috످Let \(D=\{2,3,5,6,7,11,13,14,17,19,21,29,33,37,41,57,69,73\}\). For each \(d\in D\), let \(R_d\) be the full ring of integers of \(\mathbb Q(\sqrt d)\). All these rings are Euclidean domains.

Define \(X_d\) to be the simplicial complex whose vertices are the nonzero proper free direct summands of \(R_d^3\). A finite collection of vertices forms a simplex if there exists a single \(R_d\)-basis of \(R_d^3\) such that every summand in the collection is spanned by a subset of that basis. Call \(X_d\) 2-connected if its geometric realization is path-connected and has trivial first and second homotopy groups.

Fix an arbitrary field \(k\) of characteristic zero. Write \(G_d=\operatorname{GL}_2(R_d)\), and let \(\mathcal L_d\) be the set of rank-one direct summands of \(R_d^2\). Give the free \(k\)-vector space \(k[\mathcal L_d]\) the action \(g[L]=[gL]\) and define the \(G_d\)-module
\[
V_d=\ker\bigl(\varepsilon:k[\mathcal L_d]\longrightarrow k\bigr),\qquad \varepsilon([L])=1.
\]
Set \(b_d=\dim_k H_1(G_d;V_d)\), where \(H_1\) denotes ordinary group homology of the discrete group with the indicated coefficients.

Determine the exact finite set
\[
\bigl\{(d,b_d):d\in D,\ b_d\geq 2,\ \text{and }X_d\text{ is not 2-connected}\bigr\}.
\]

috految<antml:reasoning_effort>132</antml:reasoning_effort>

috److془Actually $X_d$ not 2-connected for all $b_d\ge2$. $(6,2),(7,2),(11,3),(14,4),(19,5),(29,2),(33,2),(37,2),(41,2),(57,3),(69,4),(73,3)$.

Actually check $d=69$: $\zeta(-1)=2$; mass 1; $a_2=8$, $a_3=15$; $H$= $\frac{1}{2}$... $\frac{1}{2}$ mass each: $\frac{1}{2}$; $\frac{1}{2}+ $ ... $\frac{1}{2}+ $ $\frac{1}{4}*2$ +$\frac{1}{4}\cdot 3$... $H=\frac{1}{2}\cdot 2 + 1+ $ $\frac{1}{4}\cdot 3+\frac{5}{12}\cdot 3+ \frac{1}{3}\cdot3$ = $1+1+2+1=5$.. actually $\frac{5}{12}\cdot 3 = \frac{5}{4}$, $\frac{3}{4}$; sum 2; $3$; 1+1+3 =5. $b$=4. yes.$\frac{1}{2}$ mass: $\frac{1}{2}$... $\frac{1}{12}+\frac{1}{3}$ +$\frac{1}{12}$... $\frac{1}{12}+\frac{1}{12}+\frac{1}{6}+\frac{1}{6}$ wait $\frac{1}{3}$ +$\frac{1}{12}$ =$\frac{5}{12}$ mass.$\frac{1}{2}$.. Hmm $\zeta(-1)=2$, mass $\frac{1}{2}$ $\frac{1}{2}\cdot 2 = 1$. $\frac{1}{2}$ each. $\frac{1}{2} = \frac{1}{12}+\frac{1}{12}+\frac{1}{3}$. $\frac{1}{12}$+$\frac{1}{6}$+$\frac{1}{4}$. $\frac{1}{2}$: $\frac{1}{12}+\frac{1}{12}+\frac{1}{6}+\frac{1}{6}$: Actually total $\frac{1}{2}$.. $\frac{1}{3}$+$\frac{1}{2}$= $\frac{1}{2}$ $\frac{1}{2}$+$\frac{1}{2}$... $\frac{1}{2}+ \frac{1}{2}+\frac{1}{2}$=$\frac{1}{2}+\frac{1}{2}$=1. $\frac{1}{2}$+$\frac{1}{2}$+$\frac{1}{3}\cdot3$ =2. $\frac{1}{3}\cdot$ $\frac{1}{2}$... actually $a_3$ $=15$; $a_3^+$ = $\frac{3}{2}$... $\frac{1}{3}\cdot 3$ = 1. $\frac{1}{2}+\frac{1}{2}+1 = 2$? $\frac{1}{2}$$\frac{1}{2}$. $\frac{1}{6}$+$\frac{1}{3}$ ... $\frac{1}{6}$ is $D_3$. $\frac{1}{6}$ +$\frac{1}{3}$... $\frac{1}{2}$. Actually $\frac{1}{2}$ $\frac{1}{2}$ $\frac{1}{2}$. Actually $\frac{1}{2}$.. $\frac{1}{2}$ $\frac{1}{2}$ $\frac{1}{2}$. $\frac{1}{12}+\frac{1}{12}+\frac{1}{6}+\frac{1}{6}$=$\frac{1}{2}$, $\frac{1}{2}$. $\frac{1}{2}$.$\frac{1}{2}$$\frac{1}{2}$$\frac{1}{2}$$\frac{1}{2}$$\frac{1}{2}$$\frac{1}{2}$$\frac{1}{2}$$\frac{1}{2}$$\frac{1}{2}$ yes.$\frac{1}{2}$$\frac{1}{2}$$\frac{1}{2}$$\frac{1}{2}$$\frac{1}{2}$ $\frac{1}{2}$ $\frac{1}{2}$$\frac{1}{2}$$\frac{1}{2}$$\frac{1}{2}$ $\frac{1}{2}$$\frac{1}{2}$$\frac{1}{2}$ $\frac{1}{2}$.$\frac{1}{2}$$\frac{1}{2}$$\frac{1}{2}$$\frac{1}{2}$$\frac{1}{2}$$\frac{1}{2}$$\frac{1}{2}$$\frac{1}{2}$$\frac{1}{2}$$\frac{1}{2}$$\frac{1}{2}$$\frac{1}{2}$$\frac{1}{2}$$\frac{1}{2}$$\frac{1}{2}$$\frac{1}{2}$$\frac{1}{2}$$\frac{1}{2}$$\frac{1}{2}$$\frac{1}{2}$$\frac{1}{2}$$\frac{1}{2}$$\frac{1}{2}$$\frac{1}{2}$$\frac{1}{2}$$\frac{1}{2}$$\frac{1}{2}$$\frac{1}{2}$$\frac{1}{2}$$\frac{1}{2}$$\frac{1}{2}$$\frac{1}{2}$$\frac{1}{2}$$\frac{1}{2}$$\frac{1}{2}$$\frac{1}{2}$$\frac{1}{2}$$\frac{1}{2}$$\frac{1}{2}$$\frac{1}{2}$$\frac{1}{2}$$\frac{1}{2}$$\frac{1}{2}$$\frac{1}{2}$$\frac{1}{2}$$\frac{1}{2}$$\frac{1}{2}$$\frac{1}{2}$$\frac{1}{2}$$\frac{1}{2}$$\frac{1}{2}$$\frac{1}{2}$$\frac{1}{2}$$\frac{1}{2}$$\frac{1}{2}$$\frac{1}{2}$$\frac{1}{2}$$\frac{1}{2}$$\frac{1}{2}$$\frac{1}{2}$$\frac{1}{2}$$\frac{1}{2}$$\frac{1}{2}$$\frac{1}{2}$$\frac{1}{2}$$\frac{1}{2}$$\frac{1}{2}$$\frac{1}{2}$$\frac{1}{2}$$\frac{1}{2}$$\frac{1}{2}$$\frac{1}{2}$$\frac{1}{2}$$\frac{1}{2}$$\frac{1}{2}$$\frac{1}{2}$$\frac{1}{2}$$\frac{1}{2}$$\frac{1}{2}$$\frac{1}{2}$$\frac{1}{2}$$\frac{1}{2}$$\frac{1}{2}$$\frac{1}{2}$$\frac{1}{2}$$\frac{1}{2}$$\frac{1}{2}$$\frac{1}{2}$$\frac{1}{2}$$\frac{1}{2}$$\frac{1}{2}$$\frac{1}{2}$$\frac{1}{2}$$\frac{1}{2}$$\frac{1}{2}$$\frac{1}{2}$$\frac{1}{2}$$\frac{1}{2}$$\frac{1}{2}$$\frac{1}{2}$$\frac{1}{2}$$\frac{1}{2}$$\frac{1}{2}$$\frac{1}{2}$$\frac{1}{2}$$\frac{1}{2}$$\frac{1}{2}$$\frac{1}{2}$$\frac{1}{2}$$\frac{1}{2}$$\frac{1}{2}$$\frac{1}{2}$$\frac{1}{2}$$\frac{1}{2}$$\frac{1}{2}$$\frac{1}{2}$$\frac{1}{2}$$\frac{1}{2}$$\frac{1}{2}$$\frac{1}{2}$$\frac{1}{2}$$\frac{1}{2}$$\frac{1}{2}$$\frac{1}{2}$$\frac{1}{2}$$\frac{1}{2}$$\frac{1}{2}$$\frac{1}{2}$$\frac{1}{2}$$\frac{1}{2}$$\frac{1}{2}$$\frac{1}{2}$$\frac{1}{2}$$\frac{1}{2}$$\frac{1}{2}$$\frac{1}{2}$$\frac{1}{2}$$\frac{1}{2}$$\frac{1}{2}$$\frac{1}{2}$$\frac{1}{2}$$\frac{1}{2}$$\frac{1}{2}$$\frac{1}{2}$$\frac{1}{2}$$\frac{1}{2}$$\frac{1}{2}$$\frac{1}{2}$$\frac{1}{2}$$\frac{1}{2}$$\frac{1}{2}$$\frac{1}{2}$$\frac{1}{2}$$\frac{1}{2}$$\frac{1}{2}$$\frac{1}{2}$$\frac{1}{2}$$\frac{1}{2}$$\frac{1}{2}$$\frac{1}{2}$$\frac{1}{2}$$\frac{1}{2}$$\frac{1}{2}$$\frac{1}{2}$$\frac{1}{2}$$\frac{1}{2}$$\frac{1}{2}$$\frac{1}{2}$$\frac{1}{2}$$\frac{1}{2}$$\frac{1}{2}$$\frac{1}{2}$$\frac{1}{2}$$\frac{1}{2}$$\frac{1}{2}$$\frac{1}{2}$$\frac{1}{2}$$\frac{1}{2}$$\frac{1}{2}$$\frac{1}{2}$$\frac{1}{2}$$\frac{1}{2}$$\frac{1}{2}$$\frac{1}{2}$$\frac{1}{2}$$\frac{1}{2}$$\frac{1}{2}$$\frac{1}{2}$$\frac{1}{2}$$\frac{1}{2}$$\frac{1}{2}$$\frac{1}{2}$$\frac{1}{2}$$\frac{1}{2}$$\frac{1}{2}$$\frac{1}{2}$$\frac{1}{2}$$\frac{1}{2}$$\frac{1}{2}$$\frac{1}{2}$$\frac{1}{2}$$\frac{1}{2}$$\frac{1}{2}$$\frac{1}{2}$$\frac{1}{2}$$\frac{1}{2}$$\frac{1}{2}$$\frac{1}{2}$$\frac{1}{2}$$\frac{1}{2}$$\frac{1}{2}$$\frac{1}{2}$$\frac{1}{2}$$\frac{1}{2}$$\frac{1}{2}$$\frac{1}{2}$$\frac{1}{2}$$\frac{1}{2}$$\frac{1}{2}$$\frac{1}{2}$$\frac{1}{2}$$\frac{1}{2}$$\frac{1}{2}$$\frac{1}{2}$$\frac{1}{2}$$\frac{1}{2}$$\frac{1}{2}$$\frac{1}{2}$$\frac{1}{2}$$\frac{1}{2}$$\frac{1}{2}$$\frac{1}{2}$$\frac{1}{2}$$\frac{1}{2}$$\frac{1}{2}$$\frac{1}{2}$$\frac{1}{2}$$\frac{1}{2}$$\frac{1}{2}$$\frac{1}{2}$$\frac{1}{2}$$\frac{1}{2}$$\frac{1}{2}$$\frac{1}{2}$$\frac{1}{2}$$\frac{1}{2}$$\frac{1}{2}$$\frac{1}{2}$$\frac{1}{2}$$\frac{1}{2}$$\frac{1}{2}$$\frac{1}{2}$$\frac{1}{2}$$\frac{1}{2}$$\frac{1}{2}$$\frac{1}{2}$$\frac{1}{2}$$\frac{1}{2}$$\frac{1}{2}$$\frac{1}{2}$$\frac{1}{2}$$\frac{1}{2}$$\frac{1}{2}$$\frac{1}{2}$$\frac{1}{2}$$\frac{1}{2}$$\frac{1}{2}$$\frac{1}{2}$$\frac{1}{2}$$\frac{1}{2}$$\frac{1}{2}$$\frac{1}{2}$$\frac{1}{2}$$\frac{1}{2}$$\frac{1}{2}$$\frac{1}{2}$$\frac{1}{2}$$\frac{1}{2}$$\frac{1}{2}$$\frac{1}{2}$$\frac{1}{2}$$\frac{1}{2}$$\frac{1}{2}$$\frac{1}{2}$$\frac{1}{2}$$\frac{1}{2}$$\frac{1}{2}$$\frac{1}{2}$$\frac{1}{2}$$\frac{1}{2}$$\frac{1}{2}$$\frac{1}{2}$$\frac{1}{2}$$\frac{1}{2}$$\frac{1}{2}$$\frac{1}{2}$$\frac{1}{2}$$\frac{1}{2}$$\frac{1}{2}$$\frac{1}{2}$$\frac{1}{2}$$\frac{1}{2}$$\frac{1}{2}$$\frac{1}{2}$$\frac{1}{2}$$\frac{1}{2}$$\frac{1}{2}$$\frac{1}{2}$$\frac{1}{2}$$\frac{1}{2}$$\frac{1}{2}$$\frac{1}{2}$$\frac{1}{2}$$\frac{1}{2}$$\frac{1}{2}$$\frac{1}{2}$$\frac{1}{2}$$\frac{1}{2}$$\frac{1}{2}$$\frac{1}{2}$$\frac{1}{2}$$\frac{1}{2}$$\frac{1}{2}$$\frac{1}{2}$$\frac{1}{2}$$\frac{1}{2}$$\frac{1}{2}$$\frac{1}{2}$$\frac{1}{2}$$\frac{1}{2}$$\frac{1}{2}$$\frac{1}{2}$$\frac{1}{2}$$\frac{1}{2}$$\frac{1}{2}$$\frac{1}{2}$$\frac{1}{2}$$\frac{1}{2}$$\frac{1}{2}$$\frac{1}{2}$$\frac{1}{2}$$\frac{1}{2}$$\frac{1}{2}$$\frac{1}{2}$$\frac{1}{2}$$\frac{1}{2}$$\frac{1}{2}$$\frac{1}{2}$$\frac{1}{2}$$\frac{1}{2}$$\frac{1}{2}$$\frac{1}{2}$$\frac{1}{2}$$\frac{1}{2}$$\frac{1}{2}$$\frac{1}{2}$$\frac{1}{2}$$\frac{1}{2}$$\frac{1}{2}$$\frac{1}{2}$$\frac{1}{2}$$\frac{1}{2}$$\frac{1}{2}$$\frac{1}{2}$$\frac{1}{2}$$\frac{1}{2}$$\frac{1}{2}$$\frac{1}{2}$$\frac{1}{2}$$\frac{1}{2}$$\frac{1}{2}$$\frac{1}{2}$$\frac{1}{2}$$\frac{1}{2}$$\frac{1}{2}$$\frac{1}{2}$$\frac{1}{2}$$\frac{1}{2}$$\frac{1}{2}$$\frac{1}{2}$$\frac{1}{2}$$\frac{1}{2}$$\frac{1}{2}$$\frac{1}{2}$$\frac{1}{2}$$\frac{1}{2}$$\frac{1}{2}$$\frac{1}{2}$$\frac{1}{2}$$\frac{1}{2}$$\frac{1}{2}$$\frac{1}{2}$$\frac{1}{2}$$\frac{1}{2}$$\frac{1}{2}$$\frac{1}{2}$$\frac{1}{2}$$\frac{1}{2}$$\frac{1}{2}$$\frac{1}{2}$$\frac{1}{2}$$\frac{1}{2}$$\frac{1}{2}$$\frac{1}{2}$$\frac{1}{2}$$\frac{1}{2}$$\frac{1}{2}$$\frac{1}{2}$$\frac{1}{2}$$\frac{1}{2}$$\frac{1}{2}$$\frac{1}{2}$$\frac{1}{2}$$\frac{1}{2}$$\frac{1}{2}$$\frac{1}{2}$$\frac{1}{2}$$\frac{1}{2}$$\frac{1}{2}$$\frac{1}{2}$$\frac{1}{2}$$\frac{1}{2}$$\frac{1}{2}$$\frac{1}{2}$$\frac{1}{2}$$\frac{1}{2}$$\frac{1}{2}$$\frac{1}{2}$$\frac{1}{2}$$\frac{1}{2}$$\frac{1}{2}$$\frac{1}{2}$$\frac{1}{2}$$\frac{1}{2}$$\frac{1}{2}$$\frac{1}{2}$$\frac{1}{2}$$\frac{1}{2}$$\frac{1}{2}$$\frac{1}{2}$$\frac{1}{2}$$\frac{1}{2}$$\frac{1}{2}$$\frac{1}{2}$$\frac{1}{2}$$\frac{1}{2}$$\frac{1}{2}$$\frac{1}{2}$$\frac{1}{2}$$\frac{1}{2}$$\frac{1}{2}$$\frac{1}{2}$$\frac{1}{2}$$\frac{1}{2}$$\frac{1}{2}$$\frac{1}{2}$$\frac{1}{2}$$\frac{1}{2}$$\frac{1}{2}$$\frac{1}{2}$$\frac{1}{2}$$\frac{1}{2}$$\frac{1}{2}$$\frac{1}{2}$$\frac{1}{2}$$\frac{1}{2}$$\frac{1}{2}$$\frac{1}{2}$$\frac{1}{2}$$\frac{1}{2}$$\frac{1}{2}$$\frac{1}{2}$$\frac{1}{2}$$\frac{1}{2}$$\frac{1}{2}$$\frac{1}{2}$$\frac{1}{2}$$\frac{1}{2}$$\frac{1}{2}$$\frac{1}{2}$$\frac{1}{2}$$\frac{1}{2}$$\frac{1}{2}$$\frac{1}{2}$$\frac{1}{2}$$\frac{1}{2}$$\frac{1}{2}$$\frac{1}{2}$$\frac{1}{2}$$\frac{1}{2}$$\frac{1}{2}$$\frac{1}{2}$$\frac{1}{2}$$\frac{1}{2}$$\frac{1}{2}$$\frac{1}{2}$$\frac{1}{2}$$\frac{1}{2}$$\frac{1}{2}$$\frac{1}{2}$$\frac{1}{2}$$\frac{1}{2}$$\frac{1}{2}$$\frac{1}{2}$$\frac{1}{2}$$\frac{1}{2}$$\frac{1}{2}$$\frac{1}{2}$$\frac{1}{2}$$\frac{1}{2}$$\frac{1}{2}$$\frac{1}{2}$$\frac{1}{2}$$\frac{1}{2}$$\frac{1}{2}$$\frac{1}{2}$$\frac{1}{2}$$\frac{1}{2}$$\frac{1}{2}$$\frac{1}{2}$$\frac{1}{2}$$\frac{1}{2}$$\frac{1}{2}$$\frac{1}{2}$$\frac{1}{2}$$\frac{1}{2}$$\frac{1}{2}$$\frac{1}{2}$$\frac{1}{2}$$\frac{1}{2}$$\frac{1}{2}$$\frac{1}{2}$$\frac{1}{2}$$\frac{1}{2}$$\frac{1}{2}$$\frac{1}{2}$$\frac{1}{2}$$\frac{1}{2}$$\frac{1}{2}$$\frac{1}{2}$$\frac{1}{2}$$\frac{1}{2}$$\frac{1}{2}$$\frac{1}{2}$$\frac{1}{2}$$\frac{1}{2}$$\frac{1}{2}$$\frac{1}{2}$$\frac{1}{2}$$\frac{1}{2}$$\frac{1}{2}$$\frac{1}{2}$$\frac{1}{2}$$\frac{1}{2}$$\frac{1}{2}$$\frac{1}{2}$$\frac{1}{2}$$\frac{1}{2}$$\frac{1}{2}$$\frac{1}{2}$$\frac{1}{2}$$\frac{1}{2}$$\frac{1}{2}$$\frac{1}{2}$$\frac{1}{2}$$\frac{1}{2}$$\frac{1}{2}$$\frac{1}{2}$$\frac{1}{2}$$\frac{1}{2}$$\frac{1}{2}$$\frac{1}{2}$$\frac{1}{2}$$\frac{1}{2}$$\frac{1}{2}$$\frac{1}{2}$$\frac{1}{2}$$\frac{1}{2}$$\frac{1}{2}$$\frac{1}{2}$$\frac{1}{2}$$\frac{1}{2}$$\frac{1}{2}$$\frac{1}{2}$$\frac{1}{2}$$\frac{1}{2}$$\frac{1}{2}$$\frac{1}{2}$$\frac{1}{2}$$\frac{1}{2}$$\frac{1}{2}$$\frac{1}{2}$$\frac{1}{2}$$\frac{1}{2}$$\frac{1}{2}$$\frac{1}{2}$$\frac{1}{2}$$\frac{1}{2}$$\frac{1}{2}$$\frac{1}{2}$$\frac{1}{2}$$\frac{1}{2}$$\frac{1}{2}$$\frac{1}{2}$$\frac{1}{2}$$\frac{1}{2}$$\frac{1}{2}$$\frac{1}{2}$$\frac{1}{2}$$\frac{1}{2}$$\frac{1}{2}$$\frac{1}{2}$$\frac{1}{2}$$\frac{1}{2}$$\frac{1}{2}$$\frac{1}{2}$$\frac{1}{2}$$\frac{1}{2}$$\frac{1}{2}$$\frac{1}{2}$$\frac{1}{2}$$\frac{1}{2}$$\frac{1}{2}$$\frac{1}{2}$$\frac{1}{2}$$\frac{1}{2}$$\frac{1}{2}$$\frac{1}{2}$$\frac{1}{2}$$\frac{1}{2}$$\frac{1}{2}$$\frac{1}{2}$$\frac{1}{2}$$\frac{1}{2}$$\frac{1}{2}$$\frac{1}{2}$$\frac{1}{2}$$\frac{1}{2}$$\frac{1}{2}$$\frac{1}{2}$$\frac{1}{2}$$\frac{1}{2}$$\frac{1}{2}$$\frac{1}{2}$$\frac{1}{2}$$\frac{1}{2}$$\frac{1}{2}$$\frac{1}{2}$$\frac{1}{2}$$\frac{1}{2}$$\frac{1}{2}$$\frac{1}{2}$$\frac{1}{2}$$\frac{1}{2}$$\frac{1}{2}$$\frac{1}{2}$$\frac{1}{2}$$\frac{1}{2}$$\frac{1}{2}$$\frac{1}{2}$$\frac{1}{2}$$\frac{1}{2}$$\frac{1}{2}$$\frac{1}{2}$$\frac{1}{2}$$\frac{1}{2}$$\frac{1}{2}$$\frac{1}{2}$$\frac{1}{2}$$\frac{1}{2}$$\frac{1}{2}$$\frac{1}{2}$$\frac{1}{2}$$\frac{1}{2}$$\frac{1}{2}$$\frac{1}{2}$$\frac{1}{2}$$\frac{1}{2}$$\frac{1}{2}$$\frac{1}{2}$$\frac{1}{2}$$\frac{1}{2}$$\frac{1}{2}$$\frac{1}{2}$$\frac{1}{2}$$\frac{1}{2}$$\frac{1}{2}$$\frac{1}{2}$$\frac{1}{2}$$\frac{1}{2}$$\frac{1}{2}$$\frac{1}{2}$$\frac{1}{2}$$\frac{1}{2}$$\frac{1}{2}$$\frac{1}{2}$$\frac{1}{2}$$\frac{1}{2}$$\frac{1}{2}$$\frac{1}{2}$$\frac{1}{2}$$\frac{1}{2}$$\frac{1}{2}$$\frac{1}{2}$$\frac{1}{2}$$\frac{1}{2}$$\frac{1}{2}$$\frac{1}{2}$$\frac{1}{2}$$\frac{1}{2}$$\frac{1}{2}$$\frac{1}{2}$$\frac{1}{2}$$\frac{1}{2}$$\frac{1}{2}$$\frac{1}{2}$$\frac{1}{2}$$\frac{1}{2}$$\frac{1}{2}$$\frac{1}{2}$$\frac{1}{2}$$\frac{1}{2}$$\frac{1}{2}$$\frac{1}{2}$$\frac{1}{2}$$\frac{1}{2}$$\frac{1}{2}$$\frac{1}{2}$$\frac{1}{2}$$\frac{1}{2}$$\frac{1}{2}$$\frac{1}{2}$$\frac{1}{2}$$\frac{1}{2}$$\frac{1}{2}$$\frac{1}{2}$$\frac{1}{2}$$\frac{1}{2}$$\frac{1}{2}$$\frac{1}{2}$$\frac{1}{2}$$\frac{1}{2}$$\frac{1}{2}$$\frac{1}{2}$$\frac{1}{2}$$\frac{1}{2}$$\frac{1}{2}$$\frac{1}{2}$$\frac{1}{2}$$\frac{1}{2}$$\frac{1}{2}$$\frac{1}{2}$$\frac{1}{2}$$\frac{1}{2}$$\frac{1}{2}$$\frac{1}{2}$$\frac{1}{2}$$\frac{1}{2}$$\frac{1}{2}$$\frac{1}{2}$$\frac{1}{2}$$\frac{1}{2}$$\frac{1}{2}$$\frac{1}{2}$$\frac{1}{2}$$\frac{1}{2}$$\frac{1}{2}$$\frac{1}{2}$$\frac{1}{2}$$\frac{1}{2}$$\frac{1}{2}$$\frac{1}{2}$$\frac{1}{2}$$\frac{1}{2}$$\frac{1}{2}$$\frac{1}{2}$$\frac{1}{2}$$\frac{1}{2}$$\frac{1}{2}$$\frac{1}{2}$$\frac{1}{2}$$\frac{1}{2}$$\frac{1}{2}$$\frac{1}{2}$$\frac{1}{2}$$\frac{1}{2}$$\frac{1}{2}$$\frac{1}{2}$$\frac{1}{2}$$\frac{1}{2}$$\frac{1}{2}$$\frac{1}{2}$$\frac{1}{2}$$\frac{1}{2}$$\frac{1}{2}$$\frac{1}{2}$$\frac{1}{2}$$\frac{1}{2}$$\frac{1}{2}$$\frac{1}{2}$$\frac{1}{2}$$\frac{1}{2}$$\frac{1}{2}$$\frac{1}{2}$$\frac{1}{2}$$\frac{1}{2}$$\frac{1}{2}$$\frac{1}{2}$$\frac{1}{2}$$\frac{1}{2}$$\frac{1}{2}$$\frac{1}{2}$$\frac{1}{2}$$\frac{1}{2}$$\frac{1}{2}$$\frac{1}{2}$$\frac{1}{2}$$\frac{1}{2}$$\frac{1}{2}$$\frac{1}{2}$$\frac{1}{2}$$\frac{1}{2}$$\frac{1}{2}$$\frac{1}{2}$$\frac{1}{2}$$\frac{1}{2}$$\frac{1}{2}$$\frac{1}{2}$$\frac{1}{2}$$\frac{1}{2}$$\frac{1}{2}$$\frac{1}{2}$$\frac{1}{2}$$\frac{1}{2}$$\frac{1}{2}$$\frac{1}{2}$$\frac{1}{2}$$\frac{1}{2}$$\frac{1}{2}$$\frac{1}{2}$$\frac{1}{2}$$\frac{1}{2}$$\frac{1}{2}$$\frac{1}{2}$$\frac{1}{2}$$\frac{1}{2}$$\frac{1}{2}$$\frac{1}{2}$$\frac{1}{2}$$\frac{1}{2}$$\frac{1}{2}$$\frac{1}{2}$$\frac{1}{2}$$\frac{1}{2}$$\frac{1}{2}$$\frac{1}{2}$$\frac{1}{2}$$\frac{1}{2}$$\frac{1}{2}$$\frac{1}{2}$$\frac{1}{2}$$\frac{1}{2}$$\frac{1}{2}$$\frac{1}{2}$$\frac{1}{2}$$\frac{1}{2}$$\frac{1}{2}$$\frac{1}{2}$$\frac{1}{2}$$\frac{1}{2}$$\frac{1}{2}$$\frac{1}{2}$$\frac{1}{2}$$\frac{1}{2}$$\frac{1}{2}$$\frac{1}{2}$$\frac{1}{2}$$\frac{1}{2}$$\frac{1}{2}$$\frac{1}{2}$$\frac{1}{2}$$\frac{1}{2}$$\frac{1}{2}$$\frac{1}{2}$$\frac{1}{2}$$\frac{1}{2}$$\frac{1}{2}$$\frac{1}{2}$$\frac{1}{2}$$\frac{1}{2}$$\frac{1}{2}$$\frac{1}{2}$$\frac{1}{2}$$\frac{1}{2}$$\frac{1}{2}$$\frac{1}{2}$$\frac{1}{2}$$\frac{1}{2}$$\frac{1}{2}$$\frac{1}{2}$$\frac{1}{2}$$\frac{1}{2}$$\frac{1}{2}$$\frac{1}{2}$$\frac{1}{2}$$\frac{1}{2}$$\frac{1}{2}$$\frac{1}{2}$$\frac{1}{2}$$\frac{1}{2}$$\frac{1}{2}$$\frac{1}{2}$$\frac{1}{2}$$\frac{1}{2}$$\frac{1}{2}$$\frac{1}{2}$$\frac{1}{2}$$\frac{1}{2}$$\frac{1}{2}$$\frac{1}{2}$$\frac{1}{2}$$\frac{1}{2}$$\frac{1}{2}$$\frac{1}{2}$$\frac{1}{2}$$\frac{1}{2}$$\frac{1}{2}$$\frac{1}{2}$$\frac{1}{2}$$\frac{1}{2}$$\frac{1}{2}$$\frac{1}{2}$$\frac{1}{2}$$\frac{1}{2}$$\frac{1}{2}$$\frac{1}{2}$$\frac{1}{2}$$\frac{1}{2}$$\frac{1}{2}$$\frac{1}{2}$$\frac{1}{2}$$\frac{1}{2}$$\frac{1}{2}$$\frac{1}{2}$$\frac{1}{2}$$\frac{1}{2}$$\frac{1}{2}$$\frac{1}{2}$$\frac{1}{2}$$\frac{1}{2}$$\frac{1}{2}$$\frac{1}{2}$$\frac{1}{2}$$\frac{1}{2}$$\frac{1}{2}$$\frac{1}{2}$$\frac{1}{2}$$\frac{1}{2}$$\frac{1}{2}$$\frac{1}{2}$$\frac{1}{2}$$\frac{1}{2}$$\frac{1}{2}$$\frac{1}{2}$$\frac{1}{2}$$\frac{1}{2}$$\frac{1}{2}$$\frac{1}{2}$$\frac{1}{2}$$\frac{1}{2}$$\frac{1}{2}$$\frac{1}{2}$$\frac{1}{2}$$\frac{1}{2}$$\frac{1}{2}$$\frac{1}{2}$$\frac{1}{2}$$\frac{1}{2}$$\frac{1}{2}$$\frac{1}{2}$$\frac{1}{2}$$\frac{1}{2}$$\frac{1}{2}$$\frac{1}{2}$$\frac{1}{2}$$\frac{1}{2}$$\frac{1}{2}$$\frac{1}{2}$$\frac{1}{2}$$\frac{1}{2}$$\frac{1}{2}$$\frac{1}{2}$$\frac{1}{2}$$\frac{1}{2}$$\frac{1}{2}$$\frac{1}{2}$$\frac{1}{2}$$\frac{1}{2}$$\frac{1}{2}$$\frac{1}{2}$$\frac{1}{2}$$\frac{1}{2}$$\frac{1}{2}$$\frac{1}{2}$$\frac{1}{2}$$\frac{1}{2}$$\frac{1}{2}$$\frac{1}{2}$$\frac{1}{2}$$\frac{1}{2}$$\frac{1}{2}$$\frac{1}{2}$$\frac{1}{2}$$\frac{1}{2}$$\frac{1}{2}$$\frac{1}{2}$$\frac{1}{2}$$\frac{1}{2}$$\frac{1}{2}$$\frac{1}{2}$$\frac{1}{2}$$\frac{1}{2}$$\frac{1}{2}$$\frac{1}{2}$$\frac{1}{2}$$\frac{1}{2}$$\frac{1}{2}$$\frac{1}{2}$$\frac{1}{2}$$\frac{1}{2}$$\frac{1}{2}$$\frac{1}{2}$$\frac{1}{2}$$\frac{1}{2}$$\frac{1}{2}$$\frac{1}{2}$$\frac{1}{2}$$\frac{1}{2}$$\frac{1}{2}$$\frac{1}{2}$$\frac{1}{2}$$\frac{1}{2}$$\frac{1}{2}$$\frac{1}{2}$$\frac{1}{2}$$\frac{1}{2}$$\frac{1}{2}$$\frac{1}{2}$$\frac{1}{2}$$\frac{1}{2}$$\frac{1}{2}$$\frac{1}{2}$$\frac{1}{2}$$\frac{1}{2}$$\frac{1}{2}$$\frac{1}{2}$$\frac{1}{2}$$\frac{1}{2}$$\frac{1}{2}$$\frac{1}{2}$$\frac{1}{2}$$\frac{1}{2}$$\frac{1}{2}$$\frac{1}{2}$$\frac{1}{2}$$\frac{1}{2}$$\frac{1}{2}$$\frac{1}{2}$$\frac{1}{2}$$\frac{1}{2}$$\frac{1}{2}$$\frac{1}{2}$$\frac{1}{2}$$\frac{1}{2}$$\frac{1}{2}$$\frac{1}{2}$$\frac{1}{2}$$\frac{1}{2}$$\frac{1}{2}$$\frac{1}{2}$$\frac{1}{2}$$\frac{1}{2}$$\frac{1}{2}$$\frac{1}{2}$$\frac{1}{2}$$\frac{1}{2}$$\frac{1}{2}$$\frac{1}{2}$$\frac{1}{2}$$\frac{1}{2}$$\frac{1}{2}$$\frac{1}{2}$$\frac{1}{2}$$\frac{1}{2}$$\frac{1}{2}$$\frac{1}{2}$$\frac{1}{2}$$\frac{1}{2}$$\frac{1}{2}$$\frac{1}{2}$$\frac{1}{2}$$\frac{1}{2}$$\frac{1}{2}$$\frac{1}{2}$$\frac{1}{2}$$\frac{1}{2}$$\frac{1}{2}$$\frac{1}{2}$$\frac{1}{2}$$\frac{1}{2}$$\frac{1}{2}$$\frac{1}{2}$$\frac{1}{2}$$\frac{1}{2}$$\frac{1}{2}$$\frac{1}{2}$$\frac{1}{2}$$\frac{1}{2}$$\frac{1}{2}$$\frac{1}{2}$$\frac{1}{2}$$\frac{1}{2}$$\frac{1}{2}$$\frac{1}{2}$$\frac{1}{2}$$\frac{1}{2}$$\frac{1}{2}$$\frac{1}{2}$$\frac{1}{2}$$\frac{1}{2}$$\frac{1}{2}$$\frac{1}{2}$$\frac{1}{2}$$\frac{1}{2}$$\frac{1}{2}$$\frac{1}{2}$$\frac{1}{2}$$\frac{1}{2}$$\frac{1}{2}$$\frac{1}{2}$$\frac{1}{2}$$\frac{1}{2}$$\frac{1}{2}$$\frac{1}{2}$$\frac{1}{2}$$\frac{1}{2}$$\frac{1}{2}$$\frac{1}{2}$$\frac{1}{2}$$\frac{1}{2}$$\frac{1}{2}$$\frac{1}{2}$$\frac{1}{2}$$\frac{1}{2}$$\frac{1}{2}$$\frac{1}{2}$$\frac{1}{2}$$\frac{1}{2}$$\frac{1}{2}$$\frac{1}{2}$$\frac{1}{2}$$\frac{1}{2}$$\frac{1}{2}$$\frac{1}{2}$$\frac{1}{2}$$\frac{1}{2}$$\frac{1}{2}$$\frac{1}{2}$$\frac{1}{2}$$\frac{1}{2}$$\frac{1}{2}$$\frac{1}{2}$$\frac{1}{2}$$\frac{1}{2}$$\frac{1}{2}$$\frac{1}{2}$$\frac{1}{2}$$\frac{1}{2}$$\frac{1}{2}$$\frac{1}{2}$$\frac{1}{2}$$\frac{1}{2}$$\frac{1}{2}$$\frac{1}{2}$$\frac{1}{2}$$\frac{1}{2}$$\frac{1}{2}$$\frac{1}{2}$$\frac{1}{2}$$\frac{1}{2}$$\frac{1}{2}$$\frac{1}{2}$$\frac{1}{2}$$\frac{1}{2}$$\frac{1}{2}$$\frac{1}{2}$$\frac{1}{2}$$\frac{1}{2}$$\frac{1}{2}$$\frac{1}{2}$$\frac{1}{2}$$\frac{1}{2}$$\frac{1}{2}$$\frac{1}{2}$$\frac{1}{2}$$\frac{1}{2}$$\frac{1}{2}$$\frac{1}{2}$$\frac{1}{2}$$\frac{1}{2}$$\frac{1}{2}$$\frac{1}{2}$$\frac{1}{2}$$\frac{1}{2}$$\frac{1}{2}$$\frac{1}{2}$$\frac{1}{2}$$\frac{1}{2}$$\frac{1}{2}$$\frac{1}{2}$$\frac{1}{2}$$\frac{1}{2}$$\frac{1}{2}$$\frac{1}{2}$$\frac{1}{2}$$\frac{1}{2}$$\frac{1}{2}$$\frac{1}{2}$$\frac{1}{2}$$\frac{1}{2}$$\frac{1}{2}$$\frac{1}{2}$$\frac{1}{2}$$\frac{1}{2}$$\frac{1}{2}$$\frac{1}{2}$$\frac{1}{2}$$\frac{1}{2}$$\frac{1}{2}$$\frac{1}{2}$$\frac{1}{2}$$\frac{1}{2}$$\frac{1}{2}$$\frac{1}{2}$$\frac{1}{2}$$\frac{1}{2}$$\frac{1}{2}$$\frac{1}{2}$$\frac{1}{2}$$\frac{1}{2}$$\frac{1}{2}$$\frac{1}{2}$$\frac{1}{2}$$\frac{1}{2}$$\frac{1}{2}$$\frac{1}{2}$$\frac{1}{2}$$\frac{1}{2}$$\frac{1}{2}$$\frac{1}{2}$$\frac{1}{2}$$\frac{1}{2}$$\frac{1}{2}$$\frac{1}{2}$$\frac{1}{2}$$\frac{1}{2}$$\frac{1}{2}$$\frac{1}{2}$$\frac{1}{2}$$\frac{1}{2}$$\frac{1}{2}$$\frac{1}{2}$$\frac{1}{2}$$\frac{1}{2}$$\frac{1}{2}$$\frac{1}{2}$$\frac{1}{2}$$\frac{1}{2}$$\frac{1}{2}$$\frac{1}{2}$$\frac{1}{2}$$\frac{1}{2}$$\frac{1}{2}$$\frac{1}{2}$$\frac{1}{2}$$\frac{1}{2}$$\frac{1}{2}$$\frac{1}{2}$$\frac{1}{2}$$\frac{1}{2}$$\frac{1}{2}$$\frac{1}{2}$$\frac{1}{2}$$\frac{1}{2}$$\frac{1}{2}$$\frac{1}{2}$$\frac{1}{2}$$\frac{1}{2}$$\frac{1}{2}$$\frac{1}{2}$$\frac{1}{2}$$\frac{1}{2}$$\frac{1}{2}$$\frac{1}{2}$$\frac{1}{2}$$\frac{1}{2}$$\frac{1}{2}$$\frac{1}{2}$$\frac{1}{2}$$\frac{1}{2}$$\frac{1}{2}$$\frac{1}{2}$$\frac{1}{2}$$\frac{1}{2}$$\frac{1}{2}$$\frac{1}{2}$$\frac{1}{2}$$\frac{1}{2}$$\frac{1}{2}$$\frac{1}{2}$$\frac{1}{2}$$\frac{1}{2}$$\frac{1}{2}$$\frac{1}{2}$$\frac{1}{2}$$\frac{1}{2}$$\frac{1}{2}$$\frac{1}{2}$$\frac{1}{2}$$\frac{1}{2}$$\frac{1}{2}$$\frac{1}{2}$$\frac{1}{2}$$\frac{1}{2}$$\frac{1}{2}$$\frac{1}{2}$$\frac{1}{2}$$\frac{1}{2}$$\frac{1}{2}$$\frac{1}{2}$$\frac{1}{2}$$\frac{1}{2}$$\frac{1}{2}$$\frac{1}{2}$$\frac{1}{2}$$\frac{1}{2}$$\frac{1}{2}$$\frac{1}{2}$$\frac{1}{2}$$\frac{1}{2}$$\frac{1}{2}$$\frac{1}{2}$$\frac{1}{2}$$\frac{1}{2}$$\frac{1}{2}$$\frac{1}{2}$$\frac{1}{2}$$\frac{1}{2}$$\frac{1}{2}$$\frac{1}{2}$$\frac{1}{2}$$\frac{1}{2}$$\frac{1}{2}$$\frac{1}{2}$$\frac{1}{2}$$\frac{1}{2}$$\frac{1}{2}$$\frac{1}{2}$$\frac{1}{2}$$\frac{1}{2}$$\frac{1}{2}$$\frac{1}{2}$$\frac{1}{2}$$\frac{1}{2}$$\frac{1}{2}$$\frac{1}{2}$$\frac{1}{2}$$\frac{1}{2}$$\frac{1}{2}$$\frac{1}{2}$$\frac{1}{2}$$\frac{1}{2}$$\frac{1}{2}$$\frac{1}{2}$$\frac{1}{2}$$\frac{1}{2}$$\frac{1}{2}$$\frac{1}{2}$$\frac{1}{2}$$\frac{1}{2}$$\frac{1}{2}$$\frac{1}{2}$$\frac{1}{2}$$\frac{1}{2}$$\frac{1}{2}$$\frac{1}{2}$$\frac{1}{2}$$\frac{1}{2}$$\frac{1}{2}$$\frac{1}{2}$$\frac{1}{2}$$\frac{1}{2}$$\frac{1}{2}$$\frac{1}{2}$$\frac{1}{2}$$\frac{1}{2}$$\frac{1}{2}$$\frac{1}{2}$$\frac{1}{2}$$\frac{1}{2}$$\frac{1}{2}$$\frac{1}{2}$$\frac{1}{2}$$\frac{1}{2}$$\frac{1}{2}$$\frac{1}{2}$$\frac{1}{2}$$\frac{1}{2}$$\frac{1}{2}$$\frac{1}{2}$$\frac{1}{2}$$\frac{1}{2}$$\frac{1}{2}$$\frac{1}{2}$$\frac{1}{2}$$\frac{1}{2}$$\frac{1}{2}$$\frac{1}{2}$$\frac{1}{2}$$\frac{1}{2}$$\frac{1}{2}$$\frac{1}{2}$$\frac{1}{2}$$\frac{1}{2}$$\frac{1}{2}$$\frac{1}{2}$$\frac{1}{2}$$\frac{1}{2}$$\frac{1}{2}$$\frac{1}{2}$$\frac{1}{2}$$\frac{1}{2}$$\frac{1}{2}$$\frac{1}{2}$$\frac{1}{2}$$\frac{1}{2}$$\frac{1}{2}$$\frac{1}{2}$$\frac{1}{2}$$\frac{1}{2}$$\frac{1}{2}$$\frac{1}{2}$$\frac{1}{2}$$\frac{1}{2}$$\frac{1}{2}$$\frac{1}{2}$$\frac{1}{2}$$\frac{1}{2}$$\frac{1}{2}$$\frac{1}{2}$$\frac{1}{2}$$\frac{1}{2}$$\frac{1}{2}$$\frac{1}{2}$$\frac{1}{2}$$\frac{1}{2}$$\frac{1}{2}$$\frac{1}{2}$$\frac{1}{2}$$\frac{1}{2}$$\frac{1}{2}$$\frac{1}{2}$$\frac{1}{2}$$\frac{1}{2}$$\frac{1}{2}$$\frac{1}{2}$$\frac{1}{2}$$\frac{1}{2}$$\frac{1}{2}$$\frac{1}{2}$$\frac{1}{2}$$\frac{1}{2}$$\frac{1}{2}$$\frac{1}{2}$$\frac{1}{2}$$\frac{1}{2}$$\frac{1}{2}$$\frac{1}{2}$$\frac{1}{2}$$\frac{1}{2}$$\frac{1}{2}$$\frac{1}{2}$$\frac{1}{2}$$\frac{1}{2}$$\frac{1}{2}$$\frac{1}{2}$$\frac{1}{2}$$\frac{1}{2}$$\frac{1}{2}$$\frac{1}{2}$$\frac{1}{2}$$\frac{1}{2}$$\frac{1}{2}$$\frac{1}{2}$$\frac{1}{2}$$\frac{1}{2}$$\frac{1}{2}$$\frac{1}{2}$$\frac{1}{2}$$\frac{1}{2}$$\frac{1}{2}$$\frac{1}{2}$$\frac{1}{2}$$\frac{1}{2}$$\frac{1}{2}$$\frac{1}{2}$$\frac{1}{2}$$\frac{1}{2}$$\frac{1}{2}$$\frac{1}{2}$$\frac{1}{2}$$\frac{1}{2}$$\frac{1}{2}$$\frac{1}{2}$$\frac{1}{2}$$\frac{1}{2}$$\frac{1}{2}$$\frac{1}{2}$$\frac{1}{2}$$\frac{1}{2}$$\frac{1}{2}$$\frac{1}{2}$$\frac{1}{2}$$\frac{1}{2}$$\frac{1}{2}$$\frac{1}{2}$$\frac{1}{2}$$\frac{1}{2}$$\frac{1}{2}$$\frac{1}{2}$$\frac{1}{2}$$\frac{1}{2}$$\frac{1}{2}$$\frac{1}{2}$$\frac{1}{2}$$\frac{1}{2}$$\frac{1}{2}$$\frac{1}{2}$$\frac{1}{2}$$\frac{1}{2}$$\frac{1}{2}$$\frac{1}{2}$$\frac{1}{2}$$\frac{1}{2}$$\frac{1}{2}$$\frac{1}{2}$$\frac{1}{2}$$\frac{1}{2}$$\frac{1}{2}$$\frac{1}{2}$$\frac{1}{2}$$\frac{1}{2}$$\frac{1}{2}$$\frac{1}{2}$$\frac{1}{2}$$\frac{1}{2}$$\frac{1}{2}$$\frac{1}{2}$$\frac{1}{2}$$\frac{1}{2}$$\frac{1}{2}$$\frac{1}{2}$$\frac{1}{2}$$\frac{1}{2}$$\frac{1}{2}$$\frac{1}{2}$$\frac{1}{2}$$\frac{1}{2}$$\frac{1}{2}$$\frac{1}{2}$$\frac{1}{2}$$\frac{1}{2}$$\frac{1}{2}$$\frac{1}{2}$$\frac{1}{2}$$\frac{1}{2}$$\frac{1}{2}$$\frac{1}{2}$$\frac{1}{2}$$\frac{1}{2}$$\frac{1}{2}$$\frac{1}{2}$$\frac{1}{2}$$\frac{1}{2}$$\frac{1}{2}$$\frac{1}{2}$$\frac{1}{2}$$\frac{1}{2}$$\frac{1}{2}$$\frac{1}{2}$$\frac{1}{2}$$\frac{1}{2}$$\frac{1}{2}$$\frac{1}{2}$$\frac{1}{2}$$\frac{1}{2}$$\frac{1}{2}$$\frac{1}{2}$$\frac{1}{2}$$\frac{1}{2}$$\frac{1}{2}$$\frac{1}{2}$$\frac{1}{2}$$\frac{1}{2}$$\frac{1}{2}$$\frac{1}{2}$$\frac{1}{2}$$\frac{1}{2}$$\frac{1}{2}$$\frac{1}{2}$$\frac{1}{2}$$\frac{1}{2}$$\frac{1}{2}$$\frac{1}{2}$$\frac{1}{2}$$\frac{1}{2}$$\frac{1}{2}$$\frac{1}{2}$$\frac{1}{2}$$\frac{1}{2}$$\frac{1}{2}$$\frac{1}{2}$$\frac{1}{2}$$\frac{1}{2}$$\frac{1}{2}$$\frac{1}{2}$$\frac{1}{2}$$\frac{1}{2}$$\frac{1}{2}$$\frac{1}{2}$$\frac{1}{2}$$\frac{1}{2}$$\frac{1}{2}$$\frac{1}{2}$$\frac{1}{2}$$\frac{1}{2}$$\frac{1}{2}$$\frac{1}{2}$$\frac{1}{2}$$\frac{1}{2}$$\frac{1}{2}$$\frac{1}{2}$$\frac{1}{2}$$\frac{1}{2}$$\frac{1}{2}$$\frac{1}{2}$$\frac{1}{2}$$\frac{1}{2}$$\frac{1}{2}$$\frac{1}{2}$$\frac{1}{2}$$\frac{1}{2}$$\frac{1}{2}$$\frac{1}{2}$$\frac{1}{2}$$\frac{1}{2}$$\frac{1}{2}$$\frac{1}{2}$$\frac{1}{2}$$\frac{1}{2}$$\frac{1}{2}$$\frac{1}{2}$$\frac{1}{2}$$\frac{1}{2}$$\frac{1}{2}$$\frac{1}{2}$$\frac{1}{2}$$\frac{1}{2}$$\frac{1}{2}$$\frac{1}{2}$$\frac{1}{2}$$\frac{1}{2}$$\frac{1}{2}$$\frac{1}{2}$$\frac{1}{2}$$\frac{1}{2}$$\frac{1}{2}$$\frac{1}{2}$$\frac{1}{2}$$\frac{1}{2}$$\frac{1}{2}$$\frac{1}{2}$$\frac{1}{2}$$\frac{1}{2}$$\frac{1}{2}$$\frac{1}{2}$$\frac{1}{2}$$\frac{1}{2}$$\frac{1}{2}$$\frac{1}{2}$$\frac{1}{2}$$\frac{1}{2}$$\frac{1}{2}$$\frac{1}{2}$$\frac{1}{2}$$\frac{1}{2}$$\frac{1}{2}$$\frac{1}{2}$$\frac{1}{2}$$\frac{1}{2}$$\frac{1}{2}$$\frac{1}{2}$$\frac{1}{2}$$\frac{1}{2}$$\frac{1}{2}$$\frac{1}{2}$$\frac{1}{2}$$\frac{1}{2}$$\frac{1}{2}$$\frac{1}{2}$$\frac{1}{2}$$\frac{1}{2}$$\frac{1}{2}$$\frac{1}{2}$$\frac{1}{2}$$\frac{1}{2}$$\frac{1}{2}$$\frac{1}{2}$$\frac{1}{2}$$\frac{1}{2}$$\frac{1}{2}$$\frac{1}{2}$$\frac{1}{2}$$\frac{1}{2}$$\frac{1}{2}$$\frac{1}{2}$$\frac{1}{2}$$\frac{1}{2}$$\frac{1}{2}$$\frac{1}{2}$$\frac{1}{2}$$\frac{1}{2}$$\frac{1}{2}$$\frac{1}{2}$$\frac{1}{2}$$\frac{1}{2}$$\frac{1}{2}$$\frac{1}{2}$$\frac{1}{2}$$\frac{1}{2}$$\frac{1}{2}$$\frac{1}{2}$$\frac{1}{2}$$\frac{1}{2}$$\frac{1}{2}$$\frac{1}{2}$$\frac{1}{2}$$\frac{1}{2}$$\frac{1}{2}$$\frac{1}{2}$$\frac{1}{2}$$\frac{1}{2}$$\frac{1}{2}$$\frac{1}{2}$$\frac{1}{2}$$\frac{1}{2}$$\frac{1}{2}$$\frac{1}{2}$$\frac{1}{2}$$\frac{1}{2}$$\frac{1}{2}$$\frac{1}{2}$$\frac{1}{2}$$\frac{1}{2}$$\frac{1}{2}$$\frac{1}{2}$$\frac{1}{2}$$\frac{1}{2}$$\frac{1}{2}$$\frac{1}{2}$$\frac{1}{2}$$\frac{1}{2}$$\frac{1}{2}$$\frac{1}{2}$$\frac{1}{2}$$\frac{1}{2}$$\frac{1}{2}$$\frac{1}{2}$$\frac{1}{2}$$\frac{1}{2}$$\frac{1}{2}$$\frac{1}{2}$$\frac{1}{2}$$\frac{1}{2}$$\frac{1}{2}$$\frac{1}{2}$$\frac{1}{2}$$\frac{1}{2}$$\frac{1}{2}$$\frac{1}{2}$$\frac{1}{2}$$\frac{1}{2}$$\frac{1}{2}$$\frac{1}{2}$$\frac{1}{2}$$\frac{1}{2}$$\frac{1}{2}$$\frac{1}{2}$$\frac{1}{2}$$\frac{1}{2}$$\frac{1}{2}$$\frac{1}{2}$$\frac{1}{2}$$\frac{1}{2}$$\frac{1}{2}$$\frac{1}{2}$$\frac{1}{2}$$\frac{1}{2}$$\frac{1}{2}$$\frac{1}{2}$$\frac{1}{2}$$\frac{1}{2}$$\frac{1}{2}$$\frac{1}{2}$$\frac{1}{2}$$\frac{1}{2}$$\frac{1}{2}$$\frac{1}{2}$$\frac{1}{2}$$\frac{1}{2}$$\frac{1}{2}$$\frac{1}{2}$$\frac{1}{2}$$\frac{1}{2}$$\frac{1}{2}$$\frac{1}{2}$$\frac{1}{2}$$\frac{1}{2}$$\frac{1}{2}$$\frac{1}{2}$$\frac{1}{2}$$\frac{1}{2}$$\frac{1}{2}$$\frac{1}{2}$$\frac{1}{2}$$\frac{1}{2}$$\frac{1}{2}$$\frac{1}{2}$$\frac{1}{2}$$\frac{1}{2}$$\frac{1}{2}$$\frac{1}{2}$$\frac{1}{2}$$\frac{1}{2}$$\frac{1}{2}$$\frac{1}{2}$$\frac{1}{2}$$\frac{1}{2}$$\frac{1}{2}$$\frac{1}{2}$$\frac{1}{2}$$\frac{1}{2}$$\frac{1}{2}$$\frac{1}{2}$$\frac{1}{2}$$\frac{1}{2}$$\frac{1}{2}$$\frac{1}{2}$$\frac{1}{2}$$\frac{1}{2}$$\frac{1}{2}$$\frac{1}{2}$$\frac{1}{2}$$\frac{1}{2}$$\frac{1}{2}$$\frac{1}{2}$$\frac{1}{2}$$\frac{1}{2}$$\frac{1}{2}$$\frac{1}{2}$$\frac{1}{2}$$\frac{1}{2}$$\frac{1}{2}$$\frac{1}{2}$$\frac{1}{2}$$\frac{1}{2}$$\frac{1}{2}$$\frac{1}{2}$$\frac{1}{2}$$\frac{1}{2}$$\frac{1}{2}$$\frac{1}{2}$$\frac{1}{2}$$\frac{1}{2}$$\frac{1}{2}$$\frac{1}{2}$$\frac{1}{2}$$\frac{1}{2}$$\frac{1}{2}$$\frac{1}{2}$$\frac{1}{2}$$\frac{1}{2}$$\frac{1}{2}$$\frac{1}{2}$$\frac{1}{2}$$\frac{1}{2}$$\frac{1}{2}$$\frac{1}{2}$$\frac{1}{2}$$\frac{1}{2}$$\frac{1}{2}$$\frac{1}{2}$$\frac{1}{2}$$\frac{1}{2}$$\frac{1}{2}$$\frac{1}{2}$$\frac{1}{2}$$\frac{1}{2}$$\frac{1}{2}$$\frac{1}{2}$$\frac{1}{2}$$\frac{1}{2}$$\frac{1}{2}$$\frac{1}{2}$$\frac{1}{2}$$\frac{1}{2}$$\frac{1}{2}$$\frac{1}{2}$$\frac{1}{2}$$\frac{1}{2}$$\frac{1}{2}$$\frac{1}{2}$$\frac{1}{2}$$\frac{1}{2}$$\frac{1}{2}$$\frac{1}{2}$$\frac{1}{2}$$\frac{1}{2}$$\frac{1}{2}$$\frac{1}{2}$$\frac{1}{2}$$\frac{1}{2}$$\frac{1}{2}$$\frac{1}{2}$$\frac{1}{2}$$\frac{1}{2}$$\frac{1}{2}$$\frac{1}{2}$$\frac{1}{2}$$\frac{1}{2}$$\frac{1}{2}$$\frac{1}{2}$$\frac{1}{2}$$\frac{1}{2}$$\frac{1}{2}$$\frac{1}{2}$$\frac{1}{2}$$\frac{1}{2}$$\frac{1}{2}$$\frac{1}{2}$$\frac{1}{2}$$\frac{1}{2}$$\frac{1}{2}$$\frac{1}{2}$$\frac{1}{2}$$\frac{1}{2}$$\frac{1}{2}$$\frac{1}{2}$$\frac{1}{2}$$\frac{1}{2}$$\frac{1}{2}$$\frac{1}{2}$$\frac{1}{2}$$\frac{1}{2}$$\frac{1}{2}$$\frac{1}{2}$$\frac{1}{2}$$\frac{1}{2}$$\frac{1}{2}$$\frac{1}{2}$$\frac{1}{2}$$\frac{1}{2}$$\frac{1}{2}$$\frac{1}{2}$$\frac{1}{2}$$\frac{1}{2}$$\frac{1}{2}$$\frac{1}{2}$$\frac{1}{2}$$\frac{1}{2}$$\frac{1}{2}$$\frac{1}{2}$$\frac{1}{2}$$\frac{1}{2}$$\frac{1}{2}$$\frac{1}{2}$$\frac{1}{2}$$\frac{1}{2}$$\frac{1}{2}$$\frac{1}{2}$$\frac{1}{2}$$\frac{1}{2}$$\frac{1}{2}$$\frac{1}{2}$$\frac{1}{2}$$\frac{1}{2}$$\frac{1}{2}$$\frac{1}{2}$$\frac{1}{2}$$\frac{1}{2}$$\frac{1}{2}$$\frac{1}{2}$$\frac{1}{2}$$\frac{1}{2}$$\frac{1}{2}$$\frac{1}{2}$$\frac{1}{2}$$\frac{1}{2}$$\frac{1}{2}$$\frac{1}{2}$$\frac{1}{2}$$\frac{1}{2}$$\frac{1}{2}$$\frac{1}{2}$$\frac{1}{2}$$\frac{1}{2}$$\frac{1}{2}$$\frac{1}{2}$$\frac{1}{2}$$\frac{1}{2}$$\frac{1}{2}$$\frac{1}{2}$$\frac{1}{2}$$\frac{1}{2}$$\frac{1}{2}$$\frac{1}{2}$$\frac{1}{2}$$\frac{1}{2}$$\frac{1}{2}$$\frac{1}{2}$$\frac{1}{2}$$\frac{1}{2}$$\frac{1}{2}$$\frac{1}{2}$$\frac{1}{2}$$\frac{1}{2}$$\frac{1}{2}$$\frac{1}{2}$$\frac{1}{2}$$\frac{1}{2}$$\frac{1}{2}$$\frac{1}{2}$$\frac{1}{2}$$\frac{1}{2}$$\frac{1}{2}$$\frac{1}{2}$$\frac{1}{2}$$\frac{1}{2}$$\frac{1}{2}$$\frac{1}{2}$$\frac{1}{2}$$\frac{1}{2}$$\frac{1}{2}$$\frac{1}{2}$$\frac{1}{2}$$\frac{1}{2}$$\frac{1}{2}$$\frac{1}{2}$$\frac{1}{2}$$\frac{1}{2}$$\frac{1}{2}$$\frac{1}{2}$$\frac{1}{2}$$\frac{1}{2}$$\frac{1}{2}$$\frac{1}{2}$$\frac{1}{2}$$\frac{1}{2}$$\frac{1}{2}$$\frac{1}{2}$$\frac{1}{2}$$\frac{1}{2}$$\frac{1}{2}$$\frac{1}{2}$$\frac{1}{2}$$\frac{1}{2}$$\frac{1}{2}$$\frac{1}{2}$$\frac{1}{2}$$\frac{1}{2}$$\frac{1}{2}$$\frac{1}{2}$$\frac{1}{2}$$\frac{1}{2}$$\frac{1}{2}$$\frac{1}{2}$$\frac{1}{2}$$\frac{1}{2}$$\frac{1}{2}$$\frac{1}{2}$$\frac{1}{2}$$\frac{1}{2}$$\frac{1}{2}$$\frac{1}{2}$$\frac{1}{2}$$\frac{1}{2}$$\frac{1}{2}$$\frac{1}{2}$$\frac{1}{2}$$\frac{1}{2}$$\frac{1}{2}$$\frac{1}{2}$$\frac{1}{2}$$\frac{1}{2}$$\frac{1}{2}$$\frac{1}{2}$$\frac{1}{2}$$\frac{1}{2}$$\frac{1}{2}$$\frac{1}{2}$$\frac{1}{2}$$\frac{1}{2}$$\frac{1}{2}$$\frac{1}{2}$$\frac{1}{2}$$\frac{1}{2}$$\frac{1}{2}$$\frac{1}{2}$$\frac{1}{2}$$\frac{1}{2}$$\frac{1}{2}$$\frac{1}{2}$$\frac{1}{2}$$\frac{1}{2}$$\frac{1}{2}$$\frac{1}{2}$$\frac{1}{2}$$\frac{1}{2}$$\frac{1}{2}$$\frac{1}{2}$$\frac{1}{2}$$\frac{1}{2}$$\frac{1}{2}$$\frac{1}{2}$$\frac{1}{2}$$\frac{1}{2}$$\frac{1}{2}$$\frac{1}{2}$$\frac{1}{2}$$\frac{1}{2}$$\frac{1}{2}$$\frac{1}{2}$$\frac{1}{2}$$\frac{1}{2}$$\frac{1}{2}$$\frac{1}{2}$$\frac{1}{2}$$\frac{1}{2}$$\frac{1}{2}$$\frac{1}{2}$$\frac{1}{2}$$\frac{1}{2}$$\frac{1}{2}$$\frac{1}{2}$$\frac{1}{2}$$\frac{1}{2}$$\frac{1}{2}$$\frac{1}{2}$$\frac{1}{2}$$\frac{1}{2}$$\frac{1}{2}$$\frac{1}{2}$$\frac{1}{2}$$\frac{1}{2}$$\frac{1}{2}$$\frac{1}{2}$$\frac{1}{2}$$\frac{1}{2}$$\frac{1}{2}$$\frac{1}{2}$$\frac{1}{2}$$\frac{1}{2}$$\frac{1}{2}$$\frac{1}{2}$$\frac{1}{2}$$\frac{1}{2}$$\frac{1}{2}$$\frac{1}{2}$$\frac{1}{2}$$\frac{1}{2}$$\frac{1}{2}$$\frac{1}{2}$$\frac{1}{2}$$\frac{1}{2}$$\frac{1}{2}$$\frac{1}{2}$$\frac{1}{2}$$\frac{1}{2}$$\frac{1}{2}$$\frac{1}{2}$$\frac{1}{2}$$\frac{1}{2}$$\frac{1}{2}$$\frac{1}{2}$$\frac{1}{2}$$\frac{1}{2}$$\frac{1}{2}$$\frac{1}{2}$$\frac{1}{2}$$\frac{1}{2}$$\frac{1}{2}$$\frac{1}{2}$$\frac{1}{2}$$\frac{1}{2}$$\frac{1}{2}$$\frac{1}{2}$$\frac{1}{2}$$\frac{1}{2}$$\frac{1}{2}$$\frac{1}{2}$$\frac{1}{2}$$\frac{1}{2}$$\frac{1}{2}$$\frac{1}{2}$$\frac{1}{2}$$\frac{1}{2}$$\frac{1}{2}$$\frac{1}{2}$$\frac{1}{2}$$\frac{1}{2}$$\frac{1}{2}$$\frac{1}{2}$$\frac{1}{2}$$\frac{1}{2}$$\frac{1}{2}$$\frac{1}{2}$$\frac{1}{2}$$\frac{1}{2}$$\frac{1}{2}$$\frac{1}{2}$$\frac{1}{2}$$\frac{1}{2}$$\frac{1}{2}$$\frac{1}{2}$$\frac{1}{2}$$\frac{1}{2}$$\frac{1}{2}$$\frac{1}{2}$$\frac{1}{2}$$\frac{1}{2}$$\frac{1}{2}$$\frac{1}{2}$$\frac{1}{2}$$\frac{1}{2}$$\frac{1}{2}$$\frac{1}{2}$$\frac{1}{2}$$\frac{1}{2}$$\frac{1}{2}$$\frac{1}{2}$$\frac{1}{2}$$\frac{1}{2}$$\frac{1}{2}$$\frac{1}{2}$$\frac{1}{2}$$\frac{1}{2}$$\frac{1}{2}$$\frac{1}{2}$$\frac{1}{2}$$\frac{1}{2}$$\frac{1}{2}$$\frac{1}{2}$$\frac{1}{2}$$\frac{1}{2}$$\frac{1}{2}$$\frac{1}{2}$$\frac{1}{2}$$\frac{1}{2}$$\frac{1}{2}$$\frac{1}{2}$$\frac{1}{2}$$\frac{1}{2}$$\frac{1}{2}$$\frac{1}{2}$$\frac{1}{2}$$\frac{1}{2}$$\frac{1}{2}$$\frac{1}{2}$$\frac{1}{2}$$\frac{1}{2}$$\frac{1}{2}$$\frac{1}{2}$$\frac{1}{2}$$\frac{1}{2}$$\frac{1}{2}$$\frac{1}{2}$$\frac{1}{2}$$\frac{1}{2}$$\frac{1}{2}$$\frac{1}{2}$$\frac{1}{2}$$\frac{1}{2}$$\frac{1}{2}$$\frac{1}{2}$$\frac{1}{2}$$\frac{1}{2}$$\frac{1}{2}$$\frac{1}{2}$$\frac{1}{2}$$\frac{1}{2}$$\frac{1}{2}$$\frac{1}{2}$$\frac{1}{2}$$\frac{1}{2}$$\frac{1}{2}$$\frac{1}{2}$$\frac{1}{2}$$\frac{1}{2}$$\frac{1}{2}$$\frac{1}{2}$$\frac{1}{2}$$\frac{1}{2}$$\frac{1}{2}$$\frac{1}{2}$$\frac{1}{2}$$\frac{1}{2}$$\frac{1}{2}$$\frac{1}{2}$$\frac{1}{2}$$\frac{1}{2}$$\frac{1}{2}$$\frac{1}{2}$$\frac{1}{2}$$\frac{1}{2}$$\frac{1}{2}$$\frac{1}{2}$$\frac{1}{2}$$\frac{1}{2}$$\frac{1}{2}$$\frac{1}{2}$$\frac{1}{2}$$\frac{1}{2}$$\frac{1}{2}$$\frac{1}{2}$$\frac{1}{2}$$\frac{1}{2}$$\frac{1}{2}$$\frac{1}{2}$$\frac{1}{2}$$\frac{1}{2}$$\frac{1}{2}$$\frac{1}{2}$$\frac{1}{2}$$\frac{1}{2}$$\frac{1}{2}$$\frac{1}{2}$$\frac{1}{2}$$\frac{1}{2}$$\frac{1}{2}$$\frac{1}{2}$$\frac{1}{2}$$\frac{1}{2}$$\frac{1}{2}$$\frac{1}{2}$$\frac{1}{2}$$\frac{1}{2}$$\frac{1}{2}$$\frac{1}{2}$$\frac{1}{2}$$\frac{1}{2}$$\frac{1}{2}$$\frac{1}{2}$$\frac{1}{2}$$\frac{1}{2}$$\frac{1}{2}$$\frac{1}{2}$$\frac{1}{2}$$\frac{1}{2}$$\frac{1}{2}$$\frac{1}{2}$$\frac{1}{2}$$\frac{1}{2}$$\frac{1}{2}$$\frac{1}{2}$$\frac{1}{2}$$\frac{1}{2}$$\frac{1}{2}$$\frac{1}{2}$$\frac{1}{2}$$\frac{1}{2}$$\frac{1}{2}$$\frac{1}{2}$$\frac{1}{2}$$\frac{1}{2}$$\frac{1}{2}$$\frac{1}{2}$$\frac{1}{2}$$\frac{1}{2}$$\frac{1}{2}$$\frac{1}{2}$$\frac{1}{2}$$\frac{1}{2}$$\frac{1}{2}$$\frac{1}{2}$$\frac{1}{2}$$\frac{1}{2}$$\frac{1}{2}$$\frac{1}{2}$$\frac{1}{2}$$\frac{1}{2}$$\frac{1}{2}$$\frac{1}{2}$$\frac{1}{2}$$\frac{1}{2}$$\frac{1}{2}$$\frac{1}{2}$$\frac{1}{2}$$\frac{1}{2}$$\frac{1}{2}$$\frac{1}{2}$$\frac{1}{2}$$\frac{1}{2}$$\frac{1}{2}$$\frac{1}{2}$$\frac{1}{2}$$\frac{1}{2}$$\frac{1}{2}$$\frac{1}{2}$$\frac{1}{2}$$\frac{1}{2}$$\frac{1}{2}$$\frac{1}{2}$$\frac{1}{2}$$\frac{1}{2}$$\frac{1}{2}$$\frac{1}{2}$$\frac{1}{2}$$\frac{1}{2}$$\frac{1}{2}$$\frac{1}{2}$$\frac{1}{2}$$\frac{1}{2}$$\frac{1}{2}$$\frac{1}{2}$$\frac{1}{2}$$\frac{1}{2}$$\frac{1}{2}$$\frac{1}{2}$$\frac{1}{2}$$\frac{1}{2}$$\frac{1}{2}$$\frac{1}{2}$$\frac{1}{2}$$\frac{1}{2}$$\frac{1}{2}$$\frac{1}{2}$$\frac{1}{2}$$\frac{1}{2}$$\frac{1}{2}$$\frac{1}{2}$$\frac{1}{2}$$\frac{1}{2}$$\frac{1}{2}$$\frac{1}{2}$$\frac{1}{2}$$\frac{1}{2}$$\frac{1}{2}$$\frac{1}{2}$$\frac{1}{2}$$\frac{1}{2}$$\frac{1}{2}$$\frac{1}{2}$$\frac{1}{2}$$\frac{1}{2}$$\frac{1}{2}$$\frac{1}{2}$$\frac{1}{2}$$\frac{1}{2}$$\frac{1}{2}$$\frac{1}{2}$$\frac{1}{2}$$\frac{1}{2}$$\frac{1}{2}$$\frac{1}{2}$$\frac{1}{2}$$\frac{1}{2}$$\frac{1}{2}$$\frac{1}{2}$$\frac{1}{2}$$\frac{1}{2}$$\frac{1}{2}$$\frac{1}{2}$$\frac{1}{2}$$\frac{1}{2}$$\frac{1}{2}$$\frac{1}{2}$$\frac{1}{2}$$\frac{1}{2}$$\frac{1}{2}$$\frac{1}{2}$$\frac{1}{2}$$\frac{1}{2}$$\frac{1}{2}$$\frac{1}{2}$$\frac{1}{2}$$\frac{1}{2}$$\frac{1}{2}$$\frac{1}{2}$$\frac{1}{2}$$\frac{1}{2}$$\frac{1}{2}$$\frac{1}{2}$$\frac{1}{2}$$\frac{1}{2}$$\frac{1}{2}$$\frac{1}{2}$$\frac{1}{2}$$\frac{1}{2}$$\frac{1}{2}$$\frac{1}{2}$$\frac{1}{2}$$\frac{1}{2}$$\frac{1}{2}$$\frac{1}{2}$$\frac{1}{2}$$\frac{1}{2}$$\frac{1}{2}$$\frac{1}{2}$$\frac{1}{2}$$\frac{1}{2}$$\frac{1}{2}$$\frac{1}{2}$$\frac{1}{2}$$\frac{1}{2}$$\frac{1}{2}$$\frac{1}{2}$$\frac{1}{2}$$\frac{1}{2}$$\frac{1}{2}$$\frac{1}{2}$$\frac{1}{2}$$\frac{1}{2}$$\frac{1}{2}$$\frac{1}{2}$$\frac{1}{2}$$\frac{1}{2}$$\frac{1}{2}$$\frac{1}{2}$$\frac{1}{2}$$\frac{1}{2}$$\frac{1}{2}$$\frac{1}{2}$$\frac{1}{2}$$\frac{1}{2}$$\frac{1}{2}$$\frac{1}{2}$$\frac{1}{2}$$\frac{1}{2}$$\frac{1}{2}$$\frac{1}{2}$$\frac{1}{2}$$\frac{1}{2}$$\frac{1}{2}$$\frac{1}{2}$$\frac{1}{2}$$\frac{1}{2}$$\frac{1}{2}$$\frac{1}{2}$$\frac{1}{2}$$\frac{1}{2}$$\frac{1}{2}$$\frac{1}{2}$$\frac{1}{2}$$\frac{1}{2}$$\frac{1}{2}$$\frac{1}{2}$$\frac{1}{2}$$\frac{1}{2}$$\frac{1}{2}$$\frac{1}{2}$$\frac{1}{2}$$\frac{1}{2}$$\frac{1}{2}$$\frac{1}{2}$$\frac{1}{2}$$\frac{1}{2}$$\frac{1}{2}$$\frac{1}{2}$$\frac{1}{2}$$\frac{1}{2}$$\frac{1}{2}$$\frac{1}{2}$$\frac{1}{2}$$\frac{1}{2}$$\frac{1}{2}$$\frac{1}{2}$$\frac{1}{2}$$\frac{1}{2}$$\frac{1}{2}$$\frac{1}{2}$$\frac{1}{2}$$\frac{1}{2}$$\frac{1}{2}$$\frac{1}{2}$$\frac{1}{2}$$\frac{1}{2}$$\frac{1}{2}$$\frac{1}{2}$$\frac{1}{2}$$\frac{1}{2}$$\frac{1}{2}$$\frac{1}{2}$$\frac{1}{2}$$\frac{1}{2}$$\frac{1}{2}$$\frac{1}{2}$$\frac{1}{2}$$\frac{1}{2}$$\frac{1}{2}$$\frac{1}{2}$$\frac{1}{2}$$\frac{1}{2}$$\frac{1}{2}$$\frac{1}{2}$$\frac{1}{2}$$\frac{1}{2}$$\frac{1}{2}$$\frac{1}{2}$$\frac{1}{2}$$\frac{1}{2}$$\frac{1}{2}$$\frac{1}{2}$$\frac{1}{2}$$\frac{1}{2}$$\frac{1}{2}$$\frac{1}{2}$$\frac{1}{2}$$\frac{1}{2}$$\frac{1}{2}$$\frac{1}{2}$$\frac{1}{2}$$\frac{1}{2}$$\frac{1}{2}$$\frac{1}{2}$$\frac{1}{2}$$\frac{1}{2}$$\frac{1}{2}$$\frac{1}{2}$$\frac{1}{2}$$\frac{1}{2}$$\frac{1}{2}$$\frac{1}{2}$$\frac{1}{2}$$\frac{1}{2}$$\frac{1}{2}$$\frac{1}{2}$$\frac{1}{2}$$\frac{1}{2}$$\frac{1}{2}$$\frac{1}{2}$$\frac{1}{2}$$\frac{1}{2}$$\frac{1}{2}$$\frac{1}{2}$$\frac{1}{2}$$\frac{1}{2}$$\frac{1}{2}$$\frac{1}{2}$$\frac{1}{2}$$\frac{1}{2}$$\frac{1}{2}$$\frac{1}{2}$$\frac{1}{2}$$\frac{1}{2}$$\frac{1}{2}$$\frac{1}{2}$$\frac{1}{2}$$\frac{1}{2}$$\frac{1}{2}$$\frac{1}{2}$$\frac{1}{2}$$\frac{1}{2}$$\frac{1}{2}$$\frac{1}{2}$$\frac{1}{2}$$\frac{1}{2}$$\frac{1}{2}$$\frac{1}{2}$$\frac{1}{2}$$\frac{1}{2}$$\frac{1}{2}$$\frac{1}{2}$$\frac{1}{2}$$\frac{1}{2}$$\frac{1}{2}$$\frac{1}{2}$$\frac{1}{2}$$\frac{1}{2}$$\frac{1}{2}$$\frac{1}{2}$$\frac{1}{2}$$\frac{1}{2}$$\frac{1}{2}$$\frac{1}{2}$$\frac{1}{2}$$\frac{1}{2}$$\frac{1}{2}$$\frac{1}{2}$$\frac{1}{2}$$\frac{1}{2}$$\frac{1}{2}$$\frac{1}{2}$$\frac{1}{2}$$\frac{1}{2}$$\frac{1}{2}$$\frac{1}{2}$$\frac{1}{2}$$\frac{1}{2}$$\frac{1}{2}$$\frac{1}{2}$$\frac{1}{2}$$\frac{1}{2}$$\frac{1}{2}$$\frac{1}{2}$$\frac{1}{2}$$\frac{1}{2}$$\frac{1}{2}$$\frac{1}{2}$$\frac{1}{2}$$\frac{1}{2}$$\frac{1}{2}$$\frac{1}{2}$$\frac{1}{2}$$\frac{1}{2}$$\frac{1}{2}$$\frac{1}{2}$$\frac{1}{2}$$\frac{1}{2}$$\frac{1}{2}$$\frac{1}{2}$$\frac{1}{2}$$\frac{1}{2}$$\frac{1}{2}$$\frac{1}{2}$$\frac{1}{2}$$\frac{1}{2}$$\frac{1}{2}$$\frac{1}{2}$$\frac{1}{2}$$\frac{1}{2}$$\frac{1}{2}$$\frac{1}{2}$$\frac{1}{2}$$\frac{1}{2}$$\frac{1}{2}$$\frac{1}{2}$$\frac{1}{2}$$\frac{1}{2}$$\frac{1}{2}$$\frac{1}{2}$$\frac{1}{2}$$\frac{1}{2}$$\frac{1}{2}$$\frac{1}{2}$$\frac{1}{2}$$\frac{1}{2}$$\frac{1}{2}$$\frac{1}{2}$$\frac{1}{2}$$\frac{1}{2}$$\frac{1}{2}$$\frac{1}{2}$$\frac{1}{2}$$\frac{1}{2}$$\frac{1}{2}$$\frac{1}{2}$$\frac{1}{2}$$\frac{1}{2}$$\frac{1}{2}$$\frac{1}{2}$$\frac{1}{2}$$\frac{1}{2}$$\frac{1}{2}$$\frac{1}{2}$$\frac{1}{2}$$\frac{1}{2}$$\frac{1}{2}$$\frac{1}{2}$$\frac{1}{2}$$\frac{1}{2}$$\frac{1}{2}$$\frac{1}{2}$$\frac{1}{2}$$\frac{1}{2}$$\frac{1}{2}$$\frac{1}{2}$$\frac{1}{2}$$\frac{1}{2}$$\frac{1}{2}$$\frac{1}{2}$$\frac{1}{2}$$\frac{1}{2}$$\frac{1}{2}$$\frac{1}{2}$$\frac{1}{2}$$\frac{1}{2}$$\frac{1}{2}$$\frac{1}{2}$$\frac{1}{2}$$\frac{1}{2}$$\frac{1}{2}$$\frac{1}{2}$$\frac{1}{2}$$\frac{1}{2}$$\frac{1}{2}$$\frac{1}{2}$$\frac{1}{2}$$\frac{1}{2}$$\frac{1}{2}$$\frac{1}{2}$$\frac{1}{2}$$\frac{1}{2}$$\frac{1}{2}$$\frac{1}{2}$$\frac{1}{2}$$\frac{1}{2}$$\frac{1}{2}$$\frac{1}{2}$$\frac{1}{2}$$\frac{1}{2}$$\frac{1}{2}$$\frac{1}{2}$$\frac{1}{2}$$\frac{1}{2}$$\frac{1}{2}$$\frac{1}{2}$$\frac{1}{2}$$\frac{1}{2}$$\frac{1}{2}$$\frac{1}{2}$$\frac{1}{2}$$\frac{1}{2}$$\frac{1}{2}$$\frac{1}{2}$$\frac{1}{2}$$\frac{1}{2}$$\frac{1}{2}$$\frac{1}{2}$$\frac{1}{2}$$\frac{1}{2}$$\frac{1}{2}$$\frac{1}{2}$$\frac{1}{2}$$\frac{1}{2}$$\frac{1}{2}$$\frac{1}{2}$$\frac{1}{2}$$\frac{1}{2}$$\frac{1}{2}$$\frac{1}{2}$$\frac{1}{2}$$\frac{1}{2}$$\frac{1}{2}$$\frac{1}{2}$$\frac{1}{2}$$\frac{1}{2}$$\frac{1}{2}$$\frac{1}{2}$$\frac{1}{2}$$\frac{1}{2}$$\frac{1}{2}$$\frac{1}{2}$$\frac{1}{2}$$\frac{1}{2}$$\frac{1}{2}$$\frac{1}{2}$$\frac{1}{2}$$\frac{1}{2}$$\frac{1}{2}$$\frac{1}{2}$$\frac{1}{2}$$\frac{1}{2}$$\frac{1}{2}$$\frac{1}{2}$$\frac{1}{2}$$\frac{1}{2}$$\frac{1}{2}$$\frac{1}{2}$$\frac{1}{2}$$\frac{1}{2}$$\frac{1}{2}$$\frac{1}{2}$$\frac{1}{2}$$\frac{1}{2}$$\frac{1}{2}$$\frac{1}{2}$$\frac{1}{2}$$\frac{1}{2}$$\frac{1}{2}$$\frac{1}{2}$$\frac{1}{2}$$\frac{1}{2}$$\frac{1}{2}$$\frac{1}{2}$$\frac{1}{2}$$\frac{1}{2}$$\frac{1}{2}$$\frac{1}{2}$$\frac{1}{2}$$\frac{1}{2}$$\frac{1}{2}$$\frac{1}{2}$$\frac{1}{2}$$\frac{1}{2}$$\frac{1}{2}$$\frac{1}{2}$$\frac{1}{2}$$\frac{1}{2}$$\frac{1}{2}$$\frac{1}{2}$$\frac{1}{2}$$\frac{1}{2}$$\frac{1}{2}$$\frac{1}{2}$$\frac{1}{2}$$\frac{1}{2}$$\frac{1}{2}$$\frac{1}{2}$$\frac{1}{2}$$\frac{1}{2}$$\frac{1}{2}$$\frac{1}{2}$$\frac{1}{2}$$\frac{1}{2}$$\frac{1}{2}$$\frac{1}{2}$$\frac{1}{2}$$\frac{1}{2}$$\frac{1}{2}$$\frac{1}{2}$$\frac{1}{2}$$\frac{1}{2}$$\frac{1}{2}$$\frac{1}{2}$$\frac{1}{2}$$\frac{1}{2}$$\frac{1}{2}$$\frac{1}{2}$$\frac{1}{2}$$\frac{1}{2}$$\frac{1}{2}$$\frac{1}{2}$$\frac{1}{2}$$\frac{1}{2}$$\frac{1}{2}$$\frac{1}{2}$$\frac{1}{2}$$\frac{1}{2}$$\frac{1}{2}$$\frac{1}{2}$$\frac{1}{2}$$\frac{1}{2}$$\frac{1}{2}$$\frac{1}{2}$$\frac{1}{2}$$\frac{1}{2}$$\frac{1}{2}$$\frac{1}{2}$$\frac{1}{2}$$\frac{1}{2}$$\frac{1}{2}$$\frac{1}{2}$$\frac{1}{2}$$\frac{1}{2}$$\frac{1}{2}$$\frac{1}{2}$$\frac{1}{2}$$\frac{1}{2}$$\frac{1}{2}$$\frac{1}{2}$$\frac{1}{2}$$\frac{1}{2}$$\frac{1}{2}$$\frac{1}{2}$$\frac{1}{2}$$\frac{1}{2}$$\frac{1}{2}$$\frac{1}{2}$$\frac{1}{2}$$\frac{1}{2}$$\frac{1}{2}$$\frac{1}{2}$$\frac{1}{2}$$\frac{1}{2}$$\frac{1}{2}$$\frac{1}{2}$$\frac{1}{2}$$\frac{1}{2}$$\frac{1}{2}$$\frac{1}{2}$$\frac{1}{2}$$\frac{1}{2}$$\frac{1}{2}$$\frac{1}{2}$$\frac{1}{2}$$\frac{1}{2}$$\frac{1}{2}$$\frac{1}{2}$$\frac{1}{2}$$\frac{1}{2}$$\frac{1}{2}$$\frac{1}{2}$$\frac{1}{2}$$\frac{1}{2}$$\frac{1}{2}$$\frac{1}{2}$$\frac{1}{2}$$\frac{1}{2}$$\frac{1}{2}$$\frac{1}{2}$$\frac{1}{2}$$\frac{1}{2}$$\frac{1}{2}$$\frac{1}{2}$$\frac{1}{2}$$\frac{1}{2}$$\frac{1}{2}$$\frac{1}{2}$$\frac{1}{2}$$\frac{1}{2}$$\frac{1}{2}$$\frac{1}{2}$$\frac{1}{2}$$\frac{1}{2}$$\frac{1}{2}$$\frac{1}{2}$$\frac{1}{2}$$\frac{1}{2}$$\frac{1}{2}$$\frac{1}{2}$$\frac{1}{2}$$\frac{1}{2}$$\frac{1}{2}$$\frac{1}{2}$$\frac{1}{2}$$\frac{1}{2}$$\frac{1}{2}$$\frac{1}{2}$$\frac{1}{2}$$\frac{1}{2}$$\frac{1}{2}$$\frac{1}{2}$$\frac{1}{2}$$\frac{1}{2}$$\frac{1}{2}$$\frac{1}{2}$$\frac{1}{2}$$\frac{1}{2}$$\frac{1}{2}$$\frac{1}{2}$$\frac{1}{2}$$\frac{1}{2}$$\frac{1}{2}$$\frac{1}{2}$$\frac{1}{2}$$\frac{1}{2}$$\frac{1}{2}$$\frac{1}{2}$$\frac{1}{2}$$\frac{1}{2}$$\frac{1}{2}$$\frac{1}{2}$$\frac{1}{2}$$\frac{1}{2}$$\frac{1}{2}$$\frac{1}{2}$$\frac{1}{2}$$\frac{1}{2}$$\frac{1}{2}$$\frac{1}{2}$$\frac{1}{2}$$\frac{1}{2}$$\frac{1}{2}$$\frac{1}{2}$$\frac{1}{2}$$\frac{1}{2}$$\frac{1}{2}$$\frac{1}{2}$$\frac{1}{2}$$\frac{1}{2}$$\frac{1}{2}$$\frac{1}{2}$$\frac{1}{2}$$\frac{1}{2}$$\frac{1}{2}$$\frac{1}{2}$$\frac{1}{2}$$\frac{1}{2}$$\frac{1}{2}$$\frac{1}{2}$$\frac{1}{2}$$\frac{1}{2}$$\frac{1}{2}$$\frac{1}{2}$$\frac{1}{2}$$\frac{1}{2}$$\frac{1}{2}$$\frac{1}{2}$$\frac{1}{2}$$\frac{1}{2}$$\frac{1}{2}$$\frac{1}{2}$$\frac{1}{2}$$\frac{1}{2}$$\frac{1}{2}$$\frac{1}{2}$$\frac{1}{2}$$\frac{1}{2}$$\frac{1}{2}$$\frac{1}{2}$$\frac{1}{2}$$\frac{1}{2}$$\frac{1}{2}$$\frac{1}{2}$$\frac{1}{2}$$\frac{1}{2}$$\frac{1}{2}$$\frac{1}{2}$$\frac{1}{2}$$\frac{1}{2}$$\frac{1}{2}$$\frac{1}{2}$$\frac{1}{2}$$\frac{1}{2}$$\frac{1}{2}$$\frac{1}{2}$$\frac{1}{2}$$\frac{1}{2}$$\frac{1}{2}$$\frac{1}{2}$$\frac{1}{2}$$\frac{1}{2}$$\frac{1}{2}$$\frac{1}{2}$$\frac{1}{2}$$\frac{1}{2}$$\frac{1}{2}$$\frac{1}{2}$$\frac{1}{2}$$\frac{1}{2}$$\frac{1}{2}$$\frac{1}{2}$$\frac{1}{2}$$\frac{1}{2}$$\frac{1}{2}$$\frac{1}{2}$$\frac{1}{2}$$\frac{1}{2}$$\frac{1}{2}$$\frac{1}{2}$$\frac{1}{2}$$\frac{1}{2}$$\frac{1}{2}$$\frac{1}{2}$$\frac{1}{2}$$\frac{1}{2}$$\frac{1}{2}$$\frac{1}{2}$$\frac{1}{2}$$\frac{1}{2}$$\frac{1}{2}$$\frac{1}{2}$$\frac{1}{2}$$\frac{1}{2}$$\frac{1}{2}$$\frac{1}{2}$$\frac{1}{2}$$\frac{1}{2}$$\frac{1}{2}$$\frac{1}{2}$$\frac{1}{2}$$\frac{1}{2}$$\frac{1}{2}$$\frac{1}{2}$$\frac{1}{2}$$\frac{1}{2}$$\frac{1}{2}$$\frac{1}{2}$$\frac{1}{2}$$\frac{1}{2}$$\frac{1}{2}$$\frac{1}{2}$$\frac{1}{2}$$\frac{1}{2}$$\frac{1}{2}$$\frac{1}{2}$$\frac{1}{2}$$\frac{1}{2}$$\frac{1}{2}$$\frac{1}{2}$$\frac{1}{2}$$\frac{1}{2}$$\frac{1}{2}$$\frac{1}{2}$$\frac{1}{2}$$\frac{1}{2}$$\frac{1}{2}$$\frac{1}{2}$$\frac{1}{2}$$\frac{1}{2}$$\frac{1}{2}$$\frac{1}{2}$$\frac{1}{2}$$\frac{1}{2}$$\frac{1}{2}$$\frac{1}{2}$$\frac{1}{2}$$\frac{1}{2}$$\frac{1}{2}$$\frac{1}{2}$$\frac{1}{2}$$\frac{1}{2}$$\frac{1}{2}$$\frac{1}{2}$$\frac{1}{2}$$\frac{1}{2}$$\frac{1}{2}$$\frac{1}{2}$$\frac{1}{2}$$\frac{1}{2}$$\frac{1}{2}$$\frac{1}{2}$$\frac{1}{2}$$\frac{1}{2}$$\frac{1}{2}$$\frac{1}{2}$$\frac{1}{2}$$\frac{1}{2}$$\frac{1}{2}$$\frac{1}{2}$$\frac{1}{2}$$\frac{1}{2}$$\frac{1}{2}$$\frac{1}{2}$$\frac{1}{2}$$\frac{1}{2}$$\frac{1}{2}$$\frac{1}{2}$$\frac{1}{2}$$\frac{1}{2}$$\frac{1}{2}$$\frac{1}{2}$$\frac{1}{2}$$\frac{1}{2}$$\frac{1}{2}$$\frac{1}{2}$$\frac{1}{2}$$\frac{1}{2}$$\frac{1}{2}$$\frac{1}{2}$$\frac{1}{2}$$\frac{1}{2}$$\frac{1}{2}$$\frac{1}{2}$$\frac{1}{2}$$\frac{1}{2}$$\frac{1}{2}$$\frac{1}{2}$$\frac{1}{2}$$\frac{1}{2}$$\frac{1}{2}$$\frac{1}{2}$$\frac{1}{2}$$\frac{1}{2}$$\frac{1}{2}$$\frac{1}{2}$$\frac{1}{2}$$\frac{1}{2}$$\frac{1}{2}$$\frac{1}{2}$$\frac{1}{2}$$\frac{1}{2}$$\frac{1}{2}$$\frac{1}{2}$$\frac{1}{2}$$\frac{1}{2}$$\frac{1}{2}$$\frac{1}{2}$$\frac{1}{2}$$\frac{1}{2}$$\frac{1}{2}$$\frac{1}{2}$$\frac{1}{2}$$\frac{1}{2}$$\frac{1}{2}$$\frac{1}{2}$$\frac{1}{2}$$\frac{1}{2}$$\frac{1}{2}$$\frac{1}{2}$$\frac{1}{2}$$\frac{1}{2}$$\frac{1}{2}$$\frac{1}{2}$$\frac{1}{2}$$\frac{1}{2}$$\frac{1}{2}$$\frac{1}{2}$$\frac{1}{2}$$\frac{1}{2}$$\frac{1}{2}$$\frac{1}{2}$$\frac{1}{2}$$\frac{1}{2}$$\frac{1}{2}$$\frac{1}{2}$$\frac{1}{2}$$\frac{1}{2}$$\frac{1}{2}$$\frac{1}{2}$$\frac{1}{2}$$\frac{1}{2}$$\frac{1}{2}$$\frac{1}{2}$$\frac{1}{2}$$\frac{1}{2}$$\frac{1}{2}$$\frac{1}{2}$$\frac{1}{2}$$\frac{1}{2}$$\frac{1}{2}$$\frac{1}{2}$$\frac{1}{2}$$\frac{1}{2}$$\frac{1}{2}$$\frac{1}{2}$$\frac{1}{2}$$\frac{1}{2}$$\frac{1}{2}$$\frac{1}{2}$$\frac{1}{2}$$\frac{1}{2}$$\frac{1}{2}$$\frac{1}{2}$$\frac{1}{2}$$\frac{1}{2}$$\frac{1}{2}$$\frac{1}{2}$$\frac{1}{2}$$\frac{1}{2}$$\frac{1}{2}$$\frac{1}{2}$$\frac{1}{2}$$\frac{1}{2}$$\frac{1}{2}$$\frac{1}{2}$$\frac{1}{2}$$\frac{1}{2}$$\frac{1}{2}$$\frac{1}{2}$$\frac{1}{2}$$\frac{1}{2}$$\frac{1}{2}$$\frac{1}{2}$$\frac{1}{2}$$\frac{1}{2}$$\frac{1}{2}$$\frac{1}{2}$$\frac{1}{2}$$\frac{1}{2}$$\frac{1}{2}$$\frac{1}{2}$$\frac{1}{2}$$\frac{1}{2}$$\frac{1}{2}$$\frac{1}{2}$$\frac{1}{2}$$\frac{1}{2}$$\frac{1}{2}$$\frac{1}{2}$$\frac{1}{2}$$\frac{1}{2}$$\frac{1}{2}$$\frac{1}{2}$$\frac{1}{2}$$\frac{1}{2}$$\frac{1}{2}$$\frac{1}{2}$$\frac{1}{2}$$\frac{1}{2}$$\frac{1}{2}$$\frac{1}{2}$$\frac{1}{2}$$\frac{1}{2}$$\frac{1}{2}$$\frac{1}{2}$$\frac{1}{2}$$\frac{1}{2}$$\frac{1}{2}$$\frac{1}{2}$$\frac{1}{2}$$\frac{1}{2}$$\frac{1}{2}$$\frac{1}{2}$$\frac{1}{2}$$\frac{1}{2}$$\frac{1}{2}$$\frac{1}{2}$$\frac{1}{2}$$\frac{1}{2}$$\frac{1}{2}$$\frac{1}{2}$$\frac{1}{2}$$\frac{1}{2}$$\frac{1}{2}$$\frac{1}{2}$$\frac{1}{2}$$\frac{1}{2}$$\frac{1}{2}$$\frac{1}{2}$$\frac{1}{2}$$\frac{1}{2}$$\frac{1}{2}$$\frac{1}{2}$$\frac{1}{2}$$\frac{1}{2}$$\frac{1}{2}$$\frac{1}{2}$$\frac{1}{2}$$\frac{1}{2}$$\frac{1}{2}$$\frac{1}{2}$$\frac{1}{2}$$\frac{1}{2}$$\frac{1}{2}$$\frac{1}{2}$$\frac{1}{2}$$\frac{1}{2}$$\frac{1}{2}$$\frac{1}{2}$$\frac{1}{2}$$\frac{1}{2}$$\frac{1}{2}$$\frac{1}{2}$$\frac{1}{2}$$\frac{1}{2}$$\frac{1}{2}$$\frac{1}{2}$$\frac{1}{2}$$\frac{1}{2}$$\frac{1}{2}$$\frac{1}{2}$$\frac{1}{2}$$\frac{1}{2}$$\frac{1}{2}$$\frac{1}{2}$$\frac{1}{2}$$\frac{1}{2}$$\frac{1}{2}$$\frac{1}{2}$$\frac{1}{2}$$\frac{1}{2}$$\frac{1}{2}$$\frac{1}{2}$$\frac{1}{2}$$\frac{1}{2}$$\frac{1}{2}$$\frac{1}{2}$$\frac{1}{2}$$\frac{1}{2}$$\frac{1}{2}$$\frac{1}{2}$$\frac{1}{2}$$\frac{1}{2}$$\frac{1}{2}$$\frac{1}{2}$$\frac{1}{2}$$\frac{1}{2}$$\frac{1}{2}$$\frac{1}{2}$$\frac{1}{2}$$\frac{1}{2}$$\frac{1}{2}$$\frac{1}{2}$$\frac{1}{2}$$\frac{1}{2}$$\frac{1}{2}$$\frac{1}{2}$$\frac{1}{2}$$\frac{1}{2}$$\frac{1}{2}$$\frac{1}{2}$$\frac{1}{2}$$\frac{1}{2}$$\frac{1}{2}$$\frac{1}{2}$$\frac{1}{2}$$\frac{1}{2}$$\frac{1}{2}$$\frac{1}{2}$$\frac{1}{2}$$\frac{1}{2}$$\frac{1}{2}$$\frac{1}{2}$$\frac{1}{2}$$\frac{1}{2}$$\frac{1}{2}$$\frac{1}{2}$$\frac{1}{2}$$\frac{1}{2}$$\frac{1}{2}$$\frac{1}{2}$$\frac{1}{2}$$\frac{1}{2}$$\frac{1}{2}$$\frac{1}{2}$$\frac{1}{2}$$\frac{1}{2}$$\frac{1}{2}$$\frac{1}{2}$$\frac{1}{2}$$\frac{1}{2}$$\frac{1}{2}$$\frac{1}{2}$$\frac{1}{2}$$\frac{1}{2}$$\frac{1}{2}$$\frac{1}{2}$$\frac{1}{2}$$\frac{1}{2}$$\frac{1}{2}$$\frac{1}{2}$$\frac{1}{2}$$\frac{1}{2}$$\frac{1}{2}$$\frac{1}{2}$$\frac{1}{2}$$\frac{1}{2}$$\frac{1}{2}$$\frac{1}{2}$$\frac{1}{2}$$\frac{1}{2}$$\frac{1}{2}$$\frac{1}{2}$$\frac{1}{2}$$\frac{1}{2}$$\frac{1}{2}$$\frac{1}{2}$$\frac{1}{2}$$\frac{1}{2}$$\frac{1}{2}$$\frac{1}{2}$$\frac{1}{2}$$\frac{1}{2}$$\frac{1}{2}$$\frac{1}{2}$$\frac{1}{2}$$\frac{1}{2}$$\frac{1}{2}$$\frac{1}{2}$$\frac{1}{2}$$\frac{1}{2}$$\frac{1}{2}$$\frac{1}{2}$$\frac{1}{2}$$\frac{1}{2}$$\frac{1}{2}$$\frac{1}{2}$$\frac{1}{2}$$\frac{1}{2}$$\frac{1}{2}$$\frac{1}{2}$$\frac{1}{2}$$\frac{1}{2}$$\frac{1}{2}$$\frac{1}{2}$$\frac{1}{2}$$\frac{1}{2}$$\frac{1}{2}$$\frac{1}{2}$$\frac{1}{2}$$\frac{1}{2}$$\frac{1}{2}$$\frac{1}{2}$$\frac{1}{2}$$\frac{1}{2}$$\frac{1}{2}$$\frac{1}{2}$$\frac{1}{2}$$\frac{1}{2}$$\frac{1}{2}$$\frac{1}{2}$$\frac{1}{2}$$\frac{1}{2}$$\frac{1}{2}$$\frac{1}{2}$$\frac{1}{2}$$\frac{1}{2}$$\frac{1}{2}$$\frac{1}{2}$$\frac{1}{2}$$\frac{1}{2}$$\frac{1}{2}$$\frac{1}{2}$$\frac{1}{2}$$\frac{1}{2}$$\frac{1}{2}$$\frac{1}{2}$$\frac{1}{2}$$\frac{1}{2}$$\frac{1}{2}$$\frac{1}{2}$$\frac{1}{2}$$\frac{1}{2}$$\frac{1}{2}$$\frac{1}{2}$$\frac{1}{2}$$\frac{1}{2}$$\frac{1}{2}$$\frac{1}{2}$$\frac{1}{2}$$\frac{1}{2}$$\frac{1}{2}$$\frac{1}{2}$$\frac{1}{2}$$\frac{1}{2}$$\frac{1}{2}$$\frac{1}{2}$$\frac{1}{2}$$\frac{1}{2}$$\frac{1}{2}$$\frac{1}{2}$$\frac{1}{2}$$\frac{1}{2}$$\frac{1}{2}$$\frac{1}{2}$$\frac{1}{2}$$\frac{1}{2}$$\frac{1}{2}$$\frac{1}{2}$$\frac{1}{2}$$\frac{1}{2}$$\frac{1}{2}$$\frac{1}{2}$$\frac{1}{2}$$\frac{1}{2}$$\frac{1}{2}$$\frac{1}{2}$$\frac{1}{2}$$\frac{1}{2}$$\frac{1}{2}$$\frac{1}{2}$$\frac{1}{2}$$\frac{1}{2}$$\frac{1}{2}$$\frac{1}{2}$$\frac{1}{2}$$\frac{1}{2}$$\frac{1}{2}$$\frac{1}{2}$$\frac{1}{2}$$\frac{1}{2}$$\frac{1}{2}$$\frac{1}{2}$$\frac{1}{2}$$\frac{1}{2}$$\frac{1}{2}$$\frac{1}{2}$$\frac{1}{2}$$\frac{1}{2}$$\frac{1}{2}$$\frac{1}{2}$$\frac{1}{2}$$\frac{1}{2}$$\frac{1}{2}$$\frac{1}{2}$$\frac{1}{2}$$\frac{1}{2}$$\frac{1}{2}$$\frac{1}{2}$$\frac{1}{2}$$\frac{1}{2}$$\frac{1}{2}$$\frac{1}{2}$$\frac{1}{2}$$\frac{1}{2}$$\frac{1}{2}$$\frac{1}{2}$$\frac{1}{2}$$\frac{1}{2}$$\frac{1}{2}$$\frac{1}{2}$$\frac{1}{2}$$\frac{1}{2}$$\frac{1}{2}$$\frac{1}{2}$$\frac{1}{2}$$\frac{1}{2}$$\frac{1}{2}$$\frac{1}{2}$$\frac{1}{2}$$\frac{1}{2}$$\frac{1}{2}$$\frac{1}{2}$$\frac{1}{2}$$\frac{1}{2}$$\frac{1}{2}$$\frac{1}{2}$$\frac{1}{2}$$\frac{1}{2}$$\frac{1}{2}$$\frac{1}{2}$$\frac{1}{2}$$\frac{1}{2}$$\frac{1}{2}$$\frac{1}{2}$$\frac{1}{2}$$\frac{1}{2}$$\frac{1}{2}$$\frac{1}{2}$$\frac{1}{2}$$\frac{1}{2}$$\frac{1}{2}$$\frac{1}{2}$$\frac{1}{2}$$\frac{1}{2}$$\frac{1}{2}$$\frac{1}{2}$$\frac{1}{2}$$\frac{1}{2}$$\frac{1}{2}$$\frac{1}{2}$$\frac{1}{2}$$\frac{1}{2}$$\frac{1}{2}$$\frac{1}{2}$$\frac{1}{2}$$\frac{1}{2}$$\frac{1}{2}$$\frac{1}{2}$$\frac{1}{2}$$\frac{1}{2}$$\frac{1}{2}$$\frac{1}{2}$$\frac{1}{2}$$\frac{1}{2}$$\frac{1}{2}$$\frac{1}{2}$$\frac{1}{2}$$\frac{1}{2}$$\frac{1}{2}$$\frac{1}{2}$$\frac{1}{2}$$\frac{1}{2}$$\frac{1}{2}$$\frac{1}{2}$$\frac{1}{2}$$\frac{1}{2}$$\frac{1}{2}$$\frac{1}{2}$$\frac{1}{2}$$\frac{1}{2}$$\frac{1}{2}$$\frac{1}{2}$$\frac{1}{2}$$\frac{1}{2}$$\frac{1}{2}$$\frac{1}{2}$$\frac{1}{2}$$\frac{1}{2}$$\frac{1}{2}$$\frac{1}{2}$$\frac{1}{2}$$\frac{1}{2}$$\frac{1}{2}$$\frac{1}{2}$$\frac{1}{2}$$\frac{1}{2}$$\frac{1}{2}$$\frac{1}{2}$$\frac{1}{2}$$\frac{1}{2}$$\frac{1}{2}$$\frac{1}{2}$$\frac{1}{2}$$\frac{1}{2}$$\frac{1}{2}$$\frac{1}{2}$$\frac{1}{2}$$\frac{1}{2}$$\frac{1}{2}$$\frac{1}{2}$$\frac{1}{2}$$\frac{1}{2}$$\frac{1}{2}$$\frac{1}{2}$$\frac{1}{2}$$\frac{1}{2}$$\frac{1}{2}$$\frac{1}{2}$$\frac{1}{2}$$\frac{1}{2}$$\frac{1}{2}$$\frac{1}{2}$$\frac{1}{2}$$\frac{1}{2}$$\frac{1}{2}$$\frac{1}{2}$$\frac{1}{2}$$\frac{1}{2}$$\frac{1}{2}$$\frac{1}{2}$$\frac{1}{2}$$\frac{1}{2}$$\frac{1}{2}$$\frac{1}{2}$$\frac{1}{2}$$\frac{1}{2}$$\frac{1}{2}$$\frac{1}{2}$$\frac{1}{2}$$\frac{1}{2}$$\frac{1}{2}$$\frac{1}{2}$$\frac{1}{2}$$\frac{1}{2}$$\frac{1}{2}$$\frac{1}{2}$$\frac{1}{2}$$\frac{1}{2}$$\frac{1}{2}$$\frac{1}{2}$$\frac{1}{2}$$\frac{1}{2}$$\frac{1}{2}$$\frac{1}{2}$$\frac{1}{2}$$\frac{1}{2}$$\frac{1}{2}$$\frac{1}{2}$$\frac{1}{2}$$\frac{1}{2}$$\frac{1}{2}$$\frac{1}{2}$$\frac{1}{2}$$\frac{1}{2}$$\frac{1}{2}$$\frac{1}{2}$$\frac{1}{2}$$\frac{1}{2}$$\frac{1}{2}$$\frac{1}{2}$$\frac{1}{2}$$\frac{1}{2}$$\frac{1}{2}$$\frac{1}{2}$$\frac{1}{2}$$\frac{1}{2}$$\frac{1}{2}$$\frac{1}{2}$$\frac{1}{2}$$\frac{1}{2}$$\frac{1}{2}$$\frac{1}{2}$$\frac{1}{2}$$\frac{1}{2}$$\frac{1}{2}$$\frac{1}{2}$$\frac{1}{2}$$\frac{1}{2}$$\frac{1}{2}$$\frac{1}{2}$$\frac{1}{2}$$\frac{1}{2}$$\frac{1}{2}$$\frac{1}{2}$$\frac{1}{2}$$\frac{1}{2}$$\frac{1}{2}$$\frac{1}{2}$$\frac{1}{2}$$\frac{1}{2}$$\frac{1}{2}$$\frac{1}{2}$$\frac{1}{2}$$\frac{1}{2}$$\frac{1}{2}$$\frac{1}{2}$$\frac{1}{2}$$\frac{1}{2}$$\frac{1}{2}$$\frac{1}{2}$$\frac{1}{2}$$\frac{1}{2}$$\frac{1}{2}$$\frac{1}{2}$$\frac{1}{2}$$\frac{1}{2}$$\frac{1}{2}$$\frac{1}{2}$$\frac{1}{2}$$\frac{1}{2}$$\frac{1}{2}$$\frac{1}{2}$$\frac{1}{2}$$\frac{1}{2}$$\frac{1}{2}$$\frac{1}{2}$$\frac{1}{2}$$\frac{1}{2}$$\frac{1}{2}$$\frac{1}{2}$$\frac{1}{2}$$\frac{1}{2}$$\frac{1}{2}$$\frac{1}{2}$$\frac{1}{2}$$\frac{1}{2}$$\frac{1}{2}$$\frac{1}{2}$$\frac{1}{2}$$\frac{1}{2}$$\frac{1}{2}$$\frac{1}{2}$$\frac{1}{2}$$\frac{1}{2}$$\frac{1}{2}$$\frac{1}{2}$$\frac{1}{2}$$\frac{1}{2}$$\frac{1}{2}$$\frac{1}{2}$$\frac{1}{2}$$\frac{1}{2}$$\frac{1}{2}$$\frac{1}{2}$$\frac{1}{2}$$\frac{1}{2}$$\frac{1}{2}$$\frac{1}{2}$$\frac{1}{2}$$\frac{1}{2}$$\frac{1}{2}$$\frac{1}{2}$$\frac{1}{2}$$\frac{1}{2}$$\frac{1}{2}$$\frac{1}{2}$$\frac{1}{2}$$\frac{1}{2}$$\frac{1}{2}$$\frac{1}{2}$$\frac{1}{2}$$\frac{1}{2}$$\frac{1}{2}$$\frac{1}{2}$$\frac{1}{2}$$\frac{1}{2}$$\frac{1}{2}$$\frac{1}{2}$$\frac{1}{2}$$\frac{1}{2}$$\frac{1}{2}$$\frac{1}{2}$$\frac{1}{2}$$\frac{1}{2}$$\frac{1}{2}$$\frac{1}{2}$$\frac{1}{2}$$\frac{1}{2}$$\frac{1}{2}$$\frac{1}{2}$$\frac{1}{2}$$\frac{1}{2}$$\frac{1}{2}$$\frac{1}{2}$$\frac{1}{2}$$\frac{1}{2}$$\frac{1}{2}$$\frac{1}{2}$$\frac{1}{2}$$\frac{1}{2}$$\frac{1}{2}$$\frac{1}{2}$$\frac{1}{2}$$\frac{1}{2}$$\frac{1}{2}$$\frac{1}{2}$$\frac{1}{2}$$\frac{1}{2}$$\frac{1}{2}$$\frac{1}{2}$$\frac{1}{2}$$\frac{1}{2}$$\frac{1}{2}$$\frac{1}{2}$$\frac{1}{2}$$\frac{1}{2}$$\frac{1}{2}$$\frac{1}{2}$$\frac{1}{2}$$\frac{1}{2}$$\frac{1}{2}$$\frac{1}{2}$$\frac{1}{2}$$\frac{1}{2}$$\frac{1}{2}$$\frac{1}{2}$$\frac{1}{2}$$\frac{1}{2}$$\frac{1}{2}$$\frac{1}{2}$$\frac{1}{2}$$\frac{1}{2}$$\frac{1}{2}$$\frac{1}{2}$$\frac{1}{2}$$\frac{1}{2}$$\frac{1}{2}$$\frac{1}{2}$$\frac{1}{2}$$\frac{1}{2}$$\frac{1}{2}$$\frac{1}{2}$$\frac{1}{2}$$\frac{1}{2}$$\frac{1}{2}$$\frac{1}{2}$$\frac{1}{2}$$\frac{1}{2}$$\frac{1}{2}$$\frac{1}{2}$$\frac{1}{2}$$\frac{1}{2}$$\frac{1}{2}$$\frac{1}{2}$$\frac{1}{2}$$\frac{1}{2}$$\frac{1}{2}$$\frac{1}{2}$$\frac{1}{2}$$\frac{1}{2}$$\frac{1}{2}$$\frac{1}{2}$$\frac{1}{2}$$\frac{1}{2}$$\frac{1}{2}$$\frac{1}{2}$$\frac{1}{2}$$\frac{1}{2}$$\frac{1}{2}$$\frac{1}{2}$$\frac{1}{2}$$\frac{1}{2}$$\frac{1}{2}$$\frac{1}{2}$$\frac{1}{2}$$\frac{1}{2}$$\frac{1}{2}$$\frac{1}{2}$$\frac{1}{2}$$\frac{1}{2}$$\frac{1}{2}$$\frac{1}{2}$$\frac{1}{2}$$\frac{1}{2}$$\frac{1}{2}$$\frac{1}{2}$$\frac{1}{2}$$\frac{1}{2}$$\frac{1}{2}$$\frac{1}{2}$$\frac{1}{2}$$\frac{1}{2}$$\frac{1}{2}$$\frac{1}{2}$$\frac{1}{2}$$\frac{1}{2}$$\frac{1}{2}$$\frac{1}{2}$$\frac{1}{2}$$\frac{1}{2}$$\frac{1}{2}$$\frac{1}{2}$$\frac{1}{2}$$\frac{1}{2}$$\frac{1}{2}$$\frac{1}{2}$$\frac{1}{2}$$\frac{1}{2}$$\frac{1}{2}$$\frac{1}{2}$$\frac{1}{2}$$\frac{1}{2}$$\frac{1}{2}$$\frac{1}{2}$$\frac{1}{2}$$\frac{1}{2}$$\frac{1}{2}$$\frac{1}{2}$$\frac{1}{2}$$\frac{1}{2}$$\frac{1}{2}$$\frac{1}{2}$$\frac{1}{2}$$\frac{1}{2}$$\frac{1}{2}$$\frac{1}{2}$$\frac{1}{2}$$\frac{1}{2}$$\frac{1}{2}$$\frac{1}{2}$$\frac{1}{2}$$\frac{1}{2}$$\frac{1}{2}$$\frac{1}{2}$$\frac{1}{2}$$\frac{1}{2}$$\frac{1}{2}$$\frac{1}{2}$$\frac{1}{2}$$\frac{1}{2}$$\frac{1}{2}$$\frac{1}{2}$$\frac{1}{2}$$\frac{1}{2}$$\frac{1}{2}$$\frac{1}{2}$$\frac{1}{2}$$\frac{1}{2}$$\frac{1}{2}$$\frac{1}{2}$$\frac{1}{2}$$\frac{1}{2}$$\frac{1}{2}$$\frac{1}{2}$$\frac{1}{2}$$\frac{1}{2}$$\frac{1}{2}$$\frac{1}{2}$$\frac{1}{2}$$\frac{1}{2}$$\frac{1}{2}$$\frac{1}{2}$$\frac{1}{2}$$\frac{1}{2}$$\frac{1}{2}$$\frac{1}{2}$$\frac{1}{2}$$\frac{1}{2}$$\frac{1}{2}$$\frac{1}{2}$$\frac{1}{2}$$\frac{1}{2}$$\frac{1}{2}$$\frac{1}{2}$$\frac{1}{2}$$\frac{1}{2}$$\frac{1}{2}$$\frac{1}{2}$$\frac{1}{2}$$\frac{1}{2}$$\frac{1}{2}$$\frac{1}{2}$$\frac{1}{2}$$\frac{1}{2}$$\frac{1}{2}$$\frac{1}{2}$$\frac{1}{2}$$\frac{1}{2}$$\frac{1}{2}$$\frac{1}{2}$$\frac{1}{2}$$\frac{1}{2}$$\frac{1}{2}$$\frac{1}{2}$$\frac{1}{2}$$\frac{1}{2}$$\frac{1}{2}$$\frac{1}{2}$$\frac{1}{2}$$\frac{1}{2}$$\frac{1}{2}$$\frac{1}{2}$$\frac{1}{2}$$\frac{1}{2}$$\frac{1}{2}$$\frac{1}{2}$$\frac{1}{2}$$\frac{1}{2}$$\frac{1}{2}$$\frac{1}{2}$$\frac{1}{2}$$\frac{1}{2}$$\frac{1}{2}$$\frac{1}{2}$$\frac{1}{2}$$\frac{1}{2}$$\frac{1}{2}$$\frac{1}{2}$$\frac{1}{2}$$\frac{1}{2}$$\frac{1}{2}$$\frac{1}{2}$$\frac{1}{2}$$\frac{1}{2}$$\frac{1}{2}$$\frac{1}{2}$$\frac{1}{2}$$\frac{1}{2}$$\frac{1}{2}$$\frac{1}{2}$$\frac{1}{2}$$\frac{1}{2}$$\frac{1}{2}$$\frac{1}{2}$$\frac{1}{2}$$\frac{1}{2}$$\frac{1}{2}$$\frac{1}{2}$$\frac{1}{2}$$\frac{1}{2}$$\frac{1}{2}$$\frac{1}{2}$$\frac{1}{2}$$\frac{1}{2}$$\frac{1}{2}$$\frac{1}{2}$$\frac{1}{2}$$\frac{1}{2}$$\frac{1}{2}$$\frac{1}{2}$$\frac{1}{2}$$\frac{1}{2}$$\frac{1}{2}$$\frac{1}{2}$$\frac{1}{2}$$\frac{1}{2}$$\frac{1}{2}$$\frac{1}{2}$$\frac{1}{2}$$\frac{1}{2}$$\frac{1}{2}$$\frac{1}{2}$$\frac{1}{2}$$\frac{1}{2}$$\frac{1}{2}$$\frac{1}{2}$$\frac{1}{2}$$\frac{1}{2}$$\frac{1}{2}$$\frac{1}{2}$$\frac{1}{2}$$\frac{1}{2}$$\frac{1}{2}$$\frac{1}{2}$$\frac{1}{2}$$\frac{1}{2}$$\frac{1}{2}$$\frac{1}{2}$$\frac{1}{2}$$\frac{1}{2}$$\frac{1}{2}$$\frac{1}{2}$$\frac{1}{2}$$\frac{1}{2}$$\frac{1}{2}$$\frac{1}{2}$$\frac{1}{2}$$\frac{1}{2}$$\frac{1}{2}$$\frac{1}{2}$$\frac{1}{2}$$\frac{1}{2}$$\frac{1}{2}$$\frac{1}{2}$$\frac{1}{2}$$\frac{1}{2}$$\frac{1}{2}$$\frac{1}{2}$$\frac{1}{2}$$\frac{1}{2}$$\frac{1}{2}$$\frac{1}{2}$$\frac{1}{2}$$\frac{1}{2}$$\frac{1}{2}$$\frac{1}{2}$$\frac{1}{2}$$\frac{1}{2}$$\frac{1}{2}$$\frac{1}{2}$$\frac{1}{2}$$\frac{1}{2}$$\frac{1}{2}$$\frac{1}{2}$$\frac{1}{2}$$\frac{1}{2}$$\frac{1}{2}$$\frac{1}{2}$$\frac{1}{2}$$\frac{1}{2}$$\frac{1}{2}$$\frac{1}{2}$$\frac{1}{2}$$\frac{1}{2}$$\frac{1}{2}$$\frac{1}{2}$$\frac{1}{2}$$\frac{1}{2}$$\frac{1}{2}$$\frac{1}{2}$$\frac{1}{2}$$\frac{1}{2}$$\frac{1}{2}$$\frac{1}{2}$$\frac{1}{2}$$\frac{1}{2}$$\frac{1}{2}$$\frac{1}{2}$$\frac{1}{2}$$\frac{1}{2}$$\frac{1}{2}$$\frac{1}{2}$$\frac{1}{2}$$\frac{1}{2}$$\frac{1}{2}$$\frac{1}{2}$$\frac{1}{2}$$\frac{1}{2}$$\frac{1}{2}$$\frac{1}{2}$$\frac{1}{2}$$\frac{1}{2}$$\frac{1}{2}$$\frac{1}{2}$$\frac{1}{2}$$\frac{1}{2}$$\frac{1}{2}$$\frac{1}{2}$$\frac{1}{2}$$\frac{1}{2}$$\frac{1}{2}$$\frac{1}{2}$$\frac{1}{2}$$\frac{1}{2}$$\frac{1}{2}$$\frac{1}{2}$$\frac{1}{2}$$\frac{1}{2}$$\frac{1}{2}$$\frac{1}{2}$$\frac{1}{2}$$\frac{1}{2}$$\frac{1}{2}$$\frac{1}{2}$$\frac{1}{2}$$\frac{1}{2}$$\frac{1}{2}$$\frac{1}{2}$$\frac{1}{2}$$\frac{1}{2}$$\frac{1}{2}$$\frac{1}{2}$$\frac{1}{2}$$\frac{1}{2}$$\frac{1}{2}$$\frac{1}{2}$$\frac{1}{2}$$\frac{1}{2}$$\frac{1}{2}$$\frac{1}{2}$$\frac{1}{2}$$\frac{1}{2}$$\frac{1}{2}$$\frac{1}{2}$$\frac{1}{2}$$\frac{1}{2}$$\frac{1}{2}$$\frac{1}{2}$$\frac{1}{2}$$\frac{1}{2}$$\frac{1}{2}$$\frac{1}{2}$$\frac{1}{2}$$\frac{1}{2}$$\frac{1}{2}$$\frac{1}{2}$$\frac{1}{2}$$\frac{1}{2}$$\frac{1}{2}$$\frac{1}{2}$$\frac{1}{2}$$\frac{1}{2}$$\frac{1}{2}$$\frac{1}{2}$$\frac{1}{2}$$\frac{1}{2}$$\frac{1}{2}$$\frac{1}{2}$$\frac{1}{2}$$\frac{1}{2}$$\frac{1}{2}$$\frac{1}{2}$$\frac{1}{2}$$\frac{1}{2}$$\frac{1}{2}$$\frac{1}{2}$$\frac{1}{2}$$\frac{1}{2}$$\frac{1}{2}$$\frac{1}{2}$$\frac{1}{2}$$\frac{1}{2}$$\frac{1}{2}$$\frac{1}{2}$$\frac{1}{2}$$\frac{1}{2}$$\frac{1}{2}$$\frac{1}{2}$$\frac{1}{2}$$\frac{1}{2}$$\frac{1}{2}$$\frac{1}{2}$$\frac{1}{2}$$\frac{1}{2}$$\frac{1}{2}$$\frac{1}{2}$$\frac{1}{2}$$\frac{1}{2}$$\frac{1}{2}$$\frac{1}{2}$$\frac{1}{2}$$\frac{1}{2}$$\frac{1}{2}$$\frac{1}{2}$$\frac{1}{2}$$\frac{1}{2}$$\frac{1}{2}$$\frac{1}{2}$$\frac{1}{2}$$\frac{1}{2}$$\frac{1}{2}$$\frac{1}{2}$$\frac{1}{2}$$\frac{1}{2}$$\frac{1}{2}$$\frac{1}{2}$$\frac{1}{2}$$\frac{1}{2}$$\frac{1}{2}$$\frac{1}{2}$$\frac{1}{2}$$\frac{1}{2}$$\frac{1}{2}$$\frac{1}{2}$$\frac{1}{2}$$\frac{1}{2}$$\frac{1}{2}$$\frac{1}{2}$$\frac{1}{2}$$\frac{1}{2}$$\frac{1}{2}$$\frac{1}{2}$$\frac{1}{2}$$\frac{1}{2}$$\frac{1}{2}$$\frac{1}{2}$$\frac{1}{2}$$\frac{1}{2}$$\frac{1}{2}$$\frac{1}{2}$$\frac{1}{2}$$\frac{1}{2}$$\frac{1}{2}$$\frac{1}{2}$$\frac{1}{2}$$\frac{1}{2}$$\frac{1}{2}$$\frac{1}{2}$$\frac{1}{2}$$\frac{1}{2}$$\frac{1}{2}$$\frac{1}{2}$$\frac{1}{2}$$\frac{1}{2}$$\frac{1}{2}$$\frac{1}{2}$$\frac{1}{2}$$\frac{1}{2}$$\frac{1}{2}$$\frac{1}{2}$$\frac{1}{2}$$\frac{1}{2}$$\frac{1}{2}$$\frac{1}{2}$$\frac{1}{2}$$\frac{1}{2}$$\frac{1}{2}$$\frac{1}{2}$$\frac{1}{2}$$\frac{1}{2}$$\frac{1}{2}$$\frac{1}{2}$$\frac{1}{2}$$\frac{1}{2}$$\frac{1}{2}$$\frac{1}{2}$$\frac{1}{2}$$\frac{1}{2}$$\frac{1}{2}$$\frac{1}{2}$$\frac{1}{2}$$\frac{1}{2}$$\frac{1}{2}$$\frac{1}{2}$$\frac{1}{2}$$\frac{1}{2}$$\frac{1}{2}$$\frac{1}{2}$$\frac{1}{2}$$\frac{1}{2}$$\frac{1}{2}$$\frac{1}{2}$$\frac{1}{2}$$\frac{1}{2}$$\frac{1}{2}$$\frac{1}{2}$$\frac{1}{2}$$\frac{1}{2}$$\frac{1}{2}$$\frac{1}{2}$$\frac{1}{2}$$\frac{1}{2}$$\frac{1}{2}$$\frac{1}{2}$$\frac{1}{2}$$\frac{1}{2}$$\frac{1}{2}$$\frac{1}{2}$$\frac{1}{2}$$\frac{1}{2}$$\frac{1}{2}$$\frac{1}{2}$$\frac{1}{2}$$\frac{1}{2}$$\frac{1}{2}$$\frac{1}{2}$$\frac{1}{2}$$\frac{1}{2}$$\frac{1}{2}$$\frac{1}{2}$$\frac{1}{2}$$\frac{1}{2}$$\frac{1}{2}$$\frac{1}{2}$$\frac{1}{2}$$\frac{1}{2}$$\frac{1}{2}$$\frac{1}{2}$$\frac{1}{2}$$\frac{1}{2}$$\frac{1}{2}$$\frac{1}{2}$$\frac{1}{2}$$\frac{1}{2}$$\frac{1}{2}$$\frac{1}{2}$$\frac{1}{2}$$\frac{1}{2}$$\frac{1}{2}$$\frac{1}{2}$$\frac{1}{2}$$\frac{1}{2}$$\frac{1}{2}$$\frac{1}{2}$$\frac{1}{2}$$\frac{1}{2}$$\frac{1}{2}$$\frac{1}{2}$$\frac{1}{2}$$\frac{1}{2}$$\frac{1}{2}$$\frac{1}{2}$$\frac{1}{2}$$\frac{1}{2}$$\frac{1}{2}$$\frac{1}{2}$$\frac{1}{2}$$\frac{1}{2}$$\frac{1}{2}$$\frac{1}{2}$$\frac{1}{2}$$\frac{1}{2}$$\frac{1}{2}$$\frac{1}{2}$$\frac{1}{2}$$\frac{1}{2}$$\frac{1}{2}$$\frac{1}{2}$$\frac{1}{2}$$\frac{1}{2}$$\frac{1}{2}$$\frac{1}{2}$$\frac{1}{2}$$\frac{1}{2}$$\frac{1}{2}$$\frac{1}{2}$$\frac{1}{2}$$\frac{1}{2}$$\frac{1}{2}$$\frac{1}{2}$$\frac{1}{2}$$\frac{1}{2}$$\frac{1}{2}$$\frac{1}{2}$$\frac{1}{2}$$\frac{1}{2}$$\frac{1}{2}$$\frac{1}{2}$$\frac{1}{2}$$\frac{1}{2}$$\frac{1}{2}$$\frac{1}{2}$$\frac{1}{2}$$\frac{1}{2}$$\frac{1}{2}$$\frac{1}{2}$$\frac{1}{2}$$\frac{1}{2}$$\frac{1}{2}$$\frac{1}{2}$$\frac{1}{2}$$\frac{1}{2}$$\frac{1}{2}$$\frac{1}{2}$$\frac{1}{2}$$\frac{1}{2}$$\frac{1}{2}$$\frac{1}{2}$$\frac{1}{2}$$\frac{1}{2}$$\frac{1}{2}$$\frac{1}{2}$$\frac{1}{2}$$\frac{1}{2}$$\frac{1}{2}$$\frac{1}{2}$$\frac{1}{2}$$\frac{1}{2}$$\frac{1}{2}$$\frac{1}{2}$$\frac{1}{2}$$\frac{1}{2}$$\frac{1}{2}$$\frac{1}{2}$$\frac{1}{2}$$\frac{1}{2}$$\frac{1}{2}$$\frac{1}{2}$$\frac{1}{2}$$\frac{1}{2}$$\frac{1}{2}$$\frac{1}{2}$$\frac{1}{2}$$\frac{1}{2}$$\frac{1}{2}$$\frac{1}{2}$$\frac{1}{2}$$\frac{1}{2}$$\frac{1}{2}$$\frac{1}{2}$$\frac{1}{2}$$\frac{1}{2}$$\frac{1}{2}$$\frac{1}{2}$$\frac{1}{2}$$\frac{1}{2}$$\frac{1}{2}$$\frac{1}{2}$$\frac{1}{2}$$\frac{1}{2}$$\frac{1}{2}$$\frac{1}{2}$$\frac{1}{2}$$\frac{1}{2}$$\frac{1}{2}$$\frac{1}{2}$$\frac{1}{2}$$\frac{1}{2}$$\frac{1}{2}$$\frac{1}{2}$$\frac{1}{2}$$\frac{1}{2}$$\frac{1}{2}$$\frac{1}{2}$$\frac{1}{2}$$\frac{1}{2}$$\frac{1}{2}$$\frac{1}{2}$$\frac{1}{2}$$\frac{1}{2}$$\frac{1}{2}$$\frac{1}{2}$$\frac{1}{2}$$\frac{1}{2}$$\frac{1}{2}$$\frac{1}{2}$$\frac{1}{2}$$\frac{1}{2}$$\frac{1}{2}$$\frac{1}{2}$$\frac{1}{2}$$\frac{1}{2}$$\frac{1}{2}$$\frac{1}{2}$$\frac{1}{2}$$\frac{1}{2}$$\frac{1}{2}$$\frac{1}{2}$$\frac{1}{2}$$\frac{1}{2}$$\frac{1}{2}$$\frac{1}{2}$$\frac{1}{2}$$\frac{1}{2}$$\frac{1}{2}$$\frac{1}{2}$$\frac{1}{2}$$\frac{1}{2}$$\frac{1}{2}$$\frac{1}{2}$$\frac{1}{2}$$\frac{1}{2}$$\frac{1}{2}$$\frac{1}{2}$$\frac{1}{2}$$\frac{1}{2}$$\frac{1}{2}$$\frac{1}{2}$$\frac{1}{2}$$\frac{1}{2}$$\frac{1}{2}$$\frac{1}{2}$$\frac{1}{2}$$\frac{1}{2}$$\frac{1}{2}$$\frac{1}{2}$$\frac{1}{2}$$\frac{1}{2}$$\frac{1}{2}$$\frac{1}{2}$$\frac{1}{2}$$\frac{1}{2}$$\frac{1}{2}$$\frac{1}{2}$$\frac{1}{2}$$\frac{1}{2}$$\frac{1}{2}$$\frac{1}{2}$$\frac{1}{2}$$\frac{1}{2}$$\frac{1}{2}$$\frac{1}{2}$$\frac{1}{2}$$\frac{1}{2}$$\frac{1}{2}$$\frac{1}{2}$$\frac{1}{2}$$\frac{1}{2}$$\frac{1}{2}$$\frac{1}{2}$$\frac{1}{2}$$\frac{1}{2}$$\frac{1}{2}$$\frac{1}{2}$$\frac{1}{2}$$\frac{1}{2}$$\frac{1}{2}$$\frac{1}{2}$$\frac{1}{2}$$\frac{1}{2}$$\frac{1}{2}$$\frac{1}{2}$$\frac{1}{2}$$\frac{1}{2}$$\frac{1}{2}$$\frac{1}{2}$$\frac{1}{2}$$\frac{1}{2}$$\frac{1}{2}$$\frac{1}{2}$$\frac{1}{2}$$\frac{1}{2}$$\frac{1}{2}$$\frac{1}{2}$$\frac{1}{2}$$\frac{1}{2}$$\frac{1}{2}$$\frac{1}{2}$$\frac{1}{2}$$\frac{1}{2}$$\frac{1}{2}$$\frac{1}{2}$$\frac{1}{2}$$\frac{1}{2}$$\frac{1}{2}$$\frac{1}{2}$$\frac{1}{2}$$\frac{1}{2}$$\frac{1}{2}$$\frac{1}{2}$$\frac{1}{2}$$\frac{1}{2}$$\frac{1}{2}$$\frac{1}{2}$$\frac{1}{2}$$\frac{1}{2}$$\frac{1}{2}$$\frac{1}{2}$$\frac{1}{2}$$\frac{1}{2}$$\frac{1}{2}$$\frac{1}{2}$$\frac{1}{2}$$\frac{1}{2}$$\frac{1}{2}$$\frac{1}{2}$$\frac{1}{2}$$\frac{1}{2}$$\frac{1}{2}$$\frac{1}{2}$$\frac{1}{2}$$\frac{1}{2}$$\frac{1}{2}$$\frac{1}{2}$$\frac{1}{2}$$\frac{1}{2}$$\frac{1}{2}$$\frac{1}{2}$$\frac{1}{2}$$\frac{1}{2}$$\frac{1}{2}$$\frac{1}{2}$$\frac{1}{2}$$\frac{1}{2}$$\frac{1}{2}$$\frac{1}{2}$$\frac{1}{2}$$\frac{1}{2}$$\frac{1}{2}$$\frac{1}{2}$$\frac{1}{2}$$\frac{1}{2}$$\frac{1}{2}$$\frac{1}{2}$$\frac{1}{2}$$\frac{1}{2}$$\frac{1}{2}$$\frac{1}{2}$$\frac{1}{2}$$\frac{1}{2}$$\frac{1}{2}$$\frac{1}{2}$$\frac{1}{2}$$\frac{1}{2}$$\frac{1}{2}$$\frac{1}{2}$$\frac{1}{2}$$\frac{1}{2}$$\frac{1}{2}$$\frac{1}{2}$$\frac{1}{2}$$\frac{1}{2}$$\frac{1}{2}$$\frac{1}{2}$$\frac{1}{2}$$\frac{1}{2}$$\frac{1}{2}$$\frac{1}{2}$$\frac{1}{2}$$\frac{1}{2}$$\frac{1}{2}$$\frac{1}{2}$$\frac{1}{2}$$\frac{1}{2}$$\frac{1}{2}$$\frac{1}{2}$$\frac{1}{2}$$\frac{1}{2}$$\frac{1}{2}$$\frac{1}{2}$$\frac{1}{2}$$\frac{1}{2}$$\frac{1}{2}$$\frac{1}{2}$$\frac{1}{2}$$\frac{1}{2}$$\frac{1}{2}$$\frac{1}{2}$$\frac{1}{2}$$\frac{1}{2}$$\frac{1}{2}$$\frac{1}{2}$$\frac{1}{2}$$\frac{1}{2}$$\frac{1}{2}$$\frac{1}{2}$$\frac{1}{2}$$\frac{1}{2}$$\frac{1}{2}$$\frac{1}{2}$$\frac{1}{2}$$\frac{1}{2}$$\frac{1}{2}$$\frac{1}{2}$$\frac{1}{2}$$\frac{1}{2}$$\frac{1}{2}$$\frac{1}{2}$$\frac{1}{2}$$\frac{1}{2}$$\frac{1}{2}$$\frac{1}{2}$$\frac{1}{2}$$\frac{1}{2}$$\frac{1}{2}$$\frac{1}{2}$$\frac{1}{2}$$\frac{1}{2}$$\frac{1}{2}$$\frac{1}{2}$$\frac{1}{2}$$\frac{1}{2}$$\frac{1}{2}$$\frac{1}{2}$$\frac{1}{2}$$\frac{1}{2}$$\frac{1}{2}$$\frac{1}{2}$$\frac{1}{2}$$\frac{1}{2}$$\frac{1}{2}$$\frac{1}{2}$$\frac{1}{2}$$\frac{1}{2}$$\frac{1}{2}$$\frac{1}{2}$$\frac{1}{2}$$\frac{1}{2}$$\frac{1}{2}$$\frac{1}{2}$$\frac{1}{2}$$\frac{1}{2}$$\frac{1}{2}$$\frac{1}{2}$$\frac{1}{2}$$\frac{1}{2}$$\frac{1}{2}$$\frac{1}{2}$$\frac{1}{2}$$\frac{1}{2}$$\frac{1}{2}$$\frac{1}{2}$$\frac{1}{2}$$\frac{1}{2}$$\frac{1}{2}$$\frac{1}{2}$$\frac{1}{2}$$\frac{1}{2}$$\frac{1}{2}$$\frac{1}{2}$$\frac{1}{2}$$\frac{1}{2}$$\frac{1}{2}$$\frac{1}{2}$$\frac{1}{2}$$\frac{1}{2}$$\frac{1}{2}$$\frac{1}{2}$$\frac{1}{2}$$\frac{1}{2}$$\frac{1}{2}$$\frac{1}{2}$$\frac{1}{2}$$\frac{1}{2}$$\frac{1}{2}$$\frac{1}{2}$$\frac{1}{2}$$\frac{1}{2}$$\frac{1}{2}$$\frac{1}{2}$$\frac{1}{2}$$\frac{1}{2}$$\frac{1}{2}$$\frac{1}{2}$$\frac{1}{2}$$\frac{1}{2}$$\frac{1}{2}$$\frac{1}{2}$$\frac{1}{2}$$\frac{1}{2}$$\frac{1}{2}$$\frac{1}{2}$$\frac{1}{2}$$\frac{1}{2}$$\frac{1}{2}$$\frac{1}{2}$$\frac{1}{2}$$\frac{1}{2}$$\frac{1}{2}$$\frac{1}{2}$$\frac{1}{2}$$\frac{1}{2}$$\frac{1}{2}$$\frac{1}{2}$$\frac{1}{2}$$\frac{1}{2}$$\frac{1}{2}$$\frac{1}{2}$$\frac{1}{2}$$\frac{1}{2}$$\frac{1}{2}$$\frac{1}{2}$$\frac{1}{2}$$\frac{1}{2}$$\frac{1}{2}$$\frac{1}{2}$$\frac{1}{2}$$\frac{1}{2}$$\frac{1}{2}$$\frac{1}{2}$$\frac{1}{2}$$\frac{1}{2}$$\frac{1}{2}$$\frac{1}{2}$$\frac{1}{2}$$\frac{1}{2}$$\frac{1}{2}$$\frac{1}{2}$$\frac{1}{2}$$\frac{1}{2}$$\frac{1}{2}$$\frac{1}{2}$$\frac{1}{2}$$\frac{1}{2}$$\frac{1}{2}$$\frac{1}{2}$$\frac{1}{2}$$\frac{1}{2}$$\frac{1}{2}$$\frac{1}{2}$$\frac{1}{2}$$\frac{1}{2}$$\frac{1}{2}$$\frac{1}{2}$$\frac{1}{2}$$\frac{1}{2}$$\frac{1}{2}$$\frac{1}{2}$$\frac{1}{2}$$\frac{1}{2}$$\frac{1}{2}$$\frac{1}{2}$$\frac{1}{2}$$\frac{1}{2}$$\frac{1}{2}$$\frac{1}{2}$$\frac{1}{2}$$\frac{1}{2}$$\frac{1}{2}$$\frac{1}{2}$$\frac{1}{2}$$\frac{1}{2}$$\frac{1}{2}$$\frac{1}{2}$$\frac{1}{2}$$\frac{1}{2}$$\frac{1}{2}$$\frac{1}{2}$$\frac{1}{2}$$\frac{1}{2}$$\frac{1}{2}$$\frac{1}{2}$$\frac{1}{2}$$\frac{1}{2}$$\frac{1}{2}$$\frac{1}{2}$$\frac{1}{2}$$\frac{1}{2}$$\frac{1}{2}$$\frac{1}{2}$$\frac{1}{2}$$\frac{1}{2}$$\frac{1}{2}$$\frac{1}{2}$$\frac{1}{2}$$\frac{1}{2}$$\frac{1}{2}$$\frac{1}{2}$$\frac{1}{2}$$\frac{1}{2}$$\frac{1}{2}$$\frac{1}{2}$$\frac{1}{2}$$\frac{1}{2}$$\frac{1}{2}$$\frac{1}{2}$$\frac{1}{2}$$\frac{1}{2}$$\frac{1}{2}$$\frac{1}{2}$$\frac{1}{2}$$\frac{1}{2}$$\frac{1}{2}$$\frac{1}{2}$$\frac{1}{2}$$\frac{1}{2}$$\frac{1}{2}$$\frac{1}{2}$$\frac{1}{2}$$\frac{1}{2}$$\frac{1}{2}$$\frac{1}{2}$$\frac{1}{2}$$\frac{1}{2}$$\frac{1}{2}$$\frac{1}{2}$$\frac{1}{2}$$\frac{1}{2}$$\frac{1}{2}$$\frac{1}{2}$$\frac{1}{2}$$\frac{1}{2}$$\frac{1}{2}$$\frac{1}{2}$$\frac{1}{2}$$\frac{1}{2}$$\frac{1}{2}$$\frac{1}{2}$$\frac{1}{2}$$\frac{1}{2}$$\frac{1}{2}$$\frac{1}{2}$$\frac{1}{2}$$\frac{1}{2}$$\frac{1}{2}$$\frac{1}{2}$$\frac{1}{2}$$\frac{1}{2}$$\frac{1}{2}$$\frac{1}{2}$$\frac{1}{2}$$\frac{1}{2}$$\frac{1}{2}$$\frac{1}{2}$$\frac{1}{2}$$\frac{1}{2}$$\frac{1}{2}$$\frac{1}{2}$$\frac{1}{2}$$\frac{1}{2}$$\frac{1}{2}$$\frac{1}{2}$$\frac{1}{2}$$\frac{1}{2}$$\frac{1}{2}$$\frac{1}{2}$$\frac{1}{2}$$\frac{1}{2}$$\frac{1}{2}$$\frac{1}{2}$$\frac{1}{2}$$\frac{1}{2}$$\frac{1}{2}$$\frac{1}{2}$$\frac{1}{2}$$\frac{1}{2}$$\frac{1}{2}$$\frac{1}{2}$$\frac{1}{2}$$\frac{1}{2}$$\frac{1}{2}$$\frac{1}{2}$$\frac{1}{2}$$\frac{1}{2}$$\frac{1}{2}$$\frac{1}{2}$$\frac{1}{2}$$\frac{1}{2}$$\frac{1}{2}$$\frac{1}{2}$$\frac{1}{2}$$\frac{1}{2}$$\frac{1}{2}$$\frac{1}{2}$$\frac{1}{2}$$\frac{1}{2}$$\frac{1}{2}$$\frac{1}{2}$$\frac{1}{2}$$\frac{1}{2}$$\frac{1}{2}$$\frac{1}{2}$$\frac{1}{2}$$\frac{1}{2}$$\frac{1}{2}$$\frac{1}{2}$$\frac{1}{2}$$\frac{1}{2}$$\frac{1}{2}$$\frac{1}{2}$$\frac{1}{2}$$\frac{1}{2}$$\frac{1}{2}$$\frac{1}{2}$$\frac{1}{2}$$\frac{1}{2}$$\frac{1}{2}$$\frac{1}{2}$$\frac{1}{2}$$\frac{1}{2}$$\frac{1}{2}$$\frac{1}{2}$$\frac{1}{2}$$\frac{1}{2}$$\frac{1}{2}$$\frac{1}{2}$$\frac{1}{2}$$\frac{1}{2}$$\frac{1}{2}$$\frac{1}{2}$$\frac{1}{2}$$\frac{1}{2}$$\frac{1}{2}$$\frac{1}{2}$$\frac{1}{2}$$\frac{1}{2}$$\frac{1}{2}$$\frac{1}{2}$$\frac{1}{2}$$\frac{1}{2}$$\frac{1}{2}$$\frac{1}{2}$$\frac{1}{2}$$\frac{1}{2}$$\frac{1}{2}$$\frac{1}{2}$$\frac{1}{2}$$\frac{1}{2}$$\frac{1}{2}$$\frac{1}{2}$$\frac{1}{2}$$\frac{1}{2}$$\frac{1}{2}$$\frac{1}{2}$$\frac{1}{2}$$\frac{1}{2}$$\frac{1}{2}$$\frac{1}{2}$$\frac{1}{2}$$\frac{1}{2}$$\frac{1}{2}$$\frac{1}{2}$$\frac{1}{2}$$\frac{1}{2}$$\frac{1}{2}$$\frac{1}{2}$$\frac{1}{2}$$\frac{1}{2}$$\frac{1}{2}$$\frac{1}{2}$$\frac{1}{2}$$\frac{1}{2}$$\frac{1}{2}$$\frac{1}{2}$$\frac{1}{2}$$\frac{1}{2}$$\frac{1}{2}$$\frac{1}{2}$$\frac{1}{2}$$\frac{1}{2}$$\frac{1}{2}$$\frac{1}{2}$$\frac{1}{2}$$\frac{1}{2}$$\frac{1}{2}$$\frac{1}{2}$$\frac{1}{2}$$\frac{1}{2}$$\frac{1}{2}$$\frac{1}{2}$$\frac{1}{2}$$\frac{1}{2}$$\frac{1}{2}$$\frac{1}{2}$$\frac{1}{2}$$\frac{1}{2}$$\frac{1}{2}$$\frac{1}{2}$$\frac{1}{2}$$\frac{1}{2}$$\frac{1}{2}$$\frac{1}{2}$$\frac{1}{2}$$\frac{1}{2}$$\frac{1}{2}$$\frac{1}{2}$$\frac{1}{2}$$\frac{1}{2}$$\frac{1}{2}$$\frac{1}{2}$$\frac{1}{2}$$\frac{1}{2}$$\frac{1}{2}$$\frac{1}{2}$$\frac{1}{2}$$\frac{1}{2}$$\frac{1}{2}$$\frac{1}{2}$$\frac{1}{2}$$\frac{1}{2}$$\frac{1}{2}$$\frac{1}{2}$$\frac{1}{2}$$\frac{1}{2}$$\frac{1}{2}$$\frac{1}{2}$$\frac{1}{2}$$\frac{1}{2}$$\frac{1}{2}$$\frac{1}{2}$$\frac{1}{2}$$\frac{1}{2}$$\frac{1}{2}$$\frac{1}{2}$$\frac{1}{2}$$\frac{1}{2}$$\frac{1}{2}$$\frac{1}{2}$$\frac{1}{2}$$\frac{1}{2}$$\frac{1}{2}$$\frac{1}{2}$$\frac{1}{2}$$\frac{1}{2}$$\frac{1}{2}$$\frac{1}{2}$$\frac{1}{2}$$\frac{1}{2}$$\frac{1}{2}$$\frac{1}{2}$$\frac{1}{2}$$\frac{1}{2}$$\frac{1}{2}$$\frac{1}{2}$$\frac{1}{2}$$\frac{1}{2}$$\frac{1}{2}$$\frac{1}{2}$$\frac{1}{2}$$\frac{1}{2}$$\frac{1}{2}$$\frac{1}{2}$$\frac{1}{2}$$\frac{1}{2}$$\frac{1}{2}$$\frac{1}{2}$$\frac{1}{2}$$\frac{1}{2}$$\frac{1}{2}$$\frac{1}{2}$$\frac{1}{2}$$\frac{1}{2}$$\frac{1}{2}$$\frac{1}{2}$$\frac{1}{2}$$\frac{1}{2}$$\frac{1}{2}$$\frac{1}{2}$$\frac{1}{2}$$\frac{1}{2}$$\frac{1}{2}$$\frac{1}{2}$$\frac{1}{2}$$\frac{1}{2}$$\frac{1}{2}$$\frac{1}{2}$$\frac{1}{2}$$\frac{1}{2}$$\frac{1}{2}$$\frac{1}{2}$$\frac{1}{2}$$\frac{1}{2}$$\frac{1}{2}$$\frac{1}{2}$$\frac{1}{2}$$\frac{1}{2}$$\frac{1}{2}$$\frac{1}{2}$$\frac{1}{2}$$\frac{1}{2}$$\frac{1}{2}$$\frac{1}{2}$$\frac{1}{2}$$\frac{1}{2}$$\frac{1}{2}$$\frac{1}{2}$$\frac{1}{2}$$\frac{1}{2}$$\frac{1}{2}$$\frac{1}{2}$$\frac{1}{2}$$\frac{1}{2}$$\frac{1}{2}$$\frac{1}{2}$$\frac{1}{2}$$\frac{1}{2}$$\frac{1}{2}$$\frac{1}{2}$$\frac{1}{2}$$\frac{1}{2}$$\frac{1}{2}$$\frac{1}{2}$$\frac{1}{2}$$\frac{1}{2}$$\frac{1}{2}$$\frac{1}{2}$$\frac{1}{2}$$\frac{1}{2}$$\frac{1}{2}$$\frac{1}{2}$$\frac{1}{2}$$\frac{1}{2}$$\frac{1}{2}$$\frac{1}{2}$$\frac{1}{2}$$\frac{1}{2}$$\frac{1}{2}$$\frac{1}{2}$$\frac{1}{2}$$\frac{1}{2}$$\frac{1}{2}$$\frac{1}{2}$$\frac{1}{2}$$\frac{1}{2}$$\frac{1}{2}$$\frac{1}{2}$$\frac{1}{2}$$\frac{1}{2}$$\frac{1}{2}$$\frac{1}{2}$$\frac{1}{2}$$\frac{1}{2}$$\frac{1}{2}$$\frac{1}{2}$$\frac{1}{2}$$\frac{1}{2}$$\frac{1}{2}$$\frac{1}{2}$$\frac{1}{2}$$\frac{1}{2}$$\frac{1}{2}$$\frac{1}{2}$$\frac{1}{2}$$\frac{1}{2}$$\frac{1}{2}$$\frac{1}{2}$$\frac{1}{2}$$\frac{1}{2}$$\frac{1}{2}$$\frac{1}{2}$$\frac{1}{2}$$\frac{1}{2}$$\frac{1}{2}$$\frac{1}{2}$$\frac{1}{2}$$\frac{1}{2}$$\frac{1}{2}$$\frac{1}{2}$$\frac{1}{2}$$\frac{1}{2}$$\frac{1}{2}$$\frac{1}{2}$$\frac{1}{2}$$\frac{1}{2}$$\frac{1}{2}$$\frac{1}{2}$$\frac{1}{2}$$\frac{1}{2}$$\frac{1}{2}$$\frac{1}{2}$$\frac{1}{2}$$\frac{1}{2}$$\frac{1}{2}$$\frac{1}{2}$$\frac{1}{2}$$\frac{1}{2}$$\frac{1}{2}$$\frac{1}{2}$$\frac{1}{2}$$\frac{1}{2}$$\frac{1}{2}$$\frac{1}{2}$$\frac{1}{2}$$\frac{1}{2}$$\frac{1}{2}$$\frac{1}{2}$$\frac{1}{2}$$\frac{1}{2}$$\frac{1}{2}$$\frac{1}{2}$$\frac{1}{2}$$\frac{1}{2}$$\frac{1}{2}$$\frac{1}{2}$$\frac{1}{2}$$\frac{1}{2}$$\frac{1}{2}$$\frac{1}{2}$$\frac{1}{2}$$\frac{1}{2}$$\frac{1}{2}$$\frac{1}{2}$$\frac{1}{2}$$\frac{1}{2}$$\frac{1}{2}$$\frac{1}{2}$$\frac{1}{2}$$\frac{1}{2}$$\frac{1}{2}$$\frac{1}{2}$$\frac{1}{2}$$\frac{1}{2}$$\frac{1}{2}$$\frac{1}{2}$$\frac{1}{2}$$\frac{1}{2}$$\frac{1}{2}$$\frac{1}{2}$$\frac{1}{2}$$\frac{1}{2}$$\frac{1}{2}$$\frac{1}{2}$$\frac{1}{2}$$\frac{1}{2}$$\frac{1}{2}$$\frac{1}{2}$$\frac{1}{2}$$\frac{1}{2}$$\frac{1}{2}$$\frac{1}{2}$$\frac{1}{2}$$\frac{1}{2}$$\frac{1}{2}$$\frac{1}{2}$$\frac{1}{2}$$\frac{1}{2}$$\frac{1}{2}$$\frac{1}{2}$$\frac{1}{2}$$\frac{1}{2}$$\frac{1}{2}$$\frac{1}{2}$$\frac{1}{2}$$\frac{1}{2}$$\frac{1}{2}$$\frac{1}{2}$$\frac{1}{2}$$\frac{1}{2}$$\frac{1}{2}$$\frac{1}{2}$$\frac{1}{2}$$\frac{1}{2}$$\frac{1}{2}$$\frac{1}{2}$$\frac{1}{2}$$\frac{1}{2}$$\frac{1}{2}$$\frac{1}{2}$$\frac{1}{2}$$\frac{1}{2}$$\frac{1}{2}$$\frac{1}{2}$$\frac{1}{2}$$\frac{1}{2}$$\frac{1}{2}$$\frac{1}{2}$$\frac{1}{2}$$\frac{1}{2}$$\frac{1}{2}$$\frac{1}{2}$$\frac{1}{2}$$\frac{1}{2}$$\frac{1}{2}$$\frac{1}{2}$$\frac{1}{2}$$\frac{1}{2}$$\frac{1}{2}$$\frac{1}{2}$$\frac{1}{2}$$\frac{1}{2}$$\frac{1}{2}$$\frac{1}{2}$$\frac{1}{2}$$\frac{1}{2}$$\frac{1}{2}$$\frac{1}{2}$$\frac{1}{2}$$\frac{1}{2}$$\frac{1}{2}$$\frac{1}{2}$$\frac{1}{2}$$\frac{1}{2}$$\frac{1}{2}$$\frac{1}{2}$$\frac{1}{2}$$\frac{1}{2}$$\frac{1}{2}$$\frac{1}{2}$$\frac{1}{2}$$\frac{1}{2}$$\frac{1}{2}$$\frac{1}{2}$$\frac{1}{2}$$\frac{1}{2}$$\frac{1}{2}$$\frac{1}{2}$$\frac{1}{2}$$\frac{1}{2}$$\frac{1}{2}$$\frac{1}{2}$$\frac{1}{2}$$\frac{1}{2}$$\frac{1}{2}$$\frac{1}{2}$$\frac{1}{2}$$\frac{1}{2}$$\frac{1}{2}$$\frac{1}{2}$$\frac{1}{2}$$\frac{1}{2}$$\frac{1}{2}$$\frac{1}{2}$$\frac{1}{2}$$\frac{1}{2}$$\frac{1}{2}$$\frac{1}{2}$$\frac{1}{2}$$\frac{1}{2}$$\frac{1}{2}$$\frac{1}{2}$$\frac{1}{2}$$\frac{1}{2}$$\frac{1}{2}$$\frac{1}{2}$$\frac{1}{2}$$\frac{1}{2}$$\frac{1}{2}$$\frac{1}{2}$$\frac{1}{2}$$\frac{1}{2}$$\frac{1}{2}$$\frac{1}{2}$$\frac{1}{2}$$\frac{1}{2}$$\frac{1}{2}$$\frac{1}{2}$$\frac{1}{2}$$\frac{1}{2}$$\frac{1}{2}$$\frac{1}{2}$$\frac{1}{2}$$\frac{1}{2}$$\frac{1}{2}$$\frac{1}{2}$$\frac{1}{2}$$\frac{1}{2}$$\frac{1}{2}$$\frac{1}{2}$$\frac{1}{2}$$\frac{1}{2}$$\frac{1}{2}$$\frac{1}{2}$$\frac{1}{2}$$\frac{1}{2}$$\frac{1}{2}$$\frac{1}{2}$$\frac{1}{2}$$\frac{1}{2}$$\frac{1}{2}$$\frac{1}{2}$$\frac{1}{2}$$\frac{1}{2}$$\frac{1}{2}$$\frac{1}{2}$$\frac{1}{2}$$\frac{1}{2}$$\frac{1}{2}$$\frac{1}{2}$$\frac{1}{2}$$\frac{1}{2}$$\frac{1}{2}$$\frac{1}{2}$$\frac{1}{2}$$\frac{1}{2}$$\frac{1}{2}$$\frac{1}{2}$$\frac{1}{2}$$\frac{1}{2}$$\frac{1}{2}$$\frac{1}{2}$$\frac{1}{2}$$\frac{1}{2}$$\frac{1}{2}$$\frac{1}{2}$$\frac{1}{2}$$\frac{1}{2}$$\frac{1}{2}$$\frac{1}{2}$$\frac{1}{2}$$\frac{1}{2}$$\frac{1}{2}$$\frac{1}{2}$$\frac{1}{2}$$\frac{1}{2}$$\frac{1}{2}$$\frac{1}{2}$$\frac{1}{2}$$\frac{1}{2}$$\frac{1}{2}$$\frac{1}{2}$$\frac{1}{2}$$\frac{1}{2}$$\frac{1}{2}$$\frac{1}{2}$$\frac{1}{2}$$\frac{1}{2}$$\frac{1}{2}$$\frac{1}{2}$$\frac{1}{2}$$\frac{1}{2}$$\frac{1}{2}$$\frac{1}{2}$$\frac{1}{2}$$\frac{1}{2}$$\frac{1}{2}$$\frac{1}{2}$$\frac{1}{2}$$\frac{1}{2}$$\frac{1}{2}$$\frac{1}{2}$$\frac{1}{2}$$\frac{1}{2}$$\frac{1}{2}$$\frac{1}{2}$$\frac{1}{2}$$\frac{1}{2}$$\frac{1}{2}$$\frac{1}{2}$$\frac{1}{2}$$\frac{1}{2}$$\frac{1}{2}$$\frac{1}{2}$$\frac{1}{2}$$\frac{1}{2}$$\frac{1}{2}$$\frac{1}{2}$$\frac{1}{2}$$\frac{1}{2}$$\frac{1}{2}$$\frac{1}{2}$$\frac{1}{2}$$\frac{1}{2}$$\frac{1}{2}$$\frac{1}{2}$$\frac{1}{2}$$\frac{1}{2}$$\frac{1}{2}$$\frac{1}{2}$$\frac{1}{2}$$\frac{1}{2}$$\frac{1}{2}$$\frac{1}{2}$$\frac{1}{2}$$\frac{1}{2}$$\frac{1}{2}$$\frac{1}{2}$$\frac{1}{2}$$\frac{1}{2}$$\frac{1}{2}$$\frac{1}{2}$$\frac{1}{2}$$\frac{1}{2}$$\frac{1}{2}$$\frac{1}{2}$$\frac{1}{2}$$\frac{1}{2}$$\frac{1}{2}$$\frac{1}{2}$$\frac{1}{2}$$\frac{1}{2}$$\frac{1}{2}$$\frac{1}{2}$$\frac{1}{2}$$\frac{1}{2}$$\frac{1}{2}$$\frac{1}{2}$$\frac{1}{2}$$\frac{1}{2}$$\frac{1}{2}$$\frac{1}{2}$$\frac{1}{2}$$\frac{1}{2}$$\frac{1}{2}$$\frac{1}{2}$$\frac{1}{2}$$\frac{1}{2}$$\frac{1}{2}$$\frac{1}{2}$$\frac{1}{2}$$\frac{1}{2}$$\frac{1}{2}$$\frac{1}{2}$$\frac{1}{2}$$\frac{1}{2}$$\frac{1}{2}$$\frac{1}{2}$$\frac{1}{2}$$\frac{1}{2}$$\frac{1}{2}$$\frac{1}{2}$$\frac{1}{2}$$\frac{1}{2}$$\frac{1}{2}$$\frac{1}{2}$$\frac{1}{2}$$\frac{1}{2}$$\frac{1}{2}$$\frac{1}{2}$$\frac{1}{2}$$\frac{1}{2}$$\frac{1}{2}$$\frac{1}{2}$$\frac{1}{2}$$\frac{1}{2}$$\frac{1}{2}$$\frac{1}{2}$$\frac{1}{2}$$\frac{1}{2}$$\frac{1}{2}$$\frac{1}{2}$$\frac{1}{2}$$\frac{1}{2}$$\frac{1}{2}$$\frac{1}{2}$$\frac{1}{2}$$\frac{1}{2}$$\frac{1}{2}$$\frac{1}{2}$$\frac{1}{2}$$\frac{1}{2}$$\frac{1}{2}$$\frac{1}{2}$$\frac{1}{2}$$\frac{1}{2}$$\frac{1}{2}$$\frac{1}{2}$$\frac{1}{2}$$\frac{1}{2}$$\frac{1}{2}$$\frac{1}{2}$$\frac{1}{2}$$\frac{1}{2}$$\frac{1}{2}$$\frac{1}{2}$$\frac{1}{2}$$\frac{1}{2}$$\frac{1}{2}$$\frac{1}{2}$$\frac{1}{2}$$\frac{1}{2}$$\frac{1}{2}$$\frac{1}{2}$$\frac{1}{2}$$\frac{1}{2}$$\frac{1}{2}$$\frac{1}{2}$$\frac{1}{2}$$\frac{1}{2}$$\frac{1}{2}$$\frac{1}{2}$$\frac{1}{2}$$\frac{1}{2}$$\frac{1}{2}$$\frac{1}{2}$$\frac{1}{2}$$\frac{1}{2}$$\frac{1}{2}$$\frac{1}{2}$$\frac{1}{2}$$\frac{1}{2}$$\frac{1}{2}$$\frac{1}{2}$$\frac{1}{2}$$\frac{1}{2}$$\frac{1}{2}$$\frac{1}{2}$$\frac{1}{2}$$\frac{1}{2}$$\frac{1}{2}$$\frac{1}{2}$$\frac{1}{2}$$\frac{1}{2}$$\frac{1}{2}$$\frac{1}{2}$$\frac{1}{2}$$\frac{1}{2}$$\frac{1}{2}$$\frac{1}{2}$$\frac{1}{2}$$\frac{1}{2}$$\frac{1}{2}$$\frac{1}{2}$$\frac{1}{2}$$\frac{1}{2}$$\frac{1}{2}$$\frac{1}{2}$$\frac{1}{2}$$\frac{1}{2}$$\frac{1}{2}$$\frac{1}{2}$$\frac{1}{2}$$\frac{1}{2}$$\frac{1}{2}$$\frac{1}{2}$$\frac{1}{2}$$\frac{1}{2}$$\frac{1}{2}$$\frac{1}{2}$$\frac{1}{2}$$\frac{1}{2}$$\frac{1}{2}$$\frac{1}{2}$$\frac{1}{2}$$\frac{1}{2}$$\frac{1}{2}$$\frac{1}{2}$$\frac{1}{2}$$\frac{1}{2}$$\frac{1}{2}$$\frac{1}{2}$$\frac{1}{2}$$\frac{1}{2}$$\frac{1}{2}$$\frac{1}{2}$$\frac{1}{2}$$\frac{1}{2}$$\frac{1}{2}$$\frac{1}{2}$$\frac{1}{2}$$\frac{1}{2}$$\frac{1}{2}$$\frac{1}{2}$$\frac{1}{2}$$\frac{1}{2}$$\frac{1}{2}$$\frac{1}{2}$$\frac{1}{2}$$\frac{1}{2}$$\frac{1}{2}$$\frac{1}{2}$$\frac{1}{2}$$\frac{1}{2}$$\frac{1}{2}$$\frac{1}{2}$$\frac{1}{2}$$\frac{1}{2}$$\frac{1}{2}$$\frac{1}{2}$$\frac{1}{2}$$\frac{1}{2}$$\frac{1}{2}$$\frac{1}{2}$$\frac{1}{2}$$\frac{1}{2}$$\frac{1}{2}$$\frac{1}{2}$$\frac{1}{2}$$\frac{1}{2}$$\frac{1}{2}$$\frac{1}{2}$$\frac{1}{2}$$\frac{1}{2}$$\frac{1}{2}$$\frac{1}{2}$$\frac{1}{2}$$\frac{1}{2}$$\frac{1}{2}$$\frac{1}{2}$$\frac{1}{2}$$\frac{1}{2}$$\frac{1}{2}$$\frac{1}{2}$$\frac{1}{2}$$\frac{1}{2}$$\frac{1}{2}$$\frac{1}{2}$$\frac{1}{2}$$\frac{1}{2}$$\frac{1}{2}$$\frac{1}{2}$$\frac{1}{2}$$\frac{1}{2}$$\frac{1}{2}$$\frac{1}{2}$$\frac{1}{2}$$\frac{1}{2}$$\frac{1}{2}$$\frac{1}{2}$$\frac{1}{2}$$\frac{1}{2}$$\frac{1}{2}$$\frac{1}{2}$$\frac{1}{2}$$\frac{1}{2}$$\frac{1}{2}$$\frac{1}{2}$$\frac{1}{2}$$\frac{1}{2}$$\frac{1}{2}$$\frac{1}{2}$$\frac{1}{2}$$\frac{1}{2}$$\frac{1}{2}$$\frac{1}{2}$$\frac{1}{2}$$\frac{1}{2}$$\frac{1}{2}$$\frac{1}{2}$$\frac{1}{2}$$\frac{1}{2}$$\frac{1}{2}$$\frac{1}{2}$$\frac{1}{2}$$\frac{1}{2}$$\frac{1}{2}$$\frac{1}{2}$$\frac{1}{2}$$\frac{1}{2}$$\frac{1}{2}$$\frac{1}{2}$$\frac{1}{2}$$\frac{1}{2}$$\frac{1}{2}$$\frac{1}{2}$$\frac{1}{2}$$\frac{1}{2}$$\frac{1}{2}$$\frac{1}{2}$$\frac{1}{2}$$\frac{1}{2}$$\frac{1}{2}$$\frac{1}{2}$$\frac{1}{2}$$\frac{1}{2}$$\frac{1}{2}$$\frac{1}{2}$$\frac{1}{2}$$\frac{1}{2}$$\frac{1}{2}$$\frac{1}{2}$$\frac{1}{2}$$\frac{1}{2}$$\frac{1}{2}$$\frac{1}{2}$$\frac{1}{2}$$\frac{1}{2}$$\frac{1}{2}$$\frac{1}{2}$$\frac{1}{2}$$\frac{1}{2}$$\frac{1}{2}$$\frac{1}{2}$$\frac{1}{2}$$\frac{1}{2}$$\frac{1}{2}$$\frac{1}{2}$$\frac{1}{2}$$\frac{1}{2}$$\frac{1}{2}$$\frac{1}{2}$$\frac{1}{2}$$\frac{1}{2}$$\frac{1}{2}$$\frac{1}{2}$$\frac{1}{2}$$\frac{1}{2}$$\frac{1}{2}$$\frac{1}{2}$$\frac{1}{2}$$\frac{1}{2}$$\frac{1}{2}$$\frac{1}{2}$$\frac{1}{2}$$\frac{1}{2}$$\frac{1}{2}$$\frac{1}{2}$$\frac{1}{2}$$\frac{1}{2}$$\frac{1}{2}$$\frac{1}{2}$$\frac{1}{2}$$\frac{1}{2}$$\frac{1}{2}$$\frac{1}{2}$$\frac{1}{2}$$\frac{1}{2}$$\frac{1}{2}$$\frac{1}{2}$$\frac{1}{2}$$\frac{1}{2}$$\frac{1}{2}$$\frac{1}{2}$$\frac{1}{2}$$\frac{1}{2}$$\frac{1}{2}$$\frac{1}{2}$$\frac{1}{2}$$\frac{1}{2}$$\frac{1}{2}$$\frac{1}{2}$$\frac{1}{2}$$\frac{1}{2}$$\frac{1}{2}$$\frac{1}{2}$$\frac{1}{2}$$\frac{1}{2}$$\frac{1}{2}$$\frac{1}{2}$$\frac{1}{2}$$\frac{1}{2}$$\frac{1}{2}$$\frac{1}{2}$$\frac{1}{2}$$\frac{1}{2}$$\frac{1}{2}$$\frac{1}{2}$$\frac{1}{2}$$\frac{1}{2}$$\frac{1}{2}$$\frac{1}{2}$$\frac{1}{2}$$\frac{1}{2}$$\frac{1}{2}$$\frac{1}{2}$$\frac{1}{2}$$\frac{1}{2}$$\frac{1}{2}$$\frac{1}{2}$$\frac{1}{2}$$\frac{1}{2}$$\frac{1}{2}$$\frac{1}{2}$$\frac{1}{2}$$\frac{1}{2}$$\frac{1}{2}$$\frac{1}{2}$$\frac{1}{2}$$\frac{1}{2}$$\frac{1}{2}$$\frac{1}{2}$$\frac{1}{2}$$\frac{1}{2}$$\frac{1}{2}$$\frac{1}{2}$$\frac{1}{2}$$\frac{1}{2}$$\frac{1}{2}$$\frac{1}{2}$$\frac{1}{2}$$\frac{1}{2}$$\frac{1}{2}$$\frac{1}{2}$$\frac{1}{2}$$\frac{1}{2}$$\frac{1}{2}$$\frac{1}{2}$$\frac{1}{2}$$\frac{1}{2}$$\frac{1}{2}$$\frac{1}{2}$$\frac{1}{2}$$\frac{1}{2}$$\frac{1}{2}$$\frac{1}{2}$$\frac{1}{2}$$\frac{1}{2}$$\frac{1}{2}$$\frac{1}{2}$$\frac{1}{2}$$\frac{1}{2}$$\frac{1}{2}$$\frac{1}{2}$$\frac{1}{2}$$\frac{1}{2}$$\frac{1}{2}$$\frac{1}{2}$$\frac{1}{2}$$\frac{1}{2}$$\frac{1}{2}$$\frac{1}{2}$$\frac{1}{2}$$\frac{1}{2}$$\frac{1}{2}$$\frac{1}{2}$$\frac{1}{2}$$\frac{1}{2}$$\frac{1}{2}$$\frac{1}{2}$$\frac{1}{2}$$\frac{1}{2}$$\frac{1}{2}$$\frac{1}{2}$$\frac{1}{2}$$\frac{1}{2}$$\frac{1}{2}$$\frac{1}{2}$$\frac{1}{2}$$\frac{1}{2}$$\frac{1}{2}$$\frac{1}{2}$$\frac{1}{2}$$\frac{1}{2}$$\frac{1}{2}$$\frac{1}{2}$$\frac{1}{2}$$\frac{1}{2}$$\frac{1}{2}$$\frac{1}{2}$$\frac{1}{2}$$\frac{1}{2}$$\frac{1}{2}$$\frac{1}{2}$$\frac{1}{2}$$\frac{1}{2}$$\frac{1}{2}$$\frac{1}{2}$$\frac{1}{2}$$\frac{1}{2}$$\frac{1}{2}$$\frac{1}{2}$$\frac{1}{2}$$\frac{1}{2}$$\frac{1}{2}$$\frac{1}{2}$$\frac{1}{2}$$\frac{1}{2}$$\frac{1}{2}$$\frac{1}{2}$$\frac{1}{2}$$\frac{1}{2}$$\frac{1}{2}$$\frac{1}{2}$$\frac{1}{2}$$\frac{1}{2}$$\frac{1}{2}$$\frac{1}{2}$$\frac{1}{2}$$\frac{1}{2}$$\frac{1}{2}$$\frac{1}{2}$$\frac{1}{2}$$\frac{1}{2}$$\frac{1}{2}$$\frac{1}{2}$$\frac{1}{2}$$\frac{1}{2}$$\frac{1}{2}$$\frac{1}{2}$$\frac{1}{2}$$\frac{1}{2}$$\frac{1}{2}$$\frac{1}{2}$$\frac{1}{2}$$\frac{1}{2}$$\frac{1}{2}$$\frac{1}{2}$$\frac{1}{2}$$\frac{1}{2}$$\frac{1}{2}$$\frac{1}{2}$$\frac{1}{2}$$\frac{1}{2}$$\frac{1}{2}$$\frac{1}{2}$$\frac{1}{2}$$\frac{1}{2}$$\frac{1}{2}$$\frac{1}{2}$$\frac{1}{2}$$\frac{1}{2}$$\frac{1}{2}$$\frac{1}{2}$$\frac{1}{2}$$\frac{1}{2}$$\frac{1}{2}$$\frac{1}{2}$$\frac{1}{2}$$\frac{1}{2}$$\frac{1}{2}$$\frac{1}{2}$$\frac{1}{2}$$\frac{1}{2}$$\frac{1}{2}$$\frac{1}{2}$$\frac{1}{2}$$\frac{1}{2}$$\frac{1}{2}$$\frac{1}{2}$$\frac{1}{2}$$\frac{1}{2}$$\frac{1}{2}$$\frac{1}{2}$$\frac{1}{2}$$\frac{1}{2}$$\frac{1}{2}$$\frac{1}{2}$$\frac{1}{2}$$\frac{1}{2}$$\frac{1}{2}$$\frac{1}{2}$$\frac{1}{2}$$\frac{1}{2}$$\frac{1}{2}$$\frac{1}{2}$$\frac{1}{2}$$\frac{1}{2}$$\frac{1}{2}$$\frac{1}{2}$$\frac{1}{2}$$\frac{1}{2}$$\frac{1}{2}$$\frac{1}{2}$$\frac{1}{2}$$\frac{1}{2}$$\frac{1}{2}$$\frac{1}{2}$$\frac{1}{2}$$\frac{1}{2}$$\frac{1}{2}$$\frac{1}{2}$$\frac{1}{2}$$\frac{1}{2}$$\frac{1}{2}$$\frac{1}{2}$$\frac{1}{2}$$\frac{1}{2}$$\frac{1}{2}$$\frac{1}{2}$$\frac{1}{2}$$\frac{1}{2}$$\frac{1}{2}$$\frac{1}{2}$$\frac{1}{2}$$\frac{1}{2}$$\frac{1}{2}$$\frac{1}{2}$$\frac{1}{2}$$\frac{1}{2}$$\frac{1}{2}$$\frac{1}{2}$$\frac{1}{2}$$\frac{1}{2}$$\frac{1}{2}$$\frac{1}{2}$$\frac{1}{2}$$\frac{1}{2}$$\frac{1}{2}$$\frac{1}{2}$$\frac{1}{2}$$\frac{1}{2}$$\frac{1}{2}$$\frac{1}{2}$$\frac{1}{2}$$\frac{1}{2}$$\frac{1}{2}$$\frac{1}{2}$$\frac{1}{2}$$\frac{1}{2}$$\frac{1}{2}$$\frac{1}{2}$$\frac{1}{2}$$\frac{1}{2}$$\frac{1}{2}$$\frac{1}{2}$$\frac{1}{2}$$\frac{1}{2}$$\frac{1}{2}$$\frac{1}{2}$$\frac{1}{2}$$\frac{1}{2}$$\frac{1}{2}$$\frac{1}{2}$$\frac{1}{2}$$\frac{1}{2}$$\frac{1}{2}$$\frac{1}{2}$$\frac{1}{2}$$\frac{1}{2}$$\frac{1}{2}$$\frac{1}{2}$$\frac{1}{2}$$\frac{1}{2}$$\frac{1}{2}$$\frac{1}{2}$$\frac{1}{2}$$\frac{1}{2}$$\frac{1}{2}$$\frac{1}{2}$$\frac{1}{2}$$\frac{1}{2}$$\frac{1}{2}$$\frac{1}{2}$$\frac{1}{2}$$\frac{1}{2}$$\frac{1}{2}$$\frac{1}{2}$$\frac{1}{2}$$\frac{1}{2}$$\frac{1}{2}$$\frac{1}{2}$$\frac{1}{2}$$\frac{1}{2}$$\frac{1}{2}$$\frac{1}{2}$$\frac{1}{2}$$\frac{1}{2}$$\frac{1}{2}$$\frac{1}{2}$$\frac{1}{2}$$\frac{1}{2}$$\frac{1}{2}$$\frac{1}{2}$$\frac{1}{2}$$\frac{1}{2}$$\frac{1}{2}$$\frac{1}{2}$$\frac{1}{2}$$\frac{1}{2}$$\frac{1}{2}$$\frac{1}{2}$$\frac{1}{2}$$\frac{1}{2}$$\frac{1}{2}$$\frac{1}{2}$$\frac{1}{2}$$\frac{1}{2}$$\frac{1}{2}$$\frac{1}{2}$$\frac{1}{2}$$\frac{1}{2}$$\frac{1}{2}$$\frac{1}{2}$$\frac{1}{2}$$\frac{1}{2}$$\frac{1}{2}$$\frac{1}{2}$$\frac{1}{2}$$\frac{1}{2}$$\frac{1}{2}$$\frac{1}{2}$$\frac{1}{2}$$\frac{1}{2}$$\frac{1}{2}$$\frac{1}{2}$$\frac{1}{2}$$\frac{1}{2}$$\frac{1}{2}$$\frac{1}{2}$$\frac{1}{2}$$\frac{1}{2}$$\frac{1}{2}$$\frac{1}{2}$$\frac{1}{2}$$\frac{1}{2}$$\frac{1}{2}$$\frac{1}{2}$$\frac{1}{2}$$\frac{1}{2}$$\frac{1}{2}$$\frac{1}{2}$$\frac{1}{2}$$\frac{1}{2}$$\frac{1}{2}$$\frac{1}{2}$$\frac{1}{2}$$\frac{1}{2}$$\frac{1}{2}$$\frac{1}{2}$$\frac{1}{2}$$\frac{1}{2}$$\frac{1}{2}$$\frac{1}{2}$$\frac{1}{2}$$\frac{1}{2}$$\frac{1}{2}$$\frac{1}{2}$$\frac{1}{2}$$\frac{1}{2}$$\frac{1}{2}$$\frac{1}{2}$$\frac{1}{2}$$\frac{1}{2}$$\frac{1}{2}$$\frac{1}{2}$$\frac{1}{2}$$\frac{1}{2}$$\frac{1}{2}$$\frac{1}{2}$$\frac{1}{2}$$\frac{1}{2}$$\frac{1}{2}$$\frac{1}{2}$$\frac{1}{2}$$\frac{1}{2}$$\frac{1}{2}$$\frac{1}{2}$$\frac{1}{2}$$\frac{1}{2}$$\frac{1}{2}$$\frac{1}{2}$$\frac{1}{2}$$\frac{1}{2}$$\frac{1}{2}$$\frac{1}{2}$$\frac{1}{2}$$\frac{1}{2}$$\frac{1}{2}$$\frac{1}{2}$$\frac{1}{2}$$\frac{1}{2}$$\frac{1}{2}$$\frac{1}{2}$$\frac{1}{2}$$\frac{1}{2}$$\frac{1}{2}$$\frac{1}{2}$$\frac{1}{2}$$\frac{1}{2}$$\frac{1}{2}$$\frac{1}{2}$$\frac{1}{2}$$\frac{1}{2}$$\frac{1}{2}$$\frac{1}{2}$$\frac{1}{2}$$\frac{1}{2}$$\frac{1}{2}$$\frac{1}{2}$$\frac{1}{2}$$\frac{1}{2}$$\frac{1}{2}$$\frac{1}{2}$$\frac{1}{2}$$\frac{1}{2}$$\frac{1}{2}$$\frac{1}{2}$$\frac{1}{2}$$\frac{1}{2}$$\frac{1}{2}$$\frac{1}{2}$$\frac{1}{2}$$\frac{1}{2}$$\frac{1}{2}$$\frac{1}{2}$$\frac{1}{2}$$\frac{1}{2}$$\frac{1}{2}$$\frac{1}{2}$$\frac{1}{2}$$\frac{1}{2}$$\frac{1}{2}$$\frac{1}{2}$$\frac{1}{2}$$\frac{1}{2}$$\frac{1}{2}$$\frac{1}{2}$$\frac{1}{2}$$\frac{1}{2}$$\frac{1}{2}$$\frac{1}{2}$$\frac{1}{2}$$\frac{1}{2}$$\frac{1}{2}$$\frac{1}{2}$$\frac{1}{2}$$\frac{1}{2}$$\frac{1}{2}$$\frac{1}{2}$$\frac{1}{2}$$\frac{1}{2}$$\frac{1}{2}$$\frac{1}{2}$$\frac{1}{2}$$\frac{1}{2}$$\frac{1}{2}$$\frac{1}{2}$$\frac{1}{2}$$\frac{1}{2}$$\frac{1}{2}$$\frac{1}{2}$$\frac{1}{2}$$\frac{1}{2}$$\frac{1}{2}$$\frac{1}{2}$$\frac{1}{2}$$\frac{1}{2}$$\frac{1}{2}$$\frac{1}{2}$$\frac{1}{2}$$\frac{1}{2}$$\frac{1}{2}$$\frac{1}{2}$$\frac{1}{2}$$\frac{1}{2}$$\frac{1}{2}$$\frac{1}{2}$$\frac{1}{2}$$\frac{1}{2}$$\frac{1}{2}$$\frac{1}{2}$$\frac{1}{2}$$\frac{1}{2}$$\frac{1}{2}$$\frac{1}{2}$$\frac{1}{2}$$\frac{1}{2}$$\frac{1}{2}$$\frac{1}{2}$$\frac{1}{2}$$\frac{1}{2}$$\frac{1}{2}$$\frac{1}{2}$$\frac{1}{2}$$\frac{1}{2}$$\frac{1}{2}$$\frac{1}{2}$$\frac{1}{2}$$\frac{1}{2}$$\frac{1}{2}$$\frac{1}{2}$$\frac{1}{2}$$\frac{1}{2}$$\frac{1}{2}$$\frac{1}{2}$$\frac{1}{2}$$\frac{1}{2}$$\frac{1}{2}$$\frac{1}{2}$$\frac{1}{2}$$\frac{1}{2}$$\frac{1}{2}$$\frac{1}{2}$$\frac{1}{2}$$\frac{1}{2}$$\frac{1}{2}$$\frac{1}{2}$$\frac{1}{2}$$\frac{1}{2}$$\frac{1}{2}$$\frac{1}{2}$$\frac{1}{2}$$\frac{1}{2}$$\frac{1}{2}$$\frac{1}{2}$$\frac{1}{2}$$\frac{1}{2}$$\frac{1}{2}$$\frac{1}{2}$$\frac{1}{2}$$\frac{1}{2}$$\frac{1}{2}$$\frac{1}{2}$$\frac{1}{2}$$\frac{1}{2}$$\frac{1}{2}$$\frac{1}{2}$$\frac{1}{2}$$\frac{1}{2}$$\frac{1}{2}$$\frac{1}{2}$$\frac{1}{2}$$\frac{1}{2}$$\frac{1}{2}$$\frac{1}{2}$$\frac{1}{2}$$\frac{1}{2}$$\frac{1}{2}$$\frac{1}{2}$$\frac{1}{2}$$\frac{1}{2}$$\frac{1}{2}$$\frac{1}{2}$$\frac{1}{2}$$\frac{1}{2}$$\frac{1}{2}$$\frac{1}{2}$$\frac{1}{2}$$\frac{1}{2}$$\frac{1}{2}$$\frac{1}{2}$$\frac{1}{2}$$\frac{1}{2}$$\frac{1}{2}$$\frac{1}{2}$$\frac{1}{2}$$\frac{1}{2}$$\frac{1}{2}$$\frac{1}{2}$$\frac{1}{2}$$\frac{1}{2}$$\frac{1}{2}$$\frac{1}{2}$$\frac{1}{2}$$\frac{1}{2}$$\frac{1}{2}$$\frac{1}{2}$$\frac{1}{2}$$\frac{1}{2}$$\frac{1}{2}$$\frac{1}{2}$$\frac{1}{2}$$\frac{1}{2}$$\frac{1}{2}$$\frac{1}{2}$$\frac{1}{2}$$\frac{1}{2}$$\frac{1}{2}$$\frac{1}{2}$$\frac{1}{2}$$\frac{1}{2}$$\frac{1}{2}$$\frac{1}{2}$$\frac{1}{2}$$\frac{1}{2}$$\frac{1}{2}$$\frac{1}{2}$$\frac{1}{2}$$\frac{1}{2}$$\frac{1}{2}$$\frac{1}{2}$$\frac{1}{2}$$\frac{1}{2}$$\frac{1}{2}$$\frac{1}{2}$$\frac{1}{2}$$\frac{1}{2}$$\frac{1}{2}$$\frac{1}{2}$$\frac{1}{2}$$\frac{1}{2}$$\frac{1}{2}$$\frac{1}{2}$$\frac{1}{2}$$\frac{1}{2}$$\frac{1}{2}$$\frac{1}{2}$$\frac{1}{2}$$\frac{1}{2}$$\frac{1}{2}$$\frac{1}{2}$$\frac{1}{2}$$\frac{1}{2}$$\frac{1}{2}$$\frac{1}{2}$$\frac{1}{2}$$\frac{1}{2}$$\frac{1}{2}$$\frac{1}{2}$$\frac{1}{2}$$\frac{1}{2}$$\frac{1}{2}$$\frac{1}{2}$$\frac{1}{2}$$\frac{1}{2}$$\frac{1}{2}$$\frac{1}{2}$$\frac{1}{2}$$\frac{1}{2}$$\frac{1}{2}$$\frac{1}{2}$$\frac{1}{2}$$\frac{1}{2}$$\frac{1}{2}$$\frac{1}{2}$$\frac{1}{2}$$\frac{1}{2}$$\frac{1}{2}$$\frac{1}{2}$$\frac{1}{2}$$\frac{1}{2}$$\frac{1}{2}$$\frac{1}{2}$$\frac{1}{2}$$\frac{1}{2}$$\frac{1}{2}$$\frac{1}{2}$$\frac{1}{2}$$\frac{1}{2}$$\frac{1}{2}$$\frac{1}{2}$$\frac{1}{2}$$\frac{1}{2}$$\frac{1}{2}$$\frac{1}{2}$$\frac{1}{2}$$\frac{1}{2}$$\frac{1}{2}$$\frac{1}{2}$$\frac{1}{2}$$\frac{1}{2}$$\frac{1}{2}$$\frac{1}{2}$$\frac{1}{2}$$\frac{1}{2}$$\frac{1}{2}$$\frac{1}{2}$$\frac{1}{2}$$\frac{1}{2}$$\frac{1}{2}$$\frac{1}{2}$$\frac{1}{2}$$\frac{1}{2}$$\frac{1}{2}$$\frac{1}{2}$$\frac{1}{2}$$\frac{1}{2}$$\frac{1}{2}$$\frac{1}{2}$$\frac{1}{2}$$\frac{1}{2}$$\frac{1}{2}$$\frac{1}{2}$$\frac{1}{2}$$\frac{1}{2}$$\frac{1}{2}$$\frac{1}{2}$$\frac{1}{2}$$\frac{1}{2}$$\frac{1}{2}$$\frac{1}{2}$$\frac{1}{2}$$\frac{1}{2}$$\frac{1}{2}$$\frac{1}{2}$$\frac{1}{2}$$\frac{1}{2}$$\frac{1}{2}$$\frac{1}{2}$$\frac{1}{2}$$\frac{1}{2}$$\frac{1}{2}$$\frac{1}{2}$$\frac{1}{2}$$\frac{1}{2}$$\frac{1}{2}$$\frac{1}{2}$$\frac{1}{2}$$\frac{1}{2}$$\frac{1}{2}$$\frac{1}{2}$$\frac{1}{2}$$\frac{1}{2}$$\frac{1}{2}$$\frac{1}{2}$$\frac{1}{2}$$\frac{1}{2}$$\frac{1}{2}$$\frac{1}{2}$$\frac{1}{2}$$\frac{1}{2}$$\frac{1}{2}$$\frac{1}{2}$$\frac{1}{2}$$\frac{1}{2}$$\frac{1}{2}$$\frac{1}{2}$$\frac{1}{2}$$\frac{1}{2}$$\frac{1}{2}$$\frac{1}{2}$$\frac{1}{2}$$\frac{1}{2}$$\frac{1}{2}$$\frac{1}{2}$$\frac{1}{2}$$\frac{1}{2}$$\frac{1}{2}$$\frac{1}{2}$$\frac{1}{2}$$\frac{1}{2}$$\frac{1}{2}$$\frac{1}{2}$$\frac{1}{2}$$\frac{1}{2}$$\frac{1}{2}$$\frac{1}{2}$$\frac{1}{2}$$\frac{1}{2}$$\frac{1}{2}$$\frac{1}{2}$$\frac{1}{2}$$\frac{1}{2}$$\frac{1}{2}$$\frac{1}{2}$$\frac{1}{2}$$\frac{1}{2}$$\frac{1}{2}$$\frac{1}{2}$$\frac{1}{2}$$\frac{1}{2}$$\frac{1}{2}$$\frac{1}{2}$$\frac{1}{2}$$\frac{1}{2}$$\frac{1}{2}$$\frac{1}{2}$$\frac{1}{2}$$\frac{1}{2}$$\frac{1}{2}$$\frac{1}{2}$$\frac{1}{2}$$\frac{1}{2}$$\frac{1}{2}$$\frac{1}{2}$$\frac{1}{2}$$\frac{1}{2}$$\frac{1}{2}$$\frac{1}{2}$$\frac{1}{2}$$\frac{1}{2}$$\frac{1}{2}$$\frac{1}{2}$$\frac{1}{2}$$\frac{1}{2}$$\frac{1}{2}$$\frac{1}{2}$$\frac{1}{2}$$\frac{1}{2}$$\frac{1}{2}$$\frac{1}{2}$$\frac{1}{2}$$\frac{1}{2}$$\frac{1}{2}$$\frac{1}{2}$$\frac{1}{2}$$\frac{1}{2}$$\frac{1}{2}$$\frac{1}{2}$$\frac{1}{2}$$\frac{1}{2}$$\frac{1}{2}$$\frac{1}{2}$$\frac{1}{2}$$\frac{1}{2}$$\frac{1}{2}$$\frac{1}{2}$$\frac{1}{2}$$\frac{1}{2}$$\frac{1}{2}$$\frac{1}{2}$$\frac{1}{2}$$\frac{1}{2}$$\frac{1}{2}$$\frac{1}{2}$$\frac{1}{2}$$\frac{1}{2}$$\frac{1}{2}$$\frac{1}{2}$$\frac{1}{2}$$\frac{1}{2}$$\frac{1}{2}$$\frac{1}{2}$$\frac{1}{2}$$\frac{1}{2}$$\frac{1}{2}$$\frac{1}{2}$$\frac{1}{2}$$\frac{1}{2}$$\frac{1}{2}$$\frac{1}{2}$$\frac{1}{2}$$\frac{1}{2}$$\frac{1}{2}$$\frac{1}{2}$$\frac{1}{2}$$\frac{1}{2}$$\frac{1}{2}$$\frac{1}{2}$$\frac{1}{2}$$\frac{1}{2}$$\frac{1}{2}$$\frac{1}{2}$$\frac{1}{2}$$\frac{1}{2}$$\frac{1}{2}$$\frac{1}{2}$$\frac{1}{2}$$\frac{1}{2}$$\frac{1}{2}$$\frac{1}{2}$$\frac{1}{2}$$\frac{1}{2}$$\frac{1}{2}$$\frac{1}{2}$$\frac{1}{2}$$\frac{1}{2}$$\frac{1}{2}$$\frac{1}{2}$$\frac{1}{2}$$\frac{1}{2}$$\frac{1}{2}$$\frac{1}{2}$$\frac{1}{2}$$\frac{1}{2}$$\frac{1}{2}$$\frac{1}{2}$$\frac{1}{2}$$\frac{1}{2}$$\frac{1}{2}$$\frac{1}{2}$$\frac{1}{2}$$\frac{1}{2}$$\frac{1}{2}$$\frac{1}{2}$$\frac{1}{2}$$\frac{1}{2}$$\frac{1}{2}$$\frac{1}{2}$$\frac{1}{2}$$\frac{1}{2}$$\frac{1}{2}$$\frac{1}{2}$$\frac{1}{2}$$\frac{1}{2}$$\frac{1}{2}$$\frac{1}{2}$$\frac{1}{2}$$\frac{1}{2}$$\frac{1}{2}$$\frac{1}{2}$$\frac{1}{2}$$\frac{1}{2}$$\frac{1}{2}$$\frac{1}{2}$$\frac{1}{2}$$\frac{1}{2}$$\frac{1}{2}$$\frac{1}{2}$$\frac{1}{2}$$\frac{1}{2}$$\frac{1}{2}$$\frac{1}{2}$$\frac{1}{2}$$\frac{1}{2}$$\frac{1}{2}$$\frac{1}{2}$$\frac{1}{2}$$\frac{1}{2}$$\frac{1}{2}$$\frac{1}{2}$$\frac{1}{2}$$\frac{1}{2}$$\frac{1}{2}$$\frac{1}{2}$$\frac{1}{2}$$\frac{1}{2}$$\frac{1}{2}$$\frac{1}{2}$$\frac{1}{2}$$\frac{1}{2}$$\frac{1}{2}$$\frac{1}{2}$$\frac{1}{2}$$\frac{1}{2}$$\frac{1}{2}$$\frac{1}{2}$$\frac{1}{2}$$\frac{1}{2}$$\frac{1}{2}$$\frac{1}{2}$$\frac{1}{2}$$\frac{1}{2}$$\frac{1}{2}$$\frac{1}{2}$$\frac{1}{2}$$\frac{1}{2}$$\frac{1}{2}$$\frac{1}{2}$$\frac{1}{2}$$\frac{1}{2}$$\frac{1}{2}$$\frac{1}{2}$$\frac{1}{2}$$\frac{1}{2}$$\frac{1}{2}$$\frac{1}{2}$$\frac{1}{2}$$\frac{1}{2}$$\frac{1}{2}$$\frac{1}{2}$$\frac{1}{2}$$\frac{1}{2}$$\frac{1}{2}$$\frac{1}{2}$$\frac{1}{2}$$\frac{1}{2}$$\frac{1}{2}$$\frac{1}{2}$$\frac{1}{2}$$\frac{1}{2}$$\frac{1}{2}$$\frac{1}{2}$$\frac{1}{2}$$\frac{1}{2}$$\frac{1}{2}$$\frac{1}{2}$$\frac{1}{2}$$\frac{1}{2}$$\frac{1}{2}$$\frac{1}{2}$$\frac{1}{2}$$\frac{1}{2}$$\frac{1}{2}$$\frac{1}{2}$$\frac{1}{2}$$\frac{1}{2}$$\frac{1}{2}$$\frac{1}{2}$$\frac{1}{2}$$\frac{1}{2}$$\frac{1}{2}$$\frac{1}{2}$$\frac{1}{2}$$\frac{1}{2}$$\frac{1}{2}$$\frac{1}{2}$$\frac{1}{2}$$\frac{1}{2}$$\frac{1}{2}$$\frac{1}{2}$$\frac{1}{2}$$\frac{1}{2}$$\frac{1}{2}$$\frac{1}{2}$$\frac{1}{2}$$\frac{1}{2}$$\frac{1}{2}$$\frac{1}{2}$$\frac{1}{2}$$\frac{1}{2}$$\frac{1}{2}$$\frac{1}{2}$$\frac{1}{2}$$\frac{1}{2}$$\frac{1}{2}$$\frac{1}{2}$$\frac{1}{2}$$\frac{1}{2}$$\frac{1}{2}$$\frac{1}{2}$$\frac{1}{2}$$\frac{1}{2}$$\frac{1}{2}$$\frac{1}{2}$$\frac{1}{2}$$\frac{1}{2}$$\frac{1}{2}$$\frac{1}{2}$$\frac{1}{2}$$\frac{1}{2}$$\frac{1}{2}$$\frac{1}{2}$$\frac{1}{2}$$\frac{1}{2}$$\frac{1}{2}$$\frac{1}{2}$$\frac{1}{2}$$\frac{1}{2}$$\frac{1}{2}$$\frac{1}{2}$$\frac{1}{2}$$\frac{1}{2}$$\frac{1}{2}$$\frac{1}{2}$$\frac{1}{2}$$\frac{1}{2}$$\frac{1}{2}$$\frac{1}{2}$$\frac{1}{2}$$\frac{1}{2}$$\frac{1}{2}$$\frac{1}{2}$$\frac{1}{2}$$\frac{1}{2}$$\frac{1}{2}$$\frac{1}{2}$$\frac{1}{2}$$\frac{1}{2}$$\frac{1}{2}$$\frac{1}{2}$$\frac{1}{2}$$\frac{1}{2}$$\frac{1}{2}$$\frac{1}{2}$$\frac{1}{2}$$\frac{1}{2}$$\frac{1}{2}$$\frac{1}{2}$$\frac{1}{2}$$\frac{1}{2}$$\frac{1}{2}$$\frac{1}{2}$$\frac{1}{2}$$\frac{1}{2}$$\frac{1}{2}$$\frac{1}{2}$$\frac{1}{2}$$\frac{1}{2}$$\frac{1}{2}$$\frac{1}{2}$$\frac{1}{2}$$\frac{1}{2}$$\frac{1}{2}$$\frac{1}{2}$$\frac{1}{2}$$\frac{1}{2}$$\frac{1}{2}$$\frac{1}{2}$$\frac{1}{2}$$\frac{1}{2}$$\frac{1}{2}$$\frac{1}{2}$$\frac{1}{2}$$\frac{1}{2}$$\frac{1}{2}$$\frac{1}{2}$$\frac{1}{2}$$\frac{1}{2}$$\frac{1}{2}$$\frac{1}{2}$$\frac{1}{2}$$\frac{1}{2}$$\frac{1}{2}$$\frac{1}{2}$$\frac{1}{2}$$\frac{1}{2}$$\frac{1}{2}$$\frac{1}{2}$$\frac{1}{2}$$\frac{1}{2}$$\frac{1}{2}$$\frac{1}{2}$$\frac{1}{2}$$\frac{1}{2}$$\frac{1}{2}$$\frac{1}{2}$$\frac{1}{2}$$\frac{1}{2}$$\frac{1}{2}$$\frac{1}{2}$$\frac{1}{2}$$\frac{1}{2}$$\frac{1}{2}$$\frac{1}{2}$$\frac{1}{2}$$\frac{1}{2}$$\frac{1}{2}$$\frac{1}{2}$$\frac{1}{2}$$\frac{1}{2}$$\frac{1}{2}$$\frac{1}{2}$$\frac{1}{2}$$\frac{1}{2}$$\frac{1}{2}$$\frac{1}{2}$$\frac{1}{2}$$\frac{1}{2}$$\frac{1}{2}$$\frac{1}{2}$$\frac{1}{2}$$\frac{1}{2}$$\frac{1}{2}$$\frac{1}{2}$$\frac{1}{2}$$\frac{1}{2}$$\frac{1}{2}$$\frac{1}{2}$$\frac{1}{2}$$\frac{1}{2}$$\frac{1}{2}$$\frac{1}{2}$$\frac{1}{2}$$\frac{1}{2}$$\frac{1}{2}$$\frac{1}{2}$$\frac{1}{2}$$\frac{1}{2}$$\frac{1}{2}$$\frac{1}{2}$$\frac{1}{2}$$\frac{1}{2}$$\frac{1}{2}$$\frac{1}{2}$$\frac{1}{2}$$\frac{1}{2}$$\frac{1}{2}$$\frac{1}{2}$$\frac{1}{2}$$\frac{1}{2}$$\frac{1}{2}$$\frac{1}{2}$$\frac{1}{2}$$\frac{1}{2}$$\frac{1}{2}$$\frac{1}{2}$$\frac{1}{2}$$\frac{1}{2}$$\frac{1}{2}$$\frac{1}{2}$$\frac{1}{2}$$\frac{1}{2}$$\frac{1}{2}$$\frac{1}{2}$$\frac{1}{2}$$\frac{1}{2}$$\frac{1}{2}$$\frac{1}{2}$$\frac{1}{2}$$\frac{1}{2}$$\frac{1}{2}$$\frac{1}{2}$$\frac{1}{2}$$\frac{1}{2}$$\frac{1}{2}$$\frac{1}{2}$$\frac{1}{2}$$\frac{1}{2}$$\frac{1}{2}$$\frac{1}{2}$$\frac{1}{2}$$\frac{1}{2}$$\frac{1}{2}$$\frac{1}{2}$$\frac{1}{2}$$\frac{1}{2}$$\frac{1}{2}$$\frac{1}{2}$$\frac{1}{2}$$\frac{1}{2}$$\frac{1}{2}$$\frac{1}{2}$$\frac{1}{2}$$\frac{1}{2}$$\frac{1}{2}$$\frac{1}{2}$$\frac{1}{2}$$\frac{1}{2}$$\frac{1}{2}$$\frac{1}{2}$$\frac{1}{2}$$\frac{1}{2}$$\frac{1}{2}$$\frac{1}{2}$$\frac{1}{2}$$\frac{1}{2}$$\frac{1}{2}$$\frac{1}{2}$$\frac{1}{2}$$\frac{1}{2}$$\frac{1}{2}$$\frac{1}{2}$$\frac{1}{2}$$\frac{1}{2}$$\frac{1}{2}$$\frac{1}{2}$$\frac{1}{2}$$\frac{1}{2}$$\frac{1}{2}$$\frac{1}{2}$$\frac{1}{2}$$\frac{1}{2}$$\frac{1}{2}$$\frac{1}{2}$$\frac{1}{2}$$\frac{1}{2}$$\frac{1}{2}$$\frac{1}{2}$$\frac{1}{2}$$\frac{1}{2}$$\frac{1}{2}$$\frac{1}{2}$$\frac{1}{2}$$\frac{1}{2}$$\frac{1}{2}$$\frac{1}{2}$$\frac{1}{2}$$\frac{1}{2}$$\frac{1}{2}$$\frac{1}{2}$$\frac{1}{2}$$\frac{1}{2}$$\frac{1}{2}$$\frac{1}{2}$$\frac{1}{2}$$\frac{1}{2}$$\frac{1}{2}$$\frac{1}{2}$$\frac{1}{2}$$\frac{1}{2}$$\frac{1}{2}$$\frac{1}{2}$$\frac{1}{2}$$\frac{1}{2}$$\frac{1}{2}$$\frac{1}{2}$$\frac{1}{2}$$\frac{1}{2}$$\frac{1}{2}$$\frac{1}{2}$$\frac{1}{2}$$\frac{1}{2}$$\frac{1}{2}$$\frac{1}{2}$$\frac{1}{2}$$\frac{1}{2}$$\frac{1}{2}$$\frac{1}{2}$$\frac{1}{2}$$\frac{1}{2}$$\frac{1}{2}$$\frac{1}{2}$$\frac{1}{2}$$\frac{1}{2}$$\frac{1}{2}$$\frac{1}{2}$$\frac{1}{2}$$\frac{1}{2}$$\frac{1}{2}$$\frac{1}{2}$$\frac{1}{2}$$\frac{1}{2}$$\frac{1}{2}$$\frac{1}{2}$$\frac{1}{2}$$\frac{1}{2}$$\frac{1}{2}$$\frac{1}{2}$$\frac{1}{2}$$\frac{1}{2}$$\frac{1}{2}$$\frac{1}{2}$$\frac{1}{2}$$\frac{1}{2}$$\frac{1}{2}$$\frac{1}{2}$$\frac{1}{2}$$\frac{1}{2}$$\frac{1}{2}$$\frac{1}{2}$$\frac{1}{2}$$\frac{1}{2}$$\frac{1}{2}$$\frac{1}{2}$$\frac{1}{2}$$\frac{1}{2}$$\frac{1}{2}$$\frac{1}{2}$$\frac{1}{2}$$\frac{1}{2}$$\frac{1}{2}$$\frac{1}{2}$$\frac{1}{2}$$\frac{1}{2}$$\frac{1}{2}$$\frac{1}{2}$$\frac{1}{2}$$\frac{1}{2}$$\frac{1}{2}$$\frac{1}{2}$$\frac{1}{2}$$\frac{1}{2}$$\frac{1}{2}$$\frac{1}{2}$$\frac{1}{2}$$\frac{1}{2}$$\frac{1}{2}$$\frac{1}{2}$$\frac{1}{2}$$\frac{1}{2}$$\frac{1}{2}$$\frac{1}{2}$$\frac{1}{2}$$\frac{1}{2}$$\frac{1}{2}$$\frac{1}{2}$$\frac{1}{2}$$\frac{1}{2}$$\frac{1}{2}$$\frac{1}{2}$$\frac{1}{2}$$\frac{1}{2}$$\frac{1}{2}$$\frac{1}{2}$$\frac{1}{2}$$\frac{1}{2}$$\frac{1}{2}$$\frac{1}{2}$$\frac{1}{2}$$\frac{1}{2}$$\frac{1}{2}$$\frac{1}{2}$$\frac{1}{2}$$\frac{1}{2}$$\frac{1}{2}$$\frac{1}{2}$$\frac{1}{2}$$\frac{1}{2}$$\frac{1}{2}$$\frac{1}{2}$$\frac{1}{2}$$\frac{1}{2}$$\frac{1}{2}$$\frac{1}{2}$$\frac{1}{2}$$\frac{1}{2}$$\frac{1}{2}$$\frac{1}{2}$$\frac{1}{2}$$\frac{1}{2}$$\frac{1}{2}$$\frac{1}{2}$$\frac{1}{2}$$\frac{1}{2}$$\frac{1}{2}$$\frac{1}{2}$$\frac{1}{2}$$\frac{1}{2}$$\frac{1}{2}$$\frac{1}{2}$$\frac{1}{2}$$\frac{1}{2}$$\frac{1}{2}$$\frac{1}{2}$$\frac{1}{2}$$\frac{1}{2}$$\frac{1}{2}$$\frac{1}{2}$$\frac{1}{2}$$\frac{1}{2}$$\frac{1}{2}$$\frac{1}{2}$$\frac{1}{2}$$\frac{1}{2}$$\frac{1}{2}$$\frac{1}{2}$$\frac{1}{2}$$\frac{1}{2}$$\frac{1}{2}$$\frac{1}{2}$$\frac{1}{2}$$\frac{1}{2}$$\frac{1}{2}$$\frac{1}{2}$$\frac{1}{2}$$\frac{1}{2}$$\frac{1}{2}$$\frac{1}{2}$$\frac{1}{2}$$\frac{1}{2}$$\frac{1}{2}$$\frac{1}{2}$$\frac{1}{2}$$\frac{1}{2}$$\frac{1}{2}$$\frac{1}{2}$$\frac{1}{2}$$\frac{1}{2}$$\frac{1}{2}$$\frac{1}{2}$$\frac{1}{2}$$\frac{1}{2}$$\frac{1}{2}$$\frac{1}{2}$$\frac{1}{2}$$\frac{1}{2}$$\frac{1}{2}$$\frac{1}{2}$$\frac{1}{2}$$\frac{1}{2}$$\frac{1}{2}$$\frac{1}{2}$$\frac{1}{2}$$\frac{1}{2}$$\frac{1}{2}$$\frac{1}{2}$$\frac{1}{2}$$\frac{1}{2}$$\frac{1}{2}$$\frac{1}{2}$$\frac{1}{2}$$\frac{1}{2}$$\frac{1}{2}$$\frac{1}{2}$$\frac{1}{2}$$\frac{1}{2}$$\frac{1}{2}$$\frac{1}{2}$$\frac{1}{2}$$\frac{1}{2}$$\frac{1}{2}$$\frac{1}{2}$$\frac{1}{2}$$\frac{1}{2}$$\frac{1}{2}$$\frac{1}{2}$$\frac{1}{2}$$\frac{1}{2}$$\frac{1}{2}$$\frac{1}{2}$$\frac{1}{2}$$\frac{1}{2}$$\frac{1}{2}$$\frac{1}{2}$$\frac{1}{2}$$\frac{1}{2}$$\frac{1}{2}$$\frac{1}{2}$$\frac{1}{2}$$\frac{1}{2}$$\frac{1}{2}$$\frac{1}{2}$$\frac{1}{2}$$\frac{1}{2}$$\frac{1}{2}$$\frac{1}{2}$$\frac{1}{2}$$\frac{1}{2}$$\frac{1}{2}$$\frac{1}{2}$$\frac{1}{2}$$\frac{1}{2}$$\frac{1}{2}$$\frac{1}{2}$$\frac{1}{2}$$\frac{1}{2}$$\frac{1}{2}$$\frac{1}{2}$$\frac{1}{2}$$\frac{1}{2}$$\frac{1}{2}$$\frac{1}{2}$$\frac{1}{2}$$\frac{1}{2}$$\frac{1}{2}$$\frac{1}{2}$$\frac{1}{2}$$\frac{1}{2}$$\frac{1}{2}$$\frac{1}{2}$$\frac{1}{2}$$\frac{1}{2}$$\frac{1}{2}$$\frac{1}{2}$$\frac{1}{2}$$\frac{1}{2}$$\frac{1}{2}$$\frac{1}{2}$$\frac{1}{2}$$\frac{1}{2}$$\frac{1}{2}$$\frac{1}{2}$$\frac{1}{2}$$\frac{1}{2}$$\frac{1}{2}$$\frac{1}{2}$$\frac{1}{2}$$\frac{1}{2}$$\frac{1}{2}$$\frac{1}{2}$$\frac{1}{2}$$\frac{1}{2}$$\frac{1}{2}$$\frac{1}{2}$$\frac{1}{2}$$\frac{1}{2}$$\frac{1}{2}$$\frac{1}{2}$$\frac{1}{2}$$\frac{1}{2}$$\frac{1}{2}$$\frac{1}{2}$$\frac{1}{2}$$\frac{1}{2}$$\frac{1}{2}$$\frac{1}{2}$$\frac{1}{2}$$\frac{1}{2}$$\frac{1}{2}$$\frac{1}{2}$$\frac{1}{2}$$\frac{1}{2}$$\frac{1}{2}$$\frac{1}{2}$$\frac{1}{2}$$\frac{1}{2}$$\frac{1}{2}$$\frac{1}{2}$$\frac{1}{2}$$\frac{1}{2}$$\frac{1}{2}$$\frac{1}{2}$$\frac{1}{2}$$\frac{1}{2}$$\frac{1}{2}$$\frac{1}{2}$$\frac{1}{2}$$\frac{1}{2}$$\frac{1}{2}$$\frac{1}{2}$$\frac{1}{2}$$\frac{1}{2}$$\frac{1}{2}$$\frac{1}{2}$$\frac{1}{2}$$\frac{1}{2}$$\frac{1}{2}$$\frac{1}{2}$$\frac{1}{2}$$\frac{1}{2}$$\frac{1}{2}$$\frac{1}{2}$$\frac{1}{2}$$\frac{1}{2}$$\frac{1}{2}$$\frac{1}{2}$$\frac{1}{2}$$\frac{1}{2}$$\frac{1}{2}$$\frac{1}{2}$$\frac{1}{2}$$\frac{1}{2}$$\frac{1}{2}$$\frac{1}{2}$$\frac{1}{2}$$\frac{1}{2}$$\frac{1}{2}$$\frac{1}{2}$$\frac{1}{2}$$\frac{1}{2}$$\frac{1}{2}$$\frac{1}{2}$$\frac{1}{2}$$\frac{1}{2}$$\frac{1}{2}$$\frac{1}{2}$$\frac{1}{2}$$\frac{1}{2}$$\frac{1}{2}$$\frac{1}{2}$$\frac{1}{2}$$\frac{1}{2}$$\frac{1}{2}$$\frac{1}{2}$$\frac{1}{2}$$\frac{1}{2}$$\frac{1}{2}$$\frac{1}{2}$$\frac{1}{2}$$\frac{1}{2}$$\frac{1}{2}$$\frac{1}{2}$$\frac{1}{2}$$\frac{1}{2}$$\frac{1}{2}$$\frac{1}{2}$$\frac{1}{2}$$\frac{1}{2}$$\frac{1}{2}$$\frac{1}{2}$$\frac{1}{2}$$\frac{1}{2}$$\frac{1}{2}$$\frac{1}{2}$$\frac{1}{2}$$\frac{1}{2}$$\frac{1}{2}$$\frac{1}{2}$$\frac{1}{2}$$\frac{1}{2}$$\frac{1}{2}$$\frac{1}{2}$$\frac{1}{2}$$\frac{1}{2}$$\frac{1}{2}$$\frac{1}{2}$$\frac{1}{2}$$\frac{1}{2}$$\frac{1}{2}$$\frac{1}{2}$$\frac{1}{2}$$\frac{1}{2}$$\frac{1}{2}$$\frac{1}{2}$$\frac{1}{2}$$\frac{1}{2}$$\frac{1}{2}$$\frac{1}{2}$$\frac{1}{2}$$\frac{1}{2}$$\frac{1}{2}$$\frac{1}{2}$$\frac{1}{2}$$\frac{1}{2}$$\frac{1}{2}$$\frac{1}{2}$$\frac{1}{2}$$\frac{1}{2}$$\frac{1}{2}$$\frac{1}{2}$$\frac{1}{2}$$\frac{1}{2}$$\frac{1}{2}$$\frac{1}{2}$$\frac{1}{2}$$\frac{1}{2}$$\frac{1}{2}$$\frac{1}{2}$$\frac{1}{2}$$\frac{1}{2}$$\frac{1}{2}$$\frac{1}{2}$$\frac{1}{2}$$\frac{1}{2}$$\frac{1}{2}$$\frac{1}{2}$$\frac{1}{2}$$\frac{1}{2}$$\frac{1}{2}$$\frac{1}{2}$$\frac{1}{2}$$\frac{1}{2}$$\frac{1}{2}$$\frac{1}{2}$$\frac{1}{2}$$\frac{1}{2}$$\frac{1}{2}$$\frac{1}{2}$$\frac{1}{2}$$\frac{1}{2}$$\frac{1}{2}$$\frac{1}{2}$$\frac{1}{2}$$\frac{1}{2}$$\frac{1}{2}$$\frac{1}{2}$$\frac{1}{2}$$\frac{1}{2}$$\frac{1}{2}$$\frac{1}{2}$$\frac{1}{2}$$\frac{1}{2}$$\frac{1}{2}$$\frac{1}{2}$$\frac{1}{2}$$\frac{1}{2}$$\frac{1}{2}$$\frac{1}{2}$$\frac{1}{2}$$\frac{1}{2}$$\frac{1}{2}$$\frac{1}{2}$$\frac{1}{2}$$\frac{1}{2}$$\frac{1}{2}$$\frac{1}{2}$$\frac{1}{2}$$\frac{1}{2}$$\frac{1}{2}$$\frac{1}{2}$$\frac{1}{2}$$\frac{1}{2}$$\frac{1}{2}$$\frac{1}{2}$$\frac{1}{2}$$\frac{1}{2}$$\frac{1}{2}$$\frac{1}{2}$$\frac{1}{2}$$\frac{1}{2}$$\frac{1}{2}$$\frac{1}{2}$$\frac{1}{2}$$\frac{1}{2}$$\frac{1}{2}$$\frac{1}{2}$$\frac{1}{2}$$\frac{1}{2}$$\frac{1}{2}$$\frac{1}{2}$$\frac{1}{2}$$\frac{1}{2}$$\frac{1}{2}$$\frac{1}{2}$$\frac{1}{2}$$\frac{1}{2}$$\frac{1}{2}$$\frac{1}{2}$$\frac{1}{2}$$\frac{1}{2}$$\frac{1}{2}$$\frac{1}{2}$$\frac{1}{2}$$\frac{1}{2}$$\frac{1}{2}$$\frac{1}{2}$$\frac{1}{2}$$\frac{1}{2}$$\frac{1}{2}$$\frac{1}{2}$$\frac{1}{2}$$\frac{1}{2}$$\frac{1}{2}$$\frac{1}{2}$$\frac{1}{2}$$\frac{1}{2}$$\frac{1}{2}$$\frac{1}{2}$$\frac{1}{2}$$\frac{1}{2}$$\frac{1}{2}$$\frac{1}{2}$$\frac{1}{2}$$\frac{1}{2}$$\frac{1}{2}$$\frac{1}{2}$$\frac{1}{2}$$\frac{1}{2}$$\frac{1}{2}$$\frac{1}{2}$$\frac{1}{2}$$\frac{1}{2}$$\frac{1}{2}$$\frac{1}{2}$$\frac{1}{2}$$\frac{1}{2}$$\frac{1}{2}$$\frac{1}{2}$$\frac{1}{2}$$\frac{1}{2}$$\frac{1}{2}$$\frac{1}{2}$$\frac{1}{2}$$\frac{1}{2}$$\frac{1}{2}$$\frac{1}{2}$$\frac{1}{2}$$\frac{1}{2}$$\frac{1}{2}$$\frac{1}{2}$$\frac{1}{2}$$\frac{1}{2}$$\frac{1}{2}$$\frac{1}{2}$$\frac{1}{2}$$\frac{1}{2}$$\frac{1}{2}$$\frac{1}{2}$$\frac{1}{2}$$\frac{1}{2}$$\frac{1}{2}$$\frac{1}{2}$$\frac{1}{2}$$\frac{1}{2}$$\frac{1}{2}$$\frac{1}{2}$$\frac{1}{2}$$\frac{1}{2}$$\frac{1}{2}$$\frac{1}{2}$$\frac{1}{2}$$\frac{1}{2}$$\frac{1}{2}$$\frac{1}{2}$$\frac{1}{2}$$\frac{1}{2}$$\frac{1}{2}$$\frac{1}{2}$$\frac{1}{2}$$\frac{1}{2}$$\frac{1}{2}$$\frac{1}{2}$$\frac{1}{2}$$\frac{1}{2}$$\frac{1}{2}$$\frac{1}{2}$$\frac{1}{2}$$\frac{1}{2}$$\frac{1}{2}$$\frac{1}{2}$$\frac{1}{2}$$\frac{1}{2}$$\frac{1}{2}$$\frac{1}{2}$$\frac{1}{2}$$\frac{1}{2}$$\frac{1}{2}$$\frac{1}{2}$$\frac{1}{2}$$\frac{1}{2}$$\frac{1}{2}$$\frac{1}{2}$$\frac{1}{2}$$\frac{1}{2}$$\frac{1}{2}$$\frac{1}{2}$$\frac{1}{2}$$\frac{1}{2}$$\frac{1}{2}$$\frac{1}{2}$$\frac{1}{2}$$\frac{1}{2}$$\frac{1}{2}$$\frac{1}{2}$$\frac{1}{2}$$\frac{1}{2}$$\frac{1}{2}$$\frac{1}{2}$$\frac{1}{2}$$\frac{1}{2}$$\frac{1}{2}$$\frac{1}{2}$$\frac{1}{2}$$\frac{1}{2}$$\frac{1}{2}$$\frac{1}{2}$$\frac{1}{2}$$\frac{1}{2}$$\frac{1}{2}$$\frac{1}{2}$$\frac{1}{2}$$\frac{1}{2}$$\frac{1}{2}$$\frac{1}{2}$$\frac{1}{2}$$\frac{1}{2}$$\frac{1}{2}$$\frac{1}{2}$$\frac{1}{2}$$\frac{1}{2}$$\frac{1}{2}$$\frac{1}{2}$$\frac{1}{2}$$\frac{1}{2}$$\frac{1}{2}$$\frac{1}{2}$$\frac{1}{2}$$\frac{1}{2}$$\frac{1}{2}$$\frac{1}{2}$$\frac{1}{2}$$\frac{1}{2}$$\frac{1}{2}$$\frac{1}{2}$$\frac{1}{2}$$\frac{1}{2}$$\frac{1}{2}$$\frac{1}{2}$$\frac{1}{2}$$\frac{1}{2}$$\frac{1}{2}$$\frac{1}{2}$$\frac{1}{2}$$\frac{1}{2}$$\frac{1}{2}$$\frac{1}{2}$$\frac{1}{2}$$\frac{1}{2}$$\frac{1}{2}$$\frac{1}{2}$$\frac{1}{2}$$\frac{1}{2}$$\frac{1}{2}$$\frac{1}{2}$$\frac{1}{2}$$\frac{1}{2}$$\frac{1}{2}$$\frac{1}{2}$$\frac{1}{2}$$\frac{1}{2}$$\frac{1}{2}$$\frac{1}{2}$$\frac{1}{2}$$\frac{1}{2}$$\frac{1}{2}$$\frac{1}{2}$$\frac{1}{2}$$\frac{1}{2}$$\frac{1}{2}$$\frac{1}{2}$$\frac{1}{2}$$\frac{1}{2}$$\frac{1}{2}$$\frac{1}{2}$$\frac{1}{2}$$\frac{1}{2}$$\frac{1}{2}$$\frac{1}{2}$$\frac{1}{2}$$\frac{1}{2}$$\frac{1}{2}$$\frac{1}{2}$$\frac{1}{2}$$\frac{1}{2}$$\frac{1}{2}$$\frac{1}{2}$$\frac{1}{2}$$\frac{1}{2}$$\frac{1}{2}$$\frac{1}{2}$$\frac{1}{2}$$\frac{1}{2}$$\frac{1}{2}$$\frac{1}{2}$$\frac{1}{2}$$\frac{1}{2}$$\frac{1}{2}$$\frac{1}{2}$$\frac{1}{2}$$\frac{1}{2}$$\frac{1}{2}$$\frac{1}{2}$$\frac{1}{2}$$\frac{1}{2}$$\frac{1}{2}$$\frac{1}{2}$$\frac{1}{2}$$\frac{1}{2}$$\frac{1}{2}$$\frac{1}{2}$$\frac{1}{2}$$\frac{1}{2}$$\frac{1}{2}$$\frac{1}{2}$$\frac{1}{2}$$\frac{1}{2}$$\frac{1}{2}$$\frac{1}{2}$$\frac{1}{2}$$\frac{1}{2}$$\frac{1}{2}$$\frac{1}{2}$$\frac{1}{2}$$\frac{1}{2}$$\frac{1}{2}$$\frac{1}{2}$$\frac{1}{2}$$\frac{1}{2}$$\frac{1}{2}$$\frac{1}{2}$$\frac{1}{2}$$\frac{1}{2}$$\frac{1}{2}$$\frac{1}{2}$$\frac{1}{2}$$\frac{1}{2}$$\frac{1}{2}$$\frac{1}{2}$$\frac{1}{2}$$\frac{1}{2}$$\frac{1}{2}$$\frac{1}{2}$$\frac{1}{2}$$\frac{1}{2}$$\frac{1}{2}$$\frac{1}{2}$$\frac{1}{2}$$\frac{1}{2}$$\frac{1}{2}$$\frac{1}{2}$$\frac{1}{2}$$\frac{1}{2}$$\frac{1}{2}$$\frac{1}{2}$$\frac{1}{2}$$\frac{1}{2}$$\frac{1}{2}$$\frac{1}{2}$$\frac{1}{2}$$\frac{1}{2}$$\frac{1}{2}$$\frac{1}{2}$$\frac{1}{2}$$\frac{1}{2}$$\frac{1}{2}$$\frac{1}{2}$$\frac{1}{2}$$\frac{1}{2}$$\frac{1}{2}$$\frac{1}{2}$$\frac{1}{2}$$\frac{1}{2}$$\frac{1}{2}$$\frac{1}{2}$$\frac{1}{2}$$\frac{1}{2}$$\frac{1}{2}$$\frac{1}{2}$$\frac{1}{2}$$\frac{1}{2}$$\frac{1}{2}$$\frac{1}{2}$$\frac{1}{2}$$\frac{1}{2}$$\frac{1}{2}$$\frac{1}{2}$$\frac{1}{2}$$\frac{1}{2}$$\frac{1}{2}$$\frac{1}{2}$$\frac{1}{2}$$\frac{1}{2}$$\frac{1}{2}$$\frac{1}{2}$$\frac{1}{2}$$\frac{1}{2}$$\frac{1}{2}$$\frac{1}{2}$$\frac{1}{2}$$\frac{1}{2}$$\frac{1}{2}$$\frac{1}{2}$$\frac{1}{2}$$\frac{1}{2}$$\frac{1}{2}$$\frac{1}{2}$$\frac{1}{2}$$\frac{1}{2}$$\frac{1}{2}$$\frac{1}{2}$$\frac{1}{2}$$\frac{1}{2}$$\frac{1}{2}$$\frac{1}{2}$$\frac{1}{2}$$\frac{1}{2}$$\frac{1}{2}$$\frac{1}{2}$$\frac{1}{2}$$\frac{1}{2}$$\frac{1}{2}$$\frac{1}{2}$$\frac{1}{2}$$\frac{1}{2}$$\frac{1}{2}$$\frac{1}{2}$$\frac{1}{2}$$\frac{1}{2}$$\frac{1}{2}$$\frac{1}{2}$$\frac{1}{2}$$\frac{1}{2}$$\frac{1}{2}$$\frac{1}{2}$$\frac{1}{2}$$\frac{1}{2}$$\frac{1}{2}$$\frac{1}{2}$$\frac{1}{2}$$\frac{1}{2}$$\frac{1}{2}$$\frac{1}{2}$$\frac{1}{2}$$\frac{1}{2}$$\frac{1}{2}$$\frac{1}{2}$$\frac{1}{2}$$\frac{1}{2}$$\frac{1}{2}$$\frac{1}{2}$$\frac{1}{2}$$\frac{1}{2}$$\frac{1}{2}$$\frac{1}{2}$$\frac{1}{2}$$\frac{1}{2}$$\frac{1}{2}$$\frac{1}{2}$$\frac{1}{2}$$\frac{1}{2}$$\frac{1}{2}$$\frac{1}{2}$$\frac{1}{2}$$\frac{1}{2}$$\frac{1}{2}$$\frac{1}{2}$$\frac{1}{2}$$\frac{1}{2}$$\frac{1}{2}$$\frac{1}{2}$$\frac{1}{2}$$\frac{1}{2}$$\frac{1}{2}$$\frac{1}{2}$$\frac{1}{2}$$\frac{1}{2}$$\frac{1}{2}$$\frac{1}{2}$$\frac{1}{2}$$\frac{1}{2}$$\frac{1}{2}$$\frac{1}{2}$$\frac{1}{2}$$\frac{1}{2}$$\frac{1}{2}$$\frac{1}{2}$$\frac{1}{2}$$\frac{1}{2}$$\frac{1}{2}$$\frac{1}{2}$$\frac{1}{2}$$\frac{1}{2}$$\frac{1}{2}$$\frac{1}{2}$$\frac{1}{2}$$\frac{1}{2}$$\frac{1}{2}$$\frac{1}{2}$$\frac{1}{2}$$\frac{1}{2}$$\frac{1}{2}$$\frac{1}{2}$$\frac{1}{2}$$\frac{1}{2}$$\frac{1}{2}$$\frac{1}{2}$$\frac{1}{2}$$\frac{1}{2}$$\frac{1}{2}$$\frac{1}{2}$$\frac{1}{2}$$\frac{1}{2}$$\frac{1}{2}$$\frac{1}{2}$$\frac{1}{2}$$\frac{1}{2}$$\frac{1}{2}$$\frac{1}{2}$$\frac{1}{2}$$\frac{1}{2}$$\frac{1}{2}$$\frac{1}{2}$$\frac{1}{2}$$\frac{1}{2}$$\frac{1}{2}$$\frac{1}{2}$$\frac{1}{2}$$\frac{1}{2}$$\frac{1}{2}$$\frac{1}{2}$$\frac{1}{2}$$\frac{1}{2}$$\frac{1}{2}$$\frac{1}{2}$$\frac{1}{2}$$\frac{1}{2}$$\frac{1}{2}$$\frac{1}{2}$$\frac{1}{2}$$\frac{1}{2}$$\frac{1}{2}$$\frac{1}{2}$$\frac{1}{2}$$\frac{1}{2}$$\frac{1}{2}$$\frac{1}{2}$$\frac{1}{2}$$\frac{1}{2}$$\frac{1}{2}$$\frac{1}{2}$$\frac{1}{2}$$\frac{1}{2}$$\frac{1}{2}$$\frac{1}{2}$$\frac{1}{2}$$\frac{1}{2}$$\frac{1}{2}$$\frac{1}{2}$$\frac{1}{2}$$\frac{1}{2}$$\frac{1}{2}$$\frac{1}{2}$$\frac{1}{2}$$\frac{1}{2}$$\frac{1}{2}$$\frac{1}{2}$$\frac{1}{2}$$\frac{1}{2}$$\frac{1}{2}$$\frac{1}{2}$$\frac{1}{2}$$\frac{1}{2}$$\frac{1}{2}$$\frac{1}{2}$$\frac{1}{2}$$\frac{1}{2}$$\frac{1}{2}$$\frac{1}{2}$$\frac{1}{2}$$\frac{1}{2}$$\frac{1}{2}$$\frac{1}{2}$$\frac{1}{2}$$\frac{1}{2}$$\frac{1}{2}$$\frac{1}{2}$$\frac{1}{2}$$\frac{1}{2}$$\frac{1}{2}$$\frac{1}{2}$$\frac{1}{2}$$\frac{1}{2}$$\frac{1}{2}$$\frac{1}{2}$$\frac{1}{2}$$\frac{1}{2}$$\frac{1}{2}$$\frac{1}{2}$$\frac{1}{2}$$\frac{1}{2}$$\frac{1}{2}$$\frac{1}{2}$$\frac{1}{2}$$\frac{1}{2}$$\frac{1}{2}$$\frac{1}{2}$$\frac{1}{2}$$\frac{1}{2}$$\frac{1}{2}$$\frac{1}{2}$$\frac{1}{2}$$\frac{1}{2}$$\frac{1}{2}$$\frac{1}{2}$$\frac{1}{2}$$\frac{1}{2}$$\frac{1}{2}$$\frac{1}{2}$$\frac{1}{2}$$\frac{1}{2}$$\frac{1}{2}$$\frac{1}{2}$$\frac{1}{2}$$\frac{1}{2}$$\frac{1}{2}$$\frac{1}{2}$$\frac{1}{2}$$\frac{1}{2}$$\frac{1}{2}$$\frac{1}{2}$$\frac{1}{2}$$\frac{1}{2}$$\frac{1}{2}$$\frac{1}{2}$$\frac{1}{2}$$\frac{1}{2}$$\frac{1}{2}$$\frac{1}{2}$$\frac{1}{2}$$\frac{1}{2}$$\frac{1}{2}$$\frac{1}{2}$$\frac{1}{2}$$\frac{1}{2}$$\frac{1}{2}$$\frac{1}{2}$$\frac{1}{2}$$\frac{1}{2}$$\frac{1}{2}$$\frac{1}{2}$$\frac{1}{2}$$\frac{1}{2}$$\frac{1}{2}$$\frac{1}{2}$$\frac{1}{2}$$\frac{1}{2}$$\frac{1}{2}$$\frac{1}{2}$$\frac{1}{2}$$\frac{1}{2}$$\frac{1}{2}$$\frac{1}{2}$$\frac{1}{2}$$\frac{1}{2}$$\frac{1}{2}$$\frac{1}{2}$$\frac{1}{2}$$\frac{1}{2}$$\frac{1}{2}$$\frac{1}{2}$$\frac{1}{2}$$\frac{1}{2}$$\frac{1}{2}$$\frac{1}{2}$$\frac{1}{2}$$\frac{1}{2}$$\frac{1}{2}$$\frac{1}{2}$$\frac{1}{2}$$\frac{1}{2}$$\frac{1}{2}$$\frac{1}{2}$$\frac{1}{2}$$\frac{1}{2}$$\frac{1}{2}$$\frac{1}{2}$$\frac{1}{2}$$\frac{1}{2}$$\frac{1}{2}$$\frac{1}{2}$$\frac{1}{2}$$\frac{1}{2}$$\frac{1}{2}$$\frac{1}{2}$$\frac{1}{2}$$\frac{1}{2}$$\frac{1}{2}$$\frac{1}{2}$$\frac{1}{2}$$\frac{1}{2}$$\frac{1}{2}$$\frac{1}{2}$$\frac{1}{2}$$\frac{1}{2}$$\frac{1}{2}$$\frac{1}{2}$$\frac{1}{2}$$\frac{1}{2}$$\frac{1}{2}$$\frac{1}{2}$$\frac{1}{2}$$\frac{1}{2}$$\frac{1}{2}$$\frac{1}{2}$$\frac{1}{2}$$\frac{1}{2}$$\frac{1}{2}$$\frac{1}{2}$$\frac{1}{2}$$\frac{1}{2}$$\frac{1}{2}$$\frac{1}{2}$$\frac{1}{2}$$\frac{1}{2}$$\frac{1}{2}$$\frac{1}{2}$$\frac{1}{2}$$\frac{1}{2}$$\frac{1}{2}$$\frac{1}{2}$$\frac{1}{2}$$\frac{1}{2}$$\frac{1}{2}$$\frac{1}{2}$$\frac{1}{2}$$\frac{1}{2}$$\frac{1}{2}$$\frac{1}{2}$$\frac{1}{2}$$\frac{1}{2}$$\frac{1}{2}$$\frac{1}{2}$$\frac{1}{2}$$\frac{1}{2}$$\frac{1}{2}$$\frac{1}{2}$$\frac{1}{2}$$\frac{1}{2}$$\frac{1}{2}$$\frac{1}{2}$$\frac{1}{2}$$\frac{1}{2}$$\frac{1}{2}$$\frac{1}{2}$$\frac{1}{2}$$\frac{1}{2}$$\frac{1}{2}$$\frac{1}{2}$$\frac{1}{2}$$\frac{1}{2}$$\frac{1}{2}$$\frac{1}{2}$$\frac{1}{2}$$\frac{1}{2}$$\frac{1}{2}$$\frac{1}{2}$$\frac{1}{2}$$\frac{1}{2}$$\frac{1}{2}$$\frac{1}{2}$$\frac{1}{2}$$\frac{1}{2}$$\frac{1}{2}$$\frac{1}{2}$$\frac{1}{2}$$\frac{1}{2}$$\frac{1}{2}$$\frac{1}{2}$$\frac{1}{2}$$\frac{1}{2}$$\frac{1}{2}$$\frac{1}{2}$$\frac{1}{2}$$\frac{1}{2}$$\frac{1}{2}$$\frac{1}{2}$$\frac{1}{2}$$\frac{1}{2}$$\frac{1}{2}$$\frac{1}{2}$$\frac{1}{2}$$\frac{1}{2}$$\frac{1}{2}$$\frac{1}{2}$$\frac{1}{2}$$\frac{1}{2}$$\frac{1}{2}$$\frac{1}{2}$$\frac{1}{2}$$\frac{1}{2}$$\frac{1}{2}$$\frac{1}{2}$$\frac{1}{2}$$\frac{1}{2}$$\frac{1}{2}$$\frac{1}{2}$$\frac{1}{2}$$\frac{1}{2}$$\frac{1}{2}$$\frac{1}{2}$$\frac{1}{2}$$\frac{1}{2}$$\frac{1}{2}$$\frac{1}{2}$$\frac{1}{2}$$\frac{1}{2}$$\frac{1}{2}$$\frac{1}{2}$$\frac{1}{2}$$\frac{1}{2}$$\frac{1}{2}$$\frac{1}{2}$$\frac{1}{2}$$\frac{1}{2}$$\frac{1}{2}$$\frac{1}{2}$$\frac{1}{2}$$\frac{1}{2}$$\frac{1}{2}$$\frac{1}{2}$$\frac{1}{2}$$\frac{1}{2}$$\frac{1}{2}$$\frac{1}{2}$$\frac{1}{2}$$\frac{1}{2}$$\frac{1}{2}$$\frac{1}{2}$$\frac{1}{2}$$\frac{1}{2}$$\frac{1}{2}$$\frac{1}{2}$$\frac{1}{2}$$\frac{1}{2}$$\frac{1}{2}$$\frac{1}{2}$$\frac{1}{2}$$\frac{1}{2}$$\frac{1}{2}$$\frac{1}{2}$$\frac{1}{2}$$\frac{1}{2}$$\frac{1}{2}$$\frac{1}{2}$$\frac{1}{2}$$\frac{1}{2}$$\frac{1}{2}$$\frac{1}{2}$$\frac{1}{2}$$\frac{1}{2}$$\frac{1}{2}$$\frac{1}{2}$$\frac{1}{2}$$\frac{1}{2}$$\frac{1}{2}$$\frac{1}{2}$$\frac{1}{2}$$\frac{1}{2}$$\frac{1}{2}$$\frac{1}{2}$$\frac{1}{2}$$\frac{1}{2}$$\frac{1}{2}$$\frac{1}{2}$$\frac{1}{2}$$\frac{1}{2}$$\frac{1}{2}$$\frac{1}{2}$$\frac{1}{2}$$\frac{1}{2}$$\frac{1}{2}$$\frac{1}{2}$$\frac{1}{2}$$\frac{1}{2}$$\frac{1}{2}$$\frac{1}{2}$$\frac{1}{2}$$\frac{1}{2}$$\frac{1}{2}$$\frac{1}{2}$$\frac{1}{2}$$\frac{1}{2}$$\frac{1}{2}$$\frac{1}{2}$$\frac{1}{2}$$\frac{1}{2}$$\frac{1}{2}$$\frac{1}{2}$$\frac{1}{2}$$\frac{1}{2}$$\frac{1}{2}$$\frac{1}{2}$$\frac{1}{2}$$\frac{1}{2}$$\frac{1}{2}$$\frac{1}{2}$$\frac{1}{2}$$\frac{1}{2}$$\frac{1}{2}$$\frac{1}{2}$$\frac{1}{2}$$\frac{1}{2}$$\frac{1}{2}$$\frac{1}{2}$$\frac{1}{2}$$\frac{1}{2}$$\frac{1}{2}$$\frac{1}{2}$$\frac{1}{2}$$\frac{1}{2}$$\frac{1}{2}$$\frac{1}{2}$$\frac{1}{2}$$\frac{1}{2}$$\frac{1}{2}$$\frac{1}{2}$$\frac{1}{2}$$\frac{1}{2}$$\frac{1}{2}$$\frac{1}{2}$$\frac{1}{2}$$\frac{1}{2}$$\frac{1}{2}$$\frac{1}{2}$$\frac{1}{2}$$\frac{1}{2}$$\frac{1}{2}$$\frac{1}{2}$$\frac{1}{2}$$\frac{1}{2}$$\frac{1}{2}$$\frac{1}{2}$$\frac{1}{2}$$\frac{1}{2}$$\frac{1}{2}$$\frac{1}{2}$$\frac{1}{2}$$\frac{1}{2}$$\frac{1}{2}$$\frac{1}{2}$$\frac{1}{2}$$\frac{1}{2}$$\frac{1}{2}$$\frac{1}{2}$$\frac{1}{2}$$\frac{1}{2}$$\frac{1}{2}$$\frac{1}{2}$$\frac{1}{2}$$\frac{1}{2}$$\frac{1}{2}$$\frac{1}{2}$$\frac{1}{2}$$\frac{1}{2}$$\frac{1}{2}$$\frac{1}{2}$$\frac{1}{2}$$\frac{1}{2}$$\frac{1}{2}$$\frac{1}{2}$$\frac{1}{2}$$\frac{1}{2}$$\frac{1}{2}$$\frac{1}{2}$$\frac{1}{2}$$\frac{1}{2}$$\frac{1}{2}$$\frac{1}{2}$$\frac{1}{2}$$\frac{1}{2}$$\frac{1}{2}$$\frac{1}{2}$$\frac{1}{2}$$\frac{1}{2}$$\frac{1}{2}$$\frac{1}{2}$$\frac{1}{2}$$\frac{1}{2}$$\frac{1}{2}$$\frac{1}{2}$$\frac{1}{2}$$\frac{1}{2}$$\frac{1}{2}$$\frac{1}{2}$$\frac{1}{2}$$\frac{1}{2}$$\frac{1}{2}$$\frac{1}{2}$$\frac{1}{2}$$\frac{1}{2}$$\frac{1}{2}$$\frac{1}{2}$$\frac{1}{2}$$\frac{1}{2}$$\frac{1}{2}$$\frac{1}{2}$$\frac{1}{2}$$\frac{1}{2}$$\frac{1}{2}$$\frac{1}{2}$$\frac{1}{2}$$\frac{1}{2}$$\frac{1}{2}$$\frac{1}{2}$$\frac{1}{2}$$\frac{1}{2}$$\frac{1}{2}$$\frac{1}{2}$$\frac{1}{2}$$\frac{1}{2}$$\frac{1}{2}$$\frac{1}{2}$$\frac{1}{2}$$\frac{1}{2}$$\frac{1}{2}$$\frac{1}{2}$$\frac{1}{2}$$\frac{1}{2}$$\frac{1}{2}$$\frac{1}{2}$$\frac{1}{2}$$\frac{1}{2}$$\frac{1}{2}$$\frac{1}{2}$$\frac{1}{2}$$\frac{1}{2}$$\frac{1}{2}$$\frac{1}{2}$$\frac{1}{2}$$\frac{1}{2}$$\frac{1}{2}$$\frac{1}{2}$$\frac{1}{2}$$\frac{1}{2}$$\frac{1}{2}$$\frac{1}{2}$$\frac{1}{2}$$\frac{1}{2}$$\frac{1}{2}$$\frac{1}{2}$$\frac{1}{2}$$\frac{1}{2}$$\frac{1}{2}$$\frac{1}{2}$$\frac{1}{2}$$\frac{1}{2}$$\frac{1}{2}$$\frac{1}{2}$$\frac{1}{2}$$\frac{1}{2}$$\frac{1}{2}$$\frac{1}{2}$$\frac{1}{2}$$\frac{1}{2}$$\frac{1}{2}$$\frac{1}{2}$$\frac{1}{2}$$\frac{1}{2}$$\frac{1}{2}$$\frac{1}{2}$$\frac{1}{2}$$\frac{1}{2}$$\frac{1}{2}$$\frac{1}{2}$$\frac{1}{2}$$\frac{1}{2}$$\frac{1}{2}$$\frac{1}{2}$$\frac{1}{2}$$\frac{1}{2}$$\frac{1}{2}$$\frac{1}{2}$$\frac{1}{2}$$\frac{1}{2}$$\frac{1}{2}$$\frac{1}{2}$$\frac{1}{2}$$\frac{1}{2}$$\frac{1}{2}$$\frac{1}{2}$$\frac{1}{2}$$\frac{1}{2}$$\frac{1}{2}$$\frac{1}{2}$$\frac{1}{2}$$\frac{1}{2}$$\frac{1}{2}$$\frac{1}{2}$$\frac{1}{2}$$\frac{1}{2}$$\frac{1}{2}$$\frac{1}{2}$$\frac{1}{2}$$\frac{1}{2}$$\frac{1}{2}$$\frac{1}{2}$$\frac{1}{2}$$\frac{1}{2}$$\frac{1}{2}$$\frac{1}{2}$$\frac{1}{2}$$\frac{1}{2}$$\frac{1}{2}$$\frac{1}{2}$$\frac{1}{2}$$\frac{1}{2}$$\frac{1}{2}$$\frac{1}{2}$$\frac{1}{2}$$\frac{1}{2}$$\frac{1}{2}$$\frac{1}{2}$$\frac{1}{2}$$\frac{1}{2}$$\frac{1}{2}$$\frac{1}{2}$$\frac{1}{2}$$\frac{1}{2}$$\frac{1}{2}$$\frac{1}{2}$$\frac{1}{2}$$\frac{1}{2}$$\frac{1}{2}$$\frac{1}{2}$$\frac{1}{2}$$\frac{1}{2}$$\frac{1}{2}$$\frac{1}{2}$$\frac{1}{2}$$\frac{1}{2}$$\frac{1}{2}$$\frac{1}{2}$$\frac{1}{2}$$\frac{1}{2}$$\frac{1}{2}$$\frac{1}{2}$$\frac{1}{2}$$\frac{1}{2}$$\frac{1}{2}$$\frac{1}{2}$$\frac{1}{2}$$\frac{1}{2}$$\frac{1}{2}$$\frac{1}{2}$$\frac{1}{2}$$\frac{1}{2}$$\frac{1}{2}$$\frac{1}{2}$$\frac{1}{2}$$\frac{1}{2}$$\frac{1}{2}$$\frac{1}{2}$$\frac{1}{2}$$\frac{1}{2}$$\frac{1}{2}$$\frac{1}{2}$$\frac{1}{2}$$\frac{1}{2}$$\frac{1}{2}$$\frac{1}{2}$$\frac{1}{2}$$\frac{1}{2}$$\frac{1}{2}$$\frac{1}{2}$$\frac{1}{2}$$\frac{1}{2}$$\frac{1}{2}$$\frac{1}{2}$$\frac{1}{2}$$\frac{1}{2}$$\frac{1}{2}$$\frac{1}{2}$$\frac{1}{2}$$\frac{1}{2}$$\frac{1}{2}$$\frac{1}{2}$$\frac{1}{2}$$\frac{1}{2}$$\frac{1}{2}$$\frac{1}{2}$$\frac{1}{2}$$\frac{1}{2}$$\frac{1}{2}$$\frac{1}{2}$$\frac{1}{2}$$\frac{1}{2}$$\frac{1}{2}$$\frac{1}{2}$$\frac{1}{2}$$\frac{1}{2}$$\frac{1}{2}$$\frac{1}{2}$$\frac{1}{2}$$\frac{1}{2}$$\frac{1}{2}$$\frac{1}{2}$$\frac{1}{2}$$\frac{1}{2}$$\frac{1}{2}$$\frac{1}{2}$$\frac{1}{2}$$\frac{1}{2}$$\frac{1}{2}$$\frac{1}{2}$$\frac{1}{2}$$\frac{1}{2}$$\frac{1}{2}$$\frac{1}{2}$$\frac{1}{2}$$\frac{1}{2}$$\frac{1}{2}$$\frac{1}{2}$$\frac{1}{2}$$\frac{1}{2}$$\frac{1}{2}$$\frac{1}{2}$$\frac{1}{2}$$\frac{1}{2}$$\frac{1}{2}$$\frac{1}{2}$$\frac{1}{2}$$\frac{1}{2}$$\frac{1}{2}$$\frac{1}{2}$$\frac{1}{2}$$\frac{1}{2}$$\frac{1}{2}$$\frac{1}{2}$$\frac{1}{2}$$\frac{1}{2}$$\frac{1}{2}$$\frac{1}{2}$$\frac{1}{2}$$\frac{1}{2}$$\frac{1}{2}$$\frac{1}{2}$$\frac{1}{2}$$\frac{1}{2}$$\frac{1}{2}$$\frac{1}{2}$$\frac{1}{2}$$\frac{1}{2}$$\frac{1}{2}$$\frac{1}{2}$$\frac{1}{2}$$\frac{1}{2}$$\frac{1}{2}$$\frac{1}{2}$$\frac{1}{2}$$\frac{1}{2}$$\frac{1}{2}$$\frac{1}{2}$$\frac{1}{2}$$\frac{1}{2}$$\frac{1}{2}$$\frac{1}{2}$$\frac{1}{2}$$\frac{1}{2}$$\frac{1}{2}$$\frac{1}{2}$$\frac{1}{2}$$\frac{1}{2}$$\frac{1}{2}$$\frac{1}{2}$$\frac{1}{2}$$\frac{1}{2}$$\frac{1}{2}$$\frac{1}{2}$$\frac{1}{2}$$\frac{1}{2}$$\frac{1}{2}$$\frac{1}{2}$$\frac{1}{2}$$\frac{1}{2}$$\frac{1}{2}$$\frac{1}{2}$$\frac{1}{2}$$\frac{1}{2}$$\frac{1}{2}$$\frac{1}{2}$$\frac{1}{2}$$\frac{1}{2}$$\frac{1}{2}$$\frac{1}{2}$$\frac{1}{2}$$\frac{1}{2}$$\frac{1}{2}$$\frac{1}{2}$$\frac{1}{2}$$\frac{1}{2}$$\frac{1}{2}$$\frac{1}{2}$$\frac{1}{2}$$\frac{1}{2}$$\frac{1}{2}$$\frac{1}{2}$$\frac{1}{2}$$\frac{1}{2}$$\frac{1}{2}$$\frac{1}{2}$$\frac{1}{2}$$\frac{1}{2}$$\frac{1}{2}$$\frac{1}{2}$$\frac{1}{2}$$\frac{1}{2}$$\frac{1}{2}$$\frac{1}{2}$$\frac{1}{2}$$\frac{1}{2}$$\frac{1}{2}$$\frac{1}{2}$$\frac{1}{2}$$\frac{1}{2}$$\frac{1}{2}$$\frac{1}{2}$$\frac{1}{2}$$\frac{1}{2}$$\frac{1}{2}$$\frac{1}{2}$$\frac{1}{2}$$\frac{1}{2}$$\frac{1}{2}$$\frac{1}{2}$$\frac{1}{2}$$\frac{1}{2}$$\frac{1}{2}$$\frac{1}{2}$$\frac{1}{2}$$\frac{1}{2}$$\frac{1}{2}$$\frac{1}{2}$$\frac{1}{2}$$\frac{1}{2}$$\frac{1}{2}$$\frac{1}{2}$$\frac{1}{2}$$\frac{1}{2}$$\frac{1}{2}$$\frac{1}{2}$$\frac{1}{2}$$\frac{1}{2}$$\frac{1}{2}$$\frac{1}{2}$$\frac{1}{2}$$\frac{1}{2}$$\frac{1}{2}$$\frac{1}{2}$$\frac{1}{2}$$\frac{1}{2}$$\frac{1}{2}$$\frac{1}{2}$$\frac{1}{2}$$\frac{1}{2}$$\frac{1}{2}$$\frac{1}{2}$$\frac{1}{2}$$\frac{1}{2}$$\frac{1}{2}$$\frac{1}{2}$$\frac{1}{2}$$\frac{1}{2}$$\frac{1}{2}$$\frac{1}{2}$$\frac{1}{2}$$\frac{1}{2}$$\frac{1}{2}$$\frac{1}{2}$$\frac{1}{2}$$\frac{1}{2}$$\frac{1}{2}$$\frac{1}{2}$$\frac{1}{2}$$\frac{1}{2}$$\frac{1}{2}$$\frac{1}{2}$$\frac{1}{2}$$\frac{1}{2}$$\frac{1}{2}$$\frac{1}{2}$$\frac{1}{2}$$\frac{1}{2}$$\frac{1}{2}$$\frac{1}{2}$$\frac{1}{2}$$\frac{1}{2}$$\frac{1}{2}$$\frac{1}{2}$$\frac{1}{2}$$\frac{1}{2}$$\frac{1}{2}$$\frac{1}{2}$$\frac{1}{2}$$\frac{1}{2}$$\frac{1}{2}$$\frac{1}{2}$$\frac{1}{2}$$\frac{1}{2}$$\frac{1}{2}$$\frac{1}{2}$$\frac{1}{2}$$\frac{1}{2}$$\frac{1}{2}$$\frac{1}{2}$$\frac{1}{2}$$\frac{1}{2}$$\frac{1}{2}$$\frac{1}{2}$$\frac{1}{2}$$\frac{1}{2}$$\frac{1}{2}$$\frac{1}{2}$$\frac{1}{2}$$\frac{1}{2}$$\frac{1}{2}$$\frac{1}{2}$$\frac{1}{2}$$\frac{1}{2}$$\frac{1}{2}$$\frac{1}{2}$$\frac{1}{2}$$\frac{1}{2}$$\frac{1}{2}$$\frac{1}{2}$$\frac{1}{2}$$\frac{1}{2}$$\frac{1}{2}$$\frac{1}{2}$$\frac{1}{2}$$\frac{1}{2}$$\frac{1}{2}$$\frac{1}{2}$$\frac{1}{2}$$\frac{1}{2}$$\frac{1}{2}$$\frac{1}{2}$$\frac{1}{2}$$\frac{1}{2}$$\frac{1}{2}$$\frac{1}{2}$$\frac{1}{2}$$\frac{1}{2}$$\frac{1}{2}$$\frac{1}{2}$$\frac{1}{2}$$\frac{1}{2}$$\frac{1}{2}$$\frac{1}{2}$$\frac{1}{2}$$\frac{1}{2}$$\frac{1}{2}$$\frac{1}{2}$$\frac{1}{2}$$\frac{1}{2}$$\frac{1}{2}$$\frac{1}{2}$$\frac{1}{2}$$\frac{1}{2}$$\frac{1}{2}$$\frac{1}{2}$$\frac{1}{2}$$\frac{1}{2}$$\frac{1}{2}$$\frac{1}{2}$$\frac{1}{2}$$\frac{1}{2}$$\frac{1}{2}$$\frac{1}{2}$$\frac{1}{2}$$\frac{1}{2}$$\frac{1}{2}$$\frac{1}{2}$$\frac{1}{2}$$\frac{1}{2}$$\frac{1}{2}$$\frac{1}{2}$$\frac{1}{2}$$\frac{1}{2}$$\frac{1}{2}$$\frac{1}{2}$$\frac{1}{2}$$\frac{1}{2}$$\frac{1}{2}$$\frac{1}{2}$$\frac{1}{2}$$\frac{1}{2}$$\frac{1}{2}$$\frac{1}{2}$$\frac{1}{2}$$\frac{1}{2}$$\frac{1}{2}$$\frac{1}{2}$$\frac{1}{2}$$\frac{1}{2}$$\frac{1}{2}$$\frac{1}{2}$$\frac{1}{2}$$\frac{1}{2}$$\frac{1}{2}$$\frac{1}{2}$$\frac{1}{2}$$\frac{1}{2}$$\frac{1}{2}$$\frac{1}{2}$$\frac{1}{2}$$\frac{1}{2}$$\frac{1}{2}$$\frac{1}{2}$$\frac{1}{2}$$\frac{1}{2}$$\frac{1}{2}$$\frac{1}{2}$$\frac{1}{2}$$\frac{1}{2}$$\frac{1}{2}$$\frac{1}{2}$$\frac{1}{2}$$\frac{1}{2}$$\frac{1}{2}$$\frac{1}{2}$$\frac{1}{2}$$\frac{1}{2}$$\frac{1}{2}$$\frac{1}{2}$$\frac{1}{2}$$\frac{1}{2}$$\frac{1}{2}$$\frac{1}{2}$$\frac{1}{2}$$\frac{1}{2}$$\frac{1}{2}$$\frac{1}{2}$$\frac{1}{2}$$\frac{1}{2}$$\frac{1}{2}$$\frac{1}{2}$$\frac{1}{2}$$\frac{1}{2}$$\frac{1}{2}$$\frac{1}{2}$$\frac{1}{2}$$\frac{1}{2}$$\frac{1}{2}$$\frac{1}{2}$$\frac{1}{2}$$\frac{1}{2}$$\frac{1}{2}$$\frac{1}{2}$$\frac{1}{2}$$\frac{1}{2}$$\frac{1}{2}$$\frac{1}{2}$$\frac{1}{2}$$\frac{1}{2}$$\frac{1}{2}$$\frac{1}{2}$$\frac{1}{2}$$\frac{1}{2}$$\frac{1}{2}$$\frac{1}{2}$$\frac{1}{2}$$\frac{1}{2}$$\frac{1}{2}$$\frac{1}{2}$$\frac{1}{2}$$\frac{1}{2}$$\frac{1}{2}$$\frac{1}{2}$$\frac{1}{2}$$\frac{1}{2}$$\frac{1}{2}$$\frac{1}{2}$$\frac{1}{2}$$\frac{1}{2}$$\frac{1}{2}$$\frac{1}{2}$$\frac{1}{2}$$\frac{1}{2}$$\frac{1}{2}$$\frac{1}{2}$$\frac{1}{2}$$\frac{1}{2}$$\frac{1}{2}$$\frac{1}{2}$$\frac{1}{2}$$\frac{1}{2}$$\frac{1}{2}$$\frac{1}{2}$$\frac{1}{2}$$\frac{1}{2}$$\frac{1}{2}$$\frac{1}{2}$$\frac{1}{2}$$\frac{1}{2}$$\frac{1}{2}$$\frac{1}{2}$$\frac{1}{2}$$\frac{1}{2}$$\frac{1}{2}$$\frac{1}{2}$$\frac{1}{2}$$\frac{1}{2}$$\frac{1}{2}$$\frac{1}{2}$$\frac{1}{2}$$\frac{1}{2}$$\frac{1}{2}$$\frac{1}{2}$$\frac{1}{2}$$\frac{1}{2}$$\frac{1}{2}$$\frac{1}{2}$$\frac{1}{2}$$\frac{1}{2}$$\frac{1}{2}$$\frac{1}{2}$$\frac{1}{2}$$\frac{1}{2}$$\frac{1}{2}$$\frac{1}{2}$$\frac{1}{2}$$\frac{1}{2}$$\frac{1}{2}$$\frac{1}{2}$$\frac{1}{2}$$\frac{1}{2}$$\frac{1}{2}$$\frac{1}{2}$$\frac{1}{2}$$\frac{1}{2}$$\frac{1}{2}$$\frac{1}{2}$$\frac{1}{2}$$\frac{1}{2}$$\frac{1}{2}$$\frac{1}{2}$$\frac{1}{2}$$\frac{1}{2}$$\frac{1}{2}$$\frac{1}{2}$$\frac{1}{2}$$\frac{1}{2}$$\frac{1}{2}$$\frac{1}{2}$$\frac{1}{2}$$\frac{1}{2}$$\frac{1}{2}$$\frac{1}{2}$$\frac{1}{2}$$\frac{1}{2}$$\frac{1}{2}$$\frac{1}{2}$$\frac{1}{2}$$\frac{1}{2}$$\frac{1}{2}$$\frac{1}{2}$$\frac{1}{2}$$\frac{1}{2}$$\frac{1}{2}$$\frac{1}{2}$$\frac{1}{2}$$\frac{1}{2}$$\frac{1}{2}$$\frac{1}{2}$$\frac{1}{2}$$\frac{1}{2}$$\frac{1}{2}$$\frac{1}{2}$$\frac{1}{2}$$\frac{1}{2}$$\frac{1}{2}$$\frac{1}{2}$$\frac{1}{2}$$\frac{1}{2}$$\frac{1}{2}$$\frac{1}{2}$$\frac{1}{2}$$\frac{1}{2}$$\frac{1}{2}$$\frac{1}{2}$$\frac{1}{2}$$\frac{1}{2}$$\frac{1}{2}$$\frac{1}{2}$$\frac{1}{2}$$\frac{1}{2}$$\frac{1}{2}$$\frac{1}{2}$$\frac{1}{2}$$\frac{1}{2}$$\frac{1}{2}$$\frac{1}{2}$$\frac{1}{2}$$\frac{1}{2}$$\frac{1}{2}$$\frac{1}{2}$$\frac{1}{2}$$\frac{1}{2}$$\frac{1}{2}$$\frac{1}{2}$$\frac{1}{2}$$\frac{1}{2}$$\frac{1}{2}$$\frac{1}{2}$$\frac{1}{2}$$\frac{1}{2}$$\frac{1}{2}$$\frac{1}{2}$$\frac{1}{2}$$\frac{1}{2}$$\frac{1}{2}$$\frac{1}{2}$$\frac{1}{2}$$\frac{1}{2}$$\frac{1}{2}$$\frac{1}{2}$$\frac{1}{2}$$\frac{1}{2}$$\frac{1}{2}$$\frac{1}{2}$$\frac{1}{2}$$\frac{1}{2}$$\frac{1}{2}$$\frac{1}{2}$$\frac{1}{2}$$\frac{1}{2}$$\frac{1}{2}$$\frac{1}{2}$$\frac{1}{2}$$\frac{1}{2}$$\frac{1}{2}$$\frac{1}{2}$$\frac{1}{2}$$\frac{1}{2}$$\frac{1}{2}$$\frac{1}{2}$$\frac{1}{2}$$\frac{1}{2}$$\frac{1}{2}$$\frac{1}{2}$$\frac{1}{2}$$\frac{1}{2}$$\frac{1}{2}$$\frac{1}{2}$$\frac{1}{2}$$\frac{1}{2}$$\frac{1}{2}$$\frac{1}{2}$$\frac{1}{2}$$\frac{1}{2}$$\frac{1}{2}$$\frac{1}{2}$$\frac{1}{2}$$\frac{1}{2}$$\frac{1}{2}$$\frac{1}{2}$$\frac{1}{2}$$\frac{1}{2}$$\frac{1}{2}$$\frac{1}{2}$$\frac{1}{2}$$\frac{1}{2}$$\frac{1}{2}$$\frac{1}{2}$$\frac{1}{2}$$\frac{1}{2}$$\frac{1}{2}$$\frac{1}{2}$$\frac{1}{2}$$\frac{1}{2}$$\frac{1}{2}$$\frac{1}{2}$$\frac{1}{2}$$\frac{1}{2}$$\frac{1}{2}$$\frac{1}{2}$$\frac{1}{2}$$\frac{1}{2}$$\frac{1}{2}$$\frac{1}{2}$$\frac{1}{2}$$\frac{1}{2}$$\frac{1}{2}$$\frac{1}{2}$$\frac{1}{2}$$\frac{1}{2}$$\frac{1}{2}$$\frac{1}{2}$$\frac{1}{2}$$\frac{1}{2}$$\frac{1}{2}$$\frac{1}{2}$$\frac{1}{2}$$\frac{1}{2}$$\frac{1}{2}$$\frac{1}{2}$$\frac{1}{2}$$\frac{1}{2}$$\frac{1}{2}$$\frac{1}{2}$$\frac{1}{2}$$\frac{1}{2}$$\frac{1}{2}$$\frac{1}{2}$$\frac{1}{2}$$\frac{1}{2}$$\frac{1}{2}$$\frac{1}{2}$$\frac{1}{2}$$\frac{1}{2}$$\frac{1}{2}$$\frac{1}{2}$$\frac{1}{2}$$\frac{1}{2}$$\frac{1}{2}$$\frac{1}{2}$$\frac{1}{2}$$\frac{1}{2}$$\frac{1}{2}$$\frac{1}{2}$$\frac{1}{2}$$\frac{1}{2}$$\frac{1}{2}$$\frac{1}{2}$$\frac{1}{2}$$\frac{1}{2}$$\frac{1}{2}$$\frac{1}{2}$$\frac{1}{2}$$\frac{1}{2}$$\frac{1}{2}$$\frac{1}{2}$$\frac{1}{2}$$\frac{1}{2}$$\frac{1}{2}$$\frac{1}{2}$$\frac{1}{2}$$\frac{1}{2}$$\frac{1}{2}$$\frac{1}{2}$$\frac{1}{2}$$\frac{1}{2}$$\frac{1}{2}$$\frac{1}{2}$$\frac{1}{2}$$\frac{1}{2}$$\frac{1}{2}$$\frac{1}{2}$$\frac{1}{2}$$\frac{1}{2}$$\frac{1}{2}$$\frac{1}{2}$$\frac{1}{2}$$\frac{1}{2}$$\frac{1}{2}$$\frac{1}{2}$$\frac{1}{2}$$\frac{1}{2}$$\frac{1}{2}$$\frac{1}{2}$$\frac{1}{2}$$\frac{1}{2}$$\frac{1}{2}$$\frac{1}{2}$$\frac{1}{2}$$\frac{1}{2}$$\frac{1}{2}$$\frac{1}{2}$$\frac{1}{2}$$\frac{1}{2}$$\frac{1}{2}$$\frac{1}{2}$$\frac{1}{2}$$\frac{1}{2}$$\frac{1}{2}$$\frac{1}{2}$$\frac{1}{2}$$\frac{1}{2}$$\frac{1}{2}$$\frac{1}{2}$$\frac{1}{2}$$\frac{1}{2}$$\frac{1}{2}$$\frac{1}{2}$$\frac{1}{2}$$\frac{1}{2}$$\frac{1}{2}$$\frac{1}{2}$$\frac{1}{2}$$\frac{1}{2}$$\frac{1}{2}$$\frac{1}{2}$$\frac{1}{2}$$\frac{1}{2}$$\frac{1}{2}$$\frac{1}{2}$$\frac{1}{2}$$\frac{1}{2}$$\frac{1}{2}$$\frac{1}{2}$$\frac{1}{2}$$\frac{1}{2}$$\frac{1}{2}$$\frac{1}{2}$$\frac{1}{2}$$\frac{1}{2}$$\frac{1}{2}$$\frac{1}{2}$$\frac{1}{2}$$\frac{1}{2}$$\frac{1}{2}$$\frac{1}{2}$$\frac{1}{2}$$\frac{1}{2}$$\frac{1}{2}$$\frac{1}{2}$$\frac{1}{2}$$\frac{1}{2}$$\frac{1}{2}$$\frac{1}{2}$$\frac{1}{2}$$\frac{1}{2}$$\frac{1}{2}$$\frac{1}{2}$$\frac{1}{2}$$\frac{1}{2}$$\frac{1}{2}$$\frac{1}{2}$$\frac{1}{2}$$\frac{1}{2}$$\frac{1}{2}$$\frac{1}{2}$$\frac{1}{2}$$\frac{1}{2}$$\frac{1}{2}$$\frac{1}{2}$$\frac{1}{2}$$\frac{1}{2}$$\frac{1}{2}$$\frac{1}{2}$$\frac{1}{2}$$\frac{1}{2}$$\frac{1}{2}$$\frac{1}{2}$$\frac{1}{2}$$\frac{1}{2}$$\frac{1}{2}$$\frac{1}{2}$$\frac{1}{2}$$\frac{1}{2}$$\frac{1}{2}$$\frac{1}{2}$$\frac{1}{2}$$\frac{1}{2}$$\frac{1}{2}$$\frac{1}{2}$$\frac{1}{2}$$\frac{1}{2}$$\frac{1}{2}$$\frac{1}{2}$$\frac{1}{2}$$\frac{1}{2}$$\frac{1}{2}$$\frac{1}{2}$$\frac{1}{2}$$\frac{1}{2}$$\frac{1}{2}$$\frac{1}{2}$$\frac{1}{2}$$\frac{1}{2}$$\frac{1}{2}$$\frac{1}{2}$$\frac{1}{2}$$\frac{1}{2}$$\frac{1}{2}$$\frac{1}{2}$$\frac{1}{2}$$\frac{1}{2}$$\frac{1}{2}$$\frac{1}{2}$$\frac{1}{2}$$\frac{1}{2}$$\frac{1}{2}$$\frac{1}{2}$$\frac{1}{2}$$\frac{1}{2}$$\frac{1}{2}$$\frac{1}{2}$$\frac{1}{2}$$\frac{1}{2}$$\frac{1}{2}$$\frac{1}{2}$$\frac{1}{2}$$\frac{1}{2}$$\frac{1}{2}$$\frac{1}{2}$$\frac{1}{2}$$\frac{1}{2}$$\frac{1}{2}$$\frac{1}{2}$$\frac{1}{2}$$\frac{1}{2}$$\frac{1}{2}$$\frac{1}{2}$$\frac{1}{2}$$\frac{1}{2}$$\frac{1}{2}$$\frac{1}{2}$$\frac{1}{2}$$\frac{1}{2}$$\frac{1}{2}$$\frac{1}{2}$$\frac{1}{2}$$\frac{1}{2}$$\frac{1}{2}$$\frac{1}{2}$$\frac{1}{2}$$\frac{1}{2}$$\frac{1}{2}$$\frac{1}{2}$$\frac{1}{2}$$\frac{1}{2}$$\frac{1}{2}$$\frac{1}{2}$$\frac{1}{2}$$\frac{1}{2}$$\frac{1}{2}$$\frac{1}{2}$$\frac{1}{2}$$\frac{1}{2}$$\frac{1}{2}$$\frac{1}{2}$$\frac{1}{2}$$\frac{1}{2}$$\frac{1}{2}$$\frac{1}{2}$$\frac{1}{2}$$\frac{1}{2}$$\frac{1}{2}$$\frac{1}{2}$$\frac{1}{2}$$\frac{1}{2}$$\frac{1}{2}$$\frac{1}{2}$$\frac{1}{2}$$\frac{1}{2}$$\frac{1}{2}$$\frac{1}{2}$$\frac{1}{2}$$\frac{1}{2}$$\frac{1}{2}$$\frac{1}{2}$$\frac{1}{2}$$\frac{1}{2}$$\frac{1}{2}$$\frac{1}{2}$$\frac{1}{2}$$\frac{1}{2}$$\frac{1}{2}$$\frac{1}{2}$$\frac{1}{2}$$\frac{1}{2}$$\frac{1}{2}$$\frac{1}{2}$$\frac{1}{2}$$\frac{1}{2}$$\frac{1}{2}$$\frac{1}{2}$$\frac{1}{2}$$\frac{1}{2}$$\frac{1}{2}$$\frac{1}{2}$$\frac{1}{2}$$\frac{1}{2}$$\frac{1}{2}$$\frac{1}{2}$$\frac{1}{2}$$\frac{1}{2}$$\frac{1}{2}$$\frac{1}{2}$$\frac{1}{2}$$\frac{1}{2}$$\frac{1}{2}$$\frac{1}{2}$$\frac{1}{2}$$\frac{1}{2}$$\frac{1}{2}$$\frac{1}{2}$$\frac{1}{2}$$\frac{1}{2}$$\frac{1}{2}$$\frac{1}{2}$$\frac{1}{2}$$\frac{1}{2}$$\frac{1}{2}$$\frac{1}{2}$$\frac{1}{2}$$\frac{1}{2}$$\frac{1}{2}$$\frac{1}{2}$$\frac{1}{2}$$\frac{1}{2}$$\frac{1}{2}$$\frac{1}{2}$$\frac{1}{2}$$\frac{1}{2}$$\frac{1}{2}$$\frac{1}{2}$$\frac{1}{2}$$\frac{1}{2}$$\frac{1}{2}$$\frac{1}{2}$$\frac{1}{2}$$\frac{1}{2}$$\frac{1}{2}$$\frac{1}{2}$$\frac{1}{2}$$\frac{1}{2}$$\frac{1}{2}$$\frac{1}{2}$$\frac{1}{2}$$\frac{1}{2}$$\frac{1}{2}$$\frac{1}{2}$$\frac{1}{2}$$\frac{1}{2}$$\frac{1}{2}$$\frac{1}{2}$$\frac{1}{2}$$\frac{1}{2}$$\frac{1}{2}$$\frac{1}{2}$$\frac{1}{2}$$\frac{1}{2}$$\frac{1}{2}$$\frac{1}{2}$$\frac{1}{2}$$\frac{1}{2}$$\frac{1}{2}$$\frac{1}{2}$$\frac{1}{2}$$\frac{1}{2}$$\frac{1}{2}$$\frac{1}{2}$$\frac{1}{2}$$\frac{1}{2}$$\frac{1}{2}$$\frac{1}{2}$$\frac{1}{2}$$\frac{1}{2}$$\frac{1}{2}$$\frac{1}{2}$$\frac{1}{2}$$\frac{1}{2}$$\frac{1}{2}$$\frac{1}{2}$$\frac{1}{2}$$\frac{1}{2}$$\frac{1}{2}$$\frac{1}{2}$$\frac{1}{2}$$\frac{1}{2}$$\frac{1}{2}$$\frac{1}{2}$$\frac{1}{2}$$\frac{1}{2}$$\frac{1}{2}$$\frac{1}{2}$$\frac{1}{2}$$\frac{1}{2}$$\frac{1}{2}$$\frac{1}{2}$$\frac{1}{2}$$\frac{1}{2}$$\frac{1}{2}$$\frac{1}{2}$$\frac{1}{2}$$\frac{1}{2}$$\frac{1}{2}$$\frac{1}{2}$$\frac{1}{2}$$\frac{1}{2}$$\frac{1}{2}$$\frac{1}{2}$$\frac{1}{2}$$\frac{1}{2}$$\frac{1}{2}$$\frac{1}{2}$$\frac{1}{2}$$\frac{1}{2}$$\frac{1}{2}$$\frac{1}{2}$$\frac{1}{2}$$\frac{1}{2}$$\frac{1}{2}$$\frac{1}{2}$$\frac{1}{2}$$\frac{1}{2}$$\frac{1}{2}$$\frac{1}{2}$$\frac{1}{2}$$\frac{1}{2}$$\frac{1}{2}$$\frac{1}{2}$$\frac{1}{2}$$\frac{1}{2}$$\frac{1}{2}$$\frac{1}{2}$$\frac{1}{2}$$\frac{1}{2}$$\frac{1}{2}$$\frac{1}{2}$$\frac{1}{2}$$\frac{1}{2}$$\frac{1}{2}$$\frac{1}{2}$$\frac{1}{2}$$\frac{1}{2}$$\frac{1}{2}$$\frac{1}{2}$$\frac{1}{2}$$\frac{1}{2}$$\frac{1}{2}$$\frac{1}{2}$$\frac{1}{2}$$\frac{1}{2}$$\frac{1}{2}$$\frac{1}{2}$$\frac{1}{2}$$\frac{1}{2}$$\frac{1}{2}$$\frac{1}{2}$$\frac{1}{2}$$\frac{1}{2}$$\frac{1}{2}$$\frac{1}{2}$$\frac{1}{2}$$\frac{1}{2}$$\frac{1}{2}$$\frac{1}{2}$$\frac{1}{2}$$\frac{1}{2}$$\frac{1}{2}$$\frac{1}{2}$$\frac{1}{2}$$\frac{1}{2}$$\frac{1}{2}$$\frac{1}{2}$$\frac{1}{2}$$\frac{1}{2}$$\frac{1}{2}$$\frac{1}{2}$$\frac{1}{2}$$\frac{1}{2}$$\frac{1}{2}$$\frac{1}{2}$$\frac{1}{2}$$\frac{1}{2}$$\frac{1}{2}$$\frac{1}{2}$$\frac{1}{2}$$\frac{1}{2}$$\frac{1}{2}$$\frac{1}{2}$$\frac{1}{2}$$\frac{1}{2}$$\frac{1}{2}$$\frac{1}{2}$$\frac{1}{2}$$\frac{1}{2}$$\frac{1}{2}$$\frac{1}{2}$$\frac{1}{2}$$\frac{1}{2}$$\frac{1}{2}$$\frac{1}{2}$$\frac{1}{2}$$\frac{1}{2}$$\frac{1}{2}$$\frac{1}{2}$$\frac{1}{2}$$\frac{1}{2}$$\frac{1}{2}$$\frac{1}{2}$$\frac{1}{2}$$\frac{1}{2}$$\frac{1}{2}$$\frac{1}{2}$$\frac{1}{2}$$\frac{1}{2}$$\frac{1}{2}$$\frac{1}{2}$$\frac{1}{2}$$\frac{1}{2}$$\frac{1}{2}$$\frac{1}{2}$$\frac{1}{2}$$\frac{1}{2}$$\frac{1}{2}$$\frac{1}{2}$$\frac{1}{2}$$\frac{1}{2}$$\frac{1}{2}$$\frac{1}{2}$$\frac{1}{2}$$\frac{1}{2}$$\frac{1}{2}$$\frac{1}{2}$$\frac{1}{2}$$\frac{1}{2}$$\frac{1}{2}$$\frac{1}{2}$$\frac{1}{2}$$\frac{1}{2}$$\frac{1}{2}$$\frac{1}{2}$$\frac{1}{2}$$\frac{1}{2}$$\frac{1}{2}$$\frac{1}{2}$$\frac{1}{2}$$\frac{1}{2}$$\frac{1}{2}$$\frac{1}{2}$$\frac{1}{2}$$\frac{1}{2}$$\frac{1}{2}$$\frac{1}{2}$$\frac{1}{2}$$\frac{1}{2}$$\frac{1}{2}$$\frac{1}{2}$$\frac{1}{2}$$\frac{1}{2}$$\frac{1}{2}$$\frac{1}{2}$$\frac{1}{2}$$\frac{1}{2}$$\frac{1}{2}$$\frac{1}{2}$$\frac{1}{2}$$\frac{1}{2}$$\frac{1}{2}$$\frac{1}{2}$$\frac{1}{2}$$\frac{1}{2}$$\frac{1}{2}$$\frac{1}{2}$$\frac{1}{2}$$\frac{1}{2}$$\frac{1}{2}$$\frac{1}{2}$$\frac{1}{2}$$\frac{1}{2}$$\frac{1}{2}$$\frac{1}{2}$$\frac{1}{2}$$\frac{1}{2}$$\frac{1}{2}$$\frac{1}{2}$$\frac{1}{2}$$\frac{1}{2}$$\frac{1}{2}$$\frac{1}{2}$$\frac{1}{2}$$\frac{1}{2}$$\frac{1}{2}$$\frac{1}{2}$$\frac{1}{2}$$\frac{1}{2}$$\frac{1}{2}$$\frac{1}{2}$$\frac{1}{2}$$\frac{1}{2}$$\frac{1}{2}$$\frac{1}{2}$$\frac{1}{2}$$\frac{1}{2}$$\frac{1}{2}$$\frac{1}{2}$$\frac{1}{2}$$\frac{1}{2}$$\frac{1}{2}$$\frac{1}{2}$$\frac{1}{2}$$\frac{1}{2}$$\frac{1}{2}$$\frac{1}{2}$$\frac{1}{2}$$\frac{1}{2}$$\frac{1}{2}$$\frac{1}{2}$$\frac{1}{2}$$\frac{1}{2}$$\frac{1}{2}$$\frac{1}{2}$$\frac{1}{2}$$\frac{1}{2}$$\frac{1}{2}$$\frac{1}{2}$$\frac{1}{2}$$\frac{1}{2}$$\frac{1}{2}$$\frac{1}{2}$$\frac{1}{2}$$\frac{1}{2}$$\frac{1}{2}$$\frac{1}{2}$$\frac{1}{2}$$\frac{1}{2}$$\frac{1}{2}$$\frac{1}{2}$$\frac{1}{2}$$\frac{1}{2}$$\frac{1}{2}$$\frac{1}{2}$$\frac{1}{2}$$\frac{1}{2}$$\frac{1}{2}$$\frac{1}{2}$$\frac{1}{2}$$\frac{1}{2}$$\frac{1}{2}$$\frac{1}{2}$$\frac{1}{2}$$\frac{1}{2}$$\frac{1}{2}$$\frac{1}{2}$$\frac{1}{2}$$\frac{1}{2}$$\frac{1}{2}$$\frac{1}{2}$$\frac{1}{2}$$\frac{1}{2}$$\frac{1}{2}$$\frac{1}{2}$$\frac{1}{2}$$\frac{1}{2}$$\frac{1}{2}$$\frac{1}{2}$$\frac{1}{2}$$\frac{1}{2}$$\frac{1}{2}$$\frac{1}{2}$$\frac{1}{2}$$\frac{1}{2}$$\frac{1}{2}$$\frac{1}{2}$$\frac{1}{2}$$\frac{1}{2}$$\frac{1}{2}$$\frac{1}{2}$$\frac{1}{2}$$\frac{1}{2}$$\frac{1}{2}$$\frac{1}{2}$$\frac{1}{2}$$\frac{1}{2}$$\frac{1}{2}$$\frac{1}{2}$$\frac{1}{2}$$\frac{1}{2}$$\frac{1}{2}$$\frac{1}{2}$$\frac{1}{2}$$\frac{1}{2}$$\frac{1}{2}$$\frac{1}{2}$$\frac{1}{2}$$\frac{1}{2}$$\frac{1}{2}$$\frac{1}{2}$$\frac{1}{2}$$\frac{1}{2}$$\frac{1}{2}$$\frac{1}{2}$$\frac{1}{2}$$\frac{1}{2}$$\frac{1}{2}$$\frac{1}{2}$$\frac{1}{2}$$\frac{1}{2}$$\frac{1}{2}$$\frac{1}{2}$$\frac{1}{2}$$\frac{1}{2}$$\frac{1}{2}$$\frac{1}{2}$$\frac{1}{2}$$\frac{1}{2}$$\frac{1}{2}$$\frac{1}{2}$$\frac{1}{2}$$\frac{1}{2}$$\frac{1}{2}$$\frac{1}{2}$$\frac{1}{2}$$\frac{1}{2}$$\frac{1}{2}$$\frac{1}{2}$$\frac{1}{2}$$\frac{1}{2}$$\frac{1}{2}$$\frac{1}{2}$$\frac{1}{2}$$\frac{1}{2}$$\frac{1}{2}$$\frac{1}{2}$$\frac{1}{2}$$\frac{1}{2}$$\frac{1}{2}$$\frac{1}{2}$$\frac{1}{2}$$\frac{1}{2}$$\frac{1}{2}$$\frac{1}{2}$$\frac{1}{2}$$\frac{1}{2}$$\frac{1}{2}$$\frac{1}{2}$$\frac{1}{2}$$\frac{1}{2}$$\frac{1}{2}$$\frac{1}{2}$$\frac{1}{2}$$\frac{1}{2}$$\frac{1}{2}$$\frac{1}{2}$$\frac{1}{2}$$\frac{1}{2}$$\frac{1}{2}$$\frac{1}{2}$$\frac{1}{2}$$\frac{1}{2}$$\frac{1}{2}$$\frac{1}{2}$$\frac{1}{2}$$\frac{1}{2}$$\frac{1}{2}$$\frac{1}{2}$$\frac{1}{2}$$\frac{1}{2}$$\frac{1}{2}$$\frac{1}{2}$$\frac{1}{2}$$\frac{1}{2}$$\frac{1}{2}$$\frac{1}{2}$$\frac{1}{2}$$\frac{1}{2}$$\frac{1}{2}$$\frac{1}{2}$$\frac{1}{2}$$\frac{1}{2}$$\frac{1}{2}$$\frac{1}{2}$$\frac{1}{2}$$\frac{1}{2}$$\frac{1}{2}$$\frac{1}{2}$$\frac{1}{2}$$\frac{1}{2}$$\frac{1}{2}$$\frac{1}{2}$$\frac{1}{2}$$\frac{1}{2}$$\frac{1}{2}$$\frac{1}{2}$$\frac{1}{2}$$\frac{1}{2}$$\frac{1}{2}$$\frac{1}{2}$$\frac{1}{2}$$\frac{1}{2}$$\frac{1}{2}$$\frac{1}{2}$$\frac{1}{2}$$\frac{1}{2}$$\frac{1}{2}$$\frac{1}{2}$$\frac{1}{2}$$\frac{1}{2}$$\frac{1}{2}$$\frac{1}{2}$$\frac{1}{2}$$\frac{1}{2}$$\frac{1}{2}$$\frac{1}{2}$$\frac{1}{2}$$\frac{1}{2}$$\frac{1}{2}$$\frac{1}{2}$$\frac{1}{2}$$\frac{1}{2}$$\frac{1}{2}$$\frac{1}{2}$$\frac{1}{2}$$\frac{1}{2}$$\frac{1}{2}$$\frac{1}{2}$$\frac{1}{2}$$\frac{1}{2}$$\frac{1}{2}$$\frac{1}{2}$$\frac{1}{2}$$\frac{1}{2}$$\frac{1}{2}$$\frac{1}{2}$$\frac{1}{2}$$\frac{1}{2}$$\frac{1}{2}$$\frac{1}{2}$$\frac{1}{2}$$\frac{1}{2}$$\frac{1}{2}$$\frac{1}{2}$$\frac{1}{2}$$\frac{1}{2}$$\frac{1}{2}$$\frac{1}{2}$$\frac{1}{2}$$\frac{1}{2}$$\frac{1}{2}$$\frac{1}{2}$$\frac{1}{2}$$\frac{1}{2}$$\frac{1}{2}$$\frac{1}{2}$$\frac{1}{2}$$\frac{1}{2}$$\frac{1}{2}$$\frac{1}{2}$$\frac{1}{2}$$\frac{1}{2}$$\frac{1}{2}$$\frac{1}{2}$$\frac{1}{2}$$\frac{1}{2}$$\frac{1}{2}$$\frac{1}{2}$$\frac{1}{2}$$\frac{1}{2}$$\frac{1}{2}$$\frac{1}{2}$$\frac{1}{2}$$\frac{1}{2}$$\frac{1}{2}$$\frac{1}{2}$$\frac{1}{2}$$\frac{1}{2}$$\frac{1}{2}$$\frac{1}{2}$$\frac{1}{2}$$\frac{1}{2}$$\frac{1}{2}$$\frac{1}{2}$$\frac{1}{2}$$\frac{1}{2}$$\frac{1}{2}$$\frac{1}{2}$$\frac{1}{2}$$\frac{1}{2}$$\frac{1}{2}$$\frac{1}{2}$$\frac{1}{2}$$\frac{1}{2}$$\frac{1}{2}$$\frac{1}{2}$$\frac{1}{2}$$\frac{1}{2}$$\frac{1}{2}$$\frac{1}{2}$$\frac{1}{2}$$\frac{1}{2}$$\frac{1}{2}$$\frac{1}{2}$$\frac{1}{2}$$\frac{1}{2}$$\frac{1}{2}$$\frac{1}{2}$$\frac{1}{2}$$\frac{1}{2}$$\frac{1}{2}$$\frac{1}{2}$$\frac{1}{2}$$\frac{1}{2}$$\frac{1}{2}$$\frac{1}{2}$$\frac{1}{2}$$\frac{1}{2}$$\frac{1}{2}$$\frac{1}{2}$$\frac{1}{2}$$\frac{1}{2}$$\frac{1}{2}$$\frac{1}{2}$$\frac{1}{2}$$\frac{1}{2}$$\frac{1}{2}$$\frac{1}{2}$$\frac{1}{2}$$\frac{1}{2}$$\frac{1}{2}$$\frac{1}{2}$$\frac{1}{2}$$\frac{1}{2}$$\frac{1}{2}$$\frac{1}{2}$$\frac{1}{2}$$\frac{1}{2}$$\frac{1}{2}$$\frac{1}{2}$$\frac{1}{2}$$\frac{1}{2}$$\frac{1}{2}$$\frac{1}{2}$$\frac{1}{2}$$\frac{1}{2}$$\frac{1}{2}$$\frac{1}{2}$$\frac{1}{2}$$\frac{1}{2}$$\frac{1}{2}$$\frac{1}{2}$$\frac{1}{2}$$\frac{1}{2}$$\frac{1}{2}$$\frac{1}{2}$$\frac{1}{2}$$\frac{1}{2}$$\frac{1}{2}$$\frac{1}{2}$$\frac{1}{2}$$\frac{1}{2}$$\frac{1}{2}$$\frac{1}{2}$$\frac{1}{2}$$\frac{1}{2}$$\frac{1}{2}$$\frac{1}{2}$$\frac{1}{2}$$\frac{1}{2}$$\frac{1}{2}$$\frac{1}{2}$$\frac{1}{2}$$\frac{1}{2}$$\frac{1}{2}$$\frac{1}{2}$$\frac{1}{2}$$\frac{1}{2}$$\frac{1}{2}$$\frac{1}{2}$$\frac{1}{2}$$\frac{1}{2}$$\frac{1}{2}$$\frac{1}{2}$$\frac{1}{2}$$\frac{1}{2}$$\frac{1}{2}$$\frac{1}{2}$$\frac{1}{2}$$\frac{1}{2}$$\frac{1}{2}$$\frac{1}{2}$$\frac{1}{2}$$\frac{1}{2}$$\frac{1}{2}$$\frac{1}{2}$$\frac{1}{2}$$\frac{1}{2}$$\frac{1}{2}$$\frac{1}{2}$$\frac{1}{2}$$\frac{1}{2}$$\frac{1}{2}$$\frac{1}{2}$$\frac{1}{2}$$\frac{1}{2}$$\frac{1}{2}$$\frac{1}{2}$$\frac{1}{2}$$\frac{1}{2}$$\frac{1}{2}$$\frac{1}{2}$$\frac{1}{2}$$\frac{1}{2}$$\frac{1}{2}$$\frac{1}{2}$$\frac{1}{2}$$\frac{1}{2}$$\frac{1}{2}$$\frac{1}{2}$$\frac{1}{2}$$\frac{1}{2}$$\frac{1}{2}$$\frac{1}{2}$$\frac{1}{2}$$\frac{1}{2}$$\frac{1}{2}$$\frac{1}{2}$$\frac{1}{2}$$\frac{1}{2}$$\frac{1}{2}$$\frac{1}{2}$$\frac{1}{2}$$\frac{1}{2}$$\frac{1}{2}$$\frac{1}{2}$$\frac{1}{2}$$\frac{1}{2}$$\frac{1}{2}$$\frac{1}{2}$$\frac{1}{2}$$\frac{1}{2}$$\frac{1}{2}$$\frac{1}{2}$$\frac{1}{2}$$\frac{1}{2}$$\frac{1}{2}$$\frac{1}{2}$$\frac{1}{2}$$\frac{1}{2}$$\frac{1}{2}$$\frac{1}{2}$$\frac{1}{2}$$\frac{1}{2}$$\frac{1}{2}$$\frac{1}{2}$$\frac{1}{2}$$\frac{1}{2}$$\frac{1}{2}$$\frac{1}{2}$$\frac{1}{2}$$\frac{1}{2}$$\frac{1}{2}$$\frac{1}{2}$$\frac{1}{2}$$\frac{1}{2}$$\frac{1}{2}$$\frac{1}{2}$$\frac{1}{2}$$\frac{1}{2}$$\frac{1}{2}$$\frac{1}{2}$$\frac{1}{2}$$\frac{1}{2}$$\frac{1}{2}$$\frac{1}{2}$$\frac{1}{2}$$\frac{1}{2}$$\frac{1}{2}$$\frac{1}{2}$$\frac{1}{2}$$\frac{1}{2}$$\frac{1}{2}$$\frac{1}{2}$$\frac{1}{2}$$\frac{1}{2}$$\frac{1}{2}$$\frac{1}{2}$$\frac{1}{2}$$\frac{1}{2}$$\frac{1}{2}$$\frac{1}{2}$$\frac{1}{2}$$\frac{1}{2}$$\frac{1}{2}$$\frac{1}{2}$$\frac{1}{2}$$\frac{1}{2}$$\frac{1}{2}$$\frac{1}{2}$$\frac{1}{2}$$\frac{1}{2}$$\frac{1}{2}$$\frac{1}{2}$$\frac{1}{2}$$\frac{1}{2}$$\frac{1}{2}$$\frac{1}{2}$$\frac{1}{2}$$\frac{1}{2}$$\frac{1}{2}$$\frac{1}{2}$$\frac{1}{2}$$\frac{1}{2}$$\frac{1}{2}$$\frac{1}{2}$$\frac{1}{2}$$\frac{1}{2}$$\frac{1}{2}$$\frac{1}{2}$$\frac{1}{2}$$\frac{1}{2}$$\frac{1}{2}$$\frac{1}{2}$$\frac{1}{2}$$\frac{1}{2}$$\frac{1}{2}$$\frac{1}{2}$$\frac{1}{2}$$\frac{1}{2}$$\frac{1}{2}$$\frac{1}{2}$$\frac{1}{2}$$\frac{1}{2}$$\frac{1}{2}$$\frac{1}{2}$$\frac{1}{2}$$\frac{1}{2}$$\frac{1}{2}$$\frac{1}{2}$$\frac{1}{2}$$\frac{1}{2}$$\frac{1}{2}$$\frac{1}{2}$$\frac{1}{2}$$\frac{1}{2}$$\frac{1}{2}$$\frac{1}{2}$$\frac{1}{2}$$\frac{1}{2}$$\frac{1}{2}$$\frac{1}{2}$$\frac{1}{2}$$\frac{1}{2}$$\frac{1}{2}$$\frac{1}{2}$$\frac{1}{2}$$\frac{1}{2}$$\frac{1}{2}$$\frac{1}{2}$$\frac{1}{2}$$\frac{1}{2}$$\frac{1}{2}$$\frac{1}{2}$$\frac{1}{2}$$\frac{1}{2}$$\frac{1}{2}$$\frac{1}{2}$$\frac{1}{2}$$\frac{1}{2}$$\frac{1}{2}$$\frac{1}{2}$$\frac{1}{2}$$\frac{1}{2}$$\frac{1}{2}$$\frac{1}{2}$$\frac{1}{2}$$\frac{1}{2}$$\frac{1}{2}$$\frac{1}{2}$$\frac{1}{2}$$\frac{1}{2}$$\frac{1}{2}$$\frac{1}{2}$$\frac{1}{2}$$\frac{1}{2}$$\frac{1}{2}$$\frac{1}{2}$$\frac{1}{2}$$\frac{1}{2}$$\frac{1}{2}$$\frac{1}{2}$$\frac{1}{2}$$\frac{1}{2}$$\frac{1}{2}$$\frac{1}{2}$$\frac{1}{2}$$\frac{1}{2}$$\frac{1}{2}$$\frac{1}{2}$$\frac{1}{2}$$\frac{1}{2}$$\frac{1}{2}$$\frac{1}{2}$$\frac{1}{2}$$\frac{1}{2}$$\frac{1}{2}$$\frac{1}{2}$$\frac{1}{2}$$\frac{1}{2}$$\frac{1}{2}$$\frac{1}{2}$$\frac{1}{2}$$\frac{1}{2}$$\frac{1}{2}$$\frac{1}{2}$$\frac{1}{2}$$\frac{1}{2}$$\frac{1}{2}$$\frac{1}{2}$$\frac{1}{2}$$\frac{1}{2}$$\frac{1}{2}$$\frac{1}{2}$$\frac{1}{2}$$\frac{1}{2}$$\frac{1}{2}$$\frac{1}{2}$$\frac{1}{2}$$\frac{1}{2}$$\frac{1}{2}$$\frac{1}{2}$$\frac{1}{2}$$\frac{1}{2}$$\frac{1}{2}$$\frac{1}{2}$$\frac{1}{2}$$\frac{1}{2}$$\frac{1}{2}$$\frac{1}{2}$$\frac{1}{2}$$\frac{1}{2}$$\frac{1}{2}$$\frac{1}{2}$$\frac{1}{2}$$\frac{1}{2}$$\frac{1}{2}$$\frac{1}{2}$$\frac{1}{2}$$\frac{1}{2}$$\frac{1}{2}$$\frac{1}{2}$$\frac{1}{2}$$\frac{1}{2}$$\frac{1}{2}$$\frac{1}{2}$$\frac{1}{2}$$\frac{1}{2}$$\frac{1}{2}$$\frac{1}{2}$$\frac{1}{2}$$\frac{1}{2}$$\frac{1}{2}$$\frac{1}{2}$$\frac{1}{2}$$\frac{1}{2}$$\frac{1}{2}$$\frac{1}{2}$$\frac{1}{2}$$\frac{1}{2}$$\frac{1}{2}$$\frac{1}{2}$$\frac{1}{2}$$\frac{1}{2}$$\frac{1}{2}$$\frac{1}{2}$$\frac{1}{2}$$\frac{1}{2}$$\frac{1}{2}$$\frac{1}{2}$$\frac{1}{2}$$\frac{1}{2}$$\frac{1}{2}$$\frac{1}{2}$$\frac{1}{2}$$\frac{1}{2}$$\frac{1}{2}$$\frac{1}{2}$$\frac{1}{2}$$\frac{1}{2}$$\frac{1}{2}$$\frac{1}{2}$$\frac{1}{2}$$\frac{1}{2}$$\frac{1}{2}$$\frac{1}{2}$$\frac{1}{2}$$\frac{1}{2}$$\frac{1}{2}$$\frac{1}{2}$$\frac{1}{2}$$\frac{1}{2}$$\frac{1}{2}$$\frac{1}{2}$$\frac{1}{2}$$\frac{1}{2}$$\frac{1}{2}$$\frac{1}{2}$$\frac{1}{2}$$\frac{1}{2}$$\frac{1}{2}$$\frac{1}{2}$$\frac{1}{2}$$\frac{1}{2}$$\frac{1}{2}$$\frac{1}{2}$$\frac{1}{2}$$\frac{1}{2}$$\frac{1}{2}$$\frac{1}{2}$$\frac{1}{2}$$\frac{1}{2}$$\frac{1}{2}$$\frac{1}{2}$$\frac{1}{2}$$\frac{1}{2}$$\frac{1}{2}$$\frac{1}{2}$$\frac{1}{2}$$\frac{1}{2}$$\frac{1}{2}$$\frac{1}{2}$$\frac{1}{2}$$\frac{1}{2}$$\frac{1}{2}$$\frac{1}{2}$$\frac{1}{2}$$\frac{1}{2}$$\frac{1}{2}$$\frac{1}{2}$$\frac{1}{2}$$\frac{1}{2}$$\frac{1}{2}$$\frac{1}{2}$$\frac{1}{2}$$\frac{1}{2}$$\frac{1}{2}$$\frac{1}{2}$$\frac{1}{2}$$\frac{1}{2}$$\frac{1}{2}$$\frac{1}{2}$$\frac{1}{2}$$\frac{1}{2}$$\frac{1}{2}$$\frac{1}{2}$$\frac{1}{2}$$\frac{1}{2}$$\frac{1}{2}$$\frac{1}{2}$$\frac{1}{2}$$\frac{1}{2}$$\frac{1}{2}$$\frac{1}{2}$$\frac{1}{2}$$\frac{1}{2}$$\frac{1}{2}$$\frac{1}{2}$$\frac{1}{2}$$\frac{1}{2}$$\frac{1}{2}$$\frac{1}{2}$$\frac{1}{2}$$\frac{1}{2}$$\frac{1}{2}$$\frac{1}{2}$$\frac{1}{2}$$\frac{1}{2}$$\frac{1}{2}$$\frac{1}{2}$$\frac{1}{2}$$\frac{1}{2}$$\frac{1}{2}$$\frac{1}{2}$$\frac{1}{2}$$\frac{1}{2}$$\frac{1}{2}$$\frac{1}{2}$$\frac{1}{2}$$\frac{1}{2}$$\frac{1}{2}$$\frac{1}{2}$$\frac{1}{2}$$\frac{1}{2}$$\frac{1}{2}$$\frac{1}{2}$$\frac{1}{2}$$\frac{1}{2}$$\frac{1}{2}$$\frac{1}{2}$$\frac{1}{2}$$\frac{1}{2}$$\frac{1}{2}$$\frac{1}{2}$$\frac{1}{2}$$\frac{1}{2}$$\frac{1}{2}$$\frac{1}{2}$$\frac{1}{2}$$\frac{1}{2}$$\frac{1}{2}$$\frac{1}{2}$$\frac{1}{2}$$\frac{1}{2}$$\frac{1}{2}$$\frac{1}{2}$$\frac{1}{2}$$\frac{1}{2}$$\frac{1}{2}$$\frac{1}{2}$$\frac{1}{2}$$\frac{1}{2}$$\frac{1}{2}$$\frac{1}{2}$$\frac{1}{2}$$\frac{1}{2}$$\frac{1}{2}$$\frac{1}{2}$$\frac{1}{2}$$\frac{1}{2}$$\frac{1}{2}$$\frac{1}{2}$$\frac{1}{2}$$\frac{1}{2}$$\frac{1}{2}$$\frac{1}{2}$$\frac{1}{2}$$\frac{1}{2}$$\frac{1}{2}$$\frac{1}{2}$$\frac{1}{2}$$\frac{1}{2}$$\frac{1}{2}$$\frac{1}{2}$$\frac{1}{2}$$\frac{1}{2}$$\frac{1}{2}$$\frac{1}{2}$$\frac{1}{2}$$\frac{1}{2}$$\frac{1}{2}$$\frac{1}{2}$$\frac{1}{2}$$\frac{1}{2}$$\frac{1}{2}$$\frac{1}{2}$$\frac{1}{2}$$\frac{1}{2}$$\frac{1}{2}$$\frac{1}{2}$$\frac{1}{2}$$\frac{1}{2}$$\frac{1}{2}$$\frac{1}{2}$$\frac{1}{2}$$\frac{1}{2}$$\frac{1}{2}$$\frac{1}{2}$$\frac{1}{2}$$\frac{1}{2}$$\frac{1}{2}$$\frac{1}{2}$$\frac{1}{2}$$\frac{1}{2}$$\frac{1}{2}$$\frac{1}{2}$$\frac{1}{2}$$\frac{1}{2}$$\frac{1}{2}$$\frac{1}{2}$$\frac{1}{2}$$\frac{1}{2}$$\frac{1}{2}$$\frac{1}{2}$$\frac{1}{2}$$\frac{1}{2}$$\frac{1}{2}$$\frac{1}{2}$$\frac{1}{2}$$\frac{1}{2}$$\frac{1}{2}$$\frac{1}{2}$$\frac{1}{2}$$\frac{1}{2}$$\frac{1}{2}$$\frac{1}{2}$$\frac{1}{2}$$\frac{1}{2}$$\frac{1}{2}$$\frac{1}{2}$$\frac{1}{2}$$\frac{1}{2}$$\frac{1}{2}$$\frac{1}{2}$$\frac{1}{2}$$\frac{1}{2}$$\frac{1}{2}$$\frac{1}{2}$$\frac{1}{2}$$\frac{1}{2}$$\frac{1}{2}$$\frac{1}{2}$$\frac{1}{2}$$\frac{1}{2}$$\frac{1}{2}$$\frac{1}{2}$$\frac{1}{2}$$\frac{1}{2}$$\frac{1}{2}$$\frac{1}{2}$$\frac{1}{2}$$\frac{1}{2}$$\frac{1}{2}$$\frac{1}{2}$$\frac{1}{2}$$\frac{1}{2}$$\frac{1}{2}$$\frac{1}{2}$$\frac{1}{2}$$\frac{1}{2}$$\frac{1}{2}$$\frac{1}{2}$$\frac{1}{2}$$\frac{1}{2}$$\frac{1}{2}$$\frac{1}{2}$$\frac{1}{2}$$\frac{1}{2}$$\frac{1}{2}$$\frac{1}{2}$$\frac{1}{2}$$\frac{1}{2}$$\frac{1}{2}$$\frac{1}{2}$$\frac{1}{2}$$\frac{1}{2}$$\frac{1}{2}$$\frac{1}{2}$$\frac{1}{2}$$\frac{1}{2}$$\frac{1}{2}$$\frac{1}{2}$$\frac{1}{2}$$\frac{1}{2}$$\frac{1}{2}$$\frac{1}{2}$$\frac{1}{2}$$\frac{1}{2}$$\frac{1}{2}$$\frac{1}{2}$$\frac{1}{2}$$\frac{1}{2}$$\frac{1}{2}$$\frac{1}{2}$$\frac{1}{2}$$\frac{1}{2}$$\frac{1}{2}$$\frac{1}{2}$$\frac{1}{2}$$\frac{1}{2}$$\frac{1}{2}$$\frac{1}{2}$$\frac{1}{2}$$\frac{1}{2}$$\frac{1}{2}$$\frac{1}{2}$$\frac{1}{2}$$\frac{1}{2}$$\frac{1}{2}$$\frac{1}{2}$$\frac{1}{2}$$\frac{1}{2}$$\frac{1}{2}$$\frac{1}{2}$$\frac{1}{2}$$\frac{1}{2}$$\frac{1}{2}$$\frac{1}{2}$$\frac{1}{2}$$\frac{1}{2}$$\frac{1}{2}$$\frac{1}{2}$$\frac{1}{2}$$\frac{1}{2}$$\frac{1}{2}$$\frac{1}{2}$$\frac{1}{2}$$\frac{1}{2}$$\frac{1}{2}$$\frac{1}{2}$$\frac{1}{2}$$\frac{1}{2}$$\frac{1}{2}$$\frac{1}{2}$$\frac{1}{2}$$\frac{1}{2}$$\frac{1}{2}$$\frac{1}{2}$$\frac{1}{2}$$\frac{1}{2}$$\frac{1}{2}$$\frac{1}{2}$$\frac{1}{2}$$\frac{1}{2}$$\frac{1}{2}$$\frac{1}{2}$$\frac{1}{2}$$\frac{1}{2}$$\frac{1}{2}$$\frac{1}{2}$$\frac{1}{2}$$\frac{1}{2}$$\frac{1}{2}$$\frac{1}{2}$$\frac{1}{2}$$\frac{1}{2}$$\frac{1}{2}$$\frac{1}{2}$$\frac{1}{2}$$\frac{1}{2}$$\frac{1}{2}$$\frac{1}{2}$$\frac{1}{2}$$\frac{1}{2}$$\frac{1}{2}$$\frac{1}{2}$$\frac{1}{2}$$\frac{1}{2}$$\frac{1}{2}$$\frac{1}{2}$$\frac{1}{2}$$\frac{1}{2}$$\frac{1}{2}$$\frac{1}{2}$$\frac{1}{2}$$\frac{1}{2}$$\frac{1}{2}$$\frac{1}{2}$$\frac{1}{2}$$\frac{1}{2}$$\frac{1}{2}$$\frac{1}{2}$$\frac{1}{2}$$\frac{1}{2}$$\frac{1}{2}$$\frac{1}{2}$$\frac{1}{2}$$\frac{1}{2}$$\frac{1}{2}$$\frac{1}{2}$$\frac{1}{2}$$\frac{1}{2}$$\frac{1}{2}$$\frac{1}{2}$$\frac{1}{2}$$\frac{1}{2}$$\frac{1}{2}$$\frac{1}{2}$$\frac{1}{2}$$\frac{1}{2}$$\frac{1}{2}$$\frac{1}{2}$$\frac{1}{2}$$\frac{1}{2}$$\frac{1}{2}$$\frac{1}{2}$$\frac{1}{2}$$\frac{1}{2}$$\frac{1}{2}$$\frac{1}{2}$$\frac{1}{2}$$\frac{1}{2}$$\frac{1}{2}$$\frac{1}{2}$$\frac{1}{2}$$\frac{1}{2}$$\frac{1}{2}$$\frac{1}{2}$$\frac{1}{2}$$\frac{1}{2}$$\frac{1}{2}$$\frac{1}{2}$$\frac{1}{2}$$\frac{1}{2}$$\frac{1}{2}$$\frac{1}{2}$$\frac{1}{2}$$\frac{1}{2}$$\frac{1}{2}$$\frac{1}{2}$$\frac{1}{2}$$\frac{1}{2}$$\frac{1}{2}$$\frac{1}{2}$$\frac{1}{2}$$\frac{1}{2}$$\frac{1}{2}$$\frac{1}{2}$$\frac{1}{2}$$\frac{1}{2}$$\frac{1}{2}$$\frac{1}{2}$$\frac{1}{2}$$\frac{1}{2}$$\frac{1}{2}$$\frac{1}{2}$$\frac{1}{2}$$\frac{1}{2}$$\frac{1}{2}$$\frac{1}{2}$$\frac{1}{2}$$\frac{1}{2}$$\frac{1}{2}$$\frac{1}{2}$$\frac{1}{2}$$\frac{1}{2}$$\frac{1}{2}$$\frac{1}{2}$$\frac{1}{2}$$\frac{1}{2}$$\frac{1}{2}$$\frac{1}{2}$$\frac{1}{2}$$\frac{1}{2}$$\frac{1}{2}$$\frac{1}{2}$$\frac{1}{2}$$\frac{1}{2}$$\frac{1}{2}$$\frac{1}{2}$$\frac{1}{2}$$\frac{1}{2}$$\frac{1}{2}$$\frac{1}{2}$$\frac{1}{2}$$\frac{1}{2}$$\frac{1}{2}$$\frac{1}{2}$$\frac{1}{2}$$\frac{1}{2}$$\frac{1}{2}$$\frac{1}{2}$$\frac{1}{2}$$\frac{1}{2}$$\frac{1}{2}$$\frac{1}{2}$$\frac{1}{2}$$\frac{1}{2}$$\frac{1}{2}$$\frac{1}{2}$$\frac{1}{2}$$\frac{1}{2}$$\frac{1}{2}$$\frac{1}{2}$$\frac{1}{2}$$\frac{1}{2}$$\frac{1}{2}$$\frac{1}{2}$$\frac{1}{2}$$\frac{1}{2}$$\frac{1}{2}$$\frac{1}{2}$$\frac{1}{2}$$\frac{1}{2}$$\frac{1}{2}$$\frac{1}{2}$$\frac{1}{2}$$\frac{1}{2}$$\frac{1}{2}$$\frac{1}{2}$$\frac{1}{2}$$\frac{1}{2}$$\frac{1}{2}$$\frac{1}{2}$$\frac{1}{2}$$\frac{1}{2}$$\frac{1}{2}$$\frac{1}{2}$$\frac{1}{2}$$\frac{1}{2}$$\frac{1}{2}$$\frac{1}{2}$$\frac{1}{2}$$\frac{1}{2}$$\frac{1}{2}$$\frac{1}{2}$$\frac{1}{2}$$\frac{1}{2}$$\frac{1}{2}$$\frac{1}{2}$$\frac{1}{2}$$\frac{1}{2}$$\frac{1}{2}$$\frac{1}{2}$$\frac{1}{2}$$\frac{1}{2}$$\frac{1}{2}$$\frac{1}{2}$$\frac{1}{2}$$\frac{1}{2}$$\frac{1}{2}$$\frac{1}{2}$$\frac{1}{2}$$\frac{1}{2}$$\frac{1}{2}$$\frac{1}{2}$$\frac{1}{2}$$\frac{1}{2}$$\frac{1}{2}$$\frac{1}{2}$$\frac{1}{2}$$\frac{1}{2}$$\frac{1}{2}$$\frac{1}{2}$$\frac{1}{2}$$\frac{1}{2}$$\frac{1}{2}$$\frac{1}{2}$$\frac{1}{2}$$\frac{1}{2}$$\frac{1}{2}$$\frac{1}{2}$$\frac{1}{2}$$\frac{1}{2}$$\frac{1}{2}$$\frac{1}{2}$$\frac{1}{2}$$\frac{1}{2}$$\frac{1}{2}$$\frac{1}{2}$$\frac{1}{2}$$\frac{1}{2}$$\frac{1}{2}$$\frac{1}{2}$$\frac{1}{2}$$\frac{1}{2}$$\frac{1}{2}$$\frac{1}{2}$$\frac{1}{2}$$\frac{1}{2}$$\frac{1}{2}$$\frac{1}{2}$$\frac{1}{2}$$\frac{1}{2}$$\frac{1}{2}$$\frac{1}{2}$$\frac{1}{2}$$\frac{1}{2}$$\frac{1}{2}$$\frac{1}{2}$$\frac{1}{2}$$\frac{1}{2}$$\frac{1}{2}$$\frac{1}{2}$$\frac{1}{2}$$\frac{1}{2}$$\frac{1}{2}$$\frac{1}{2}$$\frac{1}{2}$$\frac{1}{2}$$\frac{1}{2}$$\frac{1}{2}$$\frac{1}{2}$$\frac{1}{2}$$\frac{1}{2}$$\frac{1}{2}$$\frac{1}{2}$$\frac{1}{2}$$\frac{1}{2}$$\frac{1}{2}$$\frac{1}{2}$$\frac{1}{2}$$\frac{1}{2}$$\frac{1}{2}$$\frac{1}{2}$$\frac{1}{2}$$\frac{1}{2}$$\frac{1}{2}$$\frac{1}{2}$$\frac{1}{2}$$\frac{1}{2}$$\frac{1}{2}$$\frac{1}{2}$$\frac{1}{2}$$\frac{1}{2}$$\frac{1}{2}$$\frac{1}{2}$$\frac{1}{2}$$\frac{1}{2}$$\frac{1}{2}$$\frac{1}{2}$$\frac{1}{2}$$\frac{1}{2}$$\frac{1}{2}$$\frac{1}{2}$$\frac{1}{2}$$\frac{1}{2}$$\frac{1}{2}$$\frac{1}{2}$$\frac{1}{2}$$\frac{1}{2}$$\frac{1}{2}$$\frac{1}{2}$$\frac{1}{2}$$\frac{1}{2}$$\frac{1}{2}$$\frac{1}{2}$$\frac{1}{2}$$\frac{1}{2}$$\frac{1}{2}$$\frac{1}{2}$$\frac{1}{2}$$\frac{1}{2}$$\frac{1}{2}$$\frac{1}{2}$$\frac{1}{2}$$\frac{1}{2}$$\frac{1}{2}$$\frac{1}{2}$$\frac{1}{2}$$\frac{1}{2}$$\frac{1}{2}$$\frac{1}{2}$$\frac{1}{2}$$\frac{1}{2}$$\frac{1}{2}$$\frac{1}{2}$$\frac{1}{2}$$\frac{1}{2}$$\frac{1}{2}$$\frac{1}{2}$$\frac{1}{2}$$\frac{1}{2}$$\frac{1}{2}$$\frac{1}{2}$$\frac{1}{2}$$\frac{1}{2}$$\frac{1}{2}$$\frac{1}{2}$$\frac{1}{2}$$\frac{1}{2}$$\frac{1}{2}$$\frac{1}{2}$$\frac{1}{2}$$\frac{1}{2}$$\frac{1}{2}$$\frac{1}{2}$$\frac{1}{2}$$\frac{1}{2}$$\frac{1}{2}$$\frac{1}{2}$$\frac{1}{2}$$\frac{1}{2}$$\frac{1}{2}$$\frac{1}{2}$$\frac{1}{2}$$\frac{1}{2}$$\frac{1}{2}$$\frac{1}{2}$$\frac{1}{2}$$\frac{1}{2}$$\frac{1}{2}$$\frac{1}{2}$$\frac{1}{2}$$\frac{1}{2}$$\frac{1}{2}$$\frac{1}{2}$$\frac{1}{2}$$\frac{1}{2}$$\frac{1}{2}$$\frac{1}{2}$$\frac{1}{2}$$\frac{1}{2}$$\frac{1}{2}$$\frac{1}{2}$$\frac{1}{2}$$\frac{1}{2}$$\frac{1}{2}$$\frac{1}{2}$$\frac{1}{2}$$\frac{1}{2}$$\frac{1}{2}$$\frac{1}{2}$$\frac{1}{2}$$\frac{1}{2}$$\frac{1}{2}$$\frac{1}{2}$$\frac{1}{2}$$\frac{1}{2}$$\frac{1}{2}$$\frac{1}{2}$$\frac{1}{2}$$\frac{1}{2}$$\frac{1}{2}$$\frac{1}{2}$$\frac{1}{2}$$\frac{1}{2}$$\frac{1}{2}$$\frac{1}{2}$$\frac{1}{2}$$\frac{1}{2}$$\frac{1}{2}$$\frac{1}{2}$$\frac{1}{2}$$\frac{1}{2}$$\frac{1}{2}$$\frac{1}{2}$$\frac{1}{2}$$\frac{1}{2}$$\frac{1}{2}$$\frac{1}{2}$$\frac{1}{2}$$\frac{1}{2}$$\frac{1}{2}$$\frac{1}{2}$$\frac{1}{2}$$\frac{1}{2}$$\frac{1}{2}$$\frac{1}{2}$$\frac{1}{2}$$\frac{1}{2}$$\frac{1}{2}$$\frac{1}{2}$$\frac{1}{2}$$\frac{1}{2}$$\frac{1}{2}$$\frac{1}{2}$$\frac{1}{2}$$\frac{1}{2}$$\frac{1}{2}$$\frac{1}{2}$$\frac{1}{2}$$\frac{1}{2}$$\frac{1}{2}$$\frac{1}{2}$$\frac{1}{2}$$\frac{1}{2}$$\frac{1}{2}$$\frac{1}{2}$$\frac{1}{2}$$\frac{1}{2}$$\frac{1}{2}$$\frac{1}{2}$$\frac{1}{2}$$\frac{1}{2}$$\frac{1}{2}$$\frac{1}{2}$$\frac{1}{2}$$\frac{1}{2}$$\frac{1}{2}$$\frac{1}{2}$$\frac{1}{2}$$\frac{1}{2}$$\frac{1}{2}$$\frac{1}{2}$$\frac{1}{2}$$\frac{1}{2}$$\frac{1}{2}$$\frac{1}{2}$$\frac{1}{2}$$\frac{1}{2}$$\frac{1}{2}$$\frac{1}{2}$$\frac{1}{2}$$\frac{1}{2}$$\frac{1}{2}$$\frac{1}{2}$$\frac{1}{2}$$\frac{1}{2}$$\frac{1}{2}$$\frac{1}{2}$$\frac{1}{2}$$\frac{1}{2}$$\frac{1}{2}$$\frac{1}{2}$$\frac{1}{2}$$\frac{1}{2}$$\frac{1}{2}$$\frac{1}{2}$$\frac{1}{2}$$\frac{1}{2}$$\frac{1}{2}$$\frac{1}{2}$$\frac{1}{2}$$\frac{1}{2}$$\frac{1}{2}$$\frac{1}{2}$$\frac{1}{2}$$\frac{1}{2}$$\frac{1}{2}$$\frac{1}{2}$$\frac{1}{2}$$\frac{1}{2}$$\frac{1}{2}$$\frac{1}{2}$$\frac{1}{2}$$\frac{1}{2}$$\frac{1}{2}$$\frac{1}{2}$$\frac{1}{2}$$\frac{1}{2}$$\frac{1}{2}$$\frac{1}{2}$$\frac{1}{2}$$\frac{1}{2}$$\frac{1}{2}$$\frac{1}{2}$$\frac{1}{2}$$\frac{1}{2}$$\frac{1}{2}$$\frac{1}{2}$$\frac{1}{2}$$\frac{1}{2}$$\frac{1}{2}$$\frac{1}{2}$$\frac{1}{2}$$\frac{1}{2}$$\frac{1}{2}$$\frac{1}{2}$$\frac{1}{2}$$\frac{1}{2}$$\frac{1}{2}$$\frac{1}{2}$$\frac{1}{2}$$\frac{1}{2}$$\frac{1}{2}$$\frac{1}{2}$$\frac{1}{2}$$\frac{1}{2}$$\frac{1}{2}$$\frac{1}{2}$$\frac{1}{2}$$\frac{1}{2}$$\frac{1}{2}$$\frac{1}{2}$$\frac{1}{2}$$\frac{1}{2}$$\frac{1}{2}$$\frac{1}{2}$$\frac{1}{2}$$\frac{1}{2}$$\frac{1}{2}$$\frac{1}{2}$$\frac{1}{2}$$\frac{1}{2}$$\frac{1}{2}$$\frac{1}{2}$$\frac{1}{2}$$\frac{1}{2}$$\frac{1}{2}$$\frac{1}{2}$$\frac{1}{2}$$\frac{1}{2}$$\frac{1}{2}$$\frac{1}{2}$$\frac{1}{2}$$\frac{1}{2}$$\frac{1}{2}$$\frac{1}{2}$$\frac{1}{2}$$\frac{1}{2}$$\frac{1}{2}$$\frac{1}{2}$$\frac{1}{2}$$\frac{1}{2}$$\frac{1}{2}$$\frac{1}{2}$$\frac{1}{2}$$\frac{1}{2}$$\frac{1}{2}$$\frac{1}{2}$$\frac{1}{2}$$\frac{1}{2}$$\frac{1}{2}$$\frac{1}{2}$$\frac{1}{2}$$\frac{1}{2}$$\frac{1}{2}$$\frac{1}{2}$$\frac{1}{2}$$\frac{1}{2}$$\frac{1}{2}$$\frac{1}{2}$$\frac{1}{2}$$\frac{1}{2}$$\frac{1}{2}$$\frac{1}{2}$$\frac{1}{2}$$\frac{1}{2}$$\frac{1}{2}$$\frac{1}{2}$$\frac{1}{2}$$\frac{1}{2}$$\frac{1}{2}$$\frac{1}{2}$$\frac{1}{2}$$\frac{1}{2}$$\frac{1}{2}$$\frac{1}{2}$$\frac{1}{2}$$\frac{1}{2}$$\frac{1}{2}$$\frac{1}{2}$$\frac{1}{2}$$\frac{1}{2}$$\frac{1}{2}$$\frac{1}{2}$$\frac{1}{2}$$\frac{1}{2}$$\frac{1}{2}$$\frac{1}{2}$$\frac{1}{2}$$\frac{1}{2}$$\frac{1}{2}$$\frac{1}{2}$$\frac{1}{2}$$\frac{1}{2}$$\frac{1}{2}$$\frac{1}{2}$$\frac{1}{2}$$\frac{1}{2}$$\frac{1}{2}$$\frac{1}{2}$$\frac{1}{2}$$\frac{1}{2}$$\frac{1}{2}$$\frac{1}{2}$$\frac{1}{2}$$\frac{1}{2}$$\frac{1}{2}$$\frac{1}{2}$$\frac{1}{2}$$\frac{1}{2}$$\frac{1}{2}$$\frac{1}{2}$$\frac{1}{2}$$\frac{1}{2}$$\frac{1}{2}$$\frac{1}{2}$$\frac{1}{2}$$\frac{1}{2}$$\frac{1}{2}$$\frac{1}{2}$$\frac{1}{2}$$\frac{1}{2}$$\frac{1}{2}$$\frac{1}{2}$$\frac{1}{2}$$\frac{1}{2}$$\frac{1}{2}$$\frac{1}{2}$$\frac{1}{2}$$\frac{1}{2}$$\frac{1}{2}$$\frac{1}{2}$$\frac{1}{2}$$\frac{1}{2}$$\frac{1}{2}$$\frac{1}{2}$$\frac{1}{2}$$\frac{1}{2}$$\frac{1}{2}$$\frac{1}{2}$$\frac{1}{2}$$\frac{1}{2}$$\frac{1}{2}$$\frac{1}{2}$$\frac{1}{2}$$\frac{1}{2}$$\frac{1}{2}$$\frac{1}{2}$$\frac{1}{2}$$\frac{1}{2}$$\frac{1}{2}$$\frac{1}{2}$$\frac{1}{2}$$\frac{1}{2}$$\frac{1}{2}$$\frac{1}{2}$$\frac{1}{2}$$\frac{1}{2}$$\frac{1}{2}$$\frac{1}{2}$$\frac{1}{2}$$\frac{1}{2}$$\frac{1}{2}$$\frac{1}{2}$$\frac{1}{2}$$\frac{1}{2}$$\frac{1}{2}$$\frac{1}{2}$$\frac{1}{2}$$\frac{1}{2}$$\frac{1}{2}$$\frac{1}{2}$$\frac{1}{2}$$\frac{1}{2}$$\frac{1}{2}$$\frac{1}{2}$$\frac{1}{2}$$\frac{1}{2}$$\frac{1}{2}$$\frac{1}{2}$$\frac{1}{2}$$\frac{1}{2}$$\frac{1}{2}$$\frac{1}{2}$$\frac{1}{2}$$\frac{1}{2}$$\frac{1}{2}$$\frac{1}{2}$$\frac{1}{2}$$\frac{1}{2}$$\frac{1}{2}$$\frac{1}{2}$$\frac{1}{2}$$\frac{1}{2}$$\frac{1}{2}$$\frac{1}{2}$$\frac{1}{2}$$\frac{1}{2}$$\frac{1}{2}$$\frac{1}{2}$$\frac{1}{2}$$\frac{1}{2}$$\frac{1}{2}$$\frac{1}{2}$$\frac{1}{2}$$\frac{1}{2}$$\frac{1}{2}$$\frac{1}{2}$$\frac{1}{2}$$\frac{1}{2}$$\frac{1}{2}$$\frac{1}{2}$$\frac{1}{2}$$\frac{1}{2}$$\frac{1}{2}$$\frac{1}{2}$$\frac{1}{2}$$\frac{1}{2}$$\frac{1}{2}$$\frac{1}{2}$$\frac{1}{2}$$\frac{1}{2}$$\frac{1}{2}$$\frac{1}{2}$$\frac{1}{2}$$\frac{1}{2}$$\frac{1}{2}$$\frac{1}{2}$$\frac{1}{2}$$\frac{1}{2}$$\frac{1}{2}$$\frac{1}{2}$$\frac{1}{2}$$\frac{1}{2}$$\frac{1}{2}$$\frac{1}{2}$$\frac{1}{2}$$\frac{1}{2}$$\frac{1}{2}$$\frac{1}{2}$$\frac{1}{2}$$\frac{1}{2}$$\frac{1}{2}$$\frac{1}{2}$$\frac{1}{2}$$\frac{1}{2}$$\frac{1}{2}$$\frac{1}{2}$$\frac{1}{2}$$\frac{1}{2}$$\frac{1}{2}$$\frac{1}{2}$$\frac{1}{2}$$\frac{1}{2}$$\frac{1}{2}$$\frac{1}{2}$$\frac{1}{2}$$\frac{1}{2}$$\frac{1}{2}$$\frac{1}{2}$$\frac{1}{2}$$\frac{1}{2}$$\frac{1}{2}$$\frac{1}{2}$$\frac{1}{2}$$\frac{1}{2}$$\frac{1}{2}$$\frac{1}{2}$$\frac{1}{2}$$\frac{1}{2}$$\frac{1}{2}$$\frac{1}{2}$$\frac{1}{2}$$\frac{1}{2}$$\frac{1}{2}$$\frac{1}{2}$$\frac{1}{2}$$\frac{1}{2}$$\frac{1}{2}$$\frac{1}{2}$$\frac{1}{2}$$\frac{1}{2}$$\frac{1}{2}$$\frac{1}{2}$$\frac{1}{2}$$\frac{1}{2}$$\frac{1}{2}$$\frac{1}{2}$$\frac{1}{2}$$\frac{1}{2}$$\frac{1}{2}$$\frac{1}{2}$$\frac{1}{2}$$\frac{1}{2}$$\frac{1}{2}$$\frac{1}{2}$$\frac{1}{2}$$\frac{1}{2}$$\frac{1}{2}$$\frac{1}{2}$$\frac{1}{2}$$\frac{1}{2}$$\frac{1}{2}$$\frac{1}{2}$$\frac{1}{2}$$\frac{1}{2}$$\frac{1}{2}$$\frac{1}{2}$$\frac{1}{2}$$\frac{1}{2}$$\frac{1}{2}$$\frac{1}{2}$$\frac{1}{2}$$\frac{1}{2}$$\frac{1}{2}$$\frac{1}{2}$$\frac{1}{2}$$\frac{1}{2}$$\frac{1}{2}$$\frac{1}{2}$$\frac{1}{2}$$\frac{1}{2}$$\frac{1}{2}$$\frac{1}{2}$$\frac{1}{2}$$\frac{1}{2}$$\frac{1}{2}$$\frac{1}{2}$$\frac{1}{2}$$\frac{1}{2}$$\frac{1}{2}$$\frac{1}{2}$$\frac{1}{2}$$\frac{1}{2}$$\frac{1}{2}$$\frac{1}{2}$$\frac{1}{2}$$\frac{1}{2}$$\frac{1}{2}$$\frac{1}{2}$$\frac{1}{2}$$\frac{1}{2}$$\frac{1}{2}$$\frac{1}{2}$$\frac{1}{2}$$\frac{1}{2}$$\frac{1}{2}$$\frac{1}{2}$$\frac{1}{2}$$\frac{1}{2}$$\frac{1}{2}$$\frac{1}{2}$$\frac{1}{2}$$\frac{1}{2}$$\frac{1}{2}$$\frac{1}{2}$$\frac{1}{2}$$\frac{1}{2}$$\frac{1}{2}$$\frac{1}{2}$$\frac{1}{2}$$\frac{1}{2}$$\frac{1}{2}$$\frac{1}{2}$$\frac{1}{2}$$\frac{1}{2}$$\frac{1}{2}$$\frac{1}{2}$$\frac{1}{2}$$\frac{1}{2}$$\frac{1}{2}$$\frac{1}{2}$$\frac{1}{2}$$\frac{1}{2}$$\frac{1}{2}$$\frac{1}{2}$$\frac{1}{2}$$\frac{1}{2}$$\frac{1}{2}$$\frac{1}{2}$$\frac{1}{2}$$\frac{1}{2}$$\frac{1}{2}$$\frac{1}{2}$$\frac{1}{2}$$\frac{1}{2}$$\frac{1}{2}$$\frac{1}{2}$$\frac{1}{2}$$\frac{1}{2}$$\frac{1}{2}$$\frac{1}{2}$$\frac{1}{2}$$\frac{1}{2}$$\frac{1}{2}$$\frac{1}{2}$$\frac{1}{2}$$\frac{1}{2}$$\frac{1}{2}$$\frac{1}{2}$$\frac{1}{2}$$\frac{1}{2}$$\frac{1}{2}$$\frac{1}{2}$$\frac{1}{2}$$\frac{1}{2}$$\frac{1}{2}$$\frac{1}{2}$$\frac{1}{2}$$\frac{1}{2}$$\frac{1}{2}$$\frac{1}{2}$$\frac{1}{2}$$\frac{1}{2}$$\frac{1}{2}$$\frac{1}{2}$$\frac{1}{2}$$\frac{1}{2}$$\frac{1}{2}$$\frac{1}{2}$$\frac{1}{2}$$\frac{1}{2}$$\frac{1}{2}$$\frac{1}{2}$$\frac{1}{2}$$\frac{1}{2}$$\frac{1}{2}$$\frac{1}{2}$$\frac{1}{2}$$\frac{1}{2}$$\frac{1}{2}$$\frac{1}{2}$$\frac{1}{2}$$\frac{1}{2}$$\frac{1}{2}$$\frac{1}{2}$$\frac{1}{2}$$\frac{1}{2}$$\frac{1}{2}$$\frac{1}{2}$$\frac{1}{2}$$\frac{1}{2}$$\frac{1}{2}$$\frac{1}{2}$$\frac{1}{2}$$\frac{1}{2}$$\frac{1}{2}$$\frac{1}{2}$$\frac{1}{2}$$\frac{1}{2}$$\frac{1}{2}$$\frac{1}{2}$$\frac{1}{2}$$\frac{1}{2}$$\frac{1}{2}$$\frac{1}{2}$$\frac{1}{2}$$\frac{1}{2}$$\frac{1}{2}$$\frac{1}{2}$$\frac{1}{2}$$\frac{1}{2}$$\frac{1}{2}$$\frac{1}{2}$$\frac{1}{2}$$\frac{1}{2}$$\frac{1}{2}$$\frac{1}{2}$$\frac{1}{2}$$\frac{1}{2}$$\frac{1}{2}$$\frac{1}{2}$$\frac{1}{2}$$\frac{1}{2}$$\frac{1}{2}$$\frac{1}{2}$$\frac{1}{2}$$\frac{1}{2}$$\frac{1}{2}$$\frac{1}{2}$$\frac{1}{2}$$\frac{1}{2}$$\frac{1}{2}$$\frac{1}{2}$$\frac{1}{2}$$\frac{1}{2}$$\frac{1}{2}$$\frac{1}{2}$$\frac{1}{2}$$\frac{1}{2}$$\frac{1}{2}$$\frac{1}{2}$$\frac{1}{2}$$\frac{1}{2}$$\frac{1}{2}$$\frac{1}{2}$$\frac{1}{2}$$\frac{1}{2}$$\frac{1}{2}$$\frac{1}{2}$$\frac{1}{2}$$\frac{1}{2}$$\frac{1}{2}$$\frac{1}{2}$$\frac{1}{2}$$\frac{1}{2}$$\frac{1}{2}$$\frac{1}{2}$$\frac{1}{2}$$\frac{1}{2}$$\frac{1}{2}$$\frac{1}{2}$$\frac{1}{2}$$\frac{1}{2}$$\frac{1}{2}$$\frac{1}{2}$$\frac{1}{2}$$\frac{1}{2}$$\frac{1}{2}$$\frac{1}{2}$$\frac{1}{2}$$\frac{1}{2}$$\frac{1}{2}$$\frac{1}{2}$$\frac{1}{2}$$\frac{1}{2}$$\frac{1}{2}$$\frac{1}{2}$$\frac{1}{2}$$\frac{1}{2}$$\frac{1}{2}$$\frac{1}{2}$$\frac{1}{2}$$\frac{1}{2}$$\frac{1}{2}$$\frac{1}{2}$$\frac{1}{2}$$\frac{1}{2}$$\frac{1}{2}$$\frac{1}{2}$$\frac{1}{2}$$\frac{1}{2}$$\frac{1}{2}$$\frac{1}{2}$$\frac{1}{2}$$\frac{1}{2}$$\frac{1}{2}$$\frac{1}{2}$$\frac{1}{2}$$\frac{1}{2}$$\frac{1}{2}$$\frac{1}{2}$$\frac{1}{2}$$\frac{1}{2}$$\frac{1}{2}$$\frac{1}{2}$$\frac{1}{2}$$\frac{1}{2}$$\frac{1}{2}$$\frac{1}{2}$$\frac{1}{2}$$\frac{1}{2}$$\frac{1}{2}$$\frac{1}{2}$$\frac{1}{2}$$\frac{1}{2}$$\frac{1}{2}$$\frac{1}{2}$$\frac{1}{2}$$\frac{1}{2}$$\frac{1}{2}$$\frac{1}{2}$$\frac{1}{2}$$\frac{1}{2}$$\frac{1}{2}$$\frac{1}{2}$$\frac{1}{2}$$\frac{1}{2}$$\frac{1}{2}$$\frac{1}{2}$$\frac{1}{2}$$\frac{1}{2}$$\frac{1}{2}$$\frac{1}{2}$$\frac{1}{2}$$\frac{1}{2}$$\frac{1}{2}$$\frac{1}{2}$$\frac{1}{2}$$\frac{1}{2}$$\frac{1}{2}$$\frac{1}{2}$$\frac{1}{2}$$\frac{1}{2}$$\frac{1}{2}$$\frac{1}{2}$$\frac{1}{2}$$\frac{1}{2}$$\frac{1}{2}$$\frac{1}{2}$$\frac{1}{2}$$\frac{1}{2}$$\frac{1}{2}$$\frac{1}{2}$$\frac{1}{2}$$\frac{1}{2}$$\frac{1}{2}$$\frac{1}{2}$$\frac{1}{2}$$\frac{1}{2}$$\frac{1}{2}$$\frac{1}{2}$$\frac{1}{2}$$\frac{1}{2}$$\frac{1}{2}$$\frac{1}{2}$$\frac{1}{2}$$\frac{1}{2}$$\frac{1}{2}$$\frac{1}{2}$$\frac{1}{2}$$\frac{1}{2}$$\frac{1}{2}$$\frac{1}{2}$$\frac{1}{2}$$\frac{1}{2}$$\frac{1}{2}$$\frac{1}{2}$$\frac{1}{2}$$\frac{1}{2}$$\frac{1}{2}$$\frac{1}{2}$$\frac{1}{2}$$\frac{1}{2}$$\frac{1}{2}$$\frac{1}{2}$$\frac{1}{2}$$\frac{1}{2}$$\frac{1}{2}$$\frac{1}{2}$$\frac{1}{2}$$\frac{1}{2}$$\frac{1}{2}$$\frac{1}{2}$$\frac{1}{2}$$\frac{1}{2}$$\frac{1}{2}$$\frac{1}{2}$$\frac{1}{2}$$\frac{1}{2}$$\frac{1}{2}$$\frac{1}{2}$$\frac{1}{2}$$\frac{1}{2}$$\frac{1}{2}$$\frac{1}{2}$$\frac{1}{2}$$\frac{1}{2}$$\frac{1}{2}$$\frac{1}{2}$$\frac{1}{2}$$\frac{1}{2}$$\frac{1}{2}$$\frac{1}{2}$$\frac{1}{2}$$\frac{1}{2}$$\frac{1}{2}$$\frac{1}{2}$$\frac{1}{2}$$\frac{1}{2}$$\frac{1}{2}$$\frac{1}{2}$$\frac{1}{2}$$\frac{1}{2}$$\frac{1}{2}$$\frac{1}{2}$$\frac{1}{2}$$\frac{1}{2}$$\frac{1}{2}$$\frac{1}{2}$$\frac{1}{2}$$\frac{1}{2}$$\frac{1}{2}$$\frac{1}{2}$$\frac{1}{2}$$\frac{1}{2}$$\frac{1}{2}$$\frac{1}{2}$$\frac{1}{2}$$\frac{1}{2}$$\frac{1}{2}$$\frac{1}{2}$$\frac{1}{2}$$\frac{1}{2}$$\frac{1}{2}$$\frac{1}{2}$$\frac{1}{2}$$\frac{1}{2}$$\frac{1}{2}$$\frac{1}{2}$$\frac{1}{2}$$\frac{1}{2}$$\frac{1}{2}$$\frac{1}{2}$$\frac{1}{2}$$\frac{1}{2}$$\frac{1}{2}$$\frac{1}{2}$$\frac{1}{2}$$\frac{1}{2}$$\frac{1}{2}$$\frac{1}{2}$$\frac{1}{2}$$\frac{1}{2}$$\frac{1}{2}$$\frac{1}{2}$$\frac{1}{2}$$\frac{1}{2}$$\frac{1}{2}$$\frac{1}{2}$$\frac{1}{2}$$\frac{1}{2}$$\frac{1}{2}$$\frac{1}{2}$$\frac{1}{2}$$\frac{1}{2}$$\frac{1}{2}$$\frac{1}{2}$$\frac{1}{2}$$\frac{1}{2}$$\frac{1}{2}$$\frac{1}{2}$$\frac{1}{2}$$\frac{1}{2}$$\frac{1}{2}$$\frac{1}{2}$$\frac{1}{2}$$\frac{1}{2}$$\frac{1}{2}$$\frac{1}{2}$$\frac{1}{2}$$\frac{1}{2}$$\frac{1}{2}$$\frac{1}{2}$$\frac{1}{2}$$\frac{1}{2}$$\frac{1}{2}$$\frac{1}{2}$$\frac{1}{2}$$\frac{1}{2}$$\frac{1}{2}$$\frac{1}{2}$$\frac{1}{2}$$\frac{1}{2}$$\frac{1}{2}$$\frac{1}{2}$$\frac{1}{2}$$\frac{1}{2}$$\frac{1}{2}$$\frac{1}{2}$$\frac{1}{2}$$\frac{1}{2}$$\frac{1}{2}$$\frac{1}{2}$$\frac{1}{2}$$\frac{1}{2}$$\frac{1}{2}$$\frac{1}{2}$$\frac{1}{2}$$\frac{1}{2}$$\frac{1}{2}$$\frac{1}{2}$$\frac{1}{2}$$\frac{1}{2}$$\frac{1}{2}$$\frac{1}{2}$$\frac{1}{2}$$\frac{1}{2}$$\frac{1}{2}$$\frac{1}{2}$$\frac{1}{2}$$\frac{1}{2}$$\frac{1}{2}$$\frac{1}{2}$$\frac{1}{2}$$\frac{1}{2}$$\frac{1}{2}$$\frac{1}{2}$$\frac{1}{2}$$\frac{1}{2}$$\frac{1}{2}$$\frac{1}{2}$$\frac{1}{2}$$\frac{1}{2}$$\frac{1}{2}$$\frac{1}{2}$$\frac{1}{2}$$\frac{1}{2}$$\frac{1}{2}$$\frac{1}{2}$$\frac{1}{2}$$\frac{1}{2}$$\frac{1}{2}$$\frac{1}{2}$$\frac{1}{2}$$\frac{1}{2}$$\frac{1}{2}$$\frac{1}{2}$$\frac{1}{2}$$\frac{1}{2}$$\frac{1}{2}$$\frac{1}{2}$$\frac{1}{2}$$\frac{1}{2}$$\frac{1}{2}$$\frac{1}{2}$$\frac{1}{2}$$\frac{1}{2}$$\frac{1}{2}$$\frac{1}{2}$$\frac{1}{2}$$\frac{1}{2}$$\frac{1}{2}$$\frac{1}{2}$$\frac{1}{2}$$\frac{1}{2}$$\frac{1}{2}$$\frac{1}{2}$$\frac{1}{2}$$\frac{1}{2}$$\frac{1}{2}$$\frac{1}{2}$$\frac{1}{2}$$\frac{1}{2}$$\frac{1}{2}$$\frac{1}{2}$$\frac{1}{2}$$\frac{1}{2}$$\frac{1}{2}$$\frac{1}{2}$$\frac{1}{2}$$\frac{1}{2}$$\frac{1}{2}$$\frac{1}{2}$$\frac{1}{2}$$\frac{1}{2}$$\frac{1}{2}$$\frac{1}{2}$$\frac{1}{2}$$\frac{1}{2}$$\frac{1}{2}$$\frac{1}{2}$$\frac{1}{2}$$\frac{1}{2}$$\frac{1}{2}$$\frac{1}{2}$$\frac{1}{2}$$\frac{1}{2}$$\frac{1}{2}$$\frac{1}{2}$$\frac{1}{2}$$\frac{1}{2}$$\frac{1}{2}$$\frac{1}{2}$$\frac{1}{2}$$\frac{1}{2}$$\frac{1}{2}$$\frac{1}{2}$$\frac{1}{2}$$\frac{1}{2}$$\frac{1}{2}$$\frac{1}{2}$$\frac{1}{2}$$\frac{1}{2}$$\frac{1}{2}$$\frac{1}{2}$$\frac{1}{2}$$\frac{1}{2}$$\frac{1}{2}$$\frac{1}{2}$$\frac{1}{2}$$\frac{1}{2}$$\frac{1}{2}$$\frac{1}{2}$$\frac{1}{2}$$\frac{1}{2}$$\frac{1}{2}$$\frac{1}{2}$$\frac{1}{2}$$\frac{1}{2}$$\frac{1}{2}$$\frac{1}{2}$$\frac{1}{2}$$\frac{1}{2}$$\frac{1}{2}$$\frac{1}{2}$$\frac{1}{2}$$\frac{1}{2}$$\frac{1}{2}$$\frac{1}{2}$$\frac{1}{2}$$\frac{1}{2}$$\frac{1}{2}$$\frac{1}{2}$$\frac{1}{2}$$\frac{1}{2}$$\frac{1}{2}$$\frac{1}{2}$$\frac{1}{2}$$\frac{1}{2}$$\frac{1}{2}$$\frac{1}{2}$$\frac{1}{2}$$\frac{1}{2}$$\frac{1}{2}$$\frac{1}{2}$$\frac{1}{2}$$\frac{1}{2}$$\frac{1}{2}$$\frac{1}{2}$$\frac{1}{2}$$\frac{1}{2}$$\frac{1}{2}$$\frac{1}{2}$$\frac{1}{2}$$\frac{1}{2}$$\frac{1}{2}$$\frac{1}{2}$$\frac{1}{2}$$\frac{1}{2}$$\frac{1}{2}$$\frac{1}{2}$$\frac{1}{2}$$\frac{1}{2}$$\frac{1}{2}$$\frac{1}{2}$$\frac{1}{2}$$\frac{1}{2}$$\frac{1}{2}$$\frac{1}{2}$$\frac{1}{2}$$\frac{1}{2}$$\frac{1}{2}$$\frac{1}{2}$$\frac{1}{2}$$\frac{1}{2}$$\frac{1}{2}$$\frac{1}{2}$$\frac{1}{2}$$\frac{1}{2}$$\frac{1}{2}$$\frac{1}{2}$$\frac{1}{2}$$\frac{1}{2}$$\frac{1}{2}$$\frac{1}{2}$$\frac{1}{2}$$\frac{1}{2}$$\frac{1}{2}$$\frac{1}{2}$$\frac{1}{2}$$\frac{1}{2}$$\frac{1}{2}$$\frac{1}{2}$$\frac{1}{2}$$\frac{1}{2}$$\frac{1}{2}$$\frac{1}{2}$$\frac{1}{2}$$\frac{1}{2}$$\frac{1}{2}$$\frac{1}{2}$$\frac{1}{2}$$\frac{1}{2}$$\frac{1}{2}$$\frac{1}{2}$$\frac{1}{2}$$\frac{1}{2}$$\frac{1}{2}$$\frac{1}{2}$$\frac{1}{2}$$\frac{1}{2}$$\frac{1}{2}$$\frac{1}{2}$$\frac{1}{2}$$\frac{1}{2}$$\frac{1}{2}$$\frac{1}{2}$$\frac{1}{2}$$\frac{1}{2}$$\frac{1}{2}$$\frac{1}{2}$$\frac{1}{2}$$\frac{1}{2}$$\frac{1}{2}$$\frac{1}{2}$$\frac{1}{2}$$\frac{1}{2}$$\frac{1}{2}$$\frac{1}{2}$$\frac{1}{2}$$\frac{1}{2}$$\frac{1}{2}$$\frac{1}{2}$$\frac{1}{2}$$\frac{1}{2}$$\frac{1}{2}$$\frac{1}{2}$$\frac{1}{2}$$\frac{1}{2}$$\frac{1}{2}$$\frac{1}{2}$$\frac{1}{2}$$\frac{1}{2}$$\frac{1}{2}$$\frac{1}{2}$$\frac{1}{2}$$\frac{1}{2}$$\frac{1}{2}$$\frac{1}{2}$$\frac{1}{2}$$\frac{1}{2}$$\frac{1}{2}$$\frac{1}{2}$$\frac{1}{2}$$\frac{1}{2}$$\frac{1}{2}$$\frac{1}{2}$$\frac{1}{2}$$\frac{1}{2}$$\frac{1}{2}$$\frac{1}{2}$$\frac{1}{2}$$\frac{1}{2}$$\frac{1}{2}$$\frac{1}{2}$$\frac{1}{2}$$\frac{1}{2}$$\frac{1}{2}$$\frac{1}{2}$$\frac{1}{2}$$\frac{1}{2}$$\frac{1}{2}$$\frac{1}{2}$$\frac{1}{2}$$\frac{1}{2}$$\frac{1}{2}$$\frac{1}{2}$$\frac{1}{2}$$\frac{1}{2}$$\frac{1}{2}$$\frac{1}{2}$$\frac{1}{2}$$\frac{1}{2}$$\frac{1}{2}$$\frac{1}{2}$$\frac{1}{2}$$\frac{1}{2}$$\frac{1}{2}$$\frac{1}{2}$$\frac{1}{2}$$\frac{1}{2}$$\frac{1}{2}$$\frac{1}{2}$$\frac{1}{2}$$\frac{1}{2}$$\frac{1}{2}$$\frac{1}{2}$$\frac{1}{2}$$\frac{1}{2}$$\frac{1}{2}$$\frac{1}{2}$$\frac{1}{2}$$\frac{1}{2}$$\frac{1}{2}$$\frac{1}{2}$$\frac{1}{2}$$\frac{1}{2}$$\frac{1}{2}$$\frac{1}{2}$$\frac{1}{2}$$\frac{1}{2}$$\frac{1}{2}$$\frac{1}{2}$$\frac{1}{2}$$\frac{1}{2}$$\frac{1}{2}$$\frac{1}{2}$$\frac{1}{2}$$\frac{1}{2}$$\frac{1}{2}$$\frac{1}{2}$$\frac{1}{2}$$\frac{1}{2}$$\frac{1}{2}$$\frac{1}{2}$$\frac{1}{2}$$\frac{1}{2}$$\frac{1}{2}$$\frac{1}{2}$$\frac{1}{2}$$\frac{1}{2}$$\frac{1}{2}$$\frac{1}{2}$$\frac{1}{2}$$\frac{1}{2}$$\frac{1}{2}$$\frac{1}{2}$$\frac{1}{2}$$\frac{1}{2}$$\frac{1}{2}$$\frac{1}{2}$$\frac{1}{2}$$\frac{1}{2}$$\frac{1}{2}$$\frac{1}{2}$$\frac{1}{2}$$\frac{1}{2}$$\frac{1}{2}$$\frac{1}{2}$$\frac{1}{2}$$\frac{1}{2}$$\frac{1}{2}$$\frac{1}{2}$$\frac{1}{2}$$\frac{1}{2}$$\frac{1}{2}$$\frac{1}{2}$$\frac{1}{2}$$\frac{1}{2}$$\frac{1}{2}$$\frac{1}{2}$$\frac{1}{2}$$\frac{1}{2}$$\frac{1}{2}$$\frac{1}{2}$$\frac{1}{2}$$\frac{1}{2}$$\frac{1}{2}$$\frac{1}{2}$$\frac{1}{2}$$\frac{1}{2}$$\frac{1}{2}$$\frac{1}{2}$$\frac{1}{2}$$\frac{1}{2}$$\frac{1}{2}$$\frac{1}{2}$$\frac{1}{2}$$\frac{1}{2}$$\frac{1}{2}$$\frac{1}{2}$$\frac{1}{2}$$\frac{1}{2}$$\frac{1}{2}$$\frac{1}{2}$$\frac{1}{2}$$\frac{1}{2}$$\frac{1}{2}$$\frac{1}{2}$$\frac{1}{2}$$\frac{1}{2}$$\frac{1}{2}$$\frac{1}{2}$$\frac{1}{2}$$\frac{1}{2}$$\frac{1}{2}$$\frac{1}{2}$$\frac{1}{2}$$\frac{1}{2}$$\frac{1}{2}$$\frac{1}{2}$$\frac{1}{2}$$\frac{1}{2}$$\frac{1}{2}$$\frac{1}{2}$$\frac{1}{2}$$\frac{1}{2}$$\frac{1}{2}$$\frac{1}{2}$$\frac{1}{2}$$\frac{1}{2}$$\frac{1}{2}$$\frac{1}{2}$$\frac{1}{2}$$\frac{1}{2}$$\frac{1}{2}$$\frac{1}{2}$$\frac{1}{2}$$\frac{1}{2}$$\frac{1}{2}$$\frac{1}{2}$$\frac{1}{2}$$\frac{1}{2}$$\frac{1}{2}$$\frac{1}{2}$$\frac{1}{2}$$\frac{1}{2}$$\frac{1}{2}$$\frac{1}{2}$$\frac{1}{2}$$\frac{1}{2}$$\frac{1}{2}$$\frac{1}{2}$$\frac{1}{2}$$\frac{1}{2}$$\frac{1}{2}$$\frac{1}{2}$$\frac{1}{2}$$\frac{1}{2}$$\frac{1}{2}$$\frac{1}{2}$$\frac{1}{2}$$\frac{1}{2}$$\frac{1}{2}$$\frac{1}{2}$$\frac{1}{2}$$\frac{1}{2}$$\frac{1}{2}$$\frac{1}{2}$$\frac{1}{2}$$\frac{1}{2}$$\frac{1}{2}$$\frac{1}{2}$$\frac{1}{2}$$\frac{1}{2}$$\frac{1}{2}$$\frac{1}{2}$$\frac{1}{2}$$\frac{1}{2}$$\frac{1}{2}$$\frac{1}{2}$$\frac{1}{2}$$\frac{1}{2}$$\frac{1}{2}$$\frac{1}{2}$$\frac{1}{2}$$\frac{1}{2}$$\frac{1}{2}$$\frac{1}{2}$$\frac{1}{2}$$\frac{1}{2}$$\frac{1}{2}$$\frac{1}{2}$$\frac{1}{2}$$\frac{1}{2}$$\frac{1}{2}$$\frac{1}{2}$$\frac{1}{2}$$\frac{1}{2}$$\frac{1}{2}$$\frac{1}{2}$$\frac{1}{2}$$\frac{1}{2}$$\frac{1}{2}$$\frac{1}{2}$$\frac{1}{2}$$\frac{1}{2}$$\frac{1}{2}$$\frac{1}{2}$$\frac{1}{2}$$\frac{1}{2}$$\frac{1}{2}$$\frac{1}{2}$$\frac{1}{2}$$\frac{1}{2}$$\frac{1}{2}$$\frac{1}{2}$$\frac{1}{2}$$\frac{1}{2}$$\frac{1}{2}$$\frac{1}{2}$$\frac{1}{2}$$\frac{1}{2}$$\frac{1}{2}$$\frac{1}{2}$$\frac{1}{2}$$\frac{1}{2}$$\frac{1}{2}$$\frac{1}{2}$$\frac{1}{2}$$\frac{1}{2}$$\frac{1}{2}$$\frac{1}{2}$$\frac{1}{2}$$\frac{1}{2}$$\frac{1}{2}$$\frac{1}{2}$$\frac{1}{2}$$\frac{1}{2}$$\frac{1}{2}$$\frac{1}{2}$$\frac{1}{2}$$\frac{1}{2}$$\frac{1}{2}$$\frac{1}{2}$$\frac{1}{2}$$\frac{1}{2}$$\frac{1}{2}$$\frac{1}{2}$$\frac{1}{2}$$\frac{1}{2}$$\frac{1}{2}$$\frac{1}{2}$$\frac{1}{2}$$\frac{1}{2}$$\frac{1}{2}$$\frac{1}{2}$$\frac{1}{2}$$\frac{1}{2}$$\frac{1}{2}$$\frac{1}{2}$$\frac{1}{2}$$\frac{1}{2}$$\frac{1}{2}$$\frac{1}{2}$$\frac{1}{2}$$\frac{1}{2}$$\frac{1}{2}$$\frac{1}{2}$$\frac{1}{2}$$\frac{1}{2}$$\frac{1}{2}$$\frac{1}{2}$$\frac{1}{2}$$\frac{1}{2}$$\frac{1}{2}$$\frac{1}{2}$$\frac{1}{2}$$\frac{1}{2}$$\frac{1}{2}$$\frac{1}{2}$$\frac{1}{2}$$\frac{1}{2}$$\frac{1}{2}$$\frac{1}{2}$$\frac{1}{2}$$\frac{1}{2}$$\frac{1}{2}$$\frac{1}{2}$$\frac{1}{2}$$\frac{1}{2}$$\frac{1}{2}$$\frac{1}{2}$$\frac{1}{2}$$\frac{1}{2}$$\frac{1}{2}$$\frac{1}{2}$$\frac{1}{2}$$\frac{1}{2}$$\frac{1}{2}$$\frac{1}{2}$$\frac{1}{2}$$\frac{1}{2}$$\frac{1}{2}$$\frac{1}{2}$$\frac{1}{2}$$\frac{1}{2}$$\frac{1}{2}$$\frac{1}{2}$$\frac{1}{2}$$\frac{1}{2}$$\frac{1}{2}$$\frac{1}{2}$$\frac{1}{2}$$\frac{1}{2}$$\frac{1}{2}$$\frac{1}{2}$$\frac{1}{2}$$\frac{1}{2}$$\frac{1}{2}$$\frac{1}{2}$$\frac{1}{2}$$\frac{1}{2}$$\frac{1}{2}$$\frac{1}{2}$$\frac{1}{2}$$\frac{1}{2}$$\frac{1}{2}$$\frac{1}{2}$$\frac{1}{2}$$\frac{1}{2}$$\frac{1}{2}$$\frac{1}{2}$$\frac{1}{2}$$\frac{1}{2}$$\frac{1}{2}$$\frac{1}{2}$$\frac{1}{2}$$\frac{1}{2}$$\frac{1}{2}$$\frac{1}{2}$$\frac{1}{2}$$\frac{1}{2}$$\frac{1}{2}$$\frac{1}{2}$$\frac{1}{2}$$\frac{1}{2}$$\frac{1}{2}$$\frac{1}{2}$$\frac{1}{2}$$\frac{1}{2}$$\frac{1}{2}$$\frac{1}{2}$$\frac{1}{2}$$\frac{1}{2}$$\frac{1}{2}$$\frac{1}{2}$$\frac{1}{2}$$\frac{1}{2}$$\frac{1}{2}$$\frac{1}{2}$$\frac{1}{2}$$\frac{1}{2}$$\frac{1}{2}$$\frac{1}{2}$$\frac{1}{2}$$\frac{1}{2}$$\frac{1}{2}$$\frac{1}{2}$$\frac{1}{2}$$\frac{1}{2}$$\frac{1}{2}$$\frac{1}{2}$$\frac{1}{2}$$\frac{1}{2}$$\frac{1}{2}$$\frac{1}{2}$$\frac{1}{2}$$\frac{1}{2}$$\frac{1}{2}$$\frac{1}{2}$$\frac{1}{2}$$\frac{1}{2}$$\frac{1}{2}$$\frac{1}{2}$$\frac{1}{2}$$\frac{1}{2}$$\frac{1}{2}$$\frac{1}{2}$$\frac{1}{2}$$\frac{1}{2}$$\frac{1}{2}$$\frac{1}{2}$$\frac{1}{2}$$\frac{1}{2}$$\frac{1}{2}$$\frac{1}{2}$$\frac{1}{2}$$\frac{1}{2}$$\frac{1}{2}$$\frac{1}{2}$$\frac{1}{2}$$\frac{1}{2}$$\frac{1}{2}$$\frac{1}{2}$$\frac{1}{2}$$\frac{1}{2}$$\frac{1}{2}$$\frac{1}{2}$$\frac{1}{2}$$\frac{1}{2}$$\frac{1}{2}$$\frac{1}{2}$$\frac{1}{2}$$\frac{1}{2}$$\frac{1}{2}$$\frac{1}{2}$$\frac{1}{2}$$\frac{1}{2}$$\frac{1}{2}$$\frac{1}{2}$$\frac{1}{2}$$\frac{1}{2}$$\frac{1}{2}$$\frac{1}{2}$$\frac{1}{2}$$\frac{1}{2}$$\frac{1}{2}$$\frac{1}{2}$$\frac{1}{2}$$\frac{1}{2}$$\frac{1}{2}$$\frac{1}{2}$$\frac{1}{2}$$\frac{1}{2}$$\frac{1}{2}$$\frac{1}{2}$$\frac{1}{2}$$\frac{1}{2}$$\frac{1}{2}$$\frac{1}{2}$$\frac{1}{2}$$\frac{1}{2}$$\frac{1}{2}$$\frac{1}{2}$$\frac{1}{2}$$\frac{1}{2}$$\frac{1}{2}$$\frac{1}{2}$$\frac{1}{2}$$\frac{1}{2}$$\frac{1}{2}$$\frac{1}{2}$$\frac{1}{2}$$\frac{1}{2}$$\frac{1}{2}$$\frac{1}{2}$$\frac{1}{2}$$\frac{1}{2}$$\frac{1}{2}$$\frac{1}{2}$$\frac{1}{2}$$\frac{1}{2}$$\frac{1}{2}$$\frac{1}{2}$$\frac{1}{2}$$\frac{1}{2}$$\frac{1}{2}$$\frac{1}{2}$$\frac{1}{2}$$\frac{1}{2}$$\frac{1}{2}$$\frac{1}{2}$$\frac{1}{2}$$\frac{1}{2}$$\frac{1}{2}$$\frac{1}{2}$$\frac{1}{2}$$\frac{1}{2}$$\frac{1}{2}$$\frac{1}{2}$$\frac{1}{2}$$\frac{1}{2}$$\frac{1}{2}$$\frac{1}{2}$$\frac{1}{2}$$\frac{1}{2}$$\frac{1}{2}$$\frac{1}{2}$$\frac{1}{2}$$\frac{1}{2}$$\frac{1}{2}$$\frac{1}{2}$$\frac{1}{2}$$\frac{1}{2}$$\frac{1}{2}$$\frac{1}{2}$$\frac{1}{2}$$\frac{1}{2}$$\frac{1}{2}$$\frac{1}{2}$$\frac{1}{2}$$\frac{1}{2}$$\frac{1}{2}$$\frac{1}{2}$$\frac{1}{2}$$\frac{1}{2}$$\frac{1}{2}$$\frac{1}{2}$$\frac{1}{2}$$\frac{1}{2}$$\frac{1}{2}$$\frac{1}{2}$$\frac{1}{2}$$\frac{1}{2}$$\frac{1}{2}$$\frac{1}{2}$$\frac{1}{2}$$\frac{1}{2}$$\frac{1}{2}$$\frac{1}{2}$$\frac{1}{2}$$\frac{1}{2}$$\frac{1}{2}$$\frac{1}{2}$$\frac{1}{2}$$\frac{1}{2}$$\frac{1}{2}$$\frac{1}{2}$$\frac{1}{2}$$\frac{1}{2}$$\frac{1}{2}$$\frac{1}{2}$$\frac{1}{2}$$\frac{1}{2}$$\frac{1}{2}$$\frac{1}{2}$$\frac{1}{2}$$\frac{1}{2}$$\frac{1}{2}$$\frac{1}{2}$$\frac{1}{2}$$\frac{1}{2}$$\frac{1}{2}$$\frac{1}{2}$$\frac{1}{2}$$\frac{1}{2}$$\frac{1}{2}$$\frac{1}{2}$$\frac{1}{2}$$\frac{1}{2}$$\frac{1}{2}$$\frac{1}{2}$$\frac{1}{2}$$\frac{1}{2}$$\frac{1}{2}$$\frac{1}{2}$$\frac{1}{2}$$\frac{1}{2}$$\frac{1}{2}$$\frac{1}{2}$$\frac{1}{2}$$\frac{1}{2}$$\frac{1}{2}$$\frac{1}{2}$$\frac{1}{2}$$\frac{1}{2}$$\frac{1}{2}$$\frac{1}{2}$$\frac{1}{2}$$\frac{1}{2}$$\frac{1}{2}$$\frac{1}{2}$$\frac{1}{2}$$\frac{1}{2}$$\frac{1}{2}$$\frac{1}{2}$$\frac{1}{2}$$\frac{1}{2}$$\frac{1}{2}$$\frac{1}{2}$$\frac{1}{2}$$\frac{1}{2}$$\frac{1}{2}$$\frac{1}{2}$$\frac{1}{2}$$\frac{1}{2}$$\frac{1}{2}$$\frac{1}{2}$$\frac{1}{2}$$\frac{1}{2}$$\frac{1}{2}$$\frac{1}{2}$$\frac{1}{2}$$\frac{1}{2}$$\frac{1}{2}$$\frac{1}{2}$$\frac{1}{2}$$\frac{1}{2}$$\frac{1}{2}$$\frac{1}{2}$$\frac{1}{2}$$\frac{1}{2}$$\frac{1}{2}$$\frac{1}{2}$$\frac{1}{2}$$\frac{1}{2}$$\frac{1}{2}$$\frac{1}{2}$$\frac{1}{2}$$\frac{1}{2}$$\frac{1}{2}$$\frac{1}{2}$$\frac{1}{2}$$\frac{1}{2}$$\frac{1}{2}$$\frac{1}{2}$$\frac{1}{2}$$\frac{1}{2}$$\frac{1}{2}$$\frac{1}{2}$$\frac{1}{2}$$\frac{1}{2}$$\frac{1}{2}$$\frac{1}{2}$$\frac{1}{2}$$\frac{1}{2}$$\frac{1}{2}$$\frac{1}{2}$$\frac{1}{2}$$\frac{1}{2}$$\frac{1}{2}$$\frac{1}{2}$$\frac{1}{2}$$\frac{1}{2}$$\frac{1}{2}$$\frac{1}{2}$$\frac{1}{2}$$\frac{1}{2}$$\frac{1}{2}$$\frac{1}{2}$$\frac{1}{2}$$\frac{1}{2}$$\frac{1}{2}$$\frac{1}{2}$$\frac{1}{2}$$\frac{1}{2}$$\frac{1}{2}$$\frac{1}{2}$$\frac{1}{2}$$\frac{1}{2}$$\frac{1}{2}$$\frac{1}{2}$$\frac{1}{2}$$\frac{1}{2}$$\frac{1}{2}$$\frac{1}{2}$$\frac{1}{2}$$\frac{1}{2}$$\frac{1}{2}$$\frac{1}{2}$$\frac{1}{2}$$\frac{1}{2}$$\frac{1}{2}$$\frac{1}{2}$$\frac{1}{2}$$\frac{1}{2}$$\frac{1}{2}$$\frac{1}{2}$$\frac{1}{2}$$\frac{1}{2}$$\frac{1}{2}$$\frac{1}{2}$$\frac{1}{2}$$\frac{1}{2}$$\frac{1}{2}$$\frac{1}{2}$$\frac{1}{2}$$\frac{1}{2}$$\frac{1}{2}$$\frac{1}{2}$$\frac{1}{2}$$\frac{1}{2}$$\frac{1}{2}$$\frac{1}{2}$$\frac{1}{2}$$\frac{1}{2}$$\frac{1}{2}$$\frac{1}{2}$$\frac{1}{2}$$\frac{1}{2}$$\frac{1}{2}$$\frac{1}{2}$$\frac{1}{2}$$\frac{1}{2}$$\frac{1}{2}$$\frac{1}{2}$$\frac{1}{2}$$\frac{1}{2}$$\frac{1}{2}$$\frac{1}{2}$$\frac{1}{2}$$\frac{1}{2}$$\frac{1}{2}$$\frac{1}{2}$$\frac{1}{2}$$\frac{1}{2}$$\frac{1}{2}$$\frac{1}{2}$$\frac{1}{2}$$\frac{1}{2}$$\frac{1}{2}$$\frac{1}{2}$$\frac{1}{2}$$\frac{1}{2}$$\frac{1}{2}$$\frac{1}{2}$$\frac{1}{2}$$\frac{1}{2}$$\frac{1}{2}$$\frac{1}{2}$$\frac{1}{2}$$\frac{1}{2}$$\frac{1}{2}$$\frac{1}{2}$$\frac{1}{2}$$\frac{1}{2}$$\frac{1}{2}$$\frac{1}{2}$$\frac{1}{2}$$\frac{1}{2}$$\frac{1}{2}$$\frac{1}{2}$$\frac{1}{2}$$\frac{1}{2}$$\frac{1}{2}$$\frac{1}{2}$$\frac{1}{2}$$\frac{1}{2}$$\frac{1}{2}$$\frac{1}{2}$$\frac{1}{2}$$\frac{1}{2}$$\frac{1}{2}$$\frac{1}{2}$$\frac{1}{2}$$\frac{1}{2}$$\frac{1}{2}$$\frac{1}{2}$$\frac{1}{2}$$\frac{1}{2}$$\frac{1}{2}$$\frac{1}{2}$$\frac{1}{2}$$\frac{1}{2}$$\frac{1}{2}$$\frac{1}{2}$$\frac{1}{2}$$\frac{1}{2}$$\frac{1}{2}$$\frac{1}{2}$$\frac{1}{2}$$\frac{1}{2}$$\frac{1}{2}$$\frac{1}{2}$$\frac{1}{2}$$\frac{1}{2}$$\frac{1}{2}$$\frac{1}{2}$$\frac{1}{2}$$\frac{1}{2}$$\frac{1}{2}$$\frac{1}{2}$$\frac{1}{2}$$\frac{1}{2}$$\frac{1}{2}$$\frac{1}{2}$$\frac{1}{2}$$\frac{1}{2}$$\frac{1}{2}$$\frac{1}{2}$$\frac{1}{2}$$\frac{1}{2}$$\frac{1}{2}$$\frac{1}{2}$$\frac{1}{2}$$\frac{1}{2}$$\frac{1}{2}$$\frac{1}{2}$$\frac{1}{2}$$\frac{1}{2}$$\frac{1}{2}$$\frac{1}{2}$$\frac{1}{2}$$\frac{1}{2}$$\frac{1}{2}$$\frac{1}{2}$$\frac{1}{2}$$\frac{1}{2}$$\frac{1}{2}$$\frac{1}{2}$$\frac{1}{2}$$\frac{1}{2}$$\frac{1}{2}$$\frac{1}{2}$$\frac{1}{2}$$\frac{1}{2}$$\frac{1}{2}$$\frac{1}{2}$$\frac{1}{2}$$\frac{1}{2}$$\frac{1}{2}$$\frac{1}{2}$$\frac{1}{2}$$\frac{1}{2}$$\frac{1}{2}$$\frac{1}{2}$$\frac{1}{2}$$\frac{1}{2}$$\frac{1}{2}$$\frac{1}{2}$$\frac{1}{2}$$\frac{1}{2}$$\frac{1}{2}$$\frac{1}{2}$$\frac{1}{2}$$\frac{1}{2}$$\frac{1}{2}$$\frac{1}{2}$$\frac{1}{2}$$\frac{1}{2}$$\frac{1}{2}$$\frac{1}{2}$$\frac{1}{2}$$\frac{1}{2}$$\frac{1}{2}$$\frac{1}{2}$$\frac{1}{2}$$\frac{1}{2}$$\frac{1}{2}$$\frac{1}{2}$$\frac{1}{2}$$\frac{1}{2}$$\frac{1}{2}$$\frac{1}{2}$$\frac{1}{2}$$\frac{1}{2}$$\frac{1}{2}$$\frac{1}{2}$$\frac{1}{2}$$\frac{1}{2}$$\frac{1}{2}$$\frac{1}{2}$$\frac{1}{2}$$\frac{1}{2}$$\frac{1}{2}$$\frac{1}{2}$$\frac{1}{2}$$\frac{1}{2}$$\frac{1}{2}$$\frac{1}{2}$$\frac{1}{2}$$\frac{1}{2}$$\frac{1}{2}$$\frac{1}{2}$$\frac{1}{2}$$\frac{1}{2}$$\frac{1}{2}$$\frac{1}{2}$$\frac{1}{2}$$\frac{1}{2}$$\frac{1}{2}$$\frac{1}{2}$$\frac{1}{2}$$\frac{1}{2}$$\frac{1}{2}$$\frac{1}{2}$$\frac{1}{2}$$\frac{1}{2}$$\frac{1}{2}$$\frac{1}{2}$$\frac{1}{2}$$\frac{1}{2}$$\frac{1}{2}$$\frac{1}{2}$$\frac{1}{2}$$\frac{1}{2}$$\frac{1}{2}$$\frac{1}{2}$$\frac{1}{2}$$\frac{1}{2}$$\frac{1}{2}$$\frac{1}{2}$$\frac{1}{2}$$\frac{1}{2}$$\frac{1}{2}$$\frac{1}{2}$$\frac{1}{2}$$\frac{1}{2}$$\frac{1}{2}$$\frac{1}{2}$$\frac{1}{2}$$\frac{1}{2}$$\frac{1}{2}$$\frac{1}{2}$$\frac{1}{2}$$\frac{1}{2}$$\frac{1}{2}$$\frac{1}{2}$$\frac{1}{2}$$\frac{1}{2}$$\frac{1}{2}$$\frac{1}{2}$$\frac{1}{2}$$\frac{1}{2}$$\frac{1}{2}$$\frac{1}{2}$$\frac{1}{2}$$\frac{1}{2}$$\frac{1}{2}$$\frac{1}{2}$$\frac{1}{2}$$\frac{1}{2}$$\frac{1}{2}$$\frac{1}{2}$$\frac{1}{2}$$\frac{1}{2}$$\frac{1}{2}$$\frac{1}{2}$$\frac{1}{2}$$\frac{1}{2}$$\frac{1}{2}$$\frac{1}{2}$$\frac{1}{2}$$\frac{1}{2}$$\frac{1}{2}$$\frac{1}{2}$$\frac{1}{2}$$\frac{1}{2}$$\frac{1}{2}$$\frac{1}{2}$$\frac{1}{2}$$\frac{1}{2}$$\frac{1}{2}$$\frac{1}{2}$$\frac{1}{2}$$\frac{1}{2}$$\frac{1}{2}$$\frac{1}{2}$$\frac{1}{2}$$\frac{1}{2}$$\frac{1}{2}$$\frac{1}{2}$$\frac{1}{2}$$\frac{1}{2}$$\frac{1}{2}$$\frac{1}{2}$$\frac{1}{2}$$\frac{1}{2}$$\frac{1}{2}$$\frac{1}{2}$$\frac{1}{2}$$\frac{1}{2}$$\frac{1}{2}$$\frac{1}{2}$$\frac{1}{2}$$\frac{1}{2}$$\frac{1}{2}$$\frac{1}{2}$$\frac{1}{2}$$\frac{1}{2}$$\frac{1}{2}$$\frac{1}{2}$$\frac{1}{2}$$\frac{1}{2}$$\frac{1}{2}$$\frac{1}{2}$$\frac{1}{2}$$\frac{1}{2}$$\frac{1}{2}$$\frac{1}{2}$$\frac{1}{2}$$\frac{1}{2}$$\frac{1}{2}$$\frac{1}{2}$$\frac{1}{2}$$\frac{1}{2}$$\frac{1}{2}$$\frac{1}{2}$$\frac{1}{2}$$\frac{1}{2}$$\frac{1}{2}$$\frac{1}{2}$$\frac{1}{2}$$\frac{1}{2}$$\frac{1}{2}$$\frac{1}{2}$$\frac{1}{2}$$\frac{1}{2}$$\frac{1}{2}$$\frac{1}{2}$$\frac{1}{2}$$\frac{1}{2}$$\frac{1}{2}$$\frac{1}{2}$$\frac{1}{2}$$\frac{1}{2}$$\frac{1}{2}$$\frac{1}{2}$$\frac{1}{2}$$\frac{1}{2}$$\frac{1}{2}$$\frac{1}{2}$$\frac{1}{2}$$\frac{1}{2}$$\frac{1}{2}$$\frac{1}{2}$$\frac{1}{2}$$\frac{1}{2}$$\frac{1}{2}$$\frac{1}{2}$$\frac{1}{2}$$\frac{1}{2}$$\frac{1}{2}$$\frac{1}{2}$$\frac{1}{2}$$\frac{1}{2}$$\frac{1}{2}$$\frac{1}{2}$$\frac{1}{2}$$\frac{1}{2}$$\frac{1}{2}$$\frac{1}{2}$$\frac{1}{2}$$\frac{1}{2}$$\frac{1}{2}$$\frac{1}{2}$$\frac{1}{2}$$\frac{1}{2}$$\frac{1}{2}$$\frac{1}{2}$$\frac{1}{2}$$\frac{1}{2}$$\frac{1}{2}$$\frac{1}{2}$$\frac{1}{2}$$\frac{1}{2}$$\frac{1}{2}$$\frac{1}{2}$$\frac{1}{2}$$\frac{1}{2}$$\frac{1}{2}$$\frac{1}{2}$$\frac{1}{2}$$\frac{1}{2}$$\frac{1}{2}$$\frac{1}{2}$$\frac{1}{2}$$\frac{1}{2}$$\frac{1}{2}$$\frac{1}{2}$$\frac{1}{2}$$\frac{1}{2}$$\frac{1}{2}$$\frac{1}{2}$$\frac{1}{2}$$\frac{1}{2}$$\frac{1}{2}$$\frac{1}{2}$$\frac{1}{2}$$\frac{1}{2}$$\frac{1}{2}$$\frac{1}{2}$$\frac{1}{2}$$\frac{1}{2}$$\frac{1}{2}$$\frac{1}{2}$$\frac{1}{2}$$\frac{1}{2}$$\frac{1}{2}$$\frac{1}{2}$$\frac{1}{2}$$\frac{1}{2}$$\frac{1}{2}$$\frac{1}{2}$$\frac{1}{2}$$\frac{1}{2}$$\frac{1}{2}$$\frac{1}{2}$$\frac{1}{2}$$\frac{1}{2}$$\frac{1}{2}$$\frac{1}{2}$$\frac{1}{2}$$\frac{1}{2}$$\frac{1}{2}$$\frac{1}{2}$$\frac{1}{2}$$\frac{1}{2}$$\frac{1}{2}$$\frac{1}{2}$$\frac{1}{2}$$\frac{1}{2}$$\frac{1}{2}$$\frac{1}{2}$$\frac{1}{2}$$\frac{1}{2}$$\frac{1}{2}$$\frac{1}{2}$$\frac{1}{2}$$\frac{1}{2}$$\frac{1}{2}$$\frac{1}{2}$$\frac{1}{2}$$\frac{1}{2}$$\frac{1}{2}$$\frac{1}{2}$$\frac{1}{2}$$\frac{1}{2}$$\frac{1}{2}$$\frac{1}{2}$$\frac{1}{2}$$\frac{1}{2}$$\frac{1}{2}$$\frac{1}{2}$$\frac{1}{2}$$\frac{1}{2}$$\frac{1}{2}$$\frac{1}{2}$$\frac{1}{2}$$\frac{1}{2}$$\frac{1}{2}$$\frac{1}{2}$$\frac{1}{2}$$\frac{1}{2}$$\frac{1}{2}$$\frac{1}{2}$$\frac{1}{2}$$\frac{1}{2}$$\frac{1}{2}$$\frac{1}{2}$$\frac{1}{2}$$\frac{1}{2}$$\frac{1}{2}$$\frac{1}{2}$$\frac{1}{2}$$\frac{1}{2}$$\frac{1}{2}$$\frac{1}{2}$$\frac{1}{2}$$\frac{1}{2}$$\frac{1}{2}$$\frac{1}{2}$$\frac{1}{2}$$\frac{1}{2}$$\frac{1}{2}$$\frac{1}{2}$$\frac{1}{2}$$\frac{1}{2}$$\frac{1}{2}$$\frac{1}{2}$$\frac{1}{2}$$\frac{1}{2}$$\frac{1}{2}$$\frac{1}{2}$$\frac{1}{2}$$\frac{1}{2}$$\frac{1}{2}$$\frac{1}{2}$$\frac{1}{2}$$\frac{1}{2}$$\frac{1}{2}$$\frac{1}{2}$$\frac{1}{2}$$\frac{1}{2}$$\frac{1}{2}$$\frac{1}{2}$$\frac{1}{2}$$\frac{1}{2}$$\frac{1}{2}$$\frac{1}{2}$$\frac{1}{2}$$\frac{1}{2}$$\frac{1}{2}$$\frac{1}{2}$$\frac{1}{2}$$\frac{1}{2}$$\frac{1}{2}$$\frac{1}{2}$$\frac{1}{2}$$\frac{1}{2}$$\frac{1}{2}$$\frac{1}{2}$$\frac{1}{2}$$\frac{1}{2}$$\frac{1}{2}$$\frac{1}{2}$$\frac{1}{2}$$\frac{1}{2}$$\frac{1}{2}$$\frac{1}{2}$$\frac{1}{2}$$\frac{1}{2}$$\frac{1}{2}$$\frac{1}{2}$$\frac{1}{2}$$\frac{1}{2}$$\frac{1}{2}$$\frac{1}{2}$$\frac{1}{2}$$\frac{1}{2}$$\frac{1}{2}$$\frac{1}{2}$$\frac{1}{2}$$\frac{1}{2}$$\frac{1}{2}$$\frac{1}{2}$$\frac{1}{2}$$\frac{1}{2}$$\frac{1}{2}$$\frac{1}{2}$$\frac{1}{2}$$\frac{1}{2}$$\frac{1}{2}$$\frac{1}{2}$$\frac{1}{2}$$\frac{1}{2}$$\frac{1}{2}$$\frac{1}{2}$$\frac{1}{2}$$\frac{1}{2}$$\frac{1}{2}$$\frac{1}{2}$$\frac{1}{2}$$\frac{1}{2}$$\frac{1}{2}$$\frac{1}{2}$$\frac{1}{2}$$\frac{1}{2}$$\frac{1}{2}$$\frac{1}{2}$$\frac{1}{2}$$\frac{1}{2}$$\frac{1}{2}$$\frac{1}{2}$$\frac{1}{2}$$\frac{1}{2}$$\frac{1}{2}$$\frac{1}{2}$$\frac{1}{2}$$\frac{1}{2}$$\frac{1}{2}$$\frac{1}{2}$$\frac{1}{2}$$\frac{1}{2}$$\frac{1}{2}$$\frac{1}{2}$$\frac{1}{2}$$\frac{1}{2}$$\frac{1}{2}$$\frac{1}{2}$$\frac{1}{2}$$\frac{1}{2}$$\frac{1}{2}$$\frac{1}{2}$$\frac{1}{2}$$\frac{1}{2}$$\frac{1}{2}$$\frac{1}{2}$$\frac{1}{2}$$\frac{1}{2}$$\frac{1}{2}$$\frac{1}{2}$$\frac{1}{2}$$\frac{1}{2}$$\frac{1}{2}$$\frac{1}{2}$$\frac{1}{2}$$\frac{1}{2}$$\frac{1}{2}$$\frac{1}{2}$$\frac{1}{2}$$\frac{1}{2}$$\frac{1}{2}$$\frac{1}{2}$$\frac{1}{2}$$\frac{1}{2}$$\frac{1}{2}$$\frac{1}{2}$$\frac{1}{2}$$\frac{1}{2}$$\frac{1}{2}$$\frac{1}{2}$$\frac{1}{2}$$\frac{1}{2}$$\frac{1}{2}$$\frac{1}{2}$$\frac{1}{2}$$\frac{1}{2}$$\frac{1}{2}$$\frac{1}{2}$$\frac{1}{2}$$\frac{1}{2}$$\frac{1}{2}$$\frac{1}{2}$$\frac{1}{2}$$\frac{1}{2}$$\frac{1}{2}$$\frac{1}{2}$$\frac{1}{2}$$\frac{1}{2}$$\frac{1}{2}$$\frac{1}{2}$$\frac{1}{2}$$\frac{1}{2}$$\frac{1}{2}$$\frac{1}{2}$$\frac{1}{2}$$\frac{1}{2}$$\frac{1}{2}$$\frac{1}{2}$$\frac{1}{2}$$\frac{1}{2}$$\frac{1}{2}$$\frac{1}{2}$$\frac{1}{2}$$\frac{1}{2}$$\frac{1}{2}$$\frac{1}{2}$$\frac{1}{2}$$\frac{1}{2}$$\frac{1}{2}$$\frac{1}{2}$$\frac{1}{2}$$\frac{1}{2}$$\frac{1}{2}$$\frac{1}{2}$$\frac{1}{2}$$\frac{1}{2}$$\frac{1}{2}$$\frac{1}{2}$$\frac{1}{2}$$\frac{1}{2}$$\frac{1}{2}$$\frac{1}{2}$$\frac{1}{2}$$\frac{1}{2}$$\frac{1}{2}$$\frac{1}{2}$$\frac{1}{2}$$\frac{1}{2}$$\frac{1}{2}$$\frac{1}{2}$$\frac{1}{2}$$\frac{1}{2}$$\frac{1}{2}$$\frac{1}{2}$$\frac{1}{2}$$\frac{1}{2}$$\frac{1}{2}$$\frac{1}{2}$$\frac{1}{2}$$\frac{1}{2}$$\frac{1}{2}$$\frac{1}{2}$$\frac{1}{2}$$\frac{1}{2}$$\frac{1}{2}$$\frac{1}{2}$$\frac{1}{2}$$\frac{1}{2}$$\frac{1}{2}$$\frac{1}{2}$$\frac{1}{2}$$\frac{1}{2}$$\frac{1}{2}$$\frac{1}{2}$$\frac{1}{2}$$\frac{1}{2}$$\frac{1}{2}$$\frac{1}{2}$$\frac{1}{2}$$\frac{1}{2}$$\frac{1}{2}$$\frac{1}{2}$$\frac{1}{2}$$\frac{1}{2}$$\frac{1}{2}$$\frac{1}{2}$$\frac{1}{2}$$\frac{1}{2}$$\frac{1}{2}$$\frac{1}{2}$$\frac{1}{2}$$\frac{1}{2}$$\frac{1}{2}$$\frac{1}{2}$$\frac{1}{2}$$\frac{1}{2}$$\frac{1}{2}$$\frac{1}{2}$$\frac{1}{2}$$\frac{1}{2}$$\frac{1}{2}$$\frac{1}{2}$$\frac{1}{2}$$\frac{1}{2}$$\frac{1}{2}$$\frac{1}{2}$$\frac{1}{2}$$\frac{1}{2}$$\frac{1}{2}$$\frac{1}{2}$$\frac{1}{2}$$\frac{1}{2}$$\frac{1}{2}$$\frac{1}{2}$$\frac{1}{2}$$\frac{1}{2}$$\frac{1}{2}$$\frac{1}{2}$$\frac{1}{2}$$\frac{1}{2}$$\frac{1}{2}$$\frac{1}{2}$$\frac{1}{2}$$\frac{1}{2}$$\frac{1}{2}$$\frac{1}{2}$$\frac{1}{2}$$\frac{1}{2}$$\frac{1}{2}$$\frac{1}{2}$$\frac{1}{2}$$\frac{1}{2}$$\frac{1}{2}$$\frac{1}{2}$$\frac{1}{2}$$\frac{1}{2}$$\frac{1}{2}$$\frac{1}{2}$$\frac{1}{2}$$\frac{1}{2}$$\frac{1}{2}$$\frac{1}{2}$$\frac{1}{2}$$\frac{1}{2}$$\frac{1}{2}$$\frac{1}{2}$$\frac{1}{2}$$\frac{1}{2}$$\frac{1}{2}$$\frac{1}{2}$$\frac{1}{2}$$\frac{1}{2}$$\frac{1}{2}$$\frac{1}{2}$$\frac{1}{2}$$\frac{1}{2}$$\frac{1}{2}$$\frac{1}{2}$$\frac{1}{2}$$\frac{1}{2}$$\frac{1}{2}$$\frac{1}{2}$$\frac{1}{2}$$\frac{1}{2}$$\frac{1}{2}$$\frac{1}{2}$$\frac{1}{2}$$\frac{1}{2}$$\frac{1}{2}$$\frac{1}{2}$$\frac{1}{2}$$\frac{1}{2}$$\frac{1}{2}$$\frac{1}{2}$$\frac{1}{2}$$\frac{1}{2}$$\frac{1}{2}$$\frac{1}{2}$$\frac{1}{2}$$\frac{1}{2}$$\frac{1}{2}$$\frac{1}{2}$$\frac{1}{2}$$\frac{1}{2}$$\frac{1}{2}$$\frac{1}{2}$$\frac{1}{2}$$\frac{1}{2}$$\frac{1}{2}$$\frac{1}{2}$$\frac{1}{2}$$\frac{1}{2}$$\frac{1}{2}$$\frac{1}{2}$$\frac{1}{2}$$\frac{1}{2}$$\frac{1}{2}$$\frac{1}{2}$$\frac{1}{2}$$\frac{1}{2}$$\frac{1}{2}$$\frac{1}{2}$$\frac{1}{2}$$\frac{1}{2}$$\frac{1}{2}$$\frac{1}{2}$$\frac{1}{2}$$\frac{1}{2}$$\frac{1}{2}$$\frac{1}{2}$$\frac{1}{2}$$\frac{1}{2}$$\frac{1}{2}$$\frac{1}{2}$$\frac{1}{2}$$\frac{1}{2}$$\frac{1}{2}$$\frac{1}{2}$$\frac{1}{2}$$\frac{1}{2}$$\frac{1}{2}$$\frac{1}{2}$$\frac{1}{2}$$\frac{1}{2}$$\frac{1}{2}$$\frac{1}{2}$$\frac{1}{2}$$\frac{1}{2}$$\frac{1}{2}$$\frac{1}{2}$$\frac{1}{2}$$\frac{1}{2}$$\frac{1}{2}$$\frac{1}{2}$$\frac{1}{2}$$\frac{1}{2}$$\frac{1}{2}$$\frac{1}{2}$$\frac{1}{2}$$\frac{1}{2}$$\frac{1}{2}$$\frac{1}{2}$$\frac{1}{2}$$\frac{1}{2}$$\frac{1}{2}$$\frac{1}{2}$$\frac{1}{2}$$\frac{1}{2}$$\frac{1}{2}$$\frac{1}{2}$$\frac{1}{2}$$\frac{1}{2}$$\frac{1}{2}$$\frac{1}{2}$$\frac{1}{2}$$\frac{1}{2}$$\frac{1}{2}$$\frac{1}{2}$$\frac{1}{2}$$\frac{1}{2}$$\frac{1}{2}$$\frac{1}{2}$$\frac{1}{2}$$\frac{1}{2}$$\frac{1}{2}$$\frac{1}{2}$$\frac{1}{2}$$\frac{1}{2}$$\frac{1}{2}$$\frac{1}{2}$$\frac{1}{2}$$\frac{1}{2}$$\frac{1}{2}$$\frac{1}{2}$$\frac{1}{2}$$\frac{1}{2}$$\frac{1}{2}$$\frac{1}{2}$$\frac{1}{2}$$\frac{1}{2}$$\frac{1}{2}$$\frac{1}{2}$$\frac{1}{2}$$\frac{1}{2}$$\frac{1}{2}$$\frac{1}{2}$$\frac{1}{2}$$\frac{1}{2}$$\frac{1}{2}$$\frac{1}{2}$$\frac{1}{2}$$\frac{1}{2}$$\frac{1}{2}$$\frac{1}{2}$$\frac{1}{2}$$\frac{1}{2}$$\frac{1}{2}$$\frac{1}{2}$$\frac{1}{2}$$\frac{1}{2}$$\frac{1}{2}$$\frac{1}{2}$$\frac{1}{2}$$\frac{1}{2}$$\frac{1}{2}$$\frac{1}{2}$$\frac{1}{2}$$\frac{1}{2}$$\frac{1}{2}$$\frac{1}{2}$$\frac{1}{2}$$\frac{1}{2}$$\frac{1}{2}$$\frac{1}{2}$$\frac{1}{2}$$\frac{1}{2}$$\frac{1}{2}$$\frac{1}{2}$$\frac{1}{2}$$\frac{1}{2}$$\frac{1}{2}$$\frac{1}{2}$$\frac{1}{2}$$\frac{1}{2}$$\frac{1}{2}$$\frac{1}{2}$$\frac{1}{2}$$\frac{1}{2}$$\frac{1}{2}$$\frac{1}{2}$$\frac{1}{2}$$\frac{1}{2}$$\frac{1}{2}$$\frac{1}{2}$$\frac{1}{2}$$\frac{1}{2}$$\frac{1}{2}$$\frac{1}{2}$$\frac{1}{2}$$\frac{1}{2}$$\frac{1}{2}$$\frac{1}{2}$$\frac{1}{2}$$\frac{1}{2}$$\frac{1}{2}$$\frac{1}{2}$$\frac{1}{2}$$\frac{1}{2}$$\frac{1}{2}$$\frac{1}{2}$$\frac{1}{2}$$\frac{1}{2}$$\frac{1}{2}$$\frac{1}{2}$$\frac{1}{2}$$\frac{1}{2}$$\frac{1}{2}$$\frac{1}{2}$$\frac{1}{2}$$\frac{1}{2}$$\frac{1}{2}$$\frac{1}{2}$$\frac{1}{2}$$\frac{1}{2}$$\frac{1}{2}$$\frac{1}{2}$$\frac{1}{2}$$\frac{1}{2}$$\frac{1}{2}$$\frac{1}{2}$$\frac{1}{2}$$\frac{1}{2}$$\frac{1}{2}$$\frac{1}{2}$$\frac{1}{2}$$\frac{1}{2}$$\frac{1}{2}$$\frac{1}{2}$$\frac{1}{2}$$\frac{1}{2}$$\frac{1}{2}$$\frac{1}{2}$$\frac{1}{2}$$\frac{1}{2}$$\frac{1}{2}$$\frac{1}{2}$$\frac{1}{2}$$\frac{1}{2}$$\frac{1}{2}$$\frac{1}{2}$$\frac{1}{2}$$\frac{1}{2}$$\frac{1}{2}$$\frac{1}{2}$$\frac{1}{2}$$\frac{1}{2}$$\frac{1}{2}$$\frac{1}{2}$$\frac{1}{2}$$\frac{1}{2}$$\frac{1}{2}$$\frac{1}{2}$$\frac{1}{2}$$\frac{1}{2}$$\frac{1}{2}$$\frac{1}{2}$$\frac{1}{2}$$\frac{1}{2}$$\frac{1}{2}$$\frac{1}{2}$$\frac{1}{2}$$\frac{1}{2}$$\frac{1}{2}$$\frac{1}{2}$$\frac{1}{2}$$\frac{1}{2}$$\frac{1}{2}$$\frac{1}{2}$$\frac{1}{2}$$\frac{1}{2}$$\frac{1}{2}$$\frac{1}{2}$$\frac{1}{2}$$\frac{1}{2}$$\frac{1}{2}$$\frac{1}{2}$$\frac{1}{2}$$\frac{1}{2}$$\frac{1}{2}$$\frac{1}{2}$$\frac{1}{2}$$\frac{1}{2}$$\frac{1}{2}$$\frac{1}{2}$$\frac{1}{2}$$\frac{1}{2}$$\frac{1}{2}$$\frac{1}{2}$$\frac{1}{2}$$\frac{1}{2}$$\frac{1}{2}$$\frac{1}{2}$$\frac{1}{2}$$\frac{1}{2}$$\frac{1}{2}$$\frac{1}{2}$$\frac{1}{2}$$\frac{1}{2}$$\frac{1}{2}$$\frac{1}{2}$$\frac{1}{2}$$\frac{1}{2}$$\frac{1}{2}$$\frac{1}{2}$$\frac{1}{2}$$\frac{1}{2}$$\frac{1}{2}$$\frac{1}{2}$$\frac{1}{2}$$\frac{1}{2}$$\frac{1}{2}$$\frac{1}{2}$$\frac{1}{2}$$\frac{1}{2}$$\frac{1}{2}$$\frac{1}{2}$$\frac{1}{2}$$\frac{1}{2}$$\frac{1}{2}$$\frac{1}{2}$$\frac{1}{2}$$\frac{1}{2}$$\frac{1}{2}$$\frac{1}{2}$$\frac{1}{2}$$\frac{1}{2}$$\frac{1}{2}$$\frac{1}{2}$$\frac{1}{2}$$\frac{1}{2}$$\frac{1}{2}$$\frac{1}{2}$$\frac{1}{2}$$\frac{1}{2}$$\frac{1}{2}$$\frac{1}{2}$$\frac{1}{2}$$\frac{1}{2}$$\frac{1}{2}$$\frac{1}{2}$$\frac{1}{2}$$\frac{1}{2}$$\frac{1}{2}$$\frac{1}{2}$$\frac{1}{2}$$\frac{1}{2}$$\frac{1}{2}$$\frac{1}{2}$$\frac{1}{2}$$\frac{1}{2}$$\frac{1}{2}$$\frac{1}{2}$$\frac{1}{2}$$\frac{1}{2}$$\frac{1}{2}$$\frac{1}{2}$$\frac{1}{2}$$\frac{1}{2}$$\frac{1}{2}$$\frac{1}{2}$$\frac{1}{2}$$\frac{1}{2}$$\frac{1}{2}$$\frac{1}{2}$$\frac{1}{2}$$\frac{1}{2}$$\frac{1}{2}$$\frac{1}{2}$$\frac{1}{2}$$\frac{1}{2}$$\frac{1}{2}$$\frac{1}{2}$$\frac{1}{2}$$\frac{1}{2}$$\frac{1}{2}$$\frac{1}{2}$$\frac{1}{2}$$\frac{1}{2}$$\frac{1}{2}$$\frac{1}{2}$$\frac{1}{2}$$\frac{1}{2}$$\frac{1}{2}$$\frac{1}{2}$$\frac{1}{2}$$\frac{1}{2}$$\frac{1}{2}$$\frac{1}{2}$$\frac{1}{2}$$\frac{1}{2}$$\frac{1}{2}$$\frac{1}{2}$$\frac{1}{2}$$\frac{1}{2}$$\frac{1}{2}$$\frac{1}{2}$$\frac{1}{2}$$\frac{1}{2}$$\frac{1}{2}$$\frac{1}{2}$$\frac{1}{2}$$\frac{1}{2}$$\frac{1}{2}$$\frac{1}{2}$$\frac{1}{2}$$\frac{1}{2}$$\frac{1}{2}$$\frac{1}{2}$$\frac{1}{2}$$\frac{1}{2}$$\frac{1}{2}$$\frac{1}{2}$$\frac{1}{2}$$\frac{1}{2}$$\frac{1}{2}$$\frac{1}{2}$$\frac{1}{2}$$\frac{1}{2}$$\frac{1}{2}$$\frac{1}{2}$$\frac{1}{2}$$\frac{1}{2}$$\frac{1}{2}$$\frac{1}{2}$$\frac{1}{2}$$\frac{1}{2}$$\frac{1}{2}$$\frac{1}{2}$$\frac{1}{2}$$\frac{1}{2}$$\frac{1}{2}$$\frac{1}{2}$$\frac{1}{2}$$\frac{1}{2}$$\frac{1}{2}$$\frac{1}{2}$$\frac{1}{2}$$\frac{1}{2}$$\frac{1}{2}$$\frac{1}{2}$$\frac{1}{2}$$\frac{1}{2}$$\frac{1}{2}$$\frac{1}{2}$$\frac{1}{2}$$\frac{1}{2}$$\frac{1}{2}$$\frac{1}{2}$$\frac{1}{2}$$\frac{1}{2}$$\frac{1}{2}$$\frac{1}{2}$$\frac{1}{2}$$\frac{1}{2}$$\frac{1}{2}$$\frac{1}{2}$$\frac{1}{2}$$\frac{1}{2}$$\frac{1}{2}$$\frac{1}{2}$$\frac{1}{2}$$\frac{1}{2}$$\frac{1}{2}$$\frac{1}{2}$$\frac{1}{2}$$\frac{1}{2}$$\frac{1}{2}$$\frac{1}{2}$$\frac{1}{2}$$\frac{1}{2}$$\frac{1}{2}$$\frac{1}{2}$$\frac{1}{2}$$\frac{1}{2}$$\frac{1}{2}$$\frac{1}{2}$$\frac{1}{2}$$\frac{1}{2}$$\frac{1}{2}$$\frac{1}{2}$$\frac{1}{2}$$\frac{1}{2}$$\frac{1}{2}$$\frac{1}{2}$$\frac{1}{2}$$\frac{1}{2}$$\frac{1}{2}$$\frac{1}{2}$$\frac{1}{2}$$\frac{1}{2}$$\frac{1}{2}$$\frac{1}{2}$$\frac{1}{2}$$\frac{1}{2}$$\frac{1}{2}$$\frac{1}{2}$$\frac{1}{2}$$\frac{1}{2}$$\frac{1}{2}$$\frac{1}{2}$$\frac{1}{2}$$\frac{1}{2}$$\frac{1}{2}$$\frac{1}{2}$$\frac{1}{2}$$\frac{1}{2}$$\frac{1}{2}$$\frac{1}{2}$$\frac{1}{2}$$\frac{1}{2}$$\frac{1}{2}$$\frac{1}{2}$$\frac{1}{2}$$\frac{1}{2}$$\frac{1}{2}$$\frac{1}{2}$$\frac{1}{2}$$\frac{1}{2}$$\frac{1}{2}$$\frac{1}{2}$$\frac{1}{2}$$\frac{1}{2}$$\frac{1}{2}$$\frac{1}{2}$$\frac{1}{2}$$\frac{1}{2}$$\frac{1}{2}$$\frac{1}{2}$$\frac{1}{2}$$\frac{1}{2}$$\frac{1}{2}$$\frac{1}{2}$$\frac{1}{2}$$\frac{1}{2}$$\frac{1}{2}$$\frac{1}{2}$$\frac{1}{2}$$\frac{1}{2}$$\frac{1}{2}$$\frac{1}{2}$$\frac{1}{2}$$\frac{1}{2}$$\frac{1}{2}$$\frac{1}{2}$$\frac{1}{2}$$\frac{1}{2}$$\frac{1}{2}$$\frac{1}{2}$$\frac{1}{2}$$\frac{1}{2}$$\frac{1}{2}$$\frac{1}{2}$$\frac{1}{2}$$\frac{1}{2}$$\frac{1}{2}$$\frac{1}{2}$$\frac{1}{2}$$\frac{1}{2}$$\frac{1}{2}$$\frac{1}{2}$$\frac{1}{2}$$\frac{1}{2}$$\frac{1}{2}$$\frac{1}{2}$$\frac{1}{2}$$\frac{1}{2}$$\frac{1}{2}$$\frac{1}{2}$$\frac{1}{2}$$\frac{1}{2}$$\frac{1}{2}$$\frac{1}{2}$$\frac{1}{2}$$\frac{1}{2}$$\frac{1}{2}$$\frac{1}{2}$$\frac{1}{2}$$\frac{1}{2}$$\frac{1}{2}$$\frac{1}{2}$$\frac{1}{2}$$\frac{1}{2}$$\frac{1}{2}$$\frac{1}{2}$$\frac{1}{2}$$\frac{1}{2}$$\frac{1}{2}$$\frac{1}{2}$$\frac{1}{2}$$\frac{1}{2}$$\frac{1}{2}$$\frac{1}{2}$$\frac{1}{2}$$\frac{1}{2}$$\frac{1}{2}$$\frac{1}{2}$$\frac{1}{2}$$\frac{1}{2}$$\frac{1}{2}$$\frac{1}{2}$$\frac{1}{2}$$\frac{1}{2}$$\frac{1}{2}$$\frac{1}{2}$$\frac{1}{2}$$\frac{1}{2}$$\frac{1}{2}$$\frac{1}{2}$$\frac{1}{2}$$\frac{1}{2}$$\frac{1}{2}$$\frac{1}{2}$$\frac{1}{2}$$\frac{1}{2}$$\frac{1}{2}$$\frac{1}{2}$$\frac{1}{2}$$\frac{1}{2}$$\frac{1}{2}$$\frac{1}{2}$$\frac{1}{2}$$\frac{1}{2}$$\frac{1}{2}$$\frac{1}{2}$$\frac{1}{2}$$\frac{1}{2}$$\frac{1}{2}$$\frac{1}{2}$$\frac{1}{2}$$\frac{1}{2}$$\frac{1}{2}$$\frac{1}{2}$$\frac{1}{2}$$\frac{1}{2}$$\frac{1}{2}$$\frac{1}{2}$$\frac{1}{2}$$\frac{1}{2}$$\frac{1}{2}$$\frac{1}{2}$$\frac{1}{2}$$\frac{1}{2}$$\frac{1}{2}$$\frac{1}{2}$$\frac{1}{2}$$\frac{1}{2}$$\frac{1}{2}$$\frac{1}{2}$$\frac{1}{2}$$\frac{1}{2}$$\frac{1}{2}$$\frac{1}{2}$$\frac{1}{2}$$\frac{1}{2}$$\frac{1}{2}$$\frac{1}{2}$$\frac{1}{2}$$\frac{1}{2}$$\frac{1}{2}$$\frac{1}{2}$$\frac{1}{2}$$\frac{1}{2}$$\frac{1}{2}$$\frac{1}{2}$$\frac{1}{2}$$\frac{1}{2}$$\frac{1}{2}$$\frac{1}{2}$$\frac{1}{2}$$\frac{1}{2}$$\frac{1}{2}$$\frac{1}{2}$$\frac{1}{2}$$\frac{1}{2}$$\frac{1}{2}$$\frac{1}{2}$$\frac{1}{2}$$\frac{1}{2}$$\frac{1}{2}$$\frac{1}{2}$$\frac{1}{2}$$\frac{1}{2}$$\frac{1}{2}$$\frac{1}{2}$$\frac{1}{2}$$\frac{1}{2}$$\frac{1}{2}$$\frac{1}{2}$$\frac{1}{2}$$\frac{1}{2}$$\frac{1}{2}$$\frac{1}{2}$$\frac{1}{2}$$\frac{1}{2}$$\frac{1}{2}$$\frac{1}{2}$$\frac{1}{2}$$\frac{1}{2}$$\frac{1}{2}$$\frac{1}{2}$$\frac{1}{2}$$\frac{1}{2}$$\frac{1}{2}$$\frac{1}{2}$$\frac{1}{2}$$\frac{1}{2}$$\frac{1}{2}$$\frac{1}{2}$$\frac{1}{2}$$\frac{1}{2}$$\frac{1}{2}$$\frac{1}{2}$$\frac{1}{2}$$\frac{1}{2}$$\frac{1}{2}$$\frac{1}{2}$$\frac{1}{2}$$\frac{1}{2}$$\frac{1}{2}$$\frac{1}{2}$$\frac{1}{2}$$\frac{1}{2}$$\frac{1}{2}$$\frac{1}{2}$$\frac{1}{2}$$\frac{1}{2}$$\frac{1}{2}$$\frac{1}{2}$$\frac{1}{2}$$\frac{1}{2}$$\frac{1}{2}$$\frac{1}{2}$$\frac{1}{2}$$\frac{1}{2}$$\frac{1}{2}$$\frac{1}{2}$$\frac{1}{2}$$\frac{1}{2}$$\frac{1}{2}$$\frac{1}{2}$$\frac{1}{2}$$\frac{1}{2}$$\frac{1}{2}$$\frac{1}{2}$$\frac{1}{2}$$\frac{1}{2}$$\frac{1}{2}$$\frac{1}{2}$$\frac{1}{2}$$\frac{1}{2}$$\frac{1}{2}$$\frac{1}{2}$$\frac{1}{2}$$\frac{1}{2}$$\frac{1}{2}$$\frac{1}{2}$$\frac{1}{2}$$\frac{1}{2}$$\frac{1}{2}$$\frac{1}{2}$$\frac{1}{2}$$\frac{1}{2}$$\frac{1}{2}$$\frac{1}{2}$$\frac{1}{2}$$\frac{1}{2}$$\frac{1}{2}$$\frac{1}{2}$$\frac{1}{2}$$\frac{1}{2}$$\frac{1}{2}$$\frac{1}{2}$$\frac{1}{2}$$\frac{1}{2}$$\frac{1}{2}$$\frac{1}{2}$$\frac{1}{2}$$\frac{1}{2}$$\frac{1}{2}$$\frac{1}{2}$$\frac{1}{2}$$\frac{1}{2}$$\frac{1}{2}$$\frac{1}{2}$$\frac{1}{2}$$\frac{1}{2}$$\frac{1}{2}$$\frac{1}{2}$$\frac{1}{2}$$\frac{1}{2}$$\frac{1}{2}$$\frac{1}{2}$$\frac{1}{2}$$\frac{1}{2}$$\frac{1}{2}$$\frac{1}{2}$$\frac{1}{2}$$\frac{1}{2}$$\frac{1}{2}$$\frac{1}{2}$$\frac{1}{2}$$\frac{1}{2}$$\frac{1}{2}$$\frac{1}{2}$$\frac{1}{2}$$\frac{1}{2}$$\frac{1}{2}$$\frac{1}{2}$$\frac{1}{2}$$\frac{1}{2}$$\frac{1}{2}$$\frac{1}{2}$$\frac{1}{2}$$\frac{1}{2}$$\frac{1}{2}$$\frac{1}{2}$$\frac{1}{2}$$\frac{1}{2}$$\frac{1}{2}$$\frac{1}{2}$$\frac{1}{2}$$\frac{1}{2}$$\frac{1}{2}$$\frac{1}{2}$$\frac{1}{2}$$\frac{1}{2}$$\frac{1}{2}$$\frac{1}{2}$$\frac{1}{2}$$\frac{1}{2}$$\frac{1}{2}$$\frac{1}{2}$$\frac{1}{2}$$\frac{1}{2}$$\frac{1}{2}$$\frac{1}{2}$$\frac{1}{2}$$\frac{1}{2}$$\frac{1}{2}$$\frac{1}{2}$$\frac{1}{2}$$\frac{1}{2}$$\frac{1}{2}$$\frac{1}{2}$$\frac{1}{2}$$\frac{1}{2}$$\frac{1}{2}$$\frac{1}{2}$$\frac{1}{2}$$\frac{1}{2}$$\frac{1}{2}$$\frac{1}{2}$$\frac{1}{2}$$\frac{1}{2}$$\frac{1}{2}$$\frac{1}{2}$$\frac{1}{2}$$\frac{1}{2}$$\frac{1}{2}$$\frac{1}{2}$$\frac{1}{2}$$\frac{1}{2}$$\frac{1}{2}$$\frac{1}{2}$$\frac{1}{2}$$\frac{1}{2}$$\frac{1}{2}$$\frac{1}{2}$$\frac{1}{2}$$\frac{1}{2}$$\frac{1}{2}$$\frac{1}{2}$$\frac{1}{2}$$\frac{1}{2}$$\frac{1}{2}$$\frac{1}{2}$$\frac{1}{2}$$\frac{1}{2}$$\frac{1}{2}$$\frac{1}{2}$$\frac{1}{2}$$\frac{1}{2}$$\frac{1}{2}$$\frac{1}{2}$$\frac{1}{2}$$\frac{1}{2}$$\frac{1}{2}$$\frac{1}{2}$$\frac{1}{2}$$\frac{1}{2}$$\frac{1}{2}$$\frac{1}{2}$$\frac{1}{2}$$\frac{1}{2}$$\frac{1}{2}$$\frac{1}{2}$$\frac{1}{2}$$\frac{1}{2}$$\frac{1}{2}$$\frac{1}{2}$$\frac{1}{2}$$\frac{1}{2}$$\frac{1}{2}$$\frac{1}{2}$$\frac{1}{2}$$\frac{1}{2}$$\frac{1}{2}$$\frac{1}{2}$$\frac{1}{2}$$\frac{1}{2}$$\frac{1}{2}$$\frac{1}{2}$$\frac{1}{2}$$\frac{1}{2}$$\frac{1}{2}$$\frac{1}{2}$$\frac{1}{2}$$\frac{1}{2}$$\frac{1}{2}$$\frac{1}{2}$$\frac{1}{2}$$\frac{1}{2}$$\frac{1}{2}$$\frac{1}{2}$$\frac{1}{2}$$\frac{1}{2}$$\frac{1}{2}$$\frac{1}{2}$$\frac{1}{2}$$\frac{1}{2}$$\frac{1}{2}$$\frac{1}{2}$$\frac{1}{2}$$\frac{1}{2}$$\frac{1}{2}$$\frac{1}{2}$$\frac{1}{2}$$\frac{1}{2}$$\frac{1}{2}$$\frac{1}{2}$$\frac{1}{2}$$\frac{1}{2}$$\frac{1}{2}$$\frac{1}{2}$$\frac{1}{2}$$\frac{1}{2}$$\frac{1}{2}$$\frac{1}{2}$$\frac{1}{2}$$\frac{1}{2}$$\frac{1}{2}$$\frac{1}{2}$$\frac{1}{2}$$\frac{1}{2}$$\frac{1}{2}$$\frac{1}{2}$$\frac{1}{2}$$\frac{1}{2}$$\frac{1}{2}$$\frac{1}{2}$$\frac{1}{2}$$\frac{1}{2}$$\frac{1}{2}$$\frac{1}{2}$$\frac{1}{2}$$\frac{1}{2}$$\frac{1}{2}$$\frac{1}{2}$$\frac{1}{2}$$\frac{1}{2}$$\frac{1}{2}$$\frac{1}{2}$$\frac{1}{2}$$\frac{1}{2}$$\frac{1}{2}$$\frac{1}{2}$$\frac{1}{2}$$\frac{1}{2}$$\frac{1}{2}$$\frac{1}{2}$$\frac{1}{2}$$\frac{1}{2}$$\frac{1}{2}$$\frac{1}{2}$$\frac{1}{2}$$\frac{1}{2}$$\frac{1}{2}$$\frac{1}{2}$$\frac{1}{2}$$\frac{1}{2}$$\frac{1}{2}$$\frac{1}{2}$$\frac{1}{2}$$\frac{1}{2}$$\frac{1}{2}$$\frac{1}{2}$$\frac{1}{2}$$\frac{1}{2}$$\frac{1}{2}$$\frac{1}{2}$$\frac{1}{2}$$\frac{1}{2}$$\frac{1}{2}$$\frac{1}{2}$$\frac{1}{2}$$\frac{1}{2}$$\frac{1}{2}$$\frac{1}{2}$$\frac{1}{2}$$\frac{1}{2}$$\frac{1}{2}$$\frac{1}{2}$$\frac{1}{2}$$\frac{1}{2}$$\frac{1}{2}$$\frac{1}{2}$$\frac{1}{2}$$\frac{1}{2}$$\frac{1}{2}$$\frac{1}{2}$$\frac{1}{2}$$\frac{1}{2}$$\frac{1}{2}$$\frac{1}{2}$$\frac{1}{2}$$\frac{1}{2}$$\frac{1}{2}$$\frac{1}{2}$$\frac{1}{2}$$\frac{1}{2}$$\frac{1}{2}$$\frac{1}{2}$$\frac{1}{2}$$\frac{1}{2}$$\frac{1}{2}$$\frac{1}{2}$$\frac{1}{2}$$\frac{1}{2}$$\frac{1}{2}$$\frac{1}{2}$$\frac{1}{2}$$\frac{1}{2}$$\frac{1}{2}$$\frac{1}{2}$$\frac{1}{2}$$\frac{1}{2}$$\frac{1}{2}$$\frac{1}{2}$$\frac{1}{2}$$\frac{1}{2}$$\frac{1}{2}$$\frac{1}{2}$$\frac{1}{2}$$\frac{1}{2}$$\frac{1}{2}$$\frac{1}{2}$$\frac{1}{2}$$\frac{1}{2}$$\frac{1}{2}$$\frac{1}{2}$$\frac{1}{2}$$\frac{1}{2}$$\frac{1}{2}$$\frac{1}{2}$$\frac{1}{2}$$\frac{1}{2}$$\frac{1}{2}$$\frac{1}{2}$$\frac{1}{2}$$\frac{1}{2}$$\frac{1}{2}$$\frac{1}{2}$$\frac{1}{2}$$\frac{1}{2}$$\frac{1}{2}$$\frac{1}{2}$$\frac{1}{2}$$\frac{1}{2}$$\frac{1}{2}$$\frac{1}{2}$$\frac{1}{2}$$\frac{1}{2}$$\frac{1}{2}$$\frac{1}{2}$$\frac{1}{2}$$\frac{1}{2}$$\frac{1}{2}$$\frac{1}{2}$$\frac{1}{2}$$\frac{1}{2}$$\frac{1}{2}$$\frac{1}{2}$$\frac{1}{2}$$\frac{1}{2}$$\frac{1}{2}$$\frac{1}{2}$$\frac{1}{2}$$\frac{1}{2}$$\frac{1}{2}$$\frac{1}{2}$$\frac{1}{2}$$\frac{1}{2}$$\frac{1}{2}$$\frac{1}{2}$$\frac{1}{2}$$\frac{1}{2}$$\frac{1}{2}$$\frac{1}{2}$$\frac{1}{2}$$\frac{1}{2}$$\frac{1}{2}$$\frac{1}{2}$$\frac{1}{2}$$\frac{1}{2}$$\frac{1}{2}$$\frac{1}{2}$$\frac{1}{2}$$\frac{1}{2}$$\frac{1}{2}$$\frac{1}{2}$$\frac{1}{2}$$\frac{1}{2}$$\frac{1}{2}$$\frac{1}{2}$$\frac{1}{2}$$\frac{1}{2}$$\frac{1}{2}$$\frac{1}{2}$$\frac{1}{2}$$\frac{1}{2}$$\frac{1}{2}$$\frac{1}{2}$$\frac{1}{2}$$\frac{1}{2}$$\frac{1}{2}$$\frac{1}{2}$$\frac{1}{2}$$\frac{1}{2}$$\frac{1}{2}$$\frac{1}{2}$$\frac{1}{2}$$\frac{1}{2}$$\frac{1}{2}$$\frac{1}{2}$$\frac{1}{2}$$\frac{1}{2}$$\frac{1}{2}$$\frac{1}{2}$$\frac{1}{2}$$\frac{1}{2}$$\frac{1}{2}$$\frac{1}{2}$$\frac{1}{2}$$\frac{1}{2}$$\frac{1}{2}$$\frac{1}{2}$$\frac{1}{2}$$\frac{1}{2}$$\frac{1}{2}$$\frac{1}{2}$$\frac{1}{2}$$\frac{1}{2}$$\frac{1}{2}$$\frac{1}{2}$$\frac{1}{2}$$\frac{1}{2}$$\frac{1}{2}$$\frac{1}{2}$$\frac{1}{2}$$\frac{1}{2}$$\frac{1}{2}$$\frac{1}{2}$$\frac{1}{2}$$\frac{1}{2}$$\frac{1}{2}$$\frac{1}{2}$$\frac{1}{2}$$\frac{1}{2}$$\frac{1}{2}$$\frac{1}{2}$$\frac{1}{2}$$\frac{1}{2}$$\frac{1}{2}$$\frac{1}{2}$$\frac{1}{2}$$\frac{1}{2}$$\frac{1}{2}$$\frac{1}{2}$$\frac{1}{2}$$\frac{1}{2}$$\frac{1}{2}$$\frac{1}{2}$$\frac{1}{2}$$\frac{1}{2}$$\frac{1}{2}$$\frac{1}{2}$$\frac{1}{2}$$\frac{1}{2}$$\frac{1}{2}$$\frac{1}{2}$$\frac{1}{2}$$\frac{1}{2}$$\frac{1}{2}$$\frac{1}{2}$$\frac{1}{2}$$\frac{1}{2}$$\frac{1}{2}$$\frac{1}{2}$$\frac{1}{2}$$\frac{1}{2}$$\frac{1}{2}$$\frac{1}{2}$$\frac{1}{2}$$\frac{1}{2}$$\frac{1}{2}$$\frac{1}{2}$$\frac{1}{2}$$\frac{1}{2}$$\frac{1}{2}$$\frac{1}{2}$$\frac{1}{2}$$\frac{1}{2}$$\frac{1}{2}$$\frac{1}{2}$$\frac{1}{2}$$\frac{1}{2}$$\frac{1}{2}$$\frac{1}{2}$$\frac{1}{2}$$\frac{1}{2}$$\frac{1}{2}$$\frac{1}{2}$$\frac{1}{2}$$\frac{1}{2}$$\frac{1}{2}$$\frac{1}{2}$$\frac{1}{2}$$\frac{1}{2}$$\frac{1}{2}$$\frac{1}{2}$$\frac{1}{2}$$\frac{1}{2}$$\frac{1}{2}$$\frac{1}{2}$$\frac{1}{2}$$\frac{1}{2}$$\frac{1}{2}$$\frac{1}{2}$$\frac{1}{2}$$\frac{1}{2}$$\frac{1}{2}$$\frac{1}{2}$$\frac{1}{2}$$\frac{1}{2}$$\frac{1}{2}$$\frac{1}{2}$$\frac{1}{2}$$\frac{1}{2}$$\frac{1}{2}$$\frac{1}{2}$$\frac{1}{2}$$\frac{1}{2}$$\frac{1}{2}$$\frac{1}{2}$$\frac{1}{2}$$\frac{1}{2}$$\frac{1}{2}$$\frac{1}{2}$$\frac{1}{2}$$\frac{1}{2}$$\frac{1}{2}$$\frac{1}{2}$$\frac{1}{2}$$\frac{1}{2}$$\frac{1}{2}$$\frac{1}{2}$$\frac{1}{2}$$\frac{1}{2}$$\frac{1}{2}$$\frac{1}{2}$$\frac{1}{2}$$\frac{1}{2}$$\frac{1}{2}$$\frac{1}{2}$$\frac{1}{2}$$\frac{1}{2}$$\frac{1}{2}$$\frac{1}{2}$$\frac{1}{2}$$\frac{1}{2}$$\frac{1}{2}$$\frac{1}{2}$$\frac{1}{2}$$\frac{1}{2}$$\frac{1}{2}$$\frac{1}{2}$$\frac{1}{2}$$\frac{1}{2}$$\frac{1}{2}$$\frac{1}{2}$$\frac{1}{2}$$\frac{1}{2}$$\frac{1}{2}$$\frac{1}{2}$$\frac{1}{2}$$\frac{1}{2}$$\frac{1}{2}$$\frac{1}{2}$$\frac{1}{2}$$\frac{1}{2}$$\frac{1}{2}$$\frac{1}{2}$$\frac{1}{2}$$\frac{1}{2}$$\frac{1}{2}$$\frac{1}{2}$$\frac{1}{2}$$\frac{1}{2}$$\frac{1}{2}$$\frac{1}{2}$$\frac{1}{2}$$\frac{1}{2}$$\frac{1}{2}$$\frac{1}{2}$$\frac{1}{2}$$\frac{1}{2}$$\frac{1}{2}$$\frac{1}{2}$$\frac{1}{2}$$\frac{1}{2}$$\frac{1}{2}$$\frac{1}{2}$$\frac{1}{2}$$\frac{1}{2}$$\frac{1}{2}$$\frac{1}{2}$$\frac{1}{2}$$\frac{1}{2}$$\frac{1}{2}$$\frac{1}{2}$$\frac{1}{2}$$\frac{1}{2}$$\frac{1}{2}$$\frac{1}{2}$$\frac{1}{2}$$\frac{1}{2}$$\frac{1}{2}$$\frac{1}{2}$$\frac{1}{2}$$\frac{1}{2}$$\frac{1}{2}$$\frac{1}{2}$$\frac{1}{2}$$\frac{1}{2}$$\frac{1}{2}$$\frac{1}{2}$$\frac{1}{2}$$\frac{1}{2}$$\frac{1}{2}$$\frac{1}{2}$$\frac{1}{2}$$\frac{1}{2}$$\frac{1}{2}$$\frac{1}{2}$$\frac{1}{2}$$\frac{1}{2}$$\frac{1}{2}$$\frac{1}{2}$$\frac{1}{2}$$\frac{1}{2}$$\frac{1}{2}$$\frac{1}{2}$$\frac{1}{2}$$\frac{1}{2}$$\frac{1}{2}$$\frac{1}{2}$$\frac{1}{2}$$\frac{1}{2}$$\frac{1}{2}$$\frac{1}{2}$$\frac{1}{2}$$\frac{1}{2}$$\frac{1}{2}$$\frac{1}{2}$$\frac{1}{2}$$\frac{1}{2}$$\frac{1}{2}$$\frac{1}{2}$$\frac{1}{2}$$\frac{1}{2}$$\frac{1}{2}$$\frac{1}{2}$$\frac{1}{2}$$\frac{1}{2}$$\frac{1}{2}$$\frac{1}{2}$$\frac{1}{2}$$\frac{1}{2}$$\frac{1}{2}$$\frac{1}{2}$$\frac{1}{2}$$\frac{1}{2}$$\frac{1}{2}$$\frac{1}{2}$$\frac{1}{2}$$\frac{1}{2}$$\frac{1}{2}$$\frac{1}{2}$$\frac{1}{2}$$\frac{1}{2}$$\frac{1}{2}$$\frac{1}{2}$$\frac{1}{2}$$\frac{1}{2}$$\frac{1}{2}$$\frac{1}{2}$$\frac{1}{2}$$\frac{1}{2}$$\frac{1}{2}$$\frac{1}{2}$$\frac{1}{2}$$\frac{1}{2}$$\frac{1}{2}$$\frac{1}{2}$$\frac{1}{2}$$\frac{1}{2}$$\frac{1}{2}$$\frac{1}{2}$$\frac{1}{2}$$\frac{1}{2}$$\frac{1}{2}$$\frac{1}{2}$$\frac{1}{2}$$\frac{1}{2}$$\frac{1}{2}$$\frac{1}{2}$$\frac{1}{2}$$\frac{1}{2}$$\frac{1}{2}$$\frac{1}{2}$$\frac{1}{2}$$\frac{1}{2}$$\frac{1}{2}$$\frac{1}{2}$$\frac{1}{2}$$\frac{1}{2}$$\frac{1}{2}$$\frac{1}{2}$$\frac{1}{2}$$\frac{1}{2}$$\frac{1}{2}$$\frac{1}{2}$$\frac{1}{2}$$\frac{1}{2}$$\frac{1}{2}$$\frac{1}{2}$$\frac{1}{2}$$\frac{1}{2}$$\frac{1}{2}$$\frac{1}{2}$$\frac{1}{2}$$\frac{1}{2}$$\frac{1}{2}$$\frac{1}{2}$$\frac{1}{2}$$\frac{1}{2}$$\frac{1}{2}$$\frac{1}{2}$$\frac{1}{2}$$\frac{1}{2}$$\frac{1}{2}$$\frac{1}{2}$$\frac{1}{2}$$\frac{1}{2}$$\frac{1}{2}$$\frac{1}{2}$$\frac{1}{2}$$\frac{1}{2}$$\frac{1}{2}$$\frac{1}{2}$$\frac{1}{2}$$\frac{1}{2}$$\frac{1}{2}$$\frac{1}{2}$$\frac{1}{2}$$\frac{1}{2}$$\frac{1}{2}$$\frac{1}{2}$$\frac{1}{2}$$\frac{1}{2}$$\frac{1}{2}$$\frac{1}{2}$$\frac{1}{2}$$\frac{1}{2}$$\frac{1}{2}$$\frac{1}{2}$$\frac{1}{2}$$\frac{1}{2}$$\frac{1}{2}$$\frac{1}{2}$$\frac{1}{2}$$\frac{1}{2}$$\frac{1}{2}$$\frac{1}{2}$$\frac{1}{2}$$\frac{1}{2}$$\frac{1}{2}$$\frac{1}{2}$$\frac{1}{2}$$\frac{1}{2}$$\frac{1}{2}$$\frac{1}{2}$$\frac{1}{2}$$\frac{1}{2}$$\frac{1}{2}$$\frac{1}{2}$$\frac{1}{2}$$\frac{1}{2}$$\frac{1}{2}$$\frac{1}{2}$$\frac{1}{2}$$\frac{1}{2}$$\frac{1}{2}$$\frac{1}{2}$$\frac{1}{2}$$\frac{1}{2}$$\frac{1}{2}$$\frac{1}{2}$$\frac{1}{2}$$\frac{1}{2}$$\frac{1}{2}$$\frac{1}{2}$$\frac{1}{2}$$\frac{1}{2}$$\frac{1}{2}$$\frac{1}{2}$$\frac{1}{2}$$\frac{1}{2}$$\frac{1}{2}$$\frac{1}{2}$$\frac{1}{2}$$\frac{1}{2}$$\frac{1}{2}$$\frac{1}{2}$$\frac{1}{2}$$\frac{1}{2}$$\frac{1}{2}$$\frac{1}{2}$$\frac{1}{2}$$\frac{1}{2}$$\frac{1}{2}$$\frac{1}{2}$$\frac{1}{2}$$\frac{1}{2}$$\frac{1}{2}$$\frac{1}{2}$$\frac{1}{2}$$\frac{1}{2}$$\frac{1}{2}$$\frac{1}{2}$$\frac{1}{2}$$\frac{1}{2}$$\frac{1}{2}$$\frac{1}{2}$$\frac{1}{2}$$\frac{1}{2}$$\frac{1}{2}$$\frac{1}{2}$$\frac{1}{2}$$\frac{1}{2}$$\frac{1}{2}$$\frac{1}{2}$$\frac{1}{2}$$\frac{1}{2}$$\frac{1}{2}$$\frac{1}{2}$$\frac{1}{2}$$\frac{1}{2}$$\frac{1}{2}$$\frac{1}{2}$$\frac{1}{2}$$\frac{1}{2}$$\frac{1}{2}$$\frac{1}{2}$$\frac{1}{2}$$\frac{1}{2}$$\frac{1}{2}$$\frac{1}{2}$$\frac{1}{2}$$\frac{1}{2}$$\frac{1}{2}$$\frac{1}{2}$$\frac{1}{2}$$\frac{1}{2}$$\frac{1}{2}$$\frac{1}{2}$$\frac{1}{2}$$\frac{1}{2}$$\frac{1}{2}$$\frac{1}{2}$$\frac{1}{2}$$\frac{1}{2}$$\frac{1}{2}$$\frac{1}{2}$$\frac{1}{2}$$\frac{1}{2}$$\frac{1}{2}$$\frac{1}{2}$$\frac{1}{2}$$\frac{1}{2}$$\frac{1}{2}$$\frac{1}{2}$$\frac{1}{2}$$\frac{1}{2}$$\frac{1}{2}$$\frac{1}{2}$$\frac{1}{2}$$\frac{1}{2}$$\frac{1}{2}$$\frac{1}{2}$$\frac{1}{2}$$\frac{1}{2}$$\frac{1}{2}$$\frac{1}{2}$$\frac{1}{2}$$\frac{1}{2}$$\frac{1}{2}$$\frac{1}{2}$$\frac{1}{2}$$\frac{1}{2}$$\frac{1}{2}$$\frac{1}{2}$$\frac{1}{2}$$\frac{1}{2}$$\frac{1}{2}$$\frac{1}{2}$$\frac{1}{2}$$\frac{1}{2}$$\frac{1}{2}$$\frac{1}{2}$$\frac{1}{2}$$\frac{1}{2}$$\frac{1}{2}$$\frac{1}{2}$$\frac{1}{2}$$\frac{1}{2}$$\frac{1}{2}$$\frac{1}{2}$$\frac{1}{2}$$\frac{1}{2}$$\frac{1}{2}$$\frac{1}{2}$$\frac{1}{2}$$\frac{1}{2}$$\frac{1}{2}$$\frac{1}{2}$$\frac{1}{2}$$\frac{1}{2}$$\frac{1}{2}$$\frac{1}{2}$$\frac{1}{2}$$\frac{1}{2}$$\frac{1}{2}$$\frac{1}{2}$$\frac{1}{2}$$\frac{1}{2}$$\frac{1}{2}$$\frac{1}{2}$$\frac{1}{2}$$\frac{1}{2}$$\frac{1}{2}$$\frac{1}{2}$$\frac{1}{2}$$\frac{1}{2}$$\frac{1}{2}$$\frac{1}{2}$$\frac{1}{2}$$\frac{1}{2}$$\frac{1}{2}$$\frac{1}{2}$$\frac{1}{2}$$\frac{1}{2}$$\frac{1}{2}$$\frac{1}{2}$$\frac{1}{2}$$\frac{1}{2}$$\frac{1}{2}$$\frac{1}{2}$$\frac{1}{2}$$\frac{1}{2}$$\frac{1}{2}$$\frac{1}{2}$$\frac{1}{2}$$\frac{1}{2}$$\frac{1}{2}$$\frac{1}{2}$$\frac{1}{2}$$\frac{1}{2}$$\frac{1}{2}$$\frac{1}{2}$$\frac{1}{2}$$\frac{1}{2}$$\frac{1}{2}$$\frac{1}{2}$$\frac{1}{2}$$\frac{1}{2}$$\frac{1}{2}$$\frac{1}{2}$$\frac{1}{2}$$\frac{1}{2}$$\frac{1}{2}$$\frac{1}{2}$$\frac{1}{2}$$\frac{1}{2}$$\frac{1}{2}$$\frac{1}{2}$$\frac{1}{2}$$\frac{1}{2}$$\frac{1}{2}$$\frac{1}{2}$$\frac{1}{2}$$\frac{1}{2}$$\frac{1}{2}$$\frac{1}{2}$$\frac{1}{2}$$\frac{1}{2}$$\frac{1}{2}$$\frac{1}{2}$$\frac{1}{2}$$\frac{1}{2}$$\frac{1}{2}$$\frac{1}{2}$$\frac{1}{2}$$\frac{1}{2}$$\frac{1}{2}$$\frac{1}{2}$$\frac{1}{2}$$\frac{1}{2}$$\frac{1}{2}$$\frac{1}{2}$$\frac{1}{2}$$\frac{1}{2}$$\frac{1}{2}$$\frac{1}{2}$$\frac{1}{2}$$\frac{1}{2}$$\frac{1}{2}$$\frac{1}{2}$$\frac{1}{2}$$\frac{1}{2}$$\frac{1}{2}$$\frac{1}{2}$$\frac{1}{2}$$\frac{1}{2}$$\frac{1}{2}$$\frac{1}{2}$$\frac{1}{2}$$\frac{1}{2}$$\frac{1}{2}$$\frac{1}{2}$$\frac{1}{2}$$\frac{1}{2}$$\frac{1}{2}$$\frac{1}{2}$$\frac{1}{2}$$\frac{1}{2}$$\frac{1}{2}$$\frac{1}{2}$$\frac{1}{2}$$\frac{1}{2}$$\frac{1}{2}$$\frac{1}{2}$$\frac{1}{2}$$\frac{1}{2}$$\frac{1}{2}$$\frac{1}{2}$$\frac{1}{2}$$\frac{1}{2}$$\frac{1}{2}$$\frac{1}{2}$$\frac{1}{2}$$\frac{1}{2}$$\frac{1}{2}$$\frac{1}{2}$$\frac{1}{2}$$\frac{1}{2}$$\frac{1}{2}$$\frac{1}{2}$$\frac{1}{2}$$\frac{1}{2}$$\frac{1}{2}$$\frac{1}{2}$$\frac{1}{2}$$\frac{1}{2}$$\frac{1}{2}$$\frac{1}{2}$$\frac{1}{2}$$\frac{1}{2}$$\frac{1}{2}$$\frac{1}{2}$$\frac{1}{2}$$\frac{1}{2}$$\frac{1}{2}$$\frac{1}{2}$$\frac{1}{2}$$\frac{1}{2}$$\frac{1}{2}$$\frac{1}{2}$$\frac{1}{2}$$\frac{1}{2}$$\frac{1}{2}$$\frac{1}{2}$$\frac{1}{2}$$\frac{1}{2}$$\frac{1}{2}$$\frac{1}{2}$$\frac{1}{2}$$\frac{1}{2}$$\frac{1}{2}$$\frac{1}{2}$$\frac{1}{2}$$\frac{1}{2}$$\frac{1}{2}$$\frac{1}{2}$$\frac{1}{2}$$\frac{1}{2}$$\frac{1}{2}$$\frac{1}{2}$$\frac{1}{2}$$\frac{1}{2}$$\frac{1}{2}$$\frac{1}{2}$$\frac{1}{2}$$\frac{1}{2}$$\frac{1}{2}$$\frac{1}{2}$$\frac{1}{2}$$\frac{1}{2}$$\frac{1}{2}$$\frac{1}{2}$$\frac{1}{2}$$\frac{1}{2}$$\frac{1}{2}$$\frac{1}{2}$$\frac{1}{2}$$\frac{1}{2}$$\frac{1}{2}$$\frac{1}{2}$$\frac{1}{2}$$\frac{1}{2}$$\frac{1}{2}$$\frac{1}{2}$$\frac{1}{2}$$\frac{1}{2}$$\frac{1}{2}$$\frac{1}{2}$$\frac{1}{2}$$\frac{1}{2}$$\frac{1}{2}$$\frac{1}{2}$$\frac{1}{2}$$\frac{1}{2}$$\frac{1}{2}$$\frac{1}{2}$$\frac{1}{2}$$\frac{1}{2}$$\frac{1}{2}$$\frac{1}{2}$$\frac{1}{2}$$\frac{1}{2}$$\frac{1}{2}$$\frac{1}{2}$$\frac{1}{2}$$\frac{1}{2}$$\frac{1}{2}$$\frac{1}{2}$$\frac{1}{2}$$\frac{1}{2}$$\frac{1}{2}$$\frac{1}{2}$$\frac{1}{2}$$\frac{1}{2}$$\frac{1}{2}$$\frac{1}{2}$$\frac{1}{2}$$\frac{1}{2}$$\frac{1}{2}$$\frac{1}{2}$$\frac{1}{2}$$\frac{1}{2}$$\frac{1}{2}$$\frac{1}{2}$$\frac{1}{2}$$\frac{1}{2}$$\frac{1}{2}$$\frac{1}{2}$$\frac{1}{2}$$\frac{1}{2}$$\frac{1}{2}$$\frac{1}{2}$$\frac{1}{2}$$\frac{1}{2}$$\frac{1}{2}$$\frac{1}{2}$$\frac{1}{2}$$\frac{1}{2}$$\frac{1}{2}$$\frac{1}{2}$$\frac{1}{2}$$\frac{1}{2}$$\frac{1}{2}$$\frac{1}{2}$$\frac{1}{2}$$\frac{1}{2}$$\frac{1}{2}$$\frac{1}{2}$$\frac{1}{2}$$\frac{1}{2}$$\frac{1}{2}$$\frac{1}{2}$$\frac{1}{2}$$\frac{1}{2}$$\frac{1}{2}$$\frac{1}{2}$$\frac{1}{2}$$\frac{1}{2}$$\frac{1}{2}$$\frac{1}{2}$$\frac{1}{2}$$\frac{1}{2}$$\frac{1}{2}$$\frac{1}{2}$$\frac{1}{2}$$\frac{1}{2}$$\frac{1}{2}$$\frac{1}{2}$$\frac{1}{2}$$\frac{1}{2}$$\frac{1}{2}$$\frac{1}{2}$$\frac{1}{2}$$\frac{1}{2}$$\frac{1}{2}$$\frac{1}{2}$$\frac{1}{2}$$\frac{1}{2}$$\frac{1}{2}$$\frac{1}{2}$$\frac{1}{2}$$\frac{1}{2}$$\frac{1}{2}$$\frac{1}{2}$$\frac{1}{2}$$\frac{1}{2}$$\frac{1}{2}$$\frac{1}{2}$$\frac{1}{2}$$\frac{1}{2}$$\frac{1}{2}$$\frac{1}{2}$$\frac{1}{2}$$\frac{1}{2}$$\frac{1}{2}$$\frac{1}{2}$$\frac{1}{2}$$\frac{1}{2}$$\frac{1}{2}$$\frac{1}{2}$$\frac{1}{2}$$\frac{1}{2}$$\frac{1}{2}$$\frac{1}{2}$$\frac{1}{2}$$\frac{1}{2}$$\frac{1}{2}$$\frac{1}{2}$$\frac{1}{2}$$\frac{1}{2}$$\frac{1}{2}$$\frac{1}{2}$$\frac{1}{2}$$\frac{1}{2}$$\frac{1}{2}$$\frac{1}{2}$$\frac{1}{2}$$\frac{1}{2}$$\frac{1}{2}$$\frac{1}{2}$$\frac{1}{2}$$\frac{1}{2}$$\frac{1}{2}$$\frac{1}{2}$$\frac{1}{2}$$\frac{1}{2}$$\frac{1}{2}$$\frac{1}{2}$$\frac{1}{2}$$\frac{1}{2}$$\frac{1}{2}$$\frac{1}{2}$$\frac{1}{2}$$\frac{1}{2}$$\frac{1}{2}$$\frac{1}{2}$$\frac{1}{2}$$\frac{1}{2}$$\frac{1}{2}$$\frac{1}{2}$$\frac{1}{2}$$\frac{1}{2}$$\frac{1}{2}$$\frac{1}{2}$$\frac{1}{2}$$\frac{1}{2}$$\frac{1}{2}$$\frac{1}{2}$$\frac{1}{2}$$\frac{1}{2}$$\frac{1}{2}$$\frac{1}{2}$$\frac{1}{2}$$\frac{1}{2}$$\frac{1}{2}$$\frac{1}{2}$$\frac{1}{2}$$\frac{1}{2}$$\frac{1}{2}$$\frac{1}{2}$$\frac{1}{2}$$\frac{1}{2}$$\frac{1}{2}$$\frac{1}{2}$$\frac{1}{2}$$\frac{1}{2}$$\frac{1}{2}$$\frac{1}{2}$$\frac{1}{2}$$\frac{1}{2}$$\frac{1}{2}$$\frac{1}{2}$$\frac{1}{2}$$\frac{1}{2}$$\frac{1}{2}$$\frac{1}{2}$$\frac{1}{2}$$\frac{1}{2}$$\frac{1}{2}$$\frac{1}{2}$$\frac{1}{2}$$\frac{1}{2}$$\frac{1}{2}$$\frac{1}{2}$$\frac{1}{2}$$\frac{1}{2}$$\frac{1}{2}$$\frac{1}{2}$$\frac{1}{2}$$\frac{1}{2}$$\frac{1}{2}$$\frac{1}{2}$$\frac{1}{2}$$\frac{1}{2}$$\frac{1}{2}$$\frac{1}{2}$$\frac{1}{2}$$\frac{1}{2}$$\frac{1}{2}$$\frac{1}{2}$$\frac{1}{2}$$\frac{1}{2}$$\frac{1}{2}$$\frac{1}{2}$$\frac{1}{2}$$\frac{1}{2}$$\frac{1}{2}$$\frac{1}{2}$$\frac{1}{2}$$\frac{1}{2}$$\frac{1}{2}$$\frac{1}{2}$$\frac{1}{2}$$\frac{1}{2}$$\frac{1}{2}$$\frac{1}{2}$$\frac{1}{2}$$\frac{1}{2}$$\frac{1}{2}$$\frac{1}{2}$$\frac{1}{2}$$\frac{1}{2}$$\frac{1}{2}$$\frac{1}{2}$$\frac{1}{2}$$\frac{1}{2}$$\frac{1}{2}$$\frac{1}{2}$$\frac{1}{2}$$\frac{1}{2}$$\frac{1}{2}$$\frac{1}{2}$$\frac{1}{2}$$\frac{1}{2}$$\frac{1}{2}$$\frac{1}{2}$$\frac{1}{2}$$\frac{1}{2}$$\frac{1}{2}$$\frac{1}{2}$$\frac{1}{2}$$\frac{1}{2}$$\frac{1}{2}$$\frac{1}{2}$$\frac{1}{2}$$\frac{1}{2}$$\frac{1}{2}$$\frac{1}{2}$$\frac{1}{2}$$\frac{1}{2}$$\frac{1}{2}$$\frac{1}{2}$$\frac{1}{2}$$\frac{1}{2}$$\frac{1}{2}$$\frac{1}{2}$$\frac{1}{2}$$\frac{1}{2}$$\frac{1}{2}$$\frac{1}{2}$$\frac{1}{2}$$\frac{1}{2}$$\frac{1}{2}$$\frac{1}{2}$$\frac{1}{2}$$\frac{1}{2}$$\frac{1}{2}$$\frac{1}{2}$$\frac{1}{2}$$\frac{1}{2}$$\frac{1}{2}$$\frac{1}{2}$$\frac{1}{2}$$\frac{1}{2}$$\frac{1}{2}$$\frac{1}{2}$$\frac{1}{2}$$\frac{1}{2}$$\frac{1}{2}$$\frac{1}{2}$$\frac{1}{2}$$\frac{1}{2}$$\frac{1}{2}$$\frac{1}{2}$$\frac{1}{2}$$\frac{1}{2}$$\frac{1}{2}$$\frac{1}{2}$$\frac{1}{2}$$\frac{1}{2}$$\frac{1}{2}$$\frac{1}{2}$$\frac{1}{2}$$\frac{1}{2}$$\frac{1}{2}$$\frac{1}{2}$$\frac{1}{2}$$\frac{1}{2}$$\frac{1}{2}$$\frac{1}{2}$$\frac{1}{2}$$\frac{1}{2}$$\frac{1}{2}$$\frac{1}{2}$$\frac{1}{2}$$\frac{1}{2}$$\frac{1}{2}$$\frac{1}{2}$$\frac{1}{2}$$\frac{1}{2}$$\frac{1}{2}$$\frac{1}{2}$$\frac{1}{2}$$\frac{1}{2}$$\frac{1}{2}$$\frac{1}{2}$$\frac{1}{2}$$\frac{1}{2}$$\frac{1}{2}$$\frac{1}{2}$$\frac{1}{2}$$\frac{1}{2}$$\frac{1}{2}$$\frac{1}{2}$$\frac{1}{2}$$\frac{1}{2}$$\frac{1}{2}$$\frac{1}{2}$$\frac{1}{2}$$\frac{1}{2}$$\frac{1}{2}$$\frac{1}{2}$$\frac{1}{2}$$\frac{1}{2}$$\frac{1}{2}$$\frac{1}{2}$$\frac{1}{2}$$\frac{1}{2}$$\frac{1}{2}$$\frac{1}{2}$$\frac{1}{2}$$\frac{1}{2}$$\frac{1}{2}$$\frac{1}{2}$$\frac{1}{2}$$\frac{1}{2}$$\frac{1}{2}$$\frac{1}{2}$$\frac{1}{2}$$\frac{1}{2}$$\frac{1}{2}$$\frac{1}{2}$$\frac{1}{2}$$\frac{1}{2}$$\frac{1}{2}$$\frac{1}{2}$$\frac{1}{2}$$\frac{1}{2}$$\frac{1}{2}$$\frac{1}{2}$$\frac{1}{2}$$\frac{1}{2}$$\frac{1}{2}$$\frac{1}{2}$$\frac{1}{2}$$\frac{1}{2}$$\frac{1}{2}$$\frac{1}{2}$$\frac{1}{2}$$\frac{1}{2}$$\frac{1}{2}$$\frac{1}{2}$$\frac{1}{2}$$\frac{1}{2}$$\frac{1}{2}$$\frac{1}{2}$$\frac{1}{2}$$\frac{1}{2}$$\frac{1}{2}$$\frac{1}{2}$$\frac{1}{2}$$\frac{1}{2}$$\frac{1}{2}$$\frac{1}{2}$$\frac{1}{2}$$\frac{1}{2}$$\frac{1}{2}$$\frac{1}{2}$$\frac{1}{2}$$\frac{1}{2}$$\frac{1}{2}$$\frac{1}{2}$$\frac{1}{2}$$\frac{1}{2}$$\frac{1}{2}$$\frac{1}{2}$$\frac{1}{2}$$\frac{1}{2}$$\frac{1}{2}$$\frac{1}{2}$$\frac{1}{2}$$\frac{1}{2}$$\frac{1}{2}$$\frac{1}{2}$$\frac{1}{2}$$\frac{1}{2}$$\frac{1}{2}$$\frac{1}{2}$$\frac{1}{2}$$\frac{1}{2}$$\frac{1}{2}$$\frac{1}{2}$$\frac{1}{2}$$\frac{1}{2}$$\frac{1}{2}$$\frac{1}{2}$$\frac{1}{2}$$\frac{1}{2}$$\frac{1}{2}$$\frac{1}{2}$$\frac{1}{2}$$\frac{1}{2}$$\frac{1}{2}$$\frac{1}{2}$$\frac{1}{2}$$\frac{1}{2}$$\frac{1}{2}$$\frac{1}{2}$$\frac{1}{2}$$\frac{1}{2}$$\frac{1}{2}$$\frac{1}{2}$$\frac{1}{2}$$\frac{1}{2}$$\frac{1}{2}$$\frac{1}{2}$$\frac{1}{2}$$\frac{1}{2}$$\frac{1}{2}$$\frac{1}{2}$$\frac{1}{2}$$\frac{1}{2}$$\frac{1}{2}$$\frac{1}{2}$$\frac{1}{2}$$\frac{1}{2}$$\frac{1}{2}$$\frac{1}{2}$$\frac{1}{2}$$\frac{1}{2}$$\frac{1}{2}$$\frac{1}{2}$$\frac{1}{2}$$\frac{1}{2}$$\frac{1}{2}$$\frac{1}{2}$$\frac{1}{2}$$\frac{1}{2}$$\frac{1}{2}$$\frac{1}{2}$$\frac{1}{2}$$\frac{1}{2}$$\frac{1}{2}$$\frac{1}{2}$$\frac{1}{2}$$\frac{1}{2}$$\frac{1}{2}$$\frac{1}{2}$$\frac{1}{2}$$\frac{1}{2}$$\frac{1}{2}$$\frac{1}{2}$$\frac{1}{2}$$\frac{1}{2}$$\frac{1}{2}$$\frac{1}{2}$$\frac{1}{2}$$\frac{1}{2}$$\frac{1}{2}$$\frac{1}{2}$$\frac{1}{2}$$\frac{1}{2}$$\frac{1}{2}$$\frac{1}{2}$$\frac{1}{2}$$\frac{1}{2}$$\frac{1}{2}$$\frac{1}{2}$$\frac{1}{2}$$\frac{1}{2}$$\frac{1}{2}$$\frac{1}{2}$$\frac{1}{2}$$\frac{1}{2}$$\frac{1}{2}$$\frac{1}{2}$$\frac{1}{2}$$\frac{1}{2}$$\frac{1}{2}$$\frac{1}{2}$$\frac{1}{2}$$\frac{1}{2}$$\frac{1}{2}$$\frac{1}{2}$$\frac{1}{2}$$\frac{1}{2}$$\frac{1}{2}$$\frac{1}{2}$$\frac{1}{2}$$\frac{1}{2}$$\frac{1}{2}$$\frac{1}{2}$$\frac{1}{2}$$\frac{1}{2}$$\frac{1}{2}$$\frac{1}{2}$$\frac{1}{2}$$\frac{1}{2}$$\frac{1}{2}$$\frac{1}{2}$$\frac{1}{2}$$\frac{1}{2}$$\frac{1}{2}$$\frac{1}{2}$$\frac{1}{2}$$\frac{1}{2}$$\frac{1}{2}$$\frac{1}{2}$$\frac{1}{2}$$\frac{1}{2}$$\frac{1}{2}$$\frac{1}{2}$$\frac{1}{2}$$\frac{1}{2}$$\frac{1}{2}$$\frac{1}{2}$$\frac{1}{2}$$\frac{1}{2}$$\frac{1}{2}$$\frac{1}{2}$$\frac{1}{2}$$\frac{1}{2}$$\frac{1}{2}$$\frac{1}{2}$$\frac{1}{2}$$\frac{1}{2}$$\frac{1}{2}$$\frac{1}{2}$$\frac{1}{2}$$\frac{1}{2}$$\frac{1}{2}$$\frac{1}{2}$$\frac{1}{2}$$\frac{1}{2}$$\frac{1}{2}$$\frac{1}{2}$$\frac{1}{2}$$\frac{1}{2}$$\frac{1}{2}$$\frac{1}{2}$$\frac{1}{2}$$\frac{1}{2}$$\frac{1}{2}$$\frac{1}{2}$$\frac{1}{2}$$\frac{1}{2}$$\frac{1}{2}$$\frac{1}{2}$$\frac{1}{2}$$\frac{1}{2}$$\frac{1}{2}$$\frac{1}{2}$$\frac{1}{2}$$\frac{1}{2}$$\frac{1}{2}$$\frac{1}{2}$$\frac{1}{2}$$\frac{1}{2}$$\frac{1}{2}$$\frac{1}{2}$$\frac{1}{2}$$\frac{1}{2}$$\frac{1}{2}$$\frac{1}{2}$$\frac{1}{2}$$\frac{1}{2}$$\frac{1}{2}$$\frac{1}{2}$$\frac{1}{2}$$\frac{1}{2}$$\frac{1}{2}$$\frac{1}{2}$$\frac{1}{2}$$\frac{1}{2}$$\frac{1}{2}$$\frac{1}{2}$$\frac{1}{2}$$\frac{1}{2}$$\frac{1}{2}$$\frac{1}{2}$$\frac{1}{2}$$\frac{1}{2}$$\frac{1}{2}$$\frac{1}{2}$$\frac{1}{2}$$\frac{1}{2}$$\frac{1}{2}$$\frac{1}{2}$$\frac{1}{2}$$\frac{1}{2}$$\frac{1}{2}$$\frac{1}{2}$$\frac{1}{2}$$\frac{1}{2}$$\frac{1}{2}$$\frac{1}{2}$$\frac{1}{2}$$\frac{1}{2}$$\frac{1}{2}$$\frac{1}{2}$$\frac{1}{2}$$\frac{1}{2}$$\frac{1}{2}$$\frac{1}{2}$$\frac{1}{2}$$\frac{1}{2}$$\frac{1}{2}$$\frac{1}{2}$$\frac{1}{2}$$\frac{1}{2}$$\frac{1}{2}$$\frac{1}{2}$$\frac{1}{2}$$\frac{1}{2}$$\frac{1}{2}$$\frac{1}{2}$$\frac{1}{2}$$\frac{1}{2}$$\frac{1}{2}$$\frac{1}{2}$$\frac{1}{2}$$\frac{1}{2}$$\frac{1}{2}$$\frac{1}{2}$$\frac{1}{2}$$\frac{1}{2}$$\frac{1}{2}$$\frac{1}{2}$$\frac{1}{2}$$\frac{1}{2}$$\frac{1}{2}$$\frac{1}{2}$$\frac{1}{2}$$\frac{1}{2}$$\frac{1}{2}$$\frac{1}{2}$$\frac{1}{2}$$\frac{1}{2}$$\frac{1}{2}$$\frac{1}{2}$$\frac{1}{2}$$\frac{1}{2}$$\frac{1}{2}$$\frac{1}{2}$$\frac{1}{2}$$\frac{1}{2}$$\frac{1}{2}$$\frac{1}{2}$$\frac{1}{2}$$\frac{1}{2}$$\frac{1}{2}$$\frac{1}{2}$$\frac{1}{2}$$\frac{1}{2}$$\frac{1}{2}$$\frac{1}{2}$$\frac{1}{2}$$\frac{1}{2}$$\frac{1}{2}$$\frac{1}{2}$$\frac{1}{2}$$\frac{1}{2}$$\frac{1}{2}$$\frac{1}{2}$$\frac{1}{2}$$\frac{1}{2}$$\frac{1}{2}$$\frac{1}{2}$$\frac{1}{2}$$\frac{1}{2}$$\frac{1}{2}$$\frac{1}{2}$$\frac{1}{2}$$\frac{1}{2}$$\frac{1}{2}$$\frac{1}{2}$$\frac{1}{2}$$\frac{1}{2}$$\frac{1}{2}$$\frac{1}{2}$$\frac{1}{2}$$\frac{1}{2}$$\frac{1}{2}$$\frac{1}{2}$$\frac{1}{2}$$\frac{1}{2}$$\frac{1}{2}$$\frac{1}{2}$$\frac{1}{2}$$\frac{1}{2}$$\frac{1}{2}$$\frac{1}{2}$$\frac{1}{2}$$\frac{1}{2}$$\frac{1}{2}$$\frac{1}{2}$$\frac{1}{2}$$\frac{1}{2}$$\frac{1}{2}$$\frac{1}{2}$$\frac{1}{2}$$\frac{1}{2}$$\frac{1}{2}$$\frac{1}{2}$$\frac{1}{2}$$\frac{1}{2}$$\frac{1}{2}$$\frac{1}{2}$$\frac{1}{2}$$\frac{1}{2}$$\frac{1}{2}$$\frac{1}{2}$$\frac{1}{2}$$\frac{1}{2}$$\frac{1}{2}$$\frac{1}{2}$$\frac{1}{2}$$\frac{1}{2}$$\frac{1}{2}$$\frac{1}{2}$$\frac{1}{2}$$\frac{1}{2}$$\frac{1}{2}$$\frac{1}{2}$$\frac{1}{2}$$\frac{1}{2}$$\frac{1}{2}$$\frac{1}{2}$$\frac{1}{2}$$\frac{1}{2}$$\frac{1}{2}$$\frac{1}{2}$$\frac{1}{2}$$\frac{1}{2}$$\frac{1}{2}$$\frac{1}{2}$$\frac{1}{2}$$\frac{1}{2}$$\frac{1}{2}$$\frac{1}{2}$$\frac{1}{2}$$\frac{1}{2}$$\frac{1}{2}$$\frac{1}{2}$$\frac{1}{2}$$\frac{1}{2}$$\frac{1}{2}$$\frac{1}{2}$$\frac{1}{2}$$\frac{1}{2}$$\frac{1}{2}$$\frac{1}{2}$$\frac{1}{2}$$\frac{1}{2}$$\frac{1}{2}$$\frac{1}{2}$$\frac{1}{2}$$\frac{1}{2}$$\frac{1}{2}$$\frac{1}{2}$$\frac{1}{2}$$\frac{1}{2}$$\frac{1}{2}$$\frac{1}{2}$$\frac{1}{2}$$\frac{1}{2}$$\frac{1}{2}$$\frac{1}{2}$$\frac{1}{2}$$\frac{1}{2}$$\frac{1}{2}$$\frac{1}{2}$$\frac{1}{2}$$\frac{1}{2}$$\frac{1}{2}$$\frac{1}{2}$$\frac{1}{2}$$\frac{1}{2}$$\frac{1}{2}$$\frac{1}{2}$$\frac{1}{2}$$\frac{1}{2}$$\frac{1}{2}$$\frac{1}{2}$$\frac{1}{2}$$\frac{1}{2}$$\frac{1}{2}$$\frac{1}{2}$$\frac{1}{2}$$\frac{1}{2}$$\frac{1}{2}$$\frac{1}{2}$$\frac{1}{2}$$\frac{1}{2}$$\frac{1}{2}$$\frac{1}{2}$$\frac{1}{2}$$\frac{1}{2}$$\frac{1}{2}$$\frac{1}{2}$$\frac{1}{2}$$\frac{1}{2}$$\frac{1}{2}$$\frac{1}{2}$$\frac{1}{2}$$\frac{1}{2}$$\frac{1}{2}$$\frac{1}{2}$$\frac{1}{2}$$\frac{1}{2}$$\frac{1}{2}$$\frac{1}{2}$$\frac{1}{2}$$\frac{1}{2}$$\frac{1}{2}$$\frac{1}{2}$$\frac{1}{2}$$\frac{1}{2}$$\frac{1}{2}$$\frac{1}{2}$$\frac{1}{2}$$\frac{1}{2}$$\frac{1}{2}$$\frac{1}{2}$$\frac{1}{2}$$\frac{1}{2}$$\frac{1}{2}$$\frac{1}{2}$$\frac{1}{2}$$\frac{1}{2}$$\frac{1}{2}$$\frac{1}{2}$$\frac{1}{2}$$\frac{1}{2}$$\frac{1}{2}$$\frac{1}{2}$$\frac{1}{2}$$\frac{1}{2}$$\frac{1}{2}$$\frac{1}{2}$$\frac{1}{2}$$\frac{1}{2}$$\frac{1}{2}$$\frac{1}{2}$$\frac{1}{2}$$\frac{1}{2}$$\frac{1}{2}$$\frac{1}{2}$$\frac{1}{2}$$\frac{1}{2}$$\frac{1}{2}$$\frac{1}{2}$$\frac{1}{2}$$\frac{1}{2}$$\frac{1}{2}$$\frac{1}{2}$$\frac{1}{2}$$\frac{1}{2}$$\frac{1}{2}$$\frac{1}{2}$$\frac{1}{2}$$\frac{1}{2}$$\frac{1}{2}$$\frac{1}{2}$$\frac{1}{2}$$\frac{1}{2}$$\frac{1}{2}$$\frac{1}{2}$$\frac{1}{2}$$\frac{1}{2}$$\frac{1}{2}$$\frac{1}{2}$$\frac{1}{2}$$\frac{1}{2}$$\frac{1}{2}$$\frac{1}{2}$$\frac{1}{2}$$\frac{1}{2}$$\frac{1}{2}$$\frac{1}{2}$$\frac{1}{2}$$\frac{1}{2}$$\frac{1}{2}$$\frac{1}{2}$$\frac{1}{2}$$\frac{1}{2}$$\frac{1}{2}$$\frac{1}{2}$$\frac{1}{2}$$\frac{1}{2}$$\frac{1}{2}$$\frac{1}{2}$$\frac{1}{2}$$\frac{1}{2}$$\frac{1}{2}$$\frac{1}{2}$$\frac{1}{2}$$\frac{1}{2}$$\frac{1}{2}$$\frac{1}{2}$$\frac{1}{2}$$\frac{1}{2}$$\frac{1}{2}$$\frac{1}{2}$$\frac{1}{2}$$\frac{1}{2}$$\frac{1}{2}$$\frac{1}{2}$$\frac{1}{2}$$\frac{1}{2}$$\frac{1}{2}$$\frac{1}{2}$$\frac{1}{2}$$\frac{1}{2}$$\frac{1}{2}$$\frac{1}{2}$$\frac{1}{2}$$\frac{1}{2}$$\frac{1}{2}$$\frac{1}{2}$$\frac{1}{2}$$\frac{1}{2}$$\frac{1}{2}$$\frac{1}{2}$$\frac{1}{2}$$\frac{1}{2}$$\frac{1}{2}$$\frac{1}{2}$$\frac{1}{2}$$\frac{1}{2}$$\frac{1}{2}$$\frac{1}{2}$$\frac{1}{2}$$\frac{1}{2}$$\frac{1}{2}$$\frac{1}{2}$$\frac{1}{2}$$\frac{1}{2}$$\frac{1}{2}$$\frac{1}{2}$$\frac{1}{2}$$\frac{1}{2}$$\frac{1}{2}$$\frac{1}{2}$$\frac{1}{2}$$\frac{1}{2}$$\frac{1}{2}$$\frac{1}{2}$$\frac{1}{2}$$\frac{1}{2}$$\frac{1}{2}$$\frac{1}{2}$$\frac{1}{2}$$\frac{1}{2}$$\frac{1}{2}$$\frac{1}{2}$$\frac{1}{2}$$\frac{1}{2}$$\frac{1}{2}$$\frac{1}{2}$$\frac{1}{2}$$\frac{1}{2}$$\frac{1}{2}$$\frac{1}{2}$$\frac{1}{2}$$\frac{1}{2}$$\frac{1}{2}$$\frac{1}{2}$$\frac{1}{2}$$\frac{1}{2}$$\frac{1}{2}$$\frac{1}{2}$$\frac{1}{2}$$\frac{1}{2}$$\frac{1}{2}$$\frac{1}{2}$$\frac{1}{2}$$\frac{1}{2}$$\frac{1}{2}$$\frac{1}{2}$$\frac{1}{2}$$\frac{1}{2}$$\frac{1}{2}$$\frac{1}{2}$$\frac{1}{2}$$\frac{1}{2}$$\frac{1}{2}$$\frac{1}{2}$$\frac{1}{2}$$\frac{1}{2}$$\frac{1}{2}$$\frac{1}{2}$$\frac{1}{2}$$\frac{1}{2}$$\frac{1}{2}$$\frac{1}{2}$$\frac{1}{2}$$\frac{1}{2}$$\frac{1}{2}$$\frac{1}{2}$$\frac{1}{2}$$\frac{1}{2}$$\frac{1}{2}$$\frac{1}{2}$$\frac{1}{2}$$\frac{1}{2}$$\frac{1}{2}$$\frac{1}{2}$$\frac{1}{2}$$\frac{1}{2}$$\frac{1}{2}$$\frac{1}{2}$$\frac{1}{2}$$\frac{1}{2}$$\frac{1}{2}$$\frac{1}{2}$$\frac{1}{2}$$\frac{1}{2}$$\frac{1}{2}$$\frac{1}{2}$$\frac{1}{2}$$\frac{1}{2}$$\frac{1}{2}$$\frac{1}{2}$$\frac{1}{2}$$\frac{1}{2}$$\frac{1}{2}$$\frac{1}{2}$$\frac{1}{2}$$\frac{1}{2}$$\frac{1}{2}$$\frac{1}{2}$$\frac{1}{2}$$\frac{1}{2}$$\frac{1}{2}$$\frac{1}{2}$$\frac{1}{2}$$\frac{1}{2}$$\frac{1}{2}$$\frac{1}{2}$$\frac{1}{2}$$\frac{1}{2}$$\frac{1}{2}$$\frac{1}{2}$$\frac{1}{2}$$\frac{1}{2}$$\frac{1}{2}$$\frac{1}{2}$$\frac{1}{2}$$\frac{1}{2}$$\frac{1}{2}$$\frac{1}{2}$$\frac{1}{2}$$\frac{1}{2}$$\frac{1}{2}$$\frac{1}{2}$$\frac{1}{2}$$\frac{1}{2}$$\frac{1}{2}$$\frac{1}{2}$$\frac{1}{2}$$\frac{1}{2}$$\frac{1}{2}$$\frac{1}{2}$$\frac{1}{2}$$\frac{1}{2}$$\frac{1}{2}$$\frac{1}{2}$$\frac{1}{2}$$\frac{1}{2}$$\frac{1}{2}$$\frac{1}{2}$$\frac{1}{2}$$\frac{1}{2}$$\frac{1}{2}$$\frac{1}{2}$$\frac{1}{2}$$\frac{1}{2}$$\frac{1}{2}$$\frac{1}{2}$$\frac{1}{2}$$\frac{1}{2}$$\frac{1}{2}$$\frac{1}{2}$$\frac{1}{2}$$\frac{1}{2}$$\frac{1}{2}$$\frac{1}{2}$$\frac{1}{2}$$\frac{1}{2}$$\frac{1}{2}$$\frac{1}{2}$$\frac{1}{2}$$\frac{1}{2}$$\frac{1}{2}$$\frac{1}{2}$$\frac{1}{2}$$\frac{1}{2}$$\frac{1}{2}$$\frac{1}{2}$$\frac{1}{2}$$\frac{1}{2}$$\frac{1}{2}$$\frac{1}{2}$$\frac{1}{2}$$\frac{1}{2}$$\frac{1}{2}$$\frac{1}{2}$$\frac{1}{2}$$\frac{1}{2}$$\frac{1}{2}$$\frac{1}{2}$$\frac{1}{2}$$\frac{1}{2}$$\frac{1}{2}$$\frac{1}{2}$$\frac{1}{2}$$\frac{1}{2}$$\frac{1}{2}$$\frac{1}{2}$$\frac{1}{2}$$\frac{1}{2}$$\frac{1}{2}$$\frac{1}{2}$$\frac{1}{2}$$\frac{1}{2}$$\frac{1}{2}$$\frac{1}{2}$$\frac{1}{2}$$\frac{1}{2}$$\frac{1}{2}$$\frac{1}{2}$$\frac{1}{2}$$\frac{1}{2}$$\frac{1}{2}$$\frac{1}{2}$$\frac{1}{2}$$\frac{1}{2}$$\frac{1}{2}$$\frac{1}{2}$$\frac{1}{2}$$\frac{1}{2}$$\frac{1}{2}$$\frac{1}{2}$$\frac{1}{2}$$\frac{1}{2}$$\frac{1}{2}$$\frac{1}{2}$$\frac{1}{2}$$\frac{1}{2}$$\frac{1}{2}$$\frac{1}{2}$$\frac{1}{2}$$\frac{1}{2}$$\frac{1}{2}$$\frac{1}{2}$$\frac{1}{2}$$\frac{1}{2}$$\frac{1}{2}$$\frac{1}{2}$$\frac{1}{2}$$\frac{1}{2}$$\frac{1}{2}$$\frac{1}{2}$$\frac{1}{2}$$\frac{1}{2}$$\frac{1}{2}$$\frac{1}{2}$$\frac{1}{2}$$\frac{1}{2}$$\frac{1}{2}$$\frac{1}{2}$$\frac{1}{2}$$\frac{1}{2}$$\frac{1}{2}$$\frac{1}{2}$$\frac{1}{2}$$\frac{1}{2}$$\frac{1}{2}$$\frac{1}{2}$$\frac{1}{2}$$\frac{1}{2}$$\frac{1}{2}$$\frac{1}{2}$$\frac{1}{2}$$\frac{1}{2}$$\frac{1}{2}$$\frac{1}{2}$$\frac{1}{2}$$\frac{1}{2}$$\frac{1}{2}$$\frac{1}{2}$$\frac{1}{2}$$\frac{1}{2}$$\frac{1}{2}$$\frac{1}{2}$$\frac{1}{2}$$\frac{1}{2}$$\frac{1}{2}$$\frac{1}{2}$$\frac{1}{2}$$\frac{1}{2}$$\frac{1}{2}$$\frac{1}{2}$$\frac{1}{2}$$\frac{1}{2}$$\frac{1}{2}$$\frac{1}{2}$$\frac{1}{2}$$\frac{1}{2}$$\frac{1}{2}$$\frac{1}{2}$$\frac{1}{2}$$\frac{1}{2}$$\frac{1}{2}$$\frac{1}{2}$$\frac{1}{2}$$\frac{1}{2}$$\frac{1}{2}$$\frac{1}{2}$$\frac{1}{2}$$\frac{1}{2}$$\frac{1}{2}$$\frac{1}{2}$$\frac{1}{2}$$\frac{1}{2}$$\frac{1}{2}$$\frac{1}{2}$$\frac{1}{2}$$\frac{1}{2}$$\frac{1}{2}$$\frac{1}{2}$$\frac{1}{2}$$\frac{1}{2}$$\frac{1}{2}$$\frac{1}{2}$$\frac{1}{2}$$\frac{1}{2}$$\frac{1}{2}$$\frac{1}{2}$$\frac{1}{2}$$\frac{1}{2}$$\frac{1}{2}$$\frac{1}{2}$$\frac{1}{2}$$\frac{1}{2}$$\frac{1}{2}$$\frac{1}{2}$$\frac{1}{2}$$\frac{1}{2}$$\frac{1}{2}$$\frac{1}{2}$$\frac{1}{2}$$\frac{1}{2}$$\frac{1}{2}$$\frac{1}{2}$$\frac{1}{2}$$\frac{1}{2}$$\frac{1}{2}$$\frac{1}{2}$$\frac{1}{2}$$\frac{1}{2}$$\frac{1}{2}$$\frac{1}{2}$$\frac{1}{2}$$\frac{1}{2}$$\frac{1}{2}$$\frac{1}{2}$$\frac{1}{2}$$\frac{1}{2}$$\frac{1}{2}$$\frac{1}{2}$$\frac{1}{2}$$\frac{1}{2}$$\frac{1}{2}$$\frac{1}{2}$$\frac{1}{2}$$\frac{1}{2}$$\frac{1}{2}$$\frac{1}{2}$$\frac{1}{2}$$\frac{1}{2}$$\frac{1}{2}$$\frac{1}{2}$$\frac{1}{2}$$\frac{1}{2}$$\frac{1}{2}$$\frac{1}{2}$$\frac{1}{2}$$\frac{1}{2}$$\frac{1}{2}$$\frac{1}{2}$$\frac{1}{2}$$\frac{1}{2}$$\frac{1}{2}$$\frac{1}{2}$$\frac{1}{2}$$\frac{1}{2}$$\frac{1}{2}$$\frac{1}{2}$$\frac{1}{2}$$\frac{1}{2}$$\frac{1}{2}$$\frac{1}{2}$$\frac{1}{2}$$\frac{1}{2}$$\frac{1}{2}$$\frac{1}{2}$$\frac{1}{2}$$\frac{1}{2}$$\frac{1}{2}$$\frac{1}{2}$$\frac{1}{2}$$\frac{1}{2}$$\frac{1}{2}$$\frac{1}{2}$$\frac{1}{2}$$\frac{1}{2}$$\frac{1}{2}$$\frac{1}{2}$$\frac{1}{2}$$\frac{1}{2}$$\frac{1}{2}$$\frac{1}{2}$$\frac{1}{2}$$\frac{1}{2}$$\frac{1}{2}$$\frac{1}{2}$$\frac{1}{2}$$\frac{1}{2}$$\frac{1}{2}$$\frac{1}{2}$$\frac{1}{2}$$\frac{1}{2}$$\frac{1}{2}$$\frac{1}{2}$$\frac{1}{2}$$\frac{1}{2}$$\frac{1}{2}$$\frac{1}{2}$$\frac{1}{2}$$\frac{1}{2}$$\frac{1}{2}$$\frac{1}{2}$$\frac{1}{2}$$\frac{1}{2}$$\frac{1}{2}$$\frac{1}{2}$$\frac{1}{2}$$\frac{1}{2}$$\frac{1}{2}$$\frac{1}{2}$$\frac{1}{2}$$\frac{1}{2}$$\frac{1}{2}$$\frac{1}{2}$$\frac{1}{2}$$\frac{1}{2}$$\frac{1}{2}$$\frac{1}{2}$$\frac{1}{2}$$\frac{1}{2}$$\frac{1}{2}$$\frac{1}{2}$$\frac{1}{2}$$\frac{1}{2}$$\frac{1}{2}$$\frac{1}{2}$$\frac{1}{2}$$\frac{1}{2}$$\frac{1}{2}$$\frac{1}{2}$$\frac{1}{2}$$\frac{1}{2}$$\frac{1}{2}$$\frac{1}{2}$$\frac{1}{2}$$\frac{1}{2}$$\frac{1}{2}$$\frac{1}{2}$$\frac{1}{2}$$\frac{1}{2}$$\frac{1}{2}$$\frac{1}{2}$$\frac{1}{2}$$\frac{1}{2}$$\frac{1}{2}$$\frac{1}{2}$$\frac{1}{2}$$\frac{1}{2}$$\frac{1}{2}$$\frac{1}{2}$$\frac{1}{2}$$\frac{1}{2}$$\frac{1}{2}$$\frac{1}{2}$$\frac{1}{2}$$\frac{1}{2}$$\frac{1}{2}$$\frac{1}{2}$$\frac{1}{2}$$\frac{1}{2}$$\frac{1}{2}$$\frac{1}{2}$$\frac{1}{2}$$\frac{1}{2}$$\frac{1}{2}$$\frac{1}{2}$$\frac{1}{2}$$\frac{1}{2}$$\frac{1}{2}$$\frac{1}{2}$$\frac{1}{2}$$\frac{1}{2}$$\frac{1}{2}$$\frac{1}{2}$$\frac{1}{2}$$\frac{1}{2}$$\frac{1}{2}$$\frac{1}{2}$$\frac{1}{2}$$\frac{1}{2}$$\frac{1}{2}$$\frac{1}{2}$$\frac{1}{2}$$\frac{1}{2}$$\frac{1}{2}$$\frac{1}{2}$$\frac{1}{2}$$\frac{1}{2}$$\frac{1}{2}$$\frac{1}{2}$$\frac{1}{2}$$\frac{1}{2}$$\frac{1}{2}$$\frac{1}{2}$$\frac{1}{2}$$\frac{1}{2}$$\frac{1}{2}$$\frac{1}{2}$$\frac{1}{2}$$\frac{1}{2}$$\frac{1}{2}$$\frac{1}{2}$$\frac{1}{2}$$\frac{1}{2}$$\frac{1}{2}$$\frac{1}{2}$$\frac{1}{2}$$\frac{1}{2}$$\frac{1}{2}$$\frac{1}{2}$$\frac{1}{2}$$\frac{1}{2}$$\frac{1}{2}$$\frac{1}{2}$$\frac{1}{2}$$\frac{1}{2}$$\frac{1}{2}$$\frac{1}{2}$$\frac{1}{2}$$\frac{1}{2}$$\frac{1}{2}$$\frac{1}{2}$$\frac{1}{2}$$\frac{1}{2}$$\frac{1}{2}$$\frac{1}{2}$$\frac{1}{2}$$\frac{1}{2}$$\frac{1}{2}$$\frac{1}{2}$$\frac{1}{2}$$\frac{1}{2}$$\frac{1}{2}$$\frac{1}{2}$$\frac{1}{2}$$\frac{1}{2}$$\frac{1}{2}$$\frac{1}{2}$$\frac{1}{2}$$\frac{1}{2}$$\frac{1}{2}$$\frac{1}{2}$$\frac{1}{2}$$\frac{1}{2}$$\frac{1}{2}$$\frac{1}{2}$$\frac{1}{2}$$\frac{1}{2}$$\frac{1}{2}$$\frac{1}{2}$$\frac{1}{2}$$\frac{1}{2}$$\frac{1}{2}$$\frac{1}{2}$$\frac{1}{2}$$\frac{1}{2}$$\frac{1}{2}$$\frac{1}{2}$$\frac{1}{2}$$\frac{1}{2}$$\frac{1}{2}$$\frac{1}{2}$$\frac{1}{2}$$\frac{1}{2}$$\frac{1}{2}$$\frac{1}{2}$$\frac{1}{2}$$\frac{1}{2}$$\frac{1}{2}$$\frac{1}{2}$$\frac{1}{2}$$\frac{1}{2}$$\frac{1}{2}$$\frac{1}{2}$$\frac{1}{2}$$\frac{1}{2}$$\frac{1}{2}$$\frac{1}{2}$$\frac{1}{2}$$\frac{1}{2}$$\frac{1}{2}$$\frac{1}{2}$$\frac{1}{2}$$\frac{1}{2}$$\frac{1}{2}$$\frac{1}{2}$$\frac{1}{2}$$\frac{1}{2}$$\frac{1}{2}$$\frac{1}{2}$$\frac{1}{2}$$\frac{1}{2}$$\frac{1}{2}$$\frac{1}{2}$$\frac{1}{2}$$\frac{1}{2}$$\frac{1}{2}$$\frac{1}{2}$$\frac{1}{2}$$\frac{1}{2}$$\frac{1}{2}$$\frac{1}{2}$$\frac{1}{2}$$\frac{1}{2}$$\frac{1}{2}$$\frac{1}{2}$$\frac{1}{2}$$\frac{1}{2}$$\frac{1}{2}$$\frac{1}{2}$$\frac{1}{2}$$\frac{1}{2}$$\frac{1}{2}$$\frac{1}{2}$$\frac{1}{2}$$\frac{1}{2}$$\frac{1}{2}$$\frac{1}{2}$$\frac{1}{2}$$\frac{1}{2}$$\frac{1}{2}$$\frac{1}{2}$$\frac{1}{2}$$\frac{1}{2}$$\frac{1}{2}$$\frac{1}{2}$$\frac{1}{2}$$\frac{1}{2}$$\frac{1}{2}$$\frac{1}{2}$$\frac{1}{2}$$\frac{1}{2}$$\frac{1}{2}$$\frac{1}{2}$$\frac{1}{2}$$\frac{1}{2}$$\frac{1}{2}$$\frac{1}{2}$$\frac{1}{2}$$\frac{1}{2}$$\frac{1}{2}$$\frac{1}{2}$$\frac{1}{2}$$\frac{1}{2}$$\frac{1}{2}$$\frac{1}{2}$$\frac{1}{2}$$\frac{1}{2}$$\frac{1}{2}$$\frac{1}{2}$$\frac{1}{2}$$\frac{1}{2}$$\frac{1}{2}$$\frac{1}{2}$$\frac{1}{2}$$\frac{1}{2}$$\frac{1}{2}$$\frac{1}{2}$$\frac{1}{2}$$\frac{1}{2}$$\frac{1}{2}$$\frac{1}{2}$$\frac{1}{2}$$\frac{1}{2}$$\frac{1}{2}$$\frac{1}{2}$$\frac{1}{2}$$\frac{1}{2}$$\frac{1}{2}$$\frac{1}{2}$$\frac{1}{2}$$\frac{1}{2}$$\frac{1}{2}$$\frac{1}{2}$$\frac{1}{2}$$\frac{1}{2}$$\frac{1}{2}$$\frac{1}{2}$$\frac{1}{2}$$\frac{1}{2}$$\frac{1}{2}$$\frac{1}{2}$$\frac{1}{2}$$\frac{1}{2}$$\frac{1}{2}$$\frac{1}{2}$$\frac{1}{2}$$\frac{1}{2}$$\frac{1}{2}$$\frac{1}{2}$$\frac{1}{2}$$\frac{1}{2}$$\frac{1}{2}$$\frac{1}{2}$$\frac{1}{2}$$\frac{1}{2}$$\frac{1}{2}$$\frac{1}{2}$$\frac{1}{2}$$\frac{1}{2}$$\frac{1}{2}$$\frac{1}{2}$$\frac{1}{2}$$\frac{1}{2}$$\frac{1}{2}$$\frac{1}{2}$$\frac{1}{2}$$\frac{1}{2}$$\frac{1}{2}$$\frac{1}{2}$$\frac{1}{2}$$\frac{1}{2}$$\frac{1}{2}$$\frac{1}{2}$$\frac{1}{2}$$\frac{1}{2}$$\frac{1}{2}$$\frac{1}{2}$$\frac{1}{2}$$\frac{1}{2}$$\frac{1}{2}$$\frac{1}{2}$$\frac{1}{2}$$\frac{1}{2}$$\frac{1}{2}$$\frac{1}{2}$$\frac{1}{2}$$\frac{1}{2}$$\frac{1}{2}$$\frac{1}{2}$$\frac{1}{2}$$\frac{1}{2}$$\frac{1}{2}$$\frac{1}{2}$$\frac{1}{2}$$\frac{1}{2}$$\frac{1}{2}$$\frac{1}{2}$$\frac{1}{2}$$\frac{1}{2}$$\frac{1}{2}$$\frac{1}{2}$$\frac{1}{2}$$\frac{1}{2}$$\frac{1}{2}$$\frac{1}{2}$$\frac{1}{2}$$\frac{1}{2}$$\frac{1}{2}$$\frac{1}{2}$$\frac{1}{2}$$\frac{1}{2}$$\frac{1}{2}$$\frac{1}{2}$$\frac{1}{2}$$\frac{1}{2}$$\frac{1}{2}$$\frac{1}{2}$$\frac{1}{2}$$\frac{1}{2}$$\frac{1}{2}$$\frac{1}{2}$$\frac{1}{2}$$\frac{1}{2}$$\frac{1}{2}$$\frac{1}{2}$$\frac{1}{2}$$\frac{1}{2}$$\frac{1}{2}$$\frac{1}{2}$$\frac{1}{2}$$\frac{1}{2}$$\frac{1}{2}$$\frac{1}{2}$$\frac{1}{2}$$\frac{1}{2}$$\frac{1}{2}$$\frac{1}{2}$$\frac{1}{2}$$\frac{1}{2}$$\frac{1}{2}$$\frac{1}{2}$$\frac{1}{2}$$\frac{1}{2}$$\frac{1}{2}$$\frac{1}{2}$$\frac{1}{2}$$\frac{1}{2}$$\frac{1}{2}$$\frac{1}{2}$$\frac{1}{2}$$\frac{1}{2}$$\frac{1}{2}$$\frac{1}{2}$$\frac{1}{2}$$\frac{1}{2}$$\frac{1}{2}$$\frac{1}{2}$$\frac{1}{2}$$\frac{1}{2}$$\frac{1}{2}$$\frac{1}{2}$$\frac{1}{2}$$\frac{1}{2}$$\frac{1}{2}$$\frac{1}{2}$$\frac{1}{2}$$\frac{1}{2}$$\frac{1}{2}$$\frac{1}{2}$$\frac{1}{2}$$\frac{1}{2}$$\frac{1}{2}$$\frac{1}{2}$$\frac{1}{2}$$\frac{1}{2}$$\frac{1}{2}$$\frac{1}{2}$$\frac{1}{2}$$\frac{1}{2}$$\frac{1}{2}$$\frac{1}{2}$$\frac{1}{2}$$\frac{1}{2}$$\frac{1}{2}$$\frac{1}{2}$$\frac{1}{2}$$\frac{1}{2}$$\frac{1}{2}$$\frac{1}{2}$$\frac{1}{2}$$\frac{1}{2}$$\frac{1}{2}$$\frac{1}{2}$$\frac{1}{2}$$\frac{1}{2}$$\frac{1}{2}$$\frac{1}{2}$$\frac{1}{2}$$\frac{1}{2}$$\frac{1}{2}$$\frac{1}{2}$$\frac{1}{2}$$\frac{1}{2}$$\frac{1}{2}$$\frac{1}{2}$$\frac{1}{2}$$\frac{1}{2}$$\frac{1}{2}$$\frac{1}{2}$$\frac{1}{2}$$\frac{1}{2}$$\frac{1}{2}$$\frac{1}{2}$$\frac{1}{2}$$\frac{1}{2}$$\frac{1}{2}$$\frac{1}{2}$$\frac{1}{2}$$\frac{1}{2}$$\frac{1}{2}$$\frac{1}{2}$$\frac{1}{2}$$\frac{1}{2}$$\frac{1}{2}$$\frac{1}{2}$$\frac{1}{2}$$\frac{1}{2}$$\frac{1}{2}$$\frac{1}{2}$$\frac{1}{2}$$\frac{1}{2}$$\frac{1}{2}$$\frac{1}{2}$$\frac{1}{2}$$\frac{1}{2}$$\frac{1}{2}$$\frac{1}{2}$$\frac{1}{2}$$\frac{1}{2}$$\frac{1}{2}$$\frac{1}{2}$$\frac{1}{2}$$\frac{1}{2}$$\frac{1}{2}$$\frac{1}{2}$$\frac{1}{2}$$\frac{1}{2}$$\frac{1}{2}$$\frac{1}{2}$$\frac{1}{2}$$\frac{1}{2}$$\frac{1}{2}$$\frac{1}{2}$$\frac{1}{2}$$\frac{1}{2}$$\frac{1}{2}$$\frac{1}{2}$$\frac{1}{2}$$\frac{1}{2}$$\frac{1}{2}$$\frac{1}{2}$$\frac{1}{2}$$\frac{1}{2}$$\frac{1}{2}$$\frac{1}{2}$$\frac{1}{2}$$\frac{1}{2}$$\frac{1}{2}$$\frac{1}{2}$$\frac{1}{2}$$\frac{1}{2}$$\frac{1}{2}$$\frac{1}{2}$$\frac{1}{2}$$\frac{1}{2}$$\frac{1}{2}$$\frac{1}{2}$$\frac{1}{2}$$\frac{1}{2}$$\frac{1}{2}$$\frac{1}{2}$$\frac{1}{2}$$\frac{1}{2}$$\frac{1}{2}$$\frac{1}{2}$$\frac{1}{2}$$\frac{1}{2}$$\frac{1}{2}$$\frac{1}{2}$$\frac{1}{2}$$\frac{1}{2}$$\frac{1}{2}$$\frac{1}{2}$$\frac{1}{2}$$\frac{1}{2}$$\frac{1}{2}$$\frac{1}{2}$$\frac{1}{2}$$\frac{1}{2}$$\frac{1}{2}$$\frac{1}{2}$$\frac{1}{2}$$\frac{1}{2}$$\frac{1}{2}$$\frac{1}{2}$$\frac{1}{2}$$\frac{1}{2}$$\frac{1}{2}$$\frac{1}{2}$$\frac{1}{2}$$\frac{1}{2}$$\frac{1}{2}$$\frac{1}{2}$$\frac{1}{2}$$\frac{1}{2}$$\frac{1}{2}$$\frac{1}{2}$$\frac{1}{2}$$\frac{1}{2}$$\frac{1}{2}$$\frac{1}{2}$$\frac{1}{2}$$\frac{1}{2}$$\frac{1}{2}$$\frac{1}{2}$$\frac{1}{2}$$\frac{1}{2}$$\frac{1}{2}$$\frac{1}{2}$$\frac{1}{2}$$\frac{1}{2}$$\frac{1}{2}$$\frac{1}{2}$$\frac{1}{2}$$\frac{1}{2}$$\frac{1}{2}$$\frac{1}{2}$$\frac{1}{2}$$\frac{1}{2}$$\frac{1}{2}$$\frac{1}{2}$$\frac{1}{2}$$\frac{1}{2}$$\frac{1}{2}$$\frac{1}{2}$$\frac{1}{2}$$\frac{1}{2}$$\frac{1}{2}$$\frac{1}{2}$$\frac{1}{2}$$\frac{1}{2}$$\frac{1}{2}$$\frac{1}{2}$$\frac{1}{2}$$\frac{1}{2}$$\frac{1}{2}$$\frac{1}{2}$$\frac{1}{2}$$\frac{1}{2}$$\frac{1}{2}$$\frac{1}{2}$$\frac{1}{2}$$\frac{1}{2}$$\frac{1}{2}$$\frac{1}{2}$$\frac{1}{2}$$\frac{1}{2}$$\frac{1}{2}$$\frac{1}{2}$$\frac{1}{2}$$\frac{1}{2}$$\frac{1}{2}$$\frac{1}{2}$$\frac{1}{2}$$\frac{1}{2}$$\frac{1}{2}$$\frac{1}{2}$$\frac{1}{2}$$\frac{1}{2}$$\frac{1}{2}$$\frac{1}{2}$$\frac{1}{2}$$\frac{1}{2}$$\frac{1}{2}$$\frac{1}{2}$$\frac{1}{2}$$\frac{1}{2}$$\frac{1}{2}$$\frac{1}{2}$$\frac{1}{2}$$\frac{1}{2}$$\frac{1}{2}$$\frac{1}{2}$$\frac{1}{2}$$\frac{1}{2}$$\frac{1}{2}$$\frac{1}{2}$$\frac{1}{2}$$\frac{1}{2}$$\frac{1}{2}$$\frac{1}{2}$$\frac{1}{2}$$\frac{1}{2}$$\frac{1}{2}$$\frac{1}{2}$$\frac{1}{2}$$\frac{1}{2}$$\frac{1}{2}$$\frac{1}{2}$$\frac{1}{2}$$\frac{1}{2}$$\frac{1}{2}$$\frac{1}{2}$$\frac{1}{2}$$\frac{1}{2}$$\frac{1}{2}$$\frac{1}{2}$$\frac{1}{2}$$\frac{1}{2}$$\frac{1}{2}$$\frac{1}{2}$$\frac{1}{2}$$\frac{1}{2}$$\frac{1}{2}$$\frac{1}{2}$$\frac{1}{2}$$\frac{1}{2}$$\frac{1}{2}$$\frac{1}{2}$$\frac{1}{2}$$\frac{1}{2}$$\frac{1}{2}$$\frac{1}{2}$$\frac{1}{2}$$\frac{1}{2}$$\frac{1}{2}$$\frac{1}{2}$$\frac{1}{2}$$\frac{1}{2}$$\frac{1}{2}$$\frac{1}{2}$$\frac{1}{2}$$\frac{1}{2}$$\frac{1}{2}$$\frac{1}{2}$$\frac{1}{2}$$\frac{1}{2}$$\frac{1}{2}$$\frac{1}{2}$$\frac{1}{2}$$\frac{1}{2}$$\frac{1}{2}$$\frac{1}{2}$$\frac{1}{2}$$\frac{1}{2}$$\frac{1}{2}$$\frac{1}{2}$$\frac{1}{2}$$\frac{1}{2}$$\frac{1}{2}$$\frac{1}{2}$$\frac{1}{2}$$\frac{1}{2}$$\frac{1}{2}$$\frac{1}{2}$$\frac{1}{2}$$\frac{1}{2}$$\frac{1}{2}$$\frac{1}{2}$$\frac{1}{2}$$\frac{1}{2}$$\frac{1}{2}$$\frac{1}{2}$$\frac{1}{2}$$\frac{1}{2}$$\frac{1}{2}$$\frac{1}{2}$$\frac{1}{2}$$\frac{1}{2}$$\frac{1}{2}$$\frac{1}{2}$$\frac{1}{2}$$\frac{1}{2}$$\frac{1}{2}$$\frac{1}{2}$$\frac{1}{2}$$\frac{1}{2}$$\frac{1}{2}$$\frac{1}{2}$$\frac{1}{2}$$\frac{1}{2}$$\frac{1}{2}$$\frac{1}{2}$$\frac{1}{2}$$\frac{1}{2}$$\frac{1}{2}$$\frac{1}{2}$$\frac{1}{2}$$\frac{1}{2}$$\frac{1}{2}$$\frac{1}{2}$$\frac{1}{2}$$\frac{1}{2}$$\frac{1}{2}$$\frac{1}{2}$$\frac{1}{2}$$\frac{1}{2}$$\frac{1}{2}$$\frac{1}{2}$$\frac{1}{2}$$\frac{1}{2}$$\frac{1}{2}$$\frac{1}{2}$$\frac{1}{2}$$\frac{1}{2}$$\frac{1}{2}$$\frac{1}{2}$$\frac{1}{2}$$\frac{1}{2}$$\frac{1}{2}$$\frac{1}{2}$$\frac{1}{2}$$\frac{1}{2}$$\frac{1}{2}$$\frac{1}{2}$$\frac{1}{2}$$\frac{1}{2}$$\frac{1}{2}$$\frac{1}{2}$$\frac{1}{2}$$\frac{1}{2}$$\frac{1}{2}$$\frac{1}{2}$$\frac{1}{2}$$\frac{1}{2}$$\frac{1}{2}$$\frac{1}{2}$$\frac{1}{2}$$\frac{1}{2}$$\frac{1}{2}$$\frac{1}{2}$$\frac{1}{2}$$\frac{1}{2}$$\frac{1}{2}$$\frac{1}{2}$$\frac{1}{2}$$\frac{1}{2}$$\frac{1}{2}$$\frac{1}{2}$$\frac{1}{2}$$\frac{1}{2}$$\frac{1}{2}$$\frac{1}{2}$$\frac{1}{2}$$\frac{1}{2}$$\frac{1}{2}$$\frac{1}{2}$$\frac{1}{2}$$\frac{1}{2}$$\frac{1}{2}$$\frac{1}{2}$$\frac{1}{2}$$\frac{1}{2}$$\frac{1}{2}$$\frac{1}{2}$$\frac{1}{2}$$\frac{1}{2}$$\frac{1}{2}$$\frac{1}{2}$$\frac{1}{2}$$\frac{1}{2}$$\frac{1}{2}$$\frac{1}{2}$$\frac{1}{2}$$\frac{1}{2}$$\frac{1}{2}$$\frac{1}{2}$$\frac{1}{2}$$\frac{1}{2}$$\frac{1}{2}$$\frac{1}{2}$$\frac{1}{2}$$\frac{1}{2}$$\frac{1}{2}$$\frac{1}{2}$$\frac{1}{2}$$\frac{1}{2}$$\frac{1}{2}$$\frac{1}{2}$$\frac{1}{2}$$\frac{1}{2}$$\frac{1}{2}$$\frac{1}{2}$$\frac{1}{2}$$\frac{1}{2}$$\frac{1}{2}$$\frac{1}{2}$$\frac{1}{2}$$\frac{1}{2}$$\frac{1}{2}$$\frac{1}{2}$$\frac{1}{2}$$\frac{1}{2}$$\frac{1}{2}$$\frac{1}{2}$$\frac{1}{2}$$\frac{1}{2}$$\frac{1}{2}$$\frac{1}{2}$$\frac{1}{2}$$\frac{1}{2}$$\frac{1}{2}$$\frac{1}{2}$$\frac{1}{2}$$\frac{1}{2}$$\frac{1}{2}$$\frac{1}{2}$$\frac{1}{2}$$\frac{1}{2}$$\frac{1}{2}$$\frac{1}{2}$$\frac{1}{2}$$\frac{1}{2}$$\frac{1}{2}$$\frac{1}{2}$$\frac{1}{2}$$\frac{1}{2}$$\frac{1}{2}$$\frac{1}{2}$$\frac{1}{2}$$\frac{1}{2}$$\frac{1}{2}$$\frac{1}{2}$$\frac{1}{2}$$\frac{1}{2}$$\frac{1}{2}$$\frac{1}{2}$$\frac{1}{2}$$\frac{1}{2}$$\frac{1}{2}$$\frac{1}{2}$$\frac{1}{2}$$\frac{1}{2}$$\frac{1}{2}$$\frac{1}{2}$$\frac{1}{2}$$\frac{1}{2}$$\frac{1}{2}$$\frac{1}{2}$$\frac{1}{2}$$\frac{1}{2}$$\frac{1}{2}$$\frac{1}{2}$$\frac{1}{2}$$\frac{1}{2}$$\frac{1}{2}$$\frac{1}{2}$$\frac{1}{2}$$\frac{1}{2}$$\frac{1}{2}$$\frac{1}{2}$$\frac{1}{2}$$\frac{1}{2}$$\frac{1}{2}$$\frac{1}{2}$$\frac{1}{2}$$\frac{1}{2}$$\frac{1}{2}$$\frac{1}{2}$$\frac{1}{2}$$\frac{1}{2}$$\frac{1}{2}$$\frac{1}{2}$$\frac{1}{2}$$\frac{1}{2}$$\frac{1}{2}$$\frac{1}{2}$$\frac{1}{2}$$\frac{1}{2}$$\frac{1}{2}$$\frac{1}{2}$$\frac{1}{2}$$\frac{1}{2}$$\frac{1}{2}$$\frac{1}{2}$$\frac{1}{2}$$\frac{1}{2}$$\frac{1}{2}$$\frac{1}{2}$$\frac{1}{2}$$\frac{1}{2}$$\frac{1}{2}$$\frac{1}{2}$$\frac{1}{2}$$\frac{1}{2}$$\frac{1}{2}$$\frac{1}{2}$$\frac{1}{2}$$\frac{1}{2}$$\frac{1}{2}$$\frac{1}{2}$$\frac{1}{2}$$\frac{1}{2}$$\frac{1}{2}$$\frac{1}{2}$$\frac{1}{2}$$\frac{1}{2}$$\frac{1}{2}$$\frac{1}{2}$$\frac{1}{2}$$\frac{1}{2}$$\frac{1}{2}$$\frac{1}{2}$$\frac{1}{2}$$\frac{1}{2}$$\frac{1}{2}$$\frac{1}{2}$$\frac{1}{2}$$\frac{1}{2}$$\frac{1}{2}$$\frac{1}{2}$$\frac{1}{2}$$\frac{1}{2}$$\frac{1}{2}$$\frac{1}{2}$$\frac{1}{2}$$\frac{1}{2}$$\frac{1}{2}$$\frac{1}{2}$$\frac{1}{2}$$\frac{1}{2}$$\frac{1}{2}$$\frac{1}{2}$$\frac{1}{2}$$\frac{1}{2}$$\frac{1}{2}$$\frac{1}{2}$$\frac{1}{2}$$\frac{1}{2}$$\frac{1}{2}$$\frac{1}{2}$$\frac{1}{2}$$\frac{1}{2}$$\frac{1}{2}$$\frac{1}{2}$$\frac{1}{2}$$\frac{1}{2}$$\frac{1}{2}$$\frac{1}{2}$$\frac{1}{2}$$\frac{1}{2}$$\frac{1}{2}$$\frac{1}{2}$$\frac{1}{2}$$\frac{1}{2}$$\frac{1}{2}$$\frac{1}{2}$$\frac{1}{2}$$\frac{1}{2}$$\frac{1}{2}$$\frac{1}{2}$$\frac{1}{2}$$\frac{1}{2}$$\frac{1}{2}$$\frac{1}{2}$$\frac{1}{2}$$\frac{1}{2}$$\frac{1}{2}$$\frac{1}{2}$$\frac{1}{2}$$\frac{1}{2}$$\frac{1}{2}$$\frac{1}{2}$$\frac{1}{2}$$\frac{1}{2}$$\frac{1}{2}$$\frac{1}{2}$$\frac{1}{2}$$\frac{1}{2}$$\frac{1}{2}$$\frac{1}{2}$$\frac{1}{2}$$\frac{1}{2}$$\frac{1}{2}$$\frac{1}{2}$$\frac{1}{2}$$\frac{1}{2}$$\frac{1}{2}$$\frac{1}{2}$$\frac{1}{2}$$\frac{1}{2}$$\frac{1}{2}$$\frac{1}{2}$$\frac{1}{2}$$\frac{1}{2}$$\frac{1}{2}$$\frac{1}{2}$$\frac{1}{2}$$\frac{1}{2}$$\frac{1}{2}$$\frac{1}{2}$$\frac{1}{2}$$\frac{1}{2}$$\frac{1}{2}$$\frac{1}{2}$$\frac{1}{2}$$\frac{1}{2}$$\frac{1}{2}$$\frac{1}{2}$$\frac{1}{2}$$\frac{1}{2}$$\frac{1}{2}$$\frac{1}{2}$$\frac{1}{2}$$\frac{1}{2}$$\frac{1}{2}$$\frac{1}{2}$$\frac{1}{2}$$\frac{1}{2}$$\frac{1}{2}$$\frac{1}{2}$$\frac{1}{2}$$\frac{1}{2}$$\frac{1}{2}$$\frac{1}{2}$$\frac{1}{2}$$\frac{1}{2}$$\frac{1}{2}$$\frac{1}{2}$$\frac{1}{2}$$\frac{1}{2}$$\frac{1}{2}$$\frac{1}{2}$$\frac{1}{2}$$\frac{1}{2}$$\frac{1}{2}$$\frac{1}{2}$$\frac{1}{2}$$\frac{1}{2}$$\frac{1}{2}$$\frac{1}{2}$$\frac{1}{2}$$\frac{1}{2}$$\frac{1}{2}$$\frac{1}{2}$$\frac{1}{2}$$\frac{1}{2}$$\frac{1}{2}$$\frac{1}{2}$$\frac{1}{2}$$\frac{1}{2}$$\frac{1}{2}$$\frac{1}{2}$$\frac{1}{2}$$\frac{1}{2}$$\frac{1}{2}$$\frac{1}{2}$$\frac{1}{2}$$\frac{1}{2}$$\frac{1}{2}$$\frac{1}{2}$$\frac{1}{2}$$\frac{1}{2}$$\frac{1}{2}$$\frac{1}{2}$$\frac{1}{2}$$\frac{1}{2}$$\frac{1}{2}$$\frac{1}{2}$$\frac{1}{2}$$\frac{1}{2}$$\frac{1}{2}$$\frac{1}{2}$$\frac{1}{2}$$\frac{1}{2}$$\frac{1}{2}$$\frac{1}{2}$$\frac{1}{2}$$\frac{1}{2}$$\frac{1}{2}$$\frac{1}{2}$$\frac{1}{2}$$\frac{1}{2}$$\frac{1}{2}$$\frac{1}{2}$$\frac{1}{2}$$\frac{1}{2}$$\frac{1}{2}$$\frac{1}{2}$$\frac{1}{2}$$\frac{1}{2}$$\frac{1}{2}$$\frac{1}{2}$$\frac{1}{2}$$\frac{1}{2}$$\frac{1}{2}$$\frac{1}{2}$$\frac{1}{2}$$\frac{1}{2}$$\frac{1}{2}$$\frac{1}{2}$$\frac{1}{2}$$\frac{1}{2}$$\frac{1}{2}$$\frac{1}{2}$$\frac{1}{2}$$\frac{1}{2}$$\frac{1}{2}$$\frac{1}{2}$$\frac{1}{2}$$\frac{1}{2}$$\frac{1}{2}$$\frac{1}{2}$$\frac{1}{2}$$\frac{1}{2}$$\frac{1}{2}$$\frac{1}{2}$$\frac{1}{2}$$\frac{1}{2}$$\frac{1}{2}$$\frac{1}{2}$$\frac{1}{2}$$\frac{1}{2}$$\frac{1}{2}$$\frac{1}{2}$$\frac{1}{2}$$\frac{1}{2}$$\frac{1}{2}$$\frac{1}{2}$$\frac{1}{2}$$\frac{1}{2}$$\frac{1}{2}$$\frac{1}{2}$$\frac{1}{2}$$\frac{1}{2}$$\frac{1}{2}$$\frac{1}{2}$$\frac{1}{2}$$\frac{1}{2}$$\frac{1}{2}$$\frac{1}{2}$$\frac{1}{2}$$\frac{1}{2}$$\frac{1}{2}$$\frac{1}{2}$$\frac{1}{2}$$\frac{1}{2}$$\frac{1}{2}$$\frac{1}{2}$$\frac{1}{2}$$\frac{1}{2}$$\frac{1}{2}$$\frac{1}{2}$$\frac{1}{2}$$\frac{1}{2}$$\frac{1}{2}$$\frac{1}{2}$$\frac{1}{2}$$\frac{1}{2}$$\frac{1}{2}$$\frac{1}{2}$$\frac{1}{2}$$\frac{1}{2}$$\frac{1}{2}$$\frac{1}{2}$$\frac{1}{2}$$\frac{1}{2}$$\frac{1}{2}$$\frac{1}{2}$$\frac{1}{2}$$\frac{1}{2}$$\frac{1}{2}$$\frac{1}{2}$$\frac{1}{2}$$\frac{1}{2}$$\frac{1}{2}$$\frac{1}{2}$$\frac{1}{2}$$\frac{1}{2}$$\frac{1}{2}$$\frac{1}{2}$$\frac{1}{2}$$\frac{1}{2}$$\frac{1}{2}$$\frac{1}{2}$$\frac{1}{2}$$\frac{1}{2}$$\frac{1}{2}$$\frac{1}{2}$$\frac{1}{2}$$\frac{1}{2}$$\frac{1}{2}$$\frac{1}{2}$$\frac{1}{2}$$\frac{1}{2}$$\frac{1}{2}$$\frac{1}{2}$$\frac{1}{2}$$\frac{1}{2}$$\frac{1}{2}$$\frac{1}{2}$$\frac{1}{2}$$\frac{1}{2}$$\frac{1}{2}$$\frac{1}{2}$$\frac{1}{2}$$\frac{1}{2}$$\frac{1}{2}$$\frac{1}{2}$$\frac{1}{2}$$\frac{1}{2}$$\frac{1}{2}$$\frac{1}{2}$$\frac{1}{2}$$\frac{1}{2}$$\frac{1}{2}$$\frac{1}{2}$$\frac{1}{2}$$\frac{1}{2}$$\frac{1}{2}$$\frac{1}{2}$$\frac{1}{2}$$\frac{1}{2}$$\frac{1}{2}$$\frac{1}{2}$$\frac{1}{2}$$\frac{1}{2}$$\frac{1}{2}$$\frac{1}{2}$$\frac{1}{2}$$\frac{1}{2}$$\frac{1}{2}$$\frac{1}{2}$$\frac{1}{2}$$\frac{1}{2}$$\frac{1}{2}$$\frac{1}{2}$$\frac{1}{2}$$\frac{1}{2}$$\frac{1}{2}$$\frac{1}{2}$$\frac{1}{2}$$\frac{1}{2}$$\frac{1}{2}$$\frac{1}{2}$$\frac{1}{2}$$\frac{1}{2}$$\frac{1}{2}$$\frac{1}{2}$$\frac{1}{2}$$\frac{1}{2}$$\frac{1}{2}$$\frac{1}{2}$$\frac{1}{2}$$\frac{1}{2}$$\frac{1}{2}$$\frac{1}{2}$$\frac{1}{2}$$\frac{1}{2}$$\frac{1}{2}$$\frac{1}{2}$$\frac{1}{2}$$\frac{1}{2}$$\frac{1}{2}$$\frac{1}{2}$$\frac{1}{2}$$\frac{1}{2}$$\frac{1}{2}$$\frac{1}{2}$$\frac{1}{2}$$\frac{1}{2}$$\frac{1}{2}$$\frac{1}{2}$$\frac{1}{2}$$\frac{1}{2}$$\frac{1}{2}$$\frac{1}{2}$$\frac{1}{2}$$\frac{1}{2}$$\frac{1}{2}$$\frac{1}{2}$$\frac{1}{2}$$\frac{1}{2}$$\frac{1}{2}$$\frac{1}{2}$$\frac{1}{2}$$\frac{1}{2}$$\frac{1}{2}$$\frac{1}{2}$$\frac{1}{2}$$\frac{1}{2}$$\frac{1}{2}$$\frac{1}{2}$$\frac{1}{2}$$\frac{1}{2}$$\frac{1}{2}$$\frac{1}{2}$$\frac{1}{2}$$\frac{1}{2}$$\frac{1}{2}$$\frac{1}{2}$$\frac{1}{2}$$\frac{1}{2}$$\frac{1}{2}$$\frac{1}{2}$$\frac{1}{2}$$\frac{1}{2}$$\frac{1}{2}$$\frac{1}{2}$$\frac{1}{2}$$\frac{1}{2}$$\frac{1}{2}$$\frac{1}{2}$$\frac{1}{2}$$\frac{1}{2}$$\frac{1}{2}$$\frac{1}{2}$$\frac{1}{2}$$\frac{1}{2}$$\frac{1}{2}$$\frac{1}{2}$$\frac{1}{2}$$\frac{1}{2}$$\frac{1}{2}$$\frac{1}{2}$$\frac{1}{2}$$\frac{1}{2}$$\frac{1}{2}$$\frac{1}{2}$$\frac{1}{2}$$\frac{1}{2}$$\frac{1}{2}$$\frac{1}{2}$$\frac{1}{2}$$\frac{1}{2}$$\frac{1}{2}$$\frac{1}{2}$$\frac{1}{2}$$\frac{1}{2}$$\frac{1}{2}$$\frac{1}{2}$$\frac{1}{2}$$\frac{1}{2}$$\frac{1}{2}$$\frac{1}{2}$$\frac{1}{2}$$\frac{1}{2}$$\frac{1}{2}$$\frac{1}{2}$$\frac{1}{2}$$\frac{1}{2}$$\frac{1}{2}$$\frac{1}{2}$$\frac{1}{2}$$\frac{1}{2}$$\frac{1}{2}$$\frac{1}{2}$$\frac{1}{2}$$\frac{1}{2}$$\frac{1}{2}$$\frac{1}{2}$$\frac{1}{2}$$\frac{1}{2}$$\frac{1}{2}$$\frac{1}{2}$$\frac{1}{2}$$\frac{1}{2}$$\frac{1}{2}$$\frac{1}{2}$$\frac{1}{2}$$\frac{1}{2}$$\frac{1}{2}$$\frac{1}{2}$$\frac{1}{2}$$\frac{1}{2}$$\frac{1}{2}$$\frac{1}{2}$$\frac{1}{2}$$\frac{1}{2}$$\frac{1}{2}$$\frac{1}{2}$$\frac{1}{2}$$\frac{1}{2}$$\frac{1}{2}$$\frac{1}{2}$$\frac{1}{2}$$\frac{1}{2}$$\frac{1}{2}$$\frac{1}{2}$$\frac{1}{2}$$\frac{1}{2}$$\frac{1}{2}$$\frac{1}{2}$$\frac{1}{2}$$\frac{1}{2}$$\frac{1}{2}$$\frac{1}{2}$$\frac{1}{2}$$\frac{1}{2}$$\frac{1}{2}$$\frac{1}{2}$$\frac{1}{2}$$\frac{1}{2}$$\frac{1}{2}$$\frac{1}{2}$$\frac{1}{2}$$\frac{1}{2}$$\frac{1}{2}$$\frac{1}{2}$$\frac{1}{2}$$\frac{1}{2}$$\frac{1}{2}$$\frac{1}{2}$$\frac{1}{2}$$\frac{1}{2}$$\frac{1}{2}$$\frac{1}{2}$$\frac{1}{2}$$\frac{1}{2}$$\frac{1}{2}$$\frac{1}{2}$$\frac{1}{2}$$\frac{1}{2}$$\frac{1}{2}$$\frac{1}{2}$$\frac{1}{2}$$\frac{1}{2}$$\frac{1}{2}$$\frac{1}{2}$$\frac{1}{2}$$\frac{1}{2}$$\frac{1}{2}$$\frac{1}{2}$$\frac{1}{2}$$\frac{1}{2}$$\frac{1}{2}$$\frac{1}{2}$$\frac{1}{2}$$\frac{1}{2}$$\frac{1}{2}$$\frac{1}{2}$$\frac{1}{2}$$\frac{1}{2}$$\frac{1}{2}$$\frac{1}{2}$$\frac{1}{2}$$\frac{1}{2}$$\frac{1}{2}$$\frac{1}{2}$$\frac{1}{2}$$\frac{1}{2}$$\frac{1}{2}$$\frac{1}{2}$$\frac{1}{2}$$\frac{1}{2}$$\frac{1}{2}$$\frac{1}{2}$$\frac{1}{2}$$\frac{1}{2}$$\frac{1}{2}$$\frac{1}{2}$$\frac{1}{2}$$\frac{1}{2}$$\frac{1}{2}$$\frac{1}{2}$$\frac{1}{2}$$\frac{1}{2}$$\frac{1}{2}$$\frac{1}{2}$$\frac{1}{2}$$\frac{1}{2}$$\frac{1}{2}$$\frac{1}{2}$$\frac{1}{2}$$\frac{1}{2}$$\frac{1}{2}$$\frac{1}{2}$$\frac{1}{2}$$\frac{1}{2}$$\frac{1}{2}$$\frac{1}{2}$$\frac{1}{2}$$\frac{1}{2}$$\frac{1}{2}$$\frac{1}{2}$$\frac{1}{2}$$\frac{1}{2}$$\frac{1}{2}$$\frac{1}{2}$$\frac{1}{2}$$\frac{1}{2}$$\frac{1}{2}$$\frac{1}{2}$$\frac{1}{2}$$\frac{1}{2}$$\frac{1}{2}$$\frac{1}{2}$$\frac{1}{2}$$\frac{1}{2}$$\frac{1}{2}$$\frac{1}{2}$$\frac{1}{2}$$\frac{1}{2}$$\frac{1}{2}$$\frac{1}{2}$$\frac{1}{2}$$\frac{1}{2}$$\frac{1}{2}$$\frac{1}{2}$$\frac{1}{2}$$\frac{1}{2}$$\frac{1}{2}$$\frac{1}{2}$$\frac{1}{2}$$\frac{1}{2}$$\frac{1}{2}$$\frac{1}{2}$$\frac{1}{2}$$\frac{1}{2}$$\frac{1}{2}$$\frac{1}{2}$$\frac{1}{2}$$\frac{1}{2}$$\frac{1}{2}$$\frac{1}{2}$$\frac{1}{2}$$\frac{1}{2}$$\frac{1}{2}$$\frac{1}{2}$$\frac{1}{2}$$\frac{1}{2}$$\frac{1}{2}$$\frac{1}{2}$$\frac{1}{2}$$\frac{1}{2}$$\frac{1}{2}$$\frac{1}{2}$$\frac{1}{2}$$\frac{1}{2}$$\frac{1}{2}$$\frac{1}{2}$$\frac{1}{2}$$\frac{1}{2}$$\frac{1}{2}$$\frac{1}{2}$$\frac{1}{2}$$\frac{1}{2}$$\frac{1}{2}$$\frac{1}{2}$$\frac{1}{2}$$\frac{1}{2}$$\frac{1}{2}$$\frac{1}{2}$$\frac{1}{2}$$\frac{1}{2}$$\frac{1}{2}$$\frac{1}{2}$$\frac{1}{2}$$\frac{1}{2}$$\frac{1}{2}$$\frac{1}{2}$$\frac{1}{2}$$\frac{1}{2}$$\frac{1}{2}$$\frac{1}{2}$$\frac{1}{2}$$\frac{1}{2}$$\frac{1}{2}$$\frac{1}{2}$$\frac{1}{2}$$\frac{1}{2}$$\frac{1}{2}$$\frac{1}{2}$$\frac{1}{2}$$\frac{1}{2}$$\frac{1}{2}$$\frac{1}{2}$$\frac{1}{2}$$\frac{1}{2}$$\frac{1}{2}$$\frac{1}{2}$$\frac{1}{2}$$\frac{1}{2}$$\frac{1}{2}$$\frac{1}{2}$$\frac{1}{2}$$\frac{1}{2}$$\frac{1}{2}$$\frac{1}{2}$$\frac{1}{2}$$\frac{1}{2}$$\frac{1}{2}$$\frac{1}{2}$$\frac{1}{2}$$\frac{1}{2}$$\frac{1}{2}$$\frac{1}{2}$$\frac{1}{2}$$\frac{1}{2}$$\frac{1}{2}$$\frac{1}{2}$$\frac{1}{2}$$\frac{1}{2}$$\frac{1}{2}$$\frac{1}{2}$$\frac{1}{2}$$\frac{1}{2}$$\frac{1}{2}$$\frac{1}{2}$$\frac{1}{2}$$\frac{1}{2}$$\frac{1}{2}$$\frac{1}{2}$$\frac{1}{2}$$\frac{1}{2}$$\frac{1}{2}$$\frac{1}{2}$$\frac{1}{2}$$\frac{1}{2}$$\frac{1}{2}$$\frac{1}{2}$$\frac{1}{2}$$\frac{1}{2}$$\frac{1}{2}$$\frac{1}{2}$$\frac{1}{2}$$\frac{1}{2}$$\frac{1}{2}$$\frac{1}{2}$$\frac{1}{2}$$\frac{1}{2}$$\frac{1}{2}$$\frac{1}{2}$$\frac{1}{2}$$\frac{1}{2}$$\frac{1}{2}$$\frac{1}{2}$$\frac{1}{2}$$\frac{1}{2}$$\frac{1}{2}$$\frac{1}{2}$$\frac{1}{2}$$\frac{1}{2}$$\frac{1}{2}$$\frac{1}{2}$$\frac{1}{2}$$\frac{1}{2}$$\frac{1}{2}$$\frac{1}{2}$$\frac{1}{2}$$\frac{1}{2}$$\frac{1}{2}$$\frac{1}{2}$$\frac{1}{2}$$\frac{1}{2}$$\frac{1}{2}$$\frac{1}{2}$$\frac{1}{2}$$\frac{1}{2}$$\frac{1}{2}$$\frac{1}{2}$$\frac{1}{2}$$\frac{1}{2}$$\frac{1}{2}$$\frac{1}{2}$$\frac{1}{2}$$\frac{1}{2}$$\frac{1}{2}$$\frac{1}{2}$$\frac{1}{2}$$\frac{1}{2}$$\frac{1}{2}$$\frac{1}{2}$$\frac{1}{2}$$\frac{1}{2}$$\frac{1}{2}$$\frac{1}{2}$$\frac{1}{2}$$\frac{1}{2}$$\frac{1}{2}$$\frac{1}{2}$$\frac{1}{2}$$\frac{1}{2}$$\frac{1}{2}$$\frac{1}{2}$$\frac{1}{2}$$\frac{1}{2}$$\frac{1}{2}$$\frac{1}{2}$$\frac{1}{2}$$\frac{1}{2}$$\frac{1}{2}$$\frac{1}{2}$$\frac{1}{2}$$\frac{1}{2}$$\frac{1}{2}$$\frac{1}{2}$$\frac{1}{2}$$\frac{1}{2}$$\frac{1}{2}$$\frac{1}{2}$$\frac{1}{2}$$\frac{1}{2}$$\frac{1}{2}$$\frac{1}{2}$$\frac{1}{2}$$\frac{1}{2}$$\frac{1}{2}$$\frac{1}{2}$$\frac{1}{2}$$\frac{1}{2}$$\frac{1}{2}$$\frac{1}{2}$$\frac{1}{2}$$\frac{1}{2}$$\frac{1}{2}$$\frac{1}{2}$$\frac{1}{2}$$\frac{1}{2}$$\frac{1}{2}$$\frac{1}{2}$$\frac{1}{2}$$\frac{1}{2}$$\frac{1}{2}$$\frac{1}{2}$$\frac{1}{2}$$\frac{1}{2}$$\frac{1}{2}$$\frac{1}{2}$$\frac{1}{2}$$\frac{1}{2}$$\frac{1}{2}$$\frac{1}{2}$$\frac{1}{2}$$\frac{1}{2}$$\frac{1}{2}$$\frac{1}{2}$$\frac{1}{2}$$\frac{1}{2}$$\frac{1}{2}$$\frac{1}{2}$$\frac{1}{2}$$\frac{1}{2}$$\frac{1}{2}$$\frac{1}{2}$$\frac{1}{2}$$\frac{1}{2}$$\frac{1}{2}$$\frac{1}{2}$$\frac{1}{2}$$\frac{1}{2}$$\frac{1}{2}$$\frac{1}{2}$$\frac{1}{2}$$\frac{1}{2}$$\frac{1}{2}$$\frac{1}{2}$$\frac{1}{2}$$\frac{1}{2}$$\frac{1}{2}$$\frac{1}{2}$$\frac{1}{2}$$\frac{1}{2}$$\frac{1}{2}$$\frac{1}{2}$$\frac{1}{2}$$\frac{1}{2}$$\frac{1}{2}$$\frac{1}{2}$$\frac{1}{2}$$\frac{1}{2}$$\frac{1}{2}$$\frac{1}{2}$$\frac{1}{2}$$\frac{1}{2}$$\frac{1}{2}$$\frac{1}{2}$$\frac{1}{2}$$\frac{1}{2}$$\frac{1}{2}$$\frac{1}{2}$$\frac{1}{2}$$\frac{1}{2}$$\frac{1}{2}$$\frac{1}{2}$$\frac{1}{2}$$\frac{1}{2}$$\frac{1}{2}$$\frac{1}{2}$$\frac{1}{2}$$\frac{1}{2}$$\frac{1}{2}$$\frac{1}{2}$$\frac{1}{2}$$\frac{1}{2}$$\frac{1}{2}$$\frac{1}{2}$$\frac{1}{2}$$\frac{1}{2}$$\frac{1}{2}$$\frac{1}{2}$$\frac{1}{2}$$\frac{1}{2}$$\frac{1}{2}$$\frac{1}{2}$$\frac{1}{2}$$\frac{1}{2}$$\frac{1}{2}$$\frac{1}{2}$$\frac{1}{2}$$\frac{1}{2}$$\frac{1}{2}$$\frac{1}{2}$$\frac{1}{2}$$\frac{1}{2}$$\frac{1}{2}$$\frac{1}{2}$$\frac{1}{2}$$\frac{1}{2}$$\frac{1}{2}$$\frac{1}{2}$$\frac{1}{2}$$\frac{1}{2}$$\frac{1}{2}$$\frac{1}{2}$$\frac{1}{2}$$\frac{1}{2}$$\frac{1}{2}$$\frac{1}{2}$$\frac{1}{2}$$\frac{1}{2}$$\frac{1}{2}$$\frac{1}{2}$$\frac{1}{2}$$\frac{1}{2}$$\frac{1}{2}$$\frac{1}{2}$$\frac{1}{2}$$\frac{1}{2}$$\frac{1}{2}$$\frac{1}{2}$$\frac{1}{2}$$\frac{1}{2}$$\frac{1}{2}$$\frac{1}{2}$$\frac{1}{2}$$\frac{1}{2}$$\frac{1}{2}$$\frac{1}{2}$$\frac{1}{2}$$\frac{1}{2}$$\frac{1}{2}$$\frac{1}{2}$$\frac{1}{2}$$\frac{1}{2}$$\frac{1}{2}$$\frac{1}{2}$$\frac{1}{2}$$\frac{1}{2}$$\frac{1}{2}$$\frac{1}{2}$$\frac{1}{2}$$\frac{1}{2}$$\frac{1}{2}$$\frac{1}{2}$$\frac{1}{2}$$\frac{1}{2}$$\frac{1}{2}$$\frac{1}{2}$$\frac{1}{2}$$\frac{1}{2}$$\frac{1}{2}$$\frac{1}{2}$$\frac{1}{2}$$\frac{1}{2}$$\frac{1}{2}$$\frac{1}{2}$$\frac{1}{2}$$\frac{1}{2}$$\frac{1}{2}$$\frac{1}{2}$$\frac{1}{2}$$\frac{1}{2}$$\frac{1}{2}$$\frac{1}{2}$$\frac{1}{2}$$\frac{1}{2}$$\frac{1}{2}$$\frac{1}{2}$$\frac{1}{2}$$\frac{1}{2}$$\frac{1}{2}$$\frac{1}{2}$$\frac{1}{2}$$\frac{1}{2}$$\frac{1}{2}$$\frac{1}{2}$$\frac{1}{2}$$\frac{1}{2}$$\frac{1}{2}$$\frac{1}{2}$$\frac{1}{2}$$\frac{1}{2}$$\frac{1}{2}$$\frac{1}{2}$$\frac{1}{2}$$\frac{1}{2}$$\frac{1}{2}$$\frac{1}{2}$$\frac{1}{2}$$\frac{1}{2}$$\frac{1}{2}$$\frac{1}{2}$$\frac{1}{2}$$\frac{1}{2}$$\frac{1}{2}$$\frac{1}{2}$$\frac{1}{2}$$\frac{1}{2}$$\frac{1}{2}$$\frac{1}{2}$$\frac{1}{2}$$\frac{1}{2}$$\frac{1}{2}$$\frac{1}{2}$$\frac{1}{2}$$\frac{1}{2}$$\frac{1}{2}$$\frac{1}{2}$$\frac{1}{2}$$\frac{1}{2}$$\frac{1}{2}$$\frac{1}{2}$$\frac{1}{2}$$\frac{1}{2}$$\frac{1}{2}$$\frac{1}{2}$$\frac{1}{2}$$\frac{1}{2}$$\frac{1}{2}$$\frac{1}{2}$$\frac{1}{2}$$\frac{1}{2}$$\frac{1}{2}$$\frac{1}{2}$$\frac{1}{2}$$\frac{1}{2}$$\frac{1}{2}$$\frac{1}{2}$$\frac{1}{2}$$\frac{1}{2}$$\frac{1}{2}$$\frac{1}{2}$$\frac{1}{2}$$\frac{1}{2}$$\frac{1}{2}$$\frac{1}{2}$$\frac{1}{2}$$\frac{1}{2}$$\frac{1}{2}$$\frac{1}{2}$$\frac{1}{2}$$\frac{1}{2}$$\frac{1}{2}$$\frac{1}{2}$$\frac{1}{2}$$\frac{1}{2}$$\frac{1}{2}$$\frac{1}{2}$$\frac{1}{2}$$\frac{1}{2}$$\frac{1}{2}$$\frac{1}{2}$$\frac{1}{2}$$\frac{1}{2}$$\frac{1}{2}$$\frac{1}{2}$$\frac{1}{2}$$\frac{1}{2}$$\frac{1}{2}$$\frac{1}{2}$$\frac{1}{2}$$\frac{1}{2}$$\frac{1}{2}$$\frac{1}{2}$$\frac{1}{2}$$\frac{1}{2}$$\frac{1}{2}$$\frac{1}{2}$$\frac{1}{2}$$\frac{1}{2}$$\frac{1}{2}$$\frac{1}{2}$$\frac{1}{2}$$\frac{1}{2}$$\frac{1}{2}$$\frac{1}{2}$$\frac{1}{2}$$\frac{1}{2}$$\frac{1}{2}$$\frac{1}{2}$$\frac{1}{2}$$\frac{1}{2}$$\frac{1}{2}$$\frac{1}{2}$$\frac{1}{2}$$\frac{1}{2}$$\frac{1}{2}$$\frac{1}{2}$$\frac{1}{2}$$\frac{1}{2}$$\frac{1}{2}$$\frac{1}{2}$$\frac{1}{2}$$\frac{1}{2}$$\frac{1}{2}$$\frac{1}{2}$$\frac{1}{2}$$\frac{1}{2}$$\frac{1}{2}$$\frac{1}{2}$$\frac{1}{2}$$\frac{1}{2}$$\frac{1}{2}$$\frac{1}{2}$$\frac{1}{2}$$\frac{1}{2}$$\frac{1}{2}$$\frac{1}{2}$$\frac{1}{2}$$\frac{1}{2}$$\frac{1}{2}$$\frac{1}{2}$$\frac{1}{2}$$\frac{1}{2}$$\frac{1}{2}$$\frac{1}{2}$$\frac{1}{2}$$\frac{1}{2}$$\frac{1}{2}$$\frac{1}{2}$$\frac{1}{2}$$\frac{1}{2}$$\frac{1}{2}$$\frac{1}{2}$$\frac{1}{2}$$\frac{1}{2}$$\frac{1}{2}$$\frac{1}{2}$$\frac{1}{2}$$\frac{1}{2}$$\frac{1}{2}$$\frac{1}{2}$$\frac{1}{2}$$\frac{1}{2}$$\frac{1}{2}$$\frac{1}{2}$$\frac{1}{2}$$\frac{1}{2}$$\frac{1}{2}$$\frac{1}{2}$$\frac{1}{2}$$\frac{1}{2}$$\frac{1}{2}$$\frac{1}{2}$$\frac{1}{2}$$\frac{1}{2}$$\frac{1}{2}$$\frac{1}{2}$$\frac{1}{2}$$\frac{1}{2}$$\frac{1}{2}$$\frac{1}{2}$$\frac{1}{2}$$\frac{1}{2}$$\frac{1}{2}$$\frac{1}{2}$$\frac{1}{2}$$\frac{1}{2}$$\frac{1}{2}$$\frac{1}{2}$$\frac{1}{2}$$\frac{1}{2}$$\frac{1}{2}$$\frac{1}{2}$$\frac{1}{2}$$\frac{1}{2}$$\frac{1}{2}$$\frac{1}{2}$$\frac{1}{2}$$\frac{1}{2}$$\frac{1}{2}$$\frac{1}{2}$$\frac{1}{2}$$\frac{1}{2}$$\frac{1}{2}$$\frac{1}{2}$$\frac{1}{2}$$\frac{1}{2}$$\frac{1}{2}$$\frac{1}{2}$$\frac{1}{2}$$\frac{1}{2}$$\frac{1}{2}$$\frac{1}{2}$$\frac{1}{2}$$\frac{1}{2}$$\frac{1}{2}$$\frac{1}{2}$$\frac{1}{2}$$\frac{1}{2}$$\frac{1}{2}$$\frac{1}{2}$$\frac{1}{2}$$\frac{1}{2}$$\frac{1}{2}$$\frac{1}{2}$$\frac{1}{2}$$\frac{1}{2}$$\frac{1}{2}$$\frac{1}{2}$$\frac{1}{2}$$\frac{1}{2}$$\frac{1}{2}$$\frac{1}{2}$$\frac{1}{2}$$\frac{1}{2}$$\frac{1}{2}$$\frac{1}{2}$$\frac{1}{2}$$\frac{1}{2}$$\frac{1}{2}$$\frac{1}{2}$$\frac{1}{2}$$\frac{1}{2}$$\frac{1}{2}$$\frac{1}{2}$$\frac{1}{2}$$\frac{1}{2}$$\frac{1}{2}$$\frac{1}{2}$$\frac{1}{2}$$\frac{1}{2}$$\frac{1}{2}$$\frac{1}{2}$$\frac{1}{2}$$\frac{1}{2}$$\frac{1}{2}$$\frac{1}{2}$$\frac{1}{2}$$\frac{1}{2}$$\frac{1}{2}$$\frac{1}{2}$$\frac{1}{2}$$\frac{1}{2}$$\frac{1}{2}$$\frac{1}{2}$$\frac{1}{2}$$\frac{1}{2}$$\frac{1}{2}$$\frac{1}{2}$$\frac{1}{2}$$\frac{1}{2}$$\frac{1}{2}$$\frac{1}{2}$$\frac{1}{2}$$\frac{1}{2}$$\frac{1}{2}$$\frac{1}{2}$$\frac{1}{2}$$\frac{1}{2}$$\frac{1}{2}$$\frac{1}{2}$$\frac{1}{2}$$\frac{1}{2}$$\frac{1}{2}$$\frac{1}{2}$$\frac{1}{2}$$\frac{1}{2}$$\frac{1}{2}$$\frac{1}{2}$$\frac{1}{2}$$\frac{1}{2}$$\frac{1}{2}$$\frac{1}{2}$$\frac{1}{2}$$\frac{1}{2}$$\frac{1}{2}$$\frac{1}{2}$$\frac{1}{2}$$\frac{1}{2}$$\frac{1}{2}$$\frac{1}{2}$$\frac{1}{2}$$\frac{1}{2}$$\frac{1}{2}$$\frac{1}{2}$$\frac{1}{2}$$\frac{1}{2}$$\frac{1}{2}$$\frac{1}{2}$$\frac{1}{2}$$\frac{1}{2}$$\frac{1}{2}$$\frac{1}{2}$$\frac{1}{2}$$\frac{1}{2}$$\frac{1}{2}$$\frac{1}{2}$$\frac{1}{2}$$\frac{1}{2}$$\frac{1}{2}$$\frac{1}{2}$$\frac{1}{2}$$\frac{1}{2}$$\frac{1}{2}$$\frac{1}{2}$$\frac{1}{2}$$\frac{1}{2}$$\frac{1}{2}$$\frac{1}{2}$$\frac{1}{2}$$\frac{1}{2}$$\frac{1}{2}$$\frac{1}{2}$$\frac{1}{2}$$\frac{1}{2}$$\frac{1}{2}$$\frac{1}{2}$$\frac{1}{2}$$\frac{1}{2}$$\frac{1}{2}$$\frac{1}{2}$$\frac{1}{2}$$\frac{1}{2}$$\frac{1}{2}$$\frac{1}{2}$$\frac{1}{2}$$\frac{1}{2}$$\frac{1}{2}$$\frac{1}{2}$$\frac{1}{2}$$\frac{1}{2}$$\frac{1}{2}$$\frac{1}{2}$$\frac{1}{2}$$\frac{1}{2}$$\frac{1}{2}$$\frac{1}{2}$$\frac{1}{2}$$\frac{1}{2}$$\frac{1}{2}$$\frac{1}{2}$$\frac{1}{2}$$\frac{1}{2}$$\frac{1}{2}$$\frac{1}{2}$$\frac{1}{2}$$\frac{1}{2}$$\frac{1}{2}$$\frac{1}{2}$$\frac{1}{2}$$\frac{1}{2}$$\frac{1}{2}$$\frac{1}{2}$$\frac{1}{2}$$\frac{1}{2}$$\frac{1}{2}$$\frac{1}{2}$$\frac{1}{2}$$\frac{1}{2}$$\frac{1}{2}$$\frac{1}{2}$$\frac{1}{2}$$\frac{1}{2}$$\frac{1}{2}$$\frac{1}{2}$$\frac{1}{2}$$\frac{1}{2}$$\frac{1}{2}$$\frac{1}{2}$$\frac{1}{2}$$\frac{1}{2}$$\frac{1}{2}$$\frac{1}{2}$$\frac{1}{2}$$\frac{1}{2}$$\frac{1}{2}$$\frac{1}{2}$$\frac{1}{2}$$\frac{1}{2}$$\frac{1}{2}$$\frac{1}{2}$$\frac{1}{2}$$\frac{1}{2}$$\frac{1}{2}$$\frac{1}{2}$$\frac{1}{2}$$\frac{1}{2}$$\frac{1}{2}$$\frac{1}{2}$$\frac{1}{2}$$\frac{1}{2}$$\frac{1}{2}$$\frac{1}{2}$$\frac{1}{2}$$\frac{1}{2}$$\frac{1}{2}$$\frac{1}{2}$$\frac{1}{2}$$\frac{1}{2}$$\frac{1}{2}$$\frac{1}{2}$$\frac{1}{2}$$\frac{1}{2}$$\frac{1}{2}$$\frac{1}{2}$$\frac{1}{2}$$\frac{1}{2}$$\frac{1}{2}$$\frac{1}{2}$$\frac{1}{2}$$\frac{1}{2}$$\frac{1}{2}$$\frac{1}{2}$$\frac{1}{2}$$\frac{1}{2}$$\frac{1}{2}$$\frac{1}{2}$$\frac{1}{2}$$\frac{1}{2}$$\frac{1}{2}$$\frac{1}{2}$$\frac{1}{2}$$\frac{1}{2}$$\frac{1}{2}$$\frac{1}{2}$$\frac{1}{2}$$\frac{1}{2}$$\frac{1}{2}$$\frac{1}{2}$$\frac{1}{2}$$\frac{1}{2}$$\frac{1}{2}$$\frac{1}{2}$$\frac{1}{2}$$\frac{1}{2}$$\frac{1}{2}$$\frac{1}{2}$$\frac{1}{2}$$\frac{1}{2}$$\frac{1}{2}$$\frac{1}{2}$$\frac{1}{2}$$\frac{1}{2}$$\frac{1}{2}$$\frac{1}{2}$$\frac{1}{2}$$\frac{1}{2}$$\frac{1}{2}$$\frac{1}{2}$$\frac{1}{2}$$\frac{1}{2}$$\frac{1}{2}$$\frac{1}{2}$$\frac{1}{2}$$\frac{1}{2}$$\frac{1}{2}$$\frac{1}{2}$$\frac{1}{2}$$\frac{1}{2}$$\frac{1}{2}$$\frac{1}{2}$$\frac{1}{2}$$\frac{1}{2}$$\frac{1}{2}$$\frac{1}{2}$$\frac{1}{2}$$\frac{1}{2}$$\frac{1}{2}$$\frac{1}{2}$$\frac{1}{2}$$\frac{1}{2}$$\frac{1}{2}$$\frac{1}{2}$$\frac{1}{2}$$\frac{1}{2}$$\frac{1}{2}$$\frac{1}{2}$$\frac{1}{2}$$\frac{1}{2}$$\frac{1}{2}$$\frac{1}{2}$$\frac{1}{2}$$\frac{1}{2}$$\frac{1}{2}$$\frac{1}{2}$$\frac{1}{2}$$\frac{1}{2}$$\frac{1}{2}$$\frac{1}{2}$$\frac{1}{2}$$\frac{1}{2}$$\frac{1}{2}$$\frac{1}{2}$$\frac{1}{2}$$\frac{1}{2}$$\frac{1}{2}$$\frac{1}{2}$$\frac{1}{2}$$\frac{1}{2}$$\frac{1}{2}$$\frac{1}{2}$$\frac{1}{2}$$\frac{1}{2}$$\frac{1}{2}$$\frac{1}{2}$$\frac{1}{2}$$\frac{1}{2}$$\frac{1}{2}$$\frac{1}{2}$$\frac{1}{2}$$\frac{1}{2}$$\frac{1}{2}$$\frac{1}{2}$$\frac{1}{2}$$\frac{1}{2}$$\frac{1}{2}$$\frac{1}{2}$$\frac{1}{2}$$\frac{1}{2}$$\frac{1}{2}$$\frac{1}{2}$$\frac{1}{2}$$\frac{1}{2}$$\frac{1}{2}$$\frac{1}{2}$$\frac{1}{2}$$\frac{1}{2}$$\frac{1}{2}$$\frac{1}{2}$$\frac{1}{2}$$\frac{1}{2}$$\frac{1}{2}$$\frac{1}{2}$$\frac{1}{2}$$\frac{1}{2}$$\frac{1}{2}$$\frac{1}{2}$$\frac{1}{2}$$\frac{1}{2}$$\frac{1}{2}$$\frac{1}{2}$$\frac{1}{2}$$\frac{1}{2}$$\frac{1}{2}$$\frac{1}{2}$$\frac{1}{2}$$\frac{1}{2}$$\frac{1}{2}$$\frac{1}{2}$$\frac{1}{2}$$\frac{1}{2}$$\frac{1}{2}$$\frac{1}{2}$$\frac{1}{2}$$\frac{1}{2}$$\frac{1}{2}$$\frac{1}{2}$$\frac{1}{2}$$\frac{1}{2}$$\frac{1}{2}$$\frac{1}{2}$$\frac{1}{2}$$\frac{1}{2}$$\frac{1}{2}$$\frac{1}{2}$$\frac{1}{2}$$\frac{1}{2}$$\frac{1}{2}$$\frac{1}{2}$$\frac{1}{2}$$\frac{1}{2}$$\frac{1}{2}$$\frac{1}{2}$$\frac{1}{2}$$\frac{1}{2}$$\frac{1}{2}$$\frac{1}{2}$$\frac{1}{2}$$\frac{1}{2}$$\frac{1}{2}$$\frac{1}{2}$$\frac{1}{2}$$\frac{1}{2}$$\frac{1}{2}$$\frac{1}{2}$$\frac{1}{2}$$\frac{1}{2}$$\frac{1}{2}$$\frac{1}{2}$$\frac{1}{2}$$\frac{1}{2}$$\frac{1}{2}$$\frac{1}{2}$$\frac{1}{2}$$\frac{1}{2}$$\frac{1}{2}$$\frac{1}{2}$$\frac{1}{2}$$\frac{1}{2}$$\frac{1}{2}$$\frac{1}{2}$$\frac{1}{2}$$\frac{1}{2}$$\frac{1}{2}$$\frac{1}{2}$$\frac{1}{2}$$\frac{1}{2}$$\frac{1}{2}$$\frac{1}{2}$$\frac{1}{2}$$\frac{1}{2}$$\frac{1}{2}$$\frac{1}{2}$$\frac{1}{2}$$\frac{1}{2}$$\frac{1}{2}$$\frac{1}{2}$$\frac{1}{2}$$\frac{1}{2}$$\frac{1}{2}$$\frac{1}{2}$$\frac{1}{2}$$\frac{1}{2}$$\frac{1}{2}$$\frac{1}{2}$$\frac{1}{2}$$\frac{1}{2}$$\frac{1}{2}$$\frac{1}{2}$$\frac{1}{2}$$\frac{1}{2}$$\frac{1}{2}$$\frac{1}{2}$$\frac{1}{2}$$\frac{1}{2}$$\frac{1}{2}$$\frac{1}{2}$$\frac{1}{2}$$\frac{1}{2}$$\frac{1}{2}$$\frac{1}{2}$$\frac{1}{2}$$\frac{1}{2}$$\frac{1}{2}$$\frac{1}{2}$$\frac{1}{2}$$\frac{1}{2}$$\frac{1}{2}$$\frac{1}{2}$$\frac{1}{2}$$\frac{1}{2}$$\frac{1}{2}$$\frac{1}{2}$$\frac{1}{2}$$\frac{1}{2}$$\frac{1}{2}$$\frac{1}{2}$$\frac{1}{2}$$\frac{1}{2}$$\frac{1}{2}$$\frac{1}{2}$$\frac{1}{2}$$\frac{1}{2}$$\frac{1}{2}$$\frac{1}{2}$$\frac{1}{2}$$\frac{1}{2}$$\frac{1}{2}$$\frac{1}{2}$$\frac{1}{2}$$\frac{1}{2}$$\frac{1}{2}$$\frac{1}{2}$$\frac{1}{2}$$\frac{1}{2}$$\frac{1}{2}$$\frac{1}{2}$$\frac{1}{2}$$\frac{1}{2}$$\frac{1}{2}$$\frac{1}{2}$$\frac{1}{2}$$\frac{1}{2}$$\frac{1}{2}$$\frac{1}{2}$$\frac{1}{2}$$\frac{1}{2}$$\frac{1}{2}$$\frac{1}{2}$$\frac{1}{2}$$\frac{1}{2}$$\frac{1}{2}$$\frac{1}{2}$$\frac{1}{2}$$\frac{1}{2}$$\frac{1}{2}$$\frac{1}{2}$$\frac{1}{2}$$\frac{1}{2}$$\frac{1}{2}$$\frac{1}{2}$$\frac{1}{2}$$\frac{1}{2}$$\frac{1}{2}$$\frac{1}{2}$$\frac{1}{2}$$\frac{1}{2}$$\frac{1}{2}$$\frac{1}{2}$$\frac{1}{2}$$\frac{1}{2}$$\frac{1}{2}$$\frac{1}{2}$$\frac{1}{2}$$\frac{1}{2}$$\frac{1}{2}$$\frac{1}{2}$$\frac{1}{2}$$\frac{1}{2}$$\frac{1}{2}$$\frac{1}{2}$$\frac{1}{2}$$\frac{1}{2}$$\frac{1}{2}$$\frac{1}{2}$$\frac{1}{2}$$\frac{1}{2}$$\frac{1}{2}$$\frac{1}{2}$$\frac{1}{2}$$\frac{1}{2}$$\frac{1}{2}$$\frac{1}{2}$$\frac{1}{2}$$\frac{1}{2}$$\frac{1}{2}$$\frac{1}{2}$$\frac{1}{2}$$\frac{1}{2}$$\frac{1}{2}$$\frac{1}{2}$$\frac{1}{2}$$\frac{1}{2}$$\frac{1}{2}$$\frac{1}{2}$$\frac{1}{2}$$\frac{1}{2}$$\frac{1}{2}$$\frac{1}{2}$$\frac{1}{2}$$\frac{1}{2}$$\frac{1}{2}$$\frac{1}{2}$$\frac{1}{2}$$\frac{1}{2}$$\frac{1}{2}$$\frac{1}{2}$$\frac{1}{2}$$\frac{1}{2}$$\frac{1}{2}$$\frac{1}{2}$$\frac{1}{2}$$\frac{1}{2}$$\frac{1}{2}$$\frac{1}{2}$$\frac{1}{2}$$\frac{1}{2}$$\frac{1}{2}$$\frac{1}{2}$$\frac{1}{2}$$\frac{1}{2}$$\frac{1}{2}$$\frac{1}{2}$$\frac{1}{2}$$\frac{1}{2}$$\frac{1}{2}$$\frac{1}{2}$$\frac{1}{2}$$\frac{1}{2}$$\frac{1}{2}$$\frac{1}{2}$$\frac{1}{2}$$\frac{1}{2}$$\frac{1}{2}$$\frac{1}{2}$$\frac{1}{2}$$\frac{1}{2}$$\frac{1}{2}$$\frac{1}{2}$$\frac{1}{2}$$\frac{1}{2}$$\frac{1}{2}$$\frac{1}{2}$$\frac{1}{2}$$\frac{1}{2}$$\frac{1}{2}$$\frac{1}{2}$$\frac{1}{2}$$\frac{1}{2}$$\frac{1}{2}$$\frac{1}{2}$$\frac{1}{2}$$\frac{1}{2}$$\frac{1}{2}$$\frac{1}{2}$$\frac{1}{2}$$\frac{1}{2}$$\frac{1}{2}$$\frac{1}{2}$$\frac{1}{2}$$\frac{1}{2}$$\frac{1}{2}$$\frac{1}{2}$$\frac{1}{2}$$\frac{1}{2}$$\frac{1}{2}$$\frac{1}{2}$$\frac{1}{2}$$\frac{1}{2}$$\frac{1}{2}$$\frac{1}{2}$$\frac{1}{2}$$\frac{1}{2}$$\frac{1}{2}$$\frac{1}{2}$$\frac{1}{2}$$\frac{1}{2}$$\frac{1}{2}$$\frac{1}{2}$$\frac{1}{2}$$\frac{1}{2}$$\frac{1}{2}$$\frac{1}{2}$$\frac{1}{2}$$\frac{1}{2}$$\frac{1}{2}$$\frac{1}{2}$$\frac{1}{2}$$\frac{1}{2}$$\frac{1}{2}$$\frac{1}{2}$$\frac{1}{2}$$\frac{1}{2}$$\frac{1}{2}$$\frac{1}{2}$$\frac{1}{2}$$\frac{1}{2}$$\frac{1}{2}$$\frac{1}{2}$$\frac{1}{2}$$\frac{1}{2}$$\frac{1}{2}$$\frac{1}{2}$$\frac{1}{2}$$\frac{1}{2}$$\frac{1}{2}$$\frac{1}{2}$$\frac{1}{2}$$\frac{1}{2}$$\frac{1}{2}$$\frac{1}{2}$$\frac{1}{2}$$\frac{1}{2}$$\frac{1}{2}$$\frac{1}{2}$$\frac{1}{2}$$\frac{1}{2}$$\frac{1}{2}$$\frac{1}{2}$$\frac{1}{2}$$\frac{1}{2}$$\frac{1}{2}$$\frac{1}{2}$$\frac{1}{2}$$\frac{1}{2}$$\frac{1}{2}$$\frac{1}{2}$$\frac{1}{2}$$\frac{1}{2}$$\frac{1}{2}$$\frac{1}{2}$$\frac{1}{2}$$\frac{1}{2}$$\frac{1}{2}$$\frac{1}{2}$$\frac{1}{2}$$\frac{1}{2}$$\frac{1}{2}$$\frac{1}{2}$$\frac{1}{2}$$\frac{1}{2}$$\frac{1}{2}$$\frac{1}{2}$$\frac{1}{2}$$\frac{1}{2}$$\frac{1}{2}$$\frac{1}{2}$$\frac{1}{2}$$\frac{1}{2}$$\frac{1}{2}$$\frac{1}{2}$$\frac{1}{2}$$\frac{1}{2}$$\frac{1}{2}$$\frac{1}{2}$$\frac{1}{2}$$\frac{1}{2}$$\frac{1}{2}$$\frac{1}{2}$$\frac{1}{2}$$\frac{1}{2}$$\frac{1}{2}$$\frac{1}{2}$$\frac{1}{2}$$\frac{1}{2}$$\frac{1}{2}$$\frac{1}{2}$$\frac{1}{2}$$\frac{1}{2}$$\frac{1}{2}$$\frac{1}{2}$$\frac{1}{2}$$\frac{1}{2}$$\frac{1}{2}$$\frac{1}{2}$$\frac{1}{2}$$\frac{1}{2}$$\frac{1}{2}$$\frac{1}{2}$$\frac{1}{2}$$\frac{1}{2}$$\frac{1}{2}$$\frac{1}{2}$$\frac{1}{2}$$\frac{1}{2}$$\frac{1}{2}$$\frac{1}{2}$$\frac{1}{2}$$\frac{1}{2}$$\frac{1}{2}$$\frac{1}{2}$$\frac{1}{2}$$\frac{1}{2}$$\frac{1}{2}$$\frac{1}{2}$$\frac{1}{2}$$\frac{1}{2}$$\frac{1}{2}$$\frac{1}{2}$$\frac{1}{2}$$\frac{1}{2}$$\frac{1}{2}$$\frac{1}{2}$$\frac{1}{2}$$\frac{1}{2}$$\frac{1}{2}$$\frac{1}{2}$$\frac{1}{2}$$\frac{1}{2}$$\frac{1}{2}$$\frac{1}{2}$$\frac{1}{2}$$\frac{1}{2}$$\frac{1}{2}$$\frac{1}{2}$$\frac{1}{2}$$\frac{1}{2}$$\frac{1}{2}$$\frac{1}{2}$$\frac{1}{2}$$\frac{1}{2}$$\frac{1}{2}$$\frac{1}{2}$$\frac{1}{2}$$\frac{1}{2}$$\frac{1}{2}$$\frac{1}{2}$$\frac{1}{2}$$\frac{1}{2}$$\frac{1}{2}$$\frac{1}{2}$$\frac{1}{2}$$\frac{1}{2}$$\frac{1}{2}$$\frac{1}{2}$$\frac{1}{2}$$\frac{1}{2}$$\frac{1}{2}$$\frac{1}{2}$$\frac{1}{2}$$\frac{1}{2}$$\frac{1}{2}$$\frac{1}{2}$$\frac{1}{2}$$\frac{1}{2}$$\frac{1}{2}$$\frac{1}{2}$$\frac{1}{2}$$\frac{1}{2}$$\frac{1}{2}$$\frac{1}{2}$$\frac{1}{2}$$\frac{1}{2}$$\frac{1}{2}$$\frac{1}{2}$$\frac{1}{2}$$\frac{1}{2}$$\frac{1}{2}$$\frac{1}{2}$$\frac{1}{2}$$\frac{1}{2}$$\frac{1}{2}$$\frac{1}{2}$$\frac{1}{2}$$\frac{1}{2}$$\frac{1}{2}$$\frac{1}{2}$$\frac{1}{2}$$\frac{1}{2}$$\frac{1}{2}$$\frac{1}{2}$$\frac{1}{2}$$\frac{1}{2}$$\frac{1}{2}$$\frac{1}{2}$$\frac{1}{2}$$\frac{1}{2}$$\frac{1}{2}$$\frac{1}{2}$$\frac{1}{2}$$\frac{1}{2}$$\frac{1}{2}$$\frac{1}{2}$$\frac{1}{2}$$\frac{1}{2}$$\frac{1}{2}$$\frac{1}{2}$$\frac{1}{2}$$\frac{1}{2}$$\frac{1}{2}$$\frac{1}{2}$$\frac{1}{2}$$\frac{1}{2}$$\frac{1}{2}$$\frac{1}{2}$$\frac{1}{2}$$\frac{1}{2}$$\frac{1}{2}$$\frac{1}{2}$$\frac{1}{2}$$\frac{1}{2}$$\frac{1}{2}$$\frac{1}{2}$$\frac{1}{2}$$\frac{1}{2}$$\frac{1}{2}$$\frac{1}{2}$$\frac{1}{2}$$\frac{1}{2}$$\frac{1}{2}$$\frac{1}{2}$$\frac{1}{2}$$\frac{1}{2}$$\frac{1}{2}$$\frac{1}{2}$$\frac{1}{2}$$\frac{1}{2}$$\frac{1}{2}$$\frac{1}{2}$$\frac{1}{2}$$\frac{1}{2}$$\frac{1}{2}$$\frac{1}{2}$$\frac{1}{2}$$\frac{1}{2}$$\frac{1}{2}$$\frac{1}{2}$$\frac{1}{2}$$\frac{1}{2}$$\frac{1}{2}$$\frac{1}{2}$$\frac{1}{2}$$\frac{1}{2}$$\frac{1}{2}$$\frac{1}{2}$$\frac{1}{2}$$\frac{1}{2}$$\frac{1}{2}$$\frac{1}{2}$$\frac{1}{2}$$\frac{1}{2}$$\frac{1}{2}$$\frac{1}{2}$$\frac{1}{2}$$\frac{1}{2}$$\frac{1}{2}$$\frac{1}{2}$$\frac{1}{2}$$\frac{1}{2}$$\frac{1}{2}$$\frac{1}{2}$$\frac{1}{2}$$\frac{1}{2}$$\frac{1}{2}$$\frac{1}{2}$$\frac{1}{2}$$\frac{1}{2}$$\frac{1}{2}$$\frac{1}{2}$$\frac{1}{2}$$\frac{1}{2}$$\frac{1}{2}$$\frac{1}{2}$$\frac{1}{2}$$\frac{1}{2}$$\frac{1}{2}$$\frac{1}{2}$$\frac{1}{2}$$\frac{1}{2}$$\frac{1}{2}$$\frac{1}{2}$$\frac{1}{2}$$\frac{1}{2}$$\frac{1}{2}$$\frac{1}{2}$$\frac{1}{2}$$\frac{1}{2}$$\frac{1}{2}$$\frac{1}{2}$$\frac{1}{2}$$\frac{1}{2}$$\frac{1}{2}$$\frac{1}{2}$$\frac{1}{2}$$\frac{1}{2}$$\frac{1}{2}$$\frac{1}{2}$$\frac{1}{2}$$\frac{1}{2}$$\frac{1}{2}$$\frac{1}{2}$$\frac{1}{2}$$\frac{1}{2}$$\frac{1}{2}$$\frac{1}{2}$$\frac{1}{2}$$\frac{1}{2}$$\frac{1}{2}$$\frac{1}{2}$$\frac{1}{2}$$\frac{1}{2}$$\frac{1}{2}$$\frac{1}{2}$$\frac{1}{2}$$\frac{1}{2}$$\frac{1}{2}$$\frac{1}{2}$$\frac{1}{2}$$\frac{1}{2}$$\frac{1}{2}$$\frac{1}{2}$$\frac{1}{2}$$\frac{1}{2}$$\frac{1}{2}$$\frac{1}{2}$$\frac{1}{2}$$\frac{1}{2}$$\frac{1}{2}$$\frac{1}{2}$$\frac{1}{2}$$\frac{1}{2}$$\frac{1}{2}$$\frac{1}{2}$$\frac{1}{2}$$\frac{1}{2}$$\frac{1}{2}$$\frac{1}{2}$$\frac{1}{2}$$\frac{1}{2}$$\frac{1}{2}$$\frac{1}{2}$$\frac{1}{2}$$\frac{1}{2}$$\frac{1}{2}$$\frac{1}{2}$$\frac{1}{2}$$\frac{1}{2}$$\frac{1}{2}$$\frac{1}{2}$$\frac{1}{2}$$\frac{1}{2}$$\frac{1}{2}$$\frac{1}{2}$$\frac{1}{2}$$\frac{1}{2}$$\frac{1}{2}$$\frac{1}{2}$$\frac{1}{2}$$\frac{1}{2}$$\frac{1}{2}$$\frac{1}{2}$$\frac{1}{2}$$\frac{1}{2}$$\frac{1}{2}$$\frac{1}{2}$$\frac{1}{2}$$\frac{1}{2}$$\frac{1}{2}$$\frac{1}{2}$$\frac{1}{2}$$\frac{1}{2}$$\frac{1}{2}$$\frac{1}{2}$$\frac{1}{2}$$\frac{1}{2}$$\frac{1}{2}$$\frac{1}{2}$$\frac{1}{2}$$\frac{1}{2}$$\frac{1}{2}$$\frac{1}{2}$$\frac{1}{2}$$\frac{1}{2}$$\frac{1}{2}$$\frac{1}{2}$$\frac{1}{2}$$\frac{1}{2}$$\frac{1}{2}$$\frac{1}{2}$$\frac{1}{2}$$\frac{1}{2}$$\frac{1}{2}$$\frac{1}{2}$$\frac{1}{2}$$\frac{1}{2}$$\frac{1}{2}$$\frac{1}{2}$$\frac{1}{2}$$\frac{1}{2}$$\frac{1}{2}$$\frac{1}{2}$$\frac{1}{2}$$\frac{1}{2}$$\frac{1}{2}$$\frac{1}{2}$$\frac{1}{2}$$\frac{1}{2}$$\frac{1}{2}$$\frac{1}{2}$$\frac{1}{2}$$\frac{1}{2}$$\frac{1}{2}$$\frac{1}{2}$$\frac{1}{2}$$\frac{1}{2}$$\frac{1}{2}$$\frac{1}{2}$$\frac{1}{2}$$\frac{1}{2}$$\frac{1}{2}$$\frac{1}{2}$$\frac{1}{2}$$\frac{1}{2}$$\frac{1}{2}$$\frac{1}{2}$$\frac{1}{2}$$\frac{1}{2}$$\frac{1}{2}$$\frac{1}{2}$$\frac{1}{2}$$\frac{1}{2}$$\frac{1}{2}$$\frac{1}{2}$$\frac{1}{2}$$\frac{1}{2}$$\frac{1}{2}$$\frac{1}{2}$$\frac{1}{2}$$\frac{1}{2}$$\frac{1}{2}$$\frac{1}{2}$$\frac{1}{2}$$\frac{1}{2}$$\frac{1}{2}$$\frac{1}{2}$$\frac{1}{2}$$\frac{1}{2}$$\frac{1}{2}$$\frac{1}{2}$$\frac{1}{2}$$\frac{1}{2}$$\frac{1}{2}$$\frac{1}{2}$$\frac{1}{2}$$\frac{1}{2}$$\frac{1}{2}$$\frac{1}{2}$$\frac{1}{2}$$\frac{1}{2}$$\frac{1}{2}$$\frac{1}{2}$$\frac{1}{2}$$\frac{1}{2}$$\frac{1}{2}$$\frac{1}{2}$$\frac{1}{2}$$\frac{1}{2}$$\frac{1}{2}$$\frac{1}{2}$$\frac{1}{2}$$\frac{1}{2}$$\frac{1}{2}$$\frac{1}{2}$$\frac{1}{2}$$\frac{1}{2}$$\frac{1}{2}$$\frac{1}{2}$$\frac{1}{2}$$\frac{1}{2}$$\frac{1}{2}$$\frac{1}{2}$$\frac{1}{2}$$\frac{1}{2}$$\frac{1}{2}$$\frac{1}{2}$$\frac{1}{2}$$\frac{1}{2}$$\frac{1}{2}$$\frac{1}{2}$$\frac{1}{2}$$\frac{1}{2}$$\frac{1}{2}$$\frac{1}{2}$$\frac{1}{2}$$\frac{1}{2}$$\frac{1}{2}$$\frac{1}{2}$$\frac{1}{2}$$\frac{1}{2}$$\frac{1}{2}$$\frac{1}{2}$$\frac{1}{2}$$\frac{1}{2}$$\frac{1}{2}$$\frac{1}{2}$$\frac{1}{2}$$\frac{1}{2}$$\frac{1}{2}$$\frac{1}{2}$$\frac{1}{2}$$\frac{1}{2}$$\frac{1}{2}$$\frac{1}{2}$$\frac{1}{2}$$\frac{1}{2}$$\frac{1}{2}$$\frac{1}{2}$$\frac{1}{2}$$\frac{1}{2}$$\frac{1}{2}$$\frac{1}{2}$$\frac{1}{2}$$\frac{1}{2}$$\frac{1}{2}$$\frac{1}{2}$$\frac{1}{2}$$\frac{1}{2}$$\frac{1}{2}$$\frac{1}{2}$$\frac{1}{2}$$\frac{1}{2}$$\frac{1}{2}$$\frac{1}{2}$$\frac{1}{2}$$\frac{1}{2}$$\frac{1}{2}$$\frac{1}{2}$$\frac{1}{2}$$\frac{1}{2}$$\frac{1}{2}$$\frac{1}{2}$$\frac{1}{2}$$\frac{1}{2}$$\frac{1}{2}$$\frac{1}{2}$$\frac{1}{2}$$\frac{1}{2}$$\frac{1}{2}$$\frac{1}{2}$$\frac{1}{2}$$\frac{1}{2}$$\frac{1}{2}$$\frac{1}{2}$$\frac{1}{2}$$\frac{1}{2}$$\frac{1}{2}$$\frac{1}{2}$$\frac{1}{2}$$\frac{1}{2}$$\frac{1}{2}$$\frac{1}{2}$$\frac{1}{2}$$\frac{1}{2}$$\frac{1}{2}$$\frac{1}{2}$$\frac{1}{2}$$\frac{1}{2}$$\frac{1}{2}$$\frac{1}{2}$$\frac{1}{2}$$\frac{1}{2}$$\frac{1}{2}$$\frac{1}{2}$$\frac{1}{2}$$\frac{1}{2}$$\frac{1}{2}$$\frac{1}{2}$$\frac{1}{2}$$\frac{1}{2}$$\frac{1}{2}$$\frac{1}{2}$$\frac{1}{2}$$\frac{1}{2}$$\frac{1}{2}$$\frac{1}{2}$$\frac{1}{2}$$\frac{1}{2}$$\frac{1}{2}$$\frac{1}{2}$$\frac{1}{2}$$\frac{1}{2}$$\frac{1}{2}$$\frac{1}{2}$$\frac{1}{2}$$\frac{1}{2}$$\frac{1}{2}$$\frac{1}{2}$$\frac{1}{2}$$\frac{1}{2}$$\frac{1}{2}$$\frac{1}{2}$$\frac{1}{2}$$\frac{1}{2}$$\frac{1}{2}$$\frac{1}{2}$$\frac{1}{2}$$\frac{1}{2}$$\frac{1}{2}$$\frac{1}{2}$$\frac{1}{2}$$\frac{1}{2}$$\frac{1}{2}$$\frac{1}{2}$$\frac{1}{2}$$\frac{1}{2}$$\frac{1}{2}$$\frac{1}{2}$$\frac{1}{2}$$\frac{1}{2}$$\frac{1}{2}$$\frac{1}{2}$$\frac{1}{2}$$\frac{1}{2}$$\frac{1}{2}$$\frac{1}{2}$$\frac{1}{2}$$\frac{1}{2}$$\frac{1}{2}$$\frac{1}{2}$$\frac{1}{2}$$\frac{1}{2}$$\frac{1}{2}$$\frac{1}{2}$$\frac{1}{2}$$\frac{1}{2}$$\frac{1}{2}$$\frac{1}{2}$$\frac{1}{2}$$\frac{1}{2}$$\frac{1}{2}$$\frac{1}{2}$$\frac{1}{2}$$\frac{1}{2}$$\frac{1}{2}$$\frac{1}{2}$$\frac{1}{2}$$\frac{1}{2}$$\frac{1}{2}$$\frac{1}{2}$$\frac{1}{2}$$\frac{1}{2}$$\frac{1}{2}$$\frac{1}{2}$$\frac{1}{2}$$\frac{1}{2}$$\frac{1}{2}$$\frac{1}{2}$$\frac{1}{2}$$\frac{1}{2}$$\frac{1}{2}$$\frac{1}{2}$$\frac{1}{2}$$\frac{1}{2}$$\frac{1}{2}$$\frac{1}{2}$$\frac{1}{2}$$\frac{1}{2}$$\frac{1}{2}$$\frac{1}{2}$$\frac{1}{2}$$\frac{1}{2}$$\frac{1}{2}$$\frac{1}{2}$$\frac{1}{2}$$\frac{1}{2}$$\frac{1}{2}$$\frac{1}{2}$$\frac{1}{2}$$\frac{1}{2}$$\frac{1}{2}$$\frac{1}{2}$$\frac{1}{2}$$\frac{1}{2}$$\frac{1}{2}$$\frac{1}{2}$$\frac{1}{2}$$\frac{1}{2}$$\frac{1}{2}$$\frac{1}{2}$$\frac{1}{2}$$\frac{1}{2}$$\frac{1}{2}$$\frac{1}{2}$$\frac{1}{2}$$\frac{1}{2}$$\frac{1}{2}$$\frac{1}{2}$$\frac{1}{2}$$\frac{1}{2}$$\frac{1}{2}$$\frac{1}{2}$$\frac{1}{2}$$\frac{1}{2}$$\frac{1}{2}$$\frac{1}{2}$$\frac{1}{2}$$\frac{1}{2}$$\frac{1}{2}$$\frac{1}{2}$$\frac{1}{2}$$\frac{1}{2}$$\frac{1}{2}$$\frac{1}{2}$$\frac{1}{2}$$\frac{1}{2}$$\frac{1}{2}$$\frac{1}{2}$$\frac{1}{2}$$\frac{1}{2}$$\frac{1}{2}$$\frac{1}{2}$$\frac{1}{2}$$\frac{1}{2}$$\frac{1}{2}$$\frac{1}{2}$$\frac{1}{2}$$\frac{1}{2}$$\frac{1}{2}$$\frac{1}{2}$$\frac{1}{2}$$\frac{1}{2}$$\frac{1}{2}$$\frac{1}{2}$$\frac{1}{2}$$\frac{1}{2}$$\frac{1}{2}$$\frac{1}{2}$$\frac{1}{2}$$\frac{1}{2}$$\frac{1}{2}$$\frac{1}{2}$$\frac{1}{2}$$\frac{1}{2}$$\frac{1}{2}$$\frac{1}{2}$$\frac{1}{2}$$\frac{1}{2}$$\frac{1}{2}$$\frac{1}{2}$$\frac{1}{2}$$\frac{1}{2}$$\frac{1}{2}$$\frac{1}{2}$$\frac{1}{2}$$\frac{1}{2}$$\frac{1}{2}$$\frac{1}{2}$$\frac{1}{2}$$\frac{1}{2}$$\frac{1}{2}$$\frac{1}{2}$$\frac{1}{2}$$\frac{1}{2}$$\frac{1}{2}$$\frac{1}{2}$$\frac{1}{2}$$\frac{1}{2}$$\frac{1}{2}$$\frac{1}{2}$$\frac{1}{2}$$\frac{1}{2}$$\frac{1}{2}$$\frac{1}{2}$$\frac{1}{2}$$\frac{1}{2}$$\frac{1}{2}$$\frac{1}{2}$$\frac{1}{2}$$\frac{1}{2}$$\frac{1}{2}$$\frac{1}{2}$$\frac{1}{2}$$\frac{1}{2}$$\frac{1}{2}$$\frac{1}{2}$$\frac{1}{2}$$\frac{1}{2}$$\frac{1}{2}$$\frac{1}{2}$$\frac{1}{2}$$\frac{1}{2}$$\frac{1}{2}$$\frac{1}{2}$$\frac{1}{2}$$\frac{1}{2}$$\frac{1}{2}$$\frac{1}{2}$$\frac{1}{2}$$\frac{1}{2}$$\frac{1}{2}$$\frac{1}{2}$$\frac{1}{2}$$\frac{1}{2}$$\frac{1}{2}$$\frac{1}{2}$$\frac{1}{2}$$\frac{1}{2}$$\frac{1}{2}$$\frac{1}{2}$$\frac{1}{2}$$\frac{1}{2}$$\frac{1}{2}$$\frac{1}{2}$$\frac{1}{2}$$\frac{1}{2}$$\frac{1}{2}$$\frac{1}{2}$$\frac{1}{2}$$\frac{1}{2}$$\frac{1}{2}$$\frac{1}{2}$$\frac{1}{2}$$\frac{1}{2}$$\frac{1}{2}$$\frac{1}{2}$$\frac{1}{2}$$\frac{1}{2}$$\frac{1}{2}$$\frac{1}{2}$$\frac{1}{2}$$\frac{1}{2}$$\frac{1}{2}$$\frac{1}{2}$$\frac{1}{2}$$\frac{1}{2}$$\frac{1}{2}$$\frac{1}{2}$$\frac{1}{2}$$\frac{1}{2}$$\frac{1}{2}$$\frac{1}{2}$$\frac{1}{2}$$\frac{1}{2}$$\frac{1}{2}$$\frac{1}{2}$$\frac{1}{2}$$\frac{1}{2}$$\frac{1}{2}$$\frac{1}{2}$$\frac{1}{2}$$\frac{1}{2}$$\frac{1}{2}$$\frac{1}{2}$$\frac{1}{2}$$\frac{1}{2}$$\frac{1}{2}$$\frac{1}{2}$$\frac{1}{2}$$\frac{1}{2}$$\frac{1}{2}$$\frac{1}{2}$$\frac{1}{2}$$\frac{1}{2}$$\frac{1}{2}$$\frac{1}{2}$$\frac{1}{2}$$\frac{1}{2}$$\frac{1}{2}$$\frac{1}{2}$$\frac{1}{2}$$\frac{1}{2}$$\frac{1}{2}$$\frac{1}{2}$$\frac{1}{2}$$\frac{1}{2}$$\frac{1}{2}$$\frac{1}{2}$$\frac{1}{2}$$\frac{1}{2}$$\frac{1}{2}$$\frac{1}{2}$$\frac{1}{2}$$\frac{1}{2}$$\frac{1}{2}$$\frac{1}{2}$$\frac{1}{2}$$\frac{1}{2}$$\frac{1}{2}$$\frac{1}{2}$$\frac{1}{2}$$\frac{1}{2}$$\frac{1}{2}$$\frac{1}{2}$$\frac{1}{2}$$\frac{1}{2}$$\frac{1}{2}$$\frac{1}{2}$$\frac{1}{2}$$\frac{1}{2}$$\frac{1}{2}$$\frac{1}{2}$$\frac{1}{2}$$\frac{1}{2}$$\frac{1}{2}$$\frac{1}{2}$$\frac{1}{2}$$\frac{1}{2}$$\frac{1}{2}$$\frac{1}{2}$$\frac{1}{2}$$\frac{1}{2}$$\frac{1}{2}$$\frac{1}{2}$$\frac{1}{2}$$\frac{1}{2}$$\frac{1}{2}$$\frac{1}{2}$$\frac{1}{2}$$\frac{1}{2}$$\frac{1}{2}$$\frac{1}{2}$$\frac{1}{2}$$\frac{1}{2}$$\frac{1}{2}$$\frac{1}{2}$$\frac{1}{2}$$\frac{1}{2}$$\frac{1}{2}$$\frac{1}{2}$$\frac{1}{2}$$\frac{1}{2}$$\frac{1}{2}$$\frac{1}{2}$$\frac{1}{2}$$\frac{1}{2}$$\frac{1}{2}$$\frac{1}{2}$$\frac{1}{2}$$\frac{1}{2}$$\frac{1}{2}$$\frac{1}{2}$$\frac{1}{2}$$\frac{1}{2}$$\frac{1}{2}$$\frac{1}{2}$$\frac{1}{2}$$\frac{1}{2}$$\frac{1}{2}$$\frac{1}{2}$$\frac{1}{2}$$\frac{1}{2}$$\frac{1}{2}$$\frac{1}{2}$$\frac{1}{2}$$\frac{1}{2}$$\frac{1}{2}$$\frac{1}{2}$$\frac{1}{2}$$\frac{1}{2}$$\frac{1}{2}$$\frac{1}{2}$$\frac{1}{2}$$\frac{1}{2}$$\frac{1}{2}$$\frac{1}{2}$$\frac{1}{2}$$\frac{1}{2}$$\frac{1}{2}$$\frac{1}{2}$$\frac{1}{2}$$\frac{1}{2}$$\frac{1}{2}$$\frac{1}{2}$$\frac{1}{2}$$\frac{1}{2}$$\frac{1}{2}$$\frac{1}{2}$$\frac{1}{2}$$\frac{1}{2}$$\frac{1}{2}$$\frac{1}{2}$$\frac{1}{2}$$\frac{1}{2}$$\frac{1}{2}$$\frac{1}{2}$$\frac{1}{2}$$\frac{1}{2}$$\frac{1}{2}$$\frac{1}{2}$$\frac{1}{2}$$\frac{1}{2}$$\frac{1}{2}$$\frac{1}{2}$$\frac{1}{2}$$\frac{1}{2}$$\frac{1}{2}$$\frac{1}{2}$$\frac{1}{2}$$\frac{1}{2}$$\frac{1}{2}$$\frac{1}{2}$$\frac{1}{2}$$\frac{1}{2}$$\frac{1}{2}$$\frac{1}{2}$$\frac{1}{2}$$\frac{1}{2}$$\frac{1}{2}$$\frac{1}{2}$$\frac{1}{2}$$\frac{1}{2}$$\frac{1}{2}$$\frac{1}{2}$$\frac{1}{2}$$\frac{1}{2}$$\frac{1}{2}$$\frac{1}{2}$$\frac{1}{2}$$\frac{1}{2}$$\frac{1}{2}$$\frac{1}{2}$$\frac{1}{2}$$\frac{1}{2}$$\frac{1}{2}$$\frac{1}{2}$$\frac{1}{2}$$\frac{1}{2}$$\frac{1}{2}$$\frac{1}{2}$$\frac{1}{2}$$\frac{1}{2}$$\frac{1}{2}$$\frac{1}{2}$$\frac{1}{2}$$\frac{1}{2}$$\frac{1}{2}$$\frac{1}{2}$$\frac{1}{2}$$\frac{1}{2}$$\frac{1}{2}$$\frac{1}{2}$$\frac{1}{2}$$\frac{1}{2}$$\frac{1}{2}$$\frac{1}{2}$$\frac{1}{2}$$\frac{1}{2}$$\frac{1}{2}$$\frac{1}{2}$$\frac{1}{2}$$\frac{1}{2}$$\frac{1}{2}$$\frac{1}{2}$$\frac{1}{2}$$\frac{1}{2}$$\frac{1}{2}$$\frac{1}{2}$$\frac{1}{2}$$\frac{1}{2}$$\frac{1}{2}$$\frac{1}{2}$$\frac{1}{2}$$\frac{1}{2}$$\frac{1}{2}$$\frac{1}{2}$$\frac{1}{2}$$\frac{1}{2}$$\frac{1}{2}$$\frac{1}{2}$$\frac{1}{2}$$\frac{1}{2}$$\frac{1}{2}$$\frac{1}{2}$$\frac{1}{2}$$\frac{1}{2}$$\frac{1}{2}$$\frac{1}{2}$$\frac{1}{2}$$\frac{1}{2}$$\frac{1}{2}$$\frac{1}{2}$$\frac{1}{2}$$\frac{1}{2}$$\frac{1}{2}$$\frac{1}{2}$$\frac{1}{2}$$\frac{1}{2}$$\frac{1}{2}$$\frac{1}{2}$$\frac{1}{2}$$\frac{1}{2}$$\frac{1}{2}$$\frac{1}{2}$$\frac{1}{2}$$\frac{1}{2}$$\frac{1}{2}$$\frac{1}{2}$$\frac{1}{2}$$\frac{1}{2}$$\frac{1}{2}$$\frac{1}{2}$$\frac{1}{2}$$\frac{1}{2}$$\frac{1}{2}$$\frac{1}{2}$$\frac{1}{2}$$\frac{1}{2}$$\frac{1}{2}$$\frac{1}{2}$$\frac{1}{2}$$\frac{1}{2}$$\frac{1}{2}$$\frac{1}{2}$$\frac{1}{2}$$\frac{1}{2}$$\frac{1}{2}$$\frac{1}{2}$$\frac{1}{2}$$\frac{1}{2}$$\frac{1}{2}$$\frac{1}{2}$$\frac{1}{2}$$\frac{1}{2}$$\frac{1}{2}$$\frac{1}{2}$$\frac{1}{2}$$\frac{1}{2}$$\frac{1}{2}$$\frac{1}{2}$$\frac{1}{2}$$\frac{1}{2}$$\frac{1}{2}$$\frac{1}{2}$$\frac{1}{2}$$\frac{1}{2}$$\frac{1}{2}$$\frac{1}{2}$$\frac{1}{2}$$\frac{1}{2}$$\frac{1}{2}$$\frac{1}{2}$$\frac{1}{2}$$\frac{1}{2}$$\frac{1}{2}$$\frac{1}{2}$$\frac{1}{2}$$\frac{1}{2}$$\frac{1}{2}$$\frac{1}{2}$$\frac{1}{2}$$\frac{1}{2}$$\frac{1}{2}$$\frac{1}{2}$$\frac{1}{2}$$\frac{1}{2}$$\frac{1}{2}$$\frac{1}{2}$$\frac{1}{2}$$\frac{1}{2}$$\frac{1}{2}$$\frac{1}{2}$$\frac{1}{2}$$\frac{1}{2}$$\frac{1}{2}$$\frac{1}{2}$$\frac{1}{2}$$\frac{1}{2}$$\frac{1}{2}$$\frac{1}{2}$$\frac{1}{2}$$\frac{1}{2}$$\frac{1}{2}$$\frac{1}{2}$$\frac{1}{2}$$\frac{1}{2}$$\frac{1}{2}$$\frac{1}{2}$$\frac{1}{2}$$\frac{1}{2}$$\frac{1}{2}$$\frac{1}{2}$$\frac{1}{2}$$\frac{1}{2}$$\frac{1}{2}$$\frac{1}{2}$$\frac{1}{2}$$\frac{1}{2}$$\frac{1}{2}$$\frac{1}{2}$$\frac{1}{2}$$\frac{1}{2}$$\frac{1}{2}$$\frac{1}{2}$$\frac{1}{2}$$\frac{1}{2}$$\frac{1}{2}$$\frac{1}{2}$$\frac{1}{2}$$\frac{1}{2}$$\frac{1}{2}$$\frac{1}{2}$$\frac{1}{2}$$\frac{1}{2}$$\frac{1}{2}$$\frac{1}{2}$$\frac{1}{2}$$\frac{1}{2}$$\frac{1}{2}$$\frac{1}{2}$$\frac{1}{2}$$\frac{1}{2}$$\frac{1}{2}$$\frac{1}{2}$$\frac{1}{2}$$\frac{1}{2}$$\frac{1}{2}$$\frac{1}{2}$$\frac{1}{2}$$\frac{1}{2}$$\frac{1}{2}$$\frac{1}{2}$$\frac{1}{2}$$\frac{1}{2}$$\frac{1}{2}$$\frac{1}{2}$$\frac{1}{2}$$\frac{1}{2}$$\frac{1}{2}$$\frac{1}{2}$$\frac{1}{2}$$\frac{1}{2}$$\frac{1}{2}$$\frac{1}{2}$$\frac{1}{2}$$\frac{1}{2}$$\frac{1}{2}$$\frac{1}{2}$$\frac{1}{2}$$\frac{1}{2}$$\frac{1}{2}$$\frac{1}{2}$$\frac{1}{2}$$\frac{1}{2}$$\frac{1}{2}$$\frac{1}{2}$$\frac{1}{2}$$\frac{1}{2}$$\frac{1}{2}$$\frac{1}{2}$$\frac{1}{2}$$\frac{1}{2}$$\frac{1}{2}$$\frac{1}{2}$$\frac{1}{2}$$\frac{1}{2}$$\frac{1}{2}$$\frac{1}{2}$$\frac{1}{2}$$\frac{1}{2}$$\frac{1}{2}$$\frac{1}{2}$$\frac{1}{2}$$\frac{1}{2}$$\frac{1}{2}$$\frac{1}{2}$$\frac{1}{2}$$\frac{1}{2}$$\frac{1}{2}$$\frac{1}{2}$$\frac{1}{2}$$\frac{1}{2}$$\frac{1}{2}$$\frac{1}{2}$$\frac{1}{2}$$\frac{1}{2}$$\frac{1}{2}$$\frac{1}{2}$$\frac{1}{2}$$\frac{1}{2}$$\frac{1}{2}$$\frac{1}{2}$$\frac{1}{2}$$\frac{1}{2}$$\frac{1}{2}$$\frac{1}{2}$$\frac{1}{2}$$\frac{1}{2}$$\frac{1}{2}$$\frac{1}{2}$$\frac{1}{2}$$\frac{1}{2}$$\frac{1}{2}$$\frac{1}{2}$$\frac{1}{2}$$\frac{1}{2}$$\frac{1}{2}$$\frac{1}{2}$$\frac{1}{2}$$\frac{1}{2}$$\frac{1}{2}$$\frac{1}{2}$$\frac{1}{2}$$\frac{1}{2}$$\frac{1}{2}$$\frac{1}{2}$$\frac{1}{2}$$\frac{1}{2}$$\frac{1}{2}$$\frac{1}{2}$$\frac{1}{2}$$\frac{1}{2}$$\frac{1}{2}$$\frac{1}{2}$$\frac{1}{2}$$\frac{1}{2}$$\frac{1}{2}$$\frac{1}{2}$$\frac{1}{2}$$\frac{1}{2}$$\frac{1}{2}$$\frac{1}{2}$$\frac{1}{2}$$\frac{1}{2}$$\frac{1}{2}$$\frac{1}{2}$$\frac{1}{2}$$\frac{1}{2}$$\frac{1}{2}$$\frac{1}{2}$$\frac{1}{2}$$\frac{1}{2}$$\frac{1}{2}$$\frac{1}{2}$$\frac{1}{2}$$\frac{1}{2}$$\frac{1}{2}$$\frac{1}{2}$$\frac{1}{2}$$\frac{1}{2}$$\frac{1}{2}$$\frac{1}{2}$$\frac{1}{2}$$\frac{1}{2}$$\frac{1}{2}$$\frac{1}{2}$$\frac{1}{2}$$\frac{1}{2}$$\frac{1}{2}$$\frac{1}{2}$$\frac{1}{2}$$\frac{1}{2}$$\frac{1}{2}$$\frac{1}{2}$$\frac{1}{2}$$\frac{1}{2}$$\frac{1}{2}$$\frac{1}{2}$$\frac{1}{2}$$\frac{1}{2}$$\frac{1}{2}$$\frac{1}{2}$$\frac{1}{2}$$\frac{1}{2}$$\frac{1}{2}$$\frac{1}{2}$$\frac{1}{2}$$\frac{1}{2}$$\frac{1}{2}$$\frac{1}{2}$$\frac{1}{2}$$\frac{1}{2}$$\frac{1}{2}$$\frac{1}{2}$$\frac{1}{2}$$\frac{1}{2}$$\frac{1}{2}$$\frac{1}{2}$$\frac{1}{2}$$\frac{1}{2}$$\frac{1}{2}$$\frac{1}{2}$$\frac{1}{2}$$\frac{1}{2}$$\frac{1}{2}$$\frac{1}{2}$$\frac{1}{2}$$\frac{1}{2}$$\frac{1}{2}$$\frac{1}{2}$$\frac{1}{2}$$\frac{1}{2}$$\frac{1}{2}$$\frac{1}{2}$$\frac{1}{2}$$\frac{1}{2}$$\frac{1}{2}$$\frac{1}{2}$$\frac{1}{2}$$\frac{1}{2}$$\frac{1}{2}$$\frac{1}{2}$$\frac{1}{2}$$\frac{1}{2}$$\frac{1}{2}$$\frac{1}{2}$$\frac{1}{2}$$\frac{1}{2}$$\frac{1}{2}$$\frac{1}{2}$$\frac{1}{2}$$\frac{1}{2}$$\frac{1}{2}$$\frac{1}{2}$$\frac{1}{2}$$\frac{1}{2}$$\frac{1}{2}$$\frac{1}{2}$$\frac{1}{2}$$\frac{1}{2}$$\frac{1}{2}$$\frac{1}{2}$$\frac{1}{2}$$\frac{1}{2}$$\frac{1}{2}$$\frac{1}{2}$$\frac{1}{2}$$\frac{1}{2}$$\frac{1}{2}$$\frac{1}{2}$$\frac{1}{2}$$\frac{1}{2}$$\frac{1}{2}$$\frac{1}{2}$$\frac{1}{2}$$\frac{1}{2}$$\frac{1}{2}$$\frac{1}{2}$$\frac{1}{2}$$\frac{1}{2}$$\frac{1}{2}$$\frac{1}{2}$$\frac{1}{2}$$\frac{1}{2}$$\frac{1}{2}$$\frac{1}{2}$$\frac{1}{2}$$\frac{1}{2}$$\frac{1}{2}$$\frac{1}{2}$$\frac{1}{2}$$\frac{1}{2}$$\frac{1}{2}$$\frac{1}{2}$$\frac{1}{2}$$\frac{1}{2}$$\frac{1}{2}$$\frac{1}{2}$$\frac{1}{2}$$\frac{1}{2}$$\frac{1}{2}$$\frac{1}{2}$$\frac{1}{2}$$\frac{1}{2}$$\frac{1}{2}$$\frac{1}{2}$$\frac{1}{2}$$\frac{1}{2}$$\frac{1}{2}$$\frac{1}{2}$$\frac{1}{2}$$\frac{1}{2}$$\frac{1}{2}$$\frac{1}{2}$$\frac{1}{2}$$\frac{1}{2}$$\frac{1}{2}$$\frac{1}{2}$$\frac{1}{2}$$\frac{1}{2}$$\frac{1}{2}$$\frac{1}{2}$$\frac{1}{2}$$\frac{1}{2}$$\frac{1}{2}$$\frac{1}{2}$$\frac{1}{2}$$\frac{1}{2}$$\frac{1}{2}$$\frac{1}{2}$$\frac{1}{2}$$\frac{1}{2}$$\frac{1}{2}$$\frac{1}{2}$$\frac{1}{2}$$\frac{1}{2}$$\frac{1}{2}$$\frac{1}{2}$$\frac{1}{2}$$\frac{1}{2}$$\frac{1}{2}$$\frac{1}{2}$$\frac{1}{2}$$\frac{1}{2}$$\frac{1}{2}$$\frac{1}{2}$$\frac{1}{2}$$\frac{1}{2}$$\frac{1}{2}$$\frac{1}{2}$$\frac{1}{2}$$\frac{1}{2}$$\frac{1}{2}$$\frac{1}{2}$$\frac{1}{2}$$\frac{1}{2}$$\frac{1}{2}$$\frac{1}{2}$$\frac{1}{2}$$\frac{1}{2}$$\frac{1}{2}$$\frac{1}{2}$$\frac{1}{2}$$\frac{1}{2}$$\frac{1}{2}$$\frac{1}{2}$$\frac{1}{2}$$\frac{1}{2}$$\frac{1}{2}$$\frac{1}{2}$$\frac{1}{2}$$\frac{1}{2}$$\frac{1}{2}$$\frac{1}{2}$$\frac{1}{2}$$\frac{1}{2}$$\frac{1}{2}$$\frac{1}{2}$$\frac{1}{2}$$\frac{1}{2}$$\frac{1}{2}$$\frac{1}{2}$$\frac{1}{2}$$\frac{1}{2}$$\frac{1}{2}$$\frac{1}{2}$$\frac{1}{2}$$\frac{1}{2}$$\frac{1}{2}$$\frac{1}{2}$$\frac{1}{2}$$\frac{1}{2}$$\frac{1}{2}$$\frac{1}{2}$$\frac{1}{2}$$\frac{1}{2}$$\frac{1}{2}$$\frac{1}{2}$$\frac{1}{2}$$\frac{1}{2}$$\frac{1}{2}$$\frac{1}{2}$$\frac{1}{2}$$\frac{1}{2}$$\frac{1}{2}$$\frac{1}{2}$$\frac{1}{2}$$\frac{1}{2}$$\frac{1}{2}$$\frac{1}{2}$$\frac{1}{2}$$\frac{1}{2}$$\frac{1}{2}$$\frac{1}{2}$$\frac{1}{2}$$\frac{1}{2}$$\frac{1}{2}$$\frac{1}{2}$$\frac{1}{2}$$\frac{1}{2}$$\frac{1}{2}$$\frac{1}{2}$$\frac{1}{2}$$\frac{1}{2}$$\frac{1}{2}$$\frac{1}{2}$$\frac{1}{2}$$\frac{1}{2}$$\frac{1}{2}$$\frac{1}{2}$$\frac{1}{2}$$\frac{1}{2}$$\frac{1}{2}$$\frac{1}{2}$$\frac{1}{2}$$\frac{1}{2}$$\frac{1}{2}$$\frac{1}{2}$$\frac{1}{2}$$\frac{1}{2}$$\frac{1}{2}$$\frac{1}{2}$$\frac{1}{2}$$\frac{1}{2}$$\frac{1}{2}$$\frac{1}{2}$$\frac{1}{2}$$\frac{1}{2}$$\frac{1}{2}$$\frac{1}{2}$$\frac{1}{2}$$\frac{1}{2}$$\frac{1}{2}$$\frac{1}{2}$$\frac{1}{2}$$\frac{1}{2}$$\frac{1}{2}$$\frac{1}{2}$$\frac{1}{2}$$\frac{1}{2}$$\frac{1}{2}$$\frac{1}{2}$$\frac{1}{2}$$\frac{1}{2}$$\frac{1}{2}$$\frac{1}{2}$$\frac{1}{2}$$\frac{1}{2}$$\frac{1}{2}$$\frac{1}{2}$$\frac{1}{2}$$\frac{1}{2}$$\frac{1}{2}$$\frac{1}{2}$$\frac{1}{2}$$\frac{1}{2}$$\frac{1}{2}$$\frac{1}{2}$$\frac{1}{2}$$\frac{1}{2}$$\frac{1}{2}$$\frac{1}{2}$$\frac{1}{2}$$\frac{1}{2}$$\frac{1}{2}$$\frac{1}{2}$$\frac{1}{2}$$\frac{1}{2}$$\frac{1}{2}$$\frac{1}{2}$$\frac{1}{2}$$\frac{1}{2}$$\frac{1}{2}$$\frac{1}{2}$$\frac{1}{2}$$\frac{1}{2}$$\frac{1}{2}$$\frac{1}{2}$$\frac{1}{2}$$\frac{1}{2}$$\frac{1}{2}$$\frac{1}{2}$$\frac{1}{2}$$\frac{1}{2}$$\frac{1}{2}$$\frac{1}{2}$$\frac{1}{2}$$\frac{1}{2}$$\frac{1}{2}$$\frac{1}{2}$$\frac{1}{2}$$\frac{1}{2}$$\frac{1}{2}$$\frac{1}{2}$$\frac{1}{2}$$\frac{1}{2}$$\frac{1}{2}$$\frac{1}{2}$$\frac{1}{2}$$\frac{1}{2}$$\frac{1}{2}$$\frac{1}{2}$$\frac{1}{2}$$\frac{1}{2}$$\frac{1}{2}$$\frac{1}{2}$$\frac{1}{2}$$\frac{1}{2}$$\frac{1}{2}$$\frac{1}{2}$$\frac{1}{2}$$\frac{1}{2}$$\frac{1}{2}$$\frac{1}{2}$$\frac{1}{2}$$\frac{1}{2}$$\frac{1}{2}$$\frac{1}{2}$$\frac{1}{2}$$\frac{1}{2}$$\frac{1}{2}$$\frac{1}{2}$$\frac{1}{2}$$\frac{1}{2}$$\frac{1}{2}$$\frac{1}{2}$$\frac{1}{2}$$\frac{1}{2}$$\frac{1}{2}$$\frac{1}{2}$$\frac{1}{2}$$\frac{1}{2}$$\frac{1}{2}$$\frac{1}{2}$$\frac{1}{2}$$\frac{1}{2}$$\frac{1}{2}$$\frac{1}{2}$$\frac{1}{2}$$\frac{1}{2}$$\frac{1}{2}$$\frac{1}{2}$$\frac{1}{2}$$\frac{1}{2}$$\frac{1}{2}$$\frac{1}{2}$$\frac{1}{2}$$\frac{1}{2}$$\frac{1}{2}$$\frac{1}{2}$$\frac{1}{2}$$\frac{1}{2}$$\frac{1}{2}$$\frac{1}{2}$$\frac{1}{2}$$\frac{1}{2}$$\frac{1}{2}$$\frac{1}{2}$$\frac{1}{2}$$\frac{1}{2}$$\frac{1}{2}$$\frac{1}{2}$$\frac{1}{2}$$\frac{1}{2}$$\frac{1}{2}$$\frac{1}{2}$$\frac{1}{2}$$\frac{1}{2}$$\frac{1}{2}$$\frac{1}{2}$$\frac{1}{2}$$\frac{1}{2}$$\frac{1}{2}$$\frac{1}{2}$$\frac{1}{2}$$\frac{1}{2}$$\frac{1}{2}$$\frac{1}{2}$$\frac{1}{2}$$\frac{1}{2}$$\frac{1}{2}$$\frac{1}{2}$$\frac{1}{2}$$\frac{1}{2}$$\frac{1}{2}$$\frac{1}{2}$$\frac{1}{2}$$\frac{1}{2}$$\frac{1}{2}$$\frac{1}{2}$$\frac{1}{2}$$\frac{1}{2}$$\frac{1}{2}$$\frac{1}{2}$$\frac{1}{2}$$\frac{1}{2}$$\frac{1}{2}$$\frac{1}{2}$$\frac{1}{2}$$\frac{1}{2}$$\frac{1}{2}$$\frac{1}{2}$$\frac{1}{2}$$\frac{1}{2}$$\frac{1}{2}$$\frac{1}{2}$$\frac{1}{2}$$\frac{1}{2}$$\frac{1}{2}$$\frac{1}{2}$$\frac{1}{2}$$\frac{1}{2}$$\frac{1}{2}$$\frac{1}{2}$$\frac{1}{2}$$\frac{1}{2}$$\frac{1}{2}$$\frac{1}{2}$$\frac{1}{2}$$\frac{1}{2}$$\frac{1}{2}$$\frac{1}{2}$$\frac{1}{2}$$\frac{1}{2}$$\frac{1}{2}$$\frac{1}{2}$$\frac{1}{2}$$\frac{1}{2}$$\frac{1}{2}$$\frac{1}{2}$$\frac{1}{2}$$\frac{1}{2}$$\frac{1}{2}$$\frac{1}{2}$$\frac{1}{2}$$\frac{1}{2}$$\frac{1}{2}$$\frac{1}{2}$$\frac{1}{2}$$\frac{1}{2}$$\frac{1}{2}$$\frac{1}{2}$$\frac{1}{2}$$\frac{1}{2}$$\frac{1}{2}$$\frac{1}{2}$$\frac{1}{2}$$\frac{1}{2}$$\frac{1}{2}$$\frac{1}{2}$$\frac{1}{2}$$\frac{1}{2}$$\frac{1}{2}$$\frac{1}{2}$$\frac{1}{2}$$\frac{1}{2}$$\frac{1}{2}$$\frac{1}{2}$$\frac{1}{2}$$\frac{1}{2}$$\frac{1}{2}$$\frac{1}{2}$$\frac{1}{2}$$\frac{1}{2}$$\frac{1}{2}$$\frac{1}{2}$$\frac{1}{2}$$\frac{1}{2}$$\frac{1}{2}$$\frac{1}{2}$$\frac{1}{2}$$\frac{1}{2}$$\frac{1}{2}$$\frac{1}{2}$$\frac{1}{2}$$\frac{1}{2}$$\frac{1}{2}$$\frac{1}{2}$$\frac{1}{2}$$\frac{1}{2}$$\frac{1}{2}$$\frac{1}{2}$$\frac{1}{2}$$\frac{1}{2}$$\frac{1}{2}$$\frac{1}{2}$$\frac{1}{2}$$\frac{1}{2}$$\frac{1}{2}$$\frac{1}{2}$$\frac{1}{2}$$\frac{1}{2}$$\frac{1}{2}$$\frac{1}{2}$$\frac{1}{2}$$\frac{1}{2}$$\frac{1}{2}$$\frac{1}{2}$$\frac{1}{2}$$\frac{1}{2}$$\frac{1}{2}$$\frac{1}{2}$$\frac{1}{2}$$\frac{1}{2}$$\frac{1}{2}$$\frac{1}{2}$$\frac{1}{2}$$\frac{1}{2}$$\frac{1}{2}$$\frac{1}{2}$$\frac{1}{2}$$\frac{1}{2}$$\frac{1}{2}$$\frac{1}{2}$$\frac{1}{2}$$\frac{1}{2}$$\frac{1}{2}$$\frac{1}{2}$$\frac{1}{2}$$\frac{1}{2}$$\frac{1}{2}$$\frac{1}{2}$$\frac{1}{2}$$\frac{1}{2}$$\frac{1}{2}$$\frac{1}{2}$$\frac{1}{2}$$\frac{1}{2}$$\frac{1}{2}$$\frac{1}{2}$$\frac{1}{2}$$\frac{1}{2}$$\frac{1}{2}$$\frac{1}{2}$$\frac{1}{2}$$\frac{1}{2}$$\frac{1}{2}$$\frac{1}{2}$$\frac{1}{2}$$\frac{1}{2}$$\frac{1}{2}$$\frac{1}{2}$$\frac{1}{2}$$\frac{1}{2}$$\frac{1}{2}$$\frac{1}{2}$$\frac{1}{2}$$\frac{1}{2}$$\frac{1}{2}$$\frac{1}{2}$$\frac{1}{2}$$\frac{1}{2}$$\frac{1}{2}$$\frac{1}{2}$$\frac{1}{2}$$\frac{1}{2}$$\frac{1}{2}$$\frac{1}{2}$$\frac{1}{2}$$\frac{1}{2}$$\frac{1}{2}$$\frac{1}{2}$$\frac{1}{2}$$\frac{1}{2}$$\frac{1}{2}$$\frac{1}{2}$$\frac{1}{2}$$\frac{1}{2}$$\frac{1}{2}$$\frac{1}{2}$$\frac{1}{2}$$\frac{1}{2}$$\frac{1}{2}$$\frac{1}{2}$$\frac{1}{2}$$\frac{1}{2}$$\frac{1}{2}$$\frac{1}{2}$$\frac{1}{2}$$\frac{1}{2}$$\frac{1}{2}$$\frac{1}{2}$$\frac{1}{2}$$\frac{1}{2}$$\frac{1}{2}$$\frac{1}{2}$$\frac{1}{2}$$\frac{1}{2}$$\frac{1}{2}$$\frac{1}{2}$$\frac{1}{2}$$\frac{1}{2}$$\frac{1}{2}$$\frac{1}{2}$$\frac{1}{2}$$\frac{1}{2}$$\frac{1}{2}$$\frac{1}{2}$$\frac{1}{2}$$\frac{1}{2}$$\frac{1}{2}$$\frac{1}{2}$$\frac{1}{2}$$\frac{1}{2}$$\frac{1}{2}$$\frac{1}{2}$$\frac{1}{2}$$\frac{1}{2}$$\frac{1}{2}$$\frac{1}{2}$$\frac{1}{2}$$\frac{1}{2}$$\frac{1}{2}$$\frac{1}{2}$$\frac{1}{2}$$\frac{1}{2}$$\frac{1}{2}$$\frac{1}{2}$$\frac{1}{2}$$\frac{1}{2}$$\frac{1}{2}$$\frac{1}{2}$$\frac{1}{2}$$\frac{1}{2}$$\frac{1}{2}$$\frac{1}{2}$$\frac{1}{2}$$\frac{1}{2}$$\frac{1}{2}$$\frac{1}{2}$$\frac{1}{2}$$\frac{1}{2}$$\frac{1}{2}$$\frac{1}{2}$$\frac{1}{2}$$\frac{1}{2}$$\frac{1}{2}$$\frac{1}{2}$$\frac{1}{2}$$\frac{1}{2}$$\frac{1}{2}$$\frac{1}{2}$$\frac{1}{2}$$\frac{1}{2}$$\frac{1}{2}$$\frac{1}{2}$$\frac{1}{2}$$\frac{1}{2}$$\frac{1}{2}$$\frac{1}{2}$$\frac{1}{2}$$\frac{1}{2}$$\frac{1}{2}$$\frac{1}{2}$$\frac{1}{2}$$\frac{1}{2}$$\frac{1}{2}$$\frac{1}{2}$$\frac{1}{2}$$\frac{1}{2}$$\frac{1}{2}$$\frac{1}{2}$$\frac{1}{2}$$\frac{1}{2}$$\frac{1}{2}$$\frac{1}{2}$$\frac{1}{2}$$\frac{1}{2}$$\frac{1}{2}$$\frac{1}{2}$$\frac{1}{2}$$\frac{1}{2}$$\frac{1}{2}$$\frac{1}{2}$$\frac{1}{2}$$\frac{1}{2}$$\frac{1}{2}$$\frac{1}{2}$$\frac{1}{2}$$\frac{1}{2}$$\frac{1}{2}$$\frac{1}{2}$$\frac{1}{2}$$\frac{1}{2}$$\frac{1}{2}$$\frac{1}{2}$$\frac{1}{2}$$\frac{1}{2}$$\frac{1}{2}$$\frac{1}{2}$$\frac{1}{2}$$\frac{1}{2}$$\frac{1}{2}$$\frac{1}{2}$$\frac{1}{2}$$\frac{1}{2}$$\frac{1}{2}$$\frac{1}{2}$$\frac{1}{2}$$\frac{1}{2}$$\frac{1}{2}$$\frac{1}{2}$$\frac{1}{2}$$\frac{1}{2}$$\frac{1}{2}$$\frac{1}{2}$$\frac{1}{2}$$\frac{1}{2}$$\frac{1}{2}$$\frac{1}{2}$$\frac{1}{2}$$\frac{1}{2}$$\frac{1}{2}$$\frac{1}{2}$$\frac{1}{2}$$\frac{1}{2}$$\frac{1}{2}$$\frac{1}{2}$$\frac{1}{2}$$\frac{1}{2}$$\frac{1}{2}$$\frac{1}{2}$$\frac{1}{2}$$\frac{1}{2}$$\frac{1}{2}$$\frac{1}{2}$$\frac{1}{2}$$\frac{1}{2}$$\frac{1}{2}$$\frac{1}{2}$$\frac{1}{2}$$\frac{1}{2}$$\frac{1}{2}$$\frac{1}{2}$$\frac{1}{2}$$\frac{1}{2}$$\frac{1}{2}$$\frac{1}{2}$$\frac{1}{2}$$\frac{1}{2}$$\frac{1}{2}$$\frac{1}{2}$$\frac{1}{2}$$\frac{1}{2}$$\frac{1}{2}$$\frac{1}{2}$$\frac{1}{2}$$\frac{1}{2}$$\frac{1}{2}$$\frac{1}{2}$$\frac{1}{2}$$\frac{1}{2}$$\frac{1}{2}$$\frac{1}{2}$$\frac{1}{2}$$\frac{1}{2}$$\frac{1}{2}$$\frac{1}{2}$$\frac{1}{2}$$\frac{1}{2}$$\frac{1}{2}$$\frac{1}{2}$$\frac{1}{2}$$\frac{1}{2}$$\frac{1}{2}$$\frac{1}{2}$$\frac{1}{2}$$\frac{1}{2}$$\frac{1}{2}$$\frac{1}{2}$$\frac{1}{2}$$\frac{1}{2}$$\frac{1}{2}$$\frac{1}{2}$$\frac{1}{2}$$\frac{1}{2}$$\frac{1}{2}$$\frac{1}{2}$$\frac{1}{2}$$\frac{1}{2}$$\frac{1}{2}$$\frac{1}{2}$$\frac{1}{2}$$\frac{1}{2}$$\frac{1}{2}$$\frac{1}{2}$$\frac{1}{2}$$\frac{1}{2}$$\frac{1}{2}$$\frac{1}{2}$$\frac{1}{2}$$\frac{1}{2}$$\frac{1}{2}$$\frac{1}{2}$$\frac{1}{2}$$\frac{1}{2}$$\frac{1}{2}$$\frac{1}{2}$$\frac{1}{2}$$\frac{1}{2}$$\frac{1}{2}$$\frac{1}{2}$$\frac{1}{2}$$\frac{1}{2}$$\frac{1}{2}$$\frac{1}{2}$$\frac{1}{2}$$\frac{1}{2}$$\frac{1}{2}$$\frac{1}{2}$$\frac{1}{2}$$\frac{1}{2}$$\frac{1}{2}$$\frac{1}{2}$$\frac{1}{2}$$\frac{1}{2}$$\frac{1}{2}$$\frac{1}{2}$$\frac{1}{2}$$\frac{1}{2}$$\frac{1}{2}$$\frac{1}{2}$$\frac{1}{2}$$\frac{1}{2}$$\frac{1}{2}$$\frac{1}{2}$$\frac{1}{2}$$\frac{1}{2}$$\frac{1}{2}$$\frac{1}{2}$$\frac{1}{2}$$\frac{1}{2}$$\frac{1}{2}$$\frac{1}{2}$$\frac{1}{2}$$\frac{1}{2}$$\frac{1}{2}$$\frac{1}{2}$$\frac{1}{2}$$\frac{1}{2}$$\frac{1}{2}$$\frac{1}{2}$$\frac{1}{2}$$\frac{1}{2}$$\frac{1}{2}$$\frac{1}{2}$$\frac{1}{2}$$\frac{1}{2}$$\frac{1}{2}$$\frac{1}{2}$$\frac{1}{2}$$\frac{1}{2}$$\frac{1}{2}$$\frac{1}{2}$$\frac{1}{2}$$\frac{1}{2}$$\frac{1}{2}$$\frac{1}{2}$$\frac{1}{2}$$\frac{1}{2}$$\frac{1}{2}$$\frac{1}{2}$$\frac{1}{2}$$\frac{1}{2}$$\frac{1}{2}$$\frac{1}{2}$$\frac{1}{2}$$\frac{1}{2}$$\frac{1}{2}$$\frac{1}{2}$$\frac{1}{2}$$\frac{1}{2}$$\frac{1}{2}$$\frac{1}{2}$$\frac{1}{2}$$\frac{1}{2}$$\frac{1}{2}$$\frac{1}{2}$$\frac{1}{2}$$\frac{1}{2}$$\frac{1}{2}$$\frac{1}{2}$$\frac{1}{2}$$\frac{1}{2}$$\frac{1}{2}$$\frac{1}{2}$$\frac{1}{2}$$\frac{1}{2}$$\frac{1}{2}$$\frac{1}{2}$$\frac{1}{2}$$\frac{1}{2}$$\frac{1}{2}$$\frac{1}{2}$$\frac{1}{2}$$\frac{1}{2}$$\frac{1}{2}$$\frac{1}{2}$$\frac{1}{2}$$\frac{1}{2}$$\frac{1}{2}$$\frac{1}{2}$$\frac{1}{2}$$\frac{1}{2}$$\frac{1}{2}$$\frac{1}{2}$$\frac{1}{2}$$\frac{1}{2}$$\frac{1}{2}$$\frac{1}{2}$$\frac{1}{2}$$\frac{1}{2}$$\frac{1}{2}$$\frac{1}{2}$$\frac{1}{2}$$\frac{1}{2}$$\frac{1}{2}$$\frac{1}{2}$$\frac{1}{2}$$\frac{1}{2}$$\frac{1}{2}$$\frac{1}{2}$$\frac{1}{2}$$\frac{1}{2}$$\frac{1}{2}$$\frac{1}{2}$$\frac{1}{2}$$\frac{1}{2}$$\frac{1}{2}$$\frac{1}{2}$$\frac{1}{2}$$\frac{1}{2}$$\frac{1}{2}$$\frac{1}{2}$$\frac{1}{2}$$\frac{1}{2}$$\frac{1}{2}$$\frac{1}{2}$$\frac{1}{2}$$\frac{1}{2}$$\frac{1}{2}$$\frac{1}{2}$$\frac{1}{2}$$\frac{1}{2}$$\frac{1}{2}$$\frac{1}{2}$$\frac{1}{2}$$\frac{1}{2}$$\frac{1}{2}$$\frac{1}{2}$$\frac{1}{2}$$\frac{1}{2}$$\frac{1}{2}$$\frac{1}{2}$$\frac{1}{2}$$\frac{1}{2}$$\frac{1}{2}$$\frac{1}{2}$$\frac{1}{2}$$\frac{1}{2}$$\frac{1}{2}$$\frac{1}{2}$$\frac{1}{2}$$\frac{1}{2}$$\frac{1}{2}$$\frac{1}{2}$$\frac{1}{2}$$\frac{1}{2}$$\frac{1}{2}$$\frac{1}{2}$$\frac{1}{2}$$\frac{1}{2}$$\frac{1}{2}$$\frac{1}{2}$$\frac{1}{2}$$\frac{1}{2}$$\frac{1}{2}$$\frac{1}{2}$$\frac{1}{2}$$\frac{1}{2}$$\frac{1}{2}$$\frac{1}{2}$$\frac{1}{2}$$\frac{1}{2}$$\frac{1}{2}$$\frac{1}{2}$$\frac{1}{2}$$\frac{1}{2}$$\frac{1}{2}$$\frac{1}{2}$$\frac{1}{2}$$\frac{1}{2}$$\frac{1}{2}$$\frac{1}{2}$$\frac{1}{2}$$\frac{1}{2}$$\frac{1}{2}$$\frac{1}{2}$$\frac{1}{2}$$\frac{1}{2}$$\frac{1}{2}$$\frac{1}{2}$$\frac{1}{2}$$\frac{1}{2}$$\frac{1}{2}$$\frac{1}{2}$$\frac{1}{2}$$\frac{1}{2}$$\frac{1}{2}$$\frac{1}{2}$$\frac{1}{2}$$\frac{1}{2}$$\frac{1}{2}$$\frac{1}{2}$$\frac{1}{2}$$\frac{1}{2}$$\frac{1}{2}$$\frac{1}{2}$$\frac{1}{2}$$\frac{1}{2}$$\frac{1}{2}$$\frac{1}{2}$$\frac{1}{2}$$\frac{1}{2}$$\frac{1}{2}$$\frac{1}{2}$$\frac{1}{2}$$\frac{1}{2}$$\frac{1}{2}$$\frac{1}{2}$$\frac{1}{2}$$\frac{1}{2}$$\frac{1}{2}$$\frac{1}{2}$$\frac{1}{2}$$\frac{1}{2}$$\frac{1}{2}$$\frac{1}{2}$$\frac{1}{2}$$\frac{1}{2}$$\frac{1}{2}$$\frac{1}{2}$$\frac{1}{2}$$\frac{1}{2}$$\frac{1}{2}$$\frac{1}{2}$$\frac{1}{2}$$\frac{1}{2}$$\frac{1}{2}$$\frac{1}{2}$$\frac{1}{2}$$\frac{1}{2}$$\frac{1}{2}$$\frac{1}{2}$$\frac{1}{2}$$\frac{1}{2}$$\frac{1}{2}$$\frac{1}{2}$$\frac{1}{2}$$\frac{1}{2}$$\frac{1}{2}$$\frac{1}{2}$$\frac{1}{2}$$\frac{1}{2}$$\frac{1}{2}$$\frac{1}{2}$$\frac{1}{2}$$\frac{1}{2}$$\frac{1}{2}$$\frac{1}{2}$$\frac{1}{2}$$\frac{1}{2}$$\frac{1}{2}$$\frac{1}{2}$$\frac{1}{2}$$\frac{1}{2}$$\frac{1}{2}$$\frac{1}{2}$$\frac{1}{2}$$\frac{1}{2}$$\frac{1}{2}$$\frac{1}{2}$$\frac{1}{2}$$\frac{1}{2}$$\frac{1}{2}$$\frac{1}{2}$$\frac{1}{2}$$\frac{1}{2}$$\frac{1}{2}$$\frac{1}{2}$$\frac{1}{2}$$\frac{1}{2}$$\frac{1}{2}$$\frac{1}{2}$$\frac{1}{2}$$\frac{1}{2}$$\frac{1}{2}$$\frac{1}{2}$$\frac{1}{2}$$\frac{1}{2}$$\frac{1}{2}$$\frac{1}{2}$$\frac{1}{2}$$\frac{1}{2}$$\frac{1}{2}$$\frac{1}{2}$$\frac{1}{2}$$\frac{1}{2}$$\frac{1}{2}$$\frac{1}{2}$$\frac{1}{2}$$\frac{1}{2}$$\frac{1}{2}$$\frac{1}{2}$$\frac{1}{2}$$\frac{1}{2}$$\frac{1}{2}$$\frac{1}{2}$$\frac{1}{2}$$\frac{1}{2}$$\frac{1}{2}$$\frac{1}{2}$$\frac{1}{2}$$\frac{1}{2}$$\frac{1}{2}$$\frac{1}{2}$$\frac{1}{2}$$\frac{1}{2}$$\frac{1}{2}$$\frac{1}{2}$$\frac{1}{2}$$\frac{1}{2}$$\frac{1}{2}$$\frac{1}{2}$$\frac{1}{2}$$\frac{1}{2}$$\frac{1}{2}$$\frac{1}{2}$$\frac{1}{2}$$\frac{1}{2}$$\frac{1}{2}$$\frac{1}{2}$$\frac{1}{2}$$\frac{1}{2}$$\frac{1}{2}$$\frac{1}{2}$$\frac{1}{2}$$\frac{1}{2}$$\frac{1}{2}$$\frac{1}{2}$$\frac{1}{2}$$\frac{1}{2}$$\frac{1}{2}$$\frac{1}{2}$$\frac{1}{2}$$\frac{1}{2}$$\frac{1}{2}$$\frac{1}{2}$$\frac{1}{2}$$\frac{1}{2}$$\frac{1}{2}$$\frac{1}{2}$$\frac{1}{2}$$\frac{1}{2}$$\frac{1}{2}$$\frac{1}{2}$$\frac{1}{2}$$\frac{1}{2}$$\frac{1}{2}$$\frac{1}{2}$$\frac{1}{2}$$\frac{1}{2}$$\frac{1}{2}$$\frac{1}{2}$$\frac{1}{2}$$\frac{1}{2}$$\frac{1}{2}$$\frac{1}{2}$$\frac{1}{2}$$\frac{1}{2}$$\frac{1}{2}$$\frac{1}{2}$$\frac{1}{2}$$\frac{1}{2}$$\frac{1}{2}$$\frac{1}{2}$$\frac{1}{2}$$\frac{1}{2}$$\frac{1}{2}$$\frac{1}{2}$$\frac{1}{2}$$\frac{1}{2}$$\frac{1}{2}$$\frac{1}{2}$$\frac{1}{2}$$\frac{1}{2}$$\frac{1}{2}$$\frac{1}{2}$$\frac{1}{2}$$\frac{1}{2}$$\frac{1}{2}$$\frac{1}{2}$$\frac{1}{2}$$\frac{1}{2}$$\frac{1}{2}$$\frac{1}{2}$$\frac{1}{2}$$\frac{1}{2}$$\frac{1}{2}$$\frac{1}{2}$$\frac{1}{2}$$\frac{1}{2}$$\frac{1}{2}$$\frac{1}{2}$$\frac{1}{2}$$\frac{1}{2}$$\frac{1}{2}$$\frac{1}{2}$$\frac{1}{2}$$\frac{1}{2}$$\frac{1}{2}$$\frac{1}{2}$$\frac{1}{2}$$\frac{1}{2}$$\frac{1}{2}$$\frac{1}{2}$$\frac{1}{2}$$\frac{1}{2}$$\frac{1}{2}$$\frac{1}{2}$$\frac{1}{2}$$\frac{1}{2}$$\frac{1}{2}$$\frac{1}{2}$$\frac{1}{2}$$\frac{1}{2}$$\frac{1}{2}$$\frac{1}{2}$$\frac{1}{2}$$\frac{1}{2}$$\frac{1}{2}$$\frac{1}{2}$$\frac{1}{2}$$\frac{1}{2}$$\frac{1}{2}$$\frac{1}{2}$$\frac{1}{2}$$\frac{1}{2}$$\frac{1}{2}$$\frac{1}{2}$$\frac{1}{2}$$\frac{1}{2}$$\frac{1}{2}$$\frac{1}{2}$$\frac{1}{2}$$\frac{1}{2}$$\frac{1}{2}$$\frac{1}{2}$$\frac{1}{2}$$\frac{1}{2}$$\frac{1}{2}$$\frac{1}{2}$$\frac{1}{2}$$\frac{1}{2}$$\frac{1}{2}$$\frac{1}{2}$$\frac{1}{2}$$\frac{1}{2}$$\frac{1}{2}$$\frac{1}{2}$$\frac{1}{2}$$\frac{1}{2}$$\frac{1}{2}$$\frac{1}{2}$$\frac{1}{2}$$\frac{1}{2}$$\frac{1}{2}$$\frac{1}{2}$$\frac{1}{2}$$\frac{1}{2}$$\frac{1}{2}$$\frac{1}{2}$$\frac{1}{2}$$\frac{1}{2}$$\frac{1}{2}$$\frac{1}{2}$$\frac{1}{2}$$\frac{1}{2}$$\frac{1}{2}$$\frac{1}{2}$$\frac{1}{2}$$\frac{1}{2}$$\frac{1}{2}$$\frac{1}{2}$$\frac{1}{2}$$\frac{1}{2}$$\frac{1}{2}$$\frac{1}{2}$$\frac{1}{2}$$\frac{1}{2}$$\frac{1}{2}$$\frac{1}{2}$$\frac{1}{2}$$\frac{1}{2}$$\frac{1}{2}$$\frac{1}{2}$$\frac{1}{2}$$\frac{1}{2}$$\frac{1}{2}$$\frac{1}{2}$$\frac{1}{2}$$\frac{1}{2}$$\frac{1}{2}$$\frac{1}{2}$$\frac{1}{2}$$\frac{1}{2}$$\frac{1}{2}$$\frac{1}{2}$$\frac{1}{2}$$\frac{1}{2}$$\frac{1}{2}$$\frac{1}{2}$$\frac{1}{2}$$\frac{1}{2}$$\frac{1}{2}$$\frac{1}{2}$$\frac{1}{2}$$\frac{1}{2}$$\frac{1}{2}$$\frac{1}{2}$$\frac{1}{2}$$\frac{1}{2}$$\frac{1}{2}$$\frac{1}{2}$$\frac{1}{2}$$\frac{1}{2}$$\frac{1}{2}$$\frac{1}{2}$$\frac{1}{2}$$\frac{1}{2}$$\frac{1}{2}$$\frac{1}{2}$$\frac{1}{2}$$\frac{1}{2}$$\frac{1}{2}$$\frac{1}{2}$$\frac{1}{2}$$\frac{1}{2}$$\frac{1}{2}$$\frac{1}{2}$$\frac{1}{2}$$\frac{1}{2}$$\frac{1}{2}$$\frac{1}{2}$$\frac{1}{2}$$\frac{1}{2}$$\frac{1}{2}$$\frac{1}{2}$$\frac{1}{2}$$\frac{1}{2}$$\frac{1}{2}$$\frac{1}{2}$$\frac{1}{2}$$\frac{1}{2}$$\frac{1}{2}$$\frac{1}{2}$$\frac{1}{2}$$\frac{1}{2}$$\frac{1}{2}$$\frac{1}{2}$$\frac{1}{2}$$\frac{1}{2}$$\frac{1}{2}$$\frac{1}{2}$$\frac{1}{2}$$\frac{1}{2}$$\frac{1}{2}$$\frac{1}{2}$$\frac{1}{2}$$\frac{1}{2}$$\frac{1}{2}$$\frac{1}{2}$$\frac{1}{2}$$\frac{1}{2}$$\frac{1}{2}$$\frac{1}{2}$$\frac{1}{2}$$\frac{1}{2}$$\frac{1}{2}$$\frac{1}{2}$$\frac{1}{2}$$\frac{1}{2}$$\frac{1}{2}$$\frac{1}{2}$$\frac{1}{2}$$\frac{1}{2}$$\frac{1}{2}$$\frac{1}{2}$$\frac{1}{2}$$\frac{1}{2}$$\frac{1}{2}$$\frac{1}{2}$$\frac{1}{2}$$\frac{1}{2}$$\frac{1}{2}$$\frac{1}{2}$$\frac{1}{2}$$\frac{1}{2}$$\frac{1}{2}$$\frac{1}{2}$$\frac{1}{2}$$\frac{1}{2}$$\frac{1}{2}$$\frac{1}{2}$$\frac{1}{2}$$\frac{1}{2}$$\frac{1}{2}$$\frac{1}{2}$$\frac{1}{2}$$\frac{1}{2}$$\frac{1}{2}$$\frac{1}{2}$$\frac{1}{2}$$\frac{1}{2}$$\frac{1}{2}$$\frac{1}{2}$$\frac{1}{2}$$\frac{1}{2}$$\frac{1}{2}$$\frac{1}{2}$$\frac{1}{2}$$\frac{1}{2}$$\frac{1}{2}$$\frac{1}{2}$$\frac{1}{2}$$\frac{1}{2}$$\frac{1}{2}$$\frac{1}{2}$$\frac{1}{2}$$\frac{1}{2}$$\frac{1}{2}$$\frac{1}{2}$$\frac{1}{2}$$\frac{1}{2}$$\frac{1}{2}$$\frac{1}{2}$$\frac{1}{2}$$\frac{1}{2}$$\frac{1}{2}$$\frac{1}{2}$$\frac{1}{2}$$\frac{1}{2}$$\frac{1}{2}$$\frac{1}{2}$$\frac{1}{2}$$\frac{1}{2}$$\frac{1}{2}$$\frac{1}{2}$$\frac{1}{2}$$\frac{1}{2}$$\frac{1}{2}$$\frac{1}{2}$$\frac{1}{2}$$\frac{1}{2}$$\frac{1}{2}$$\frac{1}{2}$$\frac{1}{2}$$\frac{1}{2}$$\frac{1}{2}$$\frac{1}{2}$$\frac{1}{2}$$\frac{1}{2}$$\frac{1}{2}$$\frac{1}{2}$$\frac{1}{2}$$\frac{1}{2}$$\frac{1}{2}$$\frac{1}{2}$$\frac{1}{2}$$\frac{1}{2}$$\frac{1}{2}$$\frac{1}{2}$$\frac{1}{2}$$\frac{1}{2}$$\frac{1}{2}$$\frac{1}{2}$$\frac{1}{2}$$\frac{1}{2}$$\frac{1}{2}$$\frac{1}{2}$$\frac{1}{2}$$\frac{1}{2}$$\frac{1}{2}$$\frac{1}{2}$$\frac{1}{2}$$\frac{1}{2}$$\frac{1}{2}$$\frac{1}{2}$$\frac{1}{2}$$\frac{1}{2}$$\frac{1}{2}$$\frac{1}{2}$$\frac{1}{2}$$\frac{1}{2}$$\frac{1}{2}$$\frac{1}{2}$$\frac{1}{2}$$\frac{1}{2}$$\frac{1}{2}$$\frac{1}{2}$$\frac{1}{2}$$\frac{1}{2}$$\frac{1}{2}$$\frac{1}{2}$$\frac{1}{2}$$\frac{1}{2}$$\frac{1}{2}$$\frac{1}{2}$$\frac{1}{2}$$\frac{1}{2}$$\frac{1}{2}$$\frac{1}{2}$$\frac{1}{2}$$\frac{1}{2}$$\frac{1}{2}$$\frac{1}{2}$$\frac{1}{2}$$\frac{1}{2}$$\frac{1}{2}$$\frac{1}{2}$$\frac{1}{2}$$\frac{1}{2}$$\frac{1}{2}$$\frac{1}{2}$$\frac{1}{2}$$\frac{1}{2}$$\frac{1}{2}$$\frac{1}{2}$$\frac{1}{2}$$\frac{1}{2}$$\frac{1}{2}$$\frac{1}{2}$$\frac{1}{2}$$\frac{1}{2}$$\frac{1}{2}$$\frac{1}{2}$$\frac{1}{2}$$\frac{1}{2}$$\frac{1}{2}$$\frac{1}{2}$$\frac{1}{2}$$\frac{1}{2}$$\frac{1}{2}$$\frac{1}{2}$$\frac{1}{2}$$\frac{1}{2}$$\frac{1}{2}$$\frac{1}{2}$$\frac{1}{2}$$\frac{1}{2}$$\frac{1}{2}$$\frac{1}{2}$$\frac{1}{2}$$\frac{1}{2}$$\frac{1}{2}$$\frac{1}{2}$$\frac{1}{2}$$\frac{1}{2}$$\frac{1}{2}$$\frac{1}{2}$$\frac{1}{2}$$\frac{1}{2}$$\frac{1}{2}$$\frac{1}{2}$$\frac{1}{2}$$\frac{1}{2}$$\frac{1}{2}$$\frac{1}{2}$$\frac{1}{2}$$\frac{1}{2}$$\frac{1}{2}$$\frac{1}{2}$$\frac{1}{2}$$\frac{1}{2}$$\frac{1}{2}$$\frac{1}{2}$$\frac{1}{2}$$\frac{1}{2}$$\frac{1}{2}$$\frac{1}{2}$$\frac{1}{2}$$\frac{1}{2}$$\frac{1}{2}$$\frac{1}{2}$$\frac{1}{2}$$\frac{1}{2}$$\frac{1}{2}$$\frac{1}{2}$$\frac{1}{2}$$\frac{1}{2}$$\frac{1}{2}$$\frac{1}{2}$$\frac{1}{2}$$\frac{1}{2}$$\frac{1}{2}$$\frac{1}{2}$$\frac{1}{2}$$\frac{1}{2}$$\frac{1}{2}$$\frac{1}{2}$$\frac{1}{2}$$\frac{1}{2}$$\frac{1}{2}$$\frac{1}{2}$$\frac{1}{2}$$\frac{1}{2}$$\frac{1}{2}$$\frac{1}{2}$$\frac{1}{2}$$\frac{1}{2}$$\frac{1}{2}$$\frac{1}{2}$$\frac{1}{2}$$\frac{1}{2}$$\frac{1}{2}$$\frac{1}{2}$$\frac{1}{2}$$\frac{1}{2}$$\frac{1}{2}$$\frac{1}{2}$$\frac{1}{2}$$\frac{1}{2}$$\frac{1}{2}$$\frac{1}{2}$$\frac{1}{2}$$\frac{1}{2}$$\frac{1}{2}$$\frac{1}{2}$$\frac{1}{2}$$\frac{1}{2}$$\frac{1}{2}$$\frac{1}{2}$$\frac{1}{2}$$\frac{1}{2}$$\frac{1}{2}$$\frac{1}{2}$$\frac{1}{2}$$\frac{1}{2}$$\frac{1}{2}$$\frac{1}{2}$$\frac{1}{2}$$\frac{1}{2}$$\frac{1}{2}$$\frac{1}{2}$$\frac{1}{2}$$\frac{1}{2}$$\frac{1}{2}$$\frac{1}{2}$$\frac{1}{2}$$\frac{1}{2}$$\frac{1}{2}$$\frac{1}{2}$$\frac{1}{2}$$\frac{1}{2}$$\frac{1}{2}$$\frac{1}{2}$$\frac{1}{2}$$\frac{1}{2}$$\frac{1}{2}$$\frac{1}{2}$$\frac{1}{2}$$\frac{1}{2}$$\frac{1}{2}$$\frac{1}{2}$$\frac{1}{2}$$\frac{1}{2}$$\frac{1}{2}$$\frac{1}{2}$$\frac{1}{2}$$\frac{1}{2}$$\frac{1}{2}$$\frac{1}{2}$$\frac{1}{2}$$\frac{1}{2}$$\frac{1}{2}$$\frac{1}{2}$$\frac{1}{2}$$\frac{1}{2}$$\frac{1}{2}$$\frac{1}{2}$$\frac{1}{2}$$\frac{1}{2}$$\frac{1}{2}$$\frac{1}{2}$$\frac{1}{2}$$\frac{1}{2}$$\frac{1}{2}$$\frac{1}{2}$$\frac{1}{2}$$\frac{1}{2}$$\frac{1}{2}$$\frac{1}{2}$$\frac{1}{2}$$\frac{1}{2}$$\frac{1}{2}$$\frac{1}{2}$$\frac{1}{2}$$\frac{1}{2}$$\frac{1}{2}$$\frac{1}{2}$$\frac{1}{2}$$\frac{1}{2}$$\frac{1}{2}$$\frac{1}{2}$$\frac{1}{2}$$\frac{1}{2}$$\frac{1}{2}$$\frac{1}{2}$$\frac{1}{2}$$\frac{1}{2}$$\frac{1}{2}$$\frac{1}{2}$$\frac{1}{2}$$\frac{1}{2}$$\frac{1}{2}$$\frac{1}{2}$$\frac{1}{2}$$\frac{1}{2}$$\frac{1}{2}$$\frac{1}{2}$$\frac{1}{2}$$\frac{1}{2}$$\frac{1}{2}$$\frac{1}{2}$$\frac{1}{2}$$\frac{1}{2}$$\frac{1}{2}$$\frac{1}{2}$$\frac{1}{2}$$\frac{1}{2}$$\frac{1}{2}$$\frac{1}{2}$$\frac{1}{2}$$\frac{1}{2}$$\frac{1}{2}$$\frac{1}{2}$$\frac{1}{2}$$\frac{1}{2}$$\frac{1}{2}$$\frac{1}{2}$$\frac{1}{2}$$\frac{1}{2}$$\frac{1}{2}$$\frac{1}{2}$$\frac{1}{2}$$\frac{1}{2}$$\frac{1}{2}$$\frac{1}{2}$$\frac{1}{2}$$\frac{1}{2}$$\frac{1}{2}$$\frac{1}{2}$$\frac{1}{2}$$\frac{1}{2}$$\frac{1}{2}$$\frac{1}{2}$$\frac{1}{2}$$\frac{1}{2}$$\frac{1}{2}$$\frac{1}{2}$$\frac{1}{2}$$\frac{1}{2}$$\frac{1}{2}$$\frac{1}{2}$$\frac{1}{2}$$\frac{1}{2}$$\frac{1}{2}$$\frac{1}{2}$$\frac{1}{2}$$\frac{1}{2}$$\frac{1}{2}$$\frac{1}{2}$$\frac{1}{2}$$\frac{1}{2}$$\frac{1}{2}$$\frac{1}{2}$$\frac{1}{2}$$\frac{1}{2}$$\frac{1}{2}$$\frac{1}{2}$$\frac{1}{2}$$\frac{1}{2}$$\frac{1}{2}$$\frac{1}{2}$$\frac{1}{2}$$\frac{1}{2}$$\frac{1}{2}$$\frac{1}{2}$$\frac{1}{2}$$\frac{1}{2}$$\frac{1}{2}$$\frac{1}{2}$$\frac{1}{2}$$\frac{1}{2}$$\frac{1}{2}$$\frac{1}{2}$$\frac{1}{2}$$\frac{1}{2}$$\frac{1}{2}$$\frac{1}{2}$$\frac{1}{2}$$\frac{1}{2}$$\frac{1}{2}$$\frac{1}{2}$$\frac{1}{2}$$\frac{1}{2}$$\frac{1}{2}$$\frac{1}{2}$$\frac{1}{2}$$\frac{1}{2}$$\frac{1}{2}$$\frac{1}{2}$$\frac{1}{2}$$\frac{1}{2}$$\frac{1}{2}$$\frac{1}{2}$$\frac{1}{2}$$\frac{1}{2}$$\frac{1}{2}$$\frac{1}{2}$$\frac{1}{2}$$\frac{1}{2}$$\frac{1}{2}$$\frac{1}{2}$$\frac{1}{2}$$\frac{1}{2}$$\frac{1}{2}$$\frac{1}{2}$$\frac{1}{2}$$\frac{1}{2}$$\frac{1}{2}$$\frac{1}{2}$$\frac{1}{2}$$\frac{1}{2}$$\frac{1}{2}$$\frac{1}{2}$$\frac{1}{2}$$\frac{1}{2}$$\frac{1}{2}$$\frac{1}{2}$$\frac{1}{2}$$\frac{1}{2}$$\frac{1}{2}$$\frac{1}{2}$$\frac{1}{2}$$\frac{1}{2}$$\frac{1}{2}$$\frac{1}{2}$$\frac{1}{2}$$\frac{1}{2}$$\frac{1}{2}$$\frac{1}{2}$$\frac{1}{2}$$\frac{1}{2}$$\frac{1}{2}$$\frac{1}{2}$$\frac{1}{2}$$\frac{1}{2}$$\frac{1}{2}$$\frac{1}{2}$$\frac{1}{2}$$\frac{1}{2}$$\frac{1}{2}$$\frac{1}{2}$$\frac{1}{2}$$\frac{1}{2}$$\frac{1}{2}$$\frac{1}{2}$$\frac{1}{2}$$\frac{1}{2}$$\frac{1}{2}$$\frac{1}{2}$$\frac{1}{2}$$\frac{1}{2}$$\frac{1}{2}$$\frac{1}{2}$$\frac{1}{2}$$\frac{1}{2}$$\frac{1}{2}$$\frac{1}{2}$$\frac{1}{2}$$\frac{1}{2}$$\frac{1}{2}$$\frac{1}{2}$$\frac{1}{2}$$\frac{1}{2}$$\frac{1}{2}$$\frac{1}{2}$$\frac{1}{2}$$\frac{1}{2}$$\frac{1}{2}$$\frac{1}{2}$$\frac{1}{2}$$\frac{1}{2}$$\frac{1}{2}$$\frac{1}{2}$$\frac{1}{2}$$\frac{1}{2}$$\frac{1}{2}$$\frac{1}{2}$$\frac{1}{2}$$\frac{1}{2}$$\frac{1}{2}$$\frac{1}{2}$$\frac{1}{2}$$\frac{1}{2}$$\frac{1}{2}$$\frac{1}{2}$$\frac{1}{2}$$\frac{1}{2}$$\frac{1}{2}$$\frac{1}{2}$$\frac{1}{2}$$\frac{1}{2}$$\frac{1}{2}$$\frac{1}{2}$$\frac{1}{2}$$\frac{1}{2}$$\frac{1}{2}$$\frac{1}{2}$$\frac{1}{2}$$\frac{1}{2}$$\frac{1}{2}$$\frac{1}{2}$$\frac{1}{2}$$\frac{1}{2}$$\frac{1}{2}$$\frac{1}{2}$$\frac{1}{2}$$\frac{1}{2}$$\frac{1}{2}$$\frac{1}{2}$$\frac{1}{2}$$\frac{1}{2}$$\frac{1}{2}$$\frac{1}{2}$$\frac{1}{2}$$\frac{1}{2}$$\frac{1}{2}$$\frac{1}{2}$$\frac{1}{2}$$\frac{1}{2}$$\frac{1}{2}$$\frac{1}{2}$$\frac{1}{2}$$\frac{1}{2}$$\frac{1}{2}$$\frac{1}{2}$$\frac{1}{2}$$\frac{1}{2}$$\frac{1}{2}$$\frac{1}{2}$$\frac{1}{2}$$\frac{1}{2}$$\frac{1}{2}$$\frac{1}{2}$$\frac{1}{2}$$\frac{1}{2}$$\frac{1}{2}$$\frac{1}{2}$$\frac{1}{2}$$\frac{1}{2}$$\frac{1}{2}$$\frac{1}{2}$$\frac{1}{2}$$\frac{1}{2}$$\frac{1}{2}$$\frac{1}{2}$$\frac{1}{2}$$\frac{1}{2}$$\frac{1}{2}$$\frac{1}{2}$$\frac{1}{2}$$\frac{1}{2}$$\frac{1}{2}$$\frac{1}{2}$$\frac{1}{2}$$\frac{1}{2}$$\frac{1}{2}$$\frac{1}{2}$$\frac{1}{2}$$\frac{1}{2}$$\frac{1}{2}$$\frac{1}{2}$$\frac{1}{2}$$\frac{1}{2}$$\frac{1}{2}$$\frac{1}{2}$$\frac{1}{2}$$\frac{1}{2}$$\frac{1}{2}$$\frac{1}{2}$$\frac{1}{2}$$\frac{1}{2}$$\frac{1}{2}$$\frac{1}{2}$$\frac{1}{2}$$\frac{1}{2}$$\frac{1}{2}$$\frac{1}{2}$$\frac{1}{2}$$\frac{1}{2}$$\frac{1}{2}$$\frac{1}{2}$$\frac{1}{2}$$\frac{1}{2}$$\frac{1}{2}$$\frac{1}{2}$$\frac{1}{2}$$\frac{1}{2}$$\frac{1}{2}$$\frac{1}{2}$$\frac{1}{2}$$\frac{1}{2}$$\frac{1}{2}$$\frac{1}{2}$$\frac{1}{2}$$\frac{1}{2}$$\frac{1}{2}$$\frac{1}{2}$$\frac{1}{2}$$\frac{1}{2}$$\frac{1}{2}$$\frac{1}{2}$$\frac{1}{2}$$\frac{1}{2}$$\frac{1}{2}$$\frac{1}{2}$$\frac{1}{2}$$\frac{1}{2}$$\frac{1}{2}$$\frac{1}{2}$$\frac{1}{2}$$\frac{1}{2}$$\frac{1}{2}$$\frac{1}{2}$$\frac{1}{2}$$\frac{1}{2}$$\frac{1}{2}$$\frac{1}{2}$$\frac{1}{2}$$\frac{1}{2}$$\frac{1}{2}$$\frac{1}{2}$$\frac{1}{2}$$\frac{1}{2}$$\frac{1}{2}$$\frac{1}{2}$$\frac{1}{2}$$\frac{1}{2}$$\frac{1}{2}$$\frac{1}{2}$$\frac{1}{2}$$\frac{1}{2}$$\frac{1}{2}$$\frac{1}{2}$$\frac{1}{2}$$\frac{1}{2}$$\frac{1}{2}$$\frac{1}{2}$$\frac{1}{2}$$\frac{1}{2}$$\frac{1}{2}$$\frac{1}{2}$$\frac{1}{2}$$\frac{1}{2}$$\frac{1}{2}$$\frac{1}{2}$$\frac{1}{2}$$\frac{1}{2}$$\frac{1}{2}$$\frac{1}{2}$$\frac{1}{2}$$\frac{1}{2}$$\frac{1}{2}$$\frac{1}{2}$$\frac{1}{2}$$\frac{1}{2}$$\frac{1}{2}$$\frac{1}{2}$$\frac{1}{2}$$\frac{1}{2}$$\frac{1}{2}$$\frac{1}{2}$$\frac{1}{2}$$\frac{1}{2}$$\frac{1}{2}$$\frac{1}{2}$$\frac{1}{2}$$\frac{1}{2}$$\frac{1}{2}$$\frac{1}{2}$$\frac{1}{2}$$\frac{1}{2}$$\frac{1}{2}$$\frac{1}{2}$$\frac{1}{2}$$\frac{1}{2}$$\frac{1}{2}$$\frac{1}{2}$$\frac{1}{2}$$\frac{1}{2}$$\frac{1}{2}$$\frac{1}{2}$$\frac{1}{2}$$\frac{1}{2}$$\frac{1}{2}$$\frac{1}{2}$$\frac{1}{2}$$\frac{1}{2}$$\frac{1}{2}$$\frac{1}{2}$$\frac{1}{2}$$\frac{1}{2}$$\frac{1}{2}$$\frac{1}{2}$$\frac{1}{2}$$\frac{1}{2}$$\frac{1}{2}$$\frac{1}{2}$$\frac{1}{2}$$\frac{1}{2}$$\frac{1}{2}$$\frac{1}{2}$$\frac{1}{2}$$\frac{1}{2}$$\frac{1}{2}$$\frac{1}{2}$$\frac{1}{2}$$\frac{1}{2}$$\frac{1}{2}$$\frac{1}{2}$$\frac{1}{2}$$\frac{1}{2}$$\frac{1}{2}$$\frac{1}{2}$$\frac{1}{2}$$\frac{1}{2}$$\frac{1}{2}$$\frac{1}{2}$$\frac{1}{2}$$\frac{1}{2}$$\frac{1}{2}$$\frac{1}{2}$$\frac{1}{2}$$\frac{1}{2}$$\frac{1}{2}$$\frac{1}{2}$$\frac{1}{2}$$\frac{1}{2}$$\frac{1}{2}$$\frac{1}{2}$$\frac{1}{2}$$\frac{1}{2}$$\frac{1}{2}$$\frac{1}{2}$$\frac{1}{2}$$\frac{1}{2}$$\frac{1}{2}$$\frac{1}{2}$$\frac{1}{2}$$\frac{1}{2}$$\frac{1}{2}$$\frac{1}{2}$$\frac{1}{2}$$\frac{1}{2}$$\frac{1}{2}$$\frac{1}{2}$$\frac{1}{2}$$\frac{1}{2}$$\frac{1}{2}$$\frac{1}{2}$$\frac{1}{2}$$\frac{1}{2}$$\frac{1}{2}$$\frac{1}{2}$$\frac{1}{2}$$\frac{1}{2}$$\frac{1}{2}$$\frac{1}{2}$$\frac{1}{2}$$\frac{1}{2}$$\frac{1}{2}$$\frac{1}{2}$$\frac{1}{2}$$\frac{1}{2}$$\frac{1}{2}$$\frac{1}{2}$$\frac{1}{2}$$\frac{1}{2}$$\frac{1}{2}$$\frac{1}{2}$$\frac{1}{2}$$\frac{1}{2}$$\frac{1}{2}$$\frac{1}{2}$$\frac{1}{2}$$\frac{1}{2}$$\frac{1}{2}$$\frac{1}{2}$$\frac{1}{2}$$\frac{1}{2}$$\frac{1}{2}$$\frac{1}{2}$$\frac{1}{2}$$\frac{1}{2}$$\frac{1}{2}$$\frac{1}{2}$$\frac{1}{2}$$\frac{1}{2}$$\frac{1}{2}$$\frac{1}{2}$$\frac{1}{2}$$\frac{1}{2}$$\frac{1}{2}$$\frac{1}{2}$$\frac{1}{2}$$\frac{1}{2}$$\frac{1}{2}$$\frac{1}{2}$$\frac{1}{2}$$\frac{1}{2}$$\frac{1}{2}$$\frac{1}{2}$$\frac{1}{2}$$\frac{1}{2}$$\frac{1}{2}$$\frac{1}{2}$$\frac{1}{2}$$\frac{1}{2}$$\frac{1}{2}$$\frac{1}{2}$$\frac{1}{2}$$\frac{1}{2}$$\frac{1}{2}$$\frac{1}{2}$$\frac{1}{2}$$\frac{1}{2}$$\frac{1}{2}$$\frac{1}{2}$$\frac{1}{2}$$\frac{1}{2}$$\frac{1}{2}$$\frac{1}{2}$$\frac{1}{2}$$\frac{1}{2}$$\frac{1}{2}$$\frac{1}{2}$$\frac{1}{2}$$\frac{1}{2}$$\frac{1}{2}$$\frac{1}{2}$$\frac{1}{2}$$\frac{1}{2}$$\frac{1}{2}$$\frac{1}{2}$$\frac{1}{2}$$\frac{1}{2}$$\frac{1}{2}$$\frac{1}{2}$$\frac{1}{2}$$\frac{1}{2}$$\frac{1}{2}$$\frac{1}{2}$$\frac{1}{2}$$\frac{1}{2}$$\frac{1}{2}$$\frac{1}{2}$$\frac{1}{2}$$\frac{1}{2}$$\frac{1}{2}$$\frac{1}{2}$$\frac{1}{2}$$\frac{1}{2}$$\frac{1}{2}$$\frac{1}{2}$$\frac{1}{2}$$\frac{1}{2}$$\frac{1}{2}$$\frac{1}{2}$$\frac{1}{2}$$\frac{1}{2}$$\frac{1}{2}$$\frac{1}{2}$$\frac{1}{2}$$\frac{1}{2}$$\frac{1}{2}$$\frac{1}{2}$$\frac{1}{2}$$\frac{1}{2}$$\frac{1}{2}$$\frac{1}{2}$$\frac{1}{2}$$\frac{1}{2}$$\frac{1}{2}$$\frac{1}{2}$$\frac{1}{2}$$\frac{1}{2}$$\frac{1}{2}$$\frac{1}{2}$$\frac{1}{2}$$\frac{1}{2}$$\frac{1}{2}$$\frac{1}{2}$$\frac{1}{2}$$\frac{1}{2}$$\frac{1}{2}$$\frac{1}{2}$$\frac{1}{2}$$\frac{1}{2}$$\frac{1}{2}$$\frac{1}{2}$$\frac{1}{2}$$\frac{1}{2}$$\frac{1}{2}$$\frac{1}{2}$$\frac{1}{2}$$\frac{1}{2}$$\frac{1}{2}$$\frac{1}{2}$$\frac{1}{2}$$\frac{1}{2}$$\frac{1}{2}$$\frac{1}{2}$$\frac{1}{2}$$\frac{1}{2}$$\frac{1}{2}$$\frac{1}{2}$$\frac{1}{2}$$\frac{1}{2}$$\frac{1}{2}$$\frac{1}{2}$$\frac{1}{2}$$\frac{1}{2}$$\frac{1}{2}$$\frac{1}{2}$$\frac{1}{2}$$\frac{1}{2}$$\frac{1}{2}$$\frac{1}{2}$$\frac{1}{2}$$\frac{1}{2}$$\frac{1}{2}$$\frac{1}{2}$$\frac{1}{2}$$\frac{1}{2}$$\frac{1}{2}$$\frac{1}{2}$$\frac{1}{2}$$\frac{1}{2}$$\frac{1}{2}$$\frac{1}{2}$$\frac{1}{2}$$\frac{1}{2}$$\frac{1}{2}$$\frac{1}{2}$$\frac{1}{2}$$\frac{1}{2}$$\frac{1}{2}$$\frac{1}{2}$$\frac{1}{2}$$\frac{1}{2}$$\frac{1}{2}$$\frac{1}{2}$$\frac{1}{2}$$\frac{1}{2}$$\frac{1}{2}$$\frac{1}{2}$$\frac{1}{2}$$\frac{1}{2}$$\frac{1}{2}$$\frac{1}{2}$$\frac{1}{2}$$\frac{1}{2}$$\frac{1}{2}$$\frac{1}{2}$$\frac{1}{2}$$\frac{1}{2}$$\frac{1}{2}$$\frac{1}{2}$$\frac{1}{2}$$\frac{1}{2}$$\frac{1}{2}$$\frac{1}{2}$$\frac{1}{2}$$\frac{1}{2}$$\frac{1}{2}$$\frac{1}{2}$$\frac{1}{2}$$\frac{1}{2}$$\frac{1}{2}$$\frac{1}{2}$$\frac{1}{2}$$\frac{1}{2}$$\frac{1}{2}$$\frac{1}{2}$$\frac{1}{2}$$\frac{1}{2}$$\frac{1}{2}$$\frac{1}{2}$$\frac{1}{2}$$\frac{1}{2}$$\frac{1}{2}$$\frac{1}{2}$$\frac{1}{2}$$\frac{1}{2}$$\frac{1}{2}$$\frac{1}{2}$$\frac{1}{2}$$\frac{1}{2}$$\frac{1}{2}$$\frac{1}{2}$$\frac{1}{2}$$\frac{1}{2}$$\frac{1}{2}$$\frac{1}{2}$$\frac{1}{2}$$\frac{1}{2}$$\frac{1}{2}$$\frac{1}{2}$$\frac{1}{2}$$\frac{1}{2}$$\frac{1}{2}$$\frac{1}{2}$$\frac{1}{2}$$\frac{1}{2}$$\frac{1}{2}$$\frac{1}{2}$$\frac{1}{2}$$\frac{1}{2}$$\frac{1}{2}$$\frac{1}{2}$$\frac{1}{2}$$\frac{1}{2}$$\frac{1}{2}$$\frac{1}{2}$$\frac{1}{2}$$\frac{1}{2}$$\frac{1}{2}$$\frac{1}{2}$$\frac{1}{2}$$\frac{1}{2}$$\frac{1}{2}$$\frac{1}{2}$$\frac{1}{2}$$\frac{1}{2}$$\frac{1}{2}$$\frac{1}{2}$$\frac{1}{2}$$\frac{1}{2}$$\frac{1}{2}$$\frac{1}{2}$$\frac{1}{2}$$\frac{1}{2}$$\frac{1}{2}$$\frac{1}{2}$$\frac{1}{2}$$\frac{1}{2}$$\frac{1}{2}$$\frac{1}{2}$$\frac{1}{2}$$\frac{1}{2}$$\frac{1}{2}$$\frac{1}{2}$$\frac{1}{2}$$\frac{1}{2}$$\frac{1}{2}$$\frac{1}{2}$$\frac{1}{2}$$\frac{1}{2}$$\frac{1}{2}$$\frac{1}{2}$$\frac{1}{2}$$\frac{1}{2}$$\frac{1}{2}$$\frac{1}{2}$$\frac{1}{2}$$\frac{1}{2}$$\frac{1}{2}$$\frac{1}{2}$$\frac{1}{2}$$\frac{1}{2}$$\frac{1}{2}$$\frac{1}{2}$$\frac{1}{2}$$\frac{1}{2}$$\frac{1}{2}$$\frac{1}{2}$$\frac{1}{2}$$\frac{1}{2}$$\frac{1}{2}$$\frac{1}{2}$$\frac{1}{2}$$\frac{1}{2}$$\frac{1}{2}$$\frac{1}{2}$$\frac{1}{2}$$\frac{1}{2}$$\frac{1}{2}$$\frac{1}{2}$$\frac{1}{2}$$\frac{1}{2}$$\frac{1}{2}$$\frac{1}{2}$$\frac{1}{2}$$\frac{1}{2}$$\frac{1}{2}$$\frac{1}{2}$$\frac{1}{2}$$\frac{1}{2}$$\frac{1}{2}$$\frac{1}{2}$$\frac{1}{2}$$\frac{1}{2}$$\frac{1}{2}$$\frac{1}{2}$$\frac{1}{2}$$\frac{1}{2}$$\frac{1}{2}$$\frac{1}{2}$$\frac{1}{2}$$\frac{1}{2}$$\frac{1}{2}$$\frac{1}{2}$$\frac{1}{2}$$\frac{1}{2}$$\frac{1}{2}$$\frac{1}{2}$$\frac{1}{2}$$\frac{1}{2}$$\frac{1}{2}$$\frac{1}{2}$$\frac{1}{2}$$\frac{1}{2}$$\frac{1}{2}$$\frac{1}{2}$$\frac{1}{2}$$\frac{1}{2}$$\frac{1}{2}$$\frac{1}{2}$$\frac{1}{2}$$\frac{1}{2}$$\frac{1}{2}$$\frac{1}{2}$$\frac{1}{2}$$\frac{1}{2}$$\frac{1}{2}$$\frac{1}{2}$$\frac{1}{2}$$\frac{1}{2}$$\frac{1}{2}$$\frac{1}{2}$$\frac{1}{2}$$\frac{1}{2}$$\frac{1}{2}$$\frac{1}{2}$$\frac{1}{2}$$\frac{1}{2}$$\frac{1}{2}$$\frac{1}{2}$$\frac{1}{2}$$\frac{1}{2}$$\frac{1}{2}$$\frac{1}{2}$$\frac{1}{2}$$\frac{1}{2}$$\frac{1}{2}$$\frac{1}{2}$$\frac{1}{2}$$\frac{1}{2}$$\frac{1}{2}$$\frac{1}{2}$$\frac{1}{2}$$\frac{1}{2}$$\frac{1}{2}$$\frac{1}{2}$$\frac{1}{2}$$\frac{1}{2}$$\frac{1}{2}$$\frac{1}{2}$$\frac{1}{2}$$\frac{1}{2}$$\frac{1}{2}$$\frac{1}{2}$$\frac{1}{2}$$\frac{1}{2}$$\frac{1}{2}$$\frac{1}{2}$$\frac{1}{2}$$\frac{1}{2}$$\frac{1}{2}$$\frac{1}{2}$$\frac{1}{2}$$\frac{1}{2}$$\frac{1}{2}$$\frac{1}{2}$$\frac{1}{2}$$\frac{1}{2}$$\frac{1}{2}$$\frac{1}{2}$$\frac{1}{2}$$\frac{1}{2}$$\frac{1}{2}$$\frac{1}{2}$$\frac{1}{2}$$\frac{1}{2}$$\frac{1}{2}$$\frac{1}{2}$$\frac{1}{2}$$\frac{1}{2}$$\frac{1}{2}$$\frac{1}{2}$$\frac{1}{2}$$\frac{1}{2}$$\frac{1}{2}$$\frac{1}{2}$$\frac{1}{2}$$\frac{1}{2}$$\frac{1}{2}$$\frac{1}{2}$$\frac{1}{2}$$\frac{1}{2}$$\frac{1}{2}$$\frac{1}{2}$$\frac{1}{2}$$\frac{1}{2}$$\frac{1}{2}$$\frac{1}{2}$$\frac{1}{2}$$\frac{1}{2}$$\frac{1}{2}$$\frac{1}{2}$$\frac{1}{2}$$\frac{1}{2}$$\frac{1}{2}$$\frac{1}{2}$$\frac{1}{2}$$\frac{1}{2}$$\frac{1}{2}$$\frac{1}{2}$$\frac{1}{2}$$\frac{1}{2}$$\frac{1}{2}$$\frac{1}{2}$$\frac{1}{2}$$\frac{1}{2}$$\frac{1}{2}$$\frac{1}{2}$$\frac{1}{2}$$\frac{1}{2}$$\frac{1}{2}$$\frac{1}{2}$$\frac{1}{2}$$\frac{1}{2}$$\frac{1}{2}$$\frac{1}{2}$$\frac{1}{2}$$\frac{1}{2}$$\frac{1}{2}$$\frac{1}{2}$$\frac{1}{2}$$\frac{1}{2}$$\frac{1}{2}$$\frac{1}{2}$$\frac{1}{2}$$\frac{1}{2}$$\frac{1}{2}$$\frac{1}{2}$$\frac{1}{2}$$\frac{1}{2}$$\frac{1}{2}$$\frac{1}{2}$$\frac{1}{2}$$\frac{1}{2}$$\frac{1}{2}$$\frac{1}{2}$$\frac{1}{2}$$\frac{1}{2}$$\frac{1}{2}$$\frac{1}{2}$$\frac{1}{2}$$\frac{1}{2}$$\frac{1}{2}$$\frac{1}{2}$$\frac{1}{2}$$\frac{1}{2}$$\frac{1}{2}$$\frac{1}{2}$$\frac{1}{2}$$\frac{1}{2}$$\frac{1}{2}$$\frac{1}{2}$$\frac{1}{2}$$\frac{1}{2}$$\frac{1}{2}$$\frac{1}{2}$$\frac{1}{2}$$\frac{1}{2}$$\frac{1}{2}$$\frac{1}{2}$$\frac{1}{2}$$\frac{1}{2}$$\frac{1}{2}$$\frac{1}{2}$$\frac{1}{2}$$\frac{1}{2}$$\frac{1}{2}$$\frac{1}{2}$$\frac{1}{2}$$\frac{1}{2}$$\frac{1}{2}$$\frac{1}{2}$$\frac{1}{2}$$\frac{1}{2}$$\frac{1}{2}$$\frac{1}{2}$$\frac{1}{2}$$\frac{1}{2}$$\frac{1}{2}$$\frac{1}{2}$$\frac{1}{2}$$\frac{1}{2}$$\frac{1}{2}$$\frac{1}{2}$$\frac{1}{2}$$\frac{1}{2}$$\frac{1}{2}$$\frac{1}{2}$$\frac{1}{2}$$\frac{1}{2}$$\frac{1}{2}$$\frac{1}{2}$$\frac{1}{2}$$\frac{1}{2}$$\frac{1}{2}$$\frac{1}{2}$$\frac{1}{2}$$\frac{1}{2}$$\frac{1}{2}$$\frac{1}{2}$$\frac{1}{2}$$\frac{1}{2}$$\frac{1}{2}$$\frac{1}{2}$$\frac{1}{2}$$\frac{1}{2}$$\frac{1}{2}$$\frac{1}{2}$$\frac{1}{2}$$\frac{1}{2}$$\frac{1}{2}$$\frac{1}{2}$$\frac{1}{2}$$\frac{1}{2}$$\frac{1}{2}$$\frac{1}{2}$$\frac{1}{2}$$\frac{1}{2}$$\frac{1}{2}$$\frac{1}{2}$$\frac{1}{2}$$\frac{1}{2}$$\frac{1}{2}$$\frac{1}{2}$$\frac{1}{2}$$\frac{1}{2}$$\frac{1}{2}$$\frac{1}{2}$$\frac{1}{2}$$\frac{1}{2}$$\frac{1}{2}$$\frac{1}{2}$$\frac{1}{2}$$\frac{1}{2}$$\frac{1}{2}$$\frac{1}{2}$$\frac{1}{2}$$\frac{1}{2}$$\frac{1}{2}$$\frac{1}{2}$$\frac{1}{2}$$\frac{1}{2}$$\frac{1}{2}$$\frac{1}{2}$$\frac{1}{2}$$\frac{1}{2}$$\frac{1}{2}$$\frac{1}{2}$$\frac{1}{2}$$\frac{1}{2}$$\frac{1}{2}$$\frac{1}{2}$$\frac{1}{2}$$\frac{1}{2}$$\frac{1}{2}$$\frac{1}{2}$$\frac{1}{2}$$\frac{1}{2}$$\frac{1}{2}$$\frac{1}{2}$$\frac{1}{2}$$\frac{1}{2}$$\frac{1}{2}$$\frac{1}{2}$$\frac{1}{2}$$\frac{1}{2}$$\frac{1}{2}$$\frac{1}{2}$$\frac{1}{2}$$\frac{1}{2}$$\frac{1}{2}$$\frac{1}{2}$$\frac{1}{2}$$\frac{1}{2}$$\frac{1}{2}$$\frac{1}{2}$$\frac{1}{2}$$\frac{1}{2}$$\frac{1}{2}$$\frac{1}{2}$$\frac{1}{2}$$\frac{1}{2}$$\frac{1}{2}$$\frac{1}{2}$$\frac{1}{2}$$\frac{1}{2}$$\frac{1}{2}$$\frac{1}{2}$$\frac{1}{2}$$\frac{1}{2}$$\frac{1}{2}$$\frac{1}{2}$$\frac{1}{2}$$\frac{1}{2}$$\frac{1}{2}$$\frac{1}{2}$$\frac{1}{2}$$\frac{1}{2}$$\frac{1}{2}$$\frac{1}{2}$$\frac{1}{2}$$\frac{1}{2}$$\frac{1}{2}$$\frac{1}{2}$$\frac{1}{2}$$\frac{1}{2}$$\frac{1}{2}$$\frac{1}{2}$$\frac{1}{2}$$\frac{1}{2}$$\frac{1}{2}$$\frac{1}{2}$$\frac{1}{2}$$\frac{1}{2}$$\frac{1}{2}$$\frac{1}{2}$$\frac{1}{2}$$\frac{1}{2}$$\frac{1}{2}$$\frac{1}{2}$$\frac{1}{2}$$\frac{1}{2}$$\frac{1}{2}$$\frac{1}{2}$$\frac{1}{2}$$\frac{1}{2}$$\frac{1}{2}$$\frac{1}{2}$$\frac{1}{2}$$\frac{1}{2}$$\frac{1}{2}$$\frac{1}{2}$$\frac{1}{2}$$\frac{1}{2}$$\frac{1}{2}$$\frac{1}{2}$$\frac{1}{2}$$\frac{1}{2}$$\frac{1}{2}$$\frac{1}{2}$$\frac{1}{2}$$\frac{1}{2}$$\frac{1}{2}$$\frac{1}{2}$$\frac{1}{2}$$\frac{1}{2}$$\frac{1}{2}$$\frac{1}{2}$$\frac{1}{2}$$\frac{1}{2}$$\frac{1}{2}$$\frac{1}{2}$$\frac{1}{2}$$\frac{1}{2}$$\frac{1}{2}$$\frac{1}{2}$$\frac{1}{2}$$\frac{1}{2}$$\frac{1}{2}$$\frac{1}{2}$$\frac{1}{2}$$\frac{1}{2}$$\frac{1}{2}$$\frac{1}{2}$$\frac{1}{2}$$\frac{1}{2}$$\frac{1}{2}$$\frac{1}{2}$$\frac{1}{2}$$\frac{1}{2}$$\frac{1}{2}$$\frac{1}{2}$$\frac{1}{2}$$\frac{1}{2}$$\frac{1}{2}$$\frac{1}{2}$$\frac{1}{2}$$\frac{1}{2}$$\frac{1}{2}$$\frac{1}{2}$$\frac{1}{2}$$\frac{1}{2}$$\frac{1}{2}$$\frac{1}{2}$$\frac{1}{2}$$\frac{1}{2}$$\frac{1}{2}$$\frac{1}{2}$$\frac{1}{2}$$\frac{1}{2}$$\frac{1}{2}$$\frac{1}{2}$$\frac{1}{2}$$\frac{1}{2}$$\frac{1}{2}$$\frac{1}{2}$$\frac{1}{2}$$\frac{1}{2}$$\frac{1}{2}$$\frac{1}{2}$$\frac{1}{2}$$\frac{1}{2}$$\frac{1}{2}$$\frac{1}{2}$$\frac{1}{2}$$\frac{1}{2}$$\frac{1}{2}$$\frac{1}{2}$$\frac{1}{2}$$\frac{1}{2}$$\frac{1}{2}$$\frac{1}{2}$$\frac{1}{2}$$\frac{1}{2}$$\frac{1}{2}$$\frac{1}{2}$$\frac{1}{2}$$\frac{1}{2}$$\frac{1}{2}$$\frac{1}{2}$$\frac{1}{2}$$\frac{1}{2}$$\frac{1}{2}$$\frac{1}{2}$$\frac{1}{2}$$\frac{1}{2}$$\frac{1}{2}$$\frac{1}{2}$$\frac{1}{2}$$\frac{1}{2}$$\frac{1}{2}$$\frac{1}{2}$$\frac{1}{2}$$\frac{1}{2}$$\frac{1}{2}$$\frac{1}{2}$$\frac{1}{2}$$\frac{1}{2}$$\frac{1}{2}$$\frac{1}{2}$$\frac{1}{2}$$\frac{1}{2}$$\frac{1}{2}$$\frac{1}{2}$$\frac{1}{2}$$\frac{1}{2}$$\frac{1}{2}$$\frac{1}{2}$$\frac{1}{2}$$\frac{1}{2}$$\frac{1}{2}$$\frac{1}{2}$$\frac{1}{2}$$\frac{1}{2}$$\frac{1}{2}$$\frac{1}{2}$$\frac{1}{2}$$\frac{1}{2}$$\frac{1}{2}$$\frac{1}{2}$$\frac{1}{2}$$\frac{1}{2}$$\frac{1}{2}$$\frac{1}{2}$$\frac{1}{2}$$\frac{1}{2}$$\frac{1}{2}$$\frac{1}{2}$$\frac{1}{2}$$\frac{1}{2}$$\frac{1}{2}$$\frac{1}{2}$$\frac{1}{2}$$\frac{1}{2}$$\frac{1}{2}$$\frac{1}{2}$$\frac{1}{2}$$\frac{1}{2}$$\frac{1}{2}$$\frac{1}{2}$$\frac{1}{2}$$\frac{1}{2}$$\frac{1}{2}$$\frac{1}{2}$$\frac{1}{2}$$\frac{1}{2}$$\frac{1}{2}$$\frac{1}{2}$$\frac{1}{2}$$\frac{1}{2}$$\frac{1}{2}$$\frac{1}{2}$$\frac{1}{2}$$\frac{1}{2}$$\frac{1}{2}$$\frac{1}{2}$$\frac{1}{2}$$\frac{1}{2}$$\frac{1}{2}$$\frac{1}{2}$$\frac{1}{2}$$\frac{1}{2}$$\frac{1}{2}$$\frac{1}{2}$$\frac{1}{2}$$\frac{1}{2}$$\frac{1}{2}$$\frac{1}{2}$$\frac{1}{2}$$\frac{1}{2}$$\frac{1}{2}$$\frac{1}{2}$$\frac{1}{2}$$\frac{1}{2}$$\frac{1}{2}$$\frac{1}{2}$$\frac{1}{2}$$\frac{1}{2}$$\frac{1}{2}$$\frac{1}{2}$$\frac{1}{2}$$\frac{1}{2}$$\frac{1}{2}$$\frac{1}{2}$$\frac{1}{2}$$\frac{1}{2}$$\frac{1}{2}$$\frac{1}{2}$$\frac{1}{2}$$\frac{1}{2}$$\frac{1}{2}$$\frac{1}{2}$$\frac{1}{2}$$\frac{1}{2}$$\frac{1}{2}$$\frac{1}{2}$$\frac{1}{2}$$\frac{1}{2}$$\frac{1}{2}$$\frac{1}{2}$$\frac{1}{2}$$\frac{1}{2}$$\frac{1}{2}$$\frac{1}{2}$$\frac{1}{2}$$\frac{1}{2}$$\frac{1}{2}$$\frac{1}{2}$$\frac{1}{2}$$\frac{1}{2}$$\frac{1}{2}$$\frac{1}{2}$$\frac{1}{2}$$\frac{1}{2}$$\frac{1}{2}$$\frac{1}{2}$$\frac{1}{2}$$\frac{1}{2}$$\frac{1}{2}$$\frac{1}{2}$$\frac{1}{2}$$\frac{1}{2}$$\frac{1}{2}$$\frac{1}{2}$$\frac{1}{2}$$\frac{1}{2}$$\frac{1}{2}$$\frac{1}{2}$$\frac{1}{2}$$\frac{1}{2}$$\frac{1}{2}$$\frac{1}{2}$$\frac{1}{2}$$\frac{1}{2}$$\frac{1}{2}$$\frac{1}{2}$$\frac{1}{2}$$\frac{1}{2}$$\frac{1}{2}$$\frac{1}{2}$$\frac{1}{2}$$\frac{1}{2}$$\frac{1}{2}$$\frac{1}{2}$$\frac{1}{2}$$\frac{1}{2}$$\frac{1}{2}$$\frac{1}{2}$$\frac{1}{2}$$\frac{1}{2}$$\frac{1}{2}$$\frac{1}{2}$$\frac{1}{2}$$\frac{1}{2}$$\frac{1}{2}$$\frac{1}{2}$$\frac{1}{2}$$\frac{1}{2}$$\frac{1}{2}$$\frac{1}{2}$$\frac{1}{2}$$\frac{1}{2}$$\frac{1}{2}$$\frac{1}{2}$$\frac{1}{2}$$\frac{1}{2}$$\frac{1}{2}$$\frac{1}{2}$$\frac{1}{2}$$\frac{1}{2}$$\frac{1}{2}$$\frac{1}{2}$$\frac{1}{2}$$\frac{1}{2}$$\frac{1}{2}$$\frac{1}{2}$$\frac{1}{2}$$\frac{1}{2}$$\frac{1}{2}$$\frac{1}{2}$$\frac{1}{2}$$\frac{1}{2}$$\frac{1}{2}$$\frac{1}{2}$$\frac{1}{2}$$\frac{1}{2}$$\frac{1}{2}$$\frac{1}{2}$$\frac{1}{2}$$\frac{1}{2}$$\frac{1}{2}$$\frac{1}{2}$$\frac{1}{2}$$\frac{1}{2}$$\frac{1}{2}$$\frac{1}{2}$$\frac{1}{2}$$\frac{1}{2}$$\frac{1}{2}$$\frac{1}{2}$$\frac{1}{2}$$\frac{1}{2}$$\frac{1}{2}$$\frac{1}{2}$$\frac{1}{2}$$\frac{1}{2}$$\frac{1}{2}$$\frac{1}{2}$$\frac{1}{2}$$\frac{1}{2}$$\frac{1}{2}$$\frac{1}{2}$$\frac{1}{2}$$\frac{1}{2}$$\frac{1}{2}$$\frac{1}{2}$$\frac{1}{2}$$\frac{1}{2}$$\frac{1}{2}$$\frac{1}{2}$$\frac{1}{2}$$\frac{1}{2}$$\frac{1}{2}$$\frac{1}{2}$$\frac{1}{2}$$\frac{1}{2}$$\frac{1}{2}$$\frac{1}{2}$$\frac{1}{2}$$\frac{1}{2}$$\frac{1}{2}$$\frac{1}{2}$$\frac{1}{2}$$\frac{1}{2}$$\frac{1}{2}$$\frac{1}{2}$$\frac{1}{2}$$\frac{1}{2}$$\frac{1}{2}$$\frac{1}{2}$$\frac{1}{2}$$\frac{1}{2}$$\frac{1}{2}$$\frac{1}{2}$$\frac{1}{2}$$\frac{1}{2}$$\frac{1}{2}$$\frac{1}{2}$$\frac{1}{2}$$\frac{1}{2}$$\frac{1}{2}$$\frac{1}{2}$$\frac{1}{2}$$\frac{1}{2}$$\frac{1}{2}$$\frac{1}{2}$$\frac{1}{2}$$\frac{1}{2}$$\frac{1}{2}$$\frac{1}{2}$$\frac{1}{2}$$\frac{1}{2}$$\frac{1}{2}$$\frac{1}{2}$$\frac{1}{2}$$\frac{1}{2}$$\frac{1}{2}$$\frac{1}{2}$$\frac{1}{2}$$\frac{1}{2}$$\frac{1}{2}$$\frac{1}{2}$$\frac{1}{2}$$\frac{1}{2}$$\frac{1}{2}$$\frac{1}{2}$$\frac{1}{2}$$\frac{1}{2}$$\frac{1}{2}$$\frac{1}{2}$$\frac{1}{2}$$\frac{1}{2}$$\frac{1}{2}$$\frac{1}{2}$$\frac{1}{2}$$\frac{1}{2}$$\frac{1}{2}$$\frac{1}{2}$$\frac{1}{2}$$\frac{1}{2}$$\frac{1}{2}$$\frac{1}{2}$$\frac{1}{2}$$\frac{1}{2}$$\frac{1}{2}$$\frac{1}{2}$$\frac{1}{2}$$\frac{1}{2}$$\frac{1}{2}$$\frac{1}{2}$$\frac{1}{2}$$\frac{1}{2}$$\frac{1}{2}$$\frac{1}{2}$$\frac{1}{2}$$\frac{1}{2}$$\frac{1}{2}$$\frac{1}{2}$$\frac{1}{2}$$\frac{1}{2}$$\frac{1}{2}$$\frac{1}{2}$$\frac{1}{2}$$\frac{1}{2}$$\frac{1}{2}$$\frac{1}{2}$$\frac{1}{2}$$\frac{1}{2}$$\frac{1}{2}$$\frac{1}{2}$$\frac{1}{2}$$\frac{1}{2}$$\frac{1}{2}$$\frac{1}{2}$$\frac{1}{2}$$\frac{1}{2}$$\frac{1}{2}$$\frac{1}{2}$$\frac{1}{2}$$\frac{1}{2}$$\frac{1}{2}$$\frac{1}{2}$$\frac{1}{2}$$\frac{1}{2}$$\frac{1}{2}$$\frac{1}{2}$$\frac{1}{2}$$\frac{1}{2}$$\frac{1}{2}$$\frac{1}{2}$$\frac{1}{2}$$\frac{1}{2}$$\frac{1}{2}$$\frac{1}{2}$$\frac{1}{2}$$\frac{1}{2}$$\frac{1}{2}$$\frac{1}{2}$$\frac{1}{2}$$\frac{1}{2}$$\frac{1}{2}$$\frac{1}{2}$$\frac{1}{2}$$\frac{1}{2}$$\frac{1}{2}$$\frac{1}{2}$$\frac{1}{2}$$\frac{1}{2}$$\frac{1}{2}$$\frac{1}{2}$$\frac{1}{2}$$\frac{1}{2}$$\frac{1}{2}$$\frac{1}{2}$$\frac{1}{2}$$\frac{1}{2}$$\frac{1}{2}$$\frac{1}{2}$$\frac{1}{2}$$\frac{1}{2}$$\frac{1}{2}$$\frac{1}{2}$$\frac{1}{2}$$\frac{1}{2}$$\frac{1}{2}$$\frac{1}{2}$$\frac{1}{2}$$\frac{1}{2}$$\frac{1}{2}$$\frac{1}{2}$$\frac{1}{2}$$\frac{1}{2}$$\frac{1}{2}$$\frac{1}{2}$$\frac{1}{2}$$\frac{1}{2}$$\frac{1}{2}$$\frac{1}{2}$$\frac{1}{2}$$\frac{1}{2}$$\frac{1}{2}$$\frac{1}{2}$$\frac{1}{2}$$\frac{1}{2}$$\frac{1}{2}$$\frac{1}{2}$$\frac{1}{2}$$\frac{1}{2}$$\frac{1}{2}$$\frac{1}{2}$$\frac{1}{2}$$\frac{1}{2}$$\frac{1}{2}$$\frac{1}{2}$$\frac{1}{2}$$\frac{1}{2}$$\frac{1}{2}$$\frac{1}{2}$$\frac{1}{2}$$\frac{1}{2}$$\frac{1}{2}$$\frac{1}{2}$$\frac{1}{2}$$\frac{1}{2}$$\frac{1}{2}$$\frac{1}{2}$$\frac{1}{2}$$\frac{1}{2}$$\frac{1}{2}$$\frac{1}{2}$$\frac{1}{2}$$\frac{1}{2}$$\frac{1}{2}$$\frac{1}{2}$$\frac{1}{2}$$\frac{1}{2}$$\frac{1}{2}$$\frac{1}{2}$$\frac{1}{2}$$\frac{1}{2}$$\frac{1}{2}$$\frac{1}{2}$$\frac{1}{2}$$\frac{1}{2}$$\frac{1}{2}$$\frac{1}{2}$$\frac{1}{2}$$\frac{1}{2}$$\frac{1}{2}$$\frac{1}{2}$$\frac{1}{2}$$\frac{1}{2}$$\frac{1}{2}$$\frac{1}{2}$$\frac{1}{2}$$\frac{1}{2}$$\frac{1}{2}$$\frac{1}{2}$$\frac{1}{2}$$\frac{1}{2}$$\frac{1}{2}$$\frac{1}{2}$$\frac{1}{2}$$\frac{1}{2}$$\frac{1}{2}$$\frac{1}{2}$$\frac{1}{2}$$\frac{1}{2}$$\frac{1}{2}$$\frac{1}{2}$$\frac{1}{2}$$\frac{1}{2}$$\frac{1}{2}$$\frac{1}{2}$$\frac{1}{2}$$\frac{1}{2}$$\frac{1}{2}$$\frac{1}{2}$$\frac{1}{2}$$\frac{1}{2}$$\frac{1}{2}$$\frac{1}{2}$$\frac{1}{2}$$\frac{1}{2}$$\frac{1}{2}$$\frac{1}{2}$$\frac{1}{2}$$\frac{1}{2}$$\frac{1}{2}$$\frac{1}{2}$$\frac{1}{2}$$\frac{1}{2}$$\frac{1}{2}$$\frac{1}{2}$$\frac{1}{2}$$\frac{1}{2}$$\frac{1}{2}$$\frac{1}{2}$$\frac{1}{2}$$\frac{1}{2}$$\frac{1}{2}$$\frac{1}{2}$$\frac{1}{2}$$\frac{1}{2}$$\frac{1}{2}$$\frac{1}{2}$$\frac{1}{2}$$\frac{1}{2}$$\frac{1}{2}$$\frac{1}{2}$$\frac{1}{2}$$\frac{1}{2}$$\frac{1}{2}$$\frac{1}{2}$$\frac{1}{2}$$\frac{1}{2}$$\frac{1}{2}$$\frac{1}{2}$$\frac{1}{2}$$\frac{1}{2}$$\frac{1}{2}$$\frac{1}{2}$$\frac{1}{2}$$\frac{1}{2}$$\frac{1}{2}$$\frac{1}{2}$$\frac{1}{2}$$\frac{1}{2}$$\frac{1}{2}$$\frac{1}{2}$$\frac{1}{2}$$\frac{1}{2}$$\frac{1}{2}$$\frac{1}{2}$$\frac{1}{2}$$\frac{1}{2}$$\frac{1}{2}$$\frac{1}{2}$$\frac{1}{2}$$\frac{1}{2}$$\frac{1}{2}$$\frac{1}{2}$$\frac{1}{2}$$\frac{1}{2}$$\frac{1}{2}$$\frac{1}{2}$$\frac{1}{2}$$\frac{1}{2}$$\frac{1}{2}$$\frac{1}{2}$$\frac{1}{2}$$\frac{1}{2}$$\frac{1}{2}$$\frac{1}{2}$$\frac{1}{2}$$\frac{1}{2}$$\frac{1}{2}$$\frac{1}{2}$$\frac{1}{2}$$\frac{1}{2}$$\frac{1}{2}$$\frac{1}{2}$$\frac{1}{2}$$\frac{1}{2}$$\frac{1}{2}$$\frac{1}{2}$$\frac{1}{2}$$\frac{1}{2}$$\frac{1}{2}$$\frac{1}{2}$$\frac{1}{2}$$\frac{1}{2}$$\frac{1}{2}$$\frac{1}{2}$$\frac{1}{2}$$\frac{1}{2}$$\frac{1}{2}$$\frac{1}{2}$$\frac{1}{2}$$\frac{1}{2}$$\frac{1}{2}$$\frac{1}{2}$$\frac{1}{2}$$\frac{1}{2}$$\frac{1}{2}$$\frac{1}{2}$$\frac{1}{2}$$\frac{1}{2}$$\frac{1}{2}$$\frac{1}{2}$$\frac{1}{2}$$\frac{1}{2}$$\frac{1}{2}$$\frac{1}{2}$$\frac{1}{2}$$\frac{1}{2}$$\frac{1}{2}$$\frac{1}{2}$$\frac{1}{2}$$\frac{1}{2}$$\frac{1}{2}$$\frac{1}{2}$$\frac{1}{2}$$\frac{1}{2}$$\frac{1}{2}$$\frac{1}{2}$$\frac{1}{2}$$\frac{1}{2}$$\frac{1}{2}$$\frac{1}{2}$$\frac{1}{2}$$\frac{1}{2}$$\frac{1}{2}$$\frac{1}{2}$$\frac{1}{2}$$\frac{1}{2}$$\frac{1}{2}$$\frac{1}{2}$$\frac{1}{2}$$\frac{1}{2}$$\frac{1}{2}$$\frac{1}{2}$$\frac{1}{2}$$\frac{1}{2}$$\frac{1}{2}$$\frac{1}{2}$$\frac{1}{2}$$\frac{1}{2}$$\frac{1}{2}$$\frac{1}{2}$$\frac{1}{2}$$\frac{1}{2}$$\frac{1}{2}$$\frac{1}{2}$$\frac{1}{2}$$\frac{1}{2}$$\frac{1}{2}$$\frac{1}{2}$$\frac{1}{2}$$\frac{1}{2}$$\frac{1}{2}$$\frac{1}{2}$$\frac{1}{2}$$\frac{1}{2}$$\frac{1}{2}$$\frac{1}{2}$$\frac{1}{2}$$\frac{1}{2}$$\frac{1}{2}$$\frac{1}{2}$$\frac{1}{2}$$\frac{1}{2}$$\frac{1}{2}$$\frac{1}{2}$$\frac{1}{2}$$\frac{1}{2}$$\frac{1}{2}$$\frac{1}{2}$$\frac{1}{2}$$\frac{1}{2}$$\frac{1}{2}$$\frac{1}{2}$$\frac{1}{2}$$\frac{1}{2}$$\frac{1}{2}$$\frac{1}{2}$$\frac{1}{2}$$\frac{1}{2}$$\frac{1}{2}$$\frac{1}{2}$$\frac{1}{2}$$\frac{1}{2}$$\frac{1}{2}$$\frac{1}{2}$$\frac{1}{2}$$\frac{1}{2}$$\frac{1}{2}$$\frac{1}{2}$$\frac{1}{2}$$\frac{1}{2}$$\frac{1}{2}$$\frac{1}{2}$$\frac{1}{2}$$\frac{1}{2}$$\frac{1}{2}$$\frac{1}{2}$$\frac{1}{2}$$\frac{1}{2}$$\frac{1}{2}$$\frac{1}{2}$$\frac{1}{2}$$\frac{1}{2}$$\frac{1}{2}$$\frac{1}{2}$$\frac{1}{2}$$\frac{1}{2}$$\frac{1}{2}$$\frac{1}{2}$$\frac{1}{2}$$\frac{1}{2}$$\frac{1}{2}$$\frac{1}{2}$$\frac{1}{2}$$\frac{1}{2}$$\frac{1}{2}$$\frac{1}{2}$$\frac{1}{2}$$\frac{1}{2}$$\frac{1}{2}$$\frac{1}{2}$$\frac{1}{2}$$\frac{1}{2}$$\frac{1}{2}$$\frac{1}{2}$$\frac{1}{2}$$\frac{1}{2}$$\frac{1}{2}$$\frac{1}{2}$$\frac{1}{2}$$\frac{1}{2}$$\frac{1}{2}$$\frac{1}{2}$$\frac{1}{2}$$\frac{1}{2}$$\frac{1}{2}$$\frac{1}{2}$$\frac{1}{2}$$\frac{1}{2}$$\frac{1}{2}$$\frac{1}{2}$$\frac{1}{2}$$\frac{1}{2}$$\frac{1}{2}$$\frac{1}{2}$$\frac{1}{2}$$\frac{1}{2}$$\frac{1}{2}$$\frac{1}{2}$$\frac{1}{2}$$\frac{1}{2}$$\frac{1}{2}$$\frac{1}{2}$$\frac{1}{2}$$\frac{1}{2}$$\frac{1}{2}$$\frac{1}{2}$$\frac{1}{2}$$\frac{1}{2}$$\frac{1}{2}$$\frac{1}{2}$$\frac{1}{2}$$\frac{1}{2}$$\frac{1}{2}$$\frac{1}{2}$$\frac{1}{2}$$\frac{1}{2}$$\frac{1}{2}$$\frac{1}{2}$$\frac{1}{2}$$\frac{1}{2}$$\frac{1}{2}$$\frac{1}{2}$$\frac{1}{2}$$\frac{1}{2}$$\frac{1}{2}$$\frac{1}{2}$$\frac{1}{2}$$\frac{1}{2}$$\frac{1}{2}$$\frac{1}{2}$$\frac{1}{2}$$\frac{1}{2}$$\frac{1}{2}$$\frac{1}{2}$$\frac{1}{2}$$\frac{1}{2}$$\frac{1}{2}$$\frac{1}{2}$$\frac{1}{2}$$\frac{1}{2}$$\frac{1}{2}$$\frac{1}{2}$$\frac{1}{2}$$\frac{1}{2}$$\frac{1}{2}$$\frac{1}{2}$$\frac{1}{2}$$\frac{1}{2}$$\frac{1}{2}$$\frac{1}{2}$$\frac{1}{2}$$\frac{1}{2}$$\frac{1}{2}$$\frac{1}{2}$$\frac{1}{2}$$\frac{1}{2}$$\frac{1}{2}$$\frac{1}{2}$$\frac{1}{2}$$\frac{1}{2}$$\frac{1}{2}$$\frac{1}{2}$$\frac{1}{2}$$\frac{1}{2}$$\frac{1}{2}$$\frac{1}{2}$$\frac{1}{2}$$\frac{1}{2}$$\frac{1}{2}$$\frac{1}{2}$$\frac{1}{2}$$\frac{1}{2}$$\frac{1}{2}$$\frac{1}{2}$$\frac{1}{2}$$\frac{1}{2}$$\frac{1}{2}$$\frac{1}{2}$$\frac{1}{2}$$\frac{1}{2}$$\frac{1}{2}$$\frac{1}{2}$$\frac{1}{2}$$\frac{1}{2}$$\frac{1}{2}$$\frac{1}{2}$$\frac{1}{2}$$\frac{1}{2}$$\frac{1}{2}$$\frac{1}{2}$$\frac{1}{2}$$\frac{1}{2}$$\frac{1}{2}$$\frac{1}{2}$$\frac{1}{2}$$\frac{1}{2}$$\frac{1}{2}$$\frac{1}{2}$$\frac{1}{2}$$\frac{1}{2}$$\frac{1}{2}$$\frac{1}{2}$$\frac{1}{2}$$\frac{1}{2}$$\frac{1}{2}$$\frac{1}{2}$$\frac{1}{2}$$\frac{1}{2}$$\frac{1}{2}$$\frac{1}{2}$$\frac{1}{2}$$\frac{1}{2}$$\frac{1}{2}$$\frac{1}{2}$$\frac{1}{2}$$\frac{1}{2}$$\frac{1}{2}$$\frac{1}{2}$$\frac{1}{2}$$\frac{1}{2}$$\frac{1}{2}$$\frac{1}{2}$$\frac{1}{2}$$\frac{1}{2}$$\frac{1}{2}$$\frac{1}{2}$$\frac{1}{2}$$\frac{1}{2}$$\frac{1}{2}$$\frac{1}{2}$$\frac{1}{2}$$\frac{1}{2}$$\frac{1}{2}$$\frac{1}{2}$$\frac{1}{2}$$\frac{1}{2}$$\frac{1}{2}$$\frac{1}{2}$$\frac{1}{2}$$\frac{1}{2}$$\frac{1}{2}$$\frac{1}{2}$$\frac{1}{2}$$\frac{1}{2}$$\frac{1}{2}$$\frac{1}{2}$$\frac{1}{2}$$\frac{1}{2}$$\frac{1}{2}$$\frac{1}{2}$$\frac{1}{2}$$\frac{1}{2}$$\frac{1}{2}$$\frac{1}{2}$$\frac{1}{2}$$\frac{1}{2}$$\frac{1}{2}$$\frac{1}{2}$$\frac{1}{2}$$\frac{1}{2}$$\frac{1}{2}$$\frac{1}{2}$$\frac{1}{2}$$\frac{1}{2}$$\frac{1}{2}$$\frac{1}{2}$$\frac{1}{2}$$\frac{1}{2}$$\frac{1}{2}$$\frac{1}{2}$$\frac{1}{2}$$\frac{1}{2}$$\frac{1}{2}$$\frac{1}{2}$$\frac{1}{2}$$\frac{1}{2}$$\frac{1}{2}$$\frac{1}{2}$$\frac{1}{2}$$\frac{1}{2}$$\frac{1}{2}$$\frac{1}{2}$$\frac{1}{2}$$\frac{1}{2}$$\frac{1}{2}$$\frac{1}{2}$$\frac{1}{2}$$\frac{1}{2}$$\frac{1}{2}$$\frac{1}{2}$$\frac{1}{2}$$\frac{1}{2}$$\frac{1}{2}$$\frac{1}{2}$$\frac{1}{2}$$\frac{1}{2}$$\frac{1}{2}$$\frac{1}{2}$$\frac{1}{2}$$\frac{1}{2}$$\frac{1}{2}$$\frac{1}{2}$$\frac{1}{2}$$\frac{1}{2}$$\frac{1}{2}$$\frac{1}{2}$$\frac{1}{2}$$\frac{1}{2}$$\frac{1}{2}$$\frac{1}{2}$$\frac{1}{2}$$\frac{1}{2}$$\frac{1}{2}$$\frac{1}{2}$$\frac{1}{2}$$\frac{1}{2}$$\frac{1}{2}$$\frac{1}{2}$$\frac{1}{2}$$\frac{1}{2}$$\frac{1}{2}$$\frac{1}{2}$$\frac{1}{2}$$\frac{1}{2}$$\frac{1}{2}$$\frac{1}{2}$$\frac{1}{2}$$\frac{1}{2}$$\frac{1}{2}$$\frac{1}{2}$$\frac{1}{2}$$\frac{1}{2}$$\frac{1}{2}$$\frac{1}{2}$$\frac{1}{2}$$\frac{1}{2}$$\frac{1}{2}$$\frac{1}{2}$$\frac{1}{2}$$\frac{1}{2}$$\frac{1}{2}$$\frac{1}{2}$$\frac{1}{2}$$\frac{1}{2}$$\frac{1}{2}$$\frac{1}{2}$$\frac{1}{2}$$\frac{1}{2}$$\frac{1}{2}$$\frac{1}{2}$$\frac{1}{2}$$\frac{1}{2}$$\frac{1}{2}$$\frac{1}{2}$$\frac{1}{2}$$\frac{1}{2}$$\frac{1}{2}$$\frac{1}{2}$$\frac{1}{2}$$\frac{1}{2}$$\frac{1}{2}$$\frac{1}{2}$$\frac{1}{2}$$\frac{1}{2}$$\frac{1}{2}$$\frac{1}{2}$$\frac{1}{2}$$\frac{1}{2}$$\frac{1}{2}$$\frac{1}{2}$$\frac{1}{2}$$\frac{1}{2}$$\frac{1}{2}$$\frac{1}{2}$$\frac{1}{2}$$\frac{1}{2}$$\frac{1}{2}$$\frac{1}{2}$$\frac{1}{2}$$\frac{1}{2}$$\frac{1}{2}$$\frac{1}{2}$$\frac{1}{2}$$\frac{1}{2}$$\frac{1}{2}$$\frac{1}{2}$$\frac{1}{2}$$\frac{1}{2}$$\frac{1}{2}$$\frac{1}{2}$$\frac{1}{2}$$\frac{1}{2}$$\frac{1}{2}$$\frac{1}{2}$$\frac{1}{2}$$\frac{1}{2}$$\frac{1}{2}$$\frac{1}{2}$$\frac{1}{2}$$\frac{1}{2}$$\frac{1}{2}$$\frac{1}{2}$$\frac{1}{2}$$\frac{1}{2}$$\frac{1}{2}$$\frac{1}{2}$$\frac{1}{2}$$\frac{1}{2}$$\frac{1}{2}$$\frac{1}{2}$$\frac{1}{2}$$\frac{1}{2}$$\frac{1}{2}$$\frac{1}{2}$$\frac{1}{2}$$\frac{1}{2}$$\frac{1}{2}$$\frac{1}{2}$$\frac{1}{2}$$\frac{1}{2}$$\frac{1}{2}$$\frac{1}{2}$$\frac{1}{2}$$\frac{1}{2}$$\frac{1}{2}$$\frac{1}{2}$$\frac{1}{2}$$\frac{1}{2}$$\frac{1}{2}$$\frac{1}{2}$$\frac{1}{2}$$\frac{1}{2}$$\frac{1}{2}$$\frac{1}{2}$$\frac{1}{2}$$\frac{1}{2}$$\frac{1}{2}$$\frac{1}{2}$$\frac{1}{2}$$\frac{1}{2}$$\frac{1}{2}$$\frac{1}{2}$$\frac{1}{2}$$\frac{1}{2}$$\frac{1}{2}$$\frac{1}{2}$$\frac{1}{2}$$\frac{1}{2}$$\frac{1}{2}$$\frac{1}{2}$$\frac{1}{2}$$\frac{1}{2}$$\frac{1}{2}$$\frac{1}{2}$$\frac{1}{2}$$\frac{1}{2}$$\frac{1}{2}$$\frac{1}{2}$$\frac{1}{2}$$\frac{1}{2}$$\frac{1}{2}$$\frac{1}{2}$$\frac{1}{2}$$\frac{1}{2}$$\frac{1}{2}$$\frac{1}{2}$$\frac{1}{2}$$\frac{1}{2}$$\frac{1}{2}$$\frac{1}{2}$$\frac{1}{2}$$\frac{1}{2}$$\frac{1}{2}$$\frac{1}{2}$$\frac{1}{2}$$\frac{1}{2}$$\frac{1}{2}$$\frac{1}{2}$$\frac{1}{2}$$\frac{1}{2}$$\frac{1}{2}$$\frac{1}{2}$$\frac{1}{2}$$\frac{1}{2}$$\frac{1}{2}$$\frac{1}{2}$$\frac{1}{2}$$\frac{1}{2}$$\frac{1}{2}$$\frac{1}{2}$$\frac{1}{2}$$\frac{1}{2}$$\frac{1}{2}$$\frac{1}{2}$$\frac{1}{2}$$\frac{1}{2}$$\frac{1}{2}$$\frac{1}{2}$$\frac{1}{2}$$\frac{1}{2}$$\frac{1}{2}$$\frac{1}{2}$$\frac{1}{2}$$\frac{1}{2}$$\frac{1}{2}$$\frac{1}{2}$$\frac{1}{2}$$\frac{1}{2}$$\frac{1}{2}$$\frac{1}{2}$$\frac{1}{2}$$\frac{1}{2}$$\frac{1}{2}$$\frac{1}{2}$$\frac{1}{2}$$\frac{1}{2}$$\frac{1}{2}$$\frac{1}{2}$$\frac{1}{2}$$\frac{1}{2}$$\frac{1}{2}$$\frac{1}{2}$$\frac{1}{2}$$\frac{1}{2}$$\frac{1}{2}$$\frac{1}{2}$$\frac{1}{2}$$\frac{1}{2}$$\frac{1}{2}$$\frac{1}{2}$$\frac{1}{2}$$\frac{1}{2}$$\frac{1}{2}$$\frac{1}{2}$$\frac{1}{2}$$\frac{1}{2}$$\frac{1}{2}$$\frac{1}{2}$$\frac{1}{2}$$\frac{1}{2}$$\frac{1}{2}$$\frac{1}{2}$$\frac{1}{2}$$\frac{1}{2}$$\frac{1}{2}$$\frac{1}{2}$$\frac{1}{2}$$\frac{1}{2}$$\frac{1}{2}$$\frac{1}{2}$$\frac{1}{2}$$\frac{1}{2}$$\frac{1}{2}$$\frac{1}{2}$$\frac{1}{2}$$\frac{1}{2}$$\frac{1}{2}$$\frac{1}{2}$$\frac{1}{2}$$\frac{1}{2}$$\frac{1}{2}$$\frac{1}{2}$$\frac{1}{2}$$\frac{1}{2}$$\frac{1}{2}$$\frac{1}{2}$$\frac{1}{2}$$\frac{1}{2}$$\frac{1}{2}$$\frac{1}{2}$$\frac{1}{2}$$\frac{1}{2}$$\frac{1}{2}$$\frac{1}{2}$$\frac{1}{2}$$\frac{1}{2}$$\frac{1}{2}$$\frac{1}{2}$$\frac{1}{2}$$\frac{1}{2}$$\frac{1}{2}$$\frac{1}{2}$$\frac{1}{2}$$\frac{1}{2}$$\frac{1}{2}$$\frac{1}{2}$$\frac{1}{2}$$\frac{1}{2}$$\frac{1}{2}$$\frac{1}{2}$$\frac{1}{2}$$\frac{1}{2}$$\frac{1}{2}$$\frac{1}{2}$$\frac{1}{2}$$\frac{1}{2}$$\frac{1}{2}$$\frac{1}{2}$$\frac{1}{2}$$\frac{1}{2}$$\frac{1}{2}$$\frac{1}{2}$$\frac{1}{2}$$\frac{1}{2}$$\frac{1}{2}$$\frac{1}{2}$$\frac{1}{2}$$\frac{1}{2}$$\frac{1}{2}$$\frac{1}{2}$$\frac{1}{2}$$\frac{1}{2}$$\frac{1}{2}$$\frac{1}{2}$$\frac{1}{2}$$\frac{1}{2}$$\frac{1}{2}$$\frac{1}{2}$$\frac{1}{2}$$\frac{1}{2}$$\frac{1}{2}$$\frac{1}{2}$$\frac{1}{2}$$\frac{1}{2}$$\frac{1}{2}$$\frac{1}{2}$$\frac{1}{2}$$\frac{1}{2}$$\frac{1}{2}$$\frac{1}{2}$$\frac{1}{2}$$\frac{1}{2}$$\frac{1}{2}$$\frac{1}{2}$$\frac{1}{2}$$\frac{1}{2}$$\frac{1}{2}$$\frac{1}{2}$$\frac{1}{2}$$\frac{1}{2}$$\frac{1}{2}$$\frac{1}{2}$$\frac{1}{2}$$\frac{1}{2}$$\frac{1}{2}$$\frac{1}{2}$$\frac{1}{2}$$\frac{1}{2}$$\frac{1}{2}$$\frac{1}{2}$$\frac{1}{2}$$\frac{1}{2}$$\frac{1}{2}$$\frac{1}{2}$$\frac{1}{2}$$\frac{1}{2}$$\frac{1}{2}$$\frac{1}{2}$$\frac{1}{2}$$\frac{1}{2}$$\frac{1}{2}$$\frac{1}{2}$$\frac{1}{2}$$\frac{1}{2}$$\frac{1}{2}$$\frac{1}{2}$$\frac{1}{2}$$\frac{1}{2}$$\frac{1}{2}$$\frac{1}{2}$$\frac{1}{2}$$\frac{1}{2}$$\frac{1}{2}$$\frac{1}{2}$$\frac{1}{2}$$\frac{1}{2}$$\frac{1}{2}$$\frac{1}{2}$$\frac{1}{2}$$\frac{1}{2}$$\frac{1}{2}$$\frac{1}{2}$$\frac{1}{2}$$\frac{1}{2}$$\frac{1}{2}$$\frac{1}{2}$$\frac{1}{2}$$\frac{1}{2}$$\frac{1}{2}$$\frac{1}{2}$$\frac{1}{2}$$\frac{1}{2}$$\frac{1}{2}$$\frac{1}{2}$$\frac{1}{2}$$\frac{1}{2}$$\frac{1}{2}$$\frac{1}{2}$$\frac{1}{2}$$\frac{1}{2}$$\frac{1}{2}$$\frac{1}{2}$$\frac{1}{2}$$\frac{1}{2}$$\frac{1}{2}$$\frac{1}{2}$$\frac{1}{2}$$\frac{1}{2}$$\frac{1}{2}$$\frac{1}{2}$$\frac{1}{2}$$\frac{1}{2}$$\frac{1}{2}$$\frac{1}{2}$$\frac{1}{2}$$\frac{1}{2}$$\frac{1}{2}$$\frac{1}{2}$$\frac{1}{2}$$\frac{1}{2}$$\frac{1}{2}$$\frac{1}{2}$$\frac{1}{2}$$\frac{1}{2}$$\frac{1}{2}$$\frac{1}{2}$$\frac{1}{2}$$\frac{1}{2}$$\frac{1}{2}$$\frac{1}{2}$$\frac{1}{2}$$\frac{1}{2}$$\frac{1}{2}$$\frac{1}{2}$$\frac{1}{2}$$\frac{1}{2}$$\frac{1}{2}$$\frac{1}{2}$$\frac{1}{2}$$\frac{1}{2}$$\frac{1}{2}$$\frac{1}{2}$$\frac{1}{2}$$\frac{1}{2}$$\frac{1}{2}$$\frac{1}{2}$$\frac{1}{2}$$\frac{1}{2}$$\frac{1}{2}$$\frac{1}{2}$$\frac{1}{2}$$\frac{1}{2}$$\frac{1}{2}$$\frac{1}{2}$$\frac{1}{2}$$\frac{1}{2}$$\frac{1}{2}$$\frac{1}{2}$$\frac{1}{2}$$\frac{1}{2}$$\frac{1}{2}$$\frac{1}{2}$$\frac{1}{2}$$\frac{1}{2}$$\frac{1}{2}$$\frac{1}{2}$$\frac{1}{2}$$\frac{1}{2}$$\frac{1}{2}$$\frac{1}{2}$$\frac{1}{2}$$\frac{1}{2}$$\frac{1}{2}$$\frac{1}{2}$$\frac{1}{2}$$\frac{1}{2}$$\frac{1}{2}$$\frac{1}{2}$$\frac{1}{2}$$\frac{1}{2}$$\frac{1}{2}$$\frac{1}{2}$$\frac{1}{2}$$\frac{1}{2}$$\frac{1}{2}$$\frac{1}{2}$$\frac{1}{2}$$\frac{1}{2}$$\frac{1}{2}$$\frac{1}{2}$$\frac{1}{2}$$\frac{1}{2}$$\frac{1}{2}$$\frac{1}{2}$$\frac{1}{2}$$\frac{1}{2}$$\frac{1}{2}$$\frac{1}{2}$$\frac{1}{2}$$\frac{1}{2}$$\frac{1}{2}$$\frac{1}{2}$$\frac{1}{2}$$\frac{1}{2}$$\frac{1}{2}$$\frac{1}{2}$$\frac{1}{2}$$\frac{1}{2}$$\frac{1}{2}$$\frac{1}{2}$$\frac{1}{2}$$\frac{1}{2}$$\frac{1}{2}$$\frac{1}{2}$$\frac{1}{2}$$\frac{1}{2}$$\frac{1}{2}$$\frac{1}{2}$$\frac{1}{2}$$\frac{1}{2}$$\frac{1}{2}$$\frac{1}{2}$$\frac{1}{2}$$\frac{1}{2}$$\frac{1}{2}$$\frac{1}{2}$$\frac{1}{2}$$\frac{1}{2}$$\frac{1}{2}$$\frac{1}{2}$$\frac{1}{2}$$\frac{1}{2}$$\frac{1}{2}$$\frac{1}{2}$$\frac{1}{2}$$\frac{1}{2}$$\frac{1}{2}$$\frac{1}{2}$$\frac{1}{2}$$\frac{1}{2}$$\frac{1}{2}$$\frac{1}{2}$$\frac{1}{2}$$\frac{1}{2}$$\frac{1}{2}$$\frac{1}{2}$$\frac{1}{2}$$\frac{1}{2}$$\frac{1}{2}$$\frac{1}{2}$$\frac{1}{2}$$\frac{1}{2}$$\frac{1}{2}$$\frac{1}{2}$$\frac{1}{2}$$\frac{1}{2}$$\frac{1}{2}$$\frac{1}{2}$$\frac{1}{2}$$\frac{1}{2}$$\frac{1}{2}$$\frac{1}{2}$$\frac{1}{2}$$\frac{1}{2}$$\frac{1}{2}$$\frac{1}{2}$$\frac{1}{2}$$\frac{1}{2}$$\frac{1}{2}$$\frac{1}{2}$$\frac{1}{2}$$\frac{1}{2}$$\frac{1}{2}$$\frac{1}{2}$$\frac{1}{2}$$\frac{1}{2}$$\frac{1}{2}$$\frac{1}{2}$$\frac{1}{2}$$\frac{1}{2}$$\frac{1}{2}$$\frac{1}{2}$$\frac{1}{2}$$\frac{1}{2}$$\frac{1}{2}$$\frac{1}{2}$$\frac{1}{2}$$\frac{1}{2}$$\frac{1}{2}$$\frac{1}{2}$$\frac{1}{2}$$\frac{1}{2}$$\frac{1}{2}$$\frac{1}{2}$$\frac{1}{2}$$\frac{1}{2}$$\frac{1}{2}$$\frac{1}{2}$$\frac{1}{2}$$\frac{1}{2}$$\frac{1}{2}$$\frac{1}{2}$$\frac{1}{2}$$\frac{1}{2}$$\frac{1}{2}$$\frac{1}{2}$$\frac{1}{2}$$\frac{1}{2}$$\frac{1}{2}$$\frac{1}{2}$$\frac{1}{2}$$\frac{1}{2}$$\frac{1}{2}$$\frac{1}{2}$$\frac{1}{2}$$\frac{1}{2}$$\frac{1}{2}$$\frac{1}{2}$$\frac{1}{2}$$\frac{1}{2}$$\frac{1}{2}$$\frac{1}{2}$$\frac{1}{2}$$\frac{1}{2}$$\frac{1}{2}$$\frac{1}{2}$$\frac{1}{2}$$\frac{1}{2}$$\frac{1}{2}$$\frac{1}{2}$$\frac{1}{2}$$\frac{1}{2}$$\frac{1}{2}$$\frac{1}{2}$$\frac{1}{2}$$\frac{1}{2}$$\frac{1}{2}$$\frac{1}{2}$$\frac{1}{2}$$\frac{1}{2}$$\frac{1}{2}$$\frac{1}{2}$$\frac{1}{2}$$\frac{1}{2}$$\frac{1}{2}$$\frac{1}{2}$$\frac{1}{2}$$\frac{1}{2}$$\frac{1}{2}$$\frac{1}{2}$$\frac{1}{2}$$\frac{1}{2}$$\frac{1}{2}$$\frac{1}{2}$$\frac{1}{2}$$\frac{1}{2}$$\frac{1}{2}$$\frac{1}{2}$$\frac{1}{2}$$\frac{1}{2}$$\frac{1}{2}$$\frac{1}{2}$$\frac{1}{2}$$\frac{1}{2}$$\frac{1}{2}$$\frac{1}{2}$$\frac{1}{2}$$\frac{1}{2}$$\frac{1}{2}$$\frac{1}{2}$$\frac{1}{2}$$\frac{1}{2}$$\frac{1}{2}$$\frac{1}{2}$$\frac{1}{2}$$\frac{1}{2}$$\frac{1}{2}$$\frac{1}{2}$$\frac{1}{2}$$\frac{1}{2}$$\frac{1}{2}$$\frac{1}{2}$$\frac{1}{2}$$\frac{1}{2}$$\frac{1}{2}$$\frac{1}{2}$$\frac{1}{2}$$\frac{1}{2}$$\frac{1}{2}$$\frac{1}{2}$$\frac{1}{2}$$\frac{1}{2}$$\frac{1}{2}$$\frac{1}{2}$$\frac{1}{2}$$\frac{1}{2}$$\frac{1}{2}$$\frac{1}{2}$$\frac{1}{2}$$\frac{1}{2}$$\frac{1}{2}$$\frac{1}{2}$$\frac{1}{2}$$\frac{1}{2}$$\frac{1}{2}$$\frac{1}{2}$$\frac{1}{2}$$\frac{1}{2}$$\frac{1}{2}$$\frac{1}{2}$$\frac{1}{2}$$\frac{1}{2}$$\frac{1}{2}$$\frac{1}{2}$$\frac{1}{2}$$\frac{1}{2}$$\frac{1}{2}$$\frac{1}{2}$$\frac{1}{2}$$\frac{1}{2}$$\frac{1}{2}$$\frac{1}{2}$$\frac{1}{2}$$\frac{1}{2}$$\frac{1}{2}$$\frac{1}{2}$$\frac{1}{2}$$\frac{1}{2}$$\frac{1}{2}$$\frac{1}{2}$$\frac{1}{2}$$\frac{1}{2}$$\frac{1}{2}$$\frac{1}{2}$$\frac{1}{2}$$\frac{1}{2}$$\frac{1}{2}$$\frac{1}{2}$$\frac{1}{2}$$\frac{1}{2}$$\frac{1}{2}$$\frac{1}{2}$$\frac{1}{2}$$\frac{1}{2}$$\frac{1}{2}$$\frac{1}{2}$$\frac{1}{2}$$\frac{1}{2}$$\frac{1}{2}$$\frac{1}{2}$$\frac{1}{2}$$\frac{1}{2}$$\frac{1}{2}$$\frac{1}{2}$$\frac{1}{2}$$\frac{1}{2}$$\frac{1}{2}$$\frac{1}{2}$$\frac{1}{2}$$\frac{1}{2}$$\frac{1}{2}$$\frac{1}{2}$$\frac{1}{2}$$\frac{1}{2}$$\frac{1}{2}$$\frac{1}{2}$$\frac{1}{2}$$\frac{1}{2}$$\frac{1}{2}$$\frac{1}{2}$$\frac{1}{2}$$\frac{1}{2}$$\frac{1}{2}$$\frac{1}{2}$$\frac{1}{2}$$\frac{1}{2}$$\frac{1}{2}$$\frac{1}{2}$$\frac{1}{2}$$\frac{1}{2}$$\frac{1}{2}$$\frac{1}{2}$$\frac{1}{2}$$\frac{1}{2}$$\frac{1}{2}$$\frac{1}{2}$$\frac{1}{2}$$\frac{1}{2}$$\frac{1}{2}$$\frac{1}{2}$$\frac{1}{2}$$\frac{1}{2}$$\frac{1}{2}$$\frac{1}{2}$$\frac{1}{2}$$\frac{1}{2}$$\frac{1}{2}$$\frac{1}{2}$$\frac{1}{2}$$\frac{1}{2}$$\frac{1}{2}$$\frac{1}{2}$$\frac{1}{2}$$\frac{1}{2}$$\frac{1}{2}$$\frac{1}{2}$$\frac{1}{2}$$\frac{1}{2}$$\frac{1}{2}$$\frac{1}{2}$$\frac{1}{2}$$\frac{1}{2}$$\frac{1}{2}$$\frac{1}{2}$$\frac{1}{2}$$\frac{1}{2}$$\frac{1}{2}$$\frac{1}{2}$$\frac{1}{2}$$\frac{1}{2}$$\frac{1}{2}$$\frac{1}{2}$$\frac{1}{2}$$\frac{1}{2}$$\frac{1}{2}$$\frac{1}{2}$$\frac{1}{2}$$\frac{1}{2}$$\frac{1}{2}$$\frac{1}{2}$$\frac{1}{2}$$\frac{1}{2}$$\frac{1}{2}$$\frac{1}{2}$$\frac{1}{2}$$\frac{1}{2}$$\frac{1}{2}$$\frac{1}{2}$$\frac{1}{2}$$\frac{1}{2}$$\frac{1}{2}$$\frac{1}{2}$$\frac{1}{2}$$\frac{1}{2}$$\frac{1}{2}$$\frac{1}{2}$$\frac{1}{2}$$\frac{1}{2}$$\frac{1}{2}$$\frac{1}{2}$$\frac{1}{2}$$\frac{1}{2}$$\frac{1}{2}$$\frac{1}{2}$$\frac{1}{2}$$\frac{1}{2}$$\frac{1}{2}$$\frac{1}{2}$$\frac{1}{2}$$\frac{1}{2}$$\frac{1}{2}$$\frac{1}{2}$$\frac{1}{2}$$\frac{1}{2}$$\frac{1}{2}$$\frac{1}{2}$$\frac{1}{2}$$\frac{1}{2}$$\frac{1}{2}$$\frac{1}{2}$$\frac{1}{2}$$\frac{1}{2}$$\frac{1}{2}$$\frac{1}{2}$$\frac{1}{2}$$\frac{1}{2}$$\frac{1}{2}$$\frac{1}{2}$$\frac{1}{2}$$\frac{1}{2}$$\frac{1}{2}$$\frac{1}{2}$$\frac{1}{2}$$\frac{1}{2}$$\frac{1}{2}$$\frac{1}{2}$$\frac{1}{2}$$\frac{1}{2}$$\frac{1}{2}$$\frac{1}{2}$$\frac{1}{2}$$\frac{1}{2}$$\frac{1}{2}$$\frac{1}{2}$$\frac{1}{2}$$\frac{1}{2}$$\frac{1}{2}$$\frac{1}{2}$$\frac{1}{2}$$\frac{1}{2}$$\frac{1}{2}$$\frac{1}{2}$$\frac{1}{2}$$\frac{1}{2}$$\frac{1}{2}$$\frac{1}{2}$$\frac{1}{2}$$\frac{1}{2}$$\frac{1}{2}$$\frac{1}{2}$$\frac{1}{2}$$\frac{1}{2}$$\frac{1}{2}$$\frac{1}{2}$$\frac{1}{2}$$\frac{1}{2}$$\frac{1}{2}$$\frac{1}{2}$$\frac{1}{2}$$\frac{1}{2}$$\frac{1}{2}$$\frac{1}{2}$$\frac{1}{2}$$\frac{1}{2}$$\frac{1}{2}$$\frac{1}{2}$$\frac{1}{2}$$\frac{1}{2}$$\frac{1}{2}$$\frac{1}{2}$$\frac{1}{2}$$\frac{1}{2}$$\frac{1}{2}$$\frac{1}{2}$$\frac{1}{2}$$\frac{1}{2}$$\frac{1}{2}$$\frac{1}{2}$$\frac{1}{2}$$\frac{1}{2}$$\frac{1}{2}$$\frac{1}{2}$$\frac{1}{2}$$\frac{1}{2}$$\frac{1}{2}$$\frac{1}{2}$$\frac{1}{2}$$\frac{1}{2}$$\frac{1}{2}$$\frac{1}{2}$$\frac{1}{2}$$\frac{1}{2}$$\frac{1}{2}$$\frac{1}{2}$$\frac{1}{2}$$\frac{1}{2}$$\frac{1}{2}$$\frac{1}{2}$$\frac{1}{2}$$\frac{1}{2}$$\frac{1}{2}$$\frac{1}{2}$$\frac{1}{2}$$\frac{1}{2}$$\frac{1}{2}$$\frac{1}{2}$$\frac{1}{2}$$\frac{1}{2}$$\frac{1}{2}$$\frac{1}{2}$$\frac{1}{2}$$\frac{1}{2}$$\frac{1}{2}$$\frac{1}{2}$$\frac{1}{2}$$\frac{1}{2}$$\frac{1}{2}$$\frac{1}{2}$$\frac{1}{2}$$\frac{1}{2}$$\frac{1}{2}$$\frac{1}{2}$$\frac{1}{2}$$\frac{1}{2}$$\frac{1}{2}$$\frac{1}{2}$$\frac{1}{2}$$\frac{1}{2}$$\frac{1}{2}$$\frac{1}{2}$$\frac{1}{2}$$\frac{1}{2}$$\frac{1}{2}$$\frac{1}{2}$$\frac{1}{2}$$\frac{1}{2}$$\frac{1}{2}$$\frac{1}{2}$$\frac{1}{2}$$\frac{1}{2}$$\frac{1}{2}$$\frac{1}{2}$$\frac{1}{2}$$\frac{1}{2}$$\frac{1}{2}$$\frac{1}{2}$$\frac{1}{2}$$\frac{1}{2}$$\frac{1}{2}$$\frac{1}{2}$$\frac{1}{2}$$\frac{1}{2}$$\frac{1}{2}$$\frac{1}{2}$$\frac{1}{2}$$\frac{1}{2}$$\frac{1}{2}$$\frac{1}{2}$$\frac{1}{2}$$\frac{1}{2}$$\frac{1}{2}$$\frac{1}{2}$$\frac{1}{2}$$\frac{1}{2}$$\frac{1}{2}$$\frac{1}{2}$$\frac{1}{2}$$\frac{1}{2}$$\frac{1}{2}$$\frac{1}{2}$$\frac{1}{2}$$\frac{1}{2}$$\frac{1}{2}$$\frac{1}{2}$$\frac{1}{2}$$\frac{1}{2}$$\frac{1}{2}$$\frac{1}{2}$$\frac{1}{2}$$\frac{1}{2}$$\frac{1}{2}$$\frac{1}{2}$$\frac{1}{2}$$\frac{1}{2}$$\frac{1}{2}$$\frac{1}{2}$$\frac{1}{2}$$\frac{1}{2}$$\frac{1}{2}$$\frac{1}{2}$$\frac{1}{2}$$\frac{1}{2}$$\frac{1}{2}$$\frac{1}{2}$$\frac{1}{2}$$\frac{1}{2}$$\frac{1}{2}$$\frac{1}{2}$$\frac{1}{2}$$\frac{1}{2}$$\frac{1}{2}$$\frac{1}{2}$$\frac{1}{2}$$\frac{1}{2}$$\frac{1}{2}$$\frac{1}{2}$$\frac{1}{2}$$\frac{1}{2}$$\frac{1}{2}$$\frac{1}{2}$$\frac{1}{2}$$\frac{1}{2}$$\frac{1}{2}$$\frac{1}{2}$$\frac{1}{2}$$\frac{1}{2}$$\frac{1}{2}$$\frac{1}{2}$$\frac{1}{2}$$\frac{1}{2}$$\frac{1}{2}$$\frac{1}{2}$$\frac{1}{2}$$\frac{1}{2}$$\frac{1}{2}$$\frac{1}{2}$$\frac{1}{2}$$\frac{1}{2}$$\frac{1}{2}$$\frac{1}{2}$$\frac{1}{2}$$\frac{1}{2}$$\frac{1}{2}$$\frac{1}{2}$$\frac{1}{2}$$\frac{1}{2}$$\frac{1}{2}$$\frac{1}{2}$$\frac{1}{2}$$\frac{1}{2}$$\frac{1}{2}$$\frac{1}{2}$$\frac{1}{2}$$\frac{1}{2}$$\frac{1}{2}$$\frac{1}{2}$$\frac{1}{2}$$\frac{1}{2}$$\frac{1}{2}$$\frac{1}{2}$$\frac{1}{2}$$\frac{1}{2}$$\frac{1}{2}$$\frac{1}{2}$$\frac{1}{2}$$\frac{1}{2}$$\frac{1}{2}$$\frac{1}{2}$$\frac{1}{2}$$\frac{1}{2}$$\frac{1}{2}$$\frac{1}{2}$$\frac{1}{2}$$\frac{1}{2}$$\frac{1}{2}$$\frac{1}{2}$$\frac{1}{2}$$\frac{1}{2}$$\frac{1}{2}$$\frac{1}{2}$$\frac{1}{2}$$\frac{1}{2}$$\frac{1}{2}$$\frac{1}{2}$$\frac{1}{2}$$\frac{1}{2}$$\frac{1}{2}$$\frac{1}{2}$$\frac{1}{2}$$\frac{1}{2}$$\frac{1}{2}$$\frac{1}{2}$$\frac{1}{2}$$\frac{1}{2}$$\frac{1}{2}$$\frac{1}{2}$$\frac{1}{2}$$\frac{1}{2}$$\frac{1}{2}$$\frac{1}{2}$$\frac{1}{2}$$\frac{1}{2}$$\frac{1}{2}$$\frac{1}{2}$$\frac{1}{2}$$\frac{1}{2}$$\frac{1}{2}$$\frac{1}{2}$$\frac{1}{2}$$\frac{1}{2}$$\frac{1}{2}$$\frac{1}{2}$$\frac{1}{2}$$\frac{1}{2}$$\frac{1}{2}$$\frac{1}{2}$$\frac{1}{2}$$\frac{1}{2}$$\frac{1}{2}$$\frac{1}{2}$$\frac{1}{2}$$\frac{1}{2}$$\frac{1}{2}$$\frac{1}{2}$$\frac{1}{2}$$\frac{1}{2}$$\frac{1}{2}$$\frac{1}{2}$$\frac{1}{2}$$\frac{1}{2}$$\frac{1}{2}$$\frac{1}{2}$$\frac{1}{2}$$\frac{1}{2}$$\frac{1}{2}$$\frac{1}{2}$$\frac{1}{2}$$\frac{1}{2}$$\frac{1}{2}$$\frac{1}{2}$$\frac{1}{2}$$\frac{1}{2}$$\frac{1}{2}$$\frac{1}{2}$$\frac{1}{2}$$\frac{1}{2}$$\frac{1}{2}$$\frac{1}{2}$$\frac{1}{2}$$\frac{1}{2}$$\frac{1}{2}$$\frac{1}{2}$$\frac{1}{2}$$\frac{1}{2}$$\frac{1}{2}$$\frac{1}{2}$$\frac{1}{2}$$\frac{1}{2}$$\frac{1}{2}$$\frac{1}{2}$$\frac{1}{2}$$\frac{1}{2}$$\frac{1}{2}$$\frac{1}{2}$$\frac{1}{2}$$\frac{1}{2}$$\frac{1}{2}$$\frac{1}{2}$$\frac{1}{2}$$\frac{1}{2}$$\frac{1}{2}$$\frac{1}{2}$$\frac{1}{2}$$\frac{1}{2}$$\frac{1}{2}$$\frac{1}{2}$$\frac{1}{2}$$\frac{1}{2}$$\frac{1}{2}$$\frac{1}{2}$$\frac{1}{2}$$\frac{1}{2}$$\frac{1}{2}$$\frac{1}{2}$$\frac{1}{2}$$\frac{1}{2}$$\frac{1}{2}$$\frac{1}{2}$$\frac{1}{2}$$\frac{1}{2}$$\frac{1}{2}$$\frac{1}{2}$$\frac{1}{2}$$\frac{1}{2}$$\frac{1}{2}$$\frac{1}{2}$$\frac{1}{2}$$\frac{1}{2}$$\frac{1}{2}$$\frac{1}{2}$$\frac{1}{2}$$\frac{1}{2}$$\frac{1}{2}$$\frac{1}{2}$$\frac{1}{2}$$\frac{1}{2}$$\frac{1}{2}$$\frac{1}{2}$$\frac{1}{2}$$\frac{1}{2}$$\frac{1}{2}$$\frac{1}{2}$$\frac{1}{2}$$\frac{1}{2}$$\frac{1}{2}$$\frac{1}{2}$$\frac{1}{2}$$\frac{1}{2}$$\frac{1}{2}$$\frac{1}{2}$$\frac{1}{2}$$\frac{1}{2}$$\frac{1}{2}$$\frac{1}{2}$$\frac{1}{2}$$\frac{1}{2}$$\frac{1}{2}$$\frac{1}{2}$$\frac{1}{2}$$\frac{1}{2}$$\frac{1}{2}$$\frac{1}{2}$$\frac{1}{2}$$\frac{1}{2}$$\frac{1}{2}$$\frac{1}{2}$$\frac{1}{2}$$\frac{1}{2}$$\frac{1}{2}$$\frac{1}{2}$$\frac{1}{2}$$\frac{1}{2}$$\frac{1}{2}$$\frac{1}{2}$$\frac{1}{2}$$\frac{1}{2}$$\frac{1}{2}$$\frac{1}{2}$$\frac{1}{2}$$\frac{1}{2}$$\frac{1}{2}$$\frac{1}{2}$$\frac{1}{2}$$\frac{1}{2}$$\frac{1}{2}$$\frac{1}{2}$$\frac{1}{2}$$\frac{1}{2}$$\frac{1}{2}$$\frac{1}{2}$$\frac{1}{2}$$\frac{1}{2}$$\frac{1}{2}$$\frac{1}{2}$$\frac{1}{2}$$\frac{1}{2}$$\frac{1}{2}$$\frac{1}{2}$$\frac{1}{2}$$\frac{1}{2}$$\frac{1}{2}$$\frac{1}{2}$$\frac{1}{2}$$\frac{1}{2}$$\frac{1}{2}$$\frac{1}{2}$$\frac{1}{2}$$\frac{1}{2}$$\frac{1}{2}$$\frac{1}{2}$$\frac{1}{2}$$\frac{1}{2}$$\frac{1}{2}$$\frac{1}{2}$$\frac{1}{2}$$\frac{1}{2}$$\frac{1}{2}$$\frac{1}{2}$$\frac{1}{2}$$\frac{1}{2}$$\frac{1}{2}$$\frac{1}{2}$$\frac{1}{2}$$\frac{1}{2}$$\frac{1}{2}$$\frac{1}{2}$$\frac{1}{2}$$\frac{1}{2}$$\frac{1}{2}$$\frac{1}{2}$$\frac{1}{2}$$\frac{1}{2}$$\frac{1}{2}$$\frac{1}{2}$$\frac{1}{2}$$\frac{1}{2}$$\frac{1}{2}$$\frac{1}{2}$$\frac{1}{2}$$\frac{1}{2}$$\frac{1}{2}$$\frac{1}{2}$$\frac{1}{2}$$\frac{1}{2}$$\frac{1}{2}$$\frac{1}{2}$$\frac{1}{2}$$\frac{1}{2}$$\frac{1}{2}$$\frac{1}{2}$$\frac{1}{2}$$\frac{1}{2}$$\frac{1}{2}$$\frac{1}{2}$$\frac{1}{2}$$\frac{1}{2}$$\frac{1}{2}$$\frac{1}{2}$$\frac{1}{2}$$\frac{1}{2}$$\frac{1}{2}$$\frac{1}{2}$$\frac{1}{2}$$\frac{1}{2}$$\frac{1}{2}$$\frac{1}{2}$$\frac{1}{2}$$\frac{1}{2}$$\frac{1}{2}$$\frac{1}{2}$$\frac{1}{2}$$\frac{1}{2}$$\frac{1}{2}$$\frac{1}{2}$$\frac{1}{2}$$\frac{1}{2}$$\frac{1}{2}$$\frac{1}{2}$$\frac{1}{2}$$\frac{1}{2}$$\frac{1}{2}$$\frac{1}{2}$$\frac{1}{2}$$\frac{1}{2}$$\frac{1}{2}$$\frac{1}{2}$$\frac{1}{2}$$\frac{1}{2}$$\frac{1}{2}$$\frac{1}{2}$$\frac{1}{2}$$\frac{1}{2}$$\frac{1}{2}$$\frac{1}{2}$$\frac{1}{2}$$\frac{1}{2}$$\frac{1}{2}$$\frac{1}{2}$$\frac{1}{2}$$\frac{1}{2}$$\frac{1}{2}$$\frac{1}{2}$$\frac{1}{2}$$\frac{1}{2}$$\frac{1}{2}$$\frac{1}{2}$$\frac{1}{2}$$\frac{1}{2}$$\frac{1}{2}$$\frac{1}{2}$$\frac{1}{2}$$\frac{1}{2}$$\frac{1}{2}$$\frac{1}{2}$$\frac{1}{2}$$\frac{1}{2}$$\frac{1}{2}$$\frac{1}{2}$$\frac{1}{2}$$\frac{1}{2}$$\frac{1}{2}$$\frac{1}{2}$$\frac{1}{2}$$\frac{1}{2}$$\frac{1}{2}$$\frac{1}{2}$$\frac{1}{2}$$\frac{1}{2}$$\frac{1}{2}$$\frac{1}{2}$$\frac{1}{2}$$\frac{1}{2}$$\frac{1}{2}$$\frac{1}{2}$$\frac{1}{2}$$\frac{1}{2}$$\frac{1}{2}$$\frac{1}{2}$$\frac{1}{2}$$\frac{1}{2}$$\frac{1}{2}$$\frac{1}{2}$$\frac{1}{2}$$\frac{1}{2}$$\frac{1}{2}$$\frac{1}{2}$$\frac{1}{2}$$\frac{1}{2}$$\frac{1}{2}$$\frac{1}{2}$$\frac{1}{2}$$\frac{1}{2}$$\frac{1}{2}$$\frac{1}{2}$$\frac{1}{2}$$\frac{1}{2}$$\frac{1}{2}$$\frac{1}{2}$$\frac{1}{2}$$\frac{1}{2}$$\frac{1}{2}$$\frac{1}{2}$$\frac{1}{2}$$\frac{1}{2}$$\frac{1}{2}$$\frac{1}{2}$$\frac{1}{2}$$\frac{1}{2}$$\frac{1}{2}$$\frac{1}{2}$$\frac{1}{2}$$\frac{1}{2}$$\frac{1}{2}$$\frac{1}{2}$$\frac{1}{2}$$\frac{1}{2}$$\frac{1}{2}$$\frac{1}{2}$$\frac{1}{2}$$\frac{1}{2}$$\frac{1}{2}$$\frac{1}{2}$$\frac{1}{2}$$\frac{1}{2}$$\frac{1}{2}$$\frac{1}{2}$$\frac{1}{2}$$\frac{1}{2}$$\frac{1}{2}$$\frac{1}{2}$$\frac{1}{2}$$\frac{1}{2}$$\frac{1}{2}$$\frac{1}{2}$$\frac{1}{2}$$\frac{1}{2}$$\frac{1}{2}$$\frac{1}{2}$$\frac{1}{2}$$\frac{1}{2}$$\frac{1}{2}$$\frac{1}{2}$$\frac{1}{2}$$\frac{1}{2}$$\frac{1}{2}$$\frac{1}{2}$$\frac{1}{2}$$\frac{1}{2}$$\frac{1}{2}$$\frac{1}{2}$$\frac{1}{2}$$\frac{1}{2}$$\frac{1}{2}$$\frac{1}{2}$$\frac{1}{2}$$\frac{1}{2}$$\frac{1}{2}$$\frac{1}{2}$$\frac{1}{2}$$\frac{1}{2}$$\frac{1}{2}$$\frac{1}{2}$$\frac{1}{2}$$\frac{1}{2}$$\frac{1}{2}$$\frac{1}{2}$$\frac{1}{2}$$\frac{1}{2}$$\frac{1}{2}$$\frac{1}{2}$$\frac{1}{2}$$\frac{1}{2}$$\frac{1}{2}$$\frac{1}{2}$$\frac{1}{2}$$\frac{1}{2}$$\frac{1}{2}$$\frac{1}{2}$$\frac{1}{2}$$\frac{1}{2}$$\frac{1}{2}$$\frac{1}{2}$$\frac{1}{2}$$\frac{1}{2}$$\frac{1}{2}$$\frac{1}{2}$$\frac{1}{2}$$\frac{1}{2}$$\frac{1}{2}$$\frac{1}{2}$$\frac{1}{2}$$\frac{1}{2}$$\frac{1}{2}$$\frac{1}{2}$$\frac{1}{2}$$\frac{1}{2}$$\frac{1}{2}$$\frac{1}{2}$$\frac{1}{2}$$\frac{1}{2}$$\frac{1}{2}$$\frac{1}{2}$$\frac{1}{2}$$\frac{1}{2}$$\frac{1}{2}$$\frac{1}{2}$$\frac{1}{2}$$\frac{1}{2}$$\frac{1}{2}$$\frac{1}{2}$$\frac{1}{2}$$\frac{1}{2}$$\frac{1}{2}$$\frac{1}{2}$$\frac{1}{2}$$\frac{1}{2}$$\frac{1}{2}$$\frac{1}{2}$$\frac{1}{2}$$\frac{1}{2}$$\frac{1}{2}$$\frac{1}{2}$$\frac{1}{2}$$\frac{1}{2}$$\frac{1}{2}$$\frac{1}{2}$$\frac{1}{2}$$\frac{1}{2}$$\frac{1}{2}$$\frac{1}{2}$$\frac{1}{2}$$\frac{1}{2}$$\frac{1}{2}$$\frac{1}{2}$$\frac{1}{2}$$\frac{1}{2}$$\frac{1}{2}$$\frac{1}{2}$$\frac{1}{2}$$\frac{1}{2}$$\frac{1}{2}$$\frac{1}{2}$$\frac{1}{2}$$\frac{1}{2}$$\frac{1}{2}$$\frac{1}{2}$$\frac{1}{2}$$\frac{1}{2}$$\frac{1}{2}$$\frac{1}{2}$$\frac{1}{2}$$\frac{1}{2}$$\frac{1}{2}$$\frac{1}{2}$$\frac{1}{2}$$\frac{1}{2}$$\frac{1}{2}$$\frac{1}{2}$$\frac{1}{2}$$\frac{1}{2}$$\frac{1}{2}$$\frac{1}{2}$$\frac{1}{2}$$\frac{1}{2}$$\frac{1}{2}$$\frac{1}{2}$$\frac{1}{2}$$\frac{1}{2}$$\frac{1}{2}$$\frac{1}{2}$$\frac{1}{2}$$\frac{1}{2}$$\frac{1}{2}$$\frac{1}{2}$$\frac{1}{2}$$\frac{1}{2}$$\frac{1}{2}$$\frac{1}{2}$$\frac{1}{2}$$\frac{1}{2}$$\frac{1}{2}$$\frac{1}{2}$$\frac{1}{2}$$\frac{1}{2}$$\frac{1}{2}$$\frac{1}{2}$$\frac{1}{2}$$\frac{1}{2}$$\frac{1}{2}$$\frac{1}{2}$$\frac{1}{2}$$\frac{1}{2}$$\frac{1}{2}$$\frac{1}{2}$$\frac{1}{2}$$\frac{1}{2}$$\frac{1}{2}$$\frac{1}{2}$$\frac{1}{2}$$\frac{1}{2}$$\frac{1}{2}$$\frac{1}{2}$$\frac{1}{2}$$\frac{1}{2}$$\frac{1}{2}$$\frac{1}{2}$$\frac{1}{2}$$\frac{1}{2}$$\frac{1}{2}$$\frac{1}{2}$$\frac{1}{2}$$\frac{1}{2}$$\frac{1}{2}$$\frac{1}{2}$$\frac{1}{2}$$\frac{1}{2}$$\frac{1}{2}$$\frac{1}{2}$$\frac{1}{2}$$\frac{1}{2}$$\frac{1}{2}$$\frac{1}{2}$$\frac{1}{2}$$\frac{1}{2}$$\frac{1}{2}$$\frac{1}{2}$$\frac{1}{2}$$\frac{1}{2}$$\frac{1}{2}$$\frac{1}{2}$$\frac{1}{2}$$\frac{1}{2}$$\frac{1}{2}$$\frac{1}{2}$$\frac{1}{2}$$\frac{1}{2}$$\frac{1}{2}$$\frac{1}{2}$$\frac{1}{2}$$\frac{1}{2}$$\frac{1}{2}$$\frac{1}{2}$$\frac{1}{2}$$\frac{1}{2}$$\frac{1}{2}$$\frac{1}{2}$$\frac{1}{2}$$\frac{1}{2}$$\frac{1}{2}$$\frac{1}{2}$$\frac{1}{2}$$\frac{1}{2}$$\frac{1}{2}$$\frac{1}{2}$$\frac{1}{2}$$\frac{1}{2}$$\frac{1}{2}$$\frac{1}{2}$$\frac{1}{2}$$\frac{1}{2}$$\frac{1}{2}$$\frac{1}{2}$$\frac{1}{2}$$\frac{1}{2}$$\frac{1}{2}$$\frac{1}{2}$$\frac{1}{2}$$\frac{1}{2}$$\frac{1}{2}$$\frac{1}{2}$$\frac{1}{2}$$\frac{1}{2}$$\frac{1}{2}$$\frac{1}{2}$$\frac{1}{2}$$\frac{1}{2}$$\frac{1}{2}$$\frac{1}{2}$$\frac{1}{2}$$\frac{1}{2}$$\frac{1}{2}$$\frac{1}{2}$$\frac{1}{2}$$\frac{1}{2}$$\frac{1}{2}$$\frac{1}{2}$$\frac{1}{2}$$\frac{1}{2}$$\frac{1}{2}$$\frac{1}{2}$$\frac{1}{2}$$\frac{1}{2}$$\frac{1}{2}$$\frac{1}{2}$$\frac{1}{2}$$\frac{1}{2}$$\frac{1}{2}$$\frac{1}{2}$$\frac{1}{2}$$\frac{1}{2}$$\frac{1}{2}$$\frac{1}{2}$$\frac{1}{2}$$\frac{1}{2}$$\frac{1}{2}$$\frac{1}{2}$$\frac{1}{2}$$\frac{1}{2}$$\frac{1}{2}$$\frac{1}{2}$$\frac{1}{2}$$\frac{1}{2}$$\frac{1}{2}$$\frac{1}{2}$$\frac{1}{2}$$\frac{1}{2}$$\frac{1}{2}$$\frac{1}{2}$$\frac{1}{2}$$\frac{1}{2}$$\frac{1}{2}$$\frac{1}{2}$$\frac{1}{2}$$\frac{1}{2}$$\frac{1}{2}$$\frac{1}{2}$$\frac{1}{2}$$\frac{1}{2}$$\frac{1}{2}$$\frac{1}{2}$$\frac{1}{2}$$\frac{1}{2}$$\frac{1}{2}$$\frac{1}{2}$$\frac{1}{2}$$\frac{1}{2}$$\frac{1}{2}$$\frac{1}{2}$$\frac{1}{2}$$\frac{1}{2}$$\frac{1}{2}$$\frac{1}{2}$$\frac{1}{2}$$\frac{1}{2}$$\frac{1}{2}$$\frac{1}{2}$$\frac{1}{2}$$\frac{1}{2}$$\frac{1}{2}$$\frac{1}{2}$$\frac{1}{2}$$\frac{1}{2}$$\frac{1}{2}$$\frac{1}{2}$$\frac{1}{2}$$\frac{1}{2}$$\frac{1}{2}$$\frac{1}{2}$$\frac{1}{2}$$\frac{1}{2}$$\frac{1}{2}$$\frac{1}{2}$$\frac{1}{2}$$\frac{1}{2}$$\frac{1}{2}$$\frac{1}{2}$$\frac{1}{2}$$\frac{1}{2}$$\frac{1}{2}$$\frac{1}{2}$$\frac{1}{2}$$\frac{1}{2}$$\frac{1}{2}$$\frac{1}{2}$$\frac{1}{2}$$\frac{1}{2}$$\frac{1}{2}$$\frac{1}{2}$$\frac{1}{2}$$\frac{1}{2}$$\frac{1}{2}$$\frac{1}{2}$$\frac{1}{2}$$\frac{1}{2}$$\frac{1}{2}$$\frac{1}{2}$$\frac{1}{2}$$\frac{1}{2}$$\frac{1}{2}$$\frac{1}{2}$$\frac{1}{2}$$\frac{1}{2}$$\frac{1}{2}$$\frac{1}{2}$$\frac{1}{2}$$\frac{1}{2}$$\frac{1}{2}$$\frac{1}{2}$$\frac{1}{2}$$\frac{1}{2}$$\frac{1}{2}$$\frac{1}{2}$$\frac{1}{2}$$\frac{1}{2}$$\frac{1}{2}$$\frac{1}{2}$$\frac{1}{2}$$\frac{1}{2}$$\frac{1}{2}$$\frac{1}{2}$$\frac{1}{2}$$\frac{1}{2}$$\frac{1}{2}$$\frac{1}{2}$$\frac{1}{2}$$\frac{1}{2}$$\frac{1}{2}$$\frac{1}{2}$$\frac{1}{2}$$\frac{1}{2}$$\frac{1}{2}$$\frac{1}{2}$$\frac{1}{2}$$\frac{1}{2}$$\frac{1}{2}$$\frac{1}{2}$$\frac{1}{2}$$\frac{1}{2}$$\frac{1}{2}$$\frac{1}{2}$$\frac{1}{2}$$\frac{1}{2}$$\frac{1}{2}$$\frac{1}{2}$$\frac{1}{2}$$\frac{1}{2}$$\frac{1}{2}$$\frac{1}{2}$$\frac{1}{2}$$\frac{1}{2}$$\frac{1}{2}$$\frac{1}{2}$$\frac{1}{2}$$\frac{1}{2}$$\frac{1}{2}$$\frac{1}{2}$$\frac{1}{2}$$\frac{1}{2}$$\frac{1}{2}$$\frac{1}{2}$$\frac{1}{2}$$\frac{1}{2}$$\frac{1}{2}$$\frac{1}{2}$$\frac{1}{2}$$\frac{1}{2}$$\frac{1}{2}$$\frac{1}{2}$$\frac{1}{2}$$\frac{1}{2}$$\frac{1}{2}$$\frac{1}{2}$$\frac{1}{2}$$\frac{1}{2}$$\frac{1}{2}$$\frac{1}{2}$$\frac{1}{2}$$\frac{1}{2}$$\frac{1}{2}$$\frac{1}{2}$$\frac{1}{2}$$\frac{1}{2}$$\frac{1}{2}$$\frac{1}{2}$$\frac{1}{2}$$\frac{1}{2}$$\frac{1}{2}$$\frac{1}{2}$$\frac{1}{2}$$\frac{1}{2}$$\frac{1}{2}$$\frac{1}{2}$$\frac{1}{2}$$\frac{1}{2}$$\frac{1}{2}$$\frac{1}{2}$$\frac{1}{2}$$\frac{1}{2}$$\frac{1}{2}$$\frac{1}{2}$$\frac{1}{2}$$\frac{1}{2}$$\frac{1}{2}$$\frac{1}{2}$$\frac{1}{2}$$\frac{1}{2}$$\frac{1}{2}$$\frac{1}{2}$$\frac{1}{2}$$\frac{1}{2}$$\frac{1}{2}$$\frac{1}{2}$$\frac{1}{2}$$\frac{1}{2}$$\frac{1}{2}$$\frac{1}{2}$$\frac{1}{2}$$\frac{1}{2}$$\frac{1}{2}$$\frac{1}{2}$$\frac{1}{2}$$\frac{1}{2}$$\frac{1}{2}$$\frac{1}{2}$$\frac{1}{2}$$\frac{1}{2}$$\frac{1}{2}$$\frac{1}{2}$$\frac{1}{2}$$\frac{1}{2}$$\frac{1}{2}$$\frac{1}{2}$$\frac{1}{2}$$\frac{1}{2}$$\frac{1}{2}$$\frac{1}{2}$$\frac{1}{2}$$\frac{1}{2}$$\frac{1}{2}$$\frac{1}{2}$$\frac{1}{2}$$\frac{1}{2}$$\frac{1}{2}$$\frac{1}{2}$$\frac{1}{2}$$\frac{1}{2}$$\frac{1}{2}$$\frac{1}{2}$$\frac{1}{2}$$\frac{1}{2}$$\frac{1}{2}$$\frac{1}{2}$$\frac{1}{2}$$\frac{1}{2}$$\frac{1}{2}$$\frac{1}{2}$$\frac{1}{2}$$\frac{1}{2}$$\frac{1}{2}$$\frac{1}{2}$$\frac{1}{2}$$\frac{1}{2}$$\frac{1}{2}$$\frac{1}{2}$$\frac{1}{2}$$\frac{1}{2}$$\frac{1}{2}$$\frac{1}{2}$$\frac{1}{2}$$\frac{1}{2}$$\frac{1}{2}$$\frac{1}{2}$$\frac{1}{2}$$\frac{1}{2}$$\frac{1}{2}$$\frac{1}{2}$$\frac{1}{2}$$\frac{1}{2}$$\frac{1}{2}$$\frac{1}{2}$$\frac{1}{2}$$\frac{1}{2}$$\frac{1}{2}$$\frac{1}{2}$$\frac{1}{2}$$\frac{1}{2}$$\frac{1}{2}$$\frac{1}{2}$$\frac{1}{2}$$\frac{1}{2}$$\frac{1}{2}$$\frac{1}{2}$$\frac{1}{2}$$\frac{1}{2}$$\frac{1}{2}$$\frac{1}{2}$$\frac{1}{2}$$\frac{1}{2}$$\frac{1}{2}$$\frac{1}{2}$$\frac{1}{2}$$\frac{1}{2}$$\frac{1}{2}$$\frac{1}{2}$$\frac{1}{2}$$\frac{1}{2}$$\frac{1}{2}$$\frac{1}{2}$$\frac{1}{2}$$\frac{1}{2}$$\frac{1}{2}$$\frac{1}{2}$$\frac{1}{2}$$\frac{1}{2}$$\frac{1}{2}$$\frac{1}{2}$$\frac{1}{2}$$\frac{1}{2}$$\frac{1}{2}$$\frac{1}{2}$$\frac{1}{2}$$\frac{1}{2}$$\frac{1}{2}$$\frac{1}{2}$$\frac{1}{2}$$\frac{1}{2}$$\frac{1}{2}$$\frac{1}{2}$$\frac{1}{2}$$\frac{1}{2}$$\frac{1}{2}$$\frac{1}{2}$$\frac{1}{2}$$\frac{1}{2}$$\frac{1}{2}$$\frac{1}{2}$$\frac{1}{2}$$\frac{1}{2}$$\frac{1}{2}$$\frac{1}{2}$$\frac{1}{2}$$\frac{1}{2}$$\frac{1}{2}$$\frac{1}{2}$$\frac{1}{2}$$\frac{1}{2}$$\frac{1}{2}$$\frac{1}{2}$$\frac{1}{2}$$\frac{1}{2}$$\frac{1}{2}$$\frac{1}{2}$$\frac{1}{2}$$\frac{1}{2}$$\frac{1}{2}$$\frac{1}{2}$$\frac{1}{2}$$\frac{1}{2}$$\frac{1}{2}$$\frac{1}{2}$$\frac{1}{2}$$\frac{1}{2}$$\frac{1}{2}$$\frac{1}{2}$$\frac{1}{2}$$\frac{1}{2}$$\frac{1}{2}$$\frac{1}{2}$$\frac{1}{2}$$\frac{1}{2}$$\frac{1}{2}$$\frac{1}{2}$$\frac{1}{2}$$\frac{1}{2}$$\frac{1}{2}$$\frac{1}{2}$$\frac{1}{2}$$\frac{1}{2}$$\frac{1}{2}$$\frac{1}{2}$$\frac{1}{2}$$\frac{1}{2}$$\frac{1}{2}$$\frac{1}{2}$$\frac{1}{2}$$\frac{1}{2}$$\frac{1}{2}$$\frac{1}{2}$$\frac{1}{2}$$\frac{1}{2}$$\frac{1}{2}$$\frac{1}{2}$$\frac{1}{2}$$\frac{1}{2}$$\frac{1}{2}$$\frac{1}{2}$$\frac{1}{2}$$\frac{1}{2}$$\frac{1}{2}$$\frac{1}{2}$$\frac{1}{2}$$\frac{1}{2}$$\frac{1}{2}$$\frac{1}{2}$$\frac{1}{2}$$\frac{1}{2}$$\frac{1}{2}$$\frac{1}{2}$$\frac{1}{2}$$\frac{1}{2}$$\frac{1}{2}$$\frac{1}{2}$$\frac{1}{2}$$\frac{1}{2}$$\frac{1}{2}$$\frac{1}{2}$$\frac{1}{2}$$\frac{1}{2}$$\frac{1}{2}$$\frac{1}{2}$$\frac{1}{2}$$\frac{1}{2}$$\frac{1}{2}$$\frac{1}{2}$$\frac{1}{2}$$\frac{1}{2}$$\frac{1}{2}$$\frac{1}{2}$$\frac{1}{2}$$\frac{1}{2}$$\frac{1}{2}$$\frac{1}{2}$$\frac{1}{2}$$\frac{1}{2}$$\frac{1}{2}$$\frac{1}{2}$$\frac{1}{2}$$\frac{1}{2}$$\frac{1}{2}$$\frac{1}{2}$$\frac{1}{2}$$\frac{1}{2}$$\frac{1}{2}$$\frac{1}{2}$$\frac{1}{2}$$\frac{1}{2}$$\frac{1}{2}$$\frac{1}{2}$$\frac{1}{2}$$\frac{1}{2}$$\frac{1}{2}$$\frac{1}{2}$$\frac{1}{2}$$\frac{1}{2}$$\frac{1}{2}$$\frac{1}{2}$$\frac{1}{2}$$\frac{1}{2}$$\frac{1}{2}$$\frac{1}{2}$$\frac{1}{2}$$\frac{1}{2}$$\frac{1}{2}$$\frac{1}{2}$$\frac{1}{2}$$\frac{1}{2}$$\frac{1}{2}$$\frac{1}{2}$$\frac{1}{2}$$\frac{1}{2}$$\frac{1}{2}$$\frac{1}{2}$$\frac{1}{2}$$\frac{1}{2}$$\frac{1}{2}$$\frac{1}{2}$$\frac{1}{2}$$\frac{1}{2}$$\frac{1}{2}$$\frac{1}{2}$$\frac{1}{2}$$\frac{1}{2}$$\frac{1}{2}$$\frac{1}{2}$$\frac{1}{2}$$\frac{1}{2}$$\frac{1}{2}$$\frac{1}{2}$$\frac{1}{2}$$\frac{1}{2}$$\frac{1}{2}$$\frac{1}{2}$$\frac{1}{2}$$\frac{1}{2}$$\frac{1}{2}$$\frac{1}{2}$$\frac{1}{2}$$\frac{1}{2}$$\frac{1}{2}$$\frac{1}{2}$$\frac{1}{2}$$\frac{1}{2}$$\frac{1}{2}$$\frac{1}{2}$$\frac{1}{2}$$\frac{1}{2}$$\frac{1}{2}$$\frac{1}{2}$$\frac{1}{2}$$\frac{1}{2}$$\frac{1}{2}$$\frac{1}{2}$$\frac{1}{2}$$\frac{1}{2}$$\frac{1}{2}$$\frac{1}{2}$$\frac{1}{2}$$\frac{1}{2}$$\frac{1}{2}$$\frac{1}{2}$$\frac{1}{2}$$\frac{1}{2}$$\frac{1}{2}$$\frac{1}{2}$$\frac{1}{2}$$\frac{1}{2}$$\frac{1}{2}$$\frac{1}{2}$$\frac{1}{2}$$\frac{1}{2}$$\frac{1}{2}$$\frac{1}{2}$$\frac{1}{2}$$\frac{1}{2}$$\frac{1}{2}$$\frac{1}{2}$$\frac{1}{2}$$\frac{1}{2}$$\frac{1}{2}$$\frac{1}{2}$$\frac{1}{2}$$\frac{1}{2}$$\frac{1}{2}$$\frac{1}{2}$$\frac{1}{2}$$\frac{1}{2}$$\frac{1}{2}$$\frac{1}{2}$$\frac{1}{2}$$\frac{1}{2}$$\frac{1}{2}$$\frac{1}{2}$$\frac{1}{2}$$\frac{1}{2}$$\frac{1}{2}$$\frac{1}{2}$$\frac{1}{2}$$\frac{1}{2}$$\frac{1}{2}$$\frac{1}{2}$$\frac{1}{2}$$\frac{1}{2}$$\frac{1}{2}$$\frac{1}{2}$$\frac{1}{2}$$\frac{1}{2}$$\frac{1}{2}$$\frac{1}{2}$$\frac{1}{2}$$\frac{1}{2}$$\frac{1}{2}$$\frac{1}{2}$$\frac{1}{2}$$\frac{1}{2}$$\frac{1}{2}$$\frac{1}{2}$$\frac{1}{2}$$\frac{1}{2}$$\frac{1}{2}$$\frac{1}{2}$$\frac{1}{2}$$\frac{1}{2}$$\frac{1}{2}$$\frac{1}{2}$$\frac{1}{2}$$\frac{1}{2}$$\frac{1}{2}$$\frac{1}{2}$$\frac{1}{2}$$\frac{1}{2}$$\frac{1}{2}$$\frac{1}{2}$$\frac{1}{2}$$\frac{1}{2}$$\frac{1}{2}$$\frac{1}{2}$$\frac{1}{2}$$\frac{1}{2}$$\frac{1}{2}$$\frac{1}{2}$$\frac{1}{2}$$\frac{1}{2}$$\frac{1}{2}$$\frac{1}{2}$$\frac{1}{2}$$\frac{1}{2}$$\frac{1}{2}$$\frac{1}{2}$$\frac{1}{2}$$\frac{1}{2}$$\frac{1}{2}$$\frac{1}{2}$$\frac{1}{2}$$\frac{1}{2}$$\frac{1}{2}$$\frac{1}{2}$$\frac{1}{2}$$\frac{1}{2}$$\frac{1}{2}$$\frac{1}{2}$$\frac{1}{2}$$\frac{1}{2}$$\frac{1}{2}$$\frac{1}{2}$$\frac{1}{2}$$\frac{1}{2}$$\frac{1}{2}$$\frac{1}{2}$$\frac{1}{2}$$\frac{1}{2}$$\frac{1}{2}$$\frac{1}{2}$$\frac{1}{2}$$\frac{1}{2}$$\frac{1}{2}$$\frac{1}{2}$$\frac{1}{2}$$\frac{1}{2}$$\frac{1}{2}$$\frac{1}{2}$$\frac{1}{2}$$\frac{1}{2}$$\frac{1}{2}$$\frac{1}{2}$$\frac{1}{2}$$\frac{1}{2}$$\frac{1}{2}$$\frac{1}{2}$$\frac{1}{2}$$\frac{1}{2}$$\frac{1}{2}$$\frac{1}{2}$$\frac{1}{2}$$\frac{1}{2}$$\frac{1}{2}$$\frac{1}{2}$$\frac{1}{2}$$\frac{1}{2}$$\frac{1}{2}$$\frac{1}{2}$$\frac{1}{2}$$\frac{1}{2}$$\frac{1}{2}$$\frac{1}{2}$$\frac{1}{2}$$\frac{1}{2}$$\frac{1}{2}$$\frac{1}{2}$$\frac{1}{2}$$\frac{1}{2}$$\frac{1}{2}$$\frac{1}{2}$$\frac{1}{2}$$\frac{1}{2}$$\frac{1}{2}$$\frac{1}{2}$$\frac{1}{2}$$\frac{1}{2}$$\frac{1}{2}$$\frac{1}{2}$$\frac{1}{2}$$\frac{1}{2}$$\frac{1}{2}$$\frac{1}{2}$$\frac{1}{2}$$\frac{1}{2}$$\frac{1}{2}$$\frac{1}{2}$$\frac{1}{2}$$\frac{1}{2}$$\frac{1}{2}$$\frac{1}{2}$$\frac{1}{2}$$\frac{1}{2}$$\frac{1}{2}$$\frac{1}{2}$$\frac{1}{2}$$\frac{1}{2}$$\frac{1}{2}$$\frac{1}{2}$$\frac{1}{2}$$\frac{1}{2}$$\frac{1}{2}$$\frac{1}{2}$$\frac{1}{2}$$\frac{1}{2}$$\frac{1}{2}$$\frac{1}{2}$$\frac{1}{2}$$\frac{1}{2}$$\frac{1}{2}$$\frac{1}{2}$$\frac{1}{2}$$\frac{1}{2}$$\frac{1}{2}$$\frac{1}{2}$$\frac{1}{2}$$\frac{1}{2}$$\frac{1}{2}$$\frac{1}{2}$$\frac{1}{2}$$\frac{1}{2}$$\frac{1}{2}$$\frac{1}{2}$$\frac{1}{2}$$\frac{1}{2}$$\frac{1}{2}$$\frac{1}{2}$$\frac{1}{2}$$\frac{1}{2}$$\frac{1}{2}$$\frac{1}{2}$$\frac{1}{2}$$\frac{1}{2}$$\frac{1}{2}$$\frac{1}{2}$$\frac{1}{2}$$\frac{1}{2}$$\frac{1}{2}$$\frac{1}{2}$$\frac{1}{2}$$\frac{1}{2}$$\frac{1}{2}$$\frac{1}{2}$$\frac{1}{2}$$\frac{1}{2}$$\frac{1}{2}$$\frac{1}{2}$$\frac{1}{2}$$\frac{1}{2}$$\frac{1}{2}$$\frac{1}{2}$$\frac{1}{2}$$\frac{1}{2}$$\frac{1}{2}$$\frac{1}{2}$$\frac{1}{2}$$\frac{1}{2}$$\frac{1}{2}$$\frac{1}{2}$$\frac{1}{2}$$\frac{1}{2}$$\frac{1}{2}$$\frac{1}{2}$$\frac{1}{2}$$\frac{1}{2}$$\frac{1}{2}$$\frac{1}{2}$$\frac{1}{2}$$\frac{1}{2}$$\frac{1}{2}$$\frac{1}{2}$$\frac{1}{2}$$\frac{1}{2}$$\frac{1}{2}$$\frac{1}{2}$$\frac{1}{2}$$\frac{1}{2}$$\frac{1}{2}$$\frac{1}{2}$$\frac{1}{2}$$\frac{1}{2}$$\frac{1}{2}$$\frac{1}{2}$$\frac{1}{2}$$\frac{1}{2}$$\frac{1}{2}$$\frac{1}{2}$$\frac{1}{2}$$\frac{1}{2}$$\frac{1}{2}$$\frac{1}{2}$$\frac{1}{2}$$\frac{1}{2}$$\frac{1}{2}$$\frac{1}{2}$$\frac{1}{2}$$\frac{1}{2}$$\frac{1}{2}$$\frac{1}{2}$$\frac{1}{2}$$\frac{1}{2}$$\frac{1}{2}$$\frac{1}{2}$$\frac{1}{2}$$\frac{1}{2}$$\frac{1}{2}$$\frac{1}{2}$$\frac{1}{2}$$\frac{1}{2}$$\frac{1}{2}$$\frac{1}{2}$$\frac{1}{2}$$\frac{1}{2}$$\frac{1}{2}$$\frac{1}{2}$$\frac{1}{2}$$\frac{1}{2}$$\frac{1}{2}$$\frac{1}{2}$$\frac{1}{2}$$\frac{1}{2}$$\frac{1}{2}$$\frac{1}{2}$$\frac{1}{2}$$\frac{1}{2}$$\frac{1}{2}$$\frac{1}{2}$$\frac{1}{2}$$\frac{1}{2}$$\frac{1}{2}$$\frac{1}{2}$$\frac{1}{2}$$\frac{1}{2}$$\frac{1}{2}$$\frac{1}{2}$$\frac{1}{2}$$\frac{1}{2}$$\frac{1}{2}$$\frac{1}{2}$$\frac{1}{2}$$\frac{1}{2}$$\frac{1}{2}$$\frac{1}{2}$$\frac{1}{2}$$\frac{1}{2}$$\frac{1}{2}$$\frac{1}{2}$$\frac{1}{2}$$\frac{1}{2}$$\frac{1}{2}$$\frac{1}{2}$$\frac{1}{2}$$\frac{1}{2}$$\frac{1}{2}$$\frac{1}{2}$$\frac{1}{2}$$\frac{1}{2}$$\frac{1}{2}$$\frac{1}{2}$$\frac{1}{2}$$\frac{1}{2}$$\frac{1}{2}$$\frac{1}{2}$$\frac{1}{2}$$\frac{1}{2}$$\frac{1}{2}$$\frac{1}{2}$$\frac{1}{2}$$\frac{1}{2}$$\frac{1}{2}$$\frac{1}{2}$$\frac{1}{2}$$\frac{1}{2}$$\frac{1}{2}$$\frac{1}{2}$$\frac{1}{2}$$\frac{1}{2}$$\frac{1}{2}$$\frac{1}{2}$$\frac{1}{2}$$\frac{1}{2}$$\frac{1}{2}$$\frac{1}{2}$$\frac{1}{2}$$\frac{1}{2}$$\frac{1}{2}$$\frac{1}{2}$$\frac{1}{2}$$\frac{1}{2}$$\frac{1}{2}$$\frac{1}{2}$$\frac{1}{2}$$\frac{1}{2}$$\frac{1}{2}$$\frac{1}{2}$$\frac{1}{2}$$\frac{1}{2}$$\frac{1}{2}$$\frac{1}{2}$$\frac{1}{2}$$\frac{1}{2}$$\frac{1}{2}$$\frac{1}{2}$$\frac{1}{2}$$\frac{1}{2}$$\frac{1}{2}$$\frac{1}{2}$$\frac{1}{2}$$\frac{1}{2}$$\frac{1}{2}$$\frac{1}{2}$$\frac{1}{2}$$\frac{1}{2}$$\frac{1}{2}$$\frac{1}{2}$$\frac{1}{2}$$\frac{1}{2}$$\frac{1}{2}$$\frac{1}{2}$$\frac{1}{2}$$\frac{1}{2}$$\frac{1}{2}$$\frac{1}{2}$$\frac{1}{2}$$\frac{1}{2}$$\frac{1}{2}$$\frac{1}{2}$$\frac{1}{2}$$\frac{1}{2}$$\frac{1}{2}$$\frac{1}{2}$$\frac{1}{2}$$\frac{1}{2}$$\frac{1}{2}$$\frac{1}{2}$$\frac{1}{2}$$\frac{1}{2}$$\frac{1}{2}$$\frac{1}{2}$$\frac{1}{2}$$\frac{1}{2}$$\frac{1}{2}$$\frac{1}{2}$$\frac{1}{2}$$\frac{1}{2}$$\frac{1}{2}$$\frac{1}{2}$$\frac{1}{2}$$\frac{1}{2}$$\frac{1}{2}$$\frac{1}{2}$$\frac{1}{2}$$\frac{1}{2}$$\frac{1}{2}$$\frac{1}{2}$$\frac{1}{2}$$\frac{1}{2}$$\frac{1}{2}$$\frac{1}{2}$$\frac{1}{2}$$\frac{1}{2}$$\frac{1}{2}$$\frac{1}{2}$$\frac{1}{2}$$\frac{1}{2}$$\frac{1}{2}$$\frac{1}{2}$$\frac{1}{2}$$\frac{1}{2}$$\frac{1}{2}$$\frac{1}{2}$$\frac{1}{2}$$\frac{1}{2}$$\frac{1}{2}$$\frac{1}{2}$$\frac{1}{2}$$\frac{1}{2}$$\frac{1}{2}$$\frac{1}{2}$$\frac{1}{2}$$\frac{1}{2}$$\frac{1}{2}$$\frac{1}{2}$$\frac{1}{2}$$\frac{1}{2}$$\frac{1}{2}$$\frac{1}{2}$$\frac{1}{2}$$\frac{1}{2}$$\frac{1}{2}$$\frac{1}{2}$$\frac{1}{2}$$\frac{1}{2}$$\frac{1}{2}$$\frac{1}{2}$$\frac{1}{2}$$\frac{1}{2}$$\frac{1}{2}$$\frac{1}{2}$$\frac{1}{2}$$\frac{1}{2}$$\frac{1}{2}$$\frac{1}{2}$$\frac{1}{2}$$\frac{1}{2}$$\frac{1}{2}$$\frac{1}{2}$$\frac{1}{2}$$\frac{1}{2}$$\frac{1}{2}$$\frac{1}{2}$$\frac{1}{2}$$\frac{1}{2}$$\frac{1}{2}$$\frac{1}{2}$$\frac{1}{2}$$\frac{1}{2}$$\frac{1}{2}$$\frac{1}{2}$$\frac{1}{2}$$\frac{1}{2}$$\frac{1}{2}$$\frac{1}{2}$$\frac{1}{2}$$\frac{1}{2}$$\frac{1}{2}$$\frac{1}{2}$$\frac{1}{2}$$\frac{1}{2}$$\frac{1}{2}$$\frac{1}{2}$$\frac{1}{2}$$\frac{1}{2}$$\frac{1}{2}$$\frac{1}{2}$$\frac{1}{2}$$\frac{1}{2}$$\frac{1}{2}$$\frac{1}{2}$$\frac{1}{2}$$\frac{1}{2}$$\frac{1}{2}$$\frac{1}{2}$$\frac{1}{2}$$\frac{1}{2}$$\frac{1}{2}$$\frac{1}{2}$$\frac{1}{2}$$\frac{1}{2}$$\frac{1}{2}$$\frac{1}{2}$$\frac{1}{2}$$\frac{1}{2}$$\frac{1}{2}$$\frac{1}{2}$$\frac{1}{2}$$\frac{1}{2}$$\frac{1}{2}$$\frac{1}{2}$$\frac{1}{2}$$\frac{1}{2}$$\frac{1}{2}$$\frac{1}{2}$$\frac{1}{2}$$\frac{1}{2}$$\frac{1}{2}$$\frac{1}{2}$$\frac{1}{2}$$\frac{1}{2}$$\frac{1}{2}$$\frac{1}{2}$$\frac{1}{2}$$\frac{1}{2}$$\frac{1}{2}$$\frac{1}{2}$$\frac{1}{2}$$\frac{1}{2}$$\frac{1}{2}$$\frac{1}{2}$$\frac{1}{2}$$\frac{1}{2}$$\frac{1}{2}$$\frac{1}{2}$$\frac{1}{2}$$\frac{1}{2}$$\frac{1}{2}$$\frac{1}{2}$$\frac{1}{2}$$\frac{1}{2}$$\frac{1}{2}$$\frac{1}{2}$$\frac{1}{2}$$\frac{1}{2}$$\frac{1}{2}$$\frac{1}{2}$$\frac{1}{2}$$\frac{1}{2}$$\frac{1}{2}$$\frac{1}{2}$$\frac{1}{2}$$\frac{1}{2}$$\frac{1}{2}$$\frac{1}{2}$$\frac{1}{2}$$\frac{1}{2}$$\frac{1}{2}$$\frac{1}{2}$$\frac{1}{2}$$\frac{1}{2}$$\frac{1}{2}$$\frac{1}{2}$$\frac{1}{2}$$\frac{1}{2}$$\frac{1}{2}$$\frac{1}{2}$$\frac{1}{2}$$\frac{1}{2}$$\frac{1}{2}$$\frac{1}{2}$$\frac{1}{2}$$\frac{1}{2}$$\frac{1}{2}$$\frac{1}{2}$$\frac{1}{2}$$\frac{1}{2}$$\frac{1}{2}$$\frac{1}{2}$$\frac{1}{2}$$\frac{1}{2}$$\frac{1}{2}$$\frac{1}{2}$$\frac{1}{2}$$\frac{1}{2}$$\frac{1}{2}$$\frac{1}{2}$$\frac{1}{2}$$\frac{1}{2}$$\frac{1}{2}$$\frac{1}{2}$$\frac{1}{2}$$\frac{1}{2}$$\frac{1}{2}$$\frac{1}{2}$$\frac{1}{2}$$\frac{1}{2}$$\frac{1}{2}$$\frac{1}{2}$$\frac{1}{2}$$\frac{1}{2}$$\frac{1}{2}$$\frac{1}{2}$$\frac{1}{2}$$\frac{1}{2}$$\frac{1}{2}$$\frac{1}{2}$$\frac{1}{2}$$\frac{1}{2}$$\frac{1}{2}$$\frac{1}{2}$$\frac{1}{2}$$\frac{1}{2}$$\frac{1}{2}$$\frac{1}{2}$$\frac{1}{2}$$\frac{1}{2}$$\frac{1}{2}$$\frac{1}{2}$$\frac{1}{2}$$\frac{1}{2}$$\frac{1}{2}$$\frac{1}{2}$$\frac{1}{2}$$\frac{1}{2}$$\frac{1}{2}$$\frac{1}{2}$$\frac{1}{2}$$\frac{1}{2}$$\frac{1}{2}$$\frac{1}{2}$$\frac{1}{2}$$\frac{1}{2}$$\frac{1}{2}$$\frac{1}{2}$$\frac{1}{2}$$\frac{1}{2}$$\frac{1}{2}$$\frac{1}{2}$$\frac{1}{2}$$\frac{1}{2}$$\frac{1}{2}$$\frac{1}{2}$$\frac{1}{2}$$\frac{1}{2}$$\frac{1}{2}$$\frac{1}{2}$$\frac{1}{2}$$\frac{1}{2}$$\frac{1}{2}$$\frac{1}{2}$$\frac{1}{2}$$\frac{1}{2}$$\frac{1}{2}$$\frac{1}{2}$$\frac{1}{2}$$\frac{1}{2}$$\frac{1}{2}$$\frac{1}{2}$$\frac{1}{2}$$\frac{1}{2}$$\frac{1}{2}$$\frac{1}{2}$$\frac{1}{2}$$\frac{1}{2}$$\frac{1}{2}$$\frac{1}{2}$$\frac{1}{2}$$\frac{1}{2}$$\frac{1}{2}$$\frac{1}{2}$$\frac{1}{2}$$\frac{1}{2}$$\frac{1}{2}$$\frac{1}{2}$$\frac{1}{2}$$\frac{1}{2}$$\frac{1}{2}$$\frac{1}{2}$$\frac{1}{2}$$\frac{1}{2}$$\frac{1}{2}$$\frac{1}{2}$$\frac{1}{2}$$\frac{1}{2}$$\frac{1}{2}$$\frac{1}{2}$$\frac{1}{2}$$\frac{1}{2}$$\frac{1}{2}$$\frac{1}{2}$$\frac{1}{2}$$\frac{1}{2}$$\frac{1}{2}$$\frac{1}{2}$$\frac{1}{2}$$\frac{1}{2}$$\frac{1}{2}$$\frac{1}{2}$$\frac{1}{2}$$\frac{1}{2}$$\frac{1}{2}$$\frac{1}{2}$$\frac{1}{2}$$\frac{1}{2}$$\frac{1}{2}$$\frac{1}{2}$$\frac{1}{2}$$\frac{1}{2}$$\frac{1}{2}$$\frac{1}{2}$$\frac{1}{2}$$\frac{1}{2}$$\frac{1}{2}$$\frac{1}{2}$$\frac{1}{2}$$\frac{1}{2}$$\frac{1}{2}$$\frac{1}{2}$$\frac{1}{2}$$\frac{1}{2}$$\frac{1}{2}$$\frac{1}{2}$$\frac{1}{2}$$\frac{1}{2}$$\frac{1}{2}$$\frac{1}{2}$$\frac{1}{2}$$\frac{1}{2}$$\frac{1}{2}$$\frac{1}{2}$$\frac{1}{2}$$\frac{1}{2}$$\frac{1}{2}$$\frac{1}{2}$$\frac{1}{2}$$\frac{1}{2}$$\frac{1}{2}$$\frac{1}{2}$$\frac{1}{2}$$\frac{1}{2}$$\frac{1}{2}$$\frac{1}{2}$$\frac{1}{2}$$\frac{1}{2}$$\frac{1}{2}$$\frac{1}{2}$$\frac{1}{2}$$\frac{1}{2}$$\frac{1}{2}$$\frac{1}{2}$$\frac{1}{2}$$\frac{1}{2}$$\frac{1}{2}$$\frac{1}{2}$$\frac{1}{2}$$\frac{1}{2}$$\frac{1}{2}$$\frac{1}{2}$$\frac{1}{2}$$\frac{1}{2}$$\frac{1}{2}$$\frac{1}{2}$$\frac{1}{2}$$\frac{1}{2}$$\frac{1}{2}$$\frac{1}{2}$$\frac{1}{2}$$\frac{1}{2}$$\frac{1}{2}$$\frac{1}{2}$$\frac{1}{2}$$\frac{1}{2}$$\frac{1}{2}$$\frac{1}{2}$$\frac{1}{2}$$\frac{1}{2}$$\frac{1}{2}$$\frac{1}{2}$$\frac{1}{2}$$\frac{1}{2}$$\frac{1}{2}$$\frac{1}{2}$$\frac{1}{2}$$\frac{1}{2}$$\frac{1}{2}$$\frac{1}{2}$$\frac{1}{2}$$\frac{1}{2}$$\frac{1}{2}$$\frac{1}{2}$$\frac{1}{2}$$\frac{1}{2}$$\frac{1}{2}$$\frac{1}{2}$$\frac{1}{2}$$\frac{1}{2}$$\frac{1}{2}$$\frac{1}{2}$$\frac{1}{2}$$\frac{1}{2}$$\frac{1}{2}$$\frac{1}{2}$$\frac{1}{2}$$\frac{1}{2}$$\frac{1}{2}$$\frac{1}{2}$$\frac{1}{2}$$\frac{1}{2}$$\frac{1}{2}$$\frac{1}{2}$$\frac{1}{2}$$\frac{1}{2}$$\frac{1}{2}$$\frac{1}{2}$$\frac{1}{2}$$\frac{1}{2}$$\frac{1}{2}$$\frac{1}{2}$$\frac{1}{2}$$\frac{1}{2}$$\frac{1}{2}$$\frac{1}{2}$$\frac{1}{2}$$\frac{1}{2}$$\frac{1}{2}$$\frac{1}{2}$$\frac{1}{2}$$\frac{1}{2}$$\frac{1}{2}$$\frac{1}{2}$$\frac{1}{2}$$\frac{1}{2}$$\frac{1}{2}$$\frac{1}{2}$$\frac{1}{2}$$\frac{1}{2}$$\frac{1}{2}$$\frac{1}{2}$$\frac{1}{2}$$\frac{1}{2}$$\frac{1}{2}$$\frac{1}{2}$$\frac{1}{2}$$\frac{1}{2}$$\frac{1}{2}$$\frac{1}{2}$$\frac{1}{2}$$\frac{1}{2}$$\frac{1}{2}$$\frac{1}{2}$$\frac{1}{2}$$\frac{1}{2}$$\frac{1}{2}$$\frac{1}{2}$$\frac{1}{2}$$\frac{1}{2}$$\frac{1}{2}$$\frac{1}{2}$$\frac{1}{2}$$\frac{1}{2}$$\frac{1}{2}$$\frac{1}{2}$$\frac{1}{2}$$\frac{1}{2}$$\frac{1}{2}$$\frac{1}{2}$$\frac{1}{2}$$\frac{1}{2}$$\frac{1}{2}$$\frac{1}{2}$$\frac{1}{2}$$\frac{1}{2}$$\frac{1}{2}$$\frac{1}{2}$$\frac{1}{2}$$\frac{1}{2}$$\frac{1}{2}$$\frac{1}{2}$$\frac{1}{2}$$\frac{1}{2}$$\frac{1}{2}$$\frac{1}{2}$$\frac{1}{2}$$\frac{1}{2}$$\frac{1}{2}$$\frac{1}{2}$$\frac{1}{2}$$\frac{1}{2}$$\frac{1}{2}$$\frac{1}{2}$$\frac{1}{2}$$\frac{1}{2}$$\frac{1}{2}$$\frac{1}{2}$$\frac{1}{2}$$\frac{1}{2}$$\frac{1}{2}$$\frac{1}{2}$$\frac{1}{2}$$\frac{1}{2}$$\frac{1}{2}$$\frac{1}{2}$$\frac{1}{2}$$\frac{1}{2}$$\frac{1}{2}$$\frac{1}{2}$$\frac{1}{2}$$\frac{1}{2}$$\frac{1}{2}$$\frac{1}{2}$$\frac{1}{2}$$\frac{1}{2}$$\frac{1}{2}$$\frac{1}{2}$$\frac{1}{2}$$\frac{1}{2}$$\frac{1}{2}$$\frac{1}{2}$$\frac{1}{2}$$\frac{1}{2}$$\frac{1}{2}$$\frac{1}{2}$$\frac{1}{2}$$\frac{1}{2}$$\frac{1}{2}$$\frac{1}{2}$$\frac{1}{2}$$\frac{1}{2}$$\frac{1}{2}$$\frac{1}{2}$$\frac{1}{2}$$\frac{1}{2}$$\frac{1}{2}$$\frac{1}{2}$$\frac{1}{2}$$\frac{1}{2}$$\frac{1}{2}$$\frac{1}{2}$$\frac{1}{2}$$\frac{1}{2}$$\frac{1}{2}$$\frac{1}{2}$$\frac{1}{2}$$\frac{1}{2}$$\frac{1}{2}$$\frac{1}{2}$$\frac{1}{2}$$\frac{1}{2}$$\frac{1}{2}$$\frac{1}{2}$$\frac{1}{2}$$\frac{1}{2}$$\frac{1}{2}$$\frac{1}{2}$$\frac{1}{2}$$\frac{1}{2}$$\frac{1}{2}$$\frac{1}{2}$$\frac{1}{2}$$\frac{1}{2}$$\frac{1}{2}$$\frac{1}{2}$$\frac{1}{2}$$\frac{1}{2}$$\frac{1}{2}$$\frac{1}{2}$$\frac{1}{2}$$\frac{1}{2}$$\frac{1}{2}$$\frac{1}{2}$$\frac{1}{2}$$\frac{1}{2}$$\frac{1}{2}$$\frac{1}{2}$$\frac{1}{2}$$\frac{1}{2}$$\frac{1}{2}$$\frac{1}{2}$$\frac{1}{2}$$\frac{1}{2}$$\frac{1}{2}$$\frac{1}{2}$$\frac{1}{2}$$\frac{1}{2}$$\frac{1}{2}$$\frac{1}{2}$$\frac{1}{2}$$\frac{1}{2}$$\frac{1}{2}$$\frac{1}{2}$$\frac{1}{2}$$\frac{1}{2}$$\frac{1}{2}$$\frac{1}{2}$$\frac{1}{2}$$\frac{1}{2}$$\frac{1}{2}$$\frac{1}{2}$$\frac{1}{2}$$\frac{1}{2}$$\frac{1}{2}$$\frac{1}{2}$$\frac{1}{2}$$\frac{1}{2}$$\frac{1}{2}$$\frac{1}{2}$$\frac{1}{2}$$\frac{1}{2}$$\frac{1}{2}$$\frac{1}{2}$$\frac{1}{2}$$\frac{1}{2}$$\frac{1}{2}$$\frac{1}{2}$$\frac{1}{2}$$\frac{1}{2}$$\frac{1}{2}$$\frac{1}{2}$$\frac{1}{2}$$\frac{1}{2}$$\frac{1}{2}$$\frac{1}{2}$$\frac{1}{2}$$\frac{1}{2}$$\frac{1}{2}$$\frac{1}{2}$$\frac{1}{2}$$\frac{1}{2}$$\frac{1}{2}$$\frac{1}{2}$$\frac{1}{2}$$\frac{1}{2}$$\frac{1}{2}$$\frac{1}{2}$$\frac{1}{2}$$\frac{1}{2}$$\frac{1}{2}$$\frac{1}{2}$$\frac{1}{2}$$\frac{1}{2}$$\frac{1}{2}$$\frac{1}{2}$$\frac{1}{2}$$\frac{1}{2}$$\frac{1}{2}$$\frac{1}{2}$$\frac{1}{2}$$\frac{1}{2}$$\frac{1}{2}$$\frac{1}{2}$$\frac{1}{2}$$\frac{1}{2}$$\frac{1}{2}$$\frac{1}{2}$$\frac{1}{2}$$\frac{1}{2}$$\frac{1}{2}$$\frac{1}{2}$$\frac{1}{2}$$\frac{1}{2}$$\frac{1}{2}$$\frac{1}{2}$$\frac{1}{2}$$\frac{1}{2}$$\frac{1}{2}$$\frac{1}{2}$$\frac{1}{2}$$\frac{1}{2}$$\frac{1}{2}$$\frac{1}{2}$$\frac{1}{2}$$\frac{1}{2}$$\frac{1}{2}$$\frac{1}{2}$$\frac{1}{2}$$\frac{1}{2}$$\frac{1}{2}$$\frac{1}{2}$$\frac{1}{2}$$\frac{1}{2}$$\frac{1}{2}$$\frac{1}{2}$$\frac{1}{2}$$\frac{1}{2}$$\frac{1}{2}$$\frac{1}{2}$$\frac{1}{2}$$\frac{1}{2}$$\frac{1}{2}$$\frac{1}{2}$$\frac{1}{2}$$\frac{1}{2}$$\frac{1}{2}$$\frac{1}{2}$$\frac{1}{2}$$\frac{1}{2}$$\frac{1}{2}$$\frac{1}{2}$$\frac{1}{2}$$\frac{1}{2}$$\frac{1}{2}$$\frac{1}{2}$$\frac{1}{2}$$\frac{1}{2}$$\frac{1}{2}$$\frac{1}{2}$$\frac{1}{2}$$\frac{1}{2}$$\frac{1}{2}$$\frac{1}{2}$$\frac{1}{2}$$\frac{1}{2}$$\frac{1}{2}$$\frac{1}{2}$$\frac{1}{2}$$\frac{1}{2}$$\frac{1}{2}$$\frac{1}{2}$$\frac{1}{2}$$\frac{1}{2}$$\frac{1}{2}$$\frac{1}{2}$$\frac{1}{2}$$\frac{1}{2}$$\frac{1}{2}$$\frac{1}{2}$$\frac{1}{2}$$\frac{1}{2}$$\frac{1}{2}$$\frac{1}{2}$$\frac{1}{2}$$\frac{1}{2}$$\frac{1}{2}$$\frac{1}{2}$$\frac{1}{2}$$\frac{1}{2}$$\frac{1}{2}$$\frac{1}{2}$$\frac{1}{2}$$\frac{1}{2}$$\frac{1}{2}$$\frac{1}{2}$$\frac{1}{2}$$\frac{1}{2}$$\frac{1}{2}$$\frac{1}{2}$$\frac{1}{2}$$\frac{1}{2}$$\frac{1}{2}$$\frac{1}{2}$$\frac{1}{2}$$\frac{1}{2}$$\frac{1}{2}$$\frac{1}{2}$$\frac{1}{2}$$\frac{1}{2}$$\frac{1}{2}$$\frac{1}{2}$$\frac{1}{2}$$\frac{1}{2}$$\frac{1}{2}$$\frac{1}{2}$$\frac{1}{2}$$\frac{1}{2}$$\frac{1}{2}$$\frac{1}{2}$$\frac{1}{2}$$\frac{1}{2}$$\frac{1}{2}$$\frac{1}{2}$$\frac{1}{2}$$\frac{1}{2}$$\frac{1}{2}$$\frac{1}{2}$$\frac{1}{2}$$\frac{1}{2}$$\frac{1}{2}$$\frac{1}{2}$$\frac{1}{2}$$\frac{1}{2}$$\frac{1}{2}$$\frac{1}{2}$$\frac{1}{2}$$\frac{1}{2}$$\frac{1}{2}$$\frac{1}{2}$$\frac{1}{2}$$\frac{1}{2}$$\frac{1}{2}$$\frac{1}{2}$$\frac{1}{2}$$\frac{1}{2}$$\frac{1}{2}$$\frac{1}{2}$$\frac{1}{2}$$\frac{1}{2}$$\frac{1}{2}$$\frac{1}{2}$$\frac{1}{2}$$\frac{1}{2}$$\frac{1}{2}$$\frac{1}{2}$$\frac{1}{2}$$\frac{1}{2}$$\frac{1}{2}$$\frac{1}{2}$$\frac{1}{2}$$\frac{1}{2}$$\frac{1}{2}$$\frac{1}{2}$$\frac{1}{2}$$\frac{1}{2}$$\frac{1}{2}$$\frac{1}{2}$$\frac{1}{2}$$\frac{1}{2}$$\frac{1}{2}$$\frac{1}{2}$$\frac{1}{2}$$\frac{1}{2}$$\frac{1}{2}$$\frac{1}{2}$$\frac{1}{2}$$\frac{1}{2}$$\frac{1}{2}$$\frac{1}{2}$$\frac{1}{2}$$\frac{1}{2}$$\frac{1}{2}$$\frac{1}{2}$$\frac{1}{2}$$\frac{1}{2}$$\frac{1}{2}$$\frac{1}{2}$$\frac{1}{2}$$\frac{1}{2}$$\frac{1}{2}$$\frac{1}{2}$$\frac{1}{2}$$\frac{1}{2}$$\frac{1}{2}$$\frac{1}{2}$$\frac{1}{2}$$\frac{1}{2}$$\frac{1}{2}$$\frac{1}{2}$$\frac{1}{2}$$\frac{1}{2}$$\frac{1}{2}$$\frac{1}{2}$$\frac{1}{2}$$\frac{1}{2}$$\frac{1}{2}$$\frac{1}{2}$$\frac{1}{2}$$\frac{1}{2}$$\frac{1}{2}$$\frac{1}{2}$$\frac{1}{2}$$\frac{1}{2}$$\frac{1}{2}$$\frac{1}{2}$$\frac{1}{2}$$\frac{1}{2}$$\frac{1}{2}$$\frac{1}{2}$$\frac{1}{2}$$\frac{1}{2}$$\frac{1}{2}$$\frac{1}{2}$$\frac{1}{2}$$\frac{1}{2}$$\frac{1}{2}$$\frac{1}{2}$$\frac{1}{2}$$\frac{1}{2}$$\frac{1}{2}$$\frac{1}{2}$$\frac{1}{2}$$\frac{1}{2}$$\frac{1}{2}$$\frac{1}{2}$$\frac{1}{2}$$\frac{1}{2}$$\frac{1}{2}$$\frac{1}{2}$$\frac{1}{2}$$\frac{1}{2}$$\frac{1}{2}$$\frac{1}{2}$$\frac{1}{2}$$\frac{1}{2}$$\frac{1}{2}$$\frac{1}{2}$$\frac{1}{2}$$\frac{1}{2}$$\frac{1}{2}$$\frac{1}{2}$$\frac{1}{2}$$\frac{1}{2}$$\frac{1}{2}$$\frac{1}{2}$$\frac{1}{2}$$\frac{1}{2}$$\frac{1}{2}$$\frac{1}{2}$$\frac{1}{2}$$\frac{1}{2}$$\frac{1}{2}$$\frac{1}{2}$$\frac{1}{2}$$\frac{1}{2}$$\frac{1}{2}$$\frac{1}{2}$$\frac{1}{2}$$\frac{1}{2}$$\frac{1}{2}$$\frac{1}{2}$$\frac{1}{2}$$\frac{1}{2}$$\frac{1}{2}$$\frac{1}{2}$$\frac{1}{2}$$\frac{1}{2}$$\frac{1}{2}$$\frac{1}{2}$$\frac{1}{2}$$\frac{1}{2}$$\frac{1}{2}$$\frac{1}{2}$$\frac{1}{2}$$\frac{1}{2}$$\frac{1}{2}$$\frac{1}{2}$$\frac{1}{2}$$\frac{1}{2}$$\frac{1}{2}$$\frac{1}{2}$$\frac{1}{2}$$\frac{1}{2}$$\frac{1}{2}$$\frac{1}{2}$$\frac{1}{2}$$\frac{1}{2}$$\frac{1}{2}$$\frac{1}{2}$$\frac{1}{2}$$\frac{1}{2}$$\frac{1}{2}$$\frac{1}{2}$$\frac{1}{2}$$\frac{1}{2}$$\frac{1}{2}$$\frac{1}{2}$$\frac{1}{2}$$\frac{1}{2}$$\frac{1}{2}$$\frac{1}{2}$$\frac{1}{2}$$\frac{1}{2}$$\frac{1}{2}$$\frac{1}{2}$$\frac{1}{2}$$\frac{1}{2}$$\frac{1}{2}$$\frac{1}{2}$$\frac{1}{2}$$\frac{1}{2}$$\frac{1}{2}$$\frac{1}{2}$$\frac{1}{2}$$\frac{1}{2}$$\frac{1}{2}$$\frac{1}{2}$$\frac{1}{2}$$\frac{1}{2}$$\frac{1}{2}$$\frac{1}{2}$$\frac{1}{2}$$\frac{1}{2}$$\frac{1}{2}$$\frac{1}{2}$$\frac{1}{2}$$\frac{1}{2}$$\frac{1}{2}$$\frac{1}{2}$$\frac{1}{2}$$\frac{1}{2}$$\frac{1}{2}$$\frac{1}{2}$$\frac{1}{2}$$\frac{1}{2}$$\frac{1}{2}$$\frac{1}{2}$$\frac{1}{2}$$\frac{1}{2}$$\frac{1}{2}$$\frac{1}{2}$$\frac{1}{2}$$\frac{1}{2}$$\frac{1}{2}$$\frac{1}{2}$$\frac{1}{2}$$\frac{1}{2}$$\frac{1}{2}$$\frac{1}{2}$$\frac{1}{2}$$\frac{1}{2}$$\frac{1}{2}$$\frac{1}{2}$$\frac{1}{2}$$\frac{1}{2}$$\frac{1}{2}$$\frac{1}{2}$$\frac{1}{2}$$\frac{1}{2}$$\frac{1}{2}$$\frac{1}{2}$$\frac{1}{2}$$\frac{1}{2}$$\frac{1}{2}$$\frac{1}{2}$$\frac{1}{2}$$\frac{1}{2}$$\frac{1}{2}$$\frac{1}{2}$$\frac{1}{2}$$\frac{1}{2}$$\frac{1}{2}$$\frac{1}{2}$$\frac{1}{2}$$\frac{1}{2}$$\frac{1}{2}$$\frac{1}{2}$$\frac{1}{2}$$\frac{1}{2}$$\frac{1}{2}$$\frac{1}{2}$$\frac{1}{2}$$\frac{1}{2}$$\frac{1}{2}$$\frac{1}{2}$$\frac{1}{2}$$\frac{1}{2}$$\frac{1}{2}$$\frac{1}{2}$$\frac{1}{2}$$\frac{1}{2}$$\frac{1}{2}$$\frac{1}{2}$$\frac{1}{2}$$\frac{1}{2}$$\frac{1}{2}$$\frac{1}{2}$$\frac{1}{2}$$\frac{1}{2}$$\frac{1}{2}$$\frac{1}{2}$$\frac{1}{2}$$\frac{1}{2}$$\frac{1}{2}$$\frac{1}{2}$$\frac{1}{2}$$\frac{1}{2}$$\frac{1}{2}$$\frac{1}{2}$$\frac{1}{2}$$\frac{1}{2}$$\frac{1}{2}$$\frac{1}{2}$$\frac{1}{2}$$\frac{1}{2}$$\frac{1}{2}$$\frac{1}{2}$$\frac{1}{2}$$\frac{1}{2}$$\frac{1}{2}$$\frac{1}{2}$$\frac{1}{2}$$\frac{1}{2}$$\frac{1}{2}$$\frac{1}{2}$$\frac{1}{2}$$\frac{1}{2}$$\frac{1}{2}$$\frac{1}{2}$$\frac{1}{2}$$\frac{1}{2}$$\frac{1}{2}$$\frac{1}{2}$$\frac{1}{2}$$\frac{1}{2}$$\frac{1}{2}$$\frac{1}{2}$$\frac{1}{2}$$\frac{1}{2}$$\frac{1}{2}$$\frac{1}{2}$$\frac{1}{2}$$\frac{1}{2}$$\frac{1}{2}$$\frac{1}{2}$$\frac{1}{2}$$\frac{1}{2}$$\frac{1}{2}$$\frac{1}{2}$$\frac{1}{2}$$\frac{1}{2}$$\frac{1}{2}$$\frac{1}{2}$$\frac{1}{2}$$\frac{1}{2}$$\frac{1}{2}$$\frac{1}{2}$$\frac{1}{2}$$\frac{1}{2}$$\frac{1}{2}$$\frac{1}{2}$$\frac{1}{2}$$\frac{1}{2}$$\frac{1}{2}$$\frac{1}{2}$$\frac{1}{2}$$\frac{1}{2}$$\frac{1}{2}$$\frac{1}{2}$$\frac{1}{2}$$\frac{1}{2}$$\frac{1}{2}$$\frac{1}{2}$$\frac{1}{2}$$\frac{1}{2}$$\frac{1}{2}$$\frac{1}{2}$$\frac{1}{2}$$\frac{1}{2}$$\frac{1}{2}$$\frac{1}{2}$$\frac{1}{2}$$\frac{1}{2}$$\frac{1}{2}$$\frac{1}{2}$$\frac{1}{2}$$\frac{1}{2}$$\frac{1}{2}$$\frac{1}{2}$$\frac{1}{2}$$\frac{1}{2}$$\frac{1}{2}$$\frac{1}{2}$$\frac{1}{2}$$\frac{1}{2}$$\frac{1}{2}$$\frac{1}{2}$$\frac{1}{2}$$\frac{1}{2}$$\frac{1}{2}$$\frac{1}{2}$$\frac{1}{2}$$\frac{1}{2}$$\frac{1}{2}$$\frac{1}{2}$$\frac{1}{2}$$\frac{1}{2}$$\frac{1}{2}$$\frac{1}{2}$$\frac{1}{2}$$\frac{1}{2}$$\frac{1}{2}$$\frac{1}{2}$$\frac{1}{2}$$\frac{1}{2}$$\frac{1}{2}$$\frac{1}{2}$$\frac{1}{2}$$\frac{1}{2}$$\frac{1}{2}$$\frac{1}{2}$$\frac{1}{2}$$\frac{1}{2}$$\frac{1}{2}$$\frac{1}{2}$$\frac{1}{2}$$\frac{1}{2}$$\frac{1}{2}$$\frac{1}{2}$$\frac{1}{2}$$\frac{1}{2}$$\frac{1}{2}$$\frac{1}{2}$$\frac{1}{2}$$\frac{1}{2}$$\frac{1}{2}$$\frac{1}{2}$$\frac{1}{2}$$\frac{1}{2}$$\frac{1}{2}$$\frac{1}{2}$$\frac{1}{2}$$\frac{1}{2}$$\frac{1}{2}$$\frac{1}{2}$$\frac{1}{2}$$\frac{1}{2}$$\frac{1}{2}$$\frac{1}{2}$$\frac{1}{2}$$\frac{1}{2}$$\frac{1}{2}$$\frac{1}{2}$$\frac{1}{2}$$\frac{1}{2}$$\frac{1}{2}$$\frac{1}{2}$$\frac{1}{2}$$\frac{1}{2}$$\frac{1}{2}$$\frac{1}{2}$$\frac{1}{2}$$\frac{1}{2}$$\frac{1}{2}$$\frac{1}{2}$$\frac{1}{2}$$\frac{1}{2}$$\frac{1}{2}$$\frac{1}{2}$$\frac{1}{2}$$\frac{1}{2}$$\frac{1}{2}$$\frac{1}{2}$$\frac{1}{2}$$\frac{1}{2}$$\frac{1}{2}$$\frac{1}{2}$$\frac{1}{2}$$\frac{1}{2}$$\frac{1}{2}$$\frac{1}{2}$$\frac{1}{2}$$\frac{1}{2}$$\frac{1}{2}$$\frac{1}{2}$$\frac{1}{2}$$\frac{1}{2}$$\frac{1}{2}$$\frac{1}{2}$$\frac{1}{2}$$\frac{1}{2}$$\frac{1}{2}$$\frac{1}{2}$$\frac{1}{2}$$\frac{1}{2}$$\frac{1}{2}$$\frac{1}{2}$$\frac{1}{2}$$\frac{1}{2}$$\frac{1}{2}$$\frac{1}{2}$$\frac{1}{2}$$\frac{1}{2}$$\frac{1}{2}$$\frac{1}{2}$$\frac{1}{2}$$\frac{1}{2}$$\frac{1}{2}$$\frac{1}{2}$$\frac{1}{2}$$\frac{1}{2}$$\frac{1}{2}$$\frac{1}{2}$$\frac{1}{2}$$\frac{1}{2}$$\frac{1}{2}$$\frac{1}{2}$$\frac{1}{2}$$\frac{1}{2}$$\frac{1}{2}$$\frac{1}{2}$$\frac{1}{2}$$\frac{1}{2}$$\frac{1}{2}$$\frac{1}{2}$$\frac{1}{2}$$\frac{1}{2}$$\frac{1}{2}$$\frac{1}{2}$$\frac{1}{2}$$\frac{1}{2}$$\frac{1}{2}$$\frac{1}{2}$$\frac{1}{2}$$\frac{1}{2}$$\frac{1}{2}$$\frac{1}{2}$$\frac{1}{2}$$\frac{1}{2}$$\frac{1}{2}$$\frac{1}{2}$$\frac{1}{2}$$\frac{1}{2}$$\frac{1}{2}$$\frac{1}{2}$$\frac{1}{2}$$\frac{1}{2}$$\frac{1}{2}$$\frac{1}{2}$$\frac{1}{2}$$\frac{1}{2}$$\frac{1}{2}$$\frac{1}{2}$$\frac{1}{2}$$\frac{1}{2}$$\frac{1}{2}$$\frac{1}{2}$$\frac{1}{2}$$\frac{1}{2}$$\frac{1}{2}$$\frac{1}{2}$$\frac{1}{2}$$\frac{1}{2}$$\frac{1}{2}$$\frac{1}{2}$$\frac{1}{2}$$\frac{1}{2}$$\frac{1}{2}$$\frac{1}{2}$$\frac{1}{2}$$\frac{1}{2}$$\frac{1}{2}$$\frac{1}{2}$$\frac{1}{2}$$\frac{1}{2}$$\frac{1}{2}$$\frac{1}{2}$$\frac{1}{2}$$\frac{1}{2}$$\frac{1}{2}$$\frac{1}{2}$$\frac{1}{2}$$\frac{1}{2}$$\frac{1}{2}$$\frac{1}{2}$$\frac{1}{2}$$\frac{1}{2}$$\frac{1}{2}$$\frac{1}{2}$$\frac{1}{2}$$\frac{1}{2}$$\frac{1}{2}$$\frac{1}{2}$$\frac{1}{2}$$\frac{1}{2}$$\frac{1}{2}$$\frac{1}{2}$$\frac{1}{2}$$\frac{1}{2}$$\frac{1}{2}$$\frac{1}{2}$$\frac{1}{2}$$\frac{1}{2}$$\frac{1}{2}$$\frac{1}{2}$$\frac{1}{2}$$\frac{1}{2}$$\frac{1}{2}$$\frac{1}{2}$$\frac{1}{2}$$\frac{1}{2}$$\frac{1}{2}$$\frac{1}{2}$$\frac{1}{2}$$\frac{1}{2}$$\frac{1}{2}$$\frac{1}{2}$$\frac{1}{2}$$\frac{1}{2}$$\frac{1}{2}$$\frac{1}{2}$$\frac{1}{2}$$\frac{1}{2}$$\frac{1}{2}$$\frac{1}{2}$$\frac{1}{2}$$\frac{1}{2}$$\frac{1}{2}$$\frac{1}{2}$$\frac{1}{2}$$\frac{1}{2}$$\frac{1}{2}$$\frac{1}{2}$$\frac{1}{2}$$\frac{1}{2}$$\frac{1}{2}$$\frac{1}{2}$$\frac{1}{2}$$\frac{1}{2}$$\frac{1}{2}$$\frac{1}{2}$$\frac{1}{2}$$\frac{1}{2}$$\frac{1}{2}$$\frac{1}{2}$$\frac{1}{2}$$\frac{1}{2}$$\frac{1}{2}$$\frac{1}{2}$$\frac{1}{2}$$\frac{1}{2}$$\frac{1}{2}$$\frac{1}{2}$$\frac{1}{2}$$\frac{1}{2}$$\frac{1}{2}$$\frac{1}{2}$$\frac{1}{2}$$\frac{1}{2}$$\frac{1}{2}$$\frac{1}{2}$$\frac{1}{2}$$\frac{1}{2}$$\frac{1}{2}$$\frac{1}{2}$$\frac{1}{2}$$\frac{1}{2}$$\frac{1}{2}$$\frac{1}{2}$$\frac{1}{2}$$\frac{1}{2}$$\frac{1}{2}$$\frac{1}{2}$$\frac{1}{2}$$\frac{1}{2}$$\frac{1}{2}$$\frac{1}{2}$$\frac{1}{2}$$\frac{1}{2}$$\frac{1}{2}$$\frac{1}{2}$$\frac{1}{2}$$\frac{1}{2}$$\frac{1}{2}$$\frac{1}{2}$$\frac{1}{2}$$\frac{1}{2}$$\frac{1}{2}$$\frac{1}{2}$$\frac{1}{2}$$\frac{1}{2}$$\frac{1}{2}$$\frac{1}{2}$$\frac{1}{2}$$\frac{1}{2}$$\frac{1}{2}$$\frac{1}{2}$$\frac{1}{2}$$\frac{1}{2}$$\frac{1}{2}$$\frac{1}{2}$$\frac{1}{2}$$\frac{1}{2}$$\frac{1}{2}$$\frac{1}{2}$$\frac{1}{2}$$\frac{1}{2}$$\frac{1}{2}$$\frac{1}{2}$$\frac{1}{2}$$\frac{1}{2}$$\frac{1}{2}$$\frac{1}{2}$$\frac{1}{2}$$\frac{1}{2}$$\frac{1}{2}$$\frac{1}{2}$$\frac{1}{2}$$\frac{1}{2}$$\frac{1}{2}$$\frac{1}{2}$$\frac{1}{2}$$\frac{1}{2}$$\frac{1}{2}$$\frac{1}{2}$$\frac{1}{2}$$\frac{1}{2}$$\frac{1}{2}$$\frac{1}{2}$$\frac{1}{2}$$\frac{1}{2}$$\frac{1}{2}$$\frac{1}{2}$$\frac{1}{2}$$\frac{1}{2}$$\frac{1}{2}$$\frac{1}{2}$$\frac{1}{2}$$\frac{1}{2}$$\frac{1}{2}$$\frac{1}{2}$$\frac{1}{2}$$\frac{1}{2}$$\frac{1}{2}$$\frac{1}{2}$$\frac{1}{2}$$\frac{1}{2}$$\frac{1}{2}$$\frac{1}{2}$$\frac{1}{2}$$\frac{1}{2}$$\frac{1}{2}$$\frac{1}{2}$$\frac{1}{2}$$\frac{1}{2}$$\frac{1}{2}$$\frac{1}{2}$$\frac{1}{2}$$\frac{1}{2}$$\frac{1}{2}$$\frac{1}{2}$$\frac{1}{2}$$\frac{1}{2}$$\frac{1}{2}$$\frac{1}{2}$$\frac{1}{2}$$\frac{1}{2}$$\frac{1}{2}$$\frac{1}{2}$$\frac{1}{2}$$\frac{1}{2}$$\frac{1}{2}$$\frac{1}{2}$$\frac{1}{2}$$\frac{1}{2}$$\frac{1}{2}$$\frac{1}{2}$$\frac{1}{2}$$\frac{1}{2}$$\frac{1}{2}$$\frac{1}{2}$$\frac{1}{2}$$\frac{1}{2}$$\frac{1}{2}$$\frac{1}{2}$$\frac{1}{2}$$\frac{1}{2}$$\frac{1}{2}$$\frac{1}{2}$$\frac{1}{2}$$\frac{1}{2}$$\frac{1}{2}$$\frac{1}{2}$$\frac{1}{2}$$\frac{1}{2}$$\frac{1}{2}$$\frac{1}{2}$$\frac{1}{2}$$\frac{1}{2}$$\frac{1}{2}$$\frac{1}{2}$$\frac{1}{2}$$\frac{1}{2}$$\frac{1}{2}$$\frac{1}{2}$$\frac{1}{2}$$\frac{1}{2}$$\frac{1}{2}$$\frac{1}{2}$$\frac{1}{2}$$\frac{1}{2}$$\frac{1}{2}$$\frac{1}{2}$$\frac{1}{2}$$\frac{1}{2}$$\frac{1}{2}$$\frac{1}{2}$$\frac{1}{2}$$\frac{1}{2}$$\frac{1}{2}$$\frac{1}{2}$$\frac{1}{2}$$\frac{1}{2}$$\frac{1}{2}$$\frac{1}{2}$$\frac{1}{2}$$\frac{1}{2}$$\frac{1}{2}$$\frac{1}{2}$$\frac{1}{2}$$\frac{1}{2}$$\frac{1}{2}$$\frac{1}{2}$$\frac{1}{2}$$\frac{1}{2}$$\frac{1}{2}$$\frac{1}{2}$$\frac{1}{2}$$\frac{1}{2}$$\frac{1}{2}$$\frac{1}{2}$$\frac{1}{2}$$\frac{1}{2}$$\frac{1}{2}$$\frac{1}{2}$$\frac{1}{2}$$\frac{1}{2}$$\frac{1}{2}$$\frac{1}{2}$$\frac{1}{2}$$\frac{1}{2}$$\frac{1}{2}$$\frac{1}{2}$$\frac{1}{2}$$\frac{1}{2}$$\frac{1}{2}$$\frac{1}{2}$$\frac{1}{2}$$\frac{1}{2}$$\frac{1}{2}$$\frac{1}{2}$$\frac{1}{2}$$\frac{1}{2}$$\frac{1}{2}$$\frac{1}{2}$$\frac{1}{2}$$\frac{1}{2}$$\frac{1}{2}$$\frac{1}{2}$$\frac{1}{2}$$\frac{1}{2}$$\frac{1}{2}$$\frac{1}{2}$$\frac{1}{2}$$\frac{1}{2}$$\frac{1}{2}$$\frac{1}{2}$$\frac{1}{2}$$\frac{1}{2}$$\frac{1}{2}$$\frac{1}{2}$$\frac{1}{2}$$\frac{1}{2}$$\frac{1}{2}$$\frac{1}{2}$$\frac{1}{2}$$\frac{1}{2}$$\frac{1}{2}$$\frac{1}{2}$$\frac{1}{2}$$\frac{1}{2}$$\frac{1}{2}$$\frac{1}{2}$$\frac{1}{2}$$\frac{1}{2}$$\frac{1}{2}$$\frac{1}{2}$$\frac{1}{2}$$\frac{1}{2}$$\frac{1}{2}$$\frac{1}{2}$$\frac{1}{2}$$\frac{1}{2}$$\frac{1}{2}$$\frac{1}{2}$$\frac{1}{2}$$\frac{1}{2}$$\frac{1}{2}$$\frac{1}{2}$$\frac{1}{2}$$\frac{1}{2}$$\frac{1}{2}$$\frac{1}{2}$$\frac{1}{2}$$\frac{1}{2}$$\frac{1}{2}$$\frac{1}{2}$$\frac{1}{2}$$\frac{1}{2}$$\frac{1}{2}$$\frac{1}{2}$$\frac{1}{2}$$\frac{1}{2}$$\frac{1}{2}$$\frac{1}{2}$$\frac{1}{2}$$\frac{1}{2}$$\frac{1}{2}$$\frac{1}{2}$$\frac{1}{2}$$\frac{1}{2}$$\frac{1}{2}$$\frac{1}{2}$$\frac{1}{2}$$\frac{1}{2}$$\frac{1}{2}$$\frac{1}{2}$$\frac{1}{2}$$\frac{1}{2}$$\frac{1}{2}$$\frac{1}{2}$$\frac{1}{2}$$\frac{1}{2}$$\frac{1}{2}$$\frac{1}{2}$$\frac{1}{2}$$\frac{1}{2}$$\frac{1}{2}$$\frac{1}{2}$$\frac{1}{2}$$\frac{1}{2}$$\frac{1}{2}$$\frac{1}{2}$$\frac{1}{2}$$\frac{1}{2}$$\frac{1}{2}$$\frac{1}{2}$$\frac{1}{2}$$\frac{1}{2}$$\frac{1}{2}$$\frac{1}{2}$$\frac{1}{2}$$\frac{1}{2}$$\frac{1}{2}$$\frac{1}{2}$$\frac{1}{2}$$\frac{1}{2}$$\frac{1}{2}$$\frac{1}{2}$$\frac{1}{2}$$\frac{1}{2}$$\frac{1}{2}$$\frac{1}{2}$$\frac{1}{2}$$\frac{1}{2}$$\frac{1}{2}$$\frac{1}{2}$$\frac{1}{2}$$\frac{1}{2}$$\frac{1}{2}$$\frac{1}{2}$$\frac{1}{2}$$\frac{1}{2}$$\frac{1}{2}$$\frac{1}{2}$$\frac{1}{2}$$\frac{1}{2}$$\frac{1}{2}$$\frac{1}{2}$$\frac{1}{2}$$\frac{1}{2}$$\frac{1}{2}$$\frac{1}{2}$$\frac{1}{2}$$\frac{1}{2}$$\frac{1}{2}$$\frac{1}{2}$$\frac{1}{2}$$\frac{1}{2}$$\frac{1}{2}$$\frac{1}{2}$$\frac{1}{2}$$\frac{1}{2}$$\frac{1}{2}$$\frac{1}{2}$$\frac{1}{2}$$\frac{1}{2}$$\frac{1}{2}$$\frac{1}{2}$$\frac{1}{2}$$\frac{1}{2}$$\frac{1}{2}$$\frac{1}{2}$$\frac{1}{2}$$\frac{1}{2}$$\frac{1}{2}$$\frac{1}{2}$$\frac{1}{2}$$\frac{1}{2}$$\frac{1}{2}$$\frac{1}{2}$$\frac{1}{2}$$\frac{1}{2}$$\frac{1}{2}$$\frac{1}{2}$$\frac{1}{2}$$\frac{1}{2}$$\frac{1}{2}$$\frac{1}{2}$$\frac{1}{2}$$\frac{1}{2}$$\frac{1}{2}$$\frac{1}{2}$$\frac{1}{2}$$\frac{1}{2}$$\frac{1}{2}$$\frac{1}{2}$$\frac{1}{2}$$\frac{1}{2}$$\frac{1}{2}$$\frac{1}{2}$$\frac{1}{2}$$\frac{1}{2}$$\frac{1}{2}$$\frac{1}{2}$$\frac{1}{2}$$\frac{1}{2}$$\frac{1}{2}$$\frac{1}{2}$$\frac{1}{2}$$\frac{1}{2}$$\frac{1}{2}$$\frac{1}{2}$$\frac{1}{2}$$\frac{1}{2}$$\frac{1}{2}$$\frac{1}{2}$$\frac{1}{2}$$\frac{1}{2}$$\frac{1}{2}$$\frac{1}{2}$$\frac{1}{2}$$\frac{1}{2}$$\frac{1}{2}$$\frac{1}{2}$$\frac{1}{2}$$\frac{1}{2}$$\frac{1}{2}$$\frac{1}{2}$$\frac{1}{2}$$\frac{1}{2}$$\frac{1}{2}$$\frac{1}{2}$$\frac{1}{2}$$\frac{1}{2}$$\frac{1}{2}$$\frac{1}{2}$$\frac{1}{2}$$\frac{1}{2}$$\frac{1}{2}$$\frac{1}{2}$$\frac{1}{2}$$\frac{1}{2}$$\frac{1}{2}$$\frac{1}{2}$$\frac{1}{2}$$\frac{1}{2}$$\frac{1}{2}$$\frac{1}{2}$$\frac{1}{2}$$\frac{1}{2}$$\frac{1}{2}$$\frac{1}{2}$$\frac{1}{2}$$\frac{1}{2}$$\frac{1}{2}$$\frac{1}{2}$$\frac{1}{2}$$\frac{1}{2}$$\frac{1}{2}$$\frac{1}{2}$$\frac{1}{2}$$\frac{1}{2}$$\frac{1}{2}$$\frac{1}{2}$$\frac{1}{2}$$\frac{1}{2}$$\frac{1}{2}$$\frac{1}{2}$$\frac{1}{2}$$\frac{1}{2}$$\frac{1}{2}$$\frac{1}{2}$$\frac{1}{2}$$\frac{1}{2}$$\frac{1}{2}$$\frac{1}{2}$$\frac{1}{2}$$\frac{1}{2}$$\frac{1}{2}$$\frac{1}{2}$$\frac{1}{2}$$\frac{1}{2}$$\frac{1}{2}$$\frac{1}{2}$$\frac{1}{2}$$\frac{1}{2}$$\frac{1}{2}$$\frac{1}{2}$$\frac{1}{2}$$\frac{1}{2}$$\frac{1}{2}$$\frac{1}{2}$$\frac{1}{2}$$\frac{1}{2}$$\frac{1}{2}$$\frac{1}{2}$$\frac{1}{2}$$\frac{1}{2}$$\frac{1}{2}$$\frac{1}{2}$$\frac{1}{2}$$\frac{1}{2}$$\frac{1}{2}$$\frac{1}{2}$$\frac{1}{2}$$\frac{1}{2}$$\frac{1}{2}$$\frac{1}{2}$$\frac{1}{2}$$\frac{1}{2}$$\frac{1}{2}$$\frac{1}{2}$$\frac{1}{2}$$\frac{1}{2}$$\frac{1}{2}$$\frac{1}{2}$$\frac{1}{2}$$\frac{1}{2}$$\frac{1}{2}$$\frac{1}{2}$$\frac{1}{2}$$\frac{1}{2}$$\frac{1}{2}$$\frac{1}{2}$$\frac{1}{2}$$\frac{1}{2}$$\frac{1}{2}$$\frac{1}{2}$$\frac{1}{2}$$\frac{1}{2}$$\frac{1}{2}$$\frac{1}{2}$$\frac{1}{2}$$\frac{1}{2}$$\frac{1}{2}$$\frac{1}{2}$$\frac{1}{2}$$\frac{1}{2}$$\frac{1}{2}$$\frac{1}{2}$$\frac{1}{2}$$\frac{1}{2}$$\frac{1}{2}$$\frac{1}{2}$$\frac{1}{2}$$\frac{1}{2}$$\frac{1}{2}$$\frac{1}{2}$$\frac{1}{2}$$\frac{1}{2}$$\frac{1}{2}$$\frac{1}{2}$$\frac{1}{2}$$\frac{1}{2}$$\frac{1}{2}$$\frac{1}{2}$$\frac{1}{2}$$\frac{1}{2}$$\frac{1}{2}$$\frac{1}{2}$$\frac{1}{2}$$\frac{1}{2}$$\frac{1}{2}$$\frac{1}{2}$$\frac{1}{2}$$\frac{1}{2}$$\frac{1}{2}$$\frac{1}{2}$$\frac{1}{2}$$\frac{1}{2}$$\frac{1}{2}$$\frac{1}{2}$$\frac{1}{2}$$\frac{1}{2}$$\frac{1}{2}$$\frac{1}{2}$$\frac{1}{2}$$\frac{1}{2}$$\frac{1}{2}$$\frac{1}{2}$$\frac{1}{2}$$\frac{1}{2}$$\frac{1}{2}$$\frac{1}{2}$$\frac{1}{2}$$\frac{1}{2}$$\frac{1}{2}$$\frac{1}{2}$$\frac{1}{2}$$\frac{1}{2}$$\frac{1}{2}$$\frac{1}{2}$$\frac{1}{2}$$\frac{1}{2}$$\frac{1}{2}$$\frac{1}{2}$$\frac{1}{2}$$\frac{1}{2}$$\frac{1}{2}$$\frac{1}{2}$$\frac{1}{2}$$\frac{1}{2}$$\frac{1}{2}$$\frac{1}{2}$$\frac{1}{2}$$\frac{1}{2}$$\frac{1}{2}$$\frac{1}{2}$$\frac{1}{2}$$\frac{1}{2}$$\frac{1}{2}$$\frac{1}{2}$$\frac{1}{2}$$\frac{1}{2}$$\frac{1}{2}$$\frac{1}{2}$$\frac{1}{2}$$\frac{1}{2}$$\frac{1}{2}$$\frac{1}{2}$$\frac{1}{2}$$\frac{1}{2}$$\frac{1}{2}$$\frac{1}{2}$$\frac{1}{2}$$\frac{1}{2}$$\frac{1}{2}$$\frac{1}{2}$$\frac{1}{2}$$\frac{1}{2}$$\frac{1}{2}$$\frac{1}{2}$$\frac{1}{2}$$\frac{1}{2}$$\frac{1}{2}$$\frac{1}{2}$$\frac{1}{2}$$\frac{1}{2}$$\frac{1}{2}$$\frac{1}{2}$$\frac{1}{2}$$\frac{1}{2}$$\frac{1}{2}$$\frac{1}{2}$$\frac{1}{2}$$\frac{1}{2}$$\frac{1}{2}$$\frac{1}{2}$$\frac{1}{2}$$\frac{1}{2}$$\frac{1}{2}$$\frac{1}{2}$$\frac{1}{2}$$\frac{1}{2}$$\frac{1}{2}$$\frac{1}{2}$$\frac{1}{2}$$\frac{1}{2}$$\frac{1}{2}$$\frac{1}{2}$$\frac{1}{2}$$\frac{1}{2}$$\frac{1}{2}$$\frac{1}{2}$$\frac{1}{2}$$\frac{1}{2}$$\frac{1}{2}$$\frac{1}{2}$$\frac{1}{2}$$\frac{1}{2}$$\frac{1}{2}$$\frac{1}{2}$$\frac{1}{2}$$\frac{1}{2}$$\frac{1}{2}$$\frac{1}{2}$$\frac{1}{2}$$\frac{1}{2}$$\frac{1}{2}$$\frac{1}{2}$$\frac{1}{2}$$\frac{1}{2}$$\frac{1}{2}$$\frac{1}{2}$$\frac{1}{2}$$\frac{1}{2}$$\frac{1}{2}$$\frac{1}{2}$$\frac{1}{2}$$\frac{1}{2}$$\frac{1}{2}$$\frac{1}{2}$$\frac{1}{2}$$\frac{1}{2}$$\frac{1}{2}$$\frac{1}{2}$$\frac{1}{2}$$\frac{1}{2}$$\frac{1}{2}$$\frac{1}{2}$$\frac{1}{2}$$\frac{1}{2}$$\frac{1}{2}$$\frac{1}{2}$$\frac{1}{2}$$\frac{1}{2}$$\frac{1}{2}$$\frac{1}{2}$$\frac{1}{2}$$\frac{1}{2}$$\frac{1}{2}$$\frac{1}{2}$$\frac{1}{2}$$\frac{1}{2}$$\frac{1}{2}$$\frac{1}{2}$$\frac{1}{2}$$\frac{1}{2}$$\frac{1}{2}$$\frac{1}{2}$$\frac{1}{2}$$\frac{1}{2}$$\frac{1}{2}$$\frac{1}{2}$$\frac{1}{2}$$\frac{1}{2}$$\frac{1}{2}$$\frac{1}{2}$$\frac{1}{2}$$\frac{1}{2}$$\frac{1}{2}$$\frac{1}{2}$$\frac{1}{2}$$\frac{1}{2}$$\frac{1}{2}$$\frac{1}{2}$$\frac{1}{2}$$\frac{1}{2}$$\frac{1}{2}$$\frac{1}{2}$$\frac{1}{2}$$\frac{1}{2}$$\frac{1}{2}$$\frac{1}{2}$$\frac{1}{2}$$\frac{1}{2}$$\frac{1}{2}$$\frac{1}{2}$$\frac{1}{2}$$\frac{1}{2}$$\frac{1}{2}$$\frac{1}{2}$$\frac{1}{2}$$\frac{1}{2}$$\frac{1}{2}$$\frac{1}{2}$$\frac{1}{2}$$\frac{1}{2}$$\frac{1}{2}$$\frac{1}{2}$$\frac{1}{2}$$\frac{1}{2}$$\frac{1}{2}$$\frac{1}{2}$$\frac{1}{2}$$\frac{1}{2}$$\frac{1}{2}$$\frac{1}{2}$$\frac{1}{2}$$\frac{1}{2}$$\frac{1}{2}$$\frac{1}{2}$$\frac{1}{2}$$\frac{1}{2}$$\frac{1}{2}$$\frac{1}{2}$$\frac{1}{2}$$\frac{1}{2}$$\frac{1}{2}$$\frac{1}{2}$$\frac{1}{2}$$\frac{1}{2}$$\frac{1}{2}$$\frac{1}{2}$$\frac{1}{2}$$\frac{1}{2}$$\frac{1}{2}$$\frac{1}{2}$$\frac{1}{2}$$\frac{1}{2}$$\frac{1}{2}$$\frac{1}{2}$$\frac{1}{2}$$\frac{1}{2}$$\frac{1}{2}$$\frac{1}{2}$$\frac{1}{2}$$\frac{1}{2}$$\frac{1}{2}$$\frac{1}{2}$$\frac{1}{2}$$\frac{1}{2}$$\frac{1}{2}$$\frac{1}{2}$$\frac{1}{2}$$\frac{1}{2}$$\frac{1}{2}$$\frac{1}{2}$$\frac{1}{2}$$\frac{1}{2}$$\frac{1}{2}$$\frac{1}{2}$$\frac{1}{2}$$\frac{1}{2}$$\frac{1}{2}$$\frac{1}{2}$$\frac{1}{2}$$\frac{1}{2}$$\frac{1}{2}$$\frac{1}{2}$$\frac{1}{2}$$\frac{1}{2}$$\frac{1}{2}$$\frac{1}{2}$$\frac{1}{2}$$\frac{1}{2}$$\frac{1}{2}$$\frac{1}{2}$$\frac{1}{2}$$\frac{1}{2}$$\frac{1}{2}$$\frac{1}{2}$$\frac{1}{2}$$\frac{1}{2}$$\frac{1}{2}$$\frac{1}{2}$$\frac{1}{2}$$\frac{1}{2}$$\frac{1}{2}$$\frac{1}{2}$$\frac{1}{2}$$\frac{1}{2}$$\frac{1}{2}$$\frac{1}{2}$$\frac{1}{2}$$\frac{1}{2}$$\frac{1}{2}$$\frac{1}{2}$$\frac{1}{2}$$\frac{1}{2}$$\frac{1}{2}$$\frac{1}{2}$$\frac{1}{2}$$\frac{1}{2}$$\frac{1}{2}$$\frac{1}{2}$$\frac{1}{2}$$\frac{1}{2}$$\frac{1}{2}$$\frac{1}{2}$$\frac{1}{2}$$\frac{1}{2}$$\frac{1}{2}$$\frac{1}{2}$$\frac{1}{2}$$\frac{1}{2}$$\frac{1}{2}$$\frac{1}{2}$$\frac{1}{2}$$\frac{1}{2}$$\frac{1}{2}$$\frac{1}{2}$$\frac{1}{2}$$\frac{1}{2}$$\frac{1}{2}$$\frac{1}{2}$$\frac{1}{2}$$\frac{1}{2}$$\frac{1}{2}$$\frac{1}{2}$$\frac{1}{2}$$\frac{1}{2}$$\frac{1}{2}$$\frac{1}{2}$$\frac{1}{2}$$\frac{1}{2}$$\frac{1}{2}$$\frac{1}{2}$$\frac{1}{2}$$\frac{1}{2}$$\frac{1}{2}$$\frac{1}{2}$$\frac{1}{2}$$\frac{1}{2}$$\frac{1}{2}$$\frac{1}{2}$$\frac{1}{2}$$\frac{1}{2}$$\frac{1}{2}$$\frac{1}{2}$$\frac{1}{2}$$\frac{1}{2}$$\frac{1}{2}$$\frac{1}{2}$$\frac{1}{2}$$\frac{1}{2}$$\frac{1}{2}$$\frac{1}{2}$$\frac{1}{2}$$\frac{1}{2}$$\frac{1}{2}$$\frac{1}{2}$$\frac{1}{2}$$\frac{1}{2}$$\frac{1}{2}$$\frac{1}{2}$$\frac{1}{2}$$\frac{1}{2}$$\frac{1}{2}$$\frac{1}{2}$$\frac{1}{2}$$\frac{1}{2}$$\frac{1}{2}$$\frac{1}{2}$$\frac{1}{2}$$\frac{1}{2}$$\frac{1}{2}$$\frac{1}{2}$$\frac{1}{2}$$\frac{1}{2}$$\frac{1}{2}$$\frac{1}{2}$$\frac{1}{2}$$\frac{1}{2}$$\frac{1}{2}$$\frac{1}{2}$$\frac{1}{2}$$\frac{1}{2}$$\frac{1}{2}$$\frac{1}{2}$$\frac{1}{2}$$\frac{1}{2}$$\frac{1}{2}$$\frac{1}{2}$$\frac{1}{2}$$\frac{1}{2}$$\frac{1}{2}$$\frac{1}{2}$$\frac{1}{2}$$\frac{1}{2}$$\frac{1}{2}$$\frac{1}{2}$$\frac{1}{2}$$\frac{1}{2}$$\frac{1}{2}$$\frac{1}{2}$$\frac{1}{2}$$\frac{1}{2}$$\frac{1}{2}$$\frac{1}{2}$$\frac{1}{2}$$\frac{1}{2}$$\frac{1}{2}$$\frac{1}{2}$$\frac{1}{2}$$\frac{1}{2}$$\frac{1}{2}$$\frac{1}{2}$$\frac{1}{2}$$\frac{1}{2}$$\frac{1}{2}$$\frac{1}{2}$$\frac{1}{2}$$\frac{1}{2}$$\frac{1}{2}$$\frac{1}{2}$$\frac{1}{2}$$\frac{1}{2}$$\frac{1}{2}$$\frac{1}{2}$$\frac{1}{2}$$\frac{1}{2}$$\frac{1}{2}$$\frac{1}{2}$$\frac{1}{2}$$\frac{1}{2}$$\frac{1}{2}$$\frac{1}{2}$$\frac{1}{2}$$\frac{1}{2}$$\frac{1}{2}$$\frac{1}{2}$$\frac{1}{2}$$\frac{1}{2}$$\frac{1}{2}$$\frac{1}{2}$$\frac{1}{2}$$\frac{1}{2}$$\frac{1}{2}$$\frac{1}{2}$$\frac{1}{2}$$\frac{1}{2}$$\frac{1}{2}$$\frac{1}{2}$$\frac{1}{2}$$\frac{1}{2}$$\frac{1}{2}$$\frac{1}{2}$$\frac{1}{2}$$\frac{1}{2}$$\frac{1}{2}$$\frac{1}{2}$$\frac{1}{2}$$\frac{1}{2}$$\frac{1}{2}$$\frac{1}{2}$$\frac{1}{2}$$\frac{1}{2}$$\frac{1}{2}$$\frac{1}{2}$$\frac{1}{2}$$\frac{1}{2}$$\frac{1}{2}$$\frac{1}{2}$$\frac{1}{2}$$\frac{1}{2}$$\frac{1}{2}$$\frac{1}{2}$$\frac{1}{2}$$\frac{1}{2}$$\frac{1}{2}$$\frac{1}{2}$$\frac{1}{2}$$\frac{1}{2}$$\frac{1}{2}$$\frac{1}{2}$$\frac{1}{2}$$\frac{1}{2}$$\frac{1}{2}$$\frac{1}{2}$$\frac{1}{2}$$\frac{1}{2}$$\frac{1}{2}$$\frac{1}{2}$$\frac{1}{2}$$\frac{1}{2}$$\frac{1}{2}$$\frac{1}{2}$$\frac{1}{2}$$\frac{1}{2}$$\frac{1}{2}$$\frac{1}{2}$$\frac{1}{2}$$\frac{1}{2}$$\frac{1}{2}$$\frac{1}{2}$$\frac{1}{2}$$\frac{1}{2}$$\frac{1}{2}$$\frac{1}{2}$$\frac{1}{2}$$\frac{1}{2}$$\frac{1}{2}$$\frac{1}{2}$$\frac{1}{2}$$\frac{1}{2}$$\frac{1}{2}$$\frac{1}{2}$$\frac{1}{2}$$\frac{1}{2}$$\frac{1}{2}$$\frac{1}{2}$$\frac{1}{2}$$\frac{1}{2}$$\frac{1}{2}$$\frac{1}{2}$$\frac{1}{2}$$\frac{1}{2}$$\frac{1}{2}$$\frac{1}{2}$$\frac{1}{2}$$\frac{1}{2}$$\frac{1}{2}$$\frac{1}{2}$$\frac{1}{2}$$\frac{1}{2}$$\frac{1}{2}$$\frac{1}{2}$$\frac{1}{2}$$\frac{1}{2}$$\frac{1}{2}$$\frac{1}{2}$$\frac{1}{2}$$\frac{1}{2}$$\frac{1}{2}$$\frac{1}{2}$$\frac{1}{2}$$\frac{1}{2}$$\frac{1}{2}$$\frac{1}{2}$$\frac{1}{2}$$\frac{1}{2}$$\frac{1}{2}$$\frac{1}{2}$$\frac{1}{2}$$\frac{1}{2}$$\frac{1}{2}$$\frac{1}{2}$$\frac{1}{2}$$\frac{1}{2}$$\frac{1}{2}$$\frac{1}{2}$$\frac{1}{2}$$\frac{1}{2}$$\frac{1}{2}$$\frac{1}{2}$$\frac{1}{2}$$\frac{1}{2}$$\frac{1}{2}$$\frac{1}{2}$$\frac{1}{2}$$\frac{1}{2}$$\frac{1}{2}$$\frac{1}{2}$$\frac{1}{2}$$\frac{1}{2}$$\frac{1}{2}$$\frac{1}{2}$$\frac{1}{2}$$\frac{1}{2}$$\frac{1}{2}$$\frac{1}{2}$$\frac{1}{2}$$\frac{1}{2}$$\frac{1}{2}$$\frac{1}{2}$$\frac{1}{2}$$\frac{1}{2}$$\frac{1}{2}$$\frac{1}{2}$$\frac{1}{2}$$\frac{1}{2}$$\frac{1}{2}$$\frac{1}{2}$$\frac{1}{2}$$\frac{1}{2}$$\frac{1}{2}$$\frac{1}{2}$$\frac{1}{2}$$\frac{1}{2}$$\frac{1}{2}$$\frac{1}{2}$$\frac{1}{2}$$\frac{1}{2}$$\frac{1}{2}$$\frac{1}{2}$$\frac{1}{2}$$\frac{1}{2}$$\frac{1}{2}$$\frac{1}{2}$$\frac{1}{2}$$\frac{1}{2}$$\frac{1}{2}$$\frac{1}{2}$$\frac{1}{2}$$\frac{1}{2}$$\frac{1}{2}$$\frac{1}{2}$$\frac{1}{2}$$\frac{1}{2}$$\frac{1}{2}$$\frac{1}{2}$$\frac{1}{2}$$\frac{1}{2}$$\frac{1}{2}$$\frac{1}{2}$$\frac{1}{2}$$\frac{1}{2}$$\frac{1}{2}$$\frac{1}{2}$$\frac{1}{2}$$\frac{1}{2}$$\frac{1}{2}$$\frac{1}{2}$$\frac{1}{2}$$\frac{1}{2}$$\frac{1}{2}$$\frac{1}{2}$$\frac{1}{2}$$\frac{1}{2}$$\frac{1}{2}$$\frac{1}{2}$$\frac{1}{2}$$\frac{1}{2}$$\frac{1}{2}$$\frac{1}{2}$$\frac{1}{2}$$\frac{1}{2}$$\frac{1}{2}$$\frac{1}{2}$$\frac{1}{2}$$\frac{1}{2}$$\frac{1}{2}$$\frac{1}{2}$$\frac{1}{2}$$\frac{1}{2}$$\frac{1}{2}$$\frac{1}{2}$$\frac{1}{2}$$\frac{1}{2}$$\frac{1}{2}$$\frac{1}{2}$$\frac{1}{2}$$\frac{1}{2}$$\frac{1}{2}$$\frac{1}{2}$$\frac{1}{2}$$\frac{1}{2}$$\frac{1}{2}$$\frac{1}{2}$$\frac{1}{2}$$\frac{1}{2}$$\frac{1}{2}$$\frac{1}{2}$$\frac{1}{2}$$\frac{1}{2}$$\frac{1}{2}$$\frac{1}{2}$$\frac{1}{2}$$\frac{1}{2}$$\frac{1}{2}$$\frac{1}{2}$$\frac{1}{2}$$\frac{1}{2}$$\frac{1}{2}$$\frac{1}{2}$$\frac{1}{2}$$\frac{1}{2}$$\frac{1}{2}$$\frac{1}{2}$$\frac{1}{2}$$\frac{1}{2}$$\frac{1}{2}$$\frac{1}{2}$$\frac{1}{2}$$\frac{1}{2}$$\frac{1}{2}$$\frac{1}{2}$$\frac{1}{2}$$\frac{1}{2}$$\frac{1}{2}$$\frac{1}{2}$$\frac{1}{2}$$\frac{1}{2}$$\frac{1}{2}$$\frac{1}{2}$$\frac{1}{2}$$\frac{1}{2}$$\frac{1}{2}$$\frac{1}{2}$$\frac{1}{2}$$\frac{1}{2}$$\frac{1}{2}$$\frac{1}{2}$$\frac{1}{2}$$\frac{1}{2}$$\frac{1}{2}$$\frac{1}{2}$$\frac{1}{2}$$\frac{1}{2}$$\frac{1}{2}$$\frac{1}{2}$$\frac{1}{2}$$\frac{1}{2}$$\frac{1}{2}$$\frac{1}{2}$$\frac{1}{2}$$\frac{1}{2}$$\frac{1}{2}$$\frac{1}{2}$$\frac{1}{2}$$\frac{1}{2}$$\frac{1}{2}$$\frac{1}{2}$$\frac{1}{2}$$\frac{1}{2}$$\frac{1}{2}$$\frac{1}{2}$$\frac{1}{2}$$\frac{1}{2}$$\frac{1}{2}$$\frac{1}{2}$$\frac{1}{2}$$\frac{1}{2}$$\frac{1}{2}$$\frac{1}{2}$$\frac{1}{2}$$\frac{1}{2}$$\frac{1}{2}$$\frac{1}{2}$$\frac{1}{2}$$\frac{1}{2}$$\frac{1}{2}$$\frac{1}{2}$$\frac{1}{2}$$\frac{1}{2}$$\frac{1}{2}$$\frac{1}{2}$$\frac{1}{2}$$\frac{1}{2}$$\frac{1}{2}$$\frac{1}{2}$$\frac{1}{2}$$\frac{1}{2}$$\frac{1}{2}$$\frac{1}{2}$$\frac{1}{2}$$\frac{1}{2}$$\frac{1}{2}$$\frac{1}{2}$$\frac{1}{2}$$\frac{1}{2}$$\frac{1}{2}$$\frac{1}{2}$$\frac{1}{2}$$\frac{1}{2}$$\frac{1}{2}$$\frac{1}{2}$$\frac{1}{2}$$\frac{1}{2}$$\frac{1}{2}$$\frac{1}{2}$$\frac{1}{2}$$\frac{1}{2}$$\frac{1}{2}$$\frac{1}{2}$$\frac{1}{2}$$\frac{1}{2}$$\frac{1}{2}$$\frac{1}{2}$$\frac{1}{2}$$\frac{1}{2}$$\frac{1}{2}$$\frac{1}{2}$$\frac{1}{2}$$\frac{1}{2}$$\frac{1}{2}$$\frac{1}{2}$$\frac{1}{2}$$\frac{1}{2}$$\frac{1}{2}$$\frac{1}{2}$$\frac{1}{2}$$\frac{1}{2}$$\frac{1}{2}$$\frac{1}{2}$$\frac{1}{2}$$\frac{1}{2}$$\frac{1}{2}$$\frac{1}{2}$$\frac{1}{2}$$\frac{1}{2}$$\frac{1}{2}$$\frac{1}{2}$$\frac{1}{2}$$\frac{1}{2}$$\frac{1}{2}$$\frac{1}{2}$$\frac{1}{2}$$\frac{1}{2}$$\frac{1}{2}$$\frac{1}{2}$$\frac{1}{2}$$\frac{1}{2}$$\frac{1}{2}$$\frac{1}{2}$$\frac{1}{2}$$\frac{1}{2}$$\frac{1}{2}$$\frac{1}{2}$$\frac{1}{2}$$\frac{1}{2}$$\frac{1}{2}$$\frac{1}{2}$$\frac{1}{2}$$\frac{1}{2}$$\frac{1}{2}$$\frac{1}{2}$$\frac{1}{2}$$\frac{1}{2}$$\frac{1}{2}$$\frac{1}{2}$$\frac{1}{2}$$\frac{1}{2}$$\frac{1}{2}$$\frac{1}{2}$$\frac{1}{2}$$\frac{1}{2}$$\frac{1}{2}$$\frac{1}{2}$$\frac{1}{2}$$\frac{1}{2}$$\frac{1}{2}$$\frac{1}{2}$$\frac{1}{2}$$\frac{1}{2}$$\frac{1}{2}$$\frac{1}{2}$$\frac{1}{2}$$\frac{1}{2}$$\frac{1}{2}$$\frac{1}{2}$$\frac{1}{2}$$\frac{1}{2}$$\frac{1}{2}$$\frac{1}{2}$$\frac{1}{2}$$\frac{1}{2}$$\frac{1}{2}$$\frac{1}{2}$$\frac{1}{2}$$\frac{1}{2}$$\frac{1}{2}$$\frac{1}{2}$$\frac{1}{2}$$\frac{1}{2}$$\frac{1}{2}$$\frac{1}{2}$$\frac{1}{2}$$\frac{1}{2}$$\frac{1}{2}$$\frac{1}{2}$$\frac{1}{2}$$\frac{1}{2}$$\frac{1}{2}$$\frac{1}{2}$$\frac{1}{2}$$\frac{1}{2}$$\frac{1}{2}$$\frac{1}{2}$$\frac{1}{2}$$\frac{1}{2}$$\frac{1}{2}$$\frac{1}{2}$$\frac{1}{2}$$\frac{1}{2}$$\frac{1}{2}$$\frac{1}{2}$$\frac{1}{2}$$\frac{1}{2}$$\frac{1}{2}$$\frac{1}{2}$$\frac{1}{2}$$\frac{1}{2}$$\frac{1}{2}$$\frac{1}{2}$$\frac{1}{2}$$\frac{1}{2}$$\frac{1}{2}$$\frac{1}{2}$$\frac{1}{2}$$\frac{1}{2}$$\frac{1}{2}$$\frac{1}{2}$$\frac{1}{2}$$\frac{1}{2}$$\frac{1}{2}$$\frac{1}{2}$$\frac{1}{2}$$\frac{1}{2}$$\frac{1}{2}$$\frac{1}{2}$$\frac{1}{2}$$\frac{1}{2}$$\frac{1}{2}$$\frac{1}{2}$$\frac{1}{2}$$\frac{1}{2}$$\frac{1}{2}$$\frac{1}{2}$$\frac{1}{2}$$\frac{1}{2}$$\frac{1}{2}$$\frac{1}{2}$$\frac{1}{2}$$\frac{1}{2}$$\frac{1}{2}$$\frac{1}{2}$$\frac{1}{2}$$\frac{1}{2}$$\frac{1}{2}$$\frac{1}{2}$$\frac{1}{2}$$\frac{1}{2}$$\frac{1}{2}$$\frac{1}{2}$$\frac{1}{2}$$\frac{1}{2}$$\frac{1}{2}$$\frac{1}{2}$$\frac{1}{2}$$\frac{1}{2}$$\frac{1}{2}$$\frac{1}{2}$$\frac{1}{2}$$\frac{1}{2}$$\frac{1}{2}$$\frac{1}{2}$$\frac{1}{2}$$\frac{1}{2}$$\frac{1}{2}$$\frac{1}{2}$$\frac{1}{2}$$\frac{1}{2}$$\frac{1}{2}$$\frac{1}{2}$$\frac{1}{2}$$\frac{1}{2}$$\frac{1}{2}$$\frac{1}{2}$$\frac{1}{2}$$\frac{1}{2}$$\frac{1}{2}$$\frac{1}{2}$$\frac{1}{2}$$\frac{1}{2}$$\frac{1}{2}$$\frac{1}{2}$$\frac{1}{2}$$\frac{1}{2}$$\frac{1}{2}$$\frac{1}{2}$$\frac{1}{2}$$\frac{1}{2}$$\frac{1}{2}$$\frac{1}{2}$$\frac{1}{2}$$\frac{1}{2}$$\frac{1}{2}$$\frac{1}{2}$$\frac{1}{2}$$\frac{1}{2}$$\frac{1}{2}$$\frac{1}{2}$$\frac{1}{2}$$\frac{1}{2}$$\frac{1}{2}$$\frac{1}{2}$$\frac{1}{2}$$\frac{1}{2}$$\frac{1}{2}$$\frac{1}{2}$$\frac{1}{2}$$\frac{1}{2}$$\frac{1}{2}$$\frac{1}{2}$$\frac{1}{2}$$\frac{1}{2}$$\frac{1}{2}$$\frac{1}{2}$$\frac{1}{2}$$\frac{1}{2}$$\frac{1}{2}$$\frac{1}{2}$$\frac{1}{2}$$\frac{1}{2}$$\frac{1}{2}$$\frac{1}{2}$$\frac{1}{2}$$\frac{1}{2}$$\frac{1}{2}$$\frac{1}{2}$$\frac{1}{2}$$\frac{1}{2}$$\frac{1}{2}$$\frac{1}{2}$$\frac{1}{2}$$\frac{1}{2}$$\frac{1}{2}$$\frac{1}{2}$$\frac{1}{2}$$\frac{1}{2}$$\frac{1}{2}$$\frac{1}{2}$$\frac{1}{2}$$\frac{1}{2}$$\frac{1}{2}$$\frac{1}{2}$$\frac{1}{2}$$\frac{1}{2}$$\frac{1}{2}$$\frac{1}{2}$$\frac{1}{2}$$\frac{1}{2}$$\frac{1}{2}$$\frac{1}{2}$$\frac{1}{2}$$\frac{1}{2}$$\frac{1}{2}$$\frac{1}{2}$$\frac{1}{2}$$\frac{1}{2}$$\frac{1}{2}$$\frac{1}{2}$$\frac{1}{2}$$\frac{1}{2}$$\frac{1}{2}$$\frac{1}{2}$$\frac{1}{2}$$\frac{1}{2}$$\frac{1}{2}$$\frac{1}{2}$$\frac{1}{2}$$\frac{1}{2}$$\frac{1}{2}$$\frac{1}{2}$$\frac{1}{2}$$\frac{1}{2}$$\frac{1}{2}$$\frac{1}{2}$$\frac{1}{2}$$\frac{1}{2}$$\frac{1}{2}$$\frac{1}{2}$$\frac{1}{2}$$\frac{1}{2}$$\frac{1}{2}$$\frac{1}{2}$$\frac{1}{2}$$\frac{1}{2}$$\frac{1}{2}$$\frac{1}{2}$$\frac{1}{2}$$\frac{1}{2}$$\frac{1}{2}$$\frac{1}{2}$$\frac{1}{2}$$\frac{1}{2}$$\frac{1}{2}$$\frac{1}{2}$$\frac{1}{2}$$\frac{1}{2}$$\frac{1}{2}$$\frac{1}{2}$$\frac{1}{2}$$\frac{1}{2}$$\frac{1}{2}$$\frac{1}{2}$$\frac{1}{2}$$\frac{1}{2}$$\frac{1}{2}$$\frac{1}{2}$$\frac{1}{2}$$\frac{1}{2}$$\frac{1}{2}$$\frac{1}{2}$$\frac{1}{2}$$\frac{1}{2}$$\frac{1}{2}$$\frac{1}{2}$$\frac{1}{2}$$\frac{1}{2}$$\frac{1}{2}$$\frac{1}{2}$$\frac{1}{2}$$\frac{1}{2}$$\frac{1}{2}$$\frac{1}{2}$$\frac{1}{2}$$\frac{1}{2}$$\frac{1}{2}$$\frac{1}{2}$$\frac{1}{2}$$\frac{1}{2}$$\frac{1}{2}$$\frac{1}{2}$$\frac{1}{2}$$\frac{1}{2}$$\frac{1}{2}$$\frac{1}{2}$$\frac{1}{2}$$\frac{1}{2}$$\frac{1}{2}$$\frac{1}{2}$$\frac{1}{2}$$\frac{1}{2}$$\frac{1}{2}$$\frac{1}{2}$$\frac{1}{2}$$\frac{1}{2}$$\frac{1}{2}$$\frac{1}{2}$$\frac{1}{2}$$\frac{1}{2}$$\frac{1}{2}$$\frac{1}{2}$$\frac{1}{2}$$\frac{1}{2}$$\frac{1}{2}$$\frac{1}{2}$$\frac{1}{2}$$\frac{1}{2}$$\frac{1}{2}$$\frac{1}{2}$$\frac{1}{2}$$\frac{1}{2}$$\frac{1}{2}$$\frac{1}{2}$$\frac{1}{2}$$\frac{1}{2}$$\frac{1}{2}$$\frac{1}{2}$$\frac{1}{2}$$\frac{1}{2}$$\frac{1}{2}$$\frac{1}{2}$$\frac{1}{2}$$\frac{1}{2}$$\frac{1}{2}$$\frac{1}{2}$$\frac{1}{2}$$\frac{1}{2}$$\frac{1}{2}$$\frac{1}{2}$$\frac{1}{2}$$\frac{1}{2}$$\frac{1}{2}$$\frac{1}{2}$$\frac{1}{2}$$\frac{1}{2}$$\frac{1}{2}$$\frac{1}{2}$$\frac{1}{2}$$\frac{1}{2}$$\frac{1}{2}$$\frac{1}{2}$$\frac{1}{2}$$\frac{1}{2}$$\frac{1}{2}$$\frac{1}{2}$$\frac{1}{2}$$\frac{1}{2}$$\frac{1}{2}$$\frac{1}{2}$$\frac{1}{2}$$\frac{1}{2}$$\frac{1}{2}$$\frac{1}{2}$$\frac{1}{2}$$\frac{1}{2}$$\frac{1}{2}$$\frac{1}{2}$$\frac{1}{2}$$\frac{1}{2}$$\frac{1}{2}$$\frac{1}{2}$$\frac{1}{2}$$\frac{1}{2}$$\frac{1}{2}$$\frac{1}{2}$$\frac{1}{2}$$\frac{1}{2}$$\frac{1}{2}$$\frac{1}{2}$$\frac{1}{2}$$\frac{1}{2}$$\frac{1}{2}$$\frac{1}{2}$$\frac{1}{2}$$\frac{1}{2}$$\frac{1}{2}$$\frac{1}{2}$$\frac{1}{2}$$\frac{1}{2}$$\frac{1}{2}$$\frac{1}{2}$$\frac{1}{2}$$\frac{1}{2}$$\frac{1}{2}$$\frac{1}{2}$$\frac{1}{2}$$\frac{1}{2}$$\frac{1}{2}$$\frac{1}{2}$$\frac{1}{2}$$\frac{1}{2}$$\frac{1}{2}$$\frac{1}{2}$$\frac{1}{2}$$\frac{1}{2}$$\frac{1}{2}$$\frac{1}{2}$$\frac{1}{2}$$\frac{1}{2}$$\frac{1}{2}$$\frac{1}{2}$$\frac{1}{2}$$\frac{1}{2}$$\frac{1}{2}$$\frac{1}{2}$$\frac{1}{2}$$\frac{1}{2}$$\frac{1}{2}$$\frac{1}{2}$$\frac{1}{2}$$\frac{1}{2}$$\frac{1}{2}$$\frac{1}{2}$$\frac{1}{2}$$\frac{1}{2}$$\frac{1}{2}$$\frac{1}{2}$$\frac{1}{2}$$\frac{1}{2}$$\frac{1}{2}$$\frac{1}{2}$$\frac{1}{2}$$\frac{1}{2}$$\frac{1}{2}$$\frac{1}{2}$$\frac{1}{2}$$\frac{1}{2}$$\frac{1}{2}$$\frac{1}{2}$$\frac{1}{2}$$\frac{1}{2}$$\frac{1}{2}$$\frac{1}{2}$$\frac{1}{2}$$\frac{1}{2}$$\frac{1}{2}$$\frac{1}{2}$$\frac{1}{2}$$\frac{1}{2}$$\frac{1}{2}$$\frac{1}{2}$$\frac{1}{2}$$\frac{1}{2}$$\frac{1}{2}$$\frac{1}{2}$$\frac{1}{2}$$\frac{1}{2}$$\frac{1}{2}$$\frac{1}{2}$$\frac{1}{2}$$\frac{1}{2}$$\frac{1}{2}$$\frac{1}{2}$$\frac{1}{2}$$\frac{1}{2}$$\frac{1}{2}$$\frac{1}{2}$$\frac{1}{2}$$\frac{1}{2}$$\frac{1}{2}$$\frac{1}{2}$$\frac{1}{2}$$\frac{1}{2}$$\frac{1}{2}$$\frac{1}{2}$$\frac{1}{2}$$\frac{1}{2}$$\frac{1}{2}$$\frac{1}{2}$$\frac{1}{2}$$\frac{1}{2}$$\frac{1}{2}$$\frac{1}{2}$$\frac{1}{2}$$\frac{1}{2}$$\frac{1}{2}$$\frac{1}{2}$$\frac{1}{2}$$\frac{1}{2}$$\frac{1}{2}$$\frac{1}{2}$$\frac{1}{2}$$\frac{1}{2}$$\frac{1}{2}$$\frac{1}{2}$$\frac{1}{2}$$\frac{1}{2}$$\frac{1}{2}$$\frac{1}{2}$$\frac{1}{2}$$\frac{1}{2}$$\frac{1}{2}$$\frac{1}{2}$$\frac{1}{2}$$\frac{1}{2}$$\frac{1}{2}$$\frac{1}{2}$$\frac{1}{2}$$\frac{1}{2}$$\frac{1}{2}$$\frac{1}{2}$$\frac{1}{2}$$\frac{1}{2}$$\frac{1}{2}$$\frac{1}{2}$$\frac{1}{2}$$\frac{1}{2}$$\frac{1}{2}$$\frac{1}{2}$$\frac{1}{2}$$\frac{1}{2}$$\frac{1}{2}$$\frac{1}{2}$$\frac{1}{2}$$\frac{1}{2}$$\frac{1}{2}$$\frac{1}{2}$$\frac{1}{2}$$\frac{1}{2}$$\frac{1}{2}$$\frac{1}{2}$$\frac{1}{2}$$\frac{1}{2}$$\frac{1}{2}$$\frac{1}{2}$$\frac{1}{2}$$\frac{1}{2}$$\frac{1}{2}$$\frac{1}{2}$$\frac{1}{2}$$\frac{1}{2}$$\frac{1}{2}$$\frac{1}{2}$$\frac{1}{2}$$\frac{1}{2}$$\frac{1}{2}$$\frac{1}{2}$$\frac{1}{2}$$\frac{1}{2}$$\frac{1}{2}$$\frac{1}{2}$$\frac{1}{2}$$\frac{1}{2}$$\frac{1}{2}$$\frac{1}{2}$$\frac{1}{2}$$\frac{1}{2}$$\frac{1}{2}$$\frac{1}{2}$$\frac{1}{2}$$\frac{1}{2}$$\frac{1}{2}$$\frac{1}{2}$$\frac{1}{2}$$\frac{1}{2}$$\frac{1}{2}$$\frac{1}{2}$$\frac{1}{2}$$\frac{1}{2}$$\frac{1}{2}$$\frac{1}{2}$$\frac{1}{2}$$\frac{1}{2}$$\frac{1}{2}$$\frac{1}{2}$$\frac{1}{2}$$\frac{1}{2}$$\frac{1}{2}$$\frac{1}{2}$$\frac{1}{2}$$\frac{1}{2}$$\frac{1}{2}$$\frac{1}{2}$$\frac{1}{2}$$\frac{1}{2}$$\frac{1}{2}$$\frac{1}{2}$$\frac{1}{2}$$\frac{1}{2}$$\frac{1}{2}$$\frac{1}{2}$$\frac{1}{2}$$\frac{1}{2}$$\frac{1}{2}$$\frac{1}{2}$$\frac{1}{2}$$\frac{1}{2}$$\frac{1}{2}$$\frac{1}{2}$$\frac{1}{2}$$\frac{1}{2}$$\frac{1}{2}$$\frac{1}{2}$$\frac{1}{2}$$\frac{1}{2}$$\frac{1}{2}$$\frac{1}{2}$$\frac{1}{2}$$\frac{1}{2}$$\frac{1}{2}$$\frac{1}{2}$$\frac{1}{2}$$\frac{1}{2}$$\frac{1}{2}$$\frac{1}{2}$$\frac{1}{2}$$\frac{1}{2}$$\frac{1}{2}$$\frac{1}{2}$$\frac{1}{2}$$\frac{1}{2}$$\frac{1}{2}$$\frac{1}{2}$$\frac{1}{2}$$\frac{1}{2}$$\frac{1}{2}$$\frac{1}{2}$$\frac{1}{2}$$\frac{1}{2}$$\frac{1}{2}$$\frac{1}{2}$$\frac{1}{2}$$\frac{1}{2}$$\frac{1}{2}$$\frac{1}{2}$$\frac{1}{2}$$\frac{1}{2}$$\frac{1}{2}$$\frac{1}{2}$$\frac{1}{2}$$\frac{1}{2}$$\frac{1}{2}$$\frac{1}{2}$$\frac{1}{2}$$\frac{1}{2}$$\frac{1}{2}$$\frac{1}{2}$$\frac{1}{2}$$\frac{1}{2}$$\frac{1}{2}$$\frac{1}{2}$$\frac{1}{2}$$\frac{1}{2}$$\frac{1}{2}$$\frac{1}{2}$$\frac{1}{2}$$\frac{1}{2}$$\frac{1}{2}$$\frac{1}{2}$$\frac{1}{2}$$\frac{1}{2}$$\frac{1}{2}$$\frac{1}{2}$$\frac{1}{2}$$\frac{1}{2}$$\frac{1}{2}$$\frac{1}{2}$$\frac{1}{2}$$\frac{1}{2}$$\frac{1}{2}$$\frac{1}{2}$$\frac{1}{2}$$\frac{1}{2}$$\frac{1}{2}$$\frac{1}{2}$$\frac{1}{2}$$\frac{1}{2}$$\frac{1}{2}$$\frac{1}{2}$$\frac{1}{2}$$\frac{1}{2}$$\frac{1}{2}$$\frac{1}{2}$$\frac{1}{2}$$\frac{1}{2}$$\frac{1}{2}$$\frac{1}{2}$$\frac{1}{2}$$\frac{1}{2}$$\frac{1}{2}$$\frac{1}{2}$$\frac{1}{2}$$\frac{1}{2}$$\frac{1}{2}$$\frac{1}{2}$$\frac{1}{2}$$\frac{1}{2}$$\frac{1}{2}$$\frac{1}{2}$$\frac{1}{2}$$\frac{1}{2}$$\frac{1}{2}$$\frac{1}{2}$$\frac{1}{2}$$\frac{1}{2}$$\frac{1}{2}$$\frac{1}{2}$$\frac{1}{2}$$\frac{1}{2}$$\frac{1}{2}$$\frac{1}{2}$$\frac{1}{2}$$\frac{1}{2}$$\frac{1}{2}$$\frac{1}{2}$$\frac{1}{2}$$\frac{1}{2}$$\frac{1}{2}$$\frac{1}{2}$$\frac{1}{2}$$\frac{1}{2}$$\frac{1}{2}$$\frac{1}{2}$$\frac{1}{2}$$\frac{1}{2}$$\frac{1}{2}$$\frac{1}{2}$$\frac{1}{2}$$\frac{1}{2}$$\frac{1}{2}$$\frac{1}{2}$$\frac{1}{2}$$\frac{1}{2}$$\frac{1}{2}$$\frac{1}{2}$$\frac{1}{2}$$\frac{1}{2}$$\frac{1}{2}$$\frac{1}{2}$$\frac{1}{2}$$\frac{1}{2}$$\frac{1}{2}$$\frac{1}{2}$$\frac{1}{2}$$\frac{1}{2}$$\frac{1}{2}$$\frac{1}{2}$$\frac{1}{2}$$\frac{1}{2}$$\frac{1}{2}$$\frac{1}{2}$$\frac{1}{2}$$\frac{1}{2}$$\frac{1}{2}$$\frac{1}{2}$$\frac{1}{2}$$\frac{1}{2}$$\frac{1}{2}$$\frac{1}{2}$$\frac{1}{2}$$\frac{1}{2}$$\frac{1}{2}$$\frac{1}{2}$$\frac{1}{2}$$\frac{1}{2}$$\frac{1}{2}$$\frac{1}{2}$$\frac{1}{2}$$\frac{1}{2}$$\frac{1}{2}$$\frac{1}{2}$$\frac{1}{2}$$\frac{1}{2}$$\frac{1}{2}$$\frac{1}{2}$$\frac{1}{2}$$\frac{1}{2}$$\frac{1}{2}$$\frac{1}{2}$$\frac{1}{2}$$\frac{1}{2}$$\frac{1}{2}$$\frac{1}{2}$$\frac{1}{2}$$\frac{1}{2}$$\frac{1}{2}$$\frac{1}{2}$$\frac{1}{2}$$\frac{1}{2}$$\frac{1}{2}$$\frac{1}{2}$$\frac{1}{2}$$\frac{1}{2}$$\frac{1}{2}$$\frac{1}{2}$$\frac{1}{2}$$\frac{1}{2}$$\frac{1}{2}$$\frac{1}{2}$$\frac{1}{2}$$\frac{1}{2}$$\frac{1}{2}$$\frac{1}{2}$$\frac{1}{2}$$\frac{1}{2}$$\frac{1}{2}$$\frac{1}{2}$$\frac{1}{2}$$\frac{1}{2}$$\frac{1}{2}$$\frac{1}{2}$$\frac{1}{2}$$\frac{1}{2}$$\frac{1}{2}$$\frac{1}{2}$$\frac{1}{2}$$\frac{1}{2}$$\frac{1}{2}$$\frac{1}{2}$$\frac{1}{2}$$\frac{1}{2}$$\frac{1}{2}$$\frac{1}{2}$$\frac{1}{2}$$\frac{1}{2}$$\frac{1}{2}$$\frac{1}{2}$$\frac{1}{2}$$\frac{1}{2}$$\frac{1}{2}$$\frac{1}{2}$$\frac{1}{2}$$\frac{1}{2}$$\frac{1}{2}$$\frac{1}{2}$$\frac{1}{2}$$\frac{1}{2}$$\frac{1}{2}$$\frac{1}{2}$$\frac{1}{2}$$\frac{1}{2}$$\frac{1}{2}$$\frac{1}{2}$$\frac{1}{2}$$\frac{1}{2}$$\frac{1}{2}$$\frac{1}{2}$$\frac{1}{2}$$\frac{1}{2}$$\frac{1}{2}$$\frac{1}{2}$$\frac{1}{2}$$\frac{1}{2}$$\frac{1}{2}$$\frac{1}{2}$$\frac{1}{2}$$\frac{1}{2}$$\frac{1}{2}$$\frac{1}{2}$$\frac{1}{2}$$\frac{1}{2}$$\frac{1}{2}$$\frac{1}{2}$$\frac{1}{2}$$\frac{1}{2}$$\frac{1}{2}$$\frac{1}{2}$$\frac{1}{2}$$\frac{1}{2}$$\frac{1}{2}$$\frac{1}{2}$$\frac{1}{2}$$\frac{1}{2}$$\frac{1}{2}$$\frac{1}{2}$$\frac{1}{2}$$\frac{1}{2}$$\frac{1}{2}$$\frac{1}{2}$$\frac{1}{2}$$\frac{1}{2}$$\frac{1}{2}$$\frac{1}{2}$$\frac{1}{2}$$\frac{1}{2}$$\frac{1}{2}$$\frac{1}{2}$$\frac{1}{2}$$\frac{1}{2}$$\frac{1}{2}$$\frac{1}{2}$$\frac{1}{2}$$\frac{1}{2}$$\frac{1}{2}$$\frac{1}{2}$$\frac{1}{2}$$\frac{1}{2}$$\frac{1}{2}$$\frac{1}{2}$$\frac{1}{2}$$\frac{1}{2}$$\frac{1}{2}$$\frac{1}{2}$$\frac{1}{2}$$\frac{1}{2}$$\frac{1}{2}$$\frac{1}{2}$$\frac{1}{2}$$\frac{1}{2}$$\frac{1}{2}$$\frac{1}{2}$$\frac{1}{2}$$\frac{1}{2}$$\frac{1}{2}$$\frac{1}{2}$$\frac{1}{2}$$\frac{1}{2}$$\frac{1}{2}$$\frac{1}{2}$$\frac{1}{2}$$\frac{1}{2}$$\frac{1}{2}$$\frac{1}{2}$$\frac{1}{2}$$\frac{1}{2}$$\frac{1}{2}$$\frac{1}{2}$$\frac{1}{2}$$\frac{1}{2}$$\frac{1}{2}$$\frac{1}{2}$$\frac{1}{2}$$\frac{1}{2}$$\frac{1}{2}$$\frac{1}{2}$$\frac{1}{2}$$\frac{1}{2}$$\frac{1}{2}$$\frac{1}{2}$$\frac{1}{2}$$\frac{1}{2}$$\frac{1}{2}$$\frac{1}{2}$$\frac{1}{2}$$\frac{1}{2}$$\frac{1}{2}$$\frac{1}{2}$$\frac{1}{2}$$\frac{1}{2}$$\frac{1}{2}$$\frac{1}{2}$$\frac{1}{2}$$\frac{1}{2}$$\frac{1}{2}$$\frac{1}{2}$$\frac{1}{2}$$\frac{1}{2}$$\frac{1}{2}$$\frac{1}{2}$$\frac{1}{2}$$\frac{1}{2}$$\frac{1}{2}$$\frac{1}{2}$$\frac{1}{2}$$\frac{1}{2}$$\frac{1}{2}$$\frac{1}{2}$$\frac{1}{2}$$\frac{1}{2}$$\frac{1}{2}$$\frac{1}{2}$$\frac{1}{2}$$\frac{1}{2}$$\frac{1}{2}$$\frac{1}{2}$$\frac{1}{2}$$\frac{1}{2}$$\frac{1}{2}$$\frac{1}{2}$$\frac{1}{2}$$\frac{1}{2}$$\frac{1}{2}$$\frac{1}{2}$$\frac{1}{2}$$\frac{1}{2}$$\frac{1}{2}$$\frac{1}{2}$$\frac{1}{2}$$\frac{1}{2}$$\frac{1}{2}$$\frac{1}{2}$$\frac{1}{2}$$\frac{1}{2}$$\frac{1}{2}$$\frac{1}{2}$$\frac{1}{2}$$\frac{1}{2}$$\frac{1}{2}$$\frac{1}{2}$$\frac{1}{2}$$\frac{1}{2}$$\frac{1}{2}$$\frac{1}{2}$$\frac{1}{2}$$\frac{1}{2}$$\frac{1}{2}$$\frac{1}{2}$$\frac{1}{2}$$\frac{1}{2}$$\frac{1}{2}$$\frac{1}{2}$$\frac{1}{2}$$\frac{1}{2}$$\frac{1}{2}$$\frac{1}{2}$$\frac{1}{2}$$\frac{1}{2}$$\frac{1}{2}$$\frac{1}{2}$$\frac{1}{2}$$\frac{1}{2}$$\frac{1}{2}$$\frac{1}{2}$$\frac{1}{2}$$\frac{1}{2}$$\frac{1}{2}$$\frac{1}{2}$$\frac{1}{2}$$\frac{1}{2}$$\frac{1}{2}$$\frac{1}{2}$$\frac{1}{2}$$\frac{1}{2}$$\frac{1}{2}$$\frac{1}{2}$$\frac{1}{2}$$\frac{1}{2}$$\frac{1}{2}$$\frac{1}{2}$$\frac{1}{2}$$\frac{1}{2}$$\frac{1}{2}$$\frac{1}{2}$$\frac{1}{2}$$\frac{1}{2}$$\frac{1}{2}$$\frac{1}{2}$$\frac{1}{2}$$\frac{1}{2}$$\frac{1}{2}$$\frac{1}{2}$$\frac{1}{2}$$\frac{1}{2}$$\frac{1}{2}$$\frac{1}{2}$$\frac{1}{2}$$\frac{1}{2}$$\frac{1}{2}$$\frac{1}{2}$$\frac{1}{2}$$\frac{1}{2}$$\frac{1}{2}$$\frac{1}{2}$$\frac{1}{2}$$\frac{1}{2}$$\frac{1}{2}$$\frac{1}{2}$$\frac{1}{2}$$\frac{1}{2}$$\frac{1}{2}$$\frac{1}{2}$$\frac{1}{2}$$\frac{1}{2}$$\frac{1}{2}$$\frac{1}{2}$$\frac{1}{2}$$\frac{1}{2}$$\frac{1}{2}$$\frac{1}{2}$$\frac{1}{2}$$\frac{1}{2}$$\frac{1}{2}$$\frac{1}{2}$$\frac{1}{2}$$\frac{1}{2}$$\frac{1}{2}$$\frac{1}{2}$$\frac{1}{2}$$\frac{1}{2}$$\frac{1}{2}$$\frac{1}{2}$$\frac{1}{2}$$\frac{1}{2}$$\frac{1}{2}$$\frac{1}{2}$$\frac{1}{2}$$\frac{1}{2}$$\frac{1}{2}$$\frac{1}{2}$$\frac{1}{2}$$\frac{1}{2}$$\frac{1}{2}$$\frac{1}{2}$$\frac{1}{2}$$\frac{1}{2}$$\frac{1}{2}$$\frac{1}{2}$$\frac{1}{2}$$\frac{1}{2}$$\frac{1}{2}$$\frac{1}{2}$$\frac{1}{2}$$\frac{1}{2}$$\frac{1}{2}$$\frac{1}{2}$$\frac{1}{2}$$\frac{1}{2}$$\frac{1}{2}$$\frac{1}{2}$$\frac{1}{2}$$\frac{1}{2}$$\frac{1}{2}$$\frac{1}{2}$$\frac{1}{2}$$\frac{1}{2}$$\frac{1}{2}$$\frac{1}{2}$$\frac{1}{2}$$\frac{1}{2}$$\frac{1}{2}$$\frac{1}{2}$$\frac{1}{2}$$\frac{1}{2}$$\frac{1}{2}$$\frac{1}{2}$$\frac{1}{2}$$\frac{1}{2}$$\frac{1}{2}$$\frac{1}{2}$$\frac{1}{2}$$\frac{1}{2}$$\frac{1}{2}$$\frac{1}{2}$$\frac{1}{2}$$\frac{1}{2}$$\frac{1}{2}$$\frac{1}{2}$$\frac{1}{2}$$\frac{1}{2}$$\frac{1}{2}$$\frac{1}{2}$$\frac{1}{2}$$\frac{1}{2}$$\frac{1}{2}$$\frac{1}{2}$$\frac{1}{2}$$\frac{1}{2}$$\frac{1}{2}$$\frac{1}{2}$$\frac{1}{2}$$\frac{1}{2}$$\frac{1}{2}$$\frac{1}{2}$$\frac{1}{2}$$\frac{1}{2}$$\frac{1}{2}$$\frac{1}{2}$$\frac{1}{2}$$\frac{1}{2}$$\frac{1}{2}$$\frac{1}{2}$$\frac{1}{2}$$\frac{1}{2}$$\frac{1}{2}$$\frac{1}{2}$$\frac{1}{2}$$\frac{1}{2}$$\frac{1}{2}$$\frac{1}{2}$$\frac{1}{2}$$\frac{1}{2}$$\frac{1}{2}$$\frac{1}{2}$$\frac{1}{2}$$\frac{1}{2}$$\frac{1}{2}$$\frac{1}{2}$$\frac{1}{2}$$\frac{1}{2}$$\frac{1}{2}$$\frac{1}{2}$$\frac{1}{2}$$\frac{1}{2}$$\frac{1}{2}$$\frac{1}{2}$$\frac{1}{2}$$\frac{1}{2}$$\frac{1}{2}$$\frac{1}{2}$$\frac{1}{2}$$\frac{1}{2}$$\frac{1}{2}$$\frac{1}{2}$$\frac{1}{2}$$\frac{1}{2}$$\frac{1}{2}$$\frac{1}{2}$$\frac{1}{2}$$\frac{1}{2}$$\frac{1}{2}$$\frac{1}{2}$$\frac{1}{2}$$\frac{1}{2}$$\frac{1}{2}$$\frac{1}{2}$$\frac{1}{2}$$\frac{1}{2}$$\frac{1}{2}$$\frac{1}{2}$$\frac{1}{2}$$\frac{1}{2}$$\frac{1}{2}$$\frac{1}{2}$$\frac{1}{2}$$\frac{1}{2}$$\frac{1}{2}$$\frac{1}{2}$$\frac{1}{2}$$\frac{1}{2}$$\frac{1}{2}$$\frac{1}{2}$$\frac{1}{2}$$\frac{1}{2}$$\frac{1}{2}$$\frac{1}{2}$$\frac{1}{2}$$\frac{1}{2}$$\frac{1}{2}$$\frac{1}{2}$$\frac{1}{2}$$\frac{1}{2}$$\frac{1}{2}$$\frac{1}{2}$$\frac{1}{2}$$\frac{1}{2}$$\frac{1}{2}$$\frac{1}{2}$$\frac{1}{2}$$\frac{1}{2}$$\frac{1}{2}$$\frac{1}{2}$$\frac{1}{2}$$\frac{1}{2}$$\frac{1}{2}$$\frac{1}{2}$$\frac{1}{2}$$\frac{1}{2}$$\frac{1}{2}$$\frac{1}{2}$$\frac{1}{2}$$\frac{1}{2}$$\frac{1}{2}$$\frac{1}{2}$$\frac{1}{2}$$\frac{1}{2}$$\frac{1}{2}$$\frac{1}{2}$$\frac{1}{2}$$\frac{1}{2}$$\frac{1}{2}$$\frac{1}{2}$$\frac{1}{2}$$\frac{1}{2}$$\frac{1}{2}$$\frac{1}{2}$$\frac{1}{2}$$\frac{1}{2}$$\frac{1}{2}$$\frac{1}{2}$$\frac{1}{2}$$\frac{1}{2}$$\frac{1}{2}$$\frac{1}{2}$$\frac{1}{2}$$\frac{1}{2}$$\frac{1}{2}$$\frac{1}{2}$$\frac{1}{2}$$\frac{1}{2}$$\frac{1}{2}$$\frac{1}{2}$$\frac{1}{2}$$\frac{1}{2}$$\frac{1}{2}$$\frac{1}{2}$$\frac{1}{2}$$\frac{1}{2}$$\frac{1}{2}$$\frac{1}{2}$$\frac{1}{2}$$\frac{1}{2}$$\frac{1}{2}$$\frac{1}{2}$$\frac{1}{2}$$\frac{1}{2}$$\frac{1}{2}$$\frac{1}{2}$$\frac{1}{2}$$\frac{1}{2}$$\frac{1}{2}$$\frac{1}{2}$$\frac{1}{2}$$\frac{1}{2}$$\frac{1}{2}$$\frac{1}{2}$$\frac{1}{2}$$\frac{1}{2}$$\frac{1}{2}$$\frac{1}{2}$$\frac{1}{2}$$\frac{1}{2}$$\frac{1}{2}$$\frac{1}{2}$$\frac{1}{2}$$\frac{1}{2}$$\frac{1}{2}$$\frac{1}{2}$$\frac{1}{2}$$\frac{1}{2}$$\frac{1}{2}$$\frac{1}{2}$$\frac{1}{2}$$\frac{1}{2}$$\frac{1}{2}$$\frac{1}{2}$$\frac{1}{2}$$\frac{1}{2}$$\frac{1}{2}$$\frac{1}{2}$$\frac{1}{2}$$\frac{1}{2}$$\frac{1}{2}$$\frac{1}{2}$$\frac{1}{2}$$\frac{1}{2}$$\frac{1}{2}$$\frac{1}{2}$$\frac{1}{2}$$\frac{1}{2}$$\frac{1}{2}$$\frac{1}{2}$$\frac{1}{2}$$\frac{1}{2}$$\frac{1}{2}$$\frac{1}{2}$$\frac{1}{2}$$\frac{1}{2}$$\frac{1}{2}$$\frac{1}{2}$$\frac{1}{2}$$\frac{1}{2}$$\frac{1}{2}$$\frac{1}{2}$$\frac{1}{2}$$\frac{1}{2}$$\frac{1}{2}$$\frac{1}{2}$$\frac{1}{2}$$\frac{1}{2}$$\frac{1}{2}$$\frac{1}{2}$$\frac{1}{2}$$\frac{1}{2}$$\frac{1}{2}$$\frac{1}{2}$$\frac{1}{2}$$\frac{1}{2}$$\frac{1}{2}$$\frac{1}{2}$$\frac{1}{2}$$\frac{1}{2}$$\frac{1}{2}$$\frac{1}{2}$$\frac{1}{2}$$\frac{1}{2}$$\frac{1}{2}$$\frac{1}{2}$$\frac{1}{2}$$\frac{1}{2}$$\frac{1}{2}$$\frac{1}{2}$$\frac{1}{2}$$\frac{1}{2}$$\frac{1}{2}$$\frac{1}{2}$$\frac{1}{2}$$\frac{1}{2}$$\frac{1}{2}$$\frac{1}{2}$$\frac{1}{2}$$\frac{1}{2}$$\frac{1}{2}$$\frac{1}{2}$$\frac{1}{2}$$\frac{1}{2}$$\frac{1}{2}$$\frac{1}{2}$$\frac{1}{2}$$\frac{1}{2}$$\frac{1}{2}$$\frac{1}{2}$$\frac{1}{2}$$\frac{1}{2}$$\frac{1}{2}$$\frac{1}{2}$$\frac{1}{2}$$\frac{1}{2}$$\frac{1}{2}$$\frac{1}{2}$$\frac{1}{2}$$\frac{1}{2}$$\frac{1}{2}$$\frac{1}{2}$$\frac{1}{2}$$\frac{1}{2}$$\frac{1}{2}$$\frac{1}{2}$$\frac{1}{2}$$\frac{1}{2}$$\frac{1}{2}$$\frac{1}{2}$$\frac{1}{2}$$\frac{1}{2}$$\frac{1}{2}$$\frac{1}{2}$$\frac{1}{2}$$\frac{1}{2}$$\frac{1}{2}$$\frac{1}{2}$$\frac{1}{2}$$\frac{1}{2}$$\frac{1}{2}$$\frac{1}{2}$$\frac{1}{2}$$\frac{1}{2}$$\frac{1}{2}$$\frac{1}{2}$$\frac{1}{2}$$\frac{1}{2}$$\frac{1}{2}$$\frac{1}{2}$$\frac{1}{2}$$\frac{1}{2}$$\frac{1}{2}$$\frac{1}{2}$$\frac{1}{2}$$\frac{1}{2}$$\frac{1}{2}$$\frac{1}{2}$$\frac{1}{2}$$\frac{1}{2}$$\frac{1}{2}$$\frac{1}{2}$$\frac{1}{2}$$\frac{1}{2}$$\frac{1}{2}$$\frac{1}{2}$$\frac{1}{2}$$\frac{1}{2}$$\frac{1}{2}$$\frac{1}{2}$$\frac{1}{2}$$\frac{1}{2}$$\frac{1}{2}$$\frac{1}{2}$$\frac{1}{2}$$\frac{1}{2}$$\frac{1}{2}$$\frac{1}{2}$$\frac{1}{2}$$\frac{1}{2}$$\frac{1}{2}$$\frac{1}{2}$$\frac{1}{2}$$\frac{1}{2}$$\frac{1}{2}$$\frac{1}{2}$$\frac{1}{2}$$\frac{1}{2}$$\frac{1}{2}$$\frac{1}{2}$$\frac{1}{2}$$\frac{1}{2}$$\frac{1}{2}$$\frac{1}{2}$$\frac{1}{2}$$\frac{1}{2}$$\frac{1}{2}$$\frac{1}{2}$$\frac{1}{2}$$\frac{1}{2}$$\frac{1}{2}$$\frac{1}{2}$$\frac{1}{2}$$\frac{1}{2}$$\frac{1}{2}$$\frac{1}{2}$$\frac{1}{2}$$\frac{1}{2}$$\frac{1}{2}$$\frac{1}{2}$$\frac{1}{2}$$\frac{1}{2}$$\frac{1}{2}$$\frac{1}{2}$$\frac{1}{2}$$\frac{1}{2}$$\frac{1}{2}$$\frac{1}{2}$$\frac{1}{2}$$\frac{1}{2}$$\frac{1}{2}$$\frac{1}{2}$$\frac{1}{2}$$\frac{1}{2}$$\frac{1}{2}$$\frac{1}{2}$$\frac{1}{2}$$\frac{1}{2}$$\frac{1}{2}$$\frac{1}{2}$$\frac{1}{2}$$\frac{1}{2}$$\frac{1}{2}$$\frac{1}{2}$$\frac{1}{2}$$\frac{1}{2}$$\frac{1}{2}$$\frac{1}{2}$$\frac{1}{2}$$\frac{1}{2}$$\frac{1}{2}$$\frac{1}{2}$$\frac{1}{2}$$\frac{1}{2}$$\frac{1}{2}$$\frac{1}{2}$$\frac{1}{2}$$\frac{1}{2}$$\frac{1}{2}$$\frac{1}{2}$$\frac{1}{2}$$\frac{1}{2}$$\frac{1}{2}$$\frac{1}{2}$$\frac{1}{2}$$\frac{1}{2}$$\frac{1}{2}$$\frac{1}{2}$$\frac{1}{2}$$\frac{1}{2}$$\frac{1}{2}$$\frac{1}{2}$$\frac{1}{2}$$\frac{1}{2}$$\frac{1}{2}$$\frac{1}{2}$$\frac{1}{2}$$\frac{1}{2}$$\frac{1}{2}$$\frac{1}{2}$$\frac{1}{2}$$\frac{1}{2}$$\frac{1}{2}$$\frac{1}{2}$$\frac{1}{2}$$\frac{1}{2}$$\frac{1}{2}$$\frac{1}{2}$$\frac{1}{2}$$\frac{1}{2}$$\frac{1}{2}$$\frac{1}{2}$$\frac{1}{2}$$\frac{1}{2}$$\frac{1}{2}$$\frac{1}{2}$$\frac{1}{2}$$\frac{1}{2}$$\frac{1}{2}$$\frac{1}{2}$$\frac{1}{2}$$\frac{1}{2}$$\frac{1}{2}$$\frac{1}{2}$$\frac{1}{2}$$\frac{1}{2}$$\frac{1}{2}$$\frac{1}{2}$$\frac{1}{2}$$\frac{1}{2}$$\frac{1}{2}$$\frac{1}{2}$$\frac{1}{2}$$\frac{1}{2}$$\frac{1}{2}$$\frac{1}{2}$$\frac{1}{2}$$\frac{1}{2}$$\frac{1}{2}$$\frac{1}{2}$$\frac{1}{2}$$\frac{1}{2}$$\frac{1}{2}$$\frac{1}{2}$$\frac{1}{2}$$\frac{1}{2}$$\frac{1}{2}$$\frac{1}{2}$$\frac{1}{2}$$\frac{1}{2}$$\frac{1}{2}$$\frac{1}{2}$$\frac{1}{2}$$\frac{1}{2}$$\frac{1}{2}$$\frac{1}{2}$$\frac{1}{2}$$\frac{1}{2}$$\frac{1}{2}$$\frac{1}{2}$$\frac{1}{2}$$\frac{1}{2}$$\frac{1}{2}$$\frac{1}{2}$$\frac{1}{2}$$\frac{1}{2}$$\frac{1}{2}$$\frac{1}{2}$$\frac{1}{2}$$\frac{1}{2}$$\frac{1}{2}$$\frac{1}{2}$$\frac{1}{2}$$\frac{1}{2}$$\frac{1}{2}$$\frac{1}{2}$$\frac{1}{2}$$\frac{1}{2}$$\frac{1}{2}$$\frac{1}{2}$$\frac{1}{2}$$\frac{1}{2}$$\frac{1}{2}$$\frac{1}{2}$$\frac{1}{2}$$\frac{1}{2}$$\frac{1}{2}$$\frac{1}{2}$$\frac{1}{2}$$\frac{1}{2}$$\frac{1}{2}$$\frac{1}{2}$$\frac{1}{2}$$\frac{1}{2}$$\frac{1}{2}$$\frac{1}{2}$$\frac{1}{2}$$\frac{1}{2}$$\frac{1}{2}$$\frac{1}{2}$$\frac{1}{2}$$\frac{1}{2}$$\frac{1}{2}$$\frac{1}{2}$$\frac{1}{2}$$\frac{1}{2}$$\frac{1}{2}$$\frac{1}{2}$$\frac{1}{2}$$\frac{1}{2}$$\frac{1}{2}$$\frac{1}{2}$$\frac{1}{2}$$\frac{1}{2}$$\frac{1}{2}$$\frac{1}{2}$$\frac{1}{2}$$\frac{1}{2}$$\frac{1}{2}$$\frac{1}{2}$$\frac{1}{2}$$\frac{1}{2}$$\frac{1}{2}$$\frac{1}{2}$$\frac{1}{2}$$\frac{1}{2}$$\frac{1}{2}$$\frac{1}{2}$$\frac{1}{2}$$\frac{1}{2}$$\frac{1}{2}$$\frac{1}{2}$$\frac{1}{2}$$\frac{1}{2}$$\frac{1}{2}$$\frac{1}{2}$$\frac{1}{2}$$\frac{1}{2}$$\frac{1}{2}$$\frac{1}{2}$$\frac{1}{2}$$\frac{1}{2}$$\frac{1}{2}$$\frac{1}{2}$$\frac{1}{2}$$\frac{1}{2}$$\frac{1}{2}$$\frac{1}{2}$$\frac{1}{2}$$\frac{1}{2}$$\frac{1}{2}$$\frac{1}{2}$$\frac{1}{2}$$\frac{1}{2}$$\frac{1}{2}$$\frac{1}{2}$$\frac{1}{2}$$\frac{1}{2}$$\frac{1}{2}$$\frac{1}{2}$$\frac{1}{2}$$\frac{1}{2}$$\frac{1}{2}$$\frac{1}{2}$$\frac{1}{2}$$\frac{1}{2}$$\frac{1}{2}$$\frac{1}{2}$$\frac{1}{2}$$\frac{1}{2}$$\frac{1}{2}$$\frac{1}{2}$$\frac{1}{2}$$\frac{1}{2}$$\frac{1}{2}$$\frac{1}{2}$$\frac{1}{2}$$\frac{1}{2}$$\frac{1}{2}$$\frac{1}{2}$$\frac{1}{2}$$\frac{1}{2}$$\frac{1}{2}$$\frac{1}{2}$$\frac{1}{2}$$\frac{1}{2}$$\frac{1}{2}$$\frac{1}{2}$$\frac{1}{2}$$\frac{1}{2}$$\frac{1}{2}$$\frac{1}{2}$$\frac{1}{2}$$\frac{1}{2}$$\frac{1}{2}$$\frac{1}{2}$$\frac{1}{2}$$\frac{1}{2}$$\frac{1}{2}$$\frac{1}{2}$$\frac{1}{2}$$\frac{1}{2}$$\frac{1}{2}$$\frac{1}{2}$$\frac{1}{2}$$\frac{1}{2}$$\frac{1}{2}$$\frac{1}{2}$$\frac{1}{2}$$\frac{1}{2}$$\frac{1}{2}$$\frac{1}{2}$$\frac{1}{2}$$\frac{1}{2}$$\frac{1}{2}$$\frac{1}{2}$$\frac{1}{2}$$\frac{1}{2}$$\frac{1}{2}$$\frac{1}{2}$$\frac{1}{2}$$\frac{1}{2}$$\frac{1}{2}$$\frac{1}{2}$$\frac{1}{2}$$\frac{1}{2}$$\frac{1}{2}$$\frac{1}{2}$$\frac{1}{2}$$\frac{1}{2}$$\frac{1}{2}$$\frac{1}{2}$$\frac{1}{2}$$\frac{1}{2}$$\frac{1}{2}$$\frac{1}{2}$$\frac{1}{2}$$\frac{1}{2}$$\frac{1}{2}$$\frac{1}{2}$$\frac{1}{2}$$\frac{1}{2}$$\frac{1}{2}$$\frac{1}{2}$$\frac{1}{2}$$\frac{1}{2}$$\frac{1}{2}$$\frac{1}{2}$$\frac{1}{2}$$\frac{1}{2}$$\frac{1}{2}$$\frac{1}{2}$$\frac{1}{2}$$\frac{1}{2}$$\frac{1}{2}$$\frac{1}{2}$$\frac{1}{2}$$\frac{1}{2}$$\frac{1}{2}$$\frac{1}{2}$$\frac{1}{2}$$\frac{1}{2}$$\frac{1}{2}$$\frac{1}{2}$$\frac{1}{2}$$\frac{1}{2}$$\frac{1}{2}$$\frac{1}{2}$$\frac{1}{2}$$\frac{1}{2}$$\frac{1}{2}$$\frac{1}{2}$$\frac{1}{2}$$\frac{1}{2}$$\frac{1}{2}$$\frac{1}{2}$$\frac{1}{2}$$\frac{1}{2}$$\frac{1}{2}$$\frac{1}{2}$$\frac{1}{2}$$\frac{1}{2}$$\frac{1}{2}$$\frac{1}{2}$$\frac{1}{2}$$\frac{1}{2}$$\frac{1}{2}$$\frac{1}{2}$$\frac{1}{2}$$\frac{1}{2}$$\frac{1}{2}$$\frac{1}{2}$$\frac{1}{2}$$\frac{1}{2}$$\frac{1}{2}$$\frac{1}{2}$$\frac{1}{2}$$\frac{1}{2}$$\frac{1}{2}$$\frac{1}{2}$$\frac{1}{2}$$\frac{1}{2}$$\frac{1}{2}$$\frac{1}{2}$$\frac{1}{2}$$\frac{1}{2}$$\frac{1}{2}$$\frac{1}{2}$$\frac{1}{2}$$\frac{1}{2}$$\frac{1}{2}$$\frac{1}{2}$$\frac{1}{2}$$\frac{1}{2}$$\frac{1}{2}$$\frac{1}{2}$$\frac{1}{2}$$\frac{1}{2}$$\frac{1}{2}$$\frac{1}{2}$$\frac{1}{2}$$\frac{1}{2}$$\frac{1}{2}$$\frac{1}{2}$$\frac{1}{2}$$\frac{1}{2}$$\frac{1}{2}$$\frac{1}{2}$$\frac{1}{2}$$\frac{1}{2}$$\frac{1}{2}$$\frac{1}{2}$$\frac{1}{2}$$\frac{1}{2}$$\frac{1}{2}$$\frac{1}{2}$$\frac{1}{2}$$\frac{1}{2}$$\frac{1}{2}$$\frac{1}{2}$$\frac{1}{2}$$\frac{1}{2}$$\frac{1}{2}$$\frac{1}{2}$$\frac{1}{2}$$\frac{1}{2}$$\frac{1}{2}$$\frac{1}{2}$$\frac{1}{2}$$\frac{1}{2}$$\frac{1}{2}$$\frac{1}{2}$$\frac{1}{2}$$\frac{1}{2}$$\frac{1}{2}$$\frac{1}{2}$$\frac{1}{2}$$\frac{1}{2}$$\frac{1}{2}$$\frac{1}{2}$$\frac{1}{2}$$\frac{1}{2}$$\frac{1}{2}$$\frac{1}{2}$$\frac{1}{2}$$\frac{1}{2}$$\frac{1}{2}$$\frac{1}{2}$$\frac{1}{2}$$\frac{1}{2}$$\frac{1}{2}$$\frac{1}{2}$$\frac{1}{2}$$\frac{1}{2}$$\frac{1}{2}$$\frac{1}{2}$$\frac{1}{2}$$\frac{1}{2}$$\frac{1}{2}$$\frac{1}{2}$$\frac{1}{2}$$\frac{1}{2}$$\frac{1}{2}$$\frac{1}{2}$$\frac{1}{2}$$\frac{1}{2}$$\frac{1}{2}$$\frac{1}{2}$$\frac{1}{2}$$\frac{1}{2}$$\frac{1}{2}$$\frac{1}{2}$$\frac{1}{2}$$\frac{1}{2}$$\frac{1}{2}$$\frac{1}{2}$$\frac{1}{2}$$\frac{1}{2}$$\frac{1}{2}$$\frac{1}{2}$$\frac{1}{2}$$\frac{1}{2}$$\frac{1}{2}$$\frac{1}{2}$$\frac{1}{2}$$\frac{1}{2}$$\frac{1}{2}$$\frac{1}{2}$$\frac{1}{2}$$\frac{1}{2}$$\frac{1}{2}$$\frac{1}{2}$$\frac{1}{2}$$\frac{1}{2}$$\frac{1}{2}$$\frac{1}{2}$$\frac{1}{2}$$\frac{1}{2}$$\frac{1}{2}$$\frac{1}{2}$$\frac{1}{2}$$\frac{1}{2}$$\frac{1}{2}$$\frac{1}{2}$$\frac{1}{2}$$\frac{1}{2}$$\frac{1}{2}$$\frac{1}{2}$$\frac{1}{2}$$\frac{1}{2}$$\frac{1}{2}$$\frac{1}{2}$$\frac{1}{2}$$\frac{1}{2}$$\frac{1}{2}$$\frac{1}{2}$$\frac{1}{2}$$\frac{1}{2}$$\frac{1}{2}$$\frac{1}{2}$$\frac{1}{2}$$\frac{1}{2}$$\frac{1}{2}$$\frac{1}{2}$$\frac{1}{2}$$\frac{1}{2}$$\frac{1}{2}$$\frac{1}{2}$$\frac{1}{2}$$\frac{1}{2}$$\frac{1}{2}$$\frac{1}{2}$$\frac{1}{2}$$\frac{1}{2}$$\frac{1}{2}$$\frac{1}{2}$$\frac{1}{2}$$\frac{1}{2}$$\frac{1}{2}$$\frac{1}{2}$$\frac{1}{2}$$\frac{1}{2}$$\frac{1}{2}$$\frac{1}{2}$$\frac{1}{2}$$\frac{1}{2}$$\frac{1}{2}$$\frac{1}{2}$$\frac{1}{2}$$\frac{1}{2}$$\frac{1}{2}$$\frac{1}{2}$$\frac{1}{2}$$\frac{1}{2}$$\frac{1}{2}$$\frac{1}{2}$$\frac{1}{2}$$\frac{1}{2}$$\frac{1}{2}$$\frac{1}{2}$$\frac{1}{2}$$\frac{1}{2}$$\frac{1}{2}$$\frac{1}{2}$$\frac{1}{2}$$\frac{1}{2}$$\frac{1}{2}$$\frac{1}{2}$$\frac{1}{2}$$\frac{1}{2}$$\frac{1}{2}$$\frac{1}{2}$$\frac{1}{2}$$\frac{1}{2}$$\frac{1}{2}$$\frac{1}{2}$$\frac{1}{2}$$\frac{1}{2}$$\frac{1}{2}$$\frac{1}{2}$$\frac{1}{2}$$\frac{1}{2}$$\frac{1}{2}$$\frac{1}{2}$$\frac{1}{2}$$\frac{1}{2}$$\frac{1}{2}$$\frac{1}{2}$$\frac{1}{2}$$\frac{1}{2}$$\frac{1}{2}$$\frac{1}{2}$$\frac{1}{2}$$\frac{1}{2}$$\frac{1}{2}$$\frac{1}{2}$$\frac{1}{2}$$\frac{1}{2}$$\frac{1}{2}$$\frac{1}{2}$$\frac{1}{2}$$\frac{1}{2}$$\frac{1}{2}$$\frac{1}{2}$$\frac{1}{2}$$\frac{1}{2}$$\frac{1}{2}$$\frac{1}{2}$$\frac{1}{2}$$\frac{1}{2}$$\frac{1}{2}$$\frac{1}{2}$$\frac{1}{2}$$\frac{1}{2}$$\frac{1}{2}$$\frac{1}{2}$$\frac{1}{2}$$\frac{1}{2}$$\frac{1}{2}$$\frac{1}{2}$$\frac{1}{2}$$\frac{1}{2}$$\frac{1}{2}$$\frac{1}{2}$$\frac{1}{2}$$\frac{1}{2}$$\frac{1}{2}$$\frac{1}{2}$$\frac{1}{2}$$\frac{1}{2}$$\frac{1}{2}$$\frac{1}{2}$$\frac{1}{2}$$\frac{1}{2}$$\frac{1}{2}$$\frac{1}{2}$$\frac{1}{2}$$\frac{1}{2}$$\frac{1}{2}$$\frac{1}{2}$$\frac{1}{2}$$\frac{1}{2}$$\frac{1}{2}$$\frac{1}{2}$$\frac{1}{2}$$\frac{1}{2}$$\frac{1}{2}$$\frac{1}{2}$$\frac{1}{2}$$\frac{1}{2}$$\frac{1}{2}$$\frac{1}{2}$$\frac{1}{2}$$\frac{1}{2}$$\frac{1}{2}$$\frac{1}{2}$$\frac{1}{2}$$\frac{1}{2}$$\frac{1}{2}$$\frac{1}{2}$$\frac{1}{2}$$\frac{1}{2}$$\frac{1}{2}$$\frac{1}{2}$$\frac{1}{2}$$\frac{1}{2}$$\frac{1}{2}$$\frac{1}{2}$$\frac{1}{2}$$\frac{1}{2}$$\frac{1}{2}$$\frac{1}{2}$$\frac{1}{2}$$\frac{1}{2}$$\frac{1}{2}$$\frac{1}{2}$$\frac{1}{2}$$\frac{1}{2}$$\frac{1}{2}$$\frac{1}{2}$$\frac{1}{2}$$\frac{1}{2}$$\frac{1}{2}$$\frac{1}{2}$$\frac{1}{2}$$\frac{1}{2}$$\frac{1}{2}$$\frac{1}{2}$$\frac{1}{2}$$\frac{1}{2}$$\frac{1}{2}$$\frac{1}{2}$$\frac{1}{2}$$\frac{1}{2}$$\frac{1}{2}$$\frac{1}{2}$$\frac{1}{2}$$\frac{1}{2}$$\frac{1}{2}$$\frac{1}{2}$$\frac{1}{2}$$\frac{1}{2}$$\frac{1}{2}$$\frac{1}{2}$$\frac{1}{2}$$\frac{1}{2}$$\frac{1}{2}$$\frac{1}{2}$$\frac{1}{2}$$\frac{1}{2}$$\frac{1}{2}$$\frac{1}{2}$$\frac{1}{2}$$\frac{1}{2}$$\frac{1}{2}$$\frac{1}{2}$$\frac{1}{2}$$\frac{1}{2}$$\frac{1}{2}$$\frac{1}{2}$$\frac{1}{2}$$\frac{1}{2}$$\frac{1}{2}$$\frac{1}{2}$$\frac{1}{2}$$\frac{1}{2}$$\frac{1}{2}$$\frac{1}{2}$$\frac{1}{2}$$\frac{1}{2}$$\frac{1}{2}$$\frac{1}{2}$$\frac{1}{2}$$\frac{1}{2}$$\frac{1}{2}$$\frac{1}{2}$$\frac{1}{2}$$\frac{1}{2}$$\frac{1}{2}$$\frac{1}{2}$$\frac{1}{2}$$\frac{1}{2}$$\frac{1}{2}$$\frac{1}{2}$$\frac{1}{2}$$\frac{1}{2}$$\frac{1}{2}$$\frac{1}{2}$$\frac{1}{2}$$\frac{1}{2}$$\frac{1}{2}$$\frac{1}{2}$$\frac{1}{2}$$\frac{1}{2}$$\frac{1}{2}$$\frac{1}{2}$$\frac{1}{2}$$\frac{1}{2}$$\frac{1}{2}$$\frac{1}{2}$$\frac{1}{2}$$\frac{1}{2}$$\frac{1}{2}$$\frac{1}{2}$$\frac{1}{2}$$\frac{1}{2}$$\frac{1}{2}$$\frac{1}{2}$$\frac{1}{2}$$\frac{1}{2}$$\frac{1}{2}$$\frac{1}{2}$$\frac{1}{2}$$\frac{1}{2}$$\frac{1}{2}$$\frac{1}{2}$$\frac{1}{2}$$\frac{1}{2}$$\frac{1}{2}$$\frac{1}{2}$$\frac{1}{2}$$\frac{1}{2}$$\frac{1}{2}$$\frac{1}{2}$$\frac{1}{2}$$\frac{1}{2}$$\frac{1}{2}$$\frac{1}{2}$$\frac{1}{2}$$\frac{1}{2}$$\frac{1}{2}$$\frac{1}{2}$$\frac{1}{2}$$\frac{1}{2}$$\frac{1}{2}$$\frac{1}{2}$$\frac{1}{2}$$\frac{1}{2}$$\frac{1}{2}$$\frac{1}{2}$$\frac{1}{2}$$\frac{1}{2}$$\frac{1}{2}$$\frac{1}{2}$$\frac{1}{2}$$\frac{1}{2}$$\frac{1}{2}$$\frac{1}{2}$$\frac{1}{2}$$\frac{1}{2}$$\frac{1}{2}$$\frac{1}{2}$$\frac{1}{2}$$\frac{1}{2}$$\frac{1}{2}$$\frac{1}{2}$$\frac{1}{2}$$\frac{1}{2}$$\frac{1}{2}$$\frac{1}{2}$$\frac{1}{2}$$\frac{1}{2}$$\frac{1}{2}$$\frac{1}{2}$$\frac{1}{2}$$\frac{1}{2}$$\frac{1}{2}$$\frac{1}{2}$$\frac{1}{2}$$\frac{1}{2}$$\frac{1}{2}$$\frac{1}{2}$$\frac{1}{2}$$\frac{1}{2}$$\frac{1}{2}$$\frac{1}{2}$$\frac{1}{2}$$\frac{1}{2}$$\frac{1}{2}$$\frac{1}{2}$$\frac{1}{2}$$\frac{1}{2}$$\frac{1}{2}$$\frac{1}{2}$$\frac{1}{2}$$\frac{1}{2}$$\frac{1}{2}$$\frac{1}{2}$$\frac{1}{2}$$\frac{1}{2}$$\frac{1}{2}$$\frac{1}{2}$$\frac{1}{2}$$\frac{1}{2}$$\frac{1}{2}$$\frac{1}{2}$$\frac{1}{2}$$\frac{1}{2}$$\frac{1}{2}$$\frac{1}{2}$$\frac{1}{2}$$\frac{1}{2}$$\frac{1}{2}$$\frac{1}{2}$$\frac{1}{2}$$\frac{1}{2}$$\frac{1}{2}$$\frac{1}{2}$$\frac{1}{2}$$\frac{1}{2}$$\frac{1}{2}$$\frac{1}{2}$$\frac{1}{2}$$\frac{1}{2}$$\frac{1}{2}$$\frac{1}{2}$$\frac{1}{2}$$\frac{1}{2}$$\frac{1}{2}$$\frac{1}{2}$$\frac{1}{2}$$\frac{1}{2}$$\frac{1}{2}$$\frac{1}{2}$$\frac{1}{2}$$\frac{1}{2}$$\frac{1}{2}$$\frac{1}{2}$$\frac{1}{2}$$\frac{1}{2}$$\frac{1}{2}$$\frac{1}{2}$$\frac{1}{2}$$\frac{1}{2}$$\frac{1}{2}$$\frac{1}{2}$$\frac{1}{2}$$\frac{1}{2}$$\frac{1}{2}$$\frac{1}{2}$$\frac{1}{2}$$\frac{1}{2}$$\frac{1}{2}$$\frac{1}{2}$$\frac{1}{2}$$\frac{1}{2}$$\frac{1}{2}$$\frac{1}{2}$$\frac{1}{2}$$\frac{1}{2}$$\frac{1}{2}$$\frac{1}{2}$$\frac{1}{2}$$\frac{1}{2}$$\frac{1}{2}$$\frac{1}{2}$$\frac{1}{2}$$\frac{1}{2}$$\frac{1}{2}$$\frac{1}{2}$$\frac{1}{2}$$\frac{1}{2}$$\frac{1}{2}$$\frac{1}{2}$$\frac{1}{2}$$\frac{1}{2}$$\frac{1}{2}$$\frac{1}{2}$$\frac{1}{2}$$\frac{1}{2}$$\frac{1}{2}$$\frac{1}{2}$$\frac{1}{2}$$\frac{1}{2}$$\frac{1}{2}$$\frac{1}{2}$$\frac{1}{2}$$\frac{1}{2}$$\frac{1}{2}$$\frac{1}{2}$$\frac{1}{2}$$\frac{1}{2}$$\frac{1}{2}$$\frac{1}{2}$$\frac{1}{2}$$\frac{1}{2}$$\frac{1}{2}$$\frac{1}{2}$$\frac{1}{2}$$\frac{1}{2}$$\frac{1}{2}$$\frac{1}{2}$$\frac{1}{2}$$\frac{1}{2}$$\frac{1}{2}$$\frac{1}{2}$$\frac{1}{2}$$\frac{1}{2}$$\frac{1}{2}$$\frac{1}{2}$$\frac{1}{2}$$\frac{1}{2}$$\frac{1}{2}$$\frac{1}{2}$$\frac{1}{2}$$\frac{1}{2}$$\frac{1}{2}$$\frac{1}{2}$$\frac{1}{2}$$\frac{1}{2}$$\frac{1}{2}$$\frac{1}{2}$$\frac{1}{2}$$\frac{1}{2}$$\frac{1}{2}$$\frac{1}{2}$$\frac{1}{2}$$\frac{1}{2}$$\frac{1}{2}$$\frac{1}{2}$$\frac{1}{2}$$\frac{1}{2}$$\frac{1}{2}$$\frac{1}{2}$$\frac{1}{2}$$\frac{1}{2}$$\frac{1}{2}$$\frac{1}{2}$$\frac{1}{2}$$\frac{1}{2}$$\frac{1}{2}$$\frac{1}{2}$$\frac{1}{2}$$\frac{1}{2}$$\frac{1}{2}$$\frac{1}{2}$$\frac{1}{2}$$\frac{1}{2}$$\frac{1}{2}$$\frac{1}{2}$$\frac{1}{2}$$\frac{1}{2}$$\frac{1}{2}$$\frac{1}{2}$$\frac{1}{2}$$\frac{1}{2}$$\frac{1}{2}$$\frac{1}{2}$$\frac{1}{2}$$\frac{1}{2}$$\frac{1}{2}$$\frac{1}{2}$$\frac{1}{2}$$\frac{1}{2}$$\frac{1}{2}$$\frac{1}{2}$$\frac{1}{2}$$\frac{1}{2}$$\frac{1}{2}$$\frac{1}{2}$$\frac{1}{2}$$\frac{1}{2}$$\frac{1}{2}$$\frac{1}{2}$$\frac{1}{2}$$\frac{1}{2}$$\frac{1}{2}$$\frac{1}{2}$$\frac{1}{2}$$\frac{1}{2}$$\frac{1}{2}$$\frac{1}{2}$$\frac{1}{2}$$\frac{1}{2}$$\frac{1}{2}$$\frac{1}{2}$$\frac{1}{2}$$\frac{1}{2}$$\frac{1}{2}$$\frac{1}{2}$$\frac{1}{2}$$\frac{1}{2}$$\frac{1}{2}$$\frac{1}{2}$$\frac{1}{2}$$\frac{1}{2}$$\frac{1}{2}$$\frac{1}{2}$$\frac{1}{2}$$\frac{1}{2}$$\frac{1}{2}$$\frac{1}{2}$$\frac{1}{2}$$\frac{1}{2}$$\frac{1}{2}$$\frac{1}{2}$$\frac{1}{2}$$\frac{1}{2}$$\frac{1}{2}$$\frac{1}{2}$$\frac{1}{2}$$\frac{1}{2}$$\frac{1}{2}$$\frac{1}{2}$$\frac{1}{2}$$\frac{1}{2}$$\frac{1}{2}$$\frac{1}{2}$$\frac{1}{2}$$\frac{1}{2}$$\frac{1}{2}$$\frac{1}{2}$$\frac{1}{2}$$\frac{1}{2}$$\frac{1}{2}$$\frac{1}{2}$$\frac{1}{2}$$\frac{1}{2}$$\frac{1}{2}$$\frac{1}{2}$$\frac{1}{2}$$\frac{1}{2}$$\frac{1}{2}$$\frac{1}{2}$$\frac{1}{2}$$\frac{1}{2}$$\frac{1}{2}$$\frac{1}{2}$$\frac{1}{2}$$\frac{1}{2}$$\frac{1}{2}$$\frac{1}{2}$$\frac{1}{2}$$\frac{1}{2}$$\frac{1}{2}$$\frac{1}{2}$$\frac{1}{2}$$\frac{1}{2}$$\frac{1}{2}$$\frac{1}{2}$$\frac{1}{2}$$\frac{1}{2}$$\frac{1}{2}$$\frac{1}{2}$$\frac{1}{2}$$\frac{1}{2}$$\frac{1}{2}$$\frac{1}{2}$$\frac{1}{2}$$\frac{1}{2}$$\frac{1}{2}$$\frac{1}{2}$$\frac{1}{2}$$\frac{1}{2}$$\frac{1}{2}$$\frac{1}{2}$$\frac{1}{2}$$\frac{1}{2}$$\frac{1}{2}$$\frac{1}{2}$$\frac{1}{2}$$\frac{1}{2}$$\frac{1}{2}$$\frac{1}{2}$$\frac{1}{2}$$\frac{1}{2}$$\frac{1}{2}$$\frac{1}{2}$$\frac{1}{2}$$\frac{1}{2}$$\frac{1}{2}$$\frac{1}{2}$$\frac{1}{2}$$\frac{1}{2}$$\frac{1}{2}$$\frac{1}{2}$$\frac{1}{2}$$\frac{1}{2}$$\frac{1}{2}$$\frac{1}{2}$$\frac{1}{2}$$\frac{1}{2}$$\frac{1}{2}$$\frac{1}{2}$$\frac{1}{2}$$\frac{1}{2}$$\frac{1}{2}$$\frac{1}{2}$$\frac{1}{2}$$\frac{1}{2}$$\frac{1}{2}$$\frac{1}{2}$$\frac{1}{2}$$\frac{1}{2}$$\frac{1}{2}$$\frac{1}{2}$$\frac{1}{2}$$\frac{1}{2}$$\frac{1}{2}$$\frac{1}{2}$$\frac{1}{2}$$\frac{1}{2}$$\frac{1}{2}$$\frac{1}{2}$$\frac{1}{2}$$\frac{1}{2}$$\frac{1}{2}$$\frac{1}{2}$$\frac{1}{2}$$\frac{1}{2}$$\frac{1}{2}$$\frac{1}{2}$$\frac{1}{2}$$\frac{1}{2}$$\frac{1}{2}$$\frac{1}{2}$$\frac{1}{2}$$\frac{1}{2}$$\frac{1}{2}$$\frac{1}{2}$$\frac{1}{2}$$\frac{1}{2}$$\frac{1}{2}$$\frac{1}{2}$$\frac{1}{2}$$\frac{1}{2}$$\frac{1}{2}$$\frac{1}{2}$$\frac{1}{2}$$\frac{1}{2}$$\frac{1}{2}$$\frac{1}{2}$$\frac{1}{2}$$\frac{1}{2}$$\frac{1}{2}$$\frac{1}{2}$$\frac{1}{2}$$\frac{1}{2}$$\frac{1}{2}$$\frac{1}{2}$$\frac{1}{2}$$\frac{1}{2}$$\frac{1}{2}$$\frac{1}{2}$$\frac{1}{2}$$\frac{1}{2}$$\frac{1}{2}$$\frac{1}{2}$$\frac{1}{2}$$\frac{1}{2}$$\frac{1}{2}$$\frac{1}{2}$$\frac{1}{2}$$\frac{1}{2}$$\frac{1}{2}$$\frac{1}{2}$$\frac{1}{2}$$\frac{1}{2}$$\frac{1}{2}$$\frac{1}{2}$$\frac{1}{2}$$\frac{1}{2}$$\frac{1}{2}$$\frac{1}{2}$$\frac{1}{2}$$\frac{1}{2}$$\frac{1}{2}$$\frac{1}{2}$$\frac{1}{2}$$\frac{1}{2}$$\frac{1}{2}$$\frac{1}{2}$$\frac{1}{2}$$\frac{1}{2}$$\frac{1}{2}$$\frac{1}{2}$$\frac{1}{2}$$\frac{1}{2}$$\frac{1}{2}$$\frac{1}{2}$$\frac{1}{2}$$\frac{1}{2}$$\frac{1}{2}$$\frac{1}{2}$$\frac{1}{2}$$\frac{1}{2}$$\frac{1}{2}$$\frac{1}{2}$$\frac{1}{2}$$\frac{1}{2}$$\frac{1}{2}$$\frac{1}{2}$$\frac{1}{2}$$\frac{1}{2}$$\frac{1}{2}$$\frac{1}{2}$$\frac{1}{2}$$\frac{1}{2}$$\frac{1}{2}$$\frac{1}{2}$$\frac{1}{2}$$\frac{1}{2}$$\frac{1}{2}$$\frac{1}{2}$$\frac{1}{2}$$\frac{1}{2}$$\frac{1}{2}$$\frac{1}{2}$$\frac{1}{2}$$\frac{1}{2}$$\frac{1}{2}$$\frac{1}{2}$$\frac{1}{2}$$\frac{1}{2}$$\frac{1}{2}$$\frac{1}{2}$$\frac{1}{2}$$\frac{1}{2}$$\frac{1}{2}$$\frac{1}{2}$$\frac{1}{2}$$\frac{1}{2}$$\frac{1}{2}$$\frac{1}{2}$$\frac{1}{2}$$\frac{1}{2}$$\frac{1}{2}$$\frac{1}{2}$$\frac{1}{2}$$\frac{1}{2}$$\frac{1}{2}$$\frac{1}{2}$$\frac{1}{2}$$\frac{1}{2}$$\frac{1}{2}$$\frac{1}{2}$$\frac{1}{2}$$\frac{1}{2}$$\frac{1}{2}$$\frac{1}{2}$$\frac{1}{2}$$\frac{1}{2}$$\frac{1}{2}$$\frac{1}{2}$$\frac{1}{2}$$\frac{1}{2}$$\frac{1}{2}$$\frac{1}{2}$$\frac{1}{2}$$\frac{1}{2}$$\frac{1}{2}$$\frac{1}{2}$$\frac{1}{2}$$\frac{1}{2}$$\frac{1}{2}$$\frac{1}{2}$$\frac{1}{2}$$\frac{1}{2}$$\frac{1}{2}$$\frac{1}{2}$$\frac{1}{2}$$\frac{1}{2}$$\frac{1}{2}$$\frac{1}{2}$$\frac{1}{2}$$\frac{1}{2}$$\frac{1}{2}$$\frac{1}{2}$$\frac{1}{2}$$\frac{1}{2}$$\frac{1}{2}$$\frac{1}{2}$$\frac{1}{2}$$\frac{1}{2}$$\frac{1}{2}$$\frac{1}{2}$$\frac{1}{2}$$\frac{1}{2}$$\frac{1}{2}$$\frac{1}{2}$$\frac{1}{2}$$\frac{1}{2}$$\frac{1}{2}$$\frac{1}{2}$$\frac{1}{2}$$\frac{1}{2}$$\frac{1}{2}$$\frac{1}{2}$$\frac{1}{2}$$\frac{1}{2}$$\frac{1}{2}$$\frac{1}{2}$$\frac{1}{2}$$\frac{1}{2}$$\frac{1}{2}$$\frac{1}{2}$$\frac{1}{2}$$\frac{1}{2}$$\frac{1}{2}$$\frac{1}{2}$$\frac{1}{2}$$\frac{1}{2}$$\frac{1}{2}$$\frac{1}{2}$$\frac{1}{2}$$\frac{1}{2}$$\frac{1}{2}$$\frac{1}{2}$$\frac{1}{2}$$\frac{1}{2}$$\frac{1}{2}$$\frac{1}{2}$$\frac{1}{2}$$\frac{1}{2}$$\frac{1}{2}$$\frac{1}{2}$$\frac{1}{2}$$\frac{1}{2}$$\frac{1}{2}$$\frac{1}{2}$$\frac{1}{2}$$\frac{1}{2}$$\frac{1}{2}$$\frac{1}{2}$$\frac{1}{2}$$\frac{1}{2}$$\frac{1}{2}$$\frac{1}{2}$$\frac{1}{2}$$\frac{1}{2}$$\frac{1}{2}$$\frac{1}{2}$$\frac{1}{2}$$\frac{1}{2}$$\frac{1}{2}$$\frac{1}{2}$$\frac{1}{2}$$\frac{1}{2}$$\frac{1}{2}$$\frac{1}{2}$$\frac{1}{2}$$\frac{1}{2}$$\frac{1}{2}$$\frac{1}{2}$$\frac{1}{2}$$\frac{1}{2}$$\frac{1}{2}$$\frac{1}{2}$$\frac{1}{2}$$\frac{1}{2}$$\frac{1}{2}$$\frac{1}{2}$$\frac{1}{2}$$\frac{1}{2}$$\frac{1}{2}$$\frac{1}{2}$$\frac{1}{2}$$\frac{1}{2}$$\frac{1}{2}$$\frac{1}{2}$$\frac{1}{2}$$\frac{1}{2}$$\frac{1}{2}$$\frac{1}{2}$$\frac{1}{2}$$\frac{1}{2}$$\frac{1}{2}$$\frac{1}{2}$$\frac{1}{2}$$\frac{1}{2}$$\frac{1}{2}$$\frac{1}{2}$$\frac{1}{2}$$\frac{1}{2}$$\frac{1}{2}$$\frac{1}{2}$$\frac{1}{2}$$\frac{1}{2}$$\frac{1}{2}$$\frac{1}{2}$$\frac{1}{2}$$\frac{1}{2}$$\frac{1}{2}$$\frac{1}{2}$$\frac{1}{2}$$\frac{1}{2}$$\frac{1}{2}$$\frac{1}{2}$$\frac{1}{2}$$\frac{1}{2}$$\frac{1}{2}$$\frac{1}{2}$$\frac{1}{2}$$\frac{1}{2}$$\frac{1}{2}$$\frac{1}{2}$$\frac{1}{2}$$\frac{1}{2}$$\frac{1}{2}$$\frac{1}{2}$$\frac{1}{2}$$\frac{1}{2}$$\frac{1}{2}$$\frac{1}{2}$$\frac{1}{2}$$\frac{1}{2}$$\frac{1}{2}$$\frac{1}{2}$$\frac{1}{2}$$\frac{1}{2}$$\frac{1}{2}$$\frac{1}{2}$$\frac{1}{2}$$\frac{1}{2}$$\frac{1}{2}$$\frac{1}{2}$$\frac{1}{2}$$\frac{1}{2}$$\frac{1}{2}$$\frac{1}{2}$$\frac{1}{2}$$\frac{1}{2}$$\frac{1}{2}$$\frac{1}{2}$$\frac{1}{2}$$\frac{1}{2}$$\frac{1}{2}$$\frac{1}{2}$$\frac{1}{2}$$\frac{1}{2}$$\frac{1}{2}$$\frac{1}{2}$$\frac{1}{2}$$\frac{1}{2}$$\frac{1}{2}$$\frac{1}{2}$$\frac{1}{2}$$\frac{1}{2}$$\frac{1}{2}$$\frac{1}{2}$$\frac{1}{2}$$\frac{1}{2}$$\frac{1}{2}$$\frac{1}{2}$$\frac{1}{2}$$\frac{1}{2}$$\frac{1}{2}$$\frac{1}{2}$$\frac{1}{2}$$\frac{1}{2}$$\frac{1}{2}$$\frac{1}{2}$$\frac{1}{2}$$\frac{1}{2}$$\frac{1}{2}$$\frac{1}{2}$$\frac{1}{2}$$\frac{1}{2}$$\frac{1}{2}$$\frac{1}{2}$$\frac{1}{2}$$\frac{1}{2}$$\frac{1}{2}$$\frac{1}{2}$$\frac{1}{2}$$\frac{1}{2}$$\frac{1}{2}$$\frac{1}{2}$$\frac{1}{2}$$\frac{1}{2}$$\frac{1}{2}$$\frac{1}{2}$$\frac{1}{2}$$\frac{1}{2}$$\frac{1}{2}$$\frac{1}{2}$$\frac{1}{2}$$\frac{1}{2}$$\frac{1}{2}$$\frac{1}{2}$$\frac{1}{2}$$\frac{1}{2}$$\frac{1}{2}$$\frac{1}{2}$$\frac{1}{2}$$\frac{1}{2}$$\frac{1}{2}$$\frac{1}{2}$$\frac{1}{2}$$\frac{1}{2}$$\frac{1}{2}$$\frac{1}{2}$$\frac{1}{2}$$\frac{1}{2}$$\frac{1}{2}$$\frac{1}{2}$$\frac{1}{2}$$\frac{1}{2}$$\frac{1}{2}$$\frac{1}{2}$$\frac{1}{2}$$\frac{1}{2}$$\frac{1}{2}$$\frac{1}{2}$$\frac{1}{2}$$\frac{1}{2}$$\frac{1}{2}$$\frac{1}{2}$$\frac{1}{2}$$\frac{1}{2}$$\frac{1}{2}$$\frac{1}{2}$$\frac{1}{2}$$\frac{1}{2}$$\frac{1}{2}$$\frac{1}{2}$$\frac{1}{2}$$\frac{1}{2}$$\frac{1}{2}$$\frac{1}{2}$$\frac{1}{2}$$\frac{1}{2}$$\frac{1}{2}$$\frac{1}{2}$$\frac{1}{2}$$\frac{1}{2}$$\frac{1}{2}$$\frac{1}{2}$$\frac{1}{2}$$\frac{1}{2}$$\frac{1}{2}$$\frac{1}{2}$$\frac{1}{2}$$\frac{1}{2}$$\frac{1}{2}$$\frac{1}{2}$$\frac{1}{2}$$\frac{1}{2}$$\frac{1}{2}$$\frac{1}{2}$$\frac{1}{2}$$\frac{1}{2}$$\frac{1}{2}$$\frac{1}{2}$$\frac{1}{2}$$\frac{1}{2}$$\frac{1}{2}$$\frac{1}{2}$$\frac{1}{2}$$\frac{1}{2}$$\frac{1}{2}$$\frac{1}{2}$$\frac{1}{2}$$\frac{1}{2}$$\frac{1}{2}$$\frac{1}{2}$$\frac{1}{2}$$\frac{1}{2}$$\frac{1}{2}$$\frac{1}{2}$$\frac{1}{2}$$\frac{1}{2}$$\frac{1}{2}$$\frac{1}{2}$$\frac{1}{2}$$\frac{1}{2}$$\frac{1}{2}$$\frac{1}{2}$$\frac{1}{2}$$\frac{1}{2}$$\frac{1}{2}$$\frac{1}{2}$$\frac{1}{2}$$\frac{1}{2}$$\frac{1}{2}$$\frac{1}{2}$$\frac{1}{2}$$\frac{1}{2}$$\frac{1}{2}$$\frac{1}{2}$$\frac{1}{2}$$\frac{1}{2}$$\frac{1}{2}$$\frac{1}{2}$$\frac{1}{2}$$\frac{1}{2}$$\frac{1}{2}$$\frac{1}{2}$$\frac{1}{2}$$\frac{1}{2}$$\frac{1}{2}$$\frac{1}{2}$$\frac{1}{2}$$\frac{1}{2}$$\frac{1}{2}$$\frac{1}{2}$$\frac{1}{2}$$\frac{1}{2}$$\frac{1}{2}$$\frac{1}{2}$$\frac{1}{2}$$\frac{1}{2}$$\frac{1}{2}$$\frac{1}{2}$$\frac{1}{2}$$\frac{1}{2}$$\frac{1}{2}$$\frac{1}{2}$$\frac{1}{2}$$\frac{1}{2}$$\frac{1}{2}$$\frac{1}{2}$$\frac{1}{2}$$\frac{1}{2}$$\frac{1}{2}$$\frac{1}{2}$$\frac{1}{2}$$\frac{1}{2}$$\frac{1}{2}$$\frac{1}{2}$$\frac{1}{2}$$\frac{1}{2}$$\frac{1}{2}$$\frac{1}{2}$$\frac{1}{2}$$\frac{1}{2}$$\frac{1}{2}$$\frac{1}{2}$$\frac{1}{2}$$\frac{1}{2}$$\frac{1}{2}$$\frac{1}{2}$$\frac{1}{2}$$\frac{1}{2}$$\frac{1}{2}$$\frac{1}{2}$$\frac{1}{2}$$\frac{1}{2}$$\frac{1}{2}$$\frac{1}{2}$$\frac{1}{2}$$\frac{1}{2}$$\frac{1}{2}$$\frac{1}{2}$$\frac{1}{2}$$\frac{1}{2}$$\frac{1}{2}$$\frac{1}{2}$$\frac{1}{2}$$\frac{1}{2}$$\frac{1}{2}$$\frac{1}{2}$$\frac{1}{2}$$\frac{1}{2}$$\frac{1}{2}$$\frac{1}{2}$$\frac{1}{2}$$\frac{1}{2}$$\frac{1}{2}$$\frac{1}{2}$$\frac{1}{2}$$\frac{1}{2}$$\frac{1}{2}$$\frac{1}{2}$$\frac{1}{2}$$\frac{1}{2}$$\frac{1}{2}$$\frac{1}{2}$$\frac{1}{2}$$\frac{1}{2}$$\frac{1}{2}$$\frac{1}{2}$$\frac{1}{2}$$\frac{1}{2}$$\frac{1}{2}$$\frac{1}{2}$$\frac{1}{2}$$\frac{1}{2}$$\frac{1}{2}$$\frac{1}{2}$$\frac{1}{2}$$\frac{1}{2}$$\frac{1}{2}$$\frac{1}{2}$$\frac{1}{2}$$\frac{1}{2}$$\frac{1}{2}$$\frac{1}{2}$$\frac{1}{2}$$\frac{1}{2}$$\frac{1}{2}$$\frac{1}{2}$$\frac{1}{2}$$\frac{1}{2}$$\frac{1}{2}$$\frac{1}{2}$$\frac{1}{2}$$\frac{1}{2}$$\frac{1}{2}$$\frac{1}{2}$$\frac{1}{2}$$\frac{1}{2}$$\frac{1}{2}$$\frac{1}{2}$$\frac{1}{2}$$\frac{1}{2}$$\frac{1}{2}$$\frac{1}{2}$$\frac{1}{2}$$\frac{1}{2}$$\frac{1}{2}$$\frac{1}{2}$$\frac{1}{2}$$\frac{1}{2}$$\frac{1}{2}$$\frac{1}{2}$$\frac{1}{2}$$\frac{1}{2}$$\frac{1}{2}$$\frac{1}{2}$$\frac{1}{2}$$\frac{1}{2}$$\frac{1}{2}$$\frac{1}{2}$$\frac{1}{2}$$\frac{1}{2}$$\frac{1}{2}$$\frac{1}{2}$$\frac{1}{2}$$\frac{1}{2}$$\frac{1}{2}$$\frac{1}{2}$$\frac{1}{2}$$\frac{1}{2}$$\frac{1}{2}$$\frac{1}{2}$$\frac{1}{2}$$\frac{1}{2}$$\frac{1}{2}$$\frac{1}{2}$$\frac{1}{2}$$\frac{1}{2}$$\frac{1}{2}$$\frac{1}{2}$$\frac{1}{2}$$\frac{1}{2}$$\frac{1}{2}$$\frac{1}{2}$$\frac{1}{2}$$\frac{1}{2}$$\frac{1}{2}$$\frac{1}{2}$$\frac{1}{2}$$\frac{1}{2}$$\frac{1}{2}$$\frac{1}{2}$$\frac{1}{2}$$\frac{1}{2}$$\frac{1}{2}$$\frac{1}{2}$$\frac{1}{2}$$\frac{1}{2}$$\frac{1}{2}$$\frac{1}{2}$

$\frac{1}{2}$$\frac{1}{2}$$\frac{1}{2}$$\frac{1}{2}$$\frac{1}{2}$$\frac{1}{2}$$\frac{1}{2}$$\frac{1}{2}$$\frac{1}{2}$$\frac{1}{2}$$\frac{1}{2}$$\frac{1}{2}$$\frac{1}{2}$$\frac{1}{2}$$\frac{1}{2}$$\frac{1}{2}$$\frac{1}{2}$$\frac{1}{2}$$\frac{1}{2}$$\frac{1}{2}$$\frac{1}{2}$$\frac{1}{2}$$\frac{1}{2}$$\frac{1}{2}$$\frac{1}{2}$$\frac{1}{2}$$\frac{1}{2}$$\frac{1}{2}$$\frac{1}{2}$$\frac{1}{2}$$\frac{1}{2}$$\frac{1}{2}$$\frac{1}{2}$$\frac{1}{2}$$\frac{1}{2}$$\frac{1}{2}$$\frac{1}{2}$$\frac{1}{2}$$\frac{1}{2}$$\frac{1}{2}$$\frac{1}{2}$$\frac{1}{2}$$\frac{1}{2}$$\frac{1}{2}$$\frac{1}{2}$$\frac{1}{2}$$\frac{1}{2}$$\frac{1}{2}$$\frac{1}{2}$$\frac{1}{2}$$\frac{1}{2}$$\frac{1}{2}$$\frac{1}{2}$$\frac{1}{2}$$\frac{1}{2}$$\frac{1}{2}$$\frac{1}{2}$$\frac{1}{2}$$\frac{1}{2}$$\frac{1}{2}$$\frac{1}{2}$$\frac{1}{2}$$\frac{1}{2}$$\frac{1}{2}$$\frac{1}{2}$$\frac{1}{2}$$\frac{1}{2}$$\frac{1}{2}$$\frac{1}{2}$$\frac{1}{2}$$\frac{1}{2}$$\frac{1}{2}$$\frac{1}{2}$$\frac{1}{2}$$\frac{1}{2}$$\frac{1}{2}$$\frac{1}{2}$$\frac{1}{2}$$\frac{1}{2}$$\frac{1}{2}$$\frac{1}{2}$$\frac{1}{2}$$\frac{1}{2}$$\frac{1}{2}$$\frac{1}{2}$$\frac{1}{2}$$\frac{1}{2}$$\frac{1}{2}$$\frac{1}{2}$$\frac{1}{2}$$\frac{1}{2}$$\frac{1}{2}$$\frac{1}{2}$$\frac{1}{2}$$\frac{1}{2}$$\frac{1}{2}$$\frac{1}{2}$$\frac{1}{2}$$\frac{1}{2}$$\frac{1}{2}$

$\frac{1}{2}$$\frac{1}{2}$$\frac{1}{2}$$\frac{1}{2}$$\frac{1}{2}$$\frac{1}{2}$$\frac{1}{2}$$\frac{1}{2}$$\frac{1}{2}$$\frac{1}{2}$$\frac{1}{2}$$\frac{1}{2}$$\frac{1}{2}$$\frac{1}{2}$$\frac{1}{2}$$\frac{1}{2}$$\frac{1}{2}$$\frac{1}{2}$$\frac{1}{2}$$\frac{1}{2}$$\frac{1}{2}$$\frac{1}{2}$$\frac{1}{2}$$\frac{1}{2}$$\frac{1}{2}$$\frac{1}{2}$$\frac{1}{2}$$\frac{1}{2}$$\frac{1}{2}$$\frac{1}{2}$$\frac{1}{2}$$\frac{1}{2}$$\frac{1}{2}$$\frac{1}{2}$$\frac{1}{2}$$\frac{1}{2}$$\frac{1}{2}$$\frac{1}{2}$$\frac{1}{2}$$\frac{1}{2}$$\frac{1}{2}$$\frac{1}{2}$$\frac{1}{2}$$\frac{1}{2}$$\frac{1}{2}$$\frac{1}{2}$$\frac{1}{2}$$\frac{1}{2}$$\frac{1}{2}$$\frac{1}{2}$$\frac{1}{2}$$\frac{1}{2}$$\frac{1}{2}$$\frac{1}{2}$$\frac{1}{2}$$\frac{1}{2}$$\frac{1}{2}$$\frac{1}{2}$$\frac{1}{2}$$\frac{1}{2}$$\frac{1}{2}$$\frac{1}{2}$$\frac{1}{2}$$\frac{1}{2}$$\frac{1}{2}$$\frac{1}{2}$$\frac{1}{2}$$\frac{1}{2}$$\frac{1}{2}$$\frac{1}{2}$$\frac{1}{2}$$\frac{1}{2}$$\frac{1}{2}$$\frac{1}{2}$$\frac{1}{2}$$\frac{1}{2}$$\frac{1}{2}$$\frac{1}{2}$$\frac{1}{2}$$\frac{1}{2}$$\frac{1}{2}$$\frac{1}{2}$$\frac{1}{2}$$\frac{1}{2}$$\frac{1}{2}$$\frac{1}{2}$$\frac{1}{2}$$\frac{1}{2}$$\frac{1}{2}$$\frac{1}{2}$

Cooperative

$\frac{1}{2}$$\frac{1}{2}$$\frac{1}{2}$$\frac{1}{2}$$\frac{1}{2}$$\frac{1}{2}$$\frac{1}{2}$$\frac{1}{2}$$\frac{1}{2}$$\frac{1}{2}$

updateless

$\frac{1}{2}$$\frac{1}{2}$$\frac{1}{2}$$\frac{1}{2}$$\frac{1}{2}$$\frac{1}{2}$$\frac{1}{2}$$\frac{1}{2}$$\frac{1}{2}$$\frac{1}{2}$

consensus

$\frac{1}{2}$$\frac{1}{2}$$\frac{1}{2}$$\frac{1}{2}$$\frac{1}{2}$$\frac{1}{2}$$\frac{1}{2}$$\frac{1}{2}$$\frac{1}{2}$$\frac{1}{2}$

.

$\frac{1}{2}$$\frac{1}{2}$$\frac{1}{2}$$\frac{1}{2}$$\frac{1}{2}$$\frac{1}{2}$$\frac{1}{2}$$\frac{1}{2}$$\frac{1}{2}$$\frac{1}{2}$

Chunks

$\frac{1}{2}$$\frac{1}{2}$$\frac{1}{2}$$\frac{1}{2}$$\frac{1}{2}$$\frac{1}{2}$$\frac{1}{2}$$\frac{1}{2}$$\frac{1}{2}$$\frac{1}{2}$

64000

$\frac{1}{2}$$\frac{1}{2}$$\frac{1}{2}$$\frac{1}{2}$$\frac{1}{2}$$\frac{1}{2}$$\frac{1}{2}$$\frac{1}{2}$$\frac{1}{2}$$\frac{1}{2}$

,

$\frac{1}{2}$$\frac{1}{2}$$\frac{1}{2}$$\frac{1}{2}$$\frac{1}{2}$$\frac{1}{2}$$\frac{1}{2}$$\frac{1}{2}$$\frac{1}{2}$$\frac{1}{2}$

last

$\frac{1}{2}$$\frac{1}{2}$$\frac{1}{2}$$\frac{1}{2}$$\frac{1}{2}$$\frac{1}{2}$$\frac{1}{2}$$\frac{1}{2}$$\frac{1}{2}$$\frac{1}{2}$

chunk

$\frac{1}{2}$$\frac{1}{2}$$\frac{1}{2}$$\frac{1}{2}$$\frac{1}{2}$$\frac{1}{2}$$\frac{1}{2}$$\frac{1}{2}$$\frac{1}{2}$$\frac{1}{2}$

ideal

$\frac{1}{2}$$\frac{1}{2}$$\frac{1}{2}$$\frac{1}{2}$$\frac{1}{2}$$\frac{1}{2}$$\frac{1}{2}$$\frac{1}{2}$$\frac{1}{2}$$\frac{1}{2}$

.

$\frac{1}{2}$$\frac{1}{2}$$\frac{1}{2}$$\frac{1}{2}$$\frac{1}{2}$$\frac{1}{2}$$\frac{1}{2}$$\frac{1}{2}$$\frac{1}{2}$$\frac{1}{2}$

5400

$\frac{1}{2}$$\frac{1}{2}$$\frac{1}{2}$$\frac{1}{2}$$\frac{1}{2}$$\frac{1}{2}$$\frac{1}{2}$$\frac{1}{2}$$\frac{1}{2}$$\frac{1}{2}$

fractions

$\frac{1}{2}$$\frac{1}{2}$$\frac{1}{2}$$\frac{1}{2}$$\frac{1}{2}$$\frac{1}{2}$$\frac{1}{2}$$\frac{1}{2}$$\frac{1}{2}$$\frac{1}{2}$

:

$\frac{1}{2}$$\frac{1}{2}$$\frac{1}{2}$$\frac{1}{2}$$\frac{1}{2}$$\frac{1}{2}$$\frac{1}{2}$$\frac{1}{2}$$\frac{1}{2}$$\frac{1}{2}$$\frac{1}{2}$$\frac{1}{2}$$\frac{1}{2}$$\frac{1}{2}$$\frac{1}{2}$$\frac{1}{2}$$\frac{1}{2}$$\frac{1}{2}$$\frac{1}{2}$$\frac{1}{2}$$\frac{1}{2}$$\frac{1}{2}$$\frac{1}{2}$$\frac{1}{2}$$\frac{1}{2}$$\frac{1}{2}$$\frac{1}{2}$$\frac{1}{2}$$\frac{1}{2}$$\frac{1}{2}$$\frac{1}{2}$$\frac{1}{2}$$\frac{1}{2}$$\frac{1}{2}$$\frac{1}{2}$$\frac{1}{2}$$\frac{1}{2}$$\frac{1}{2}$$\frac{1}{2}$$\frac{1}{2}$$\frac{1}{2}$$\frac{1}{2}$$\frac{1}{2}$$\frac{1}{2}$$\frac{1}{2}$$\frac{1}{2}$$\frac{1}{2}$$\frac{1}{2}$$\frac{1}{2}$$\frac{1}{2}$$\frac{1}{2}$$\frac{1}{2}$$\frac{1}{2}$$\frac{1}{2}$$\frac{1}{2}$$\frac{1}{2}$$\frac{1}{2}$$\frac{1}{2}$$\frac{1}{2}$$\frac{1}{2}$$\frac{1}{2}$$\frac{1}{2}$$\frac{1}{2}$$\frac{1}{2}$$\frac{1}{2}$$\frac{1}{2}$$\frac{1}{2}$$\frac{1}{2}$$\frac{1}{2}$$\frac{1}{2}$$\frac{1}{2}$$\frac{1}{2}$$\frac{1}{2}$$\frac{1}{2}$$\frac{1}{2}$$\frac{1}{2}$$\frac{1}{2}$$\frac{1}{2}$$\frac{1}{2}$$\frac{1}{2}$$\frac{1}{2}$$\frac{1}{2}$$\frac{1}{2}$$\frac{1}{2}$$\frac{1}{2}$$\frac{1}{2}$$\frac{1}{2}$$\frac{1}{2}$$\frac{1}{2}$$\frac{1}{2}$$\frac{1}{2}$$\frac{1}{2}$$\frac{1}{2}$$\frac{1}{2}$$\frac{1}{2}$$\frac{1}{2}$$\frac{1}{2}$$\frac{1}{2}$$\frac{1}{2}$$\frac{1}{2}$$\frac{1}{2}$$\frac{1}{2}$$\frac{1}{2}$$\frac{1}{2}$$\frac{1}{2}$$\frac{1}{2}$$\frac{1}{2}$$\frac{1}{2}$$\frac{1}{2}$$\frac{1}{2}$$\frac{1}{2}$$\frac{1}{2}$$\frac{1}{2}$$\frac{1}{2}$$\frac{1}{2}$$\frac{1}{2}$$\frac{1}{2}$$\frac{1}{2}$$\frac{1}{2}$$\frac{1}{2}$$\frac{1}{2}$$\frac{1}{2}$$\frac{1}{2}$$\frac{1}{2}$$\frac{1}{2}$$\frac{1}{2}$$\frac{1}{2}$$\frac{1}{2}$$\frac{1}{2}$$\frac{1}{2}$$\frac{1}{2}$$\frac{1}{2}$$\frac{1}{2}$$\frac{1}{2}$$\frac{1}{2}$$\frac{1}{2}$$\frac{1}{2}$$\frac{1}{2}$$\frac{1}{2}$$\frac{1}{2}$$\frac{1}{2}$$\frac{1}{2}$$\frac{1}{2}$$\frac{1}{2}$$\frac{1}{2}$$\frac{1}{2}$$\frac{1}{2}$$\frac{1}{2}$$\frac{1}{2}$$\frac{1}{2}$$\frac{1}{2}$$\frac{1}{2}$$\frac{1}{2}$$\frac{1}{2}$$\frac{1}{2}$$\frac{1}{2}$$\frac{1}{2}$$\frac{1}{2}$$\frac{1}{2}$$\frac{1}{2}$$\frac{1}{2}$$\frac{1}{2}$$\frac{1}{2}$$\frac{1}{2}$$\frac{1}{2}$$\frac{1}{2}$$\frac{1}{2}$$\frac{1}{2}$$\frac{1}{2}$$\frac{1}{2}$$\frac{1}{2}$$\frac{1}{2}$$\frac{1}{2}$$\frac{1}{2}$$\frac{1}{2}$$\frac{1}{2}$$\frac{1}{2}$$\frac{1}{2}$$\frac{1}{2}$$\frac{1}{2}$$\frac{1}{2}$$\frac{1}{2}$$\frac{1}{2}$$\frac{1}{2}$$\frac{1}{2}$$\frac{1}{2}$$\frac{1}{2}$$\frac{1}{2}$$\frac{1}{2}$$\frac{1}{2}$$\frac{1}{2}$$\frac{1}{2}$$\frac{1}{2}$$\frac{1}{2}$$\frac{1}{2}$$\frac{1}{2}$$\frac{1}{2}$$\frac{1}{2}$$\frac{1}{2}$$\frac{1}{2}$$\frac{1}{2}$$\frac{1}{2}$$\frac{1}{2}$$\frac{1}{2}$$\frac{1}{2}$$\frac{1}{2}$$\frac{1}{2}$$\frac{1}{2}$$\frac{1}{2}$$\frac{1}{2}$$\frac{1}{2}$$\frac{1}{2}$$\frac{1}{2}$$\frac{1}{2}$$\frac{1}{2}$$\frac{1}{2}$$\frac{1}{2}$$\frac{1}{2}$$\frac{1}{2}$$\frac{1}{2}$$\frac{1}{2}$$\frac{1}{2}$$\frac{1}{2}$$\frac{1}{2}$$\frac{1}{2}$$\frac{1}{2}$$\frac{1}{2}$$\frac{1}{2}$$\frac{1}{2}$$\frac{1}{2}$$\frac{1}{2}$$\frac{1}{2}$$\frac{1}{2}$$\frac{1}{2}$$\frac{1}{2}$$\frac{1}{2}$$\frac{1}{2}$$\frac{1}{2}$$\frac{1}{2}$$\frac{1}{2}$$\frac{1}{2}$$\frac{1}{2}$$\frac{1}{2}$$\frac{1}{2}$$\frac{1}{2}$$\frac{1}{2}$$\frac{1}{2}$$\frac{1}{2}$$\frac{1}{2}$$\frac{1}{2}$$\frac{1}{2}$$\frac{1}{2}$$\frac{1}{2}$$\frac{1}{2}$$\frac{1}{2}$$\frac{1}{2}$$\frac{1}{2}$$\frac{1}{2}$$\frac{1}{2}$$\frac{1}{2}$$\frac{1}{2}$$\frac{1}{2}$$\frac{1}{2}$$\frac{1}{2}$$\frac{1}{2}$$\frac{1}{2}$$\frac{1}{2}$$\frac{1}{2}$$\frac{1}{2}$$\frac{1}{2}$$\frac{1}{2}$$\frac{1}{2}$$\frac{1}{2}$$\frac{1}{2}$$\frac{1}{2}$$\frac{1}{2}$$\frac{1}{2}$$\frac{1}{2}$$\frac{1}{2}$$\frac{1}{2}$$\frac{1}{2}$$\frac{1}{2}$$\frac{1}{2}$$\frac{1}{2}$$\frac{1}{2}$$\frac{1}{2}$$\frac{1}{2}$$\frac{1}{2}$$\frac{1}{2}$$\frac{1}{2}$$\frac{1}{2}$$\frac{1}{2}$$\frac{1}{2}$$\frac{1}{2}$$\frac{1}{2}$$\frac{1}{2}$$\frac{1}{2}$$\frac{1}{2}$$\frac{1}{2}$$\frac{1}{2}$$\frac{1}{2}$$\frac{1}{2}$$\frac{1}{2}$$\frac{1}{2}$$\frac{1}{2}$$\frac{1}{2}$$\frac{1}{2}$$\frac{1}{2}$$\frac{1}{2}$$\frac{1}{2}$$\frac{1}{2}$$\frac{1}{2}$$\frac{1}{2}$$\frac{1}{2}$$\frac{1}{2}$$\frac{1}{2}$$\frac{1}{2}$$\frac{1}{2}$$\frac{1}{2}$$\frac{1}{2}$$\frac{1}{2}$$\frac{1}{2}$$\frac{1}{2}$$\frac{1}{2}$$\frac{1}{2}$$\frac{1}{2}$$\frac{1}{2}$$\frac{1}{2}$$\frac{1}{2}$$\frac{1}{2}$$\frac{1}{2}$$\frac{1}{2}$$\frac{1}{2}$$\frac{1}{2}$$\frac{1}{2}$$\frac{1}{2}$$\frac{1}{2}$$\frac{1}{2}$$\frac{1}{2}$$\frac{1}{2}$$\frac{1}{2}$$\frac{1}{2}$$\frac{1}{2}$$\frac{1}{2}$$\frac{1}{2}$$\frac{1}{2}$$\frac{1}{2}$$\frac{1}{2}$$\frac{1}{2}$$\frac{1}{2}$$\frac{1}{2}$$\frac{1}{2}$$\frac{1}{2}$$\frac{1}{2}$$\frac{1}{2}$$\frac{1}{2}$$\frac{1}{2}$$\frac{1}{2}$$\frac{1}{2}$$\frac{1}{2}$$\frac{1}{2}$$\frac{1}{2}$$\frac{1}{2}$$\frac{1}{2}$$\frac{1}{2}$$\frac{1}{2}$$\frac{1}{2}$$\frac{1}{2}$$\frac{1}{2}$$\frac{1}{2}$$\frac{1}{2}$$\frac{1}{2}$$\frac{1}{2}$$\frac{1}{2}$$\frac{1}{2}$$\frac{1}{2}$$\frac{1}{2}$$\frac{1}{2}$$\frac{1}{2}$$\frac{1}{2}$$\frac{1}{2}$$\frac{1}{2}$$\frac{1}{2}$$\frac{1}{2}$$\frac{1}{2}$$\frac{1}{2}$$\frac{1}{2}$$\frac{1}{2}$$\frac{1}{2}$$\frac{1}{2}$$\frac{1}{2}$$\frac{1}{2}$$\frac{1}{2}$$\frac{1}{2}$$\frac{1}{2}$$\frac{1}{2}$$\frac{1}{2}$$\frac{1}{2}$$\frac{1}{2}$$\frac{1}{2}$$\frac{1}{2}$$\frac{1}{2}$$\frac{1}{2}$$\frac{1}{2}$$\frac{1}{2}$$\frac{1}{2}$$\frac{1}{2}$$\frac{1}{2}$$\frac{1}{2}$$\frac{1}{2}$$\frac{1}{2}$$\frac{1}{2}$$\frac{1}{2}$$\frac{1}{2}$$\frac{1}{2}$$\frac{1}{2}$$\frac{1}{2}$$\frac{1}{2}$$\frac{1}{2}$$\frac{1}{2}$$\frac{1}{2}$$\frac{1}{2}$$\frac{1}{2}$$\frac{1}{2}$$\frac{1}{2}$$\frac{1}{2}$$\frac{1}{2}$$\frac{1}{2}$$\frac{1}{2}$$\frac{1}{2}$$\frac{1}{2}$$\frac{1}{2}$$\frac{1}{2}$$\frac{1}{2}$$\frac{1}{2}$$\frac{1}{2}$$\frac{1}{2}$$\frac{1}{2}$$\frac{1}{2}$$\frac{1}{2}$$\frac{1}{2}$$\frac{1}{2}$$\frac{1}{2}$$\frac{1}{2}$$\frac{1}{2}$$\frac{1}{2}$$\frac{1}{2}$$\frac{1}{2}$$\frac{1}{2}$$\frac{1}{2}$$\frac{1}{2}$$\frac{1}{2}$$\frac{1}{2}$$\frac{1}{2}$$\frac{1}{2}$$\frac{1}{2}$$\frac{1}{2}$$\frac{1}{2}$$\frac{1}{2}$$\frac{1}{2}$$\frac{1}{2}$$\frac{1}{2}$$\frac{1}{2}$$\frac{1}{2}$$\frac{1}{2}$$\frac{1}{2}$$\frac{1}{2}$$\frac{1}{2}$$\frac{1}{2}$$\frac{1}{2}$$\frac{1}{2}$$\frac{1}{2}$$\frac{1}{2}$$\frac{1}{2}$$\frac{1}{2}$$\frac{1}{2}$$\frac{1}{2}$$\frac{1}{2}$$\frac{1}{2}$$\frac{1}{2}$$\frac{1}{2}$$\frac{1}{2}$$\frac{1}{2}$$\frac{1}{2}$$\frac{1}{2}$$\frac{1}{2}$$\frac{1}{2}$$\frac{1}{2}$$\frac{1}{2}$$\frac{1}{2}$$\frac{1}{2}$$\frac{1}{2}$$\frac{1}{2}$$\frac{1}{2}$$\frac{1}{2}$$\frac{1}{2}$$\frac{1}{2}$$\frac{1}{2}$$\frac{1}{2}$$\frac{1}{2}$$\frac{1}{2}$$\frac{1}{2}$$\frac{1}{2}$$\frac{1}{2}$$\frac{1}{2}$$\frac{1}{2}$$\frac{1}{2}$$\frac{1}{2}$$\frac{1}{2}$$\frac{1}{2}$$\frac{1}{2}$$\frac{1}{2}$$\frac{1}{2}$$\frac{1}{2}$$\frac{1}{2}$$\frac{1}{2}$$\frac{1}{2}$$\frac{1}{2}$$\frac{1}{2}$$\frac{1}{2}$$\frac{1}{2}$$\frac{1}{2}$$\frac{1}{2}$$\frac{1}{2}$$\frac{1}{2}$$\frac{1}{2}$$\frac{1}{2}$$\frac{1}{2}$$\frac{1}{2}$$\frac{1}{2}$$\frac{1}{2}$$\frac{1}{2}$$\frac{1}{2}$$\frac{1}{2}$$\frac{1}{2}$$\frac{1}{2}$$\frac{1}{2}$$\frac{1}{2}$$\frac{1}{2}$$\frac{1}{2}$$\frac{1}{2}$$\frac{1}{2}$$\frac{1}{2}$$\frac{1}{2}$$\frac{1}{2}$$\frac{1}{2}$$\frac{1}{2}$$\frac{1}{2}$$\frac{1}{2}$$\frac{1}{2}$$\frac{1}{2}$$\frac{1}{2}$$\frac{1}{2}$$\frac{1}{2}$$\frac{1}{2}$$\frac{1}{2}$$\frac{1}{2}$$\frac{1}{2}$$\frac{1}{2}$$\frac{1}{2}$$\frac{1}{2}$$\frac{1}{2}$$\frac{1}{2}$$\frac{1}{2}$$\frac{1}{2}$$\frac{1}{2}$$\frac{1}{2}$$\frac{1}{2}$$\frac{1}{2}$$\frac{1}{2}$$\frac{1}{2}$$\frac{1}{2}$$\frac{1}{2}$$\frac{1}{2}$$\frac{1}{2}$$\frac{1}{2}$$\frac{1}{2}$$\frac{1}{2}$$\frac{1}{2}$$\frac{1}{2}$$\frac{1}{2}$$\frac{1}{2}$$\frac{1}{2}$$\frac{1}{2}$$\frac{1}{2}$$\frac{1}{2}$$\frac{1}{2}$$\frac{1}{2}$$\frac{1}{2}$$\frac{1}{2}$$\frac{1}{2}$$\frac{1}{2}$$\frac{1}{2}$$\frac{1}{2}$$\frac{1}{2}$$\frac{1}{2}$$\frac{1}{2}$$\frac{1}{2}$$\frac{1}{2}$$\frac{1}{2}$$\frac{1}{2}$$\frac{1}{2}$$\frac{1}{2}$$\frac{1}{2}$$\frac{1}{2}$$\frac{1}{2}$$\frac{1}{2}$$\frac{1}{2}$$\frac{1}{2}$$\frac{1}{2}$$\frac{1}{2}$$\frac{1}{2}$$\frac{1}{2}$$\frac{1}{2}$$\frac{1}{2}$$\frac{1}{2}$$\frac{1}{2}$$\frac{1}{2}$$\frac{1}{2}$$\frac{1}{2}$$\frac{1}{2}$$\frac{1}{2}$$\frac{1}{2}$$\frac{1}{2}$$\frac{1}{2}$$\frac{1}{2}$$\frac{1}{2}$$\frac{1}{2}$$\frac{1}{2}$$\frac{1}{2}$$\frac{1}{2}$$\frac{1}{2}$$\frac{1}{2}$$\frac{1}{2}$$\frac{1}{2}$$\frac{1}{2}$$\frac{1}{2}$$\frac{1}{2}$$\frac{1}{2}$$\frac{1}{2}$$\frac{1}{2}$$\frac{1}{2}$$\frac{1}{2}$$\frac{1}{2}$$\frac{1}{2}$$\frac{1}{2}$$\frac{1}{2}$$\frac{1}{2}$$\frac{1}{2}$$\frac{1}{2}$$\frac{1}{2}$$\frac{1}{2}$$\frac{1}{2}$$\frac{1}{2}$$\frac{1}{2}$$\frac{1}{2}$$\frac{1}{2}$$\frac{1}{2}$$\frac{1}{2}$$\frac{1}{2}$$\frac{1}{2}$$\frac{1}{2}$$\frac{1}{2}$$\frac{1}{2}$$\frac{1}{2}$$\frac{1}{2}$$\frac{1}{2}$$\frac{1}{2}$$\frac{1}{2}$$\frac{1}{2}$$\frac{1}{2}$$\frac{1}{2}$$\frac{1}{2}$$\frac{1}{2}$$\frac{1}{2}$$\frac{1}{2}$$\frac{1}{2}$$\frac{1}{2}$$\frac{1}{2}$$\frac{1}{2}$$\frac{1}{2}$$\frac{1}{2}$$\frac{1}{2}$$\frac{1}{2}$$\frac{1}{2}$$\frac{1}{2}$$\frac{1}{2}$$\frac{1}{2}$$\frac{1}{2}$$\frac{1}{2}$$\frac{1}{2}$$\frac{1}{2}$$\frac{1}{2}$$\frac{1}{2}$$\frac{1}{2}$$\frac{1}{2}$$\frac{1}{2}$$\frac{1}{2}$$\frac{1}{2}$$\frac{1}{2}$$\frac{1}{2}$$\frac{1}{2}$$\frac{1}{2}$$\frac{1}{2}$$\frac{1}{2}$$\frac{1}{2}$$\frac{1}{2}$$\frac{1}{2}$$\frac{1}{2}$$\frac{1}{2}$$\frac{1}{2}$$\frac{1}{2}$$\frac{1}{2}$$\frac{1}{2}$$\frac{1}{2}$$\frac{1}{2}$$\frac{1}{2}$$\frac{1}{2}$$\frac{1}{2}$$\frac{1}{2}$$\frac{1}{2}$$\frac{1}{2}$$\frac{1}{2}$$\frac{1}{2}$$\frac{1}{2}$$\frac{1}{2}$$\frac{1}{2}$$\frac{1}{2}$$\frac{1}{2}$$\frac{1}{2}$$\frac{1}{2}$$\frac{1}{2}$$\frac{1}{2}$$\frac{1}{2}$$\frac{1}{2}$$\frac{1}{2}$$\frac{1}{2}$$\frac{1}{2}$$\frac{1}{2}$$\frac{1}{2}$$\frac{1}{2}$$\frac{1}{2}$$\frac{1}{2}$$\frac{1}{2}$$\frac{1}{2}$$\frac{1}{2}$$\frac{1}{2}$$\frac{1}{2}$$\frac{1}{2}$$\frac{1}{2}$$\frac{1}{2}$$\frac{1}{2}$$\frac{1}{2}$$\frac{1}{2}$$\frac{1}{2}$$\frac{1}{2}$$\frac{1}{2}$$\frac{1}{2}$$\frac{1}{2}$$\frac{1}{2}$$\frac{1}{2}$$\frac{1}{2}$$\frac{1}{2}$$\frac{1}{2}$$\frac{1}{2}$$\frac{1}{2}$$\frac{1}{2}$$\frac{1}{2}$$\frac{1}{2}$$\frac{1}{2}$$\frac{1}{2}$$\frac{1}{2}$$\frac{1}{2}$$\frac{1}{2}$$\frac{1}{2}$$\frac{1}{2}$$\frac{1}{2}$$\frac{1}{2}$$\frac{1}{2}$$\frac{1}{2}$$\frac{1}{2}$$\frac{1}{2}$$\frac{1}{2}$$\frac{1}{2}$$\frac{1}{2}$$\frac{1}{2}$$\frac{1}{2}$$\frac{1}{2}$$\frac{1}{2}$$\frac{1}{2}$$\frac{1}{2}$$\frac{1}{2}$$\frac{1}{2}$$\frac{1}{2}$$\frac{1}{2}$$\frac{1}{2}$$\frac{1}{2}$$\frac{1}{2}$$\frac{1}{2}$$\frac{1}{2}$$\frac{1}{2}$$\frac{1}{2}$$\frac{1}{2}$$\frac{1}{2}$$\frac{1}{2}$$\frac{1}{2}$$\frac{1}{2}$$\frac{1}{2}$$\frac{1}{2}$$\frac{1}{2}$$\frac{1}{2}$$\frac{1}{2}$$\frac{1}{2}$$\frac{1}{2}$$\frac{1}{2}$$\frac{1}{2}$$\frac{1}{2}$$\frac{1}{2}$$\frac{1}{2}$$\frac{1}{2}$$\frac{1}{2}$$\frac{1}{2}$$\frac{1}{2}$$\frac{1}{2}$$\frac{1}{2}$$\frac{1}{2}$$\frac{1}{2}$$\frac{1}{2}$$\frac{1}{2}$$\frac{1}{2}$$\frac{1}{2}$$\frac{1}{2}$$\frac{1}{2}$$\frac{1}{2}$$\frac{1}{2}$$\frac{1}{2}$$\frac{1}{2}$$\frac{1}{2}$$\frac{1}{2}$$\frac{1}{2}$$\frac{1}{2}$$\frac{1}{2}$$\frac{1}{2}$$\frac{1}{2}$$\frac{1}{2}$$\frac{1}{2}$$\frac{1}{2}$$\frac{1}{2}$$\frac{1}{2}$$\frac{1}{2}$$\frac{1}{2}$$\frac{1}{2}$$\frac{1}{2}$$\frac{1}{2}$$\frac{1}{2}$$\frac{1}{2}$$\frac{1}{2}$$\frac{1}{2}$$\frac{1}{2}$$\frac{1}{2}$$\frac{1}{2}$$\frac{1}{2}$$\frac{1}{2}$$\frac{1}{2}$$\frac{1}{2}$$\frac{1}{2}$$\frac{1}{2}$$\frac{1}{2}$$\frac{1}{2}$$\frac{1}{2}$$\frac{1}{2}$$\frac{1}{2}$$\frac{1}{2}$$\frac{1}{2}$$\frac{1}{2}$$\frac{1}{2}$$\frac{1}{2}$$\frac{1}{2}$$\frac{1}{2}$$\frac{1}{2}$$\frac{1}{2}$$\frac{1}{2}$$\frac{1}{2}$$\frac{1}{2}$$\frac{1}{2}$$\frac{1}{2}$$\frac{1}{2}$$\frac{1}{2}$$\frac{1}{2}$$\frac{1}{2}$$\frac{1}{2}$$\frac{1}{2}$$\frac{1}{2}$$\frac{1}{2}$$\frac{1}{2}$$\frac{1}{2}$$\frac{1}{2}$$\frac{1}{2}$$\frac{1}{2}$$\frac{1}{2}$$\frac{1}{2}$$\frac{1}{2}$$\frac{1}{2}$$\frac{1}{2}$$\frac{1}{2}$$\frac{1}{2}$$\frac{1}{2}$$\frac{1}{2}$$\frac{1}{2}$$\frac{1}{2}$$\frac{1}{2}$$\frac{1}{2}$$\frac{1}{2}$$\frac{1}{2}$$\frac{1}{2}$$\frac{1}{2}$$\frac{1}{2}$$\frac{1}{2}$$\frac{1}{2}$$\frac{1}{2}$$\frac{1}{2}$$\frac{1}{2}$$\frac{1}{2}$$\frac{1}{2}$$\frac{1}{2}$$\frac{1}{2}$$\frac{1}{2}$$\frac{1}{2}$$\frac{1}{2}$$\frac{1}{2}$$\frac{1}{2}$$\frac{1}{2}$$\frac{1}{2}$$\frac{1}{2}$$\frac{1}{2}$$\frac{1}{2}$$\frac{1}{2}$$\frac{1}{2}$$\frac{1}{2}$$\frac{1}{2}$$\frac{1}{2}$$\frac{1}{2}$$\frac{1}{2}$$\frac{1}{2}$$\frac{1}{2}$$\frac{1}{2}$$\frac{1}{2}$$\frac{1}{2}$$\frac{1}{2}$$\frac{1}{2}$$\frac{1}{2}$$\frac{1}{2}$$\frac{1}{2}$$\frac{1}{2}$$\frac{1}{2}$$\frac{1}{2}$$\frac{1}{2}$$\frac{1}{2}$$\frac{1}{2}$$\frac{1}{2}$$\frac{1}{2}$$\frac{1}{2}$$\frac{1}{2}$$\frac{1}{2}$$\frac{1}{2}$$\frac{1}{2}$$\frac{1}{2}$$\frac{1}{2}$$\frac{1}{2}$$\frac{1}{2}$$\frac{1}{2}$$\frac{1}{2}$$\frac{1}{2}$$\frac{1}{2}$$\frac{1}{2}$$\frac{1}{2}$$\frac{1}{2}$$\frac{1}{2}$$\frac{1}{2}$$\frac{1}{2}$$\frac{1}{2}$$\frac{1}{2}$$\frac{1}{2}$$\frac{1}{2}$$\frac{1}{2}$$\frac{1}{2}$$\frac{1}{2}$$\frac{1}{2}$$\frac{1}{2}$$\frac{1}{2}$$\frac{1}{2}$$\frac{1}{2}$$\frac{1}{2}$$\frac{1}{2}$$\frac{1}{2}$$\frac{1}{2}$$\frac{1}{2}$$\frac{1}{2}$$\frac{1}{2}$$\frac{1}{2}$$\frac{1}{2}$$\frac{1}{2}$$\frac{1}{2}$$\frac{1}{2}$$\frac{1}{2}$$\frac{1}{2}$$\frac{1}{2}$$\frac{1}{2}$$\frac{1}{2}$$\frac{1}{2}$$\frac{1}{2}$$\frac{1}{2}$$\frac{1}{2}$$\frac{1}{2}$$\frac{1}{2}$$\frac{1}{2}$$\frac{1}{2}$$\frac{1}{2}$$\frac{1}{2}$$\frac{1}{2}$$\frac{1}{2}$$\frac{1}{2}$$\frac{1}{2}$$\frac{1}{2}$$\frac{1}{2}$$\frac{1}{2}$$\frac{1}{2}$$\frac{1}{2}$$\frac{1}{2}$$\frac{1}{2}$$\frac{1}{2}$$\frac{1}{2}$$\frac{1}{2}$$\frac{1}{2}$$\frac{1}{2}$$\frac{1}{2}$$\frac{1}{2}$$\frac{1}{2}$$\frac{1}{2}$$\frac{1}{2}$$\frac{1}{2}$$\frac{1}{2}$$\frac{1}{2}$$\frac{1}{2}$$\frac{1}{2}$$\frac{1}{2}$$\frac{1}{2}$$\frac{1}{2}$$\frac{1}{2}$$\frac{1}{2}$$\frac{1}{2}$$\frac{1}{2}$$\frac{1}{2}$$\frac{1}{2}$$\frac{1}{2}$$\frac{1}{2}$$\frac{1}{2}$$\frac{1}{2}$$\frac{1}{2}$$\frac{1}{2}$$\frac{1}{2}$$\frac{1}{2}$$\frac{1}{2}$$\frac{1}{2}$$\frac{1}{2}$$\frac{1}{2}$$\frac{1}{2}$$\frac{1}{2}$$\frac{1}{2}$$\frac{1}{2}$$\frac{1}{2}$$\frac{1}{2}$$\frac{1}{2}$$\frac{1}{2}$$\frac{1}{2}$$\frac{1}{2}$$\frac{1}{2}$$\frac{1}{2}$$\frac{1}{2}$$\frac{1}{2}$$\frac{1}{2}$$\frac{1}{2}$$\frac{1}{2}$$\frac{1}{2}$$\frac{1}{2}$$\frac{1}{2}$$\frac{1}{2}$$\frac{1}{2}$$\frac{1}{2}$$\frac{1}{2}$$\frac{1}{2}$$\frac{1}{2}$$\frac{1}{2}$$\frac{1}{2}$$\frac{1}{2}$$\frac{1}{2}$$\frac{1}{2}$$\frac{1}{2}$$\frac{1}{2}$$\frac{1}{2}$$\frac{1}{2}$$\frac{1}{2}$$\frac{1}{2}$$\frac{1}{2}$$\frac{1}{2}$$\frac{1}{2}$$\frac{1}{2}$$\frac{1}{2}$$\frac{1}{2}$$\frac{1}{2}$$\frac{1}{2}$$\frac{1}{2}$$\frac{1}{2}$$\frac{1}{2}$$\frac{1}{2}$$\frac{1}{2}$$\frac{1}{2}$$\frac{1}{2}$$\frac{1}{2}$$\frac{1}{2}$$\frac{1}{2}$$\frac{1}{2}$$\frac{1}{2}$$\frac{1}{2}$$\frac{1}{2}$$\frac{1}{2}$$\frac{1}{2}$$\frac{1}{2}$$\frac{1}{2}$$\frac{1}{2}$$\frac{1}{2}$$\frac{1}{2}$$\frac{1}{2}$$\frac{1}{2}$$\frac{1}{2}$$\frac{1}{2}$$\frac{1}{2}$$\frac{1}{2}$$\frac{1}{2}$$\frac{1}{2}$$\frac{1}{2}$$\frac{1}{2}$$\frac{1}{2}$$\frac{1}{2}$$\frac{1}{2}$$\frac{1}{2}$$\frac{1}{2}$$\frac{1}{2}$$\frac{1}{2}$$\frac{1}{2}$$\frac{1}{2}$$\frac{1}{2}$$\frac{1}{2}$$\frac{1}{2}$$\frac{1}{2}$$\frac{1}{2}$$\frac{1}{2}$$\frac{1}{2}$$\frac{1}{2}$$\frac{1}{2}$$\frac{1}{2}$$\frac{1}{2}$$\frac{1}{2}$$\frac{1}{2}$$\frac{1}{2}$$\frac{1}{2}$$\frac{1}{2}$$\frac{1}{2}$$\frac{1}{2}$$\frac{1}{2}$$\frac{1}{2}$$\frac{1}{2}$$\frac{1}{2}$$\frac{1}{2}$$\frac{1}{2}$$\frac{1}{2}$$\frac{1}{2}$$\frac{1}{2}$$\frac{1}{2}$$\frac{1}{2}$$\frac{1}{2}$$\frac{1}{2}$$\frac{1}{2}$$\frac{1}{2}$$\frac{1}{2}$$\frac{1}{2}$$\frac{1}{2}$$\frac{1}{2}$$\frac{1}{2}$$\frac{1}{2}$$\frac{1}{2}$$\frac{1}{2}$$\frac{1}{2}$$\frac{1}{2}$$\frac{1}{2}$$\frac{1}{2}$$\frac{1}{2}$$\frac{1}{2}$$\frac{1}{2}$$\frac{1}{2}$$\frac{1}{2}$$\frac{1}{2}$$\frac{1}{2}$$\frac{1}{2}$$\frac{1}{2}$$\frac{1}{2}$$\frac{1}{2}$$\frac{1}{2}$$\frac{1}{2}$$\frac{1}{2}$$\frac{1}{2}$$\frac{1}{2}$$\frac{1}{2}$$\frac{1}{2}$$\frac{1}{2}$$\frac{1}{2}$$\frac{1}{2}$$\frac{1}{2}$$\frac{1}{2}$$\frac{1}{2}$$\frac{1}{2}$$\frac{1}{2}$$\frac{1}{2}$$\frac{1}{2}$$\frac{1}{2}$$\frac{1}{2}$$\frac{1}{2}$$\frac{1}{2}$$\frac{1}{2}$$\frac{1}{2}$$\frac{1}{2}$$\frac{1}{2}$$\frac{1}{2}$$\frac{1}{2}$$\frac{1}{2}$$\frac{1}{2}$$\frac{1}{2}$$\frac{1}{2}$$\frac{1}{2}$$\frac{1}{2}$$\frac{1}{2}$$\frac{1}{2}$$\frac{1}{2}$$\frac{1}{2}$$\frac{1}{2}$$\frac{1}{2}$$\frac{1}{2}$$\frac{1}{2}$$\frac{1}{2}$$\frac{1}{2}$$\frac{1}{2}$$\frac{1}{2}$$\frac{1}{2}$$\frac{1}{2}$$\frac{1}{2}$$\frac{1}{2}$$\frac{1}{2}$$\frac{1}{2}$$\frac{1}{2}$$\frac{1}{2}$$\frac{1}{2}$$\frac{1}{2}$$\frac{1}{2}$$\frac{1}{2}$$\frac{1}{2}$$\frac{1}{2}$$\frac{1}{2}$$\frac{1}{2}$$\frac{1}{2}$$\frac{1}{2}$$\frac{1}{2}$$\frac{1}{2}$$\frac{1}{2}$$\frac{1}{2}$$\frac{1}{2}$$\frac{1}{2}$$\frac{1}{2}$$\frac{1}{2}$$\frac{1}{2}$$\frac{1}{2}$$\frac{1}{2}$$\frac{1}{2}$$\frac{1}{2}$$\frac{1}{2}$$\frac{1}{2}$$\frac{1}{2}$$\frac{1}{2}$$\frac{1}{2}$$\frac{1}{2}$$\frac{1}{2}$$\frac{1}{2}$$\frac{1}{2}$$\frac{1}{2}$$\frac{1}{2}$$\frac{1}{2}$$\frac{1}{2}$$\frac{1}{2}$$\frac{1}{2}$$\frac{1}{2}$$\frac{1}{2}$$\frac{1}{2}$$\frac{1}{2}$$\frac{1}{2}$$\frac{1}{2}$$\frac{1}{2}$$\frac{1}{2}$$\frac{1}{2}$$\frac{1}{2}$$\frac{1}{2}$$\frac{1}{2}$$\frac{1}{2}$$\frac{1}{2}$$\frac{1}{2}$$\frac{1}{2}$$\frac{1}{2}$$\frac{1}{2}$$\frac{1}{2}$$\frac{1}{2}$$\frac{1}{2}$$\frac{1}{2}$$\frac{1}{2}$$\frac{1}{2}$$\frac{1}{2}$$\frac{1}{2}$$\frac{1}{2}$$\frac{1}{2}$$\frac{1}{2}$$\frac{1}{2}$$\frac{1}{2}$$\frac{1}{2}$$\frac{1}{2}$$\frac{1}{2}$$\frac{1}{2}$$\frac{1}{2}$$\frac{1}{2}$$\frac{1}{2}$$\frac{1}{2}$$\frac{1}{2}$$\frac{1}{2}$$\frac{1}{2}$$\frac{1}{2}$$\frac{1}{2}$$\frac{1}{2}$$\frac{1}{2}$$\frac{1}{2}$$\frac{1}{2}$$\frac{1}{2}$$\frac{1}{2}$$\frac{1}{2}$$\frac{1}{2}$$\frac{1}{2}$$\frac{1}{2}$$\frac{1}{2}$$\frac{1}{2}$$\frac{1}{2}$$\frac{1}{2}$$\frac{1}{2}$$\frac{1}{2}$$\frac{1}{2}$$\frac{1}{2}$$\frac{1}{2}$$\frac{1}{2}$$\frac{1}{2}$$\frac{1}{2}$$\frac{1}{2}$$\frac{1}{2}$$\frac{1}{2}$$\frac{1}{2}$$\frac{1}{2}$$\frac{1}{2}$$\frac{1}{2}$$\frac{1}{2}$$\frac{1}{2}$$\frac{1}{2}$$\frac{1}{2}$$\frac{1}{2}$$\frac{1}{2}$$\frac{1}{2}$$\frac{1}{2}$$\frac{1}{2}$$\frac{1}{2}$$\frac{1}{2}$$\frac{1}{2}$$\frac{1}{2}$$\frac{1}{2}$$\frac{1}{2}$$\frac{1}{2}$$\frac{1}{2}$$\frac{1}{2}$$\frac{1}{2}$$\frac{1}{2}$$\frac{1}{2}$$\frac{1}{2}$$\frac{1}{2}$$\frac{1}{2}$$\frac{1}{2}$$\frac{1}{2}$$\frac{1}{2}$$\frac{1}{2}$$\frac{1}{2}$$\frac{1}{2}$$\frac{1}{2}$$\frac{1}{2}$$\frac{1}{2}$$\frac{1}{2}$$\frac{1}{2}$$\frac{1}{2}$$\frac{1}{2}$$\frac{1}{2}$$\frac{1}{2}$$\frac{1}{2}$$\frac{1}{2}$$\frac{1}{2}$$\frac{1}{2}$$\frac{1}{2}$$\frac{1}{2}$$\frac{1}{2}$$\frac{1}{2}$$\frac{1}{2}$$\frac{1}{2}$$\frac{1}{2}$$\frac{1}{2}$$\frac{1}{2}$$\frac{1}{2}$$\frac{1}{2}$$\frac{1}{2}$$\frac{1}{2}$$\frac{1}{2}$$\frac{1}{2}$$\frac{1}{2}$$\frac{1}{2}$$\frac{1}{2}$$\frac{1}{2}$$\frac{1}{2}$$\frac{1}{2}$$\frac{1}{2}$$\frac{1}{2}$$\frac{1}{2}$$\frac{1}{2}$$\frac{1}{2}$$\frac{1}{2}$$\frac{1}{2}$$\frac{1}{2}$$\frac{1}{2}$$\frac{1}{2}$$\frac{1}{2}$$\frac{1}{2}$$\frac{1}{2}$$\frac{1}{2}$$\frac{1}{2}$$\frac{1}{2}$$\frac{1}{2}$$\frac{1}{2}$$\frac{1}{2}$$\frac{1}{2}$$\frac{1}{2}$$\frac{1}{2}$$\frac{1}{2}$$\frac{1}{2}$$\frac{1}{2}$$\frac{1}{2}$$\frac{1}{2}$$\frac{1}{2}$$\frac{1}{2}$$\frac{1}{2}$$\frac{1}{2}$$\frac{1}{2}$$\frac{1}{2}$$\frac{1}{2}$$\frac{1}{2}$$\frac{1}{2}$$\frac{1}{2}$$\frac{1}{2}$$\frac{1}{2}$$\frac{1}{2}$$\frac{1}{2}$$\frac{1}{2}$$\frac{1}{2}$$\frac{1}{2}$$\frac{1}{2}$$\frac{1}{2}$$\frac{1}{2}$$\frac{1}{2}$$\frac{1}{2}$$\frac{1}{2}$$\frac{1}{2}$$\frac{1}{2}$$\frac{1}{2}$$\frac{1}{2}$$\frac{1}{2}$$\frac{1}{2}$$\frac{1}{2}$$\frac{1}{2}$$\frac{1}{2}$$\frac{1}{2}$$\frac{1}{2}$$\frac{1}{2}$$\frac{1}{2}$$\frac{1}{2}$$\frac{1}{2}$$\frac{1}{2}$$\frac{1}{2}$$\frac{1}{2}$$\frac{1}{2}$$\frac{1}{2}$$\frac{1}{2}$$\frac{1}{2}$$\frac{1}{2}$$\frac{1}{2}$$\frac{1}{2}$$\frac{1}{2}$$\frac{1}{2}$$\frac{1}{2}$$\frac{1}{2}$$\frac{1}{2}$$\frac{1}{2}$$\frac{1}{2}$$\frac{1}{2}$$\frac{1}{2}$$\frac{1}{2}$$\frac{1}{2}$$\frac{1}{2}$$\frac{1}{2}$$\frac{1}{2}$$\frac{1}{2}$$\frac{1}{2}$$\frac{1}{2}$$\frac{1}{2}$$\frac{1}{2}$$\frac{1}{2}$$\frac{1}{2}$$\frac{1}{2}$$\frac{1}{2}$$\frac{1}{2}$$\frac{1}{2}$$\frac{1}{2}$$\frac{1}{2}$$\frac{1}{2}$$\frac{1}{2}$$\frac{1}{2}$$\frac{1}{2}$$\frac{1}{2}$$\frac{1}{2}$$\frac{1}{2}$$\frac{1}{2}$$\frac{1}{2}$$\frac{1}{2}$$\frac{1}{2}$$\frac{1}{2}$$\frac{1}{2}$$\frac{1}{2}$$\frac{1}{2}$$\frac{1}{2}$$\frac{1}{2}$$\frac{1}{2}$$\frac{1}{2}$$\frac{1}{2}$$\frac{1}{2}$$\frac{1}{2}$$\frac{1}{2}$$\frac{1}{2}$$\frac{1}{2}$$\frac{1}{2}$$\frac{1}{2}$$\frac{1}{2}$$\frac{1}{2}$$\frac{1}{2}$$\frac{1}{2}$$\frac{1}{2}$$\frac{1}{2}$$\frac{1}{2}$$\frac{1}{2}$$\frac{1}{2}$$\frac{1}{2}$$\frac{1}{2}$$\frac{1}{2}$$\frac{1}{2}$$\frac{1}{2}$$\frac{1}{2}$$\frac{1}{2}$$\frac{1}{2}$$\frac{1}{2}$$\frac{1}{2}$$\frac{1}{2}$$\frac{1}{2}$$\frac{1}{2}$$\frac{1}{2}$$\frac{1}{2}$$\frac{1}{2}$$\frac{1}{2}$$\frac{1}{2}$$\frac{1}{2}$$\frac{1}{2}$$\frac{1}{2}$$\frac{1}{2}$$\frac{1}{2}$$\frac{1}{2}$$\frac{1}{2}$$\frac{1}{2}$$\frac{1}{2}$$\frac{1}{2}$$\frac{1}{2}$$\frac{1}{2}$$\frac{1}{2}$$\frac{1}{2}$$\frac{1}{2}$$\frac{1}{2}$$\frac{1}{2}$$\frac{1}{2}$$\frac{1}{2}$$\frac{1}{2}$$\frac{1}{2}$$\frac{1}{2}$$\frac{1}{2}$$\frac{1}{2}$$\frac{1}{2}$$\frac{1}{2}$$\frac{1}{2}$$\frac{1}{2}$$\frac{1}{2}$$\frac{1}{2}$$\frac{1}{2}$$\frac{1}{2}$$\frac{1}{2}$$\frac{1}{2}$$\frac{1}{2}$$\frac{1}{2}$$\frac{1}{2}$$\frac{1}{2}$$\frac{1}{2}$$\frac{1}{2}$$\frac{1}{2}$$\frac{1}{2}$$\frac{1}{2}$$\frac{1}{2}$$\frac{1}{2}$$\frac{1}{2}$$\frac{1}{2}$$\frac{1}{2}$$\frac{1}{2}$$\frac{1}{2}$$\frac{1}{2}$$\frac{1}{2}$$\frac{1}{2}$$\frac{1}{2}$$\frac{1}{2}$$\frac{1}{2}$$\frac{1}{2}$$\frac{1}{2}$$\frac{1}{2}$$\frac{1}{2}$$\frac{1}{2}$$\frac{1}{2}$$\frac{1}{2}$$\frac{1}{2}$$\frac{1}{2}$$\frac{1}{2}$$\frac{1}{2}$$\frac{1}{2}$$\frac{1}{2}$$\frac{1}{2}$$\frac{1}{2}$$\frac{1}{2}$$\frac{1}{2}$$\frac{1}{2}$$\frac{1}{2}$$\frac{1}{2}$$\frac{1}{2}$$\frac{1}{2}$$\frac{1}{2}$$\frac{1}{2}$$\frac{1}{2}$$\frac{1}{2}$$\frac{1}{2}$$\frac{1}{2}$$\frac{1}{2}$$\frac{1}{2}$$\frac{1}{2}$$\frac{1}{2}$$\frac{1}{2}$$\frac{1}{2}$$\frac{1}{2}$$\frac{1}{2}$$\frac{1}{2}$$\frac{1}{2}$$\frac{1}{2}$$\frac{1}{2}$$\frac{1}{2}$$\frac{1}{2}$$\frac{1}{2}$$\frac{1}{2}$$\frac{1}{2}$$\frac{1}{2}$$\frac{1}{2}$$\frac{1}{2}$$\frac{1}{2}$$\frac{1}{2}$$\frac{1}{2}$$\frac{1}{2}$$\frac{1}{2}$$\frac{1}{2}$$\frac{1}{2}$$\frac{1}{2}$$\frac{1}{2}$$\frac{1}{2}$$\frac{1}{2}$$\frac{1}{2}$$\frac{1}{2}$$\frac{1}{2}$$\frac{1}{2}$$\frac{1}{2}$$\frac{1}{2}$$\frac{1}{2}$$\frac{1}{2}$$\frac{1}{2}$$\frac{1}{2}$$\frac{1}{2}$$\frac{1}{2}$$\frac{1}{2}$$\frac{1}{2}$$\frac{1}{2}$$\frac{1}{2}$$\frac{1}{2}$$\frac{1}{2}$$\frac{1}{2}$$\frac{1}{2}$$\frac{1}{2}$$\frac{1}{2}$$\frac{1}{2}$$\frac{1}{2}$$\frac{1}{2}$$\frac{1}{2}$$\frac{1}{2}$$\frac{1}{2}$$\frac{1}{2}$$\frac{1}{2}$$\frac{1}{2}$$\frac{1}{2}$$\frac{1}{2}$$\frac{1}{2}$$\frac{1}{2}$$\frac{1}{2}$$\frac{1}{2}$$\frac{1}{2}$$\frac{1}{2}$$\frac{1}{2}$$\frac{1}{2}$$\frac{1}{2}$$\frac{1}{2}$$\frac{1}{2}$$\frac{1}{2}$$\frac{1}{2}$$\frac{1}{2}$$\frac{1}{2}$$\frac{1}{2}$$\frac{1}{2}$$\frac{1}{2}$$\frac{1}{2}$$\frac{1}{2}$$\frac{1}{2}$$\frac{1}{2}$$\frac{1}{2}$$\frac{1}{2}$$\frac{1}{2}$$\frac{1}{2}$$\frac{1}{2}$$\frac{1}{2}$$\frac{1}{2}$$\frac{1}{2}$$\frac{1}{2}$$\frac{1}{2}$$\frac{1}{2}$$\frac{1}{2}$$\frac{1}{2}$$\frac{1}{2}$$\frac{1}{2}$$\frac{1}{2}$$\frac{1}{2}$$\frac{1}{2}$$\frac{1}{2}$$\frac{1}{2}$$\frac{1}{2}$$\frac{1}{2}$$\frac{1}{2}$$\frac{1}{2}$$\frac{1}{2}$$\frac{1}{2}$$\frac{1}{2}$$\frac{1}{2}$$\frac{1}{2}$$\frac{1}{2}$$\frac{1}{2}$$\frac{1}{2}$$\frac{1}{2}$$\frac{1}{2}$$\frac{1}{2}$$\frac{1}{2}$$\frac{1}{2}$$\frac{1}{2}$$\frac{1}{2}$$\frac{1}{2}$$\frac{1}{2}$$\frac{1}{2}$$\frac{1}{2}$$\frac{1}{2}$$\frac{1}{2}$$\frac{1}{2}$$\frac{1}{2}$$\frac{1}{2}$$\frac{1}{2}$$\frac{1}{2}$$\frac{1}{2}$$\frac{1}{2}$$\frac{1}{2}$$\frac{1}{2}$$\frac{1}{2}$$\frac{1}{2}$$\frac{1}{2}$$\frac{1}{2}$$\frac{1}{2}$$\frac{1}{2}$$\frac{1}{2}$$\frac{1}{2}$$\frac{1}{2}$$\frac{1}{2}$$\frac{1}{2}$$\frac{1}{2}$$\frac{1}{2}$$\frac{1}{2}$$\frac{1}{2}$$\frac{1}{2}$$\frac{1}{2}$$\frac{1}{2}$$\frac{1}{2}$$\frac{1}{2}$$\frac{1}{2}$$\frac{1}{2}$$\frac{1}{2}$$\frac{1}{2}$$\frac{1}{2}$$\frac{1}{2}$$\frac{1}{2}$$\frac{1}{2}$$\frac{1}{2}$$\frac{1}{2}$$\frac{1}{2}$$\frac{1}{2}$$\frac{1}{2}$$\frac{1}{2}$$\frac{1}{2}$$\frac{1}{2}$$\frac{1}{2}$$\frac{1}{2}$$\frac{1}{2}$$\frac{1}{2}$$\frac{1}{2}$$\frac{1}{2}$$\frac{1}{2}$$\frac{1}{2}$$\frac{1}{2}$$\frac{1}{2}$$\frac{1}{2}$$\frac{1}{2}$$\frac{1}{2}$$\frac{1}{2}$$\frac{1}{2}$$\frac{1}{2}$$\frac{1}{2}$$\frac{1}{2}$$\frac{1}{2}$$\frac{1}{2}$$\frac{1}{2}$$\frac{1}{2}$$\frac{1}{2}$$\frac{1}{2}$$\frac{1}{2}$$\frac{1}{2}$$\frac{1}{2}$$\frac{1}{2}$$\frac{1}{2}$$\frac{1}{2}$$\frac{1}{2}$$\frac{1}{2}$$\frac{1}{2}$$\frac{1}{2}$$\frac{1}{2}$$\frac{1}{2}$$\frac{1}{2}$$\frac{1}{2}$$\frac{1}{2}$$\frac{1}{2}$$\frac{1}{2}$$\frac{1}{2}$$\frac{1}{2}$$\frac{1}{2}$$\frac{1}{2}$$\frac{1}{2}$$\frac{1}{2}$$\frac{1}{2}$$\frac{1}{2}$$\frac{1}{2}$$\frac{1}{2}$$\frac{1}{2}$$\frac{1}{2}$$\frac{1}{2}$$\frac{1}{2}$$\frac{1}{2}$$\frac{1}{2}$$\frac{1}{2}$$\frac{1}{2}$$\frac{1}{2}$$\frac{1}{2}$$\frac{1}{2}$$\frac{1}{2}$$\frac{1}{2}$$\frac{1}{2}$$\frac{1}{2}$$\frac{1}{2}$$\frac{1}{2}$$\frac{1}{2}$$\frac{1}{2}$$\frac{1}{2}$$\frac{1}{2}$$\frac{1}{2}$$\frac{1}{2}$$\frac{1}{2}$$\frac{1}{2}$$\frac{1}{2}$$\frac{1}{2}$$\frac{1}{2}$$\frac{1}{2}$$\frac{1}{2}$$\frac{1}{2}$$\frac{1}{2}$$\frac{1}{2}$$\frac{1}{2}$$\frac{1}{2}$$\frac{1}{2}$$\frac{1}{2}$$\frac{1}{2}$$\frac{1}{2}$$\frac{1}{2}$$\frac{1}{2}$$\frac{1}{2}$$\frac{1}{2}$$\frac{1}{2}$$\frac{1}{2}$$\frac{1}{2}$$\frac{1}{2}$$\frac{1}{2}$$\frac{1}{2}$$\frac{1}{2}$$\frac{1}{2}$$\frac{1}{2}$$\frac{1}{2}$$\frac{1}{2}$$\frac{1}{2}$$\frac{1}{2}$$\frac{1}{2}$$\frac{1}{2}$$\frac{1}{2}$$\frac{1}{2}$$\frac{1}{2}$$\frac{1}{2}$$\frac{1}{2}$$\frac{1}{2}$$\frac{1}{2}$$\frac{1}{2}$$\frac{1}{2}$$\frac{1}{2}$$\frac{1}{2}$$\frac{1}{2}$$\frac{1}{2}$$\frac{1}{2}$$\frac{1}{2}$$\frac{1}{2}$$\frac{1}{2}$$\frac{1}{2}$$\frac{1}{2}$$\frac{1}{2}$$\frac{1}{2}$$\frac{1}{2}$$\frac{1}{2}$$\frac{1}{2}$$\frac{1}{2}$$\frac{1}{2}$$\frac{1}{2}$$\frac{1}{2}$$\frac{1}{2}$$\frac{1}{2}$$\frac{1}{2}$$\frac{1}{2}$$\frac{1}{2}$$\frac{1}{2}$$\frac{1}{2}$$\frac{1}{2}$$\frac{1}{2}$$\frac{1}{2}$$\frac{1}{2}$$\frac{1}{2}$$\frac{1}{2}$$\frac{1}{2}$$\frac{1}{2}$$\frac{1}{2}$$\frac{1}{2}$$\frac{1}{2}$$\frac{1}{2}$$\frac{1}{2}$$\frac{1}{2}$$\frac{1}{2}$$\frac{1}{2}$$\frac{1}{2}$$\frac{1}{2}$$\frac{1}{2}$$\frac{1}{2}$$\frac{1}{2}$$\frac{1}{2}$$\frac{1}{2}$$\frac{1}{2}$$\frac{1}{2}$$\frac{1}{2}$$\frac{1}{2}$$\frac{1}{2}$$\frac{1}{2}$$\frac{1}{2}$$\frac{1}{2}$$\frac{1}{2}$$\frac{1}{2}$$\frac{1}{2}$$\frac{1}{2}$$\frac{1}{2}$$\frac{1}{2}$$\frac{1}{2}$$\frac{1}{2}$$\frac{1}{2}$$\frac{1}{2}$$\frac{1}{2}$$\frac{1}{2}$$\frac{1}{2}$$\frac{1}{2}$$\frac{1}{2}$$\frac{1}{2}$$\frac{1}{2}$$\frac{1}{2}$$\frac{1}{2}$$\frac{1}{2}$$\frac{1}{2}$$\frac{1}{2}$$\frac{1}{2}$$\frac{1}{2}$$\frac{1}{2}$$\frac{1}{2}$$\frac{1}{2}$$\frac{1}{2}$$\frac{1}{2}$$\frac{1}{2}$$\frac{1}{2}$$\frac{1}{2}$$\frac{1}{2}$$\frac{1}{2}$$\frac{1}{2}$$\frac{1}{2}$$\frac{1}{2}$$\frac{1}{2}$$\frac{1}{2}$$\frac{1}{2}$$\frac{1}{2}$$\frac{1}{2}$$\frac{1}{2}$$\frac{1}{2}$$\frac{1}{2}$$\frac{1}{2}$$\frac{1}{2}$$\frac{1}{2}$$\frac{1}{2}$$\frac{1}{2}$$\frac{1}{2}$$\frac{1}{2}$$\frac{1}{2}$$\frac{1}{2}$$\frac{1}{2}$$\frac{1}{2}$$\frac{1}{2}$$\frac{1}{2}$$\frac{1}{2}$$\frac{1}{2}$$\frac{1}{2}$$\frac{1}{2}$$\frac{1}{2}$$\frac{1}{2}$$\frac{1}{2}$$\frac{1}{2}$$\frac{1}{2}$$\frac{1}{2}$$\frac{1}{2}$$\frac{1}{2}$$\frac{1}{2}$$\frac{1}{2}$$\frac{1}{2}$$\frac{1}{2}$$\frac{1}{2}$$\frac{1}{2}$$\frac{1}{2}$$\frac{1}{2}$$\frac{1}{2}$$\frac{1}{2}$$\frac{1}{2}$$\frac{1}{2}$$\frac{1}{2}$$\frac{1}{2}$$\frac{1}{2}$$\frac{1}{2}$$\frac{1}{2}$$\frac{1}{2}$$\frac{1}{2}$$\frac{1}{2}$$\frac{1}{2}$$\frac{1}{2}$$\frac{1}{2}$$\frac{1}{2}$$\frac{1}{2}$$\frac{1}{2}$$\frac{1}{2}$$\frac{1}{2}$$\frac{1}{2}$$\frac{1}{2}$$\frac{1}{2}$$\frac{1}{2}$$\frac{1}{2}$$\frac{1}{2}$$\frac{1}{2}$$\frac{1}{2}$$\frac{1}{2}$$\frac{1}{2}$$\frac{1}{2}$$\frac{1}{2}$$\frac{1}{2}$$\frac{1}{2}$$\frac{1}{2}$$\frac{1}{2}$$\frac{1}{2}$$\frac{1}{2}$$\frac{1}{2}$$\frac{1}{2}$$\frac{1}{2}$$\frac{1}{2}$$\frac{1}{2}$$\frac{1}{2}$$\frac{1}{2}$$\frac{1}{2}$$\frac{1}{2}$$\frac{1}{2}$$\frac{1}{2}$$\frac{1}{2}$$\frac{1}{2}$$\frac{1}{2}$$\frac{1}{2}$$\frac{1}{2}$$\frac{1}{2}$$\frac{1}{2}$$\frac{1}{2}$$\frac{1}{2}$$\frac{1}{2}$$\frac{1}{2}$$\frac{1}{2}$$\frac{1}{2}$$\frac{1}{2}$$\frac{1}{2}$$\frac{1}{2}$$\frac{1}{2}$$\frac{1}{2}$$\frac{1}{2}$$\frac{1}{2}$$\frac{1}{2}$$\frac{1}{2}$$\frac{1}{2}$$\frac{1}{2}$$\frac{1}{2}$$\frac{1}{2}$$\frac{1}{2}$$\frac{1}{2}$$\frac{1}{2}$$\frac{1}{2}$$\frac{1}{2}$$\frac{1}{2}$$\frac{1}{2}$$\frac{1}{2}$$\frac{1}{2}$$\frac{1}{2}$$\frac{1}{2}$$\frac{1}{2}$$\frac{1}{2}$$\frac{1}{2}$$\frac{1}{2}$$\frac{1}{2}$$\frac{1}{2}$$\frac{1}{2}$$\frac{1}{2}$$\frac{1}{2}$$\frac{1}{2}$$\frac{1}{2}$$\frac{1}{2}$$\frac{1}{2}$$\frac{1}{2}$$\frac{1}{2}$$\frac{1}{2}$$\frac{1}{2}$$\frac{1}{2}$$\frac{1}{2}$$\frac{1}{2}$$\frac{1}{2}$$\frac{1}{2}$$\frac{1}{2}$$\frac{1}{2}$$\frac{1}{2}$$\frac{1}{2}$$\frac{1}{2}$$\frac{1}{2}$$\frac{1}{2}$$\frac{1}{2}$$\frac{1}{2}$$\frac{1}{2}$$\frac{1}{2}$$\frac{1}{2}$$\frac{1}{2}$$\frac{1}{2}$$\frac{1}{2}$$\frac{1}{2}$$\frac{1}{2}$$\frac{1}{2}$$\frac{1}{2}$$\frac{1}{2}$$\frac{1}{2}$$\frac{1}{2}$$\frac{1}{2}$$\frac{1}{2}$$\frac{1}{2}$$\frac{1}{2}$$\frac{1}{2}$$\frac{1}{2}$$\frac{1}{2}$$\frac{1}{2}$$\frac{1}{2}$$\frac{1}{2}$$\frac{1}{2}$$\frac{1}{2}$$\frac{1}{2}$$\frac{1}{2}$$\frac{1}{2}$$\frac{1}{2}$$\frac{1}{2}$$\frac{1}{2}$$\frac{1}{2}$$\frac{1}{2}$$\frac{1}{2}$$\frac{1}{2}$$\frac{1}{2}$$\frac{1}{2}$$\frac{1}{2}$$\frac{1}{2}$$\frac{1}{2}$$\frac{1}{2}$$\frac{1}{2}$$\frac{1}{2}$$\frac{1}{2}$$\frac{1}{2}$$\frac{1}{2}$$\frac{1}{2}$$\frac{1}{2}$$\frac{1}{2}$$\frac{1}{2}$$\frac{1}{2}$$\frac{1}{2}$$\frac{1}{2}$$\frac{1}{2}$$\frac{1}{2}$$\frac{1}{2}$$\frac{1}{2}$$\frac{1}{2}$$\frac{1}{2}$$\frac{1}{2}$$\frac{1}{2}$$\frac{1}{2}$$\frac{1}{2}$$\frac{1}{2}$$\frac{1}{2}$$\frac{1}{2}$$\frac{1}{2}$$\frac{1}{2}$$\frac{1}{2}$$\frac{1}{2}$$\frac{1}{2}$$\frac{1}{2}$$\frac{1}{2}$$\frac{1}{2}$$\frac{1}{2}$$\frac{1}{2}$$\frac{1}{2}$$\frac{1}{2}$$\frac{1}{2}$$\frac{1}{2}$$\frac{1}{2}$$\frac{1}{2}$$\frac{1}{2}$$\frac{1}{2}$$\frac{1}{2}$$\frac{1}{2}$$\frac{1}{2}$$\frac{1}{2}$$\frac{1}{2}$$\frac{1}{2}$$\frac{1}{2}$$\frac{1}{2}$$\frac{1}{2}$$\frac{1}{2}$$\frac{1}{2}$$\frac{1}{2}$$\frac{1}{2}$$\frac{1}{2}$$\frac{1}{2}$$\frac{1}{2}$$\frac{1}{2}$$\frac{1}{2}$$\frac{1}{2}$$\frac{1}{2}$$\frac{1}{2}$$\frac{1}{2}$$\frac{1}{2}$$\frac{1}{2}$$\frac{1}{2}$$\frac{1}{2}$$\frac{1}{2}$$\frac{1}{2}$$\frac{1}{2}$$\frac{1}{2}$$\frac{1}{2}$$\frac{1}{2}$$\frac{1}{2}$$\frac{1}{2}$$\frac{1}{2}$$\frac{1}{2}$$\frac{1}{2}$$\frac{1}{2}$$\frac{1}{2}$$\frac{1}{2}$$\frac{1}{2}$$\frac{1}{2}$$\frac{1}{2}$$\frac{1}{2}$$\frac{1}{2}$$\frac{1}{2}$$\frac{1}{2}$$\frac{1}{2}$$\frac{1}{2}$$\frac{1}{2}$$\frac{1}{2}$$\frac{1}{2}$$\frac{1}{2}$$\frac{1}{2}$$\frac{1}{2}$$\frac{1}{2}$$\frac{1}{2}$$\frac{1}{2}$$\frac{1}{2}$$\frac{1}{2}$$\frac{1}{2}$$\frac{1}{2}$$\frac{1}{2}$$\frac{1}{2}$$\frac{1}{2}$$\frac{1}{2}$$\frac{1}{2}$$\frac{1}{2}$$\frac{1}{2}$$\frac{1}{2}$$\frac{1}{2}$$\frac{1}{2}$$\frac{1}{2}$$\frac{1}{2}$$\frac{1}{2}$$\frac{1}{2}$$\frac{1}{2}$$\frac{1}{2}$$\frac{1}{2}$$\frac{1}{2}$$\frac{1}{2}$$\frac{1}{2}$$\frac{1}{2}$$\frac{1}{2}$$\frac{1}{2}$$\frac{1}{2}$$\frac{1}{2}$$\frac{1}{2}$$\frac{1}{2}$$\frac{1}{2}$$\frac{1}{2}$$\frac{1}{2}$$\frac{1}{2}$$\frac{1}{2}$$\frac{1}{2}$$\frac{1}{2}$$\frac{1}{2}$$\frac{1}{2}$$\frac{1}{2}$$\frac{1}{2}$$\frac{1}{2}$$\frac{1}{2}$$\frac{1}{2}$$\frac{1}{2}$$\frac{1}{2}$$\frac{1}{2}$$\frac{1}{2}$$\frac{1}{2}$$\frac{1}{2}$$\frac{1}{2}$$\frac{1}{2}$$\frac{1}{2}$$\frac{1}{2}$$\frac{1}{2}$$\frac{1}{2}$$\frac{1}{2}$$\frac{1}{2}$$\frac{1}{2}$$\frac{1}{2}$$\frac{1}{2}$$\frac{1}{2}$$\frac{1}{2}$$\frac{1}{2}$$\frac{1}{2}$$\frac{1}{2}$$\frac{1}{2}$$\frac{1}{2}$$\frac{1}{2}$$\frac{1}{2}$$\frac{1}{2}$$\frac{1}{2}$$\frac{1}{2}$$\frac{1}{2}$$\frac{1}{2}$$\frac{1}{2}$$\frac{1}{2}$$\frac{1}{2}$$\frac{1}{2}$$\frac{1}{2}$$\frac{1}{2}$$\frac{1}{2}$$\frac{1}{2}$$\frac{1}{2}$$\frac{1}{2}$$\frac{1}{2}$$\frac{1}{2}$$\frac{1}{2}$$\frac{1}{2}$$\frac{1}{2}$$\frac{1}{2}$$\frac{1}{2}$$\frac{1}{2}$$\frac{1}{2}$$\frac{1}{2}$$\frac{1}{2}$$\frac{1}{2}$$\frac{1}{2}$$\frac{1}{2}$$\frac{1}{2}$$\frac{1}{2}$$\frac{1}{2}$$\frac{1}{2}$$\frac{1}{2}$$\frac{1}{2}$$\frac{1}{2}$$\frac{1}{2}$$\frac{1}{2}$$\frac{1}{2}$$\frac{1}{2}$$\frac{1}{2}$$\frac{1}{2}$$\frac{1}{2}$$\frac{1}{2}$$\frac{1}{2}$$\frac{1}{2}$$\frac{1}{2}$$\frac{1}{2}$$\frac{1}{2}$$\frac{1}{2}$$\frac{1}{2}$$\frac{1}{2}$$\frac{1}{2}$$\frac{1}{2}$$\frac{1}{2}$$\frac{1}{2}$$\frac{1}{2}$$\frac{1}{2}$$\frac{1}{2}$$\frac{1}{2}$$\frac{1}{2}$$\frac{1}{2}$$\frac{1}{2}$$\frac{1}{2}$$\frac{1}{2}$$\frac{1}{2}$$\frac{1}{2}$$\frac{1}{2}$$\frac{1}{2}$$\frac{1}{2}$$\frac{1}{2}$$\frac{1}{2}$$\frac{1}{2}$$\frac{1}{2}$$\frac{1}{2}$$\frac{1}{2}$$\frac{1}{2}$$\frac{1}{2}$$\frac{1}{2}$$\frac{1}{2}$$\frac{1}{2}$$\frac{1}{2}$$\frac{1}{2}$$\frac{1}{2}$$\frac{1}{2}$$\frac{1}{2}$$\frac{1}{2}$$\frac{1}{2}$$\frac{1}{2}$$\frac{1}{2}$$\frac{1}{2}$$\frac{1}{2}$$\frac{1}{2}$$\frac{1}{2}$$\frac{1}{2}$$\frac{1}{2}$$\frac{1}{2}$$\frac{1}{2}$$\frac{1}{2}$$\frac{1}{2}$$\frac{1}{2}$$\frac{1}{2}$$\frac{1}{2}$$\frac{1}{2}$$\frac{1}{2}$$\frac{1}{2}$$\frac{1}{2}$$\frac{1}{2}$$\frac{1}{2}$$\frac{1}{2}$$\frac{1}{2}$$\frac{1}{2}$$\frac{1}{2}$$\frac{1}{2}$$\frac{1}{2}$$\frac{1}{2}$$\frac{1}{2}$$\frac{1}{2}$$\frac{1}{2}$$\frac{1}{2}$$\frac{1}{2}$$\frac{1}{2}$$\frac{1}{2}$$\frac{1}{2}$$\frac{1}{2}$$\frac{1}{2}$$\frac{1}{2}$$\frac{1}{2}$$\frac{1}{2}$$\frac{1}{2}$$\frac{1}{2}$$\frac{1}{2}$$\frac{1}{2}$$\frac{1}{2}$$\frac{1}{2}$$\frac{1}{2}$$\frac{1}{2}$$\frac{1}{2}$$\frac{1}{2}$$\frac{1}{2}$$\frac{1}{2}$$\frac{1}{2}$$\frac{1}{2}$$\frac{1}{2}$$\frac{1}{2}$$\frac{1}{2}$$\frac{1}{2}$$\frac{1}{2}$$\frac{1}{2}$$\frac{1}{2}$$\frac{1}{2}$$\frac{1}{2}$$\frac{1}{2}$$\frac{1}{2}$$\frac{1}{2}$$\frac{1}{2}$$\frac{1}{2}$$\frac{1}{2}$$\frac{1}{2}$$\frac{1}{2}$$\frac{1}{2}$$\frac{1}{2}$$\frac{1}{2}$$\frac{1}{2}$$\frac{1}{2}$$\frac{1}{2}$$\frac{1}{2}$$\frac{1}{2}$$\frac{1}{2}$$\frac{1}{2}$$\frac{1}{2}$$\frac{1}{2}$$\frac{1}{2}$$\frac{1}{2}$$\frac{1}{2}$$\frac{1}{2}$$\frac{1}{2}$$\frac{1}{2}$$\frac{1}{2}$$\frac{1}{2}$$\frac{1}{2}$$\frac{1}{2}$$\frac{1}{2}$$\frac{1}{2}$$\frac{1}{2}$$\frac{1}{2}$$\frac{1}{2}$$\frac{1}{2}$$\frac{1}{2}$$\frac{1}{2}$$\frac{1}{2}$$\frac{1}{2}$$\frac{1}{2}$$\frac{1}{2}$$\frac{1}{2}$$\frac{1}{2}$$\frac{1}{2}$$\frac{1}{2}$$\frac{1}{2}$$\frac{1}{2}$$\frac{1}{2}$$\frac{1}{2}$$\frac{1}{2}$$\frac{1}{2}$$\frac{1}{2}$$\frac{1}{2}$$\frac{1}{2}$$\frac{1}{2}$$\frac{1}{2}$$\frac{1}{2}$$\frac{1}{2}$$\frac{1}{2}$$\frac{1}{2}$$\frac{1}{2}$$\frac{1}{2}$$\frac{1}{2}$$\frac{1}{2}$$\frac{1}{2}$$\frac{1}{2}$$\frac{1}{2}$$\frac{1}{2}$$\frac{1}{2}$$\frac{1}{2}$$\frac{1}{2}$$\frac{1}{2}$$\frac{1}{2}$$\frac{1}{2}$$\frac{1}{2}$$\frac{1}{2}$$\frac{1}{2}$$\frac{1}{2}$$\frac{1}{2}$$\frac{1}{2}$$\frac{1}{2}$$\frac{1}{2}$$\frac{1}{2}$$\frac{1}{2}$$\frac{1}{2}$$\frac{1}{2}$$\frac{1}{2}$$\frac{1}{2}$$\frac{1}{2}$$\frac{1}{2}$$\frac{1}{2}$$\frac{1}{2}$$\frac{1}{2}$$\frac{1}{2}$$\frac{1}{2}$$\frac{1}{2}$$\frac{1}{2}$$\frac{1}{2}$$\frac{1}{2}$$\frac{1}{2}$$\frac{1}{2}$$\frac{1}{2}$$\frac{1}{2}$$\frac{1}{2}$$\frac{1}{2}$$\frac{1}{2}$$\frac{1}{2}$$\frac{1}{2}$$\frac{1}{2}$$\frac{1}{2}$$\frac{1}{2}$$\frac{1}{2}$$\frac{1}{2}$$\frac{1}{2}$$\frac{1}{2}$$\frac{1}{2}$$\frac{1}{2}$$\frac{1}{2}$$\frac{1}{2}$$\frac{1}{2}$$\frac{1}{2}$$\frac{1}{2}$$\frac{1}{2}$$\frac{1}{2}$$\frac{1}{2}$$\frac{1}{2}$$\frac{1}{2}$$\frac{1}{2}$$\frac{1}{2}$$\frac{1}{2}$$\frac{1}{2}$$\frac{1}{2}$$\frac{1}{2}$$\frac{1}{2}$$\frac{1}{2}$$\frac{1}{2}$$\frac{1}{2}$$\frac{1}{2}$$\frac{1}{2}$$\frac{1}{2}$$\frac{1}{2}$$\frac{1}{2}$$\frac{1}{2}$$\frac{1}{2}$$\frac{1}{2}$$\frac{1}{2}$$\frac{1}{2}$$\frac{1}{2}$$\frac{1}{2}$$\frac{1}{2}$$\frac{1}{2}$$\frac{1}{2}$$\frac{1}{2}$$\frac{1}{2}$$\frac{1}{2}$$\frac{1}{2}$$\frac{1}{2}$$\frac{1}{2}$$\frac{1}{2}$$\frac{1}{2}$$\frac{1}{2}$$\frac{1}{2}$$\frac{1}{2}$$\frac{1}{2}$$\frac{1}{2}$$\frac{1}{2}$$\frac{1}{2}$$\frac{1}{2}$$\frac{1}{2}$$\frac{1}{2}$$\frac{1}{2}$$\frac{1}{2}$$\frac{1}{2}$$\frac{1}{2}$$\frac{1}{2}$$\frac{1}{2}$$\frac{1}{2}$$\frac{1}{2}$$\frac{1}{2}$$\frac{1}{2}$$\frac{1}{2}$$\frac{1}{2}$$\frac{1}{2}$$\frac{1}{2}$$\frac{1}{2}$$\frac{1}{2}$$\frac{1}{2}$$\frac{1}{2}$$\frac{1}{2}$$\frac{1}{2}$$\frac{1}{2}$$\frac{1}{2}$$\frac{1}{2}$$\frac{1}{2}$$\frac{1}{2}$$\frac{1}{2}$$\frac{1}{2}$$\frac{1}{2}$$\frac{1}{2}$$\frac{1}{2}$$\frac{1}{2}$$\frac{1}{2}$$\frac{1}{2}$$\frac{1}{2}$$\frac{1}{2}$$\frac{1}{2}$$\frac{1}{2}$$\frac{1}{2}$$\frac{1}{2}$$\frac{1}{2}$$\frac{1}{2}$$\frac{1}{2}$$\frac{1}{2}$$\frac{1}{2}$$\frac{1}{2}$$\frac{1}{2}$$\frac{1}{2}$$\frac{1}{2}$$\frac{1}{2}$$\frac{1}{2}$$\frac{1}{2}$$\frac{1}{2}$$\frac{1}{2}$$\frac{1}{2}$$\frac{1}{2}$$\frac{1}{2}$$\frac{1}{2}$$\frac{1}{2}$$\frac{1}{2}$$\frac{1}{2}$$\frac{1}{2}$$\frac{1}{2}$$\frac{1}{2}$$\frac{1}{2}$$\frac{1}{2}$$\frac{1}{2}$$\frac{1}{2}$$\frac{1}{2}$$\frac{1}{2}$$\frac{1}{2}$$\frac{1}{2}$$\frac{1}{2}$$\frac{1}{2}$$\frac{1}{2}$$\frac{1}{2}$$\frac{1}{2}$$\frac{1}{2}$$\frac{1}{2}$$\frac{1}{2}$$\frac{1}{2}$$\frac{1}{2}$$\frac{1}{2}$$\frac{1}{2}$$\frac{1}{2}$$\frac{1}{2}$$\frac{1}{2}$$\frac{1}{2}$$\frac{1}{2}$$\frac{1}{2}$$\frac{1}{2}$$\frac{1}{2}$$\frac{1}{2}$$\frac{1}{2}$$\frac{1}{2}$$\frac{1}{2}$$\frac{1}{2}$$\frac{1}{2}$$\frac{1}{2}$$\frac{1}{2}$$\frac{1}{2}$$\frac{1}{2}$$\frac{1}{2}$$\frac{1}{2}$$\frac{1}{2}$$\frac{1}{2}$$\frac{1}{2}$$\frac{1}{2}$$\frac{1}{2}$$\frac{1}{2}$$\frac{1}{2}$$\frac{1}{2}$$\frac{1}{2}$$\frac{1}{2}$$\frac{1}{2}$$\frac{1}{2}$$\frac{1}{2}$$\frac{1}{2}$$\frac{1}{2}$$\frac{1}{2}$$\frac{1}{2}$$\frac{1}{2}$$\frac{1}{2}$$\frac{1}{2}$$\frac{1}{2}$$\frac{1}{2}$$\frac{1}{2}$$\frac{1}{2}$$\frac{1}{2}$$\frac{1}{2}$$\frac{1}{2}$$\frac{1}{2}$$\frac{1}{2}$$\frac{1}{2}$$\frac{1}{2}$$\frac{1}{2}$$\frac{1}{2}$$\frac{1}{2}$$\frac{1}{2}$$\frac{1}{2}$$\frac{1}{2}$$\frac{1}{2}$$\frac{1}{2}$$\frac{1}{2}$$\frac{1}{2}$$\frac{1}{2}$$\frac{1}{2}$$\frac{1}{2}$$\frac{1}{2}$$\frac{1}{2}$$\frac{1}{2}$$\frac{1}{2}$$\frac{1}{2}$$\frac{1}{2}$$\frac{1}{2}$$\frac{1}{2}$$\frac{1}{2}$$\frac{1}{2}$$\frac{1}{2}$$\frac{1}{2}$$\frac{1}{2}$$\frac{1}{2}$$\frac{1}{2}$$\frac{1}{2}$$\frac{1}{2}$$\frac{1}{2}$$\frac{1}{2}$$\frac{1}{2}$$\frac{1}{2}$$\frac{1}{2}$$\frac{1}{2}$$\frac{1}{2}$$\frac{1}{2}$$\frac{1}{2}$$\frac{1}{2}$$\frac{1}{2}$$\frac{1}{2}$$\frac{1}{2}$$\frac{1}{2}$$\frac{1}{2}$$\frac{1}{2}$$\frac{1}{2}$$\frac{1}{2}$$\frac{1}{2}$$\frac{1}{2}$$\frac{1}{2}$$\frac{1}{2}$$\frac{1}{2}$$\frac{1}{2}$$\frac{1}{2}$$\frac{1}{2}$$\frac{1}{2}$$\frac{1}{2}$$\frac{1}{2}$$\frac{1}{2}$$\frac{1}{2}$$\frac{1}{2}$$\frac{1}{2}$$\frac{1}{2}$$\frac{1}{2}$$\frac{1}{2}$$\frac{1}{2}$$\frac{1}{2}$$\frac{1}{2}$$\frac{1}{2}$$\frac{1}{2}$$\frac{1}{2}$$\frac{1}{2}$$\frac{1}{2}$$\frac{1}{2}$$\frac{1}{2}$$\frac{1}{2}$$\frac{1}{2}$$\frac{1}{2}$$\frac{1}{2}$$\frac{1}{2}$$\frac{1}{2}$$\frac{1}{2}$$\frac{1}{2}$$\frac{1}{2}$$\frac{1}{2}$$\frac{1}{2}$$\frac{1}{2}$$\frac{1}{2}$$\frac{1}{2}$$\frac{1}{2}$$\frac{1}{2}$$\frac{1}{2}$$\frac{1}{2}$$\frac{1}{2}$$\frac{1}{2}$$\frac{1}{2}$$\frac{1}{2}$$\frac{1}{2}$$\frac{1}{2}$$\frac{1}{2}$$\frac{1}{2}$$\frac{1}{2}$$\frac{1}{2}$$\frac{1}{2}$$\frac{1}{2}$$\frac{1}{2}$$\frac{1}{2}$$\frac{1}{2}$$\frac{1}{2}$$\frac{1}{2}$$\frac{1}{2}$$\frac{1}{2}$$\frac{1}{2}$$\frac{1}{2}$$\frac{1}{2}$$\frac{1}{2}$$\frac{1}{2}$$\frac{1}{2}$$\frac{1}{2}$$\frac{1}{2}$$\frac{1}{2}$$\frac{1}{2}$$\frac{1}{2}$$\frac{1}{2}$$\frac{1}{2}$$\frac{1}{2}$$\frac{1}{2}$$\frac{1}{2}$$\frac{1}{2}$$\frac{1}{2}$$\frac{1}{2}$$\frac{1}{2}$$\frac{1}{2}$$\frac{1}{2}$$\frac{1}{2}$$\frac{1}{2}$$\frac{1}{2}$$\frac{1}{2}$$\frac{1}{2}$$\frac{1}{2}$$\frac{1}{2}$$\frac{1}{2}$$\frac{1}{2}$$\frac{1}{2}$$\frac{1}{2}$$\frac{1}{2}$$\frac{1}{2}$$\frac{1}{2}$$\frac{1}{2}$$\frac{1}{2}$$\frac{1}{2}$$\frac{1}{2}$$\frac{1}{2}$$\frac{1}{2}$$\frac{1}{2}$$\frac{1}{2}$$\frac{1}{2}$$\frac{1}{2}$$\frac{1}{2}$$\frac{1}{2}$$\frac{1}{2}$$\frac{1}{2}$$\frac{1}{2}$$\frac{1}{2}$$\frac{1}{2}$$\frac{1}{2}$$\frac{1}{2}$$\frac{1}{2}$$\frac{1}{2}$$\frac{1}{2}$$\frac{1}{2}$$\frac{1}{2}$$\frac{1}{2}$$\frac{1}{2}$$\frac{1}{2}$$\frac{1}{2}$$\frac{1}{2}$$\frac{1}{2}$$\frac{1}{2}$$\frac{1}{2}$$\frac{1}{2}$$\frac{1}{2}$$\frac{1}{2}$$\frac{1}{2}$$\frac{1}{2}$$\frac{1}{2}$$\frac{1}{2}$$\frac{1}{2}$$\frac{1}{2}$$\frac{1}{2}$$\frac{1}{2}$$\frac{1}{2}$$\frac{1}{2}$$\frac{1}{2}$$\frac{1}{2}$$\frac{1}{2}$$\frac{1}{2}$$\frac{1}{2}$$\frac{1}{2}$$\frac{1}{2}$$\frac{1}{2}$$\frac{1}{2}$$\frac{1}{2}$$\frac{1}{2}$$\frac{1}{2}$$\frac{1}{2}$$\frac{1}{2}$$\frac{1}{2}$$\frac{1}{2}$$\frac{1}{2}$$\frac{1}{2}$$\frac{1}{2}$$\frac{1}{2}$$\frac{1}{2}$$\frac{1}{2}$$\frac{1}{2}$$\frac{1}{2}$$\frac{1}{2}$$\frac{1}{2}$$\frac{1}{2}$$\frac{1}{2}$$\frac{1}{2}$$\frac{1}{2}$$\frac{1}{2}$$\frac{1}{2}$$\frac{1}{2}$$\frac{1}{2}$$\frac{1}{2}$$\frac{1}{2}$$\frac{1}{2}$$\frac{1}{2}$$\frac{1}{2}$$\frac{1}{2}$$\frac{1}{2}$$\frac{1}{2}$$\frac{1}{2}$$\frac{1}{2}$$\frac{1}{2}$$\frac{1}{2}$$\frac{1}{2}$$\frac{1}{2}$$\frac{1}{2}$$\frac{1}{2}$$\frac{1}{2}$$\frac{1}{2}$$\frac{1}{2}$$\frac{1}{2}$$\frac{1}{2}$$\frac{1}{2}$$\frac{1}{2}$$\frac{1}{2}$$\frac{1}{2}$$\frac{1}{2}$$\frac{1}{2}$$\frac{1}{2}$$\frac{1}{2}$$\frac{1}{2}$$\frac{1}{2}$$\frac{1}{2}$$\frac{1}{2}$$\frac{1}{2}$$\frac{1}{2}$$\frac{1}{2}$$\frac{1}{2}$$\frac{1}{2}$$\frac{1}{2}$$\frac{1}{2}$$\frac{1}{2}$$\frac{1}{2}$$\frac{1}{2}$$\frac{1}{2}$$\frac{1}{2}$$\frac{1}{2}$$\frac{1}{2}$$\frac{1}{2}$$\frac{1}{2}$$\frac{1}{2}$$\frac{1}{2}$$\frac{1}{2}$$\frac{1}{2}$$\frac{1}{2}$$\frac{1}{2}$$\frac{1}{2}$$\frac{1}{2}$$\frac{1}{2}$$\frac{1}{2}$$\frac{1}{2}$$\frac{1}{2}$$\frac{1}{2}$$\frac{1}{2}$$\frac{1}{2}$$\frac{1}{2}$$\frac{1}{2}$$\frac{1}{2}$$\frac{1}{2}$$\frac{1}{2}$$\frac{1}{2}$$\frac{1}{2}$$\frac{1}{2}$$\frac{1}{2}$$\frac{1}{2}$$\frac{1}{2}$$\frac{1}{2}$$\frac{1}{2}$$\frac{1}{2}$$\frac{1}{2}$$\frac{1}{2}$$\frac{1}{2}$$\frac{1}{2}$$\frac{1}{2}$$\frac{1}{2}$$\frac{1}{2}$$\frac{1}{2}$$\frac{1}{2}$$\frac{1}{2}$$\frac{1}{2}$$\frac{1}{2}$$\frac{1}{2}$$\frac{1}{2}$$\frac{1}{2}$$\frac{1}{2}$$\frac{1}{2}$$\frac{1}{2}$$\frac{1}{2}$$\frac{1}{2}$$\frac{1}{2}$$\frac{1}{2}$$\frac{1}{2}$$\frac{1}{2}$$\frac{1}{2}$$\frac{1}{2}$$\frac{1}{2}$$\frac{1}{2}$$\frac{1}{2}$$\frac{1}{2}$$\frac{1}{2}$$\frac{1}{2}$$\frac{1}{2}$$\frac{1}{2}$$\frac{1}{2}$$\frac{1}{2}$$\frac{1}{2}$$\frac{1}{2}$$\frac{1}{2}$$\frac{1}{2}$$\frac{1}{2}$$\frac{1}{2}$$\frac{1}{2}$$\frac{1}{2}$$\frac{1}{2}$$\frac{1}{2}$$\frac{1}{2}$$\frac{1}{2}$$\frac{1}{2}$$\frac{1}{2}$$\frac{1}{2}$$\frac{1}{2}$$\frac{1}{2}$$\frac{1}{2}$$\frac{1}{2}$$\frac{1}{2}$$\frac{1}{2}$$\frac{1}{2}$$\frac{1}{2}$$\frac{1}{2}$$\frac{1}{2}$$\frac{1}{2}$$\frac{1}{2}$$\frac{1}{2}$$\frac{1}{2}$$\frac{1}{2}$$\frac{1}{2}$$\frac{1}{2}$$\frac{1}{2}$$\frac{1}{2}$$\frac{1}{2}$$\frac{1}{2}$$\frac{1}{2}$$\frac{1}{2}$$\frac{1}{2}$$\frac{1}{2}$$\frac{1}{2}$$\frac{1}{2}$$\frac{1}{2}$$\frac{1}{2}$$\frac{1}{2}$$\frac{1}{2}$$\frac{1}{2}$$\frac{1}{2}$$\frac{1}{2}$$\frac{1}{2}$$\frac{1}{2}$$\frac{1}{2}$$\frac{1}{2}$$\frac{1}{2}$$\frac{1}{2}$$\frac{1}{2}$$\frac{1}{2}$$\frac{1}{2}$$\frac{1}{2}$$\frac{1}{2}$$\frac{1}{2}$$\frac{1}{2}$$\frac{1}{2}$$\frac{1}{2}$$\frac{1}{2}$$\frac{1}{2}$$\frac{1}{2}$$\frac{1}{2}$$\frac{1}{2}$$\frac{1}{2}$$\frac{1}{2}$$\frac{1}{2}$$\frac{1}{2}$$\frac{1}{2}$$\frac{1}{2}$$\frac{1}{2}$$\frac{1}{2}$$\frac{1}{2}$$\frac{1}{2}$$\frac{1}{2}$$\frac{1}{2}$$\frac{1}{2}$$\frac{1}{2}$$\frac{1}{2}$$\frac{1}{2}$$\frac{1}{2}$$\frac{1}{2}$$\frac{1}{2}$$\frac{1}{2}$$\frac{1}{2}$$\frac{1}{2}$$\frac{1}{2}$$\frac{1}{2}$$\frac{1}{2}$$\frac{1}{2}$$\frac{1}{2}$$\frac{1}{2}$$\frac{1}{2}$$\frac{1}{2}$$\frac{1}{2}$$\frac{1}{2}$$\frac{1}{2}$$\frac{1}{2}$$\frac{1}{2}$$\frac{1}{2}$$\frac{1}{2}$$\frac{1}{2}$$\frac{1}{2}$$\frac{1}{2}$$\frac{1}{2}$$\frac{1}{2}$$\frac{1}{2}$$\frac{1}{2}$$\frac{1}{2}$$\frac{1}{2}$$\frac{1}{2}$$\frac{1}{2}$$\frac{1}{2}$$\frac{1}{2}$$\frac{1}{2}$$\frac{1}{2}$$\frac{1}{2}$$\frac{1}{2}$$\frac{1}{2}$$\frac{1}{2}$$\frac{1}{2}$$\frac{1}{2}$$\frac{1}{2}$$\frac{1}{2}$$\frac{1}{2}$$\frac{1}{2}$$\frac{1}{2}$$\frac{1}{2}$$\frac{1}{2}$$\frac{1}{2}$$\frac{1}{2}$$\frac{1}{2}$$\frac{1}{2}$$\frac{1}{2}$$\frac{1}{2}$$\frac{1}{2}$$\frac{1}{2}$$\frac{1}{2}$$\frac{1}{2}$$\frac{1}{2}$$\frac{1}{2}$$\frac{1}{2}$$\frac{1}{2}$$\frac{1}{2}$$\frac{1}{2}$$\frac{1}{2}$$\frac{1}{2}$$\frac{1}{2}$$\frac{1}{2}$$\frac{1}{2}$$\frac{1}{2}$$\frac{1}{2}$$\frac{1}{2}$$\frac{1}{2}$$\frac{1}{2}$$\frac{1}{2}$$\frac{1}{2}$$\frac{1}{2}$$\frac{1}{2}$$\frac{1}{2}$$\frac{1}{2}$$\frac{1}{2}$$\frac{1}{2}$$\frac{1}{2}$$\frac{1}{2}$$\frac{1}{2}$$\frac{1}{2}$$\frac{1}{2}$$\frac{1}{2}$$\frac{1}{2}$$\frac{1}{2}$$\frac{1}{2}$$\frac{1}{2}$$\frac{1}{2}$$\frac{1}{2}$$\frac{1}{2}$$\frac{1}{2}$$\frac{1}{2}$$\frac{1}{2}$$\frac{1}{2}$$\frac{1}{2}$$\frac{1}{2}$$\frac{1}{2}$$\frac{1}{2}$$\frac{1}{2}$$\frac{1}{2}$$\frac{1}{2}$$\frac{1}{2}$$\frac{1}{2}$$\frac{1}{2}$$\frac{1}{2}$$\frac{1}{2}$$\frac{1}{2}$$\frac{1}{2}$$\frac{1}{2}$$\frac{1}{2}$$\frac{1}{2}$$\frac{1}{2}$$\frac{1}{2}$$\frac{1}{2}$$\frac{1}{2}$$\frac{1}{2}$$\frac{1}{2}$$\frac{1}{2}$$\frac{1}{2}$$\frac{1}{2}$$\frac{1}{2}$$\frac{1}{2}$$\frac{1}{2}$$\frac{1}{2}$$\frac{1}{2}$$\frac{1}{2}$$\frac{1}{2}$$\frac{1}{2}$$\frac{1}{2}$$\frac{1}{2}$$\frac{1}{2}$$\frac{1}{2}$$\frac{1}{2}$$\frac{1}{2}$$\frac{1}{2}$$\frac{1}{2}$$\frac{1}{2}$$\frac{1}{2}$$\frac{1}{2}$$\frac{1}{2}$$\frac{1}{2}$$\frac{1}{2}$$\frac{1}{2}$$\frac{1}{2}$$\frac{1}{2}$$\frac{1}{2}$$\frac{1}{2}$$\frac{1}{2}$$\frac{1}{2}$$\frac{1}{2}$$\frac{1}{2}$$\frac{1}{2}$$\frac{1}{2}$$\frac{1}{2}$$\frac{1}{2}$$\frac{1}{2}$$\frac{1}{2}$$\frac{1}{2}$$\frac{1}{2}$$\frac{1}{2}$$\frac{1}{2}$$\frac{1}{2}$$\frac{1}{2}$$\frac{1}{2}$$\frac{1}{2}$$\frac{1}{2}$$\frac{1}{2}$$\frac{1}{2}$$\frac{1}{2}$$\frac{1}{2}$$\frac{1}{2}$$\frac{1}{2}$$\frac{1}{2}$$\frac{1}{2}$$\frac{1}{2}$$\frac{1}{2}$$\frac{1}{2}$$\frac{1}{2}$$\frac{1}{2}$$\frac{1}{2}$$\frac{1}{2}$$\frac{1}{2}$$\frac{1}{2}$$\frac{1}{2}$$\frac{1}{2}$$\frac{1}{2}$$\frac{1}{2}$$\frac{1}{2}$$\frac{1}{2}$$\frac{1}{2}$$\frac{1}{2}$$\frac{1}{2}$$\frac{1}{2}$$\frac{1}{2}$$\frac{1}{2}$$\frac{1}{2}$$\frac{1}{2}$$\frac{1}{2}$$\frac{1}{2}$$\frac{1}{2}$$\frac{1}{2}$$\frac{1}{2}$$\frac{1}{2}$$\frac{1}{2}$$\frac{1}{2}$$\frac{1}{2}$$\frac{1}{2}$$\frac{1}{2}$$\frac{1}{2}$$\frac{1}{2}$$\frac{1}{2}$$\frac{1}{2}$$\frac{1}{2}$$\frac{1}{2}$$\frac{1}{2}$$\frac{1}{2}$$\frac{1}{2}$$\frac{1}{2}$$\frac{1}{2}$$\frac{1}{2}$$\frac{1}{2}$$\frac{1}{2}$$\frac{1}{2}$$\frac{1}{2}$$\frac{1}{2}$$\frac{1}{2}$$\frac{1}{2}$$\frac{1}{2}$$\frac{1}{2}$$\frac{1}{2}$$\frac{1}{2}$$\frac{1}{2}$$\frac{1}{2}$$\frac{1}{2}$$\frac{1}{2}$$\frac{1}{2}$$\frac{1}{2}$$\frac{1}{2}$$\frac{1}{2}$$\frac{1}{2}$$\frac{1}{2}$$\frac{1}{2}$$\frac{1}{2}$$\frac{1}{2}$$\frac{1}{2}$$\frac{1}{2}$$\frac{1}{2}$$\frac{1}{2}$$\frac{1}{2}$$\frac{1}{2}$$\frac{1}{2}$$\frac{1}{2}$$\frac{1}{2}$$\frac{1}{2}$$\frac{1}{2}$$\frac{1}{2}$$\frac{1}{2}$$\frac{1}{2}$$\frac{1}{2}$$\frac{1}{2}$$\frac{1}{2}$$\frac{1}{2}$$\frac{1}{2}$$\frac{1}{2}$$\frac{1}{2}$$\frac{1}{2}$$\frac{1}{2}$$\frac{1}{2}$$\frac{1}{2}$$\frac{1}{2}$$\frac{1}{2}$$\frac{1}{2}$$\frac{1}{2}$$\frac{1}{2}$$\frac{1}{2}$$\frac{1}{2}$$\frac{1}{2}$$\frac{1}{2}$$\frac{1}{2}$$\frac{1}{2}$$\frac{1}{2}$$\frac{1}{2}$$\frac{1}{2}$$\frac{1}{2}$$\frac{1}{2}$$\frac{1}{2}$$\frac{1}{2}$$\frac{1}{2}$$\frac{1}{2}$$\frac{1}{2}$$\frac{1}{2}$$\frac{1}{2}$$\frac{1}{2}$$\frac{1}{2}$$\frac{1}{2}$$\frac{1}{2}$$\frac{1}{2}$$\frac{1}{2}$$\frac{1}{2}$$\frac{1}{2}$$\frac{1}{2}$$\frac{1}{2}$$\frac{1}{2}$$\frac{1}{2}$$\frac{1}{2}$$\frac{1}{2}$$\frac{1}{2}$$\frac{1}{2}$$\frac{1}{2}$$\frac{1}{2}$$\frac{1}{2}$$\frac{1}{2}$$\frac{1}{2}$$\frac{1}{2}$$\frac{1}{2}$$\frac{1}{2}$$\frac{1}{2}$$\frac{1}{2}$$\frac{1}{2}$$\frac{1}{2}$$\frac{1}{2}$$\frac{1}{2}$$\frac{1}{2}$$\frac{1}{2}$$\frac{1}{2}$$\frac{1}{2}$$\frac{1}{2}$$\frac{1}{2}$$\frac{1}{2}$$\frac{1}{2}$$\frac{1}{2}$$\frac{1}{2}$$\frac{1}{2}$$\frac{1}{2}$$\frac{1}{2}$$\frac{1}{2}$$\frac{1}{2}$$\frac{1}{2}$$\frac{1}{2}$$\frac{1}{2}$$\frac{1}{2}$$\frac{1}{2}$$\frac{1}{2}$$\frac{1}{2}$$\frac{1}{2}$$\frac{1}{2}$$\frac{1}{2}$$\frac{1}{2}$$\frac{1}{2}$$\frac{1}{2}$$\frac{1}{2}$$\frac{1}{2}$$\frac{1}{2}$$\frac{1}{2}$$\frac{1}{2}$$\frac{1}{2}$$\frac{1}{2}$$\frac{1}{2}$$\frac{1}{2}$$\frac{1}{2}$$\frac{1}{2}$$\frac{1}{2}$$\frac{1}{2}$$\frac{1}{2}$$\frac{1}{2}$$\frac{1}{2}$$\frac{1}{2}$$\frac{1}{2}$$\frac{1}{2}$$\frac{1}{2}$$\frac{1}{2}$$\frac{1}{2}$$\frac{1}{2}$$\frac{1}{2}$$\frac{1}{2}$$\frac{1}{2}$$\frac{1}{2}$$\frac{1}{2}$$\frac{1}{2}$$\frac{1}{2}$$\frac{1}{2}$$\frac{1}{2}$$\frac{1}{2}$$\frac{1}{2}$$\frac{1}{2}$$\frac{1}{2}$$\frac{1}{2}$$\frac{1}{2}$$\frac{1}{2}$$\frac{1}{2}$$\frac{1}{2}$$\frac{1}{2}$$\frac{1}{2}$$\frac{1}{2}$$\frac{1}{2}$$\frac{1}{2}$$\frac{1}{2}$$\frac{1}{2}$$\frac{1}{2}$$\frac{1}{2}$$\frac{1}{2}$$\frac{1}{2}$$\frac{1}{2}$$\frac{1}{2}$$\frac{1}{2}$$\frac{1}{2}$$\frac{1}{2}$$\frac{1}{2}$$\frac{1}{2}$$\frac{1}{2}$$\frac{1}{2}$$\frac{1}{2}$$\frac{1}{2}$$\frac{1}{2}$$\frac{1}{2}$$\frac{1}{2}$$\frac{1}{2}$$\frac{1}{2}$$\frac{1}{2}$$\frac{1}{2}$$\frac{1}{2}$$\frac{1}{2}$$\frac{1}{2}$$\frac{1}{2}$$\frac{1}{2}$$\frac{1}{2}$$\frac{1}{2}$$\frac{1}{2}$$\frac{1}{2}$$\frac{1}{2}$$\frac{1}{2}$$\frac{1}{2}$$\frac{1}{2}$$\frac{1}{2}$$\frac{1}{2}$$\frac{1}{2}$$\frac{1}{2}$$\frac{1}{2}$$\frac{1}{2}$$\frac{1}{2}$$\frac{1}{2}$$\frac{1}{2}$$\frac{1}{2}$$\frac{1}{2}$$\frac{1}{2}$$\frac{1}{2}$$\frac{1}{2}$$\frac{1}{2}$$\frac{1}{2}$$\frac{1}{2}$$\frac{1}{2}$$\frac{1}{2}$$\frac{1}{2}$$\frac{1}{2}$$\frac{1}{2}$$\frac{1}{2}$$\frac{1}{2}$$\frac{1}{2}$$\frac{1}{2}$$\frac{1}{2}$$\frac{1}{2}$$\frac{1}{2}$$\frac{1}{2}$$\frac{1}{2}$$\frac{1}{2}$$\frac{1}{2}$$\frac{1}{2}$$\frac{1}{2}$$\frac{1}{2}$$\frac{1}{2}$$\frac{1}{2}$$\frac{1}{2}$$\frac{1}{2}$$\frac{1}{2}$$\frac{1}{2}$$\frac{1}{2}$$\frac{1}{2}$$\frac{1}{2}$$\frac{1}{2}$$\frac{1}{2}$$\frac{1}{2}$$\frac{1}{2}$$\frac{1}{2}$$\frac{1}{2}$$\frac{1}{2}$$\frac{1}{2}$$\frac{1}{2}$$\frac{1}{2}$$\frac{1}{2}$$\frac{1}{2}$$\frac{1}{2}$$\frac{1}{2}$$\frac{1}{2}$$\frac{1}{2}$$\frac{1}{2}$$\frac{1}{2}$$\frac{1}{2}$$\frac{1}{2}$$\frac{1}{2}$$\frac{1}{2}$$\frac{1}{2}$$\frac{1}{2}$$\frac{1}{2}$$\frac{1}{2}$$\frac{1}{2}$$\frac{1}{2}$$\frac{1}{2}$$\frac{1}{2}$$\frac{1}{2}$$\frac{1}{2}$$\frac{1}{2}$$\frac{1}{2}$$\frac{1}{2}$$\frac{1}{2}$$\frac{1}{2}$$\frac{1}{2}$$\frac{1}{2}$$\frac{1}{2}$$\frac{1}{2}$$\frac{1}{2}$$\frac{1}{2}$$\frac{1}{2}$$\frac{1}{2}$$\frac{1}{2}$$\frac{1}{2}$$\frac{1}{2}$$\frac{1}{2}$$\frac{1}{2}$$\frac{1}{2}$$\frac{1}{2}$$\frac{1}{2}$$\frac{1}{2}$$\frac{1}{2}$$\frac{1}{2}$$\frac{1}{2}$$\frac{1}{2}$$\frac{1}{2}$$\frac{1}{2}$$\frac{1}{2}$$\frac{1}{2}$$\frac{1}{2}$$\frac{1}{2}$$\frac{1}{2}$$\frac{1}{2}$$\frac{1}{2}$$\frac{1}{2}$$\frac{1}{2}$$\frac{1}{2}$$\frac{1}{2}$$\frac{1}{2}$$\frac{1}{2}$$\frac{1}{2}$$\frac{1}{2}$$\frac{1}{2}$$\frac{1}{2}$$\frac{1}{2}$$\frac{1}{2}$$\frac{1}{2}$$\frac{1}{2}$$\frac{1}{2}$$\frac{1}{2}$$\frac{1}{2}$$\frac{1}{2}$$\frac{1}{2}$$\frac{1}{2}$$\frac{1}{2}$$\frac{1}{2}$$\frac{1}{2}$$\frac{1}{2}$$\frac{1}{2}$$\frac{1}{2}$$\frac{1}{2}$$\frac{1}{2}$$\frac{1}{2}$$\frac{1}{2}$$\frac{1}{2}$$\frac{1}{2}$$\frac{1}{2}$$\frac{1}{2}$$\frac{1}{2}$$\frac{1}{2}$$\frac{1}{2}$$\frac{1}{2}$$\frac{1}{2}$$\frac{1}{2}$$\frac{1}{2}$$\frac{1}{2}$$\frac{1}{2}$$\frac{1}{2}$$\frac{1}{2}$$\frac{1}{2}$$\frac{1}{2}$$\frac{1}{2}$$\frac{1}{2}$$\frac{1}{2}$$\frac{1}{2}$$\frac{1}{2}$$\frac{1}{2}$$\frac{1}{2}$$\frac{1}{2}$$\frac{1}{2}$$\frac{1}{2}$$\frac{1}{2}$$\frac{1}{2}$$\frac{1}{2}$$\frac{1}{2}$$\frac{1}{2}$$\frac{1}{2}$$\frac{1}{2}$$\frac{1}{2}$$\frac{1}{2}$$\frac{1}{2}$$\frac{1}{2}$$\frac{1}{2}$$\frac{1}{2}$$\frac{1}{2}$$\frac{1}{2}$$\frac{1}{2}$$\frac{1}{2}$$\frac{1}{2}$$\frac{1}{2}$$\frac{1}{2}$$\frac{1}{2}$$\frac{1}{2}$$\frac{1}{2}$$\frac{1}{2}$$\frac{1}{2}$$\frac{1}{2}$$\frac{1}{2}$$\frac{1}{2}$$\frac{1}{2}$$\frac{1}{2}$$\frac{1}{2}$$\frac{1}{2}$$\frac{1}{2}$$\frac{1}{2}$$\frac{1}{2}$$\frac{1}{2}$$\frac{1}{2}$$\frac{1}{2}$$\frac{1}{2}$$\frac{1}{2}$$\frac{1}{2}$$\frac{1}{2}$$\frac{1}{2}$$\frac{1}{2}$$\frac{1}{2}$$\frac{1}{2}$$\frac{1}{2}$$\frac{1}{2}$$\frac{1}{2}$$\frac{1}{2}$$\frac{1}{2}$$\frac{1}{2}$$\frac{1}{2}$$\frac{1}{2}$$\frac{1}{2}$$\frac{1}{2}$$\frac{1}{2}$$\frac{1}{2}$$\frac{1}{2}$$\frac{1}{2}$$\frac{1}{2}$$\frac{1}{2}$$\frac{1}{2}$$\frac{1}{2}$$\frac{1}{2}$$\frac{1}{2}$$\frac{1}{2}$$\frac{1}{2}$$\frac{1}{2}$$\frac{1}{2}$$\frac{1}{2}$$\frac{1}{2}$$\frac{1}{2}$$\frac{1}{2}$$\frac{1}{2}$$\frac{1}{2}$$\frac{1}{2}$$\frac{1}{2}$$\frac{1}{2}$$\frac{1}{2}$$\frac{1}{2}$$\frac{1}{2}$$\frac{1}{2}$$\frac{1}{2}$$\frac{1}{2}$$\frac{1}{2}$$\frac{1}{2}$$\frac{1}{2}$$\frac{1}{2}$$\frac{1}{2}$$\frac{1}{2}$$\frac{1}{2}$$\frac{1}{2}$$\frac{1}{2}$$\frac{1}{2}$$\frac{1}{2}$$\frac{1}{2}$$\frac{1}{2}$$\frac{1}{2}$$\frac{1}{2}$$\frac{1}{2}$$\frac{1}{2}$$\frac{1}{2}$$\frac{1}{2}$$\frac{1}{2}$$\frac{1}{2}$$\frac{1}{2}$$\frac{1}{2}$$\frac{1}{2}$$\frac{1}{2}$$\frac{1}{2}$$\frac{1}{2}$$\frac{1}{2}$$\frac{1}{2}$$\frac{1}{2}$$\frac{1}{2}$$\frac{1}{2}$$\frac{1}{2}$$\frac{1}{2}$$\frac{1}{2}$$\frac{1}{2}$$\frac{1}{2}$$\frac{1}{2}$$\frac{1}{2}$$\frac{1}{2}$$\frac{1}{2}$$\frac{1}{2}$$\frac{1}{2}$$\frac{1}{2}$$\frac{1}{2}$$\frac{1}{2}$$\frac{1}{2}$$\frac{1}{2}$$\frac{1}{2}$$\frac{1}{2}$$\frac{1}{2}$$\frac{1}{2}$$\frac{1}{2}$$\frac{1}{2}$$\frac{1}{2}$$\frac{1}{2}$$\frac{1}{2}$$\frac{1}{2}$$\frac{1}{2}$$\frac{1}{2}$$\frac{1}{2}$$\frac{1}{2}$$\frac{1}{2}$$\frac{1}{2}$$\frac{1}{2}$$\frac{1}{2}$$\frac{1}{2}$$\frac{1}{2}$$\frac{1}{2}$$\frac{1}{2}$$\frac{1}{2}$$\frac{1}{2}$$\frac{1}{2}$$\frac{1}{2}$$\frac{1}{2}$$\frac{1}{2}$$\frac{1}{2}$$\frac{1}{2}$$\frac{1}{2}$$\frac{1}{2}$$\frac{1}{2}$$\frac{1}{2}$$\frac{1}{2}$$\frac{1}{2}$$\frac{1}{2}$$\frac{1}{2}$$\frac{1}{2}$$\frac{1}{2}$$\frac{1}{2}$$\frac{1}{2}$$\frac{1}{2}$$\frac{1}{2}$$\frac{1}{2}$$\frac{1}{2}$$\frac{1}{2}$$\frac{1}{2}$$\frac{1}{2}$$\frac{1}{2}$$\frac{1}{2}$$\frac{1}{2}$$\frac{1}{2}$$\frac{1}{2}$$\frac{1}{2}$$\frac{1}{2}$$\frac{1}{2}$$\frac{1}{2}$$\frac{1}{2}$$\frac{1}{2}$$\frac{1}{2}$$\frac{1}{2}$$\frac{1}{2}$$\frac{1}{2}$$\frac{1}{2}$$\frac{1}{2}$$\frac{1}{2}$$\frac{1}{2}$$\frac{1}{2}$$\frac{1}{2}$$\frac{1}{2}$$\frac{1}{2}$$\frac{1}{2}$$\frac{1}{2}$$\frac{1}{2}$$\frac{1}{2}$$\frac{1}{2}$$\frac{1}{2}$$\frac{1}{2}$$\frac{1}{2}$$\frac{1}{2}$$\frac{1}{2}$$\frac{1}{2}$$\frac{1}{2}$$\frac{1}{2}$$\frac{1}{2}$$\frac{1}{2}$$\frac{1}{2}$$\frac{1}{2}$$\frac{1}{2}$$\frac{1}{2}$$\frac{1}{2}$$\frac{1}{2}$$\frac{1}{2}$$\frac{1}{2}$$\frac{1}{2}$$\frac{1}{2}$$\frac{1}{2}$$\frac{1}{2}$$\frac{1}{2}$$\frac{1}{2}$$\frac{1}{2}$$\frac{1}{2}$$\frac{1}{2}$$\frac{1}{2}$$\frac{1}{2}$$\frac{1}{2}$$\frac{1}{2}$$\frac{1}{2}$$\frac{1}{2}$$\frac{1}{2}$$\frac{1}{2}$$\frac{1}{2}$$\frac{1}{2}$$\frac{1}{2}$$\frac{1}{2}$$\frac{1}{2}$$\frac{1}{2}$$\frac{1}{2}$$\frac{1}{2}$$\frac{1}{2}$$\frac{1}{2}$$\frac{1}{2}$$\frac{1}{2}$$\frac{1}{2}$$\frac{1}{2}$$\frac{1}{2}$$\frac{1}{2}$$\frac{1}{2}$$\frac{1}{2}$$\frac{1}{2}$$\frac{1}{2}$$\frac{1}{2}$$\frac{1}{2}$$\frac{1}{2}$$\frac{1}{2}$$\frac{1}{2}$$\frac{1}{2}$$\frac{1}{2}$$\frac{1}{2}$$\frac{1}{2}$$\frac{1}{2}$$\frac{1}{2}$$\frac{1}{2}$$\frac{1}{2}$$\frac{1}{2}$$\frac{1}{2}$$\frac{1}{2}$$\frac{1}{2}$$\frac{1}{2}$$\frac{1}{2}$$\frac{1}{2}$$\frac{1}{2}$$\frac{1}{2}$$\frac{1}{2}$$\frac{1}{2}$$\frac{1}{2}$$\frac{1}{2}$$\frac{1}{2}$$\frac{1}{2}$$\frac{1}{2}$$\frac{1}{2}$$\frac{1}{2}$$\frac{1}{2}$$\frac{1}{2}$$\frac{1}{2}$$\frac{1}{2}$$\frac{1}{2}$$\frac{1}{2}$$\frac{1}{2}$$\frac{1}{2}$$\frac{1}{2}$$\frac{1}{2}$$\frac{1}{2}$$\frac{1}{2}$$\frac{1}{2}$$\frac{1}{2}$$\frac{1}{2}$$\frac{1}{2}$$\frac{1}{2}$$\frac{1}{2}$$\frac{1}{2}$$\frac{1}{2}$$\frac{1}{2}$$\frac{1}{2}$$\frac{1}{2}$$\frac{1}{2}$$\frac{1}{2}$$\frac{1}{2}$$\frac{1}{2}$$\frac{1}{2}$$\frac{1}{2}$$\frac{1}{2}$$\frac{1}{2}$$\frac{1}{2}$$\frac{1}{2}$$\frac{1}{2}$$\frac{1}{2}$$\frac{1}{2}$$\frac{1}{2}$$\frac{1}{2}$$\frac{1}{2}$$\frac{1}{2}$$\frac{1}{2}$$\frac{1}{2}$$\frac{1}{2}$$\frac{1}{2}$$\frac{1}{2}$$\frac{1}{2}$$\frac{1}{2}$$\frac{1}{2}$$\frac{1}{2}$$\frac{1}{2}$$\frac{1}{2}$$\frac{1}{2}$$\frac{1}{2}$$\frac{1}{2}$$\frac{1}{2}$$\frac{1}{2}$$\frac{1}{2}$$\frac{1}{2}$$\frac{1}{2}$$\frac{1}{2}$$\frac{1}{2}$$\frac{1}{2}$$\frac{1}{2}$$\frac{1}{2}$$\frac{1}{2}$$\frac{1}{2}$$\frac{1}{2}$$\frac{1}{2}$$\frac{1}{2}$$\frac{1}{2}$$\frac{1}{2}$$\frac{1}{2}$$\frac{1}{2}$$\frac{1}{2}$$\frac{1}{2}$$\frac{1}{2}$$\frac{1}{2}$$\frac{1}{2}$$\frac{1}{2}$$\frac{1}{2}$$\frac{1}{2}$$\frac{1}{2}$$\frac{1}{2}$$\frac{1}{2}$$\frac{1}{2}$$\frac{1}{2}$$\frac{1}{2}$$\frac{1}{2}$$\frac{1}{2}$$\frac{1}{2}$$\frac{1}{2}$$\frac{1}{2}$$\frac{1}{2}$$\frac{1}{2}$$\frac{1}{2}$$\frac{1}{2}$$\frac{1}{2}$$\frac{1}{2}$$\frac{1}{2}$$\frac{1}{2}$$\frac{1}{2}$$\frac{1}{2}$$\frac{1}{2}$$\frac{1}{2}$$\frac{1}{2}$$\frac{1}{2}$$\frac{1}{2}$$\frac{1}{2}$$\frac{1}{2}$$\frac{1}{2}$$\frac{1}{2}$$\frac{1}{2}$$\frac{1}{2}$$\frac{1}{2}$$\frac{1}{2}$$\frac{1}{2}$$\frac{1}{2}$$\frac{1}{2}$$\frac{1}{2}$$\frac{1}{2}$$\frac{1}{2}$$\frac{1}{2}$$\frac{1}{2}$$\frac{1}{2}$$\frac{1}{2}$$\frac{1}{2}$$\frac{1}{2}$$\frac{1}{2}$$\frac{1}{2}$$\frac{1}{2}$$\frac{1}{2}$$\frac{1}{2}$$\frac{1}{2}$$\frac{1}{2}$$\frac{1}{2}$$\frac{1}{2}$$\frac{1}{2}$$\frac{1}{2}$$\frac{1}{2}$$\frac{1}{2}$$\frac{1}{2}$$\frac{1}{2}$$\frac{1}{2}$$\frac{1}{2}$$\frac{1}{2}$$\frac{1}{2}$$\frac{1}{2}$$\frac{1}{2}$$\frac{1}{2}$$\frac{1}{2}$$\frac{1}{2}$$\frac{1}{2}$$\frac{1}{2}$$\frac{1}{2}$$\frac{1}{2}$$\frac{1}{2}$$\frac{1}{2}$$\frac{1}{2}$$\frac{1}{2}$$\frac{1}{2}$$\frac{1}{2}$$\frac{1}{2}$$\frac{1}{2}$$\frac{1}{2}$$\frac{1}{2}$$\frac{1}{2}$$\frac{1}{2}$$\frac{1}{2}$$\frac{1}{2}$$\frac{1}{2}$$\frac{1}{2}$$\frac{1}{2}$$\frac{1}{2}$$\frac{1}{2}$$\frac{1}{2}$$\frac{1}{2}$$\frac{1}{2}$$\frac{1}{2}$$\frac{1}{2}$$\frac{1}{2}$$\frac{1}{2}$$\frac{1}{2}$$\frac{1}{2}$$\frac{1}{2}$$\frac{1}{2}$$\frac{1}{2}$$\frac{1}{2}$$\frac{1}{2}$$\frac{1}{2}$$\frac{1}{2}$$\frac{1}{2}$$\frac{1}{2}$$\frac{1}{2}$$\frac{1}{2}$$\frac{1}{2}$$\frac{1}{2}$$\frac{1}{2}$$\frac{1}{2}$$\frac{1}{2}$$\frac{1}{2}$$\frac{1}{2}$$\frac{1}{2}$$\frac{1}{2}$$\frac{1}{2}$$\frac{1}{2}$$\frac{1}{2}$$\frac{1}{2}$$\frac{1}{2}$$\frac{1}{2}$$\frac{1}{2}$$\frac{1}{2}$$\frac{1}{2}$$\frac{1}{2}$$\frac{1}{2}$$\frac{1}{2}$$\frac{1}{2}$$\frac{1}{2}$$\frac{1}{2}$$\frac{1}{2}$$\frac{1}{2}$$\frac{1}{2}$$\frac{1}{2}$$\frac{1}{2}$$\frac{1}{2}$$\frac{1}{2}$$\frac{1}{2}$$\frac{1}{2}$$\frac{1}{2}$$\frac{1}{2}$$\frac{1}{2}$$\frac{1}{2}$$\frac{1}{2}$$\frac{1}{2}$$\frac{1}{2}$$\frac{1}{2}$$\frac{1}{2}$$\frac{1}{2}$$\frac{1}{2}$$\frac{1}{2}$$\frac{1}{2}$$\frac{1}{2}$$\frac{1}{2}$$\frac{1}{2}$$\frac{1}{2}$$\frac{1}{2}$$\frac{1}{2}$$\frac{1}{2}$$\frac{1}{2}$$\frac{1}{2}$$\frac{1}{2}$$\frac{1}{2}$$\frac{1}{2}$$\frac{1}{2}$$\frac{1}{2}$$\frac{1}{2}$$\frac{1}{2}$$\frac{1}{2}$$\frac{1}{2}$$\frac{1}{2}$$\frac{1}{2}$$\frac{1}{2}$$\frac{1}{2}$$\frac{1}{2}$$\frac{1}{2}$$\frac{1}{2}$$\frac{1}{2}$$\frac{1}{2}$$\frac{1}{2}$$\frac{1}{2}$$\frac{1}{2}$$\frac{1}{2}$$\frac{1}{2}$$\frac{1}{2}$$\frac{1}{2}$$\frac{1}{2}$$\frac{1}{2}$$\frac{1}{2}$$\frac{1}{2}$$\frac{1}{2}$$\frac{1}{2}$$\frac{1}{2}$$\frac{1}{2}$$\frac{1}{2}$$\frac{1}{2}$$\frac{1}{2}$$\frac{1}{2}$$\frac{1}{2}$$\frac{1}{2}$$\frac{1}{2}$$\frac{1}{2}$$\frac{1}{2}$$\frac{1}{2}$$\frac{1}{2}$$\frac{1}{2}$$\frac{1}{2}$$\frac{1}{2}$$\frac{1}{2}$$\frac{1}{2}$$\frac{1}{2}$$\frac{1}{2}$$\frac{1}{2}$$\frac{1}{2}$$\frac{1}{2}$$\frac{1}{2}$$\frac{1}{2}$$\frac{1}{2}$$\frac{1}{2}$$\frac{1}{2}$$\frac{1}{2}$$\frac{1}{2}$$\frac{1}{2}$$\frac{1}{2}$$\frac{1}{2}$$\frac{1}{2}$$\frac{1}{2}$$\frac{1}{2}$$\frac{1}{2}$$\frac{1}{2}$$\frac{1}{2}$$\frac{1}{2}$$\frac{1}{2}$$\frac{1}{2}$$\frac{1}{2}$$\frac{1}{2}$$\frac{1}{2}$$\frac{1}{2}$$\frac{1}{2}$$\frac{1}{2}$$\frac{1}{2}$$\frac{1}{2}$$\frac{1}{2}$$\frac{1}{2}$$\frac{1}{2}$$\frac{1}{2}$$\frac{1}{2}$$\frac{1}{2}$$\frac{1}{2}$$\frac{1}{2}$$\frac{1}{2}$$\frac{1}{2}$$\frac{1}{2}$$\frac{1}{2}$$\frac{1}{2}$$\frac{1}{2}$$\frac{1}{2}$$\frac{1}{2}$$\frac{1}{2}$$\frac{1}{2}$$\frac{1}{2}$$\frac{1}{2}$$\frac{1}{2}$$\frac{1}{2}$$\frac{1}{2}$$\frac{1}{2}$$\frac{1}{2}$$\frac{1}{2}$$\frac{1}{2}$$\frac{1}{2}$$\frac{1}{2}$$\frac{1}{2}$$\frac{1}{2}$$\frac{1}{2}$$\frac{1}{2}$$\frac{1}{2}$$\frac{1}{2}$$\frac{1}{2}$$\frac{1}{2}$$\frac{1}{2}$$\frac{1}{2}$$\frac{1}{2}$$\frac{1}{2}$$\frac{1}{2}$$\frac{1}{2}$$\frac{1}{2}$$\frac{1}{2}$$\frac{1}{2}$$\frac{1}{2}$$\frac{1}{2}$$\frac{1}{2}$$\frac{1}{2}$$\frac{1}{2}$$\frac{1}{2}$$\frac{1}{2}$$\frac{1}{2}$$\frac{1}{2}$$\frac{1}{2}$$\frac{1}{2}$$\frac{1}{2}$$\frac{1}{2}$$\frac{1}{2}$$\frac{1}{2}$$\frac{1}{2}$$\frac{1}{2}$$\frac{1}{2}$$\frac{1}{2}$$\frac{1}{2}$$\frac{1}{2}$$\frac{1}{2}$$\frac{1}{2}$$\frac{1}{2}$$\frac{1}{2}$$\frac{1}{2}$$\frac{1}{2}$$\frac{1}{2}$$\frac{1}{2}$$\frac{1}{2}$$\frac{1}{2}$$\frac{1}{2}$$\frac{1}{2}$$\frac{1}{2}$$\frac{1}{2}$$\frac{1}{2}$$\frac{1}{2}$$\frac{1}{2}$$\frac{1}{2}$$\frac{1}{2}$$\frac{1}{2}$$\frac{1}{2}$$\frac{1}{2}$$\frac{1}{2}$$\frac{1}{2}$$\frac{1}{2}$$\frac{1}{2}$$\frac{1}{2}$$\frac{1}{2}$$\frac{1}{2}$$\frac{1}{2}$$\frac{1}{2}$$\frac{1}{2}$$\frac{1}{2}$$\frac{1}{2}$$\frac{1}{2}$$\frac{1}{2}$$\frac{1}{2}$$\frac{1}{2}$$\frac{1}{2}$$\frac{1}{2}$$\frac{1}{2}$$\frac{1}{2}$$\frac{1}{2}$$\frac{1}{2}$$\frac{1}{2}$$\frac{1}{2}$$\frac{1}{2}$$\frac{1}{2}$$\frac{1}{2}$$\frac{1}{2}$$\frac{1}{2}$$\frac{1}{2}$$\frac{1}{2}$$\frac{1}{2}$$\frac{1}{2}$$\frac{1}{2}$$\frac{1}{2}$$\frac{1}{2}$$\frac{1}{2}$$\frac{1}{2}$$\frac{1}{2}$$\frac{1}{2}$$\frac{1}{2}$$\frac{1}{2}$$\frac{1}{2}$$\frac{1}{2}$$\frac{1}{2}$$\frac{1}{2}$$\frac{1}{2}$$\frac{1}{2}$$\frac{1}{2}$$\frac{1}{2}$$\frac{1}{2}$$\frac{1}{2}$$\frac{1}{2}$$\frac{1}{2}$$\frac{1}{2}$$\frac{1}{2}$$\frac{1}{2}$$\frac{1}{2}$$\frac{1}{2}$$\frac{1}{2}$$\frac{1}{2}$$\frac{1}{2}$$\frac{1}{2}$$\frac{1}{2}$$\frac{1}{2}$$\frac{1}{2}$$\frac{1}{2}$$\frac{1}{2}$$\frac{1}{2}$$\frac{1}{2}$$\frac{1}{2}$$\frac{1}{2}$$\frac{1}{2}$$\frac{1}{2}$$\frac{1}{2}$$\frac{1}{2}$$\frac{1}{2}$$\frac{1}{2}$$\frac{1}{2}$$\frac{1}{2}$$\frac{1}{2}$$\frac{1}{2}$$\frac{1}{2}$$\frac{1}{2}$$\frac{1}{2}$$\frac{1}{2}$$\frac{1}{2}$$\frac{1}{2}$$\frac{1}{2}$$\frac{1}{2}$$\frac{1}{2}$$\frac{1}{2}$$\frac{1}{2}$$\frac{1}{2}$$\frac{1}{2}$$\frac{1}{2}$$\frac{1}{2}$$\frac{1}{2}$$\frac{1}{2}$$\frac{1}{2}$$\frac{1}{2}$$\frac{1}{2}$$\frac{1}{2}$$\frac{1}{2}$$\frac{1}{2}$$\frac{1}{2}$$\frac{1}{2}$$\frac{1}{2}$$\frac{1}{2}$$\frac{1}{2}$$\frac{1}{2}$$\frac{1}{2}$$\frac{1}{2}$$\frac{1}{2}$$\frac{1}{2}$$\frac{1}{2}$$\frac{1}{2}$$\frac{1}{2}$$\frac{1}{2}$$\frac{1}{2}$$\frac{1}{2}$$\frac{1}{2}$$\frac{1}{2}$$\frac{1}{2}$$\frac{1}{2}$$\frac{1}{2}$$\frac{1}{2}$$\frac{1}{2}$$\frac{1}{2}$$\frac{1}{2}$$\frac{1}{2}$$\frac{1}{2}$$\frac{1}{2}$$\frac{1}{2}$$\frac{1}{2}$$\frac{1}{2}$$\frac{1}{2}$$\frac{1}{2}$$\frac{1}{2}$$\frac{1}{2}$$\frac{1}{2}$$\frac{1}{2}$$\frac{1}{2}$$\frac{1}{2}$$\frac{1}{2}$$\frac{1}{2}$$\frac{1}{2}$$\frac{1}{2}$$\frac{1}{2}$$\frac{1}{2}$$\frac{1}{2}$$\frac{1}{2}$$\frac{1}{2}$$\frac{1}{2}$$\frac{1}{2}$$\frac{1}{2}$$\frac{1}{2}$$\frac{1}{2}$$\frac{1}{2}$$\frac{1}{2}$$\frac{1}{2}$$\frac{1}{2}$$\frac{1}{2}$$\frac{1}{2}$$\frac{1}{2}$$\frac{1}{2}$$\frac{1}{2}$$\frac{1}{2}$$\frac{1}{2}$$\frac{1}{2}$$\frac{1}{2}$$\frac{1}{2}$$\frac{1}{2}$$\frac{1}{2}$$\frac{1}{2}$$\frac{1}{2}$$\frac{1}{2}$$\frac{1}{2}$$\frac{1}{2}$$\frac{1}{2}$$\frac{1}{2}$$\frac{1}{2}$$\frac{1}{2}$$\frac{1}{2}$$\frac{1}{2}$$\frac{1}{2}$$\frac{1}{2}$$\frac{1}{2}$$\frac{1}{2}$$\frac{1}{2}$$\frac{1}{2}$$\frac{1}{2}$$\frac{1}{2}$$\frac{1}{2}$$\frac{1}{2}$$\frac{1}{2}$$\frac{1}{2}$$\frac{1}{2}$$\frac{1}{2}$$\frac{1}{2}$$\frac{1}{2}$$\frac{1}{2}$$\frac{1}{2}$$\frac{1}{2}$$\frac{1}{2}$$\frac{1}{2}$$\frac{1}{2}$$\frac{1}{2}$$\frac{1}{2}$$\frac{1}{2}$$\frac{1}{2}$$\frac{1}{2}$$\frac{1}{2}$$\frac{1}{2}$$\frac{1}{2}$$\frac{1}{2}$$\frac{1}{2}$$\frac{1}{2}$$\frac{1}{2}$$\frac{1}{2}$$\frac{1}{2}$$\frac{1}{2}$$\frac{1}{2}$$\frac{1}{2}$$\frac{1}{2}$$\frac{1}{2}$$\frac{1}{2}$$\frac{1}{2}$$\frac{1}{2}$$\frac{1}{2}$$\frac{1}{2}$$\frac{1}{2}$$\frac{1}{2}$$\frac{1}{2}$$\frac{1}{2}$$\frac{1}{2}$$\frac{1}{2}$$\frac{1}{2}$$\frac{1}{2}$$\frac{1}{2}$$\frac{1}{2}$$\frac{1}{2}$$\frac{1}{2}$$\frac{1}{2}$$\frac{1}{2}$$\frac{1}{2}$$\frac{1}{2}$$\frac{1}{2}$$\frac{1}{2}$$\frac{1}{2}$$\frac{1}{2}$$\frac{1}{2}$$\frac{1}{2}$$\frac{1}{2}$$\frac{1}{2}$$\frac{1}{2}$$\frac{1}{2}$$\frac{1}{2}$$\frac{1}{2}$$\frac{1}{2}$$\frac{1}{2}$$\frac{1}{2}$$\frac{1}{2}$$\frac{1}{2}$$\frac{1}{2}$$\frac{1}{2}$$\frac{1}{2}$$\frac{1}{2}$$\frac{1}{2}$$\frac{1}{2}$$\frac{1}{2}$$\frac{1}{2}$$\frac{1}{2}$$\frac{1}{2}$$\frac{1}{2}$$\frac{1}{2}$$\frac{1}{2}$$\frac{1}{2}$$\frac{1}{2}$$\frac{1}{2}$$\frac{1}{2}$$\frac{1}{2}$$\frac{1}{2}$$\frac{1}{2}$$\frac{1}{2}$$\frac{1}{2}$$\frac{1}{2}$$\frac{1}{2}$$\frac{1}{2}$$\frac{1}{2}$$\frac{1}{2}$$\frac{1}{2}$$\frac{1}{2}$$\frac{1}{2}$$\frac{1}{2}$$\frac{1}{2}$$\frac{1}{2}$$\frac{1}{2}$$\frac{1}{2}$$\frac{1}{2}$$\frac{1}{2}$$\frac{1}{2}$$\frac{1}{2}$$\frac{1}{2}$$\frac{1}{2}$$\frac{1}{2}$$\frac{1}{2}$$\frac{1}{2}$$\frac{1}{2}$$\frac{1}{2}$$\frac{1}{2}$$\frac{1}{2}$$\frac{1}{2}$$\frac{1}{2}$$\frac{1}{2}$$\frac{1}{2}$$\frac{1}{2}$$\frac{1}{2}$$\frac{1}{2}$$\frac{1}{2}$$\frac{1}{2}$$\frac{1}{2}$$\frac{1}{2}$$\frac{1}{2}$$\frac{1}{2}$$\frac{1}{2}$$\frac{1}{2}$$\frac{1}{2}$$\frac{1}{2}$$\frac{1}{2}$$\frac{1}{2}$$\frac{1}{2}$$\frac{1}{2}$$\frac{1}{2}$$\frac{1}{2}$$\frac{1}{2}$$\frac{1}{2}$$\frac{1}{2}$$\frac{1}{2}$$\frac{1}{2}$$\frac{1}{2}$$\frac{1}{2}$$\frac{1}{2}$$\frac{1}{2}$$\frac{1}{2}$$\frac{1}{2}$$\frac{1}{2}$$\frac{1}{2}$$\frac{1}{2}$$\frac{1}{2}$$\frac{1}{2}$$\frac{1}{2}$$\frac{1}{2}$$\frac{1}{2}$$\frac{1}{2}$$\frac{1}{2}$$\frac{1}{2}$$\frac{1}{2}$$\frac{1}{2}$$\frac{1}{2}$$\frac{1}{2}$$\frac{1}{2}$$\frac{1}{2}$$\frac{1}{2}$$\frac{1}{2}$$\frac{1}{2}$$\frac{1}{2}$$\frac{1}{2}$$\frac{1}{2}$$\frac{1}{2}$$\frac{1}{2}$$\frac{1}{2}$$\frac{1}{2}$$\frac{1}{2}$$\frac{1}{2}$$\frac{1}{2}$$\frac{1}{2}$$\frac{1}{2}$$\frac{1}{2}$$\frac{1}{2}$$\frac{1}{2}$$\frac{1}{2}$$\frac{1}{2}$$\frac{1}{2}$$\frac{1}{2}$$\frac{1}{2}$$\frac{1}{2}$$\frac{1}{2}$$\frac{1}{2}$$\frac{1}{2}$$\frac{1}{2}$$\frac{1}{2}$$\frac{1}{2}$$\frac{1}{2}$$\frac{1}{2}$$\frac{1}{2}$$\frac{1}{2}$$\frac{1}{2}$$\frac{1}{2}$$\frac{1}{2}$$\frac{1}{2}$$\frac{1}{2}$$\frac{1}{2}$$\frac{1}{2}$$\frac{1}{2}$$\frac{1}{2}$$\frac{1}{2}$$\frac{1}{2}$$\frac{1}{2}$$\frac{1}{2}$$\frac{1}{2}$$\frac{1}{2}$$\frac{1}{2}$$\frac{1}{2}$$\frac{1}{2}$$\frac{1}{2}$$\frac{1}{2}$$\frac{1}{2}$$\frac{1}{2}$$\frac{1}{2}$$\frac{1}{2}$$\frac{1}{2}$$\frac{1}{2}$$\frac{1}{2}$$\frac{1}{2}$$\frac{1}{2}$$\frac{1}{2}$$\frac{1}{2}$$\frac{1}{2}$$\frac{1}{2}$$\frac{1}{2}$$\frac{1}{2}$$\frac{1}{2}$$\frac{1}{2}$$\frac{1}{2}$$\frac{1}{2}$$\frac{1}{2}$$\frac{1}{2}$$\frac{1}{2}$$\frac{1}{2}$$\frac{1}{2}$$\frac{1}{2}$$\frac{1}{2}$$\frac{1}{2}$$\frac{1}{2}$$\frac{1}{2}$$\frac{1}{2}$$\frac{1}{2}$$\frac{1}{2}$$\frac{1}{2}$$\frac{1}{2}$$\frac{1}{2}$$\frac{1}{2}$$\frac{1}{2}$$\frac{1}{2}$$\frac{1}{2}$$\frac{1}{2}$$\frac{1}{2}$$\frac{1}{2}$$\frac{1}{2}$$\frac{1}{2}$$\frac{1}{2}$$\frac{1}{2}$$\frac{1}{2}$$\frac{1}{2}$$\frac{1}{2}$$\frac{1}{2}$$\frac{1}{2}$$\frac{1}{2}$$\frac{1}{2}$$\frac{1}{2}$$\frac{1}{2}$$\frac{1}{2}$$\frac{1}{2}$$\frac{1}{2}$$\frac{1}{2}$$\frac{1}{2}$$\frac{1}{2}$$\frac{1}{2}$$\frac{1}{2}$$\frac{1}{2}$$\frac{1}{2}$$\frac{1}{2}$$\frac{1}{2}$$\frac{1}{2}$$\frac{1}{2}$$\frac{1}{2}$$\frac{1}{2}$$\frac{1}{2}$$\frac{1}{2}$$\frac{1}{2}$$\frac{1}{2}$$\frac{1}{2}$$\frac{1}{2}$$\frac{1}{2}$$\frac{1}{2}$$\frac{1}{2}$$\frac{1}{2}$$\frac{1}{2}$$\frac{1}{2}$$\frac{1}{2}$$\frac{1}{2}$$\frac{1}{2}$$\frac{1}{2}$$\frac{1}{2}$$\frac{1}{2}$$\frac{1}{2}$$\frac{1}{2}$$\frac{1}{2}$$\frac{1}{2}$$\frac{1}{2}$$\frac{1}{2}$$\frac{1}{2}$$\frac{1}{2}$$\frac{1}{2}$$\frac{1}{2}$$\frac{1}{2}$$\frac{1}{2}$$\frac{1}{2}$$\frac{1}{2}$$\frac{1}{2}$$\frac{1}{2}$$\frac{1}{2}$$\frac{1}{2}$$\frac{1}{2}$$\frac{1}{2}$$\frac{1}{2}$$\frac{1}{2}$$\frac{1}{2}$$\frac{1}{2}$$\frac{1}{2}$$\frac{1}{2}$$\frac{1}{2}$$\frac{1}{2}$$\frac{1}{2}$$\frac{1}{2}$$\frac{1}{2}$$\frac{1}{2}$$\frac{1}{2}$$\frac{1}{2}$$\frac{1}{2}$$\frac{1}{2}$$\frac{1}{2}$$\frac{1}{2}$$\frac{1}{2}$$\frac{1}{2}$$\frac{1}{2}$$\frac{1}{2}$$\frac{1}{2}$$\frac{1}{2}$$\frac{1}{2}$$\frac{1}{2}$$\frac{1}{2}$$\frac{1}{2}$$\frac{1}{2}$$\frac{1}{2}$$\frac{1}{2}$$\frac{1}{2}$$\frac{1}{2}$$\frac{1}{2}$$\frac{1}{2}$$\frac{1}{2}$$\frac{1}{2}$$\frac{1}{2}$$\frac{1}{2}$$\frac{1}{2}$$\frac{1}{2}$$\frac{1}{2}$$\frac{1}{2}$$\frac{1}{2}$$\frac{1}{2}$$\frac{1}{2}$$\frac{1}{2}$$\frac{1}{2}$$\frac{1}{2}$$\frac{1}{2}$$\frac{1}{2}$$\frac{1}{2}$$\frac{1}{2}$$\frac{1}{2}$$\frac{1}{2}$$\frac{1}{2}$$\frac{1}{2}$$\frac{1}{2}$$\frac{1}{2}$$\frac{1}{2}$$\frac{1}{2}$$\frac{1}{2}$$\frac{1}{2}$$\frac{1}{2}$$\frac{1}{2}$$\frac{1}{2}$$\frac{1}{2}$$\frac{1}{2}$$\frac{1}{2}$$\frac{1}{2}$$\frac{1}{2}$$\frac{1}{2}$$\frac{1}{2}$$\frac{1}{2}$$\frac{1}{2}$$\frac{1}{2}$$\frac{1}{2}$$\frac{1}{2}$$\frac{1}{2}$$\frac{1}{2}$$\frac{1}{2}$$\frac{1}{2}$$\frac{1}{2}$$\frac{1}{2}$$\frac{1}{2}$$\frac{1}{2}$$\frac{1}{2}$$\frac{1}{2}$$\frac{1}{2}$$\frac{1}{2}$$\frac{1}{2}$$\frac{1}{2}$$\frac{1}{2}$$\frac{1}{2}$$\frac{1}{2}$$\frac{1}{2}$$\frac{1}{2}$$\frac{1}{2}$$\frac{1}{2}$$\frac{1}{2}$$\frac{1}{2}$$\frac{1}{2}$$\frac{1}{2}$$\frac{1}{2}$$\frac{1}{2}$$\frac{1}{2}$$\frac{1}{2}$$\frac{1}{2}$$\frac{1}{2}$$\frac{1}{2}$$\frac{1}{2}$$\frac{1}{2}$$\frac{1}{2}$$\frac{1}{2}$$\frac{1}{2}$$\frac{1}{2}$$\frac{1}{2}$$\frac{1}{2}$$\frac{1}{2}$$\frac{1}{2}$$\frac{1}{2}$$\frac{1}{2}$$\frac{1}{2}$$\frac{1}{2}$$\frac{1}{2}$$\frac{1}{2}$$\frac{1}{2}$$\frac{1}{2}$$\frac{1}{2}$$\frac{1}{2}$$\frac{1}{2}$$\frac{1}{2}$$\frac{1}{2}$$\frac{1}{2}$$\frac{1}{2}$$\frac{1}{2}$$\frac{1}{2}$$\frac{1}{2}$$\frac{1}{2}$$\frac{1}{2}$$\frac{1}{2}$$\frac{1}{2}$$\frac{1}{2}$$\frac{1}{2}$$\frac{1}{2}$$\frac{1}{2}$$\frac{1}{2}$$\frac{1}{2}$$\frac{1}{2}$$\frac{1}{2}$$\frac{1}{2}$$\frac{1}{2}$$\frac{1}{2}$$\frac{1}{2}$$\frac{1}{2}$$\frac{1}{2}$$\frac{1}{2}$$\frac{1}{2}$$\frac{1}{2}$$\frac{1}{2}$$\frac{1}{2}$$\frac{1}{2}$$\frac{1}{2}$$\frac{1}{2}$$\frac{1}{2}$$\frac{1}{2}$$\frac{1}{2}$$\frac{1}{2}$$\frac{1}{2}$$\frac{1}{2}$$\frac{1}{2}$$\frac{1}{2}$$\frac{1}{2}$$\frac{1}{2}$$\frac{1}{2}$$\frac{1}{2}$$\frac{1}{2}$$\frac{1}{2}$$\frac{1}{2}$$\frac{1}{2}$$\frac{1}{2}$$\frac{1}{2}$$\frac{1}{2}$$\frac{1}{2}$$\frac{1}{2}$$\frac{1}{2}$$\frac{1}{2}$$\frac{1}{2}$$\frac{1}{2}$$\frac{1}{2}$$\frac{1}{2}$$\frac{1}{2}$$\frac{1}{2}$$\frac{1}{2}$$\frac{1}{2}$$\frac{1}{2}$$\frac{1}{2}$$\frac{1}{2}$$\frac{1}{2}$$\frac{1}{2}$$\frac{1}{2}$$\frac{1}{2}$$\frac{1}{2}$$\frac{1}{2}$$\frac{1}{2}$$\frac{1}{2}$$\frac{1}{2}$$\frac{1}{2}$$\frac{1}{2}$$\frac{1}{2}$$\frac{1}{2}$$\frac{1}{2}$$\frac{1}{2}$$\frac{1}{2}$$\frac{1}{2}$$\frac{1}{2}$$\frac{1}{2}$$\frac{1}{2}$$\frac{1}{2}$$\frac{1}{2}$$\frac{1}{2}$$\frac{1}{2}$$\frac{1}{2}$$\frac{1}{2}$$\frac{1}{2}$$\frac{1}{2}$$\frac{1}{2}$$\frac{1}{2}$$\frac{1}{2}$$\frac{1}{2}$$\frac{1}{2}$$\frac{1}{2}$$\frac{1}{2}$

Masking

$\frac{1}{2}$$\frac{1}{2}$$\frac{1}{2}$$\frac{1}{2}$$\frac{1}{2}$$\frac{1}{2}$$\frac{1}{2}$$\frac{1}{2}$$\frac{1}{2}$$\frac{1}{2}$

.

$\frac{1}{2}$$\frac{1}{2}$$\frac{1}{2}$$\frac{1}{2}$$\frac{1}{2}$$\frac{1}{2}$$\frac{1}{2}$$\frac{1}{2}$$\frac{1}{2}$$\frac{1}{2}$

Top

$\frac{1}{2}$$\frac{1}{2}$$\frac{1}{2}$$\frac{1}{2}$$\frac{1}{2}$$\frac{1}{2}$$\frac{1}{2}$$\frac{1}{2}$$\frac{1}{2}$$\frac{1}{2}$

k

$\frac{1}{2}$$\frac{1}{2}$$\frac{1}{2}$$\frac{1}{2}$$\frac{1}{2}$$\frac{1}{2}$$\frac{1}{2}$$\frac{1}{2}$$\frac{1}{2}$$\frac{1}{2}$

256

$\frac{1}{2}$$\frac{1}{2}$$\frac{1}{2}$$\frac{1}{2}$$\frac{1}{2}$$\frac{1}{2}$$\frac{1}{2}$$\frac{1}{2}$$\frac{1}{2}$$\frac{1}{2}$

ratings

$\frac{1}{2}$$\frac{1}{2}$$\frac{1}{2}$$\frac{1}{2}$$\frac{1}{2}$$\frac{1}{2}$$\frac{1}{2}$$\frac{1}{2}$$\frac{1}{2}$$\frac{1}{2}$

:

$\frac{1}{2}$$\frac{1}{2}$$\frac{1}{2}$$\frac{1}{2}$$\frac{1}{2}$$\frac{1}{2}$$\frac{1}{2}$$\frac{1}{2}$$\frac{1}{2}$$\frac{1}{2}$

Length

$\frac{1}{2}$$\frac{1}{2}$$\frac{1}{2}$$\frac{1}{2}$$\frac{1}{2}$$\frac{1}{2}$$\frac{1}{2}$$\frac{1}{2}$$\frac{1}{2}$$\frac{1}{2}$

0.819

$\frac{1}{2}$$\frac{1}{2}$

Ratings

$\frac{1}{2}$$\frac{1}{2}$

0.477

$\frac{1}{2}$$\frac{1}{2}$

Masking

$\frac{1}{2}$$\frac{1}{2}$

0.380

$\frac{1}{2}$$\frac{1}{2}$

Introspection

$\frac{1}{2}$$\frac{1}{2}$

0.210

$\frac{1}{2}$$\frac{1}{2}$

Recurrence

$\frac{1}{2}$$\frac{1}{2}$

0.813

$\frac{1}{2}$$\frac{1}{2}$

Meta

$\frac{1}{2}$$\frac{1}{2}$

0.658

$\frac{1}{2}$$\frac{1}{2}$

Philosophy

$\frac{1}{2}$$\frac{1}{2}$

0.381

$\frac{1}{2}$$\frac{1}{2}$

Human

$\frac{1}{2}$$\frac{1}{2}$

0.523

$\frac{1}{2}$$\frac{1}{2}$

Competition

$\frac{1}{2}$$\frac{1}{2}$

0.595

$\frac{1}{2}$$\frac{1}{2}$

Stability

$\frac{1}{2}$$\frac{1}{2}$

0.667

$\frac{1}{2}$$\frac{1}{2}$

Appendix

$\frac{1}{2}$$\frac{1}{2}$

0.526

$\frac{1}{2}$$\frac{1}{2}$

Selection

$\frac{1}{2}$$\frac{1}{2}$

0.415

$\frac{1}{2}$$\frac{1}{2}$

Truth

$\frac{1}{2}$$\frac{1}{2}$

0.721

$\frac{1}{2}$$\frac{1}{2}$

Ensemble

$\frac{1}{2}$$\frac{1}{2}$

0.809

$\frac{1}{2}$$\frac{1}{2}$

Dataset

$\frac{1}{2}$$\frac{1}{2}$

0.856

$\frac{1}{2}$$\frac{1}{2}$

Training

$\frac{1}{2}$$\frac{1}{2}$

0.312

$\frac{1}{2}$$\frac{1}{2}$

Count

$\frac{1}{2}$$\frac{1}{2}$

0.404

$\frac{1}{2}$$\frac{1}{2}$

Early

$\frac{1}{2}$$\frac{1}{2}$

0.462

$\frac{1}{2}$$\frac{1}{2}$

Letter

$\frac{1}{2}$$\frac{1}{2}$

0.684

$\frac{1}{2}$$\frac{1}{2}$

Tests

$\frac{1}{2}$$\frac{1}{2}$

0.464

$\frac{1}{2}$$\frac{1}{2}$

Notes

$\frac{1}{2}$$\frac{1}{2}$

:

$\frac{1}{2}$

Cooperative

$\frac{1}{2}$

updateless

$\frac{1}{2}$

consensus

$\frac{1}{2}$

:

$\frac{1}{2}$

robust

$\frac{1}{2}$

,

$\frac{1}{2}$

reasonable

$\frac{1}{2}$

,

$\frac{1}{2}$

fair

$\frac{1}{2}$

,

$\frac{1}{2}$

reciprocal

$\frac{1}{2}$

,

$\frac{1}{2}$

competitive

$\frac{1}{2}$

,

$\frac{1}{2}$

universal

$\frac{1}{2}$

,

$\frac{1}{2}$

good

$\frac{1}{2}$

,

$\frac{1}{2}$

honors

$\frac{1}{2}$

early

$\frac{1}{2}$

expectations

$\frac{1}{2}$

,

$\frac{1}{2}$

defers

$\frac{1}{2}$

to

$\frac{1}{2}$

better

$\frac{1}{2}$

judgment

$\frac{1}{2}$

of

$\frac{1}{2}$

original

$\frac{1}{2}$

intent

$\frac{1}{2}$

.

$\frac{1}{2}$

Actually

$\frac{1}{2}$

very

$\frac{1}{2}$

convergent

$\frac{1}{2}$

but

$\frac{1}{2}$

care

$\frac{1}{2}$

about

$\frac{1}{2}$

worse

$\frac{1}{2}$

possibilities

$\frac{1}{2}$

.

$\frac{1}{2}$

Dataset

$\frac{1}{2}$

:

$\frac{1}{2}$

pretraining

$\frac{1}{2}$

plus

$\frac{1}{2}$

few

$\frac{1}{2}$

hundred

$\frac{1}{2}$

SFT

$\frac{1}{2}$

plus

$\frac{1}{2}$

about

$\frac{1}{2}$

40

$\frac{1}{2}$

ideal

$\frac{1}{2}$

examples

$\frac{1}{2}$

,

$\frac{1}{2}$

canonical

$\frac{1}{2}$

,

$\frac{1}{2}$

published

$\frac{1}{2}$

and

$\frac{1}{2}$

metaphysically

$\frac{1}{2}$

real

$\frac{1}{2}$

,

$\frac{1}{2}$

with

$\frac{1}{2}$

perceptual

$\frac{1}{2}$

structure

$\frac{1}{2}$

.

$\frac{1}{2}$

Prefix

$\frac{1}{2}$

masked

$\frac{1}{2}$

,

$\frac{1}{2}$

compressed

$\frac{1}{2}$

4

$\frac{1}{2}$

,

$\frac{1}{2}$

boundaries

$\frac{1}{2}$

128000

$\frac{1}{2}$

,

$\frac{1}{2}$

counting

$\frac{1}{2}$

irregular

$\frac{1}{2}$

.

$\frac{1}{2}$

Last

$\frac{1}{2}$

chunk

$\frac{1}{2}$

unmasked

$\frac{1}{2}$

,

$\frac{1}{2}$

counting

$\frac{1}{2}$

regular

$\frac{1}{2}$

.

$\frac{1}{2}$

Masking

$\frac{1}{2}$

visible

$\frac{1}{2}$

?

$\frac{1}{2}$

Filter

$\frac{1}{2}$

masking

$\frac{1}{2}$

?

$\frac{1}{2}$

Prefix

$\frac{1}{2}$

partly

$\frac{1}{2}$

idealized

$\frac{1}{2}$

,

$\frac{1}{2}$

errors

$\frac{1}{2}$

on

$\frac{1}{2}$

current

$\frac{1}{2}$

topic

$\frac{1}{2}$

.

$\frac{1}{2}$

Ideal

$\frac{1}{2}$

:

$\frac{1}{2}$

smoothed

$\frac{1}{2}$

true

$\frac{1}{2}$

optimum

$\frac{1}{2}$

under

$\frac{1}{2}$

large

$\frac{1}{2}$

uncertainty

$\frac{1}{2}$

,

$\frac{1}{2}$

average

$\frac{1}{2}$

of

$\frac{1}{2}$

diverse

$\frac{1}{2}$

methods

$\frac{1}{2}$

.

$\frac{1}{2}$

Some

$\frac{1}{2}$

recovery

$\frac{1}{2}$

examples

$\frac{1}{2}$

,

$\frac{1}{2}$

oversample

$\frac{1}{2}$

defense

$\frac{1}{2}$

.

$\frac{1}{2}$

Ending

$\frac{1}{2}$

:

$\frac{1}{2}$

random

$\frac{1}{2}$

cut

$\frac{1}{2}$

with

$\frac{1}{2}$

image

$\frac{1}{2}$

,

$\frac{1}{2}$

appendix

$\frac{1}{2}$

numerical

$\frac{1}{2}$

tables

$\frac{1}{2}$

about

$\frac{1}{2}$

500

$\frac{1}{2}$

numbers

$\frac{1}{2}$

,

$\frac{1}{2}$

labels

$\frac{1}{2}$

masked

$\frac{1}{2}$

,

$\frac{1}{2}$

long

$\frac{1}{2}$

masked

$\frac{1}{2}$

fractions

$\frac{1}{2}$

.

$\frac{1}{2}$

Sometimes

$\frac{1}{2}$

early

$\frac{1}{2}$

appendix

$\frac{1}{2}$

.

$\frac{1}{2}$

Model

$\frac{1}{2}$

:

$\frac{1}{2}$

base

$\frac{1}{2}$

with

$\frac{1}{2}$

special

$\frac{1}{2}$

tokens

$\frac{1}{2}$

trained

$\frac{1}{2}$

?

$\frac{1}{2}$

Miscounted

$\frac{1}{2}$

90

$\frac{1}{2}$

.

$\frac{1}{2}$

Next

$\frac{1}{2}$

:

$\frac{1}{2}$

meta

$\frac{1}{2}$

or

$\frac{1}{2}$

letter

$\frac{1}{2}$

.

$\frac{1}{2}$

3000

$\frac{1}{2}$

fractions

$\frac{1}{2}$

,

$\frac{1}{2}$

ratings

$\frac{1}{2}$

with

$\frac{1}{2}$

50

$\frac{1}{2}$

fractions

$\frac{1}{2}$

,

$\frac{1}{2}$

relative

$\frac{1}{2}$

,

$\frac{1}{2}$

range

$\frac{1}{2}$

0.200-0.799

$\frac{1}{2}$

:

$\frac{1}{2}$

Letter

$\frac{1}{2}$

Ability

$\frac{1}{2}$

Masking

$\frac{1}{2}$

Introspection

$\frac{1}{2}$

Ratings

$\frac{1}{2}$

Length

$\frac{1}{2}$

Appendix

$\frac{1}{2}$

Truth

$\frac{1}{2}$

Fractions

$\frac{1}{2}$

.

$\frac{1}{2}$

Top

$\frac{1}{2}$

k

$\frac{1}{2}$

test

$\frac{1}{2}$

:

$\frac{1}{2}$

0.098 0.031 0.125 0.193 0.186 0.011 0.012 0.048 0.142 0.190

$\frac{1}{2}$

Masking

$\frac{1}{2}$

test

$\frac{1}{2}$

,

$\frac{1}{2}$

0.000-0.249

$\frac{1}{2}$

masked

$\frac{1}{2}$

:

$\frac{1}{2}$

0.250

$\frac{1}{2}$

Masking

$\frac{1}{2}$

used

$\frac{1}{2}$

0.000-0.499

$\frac{1}{2}$

:

$\frac{1}{2}$

0.043

$\frac{1}{2}$

3000

$\frac{1}{2}$

fractions

$\frac{1}{2}$

:

$\frac{1}{2}$$\frac{1}{2}$$\frac{1}{2}$$\frac{1}{2}$$\frac{1}{2}$$\frac{1}{2}$$\frac{1}{2}$$\frac{1}{2}$$\frac{1}{2}$$\frac{1}{2}$$\frac{1}{2}$$\frac{1}{2}$$\frac{1}{2}$$\frac{1}{2}$$\frac{1}{2}$$\frac{1}{2}$$\frac{1}{2}$$\frac{1}{2}$$\frac{1}{2}$$\frac{1}{2}$$\frac{1}{2}$$\frac{1}{2}$$\frac{1}{2}$$\frac{1}{2}$$\frac{1}{2}$$\frac{1}{2}$$\frac{1}{2}$$\frac{1}{2}$$\frac{1}{2}$$\frac{1}{2}$$\frac{1}{2}$$\frac{1}{2}$$\frac{1}{2}$$\frac{1}{2}$$\frac{1}{2}$$\frac{1}{2}$$\frac{1}{2}$$\frac{1}{2}$$\frac{1}{2}$$\frac{1}{2}$$\frac{1}{2}$$\frac{1}{2}$$\frac{1}{2}$$\frac{1}{2}$$\frac{1}{2}$$\frac{1}{2}$$\frac{1}{2}$$\frac{1}{2}$$\frac{1}{2}$$\frac{1}{2}$$\frac{1}{2}$$\frac{1}{2}$$\frac{1}{2}$$\frac{1}{2}$$\frac{1}{2}$$\frac{1}{2}$$\frac{1}{2}$$\frac{1}{2}$$\frac{1}{2}$$\frac{1}{2}$$\frac{1}{2}$$\frac{1}{2}$$\frac{1}{2}$$\frac{1}{2}$$\frac{1}{2}$$\frac{1}{2}$$\frac{1}{2}$$\frac{1}{2}$$\frac{1}{2}$$\frac{1}{2}$$\frac{1}{2}$$\frac{1}{2}$$\frac{1}{2}$$\frac{1}{2}$$\frac{1}{2}$$\frac{1}{2}$$\frac{1}{2}$$\frac{1}{2}$$\frac{1}{2}$$\frac{1}{2}$$\frac{1}{2}$$\frac{1}{2}$$\frac{1}{2}$$\frac{1}{2}$$\frac{1}{2}$$\frac{1}{2}$$\frac{1}{2}$$\frac{1}{2}$$\frac{1}{2}$$\frac{1}{2}$$\frac{1}{2}$$\frac{1}{2}$$\frac{1}{2}$$\frac{1}{2}$$\frac{1}{2}$$\frac{1}{2}$$\frac{1}{2}$$\frac{1}{2}$$\frac{1}{2}$$\frac{1}{2}$$\frac{1}{2}$$\frac{1}{2}$$\frac{1}{2}$$\frac{1}{2}$$\frac{1}{2}$$\frac{1}{2}$$\frac{1}{2}$$\frac{1}{2}$$\frac{1}{2}$$\frac{1}{2}$$\frac{1}{2}$$\frac{1}{2}$$\frac{1}{2}$$\frac{1}{2}$$\frac{1}{2}$$\frac{1}{2}$$\frac{1}{2}$$\frac{1}{2}$$\frac{1}{2}$$\frac{1}{2}$$\frac{1}{2}$$\frac{1}{2}$$\frac{1}{2}$$\frac{1}{2}$$\frac{1}{2}$$\frac{1}{2}$$\frac{1}{2}$$\frac{1}{2}$$\frac{1}{2}$$\frac{1}{2}$$\frac{1}{2}$$\frac{1}{2}$$\frac{1}{2}$$\frac{1}{2}$$\frac{1}{2}$$\frac{1}{2}$$\frac{1}{2}$$\frac{1}{2}$$\frac{1}{2}$$\frac{1}{2}$$\frac{1}{2}$$\frac{1}{2}$$\frac{1}{2}$$\frac{1}{2}$$\frac{1}{2}$$\frac{1}{2}$$\frac{1}{2}$$\frac{1}{2}$$\frac{1}{2}$$\frac{1}{2}$$\frac{1}{2}$$\frac{1}{2}$$\frac{1}{2}$$\frac{1}{2}$$\frac{1}{2}$$\frac{1}{2}$$\frac{1}{2}$$\frac{1}{2}$$\frac{1}{2}$$\frac{1}{2}$$\frac{1}{2}$$\frac{1}{2}$$\frac{1}{2}$$\frac{1}{2}$$\frac{1}{2}$$\frac{1}{2}$$\frac{1}{2}$$\frac{1}{2}$$\frac{1}{2}$$\frac{1}{2}$$\frac{1}{2}$$\frac{1}{2}$$\frac{1}{2}$$\frac{1}{2}$$\frac{1}{2}$$\frac{1}{2}$$\frac{1}{2}$$\frac{1}{2}$$\frac{1}{2}$$\frac{1}{2}$$\frac{1}{2}$$\frac{1}{2}$$\frac{1}{2}$$\frac{1}{2}$$\frac{1}{2}$$\frac{1}{2}$$\frac{1}{2}$$\frac{1}{2}$$\frac{1}{2}$$\frac{1}{2}$$\frac{1}{2}$$\frac{1}{2}$$\frac{1}{2}$$\frac{1}{2}$$\frac{1}{2}$$\frac{1}{2}$$\frac{1}{2}$$\frac{1}{2}$$\frac{1}{2}$$\frac{1}{2}$$\frac{1}{2}$$\frac{1}{2}$$\frac{1}{2}$$\frac{1}{2}$$\frac{1}{2}$$\frac{1}{2}$$\frac{1}{2}$$\frac{1}{2}$$\frac{1}{2}$$\frac{1}{2}$$\frac{1}{2}$$\frac{1}{2}$$\frac{1}{2}$$\frac{1}{2}$$\frac{1}{2}$$\frac{1}{2}$$\frac{1}{2}$$\frac{1}{2}$$\frac{1}{2}$$\frac{1}{2}$$\frac{1}{2}$$\frac{1}{2}$$\frac{1}{2}$$\frac{1}{2}$$\frac{1}{2}$$\frac{1}{2}$$\frac{1}{2}$$\frac{1}{2}$$\frac{1}{2}$$\frac{1}{2}$$\frac{1}{2}$$\frac{1}{2}$$\frac{1}{2}$$\frac{1}{2}$$\frac{1}{2}$$\frac{1}{2}$$\frac{1}{2}$$\frac{1}{2}$$\frac{1}{2}$$\frac{1}{2}$$\frac{1}{2}$$\frac{1}{2}$$\frac{1}{2}$$\frac{1}{2}$$\frac{1}{2}$$\frac{1}{2}$$\frac{1}{2}$$\frac{1}{2}$$\frac{1}{2}$$\frac{1}{2}$$\frac{1}{2}$$\frac{1}{2}$$\frac{1}{2}$$\frac{1}{2}$$\frac{1}{2}$$\frac{1}{2}$$\frac{1}{2}$$\frac{1}{2}$$\frac{1}{2}$$\frac{1}{2}$$\frac{1}{2}$$\frac{1}{2}$$\frac{1}{2}$$\frac{1}{2}$$\frac{1}{2}$$\frac{1}{2}$$\frac{1}{2}$$\frac{1}{2}$$\frac{1}{2}$$\frac{1}{2}$$\frac{1}{2}$$\frac{1}{2}$$\frac{1}{2}$$\frac{1}{2}$$\frac{1}{2}$$\frac{1}{2}$$\frac{1}{2}$$\frac{1}{2}$$\frac{1}{2}$$\frac{1}{2}$$\frac{1}{2}$$\frac{1}{2}$$\frac{1}{2}$$\frac{1}{2}$$\frac{1}{2}$$\frac{1}{2}$$\frac{1}{2}$$\frac{1}{2}$$\frac{1}{2}$$\frac{1}{2}$$\frac{1}{2}$$\frac{1}{2}$$\frac{1}{2}$$\frac{1}{2}$$\frac{1}{2}$$\frac{1}{2}$$\frac{1}{2}$$\frac{1}{2}$$\frac{1}{2}$$\frac{1}{2}$$\frac{1}{2}$$\frac{1}{2}$$\frac{1}{2}$$\frac{1}{2}$$\frac{1}{2}$$\frac{1}{2}$$\frac{1}{2}$$\frac{1}{2}$$\frac{1}{2}$$\frac{1}{2}$$\frac{1}{2}$$\frac{1}{2}$$\frac{1}{2}$$\frac{1}{2}$$\frac{1}{2}$$\frac{1}{2}$$\frac{1}{2}$$\frac{1}{2}$$\frac{1}{2}$$\frac{1}{2}$$\frac{1}{2}$$\frac{1}{2}$$\frac{1}{2}$$\frac{1}{2}$$\frac{1}{2}$$\frac{1}{2}$$\frac{1}{2}$$\frac{1}{2}$$\frac{1}{2}$$\frac{1}{2}$$\frac{1}{2}$$\frac{1}{2}$$\frac{1}{2}$$\frac{1}{2}$$\frac{1}{2}$$\frac{1}{2}$$\frac{1}{2}$$\frac{1}{2}$$\frac{1}{2}$$\frac{1}{2}$$\frac{1}{2}$$\frac{1}{2}$$\frac{1}{2}$$\frac{1}{2}$$\frac{1}{2}$$\frac{1}{2}$$\frac{1}{2}$$\frac{1}{2}$$\frac{1}{2}$$\frac{1}{2}$$\frac{1}{2}$$\frac{1}{2}$$\frac{1}{2}$$\frac{1}{2}$$\frac{1}{2}$$\frac{1}{2}$$\frac{1}{2}$$\frac{1}{2}$$\frac{1}{2}$$\frac{1}{2}$$\frac{1}{2}$$\frac{1}{2}$$\frac{1}{2}$$\frac{1}{2}$$\frac{1}{2}$$\frac{1}{2}$$\frac{1}{2}$$\frac{1}{2}$$\frac{1}{2}$$\frac{1}{2}$$\frac{1}{2}$$\frac{1}{2}$$\frac{1}{2}$$\frac{1}{2}$$\frac{1}{2}$$\frac{1}{2}$$\frac{1}{2}$$\frac{1}{2}$$\frac{1}{2}$$\frac{1}{2}$$\frac{1}{2}$$\frac{1}{2}$$\frac{1}{2}$$\frac{1}{2}$$\frac{1}{2}$$\frac{1}{2}$$\frac{1}{2}$$\frac{1}{2}$$\frac{1}{2}$$\frac{1}{2}$$\frac{1}{2}$$\frac{1}{2}$$\frac{1}{2}$$\frac{1}{2}$$\frac{1}{2}$$\frac{1}{2}$$\frac{1}{2}$$\frac{1}{2}$$\frac{1}{2}$$\frac{1}{2}$$\frac{1}{2}$$\frac{1}{2}$$\frac{1}{2}$$\frac{1}{2}$$\frac{1}{2}$$\frac{1}{2}$$\frac{1}{2}$$\frac{1}{2}$$\frac{1}{2}$$\frac{1}{2}$$\frac{1}{2}$$\frac{1}{2}$$\frac{1}{2}$$\frac{1}{2}$$\frac{1}{2}$$\frac{1}{2}$$\frac{1}{2}$$\frac{1}{2}$$\frac{1}{2}$$\frac{1}{2}$$\frac{1}{2}$$\frac{1}{2}$$\frac{1}{2}$$\frac{1}{2}$$\frac{1}{2}$$\frac{1}{2}$$\frac{1}{2}$$\frac{1}{2}$$\frac{1}{2}$$\frac{1}{2}$$\frac{1}{2}$$\frac{1}{2}$$\frac{1}{2}$$\frac{1}{2}$$\frac{1}{2}$$\frac{1}{2}$$\frac{1}{2}$$\frac{1}{2}$$\frac{1}{2}$$\frac{1}{2}$$\frac{1}{2}$$\frac{1}{2}$$\frac{1}{2}$$\frac{1}{2}$$\frac{1}{2}$$\frac{1}{2}$$\frac{1}{2}$$\frac{1}{2}$$\frac{1}{2}$$\frac{1}{2}$$\frac{1}{2}$$\frac{1}{2}$$\frac{1}{2}$$\frac{1}{2}$$\frac{1}{2}$$\frac{1}{2}$$\frac{1}{2}$$\frac{1}{2}$$\frac{1}{2}$$\frac{1}{2}$$\frac{1}{2}$$\frac{1}{2}$$\frac{1}{2}$$\frac{1}{2}$$\frac{1}{2}$$\frac{1}{2}$$\frac{1}{2}$$\frac{1}{2}$$\frac{1}{2}$$\frac{1}{2}$$\frac{1}{2}$$\frac{1}{2}$$\frac{1}{2}$$\frac{1}{2}$$\frac{1}{2}$$\frac{1}{2}$$\frac{1}{2}$$\frac{1}{2}$$\frac{1}{2}$$\frac{1}{2}$$\frac{1}{2}$$\frac{1}{2}$$\frac{1}{2}$$\frac{1}{2}$$\frac{1}{2}$$\frac{1}{2}$$\frac{1}{2}$$\frac{1}{2}$$\frac{1}{2}$$\frac{1}{2}$$\frac{1}{2}$$\frac{1}{2}$$\frac{1}{2}$$\frac{1}{2}$$\frac{1}{2}$$\frac{1}{2}$$\frac{1}{2}$$\frac{1}{2}$$\frac{1}{2}$$\frac{1}{2}$$\frac{1}{2}$$\frac{1}{2}$$\frac{1}{2}$$\frac{1}{2}$$\frac{1}{2}$$\frac{1}{2}$$\frac{1}{2}$$\frac{1}{2}$$\frac{1}{2}$$\frac{1}{2}$$\frac{1}{2}$$\frac{1}{2}$$\frac{1}{2}$$\frac{1}{2}$$\frac{1}{2}$$\frac{1}{2}$$\frac{1}{2}$$\frac{1}{2}$$\frac{1}{2}$$\frac{1}{2}$$\frac{1}{2}$$\frac{1}{2}$$\frac{1}{2}$$\frac{1}{2}$$\frac{1}{2}$$\frac{1}{2}$$\frac{1}{2}$$\frac{1}{2}$$\frac{1}{2}$$\frac{1}{2}$$\frac{1}{2}$$\frac{1}{2}$$\frac{1}{2}$$\frac{1}{2}$$\frac{1}{2}$$\frac{1}{2}$$\frac{1}{2}$$\frac{1}{2}$$\frac{1}{2}$$\frac{1}{2}$$\frac{1}{2}$$\frac{1}{2}$$\frac{1}{2}$$\frac{1}{2}$$\frac{1}{2}$$\frac{1}{2}$$\frac{1}{2}$$\frac{1}{2}$$\frac{1}{2}$$\frac{1}{2}$$\frac{1}{2}$$\frac{1}{2}$$\frac{1}{2}$$\frac{1}{2}$$\frac{1}{2}$$\frac{1}{2}$$\frac{1}{2}$$\frac{1}{2}$$\frac{1}{2}$$\frac{1}{2}$$\frac{1}{2}$$\frac{1}{2}$$\frac{1}{2}$$\frac{1}{2}$$\frac{1}{2}$$\frac{1}{2}$$\frac{1}{2}$$\frac{1}{2}$$\frac{1}{2}$$\frac{1}{2}$$\frac{1}{2}$$\frac{1}{2}$$\frac{1}{2}$$\frac{1}{2}$$\frac{1}{2}$$\frac{1}{2}$$\frac{1}{2}$$\frac{1}{2}$$\frac{1}{2}$$\frac{1}{2}$$\frac{1}{2}$$\frac{1}{2}$$\frac{1}{2}$$\frac{1}{2}$$\frac{1}{2}$$\frac{1}{2}$$\frac{1}{2}$$\frac{1}{2}$$\frac{1}{2}$$\frac{1}{2}$$\frac{1}{2}$$\frac{1}{2}$$\frac{1}{2}$$\frac{1}{2}$$\frac{1}{2}$$\frac{1}{2}$$\frac{1}{2}$$\frac{1}{2}$$\frac{1}{2}$$\frac{1}{2}$$\frac{1}{2}$$\frac{1}{2}$$\frac{1}{2}$$\frac{1}{2}$$\frac{1}{2}$$\frac{1}{2}$$\frac{1}{2}$$\frac{1}{2}$$\frac{1}{2}$$\frac{1}{2}$$\frac{1}{2}$$\frac{1}{2}$$\frac{1}{2}$$\frac{1}{2}$$\frac{1}{2}$$\frac{1}{2}$$\frac{1}{2}$$\frac{1}{2}$$\frac{1}{2}$$\frac{1}{2}$$\frac{1}{2}$$\frac{1}{2}$$\frac{1}{2}$$\frac{1}{2}$$\frac{1}{2}$$\frac{1}{2}$$\frac{1}{2}$$\frac{1}{2}$$\frac{1}{2}$$\frac{1}{2}$$\frac{1}{2}$$\frac{1}{2}$$\frac{1}{2}$$\frac{1}{2}$$\frac{1}{2}$$\frac{1}{2}$$\frac{1}{2}$$\frac{1}{2}$$\frac{1}{2}$$\frac{1}{2}$$\frac{1}{2}$$\frac{1}{2}$$\frac{1}{2}$$\frac{1}{2}$$\frac{1}{2}$$\frac{1}{2}$$\frac{1}{2}$$\frac{1}{2}$$\frac{1}{2}$$\frac{1}{2}$$\frac{1}{2}$$\frac{1}{2}$$\frac{1}{2}$$\frac{1}{2}$$\frac{1}{2}$$\frac{1}{2}$$\frac{1}{2}$$\frac{1}{2}$$\frac{1}{2}$$\frac{1}{2}$$\frac{1}{2}$$\frac{1}{2}$$\frac{1}{2}$$\frac{1}{2}$$\frac{1}{2}$$\frac{1}{2}$$\frac{1}{2}$$\frac{1}{2}$$\frac{1}{2}$$\frac{1}{2}$$\frac{1}{2}$$\frac{1}{2}$$\frac{1}{2}$$\frac{1}{2}$$\frac{1}{2}$$\frac{1}{2}$$\frac{1}{2}$$\frac{1}{2}$$\frac{1}{2}$$\frac{1}{2}$$\frac{1}{2}$$\frac{1}{2}$$\frac{1}{2}$$\frac{1}{2}$$\frac{1}{2}$$\frac{1}{2}$$\frac{1}{2}$$\frac{1}{2}$$\frac{1}{2}$$\frac{1}{2}$$\frac{1}{2}$$\frac{1}{2}$$\frac{1}{2}$$\frac{1}{2}$$\frac{1}{2}$$\frac{1}{2}$$\frac{1}{2}$$\frac{1}{2}$$\frac{1}{2}$$\frac{1}{2}$$\frac{1}{2}$$\frac{1}{2}$$\frac{1}{2}$$\frac{1}{2}$$\frac{1}{2}$$\frac{1}{2}$$\frac{1}{2}$$\frac{1}{2}$$\frac{1}{2}$$\frac{1}{2}$$\frac{1}{2}$$\frac{1}{2}$$\frac{1}{2}$$\frac{1}{2}$$\frac{1}{2}$$\frac{1}{2}$$\frac{1}{2}$$\frac{1}{2}$$\frac{1}{2}$$\frac{1}{2}$$\frac{1}{2}$$\frac{1}{2}$$\frac{1}{2}$$\frac{1}{2}$$\frac{1}{2}$$\frac{1}{2}$$\frac{1}{2}$$\frac{1}{2}$$\frac{1}{2}$$\frac{1}{2}$$\frac{1}{2}$$\frac{1}{2}$$\frac{1}{2}$$\frac{1}{2}$$\frac{1}{2}$$\frac{1}{2}$$\frac{1}{2}$$\frac{1}{2}$$\frac{1}{2}$$\frac{1}{2}$$\frac{1}{2}$$\frac{1}{2}$$\frac{1}{2}$$\frac{1}{2}$$\frac{1}{2}$$\frac{1}{2}$$\frac{1}{2}$$\frac{1}{2}$$\frac{1}{2}$$\frac{1}{2}$$\frac{1}{2}$$\frac{1}{2}$$\frac{1}{2}$$\frac{1}{2}$$\frac{1}{2}$$\frac{1}{2}$$\frac{1}{2}$$\frac{1}{2}$$\frac{1}{2}$$\frac{1}{2}$$\frac{1}{2}$$\frac{1}{2}$$\frac{1}{2}$$\frac{1}{2}$$\frac{1}{2}$$\frac{1}{2}$$\frac{1}{2}$$\frac{1}{2}$$\frac{1}{2}$$\frac{1}{2}$$\frac{1}{2}$$\frac{1}{2}$$\frac{1}{2}$$\frac{1}{2}$$\frac{1}{2}$$\frac{1}{2}$$\frac{1}{2}$$\frac{1}{2}$$\frac{1}{2}$$\frac{1}{2}$$\frac{1}{2}$$\frac{1}{2}$$\frac{1}{2}$$\frac{1}{2}$$\frac{1}{2}$$\frac{1}{2}$$\frac{1}{2}$$\frac{1}{2}$$\frac{1}{2}$$\frac{1}{2}$$\frac{1}{2}$$\frac{1}{2}$$\frac{1}{2}$$\frac{1}{2}$$\frac{1}{2}$$\frac{1}{2}$$\frac{1}{2}$$\frac{1}{2}$$\frac{1}{2}$$\frac{1}{2}$$\frac{1}{2}$$\frac{1}{2}$$\frac{1}{2}$$\frac{1}{2}$$\frac{1}{2}$$\frac{1}{2}$$\frac{1}{2}$$\frac{1}{2}$$\frac{1}{2}$$\frac{1}{2}$$\frac{1}{2}$$\frac{1}{2}$$\frac{1}{2}$$\frac{1}{2}$$\frac{1}{2}$$\frac{1}{2}$$\frac{1}{2}$$\frac{1}{2}$$\frac{1}{2}$$\frac{1}{2}$$\frac{1}{2}$$\frac{1}{2}$$\frac{1}{2}$$\frac{1}{2}$$\frac{1}{2}$$\frac{1}{2}$$\frac{1}{2}$$\frac{1}{2}$$\frac{1}{2}$$\frac{1}{2}$$\frac{1}{2}$$\frac{1}{2}$$\frac{1}{2}$$\frac{1}{2}$$\frac{1}{2}$$\frac{1}{2}$$\frac{1}{2}$$\frac{1}{2}$$\frac{1}{2}$$\frac{1}{2}$$\frac{1}{2}$$\frac{1}{2}$$\frac{1}{2}$$\frac{1}{2}$$\frac{1}{2}$$\frac{1}{2}$$\frac{1}{2}$$\frac{1}{2}$$\frac{1}{2}$$\frac{1}{2}$$\frac{1}{2}$$\frac{1}{2}$$\frac{1}{2}$$\frac{1}{2}$$\frac{1}{2}$$\frac{1}{2}$$\frac{1}{2}$$\frac{1}{2}$$\frac{1}{2}$$\frac{1}{2}$$\frac{1}{2}$$\frac{1}{2}$$\frac{1}{2}$$\frac{1}{2}$$\frac{1}{2}$$\frac{1}{2}$$\frac{1}{2}$$\frac{1}{2}$$\frac{1}{2}$$\frac{1}{2}$$\frac{1}{2}$$\frac{1}{2}$$\frac{1}{2}$$\frac{1}{2}$$\frac{1}{2}$$\frac{1}{2}$$\frac{1}{2}$$\frac{1}{2}$$\frac{1}{2}$$\frac{1}{2}$$\frac{1}{2}$$\frac{1}{2}$$\frac{1}{2}$$\frac{1}{2}$$\frac{1}{2}$$\frac{1}{2}$$\frac{1}{2}$$\frac{1}{2}$$\frac{1}{2}$$\frac{1}{2}$$\frac{1}{2}$$\frac{1}{2}$$\frac{1}{2}$$\frac{1}{2}$$\frac{1}{2}$$\frac{1}{2}$$\frac{1}{2}$$\frac{1}{2}$$\frac{1}{2}$$\frac{1}{2}$$\frac{1}{2}$$\frac{1}{2}$$\frac{1}{2}$$\frac{1}{2}$$\frac{1}{2}$$\frac{1}{2}$$\frac{1}{2}$$\frac{1}{2}$$\frac{1}{2}$$\frac{1}{2}$$\frac{1}{2}$$\frac{1}{2}$$\frac{1}{2}$$\frac{1}{2}$$\frac{1}{2}$$\frac{1}{2}$$\frac{1}{2}$$\frac{1}{2}$$\frac{1}{2}$$\frac{1}{2}$$\frac{1}{2}$$\frac{1}{2}$$\frac{1}{2}$$\frac{1}{2}$$\frac{1}{2}$$\frac{1}{2}$$\frac{1}{2}$$\frac{1}{2}$$\frac{1}{2}$$\frac{1}{2}$$\frac{1}{2}$$\frac{1}{2}$$\frac{1}{2}$$\frac{1}{2}$$\frac{1}{2}$$\frac{1}{2}$$\frac{1}{2}$$\frac{1}{2}$$\frac{1}{2}$$\frac{1}{2}$$\frac{1}{2}$$\frac{1}{2}$$\frac{1}{2}$$\frac{1}{2}$$\frac{1}{2}$$\frac{1}{2}$$\frac{1}{2}$$\frac{1}{2}$$\frac{1}{2}$$\frac{1}{2}$$\frac{1}{2}$$\frac{1}{2}$$\frac{1}{2}$$\frac{1}{2}$$\frac{1}{2}$$\frac{1}{2}$$\frac{1}{2}$$\frac{1}{2}$$\frac{1}{2}$$\frac{1}{2}$$\frac{1}{2}$$\frac{1}{2}$$\frac{1}{2}$$\frac{1}{2}$$\frac{1}{2}$$\frac{1}{2}$$\frac{1}{2}$$\frac{1}{2}$$\frac{1}{2}$$\frac{1}{2}$$\frac{1}{2}$$\frac{1}{2}$$\frac{1}{2}$$\frac{1}{2}$$\frac{1}{2}$$\frac{1}{2}$$\frac{1}{2}$$\frac{1}{2}$$\frac{1}{2}$$\frac{1}{2}$$\frac{1}{2}$$\frac{1}{2}$$\frac{1}{2}$$\frac{1}{2}$$\frac{1}{2}$$\frac{1}{2}$$\frac{1}{2}$$\frac{1}{2}$$\frac{1}{2}$$\frac{1}{2}$$\frac{1}{2}$$\frac{1}{2}$$\frac{1}{2}$$\frac{1}{2}$$\frac{1}{2}$$\frac{1}{2}$$\frac{1}{2}$$\frac{1}{2}$$\frac{1}{2}$$\frac{1}{2}$$\frac{1}{2}$$\frac{1}{2}$$\frac{1}{2}$$\frac{1}{2}$$\frac{1}{2}$$\frac{1}{2}$$\frac{1}{2}$$\frac{1}{2}$$\frac{1}{2}$$\frac{1}{2}$$\frac{1}{2}$$\frac{1}{2}$$\frac{1}{2}$$\frac{1}{2}$$\frac{1}{2}$$\frac{1}{2}$$\frac{1}{2}$$\frac{1}{2}$$\frac{1}{2}$$\frac{1}{2}$$\frac{1}{2}$$\frac{1}{2}$$\frac{1}{2}$$\frac{1}{2}$$\frac{1}{2}$$\frac{1}{2}$$\frac{1}{2}$$\frac{1}{2}$$\frac{1}{2}$$\frac{1}{2}$$\frac{1}{2}$$\frac{1}{2}$$\frac{1}{2}$$\frac{1}{2}$$\frac{1}{2}$$\frac{1}{2}$$\frac{1}{2}$$\frac{1}{2}$$\frac{1}{2}$$\frac{1}{2}$$\frac{1}{2}$$\frac{1}{2}$$\frac{1}{2}$$\frac{1}{2}$$\frac{1}{2}$$\frac{1}{2}$$\frac{1}{2}$$\frac{1}{2}$$\frac{1}{2}$$\frac{1}{2}$$\frac{1}{2}$$\frac{1}{2}$$\frac{1}{2}$$\frac{1}{2}$$\frac{1}{2}$$\frac{1}{2}$$\frac{1}{2}$$\frac{1}{2}$$\frac{1}{2}$$\frac{1}{2}$$\frac{1}{2}$$\frac{1}{2}$$\frac{1}{2}$$\frac{1}{2}$$\frac{1}{2}$$\frac{1}{2}$$\frac{1}{2}$$\frac{1}{2}$$\frac{1}{2}$$\frac{1}{2}$$\frac{1}{2}$$\frac{1}{2}$$\frac{1}{2}$$\frac{1}{2}$$\frac{1}{2}$$\frac{1}{2}$$\frac{1}{2}$$\frac{1}{2}$$\frac{1}{2}$$\frac{1}{2}$$\frac{1}{2}$$\frac{1}{2}$$\frac{1}{2}$$\frac{1}{2}$$\frac{1}{2}$$\frac{1}{2}$$\frac{1}{2}$$\frac{1}{2}$$\frac{1}{2}$$\frac{1}{2}$$\frac{1}{2}$$\frac{1}{2}$$\frac{1}{2}$$\frac{1}{2}$$\frac{1}{2}$$\frac{1}{2}$$\frac{1}{2}$$\frac{1}{2}$$\frac{1}{2}$$\frac{1}{2}$$\frac{1}{2}$$\frac{1}{2}$$\frac{1}{2}$$\frac{1}{2}$$\frac{1}{2}$$\frac{1}{2}$$\frac{1}{2}$$\frac{1}{2}$$\frac{1}{2}$$\frac{1}{2}$$\frac{1}{2}$$\frac{1}{2}$$\frac{1}{2}$$\frac{1}{2}$$\frac{1}{2}$$\frac{1}{2}$$\frac{1}{2}$$\frac{1}{2}$$\frac{1}{2}$$\frac{1}{2}$$\frac{1}{2}$$\frac{1}{2}$$\frac{1}{2}$$\frac{1}{2}$$\frac{1}{2}$$\frac{1}{2}$$\frac{1}{2}$$\frac{1}{2}$$\frac{1}{2}$$\frac{1}{2}$$\frac{1}{2}$$\frac{1}{2}$$\frac{1}{2}$$\frac{1}{2}$$\frac{1}{2}$$\frac{1}{2}$$\frac{1}{2}$$\frac{1}{2}$$\frac{1}{2}$$\frac{1}{2}$$\frac{1}{2}$$\frac{1}{2}$$\frac{1}{2}$$\frac{1}{2}$$\frac{1}{2}$$\frac{1}{2}$$\frac{1}{2}$$\frac{1}{2}$$\frac{1}{2}$$\frac{1}{2}$$\frac{1}{2}$$\frac{1}{2}$$\frac{1}{2}$$\frac{1}{2}$$\frac{1}{2}$$\frac{1}{2}$$\frac{1}{2}$$\frac{1}{2}$$\frac{1}{2}$$\frac{1}{2}$$\frac{1}{2}$$\frac{1}{2}$$\frac{1}{2}$$\frac{1}{2}$$\frac{1}{2}$$\frac{1}{2}$$\frac{1}{2}$$\frac{1}{2}$$\frac{1}{2}$$\frac{1}{2}$$\frac{1}{2}$$\frac{1}{2}$$\frac{1}{2}$$\frac{1}{2}$$\frac{1}{2}$$\frac{1}{2}$$\frac{1}{2}$$\frac{1}{2}$$\frac{1}{2}$$\frac{1}{2}$$\frac{1}{2}$$\frac{1}{2}$$\frac{1}{2}$$\frac{1}{2}$$\frac{1}{2}$$\frac{1}{2}$$\frac{1}{2}$$\frac{1}{2}$$\frac{1}{2}$$\frac{1}{2}$$\frac{1}{2}$$\frac{1}{2}$$\frac{1}{2}$$\frac{1}{2}$$\frac{1}{2}$$\frac{1}{2}$$\frac{1}{2}$$\frac{1}{2}$$\frac{1}{2}$$\frac{1}{2}$$\frac{1}{2}$$\frac{1}{2}$$\frac{1}{2}$$\frac{1}{2}$$\frac{1}{2}$$\frac{1}{2}$$\frac{1}{2}$$\frac{1}{2}$$\frac{1}{2}$$\frac{1}{2}$$\frac{1}{2}$$\frac{1}{2}$$\frac{1}{2}$$\frac{1}{2}$$\frac{1}{2}$$\frac{1}{2}$$\frac{1}{2}$$\frac{1}{2}$$\frac{1}{2}$$\frac{1}{2}$$\frac{1}{2}$$\frac{1}{2}$$\frac{1}{2}$$\frac{1}{2}$$\frac{1}{2}$$\frac{1}{2}$$\frac{1}{2}$$\frac{1}{2}$$\frac{1}{2}$$\frac{1}{2}$$\frac{1}{2}$$\frac{1}{2}$$\frac{1}{2}$$\frac{1}{2}$$\frac{1}{2}$$\frac{1}{2}$$\frac{1}{2}$$\frac{1}{2}$$\frac{1}{2}$$\frac{1}{2}$$\frac{1}{2}$$\frac{1}{2}$$\frac{1}{2}$$\frac{1}{2}$$\frac{1}{2}$$\frac{1}{2}$$\frac{1}{2}$$\frac{1}{2}$$\frac{1}{2}$$\frac{1}{2}$$\frac{1}{2}$$\frac{1}{2}$$\frac{1}{2}$$\frac{1}{2}$$\frac{1}{2}$$\frac{1}{2}$$\frac{1}{2}$$\frac{1}{2}$$\frac{1}{2}$$\frac{1}{2}$$\frac{1}{2}$$\frac{1}{2}$$\frac{1}{2}$$\frac{1}{2}$$\frac{1}{2}$$\frac{1}{2}$$\frac{1}{2}$$\frac{1}{2}$$\frac{1}{2}$$\frac{1}{2}$$\frac{1}{2}$$\frac{1}{2}$$\frac{1}{2}$$\frac{1}{2}$$\frac{1}{2}$$\frac{1}{2}$$\frac{1}{2}$$\frac{1}{2}$$\frac{1}{2}$$\frac{1}{2}$$\frac{1}{2}$$\frac{1}{2}$$\frac{1}{2}$$\frac{1}{2}$$\frac{1}{2}$$\frac{1}{2}$$\frac{1}{2}$$\frac{1}{2}$$\frac{1}{2}$$\frac{1}{2}$$\frac{1}{2}$$\frac{1}{2}$$\frac{1}{2}$$\frac{1}{2}$$\frac{1}{2}$$\frac{1}{2}$$\frac{1}{2}$$\frac{1}{2}$$\frac{1}{2}$$\frac{1}{2}$$\frac{1}{2}$$\frac{1}{2}$$\frac{1}{2}$$\frac{1}{2}$$\frac{1}{2}$$\frac{1}{2}$$\frac{1}{2}$$\frac{1}{2}$$\frac{1}{2}$$\frac{1}{2}$$\frac{1}{2}$$\frac{1}{2}$$\frac{1}{2}$$\frac{1}{2}$$\frac{1}{2}$$\frac{1}{2}$$\frac{1}{2}$$\frac{1}{2}$$\frac{1}{2}$$\frac{1}{2}$$\frac{1}{2}$$\frac{1}{2}$$\frac{1}{2}$$\frac{1}{2}$$\frac{1}{2}$$\frac{1}{2}$$\frac{1}{2}$$\frac{1}{2}$$\frac{1}{2}$$\frac{1}{2}$$\frac{1}{2}$$\frac{1}{2}$$\frac{1}{2}$$\frac{1}{2}$$\frac{1}{2}$$\frac{1}{2}$$\frac{1}{2}$$\frac{1}{2}$$\frac{1}{2}$$\frac{1}{2}$$\frac{1}{2}$$\frac{1}{2}$$\frac{1}{2}$$\frac{1}{2}$$\frac{1}{2}$$\frac{1}{2}$$\frac{1}{2}$$\frac{1}{2}$$\frac{1}{2}$$\frac{1}{2}$$\frac{1}{2}$$\frac{1}{2}$$\frac{1}{2}$$\frac{1}{2}$$\frac{1}{2}$$\frac{1}{2}$$\frac{1}{2}$$\frac{1}{2}$$\frac{1}{2}$$\frac{1}{2}$$\frac{1}{2}$$\frac{1}{2}$$\frac{1}{2}$$\frac{1}{2}$$\frac{1}{2}$$\frac{1}{2}$$\frac{1}{2}$$\frac{1}{2}$$\frac{1}{2}$$\frac{1}{2}$$\frac{1}{2}$$\frac{1}{2}$$\frac{1}{2}$$\frac{1}{2}$$\frac{1}{2}$$\frac{1}{2}$$\frac{1}{2}$$\frac{1}{2}$$\frac{1}{2}$$\frac{1}{2}$$\frac{1}{2}$$\frac{1}{2}$$\frac{1}{2}$$\frac{1}{2}$$\frac{1}{2}$$\frac{1}{2}$$\frac{1}{2}$$\frac{1}{2}$$\frac{1}{2}$$\frac{1}{2}$$\frac{1}{2}$$\frac{1}{2}$$\frac{1}{2}$$\frac{1}{2}$$\frac{1}{2}$$\frac{1}{2}$$\frac{1}{2}$$\frac{1}{2}$$\frac{1}{2}$$\frac{1}{2}$$\frac{1}{2}$$\frac{1}{2}$$\frac{1}{2}$$\frac{1}{2}$$\frac{1}{2}$$\frac{1}{2}$$\frac{1}{2}$$\frac{1}{2}$$\frac{1}{2}$$\frac{1}{2}$$\frac{1}{2}$$\frac{1}{2}$$\frac{1}{2}$$\frac{1}{2}$$\frac{1}{2}$$\frac{1}{2}$$\frac{1}{2}$$\frac{1}{2}$$\frac{1}{2}$$\frac{1}{2}$$\frac{1}{2}$$\frac{1}{2}$$\frac{1}{2}$$\frac{1}{2}$$\frac{1}{2}$$\frac{1}{2}$$\frac{1}{2}$$\frac{1}{2}$$\frac{1}{2}$$\frac{1}{2}$$\frac{1}{2}$$\frac{1}{2}$$\frac{1}{2}$$\frac{1}{2}$$\frac{1}{2}$$\frac{1}{2}$$\frac{1}{2}$$\frac{1}{2}$$\frac{1}{2}$$\frac{1}{2}$$\frac{1}{2}$$\frac{1}{2}$$\frac{1}{2}$$\frac{1}{2}$$\frac{1}{2}$$\frac{1}{2}$$\frac{1}{2}$$\frac{1}{2}$$\frac{1}{2}$$\frac{1}{2}$$\frac{1}{2}$$\frac{1}{2}$$\frac{1}{2}$$\frac{1}{2}$$\frac{1}{2}$$\frac{1}{2}$$\frac{1}{2}$$\frac{1}{2}$$\frac{1}{2}$$\frac{1}{2}$$\frac{1}{2}$$\frac{1}{2}$$\frac{1}{2}$$\frac{1}{2}$$\frac{1}{2}$$\frac{1}{2}$$\frac{1}{2}$$\frac{1}{2}$$\frac{1}{2}$$\frac{1}{2}$$\frac{1}{2}$$\frac{1}{2}$$\frac{1}{2}$$\frac{1}{2}$$\frac{1}{2}$$\frac{1}{2}$$\frac{1}{2}$$\frac{1}{2}$$\frac{1}{2}$$\frac{1}{2}$$\frac{1}{2}$$\frac{1}{2}$$\frac{1}{2}$$\frac{1}{2}$$\frac{1}{2}$$\frac{1}{2}$$\frac{1}{2}$$\frac{1}{2}$$\frac{1}{2}$$\frac{1}{2}$$\frac{1}{2}$$\frac{1}{2}$$\frac{1}{2}$$\frac{1}{2}$$\frac{1}{2}$$\frac{1}{2}$$\frac{1}{2}$$\frac{1}{2}$$\frac{1}{2}$$\frac{1}{2}$$\frac{1}{2}$$\frac{1}{2}$$\frac{1}{2}$$\frac{1}{2}$$\frac{1}{2}$$\frac{1}{2}$$\frac{1}{2}$$\frac{1}{2}$$\frac{1}{2}$$\frac{1}{2}$$\frac{1}{2}$$\frac{1}{2}$$\frac{1}{2}$$\frac{1}{2}$$\frac{1}{2}$$\frac{1}{2}$$\frac{1}{2}$$\frac{1}{2}$$\frac{1}{2}$$\frac{1}{2}$$\frac{1}{2}$$\frac{1}{2}$$\frac{1}{2}$$\frac{1}{2}$$\frac{1}{2}$$\frac{1}{2}$$\frac{1}{2}$$\frac{1}{2}$$\frac{1}{2}$$\frac{1}{2}$$\frac{1}{2}$$\frac{1}{2}$$\frac{1}{2}$$\frac{1}{2}$$\frac{1}{2}$$\frac{1}{2}$$\frac{1}{2}$$\frac{1}{2}$$\frac{1}{2}$$\frac{1}{2}$$\frac{1}{2}$$\frac{1}{2}$$\frac{1}{2}$$\frac{1}{2}$$\frac{1}{2}$$\frac{1}{2}$$\frac{1}{2}$$\frac{1}{2}$$\frac{1}{2}$$\frac{1}{2}$$\frac{1}{2}$$\frac{1}{2}$$\frac{1}{2}$$\frac{1}{2}$$\frac{1}{2}$$\frac{1}{2}$$\frac{1}{2}$$\frac{1}{2}$$\frac{1}{2}$$\frac{1}{2}$$\frac{1}{2}$$\frac{1}{2}$$\frac{1}{2}$$\frac{1}{2}$$\frac{1}{2}$$\frac{1}{2}$$\frac{1}{2}$$\frac{1}{2}$$\frac{1}{2}$$\frac{1}{2}$$\frac{1}{2}$$\frac{1}{2}$$\frac{1}{2}$$\frac{1}{2}$$\frac{1}{2}$$\frac{1}{2}$$\frac{1}{2}$$\frac{1}{2}$$\frac{1}{2}$$\frac{1}{2}$$\frac{1}{2}$$\frac{1}{2}$$\frac{1}{2}$$\frac{1}{2}$$\frac{1}{2}$$\frac{1}{2}$$\frac{1}{2}$$\frac{1}{2}$$\frac{1}{2}$$\frac{1}{2}$$\frac{1}{2}$$\frac{1}{2}$$\frac{1}{2}$$\frac{1}{2}$$\frac{1}{2}$$\frac{1}{2}$$\frac{1}{2}$$\frac{1}{2}$$\frac{1}{2}$$\frac{1}{2}$$\frac{1}{2}$$\frac{1}{2}$$\frac{1}{2}$$\frac{1}{2}$$\frac{1}{2}$$\frac{1}{2}$$\frac{1}{2}$$\frac{1}{2}$$\frac{1}{2}$$\frac{1}{2}$$\frac{1}{2}$$\frac{1}{2}$$\frac{1}{2}$$\frac{1}{2}$$\frac{1}{2}$$\frac{1}{2}$$\frac{1}{2}$$\frac{1}{2}$$\frac{1}{2}$$\frac{1}{2}$$\frac{1}{2}$$\frac{1}{2}$$\frac{1}{2}$$\frac{1}{2}$$\frac{1}{2}$$\frac{1}{2}$$\frac{1}{2}$$\frac{1}{2}$$\frac{1}{2}$$\frac{1}{2}$$\frac{1}{2}$$\frac{1}{2}$$\frac{1}{2}$$\frac{1}{2}$$\frac{1}{2}$$\frac{1}{2}$$\frac{1}{2}$$\frac{1}{2}$$\frac{1}{2}$$\frac{1}{2}$$\frac{1}{2}$$\frac{1}{2}$$\frac{1}{2}$$\frac{1}{2}$$\frac{1}{2}$$\frac{1}{2}$$\frac{1}{2}$$\frac{1}{2}$$\frac{1}{2}$$\frac{1}{2}$$\frac{1}{2}$$\frac{1}{2}$$\frac{1}{2}$$\frac{1}{2}$$\frac{1}{2}$$\frac{1}{2}$$\frac{1}{2}$$\frac{1}{2}$$\frac{1}{2}$$\frac{1}{2}$$\frac{1}{2}$$\frac{1}{2}$$\frac{1}{2}$$\frac{1}{2}$$\frac{1}{2}$$\frac{1}{2}$$\frac{1}{2}$$\frac{1}{2}$$\frac{1}{2}$$\frac{1}{2}$$\frac{1}{2}$$\frac{1}{2}$$\frac{1}{2}$$\frac{1}{2}$$\frac{1}{2}$$\frac{1}{2}$$\frac{1}{2}$$\frac{1}{2}$$\frac{1}{2}$$\frac{1}{2}$$\frac{1}{2}$$\frac{1}{2}$$\frac{1}{2}$$\frac{1}{2}$$\frac{1}{2}$$\frac{1}{2}$$\frac{1}{2}$$\frac{1}{2}$$\frac{1}{2}$$\frac{1}{2}$$\frac{1}{2}$$\frac{1}{2}$$\frac{1}{2}$$\frac{1}{2}$$\frac{1}{2}$$\frac{1}{2}$$\frac{1}{2}$$\frac{1}{2}$$\frac{1}{2}$$\frac{1}{2}$$\frac{1}{2}$$\frac{1}{2}$$\frac{1}{2}$$\frac{1}{2}$$\frac{1}{2}$$\frac{1}{2}$$\frac{1}{2}$$\frac{1}{2}$$\frac{1}{2}$$\frac{1}{2}$$\frac{1}{2}$$\frac{1}{2}$$\frac{1}{2}$$\frac{1}{2}$$\frac{1}{2}$$\frac{1}{2}$$\frac{1}{2}$$\frac{1}{2}$$\frac{1}{2}$$\frac{1}{2}$$\frac{1}{2}$$\frac{1}{2}$$\frac{1}{2}$$\frac{1}{2}$$\frac{1}{2}$$\frac{1}{2}$$\frac{1}{2}$$\frac{1}{2}$$\frac{1}{2}$$\frac{1}{2}$$\frac{1}{2}$$\frac{1}{2}$$\frac{1}{2}$$\frac{1}{2}$$\frac{1}{2}$$\frac{1}{2}$$\frac{1}{2}$$\frac{1}{2}$$\frac{1}{2}$$\frac{1}{2}$$\frac{1}{2}$$\frac{1}{2}$$\frac{1}{2}$$\frac{1}{2}$$\frac{1}{2}$$\frac{1}{2}$$\frac{1}{2}$$\frac{1}{2}$$\frac{1}{2}$$\frac{1}{2}$$\frac{1}{2}$$\frac{1}{2}$$\frac{1}{2}$$\frac{1}{2}$$\frac{1}{2}$$\frac{1}{2}$$\frac{1}{2}$$\frac{1}{2}$$\frac{1}{2}$$\frac{1}{2}$$\frac{1}{2}$$\frac{1}{2}$$\frac{1}{2}$$\frac{1}{2}$$\frac{1}{2}$$\frac{1}{2}$$\frac{1}{2}$$\frac{1}{2}$$\frac{1}{2}$$\frac{1}{2}$$\frac{1}{2}$$\frac{1}{2}$$\frac{1}{2}$$\frac{1}{2}$$\frac{1}{2}$$\frac{1}{2}$$\frac{1}{2}$$\frac{1}{2}$$\frac{1}{2}$$\frac{1}{2}$$\frac{1}{2}$$\frac{1}{2}$$\frac{1}{2}$$\frac{1}{2}$$\frac{1}{2}$$\frac{1}{2}$$\frac{1}{2}$$\frac{1}{2}$$\frac{1}{2}$$\frac{1}{2}$$\frac{1}{2}$$\frac{1}{2}$$\frac{1}{2}$$\frac{1}{2}$$\frac{1}{2}$$\frac{1}{2}$$\frac{1}{2}$$\frac{1}{2}$$\frac{1}{2}$$\frac{1}{2}$$\frac{1}{2}$$\frac{1}{2}$$\frac{1}{2}$$\frac{1}{2}$$\frac{1}{2}$$\frac{1}{2}$$\frac{1}{2}$$\frac{1}{2}$$\frac{1}{2}$$\frac{1}{2}$$\frac{1}{2}$$\frac{1}{2}$$\frac{1}{2}$$\frac{1}{2}$$\frac{1}{2}$$\frac{1}{2}$$\frac{1}{2}$$\frac{1}{2}$$\frac{1}{2}$$\frac{1}{2}$$\frac{1}{2}$$\frac{1}{2}$$\frac{1}{2}$$\frac{1}{2}$$\frac{1}{2}$$\frac{1}{2}$$\frac{1}{2}$$\frac{1}{2}$$\frac{1}{2}$$\frac{1}{2}$$\frac{1}{2}$$\frac{1}{2}$$\frac{1}{2}$$\frac{1}{2}$$\frac{1}{2}$$\frac{1}{2}$$\frac{1}{2}$$\frac{1}{2}$$\frac{1}{2}$$\frac{1}{2}$$\frac{1}{2}$$\frac{1}{2}$$\frac{1}{2}$$\frac{1}{2}$$\frac{1}{2}$$\frac{1}{2}$$\frac{1}{2}$$\frac{1}{2}$$\frac{1}{2}$$\frac{1}{2}$$\frac{1}{2}$$\frac{1}{2}$$\frac{1}{2}$$\frac{1}{2}$$\frac{1}{2}$$\frac{1}{2}$$\frac{1}{2}$$\frac{1}{2}$$\frac{1}{2}$$\frac{1}{2}$$\frac{1}{2}$$\frac{1}{2}$$\frac{1}{2}$$\frac{1}{2}$$\frac{1}{2}$$\frac{1}{2}$$\frac{1}{2}$$\frac{1}{2}$$\frac{1}{2}$$\frac{1}{2}$$\frac{1}{2}$$\frac{1}{2}$$\frac{1}{2}$$\frac{1}{2}$$\frac{1}{2}$$\frac{1}{2}$$\frac{1}{2}$$\frac{1}{2}$$\frac{1}{2}$$\frac{1}{2}$$\frac{1}{2}$$\frac{1}{2}$$\frac{1}{2}$$\frac{1}{2}$$\frac{1}{2}$$\frac{1}{2}$$\frac{1}{2}$$\frac{1}{2}$$\frac{1}{2}$$\frac{1}{2}$$\frac{1}{2}$$\frac{1}{2}$$\frac{1}{2}$$\frac{1}{2}$$\frac{1}{2}$$\frac{1}{2}$$\frac{1}{2}$$\frac{1}{2}$$\frac{1}{2}$$\frac{1}{2}$$\frac{1}{2}$$\frac{1}{2}$$\frac{1}{2}$$\frac{1}{2}$$\frac{1}{2}$$\frac{1}{2}$$\frac{1}{2}$$\frac{1}{2}$$\frac{1}{2}$$\frac{1}{2}$$\frac{1}{2}$$\frac{1}{2}$$\frac{1}{2}$$\frac{1}{2}$$\frac{1}{2}$$\frac{1}{2}$$\frac{1}{2}$$\frac{1}{2}$$\frac{1}{2}$$\frac{1}{2}$$\frac{1}{2}$$\frac{1}{2}$$\frac{1}{2}$$\frac{1}{2}$$\frac{1}{2}$$\frac{1}{2}$$\frac{1}{2}$$\frac{1}{2}$$\frac{1}{2}$$\frac{1}{2}$$\frac{1}{2}$$\frac{1}{2}$$\frac{1}{2}$$\frac{1}{2}$$\frac{1}{2}$$\frac{1}{2}$$\frac{1}{2}$$\frac{1}{2}$$\frac{1}{2}$$\frac{1}{2}$$\frac{1}{2}$$\frac{1}{2}$$\frac{1}{2}$$\frac{1}{2}$$\frac{1}{2}$$\frac{1}{2}$$\frac{1}{2}$$\frac{1}{2}$$\frac{1}{2}$$\frac{1}{2}$$\frac{1}{2}$$\frac{1}{2}$$\frac{1}{2}$$\frac{1}{2}$$\frac{1}{2}$$\frac{1}{2}$$\frac{1}{2}$$\frac{1}{2}$$\frac{1}{2}$$\frac{1}{2}$$\frac{1}{2}$$\frac{1}{2}$$\frac{1}{2}$$\frac{1}{2}$$\frac{1}{2}$$\frac{1}{2}$$\frac{1}{2}$$\frac{1}{2}$$\frac{1}{2}$$\frac{1}{2}$$\frac{1}{2}$$\frac{1}{2}$$\frac{1}{2}$$\frac{1}{2}$$\frac{1}{2}$$\frac{1}{2}$$\frac{1}{2}$$\frac{1}{2}$$\frac{1}{2}$$\frac{1}{2}$$\frac{1}{2}$$\frac{1}{2}$$\frac{1}{2}$$\frac{1}{2}$$\frac{1}{2}$$\frac{1}{2}$$\frac{1}{2}$$\frac{1}{2}$$\frac{1}{2}$$\frac{1}{2}$$\frac{1}{2}$$\frac{1}{2}$$\frac{1}{2}$$\frac{1}{2}$$\frac{1}{2}$$\frac{1}{2}$$\frac{1}{2}$$\frac{1}{2}$$\frac{1}{2}$$\frac{1}{2}$$\frac{1}{2}$$\frac{1}{2}$$\frac{1}{2}$$\frac{1}{2}$$\frac{1}{2}$$\frac{1}{2}$$\frac{1}{2}$$\frac{1}{2}$$\frac{1}{2}$$\frac{1}{2}$$\frac{1}{2}$$\frac{1}{2}$$\frac{1}{2}$$\frac{1}{2}$$\frac{1}{2}$$\frac{1}{2}$$\frac{1}{2}$$\frac{1}{2}$$\frac{1}{2}$$\frac{1}{2}$$\frac{1}{2}$$\frac{1}{2}$$\frac{1}{2}$$\frac{1}{2}$$\frac{1}{2}$$\frac{1}{2}$$\frac{1}{2}$$\frac{1}{2}$$\frac{1}{2}$$\frac{1}{2}$$\frac{1}{2}$$\frac{1}{2}$$\frac{1}{2}$$\frac{1}{2}$$\frac{1}{2}$$\frac{1}{2}$$\frac{1}{2}$$\frac{1}{2}$$\frac{1}{2}$$\frac{1}{2}$$\frac{1}{2}$$\frac{1}{2}$$\frac{1}{2}$$\frac{1}{2}$$\frac{1}{2}$$\frac{1}{2}$$\frac{1}{2}$$\frac{1}{2}$$\frac{1}{2}$$\frac{1}{2}$$\frac{1}{2}$$\frac{1}{2}$$\frac{1}{2}$$\frac{1}{2}$$\frac{1}{2}$$\frac{1}{2}$$\frac{1}{2}$$\frac{1}{2}$$\frac{1}{2}$$\frac{1}{2}$$\frac{1}{2}$$\frac{1}{2}$$\frac{1}{2}$$\frac{1}{2}$$\frac{1}{2}$$\frac{1}{2}$$\frac{1}{2}$$\frac{1}{2}$$\frac{1}{2}$$\frac{1}{2}$$\frac{1}{2}$$\frac{1}{2}$$\frac{1}{2}$$\frac{1}{2}$$\frac{1}{2}$$\frac{1}{2}$$\frac{1}{2}$$\frac{1}{2}$$\frac{1}{2}$$\frac{1}{2}$$\frac{1}{2}$$\frac{1}{2}$$\frac{1}{2}$$\frac{1}{2}$$\frac{1}{2}$$\frac{1}{2}$$\frac{1}{2}$$\frac{1}{2}$$\frac{1}{2}$$\frac{1}{2}$$\frac{1}{2}$$\frac{1}{2}$$\frac{1}{2}$$\frac{1}{2}$$\frac{1}{2}$$\frac{1}{2}$$\frac{1}{2}$$\frac{1}{2}$$\frac{1}{2}$$\frac{1}{2}$$\frac{1}{2}$$\frac{1}{2}$$\frac{1}{2}$$\frac{1}{2}$$\frac{1}{2}$$\frac{1}{2}$$\frac{1}{2}$$\frac{1}{2}$$\frac{1}{2}$$\frac{1}{2}$$\frac{1}{2}$$\frac{1}{2}$$\frac{1}{2}$$\frac{1}{2}$$\frac{1}{2}$$\frac{1}{2}$$\frac{1}{2}$$\frac{1}{2}$$\frac{1}{2}$$\frac{1}{2}$$\frac{1}{2}$$\frac{1}{2}$$\frac{1}{2}$$\frac{1}{2}$$\frac{1}{2}$$\frac{1}{2}$$\frac{1}{2}$$\frac{1}{2}$$\frac{1}{2}$$\frac{1}{2}$$\frac{1}{2}$$\frac{1}{2}$$\frac{1}{2}$$\frac{1}{2}$$\frac{1}{2}$$\frac{1}{2}$$\frac{1}{2}$$\frac{1}{2}$$\frac{1}{2}$$\frac{1}{2}$$\frac{1}{2}$$\frac{1}{2}$$\frac{1}{2}$$\frac{1}{2}$$\frac{1}{2}$$\frac{1}{2}$$\frac{1}{2}$$\frac{1}{2}$$\frac{1}{2}$$\frac{1}{2}$$\frac{1}{2}$$\frac{1}{2}$$\frac{1}{2}$$\frac{1}{2}$$\frac{1}{2}$$\frac{1}{2}$$\frac{1}{2}$$\frac{1}{2}$$\frac{1}{2}$$\frac{1}{2}$$\frac{1}{2}$$\frac{1}{2}$$\frac{1}{2}$$\frac{1}{2}$$\frac{1}{2}$$\frac{1}{2}$$\frac{1}{2}$$\frac{1}{2}$$\frac{1}{2}$$\frac{1}{2}$$\frac{1}{2}$$\frac{1}{2}$$\frac{1}{2}$$\frac{1}{2}$$\frac{1}{2}$$\frac{1}{2}$$\frac{1}{2}$$\frac{1}{2}$$\frac{1}{2}$$\frac{1}{2}$$\frac{1}{2}$$\frac{1}{2}$$\frac{1}{2}$$\frac{1}{2}$$\frac{1}{2}$$\frac{1}{2}$$\frac{1}{2}$$\frac{1}{2}$$\frac{1}{2}$$\frac{1}{2}$$\frac{1}{2}$$\frac{1}{2}$$\frac{1}{2}$$\frac{1}{2}$$\frac{1}{2}$$\frac{1}{2}$$\frac{1}{2}$$\frac{1}{2}$$\frac{1}{2}$$\frac{1}{2}$$\frac{1}{2}$$\frac{1}{2}$$\frac{1}{2}$$\frac{1}{2}$$\frac{1}{2}$$\frac{1}{2}$$\frac{1}{2}$$\frac{1}{2}$$\frac{1}{2}$$\frac{1}{2}$$\frac{1}{2}$$\frac{1}{2}$$\frac{1}{2}$$\frac{1}{2}$$\frac{1}{2}$$\frac{1}{2}$$\frac{1}{2}$$\frac{1}{2}$$\frac{1}{2}$$\frac{1}{2}$$\frac{1}{2}$$\frac{1}{2}$$\frac{1}{2}$$\frac{1}{2}$$\frac{1}{2}$$\frac{1}{2}$$\frac{1}{2}$$\frac{1}{2}$$\frac{1}{2}$$\frac{1}{2}$$\frac{1}{2}$$\frac{1}{2}$$\frac{1}{2}$$\frac{1}{2}$$\frac{1}{2}$$\frac{1}{2}$$\frac{1}{2}$$\frac{1}{2}$$\frac{1}{2}$$\frac{1}{2}$$\frac{1}{2}$$\frac{1}{2}$$\frac{1}{2}$$\frac{1}{2}$$\frac{1}{2}$$\frac{1}{2}$$\frac{1}{2}$$\frac{1}{2}$$\frac{1}{2}$$\frac{1}{2}$$\frac{1}{2}$$\frac{1}{2}$$\frac{1}{2}$$\frac{1}{2}$$\frac{1}{2}$$\frac{1}{2}$$\frac{1}{2}$$\frac{1}{2}$$\frac{1}{2}$$\frac{1}{2}$$\frac{1}{2}$$\frac{1}{2}$$\frac{1}{2}$$\frac{1}{2}$$\frac{1}{2}$$\frac{1}{2}$$\frac{1}{2}$$\frac{1}{2}$$\frac{1}{2}$$\frac{1}{2}$$\frac{1}{2}$$\frac{1}{2}$$\frac{1}{2}$$\frac{1}{2}$$\frac{1}{2}$$\frac{1}{2}$$\frac{1}{2}$$\frac{1}{2}$$\frac{1}{2}$$\frac{1}{2}$$\frac{1}{2}$$\frac{1}{2}$$\frac{1}{2}$$\frac{1}{2}$$\frac{1}{2}$$\frac{1}{2}$$\frac{1}{2}$$\frac{1}{2}$$\frac{1}{2}$$\frac{1}{2}$$\frac{1}{2}$$\frac{1}{2}$$\frac{1}{2}$$\frac{1}{2}$$\frac{1}{2}$$\frac{1}{2}$$\frac{1}{2}$$\frac{1}{2}$$\frac{1}{2}$$\frac{1}{2}$$\frac{1}{2}$$\frac{1}{2}$$\frac{1}{2}$$\frac{1}{2}$$\frac{1}{2}$$\frac{1}{2}$$\frac{1}{2}$$\frac{1}{2}$$\frac{1}{2}$$\frac{1}{2}$$\frac{1}{2}$$\frac{1}{2}$$\frac{1}{2}$$\frac{1}{2}$$\frac{1}{2}$$\frac{1}{2}$$\frac{1}{2}$$\frac{1}{2}$$\frac{1}{2}$$\frac{1}{2}$$\frac{1}{2}$$\frac{1}{2}$$\frac{1}{2}$$\frac{1}{2}$$\frac{1}{2}$$\frac{1}{2}$$\frac{1}{2}$$\frac{1}{2}$$\frac{1}{2}$$\frac{1}{2}$$\frac{1}{2}$$\frac{1}{2}$$\frac{1}{2}$$\frac{1}{2}$$\frac{1}{2}$$\frac{1}{2}$$\frac{1}{2}$$\frac{1}{2}$$\frac{1}{2}$$\frac{1}{2}$$\frac{1}{2}$$\frac{1}{2}$$\frac{1}{2}$$\frac{1}{2}$$\frac{1}{2}$$\frac{1}{2}$$\frac{1}{2}$$\frac{1}{2}$$\frac{1}{2}$$\frac{1}{2}$$\frac{1}{2}$$\frac{1}{2}$$\frac{1}{2}$$\frac{1}{2}$$\frac{1}{2}$$\frac{1}{2}$$\frac{1}{2}$$\frac{1}{2}$$\frac{1}{2}$$\frac{1}{2}$$\frac{1}{2}$$\frac{1}{2}$$\frac{1}{2}$$\frac{1}{2}$$\frac{1}{2}$$\frac{1}{2}$$\frac{1}{2}$$\frac{1}{2}$$\frac{1}{2}$$\frac{1}{2}$$\frac{1}{2}$$\frac{1}{2}$$\frac{1}{2}$$\frac{1}{2}$$\frac{1}{2}$$\frac{1}{2}$$\frac{1}{2}$$\frac{1}{2}$$\frac{1}{2}$$\frac{1}{2}$$\frac{1}{2}$$\frac{1}{2}$$\frac{1}{2}$$\frac{1}{2}$$\frac{1}{2}$$\frac{1}{2}$$\frac{1}{2}$$\frac{1}{2}$$\frac{1}{2}$$\frac{1}{2}$$\frac{1}{2}$$\frac{1}{2}$$\frac{1}{2}$$\frac{1}{2}$$\frac{1}{2}$$\frac{1}{2}$$\frac{1}{2}$$\frac{1}{2}$$\frac{1}{2}$$\frac{1}{2}$$\frac{1}{2}$$\frac{1}{2}$$\frac{1}{2}$$\frac{1}{2}$$\frac{1}{2}$$\frac{1}{2}$$\frac{1}{2}$$\frac{1}{2}$$\frac{1}{2}$$\frac{1}{2}$$\frac{1}{2}$$\frac{1}{2}$$\frac{1}{2}$$\frac{1}{2}$$\frac{1}{2}$$\frac{1}{2}$$\frac{1}{2}$$\frac{1}{2}$$\frac{1}{2}$$\frac{1}{2}$$\frac{1}{2}$$\frac{1}{2}$$\frac{1}{2}$$\frac{1}{2}$$\frac{1}{2}$$\frac{1}{2}$$\frac{1}{2}$$\frac{1}{2}$$\frac{1}{2}$$\frac{1}{2}$$\frac{1}{2}$$\frac{1}{2}$$\frac{1}{2}$$\frac{1}{2}$$\frac{1}{2}$$\frac{1}{2}$$\frac{1}{2}$$\frac{1}{2}$$\frac{1}{2}$$\frac{1}{2}$$\frac{1}{2}$$\frac{1}{2}$$\frac{1}{2}$$\frac{1}{2}$$\frac{1}{2}$$\frac{1}{2}$$\frac{1}{2}$$\frac{1}{2}$$\frac{1}{2}$$\frac{1}{2}$$\frac{1}{2}$$\frac{1}{2}$$\frac{1}{2}$$\frac{1}{2}$$\frac{1}{2}$$\frac{1}{2}$$\frac{1}{2}$$\frac{1}{2}$$\frac{1}{2}$$\frac{1}{2}$$\frac{1}{2}$$\frac{1}{2}$$\frac{1}{2}$$\frac{1}{2}$$\frac{1}{2}$$\frac{1}{2}$$\frac{1}{2}$$\frac{1}{2}$$\frac{1}{2}$$\frac{1}{2}$$\frac{1}{2}$$\frac{1}{2}$$\frac{1}{2}$$\frac{1}{2}$$\frac{1}{2}$$\frac{1}{2}$$\frac{1}{2}$$\frac{1}{2}$$\frac{1}{2}$$\frac{1}{2}$$\frac{1}{2}$$\frac{1}{2}$$\frac{1}{2}$$\frac{1}{2}$$\frac{1}{2}$$\frac{1}{2}$$\frac{1}{2}$$\frac{1}{2}$$\frac{1}{2}$$\frac{1}{2}$$\frac{1}{2}$$\frac{1}{2}$$\frac{1}{2}$$\frac{1}{2}$$\frac{1}{2}$$\frac{1}{2}$$\frac{1}{2}$$\frac{1}{2}$$\frac{1}{2}$$\frac{1}{2}$$\frac{1}{2}$$\frac{1}{2}$$\frac{1}{2}$$\frac{1}{2}$$\frac{1}{2}$$\frac{1}{2}$$\frac{1}{2}$$\frac{1}{2}$$\frac{1}{2}$$\frac{1}{2}$$\frac{1}{2}$$\frac{1}{2}$$\frac{1}{2}$$\frac{1}{2}$$\frac{1}{2}$$\frac{1}{2}$$\frac{1}{2}$$\frac{1}{2}$$\frac{1}{2}$$\frac{1}{2}$$\frac{1}{2}$$\frac{1}{2}$$\frac{1}{2}$$\frac{1}{2}$$\frac{1}{2}$$\frac{1}{2}$$\frac{1}{2}$$\frac{1}{2}$$\frac{1}{2}$$\frac{1}{2}$$\frac{1}{2}$$\frac{1}{2}$$\frac{1}{2}$$\frac{1}{2}$$\frac{1}{2}$$\frac{1}{2}$$\frac{1}{2}$$\frac{1}{2}$$\frac{1}{2}$$\frac{1}{2}$$\frac{1}{2}$$\frac{1}{2}$$\frac{1}{2}$$\frac{1}{2}$$\frac{1}{2}$$\frac{1}{2}$$\frac{1}{2}$$\frac{1}{2}$$\frac{1}{2}$$\frac{1}{2}$$\frac{1}{2}$$\frac{1}{2}$$\frac{1}{2}$$\frac{1}{2}$$\frac{1}{2}$$\frac{1}{2}$$\frac{1}{2}$$\frac{1}{2}$$\frac{1}{2}$$\frac{1}{2}$$\frac{1}{2}$$\frac{1}{2}$$\frac{1}{2}$$\frac{1}{2}$$\frac{1}{2}$$\frac{1}{2}$$\frac{1}{2}$$\frac{1}{2}$$\frac{1}{2}$$\frac{1}{2}$$\frac{1}{2}$$\frac{1}{2}$$\frac{1}{2}$$\frac{1}{2}$$\frac{1}{2}$$\frac{1}{2}$$\frac{1}{2}$$\frac{1}{2}$$\frac{1}{2}$$\frac{1}{2}$$\frac{1}{2}$$\frac{1}{2}$$\frac{1}{2}$$\frac{1}{2}$$\frac{1}{2}$$\frac{1}{2}$$\frac{1}{2}$$\frac{1}{2}$$\frac{1}{2}$$\frac{1}{2}$$\frac{1}{2}$$\frac{1}{2}$$\frac{1}{2}$$\frac{1}{2}$$\frac{1}{2}$$\frac{1}{2}$$\frac{1}{2}$$\frac{1}{2}$$\frac{1}{2}$$\frac{1}{2}$$\frac{1}{2}$$\frac{1}{2}$$\frac{1}{2}$$\frac{1}{2}$$\frac{1}{2}$$\frac{1}{2}$$\frac{1}{2}$$\frac{1}{2}$$\frac{1}{2}$$\frac{1}{2}$$\frac{1}{2}$$\frac{1}{2}$$\frac{1}{2}$$\frac{1}{2}$$\frac{1}{2}$$\frac{1}{2}$$\frac{1}{2}$$\frac{1}{2}$$\frac{1}{2}$$\frac{1}{2}$$\frac{1}{2}$$\frac{1}{2}$$\frac{1}{2}$$\frac{1}{2}$$\frac{1}{2}$$\frac{1}{2}$$\frac{1}{2}$$\frac{1}{2}$$\frac{1}{2}$$\frac{1}{2}$$\frac{1}{2}$$\frac{1}{2}$$\frac{1}{2}$$\frac{1}{2}$$\frac{1}{2}$$\frac{1}{2}$$\frac{1}{2}$$\frac{1}{2}$$\frac{1}{2}$$\frac{1}{2}$$\frac{1}{2}$$\frac{1}{2}$$\frac{1}{2}$$\frac{1}{2}$$\frac{1}{2}$$\frac{1}{2}$$\frac{1}{2}$$\frac{1}{2}$$\frac{1}{2}$$\frac{1}{2}$$\frac{1}{2}$$\frac{1}{2}$$\frac{1}{2}$$\frac{1}{2}$$\frac{1}{2}$$\frac{1}{2}$$\frac{1}{2}$$\frac{1}{2}$$\frac{1}{2}$$\frac{1}{2}$$\frac{1}{2}$$\frac{1}{2}$$\frac{1}{2}$$\frac{1}{2}$$\frac{1}{2}$$\frac{1}{2}$$\frac{1}{2}$$\frac{1}{2}$$\frac{1}{2}$$\frac{1}{2}$$\frac{1}{2}$$\frac{1}{2}$$\frac{1}{2}$$\frac{1}{2}$$\frac{1}{2}$$\frac{1}{2}$$\frac{1}{2}$$\frac{1}{2}$$\frac{1}{2}$$\frac{1}{2}$$\frac{1}{2}$$\frac{1}{2}$$\frac{1}{2}$$\frac{1}{2}$$\frac{1}{2}$$\frac{1}{2}$$\frac{1}{2}$$\frac{1}{2}$$\frac{1}{2}$$\frac{1}{2}$$\frac{1}{2}$$\frac{1}{2}$$\frac{1}{2}$$\frac{1}{2}$$\frac{1}{2}$$\frac{1}{2}$$\frac{1}{2}$$\frac{1}{2}$$\frac{1}{2}$$\frac{1}{2}$$\frac{1}{2}$$\frac{1}{2}$$\frac{1}{2}$$\frac{1}{2}$$\frac{1}{2}$$\frac{1}{2}$$\frac{1}{2}$$\frac{1}{2}$$\frac{1}{2}$$\frac{1}{2}$$\frac{1}{2}$$\frac{1}{2}$$\frac{1}{2}$$\frac{1}{2}$$\frac{1}{2}$$\frac{1}{2}$$\frac{1}{2}$$\frac{1}{2}$$\frac{1}{2}$$\frac{1}{2}$$\frac{1}{2}$$\frac{1}{2}$$\frac{1}{2}$$\frac{1}{2}$$\frac{1}{2}$$\frac{1}{2}$$\frac{1}{2}$$\frac{1}{2}$$\frac{1}{2}$$\frac{1}{2}$$\frac{1}{2}$$\frac{1}{2}$$\frac{1}{2}$$\frac{1}{2}$$\frac{1}{2}$$\frac{1}{2}$$\frac{1}{2}$$\frac{1}{2}$$\frac{1}{2}$$\frac{1}{2}$$\frac{1}{2}$$\frac{1}{2}$$\frac{1}{2}$$\frac{1}{2}$$\frac{1}{2}$$\frac{1}{2}$$\frac{1}{2}$$\frac{1}{2}$$\frac{1}{2}$$\frac{1}{2}$$\frac{1}{2}$$\frac{1}{2}$$\frac{1}{2}$$\frac{1}{2}$$\frac{1}{2}$$\frac{1}{2}$$\frac{1}{2}$$\frac{1}{2}$$\frac{1}{2}$$\frac{1}{2}$$\frac{1}{2}$$\frac{1}{2}$$\frac{1}{2}$$\frac{1}{2}$$\frac{1}{2}$$\frac{1}{2}$$\frac{1}{2}$$\frac{1}{2}$$\frac{1}{2}$$\frac{1}{2}$$\frac{1}{2}$$\frac{1}{2}$$\frac{1}{2}$$\frac{1}{2}$$\frac{1}{2}$$\frac{1}{2}$$\frac{1}{2}$$\frac{1}{2}$$\frac{1}{2}$$\frac{1}{2}$$\frac{1}{2}$$\frac{1}{2}$$\frac{1}{2}$$\frac{1}{2}$$\frac{1}{2}$$\frac{1}{2}$$\frac{1}{2}$$\frac{1}{2}$$\frac{1}{2}$$\frac{1}{2}$$\frac{1}{2}$$\frac{1}{2}$$\frac{1}{2}$$\frac{1}{2}$$\frac{1}{2}$$\frac{1}{2}$$\frac{1}{2}$$\frac{1}{2}$$\frac{1}{2}$$\frac{1}{2}$$\frac{1}{2}$$\frac{1}{2}$$\frac{1}{2}$$\frac{1}{2}$$\frac{1}{2}$$\frac{1}{2}$$\frac{1}{2}$$\frac{1}{2}$$\frac{1}{2}$$\frac{1}{2}$$\frac{1}{2}$$\frac{1}{2}$$\frac{1}{2}$$\frac{1}{2}$$\frac{1}{2}$$\frac{1}{2}$$\frac{1}{2}$$\frac{1}{2}$$\frac{1}{2}$$\frac{1}{2}$$\frac{1}{2}$$\frac{1}{2}$$\frac{1}{2}$$\frac{1}{2}$$\frac{1}{2}$$\frac{1}{2}$$\frac{1}{2}$$\frac{1}{2}$$\frac{1}{2}$$\frac{1}{2}$$\frac{1}{2}$$\frac{1}{2}$$\frac{1}{2}$$\frac{1}{2}$$\frac{1}{2}$$\frac{1}{2}$$\frac{1}{2}$$\frac{1}{2}$$\frac{1}{2}$$\frac{1}{2}$$\frac{1}{2}$$\frac{1}{2}$$\frac{1}{2}$$\frac{1}{2}$$\frac{1}{2}$$\frac{1}{2}$$\frac{1}{2}$$\frac{1}{2}$$\frac{1}{2}$$\frac{1}{2}$$\frac{1}{2}$$\frac{1}{2}$$\frac{1}{2}$$\frac{1}{2}$$\frac{1}{2}$$\frac{1}{2}$$\frac{1}{2}$$\frac{1}{2}$$\frac{1}{2}$$\frac{1}{2}$$\frac{1}{2}$$\frac{1}{2}$$\frac{1}{2}$$\frac{1}{2}$$\frac{1}{2}$$\frac{1}{2}$$\frac{1}{2}$$\frac{1}{2}$$\frac{1}{2}$$\frac{1}{2}$$\frac{1}{2}$$\frac{1}{2}$$\frac{1}{2}$$\frac{1}{2}$$\frac{1}{2}$$\frac{1}{2}$$\frac{1}{2}$$\frac{1}{2}$$\frac{1}{2}$$\frac{1}{2}$$\frac{1}{2}$$\frac{1}{2}$$\frac{1}{2}$$\frac{1}{2}$$\frac{1}{2}$$\frac{1}{2}$$\frac{1}{2}$$\frac{1}{2}$$\frac{1}{2}$$\frac{1}{2}$$\frac{1}{2}$$\frac{1}{2}$$\frac{1}{2}$$\frac{1}{2}$$\frac{1}{2}$$\frac{1}{2}$$\frac{1}{2}$$\frac{1}{2}$$\frac{1}{2}$$\frac{1}{2}$$\frac{1}{2}$$\frac{1}{2}$$\frac{1}{2}$$\frac{1}{2}$$\frac{1}{2}$$\frac{1}{2}$$\frac{1}{2}$$\frac{1}{2}$$\frac{1}{2}$$\frac{1}{2}$$\frac{1}{2}$$\frac{1}{2}$$\frac{1}{2}$$\frac{1}{2}$$\frac{1}{2}$$\frac{1}{2}$$\frac{1}{2}$$\frac{1}{2}$$\frac{1}{2}$$\frac{1}{2}$$\frac{1}{2}$$\frac{1}{2}$$\frac{1}{2}$$\frac{1}{2}$$\frac{1}{2}$$\frac{1}{2}$$\frac{1}{2}$$\frac{1}{2}$$\frac{1}{2}$$\frac{1}{2}$$\frac{1}{2}$$\frac{1}{2}$$\frac{1}{2}$$\frac{1}{2}$$\frac{1}{2}$$\frac{1}{2}$$\frac{1}{2}$$\frac{1}{2}$$\frac{1}{2}$$\frac{1}{2}$$\frac{1}{2}$$\frac{1}{2}$$\frac{1}{2}$$\frac{1}{2}$$\frac{1}{2}$$\frac{1}{2}$$\frac{1}{2}$$\frac{1}{2}$$\frac{1}{2}$$\frac{1}{2}$$\frac{1}{2}$$\frac{1}{2}$$\frac{1}{2}$$\frac{1}{2}$$\frac{1}{2}$$\frac{1}{2}$$\frac{1}{2}$$\frac{1}{2}$$\frac{1}{2}$$\frac{1}{2}$$\frac{1}{2}$$\frac{1}{2}$$\frac{1}{2}$$\frac{1}{2}$$\frac{1}{2}$$\frac{1}{2}$$\frac{1}{2}$$\frac{1}{2}$$\frac{1}{2}$$\frac{1}{2}$$\frac{1}{2}$$\frac{1}{2}$$\frac{1}{2}$$\frac{1}{2}$$\frac{1}{2}$$\frac{1}{2}$$\frac{1}{2}$$\frac{1}{2}$$\frac{1}{2}$$\frac{1}{2}$$\frac{1}{2}$$\frac{1}{2}$$\frac{1}{2}$$\frac{1}{2}$$\frac{1}{2}$$\frac{1}{2}$$\frac{1}{2}$$\frac{1}{2}$$\frac{1}{2}$$\frac{1}{2}$$\frac{1}{2}$$\frac{1}{2}$$\frac{1}{2}$$\frac{1}{2}$$\frac{1}{2}$$\frac{1}{2}$$\frac{1}{2}$$\frac{1}{2}$$\frac{1}{2}$$\frac{1}{2}$

Letter

$\frac{1}{2}$$\frac{1}{2}$$\frac{1}{2}$$\frac{1}{2}$$\frac{1}{2}$$\frac{1}{2}$$\frac{1}{2}$$\frac{1}{2}$$\frac{1}{2}$$\frac{1}{2}$$\frac{1}{2}$$\frac{1}{2}$$\frac{1}{2}$$\frac{1}{2}$$\frac{1}{2}$$\frac{1}{2}$$\frac{1}{2}$$\frac{1}{2}$$\frac{1}{2}$$\frac{1}{2}$$\frac{1}{2}$$\frac{1}{2}$$\frac{1}{2}$$\frac{1}{2}$$\frac{1}{2}$$\frac{1}{2}$$\frac{1}{2}$$\frac{1}{2}$$\frac{1}{2}$$\frac{1}{2}$$\frac{1}{2}$$\frac{1}{2}$$\frac{1}{2}$$\frac{1}{2}$$\frac{1}{2}$$\frac{1}{2}$$\frac{1}{2}$$\frac{1}{2}$$\frac{1}{2}$$\frac{1}{2}$$\frac{1}{2}$$\frac{1}{2}$$\frac{1}{2}$$\frac{1}{2}$$\frac{1}{2}$$\frac{1}{2}$$\frac{1}{2}$$\frac{1}{2}$$\frac{1}{2}$$\frac{1}{2}$

0.500

$\frac{1}{2}$$\frac{1}{2}$$\frac{1}{2}$$\frac{1}{2}$$\frac{1}{2}$$\frac{1}{2}$$\frac{1}{2}$$\frac{1}{2}$$\frac{1}{2}$$\frac{1}{2}$$\frac{1}{2}$$\frac{1}{2}$$\frac{1}{2}$$\frac{1}{2}$$\frac{1}{2}$$\frac{1}{2}$$\frac{1}{2}$$\frac{1}{2}$$\frac{1}{2}$$\frac{1}{2}$$\frac{1}{2}$$\frac{1}{2}$$\frac{1}{2}$$\frac{1}{2}$$\frac{1}{2}$$\frac{1}{2}$$\frac{1}{2}$$\frac{1}{2}$$\frac{1}{2}$$\frac{1}{2}$$\frac{1}{2}$$\frac{1}{2}$$\frac{1}{2}$$\frac{1}{2}$$\frac{1}{2}$$\frac{1}{2}$$\frac{1}{2}$$\frac{1}{2}$$\frac{1}{2}$$\frac{1}{2}$$\frac{1}{2}$$\frac{1}{2}$$\frac{1}{2}$$\frac{1}{2}$$\frac{1}{2}$$\frac{1}{2}$$\frac{1}{2}$$\frac{1}{2}$$\frac{1}{2}$$\frac{1}{2}$

Ability

$\frac{1}{2}$$\frac{1}{2}$$\frac{1}{2}$$\frac{1}{2}$$\frac{1}{2}$$\frac{1}{2}$$\frac{1}{2}$$\frac{1}{2}$$\frac{1}{2}$$\frac{1}{2}$$\frac{1}{2}$$\frac{1}{2}$$\frac{1}{2}$$\frac{1}{2}$$\frac{1}{2}$$\frac{1}{2}$$\frac{1}{2}$$\frac{1}{2}$$\frac{1}{2}$$\frac{1}{2}$$\frac{1}{2}$$\frac{1}{2}$$\frac{1}{2}$$\frac{1}{2}$$\frac{1}{2}$$\frac{1}{2}$$\frac{1}{2}$$\frac{1}{2}$$\frac{1}{2}$$\frac{1}{2}$$\frac{1}{2}$$\frac{1}{2}$$\frac{1}{2}$$\frac{1}{2}$$\frac{1}{2}$$\frac{1}{2}$$\frac{1}{2}$$\frac{1}{2}$$\frac{1}{2}$$\frac{1}{2}$$\frac{1}{2}$$\frac{1}{2}$$\frac{1}{2}$$\frac{1}{2}$$\frac{1}{2}$$\frac{1}{2}$$\frac{1}{2}$$\frac{1}{2}$$\frac{1}{2}$$\frac{1}{2}$

0.500

$\frac{1}{2}$$\frac{1}{2}$$\frac{1}{2}$$\frac{1}{2}$$\frac{1}{2}$$\frac{1}{2}$$\frac{1}{2}$$\frac{1}{2}$$\frac{1}{2}$$\frac{1}{2}$$\frac{1}{2}$$\frac{1}{2}$$\frac{1}{2}$$\frac{1}{2}$$\frac{1}{2}$$\frac{1}{2}$$\frac{1}{2}$$\frac{1}{2}$$\frac{1}{2}$$\frac{1}{2}$$\frac{1}{2}$$\frac{1}{2}$$\frac{1}{2}$$\frac{1}{2}$$\frac{1}{2}$$\frac{1}{2}$$\frac{1}{2}$$\frac{1}{2}$$\frac{1}{2}$$\frac{1}{2}$$\frac{1}{2}$$\frac{1}{2}$$\frac{1}{2}$$\frac{1}{2}$$\frac{1}{2}$$\frac{1}{2}$$\frac{1}{2}$$\frac{1}{2}$$\frac{1}{2}$$\frac{1}{2}$$\frac{1}{2}$$\frac{1}{2}$$\frac{1}{2}$$\frac{1}{2}$$\frac{1}{2}$$\frac{1}{2}$$\frac{1}{2}$$\frac{1}{2}$$\frac{1}{2}$$\frac{1}{2}$

Masking

$\frac{1}{2}$$\frac{1}{2}$$\frac{1}{2}$$\frac{1}{2}$$\frac{1}{2}$$\frac{1}{2}$$\frac{1}{2}$$\frac{1}{2}$$\frac{1}{2}$$\frac{1}{2}$$\frac{1}{2}$$\frac{1}{2}$$\frac{1}{2}$$\frac{1}{2}$$\frac{1}{2}$$\frac{1}{2}$$\frac{1}{2}$$\frac{1}{2}$$\frac{1}{2}$$\frac{1}{2}$$\frac{1}{2}$$\frac{1}{2}$$\frac{1}{2}$$\frac{1}{2}$$\frac{1}{2}$$\frac{1}{2}$$\frac{1}{2}$$\frac{1}{2}$$\frac{1}{2}$$\frac{1}{2}$$\frac{1}{2}$$\frac{1}{2}$$\frac{1}{2}$$\frac{1}{2}$$\frac{1}{2}$$\frac{1}{2}$$\frac{1}{2}$$\frac{1}{2}$$\frac{1}{2}$$\frac{1}{2}$$\frac{1}{2}$$\frac{1}{2}$$\frac{1}{2}$$\frac{1}{2}$$\frac{1}{2}$$\frac{1}{2}$$\frac{1}{2}$$\frac{1}{2}$$\frac{1}{2}$$\frac{1}{2}$

0.500

$\frac{1}{2}$$\frac{1}{2}$$\frac{1}{2}$$\frac{1}{2}$$\frac{1}{2}$$\frac{1}{2}$$\frac{1}{2}$$\frac{1}{2}$$\frac{1}{2}$$\frac{1}{2}$$\frac{1}{2}$$\frac{1}{2}$$\frac{1}{2}$$\frac{1}{2}$$\frac{1}{2}$$\frac{1}{2}$$\frac{1}{2}$$\frac{1}{2}$$\frac{1}{2}$$\frac{1}{2}$$\frac{1}{2}$$\frac{1}{2}$$\frac{1}{2}$$\frac{1}{2}$$\frac{1}{2}$$\frac{1}{2}$$\frac{1}{2}$$\frac{1}{2}$$\frac{1}{2}$$\frac{1}{2}$$\frac{1}{2}$$\frac{1}{2}$$\frac{1}{2}$$\frac{1}{2}$$\frac{1}{2}$$\frac{1}{2}$$\frac{1}{2}$$\frac{1}{2}$$\frac{1}{2}$$\frac{1}{2}$$\frac{1}{2}$$\frac{1}{2}$$\frac{1}{2}$$\frac{1}{2}$$\frac{1}{2}$$\frac{1}{2}$$\frac{1}{2}$$\frac{1}{2}$$\frac{1}{2}$$\frac{1}{2}$

Introspection

$\frac{1}{2}$$\frac{1}{2}$$\frac{1}{2}$$\frac{1}{2}$$\frac{1}{2}$$\frac{1}{2}$$\frac{1}{2}$$\frac{1}{2}$$\frac{1}{2}$$\frac{1}{2}$$\frac{1}{2}$$\frac{1}{2}$$\frac{1}{2}$$\frac{1}{2}$$\frac{1}{2}$$\frac{1}{2}$$\frac{1}{2}$$\frac{1}{2}$$\frac{1}{2}$$\frac{1}{2}$$\frac{1}{2}$$\frac{1}{2}$$\frac{1}{2}$$\frac{1}{2}$$\frac{1}{2}$$\frac{1}{2}$$\frac{1}{2}$$\frac{1}{2}$$\frac{1}{2}$$\frac{1}{2}$$\frac{1}{2}$$\frac{1}{2}$$\frac{1}{2}$$\frac{1}{2}$$\frac{1}{2}$$\frac{1}{2}$$\frac{1}{2}$$\frac{1}{2}$$\frac{1}{2}$$\frac{1}{2}$$\frac{1}{2}$$\frac{1}{2}$$\frac{1}{2}$$\frac{1}{2}$$\frac{1}{2}$$\frac{1}{2}$$\frac{1}{2}$$\frac{1}{2}$$\frac{1}{2}$$\frac{1}{2}$

0.500

$\frac{1}{2}$$\frac{1}{2}$$\frac{1}{2}$$\frac{1}{2}$$\frac{1}{2}$$\frac{1}{2}$$\frac{1}{2}$$\frac{1}{2}$$\frac{1}{2}$$\frac{1}{2}$$\frac{1}{2}$$\frac{1}{2}$$\frac{1}{2}$$\frac{1}{2}$$\frac{1}{2}$$\frac{1}{2}$$\frac{1}{2}$$\frac{1}{2}$$\frac{1}{2}$$\frac{1}{2}$$\frac{1}{2}$$\frac{1}{2}$$\frac{1}{2}$$\frac{1}{2}$$\frac{1}{2}$$\frac{1}{2}$$\frac{1}{2}$$\frac{1}{2}$$\frac{1}{2}$$\frac{1}{2}$$\frac{1}{2}$$\frac{1}{2}$$\frac{1}{2}$$\frac{1}{2}$$\frac{1}{2}$$\frac{1}{2}$$\frac{1}{2}$$\frac{1}{2}$$\frac{1}{2}$$\frac{1}{2}$$\frac{1}{2}$$\frac{1}{2}$$\frac{1}{2}$$\frac{1}{2}$$\frac{1}{2}$$\frac{1}{2}$$\frac{1}{2}$$\frac{1}{2}$$\frac{1}{2}$$\frac{1}{2}$

Ratings

$\frac{1}{2}$$\frac{1}{2}$$\frac{1}{2}$$\frac{1}{2}$$\frac{1}{2}$$\frac{1}{2}$$\frac{1}{2}$$\frac{1}{2}$$\frac{1}{2}$$\frac{1}{2}$$\frac{1}{2}$$\frac{1}{2}$$\frac{1}{2}$$\frac{1}{2}$$\frac{1}{2}$$\frac{1}{2}$$\frac{1}{2}$$\frac{1}{2}$$\frac{1}{2}$$\frac{1}{2}$$\frac{1}{2}$$\frac{1}{2}$$\frac{1}{2}$$\frac{1}{2}$$\frac{1}{2}$$\frac{1}{2}$$\frac{1}{2}$$\frac{1}{2}$$\frac{1}{2}$$\frac{1}{2}$$\frac{1}{2}$$\frac{1}{2}$$\frac{1}{2}$$\frac{1}{2}$$\frac{1}{2}$$\frac{1}{2}$$\frac{1}{2}$$\frac{1}{2}$$\frac{1}{2}$$\frac{1}{2}$$\frac{1}{2}$$\frac{1}{2}$$\frac{1}{2}$$\frac{1}{2}$$\frac{1}{2}$$\frac{1}{2}$$\frac{1}{2}$$\frac{1}{2}$$\frac{1}{2}$$\frac{1}{2}$

0.500

$\frac{1}{2}$$\frac{1}{2}$$\frac{1}{2}$$\frac{1}{2}$$\frac{1}{2}$$\frac{1}{2}$$\frac{1}{2}$$\frac{1}{2}$$\frac{1}{2}$$\frac{1}{2}$$\frac{1}{2}$$\frac{1}{2}$$\frac{1}{2}$$\frac{1}{2}$$\frac{1}{2}$$\frac{1}{2}$$\frac{1}{2}$$\frac{1}{2}$$\frac{1}{2}$$\frac{1}{2}$$\frac{1}{2}$$\frac{1}{2}$$\frac{1}{2}$$\frac{1}{2}$$\frac{1}{2}$$\frac{1}{2}$$\frac{1}{2}$$\frac{1}{2}$$\frac{1}{2}$$\frac{1}{2}$$\frac{1}{2}$$\frac{1}{2}$$\frac{1}{2}$$\frac{1}{2}$$\frac{1}{2}$$\frac{1}{2}$$\frac{1}{2}$$\frac{1}{2}$$\frac{1}{2}$$\frac{1}{2}$$\frac{1}{2}$$\frac{1}{2}$$\frac{1}{2}$$\frac{1}{2}$$\frac{1}{2}$$\frac{1}{2}$$\frac{1}{2}$$\frac{1}{2}$$\frac{1}{2}$$\frac{1}{2}$

Length

$\frac{1}{2}$$\frac{1}{2}$$\frac{1}{2}$$\frac{1}{2}$$\frac{1}{2}$$\frac{1}{2}$$\frac{1}{2}$$\frac{1}{2}$$\frac{1}{2}$$\frac{1}{2}$$\frac{1}{2}$$\frac{1}{2}$$\frac{1}{2}$$\frac{1}{2}$$\frac{1}{2}$$\frac{1}{2}$$\frac{1}{2}$$\frac{1}{2}$$\frac{1}{2}$$\frac{1}{2}$$\frac{1}{2}$$\frac{1}{2}$$\frac{1}{2}$$\frac{1}{2}$$\frac{1}{2}$$\frac{1}{2}$$\frac{1}{2}$$\frac{1}{2}$$\frac{1}{2}$$\frac{1}{2}$$\frac{1}{2}$$\frac{1}{2}$$\frac{1}{2}$$\frac{1}{2}$$\frac{1}{2}$$\frac{1}{2}$$\frac{1}{2}$$\frac{1}{2}$$\frac{1}{2}$$\frac{1}{2}$$\frac{1}{2}$$\frac{1}{2}$$\frac{1}{2}$$\frac{1}{2}$$\frac{1}{2}$$\frac{1}{2}$$\frac{1}{2}$$\frac{1}{2}$$\frac{1}{2}$$\frac{1}{2}$

0.500

$\frac{1}{2}$$\frac{1}{2}$$\frac{1}{2}$$\frac{1}{2}$$\frac{1}{2}$$\frac{1}{2}$$\frac{1}{2}$$\frac{1}{2}$$\frac{1}{2}$$\frac{1}{2}$$\frac{1}{2}$$\frac{1}{2}$$\frac{1}{2}$$\frac{1}{2}$$\frac{1}{2}$$\frac{1}{2}$$\frac{1}{2}$$\frac{1}{2}$$\frac{1}{2}$$\frac{1}{2}$$\frac{1}{2}$$\frac{1}{2}$$\frac{1}{2}$$\frac{1}{2}$$\frac{1}{2}$$\frac{1}{2}$$\frac{1}{2}$$\frac{1}{2}$$\frac{1}{2}$$\frac{1}{2}$$\frac{1}{2}$$\frac{1}{2}$$\frac{1}{2}$$\frac{1}{2}$$\frac{1}{2}$$\frac{1}{2}$$\frac{1}{2}$$\frac{1}{2}$$\frac{1}{2}$$\frac{1}{2}$$\frac{1}{2}$$\frac{1}{2}$$\frac{1}{2}$$\frac{1}{2}$$\frac{1}{2}$$\frac{1}{2}$$\frac{1}{2}$$\frac{1}{2}$$\frac{1}{2}$$\frac{1}{2}$

Appendix

$\frac{1}{2}$$\frac{1}{2}$$\frac{1}{2}$$\frac{1}{2}$$\frac{1}{2}$$\frac{1}{2}$$\frac{1}{2}$$\frac{1}{2}$$\frac{1}{2}$$\frac{1}{2}$$\frac{1}{2}$$\frac{1}{2}$$\frac{1}{2}$$\frac{1}{2}$$\frac{1}{2}$$\frac{1}{2}$$\frac{1}{2}$$\frac{1}{2}$$\frac{1}{2}$$\frac{1}{2}$$\frac{1}{2}$$\frac{1}{2}$$\frac{1}{2}$$\frac{1}{2}$$\frac{1}{2}$$\frac{1}{2}$$\frac{1}{2}$$\frac{1}{2}$$\frac{1}{2}$$\frac{1}{2}$$\frac{1}{2}$$\frac{1}{2}$$\frac{1}{2}$$\frac{1}{2}$$\frac{1}{2}$$\frac{1}{2}$$\frac{1}{2}$$\frac{1}{2}$$\frac{1}{2}$$\frac{1}{2}$$\frac{1}{2}$$\frac{1}{2}$$\frac{1}{2}$$\frac{1}{2}$$\frac{1}{2}$$\frac{1}{2}$$\frac{1}{2}$$\frac{1}{2}$$\frac{1}{2}$$\frac{1}{2}$

0.500

$\frac{1}{2}$$\frac{1}{2}$$\frac{1}{2}$$\frac{1}{2}$$\frac{1}{2}$$\frac{1}{2}$$\frac{1}{2}$$\frac{1}{2}$$\frac{1}{2}$$\frac{1}{2}$$\frac{1}{2}$$\frac{1}{2}$$\frac{1}{2}$$\frac{1}{2}$$\frac{1}{2}$$\frac{1}{2}$$\frac{1}{2}$$\frac{1}{2}$$\frac{1}{2}$$\frac{1}{2}$$\frac{1}{2}$$\frac{1}{2}$$\frac{1}{2}$$\frac{1}{2}$$\frac{1}{2}$$\frac{1}{2}$$\frac{1}{2}$$\frac{1}{2}$$\frac{1}{2}$$\frac{1}{2}$$\frac{1}{2}$$\frac{1}{2}$$\frac{1}{2}$$\frac{1}{2}$$\frac{1}{2}$$\frac{1}{2}$$\frac{1}{2}$$\frac{1}{2}$$\frac{1}{2}$$\frac{1}{2}$$\frac{1}{2}$$\frac{1}{2}$$\frac{1}{2}$$\frac{1}{2}$$\frac{1}{2}$$\frac{1}{2}$$\frac{1}{2}$$\frac{1}{2}$$\frac{1}{2}$$\frac{1}{2}$

Truth

$\frac{1}{2}$$\frac{1}{2}$$\frac{1}{2}$$\frac{1}{2}$$\frac{1}{2}$$\frac{1}{2}$$\frac{1}{2}$$\frac{1}{2}$$\frac{1}{2}$$\frac{1}{2}$$\frac{1}{2}$$\frac{1}{2}$$\frac{1}{2}$$\frac{1}{2}$$\frac{1}{2}$$\frac{1}{2}$$\frac{1}{2}$$\frac{1}{2}$$\frac{1}{2}$$\frac{1}{2}$$\frac{1}{2}$$\frac{1}{2}$$\frac{1}{2}$$\frac{1}{2}$$\frac{1}{2}$$\frac{1}{2}$$\frac{1}{2}$$\frac{1}{2}$$\frac{1}{2}$$\frac{1}{2}$$\frac{1}{2}$$\frac{1}{2}$$\frac{1}{2}$$\frac{1}{2}$$\frac{1}{2}$$\frac{1}{2}$$\frac{1}{2}$$\frac{1}{2}$$\frac{1}{2}$$\frac{1}{2}$$\frac{1}{2}$$\frac{1}{2}$$\frac{1}{2}$$\frac{1}{2}$$\frac{1}{2}$$\frac{1}{2}$$\frac{1}{2}$$\frac{1}{2}$$\frac{1}{2}$$\frac{1}{2}$

0.500

$\frac{1}{2}$$\frac{1}{2}$$\frac{1}{2}$$\frac{1}{2}$$\frac{1}{2}$$\frac{1}{2}$$\frac{1}{2}$$\frac{1}{2}$$\frac{1}{2}$$\frac{1}{2}$$\frac{1}{2}$$\frac{1}{2}$$\frac{1}{2}$$\frac{1}{2}$$\frac{1}{2}$$\frac{1}{2}$$\frac{1}{2}$$\frac{1}{2}$$\frac{1}{2}$$\frac{1}{2}$$\frac{1}{2}$$\frac{1}{2}$$\frac{1}{2}$$\frac{1}{2}$$\frac{1}{2}$$\frac{1}{2}$$\frac{1}{2}$$\frac{1}{2}$$\frac{1}{2}$$\frac{1}{2}$$\frac{1}{2}$$\frac{1}{2}$$\frac{1}{2}$$\frac{1}{2}$$\frac{1}{2}$$\frac{1}{2}$$\frac{1}{2}$$\frac{1}{2}$$\frac{1}{2}$$\frac{1}{2}$$\frac{1}{2}$$\frac{1}{2}$$\frac{1}{2}$$\frac{1}{2}$$\frac{1}{2}$$\frac{1}{2}$$\frac{1}{2}$$\frac{1}{2}$$\frac{1}{2}$$\frac{1}{2}$

Fractions

$\frac{1}{2}$$\frac{1}{2}$$\frac{1}{2}$$\frac{1}{2}$$\frac{1}{2}$$\frac{1}{2}$$\frac{1}{2}$$\frac{1}{2}$$\frac{1}{2}$$\frac{1}{2}$$\frac{1}{2}$$\frac{1}{2}$$\frac{1}{2}$$\frac{1}{2}$$\frac{1}{2}$$\frac{1}{2}$$\frac{1}{2}$$\frac{1}{2}$$\frac{1}{2}$$\frac{1}{2}$$\frac{1}{2}$$\frac{1}{2}$$\frac{1}{2}$$\frac{1}{2}$$\frac{1}{2}$$\frac{1}{2}$$\frac{1}{2}$$\frac{1}{2}$$\frac{1}{2}$$\frac{1}{2}$$\frac{1}{2}$$\frac{1}{2}$$\frac{1}{2}$$\frac{1}{2}$$\frac{1}{2}$$\frac{1}{2}$$\frac{1}{2}$$\frac{1}{2}$$\frac{1}{2}$$\frac{1}{2}$$\frac{1}{2}$$\frac{1}{2}$$\frac{1}{2}$$\frac{1}{2}$$\frac{1}{2}$$\frac{1}{2}$$\frac{1}{2}$$\frac{1}{2}$$\frac{1}{2}$$\frac{1}{2}$

0.500

$\frac{1}{2}$$\frac{1}{2}$$\frac{1}{2}$$\frac{1}{2}$$\frac{1}{2}$$\frac{1}{2}$$\frac{1}{2}$$\frac{1}{2}$$\frac{1}{2}$$\frac{1}{2}$$\frac{1}{2}$$\frac{1}{2}$$\frac{1}{2}$$\frac{1}{2}$$\frac{1}{2}$$\frac{1}{2}$$\frac{1}{2}$$\frac{1}{2}$$\frac{1}{2}$$\frac{1}{2}$$\frac{1}{2}$$\frac{1}{2}$$\frac{1}{2}$$\frac{1}{2}$$\frac{1}{2}$$\frac{1}{2}$$\frac{1}{2}$$\frac{1}{2}$$\frac{1}{2}$$\frac{1}{2}$$\frac{1}{2}$$\frac{1}{2}$$\frac{1}{2}$$\frac{1}{2}$$\frac{1}{2}$$\frac{1}{2}$$\frac{1}{2}$$\frac{1}{2}$$\frac{1}{2}$$\frac{1}{2}$$\frac{1}{2}$$\frac{1}{2}$$\frac{1}{2}$$\frac{1}{2}$$\frac{1}{2}$$\frac{1}{2}$$\frac{1}{2}$$\frac{1}{2}$$\frac{1}{2}$$\frac{1}{2}$

Recovery

$more500considered after
u app or f single looks same many light R meta1000bin used test cut
deep near match2u decay dense12k def local word num
real always good often mid def
sel follow app bias home middle awkward simple pause half said def250
pre over match no err except s under early r over def
500earlier beats no displace gradual worse
mode while high p gain N C R
f sent60cap diff test end blank
m amb until499frac double clear u each
cost25det2virtual generic fill like split better
credit def later on data alt d tags never
app imm R12mid2d early R direct some decay cont
arg search fine leak sum12sd20for arg
after effect known25 57large flat first long app topic peak x4mild as random
f31 58single65second62all before55recheck time say
f b short common u default R M f again R used f test rest
real looks u next good97f73
u if s high r bad f more vis
tie500meta s little sel not avoid close m L
freq sharp react problem many second low err few first new
home known projection det pre counts
clear side cancel to common need sampling uncertain
d ratio1pred under middle concave true3closest late b replaced d
d cost content att decay var sharp need mode good
250 000min003other4
before rough def skip chance not drop after note less
less past cost emp bad det same total
val75 33 52R81end100skip75d53
app block10def4bias5corr power time0given app2waste only b local
d app avg all each step mixed incl500
bias fine with true applied all some actual not pred under s
current grad rules fix neg circ from avg apply
reset coinc half x2about9 43circ miss count
i10 3190like50char I660 653
rare linear assoc2control
dist d
M380vis x4or known no err lag
f conf m double start image lag whole or vis15removed7
f need many extra border pre slightly less inv
f all down from start or none u A rest R M up d decay
f d low att lag var app cost
soft stat more R no mark
real cancel across should not random like many normal moderate d ok main
need freq so seen one public only
focus pos fit not weight b sub d worse replaced d many other d
near separate corr share outdo free app common
mild main not force near include one app several cont
b rough mode without app pre potential multiple pass
d smooth rough like pre increasing R before end
500intrinsic1delay p6att5after15corr fail later info s topic separates m test
r x2center mix anti late m loss gain3shared early repeat design worse
floor time fail mode wait retry slack r cut
bin choose balance used73gain fit s36next
m test7walk or late used71test20 40m69
s note20next plan late r L2or i chain set k miss reset by app
m length half if many ent random half end0
double short90long10random off
m record all multi end line q85cdr33shade undo box new before gap
f doc split next mem short to long window red test late space gap
sent mem some doc u
f u form content given past amb R no whole
R C N L repeat M meta r cap no rare R reuse
R direct cont att6cost4or meta1200cut
k test092 138 040 015 345
after sign size time unknown said more general gain local bias limit overall
after fit light no L u place
pre less s cost bias a more f keep said
err calc new problem r center err cost def before near test order undecided image
err cost var2scale cause500over correct look none small minus result to tie
r anti strong first260 465 765A380 745then higher low err harder cut or full fail
s vs start net44under neg unless free def corr
s given known unbiased pred high low want react ratio
end avg less s sel but corr
low many normal f500vs def pre more fail few b
det super att d cost loss margin2surplus
partial less d same generic
def effort x10small gain
app u b time not after good time
imm start att local delay no m image mid topic T
d local new link good pred err bias seen num grad low
before if high useful
omit b rough not under dense direct
p rules gain prev good500regress but given good block
500cost var neg b err r err pos
arg found transfer rec output high dim rare match h pos low err prev
bias small terms not total sep other cost b other true future less
analog key sel final good def
slack data first pure specific nearest a up
real works pred not
good pre u fail mode R cont up
4count10long7842
1count1300 2400sums2434 4641 233char71
10 2 100size27to2200u line
i25start char chain prev more

freq act s near inv light err def sel after half b mode end r app dense def m f later
app597334041654810777700
mid237444242444700777700
cont247333042664764331101
u697325162961856323400
light459627142852945023301
note567124284851885223402
mid s278334172971930543300
repeat426324361642875644601
L207323142741861123400
chance212015474740767422500
circ206343172991945653200
f994167142743857012525
again884266141533864122636
late345266462423793022638
work624187466633779011437
test u464167244743757112410
app303164020434711655810
all503279242535746022476
b636278241315755034556
app326274121326610687730
m503166343523757011636
700002189324203336111556
d418733321218530999400
late207942421109370999300
rough216523440215482777500
f325376441105584045555
r923057438000137100204
cut722046116000005410400
fail637323354412970433400
f744277343206872022486

avg emp mix 500 near cost a i m app bias rough rec sharp after det robust info note pre real
mild798768454366579766269
d689598744744414735363
near885475544663664676812
mild436675654351473655345
match546686557541665554166
free695598543475577886454
split122567343255465586340
pre b339384356422432435484
home798433554577548853837
f527611389222233347467
b557456579333325544357
d206314379142254344477
single562846634455556541244
second321242249544334258564
all363453464444454446654
each641554469442445458446
inv774866593455557542539
soft324443487356463423544
light676665568332346557516
dist243566575333525545442
mode882856343456387654638
R760744456545394455658
b246475633744513526362
rough667524441467315445545
random329443554725304345453
app778967742697753844425
d886868752966645734625
imm786757744575854745425
mid579564655185952645634
direct552767742255553746424
long544665643854333643334
waste121776342215344713151
local660767552826445634534
def883977554566554655446
d543878543325344634354
m643733478412324547456
i452633693534535339355
circ462966921484555548223
p434586555493354365324
arg673865443493665544314
bias751755753796545535415
total413544144456555334363
applied653555875788445554427
omit772434455624544543656
rough522314453526543422575
after796855542477557524316
follow694745952596556525407
good564454663679455424536
cancel663474595466464544649
data995536524555534664649
sel436032265443413415474
err109133264454523226292
cut788566644453555445725
late782667350556435655615
r422323757655315317485
bin871544446544315446717
anti881354642545133634517
test753534549432225439426
L332133243544564355363
s771556635575675654325
meta425545876674316448445
set483344882652515439545
reset233545921633735627553
rare242567832431425648523
focus892544243435374563835
length532446854665554636344
s763589843353434964406
a554477844665436666435

vis u gap given whole next end mem ent length learn gen past many double
m608907648677668
amb106907636566877
single618806534256547
line608505714173419
undo507917627368957
shade608906428375637
prot516502227531235
pre103924433517765
frac743401613932117
38711300142841112
f272795180072340
split174778260073550
short171754280034430
match071524350003220
window271744280043210
sent173817190046571
test273687160073550
diff173657940072760
red273888160063550
space165607120041352
500090715330006635
later091818430006675
dist170003060092480
ent270100059382121
comp270101090494120

avg calc emp fine bias b fit s a pre sel random i u spread
freq157688686325437
d257669546413552
side944534434680981
pre803112622434501
err167777997026316
500415384885444425
R943362542711495
f466566556221684
each853436344530544
app466567456233379
topic873533246410465
word466881236230265
tab287770235141266
bias855853459540453
follow636585667551546
s775317455430753
next586416256460664
r775425253180874
anti764625265471684
test275736167228366
cut475745456264326
note775533235361735
i446627975452800
data547633955541630

u app f b d
pred033006019006011
credit029011030010016
real022008057010003
pre041002031006010
cost025032017019066
down033033009022121
up045036019033128
att007048004005075
cont014000008006009
vis068093004002171
work004028046057026
none034050023017075

f lag conf vis none m lag none
freq013012011014020011011007
first093112124134119079103095
380096129160189121058131044
250106102098097096106101095
500091093091092111102101125
u087100131132097084096082
sent078069062059020037029016
match021011013037003010007003
length068059058035030022014013
amb068056037017028012009006
frac085075079080074022024017
count064069056043044053057050
before013018012014062034034083
single087070028026074092071089
three084059021020071090066088
window085062019012068085061086
all084061019010065083063086
to R073043014009063078056086
d062033011009062067042082
many076029012008062076041081
m018020009014021087053075
double071056020022045094066087
used081067027017059076061073
walk078044020017033070041041
test092070047027008063042010
none065095107109105063096092
fail094102085075092079095085
each141071022005060095062064
test119090096100097099089086

k grad center gain sharp cost time
prev065031023061025058014
r070023013026008065002
flat068030018030009121000
center085025021016005055000
anti069016003023010034007
hard061019003030010057003
bin072017000028008044001
late075016000051011025013
two070023003067018048016
base070020003071019039020
plan078016000104015026022
L080013000022012027009
m073005000113042040027
set089003000210048047076
i100000000182050020082
rare100002000091031008041

net skip cost fit time fail b count u f d mid tab end
prev032011029036041032009062007024001009018036
r039008034039029063017158022031003005042015
R048010016019029061010178005030000003025020
meta055011011015022055010070010009000016071016
plan055012010013022033007058006001000010082021
L062014014017018054010063015002001005041014
under040011024020010048013040064013009002049030
m064012010014023042006067001057007010058024
set069015010013025037007061012003001069070008
reset067014010013023074010045042000001021082012
rare070014007011023043005043012001001074071012
fail053013010014023065010042006005000005048020

L L2 Lm m m3 m5 time 512
freq081096105101099089016007
net089096099102101092015007
500075089097101101092015007
emp114122105117091072016004
a090090091096110105018006
slope075079093092114119017007
few114112104099091081008006
later046061095098125126016011
early105107097097086078026012

a slope i known sharp s
prior046086121079099105
under112137095101095111
freq172131113105107078
first082112068094096091
err141098100133142096
problem082083104100095105
380120100101101108095
center086098100100094098
k106101100110095101
250097098101102090111
over085100103090107100
500097098094097096120
app127112103101099094
net110115095103107093

prev before 500 R gain 500 R slope grad delay
a405283011023010004007024013009
L386461009011005000004022019016
next103100011049012006010030020022
r069141028103011006007041015033
s083071030056014008014035014022
note084039015125001002018024019017
def022028102044020015005037016025
after001001015004000021004034014021
bias017012024012019021010023013015
arg019007037015029024011029020018
applied005002005004056054026017026017
m071065043062011011007033018024
known107065014019013013009049009023
f004001001002242999269024015019
i065021003007026042027045009025
app185161080055007011004026016019
att007005002002069174070023002011
word815336166177001001001024035012
tab047106027058002002001031024017
pre078160018047002001001023018023
err009016002008025030024024019026
freq011006003004000039010029021022
true093053006012026015027015012012

$\frac{1}{2}$$\frac{1}{2}$$\frac{1}{2}$$\frac{1}{2}$$\frac{1}{2}$$\frac{1}{2}$$\frac{1}{2}$$\frac{1}{2}$$\frac{1}{2}$$\frac{1}{2}$$\frac{1}{2}$$\frac{1}{2}$$\frac{1}{2}$$\frac{1}{2}$$\frac{1}{2}$$\frac{1}{2}$$\frac{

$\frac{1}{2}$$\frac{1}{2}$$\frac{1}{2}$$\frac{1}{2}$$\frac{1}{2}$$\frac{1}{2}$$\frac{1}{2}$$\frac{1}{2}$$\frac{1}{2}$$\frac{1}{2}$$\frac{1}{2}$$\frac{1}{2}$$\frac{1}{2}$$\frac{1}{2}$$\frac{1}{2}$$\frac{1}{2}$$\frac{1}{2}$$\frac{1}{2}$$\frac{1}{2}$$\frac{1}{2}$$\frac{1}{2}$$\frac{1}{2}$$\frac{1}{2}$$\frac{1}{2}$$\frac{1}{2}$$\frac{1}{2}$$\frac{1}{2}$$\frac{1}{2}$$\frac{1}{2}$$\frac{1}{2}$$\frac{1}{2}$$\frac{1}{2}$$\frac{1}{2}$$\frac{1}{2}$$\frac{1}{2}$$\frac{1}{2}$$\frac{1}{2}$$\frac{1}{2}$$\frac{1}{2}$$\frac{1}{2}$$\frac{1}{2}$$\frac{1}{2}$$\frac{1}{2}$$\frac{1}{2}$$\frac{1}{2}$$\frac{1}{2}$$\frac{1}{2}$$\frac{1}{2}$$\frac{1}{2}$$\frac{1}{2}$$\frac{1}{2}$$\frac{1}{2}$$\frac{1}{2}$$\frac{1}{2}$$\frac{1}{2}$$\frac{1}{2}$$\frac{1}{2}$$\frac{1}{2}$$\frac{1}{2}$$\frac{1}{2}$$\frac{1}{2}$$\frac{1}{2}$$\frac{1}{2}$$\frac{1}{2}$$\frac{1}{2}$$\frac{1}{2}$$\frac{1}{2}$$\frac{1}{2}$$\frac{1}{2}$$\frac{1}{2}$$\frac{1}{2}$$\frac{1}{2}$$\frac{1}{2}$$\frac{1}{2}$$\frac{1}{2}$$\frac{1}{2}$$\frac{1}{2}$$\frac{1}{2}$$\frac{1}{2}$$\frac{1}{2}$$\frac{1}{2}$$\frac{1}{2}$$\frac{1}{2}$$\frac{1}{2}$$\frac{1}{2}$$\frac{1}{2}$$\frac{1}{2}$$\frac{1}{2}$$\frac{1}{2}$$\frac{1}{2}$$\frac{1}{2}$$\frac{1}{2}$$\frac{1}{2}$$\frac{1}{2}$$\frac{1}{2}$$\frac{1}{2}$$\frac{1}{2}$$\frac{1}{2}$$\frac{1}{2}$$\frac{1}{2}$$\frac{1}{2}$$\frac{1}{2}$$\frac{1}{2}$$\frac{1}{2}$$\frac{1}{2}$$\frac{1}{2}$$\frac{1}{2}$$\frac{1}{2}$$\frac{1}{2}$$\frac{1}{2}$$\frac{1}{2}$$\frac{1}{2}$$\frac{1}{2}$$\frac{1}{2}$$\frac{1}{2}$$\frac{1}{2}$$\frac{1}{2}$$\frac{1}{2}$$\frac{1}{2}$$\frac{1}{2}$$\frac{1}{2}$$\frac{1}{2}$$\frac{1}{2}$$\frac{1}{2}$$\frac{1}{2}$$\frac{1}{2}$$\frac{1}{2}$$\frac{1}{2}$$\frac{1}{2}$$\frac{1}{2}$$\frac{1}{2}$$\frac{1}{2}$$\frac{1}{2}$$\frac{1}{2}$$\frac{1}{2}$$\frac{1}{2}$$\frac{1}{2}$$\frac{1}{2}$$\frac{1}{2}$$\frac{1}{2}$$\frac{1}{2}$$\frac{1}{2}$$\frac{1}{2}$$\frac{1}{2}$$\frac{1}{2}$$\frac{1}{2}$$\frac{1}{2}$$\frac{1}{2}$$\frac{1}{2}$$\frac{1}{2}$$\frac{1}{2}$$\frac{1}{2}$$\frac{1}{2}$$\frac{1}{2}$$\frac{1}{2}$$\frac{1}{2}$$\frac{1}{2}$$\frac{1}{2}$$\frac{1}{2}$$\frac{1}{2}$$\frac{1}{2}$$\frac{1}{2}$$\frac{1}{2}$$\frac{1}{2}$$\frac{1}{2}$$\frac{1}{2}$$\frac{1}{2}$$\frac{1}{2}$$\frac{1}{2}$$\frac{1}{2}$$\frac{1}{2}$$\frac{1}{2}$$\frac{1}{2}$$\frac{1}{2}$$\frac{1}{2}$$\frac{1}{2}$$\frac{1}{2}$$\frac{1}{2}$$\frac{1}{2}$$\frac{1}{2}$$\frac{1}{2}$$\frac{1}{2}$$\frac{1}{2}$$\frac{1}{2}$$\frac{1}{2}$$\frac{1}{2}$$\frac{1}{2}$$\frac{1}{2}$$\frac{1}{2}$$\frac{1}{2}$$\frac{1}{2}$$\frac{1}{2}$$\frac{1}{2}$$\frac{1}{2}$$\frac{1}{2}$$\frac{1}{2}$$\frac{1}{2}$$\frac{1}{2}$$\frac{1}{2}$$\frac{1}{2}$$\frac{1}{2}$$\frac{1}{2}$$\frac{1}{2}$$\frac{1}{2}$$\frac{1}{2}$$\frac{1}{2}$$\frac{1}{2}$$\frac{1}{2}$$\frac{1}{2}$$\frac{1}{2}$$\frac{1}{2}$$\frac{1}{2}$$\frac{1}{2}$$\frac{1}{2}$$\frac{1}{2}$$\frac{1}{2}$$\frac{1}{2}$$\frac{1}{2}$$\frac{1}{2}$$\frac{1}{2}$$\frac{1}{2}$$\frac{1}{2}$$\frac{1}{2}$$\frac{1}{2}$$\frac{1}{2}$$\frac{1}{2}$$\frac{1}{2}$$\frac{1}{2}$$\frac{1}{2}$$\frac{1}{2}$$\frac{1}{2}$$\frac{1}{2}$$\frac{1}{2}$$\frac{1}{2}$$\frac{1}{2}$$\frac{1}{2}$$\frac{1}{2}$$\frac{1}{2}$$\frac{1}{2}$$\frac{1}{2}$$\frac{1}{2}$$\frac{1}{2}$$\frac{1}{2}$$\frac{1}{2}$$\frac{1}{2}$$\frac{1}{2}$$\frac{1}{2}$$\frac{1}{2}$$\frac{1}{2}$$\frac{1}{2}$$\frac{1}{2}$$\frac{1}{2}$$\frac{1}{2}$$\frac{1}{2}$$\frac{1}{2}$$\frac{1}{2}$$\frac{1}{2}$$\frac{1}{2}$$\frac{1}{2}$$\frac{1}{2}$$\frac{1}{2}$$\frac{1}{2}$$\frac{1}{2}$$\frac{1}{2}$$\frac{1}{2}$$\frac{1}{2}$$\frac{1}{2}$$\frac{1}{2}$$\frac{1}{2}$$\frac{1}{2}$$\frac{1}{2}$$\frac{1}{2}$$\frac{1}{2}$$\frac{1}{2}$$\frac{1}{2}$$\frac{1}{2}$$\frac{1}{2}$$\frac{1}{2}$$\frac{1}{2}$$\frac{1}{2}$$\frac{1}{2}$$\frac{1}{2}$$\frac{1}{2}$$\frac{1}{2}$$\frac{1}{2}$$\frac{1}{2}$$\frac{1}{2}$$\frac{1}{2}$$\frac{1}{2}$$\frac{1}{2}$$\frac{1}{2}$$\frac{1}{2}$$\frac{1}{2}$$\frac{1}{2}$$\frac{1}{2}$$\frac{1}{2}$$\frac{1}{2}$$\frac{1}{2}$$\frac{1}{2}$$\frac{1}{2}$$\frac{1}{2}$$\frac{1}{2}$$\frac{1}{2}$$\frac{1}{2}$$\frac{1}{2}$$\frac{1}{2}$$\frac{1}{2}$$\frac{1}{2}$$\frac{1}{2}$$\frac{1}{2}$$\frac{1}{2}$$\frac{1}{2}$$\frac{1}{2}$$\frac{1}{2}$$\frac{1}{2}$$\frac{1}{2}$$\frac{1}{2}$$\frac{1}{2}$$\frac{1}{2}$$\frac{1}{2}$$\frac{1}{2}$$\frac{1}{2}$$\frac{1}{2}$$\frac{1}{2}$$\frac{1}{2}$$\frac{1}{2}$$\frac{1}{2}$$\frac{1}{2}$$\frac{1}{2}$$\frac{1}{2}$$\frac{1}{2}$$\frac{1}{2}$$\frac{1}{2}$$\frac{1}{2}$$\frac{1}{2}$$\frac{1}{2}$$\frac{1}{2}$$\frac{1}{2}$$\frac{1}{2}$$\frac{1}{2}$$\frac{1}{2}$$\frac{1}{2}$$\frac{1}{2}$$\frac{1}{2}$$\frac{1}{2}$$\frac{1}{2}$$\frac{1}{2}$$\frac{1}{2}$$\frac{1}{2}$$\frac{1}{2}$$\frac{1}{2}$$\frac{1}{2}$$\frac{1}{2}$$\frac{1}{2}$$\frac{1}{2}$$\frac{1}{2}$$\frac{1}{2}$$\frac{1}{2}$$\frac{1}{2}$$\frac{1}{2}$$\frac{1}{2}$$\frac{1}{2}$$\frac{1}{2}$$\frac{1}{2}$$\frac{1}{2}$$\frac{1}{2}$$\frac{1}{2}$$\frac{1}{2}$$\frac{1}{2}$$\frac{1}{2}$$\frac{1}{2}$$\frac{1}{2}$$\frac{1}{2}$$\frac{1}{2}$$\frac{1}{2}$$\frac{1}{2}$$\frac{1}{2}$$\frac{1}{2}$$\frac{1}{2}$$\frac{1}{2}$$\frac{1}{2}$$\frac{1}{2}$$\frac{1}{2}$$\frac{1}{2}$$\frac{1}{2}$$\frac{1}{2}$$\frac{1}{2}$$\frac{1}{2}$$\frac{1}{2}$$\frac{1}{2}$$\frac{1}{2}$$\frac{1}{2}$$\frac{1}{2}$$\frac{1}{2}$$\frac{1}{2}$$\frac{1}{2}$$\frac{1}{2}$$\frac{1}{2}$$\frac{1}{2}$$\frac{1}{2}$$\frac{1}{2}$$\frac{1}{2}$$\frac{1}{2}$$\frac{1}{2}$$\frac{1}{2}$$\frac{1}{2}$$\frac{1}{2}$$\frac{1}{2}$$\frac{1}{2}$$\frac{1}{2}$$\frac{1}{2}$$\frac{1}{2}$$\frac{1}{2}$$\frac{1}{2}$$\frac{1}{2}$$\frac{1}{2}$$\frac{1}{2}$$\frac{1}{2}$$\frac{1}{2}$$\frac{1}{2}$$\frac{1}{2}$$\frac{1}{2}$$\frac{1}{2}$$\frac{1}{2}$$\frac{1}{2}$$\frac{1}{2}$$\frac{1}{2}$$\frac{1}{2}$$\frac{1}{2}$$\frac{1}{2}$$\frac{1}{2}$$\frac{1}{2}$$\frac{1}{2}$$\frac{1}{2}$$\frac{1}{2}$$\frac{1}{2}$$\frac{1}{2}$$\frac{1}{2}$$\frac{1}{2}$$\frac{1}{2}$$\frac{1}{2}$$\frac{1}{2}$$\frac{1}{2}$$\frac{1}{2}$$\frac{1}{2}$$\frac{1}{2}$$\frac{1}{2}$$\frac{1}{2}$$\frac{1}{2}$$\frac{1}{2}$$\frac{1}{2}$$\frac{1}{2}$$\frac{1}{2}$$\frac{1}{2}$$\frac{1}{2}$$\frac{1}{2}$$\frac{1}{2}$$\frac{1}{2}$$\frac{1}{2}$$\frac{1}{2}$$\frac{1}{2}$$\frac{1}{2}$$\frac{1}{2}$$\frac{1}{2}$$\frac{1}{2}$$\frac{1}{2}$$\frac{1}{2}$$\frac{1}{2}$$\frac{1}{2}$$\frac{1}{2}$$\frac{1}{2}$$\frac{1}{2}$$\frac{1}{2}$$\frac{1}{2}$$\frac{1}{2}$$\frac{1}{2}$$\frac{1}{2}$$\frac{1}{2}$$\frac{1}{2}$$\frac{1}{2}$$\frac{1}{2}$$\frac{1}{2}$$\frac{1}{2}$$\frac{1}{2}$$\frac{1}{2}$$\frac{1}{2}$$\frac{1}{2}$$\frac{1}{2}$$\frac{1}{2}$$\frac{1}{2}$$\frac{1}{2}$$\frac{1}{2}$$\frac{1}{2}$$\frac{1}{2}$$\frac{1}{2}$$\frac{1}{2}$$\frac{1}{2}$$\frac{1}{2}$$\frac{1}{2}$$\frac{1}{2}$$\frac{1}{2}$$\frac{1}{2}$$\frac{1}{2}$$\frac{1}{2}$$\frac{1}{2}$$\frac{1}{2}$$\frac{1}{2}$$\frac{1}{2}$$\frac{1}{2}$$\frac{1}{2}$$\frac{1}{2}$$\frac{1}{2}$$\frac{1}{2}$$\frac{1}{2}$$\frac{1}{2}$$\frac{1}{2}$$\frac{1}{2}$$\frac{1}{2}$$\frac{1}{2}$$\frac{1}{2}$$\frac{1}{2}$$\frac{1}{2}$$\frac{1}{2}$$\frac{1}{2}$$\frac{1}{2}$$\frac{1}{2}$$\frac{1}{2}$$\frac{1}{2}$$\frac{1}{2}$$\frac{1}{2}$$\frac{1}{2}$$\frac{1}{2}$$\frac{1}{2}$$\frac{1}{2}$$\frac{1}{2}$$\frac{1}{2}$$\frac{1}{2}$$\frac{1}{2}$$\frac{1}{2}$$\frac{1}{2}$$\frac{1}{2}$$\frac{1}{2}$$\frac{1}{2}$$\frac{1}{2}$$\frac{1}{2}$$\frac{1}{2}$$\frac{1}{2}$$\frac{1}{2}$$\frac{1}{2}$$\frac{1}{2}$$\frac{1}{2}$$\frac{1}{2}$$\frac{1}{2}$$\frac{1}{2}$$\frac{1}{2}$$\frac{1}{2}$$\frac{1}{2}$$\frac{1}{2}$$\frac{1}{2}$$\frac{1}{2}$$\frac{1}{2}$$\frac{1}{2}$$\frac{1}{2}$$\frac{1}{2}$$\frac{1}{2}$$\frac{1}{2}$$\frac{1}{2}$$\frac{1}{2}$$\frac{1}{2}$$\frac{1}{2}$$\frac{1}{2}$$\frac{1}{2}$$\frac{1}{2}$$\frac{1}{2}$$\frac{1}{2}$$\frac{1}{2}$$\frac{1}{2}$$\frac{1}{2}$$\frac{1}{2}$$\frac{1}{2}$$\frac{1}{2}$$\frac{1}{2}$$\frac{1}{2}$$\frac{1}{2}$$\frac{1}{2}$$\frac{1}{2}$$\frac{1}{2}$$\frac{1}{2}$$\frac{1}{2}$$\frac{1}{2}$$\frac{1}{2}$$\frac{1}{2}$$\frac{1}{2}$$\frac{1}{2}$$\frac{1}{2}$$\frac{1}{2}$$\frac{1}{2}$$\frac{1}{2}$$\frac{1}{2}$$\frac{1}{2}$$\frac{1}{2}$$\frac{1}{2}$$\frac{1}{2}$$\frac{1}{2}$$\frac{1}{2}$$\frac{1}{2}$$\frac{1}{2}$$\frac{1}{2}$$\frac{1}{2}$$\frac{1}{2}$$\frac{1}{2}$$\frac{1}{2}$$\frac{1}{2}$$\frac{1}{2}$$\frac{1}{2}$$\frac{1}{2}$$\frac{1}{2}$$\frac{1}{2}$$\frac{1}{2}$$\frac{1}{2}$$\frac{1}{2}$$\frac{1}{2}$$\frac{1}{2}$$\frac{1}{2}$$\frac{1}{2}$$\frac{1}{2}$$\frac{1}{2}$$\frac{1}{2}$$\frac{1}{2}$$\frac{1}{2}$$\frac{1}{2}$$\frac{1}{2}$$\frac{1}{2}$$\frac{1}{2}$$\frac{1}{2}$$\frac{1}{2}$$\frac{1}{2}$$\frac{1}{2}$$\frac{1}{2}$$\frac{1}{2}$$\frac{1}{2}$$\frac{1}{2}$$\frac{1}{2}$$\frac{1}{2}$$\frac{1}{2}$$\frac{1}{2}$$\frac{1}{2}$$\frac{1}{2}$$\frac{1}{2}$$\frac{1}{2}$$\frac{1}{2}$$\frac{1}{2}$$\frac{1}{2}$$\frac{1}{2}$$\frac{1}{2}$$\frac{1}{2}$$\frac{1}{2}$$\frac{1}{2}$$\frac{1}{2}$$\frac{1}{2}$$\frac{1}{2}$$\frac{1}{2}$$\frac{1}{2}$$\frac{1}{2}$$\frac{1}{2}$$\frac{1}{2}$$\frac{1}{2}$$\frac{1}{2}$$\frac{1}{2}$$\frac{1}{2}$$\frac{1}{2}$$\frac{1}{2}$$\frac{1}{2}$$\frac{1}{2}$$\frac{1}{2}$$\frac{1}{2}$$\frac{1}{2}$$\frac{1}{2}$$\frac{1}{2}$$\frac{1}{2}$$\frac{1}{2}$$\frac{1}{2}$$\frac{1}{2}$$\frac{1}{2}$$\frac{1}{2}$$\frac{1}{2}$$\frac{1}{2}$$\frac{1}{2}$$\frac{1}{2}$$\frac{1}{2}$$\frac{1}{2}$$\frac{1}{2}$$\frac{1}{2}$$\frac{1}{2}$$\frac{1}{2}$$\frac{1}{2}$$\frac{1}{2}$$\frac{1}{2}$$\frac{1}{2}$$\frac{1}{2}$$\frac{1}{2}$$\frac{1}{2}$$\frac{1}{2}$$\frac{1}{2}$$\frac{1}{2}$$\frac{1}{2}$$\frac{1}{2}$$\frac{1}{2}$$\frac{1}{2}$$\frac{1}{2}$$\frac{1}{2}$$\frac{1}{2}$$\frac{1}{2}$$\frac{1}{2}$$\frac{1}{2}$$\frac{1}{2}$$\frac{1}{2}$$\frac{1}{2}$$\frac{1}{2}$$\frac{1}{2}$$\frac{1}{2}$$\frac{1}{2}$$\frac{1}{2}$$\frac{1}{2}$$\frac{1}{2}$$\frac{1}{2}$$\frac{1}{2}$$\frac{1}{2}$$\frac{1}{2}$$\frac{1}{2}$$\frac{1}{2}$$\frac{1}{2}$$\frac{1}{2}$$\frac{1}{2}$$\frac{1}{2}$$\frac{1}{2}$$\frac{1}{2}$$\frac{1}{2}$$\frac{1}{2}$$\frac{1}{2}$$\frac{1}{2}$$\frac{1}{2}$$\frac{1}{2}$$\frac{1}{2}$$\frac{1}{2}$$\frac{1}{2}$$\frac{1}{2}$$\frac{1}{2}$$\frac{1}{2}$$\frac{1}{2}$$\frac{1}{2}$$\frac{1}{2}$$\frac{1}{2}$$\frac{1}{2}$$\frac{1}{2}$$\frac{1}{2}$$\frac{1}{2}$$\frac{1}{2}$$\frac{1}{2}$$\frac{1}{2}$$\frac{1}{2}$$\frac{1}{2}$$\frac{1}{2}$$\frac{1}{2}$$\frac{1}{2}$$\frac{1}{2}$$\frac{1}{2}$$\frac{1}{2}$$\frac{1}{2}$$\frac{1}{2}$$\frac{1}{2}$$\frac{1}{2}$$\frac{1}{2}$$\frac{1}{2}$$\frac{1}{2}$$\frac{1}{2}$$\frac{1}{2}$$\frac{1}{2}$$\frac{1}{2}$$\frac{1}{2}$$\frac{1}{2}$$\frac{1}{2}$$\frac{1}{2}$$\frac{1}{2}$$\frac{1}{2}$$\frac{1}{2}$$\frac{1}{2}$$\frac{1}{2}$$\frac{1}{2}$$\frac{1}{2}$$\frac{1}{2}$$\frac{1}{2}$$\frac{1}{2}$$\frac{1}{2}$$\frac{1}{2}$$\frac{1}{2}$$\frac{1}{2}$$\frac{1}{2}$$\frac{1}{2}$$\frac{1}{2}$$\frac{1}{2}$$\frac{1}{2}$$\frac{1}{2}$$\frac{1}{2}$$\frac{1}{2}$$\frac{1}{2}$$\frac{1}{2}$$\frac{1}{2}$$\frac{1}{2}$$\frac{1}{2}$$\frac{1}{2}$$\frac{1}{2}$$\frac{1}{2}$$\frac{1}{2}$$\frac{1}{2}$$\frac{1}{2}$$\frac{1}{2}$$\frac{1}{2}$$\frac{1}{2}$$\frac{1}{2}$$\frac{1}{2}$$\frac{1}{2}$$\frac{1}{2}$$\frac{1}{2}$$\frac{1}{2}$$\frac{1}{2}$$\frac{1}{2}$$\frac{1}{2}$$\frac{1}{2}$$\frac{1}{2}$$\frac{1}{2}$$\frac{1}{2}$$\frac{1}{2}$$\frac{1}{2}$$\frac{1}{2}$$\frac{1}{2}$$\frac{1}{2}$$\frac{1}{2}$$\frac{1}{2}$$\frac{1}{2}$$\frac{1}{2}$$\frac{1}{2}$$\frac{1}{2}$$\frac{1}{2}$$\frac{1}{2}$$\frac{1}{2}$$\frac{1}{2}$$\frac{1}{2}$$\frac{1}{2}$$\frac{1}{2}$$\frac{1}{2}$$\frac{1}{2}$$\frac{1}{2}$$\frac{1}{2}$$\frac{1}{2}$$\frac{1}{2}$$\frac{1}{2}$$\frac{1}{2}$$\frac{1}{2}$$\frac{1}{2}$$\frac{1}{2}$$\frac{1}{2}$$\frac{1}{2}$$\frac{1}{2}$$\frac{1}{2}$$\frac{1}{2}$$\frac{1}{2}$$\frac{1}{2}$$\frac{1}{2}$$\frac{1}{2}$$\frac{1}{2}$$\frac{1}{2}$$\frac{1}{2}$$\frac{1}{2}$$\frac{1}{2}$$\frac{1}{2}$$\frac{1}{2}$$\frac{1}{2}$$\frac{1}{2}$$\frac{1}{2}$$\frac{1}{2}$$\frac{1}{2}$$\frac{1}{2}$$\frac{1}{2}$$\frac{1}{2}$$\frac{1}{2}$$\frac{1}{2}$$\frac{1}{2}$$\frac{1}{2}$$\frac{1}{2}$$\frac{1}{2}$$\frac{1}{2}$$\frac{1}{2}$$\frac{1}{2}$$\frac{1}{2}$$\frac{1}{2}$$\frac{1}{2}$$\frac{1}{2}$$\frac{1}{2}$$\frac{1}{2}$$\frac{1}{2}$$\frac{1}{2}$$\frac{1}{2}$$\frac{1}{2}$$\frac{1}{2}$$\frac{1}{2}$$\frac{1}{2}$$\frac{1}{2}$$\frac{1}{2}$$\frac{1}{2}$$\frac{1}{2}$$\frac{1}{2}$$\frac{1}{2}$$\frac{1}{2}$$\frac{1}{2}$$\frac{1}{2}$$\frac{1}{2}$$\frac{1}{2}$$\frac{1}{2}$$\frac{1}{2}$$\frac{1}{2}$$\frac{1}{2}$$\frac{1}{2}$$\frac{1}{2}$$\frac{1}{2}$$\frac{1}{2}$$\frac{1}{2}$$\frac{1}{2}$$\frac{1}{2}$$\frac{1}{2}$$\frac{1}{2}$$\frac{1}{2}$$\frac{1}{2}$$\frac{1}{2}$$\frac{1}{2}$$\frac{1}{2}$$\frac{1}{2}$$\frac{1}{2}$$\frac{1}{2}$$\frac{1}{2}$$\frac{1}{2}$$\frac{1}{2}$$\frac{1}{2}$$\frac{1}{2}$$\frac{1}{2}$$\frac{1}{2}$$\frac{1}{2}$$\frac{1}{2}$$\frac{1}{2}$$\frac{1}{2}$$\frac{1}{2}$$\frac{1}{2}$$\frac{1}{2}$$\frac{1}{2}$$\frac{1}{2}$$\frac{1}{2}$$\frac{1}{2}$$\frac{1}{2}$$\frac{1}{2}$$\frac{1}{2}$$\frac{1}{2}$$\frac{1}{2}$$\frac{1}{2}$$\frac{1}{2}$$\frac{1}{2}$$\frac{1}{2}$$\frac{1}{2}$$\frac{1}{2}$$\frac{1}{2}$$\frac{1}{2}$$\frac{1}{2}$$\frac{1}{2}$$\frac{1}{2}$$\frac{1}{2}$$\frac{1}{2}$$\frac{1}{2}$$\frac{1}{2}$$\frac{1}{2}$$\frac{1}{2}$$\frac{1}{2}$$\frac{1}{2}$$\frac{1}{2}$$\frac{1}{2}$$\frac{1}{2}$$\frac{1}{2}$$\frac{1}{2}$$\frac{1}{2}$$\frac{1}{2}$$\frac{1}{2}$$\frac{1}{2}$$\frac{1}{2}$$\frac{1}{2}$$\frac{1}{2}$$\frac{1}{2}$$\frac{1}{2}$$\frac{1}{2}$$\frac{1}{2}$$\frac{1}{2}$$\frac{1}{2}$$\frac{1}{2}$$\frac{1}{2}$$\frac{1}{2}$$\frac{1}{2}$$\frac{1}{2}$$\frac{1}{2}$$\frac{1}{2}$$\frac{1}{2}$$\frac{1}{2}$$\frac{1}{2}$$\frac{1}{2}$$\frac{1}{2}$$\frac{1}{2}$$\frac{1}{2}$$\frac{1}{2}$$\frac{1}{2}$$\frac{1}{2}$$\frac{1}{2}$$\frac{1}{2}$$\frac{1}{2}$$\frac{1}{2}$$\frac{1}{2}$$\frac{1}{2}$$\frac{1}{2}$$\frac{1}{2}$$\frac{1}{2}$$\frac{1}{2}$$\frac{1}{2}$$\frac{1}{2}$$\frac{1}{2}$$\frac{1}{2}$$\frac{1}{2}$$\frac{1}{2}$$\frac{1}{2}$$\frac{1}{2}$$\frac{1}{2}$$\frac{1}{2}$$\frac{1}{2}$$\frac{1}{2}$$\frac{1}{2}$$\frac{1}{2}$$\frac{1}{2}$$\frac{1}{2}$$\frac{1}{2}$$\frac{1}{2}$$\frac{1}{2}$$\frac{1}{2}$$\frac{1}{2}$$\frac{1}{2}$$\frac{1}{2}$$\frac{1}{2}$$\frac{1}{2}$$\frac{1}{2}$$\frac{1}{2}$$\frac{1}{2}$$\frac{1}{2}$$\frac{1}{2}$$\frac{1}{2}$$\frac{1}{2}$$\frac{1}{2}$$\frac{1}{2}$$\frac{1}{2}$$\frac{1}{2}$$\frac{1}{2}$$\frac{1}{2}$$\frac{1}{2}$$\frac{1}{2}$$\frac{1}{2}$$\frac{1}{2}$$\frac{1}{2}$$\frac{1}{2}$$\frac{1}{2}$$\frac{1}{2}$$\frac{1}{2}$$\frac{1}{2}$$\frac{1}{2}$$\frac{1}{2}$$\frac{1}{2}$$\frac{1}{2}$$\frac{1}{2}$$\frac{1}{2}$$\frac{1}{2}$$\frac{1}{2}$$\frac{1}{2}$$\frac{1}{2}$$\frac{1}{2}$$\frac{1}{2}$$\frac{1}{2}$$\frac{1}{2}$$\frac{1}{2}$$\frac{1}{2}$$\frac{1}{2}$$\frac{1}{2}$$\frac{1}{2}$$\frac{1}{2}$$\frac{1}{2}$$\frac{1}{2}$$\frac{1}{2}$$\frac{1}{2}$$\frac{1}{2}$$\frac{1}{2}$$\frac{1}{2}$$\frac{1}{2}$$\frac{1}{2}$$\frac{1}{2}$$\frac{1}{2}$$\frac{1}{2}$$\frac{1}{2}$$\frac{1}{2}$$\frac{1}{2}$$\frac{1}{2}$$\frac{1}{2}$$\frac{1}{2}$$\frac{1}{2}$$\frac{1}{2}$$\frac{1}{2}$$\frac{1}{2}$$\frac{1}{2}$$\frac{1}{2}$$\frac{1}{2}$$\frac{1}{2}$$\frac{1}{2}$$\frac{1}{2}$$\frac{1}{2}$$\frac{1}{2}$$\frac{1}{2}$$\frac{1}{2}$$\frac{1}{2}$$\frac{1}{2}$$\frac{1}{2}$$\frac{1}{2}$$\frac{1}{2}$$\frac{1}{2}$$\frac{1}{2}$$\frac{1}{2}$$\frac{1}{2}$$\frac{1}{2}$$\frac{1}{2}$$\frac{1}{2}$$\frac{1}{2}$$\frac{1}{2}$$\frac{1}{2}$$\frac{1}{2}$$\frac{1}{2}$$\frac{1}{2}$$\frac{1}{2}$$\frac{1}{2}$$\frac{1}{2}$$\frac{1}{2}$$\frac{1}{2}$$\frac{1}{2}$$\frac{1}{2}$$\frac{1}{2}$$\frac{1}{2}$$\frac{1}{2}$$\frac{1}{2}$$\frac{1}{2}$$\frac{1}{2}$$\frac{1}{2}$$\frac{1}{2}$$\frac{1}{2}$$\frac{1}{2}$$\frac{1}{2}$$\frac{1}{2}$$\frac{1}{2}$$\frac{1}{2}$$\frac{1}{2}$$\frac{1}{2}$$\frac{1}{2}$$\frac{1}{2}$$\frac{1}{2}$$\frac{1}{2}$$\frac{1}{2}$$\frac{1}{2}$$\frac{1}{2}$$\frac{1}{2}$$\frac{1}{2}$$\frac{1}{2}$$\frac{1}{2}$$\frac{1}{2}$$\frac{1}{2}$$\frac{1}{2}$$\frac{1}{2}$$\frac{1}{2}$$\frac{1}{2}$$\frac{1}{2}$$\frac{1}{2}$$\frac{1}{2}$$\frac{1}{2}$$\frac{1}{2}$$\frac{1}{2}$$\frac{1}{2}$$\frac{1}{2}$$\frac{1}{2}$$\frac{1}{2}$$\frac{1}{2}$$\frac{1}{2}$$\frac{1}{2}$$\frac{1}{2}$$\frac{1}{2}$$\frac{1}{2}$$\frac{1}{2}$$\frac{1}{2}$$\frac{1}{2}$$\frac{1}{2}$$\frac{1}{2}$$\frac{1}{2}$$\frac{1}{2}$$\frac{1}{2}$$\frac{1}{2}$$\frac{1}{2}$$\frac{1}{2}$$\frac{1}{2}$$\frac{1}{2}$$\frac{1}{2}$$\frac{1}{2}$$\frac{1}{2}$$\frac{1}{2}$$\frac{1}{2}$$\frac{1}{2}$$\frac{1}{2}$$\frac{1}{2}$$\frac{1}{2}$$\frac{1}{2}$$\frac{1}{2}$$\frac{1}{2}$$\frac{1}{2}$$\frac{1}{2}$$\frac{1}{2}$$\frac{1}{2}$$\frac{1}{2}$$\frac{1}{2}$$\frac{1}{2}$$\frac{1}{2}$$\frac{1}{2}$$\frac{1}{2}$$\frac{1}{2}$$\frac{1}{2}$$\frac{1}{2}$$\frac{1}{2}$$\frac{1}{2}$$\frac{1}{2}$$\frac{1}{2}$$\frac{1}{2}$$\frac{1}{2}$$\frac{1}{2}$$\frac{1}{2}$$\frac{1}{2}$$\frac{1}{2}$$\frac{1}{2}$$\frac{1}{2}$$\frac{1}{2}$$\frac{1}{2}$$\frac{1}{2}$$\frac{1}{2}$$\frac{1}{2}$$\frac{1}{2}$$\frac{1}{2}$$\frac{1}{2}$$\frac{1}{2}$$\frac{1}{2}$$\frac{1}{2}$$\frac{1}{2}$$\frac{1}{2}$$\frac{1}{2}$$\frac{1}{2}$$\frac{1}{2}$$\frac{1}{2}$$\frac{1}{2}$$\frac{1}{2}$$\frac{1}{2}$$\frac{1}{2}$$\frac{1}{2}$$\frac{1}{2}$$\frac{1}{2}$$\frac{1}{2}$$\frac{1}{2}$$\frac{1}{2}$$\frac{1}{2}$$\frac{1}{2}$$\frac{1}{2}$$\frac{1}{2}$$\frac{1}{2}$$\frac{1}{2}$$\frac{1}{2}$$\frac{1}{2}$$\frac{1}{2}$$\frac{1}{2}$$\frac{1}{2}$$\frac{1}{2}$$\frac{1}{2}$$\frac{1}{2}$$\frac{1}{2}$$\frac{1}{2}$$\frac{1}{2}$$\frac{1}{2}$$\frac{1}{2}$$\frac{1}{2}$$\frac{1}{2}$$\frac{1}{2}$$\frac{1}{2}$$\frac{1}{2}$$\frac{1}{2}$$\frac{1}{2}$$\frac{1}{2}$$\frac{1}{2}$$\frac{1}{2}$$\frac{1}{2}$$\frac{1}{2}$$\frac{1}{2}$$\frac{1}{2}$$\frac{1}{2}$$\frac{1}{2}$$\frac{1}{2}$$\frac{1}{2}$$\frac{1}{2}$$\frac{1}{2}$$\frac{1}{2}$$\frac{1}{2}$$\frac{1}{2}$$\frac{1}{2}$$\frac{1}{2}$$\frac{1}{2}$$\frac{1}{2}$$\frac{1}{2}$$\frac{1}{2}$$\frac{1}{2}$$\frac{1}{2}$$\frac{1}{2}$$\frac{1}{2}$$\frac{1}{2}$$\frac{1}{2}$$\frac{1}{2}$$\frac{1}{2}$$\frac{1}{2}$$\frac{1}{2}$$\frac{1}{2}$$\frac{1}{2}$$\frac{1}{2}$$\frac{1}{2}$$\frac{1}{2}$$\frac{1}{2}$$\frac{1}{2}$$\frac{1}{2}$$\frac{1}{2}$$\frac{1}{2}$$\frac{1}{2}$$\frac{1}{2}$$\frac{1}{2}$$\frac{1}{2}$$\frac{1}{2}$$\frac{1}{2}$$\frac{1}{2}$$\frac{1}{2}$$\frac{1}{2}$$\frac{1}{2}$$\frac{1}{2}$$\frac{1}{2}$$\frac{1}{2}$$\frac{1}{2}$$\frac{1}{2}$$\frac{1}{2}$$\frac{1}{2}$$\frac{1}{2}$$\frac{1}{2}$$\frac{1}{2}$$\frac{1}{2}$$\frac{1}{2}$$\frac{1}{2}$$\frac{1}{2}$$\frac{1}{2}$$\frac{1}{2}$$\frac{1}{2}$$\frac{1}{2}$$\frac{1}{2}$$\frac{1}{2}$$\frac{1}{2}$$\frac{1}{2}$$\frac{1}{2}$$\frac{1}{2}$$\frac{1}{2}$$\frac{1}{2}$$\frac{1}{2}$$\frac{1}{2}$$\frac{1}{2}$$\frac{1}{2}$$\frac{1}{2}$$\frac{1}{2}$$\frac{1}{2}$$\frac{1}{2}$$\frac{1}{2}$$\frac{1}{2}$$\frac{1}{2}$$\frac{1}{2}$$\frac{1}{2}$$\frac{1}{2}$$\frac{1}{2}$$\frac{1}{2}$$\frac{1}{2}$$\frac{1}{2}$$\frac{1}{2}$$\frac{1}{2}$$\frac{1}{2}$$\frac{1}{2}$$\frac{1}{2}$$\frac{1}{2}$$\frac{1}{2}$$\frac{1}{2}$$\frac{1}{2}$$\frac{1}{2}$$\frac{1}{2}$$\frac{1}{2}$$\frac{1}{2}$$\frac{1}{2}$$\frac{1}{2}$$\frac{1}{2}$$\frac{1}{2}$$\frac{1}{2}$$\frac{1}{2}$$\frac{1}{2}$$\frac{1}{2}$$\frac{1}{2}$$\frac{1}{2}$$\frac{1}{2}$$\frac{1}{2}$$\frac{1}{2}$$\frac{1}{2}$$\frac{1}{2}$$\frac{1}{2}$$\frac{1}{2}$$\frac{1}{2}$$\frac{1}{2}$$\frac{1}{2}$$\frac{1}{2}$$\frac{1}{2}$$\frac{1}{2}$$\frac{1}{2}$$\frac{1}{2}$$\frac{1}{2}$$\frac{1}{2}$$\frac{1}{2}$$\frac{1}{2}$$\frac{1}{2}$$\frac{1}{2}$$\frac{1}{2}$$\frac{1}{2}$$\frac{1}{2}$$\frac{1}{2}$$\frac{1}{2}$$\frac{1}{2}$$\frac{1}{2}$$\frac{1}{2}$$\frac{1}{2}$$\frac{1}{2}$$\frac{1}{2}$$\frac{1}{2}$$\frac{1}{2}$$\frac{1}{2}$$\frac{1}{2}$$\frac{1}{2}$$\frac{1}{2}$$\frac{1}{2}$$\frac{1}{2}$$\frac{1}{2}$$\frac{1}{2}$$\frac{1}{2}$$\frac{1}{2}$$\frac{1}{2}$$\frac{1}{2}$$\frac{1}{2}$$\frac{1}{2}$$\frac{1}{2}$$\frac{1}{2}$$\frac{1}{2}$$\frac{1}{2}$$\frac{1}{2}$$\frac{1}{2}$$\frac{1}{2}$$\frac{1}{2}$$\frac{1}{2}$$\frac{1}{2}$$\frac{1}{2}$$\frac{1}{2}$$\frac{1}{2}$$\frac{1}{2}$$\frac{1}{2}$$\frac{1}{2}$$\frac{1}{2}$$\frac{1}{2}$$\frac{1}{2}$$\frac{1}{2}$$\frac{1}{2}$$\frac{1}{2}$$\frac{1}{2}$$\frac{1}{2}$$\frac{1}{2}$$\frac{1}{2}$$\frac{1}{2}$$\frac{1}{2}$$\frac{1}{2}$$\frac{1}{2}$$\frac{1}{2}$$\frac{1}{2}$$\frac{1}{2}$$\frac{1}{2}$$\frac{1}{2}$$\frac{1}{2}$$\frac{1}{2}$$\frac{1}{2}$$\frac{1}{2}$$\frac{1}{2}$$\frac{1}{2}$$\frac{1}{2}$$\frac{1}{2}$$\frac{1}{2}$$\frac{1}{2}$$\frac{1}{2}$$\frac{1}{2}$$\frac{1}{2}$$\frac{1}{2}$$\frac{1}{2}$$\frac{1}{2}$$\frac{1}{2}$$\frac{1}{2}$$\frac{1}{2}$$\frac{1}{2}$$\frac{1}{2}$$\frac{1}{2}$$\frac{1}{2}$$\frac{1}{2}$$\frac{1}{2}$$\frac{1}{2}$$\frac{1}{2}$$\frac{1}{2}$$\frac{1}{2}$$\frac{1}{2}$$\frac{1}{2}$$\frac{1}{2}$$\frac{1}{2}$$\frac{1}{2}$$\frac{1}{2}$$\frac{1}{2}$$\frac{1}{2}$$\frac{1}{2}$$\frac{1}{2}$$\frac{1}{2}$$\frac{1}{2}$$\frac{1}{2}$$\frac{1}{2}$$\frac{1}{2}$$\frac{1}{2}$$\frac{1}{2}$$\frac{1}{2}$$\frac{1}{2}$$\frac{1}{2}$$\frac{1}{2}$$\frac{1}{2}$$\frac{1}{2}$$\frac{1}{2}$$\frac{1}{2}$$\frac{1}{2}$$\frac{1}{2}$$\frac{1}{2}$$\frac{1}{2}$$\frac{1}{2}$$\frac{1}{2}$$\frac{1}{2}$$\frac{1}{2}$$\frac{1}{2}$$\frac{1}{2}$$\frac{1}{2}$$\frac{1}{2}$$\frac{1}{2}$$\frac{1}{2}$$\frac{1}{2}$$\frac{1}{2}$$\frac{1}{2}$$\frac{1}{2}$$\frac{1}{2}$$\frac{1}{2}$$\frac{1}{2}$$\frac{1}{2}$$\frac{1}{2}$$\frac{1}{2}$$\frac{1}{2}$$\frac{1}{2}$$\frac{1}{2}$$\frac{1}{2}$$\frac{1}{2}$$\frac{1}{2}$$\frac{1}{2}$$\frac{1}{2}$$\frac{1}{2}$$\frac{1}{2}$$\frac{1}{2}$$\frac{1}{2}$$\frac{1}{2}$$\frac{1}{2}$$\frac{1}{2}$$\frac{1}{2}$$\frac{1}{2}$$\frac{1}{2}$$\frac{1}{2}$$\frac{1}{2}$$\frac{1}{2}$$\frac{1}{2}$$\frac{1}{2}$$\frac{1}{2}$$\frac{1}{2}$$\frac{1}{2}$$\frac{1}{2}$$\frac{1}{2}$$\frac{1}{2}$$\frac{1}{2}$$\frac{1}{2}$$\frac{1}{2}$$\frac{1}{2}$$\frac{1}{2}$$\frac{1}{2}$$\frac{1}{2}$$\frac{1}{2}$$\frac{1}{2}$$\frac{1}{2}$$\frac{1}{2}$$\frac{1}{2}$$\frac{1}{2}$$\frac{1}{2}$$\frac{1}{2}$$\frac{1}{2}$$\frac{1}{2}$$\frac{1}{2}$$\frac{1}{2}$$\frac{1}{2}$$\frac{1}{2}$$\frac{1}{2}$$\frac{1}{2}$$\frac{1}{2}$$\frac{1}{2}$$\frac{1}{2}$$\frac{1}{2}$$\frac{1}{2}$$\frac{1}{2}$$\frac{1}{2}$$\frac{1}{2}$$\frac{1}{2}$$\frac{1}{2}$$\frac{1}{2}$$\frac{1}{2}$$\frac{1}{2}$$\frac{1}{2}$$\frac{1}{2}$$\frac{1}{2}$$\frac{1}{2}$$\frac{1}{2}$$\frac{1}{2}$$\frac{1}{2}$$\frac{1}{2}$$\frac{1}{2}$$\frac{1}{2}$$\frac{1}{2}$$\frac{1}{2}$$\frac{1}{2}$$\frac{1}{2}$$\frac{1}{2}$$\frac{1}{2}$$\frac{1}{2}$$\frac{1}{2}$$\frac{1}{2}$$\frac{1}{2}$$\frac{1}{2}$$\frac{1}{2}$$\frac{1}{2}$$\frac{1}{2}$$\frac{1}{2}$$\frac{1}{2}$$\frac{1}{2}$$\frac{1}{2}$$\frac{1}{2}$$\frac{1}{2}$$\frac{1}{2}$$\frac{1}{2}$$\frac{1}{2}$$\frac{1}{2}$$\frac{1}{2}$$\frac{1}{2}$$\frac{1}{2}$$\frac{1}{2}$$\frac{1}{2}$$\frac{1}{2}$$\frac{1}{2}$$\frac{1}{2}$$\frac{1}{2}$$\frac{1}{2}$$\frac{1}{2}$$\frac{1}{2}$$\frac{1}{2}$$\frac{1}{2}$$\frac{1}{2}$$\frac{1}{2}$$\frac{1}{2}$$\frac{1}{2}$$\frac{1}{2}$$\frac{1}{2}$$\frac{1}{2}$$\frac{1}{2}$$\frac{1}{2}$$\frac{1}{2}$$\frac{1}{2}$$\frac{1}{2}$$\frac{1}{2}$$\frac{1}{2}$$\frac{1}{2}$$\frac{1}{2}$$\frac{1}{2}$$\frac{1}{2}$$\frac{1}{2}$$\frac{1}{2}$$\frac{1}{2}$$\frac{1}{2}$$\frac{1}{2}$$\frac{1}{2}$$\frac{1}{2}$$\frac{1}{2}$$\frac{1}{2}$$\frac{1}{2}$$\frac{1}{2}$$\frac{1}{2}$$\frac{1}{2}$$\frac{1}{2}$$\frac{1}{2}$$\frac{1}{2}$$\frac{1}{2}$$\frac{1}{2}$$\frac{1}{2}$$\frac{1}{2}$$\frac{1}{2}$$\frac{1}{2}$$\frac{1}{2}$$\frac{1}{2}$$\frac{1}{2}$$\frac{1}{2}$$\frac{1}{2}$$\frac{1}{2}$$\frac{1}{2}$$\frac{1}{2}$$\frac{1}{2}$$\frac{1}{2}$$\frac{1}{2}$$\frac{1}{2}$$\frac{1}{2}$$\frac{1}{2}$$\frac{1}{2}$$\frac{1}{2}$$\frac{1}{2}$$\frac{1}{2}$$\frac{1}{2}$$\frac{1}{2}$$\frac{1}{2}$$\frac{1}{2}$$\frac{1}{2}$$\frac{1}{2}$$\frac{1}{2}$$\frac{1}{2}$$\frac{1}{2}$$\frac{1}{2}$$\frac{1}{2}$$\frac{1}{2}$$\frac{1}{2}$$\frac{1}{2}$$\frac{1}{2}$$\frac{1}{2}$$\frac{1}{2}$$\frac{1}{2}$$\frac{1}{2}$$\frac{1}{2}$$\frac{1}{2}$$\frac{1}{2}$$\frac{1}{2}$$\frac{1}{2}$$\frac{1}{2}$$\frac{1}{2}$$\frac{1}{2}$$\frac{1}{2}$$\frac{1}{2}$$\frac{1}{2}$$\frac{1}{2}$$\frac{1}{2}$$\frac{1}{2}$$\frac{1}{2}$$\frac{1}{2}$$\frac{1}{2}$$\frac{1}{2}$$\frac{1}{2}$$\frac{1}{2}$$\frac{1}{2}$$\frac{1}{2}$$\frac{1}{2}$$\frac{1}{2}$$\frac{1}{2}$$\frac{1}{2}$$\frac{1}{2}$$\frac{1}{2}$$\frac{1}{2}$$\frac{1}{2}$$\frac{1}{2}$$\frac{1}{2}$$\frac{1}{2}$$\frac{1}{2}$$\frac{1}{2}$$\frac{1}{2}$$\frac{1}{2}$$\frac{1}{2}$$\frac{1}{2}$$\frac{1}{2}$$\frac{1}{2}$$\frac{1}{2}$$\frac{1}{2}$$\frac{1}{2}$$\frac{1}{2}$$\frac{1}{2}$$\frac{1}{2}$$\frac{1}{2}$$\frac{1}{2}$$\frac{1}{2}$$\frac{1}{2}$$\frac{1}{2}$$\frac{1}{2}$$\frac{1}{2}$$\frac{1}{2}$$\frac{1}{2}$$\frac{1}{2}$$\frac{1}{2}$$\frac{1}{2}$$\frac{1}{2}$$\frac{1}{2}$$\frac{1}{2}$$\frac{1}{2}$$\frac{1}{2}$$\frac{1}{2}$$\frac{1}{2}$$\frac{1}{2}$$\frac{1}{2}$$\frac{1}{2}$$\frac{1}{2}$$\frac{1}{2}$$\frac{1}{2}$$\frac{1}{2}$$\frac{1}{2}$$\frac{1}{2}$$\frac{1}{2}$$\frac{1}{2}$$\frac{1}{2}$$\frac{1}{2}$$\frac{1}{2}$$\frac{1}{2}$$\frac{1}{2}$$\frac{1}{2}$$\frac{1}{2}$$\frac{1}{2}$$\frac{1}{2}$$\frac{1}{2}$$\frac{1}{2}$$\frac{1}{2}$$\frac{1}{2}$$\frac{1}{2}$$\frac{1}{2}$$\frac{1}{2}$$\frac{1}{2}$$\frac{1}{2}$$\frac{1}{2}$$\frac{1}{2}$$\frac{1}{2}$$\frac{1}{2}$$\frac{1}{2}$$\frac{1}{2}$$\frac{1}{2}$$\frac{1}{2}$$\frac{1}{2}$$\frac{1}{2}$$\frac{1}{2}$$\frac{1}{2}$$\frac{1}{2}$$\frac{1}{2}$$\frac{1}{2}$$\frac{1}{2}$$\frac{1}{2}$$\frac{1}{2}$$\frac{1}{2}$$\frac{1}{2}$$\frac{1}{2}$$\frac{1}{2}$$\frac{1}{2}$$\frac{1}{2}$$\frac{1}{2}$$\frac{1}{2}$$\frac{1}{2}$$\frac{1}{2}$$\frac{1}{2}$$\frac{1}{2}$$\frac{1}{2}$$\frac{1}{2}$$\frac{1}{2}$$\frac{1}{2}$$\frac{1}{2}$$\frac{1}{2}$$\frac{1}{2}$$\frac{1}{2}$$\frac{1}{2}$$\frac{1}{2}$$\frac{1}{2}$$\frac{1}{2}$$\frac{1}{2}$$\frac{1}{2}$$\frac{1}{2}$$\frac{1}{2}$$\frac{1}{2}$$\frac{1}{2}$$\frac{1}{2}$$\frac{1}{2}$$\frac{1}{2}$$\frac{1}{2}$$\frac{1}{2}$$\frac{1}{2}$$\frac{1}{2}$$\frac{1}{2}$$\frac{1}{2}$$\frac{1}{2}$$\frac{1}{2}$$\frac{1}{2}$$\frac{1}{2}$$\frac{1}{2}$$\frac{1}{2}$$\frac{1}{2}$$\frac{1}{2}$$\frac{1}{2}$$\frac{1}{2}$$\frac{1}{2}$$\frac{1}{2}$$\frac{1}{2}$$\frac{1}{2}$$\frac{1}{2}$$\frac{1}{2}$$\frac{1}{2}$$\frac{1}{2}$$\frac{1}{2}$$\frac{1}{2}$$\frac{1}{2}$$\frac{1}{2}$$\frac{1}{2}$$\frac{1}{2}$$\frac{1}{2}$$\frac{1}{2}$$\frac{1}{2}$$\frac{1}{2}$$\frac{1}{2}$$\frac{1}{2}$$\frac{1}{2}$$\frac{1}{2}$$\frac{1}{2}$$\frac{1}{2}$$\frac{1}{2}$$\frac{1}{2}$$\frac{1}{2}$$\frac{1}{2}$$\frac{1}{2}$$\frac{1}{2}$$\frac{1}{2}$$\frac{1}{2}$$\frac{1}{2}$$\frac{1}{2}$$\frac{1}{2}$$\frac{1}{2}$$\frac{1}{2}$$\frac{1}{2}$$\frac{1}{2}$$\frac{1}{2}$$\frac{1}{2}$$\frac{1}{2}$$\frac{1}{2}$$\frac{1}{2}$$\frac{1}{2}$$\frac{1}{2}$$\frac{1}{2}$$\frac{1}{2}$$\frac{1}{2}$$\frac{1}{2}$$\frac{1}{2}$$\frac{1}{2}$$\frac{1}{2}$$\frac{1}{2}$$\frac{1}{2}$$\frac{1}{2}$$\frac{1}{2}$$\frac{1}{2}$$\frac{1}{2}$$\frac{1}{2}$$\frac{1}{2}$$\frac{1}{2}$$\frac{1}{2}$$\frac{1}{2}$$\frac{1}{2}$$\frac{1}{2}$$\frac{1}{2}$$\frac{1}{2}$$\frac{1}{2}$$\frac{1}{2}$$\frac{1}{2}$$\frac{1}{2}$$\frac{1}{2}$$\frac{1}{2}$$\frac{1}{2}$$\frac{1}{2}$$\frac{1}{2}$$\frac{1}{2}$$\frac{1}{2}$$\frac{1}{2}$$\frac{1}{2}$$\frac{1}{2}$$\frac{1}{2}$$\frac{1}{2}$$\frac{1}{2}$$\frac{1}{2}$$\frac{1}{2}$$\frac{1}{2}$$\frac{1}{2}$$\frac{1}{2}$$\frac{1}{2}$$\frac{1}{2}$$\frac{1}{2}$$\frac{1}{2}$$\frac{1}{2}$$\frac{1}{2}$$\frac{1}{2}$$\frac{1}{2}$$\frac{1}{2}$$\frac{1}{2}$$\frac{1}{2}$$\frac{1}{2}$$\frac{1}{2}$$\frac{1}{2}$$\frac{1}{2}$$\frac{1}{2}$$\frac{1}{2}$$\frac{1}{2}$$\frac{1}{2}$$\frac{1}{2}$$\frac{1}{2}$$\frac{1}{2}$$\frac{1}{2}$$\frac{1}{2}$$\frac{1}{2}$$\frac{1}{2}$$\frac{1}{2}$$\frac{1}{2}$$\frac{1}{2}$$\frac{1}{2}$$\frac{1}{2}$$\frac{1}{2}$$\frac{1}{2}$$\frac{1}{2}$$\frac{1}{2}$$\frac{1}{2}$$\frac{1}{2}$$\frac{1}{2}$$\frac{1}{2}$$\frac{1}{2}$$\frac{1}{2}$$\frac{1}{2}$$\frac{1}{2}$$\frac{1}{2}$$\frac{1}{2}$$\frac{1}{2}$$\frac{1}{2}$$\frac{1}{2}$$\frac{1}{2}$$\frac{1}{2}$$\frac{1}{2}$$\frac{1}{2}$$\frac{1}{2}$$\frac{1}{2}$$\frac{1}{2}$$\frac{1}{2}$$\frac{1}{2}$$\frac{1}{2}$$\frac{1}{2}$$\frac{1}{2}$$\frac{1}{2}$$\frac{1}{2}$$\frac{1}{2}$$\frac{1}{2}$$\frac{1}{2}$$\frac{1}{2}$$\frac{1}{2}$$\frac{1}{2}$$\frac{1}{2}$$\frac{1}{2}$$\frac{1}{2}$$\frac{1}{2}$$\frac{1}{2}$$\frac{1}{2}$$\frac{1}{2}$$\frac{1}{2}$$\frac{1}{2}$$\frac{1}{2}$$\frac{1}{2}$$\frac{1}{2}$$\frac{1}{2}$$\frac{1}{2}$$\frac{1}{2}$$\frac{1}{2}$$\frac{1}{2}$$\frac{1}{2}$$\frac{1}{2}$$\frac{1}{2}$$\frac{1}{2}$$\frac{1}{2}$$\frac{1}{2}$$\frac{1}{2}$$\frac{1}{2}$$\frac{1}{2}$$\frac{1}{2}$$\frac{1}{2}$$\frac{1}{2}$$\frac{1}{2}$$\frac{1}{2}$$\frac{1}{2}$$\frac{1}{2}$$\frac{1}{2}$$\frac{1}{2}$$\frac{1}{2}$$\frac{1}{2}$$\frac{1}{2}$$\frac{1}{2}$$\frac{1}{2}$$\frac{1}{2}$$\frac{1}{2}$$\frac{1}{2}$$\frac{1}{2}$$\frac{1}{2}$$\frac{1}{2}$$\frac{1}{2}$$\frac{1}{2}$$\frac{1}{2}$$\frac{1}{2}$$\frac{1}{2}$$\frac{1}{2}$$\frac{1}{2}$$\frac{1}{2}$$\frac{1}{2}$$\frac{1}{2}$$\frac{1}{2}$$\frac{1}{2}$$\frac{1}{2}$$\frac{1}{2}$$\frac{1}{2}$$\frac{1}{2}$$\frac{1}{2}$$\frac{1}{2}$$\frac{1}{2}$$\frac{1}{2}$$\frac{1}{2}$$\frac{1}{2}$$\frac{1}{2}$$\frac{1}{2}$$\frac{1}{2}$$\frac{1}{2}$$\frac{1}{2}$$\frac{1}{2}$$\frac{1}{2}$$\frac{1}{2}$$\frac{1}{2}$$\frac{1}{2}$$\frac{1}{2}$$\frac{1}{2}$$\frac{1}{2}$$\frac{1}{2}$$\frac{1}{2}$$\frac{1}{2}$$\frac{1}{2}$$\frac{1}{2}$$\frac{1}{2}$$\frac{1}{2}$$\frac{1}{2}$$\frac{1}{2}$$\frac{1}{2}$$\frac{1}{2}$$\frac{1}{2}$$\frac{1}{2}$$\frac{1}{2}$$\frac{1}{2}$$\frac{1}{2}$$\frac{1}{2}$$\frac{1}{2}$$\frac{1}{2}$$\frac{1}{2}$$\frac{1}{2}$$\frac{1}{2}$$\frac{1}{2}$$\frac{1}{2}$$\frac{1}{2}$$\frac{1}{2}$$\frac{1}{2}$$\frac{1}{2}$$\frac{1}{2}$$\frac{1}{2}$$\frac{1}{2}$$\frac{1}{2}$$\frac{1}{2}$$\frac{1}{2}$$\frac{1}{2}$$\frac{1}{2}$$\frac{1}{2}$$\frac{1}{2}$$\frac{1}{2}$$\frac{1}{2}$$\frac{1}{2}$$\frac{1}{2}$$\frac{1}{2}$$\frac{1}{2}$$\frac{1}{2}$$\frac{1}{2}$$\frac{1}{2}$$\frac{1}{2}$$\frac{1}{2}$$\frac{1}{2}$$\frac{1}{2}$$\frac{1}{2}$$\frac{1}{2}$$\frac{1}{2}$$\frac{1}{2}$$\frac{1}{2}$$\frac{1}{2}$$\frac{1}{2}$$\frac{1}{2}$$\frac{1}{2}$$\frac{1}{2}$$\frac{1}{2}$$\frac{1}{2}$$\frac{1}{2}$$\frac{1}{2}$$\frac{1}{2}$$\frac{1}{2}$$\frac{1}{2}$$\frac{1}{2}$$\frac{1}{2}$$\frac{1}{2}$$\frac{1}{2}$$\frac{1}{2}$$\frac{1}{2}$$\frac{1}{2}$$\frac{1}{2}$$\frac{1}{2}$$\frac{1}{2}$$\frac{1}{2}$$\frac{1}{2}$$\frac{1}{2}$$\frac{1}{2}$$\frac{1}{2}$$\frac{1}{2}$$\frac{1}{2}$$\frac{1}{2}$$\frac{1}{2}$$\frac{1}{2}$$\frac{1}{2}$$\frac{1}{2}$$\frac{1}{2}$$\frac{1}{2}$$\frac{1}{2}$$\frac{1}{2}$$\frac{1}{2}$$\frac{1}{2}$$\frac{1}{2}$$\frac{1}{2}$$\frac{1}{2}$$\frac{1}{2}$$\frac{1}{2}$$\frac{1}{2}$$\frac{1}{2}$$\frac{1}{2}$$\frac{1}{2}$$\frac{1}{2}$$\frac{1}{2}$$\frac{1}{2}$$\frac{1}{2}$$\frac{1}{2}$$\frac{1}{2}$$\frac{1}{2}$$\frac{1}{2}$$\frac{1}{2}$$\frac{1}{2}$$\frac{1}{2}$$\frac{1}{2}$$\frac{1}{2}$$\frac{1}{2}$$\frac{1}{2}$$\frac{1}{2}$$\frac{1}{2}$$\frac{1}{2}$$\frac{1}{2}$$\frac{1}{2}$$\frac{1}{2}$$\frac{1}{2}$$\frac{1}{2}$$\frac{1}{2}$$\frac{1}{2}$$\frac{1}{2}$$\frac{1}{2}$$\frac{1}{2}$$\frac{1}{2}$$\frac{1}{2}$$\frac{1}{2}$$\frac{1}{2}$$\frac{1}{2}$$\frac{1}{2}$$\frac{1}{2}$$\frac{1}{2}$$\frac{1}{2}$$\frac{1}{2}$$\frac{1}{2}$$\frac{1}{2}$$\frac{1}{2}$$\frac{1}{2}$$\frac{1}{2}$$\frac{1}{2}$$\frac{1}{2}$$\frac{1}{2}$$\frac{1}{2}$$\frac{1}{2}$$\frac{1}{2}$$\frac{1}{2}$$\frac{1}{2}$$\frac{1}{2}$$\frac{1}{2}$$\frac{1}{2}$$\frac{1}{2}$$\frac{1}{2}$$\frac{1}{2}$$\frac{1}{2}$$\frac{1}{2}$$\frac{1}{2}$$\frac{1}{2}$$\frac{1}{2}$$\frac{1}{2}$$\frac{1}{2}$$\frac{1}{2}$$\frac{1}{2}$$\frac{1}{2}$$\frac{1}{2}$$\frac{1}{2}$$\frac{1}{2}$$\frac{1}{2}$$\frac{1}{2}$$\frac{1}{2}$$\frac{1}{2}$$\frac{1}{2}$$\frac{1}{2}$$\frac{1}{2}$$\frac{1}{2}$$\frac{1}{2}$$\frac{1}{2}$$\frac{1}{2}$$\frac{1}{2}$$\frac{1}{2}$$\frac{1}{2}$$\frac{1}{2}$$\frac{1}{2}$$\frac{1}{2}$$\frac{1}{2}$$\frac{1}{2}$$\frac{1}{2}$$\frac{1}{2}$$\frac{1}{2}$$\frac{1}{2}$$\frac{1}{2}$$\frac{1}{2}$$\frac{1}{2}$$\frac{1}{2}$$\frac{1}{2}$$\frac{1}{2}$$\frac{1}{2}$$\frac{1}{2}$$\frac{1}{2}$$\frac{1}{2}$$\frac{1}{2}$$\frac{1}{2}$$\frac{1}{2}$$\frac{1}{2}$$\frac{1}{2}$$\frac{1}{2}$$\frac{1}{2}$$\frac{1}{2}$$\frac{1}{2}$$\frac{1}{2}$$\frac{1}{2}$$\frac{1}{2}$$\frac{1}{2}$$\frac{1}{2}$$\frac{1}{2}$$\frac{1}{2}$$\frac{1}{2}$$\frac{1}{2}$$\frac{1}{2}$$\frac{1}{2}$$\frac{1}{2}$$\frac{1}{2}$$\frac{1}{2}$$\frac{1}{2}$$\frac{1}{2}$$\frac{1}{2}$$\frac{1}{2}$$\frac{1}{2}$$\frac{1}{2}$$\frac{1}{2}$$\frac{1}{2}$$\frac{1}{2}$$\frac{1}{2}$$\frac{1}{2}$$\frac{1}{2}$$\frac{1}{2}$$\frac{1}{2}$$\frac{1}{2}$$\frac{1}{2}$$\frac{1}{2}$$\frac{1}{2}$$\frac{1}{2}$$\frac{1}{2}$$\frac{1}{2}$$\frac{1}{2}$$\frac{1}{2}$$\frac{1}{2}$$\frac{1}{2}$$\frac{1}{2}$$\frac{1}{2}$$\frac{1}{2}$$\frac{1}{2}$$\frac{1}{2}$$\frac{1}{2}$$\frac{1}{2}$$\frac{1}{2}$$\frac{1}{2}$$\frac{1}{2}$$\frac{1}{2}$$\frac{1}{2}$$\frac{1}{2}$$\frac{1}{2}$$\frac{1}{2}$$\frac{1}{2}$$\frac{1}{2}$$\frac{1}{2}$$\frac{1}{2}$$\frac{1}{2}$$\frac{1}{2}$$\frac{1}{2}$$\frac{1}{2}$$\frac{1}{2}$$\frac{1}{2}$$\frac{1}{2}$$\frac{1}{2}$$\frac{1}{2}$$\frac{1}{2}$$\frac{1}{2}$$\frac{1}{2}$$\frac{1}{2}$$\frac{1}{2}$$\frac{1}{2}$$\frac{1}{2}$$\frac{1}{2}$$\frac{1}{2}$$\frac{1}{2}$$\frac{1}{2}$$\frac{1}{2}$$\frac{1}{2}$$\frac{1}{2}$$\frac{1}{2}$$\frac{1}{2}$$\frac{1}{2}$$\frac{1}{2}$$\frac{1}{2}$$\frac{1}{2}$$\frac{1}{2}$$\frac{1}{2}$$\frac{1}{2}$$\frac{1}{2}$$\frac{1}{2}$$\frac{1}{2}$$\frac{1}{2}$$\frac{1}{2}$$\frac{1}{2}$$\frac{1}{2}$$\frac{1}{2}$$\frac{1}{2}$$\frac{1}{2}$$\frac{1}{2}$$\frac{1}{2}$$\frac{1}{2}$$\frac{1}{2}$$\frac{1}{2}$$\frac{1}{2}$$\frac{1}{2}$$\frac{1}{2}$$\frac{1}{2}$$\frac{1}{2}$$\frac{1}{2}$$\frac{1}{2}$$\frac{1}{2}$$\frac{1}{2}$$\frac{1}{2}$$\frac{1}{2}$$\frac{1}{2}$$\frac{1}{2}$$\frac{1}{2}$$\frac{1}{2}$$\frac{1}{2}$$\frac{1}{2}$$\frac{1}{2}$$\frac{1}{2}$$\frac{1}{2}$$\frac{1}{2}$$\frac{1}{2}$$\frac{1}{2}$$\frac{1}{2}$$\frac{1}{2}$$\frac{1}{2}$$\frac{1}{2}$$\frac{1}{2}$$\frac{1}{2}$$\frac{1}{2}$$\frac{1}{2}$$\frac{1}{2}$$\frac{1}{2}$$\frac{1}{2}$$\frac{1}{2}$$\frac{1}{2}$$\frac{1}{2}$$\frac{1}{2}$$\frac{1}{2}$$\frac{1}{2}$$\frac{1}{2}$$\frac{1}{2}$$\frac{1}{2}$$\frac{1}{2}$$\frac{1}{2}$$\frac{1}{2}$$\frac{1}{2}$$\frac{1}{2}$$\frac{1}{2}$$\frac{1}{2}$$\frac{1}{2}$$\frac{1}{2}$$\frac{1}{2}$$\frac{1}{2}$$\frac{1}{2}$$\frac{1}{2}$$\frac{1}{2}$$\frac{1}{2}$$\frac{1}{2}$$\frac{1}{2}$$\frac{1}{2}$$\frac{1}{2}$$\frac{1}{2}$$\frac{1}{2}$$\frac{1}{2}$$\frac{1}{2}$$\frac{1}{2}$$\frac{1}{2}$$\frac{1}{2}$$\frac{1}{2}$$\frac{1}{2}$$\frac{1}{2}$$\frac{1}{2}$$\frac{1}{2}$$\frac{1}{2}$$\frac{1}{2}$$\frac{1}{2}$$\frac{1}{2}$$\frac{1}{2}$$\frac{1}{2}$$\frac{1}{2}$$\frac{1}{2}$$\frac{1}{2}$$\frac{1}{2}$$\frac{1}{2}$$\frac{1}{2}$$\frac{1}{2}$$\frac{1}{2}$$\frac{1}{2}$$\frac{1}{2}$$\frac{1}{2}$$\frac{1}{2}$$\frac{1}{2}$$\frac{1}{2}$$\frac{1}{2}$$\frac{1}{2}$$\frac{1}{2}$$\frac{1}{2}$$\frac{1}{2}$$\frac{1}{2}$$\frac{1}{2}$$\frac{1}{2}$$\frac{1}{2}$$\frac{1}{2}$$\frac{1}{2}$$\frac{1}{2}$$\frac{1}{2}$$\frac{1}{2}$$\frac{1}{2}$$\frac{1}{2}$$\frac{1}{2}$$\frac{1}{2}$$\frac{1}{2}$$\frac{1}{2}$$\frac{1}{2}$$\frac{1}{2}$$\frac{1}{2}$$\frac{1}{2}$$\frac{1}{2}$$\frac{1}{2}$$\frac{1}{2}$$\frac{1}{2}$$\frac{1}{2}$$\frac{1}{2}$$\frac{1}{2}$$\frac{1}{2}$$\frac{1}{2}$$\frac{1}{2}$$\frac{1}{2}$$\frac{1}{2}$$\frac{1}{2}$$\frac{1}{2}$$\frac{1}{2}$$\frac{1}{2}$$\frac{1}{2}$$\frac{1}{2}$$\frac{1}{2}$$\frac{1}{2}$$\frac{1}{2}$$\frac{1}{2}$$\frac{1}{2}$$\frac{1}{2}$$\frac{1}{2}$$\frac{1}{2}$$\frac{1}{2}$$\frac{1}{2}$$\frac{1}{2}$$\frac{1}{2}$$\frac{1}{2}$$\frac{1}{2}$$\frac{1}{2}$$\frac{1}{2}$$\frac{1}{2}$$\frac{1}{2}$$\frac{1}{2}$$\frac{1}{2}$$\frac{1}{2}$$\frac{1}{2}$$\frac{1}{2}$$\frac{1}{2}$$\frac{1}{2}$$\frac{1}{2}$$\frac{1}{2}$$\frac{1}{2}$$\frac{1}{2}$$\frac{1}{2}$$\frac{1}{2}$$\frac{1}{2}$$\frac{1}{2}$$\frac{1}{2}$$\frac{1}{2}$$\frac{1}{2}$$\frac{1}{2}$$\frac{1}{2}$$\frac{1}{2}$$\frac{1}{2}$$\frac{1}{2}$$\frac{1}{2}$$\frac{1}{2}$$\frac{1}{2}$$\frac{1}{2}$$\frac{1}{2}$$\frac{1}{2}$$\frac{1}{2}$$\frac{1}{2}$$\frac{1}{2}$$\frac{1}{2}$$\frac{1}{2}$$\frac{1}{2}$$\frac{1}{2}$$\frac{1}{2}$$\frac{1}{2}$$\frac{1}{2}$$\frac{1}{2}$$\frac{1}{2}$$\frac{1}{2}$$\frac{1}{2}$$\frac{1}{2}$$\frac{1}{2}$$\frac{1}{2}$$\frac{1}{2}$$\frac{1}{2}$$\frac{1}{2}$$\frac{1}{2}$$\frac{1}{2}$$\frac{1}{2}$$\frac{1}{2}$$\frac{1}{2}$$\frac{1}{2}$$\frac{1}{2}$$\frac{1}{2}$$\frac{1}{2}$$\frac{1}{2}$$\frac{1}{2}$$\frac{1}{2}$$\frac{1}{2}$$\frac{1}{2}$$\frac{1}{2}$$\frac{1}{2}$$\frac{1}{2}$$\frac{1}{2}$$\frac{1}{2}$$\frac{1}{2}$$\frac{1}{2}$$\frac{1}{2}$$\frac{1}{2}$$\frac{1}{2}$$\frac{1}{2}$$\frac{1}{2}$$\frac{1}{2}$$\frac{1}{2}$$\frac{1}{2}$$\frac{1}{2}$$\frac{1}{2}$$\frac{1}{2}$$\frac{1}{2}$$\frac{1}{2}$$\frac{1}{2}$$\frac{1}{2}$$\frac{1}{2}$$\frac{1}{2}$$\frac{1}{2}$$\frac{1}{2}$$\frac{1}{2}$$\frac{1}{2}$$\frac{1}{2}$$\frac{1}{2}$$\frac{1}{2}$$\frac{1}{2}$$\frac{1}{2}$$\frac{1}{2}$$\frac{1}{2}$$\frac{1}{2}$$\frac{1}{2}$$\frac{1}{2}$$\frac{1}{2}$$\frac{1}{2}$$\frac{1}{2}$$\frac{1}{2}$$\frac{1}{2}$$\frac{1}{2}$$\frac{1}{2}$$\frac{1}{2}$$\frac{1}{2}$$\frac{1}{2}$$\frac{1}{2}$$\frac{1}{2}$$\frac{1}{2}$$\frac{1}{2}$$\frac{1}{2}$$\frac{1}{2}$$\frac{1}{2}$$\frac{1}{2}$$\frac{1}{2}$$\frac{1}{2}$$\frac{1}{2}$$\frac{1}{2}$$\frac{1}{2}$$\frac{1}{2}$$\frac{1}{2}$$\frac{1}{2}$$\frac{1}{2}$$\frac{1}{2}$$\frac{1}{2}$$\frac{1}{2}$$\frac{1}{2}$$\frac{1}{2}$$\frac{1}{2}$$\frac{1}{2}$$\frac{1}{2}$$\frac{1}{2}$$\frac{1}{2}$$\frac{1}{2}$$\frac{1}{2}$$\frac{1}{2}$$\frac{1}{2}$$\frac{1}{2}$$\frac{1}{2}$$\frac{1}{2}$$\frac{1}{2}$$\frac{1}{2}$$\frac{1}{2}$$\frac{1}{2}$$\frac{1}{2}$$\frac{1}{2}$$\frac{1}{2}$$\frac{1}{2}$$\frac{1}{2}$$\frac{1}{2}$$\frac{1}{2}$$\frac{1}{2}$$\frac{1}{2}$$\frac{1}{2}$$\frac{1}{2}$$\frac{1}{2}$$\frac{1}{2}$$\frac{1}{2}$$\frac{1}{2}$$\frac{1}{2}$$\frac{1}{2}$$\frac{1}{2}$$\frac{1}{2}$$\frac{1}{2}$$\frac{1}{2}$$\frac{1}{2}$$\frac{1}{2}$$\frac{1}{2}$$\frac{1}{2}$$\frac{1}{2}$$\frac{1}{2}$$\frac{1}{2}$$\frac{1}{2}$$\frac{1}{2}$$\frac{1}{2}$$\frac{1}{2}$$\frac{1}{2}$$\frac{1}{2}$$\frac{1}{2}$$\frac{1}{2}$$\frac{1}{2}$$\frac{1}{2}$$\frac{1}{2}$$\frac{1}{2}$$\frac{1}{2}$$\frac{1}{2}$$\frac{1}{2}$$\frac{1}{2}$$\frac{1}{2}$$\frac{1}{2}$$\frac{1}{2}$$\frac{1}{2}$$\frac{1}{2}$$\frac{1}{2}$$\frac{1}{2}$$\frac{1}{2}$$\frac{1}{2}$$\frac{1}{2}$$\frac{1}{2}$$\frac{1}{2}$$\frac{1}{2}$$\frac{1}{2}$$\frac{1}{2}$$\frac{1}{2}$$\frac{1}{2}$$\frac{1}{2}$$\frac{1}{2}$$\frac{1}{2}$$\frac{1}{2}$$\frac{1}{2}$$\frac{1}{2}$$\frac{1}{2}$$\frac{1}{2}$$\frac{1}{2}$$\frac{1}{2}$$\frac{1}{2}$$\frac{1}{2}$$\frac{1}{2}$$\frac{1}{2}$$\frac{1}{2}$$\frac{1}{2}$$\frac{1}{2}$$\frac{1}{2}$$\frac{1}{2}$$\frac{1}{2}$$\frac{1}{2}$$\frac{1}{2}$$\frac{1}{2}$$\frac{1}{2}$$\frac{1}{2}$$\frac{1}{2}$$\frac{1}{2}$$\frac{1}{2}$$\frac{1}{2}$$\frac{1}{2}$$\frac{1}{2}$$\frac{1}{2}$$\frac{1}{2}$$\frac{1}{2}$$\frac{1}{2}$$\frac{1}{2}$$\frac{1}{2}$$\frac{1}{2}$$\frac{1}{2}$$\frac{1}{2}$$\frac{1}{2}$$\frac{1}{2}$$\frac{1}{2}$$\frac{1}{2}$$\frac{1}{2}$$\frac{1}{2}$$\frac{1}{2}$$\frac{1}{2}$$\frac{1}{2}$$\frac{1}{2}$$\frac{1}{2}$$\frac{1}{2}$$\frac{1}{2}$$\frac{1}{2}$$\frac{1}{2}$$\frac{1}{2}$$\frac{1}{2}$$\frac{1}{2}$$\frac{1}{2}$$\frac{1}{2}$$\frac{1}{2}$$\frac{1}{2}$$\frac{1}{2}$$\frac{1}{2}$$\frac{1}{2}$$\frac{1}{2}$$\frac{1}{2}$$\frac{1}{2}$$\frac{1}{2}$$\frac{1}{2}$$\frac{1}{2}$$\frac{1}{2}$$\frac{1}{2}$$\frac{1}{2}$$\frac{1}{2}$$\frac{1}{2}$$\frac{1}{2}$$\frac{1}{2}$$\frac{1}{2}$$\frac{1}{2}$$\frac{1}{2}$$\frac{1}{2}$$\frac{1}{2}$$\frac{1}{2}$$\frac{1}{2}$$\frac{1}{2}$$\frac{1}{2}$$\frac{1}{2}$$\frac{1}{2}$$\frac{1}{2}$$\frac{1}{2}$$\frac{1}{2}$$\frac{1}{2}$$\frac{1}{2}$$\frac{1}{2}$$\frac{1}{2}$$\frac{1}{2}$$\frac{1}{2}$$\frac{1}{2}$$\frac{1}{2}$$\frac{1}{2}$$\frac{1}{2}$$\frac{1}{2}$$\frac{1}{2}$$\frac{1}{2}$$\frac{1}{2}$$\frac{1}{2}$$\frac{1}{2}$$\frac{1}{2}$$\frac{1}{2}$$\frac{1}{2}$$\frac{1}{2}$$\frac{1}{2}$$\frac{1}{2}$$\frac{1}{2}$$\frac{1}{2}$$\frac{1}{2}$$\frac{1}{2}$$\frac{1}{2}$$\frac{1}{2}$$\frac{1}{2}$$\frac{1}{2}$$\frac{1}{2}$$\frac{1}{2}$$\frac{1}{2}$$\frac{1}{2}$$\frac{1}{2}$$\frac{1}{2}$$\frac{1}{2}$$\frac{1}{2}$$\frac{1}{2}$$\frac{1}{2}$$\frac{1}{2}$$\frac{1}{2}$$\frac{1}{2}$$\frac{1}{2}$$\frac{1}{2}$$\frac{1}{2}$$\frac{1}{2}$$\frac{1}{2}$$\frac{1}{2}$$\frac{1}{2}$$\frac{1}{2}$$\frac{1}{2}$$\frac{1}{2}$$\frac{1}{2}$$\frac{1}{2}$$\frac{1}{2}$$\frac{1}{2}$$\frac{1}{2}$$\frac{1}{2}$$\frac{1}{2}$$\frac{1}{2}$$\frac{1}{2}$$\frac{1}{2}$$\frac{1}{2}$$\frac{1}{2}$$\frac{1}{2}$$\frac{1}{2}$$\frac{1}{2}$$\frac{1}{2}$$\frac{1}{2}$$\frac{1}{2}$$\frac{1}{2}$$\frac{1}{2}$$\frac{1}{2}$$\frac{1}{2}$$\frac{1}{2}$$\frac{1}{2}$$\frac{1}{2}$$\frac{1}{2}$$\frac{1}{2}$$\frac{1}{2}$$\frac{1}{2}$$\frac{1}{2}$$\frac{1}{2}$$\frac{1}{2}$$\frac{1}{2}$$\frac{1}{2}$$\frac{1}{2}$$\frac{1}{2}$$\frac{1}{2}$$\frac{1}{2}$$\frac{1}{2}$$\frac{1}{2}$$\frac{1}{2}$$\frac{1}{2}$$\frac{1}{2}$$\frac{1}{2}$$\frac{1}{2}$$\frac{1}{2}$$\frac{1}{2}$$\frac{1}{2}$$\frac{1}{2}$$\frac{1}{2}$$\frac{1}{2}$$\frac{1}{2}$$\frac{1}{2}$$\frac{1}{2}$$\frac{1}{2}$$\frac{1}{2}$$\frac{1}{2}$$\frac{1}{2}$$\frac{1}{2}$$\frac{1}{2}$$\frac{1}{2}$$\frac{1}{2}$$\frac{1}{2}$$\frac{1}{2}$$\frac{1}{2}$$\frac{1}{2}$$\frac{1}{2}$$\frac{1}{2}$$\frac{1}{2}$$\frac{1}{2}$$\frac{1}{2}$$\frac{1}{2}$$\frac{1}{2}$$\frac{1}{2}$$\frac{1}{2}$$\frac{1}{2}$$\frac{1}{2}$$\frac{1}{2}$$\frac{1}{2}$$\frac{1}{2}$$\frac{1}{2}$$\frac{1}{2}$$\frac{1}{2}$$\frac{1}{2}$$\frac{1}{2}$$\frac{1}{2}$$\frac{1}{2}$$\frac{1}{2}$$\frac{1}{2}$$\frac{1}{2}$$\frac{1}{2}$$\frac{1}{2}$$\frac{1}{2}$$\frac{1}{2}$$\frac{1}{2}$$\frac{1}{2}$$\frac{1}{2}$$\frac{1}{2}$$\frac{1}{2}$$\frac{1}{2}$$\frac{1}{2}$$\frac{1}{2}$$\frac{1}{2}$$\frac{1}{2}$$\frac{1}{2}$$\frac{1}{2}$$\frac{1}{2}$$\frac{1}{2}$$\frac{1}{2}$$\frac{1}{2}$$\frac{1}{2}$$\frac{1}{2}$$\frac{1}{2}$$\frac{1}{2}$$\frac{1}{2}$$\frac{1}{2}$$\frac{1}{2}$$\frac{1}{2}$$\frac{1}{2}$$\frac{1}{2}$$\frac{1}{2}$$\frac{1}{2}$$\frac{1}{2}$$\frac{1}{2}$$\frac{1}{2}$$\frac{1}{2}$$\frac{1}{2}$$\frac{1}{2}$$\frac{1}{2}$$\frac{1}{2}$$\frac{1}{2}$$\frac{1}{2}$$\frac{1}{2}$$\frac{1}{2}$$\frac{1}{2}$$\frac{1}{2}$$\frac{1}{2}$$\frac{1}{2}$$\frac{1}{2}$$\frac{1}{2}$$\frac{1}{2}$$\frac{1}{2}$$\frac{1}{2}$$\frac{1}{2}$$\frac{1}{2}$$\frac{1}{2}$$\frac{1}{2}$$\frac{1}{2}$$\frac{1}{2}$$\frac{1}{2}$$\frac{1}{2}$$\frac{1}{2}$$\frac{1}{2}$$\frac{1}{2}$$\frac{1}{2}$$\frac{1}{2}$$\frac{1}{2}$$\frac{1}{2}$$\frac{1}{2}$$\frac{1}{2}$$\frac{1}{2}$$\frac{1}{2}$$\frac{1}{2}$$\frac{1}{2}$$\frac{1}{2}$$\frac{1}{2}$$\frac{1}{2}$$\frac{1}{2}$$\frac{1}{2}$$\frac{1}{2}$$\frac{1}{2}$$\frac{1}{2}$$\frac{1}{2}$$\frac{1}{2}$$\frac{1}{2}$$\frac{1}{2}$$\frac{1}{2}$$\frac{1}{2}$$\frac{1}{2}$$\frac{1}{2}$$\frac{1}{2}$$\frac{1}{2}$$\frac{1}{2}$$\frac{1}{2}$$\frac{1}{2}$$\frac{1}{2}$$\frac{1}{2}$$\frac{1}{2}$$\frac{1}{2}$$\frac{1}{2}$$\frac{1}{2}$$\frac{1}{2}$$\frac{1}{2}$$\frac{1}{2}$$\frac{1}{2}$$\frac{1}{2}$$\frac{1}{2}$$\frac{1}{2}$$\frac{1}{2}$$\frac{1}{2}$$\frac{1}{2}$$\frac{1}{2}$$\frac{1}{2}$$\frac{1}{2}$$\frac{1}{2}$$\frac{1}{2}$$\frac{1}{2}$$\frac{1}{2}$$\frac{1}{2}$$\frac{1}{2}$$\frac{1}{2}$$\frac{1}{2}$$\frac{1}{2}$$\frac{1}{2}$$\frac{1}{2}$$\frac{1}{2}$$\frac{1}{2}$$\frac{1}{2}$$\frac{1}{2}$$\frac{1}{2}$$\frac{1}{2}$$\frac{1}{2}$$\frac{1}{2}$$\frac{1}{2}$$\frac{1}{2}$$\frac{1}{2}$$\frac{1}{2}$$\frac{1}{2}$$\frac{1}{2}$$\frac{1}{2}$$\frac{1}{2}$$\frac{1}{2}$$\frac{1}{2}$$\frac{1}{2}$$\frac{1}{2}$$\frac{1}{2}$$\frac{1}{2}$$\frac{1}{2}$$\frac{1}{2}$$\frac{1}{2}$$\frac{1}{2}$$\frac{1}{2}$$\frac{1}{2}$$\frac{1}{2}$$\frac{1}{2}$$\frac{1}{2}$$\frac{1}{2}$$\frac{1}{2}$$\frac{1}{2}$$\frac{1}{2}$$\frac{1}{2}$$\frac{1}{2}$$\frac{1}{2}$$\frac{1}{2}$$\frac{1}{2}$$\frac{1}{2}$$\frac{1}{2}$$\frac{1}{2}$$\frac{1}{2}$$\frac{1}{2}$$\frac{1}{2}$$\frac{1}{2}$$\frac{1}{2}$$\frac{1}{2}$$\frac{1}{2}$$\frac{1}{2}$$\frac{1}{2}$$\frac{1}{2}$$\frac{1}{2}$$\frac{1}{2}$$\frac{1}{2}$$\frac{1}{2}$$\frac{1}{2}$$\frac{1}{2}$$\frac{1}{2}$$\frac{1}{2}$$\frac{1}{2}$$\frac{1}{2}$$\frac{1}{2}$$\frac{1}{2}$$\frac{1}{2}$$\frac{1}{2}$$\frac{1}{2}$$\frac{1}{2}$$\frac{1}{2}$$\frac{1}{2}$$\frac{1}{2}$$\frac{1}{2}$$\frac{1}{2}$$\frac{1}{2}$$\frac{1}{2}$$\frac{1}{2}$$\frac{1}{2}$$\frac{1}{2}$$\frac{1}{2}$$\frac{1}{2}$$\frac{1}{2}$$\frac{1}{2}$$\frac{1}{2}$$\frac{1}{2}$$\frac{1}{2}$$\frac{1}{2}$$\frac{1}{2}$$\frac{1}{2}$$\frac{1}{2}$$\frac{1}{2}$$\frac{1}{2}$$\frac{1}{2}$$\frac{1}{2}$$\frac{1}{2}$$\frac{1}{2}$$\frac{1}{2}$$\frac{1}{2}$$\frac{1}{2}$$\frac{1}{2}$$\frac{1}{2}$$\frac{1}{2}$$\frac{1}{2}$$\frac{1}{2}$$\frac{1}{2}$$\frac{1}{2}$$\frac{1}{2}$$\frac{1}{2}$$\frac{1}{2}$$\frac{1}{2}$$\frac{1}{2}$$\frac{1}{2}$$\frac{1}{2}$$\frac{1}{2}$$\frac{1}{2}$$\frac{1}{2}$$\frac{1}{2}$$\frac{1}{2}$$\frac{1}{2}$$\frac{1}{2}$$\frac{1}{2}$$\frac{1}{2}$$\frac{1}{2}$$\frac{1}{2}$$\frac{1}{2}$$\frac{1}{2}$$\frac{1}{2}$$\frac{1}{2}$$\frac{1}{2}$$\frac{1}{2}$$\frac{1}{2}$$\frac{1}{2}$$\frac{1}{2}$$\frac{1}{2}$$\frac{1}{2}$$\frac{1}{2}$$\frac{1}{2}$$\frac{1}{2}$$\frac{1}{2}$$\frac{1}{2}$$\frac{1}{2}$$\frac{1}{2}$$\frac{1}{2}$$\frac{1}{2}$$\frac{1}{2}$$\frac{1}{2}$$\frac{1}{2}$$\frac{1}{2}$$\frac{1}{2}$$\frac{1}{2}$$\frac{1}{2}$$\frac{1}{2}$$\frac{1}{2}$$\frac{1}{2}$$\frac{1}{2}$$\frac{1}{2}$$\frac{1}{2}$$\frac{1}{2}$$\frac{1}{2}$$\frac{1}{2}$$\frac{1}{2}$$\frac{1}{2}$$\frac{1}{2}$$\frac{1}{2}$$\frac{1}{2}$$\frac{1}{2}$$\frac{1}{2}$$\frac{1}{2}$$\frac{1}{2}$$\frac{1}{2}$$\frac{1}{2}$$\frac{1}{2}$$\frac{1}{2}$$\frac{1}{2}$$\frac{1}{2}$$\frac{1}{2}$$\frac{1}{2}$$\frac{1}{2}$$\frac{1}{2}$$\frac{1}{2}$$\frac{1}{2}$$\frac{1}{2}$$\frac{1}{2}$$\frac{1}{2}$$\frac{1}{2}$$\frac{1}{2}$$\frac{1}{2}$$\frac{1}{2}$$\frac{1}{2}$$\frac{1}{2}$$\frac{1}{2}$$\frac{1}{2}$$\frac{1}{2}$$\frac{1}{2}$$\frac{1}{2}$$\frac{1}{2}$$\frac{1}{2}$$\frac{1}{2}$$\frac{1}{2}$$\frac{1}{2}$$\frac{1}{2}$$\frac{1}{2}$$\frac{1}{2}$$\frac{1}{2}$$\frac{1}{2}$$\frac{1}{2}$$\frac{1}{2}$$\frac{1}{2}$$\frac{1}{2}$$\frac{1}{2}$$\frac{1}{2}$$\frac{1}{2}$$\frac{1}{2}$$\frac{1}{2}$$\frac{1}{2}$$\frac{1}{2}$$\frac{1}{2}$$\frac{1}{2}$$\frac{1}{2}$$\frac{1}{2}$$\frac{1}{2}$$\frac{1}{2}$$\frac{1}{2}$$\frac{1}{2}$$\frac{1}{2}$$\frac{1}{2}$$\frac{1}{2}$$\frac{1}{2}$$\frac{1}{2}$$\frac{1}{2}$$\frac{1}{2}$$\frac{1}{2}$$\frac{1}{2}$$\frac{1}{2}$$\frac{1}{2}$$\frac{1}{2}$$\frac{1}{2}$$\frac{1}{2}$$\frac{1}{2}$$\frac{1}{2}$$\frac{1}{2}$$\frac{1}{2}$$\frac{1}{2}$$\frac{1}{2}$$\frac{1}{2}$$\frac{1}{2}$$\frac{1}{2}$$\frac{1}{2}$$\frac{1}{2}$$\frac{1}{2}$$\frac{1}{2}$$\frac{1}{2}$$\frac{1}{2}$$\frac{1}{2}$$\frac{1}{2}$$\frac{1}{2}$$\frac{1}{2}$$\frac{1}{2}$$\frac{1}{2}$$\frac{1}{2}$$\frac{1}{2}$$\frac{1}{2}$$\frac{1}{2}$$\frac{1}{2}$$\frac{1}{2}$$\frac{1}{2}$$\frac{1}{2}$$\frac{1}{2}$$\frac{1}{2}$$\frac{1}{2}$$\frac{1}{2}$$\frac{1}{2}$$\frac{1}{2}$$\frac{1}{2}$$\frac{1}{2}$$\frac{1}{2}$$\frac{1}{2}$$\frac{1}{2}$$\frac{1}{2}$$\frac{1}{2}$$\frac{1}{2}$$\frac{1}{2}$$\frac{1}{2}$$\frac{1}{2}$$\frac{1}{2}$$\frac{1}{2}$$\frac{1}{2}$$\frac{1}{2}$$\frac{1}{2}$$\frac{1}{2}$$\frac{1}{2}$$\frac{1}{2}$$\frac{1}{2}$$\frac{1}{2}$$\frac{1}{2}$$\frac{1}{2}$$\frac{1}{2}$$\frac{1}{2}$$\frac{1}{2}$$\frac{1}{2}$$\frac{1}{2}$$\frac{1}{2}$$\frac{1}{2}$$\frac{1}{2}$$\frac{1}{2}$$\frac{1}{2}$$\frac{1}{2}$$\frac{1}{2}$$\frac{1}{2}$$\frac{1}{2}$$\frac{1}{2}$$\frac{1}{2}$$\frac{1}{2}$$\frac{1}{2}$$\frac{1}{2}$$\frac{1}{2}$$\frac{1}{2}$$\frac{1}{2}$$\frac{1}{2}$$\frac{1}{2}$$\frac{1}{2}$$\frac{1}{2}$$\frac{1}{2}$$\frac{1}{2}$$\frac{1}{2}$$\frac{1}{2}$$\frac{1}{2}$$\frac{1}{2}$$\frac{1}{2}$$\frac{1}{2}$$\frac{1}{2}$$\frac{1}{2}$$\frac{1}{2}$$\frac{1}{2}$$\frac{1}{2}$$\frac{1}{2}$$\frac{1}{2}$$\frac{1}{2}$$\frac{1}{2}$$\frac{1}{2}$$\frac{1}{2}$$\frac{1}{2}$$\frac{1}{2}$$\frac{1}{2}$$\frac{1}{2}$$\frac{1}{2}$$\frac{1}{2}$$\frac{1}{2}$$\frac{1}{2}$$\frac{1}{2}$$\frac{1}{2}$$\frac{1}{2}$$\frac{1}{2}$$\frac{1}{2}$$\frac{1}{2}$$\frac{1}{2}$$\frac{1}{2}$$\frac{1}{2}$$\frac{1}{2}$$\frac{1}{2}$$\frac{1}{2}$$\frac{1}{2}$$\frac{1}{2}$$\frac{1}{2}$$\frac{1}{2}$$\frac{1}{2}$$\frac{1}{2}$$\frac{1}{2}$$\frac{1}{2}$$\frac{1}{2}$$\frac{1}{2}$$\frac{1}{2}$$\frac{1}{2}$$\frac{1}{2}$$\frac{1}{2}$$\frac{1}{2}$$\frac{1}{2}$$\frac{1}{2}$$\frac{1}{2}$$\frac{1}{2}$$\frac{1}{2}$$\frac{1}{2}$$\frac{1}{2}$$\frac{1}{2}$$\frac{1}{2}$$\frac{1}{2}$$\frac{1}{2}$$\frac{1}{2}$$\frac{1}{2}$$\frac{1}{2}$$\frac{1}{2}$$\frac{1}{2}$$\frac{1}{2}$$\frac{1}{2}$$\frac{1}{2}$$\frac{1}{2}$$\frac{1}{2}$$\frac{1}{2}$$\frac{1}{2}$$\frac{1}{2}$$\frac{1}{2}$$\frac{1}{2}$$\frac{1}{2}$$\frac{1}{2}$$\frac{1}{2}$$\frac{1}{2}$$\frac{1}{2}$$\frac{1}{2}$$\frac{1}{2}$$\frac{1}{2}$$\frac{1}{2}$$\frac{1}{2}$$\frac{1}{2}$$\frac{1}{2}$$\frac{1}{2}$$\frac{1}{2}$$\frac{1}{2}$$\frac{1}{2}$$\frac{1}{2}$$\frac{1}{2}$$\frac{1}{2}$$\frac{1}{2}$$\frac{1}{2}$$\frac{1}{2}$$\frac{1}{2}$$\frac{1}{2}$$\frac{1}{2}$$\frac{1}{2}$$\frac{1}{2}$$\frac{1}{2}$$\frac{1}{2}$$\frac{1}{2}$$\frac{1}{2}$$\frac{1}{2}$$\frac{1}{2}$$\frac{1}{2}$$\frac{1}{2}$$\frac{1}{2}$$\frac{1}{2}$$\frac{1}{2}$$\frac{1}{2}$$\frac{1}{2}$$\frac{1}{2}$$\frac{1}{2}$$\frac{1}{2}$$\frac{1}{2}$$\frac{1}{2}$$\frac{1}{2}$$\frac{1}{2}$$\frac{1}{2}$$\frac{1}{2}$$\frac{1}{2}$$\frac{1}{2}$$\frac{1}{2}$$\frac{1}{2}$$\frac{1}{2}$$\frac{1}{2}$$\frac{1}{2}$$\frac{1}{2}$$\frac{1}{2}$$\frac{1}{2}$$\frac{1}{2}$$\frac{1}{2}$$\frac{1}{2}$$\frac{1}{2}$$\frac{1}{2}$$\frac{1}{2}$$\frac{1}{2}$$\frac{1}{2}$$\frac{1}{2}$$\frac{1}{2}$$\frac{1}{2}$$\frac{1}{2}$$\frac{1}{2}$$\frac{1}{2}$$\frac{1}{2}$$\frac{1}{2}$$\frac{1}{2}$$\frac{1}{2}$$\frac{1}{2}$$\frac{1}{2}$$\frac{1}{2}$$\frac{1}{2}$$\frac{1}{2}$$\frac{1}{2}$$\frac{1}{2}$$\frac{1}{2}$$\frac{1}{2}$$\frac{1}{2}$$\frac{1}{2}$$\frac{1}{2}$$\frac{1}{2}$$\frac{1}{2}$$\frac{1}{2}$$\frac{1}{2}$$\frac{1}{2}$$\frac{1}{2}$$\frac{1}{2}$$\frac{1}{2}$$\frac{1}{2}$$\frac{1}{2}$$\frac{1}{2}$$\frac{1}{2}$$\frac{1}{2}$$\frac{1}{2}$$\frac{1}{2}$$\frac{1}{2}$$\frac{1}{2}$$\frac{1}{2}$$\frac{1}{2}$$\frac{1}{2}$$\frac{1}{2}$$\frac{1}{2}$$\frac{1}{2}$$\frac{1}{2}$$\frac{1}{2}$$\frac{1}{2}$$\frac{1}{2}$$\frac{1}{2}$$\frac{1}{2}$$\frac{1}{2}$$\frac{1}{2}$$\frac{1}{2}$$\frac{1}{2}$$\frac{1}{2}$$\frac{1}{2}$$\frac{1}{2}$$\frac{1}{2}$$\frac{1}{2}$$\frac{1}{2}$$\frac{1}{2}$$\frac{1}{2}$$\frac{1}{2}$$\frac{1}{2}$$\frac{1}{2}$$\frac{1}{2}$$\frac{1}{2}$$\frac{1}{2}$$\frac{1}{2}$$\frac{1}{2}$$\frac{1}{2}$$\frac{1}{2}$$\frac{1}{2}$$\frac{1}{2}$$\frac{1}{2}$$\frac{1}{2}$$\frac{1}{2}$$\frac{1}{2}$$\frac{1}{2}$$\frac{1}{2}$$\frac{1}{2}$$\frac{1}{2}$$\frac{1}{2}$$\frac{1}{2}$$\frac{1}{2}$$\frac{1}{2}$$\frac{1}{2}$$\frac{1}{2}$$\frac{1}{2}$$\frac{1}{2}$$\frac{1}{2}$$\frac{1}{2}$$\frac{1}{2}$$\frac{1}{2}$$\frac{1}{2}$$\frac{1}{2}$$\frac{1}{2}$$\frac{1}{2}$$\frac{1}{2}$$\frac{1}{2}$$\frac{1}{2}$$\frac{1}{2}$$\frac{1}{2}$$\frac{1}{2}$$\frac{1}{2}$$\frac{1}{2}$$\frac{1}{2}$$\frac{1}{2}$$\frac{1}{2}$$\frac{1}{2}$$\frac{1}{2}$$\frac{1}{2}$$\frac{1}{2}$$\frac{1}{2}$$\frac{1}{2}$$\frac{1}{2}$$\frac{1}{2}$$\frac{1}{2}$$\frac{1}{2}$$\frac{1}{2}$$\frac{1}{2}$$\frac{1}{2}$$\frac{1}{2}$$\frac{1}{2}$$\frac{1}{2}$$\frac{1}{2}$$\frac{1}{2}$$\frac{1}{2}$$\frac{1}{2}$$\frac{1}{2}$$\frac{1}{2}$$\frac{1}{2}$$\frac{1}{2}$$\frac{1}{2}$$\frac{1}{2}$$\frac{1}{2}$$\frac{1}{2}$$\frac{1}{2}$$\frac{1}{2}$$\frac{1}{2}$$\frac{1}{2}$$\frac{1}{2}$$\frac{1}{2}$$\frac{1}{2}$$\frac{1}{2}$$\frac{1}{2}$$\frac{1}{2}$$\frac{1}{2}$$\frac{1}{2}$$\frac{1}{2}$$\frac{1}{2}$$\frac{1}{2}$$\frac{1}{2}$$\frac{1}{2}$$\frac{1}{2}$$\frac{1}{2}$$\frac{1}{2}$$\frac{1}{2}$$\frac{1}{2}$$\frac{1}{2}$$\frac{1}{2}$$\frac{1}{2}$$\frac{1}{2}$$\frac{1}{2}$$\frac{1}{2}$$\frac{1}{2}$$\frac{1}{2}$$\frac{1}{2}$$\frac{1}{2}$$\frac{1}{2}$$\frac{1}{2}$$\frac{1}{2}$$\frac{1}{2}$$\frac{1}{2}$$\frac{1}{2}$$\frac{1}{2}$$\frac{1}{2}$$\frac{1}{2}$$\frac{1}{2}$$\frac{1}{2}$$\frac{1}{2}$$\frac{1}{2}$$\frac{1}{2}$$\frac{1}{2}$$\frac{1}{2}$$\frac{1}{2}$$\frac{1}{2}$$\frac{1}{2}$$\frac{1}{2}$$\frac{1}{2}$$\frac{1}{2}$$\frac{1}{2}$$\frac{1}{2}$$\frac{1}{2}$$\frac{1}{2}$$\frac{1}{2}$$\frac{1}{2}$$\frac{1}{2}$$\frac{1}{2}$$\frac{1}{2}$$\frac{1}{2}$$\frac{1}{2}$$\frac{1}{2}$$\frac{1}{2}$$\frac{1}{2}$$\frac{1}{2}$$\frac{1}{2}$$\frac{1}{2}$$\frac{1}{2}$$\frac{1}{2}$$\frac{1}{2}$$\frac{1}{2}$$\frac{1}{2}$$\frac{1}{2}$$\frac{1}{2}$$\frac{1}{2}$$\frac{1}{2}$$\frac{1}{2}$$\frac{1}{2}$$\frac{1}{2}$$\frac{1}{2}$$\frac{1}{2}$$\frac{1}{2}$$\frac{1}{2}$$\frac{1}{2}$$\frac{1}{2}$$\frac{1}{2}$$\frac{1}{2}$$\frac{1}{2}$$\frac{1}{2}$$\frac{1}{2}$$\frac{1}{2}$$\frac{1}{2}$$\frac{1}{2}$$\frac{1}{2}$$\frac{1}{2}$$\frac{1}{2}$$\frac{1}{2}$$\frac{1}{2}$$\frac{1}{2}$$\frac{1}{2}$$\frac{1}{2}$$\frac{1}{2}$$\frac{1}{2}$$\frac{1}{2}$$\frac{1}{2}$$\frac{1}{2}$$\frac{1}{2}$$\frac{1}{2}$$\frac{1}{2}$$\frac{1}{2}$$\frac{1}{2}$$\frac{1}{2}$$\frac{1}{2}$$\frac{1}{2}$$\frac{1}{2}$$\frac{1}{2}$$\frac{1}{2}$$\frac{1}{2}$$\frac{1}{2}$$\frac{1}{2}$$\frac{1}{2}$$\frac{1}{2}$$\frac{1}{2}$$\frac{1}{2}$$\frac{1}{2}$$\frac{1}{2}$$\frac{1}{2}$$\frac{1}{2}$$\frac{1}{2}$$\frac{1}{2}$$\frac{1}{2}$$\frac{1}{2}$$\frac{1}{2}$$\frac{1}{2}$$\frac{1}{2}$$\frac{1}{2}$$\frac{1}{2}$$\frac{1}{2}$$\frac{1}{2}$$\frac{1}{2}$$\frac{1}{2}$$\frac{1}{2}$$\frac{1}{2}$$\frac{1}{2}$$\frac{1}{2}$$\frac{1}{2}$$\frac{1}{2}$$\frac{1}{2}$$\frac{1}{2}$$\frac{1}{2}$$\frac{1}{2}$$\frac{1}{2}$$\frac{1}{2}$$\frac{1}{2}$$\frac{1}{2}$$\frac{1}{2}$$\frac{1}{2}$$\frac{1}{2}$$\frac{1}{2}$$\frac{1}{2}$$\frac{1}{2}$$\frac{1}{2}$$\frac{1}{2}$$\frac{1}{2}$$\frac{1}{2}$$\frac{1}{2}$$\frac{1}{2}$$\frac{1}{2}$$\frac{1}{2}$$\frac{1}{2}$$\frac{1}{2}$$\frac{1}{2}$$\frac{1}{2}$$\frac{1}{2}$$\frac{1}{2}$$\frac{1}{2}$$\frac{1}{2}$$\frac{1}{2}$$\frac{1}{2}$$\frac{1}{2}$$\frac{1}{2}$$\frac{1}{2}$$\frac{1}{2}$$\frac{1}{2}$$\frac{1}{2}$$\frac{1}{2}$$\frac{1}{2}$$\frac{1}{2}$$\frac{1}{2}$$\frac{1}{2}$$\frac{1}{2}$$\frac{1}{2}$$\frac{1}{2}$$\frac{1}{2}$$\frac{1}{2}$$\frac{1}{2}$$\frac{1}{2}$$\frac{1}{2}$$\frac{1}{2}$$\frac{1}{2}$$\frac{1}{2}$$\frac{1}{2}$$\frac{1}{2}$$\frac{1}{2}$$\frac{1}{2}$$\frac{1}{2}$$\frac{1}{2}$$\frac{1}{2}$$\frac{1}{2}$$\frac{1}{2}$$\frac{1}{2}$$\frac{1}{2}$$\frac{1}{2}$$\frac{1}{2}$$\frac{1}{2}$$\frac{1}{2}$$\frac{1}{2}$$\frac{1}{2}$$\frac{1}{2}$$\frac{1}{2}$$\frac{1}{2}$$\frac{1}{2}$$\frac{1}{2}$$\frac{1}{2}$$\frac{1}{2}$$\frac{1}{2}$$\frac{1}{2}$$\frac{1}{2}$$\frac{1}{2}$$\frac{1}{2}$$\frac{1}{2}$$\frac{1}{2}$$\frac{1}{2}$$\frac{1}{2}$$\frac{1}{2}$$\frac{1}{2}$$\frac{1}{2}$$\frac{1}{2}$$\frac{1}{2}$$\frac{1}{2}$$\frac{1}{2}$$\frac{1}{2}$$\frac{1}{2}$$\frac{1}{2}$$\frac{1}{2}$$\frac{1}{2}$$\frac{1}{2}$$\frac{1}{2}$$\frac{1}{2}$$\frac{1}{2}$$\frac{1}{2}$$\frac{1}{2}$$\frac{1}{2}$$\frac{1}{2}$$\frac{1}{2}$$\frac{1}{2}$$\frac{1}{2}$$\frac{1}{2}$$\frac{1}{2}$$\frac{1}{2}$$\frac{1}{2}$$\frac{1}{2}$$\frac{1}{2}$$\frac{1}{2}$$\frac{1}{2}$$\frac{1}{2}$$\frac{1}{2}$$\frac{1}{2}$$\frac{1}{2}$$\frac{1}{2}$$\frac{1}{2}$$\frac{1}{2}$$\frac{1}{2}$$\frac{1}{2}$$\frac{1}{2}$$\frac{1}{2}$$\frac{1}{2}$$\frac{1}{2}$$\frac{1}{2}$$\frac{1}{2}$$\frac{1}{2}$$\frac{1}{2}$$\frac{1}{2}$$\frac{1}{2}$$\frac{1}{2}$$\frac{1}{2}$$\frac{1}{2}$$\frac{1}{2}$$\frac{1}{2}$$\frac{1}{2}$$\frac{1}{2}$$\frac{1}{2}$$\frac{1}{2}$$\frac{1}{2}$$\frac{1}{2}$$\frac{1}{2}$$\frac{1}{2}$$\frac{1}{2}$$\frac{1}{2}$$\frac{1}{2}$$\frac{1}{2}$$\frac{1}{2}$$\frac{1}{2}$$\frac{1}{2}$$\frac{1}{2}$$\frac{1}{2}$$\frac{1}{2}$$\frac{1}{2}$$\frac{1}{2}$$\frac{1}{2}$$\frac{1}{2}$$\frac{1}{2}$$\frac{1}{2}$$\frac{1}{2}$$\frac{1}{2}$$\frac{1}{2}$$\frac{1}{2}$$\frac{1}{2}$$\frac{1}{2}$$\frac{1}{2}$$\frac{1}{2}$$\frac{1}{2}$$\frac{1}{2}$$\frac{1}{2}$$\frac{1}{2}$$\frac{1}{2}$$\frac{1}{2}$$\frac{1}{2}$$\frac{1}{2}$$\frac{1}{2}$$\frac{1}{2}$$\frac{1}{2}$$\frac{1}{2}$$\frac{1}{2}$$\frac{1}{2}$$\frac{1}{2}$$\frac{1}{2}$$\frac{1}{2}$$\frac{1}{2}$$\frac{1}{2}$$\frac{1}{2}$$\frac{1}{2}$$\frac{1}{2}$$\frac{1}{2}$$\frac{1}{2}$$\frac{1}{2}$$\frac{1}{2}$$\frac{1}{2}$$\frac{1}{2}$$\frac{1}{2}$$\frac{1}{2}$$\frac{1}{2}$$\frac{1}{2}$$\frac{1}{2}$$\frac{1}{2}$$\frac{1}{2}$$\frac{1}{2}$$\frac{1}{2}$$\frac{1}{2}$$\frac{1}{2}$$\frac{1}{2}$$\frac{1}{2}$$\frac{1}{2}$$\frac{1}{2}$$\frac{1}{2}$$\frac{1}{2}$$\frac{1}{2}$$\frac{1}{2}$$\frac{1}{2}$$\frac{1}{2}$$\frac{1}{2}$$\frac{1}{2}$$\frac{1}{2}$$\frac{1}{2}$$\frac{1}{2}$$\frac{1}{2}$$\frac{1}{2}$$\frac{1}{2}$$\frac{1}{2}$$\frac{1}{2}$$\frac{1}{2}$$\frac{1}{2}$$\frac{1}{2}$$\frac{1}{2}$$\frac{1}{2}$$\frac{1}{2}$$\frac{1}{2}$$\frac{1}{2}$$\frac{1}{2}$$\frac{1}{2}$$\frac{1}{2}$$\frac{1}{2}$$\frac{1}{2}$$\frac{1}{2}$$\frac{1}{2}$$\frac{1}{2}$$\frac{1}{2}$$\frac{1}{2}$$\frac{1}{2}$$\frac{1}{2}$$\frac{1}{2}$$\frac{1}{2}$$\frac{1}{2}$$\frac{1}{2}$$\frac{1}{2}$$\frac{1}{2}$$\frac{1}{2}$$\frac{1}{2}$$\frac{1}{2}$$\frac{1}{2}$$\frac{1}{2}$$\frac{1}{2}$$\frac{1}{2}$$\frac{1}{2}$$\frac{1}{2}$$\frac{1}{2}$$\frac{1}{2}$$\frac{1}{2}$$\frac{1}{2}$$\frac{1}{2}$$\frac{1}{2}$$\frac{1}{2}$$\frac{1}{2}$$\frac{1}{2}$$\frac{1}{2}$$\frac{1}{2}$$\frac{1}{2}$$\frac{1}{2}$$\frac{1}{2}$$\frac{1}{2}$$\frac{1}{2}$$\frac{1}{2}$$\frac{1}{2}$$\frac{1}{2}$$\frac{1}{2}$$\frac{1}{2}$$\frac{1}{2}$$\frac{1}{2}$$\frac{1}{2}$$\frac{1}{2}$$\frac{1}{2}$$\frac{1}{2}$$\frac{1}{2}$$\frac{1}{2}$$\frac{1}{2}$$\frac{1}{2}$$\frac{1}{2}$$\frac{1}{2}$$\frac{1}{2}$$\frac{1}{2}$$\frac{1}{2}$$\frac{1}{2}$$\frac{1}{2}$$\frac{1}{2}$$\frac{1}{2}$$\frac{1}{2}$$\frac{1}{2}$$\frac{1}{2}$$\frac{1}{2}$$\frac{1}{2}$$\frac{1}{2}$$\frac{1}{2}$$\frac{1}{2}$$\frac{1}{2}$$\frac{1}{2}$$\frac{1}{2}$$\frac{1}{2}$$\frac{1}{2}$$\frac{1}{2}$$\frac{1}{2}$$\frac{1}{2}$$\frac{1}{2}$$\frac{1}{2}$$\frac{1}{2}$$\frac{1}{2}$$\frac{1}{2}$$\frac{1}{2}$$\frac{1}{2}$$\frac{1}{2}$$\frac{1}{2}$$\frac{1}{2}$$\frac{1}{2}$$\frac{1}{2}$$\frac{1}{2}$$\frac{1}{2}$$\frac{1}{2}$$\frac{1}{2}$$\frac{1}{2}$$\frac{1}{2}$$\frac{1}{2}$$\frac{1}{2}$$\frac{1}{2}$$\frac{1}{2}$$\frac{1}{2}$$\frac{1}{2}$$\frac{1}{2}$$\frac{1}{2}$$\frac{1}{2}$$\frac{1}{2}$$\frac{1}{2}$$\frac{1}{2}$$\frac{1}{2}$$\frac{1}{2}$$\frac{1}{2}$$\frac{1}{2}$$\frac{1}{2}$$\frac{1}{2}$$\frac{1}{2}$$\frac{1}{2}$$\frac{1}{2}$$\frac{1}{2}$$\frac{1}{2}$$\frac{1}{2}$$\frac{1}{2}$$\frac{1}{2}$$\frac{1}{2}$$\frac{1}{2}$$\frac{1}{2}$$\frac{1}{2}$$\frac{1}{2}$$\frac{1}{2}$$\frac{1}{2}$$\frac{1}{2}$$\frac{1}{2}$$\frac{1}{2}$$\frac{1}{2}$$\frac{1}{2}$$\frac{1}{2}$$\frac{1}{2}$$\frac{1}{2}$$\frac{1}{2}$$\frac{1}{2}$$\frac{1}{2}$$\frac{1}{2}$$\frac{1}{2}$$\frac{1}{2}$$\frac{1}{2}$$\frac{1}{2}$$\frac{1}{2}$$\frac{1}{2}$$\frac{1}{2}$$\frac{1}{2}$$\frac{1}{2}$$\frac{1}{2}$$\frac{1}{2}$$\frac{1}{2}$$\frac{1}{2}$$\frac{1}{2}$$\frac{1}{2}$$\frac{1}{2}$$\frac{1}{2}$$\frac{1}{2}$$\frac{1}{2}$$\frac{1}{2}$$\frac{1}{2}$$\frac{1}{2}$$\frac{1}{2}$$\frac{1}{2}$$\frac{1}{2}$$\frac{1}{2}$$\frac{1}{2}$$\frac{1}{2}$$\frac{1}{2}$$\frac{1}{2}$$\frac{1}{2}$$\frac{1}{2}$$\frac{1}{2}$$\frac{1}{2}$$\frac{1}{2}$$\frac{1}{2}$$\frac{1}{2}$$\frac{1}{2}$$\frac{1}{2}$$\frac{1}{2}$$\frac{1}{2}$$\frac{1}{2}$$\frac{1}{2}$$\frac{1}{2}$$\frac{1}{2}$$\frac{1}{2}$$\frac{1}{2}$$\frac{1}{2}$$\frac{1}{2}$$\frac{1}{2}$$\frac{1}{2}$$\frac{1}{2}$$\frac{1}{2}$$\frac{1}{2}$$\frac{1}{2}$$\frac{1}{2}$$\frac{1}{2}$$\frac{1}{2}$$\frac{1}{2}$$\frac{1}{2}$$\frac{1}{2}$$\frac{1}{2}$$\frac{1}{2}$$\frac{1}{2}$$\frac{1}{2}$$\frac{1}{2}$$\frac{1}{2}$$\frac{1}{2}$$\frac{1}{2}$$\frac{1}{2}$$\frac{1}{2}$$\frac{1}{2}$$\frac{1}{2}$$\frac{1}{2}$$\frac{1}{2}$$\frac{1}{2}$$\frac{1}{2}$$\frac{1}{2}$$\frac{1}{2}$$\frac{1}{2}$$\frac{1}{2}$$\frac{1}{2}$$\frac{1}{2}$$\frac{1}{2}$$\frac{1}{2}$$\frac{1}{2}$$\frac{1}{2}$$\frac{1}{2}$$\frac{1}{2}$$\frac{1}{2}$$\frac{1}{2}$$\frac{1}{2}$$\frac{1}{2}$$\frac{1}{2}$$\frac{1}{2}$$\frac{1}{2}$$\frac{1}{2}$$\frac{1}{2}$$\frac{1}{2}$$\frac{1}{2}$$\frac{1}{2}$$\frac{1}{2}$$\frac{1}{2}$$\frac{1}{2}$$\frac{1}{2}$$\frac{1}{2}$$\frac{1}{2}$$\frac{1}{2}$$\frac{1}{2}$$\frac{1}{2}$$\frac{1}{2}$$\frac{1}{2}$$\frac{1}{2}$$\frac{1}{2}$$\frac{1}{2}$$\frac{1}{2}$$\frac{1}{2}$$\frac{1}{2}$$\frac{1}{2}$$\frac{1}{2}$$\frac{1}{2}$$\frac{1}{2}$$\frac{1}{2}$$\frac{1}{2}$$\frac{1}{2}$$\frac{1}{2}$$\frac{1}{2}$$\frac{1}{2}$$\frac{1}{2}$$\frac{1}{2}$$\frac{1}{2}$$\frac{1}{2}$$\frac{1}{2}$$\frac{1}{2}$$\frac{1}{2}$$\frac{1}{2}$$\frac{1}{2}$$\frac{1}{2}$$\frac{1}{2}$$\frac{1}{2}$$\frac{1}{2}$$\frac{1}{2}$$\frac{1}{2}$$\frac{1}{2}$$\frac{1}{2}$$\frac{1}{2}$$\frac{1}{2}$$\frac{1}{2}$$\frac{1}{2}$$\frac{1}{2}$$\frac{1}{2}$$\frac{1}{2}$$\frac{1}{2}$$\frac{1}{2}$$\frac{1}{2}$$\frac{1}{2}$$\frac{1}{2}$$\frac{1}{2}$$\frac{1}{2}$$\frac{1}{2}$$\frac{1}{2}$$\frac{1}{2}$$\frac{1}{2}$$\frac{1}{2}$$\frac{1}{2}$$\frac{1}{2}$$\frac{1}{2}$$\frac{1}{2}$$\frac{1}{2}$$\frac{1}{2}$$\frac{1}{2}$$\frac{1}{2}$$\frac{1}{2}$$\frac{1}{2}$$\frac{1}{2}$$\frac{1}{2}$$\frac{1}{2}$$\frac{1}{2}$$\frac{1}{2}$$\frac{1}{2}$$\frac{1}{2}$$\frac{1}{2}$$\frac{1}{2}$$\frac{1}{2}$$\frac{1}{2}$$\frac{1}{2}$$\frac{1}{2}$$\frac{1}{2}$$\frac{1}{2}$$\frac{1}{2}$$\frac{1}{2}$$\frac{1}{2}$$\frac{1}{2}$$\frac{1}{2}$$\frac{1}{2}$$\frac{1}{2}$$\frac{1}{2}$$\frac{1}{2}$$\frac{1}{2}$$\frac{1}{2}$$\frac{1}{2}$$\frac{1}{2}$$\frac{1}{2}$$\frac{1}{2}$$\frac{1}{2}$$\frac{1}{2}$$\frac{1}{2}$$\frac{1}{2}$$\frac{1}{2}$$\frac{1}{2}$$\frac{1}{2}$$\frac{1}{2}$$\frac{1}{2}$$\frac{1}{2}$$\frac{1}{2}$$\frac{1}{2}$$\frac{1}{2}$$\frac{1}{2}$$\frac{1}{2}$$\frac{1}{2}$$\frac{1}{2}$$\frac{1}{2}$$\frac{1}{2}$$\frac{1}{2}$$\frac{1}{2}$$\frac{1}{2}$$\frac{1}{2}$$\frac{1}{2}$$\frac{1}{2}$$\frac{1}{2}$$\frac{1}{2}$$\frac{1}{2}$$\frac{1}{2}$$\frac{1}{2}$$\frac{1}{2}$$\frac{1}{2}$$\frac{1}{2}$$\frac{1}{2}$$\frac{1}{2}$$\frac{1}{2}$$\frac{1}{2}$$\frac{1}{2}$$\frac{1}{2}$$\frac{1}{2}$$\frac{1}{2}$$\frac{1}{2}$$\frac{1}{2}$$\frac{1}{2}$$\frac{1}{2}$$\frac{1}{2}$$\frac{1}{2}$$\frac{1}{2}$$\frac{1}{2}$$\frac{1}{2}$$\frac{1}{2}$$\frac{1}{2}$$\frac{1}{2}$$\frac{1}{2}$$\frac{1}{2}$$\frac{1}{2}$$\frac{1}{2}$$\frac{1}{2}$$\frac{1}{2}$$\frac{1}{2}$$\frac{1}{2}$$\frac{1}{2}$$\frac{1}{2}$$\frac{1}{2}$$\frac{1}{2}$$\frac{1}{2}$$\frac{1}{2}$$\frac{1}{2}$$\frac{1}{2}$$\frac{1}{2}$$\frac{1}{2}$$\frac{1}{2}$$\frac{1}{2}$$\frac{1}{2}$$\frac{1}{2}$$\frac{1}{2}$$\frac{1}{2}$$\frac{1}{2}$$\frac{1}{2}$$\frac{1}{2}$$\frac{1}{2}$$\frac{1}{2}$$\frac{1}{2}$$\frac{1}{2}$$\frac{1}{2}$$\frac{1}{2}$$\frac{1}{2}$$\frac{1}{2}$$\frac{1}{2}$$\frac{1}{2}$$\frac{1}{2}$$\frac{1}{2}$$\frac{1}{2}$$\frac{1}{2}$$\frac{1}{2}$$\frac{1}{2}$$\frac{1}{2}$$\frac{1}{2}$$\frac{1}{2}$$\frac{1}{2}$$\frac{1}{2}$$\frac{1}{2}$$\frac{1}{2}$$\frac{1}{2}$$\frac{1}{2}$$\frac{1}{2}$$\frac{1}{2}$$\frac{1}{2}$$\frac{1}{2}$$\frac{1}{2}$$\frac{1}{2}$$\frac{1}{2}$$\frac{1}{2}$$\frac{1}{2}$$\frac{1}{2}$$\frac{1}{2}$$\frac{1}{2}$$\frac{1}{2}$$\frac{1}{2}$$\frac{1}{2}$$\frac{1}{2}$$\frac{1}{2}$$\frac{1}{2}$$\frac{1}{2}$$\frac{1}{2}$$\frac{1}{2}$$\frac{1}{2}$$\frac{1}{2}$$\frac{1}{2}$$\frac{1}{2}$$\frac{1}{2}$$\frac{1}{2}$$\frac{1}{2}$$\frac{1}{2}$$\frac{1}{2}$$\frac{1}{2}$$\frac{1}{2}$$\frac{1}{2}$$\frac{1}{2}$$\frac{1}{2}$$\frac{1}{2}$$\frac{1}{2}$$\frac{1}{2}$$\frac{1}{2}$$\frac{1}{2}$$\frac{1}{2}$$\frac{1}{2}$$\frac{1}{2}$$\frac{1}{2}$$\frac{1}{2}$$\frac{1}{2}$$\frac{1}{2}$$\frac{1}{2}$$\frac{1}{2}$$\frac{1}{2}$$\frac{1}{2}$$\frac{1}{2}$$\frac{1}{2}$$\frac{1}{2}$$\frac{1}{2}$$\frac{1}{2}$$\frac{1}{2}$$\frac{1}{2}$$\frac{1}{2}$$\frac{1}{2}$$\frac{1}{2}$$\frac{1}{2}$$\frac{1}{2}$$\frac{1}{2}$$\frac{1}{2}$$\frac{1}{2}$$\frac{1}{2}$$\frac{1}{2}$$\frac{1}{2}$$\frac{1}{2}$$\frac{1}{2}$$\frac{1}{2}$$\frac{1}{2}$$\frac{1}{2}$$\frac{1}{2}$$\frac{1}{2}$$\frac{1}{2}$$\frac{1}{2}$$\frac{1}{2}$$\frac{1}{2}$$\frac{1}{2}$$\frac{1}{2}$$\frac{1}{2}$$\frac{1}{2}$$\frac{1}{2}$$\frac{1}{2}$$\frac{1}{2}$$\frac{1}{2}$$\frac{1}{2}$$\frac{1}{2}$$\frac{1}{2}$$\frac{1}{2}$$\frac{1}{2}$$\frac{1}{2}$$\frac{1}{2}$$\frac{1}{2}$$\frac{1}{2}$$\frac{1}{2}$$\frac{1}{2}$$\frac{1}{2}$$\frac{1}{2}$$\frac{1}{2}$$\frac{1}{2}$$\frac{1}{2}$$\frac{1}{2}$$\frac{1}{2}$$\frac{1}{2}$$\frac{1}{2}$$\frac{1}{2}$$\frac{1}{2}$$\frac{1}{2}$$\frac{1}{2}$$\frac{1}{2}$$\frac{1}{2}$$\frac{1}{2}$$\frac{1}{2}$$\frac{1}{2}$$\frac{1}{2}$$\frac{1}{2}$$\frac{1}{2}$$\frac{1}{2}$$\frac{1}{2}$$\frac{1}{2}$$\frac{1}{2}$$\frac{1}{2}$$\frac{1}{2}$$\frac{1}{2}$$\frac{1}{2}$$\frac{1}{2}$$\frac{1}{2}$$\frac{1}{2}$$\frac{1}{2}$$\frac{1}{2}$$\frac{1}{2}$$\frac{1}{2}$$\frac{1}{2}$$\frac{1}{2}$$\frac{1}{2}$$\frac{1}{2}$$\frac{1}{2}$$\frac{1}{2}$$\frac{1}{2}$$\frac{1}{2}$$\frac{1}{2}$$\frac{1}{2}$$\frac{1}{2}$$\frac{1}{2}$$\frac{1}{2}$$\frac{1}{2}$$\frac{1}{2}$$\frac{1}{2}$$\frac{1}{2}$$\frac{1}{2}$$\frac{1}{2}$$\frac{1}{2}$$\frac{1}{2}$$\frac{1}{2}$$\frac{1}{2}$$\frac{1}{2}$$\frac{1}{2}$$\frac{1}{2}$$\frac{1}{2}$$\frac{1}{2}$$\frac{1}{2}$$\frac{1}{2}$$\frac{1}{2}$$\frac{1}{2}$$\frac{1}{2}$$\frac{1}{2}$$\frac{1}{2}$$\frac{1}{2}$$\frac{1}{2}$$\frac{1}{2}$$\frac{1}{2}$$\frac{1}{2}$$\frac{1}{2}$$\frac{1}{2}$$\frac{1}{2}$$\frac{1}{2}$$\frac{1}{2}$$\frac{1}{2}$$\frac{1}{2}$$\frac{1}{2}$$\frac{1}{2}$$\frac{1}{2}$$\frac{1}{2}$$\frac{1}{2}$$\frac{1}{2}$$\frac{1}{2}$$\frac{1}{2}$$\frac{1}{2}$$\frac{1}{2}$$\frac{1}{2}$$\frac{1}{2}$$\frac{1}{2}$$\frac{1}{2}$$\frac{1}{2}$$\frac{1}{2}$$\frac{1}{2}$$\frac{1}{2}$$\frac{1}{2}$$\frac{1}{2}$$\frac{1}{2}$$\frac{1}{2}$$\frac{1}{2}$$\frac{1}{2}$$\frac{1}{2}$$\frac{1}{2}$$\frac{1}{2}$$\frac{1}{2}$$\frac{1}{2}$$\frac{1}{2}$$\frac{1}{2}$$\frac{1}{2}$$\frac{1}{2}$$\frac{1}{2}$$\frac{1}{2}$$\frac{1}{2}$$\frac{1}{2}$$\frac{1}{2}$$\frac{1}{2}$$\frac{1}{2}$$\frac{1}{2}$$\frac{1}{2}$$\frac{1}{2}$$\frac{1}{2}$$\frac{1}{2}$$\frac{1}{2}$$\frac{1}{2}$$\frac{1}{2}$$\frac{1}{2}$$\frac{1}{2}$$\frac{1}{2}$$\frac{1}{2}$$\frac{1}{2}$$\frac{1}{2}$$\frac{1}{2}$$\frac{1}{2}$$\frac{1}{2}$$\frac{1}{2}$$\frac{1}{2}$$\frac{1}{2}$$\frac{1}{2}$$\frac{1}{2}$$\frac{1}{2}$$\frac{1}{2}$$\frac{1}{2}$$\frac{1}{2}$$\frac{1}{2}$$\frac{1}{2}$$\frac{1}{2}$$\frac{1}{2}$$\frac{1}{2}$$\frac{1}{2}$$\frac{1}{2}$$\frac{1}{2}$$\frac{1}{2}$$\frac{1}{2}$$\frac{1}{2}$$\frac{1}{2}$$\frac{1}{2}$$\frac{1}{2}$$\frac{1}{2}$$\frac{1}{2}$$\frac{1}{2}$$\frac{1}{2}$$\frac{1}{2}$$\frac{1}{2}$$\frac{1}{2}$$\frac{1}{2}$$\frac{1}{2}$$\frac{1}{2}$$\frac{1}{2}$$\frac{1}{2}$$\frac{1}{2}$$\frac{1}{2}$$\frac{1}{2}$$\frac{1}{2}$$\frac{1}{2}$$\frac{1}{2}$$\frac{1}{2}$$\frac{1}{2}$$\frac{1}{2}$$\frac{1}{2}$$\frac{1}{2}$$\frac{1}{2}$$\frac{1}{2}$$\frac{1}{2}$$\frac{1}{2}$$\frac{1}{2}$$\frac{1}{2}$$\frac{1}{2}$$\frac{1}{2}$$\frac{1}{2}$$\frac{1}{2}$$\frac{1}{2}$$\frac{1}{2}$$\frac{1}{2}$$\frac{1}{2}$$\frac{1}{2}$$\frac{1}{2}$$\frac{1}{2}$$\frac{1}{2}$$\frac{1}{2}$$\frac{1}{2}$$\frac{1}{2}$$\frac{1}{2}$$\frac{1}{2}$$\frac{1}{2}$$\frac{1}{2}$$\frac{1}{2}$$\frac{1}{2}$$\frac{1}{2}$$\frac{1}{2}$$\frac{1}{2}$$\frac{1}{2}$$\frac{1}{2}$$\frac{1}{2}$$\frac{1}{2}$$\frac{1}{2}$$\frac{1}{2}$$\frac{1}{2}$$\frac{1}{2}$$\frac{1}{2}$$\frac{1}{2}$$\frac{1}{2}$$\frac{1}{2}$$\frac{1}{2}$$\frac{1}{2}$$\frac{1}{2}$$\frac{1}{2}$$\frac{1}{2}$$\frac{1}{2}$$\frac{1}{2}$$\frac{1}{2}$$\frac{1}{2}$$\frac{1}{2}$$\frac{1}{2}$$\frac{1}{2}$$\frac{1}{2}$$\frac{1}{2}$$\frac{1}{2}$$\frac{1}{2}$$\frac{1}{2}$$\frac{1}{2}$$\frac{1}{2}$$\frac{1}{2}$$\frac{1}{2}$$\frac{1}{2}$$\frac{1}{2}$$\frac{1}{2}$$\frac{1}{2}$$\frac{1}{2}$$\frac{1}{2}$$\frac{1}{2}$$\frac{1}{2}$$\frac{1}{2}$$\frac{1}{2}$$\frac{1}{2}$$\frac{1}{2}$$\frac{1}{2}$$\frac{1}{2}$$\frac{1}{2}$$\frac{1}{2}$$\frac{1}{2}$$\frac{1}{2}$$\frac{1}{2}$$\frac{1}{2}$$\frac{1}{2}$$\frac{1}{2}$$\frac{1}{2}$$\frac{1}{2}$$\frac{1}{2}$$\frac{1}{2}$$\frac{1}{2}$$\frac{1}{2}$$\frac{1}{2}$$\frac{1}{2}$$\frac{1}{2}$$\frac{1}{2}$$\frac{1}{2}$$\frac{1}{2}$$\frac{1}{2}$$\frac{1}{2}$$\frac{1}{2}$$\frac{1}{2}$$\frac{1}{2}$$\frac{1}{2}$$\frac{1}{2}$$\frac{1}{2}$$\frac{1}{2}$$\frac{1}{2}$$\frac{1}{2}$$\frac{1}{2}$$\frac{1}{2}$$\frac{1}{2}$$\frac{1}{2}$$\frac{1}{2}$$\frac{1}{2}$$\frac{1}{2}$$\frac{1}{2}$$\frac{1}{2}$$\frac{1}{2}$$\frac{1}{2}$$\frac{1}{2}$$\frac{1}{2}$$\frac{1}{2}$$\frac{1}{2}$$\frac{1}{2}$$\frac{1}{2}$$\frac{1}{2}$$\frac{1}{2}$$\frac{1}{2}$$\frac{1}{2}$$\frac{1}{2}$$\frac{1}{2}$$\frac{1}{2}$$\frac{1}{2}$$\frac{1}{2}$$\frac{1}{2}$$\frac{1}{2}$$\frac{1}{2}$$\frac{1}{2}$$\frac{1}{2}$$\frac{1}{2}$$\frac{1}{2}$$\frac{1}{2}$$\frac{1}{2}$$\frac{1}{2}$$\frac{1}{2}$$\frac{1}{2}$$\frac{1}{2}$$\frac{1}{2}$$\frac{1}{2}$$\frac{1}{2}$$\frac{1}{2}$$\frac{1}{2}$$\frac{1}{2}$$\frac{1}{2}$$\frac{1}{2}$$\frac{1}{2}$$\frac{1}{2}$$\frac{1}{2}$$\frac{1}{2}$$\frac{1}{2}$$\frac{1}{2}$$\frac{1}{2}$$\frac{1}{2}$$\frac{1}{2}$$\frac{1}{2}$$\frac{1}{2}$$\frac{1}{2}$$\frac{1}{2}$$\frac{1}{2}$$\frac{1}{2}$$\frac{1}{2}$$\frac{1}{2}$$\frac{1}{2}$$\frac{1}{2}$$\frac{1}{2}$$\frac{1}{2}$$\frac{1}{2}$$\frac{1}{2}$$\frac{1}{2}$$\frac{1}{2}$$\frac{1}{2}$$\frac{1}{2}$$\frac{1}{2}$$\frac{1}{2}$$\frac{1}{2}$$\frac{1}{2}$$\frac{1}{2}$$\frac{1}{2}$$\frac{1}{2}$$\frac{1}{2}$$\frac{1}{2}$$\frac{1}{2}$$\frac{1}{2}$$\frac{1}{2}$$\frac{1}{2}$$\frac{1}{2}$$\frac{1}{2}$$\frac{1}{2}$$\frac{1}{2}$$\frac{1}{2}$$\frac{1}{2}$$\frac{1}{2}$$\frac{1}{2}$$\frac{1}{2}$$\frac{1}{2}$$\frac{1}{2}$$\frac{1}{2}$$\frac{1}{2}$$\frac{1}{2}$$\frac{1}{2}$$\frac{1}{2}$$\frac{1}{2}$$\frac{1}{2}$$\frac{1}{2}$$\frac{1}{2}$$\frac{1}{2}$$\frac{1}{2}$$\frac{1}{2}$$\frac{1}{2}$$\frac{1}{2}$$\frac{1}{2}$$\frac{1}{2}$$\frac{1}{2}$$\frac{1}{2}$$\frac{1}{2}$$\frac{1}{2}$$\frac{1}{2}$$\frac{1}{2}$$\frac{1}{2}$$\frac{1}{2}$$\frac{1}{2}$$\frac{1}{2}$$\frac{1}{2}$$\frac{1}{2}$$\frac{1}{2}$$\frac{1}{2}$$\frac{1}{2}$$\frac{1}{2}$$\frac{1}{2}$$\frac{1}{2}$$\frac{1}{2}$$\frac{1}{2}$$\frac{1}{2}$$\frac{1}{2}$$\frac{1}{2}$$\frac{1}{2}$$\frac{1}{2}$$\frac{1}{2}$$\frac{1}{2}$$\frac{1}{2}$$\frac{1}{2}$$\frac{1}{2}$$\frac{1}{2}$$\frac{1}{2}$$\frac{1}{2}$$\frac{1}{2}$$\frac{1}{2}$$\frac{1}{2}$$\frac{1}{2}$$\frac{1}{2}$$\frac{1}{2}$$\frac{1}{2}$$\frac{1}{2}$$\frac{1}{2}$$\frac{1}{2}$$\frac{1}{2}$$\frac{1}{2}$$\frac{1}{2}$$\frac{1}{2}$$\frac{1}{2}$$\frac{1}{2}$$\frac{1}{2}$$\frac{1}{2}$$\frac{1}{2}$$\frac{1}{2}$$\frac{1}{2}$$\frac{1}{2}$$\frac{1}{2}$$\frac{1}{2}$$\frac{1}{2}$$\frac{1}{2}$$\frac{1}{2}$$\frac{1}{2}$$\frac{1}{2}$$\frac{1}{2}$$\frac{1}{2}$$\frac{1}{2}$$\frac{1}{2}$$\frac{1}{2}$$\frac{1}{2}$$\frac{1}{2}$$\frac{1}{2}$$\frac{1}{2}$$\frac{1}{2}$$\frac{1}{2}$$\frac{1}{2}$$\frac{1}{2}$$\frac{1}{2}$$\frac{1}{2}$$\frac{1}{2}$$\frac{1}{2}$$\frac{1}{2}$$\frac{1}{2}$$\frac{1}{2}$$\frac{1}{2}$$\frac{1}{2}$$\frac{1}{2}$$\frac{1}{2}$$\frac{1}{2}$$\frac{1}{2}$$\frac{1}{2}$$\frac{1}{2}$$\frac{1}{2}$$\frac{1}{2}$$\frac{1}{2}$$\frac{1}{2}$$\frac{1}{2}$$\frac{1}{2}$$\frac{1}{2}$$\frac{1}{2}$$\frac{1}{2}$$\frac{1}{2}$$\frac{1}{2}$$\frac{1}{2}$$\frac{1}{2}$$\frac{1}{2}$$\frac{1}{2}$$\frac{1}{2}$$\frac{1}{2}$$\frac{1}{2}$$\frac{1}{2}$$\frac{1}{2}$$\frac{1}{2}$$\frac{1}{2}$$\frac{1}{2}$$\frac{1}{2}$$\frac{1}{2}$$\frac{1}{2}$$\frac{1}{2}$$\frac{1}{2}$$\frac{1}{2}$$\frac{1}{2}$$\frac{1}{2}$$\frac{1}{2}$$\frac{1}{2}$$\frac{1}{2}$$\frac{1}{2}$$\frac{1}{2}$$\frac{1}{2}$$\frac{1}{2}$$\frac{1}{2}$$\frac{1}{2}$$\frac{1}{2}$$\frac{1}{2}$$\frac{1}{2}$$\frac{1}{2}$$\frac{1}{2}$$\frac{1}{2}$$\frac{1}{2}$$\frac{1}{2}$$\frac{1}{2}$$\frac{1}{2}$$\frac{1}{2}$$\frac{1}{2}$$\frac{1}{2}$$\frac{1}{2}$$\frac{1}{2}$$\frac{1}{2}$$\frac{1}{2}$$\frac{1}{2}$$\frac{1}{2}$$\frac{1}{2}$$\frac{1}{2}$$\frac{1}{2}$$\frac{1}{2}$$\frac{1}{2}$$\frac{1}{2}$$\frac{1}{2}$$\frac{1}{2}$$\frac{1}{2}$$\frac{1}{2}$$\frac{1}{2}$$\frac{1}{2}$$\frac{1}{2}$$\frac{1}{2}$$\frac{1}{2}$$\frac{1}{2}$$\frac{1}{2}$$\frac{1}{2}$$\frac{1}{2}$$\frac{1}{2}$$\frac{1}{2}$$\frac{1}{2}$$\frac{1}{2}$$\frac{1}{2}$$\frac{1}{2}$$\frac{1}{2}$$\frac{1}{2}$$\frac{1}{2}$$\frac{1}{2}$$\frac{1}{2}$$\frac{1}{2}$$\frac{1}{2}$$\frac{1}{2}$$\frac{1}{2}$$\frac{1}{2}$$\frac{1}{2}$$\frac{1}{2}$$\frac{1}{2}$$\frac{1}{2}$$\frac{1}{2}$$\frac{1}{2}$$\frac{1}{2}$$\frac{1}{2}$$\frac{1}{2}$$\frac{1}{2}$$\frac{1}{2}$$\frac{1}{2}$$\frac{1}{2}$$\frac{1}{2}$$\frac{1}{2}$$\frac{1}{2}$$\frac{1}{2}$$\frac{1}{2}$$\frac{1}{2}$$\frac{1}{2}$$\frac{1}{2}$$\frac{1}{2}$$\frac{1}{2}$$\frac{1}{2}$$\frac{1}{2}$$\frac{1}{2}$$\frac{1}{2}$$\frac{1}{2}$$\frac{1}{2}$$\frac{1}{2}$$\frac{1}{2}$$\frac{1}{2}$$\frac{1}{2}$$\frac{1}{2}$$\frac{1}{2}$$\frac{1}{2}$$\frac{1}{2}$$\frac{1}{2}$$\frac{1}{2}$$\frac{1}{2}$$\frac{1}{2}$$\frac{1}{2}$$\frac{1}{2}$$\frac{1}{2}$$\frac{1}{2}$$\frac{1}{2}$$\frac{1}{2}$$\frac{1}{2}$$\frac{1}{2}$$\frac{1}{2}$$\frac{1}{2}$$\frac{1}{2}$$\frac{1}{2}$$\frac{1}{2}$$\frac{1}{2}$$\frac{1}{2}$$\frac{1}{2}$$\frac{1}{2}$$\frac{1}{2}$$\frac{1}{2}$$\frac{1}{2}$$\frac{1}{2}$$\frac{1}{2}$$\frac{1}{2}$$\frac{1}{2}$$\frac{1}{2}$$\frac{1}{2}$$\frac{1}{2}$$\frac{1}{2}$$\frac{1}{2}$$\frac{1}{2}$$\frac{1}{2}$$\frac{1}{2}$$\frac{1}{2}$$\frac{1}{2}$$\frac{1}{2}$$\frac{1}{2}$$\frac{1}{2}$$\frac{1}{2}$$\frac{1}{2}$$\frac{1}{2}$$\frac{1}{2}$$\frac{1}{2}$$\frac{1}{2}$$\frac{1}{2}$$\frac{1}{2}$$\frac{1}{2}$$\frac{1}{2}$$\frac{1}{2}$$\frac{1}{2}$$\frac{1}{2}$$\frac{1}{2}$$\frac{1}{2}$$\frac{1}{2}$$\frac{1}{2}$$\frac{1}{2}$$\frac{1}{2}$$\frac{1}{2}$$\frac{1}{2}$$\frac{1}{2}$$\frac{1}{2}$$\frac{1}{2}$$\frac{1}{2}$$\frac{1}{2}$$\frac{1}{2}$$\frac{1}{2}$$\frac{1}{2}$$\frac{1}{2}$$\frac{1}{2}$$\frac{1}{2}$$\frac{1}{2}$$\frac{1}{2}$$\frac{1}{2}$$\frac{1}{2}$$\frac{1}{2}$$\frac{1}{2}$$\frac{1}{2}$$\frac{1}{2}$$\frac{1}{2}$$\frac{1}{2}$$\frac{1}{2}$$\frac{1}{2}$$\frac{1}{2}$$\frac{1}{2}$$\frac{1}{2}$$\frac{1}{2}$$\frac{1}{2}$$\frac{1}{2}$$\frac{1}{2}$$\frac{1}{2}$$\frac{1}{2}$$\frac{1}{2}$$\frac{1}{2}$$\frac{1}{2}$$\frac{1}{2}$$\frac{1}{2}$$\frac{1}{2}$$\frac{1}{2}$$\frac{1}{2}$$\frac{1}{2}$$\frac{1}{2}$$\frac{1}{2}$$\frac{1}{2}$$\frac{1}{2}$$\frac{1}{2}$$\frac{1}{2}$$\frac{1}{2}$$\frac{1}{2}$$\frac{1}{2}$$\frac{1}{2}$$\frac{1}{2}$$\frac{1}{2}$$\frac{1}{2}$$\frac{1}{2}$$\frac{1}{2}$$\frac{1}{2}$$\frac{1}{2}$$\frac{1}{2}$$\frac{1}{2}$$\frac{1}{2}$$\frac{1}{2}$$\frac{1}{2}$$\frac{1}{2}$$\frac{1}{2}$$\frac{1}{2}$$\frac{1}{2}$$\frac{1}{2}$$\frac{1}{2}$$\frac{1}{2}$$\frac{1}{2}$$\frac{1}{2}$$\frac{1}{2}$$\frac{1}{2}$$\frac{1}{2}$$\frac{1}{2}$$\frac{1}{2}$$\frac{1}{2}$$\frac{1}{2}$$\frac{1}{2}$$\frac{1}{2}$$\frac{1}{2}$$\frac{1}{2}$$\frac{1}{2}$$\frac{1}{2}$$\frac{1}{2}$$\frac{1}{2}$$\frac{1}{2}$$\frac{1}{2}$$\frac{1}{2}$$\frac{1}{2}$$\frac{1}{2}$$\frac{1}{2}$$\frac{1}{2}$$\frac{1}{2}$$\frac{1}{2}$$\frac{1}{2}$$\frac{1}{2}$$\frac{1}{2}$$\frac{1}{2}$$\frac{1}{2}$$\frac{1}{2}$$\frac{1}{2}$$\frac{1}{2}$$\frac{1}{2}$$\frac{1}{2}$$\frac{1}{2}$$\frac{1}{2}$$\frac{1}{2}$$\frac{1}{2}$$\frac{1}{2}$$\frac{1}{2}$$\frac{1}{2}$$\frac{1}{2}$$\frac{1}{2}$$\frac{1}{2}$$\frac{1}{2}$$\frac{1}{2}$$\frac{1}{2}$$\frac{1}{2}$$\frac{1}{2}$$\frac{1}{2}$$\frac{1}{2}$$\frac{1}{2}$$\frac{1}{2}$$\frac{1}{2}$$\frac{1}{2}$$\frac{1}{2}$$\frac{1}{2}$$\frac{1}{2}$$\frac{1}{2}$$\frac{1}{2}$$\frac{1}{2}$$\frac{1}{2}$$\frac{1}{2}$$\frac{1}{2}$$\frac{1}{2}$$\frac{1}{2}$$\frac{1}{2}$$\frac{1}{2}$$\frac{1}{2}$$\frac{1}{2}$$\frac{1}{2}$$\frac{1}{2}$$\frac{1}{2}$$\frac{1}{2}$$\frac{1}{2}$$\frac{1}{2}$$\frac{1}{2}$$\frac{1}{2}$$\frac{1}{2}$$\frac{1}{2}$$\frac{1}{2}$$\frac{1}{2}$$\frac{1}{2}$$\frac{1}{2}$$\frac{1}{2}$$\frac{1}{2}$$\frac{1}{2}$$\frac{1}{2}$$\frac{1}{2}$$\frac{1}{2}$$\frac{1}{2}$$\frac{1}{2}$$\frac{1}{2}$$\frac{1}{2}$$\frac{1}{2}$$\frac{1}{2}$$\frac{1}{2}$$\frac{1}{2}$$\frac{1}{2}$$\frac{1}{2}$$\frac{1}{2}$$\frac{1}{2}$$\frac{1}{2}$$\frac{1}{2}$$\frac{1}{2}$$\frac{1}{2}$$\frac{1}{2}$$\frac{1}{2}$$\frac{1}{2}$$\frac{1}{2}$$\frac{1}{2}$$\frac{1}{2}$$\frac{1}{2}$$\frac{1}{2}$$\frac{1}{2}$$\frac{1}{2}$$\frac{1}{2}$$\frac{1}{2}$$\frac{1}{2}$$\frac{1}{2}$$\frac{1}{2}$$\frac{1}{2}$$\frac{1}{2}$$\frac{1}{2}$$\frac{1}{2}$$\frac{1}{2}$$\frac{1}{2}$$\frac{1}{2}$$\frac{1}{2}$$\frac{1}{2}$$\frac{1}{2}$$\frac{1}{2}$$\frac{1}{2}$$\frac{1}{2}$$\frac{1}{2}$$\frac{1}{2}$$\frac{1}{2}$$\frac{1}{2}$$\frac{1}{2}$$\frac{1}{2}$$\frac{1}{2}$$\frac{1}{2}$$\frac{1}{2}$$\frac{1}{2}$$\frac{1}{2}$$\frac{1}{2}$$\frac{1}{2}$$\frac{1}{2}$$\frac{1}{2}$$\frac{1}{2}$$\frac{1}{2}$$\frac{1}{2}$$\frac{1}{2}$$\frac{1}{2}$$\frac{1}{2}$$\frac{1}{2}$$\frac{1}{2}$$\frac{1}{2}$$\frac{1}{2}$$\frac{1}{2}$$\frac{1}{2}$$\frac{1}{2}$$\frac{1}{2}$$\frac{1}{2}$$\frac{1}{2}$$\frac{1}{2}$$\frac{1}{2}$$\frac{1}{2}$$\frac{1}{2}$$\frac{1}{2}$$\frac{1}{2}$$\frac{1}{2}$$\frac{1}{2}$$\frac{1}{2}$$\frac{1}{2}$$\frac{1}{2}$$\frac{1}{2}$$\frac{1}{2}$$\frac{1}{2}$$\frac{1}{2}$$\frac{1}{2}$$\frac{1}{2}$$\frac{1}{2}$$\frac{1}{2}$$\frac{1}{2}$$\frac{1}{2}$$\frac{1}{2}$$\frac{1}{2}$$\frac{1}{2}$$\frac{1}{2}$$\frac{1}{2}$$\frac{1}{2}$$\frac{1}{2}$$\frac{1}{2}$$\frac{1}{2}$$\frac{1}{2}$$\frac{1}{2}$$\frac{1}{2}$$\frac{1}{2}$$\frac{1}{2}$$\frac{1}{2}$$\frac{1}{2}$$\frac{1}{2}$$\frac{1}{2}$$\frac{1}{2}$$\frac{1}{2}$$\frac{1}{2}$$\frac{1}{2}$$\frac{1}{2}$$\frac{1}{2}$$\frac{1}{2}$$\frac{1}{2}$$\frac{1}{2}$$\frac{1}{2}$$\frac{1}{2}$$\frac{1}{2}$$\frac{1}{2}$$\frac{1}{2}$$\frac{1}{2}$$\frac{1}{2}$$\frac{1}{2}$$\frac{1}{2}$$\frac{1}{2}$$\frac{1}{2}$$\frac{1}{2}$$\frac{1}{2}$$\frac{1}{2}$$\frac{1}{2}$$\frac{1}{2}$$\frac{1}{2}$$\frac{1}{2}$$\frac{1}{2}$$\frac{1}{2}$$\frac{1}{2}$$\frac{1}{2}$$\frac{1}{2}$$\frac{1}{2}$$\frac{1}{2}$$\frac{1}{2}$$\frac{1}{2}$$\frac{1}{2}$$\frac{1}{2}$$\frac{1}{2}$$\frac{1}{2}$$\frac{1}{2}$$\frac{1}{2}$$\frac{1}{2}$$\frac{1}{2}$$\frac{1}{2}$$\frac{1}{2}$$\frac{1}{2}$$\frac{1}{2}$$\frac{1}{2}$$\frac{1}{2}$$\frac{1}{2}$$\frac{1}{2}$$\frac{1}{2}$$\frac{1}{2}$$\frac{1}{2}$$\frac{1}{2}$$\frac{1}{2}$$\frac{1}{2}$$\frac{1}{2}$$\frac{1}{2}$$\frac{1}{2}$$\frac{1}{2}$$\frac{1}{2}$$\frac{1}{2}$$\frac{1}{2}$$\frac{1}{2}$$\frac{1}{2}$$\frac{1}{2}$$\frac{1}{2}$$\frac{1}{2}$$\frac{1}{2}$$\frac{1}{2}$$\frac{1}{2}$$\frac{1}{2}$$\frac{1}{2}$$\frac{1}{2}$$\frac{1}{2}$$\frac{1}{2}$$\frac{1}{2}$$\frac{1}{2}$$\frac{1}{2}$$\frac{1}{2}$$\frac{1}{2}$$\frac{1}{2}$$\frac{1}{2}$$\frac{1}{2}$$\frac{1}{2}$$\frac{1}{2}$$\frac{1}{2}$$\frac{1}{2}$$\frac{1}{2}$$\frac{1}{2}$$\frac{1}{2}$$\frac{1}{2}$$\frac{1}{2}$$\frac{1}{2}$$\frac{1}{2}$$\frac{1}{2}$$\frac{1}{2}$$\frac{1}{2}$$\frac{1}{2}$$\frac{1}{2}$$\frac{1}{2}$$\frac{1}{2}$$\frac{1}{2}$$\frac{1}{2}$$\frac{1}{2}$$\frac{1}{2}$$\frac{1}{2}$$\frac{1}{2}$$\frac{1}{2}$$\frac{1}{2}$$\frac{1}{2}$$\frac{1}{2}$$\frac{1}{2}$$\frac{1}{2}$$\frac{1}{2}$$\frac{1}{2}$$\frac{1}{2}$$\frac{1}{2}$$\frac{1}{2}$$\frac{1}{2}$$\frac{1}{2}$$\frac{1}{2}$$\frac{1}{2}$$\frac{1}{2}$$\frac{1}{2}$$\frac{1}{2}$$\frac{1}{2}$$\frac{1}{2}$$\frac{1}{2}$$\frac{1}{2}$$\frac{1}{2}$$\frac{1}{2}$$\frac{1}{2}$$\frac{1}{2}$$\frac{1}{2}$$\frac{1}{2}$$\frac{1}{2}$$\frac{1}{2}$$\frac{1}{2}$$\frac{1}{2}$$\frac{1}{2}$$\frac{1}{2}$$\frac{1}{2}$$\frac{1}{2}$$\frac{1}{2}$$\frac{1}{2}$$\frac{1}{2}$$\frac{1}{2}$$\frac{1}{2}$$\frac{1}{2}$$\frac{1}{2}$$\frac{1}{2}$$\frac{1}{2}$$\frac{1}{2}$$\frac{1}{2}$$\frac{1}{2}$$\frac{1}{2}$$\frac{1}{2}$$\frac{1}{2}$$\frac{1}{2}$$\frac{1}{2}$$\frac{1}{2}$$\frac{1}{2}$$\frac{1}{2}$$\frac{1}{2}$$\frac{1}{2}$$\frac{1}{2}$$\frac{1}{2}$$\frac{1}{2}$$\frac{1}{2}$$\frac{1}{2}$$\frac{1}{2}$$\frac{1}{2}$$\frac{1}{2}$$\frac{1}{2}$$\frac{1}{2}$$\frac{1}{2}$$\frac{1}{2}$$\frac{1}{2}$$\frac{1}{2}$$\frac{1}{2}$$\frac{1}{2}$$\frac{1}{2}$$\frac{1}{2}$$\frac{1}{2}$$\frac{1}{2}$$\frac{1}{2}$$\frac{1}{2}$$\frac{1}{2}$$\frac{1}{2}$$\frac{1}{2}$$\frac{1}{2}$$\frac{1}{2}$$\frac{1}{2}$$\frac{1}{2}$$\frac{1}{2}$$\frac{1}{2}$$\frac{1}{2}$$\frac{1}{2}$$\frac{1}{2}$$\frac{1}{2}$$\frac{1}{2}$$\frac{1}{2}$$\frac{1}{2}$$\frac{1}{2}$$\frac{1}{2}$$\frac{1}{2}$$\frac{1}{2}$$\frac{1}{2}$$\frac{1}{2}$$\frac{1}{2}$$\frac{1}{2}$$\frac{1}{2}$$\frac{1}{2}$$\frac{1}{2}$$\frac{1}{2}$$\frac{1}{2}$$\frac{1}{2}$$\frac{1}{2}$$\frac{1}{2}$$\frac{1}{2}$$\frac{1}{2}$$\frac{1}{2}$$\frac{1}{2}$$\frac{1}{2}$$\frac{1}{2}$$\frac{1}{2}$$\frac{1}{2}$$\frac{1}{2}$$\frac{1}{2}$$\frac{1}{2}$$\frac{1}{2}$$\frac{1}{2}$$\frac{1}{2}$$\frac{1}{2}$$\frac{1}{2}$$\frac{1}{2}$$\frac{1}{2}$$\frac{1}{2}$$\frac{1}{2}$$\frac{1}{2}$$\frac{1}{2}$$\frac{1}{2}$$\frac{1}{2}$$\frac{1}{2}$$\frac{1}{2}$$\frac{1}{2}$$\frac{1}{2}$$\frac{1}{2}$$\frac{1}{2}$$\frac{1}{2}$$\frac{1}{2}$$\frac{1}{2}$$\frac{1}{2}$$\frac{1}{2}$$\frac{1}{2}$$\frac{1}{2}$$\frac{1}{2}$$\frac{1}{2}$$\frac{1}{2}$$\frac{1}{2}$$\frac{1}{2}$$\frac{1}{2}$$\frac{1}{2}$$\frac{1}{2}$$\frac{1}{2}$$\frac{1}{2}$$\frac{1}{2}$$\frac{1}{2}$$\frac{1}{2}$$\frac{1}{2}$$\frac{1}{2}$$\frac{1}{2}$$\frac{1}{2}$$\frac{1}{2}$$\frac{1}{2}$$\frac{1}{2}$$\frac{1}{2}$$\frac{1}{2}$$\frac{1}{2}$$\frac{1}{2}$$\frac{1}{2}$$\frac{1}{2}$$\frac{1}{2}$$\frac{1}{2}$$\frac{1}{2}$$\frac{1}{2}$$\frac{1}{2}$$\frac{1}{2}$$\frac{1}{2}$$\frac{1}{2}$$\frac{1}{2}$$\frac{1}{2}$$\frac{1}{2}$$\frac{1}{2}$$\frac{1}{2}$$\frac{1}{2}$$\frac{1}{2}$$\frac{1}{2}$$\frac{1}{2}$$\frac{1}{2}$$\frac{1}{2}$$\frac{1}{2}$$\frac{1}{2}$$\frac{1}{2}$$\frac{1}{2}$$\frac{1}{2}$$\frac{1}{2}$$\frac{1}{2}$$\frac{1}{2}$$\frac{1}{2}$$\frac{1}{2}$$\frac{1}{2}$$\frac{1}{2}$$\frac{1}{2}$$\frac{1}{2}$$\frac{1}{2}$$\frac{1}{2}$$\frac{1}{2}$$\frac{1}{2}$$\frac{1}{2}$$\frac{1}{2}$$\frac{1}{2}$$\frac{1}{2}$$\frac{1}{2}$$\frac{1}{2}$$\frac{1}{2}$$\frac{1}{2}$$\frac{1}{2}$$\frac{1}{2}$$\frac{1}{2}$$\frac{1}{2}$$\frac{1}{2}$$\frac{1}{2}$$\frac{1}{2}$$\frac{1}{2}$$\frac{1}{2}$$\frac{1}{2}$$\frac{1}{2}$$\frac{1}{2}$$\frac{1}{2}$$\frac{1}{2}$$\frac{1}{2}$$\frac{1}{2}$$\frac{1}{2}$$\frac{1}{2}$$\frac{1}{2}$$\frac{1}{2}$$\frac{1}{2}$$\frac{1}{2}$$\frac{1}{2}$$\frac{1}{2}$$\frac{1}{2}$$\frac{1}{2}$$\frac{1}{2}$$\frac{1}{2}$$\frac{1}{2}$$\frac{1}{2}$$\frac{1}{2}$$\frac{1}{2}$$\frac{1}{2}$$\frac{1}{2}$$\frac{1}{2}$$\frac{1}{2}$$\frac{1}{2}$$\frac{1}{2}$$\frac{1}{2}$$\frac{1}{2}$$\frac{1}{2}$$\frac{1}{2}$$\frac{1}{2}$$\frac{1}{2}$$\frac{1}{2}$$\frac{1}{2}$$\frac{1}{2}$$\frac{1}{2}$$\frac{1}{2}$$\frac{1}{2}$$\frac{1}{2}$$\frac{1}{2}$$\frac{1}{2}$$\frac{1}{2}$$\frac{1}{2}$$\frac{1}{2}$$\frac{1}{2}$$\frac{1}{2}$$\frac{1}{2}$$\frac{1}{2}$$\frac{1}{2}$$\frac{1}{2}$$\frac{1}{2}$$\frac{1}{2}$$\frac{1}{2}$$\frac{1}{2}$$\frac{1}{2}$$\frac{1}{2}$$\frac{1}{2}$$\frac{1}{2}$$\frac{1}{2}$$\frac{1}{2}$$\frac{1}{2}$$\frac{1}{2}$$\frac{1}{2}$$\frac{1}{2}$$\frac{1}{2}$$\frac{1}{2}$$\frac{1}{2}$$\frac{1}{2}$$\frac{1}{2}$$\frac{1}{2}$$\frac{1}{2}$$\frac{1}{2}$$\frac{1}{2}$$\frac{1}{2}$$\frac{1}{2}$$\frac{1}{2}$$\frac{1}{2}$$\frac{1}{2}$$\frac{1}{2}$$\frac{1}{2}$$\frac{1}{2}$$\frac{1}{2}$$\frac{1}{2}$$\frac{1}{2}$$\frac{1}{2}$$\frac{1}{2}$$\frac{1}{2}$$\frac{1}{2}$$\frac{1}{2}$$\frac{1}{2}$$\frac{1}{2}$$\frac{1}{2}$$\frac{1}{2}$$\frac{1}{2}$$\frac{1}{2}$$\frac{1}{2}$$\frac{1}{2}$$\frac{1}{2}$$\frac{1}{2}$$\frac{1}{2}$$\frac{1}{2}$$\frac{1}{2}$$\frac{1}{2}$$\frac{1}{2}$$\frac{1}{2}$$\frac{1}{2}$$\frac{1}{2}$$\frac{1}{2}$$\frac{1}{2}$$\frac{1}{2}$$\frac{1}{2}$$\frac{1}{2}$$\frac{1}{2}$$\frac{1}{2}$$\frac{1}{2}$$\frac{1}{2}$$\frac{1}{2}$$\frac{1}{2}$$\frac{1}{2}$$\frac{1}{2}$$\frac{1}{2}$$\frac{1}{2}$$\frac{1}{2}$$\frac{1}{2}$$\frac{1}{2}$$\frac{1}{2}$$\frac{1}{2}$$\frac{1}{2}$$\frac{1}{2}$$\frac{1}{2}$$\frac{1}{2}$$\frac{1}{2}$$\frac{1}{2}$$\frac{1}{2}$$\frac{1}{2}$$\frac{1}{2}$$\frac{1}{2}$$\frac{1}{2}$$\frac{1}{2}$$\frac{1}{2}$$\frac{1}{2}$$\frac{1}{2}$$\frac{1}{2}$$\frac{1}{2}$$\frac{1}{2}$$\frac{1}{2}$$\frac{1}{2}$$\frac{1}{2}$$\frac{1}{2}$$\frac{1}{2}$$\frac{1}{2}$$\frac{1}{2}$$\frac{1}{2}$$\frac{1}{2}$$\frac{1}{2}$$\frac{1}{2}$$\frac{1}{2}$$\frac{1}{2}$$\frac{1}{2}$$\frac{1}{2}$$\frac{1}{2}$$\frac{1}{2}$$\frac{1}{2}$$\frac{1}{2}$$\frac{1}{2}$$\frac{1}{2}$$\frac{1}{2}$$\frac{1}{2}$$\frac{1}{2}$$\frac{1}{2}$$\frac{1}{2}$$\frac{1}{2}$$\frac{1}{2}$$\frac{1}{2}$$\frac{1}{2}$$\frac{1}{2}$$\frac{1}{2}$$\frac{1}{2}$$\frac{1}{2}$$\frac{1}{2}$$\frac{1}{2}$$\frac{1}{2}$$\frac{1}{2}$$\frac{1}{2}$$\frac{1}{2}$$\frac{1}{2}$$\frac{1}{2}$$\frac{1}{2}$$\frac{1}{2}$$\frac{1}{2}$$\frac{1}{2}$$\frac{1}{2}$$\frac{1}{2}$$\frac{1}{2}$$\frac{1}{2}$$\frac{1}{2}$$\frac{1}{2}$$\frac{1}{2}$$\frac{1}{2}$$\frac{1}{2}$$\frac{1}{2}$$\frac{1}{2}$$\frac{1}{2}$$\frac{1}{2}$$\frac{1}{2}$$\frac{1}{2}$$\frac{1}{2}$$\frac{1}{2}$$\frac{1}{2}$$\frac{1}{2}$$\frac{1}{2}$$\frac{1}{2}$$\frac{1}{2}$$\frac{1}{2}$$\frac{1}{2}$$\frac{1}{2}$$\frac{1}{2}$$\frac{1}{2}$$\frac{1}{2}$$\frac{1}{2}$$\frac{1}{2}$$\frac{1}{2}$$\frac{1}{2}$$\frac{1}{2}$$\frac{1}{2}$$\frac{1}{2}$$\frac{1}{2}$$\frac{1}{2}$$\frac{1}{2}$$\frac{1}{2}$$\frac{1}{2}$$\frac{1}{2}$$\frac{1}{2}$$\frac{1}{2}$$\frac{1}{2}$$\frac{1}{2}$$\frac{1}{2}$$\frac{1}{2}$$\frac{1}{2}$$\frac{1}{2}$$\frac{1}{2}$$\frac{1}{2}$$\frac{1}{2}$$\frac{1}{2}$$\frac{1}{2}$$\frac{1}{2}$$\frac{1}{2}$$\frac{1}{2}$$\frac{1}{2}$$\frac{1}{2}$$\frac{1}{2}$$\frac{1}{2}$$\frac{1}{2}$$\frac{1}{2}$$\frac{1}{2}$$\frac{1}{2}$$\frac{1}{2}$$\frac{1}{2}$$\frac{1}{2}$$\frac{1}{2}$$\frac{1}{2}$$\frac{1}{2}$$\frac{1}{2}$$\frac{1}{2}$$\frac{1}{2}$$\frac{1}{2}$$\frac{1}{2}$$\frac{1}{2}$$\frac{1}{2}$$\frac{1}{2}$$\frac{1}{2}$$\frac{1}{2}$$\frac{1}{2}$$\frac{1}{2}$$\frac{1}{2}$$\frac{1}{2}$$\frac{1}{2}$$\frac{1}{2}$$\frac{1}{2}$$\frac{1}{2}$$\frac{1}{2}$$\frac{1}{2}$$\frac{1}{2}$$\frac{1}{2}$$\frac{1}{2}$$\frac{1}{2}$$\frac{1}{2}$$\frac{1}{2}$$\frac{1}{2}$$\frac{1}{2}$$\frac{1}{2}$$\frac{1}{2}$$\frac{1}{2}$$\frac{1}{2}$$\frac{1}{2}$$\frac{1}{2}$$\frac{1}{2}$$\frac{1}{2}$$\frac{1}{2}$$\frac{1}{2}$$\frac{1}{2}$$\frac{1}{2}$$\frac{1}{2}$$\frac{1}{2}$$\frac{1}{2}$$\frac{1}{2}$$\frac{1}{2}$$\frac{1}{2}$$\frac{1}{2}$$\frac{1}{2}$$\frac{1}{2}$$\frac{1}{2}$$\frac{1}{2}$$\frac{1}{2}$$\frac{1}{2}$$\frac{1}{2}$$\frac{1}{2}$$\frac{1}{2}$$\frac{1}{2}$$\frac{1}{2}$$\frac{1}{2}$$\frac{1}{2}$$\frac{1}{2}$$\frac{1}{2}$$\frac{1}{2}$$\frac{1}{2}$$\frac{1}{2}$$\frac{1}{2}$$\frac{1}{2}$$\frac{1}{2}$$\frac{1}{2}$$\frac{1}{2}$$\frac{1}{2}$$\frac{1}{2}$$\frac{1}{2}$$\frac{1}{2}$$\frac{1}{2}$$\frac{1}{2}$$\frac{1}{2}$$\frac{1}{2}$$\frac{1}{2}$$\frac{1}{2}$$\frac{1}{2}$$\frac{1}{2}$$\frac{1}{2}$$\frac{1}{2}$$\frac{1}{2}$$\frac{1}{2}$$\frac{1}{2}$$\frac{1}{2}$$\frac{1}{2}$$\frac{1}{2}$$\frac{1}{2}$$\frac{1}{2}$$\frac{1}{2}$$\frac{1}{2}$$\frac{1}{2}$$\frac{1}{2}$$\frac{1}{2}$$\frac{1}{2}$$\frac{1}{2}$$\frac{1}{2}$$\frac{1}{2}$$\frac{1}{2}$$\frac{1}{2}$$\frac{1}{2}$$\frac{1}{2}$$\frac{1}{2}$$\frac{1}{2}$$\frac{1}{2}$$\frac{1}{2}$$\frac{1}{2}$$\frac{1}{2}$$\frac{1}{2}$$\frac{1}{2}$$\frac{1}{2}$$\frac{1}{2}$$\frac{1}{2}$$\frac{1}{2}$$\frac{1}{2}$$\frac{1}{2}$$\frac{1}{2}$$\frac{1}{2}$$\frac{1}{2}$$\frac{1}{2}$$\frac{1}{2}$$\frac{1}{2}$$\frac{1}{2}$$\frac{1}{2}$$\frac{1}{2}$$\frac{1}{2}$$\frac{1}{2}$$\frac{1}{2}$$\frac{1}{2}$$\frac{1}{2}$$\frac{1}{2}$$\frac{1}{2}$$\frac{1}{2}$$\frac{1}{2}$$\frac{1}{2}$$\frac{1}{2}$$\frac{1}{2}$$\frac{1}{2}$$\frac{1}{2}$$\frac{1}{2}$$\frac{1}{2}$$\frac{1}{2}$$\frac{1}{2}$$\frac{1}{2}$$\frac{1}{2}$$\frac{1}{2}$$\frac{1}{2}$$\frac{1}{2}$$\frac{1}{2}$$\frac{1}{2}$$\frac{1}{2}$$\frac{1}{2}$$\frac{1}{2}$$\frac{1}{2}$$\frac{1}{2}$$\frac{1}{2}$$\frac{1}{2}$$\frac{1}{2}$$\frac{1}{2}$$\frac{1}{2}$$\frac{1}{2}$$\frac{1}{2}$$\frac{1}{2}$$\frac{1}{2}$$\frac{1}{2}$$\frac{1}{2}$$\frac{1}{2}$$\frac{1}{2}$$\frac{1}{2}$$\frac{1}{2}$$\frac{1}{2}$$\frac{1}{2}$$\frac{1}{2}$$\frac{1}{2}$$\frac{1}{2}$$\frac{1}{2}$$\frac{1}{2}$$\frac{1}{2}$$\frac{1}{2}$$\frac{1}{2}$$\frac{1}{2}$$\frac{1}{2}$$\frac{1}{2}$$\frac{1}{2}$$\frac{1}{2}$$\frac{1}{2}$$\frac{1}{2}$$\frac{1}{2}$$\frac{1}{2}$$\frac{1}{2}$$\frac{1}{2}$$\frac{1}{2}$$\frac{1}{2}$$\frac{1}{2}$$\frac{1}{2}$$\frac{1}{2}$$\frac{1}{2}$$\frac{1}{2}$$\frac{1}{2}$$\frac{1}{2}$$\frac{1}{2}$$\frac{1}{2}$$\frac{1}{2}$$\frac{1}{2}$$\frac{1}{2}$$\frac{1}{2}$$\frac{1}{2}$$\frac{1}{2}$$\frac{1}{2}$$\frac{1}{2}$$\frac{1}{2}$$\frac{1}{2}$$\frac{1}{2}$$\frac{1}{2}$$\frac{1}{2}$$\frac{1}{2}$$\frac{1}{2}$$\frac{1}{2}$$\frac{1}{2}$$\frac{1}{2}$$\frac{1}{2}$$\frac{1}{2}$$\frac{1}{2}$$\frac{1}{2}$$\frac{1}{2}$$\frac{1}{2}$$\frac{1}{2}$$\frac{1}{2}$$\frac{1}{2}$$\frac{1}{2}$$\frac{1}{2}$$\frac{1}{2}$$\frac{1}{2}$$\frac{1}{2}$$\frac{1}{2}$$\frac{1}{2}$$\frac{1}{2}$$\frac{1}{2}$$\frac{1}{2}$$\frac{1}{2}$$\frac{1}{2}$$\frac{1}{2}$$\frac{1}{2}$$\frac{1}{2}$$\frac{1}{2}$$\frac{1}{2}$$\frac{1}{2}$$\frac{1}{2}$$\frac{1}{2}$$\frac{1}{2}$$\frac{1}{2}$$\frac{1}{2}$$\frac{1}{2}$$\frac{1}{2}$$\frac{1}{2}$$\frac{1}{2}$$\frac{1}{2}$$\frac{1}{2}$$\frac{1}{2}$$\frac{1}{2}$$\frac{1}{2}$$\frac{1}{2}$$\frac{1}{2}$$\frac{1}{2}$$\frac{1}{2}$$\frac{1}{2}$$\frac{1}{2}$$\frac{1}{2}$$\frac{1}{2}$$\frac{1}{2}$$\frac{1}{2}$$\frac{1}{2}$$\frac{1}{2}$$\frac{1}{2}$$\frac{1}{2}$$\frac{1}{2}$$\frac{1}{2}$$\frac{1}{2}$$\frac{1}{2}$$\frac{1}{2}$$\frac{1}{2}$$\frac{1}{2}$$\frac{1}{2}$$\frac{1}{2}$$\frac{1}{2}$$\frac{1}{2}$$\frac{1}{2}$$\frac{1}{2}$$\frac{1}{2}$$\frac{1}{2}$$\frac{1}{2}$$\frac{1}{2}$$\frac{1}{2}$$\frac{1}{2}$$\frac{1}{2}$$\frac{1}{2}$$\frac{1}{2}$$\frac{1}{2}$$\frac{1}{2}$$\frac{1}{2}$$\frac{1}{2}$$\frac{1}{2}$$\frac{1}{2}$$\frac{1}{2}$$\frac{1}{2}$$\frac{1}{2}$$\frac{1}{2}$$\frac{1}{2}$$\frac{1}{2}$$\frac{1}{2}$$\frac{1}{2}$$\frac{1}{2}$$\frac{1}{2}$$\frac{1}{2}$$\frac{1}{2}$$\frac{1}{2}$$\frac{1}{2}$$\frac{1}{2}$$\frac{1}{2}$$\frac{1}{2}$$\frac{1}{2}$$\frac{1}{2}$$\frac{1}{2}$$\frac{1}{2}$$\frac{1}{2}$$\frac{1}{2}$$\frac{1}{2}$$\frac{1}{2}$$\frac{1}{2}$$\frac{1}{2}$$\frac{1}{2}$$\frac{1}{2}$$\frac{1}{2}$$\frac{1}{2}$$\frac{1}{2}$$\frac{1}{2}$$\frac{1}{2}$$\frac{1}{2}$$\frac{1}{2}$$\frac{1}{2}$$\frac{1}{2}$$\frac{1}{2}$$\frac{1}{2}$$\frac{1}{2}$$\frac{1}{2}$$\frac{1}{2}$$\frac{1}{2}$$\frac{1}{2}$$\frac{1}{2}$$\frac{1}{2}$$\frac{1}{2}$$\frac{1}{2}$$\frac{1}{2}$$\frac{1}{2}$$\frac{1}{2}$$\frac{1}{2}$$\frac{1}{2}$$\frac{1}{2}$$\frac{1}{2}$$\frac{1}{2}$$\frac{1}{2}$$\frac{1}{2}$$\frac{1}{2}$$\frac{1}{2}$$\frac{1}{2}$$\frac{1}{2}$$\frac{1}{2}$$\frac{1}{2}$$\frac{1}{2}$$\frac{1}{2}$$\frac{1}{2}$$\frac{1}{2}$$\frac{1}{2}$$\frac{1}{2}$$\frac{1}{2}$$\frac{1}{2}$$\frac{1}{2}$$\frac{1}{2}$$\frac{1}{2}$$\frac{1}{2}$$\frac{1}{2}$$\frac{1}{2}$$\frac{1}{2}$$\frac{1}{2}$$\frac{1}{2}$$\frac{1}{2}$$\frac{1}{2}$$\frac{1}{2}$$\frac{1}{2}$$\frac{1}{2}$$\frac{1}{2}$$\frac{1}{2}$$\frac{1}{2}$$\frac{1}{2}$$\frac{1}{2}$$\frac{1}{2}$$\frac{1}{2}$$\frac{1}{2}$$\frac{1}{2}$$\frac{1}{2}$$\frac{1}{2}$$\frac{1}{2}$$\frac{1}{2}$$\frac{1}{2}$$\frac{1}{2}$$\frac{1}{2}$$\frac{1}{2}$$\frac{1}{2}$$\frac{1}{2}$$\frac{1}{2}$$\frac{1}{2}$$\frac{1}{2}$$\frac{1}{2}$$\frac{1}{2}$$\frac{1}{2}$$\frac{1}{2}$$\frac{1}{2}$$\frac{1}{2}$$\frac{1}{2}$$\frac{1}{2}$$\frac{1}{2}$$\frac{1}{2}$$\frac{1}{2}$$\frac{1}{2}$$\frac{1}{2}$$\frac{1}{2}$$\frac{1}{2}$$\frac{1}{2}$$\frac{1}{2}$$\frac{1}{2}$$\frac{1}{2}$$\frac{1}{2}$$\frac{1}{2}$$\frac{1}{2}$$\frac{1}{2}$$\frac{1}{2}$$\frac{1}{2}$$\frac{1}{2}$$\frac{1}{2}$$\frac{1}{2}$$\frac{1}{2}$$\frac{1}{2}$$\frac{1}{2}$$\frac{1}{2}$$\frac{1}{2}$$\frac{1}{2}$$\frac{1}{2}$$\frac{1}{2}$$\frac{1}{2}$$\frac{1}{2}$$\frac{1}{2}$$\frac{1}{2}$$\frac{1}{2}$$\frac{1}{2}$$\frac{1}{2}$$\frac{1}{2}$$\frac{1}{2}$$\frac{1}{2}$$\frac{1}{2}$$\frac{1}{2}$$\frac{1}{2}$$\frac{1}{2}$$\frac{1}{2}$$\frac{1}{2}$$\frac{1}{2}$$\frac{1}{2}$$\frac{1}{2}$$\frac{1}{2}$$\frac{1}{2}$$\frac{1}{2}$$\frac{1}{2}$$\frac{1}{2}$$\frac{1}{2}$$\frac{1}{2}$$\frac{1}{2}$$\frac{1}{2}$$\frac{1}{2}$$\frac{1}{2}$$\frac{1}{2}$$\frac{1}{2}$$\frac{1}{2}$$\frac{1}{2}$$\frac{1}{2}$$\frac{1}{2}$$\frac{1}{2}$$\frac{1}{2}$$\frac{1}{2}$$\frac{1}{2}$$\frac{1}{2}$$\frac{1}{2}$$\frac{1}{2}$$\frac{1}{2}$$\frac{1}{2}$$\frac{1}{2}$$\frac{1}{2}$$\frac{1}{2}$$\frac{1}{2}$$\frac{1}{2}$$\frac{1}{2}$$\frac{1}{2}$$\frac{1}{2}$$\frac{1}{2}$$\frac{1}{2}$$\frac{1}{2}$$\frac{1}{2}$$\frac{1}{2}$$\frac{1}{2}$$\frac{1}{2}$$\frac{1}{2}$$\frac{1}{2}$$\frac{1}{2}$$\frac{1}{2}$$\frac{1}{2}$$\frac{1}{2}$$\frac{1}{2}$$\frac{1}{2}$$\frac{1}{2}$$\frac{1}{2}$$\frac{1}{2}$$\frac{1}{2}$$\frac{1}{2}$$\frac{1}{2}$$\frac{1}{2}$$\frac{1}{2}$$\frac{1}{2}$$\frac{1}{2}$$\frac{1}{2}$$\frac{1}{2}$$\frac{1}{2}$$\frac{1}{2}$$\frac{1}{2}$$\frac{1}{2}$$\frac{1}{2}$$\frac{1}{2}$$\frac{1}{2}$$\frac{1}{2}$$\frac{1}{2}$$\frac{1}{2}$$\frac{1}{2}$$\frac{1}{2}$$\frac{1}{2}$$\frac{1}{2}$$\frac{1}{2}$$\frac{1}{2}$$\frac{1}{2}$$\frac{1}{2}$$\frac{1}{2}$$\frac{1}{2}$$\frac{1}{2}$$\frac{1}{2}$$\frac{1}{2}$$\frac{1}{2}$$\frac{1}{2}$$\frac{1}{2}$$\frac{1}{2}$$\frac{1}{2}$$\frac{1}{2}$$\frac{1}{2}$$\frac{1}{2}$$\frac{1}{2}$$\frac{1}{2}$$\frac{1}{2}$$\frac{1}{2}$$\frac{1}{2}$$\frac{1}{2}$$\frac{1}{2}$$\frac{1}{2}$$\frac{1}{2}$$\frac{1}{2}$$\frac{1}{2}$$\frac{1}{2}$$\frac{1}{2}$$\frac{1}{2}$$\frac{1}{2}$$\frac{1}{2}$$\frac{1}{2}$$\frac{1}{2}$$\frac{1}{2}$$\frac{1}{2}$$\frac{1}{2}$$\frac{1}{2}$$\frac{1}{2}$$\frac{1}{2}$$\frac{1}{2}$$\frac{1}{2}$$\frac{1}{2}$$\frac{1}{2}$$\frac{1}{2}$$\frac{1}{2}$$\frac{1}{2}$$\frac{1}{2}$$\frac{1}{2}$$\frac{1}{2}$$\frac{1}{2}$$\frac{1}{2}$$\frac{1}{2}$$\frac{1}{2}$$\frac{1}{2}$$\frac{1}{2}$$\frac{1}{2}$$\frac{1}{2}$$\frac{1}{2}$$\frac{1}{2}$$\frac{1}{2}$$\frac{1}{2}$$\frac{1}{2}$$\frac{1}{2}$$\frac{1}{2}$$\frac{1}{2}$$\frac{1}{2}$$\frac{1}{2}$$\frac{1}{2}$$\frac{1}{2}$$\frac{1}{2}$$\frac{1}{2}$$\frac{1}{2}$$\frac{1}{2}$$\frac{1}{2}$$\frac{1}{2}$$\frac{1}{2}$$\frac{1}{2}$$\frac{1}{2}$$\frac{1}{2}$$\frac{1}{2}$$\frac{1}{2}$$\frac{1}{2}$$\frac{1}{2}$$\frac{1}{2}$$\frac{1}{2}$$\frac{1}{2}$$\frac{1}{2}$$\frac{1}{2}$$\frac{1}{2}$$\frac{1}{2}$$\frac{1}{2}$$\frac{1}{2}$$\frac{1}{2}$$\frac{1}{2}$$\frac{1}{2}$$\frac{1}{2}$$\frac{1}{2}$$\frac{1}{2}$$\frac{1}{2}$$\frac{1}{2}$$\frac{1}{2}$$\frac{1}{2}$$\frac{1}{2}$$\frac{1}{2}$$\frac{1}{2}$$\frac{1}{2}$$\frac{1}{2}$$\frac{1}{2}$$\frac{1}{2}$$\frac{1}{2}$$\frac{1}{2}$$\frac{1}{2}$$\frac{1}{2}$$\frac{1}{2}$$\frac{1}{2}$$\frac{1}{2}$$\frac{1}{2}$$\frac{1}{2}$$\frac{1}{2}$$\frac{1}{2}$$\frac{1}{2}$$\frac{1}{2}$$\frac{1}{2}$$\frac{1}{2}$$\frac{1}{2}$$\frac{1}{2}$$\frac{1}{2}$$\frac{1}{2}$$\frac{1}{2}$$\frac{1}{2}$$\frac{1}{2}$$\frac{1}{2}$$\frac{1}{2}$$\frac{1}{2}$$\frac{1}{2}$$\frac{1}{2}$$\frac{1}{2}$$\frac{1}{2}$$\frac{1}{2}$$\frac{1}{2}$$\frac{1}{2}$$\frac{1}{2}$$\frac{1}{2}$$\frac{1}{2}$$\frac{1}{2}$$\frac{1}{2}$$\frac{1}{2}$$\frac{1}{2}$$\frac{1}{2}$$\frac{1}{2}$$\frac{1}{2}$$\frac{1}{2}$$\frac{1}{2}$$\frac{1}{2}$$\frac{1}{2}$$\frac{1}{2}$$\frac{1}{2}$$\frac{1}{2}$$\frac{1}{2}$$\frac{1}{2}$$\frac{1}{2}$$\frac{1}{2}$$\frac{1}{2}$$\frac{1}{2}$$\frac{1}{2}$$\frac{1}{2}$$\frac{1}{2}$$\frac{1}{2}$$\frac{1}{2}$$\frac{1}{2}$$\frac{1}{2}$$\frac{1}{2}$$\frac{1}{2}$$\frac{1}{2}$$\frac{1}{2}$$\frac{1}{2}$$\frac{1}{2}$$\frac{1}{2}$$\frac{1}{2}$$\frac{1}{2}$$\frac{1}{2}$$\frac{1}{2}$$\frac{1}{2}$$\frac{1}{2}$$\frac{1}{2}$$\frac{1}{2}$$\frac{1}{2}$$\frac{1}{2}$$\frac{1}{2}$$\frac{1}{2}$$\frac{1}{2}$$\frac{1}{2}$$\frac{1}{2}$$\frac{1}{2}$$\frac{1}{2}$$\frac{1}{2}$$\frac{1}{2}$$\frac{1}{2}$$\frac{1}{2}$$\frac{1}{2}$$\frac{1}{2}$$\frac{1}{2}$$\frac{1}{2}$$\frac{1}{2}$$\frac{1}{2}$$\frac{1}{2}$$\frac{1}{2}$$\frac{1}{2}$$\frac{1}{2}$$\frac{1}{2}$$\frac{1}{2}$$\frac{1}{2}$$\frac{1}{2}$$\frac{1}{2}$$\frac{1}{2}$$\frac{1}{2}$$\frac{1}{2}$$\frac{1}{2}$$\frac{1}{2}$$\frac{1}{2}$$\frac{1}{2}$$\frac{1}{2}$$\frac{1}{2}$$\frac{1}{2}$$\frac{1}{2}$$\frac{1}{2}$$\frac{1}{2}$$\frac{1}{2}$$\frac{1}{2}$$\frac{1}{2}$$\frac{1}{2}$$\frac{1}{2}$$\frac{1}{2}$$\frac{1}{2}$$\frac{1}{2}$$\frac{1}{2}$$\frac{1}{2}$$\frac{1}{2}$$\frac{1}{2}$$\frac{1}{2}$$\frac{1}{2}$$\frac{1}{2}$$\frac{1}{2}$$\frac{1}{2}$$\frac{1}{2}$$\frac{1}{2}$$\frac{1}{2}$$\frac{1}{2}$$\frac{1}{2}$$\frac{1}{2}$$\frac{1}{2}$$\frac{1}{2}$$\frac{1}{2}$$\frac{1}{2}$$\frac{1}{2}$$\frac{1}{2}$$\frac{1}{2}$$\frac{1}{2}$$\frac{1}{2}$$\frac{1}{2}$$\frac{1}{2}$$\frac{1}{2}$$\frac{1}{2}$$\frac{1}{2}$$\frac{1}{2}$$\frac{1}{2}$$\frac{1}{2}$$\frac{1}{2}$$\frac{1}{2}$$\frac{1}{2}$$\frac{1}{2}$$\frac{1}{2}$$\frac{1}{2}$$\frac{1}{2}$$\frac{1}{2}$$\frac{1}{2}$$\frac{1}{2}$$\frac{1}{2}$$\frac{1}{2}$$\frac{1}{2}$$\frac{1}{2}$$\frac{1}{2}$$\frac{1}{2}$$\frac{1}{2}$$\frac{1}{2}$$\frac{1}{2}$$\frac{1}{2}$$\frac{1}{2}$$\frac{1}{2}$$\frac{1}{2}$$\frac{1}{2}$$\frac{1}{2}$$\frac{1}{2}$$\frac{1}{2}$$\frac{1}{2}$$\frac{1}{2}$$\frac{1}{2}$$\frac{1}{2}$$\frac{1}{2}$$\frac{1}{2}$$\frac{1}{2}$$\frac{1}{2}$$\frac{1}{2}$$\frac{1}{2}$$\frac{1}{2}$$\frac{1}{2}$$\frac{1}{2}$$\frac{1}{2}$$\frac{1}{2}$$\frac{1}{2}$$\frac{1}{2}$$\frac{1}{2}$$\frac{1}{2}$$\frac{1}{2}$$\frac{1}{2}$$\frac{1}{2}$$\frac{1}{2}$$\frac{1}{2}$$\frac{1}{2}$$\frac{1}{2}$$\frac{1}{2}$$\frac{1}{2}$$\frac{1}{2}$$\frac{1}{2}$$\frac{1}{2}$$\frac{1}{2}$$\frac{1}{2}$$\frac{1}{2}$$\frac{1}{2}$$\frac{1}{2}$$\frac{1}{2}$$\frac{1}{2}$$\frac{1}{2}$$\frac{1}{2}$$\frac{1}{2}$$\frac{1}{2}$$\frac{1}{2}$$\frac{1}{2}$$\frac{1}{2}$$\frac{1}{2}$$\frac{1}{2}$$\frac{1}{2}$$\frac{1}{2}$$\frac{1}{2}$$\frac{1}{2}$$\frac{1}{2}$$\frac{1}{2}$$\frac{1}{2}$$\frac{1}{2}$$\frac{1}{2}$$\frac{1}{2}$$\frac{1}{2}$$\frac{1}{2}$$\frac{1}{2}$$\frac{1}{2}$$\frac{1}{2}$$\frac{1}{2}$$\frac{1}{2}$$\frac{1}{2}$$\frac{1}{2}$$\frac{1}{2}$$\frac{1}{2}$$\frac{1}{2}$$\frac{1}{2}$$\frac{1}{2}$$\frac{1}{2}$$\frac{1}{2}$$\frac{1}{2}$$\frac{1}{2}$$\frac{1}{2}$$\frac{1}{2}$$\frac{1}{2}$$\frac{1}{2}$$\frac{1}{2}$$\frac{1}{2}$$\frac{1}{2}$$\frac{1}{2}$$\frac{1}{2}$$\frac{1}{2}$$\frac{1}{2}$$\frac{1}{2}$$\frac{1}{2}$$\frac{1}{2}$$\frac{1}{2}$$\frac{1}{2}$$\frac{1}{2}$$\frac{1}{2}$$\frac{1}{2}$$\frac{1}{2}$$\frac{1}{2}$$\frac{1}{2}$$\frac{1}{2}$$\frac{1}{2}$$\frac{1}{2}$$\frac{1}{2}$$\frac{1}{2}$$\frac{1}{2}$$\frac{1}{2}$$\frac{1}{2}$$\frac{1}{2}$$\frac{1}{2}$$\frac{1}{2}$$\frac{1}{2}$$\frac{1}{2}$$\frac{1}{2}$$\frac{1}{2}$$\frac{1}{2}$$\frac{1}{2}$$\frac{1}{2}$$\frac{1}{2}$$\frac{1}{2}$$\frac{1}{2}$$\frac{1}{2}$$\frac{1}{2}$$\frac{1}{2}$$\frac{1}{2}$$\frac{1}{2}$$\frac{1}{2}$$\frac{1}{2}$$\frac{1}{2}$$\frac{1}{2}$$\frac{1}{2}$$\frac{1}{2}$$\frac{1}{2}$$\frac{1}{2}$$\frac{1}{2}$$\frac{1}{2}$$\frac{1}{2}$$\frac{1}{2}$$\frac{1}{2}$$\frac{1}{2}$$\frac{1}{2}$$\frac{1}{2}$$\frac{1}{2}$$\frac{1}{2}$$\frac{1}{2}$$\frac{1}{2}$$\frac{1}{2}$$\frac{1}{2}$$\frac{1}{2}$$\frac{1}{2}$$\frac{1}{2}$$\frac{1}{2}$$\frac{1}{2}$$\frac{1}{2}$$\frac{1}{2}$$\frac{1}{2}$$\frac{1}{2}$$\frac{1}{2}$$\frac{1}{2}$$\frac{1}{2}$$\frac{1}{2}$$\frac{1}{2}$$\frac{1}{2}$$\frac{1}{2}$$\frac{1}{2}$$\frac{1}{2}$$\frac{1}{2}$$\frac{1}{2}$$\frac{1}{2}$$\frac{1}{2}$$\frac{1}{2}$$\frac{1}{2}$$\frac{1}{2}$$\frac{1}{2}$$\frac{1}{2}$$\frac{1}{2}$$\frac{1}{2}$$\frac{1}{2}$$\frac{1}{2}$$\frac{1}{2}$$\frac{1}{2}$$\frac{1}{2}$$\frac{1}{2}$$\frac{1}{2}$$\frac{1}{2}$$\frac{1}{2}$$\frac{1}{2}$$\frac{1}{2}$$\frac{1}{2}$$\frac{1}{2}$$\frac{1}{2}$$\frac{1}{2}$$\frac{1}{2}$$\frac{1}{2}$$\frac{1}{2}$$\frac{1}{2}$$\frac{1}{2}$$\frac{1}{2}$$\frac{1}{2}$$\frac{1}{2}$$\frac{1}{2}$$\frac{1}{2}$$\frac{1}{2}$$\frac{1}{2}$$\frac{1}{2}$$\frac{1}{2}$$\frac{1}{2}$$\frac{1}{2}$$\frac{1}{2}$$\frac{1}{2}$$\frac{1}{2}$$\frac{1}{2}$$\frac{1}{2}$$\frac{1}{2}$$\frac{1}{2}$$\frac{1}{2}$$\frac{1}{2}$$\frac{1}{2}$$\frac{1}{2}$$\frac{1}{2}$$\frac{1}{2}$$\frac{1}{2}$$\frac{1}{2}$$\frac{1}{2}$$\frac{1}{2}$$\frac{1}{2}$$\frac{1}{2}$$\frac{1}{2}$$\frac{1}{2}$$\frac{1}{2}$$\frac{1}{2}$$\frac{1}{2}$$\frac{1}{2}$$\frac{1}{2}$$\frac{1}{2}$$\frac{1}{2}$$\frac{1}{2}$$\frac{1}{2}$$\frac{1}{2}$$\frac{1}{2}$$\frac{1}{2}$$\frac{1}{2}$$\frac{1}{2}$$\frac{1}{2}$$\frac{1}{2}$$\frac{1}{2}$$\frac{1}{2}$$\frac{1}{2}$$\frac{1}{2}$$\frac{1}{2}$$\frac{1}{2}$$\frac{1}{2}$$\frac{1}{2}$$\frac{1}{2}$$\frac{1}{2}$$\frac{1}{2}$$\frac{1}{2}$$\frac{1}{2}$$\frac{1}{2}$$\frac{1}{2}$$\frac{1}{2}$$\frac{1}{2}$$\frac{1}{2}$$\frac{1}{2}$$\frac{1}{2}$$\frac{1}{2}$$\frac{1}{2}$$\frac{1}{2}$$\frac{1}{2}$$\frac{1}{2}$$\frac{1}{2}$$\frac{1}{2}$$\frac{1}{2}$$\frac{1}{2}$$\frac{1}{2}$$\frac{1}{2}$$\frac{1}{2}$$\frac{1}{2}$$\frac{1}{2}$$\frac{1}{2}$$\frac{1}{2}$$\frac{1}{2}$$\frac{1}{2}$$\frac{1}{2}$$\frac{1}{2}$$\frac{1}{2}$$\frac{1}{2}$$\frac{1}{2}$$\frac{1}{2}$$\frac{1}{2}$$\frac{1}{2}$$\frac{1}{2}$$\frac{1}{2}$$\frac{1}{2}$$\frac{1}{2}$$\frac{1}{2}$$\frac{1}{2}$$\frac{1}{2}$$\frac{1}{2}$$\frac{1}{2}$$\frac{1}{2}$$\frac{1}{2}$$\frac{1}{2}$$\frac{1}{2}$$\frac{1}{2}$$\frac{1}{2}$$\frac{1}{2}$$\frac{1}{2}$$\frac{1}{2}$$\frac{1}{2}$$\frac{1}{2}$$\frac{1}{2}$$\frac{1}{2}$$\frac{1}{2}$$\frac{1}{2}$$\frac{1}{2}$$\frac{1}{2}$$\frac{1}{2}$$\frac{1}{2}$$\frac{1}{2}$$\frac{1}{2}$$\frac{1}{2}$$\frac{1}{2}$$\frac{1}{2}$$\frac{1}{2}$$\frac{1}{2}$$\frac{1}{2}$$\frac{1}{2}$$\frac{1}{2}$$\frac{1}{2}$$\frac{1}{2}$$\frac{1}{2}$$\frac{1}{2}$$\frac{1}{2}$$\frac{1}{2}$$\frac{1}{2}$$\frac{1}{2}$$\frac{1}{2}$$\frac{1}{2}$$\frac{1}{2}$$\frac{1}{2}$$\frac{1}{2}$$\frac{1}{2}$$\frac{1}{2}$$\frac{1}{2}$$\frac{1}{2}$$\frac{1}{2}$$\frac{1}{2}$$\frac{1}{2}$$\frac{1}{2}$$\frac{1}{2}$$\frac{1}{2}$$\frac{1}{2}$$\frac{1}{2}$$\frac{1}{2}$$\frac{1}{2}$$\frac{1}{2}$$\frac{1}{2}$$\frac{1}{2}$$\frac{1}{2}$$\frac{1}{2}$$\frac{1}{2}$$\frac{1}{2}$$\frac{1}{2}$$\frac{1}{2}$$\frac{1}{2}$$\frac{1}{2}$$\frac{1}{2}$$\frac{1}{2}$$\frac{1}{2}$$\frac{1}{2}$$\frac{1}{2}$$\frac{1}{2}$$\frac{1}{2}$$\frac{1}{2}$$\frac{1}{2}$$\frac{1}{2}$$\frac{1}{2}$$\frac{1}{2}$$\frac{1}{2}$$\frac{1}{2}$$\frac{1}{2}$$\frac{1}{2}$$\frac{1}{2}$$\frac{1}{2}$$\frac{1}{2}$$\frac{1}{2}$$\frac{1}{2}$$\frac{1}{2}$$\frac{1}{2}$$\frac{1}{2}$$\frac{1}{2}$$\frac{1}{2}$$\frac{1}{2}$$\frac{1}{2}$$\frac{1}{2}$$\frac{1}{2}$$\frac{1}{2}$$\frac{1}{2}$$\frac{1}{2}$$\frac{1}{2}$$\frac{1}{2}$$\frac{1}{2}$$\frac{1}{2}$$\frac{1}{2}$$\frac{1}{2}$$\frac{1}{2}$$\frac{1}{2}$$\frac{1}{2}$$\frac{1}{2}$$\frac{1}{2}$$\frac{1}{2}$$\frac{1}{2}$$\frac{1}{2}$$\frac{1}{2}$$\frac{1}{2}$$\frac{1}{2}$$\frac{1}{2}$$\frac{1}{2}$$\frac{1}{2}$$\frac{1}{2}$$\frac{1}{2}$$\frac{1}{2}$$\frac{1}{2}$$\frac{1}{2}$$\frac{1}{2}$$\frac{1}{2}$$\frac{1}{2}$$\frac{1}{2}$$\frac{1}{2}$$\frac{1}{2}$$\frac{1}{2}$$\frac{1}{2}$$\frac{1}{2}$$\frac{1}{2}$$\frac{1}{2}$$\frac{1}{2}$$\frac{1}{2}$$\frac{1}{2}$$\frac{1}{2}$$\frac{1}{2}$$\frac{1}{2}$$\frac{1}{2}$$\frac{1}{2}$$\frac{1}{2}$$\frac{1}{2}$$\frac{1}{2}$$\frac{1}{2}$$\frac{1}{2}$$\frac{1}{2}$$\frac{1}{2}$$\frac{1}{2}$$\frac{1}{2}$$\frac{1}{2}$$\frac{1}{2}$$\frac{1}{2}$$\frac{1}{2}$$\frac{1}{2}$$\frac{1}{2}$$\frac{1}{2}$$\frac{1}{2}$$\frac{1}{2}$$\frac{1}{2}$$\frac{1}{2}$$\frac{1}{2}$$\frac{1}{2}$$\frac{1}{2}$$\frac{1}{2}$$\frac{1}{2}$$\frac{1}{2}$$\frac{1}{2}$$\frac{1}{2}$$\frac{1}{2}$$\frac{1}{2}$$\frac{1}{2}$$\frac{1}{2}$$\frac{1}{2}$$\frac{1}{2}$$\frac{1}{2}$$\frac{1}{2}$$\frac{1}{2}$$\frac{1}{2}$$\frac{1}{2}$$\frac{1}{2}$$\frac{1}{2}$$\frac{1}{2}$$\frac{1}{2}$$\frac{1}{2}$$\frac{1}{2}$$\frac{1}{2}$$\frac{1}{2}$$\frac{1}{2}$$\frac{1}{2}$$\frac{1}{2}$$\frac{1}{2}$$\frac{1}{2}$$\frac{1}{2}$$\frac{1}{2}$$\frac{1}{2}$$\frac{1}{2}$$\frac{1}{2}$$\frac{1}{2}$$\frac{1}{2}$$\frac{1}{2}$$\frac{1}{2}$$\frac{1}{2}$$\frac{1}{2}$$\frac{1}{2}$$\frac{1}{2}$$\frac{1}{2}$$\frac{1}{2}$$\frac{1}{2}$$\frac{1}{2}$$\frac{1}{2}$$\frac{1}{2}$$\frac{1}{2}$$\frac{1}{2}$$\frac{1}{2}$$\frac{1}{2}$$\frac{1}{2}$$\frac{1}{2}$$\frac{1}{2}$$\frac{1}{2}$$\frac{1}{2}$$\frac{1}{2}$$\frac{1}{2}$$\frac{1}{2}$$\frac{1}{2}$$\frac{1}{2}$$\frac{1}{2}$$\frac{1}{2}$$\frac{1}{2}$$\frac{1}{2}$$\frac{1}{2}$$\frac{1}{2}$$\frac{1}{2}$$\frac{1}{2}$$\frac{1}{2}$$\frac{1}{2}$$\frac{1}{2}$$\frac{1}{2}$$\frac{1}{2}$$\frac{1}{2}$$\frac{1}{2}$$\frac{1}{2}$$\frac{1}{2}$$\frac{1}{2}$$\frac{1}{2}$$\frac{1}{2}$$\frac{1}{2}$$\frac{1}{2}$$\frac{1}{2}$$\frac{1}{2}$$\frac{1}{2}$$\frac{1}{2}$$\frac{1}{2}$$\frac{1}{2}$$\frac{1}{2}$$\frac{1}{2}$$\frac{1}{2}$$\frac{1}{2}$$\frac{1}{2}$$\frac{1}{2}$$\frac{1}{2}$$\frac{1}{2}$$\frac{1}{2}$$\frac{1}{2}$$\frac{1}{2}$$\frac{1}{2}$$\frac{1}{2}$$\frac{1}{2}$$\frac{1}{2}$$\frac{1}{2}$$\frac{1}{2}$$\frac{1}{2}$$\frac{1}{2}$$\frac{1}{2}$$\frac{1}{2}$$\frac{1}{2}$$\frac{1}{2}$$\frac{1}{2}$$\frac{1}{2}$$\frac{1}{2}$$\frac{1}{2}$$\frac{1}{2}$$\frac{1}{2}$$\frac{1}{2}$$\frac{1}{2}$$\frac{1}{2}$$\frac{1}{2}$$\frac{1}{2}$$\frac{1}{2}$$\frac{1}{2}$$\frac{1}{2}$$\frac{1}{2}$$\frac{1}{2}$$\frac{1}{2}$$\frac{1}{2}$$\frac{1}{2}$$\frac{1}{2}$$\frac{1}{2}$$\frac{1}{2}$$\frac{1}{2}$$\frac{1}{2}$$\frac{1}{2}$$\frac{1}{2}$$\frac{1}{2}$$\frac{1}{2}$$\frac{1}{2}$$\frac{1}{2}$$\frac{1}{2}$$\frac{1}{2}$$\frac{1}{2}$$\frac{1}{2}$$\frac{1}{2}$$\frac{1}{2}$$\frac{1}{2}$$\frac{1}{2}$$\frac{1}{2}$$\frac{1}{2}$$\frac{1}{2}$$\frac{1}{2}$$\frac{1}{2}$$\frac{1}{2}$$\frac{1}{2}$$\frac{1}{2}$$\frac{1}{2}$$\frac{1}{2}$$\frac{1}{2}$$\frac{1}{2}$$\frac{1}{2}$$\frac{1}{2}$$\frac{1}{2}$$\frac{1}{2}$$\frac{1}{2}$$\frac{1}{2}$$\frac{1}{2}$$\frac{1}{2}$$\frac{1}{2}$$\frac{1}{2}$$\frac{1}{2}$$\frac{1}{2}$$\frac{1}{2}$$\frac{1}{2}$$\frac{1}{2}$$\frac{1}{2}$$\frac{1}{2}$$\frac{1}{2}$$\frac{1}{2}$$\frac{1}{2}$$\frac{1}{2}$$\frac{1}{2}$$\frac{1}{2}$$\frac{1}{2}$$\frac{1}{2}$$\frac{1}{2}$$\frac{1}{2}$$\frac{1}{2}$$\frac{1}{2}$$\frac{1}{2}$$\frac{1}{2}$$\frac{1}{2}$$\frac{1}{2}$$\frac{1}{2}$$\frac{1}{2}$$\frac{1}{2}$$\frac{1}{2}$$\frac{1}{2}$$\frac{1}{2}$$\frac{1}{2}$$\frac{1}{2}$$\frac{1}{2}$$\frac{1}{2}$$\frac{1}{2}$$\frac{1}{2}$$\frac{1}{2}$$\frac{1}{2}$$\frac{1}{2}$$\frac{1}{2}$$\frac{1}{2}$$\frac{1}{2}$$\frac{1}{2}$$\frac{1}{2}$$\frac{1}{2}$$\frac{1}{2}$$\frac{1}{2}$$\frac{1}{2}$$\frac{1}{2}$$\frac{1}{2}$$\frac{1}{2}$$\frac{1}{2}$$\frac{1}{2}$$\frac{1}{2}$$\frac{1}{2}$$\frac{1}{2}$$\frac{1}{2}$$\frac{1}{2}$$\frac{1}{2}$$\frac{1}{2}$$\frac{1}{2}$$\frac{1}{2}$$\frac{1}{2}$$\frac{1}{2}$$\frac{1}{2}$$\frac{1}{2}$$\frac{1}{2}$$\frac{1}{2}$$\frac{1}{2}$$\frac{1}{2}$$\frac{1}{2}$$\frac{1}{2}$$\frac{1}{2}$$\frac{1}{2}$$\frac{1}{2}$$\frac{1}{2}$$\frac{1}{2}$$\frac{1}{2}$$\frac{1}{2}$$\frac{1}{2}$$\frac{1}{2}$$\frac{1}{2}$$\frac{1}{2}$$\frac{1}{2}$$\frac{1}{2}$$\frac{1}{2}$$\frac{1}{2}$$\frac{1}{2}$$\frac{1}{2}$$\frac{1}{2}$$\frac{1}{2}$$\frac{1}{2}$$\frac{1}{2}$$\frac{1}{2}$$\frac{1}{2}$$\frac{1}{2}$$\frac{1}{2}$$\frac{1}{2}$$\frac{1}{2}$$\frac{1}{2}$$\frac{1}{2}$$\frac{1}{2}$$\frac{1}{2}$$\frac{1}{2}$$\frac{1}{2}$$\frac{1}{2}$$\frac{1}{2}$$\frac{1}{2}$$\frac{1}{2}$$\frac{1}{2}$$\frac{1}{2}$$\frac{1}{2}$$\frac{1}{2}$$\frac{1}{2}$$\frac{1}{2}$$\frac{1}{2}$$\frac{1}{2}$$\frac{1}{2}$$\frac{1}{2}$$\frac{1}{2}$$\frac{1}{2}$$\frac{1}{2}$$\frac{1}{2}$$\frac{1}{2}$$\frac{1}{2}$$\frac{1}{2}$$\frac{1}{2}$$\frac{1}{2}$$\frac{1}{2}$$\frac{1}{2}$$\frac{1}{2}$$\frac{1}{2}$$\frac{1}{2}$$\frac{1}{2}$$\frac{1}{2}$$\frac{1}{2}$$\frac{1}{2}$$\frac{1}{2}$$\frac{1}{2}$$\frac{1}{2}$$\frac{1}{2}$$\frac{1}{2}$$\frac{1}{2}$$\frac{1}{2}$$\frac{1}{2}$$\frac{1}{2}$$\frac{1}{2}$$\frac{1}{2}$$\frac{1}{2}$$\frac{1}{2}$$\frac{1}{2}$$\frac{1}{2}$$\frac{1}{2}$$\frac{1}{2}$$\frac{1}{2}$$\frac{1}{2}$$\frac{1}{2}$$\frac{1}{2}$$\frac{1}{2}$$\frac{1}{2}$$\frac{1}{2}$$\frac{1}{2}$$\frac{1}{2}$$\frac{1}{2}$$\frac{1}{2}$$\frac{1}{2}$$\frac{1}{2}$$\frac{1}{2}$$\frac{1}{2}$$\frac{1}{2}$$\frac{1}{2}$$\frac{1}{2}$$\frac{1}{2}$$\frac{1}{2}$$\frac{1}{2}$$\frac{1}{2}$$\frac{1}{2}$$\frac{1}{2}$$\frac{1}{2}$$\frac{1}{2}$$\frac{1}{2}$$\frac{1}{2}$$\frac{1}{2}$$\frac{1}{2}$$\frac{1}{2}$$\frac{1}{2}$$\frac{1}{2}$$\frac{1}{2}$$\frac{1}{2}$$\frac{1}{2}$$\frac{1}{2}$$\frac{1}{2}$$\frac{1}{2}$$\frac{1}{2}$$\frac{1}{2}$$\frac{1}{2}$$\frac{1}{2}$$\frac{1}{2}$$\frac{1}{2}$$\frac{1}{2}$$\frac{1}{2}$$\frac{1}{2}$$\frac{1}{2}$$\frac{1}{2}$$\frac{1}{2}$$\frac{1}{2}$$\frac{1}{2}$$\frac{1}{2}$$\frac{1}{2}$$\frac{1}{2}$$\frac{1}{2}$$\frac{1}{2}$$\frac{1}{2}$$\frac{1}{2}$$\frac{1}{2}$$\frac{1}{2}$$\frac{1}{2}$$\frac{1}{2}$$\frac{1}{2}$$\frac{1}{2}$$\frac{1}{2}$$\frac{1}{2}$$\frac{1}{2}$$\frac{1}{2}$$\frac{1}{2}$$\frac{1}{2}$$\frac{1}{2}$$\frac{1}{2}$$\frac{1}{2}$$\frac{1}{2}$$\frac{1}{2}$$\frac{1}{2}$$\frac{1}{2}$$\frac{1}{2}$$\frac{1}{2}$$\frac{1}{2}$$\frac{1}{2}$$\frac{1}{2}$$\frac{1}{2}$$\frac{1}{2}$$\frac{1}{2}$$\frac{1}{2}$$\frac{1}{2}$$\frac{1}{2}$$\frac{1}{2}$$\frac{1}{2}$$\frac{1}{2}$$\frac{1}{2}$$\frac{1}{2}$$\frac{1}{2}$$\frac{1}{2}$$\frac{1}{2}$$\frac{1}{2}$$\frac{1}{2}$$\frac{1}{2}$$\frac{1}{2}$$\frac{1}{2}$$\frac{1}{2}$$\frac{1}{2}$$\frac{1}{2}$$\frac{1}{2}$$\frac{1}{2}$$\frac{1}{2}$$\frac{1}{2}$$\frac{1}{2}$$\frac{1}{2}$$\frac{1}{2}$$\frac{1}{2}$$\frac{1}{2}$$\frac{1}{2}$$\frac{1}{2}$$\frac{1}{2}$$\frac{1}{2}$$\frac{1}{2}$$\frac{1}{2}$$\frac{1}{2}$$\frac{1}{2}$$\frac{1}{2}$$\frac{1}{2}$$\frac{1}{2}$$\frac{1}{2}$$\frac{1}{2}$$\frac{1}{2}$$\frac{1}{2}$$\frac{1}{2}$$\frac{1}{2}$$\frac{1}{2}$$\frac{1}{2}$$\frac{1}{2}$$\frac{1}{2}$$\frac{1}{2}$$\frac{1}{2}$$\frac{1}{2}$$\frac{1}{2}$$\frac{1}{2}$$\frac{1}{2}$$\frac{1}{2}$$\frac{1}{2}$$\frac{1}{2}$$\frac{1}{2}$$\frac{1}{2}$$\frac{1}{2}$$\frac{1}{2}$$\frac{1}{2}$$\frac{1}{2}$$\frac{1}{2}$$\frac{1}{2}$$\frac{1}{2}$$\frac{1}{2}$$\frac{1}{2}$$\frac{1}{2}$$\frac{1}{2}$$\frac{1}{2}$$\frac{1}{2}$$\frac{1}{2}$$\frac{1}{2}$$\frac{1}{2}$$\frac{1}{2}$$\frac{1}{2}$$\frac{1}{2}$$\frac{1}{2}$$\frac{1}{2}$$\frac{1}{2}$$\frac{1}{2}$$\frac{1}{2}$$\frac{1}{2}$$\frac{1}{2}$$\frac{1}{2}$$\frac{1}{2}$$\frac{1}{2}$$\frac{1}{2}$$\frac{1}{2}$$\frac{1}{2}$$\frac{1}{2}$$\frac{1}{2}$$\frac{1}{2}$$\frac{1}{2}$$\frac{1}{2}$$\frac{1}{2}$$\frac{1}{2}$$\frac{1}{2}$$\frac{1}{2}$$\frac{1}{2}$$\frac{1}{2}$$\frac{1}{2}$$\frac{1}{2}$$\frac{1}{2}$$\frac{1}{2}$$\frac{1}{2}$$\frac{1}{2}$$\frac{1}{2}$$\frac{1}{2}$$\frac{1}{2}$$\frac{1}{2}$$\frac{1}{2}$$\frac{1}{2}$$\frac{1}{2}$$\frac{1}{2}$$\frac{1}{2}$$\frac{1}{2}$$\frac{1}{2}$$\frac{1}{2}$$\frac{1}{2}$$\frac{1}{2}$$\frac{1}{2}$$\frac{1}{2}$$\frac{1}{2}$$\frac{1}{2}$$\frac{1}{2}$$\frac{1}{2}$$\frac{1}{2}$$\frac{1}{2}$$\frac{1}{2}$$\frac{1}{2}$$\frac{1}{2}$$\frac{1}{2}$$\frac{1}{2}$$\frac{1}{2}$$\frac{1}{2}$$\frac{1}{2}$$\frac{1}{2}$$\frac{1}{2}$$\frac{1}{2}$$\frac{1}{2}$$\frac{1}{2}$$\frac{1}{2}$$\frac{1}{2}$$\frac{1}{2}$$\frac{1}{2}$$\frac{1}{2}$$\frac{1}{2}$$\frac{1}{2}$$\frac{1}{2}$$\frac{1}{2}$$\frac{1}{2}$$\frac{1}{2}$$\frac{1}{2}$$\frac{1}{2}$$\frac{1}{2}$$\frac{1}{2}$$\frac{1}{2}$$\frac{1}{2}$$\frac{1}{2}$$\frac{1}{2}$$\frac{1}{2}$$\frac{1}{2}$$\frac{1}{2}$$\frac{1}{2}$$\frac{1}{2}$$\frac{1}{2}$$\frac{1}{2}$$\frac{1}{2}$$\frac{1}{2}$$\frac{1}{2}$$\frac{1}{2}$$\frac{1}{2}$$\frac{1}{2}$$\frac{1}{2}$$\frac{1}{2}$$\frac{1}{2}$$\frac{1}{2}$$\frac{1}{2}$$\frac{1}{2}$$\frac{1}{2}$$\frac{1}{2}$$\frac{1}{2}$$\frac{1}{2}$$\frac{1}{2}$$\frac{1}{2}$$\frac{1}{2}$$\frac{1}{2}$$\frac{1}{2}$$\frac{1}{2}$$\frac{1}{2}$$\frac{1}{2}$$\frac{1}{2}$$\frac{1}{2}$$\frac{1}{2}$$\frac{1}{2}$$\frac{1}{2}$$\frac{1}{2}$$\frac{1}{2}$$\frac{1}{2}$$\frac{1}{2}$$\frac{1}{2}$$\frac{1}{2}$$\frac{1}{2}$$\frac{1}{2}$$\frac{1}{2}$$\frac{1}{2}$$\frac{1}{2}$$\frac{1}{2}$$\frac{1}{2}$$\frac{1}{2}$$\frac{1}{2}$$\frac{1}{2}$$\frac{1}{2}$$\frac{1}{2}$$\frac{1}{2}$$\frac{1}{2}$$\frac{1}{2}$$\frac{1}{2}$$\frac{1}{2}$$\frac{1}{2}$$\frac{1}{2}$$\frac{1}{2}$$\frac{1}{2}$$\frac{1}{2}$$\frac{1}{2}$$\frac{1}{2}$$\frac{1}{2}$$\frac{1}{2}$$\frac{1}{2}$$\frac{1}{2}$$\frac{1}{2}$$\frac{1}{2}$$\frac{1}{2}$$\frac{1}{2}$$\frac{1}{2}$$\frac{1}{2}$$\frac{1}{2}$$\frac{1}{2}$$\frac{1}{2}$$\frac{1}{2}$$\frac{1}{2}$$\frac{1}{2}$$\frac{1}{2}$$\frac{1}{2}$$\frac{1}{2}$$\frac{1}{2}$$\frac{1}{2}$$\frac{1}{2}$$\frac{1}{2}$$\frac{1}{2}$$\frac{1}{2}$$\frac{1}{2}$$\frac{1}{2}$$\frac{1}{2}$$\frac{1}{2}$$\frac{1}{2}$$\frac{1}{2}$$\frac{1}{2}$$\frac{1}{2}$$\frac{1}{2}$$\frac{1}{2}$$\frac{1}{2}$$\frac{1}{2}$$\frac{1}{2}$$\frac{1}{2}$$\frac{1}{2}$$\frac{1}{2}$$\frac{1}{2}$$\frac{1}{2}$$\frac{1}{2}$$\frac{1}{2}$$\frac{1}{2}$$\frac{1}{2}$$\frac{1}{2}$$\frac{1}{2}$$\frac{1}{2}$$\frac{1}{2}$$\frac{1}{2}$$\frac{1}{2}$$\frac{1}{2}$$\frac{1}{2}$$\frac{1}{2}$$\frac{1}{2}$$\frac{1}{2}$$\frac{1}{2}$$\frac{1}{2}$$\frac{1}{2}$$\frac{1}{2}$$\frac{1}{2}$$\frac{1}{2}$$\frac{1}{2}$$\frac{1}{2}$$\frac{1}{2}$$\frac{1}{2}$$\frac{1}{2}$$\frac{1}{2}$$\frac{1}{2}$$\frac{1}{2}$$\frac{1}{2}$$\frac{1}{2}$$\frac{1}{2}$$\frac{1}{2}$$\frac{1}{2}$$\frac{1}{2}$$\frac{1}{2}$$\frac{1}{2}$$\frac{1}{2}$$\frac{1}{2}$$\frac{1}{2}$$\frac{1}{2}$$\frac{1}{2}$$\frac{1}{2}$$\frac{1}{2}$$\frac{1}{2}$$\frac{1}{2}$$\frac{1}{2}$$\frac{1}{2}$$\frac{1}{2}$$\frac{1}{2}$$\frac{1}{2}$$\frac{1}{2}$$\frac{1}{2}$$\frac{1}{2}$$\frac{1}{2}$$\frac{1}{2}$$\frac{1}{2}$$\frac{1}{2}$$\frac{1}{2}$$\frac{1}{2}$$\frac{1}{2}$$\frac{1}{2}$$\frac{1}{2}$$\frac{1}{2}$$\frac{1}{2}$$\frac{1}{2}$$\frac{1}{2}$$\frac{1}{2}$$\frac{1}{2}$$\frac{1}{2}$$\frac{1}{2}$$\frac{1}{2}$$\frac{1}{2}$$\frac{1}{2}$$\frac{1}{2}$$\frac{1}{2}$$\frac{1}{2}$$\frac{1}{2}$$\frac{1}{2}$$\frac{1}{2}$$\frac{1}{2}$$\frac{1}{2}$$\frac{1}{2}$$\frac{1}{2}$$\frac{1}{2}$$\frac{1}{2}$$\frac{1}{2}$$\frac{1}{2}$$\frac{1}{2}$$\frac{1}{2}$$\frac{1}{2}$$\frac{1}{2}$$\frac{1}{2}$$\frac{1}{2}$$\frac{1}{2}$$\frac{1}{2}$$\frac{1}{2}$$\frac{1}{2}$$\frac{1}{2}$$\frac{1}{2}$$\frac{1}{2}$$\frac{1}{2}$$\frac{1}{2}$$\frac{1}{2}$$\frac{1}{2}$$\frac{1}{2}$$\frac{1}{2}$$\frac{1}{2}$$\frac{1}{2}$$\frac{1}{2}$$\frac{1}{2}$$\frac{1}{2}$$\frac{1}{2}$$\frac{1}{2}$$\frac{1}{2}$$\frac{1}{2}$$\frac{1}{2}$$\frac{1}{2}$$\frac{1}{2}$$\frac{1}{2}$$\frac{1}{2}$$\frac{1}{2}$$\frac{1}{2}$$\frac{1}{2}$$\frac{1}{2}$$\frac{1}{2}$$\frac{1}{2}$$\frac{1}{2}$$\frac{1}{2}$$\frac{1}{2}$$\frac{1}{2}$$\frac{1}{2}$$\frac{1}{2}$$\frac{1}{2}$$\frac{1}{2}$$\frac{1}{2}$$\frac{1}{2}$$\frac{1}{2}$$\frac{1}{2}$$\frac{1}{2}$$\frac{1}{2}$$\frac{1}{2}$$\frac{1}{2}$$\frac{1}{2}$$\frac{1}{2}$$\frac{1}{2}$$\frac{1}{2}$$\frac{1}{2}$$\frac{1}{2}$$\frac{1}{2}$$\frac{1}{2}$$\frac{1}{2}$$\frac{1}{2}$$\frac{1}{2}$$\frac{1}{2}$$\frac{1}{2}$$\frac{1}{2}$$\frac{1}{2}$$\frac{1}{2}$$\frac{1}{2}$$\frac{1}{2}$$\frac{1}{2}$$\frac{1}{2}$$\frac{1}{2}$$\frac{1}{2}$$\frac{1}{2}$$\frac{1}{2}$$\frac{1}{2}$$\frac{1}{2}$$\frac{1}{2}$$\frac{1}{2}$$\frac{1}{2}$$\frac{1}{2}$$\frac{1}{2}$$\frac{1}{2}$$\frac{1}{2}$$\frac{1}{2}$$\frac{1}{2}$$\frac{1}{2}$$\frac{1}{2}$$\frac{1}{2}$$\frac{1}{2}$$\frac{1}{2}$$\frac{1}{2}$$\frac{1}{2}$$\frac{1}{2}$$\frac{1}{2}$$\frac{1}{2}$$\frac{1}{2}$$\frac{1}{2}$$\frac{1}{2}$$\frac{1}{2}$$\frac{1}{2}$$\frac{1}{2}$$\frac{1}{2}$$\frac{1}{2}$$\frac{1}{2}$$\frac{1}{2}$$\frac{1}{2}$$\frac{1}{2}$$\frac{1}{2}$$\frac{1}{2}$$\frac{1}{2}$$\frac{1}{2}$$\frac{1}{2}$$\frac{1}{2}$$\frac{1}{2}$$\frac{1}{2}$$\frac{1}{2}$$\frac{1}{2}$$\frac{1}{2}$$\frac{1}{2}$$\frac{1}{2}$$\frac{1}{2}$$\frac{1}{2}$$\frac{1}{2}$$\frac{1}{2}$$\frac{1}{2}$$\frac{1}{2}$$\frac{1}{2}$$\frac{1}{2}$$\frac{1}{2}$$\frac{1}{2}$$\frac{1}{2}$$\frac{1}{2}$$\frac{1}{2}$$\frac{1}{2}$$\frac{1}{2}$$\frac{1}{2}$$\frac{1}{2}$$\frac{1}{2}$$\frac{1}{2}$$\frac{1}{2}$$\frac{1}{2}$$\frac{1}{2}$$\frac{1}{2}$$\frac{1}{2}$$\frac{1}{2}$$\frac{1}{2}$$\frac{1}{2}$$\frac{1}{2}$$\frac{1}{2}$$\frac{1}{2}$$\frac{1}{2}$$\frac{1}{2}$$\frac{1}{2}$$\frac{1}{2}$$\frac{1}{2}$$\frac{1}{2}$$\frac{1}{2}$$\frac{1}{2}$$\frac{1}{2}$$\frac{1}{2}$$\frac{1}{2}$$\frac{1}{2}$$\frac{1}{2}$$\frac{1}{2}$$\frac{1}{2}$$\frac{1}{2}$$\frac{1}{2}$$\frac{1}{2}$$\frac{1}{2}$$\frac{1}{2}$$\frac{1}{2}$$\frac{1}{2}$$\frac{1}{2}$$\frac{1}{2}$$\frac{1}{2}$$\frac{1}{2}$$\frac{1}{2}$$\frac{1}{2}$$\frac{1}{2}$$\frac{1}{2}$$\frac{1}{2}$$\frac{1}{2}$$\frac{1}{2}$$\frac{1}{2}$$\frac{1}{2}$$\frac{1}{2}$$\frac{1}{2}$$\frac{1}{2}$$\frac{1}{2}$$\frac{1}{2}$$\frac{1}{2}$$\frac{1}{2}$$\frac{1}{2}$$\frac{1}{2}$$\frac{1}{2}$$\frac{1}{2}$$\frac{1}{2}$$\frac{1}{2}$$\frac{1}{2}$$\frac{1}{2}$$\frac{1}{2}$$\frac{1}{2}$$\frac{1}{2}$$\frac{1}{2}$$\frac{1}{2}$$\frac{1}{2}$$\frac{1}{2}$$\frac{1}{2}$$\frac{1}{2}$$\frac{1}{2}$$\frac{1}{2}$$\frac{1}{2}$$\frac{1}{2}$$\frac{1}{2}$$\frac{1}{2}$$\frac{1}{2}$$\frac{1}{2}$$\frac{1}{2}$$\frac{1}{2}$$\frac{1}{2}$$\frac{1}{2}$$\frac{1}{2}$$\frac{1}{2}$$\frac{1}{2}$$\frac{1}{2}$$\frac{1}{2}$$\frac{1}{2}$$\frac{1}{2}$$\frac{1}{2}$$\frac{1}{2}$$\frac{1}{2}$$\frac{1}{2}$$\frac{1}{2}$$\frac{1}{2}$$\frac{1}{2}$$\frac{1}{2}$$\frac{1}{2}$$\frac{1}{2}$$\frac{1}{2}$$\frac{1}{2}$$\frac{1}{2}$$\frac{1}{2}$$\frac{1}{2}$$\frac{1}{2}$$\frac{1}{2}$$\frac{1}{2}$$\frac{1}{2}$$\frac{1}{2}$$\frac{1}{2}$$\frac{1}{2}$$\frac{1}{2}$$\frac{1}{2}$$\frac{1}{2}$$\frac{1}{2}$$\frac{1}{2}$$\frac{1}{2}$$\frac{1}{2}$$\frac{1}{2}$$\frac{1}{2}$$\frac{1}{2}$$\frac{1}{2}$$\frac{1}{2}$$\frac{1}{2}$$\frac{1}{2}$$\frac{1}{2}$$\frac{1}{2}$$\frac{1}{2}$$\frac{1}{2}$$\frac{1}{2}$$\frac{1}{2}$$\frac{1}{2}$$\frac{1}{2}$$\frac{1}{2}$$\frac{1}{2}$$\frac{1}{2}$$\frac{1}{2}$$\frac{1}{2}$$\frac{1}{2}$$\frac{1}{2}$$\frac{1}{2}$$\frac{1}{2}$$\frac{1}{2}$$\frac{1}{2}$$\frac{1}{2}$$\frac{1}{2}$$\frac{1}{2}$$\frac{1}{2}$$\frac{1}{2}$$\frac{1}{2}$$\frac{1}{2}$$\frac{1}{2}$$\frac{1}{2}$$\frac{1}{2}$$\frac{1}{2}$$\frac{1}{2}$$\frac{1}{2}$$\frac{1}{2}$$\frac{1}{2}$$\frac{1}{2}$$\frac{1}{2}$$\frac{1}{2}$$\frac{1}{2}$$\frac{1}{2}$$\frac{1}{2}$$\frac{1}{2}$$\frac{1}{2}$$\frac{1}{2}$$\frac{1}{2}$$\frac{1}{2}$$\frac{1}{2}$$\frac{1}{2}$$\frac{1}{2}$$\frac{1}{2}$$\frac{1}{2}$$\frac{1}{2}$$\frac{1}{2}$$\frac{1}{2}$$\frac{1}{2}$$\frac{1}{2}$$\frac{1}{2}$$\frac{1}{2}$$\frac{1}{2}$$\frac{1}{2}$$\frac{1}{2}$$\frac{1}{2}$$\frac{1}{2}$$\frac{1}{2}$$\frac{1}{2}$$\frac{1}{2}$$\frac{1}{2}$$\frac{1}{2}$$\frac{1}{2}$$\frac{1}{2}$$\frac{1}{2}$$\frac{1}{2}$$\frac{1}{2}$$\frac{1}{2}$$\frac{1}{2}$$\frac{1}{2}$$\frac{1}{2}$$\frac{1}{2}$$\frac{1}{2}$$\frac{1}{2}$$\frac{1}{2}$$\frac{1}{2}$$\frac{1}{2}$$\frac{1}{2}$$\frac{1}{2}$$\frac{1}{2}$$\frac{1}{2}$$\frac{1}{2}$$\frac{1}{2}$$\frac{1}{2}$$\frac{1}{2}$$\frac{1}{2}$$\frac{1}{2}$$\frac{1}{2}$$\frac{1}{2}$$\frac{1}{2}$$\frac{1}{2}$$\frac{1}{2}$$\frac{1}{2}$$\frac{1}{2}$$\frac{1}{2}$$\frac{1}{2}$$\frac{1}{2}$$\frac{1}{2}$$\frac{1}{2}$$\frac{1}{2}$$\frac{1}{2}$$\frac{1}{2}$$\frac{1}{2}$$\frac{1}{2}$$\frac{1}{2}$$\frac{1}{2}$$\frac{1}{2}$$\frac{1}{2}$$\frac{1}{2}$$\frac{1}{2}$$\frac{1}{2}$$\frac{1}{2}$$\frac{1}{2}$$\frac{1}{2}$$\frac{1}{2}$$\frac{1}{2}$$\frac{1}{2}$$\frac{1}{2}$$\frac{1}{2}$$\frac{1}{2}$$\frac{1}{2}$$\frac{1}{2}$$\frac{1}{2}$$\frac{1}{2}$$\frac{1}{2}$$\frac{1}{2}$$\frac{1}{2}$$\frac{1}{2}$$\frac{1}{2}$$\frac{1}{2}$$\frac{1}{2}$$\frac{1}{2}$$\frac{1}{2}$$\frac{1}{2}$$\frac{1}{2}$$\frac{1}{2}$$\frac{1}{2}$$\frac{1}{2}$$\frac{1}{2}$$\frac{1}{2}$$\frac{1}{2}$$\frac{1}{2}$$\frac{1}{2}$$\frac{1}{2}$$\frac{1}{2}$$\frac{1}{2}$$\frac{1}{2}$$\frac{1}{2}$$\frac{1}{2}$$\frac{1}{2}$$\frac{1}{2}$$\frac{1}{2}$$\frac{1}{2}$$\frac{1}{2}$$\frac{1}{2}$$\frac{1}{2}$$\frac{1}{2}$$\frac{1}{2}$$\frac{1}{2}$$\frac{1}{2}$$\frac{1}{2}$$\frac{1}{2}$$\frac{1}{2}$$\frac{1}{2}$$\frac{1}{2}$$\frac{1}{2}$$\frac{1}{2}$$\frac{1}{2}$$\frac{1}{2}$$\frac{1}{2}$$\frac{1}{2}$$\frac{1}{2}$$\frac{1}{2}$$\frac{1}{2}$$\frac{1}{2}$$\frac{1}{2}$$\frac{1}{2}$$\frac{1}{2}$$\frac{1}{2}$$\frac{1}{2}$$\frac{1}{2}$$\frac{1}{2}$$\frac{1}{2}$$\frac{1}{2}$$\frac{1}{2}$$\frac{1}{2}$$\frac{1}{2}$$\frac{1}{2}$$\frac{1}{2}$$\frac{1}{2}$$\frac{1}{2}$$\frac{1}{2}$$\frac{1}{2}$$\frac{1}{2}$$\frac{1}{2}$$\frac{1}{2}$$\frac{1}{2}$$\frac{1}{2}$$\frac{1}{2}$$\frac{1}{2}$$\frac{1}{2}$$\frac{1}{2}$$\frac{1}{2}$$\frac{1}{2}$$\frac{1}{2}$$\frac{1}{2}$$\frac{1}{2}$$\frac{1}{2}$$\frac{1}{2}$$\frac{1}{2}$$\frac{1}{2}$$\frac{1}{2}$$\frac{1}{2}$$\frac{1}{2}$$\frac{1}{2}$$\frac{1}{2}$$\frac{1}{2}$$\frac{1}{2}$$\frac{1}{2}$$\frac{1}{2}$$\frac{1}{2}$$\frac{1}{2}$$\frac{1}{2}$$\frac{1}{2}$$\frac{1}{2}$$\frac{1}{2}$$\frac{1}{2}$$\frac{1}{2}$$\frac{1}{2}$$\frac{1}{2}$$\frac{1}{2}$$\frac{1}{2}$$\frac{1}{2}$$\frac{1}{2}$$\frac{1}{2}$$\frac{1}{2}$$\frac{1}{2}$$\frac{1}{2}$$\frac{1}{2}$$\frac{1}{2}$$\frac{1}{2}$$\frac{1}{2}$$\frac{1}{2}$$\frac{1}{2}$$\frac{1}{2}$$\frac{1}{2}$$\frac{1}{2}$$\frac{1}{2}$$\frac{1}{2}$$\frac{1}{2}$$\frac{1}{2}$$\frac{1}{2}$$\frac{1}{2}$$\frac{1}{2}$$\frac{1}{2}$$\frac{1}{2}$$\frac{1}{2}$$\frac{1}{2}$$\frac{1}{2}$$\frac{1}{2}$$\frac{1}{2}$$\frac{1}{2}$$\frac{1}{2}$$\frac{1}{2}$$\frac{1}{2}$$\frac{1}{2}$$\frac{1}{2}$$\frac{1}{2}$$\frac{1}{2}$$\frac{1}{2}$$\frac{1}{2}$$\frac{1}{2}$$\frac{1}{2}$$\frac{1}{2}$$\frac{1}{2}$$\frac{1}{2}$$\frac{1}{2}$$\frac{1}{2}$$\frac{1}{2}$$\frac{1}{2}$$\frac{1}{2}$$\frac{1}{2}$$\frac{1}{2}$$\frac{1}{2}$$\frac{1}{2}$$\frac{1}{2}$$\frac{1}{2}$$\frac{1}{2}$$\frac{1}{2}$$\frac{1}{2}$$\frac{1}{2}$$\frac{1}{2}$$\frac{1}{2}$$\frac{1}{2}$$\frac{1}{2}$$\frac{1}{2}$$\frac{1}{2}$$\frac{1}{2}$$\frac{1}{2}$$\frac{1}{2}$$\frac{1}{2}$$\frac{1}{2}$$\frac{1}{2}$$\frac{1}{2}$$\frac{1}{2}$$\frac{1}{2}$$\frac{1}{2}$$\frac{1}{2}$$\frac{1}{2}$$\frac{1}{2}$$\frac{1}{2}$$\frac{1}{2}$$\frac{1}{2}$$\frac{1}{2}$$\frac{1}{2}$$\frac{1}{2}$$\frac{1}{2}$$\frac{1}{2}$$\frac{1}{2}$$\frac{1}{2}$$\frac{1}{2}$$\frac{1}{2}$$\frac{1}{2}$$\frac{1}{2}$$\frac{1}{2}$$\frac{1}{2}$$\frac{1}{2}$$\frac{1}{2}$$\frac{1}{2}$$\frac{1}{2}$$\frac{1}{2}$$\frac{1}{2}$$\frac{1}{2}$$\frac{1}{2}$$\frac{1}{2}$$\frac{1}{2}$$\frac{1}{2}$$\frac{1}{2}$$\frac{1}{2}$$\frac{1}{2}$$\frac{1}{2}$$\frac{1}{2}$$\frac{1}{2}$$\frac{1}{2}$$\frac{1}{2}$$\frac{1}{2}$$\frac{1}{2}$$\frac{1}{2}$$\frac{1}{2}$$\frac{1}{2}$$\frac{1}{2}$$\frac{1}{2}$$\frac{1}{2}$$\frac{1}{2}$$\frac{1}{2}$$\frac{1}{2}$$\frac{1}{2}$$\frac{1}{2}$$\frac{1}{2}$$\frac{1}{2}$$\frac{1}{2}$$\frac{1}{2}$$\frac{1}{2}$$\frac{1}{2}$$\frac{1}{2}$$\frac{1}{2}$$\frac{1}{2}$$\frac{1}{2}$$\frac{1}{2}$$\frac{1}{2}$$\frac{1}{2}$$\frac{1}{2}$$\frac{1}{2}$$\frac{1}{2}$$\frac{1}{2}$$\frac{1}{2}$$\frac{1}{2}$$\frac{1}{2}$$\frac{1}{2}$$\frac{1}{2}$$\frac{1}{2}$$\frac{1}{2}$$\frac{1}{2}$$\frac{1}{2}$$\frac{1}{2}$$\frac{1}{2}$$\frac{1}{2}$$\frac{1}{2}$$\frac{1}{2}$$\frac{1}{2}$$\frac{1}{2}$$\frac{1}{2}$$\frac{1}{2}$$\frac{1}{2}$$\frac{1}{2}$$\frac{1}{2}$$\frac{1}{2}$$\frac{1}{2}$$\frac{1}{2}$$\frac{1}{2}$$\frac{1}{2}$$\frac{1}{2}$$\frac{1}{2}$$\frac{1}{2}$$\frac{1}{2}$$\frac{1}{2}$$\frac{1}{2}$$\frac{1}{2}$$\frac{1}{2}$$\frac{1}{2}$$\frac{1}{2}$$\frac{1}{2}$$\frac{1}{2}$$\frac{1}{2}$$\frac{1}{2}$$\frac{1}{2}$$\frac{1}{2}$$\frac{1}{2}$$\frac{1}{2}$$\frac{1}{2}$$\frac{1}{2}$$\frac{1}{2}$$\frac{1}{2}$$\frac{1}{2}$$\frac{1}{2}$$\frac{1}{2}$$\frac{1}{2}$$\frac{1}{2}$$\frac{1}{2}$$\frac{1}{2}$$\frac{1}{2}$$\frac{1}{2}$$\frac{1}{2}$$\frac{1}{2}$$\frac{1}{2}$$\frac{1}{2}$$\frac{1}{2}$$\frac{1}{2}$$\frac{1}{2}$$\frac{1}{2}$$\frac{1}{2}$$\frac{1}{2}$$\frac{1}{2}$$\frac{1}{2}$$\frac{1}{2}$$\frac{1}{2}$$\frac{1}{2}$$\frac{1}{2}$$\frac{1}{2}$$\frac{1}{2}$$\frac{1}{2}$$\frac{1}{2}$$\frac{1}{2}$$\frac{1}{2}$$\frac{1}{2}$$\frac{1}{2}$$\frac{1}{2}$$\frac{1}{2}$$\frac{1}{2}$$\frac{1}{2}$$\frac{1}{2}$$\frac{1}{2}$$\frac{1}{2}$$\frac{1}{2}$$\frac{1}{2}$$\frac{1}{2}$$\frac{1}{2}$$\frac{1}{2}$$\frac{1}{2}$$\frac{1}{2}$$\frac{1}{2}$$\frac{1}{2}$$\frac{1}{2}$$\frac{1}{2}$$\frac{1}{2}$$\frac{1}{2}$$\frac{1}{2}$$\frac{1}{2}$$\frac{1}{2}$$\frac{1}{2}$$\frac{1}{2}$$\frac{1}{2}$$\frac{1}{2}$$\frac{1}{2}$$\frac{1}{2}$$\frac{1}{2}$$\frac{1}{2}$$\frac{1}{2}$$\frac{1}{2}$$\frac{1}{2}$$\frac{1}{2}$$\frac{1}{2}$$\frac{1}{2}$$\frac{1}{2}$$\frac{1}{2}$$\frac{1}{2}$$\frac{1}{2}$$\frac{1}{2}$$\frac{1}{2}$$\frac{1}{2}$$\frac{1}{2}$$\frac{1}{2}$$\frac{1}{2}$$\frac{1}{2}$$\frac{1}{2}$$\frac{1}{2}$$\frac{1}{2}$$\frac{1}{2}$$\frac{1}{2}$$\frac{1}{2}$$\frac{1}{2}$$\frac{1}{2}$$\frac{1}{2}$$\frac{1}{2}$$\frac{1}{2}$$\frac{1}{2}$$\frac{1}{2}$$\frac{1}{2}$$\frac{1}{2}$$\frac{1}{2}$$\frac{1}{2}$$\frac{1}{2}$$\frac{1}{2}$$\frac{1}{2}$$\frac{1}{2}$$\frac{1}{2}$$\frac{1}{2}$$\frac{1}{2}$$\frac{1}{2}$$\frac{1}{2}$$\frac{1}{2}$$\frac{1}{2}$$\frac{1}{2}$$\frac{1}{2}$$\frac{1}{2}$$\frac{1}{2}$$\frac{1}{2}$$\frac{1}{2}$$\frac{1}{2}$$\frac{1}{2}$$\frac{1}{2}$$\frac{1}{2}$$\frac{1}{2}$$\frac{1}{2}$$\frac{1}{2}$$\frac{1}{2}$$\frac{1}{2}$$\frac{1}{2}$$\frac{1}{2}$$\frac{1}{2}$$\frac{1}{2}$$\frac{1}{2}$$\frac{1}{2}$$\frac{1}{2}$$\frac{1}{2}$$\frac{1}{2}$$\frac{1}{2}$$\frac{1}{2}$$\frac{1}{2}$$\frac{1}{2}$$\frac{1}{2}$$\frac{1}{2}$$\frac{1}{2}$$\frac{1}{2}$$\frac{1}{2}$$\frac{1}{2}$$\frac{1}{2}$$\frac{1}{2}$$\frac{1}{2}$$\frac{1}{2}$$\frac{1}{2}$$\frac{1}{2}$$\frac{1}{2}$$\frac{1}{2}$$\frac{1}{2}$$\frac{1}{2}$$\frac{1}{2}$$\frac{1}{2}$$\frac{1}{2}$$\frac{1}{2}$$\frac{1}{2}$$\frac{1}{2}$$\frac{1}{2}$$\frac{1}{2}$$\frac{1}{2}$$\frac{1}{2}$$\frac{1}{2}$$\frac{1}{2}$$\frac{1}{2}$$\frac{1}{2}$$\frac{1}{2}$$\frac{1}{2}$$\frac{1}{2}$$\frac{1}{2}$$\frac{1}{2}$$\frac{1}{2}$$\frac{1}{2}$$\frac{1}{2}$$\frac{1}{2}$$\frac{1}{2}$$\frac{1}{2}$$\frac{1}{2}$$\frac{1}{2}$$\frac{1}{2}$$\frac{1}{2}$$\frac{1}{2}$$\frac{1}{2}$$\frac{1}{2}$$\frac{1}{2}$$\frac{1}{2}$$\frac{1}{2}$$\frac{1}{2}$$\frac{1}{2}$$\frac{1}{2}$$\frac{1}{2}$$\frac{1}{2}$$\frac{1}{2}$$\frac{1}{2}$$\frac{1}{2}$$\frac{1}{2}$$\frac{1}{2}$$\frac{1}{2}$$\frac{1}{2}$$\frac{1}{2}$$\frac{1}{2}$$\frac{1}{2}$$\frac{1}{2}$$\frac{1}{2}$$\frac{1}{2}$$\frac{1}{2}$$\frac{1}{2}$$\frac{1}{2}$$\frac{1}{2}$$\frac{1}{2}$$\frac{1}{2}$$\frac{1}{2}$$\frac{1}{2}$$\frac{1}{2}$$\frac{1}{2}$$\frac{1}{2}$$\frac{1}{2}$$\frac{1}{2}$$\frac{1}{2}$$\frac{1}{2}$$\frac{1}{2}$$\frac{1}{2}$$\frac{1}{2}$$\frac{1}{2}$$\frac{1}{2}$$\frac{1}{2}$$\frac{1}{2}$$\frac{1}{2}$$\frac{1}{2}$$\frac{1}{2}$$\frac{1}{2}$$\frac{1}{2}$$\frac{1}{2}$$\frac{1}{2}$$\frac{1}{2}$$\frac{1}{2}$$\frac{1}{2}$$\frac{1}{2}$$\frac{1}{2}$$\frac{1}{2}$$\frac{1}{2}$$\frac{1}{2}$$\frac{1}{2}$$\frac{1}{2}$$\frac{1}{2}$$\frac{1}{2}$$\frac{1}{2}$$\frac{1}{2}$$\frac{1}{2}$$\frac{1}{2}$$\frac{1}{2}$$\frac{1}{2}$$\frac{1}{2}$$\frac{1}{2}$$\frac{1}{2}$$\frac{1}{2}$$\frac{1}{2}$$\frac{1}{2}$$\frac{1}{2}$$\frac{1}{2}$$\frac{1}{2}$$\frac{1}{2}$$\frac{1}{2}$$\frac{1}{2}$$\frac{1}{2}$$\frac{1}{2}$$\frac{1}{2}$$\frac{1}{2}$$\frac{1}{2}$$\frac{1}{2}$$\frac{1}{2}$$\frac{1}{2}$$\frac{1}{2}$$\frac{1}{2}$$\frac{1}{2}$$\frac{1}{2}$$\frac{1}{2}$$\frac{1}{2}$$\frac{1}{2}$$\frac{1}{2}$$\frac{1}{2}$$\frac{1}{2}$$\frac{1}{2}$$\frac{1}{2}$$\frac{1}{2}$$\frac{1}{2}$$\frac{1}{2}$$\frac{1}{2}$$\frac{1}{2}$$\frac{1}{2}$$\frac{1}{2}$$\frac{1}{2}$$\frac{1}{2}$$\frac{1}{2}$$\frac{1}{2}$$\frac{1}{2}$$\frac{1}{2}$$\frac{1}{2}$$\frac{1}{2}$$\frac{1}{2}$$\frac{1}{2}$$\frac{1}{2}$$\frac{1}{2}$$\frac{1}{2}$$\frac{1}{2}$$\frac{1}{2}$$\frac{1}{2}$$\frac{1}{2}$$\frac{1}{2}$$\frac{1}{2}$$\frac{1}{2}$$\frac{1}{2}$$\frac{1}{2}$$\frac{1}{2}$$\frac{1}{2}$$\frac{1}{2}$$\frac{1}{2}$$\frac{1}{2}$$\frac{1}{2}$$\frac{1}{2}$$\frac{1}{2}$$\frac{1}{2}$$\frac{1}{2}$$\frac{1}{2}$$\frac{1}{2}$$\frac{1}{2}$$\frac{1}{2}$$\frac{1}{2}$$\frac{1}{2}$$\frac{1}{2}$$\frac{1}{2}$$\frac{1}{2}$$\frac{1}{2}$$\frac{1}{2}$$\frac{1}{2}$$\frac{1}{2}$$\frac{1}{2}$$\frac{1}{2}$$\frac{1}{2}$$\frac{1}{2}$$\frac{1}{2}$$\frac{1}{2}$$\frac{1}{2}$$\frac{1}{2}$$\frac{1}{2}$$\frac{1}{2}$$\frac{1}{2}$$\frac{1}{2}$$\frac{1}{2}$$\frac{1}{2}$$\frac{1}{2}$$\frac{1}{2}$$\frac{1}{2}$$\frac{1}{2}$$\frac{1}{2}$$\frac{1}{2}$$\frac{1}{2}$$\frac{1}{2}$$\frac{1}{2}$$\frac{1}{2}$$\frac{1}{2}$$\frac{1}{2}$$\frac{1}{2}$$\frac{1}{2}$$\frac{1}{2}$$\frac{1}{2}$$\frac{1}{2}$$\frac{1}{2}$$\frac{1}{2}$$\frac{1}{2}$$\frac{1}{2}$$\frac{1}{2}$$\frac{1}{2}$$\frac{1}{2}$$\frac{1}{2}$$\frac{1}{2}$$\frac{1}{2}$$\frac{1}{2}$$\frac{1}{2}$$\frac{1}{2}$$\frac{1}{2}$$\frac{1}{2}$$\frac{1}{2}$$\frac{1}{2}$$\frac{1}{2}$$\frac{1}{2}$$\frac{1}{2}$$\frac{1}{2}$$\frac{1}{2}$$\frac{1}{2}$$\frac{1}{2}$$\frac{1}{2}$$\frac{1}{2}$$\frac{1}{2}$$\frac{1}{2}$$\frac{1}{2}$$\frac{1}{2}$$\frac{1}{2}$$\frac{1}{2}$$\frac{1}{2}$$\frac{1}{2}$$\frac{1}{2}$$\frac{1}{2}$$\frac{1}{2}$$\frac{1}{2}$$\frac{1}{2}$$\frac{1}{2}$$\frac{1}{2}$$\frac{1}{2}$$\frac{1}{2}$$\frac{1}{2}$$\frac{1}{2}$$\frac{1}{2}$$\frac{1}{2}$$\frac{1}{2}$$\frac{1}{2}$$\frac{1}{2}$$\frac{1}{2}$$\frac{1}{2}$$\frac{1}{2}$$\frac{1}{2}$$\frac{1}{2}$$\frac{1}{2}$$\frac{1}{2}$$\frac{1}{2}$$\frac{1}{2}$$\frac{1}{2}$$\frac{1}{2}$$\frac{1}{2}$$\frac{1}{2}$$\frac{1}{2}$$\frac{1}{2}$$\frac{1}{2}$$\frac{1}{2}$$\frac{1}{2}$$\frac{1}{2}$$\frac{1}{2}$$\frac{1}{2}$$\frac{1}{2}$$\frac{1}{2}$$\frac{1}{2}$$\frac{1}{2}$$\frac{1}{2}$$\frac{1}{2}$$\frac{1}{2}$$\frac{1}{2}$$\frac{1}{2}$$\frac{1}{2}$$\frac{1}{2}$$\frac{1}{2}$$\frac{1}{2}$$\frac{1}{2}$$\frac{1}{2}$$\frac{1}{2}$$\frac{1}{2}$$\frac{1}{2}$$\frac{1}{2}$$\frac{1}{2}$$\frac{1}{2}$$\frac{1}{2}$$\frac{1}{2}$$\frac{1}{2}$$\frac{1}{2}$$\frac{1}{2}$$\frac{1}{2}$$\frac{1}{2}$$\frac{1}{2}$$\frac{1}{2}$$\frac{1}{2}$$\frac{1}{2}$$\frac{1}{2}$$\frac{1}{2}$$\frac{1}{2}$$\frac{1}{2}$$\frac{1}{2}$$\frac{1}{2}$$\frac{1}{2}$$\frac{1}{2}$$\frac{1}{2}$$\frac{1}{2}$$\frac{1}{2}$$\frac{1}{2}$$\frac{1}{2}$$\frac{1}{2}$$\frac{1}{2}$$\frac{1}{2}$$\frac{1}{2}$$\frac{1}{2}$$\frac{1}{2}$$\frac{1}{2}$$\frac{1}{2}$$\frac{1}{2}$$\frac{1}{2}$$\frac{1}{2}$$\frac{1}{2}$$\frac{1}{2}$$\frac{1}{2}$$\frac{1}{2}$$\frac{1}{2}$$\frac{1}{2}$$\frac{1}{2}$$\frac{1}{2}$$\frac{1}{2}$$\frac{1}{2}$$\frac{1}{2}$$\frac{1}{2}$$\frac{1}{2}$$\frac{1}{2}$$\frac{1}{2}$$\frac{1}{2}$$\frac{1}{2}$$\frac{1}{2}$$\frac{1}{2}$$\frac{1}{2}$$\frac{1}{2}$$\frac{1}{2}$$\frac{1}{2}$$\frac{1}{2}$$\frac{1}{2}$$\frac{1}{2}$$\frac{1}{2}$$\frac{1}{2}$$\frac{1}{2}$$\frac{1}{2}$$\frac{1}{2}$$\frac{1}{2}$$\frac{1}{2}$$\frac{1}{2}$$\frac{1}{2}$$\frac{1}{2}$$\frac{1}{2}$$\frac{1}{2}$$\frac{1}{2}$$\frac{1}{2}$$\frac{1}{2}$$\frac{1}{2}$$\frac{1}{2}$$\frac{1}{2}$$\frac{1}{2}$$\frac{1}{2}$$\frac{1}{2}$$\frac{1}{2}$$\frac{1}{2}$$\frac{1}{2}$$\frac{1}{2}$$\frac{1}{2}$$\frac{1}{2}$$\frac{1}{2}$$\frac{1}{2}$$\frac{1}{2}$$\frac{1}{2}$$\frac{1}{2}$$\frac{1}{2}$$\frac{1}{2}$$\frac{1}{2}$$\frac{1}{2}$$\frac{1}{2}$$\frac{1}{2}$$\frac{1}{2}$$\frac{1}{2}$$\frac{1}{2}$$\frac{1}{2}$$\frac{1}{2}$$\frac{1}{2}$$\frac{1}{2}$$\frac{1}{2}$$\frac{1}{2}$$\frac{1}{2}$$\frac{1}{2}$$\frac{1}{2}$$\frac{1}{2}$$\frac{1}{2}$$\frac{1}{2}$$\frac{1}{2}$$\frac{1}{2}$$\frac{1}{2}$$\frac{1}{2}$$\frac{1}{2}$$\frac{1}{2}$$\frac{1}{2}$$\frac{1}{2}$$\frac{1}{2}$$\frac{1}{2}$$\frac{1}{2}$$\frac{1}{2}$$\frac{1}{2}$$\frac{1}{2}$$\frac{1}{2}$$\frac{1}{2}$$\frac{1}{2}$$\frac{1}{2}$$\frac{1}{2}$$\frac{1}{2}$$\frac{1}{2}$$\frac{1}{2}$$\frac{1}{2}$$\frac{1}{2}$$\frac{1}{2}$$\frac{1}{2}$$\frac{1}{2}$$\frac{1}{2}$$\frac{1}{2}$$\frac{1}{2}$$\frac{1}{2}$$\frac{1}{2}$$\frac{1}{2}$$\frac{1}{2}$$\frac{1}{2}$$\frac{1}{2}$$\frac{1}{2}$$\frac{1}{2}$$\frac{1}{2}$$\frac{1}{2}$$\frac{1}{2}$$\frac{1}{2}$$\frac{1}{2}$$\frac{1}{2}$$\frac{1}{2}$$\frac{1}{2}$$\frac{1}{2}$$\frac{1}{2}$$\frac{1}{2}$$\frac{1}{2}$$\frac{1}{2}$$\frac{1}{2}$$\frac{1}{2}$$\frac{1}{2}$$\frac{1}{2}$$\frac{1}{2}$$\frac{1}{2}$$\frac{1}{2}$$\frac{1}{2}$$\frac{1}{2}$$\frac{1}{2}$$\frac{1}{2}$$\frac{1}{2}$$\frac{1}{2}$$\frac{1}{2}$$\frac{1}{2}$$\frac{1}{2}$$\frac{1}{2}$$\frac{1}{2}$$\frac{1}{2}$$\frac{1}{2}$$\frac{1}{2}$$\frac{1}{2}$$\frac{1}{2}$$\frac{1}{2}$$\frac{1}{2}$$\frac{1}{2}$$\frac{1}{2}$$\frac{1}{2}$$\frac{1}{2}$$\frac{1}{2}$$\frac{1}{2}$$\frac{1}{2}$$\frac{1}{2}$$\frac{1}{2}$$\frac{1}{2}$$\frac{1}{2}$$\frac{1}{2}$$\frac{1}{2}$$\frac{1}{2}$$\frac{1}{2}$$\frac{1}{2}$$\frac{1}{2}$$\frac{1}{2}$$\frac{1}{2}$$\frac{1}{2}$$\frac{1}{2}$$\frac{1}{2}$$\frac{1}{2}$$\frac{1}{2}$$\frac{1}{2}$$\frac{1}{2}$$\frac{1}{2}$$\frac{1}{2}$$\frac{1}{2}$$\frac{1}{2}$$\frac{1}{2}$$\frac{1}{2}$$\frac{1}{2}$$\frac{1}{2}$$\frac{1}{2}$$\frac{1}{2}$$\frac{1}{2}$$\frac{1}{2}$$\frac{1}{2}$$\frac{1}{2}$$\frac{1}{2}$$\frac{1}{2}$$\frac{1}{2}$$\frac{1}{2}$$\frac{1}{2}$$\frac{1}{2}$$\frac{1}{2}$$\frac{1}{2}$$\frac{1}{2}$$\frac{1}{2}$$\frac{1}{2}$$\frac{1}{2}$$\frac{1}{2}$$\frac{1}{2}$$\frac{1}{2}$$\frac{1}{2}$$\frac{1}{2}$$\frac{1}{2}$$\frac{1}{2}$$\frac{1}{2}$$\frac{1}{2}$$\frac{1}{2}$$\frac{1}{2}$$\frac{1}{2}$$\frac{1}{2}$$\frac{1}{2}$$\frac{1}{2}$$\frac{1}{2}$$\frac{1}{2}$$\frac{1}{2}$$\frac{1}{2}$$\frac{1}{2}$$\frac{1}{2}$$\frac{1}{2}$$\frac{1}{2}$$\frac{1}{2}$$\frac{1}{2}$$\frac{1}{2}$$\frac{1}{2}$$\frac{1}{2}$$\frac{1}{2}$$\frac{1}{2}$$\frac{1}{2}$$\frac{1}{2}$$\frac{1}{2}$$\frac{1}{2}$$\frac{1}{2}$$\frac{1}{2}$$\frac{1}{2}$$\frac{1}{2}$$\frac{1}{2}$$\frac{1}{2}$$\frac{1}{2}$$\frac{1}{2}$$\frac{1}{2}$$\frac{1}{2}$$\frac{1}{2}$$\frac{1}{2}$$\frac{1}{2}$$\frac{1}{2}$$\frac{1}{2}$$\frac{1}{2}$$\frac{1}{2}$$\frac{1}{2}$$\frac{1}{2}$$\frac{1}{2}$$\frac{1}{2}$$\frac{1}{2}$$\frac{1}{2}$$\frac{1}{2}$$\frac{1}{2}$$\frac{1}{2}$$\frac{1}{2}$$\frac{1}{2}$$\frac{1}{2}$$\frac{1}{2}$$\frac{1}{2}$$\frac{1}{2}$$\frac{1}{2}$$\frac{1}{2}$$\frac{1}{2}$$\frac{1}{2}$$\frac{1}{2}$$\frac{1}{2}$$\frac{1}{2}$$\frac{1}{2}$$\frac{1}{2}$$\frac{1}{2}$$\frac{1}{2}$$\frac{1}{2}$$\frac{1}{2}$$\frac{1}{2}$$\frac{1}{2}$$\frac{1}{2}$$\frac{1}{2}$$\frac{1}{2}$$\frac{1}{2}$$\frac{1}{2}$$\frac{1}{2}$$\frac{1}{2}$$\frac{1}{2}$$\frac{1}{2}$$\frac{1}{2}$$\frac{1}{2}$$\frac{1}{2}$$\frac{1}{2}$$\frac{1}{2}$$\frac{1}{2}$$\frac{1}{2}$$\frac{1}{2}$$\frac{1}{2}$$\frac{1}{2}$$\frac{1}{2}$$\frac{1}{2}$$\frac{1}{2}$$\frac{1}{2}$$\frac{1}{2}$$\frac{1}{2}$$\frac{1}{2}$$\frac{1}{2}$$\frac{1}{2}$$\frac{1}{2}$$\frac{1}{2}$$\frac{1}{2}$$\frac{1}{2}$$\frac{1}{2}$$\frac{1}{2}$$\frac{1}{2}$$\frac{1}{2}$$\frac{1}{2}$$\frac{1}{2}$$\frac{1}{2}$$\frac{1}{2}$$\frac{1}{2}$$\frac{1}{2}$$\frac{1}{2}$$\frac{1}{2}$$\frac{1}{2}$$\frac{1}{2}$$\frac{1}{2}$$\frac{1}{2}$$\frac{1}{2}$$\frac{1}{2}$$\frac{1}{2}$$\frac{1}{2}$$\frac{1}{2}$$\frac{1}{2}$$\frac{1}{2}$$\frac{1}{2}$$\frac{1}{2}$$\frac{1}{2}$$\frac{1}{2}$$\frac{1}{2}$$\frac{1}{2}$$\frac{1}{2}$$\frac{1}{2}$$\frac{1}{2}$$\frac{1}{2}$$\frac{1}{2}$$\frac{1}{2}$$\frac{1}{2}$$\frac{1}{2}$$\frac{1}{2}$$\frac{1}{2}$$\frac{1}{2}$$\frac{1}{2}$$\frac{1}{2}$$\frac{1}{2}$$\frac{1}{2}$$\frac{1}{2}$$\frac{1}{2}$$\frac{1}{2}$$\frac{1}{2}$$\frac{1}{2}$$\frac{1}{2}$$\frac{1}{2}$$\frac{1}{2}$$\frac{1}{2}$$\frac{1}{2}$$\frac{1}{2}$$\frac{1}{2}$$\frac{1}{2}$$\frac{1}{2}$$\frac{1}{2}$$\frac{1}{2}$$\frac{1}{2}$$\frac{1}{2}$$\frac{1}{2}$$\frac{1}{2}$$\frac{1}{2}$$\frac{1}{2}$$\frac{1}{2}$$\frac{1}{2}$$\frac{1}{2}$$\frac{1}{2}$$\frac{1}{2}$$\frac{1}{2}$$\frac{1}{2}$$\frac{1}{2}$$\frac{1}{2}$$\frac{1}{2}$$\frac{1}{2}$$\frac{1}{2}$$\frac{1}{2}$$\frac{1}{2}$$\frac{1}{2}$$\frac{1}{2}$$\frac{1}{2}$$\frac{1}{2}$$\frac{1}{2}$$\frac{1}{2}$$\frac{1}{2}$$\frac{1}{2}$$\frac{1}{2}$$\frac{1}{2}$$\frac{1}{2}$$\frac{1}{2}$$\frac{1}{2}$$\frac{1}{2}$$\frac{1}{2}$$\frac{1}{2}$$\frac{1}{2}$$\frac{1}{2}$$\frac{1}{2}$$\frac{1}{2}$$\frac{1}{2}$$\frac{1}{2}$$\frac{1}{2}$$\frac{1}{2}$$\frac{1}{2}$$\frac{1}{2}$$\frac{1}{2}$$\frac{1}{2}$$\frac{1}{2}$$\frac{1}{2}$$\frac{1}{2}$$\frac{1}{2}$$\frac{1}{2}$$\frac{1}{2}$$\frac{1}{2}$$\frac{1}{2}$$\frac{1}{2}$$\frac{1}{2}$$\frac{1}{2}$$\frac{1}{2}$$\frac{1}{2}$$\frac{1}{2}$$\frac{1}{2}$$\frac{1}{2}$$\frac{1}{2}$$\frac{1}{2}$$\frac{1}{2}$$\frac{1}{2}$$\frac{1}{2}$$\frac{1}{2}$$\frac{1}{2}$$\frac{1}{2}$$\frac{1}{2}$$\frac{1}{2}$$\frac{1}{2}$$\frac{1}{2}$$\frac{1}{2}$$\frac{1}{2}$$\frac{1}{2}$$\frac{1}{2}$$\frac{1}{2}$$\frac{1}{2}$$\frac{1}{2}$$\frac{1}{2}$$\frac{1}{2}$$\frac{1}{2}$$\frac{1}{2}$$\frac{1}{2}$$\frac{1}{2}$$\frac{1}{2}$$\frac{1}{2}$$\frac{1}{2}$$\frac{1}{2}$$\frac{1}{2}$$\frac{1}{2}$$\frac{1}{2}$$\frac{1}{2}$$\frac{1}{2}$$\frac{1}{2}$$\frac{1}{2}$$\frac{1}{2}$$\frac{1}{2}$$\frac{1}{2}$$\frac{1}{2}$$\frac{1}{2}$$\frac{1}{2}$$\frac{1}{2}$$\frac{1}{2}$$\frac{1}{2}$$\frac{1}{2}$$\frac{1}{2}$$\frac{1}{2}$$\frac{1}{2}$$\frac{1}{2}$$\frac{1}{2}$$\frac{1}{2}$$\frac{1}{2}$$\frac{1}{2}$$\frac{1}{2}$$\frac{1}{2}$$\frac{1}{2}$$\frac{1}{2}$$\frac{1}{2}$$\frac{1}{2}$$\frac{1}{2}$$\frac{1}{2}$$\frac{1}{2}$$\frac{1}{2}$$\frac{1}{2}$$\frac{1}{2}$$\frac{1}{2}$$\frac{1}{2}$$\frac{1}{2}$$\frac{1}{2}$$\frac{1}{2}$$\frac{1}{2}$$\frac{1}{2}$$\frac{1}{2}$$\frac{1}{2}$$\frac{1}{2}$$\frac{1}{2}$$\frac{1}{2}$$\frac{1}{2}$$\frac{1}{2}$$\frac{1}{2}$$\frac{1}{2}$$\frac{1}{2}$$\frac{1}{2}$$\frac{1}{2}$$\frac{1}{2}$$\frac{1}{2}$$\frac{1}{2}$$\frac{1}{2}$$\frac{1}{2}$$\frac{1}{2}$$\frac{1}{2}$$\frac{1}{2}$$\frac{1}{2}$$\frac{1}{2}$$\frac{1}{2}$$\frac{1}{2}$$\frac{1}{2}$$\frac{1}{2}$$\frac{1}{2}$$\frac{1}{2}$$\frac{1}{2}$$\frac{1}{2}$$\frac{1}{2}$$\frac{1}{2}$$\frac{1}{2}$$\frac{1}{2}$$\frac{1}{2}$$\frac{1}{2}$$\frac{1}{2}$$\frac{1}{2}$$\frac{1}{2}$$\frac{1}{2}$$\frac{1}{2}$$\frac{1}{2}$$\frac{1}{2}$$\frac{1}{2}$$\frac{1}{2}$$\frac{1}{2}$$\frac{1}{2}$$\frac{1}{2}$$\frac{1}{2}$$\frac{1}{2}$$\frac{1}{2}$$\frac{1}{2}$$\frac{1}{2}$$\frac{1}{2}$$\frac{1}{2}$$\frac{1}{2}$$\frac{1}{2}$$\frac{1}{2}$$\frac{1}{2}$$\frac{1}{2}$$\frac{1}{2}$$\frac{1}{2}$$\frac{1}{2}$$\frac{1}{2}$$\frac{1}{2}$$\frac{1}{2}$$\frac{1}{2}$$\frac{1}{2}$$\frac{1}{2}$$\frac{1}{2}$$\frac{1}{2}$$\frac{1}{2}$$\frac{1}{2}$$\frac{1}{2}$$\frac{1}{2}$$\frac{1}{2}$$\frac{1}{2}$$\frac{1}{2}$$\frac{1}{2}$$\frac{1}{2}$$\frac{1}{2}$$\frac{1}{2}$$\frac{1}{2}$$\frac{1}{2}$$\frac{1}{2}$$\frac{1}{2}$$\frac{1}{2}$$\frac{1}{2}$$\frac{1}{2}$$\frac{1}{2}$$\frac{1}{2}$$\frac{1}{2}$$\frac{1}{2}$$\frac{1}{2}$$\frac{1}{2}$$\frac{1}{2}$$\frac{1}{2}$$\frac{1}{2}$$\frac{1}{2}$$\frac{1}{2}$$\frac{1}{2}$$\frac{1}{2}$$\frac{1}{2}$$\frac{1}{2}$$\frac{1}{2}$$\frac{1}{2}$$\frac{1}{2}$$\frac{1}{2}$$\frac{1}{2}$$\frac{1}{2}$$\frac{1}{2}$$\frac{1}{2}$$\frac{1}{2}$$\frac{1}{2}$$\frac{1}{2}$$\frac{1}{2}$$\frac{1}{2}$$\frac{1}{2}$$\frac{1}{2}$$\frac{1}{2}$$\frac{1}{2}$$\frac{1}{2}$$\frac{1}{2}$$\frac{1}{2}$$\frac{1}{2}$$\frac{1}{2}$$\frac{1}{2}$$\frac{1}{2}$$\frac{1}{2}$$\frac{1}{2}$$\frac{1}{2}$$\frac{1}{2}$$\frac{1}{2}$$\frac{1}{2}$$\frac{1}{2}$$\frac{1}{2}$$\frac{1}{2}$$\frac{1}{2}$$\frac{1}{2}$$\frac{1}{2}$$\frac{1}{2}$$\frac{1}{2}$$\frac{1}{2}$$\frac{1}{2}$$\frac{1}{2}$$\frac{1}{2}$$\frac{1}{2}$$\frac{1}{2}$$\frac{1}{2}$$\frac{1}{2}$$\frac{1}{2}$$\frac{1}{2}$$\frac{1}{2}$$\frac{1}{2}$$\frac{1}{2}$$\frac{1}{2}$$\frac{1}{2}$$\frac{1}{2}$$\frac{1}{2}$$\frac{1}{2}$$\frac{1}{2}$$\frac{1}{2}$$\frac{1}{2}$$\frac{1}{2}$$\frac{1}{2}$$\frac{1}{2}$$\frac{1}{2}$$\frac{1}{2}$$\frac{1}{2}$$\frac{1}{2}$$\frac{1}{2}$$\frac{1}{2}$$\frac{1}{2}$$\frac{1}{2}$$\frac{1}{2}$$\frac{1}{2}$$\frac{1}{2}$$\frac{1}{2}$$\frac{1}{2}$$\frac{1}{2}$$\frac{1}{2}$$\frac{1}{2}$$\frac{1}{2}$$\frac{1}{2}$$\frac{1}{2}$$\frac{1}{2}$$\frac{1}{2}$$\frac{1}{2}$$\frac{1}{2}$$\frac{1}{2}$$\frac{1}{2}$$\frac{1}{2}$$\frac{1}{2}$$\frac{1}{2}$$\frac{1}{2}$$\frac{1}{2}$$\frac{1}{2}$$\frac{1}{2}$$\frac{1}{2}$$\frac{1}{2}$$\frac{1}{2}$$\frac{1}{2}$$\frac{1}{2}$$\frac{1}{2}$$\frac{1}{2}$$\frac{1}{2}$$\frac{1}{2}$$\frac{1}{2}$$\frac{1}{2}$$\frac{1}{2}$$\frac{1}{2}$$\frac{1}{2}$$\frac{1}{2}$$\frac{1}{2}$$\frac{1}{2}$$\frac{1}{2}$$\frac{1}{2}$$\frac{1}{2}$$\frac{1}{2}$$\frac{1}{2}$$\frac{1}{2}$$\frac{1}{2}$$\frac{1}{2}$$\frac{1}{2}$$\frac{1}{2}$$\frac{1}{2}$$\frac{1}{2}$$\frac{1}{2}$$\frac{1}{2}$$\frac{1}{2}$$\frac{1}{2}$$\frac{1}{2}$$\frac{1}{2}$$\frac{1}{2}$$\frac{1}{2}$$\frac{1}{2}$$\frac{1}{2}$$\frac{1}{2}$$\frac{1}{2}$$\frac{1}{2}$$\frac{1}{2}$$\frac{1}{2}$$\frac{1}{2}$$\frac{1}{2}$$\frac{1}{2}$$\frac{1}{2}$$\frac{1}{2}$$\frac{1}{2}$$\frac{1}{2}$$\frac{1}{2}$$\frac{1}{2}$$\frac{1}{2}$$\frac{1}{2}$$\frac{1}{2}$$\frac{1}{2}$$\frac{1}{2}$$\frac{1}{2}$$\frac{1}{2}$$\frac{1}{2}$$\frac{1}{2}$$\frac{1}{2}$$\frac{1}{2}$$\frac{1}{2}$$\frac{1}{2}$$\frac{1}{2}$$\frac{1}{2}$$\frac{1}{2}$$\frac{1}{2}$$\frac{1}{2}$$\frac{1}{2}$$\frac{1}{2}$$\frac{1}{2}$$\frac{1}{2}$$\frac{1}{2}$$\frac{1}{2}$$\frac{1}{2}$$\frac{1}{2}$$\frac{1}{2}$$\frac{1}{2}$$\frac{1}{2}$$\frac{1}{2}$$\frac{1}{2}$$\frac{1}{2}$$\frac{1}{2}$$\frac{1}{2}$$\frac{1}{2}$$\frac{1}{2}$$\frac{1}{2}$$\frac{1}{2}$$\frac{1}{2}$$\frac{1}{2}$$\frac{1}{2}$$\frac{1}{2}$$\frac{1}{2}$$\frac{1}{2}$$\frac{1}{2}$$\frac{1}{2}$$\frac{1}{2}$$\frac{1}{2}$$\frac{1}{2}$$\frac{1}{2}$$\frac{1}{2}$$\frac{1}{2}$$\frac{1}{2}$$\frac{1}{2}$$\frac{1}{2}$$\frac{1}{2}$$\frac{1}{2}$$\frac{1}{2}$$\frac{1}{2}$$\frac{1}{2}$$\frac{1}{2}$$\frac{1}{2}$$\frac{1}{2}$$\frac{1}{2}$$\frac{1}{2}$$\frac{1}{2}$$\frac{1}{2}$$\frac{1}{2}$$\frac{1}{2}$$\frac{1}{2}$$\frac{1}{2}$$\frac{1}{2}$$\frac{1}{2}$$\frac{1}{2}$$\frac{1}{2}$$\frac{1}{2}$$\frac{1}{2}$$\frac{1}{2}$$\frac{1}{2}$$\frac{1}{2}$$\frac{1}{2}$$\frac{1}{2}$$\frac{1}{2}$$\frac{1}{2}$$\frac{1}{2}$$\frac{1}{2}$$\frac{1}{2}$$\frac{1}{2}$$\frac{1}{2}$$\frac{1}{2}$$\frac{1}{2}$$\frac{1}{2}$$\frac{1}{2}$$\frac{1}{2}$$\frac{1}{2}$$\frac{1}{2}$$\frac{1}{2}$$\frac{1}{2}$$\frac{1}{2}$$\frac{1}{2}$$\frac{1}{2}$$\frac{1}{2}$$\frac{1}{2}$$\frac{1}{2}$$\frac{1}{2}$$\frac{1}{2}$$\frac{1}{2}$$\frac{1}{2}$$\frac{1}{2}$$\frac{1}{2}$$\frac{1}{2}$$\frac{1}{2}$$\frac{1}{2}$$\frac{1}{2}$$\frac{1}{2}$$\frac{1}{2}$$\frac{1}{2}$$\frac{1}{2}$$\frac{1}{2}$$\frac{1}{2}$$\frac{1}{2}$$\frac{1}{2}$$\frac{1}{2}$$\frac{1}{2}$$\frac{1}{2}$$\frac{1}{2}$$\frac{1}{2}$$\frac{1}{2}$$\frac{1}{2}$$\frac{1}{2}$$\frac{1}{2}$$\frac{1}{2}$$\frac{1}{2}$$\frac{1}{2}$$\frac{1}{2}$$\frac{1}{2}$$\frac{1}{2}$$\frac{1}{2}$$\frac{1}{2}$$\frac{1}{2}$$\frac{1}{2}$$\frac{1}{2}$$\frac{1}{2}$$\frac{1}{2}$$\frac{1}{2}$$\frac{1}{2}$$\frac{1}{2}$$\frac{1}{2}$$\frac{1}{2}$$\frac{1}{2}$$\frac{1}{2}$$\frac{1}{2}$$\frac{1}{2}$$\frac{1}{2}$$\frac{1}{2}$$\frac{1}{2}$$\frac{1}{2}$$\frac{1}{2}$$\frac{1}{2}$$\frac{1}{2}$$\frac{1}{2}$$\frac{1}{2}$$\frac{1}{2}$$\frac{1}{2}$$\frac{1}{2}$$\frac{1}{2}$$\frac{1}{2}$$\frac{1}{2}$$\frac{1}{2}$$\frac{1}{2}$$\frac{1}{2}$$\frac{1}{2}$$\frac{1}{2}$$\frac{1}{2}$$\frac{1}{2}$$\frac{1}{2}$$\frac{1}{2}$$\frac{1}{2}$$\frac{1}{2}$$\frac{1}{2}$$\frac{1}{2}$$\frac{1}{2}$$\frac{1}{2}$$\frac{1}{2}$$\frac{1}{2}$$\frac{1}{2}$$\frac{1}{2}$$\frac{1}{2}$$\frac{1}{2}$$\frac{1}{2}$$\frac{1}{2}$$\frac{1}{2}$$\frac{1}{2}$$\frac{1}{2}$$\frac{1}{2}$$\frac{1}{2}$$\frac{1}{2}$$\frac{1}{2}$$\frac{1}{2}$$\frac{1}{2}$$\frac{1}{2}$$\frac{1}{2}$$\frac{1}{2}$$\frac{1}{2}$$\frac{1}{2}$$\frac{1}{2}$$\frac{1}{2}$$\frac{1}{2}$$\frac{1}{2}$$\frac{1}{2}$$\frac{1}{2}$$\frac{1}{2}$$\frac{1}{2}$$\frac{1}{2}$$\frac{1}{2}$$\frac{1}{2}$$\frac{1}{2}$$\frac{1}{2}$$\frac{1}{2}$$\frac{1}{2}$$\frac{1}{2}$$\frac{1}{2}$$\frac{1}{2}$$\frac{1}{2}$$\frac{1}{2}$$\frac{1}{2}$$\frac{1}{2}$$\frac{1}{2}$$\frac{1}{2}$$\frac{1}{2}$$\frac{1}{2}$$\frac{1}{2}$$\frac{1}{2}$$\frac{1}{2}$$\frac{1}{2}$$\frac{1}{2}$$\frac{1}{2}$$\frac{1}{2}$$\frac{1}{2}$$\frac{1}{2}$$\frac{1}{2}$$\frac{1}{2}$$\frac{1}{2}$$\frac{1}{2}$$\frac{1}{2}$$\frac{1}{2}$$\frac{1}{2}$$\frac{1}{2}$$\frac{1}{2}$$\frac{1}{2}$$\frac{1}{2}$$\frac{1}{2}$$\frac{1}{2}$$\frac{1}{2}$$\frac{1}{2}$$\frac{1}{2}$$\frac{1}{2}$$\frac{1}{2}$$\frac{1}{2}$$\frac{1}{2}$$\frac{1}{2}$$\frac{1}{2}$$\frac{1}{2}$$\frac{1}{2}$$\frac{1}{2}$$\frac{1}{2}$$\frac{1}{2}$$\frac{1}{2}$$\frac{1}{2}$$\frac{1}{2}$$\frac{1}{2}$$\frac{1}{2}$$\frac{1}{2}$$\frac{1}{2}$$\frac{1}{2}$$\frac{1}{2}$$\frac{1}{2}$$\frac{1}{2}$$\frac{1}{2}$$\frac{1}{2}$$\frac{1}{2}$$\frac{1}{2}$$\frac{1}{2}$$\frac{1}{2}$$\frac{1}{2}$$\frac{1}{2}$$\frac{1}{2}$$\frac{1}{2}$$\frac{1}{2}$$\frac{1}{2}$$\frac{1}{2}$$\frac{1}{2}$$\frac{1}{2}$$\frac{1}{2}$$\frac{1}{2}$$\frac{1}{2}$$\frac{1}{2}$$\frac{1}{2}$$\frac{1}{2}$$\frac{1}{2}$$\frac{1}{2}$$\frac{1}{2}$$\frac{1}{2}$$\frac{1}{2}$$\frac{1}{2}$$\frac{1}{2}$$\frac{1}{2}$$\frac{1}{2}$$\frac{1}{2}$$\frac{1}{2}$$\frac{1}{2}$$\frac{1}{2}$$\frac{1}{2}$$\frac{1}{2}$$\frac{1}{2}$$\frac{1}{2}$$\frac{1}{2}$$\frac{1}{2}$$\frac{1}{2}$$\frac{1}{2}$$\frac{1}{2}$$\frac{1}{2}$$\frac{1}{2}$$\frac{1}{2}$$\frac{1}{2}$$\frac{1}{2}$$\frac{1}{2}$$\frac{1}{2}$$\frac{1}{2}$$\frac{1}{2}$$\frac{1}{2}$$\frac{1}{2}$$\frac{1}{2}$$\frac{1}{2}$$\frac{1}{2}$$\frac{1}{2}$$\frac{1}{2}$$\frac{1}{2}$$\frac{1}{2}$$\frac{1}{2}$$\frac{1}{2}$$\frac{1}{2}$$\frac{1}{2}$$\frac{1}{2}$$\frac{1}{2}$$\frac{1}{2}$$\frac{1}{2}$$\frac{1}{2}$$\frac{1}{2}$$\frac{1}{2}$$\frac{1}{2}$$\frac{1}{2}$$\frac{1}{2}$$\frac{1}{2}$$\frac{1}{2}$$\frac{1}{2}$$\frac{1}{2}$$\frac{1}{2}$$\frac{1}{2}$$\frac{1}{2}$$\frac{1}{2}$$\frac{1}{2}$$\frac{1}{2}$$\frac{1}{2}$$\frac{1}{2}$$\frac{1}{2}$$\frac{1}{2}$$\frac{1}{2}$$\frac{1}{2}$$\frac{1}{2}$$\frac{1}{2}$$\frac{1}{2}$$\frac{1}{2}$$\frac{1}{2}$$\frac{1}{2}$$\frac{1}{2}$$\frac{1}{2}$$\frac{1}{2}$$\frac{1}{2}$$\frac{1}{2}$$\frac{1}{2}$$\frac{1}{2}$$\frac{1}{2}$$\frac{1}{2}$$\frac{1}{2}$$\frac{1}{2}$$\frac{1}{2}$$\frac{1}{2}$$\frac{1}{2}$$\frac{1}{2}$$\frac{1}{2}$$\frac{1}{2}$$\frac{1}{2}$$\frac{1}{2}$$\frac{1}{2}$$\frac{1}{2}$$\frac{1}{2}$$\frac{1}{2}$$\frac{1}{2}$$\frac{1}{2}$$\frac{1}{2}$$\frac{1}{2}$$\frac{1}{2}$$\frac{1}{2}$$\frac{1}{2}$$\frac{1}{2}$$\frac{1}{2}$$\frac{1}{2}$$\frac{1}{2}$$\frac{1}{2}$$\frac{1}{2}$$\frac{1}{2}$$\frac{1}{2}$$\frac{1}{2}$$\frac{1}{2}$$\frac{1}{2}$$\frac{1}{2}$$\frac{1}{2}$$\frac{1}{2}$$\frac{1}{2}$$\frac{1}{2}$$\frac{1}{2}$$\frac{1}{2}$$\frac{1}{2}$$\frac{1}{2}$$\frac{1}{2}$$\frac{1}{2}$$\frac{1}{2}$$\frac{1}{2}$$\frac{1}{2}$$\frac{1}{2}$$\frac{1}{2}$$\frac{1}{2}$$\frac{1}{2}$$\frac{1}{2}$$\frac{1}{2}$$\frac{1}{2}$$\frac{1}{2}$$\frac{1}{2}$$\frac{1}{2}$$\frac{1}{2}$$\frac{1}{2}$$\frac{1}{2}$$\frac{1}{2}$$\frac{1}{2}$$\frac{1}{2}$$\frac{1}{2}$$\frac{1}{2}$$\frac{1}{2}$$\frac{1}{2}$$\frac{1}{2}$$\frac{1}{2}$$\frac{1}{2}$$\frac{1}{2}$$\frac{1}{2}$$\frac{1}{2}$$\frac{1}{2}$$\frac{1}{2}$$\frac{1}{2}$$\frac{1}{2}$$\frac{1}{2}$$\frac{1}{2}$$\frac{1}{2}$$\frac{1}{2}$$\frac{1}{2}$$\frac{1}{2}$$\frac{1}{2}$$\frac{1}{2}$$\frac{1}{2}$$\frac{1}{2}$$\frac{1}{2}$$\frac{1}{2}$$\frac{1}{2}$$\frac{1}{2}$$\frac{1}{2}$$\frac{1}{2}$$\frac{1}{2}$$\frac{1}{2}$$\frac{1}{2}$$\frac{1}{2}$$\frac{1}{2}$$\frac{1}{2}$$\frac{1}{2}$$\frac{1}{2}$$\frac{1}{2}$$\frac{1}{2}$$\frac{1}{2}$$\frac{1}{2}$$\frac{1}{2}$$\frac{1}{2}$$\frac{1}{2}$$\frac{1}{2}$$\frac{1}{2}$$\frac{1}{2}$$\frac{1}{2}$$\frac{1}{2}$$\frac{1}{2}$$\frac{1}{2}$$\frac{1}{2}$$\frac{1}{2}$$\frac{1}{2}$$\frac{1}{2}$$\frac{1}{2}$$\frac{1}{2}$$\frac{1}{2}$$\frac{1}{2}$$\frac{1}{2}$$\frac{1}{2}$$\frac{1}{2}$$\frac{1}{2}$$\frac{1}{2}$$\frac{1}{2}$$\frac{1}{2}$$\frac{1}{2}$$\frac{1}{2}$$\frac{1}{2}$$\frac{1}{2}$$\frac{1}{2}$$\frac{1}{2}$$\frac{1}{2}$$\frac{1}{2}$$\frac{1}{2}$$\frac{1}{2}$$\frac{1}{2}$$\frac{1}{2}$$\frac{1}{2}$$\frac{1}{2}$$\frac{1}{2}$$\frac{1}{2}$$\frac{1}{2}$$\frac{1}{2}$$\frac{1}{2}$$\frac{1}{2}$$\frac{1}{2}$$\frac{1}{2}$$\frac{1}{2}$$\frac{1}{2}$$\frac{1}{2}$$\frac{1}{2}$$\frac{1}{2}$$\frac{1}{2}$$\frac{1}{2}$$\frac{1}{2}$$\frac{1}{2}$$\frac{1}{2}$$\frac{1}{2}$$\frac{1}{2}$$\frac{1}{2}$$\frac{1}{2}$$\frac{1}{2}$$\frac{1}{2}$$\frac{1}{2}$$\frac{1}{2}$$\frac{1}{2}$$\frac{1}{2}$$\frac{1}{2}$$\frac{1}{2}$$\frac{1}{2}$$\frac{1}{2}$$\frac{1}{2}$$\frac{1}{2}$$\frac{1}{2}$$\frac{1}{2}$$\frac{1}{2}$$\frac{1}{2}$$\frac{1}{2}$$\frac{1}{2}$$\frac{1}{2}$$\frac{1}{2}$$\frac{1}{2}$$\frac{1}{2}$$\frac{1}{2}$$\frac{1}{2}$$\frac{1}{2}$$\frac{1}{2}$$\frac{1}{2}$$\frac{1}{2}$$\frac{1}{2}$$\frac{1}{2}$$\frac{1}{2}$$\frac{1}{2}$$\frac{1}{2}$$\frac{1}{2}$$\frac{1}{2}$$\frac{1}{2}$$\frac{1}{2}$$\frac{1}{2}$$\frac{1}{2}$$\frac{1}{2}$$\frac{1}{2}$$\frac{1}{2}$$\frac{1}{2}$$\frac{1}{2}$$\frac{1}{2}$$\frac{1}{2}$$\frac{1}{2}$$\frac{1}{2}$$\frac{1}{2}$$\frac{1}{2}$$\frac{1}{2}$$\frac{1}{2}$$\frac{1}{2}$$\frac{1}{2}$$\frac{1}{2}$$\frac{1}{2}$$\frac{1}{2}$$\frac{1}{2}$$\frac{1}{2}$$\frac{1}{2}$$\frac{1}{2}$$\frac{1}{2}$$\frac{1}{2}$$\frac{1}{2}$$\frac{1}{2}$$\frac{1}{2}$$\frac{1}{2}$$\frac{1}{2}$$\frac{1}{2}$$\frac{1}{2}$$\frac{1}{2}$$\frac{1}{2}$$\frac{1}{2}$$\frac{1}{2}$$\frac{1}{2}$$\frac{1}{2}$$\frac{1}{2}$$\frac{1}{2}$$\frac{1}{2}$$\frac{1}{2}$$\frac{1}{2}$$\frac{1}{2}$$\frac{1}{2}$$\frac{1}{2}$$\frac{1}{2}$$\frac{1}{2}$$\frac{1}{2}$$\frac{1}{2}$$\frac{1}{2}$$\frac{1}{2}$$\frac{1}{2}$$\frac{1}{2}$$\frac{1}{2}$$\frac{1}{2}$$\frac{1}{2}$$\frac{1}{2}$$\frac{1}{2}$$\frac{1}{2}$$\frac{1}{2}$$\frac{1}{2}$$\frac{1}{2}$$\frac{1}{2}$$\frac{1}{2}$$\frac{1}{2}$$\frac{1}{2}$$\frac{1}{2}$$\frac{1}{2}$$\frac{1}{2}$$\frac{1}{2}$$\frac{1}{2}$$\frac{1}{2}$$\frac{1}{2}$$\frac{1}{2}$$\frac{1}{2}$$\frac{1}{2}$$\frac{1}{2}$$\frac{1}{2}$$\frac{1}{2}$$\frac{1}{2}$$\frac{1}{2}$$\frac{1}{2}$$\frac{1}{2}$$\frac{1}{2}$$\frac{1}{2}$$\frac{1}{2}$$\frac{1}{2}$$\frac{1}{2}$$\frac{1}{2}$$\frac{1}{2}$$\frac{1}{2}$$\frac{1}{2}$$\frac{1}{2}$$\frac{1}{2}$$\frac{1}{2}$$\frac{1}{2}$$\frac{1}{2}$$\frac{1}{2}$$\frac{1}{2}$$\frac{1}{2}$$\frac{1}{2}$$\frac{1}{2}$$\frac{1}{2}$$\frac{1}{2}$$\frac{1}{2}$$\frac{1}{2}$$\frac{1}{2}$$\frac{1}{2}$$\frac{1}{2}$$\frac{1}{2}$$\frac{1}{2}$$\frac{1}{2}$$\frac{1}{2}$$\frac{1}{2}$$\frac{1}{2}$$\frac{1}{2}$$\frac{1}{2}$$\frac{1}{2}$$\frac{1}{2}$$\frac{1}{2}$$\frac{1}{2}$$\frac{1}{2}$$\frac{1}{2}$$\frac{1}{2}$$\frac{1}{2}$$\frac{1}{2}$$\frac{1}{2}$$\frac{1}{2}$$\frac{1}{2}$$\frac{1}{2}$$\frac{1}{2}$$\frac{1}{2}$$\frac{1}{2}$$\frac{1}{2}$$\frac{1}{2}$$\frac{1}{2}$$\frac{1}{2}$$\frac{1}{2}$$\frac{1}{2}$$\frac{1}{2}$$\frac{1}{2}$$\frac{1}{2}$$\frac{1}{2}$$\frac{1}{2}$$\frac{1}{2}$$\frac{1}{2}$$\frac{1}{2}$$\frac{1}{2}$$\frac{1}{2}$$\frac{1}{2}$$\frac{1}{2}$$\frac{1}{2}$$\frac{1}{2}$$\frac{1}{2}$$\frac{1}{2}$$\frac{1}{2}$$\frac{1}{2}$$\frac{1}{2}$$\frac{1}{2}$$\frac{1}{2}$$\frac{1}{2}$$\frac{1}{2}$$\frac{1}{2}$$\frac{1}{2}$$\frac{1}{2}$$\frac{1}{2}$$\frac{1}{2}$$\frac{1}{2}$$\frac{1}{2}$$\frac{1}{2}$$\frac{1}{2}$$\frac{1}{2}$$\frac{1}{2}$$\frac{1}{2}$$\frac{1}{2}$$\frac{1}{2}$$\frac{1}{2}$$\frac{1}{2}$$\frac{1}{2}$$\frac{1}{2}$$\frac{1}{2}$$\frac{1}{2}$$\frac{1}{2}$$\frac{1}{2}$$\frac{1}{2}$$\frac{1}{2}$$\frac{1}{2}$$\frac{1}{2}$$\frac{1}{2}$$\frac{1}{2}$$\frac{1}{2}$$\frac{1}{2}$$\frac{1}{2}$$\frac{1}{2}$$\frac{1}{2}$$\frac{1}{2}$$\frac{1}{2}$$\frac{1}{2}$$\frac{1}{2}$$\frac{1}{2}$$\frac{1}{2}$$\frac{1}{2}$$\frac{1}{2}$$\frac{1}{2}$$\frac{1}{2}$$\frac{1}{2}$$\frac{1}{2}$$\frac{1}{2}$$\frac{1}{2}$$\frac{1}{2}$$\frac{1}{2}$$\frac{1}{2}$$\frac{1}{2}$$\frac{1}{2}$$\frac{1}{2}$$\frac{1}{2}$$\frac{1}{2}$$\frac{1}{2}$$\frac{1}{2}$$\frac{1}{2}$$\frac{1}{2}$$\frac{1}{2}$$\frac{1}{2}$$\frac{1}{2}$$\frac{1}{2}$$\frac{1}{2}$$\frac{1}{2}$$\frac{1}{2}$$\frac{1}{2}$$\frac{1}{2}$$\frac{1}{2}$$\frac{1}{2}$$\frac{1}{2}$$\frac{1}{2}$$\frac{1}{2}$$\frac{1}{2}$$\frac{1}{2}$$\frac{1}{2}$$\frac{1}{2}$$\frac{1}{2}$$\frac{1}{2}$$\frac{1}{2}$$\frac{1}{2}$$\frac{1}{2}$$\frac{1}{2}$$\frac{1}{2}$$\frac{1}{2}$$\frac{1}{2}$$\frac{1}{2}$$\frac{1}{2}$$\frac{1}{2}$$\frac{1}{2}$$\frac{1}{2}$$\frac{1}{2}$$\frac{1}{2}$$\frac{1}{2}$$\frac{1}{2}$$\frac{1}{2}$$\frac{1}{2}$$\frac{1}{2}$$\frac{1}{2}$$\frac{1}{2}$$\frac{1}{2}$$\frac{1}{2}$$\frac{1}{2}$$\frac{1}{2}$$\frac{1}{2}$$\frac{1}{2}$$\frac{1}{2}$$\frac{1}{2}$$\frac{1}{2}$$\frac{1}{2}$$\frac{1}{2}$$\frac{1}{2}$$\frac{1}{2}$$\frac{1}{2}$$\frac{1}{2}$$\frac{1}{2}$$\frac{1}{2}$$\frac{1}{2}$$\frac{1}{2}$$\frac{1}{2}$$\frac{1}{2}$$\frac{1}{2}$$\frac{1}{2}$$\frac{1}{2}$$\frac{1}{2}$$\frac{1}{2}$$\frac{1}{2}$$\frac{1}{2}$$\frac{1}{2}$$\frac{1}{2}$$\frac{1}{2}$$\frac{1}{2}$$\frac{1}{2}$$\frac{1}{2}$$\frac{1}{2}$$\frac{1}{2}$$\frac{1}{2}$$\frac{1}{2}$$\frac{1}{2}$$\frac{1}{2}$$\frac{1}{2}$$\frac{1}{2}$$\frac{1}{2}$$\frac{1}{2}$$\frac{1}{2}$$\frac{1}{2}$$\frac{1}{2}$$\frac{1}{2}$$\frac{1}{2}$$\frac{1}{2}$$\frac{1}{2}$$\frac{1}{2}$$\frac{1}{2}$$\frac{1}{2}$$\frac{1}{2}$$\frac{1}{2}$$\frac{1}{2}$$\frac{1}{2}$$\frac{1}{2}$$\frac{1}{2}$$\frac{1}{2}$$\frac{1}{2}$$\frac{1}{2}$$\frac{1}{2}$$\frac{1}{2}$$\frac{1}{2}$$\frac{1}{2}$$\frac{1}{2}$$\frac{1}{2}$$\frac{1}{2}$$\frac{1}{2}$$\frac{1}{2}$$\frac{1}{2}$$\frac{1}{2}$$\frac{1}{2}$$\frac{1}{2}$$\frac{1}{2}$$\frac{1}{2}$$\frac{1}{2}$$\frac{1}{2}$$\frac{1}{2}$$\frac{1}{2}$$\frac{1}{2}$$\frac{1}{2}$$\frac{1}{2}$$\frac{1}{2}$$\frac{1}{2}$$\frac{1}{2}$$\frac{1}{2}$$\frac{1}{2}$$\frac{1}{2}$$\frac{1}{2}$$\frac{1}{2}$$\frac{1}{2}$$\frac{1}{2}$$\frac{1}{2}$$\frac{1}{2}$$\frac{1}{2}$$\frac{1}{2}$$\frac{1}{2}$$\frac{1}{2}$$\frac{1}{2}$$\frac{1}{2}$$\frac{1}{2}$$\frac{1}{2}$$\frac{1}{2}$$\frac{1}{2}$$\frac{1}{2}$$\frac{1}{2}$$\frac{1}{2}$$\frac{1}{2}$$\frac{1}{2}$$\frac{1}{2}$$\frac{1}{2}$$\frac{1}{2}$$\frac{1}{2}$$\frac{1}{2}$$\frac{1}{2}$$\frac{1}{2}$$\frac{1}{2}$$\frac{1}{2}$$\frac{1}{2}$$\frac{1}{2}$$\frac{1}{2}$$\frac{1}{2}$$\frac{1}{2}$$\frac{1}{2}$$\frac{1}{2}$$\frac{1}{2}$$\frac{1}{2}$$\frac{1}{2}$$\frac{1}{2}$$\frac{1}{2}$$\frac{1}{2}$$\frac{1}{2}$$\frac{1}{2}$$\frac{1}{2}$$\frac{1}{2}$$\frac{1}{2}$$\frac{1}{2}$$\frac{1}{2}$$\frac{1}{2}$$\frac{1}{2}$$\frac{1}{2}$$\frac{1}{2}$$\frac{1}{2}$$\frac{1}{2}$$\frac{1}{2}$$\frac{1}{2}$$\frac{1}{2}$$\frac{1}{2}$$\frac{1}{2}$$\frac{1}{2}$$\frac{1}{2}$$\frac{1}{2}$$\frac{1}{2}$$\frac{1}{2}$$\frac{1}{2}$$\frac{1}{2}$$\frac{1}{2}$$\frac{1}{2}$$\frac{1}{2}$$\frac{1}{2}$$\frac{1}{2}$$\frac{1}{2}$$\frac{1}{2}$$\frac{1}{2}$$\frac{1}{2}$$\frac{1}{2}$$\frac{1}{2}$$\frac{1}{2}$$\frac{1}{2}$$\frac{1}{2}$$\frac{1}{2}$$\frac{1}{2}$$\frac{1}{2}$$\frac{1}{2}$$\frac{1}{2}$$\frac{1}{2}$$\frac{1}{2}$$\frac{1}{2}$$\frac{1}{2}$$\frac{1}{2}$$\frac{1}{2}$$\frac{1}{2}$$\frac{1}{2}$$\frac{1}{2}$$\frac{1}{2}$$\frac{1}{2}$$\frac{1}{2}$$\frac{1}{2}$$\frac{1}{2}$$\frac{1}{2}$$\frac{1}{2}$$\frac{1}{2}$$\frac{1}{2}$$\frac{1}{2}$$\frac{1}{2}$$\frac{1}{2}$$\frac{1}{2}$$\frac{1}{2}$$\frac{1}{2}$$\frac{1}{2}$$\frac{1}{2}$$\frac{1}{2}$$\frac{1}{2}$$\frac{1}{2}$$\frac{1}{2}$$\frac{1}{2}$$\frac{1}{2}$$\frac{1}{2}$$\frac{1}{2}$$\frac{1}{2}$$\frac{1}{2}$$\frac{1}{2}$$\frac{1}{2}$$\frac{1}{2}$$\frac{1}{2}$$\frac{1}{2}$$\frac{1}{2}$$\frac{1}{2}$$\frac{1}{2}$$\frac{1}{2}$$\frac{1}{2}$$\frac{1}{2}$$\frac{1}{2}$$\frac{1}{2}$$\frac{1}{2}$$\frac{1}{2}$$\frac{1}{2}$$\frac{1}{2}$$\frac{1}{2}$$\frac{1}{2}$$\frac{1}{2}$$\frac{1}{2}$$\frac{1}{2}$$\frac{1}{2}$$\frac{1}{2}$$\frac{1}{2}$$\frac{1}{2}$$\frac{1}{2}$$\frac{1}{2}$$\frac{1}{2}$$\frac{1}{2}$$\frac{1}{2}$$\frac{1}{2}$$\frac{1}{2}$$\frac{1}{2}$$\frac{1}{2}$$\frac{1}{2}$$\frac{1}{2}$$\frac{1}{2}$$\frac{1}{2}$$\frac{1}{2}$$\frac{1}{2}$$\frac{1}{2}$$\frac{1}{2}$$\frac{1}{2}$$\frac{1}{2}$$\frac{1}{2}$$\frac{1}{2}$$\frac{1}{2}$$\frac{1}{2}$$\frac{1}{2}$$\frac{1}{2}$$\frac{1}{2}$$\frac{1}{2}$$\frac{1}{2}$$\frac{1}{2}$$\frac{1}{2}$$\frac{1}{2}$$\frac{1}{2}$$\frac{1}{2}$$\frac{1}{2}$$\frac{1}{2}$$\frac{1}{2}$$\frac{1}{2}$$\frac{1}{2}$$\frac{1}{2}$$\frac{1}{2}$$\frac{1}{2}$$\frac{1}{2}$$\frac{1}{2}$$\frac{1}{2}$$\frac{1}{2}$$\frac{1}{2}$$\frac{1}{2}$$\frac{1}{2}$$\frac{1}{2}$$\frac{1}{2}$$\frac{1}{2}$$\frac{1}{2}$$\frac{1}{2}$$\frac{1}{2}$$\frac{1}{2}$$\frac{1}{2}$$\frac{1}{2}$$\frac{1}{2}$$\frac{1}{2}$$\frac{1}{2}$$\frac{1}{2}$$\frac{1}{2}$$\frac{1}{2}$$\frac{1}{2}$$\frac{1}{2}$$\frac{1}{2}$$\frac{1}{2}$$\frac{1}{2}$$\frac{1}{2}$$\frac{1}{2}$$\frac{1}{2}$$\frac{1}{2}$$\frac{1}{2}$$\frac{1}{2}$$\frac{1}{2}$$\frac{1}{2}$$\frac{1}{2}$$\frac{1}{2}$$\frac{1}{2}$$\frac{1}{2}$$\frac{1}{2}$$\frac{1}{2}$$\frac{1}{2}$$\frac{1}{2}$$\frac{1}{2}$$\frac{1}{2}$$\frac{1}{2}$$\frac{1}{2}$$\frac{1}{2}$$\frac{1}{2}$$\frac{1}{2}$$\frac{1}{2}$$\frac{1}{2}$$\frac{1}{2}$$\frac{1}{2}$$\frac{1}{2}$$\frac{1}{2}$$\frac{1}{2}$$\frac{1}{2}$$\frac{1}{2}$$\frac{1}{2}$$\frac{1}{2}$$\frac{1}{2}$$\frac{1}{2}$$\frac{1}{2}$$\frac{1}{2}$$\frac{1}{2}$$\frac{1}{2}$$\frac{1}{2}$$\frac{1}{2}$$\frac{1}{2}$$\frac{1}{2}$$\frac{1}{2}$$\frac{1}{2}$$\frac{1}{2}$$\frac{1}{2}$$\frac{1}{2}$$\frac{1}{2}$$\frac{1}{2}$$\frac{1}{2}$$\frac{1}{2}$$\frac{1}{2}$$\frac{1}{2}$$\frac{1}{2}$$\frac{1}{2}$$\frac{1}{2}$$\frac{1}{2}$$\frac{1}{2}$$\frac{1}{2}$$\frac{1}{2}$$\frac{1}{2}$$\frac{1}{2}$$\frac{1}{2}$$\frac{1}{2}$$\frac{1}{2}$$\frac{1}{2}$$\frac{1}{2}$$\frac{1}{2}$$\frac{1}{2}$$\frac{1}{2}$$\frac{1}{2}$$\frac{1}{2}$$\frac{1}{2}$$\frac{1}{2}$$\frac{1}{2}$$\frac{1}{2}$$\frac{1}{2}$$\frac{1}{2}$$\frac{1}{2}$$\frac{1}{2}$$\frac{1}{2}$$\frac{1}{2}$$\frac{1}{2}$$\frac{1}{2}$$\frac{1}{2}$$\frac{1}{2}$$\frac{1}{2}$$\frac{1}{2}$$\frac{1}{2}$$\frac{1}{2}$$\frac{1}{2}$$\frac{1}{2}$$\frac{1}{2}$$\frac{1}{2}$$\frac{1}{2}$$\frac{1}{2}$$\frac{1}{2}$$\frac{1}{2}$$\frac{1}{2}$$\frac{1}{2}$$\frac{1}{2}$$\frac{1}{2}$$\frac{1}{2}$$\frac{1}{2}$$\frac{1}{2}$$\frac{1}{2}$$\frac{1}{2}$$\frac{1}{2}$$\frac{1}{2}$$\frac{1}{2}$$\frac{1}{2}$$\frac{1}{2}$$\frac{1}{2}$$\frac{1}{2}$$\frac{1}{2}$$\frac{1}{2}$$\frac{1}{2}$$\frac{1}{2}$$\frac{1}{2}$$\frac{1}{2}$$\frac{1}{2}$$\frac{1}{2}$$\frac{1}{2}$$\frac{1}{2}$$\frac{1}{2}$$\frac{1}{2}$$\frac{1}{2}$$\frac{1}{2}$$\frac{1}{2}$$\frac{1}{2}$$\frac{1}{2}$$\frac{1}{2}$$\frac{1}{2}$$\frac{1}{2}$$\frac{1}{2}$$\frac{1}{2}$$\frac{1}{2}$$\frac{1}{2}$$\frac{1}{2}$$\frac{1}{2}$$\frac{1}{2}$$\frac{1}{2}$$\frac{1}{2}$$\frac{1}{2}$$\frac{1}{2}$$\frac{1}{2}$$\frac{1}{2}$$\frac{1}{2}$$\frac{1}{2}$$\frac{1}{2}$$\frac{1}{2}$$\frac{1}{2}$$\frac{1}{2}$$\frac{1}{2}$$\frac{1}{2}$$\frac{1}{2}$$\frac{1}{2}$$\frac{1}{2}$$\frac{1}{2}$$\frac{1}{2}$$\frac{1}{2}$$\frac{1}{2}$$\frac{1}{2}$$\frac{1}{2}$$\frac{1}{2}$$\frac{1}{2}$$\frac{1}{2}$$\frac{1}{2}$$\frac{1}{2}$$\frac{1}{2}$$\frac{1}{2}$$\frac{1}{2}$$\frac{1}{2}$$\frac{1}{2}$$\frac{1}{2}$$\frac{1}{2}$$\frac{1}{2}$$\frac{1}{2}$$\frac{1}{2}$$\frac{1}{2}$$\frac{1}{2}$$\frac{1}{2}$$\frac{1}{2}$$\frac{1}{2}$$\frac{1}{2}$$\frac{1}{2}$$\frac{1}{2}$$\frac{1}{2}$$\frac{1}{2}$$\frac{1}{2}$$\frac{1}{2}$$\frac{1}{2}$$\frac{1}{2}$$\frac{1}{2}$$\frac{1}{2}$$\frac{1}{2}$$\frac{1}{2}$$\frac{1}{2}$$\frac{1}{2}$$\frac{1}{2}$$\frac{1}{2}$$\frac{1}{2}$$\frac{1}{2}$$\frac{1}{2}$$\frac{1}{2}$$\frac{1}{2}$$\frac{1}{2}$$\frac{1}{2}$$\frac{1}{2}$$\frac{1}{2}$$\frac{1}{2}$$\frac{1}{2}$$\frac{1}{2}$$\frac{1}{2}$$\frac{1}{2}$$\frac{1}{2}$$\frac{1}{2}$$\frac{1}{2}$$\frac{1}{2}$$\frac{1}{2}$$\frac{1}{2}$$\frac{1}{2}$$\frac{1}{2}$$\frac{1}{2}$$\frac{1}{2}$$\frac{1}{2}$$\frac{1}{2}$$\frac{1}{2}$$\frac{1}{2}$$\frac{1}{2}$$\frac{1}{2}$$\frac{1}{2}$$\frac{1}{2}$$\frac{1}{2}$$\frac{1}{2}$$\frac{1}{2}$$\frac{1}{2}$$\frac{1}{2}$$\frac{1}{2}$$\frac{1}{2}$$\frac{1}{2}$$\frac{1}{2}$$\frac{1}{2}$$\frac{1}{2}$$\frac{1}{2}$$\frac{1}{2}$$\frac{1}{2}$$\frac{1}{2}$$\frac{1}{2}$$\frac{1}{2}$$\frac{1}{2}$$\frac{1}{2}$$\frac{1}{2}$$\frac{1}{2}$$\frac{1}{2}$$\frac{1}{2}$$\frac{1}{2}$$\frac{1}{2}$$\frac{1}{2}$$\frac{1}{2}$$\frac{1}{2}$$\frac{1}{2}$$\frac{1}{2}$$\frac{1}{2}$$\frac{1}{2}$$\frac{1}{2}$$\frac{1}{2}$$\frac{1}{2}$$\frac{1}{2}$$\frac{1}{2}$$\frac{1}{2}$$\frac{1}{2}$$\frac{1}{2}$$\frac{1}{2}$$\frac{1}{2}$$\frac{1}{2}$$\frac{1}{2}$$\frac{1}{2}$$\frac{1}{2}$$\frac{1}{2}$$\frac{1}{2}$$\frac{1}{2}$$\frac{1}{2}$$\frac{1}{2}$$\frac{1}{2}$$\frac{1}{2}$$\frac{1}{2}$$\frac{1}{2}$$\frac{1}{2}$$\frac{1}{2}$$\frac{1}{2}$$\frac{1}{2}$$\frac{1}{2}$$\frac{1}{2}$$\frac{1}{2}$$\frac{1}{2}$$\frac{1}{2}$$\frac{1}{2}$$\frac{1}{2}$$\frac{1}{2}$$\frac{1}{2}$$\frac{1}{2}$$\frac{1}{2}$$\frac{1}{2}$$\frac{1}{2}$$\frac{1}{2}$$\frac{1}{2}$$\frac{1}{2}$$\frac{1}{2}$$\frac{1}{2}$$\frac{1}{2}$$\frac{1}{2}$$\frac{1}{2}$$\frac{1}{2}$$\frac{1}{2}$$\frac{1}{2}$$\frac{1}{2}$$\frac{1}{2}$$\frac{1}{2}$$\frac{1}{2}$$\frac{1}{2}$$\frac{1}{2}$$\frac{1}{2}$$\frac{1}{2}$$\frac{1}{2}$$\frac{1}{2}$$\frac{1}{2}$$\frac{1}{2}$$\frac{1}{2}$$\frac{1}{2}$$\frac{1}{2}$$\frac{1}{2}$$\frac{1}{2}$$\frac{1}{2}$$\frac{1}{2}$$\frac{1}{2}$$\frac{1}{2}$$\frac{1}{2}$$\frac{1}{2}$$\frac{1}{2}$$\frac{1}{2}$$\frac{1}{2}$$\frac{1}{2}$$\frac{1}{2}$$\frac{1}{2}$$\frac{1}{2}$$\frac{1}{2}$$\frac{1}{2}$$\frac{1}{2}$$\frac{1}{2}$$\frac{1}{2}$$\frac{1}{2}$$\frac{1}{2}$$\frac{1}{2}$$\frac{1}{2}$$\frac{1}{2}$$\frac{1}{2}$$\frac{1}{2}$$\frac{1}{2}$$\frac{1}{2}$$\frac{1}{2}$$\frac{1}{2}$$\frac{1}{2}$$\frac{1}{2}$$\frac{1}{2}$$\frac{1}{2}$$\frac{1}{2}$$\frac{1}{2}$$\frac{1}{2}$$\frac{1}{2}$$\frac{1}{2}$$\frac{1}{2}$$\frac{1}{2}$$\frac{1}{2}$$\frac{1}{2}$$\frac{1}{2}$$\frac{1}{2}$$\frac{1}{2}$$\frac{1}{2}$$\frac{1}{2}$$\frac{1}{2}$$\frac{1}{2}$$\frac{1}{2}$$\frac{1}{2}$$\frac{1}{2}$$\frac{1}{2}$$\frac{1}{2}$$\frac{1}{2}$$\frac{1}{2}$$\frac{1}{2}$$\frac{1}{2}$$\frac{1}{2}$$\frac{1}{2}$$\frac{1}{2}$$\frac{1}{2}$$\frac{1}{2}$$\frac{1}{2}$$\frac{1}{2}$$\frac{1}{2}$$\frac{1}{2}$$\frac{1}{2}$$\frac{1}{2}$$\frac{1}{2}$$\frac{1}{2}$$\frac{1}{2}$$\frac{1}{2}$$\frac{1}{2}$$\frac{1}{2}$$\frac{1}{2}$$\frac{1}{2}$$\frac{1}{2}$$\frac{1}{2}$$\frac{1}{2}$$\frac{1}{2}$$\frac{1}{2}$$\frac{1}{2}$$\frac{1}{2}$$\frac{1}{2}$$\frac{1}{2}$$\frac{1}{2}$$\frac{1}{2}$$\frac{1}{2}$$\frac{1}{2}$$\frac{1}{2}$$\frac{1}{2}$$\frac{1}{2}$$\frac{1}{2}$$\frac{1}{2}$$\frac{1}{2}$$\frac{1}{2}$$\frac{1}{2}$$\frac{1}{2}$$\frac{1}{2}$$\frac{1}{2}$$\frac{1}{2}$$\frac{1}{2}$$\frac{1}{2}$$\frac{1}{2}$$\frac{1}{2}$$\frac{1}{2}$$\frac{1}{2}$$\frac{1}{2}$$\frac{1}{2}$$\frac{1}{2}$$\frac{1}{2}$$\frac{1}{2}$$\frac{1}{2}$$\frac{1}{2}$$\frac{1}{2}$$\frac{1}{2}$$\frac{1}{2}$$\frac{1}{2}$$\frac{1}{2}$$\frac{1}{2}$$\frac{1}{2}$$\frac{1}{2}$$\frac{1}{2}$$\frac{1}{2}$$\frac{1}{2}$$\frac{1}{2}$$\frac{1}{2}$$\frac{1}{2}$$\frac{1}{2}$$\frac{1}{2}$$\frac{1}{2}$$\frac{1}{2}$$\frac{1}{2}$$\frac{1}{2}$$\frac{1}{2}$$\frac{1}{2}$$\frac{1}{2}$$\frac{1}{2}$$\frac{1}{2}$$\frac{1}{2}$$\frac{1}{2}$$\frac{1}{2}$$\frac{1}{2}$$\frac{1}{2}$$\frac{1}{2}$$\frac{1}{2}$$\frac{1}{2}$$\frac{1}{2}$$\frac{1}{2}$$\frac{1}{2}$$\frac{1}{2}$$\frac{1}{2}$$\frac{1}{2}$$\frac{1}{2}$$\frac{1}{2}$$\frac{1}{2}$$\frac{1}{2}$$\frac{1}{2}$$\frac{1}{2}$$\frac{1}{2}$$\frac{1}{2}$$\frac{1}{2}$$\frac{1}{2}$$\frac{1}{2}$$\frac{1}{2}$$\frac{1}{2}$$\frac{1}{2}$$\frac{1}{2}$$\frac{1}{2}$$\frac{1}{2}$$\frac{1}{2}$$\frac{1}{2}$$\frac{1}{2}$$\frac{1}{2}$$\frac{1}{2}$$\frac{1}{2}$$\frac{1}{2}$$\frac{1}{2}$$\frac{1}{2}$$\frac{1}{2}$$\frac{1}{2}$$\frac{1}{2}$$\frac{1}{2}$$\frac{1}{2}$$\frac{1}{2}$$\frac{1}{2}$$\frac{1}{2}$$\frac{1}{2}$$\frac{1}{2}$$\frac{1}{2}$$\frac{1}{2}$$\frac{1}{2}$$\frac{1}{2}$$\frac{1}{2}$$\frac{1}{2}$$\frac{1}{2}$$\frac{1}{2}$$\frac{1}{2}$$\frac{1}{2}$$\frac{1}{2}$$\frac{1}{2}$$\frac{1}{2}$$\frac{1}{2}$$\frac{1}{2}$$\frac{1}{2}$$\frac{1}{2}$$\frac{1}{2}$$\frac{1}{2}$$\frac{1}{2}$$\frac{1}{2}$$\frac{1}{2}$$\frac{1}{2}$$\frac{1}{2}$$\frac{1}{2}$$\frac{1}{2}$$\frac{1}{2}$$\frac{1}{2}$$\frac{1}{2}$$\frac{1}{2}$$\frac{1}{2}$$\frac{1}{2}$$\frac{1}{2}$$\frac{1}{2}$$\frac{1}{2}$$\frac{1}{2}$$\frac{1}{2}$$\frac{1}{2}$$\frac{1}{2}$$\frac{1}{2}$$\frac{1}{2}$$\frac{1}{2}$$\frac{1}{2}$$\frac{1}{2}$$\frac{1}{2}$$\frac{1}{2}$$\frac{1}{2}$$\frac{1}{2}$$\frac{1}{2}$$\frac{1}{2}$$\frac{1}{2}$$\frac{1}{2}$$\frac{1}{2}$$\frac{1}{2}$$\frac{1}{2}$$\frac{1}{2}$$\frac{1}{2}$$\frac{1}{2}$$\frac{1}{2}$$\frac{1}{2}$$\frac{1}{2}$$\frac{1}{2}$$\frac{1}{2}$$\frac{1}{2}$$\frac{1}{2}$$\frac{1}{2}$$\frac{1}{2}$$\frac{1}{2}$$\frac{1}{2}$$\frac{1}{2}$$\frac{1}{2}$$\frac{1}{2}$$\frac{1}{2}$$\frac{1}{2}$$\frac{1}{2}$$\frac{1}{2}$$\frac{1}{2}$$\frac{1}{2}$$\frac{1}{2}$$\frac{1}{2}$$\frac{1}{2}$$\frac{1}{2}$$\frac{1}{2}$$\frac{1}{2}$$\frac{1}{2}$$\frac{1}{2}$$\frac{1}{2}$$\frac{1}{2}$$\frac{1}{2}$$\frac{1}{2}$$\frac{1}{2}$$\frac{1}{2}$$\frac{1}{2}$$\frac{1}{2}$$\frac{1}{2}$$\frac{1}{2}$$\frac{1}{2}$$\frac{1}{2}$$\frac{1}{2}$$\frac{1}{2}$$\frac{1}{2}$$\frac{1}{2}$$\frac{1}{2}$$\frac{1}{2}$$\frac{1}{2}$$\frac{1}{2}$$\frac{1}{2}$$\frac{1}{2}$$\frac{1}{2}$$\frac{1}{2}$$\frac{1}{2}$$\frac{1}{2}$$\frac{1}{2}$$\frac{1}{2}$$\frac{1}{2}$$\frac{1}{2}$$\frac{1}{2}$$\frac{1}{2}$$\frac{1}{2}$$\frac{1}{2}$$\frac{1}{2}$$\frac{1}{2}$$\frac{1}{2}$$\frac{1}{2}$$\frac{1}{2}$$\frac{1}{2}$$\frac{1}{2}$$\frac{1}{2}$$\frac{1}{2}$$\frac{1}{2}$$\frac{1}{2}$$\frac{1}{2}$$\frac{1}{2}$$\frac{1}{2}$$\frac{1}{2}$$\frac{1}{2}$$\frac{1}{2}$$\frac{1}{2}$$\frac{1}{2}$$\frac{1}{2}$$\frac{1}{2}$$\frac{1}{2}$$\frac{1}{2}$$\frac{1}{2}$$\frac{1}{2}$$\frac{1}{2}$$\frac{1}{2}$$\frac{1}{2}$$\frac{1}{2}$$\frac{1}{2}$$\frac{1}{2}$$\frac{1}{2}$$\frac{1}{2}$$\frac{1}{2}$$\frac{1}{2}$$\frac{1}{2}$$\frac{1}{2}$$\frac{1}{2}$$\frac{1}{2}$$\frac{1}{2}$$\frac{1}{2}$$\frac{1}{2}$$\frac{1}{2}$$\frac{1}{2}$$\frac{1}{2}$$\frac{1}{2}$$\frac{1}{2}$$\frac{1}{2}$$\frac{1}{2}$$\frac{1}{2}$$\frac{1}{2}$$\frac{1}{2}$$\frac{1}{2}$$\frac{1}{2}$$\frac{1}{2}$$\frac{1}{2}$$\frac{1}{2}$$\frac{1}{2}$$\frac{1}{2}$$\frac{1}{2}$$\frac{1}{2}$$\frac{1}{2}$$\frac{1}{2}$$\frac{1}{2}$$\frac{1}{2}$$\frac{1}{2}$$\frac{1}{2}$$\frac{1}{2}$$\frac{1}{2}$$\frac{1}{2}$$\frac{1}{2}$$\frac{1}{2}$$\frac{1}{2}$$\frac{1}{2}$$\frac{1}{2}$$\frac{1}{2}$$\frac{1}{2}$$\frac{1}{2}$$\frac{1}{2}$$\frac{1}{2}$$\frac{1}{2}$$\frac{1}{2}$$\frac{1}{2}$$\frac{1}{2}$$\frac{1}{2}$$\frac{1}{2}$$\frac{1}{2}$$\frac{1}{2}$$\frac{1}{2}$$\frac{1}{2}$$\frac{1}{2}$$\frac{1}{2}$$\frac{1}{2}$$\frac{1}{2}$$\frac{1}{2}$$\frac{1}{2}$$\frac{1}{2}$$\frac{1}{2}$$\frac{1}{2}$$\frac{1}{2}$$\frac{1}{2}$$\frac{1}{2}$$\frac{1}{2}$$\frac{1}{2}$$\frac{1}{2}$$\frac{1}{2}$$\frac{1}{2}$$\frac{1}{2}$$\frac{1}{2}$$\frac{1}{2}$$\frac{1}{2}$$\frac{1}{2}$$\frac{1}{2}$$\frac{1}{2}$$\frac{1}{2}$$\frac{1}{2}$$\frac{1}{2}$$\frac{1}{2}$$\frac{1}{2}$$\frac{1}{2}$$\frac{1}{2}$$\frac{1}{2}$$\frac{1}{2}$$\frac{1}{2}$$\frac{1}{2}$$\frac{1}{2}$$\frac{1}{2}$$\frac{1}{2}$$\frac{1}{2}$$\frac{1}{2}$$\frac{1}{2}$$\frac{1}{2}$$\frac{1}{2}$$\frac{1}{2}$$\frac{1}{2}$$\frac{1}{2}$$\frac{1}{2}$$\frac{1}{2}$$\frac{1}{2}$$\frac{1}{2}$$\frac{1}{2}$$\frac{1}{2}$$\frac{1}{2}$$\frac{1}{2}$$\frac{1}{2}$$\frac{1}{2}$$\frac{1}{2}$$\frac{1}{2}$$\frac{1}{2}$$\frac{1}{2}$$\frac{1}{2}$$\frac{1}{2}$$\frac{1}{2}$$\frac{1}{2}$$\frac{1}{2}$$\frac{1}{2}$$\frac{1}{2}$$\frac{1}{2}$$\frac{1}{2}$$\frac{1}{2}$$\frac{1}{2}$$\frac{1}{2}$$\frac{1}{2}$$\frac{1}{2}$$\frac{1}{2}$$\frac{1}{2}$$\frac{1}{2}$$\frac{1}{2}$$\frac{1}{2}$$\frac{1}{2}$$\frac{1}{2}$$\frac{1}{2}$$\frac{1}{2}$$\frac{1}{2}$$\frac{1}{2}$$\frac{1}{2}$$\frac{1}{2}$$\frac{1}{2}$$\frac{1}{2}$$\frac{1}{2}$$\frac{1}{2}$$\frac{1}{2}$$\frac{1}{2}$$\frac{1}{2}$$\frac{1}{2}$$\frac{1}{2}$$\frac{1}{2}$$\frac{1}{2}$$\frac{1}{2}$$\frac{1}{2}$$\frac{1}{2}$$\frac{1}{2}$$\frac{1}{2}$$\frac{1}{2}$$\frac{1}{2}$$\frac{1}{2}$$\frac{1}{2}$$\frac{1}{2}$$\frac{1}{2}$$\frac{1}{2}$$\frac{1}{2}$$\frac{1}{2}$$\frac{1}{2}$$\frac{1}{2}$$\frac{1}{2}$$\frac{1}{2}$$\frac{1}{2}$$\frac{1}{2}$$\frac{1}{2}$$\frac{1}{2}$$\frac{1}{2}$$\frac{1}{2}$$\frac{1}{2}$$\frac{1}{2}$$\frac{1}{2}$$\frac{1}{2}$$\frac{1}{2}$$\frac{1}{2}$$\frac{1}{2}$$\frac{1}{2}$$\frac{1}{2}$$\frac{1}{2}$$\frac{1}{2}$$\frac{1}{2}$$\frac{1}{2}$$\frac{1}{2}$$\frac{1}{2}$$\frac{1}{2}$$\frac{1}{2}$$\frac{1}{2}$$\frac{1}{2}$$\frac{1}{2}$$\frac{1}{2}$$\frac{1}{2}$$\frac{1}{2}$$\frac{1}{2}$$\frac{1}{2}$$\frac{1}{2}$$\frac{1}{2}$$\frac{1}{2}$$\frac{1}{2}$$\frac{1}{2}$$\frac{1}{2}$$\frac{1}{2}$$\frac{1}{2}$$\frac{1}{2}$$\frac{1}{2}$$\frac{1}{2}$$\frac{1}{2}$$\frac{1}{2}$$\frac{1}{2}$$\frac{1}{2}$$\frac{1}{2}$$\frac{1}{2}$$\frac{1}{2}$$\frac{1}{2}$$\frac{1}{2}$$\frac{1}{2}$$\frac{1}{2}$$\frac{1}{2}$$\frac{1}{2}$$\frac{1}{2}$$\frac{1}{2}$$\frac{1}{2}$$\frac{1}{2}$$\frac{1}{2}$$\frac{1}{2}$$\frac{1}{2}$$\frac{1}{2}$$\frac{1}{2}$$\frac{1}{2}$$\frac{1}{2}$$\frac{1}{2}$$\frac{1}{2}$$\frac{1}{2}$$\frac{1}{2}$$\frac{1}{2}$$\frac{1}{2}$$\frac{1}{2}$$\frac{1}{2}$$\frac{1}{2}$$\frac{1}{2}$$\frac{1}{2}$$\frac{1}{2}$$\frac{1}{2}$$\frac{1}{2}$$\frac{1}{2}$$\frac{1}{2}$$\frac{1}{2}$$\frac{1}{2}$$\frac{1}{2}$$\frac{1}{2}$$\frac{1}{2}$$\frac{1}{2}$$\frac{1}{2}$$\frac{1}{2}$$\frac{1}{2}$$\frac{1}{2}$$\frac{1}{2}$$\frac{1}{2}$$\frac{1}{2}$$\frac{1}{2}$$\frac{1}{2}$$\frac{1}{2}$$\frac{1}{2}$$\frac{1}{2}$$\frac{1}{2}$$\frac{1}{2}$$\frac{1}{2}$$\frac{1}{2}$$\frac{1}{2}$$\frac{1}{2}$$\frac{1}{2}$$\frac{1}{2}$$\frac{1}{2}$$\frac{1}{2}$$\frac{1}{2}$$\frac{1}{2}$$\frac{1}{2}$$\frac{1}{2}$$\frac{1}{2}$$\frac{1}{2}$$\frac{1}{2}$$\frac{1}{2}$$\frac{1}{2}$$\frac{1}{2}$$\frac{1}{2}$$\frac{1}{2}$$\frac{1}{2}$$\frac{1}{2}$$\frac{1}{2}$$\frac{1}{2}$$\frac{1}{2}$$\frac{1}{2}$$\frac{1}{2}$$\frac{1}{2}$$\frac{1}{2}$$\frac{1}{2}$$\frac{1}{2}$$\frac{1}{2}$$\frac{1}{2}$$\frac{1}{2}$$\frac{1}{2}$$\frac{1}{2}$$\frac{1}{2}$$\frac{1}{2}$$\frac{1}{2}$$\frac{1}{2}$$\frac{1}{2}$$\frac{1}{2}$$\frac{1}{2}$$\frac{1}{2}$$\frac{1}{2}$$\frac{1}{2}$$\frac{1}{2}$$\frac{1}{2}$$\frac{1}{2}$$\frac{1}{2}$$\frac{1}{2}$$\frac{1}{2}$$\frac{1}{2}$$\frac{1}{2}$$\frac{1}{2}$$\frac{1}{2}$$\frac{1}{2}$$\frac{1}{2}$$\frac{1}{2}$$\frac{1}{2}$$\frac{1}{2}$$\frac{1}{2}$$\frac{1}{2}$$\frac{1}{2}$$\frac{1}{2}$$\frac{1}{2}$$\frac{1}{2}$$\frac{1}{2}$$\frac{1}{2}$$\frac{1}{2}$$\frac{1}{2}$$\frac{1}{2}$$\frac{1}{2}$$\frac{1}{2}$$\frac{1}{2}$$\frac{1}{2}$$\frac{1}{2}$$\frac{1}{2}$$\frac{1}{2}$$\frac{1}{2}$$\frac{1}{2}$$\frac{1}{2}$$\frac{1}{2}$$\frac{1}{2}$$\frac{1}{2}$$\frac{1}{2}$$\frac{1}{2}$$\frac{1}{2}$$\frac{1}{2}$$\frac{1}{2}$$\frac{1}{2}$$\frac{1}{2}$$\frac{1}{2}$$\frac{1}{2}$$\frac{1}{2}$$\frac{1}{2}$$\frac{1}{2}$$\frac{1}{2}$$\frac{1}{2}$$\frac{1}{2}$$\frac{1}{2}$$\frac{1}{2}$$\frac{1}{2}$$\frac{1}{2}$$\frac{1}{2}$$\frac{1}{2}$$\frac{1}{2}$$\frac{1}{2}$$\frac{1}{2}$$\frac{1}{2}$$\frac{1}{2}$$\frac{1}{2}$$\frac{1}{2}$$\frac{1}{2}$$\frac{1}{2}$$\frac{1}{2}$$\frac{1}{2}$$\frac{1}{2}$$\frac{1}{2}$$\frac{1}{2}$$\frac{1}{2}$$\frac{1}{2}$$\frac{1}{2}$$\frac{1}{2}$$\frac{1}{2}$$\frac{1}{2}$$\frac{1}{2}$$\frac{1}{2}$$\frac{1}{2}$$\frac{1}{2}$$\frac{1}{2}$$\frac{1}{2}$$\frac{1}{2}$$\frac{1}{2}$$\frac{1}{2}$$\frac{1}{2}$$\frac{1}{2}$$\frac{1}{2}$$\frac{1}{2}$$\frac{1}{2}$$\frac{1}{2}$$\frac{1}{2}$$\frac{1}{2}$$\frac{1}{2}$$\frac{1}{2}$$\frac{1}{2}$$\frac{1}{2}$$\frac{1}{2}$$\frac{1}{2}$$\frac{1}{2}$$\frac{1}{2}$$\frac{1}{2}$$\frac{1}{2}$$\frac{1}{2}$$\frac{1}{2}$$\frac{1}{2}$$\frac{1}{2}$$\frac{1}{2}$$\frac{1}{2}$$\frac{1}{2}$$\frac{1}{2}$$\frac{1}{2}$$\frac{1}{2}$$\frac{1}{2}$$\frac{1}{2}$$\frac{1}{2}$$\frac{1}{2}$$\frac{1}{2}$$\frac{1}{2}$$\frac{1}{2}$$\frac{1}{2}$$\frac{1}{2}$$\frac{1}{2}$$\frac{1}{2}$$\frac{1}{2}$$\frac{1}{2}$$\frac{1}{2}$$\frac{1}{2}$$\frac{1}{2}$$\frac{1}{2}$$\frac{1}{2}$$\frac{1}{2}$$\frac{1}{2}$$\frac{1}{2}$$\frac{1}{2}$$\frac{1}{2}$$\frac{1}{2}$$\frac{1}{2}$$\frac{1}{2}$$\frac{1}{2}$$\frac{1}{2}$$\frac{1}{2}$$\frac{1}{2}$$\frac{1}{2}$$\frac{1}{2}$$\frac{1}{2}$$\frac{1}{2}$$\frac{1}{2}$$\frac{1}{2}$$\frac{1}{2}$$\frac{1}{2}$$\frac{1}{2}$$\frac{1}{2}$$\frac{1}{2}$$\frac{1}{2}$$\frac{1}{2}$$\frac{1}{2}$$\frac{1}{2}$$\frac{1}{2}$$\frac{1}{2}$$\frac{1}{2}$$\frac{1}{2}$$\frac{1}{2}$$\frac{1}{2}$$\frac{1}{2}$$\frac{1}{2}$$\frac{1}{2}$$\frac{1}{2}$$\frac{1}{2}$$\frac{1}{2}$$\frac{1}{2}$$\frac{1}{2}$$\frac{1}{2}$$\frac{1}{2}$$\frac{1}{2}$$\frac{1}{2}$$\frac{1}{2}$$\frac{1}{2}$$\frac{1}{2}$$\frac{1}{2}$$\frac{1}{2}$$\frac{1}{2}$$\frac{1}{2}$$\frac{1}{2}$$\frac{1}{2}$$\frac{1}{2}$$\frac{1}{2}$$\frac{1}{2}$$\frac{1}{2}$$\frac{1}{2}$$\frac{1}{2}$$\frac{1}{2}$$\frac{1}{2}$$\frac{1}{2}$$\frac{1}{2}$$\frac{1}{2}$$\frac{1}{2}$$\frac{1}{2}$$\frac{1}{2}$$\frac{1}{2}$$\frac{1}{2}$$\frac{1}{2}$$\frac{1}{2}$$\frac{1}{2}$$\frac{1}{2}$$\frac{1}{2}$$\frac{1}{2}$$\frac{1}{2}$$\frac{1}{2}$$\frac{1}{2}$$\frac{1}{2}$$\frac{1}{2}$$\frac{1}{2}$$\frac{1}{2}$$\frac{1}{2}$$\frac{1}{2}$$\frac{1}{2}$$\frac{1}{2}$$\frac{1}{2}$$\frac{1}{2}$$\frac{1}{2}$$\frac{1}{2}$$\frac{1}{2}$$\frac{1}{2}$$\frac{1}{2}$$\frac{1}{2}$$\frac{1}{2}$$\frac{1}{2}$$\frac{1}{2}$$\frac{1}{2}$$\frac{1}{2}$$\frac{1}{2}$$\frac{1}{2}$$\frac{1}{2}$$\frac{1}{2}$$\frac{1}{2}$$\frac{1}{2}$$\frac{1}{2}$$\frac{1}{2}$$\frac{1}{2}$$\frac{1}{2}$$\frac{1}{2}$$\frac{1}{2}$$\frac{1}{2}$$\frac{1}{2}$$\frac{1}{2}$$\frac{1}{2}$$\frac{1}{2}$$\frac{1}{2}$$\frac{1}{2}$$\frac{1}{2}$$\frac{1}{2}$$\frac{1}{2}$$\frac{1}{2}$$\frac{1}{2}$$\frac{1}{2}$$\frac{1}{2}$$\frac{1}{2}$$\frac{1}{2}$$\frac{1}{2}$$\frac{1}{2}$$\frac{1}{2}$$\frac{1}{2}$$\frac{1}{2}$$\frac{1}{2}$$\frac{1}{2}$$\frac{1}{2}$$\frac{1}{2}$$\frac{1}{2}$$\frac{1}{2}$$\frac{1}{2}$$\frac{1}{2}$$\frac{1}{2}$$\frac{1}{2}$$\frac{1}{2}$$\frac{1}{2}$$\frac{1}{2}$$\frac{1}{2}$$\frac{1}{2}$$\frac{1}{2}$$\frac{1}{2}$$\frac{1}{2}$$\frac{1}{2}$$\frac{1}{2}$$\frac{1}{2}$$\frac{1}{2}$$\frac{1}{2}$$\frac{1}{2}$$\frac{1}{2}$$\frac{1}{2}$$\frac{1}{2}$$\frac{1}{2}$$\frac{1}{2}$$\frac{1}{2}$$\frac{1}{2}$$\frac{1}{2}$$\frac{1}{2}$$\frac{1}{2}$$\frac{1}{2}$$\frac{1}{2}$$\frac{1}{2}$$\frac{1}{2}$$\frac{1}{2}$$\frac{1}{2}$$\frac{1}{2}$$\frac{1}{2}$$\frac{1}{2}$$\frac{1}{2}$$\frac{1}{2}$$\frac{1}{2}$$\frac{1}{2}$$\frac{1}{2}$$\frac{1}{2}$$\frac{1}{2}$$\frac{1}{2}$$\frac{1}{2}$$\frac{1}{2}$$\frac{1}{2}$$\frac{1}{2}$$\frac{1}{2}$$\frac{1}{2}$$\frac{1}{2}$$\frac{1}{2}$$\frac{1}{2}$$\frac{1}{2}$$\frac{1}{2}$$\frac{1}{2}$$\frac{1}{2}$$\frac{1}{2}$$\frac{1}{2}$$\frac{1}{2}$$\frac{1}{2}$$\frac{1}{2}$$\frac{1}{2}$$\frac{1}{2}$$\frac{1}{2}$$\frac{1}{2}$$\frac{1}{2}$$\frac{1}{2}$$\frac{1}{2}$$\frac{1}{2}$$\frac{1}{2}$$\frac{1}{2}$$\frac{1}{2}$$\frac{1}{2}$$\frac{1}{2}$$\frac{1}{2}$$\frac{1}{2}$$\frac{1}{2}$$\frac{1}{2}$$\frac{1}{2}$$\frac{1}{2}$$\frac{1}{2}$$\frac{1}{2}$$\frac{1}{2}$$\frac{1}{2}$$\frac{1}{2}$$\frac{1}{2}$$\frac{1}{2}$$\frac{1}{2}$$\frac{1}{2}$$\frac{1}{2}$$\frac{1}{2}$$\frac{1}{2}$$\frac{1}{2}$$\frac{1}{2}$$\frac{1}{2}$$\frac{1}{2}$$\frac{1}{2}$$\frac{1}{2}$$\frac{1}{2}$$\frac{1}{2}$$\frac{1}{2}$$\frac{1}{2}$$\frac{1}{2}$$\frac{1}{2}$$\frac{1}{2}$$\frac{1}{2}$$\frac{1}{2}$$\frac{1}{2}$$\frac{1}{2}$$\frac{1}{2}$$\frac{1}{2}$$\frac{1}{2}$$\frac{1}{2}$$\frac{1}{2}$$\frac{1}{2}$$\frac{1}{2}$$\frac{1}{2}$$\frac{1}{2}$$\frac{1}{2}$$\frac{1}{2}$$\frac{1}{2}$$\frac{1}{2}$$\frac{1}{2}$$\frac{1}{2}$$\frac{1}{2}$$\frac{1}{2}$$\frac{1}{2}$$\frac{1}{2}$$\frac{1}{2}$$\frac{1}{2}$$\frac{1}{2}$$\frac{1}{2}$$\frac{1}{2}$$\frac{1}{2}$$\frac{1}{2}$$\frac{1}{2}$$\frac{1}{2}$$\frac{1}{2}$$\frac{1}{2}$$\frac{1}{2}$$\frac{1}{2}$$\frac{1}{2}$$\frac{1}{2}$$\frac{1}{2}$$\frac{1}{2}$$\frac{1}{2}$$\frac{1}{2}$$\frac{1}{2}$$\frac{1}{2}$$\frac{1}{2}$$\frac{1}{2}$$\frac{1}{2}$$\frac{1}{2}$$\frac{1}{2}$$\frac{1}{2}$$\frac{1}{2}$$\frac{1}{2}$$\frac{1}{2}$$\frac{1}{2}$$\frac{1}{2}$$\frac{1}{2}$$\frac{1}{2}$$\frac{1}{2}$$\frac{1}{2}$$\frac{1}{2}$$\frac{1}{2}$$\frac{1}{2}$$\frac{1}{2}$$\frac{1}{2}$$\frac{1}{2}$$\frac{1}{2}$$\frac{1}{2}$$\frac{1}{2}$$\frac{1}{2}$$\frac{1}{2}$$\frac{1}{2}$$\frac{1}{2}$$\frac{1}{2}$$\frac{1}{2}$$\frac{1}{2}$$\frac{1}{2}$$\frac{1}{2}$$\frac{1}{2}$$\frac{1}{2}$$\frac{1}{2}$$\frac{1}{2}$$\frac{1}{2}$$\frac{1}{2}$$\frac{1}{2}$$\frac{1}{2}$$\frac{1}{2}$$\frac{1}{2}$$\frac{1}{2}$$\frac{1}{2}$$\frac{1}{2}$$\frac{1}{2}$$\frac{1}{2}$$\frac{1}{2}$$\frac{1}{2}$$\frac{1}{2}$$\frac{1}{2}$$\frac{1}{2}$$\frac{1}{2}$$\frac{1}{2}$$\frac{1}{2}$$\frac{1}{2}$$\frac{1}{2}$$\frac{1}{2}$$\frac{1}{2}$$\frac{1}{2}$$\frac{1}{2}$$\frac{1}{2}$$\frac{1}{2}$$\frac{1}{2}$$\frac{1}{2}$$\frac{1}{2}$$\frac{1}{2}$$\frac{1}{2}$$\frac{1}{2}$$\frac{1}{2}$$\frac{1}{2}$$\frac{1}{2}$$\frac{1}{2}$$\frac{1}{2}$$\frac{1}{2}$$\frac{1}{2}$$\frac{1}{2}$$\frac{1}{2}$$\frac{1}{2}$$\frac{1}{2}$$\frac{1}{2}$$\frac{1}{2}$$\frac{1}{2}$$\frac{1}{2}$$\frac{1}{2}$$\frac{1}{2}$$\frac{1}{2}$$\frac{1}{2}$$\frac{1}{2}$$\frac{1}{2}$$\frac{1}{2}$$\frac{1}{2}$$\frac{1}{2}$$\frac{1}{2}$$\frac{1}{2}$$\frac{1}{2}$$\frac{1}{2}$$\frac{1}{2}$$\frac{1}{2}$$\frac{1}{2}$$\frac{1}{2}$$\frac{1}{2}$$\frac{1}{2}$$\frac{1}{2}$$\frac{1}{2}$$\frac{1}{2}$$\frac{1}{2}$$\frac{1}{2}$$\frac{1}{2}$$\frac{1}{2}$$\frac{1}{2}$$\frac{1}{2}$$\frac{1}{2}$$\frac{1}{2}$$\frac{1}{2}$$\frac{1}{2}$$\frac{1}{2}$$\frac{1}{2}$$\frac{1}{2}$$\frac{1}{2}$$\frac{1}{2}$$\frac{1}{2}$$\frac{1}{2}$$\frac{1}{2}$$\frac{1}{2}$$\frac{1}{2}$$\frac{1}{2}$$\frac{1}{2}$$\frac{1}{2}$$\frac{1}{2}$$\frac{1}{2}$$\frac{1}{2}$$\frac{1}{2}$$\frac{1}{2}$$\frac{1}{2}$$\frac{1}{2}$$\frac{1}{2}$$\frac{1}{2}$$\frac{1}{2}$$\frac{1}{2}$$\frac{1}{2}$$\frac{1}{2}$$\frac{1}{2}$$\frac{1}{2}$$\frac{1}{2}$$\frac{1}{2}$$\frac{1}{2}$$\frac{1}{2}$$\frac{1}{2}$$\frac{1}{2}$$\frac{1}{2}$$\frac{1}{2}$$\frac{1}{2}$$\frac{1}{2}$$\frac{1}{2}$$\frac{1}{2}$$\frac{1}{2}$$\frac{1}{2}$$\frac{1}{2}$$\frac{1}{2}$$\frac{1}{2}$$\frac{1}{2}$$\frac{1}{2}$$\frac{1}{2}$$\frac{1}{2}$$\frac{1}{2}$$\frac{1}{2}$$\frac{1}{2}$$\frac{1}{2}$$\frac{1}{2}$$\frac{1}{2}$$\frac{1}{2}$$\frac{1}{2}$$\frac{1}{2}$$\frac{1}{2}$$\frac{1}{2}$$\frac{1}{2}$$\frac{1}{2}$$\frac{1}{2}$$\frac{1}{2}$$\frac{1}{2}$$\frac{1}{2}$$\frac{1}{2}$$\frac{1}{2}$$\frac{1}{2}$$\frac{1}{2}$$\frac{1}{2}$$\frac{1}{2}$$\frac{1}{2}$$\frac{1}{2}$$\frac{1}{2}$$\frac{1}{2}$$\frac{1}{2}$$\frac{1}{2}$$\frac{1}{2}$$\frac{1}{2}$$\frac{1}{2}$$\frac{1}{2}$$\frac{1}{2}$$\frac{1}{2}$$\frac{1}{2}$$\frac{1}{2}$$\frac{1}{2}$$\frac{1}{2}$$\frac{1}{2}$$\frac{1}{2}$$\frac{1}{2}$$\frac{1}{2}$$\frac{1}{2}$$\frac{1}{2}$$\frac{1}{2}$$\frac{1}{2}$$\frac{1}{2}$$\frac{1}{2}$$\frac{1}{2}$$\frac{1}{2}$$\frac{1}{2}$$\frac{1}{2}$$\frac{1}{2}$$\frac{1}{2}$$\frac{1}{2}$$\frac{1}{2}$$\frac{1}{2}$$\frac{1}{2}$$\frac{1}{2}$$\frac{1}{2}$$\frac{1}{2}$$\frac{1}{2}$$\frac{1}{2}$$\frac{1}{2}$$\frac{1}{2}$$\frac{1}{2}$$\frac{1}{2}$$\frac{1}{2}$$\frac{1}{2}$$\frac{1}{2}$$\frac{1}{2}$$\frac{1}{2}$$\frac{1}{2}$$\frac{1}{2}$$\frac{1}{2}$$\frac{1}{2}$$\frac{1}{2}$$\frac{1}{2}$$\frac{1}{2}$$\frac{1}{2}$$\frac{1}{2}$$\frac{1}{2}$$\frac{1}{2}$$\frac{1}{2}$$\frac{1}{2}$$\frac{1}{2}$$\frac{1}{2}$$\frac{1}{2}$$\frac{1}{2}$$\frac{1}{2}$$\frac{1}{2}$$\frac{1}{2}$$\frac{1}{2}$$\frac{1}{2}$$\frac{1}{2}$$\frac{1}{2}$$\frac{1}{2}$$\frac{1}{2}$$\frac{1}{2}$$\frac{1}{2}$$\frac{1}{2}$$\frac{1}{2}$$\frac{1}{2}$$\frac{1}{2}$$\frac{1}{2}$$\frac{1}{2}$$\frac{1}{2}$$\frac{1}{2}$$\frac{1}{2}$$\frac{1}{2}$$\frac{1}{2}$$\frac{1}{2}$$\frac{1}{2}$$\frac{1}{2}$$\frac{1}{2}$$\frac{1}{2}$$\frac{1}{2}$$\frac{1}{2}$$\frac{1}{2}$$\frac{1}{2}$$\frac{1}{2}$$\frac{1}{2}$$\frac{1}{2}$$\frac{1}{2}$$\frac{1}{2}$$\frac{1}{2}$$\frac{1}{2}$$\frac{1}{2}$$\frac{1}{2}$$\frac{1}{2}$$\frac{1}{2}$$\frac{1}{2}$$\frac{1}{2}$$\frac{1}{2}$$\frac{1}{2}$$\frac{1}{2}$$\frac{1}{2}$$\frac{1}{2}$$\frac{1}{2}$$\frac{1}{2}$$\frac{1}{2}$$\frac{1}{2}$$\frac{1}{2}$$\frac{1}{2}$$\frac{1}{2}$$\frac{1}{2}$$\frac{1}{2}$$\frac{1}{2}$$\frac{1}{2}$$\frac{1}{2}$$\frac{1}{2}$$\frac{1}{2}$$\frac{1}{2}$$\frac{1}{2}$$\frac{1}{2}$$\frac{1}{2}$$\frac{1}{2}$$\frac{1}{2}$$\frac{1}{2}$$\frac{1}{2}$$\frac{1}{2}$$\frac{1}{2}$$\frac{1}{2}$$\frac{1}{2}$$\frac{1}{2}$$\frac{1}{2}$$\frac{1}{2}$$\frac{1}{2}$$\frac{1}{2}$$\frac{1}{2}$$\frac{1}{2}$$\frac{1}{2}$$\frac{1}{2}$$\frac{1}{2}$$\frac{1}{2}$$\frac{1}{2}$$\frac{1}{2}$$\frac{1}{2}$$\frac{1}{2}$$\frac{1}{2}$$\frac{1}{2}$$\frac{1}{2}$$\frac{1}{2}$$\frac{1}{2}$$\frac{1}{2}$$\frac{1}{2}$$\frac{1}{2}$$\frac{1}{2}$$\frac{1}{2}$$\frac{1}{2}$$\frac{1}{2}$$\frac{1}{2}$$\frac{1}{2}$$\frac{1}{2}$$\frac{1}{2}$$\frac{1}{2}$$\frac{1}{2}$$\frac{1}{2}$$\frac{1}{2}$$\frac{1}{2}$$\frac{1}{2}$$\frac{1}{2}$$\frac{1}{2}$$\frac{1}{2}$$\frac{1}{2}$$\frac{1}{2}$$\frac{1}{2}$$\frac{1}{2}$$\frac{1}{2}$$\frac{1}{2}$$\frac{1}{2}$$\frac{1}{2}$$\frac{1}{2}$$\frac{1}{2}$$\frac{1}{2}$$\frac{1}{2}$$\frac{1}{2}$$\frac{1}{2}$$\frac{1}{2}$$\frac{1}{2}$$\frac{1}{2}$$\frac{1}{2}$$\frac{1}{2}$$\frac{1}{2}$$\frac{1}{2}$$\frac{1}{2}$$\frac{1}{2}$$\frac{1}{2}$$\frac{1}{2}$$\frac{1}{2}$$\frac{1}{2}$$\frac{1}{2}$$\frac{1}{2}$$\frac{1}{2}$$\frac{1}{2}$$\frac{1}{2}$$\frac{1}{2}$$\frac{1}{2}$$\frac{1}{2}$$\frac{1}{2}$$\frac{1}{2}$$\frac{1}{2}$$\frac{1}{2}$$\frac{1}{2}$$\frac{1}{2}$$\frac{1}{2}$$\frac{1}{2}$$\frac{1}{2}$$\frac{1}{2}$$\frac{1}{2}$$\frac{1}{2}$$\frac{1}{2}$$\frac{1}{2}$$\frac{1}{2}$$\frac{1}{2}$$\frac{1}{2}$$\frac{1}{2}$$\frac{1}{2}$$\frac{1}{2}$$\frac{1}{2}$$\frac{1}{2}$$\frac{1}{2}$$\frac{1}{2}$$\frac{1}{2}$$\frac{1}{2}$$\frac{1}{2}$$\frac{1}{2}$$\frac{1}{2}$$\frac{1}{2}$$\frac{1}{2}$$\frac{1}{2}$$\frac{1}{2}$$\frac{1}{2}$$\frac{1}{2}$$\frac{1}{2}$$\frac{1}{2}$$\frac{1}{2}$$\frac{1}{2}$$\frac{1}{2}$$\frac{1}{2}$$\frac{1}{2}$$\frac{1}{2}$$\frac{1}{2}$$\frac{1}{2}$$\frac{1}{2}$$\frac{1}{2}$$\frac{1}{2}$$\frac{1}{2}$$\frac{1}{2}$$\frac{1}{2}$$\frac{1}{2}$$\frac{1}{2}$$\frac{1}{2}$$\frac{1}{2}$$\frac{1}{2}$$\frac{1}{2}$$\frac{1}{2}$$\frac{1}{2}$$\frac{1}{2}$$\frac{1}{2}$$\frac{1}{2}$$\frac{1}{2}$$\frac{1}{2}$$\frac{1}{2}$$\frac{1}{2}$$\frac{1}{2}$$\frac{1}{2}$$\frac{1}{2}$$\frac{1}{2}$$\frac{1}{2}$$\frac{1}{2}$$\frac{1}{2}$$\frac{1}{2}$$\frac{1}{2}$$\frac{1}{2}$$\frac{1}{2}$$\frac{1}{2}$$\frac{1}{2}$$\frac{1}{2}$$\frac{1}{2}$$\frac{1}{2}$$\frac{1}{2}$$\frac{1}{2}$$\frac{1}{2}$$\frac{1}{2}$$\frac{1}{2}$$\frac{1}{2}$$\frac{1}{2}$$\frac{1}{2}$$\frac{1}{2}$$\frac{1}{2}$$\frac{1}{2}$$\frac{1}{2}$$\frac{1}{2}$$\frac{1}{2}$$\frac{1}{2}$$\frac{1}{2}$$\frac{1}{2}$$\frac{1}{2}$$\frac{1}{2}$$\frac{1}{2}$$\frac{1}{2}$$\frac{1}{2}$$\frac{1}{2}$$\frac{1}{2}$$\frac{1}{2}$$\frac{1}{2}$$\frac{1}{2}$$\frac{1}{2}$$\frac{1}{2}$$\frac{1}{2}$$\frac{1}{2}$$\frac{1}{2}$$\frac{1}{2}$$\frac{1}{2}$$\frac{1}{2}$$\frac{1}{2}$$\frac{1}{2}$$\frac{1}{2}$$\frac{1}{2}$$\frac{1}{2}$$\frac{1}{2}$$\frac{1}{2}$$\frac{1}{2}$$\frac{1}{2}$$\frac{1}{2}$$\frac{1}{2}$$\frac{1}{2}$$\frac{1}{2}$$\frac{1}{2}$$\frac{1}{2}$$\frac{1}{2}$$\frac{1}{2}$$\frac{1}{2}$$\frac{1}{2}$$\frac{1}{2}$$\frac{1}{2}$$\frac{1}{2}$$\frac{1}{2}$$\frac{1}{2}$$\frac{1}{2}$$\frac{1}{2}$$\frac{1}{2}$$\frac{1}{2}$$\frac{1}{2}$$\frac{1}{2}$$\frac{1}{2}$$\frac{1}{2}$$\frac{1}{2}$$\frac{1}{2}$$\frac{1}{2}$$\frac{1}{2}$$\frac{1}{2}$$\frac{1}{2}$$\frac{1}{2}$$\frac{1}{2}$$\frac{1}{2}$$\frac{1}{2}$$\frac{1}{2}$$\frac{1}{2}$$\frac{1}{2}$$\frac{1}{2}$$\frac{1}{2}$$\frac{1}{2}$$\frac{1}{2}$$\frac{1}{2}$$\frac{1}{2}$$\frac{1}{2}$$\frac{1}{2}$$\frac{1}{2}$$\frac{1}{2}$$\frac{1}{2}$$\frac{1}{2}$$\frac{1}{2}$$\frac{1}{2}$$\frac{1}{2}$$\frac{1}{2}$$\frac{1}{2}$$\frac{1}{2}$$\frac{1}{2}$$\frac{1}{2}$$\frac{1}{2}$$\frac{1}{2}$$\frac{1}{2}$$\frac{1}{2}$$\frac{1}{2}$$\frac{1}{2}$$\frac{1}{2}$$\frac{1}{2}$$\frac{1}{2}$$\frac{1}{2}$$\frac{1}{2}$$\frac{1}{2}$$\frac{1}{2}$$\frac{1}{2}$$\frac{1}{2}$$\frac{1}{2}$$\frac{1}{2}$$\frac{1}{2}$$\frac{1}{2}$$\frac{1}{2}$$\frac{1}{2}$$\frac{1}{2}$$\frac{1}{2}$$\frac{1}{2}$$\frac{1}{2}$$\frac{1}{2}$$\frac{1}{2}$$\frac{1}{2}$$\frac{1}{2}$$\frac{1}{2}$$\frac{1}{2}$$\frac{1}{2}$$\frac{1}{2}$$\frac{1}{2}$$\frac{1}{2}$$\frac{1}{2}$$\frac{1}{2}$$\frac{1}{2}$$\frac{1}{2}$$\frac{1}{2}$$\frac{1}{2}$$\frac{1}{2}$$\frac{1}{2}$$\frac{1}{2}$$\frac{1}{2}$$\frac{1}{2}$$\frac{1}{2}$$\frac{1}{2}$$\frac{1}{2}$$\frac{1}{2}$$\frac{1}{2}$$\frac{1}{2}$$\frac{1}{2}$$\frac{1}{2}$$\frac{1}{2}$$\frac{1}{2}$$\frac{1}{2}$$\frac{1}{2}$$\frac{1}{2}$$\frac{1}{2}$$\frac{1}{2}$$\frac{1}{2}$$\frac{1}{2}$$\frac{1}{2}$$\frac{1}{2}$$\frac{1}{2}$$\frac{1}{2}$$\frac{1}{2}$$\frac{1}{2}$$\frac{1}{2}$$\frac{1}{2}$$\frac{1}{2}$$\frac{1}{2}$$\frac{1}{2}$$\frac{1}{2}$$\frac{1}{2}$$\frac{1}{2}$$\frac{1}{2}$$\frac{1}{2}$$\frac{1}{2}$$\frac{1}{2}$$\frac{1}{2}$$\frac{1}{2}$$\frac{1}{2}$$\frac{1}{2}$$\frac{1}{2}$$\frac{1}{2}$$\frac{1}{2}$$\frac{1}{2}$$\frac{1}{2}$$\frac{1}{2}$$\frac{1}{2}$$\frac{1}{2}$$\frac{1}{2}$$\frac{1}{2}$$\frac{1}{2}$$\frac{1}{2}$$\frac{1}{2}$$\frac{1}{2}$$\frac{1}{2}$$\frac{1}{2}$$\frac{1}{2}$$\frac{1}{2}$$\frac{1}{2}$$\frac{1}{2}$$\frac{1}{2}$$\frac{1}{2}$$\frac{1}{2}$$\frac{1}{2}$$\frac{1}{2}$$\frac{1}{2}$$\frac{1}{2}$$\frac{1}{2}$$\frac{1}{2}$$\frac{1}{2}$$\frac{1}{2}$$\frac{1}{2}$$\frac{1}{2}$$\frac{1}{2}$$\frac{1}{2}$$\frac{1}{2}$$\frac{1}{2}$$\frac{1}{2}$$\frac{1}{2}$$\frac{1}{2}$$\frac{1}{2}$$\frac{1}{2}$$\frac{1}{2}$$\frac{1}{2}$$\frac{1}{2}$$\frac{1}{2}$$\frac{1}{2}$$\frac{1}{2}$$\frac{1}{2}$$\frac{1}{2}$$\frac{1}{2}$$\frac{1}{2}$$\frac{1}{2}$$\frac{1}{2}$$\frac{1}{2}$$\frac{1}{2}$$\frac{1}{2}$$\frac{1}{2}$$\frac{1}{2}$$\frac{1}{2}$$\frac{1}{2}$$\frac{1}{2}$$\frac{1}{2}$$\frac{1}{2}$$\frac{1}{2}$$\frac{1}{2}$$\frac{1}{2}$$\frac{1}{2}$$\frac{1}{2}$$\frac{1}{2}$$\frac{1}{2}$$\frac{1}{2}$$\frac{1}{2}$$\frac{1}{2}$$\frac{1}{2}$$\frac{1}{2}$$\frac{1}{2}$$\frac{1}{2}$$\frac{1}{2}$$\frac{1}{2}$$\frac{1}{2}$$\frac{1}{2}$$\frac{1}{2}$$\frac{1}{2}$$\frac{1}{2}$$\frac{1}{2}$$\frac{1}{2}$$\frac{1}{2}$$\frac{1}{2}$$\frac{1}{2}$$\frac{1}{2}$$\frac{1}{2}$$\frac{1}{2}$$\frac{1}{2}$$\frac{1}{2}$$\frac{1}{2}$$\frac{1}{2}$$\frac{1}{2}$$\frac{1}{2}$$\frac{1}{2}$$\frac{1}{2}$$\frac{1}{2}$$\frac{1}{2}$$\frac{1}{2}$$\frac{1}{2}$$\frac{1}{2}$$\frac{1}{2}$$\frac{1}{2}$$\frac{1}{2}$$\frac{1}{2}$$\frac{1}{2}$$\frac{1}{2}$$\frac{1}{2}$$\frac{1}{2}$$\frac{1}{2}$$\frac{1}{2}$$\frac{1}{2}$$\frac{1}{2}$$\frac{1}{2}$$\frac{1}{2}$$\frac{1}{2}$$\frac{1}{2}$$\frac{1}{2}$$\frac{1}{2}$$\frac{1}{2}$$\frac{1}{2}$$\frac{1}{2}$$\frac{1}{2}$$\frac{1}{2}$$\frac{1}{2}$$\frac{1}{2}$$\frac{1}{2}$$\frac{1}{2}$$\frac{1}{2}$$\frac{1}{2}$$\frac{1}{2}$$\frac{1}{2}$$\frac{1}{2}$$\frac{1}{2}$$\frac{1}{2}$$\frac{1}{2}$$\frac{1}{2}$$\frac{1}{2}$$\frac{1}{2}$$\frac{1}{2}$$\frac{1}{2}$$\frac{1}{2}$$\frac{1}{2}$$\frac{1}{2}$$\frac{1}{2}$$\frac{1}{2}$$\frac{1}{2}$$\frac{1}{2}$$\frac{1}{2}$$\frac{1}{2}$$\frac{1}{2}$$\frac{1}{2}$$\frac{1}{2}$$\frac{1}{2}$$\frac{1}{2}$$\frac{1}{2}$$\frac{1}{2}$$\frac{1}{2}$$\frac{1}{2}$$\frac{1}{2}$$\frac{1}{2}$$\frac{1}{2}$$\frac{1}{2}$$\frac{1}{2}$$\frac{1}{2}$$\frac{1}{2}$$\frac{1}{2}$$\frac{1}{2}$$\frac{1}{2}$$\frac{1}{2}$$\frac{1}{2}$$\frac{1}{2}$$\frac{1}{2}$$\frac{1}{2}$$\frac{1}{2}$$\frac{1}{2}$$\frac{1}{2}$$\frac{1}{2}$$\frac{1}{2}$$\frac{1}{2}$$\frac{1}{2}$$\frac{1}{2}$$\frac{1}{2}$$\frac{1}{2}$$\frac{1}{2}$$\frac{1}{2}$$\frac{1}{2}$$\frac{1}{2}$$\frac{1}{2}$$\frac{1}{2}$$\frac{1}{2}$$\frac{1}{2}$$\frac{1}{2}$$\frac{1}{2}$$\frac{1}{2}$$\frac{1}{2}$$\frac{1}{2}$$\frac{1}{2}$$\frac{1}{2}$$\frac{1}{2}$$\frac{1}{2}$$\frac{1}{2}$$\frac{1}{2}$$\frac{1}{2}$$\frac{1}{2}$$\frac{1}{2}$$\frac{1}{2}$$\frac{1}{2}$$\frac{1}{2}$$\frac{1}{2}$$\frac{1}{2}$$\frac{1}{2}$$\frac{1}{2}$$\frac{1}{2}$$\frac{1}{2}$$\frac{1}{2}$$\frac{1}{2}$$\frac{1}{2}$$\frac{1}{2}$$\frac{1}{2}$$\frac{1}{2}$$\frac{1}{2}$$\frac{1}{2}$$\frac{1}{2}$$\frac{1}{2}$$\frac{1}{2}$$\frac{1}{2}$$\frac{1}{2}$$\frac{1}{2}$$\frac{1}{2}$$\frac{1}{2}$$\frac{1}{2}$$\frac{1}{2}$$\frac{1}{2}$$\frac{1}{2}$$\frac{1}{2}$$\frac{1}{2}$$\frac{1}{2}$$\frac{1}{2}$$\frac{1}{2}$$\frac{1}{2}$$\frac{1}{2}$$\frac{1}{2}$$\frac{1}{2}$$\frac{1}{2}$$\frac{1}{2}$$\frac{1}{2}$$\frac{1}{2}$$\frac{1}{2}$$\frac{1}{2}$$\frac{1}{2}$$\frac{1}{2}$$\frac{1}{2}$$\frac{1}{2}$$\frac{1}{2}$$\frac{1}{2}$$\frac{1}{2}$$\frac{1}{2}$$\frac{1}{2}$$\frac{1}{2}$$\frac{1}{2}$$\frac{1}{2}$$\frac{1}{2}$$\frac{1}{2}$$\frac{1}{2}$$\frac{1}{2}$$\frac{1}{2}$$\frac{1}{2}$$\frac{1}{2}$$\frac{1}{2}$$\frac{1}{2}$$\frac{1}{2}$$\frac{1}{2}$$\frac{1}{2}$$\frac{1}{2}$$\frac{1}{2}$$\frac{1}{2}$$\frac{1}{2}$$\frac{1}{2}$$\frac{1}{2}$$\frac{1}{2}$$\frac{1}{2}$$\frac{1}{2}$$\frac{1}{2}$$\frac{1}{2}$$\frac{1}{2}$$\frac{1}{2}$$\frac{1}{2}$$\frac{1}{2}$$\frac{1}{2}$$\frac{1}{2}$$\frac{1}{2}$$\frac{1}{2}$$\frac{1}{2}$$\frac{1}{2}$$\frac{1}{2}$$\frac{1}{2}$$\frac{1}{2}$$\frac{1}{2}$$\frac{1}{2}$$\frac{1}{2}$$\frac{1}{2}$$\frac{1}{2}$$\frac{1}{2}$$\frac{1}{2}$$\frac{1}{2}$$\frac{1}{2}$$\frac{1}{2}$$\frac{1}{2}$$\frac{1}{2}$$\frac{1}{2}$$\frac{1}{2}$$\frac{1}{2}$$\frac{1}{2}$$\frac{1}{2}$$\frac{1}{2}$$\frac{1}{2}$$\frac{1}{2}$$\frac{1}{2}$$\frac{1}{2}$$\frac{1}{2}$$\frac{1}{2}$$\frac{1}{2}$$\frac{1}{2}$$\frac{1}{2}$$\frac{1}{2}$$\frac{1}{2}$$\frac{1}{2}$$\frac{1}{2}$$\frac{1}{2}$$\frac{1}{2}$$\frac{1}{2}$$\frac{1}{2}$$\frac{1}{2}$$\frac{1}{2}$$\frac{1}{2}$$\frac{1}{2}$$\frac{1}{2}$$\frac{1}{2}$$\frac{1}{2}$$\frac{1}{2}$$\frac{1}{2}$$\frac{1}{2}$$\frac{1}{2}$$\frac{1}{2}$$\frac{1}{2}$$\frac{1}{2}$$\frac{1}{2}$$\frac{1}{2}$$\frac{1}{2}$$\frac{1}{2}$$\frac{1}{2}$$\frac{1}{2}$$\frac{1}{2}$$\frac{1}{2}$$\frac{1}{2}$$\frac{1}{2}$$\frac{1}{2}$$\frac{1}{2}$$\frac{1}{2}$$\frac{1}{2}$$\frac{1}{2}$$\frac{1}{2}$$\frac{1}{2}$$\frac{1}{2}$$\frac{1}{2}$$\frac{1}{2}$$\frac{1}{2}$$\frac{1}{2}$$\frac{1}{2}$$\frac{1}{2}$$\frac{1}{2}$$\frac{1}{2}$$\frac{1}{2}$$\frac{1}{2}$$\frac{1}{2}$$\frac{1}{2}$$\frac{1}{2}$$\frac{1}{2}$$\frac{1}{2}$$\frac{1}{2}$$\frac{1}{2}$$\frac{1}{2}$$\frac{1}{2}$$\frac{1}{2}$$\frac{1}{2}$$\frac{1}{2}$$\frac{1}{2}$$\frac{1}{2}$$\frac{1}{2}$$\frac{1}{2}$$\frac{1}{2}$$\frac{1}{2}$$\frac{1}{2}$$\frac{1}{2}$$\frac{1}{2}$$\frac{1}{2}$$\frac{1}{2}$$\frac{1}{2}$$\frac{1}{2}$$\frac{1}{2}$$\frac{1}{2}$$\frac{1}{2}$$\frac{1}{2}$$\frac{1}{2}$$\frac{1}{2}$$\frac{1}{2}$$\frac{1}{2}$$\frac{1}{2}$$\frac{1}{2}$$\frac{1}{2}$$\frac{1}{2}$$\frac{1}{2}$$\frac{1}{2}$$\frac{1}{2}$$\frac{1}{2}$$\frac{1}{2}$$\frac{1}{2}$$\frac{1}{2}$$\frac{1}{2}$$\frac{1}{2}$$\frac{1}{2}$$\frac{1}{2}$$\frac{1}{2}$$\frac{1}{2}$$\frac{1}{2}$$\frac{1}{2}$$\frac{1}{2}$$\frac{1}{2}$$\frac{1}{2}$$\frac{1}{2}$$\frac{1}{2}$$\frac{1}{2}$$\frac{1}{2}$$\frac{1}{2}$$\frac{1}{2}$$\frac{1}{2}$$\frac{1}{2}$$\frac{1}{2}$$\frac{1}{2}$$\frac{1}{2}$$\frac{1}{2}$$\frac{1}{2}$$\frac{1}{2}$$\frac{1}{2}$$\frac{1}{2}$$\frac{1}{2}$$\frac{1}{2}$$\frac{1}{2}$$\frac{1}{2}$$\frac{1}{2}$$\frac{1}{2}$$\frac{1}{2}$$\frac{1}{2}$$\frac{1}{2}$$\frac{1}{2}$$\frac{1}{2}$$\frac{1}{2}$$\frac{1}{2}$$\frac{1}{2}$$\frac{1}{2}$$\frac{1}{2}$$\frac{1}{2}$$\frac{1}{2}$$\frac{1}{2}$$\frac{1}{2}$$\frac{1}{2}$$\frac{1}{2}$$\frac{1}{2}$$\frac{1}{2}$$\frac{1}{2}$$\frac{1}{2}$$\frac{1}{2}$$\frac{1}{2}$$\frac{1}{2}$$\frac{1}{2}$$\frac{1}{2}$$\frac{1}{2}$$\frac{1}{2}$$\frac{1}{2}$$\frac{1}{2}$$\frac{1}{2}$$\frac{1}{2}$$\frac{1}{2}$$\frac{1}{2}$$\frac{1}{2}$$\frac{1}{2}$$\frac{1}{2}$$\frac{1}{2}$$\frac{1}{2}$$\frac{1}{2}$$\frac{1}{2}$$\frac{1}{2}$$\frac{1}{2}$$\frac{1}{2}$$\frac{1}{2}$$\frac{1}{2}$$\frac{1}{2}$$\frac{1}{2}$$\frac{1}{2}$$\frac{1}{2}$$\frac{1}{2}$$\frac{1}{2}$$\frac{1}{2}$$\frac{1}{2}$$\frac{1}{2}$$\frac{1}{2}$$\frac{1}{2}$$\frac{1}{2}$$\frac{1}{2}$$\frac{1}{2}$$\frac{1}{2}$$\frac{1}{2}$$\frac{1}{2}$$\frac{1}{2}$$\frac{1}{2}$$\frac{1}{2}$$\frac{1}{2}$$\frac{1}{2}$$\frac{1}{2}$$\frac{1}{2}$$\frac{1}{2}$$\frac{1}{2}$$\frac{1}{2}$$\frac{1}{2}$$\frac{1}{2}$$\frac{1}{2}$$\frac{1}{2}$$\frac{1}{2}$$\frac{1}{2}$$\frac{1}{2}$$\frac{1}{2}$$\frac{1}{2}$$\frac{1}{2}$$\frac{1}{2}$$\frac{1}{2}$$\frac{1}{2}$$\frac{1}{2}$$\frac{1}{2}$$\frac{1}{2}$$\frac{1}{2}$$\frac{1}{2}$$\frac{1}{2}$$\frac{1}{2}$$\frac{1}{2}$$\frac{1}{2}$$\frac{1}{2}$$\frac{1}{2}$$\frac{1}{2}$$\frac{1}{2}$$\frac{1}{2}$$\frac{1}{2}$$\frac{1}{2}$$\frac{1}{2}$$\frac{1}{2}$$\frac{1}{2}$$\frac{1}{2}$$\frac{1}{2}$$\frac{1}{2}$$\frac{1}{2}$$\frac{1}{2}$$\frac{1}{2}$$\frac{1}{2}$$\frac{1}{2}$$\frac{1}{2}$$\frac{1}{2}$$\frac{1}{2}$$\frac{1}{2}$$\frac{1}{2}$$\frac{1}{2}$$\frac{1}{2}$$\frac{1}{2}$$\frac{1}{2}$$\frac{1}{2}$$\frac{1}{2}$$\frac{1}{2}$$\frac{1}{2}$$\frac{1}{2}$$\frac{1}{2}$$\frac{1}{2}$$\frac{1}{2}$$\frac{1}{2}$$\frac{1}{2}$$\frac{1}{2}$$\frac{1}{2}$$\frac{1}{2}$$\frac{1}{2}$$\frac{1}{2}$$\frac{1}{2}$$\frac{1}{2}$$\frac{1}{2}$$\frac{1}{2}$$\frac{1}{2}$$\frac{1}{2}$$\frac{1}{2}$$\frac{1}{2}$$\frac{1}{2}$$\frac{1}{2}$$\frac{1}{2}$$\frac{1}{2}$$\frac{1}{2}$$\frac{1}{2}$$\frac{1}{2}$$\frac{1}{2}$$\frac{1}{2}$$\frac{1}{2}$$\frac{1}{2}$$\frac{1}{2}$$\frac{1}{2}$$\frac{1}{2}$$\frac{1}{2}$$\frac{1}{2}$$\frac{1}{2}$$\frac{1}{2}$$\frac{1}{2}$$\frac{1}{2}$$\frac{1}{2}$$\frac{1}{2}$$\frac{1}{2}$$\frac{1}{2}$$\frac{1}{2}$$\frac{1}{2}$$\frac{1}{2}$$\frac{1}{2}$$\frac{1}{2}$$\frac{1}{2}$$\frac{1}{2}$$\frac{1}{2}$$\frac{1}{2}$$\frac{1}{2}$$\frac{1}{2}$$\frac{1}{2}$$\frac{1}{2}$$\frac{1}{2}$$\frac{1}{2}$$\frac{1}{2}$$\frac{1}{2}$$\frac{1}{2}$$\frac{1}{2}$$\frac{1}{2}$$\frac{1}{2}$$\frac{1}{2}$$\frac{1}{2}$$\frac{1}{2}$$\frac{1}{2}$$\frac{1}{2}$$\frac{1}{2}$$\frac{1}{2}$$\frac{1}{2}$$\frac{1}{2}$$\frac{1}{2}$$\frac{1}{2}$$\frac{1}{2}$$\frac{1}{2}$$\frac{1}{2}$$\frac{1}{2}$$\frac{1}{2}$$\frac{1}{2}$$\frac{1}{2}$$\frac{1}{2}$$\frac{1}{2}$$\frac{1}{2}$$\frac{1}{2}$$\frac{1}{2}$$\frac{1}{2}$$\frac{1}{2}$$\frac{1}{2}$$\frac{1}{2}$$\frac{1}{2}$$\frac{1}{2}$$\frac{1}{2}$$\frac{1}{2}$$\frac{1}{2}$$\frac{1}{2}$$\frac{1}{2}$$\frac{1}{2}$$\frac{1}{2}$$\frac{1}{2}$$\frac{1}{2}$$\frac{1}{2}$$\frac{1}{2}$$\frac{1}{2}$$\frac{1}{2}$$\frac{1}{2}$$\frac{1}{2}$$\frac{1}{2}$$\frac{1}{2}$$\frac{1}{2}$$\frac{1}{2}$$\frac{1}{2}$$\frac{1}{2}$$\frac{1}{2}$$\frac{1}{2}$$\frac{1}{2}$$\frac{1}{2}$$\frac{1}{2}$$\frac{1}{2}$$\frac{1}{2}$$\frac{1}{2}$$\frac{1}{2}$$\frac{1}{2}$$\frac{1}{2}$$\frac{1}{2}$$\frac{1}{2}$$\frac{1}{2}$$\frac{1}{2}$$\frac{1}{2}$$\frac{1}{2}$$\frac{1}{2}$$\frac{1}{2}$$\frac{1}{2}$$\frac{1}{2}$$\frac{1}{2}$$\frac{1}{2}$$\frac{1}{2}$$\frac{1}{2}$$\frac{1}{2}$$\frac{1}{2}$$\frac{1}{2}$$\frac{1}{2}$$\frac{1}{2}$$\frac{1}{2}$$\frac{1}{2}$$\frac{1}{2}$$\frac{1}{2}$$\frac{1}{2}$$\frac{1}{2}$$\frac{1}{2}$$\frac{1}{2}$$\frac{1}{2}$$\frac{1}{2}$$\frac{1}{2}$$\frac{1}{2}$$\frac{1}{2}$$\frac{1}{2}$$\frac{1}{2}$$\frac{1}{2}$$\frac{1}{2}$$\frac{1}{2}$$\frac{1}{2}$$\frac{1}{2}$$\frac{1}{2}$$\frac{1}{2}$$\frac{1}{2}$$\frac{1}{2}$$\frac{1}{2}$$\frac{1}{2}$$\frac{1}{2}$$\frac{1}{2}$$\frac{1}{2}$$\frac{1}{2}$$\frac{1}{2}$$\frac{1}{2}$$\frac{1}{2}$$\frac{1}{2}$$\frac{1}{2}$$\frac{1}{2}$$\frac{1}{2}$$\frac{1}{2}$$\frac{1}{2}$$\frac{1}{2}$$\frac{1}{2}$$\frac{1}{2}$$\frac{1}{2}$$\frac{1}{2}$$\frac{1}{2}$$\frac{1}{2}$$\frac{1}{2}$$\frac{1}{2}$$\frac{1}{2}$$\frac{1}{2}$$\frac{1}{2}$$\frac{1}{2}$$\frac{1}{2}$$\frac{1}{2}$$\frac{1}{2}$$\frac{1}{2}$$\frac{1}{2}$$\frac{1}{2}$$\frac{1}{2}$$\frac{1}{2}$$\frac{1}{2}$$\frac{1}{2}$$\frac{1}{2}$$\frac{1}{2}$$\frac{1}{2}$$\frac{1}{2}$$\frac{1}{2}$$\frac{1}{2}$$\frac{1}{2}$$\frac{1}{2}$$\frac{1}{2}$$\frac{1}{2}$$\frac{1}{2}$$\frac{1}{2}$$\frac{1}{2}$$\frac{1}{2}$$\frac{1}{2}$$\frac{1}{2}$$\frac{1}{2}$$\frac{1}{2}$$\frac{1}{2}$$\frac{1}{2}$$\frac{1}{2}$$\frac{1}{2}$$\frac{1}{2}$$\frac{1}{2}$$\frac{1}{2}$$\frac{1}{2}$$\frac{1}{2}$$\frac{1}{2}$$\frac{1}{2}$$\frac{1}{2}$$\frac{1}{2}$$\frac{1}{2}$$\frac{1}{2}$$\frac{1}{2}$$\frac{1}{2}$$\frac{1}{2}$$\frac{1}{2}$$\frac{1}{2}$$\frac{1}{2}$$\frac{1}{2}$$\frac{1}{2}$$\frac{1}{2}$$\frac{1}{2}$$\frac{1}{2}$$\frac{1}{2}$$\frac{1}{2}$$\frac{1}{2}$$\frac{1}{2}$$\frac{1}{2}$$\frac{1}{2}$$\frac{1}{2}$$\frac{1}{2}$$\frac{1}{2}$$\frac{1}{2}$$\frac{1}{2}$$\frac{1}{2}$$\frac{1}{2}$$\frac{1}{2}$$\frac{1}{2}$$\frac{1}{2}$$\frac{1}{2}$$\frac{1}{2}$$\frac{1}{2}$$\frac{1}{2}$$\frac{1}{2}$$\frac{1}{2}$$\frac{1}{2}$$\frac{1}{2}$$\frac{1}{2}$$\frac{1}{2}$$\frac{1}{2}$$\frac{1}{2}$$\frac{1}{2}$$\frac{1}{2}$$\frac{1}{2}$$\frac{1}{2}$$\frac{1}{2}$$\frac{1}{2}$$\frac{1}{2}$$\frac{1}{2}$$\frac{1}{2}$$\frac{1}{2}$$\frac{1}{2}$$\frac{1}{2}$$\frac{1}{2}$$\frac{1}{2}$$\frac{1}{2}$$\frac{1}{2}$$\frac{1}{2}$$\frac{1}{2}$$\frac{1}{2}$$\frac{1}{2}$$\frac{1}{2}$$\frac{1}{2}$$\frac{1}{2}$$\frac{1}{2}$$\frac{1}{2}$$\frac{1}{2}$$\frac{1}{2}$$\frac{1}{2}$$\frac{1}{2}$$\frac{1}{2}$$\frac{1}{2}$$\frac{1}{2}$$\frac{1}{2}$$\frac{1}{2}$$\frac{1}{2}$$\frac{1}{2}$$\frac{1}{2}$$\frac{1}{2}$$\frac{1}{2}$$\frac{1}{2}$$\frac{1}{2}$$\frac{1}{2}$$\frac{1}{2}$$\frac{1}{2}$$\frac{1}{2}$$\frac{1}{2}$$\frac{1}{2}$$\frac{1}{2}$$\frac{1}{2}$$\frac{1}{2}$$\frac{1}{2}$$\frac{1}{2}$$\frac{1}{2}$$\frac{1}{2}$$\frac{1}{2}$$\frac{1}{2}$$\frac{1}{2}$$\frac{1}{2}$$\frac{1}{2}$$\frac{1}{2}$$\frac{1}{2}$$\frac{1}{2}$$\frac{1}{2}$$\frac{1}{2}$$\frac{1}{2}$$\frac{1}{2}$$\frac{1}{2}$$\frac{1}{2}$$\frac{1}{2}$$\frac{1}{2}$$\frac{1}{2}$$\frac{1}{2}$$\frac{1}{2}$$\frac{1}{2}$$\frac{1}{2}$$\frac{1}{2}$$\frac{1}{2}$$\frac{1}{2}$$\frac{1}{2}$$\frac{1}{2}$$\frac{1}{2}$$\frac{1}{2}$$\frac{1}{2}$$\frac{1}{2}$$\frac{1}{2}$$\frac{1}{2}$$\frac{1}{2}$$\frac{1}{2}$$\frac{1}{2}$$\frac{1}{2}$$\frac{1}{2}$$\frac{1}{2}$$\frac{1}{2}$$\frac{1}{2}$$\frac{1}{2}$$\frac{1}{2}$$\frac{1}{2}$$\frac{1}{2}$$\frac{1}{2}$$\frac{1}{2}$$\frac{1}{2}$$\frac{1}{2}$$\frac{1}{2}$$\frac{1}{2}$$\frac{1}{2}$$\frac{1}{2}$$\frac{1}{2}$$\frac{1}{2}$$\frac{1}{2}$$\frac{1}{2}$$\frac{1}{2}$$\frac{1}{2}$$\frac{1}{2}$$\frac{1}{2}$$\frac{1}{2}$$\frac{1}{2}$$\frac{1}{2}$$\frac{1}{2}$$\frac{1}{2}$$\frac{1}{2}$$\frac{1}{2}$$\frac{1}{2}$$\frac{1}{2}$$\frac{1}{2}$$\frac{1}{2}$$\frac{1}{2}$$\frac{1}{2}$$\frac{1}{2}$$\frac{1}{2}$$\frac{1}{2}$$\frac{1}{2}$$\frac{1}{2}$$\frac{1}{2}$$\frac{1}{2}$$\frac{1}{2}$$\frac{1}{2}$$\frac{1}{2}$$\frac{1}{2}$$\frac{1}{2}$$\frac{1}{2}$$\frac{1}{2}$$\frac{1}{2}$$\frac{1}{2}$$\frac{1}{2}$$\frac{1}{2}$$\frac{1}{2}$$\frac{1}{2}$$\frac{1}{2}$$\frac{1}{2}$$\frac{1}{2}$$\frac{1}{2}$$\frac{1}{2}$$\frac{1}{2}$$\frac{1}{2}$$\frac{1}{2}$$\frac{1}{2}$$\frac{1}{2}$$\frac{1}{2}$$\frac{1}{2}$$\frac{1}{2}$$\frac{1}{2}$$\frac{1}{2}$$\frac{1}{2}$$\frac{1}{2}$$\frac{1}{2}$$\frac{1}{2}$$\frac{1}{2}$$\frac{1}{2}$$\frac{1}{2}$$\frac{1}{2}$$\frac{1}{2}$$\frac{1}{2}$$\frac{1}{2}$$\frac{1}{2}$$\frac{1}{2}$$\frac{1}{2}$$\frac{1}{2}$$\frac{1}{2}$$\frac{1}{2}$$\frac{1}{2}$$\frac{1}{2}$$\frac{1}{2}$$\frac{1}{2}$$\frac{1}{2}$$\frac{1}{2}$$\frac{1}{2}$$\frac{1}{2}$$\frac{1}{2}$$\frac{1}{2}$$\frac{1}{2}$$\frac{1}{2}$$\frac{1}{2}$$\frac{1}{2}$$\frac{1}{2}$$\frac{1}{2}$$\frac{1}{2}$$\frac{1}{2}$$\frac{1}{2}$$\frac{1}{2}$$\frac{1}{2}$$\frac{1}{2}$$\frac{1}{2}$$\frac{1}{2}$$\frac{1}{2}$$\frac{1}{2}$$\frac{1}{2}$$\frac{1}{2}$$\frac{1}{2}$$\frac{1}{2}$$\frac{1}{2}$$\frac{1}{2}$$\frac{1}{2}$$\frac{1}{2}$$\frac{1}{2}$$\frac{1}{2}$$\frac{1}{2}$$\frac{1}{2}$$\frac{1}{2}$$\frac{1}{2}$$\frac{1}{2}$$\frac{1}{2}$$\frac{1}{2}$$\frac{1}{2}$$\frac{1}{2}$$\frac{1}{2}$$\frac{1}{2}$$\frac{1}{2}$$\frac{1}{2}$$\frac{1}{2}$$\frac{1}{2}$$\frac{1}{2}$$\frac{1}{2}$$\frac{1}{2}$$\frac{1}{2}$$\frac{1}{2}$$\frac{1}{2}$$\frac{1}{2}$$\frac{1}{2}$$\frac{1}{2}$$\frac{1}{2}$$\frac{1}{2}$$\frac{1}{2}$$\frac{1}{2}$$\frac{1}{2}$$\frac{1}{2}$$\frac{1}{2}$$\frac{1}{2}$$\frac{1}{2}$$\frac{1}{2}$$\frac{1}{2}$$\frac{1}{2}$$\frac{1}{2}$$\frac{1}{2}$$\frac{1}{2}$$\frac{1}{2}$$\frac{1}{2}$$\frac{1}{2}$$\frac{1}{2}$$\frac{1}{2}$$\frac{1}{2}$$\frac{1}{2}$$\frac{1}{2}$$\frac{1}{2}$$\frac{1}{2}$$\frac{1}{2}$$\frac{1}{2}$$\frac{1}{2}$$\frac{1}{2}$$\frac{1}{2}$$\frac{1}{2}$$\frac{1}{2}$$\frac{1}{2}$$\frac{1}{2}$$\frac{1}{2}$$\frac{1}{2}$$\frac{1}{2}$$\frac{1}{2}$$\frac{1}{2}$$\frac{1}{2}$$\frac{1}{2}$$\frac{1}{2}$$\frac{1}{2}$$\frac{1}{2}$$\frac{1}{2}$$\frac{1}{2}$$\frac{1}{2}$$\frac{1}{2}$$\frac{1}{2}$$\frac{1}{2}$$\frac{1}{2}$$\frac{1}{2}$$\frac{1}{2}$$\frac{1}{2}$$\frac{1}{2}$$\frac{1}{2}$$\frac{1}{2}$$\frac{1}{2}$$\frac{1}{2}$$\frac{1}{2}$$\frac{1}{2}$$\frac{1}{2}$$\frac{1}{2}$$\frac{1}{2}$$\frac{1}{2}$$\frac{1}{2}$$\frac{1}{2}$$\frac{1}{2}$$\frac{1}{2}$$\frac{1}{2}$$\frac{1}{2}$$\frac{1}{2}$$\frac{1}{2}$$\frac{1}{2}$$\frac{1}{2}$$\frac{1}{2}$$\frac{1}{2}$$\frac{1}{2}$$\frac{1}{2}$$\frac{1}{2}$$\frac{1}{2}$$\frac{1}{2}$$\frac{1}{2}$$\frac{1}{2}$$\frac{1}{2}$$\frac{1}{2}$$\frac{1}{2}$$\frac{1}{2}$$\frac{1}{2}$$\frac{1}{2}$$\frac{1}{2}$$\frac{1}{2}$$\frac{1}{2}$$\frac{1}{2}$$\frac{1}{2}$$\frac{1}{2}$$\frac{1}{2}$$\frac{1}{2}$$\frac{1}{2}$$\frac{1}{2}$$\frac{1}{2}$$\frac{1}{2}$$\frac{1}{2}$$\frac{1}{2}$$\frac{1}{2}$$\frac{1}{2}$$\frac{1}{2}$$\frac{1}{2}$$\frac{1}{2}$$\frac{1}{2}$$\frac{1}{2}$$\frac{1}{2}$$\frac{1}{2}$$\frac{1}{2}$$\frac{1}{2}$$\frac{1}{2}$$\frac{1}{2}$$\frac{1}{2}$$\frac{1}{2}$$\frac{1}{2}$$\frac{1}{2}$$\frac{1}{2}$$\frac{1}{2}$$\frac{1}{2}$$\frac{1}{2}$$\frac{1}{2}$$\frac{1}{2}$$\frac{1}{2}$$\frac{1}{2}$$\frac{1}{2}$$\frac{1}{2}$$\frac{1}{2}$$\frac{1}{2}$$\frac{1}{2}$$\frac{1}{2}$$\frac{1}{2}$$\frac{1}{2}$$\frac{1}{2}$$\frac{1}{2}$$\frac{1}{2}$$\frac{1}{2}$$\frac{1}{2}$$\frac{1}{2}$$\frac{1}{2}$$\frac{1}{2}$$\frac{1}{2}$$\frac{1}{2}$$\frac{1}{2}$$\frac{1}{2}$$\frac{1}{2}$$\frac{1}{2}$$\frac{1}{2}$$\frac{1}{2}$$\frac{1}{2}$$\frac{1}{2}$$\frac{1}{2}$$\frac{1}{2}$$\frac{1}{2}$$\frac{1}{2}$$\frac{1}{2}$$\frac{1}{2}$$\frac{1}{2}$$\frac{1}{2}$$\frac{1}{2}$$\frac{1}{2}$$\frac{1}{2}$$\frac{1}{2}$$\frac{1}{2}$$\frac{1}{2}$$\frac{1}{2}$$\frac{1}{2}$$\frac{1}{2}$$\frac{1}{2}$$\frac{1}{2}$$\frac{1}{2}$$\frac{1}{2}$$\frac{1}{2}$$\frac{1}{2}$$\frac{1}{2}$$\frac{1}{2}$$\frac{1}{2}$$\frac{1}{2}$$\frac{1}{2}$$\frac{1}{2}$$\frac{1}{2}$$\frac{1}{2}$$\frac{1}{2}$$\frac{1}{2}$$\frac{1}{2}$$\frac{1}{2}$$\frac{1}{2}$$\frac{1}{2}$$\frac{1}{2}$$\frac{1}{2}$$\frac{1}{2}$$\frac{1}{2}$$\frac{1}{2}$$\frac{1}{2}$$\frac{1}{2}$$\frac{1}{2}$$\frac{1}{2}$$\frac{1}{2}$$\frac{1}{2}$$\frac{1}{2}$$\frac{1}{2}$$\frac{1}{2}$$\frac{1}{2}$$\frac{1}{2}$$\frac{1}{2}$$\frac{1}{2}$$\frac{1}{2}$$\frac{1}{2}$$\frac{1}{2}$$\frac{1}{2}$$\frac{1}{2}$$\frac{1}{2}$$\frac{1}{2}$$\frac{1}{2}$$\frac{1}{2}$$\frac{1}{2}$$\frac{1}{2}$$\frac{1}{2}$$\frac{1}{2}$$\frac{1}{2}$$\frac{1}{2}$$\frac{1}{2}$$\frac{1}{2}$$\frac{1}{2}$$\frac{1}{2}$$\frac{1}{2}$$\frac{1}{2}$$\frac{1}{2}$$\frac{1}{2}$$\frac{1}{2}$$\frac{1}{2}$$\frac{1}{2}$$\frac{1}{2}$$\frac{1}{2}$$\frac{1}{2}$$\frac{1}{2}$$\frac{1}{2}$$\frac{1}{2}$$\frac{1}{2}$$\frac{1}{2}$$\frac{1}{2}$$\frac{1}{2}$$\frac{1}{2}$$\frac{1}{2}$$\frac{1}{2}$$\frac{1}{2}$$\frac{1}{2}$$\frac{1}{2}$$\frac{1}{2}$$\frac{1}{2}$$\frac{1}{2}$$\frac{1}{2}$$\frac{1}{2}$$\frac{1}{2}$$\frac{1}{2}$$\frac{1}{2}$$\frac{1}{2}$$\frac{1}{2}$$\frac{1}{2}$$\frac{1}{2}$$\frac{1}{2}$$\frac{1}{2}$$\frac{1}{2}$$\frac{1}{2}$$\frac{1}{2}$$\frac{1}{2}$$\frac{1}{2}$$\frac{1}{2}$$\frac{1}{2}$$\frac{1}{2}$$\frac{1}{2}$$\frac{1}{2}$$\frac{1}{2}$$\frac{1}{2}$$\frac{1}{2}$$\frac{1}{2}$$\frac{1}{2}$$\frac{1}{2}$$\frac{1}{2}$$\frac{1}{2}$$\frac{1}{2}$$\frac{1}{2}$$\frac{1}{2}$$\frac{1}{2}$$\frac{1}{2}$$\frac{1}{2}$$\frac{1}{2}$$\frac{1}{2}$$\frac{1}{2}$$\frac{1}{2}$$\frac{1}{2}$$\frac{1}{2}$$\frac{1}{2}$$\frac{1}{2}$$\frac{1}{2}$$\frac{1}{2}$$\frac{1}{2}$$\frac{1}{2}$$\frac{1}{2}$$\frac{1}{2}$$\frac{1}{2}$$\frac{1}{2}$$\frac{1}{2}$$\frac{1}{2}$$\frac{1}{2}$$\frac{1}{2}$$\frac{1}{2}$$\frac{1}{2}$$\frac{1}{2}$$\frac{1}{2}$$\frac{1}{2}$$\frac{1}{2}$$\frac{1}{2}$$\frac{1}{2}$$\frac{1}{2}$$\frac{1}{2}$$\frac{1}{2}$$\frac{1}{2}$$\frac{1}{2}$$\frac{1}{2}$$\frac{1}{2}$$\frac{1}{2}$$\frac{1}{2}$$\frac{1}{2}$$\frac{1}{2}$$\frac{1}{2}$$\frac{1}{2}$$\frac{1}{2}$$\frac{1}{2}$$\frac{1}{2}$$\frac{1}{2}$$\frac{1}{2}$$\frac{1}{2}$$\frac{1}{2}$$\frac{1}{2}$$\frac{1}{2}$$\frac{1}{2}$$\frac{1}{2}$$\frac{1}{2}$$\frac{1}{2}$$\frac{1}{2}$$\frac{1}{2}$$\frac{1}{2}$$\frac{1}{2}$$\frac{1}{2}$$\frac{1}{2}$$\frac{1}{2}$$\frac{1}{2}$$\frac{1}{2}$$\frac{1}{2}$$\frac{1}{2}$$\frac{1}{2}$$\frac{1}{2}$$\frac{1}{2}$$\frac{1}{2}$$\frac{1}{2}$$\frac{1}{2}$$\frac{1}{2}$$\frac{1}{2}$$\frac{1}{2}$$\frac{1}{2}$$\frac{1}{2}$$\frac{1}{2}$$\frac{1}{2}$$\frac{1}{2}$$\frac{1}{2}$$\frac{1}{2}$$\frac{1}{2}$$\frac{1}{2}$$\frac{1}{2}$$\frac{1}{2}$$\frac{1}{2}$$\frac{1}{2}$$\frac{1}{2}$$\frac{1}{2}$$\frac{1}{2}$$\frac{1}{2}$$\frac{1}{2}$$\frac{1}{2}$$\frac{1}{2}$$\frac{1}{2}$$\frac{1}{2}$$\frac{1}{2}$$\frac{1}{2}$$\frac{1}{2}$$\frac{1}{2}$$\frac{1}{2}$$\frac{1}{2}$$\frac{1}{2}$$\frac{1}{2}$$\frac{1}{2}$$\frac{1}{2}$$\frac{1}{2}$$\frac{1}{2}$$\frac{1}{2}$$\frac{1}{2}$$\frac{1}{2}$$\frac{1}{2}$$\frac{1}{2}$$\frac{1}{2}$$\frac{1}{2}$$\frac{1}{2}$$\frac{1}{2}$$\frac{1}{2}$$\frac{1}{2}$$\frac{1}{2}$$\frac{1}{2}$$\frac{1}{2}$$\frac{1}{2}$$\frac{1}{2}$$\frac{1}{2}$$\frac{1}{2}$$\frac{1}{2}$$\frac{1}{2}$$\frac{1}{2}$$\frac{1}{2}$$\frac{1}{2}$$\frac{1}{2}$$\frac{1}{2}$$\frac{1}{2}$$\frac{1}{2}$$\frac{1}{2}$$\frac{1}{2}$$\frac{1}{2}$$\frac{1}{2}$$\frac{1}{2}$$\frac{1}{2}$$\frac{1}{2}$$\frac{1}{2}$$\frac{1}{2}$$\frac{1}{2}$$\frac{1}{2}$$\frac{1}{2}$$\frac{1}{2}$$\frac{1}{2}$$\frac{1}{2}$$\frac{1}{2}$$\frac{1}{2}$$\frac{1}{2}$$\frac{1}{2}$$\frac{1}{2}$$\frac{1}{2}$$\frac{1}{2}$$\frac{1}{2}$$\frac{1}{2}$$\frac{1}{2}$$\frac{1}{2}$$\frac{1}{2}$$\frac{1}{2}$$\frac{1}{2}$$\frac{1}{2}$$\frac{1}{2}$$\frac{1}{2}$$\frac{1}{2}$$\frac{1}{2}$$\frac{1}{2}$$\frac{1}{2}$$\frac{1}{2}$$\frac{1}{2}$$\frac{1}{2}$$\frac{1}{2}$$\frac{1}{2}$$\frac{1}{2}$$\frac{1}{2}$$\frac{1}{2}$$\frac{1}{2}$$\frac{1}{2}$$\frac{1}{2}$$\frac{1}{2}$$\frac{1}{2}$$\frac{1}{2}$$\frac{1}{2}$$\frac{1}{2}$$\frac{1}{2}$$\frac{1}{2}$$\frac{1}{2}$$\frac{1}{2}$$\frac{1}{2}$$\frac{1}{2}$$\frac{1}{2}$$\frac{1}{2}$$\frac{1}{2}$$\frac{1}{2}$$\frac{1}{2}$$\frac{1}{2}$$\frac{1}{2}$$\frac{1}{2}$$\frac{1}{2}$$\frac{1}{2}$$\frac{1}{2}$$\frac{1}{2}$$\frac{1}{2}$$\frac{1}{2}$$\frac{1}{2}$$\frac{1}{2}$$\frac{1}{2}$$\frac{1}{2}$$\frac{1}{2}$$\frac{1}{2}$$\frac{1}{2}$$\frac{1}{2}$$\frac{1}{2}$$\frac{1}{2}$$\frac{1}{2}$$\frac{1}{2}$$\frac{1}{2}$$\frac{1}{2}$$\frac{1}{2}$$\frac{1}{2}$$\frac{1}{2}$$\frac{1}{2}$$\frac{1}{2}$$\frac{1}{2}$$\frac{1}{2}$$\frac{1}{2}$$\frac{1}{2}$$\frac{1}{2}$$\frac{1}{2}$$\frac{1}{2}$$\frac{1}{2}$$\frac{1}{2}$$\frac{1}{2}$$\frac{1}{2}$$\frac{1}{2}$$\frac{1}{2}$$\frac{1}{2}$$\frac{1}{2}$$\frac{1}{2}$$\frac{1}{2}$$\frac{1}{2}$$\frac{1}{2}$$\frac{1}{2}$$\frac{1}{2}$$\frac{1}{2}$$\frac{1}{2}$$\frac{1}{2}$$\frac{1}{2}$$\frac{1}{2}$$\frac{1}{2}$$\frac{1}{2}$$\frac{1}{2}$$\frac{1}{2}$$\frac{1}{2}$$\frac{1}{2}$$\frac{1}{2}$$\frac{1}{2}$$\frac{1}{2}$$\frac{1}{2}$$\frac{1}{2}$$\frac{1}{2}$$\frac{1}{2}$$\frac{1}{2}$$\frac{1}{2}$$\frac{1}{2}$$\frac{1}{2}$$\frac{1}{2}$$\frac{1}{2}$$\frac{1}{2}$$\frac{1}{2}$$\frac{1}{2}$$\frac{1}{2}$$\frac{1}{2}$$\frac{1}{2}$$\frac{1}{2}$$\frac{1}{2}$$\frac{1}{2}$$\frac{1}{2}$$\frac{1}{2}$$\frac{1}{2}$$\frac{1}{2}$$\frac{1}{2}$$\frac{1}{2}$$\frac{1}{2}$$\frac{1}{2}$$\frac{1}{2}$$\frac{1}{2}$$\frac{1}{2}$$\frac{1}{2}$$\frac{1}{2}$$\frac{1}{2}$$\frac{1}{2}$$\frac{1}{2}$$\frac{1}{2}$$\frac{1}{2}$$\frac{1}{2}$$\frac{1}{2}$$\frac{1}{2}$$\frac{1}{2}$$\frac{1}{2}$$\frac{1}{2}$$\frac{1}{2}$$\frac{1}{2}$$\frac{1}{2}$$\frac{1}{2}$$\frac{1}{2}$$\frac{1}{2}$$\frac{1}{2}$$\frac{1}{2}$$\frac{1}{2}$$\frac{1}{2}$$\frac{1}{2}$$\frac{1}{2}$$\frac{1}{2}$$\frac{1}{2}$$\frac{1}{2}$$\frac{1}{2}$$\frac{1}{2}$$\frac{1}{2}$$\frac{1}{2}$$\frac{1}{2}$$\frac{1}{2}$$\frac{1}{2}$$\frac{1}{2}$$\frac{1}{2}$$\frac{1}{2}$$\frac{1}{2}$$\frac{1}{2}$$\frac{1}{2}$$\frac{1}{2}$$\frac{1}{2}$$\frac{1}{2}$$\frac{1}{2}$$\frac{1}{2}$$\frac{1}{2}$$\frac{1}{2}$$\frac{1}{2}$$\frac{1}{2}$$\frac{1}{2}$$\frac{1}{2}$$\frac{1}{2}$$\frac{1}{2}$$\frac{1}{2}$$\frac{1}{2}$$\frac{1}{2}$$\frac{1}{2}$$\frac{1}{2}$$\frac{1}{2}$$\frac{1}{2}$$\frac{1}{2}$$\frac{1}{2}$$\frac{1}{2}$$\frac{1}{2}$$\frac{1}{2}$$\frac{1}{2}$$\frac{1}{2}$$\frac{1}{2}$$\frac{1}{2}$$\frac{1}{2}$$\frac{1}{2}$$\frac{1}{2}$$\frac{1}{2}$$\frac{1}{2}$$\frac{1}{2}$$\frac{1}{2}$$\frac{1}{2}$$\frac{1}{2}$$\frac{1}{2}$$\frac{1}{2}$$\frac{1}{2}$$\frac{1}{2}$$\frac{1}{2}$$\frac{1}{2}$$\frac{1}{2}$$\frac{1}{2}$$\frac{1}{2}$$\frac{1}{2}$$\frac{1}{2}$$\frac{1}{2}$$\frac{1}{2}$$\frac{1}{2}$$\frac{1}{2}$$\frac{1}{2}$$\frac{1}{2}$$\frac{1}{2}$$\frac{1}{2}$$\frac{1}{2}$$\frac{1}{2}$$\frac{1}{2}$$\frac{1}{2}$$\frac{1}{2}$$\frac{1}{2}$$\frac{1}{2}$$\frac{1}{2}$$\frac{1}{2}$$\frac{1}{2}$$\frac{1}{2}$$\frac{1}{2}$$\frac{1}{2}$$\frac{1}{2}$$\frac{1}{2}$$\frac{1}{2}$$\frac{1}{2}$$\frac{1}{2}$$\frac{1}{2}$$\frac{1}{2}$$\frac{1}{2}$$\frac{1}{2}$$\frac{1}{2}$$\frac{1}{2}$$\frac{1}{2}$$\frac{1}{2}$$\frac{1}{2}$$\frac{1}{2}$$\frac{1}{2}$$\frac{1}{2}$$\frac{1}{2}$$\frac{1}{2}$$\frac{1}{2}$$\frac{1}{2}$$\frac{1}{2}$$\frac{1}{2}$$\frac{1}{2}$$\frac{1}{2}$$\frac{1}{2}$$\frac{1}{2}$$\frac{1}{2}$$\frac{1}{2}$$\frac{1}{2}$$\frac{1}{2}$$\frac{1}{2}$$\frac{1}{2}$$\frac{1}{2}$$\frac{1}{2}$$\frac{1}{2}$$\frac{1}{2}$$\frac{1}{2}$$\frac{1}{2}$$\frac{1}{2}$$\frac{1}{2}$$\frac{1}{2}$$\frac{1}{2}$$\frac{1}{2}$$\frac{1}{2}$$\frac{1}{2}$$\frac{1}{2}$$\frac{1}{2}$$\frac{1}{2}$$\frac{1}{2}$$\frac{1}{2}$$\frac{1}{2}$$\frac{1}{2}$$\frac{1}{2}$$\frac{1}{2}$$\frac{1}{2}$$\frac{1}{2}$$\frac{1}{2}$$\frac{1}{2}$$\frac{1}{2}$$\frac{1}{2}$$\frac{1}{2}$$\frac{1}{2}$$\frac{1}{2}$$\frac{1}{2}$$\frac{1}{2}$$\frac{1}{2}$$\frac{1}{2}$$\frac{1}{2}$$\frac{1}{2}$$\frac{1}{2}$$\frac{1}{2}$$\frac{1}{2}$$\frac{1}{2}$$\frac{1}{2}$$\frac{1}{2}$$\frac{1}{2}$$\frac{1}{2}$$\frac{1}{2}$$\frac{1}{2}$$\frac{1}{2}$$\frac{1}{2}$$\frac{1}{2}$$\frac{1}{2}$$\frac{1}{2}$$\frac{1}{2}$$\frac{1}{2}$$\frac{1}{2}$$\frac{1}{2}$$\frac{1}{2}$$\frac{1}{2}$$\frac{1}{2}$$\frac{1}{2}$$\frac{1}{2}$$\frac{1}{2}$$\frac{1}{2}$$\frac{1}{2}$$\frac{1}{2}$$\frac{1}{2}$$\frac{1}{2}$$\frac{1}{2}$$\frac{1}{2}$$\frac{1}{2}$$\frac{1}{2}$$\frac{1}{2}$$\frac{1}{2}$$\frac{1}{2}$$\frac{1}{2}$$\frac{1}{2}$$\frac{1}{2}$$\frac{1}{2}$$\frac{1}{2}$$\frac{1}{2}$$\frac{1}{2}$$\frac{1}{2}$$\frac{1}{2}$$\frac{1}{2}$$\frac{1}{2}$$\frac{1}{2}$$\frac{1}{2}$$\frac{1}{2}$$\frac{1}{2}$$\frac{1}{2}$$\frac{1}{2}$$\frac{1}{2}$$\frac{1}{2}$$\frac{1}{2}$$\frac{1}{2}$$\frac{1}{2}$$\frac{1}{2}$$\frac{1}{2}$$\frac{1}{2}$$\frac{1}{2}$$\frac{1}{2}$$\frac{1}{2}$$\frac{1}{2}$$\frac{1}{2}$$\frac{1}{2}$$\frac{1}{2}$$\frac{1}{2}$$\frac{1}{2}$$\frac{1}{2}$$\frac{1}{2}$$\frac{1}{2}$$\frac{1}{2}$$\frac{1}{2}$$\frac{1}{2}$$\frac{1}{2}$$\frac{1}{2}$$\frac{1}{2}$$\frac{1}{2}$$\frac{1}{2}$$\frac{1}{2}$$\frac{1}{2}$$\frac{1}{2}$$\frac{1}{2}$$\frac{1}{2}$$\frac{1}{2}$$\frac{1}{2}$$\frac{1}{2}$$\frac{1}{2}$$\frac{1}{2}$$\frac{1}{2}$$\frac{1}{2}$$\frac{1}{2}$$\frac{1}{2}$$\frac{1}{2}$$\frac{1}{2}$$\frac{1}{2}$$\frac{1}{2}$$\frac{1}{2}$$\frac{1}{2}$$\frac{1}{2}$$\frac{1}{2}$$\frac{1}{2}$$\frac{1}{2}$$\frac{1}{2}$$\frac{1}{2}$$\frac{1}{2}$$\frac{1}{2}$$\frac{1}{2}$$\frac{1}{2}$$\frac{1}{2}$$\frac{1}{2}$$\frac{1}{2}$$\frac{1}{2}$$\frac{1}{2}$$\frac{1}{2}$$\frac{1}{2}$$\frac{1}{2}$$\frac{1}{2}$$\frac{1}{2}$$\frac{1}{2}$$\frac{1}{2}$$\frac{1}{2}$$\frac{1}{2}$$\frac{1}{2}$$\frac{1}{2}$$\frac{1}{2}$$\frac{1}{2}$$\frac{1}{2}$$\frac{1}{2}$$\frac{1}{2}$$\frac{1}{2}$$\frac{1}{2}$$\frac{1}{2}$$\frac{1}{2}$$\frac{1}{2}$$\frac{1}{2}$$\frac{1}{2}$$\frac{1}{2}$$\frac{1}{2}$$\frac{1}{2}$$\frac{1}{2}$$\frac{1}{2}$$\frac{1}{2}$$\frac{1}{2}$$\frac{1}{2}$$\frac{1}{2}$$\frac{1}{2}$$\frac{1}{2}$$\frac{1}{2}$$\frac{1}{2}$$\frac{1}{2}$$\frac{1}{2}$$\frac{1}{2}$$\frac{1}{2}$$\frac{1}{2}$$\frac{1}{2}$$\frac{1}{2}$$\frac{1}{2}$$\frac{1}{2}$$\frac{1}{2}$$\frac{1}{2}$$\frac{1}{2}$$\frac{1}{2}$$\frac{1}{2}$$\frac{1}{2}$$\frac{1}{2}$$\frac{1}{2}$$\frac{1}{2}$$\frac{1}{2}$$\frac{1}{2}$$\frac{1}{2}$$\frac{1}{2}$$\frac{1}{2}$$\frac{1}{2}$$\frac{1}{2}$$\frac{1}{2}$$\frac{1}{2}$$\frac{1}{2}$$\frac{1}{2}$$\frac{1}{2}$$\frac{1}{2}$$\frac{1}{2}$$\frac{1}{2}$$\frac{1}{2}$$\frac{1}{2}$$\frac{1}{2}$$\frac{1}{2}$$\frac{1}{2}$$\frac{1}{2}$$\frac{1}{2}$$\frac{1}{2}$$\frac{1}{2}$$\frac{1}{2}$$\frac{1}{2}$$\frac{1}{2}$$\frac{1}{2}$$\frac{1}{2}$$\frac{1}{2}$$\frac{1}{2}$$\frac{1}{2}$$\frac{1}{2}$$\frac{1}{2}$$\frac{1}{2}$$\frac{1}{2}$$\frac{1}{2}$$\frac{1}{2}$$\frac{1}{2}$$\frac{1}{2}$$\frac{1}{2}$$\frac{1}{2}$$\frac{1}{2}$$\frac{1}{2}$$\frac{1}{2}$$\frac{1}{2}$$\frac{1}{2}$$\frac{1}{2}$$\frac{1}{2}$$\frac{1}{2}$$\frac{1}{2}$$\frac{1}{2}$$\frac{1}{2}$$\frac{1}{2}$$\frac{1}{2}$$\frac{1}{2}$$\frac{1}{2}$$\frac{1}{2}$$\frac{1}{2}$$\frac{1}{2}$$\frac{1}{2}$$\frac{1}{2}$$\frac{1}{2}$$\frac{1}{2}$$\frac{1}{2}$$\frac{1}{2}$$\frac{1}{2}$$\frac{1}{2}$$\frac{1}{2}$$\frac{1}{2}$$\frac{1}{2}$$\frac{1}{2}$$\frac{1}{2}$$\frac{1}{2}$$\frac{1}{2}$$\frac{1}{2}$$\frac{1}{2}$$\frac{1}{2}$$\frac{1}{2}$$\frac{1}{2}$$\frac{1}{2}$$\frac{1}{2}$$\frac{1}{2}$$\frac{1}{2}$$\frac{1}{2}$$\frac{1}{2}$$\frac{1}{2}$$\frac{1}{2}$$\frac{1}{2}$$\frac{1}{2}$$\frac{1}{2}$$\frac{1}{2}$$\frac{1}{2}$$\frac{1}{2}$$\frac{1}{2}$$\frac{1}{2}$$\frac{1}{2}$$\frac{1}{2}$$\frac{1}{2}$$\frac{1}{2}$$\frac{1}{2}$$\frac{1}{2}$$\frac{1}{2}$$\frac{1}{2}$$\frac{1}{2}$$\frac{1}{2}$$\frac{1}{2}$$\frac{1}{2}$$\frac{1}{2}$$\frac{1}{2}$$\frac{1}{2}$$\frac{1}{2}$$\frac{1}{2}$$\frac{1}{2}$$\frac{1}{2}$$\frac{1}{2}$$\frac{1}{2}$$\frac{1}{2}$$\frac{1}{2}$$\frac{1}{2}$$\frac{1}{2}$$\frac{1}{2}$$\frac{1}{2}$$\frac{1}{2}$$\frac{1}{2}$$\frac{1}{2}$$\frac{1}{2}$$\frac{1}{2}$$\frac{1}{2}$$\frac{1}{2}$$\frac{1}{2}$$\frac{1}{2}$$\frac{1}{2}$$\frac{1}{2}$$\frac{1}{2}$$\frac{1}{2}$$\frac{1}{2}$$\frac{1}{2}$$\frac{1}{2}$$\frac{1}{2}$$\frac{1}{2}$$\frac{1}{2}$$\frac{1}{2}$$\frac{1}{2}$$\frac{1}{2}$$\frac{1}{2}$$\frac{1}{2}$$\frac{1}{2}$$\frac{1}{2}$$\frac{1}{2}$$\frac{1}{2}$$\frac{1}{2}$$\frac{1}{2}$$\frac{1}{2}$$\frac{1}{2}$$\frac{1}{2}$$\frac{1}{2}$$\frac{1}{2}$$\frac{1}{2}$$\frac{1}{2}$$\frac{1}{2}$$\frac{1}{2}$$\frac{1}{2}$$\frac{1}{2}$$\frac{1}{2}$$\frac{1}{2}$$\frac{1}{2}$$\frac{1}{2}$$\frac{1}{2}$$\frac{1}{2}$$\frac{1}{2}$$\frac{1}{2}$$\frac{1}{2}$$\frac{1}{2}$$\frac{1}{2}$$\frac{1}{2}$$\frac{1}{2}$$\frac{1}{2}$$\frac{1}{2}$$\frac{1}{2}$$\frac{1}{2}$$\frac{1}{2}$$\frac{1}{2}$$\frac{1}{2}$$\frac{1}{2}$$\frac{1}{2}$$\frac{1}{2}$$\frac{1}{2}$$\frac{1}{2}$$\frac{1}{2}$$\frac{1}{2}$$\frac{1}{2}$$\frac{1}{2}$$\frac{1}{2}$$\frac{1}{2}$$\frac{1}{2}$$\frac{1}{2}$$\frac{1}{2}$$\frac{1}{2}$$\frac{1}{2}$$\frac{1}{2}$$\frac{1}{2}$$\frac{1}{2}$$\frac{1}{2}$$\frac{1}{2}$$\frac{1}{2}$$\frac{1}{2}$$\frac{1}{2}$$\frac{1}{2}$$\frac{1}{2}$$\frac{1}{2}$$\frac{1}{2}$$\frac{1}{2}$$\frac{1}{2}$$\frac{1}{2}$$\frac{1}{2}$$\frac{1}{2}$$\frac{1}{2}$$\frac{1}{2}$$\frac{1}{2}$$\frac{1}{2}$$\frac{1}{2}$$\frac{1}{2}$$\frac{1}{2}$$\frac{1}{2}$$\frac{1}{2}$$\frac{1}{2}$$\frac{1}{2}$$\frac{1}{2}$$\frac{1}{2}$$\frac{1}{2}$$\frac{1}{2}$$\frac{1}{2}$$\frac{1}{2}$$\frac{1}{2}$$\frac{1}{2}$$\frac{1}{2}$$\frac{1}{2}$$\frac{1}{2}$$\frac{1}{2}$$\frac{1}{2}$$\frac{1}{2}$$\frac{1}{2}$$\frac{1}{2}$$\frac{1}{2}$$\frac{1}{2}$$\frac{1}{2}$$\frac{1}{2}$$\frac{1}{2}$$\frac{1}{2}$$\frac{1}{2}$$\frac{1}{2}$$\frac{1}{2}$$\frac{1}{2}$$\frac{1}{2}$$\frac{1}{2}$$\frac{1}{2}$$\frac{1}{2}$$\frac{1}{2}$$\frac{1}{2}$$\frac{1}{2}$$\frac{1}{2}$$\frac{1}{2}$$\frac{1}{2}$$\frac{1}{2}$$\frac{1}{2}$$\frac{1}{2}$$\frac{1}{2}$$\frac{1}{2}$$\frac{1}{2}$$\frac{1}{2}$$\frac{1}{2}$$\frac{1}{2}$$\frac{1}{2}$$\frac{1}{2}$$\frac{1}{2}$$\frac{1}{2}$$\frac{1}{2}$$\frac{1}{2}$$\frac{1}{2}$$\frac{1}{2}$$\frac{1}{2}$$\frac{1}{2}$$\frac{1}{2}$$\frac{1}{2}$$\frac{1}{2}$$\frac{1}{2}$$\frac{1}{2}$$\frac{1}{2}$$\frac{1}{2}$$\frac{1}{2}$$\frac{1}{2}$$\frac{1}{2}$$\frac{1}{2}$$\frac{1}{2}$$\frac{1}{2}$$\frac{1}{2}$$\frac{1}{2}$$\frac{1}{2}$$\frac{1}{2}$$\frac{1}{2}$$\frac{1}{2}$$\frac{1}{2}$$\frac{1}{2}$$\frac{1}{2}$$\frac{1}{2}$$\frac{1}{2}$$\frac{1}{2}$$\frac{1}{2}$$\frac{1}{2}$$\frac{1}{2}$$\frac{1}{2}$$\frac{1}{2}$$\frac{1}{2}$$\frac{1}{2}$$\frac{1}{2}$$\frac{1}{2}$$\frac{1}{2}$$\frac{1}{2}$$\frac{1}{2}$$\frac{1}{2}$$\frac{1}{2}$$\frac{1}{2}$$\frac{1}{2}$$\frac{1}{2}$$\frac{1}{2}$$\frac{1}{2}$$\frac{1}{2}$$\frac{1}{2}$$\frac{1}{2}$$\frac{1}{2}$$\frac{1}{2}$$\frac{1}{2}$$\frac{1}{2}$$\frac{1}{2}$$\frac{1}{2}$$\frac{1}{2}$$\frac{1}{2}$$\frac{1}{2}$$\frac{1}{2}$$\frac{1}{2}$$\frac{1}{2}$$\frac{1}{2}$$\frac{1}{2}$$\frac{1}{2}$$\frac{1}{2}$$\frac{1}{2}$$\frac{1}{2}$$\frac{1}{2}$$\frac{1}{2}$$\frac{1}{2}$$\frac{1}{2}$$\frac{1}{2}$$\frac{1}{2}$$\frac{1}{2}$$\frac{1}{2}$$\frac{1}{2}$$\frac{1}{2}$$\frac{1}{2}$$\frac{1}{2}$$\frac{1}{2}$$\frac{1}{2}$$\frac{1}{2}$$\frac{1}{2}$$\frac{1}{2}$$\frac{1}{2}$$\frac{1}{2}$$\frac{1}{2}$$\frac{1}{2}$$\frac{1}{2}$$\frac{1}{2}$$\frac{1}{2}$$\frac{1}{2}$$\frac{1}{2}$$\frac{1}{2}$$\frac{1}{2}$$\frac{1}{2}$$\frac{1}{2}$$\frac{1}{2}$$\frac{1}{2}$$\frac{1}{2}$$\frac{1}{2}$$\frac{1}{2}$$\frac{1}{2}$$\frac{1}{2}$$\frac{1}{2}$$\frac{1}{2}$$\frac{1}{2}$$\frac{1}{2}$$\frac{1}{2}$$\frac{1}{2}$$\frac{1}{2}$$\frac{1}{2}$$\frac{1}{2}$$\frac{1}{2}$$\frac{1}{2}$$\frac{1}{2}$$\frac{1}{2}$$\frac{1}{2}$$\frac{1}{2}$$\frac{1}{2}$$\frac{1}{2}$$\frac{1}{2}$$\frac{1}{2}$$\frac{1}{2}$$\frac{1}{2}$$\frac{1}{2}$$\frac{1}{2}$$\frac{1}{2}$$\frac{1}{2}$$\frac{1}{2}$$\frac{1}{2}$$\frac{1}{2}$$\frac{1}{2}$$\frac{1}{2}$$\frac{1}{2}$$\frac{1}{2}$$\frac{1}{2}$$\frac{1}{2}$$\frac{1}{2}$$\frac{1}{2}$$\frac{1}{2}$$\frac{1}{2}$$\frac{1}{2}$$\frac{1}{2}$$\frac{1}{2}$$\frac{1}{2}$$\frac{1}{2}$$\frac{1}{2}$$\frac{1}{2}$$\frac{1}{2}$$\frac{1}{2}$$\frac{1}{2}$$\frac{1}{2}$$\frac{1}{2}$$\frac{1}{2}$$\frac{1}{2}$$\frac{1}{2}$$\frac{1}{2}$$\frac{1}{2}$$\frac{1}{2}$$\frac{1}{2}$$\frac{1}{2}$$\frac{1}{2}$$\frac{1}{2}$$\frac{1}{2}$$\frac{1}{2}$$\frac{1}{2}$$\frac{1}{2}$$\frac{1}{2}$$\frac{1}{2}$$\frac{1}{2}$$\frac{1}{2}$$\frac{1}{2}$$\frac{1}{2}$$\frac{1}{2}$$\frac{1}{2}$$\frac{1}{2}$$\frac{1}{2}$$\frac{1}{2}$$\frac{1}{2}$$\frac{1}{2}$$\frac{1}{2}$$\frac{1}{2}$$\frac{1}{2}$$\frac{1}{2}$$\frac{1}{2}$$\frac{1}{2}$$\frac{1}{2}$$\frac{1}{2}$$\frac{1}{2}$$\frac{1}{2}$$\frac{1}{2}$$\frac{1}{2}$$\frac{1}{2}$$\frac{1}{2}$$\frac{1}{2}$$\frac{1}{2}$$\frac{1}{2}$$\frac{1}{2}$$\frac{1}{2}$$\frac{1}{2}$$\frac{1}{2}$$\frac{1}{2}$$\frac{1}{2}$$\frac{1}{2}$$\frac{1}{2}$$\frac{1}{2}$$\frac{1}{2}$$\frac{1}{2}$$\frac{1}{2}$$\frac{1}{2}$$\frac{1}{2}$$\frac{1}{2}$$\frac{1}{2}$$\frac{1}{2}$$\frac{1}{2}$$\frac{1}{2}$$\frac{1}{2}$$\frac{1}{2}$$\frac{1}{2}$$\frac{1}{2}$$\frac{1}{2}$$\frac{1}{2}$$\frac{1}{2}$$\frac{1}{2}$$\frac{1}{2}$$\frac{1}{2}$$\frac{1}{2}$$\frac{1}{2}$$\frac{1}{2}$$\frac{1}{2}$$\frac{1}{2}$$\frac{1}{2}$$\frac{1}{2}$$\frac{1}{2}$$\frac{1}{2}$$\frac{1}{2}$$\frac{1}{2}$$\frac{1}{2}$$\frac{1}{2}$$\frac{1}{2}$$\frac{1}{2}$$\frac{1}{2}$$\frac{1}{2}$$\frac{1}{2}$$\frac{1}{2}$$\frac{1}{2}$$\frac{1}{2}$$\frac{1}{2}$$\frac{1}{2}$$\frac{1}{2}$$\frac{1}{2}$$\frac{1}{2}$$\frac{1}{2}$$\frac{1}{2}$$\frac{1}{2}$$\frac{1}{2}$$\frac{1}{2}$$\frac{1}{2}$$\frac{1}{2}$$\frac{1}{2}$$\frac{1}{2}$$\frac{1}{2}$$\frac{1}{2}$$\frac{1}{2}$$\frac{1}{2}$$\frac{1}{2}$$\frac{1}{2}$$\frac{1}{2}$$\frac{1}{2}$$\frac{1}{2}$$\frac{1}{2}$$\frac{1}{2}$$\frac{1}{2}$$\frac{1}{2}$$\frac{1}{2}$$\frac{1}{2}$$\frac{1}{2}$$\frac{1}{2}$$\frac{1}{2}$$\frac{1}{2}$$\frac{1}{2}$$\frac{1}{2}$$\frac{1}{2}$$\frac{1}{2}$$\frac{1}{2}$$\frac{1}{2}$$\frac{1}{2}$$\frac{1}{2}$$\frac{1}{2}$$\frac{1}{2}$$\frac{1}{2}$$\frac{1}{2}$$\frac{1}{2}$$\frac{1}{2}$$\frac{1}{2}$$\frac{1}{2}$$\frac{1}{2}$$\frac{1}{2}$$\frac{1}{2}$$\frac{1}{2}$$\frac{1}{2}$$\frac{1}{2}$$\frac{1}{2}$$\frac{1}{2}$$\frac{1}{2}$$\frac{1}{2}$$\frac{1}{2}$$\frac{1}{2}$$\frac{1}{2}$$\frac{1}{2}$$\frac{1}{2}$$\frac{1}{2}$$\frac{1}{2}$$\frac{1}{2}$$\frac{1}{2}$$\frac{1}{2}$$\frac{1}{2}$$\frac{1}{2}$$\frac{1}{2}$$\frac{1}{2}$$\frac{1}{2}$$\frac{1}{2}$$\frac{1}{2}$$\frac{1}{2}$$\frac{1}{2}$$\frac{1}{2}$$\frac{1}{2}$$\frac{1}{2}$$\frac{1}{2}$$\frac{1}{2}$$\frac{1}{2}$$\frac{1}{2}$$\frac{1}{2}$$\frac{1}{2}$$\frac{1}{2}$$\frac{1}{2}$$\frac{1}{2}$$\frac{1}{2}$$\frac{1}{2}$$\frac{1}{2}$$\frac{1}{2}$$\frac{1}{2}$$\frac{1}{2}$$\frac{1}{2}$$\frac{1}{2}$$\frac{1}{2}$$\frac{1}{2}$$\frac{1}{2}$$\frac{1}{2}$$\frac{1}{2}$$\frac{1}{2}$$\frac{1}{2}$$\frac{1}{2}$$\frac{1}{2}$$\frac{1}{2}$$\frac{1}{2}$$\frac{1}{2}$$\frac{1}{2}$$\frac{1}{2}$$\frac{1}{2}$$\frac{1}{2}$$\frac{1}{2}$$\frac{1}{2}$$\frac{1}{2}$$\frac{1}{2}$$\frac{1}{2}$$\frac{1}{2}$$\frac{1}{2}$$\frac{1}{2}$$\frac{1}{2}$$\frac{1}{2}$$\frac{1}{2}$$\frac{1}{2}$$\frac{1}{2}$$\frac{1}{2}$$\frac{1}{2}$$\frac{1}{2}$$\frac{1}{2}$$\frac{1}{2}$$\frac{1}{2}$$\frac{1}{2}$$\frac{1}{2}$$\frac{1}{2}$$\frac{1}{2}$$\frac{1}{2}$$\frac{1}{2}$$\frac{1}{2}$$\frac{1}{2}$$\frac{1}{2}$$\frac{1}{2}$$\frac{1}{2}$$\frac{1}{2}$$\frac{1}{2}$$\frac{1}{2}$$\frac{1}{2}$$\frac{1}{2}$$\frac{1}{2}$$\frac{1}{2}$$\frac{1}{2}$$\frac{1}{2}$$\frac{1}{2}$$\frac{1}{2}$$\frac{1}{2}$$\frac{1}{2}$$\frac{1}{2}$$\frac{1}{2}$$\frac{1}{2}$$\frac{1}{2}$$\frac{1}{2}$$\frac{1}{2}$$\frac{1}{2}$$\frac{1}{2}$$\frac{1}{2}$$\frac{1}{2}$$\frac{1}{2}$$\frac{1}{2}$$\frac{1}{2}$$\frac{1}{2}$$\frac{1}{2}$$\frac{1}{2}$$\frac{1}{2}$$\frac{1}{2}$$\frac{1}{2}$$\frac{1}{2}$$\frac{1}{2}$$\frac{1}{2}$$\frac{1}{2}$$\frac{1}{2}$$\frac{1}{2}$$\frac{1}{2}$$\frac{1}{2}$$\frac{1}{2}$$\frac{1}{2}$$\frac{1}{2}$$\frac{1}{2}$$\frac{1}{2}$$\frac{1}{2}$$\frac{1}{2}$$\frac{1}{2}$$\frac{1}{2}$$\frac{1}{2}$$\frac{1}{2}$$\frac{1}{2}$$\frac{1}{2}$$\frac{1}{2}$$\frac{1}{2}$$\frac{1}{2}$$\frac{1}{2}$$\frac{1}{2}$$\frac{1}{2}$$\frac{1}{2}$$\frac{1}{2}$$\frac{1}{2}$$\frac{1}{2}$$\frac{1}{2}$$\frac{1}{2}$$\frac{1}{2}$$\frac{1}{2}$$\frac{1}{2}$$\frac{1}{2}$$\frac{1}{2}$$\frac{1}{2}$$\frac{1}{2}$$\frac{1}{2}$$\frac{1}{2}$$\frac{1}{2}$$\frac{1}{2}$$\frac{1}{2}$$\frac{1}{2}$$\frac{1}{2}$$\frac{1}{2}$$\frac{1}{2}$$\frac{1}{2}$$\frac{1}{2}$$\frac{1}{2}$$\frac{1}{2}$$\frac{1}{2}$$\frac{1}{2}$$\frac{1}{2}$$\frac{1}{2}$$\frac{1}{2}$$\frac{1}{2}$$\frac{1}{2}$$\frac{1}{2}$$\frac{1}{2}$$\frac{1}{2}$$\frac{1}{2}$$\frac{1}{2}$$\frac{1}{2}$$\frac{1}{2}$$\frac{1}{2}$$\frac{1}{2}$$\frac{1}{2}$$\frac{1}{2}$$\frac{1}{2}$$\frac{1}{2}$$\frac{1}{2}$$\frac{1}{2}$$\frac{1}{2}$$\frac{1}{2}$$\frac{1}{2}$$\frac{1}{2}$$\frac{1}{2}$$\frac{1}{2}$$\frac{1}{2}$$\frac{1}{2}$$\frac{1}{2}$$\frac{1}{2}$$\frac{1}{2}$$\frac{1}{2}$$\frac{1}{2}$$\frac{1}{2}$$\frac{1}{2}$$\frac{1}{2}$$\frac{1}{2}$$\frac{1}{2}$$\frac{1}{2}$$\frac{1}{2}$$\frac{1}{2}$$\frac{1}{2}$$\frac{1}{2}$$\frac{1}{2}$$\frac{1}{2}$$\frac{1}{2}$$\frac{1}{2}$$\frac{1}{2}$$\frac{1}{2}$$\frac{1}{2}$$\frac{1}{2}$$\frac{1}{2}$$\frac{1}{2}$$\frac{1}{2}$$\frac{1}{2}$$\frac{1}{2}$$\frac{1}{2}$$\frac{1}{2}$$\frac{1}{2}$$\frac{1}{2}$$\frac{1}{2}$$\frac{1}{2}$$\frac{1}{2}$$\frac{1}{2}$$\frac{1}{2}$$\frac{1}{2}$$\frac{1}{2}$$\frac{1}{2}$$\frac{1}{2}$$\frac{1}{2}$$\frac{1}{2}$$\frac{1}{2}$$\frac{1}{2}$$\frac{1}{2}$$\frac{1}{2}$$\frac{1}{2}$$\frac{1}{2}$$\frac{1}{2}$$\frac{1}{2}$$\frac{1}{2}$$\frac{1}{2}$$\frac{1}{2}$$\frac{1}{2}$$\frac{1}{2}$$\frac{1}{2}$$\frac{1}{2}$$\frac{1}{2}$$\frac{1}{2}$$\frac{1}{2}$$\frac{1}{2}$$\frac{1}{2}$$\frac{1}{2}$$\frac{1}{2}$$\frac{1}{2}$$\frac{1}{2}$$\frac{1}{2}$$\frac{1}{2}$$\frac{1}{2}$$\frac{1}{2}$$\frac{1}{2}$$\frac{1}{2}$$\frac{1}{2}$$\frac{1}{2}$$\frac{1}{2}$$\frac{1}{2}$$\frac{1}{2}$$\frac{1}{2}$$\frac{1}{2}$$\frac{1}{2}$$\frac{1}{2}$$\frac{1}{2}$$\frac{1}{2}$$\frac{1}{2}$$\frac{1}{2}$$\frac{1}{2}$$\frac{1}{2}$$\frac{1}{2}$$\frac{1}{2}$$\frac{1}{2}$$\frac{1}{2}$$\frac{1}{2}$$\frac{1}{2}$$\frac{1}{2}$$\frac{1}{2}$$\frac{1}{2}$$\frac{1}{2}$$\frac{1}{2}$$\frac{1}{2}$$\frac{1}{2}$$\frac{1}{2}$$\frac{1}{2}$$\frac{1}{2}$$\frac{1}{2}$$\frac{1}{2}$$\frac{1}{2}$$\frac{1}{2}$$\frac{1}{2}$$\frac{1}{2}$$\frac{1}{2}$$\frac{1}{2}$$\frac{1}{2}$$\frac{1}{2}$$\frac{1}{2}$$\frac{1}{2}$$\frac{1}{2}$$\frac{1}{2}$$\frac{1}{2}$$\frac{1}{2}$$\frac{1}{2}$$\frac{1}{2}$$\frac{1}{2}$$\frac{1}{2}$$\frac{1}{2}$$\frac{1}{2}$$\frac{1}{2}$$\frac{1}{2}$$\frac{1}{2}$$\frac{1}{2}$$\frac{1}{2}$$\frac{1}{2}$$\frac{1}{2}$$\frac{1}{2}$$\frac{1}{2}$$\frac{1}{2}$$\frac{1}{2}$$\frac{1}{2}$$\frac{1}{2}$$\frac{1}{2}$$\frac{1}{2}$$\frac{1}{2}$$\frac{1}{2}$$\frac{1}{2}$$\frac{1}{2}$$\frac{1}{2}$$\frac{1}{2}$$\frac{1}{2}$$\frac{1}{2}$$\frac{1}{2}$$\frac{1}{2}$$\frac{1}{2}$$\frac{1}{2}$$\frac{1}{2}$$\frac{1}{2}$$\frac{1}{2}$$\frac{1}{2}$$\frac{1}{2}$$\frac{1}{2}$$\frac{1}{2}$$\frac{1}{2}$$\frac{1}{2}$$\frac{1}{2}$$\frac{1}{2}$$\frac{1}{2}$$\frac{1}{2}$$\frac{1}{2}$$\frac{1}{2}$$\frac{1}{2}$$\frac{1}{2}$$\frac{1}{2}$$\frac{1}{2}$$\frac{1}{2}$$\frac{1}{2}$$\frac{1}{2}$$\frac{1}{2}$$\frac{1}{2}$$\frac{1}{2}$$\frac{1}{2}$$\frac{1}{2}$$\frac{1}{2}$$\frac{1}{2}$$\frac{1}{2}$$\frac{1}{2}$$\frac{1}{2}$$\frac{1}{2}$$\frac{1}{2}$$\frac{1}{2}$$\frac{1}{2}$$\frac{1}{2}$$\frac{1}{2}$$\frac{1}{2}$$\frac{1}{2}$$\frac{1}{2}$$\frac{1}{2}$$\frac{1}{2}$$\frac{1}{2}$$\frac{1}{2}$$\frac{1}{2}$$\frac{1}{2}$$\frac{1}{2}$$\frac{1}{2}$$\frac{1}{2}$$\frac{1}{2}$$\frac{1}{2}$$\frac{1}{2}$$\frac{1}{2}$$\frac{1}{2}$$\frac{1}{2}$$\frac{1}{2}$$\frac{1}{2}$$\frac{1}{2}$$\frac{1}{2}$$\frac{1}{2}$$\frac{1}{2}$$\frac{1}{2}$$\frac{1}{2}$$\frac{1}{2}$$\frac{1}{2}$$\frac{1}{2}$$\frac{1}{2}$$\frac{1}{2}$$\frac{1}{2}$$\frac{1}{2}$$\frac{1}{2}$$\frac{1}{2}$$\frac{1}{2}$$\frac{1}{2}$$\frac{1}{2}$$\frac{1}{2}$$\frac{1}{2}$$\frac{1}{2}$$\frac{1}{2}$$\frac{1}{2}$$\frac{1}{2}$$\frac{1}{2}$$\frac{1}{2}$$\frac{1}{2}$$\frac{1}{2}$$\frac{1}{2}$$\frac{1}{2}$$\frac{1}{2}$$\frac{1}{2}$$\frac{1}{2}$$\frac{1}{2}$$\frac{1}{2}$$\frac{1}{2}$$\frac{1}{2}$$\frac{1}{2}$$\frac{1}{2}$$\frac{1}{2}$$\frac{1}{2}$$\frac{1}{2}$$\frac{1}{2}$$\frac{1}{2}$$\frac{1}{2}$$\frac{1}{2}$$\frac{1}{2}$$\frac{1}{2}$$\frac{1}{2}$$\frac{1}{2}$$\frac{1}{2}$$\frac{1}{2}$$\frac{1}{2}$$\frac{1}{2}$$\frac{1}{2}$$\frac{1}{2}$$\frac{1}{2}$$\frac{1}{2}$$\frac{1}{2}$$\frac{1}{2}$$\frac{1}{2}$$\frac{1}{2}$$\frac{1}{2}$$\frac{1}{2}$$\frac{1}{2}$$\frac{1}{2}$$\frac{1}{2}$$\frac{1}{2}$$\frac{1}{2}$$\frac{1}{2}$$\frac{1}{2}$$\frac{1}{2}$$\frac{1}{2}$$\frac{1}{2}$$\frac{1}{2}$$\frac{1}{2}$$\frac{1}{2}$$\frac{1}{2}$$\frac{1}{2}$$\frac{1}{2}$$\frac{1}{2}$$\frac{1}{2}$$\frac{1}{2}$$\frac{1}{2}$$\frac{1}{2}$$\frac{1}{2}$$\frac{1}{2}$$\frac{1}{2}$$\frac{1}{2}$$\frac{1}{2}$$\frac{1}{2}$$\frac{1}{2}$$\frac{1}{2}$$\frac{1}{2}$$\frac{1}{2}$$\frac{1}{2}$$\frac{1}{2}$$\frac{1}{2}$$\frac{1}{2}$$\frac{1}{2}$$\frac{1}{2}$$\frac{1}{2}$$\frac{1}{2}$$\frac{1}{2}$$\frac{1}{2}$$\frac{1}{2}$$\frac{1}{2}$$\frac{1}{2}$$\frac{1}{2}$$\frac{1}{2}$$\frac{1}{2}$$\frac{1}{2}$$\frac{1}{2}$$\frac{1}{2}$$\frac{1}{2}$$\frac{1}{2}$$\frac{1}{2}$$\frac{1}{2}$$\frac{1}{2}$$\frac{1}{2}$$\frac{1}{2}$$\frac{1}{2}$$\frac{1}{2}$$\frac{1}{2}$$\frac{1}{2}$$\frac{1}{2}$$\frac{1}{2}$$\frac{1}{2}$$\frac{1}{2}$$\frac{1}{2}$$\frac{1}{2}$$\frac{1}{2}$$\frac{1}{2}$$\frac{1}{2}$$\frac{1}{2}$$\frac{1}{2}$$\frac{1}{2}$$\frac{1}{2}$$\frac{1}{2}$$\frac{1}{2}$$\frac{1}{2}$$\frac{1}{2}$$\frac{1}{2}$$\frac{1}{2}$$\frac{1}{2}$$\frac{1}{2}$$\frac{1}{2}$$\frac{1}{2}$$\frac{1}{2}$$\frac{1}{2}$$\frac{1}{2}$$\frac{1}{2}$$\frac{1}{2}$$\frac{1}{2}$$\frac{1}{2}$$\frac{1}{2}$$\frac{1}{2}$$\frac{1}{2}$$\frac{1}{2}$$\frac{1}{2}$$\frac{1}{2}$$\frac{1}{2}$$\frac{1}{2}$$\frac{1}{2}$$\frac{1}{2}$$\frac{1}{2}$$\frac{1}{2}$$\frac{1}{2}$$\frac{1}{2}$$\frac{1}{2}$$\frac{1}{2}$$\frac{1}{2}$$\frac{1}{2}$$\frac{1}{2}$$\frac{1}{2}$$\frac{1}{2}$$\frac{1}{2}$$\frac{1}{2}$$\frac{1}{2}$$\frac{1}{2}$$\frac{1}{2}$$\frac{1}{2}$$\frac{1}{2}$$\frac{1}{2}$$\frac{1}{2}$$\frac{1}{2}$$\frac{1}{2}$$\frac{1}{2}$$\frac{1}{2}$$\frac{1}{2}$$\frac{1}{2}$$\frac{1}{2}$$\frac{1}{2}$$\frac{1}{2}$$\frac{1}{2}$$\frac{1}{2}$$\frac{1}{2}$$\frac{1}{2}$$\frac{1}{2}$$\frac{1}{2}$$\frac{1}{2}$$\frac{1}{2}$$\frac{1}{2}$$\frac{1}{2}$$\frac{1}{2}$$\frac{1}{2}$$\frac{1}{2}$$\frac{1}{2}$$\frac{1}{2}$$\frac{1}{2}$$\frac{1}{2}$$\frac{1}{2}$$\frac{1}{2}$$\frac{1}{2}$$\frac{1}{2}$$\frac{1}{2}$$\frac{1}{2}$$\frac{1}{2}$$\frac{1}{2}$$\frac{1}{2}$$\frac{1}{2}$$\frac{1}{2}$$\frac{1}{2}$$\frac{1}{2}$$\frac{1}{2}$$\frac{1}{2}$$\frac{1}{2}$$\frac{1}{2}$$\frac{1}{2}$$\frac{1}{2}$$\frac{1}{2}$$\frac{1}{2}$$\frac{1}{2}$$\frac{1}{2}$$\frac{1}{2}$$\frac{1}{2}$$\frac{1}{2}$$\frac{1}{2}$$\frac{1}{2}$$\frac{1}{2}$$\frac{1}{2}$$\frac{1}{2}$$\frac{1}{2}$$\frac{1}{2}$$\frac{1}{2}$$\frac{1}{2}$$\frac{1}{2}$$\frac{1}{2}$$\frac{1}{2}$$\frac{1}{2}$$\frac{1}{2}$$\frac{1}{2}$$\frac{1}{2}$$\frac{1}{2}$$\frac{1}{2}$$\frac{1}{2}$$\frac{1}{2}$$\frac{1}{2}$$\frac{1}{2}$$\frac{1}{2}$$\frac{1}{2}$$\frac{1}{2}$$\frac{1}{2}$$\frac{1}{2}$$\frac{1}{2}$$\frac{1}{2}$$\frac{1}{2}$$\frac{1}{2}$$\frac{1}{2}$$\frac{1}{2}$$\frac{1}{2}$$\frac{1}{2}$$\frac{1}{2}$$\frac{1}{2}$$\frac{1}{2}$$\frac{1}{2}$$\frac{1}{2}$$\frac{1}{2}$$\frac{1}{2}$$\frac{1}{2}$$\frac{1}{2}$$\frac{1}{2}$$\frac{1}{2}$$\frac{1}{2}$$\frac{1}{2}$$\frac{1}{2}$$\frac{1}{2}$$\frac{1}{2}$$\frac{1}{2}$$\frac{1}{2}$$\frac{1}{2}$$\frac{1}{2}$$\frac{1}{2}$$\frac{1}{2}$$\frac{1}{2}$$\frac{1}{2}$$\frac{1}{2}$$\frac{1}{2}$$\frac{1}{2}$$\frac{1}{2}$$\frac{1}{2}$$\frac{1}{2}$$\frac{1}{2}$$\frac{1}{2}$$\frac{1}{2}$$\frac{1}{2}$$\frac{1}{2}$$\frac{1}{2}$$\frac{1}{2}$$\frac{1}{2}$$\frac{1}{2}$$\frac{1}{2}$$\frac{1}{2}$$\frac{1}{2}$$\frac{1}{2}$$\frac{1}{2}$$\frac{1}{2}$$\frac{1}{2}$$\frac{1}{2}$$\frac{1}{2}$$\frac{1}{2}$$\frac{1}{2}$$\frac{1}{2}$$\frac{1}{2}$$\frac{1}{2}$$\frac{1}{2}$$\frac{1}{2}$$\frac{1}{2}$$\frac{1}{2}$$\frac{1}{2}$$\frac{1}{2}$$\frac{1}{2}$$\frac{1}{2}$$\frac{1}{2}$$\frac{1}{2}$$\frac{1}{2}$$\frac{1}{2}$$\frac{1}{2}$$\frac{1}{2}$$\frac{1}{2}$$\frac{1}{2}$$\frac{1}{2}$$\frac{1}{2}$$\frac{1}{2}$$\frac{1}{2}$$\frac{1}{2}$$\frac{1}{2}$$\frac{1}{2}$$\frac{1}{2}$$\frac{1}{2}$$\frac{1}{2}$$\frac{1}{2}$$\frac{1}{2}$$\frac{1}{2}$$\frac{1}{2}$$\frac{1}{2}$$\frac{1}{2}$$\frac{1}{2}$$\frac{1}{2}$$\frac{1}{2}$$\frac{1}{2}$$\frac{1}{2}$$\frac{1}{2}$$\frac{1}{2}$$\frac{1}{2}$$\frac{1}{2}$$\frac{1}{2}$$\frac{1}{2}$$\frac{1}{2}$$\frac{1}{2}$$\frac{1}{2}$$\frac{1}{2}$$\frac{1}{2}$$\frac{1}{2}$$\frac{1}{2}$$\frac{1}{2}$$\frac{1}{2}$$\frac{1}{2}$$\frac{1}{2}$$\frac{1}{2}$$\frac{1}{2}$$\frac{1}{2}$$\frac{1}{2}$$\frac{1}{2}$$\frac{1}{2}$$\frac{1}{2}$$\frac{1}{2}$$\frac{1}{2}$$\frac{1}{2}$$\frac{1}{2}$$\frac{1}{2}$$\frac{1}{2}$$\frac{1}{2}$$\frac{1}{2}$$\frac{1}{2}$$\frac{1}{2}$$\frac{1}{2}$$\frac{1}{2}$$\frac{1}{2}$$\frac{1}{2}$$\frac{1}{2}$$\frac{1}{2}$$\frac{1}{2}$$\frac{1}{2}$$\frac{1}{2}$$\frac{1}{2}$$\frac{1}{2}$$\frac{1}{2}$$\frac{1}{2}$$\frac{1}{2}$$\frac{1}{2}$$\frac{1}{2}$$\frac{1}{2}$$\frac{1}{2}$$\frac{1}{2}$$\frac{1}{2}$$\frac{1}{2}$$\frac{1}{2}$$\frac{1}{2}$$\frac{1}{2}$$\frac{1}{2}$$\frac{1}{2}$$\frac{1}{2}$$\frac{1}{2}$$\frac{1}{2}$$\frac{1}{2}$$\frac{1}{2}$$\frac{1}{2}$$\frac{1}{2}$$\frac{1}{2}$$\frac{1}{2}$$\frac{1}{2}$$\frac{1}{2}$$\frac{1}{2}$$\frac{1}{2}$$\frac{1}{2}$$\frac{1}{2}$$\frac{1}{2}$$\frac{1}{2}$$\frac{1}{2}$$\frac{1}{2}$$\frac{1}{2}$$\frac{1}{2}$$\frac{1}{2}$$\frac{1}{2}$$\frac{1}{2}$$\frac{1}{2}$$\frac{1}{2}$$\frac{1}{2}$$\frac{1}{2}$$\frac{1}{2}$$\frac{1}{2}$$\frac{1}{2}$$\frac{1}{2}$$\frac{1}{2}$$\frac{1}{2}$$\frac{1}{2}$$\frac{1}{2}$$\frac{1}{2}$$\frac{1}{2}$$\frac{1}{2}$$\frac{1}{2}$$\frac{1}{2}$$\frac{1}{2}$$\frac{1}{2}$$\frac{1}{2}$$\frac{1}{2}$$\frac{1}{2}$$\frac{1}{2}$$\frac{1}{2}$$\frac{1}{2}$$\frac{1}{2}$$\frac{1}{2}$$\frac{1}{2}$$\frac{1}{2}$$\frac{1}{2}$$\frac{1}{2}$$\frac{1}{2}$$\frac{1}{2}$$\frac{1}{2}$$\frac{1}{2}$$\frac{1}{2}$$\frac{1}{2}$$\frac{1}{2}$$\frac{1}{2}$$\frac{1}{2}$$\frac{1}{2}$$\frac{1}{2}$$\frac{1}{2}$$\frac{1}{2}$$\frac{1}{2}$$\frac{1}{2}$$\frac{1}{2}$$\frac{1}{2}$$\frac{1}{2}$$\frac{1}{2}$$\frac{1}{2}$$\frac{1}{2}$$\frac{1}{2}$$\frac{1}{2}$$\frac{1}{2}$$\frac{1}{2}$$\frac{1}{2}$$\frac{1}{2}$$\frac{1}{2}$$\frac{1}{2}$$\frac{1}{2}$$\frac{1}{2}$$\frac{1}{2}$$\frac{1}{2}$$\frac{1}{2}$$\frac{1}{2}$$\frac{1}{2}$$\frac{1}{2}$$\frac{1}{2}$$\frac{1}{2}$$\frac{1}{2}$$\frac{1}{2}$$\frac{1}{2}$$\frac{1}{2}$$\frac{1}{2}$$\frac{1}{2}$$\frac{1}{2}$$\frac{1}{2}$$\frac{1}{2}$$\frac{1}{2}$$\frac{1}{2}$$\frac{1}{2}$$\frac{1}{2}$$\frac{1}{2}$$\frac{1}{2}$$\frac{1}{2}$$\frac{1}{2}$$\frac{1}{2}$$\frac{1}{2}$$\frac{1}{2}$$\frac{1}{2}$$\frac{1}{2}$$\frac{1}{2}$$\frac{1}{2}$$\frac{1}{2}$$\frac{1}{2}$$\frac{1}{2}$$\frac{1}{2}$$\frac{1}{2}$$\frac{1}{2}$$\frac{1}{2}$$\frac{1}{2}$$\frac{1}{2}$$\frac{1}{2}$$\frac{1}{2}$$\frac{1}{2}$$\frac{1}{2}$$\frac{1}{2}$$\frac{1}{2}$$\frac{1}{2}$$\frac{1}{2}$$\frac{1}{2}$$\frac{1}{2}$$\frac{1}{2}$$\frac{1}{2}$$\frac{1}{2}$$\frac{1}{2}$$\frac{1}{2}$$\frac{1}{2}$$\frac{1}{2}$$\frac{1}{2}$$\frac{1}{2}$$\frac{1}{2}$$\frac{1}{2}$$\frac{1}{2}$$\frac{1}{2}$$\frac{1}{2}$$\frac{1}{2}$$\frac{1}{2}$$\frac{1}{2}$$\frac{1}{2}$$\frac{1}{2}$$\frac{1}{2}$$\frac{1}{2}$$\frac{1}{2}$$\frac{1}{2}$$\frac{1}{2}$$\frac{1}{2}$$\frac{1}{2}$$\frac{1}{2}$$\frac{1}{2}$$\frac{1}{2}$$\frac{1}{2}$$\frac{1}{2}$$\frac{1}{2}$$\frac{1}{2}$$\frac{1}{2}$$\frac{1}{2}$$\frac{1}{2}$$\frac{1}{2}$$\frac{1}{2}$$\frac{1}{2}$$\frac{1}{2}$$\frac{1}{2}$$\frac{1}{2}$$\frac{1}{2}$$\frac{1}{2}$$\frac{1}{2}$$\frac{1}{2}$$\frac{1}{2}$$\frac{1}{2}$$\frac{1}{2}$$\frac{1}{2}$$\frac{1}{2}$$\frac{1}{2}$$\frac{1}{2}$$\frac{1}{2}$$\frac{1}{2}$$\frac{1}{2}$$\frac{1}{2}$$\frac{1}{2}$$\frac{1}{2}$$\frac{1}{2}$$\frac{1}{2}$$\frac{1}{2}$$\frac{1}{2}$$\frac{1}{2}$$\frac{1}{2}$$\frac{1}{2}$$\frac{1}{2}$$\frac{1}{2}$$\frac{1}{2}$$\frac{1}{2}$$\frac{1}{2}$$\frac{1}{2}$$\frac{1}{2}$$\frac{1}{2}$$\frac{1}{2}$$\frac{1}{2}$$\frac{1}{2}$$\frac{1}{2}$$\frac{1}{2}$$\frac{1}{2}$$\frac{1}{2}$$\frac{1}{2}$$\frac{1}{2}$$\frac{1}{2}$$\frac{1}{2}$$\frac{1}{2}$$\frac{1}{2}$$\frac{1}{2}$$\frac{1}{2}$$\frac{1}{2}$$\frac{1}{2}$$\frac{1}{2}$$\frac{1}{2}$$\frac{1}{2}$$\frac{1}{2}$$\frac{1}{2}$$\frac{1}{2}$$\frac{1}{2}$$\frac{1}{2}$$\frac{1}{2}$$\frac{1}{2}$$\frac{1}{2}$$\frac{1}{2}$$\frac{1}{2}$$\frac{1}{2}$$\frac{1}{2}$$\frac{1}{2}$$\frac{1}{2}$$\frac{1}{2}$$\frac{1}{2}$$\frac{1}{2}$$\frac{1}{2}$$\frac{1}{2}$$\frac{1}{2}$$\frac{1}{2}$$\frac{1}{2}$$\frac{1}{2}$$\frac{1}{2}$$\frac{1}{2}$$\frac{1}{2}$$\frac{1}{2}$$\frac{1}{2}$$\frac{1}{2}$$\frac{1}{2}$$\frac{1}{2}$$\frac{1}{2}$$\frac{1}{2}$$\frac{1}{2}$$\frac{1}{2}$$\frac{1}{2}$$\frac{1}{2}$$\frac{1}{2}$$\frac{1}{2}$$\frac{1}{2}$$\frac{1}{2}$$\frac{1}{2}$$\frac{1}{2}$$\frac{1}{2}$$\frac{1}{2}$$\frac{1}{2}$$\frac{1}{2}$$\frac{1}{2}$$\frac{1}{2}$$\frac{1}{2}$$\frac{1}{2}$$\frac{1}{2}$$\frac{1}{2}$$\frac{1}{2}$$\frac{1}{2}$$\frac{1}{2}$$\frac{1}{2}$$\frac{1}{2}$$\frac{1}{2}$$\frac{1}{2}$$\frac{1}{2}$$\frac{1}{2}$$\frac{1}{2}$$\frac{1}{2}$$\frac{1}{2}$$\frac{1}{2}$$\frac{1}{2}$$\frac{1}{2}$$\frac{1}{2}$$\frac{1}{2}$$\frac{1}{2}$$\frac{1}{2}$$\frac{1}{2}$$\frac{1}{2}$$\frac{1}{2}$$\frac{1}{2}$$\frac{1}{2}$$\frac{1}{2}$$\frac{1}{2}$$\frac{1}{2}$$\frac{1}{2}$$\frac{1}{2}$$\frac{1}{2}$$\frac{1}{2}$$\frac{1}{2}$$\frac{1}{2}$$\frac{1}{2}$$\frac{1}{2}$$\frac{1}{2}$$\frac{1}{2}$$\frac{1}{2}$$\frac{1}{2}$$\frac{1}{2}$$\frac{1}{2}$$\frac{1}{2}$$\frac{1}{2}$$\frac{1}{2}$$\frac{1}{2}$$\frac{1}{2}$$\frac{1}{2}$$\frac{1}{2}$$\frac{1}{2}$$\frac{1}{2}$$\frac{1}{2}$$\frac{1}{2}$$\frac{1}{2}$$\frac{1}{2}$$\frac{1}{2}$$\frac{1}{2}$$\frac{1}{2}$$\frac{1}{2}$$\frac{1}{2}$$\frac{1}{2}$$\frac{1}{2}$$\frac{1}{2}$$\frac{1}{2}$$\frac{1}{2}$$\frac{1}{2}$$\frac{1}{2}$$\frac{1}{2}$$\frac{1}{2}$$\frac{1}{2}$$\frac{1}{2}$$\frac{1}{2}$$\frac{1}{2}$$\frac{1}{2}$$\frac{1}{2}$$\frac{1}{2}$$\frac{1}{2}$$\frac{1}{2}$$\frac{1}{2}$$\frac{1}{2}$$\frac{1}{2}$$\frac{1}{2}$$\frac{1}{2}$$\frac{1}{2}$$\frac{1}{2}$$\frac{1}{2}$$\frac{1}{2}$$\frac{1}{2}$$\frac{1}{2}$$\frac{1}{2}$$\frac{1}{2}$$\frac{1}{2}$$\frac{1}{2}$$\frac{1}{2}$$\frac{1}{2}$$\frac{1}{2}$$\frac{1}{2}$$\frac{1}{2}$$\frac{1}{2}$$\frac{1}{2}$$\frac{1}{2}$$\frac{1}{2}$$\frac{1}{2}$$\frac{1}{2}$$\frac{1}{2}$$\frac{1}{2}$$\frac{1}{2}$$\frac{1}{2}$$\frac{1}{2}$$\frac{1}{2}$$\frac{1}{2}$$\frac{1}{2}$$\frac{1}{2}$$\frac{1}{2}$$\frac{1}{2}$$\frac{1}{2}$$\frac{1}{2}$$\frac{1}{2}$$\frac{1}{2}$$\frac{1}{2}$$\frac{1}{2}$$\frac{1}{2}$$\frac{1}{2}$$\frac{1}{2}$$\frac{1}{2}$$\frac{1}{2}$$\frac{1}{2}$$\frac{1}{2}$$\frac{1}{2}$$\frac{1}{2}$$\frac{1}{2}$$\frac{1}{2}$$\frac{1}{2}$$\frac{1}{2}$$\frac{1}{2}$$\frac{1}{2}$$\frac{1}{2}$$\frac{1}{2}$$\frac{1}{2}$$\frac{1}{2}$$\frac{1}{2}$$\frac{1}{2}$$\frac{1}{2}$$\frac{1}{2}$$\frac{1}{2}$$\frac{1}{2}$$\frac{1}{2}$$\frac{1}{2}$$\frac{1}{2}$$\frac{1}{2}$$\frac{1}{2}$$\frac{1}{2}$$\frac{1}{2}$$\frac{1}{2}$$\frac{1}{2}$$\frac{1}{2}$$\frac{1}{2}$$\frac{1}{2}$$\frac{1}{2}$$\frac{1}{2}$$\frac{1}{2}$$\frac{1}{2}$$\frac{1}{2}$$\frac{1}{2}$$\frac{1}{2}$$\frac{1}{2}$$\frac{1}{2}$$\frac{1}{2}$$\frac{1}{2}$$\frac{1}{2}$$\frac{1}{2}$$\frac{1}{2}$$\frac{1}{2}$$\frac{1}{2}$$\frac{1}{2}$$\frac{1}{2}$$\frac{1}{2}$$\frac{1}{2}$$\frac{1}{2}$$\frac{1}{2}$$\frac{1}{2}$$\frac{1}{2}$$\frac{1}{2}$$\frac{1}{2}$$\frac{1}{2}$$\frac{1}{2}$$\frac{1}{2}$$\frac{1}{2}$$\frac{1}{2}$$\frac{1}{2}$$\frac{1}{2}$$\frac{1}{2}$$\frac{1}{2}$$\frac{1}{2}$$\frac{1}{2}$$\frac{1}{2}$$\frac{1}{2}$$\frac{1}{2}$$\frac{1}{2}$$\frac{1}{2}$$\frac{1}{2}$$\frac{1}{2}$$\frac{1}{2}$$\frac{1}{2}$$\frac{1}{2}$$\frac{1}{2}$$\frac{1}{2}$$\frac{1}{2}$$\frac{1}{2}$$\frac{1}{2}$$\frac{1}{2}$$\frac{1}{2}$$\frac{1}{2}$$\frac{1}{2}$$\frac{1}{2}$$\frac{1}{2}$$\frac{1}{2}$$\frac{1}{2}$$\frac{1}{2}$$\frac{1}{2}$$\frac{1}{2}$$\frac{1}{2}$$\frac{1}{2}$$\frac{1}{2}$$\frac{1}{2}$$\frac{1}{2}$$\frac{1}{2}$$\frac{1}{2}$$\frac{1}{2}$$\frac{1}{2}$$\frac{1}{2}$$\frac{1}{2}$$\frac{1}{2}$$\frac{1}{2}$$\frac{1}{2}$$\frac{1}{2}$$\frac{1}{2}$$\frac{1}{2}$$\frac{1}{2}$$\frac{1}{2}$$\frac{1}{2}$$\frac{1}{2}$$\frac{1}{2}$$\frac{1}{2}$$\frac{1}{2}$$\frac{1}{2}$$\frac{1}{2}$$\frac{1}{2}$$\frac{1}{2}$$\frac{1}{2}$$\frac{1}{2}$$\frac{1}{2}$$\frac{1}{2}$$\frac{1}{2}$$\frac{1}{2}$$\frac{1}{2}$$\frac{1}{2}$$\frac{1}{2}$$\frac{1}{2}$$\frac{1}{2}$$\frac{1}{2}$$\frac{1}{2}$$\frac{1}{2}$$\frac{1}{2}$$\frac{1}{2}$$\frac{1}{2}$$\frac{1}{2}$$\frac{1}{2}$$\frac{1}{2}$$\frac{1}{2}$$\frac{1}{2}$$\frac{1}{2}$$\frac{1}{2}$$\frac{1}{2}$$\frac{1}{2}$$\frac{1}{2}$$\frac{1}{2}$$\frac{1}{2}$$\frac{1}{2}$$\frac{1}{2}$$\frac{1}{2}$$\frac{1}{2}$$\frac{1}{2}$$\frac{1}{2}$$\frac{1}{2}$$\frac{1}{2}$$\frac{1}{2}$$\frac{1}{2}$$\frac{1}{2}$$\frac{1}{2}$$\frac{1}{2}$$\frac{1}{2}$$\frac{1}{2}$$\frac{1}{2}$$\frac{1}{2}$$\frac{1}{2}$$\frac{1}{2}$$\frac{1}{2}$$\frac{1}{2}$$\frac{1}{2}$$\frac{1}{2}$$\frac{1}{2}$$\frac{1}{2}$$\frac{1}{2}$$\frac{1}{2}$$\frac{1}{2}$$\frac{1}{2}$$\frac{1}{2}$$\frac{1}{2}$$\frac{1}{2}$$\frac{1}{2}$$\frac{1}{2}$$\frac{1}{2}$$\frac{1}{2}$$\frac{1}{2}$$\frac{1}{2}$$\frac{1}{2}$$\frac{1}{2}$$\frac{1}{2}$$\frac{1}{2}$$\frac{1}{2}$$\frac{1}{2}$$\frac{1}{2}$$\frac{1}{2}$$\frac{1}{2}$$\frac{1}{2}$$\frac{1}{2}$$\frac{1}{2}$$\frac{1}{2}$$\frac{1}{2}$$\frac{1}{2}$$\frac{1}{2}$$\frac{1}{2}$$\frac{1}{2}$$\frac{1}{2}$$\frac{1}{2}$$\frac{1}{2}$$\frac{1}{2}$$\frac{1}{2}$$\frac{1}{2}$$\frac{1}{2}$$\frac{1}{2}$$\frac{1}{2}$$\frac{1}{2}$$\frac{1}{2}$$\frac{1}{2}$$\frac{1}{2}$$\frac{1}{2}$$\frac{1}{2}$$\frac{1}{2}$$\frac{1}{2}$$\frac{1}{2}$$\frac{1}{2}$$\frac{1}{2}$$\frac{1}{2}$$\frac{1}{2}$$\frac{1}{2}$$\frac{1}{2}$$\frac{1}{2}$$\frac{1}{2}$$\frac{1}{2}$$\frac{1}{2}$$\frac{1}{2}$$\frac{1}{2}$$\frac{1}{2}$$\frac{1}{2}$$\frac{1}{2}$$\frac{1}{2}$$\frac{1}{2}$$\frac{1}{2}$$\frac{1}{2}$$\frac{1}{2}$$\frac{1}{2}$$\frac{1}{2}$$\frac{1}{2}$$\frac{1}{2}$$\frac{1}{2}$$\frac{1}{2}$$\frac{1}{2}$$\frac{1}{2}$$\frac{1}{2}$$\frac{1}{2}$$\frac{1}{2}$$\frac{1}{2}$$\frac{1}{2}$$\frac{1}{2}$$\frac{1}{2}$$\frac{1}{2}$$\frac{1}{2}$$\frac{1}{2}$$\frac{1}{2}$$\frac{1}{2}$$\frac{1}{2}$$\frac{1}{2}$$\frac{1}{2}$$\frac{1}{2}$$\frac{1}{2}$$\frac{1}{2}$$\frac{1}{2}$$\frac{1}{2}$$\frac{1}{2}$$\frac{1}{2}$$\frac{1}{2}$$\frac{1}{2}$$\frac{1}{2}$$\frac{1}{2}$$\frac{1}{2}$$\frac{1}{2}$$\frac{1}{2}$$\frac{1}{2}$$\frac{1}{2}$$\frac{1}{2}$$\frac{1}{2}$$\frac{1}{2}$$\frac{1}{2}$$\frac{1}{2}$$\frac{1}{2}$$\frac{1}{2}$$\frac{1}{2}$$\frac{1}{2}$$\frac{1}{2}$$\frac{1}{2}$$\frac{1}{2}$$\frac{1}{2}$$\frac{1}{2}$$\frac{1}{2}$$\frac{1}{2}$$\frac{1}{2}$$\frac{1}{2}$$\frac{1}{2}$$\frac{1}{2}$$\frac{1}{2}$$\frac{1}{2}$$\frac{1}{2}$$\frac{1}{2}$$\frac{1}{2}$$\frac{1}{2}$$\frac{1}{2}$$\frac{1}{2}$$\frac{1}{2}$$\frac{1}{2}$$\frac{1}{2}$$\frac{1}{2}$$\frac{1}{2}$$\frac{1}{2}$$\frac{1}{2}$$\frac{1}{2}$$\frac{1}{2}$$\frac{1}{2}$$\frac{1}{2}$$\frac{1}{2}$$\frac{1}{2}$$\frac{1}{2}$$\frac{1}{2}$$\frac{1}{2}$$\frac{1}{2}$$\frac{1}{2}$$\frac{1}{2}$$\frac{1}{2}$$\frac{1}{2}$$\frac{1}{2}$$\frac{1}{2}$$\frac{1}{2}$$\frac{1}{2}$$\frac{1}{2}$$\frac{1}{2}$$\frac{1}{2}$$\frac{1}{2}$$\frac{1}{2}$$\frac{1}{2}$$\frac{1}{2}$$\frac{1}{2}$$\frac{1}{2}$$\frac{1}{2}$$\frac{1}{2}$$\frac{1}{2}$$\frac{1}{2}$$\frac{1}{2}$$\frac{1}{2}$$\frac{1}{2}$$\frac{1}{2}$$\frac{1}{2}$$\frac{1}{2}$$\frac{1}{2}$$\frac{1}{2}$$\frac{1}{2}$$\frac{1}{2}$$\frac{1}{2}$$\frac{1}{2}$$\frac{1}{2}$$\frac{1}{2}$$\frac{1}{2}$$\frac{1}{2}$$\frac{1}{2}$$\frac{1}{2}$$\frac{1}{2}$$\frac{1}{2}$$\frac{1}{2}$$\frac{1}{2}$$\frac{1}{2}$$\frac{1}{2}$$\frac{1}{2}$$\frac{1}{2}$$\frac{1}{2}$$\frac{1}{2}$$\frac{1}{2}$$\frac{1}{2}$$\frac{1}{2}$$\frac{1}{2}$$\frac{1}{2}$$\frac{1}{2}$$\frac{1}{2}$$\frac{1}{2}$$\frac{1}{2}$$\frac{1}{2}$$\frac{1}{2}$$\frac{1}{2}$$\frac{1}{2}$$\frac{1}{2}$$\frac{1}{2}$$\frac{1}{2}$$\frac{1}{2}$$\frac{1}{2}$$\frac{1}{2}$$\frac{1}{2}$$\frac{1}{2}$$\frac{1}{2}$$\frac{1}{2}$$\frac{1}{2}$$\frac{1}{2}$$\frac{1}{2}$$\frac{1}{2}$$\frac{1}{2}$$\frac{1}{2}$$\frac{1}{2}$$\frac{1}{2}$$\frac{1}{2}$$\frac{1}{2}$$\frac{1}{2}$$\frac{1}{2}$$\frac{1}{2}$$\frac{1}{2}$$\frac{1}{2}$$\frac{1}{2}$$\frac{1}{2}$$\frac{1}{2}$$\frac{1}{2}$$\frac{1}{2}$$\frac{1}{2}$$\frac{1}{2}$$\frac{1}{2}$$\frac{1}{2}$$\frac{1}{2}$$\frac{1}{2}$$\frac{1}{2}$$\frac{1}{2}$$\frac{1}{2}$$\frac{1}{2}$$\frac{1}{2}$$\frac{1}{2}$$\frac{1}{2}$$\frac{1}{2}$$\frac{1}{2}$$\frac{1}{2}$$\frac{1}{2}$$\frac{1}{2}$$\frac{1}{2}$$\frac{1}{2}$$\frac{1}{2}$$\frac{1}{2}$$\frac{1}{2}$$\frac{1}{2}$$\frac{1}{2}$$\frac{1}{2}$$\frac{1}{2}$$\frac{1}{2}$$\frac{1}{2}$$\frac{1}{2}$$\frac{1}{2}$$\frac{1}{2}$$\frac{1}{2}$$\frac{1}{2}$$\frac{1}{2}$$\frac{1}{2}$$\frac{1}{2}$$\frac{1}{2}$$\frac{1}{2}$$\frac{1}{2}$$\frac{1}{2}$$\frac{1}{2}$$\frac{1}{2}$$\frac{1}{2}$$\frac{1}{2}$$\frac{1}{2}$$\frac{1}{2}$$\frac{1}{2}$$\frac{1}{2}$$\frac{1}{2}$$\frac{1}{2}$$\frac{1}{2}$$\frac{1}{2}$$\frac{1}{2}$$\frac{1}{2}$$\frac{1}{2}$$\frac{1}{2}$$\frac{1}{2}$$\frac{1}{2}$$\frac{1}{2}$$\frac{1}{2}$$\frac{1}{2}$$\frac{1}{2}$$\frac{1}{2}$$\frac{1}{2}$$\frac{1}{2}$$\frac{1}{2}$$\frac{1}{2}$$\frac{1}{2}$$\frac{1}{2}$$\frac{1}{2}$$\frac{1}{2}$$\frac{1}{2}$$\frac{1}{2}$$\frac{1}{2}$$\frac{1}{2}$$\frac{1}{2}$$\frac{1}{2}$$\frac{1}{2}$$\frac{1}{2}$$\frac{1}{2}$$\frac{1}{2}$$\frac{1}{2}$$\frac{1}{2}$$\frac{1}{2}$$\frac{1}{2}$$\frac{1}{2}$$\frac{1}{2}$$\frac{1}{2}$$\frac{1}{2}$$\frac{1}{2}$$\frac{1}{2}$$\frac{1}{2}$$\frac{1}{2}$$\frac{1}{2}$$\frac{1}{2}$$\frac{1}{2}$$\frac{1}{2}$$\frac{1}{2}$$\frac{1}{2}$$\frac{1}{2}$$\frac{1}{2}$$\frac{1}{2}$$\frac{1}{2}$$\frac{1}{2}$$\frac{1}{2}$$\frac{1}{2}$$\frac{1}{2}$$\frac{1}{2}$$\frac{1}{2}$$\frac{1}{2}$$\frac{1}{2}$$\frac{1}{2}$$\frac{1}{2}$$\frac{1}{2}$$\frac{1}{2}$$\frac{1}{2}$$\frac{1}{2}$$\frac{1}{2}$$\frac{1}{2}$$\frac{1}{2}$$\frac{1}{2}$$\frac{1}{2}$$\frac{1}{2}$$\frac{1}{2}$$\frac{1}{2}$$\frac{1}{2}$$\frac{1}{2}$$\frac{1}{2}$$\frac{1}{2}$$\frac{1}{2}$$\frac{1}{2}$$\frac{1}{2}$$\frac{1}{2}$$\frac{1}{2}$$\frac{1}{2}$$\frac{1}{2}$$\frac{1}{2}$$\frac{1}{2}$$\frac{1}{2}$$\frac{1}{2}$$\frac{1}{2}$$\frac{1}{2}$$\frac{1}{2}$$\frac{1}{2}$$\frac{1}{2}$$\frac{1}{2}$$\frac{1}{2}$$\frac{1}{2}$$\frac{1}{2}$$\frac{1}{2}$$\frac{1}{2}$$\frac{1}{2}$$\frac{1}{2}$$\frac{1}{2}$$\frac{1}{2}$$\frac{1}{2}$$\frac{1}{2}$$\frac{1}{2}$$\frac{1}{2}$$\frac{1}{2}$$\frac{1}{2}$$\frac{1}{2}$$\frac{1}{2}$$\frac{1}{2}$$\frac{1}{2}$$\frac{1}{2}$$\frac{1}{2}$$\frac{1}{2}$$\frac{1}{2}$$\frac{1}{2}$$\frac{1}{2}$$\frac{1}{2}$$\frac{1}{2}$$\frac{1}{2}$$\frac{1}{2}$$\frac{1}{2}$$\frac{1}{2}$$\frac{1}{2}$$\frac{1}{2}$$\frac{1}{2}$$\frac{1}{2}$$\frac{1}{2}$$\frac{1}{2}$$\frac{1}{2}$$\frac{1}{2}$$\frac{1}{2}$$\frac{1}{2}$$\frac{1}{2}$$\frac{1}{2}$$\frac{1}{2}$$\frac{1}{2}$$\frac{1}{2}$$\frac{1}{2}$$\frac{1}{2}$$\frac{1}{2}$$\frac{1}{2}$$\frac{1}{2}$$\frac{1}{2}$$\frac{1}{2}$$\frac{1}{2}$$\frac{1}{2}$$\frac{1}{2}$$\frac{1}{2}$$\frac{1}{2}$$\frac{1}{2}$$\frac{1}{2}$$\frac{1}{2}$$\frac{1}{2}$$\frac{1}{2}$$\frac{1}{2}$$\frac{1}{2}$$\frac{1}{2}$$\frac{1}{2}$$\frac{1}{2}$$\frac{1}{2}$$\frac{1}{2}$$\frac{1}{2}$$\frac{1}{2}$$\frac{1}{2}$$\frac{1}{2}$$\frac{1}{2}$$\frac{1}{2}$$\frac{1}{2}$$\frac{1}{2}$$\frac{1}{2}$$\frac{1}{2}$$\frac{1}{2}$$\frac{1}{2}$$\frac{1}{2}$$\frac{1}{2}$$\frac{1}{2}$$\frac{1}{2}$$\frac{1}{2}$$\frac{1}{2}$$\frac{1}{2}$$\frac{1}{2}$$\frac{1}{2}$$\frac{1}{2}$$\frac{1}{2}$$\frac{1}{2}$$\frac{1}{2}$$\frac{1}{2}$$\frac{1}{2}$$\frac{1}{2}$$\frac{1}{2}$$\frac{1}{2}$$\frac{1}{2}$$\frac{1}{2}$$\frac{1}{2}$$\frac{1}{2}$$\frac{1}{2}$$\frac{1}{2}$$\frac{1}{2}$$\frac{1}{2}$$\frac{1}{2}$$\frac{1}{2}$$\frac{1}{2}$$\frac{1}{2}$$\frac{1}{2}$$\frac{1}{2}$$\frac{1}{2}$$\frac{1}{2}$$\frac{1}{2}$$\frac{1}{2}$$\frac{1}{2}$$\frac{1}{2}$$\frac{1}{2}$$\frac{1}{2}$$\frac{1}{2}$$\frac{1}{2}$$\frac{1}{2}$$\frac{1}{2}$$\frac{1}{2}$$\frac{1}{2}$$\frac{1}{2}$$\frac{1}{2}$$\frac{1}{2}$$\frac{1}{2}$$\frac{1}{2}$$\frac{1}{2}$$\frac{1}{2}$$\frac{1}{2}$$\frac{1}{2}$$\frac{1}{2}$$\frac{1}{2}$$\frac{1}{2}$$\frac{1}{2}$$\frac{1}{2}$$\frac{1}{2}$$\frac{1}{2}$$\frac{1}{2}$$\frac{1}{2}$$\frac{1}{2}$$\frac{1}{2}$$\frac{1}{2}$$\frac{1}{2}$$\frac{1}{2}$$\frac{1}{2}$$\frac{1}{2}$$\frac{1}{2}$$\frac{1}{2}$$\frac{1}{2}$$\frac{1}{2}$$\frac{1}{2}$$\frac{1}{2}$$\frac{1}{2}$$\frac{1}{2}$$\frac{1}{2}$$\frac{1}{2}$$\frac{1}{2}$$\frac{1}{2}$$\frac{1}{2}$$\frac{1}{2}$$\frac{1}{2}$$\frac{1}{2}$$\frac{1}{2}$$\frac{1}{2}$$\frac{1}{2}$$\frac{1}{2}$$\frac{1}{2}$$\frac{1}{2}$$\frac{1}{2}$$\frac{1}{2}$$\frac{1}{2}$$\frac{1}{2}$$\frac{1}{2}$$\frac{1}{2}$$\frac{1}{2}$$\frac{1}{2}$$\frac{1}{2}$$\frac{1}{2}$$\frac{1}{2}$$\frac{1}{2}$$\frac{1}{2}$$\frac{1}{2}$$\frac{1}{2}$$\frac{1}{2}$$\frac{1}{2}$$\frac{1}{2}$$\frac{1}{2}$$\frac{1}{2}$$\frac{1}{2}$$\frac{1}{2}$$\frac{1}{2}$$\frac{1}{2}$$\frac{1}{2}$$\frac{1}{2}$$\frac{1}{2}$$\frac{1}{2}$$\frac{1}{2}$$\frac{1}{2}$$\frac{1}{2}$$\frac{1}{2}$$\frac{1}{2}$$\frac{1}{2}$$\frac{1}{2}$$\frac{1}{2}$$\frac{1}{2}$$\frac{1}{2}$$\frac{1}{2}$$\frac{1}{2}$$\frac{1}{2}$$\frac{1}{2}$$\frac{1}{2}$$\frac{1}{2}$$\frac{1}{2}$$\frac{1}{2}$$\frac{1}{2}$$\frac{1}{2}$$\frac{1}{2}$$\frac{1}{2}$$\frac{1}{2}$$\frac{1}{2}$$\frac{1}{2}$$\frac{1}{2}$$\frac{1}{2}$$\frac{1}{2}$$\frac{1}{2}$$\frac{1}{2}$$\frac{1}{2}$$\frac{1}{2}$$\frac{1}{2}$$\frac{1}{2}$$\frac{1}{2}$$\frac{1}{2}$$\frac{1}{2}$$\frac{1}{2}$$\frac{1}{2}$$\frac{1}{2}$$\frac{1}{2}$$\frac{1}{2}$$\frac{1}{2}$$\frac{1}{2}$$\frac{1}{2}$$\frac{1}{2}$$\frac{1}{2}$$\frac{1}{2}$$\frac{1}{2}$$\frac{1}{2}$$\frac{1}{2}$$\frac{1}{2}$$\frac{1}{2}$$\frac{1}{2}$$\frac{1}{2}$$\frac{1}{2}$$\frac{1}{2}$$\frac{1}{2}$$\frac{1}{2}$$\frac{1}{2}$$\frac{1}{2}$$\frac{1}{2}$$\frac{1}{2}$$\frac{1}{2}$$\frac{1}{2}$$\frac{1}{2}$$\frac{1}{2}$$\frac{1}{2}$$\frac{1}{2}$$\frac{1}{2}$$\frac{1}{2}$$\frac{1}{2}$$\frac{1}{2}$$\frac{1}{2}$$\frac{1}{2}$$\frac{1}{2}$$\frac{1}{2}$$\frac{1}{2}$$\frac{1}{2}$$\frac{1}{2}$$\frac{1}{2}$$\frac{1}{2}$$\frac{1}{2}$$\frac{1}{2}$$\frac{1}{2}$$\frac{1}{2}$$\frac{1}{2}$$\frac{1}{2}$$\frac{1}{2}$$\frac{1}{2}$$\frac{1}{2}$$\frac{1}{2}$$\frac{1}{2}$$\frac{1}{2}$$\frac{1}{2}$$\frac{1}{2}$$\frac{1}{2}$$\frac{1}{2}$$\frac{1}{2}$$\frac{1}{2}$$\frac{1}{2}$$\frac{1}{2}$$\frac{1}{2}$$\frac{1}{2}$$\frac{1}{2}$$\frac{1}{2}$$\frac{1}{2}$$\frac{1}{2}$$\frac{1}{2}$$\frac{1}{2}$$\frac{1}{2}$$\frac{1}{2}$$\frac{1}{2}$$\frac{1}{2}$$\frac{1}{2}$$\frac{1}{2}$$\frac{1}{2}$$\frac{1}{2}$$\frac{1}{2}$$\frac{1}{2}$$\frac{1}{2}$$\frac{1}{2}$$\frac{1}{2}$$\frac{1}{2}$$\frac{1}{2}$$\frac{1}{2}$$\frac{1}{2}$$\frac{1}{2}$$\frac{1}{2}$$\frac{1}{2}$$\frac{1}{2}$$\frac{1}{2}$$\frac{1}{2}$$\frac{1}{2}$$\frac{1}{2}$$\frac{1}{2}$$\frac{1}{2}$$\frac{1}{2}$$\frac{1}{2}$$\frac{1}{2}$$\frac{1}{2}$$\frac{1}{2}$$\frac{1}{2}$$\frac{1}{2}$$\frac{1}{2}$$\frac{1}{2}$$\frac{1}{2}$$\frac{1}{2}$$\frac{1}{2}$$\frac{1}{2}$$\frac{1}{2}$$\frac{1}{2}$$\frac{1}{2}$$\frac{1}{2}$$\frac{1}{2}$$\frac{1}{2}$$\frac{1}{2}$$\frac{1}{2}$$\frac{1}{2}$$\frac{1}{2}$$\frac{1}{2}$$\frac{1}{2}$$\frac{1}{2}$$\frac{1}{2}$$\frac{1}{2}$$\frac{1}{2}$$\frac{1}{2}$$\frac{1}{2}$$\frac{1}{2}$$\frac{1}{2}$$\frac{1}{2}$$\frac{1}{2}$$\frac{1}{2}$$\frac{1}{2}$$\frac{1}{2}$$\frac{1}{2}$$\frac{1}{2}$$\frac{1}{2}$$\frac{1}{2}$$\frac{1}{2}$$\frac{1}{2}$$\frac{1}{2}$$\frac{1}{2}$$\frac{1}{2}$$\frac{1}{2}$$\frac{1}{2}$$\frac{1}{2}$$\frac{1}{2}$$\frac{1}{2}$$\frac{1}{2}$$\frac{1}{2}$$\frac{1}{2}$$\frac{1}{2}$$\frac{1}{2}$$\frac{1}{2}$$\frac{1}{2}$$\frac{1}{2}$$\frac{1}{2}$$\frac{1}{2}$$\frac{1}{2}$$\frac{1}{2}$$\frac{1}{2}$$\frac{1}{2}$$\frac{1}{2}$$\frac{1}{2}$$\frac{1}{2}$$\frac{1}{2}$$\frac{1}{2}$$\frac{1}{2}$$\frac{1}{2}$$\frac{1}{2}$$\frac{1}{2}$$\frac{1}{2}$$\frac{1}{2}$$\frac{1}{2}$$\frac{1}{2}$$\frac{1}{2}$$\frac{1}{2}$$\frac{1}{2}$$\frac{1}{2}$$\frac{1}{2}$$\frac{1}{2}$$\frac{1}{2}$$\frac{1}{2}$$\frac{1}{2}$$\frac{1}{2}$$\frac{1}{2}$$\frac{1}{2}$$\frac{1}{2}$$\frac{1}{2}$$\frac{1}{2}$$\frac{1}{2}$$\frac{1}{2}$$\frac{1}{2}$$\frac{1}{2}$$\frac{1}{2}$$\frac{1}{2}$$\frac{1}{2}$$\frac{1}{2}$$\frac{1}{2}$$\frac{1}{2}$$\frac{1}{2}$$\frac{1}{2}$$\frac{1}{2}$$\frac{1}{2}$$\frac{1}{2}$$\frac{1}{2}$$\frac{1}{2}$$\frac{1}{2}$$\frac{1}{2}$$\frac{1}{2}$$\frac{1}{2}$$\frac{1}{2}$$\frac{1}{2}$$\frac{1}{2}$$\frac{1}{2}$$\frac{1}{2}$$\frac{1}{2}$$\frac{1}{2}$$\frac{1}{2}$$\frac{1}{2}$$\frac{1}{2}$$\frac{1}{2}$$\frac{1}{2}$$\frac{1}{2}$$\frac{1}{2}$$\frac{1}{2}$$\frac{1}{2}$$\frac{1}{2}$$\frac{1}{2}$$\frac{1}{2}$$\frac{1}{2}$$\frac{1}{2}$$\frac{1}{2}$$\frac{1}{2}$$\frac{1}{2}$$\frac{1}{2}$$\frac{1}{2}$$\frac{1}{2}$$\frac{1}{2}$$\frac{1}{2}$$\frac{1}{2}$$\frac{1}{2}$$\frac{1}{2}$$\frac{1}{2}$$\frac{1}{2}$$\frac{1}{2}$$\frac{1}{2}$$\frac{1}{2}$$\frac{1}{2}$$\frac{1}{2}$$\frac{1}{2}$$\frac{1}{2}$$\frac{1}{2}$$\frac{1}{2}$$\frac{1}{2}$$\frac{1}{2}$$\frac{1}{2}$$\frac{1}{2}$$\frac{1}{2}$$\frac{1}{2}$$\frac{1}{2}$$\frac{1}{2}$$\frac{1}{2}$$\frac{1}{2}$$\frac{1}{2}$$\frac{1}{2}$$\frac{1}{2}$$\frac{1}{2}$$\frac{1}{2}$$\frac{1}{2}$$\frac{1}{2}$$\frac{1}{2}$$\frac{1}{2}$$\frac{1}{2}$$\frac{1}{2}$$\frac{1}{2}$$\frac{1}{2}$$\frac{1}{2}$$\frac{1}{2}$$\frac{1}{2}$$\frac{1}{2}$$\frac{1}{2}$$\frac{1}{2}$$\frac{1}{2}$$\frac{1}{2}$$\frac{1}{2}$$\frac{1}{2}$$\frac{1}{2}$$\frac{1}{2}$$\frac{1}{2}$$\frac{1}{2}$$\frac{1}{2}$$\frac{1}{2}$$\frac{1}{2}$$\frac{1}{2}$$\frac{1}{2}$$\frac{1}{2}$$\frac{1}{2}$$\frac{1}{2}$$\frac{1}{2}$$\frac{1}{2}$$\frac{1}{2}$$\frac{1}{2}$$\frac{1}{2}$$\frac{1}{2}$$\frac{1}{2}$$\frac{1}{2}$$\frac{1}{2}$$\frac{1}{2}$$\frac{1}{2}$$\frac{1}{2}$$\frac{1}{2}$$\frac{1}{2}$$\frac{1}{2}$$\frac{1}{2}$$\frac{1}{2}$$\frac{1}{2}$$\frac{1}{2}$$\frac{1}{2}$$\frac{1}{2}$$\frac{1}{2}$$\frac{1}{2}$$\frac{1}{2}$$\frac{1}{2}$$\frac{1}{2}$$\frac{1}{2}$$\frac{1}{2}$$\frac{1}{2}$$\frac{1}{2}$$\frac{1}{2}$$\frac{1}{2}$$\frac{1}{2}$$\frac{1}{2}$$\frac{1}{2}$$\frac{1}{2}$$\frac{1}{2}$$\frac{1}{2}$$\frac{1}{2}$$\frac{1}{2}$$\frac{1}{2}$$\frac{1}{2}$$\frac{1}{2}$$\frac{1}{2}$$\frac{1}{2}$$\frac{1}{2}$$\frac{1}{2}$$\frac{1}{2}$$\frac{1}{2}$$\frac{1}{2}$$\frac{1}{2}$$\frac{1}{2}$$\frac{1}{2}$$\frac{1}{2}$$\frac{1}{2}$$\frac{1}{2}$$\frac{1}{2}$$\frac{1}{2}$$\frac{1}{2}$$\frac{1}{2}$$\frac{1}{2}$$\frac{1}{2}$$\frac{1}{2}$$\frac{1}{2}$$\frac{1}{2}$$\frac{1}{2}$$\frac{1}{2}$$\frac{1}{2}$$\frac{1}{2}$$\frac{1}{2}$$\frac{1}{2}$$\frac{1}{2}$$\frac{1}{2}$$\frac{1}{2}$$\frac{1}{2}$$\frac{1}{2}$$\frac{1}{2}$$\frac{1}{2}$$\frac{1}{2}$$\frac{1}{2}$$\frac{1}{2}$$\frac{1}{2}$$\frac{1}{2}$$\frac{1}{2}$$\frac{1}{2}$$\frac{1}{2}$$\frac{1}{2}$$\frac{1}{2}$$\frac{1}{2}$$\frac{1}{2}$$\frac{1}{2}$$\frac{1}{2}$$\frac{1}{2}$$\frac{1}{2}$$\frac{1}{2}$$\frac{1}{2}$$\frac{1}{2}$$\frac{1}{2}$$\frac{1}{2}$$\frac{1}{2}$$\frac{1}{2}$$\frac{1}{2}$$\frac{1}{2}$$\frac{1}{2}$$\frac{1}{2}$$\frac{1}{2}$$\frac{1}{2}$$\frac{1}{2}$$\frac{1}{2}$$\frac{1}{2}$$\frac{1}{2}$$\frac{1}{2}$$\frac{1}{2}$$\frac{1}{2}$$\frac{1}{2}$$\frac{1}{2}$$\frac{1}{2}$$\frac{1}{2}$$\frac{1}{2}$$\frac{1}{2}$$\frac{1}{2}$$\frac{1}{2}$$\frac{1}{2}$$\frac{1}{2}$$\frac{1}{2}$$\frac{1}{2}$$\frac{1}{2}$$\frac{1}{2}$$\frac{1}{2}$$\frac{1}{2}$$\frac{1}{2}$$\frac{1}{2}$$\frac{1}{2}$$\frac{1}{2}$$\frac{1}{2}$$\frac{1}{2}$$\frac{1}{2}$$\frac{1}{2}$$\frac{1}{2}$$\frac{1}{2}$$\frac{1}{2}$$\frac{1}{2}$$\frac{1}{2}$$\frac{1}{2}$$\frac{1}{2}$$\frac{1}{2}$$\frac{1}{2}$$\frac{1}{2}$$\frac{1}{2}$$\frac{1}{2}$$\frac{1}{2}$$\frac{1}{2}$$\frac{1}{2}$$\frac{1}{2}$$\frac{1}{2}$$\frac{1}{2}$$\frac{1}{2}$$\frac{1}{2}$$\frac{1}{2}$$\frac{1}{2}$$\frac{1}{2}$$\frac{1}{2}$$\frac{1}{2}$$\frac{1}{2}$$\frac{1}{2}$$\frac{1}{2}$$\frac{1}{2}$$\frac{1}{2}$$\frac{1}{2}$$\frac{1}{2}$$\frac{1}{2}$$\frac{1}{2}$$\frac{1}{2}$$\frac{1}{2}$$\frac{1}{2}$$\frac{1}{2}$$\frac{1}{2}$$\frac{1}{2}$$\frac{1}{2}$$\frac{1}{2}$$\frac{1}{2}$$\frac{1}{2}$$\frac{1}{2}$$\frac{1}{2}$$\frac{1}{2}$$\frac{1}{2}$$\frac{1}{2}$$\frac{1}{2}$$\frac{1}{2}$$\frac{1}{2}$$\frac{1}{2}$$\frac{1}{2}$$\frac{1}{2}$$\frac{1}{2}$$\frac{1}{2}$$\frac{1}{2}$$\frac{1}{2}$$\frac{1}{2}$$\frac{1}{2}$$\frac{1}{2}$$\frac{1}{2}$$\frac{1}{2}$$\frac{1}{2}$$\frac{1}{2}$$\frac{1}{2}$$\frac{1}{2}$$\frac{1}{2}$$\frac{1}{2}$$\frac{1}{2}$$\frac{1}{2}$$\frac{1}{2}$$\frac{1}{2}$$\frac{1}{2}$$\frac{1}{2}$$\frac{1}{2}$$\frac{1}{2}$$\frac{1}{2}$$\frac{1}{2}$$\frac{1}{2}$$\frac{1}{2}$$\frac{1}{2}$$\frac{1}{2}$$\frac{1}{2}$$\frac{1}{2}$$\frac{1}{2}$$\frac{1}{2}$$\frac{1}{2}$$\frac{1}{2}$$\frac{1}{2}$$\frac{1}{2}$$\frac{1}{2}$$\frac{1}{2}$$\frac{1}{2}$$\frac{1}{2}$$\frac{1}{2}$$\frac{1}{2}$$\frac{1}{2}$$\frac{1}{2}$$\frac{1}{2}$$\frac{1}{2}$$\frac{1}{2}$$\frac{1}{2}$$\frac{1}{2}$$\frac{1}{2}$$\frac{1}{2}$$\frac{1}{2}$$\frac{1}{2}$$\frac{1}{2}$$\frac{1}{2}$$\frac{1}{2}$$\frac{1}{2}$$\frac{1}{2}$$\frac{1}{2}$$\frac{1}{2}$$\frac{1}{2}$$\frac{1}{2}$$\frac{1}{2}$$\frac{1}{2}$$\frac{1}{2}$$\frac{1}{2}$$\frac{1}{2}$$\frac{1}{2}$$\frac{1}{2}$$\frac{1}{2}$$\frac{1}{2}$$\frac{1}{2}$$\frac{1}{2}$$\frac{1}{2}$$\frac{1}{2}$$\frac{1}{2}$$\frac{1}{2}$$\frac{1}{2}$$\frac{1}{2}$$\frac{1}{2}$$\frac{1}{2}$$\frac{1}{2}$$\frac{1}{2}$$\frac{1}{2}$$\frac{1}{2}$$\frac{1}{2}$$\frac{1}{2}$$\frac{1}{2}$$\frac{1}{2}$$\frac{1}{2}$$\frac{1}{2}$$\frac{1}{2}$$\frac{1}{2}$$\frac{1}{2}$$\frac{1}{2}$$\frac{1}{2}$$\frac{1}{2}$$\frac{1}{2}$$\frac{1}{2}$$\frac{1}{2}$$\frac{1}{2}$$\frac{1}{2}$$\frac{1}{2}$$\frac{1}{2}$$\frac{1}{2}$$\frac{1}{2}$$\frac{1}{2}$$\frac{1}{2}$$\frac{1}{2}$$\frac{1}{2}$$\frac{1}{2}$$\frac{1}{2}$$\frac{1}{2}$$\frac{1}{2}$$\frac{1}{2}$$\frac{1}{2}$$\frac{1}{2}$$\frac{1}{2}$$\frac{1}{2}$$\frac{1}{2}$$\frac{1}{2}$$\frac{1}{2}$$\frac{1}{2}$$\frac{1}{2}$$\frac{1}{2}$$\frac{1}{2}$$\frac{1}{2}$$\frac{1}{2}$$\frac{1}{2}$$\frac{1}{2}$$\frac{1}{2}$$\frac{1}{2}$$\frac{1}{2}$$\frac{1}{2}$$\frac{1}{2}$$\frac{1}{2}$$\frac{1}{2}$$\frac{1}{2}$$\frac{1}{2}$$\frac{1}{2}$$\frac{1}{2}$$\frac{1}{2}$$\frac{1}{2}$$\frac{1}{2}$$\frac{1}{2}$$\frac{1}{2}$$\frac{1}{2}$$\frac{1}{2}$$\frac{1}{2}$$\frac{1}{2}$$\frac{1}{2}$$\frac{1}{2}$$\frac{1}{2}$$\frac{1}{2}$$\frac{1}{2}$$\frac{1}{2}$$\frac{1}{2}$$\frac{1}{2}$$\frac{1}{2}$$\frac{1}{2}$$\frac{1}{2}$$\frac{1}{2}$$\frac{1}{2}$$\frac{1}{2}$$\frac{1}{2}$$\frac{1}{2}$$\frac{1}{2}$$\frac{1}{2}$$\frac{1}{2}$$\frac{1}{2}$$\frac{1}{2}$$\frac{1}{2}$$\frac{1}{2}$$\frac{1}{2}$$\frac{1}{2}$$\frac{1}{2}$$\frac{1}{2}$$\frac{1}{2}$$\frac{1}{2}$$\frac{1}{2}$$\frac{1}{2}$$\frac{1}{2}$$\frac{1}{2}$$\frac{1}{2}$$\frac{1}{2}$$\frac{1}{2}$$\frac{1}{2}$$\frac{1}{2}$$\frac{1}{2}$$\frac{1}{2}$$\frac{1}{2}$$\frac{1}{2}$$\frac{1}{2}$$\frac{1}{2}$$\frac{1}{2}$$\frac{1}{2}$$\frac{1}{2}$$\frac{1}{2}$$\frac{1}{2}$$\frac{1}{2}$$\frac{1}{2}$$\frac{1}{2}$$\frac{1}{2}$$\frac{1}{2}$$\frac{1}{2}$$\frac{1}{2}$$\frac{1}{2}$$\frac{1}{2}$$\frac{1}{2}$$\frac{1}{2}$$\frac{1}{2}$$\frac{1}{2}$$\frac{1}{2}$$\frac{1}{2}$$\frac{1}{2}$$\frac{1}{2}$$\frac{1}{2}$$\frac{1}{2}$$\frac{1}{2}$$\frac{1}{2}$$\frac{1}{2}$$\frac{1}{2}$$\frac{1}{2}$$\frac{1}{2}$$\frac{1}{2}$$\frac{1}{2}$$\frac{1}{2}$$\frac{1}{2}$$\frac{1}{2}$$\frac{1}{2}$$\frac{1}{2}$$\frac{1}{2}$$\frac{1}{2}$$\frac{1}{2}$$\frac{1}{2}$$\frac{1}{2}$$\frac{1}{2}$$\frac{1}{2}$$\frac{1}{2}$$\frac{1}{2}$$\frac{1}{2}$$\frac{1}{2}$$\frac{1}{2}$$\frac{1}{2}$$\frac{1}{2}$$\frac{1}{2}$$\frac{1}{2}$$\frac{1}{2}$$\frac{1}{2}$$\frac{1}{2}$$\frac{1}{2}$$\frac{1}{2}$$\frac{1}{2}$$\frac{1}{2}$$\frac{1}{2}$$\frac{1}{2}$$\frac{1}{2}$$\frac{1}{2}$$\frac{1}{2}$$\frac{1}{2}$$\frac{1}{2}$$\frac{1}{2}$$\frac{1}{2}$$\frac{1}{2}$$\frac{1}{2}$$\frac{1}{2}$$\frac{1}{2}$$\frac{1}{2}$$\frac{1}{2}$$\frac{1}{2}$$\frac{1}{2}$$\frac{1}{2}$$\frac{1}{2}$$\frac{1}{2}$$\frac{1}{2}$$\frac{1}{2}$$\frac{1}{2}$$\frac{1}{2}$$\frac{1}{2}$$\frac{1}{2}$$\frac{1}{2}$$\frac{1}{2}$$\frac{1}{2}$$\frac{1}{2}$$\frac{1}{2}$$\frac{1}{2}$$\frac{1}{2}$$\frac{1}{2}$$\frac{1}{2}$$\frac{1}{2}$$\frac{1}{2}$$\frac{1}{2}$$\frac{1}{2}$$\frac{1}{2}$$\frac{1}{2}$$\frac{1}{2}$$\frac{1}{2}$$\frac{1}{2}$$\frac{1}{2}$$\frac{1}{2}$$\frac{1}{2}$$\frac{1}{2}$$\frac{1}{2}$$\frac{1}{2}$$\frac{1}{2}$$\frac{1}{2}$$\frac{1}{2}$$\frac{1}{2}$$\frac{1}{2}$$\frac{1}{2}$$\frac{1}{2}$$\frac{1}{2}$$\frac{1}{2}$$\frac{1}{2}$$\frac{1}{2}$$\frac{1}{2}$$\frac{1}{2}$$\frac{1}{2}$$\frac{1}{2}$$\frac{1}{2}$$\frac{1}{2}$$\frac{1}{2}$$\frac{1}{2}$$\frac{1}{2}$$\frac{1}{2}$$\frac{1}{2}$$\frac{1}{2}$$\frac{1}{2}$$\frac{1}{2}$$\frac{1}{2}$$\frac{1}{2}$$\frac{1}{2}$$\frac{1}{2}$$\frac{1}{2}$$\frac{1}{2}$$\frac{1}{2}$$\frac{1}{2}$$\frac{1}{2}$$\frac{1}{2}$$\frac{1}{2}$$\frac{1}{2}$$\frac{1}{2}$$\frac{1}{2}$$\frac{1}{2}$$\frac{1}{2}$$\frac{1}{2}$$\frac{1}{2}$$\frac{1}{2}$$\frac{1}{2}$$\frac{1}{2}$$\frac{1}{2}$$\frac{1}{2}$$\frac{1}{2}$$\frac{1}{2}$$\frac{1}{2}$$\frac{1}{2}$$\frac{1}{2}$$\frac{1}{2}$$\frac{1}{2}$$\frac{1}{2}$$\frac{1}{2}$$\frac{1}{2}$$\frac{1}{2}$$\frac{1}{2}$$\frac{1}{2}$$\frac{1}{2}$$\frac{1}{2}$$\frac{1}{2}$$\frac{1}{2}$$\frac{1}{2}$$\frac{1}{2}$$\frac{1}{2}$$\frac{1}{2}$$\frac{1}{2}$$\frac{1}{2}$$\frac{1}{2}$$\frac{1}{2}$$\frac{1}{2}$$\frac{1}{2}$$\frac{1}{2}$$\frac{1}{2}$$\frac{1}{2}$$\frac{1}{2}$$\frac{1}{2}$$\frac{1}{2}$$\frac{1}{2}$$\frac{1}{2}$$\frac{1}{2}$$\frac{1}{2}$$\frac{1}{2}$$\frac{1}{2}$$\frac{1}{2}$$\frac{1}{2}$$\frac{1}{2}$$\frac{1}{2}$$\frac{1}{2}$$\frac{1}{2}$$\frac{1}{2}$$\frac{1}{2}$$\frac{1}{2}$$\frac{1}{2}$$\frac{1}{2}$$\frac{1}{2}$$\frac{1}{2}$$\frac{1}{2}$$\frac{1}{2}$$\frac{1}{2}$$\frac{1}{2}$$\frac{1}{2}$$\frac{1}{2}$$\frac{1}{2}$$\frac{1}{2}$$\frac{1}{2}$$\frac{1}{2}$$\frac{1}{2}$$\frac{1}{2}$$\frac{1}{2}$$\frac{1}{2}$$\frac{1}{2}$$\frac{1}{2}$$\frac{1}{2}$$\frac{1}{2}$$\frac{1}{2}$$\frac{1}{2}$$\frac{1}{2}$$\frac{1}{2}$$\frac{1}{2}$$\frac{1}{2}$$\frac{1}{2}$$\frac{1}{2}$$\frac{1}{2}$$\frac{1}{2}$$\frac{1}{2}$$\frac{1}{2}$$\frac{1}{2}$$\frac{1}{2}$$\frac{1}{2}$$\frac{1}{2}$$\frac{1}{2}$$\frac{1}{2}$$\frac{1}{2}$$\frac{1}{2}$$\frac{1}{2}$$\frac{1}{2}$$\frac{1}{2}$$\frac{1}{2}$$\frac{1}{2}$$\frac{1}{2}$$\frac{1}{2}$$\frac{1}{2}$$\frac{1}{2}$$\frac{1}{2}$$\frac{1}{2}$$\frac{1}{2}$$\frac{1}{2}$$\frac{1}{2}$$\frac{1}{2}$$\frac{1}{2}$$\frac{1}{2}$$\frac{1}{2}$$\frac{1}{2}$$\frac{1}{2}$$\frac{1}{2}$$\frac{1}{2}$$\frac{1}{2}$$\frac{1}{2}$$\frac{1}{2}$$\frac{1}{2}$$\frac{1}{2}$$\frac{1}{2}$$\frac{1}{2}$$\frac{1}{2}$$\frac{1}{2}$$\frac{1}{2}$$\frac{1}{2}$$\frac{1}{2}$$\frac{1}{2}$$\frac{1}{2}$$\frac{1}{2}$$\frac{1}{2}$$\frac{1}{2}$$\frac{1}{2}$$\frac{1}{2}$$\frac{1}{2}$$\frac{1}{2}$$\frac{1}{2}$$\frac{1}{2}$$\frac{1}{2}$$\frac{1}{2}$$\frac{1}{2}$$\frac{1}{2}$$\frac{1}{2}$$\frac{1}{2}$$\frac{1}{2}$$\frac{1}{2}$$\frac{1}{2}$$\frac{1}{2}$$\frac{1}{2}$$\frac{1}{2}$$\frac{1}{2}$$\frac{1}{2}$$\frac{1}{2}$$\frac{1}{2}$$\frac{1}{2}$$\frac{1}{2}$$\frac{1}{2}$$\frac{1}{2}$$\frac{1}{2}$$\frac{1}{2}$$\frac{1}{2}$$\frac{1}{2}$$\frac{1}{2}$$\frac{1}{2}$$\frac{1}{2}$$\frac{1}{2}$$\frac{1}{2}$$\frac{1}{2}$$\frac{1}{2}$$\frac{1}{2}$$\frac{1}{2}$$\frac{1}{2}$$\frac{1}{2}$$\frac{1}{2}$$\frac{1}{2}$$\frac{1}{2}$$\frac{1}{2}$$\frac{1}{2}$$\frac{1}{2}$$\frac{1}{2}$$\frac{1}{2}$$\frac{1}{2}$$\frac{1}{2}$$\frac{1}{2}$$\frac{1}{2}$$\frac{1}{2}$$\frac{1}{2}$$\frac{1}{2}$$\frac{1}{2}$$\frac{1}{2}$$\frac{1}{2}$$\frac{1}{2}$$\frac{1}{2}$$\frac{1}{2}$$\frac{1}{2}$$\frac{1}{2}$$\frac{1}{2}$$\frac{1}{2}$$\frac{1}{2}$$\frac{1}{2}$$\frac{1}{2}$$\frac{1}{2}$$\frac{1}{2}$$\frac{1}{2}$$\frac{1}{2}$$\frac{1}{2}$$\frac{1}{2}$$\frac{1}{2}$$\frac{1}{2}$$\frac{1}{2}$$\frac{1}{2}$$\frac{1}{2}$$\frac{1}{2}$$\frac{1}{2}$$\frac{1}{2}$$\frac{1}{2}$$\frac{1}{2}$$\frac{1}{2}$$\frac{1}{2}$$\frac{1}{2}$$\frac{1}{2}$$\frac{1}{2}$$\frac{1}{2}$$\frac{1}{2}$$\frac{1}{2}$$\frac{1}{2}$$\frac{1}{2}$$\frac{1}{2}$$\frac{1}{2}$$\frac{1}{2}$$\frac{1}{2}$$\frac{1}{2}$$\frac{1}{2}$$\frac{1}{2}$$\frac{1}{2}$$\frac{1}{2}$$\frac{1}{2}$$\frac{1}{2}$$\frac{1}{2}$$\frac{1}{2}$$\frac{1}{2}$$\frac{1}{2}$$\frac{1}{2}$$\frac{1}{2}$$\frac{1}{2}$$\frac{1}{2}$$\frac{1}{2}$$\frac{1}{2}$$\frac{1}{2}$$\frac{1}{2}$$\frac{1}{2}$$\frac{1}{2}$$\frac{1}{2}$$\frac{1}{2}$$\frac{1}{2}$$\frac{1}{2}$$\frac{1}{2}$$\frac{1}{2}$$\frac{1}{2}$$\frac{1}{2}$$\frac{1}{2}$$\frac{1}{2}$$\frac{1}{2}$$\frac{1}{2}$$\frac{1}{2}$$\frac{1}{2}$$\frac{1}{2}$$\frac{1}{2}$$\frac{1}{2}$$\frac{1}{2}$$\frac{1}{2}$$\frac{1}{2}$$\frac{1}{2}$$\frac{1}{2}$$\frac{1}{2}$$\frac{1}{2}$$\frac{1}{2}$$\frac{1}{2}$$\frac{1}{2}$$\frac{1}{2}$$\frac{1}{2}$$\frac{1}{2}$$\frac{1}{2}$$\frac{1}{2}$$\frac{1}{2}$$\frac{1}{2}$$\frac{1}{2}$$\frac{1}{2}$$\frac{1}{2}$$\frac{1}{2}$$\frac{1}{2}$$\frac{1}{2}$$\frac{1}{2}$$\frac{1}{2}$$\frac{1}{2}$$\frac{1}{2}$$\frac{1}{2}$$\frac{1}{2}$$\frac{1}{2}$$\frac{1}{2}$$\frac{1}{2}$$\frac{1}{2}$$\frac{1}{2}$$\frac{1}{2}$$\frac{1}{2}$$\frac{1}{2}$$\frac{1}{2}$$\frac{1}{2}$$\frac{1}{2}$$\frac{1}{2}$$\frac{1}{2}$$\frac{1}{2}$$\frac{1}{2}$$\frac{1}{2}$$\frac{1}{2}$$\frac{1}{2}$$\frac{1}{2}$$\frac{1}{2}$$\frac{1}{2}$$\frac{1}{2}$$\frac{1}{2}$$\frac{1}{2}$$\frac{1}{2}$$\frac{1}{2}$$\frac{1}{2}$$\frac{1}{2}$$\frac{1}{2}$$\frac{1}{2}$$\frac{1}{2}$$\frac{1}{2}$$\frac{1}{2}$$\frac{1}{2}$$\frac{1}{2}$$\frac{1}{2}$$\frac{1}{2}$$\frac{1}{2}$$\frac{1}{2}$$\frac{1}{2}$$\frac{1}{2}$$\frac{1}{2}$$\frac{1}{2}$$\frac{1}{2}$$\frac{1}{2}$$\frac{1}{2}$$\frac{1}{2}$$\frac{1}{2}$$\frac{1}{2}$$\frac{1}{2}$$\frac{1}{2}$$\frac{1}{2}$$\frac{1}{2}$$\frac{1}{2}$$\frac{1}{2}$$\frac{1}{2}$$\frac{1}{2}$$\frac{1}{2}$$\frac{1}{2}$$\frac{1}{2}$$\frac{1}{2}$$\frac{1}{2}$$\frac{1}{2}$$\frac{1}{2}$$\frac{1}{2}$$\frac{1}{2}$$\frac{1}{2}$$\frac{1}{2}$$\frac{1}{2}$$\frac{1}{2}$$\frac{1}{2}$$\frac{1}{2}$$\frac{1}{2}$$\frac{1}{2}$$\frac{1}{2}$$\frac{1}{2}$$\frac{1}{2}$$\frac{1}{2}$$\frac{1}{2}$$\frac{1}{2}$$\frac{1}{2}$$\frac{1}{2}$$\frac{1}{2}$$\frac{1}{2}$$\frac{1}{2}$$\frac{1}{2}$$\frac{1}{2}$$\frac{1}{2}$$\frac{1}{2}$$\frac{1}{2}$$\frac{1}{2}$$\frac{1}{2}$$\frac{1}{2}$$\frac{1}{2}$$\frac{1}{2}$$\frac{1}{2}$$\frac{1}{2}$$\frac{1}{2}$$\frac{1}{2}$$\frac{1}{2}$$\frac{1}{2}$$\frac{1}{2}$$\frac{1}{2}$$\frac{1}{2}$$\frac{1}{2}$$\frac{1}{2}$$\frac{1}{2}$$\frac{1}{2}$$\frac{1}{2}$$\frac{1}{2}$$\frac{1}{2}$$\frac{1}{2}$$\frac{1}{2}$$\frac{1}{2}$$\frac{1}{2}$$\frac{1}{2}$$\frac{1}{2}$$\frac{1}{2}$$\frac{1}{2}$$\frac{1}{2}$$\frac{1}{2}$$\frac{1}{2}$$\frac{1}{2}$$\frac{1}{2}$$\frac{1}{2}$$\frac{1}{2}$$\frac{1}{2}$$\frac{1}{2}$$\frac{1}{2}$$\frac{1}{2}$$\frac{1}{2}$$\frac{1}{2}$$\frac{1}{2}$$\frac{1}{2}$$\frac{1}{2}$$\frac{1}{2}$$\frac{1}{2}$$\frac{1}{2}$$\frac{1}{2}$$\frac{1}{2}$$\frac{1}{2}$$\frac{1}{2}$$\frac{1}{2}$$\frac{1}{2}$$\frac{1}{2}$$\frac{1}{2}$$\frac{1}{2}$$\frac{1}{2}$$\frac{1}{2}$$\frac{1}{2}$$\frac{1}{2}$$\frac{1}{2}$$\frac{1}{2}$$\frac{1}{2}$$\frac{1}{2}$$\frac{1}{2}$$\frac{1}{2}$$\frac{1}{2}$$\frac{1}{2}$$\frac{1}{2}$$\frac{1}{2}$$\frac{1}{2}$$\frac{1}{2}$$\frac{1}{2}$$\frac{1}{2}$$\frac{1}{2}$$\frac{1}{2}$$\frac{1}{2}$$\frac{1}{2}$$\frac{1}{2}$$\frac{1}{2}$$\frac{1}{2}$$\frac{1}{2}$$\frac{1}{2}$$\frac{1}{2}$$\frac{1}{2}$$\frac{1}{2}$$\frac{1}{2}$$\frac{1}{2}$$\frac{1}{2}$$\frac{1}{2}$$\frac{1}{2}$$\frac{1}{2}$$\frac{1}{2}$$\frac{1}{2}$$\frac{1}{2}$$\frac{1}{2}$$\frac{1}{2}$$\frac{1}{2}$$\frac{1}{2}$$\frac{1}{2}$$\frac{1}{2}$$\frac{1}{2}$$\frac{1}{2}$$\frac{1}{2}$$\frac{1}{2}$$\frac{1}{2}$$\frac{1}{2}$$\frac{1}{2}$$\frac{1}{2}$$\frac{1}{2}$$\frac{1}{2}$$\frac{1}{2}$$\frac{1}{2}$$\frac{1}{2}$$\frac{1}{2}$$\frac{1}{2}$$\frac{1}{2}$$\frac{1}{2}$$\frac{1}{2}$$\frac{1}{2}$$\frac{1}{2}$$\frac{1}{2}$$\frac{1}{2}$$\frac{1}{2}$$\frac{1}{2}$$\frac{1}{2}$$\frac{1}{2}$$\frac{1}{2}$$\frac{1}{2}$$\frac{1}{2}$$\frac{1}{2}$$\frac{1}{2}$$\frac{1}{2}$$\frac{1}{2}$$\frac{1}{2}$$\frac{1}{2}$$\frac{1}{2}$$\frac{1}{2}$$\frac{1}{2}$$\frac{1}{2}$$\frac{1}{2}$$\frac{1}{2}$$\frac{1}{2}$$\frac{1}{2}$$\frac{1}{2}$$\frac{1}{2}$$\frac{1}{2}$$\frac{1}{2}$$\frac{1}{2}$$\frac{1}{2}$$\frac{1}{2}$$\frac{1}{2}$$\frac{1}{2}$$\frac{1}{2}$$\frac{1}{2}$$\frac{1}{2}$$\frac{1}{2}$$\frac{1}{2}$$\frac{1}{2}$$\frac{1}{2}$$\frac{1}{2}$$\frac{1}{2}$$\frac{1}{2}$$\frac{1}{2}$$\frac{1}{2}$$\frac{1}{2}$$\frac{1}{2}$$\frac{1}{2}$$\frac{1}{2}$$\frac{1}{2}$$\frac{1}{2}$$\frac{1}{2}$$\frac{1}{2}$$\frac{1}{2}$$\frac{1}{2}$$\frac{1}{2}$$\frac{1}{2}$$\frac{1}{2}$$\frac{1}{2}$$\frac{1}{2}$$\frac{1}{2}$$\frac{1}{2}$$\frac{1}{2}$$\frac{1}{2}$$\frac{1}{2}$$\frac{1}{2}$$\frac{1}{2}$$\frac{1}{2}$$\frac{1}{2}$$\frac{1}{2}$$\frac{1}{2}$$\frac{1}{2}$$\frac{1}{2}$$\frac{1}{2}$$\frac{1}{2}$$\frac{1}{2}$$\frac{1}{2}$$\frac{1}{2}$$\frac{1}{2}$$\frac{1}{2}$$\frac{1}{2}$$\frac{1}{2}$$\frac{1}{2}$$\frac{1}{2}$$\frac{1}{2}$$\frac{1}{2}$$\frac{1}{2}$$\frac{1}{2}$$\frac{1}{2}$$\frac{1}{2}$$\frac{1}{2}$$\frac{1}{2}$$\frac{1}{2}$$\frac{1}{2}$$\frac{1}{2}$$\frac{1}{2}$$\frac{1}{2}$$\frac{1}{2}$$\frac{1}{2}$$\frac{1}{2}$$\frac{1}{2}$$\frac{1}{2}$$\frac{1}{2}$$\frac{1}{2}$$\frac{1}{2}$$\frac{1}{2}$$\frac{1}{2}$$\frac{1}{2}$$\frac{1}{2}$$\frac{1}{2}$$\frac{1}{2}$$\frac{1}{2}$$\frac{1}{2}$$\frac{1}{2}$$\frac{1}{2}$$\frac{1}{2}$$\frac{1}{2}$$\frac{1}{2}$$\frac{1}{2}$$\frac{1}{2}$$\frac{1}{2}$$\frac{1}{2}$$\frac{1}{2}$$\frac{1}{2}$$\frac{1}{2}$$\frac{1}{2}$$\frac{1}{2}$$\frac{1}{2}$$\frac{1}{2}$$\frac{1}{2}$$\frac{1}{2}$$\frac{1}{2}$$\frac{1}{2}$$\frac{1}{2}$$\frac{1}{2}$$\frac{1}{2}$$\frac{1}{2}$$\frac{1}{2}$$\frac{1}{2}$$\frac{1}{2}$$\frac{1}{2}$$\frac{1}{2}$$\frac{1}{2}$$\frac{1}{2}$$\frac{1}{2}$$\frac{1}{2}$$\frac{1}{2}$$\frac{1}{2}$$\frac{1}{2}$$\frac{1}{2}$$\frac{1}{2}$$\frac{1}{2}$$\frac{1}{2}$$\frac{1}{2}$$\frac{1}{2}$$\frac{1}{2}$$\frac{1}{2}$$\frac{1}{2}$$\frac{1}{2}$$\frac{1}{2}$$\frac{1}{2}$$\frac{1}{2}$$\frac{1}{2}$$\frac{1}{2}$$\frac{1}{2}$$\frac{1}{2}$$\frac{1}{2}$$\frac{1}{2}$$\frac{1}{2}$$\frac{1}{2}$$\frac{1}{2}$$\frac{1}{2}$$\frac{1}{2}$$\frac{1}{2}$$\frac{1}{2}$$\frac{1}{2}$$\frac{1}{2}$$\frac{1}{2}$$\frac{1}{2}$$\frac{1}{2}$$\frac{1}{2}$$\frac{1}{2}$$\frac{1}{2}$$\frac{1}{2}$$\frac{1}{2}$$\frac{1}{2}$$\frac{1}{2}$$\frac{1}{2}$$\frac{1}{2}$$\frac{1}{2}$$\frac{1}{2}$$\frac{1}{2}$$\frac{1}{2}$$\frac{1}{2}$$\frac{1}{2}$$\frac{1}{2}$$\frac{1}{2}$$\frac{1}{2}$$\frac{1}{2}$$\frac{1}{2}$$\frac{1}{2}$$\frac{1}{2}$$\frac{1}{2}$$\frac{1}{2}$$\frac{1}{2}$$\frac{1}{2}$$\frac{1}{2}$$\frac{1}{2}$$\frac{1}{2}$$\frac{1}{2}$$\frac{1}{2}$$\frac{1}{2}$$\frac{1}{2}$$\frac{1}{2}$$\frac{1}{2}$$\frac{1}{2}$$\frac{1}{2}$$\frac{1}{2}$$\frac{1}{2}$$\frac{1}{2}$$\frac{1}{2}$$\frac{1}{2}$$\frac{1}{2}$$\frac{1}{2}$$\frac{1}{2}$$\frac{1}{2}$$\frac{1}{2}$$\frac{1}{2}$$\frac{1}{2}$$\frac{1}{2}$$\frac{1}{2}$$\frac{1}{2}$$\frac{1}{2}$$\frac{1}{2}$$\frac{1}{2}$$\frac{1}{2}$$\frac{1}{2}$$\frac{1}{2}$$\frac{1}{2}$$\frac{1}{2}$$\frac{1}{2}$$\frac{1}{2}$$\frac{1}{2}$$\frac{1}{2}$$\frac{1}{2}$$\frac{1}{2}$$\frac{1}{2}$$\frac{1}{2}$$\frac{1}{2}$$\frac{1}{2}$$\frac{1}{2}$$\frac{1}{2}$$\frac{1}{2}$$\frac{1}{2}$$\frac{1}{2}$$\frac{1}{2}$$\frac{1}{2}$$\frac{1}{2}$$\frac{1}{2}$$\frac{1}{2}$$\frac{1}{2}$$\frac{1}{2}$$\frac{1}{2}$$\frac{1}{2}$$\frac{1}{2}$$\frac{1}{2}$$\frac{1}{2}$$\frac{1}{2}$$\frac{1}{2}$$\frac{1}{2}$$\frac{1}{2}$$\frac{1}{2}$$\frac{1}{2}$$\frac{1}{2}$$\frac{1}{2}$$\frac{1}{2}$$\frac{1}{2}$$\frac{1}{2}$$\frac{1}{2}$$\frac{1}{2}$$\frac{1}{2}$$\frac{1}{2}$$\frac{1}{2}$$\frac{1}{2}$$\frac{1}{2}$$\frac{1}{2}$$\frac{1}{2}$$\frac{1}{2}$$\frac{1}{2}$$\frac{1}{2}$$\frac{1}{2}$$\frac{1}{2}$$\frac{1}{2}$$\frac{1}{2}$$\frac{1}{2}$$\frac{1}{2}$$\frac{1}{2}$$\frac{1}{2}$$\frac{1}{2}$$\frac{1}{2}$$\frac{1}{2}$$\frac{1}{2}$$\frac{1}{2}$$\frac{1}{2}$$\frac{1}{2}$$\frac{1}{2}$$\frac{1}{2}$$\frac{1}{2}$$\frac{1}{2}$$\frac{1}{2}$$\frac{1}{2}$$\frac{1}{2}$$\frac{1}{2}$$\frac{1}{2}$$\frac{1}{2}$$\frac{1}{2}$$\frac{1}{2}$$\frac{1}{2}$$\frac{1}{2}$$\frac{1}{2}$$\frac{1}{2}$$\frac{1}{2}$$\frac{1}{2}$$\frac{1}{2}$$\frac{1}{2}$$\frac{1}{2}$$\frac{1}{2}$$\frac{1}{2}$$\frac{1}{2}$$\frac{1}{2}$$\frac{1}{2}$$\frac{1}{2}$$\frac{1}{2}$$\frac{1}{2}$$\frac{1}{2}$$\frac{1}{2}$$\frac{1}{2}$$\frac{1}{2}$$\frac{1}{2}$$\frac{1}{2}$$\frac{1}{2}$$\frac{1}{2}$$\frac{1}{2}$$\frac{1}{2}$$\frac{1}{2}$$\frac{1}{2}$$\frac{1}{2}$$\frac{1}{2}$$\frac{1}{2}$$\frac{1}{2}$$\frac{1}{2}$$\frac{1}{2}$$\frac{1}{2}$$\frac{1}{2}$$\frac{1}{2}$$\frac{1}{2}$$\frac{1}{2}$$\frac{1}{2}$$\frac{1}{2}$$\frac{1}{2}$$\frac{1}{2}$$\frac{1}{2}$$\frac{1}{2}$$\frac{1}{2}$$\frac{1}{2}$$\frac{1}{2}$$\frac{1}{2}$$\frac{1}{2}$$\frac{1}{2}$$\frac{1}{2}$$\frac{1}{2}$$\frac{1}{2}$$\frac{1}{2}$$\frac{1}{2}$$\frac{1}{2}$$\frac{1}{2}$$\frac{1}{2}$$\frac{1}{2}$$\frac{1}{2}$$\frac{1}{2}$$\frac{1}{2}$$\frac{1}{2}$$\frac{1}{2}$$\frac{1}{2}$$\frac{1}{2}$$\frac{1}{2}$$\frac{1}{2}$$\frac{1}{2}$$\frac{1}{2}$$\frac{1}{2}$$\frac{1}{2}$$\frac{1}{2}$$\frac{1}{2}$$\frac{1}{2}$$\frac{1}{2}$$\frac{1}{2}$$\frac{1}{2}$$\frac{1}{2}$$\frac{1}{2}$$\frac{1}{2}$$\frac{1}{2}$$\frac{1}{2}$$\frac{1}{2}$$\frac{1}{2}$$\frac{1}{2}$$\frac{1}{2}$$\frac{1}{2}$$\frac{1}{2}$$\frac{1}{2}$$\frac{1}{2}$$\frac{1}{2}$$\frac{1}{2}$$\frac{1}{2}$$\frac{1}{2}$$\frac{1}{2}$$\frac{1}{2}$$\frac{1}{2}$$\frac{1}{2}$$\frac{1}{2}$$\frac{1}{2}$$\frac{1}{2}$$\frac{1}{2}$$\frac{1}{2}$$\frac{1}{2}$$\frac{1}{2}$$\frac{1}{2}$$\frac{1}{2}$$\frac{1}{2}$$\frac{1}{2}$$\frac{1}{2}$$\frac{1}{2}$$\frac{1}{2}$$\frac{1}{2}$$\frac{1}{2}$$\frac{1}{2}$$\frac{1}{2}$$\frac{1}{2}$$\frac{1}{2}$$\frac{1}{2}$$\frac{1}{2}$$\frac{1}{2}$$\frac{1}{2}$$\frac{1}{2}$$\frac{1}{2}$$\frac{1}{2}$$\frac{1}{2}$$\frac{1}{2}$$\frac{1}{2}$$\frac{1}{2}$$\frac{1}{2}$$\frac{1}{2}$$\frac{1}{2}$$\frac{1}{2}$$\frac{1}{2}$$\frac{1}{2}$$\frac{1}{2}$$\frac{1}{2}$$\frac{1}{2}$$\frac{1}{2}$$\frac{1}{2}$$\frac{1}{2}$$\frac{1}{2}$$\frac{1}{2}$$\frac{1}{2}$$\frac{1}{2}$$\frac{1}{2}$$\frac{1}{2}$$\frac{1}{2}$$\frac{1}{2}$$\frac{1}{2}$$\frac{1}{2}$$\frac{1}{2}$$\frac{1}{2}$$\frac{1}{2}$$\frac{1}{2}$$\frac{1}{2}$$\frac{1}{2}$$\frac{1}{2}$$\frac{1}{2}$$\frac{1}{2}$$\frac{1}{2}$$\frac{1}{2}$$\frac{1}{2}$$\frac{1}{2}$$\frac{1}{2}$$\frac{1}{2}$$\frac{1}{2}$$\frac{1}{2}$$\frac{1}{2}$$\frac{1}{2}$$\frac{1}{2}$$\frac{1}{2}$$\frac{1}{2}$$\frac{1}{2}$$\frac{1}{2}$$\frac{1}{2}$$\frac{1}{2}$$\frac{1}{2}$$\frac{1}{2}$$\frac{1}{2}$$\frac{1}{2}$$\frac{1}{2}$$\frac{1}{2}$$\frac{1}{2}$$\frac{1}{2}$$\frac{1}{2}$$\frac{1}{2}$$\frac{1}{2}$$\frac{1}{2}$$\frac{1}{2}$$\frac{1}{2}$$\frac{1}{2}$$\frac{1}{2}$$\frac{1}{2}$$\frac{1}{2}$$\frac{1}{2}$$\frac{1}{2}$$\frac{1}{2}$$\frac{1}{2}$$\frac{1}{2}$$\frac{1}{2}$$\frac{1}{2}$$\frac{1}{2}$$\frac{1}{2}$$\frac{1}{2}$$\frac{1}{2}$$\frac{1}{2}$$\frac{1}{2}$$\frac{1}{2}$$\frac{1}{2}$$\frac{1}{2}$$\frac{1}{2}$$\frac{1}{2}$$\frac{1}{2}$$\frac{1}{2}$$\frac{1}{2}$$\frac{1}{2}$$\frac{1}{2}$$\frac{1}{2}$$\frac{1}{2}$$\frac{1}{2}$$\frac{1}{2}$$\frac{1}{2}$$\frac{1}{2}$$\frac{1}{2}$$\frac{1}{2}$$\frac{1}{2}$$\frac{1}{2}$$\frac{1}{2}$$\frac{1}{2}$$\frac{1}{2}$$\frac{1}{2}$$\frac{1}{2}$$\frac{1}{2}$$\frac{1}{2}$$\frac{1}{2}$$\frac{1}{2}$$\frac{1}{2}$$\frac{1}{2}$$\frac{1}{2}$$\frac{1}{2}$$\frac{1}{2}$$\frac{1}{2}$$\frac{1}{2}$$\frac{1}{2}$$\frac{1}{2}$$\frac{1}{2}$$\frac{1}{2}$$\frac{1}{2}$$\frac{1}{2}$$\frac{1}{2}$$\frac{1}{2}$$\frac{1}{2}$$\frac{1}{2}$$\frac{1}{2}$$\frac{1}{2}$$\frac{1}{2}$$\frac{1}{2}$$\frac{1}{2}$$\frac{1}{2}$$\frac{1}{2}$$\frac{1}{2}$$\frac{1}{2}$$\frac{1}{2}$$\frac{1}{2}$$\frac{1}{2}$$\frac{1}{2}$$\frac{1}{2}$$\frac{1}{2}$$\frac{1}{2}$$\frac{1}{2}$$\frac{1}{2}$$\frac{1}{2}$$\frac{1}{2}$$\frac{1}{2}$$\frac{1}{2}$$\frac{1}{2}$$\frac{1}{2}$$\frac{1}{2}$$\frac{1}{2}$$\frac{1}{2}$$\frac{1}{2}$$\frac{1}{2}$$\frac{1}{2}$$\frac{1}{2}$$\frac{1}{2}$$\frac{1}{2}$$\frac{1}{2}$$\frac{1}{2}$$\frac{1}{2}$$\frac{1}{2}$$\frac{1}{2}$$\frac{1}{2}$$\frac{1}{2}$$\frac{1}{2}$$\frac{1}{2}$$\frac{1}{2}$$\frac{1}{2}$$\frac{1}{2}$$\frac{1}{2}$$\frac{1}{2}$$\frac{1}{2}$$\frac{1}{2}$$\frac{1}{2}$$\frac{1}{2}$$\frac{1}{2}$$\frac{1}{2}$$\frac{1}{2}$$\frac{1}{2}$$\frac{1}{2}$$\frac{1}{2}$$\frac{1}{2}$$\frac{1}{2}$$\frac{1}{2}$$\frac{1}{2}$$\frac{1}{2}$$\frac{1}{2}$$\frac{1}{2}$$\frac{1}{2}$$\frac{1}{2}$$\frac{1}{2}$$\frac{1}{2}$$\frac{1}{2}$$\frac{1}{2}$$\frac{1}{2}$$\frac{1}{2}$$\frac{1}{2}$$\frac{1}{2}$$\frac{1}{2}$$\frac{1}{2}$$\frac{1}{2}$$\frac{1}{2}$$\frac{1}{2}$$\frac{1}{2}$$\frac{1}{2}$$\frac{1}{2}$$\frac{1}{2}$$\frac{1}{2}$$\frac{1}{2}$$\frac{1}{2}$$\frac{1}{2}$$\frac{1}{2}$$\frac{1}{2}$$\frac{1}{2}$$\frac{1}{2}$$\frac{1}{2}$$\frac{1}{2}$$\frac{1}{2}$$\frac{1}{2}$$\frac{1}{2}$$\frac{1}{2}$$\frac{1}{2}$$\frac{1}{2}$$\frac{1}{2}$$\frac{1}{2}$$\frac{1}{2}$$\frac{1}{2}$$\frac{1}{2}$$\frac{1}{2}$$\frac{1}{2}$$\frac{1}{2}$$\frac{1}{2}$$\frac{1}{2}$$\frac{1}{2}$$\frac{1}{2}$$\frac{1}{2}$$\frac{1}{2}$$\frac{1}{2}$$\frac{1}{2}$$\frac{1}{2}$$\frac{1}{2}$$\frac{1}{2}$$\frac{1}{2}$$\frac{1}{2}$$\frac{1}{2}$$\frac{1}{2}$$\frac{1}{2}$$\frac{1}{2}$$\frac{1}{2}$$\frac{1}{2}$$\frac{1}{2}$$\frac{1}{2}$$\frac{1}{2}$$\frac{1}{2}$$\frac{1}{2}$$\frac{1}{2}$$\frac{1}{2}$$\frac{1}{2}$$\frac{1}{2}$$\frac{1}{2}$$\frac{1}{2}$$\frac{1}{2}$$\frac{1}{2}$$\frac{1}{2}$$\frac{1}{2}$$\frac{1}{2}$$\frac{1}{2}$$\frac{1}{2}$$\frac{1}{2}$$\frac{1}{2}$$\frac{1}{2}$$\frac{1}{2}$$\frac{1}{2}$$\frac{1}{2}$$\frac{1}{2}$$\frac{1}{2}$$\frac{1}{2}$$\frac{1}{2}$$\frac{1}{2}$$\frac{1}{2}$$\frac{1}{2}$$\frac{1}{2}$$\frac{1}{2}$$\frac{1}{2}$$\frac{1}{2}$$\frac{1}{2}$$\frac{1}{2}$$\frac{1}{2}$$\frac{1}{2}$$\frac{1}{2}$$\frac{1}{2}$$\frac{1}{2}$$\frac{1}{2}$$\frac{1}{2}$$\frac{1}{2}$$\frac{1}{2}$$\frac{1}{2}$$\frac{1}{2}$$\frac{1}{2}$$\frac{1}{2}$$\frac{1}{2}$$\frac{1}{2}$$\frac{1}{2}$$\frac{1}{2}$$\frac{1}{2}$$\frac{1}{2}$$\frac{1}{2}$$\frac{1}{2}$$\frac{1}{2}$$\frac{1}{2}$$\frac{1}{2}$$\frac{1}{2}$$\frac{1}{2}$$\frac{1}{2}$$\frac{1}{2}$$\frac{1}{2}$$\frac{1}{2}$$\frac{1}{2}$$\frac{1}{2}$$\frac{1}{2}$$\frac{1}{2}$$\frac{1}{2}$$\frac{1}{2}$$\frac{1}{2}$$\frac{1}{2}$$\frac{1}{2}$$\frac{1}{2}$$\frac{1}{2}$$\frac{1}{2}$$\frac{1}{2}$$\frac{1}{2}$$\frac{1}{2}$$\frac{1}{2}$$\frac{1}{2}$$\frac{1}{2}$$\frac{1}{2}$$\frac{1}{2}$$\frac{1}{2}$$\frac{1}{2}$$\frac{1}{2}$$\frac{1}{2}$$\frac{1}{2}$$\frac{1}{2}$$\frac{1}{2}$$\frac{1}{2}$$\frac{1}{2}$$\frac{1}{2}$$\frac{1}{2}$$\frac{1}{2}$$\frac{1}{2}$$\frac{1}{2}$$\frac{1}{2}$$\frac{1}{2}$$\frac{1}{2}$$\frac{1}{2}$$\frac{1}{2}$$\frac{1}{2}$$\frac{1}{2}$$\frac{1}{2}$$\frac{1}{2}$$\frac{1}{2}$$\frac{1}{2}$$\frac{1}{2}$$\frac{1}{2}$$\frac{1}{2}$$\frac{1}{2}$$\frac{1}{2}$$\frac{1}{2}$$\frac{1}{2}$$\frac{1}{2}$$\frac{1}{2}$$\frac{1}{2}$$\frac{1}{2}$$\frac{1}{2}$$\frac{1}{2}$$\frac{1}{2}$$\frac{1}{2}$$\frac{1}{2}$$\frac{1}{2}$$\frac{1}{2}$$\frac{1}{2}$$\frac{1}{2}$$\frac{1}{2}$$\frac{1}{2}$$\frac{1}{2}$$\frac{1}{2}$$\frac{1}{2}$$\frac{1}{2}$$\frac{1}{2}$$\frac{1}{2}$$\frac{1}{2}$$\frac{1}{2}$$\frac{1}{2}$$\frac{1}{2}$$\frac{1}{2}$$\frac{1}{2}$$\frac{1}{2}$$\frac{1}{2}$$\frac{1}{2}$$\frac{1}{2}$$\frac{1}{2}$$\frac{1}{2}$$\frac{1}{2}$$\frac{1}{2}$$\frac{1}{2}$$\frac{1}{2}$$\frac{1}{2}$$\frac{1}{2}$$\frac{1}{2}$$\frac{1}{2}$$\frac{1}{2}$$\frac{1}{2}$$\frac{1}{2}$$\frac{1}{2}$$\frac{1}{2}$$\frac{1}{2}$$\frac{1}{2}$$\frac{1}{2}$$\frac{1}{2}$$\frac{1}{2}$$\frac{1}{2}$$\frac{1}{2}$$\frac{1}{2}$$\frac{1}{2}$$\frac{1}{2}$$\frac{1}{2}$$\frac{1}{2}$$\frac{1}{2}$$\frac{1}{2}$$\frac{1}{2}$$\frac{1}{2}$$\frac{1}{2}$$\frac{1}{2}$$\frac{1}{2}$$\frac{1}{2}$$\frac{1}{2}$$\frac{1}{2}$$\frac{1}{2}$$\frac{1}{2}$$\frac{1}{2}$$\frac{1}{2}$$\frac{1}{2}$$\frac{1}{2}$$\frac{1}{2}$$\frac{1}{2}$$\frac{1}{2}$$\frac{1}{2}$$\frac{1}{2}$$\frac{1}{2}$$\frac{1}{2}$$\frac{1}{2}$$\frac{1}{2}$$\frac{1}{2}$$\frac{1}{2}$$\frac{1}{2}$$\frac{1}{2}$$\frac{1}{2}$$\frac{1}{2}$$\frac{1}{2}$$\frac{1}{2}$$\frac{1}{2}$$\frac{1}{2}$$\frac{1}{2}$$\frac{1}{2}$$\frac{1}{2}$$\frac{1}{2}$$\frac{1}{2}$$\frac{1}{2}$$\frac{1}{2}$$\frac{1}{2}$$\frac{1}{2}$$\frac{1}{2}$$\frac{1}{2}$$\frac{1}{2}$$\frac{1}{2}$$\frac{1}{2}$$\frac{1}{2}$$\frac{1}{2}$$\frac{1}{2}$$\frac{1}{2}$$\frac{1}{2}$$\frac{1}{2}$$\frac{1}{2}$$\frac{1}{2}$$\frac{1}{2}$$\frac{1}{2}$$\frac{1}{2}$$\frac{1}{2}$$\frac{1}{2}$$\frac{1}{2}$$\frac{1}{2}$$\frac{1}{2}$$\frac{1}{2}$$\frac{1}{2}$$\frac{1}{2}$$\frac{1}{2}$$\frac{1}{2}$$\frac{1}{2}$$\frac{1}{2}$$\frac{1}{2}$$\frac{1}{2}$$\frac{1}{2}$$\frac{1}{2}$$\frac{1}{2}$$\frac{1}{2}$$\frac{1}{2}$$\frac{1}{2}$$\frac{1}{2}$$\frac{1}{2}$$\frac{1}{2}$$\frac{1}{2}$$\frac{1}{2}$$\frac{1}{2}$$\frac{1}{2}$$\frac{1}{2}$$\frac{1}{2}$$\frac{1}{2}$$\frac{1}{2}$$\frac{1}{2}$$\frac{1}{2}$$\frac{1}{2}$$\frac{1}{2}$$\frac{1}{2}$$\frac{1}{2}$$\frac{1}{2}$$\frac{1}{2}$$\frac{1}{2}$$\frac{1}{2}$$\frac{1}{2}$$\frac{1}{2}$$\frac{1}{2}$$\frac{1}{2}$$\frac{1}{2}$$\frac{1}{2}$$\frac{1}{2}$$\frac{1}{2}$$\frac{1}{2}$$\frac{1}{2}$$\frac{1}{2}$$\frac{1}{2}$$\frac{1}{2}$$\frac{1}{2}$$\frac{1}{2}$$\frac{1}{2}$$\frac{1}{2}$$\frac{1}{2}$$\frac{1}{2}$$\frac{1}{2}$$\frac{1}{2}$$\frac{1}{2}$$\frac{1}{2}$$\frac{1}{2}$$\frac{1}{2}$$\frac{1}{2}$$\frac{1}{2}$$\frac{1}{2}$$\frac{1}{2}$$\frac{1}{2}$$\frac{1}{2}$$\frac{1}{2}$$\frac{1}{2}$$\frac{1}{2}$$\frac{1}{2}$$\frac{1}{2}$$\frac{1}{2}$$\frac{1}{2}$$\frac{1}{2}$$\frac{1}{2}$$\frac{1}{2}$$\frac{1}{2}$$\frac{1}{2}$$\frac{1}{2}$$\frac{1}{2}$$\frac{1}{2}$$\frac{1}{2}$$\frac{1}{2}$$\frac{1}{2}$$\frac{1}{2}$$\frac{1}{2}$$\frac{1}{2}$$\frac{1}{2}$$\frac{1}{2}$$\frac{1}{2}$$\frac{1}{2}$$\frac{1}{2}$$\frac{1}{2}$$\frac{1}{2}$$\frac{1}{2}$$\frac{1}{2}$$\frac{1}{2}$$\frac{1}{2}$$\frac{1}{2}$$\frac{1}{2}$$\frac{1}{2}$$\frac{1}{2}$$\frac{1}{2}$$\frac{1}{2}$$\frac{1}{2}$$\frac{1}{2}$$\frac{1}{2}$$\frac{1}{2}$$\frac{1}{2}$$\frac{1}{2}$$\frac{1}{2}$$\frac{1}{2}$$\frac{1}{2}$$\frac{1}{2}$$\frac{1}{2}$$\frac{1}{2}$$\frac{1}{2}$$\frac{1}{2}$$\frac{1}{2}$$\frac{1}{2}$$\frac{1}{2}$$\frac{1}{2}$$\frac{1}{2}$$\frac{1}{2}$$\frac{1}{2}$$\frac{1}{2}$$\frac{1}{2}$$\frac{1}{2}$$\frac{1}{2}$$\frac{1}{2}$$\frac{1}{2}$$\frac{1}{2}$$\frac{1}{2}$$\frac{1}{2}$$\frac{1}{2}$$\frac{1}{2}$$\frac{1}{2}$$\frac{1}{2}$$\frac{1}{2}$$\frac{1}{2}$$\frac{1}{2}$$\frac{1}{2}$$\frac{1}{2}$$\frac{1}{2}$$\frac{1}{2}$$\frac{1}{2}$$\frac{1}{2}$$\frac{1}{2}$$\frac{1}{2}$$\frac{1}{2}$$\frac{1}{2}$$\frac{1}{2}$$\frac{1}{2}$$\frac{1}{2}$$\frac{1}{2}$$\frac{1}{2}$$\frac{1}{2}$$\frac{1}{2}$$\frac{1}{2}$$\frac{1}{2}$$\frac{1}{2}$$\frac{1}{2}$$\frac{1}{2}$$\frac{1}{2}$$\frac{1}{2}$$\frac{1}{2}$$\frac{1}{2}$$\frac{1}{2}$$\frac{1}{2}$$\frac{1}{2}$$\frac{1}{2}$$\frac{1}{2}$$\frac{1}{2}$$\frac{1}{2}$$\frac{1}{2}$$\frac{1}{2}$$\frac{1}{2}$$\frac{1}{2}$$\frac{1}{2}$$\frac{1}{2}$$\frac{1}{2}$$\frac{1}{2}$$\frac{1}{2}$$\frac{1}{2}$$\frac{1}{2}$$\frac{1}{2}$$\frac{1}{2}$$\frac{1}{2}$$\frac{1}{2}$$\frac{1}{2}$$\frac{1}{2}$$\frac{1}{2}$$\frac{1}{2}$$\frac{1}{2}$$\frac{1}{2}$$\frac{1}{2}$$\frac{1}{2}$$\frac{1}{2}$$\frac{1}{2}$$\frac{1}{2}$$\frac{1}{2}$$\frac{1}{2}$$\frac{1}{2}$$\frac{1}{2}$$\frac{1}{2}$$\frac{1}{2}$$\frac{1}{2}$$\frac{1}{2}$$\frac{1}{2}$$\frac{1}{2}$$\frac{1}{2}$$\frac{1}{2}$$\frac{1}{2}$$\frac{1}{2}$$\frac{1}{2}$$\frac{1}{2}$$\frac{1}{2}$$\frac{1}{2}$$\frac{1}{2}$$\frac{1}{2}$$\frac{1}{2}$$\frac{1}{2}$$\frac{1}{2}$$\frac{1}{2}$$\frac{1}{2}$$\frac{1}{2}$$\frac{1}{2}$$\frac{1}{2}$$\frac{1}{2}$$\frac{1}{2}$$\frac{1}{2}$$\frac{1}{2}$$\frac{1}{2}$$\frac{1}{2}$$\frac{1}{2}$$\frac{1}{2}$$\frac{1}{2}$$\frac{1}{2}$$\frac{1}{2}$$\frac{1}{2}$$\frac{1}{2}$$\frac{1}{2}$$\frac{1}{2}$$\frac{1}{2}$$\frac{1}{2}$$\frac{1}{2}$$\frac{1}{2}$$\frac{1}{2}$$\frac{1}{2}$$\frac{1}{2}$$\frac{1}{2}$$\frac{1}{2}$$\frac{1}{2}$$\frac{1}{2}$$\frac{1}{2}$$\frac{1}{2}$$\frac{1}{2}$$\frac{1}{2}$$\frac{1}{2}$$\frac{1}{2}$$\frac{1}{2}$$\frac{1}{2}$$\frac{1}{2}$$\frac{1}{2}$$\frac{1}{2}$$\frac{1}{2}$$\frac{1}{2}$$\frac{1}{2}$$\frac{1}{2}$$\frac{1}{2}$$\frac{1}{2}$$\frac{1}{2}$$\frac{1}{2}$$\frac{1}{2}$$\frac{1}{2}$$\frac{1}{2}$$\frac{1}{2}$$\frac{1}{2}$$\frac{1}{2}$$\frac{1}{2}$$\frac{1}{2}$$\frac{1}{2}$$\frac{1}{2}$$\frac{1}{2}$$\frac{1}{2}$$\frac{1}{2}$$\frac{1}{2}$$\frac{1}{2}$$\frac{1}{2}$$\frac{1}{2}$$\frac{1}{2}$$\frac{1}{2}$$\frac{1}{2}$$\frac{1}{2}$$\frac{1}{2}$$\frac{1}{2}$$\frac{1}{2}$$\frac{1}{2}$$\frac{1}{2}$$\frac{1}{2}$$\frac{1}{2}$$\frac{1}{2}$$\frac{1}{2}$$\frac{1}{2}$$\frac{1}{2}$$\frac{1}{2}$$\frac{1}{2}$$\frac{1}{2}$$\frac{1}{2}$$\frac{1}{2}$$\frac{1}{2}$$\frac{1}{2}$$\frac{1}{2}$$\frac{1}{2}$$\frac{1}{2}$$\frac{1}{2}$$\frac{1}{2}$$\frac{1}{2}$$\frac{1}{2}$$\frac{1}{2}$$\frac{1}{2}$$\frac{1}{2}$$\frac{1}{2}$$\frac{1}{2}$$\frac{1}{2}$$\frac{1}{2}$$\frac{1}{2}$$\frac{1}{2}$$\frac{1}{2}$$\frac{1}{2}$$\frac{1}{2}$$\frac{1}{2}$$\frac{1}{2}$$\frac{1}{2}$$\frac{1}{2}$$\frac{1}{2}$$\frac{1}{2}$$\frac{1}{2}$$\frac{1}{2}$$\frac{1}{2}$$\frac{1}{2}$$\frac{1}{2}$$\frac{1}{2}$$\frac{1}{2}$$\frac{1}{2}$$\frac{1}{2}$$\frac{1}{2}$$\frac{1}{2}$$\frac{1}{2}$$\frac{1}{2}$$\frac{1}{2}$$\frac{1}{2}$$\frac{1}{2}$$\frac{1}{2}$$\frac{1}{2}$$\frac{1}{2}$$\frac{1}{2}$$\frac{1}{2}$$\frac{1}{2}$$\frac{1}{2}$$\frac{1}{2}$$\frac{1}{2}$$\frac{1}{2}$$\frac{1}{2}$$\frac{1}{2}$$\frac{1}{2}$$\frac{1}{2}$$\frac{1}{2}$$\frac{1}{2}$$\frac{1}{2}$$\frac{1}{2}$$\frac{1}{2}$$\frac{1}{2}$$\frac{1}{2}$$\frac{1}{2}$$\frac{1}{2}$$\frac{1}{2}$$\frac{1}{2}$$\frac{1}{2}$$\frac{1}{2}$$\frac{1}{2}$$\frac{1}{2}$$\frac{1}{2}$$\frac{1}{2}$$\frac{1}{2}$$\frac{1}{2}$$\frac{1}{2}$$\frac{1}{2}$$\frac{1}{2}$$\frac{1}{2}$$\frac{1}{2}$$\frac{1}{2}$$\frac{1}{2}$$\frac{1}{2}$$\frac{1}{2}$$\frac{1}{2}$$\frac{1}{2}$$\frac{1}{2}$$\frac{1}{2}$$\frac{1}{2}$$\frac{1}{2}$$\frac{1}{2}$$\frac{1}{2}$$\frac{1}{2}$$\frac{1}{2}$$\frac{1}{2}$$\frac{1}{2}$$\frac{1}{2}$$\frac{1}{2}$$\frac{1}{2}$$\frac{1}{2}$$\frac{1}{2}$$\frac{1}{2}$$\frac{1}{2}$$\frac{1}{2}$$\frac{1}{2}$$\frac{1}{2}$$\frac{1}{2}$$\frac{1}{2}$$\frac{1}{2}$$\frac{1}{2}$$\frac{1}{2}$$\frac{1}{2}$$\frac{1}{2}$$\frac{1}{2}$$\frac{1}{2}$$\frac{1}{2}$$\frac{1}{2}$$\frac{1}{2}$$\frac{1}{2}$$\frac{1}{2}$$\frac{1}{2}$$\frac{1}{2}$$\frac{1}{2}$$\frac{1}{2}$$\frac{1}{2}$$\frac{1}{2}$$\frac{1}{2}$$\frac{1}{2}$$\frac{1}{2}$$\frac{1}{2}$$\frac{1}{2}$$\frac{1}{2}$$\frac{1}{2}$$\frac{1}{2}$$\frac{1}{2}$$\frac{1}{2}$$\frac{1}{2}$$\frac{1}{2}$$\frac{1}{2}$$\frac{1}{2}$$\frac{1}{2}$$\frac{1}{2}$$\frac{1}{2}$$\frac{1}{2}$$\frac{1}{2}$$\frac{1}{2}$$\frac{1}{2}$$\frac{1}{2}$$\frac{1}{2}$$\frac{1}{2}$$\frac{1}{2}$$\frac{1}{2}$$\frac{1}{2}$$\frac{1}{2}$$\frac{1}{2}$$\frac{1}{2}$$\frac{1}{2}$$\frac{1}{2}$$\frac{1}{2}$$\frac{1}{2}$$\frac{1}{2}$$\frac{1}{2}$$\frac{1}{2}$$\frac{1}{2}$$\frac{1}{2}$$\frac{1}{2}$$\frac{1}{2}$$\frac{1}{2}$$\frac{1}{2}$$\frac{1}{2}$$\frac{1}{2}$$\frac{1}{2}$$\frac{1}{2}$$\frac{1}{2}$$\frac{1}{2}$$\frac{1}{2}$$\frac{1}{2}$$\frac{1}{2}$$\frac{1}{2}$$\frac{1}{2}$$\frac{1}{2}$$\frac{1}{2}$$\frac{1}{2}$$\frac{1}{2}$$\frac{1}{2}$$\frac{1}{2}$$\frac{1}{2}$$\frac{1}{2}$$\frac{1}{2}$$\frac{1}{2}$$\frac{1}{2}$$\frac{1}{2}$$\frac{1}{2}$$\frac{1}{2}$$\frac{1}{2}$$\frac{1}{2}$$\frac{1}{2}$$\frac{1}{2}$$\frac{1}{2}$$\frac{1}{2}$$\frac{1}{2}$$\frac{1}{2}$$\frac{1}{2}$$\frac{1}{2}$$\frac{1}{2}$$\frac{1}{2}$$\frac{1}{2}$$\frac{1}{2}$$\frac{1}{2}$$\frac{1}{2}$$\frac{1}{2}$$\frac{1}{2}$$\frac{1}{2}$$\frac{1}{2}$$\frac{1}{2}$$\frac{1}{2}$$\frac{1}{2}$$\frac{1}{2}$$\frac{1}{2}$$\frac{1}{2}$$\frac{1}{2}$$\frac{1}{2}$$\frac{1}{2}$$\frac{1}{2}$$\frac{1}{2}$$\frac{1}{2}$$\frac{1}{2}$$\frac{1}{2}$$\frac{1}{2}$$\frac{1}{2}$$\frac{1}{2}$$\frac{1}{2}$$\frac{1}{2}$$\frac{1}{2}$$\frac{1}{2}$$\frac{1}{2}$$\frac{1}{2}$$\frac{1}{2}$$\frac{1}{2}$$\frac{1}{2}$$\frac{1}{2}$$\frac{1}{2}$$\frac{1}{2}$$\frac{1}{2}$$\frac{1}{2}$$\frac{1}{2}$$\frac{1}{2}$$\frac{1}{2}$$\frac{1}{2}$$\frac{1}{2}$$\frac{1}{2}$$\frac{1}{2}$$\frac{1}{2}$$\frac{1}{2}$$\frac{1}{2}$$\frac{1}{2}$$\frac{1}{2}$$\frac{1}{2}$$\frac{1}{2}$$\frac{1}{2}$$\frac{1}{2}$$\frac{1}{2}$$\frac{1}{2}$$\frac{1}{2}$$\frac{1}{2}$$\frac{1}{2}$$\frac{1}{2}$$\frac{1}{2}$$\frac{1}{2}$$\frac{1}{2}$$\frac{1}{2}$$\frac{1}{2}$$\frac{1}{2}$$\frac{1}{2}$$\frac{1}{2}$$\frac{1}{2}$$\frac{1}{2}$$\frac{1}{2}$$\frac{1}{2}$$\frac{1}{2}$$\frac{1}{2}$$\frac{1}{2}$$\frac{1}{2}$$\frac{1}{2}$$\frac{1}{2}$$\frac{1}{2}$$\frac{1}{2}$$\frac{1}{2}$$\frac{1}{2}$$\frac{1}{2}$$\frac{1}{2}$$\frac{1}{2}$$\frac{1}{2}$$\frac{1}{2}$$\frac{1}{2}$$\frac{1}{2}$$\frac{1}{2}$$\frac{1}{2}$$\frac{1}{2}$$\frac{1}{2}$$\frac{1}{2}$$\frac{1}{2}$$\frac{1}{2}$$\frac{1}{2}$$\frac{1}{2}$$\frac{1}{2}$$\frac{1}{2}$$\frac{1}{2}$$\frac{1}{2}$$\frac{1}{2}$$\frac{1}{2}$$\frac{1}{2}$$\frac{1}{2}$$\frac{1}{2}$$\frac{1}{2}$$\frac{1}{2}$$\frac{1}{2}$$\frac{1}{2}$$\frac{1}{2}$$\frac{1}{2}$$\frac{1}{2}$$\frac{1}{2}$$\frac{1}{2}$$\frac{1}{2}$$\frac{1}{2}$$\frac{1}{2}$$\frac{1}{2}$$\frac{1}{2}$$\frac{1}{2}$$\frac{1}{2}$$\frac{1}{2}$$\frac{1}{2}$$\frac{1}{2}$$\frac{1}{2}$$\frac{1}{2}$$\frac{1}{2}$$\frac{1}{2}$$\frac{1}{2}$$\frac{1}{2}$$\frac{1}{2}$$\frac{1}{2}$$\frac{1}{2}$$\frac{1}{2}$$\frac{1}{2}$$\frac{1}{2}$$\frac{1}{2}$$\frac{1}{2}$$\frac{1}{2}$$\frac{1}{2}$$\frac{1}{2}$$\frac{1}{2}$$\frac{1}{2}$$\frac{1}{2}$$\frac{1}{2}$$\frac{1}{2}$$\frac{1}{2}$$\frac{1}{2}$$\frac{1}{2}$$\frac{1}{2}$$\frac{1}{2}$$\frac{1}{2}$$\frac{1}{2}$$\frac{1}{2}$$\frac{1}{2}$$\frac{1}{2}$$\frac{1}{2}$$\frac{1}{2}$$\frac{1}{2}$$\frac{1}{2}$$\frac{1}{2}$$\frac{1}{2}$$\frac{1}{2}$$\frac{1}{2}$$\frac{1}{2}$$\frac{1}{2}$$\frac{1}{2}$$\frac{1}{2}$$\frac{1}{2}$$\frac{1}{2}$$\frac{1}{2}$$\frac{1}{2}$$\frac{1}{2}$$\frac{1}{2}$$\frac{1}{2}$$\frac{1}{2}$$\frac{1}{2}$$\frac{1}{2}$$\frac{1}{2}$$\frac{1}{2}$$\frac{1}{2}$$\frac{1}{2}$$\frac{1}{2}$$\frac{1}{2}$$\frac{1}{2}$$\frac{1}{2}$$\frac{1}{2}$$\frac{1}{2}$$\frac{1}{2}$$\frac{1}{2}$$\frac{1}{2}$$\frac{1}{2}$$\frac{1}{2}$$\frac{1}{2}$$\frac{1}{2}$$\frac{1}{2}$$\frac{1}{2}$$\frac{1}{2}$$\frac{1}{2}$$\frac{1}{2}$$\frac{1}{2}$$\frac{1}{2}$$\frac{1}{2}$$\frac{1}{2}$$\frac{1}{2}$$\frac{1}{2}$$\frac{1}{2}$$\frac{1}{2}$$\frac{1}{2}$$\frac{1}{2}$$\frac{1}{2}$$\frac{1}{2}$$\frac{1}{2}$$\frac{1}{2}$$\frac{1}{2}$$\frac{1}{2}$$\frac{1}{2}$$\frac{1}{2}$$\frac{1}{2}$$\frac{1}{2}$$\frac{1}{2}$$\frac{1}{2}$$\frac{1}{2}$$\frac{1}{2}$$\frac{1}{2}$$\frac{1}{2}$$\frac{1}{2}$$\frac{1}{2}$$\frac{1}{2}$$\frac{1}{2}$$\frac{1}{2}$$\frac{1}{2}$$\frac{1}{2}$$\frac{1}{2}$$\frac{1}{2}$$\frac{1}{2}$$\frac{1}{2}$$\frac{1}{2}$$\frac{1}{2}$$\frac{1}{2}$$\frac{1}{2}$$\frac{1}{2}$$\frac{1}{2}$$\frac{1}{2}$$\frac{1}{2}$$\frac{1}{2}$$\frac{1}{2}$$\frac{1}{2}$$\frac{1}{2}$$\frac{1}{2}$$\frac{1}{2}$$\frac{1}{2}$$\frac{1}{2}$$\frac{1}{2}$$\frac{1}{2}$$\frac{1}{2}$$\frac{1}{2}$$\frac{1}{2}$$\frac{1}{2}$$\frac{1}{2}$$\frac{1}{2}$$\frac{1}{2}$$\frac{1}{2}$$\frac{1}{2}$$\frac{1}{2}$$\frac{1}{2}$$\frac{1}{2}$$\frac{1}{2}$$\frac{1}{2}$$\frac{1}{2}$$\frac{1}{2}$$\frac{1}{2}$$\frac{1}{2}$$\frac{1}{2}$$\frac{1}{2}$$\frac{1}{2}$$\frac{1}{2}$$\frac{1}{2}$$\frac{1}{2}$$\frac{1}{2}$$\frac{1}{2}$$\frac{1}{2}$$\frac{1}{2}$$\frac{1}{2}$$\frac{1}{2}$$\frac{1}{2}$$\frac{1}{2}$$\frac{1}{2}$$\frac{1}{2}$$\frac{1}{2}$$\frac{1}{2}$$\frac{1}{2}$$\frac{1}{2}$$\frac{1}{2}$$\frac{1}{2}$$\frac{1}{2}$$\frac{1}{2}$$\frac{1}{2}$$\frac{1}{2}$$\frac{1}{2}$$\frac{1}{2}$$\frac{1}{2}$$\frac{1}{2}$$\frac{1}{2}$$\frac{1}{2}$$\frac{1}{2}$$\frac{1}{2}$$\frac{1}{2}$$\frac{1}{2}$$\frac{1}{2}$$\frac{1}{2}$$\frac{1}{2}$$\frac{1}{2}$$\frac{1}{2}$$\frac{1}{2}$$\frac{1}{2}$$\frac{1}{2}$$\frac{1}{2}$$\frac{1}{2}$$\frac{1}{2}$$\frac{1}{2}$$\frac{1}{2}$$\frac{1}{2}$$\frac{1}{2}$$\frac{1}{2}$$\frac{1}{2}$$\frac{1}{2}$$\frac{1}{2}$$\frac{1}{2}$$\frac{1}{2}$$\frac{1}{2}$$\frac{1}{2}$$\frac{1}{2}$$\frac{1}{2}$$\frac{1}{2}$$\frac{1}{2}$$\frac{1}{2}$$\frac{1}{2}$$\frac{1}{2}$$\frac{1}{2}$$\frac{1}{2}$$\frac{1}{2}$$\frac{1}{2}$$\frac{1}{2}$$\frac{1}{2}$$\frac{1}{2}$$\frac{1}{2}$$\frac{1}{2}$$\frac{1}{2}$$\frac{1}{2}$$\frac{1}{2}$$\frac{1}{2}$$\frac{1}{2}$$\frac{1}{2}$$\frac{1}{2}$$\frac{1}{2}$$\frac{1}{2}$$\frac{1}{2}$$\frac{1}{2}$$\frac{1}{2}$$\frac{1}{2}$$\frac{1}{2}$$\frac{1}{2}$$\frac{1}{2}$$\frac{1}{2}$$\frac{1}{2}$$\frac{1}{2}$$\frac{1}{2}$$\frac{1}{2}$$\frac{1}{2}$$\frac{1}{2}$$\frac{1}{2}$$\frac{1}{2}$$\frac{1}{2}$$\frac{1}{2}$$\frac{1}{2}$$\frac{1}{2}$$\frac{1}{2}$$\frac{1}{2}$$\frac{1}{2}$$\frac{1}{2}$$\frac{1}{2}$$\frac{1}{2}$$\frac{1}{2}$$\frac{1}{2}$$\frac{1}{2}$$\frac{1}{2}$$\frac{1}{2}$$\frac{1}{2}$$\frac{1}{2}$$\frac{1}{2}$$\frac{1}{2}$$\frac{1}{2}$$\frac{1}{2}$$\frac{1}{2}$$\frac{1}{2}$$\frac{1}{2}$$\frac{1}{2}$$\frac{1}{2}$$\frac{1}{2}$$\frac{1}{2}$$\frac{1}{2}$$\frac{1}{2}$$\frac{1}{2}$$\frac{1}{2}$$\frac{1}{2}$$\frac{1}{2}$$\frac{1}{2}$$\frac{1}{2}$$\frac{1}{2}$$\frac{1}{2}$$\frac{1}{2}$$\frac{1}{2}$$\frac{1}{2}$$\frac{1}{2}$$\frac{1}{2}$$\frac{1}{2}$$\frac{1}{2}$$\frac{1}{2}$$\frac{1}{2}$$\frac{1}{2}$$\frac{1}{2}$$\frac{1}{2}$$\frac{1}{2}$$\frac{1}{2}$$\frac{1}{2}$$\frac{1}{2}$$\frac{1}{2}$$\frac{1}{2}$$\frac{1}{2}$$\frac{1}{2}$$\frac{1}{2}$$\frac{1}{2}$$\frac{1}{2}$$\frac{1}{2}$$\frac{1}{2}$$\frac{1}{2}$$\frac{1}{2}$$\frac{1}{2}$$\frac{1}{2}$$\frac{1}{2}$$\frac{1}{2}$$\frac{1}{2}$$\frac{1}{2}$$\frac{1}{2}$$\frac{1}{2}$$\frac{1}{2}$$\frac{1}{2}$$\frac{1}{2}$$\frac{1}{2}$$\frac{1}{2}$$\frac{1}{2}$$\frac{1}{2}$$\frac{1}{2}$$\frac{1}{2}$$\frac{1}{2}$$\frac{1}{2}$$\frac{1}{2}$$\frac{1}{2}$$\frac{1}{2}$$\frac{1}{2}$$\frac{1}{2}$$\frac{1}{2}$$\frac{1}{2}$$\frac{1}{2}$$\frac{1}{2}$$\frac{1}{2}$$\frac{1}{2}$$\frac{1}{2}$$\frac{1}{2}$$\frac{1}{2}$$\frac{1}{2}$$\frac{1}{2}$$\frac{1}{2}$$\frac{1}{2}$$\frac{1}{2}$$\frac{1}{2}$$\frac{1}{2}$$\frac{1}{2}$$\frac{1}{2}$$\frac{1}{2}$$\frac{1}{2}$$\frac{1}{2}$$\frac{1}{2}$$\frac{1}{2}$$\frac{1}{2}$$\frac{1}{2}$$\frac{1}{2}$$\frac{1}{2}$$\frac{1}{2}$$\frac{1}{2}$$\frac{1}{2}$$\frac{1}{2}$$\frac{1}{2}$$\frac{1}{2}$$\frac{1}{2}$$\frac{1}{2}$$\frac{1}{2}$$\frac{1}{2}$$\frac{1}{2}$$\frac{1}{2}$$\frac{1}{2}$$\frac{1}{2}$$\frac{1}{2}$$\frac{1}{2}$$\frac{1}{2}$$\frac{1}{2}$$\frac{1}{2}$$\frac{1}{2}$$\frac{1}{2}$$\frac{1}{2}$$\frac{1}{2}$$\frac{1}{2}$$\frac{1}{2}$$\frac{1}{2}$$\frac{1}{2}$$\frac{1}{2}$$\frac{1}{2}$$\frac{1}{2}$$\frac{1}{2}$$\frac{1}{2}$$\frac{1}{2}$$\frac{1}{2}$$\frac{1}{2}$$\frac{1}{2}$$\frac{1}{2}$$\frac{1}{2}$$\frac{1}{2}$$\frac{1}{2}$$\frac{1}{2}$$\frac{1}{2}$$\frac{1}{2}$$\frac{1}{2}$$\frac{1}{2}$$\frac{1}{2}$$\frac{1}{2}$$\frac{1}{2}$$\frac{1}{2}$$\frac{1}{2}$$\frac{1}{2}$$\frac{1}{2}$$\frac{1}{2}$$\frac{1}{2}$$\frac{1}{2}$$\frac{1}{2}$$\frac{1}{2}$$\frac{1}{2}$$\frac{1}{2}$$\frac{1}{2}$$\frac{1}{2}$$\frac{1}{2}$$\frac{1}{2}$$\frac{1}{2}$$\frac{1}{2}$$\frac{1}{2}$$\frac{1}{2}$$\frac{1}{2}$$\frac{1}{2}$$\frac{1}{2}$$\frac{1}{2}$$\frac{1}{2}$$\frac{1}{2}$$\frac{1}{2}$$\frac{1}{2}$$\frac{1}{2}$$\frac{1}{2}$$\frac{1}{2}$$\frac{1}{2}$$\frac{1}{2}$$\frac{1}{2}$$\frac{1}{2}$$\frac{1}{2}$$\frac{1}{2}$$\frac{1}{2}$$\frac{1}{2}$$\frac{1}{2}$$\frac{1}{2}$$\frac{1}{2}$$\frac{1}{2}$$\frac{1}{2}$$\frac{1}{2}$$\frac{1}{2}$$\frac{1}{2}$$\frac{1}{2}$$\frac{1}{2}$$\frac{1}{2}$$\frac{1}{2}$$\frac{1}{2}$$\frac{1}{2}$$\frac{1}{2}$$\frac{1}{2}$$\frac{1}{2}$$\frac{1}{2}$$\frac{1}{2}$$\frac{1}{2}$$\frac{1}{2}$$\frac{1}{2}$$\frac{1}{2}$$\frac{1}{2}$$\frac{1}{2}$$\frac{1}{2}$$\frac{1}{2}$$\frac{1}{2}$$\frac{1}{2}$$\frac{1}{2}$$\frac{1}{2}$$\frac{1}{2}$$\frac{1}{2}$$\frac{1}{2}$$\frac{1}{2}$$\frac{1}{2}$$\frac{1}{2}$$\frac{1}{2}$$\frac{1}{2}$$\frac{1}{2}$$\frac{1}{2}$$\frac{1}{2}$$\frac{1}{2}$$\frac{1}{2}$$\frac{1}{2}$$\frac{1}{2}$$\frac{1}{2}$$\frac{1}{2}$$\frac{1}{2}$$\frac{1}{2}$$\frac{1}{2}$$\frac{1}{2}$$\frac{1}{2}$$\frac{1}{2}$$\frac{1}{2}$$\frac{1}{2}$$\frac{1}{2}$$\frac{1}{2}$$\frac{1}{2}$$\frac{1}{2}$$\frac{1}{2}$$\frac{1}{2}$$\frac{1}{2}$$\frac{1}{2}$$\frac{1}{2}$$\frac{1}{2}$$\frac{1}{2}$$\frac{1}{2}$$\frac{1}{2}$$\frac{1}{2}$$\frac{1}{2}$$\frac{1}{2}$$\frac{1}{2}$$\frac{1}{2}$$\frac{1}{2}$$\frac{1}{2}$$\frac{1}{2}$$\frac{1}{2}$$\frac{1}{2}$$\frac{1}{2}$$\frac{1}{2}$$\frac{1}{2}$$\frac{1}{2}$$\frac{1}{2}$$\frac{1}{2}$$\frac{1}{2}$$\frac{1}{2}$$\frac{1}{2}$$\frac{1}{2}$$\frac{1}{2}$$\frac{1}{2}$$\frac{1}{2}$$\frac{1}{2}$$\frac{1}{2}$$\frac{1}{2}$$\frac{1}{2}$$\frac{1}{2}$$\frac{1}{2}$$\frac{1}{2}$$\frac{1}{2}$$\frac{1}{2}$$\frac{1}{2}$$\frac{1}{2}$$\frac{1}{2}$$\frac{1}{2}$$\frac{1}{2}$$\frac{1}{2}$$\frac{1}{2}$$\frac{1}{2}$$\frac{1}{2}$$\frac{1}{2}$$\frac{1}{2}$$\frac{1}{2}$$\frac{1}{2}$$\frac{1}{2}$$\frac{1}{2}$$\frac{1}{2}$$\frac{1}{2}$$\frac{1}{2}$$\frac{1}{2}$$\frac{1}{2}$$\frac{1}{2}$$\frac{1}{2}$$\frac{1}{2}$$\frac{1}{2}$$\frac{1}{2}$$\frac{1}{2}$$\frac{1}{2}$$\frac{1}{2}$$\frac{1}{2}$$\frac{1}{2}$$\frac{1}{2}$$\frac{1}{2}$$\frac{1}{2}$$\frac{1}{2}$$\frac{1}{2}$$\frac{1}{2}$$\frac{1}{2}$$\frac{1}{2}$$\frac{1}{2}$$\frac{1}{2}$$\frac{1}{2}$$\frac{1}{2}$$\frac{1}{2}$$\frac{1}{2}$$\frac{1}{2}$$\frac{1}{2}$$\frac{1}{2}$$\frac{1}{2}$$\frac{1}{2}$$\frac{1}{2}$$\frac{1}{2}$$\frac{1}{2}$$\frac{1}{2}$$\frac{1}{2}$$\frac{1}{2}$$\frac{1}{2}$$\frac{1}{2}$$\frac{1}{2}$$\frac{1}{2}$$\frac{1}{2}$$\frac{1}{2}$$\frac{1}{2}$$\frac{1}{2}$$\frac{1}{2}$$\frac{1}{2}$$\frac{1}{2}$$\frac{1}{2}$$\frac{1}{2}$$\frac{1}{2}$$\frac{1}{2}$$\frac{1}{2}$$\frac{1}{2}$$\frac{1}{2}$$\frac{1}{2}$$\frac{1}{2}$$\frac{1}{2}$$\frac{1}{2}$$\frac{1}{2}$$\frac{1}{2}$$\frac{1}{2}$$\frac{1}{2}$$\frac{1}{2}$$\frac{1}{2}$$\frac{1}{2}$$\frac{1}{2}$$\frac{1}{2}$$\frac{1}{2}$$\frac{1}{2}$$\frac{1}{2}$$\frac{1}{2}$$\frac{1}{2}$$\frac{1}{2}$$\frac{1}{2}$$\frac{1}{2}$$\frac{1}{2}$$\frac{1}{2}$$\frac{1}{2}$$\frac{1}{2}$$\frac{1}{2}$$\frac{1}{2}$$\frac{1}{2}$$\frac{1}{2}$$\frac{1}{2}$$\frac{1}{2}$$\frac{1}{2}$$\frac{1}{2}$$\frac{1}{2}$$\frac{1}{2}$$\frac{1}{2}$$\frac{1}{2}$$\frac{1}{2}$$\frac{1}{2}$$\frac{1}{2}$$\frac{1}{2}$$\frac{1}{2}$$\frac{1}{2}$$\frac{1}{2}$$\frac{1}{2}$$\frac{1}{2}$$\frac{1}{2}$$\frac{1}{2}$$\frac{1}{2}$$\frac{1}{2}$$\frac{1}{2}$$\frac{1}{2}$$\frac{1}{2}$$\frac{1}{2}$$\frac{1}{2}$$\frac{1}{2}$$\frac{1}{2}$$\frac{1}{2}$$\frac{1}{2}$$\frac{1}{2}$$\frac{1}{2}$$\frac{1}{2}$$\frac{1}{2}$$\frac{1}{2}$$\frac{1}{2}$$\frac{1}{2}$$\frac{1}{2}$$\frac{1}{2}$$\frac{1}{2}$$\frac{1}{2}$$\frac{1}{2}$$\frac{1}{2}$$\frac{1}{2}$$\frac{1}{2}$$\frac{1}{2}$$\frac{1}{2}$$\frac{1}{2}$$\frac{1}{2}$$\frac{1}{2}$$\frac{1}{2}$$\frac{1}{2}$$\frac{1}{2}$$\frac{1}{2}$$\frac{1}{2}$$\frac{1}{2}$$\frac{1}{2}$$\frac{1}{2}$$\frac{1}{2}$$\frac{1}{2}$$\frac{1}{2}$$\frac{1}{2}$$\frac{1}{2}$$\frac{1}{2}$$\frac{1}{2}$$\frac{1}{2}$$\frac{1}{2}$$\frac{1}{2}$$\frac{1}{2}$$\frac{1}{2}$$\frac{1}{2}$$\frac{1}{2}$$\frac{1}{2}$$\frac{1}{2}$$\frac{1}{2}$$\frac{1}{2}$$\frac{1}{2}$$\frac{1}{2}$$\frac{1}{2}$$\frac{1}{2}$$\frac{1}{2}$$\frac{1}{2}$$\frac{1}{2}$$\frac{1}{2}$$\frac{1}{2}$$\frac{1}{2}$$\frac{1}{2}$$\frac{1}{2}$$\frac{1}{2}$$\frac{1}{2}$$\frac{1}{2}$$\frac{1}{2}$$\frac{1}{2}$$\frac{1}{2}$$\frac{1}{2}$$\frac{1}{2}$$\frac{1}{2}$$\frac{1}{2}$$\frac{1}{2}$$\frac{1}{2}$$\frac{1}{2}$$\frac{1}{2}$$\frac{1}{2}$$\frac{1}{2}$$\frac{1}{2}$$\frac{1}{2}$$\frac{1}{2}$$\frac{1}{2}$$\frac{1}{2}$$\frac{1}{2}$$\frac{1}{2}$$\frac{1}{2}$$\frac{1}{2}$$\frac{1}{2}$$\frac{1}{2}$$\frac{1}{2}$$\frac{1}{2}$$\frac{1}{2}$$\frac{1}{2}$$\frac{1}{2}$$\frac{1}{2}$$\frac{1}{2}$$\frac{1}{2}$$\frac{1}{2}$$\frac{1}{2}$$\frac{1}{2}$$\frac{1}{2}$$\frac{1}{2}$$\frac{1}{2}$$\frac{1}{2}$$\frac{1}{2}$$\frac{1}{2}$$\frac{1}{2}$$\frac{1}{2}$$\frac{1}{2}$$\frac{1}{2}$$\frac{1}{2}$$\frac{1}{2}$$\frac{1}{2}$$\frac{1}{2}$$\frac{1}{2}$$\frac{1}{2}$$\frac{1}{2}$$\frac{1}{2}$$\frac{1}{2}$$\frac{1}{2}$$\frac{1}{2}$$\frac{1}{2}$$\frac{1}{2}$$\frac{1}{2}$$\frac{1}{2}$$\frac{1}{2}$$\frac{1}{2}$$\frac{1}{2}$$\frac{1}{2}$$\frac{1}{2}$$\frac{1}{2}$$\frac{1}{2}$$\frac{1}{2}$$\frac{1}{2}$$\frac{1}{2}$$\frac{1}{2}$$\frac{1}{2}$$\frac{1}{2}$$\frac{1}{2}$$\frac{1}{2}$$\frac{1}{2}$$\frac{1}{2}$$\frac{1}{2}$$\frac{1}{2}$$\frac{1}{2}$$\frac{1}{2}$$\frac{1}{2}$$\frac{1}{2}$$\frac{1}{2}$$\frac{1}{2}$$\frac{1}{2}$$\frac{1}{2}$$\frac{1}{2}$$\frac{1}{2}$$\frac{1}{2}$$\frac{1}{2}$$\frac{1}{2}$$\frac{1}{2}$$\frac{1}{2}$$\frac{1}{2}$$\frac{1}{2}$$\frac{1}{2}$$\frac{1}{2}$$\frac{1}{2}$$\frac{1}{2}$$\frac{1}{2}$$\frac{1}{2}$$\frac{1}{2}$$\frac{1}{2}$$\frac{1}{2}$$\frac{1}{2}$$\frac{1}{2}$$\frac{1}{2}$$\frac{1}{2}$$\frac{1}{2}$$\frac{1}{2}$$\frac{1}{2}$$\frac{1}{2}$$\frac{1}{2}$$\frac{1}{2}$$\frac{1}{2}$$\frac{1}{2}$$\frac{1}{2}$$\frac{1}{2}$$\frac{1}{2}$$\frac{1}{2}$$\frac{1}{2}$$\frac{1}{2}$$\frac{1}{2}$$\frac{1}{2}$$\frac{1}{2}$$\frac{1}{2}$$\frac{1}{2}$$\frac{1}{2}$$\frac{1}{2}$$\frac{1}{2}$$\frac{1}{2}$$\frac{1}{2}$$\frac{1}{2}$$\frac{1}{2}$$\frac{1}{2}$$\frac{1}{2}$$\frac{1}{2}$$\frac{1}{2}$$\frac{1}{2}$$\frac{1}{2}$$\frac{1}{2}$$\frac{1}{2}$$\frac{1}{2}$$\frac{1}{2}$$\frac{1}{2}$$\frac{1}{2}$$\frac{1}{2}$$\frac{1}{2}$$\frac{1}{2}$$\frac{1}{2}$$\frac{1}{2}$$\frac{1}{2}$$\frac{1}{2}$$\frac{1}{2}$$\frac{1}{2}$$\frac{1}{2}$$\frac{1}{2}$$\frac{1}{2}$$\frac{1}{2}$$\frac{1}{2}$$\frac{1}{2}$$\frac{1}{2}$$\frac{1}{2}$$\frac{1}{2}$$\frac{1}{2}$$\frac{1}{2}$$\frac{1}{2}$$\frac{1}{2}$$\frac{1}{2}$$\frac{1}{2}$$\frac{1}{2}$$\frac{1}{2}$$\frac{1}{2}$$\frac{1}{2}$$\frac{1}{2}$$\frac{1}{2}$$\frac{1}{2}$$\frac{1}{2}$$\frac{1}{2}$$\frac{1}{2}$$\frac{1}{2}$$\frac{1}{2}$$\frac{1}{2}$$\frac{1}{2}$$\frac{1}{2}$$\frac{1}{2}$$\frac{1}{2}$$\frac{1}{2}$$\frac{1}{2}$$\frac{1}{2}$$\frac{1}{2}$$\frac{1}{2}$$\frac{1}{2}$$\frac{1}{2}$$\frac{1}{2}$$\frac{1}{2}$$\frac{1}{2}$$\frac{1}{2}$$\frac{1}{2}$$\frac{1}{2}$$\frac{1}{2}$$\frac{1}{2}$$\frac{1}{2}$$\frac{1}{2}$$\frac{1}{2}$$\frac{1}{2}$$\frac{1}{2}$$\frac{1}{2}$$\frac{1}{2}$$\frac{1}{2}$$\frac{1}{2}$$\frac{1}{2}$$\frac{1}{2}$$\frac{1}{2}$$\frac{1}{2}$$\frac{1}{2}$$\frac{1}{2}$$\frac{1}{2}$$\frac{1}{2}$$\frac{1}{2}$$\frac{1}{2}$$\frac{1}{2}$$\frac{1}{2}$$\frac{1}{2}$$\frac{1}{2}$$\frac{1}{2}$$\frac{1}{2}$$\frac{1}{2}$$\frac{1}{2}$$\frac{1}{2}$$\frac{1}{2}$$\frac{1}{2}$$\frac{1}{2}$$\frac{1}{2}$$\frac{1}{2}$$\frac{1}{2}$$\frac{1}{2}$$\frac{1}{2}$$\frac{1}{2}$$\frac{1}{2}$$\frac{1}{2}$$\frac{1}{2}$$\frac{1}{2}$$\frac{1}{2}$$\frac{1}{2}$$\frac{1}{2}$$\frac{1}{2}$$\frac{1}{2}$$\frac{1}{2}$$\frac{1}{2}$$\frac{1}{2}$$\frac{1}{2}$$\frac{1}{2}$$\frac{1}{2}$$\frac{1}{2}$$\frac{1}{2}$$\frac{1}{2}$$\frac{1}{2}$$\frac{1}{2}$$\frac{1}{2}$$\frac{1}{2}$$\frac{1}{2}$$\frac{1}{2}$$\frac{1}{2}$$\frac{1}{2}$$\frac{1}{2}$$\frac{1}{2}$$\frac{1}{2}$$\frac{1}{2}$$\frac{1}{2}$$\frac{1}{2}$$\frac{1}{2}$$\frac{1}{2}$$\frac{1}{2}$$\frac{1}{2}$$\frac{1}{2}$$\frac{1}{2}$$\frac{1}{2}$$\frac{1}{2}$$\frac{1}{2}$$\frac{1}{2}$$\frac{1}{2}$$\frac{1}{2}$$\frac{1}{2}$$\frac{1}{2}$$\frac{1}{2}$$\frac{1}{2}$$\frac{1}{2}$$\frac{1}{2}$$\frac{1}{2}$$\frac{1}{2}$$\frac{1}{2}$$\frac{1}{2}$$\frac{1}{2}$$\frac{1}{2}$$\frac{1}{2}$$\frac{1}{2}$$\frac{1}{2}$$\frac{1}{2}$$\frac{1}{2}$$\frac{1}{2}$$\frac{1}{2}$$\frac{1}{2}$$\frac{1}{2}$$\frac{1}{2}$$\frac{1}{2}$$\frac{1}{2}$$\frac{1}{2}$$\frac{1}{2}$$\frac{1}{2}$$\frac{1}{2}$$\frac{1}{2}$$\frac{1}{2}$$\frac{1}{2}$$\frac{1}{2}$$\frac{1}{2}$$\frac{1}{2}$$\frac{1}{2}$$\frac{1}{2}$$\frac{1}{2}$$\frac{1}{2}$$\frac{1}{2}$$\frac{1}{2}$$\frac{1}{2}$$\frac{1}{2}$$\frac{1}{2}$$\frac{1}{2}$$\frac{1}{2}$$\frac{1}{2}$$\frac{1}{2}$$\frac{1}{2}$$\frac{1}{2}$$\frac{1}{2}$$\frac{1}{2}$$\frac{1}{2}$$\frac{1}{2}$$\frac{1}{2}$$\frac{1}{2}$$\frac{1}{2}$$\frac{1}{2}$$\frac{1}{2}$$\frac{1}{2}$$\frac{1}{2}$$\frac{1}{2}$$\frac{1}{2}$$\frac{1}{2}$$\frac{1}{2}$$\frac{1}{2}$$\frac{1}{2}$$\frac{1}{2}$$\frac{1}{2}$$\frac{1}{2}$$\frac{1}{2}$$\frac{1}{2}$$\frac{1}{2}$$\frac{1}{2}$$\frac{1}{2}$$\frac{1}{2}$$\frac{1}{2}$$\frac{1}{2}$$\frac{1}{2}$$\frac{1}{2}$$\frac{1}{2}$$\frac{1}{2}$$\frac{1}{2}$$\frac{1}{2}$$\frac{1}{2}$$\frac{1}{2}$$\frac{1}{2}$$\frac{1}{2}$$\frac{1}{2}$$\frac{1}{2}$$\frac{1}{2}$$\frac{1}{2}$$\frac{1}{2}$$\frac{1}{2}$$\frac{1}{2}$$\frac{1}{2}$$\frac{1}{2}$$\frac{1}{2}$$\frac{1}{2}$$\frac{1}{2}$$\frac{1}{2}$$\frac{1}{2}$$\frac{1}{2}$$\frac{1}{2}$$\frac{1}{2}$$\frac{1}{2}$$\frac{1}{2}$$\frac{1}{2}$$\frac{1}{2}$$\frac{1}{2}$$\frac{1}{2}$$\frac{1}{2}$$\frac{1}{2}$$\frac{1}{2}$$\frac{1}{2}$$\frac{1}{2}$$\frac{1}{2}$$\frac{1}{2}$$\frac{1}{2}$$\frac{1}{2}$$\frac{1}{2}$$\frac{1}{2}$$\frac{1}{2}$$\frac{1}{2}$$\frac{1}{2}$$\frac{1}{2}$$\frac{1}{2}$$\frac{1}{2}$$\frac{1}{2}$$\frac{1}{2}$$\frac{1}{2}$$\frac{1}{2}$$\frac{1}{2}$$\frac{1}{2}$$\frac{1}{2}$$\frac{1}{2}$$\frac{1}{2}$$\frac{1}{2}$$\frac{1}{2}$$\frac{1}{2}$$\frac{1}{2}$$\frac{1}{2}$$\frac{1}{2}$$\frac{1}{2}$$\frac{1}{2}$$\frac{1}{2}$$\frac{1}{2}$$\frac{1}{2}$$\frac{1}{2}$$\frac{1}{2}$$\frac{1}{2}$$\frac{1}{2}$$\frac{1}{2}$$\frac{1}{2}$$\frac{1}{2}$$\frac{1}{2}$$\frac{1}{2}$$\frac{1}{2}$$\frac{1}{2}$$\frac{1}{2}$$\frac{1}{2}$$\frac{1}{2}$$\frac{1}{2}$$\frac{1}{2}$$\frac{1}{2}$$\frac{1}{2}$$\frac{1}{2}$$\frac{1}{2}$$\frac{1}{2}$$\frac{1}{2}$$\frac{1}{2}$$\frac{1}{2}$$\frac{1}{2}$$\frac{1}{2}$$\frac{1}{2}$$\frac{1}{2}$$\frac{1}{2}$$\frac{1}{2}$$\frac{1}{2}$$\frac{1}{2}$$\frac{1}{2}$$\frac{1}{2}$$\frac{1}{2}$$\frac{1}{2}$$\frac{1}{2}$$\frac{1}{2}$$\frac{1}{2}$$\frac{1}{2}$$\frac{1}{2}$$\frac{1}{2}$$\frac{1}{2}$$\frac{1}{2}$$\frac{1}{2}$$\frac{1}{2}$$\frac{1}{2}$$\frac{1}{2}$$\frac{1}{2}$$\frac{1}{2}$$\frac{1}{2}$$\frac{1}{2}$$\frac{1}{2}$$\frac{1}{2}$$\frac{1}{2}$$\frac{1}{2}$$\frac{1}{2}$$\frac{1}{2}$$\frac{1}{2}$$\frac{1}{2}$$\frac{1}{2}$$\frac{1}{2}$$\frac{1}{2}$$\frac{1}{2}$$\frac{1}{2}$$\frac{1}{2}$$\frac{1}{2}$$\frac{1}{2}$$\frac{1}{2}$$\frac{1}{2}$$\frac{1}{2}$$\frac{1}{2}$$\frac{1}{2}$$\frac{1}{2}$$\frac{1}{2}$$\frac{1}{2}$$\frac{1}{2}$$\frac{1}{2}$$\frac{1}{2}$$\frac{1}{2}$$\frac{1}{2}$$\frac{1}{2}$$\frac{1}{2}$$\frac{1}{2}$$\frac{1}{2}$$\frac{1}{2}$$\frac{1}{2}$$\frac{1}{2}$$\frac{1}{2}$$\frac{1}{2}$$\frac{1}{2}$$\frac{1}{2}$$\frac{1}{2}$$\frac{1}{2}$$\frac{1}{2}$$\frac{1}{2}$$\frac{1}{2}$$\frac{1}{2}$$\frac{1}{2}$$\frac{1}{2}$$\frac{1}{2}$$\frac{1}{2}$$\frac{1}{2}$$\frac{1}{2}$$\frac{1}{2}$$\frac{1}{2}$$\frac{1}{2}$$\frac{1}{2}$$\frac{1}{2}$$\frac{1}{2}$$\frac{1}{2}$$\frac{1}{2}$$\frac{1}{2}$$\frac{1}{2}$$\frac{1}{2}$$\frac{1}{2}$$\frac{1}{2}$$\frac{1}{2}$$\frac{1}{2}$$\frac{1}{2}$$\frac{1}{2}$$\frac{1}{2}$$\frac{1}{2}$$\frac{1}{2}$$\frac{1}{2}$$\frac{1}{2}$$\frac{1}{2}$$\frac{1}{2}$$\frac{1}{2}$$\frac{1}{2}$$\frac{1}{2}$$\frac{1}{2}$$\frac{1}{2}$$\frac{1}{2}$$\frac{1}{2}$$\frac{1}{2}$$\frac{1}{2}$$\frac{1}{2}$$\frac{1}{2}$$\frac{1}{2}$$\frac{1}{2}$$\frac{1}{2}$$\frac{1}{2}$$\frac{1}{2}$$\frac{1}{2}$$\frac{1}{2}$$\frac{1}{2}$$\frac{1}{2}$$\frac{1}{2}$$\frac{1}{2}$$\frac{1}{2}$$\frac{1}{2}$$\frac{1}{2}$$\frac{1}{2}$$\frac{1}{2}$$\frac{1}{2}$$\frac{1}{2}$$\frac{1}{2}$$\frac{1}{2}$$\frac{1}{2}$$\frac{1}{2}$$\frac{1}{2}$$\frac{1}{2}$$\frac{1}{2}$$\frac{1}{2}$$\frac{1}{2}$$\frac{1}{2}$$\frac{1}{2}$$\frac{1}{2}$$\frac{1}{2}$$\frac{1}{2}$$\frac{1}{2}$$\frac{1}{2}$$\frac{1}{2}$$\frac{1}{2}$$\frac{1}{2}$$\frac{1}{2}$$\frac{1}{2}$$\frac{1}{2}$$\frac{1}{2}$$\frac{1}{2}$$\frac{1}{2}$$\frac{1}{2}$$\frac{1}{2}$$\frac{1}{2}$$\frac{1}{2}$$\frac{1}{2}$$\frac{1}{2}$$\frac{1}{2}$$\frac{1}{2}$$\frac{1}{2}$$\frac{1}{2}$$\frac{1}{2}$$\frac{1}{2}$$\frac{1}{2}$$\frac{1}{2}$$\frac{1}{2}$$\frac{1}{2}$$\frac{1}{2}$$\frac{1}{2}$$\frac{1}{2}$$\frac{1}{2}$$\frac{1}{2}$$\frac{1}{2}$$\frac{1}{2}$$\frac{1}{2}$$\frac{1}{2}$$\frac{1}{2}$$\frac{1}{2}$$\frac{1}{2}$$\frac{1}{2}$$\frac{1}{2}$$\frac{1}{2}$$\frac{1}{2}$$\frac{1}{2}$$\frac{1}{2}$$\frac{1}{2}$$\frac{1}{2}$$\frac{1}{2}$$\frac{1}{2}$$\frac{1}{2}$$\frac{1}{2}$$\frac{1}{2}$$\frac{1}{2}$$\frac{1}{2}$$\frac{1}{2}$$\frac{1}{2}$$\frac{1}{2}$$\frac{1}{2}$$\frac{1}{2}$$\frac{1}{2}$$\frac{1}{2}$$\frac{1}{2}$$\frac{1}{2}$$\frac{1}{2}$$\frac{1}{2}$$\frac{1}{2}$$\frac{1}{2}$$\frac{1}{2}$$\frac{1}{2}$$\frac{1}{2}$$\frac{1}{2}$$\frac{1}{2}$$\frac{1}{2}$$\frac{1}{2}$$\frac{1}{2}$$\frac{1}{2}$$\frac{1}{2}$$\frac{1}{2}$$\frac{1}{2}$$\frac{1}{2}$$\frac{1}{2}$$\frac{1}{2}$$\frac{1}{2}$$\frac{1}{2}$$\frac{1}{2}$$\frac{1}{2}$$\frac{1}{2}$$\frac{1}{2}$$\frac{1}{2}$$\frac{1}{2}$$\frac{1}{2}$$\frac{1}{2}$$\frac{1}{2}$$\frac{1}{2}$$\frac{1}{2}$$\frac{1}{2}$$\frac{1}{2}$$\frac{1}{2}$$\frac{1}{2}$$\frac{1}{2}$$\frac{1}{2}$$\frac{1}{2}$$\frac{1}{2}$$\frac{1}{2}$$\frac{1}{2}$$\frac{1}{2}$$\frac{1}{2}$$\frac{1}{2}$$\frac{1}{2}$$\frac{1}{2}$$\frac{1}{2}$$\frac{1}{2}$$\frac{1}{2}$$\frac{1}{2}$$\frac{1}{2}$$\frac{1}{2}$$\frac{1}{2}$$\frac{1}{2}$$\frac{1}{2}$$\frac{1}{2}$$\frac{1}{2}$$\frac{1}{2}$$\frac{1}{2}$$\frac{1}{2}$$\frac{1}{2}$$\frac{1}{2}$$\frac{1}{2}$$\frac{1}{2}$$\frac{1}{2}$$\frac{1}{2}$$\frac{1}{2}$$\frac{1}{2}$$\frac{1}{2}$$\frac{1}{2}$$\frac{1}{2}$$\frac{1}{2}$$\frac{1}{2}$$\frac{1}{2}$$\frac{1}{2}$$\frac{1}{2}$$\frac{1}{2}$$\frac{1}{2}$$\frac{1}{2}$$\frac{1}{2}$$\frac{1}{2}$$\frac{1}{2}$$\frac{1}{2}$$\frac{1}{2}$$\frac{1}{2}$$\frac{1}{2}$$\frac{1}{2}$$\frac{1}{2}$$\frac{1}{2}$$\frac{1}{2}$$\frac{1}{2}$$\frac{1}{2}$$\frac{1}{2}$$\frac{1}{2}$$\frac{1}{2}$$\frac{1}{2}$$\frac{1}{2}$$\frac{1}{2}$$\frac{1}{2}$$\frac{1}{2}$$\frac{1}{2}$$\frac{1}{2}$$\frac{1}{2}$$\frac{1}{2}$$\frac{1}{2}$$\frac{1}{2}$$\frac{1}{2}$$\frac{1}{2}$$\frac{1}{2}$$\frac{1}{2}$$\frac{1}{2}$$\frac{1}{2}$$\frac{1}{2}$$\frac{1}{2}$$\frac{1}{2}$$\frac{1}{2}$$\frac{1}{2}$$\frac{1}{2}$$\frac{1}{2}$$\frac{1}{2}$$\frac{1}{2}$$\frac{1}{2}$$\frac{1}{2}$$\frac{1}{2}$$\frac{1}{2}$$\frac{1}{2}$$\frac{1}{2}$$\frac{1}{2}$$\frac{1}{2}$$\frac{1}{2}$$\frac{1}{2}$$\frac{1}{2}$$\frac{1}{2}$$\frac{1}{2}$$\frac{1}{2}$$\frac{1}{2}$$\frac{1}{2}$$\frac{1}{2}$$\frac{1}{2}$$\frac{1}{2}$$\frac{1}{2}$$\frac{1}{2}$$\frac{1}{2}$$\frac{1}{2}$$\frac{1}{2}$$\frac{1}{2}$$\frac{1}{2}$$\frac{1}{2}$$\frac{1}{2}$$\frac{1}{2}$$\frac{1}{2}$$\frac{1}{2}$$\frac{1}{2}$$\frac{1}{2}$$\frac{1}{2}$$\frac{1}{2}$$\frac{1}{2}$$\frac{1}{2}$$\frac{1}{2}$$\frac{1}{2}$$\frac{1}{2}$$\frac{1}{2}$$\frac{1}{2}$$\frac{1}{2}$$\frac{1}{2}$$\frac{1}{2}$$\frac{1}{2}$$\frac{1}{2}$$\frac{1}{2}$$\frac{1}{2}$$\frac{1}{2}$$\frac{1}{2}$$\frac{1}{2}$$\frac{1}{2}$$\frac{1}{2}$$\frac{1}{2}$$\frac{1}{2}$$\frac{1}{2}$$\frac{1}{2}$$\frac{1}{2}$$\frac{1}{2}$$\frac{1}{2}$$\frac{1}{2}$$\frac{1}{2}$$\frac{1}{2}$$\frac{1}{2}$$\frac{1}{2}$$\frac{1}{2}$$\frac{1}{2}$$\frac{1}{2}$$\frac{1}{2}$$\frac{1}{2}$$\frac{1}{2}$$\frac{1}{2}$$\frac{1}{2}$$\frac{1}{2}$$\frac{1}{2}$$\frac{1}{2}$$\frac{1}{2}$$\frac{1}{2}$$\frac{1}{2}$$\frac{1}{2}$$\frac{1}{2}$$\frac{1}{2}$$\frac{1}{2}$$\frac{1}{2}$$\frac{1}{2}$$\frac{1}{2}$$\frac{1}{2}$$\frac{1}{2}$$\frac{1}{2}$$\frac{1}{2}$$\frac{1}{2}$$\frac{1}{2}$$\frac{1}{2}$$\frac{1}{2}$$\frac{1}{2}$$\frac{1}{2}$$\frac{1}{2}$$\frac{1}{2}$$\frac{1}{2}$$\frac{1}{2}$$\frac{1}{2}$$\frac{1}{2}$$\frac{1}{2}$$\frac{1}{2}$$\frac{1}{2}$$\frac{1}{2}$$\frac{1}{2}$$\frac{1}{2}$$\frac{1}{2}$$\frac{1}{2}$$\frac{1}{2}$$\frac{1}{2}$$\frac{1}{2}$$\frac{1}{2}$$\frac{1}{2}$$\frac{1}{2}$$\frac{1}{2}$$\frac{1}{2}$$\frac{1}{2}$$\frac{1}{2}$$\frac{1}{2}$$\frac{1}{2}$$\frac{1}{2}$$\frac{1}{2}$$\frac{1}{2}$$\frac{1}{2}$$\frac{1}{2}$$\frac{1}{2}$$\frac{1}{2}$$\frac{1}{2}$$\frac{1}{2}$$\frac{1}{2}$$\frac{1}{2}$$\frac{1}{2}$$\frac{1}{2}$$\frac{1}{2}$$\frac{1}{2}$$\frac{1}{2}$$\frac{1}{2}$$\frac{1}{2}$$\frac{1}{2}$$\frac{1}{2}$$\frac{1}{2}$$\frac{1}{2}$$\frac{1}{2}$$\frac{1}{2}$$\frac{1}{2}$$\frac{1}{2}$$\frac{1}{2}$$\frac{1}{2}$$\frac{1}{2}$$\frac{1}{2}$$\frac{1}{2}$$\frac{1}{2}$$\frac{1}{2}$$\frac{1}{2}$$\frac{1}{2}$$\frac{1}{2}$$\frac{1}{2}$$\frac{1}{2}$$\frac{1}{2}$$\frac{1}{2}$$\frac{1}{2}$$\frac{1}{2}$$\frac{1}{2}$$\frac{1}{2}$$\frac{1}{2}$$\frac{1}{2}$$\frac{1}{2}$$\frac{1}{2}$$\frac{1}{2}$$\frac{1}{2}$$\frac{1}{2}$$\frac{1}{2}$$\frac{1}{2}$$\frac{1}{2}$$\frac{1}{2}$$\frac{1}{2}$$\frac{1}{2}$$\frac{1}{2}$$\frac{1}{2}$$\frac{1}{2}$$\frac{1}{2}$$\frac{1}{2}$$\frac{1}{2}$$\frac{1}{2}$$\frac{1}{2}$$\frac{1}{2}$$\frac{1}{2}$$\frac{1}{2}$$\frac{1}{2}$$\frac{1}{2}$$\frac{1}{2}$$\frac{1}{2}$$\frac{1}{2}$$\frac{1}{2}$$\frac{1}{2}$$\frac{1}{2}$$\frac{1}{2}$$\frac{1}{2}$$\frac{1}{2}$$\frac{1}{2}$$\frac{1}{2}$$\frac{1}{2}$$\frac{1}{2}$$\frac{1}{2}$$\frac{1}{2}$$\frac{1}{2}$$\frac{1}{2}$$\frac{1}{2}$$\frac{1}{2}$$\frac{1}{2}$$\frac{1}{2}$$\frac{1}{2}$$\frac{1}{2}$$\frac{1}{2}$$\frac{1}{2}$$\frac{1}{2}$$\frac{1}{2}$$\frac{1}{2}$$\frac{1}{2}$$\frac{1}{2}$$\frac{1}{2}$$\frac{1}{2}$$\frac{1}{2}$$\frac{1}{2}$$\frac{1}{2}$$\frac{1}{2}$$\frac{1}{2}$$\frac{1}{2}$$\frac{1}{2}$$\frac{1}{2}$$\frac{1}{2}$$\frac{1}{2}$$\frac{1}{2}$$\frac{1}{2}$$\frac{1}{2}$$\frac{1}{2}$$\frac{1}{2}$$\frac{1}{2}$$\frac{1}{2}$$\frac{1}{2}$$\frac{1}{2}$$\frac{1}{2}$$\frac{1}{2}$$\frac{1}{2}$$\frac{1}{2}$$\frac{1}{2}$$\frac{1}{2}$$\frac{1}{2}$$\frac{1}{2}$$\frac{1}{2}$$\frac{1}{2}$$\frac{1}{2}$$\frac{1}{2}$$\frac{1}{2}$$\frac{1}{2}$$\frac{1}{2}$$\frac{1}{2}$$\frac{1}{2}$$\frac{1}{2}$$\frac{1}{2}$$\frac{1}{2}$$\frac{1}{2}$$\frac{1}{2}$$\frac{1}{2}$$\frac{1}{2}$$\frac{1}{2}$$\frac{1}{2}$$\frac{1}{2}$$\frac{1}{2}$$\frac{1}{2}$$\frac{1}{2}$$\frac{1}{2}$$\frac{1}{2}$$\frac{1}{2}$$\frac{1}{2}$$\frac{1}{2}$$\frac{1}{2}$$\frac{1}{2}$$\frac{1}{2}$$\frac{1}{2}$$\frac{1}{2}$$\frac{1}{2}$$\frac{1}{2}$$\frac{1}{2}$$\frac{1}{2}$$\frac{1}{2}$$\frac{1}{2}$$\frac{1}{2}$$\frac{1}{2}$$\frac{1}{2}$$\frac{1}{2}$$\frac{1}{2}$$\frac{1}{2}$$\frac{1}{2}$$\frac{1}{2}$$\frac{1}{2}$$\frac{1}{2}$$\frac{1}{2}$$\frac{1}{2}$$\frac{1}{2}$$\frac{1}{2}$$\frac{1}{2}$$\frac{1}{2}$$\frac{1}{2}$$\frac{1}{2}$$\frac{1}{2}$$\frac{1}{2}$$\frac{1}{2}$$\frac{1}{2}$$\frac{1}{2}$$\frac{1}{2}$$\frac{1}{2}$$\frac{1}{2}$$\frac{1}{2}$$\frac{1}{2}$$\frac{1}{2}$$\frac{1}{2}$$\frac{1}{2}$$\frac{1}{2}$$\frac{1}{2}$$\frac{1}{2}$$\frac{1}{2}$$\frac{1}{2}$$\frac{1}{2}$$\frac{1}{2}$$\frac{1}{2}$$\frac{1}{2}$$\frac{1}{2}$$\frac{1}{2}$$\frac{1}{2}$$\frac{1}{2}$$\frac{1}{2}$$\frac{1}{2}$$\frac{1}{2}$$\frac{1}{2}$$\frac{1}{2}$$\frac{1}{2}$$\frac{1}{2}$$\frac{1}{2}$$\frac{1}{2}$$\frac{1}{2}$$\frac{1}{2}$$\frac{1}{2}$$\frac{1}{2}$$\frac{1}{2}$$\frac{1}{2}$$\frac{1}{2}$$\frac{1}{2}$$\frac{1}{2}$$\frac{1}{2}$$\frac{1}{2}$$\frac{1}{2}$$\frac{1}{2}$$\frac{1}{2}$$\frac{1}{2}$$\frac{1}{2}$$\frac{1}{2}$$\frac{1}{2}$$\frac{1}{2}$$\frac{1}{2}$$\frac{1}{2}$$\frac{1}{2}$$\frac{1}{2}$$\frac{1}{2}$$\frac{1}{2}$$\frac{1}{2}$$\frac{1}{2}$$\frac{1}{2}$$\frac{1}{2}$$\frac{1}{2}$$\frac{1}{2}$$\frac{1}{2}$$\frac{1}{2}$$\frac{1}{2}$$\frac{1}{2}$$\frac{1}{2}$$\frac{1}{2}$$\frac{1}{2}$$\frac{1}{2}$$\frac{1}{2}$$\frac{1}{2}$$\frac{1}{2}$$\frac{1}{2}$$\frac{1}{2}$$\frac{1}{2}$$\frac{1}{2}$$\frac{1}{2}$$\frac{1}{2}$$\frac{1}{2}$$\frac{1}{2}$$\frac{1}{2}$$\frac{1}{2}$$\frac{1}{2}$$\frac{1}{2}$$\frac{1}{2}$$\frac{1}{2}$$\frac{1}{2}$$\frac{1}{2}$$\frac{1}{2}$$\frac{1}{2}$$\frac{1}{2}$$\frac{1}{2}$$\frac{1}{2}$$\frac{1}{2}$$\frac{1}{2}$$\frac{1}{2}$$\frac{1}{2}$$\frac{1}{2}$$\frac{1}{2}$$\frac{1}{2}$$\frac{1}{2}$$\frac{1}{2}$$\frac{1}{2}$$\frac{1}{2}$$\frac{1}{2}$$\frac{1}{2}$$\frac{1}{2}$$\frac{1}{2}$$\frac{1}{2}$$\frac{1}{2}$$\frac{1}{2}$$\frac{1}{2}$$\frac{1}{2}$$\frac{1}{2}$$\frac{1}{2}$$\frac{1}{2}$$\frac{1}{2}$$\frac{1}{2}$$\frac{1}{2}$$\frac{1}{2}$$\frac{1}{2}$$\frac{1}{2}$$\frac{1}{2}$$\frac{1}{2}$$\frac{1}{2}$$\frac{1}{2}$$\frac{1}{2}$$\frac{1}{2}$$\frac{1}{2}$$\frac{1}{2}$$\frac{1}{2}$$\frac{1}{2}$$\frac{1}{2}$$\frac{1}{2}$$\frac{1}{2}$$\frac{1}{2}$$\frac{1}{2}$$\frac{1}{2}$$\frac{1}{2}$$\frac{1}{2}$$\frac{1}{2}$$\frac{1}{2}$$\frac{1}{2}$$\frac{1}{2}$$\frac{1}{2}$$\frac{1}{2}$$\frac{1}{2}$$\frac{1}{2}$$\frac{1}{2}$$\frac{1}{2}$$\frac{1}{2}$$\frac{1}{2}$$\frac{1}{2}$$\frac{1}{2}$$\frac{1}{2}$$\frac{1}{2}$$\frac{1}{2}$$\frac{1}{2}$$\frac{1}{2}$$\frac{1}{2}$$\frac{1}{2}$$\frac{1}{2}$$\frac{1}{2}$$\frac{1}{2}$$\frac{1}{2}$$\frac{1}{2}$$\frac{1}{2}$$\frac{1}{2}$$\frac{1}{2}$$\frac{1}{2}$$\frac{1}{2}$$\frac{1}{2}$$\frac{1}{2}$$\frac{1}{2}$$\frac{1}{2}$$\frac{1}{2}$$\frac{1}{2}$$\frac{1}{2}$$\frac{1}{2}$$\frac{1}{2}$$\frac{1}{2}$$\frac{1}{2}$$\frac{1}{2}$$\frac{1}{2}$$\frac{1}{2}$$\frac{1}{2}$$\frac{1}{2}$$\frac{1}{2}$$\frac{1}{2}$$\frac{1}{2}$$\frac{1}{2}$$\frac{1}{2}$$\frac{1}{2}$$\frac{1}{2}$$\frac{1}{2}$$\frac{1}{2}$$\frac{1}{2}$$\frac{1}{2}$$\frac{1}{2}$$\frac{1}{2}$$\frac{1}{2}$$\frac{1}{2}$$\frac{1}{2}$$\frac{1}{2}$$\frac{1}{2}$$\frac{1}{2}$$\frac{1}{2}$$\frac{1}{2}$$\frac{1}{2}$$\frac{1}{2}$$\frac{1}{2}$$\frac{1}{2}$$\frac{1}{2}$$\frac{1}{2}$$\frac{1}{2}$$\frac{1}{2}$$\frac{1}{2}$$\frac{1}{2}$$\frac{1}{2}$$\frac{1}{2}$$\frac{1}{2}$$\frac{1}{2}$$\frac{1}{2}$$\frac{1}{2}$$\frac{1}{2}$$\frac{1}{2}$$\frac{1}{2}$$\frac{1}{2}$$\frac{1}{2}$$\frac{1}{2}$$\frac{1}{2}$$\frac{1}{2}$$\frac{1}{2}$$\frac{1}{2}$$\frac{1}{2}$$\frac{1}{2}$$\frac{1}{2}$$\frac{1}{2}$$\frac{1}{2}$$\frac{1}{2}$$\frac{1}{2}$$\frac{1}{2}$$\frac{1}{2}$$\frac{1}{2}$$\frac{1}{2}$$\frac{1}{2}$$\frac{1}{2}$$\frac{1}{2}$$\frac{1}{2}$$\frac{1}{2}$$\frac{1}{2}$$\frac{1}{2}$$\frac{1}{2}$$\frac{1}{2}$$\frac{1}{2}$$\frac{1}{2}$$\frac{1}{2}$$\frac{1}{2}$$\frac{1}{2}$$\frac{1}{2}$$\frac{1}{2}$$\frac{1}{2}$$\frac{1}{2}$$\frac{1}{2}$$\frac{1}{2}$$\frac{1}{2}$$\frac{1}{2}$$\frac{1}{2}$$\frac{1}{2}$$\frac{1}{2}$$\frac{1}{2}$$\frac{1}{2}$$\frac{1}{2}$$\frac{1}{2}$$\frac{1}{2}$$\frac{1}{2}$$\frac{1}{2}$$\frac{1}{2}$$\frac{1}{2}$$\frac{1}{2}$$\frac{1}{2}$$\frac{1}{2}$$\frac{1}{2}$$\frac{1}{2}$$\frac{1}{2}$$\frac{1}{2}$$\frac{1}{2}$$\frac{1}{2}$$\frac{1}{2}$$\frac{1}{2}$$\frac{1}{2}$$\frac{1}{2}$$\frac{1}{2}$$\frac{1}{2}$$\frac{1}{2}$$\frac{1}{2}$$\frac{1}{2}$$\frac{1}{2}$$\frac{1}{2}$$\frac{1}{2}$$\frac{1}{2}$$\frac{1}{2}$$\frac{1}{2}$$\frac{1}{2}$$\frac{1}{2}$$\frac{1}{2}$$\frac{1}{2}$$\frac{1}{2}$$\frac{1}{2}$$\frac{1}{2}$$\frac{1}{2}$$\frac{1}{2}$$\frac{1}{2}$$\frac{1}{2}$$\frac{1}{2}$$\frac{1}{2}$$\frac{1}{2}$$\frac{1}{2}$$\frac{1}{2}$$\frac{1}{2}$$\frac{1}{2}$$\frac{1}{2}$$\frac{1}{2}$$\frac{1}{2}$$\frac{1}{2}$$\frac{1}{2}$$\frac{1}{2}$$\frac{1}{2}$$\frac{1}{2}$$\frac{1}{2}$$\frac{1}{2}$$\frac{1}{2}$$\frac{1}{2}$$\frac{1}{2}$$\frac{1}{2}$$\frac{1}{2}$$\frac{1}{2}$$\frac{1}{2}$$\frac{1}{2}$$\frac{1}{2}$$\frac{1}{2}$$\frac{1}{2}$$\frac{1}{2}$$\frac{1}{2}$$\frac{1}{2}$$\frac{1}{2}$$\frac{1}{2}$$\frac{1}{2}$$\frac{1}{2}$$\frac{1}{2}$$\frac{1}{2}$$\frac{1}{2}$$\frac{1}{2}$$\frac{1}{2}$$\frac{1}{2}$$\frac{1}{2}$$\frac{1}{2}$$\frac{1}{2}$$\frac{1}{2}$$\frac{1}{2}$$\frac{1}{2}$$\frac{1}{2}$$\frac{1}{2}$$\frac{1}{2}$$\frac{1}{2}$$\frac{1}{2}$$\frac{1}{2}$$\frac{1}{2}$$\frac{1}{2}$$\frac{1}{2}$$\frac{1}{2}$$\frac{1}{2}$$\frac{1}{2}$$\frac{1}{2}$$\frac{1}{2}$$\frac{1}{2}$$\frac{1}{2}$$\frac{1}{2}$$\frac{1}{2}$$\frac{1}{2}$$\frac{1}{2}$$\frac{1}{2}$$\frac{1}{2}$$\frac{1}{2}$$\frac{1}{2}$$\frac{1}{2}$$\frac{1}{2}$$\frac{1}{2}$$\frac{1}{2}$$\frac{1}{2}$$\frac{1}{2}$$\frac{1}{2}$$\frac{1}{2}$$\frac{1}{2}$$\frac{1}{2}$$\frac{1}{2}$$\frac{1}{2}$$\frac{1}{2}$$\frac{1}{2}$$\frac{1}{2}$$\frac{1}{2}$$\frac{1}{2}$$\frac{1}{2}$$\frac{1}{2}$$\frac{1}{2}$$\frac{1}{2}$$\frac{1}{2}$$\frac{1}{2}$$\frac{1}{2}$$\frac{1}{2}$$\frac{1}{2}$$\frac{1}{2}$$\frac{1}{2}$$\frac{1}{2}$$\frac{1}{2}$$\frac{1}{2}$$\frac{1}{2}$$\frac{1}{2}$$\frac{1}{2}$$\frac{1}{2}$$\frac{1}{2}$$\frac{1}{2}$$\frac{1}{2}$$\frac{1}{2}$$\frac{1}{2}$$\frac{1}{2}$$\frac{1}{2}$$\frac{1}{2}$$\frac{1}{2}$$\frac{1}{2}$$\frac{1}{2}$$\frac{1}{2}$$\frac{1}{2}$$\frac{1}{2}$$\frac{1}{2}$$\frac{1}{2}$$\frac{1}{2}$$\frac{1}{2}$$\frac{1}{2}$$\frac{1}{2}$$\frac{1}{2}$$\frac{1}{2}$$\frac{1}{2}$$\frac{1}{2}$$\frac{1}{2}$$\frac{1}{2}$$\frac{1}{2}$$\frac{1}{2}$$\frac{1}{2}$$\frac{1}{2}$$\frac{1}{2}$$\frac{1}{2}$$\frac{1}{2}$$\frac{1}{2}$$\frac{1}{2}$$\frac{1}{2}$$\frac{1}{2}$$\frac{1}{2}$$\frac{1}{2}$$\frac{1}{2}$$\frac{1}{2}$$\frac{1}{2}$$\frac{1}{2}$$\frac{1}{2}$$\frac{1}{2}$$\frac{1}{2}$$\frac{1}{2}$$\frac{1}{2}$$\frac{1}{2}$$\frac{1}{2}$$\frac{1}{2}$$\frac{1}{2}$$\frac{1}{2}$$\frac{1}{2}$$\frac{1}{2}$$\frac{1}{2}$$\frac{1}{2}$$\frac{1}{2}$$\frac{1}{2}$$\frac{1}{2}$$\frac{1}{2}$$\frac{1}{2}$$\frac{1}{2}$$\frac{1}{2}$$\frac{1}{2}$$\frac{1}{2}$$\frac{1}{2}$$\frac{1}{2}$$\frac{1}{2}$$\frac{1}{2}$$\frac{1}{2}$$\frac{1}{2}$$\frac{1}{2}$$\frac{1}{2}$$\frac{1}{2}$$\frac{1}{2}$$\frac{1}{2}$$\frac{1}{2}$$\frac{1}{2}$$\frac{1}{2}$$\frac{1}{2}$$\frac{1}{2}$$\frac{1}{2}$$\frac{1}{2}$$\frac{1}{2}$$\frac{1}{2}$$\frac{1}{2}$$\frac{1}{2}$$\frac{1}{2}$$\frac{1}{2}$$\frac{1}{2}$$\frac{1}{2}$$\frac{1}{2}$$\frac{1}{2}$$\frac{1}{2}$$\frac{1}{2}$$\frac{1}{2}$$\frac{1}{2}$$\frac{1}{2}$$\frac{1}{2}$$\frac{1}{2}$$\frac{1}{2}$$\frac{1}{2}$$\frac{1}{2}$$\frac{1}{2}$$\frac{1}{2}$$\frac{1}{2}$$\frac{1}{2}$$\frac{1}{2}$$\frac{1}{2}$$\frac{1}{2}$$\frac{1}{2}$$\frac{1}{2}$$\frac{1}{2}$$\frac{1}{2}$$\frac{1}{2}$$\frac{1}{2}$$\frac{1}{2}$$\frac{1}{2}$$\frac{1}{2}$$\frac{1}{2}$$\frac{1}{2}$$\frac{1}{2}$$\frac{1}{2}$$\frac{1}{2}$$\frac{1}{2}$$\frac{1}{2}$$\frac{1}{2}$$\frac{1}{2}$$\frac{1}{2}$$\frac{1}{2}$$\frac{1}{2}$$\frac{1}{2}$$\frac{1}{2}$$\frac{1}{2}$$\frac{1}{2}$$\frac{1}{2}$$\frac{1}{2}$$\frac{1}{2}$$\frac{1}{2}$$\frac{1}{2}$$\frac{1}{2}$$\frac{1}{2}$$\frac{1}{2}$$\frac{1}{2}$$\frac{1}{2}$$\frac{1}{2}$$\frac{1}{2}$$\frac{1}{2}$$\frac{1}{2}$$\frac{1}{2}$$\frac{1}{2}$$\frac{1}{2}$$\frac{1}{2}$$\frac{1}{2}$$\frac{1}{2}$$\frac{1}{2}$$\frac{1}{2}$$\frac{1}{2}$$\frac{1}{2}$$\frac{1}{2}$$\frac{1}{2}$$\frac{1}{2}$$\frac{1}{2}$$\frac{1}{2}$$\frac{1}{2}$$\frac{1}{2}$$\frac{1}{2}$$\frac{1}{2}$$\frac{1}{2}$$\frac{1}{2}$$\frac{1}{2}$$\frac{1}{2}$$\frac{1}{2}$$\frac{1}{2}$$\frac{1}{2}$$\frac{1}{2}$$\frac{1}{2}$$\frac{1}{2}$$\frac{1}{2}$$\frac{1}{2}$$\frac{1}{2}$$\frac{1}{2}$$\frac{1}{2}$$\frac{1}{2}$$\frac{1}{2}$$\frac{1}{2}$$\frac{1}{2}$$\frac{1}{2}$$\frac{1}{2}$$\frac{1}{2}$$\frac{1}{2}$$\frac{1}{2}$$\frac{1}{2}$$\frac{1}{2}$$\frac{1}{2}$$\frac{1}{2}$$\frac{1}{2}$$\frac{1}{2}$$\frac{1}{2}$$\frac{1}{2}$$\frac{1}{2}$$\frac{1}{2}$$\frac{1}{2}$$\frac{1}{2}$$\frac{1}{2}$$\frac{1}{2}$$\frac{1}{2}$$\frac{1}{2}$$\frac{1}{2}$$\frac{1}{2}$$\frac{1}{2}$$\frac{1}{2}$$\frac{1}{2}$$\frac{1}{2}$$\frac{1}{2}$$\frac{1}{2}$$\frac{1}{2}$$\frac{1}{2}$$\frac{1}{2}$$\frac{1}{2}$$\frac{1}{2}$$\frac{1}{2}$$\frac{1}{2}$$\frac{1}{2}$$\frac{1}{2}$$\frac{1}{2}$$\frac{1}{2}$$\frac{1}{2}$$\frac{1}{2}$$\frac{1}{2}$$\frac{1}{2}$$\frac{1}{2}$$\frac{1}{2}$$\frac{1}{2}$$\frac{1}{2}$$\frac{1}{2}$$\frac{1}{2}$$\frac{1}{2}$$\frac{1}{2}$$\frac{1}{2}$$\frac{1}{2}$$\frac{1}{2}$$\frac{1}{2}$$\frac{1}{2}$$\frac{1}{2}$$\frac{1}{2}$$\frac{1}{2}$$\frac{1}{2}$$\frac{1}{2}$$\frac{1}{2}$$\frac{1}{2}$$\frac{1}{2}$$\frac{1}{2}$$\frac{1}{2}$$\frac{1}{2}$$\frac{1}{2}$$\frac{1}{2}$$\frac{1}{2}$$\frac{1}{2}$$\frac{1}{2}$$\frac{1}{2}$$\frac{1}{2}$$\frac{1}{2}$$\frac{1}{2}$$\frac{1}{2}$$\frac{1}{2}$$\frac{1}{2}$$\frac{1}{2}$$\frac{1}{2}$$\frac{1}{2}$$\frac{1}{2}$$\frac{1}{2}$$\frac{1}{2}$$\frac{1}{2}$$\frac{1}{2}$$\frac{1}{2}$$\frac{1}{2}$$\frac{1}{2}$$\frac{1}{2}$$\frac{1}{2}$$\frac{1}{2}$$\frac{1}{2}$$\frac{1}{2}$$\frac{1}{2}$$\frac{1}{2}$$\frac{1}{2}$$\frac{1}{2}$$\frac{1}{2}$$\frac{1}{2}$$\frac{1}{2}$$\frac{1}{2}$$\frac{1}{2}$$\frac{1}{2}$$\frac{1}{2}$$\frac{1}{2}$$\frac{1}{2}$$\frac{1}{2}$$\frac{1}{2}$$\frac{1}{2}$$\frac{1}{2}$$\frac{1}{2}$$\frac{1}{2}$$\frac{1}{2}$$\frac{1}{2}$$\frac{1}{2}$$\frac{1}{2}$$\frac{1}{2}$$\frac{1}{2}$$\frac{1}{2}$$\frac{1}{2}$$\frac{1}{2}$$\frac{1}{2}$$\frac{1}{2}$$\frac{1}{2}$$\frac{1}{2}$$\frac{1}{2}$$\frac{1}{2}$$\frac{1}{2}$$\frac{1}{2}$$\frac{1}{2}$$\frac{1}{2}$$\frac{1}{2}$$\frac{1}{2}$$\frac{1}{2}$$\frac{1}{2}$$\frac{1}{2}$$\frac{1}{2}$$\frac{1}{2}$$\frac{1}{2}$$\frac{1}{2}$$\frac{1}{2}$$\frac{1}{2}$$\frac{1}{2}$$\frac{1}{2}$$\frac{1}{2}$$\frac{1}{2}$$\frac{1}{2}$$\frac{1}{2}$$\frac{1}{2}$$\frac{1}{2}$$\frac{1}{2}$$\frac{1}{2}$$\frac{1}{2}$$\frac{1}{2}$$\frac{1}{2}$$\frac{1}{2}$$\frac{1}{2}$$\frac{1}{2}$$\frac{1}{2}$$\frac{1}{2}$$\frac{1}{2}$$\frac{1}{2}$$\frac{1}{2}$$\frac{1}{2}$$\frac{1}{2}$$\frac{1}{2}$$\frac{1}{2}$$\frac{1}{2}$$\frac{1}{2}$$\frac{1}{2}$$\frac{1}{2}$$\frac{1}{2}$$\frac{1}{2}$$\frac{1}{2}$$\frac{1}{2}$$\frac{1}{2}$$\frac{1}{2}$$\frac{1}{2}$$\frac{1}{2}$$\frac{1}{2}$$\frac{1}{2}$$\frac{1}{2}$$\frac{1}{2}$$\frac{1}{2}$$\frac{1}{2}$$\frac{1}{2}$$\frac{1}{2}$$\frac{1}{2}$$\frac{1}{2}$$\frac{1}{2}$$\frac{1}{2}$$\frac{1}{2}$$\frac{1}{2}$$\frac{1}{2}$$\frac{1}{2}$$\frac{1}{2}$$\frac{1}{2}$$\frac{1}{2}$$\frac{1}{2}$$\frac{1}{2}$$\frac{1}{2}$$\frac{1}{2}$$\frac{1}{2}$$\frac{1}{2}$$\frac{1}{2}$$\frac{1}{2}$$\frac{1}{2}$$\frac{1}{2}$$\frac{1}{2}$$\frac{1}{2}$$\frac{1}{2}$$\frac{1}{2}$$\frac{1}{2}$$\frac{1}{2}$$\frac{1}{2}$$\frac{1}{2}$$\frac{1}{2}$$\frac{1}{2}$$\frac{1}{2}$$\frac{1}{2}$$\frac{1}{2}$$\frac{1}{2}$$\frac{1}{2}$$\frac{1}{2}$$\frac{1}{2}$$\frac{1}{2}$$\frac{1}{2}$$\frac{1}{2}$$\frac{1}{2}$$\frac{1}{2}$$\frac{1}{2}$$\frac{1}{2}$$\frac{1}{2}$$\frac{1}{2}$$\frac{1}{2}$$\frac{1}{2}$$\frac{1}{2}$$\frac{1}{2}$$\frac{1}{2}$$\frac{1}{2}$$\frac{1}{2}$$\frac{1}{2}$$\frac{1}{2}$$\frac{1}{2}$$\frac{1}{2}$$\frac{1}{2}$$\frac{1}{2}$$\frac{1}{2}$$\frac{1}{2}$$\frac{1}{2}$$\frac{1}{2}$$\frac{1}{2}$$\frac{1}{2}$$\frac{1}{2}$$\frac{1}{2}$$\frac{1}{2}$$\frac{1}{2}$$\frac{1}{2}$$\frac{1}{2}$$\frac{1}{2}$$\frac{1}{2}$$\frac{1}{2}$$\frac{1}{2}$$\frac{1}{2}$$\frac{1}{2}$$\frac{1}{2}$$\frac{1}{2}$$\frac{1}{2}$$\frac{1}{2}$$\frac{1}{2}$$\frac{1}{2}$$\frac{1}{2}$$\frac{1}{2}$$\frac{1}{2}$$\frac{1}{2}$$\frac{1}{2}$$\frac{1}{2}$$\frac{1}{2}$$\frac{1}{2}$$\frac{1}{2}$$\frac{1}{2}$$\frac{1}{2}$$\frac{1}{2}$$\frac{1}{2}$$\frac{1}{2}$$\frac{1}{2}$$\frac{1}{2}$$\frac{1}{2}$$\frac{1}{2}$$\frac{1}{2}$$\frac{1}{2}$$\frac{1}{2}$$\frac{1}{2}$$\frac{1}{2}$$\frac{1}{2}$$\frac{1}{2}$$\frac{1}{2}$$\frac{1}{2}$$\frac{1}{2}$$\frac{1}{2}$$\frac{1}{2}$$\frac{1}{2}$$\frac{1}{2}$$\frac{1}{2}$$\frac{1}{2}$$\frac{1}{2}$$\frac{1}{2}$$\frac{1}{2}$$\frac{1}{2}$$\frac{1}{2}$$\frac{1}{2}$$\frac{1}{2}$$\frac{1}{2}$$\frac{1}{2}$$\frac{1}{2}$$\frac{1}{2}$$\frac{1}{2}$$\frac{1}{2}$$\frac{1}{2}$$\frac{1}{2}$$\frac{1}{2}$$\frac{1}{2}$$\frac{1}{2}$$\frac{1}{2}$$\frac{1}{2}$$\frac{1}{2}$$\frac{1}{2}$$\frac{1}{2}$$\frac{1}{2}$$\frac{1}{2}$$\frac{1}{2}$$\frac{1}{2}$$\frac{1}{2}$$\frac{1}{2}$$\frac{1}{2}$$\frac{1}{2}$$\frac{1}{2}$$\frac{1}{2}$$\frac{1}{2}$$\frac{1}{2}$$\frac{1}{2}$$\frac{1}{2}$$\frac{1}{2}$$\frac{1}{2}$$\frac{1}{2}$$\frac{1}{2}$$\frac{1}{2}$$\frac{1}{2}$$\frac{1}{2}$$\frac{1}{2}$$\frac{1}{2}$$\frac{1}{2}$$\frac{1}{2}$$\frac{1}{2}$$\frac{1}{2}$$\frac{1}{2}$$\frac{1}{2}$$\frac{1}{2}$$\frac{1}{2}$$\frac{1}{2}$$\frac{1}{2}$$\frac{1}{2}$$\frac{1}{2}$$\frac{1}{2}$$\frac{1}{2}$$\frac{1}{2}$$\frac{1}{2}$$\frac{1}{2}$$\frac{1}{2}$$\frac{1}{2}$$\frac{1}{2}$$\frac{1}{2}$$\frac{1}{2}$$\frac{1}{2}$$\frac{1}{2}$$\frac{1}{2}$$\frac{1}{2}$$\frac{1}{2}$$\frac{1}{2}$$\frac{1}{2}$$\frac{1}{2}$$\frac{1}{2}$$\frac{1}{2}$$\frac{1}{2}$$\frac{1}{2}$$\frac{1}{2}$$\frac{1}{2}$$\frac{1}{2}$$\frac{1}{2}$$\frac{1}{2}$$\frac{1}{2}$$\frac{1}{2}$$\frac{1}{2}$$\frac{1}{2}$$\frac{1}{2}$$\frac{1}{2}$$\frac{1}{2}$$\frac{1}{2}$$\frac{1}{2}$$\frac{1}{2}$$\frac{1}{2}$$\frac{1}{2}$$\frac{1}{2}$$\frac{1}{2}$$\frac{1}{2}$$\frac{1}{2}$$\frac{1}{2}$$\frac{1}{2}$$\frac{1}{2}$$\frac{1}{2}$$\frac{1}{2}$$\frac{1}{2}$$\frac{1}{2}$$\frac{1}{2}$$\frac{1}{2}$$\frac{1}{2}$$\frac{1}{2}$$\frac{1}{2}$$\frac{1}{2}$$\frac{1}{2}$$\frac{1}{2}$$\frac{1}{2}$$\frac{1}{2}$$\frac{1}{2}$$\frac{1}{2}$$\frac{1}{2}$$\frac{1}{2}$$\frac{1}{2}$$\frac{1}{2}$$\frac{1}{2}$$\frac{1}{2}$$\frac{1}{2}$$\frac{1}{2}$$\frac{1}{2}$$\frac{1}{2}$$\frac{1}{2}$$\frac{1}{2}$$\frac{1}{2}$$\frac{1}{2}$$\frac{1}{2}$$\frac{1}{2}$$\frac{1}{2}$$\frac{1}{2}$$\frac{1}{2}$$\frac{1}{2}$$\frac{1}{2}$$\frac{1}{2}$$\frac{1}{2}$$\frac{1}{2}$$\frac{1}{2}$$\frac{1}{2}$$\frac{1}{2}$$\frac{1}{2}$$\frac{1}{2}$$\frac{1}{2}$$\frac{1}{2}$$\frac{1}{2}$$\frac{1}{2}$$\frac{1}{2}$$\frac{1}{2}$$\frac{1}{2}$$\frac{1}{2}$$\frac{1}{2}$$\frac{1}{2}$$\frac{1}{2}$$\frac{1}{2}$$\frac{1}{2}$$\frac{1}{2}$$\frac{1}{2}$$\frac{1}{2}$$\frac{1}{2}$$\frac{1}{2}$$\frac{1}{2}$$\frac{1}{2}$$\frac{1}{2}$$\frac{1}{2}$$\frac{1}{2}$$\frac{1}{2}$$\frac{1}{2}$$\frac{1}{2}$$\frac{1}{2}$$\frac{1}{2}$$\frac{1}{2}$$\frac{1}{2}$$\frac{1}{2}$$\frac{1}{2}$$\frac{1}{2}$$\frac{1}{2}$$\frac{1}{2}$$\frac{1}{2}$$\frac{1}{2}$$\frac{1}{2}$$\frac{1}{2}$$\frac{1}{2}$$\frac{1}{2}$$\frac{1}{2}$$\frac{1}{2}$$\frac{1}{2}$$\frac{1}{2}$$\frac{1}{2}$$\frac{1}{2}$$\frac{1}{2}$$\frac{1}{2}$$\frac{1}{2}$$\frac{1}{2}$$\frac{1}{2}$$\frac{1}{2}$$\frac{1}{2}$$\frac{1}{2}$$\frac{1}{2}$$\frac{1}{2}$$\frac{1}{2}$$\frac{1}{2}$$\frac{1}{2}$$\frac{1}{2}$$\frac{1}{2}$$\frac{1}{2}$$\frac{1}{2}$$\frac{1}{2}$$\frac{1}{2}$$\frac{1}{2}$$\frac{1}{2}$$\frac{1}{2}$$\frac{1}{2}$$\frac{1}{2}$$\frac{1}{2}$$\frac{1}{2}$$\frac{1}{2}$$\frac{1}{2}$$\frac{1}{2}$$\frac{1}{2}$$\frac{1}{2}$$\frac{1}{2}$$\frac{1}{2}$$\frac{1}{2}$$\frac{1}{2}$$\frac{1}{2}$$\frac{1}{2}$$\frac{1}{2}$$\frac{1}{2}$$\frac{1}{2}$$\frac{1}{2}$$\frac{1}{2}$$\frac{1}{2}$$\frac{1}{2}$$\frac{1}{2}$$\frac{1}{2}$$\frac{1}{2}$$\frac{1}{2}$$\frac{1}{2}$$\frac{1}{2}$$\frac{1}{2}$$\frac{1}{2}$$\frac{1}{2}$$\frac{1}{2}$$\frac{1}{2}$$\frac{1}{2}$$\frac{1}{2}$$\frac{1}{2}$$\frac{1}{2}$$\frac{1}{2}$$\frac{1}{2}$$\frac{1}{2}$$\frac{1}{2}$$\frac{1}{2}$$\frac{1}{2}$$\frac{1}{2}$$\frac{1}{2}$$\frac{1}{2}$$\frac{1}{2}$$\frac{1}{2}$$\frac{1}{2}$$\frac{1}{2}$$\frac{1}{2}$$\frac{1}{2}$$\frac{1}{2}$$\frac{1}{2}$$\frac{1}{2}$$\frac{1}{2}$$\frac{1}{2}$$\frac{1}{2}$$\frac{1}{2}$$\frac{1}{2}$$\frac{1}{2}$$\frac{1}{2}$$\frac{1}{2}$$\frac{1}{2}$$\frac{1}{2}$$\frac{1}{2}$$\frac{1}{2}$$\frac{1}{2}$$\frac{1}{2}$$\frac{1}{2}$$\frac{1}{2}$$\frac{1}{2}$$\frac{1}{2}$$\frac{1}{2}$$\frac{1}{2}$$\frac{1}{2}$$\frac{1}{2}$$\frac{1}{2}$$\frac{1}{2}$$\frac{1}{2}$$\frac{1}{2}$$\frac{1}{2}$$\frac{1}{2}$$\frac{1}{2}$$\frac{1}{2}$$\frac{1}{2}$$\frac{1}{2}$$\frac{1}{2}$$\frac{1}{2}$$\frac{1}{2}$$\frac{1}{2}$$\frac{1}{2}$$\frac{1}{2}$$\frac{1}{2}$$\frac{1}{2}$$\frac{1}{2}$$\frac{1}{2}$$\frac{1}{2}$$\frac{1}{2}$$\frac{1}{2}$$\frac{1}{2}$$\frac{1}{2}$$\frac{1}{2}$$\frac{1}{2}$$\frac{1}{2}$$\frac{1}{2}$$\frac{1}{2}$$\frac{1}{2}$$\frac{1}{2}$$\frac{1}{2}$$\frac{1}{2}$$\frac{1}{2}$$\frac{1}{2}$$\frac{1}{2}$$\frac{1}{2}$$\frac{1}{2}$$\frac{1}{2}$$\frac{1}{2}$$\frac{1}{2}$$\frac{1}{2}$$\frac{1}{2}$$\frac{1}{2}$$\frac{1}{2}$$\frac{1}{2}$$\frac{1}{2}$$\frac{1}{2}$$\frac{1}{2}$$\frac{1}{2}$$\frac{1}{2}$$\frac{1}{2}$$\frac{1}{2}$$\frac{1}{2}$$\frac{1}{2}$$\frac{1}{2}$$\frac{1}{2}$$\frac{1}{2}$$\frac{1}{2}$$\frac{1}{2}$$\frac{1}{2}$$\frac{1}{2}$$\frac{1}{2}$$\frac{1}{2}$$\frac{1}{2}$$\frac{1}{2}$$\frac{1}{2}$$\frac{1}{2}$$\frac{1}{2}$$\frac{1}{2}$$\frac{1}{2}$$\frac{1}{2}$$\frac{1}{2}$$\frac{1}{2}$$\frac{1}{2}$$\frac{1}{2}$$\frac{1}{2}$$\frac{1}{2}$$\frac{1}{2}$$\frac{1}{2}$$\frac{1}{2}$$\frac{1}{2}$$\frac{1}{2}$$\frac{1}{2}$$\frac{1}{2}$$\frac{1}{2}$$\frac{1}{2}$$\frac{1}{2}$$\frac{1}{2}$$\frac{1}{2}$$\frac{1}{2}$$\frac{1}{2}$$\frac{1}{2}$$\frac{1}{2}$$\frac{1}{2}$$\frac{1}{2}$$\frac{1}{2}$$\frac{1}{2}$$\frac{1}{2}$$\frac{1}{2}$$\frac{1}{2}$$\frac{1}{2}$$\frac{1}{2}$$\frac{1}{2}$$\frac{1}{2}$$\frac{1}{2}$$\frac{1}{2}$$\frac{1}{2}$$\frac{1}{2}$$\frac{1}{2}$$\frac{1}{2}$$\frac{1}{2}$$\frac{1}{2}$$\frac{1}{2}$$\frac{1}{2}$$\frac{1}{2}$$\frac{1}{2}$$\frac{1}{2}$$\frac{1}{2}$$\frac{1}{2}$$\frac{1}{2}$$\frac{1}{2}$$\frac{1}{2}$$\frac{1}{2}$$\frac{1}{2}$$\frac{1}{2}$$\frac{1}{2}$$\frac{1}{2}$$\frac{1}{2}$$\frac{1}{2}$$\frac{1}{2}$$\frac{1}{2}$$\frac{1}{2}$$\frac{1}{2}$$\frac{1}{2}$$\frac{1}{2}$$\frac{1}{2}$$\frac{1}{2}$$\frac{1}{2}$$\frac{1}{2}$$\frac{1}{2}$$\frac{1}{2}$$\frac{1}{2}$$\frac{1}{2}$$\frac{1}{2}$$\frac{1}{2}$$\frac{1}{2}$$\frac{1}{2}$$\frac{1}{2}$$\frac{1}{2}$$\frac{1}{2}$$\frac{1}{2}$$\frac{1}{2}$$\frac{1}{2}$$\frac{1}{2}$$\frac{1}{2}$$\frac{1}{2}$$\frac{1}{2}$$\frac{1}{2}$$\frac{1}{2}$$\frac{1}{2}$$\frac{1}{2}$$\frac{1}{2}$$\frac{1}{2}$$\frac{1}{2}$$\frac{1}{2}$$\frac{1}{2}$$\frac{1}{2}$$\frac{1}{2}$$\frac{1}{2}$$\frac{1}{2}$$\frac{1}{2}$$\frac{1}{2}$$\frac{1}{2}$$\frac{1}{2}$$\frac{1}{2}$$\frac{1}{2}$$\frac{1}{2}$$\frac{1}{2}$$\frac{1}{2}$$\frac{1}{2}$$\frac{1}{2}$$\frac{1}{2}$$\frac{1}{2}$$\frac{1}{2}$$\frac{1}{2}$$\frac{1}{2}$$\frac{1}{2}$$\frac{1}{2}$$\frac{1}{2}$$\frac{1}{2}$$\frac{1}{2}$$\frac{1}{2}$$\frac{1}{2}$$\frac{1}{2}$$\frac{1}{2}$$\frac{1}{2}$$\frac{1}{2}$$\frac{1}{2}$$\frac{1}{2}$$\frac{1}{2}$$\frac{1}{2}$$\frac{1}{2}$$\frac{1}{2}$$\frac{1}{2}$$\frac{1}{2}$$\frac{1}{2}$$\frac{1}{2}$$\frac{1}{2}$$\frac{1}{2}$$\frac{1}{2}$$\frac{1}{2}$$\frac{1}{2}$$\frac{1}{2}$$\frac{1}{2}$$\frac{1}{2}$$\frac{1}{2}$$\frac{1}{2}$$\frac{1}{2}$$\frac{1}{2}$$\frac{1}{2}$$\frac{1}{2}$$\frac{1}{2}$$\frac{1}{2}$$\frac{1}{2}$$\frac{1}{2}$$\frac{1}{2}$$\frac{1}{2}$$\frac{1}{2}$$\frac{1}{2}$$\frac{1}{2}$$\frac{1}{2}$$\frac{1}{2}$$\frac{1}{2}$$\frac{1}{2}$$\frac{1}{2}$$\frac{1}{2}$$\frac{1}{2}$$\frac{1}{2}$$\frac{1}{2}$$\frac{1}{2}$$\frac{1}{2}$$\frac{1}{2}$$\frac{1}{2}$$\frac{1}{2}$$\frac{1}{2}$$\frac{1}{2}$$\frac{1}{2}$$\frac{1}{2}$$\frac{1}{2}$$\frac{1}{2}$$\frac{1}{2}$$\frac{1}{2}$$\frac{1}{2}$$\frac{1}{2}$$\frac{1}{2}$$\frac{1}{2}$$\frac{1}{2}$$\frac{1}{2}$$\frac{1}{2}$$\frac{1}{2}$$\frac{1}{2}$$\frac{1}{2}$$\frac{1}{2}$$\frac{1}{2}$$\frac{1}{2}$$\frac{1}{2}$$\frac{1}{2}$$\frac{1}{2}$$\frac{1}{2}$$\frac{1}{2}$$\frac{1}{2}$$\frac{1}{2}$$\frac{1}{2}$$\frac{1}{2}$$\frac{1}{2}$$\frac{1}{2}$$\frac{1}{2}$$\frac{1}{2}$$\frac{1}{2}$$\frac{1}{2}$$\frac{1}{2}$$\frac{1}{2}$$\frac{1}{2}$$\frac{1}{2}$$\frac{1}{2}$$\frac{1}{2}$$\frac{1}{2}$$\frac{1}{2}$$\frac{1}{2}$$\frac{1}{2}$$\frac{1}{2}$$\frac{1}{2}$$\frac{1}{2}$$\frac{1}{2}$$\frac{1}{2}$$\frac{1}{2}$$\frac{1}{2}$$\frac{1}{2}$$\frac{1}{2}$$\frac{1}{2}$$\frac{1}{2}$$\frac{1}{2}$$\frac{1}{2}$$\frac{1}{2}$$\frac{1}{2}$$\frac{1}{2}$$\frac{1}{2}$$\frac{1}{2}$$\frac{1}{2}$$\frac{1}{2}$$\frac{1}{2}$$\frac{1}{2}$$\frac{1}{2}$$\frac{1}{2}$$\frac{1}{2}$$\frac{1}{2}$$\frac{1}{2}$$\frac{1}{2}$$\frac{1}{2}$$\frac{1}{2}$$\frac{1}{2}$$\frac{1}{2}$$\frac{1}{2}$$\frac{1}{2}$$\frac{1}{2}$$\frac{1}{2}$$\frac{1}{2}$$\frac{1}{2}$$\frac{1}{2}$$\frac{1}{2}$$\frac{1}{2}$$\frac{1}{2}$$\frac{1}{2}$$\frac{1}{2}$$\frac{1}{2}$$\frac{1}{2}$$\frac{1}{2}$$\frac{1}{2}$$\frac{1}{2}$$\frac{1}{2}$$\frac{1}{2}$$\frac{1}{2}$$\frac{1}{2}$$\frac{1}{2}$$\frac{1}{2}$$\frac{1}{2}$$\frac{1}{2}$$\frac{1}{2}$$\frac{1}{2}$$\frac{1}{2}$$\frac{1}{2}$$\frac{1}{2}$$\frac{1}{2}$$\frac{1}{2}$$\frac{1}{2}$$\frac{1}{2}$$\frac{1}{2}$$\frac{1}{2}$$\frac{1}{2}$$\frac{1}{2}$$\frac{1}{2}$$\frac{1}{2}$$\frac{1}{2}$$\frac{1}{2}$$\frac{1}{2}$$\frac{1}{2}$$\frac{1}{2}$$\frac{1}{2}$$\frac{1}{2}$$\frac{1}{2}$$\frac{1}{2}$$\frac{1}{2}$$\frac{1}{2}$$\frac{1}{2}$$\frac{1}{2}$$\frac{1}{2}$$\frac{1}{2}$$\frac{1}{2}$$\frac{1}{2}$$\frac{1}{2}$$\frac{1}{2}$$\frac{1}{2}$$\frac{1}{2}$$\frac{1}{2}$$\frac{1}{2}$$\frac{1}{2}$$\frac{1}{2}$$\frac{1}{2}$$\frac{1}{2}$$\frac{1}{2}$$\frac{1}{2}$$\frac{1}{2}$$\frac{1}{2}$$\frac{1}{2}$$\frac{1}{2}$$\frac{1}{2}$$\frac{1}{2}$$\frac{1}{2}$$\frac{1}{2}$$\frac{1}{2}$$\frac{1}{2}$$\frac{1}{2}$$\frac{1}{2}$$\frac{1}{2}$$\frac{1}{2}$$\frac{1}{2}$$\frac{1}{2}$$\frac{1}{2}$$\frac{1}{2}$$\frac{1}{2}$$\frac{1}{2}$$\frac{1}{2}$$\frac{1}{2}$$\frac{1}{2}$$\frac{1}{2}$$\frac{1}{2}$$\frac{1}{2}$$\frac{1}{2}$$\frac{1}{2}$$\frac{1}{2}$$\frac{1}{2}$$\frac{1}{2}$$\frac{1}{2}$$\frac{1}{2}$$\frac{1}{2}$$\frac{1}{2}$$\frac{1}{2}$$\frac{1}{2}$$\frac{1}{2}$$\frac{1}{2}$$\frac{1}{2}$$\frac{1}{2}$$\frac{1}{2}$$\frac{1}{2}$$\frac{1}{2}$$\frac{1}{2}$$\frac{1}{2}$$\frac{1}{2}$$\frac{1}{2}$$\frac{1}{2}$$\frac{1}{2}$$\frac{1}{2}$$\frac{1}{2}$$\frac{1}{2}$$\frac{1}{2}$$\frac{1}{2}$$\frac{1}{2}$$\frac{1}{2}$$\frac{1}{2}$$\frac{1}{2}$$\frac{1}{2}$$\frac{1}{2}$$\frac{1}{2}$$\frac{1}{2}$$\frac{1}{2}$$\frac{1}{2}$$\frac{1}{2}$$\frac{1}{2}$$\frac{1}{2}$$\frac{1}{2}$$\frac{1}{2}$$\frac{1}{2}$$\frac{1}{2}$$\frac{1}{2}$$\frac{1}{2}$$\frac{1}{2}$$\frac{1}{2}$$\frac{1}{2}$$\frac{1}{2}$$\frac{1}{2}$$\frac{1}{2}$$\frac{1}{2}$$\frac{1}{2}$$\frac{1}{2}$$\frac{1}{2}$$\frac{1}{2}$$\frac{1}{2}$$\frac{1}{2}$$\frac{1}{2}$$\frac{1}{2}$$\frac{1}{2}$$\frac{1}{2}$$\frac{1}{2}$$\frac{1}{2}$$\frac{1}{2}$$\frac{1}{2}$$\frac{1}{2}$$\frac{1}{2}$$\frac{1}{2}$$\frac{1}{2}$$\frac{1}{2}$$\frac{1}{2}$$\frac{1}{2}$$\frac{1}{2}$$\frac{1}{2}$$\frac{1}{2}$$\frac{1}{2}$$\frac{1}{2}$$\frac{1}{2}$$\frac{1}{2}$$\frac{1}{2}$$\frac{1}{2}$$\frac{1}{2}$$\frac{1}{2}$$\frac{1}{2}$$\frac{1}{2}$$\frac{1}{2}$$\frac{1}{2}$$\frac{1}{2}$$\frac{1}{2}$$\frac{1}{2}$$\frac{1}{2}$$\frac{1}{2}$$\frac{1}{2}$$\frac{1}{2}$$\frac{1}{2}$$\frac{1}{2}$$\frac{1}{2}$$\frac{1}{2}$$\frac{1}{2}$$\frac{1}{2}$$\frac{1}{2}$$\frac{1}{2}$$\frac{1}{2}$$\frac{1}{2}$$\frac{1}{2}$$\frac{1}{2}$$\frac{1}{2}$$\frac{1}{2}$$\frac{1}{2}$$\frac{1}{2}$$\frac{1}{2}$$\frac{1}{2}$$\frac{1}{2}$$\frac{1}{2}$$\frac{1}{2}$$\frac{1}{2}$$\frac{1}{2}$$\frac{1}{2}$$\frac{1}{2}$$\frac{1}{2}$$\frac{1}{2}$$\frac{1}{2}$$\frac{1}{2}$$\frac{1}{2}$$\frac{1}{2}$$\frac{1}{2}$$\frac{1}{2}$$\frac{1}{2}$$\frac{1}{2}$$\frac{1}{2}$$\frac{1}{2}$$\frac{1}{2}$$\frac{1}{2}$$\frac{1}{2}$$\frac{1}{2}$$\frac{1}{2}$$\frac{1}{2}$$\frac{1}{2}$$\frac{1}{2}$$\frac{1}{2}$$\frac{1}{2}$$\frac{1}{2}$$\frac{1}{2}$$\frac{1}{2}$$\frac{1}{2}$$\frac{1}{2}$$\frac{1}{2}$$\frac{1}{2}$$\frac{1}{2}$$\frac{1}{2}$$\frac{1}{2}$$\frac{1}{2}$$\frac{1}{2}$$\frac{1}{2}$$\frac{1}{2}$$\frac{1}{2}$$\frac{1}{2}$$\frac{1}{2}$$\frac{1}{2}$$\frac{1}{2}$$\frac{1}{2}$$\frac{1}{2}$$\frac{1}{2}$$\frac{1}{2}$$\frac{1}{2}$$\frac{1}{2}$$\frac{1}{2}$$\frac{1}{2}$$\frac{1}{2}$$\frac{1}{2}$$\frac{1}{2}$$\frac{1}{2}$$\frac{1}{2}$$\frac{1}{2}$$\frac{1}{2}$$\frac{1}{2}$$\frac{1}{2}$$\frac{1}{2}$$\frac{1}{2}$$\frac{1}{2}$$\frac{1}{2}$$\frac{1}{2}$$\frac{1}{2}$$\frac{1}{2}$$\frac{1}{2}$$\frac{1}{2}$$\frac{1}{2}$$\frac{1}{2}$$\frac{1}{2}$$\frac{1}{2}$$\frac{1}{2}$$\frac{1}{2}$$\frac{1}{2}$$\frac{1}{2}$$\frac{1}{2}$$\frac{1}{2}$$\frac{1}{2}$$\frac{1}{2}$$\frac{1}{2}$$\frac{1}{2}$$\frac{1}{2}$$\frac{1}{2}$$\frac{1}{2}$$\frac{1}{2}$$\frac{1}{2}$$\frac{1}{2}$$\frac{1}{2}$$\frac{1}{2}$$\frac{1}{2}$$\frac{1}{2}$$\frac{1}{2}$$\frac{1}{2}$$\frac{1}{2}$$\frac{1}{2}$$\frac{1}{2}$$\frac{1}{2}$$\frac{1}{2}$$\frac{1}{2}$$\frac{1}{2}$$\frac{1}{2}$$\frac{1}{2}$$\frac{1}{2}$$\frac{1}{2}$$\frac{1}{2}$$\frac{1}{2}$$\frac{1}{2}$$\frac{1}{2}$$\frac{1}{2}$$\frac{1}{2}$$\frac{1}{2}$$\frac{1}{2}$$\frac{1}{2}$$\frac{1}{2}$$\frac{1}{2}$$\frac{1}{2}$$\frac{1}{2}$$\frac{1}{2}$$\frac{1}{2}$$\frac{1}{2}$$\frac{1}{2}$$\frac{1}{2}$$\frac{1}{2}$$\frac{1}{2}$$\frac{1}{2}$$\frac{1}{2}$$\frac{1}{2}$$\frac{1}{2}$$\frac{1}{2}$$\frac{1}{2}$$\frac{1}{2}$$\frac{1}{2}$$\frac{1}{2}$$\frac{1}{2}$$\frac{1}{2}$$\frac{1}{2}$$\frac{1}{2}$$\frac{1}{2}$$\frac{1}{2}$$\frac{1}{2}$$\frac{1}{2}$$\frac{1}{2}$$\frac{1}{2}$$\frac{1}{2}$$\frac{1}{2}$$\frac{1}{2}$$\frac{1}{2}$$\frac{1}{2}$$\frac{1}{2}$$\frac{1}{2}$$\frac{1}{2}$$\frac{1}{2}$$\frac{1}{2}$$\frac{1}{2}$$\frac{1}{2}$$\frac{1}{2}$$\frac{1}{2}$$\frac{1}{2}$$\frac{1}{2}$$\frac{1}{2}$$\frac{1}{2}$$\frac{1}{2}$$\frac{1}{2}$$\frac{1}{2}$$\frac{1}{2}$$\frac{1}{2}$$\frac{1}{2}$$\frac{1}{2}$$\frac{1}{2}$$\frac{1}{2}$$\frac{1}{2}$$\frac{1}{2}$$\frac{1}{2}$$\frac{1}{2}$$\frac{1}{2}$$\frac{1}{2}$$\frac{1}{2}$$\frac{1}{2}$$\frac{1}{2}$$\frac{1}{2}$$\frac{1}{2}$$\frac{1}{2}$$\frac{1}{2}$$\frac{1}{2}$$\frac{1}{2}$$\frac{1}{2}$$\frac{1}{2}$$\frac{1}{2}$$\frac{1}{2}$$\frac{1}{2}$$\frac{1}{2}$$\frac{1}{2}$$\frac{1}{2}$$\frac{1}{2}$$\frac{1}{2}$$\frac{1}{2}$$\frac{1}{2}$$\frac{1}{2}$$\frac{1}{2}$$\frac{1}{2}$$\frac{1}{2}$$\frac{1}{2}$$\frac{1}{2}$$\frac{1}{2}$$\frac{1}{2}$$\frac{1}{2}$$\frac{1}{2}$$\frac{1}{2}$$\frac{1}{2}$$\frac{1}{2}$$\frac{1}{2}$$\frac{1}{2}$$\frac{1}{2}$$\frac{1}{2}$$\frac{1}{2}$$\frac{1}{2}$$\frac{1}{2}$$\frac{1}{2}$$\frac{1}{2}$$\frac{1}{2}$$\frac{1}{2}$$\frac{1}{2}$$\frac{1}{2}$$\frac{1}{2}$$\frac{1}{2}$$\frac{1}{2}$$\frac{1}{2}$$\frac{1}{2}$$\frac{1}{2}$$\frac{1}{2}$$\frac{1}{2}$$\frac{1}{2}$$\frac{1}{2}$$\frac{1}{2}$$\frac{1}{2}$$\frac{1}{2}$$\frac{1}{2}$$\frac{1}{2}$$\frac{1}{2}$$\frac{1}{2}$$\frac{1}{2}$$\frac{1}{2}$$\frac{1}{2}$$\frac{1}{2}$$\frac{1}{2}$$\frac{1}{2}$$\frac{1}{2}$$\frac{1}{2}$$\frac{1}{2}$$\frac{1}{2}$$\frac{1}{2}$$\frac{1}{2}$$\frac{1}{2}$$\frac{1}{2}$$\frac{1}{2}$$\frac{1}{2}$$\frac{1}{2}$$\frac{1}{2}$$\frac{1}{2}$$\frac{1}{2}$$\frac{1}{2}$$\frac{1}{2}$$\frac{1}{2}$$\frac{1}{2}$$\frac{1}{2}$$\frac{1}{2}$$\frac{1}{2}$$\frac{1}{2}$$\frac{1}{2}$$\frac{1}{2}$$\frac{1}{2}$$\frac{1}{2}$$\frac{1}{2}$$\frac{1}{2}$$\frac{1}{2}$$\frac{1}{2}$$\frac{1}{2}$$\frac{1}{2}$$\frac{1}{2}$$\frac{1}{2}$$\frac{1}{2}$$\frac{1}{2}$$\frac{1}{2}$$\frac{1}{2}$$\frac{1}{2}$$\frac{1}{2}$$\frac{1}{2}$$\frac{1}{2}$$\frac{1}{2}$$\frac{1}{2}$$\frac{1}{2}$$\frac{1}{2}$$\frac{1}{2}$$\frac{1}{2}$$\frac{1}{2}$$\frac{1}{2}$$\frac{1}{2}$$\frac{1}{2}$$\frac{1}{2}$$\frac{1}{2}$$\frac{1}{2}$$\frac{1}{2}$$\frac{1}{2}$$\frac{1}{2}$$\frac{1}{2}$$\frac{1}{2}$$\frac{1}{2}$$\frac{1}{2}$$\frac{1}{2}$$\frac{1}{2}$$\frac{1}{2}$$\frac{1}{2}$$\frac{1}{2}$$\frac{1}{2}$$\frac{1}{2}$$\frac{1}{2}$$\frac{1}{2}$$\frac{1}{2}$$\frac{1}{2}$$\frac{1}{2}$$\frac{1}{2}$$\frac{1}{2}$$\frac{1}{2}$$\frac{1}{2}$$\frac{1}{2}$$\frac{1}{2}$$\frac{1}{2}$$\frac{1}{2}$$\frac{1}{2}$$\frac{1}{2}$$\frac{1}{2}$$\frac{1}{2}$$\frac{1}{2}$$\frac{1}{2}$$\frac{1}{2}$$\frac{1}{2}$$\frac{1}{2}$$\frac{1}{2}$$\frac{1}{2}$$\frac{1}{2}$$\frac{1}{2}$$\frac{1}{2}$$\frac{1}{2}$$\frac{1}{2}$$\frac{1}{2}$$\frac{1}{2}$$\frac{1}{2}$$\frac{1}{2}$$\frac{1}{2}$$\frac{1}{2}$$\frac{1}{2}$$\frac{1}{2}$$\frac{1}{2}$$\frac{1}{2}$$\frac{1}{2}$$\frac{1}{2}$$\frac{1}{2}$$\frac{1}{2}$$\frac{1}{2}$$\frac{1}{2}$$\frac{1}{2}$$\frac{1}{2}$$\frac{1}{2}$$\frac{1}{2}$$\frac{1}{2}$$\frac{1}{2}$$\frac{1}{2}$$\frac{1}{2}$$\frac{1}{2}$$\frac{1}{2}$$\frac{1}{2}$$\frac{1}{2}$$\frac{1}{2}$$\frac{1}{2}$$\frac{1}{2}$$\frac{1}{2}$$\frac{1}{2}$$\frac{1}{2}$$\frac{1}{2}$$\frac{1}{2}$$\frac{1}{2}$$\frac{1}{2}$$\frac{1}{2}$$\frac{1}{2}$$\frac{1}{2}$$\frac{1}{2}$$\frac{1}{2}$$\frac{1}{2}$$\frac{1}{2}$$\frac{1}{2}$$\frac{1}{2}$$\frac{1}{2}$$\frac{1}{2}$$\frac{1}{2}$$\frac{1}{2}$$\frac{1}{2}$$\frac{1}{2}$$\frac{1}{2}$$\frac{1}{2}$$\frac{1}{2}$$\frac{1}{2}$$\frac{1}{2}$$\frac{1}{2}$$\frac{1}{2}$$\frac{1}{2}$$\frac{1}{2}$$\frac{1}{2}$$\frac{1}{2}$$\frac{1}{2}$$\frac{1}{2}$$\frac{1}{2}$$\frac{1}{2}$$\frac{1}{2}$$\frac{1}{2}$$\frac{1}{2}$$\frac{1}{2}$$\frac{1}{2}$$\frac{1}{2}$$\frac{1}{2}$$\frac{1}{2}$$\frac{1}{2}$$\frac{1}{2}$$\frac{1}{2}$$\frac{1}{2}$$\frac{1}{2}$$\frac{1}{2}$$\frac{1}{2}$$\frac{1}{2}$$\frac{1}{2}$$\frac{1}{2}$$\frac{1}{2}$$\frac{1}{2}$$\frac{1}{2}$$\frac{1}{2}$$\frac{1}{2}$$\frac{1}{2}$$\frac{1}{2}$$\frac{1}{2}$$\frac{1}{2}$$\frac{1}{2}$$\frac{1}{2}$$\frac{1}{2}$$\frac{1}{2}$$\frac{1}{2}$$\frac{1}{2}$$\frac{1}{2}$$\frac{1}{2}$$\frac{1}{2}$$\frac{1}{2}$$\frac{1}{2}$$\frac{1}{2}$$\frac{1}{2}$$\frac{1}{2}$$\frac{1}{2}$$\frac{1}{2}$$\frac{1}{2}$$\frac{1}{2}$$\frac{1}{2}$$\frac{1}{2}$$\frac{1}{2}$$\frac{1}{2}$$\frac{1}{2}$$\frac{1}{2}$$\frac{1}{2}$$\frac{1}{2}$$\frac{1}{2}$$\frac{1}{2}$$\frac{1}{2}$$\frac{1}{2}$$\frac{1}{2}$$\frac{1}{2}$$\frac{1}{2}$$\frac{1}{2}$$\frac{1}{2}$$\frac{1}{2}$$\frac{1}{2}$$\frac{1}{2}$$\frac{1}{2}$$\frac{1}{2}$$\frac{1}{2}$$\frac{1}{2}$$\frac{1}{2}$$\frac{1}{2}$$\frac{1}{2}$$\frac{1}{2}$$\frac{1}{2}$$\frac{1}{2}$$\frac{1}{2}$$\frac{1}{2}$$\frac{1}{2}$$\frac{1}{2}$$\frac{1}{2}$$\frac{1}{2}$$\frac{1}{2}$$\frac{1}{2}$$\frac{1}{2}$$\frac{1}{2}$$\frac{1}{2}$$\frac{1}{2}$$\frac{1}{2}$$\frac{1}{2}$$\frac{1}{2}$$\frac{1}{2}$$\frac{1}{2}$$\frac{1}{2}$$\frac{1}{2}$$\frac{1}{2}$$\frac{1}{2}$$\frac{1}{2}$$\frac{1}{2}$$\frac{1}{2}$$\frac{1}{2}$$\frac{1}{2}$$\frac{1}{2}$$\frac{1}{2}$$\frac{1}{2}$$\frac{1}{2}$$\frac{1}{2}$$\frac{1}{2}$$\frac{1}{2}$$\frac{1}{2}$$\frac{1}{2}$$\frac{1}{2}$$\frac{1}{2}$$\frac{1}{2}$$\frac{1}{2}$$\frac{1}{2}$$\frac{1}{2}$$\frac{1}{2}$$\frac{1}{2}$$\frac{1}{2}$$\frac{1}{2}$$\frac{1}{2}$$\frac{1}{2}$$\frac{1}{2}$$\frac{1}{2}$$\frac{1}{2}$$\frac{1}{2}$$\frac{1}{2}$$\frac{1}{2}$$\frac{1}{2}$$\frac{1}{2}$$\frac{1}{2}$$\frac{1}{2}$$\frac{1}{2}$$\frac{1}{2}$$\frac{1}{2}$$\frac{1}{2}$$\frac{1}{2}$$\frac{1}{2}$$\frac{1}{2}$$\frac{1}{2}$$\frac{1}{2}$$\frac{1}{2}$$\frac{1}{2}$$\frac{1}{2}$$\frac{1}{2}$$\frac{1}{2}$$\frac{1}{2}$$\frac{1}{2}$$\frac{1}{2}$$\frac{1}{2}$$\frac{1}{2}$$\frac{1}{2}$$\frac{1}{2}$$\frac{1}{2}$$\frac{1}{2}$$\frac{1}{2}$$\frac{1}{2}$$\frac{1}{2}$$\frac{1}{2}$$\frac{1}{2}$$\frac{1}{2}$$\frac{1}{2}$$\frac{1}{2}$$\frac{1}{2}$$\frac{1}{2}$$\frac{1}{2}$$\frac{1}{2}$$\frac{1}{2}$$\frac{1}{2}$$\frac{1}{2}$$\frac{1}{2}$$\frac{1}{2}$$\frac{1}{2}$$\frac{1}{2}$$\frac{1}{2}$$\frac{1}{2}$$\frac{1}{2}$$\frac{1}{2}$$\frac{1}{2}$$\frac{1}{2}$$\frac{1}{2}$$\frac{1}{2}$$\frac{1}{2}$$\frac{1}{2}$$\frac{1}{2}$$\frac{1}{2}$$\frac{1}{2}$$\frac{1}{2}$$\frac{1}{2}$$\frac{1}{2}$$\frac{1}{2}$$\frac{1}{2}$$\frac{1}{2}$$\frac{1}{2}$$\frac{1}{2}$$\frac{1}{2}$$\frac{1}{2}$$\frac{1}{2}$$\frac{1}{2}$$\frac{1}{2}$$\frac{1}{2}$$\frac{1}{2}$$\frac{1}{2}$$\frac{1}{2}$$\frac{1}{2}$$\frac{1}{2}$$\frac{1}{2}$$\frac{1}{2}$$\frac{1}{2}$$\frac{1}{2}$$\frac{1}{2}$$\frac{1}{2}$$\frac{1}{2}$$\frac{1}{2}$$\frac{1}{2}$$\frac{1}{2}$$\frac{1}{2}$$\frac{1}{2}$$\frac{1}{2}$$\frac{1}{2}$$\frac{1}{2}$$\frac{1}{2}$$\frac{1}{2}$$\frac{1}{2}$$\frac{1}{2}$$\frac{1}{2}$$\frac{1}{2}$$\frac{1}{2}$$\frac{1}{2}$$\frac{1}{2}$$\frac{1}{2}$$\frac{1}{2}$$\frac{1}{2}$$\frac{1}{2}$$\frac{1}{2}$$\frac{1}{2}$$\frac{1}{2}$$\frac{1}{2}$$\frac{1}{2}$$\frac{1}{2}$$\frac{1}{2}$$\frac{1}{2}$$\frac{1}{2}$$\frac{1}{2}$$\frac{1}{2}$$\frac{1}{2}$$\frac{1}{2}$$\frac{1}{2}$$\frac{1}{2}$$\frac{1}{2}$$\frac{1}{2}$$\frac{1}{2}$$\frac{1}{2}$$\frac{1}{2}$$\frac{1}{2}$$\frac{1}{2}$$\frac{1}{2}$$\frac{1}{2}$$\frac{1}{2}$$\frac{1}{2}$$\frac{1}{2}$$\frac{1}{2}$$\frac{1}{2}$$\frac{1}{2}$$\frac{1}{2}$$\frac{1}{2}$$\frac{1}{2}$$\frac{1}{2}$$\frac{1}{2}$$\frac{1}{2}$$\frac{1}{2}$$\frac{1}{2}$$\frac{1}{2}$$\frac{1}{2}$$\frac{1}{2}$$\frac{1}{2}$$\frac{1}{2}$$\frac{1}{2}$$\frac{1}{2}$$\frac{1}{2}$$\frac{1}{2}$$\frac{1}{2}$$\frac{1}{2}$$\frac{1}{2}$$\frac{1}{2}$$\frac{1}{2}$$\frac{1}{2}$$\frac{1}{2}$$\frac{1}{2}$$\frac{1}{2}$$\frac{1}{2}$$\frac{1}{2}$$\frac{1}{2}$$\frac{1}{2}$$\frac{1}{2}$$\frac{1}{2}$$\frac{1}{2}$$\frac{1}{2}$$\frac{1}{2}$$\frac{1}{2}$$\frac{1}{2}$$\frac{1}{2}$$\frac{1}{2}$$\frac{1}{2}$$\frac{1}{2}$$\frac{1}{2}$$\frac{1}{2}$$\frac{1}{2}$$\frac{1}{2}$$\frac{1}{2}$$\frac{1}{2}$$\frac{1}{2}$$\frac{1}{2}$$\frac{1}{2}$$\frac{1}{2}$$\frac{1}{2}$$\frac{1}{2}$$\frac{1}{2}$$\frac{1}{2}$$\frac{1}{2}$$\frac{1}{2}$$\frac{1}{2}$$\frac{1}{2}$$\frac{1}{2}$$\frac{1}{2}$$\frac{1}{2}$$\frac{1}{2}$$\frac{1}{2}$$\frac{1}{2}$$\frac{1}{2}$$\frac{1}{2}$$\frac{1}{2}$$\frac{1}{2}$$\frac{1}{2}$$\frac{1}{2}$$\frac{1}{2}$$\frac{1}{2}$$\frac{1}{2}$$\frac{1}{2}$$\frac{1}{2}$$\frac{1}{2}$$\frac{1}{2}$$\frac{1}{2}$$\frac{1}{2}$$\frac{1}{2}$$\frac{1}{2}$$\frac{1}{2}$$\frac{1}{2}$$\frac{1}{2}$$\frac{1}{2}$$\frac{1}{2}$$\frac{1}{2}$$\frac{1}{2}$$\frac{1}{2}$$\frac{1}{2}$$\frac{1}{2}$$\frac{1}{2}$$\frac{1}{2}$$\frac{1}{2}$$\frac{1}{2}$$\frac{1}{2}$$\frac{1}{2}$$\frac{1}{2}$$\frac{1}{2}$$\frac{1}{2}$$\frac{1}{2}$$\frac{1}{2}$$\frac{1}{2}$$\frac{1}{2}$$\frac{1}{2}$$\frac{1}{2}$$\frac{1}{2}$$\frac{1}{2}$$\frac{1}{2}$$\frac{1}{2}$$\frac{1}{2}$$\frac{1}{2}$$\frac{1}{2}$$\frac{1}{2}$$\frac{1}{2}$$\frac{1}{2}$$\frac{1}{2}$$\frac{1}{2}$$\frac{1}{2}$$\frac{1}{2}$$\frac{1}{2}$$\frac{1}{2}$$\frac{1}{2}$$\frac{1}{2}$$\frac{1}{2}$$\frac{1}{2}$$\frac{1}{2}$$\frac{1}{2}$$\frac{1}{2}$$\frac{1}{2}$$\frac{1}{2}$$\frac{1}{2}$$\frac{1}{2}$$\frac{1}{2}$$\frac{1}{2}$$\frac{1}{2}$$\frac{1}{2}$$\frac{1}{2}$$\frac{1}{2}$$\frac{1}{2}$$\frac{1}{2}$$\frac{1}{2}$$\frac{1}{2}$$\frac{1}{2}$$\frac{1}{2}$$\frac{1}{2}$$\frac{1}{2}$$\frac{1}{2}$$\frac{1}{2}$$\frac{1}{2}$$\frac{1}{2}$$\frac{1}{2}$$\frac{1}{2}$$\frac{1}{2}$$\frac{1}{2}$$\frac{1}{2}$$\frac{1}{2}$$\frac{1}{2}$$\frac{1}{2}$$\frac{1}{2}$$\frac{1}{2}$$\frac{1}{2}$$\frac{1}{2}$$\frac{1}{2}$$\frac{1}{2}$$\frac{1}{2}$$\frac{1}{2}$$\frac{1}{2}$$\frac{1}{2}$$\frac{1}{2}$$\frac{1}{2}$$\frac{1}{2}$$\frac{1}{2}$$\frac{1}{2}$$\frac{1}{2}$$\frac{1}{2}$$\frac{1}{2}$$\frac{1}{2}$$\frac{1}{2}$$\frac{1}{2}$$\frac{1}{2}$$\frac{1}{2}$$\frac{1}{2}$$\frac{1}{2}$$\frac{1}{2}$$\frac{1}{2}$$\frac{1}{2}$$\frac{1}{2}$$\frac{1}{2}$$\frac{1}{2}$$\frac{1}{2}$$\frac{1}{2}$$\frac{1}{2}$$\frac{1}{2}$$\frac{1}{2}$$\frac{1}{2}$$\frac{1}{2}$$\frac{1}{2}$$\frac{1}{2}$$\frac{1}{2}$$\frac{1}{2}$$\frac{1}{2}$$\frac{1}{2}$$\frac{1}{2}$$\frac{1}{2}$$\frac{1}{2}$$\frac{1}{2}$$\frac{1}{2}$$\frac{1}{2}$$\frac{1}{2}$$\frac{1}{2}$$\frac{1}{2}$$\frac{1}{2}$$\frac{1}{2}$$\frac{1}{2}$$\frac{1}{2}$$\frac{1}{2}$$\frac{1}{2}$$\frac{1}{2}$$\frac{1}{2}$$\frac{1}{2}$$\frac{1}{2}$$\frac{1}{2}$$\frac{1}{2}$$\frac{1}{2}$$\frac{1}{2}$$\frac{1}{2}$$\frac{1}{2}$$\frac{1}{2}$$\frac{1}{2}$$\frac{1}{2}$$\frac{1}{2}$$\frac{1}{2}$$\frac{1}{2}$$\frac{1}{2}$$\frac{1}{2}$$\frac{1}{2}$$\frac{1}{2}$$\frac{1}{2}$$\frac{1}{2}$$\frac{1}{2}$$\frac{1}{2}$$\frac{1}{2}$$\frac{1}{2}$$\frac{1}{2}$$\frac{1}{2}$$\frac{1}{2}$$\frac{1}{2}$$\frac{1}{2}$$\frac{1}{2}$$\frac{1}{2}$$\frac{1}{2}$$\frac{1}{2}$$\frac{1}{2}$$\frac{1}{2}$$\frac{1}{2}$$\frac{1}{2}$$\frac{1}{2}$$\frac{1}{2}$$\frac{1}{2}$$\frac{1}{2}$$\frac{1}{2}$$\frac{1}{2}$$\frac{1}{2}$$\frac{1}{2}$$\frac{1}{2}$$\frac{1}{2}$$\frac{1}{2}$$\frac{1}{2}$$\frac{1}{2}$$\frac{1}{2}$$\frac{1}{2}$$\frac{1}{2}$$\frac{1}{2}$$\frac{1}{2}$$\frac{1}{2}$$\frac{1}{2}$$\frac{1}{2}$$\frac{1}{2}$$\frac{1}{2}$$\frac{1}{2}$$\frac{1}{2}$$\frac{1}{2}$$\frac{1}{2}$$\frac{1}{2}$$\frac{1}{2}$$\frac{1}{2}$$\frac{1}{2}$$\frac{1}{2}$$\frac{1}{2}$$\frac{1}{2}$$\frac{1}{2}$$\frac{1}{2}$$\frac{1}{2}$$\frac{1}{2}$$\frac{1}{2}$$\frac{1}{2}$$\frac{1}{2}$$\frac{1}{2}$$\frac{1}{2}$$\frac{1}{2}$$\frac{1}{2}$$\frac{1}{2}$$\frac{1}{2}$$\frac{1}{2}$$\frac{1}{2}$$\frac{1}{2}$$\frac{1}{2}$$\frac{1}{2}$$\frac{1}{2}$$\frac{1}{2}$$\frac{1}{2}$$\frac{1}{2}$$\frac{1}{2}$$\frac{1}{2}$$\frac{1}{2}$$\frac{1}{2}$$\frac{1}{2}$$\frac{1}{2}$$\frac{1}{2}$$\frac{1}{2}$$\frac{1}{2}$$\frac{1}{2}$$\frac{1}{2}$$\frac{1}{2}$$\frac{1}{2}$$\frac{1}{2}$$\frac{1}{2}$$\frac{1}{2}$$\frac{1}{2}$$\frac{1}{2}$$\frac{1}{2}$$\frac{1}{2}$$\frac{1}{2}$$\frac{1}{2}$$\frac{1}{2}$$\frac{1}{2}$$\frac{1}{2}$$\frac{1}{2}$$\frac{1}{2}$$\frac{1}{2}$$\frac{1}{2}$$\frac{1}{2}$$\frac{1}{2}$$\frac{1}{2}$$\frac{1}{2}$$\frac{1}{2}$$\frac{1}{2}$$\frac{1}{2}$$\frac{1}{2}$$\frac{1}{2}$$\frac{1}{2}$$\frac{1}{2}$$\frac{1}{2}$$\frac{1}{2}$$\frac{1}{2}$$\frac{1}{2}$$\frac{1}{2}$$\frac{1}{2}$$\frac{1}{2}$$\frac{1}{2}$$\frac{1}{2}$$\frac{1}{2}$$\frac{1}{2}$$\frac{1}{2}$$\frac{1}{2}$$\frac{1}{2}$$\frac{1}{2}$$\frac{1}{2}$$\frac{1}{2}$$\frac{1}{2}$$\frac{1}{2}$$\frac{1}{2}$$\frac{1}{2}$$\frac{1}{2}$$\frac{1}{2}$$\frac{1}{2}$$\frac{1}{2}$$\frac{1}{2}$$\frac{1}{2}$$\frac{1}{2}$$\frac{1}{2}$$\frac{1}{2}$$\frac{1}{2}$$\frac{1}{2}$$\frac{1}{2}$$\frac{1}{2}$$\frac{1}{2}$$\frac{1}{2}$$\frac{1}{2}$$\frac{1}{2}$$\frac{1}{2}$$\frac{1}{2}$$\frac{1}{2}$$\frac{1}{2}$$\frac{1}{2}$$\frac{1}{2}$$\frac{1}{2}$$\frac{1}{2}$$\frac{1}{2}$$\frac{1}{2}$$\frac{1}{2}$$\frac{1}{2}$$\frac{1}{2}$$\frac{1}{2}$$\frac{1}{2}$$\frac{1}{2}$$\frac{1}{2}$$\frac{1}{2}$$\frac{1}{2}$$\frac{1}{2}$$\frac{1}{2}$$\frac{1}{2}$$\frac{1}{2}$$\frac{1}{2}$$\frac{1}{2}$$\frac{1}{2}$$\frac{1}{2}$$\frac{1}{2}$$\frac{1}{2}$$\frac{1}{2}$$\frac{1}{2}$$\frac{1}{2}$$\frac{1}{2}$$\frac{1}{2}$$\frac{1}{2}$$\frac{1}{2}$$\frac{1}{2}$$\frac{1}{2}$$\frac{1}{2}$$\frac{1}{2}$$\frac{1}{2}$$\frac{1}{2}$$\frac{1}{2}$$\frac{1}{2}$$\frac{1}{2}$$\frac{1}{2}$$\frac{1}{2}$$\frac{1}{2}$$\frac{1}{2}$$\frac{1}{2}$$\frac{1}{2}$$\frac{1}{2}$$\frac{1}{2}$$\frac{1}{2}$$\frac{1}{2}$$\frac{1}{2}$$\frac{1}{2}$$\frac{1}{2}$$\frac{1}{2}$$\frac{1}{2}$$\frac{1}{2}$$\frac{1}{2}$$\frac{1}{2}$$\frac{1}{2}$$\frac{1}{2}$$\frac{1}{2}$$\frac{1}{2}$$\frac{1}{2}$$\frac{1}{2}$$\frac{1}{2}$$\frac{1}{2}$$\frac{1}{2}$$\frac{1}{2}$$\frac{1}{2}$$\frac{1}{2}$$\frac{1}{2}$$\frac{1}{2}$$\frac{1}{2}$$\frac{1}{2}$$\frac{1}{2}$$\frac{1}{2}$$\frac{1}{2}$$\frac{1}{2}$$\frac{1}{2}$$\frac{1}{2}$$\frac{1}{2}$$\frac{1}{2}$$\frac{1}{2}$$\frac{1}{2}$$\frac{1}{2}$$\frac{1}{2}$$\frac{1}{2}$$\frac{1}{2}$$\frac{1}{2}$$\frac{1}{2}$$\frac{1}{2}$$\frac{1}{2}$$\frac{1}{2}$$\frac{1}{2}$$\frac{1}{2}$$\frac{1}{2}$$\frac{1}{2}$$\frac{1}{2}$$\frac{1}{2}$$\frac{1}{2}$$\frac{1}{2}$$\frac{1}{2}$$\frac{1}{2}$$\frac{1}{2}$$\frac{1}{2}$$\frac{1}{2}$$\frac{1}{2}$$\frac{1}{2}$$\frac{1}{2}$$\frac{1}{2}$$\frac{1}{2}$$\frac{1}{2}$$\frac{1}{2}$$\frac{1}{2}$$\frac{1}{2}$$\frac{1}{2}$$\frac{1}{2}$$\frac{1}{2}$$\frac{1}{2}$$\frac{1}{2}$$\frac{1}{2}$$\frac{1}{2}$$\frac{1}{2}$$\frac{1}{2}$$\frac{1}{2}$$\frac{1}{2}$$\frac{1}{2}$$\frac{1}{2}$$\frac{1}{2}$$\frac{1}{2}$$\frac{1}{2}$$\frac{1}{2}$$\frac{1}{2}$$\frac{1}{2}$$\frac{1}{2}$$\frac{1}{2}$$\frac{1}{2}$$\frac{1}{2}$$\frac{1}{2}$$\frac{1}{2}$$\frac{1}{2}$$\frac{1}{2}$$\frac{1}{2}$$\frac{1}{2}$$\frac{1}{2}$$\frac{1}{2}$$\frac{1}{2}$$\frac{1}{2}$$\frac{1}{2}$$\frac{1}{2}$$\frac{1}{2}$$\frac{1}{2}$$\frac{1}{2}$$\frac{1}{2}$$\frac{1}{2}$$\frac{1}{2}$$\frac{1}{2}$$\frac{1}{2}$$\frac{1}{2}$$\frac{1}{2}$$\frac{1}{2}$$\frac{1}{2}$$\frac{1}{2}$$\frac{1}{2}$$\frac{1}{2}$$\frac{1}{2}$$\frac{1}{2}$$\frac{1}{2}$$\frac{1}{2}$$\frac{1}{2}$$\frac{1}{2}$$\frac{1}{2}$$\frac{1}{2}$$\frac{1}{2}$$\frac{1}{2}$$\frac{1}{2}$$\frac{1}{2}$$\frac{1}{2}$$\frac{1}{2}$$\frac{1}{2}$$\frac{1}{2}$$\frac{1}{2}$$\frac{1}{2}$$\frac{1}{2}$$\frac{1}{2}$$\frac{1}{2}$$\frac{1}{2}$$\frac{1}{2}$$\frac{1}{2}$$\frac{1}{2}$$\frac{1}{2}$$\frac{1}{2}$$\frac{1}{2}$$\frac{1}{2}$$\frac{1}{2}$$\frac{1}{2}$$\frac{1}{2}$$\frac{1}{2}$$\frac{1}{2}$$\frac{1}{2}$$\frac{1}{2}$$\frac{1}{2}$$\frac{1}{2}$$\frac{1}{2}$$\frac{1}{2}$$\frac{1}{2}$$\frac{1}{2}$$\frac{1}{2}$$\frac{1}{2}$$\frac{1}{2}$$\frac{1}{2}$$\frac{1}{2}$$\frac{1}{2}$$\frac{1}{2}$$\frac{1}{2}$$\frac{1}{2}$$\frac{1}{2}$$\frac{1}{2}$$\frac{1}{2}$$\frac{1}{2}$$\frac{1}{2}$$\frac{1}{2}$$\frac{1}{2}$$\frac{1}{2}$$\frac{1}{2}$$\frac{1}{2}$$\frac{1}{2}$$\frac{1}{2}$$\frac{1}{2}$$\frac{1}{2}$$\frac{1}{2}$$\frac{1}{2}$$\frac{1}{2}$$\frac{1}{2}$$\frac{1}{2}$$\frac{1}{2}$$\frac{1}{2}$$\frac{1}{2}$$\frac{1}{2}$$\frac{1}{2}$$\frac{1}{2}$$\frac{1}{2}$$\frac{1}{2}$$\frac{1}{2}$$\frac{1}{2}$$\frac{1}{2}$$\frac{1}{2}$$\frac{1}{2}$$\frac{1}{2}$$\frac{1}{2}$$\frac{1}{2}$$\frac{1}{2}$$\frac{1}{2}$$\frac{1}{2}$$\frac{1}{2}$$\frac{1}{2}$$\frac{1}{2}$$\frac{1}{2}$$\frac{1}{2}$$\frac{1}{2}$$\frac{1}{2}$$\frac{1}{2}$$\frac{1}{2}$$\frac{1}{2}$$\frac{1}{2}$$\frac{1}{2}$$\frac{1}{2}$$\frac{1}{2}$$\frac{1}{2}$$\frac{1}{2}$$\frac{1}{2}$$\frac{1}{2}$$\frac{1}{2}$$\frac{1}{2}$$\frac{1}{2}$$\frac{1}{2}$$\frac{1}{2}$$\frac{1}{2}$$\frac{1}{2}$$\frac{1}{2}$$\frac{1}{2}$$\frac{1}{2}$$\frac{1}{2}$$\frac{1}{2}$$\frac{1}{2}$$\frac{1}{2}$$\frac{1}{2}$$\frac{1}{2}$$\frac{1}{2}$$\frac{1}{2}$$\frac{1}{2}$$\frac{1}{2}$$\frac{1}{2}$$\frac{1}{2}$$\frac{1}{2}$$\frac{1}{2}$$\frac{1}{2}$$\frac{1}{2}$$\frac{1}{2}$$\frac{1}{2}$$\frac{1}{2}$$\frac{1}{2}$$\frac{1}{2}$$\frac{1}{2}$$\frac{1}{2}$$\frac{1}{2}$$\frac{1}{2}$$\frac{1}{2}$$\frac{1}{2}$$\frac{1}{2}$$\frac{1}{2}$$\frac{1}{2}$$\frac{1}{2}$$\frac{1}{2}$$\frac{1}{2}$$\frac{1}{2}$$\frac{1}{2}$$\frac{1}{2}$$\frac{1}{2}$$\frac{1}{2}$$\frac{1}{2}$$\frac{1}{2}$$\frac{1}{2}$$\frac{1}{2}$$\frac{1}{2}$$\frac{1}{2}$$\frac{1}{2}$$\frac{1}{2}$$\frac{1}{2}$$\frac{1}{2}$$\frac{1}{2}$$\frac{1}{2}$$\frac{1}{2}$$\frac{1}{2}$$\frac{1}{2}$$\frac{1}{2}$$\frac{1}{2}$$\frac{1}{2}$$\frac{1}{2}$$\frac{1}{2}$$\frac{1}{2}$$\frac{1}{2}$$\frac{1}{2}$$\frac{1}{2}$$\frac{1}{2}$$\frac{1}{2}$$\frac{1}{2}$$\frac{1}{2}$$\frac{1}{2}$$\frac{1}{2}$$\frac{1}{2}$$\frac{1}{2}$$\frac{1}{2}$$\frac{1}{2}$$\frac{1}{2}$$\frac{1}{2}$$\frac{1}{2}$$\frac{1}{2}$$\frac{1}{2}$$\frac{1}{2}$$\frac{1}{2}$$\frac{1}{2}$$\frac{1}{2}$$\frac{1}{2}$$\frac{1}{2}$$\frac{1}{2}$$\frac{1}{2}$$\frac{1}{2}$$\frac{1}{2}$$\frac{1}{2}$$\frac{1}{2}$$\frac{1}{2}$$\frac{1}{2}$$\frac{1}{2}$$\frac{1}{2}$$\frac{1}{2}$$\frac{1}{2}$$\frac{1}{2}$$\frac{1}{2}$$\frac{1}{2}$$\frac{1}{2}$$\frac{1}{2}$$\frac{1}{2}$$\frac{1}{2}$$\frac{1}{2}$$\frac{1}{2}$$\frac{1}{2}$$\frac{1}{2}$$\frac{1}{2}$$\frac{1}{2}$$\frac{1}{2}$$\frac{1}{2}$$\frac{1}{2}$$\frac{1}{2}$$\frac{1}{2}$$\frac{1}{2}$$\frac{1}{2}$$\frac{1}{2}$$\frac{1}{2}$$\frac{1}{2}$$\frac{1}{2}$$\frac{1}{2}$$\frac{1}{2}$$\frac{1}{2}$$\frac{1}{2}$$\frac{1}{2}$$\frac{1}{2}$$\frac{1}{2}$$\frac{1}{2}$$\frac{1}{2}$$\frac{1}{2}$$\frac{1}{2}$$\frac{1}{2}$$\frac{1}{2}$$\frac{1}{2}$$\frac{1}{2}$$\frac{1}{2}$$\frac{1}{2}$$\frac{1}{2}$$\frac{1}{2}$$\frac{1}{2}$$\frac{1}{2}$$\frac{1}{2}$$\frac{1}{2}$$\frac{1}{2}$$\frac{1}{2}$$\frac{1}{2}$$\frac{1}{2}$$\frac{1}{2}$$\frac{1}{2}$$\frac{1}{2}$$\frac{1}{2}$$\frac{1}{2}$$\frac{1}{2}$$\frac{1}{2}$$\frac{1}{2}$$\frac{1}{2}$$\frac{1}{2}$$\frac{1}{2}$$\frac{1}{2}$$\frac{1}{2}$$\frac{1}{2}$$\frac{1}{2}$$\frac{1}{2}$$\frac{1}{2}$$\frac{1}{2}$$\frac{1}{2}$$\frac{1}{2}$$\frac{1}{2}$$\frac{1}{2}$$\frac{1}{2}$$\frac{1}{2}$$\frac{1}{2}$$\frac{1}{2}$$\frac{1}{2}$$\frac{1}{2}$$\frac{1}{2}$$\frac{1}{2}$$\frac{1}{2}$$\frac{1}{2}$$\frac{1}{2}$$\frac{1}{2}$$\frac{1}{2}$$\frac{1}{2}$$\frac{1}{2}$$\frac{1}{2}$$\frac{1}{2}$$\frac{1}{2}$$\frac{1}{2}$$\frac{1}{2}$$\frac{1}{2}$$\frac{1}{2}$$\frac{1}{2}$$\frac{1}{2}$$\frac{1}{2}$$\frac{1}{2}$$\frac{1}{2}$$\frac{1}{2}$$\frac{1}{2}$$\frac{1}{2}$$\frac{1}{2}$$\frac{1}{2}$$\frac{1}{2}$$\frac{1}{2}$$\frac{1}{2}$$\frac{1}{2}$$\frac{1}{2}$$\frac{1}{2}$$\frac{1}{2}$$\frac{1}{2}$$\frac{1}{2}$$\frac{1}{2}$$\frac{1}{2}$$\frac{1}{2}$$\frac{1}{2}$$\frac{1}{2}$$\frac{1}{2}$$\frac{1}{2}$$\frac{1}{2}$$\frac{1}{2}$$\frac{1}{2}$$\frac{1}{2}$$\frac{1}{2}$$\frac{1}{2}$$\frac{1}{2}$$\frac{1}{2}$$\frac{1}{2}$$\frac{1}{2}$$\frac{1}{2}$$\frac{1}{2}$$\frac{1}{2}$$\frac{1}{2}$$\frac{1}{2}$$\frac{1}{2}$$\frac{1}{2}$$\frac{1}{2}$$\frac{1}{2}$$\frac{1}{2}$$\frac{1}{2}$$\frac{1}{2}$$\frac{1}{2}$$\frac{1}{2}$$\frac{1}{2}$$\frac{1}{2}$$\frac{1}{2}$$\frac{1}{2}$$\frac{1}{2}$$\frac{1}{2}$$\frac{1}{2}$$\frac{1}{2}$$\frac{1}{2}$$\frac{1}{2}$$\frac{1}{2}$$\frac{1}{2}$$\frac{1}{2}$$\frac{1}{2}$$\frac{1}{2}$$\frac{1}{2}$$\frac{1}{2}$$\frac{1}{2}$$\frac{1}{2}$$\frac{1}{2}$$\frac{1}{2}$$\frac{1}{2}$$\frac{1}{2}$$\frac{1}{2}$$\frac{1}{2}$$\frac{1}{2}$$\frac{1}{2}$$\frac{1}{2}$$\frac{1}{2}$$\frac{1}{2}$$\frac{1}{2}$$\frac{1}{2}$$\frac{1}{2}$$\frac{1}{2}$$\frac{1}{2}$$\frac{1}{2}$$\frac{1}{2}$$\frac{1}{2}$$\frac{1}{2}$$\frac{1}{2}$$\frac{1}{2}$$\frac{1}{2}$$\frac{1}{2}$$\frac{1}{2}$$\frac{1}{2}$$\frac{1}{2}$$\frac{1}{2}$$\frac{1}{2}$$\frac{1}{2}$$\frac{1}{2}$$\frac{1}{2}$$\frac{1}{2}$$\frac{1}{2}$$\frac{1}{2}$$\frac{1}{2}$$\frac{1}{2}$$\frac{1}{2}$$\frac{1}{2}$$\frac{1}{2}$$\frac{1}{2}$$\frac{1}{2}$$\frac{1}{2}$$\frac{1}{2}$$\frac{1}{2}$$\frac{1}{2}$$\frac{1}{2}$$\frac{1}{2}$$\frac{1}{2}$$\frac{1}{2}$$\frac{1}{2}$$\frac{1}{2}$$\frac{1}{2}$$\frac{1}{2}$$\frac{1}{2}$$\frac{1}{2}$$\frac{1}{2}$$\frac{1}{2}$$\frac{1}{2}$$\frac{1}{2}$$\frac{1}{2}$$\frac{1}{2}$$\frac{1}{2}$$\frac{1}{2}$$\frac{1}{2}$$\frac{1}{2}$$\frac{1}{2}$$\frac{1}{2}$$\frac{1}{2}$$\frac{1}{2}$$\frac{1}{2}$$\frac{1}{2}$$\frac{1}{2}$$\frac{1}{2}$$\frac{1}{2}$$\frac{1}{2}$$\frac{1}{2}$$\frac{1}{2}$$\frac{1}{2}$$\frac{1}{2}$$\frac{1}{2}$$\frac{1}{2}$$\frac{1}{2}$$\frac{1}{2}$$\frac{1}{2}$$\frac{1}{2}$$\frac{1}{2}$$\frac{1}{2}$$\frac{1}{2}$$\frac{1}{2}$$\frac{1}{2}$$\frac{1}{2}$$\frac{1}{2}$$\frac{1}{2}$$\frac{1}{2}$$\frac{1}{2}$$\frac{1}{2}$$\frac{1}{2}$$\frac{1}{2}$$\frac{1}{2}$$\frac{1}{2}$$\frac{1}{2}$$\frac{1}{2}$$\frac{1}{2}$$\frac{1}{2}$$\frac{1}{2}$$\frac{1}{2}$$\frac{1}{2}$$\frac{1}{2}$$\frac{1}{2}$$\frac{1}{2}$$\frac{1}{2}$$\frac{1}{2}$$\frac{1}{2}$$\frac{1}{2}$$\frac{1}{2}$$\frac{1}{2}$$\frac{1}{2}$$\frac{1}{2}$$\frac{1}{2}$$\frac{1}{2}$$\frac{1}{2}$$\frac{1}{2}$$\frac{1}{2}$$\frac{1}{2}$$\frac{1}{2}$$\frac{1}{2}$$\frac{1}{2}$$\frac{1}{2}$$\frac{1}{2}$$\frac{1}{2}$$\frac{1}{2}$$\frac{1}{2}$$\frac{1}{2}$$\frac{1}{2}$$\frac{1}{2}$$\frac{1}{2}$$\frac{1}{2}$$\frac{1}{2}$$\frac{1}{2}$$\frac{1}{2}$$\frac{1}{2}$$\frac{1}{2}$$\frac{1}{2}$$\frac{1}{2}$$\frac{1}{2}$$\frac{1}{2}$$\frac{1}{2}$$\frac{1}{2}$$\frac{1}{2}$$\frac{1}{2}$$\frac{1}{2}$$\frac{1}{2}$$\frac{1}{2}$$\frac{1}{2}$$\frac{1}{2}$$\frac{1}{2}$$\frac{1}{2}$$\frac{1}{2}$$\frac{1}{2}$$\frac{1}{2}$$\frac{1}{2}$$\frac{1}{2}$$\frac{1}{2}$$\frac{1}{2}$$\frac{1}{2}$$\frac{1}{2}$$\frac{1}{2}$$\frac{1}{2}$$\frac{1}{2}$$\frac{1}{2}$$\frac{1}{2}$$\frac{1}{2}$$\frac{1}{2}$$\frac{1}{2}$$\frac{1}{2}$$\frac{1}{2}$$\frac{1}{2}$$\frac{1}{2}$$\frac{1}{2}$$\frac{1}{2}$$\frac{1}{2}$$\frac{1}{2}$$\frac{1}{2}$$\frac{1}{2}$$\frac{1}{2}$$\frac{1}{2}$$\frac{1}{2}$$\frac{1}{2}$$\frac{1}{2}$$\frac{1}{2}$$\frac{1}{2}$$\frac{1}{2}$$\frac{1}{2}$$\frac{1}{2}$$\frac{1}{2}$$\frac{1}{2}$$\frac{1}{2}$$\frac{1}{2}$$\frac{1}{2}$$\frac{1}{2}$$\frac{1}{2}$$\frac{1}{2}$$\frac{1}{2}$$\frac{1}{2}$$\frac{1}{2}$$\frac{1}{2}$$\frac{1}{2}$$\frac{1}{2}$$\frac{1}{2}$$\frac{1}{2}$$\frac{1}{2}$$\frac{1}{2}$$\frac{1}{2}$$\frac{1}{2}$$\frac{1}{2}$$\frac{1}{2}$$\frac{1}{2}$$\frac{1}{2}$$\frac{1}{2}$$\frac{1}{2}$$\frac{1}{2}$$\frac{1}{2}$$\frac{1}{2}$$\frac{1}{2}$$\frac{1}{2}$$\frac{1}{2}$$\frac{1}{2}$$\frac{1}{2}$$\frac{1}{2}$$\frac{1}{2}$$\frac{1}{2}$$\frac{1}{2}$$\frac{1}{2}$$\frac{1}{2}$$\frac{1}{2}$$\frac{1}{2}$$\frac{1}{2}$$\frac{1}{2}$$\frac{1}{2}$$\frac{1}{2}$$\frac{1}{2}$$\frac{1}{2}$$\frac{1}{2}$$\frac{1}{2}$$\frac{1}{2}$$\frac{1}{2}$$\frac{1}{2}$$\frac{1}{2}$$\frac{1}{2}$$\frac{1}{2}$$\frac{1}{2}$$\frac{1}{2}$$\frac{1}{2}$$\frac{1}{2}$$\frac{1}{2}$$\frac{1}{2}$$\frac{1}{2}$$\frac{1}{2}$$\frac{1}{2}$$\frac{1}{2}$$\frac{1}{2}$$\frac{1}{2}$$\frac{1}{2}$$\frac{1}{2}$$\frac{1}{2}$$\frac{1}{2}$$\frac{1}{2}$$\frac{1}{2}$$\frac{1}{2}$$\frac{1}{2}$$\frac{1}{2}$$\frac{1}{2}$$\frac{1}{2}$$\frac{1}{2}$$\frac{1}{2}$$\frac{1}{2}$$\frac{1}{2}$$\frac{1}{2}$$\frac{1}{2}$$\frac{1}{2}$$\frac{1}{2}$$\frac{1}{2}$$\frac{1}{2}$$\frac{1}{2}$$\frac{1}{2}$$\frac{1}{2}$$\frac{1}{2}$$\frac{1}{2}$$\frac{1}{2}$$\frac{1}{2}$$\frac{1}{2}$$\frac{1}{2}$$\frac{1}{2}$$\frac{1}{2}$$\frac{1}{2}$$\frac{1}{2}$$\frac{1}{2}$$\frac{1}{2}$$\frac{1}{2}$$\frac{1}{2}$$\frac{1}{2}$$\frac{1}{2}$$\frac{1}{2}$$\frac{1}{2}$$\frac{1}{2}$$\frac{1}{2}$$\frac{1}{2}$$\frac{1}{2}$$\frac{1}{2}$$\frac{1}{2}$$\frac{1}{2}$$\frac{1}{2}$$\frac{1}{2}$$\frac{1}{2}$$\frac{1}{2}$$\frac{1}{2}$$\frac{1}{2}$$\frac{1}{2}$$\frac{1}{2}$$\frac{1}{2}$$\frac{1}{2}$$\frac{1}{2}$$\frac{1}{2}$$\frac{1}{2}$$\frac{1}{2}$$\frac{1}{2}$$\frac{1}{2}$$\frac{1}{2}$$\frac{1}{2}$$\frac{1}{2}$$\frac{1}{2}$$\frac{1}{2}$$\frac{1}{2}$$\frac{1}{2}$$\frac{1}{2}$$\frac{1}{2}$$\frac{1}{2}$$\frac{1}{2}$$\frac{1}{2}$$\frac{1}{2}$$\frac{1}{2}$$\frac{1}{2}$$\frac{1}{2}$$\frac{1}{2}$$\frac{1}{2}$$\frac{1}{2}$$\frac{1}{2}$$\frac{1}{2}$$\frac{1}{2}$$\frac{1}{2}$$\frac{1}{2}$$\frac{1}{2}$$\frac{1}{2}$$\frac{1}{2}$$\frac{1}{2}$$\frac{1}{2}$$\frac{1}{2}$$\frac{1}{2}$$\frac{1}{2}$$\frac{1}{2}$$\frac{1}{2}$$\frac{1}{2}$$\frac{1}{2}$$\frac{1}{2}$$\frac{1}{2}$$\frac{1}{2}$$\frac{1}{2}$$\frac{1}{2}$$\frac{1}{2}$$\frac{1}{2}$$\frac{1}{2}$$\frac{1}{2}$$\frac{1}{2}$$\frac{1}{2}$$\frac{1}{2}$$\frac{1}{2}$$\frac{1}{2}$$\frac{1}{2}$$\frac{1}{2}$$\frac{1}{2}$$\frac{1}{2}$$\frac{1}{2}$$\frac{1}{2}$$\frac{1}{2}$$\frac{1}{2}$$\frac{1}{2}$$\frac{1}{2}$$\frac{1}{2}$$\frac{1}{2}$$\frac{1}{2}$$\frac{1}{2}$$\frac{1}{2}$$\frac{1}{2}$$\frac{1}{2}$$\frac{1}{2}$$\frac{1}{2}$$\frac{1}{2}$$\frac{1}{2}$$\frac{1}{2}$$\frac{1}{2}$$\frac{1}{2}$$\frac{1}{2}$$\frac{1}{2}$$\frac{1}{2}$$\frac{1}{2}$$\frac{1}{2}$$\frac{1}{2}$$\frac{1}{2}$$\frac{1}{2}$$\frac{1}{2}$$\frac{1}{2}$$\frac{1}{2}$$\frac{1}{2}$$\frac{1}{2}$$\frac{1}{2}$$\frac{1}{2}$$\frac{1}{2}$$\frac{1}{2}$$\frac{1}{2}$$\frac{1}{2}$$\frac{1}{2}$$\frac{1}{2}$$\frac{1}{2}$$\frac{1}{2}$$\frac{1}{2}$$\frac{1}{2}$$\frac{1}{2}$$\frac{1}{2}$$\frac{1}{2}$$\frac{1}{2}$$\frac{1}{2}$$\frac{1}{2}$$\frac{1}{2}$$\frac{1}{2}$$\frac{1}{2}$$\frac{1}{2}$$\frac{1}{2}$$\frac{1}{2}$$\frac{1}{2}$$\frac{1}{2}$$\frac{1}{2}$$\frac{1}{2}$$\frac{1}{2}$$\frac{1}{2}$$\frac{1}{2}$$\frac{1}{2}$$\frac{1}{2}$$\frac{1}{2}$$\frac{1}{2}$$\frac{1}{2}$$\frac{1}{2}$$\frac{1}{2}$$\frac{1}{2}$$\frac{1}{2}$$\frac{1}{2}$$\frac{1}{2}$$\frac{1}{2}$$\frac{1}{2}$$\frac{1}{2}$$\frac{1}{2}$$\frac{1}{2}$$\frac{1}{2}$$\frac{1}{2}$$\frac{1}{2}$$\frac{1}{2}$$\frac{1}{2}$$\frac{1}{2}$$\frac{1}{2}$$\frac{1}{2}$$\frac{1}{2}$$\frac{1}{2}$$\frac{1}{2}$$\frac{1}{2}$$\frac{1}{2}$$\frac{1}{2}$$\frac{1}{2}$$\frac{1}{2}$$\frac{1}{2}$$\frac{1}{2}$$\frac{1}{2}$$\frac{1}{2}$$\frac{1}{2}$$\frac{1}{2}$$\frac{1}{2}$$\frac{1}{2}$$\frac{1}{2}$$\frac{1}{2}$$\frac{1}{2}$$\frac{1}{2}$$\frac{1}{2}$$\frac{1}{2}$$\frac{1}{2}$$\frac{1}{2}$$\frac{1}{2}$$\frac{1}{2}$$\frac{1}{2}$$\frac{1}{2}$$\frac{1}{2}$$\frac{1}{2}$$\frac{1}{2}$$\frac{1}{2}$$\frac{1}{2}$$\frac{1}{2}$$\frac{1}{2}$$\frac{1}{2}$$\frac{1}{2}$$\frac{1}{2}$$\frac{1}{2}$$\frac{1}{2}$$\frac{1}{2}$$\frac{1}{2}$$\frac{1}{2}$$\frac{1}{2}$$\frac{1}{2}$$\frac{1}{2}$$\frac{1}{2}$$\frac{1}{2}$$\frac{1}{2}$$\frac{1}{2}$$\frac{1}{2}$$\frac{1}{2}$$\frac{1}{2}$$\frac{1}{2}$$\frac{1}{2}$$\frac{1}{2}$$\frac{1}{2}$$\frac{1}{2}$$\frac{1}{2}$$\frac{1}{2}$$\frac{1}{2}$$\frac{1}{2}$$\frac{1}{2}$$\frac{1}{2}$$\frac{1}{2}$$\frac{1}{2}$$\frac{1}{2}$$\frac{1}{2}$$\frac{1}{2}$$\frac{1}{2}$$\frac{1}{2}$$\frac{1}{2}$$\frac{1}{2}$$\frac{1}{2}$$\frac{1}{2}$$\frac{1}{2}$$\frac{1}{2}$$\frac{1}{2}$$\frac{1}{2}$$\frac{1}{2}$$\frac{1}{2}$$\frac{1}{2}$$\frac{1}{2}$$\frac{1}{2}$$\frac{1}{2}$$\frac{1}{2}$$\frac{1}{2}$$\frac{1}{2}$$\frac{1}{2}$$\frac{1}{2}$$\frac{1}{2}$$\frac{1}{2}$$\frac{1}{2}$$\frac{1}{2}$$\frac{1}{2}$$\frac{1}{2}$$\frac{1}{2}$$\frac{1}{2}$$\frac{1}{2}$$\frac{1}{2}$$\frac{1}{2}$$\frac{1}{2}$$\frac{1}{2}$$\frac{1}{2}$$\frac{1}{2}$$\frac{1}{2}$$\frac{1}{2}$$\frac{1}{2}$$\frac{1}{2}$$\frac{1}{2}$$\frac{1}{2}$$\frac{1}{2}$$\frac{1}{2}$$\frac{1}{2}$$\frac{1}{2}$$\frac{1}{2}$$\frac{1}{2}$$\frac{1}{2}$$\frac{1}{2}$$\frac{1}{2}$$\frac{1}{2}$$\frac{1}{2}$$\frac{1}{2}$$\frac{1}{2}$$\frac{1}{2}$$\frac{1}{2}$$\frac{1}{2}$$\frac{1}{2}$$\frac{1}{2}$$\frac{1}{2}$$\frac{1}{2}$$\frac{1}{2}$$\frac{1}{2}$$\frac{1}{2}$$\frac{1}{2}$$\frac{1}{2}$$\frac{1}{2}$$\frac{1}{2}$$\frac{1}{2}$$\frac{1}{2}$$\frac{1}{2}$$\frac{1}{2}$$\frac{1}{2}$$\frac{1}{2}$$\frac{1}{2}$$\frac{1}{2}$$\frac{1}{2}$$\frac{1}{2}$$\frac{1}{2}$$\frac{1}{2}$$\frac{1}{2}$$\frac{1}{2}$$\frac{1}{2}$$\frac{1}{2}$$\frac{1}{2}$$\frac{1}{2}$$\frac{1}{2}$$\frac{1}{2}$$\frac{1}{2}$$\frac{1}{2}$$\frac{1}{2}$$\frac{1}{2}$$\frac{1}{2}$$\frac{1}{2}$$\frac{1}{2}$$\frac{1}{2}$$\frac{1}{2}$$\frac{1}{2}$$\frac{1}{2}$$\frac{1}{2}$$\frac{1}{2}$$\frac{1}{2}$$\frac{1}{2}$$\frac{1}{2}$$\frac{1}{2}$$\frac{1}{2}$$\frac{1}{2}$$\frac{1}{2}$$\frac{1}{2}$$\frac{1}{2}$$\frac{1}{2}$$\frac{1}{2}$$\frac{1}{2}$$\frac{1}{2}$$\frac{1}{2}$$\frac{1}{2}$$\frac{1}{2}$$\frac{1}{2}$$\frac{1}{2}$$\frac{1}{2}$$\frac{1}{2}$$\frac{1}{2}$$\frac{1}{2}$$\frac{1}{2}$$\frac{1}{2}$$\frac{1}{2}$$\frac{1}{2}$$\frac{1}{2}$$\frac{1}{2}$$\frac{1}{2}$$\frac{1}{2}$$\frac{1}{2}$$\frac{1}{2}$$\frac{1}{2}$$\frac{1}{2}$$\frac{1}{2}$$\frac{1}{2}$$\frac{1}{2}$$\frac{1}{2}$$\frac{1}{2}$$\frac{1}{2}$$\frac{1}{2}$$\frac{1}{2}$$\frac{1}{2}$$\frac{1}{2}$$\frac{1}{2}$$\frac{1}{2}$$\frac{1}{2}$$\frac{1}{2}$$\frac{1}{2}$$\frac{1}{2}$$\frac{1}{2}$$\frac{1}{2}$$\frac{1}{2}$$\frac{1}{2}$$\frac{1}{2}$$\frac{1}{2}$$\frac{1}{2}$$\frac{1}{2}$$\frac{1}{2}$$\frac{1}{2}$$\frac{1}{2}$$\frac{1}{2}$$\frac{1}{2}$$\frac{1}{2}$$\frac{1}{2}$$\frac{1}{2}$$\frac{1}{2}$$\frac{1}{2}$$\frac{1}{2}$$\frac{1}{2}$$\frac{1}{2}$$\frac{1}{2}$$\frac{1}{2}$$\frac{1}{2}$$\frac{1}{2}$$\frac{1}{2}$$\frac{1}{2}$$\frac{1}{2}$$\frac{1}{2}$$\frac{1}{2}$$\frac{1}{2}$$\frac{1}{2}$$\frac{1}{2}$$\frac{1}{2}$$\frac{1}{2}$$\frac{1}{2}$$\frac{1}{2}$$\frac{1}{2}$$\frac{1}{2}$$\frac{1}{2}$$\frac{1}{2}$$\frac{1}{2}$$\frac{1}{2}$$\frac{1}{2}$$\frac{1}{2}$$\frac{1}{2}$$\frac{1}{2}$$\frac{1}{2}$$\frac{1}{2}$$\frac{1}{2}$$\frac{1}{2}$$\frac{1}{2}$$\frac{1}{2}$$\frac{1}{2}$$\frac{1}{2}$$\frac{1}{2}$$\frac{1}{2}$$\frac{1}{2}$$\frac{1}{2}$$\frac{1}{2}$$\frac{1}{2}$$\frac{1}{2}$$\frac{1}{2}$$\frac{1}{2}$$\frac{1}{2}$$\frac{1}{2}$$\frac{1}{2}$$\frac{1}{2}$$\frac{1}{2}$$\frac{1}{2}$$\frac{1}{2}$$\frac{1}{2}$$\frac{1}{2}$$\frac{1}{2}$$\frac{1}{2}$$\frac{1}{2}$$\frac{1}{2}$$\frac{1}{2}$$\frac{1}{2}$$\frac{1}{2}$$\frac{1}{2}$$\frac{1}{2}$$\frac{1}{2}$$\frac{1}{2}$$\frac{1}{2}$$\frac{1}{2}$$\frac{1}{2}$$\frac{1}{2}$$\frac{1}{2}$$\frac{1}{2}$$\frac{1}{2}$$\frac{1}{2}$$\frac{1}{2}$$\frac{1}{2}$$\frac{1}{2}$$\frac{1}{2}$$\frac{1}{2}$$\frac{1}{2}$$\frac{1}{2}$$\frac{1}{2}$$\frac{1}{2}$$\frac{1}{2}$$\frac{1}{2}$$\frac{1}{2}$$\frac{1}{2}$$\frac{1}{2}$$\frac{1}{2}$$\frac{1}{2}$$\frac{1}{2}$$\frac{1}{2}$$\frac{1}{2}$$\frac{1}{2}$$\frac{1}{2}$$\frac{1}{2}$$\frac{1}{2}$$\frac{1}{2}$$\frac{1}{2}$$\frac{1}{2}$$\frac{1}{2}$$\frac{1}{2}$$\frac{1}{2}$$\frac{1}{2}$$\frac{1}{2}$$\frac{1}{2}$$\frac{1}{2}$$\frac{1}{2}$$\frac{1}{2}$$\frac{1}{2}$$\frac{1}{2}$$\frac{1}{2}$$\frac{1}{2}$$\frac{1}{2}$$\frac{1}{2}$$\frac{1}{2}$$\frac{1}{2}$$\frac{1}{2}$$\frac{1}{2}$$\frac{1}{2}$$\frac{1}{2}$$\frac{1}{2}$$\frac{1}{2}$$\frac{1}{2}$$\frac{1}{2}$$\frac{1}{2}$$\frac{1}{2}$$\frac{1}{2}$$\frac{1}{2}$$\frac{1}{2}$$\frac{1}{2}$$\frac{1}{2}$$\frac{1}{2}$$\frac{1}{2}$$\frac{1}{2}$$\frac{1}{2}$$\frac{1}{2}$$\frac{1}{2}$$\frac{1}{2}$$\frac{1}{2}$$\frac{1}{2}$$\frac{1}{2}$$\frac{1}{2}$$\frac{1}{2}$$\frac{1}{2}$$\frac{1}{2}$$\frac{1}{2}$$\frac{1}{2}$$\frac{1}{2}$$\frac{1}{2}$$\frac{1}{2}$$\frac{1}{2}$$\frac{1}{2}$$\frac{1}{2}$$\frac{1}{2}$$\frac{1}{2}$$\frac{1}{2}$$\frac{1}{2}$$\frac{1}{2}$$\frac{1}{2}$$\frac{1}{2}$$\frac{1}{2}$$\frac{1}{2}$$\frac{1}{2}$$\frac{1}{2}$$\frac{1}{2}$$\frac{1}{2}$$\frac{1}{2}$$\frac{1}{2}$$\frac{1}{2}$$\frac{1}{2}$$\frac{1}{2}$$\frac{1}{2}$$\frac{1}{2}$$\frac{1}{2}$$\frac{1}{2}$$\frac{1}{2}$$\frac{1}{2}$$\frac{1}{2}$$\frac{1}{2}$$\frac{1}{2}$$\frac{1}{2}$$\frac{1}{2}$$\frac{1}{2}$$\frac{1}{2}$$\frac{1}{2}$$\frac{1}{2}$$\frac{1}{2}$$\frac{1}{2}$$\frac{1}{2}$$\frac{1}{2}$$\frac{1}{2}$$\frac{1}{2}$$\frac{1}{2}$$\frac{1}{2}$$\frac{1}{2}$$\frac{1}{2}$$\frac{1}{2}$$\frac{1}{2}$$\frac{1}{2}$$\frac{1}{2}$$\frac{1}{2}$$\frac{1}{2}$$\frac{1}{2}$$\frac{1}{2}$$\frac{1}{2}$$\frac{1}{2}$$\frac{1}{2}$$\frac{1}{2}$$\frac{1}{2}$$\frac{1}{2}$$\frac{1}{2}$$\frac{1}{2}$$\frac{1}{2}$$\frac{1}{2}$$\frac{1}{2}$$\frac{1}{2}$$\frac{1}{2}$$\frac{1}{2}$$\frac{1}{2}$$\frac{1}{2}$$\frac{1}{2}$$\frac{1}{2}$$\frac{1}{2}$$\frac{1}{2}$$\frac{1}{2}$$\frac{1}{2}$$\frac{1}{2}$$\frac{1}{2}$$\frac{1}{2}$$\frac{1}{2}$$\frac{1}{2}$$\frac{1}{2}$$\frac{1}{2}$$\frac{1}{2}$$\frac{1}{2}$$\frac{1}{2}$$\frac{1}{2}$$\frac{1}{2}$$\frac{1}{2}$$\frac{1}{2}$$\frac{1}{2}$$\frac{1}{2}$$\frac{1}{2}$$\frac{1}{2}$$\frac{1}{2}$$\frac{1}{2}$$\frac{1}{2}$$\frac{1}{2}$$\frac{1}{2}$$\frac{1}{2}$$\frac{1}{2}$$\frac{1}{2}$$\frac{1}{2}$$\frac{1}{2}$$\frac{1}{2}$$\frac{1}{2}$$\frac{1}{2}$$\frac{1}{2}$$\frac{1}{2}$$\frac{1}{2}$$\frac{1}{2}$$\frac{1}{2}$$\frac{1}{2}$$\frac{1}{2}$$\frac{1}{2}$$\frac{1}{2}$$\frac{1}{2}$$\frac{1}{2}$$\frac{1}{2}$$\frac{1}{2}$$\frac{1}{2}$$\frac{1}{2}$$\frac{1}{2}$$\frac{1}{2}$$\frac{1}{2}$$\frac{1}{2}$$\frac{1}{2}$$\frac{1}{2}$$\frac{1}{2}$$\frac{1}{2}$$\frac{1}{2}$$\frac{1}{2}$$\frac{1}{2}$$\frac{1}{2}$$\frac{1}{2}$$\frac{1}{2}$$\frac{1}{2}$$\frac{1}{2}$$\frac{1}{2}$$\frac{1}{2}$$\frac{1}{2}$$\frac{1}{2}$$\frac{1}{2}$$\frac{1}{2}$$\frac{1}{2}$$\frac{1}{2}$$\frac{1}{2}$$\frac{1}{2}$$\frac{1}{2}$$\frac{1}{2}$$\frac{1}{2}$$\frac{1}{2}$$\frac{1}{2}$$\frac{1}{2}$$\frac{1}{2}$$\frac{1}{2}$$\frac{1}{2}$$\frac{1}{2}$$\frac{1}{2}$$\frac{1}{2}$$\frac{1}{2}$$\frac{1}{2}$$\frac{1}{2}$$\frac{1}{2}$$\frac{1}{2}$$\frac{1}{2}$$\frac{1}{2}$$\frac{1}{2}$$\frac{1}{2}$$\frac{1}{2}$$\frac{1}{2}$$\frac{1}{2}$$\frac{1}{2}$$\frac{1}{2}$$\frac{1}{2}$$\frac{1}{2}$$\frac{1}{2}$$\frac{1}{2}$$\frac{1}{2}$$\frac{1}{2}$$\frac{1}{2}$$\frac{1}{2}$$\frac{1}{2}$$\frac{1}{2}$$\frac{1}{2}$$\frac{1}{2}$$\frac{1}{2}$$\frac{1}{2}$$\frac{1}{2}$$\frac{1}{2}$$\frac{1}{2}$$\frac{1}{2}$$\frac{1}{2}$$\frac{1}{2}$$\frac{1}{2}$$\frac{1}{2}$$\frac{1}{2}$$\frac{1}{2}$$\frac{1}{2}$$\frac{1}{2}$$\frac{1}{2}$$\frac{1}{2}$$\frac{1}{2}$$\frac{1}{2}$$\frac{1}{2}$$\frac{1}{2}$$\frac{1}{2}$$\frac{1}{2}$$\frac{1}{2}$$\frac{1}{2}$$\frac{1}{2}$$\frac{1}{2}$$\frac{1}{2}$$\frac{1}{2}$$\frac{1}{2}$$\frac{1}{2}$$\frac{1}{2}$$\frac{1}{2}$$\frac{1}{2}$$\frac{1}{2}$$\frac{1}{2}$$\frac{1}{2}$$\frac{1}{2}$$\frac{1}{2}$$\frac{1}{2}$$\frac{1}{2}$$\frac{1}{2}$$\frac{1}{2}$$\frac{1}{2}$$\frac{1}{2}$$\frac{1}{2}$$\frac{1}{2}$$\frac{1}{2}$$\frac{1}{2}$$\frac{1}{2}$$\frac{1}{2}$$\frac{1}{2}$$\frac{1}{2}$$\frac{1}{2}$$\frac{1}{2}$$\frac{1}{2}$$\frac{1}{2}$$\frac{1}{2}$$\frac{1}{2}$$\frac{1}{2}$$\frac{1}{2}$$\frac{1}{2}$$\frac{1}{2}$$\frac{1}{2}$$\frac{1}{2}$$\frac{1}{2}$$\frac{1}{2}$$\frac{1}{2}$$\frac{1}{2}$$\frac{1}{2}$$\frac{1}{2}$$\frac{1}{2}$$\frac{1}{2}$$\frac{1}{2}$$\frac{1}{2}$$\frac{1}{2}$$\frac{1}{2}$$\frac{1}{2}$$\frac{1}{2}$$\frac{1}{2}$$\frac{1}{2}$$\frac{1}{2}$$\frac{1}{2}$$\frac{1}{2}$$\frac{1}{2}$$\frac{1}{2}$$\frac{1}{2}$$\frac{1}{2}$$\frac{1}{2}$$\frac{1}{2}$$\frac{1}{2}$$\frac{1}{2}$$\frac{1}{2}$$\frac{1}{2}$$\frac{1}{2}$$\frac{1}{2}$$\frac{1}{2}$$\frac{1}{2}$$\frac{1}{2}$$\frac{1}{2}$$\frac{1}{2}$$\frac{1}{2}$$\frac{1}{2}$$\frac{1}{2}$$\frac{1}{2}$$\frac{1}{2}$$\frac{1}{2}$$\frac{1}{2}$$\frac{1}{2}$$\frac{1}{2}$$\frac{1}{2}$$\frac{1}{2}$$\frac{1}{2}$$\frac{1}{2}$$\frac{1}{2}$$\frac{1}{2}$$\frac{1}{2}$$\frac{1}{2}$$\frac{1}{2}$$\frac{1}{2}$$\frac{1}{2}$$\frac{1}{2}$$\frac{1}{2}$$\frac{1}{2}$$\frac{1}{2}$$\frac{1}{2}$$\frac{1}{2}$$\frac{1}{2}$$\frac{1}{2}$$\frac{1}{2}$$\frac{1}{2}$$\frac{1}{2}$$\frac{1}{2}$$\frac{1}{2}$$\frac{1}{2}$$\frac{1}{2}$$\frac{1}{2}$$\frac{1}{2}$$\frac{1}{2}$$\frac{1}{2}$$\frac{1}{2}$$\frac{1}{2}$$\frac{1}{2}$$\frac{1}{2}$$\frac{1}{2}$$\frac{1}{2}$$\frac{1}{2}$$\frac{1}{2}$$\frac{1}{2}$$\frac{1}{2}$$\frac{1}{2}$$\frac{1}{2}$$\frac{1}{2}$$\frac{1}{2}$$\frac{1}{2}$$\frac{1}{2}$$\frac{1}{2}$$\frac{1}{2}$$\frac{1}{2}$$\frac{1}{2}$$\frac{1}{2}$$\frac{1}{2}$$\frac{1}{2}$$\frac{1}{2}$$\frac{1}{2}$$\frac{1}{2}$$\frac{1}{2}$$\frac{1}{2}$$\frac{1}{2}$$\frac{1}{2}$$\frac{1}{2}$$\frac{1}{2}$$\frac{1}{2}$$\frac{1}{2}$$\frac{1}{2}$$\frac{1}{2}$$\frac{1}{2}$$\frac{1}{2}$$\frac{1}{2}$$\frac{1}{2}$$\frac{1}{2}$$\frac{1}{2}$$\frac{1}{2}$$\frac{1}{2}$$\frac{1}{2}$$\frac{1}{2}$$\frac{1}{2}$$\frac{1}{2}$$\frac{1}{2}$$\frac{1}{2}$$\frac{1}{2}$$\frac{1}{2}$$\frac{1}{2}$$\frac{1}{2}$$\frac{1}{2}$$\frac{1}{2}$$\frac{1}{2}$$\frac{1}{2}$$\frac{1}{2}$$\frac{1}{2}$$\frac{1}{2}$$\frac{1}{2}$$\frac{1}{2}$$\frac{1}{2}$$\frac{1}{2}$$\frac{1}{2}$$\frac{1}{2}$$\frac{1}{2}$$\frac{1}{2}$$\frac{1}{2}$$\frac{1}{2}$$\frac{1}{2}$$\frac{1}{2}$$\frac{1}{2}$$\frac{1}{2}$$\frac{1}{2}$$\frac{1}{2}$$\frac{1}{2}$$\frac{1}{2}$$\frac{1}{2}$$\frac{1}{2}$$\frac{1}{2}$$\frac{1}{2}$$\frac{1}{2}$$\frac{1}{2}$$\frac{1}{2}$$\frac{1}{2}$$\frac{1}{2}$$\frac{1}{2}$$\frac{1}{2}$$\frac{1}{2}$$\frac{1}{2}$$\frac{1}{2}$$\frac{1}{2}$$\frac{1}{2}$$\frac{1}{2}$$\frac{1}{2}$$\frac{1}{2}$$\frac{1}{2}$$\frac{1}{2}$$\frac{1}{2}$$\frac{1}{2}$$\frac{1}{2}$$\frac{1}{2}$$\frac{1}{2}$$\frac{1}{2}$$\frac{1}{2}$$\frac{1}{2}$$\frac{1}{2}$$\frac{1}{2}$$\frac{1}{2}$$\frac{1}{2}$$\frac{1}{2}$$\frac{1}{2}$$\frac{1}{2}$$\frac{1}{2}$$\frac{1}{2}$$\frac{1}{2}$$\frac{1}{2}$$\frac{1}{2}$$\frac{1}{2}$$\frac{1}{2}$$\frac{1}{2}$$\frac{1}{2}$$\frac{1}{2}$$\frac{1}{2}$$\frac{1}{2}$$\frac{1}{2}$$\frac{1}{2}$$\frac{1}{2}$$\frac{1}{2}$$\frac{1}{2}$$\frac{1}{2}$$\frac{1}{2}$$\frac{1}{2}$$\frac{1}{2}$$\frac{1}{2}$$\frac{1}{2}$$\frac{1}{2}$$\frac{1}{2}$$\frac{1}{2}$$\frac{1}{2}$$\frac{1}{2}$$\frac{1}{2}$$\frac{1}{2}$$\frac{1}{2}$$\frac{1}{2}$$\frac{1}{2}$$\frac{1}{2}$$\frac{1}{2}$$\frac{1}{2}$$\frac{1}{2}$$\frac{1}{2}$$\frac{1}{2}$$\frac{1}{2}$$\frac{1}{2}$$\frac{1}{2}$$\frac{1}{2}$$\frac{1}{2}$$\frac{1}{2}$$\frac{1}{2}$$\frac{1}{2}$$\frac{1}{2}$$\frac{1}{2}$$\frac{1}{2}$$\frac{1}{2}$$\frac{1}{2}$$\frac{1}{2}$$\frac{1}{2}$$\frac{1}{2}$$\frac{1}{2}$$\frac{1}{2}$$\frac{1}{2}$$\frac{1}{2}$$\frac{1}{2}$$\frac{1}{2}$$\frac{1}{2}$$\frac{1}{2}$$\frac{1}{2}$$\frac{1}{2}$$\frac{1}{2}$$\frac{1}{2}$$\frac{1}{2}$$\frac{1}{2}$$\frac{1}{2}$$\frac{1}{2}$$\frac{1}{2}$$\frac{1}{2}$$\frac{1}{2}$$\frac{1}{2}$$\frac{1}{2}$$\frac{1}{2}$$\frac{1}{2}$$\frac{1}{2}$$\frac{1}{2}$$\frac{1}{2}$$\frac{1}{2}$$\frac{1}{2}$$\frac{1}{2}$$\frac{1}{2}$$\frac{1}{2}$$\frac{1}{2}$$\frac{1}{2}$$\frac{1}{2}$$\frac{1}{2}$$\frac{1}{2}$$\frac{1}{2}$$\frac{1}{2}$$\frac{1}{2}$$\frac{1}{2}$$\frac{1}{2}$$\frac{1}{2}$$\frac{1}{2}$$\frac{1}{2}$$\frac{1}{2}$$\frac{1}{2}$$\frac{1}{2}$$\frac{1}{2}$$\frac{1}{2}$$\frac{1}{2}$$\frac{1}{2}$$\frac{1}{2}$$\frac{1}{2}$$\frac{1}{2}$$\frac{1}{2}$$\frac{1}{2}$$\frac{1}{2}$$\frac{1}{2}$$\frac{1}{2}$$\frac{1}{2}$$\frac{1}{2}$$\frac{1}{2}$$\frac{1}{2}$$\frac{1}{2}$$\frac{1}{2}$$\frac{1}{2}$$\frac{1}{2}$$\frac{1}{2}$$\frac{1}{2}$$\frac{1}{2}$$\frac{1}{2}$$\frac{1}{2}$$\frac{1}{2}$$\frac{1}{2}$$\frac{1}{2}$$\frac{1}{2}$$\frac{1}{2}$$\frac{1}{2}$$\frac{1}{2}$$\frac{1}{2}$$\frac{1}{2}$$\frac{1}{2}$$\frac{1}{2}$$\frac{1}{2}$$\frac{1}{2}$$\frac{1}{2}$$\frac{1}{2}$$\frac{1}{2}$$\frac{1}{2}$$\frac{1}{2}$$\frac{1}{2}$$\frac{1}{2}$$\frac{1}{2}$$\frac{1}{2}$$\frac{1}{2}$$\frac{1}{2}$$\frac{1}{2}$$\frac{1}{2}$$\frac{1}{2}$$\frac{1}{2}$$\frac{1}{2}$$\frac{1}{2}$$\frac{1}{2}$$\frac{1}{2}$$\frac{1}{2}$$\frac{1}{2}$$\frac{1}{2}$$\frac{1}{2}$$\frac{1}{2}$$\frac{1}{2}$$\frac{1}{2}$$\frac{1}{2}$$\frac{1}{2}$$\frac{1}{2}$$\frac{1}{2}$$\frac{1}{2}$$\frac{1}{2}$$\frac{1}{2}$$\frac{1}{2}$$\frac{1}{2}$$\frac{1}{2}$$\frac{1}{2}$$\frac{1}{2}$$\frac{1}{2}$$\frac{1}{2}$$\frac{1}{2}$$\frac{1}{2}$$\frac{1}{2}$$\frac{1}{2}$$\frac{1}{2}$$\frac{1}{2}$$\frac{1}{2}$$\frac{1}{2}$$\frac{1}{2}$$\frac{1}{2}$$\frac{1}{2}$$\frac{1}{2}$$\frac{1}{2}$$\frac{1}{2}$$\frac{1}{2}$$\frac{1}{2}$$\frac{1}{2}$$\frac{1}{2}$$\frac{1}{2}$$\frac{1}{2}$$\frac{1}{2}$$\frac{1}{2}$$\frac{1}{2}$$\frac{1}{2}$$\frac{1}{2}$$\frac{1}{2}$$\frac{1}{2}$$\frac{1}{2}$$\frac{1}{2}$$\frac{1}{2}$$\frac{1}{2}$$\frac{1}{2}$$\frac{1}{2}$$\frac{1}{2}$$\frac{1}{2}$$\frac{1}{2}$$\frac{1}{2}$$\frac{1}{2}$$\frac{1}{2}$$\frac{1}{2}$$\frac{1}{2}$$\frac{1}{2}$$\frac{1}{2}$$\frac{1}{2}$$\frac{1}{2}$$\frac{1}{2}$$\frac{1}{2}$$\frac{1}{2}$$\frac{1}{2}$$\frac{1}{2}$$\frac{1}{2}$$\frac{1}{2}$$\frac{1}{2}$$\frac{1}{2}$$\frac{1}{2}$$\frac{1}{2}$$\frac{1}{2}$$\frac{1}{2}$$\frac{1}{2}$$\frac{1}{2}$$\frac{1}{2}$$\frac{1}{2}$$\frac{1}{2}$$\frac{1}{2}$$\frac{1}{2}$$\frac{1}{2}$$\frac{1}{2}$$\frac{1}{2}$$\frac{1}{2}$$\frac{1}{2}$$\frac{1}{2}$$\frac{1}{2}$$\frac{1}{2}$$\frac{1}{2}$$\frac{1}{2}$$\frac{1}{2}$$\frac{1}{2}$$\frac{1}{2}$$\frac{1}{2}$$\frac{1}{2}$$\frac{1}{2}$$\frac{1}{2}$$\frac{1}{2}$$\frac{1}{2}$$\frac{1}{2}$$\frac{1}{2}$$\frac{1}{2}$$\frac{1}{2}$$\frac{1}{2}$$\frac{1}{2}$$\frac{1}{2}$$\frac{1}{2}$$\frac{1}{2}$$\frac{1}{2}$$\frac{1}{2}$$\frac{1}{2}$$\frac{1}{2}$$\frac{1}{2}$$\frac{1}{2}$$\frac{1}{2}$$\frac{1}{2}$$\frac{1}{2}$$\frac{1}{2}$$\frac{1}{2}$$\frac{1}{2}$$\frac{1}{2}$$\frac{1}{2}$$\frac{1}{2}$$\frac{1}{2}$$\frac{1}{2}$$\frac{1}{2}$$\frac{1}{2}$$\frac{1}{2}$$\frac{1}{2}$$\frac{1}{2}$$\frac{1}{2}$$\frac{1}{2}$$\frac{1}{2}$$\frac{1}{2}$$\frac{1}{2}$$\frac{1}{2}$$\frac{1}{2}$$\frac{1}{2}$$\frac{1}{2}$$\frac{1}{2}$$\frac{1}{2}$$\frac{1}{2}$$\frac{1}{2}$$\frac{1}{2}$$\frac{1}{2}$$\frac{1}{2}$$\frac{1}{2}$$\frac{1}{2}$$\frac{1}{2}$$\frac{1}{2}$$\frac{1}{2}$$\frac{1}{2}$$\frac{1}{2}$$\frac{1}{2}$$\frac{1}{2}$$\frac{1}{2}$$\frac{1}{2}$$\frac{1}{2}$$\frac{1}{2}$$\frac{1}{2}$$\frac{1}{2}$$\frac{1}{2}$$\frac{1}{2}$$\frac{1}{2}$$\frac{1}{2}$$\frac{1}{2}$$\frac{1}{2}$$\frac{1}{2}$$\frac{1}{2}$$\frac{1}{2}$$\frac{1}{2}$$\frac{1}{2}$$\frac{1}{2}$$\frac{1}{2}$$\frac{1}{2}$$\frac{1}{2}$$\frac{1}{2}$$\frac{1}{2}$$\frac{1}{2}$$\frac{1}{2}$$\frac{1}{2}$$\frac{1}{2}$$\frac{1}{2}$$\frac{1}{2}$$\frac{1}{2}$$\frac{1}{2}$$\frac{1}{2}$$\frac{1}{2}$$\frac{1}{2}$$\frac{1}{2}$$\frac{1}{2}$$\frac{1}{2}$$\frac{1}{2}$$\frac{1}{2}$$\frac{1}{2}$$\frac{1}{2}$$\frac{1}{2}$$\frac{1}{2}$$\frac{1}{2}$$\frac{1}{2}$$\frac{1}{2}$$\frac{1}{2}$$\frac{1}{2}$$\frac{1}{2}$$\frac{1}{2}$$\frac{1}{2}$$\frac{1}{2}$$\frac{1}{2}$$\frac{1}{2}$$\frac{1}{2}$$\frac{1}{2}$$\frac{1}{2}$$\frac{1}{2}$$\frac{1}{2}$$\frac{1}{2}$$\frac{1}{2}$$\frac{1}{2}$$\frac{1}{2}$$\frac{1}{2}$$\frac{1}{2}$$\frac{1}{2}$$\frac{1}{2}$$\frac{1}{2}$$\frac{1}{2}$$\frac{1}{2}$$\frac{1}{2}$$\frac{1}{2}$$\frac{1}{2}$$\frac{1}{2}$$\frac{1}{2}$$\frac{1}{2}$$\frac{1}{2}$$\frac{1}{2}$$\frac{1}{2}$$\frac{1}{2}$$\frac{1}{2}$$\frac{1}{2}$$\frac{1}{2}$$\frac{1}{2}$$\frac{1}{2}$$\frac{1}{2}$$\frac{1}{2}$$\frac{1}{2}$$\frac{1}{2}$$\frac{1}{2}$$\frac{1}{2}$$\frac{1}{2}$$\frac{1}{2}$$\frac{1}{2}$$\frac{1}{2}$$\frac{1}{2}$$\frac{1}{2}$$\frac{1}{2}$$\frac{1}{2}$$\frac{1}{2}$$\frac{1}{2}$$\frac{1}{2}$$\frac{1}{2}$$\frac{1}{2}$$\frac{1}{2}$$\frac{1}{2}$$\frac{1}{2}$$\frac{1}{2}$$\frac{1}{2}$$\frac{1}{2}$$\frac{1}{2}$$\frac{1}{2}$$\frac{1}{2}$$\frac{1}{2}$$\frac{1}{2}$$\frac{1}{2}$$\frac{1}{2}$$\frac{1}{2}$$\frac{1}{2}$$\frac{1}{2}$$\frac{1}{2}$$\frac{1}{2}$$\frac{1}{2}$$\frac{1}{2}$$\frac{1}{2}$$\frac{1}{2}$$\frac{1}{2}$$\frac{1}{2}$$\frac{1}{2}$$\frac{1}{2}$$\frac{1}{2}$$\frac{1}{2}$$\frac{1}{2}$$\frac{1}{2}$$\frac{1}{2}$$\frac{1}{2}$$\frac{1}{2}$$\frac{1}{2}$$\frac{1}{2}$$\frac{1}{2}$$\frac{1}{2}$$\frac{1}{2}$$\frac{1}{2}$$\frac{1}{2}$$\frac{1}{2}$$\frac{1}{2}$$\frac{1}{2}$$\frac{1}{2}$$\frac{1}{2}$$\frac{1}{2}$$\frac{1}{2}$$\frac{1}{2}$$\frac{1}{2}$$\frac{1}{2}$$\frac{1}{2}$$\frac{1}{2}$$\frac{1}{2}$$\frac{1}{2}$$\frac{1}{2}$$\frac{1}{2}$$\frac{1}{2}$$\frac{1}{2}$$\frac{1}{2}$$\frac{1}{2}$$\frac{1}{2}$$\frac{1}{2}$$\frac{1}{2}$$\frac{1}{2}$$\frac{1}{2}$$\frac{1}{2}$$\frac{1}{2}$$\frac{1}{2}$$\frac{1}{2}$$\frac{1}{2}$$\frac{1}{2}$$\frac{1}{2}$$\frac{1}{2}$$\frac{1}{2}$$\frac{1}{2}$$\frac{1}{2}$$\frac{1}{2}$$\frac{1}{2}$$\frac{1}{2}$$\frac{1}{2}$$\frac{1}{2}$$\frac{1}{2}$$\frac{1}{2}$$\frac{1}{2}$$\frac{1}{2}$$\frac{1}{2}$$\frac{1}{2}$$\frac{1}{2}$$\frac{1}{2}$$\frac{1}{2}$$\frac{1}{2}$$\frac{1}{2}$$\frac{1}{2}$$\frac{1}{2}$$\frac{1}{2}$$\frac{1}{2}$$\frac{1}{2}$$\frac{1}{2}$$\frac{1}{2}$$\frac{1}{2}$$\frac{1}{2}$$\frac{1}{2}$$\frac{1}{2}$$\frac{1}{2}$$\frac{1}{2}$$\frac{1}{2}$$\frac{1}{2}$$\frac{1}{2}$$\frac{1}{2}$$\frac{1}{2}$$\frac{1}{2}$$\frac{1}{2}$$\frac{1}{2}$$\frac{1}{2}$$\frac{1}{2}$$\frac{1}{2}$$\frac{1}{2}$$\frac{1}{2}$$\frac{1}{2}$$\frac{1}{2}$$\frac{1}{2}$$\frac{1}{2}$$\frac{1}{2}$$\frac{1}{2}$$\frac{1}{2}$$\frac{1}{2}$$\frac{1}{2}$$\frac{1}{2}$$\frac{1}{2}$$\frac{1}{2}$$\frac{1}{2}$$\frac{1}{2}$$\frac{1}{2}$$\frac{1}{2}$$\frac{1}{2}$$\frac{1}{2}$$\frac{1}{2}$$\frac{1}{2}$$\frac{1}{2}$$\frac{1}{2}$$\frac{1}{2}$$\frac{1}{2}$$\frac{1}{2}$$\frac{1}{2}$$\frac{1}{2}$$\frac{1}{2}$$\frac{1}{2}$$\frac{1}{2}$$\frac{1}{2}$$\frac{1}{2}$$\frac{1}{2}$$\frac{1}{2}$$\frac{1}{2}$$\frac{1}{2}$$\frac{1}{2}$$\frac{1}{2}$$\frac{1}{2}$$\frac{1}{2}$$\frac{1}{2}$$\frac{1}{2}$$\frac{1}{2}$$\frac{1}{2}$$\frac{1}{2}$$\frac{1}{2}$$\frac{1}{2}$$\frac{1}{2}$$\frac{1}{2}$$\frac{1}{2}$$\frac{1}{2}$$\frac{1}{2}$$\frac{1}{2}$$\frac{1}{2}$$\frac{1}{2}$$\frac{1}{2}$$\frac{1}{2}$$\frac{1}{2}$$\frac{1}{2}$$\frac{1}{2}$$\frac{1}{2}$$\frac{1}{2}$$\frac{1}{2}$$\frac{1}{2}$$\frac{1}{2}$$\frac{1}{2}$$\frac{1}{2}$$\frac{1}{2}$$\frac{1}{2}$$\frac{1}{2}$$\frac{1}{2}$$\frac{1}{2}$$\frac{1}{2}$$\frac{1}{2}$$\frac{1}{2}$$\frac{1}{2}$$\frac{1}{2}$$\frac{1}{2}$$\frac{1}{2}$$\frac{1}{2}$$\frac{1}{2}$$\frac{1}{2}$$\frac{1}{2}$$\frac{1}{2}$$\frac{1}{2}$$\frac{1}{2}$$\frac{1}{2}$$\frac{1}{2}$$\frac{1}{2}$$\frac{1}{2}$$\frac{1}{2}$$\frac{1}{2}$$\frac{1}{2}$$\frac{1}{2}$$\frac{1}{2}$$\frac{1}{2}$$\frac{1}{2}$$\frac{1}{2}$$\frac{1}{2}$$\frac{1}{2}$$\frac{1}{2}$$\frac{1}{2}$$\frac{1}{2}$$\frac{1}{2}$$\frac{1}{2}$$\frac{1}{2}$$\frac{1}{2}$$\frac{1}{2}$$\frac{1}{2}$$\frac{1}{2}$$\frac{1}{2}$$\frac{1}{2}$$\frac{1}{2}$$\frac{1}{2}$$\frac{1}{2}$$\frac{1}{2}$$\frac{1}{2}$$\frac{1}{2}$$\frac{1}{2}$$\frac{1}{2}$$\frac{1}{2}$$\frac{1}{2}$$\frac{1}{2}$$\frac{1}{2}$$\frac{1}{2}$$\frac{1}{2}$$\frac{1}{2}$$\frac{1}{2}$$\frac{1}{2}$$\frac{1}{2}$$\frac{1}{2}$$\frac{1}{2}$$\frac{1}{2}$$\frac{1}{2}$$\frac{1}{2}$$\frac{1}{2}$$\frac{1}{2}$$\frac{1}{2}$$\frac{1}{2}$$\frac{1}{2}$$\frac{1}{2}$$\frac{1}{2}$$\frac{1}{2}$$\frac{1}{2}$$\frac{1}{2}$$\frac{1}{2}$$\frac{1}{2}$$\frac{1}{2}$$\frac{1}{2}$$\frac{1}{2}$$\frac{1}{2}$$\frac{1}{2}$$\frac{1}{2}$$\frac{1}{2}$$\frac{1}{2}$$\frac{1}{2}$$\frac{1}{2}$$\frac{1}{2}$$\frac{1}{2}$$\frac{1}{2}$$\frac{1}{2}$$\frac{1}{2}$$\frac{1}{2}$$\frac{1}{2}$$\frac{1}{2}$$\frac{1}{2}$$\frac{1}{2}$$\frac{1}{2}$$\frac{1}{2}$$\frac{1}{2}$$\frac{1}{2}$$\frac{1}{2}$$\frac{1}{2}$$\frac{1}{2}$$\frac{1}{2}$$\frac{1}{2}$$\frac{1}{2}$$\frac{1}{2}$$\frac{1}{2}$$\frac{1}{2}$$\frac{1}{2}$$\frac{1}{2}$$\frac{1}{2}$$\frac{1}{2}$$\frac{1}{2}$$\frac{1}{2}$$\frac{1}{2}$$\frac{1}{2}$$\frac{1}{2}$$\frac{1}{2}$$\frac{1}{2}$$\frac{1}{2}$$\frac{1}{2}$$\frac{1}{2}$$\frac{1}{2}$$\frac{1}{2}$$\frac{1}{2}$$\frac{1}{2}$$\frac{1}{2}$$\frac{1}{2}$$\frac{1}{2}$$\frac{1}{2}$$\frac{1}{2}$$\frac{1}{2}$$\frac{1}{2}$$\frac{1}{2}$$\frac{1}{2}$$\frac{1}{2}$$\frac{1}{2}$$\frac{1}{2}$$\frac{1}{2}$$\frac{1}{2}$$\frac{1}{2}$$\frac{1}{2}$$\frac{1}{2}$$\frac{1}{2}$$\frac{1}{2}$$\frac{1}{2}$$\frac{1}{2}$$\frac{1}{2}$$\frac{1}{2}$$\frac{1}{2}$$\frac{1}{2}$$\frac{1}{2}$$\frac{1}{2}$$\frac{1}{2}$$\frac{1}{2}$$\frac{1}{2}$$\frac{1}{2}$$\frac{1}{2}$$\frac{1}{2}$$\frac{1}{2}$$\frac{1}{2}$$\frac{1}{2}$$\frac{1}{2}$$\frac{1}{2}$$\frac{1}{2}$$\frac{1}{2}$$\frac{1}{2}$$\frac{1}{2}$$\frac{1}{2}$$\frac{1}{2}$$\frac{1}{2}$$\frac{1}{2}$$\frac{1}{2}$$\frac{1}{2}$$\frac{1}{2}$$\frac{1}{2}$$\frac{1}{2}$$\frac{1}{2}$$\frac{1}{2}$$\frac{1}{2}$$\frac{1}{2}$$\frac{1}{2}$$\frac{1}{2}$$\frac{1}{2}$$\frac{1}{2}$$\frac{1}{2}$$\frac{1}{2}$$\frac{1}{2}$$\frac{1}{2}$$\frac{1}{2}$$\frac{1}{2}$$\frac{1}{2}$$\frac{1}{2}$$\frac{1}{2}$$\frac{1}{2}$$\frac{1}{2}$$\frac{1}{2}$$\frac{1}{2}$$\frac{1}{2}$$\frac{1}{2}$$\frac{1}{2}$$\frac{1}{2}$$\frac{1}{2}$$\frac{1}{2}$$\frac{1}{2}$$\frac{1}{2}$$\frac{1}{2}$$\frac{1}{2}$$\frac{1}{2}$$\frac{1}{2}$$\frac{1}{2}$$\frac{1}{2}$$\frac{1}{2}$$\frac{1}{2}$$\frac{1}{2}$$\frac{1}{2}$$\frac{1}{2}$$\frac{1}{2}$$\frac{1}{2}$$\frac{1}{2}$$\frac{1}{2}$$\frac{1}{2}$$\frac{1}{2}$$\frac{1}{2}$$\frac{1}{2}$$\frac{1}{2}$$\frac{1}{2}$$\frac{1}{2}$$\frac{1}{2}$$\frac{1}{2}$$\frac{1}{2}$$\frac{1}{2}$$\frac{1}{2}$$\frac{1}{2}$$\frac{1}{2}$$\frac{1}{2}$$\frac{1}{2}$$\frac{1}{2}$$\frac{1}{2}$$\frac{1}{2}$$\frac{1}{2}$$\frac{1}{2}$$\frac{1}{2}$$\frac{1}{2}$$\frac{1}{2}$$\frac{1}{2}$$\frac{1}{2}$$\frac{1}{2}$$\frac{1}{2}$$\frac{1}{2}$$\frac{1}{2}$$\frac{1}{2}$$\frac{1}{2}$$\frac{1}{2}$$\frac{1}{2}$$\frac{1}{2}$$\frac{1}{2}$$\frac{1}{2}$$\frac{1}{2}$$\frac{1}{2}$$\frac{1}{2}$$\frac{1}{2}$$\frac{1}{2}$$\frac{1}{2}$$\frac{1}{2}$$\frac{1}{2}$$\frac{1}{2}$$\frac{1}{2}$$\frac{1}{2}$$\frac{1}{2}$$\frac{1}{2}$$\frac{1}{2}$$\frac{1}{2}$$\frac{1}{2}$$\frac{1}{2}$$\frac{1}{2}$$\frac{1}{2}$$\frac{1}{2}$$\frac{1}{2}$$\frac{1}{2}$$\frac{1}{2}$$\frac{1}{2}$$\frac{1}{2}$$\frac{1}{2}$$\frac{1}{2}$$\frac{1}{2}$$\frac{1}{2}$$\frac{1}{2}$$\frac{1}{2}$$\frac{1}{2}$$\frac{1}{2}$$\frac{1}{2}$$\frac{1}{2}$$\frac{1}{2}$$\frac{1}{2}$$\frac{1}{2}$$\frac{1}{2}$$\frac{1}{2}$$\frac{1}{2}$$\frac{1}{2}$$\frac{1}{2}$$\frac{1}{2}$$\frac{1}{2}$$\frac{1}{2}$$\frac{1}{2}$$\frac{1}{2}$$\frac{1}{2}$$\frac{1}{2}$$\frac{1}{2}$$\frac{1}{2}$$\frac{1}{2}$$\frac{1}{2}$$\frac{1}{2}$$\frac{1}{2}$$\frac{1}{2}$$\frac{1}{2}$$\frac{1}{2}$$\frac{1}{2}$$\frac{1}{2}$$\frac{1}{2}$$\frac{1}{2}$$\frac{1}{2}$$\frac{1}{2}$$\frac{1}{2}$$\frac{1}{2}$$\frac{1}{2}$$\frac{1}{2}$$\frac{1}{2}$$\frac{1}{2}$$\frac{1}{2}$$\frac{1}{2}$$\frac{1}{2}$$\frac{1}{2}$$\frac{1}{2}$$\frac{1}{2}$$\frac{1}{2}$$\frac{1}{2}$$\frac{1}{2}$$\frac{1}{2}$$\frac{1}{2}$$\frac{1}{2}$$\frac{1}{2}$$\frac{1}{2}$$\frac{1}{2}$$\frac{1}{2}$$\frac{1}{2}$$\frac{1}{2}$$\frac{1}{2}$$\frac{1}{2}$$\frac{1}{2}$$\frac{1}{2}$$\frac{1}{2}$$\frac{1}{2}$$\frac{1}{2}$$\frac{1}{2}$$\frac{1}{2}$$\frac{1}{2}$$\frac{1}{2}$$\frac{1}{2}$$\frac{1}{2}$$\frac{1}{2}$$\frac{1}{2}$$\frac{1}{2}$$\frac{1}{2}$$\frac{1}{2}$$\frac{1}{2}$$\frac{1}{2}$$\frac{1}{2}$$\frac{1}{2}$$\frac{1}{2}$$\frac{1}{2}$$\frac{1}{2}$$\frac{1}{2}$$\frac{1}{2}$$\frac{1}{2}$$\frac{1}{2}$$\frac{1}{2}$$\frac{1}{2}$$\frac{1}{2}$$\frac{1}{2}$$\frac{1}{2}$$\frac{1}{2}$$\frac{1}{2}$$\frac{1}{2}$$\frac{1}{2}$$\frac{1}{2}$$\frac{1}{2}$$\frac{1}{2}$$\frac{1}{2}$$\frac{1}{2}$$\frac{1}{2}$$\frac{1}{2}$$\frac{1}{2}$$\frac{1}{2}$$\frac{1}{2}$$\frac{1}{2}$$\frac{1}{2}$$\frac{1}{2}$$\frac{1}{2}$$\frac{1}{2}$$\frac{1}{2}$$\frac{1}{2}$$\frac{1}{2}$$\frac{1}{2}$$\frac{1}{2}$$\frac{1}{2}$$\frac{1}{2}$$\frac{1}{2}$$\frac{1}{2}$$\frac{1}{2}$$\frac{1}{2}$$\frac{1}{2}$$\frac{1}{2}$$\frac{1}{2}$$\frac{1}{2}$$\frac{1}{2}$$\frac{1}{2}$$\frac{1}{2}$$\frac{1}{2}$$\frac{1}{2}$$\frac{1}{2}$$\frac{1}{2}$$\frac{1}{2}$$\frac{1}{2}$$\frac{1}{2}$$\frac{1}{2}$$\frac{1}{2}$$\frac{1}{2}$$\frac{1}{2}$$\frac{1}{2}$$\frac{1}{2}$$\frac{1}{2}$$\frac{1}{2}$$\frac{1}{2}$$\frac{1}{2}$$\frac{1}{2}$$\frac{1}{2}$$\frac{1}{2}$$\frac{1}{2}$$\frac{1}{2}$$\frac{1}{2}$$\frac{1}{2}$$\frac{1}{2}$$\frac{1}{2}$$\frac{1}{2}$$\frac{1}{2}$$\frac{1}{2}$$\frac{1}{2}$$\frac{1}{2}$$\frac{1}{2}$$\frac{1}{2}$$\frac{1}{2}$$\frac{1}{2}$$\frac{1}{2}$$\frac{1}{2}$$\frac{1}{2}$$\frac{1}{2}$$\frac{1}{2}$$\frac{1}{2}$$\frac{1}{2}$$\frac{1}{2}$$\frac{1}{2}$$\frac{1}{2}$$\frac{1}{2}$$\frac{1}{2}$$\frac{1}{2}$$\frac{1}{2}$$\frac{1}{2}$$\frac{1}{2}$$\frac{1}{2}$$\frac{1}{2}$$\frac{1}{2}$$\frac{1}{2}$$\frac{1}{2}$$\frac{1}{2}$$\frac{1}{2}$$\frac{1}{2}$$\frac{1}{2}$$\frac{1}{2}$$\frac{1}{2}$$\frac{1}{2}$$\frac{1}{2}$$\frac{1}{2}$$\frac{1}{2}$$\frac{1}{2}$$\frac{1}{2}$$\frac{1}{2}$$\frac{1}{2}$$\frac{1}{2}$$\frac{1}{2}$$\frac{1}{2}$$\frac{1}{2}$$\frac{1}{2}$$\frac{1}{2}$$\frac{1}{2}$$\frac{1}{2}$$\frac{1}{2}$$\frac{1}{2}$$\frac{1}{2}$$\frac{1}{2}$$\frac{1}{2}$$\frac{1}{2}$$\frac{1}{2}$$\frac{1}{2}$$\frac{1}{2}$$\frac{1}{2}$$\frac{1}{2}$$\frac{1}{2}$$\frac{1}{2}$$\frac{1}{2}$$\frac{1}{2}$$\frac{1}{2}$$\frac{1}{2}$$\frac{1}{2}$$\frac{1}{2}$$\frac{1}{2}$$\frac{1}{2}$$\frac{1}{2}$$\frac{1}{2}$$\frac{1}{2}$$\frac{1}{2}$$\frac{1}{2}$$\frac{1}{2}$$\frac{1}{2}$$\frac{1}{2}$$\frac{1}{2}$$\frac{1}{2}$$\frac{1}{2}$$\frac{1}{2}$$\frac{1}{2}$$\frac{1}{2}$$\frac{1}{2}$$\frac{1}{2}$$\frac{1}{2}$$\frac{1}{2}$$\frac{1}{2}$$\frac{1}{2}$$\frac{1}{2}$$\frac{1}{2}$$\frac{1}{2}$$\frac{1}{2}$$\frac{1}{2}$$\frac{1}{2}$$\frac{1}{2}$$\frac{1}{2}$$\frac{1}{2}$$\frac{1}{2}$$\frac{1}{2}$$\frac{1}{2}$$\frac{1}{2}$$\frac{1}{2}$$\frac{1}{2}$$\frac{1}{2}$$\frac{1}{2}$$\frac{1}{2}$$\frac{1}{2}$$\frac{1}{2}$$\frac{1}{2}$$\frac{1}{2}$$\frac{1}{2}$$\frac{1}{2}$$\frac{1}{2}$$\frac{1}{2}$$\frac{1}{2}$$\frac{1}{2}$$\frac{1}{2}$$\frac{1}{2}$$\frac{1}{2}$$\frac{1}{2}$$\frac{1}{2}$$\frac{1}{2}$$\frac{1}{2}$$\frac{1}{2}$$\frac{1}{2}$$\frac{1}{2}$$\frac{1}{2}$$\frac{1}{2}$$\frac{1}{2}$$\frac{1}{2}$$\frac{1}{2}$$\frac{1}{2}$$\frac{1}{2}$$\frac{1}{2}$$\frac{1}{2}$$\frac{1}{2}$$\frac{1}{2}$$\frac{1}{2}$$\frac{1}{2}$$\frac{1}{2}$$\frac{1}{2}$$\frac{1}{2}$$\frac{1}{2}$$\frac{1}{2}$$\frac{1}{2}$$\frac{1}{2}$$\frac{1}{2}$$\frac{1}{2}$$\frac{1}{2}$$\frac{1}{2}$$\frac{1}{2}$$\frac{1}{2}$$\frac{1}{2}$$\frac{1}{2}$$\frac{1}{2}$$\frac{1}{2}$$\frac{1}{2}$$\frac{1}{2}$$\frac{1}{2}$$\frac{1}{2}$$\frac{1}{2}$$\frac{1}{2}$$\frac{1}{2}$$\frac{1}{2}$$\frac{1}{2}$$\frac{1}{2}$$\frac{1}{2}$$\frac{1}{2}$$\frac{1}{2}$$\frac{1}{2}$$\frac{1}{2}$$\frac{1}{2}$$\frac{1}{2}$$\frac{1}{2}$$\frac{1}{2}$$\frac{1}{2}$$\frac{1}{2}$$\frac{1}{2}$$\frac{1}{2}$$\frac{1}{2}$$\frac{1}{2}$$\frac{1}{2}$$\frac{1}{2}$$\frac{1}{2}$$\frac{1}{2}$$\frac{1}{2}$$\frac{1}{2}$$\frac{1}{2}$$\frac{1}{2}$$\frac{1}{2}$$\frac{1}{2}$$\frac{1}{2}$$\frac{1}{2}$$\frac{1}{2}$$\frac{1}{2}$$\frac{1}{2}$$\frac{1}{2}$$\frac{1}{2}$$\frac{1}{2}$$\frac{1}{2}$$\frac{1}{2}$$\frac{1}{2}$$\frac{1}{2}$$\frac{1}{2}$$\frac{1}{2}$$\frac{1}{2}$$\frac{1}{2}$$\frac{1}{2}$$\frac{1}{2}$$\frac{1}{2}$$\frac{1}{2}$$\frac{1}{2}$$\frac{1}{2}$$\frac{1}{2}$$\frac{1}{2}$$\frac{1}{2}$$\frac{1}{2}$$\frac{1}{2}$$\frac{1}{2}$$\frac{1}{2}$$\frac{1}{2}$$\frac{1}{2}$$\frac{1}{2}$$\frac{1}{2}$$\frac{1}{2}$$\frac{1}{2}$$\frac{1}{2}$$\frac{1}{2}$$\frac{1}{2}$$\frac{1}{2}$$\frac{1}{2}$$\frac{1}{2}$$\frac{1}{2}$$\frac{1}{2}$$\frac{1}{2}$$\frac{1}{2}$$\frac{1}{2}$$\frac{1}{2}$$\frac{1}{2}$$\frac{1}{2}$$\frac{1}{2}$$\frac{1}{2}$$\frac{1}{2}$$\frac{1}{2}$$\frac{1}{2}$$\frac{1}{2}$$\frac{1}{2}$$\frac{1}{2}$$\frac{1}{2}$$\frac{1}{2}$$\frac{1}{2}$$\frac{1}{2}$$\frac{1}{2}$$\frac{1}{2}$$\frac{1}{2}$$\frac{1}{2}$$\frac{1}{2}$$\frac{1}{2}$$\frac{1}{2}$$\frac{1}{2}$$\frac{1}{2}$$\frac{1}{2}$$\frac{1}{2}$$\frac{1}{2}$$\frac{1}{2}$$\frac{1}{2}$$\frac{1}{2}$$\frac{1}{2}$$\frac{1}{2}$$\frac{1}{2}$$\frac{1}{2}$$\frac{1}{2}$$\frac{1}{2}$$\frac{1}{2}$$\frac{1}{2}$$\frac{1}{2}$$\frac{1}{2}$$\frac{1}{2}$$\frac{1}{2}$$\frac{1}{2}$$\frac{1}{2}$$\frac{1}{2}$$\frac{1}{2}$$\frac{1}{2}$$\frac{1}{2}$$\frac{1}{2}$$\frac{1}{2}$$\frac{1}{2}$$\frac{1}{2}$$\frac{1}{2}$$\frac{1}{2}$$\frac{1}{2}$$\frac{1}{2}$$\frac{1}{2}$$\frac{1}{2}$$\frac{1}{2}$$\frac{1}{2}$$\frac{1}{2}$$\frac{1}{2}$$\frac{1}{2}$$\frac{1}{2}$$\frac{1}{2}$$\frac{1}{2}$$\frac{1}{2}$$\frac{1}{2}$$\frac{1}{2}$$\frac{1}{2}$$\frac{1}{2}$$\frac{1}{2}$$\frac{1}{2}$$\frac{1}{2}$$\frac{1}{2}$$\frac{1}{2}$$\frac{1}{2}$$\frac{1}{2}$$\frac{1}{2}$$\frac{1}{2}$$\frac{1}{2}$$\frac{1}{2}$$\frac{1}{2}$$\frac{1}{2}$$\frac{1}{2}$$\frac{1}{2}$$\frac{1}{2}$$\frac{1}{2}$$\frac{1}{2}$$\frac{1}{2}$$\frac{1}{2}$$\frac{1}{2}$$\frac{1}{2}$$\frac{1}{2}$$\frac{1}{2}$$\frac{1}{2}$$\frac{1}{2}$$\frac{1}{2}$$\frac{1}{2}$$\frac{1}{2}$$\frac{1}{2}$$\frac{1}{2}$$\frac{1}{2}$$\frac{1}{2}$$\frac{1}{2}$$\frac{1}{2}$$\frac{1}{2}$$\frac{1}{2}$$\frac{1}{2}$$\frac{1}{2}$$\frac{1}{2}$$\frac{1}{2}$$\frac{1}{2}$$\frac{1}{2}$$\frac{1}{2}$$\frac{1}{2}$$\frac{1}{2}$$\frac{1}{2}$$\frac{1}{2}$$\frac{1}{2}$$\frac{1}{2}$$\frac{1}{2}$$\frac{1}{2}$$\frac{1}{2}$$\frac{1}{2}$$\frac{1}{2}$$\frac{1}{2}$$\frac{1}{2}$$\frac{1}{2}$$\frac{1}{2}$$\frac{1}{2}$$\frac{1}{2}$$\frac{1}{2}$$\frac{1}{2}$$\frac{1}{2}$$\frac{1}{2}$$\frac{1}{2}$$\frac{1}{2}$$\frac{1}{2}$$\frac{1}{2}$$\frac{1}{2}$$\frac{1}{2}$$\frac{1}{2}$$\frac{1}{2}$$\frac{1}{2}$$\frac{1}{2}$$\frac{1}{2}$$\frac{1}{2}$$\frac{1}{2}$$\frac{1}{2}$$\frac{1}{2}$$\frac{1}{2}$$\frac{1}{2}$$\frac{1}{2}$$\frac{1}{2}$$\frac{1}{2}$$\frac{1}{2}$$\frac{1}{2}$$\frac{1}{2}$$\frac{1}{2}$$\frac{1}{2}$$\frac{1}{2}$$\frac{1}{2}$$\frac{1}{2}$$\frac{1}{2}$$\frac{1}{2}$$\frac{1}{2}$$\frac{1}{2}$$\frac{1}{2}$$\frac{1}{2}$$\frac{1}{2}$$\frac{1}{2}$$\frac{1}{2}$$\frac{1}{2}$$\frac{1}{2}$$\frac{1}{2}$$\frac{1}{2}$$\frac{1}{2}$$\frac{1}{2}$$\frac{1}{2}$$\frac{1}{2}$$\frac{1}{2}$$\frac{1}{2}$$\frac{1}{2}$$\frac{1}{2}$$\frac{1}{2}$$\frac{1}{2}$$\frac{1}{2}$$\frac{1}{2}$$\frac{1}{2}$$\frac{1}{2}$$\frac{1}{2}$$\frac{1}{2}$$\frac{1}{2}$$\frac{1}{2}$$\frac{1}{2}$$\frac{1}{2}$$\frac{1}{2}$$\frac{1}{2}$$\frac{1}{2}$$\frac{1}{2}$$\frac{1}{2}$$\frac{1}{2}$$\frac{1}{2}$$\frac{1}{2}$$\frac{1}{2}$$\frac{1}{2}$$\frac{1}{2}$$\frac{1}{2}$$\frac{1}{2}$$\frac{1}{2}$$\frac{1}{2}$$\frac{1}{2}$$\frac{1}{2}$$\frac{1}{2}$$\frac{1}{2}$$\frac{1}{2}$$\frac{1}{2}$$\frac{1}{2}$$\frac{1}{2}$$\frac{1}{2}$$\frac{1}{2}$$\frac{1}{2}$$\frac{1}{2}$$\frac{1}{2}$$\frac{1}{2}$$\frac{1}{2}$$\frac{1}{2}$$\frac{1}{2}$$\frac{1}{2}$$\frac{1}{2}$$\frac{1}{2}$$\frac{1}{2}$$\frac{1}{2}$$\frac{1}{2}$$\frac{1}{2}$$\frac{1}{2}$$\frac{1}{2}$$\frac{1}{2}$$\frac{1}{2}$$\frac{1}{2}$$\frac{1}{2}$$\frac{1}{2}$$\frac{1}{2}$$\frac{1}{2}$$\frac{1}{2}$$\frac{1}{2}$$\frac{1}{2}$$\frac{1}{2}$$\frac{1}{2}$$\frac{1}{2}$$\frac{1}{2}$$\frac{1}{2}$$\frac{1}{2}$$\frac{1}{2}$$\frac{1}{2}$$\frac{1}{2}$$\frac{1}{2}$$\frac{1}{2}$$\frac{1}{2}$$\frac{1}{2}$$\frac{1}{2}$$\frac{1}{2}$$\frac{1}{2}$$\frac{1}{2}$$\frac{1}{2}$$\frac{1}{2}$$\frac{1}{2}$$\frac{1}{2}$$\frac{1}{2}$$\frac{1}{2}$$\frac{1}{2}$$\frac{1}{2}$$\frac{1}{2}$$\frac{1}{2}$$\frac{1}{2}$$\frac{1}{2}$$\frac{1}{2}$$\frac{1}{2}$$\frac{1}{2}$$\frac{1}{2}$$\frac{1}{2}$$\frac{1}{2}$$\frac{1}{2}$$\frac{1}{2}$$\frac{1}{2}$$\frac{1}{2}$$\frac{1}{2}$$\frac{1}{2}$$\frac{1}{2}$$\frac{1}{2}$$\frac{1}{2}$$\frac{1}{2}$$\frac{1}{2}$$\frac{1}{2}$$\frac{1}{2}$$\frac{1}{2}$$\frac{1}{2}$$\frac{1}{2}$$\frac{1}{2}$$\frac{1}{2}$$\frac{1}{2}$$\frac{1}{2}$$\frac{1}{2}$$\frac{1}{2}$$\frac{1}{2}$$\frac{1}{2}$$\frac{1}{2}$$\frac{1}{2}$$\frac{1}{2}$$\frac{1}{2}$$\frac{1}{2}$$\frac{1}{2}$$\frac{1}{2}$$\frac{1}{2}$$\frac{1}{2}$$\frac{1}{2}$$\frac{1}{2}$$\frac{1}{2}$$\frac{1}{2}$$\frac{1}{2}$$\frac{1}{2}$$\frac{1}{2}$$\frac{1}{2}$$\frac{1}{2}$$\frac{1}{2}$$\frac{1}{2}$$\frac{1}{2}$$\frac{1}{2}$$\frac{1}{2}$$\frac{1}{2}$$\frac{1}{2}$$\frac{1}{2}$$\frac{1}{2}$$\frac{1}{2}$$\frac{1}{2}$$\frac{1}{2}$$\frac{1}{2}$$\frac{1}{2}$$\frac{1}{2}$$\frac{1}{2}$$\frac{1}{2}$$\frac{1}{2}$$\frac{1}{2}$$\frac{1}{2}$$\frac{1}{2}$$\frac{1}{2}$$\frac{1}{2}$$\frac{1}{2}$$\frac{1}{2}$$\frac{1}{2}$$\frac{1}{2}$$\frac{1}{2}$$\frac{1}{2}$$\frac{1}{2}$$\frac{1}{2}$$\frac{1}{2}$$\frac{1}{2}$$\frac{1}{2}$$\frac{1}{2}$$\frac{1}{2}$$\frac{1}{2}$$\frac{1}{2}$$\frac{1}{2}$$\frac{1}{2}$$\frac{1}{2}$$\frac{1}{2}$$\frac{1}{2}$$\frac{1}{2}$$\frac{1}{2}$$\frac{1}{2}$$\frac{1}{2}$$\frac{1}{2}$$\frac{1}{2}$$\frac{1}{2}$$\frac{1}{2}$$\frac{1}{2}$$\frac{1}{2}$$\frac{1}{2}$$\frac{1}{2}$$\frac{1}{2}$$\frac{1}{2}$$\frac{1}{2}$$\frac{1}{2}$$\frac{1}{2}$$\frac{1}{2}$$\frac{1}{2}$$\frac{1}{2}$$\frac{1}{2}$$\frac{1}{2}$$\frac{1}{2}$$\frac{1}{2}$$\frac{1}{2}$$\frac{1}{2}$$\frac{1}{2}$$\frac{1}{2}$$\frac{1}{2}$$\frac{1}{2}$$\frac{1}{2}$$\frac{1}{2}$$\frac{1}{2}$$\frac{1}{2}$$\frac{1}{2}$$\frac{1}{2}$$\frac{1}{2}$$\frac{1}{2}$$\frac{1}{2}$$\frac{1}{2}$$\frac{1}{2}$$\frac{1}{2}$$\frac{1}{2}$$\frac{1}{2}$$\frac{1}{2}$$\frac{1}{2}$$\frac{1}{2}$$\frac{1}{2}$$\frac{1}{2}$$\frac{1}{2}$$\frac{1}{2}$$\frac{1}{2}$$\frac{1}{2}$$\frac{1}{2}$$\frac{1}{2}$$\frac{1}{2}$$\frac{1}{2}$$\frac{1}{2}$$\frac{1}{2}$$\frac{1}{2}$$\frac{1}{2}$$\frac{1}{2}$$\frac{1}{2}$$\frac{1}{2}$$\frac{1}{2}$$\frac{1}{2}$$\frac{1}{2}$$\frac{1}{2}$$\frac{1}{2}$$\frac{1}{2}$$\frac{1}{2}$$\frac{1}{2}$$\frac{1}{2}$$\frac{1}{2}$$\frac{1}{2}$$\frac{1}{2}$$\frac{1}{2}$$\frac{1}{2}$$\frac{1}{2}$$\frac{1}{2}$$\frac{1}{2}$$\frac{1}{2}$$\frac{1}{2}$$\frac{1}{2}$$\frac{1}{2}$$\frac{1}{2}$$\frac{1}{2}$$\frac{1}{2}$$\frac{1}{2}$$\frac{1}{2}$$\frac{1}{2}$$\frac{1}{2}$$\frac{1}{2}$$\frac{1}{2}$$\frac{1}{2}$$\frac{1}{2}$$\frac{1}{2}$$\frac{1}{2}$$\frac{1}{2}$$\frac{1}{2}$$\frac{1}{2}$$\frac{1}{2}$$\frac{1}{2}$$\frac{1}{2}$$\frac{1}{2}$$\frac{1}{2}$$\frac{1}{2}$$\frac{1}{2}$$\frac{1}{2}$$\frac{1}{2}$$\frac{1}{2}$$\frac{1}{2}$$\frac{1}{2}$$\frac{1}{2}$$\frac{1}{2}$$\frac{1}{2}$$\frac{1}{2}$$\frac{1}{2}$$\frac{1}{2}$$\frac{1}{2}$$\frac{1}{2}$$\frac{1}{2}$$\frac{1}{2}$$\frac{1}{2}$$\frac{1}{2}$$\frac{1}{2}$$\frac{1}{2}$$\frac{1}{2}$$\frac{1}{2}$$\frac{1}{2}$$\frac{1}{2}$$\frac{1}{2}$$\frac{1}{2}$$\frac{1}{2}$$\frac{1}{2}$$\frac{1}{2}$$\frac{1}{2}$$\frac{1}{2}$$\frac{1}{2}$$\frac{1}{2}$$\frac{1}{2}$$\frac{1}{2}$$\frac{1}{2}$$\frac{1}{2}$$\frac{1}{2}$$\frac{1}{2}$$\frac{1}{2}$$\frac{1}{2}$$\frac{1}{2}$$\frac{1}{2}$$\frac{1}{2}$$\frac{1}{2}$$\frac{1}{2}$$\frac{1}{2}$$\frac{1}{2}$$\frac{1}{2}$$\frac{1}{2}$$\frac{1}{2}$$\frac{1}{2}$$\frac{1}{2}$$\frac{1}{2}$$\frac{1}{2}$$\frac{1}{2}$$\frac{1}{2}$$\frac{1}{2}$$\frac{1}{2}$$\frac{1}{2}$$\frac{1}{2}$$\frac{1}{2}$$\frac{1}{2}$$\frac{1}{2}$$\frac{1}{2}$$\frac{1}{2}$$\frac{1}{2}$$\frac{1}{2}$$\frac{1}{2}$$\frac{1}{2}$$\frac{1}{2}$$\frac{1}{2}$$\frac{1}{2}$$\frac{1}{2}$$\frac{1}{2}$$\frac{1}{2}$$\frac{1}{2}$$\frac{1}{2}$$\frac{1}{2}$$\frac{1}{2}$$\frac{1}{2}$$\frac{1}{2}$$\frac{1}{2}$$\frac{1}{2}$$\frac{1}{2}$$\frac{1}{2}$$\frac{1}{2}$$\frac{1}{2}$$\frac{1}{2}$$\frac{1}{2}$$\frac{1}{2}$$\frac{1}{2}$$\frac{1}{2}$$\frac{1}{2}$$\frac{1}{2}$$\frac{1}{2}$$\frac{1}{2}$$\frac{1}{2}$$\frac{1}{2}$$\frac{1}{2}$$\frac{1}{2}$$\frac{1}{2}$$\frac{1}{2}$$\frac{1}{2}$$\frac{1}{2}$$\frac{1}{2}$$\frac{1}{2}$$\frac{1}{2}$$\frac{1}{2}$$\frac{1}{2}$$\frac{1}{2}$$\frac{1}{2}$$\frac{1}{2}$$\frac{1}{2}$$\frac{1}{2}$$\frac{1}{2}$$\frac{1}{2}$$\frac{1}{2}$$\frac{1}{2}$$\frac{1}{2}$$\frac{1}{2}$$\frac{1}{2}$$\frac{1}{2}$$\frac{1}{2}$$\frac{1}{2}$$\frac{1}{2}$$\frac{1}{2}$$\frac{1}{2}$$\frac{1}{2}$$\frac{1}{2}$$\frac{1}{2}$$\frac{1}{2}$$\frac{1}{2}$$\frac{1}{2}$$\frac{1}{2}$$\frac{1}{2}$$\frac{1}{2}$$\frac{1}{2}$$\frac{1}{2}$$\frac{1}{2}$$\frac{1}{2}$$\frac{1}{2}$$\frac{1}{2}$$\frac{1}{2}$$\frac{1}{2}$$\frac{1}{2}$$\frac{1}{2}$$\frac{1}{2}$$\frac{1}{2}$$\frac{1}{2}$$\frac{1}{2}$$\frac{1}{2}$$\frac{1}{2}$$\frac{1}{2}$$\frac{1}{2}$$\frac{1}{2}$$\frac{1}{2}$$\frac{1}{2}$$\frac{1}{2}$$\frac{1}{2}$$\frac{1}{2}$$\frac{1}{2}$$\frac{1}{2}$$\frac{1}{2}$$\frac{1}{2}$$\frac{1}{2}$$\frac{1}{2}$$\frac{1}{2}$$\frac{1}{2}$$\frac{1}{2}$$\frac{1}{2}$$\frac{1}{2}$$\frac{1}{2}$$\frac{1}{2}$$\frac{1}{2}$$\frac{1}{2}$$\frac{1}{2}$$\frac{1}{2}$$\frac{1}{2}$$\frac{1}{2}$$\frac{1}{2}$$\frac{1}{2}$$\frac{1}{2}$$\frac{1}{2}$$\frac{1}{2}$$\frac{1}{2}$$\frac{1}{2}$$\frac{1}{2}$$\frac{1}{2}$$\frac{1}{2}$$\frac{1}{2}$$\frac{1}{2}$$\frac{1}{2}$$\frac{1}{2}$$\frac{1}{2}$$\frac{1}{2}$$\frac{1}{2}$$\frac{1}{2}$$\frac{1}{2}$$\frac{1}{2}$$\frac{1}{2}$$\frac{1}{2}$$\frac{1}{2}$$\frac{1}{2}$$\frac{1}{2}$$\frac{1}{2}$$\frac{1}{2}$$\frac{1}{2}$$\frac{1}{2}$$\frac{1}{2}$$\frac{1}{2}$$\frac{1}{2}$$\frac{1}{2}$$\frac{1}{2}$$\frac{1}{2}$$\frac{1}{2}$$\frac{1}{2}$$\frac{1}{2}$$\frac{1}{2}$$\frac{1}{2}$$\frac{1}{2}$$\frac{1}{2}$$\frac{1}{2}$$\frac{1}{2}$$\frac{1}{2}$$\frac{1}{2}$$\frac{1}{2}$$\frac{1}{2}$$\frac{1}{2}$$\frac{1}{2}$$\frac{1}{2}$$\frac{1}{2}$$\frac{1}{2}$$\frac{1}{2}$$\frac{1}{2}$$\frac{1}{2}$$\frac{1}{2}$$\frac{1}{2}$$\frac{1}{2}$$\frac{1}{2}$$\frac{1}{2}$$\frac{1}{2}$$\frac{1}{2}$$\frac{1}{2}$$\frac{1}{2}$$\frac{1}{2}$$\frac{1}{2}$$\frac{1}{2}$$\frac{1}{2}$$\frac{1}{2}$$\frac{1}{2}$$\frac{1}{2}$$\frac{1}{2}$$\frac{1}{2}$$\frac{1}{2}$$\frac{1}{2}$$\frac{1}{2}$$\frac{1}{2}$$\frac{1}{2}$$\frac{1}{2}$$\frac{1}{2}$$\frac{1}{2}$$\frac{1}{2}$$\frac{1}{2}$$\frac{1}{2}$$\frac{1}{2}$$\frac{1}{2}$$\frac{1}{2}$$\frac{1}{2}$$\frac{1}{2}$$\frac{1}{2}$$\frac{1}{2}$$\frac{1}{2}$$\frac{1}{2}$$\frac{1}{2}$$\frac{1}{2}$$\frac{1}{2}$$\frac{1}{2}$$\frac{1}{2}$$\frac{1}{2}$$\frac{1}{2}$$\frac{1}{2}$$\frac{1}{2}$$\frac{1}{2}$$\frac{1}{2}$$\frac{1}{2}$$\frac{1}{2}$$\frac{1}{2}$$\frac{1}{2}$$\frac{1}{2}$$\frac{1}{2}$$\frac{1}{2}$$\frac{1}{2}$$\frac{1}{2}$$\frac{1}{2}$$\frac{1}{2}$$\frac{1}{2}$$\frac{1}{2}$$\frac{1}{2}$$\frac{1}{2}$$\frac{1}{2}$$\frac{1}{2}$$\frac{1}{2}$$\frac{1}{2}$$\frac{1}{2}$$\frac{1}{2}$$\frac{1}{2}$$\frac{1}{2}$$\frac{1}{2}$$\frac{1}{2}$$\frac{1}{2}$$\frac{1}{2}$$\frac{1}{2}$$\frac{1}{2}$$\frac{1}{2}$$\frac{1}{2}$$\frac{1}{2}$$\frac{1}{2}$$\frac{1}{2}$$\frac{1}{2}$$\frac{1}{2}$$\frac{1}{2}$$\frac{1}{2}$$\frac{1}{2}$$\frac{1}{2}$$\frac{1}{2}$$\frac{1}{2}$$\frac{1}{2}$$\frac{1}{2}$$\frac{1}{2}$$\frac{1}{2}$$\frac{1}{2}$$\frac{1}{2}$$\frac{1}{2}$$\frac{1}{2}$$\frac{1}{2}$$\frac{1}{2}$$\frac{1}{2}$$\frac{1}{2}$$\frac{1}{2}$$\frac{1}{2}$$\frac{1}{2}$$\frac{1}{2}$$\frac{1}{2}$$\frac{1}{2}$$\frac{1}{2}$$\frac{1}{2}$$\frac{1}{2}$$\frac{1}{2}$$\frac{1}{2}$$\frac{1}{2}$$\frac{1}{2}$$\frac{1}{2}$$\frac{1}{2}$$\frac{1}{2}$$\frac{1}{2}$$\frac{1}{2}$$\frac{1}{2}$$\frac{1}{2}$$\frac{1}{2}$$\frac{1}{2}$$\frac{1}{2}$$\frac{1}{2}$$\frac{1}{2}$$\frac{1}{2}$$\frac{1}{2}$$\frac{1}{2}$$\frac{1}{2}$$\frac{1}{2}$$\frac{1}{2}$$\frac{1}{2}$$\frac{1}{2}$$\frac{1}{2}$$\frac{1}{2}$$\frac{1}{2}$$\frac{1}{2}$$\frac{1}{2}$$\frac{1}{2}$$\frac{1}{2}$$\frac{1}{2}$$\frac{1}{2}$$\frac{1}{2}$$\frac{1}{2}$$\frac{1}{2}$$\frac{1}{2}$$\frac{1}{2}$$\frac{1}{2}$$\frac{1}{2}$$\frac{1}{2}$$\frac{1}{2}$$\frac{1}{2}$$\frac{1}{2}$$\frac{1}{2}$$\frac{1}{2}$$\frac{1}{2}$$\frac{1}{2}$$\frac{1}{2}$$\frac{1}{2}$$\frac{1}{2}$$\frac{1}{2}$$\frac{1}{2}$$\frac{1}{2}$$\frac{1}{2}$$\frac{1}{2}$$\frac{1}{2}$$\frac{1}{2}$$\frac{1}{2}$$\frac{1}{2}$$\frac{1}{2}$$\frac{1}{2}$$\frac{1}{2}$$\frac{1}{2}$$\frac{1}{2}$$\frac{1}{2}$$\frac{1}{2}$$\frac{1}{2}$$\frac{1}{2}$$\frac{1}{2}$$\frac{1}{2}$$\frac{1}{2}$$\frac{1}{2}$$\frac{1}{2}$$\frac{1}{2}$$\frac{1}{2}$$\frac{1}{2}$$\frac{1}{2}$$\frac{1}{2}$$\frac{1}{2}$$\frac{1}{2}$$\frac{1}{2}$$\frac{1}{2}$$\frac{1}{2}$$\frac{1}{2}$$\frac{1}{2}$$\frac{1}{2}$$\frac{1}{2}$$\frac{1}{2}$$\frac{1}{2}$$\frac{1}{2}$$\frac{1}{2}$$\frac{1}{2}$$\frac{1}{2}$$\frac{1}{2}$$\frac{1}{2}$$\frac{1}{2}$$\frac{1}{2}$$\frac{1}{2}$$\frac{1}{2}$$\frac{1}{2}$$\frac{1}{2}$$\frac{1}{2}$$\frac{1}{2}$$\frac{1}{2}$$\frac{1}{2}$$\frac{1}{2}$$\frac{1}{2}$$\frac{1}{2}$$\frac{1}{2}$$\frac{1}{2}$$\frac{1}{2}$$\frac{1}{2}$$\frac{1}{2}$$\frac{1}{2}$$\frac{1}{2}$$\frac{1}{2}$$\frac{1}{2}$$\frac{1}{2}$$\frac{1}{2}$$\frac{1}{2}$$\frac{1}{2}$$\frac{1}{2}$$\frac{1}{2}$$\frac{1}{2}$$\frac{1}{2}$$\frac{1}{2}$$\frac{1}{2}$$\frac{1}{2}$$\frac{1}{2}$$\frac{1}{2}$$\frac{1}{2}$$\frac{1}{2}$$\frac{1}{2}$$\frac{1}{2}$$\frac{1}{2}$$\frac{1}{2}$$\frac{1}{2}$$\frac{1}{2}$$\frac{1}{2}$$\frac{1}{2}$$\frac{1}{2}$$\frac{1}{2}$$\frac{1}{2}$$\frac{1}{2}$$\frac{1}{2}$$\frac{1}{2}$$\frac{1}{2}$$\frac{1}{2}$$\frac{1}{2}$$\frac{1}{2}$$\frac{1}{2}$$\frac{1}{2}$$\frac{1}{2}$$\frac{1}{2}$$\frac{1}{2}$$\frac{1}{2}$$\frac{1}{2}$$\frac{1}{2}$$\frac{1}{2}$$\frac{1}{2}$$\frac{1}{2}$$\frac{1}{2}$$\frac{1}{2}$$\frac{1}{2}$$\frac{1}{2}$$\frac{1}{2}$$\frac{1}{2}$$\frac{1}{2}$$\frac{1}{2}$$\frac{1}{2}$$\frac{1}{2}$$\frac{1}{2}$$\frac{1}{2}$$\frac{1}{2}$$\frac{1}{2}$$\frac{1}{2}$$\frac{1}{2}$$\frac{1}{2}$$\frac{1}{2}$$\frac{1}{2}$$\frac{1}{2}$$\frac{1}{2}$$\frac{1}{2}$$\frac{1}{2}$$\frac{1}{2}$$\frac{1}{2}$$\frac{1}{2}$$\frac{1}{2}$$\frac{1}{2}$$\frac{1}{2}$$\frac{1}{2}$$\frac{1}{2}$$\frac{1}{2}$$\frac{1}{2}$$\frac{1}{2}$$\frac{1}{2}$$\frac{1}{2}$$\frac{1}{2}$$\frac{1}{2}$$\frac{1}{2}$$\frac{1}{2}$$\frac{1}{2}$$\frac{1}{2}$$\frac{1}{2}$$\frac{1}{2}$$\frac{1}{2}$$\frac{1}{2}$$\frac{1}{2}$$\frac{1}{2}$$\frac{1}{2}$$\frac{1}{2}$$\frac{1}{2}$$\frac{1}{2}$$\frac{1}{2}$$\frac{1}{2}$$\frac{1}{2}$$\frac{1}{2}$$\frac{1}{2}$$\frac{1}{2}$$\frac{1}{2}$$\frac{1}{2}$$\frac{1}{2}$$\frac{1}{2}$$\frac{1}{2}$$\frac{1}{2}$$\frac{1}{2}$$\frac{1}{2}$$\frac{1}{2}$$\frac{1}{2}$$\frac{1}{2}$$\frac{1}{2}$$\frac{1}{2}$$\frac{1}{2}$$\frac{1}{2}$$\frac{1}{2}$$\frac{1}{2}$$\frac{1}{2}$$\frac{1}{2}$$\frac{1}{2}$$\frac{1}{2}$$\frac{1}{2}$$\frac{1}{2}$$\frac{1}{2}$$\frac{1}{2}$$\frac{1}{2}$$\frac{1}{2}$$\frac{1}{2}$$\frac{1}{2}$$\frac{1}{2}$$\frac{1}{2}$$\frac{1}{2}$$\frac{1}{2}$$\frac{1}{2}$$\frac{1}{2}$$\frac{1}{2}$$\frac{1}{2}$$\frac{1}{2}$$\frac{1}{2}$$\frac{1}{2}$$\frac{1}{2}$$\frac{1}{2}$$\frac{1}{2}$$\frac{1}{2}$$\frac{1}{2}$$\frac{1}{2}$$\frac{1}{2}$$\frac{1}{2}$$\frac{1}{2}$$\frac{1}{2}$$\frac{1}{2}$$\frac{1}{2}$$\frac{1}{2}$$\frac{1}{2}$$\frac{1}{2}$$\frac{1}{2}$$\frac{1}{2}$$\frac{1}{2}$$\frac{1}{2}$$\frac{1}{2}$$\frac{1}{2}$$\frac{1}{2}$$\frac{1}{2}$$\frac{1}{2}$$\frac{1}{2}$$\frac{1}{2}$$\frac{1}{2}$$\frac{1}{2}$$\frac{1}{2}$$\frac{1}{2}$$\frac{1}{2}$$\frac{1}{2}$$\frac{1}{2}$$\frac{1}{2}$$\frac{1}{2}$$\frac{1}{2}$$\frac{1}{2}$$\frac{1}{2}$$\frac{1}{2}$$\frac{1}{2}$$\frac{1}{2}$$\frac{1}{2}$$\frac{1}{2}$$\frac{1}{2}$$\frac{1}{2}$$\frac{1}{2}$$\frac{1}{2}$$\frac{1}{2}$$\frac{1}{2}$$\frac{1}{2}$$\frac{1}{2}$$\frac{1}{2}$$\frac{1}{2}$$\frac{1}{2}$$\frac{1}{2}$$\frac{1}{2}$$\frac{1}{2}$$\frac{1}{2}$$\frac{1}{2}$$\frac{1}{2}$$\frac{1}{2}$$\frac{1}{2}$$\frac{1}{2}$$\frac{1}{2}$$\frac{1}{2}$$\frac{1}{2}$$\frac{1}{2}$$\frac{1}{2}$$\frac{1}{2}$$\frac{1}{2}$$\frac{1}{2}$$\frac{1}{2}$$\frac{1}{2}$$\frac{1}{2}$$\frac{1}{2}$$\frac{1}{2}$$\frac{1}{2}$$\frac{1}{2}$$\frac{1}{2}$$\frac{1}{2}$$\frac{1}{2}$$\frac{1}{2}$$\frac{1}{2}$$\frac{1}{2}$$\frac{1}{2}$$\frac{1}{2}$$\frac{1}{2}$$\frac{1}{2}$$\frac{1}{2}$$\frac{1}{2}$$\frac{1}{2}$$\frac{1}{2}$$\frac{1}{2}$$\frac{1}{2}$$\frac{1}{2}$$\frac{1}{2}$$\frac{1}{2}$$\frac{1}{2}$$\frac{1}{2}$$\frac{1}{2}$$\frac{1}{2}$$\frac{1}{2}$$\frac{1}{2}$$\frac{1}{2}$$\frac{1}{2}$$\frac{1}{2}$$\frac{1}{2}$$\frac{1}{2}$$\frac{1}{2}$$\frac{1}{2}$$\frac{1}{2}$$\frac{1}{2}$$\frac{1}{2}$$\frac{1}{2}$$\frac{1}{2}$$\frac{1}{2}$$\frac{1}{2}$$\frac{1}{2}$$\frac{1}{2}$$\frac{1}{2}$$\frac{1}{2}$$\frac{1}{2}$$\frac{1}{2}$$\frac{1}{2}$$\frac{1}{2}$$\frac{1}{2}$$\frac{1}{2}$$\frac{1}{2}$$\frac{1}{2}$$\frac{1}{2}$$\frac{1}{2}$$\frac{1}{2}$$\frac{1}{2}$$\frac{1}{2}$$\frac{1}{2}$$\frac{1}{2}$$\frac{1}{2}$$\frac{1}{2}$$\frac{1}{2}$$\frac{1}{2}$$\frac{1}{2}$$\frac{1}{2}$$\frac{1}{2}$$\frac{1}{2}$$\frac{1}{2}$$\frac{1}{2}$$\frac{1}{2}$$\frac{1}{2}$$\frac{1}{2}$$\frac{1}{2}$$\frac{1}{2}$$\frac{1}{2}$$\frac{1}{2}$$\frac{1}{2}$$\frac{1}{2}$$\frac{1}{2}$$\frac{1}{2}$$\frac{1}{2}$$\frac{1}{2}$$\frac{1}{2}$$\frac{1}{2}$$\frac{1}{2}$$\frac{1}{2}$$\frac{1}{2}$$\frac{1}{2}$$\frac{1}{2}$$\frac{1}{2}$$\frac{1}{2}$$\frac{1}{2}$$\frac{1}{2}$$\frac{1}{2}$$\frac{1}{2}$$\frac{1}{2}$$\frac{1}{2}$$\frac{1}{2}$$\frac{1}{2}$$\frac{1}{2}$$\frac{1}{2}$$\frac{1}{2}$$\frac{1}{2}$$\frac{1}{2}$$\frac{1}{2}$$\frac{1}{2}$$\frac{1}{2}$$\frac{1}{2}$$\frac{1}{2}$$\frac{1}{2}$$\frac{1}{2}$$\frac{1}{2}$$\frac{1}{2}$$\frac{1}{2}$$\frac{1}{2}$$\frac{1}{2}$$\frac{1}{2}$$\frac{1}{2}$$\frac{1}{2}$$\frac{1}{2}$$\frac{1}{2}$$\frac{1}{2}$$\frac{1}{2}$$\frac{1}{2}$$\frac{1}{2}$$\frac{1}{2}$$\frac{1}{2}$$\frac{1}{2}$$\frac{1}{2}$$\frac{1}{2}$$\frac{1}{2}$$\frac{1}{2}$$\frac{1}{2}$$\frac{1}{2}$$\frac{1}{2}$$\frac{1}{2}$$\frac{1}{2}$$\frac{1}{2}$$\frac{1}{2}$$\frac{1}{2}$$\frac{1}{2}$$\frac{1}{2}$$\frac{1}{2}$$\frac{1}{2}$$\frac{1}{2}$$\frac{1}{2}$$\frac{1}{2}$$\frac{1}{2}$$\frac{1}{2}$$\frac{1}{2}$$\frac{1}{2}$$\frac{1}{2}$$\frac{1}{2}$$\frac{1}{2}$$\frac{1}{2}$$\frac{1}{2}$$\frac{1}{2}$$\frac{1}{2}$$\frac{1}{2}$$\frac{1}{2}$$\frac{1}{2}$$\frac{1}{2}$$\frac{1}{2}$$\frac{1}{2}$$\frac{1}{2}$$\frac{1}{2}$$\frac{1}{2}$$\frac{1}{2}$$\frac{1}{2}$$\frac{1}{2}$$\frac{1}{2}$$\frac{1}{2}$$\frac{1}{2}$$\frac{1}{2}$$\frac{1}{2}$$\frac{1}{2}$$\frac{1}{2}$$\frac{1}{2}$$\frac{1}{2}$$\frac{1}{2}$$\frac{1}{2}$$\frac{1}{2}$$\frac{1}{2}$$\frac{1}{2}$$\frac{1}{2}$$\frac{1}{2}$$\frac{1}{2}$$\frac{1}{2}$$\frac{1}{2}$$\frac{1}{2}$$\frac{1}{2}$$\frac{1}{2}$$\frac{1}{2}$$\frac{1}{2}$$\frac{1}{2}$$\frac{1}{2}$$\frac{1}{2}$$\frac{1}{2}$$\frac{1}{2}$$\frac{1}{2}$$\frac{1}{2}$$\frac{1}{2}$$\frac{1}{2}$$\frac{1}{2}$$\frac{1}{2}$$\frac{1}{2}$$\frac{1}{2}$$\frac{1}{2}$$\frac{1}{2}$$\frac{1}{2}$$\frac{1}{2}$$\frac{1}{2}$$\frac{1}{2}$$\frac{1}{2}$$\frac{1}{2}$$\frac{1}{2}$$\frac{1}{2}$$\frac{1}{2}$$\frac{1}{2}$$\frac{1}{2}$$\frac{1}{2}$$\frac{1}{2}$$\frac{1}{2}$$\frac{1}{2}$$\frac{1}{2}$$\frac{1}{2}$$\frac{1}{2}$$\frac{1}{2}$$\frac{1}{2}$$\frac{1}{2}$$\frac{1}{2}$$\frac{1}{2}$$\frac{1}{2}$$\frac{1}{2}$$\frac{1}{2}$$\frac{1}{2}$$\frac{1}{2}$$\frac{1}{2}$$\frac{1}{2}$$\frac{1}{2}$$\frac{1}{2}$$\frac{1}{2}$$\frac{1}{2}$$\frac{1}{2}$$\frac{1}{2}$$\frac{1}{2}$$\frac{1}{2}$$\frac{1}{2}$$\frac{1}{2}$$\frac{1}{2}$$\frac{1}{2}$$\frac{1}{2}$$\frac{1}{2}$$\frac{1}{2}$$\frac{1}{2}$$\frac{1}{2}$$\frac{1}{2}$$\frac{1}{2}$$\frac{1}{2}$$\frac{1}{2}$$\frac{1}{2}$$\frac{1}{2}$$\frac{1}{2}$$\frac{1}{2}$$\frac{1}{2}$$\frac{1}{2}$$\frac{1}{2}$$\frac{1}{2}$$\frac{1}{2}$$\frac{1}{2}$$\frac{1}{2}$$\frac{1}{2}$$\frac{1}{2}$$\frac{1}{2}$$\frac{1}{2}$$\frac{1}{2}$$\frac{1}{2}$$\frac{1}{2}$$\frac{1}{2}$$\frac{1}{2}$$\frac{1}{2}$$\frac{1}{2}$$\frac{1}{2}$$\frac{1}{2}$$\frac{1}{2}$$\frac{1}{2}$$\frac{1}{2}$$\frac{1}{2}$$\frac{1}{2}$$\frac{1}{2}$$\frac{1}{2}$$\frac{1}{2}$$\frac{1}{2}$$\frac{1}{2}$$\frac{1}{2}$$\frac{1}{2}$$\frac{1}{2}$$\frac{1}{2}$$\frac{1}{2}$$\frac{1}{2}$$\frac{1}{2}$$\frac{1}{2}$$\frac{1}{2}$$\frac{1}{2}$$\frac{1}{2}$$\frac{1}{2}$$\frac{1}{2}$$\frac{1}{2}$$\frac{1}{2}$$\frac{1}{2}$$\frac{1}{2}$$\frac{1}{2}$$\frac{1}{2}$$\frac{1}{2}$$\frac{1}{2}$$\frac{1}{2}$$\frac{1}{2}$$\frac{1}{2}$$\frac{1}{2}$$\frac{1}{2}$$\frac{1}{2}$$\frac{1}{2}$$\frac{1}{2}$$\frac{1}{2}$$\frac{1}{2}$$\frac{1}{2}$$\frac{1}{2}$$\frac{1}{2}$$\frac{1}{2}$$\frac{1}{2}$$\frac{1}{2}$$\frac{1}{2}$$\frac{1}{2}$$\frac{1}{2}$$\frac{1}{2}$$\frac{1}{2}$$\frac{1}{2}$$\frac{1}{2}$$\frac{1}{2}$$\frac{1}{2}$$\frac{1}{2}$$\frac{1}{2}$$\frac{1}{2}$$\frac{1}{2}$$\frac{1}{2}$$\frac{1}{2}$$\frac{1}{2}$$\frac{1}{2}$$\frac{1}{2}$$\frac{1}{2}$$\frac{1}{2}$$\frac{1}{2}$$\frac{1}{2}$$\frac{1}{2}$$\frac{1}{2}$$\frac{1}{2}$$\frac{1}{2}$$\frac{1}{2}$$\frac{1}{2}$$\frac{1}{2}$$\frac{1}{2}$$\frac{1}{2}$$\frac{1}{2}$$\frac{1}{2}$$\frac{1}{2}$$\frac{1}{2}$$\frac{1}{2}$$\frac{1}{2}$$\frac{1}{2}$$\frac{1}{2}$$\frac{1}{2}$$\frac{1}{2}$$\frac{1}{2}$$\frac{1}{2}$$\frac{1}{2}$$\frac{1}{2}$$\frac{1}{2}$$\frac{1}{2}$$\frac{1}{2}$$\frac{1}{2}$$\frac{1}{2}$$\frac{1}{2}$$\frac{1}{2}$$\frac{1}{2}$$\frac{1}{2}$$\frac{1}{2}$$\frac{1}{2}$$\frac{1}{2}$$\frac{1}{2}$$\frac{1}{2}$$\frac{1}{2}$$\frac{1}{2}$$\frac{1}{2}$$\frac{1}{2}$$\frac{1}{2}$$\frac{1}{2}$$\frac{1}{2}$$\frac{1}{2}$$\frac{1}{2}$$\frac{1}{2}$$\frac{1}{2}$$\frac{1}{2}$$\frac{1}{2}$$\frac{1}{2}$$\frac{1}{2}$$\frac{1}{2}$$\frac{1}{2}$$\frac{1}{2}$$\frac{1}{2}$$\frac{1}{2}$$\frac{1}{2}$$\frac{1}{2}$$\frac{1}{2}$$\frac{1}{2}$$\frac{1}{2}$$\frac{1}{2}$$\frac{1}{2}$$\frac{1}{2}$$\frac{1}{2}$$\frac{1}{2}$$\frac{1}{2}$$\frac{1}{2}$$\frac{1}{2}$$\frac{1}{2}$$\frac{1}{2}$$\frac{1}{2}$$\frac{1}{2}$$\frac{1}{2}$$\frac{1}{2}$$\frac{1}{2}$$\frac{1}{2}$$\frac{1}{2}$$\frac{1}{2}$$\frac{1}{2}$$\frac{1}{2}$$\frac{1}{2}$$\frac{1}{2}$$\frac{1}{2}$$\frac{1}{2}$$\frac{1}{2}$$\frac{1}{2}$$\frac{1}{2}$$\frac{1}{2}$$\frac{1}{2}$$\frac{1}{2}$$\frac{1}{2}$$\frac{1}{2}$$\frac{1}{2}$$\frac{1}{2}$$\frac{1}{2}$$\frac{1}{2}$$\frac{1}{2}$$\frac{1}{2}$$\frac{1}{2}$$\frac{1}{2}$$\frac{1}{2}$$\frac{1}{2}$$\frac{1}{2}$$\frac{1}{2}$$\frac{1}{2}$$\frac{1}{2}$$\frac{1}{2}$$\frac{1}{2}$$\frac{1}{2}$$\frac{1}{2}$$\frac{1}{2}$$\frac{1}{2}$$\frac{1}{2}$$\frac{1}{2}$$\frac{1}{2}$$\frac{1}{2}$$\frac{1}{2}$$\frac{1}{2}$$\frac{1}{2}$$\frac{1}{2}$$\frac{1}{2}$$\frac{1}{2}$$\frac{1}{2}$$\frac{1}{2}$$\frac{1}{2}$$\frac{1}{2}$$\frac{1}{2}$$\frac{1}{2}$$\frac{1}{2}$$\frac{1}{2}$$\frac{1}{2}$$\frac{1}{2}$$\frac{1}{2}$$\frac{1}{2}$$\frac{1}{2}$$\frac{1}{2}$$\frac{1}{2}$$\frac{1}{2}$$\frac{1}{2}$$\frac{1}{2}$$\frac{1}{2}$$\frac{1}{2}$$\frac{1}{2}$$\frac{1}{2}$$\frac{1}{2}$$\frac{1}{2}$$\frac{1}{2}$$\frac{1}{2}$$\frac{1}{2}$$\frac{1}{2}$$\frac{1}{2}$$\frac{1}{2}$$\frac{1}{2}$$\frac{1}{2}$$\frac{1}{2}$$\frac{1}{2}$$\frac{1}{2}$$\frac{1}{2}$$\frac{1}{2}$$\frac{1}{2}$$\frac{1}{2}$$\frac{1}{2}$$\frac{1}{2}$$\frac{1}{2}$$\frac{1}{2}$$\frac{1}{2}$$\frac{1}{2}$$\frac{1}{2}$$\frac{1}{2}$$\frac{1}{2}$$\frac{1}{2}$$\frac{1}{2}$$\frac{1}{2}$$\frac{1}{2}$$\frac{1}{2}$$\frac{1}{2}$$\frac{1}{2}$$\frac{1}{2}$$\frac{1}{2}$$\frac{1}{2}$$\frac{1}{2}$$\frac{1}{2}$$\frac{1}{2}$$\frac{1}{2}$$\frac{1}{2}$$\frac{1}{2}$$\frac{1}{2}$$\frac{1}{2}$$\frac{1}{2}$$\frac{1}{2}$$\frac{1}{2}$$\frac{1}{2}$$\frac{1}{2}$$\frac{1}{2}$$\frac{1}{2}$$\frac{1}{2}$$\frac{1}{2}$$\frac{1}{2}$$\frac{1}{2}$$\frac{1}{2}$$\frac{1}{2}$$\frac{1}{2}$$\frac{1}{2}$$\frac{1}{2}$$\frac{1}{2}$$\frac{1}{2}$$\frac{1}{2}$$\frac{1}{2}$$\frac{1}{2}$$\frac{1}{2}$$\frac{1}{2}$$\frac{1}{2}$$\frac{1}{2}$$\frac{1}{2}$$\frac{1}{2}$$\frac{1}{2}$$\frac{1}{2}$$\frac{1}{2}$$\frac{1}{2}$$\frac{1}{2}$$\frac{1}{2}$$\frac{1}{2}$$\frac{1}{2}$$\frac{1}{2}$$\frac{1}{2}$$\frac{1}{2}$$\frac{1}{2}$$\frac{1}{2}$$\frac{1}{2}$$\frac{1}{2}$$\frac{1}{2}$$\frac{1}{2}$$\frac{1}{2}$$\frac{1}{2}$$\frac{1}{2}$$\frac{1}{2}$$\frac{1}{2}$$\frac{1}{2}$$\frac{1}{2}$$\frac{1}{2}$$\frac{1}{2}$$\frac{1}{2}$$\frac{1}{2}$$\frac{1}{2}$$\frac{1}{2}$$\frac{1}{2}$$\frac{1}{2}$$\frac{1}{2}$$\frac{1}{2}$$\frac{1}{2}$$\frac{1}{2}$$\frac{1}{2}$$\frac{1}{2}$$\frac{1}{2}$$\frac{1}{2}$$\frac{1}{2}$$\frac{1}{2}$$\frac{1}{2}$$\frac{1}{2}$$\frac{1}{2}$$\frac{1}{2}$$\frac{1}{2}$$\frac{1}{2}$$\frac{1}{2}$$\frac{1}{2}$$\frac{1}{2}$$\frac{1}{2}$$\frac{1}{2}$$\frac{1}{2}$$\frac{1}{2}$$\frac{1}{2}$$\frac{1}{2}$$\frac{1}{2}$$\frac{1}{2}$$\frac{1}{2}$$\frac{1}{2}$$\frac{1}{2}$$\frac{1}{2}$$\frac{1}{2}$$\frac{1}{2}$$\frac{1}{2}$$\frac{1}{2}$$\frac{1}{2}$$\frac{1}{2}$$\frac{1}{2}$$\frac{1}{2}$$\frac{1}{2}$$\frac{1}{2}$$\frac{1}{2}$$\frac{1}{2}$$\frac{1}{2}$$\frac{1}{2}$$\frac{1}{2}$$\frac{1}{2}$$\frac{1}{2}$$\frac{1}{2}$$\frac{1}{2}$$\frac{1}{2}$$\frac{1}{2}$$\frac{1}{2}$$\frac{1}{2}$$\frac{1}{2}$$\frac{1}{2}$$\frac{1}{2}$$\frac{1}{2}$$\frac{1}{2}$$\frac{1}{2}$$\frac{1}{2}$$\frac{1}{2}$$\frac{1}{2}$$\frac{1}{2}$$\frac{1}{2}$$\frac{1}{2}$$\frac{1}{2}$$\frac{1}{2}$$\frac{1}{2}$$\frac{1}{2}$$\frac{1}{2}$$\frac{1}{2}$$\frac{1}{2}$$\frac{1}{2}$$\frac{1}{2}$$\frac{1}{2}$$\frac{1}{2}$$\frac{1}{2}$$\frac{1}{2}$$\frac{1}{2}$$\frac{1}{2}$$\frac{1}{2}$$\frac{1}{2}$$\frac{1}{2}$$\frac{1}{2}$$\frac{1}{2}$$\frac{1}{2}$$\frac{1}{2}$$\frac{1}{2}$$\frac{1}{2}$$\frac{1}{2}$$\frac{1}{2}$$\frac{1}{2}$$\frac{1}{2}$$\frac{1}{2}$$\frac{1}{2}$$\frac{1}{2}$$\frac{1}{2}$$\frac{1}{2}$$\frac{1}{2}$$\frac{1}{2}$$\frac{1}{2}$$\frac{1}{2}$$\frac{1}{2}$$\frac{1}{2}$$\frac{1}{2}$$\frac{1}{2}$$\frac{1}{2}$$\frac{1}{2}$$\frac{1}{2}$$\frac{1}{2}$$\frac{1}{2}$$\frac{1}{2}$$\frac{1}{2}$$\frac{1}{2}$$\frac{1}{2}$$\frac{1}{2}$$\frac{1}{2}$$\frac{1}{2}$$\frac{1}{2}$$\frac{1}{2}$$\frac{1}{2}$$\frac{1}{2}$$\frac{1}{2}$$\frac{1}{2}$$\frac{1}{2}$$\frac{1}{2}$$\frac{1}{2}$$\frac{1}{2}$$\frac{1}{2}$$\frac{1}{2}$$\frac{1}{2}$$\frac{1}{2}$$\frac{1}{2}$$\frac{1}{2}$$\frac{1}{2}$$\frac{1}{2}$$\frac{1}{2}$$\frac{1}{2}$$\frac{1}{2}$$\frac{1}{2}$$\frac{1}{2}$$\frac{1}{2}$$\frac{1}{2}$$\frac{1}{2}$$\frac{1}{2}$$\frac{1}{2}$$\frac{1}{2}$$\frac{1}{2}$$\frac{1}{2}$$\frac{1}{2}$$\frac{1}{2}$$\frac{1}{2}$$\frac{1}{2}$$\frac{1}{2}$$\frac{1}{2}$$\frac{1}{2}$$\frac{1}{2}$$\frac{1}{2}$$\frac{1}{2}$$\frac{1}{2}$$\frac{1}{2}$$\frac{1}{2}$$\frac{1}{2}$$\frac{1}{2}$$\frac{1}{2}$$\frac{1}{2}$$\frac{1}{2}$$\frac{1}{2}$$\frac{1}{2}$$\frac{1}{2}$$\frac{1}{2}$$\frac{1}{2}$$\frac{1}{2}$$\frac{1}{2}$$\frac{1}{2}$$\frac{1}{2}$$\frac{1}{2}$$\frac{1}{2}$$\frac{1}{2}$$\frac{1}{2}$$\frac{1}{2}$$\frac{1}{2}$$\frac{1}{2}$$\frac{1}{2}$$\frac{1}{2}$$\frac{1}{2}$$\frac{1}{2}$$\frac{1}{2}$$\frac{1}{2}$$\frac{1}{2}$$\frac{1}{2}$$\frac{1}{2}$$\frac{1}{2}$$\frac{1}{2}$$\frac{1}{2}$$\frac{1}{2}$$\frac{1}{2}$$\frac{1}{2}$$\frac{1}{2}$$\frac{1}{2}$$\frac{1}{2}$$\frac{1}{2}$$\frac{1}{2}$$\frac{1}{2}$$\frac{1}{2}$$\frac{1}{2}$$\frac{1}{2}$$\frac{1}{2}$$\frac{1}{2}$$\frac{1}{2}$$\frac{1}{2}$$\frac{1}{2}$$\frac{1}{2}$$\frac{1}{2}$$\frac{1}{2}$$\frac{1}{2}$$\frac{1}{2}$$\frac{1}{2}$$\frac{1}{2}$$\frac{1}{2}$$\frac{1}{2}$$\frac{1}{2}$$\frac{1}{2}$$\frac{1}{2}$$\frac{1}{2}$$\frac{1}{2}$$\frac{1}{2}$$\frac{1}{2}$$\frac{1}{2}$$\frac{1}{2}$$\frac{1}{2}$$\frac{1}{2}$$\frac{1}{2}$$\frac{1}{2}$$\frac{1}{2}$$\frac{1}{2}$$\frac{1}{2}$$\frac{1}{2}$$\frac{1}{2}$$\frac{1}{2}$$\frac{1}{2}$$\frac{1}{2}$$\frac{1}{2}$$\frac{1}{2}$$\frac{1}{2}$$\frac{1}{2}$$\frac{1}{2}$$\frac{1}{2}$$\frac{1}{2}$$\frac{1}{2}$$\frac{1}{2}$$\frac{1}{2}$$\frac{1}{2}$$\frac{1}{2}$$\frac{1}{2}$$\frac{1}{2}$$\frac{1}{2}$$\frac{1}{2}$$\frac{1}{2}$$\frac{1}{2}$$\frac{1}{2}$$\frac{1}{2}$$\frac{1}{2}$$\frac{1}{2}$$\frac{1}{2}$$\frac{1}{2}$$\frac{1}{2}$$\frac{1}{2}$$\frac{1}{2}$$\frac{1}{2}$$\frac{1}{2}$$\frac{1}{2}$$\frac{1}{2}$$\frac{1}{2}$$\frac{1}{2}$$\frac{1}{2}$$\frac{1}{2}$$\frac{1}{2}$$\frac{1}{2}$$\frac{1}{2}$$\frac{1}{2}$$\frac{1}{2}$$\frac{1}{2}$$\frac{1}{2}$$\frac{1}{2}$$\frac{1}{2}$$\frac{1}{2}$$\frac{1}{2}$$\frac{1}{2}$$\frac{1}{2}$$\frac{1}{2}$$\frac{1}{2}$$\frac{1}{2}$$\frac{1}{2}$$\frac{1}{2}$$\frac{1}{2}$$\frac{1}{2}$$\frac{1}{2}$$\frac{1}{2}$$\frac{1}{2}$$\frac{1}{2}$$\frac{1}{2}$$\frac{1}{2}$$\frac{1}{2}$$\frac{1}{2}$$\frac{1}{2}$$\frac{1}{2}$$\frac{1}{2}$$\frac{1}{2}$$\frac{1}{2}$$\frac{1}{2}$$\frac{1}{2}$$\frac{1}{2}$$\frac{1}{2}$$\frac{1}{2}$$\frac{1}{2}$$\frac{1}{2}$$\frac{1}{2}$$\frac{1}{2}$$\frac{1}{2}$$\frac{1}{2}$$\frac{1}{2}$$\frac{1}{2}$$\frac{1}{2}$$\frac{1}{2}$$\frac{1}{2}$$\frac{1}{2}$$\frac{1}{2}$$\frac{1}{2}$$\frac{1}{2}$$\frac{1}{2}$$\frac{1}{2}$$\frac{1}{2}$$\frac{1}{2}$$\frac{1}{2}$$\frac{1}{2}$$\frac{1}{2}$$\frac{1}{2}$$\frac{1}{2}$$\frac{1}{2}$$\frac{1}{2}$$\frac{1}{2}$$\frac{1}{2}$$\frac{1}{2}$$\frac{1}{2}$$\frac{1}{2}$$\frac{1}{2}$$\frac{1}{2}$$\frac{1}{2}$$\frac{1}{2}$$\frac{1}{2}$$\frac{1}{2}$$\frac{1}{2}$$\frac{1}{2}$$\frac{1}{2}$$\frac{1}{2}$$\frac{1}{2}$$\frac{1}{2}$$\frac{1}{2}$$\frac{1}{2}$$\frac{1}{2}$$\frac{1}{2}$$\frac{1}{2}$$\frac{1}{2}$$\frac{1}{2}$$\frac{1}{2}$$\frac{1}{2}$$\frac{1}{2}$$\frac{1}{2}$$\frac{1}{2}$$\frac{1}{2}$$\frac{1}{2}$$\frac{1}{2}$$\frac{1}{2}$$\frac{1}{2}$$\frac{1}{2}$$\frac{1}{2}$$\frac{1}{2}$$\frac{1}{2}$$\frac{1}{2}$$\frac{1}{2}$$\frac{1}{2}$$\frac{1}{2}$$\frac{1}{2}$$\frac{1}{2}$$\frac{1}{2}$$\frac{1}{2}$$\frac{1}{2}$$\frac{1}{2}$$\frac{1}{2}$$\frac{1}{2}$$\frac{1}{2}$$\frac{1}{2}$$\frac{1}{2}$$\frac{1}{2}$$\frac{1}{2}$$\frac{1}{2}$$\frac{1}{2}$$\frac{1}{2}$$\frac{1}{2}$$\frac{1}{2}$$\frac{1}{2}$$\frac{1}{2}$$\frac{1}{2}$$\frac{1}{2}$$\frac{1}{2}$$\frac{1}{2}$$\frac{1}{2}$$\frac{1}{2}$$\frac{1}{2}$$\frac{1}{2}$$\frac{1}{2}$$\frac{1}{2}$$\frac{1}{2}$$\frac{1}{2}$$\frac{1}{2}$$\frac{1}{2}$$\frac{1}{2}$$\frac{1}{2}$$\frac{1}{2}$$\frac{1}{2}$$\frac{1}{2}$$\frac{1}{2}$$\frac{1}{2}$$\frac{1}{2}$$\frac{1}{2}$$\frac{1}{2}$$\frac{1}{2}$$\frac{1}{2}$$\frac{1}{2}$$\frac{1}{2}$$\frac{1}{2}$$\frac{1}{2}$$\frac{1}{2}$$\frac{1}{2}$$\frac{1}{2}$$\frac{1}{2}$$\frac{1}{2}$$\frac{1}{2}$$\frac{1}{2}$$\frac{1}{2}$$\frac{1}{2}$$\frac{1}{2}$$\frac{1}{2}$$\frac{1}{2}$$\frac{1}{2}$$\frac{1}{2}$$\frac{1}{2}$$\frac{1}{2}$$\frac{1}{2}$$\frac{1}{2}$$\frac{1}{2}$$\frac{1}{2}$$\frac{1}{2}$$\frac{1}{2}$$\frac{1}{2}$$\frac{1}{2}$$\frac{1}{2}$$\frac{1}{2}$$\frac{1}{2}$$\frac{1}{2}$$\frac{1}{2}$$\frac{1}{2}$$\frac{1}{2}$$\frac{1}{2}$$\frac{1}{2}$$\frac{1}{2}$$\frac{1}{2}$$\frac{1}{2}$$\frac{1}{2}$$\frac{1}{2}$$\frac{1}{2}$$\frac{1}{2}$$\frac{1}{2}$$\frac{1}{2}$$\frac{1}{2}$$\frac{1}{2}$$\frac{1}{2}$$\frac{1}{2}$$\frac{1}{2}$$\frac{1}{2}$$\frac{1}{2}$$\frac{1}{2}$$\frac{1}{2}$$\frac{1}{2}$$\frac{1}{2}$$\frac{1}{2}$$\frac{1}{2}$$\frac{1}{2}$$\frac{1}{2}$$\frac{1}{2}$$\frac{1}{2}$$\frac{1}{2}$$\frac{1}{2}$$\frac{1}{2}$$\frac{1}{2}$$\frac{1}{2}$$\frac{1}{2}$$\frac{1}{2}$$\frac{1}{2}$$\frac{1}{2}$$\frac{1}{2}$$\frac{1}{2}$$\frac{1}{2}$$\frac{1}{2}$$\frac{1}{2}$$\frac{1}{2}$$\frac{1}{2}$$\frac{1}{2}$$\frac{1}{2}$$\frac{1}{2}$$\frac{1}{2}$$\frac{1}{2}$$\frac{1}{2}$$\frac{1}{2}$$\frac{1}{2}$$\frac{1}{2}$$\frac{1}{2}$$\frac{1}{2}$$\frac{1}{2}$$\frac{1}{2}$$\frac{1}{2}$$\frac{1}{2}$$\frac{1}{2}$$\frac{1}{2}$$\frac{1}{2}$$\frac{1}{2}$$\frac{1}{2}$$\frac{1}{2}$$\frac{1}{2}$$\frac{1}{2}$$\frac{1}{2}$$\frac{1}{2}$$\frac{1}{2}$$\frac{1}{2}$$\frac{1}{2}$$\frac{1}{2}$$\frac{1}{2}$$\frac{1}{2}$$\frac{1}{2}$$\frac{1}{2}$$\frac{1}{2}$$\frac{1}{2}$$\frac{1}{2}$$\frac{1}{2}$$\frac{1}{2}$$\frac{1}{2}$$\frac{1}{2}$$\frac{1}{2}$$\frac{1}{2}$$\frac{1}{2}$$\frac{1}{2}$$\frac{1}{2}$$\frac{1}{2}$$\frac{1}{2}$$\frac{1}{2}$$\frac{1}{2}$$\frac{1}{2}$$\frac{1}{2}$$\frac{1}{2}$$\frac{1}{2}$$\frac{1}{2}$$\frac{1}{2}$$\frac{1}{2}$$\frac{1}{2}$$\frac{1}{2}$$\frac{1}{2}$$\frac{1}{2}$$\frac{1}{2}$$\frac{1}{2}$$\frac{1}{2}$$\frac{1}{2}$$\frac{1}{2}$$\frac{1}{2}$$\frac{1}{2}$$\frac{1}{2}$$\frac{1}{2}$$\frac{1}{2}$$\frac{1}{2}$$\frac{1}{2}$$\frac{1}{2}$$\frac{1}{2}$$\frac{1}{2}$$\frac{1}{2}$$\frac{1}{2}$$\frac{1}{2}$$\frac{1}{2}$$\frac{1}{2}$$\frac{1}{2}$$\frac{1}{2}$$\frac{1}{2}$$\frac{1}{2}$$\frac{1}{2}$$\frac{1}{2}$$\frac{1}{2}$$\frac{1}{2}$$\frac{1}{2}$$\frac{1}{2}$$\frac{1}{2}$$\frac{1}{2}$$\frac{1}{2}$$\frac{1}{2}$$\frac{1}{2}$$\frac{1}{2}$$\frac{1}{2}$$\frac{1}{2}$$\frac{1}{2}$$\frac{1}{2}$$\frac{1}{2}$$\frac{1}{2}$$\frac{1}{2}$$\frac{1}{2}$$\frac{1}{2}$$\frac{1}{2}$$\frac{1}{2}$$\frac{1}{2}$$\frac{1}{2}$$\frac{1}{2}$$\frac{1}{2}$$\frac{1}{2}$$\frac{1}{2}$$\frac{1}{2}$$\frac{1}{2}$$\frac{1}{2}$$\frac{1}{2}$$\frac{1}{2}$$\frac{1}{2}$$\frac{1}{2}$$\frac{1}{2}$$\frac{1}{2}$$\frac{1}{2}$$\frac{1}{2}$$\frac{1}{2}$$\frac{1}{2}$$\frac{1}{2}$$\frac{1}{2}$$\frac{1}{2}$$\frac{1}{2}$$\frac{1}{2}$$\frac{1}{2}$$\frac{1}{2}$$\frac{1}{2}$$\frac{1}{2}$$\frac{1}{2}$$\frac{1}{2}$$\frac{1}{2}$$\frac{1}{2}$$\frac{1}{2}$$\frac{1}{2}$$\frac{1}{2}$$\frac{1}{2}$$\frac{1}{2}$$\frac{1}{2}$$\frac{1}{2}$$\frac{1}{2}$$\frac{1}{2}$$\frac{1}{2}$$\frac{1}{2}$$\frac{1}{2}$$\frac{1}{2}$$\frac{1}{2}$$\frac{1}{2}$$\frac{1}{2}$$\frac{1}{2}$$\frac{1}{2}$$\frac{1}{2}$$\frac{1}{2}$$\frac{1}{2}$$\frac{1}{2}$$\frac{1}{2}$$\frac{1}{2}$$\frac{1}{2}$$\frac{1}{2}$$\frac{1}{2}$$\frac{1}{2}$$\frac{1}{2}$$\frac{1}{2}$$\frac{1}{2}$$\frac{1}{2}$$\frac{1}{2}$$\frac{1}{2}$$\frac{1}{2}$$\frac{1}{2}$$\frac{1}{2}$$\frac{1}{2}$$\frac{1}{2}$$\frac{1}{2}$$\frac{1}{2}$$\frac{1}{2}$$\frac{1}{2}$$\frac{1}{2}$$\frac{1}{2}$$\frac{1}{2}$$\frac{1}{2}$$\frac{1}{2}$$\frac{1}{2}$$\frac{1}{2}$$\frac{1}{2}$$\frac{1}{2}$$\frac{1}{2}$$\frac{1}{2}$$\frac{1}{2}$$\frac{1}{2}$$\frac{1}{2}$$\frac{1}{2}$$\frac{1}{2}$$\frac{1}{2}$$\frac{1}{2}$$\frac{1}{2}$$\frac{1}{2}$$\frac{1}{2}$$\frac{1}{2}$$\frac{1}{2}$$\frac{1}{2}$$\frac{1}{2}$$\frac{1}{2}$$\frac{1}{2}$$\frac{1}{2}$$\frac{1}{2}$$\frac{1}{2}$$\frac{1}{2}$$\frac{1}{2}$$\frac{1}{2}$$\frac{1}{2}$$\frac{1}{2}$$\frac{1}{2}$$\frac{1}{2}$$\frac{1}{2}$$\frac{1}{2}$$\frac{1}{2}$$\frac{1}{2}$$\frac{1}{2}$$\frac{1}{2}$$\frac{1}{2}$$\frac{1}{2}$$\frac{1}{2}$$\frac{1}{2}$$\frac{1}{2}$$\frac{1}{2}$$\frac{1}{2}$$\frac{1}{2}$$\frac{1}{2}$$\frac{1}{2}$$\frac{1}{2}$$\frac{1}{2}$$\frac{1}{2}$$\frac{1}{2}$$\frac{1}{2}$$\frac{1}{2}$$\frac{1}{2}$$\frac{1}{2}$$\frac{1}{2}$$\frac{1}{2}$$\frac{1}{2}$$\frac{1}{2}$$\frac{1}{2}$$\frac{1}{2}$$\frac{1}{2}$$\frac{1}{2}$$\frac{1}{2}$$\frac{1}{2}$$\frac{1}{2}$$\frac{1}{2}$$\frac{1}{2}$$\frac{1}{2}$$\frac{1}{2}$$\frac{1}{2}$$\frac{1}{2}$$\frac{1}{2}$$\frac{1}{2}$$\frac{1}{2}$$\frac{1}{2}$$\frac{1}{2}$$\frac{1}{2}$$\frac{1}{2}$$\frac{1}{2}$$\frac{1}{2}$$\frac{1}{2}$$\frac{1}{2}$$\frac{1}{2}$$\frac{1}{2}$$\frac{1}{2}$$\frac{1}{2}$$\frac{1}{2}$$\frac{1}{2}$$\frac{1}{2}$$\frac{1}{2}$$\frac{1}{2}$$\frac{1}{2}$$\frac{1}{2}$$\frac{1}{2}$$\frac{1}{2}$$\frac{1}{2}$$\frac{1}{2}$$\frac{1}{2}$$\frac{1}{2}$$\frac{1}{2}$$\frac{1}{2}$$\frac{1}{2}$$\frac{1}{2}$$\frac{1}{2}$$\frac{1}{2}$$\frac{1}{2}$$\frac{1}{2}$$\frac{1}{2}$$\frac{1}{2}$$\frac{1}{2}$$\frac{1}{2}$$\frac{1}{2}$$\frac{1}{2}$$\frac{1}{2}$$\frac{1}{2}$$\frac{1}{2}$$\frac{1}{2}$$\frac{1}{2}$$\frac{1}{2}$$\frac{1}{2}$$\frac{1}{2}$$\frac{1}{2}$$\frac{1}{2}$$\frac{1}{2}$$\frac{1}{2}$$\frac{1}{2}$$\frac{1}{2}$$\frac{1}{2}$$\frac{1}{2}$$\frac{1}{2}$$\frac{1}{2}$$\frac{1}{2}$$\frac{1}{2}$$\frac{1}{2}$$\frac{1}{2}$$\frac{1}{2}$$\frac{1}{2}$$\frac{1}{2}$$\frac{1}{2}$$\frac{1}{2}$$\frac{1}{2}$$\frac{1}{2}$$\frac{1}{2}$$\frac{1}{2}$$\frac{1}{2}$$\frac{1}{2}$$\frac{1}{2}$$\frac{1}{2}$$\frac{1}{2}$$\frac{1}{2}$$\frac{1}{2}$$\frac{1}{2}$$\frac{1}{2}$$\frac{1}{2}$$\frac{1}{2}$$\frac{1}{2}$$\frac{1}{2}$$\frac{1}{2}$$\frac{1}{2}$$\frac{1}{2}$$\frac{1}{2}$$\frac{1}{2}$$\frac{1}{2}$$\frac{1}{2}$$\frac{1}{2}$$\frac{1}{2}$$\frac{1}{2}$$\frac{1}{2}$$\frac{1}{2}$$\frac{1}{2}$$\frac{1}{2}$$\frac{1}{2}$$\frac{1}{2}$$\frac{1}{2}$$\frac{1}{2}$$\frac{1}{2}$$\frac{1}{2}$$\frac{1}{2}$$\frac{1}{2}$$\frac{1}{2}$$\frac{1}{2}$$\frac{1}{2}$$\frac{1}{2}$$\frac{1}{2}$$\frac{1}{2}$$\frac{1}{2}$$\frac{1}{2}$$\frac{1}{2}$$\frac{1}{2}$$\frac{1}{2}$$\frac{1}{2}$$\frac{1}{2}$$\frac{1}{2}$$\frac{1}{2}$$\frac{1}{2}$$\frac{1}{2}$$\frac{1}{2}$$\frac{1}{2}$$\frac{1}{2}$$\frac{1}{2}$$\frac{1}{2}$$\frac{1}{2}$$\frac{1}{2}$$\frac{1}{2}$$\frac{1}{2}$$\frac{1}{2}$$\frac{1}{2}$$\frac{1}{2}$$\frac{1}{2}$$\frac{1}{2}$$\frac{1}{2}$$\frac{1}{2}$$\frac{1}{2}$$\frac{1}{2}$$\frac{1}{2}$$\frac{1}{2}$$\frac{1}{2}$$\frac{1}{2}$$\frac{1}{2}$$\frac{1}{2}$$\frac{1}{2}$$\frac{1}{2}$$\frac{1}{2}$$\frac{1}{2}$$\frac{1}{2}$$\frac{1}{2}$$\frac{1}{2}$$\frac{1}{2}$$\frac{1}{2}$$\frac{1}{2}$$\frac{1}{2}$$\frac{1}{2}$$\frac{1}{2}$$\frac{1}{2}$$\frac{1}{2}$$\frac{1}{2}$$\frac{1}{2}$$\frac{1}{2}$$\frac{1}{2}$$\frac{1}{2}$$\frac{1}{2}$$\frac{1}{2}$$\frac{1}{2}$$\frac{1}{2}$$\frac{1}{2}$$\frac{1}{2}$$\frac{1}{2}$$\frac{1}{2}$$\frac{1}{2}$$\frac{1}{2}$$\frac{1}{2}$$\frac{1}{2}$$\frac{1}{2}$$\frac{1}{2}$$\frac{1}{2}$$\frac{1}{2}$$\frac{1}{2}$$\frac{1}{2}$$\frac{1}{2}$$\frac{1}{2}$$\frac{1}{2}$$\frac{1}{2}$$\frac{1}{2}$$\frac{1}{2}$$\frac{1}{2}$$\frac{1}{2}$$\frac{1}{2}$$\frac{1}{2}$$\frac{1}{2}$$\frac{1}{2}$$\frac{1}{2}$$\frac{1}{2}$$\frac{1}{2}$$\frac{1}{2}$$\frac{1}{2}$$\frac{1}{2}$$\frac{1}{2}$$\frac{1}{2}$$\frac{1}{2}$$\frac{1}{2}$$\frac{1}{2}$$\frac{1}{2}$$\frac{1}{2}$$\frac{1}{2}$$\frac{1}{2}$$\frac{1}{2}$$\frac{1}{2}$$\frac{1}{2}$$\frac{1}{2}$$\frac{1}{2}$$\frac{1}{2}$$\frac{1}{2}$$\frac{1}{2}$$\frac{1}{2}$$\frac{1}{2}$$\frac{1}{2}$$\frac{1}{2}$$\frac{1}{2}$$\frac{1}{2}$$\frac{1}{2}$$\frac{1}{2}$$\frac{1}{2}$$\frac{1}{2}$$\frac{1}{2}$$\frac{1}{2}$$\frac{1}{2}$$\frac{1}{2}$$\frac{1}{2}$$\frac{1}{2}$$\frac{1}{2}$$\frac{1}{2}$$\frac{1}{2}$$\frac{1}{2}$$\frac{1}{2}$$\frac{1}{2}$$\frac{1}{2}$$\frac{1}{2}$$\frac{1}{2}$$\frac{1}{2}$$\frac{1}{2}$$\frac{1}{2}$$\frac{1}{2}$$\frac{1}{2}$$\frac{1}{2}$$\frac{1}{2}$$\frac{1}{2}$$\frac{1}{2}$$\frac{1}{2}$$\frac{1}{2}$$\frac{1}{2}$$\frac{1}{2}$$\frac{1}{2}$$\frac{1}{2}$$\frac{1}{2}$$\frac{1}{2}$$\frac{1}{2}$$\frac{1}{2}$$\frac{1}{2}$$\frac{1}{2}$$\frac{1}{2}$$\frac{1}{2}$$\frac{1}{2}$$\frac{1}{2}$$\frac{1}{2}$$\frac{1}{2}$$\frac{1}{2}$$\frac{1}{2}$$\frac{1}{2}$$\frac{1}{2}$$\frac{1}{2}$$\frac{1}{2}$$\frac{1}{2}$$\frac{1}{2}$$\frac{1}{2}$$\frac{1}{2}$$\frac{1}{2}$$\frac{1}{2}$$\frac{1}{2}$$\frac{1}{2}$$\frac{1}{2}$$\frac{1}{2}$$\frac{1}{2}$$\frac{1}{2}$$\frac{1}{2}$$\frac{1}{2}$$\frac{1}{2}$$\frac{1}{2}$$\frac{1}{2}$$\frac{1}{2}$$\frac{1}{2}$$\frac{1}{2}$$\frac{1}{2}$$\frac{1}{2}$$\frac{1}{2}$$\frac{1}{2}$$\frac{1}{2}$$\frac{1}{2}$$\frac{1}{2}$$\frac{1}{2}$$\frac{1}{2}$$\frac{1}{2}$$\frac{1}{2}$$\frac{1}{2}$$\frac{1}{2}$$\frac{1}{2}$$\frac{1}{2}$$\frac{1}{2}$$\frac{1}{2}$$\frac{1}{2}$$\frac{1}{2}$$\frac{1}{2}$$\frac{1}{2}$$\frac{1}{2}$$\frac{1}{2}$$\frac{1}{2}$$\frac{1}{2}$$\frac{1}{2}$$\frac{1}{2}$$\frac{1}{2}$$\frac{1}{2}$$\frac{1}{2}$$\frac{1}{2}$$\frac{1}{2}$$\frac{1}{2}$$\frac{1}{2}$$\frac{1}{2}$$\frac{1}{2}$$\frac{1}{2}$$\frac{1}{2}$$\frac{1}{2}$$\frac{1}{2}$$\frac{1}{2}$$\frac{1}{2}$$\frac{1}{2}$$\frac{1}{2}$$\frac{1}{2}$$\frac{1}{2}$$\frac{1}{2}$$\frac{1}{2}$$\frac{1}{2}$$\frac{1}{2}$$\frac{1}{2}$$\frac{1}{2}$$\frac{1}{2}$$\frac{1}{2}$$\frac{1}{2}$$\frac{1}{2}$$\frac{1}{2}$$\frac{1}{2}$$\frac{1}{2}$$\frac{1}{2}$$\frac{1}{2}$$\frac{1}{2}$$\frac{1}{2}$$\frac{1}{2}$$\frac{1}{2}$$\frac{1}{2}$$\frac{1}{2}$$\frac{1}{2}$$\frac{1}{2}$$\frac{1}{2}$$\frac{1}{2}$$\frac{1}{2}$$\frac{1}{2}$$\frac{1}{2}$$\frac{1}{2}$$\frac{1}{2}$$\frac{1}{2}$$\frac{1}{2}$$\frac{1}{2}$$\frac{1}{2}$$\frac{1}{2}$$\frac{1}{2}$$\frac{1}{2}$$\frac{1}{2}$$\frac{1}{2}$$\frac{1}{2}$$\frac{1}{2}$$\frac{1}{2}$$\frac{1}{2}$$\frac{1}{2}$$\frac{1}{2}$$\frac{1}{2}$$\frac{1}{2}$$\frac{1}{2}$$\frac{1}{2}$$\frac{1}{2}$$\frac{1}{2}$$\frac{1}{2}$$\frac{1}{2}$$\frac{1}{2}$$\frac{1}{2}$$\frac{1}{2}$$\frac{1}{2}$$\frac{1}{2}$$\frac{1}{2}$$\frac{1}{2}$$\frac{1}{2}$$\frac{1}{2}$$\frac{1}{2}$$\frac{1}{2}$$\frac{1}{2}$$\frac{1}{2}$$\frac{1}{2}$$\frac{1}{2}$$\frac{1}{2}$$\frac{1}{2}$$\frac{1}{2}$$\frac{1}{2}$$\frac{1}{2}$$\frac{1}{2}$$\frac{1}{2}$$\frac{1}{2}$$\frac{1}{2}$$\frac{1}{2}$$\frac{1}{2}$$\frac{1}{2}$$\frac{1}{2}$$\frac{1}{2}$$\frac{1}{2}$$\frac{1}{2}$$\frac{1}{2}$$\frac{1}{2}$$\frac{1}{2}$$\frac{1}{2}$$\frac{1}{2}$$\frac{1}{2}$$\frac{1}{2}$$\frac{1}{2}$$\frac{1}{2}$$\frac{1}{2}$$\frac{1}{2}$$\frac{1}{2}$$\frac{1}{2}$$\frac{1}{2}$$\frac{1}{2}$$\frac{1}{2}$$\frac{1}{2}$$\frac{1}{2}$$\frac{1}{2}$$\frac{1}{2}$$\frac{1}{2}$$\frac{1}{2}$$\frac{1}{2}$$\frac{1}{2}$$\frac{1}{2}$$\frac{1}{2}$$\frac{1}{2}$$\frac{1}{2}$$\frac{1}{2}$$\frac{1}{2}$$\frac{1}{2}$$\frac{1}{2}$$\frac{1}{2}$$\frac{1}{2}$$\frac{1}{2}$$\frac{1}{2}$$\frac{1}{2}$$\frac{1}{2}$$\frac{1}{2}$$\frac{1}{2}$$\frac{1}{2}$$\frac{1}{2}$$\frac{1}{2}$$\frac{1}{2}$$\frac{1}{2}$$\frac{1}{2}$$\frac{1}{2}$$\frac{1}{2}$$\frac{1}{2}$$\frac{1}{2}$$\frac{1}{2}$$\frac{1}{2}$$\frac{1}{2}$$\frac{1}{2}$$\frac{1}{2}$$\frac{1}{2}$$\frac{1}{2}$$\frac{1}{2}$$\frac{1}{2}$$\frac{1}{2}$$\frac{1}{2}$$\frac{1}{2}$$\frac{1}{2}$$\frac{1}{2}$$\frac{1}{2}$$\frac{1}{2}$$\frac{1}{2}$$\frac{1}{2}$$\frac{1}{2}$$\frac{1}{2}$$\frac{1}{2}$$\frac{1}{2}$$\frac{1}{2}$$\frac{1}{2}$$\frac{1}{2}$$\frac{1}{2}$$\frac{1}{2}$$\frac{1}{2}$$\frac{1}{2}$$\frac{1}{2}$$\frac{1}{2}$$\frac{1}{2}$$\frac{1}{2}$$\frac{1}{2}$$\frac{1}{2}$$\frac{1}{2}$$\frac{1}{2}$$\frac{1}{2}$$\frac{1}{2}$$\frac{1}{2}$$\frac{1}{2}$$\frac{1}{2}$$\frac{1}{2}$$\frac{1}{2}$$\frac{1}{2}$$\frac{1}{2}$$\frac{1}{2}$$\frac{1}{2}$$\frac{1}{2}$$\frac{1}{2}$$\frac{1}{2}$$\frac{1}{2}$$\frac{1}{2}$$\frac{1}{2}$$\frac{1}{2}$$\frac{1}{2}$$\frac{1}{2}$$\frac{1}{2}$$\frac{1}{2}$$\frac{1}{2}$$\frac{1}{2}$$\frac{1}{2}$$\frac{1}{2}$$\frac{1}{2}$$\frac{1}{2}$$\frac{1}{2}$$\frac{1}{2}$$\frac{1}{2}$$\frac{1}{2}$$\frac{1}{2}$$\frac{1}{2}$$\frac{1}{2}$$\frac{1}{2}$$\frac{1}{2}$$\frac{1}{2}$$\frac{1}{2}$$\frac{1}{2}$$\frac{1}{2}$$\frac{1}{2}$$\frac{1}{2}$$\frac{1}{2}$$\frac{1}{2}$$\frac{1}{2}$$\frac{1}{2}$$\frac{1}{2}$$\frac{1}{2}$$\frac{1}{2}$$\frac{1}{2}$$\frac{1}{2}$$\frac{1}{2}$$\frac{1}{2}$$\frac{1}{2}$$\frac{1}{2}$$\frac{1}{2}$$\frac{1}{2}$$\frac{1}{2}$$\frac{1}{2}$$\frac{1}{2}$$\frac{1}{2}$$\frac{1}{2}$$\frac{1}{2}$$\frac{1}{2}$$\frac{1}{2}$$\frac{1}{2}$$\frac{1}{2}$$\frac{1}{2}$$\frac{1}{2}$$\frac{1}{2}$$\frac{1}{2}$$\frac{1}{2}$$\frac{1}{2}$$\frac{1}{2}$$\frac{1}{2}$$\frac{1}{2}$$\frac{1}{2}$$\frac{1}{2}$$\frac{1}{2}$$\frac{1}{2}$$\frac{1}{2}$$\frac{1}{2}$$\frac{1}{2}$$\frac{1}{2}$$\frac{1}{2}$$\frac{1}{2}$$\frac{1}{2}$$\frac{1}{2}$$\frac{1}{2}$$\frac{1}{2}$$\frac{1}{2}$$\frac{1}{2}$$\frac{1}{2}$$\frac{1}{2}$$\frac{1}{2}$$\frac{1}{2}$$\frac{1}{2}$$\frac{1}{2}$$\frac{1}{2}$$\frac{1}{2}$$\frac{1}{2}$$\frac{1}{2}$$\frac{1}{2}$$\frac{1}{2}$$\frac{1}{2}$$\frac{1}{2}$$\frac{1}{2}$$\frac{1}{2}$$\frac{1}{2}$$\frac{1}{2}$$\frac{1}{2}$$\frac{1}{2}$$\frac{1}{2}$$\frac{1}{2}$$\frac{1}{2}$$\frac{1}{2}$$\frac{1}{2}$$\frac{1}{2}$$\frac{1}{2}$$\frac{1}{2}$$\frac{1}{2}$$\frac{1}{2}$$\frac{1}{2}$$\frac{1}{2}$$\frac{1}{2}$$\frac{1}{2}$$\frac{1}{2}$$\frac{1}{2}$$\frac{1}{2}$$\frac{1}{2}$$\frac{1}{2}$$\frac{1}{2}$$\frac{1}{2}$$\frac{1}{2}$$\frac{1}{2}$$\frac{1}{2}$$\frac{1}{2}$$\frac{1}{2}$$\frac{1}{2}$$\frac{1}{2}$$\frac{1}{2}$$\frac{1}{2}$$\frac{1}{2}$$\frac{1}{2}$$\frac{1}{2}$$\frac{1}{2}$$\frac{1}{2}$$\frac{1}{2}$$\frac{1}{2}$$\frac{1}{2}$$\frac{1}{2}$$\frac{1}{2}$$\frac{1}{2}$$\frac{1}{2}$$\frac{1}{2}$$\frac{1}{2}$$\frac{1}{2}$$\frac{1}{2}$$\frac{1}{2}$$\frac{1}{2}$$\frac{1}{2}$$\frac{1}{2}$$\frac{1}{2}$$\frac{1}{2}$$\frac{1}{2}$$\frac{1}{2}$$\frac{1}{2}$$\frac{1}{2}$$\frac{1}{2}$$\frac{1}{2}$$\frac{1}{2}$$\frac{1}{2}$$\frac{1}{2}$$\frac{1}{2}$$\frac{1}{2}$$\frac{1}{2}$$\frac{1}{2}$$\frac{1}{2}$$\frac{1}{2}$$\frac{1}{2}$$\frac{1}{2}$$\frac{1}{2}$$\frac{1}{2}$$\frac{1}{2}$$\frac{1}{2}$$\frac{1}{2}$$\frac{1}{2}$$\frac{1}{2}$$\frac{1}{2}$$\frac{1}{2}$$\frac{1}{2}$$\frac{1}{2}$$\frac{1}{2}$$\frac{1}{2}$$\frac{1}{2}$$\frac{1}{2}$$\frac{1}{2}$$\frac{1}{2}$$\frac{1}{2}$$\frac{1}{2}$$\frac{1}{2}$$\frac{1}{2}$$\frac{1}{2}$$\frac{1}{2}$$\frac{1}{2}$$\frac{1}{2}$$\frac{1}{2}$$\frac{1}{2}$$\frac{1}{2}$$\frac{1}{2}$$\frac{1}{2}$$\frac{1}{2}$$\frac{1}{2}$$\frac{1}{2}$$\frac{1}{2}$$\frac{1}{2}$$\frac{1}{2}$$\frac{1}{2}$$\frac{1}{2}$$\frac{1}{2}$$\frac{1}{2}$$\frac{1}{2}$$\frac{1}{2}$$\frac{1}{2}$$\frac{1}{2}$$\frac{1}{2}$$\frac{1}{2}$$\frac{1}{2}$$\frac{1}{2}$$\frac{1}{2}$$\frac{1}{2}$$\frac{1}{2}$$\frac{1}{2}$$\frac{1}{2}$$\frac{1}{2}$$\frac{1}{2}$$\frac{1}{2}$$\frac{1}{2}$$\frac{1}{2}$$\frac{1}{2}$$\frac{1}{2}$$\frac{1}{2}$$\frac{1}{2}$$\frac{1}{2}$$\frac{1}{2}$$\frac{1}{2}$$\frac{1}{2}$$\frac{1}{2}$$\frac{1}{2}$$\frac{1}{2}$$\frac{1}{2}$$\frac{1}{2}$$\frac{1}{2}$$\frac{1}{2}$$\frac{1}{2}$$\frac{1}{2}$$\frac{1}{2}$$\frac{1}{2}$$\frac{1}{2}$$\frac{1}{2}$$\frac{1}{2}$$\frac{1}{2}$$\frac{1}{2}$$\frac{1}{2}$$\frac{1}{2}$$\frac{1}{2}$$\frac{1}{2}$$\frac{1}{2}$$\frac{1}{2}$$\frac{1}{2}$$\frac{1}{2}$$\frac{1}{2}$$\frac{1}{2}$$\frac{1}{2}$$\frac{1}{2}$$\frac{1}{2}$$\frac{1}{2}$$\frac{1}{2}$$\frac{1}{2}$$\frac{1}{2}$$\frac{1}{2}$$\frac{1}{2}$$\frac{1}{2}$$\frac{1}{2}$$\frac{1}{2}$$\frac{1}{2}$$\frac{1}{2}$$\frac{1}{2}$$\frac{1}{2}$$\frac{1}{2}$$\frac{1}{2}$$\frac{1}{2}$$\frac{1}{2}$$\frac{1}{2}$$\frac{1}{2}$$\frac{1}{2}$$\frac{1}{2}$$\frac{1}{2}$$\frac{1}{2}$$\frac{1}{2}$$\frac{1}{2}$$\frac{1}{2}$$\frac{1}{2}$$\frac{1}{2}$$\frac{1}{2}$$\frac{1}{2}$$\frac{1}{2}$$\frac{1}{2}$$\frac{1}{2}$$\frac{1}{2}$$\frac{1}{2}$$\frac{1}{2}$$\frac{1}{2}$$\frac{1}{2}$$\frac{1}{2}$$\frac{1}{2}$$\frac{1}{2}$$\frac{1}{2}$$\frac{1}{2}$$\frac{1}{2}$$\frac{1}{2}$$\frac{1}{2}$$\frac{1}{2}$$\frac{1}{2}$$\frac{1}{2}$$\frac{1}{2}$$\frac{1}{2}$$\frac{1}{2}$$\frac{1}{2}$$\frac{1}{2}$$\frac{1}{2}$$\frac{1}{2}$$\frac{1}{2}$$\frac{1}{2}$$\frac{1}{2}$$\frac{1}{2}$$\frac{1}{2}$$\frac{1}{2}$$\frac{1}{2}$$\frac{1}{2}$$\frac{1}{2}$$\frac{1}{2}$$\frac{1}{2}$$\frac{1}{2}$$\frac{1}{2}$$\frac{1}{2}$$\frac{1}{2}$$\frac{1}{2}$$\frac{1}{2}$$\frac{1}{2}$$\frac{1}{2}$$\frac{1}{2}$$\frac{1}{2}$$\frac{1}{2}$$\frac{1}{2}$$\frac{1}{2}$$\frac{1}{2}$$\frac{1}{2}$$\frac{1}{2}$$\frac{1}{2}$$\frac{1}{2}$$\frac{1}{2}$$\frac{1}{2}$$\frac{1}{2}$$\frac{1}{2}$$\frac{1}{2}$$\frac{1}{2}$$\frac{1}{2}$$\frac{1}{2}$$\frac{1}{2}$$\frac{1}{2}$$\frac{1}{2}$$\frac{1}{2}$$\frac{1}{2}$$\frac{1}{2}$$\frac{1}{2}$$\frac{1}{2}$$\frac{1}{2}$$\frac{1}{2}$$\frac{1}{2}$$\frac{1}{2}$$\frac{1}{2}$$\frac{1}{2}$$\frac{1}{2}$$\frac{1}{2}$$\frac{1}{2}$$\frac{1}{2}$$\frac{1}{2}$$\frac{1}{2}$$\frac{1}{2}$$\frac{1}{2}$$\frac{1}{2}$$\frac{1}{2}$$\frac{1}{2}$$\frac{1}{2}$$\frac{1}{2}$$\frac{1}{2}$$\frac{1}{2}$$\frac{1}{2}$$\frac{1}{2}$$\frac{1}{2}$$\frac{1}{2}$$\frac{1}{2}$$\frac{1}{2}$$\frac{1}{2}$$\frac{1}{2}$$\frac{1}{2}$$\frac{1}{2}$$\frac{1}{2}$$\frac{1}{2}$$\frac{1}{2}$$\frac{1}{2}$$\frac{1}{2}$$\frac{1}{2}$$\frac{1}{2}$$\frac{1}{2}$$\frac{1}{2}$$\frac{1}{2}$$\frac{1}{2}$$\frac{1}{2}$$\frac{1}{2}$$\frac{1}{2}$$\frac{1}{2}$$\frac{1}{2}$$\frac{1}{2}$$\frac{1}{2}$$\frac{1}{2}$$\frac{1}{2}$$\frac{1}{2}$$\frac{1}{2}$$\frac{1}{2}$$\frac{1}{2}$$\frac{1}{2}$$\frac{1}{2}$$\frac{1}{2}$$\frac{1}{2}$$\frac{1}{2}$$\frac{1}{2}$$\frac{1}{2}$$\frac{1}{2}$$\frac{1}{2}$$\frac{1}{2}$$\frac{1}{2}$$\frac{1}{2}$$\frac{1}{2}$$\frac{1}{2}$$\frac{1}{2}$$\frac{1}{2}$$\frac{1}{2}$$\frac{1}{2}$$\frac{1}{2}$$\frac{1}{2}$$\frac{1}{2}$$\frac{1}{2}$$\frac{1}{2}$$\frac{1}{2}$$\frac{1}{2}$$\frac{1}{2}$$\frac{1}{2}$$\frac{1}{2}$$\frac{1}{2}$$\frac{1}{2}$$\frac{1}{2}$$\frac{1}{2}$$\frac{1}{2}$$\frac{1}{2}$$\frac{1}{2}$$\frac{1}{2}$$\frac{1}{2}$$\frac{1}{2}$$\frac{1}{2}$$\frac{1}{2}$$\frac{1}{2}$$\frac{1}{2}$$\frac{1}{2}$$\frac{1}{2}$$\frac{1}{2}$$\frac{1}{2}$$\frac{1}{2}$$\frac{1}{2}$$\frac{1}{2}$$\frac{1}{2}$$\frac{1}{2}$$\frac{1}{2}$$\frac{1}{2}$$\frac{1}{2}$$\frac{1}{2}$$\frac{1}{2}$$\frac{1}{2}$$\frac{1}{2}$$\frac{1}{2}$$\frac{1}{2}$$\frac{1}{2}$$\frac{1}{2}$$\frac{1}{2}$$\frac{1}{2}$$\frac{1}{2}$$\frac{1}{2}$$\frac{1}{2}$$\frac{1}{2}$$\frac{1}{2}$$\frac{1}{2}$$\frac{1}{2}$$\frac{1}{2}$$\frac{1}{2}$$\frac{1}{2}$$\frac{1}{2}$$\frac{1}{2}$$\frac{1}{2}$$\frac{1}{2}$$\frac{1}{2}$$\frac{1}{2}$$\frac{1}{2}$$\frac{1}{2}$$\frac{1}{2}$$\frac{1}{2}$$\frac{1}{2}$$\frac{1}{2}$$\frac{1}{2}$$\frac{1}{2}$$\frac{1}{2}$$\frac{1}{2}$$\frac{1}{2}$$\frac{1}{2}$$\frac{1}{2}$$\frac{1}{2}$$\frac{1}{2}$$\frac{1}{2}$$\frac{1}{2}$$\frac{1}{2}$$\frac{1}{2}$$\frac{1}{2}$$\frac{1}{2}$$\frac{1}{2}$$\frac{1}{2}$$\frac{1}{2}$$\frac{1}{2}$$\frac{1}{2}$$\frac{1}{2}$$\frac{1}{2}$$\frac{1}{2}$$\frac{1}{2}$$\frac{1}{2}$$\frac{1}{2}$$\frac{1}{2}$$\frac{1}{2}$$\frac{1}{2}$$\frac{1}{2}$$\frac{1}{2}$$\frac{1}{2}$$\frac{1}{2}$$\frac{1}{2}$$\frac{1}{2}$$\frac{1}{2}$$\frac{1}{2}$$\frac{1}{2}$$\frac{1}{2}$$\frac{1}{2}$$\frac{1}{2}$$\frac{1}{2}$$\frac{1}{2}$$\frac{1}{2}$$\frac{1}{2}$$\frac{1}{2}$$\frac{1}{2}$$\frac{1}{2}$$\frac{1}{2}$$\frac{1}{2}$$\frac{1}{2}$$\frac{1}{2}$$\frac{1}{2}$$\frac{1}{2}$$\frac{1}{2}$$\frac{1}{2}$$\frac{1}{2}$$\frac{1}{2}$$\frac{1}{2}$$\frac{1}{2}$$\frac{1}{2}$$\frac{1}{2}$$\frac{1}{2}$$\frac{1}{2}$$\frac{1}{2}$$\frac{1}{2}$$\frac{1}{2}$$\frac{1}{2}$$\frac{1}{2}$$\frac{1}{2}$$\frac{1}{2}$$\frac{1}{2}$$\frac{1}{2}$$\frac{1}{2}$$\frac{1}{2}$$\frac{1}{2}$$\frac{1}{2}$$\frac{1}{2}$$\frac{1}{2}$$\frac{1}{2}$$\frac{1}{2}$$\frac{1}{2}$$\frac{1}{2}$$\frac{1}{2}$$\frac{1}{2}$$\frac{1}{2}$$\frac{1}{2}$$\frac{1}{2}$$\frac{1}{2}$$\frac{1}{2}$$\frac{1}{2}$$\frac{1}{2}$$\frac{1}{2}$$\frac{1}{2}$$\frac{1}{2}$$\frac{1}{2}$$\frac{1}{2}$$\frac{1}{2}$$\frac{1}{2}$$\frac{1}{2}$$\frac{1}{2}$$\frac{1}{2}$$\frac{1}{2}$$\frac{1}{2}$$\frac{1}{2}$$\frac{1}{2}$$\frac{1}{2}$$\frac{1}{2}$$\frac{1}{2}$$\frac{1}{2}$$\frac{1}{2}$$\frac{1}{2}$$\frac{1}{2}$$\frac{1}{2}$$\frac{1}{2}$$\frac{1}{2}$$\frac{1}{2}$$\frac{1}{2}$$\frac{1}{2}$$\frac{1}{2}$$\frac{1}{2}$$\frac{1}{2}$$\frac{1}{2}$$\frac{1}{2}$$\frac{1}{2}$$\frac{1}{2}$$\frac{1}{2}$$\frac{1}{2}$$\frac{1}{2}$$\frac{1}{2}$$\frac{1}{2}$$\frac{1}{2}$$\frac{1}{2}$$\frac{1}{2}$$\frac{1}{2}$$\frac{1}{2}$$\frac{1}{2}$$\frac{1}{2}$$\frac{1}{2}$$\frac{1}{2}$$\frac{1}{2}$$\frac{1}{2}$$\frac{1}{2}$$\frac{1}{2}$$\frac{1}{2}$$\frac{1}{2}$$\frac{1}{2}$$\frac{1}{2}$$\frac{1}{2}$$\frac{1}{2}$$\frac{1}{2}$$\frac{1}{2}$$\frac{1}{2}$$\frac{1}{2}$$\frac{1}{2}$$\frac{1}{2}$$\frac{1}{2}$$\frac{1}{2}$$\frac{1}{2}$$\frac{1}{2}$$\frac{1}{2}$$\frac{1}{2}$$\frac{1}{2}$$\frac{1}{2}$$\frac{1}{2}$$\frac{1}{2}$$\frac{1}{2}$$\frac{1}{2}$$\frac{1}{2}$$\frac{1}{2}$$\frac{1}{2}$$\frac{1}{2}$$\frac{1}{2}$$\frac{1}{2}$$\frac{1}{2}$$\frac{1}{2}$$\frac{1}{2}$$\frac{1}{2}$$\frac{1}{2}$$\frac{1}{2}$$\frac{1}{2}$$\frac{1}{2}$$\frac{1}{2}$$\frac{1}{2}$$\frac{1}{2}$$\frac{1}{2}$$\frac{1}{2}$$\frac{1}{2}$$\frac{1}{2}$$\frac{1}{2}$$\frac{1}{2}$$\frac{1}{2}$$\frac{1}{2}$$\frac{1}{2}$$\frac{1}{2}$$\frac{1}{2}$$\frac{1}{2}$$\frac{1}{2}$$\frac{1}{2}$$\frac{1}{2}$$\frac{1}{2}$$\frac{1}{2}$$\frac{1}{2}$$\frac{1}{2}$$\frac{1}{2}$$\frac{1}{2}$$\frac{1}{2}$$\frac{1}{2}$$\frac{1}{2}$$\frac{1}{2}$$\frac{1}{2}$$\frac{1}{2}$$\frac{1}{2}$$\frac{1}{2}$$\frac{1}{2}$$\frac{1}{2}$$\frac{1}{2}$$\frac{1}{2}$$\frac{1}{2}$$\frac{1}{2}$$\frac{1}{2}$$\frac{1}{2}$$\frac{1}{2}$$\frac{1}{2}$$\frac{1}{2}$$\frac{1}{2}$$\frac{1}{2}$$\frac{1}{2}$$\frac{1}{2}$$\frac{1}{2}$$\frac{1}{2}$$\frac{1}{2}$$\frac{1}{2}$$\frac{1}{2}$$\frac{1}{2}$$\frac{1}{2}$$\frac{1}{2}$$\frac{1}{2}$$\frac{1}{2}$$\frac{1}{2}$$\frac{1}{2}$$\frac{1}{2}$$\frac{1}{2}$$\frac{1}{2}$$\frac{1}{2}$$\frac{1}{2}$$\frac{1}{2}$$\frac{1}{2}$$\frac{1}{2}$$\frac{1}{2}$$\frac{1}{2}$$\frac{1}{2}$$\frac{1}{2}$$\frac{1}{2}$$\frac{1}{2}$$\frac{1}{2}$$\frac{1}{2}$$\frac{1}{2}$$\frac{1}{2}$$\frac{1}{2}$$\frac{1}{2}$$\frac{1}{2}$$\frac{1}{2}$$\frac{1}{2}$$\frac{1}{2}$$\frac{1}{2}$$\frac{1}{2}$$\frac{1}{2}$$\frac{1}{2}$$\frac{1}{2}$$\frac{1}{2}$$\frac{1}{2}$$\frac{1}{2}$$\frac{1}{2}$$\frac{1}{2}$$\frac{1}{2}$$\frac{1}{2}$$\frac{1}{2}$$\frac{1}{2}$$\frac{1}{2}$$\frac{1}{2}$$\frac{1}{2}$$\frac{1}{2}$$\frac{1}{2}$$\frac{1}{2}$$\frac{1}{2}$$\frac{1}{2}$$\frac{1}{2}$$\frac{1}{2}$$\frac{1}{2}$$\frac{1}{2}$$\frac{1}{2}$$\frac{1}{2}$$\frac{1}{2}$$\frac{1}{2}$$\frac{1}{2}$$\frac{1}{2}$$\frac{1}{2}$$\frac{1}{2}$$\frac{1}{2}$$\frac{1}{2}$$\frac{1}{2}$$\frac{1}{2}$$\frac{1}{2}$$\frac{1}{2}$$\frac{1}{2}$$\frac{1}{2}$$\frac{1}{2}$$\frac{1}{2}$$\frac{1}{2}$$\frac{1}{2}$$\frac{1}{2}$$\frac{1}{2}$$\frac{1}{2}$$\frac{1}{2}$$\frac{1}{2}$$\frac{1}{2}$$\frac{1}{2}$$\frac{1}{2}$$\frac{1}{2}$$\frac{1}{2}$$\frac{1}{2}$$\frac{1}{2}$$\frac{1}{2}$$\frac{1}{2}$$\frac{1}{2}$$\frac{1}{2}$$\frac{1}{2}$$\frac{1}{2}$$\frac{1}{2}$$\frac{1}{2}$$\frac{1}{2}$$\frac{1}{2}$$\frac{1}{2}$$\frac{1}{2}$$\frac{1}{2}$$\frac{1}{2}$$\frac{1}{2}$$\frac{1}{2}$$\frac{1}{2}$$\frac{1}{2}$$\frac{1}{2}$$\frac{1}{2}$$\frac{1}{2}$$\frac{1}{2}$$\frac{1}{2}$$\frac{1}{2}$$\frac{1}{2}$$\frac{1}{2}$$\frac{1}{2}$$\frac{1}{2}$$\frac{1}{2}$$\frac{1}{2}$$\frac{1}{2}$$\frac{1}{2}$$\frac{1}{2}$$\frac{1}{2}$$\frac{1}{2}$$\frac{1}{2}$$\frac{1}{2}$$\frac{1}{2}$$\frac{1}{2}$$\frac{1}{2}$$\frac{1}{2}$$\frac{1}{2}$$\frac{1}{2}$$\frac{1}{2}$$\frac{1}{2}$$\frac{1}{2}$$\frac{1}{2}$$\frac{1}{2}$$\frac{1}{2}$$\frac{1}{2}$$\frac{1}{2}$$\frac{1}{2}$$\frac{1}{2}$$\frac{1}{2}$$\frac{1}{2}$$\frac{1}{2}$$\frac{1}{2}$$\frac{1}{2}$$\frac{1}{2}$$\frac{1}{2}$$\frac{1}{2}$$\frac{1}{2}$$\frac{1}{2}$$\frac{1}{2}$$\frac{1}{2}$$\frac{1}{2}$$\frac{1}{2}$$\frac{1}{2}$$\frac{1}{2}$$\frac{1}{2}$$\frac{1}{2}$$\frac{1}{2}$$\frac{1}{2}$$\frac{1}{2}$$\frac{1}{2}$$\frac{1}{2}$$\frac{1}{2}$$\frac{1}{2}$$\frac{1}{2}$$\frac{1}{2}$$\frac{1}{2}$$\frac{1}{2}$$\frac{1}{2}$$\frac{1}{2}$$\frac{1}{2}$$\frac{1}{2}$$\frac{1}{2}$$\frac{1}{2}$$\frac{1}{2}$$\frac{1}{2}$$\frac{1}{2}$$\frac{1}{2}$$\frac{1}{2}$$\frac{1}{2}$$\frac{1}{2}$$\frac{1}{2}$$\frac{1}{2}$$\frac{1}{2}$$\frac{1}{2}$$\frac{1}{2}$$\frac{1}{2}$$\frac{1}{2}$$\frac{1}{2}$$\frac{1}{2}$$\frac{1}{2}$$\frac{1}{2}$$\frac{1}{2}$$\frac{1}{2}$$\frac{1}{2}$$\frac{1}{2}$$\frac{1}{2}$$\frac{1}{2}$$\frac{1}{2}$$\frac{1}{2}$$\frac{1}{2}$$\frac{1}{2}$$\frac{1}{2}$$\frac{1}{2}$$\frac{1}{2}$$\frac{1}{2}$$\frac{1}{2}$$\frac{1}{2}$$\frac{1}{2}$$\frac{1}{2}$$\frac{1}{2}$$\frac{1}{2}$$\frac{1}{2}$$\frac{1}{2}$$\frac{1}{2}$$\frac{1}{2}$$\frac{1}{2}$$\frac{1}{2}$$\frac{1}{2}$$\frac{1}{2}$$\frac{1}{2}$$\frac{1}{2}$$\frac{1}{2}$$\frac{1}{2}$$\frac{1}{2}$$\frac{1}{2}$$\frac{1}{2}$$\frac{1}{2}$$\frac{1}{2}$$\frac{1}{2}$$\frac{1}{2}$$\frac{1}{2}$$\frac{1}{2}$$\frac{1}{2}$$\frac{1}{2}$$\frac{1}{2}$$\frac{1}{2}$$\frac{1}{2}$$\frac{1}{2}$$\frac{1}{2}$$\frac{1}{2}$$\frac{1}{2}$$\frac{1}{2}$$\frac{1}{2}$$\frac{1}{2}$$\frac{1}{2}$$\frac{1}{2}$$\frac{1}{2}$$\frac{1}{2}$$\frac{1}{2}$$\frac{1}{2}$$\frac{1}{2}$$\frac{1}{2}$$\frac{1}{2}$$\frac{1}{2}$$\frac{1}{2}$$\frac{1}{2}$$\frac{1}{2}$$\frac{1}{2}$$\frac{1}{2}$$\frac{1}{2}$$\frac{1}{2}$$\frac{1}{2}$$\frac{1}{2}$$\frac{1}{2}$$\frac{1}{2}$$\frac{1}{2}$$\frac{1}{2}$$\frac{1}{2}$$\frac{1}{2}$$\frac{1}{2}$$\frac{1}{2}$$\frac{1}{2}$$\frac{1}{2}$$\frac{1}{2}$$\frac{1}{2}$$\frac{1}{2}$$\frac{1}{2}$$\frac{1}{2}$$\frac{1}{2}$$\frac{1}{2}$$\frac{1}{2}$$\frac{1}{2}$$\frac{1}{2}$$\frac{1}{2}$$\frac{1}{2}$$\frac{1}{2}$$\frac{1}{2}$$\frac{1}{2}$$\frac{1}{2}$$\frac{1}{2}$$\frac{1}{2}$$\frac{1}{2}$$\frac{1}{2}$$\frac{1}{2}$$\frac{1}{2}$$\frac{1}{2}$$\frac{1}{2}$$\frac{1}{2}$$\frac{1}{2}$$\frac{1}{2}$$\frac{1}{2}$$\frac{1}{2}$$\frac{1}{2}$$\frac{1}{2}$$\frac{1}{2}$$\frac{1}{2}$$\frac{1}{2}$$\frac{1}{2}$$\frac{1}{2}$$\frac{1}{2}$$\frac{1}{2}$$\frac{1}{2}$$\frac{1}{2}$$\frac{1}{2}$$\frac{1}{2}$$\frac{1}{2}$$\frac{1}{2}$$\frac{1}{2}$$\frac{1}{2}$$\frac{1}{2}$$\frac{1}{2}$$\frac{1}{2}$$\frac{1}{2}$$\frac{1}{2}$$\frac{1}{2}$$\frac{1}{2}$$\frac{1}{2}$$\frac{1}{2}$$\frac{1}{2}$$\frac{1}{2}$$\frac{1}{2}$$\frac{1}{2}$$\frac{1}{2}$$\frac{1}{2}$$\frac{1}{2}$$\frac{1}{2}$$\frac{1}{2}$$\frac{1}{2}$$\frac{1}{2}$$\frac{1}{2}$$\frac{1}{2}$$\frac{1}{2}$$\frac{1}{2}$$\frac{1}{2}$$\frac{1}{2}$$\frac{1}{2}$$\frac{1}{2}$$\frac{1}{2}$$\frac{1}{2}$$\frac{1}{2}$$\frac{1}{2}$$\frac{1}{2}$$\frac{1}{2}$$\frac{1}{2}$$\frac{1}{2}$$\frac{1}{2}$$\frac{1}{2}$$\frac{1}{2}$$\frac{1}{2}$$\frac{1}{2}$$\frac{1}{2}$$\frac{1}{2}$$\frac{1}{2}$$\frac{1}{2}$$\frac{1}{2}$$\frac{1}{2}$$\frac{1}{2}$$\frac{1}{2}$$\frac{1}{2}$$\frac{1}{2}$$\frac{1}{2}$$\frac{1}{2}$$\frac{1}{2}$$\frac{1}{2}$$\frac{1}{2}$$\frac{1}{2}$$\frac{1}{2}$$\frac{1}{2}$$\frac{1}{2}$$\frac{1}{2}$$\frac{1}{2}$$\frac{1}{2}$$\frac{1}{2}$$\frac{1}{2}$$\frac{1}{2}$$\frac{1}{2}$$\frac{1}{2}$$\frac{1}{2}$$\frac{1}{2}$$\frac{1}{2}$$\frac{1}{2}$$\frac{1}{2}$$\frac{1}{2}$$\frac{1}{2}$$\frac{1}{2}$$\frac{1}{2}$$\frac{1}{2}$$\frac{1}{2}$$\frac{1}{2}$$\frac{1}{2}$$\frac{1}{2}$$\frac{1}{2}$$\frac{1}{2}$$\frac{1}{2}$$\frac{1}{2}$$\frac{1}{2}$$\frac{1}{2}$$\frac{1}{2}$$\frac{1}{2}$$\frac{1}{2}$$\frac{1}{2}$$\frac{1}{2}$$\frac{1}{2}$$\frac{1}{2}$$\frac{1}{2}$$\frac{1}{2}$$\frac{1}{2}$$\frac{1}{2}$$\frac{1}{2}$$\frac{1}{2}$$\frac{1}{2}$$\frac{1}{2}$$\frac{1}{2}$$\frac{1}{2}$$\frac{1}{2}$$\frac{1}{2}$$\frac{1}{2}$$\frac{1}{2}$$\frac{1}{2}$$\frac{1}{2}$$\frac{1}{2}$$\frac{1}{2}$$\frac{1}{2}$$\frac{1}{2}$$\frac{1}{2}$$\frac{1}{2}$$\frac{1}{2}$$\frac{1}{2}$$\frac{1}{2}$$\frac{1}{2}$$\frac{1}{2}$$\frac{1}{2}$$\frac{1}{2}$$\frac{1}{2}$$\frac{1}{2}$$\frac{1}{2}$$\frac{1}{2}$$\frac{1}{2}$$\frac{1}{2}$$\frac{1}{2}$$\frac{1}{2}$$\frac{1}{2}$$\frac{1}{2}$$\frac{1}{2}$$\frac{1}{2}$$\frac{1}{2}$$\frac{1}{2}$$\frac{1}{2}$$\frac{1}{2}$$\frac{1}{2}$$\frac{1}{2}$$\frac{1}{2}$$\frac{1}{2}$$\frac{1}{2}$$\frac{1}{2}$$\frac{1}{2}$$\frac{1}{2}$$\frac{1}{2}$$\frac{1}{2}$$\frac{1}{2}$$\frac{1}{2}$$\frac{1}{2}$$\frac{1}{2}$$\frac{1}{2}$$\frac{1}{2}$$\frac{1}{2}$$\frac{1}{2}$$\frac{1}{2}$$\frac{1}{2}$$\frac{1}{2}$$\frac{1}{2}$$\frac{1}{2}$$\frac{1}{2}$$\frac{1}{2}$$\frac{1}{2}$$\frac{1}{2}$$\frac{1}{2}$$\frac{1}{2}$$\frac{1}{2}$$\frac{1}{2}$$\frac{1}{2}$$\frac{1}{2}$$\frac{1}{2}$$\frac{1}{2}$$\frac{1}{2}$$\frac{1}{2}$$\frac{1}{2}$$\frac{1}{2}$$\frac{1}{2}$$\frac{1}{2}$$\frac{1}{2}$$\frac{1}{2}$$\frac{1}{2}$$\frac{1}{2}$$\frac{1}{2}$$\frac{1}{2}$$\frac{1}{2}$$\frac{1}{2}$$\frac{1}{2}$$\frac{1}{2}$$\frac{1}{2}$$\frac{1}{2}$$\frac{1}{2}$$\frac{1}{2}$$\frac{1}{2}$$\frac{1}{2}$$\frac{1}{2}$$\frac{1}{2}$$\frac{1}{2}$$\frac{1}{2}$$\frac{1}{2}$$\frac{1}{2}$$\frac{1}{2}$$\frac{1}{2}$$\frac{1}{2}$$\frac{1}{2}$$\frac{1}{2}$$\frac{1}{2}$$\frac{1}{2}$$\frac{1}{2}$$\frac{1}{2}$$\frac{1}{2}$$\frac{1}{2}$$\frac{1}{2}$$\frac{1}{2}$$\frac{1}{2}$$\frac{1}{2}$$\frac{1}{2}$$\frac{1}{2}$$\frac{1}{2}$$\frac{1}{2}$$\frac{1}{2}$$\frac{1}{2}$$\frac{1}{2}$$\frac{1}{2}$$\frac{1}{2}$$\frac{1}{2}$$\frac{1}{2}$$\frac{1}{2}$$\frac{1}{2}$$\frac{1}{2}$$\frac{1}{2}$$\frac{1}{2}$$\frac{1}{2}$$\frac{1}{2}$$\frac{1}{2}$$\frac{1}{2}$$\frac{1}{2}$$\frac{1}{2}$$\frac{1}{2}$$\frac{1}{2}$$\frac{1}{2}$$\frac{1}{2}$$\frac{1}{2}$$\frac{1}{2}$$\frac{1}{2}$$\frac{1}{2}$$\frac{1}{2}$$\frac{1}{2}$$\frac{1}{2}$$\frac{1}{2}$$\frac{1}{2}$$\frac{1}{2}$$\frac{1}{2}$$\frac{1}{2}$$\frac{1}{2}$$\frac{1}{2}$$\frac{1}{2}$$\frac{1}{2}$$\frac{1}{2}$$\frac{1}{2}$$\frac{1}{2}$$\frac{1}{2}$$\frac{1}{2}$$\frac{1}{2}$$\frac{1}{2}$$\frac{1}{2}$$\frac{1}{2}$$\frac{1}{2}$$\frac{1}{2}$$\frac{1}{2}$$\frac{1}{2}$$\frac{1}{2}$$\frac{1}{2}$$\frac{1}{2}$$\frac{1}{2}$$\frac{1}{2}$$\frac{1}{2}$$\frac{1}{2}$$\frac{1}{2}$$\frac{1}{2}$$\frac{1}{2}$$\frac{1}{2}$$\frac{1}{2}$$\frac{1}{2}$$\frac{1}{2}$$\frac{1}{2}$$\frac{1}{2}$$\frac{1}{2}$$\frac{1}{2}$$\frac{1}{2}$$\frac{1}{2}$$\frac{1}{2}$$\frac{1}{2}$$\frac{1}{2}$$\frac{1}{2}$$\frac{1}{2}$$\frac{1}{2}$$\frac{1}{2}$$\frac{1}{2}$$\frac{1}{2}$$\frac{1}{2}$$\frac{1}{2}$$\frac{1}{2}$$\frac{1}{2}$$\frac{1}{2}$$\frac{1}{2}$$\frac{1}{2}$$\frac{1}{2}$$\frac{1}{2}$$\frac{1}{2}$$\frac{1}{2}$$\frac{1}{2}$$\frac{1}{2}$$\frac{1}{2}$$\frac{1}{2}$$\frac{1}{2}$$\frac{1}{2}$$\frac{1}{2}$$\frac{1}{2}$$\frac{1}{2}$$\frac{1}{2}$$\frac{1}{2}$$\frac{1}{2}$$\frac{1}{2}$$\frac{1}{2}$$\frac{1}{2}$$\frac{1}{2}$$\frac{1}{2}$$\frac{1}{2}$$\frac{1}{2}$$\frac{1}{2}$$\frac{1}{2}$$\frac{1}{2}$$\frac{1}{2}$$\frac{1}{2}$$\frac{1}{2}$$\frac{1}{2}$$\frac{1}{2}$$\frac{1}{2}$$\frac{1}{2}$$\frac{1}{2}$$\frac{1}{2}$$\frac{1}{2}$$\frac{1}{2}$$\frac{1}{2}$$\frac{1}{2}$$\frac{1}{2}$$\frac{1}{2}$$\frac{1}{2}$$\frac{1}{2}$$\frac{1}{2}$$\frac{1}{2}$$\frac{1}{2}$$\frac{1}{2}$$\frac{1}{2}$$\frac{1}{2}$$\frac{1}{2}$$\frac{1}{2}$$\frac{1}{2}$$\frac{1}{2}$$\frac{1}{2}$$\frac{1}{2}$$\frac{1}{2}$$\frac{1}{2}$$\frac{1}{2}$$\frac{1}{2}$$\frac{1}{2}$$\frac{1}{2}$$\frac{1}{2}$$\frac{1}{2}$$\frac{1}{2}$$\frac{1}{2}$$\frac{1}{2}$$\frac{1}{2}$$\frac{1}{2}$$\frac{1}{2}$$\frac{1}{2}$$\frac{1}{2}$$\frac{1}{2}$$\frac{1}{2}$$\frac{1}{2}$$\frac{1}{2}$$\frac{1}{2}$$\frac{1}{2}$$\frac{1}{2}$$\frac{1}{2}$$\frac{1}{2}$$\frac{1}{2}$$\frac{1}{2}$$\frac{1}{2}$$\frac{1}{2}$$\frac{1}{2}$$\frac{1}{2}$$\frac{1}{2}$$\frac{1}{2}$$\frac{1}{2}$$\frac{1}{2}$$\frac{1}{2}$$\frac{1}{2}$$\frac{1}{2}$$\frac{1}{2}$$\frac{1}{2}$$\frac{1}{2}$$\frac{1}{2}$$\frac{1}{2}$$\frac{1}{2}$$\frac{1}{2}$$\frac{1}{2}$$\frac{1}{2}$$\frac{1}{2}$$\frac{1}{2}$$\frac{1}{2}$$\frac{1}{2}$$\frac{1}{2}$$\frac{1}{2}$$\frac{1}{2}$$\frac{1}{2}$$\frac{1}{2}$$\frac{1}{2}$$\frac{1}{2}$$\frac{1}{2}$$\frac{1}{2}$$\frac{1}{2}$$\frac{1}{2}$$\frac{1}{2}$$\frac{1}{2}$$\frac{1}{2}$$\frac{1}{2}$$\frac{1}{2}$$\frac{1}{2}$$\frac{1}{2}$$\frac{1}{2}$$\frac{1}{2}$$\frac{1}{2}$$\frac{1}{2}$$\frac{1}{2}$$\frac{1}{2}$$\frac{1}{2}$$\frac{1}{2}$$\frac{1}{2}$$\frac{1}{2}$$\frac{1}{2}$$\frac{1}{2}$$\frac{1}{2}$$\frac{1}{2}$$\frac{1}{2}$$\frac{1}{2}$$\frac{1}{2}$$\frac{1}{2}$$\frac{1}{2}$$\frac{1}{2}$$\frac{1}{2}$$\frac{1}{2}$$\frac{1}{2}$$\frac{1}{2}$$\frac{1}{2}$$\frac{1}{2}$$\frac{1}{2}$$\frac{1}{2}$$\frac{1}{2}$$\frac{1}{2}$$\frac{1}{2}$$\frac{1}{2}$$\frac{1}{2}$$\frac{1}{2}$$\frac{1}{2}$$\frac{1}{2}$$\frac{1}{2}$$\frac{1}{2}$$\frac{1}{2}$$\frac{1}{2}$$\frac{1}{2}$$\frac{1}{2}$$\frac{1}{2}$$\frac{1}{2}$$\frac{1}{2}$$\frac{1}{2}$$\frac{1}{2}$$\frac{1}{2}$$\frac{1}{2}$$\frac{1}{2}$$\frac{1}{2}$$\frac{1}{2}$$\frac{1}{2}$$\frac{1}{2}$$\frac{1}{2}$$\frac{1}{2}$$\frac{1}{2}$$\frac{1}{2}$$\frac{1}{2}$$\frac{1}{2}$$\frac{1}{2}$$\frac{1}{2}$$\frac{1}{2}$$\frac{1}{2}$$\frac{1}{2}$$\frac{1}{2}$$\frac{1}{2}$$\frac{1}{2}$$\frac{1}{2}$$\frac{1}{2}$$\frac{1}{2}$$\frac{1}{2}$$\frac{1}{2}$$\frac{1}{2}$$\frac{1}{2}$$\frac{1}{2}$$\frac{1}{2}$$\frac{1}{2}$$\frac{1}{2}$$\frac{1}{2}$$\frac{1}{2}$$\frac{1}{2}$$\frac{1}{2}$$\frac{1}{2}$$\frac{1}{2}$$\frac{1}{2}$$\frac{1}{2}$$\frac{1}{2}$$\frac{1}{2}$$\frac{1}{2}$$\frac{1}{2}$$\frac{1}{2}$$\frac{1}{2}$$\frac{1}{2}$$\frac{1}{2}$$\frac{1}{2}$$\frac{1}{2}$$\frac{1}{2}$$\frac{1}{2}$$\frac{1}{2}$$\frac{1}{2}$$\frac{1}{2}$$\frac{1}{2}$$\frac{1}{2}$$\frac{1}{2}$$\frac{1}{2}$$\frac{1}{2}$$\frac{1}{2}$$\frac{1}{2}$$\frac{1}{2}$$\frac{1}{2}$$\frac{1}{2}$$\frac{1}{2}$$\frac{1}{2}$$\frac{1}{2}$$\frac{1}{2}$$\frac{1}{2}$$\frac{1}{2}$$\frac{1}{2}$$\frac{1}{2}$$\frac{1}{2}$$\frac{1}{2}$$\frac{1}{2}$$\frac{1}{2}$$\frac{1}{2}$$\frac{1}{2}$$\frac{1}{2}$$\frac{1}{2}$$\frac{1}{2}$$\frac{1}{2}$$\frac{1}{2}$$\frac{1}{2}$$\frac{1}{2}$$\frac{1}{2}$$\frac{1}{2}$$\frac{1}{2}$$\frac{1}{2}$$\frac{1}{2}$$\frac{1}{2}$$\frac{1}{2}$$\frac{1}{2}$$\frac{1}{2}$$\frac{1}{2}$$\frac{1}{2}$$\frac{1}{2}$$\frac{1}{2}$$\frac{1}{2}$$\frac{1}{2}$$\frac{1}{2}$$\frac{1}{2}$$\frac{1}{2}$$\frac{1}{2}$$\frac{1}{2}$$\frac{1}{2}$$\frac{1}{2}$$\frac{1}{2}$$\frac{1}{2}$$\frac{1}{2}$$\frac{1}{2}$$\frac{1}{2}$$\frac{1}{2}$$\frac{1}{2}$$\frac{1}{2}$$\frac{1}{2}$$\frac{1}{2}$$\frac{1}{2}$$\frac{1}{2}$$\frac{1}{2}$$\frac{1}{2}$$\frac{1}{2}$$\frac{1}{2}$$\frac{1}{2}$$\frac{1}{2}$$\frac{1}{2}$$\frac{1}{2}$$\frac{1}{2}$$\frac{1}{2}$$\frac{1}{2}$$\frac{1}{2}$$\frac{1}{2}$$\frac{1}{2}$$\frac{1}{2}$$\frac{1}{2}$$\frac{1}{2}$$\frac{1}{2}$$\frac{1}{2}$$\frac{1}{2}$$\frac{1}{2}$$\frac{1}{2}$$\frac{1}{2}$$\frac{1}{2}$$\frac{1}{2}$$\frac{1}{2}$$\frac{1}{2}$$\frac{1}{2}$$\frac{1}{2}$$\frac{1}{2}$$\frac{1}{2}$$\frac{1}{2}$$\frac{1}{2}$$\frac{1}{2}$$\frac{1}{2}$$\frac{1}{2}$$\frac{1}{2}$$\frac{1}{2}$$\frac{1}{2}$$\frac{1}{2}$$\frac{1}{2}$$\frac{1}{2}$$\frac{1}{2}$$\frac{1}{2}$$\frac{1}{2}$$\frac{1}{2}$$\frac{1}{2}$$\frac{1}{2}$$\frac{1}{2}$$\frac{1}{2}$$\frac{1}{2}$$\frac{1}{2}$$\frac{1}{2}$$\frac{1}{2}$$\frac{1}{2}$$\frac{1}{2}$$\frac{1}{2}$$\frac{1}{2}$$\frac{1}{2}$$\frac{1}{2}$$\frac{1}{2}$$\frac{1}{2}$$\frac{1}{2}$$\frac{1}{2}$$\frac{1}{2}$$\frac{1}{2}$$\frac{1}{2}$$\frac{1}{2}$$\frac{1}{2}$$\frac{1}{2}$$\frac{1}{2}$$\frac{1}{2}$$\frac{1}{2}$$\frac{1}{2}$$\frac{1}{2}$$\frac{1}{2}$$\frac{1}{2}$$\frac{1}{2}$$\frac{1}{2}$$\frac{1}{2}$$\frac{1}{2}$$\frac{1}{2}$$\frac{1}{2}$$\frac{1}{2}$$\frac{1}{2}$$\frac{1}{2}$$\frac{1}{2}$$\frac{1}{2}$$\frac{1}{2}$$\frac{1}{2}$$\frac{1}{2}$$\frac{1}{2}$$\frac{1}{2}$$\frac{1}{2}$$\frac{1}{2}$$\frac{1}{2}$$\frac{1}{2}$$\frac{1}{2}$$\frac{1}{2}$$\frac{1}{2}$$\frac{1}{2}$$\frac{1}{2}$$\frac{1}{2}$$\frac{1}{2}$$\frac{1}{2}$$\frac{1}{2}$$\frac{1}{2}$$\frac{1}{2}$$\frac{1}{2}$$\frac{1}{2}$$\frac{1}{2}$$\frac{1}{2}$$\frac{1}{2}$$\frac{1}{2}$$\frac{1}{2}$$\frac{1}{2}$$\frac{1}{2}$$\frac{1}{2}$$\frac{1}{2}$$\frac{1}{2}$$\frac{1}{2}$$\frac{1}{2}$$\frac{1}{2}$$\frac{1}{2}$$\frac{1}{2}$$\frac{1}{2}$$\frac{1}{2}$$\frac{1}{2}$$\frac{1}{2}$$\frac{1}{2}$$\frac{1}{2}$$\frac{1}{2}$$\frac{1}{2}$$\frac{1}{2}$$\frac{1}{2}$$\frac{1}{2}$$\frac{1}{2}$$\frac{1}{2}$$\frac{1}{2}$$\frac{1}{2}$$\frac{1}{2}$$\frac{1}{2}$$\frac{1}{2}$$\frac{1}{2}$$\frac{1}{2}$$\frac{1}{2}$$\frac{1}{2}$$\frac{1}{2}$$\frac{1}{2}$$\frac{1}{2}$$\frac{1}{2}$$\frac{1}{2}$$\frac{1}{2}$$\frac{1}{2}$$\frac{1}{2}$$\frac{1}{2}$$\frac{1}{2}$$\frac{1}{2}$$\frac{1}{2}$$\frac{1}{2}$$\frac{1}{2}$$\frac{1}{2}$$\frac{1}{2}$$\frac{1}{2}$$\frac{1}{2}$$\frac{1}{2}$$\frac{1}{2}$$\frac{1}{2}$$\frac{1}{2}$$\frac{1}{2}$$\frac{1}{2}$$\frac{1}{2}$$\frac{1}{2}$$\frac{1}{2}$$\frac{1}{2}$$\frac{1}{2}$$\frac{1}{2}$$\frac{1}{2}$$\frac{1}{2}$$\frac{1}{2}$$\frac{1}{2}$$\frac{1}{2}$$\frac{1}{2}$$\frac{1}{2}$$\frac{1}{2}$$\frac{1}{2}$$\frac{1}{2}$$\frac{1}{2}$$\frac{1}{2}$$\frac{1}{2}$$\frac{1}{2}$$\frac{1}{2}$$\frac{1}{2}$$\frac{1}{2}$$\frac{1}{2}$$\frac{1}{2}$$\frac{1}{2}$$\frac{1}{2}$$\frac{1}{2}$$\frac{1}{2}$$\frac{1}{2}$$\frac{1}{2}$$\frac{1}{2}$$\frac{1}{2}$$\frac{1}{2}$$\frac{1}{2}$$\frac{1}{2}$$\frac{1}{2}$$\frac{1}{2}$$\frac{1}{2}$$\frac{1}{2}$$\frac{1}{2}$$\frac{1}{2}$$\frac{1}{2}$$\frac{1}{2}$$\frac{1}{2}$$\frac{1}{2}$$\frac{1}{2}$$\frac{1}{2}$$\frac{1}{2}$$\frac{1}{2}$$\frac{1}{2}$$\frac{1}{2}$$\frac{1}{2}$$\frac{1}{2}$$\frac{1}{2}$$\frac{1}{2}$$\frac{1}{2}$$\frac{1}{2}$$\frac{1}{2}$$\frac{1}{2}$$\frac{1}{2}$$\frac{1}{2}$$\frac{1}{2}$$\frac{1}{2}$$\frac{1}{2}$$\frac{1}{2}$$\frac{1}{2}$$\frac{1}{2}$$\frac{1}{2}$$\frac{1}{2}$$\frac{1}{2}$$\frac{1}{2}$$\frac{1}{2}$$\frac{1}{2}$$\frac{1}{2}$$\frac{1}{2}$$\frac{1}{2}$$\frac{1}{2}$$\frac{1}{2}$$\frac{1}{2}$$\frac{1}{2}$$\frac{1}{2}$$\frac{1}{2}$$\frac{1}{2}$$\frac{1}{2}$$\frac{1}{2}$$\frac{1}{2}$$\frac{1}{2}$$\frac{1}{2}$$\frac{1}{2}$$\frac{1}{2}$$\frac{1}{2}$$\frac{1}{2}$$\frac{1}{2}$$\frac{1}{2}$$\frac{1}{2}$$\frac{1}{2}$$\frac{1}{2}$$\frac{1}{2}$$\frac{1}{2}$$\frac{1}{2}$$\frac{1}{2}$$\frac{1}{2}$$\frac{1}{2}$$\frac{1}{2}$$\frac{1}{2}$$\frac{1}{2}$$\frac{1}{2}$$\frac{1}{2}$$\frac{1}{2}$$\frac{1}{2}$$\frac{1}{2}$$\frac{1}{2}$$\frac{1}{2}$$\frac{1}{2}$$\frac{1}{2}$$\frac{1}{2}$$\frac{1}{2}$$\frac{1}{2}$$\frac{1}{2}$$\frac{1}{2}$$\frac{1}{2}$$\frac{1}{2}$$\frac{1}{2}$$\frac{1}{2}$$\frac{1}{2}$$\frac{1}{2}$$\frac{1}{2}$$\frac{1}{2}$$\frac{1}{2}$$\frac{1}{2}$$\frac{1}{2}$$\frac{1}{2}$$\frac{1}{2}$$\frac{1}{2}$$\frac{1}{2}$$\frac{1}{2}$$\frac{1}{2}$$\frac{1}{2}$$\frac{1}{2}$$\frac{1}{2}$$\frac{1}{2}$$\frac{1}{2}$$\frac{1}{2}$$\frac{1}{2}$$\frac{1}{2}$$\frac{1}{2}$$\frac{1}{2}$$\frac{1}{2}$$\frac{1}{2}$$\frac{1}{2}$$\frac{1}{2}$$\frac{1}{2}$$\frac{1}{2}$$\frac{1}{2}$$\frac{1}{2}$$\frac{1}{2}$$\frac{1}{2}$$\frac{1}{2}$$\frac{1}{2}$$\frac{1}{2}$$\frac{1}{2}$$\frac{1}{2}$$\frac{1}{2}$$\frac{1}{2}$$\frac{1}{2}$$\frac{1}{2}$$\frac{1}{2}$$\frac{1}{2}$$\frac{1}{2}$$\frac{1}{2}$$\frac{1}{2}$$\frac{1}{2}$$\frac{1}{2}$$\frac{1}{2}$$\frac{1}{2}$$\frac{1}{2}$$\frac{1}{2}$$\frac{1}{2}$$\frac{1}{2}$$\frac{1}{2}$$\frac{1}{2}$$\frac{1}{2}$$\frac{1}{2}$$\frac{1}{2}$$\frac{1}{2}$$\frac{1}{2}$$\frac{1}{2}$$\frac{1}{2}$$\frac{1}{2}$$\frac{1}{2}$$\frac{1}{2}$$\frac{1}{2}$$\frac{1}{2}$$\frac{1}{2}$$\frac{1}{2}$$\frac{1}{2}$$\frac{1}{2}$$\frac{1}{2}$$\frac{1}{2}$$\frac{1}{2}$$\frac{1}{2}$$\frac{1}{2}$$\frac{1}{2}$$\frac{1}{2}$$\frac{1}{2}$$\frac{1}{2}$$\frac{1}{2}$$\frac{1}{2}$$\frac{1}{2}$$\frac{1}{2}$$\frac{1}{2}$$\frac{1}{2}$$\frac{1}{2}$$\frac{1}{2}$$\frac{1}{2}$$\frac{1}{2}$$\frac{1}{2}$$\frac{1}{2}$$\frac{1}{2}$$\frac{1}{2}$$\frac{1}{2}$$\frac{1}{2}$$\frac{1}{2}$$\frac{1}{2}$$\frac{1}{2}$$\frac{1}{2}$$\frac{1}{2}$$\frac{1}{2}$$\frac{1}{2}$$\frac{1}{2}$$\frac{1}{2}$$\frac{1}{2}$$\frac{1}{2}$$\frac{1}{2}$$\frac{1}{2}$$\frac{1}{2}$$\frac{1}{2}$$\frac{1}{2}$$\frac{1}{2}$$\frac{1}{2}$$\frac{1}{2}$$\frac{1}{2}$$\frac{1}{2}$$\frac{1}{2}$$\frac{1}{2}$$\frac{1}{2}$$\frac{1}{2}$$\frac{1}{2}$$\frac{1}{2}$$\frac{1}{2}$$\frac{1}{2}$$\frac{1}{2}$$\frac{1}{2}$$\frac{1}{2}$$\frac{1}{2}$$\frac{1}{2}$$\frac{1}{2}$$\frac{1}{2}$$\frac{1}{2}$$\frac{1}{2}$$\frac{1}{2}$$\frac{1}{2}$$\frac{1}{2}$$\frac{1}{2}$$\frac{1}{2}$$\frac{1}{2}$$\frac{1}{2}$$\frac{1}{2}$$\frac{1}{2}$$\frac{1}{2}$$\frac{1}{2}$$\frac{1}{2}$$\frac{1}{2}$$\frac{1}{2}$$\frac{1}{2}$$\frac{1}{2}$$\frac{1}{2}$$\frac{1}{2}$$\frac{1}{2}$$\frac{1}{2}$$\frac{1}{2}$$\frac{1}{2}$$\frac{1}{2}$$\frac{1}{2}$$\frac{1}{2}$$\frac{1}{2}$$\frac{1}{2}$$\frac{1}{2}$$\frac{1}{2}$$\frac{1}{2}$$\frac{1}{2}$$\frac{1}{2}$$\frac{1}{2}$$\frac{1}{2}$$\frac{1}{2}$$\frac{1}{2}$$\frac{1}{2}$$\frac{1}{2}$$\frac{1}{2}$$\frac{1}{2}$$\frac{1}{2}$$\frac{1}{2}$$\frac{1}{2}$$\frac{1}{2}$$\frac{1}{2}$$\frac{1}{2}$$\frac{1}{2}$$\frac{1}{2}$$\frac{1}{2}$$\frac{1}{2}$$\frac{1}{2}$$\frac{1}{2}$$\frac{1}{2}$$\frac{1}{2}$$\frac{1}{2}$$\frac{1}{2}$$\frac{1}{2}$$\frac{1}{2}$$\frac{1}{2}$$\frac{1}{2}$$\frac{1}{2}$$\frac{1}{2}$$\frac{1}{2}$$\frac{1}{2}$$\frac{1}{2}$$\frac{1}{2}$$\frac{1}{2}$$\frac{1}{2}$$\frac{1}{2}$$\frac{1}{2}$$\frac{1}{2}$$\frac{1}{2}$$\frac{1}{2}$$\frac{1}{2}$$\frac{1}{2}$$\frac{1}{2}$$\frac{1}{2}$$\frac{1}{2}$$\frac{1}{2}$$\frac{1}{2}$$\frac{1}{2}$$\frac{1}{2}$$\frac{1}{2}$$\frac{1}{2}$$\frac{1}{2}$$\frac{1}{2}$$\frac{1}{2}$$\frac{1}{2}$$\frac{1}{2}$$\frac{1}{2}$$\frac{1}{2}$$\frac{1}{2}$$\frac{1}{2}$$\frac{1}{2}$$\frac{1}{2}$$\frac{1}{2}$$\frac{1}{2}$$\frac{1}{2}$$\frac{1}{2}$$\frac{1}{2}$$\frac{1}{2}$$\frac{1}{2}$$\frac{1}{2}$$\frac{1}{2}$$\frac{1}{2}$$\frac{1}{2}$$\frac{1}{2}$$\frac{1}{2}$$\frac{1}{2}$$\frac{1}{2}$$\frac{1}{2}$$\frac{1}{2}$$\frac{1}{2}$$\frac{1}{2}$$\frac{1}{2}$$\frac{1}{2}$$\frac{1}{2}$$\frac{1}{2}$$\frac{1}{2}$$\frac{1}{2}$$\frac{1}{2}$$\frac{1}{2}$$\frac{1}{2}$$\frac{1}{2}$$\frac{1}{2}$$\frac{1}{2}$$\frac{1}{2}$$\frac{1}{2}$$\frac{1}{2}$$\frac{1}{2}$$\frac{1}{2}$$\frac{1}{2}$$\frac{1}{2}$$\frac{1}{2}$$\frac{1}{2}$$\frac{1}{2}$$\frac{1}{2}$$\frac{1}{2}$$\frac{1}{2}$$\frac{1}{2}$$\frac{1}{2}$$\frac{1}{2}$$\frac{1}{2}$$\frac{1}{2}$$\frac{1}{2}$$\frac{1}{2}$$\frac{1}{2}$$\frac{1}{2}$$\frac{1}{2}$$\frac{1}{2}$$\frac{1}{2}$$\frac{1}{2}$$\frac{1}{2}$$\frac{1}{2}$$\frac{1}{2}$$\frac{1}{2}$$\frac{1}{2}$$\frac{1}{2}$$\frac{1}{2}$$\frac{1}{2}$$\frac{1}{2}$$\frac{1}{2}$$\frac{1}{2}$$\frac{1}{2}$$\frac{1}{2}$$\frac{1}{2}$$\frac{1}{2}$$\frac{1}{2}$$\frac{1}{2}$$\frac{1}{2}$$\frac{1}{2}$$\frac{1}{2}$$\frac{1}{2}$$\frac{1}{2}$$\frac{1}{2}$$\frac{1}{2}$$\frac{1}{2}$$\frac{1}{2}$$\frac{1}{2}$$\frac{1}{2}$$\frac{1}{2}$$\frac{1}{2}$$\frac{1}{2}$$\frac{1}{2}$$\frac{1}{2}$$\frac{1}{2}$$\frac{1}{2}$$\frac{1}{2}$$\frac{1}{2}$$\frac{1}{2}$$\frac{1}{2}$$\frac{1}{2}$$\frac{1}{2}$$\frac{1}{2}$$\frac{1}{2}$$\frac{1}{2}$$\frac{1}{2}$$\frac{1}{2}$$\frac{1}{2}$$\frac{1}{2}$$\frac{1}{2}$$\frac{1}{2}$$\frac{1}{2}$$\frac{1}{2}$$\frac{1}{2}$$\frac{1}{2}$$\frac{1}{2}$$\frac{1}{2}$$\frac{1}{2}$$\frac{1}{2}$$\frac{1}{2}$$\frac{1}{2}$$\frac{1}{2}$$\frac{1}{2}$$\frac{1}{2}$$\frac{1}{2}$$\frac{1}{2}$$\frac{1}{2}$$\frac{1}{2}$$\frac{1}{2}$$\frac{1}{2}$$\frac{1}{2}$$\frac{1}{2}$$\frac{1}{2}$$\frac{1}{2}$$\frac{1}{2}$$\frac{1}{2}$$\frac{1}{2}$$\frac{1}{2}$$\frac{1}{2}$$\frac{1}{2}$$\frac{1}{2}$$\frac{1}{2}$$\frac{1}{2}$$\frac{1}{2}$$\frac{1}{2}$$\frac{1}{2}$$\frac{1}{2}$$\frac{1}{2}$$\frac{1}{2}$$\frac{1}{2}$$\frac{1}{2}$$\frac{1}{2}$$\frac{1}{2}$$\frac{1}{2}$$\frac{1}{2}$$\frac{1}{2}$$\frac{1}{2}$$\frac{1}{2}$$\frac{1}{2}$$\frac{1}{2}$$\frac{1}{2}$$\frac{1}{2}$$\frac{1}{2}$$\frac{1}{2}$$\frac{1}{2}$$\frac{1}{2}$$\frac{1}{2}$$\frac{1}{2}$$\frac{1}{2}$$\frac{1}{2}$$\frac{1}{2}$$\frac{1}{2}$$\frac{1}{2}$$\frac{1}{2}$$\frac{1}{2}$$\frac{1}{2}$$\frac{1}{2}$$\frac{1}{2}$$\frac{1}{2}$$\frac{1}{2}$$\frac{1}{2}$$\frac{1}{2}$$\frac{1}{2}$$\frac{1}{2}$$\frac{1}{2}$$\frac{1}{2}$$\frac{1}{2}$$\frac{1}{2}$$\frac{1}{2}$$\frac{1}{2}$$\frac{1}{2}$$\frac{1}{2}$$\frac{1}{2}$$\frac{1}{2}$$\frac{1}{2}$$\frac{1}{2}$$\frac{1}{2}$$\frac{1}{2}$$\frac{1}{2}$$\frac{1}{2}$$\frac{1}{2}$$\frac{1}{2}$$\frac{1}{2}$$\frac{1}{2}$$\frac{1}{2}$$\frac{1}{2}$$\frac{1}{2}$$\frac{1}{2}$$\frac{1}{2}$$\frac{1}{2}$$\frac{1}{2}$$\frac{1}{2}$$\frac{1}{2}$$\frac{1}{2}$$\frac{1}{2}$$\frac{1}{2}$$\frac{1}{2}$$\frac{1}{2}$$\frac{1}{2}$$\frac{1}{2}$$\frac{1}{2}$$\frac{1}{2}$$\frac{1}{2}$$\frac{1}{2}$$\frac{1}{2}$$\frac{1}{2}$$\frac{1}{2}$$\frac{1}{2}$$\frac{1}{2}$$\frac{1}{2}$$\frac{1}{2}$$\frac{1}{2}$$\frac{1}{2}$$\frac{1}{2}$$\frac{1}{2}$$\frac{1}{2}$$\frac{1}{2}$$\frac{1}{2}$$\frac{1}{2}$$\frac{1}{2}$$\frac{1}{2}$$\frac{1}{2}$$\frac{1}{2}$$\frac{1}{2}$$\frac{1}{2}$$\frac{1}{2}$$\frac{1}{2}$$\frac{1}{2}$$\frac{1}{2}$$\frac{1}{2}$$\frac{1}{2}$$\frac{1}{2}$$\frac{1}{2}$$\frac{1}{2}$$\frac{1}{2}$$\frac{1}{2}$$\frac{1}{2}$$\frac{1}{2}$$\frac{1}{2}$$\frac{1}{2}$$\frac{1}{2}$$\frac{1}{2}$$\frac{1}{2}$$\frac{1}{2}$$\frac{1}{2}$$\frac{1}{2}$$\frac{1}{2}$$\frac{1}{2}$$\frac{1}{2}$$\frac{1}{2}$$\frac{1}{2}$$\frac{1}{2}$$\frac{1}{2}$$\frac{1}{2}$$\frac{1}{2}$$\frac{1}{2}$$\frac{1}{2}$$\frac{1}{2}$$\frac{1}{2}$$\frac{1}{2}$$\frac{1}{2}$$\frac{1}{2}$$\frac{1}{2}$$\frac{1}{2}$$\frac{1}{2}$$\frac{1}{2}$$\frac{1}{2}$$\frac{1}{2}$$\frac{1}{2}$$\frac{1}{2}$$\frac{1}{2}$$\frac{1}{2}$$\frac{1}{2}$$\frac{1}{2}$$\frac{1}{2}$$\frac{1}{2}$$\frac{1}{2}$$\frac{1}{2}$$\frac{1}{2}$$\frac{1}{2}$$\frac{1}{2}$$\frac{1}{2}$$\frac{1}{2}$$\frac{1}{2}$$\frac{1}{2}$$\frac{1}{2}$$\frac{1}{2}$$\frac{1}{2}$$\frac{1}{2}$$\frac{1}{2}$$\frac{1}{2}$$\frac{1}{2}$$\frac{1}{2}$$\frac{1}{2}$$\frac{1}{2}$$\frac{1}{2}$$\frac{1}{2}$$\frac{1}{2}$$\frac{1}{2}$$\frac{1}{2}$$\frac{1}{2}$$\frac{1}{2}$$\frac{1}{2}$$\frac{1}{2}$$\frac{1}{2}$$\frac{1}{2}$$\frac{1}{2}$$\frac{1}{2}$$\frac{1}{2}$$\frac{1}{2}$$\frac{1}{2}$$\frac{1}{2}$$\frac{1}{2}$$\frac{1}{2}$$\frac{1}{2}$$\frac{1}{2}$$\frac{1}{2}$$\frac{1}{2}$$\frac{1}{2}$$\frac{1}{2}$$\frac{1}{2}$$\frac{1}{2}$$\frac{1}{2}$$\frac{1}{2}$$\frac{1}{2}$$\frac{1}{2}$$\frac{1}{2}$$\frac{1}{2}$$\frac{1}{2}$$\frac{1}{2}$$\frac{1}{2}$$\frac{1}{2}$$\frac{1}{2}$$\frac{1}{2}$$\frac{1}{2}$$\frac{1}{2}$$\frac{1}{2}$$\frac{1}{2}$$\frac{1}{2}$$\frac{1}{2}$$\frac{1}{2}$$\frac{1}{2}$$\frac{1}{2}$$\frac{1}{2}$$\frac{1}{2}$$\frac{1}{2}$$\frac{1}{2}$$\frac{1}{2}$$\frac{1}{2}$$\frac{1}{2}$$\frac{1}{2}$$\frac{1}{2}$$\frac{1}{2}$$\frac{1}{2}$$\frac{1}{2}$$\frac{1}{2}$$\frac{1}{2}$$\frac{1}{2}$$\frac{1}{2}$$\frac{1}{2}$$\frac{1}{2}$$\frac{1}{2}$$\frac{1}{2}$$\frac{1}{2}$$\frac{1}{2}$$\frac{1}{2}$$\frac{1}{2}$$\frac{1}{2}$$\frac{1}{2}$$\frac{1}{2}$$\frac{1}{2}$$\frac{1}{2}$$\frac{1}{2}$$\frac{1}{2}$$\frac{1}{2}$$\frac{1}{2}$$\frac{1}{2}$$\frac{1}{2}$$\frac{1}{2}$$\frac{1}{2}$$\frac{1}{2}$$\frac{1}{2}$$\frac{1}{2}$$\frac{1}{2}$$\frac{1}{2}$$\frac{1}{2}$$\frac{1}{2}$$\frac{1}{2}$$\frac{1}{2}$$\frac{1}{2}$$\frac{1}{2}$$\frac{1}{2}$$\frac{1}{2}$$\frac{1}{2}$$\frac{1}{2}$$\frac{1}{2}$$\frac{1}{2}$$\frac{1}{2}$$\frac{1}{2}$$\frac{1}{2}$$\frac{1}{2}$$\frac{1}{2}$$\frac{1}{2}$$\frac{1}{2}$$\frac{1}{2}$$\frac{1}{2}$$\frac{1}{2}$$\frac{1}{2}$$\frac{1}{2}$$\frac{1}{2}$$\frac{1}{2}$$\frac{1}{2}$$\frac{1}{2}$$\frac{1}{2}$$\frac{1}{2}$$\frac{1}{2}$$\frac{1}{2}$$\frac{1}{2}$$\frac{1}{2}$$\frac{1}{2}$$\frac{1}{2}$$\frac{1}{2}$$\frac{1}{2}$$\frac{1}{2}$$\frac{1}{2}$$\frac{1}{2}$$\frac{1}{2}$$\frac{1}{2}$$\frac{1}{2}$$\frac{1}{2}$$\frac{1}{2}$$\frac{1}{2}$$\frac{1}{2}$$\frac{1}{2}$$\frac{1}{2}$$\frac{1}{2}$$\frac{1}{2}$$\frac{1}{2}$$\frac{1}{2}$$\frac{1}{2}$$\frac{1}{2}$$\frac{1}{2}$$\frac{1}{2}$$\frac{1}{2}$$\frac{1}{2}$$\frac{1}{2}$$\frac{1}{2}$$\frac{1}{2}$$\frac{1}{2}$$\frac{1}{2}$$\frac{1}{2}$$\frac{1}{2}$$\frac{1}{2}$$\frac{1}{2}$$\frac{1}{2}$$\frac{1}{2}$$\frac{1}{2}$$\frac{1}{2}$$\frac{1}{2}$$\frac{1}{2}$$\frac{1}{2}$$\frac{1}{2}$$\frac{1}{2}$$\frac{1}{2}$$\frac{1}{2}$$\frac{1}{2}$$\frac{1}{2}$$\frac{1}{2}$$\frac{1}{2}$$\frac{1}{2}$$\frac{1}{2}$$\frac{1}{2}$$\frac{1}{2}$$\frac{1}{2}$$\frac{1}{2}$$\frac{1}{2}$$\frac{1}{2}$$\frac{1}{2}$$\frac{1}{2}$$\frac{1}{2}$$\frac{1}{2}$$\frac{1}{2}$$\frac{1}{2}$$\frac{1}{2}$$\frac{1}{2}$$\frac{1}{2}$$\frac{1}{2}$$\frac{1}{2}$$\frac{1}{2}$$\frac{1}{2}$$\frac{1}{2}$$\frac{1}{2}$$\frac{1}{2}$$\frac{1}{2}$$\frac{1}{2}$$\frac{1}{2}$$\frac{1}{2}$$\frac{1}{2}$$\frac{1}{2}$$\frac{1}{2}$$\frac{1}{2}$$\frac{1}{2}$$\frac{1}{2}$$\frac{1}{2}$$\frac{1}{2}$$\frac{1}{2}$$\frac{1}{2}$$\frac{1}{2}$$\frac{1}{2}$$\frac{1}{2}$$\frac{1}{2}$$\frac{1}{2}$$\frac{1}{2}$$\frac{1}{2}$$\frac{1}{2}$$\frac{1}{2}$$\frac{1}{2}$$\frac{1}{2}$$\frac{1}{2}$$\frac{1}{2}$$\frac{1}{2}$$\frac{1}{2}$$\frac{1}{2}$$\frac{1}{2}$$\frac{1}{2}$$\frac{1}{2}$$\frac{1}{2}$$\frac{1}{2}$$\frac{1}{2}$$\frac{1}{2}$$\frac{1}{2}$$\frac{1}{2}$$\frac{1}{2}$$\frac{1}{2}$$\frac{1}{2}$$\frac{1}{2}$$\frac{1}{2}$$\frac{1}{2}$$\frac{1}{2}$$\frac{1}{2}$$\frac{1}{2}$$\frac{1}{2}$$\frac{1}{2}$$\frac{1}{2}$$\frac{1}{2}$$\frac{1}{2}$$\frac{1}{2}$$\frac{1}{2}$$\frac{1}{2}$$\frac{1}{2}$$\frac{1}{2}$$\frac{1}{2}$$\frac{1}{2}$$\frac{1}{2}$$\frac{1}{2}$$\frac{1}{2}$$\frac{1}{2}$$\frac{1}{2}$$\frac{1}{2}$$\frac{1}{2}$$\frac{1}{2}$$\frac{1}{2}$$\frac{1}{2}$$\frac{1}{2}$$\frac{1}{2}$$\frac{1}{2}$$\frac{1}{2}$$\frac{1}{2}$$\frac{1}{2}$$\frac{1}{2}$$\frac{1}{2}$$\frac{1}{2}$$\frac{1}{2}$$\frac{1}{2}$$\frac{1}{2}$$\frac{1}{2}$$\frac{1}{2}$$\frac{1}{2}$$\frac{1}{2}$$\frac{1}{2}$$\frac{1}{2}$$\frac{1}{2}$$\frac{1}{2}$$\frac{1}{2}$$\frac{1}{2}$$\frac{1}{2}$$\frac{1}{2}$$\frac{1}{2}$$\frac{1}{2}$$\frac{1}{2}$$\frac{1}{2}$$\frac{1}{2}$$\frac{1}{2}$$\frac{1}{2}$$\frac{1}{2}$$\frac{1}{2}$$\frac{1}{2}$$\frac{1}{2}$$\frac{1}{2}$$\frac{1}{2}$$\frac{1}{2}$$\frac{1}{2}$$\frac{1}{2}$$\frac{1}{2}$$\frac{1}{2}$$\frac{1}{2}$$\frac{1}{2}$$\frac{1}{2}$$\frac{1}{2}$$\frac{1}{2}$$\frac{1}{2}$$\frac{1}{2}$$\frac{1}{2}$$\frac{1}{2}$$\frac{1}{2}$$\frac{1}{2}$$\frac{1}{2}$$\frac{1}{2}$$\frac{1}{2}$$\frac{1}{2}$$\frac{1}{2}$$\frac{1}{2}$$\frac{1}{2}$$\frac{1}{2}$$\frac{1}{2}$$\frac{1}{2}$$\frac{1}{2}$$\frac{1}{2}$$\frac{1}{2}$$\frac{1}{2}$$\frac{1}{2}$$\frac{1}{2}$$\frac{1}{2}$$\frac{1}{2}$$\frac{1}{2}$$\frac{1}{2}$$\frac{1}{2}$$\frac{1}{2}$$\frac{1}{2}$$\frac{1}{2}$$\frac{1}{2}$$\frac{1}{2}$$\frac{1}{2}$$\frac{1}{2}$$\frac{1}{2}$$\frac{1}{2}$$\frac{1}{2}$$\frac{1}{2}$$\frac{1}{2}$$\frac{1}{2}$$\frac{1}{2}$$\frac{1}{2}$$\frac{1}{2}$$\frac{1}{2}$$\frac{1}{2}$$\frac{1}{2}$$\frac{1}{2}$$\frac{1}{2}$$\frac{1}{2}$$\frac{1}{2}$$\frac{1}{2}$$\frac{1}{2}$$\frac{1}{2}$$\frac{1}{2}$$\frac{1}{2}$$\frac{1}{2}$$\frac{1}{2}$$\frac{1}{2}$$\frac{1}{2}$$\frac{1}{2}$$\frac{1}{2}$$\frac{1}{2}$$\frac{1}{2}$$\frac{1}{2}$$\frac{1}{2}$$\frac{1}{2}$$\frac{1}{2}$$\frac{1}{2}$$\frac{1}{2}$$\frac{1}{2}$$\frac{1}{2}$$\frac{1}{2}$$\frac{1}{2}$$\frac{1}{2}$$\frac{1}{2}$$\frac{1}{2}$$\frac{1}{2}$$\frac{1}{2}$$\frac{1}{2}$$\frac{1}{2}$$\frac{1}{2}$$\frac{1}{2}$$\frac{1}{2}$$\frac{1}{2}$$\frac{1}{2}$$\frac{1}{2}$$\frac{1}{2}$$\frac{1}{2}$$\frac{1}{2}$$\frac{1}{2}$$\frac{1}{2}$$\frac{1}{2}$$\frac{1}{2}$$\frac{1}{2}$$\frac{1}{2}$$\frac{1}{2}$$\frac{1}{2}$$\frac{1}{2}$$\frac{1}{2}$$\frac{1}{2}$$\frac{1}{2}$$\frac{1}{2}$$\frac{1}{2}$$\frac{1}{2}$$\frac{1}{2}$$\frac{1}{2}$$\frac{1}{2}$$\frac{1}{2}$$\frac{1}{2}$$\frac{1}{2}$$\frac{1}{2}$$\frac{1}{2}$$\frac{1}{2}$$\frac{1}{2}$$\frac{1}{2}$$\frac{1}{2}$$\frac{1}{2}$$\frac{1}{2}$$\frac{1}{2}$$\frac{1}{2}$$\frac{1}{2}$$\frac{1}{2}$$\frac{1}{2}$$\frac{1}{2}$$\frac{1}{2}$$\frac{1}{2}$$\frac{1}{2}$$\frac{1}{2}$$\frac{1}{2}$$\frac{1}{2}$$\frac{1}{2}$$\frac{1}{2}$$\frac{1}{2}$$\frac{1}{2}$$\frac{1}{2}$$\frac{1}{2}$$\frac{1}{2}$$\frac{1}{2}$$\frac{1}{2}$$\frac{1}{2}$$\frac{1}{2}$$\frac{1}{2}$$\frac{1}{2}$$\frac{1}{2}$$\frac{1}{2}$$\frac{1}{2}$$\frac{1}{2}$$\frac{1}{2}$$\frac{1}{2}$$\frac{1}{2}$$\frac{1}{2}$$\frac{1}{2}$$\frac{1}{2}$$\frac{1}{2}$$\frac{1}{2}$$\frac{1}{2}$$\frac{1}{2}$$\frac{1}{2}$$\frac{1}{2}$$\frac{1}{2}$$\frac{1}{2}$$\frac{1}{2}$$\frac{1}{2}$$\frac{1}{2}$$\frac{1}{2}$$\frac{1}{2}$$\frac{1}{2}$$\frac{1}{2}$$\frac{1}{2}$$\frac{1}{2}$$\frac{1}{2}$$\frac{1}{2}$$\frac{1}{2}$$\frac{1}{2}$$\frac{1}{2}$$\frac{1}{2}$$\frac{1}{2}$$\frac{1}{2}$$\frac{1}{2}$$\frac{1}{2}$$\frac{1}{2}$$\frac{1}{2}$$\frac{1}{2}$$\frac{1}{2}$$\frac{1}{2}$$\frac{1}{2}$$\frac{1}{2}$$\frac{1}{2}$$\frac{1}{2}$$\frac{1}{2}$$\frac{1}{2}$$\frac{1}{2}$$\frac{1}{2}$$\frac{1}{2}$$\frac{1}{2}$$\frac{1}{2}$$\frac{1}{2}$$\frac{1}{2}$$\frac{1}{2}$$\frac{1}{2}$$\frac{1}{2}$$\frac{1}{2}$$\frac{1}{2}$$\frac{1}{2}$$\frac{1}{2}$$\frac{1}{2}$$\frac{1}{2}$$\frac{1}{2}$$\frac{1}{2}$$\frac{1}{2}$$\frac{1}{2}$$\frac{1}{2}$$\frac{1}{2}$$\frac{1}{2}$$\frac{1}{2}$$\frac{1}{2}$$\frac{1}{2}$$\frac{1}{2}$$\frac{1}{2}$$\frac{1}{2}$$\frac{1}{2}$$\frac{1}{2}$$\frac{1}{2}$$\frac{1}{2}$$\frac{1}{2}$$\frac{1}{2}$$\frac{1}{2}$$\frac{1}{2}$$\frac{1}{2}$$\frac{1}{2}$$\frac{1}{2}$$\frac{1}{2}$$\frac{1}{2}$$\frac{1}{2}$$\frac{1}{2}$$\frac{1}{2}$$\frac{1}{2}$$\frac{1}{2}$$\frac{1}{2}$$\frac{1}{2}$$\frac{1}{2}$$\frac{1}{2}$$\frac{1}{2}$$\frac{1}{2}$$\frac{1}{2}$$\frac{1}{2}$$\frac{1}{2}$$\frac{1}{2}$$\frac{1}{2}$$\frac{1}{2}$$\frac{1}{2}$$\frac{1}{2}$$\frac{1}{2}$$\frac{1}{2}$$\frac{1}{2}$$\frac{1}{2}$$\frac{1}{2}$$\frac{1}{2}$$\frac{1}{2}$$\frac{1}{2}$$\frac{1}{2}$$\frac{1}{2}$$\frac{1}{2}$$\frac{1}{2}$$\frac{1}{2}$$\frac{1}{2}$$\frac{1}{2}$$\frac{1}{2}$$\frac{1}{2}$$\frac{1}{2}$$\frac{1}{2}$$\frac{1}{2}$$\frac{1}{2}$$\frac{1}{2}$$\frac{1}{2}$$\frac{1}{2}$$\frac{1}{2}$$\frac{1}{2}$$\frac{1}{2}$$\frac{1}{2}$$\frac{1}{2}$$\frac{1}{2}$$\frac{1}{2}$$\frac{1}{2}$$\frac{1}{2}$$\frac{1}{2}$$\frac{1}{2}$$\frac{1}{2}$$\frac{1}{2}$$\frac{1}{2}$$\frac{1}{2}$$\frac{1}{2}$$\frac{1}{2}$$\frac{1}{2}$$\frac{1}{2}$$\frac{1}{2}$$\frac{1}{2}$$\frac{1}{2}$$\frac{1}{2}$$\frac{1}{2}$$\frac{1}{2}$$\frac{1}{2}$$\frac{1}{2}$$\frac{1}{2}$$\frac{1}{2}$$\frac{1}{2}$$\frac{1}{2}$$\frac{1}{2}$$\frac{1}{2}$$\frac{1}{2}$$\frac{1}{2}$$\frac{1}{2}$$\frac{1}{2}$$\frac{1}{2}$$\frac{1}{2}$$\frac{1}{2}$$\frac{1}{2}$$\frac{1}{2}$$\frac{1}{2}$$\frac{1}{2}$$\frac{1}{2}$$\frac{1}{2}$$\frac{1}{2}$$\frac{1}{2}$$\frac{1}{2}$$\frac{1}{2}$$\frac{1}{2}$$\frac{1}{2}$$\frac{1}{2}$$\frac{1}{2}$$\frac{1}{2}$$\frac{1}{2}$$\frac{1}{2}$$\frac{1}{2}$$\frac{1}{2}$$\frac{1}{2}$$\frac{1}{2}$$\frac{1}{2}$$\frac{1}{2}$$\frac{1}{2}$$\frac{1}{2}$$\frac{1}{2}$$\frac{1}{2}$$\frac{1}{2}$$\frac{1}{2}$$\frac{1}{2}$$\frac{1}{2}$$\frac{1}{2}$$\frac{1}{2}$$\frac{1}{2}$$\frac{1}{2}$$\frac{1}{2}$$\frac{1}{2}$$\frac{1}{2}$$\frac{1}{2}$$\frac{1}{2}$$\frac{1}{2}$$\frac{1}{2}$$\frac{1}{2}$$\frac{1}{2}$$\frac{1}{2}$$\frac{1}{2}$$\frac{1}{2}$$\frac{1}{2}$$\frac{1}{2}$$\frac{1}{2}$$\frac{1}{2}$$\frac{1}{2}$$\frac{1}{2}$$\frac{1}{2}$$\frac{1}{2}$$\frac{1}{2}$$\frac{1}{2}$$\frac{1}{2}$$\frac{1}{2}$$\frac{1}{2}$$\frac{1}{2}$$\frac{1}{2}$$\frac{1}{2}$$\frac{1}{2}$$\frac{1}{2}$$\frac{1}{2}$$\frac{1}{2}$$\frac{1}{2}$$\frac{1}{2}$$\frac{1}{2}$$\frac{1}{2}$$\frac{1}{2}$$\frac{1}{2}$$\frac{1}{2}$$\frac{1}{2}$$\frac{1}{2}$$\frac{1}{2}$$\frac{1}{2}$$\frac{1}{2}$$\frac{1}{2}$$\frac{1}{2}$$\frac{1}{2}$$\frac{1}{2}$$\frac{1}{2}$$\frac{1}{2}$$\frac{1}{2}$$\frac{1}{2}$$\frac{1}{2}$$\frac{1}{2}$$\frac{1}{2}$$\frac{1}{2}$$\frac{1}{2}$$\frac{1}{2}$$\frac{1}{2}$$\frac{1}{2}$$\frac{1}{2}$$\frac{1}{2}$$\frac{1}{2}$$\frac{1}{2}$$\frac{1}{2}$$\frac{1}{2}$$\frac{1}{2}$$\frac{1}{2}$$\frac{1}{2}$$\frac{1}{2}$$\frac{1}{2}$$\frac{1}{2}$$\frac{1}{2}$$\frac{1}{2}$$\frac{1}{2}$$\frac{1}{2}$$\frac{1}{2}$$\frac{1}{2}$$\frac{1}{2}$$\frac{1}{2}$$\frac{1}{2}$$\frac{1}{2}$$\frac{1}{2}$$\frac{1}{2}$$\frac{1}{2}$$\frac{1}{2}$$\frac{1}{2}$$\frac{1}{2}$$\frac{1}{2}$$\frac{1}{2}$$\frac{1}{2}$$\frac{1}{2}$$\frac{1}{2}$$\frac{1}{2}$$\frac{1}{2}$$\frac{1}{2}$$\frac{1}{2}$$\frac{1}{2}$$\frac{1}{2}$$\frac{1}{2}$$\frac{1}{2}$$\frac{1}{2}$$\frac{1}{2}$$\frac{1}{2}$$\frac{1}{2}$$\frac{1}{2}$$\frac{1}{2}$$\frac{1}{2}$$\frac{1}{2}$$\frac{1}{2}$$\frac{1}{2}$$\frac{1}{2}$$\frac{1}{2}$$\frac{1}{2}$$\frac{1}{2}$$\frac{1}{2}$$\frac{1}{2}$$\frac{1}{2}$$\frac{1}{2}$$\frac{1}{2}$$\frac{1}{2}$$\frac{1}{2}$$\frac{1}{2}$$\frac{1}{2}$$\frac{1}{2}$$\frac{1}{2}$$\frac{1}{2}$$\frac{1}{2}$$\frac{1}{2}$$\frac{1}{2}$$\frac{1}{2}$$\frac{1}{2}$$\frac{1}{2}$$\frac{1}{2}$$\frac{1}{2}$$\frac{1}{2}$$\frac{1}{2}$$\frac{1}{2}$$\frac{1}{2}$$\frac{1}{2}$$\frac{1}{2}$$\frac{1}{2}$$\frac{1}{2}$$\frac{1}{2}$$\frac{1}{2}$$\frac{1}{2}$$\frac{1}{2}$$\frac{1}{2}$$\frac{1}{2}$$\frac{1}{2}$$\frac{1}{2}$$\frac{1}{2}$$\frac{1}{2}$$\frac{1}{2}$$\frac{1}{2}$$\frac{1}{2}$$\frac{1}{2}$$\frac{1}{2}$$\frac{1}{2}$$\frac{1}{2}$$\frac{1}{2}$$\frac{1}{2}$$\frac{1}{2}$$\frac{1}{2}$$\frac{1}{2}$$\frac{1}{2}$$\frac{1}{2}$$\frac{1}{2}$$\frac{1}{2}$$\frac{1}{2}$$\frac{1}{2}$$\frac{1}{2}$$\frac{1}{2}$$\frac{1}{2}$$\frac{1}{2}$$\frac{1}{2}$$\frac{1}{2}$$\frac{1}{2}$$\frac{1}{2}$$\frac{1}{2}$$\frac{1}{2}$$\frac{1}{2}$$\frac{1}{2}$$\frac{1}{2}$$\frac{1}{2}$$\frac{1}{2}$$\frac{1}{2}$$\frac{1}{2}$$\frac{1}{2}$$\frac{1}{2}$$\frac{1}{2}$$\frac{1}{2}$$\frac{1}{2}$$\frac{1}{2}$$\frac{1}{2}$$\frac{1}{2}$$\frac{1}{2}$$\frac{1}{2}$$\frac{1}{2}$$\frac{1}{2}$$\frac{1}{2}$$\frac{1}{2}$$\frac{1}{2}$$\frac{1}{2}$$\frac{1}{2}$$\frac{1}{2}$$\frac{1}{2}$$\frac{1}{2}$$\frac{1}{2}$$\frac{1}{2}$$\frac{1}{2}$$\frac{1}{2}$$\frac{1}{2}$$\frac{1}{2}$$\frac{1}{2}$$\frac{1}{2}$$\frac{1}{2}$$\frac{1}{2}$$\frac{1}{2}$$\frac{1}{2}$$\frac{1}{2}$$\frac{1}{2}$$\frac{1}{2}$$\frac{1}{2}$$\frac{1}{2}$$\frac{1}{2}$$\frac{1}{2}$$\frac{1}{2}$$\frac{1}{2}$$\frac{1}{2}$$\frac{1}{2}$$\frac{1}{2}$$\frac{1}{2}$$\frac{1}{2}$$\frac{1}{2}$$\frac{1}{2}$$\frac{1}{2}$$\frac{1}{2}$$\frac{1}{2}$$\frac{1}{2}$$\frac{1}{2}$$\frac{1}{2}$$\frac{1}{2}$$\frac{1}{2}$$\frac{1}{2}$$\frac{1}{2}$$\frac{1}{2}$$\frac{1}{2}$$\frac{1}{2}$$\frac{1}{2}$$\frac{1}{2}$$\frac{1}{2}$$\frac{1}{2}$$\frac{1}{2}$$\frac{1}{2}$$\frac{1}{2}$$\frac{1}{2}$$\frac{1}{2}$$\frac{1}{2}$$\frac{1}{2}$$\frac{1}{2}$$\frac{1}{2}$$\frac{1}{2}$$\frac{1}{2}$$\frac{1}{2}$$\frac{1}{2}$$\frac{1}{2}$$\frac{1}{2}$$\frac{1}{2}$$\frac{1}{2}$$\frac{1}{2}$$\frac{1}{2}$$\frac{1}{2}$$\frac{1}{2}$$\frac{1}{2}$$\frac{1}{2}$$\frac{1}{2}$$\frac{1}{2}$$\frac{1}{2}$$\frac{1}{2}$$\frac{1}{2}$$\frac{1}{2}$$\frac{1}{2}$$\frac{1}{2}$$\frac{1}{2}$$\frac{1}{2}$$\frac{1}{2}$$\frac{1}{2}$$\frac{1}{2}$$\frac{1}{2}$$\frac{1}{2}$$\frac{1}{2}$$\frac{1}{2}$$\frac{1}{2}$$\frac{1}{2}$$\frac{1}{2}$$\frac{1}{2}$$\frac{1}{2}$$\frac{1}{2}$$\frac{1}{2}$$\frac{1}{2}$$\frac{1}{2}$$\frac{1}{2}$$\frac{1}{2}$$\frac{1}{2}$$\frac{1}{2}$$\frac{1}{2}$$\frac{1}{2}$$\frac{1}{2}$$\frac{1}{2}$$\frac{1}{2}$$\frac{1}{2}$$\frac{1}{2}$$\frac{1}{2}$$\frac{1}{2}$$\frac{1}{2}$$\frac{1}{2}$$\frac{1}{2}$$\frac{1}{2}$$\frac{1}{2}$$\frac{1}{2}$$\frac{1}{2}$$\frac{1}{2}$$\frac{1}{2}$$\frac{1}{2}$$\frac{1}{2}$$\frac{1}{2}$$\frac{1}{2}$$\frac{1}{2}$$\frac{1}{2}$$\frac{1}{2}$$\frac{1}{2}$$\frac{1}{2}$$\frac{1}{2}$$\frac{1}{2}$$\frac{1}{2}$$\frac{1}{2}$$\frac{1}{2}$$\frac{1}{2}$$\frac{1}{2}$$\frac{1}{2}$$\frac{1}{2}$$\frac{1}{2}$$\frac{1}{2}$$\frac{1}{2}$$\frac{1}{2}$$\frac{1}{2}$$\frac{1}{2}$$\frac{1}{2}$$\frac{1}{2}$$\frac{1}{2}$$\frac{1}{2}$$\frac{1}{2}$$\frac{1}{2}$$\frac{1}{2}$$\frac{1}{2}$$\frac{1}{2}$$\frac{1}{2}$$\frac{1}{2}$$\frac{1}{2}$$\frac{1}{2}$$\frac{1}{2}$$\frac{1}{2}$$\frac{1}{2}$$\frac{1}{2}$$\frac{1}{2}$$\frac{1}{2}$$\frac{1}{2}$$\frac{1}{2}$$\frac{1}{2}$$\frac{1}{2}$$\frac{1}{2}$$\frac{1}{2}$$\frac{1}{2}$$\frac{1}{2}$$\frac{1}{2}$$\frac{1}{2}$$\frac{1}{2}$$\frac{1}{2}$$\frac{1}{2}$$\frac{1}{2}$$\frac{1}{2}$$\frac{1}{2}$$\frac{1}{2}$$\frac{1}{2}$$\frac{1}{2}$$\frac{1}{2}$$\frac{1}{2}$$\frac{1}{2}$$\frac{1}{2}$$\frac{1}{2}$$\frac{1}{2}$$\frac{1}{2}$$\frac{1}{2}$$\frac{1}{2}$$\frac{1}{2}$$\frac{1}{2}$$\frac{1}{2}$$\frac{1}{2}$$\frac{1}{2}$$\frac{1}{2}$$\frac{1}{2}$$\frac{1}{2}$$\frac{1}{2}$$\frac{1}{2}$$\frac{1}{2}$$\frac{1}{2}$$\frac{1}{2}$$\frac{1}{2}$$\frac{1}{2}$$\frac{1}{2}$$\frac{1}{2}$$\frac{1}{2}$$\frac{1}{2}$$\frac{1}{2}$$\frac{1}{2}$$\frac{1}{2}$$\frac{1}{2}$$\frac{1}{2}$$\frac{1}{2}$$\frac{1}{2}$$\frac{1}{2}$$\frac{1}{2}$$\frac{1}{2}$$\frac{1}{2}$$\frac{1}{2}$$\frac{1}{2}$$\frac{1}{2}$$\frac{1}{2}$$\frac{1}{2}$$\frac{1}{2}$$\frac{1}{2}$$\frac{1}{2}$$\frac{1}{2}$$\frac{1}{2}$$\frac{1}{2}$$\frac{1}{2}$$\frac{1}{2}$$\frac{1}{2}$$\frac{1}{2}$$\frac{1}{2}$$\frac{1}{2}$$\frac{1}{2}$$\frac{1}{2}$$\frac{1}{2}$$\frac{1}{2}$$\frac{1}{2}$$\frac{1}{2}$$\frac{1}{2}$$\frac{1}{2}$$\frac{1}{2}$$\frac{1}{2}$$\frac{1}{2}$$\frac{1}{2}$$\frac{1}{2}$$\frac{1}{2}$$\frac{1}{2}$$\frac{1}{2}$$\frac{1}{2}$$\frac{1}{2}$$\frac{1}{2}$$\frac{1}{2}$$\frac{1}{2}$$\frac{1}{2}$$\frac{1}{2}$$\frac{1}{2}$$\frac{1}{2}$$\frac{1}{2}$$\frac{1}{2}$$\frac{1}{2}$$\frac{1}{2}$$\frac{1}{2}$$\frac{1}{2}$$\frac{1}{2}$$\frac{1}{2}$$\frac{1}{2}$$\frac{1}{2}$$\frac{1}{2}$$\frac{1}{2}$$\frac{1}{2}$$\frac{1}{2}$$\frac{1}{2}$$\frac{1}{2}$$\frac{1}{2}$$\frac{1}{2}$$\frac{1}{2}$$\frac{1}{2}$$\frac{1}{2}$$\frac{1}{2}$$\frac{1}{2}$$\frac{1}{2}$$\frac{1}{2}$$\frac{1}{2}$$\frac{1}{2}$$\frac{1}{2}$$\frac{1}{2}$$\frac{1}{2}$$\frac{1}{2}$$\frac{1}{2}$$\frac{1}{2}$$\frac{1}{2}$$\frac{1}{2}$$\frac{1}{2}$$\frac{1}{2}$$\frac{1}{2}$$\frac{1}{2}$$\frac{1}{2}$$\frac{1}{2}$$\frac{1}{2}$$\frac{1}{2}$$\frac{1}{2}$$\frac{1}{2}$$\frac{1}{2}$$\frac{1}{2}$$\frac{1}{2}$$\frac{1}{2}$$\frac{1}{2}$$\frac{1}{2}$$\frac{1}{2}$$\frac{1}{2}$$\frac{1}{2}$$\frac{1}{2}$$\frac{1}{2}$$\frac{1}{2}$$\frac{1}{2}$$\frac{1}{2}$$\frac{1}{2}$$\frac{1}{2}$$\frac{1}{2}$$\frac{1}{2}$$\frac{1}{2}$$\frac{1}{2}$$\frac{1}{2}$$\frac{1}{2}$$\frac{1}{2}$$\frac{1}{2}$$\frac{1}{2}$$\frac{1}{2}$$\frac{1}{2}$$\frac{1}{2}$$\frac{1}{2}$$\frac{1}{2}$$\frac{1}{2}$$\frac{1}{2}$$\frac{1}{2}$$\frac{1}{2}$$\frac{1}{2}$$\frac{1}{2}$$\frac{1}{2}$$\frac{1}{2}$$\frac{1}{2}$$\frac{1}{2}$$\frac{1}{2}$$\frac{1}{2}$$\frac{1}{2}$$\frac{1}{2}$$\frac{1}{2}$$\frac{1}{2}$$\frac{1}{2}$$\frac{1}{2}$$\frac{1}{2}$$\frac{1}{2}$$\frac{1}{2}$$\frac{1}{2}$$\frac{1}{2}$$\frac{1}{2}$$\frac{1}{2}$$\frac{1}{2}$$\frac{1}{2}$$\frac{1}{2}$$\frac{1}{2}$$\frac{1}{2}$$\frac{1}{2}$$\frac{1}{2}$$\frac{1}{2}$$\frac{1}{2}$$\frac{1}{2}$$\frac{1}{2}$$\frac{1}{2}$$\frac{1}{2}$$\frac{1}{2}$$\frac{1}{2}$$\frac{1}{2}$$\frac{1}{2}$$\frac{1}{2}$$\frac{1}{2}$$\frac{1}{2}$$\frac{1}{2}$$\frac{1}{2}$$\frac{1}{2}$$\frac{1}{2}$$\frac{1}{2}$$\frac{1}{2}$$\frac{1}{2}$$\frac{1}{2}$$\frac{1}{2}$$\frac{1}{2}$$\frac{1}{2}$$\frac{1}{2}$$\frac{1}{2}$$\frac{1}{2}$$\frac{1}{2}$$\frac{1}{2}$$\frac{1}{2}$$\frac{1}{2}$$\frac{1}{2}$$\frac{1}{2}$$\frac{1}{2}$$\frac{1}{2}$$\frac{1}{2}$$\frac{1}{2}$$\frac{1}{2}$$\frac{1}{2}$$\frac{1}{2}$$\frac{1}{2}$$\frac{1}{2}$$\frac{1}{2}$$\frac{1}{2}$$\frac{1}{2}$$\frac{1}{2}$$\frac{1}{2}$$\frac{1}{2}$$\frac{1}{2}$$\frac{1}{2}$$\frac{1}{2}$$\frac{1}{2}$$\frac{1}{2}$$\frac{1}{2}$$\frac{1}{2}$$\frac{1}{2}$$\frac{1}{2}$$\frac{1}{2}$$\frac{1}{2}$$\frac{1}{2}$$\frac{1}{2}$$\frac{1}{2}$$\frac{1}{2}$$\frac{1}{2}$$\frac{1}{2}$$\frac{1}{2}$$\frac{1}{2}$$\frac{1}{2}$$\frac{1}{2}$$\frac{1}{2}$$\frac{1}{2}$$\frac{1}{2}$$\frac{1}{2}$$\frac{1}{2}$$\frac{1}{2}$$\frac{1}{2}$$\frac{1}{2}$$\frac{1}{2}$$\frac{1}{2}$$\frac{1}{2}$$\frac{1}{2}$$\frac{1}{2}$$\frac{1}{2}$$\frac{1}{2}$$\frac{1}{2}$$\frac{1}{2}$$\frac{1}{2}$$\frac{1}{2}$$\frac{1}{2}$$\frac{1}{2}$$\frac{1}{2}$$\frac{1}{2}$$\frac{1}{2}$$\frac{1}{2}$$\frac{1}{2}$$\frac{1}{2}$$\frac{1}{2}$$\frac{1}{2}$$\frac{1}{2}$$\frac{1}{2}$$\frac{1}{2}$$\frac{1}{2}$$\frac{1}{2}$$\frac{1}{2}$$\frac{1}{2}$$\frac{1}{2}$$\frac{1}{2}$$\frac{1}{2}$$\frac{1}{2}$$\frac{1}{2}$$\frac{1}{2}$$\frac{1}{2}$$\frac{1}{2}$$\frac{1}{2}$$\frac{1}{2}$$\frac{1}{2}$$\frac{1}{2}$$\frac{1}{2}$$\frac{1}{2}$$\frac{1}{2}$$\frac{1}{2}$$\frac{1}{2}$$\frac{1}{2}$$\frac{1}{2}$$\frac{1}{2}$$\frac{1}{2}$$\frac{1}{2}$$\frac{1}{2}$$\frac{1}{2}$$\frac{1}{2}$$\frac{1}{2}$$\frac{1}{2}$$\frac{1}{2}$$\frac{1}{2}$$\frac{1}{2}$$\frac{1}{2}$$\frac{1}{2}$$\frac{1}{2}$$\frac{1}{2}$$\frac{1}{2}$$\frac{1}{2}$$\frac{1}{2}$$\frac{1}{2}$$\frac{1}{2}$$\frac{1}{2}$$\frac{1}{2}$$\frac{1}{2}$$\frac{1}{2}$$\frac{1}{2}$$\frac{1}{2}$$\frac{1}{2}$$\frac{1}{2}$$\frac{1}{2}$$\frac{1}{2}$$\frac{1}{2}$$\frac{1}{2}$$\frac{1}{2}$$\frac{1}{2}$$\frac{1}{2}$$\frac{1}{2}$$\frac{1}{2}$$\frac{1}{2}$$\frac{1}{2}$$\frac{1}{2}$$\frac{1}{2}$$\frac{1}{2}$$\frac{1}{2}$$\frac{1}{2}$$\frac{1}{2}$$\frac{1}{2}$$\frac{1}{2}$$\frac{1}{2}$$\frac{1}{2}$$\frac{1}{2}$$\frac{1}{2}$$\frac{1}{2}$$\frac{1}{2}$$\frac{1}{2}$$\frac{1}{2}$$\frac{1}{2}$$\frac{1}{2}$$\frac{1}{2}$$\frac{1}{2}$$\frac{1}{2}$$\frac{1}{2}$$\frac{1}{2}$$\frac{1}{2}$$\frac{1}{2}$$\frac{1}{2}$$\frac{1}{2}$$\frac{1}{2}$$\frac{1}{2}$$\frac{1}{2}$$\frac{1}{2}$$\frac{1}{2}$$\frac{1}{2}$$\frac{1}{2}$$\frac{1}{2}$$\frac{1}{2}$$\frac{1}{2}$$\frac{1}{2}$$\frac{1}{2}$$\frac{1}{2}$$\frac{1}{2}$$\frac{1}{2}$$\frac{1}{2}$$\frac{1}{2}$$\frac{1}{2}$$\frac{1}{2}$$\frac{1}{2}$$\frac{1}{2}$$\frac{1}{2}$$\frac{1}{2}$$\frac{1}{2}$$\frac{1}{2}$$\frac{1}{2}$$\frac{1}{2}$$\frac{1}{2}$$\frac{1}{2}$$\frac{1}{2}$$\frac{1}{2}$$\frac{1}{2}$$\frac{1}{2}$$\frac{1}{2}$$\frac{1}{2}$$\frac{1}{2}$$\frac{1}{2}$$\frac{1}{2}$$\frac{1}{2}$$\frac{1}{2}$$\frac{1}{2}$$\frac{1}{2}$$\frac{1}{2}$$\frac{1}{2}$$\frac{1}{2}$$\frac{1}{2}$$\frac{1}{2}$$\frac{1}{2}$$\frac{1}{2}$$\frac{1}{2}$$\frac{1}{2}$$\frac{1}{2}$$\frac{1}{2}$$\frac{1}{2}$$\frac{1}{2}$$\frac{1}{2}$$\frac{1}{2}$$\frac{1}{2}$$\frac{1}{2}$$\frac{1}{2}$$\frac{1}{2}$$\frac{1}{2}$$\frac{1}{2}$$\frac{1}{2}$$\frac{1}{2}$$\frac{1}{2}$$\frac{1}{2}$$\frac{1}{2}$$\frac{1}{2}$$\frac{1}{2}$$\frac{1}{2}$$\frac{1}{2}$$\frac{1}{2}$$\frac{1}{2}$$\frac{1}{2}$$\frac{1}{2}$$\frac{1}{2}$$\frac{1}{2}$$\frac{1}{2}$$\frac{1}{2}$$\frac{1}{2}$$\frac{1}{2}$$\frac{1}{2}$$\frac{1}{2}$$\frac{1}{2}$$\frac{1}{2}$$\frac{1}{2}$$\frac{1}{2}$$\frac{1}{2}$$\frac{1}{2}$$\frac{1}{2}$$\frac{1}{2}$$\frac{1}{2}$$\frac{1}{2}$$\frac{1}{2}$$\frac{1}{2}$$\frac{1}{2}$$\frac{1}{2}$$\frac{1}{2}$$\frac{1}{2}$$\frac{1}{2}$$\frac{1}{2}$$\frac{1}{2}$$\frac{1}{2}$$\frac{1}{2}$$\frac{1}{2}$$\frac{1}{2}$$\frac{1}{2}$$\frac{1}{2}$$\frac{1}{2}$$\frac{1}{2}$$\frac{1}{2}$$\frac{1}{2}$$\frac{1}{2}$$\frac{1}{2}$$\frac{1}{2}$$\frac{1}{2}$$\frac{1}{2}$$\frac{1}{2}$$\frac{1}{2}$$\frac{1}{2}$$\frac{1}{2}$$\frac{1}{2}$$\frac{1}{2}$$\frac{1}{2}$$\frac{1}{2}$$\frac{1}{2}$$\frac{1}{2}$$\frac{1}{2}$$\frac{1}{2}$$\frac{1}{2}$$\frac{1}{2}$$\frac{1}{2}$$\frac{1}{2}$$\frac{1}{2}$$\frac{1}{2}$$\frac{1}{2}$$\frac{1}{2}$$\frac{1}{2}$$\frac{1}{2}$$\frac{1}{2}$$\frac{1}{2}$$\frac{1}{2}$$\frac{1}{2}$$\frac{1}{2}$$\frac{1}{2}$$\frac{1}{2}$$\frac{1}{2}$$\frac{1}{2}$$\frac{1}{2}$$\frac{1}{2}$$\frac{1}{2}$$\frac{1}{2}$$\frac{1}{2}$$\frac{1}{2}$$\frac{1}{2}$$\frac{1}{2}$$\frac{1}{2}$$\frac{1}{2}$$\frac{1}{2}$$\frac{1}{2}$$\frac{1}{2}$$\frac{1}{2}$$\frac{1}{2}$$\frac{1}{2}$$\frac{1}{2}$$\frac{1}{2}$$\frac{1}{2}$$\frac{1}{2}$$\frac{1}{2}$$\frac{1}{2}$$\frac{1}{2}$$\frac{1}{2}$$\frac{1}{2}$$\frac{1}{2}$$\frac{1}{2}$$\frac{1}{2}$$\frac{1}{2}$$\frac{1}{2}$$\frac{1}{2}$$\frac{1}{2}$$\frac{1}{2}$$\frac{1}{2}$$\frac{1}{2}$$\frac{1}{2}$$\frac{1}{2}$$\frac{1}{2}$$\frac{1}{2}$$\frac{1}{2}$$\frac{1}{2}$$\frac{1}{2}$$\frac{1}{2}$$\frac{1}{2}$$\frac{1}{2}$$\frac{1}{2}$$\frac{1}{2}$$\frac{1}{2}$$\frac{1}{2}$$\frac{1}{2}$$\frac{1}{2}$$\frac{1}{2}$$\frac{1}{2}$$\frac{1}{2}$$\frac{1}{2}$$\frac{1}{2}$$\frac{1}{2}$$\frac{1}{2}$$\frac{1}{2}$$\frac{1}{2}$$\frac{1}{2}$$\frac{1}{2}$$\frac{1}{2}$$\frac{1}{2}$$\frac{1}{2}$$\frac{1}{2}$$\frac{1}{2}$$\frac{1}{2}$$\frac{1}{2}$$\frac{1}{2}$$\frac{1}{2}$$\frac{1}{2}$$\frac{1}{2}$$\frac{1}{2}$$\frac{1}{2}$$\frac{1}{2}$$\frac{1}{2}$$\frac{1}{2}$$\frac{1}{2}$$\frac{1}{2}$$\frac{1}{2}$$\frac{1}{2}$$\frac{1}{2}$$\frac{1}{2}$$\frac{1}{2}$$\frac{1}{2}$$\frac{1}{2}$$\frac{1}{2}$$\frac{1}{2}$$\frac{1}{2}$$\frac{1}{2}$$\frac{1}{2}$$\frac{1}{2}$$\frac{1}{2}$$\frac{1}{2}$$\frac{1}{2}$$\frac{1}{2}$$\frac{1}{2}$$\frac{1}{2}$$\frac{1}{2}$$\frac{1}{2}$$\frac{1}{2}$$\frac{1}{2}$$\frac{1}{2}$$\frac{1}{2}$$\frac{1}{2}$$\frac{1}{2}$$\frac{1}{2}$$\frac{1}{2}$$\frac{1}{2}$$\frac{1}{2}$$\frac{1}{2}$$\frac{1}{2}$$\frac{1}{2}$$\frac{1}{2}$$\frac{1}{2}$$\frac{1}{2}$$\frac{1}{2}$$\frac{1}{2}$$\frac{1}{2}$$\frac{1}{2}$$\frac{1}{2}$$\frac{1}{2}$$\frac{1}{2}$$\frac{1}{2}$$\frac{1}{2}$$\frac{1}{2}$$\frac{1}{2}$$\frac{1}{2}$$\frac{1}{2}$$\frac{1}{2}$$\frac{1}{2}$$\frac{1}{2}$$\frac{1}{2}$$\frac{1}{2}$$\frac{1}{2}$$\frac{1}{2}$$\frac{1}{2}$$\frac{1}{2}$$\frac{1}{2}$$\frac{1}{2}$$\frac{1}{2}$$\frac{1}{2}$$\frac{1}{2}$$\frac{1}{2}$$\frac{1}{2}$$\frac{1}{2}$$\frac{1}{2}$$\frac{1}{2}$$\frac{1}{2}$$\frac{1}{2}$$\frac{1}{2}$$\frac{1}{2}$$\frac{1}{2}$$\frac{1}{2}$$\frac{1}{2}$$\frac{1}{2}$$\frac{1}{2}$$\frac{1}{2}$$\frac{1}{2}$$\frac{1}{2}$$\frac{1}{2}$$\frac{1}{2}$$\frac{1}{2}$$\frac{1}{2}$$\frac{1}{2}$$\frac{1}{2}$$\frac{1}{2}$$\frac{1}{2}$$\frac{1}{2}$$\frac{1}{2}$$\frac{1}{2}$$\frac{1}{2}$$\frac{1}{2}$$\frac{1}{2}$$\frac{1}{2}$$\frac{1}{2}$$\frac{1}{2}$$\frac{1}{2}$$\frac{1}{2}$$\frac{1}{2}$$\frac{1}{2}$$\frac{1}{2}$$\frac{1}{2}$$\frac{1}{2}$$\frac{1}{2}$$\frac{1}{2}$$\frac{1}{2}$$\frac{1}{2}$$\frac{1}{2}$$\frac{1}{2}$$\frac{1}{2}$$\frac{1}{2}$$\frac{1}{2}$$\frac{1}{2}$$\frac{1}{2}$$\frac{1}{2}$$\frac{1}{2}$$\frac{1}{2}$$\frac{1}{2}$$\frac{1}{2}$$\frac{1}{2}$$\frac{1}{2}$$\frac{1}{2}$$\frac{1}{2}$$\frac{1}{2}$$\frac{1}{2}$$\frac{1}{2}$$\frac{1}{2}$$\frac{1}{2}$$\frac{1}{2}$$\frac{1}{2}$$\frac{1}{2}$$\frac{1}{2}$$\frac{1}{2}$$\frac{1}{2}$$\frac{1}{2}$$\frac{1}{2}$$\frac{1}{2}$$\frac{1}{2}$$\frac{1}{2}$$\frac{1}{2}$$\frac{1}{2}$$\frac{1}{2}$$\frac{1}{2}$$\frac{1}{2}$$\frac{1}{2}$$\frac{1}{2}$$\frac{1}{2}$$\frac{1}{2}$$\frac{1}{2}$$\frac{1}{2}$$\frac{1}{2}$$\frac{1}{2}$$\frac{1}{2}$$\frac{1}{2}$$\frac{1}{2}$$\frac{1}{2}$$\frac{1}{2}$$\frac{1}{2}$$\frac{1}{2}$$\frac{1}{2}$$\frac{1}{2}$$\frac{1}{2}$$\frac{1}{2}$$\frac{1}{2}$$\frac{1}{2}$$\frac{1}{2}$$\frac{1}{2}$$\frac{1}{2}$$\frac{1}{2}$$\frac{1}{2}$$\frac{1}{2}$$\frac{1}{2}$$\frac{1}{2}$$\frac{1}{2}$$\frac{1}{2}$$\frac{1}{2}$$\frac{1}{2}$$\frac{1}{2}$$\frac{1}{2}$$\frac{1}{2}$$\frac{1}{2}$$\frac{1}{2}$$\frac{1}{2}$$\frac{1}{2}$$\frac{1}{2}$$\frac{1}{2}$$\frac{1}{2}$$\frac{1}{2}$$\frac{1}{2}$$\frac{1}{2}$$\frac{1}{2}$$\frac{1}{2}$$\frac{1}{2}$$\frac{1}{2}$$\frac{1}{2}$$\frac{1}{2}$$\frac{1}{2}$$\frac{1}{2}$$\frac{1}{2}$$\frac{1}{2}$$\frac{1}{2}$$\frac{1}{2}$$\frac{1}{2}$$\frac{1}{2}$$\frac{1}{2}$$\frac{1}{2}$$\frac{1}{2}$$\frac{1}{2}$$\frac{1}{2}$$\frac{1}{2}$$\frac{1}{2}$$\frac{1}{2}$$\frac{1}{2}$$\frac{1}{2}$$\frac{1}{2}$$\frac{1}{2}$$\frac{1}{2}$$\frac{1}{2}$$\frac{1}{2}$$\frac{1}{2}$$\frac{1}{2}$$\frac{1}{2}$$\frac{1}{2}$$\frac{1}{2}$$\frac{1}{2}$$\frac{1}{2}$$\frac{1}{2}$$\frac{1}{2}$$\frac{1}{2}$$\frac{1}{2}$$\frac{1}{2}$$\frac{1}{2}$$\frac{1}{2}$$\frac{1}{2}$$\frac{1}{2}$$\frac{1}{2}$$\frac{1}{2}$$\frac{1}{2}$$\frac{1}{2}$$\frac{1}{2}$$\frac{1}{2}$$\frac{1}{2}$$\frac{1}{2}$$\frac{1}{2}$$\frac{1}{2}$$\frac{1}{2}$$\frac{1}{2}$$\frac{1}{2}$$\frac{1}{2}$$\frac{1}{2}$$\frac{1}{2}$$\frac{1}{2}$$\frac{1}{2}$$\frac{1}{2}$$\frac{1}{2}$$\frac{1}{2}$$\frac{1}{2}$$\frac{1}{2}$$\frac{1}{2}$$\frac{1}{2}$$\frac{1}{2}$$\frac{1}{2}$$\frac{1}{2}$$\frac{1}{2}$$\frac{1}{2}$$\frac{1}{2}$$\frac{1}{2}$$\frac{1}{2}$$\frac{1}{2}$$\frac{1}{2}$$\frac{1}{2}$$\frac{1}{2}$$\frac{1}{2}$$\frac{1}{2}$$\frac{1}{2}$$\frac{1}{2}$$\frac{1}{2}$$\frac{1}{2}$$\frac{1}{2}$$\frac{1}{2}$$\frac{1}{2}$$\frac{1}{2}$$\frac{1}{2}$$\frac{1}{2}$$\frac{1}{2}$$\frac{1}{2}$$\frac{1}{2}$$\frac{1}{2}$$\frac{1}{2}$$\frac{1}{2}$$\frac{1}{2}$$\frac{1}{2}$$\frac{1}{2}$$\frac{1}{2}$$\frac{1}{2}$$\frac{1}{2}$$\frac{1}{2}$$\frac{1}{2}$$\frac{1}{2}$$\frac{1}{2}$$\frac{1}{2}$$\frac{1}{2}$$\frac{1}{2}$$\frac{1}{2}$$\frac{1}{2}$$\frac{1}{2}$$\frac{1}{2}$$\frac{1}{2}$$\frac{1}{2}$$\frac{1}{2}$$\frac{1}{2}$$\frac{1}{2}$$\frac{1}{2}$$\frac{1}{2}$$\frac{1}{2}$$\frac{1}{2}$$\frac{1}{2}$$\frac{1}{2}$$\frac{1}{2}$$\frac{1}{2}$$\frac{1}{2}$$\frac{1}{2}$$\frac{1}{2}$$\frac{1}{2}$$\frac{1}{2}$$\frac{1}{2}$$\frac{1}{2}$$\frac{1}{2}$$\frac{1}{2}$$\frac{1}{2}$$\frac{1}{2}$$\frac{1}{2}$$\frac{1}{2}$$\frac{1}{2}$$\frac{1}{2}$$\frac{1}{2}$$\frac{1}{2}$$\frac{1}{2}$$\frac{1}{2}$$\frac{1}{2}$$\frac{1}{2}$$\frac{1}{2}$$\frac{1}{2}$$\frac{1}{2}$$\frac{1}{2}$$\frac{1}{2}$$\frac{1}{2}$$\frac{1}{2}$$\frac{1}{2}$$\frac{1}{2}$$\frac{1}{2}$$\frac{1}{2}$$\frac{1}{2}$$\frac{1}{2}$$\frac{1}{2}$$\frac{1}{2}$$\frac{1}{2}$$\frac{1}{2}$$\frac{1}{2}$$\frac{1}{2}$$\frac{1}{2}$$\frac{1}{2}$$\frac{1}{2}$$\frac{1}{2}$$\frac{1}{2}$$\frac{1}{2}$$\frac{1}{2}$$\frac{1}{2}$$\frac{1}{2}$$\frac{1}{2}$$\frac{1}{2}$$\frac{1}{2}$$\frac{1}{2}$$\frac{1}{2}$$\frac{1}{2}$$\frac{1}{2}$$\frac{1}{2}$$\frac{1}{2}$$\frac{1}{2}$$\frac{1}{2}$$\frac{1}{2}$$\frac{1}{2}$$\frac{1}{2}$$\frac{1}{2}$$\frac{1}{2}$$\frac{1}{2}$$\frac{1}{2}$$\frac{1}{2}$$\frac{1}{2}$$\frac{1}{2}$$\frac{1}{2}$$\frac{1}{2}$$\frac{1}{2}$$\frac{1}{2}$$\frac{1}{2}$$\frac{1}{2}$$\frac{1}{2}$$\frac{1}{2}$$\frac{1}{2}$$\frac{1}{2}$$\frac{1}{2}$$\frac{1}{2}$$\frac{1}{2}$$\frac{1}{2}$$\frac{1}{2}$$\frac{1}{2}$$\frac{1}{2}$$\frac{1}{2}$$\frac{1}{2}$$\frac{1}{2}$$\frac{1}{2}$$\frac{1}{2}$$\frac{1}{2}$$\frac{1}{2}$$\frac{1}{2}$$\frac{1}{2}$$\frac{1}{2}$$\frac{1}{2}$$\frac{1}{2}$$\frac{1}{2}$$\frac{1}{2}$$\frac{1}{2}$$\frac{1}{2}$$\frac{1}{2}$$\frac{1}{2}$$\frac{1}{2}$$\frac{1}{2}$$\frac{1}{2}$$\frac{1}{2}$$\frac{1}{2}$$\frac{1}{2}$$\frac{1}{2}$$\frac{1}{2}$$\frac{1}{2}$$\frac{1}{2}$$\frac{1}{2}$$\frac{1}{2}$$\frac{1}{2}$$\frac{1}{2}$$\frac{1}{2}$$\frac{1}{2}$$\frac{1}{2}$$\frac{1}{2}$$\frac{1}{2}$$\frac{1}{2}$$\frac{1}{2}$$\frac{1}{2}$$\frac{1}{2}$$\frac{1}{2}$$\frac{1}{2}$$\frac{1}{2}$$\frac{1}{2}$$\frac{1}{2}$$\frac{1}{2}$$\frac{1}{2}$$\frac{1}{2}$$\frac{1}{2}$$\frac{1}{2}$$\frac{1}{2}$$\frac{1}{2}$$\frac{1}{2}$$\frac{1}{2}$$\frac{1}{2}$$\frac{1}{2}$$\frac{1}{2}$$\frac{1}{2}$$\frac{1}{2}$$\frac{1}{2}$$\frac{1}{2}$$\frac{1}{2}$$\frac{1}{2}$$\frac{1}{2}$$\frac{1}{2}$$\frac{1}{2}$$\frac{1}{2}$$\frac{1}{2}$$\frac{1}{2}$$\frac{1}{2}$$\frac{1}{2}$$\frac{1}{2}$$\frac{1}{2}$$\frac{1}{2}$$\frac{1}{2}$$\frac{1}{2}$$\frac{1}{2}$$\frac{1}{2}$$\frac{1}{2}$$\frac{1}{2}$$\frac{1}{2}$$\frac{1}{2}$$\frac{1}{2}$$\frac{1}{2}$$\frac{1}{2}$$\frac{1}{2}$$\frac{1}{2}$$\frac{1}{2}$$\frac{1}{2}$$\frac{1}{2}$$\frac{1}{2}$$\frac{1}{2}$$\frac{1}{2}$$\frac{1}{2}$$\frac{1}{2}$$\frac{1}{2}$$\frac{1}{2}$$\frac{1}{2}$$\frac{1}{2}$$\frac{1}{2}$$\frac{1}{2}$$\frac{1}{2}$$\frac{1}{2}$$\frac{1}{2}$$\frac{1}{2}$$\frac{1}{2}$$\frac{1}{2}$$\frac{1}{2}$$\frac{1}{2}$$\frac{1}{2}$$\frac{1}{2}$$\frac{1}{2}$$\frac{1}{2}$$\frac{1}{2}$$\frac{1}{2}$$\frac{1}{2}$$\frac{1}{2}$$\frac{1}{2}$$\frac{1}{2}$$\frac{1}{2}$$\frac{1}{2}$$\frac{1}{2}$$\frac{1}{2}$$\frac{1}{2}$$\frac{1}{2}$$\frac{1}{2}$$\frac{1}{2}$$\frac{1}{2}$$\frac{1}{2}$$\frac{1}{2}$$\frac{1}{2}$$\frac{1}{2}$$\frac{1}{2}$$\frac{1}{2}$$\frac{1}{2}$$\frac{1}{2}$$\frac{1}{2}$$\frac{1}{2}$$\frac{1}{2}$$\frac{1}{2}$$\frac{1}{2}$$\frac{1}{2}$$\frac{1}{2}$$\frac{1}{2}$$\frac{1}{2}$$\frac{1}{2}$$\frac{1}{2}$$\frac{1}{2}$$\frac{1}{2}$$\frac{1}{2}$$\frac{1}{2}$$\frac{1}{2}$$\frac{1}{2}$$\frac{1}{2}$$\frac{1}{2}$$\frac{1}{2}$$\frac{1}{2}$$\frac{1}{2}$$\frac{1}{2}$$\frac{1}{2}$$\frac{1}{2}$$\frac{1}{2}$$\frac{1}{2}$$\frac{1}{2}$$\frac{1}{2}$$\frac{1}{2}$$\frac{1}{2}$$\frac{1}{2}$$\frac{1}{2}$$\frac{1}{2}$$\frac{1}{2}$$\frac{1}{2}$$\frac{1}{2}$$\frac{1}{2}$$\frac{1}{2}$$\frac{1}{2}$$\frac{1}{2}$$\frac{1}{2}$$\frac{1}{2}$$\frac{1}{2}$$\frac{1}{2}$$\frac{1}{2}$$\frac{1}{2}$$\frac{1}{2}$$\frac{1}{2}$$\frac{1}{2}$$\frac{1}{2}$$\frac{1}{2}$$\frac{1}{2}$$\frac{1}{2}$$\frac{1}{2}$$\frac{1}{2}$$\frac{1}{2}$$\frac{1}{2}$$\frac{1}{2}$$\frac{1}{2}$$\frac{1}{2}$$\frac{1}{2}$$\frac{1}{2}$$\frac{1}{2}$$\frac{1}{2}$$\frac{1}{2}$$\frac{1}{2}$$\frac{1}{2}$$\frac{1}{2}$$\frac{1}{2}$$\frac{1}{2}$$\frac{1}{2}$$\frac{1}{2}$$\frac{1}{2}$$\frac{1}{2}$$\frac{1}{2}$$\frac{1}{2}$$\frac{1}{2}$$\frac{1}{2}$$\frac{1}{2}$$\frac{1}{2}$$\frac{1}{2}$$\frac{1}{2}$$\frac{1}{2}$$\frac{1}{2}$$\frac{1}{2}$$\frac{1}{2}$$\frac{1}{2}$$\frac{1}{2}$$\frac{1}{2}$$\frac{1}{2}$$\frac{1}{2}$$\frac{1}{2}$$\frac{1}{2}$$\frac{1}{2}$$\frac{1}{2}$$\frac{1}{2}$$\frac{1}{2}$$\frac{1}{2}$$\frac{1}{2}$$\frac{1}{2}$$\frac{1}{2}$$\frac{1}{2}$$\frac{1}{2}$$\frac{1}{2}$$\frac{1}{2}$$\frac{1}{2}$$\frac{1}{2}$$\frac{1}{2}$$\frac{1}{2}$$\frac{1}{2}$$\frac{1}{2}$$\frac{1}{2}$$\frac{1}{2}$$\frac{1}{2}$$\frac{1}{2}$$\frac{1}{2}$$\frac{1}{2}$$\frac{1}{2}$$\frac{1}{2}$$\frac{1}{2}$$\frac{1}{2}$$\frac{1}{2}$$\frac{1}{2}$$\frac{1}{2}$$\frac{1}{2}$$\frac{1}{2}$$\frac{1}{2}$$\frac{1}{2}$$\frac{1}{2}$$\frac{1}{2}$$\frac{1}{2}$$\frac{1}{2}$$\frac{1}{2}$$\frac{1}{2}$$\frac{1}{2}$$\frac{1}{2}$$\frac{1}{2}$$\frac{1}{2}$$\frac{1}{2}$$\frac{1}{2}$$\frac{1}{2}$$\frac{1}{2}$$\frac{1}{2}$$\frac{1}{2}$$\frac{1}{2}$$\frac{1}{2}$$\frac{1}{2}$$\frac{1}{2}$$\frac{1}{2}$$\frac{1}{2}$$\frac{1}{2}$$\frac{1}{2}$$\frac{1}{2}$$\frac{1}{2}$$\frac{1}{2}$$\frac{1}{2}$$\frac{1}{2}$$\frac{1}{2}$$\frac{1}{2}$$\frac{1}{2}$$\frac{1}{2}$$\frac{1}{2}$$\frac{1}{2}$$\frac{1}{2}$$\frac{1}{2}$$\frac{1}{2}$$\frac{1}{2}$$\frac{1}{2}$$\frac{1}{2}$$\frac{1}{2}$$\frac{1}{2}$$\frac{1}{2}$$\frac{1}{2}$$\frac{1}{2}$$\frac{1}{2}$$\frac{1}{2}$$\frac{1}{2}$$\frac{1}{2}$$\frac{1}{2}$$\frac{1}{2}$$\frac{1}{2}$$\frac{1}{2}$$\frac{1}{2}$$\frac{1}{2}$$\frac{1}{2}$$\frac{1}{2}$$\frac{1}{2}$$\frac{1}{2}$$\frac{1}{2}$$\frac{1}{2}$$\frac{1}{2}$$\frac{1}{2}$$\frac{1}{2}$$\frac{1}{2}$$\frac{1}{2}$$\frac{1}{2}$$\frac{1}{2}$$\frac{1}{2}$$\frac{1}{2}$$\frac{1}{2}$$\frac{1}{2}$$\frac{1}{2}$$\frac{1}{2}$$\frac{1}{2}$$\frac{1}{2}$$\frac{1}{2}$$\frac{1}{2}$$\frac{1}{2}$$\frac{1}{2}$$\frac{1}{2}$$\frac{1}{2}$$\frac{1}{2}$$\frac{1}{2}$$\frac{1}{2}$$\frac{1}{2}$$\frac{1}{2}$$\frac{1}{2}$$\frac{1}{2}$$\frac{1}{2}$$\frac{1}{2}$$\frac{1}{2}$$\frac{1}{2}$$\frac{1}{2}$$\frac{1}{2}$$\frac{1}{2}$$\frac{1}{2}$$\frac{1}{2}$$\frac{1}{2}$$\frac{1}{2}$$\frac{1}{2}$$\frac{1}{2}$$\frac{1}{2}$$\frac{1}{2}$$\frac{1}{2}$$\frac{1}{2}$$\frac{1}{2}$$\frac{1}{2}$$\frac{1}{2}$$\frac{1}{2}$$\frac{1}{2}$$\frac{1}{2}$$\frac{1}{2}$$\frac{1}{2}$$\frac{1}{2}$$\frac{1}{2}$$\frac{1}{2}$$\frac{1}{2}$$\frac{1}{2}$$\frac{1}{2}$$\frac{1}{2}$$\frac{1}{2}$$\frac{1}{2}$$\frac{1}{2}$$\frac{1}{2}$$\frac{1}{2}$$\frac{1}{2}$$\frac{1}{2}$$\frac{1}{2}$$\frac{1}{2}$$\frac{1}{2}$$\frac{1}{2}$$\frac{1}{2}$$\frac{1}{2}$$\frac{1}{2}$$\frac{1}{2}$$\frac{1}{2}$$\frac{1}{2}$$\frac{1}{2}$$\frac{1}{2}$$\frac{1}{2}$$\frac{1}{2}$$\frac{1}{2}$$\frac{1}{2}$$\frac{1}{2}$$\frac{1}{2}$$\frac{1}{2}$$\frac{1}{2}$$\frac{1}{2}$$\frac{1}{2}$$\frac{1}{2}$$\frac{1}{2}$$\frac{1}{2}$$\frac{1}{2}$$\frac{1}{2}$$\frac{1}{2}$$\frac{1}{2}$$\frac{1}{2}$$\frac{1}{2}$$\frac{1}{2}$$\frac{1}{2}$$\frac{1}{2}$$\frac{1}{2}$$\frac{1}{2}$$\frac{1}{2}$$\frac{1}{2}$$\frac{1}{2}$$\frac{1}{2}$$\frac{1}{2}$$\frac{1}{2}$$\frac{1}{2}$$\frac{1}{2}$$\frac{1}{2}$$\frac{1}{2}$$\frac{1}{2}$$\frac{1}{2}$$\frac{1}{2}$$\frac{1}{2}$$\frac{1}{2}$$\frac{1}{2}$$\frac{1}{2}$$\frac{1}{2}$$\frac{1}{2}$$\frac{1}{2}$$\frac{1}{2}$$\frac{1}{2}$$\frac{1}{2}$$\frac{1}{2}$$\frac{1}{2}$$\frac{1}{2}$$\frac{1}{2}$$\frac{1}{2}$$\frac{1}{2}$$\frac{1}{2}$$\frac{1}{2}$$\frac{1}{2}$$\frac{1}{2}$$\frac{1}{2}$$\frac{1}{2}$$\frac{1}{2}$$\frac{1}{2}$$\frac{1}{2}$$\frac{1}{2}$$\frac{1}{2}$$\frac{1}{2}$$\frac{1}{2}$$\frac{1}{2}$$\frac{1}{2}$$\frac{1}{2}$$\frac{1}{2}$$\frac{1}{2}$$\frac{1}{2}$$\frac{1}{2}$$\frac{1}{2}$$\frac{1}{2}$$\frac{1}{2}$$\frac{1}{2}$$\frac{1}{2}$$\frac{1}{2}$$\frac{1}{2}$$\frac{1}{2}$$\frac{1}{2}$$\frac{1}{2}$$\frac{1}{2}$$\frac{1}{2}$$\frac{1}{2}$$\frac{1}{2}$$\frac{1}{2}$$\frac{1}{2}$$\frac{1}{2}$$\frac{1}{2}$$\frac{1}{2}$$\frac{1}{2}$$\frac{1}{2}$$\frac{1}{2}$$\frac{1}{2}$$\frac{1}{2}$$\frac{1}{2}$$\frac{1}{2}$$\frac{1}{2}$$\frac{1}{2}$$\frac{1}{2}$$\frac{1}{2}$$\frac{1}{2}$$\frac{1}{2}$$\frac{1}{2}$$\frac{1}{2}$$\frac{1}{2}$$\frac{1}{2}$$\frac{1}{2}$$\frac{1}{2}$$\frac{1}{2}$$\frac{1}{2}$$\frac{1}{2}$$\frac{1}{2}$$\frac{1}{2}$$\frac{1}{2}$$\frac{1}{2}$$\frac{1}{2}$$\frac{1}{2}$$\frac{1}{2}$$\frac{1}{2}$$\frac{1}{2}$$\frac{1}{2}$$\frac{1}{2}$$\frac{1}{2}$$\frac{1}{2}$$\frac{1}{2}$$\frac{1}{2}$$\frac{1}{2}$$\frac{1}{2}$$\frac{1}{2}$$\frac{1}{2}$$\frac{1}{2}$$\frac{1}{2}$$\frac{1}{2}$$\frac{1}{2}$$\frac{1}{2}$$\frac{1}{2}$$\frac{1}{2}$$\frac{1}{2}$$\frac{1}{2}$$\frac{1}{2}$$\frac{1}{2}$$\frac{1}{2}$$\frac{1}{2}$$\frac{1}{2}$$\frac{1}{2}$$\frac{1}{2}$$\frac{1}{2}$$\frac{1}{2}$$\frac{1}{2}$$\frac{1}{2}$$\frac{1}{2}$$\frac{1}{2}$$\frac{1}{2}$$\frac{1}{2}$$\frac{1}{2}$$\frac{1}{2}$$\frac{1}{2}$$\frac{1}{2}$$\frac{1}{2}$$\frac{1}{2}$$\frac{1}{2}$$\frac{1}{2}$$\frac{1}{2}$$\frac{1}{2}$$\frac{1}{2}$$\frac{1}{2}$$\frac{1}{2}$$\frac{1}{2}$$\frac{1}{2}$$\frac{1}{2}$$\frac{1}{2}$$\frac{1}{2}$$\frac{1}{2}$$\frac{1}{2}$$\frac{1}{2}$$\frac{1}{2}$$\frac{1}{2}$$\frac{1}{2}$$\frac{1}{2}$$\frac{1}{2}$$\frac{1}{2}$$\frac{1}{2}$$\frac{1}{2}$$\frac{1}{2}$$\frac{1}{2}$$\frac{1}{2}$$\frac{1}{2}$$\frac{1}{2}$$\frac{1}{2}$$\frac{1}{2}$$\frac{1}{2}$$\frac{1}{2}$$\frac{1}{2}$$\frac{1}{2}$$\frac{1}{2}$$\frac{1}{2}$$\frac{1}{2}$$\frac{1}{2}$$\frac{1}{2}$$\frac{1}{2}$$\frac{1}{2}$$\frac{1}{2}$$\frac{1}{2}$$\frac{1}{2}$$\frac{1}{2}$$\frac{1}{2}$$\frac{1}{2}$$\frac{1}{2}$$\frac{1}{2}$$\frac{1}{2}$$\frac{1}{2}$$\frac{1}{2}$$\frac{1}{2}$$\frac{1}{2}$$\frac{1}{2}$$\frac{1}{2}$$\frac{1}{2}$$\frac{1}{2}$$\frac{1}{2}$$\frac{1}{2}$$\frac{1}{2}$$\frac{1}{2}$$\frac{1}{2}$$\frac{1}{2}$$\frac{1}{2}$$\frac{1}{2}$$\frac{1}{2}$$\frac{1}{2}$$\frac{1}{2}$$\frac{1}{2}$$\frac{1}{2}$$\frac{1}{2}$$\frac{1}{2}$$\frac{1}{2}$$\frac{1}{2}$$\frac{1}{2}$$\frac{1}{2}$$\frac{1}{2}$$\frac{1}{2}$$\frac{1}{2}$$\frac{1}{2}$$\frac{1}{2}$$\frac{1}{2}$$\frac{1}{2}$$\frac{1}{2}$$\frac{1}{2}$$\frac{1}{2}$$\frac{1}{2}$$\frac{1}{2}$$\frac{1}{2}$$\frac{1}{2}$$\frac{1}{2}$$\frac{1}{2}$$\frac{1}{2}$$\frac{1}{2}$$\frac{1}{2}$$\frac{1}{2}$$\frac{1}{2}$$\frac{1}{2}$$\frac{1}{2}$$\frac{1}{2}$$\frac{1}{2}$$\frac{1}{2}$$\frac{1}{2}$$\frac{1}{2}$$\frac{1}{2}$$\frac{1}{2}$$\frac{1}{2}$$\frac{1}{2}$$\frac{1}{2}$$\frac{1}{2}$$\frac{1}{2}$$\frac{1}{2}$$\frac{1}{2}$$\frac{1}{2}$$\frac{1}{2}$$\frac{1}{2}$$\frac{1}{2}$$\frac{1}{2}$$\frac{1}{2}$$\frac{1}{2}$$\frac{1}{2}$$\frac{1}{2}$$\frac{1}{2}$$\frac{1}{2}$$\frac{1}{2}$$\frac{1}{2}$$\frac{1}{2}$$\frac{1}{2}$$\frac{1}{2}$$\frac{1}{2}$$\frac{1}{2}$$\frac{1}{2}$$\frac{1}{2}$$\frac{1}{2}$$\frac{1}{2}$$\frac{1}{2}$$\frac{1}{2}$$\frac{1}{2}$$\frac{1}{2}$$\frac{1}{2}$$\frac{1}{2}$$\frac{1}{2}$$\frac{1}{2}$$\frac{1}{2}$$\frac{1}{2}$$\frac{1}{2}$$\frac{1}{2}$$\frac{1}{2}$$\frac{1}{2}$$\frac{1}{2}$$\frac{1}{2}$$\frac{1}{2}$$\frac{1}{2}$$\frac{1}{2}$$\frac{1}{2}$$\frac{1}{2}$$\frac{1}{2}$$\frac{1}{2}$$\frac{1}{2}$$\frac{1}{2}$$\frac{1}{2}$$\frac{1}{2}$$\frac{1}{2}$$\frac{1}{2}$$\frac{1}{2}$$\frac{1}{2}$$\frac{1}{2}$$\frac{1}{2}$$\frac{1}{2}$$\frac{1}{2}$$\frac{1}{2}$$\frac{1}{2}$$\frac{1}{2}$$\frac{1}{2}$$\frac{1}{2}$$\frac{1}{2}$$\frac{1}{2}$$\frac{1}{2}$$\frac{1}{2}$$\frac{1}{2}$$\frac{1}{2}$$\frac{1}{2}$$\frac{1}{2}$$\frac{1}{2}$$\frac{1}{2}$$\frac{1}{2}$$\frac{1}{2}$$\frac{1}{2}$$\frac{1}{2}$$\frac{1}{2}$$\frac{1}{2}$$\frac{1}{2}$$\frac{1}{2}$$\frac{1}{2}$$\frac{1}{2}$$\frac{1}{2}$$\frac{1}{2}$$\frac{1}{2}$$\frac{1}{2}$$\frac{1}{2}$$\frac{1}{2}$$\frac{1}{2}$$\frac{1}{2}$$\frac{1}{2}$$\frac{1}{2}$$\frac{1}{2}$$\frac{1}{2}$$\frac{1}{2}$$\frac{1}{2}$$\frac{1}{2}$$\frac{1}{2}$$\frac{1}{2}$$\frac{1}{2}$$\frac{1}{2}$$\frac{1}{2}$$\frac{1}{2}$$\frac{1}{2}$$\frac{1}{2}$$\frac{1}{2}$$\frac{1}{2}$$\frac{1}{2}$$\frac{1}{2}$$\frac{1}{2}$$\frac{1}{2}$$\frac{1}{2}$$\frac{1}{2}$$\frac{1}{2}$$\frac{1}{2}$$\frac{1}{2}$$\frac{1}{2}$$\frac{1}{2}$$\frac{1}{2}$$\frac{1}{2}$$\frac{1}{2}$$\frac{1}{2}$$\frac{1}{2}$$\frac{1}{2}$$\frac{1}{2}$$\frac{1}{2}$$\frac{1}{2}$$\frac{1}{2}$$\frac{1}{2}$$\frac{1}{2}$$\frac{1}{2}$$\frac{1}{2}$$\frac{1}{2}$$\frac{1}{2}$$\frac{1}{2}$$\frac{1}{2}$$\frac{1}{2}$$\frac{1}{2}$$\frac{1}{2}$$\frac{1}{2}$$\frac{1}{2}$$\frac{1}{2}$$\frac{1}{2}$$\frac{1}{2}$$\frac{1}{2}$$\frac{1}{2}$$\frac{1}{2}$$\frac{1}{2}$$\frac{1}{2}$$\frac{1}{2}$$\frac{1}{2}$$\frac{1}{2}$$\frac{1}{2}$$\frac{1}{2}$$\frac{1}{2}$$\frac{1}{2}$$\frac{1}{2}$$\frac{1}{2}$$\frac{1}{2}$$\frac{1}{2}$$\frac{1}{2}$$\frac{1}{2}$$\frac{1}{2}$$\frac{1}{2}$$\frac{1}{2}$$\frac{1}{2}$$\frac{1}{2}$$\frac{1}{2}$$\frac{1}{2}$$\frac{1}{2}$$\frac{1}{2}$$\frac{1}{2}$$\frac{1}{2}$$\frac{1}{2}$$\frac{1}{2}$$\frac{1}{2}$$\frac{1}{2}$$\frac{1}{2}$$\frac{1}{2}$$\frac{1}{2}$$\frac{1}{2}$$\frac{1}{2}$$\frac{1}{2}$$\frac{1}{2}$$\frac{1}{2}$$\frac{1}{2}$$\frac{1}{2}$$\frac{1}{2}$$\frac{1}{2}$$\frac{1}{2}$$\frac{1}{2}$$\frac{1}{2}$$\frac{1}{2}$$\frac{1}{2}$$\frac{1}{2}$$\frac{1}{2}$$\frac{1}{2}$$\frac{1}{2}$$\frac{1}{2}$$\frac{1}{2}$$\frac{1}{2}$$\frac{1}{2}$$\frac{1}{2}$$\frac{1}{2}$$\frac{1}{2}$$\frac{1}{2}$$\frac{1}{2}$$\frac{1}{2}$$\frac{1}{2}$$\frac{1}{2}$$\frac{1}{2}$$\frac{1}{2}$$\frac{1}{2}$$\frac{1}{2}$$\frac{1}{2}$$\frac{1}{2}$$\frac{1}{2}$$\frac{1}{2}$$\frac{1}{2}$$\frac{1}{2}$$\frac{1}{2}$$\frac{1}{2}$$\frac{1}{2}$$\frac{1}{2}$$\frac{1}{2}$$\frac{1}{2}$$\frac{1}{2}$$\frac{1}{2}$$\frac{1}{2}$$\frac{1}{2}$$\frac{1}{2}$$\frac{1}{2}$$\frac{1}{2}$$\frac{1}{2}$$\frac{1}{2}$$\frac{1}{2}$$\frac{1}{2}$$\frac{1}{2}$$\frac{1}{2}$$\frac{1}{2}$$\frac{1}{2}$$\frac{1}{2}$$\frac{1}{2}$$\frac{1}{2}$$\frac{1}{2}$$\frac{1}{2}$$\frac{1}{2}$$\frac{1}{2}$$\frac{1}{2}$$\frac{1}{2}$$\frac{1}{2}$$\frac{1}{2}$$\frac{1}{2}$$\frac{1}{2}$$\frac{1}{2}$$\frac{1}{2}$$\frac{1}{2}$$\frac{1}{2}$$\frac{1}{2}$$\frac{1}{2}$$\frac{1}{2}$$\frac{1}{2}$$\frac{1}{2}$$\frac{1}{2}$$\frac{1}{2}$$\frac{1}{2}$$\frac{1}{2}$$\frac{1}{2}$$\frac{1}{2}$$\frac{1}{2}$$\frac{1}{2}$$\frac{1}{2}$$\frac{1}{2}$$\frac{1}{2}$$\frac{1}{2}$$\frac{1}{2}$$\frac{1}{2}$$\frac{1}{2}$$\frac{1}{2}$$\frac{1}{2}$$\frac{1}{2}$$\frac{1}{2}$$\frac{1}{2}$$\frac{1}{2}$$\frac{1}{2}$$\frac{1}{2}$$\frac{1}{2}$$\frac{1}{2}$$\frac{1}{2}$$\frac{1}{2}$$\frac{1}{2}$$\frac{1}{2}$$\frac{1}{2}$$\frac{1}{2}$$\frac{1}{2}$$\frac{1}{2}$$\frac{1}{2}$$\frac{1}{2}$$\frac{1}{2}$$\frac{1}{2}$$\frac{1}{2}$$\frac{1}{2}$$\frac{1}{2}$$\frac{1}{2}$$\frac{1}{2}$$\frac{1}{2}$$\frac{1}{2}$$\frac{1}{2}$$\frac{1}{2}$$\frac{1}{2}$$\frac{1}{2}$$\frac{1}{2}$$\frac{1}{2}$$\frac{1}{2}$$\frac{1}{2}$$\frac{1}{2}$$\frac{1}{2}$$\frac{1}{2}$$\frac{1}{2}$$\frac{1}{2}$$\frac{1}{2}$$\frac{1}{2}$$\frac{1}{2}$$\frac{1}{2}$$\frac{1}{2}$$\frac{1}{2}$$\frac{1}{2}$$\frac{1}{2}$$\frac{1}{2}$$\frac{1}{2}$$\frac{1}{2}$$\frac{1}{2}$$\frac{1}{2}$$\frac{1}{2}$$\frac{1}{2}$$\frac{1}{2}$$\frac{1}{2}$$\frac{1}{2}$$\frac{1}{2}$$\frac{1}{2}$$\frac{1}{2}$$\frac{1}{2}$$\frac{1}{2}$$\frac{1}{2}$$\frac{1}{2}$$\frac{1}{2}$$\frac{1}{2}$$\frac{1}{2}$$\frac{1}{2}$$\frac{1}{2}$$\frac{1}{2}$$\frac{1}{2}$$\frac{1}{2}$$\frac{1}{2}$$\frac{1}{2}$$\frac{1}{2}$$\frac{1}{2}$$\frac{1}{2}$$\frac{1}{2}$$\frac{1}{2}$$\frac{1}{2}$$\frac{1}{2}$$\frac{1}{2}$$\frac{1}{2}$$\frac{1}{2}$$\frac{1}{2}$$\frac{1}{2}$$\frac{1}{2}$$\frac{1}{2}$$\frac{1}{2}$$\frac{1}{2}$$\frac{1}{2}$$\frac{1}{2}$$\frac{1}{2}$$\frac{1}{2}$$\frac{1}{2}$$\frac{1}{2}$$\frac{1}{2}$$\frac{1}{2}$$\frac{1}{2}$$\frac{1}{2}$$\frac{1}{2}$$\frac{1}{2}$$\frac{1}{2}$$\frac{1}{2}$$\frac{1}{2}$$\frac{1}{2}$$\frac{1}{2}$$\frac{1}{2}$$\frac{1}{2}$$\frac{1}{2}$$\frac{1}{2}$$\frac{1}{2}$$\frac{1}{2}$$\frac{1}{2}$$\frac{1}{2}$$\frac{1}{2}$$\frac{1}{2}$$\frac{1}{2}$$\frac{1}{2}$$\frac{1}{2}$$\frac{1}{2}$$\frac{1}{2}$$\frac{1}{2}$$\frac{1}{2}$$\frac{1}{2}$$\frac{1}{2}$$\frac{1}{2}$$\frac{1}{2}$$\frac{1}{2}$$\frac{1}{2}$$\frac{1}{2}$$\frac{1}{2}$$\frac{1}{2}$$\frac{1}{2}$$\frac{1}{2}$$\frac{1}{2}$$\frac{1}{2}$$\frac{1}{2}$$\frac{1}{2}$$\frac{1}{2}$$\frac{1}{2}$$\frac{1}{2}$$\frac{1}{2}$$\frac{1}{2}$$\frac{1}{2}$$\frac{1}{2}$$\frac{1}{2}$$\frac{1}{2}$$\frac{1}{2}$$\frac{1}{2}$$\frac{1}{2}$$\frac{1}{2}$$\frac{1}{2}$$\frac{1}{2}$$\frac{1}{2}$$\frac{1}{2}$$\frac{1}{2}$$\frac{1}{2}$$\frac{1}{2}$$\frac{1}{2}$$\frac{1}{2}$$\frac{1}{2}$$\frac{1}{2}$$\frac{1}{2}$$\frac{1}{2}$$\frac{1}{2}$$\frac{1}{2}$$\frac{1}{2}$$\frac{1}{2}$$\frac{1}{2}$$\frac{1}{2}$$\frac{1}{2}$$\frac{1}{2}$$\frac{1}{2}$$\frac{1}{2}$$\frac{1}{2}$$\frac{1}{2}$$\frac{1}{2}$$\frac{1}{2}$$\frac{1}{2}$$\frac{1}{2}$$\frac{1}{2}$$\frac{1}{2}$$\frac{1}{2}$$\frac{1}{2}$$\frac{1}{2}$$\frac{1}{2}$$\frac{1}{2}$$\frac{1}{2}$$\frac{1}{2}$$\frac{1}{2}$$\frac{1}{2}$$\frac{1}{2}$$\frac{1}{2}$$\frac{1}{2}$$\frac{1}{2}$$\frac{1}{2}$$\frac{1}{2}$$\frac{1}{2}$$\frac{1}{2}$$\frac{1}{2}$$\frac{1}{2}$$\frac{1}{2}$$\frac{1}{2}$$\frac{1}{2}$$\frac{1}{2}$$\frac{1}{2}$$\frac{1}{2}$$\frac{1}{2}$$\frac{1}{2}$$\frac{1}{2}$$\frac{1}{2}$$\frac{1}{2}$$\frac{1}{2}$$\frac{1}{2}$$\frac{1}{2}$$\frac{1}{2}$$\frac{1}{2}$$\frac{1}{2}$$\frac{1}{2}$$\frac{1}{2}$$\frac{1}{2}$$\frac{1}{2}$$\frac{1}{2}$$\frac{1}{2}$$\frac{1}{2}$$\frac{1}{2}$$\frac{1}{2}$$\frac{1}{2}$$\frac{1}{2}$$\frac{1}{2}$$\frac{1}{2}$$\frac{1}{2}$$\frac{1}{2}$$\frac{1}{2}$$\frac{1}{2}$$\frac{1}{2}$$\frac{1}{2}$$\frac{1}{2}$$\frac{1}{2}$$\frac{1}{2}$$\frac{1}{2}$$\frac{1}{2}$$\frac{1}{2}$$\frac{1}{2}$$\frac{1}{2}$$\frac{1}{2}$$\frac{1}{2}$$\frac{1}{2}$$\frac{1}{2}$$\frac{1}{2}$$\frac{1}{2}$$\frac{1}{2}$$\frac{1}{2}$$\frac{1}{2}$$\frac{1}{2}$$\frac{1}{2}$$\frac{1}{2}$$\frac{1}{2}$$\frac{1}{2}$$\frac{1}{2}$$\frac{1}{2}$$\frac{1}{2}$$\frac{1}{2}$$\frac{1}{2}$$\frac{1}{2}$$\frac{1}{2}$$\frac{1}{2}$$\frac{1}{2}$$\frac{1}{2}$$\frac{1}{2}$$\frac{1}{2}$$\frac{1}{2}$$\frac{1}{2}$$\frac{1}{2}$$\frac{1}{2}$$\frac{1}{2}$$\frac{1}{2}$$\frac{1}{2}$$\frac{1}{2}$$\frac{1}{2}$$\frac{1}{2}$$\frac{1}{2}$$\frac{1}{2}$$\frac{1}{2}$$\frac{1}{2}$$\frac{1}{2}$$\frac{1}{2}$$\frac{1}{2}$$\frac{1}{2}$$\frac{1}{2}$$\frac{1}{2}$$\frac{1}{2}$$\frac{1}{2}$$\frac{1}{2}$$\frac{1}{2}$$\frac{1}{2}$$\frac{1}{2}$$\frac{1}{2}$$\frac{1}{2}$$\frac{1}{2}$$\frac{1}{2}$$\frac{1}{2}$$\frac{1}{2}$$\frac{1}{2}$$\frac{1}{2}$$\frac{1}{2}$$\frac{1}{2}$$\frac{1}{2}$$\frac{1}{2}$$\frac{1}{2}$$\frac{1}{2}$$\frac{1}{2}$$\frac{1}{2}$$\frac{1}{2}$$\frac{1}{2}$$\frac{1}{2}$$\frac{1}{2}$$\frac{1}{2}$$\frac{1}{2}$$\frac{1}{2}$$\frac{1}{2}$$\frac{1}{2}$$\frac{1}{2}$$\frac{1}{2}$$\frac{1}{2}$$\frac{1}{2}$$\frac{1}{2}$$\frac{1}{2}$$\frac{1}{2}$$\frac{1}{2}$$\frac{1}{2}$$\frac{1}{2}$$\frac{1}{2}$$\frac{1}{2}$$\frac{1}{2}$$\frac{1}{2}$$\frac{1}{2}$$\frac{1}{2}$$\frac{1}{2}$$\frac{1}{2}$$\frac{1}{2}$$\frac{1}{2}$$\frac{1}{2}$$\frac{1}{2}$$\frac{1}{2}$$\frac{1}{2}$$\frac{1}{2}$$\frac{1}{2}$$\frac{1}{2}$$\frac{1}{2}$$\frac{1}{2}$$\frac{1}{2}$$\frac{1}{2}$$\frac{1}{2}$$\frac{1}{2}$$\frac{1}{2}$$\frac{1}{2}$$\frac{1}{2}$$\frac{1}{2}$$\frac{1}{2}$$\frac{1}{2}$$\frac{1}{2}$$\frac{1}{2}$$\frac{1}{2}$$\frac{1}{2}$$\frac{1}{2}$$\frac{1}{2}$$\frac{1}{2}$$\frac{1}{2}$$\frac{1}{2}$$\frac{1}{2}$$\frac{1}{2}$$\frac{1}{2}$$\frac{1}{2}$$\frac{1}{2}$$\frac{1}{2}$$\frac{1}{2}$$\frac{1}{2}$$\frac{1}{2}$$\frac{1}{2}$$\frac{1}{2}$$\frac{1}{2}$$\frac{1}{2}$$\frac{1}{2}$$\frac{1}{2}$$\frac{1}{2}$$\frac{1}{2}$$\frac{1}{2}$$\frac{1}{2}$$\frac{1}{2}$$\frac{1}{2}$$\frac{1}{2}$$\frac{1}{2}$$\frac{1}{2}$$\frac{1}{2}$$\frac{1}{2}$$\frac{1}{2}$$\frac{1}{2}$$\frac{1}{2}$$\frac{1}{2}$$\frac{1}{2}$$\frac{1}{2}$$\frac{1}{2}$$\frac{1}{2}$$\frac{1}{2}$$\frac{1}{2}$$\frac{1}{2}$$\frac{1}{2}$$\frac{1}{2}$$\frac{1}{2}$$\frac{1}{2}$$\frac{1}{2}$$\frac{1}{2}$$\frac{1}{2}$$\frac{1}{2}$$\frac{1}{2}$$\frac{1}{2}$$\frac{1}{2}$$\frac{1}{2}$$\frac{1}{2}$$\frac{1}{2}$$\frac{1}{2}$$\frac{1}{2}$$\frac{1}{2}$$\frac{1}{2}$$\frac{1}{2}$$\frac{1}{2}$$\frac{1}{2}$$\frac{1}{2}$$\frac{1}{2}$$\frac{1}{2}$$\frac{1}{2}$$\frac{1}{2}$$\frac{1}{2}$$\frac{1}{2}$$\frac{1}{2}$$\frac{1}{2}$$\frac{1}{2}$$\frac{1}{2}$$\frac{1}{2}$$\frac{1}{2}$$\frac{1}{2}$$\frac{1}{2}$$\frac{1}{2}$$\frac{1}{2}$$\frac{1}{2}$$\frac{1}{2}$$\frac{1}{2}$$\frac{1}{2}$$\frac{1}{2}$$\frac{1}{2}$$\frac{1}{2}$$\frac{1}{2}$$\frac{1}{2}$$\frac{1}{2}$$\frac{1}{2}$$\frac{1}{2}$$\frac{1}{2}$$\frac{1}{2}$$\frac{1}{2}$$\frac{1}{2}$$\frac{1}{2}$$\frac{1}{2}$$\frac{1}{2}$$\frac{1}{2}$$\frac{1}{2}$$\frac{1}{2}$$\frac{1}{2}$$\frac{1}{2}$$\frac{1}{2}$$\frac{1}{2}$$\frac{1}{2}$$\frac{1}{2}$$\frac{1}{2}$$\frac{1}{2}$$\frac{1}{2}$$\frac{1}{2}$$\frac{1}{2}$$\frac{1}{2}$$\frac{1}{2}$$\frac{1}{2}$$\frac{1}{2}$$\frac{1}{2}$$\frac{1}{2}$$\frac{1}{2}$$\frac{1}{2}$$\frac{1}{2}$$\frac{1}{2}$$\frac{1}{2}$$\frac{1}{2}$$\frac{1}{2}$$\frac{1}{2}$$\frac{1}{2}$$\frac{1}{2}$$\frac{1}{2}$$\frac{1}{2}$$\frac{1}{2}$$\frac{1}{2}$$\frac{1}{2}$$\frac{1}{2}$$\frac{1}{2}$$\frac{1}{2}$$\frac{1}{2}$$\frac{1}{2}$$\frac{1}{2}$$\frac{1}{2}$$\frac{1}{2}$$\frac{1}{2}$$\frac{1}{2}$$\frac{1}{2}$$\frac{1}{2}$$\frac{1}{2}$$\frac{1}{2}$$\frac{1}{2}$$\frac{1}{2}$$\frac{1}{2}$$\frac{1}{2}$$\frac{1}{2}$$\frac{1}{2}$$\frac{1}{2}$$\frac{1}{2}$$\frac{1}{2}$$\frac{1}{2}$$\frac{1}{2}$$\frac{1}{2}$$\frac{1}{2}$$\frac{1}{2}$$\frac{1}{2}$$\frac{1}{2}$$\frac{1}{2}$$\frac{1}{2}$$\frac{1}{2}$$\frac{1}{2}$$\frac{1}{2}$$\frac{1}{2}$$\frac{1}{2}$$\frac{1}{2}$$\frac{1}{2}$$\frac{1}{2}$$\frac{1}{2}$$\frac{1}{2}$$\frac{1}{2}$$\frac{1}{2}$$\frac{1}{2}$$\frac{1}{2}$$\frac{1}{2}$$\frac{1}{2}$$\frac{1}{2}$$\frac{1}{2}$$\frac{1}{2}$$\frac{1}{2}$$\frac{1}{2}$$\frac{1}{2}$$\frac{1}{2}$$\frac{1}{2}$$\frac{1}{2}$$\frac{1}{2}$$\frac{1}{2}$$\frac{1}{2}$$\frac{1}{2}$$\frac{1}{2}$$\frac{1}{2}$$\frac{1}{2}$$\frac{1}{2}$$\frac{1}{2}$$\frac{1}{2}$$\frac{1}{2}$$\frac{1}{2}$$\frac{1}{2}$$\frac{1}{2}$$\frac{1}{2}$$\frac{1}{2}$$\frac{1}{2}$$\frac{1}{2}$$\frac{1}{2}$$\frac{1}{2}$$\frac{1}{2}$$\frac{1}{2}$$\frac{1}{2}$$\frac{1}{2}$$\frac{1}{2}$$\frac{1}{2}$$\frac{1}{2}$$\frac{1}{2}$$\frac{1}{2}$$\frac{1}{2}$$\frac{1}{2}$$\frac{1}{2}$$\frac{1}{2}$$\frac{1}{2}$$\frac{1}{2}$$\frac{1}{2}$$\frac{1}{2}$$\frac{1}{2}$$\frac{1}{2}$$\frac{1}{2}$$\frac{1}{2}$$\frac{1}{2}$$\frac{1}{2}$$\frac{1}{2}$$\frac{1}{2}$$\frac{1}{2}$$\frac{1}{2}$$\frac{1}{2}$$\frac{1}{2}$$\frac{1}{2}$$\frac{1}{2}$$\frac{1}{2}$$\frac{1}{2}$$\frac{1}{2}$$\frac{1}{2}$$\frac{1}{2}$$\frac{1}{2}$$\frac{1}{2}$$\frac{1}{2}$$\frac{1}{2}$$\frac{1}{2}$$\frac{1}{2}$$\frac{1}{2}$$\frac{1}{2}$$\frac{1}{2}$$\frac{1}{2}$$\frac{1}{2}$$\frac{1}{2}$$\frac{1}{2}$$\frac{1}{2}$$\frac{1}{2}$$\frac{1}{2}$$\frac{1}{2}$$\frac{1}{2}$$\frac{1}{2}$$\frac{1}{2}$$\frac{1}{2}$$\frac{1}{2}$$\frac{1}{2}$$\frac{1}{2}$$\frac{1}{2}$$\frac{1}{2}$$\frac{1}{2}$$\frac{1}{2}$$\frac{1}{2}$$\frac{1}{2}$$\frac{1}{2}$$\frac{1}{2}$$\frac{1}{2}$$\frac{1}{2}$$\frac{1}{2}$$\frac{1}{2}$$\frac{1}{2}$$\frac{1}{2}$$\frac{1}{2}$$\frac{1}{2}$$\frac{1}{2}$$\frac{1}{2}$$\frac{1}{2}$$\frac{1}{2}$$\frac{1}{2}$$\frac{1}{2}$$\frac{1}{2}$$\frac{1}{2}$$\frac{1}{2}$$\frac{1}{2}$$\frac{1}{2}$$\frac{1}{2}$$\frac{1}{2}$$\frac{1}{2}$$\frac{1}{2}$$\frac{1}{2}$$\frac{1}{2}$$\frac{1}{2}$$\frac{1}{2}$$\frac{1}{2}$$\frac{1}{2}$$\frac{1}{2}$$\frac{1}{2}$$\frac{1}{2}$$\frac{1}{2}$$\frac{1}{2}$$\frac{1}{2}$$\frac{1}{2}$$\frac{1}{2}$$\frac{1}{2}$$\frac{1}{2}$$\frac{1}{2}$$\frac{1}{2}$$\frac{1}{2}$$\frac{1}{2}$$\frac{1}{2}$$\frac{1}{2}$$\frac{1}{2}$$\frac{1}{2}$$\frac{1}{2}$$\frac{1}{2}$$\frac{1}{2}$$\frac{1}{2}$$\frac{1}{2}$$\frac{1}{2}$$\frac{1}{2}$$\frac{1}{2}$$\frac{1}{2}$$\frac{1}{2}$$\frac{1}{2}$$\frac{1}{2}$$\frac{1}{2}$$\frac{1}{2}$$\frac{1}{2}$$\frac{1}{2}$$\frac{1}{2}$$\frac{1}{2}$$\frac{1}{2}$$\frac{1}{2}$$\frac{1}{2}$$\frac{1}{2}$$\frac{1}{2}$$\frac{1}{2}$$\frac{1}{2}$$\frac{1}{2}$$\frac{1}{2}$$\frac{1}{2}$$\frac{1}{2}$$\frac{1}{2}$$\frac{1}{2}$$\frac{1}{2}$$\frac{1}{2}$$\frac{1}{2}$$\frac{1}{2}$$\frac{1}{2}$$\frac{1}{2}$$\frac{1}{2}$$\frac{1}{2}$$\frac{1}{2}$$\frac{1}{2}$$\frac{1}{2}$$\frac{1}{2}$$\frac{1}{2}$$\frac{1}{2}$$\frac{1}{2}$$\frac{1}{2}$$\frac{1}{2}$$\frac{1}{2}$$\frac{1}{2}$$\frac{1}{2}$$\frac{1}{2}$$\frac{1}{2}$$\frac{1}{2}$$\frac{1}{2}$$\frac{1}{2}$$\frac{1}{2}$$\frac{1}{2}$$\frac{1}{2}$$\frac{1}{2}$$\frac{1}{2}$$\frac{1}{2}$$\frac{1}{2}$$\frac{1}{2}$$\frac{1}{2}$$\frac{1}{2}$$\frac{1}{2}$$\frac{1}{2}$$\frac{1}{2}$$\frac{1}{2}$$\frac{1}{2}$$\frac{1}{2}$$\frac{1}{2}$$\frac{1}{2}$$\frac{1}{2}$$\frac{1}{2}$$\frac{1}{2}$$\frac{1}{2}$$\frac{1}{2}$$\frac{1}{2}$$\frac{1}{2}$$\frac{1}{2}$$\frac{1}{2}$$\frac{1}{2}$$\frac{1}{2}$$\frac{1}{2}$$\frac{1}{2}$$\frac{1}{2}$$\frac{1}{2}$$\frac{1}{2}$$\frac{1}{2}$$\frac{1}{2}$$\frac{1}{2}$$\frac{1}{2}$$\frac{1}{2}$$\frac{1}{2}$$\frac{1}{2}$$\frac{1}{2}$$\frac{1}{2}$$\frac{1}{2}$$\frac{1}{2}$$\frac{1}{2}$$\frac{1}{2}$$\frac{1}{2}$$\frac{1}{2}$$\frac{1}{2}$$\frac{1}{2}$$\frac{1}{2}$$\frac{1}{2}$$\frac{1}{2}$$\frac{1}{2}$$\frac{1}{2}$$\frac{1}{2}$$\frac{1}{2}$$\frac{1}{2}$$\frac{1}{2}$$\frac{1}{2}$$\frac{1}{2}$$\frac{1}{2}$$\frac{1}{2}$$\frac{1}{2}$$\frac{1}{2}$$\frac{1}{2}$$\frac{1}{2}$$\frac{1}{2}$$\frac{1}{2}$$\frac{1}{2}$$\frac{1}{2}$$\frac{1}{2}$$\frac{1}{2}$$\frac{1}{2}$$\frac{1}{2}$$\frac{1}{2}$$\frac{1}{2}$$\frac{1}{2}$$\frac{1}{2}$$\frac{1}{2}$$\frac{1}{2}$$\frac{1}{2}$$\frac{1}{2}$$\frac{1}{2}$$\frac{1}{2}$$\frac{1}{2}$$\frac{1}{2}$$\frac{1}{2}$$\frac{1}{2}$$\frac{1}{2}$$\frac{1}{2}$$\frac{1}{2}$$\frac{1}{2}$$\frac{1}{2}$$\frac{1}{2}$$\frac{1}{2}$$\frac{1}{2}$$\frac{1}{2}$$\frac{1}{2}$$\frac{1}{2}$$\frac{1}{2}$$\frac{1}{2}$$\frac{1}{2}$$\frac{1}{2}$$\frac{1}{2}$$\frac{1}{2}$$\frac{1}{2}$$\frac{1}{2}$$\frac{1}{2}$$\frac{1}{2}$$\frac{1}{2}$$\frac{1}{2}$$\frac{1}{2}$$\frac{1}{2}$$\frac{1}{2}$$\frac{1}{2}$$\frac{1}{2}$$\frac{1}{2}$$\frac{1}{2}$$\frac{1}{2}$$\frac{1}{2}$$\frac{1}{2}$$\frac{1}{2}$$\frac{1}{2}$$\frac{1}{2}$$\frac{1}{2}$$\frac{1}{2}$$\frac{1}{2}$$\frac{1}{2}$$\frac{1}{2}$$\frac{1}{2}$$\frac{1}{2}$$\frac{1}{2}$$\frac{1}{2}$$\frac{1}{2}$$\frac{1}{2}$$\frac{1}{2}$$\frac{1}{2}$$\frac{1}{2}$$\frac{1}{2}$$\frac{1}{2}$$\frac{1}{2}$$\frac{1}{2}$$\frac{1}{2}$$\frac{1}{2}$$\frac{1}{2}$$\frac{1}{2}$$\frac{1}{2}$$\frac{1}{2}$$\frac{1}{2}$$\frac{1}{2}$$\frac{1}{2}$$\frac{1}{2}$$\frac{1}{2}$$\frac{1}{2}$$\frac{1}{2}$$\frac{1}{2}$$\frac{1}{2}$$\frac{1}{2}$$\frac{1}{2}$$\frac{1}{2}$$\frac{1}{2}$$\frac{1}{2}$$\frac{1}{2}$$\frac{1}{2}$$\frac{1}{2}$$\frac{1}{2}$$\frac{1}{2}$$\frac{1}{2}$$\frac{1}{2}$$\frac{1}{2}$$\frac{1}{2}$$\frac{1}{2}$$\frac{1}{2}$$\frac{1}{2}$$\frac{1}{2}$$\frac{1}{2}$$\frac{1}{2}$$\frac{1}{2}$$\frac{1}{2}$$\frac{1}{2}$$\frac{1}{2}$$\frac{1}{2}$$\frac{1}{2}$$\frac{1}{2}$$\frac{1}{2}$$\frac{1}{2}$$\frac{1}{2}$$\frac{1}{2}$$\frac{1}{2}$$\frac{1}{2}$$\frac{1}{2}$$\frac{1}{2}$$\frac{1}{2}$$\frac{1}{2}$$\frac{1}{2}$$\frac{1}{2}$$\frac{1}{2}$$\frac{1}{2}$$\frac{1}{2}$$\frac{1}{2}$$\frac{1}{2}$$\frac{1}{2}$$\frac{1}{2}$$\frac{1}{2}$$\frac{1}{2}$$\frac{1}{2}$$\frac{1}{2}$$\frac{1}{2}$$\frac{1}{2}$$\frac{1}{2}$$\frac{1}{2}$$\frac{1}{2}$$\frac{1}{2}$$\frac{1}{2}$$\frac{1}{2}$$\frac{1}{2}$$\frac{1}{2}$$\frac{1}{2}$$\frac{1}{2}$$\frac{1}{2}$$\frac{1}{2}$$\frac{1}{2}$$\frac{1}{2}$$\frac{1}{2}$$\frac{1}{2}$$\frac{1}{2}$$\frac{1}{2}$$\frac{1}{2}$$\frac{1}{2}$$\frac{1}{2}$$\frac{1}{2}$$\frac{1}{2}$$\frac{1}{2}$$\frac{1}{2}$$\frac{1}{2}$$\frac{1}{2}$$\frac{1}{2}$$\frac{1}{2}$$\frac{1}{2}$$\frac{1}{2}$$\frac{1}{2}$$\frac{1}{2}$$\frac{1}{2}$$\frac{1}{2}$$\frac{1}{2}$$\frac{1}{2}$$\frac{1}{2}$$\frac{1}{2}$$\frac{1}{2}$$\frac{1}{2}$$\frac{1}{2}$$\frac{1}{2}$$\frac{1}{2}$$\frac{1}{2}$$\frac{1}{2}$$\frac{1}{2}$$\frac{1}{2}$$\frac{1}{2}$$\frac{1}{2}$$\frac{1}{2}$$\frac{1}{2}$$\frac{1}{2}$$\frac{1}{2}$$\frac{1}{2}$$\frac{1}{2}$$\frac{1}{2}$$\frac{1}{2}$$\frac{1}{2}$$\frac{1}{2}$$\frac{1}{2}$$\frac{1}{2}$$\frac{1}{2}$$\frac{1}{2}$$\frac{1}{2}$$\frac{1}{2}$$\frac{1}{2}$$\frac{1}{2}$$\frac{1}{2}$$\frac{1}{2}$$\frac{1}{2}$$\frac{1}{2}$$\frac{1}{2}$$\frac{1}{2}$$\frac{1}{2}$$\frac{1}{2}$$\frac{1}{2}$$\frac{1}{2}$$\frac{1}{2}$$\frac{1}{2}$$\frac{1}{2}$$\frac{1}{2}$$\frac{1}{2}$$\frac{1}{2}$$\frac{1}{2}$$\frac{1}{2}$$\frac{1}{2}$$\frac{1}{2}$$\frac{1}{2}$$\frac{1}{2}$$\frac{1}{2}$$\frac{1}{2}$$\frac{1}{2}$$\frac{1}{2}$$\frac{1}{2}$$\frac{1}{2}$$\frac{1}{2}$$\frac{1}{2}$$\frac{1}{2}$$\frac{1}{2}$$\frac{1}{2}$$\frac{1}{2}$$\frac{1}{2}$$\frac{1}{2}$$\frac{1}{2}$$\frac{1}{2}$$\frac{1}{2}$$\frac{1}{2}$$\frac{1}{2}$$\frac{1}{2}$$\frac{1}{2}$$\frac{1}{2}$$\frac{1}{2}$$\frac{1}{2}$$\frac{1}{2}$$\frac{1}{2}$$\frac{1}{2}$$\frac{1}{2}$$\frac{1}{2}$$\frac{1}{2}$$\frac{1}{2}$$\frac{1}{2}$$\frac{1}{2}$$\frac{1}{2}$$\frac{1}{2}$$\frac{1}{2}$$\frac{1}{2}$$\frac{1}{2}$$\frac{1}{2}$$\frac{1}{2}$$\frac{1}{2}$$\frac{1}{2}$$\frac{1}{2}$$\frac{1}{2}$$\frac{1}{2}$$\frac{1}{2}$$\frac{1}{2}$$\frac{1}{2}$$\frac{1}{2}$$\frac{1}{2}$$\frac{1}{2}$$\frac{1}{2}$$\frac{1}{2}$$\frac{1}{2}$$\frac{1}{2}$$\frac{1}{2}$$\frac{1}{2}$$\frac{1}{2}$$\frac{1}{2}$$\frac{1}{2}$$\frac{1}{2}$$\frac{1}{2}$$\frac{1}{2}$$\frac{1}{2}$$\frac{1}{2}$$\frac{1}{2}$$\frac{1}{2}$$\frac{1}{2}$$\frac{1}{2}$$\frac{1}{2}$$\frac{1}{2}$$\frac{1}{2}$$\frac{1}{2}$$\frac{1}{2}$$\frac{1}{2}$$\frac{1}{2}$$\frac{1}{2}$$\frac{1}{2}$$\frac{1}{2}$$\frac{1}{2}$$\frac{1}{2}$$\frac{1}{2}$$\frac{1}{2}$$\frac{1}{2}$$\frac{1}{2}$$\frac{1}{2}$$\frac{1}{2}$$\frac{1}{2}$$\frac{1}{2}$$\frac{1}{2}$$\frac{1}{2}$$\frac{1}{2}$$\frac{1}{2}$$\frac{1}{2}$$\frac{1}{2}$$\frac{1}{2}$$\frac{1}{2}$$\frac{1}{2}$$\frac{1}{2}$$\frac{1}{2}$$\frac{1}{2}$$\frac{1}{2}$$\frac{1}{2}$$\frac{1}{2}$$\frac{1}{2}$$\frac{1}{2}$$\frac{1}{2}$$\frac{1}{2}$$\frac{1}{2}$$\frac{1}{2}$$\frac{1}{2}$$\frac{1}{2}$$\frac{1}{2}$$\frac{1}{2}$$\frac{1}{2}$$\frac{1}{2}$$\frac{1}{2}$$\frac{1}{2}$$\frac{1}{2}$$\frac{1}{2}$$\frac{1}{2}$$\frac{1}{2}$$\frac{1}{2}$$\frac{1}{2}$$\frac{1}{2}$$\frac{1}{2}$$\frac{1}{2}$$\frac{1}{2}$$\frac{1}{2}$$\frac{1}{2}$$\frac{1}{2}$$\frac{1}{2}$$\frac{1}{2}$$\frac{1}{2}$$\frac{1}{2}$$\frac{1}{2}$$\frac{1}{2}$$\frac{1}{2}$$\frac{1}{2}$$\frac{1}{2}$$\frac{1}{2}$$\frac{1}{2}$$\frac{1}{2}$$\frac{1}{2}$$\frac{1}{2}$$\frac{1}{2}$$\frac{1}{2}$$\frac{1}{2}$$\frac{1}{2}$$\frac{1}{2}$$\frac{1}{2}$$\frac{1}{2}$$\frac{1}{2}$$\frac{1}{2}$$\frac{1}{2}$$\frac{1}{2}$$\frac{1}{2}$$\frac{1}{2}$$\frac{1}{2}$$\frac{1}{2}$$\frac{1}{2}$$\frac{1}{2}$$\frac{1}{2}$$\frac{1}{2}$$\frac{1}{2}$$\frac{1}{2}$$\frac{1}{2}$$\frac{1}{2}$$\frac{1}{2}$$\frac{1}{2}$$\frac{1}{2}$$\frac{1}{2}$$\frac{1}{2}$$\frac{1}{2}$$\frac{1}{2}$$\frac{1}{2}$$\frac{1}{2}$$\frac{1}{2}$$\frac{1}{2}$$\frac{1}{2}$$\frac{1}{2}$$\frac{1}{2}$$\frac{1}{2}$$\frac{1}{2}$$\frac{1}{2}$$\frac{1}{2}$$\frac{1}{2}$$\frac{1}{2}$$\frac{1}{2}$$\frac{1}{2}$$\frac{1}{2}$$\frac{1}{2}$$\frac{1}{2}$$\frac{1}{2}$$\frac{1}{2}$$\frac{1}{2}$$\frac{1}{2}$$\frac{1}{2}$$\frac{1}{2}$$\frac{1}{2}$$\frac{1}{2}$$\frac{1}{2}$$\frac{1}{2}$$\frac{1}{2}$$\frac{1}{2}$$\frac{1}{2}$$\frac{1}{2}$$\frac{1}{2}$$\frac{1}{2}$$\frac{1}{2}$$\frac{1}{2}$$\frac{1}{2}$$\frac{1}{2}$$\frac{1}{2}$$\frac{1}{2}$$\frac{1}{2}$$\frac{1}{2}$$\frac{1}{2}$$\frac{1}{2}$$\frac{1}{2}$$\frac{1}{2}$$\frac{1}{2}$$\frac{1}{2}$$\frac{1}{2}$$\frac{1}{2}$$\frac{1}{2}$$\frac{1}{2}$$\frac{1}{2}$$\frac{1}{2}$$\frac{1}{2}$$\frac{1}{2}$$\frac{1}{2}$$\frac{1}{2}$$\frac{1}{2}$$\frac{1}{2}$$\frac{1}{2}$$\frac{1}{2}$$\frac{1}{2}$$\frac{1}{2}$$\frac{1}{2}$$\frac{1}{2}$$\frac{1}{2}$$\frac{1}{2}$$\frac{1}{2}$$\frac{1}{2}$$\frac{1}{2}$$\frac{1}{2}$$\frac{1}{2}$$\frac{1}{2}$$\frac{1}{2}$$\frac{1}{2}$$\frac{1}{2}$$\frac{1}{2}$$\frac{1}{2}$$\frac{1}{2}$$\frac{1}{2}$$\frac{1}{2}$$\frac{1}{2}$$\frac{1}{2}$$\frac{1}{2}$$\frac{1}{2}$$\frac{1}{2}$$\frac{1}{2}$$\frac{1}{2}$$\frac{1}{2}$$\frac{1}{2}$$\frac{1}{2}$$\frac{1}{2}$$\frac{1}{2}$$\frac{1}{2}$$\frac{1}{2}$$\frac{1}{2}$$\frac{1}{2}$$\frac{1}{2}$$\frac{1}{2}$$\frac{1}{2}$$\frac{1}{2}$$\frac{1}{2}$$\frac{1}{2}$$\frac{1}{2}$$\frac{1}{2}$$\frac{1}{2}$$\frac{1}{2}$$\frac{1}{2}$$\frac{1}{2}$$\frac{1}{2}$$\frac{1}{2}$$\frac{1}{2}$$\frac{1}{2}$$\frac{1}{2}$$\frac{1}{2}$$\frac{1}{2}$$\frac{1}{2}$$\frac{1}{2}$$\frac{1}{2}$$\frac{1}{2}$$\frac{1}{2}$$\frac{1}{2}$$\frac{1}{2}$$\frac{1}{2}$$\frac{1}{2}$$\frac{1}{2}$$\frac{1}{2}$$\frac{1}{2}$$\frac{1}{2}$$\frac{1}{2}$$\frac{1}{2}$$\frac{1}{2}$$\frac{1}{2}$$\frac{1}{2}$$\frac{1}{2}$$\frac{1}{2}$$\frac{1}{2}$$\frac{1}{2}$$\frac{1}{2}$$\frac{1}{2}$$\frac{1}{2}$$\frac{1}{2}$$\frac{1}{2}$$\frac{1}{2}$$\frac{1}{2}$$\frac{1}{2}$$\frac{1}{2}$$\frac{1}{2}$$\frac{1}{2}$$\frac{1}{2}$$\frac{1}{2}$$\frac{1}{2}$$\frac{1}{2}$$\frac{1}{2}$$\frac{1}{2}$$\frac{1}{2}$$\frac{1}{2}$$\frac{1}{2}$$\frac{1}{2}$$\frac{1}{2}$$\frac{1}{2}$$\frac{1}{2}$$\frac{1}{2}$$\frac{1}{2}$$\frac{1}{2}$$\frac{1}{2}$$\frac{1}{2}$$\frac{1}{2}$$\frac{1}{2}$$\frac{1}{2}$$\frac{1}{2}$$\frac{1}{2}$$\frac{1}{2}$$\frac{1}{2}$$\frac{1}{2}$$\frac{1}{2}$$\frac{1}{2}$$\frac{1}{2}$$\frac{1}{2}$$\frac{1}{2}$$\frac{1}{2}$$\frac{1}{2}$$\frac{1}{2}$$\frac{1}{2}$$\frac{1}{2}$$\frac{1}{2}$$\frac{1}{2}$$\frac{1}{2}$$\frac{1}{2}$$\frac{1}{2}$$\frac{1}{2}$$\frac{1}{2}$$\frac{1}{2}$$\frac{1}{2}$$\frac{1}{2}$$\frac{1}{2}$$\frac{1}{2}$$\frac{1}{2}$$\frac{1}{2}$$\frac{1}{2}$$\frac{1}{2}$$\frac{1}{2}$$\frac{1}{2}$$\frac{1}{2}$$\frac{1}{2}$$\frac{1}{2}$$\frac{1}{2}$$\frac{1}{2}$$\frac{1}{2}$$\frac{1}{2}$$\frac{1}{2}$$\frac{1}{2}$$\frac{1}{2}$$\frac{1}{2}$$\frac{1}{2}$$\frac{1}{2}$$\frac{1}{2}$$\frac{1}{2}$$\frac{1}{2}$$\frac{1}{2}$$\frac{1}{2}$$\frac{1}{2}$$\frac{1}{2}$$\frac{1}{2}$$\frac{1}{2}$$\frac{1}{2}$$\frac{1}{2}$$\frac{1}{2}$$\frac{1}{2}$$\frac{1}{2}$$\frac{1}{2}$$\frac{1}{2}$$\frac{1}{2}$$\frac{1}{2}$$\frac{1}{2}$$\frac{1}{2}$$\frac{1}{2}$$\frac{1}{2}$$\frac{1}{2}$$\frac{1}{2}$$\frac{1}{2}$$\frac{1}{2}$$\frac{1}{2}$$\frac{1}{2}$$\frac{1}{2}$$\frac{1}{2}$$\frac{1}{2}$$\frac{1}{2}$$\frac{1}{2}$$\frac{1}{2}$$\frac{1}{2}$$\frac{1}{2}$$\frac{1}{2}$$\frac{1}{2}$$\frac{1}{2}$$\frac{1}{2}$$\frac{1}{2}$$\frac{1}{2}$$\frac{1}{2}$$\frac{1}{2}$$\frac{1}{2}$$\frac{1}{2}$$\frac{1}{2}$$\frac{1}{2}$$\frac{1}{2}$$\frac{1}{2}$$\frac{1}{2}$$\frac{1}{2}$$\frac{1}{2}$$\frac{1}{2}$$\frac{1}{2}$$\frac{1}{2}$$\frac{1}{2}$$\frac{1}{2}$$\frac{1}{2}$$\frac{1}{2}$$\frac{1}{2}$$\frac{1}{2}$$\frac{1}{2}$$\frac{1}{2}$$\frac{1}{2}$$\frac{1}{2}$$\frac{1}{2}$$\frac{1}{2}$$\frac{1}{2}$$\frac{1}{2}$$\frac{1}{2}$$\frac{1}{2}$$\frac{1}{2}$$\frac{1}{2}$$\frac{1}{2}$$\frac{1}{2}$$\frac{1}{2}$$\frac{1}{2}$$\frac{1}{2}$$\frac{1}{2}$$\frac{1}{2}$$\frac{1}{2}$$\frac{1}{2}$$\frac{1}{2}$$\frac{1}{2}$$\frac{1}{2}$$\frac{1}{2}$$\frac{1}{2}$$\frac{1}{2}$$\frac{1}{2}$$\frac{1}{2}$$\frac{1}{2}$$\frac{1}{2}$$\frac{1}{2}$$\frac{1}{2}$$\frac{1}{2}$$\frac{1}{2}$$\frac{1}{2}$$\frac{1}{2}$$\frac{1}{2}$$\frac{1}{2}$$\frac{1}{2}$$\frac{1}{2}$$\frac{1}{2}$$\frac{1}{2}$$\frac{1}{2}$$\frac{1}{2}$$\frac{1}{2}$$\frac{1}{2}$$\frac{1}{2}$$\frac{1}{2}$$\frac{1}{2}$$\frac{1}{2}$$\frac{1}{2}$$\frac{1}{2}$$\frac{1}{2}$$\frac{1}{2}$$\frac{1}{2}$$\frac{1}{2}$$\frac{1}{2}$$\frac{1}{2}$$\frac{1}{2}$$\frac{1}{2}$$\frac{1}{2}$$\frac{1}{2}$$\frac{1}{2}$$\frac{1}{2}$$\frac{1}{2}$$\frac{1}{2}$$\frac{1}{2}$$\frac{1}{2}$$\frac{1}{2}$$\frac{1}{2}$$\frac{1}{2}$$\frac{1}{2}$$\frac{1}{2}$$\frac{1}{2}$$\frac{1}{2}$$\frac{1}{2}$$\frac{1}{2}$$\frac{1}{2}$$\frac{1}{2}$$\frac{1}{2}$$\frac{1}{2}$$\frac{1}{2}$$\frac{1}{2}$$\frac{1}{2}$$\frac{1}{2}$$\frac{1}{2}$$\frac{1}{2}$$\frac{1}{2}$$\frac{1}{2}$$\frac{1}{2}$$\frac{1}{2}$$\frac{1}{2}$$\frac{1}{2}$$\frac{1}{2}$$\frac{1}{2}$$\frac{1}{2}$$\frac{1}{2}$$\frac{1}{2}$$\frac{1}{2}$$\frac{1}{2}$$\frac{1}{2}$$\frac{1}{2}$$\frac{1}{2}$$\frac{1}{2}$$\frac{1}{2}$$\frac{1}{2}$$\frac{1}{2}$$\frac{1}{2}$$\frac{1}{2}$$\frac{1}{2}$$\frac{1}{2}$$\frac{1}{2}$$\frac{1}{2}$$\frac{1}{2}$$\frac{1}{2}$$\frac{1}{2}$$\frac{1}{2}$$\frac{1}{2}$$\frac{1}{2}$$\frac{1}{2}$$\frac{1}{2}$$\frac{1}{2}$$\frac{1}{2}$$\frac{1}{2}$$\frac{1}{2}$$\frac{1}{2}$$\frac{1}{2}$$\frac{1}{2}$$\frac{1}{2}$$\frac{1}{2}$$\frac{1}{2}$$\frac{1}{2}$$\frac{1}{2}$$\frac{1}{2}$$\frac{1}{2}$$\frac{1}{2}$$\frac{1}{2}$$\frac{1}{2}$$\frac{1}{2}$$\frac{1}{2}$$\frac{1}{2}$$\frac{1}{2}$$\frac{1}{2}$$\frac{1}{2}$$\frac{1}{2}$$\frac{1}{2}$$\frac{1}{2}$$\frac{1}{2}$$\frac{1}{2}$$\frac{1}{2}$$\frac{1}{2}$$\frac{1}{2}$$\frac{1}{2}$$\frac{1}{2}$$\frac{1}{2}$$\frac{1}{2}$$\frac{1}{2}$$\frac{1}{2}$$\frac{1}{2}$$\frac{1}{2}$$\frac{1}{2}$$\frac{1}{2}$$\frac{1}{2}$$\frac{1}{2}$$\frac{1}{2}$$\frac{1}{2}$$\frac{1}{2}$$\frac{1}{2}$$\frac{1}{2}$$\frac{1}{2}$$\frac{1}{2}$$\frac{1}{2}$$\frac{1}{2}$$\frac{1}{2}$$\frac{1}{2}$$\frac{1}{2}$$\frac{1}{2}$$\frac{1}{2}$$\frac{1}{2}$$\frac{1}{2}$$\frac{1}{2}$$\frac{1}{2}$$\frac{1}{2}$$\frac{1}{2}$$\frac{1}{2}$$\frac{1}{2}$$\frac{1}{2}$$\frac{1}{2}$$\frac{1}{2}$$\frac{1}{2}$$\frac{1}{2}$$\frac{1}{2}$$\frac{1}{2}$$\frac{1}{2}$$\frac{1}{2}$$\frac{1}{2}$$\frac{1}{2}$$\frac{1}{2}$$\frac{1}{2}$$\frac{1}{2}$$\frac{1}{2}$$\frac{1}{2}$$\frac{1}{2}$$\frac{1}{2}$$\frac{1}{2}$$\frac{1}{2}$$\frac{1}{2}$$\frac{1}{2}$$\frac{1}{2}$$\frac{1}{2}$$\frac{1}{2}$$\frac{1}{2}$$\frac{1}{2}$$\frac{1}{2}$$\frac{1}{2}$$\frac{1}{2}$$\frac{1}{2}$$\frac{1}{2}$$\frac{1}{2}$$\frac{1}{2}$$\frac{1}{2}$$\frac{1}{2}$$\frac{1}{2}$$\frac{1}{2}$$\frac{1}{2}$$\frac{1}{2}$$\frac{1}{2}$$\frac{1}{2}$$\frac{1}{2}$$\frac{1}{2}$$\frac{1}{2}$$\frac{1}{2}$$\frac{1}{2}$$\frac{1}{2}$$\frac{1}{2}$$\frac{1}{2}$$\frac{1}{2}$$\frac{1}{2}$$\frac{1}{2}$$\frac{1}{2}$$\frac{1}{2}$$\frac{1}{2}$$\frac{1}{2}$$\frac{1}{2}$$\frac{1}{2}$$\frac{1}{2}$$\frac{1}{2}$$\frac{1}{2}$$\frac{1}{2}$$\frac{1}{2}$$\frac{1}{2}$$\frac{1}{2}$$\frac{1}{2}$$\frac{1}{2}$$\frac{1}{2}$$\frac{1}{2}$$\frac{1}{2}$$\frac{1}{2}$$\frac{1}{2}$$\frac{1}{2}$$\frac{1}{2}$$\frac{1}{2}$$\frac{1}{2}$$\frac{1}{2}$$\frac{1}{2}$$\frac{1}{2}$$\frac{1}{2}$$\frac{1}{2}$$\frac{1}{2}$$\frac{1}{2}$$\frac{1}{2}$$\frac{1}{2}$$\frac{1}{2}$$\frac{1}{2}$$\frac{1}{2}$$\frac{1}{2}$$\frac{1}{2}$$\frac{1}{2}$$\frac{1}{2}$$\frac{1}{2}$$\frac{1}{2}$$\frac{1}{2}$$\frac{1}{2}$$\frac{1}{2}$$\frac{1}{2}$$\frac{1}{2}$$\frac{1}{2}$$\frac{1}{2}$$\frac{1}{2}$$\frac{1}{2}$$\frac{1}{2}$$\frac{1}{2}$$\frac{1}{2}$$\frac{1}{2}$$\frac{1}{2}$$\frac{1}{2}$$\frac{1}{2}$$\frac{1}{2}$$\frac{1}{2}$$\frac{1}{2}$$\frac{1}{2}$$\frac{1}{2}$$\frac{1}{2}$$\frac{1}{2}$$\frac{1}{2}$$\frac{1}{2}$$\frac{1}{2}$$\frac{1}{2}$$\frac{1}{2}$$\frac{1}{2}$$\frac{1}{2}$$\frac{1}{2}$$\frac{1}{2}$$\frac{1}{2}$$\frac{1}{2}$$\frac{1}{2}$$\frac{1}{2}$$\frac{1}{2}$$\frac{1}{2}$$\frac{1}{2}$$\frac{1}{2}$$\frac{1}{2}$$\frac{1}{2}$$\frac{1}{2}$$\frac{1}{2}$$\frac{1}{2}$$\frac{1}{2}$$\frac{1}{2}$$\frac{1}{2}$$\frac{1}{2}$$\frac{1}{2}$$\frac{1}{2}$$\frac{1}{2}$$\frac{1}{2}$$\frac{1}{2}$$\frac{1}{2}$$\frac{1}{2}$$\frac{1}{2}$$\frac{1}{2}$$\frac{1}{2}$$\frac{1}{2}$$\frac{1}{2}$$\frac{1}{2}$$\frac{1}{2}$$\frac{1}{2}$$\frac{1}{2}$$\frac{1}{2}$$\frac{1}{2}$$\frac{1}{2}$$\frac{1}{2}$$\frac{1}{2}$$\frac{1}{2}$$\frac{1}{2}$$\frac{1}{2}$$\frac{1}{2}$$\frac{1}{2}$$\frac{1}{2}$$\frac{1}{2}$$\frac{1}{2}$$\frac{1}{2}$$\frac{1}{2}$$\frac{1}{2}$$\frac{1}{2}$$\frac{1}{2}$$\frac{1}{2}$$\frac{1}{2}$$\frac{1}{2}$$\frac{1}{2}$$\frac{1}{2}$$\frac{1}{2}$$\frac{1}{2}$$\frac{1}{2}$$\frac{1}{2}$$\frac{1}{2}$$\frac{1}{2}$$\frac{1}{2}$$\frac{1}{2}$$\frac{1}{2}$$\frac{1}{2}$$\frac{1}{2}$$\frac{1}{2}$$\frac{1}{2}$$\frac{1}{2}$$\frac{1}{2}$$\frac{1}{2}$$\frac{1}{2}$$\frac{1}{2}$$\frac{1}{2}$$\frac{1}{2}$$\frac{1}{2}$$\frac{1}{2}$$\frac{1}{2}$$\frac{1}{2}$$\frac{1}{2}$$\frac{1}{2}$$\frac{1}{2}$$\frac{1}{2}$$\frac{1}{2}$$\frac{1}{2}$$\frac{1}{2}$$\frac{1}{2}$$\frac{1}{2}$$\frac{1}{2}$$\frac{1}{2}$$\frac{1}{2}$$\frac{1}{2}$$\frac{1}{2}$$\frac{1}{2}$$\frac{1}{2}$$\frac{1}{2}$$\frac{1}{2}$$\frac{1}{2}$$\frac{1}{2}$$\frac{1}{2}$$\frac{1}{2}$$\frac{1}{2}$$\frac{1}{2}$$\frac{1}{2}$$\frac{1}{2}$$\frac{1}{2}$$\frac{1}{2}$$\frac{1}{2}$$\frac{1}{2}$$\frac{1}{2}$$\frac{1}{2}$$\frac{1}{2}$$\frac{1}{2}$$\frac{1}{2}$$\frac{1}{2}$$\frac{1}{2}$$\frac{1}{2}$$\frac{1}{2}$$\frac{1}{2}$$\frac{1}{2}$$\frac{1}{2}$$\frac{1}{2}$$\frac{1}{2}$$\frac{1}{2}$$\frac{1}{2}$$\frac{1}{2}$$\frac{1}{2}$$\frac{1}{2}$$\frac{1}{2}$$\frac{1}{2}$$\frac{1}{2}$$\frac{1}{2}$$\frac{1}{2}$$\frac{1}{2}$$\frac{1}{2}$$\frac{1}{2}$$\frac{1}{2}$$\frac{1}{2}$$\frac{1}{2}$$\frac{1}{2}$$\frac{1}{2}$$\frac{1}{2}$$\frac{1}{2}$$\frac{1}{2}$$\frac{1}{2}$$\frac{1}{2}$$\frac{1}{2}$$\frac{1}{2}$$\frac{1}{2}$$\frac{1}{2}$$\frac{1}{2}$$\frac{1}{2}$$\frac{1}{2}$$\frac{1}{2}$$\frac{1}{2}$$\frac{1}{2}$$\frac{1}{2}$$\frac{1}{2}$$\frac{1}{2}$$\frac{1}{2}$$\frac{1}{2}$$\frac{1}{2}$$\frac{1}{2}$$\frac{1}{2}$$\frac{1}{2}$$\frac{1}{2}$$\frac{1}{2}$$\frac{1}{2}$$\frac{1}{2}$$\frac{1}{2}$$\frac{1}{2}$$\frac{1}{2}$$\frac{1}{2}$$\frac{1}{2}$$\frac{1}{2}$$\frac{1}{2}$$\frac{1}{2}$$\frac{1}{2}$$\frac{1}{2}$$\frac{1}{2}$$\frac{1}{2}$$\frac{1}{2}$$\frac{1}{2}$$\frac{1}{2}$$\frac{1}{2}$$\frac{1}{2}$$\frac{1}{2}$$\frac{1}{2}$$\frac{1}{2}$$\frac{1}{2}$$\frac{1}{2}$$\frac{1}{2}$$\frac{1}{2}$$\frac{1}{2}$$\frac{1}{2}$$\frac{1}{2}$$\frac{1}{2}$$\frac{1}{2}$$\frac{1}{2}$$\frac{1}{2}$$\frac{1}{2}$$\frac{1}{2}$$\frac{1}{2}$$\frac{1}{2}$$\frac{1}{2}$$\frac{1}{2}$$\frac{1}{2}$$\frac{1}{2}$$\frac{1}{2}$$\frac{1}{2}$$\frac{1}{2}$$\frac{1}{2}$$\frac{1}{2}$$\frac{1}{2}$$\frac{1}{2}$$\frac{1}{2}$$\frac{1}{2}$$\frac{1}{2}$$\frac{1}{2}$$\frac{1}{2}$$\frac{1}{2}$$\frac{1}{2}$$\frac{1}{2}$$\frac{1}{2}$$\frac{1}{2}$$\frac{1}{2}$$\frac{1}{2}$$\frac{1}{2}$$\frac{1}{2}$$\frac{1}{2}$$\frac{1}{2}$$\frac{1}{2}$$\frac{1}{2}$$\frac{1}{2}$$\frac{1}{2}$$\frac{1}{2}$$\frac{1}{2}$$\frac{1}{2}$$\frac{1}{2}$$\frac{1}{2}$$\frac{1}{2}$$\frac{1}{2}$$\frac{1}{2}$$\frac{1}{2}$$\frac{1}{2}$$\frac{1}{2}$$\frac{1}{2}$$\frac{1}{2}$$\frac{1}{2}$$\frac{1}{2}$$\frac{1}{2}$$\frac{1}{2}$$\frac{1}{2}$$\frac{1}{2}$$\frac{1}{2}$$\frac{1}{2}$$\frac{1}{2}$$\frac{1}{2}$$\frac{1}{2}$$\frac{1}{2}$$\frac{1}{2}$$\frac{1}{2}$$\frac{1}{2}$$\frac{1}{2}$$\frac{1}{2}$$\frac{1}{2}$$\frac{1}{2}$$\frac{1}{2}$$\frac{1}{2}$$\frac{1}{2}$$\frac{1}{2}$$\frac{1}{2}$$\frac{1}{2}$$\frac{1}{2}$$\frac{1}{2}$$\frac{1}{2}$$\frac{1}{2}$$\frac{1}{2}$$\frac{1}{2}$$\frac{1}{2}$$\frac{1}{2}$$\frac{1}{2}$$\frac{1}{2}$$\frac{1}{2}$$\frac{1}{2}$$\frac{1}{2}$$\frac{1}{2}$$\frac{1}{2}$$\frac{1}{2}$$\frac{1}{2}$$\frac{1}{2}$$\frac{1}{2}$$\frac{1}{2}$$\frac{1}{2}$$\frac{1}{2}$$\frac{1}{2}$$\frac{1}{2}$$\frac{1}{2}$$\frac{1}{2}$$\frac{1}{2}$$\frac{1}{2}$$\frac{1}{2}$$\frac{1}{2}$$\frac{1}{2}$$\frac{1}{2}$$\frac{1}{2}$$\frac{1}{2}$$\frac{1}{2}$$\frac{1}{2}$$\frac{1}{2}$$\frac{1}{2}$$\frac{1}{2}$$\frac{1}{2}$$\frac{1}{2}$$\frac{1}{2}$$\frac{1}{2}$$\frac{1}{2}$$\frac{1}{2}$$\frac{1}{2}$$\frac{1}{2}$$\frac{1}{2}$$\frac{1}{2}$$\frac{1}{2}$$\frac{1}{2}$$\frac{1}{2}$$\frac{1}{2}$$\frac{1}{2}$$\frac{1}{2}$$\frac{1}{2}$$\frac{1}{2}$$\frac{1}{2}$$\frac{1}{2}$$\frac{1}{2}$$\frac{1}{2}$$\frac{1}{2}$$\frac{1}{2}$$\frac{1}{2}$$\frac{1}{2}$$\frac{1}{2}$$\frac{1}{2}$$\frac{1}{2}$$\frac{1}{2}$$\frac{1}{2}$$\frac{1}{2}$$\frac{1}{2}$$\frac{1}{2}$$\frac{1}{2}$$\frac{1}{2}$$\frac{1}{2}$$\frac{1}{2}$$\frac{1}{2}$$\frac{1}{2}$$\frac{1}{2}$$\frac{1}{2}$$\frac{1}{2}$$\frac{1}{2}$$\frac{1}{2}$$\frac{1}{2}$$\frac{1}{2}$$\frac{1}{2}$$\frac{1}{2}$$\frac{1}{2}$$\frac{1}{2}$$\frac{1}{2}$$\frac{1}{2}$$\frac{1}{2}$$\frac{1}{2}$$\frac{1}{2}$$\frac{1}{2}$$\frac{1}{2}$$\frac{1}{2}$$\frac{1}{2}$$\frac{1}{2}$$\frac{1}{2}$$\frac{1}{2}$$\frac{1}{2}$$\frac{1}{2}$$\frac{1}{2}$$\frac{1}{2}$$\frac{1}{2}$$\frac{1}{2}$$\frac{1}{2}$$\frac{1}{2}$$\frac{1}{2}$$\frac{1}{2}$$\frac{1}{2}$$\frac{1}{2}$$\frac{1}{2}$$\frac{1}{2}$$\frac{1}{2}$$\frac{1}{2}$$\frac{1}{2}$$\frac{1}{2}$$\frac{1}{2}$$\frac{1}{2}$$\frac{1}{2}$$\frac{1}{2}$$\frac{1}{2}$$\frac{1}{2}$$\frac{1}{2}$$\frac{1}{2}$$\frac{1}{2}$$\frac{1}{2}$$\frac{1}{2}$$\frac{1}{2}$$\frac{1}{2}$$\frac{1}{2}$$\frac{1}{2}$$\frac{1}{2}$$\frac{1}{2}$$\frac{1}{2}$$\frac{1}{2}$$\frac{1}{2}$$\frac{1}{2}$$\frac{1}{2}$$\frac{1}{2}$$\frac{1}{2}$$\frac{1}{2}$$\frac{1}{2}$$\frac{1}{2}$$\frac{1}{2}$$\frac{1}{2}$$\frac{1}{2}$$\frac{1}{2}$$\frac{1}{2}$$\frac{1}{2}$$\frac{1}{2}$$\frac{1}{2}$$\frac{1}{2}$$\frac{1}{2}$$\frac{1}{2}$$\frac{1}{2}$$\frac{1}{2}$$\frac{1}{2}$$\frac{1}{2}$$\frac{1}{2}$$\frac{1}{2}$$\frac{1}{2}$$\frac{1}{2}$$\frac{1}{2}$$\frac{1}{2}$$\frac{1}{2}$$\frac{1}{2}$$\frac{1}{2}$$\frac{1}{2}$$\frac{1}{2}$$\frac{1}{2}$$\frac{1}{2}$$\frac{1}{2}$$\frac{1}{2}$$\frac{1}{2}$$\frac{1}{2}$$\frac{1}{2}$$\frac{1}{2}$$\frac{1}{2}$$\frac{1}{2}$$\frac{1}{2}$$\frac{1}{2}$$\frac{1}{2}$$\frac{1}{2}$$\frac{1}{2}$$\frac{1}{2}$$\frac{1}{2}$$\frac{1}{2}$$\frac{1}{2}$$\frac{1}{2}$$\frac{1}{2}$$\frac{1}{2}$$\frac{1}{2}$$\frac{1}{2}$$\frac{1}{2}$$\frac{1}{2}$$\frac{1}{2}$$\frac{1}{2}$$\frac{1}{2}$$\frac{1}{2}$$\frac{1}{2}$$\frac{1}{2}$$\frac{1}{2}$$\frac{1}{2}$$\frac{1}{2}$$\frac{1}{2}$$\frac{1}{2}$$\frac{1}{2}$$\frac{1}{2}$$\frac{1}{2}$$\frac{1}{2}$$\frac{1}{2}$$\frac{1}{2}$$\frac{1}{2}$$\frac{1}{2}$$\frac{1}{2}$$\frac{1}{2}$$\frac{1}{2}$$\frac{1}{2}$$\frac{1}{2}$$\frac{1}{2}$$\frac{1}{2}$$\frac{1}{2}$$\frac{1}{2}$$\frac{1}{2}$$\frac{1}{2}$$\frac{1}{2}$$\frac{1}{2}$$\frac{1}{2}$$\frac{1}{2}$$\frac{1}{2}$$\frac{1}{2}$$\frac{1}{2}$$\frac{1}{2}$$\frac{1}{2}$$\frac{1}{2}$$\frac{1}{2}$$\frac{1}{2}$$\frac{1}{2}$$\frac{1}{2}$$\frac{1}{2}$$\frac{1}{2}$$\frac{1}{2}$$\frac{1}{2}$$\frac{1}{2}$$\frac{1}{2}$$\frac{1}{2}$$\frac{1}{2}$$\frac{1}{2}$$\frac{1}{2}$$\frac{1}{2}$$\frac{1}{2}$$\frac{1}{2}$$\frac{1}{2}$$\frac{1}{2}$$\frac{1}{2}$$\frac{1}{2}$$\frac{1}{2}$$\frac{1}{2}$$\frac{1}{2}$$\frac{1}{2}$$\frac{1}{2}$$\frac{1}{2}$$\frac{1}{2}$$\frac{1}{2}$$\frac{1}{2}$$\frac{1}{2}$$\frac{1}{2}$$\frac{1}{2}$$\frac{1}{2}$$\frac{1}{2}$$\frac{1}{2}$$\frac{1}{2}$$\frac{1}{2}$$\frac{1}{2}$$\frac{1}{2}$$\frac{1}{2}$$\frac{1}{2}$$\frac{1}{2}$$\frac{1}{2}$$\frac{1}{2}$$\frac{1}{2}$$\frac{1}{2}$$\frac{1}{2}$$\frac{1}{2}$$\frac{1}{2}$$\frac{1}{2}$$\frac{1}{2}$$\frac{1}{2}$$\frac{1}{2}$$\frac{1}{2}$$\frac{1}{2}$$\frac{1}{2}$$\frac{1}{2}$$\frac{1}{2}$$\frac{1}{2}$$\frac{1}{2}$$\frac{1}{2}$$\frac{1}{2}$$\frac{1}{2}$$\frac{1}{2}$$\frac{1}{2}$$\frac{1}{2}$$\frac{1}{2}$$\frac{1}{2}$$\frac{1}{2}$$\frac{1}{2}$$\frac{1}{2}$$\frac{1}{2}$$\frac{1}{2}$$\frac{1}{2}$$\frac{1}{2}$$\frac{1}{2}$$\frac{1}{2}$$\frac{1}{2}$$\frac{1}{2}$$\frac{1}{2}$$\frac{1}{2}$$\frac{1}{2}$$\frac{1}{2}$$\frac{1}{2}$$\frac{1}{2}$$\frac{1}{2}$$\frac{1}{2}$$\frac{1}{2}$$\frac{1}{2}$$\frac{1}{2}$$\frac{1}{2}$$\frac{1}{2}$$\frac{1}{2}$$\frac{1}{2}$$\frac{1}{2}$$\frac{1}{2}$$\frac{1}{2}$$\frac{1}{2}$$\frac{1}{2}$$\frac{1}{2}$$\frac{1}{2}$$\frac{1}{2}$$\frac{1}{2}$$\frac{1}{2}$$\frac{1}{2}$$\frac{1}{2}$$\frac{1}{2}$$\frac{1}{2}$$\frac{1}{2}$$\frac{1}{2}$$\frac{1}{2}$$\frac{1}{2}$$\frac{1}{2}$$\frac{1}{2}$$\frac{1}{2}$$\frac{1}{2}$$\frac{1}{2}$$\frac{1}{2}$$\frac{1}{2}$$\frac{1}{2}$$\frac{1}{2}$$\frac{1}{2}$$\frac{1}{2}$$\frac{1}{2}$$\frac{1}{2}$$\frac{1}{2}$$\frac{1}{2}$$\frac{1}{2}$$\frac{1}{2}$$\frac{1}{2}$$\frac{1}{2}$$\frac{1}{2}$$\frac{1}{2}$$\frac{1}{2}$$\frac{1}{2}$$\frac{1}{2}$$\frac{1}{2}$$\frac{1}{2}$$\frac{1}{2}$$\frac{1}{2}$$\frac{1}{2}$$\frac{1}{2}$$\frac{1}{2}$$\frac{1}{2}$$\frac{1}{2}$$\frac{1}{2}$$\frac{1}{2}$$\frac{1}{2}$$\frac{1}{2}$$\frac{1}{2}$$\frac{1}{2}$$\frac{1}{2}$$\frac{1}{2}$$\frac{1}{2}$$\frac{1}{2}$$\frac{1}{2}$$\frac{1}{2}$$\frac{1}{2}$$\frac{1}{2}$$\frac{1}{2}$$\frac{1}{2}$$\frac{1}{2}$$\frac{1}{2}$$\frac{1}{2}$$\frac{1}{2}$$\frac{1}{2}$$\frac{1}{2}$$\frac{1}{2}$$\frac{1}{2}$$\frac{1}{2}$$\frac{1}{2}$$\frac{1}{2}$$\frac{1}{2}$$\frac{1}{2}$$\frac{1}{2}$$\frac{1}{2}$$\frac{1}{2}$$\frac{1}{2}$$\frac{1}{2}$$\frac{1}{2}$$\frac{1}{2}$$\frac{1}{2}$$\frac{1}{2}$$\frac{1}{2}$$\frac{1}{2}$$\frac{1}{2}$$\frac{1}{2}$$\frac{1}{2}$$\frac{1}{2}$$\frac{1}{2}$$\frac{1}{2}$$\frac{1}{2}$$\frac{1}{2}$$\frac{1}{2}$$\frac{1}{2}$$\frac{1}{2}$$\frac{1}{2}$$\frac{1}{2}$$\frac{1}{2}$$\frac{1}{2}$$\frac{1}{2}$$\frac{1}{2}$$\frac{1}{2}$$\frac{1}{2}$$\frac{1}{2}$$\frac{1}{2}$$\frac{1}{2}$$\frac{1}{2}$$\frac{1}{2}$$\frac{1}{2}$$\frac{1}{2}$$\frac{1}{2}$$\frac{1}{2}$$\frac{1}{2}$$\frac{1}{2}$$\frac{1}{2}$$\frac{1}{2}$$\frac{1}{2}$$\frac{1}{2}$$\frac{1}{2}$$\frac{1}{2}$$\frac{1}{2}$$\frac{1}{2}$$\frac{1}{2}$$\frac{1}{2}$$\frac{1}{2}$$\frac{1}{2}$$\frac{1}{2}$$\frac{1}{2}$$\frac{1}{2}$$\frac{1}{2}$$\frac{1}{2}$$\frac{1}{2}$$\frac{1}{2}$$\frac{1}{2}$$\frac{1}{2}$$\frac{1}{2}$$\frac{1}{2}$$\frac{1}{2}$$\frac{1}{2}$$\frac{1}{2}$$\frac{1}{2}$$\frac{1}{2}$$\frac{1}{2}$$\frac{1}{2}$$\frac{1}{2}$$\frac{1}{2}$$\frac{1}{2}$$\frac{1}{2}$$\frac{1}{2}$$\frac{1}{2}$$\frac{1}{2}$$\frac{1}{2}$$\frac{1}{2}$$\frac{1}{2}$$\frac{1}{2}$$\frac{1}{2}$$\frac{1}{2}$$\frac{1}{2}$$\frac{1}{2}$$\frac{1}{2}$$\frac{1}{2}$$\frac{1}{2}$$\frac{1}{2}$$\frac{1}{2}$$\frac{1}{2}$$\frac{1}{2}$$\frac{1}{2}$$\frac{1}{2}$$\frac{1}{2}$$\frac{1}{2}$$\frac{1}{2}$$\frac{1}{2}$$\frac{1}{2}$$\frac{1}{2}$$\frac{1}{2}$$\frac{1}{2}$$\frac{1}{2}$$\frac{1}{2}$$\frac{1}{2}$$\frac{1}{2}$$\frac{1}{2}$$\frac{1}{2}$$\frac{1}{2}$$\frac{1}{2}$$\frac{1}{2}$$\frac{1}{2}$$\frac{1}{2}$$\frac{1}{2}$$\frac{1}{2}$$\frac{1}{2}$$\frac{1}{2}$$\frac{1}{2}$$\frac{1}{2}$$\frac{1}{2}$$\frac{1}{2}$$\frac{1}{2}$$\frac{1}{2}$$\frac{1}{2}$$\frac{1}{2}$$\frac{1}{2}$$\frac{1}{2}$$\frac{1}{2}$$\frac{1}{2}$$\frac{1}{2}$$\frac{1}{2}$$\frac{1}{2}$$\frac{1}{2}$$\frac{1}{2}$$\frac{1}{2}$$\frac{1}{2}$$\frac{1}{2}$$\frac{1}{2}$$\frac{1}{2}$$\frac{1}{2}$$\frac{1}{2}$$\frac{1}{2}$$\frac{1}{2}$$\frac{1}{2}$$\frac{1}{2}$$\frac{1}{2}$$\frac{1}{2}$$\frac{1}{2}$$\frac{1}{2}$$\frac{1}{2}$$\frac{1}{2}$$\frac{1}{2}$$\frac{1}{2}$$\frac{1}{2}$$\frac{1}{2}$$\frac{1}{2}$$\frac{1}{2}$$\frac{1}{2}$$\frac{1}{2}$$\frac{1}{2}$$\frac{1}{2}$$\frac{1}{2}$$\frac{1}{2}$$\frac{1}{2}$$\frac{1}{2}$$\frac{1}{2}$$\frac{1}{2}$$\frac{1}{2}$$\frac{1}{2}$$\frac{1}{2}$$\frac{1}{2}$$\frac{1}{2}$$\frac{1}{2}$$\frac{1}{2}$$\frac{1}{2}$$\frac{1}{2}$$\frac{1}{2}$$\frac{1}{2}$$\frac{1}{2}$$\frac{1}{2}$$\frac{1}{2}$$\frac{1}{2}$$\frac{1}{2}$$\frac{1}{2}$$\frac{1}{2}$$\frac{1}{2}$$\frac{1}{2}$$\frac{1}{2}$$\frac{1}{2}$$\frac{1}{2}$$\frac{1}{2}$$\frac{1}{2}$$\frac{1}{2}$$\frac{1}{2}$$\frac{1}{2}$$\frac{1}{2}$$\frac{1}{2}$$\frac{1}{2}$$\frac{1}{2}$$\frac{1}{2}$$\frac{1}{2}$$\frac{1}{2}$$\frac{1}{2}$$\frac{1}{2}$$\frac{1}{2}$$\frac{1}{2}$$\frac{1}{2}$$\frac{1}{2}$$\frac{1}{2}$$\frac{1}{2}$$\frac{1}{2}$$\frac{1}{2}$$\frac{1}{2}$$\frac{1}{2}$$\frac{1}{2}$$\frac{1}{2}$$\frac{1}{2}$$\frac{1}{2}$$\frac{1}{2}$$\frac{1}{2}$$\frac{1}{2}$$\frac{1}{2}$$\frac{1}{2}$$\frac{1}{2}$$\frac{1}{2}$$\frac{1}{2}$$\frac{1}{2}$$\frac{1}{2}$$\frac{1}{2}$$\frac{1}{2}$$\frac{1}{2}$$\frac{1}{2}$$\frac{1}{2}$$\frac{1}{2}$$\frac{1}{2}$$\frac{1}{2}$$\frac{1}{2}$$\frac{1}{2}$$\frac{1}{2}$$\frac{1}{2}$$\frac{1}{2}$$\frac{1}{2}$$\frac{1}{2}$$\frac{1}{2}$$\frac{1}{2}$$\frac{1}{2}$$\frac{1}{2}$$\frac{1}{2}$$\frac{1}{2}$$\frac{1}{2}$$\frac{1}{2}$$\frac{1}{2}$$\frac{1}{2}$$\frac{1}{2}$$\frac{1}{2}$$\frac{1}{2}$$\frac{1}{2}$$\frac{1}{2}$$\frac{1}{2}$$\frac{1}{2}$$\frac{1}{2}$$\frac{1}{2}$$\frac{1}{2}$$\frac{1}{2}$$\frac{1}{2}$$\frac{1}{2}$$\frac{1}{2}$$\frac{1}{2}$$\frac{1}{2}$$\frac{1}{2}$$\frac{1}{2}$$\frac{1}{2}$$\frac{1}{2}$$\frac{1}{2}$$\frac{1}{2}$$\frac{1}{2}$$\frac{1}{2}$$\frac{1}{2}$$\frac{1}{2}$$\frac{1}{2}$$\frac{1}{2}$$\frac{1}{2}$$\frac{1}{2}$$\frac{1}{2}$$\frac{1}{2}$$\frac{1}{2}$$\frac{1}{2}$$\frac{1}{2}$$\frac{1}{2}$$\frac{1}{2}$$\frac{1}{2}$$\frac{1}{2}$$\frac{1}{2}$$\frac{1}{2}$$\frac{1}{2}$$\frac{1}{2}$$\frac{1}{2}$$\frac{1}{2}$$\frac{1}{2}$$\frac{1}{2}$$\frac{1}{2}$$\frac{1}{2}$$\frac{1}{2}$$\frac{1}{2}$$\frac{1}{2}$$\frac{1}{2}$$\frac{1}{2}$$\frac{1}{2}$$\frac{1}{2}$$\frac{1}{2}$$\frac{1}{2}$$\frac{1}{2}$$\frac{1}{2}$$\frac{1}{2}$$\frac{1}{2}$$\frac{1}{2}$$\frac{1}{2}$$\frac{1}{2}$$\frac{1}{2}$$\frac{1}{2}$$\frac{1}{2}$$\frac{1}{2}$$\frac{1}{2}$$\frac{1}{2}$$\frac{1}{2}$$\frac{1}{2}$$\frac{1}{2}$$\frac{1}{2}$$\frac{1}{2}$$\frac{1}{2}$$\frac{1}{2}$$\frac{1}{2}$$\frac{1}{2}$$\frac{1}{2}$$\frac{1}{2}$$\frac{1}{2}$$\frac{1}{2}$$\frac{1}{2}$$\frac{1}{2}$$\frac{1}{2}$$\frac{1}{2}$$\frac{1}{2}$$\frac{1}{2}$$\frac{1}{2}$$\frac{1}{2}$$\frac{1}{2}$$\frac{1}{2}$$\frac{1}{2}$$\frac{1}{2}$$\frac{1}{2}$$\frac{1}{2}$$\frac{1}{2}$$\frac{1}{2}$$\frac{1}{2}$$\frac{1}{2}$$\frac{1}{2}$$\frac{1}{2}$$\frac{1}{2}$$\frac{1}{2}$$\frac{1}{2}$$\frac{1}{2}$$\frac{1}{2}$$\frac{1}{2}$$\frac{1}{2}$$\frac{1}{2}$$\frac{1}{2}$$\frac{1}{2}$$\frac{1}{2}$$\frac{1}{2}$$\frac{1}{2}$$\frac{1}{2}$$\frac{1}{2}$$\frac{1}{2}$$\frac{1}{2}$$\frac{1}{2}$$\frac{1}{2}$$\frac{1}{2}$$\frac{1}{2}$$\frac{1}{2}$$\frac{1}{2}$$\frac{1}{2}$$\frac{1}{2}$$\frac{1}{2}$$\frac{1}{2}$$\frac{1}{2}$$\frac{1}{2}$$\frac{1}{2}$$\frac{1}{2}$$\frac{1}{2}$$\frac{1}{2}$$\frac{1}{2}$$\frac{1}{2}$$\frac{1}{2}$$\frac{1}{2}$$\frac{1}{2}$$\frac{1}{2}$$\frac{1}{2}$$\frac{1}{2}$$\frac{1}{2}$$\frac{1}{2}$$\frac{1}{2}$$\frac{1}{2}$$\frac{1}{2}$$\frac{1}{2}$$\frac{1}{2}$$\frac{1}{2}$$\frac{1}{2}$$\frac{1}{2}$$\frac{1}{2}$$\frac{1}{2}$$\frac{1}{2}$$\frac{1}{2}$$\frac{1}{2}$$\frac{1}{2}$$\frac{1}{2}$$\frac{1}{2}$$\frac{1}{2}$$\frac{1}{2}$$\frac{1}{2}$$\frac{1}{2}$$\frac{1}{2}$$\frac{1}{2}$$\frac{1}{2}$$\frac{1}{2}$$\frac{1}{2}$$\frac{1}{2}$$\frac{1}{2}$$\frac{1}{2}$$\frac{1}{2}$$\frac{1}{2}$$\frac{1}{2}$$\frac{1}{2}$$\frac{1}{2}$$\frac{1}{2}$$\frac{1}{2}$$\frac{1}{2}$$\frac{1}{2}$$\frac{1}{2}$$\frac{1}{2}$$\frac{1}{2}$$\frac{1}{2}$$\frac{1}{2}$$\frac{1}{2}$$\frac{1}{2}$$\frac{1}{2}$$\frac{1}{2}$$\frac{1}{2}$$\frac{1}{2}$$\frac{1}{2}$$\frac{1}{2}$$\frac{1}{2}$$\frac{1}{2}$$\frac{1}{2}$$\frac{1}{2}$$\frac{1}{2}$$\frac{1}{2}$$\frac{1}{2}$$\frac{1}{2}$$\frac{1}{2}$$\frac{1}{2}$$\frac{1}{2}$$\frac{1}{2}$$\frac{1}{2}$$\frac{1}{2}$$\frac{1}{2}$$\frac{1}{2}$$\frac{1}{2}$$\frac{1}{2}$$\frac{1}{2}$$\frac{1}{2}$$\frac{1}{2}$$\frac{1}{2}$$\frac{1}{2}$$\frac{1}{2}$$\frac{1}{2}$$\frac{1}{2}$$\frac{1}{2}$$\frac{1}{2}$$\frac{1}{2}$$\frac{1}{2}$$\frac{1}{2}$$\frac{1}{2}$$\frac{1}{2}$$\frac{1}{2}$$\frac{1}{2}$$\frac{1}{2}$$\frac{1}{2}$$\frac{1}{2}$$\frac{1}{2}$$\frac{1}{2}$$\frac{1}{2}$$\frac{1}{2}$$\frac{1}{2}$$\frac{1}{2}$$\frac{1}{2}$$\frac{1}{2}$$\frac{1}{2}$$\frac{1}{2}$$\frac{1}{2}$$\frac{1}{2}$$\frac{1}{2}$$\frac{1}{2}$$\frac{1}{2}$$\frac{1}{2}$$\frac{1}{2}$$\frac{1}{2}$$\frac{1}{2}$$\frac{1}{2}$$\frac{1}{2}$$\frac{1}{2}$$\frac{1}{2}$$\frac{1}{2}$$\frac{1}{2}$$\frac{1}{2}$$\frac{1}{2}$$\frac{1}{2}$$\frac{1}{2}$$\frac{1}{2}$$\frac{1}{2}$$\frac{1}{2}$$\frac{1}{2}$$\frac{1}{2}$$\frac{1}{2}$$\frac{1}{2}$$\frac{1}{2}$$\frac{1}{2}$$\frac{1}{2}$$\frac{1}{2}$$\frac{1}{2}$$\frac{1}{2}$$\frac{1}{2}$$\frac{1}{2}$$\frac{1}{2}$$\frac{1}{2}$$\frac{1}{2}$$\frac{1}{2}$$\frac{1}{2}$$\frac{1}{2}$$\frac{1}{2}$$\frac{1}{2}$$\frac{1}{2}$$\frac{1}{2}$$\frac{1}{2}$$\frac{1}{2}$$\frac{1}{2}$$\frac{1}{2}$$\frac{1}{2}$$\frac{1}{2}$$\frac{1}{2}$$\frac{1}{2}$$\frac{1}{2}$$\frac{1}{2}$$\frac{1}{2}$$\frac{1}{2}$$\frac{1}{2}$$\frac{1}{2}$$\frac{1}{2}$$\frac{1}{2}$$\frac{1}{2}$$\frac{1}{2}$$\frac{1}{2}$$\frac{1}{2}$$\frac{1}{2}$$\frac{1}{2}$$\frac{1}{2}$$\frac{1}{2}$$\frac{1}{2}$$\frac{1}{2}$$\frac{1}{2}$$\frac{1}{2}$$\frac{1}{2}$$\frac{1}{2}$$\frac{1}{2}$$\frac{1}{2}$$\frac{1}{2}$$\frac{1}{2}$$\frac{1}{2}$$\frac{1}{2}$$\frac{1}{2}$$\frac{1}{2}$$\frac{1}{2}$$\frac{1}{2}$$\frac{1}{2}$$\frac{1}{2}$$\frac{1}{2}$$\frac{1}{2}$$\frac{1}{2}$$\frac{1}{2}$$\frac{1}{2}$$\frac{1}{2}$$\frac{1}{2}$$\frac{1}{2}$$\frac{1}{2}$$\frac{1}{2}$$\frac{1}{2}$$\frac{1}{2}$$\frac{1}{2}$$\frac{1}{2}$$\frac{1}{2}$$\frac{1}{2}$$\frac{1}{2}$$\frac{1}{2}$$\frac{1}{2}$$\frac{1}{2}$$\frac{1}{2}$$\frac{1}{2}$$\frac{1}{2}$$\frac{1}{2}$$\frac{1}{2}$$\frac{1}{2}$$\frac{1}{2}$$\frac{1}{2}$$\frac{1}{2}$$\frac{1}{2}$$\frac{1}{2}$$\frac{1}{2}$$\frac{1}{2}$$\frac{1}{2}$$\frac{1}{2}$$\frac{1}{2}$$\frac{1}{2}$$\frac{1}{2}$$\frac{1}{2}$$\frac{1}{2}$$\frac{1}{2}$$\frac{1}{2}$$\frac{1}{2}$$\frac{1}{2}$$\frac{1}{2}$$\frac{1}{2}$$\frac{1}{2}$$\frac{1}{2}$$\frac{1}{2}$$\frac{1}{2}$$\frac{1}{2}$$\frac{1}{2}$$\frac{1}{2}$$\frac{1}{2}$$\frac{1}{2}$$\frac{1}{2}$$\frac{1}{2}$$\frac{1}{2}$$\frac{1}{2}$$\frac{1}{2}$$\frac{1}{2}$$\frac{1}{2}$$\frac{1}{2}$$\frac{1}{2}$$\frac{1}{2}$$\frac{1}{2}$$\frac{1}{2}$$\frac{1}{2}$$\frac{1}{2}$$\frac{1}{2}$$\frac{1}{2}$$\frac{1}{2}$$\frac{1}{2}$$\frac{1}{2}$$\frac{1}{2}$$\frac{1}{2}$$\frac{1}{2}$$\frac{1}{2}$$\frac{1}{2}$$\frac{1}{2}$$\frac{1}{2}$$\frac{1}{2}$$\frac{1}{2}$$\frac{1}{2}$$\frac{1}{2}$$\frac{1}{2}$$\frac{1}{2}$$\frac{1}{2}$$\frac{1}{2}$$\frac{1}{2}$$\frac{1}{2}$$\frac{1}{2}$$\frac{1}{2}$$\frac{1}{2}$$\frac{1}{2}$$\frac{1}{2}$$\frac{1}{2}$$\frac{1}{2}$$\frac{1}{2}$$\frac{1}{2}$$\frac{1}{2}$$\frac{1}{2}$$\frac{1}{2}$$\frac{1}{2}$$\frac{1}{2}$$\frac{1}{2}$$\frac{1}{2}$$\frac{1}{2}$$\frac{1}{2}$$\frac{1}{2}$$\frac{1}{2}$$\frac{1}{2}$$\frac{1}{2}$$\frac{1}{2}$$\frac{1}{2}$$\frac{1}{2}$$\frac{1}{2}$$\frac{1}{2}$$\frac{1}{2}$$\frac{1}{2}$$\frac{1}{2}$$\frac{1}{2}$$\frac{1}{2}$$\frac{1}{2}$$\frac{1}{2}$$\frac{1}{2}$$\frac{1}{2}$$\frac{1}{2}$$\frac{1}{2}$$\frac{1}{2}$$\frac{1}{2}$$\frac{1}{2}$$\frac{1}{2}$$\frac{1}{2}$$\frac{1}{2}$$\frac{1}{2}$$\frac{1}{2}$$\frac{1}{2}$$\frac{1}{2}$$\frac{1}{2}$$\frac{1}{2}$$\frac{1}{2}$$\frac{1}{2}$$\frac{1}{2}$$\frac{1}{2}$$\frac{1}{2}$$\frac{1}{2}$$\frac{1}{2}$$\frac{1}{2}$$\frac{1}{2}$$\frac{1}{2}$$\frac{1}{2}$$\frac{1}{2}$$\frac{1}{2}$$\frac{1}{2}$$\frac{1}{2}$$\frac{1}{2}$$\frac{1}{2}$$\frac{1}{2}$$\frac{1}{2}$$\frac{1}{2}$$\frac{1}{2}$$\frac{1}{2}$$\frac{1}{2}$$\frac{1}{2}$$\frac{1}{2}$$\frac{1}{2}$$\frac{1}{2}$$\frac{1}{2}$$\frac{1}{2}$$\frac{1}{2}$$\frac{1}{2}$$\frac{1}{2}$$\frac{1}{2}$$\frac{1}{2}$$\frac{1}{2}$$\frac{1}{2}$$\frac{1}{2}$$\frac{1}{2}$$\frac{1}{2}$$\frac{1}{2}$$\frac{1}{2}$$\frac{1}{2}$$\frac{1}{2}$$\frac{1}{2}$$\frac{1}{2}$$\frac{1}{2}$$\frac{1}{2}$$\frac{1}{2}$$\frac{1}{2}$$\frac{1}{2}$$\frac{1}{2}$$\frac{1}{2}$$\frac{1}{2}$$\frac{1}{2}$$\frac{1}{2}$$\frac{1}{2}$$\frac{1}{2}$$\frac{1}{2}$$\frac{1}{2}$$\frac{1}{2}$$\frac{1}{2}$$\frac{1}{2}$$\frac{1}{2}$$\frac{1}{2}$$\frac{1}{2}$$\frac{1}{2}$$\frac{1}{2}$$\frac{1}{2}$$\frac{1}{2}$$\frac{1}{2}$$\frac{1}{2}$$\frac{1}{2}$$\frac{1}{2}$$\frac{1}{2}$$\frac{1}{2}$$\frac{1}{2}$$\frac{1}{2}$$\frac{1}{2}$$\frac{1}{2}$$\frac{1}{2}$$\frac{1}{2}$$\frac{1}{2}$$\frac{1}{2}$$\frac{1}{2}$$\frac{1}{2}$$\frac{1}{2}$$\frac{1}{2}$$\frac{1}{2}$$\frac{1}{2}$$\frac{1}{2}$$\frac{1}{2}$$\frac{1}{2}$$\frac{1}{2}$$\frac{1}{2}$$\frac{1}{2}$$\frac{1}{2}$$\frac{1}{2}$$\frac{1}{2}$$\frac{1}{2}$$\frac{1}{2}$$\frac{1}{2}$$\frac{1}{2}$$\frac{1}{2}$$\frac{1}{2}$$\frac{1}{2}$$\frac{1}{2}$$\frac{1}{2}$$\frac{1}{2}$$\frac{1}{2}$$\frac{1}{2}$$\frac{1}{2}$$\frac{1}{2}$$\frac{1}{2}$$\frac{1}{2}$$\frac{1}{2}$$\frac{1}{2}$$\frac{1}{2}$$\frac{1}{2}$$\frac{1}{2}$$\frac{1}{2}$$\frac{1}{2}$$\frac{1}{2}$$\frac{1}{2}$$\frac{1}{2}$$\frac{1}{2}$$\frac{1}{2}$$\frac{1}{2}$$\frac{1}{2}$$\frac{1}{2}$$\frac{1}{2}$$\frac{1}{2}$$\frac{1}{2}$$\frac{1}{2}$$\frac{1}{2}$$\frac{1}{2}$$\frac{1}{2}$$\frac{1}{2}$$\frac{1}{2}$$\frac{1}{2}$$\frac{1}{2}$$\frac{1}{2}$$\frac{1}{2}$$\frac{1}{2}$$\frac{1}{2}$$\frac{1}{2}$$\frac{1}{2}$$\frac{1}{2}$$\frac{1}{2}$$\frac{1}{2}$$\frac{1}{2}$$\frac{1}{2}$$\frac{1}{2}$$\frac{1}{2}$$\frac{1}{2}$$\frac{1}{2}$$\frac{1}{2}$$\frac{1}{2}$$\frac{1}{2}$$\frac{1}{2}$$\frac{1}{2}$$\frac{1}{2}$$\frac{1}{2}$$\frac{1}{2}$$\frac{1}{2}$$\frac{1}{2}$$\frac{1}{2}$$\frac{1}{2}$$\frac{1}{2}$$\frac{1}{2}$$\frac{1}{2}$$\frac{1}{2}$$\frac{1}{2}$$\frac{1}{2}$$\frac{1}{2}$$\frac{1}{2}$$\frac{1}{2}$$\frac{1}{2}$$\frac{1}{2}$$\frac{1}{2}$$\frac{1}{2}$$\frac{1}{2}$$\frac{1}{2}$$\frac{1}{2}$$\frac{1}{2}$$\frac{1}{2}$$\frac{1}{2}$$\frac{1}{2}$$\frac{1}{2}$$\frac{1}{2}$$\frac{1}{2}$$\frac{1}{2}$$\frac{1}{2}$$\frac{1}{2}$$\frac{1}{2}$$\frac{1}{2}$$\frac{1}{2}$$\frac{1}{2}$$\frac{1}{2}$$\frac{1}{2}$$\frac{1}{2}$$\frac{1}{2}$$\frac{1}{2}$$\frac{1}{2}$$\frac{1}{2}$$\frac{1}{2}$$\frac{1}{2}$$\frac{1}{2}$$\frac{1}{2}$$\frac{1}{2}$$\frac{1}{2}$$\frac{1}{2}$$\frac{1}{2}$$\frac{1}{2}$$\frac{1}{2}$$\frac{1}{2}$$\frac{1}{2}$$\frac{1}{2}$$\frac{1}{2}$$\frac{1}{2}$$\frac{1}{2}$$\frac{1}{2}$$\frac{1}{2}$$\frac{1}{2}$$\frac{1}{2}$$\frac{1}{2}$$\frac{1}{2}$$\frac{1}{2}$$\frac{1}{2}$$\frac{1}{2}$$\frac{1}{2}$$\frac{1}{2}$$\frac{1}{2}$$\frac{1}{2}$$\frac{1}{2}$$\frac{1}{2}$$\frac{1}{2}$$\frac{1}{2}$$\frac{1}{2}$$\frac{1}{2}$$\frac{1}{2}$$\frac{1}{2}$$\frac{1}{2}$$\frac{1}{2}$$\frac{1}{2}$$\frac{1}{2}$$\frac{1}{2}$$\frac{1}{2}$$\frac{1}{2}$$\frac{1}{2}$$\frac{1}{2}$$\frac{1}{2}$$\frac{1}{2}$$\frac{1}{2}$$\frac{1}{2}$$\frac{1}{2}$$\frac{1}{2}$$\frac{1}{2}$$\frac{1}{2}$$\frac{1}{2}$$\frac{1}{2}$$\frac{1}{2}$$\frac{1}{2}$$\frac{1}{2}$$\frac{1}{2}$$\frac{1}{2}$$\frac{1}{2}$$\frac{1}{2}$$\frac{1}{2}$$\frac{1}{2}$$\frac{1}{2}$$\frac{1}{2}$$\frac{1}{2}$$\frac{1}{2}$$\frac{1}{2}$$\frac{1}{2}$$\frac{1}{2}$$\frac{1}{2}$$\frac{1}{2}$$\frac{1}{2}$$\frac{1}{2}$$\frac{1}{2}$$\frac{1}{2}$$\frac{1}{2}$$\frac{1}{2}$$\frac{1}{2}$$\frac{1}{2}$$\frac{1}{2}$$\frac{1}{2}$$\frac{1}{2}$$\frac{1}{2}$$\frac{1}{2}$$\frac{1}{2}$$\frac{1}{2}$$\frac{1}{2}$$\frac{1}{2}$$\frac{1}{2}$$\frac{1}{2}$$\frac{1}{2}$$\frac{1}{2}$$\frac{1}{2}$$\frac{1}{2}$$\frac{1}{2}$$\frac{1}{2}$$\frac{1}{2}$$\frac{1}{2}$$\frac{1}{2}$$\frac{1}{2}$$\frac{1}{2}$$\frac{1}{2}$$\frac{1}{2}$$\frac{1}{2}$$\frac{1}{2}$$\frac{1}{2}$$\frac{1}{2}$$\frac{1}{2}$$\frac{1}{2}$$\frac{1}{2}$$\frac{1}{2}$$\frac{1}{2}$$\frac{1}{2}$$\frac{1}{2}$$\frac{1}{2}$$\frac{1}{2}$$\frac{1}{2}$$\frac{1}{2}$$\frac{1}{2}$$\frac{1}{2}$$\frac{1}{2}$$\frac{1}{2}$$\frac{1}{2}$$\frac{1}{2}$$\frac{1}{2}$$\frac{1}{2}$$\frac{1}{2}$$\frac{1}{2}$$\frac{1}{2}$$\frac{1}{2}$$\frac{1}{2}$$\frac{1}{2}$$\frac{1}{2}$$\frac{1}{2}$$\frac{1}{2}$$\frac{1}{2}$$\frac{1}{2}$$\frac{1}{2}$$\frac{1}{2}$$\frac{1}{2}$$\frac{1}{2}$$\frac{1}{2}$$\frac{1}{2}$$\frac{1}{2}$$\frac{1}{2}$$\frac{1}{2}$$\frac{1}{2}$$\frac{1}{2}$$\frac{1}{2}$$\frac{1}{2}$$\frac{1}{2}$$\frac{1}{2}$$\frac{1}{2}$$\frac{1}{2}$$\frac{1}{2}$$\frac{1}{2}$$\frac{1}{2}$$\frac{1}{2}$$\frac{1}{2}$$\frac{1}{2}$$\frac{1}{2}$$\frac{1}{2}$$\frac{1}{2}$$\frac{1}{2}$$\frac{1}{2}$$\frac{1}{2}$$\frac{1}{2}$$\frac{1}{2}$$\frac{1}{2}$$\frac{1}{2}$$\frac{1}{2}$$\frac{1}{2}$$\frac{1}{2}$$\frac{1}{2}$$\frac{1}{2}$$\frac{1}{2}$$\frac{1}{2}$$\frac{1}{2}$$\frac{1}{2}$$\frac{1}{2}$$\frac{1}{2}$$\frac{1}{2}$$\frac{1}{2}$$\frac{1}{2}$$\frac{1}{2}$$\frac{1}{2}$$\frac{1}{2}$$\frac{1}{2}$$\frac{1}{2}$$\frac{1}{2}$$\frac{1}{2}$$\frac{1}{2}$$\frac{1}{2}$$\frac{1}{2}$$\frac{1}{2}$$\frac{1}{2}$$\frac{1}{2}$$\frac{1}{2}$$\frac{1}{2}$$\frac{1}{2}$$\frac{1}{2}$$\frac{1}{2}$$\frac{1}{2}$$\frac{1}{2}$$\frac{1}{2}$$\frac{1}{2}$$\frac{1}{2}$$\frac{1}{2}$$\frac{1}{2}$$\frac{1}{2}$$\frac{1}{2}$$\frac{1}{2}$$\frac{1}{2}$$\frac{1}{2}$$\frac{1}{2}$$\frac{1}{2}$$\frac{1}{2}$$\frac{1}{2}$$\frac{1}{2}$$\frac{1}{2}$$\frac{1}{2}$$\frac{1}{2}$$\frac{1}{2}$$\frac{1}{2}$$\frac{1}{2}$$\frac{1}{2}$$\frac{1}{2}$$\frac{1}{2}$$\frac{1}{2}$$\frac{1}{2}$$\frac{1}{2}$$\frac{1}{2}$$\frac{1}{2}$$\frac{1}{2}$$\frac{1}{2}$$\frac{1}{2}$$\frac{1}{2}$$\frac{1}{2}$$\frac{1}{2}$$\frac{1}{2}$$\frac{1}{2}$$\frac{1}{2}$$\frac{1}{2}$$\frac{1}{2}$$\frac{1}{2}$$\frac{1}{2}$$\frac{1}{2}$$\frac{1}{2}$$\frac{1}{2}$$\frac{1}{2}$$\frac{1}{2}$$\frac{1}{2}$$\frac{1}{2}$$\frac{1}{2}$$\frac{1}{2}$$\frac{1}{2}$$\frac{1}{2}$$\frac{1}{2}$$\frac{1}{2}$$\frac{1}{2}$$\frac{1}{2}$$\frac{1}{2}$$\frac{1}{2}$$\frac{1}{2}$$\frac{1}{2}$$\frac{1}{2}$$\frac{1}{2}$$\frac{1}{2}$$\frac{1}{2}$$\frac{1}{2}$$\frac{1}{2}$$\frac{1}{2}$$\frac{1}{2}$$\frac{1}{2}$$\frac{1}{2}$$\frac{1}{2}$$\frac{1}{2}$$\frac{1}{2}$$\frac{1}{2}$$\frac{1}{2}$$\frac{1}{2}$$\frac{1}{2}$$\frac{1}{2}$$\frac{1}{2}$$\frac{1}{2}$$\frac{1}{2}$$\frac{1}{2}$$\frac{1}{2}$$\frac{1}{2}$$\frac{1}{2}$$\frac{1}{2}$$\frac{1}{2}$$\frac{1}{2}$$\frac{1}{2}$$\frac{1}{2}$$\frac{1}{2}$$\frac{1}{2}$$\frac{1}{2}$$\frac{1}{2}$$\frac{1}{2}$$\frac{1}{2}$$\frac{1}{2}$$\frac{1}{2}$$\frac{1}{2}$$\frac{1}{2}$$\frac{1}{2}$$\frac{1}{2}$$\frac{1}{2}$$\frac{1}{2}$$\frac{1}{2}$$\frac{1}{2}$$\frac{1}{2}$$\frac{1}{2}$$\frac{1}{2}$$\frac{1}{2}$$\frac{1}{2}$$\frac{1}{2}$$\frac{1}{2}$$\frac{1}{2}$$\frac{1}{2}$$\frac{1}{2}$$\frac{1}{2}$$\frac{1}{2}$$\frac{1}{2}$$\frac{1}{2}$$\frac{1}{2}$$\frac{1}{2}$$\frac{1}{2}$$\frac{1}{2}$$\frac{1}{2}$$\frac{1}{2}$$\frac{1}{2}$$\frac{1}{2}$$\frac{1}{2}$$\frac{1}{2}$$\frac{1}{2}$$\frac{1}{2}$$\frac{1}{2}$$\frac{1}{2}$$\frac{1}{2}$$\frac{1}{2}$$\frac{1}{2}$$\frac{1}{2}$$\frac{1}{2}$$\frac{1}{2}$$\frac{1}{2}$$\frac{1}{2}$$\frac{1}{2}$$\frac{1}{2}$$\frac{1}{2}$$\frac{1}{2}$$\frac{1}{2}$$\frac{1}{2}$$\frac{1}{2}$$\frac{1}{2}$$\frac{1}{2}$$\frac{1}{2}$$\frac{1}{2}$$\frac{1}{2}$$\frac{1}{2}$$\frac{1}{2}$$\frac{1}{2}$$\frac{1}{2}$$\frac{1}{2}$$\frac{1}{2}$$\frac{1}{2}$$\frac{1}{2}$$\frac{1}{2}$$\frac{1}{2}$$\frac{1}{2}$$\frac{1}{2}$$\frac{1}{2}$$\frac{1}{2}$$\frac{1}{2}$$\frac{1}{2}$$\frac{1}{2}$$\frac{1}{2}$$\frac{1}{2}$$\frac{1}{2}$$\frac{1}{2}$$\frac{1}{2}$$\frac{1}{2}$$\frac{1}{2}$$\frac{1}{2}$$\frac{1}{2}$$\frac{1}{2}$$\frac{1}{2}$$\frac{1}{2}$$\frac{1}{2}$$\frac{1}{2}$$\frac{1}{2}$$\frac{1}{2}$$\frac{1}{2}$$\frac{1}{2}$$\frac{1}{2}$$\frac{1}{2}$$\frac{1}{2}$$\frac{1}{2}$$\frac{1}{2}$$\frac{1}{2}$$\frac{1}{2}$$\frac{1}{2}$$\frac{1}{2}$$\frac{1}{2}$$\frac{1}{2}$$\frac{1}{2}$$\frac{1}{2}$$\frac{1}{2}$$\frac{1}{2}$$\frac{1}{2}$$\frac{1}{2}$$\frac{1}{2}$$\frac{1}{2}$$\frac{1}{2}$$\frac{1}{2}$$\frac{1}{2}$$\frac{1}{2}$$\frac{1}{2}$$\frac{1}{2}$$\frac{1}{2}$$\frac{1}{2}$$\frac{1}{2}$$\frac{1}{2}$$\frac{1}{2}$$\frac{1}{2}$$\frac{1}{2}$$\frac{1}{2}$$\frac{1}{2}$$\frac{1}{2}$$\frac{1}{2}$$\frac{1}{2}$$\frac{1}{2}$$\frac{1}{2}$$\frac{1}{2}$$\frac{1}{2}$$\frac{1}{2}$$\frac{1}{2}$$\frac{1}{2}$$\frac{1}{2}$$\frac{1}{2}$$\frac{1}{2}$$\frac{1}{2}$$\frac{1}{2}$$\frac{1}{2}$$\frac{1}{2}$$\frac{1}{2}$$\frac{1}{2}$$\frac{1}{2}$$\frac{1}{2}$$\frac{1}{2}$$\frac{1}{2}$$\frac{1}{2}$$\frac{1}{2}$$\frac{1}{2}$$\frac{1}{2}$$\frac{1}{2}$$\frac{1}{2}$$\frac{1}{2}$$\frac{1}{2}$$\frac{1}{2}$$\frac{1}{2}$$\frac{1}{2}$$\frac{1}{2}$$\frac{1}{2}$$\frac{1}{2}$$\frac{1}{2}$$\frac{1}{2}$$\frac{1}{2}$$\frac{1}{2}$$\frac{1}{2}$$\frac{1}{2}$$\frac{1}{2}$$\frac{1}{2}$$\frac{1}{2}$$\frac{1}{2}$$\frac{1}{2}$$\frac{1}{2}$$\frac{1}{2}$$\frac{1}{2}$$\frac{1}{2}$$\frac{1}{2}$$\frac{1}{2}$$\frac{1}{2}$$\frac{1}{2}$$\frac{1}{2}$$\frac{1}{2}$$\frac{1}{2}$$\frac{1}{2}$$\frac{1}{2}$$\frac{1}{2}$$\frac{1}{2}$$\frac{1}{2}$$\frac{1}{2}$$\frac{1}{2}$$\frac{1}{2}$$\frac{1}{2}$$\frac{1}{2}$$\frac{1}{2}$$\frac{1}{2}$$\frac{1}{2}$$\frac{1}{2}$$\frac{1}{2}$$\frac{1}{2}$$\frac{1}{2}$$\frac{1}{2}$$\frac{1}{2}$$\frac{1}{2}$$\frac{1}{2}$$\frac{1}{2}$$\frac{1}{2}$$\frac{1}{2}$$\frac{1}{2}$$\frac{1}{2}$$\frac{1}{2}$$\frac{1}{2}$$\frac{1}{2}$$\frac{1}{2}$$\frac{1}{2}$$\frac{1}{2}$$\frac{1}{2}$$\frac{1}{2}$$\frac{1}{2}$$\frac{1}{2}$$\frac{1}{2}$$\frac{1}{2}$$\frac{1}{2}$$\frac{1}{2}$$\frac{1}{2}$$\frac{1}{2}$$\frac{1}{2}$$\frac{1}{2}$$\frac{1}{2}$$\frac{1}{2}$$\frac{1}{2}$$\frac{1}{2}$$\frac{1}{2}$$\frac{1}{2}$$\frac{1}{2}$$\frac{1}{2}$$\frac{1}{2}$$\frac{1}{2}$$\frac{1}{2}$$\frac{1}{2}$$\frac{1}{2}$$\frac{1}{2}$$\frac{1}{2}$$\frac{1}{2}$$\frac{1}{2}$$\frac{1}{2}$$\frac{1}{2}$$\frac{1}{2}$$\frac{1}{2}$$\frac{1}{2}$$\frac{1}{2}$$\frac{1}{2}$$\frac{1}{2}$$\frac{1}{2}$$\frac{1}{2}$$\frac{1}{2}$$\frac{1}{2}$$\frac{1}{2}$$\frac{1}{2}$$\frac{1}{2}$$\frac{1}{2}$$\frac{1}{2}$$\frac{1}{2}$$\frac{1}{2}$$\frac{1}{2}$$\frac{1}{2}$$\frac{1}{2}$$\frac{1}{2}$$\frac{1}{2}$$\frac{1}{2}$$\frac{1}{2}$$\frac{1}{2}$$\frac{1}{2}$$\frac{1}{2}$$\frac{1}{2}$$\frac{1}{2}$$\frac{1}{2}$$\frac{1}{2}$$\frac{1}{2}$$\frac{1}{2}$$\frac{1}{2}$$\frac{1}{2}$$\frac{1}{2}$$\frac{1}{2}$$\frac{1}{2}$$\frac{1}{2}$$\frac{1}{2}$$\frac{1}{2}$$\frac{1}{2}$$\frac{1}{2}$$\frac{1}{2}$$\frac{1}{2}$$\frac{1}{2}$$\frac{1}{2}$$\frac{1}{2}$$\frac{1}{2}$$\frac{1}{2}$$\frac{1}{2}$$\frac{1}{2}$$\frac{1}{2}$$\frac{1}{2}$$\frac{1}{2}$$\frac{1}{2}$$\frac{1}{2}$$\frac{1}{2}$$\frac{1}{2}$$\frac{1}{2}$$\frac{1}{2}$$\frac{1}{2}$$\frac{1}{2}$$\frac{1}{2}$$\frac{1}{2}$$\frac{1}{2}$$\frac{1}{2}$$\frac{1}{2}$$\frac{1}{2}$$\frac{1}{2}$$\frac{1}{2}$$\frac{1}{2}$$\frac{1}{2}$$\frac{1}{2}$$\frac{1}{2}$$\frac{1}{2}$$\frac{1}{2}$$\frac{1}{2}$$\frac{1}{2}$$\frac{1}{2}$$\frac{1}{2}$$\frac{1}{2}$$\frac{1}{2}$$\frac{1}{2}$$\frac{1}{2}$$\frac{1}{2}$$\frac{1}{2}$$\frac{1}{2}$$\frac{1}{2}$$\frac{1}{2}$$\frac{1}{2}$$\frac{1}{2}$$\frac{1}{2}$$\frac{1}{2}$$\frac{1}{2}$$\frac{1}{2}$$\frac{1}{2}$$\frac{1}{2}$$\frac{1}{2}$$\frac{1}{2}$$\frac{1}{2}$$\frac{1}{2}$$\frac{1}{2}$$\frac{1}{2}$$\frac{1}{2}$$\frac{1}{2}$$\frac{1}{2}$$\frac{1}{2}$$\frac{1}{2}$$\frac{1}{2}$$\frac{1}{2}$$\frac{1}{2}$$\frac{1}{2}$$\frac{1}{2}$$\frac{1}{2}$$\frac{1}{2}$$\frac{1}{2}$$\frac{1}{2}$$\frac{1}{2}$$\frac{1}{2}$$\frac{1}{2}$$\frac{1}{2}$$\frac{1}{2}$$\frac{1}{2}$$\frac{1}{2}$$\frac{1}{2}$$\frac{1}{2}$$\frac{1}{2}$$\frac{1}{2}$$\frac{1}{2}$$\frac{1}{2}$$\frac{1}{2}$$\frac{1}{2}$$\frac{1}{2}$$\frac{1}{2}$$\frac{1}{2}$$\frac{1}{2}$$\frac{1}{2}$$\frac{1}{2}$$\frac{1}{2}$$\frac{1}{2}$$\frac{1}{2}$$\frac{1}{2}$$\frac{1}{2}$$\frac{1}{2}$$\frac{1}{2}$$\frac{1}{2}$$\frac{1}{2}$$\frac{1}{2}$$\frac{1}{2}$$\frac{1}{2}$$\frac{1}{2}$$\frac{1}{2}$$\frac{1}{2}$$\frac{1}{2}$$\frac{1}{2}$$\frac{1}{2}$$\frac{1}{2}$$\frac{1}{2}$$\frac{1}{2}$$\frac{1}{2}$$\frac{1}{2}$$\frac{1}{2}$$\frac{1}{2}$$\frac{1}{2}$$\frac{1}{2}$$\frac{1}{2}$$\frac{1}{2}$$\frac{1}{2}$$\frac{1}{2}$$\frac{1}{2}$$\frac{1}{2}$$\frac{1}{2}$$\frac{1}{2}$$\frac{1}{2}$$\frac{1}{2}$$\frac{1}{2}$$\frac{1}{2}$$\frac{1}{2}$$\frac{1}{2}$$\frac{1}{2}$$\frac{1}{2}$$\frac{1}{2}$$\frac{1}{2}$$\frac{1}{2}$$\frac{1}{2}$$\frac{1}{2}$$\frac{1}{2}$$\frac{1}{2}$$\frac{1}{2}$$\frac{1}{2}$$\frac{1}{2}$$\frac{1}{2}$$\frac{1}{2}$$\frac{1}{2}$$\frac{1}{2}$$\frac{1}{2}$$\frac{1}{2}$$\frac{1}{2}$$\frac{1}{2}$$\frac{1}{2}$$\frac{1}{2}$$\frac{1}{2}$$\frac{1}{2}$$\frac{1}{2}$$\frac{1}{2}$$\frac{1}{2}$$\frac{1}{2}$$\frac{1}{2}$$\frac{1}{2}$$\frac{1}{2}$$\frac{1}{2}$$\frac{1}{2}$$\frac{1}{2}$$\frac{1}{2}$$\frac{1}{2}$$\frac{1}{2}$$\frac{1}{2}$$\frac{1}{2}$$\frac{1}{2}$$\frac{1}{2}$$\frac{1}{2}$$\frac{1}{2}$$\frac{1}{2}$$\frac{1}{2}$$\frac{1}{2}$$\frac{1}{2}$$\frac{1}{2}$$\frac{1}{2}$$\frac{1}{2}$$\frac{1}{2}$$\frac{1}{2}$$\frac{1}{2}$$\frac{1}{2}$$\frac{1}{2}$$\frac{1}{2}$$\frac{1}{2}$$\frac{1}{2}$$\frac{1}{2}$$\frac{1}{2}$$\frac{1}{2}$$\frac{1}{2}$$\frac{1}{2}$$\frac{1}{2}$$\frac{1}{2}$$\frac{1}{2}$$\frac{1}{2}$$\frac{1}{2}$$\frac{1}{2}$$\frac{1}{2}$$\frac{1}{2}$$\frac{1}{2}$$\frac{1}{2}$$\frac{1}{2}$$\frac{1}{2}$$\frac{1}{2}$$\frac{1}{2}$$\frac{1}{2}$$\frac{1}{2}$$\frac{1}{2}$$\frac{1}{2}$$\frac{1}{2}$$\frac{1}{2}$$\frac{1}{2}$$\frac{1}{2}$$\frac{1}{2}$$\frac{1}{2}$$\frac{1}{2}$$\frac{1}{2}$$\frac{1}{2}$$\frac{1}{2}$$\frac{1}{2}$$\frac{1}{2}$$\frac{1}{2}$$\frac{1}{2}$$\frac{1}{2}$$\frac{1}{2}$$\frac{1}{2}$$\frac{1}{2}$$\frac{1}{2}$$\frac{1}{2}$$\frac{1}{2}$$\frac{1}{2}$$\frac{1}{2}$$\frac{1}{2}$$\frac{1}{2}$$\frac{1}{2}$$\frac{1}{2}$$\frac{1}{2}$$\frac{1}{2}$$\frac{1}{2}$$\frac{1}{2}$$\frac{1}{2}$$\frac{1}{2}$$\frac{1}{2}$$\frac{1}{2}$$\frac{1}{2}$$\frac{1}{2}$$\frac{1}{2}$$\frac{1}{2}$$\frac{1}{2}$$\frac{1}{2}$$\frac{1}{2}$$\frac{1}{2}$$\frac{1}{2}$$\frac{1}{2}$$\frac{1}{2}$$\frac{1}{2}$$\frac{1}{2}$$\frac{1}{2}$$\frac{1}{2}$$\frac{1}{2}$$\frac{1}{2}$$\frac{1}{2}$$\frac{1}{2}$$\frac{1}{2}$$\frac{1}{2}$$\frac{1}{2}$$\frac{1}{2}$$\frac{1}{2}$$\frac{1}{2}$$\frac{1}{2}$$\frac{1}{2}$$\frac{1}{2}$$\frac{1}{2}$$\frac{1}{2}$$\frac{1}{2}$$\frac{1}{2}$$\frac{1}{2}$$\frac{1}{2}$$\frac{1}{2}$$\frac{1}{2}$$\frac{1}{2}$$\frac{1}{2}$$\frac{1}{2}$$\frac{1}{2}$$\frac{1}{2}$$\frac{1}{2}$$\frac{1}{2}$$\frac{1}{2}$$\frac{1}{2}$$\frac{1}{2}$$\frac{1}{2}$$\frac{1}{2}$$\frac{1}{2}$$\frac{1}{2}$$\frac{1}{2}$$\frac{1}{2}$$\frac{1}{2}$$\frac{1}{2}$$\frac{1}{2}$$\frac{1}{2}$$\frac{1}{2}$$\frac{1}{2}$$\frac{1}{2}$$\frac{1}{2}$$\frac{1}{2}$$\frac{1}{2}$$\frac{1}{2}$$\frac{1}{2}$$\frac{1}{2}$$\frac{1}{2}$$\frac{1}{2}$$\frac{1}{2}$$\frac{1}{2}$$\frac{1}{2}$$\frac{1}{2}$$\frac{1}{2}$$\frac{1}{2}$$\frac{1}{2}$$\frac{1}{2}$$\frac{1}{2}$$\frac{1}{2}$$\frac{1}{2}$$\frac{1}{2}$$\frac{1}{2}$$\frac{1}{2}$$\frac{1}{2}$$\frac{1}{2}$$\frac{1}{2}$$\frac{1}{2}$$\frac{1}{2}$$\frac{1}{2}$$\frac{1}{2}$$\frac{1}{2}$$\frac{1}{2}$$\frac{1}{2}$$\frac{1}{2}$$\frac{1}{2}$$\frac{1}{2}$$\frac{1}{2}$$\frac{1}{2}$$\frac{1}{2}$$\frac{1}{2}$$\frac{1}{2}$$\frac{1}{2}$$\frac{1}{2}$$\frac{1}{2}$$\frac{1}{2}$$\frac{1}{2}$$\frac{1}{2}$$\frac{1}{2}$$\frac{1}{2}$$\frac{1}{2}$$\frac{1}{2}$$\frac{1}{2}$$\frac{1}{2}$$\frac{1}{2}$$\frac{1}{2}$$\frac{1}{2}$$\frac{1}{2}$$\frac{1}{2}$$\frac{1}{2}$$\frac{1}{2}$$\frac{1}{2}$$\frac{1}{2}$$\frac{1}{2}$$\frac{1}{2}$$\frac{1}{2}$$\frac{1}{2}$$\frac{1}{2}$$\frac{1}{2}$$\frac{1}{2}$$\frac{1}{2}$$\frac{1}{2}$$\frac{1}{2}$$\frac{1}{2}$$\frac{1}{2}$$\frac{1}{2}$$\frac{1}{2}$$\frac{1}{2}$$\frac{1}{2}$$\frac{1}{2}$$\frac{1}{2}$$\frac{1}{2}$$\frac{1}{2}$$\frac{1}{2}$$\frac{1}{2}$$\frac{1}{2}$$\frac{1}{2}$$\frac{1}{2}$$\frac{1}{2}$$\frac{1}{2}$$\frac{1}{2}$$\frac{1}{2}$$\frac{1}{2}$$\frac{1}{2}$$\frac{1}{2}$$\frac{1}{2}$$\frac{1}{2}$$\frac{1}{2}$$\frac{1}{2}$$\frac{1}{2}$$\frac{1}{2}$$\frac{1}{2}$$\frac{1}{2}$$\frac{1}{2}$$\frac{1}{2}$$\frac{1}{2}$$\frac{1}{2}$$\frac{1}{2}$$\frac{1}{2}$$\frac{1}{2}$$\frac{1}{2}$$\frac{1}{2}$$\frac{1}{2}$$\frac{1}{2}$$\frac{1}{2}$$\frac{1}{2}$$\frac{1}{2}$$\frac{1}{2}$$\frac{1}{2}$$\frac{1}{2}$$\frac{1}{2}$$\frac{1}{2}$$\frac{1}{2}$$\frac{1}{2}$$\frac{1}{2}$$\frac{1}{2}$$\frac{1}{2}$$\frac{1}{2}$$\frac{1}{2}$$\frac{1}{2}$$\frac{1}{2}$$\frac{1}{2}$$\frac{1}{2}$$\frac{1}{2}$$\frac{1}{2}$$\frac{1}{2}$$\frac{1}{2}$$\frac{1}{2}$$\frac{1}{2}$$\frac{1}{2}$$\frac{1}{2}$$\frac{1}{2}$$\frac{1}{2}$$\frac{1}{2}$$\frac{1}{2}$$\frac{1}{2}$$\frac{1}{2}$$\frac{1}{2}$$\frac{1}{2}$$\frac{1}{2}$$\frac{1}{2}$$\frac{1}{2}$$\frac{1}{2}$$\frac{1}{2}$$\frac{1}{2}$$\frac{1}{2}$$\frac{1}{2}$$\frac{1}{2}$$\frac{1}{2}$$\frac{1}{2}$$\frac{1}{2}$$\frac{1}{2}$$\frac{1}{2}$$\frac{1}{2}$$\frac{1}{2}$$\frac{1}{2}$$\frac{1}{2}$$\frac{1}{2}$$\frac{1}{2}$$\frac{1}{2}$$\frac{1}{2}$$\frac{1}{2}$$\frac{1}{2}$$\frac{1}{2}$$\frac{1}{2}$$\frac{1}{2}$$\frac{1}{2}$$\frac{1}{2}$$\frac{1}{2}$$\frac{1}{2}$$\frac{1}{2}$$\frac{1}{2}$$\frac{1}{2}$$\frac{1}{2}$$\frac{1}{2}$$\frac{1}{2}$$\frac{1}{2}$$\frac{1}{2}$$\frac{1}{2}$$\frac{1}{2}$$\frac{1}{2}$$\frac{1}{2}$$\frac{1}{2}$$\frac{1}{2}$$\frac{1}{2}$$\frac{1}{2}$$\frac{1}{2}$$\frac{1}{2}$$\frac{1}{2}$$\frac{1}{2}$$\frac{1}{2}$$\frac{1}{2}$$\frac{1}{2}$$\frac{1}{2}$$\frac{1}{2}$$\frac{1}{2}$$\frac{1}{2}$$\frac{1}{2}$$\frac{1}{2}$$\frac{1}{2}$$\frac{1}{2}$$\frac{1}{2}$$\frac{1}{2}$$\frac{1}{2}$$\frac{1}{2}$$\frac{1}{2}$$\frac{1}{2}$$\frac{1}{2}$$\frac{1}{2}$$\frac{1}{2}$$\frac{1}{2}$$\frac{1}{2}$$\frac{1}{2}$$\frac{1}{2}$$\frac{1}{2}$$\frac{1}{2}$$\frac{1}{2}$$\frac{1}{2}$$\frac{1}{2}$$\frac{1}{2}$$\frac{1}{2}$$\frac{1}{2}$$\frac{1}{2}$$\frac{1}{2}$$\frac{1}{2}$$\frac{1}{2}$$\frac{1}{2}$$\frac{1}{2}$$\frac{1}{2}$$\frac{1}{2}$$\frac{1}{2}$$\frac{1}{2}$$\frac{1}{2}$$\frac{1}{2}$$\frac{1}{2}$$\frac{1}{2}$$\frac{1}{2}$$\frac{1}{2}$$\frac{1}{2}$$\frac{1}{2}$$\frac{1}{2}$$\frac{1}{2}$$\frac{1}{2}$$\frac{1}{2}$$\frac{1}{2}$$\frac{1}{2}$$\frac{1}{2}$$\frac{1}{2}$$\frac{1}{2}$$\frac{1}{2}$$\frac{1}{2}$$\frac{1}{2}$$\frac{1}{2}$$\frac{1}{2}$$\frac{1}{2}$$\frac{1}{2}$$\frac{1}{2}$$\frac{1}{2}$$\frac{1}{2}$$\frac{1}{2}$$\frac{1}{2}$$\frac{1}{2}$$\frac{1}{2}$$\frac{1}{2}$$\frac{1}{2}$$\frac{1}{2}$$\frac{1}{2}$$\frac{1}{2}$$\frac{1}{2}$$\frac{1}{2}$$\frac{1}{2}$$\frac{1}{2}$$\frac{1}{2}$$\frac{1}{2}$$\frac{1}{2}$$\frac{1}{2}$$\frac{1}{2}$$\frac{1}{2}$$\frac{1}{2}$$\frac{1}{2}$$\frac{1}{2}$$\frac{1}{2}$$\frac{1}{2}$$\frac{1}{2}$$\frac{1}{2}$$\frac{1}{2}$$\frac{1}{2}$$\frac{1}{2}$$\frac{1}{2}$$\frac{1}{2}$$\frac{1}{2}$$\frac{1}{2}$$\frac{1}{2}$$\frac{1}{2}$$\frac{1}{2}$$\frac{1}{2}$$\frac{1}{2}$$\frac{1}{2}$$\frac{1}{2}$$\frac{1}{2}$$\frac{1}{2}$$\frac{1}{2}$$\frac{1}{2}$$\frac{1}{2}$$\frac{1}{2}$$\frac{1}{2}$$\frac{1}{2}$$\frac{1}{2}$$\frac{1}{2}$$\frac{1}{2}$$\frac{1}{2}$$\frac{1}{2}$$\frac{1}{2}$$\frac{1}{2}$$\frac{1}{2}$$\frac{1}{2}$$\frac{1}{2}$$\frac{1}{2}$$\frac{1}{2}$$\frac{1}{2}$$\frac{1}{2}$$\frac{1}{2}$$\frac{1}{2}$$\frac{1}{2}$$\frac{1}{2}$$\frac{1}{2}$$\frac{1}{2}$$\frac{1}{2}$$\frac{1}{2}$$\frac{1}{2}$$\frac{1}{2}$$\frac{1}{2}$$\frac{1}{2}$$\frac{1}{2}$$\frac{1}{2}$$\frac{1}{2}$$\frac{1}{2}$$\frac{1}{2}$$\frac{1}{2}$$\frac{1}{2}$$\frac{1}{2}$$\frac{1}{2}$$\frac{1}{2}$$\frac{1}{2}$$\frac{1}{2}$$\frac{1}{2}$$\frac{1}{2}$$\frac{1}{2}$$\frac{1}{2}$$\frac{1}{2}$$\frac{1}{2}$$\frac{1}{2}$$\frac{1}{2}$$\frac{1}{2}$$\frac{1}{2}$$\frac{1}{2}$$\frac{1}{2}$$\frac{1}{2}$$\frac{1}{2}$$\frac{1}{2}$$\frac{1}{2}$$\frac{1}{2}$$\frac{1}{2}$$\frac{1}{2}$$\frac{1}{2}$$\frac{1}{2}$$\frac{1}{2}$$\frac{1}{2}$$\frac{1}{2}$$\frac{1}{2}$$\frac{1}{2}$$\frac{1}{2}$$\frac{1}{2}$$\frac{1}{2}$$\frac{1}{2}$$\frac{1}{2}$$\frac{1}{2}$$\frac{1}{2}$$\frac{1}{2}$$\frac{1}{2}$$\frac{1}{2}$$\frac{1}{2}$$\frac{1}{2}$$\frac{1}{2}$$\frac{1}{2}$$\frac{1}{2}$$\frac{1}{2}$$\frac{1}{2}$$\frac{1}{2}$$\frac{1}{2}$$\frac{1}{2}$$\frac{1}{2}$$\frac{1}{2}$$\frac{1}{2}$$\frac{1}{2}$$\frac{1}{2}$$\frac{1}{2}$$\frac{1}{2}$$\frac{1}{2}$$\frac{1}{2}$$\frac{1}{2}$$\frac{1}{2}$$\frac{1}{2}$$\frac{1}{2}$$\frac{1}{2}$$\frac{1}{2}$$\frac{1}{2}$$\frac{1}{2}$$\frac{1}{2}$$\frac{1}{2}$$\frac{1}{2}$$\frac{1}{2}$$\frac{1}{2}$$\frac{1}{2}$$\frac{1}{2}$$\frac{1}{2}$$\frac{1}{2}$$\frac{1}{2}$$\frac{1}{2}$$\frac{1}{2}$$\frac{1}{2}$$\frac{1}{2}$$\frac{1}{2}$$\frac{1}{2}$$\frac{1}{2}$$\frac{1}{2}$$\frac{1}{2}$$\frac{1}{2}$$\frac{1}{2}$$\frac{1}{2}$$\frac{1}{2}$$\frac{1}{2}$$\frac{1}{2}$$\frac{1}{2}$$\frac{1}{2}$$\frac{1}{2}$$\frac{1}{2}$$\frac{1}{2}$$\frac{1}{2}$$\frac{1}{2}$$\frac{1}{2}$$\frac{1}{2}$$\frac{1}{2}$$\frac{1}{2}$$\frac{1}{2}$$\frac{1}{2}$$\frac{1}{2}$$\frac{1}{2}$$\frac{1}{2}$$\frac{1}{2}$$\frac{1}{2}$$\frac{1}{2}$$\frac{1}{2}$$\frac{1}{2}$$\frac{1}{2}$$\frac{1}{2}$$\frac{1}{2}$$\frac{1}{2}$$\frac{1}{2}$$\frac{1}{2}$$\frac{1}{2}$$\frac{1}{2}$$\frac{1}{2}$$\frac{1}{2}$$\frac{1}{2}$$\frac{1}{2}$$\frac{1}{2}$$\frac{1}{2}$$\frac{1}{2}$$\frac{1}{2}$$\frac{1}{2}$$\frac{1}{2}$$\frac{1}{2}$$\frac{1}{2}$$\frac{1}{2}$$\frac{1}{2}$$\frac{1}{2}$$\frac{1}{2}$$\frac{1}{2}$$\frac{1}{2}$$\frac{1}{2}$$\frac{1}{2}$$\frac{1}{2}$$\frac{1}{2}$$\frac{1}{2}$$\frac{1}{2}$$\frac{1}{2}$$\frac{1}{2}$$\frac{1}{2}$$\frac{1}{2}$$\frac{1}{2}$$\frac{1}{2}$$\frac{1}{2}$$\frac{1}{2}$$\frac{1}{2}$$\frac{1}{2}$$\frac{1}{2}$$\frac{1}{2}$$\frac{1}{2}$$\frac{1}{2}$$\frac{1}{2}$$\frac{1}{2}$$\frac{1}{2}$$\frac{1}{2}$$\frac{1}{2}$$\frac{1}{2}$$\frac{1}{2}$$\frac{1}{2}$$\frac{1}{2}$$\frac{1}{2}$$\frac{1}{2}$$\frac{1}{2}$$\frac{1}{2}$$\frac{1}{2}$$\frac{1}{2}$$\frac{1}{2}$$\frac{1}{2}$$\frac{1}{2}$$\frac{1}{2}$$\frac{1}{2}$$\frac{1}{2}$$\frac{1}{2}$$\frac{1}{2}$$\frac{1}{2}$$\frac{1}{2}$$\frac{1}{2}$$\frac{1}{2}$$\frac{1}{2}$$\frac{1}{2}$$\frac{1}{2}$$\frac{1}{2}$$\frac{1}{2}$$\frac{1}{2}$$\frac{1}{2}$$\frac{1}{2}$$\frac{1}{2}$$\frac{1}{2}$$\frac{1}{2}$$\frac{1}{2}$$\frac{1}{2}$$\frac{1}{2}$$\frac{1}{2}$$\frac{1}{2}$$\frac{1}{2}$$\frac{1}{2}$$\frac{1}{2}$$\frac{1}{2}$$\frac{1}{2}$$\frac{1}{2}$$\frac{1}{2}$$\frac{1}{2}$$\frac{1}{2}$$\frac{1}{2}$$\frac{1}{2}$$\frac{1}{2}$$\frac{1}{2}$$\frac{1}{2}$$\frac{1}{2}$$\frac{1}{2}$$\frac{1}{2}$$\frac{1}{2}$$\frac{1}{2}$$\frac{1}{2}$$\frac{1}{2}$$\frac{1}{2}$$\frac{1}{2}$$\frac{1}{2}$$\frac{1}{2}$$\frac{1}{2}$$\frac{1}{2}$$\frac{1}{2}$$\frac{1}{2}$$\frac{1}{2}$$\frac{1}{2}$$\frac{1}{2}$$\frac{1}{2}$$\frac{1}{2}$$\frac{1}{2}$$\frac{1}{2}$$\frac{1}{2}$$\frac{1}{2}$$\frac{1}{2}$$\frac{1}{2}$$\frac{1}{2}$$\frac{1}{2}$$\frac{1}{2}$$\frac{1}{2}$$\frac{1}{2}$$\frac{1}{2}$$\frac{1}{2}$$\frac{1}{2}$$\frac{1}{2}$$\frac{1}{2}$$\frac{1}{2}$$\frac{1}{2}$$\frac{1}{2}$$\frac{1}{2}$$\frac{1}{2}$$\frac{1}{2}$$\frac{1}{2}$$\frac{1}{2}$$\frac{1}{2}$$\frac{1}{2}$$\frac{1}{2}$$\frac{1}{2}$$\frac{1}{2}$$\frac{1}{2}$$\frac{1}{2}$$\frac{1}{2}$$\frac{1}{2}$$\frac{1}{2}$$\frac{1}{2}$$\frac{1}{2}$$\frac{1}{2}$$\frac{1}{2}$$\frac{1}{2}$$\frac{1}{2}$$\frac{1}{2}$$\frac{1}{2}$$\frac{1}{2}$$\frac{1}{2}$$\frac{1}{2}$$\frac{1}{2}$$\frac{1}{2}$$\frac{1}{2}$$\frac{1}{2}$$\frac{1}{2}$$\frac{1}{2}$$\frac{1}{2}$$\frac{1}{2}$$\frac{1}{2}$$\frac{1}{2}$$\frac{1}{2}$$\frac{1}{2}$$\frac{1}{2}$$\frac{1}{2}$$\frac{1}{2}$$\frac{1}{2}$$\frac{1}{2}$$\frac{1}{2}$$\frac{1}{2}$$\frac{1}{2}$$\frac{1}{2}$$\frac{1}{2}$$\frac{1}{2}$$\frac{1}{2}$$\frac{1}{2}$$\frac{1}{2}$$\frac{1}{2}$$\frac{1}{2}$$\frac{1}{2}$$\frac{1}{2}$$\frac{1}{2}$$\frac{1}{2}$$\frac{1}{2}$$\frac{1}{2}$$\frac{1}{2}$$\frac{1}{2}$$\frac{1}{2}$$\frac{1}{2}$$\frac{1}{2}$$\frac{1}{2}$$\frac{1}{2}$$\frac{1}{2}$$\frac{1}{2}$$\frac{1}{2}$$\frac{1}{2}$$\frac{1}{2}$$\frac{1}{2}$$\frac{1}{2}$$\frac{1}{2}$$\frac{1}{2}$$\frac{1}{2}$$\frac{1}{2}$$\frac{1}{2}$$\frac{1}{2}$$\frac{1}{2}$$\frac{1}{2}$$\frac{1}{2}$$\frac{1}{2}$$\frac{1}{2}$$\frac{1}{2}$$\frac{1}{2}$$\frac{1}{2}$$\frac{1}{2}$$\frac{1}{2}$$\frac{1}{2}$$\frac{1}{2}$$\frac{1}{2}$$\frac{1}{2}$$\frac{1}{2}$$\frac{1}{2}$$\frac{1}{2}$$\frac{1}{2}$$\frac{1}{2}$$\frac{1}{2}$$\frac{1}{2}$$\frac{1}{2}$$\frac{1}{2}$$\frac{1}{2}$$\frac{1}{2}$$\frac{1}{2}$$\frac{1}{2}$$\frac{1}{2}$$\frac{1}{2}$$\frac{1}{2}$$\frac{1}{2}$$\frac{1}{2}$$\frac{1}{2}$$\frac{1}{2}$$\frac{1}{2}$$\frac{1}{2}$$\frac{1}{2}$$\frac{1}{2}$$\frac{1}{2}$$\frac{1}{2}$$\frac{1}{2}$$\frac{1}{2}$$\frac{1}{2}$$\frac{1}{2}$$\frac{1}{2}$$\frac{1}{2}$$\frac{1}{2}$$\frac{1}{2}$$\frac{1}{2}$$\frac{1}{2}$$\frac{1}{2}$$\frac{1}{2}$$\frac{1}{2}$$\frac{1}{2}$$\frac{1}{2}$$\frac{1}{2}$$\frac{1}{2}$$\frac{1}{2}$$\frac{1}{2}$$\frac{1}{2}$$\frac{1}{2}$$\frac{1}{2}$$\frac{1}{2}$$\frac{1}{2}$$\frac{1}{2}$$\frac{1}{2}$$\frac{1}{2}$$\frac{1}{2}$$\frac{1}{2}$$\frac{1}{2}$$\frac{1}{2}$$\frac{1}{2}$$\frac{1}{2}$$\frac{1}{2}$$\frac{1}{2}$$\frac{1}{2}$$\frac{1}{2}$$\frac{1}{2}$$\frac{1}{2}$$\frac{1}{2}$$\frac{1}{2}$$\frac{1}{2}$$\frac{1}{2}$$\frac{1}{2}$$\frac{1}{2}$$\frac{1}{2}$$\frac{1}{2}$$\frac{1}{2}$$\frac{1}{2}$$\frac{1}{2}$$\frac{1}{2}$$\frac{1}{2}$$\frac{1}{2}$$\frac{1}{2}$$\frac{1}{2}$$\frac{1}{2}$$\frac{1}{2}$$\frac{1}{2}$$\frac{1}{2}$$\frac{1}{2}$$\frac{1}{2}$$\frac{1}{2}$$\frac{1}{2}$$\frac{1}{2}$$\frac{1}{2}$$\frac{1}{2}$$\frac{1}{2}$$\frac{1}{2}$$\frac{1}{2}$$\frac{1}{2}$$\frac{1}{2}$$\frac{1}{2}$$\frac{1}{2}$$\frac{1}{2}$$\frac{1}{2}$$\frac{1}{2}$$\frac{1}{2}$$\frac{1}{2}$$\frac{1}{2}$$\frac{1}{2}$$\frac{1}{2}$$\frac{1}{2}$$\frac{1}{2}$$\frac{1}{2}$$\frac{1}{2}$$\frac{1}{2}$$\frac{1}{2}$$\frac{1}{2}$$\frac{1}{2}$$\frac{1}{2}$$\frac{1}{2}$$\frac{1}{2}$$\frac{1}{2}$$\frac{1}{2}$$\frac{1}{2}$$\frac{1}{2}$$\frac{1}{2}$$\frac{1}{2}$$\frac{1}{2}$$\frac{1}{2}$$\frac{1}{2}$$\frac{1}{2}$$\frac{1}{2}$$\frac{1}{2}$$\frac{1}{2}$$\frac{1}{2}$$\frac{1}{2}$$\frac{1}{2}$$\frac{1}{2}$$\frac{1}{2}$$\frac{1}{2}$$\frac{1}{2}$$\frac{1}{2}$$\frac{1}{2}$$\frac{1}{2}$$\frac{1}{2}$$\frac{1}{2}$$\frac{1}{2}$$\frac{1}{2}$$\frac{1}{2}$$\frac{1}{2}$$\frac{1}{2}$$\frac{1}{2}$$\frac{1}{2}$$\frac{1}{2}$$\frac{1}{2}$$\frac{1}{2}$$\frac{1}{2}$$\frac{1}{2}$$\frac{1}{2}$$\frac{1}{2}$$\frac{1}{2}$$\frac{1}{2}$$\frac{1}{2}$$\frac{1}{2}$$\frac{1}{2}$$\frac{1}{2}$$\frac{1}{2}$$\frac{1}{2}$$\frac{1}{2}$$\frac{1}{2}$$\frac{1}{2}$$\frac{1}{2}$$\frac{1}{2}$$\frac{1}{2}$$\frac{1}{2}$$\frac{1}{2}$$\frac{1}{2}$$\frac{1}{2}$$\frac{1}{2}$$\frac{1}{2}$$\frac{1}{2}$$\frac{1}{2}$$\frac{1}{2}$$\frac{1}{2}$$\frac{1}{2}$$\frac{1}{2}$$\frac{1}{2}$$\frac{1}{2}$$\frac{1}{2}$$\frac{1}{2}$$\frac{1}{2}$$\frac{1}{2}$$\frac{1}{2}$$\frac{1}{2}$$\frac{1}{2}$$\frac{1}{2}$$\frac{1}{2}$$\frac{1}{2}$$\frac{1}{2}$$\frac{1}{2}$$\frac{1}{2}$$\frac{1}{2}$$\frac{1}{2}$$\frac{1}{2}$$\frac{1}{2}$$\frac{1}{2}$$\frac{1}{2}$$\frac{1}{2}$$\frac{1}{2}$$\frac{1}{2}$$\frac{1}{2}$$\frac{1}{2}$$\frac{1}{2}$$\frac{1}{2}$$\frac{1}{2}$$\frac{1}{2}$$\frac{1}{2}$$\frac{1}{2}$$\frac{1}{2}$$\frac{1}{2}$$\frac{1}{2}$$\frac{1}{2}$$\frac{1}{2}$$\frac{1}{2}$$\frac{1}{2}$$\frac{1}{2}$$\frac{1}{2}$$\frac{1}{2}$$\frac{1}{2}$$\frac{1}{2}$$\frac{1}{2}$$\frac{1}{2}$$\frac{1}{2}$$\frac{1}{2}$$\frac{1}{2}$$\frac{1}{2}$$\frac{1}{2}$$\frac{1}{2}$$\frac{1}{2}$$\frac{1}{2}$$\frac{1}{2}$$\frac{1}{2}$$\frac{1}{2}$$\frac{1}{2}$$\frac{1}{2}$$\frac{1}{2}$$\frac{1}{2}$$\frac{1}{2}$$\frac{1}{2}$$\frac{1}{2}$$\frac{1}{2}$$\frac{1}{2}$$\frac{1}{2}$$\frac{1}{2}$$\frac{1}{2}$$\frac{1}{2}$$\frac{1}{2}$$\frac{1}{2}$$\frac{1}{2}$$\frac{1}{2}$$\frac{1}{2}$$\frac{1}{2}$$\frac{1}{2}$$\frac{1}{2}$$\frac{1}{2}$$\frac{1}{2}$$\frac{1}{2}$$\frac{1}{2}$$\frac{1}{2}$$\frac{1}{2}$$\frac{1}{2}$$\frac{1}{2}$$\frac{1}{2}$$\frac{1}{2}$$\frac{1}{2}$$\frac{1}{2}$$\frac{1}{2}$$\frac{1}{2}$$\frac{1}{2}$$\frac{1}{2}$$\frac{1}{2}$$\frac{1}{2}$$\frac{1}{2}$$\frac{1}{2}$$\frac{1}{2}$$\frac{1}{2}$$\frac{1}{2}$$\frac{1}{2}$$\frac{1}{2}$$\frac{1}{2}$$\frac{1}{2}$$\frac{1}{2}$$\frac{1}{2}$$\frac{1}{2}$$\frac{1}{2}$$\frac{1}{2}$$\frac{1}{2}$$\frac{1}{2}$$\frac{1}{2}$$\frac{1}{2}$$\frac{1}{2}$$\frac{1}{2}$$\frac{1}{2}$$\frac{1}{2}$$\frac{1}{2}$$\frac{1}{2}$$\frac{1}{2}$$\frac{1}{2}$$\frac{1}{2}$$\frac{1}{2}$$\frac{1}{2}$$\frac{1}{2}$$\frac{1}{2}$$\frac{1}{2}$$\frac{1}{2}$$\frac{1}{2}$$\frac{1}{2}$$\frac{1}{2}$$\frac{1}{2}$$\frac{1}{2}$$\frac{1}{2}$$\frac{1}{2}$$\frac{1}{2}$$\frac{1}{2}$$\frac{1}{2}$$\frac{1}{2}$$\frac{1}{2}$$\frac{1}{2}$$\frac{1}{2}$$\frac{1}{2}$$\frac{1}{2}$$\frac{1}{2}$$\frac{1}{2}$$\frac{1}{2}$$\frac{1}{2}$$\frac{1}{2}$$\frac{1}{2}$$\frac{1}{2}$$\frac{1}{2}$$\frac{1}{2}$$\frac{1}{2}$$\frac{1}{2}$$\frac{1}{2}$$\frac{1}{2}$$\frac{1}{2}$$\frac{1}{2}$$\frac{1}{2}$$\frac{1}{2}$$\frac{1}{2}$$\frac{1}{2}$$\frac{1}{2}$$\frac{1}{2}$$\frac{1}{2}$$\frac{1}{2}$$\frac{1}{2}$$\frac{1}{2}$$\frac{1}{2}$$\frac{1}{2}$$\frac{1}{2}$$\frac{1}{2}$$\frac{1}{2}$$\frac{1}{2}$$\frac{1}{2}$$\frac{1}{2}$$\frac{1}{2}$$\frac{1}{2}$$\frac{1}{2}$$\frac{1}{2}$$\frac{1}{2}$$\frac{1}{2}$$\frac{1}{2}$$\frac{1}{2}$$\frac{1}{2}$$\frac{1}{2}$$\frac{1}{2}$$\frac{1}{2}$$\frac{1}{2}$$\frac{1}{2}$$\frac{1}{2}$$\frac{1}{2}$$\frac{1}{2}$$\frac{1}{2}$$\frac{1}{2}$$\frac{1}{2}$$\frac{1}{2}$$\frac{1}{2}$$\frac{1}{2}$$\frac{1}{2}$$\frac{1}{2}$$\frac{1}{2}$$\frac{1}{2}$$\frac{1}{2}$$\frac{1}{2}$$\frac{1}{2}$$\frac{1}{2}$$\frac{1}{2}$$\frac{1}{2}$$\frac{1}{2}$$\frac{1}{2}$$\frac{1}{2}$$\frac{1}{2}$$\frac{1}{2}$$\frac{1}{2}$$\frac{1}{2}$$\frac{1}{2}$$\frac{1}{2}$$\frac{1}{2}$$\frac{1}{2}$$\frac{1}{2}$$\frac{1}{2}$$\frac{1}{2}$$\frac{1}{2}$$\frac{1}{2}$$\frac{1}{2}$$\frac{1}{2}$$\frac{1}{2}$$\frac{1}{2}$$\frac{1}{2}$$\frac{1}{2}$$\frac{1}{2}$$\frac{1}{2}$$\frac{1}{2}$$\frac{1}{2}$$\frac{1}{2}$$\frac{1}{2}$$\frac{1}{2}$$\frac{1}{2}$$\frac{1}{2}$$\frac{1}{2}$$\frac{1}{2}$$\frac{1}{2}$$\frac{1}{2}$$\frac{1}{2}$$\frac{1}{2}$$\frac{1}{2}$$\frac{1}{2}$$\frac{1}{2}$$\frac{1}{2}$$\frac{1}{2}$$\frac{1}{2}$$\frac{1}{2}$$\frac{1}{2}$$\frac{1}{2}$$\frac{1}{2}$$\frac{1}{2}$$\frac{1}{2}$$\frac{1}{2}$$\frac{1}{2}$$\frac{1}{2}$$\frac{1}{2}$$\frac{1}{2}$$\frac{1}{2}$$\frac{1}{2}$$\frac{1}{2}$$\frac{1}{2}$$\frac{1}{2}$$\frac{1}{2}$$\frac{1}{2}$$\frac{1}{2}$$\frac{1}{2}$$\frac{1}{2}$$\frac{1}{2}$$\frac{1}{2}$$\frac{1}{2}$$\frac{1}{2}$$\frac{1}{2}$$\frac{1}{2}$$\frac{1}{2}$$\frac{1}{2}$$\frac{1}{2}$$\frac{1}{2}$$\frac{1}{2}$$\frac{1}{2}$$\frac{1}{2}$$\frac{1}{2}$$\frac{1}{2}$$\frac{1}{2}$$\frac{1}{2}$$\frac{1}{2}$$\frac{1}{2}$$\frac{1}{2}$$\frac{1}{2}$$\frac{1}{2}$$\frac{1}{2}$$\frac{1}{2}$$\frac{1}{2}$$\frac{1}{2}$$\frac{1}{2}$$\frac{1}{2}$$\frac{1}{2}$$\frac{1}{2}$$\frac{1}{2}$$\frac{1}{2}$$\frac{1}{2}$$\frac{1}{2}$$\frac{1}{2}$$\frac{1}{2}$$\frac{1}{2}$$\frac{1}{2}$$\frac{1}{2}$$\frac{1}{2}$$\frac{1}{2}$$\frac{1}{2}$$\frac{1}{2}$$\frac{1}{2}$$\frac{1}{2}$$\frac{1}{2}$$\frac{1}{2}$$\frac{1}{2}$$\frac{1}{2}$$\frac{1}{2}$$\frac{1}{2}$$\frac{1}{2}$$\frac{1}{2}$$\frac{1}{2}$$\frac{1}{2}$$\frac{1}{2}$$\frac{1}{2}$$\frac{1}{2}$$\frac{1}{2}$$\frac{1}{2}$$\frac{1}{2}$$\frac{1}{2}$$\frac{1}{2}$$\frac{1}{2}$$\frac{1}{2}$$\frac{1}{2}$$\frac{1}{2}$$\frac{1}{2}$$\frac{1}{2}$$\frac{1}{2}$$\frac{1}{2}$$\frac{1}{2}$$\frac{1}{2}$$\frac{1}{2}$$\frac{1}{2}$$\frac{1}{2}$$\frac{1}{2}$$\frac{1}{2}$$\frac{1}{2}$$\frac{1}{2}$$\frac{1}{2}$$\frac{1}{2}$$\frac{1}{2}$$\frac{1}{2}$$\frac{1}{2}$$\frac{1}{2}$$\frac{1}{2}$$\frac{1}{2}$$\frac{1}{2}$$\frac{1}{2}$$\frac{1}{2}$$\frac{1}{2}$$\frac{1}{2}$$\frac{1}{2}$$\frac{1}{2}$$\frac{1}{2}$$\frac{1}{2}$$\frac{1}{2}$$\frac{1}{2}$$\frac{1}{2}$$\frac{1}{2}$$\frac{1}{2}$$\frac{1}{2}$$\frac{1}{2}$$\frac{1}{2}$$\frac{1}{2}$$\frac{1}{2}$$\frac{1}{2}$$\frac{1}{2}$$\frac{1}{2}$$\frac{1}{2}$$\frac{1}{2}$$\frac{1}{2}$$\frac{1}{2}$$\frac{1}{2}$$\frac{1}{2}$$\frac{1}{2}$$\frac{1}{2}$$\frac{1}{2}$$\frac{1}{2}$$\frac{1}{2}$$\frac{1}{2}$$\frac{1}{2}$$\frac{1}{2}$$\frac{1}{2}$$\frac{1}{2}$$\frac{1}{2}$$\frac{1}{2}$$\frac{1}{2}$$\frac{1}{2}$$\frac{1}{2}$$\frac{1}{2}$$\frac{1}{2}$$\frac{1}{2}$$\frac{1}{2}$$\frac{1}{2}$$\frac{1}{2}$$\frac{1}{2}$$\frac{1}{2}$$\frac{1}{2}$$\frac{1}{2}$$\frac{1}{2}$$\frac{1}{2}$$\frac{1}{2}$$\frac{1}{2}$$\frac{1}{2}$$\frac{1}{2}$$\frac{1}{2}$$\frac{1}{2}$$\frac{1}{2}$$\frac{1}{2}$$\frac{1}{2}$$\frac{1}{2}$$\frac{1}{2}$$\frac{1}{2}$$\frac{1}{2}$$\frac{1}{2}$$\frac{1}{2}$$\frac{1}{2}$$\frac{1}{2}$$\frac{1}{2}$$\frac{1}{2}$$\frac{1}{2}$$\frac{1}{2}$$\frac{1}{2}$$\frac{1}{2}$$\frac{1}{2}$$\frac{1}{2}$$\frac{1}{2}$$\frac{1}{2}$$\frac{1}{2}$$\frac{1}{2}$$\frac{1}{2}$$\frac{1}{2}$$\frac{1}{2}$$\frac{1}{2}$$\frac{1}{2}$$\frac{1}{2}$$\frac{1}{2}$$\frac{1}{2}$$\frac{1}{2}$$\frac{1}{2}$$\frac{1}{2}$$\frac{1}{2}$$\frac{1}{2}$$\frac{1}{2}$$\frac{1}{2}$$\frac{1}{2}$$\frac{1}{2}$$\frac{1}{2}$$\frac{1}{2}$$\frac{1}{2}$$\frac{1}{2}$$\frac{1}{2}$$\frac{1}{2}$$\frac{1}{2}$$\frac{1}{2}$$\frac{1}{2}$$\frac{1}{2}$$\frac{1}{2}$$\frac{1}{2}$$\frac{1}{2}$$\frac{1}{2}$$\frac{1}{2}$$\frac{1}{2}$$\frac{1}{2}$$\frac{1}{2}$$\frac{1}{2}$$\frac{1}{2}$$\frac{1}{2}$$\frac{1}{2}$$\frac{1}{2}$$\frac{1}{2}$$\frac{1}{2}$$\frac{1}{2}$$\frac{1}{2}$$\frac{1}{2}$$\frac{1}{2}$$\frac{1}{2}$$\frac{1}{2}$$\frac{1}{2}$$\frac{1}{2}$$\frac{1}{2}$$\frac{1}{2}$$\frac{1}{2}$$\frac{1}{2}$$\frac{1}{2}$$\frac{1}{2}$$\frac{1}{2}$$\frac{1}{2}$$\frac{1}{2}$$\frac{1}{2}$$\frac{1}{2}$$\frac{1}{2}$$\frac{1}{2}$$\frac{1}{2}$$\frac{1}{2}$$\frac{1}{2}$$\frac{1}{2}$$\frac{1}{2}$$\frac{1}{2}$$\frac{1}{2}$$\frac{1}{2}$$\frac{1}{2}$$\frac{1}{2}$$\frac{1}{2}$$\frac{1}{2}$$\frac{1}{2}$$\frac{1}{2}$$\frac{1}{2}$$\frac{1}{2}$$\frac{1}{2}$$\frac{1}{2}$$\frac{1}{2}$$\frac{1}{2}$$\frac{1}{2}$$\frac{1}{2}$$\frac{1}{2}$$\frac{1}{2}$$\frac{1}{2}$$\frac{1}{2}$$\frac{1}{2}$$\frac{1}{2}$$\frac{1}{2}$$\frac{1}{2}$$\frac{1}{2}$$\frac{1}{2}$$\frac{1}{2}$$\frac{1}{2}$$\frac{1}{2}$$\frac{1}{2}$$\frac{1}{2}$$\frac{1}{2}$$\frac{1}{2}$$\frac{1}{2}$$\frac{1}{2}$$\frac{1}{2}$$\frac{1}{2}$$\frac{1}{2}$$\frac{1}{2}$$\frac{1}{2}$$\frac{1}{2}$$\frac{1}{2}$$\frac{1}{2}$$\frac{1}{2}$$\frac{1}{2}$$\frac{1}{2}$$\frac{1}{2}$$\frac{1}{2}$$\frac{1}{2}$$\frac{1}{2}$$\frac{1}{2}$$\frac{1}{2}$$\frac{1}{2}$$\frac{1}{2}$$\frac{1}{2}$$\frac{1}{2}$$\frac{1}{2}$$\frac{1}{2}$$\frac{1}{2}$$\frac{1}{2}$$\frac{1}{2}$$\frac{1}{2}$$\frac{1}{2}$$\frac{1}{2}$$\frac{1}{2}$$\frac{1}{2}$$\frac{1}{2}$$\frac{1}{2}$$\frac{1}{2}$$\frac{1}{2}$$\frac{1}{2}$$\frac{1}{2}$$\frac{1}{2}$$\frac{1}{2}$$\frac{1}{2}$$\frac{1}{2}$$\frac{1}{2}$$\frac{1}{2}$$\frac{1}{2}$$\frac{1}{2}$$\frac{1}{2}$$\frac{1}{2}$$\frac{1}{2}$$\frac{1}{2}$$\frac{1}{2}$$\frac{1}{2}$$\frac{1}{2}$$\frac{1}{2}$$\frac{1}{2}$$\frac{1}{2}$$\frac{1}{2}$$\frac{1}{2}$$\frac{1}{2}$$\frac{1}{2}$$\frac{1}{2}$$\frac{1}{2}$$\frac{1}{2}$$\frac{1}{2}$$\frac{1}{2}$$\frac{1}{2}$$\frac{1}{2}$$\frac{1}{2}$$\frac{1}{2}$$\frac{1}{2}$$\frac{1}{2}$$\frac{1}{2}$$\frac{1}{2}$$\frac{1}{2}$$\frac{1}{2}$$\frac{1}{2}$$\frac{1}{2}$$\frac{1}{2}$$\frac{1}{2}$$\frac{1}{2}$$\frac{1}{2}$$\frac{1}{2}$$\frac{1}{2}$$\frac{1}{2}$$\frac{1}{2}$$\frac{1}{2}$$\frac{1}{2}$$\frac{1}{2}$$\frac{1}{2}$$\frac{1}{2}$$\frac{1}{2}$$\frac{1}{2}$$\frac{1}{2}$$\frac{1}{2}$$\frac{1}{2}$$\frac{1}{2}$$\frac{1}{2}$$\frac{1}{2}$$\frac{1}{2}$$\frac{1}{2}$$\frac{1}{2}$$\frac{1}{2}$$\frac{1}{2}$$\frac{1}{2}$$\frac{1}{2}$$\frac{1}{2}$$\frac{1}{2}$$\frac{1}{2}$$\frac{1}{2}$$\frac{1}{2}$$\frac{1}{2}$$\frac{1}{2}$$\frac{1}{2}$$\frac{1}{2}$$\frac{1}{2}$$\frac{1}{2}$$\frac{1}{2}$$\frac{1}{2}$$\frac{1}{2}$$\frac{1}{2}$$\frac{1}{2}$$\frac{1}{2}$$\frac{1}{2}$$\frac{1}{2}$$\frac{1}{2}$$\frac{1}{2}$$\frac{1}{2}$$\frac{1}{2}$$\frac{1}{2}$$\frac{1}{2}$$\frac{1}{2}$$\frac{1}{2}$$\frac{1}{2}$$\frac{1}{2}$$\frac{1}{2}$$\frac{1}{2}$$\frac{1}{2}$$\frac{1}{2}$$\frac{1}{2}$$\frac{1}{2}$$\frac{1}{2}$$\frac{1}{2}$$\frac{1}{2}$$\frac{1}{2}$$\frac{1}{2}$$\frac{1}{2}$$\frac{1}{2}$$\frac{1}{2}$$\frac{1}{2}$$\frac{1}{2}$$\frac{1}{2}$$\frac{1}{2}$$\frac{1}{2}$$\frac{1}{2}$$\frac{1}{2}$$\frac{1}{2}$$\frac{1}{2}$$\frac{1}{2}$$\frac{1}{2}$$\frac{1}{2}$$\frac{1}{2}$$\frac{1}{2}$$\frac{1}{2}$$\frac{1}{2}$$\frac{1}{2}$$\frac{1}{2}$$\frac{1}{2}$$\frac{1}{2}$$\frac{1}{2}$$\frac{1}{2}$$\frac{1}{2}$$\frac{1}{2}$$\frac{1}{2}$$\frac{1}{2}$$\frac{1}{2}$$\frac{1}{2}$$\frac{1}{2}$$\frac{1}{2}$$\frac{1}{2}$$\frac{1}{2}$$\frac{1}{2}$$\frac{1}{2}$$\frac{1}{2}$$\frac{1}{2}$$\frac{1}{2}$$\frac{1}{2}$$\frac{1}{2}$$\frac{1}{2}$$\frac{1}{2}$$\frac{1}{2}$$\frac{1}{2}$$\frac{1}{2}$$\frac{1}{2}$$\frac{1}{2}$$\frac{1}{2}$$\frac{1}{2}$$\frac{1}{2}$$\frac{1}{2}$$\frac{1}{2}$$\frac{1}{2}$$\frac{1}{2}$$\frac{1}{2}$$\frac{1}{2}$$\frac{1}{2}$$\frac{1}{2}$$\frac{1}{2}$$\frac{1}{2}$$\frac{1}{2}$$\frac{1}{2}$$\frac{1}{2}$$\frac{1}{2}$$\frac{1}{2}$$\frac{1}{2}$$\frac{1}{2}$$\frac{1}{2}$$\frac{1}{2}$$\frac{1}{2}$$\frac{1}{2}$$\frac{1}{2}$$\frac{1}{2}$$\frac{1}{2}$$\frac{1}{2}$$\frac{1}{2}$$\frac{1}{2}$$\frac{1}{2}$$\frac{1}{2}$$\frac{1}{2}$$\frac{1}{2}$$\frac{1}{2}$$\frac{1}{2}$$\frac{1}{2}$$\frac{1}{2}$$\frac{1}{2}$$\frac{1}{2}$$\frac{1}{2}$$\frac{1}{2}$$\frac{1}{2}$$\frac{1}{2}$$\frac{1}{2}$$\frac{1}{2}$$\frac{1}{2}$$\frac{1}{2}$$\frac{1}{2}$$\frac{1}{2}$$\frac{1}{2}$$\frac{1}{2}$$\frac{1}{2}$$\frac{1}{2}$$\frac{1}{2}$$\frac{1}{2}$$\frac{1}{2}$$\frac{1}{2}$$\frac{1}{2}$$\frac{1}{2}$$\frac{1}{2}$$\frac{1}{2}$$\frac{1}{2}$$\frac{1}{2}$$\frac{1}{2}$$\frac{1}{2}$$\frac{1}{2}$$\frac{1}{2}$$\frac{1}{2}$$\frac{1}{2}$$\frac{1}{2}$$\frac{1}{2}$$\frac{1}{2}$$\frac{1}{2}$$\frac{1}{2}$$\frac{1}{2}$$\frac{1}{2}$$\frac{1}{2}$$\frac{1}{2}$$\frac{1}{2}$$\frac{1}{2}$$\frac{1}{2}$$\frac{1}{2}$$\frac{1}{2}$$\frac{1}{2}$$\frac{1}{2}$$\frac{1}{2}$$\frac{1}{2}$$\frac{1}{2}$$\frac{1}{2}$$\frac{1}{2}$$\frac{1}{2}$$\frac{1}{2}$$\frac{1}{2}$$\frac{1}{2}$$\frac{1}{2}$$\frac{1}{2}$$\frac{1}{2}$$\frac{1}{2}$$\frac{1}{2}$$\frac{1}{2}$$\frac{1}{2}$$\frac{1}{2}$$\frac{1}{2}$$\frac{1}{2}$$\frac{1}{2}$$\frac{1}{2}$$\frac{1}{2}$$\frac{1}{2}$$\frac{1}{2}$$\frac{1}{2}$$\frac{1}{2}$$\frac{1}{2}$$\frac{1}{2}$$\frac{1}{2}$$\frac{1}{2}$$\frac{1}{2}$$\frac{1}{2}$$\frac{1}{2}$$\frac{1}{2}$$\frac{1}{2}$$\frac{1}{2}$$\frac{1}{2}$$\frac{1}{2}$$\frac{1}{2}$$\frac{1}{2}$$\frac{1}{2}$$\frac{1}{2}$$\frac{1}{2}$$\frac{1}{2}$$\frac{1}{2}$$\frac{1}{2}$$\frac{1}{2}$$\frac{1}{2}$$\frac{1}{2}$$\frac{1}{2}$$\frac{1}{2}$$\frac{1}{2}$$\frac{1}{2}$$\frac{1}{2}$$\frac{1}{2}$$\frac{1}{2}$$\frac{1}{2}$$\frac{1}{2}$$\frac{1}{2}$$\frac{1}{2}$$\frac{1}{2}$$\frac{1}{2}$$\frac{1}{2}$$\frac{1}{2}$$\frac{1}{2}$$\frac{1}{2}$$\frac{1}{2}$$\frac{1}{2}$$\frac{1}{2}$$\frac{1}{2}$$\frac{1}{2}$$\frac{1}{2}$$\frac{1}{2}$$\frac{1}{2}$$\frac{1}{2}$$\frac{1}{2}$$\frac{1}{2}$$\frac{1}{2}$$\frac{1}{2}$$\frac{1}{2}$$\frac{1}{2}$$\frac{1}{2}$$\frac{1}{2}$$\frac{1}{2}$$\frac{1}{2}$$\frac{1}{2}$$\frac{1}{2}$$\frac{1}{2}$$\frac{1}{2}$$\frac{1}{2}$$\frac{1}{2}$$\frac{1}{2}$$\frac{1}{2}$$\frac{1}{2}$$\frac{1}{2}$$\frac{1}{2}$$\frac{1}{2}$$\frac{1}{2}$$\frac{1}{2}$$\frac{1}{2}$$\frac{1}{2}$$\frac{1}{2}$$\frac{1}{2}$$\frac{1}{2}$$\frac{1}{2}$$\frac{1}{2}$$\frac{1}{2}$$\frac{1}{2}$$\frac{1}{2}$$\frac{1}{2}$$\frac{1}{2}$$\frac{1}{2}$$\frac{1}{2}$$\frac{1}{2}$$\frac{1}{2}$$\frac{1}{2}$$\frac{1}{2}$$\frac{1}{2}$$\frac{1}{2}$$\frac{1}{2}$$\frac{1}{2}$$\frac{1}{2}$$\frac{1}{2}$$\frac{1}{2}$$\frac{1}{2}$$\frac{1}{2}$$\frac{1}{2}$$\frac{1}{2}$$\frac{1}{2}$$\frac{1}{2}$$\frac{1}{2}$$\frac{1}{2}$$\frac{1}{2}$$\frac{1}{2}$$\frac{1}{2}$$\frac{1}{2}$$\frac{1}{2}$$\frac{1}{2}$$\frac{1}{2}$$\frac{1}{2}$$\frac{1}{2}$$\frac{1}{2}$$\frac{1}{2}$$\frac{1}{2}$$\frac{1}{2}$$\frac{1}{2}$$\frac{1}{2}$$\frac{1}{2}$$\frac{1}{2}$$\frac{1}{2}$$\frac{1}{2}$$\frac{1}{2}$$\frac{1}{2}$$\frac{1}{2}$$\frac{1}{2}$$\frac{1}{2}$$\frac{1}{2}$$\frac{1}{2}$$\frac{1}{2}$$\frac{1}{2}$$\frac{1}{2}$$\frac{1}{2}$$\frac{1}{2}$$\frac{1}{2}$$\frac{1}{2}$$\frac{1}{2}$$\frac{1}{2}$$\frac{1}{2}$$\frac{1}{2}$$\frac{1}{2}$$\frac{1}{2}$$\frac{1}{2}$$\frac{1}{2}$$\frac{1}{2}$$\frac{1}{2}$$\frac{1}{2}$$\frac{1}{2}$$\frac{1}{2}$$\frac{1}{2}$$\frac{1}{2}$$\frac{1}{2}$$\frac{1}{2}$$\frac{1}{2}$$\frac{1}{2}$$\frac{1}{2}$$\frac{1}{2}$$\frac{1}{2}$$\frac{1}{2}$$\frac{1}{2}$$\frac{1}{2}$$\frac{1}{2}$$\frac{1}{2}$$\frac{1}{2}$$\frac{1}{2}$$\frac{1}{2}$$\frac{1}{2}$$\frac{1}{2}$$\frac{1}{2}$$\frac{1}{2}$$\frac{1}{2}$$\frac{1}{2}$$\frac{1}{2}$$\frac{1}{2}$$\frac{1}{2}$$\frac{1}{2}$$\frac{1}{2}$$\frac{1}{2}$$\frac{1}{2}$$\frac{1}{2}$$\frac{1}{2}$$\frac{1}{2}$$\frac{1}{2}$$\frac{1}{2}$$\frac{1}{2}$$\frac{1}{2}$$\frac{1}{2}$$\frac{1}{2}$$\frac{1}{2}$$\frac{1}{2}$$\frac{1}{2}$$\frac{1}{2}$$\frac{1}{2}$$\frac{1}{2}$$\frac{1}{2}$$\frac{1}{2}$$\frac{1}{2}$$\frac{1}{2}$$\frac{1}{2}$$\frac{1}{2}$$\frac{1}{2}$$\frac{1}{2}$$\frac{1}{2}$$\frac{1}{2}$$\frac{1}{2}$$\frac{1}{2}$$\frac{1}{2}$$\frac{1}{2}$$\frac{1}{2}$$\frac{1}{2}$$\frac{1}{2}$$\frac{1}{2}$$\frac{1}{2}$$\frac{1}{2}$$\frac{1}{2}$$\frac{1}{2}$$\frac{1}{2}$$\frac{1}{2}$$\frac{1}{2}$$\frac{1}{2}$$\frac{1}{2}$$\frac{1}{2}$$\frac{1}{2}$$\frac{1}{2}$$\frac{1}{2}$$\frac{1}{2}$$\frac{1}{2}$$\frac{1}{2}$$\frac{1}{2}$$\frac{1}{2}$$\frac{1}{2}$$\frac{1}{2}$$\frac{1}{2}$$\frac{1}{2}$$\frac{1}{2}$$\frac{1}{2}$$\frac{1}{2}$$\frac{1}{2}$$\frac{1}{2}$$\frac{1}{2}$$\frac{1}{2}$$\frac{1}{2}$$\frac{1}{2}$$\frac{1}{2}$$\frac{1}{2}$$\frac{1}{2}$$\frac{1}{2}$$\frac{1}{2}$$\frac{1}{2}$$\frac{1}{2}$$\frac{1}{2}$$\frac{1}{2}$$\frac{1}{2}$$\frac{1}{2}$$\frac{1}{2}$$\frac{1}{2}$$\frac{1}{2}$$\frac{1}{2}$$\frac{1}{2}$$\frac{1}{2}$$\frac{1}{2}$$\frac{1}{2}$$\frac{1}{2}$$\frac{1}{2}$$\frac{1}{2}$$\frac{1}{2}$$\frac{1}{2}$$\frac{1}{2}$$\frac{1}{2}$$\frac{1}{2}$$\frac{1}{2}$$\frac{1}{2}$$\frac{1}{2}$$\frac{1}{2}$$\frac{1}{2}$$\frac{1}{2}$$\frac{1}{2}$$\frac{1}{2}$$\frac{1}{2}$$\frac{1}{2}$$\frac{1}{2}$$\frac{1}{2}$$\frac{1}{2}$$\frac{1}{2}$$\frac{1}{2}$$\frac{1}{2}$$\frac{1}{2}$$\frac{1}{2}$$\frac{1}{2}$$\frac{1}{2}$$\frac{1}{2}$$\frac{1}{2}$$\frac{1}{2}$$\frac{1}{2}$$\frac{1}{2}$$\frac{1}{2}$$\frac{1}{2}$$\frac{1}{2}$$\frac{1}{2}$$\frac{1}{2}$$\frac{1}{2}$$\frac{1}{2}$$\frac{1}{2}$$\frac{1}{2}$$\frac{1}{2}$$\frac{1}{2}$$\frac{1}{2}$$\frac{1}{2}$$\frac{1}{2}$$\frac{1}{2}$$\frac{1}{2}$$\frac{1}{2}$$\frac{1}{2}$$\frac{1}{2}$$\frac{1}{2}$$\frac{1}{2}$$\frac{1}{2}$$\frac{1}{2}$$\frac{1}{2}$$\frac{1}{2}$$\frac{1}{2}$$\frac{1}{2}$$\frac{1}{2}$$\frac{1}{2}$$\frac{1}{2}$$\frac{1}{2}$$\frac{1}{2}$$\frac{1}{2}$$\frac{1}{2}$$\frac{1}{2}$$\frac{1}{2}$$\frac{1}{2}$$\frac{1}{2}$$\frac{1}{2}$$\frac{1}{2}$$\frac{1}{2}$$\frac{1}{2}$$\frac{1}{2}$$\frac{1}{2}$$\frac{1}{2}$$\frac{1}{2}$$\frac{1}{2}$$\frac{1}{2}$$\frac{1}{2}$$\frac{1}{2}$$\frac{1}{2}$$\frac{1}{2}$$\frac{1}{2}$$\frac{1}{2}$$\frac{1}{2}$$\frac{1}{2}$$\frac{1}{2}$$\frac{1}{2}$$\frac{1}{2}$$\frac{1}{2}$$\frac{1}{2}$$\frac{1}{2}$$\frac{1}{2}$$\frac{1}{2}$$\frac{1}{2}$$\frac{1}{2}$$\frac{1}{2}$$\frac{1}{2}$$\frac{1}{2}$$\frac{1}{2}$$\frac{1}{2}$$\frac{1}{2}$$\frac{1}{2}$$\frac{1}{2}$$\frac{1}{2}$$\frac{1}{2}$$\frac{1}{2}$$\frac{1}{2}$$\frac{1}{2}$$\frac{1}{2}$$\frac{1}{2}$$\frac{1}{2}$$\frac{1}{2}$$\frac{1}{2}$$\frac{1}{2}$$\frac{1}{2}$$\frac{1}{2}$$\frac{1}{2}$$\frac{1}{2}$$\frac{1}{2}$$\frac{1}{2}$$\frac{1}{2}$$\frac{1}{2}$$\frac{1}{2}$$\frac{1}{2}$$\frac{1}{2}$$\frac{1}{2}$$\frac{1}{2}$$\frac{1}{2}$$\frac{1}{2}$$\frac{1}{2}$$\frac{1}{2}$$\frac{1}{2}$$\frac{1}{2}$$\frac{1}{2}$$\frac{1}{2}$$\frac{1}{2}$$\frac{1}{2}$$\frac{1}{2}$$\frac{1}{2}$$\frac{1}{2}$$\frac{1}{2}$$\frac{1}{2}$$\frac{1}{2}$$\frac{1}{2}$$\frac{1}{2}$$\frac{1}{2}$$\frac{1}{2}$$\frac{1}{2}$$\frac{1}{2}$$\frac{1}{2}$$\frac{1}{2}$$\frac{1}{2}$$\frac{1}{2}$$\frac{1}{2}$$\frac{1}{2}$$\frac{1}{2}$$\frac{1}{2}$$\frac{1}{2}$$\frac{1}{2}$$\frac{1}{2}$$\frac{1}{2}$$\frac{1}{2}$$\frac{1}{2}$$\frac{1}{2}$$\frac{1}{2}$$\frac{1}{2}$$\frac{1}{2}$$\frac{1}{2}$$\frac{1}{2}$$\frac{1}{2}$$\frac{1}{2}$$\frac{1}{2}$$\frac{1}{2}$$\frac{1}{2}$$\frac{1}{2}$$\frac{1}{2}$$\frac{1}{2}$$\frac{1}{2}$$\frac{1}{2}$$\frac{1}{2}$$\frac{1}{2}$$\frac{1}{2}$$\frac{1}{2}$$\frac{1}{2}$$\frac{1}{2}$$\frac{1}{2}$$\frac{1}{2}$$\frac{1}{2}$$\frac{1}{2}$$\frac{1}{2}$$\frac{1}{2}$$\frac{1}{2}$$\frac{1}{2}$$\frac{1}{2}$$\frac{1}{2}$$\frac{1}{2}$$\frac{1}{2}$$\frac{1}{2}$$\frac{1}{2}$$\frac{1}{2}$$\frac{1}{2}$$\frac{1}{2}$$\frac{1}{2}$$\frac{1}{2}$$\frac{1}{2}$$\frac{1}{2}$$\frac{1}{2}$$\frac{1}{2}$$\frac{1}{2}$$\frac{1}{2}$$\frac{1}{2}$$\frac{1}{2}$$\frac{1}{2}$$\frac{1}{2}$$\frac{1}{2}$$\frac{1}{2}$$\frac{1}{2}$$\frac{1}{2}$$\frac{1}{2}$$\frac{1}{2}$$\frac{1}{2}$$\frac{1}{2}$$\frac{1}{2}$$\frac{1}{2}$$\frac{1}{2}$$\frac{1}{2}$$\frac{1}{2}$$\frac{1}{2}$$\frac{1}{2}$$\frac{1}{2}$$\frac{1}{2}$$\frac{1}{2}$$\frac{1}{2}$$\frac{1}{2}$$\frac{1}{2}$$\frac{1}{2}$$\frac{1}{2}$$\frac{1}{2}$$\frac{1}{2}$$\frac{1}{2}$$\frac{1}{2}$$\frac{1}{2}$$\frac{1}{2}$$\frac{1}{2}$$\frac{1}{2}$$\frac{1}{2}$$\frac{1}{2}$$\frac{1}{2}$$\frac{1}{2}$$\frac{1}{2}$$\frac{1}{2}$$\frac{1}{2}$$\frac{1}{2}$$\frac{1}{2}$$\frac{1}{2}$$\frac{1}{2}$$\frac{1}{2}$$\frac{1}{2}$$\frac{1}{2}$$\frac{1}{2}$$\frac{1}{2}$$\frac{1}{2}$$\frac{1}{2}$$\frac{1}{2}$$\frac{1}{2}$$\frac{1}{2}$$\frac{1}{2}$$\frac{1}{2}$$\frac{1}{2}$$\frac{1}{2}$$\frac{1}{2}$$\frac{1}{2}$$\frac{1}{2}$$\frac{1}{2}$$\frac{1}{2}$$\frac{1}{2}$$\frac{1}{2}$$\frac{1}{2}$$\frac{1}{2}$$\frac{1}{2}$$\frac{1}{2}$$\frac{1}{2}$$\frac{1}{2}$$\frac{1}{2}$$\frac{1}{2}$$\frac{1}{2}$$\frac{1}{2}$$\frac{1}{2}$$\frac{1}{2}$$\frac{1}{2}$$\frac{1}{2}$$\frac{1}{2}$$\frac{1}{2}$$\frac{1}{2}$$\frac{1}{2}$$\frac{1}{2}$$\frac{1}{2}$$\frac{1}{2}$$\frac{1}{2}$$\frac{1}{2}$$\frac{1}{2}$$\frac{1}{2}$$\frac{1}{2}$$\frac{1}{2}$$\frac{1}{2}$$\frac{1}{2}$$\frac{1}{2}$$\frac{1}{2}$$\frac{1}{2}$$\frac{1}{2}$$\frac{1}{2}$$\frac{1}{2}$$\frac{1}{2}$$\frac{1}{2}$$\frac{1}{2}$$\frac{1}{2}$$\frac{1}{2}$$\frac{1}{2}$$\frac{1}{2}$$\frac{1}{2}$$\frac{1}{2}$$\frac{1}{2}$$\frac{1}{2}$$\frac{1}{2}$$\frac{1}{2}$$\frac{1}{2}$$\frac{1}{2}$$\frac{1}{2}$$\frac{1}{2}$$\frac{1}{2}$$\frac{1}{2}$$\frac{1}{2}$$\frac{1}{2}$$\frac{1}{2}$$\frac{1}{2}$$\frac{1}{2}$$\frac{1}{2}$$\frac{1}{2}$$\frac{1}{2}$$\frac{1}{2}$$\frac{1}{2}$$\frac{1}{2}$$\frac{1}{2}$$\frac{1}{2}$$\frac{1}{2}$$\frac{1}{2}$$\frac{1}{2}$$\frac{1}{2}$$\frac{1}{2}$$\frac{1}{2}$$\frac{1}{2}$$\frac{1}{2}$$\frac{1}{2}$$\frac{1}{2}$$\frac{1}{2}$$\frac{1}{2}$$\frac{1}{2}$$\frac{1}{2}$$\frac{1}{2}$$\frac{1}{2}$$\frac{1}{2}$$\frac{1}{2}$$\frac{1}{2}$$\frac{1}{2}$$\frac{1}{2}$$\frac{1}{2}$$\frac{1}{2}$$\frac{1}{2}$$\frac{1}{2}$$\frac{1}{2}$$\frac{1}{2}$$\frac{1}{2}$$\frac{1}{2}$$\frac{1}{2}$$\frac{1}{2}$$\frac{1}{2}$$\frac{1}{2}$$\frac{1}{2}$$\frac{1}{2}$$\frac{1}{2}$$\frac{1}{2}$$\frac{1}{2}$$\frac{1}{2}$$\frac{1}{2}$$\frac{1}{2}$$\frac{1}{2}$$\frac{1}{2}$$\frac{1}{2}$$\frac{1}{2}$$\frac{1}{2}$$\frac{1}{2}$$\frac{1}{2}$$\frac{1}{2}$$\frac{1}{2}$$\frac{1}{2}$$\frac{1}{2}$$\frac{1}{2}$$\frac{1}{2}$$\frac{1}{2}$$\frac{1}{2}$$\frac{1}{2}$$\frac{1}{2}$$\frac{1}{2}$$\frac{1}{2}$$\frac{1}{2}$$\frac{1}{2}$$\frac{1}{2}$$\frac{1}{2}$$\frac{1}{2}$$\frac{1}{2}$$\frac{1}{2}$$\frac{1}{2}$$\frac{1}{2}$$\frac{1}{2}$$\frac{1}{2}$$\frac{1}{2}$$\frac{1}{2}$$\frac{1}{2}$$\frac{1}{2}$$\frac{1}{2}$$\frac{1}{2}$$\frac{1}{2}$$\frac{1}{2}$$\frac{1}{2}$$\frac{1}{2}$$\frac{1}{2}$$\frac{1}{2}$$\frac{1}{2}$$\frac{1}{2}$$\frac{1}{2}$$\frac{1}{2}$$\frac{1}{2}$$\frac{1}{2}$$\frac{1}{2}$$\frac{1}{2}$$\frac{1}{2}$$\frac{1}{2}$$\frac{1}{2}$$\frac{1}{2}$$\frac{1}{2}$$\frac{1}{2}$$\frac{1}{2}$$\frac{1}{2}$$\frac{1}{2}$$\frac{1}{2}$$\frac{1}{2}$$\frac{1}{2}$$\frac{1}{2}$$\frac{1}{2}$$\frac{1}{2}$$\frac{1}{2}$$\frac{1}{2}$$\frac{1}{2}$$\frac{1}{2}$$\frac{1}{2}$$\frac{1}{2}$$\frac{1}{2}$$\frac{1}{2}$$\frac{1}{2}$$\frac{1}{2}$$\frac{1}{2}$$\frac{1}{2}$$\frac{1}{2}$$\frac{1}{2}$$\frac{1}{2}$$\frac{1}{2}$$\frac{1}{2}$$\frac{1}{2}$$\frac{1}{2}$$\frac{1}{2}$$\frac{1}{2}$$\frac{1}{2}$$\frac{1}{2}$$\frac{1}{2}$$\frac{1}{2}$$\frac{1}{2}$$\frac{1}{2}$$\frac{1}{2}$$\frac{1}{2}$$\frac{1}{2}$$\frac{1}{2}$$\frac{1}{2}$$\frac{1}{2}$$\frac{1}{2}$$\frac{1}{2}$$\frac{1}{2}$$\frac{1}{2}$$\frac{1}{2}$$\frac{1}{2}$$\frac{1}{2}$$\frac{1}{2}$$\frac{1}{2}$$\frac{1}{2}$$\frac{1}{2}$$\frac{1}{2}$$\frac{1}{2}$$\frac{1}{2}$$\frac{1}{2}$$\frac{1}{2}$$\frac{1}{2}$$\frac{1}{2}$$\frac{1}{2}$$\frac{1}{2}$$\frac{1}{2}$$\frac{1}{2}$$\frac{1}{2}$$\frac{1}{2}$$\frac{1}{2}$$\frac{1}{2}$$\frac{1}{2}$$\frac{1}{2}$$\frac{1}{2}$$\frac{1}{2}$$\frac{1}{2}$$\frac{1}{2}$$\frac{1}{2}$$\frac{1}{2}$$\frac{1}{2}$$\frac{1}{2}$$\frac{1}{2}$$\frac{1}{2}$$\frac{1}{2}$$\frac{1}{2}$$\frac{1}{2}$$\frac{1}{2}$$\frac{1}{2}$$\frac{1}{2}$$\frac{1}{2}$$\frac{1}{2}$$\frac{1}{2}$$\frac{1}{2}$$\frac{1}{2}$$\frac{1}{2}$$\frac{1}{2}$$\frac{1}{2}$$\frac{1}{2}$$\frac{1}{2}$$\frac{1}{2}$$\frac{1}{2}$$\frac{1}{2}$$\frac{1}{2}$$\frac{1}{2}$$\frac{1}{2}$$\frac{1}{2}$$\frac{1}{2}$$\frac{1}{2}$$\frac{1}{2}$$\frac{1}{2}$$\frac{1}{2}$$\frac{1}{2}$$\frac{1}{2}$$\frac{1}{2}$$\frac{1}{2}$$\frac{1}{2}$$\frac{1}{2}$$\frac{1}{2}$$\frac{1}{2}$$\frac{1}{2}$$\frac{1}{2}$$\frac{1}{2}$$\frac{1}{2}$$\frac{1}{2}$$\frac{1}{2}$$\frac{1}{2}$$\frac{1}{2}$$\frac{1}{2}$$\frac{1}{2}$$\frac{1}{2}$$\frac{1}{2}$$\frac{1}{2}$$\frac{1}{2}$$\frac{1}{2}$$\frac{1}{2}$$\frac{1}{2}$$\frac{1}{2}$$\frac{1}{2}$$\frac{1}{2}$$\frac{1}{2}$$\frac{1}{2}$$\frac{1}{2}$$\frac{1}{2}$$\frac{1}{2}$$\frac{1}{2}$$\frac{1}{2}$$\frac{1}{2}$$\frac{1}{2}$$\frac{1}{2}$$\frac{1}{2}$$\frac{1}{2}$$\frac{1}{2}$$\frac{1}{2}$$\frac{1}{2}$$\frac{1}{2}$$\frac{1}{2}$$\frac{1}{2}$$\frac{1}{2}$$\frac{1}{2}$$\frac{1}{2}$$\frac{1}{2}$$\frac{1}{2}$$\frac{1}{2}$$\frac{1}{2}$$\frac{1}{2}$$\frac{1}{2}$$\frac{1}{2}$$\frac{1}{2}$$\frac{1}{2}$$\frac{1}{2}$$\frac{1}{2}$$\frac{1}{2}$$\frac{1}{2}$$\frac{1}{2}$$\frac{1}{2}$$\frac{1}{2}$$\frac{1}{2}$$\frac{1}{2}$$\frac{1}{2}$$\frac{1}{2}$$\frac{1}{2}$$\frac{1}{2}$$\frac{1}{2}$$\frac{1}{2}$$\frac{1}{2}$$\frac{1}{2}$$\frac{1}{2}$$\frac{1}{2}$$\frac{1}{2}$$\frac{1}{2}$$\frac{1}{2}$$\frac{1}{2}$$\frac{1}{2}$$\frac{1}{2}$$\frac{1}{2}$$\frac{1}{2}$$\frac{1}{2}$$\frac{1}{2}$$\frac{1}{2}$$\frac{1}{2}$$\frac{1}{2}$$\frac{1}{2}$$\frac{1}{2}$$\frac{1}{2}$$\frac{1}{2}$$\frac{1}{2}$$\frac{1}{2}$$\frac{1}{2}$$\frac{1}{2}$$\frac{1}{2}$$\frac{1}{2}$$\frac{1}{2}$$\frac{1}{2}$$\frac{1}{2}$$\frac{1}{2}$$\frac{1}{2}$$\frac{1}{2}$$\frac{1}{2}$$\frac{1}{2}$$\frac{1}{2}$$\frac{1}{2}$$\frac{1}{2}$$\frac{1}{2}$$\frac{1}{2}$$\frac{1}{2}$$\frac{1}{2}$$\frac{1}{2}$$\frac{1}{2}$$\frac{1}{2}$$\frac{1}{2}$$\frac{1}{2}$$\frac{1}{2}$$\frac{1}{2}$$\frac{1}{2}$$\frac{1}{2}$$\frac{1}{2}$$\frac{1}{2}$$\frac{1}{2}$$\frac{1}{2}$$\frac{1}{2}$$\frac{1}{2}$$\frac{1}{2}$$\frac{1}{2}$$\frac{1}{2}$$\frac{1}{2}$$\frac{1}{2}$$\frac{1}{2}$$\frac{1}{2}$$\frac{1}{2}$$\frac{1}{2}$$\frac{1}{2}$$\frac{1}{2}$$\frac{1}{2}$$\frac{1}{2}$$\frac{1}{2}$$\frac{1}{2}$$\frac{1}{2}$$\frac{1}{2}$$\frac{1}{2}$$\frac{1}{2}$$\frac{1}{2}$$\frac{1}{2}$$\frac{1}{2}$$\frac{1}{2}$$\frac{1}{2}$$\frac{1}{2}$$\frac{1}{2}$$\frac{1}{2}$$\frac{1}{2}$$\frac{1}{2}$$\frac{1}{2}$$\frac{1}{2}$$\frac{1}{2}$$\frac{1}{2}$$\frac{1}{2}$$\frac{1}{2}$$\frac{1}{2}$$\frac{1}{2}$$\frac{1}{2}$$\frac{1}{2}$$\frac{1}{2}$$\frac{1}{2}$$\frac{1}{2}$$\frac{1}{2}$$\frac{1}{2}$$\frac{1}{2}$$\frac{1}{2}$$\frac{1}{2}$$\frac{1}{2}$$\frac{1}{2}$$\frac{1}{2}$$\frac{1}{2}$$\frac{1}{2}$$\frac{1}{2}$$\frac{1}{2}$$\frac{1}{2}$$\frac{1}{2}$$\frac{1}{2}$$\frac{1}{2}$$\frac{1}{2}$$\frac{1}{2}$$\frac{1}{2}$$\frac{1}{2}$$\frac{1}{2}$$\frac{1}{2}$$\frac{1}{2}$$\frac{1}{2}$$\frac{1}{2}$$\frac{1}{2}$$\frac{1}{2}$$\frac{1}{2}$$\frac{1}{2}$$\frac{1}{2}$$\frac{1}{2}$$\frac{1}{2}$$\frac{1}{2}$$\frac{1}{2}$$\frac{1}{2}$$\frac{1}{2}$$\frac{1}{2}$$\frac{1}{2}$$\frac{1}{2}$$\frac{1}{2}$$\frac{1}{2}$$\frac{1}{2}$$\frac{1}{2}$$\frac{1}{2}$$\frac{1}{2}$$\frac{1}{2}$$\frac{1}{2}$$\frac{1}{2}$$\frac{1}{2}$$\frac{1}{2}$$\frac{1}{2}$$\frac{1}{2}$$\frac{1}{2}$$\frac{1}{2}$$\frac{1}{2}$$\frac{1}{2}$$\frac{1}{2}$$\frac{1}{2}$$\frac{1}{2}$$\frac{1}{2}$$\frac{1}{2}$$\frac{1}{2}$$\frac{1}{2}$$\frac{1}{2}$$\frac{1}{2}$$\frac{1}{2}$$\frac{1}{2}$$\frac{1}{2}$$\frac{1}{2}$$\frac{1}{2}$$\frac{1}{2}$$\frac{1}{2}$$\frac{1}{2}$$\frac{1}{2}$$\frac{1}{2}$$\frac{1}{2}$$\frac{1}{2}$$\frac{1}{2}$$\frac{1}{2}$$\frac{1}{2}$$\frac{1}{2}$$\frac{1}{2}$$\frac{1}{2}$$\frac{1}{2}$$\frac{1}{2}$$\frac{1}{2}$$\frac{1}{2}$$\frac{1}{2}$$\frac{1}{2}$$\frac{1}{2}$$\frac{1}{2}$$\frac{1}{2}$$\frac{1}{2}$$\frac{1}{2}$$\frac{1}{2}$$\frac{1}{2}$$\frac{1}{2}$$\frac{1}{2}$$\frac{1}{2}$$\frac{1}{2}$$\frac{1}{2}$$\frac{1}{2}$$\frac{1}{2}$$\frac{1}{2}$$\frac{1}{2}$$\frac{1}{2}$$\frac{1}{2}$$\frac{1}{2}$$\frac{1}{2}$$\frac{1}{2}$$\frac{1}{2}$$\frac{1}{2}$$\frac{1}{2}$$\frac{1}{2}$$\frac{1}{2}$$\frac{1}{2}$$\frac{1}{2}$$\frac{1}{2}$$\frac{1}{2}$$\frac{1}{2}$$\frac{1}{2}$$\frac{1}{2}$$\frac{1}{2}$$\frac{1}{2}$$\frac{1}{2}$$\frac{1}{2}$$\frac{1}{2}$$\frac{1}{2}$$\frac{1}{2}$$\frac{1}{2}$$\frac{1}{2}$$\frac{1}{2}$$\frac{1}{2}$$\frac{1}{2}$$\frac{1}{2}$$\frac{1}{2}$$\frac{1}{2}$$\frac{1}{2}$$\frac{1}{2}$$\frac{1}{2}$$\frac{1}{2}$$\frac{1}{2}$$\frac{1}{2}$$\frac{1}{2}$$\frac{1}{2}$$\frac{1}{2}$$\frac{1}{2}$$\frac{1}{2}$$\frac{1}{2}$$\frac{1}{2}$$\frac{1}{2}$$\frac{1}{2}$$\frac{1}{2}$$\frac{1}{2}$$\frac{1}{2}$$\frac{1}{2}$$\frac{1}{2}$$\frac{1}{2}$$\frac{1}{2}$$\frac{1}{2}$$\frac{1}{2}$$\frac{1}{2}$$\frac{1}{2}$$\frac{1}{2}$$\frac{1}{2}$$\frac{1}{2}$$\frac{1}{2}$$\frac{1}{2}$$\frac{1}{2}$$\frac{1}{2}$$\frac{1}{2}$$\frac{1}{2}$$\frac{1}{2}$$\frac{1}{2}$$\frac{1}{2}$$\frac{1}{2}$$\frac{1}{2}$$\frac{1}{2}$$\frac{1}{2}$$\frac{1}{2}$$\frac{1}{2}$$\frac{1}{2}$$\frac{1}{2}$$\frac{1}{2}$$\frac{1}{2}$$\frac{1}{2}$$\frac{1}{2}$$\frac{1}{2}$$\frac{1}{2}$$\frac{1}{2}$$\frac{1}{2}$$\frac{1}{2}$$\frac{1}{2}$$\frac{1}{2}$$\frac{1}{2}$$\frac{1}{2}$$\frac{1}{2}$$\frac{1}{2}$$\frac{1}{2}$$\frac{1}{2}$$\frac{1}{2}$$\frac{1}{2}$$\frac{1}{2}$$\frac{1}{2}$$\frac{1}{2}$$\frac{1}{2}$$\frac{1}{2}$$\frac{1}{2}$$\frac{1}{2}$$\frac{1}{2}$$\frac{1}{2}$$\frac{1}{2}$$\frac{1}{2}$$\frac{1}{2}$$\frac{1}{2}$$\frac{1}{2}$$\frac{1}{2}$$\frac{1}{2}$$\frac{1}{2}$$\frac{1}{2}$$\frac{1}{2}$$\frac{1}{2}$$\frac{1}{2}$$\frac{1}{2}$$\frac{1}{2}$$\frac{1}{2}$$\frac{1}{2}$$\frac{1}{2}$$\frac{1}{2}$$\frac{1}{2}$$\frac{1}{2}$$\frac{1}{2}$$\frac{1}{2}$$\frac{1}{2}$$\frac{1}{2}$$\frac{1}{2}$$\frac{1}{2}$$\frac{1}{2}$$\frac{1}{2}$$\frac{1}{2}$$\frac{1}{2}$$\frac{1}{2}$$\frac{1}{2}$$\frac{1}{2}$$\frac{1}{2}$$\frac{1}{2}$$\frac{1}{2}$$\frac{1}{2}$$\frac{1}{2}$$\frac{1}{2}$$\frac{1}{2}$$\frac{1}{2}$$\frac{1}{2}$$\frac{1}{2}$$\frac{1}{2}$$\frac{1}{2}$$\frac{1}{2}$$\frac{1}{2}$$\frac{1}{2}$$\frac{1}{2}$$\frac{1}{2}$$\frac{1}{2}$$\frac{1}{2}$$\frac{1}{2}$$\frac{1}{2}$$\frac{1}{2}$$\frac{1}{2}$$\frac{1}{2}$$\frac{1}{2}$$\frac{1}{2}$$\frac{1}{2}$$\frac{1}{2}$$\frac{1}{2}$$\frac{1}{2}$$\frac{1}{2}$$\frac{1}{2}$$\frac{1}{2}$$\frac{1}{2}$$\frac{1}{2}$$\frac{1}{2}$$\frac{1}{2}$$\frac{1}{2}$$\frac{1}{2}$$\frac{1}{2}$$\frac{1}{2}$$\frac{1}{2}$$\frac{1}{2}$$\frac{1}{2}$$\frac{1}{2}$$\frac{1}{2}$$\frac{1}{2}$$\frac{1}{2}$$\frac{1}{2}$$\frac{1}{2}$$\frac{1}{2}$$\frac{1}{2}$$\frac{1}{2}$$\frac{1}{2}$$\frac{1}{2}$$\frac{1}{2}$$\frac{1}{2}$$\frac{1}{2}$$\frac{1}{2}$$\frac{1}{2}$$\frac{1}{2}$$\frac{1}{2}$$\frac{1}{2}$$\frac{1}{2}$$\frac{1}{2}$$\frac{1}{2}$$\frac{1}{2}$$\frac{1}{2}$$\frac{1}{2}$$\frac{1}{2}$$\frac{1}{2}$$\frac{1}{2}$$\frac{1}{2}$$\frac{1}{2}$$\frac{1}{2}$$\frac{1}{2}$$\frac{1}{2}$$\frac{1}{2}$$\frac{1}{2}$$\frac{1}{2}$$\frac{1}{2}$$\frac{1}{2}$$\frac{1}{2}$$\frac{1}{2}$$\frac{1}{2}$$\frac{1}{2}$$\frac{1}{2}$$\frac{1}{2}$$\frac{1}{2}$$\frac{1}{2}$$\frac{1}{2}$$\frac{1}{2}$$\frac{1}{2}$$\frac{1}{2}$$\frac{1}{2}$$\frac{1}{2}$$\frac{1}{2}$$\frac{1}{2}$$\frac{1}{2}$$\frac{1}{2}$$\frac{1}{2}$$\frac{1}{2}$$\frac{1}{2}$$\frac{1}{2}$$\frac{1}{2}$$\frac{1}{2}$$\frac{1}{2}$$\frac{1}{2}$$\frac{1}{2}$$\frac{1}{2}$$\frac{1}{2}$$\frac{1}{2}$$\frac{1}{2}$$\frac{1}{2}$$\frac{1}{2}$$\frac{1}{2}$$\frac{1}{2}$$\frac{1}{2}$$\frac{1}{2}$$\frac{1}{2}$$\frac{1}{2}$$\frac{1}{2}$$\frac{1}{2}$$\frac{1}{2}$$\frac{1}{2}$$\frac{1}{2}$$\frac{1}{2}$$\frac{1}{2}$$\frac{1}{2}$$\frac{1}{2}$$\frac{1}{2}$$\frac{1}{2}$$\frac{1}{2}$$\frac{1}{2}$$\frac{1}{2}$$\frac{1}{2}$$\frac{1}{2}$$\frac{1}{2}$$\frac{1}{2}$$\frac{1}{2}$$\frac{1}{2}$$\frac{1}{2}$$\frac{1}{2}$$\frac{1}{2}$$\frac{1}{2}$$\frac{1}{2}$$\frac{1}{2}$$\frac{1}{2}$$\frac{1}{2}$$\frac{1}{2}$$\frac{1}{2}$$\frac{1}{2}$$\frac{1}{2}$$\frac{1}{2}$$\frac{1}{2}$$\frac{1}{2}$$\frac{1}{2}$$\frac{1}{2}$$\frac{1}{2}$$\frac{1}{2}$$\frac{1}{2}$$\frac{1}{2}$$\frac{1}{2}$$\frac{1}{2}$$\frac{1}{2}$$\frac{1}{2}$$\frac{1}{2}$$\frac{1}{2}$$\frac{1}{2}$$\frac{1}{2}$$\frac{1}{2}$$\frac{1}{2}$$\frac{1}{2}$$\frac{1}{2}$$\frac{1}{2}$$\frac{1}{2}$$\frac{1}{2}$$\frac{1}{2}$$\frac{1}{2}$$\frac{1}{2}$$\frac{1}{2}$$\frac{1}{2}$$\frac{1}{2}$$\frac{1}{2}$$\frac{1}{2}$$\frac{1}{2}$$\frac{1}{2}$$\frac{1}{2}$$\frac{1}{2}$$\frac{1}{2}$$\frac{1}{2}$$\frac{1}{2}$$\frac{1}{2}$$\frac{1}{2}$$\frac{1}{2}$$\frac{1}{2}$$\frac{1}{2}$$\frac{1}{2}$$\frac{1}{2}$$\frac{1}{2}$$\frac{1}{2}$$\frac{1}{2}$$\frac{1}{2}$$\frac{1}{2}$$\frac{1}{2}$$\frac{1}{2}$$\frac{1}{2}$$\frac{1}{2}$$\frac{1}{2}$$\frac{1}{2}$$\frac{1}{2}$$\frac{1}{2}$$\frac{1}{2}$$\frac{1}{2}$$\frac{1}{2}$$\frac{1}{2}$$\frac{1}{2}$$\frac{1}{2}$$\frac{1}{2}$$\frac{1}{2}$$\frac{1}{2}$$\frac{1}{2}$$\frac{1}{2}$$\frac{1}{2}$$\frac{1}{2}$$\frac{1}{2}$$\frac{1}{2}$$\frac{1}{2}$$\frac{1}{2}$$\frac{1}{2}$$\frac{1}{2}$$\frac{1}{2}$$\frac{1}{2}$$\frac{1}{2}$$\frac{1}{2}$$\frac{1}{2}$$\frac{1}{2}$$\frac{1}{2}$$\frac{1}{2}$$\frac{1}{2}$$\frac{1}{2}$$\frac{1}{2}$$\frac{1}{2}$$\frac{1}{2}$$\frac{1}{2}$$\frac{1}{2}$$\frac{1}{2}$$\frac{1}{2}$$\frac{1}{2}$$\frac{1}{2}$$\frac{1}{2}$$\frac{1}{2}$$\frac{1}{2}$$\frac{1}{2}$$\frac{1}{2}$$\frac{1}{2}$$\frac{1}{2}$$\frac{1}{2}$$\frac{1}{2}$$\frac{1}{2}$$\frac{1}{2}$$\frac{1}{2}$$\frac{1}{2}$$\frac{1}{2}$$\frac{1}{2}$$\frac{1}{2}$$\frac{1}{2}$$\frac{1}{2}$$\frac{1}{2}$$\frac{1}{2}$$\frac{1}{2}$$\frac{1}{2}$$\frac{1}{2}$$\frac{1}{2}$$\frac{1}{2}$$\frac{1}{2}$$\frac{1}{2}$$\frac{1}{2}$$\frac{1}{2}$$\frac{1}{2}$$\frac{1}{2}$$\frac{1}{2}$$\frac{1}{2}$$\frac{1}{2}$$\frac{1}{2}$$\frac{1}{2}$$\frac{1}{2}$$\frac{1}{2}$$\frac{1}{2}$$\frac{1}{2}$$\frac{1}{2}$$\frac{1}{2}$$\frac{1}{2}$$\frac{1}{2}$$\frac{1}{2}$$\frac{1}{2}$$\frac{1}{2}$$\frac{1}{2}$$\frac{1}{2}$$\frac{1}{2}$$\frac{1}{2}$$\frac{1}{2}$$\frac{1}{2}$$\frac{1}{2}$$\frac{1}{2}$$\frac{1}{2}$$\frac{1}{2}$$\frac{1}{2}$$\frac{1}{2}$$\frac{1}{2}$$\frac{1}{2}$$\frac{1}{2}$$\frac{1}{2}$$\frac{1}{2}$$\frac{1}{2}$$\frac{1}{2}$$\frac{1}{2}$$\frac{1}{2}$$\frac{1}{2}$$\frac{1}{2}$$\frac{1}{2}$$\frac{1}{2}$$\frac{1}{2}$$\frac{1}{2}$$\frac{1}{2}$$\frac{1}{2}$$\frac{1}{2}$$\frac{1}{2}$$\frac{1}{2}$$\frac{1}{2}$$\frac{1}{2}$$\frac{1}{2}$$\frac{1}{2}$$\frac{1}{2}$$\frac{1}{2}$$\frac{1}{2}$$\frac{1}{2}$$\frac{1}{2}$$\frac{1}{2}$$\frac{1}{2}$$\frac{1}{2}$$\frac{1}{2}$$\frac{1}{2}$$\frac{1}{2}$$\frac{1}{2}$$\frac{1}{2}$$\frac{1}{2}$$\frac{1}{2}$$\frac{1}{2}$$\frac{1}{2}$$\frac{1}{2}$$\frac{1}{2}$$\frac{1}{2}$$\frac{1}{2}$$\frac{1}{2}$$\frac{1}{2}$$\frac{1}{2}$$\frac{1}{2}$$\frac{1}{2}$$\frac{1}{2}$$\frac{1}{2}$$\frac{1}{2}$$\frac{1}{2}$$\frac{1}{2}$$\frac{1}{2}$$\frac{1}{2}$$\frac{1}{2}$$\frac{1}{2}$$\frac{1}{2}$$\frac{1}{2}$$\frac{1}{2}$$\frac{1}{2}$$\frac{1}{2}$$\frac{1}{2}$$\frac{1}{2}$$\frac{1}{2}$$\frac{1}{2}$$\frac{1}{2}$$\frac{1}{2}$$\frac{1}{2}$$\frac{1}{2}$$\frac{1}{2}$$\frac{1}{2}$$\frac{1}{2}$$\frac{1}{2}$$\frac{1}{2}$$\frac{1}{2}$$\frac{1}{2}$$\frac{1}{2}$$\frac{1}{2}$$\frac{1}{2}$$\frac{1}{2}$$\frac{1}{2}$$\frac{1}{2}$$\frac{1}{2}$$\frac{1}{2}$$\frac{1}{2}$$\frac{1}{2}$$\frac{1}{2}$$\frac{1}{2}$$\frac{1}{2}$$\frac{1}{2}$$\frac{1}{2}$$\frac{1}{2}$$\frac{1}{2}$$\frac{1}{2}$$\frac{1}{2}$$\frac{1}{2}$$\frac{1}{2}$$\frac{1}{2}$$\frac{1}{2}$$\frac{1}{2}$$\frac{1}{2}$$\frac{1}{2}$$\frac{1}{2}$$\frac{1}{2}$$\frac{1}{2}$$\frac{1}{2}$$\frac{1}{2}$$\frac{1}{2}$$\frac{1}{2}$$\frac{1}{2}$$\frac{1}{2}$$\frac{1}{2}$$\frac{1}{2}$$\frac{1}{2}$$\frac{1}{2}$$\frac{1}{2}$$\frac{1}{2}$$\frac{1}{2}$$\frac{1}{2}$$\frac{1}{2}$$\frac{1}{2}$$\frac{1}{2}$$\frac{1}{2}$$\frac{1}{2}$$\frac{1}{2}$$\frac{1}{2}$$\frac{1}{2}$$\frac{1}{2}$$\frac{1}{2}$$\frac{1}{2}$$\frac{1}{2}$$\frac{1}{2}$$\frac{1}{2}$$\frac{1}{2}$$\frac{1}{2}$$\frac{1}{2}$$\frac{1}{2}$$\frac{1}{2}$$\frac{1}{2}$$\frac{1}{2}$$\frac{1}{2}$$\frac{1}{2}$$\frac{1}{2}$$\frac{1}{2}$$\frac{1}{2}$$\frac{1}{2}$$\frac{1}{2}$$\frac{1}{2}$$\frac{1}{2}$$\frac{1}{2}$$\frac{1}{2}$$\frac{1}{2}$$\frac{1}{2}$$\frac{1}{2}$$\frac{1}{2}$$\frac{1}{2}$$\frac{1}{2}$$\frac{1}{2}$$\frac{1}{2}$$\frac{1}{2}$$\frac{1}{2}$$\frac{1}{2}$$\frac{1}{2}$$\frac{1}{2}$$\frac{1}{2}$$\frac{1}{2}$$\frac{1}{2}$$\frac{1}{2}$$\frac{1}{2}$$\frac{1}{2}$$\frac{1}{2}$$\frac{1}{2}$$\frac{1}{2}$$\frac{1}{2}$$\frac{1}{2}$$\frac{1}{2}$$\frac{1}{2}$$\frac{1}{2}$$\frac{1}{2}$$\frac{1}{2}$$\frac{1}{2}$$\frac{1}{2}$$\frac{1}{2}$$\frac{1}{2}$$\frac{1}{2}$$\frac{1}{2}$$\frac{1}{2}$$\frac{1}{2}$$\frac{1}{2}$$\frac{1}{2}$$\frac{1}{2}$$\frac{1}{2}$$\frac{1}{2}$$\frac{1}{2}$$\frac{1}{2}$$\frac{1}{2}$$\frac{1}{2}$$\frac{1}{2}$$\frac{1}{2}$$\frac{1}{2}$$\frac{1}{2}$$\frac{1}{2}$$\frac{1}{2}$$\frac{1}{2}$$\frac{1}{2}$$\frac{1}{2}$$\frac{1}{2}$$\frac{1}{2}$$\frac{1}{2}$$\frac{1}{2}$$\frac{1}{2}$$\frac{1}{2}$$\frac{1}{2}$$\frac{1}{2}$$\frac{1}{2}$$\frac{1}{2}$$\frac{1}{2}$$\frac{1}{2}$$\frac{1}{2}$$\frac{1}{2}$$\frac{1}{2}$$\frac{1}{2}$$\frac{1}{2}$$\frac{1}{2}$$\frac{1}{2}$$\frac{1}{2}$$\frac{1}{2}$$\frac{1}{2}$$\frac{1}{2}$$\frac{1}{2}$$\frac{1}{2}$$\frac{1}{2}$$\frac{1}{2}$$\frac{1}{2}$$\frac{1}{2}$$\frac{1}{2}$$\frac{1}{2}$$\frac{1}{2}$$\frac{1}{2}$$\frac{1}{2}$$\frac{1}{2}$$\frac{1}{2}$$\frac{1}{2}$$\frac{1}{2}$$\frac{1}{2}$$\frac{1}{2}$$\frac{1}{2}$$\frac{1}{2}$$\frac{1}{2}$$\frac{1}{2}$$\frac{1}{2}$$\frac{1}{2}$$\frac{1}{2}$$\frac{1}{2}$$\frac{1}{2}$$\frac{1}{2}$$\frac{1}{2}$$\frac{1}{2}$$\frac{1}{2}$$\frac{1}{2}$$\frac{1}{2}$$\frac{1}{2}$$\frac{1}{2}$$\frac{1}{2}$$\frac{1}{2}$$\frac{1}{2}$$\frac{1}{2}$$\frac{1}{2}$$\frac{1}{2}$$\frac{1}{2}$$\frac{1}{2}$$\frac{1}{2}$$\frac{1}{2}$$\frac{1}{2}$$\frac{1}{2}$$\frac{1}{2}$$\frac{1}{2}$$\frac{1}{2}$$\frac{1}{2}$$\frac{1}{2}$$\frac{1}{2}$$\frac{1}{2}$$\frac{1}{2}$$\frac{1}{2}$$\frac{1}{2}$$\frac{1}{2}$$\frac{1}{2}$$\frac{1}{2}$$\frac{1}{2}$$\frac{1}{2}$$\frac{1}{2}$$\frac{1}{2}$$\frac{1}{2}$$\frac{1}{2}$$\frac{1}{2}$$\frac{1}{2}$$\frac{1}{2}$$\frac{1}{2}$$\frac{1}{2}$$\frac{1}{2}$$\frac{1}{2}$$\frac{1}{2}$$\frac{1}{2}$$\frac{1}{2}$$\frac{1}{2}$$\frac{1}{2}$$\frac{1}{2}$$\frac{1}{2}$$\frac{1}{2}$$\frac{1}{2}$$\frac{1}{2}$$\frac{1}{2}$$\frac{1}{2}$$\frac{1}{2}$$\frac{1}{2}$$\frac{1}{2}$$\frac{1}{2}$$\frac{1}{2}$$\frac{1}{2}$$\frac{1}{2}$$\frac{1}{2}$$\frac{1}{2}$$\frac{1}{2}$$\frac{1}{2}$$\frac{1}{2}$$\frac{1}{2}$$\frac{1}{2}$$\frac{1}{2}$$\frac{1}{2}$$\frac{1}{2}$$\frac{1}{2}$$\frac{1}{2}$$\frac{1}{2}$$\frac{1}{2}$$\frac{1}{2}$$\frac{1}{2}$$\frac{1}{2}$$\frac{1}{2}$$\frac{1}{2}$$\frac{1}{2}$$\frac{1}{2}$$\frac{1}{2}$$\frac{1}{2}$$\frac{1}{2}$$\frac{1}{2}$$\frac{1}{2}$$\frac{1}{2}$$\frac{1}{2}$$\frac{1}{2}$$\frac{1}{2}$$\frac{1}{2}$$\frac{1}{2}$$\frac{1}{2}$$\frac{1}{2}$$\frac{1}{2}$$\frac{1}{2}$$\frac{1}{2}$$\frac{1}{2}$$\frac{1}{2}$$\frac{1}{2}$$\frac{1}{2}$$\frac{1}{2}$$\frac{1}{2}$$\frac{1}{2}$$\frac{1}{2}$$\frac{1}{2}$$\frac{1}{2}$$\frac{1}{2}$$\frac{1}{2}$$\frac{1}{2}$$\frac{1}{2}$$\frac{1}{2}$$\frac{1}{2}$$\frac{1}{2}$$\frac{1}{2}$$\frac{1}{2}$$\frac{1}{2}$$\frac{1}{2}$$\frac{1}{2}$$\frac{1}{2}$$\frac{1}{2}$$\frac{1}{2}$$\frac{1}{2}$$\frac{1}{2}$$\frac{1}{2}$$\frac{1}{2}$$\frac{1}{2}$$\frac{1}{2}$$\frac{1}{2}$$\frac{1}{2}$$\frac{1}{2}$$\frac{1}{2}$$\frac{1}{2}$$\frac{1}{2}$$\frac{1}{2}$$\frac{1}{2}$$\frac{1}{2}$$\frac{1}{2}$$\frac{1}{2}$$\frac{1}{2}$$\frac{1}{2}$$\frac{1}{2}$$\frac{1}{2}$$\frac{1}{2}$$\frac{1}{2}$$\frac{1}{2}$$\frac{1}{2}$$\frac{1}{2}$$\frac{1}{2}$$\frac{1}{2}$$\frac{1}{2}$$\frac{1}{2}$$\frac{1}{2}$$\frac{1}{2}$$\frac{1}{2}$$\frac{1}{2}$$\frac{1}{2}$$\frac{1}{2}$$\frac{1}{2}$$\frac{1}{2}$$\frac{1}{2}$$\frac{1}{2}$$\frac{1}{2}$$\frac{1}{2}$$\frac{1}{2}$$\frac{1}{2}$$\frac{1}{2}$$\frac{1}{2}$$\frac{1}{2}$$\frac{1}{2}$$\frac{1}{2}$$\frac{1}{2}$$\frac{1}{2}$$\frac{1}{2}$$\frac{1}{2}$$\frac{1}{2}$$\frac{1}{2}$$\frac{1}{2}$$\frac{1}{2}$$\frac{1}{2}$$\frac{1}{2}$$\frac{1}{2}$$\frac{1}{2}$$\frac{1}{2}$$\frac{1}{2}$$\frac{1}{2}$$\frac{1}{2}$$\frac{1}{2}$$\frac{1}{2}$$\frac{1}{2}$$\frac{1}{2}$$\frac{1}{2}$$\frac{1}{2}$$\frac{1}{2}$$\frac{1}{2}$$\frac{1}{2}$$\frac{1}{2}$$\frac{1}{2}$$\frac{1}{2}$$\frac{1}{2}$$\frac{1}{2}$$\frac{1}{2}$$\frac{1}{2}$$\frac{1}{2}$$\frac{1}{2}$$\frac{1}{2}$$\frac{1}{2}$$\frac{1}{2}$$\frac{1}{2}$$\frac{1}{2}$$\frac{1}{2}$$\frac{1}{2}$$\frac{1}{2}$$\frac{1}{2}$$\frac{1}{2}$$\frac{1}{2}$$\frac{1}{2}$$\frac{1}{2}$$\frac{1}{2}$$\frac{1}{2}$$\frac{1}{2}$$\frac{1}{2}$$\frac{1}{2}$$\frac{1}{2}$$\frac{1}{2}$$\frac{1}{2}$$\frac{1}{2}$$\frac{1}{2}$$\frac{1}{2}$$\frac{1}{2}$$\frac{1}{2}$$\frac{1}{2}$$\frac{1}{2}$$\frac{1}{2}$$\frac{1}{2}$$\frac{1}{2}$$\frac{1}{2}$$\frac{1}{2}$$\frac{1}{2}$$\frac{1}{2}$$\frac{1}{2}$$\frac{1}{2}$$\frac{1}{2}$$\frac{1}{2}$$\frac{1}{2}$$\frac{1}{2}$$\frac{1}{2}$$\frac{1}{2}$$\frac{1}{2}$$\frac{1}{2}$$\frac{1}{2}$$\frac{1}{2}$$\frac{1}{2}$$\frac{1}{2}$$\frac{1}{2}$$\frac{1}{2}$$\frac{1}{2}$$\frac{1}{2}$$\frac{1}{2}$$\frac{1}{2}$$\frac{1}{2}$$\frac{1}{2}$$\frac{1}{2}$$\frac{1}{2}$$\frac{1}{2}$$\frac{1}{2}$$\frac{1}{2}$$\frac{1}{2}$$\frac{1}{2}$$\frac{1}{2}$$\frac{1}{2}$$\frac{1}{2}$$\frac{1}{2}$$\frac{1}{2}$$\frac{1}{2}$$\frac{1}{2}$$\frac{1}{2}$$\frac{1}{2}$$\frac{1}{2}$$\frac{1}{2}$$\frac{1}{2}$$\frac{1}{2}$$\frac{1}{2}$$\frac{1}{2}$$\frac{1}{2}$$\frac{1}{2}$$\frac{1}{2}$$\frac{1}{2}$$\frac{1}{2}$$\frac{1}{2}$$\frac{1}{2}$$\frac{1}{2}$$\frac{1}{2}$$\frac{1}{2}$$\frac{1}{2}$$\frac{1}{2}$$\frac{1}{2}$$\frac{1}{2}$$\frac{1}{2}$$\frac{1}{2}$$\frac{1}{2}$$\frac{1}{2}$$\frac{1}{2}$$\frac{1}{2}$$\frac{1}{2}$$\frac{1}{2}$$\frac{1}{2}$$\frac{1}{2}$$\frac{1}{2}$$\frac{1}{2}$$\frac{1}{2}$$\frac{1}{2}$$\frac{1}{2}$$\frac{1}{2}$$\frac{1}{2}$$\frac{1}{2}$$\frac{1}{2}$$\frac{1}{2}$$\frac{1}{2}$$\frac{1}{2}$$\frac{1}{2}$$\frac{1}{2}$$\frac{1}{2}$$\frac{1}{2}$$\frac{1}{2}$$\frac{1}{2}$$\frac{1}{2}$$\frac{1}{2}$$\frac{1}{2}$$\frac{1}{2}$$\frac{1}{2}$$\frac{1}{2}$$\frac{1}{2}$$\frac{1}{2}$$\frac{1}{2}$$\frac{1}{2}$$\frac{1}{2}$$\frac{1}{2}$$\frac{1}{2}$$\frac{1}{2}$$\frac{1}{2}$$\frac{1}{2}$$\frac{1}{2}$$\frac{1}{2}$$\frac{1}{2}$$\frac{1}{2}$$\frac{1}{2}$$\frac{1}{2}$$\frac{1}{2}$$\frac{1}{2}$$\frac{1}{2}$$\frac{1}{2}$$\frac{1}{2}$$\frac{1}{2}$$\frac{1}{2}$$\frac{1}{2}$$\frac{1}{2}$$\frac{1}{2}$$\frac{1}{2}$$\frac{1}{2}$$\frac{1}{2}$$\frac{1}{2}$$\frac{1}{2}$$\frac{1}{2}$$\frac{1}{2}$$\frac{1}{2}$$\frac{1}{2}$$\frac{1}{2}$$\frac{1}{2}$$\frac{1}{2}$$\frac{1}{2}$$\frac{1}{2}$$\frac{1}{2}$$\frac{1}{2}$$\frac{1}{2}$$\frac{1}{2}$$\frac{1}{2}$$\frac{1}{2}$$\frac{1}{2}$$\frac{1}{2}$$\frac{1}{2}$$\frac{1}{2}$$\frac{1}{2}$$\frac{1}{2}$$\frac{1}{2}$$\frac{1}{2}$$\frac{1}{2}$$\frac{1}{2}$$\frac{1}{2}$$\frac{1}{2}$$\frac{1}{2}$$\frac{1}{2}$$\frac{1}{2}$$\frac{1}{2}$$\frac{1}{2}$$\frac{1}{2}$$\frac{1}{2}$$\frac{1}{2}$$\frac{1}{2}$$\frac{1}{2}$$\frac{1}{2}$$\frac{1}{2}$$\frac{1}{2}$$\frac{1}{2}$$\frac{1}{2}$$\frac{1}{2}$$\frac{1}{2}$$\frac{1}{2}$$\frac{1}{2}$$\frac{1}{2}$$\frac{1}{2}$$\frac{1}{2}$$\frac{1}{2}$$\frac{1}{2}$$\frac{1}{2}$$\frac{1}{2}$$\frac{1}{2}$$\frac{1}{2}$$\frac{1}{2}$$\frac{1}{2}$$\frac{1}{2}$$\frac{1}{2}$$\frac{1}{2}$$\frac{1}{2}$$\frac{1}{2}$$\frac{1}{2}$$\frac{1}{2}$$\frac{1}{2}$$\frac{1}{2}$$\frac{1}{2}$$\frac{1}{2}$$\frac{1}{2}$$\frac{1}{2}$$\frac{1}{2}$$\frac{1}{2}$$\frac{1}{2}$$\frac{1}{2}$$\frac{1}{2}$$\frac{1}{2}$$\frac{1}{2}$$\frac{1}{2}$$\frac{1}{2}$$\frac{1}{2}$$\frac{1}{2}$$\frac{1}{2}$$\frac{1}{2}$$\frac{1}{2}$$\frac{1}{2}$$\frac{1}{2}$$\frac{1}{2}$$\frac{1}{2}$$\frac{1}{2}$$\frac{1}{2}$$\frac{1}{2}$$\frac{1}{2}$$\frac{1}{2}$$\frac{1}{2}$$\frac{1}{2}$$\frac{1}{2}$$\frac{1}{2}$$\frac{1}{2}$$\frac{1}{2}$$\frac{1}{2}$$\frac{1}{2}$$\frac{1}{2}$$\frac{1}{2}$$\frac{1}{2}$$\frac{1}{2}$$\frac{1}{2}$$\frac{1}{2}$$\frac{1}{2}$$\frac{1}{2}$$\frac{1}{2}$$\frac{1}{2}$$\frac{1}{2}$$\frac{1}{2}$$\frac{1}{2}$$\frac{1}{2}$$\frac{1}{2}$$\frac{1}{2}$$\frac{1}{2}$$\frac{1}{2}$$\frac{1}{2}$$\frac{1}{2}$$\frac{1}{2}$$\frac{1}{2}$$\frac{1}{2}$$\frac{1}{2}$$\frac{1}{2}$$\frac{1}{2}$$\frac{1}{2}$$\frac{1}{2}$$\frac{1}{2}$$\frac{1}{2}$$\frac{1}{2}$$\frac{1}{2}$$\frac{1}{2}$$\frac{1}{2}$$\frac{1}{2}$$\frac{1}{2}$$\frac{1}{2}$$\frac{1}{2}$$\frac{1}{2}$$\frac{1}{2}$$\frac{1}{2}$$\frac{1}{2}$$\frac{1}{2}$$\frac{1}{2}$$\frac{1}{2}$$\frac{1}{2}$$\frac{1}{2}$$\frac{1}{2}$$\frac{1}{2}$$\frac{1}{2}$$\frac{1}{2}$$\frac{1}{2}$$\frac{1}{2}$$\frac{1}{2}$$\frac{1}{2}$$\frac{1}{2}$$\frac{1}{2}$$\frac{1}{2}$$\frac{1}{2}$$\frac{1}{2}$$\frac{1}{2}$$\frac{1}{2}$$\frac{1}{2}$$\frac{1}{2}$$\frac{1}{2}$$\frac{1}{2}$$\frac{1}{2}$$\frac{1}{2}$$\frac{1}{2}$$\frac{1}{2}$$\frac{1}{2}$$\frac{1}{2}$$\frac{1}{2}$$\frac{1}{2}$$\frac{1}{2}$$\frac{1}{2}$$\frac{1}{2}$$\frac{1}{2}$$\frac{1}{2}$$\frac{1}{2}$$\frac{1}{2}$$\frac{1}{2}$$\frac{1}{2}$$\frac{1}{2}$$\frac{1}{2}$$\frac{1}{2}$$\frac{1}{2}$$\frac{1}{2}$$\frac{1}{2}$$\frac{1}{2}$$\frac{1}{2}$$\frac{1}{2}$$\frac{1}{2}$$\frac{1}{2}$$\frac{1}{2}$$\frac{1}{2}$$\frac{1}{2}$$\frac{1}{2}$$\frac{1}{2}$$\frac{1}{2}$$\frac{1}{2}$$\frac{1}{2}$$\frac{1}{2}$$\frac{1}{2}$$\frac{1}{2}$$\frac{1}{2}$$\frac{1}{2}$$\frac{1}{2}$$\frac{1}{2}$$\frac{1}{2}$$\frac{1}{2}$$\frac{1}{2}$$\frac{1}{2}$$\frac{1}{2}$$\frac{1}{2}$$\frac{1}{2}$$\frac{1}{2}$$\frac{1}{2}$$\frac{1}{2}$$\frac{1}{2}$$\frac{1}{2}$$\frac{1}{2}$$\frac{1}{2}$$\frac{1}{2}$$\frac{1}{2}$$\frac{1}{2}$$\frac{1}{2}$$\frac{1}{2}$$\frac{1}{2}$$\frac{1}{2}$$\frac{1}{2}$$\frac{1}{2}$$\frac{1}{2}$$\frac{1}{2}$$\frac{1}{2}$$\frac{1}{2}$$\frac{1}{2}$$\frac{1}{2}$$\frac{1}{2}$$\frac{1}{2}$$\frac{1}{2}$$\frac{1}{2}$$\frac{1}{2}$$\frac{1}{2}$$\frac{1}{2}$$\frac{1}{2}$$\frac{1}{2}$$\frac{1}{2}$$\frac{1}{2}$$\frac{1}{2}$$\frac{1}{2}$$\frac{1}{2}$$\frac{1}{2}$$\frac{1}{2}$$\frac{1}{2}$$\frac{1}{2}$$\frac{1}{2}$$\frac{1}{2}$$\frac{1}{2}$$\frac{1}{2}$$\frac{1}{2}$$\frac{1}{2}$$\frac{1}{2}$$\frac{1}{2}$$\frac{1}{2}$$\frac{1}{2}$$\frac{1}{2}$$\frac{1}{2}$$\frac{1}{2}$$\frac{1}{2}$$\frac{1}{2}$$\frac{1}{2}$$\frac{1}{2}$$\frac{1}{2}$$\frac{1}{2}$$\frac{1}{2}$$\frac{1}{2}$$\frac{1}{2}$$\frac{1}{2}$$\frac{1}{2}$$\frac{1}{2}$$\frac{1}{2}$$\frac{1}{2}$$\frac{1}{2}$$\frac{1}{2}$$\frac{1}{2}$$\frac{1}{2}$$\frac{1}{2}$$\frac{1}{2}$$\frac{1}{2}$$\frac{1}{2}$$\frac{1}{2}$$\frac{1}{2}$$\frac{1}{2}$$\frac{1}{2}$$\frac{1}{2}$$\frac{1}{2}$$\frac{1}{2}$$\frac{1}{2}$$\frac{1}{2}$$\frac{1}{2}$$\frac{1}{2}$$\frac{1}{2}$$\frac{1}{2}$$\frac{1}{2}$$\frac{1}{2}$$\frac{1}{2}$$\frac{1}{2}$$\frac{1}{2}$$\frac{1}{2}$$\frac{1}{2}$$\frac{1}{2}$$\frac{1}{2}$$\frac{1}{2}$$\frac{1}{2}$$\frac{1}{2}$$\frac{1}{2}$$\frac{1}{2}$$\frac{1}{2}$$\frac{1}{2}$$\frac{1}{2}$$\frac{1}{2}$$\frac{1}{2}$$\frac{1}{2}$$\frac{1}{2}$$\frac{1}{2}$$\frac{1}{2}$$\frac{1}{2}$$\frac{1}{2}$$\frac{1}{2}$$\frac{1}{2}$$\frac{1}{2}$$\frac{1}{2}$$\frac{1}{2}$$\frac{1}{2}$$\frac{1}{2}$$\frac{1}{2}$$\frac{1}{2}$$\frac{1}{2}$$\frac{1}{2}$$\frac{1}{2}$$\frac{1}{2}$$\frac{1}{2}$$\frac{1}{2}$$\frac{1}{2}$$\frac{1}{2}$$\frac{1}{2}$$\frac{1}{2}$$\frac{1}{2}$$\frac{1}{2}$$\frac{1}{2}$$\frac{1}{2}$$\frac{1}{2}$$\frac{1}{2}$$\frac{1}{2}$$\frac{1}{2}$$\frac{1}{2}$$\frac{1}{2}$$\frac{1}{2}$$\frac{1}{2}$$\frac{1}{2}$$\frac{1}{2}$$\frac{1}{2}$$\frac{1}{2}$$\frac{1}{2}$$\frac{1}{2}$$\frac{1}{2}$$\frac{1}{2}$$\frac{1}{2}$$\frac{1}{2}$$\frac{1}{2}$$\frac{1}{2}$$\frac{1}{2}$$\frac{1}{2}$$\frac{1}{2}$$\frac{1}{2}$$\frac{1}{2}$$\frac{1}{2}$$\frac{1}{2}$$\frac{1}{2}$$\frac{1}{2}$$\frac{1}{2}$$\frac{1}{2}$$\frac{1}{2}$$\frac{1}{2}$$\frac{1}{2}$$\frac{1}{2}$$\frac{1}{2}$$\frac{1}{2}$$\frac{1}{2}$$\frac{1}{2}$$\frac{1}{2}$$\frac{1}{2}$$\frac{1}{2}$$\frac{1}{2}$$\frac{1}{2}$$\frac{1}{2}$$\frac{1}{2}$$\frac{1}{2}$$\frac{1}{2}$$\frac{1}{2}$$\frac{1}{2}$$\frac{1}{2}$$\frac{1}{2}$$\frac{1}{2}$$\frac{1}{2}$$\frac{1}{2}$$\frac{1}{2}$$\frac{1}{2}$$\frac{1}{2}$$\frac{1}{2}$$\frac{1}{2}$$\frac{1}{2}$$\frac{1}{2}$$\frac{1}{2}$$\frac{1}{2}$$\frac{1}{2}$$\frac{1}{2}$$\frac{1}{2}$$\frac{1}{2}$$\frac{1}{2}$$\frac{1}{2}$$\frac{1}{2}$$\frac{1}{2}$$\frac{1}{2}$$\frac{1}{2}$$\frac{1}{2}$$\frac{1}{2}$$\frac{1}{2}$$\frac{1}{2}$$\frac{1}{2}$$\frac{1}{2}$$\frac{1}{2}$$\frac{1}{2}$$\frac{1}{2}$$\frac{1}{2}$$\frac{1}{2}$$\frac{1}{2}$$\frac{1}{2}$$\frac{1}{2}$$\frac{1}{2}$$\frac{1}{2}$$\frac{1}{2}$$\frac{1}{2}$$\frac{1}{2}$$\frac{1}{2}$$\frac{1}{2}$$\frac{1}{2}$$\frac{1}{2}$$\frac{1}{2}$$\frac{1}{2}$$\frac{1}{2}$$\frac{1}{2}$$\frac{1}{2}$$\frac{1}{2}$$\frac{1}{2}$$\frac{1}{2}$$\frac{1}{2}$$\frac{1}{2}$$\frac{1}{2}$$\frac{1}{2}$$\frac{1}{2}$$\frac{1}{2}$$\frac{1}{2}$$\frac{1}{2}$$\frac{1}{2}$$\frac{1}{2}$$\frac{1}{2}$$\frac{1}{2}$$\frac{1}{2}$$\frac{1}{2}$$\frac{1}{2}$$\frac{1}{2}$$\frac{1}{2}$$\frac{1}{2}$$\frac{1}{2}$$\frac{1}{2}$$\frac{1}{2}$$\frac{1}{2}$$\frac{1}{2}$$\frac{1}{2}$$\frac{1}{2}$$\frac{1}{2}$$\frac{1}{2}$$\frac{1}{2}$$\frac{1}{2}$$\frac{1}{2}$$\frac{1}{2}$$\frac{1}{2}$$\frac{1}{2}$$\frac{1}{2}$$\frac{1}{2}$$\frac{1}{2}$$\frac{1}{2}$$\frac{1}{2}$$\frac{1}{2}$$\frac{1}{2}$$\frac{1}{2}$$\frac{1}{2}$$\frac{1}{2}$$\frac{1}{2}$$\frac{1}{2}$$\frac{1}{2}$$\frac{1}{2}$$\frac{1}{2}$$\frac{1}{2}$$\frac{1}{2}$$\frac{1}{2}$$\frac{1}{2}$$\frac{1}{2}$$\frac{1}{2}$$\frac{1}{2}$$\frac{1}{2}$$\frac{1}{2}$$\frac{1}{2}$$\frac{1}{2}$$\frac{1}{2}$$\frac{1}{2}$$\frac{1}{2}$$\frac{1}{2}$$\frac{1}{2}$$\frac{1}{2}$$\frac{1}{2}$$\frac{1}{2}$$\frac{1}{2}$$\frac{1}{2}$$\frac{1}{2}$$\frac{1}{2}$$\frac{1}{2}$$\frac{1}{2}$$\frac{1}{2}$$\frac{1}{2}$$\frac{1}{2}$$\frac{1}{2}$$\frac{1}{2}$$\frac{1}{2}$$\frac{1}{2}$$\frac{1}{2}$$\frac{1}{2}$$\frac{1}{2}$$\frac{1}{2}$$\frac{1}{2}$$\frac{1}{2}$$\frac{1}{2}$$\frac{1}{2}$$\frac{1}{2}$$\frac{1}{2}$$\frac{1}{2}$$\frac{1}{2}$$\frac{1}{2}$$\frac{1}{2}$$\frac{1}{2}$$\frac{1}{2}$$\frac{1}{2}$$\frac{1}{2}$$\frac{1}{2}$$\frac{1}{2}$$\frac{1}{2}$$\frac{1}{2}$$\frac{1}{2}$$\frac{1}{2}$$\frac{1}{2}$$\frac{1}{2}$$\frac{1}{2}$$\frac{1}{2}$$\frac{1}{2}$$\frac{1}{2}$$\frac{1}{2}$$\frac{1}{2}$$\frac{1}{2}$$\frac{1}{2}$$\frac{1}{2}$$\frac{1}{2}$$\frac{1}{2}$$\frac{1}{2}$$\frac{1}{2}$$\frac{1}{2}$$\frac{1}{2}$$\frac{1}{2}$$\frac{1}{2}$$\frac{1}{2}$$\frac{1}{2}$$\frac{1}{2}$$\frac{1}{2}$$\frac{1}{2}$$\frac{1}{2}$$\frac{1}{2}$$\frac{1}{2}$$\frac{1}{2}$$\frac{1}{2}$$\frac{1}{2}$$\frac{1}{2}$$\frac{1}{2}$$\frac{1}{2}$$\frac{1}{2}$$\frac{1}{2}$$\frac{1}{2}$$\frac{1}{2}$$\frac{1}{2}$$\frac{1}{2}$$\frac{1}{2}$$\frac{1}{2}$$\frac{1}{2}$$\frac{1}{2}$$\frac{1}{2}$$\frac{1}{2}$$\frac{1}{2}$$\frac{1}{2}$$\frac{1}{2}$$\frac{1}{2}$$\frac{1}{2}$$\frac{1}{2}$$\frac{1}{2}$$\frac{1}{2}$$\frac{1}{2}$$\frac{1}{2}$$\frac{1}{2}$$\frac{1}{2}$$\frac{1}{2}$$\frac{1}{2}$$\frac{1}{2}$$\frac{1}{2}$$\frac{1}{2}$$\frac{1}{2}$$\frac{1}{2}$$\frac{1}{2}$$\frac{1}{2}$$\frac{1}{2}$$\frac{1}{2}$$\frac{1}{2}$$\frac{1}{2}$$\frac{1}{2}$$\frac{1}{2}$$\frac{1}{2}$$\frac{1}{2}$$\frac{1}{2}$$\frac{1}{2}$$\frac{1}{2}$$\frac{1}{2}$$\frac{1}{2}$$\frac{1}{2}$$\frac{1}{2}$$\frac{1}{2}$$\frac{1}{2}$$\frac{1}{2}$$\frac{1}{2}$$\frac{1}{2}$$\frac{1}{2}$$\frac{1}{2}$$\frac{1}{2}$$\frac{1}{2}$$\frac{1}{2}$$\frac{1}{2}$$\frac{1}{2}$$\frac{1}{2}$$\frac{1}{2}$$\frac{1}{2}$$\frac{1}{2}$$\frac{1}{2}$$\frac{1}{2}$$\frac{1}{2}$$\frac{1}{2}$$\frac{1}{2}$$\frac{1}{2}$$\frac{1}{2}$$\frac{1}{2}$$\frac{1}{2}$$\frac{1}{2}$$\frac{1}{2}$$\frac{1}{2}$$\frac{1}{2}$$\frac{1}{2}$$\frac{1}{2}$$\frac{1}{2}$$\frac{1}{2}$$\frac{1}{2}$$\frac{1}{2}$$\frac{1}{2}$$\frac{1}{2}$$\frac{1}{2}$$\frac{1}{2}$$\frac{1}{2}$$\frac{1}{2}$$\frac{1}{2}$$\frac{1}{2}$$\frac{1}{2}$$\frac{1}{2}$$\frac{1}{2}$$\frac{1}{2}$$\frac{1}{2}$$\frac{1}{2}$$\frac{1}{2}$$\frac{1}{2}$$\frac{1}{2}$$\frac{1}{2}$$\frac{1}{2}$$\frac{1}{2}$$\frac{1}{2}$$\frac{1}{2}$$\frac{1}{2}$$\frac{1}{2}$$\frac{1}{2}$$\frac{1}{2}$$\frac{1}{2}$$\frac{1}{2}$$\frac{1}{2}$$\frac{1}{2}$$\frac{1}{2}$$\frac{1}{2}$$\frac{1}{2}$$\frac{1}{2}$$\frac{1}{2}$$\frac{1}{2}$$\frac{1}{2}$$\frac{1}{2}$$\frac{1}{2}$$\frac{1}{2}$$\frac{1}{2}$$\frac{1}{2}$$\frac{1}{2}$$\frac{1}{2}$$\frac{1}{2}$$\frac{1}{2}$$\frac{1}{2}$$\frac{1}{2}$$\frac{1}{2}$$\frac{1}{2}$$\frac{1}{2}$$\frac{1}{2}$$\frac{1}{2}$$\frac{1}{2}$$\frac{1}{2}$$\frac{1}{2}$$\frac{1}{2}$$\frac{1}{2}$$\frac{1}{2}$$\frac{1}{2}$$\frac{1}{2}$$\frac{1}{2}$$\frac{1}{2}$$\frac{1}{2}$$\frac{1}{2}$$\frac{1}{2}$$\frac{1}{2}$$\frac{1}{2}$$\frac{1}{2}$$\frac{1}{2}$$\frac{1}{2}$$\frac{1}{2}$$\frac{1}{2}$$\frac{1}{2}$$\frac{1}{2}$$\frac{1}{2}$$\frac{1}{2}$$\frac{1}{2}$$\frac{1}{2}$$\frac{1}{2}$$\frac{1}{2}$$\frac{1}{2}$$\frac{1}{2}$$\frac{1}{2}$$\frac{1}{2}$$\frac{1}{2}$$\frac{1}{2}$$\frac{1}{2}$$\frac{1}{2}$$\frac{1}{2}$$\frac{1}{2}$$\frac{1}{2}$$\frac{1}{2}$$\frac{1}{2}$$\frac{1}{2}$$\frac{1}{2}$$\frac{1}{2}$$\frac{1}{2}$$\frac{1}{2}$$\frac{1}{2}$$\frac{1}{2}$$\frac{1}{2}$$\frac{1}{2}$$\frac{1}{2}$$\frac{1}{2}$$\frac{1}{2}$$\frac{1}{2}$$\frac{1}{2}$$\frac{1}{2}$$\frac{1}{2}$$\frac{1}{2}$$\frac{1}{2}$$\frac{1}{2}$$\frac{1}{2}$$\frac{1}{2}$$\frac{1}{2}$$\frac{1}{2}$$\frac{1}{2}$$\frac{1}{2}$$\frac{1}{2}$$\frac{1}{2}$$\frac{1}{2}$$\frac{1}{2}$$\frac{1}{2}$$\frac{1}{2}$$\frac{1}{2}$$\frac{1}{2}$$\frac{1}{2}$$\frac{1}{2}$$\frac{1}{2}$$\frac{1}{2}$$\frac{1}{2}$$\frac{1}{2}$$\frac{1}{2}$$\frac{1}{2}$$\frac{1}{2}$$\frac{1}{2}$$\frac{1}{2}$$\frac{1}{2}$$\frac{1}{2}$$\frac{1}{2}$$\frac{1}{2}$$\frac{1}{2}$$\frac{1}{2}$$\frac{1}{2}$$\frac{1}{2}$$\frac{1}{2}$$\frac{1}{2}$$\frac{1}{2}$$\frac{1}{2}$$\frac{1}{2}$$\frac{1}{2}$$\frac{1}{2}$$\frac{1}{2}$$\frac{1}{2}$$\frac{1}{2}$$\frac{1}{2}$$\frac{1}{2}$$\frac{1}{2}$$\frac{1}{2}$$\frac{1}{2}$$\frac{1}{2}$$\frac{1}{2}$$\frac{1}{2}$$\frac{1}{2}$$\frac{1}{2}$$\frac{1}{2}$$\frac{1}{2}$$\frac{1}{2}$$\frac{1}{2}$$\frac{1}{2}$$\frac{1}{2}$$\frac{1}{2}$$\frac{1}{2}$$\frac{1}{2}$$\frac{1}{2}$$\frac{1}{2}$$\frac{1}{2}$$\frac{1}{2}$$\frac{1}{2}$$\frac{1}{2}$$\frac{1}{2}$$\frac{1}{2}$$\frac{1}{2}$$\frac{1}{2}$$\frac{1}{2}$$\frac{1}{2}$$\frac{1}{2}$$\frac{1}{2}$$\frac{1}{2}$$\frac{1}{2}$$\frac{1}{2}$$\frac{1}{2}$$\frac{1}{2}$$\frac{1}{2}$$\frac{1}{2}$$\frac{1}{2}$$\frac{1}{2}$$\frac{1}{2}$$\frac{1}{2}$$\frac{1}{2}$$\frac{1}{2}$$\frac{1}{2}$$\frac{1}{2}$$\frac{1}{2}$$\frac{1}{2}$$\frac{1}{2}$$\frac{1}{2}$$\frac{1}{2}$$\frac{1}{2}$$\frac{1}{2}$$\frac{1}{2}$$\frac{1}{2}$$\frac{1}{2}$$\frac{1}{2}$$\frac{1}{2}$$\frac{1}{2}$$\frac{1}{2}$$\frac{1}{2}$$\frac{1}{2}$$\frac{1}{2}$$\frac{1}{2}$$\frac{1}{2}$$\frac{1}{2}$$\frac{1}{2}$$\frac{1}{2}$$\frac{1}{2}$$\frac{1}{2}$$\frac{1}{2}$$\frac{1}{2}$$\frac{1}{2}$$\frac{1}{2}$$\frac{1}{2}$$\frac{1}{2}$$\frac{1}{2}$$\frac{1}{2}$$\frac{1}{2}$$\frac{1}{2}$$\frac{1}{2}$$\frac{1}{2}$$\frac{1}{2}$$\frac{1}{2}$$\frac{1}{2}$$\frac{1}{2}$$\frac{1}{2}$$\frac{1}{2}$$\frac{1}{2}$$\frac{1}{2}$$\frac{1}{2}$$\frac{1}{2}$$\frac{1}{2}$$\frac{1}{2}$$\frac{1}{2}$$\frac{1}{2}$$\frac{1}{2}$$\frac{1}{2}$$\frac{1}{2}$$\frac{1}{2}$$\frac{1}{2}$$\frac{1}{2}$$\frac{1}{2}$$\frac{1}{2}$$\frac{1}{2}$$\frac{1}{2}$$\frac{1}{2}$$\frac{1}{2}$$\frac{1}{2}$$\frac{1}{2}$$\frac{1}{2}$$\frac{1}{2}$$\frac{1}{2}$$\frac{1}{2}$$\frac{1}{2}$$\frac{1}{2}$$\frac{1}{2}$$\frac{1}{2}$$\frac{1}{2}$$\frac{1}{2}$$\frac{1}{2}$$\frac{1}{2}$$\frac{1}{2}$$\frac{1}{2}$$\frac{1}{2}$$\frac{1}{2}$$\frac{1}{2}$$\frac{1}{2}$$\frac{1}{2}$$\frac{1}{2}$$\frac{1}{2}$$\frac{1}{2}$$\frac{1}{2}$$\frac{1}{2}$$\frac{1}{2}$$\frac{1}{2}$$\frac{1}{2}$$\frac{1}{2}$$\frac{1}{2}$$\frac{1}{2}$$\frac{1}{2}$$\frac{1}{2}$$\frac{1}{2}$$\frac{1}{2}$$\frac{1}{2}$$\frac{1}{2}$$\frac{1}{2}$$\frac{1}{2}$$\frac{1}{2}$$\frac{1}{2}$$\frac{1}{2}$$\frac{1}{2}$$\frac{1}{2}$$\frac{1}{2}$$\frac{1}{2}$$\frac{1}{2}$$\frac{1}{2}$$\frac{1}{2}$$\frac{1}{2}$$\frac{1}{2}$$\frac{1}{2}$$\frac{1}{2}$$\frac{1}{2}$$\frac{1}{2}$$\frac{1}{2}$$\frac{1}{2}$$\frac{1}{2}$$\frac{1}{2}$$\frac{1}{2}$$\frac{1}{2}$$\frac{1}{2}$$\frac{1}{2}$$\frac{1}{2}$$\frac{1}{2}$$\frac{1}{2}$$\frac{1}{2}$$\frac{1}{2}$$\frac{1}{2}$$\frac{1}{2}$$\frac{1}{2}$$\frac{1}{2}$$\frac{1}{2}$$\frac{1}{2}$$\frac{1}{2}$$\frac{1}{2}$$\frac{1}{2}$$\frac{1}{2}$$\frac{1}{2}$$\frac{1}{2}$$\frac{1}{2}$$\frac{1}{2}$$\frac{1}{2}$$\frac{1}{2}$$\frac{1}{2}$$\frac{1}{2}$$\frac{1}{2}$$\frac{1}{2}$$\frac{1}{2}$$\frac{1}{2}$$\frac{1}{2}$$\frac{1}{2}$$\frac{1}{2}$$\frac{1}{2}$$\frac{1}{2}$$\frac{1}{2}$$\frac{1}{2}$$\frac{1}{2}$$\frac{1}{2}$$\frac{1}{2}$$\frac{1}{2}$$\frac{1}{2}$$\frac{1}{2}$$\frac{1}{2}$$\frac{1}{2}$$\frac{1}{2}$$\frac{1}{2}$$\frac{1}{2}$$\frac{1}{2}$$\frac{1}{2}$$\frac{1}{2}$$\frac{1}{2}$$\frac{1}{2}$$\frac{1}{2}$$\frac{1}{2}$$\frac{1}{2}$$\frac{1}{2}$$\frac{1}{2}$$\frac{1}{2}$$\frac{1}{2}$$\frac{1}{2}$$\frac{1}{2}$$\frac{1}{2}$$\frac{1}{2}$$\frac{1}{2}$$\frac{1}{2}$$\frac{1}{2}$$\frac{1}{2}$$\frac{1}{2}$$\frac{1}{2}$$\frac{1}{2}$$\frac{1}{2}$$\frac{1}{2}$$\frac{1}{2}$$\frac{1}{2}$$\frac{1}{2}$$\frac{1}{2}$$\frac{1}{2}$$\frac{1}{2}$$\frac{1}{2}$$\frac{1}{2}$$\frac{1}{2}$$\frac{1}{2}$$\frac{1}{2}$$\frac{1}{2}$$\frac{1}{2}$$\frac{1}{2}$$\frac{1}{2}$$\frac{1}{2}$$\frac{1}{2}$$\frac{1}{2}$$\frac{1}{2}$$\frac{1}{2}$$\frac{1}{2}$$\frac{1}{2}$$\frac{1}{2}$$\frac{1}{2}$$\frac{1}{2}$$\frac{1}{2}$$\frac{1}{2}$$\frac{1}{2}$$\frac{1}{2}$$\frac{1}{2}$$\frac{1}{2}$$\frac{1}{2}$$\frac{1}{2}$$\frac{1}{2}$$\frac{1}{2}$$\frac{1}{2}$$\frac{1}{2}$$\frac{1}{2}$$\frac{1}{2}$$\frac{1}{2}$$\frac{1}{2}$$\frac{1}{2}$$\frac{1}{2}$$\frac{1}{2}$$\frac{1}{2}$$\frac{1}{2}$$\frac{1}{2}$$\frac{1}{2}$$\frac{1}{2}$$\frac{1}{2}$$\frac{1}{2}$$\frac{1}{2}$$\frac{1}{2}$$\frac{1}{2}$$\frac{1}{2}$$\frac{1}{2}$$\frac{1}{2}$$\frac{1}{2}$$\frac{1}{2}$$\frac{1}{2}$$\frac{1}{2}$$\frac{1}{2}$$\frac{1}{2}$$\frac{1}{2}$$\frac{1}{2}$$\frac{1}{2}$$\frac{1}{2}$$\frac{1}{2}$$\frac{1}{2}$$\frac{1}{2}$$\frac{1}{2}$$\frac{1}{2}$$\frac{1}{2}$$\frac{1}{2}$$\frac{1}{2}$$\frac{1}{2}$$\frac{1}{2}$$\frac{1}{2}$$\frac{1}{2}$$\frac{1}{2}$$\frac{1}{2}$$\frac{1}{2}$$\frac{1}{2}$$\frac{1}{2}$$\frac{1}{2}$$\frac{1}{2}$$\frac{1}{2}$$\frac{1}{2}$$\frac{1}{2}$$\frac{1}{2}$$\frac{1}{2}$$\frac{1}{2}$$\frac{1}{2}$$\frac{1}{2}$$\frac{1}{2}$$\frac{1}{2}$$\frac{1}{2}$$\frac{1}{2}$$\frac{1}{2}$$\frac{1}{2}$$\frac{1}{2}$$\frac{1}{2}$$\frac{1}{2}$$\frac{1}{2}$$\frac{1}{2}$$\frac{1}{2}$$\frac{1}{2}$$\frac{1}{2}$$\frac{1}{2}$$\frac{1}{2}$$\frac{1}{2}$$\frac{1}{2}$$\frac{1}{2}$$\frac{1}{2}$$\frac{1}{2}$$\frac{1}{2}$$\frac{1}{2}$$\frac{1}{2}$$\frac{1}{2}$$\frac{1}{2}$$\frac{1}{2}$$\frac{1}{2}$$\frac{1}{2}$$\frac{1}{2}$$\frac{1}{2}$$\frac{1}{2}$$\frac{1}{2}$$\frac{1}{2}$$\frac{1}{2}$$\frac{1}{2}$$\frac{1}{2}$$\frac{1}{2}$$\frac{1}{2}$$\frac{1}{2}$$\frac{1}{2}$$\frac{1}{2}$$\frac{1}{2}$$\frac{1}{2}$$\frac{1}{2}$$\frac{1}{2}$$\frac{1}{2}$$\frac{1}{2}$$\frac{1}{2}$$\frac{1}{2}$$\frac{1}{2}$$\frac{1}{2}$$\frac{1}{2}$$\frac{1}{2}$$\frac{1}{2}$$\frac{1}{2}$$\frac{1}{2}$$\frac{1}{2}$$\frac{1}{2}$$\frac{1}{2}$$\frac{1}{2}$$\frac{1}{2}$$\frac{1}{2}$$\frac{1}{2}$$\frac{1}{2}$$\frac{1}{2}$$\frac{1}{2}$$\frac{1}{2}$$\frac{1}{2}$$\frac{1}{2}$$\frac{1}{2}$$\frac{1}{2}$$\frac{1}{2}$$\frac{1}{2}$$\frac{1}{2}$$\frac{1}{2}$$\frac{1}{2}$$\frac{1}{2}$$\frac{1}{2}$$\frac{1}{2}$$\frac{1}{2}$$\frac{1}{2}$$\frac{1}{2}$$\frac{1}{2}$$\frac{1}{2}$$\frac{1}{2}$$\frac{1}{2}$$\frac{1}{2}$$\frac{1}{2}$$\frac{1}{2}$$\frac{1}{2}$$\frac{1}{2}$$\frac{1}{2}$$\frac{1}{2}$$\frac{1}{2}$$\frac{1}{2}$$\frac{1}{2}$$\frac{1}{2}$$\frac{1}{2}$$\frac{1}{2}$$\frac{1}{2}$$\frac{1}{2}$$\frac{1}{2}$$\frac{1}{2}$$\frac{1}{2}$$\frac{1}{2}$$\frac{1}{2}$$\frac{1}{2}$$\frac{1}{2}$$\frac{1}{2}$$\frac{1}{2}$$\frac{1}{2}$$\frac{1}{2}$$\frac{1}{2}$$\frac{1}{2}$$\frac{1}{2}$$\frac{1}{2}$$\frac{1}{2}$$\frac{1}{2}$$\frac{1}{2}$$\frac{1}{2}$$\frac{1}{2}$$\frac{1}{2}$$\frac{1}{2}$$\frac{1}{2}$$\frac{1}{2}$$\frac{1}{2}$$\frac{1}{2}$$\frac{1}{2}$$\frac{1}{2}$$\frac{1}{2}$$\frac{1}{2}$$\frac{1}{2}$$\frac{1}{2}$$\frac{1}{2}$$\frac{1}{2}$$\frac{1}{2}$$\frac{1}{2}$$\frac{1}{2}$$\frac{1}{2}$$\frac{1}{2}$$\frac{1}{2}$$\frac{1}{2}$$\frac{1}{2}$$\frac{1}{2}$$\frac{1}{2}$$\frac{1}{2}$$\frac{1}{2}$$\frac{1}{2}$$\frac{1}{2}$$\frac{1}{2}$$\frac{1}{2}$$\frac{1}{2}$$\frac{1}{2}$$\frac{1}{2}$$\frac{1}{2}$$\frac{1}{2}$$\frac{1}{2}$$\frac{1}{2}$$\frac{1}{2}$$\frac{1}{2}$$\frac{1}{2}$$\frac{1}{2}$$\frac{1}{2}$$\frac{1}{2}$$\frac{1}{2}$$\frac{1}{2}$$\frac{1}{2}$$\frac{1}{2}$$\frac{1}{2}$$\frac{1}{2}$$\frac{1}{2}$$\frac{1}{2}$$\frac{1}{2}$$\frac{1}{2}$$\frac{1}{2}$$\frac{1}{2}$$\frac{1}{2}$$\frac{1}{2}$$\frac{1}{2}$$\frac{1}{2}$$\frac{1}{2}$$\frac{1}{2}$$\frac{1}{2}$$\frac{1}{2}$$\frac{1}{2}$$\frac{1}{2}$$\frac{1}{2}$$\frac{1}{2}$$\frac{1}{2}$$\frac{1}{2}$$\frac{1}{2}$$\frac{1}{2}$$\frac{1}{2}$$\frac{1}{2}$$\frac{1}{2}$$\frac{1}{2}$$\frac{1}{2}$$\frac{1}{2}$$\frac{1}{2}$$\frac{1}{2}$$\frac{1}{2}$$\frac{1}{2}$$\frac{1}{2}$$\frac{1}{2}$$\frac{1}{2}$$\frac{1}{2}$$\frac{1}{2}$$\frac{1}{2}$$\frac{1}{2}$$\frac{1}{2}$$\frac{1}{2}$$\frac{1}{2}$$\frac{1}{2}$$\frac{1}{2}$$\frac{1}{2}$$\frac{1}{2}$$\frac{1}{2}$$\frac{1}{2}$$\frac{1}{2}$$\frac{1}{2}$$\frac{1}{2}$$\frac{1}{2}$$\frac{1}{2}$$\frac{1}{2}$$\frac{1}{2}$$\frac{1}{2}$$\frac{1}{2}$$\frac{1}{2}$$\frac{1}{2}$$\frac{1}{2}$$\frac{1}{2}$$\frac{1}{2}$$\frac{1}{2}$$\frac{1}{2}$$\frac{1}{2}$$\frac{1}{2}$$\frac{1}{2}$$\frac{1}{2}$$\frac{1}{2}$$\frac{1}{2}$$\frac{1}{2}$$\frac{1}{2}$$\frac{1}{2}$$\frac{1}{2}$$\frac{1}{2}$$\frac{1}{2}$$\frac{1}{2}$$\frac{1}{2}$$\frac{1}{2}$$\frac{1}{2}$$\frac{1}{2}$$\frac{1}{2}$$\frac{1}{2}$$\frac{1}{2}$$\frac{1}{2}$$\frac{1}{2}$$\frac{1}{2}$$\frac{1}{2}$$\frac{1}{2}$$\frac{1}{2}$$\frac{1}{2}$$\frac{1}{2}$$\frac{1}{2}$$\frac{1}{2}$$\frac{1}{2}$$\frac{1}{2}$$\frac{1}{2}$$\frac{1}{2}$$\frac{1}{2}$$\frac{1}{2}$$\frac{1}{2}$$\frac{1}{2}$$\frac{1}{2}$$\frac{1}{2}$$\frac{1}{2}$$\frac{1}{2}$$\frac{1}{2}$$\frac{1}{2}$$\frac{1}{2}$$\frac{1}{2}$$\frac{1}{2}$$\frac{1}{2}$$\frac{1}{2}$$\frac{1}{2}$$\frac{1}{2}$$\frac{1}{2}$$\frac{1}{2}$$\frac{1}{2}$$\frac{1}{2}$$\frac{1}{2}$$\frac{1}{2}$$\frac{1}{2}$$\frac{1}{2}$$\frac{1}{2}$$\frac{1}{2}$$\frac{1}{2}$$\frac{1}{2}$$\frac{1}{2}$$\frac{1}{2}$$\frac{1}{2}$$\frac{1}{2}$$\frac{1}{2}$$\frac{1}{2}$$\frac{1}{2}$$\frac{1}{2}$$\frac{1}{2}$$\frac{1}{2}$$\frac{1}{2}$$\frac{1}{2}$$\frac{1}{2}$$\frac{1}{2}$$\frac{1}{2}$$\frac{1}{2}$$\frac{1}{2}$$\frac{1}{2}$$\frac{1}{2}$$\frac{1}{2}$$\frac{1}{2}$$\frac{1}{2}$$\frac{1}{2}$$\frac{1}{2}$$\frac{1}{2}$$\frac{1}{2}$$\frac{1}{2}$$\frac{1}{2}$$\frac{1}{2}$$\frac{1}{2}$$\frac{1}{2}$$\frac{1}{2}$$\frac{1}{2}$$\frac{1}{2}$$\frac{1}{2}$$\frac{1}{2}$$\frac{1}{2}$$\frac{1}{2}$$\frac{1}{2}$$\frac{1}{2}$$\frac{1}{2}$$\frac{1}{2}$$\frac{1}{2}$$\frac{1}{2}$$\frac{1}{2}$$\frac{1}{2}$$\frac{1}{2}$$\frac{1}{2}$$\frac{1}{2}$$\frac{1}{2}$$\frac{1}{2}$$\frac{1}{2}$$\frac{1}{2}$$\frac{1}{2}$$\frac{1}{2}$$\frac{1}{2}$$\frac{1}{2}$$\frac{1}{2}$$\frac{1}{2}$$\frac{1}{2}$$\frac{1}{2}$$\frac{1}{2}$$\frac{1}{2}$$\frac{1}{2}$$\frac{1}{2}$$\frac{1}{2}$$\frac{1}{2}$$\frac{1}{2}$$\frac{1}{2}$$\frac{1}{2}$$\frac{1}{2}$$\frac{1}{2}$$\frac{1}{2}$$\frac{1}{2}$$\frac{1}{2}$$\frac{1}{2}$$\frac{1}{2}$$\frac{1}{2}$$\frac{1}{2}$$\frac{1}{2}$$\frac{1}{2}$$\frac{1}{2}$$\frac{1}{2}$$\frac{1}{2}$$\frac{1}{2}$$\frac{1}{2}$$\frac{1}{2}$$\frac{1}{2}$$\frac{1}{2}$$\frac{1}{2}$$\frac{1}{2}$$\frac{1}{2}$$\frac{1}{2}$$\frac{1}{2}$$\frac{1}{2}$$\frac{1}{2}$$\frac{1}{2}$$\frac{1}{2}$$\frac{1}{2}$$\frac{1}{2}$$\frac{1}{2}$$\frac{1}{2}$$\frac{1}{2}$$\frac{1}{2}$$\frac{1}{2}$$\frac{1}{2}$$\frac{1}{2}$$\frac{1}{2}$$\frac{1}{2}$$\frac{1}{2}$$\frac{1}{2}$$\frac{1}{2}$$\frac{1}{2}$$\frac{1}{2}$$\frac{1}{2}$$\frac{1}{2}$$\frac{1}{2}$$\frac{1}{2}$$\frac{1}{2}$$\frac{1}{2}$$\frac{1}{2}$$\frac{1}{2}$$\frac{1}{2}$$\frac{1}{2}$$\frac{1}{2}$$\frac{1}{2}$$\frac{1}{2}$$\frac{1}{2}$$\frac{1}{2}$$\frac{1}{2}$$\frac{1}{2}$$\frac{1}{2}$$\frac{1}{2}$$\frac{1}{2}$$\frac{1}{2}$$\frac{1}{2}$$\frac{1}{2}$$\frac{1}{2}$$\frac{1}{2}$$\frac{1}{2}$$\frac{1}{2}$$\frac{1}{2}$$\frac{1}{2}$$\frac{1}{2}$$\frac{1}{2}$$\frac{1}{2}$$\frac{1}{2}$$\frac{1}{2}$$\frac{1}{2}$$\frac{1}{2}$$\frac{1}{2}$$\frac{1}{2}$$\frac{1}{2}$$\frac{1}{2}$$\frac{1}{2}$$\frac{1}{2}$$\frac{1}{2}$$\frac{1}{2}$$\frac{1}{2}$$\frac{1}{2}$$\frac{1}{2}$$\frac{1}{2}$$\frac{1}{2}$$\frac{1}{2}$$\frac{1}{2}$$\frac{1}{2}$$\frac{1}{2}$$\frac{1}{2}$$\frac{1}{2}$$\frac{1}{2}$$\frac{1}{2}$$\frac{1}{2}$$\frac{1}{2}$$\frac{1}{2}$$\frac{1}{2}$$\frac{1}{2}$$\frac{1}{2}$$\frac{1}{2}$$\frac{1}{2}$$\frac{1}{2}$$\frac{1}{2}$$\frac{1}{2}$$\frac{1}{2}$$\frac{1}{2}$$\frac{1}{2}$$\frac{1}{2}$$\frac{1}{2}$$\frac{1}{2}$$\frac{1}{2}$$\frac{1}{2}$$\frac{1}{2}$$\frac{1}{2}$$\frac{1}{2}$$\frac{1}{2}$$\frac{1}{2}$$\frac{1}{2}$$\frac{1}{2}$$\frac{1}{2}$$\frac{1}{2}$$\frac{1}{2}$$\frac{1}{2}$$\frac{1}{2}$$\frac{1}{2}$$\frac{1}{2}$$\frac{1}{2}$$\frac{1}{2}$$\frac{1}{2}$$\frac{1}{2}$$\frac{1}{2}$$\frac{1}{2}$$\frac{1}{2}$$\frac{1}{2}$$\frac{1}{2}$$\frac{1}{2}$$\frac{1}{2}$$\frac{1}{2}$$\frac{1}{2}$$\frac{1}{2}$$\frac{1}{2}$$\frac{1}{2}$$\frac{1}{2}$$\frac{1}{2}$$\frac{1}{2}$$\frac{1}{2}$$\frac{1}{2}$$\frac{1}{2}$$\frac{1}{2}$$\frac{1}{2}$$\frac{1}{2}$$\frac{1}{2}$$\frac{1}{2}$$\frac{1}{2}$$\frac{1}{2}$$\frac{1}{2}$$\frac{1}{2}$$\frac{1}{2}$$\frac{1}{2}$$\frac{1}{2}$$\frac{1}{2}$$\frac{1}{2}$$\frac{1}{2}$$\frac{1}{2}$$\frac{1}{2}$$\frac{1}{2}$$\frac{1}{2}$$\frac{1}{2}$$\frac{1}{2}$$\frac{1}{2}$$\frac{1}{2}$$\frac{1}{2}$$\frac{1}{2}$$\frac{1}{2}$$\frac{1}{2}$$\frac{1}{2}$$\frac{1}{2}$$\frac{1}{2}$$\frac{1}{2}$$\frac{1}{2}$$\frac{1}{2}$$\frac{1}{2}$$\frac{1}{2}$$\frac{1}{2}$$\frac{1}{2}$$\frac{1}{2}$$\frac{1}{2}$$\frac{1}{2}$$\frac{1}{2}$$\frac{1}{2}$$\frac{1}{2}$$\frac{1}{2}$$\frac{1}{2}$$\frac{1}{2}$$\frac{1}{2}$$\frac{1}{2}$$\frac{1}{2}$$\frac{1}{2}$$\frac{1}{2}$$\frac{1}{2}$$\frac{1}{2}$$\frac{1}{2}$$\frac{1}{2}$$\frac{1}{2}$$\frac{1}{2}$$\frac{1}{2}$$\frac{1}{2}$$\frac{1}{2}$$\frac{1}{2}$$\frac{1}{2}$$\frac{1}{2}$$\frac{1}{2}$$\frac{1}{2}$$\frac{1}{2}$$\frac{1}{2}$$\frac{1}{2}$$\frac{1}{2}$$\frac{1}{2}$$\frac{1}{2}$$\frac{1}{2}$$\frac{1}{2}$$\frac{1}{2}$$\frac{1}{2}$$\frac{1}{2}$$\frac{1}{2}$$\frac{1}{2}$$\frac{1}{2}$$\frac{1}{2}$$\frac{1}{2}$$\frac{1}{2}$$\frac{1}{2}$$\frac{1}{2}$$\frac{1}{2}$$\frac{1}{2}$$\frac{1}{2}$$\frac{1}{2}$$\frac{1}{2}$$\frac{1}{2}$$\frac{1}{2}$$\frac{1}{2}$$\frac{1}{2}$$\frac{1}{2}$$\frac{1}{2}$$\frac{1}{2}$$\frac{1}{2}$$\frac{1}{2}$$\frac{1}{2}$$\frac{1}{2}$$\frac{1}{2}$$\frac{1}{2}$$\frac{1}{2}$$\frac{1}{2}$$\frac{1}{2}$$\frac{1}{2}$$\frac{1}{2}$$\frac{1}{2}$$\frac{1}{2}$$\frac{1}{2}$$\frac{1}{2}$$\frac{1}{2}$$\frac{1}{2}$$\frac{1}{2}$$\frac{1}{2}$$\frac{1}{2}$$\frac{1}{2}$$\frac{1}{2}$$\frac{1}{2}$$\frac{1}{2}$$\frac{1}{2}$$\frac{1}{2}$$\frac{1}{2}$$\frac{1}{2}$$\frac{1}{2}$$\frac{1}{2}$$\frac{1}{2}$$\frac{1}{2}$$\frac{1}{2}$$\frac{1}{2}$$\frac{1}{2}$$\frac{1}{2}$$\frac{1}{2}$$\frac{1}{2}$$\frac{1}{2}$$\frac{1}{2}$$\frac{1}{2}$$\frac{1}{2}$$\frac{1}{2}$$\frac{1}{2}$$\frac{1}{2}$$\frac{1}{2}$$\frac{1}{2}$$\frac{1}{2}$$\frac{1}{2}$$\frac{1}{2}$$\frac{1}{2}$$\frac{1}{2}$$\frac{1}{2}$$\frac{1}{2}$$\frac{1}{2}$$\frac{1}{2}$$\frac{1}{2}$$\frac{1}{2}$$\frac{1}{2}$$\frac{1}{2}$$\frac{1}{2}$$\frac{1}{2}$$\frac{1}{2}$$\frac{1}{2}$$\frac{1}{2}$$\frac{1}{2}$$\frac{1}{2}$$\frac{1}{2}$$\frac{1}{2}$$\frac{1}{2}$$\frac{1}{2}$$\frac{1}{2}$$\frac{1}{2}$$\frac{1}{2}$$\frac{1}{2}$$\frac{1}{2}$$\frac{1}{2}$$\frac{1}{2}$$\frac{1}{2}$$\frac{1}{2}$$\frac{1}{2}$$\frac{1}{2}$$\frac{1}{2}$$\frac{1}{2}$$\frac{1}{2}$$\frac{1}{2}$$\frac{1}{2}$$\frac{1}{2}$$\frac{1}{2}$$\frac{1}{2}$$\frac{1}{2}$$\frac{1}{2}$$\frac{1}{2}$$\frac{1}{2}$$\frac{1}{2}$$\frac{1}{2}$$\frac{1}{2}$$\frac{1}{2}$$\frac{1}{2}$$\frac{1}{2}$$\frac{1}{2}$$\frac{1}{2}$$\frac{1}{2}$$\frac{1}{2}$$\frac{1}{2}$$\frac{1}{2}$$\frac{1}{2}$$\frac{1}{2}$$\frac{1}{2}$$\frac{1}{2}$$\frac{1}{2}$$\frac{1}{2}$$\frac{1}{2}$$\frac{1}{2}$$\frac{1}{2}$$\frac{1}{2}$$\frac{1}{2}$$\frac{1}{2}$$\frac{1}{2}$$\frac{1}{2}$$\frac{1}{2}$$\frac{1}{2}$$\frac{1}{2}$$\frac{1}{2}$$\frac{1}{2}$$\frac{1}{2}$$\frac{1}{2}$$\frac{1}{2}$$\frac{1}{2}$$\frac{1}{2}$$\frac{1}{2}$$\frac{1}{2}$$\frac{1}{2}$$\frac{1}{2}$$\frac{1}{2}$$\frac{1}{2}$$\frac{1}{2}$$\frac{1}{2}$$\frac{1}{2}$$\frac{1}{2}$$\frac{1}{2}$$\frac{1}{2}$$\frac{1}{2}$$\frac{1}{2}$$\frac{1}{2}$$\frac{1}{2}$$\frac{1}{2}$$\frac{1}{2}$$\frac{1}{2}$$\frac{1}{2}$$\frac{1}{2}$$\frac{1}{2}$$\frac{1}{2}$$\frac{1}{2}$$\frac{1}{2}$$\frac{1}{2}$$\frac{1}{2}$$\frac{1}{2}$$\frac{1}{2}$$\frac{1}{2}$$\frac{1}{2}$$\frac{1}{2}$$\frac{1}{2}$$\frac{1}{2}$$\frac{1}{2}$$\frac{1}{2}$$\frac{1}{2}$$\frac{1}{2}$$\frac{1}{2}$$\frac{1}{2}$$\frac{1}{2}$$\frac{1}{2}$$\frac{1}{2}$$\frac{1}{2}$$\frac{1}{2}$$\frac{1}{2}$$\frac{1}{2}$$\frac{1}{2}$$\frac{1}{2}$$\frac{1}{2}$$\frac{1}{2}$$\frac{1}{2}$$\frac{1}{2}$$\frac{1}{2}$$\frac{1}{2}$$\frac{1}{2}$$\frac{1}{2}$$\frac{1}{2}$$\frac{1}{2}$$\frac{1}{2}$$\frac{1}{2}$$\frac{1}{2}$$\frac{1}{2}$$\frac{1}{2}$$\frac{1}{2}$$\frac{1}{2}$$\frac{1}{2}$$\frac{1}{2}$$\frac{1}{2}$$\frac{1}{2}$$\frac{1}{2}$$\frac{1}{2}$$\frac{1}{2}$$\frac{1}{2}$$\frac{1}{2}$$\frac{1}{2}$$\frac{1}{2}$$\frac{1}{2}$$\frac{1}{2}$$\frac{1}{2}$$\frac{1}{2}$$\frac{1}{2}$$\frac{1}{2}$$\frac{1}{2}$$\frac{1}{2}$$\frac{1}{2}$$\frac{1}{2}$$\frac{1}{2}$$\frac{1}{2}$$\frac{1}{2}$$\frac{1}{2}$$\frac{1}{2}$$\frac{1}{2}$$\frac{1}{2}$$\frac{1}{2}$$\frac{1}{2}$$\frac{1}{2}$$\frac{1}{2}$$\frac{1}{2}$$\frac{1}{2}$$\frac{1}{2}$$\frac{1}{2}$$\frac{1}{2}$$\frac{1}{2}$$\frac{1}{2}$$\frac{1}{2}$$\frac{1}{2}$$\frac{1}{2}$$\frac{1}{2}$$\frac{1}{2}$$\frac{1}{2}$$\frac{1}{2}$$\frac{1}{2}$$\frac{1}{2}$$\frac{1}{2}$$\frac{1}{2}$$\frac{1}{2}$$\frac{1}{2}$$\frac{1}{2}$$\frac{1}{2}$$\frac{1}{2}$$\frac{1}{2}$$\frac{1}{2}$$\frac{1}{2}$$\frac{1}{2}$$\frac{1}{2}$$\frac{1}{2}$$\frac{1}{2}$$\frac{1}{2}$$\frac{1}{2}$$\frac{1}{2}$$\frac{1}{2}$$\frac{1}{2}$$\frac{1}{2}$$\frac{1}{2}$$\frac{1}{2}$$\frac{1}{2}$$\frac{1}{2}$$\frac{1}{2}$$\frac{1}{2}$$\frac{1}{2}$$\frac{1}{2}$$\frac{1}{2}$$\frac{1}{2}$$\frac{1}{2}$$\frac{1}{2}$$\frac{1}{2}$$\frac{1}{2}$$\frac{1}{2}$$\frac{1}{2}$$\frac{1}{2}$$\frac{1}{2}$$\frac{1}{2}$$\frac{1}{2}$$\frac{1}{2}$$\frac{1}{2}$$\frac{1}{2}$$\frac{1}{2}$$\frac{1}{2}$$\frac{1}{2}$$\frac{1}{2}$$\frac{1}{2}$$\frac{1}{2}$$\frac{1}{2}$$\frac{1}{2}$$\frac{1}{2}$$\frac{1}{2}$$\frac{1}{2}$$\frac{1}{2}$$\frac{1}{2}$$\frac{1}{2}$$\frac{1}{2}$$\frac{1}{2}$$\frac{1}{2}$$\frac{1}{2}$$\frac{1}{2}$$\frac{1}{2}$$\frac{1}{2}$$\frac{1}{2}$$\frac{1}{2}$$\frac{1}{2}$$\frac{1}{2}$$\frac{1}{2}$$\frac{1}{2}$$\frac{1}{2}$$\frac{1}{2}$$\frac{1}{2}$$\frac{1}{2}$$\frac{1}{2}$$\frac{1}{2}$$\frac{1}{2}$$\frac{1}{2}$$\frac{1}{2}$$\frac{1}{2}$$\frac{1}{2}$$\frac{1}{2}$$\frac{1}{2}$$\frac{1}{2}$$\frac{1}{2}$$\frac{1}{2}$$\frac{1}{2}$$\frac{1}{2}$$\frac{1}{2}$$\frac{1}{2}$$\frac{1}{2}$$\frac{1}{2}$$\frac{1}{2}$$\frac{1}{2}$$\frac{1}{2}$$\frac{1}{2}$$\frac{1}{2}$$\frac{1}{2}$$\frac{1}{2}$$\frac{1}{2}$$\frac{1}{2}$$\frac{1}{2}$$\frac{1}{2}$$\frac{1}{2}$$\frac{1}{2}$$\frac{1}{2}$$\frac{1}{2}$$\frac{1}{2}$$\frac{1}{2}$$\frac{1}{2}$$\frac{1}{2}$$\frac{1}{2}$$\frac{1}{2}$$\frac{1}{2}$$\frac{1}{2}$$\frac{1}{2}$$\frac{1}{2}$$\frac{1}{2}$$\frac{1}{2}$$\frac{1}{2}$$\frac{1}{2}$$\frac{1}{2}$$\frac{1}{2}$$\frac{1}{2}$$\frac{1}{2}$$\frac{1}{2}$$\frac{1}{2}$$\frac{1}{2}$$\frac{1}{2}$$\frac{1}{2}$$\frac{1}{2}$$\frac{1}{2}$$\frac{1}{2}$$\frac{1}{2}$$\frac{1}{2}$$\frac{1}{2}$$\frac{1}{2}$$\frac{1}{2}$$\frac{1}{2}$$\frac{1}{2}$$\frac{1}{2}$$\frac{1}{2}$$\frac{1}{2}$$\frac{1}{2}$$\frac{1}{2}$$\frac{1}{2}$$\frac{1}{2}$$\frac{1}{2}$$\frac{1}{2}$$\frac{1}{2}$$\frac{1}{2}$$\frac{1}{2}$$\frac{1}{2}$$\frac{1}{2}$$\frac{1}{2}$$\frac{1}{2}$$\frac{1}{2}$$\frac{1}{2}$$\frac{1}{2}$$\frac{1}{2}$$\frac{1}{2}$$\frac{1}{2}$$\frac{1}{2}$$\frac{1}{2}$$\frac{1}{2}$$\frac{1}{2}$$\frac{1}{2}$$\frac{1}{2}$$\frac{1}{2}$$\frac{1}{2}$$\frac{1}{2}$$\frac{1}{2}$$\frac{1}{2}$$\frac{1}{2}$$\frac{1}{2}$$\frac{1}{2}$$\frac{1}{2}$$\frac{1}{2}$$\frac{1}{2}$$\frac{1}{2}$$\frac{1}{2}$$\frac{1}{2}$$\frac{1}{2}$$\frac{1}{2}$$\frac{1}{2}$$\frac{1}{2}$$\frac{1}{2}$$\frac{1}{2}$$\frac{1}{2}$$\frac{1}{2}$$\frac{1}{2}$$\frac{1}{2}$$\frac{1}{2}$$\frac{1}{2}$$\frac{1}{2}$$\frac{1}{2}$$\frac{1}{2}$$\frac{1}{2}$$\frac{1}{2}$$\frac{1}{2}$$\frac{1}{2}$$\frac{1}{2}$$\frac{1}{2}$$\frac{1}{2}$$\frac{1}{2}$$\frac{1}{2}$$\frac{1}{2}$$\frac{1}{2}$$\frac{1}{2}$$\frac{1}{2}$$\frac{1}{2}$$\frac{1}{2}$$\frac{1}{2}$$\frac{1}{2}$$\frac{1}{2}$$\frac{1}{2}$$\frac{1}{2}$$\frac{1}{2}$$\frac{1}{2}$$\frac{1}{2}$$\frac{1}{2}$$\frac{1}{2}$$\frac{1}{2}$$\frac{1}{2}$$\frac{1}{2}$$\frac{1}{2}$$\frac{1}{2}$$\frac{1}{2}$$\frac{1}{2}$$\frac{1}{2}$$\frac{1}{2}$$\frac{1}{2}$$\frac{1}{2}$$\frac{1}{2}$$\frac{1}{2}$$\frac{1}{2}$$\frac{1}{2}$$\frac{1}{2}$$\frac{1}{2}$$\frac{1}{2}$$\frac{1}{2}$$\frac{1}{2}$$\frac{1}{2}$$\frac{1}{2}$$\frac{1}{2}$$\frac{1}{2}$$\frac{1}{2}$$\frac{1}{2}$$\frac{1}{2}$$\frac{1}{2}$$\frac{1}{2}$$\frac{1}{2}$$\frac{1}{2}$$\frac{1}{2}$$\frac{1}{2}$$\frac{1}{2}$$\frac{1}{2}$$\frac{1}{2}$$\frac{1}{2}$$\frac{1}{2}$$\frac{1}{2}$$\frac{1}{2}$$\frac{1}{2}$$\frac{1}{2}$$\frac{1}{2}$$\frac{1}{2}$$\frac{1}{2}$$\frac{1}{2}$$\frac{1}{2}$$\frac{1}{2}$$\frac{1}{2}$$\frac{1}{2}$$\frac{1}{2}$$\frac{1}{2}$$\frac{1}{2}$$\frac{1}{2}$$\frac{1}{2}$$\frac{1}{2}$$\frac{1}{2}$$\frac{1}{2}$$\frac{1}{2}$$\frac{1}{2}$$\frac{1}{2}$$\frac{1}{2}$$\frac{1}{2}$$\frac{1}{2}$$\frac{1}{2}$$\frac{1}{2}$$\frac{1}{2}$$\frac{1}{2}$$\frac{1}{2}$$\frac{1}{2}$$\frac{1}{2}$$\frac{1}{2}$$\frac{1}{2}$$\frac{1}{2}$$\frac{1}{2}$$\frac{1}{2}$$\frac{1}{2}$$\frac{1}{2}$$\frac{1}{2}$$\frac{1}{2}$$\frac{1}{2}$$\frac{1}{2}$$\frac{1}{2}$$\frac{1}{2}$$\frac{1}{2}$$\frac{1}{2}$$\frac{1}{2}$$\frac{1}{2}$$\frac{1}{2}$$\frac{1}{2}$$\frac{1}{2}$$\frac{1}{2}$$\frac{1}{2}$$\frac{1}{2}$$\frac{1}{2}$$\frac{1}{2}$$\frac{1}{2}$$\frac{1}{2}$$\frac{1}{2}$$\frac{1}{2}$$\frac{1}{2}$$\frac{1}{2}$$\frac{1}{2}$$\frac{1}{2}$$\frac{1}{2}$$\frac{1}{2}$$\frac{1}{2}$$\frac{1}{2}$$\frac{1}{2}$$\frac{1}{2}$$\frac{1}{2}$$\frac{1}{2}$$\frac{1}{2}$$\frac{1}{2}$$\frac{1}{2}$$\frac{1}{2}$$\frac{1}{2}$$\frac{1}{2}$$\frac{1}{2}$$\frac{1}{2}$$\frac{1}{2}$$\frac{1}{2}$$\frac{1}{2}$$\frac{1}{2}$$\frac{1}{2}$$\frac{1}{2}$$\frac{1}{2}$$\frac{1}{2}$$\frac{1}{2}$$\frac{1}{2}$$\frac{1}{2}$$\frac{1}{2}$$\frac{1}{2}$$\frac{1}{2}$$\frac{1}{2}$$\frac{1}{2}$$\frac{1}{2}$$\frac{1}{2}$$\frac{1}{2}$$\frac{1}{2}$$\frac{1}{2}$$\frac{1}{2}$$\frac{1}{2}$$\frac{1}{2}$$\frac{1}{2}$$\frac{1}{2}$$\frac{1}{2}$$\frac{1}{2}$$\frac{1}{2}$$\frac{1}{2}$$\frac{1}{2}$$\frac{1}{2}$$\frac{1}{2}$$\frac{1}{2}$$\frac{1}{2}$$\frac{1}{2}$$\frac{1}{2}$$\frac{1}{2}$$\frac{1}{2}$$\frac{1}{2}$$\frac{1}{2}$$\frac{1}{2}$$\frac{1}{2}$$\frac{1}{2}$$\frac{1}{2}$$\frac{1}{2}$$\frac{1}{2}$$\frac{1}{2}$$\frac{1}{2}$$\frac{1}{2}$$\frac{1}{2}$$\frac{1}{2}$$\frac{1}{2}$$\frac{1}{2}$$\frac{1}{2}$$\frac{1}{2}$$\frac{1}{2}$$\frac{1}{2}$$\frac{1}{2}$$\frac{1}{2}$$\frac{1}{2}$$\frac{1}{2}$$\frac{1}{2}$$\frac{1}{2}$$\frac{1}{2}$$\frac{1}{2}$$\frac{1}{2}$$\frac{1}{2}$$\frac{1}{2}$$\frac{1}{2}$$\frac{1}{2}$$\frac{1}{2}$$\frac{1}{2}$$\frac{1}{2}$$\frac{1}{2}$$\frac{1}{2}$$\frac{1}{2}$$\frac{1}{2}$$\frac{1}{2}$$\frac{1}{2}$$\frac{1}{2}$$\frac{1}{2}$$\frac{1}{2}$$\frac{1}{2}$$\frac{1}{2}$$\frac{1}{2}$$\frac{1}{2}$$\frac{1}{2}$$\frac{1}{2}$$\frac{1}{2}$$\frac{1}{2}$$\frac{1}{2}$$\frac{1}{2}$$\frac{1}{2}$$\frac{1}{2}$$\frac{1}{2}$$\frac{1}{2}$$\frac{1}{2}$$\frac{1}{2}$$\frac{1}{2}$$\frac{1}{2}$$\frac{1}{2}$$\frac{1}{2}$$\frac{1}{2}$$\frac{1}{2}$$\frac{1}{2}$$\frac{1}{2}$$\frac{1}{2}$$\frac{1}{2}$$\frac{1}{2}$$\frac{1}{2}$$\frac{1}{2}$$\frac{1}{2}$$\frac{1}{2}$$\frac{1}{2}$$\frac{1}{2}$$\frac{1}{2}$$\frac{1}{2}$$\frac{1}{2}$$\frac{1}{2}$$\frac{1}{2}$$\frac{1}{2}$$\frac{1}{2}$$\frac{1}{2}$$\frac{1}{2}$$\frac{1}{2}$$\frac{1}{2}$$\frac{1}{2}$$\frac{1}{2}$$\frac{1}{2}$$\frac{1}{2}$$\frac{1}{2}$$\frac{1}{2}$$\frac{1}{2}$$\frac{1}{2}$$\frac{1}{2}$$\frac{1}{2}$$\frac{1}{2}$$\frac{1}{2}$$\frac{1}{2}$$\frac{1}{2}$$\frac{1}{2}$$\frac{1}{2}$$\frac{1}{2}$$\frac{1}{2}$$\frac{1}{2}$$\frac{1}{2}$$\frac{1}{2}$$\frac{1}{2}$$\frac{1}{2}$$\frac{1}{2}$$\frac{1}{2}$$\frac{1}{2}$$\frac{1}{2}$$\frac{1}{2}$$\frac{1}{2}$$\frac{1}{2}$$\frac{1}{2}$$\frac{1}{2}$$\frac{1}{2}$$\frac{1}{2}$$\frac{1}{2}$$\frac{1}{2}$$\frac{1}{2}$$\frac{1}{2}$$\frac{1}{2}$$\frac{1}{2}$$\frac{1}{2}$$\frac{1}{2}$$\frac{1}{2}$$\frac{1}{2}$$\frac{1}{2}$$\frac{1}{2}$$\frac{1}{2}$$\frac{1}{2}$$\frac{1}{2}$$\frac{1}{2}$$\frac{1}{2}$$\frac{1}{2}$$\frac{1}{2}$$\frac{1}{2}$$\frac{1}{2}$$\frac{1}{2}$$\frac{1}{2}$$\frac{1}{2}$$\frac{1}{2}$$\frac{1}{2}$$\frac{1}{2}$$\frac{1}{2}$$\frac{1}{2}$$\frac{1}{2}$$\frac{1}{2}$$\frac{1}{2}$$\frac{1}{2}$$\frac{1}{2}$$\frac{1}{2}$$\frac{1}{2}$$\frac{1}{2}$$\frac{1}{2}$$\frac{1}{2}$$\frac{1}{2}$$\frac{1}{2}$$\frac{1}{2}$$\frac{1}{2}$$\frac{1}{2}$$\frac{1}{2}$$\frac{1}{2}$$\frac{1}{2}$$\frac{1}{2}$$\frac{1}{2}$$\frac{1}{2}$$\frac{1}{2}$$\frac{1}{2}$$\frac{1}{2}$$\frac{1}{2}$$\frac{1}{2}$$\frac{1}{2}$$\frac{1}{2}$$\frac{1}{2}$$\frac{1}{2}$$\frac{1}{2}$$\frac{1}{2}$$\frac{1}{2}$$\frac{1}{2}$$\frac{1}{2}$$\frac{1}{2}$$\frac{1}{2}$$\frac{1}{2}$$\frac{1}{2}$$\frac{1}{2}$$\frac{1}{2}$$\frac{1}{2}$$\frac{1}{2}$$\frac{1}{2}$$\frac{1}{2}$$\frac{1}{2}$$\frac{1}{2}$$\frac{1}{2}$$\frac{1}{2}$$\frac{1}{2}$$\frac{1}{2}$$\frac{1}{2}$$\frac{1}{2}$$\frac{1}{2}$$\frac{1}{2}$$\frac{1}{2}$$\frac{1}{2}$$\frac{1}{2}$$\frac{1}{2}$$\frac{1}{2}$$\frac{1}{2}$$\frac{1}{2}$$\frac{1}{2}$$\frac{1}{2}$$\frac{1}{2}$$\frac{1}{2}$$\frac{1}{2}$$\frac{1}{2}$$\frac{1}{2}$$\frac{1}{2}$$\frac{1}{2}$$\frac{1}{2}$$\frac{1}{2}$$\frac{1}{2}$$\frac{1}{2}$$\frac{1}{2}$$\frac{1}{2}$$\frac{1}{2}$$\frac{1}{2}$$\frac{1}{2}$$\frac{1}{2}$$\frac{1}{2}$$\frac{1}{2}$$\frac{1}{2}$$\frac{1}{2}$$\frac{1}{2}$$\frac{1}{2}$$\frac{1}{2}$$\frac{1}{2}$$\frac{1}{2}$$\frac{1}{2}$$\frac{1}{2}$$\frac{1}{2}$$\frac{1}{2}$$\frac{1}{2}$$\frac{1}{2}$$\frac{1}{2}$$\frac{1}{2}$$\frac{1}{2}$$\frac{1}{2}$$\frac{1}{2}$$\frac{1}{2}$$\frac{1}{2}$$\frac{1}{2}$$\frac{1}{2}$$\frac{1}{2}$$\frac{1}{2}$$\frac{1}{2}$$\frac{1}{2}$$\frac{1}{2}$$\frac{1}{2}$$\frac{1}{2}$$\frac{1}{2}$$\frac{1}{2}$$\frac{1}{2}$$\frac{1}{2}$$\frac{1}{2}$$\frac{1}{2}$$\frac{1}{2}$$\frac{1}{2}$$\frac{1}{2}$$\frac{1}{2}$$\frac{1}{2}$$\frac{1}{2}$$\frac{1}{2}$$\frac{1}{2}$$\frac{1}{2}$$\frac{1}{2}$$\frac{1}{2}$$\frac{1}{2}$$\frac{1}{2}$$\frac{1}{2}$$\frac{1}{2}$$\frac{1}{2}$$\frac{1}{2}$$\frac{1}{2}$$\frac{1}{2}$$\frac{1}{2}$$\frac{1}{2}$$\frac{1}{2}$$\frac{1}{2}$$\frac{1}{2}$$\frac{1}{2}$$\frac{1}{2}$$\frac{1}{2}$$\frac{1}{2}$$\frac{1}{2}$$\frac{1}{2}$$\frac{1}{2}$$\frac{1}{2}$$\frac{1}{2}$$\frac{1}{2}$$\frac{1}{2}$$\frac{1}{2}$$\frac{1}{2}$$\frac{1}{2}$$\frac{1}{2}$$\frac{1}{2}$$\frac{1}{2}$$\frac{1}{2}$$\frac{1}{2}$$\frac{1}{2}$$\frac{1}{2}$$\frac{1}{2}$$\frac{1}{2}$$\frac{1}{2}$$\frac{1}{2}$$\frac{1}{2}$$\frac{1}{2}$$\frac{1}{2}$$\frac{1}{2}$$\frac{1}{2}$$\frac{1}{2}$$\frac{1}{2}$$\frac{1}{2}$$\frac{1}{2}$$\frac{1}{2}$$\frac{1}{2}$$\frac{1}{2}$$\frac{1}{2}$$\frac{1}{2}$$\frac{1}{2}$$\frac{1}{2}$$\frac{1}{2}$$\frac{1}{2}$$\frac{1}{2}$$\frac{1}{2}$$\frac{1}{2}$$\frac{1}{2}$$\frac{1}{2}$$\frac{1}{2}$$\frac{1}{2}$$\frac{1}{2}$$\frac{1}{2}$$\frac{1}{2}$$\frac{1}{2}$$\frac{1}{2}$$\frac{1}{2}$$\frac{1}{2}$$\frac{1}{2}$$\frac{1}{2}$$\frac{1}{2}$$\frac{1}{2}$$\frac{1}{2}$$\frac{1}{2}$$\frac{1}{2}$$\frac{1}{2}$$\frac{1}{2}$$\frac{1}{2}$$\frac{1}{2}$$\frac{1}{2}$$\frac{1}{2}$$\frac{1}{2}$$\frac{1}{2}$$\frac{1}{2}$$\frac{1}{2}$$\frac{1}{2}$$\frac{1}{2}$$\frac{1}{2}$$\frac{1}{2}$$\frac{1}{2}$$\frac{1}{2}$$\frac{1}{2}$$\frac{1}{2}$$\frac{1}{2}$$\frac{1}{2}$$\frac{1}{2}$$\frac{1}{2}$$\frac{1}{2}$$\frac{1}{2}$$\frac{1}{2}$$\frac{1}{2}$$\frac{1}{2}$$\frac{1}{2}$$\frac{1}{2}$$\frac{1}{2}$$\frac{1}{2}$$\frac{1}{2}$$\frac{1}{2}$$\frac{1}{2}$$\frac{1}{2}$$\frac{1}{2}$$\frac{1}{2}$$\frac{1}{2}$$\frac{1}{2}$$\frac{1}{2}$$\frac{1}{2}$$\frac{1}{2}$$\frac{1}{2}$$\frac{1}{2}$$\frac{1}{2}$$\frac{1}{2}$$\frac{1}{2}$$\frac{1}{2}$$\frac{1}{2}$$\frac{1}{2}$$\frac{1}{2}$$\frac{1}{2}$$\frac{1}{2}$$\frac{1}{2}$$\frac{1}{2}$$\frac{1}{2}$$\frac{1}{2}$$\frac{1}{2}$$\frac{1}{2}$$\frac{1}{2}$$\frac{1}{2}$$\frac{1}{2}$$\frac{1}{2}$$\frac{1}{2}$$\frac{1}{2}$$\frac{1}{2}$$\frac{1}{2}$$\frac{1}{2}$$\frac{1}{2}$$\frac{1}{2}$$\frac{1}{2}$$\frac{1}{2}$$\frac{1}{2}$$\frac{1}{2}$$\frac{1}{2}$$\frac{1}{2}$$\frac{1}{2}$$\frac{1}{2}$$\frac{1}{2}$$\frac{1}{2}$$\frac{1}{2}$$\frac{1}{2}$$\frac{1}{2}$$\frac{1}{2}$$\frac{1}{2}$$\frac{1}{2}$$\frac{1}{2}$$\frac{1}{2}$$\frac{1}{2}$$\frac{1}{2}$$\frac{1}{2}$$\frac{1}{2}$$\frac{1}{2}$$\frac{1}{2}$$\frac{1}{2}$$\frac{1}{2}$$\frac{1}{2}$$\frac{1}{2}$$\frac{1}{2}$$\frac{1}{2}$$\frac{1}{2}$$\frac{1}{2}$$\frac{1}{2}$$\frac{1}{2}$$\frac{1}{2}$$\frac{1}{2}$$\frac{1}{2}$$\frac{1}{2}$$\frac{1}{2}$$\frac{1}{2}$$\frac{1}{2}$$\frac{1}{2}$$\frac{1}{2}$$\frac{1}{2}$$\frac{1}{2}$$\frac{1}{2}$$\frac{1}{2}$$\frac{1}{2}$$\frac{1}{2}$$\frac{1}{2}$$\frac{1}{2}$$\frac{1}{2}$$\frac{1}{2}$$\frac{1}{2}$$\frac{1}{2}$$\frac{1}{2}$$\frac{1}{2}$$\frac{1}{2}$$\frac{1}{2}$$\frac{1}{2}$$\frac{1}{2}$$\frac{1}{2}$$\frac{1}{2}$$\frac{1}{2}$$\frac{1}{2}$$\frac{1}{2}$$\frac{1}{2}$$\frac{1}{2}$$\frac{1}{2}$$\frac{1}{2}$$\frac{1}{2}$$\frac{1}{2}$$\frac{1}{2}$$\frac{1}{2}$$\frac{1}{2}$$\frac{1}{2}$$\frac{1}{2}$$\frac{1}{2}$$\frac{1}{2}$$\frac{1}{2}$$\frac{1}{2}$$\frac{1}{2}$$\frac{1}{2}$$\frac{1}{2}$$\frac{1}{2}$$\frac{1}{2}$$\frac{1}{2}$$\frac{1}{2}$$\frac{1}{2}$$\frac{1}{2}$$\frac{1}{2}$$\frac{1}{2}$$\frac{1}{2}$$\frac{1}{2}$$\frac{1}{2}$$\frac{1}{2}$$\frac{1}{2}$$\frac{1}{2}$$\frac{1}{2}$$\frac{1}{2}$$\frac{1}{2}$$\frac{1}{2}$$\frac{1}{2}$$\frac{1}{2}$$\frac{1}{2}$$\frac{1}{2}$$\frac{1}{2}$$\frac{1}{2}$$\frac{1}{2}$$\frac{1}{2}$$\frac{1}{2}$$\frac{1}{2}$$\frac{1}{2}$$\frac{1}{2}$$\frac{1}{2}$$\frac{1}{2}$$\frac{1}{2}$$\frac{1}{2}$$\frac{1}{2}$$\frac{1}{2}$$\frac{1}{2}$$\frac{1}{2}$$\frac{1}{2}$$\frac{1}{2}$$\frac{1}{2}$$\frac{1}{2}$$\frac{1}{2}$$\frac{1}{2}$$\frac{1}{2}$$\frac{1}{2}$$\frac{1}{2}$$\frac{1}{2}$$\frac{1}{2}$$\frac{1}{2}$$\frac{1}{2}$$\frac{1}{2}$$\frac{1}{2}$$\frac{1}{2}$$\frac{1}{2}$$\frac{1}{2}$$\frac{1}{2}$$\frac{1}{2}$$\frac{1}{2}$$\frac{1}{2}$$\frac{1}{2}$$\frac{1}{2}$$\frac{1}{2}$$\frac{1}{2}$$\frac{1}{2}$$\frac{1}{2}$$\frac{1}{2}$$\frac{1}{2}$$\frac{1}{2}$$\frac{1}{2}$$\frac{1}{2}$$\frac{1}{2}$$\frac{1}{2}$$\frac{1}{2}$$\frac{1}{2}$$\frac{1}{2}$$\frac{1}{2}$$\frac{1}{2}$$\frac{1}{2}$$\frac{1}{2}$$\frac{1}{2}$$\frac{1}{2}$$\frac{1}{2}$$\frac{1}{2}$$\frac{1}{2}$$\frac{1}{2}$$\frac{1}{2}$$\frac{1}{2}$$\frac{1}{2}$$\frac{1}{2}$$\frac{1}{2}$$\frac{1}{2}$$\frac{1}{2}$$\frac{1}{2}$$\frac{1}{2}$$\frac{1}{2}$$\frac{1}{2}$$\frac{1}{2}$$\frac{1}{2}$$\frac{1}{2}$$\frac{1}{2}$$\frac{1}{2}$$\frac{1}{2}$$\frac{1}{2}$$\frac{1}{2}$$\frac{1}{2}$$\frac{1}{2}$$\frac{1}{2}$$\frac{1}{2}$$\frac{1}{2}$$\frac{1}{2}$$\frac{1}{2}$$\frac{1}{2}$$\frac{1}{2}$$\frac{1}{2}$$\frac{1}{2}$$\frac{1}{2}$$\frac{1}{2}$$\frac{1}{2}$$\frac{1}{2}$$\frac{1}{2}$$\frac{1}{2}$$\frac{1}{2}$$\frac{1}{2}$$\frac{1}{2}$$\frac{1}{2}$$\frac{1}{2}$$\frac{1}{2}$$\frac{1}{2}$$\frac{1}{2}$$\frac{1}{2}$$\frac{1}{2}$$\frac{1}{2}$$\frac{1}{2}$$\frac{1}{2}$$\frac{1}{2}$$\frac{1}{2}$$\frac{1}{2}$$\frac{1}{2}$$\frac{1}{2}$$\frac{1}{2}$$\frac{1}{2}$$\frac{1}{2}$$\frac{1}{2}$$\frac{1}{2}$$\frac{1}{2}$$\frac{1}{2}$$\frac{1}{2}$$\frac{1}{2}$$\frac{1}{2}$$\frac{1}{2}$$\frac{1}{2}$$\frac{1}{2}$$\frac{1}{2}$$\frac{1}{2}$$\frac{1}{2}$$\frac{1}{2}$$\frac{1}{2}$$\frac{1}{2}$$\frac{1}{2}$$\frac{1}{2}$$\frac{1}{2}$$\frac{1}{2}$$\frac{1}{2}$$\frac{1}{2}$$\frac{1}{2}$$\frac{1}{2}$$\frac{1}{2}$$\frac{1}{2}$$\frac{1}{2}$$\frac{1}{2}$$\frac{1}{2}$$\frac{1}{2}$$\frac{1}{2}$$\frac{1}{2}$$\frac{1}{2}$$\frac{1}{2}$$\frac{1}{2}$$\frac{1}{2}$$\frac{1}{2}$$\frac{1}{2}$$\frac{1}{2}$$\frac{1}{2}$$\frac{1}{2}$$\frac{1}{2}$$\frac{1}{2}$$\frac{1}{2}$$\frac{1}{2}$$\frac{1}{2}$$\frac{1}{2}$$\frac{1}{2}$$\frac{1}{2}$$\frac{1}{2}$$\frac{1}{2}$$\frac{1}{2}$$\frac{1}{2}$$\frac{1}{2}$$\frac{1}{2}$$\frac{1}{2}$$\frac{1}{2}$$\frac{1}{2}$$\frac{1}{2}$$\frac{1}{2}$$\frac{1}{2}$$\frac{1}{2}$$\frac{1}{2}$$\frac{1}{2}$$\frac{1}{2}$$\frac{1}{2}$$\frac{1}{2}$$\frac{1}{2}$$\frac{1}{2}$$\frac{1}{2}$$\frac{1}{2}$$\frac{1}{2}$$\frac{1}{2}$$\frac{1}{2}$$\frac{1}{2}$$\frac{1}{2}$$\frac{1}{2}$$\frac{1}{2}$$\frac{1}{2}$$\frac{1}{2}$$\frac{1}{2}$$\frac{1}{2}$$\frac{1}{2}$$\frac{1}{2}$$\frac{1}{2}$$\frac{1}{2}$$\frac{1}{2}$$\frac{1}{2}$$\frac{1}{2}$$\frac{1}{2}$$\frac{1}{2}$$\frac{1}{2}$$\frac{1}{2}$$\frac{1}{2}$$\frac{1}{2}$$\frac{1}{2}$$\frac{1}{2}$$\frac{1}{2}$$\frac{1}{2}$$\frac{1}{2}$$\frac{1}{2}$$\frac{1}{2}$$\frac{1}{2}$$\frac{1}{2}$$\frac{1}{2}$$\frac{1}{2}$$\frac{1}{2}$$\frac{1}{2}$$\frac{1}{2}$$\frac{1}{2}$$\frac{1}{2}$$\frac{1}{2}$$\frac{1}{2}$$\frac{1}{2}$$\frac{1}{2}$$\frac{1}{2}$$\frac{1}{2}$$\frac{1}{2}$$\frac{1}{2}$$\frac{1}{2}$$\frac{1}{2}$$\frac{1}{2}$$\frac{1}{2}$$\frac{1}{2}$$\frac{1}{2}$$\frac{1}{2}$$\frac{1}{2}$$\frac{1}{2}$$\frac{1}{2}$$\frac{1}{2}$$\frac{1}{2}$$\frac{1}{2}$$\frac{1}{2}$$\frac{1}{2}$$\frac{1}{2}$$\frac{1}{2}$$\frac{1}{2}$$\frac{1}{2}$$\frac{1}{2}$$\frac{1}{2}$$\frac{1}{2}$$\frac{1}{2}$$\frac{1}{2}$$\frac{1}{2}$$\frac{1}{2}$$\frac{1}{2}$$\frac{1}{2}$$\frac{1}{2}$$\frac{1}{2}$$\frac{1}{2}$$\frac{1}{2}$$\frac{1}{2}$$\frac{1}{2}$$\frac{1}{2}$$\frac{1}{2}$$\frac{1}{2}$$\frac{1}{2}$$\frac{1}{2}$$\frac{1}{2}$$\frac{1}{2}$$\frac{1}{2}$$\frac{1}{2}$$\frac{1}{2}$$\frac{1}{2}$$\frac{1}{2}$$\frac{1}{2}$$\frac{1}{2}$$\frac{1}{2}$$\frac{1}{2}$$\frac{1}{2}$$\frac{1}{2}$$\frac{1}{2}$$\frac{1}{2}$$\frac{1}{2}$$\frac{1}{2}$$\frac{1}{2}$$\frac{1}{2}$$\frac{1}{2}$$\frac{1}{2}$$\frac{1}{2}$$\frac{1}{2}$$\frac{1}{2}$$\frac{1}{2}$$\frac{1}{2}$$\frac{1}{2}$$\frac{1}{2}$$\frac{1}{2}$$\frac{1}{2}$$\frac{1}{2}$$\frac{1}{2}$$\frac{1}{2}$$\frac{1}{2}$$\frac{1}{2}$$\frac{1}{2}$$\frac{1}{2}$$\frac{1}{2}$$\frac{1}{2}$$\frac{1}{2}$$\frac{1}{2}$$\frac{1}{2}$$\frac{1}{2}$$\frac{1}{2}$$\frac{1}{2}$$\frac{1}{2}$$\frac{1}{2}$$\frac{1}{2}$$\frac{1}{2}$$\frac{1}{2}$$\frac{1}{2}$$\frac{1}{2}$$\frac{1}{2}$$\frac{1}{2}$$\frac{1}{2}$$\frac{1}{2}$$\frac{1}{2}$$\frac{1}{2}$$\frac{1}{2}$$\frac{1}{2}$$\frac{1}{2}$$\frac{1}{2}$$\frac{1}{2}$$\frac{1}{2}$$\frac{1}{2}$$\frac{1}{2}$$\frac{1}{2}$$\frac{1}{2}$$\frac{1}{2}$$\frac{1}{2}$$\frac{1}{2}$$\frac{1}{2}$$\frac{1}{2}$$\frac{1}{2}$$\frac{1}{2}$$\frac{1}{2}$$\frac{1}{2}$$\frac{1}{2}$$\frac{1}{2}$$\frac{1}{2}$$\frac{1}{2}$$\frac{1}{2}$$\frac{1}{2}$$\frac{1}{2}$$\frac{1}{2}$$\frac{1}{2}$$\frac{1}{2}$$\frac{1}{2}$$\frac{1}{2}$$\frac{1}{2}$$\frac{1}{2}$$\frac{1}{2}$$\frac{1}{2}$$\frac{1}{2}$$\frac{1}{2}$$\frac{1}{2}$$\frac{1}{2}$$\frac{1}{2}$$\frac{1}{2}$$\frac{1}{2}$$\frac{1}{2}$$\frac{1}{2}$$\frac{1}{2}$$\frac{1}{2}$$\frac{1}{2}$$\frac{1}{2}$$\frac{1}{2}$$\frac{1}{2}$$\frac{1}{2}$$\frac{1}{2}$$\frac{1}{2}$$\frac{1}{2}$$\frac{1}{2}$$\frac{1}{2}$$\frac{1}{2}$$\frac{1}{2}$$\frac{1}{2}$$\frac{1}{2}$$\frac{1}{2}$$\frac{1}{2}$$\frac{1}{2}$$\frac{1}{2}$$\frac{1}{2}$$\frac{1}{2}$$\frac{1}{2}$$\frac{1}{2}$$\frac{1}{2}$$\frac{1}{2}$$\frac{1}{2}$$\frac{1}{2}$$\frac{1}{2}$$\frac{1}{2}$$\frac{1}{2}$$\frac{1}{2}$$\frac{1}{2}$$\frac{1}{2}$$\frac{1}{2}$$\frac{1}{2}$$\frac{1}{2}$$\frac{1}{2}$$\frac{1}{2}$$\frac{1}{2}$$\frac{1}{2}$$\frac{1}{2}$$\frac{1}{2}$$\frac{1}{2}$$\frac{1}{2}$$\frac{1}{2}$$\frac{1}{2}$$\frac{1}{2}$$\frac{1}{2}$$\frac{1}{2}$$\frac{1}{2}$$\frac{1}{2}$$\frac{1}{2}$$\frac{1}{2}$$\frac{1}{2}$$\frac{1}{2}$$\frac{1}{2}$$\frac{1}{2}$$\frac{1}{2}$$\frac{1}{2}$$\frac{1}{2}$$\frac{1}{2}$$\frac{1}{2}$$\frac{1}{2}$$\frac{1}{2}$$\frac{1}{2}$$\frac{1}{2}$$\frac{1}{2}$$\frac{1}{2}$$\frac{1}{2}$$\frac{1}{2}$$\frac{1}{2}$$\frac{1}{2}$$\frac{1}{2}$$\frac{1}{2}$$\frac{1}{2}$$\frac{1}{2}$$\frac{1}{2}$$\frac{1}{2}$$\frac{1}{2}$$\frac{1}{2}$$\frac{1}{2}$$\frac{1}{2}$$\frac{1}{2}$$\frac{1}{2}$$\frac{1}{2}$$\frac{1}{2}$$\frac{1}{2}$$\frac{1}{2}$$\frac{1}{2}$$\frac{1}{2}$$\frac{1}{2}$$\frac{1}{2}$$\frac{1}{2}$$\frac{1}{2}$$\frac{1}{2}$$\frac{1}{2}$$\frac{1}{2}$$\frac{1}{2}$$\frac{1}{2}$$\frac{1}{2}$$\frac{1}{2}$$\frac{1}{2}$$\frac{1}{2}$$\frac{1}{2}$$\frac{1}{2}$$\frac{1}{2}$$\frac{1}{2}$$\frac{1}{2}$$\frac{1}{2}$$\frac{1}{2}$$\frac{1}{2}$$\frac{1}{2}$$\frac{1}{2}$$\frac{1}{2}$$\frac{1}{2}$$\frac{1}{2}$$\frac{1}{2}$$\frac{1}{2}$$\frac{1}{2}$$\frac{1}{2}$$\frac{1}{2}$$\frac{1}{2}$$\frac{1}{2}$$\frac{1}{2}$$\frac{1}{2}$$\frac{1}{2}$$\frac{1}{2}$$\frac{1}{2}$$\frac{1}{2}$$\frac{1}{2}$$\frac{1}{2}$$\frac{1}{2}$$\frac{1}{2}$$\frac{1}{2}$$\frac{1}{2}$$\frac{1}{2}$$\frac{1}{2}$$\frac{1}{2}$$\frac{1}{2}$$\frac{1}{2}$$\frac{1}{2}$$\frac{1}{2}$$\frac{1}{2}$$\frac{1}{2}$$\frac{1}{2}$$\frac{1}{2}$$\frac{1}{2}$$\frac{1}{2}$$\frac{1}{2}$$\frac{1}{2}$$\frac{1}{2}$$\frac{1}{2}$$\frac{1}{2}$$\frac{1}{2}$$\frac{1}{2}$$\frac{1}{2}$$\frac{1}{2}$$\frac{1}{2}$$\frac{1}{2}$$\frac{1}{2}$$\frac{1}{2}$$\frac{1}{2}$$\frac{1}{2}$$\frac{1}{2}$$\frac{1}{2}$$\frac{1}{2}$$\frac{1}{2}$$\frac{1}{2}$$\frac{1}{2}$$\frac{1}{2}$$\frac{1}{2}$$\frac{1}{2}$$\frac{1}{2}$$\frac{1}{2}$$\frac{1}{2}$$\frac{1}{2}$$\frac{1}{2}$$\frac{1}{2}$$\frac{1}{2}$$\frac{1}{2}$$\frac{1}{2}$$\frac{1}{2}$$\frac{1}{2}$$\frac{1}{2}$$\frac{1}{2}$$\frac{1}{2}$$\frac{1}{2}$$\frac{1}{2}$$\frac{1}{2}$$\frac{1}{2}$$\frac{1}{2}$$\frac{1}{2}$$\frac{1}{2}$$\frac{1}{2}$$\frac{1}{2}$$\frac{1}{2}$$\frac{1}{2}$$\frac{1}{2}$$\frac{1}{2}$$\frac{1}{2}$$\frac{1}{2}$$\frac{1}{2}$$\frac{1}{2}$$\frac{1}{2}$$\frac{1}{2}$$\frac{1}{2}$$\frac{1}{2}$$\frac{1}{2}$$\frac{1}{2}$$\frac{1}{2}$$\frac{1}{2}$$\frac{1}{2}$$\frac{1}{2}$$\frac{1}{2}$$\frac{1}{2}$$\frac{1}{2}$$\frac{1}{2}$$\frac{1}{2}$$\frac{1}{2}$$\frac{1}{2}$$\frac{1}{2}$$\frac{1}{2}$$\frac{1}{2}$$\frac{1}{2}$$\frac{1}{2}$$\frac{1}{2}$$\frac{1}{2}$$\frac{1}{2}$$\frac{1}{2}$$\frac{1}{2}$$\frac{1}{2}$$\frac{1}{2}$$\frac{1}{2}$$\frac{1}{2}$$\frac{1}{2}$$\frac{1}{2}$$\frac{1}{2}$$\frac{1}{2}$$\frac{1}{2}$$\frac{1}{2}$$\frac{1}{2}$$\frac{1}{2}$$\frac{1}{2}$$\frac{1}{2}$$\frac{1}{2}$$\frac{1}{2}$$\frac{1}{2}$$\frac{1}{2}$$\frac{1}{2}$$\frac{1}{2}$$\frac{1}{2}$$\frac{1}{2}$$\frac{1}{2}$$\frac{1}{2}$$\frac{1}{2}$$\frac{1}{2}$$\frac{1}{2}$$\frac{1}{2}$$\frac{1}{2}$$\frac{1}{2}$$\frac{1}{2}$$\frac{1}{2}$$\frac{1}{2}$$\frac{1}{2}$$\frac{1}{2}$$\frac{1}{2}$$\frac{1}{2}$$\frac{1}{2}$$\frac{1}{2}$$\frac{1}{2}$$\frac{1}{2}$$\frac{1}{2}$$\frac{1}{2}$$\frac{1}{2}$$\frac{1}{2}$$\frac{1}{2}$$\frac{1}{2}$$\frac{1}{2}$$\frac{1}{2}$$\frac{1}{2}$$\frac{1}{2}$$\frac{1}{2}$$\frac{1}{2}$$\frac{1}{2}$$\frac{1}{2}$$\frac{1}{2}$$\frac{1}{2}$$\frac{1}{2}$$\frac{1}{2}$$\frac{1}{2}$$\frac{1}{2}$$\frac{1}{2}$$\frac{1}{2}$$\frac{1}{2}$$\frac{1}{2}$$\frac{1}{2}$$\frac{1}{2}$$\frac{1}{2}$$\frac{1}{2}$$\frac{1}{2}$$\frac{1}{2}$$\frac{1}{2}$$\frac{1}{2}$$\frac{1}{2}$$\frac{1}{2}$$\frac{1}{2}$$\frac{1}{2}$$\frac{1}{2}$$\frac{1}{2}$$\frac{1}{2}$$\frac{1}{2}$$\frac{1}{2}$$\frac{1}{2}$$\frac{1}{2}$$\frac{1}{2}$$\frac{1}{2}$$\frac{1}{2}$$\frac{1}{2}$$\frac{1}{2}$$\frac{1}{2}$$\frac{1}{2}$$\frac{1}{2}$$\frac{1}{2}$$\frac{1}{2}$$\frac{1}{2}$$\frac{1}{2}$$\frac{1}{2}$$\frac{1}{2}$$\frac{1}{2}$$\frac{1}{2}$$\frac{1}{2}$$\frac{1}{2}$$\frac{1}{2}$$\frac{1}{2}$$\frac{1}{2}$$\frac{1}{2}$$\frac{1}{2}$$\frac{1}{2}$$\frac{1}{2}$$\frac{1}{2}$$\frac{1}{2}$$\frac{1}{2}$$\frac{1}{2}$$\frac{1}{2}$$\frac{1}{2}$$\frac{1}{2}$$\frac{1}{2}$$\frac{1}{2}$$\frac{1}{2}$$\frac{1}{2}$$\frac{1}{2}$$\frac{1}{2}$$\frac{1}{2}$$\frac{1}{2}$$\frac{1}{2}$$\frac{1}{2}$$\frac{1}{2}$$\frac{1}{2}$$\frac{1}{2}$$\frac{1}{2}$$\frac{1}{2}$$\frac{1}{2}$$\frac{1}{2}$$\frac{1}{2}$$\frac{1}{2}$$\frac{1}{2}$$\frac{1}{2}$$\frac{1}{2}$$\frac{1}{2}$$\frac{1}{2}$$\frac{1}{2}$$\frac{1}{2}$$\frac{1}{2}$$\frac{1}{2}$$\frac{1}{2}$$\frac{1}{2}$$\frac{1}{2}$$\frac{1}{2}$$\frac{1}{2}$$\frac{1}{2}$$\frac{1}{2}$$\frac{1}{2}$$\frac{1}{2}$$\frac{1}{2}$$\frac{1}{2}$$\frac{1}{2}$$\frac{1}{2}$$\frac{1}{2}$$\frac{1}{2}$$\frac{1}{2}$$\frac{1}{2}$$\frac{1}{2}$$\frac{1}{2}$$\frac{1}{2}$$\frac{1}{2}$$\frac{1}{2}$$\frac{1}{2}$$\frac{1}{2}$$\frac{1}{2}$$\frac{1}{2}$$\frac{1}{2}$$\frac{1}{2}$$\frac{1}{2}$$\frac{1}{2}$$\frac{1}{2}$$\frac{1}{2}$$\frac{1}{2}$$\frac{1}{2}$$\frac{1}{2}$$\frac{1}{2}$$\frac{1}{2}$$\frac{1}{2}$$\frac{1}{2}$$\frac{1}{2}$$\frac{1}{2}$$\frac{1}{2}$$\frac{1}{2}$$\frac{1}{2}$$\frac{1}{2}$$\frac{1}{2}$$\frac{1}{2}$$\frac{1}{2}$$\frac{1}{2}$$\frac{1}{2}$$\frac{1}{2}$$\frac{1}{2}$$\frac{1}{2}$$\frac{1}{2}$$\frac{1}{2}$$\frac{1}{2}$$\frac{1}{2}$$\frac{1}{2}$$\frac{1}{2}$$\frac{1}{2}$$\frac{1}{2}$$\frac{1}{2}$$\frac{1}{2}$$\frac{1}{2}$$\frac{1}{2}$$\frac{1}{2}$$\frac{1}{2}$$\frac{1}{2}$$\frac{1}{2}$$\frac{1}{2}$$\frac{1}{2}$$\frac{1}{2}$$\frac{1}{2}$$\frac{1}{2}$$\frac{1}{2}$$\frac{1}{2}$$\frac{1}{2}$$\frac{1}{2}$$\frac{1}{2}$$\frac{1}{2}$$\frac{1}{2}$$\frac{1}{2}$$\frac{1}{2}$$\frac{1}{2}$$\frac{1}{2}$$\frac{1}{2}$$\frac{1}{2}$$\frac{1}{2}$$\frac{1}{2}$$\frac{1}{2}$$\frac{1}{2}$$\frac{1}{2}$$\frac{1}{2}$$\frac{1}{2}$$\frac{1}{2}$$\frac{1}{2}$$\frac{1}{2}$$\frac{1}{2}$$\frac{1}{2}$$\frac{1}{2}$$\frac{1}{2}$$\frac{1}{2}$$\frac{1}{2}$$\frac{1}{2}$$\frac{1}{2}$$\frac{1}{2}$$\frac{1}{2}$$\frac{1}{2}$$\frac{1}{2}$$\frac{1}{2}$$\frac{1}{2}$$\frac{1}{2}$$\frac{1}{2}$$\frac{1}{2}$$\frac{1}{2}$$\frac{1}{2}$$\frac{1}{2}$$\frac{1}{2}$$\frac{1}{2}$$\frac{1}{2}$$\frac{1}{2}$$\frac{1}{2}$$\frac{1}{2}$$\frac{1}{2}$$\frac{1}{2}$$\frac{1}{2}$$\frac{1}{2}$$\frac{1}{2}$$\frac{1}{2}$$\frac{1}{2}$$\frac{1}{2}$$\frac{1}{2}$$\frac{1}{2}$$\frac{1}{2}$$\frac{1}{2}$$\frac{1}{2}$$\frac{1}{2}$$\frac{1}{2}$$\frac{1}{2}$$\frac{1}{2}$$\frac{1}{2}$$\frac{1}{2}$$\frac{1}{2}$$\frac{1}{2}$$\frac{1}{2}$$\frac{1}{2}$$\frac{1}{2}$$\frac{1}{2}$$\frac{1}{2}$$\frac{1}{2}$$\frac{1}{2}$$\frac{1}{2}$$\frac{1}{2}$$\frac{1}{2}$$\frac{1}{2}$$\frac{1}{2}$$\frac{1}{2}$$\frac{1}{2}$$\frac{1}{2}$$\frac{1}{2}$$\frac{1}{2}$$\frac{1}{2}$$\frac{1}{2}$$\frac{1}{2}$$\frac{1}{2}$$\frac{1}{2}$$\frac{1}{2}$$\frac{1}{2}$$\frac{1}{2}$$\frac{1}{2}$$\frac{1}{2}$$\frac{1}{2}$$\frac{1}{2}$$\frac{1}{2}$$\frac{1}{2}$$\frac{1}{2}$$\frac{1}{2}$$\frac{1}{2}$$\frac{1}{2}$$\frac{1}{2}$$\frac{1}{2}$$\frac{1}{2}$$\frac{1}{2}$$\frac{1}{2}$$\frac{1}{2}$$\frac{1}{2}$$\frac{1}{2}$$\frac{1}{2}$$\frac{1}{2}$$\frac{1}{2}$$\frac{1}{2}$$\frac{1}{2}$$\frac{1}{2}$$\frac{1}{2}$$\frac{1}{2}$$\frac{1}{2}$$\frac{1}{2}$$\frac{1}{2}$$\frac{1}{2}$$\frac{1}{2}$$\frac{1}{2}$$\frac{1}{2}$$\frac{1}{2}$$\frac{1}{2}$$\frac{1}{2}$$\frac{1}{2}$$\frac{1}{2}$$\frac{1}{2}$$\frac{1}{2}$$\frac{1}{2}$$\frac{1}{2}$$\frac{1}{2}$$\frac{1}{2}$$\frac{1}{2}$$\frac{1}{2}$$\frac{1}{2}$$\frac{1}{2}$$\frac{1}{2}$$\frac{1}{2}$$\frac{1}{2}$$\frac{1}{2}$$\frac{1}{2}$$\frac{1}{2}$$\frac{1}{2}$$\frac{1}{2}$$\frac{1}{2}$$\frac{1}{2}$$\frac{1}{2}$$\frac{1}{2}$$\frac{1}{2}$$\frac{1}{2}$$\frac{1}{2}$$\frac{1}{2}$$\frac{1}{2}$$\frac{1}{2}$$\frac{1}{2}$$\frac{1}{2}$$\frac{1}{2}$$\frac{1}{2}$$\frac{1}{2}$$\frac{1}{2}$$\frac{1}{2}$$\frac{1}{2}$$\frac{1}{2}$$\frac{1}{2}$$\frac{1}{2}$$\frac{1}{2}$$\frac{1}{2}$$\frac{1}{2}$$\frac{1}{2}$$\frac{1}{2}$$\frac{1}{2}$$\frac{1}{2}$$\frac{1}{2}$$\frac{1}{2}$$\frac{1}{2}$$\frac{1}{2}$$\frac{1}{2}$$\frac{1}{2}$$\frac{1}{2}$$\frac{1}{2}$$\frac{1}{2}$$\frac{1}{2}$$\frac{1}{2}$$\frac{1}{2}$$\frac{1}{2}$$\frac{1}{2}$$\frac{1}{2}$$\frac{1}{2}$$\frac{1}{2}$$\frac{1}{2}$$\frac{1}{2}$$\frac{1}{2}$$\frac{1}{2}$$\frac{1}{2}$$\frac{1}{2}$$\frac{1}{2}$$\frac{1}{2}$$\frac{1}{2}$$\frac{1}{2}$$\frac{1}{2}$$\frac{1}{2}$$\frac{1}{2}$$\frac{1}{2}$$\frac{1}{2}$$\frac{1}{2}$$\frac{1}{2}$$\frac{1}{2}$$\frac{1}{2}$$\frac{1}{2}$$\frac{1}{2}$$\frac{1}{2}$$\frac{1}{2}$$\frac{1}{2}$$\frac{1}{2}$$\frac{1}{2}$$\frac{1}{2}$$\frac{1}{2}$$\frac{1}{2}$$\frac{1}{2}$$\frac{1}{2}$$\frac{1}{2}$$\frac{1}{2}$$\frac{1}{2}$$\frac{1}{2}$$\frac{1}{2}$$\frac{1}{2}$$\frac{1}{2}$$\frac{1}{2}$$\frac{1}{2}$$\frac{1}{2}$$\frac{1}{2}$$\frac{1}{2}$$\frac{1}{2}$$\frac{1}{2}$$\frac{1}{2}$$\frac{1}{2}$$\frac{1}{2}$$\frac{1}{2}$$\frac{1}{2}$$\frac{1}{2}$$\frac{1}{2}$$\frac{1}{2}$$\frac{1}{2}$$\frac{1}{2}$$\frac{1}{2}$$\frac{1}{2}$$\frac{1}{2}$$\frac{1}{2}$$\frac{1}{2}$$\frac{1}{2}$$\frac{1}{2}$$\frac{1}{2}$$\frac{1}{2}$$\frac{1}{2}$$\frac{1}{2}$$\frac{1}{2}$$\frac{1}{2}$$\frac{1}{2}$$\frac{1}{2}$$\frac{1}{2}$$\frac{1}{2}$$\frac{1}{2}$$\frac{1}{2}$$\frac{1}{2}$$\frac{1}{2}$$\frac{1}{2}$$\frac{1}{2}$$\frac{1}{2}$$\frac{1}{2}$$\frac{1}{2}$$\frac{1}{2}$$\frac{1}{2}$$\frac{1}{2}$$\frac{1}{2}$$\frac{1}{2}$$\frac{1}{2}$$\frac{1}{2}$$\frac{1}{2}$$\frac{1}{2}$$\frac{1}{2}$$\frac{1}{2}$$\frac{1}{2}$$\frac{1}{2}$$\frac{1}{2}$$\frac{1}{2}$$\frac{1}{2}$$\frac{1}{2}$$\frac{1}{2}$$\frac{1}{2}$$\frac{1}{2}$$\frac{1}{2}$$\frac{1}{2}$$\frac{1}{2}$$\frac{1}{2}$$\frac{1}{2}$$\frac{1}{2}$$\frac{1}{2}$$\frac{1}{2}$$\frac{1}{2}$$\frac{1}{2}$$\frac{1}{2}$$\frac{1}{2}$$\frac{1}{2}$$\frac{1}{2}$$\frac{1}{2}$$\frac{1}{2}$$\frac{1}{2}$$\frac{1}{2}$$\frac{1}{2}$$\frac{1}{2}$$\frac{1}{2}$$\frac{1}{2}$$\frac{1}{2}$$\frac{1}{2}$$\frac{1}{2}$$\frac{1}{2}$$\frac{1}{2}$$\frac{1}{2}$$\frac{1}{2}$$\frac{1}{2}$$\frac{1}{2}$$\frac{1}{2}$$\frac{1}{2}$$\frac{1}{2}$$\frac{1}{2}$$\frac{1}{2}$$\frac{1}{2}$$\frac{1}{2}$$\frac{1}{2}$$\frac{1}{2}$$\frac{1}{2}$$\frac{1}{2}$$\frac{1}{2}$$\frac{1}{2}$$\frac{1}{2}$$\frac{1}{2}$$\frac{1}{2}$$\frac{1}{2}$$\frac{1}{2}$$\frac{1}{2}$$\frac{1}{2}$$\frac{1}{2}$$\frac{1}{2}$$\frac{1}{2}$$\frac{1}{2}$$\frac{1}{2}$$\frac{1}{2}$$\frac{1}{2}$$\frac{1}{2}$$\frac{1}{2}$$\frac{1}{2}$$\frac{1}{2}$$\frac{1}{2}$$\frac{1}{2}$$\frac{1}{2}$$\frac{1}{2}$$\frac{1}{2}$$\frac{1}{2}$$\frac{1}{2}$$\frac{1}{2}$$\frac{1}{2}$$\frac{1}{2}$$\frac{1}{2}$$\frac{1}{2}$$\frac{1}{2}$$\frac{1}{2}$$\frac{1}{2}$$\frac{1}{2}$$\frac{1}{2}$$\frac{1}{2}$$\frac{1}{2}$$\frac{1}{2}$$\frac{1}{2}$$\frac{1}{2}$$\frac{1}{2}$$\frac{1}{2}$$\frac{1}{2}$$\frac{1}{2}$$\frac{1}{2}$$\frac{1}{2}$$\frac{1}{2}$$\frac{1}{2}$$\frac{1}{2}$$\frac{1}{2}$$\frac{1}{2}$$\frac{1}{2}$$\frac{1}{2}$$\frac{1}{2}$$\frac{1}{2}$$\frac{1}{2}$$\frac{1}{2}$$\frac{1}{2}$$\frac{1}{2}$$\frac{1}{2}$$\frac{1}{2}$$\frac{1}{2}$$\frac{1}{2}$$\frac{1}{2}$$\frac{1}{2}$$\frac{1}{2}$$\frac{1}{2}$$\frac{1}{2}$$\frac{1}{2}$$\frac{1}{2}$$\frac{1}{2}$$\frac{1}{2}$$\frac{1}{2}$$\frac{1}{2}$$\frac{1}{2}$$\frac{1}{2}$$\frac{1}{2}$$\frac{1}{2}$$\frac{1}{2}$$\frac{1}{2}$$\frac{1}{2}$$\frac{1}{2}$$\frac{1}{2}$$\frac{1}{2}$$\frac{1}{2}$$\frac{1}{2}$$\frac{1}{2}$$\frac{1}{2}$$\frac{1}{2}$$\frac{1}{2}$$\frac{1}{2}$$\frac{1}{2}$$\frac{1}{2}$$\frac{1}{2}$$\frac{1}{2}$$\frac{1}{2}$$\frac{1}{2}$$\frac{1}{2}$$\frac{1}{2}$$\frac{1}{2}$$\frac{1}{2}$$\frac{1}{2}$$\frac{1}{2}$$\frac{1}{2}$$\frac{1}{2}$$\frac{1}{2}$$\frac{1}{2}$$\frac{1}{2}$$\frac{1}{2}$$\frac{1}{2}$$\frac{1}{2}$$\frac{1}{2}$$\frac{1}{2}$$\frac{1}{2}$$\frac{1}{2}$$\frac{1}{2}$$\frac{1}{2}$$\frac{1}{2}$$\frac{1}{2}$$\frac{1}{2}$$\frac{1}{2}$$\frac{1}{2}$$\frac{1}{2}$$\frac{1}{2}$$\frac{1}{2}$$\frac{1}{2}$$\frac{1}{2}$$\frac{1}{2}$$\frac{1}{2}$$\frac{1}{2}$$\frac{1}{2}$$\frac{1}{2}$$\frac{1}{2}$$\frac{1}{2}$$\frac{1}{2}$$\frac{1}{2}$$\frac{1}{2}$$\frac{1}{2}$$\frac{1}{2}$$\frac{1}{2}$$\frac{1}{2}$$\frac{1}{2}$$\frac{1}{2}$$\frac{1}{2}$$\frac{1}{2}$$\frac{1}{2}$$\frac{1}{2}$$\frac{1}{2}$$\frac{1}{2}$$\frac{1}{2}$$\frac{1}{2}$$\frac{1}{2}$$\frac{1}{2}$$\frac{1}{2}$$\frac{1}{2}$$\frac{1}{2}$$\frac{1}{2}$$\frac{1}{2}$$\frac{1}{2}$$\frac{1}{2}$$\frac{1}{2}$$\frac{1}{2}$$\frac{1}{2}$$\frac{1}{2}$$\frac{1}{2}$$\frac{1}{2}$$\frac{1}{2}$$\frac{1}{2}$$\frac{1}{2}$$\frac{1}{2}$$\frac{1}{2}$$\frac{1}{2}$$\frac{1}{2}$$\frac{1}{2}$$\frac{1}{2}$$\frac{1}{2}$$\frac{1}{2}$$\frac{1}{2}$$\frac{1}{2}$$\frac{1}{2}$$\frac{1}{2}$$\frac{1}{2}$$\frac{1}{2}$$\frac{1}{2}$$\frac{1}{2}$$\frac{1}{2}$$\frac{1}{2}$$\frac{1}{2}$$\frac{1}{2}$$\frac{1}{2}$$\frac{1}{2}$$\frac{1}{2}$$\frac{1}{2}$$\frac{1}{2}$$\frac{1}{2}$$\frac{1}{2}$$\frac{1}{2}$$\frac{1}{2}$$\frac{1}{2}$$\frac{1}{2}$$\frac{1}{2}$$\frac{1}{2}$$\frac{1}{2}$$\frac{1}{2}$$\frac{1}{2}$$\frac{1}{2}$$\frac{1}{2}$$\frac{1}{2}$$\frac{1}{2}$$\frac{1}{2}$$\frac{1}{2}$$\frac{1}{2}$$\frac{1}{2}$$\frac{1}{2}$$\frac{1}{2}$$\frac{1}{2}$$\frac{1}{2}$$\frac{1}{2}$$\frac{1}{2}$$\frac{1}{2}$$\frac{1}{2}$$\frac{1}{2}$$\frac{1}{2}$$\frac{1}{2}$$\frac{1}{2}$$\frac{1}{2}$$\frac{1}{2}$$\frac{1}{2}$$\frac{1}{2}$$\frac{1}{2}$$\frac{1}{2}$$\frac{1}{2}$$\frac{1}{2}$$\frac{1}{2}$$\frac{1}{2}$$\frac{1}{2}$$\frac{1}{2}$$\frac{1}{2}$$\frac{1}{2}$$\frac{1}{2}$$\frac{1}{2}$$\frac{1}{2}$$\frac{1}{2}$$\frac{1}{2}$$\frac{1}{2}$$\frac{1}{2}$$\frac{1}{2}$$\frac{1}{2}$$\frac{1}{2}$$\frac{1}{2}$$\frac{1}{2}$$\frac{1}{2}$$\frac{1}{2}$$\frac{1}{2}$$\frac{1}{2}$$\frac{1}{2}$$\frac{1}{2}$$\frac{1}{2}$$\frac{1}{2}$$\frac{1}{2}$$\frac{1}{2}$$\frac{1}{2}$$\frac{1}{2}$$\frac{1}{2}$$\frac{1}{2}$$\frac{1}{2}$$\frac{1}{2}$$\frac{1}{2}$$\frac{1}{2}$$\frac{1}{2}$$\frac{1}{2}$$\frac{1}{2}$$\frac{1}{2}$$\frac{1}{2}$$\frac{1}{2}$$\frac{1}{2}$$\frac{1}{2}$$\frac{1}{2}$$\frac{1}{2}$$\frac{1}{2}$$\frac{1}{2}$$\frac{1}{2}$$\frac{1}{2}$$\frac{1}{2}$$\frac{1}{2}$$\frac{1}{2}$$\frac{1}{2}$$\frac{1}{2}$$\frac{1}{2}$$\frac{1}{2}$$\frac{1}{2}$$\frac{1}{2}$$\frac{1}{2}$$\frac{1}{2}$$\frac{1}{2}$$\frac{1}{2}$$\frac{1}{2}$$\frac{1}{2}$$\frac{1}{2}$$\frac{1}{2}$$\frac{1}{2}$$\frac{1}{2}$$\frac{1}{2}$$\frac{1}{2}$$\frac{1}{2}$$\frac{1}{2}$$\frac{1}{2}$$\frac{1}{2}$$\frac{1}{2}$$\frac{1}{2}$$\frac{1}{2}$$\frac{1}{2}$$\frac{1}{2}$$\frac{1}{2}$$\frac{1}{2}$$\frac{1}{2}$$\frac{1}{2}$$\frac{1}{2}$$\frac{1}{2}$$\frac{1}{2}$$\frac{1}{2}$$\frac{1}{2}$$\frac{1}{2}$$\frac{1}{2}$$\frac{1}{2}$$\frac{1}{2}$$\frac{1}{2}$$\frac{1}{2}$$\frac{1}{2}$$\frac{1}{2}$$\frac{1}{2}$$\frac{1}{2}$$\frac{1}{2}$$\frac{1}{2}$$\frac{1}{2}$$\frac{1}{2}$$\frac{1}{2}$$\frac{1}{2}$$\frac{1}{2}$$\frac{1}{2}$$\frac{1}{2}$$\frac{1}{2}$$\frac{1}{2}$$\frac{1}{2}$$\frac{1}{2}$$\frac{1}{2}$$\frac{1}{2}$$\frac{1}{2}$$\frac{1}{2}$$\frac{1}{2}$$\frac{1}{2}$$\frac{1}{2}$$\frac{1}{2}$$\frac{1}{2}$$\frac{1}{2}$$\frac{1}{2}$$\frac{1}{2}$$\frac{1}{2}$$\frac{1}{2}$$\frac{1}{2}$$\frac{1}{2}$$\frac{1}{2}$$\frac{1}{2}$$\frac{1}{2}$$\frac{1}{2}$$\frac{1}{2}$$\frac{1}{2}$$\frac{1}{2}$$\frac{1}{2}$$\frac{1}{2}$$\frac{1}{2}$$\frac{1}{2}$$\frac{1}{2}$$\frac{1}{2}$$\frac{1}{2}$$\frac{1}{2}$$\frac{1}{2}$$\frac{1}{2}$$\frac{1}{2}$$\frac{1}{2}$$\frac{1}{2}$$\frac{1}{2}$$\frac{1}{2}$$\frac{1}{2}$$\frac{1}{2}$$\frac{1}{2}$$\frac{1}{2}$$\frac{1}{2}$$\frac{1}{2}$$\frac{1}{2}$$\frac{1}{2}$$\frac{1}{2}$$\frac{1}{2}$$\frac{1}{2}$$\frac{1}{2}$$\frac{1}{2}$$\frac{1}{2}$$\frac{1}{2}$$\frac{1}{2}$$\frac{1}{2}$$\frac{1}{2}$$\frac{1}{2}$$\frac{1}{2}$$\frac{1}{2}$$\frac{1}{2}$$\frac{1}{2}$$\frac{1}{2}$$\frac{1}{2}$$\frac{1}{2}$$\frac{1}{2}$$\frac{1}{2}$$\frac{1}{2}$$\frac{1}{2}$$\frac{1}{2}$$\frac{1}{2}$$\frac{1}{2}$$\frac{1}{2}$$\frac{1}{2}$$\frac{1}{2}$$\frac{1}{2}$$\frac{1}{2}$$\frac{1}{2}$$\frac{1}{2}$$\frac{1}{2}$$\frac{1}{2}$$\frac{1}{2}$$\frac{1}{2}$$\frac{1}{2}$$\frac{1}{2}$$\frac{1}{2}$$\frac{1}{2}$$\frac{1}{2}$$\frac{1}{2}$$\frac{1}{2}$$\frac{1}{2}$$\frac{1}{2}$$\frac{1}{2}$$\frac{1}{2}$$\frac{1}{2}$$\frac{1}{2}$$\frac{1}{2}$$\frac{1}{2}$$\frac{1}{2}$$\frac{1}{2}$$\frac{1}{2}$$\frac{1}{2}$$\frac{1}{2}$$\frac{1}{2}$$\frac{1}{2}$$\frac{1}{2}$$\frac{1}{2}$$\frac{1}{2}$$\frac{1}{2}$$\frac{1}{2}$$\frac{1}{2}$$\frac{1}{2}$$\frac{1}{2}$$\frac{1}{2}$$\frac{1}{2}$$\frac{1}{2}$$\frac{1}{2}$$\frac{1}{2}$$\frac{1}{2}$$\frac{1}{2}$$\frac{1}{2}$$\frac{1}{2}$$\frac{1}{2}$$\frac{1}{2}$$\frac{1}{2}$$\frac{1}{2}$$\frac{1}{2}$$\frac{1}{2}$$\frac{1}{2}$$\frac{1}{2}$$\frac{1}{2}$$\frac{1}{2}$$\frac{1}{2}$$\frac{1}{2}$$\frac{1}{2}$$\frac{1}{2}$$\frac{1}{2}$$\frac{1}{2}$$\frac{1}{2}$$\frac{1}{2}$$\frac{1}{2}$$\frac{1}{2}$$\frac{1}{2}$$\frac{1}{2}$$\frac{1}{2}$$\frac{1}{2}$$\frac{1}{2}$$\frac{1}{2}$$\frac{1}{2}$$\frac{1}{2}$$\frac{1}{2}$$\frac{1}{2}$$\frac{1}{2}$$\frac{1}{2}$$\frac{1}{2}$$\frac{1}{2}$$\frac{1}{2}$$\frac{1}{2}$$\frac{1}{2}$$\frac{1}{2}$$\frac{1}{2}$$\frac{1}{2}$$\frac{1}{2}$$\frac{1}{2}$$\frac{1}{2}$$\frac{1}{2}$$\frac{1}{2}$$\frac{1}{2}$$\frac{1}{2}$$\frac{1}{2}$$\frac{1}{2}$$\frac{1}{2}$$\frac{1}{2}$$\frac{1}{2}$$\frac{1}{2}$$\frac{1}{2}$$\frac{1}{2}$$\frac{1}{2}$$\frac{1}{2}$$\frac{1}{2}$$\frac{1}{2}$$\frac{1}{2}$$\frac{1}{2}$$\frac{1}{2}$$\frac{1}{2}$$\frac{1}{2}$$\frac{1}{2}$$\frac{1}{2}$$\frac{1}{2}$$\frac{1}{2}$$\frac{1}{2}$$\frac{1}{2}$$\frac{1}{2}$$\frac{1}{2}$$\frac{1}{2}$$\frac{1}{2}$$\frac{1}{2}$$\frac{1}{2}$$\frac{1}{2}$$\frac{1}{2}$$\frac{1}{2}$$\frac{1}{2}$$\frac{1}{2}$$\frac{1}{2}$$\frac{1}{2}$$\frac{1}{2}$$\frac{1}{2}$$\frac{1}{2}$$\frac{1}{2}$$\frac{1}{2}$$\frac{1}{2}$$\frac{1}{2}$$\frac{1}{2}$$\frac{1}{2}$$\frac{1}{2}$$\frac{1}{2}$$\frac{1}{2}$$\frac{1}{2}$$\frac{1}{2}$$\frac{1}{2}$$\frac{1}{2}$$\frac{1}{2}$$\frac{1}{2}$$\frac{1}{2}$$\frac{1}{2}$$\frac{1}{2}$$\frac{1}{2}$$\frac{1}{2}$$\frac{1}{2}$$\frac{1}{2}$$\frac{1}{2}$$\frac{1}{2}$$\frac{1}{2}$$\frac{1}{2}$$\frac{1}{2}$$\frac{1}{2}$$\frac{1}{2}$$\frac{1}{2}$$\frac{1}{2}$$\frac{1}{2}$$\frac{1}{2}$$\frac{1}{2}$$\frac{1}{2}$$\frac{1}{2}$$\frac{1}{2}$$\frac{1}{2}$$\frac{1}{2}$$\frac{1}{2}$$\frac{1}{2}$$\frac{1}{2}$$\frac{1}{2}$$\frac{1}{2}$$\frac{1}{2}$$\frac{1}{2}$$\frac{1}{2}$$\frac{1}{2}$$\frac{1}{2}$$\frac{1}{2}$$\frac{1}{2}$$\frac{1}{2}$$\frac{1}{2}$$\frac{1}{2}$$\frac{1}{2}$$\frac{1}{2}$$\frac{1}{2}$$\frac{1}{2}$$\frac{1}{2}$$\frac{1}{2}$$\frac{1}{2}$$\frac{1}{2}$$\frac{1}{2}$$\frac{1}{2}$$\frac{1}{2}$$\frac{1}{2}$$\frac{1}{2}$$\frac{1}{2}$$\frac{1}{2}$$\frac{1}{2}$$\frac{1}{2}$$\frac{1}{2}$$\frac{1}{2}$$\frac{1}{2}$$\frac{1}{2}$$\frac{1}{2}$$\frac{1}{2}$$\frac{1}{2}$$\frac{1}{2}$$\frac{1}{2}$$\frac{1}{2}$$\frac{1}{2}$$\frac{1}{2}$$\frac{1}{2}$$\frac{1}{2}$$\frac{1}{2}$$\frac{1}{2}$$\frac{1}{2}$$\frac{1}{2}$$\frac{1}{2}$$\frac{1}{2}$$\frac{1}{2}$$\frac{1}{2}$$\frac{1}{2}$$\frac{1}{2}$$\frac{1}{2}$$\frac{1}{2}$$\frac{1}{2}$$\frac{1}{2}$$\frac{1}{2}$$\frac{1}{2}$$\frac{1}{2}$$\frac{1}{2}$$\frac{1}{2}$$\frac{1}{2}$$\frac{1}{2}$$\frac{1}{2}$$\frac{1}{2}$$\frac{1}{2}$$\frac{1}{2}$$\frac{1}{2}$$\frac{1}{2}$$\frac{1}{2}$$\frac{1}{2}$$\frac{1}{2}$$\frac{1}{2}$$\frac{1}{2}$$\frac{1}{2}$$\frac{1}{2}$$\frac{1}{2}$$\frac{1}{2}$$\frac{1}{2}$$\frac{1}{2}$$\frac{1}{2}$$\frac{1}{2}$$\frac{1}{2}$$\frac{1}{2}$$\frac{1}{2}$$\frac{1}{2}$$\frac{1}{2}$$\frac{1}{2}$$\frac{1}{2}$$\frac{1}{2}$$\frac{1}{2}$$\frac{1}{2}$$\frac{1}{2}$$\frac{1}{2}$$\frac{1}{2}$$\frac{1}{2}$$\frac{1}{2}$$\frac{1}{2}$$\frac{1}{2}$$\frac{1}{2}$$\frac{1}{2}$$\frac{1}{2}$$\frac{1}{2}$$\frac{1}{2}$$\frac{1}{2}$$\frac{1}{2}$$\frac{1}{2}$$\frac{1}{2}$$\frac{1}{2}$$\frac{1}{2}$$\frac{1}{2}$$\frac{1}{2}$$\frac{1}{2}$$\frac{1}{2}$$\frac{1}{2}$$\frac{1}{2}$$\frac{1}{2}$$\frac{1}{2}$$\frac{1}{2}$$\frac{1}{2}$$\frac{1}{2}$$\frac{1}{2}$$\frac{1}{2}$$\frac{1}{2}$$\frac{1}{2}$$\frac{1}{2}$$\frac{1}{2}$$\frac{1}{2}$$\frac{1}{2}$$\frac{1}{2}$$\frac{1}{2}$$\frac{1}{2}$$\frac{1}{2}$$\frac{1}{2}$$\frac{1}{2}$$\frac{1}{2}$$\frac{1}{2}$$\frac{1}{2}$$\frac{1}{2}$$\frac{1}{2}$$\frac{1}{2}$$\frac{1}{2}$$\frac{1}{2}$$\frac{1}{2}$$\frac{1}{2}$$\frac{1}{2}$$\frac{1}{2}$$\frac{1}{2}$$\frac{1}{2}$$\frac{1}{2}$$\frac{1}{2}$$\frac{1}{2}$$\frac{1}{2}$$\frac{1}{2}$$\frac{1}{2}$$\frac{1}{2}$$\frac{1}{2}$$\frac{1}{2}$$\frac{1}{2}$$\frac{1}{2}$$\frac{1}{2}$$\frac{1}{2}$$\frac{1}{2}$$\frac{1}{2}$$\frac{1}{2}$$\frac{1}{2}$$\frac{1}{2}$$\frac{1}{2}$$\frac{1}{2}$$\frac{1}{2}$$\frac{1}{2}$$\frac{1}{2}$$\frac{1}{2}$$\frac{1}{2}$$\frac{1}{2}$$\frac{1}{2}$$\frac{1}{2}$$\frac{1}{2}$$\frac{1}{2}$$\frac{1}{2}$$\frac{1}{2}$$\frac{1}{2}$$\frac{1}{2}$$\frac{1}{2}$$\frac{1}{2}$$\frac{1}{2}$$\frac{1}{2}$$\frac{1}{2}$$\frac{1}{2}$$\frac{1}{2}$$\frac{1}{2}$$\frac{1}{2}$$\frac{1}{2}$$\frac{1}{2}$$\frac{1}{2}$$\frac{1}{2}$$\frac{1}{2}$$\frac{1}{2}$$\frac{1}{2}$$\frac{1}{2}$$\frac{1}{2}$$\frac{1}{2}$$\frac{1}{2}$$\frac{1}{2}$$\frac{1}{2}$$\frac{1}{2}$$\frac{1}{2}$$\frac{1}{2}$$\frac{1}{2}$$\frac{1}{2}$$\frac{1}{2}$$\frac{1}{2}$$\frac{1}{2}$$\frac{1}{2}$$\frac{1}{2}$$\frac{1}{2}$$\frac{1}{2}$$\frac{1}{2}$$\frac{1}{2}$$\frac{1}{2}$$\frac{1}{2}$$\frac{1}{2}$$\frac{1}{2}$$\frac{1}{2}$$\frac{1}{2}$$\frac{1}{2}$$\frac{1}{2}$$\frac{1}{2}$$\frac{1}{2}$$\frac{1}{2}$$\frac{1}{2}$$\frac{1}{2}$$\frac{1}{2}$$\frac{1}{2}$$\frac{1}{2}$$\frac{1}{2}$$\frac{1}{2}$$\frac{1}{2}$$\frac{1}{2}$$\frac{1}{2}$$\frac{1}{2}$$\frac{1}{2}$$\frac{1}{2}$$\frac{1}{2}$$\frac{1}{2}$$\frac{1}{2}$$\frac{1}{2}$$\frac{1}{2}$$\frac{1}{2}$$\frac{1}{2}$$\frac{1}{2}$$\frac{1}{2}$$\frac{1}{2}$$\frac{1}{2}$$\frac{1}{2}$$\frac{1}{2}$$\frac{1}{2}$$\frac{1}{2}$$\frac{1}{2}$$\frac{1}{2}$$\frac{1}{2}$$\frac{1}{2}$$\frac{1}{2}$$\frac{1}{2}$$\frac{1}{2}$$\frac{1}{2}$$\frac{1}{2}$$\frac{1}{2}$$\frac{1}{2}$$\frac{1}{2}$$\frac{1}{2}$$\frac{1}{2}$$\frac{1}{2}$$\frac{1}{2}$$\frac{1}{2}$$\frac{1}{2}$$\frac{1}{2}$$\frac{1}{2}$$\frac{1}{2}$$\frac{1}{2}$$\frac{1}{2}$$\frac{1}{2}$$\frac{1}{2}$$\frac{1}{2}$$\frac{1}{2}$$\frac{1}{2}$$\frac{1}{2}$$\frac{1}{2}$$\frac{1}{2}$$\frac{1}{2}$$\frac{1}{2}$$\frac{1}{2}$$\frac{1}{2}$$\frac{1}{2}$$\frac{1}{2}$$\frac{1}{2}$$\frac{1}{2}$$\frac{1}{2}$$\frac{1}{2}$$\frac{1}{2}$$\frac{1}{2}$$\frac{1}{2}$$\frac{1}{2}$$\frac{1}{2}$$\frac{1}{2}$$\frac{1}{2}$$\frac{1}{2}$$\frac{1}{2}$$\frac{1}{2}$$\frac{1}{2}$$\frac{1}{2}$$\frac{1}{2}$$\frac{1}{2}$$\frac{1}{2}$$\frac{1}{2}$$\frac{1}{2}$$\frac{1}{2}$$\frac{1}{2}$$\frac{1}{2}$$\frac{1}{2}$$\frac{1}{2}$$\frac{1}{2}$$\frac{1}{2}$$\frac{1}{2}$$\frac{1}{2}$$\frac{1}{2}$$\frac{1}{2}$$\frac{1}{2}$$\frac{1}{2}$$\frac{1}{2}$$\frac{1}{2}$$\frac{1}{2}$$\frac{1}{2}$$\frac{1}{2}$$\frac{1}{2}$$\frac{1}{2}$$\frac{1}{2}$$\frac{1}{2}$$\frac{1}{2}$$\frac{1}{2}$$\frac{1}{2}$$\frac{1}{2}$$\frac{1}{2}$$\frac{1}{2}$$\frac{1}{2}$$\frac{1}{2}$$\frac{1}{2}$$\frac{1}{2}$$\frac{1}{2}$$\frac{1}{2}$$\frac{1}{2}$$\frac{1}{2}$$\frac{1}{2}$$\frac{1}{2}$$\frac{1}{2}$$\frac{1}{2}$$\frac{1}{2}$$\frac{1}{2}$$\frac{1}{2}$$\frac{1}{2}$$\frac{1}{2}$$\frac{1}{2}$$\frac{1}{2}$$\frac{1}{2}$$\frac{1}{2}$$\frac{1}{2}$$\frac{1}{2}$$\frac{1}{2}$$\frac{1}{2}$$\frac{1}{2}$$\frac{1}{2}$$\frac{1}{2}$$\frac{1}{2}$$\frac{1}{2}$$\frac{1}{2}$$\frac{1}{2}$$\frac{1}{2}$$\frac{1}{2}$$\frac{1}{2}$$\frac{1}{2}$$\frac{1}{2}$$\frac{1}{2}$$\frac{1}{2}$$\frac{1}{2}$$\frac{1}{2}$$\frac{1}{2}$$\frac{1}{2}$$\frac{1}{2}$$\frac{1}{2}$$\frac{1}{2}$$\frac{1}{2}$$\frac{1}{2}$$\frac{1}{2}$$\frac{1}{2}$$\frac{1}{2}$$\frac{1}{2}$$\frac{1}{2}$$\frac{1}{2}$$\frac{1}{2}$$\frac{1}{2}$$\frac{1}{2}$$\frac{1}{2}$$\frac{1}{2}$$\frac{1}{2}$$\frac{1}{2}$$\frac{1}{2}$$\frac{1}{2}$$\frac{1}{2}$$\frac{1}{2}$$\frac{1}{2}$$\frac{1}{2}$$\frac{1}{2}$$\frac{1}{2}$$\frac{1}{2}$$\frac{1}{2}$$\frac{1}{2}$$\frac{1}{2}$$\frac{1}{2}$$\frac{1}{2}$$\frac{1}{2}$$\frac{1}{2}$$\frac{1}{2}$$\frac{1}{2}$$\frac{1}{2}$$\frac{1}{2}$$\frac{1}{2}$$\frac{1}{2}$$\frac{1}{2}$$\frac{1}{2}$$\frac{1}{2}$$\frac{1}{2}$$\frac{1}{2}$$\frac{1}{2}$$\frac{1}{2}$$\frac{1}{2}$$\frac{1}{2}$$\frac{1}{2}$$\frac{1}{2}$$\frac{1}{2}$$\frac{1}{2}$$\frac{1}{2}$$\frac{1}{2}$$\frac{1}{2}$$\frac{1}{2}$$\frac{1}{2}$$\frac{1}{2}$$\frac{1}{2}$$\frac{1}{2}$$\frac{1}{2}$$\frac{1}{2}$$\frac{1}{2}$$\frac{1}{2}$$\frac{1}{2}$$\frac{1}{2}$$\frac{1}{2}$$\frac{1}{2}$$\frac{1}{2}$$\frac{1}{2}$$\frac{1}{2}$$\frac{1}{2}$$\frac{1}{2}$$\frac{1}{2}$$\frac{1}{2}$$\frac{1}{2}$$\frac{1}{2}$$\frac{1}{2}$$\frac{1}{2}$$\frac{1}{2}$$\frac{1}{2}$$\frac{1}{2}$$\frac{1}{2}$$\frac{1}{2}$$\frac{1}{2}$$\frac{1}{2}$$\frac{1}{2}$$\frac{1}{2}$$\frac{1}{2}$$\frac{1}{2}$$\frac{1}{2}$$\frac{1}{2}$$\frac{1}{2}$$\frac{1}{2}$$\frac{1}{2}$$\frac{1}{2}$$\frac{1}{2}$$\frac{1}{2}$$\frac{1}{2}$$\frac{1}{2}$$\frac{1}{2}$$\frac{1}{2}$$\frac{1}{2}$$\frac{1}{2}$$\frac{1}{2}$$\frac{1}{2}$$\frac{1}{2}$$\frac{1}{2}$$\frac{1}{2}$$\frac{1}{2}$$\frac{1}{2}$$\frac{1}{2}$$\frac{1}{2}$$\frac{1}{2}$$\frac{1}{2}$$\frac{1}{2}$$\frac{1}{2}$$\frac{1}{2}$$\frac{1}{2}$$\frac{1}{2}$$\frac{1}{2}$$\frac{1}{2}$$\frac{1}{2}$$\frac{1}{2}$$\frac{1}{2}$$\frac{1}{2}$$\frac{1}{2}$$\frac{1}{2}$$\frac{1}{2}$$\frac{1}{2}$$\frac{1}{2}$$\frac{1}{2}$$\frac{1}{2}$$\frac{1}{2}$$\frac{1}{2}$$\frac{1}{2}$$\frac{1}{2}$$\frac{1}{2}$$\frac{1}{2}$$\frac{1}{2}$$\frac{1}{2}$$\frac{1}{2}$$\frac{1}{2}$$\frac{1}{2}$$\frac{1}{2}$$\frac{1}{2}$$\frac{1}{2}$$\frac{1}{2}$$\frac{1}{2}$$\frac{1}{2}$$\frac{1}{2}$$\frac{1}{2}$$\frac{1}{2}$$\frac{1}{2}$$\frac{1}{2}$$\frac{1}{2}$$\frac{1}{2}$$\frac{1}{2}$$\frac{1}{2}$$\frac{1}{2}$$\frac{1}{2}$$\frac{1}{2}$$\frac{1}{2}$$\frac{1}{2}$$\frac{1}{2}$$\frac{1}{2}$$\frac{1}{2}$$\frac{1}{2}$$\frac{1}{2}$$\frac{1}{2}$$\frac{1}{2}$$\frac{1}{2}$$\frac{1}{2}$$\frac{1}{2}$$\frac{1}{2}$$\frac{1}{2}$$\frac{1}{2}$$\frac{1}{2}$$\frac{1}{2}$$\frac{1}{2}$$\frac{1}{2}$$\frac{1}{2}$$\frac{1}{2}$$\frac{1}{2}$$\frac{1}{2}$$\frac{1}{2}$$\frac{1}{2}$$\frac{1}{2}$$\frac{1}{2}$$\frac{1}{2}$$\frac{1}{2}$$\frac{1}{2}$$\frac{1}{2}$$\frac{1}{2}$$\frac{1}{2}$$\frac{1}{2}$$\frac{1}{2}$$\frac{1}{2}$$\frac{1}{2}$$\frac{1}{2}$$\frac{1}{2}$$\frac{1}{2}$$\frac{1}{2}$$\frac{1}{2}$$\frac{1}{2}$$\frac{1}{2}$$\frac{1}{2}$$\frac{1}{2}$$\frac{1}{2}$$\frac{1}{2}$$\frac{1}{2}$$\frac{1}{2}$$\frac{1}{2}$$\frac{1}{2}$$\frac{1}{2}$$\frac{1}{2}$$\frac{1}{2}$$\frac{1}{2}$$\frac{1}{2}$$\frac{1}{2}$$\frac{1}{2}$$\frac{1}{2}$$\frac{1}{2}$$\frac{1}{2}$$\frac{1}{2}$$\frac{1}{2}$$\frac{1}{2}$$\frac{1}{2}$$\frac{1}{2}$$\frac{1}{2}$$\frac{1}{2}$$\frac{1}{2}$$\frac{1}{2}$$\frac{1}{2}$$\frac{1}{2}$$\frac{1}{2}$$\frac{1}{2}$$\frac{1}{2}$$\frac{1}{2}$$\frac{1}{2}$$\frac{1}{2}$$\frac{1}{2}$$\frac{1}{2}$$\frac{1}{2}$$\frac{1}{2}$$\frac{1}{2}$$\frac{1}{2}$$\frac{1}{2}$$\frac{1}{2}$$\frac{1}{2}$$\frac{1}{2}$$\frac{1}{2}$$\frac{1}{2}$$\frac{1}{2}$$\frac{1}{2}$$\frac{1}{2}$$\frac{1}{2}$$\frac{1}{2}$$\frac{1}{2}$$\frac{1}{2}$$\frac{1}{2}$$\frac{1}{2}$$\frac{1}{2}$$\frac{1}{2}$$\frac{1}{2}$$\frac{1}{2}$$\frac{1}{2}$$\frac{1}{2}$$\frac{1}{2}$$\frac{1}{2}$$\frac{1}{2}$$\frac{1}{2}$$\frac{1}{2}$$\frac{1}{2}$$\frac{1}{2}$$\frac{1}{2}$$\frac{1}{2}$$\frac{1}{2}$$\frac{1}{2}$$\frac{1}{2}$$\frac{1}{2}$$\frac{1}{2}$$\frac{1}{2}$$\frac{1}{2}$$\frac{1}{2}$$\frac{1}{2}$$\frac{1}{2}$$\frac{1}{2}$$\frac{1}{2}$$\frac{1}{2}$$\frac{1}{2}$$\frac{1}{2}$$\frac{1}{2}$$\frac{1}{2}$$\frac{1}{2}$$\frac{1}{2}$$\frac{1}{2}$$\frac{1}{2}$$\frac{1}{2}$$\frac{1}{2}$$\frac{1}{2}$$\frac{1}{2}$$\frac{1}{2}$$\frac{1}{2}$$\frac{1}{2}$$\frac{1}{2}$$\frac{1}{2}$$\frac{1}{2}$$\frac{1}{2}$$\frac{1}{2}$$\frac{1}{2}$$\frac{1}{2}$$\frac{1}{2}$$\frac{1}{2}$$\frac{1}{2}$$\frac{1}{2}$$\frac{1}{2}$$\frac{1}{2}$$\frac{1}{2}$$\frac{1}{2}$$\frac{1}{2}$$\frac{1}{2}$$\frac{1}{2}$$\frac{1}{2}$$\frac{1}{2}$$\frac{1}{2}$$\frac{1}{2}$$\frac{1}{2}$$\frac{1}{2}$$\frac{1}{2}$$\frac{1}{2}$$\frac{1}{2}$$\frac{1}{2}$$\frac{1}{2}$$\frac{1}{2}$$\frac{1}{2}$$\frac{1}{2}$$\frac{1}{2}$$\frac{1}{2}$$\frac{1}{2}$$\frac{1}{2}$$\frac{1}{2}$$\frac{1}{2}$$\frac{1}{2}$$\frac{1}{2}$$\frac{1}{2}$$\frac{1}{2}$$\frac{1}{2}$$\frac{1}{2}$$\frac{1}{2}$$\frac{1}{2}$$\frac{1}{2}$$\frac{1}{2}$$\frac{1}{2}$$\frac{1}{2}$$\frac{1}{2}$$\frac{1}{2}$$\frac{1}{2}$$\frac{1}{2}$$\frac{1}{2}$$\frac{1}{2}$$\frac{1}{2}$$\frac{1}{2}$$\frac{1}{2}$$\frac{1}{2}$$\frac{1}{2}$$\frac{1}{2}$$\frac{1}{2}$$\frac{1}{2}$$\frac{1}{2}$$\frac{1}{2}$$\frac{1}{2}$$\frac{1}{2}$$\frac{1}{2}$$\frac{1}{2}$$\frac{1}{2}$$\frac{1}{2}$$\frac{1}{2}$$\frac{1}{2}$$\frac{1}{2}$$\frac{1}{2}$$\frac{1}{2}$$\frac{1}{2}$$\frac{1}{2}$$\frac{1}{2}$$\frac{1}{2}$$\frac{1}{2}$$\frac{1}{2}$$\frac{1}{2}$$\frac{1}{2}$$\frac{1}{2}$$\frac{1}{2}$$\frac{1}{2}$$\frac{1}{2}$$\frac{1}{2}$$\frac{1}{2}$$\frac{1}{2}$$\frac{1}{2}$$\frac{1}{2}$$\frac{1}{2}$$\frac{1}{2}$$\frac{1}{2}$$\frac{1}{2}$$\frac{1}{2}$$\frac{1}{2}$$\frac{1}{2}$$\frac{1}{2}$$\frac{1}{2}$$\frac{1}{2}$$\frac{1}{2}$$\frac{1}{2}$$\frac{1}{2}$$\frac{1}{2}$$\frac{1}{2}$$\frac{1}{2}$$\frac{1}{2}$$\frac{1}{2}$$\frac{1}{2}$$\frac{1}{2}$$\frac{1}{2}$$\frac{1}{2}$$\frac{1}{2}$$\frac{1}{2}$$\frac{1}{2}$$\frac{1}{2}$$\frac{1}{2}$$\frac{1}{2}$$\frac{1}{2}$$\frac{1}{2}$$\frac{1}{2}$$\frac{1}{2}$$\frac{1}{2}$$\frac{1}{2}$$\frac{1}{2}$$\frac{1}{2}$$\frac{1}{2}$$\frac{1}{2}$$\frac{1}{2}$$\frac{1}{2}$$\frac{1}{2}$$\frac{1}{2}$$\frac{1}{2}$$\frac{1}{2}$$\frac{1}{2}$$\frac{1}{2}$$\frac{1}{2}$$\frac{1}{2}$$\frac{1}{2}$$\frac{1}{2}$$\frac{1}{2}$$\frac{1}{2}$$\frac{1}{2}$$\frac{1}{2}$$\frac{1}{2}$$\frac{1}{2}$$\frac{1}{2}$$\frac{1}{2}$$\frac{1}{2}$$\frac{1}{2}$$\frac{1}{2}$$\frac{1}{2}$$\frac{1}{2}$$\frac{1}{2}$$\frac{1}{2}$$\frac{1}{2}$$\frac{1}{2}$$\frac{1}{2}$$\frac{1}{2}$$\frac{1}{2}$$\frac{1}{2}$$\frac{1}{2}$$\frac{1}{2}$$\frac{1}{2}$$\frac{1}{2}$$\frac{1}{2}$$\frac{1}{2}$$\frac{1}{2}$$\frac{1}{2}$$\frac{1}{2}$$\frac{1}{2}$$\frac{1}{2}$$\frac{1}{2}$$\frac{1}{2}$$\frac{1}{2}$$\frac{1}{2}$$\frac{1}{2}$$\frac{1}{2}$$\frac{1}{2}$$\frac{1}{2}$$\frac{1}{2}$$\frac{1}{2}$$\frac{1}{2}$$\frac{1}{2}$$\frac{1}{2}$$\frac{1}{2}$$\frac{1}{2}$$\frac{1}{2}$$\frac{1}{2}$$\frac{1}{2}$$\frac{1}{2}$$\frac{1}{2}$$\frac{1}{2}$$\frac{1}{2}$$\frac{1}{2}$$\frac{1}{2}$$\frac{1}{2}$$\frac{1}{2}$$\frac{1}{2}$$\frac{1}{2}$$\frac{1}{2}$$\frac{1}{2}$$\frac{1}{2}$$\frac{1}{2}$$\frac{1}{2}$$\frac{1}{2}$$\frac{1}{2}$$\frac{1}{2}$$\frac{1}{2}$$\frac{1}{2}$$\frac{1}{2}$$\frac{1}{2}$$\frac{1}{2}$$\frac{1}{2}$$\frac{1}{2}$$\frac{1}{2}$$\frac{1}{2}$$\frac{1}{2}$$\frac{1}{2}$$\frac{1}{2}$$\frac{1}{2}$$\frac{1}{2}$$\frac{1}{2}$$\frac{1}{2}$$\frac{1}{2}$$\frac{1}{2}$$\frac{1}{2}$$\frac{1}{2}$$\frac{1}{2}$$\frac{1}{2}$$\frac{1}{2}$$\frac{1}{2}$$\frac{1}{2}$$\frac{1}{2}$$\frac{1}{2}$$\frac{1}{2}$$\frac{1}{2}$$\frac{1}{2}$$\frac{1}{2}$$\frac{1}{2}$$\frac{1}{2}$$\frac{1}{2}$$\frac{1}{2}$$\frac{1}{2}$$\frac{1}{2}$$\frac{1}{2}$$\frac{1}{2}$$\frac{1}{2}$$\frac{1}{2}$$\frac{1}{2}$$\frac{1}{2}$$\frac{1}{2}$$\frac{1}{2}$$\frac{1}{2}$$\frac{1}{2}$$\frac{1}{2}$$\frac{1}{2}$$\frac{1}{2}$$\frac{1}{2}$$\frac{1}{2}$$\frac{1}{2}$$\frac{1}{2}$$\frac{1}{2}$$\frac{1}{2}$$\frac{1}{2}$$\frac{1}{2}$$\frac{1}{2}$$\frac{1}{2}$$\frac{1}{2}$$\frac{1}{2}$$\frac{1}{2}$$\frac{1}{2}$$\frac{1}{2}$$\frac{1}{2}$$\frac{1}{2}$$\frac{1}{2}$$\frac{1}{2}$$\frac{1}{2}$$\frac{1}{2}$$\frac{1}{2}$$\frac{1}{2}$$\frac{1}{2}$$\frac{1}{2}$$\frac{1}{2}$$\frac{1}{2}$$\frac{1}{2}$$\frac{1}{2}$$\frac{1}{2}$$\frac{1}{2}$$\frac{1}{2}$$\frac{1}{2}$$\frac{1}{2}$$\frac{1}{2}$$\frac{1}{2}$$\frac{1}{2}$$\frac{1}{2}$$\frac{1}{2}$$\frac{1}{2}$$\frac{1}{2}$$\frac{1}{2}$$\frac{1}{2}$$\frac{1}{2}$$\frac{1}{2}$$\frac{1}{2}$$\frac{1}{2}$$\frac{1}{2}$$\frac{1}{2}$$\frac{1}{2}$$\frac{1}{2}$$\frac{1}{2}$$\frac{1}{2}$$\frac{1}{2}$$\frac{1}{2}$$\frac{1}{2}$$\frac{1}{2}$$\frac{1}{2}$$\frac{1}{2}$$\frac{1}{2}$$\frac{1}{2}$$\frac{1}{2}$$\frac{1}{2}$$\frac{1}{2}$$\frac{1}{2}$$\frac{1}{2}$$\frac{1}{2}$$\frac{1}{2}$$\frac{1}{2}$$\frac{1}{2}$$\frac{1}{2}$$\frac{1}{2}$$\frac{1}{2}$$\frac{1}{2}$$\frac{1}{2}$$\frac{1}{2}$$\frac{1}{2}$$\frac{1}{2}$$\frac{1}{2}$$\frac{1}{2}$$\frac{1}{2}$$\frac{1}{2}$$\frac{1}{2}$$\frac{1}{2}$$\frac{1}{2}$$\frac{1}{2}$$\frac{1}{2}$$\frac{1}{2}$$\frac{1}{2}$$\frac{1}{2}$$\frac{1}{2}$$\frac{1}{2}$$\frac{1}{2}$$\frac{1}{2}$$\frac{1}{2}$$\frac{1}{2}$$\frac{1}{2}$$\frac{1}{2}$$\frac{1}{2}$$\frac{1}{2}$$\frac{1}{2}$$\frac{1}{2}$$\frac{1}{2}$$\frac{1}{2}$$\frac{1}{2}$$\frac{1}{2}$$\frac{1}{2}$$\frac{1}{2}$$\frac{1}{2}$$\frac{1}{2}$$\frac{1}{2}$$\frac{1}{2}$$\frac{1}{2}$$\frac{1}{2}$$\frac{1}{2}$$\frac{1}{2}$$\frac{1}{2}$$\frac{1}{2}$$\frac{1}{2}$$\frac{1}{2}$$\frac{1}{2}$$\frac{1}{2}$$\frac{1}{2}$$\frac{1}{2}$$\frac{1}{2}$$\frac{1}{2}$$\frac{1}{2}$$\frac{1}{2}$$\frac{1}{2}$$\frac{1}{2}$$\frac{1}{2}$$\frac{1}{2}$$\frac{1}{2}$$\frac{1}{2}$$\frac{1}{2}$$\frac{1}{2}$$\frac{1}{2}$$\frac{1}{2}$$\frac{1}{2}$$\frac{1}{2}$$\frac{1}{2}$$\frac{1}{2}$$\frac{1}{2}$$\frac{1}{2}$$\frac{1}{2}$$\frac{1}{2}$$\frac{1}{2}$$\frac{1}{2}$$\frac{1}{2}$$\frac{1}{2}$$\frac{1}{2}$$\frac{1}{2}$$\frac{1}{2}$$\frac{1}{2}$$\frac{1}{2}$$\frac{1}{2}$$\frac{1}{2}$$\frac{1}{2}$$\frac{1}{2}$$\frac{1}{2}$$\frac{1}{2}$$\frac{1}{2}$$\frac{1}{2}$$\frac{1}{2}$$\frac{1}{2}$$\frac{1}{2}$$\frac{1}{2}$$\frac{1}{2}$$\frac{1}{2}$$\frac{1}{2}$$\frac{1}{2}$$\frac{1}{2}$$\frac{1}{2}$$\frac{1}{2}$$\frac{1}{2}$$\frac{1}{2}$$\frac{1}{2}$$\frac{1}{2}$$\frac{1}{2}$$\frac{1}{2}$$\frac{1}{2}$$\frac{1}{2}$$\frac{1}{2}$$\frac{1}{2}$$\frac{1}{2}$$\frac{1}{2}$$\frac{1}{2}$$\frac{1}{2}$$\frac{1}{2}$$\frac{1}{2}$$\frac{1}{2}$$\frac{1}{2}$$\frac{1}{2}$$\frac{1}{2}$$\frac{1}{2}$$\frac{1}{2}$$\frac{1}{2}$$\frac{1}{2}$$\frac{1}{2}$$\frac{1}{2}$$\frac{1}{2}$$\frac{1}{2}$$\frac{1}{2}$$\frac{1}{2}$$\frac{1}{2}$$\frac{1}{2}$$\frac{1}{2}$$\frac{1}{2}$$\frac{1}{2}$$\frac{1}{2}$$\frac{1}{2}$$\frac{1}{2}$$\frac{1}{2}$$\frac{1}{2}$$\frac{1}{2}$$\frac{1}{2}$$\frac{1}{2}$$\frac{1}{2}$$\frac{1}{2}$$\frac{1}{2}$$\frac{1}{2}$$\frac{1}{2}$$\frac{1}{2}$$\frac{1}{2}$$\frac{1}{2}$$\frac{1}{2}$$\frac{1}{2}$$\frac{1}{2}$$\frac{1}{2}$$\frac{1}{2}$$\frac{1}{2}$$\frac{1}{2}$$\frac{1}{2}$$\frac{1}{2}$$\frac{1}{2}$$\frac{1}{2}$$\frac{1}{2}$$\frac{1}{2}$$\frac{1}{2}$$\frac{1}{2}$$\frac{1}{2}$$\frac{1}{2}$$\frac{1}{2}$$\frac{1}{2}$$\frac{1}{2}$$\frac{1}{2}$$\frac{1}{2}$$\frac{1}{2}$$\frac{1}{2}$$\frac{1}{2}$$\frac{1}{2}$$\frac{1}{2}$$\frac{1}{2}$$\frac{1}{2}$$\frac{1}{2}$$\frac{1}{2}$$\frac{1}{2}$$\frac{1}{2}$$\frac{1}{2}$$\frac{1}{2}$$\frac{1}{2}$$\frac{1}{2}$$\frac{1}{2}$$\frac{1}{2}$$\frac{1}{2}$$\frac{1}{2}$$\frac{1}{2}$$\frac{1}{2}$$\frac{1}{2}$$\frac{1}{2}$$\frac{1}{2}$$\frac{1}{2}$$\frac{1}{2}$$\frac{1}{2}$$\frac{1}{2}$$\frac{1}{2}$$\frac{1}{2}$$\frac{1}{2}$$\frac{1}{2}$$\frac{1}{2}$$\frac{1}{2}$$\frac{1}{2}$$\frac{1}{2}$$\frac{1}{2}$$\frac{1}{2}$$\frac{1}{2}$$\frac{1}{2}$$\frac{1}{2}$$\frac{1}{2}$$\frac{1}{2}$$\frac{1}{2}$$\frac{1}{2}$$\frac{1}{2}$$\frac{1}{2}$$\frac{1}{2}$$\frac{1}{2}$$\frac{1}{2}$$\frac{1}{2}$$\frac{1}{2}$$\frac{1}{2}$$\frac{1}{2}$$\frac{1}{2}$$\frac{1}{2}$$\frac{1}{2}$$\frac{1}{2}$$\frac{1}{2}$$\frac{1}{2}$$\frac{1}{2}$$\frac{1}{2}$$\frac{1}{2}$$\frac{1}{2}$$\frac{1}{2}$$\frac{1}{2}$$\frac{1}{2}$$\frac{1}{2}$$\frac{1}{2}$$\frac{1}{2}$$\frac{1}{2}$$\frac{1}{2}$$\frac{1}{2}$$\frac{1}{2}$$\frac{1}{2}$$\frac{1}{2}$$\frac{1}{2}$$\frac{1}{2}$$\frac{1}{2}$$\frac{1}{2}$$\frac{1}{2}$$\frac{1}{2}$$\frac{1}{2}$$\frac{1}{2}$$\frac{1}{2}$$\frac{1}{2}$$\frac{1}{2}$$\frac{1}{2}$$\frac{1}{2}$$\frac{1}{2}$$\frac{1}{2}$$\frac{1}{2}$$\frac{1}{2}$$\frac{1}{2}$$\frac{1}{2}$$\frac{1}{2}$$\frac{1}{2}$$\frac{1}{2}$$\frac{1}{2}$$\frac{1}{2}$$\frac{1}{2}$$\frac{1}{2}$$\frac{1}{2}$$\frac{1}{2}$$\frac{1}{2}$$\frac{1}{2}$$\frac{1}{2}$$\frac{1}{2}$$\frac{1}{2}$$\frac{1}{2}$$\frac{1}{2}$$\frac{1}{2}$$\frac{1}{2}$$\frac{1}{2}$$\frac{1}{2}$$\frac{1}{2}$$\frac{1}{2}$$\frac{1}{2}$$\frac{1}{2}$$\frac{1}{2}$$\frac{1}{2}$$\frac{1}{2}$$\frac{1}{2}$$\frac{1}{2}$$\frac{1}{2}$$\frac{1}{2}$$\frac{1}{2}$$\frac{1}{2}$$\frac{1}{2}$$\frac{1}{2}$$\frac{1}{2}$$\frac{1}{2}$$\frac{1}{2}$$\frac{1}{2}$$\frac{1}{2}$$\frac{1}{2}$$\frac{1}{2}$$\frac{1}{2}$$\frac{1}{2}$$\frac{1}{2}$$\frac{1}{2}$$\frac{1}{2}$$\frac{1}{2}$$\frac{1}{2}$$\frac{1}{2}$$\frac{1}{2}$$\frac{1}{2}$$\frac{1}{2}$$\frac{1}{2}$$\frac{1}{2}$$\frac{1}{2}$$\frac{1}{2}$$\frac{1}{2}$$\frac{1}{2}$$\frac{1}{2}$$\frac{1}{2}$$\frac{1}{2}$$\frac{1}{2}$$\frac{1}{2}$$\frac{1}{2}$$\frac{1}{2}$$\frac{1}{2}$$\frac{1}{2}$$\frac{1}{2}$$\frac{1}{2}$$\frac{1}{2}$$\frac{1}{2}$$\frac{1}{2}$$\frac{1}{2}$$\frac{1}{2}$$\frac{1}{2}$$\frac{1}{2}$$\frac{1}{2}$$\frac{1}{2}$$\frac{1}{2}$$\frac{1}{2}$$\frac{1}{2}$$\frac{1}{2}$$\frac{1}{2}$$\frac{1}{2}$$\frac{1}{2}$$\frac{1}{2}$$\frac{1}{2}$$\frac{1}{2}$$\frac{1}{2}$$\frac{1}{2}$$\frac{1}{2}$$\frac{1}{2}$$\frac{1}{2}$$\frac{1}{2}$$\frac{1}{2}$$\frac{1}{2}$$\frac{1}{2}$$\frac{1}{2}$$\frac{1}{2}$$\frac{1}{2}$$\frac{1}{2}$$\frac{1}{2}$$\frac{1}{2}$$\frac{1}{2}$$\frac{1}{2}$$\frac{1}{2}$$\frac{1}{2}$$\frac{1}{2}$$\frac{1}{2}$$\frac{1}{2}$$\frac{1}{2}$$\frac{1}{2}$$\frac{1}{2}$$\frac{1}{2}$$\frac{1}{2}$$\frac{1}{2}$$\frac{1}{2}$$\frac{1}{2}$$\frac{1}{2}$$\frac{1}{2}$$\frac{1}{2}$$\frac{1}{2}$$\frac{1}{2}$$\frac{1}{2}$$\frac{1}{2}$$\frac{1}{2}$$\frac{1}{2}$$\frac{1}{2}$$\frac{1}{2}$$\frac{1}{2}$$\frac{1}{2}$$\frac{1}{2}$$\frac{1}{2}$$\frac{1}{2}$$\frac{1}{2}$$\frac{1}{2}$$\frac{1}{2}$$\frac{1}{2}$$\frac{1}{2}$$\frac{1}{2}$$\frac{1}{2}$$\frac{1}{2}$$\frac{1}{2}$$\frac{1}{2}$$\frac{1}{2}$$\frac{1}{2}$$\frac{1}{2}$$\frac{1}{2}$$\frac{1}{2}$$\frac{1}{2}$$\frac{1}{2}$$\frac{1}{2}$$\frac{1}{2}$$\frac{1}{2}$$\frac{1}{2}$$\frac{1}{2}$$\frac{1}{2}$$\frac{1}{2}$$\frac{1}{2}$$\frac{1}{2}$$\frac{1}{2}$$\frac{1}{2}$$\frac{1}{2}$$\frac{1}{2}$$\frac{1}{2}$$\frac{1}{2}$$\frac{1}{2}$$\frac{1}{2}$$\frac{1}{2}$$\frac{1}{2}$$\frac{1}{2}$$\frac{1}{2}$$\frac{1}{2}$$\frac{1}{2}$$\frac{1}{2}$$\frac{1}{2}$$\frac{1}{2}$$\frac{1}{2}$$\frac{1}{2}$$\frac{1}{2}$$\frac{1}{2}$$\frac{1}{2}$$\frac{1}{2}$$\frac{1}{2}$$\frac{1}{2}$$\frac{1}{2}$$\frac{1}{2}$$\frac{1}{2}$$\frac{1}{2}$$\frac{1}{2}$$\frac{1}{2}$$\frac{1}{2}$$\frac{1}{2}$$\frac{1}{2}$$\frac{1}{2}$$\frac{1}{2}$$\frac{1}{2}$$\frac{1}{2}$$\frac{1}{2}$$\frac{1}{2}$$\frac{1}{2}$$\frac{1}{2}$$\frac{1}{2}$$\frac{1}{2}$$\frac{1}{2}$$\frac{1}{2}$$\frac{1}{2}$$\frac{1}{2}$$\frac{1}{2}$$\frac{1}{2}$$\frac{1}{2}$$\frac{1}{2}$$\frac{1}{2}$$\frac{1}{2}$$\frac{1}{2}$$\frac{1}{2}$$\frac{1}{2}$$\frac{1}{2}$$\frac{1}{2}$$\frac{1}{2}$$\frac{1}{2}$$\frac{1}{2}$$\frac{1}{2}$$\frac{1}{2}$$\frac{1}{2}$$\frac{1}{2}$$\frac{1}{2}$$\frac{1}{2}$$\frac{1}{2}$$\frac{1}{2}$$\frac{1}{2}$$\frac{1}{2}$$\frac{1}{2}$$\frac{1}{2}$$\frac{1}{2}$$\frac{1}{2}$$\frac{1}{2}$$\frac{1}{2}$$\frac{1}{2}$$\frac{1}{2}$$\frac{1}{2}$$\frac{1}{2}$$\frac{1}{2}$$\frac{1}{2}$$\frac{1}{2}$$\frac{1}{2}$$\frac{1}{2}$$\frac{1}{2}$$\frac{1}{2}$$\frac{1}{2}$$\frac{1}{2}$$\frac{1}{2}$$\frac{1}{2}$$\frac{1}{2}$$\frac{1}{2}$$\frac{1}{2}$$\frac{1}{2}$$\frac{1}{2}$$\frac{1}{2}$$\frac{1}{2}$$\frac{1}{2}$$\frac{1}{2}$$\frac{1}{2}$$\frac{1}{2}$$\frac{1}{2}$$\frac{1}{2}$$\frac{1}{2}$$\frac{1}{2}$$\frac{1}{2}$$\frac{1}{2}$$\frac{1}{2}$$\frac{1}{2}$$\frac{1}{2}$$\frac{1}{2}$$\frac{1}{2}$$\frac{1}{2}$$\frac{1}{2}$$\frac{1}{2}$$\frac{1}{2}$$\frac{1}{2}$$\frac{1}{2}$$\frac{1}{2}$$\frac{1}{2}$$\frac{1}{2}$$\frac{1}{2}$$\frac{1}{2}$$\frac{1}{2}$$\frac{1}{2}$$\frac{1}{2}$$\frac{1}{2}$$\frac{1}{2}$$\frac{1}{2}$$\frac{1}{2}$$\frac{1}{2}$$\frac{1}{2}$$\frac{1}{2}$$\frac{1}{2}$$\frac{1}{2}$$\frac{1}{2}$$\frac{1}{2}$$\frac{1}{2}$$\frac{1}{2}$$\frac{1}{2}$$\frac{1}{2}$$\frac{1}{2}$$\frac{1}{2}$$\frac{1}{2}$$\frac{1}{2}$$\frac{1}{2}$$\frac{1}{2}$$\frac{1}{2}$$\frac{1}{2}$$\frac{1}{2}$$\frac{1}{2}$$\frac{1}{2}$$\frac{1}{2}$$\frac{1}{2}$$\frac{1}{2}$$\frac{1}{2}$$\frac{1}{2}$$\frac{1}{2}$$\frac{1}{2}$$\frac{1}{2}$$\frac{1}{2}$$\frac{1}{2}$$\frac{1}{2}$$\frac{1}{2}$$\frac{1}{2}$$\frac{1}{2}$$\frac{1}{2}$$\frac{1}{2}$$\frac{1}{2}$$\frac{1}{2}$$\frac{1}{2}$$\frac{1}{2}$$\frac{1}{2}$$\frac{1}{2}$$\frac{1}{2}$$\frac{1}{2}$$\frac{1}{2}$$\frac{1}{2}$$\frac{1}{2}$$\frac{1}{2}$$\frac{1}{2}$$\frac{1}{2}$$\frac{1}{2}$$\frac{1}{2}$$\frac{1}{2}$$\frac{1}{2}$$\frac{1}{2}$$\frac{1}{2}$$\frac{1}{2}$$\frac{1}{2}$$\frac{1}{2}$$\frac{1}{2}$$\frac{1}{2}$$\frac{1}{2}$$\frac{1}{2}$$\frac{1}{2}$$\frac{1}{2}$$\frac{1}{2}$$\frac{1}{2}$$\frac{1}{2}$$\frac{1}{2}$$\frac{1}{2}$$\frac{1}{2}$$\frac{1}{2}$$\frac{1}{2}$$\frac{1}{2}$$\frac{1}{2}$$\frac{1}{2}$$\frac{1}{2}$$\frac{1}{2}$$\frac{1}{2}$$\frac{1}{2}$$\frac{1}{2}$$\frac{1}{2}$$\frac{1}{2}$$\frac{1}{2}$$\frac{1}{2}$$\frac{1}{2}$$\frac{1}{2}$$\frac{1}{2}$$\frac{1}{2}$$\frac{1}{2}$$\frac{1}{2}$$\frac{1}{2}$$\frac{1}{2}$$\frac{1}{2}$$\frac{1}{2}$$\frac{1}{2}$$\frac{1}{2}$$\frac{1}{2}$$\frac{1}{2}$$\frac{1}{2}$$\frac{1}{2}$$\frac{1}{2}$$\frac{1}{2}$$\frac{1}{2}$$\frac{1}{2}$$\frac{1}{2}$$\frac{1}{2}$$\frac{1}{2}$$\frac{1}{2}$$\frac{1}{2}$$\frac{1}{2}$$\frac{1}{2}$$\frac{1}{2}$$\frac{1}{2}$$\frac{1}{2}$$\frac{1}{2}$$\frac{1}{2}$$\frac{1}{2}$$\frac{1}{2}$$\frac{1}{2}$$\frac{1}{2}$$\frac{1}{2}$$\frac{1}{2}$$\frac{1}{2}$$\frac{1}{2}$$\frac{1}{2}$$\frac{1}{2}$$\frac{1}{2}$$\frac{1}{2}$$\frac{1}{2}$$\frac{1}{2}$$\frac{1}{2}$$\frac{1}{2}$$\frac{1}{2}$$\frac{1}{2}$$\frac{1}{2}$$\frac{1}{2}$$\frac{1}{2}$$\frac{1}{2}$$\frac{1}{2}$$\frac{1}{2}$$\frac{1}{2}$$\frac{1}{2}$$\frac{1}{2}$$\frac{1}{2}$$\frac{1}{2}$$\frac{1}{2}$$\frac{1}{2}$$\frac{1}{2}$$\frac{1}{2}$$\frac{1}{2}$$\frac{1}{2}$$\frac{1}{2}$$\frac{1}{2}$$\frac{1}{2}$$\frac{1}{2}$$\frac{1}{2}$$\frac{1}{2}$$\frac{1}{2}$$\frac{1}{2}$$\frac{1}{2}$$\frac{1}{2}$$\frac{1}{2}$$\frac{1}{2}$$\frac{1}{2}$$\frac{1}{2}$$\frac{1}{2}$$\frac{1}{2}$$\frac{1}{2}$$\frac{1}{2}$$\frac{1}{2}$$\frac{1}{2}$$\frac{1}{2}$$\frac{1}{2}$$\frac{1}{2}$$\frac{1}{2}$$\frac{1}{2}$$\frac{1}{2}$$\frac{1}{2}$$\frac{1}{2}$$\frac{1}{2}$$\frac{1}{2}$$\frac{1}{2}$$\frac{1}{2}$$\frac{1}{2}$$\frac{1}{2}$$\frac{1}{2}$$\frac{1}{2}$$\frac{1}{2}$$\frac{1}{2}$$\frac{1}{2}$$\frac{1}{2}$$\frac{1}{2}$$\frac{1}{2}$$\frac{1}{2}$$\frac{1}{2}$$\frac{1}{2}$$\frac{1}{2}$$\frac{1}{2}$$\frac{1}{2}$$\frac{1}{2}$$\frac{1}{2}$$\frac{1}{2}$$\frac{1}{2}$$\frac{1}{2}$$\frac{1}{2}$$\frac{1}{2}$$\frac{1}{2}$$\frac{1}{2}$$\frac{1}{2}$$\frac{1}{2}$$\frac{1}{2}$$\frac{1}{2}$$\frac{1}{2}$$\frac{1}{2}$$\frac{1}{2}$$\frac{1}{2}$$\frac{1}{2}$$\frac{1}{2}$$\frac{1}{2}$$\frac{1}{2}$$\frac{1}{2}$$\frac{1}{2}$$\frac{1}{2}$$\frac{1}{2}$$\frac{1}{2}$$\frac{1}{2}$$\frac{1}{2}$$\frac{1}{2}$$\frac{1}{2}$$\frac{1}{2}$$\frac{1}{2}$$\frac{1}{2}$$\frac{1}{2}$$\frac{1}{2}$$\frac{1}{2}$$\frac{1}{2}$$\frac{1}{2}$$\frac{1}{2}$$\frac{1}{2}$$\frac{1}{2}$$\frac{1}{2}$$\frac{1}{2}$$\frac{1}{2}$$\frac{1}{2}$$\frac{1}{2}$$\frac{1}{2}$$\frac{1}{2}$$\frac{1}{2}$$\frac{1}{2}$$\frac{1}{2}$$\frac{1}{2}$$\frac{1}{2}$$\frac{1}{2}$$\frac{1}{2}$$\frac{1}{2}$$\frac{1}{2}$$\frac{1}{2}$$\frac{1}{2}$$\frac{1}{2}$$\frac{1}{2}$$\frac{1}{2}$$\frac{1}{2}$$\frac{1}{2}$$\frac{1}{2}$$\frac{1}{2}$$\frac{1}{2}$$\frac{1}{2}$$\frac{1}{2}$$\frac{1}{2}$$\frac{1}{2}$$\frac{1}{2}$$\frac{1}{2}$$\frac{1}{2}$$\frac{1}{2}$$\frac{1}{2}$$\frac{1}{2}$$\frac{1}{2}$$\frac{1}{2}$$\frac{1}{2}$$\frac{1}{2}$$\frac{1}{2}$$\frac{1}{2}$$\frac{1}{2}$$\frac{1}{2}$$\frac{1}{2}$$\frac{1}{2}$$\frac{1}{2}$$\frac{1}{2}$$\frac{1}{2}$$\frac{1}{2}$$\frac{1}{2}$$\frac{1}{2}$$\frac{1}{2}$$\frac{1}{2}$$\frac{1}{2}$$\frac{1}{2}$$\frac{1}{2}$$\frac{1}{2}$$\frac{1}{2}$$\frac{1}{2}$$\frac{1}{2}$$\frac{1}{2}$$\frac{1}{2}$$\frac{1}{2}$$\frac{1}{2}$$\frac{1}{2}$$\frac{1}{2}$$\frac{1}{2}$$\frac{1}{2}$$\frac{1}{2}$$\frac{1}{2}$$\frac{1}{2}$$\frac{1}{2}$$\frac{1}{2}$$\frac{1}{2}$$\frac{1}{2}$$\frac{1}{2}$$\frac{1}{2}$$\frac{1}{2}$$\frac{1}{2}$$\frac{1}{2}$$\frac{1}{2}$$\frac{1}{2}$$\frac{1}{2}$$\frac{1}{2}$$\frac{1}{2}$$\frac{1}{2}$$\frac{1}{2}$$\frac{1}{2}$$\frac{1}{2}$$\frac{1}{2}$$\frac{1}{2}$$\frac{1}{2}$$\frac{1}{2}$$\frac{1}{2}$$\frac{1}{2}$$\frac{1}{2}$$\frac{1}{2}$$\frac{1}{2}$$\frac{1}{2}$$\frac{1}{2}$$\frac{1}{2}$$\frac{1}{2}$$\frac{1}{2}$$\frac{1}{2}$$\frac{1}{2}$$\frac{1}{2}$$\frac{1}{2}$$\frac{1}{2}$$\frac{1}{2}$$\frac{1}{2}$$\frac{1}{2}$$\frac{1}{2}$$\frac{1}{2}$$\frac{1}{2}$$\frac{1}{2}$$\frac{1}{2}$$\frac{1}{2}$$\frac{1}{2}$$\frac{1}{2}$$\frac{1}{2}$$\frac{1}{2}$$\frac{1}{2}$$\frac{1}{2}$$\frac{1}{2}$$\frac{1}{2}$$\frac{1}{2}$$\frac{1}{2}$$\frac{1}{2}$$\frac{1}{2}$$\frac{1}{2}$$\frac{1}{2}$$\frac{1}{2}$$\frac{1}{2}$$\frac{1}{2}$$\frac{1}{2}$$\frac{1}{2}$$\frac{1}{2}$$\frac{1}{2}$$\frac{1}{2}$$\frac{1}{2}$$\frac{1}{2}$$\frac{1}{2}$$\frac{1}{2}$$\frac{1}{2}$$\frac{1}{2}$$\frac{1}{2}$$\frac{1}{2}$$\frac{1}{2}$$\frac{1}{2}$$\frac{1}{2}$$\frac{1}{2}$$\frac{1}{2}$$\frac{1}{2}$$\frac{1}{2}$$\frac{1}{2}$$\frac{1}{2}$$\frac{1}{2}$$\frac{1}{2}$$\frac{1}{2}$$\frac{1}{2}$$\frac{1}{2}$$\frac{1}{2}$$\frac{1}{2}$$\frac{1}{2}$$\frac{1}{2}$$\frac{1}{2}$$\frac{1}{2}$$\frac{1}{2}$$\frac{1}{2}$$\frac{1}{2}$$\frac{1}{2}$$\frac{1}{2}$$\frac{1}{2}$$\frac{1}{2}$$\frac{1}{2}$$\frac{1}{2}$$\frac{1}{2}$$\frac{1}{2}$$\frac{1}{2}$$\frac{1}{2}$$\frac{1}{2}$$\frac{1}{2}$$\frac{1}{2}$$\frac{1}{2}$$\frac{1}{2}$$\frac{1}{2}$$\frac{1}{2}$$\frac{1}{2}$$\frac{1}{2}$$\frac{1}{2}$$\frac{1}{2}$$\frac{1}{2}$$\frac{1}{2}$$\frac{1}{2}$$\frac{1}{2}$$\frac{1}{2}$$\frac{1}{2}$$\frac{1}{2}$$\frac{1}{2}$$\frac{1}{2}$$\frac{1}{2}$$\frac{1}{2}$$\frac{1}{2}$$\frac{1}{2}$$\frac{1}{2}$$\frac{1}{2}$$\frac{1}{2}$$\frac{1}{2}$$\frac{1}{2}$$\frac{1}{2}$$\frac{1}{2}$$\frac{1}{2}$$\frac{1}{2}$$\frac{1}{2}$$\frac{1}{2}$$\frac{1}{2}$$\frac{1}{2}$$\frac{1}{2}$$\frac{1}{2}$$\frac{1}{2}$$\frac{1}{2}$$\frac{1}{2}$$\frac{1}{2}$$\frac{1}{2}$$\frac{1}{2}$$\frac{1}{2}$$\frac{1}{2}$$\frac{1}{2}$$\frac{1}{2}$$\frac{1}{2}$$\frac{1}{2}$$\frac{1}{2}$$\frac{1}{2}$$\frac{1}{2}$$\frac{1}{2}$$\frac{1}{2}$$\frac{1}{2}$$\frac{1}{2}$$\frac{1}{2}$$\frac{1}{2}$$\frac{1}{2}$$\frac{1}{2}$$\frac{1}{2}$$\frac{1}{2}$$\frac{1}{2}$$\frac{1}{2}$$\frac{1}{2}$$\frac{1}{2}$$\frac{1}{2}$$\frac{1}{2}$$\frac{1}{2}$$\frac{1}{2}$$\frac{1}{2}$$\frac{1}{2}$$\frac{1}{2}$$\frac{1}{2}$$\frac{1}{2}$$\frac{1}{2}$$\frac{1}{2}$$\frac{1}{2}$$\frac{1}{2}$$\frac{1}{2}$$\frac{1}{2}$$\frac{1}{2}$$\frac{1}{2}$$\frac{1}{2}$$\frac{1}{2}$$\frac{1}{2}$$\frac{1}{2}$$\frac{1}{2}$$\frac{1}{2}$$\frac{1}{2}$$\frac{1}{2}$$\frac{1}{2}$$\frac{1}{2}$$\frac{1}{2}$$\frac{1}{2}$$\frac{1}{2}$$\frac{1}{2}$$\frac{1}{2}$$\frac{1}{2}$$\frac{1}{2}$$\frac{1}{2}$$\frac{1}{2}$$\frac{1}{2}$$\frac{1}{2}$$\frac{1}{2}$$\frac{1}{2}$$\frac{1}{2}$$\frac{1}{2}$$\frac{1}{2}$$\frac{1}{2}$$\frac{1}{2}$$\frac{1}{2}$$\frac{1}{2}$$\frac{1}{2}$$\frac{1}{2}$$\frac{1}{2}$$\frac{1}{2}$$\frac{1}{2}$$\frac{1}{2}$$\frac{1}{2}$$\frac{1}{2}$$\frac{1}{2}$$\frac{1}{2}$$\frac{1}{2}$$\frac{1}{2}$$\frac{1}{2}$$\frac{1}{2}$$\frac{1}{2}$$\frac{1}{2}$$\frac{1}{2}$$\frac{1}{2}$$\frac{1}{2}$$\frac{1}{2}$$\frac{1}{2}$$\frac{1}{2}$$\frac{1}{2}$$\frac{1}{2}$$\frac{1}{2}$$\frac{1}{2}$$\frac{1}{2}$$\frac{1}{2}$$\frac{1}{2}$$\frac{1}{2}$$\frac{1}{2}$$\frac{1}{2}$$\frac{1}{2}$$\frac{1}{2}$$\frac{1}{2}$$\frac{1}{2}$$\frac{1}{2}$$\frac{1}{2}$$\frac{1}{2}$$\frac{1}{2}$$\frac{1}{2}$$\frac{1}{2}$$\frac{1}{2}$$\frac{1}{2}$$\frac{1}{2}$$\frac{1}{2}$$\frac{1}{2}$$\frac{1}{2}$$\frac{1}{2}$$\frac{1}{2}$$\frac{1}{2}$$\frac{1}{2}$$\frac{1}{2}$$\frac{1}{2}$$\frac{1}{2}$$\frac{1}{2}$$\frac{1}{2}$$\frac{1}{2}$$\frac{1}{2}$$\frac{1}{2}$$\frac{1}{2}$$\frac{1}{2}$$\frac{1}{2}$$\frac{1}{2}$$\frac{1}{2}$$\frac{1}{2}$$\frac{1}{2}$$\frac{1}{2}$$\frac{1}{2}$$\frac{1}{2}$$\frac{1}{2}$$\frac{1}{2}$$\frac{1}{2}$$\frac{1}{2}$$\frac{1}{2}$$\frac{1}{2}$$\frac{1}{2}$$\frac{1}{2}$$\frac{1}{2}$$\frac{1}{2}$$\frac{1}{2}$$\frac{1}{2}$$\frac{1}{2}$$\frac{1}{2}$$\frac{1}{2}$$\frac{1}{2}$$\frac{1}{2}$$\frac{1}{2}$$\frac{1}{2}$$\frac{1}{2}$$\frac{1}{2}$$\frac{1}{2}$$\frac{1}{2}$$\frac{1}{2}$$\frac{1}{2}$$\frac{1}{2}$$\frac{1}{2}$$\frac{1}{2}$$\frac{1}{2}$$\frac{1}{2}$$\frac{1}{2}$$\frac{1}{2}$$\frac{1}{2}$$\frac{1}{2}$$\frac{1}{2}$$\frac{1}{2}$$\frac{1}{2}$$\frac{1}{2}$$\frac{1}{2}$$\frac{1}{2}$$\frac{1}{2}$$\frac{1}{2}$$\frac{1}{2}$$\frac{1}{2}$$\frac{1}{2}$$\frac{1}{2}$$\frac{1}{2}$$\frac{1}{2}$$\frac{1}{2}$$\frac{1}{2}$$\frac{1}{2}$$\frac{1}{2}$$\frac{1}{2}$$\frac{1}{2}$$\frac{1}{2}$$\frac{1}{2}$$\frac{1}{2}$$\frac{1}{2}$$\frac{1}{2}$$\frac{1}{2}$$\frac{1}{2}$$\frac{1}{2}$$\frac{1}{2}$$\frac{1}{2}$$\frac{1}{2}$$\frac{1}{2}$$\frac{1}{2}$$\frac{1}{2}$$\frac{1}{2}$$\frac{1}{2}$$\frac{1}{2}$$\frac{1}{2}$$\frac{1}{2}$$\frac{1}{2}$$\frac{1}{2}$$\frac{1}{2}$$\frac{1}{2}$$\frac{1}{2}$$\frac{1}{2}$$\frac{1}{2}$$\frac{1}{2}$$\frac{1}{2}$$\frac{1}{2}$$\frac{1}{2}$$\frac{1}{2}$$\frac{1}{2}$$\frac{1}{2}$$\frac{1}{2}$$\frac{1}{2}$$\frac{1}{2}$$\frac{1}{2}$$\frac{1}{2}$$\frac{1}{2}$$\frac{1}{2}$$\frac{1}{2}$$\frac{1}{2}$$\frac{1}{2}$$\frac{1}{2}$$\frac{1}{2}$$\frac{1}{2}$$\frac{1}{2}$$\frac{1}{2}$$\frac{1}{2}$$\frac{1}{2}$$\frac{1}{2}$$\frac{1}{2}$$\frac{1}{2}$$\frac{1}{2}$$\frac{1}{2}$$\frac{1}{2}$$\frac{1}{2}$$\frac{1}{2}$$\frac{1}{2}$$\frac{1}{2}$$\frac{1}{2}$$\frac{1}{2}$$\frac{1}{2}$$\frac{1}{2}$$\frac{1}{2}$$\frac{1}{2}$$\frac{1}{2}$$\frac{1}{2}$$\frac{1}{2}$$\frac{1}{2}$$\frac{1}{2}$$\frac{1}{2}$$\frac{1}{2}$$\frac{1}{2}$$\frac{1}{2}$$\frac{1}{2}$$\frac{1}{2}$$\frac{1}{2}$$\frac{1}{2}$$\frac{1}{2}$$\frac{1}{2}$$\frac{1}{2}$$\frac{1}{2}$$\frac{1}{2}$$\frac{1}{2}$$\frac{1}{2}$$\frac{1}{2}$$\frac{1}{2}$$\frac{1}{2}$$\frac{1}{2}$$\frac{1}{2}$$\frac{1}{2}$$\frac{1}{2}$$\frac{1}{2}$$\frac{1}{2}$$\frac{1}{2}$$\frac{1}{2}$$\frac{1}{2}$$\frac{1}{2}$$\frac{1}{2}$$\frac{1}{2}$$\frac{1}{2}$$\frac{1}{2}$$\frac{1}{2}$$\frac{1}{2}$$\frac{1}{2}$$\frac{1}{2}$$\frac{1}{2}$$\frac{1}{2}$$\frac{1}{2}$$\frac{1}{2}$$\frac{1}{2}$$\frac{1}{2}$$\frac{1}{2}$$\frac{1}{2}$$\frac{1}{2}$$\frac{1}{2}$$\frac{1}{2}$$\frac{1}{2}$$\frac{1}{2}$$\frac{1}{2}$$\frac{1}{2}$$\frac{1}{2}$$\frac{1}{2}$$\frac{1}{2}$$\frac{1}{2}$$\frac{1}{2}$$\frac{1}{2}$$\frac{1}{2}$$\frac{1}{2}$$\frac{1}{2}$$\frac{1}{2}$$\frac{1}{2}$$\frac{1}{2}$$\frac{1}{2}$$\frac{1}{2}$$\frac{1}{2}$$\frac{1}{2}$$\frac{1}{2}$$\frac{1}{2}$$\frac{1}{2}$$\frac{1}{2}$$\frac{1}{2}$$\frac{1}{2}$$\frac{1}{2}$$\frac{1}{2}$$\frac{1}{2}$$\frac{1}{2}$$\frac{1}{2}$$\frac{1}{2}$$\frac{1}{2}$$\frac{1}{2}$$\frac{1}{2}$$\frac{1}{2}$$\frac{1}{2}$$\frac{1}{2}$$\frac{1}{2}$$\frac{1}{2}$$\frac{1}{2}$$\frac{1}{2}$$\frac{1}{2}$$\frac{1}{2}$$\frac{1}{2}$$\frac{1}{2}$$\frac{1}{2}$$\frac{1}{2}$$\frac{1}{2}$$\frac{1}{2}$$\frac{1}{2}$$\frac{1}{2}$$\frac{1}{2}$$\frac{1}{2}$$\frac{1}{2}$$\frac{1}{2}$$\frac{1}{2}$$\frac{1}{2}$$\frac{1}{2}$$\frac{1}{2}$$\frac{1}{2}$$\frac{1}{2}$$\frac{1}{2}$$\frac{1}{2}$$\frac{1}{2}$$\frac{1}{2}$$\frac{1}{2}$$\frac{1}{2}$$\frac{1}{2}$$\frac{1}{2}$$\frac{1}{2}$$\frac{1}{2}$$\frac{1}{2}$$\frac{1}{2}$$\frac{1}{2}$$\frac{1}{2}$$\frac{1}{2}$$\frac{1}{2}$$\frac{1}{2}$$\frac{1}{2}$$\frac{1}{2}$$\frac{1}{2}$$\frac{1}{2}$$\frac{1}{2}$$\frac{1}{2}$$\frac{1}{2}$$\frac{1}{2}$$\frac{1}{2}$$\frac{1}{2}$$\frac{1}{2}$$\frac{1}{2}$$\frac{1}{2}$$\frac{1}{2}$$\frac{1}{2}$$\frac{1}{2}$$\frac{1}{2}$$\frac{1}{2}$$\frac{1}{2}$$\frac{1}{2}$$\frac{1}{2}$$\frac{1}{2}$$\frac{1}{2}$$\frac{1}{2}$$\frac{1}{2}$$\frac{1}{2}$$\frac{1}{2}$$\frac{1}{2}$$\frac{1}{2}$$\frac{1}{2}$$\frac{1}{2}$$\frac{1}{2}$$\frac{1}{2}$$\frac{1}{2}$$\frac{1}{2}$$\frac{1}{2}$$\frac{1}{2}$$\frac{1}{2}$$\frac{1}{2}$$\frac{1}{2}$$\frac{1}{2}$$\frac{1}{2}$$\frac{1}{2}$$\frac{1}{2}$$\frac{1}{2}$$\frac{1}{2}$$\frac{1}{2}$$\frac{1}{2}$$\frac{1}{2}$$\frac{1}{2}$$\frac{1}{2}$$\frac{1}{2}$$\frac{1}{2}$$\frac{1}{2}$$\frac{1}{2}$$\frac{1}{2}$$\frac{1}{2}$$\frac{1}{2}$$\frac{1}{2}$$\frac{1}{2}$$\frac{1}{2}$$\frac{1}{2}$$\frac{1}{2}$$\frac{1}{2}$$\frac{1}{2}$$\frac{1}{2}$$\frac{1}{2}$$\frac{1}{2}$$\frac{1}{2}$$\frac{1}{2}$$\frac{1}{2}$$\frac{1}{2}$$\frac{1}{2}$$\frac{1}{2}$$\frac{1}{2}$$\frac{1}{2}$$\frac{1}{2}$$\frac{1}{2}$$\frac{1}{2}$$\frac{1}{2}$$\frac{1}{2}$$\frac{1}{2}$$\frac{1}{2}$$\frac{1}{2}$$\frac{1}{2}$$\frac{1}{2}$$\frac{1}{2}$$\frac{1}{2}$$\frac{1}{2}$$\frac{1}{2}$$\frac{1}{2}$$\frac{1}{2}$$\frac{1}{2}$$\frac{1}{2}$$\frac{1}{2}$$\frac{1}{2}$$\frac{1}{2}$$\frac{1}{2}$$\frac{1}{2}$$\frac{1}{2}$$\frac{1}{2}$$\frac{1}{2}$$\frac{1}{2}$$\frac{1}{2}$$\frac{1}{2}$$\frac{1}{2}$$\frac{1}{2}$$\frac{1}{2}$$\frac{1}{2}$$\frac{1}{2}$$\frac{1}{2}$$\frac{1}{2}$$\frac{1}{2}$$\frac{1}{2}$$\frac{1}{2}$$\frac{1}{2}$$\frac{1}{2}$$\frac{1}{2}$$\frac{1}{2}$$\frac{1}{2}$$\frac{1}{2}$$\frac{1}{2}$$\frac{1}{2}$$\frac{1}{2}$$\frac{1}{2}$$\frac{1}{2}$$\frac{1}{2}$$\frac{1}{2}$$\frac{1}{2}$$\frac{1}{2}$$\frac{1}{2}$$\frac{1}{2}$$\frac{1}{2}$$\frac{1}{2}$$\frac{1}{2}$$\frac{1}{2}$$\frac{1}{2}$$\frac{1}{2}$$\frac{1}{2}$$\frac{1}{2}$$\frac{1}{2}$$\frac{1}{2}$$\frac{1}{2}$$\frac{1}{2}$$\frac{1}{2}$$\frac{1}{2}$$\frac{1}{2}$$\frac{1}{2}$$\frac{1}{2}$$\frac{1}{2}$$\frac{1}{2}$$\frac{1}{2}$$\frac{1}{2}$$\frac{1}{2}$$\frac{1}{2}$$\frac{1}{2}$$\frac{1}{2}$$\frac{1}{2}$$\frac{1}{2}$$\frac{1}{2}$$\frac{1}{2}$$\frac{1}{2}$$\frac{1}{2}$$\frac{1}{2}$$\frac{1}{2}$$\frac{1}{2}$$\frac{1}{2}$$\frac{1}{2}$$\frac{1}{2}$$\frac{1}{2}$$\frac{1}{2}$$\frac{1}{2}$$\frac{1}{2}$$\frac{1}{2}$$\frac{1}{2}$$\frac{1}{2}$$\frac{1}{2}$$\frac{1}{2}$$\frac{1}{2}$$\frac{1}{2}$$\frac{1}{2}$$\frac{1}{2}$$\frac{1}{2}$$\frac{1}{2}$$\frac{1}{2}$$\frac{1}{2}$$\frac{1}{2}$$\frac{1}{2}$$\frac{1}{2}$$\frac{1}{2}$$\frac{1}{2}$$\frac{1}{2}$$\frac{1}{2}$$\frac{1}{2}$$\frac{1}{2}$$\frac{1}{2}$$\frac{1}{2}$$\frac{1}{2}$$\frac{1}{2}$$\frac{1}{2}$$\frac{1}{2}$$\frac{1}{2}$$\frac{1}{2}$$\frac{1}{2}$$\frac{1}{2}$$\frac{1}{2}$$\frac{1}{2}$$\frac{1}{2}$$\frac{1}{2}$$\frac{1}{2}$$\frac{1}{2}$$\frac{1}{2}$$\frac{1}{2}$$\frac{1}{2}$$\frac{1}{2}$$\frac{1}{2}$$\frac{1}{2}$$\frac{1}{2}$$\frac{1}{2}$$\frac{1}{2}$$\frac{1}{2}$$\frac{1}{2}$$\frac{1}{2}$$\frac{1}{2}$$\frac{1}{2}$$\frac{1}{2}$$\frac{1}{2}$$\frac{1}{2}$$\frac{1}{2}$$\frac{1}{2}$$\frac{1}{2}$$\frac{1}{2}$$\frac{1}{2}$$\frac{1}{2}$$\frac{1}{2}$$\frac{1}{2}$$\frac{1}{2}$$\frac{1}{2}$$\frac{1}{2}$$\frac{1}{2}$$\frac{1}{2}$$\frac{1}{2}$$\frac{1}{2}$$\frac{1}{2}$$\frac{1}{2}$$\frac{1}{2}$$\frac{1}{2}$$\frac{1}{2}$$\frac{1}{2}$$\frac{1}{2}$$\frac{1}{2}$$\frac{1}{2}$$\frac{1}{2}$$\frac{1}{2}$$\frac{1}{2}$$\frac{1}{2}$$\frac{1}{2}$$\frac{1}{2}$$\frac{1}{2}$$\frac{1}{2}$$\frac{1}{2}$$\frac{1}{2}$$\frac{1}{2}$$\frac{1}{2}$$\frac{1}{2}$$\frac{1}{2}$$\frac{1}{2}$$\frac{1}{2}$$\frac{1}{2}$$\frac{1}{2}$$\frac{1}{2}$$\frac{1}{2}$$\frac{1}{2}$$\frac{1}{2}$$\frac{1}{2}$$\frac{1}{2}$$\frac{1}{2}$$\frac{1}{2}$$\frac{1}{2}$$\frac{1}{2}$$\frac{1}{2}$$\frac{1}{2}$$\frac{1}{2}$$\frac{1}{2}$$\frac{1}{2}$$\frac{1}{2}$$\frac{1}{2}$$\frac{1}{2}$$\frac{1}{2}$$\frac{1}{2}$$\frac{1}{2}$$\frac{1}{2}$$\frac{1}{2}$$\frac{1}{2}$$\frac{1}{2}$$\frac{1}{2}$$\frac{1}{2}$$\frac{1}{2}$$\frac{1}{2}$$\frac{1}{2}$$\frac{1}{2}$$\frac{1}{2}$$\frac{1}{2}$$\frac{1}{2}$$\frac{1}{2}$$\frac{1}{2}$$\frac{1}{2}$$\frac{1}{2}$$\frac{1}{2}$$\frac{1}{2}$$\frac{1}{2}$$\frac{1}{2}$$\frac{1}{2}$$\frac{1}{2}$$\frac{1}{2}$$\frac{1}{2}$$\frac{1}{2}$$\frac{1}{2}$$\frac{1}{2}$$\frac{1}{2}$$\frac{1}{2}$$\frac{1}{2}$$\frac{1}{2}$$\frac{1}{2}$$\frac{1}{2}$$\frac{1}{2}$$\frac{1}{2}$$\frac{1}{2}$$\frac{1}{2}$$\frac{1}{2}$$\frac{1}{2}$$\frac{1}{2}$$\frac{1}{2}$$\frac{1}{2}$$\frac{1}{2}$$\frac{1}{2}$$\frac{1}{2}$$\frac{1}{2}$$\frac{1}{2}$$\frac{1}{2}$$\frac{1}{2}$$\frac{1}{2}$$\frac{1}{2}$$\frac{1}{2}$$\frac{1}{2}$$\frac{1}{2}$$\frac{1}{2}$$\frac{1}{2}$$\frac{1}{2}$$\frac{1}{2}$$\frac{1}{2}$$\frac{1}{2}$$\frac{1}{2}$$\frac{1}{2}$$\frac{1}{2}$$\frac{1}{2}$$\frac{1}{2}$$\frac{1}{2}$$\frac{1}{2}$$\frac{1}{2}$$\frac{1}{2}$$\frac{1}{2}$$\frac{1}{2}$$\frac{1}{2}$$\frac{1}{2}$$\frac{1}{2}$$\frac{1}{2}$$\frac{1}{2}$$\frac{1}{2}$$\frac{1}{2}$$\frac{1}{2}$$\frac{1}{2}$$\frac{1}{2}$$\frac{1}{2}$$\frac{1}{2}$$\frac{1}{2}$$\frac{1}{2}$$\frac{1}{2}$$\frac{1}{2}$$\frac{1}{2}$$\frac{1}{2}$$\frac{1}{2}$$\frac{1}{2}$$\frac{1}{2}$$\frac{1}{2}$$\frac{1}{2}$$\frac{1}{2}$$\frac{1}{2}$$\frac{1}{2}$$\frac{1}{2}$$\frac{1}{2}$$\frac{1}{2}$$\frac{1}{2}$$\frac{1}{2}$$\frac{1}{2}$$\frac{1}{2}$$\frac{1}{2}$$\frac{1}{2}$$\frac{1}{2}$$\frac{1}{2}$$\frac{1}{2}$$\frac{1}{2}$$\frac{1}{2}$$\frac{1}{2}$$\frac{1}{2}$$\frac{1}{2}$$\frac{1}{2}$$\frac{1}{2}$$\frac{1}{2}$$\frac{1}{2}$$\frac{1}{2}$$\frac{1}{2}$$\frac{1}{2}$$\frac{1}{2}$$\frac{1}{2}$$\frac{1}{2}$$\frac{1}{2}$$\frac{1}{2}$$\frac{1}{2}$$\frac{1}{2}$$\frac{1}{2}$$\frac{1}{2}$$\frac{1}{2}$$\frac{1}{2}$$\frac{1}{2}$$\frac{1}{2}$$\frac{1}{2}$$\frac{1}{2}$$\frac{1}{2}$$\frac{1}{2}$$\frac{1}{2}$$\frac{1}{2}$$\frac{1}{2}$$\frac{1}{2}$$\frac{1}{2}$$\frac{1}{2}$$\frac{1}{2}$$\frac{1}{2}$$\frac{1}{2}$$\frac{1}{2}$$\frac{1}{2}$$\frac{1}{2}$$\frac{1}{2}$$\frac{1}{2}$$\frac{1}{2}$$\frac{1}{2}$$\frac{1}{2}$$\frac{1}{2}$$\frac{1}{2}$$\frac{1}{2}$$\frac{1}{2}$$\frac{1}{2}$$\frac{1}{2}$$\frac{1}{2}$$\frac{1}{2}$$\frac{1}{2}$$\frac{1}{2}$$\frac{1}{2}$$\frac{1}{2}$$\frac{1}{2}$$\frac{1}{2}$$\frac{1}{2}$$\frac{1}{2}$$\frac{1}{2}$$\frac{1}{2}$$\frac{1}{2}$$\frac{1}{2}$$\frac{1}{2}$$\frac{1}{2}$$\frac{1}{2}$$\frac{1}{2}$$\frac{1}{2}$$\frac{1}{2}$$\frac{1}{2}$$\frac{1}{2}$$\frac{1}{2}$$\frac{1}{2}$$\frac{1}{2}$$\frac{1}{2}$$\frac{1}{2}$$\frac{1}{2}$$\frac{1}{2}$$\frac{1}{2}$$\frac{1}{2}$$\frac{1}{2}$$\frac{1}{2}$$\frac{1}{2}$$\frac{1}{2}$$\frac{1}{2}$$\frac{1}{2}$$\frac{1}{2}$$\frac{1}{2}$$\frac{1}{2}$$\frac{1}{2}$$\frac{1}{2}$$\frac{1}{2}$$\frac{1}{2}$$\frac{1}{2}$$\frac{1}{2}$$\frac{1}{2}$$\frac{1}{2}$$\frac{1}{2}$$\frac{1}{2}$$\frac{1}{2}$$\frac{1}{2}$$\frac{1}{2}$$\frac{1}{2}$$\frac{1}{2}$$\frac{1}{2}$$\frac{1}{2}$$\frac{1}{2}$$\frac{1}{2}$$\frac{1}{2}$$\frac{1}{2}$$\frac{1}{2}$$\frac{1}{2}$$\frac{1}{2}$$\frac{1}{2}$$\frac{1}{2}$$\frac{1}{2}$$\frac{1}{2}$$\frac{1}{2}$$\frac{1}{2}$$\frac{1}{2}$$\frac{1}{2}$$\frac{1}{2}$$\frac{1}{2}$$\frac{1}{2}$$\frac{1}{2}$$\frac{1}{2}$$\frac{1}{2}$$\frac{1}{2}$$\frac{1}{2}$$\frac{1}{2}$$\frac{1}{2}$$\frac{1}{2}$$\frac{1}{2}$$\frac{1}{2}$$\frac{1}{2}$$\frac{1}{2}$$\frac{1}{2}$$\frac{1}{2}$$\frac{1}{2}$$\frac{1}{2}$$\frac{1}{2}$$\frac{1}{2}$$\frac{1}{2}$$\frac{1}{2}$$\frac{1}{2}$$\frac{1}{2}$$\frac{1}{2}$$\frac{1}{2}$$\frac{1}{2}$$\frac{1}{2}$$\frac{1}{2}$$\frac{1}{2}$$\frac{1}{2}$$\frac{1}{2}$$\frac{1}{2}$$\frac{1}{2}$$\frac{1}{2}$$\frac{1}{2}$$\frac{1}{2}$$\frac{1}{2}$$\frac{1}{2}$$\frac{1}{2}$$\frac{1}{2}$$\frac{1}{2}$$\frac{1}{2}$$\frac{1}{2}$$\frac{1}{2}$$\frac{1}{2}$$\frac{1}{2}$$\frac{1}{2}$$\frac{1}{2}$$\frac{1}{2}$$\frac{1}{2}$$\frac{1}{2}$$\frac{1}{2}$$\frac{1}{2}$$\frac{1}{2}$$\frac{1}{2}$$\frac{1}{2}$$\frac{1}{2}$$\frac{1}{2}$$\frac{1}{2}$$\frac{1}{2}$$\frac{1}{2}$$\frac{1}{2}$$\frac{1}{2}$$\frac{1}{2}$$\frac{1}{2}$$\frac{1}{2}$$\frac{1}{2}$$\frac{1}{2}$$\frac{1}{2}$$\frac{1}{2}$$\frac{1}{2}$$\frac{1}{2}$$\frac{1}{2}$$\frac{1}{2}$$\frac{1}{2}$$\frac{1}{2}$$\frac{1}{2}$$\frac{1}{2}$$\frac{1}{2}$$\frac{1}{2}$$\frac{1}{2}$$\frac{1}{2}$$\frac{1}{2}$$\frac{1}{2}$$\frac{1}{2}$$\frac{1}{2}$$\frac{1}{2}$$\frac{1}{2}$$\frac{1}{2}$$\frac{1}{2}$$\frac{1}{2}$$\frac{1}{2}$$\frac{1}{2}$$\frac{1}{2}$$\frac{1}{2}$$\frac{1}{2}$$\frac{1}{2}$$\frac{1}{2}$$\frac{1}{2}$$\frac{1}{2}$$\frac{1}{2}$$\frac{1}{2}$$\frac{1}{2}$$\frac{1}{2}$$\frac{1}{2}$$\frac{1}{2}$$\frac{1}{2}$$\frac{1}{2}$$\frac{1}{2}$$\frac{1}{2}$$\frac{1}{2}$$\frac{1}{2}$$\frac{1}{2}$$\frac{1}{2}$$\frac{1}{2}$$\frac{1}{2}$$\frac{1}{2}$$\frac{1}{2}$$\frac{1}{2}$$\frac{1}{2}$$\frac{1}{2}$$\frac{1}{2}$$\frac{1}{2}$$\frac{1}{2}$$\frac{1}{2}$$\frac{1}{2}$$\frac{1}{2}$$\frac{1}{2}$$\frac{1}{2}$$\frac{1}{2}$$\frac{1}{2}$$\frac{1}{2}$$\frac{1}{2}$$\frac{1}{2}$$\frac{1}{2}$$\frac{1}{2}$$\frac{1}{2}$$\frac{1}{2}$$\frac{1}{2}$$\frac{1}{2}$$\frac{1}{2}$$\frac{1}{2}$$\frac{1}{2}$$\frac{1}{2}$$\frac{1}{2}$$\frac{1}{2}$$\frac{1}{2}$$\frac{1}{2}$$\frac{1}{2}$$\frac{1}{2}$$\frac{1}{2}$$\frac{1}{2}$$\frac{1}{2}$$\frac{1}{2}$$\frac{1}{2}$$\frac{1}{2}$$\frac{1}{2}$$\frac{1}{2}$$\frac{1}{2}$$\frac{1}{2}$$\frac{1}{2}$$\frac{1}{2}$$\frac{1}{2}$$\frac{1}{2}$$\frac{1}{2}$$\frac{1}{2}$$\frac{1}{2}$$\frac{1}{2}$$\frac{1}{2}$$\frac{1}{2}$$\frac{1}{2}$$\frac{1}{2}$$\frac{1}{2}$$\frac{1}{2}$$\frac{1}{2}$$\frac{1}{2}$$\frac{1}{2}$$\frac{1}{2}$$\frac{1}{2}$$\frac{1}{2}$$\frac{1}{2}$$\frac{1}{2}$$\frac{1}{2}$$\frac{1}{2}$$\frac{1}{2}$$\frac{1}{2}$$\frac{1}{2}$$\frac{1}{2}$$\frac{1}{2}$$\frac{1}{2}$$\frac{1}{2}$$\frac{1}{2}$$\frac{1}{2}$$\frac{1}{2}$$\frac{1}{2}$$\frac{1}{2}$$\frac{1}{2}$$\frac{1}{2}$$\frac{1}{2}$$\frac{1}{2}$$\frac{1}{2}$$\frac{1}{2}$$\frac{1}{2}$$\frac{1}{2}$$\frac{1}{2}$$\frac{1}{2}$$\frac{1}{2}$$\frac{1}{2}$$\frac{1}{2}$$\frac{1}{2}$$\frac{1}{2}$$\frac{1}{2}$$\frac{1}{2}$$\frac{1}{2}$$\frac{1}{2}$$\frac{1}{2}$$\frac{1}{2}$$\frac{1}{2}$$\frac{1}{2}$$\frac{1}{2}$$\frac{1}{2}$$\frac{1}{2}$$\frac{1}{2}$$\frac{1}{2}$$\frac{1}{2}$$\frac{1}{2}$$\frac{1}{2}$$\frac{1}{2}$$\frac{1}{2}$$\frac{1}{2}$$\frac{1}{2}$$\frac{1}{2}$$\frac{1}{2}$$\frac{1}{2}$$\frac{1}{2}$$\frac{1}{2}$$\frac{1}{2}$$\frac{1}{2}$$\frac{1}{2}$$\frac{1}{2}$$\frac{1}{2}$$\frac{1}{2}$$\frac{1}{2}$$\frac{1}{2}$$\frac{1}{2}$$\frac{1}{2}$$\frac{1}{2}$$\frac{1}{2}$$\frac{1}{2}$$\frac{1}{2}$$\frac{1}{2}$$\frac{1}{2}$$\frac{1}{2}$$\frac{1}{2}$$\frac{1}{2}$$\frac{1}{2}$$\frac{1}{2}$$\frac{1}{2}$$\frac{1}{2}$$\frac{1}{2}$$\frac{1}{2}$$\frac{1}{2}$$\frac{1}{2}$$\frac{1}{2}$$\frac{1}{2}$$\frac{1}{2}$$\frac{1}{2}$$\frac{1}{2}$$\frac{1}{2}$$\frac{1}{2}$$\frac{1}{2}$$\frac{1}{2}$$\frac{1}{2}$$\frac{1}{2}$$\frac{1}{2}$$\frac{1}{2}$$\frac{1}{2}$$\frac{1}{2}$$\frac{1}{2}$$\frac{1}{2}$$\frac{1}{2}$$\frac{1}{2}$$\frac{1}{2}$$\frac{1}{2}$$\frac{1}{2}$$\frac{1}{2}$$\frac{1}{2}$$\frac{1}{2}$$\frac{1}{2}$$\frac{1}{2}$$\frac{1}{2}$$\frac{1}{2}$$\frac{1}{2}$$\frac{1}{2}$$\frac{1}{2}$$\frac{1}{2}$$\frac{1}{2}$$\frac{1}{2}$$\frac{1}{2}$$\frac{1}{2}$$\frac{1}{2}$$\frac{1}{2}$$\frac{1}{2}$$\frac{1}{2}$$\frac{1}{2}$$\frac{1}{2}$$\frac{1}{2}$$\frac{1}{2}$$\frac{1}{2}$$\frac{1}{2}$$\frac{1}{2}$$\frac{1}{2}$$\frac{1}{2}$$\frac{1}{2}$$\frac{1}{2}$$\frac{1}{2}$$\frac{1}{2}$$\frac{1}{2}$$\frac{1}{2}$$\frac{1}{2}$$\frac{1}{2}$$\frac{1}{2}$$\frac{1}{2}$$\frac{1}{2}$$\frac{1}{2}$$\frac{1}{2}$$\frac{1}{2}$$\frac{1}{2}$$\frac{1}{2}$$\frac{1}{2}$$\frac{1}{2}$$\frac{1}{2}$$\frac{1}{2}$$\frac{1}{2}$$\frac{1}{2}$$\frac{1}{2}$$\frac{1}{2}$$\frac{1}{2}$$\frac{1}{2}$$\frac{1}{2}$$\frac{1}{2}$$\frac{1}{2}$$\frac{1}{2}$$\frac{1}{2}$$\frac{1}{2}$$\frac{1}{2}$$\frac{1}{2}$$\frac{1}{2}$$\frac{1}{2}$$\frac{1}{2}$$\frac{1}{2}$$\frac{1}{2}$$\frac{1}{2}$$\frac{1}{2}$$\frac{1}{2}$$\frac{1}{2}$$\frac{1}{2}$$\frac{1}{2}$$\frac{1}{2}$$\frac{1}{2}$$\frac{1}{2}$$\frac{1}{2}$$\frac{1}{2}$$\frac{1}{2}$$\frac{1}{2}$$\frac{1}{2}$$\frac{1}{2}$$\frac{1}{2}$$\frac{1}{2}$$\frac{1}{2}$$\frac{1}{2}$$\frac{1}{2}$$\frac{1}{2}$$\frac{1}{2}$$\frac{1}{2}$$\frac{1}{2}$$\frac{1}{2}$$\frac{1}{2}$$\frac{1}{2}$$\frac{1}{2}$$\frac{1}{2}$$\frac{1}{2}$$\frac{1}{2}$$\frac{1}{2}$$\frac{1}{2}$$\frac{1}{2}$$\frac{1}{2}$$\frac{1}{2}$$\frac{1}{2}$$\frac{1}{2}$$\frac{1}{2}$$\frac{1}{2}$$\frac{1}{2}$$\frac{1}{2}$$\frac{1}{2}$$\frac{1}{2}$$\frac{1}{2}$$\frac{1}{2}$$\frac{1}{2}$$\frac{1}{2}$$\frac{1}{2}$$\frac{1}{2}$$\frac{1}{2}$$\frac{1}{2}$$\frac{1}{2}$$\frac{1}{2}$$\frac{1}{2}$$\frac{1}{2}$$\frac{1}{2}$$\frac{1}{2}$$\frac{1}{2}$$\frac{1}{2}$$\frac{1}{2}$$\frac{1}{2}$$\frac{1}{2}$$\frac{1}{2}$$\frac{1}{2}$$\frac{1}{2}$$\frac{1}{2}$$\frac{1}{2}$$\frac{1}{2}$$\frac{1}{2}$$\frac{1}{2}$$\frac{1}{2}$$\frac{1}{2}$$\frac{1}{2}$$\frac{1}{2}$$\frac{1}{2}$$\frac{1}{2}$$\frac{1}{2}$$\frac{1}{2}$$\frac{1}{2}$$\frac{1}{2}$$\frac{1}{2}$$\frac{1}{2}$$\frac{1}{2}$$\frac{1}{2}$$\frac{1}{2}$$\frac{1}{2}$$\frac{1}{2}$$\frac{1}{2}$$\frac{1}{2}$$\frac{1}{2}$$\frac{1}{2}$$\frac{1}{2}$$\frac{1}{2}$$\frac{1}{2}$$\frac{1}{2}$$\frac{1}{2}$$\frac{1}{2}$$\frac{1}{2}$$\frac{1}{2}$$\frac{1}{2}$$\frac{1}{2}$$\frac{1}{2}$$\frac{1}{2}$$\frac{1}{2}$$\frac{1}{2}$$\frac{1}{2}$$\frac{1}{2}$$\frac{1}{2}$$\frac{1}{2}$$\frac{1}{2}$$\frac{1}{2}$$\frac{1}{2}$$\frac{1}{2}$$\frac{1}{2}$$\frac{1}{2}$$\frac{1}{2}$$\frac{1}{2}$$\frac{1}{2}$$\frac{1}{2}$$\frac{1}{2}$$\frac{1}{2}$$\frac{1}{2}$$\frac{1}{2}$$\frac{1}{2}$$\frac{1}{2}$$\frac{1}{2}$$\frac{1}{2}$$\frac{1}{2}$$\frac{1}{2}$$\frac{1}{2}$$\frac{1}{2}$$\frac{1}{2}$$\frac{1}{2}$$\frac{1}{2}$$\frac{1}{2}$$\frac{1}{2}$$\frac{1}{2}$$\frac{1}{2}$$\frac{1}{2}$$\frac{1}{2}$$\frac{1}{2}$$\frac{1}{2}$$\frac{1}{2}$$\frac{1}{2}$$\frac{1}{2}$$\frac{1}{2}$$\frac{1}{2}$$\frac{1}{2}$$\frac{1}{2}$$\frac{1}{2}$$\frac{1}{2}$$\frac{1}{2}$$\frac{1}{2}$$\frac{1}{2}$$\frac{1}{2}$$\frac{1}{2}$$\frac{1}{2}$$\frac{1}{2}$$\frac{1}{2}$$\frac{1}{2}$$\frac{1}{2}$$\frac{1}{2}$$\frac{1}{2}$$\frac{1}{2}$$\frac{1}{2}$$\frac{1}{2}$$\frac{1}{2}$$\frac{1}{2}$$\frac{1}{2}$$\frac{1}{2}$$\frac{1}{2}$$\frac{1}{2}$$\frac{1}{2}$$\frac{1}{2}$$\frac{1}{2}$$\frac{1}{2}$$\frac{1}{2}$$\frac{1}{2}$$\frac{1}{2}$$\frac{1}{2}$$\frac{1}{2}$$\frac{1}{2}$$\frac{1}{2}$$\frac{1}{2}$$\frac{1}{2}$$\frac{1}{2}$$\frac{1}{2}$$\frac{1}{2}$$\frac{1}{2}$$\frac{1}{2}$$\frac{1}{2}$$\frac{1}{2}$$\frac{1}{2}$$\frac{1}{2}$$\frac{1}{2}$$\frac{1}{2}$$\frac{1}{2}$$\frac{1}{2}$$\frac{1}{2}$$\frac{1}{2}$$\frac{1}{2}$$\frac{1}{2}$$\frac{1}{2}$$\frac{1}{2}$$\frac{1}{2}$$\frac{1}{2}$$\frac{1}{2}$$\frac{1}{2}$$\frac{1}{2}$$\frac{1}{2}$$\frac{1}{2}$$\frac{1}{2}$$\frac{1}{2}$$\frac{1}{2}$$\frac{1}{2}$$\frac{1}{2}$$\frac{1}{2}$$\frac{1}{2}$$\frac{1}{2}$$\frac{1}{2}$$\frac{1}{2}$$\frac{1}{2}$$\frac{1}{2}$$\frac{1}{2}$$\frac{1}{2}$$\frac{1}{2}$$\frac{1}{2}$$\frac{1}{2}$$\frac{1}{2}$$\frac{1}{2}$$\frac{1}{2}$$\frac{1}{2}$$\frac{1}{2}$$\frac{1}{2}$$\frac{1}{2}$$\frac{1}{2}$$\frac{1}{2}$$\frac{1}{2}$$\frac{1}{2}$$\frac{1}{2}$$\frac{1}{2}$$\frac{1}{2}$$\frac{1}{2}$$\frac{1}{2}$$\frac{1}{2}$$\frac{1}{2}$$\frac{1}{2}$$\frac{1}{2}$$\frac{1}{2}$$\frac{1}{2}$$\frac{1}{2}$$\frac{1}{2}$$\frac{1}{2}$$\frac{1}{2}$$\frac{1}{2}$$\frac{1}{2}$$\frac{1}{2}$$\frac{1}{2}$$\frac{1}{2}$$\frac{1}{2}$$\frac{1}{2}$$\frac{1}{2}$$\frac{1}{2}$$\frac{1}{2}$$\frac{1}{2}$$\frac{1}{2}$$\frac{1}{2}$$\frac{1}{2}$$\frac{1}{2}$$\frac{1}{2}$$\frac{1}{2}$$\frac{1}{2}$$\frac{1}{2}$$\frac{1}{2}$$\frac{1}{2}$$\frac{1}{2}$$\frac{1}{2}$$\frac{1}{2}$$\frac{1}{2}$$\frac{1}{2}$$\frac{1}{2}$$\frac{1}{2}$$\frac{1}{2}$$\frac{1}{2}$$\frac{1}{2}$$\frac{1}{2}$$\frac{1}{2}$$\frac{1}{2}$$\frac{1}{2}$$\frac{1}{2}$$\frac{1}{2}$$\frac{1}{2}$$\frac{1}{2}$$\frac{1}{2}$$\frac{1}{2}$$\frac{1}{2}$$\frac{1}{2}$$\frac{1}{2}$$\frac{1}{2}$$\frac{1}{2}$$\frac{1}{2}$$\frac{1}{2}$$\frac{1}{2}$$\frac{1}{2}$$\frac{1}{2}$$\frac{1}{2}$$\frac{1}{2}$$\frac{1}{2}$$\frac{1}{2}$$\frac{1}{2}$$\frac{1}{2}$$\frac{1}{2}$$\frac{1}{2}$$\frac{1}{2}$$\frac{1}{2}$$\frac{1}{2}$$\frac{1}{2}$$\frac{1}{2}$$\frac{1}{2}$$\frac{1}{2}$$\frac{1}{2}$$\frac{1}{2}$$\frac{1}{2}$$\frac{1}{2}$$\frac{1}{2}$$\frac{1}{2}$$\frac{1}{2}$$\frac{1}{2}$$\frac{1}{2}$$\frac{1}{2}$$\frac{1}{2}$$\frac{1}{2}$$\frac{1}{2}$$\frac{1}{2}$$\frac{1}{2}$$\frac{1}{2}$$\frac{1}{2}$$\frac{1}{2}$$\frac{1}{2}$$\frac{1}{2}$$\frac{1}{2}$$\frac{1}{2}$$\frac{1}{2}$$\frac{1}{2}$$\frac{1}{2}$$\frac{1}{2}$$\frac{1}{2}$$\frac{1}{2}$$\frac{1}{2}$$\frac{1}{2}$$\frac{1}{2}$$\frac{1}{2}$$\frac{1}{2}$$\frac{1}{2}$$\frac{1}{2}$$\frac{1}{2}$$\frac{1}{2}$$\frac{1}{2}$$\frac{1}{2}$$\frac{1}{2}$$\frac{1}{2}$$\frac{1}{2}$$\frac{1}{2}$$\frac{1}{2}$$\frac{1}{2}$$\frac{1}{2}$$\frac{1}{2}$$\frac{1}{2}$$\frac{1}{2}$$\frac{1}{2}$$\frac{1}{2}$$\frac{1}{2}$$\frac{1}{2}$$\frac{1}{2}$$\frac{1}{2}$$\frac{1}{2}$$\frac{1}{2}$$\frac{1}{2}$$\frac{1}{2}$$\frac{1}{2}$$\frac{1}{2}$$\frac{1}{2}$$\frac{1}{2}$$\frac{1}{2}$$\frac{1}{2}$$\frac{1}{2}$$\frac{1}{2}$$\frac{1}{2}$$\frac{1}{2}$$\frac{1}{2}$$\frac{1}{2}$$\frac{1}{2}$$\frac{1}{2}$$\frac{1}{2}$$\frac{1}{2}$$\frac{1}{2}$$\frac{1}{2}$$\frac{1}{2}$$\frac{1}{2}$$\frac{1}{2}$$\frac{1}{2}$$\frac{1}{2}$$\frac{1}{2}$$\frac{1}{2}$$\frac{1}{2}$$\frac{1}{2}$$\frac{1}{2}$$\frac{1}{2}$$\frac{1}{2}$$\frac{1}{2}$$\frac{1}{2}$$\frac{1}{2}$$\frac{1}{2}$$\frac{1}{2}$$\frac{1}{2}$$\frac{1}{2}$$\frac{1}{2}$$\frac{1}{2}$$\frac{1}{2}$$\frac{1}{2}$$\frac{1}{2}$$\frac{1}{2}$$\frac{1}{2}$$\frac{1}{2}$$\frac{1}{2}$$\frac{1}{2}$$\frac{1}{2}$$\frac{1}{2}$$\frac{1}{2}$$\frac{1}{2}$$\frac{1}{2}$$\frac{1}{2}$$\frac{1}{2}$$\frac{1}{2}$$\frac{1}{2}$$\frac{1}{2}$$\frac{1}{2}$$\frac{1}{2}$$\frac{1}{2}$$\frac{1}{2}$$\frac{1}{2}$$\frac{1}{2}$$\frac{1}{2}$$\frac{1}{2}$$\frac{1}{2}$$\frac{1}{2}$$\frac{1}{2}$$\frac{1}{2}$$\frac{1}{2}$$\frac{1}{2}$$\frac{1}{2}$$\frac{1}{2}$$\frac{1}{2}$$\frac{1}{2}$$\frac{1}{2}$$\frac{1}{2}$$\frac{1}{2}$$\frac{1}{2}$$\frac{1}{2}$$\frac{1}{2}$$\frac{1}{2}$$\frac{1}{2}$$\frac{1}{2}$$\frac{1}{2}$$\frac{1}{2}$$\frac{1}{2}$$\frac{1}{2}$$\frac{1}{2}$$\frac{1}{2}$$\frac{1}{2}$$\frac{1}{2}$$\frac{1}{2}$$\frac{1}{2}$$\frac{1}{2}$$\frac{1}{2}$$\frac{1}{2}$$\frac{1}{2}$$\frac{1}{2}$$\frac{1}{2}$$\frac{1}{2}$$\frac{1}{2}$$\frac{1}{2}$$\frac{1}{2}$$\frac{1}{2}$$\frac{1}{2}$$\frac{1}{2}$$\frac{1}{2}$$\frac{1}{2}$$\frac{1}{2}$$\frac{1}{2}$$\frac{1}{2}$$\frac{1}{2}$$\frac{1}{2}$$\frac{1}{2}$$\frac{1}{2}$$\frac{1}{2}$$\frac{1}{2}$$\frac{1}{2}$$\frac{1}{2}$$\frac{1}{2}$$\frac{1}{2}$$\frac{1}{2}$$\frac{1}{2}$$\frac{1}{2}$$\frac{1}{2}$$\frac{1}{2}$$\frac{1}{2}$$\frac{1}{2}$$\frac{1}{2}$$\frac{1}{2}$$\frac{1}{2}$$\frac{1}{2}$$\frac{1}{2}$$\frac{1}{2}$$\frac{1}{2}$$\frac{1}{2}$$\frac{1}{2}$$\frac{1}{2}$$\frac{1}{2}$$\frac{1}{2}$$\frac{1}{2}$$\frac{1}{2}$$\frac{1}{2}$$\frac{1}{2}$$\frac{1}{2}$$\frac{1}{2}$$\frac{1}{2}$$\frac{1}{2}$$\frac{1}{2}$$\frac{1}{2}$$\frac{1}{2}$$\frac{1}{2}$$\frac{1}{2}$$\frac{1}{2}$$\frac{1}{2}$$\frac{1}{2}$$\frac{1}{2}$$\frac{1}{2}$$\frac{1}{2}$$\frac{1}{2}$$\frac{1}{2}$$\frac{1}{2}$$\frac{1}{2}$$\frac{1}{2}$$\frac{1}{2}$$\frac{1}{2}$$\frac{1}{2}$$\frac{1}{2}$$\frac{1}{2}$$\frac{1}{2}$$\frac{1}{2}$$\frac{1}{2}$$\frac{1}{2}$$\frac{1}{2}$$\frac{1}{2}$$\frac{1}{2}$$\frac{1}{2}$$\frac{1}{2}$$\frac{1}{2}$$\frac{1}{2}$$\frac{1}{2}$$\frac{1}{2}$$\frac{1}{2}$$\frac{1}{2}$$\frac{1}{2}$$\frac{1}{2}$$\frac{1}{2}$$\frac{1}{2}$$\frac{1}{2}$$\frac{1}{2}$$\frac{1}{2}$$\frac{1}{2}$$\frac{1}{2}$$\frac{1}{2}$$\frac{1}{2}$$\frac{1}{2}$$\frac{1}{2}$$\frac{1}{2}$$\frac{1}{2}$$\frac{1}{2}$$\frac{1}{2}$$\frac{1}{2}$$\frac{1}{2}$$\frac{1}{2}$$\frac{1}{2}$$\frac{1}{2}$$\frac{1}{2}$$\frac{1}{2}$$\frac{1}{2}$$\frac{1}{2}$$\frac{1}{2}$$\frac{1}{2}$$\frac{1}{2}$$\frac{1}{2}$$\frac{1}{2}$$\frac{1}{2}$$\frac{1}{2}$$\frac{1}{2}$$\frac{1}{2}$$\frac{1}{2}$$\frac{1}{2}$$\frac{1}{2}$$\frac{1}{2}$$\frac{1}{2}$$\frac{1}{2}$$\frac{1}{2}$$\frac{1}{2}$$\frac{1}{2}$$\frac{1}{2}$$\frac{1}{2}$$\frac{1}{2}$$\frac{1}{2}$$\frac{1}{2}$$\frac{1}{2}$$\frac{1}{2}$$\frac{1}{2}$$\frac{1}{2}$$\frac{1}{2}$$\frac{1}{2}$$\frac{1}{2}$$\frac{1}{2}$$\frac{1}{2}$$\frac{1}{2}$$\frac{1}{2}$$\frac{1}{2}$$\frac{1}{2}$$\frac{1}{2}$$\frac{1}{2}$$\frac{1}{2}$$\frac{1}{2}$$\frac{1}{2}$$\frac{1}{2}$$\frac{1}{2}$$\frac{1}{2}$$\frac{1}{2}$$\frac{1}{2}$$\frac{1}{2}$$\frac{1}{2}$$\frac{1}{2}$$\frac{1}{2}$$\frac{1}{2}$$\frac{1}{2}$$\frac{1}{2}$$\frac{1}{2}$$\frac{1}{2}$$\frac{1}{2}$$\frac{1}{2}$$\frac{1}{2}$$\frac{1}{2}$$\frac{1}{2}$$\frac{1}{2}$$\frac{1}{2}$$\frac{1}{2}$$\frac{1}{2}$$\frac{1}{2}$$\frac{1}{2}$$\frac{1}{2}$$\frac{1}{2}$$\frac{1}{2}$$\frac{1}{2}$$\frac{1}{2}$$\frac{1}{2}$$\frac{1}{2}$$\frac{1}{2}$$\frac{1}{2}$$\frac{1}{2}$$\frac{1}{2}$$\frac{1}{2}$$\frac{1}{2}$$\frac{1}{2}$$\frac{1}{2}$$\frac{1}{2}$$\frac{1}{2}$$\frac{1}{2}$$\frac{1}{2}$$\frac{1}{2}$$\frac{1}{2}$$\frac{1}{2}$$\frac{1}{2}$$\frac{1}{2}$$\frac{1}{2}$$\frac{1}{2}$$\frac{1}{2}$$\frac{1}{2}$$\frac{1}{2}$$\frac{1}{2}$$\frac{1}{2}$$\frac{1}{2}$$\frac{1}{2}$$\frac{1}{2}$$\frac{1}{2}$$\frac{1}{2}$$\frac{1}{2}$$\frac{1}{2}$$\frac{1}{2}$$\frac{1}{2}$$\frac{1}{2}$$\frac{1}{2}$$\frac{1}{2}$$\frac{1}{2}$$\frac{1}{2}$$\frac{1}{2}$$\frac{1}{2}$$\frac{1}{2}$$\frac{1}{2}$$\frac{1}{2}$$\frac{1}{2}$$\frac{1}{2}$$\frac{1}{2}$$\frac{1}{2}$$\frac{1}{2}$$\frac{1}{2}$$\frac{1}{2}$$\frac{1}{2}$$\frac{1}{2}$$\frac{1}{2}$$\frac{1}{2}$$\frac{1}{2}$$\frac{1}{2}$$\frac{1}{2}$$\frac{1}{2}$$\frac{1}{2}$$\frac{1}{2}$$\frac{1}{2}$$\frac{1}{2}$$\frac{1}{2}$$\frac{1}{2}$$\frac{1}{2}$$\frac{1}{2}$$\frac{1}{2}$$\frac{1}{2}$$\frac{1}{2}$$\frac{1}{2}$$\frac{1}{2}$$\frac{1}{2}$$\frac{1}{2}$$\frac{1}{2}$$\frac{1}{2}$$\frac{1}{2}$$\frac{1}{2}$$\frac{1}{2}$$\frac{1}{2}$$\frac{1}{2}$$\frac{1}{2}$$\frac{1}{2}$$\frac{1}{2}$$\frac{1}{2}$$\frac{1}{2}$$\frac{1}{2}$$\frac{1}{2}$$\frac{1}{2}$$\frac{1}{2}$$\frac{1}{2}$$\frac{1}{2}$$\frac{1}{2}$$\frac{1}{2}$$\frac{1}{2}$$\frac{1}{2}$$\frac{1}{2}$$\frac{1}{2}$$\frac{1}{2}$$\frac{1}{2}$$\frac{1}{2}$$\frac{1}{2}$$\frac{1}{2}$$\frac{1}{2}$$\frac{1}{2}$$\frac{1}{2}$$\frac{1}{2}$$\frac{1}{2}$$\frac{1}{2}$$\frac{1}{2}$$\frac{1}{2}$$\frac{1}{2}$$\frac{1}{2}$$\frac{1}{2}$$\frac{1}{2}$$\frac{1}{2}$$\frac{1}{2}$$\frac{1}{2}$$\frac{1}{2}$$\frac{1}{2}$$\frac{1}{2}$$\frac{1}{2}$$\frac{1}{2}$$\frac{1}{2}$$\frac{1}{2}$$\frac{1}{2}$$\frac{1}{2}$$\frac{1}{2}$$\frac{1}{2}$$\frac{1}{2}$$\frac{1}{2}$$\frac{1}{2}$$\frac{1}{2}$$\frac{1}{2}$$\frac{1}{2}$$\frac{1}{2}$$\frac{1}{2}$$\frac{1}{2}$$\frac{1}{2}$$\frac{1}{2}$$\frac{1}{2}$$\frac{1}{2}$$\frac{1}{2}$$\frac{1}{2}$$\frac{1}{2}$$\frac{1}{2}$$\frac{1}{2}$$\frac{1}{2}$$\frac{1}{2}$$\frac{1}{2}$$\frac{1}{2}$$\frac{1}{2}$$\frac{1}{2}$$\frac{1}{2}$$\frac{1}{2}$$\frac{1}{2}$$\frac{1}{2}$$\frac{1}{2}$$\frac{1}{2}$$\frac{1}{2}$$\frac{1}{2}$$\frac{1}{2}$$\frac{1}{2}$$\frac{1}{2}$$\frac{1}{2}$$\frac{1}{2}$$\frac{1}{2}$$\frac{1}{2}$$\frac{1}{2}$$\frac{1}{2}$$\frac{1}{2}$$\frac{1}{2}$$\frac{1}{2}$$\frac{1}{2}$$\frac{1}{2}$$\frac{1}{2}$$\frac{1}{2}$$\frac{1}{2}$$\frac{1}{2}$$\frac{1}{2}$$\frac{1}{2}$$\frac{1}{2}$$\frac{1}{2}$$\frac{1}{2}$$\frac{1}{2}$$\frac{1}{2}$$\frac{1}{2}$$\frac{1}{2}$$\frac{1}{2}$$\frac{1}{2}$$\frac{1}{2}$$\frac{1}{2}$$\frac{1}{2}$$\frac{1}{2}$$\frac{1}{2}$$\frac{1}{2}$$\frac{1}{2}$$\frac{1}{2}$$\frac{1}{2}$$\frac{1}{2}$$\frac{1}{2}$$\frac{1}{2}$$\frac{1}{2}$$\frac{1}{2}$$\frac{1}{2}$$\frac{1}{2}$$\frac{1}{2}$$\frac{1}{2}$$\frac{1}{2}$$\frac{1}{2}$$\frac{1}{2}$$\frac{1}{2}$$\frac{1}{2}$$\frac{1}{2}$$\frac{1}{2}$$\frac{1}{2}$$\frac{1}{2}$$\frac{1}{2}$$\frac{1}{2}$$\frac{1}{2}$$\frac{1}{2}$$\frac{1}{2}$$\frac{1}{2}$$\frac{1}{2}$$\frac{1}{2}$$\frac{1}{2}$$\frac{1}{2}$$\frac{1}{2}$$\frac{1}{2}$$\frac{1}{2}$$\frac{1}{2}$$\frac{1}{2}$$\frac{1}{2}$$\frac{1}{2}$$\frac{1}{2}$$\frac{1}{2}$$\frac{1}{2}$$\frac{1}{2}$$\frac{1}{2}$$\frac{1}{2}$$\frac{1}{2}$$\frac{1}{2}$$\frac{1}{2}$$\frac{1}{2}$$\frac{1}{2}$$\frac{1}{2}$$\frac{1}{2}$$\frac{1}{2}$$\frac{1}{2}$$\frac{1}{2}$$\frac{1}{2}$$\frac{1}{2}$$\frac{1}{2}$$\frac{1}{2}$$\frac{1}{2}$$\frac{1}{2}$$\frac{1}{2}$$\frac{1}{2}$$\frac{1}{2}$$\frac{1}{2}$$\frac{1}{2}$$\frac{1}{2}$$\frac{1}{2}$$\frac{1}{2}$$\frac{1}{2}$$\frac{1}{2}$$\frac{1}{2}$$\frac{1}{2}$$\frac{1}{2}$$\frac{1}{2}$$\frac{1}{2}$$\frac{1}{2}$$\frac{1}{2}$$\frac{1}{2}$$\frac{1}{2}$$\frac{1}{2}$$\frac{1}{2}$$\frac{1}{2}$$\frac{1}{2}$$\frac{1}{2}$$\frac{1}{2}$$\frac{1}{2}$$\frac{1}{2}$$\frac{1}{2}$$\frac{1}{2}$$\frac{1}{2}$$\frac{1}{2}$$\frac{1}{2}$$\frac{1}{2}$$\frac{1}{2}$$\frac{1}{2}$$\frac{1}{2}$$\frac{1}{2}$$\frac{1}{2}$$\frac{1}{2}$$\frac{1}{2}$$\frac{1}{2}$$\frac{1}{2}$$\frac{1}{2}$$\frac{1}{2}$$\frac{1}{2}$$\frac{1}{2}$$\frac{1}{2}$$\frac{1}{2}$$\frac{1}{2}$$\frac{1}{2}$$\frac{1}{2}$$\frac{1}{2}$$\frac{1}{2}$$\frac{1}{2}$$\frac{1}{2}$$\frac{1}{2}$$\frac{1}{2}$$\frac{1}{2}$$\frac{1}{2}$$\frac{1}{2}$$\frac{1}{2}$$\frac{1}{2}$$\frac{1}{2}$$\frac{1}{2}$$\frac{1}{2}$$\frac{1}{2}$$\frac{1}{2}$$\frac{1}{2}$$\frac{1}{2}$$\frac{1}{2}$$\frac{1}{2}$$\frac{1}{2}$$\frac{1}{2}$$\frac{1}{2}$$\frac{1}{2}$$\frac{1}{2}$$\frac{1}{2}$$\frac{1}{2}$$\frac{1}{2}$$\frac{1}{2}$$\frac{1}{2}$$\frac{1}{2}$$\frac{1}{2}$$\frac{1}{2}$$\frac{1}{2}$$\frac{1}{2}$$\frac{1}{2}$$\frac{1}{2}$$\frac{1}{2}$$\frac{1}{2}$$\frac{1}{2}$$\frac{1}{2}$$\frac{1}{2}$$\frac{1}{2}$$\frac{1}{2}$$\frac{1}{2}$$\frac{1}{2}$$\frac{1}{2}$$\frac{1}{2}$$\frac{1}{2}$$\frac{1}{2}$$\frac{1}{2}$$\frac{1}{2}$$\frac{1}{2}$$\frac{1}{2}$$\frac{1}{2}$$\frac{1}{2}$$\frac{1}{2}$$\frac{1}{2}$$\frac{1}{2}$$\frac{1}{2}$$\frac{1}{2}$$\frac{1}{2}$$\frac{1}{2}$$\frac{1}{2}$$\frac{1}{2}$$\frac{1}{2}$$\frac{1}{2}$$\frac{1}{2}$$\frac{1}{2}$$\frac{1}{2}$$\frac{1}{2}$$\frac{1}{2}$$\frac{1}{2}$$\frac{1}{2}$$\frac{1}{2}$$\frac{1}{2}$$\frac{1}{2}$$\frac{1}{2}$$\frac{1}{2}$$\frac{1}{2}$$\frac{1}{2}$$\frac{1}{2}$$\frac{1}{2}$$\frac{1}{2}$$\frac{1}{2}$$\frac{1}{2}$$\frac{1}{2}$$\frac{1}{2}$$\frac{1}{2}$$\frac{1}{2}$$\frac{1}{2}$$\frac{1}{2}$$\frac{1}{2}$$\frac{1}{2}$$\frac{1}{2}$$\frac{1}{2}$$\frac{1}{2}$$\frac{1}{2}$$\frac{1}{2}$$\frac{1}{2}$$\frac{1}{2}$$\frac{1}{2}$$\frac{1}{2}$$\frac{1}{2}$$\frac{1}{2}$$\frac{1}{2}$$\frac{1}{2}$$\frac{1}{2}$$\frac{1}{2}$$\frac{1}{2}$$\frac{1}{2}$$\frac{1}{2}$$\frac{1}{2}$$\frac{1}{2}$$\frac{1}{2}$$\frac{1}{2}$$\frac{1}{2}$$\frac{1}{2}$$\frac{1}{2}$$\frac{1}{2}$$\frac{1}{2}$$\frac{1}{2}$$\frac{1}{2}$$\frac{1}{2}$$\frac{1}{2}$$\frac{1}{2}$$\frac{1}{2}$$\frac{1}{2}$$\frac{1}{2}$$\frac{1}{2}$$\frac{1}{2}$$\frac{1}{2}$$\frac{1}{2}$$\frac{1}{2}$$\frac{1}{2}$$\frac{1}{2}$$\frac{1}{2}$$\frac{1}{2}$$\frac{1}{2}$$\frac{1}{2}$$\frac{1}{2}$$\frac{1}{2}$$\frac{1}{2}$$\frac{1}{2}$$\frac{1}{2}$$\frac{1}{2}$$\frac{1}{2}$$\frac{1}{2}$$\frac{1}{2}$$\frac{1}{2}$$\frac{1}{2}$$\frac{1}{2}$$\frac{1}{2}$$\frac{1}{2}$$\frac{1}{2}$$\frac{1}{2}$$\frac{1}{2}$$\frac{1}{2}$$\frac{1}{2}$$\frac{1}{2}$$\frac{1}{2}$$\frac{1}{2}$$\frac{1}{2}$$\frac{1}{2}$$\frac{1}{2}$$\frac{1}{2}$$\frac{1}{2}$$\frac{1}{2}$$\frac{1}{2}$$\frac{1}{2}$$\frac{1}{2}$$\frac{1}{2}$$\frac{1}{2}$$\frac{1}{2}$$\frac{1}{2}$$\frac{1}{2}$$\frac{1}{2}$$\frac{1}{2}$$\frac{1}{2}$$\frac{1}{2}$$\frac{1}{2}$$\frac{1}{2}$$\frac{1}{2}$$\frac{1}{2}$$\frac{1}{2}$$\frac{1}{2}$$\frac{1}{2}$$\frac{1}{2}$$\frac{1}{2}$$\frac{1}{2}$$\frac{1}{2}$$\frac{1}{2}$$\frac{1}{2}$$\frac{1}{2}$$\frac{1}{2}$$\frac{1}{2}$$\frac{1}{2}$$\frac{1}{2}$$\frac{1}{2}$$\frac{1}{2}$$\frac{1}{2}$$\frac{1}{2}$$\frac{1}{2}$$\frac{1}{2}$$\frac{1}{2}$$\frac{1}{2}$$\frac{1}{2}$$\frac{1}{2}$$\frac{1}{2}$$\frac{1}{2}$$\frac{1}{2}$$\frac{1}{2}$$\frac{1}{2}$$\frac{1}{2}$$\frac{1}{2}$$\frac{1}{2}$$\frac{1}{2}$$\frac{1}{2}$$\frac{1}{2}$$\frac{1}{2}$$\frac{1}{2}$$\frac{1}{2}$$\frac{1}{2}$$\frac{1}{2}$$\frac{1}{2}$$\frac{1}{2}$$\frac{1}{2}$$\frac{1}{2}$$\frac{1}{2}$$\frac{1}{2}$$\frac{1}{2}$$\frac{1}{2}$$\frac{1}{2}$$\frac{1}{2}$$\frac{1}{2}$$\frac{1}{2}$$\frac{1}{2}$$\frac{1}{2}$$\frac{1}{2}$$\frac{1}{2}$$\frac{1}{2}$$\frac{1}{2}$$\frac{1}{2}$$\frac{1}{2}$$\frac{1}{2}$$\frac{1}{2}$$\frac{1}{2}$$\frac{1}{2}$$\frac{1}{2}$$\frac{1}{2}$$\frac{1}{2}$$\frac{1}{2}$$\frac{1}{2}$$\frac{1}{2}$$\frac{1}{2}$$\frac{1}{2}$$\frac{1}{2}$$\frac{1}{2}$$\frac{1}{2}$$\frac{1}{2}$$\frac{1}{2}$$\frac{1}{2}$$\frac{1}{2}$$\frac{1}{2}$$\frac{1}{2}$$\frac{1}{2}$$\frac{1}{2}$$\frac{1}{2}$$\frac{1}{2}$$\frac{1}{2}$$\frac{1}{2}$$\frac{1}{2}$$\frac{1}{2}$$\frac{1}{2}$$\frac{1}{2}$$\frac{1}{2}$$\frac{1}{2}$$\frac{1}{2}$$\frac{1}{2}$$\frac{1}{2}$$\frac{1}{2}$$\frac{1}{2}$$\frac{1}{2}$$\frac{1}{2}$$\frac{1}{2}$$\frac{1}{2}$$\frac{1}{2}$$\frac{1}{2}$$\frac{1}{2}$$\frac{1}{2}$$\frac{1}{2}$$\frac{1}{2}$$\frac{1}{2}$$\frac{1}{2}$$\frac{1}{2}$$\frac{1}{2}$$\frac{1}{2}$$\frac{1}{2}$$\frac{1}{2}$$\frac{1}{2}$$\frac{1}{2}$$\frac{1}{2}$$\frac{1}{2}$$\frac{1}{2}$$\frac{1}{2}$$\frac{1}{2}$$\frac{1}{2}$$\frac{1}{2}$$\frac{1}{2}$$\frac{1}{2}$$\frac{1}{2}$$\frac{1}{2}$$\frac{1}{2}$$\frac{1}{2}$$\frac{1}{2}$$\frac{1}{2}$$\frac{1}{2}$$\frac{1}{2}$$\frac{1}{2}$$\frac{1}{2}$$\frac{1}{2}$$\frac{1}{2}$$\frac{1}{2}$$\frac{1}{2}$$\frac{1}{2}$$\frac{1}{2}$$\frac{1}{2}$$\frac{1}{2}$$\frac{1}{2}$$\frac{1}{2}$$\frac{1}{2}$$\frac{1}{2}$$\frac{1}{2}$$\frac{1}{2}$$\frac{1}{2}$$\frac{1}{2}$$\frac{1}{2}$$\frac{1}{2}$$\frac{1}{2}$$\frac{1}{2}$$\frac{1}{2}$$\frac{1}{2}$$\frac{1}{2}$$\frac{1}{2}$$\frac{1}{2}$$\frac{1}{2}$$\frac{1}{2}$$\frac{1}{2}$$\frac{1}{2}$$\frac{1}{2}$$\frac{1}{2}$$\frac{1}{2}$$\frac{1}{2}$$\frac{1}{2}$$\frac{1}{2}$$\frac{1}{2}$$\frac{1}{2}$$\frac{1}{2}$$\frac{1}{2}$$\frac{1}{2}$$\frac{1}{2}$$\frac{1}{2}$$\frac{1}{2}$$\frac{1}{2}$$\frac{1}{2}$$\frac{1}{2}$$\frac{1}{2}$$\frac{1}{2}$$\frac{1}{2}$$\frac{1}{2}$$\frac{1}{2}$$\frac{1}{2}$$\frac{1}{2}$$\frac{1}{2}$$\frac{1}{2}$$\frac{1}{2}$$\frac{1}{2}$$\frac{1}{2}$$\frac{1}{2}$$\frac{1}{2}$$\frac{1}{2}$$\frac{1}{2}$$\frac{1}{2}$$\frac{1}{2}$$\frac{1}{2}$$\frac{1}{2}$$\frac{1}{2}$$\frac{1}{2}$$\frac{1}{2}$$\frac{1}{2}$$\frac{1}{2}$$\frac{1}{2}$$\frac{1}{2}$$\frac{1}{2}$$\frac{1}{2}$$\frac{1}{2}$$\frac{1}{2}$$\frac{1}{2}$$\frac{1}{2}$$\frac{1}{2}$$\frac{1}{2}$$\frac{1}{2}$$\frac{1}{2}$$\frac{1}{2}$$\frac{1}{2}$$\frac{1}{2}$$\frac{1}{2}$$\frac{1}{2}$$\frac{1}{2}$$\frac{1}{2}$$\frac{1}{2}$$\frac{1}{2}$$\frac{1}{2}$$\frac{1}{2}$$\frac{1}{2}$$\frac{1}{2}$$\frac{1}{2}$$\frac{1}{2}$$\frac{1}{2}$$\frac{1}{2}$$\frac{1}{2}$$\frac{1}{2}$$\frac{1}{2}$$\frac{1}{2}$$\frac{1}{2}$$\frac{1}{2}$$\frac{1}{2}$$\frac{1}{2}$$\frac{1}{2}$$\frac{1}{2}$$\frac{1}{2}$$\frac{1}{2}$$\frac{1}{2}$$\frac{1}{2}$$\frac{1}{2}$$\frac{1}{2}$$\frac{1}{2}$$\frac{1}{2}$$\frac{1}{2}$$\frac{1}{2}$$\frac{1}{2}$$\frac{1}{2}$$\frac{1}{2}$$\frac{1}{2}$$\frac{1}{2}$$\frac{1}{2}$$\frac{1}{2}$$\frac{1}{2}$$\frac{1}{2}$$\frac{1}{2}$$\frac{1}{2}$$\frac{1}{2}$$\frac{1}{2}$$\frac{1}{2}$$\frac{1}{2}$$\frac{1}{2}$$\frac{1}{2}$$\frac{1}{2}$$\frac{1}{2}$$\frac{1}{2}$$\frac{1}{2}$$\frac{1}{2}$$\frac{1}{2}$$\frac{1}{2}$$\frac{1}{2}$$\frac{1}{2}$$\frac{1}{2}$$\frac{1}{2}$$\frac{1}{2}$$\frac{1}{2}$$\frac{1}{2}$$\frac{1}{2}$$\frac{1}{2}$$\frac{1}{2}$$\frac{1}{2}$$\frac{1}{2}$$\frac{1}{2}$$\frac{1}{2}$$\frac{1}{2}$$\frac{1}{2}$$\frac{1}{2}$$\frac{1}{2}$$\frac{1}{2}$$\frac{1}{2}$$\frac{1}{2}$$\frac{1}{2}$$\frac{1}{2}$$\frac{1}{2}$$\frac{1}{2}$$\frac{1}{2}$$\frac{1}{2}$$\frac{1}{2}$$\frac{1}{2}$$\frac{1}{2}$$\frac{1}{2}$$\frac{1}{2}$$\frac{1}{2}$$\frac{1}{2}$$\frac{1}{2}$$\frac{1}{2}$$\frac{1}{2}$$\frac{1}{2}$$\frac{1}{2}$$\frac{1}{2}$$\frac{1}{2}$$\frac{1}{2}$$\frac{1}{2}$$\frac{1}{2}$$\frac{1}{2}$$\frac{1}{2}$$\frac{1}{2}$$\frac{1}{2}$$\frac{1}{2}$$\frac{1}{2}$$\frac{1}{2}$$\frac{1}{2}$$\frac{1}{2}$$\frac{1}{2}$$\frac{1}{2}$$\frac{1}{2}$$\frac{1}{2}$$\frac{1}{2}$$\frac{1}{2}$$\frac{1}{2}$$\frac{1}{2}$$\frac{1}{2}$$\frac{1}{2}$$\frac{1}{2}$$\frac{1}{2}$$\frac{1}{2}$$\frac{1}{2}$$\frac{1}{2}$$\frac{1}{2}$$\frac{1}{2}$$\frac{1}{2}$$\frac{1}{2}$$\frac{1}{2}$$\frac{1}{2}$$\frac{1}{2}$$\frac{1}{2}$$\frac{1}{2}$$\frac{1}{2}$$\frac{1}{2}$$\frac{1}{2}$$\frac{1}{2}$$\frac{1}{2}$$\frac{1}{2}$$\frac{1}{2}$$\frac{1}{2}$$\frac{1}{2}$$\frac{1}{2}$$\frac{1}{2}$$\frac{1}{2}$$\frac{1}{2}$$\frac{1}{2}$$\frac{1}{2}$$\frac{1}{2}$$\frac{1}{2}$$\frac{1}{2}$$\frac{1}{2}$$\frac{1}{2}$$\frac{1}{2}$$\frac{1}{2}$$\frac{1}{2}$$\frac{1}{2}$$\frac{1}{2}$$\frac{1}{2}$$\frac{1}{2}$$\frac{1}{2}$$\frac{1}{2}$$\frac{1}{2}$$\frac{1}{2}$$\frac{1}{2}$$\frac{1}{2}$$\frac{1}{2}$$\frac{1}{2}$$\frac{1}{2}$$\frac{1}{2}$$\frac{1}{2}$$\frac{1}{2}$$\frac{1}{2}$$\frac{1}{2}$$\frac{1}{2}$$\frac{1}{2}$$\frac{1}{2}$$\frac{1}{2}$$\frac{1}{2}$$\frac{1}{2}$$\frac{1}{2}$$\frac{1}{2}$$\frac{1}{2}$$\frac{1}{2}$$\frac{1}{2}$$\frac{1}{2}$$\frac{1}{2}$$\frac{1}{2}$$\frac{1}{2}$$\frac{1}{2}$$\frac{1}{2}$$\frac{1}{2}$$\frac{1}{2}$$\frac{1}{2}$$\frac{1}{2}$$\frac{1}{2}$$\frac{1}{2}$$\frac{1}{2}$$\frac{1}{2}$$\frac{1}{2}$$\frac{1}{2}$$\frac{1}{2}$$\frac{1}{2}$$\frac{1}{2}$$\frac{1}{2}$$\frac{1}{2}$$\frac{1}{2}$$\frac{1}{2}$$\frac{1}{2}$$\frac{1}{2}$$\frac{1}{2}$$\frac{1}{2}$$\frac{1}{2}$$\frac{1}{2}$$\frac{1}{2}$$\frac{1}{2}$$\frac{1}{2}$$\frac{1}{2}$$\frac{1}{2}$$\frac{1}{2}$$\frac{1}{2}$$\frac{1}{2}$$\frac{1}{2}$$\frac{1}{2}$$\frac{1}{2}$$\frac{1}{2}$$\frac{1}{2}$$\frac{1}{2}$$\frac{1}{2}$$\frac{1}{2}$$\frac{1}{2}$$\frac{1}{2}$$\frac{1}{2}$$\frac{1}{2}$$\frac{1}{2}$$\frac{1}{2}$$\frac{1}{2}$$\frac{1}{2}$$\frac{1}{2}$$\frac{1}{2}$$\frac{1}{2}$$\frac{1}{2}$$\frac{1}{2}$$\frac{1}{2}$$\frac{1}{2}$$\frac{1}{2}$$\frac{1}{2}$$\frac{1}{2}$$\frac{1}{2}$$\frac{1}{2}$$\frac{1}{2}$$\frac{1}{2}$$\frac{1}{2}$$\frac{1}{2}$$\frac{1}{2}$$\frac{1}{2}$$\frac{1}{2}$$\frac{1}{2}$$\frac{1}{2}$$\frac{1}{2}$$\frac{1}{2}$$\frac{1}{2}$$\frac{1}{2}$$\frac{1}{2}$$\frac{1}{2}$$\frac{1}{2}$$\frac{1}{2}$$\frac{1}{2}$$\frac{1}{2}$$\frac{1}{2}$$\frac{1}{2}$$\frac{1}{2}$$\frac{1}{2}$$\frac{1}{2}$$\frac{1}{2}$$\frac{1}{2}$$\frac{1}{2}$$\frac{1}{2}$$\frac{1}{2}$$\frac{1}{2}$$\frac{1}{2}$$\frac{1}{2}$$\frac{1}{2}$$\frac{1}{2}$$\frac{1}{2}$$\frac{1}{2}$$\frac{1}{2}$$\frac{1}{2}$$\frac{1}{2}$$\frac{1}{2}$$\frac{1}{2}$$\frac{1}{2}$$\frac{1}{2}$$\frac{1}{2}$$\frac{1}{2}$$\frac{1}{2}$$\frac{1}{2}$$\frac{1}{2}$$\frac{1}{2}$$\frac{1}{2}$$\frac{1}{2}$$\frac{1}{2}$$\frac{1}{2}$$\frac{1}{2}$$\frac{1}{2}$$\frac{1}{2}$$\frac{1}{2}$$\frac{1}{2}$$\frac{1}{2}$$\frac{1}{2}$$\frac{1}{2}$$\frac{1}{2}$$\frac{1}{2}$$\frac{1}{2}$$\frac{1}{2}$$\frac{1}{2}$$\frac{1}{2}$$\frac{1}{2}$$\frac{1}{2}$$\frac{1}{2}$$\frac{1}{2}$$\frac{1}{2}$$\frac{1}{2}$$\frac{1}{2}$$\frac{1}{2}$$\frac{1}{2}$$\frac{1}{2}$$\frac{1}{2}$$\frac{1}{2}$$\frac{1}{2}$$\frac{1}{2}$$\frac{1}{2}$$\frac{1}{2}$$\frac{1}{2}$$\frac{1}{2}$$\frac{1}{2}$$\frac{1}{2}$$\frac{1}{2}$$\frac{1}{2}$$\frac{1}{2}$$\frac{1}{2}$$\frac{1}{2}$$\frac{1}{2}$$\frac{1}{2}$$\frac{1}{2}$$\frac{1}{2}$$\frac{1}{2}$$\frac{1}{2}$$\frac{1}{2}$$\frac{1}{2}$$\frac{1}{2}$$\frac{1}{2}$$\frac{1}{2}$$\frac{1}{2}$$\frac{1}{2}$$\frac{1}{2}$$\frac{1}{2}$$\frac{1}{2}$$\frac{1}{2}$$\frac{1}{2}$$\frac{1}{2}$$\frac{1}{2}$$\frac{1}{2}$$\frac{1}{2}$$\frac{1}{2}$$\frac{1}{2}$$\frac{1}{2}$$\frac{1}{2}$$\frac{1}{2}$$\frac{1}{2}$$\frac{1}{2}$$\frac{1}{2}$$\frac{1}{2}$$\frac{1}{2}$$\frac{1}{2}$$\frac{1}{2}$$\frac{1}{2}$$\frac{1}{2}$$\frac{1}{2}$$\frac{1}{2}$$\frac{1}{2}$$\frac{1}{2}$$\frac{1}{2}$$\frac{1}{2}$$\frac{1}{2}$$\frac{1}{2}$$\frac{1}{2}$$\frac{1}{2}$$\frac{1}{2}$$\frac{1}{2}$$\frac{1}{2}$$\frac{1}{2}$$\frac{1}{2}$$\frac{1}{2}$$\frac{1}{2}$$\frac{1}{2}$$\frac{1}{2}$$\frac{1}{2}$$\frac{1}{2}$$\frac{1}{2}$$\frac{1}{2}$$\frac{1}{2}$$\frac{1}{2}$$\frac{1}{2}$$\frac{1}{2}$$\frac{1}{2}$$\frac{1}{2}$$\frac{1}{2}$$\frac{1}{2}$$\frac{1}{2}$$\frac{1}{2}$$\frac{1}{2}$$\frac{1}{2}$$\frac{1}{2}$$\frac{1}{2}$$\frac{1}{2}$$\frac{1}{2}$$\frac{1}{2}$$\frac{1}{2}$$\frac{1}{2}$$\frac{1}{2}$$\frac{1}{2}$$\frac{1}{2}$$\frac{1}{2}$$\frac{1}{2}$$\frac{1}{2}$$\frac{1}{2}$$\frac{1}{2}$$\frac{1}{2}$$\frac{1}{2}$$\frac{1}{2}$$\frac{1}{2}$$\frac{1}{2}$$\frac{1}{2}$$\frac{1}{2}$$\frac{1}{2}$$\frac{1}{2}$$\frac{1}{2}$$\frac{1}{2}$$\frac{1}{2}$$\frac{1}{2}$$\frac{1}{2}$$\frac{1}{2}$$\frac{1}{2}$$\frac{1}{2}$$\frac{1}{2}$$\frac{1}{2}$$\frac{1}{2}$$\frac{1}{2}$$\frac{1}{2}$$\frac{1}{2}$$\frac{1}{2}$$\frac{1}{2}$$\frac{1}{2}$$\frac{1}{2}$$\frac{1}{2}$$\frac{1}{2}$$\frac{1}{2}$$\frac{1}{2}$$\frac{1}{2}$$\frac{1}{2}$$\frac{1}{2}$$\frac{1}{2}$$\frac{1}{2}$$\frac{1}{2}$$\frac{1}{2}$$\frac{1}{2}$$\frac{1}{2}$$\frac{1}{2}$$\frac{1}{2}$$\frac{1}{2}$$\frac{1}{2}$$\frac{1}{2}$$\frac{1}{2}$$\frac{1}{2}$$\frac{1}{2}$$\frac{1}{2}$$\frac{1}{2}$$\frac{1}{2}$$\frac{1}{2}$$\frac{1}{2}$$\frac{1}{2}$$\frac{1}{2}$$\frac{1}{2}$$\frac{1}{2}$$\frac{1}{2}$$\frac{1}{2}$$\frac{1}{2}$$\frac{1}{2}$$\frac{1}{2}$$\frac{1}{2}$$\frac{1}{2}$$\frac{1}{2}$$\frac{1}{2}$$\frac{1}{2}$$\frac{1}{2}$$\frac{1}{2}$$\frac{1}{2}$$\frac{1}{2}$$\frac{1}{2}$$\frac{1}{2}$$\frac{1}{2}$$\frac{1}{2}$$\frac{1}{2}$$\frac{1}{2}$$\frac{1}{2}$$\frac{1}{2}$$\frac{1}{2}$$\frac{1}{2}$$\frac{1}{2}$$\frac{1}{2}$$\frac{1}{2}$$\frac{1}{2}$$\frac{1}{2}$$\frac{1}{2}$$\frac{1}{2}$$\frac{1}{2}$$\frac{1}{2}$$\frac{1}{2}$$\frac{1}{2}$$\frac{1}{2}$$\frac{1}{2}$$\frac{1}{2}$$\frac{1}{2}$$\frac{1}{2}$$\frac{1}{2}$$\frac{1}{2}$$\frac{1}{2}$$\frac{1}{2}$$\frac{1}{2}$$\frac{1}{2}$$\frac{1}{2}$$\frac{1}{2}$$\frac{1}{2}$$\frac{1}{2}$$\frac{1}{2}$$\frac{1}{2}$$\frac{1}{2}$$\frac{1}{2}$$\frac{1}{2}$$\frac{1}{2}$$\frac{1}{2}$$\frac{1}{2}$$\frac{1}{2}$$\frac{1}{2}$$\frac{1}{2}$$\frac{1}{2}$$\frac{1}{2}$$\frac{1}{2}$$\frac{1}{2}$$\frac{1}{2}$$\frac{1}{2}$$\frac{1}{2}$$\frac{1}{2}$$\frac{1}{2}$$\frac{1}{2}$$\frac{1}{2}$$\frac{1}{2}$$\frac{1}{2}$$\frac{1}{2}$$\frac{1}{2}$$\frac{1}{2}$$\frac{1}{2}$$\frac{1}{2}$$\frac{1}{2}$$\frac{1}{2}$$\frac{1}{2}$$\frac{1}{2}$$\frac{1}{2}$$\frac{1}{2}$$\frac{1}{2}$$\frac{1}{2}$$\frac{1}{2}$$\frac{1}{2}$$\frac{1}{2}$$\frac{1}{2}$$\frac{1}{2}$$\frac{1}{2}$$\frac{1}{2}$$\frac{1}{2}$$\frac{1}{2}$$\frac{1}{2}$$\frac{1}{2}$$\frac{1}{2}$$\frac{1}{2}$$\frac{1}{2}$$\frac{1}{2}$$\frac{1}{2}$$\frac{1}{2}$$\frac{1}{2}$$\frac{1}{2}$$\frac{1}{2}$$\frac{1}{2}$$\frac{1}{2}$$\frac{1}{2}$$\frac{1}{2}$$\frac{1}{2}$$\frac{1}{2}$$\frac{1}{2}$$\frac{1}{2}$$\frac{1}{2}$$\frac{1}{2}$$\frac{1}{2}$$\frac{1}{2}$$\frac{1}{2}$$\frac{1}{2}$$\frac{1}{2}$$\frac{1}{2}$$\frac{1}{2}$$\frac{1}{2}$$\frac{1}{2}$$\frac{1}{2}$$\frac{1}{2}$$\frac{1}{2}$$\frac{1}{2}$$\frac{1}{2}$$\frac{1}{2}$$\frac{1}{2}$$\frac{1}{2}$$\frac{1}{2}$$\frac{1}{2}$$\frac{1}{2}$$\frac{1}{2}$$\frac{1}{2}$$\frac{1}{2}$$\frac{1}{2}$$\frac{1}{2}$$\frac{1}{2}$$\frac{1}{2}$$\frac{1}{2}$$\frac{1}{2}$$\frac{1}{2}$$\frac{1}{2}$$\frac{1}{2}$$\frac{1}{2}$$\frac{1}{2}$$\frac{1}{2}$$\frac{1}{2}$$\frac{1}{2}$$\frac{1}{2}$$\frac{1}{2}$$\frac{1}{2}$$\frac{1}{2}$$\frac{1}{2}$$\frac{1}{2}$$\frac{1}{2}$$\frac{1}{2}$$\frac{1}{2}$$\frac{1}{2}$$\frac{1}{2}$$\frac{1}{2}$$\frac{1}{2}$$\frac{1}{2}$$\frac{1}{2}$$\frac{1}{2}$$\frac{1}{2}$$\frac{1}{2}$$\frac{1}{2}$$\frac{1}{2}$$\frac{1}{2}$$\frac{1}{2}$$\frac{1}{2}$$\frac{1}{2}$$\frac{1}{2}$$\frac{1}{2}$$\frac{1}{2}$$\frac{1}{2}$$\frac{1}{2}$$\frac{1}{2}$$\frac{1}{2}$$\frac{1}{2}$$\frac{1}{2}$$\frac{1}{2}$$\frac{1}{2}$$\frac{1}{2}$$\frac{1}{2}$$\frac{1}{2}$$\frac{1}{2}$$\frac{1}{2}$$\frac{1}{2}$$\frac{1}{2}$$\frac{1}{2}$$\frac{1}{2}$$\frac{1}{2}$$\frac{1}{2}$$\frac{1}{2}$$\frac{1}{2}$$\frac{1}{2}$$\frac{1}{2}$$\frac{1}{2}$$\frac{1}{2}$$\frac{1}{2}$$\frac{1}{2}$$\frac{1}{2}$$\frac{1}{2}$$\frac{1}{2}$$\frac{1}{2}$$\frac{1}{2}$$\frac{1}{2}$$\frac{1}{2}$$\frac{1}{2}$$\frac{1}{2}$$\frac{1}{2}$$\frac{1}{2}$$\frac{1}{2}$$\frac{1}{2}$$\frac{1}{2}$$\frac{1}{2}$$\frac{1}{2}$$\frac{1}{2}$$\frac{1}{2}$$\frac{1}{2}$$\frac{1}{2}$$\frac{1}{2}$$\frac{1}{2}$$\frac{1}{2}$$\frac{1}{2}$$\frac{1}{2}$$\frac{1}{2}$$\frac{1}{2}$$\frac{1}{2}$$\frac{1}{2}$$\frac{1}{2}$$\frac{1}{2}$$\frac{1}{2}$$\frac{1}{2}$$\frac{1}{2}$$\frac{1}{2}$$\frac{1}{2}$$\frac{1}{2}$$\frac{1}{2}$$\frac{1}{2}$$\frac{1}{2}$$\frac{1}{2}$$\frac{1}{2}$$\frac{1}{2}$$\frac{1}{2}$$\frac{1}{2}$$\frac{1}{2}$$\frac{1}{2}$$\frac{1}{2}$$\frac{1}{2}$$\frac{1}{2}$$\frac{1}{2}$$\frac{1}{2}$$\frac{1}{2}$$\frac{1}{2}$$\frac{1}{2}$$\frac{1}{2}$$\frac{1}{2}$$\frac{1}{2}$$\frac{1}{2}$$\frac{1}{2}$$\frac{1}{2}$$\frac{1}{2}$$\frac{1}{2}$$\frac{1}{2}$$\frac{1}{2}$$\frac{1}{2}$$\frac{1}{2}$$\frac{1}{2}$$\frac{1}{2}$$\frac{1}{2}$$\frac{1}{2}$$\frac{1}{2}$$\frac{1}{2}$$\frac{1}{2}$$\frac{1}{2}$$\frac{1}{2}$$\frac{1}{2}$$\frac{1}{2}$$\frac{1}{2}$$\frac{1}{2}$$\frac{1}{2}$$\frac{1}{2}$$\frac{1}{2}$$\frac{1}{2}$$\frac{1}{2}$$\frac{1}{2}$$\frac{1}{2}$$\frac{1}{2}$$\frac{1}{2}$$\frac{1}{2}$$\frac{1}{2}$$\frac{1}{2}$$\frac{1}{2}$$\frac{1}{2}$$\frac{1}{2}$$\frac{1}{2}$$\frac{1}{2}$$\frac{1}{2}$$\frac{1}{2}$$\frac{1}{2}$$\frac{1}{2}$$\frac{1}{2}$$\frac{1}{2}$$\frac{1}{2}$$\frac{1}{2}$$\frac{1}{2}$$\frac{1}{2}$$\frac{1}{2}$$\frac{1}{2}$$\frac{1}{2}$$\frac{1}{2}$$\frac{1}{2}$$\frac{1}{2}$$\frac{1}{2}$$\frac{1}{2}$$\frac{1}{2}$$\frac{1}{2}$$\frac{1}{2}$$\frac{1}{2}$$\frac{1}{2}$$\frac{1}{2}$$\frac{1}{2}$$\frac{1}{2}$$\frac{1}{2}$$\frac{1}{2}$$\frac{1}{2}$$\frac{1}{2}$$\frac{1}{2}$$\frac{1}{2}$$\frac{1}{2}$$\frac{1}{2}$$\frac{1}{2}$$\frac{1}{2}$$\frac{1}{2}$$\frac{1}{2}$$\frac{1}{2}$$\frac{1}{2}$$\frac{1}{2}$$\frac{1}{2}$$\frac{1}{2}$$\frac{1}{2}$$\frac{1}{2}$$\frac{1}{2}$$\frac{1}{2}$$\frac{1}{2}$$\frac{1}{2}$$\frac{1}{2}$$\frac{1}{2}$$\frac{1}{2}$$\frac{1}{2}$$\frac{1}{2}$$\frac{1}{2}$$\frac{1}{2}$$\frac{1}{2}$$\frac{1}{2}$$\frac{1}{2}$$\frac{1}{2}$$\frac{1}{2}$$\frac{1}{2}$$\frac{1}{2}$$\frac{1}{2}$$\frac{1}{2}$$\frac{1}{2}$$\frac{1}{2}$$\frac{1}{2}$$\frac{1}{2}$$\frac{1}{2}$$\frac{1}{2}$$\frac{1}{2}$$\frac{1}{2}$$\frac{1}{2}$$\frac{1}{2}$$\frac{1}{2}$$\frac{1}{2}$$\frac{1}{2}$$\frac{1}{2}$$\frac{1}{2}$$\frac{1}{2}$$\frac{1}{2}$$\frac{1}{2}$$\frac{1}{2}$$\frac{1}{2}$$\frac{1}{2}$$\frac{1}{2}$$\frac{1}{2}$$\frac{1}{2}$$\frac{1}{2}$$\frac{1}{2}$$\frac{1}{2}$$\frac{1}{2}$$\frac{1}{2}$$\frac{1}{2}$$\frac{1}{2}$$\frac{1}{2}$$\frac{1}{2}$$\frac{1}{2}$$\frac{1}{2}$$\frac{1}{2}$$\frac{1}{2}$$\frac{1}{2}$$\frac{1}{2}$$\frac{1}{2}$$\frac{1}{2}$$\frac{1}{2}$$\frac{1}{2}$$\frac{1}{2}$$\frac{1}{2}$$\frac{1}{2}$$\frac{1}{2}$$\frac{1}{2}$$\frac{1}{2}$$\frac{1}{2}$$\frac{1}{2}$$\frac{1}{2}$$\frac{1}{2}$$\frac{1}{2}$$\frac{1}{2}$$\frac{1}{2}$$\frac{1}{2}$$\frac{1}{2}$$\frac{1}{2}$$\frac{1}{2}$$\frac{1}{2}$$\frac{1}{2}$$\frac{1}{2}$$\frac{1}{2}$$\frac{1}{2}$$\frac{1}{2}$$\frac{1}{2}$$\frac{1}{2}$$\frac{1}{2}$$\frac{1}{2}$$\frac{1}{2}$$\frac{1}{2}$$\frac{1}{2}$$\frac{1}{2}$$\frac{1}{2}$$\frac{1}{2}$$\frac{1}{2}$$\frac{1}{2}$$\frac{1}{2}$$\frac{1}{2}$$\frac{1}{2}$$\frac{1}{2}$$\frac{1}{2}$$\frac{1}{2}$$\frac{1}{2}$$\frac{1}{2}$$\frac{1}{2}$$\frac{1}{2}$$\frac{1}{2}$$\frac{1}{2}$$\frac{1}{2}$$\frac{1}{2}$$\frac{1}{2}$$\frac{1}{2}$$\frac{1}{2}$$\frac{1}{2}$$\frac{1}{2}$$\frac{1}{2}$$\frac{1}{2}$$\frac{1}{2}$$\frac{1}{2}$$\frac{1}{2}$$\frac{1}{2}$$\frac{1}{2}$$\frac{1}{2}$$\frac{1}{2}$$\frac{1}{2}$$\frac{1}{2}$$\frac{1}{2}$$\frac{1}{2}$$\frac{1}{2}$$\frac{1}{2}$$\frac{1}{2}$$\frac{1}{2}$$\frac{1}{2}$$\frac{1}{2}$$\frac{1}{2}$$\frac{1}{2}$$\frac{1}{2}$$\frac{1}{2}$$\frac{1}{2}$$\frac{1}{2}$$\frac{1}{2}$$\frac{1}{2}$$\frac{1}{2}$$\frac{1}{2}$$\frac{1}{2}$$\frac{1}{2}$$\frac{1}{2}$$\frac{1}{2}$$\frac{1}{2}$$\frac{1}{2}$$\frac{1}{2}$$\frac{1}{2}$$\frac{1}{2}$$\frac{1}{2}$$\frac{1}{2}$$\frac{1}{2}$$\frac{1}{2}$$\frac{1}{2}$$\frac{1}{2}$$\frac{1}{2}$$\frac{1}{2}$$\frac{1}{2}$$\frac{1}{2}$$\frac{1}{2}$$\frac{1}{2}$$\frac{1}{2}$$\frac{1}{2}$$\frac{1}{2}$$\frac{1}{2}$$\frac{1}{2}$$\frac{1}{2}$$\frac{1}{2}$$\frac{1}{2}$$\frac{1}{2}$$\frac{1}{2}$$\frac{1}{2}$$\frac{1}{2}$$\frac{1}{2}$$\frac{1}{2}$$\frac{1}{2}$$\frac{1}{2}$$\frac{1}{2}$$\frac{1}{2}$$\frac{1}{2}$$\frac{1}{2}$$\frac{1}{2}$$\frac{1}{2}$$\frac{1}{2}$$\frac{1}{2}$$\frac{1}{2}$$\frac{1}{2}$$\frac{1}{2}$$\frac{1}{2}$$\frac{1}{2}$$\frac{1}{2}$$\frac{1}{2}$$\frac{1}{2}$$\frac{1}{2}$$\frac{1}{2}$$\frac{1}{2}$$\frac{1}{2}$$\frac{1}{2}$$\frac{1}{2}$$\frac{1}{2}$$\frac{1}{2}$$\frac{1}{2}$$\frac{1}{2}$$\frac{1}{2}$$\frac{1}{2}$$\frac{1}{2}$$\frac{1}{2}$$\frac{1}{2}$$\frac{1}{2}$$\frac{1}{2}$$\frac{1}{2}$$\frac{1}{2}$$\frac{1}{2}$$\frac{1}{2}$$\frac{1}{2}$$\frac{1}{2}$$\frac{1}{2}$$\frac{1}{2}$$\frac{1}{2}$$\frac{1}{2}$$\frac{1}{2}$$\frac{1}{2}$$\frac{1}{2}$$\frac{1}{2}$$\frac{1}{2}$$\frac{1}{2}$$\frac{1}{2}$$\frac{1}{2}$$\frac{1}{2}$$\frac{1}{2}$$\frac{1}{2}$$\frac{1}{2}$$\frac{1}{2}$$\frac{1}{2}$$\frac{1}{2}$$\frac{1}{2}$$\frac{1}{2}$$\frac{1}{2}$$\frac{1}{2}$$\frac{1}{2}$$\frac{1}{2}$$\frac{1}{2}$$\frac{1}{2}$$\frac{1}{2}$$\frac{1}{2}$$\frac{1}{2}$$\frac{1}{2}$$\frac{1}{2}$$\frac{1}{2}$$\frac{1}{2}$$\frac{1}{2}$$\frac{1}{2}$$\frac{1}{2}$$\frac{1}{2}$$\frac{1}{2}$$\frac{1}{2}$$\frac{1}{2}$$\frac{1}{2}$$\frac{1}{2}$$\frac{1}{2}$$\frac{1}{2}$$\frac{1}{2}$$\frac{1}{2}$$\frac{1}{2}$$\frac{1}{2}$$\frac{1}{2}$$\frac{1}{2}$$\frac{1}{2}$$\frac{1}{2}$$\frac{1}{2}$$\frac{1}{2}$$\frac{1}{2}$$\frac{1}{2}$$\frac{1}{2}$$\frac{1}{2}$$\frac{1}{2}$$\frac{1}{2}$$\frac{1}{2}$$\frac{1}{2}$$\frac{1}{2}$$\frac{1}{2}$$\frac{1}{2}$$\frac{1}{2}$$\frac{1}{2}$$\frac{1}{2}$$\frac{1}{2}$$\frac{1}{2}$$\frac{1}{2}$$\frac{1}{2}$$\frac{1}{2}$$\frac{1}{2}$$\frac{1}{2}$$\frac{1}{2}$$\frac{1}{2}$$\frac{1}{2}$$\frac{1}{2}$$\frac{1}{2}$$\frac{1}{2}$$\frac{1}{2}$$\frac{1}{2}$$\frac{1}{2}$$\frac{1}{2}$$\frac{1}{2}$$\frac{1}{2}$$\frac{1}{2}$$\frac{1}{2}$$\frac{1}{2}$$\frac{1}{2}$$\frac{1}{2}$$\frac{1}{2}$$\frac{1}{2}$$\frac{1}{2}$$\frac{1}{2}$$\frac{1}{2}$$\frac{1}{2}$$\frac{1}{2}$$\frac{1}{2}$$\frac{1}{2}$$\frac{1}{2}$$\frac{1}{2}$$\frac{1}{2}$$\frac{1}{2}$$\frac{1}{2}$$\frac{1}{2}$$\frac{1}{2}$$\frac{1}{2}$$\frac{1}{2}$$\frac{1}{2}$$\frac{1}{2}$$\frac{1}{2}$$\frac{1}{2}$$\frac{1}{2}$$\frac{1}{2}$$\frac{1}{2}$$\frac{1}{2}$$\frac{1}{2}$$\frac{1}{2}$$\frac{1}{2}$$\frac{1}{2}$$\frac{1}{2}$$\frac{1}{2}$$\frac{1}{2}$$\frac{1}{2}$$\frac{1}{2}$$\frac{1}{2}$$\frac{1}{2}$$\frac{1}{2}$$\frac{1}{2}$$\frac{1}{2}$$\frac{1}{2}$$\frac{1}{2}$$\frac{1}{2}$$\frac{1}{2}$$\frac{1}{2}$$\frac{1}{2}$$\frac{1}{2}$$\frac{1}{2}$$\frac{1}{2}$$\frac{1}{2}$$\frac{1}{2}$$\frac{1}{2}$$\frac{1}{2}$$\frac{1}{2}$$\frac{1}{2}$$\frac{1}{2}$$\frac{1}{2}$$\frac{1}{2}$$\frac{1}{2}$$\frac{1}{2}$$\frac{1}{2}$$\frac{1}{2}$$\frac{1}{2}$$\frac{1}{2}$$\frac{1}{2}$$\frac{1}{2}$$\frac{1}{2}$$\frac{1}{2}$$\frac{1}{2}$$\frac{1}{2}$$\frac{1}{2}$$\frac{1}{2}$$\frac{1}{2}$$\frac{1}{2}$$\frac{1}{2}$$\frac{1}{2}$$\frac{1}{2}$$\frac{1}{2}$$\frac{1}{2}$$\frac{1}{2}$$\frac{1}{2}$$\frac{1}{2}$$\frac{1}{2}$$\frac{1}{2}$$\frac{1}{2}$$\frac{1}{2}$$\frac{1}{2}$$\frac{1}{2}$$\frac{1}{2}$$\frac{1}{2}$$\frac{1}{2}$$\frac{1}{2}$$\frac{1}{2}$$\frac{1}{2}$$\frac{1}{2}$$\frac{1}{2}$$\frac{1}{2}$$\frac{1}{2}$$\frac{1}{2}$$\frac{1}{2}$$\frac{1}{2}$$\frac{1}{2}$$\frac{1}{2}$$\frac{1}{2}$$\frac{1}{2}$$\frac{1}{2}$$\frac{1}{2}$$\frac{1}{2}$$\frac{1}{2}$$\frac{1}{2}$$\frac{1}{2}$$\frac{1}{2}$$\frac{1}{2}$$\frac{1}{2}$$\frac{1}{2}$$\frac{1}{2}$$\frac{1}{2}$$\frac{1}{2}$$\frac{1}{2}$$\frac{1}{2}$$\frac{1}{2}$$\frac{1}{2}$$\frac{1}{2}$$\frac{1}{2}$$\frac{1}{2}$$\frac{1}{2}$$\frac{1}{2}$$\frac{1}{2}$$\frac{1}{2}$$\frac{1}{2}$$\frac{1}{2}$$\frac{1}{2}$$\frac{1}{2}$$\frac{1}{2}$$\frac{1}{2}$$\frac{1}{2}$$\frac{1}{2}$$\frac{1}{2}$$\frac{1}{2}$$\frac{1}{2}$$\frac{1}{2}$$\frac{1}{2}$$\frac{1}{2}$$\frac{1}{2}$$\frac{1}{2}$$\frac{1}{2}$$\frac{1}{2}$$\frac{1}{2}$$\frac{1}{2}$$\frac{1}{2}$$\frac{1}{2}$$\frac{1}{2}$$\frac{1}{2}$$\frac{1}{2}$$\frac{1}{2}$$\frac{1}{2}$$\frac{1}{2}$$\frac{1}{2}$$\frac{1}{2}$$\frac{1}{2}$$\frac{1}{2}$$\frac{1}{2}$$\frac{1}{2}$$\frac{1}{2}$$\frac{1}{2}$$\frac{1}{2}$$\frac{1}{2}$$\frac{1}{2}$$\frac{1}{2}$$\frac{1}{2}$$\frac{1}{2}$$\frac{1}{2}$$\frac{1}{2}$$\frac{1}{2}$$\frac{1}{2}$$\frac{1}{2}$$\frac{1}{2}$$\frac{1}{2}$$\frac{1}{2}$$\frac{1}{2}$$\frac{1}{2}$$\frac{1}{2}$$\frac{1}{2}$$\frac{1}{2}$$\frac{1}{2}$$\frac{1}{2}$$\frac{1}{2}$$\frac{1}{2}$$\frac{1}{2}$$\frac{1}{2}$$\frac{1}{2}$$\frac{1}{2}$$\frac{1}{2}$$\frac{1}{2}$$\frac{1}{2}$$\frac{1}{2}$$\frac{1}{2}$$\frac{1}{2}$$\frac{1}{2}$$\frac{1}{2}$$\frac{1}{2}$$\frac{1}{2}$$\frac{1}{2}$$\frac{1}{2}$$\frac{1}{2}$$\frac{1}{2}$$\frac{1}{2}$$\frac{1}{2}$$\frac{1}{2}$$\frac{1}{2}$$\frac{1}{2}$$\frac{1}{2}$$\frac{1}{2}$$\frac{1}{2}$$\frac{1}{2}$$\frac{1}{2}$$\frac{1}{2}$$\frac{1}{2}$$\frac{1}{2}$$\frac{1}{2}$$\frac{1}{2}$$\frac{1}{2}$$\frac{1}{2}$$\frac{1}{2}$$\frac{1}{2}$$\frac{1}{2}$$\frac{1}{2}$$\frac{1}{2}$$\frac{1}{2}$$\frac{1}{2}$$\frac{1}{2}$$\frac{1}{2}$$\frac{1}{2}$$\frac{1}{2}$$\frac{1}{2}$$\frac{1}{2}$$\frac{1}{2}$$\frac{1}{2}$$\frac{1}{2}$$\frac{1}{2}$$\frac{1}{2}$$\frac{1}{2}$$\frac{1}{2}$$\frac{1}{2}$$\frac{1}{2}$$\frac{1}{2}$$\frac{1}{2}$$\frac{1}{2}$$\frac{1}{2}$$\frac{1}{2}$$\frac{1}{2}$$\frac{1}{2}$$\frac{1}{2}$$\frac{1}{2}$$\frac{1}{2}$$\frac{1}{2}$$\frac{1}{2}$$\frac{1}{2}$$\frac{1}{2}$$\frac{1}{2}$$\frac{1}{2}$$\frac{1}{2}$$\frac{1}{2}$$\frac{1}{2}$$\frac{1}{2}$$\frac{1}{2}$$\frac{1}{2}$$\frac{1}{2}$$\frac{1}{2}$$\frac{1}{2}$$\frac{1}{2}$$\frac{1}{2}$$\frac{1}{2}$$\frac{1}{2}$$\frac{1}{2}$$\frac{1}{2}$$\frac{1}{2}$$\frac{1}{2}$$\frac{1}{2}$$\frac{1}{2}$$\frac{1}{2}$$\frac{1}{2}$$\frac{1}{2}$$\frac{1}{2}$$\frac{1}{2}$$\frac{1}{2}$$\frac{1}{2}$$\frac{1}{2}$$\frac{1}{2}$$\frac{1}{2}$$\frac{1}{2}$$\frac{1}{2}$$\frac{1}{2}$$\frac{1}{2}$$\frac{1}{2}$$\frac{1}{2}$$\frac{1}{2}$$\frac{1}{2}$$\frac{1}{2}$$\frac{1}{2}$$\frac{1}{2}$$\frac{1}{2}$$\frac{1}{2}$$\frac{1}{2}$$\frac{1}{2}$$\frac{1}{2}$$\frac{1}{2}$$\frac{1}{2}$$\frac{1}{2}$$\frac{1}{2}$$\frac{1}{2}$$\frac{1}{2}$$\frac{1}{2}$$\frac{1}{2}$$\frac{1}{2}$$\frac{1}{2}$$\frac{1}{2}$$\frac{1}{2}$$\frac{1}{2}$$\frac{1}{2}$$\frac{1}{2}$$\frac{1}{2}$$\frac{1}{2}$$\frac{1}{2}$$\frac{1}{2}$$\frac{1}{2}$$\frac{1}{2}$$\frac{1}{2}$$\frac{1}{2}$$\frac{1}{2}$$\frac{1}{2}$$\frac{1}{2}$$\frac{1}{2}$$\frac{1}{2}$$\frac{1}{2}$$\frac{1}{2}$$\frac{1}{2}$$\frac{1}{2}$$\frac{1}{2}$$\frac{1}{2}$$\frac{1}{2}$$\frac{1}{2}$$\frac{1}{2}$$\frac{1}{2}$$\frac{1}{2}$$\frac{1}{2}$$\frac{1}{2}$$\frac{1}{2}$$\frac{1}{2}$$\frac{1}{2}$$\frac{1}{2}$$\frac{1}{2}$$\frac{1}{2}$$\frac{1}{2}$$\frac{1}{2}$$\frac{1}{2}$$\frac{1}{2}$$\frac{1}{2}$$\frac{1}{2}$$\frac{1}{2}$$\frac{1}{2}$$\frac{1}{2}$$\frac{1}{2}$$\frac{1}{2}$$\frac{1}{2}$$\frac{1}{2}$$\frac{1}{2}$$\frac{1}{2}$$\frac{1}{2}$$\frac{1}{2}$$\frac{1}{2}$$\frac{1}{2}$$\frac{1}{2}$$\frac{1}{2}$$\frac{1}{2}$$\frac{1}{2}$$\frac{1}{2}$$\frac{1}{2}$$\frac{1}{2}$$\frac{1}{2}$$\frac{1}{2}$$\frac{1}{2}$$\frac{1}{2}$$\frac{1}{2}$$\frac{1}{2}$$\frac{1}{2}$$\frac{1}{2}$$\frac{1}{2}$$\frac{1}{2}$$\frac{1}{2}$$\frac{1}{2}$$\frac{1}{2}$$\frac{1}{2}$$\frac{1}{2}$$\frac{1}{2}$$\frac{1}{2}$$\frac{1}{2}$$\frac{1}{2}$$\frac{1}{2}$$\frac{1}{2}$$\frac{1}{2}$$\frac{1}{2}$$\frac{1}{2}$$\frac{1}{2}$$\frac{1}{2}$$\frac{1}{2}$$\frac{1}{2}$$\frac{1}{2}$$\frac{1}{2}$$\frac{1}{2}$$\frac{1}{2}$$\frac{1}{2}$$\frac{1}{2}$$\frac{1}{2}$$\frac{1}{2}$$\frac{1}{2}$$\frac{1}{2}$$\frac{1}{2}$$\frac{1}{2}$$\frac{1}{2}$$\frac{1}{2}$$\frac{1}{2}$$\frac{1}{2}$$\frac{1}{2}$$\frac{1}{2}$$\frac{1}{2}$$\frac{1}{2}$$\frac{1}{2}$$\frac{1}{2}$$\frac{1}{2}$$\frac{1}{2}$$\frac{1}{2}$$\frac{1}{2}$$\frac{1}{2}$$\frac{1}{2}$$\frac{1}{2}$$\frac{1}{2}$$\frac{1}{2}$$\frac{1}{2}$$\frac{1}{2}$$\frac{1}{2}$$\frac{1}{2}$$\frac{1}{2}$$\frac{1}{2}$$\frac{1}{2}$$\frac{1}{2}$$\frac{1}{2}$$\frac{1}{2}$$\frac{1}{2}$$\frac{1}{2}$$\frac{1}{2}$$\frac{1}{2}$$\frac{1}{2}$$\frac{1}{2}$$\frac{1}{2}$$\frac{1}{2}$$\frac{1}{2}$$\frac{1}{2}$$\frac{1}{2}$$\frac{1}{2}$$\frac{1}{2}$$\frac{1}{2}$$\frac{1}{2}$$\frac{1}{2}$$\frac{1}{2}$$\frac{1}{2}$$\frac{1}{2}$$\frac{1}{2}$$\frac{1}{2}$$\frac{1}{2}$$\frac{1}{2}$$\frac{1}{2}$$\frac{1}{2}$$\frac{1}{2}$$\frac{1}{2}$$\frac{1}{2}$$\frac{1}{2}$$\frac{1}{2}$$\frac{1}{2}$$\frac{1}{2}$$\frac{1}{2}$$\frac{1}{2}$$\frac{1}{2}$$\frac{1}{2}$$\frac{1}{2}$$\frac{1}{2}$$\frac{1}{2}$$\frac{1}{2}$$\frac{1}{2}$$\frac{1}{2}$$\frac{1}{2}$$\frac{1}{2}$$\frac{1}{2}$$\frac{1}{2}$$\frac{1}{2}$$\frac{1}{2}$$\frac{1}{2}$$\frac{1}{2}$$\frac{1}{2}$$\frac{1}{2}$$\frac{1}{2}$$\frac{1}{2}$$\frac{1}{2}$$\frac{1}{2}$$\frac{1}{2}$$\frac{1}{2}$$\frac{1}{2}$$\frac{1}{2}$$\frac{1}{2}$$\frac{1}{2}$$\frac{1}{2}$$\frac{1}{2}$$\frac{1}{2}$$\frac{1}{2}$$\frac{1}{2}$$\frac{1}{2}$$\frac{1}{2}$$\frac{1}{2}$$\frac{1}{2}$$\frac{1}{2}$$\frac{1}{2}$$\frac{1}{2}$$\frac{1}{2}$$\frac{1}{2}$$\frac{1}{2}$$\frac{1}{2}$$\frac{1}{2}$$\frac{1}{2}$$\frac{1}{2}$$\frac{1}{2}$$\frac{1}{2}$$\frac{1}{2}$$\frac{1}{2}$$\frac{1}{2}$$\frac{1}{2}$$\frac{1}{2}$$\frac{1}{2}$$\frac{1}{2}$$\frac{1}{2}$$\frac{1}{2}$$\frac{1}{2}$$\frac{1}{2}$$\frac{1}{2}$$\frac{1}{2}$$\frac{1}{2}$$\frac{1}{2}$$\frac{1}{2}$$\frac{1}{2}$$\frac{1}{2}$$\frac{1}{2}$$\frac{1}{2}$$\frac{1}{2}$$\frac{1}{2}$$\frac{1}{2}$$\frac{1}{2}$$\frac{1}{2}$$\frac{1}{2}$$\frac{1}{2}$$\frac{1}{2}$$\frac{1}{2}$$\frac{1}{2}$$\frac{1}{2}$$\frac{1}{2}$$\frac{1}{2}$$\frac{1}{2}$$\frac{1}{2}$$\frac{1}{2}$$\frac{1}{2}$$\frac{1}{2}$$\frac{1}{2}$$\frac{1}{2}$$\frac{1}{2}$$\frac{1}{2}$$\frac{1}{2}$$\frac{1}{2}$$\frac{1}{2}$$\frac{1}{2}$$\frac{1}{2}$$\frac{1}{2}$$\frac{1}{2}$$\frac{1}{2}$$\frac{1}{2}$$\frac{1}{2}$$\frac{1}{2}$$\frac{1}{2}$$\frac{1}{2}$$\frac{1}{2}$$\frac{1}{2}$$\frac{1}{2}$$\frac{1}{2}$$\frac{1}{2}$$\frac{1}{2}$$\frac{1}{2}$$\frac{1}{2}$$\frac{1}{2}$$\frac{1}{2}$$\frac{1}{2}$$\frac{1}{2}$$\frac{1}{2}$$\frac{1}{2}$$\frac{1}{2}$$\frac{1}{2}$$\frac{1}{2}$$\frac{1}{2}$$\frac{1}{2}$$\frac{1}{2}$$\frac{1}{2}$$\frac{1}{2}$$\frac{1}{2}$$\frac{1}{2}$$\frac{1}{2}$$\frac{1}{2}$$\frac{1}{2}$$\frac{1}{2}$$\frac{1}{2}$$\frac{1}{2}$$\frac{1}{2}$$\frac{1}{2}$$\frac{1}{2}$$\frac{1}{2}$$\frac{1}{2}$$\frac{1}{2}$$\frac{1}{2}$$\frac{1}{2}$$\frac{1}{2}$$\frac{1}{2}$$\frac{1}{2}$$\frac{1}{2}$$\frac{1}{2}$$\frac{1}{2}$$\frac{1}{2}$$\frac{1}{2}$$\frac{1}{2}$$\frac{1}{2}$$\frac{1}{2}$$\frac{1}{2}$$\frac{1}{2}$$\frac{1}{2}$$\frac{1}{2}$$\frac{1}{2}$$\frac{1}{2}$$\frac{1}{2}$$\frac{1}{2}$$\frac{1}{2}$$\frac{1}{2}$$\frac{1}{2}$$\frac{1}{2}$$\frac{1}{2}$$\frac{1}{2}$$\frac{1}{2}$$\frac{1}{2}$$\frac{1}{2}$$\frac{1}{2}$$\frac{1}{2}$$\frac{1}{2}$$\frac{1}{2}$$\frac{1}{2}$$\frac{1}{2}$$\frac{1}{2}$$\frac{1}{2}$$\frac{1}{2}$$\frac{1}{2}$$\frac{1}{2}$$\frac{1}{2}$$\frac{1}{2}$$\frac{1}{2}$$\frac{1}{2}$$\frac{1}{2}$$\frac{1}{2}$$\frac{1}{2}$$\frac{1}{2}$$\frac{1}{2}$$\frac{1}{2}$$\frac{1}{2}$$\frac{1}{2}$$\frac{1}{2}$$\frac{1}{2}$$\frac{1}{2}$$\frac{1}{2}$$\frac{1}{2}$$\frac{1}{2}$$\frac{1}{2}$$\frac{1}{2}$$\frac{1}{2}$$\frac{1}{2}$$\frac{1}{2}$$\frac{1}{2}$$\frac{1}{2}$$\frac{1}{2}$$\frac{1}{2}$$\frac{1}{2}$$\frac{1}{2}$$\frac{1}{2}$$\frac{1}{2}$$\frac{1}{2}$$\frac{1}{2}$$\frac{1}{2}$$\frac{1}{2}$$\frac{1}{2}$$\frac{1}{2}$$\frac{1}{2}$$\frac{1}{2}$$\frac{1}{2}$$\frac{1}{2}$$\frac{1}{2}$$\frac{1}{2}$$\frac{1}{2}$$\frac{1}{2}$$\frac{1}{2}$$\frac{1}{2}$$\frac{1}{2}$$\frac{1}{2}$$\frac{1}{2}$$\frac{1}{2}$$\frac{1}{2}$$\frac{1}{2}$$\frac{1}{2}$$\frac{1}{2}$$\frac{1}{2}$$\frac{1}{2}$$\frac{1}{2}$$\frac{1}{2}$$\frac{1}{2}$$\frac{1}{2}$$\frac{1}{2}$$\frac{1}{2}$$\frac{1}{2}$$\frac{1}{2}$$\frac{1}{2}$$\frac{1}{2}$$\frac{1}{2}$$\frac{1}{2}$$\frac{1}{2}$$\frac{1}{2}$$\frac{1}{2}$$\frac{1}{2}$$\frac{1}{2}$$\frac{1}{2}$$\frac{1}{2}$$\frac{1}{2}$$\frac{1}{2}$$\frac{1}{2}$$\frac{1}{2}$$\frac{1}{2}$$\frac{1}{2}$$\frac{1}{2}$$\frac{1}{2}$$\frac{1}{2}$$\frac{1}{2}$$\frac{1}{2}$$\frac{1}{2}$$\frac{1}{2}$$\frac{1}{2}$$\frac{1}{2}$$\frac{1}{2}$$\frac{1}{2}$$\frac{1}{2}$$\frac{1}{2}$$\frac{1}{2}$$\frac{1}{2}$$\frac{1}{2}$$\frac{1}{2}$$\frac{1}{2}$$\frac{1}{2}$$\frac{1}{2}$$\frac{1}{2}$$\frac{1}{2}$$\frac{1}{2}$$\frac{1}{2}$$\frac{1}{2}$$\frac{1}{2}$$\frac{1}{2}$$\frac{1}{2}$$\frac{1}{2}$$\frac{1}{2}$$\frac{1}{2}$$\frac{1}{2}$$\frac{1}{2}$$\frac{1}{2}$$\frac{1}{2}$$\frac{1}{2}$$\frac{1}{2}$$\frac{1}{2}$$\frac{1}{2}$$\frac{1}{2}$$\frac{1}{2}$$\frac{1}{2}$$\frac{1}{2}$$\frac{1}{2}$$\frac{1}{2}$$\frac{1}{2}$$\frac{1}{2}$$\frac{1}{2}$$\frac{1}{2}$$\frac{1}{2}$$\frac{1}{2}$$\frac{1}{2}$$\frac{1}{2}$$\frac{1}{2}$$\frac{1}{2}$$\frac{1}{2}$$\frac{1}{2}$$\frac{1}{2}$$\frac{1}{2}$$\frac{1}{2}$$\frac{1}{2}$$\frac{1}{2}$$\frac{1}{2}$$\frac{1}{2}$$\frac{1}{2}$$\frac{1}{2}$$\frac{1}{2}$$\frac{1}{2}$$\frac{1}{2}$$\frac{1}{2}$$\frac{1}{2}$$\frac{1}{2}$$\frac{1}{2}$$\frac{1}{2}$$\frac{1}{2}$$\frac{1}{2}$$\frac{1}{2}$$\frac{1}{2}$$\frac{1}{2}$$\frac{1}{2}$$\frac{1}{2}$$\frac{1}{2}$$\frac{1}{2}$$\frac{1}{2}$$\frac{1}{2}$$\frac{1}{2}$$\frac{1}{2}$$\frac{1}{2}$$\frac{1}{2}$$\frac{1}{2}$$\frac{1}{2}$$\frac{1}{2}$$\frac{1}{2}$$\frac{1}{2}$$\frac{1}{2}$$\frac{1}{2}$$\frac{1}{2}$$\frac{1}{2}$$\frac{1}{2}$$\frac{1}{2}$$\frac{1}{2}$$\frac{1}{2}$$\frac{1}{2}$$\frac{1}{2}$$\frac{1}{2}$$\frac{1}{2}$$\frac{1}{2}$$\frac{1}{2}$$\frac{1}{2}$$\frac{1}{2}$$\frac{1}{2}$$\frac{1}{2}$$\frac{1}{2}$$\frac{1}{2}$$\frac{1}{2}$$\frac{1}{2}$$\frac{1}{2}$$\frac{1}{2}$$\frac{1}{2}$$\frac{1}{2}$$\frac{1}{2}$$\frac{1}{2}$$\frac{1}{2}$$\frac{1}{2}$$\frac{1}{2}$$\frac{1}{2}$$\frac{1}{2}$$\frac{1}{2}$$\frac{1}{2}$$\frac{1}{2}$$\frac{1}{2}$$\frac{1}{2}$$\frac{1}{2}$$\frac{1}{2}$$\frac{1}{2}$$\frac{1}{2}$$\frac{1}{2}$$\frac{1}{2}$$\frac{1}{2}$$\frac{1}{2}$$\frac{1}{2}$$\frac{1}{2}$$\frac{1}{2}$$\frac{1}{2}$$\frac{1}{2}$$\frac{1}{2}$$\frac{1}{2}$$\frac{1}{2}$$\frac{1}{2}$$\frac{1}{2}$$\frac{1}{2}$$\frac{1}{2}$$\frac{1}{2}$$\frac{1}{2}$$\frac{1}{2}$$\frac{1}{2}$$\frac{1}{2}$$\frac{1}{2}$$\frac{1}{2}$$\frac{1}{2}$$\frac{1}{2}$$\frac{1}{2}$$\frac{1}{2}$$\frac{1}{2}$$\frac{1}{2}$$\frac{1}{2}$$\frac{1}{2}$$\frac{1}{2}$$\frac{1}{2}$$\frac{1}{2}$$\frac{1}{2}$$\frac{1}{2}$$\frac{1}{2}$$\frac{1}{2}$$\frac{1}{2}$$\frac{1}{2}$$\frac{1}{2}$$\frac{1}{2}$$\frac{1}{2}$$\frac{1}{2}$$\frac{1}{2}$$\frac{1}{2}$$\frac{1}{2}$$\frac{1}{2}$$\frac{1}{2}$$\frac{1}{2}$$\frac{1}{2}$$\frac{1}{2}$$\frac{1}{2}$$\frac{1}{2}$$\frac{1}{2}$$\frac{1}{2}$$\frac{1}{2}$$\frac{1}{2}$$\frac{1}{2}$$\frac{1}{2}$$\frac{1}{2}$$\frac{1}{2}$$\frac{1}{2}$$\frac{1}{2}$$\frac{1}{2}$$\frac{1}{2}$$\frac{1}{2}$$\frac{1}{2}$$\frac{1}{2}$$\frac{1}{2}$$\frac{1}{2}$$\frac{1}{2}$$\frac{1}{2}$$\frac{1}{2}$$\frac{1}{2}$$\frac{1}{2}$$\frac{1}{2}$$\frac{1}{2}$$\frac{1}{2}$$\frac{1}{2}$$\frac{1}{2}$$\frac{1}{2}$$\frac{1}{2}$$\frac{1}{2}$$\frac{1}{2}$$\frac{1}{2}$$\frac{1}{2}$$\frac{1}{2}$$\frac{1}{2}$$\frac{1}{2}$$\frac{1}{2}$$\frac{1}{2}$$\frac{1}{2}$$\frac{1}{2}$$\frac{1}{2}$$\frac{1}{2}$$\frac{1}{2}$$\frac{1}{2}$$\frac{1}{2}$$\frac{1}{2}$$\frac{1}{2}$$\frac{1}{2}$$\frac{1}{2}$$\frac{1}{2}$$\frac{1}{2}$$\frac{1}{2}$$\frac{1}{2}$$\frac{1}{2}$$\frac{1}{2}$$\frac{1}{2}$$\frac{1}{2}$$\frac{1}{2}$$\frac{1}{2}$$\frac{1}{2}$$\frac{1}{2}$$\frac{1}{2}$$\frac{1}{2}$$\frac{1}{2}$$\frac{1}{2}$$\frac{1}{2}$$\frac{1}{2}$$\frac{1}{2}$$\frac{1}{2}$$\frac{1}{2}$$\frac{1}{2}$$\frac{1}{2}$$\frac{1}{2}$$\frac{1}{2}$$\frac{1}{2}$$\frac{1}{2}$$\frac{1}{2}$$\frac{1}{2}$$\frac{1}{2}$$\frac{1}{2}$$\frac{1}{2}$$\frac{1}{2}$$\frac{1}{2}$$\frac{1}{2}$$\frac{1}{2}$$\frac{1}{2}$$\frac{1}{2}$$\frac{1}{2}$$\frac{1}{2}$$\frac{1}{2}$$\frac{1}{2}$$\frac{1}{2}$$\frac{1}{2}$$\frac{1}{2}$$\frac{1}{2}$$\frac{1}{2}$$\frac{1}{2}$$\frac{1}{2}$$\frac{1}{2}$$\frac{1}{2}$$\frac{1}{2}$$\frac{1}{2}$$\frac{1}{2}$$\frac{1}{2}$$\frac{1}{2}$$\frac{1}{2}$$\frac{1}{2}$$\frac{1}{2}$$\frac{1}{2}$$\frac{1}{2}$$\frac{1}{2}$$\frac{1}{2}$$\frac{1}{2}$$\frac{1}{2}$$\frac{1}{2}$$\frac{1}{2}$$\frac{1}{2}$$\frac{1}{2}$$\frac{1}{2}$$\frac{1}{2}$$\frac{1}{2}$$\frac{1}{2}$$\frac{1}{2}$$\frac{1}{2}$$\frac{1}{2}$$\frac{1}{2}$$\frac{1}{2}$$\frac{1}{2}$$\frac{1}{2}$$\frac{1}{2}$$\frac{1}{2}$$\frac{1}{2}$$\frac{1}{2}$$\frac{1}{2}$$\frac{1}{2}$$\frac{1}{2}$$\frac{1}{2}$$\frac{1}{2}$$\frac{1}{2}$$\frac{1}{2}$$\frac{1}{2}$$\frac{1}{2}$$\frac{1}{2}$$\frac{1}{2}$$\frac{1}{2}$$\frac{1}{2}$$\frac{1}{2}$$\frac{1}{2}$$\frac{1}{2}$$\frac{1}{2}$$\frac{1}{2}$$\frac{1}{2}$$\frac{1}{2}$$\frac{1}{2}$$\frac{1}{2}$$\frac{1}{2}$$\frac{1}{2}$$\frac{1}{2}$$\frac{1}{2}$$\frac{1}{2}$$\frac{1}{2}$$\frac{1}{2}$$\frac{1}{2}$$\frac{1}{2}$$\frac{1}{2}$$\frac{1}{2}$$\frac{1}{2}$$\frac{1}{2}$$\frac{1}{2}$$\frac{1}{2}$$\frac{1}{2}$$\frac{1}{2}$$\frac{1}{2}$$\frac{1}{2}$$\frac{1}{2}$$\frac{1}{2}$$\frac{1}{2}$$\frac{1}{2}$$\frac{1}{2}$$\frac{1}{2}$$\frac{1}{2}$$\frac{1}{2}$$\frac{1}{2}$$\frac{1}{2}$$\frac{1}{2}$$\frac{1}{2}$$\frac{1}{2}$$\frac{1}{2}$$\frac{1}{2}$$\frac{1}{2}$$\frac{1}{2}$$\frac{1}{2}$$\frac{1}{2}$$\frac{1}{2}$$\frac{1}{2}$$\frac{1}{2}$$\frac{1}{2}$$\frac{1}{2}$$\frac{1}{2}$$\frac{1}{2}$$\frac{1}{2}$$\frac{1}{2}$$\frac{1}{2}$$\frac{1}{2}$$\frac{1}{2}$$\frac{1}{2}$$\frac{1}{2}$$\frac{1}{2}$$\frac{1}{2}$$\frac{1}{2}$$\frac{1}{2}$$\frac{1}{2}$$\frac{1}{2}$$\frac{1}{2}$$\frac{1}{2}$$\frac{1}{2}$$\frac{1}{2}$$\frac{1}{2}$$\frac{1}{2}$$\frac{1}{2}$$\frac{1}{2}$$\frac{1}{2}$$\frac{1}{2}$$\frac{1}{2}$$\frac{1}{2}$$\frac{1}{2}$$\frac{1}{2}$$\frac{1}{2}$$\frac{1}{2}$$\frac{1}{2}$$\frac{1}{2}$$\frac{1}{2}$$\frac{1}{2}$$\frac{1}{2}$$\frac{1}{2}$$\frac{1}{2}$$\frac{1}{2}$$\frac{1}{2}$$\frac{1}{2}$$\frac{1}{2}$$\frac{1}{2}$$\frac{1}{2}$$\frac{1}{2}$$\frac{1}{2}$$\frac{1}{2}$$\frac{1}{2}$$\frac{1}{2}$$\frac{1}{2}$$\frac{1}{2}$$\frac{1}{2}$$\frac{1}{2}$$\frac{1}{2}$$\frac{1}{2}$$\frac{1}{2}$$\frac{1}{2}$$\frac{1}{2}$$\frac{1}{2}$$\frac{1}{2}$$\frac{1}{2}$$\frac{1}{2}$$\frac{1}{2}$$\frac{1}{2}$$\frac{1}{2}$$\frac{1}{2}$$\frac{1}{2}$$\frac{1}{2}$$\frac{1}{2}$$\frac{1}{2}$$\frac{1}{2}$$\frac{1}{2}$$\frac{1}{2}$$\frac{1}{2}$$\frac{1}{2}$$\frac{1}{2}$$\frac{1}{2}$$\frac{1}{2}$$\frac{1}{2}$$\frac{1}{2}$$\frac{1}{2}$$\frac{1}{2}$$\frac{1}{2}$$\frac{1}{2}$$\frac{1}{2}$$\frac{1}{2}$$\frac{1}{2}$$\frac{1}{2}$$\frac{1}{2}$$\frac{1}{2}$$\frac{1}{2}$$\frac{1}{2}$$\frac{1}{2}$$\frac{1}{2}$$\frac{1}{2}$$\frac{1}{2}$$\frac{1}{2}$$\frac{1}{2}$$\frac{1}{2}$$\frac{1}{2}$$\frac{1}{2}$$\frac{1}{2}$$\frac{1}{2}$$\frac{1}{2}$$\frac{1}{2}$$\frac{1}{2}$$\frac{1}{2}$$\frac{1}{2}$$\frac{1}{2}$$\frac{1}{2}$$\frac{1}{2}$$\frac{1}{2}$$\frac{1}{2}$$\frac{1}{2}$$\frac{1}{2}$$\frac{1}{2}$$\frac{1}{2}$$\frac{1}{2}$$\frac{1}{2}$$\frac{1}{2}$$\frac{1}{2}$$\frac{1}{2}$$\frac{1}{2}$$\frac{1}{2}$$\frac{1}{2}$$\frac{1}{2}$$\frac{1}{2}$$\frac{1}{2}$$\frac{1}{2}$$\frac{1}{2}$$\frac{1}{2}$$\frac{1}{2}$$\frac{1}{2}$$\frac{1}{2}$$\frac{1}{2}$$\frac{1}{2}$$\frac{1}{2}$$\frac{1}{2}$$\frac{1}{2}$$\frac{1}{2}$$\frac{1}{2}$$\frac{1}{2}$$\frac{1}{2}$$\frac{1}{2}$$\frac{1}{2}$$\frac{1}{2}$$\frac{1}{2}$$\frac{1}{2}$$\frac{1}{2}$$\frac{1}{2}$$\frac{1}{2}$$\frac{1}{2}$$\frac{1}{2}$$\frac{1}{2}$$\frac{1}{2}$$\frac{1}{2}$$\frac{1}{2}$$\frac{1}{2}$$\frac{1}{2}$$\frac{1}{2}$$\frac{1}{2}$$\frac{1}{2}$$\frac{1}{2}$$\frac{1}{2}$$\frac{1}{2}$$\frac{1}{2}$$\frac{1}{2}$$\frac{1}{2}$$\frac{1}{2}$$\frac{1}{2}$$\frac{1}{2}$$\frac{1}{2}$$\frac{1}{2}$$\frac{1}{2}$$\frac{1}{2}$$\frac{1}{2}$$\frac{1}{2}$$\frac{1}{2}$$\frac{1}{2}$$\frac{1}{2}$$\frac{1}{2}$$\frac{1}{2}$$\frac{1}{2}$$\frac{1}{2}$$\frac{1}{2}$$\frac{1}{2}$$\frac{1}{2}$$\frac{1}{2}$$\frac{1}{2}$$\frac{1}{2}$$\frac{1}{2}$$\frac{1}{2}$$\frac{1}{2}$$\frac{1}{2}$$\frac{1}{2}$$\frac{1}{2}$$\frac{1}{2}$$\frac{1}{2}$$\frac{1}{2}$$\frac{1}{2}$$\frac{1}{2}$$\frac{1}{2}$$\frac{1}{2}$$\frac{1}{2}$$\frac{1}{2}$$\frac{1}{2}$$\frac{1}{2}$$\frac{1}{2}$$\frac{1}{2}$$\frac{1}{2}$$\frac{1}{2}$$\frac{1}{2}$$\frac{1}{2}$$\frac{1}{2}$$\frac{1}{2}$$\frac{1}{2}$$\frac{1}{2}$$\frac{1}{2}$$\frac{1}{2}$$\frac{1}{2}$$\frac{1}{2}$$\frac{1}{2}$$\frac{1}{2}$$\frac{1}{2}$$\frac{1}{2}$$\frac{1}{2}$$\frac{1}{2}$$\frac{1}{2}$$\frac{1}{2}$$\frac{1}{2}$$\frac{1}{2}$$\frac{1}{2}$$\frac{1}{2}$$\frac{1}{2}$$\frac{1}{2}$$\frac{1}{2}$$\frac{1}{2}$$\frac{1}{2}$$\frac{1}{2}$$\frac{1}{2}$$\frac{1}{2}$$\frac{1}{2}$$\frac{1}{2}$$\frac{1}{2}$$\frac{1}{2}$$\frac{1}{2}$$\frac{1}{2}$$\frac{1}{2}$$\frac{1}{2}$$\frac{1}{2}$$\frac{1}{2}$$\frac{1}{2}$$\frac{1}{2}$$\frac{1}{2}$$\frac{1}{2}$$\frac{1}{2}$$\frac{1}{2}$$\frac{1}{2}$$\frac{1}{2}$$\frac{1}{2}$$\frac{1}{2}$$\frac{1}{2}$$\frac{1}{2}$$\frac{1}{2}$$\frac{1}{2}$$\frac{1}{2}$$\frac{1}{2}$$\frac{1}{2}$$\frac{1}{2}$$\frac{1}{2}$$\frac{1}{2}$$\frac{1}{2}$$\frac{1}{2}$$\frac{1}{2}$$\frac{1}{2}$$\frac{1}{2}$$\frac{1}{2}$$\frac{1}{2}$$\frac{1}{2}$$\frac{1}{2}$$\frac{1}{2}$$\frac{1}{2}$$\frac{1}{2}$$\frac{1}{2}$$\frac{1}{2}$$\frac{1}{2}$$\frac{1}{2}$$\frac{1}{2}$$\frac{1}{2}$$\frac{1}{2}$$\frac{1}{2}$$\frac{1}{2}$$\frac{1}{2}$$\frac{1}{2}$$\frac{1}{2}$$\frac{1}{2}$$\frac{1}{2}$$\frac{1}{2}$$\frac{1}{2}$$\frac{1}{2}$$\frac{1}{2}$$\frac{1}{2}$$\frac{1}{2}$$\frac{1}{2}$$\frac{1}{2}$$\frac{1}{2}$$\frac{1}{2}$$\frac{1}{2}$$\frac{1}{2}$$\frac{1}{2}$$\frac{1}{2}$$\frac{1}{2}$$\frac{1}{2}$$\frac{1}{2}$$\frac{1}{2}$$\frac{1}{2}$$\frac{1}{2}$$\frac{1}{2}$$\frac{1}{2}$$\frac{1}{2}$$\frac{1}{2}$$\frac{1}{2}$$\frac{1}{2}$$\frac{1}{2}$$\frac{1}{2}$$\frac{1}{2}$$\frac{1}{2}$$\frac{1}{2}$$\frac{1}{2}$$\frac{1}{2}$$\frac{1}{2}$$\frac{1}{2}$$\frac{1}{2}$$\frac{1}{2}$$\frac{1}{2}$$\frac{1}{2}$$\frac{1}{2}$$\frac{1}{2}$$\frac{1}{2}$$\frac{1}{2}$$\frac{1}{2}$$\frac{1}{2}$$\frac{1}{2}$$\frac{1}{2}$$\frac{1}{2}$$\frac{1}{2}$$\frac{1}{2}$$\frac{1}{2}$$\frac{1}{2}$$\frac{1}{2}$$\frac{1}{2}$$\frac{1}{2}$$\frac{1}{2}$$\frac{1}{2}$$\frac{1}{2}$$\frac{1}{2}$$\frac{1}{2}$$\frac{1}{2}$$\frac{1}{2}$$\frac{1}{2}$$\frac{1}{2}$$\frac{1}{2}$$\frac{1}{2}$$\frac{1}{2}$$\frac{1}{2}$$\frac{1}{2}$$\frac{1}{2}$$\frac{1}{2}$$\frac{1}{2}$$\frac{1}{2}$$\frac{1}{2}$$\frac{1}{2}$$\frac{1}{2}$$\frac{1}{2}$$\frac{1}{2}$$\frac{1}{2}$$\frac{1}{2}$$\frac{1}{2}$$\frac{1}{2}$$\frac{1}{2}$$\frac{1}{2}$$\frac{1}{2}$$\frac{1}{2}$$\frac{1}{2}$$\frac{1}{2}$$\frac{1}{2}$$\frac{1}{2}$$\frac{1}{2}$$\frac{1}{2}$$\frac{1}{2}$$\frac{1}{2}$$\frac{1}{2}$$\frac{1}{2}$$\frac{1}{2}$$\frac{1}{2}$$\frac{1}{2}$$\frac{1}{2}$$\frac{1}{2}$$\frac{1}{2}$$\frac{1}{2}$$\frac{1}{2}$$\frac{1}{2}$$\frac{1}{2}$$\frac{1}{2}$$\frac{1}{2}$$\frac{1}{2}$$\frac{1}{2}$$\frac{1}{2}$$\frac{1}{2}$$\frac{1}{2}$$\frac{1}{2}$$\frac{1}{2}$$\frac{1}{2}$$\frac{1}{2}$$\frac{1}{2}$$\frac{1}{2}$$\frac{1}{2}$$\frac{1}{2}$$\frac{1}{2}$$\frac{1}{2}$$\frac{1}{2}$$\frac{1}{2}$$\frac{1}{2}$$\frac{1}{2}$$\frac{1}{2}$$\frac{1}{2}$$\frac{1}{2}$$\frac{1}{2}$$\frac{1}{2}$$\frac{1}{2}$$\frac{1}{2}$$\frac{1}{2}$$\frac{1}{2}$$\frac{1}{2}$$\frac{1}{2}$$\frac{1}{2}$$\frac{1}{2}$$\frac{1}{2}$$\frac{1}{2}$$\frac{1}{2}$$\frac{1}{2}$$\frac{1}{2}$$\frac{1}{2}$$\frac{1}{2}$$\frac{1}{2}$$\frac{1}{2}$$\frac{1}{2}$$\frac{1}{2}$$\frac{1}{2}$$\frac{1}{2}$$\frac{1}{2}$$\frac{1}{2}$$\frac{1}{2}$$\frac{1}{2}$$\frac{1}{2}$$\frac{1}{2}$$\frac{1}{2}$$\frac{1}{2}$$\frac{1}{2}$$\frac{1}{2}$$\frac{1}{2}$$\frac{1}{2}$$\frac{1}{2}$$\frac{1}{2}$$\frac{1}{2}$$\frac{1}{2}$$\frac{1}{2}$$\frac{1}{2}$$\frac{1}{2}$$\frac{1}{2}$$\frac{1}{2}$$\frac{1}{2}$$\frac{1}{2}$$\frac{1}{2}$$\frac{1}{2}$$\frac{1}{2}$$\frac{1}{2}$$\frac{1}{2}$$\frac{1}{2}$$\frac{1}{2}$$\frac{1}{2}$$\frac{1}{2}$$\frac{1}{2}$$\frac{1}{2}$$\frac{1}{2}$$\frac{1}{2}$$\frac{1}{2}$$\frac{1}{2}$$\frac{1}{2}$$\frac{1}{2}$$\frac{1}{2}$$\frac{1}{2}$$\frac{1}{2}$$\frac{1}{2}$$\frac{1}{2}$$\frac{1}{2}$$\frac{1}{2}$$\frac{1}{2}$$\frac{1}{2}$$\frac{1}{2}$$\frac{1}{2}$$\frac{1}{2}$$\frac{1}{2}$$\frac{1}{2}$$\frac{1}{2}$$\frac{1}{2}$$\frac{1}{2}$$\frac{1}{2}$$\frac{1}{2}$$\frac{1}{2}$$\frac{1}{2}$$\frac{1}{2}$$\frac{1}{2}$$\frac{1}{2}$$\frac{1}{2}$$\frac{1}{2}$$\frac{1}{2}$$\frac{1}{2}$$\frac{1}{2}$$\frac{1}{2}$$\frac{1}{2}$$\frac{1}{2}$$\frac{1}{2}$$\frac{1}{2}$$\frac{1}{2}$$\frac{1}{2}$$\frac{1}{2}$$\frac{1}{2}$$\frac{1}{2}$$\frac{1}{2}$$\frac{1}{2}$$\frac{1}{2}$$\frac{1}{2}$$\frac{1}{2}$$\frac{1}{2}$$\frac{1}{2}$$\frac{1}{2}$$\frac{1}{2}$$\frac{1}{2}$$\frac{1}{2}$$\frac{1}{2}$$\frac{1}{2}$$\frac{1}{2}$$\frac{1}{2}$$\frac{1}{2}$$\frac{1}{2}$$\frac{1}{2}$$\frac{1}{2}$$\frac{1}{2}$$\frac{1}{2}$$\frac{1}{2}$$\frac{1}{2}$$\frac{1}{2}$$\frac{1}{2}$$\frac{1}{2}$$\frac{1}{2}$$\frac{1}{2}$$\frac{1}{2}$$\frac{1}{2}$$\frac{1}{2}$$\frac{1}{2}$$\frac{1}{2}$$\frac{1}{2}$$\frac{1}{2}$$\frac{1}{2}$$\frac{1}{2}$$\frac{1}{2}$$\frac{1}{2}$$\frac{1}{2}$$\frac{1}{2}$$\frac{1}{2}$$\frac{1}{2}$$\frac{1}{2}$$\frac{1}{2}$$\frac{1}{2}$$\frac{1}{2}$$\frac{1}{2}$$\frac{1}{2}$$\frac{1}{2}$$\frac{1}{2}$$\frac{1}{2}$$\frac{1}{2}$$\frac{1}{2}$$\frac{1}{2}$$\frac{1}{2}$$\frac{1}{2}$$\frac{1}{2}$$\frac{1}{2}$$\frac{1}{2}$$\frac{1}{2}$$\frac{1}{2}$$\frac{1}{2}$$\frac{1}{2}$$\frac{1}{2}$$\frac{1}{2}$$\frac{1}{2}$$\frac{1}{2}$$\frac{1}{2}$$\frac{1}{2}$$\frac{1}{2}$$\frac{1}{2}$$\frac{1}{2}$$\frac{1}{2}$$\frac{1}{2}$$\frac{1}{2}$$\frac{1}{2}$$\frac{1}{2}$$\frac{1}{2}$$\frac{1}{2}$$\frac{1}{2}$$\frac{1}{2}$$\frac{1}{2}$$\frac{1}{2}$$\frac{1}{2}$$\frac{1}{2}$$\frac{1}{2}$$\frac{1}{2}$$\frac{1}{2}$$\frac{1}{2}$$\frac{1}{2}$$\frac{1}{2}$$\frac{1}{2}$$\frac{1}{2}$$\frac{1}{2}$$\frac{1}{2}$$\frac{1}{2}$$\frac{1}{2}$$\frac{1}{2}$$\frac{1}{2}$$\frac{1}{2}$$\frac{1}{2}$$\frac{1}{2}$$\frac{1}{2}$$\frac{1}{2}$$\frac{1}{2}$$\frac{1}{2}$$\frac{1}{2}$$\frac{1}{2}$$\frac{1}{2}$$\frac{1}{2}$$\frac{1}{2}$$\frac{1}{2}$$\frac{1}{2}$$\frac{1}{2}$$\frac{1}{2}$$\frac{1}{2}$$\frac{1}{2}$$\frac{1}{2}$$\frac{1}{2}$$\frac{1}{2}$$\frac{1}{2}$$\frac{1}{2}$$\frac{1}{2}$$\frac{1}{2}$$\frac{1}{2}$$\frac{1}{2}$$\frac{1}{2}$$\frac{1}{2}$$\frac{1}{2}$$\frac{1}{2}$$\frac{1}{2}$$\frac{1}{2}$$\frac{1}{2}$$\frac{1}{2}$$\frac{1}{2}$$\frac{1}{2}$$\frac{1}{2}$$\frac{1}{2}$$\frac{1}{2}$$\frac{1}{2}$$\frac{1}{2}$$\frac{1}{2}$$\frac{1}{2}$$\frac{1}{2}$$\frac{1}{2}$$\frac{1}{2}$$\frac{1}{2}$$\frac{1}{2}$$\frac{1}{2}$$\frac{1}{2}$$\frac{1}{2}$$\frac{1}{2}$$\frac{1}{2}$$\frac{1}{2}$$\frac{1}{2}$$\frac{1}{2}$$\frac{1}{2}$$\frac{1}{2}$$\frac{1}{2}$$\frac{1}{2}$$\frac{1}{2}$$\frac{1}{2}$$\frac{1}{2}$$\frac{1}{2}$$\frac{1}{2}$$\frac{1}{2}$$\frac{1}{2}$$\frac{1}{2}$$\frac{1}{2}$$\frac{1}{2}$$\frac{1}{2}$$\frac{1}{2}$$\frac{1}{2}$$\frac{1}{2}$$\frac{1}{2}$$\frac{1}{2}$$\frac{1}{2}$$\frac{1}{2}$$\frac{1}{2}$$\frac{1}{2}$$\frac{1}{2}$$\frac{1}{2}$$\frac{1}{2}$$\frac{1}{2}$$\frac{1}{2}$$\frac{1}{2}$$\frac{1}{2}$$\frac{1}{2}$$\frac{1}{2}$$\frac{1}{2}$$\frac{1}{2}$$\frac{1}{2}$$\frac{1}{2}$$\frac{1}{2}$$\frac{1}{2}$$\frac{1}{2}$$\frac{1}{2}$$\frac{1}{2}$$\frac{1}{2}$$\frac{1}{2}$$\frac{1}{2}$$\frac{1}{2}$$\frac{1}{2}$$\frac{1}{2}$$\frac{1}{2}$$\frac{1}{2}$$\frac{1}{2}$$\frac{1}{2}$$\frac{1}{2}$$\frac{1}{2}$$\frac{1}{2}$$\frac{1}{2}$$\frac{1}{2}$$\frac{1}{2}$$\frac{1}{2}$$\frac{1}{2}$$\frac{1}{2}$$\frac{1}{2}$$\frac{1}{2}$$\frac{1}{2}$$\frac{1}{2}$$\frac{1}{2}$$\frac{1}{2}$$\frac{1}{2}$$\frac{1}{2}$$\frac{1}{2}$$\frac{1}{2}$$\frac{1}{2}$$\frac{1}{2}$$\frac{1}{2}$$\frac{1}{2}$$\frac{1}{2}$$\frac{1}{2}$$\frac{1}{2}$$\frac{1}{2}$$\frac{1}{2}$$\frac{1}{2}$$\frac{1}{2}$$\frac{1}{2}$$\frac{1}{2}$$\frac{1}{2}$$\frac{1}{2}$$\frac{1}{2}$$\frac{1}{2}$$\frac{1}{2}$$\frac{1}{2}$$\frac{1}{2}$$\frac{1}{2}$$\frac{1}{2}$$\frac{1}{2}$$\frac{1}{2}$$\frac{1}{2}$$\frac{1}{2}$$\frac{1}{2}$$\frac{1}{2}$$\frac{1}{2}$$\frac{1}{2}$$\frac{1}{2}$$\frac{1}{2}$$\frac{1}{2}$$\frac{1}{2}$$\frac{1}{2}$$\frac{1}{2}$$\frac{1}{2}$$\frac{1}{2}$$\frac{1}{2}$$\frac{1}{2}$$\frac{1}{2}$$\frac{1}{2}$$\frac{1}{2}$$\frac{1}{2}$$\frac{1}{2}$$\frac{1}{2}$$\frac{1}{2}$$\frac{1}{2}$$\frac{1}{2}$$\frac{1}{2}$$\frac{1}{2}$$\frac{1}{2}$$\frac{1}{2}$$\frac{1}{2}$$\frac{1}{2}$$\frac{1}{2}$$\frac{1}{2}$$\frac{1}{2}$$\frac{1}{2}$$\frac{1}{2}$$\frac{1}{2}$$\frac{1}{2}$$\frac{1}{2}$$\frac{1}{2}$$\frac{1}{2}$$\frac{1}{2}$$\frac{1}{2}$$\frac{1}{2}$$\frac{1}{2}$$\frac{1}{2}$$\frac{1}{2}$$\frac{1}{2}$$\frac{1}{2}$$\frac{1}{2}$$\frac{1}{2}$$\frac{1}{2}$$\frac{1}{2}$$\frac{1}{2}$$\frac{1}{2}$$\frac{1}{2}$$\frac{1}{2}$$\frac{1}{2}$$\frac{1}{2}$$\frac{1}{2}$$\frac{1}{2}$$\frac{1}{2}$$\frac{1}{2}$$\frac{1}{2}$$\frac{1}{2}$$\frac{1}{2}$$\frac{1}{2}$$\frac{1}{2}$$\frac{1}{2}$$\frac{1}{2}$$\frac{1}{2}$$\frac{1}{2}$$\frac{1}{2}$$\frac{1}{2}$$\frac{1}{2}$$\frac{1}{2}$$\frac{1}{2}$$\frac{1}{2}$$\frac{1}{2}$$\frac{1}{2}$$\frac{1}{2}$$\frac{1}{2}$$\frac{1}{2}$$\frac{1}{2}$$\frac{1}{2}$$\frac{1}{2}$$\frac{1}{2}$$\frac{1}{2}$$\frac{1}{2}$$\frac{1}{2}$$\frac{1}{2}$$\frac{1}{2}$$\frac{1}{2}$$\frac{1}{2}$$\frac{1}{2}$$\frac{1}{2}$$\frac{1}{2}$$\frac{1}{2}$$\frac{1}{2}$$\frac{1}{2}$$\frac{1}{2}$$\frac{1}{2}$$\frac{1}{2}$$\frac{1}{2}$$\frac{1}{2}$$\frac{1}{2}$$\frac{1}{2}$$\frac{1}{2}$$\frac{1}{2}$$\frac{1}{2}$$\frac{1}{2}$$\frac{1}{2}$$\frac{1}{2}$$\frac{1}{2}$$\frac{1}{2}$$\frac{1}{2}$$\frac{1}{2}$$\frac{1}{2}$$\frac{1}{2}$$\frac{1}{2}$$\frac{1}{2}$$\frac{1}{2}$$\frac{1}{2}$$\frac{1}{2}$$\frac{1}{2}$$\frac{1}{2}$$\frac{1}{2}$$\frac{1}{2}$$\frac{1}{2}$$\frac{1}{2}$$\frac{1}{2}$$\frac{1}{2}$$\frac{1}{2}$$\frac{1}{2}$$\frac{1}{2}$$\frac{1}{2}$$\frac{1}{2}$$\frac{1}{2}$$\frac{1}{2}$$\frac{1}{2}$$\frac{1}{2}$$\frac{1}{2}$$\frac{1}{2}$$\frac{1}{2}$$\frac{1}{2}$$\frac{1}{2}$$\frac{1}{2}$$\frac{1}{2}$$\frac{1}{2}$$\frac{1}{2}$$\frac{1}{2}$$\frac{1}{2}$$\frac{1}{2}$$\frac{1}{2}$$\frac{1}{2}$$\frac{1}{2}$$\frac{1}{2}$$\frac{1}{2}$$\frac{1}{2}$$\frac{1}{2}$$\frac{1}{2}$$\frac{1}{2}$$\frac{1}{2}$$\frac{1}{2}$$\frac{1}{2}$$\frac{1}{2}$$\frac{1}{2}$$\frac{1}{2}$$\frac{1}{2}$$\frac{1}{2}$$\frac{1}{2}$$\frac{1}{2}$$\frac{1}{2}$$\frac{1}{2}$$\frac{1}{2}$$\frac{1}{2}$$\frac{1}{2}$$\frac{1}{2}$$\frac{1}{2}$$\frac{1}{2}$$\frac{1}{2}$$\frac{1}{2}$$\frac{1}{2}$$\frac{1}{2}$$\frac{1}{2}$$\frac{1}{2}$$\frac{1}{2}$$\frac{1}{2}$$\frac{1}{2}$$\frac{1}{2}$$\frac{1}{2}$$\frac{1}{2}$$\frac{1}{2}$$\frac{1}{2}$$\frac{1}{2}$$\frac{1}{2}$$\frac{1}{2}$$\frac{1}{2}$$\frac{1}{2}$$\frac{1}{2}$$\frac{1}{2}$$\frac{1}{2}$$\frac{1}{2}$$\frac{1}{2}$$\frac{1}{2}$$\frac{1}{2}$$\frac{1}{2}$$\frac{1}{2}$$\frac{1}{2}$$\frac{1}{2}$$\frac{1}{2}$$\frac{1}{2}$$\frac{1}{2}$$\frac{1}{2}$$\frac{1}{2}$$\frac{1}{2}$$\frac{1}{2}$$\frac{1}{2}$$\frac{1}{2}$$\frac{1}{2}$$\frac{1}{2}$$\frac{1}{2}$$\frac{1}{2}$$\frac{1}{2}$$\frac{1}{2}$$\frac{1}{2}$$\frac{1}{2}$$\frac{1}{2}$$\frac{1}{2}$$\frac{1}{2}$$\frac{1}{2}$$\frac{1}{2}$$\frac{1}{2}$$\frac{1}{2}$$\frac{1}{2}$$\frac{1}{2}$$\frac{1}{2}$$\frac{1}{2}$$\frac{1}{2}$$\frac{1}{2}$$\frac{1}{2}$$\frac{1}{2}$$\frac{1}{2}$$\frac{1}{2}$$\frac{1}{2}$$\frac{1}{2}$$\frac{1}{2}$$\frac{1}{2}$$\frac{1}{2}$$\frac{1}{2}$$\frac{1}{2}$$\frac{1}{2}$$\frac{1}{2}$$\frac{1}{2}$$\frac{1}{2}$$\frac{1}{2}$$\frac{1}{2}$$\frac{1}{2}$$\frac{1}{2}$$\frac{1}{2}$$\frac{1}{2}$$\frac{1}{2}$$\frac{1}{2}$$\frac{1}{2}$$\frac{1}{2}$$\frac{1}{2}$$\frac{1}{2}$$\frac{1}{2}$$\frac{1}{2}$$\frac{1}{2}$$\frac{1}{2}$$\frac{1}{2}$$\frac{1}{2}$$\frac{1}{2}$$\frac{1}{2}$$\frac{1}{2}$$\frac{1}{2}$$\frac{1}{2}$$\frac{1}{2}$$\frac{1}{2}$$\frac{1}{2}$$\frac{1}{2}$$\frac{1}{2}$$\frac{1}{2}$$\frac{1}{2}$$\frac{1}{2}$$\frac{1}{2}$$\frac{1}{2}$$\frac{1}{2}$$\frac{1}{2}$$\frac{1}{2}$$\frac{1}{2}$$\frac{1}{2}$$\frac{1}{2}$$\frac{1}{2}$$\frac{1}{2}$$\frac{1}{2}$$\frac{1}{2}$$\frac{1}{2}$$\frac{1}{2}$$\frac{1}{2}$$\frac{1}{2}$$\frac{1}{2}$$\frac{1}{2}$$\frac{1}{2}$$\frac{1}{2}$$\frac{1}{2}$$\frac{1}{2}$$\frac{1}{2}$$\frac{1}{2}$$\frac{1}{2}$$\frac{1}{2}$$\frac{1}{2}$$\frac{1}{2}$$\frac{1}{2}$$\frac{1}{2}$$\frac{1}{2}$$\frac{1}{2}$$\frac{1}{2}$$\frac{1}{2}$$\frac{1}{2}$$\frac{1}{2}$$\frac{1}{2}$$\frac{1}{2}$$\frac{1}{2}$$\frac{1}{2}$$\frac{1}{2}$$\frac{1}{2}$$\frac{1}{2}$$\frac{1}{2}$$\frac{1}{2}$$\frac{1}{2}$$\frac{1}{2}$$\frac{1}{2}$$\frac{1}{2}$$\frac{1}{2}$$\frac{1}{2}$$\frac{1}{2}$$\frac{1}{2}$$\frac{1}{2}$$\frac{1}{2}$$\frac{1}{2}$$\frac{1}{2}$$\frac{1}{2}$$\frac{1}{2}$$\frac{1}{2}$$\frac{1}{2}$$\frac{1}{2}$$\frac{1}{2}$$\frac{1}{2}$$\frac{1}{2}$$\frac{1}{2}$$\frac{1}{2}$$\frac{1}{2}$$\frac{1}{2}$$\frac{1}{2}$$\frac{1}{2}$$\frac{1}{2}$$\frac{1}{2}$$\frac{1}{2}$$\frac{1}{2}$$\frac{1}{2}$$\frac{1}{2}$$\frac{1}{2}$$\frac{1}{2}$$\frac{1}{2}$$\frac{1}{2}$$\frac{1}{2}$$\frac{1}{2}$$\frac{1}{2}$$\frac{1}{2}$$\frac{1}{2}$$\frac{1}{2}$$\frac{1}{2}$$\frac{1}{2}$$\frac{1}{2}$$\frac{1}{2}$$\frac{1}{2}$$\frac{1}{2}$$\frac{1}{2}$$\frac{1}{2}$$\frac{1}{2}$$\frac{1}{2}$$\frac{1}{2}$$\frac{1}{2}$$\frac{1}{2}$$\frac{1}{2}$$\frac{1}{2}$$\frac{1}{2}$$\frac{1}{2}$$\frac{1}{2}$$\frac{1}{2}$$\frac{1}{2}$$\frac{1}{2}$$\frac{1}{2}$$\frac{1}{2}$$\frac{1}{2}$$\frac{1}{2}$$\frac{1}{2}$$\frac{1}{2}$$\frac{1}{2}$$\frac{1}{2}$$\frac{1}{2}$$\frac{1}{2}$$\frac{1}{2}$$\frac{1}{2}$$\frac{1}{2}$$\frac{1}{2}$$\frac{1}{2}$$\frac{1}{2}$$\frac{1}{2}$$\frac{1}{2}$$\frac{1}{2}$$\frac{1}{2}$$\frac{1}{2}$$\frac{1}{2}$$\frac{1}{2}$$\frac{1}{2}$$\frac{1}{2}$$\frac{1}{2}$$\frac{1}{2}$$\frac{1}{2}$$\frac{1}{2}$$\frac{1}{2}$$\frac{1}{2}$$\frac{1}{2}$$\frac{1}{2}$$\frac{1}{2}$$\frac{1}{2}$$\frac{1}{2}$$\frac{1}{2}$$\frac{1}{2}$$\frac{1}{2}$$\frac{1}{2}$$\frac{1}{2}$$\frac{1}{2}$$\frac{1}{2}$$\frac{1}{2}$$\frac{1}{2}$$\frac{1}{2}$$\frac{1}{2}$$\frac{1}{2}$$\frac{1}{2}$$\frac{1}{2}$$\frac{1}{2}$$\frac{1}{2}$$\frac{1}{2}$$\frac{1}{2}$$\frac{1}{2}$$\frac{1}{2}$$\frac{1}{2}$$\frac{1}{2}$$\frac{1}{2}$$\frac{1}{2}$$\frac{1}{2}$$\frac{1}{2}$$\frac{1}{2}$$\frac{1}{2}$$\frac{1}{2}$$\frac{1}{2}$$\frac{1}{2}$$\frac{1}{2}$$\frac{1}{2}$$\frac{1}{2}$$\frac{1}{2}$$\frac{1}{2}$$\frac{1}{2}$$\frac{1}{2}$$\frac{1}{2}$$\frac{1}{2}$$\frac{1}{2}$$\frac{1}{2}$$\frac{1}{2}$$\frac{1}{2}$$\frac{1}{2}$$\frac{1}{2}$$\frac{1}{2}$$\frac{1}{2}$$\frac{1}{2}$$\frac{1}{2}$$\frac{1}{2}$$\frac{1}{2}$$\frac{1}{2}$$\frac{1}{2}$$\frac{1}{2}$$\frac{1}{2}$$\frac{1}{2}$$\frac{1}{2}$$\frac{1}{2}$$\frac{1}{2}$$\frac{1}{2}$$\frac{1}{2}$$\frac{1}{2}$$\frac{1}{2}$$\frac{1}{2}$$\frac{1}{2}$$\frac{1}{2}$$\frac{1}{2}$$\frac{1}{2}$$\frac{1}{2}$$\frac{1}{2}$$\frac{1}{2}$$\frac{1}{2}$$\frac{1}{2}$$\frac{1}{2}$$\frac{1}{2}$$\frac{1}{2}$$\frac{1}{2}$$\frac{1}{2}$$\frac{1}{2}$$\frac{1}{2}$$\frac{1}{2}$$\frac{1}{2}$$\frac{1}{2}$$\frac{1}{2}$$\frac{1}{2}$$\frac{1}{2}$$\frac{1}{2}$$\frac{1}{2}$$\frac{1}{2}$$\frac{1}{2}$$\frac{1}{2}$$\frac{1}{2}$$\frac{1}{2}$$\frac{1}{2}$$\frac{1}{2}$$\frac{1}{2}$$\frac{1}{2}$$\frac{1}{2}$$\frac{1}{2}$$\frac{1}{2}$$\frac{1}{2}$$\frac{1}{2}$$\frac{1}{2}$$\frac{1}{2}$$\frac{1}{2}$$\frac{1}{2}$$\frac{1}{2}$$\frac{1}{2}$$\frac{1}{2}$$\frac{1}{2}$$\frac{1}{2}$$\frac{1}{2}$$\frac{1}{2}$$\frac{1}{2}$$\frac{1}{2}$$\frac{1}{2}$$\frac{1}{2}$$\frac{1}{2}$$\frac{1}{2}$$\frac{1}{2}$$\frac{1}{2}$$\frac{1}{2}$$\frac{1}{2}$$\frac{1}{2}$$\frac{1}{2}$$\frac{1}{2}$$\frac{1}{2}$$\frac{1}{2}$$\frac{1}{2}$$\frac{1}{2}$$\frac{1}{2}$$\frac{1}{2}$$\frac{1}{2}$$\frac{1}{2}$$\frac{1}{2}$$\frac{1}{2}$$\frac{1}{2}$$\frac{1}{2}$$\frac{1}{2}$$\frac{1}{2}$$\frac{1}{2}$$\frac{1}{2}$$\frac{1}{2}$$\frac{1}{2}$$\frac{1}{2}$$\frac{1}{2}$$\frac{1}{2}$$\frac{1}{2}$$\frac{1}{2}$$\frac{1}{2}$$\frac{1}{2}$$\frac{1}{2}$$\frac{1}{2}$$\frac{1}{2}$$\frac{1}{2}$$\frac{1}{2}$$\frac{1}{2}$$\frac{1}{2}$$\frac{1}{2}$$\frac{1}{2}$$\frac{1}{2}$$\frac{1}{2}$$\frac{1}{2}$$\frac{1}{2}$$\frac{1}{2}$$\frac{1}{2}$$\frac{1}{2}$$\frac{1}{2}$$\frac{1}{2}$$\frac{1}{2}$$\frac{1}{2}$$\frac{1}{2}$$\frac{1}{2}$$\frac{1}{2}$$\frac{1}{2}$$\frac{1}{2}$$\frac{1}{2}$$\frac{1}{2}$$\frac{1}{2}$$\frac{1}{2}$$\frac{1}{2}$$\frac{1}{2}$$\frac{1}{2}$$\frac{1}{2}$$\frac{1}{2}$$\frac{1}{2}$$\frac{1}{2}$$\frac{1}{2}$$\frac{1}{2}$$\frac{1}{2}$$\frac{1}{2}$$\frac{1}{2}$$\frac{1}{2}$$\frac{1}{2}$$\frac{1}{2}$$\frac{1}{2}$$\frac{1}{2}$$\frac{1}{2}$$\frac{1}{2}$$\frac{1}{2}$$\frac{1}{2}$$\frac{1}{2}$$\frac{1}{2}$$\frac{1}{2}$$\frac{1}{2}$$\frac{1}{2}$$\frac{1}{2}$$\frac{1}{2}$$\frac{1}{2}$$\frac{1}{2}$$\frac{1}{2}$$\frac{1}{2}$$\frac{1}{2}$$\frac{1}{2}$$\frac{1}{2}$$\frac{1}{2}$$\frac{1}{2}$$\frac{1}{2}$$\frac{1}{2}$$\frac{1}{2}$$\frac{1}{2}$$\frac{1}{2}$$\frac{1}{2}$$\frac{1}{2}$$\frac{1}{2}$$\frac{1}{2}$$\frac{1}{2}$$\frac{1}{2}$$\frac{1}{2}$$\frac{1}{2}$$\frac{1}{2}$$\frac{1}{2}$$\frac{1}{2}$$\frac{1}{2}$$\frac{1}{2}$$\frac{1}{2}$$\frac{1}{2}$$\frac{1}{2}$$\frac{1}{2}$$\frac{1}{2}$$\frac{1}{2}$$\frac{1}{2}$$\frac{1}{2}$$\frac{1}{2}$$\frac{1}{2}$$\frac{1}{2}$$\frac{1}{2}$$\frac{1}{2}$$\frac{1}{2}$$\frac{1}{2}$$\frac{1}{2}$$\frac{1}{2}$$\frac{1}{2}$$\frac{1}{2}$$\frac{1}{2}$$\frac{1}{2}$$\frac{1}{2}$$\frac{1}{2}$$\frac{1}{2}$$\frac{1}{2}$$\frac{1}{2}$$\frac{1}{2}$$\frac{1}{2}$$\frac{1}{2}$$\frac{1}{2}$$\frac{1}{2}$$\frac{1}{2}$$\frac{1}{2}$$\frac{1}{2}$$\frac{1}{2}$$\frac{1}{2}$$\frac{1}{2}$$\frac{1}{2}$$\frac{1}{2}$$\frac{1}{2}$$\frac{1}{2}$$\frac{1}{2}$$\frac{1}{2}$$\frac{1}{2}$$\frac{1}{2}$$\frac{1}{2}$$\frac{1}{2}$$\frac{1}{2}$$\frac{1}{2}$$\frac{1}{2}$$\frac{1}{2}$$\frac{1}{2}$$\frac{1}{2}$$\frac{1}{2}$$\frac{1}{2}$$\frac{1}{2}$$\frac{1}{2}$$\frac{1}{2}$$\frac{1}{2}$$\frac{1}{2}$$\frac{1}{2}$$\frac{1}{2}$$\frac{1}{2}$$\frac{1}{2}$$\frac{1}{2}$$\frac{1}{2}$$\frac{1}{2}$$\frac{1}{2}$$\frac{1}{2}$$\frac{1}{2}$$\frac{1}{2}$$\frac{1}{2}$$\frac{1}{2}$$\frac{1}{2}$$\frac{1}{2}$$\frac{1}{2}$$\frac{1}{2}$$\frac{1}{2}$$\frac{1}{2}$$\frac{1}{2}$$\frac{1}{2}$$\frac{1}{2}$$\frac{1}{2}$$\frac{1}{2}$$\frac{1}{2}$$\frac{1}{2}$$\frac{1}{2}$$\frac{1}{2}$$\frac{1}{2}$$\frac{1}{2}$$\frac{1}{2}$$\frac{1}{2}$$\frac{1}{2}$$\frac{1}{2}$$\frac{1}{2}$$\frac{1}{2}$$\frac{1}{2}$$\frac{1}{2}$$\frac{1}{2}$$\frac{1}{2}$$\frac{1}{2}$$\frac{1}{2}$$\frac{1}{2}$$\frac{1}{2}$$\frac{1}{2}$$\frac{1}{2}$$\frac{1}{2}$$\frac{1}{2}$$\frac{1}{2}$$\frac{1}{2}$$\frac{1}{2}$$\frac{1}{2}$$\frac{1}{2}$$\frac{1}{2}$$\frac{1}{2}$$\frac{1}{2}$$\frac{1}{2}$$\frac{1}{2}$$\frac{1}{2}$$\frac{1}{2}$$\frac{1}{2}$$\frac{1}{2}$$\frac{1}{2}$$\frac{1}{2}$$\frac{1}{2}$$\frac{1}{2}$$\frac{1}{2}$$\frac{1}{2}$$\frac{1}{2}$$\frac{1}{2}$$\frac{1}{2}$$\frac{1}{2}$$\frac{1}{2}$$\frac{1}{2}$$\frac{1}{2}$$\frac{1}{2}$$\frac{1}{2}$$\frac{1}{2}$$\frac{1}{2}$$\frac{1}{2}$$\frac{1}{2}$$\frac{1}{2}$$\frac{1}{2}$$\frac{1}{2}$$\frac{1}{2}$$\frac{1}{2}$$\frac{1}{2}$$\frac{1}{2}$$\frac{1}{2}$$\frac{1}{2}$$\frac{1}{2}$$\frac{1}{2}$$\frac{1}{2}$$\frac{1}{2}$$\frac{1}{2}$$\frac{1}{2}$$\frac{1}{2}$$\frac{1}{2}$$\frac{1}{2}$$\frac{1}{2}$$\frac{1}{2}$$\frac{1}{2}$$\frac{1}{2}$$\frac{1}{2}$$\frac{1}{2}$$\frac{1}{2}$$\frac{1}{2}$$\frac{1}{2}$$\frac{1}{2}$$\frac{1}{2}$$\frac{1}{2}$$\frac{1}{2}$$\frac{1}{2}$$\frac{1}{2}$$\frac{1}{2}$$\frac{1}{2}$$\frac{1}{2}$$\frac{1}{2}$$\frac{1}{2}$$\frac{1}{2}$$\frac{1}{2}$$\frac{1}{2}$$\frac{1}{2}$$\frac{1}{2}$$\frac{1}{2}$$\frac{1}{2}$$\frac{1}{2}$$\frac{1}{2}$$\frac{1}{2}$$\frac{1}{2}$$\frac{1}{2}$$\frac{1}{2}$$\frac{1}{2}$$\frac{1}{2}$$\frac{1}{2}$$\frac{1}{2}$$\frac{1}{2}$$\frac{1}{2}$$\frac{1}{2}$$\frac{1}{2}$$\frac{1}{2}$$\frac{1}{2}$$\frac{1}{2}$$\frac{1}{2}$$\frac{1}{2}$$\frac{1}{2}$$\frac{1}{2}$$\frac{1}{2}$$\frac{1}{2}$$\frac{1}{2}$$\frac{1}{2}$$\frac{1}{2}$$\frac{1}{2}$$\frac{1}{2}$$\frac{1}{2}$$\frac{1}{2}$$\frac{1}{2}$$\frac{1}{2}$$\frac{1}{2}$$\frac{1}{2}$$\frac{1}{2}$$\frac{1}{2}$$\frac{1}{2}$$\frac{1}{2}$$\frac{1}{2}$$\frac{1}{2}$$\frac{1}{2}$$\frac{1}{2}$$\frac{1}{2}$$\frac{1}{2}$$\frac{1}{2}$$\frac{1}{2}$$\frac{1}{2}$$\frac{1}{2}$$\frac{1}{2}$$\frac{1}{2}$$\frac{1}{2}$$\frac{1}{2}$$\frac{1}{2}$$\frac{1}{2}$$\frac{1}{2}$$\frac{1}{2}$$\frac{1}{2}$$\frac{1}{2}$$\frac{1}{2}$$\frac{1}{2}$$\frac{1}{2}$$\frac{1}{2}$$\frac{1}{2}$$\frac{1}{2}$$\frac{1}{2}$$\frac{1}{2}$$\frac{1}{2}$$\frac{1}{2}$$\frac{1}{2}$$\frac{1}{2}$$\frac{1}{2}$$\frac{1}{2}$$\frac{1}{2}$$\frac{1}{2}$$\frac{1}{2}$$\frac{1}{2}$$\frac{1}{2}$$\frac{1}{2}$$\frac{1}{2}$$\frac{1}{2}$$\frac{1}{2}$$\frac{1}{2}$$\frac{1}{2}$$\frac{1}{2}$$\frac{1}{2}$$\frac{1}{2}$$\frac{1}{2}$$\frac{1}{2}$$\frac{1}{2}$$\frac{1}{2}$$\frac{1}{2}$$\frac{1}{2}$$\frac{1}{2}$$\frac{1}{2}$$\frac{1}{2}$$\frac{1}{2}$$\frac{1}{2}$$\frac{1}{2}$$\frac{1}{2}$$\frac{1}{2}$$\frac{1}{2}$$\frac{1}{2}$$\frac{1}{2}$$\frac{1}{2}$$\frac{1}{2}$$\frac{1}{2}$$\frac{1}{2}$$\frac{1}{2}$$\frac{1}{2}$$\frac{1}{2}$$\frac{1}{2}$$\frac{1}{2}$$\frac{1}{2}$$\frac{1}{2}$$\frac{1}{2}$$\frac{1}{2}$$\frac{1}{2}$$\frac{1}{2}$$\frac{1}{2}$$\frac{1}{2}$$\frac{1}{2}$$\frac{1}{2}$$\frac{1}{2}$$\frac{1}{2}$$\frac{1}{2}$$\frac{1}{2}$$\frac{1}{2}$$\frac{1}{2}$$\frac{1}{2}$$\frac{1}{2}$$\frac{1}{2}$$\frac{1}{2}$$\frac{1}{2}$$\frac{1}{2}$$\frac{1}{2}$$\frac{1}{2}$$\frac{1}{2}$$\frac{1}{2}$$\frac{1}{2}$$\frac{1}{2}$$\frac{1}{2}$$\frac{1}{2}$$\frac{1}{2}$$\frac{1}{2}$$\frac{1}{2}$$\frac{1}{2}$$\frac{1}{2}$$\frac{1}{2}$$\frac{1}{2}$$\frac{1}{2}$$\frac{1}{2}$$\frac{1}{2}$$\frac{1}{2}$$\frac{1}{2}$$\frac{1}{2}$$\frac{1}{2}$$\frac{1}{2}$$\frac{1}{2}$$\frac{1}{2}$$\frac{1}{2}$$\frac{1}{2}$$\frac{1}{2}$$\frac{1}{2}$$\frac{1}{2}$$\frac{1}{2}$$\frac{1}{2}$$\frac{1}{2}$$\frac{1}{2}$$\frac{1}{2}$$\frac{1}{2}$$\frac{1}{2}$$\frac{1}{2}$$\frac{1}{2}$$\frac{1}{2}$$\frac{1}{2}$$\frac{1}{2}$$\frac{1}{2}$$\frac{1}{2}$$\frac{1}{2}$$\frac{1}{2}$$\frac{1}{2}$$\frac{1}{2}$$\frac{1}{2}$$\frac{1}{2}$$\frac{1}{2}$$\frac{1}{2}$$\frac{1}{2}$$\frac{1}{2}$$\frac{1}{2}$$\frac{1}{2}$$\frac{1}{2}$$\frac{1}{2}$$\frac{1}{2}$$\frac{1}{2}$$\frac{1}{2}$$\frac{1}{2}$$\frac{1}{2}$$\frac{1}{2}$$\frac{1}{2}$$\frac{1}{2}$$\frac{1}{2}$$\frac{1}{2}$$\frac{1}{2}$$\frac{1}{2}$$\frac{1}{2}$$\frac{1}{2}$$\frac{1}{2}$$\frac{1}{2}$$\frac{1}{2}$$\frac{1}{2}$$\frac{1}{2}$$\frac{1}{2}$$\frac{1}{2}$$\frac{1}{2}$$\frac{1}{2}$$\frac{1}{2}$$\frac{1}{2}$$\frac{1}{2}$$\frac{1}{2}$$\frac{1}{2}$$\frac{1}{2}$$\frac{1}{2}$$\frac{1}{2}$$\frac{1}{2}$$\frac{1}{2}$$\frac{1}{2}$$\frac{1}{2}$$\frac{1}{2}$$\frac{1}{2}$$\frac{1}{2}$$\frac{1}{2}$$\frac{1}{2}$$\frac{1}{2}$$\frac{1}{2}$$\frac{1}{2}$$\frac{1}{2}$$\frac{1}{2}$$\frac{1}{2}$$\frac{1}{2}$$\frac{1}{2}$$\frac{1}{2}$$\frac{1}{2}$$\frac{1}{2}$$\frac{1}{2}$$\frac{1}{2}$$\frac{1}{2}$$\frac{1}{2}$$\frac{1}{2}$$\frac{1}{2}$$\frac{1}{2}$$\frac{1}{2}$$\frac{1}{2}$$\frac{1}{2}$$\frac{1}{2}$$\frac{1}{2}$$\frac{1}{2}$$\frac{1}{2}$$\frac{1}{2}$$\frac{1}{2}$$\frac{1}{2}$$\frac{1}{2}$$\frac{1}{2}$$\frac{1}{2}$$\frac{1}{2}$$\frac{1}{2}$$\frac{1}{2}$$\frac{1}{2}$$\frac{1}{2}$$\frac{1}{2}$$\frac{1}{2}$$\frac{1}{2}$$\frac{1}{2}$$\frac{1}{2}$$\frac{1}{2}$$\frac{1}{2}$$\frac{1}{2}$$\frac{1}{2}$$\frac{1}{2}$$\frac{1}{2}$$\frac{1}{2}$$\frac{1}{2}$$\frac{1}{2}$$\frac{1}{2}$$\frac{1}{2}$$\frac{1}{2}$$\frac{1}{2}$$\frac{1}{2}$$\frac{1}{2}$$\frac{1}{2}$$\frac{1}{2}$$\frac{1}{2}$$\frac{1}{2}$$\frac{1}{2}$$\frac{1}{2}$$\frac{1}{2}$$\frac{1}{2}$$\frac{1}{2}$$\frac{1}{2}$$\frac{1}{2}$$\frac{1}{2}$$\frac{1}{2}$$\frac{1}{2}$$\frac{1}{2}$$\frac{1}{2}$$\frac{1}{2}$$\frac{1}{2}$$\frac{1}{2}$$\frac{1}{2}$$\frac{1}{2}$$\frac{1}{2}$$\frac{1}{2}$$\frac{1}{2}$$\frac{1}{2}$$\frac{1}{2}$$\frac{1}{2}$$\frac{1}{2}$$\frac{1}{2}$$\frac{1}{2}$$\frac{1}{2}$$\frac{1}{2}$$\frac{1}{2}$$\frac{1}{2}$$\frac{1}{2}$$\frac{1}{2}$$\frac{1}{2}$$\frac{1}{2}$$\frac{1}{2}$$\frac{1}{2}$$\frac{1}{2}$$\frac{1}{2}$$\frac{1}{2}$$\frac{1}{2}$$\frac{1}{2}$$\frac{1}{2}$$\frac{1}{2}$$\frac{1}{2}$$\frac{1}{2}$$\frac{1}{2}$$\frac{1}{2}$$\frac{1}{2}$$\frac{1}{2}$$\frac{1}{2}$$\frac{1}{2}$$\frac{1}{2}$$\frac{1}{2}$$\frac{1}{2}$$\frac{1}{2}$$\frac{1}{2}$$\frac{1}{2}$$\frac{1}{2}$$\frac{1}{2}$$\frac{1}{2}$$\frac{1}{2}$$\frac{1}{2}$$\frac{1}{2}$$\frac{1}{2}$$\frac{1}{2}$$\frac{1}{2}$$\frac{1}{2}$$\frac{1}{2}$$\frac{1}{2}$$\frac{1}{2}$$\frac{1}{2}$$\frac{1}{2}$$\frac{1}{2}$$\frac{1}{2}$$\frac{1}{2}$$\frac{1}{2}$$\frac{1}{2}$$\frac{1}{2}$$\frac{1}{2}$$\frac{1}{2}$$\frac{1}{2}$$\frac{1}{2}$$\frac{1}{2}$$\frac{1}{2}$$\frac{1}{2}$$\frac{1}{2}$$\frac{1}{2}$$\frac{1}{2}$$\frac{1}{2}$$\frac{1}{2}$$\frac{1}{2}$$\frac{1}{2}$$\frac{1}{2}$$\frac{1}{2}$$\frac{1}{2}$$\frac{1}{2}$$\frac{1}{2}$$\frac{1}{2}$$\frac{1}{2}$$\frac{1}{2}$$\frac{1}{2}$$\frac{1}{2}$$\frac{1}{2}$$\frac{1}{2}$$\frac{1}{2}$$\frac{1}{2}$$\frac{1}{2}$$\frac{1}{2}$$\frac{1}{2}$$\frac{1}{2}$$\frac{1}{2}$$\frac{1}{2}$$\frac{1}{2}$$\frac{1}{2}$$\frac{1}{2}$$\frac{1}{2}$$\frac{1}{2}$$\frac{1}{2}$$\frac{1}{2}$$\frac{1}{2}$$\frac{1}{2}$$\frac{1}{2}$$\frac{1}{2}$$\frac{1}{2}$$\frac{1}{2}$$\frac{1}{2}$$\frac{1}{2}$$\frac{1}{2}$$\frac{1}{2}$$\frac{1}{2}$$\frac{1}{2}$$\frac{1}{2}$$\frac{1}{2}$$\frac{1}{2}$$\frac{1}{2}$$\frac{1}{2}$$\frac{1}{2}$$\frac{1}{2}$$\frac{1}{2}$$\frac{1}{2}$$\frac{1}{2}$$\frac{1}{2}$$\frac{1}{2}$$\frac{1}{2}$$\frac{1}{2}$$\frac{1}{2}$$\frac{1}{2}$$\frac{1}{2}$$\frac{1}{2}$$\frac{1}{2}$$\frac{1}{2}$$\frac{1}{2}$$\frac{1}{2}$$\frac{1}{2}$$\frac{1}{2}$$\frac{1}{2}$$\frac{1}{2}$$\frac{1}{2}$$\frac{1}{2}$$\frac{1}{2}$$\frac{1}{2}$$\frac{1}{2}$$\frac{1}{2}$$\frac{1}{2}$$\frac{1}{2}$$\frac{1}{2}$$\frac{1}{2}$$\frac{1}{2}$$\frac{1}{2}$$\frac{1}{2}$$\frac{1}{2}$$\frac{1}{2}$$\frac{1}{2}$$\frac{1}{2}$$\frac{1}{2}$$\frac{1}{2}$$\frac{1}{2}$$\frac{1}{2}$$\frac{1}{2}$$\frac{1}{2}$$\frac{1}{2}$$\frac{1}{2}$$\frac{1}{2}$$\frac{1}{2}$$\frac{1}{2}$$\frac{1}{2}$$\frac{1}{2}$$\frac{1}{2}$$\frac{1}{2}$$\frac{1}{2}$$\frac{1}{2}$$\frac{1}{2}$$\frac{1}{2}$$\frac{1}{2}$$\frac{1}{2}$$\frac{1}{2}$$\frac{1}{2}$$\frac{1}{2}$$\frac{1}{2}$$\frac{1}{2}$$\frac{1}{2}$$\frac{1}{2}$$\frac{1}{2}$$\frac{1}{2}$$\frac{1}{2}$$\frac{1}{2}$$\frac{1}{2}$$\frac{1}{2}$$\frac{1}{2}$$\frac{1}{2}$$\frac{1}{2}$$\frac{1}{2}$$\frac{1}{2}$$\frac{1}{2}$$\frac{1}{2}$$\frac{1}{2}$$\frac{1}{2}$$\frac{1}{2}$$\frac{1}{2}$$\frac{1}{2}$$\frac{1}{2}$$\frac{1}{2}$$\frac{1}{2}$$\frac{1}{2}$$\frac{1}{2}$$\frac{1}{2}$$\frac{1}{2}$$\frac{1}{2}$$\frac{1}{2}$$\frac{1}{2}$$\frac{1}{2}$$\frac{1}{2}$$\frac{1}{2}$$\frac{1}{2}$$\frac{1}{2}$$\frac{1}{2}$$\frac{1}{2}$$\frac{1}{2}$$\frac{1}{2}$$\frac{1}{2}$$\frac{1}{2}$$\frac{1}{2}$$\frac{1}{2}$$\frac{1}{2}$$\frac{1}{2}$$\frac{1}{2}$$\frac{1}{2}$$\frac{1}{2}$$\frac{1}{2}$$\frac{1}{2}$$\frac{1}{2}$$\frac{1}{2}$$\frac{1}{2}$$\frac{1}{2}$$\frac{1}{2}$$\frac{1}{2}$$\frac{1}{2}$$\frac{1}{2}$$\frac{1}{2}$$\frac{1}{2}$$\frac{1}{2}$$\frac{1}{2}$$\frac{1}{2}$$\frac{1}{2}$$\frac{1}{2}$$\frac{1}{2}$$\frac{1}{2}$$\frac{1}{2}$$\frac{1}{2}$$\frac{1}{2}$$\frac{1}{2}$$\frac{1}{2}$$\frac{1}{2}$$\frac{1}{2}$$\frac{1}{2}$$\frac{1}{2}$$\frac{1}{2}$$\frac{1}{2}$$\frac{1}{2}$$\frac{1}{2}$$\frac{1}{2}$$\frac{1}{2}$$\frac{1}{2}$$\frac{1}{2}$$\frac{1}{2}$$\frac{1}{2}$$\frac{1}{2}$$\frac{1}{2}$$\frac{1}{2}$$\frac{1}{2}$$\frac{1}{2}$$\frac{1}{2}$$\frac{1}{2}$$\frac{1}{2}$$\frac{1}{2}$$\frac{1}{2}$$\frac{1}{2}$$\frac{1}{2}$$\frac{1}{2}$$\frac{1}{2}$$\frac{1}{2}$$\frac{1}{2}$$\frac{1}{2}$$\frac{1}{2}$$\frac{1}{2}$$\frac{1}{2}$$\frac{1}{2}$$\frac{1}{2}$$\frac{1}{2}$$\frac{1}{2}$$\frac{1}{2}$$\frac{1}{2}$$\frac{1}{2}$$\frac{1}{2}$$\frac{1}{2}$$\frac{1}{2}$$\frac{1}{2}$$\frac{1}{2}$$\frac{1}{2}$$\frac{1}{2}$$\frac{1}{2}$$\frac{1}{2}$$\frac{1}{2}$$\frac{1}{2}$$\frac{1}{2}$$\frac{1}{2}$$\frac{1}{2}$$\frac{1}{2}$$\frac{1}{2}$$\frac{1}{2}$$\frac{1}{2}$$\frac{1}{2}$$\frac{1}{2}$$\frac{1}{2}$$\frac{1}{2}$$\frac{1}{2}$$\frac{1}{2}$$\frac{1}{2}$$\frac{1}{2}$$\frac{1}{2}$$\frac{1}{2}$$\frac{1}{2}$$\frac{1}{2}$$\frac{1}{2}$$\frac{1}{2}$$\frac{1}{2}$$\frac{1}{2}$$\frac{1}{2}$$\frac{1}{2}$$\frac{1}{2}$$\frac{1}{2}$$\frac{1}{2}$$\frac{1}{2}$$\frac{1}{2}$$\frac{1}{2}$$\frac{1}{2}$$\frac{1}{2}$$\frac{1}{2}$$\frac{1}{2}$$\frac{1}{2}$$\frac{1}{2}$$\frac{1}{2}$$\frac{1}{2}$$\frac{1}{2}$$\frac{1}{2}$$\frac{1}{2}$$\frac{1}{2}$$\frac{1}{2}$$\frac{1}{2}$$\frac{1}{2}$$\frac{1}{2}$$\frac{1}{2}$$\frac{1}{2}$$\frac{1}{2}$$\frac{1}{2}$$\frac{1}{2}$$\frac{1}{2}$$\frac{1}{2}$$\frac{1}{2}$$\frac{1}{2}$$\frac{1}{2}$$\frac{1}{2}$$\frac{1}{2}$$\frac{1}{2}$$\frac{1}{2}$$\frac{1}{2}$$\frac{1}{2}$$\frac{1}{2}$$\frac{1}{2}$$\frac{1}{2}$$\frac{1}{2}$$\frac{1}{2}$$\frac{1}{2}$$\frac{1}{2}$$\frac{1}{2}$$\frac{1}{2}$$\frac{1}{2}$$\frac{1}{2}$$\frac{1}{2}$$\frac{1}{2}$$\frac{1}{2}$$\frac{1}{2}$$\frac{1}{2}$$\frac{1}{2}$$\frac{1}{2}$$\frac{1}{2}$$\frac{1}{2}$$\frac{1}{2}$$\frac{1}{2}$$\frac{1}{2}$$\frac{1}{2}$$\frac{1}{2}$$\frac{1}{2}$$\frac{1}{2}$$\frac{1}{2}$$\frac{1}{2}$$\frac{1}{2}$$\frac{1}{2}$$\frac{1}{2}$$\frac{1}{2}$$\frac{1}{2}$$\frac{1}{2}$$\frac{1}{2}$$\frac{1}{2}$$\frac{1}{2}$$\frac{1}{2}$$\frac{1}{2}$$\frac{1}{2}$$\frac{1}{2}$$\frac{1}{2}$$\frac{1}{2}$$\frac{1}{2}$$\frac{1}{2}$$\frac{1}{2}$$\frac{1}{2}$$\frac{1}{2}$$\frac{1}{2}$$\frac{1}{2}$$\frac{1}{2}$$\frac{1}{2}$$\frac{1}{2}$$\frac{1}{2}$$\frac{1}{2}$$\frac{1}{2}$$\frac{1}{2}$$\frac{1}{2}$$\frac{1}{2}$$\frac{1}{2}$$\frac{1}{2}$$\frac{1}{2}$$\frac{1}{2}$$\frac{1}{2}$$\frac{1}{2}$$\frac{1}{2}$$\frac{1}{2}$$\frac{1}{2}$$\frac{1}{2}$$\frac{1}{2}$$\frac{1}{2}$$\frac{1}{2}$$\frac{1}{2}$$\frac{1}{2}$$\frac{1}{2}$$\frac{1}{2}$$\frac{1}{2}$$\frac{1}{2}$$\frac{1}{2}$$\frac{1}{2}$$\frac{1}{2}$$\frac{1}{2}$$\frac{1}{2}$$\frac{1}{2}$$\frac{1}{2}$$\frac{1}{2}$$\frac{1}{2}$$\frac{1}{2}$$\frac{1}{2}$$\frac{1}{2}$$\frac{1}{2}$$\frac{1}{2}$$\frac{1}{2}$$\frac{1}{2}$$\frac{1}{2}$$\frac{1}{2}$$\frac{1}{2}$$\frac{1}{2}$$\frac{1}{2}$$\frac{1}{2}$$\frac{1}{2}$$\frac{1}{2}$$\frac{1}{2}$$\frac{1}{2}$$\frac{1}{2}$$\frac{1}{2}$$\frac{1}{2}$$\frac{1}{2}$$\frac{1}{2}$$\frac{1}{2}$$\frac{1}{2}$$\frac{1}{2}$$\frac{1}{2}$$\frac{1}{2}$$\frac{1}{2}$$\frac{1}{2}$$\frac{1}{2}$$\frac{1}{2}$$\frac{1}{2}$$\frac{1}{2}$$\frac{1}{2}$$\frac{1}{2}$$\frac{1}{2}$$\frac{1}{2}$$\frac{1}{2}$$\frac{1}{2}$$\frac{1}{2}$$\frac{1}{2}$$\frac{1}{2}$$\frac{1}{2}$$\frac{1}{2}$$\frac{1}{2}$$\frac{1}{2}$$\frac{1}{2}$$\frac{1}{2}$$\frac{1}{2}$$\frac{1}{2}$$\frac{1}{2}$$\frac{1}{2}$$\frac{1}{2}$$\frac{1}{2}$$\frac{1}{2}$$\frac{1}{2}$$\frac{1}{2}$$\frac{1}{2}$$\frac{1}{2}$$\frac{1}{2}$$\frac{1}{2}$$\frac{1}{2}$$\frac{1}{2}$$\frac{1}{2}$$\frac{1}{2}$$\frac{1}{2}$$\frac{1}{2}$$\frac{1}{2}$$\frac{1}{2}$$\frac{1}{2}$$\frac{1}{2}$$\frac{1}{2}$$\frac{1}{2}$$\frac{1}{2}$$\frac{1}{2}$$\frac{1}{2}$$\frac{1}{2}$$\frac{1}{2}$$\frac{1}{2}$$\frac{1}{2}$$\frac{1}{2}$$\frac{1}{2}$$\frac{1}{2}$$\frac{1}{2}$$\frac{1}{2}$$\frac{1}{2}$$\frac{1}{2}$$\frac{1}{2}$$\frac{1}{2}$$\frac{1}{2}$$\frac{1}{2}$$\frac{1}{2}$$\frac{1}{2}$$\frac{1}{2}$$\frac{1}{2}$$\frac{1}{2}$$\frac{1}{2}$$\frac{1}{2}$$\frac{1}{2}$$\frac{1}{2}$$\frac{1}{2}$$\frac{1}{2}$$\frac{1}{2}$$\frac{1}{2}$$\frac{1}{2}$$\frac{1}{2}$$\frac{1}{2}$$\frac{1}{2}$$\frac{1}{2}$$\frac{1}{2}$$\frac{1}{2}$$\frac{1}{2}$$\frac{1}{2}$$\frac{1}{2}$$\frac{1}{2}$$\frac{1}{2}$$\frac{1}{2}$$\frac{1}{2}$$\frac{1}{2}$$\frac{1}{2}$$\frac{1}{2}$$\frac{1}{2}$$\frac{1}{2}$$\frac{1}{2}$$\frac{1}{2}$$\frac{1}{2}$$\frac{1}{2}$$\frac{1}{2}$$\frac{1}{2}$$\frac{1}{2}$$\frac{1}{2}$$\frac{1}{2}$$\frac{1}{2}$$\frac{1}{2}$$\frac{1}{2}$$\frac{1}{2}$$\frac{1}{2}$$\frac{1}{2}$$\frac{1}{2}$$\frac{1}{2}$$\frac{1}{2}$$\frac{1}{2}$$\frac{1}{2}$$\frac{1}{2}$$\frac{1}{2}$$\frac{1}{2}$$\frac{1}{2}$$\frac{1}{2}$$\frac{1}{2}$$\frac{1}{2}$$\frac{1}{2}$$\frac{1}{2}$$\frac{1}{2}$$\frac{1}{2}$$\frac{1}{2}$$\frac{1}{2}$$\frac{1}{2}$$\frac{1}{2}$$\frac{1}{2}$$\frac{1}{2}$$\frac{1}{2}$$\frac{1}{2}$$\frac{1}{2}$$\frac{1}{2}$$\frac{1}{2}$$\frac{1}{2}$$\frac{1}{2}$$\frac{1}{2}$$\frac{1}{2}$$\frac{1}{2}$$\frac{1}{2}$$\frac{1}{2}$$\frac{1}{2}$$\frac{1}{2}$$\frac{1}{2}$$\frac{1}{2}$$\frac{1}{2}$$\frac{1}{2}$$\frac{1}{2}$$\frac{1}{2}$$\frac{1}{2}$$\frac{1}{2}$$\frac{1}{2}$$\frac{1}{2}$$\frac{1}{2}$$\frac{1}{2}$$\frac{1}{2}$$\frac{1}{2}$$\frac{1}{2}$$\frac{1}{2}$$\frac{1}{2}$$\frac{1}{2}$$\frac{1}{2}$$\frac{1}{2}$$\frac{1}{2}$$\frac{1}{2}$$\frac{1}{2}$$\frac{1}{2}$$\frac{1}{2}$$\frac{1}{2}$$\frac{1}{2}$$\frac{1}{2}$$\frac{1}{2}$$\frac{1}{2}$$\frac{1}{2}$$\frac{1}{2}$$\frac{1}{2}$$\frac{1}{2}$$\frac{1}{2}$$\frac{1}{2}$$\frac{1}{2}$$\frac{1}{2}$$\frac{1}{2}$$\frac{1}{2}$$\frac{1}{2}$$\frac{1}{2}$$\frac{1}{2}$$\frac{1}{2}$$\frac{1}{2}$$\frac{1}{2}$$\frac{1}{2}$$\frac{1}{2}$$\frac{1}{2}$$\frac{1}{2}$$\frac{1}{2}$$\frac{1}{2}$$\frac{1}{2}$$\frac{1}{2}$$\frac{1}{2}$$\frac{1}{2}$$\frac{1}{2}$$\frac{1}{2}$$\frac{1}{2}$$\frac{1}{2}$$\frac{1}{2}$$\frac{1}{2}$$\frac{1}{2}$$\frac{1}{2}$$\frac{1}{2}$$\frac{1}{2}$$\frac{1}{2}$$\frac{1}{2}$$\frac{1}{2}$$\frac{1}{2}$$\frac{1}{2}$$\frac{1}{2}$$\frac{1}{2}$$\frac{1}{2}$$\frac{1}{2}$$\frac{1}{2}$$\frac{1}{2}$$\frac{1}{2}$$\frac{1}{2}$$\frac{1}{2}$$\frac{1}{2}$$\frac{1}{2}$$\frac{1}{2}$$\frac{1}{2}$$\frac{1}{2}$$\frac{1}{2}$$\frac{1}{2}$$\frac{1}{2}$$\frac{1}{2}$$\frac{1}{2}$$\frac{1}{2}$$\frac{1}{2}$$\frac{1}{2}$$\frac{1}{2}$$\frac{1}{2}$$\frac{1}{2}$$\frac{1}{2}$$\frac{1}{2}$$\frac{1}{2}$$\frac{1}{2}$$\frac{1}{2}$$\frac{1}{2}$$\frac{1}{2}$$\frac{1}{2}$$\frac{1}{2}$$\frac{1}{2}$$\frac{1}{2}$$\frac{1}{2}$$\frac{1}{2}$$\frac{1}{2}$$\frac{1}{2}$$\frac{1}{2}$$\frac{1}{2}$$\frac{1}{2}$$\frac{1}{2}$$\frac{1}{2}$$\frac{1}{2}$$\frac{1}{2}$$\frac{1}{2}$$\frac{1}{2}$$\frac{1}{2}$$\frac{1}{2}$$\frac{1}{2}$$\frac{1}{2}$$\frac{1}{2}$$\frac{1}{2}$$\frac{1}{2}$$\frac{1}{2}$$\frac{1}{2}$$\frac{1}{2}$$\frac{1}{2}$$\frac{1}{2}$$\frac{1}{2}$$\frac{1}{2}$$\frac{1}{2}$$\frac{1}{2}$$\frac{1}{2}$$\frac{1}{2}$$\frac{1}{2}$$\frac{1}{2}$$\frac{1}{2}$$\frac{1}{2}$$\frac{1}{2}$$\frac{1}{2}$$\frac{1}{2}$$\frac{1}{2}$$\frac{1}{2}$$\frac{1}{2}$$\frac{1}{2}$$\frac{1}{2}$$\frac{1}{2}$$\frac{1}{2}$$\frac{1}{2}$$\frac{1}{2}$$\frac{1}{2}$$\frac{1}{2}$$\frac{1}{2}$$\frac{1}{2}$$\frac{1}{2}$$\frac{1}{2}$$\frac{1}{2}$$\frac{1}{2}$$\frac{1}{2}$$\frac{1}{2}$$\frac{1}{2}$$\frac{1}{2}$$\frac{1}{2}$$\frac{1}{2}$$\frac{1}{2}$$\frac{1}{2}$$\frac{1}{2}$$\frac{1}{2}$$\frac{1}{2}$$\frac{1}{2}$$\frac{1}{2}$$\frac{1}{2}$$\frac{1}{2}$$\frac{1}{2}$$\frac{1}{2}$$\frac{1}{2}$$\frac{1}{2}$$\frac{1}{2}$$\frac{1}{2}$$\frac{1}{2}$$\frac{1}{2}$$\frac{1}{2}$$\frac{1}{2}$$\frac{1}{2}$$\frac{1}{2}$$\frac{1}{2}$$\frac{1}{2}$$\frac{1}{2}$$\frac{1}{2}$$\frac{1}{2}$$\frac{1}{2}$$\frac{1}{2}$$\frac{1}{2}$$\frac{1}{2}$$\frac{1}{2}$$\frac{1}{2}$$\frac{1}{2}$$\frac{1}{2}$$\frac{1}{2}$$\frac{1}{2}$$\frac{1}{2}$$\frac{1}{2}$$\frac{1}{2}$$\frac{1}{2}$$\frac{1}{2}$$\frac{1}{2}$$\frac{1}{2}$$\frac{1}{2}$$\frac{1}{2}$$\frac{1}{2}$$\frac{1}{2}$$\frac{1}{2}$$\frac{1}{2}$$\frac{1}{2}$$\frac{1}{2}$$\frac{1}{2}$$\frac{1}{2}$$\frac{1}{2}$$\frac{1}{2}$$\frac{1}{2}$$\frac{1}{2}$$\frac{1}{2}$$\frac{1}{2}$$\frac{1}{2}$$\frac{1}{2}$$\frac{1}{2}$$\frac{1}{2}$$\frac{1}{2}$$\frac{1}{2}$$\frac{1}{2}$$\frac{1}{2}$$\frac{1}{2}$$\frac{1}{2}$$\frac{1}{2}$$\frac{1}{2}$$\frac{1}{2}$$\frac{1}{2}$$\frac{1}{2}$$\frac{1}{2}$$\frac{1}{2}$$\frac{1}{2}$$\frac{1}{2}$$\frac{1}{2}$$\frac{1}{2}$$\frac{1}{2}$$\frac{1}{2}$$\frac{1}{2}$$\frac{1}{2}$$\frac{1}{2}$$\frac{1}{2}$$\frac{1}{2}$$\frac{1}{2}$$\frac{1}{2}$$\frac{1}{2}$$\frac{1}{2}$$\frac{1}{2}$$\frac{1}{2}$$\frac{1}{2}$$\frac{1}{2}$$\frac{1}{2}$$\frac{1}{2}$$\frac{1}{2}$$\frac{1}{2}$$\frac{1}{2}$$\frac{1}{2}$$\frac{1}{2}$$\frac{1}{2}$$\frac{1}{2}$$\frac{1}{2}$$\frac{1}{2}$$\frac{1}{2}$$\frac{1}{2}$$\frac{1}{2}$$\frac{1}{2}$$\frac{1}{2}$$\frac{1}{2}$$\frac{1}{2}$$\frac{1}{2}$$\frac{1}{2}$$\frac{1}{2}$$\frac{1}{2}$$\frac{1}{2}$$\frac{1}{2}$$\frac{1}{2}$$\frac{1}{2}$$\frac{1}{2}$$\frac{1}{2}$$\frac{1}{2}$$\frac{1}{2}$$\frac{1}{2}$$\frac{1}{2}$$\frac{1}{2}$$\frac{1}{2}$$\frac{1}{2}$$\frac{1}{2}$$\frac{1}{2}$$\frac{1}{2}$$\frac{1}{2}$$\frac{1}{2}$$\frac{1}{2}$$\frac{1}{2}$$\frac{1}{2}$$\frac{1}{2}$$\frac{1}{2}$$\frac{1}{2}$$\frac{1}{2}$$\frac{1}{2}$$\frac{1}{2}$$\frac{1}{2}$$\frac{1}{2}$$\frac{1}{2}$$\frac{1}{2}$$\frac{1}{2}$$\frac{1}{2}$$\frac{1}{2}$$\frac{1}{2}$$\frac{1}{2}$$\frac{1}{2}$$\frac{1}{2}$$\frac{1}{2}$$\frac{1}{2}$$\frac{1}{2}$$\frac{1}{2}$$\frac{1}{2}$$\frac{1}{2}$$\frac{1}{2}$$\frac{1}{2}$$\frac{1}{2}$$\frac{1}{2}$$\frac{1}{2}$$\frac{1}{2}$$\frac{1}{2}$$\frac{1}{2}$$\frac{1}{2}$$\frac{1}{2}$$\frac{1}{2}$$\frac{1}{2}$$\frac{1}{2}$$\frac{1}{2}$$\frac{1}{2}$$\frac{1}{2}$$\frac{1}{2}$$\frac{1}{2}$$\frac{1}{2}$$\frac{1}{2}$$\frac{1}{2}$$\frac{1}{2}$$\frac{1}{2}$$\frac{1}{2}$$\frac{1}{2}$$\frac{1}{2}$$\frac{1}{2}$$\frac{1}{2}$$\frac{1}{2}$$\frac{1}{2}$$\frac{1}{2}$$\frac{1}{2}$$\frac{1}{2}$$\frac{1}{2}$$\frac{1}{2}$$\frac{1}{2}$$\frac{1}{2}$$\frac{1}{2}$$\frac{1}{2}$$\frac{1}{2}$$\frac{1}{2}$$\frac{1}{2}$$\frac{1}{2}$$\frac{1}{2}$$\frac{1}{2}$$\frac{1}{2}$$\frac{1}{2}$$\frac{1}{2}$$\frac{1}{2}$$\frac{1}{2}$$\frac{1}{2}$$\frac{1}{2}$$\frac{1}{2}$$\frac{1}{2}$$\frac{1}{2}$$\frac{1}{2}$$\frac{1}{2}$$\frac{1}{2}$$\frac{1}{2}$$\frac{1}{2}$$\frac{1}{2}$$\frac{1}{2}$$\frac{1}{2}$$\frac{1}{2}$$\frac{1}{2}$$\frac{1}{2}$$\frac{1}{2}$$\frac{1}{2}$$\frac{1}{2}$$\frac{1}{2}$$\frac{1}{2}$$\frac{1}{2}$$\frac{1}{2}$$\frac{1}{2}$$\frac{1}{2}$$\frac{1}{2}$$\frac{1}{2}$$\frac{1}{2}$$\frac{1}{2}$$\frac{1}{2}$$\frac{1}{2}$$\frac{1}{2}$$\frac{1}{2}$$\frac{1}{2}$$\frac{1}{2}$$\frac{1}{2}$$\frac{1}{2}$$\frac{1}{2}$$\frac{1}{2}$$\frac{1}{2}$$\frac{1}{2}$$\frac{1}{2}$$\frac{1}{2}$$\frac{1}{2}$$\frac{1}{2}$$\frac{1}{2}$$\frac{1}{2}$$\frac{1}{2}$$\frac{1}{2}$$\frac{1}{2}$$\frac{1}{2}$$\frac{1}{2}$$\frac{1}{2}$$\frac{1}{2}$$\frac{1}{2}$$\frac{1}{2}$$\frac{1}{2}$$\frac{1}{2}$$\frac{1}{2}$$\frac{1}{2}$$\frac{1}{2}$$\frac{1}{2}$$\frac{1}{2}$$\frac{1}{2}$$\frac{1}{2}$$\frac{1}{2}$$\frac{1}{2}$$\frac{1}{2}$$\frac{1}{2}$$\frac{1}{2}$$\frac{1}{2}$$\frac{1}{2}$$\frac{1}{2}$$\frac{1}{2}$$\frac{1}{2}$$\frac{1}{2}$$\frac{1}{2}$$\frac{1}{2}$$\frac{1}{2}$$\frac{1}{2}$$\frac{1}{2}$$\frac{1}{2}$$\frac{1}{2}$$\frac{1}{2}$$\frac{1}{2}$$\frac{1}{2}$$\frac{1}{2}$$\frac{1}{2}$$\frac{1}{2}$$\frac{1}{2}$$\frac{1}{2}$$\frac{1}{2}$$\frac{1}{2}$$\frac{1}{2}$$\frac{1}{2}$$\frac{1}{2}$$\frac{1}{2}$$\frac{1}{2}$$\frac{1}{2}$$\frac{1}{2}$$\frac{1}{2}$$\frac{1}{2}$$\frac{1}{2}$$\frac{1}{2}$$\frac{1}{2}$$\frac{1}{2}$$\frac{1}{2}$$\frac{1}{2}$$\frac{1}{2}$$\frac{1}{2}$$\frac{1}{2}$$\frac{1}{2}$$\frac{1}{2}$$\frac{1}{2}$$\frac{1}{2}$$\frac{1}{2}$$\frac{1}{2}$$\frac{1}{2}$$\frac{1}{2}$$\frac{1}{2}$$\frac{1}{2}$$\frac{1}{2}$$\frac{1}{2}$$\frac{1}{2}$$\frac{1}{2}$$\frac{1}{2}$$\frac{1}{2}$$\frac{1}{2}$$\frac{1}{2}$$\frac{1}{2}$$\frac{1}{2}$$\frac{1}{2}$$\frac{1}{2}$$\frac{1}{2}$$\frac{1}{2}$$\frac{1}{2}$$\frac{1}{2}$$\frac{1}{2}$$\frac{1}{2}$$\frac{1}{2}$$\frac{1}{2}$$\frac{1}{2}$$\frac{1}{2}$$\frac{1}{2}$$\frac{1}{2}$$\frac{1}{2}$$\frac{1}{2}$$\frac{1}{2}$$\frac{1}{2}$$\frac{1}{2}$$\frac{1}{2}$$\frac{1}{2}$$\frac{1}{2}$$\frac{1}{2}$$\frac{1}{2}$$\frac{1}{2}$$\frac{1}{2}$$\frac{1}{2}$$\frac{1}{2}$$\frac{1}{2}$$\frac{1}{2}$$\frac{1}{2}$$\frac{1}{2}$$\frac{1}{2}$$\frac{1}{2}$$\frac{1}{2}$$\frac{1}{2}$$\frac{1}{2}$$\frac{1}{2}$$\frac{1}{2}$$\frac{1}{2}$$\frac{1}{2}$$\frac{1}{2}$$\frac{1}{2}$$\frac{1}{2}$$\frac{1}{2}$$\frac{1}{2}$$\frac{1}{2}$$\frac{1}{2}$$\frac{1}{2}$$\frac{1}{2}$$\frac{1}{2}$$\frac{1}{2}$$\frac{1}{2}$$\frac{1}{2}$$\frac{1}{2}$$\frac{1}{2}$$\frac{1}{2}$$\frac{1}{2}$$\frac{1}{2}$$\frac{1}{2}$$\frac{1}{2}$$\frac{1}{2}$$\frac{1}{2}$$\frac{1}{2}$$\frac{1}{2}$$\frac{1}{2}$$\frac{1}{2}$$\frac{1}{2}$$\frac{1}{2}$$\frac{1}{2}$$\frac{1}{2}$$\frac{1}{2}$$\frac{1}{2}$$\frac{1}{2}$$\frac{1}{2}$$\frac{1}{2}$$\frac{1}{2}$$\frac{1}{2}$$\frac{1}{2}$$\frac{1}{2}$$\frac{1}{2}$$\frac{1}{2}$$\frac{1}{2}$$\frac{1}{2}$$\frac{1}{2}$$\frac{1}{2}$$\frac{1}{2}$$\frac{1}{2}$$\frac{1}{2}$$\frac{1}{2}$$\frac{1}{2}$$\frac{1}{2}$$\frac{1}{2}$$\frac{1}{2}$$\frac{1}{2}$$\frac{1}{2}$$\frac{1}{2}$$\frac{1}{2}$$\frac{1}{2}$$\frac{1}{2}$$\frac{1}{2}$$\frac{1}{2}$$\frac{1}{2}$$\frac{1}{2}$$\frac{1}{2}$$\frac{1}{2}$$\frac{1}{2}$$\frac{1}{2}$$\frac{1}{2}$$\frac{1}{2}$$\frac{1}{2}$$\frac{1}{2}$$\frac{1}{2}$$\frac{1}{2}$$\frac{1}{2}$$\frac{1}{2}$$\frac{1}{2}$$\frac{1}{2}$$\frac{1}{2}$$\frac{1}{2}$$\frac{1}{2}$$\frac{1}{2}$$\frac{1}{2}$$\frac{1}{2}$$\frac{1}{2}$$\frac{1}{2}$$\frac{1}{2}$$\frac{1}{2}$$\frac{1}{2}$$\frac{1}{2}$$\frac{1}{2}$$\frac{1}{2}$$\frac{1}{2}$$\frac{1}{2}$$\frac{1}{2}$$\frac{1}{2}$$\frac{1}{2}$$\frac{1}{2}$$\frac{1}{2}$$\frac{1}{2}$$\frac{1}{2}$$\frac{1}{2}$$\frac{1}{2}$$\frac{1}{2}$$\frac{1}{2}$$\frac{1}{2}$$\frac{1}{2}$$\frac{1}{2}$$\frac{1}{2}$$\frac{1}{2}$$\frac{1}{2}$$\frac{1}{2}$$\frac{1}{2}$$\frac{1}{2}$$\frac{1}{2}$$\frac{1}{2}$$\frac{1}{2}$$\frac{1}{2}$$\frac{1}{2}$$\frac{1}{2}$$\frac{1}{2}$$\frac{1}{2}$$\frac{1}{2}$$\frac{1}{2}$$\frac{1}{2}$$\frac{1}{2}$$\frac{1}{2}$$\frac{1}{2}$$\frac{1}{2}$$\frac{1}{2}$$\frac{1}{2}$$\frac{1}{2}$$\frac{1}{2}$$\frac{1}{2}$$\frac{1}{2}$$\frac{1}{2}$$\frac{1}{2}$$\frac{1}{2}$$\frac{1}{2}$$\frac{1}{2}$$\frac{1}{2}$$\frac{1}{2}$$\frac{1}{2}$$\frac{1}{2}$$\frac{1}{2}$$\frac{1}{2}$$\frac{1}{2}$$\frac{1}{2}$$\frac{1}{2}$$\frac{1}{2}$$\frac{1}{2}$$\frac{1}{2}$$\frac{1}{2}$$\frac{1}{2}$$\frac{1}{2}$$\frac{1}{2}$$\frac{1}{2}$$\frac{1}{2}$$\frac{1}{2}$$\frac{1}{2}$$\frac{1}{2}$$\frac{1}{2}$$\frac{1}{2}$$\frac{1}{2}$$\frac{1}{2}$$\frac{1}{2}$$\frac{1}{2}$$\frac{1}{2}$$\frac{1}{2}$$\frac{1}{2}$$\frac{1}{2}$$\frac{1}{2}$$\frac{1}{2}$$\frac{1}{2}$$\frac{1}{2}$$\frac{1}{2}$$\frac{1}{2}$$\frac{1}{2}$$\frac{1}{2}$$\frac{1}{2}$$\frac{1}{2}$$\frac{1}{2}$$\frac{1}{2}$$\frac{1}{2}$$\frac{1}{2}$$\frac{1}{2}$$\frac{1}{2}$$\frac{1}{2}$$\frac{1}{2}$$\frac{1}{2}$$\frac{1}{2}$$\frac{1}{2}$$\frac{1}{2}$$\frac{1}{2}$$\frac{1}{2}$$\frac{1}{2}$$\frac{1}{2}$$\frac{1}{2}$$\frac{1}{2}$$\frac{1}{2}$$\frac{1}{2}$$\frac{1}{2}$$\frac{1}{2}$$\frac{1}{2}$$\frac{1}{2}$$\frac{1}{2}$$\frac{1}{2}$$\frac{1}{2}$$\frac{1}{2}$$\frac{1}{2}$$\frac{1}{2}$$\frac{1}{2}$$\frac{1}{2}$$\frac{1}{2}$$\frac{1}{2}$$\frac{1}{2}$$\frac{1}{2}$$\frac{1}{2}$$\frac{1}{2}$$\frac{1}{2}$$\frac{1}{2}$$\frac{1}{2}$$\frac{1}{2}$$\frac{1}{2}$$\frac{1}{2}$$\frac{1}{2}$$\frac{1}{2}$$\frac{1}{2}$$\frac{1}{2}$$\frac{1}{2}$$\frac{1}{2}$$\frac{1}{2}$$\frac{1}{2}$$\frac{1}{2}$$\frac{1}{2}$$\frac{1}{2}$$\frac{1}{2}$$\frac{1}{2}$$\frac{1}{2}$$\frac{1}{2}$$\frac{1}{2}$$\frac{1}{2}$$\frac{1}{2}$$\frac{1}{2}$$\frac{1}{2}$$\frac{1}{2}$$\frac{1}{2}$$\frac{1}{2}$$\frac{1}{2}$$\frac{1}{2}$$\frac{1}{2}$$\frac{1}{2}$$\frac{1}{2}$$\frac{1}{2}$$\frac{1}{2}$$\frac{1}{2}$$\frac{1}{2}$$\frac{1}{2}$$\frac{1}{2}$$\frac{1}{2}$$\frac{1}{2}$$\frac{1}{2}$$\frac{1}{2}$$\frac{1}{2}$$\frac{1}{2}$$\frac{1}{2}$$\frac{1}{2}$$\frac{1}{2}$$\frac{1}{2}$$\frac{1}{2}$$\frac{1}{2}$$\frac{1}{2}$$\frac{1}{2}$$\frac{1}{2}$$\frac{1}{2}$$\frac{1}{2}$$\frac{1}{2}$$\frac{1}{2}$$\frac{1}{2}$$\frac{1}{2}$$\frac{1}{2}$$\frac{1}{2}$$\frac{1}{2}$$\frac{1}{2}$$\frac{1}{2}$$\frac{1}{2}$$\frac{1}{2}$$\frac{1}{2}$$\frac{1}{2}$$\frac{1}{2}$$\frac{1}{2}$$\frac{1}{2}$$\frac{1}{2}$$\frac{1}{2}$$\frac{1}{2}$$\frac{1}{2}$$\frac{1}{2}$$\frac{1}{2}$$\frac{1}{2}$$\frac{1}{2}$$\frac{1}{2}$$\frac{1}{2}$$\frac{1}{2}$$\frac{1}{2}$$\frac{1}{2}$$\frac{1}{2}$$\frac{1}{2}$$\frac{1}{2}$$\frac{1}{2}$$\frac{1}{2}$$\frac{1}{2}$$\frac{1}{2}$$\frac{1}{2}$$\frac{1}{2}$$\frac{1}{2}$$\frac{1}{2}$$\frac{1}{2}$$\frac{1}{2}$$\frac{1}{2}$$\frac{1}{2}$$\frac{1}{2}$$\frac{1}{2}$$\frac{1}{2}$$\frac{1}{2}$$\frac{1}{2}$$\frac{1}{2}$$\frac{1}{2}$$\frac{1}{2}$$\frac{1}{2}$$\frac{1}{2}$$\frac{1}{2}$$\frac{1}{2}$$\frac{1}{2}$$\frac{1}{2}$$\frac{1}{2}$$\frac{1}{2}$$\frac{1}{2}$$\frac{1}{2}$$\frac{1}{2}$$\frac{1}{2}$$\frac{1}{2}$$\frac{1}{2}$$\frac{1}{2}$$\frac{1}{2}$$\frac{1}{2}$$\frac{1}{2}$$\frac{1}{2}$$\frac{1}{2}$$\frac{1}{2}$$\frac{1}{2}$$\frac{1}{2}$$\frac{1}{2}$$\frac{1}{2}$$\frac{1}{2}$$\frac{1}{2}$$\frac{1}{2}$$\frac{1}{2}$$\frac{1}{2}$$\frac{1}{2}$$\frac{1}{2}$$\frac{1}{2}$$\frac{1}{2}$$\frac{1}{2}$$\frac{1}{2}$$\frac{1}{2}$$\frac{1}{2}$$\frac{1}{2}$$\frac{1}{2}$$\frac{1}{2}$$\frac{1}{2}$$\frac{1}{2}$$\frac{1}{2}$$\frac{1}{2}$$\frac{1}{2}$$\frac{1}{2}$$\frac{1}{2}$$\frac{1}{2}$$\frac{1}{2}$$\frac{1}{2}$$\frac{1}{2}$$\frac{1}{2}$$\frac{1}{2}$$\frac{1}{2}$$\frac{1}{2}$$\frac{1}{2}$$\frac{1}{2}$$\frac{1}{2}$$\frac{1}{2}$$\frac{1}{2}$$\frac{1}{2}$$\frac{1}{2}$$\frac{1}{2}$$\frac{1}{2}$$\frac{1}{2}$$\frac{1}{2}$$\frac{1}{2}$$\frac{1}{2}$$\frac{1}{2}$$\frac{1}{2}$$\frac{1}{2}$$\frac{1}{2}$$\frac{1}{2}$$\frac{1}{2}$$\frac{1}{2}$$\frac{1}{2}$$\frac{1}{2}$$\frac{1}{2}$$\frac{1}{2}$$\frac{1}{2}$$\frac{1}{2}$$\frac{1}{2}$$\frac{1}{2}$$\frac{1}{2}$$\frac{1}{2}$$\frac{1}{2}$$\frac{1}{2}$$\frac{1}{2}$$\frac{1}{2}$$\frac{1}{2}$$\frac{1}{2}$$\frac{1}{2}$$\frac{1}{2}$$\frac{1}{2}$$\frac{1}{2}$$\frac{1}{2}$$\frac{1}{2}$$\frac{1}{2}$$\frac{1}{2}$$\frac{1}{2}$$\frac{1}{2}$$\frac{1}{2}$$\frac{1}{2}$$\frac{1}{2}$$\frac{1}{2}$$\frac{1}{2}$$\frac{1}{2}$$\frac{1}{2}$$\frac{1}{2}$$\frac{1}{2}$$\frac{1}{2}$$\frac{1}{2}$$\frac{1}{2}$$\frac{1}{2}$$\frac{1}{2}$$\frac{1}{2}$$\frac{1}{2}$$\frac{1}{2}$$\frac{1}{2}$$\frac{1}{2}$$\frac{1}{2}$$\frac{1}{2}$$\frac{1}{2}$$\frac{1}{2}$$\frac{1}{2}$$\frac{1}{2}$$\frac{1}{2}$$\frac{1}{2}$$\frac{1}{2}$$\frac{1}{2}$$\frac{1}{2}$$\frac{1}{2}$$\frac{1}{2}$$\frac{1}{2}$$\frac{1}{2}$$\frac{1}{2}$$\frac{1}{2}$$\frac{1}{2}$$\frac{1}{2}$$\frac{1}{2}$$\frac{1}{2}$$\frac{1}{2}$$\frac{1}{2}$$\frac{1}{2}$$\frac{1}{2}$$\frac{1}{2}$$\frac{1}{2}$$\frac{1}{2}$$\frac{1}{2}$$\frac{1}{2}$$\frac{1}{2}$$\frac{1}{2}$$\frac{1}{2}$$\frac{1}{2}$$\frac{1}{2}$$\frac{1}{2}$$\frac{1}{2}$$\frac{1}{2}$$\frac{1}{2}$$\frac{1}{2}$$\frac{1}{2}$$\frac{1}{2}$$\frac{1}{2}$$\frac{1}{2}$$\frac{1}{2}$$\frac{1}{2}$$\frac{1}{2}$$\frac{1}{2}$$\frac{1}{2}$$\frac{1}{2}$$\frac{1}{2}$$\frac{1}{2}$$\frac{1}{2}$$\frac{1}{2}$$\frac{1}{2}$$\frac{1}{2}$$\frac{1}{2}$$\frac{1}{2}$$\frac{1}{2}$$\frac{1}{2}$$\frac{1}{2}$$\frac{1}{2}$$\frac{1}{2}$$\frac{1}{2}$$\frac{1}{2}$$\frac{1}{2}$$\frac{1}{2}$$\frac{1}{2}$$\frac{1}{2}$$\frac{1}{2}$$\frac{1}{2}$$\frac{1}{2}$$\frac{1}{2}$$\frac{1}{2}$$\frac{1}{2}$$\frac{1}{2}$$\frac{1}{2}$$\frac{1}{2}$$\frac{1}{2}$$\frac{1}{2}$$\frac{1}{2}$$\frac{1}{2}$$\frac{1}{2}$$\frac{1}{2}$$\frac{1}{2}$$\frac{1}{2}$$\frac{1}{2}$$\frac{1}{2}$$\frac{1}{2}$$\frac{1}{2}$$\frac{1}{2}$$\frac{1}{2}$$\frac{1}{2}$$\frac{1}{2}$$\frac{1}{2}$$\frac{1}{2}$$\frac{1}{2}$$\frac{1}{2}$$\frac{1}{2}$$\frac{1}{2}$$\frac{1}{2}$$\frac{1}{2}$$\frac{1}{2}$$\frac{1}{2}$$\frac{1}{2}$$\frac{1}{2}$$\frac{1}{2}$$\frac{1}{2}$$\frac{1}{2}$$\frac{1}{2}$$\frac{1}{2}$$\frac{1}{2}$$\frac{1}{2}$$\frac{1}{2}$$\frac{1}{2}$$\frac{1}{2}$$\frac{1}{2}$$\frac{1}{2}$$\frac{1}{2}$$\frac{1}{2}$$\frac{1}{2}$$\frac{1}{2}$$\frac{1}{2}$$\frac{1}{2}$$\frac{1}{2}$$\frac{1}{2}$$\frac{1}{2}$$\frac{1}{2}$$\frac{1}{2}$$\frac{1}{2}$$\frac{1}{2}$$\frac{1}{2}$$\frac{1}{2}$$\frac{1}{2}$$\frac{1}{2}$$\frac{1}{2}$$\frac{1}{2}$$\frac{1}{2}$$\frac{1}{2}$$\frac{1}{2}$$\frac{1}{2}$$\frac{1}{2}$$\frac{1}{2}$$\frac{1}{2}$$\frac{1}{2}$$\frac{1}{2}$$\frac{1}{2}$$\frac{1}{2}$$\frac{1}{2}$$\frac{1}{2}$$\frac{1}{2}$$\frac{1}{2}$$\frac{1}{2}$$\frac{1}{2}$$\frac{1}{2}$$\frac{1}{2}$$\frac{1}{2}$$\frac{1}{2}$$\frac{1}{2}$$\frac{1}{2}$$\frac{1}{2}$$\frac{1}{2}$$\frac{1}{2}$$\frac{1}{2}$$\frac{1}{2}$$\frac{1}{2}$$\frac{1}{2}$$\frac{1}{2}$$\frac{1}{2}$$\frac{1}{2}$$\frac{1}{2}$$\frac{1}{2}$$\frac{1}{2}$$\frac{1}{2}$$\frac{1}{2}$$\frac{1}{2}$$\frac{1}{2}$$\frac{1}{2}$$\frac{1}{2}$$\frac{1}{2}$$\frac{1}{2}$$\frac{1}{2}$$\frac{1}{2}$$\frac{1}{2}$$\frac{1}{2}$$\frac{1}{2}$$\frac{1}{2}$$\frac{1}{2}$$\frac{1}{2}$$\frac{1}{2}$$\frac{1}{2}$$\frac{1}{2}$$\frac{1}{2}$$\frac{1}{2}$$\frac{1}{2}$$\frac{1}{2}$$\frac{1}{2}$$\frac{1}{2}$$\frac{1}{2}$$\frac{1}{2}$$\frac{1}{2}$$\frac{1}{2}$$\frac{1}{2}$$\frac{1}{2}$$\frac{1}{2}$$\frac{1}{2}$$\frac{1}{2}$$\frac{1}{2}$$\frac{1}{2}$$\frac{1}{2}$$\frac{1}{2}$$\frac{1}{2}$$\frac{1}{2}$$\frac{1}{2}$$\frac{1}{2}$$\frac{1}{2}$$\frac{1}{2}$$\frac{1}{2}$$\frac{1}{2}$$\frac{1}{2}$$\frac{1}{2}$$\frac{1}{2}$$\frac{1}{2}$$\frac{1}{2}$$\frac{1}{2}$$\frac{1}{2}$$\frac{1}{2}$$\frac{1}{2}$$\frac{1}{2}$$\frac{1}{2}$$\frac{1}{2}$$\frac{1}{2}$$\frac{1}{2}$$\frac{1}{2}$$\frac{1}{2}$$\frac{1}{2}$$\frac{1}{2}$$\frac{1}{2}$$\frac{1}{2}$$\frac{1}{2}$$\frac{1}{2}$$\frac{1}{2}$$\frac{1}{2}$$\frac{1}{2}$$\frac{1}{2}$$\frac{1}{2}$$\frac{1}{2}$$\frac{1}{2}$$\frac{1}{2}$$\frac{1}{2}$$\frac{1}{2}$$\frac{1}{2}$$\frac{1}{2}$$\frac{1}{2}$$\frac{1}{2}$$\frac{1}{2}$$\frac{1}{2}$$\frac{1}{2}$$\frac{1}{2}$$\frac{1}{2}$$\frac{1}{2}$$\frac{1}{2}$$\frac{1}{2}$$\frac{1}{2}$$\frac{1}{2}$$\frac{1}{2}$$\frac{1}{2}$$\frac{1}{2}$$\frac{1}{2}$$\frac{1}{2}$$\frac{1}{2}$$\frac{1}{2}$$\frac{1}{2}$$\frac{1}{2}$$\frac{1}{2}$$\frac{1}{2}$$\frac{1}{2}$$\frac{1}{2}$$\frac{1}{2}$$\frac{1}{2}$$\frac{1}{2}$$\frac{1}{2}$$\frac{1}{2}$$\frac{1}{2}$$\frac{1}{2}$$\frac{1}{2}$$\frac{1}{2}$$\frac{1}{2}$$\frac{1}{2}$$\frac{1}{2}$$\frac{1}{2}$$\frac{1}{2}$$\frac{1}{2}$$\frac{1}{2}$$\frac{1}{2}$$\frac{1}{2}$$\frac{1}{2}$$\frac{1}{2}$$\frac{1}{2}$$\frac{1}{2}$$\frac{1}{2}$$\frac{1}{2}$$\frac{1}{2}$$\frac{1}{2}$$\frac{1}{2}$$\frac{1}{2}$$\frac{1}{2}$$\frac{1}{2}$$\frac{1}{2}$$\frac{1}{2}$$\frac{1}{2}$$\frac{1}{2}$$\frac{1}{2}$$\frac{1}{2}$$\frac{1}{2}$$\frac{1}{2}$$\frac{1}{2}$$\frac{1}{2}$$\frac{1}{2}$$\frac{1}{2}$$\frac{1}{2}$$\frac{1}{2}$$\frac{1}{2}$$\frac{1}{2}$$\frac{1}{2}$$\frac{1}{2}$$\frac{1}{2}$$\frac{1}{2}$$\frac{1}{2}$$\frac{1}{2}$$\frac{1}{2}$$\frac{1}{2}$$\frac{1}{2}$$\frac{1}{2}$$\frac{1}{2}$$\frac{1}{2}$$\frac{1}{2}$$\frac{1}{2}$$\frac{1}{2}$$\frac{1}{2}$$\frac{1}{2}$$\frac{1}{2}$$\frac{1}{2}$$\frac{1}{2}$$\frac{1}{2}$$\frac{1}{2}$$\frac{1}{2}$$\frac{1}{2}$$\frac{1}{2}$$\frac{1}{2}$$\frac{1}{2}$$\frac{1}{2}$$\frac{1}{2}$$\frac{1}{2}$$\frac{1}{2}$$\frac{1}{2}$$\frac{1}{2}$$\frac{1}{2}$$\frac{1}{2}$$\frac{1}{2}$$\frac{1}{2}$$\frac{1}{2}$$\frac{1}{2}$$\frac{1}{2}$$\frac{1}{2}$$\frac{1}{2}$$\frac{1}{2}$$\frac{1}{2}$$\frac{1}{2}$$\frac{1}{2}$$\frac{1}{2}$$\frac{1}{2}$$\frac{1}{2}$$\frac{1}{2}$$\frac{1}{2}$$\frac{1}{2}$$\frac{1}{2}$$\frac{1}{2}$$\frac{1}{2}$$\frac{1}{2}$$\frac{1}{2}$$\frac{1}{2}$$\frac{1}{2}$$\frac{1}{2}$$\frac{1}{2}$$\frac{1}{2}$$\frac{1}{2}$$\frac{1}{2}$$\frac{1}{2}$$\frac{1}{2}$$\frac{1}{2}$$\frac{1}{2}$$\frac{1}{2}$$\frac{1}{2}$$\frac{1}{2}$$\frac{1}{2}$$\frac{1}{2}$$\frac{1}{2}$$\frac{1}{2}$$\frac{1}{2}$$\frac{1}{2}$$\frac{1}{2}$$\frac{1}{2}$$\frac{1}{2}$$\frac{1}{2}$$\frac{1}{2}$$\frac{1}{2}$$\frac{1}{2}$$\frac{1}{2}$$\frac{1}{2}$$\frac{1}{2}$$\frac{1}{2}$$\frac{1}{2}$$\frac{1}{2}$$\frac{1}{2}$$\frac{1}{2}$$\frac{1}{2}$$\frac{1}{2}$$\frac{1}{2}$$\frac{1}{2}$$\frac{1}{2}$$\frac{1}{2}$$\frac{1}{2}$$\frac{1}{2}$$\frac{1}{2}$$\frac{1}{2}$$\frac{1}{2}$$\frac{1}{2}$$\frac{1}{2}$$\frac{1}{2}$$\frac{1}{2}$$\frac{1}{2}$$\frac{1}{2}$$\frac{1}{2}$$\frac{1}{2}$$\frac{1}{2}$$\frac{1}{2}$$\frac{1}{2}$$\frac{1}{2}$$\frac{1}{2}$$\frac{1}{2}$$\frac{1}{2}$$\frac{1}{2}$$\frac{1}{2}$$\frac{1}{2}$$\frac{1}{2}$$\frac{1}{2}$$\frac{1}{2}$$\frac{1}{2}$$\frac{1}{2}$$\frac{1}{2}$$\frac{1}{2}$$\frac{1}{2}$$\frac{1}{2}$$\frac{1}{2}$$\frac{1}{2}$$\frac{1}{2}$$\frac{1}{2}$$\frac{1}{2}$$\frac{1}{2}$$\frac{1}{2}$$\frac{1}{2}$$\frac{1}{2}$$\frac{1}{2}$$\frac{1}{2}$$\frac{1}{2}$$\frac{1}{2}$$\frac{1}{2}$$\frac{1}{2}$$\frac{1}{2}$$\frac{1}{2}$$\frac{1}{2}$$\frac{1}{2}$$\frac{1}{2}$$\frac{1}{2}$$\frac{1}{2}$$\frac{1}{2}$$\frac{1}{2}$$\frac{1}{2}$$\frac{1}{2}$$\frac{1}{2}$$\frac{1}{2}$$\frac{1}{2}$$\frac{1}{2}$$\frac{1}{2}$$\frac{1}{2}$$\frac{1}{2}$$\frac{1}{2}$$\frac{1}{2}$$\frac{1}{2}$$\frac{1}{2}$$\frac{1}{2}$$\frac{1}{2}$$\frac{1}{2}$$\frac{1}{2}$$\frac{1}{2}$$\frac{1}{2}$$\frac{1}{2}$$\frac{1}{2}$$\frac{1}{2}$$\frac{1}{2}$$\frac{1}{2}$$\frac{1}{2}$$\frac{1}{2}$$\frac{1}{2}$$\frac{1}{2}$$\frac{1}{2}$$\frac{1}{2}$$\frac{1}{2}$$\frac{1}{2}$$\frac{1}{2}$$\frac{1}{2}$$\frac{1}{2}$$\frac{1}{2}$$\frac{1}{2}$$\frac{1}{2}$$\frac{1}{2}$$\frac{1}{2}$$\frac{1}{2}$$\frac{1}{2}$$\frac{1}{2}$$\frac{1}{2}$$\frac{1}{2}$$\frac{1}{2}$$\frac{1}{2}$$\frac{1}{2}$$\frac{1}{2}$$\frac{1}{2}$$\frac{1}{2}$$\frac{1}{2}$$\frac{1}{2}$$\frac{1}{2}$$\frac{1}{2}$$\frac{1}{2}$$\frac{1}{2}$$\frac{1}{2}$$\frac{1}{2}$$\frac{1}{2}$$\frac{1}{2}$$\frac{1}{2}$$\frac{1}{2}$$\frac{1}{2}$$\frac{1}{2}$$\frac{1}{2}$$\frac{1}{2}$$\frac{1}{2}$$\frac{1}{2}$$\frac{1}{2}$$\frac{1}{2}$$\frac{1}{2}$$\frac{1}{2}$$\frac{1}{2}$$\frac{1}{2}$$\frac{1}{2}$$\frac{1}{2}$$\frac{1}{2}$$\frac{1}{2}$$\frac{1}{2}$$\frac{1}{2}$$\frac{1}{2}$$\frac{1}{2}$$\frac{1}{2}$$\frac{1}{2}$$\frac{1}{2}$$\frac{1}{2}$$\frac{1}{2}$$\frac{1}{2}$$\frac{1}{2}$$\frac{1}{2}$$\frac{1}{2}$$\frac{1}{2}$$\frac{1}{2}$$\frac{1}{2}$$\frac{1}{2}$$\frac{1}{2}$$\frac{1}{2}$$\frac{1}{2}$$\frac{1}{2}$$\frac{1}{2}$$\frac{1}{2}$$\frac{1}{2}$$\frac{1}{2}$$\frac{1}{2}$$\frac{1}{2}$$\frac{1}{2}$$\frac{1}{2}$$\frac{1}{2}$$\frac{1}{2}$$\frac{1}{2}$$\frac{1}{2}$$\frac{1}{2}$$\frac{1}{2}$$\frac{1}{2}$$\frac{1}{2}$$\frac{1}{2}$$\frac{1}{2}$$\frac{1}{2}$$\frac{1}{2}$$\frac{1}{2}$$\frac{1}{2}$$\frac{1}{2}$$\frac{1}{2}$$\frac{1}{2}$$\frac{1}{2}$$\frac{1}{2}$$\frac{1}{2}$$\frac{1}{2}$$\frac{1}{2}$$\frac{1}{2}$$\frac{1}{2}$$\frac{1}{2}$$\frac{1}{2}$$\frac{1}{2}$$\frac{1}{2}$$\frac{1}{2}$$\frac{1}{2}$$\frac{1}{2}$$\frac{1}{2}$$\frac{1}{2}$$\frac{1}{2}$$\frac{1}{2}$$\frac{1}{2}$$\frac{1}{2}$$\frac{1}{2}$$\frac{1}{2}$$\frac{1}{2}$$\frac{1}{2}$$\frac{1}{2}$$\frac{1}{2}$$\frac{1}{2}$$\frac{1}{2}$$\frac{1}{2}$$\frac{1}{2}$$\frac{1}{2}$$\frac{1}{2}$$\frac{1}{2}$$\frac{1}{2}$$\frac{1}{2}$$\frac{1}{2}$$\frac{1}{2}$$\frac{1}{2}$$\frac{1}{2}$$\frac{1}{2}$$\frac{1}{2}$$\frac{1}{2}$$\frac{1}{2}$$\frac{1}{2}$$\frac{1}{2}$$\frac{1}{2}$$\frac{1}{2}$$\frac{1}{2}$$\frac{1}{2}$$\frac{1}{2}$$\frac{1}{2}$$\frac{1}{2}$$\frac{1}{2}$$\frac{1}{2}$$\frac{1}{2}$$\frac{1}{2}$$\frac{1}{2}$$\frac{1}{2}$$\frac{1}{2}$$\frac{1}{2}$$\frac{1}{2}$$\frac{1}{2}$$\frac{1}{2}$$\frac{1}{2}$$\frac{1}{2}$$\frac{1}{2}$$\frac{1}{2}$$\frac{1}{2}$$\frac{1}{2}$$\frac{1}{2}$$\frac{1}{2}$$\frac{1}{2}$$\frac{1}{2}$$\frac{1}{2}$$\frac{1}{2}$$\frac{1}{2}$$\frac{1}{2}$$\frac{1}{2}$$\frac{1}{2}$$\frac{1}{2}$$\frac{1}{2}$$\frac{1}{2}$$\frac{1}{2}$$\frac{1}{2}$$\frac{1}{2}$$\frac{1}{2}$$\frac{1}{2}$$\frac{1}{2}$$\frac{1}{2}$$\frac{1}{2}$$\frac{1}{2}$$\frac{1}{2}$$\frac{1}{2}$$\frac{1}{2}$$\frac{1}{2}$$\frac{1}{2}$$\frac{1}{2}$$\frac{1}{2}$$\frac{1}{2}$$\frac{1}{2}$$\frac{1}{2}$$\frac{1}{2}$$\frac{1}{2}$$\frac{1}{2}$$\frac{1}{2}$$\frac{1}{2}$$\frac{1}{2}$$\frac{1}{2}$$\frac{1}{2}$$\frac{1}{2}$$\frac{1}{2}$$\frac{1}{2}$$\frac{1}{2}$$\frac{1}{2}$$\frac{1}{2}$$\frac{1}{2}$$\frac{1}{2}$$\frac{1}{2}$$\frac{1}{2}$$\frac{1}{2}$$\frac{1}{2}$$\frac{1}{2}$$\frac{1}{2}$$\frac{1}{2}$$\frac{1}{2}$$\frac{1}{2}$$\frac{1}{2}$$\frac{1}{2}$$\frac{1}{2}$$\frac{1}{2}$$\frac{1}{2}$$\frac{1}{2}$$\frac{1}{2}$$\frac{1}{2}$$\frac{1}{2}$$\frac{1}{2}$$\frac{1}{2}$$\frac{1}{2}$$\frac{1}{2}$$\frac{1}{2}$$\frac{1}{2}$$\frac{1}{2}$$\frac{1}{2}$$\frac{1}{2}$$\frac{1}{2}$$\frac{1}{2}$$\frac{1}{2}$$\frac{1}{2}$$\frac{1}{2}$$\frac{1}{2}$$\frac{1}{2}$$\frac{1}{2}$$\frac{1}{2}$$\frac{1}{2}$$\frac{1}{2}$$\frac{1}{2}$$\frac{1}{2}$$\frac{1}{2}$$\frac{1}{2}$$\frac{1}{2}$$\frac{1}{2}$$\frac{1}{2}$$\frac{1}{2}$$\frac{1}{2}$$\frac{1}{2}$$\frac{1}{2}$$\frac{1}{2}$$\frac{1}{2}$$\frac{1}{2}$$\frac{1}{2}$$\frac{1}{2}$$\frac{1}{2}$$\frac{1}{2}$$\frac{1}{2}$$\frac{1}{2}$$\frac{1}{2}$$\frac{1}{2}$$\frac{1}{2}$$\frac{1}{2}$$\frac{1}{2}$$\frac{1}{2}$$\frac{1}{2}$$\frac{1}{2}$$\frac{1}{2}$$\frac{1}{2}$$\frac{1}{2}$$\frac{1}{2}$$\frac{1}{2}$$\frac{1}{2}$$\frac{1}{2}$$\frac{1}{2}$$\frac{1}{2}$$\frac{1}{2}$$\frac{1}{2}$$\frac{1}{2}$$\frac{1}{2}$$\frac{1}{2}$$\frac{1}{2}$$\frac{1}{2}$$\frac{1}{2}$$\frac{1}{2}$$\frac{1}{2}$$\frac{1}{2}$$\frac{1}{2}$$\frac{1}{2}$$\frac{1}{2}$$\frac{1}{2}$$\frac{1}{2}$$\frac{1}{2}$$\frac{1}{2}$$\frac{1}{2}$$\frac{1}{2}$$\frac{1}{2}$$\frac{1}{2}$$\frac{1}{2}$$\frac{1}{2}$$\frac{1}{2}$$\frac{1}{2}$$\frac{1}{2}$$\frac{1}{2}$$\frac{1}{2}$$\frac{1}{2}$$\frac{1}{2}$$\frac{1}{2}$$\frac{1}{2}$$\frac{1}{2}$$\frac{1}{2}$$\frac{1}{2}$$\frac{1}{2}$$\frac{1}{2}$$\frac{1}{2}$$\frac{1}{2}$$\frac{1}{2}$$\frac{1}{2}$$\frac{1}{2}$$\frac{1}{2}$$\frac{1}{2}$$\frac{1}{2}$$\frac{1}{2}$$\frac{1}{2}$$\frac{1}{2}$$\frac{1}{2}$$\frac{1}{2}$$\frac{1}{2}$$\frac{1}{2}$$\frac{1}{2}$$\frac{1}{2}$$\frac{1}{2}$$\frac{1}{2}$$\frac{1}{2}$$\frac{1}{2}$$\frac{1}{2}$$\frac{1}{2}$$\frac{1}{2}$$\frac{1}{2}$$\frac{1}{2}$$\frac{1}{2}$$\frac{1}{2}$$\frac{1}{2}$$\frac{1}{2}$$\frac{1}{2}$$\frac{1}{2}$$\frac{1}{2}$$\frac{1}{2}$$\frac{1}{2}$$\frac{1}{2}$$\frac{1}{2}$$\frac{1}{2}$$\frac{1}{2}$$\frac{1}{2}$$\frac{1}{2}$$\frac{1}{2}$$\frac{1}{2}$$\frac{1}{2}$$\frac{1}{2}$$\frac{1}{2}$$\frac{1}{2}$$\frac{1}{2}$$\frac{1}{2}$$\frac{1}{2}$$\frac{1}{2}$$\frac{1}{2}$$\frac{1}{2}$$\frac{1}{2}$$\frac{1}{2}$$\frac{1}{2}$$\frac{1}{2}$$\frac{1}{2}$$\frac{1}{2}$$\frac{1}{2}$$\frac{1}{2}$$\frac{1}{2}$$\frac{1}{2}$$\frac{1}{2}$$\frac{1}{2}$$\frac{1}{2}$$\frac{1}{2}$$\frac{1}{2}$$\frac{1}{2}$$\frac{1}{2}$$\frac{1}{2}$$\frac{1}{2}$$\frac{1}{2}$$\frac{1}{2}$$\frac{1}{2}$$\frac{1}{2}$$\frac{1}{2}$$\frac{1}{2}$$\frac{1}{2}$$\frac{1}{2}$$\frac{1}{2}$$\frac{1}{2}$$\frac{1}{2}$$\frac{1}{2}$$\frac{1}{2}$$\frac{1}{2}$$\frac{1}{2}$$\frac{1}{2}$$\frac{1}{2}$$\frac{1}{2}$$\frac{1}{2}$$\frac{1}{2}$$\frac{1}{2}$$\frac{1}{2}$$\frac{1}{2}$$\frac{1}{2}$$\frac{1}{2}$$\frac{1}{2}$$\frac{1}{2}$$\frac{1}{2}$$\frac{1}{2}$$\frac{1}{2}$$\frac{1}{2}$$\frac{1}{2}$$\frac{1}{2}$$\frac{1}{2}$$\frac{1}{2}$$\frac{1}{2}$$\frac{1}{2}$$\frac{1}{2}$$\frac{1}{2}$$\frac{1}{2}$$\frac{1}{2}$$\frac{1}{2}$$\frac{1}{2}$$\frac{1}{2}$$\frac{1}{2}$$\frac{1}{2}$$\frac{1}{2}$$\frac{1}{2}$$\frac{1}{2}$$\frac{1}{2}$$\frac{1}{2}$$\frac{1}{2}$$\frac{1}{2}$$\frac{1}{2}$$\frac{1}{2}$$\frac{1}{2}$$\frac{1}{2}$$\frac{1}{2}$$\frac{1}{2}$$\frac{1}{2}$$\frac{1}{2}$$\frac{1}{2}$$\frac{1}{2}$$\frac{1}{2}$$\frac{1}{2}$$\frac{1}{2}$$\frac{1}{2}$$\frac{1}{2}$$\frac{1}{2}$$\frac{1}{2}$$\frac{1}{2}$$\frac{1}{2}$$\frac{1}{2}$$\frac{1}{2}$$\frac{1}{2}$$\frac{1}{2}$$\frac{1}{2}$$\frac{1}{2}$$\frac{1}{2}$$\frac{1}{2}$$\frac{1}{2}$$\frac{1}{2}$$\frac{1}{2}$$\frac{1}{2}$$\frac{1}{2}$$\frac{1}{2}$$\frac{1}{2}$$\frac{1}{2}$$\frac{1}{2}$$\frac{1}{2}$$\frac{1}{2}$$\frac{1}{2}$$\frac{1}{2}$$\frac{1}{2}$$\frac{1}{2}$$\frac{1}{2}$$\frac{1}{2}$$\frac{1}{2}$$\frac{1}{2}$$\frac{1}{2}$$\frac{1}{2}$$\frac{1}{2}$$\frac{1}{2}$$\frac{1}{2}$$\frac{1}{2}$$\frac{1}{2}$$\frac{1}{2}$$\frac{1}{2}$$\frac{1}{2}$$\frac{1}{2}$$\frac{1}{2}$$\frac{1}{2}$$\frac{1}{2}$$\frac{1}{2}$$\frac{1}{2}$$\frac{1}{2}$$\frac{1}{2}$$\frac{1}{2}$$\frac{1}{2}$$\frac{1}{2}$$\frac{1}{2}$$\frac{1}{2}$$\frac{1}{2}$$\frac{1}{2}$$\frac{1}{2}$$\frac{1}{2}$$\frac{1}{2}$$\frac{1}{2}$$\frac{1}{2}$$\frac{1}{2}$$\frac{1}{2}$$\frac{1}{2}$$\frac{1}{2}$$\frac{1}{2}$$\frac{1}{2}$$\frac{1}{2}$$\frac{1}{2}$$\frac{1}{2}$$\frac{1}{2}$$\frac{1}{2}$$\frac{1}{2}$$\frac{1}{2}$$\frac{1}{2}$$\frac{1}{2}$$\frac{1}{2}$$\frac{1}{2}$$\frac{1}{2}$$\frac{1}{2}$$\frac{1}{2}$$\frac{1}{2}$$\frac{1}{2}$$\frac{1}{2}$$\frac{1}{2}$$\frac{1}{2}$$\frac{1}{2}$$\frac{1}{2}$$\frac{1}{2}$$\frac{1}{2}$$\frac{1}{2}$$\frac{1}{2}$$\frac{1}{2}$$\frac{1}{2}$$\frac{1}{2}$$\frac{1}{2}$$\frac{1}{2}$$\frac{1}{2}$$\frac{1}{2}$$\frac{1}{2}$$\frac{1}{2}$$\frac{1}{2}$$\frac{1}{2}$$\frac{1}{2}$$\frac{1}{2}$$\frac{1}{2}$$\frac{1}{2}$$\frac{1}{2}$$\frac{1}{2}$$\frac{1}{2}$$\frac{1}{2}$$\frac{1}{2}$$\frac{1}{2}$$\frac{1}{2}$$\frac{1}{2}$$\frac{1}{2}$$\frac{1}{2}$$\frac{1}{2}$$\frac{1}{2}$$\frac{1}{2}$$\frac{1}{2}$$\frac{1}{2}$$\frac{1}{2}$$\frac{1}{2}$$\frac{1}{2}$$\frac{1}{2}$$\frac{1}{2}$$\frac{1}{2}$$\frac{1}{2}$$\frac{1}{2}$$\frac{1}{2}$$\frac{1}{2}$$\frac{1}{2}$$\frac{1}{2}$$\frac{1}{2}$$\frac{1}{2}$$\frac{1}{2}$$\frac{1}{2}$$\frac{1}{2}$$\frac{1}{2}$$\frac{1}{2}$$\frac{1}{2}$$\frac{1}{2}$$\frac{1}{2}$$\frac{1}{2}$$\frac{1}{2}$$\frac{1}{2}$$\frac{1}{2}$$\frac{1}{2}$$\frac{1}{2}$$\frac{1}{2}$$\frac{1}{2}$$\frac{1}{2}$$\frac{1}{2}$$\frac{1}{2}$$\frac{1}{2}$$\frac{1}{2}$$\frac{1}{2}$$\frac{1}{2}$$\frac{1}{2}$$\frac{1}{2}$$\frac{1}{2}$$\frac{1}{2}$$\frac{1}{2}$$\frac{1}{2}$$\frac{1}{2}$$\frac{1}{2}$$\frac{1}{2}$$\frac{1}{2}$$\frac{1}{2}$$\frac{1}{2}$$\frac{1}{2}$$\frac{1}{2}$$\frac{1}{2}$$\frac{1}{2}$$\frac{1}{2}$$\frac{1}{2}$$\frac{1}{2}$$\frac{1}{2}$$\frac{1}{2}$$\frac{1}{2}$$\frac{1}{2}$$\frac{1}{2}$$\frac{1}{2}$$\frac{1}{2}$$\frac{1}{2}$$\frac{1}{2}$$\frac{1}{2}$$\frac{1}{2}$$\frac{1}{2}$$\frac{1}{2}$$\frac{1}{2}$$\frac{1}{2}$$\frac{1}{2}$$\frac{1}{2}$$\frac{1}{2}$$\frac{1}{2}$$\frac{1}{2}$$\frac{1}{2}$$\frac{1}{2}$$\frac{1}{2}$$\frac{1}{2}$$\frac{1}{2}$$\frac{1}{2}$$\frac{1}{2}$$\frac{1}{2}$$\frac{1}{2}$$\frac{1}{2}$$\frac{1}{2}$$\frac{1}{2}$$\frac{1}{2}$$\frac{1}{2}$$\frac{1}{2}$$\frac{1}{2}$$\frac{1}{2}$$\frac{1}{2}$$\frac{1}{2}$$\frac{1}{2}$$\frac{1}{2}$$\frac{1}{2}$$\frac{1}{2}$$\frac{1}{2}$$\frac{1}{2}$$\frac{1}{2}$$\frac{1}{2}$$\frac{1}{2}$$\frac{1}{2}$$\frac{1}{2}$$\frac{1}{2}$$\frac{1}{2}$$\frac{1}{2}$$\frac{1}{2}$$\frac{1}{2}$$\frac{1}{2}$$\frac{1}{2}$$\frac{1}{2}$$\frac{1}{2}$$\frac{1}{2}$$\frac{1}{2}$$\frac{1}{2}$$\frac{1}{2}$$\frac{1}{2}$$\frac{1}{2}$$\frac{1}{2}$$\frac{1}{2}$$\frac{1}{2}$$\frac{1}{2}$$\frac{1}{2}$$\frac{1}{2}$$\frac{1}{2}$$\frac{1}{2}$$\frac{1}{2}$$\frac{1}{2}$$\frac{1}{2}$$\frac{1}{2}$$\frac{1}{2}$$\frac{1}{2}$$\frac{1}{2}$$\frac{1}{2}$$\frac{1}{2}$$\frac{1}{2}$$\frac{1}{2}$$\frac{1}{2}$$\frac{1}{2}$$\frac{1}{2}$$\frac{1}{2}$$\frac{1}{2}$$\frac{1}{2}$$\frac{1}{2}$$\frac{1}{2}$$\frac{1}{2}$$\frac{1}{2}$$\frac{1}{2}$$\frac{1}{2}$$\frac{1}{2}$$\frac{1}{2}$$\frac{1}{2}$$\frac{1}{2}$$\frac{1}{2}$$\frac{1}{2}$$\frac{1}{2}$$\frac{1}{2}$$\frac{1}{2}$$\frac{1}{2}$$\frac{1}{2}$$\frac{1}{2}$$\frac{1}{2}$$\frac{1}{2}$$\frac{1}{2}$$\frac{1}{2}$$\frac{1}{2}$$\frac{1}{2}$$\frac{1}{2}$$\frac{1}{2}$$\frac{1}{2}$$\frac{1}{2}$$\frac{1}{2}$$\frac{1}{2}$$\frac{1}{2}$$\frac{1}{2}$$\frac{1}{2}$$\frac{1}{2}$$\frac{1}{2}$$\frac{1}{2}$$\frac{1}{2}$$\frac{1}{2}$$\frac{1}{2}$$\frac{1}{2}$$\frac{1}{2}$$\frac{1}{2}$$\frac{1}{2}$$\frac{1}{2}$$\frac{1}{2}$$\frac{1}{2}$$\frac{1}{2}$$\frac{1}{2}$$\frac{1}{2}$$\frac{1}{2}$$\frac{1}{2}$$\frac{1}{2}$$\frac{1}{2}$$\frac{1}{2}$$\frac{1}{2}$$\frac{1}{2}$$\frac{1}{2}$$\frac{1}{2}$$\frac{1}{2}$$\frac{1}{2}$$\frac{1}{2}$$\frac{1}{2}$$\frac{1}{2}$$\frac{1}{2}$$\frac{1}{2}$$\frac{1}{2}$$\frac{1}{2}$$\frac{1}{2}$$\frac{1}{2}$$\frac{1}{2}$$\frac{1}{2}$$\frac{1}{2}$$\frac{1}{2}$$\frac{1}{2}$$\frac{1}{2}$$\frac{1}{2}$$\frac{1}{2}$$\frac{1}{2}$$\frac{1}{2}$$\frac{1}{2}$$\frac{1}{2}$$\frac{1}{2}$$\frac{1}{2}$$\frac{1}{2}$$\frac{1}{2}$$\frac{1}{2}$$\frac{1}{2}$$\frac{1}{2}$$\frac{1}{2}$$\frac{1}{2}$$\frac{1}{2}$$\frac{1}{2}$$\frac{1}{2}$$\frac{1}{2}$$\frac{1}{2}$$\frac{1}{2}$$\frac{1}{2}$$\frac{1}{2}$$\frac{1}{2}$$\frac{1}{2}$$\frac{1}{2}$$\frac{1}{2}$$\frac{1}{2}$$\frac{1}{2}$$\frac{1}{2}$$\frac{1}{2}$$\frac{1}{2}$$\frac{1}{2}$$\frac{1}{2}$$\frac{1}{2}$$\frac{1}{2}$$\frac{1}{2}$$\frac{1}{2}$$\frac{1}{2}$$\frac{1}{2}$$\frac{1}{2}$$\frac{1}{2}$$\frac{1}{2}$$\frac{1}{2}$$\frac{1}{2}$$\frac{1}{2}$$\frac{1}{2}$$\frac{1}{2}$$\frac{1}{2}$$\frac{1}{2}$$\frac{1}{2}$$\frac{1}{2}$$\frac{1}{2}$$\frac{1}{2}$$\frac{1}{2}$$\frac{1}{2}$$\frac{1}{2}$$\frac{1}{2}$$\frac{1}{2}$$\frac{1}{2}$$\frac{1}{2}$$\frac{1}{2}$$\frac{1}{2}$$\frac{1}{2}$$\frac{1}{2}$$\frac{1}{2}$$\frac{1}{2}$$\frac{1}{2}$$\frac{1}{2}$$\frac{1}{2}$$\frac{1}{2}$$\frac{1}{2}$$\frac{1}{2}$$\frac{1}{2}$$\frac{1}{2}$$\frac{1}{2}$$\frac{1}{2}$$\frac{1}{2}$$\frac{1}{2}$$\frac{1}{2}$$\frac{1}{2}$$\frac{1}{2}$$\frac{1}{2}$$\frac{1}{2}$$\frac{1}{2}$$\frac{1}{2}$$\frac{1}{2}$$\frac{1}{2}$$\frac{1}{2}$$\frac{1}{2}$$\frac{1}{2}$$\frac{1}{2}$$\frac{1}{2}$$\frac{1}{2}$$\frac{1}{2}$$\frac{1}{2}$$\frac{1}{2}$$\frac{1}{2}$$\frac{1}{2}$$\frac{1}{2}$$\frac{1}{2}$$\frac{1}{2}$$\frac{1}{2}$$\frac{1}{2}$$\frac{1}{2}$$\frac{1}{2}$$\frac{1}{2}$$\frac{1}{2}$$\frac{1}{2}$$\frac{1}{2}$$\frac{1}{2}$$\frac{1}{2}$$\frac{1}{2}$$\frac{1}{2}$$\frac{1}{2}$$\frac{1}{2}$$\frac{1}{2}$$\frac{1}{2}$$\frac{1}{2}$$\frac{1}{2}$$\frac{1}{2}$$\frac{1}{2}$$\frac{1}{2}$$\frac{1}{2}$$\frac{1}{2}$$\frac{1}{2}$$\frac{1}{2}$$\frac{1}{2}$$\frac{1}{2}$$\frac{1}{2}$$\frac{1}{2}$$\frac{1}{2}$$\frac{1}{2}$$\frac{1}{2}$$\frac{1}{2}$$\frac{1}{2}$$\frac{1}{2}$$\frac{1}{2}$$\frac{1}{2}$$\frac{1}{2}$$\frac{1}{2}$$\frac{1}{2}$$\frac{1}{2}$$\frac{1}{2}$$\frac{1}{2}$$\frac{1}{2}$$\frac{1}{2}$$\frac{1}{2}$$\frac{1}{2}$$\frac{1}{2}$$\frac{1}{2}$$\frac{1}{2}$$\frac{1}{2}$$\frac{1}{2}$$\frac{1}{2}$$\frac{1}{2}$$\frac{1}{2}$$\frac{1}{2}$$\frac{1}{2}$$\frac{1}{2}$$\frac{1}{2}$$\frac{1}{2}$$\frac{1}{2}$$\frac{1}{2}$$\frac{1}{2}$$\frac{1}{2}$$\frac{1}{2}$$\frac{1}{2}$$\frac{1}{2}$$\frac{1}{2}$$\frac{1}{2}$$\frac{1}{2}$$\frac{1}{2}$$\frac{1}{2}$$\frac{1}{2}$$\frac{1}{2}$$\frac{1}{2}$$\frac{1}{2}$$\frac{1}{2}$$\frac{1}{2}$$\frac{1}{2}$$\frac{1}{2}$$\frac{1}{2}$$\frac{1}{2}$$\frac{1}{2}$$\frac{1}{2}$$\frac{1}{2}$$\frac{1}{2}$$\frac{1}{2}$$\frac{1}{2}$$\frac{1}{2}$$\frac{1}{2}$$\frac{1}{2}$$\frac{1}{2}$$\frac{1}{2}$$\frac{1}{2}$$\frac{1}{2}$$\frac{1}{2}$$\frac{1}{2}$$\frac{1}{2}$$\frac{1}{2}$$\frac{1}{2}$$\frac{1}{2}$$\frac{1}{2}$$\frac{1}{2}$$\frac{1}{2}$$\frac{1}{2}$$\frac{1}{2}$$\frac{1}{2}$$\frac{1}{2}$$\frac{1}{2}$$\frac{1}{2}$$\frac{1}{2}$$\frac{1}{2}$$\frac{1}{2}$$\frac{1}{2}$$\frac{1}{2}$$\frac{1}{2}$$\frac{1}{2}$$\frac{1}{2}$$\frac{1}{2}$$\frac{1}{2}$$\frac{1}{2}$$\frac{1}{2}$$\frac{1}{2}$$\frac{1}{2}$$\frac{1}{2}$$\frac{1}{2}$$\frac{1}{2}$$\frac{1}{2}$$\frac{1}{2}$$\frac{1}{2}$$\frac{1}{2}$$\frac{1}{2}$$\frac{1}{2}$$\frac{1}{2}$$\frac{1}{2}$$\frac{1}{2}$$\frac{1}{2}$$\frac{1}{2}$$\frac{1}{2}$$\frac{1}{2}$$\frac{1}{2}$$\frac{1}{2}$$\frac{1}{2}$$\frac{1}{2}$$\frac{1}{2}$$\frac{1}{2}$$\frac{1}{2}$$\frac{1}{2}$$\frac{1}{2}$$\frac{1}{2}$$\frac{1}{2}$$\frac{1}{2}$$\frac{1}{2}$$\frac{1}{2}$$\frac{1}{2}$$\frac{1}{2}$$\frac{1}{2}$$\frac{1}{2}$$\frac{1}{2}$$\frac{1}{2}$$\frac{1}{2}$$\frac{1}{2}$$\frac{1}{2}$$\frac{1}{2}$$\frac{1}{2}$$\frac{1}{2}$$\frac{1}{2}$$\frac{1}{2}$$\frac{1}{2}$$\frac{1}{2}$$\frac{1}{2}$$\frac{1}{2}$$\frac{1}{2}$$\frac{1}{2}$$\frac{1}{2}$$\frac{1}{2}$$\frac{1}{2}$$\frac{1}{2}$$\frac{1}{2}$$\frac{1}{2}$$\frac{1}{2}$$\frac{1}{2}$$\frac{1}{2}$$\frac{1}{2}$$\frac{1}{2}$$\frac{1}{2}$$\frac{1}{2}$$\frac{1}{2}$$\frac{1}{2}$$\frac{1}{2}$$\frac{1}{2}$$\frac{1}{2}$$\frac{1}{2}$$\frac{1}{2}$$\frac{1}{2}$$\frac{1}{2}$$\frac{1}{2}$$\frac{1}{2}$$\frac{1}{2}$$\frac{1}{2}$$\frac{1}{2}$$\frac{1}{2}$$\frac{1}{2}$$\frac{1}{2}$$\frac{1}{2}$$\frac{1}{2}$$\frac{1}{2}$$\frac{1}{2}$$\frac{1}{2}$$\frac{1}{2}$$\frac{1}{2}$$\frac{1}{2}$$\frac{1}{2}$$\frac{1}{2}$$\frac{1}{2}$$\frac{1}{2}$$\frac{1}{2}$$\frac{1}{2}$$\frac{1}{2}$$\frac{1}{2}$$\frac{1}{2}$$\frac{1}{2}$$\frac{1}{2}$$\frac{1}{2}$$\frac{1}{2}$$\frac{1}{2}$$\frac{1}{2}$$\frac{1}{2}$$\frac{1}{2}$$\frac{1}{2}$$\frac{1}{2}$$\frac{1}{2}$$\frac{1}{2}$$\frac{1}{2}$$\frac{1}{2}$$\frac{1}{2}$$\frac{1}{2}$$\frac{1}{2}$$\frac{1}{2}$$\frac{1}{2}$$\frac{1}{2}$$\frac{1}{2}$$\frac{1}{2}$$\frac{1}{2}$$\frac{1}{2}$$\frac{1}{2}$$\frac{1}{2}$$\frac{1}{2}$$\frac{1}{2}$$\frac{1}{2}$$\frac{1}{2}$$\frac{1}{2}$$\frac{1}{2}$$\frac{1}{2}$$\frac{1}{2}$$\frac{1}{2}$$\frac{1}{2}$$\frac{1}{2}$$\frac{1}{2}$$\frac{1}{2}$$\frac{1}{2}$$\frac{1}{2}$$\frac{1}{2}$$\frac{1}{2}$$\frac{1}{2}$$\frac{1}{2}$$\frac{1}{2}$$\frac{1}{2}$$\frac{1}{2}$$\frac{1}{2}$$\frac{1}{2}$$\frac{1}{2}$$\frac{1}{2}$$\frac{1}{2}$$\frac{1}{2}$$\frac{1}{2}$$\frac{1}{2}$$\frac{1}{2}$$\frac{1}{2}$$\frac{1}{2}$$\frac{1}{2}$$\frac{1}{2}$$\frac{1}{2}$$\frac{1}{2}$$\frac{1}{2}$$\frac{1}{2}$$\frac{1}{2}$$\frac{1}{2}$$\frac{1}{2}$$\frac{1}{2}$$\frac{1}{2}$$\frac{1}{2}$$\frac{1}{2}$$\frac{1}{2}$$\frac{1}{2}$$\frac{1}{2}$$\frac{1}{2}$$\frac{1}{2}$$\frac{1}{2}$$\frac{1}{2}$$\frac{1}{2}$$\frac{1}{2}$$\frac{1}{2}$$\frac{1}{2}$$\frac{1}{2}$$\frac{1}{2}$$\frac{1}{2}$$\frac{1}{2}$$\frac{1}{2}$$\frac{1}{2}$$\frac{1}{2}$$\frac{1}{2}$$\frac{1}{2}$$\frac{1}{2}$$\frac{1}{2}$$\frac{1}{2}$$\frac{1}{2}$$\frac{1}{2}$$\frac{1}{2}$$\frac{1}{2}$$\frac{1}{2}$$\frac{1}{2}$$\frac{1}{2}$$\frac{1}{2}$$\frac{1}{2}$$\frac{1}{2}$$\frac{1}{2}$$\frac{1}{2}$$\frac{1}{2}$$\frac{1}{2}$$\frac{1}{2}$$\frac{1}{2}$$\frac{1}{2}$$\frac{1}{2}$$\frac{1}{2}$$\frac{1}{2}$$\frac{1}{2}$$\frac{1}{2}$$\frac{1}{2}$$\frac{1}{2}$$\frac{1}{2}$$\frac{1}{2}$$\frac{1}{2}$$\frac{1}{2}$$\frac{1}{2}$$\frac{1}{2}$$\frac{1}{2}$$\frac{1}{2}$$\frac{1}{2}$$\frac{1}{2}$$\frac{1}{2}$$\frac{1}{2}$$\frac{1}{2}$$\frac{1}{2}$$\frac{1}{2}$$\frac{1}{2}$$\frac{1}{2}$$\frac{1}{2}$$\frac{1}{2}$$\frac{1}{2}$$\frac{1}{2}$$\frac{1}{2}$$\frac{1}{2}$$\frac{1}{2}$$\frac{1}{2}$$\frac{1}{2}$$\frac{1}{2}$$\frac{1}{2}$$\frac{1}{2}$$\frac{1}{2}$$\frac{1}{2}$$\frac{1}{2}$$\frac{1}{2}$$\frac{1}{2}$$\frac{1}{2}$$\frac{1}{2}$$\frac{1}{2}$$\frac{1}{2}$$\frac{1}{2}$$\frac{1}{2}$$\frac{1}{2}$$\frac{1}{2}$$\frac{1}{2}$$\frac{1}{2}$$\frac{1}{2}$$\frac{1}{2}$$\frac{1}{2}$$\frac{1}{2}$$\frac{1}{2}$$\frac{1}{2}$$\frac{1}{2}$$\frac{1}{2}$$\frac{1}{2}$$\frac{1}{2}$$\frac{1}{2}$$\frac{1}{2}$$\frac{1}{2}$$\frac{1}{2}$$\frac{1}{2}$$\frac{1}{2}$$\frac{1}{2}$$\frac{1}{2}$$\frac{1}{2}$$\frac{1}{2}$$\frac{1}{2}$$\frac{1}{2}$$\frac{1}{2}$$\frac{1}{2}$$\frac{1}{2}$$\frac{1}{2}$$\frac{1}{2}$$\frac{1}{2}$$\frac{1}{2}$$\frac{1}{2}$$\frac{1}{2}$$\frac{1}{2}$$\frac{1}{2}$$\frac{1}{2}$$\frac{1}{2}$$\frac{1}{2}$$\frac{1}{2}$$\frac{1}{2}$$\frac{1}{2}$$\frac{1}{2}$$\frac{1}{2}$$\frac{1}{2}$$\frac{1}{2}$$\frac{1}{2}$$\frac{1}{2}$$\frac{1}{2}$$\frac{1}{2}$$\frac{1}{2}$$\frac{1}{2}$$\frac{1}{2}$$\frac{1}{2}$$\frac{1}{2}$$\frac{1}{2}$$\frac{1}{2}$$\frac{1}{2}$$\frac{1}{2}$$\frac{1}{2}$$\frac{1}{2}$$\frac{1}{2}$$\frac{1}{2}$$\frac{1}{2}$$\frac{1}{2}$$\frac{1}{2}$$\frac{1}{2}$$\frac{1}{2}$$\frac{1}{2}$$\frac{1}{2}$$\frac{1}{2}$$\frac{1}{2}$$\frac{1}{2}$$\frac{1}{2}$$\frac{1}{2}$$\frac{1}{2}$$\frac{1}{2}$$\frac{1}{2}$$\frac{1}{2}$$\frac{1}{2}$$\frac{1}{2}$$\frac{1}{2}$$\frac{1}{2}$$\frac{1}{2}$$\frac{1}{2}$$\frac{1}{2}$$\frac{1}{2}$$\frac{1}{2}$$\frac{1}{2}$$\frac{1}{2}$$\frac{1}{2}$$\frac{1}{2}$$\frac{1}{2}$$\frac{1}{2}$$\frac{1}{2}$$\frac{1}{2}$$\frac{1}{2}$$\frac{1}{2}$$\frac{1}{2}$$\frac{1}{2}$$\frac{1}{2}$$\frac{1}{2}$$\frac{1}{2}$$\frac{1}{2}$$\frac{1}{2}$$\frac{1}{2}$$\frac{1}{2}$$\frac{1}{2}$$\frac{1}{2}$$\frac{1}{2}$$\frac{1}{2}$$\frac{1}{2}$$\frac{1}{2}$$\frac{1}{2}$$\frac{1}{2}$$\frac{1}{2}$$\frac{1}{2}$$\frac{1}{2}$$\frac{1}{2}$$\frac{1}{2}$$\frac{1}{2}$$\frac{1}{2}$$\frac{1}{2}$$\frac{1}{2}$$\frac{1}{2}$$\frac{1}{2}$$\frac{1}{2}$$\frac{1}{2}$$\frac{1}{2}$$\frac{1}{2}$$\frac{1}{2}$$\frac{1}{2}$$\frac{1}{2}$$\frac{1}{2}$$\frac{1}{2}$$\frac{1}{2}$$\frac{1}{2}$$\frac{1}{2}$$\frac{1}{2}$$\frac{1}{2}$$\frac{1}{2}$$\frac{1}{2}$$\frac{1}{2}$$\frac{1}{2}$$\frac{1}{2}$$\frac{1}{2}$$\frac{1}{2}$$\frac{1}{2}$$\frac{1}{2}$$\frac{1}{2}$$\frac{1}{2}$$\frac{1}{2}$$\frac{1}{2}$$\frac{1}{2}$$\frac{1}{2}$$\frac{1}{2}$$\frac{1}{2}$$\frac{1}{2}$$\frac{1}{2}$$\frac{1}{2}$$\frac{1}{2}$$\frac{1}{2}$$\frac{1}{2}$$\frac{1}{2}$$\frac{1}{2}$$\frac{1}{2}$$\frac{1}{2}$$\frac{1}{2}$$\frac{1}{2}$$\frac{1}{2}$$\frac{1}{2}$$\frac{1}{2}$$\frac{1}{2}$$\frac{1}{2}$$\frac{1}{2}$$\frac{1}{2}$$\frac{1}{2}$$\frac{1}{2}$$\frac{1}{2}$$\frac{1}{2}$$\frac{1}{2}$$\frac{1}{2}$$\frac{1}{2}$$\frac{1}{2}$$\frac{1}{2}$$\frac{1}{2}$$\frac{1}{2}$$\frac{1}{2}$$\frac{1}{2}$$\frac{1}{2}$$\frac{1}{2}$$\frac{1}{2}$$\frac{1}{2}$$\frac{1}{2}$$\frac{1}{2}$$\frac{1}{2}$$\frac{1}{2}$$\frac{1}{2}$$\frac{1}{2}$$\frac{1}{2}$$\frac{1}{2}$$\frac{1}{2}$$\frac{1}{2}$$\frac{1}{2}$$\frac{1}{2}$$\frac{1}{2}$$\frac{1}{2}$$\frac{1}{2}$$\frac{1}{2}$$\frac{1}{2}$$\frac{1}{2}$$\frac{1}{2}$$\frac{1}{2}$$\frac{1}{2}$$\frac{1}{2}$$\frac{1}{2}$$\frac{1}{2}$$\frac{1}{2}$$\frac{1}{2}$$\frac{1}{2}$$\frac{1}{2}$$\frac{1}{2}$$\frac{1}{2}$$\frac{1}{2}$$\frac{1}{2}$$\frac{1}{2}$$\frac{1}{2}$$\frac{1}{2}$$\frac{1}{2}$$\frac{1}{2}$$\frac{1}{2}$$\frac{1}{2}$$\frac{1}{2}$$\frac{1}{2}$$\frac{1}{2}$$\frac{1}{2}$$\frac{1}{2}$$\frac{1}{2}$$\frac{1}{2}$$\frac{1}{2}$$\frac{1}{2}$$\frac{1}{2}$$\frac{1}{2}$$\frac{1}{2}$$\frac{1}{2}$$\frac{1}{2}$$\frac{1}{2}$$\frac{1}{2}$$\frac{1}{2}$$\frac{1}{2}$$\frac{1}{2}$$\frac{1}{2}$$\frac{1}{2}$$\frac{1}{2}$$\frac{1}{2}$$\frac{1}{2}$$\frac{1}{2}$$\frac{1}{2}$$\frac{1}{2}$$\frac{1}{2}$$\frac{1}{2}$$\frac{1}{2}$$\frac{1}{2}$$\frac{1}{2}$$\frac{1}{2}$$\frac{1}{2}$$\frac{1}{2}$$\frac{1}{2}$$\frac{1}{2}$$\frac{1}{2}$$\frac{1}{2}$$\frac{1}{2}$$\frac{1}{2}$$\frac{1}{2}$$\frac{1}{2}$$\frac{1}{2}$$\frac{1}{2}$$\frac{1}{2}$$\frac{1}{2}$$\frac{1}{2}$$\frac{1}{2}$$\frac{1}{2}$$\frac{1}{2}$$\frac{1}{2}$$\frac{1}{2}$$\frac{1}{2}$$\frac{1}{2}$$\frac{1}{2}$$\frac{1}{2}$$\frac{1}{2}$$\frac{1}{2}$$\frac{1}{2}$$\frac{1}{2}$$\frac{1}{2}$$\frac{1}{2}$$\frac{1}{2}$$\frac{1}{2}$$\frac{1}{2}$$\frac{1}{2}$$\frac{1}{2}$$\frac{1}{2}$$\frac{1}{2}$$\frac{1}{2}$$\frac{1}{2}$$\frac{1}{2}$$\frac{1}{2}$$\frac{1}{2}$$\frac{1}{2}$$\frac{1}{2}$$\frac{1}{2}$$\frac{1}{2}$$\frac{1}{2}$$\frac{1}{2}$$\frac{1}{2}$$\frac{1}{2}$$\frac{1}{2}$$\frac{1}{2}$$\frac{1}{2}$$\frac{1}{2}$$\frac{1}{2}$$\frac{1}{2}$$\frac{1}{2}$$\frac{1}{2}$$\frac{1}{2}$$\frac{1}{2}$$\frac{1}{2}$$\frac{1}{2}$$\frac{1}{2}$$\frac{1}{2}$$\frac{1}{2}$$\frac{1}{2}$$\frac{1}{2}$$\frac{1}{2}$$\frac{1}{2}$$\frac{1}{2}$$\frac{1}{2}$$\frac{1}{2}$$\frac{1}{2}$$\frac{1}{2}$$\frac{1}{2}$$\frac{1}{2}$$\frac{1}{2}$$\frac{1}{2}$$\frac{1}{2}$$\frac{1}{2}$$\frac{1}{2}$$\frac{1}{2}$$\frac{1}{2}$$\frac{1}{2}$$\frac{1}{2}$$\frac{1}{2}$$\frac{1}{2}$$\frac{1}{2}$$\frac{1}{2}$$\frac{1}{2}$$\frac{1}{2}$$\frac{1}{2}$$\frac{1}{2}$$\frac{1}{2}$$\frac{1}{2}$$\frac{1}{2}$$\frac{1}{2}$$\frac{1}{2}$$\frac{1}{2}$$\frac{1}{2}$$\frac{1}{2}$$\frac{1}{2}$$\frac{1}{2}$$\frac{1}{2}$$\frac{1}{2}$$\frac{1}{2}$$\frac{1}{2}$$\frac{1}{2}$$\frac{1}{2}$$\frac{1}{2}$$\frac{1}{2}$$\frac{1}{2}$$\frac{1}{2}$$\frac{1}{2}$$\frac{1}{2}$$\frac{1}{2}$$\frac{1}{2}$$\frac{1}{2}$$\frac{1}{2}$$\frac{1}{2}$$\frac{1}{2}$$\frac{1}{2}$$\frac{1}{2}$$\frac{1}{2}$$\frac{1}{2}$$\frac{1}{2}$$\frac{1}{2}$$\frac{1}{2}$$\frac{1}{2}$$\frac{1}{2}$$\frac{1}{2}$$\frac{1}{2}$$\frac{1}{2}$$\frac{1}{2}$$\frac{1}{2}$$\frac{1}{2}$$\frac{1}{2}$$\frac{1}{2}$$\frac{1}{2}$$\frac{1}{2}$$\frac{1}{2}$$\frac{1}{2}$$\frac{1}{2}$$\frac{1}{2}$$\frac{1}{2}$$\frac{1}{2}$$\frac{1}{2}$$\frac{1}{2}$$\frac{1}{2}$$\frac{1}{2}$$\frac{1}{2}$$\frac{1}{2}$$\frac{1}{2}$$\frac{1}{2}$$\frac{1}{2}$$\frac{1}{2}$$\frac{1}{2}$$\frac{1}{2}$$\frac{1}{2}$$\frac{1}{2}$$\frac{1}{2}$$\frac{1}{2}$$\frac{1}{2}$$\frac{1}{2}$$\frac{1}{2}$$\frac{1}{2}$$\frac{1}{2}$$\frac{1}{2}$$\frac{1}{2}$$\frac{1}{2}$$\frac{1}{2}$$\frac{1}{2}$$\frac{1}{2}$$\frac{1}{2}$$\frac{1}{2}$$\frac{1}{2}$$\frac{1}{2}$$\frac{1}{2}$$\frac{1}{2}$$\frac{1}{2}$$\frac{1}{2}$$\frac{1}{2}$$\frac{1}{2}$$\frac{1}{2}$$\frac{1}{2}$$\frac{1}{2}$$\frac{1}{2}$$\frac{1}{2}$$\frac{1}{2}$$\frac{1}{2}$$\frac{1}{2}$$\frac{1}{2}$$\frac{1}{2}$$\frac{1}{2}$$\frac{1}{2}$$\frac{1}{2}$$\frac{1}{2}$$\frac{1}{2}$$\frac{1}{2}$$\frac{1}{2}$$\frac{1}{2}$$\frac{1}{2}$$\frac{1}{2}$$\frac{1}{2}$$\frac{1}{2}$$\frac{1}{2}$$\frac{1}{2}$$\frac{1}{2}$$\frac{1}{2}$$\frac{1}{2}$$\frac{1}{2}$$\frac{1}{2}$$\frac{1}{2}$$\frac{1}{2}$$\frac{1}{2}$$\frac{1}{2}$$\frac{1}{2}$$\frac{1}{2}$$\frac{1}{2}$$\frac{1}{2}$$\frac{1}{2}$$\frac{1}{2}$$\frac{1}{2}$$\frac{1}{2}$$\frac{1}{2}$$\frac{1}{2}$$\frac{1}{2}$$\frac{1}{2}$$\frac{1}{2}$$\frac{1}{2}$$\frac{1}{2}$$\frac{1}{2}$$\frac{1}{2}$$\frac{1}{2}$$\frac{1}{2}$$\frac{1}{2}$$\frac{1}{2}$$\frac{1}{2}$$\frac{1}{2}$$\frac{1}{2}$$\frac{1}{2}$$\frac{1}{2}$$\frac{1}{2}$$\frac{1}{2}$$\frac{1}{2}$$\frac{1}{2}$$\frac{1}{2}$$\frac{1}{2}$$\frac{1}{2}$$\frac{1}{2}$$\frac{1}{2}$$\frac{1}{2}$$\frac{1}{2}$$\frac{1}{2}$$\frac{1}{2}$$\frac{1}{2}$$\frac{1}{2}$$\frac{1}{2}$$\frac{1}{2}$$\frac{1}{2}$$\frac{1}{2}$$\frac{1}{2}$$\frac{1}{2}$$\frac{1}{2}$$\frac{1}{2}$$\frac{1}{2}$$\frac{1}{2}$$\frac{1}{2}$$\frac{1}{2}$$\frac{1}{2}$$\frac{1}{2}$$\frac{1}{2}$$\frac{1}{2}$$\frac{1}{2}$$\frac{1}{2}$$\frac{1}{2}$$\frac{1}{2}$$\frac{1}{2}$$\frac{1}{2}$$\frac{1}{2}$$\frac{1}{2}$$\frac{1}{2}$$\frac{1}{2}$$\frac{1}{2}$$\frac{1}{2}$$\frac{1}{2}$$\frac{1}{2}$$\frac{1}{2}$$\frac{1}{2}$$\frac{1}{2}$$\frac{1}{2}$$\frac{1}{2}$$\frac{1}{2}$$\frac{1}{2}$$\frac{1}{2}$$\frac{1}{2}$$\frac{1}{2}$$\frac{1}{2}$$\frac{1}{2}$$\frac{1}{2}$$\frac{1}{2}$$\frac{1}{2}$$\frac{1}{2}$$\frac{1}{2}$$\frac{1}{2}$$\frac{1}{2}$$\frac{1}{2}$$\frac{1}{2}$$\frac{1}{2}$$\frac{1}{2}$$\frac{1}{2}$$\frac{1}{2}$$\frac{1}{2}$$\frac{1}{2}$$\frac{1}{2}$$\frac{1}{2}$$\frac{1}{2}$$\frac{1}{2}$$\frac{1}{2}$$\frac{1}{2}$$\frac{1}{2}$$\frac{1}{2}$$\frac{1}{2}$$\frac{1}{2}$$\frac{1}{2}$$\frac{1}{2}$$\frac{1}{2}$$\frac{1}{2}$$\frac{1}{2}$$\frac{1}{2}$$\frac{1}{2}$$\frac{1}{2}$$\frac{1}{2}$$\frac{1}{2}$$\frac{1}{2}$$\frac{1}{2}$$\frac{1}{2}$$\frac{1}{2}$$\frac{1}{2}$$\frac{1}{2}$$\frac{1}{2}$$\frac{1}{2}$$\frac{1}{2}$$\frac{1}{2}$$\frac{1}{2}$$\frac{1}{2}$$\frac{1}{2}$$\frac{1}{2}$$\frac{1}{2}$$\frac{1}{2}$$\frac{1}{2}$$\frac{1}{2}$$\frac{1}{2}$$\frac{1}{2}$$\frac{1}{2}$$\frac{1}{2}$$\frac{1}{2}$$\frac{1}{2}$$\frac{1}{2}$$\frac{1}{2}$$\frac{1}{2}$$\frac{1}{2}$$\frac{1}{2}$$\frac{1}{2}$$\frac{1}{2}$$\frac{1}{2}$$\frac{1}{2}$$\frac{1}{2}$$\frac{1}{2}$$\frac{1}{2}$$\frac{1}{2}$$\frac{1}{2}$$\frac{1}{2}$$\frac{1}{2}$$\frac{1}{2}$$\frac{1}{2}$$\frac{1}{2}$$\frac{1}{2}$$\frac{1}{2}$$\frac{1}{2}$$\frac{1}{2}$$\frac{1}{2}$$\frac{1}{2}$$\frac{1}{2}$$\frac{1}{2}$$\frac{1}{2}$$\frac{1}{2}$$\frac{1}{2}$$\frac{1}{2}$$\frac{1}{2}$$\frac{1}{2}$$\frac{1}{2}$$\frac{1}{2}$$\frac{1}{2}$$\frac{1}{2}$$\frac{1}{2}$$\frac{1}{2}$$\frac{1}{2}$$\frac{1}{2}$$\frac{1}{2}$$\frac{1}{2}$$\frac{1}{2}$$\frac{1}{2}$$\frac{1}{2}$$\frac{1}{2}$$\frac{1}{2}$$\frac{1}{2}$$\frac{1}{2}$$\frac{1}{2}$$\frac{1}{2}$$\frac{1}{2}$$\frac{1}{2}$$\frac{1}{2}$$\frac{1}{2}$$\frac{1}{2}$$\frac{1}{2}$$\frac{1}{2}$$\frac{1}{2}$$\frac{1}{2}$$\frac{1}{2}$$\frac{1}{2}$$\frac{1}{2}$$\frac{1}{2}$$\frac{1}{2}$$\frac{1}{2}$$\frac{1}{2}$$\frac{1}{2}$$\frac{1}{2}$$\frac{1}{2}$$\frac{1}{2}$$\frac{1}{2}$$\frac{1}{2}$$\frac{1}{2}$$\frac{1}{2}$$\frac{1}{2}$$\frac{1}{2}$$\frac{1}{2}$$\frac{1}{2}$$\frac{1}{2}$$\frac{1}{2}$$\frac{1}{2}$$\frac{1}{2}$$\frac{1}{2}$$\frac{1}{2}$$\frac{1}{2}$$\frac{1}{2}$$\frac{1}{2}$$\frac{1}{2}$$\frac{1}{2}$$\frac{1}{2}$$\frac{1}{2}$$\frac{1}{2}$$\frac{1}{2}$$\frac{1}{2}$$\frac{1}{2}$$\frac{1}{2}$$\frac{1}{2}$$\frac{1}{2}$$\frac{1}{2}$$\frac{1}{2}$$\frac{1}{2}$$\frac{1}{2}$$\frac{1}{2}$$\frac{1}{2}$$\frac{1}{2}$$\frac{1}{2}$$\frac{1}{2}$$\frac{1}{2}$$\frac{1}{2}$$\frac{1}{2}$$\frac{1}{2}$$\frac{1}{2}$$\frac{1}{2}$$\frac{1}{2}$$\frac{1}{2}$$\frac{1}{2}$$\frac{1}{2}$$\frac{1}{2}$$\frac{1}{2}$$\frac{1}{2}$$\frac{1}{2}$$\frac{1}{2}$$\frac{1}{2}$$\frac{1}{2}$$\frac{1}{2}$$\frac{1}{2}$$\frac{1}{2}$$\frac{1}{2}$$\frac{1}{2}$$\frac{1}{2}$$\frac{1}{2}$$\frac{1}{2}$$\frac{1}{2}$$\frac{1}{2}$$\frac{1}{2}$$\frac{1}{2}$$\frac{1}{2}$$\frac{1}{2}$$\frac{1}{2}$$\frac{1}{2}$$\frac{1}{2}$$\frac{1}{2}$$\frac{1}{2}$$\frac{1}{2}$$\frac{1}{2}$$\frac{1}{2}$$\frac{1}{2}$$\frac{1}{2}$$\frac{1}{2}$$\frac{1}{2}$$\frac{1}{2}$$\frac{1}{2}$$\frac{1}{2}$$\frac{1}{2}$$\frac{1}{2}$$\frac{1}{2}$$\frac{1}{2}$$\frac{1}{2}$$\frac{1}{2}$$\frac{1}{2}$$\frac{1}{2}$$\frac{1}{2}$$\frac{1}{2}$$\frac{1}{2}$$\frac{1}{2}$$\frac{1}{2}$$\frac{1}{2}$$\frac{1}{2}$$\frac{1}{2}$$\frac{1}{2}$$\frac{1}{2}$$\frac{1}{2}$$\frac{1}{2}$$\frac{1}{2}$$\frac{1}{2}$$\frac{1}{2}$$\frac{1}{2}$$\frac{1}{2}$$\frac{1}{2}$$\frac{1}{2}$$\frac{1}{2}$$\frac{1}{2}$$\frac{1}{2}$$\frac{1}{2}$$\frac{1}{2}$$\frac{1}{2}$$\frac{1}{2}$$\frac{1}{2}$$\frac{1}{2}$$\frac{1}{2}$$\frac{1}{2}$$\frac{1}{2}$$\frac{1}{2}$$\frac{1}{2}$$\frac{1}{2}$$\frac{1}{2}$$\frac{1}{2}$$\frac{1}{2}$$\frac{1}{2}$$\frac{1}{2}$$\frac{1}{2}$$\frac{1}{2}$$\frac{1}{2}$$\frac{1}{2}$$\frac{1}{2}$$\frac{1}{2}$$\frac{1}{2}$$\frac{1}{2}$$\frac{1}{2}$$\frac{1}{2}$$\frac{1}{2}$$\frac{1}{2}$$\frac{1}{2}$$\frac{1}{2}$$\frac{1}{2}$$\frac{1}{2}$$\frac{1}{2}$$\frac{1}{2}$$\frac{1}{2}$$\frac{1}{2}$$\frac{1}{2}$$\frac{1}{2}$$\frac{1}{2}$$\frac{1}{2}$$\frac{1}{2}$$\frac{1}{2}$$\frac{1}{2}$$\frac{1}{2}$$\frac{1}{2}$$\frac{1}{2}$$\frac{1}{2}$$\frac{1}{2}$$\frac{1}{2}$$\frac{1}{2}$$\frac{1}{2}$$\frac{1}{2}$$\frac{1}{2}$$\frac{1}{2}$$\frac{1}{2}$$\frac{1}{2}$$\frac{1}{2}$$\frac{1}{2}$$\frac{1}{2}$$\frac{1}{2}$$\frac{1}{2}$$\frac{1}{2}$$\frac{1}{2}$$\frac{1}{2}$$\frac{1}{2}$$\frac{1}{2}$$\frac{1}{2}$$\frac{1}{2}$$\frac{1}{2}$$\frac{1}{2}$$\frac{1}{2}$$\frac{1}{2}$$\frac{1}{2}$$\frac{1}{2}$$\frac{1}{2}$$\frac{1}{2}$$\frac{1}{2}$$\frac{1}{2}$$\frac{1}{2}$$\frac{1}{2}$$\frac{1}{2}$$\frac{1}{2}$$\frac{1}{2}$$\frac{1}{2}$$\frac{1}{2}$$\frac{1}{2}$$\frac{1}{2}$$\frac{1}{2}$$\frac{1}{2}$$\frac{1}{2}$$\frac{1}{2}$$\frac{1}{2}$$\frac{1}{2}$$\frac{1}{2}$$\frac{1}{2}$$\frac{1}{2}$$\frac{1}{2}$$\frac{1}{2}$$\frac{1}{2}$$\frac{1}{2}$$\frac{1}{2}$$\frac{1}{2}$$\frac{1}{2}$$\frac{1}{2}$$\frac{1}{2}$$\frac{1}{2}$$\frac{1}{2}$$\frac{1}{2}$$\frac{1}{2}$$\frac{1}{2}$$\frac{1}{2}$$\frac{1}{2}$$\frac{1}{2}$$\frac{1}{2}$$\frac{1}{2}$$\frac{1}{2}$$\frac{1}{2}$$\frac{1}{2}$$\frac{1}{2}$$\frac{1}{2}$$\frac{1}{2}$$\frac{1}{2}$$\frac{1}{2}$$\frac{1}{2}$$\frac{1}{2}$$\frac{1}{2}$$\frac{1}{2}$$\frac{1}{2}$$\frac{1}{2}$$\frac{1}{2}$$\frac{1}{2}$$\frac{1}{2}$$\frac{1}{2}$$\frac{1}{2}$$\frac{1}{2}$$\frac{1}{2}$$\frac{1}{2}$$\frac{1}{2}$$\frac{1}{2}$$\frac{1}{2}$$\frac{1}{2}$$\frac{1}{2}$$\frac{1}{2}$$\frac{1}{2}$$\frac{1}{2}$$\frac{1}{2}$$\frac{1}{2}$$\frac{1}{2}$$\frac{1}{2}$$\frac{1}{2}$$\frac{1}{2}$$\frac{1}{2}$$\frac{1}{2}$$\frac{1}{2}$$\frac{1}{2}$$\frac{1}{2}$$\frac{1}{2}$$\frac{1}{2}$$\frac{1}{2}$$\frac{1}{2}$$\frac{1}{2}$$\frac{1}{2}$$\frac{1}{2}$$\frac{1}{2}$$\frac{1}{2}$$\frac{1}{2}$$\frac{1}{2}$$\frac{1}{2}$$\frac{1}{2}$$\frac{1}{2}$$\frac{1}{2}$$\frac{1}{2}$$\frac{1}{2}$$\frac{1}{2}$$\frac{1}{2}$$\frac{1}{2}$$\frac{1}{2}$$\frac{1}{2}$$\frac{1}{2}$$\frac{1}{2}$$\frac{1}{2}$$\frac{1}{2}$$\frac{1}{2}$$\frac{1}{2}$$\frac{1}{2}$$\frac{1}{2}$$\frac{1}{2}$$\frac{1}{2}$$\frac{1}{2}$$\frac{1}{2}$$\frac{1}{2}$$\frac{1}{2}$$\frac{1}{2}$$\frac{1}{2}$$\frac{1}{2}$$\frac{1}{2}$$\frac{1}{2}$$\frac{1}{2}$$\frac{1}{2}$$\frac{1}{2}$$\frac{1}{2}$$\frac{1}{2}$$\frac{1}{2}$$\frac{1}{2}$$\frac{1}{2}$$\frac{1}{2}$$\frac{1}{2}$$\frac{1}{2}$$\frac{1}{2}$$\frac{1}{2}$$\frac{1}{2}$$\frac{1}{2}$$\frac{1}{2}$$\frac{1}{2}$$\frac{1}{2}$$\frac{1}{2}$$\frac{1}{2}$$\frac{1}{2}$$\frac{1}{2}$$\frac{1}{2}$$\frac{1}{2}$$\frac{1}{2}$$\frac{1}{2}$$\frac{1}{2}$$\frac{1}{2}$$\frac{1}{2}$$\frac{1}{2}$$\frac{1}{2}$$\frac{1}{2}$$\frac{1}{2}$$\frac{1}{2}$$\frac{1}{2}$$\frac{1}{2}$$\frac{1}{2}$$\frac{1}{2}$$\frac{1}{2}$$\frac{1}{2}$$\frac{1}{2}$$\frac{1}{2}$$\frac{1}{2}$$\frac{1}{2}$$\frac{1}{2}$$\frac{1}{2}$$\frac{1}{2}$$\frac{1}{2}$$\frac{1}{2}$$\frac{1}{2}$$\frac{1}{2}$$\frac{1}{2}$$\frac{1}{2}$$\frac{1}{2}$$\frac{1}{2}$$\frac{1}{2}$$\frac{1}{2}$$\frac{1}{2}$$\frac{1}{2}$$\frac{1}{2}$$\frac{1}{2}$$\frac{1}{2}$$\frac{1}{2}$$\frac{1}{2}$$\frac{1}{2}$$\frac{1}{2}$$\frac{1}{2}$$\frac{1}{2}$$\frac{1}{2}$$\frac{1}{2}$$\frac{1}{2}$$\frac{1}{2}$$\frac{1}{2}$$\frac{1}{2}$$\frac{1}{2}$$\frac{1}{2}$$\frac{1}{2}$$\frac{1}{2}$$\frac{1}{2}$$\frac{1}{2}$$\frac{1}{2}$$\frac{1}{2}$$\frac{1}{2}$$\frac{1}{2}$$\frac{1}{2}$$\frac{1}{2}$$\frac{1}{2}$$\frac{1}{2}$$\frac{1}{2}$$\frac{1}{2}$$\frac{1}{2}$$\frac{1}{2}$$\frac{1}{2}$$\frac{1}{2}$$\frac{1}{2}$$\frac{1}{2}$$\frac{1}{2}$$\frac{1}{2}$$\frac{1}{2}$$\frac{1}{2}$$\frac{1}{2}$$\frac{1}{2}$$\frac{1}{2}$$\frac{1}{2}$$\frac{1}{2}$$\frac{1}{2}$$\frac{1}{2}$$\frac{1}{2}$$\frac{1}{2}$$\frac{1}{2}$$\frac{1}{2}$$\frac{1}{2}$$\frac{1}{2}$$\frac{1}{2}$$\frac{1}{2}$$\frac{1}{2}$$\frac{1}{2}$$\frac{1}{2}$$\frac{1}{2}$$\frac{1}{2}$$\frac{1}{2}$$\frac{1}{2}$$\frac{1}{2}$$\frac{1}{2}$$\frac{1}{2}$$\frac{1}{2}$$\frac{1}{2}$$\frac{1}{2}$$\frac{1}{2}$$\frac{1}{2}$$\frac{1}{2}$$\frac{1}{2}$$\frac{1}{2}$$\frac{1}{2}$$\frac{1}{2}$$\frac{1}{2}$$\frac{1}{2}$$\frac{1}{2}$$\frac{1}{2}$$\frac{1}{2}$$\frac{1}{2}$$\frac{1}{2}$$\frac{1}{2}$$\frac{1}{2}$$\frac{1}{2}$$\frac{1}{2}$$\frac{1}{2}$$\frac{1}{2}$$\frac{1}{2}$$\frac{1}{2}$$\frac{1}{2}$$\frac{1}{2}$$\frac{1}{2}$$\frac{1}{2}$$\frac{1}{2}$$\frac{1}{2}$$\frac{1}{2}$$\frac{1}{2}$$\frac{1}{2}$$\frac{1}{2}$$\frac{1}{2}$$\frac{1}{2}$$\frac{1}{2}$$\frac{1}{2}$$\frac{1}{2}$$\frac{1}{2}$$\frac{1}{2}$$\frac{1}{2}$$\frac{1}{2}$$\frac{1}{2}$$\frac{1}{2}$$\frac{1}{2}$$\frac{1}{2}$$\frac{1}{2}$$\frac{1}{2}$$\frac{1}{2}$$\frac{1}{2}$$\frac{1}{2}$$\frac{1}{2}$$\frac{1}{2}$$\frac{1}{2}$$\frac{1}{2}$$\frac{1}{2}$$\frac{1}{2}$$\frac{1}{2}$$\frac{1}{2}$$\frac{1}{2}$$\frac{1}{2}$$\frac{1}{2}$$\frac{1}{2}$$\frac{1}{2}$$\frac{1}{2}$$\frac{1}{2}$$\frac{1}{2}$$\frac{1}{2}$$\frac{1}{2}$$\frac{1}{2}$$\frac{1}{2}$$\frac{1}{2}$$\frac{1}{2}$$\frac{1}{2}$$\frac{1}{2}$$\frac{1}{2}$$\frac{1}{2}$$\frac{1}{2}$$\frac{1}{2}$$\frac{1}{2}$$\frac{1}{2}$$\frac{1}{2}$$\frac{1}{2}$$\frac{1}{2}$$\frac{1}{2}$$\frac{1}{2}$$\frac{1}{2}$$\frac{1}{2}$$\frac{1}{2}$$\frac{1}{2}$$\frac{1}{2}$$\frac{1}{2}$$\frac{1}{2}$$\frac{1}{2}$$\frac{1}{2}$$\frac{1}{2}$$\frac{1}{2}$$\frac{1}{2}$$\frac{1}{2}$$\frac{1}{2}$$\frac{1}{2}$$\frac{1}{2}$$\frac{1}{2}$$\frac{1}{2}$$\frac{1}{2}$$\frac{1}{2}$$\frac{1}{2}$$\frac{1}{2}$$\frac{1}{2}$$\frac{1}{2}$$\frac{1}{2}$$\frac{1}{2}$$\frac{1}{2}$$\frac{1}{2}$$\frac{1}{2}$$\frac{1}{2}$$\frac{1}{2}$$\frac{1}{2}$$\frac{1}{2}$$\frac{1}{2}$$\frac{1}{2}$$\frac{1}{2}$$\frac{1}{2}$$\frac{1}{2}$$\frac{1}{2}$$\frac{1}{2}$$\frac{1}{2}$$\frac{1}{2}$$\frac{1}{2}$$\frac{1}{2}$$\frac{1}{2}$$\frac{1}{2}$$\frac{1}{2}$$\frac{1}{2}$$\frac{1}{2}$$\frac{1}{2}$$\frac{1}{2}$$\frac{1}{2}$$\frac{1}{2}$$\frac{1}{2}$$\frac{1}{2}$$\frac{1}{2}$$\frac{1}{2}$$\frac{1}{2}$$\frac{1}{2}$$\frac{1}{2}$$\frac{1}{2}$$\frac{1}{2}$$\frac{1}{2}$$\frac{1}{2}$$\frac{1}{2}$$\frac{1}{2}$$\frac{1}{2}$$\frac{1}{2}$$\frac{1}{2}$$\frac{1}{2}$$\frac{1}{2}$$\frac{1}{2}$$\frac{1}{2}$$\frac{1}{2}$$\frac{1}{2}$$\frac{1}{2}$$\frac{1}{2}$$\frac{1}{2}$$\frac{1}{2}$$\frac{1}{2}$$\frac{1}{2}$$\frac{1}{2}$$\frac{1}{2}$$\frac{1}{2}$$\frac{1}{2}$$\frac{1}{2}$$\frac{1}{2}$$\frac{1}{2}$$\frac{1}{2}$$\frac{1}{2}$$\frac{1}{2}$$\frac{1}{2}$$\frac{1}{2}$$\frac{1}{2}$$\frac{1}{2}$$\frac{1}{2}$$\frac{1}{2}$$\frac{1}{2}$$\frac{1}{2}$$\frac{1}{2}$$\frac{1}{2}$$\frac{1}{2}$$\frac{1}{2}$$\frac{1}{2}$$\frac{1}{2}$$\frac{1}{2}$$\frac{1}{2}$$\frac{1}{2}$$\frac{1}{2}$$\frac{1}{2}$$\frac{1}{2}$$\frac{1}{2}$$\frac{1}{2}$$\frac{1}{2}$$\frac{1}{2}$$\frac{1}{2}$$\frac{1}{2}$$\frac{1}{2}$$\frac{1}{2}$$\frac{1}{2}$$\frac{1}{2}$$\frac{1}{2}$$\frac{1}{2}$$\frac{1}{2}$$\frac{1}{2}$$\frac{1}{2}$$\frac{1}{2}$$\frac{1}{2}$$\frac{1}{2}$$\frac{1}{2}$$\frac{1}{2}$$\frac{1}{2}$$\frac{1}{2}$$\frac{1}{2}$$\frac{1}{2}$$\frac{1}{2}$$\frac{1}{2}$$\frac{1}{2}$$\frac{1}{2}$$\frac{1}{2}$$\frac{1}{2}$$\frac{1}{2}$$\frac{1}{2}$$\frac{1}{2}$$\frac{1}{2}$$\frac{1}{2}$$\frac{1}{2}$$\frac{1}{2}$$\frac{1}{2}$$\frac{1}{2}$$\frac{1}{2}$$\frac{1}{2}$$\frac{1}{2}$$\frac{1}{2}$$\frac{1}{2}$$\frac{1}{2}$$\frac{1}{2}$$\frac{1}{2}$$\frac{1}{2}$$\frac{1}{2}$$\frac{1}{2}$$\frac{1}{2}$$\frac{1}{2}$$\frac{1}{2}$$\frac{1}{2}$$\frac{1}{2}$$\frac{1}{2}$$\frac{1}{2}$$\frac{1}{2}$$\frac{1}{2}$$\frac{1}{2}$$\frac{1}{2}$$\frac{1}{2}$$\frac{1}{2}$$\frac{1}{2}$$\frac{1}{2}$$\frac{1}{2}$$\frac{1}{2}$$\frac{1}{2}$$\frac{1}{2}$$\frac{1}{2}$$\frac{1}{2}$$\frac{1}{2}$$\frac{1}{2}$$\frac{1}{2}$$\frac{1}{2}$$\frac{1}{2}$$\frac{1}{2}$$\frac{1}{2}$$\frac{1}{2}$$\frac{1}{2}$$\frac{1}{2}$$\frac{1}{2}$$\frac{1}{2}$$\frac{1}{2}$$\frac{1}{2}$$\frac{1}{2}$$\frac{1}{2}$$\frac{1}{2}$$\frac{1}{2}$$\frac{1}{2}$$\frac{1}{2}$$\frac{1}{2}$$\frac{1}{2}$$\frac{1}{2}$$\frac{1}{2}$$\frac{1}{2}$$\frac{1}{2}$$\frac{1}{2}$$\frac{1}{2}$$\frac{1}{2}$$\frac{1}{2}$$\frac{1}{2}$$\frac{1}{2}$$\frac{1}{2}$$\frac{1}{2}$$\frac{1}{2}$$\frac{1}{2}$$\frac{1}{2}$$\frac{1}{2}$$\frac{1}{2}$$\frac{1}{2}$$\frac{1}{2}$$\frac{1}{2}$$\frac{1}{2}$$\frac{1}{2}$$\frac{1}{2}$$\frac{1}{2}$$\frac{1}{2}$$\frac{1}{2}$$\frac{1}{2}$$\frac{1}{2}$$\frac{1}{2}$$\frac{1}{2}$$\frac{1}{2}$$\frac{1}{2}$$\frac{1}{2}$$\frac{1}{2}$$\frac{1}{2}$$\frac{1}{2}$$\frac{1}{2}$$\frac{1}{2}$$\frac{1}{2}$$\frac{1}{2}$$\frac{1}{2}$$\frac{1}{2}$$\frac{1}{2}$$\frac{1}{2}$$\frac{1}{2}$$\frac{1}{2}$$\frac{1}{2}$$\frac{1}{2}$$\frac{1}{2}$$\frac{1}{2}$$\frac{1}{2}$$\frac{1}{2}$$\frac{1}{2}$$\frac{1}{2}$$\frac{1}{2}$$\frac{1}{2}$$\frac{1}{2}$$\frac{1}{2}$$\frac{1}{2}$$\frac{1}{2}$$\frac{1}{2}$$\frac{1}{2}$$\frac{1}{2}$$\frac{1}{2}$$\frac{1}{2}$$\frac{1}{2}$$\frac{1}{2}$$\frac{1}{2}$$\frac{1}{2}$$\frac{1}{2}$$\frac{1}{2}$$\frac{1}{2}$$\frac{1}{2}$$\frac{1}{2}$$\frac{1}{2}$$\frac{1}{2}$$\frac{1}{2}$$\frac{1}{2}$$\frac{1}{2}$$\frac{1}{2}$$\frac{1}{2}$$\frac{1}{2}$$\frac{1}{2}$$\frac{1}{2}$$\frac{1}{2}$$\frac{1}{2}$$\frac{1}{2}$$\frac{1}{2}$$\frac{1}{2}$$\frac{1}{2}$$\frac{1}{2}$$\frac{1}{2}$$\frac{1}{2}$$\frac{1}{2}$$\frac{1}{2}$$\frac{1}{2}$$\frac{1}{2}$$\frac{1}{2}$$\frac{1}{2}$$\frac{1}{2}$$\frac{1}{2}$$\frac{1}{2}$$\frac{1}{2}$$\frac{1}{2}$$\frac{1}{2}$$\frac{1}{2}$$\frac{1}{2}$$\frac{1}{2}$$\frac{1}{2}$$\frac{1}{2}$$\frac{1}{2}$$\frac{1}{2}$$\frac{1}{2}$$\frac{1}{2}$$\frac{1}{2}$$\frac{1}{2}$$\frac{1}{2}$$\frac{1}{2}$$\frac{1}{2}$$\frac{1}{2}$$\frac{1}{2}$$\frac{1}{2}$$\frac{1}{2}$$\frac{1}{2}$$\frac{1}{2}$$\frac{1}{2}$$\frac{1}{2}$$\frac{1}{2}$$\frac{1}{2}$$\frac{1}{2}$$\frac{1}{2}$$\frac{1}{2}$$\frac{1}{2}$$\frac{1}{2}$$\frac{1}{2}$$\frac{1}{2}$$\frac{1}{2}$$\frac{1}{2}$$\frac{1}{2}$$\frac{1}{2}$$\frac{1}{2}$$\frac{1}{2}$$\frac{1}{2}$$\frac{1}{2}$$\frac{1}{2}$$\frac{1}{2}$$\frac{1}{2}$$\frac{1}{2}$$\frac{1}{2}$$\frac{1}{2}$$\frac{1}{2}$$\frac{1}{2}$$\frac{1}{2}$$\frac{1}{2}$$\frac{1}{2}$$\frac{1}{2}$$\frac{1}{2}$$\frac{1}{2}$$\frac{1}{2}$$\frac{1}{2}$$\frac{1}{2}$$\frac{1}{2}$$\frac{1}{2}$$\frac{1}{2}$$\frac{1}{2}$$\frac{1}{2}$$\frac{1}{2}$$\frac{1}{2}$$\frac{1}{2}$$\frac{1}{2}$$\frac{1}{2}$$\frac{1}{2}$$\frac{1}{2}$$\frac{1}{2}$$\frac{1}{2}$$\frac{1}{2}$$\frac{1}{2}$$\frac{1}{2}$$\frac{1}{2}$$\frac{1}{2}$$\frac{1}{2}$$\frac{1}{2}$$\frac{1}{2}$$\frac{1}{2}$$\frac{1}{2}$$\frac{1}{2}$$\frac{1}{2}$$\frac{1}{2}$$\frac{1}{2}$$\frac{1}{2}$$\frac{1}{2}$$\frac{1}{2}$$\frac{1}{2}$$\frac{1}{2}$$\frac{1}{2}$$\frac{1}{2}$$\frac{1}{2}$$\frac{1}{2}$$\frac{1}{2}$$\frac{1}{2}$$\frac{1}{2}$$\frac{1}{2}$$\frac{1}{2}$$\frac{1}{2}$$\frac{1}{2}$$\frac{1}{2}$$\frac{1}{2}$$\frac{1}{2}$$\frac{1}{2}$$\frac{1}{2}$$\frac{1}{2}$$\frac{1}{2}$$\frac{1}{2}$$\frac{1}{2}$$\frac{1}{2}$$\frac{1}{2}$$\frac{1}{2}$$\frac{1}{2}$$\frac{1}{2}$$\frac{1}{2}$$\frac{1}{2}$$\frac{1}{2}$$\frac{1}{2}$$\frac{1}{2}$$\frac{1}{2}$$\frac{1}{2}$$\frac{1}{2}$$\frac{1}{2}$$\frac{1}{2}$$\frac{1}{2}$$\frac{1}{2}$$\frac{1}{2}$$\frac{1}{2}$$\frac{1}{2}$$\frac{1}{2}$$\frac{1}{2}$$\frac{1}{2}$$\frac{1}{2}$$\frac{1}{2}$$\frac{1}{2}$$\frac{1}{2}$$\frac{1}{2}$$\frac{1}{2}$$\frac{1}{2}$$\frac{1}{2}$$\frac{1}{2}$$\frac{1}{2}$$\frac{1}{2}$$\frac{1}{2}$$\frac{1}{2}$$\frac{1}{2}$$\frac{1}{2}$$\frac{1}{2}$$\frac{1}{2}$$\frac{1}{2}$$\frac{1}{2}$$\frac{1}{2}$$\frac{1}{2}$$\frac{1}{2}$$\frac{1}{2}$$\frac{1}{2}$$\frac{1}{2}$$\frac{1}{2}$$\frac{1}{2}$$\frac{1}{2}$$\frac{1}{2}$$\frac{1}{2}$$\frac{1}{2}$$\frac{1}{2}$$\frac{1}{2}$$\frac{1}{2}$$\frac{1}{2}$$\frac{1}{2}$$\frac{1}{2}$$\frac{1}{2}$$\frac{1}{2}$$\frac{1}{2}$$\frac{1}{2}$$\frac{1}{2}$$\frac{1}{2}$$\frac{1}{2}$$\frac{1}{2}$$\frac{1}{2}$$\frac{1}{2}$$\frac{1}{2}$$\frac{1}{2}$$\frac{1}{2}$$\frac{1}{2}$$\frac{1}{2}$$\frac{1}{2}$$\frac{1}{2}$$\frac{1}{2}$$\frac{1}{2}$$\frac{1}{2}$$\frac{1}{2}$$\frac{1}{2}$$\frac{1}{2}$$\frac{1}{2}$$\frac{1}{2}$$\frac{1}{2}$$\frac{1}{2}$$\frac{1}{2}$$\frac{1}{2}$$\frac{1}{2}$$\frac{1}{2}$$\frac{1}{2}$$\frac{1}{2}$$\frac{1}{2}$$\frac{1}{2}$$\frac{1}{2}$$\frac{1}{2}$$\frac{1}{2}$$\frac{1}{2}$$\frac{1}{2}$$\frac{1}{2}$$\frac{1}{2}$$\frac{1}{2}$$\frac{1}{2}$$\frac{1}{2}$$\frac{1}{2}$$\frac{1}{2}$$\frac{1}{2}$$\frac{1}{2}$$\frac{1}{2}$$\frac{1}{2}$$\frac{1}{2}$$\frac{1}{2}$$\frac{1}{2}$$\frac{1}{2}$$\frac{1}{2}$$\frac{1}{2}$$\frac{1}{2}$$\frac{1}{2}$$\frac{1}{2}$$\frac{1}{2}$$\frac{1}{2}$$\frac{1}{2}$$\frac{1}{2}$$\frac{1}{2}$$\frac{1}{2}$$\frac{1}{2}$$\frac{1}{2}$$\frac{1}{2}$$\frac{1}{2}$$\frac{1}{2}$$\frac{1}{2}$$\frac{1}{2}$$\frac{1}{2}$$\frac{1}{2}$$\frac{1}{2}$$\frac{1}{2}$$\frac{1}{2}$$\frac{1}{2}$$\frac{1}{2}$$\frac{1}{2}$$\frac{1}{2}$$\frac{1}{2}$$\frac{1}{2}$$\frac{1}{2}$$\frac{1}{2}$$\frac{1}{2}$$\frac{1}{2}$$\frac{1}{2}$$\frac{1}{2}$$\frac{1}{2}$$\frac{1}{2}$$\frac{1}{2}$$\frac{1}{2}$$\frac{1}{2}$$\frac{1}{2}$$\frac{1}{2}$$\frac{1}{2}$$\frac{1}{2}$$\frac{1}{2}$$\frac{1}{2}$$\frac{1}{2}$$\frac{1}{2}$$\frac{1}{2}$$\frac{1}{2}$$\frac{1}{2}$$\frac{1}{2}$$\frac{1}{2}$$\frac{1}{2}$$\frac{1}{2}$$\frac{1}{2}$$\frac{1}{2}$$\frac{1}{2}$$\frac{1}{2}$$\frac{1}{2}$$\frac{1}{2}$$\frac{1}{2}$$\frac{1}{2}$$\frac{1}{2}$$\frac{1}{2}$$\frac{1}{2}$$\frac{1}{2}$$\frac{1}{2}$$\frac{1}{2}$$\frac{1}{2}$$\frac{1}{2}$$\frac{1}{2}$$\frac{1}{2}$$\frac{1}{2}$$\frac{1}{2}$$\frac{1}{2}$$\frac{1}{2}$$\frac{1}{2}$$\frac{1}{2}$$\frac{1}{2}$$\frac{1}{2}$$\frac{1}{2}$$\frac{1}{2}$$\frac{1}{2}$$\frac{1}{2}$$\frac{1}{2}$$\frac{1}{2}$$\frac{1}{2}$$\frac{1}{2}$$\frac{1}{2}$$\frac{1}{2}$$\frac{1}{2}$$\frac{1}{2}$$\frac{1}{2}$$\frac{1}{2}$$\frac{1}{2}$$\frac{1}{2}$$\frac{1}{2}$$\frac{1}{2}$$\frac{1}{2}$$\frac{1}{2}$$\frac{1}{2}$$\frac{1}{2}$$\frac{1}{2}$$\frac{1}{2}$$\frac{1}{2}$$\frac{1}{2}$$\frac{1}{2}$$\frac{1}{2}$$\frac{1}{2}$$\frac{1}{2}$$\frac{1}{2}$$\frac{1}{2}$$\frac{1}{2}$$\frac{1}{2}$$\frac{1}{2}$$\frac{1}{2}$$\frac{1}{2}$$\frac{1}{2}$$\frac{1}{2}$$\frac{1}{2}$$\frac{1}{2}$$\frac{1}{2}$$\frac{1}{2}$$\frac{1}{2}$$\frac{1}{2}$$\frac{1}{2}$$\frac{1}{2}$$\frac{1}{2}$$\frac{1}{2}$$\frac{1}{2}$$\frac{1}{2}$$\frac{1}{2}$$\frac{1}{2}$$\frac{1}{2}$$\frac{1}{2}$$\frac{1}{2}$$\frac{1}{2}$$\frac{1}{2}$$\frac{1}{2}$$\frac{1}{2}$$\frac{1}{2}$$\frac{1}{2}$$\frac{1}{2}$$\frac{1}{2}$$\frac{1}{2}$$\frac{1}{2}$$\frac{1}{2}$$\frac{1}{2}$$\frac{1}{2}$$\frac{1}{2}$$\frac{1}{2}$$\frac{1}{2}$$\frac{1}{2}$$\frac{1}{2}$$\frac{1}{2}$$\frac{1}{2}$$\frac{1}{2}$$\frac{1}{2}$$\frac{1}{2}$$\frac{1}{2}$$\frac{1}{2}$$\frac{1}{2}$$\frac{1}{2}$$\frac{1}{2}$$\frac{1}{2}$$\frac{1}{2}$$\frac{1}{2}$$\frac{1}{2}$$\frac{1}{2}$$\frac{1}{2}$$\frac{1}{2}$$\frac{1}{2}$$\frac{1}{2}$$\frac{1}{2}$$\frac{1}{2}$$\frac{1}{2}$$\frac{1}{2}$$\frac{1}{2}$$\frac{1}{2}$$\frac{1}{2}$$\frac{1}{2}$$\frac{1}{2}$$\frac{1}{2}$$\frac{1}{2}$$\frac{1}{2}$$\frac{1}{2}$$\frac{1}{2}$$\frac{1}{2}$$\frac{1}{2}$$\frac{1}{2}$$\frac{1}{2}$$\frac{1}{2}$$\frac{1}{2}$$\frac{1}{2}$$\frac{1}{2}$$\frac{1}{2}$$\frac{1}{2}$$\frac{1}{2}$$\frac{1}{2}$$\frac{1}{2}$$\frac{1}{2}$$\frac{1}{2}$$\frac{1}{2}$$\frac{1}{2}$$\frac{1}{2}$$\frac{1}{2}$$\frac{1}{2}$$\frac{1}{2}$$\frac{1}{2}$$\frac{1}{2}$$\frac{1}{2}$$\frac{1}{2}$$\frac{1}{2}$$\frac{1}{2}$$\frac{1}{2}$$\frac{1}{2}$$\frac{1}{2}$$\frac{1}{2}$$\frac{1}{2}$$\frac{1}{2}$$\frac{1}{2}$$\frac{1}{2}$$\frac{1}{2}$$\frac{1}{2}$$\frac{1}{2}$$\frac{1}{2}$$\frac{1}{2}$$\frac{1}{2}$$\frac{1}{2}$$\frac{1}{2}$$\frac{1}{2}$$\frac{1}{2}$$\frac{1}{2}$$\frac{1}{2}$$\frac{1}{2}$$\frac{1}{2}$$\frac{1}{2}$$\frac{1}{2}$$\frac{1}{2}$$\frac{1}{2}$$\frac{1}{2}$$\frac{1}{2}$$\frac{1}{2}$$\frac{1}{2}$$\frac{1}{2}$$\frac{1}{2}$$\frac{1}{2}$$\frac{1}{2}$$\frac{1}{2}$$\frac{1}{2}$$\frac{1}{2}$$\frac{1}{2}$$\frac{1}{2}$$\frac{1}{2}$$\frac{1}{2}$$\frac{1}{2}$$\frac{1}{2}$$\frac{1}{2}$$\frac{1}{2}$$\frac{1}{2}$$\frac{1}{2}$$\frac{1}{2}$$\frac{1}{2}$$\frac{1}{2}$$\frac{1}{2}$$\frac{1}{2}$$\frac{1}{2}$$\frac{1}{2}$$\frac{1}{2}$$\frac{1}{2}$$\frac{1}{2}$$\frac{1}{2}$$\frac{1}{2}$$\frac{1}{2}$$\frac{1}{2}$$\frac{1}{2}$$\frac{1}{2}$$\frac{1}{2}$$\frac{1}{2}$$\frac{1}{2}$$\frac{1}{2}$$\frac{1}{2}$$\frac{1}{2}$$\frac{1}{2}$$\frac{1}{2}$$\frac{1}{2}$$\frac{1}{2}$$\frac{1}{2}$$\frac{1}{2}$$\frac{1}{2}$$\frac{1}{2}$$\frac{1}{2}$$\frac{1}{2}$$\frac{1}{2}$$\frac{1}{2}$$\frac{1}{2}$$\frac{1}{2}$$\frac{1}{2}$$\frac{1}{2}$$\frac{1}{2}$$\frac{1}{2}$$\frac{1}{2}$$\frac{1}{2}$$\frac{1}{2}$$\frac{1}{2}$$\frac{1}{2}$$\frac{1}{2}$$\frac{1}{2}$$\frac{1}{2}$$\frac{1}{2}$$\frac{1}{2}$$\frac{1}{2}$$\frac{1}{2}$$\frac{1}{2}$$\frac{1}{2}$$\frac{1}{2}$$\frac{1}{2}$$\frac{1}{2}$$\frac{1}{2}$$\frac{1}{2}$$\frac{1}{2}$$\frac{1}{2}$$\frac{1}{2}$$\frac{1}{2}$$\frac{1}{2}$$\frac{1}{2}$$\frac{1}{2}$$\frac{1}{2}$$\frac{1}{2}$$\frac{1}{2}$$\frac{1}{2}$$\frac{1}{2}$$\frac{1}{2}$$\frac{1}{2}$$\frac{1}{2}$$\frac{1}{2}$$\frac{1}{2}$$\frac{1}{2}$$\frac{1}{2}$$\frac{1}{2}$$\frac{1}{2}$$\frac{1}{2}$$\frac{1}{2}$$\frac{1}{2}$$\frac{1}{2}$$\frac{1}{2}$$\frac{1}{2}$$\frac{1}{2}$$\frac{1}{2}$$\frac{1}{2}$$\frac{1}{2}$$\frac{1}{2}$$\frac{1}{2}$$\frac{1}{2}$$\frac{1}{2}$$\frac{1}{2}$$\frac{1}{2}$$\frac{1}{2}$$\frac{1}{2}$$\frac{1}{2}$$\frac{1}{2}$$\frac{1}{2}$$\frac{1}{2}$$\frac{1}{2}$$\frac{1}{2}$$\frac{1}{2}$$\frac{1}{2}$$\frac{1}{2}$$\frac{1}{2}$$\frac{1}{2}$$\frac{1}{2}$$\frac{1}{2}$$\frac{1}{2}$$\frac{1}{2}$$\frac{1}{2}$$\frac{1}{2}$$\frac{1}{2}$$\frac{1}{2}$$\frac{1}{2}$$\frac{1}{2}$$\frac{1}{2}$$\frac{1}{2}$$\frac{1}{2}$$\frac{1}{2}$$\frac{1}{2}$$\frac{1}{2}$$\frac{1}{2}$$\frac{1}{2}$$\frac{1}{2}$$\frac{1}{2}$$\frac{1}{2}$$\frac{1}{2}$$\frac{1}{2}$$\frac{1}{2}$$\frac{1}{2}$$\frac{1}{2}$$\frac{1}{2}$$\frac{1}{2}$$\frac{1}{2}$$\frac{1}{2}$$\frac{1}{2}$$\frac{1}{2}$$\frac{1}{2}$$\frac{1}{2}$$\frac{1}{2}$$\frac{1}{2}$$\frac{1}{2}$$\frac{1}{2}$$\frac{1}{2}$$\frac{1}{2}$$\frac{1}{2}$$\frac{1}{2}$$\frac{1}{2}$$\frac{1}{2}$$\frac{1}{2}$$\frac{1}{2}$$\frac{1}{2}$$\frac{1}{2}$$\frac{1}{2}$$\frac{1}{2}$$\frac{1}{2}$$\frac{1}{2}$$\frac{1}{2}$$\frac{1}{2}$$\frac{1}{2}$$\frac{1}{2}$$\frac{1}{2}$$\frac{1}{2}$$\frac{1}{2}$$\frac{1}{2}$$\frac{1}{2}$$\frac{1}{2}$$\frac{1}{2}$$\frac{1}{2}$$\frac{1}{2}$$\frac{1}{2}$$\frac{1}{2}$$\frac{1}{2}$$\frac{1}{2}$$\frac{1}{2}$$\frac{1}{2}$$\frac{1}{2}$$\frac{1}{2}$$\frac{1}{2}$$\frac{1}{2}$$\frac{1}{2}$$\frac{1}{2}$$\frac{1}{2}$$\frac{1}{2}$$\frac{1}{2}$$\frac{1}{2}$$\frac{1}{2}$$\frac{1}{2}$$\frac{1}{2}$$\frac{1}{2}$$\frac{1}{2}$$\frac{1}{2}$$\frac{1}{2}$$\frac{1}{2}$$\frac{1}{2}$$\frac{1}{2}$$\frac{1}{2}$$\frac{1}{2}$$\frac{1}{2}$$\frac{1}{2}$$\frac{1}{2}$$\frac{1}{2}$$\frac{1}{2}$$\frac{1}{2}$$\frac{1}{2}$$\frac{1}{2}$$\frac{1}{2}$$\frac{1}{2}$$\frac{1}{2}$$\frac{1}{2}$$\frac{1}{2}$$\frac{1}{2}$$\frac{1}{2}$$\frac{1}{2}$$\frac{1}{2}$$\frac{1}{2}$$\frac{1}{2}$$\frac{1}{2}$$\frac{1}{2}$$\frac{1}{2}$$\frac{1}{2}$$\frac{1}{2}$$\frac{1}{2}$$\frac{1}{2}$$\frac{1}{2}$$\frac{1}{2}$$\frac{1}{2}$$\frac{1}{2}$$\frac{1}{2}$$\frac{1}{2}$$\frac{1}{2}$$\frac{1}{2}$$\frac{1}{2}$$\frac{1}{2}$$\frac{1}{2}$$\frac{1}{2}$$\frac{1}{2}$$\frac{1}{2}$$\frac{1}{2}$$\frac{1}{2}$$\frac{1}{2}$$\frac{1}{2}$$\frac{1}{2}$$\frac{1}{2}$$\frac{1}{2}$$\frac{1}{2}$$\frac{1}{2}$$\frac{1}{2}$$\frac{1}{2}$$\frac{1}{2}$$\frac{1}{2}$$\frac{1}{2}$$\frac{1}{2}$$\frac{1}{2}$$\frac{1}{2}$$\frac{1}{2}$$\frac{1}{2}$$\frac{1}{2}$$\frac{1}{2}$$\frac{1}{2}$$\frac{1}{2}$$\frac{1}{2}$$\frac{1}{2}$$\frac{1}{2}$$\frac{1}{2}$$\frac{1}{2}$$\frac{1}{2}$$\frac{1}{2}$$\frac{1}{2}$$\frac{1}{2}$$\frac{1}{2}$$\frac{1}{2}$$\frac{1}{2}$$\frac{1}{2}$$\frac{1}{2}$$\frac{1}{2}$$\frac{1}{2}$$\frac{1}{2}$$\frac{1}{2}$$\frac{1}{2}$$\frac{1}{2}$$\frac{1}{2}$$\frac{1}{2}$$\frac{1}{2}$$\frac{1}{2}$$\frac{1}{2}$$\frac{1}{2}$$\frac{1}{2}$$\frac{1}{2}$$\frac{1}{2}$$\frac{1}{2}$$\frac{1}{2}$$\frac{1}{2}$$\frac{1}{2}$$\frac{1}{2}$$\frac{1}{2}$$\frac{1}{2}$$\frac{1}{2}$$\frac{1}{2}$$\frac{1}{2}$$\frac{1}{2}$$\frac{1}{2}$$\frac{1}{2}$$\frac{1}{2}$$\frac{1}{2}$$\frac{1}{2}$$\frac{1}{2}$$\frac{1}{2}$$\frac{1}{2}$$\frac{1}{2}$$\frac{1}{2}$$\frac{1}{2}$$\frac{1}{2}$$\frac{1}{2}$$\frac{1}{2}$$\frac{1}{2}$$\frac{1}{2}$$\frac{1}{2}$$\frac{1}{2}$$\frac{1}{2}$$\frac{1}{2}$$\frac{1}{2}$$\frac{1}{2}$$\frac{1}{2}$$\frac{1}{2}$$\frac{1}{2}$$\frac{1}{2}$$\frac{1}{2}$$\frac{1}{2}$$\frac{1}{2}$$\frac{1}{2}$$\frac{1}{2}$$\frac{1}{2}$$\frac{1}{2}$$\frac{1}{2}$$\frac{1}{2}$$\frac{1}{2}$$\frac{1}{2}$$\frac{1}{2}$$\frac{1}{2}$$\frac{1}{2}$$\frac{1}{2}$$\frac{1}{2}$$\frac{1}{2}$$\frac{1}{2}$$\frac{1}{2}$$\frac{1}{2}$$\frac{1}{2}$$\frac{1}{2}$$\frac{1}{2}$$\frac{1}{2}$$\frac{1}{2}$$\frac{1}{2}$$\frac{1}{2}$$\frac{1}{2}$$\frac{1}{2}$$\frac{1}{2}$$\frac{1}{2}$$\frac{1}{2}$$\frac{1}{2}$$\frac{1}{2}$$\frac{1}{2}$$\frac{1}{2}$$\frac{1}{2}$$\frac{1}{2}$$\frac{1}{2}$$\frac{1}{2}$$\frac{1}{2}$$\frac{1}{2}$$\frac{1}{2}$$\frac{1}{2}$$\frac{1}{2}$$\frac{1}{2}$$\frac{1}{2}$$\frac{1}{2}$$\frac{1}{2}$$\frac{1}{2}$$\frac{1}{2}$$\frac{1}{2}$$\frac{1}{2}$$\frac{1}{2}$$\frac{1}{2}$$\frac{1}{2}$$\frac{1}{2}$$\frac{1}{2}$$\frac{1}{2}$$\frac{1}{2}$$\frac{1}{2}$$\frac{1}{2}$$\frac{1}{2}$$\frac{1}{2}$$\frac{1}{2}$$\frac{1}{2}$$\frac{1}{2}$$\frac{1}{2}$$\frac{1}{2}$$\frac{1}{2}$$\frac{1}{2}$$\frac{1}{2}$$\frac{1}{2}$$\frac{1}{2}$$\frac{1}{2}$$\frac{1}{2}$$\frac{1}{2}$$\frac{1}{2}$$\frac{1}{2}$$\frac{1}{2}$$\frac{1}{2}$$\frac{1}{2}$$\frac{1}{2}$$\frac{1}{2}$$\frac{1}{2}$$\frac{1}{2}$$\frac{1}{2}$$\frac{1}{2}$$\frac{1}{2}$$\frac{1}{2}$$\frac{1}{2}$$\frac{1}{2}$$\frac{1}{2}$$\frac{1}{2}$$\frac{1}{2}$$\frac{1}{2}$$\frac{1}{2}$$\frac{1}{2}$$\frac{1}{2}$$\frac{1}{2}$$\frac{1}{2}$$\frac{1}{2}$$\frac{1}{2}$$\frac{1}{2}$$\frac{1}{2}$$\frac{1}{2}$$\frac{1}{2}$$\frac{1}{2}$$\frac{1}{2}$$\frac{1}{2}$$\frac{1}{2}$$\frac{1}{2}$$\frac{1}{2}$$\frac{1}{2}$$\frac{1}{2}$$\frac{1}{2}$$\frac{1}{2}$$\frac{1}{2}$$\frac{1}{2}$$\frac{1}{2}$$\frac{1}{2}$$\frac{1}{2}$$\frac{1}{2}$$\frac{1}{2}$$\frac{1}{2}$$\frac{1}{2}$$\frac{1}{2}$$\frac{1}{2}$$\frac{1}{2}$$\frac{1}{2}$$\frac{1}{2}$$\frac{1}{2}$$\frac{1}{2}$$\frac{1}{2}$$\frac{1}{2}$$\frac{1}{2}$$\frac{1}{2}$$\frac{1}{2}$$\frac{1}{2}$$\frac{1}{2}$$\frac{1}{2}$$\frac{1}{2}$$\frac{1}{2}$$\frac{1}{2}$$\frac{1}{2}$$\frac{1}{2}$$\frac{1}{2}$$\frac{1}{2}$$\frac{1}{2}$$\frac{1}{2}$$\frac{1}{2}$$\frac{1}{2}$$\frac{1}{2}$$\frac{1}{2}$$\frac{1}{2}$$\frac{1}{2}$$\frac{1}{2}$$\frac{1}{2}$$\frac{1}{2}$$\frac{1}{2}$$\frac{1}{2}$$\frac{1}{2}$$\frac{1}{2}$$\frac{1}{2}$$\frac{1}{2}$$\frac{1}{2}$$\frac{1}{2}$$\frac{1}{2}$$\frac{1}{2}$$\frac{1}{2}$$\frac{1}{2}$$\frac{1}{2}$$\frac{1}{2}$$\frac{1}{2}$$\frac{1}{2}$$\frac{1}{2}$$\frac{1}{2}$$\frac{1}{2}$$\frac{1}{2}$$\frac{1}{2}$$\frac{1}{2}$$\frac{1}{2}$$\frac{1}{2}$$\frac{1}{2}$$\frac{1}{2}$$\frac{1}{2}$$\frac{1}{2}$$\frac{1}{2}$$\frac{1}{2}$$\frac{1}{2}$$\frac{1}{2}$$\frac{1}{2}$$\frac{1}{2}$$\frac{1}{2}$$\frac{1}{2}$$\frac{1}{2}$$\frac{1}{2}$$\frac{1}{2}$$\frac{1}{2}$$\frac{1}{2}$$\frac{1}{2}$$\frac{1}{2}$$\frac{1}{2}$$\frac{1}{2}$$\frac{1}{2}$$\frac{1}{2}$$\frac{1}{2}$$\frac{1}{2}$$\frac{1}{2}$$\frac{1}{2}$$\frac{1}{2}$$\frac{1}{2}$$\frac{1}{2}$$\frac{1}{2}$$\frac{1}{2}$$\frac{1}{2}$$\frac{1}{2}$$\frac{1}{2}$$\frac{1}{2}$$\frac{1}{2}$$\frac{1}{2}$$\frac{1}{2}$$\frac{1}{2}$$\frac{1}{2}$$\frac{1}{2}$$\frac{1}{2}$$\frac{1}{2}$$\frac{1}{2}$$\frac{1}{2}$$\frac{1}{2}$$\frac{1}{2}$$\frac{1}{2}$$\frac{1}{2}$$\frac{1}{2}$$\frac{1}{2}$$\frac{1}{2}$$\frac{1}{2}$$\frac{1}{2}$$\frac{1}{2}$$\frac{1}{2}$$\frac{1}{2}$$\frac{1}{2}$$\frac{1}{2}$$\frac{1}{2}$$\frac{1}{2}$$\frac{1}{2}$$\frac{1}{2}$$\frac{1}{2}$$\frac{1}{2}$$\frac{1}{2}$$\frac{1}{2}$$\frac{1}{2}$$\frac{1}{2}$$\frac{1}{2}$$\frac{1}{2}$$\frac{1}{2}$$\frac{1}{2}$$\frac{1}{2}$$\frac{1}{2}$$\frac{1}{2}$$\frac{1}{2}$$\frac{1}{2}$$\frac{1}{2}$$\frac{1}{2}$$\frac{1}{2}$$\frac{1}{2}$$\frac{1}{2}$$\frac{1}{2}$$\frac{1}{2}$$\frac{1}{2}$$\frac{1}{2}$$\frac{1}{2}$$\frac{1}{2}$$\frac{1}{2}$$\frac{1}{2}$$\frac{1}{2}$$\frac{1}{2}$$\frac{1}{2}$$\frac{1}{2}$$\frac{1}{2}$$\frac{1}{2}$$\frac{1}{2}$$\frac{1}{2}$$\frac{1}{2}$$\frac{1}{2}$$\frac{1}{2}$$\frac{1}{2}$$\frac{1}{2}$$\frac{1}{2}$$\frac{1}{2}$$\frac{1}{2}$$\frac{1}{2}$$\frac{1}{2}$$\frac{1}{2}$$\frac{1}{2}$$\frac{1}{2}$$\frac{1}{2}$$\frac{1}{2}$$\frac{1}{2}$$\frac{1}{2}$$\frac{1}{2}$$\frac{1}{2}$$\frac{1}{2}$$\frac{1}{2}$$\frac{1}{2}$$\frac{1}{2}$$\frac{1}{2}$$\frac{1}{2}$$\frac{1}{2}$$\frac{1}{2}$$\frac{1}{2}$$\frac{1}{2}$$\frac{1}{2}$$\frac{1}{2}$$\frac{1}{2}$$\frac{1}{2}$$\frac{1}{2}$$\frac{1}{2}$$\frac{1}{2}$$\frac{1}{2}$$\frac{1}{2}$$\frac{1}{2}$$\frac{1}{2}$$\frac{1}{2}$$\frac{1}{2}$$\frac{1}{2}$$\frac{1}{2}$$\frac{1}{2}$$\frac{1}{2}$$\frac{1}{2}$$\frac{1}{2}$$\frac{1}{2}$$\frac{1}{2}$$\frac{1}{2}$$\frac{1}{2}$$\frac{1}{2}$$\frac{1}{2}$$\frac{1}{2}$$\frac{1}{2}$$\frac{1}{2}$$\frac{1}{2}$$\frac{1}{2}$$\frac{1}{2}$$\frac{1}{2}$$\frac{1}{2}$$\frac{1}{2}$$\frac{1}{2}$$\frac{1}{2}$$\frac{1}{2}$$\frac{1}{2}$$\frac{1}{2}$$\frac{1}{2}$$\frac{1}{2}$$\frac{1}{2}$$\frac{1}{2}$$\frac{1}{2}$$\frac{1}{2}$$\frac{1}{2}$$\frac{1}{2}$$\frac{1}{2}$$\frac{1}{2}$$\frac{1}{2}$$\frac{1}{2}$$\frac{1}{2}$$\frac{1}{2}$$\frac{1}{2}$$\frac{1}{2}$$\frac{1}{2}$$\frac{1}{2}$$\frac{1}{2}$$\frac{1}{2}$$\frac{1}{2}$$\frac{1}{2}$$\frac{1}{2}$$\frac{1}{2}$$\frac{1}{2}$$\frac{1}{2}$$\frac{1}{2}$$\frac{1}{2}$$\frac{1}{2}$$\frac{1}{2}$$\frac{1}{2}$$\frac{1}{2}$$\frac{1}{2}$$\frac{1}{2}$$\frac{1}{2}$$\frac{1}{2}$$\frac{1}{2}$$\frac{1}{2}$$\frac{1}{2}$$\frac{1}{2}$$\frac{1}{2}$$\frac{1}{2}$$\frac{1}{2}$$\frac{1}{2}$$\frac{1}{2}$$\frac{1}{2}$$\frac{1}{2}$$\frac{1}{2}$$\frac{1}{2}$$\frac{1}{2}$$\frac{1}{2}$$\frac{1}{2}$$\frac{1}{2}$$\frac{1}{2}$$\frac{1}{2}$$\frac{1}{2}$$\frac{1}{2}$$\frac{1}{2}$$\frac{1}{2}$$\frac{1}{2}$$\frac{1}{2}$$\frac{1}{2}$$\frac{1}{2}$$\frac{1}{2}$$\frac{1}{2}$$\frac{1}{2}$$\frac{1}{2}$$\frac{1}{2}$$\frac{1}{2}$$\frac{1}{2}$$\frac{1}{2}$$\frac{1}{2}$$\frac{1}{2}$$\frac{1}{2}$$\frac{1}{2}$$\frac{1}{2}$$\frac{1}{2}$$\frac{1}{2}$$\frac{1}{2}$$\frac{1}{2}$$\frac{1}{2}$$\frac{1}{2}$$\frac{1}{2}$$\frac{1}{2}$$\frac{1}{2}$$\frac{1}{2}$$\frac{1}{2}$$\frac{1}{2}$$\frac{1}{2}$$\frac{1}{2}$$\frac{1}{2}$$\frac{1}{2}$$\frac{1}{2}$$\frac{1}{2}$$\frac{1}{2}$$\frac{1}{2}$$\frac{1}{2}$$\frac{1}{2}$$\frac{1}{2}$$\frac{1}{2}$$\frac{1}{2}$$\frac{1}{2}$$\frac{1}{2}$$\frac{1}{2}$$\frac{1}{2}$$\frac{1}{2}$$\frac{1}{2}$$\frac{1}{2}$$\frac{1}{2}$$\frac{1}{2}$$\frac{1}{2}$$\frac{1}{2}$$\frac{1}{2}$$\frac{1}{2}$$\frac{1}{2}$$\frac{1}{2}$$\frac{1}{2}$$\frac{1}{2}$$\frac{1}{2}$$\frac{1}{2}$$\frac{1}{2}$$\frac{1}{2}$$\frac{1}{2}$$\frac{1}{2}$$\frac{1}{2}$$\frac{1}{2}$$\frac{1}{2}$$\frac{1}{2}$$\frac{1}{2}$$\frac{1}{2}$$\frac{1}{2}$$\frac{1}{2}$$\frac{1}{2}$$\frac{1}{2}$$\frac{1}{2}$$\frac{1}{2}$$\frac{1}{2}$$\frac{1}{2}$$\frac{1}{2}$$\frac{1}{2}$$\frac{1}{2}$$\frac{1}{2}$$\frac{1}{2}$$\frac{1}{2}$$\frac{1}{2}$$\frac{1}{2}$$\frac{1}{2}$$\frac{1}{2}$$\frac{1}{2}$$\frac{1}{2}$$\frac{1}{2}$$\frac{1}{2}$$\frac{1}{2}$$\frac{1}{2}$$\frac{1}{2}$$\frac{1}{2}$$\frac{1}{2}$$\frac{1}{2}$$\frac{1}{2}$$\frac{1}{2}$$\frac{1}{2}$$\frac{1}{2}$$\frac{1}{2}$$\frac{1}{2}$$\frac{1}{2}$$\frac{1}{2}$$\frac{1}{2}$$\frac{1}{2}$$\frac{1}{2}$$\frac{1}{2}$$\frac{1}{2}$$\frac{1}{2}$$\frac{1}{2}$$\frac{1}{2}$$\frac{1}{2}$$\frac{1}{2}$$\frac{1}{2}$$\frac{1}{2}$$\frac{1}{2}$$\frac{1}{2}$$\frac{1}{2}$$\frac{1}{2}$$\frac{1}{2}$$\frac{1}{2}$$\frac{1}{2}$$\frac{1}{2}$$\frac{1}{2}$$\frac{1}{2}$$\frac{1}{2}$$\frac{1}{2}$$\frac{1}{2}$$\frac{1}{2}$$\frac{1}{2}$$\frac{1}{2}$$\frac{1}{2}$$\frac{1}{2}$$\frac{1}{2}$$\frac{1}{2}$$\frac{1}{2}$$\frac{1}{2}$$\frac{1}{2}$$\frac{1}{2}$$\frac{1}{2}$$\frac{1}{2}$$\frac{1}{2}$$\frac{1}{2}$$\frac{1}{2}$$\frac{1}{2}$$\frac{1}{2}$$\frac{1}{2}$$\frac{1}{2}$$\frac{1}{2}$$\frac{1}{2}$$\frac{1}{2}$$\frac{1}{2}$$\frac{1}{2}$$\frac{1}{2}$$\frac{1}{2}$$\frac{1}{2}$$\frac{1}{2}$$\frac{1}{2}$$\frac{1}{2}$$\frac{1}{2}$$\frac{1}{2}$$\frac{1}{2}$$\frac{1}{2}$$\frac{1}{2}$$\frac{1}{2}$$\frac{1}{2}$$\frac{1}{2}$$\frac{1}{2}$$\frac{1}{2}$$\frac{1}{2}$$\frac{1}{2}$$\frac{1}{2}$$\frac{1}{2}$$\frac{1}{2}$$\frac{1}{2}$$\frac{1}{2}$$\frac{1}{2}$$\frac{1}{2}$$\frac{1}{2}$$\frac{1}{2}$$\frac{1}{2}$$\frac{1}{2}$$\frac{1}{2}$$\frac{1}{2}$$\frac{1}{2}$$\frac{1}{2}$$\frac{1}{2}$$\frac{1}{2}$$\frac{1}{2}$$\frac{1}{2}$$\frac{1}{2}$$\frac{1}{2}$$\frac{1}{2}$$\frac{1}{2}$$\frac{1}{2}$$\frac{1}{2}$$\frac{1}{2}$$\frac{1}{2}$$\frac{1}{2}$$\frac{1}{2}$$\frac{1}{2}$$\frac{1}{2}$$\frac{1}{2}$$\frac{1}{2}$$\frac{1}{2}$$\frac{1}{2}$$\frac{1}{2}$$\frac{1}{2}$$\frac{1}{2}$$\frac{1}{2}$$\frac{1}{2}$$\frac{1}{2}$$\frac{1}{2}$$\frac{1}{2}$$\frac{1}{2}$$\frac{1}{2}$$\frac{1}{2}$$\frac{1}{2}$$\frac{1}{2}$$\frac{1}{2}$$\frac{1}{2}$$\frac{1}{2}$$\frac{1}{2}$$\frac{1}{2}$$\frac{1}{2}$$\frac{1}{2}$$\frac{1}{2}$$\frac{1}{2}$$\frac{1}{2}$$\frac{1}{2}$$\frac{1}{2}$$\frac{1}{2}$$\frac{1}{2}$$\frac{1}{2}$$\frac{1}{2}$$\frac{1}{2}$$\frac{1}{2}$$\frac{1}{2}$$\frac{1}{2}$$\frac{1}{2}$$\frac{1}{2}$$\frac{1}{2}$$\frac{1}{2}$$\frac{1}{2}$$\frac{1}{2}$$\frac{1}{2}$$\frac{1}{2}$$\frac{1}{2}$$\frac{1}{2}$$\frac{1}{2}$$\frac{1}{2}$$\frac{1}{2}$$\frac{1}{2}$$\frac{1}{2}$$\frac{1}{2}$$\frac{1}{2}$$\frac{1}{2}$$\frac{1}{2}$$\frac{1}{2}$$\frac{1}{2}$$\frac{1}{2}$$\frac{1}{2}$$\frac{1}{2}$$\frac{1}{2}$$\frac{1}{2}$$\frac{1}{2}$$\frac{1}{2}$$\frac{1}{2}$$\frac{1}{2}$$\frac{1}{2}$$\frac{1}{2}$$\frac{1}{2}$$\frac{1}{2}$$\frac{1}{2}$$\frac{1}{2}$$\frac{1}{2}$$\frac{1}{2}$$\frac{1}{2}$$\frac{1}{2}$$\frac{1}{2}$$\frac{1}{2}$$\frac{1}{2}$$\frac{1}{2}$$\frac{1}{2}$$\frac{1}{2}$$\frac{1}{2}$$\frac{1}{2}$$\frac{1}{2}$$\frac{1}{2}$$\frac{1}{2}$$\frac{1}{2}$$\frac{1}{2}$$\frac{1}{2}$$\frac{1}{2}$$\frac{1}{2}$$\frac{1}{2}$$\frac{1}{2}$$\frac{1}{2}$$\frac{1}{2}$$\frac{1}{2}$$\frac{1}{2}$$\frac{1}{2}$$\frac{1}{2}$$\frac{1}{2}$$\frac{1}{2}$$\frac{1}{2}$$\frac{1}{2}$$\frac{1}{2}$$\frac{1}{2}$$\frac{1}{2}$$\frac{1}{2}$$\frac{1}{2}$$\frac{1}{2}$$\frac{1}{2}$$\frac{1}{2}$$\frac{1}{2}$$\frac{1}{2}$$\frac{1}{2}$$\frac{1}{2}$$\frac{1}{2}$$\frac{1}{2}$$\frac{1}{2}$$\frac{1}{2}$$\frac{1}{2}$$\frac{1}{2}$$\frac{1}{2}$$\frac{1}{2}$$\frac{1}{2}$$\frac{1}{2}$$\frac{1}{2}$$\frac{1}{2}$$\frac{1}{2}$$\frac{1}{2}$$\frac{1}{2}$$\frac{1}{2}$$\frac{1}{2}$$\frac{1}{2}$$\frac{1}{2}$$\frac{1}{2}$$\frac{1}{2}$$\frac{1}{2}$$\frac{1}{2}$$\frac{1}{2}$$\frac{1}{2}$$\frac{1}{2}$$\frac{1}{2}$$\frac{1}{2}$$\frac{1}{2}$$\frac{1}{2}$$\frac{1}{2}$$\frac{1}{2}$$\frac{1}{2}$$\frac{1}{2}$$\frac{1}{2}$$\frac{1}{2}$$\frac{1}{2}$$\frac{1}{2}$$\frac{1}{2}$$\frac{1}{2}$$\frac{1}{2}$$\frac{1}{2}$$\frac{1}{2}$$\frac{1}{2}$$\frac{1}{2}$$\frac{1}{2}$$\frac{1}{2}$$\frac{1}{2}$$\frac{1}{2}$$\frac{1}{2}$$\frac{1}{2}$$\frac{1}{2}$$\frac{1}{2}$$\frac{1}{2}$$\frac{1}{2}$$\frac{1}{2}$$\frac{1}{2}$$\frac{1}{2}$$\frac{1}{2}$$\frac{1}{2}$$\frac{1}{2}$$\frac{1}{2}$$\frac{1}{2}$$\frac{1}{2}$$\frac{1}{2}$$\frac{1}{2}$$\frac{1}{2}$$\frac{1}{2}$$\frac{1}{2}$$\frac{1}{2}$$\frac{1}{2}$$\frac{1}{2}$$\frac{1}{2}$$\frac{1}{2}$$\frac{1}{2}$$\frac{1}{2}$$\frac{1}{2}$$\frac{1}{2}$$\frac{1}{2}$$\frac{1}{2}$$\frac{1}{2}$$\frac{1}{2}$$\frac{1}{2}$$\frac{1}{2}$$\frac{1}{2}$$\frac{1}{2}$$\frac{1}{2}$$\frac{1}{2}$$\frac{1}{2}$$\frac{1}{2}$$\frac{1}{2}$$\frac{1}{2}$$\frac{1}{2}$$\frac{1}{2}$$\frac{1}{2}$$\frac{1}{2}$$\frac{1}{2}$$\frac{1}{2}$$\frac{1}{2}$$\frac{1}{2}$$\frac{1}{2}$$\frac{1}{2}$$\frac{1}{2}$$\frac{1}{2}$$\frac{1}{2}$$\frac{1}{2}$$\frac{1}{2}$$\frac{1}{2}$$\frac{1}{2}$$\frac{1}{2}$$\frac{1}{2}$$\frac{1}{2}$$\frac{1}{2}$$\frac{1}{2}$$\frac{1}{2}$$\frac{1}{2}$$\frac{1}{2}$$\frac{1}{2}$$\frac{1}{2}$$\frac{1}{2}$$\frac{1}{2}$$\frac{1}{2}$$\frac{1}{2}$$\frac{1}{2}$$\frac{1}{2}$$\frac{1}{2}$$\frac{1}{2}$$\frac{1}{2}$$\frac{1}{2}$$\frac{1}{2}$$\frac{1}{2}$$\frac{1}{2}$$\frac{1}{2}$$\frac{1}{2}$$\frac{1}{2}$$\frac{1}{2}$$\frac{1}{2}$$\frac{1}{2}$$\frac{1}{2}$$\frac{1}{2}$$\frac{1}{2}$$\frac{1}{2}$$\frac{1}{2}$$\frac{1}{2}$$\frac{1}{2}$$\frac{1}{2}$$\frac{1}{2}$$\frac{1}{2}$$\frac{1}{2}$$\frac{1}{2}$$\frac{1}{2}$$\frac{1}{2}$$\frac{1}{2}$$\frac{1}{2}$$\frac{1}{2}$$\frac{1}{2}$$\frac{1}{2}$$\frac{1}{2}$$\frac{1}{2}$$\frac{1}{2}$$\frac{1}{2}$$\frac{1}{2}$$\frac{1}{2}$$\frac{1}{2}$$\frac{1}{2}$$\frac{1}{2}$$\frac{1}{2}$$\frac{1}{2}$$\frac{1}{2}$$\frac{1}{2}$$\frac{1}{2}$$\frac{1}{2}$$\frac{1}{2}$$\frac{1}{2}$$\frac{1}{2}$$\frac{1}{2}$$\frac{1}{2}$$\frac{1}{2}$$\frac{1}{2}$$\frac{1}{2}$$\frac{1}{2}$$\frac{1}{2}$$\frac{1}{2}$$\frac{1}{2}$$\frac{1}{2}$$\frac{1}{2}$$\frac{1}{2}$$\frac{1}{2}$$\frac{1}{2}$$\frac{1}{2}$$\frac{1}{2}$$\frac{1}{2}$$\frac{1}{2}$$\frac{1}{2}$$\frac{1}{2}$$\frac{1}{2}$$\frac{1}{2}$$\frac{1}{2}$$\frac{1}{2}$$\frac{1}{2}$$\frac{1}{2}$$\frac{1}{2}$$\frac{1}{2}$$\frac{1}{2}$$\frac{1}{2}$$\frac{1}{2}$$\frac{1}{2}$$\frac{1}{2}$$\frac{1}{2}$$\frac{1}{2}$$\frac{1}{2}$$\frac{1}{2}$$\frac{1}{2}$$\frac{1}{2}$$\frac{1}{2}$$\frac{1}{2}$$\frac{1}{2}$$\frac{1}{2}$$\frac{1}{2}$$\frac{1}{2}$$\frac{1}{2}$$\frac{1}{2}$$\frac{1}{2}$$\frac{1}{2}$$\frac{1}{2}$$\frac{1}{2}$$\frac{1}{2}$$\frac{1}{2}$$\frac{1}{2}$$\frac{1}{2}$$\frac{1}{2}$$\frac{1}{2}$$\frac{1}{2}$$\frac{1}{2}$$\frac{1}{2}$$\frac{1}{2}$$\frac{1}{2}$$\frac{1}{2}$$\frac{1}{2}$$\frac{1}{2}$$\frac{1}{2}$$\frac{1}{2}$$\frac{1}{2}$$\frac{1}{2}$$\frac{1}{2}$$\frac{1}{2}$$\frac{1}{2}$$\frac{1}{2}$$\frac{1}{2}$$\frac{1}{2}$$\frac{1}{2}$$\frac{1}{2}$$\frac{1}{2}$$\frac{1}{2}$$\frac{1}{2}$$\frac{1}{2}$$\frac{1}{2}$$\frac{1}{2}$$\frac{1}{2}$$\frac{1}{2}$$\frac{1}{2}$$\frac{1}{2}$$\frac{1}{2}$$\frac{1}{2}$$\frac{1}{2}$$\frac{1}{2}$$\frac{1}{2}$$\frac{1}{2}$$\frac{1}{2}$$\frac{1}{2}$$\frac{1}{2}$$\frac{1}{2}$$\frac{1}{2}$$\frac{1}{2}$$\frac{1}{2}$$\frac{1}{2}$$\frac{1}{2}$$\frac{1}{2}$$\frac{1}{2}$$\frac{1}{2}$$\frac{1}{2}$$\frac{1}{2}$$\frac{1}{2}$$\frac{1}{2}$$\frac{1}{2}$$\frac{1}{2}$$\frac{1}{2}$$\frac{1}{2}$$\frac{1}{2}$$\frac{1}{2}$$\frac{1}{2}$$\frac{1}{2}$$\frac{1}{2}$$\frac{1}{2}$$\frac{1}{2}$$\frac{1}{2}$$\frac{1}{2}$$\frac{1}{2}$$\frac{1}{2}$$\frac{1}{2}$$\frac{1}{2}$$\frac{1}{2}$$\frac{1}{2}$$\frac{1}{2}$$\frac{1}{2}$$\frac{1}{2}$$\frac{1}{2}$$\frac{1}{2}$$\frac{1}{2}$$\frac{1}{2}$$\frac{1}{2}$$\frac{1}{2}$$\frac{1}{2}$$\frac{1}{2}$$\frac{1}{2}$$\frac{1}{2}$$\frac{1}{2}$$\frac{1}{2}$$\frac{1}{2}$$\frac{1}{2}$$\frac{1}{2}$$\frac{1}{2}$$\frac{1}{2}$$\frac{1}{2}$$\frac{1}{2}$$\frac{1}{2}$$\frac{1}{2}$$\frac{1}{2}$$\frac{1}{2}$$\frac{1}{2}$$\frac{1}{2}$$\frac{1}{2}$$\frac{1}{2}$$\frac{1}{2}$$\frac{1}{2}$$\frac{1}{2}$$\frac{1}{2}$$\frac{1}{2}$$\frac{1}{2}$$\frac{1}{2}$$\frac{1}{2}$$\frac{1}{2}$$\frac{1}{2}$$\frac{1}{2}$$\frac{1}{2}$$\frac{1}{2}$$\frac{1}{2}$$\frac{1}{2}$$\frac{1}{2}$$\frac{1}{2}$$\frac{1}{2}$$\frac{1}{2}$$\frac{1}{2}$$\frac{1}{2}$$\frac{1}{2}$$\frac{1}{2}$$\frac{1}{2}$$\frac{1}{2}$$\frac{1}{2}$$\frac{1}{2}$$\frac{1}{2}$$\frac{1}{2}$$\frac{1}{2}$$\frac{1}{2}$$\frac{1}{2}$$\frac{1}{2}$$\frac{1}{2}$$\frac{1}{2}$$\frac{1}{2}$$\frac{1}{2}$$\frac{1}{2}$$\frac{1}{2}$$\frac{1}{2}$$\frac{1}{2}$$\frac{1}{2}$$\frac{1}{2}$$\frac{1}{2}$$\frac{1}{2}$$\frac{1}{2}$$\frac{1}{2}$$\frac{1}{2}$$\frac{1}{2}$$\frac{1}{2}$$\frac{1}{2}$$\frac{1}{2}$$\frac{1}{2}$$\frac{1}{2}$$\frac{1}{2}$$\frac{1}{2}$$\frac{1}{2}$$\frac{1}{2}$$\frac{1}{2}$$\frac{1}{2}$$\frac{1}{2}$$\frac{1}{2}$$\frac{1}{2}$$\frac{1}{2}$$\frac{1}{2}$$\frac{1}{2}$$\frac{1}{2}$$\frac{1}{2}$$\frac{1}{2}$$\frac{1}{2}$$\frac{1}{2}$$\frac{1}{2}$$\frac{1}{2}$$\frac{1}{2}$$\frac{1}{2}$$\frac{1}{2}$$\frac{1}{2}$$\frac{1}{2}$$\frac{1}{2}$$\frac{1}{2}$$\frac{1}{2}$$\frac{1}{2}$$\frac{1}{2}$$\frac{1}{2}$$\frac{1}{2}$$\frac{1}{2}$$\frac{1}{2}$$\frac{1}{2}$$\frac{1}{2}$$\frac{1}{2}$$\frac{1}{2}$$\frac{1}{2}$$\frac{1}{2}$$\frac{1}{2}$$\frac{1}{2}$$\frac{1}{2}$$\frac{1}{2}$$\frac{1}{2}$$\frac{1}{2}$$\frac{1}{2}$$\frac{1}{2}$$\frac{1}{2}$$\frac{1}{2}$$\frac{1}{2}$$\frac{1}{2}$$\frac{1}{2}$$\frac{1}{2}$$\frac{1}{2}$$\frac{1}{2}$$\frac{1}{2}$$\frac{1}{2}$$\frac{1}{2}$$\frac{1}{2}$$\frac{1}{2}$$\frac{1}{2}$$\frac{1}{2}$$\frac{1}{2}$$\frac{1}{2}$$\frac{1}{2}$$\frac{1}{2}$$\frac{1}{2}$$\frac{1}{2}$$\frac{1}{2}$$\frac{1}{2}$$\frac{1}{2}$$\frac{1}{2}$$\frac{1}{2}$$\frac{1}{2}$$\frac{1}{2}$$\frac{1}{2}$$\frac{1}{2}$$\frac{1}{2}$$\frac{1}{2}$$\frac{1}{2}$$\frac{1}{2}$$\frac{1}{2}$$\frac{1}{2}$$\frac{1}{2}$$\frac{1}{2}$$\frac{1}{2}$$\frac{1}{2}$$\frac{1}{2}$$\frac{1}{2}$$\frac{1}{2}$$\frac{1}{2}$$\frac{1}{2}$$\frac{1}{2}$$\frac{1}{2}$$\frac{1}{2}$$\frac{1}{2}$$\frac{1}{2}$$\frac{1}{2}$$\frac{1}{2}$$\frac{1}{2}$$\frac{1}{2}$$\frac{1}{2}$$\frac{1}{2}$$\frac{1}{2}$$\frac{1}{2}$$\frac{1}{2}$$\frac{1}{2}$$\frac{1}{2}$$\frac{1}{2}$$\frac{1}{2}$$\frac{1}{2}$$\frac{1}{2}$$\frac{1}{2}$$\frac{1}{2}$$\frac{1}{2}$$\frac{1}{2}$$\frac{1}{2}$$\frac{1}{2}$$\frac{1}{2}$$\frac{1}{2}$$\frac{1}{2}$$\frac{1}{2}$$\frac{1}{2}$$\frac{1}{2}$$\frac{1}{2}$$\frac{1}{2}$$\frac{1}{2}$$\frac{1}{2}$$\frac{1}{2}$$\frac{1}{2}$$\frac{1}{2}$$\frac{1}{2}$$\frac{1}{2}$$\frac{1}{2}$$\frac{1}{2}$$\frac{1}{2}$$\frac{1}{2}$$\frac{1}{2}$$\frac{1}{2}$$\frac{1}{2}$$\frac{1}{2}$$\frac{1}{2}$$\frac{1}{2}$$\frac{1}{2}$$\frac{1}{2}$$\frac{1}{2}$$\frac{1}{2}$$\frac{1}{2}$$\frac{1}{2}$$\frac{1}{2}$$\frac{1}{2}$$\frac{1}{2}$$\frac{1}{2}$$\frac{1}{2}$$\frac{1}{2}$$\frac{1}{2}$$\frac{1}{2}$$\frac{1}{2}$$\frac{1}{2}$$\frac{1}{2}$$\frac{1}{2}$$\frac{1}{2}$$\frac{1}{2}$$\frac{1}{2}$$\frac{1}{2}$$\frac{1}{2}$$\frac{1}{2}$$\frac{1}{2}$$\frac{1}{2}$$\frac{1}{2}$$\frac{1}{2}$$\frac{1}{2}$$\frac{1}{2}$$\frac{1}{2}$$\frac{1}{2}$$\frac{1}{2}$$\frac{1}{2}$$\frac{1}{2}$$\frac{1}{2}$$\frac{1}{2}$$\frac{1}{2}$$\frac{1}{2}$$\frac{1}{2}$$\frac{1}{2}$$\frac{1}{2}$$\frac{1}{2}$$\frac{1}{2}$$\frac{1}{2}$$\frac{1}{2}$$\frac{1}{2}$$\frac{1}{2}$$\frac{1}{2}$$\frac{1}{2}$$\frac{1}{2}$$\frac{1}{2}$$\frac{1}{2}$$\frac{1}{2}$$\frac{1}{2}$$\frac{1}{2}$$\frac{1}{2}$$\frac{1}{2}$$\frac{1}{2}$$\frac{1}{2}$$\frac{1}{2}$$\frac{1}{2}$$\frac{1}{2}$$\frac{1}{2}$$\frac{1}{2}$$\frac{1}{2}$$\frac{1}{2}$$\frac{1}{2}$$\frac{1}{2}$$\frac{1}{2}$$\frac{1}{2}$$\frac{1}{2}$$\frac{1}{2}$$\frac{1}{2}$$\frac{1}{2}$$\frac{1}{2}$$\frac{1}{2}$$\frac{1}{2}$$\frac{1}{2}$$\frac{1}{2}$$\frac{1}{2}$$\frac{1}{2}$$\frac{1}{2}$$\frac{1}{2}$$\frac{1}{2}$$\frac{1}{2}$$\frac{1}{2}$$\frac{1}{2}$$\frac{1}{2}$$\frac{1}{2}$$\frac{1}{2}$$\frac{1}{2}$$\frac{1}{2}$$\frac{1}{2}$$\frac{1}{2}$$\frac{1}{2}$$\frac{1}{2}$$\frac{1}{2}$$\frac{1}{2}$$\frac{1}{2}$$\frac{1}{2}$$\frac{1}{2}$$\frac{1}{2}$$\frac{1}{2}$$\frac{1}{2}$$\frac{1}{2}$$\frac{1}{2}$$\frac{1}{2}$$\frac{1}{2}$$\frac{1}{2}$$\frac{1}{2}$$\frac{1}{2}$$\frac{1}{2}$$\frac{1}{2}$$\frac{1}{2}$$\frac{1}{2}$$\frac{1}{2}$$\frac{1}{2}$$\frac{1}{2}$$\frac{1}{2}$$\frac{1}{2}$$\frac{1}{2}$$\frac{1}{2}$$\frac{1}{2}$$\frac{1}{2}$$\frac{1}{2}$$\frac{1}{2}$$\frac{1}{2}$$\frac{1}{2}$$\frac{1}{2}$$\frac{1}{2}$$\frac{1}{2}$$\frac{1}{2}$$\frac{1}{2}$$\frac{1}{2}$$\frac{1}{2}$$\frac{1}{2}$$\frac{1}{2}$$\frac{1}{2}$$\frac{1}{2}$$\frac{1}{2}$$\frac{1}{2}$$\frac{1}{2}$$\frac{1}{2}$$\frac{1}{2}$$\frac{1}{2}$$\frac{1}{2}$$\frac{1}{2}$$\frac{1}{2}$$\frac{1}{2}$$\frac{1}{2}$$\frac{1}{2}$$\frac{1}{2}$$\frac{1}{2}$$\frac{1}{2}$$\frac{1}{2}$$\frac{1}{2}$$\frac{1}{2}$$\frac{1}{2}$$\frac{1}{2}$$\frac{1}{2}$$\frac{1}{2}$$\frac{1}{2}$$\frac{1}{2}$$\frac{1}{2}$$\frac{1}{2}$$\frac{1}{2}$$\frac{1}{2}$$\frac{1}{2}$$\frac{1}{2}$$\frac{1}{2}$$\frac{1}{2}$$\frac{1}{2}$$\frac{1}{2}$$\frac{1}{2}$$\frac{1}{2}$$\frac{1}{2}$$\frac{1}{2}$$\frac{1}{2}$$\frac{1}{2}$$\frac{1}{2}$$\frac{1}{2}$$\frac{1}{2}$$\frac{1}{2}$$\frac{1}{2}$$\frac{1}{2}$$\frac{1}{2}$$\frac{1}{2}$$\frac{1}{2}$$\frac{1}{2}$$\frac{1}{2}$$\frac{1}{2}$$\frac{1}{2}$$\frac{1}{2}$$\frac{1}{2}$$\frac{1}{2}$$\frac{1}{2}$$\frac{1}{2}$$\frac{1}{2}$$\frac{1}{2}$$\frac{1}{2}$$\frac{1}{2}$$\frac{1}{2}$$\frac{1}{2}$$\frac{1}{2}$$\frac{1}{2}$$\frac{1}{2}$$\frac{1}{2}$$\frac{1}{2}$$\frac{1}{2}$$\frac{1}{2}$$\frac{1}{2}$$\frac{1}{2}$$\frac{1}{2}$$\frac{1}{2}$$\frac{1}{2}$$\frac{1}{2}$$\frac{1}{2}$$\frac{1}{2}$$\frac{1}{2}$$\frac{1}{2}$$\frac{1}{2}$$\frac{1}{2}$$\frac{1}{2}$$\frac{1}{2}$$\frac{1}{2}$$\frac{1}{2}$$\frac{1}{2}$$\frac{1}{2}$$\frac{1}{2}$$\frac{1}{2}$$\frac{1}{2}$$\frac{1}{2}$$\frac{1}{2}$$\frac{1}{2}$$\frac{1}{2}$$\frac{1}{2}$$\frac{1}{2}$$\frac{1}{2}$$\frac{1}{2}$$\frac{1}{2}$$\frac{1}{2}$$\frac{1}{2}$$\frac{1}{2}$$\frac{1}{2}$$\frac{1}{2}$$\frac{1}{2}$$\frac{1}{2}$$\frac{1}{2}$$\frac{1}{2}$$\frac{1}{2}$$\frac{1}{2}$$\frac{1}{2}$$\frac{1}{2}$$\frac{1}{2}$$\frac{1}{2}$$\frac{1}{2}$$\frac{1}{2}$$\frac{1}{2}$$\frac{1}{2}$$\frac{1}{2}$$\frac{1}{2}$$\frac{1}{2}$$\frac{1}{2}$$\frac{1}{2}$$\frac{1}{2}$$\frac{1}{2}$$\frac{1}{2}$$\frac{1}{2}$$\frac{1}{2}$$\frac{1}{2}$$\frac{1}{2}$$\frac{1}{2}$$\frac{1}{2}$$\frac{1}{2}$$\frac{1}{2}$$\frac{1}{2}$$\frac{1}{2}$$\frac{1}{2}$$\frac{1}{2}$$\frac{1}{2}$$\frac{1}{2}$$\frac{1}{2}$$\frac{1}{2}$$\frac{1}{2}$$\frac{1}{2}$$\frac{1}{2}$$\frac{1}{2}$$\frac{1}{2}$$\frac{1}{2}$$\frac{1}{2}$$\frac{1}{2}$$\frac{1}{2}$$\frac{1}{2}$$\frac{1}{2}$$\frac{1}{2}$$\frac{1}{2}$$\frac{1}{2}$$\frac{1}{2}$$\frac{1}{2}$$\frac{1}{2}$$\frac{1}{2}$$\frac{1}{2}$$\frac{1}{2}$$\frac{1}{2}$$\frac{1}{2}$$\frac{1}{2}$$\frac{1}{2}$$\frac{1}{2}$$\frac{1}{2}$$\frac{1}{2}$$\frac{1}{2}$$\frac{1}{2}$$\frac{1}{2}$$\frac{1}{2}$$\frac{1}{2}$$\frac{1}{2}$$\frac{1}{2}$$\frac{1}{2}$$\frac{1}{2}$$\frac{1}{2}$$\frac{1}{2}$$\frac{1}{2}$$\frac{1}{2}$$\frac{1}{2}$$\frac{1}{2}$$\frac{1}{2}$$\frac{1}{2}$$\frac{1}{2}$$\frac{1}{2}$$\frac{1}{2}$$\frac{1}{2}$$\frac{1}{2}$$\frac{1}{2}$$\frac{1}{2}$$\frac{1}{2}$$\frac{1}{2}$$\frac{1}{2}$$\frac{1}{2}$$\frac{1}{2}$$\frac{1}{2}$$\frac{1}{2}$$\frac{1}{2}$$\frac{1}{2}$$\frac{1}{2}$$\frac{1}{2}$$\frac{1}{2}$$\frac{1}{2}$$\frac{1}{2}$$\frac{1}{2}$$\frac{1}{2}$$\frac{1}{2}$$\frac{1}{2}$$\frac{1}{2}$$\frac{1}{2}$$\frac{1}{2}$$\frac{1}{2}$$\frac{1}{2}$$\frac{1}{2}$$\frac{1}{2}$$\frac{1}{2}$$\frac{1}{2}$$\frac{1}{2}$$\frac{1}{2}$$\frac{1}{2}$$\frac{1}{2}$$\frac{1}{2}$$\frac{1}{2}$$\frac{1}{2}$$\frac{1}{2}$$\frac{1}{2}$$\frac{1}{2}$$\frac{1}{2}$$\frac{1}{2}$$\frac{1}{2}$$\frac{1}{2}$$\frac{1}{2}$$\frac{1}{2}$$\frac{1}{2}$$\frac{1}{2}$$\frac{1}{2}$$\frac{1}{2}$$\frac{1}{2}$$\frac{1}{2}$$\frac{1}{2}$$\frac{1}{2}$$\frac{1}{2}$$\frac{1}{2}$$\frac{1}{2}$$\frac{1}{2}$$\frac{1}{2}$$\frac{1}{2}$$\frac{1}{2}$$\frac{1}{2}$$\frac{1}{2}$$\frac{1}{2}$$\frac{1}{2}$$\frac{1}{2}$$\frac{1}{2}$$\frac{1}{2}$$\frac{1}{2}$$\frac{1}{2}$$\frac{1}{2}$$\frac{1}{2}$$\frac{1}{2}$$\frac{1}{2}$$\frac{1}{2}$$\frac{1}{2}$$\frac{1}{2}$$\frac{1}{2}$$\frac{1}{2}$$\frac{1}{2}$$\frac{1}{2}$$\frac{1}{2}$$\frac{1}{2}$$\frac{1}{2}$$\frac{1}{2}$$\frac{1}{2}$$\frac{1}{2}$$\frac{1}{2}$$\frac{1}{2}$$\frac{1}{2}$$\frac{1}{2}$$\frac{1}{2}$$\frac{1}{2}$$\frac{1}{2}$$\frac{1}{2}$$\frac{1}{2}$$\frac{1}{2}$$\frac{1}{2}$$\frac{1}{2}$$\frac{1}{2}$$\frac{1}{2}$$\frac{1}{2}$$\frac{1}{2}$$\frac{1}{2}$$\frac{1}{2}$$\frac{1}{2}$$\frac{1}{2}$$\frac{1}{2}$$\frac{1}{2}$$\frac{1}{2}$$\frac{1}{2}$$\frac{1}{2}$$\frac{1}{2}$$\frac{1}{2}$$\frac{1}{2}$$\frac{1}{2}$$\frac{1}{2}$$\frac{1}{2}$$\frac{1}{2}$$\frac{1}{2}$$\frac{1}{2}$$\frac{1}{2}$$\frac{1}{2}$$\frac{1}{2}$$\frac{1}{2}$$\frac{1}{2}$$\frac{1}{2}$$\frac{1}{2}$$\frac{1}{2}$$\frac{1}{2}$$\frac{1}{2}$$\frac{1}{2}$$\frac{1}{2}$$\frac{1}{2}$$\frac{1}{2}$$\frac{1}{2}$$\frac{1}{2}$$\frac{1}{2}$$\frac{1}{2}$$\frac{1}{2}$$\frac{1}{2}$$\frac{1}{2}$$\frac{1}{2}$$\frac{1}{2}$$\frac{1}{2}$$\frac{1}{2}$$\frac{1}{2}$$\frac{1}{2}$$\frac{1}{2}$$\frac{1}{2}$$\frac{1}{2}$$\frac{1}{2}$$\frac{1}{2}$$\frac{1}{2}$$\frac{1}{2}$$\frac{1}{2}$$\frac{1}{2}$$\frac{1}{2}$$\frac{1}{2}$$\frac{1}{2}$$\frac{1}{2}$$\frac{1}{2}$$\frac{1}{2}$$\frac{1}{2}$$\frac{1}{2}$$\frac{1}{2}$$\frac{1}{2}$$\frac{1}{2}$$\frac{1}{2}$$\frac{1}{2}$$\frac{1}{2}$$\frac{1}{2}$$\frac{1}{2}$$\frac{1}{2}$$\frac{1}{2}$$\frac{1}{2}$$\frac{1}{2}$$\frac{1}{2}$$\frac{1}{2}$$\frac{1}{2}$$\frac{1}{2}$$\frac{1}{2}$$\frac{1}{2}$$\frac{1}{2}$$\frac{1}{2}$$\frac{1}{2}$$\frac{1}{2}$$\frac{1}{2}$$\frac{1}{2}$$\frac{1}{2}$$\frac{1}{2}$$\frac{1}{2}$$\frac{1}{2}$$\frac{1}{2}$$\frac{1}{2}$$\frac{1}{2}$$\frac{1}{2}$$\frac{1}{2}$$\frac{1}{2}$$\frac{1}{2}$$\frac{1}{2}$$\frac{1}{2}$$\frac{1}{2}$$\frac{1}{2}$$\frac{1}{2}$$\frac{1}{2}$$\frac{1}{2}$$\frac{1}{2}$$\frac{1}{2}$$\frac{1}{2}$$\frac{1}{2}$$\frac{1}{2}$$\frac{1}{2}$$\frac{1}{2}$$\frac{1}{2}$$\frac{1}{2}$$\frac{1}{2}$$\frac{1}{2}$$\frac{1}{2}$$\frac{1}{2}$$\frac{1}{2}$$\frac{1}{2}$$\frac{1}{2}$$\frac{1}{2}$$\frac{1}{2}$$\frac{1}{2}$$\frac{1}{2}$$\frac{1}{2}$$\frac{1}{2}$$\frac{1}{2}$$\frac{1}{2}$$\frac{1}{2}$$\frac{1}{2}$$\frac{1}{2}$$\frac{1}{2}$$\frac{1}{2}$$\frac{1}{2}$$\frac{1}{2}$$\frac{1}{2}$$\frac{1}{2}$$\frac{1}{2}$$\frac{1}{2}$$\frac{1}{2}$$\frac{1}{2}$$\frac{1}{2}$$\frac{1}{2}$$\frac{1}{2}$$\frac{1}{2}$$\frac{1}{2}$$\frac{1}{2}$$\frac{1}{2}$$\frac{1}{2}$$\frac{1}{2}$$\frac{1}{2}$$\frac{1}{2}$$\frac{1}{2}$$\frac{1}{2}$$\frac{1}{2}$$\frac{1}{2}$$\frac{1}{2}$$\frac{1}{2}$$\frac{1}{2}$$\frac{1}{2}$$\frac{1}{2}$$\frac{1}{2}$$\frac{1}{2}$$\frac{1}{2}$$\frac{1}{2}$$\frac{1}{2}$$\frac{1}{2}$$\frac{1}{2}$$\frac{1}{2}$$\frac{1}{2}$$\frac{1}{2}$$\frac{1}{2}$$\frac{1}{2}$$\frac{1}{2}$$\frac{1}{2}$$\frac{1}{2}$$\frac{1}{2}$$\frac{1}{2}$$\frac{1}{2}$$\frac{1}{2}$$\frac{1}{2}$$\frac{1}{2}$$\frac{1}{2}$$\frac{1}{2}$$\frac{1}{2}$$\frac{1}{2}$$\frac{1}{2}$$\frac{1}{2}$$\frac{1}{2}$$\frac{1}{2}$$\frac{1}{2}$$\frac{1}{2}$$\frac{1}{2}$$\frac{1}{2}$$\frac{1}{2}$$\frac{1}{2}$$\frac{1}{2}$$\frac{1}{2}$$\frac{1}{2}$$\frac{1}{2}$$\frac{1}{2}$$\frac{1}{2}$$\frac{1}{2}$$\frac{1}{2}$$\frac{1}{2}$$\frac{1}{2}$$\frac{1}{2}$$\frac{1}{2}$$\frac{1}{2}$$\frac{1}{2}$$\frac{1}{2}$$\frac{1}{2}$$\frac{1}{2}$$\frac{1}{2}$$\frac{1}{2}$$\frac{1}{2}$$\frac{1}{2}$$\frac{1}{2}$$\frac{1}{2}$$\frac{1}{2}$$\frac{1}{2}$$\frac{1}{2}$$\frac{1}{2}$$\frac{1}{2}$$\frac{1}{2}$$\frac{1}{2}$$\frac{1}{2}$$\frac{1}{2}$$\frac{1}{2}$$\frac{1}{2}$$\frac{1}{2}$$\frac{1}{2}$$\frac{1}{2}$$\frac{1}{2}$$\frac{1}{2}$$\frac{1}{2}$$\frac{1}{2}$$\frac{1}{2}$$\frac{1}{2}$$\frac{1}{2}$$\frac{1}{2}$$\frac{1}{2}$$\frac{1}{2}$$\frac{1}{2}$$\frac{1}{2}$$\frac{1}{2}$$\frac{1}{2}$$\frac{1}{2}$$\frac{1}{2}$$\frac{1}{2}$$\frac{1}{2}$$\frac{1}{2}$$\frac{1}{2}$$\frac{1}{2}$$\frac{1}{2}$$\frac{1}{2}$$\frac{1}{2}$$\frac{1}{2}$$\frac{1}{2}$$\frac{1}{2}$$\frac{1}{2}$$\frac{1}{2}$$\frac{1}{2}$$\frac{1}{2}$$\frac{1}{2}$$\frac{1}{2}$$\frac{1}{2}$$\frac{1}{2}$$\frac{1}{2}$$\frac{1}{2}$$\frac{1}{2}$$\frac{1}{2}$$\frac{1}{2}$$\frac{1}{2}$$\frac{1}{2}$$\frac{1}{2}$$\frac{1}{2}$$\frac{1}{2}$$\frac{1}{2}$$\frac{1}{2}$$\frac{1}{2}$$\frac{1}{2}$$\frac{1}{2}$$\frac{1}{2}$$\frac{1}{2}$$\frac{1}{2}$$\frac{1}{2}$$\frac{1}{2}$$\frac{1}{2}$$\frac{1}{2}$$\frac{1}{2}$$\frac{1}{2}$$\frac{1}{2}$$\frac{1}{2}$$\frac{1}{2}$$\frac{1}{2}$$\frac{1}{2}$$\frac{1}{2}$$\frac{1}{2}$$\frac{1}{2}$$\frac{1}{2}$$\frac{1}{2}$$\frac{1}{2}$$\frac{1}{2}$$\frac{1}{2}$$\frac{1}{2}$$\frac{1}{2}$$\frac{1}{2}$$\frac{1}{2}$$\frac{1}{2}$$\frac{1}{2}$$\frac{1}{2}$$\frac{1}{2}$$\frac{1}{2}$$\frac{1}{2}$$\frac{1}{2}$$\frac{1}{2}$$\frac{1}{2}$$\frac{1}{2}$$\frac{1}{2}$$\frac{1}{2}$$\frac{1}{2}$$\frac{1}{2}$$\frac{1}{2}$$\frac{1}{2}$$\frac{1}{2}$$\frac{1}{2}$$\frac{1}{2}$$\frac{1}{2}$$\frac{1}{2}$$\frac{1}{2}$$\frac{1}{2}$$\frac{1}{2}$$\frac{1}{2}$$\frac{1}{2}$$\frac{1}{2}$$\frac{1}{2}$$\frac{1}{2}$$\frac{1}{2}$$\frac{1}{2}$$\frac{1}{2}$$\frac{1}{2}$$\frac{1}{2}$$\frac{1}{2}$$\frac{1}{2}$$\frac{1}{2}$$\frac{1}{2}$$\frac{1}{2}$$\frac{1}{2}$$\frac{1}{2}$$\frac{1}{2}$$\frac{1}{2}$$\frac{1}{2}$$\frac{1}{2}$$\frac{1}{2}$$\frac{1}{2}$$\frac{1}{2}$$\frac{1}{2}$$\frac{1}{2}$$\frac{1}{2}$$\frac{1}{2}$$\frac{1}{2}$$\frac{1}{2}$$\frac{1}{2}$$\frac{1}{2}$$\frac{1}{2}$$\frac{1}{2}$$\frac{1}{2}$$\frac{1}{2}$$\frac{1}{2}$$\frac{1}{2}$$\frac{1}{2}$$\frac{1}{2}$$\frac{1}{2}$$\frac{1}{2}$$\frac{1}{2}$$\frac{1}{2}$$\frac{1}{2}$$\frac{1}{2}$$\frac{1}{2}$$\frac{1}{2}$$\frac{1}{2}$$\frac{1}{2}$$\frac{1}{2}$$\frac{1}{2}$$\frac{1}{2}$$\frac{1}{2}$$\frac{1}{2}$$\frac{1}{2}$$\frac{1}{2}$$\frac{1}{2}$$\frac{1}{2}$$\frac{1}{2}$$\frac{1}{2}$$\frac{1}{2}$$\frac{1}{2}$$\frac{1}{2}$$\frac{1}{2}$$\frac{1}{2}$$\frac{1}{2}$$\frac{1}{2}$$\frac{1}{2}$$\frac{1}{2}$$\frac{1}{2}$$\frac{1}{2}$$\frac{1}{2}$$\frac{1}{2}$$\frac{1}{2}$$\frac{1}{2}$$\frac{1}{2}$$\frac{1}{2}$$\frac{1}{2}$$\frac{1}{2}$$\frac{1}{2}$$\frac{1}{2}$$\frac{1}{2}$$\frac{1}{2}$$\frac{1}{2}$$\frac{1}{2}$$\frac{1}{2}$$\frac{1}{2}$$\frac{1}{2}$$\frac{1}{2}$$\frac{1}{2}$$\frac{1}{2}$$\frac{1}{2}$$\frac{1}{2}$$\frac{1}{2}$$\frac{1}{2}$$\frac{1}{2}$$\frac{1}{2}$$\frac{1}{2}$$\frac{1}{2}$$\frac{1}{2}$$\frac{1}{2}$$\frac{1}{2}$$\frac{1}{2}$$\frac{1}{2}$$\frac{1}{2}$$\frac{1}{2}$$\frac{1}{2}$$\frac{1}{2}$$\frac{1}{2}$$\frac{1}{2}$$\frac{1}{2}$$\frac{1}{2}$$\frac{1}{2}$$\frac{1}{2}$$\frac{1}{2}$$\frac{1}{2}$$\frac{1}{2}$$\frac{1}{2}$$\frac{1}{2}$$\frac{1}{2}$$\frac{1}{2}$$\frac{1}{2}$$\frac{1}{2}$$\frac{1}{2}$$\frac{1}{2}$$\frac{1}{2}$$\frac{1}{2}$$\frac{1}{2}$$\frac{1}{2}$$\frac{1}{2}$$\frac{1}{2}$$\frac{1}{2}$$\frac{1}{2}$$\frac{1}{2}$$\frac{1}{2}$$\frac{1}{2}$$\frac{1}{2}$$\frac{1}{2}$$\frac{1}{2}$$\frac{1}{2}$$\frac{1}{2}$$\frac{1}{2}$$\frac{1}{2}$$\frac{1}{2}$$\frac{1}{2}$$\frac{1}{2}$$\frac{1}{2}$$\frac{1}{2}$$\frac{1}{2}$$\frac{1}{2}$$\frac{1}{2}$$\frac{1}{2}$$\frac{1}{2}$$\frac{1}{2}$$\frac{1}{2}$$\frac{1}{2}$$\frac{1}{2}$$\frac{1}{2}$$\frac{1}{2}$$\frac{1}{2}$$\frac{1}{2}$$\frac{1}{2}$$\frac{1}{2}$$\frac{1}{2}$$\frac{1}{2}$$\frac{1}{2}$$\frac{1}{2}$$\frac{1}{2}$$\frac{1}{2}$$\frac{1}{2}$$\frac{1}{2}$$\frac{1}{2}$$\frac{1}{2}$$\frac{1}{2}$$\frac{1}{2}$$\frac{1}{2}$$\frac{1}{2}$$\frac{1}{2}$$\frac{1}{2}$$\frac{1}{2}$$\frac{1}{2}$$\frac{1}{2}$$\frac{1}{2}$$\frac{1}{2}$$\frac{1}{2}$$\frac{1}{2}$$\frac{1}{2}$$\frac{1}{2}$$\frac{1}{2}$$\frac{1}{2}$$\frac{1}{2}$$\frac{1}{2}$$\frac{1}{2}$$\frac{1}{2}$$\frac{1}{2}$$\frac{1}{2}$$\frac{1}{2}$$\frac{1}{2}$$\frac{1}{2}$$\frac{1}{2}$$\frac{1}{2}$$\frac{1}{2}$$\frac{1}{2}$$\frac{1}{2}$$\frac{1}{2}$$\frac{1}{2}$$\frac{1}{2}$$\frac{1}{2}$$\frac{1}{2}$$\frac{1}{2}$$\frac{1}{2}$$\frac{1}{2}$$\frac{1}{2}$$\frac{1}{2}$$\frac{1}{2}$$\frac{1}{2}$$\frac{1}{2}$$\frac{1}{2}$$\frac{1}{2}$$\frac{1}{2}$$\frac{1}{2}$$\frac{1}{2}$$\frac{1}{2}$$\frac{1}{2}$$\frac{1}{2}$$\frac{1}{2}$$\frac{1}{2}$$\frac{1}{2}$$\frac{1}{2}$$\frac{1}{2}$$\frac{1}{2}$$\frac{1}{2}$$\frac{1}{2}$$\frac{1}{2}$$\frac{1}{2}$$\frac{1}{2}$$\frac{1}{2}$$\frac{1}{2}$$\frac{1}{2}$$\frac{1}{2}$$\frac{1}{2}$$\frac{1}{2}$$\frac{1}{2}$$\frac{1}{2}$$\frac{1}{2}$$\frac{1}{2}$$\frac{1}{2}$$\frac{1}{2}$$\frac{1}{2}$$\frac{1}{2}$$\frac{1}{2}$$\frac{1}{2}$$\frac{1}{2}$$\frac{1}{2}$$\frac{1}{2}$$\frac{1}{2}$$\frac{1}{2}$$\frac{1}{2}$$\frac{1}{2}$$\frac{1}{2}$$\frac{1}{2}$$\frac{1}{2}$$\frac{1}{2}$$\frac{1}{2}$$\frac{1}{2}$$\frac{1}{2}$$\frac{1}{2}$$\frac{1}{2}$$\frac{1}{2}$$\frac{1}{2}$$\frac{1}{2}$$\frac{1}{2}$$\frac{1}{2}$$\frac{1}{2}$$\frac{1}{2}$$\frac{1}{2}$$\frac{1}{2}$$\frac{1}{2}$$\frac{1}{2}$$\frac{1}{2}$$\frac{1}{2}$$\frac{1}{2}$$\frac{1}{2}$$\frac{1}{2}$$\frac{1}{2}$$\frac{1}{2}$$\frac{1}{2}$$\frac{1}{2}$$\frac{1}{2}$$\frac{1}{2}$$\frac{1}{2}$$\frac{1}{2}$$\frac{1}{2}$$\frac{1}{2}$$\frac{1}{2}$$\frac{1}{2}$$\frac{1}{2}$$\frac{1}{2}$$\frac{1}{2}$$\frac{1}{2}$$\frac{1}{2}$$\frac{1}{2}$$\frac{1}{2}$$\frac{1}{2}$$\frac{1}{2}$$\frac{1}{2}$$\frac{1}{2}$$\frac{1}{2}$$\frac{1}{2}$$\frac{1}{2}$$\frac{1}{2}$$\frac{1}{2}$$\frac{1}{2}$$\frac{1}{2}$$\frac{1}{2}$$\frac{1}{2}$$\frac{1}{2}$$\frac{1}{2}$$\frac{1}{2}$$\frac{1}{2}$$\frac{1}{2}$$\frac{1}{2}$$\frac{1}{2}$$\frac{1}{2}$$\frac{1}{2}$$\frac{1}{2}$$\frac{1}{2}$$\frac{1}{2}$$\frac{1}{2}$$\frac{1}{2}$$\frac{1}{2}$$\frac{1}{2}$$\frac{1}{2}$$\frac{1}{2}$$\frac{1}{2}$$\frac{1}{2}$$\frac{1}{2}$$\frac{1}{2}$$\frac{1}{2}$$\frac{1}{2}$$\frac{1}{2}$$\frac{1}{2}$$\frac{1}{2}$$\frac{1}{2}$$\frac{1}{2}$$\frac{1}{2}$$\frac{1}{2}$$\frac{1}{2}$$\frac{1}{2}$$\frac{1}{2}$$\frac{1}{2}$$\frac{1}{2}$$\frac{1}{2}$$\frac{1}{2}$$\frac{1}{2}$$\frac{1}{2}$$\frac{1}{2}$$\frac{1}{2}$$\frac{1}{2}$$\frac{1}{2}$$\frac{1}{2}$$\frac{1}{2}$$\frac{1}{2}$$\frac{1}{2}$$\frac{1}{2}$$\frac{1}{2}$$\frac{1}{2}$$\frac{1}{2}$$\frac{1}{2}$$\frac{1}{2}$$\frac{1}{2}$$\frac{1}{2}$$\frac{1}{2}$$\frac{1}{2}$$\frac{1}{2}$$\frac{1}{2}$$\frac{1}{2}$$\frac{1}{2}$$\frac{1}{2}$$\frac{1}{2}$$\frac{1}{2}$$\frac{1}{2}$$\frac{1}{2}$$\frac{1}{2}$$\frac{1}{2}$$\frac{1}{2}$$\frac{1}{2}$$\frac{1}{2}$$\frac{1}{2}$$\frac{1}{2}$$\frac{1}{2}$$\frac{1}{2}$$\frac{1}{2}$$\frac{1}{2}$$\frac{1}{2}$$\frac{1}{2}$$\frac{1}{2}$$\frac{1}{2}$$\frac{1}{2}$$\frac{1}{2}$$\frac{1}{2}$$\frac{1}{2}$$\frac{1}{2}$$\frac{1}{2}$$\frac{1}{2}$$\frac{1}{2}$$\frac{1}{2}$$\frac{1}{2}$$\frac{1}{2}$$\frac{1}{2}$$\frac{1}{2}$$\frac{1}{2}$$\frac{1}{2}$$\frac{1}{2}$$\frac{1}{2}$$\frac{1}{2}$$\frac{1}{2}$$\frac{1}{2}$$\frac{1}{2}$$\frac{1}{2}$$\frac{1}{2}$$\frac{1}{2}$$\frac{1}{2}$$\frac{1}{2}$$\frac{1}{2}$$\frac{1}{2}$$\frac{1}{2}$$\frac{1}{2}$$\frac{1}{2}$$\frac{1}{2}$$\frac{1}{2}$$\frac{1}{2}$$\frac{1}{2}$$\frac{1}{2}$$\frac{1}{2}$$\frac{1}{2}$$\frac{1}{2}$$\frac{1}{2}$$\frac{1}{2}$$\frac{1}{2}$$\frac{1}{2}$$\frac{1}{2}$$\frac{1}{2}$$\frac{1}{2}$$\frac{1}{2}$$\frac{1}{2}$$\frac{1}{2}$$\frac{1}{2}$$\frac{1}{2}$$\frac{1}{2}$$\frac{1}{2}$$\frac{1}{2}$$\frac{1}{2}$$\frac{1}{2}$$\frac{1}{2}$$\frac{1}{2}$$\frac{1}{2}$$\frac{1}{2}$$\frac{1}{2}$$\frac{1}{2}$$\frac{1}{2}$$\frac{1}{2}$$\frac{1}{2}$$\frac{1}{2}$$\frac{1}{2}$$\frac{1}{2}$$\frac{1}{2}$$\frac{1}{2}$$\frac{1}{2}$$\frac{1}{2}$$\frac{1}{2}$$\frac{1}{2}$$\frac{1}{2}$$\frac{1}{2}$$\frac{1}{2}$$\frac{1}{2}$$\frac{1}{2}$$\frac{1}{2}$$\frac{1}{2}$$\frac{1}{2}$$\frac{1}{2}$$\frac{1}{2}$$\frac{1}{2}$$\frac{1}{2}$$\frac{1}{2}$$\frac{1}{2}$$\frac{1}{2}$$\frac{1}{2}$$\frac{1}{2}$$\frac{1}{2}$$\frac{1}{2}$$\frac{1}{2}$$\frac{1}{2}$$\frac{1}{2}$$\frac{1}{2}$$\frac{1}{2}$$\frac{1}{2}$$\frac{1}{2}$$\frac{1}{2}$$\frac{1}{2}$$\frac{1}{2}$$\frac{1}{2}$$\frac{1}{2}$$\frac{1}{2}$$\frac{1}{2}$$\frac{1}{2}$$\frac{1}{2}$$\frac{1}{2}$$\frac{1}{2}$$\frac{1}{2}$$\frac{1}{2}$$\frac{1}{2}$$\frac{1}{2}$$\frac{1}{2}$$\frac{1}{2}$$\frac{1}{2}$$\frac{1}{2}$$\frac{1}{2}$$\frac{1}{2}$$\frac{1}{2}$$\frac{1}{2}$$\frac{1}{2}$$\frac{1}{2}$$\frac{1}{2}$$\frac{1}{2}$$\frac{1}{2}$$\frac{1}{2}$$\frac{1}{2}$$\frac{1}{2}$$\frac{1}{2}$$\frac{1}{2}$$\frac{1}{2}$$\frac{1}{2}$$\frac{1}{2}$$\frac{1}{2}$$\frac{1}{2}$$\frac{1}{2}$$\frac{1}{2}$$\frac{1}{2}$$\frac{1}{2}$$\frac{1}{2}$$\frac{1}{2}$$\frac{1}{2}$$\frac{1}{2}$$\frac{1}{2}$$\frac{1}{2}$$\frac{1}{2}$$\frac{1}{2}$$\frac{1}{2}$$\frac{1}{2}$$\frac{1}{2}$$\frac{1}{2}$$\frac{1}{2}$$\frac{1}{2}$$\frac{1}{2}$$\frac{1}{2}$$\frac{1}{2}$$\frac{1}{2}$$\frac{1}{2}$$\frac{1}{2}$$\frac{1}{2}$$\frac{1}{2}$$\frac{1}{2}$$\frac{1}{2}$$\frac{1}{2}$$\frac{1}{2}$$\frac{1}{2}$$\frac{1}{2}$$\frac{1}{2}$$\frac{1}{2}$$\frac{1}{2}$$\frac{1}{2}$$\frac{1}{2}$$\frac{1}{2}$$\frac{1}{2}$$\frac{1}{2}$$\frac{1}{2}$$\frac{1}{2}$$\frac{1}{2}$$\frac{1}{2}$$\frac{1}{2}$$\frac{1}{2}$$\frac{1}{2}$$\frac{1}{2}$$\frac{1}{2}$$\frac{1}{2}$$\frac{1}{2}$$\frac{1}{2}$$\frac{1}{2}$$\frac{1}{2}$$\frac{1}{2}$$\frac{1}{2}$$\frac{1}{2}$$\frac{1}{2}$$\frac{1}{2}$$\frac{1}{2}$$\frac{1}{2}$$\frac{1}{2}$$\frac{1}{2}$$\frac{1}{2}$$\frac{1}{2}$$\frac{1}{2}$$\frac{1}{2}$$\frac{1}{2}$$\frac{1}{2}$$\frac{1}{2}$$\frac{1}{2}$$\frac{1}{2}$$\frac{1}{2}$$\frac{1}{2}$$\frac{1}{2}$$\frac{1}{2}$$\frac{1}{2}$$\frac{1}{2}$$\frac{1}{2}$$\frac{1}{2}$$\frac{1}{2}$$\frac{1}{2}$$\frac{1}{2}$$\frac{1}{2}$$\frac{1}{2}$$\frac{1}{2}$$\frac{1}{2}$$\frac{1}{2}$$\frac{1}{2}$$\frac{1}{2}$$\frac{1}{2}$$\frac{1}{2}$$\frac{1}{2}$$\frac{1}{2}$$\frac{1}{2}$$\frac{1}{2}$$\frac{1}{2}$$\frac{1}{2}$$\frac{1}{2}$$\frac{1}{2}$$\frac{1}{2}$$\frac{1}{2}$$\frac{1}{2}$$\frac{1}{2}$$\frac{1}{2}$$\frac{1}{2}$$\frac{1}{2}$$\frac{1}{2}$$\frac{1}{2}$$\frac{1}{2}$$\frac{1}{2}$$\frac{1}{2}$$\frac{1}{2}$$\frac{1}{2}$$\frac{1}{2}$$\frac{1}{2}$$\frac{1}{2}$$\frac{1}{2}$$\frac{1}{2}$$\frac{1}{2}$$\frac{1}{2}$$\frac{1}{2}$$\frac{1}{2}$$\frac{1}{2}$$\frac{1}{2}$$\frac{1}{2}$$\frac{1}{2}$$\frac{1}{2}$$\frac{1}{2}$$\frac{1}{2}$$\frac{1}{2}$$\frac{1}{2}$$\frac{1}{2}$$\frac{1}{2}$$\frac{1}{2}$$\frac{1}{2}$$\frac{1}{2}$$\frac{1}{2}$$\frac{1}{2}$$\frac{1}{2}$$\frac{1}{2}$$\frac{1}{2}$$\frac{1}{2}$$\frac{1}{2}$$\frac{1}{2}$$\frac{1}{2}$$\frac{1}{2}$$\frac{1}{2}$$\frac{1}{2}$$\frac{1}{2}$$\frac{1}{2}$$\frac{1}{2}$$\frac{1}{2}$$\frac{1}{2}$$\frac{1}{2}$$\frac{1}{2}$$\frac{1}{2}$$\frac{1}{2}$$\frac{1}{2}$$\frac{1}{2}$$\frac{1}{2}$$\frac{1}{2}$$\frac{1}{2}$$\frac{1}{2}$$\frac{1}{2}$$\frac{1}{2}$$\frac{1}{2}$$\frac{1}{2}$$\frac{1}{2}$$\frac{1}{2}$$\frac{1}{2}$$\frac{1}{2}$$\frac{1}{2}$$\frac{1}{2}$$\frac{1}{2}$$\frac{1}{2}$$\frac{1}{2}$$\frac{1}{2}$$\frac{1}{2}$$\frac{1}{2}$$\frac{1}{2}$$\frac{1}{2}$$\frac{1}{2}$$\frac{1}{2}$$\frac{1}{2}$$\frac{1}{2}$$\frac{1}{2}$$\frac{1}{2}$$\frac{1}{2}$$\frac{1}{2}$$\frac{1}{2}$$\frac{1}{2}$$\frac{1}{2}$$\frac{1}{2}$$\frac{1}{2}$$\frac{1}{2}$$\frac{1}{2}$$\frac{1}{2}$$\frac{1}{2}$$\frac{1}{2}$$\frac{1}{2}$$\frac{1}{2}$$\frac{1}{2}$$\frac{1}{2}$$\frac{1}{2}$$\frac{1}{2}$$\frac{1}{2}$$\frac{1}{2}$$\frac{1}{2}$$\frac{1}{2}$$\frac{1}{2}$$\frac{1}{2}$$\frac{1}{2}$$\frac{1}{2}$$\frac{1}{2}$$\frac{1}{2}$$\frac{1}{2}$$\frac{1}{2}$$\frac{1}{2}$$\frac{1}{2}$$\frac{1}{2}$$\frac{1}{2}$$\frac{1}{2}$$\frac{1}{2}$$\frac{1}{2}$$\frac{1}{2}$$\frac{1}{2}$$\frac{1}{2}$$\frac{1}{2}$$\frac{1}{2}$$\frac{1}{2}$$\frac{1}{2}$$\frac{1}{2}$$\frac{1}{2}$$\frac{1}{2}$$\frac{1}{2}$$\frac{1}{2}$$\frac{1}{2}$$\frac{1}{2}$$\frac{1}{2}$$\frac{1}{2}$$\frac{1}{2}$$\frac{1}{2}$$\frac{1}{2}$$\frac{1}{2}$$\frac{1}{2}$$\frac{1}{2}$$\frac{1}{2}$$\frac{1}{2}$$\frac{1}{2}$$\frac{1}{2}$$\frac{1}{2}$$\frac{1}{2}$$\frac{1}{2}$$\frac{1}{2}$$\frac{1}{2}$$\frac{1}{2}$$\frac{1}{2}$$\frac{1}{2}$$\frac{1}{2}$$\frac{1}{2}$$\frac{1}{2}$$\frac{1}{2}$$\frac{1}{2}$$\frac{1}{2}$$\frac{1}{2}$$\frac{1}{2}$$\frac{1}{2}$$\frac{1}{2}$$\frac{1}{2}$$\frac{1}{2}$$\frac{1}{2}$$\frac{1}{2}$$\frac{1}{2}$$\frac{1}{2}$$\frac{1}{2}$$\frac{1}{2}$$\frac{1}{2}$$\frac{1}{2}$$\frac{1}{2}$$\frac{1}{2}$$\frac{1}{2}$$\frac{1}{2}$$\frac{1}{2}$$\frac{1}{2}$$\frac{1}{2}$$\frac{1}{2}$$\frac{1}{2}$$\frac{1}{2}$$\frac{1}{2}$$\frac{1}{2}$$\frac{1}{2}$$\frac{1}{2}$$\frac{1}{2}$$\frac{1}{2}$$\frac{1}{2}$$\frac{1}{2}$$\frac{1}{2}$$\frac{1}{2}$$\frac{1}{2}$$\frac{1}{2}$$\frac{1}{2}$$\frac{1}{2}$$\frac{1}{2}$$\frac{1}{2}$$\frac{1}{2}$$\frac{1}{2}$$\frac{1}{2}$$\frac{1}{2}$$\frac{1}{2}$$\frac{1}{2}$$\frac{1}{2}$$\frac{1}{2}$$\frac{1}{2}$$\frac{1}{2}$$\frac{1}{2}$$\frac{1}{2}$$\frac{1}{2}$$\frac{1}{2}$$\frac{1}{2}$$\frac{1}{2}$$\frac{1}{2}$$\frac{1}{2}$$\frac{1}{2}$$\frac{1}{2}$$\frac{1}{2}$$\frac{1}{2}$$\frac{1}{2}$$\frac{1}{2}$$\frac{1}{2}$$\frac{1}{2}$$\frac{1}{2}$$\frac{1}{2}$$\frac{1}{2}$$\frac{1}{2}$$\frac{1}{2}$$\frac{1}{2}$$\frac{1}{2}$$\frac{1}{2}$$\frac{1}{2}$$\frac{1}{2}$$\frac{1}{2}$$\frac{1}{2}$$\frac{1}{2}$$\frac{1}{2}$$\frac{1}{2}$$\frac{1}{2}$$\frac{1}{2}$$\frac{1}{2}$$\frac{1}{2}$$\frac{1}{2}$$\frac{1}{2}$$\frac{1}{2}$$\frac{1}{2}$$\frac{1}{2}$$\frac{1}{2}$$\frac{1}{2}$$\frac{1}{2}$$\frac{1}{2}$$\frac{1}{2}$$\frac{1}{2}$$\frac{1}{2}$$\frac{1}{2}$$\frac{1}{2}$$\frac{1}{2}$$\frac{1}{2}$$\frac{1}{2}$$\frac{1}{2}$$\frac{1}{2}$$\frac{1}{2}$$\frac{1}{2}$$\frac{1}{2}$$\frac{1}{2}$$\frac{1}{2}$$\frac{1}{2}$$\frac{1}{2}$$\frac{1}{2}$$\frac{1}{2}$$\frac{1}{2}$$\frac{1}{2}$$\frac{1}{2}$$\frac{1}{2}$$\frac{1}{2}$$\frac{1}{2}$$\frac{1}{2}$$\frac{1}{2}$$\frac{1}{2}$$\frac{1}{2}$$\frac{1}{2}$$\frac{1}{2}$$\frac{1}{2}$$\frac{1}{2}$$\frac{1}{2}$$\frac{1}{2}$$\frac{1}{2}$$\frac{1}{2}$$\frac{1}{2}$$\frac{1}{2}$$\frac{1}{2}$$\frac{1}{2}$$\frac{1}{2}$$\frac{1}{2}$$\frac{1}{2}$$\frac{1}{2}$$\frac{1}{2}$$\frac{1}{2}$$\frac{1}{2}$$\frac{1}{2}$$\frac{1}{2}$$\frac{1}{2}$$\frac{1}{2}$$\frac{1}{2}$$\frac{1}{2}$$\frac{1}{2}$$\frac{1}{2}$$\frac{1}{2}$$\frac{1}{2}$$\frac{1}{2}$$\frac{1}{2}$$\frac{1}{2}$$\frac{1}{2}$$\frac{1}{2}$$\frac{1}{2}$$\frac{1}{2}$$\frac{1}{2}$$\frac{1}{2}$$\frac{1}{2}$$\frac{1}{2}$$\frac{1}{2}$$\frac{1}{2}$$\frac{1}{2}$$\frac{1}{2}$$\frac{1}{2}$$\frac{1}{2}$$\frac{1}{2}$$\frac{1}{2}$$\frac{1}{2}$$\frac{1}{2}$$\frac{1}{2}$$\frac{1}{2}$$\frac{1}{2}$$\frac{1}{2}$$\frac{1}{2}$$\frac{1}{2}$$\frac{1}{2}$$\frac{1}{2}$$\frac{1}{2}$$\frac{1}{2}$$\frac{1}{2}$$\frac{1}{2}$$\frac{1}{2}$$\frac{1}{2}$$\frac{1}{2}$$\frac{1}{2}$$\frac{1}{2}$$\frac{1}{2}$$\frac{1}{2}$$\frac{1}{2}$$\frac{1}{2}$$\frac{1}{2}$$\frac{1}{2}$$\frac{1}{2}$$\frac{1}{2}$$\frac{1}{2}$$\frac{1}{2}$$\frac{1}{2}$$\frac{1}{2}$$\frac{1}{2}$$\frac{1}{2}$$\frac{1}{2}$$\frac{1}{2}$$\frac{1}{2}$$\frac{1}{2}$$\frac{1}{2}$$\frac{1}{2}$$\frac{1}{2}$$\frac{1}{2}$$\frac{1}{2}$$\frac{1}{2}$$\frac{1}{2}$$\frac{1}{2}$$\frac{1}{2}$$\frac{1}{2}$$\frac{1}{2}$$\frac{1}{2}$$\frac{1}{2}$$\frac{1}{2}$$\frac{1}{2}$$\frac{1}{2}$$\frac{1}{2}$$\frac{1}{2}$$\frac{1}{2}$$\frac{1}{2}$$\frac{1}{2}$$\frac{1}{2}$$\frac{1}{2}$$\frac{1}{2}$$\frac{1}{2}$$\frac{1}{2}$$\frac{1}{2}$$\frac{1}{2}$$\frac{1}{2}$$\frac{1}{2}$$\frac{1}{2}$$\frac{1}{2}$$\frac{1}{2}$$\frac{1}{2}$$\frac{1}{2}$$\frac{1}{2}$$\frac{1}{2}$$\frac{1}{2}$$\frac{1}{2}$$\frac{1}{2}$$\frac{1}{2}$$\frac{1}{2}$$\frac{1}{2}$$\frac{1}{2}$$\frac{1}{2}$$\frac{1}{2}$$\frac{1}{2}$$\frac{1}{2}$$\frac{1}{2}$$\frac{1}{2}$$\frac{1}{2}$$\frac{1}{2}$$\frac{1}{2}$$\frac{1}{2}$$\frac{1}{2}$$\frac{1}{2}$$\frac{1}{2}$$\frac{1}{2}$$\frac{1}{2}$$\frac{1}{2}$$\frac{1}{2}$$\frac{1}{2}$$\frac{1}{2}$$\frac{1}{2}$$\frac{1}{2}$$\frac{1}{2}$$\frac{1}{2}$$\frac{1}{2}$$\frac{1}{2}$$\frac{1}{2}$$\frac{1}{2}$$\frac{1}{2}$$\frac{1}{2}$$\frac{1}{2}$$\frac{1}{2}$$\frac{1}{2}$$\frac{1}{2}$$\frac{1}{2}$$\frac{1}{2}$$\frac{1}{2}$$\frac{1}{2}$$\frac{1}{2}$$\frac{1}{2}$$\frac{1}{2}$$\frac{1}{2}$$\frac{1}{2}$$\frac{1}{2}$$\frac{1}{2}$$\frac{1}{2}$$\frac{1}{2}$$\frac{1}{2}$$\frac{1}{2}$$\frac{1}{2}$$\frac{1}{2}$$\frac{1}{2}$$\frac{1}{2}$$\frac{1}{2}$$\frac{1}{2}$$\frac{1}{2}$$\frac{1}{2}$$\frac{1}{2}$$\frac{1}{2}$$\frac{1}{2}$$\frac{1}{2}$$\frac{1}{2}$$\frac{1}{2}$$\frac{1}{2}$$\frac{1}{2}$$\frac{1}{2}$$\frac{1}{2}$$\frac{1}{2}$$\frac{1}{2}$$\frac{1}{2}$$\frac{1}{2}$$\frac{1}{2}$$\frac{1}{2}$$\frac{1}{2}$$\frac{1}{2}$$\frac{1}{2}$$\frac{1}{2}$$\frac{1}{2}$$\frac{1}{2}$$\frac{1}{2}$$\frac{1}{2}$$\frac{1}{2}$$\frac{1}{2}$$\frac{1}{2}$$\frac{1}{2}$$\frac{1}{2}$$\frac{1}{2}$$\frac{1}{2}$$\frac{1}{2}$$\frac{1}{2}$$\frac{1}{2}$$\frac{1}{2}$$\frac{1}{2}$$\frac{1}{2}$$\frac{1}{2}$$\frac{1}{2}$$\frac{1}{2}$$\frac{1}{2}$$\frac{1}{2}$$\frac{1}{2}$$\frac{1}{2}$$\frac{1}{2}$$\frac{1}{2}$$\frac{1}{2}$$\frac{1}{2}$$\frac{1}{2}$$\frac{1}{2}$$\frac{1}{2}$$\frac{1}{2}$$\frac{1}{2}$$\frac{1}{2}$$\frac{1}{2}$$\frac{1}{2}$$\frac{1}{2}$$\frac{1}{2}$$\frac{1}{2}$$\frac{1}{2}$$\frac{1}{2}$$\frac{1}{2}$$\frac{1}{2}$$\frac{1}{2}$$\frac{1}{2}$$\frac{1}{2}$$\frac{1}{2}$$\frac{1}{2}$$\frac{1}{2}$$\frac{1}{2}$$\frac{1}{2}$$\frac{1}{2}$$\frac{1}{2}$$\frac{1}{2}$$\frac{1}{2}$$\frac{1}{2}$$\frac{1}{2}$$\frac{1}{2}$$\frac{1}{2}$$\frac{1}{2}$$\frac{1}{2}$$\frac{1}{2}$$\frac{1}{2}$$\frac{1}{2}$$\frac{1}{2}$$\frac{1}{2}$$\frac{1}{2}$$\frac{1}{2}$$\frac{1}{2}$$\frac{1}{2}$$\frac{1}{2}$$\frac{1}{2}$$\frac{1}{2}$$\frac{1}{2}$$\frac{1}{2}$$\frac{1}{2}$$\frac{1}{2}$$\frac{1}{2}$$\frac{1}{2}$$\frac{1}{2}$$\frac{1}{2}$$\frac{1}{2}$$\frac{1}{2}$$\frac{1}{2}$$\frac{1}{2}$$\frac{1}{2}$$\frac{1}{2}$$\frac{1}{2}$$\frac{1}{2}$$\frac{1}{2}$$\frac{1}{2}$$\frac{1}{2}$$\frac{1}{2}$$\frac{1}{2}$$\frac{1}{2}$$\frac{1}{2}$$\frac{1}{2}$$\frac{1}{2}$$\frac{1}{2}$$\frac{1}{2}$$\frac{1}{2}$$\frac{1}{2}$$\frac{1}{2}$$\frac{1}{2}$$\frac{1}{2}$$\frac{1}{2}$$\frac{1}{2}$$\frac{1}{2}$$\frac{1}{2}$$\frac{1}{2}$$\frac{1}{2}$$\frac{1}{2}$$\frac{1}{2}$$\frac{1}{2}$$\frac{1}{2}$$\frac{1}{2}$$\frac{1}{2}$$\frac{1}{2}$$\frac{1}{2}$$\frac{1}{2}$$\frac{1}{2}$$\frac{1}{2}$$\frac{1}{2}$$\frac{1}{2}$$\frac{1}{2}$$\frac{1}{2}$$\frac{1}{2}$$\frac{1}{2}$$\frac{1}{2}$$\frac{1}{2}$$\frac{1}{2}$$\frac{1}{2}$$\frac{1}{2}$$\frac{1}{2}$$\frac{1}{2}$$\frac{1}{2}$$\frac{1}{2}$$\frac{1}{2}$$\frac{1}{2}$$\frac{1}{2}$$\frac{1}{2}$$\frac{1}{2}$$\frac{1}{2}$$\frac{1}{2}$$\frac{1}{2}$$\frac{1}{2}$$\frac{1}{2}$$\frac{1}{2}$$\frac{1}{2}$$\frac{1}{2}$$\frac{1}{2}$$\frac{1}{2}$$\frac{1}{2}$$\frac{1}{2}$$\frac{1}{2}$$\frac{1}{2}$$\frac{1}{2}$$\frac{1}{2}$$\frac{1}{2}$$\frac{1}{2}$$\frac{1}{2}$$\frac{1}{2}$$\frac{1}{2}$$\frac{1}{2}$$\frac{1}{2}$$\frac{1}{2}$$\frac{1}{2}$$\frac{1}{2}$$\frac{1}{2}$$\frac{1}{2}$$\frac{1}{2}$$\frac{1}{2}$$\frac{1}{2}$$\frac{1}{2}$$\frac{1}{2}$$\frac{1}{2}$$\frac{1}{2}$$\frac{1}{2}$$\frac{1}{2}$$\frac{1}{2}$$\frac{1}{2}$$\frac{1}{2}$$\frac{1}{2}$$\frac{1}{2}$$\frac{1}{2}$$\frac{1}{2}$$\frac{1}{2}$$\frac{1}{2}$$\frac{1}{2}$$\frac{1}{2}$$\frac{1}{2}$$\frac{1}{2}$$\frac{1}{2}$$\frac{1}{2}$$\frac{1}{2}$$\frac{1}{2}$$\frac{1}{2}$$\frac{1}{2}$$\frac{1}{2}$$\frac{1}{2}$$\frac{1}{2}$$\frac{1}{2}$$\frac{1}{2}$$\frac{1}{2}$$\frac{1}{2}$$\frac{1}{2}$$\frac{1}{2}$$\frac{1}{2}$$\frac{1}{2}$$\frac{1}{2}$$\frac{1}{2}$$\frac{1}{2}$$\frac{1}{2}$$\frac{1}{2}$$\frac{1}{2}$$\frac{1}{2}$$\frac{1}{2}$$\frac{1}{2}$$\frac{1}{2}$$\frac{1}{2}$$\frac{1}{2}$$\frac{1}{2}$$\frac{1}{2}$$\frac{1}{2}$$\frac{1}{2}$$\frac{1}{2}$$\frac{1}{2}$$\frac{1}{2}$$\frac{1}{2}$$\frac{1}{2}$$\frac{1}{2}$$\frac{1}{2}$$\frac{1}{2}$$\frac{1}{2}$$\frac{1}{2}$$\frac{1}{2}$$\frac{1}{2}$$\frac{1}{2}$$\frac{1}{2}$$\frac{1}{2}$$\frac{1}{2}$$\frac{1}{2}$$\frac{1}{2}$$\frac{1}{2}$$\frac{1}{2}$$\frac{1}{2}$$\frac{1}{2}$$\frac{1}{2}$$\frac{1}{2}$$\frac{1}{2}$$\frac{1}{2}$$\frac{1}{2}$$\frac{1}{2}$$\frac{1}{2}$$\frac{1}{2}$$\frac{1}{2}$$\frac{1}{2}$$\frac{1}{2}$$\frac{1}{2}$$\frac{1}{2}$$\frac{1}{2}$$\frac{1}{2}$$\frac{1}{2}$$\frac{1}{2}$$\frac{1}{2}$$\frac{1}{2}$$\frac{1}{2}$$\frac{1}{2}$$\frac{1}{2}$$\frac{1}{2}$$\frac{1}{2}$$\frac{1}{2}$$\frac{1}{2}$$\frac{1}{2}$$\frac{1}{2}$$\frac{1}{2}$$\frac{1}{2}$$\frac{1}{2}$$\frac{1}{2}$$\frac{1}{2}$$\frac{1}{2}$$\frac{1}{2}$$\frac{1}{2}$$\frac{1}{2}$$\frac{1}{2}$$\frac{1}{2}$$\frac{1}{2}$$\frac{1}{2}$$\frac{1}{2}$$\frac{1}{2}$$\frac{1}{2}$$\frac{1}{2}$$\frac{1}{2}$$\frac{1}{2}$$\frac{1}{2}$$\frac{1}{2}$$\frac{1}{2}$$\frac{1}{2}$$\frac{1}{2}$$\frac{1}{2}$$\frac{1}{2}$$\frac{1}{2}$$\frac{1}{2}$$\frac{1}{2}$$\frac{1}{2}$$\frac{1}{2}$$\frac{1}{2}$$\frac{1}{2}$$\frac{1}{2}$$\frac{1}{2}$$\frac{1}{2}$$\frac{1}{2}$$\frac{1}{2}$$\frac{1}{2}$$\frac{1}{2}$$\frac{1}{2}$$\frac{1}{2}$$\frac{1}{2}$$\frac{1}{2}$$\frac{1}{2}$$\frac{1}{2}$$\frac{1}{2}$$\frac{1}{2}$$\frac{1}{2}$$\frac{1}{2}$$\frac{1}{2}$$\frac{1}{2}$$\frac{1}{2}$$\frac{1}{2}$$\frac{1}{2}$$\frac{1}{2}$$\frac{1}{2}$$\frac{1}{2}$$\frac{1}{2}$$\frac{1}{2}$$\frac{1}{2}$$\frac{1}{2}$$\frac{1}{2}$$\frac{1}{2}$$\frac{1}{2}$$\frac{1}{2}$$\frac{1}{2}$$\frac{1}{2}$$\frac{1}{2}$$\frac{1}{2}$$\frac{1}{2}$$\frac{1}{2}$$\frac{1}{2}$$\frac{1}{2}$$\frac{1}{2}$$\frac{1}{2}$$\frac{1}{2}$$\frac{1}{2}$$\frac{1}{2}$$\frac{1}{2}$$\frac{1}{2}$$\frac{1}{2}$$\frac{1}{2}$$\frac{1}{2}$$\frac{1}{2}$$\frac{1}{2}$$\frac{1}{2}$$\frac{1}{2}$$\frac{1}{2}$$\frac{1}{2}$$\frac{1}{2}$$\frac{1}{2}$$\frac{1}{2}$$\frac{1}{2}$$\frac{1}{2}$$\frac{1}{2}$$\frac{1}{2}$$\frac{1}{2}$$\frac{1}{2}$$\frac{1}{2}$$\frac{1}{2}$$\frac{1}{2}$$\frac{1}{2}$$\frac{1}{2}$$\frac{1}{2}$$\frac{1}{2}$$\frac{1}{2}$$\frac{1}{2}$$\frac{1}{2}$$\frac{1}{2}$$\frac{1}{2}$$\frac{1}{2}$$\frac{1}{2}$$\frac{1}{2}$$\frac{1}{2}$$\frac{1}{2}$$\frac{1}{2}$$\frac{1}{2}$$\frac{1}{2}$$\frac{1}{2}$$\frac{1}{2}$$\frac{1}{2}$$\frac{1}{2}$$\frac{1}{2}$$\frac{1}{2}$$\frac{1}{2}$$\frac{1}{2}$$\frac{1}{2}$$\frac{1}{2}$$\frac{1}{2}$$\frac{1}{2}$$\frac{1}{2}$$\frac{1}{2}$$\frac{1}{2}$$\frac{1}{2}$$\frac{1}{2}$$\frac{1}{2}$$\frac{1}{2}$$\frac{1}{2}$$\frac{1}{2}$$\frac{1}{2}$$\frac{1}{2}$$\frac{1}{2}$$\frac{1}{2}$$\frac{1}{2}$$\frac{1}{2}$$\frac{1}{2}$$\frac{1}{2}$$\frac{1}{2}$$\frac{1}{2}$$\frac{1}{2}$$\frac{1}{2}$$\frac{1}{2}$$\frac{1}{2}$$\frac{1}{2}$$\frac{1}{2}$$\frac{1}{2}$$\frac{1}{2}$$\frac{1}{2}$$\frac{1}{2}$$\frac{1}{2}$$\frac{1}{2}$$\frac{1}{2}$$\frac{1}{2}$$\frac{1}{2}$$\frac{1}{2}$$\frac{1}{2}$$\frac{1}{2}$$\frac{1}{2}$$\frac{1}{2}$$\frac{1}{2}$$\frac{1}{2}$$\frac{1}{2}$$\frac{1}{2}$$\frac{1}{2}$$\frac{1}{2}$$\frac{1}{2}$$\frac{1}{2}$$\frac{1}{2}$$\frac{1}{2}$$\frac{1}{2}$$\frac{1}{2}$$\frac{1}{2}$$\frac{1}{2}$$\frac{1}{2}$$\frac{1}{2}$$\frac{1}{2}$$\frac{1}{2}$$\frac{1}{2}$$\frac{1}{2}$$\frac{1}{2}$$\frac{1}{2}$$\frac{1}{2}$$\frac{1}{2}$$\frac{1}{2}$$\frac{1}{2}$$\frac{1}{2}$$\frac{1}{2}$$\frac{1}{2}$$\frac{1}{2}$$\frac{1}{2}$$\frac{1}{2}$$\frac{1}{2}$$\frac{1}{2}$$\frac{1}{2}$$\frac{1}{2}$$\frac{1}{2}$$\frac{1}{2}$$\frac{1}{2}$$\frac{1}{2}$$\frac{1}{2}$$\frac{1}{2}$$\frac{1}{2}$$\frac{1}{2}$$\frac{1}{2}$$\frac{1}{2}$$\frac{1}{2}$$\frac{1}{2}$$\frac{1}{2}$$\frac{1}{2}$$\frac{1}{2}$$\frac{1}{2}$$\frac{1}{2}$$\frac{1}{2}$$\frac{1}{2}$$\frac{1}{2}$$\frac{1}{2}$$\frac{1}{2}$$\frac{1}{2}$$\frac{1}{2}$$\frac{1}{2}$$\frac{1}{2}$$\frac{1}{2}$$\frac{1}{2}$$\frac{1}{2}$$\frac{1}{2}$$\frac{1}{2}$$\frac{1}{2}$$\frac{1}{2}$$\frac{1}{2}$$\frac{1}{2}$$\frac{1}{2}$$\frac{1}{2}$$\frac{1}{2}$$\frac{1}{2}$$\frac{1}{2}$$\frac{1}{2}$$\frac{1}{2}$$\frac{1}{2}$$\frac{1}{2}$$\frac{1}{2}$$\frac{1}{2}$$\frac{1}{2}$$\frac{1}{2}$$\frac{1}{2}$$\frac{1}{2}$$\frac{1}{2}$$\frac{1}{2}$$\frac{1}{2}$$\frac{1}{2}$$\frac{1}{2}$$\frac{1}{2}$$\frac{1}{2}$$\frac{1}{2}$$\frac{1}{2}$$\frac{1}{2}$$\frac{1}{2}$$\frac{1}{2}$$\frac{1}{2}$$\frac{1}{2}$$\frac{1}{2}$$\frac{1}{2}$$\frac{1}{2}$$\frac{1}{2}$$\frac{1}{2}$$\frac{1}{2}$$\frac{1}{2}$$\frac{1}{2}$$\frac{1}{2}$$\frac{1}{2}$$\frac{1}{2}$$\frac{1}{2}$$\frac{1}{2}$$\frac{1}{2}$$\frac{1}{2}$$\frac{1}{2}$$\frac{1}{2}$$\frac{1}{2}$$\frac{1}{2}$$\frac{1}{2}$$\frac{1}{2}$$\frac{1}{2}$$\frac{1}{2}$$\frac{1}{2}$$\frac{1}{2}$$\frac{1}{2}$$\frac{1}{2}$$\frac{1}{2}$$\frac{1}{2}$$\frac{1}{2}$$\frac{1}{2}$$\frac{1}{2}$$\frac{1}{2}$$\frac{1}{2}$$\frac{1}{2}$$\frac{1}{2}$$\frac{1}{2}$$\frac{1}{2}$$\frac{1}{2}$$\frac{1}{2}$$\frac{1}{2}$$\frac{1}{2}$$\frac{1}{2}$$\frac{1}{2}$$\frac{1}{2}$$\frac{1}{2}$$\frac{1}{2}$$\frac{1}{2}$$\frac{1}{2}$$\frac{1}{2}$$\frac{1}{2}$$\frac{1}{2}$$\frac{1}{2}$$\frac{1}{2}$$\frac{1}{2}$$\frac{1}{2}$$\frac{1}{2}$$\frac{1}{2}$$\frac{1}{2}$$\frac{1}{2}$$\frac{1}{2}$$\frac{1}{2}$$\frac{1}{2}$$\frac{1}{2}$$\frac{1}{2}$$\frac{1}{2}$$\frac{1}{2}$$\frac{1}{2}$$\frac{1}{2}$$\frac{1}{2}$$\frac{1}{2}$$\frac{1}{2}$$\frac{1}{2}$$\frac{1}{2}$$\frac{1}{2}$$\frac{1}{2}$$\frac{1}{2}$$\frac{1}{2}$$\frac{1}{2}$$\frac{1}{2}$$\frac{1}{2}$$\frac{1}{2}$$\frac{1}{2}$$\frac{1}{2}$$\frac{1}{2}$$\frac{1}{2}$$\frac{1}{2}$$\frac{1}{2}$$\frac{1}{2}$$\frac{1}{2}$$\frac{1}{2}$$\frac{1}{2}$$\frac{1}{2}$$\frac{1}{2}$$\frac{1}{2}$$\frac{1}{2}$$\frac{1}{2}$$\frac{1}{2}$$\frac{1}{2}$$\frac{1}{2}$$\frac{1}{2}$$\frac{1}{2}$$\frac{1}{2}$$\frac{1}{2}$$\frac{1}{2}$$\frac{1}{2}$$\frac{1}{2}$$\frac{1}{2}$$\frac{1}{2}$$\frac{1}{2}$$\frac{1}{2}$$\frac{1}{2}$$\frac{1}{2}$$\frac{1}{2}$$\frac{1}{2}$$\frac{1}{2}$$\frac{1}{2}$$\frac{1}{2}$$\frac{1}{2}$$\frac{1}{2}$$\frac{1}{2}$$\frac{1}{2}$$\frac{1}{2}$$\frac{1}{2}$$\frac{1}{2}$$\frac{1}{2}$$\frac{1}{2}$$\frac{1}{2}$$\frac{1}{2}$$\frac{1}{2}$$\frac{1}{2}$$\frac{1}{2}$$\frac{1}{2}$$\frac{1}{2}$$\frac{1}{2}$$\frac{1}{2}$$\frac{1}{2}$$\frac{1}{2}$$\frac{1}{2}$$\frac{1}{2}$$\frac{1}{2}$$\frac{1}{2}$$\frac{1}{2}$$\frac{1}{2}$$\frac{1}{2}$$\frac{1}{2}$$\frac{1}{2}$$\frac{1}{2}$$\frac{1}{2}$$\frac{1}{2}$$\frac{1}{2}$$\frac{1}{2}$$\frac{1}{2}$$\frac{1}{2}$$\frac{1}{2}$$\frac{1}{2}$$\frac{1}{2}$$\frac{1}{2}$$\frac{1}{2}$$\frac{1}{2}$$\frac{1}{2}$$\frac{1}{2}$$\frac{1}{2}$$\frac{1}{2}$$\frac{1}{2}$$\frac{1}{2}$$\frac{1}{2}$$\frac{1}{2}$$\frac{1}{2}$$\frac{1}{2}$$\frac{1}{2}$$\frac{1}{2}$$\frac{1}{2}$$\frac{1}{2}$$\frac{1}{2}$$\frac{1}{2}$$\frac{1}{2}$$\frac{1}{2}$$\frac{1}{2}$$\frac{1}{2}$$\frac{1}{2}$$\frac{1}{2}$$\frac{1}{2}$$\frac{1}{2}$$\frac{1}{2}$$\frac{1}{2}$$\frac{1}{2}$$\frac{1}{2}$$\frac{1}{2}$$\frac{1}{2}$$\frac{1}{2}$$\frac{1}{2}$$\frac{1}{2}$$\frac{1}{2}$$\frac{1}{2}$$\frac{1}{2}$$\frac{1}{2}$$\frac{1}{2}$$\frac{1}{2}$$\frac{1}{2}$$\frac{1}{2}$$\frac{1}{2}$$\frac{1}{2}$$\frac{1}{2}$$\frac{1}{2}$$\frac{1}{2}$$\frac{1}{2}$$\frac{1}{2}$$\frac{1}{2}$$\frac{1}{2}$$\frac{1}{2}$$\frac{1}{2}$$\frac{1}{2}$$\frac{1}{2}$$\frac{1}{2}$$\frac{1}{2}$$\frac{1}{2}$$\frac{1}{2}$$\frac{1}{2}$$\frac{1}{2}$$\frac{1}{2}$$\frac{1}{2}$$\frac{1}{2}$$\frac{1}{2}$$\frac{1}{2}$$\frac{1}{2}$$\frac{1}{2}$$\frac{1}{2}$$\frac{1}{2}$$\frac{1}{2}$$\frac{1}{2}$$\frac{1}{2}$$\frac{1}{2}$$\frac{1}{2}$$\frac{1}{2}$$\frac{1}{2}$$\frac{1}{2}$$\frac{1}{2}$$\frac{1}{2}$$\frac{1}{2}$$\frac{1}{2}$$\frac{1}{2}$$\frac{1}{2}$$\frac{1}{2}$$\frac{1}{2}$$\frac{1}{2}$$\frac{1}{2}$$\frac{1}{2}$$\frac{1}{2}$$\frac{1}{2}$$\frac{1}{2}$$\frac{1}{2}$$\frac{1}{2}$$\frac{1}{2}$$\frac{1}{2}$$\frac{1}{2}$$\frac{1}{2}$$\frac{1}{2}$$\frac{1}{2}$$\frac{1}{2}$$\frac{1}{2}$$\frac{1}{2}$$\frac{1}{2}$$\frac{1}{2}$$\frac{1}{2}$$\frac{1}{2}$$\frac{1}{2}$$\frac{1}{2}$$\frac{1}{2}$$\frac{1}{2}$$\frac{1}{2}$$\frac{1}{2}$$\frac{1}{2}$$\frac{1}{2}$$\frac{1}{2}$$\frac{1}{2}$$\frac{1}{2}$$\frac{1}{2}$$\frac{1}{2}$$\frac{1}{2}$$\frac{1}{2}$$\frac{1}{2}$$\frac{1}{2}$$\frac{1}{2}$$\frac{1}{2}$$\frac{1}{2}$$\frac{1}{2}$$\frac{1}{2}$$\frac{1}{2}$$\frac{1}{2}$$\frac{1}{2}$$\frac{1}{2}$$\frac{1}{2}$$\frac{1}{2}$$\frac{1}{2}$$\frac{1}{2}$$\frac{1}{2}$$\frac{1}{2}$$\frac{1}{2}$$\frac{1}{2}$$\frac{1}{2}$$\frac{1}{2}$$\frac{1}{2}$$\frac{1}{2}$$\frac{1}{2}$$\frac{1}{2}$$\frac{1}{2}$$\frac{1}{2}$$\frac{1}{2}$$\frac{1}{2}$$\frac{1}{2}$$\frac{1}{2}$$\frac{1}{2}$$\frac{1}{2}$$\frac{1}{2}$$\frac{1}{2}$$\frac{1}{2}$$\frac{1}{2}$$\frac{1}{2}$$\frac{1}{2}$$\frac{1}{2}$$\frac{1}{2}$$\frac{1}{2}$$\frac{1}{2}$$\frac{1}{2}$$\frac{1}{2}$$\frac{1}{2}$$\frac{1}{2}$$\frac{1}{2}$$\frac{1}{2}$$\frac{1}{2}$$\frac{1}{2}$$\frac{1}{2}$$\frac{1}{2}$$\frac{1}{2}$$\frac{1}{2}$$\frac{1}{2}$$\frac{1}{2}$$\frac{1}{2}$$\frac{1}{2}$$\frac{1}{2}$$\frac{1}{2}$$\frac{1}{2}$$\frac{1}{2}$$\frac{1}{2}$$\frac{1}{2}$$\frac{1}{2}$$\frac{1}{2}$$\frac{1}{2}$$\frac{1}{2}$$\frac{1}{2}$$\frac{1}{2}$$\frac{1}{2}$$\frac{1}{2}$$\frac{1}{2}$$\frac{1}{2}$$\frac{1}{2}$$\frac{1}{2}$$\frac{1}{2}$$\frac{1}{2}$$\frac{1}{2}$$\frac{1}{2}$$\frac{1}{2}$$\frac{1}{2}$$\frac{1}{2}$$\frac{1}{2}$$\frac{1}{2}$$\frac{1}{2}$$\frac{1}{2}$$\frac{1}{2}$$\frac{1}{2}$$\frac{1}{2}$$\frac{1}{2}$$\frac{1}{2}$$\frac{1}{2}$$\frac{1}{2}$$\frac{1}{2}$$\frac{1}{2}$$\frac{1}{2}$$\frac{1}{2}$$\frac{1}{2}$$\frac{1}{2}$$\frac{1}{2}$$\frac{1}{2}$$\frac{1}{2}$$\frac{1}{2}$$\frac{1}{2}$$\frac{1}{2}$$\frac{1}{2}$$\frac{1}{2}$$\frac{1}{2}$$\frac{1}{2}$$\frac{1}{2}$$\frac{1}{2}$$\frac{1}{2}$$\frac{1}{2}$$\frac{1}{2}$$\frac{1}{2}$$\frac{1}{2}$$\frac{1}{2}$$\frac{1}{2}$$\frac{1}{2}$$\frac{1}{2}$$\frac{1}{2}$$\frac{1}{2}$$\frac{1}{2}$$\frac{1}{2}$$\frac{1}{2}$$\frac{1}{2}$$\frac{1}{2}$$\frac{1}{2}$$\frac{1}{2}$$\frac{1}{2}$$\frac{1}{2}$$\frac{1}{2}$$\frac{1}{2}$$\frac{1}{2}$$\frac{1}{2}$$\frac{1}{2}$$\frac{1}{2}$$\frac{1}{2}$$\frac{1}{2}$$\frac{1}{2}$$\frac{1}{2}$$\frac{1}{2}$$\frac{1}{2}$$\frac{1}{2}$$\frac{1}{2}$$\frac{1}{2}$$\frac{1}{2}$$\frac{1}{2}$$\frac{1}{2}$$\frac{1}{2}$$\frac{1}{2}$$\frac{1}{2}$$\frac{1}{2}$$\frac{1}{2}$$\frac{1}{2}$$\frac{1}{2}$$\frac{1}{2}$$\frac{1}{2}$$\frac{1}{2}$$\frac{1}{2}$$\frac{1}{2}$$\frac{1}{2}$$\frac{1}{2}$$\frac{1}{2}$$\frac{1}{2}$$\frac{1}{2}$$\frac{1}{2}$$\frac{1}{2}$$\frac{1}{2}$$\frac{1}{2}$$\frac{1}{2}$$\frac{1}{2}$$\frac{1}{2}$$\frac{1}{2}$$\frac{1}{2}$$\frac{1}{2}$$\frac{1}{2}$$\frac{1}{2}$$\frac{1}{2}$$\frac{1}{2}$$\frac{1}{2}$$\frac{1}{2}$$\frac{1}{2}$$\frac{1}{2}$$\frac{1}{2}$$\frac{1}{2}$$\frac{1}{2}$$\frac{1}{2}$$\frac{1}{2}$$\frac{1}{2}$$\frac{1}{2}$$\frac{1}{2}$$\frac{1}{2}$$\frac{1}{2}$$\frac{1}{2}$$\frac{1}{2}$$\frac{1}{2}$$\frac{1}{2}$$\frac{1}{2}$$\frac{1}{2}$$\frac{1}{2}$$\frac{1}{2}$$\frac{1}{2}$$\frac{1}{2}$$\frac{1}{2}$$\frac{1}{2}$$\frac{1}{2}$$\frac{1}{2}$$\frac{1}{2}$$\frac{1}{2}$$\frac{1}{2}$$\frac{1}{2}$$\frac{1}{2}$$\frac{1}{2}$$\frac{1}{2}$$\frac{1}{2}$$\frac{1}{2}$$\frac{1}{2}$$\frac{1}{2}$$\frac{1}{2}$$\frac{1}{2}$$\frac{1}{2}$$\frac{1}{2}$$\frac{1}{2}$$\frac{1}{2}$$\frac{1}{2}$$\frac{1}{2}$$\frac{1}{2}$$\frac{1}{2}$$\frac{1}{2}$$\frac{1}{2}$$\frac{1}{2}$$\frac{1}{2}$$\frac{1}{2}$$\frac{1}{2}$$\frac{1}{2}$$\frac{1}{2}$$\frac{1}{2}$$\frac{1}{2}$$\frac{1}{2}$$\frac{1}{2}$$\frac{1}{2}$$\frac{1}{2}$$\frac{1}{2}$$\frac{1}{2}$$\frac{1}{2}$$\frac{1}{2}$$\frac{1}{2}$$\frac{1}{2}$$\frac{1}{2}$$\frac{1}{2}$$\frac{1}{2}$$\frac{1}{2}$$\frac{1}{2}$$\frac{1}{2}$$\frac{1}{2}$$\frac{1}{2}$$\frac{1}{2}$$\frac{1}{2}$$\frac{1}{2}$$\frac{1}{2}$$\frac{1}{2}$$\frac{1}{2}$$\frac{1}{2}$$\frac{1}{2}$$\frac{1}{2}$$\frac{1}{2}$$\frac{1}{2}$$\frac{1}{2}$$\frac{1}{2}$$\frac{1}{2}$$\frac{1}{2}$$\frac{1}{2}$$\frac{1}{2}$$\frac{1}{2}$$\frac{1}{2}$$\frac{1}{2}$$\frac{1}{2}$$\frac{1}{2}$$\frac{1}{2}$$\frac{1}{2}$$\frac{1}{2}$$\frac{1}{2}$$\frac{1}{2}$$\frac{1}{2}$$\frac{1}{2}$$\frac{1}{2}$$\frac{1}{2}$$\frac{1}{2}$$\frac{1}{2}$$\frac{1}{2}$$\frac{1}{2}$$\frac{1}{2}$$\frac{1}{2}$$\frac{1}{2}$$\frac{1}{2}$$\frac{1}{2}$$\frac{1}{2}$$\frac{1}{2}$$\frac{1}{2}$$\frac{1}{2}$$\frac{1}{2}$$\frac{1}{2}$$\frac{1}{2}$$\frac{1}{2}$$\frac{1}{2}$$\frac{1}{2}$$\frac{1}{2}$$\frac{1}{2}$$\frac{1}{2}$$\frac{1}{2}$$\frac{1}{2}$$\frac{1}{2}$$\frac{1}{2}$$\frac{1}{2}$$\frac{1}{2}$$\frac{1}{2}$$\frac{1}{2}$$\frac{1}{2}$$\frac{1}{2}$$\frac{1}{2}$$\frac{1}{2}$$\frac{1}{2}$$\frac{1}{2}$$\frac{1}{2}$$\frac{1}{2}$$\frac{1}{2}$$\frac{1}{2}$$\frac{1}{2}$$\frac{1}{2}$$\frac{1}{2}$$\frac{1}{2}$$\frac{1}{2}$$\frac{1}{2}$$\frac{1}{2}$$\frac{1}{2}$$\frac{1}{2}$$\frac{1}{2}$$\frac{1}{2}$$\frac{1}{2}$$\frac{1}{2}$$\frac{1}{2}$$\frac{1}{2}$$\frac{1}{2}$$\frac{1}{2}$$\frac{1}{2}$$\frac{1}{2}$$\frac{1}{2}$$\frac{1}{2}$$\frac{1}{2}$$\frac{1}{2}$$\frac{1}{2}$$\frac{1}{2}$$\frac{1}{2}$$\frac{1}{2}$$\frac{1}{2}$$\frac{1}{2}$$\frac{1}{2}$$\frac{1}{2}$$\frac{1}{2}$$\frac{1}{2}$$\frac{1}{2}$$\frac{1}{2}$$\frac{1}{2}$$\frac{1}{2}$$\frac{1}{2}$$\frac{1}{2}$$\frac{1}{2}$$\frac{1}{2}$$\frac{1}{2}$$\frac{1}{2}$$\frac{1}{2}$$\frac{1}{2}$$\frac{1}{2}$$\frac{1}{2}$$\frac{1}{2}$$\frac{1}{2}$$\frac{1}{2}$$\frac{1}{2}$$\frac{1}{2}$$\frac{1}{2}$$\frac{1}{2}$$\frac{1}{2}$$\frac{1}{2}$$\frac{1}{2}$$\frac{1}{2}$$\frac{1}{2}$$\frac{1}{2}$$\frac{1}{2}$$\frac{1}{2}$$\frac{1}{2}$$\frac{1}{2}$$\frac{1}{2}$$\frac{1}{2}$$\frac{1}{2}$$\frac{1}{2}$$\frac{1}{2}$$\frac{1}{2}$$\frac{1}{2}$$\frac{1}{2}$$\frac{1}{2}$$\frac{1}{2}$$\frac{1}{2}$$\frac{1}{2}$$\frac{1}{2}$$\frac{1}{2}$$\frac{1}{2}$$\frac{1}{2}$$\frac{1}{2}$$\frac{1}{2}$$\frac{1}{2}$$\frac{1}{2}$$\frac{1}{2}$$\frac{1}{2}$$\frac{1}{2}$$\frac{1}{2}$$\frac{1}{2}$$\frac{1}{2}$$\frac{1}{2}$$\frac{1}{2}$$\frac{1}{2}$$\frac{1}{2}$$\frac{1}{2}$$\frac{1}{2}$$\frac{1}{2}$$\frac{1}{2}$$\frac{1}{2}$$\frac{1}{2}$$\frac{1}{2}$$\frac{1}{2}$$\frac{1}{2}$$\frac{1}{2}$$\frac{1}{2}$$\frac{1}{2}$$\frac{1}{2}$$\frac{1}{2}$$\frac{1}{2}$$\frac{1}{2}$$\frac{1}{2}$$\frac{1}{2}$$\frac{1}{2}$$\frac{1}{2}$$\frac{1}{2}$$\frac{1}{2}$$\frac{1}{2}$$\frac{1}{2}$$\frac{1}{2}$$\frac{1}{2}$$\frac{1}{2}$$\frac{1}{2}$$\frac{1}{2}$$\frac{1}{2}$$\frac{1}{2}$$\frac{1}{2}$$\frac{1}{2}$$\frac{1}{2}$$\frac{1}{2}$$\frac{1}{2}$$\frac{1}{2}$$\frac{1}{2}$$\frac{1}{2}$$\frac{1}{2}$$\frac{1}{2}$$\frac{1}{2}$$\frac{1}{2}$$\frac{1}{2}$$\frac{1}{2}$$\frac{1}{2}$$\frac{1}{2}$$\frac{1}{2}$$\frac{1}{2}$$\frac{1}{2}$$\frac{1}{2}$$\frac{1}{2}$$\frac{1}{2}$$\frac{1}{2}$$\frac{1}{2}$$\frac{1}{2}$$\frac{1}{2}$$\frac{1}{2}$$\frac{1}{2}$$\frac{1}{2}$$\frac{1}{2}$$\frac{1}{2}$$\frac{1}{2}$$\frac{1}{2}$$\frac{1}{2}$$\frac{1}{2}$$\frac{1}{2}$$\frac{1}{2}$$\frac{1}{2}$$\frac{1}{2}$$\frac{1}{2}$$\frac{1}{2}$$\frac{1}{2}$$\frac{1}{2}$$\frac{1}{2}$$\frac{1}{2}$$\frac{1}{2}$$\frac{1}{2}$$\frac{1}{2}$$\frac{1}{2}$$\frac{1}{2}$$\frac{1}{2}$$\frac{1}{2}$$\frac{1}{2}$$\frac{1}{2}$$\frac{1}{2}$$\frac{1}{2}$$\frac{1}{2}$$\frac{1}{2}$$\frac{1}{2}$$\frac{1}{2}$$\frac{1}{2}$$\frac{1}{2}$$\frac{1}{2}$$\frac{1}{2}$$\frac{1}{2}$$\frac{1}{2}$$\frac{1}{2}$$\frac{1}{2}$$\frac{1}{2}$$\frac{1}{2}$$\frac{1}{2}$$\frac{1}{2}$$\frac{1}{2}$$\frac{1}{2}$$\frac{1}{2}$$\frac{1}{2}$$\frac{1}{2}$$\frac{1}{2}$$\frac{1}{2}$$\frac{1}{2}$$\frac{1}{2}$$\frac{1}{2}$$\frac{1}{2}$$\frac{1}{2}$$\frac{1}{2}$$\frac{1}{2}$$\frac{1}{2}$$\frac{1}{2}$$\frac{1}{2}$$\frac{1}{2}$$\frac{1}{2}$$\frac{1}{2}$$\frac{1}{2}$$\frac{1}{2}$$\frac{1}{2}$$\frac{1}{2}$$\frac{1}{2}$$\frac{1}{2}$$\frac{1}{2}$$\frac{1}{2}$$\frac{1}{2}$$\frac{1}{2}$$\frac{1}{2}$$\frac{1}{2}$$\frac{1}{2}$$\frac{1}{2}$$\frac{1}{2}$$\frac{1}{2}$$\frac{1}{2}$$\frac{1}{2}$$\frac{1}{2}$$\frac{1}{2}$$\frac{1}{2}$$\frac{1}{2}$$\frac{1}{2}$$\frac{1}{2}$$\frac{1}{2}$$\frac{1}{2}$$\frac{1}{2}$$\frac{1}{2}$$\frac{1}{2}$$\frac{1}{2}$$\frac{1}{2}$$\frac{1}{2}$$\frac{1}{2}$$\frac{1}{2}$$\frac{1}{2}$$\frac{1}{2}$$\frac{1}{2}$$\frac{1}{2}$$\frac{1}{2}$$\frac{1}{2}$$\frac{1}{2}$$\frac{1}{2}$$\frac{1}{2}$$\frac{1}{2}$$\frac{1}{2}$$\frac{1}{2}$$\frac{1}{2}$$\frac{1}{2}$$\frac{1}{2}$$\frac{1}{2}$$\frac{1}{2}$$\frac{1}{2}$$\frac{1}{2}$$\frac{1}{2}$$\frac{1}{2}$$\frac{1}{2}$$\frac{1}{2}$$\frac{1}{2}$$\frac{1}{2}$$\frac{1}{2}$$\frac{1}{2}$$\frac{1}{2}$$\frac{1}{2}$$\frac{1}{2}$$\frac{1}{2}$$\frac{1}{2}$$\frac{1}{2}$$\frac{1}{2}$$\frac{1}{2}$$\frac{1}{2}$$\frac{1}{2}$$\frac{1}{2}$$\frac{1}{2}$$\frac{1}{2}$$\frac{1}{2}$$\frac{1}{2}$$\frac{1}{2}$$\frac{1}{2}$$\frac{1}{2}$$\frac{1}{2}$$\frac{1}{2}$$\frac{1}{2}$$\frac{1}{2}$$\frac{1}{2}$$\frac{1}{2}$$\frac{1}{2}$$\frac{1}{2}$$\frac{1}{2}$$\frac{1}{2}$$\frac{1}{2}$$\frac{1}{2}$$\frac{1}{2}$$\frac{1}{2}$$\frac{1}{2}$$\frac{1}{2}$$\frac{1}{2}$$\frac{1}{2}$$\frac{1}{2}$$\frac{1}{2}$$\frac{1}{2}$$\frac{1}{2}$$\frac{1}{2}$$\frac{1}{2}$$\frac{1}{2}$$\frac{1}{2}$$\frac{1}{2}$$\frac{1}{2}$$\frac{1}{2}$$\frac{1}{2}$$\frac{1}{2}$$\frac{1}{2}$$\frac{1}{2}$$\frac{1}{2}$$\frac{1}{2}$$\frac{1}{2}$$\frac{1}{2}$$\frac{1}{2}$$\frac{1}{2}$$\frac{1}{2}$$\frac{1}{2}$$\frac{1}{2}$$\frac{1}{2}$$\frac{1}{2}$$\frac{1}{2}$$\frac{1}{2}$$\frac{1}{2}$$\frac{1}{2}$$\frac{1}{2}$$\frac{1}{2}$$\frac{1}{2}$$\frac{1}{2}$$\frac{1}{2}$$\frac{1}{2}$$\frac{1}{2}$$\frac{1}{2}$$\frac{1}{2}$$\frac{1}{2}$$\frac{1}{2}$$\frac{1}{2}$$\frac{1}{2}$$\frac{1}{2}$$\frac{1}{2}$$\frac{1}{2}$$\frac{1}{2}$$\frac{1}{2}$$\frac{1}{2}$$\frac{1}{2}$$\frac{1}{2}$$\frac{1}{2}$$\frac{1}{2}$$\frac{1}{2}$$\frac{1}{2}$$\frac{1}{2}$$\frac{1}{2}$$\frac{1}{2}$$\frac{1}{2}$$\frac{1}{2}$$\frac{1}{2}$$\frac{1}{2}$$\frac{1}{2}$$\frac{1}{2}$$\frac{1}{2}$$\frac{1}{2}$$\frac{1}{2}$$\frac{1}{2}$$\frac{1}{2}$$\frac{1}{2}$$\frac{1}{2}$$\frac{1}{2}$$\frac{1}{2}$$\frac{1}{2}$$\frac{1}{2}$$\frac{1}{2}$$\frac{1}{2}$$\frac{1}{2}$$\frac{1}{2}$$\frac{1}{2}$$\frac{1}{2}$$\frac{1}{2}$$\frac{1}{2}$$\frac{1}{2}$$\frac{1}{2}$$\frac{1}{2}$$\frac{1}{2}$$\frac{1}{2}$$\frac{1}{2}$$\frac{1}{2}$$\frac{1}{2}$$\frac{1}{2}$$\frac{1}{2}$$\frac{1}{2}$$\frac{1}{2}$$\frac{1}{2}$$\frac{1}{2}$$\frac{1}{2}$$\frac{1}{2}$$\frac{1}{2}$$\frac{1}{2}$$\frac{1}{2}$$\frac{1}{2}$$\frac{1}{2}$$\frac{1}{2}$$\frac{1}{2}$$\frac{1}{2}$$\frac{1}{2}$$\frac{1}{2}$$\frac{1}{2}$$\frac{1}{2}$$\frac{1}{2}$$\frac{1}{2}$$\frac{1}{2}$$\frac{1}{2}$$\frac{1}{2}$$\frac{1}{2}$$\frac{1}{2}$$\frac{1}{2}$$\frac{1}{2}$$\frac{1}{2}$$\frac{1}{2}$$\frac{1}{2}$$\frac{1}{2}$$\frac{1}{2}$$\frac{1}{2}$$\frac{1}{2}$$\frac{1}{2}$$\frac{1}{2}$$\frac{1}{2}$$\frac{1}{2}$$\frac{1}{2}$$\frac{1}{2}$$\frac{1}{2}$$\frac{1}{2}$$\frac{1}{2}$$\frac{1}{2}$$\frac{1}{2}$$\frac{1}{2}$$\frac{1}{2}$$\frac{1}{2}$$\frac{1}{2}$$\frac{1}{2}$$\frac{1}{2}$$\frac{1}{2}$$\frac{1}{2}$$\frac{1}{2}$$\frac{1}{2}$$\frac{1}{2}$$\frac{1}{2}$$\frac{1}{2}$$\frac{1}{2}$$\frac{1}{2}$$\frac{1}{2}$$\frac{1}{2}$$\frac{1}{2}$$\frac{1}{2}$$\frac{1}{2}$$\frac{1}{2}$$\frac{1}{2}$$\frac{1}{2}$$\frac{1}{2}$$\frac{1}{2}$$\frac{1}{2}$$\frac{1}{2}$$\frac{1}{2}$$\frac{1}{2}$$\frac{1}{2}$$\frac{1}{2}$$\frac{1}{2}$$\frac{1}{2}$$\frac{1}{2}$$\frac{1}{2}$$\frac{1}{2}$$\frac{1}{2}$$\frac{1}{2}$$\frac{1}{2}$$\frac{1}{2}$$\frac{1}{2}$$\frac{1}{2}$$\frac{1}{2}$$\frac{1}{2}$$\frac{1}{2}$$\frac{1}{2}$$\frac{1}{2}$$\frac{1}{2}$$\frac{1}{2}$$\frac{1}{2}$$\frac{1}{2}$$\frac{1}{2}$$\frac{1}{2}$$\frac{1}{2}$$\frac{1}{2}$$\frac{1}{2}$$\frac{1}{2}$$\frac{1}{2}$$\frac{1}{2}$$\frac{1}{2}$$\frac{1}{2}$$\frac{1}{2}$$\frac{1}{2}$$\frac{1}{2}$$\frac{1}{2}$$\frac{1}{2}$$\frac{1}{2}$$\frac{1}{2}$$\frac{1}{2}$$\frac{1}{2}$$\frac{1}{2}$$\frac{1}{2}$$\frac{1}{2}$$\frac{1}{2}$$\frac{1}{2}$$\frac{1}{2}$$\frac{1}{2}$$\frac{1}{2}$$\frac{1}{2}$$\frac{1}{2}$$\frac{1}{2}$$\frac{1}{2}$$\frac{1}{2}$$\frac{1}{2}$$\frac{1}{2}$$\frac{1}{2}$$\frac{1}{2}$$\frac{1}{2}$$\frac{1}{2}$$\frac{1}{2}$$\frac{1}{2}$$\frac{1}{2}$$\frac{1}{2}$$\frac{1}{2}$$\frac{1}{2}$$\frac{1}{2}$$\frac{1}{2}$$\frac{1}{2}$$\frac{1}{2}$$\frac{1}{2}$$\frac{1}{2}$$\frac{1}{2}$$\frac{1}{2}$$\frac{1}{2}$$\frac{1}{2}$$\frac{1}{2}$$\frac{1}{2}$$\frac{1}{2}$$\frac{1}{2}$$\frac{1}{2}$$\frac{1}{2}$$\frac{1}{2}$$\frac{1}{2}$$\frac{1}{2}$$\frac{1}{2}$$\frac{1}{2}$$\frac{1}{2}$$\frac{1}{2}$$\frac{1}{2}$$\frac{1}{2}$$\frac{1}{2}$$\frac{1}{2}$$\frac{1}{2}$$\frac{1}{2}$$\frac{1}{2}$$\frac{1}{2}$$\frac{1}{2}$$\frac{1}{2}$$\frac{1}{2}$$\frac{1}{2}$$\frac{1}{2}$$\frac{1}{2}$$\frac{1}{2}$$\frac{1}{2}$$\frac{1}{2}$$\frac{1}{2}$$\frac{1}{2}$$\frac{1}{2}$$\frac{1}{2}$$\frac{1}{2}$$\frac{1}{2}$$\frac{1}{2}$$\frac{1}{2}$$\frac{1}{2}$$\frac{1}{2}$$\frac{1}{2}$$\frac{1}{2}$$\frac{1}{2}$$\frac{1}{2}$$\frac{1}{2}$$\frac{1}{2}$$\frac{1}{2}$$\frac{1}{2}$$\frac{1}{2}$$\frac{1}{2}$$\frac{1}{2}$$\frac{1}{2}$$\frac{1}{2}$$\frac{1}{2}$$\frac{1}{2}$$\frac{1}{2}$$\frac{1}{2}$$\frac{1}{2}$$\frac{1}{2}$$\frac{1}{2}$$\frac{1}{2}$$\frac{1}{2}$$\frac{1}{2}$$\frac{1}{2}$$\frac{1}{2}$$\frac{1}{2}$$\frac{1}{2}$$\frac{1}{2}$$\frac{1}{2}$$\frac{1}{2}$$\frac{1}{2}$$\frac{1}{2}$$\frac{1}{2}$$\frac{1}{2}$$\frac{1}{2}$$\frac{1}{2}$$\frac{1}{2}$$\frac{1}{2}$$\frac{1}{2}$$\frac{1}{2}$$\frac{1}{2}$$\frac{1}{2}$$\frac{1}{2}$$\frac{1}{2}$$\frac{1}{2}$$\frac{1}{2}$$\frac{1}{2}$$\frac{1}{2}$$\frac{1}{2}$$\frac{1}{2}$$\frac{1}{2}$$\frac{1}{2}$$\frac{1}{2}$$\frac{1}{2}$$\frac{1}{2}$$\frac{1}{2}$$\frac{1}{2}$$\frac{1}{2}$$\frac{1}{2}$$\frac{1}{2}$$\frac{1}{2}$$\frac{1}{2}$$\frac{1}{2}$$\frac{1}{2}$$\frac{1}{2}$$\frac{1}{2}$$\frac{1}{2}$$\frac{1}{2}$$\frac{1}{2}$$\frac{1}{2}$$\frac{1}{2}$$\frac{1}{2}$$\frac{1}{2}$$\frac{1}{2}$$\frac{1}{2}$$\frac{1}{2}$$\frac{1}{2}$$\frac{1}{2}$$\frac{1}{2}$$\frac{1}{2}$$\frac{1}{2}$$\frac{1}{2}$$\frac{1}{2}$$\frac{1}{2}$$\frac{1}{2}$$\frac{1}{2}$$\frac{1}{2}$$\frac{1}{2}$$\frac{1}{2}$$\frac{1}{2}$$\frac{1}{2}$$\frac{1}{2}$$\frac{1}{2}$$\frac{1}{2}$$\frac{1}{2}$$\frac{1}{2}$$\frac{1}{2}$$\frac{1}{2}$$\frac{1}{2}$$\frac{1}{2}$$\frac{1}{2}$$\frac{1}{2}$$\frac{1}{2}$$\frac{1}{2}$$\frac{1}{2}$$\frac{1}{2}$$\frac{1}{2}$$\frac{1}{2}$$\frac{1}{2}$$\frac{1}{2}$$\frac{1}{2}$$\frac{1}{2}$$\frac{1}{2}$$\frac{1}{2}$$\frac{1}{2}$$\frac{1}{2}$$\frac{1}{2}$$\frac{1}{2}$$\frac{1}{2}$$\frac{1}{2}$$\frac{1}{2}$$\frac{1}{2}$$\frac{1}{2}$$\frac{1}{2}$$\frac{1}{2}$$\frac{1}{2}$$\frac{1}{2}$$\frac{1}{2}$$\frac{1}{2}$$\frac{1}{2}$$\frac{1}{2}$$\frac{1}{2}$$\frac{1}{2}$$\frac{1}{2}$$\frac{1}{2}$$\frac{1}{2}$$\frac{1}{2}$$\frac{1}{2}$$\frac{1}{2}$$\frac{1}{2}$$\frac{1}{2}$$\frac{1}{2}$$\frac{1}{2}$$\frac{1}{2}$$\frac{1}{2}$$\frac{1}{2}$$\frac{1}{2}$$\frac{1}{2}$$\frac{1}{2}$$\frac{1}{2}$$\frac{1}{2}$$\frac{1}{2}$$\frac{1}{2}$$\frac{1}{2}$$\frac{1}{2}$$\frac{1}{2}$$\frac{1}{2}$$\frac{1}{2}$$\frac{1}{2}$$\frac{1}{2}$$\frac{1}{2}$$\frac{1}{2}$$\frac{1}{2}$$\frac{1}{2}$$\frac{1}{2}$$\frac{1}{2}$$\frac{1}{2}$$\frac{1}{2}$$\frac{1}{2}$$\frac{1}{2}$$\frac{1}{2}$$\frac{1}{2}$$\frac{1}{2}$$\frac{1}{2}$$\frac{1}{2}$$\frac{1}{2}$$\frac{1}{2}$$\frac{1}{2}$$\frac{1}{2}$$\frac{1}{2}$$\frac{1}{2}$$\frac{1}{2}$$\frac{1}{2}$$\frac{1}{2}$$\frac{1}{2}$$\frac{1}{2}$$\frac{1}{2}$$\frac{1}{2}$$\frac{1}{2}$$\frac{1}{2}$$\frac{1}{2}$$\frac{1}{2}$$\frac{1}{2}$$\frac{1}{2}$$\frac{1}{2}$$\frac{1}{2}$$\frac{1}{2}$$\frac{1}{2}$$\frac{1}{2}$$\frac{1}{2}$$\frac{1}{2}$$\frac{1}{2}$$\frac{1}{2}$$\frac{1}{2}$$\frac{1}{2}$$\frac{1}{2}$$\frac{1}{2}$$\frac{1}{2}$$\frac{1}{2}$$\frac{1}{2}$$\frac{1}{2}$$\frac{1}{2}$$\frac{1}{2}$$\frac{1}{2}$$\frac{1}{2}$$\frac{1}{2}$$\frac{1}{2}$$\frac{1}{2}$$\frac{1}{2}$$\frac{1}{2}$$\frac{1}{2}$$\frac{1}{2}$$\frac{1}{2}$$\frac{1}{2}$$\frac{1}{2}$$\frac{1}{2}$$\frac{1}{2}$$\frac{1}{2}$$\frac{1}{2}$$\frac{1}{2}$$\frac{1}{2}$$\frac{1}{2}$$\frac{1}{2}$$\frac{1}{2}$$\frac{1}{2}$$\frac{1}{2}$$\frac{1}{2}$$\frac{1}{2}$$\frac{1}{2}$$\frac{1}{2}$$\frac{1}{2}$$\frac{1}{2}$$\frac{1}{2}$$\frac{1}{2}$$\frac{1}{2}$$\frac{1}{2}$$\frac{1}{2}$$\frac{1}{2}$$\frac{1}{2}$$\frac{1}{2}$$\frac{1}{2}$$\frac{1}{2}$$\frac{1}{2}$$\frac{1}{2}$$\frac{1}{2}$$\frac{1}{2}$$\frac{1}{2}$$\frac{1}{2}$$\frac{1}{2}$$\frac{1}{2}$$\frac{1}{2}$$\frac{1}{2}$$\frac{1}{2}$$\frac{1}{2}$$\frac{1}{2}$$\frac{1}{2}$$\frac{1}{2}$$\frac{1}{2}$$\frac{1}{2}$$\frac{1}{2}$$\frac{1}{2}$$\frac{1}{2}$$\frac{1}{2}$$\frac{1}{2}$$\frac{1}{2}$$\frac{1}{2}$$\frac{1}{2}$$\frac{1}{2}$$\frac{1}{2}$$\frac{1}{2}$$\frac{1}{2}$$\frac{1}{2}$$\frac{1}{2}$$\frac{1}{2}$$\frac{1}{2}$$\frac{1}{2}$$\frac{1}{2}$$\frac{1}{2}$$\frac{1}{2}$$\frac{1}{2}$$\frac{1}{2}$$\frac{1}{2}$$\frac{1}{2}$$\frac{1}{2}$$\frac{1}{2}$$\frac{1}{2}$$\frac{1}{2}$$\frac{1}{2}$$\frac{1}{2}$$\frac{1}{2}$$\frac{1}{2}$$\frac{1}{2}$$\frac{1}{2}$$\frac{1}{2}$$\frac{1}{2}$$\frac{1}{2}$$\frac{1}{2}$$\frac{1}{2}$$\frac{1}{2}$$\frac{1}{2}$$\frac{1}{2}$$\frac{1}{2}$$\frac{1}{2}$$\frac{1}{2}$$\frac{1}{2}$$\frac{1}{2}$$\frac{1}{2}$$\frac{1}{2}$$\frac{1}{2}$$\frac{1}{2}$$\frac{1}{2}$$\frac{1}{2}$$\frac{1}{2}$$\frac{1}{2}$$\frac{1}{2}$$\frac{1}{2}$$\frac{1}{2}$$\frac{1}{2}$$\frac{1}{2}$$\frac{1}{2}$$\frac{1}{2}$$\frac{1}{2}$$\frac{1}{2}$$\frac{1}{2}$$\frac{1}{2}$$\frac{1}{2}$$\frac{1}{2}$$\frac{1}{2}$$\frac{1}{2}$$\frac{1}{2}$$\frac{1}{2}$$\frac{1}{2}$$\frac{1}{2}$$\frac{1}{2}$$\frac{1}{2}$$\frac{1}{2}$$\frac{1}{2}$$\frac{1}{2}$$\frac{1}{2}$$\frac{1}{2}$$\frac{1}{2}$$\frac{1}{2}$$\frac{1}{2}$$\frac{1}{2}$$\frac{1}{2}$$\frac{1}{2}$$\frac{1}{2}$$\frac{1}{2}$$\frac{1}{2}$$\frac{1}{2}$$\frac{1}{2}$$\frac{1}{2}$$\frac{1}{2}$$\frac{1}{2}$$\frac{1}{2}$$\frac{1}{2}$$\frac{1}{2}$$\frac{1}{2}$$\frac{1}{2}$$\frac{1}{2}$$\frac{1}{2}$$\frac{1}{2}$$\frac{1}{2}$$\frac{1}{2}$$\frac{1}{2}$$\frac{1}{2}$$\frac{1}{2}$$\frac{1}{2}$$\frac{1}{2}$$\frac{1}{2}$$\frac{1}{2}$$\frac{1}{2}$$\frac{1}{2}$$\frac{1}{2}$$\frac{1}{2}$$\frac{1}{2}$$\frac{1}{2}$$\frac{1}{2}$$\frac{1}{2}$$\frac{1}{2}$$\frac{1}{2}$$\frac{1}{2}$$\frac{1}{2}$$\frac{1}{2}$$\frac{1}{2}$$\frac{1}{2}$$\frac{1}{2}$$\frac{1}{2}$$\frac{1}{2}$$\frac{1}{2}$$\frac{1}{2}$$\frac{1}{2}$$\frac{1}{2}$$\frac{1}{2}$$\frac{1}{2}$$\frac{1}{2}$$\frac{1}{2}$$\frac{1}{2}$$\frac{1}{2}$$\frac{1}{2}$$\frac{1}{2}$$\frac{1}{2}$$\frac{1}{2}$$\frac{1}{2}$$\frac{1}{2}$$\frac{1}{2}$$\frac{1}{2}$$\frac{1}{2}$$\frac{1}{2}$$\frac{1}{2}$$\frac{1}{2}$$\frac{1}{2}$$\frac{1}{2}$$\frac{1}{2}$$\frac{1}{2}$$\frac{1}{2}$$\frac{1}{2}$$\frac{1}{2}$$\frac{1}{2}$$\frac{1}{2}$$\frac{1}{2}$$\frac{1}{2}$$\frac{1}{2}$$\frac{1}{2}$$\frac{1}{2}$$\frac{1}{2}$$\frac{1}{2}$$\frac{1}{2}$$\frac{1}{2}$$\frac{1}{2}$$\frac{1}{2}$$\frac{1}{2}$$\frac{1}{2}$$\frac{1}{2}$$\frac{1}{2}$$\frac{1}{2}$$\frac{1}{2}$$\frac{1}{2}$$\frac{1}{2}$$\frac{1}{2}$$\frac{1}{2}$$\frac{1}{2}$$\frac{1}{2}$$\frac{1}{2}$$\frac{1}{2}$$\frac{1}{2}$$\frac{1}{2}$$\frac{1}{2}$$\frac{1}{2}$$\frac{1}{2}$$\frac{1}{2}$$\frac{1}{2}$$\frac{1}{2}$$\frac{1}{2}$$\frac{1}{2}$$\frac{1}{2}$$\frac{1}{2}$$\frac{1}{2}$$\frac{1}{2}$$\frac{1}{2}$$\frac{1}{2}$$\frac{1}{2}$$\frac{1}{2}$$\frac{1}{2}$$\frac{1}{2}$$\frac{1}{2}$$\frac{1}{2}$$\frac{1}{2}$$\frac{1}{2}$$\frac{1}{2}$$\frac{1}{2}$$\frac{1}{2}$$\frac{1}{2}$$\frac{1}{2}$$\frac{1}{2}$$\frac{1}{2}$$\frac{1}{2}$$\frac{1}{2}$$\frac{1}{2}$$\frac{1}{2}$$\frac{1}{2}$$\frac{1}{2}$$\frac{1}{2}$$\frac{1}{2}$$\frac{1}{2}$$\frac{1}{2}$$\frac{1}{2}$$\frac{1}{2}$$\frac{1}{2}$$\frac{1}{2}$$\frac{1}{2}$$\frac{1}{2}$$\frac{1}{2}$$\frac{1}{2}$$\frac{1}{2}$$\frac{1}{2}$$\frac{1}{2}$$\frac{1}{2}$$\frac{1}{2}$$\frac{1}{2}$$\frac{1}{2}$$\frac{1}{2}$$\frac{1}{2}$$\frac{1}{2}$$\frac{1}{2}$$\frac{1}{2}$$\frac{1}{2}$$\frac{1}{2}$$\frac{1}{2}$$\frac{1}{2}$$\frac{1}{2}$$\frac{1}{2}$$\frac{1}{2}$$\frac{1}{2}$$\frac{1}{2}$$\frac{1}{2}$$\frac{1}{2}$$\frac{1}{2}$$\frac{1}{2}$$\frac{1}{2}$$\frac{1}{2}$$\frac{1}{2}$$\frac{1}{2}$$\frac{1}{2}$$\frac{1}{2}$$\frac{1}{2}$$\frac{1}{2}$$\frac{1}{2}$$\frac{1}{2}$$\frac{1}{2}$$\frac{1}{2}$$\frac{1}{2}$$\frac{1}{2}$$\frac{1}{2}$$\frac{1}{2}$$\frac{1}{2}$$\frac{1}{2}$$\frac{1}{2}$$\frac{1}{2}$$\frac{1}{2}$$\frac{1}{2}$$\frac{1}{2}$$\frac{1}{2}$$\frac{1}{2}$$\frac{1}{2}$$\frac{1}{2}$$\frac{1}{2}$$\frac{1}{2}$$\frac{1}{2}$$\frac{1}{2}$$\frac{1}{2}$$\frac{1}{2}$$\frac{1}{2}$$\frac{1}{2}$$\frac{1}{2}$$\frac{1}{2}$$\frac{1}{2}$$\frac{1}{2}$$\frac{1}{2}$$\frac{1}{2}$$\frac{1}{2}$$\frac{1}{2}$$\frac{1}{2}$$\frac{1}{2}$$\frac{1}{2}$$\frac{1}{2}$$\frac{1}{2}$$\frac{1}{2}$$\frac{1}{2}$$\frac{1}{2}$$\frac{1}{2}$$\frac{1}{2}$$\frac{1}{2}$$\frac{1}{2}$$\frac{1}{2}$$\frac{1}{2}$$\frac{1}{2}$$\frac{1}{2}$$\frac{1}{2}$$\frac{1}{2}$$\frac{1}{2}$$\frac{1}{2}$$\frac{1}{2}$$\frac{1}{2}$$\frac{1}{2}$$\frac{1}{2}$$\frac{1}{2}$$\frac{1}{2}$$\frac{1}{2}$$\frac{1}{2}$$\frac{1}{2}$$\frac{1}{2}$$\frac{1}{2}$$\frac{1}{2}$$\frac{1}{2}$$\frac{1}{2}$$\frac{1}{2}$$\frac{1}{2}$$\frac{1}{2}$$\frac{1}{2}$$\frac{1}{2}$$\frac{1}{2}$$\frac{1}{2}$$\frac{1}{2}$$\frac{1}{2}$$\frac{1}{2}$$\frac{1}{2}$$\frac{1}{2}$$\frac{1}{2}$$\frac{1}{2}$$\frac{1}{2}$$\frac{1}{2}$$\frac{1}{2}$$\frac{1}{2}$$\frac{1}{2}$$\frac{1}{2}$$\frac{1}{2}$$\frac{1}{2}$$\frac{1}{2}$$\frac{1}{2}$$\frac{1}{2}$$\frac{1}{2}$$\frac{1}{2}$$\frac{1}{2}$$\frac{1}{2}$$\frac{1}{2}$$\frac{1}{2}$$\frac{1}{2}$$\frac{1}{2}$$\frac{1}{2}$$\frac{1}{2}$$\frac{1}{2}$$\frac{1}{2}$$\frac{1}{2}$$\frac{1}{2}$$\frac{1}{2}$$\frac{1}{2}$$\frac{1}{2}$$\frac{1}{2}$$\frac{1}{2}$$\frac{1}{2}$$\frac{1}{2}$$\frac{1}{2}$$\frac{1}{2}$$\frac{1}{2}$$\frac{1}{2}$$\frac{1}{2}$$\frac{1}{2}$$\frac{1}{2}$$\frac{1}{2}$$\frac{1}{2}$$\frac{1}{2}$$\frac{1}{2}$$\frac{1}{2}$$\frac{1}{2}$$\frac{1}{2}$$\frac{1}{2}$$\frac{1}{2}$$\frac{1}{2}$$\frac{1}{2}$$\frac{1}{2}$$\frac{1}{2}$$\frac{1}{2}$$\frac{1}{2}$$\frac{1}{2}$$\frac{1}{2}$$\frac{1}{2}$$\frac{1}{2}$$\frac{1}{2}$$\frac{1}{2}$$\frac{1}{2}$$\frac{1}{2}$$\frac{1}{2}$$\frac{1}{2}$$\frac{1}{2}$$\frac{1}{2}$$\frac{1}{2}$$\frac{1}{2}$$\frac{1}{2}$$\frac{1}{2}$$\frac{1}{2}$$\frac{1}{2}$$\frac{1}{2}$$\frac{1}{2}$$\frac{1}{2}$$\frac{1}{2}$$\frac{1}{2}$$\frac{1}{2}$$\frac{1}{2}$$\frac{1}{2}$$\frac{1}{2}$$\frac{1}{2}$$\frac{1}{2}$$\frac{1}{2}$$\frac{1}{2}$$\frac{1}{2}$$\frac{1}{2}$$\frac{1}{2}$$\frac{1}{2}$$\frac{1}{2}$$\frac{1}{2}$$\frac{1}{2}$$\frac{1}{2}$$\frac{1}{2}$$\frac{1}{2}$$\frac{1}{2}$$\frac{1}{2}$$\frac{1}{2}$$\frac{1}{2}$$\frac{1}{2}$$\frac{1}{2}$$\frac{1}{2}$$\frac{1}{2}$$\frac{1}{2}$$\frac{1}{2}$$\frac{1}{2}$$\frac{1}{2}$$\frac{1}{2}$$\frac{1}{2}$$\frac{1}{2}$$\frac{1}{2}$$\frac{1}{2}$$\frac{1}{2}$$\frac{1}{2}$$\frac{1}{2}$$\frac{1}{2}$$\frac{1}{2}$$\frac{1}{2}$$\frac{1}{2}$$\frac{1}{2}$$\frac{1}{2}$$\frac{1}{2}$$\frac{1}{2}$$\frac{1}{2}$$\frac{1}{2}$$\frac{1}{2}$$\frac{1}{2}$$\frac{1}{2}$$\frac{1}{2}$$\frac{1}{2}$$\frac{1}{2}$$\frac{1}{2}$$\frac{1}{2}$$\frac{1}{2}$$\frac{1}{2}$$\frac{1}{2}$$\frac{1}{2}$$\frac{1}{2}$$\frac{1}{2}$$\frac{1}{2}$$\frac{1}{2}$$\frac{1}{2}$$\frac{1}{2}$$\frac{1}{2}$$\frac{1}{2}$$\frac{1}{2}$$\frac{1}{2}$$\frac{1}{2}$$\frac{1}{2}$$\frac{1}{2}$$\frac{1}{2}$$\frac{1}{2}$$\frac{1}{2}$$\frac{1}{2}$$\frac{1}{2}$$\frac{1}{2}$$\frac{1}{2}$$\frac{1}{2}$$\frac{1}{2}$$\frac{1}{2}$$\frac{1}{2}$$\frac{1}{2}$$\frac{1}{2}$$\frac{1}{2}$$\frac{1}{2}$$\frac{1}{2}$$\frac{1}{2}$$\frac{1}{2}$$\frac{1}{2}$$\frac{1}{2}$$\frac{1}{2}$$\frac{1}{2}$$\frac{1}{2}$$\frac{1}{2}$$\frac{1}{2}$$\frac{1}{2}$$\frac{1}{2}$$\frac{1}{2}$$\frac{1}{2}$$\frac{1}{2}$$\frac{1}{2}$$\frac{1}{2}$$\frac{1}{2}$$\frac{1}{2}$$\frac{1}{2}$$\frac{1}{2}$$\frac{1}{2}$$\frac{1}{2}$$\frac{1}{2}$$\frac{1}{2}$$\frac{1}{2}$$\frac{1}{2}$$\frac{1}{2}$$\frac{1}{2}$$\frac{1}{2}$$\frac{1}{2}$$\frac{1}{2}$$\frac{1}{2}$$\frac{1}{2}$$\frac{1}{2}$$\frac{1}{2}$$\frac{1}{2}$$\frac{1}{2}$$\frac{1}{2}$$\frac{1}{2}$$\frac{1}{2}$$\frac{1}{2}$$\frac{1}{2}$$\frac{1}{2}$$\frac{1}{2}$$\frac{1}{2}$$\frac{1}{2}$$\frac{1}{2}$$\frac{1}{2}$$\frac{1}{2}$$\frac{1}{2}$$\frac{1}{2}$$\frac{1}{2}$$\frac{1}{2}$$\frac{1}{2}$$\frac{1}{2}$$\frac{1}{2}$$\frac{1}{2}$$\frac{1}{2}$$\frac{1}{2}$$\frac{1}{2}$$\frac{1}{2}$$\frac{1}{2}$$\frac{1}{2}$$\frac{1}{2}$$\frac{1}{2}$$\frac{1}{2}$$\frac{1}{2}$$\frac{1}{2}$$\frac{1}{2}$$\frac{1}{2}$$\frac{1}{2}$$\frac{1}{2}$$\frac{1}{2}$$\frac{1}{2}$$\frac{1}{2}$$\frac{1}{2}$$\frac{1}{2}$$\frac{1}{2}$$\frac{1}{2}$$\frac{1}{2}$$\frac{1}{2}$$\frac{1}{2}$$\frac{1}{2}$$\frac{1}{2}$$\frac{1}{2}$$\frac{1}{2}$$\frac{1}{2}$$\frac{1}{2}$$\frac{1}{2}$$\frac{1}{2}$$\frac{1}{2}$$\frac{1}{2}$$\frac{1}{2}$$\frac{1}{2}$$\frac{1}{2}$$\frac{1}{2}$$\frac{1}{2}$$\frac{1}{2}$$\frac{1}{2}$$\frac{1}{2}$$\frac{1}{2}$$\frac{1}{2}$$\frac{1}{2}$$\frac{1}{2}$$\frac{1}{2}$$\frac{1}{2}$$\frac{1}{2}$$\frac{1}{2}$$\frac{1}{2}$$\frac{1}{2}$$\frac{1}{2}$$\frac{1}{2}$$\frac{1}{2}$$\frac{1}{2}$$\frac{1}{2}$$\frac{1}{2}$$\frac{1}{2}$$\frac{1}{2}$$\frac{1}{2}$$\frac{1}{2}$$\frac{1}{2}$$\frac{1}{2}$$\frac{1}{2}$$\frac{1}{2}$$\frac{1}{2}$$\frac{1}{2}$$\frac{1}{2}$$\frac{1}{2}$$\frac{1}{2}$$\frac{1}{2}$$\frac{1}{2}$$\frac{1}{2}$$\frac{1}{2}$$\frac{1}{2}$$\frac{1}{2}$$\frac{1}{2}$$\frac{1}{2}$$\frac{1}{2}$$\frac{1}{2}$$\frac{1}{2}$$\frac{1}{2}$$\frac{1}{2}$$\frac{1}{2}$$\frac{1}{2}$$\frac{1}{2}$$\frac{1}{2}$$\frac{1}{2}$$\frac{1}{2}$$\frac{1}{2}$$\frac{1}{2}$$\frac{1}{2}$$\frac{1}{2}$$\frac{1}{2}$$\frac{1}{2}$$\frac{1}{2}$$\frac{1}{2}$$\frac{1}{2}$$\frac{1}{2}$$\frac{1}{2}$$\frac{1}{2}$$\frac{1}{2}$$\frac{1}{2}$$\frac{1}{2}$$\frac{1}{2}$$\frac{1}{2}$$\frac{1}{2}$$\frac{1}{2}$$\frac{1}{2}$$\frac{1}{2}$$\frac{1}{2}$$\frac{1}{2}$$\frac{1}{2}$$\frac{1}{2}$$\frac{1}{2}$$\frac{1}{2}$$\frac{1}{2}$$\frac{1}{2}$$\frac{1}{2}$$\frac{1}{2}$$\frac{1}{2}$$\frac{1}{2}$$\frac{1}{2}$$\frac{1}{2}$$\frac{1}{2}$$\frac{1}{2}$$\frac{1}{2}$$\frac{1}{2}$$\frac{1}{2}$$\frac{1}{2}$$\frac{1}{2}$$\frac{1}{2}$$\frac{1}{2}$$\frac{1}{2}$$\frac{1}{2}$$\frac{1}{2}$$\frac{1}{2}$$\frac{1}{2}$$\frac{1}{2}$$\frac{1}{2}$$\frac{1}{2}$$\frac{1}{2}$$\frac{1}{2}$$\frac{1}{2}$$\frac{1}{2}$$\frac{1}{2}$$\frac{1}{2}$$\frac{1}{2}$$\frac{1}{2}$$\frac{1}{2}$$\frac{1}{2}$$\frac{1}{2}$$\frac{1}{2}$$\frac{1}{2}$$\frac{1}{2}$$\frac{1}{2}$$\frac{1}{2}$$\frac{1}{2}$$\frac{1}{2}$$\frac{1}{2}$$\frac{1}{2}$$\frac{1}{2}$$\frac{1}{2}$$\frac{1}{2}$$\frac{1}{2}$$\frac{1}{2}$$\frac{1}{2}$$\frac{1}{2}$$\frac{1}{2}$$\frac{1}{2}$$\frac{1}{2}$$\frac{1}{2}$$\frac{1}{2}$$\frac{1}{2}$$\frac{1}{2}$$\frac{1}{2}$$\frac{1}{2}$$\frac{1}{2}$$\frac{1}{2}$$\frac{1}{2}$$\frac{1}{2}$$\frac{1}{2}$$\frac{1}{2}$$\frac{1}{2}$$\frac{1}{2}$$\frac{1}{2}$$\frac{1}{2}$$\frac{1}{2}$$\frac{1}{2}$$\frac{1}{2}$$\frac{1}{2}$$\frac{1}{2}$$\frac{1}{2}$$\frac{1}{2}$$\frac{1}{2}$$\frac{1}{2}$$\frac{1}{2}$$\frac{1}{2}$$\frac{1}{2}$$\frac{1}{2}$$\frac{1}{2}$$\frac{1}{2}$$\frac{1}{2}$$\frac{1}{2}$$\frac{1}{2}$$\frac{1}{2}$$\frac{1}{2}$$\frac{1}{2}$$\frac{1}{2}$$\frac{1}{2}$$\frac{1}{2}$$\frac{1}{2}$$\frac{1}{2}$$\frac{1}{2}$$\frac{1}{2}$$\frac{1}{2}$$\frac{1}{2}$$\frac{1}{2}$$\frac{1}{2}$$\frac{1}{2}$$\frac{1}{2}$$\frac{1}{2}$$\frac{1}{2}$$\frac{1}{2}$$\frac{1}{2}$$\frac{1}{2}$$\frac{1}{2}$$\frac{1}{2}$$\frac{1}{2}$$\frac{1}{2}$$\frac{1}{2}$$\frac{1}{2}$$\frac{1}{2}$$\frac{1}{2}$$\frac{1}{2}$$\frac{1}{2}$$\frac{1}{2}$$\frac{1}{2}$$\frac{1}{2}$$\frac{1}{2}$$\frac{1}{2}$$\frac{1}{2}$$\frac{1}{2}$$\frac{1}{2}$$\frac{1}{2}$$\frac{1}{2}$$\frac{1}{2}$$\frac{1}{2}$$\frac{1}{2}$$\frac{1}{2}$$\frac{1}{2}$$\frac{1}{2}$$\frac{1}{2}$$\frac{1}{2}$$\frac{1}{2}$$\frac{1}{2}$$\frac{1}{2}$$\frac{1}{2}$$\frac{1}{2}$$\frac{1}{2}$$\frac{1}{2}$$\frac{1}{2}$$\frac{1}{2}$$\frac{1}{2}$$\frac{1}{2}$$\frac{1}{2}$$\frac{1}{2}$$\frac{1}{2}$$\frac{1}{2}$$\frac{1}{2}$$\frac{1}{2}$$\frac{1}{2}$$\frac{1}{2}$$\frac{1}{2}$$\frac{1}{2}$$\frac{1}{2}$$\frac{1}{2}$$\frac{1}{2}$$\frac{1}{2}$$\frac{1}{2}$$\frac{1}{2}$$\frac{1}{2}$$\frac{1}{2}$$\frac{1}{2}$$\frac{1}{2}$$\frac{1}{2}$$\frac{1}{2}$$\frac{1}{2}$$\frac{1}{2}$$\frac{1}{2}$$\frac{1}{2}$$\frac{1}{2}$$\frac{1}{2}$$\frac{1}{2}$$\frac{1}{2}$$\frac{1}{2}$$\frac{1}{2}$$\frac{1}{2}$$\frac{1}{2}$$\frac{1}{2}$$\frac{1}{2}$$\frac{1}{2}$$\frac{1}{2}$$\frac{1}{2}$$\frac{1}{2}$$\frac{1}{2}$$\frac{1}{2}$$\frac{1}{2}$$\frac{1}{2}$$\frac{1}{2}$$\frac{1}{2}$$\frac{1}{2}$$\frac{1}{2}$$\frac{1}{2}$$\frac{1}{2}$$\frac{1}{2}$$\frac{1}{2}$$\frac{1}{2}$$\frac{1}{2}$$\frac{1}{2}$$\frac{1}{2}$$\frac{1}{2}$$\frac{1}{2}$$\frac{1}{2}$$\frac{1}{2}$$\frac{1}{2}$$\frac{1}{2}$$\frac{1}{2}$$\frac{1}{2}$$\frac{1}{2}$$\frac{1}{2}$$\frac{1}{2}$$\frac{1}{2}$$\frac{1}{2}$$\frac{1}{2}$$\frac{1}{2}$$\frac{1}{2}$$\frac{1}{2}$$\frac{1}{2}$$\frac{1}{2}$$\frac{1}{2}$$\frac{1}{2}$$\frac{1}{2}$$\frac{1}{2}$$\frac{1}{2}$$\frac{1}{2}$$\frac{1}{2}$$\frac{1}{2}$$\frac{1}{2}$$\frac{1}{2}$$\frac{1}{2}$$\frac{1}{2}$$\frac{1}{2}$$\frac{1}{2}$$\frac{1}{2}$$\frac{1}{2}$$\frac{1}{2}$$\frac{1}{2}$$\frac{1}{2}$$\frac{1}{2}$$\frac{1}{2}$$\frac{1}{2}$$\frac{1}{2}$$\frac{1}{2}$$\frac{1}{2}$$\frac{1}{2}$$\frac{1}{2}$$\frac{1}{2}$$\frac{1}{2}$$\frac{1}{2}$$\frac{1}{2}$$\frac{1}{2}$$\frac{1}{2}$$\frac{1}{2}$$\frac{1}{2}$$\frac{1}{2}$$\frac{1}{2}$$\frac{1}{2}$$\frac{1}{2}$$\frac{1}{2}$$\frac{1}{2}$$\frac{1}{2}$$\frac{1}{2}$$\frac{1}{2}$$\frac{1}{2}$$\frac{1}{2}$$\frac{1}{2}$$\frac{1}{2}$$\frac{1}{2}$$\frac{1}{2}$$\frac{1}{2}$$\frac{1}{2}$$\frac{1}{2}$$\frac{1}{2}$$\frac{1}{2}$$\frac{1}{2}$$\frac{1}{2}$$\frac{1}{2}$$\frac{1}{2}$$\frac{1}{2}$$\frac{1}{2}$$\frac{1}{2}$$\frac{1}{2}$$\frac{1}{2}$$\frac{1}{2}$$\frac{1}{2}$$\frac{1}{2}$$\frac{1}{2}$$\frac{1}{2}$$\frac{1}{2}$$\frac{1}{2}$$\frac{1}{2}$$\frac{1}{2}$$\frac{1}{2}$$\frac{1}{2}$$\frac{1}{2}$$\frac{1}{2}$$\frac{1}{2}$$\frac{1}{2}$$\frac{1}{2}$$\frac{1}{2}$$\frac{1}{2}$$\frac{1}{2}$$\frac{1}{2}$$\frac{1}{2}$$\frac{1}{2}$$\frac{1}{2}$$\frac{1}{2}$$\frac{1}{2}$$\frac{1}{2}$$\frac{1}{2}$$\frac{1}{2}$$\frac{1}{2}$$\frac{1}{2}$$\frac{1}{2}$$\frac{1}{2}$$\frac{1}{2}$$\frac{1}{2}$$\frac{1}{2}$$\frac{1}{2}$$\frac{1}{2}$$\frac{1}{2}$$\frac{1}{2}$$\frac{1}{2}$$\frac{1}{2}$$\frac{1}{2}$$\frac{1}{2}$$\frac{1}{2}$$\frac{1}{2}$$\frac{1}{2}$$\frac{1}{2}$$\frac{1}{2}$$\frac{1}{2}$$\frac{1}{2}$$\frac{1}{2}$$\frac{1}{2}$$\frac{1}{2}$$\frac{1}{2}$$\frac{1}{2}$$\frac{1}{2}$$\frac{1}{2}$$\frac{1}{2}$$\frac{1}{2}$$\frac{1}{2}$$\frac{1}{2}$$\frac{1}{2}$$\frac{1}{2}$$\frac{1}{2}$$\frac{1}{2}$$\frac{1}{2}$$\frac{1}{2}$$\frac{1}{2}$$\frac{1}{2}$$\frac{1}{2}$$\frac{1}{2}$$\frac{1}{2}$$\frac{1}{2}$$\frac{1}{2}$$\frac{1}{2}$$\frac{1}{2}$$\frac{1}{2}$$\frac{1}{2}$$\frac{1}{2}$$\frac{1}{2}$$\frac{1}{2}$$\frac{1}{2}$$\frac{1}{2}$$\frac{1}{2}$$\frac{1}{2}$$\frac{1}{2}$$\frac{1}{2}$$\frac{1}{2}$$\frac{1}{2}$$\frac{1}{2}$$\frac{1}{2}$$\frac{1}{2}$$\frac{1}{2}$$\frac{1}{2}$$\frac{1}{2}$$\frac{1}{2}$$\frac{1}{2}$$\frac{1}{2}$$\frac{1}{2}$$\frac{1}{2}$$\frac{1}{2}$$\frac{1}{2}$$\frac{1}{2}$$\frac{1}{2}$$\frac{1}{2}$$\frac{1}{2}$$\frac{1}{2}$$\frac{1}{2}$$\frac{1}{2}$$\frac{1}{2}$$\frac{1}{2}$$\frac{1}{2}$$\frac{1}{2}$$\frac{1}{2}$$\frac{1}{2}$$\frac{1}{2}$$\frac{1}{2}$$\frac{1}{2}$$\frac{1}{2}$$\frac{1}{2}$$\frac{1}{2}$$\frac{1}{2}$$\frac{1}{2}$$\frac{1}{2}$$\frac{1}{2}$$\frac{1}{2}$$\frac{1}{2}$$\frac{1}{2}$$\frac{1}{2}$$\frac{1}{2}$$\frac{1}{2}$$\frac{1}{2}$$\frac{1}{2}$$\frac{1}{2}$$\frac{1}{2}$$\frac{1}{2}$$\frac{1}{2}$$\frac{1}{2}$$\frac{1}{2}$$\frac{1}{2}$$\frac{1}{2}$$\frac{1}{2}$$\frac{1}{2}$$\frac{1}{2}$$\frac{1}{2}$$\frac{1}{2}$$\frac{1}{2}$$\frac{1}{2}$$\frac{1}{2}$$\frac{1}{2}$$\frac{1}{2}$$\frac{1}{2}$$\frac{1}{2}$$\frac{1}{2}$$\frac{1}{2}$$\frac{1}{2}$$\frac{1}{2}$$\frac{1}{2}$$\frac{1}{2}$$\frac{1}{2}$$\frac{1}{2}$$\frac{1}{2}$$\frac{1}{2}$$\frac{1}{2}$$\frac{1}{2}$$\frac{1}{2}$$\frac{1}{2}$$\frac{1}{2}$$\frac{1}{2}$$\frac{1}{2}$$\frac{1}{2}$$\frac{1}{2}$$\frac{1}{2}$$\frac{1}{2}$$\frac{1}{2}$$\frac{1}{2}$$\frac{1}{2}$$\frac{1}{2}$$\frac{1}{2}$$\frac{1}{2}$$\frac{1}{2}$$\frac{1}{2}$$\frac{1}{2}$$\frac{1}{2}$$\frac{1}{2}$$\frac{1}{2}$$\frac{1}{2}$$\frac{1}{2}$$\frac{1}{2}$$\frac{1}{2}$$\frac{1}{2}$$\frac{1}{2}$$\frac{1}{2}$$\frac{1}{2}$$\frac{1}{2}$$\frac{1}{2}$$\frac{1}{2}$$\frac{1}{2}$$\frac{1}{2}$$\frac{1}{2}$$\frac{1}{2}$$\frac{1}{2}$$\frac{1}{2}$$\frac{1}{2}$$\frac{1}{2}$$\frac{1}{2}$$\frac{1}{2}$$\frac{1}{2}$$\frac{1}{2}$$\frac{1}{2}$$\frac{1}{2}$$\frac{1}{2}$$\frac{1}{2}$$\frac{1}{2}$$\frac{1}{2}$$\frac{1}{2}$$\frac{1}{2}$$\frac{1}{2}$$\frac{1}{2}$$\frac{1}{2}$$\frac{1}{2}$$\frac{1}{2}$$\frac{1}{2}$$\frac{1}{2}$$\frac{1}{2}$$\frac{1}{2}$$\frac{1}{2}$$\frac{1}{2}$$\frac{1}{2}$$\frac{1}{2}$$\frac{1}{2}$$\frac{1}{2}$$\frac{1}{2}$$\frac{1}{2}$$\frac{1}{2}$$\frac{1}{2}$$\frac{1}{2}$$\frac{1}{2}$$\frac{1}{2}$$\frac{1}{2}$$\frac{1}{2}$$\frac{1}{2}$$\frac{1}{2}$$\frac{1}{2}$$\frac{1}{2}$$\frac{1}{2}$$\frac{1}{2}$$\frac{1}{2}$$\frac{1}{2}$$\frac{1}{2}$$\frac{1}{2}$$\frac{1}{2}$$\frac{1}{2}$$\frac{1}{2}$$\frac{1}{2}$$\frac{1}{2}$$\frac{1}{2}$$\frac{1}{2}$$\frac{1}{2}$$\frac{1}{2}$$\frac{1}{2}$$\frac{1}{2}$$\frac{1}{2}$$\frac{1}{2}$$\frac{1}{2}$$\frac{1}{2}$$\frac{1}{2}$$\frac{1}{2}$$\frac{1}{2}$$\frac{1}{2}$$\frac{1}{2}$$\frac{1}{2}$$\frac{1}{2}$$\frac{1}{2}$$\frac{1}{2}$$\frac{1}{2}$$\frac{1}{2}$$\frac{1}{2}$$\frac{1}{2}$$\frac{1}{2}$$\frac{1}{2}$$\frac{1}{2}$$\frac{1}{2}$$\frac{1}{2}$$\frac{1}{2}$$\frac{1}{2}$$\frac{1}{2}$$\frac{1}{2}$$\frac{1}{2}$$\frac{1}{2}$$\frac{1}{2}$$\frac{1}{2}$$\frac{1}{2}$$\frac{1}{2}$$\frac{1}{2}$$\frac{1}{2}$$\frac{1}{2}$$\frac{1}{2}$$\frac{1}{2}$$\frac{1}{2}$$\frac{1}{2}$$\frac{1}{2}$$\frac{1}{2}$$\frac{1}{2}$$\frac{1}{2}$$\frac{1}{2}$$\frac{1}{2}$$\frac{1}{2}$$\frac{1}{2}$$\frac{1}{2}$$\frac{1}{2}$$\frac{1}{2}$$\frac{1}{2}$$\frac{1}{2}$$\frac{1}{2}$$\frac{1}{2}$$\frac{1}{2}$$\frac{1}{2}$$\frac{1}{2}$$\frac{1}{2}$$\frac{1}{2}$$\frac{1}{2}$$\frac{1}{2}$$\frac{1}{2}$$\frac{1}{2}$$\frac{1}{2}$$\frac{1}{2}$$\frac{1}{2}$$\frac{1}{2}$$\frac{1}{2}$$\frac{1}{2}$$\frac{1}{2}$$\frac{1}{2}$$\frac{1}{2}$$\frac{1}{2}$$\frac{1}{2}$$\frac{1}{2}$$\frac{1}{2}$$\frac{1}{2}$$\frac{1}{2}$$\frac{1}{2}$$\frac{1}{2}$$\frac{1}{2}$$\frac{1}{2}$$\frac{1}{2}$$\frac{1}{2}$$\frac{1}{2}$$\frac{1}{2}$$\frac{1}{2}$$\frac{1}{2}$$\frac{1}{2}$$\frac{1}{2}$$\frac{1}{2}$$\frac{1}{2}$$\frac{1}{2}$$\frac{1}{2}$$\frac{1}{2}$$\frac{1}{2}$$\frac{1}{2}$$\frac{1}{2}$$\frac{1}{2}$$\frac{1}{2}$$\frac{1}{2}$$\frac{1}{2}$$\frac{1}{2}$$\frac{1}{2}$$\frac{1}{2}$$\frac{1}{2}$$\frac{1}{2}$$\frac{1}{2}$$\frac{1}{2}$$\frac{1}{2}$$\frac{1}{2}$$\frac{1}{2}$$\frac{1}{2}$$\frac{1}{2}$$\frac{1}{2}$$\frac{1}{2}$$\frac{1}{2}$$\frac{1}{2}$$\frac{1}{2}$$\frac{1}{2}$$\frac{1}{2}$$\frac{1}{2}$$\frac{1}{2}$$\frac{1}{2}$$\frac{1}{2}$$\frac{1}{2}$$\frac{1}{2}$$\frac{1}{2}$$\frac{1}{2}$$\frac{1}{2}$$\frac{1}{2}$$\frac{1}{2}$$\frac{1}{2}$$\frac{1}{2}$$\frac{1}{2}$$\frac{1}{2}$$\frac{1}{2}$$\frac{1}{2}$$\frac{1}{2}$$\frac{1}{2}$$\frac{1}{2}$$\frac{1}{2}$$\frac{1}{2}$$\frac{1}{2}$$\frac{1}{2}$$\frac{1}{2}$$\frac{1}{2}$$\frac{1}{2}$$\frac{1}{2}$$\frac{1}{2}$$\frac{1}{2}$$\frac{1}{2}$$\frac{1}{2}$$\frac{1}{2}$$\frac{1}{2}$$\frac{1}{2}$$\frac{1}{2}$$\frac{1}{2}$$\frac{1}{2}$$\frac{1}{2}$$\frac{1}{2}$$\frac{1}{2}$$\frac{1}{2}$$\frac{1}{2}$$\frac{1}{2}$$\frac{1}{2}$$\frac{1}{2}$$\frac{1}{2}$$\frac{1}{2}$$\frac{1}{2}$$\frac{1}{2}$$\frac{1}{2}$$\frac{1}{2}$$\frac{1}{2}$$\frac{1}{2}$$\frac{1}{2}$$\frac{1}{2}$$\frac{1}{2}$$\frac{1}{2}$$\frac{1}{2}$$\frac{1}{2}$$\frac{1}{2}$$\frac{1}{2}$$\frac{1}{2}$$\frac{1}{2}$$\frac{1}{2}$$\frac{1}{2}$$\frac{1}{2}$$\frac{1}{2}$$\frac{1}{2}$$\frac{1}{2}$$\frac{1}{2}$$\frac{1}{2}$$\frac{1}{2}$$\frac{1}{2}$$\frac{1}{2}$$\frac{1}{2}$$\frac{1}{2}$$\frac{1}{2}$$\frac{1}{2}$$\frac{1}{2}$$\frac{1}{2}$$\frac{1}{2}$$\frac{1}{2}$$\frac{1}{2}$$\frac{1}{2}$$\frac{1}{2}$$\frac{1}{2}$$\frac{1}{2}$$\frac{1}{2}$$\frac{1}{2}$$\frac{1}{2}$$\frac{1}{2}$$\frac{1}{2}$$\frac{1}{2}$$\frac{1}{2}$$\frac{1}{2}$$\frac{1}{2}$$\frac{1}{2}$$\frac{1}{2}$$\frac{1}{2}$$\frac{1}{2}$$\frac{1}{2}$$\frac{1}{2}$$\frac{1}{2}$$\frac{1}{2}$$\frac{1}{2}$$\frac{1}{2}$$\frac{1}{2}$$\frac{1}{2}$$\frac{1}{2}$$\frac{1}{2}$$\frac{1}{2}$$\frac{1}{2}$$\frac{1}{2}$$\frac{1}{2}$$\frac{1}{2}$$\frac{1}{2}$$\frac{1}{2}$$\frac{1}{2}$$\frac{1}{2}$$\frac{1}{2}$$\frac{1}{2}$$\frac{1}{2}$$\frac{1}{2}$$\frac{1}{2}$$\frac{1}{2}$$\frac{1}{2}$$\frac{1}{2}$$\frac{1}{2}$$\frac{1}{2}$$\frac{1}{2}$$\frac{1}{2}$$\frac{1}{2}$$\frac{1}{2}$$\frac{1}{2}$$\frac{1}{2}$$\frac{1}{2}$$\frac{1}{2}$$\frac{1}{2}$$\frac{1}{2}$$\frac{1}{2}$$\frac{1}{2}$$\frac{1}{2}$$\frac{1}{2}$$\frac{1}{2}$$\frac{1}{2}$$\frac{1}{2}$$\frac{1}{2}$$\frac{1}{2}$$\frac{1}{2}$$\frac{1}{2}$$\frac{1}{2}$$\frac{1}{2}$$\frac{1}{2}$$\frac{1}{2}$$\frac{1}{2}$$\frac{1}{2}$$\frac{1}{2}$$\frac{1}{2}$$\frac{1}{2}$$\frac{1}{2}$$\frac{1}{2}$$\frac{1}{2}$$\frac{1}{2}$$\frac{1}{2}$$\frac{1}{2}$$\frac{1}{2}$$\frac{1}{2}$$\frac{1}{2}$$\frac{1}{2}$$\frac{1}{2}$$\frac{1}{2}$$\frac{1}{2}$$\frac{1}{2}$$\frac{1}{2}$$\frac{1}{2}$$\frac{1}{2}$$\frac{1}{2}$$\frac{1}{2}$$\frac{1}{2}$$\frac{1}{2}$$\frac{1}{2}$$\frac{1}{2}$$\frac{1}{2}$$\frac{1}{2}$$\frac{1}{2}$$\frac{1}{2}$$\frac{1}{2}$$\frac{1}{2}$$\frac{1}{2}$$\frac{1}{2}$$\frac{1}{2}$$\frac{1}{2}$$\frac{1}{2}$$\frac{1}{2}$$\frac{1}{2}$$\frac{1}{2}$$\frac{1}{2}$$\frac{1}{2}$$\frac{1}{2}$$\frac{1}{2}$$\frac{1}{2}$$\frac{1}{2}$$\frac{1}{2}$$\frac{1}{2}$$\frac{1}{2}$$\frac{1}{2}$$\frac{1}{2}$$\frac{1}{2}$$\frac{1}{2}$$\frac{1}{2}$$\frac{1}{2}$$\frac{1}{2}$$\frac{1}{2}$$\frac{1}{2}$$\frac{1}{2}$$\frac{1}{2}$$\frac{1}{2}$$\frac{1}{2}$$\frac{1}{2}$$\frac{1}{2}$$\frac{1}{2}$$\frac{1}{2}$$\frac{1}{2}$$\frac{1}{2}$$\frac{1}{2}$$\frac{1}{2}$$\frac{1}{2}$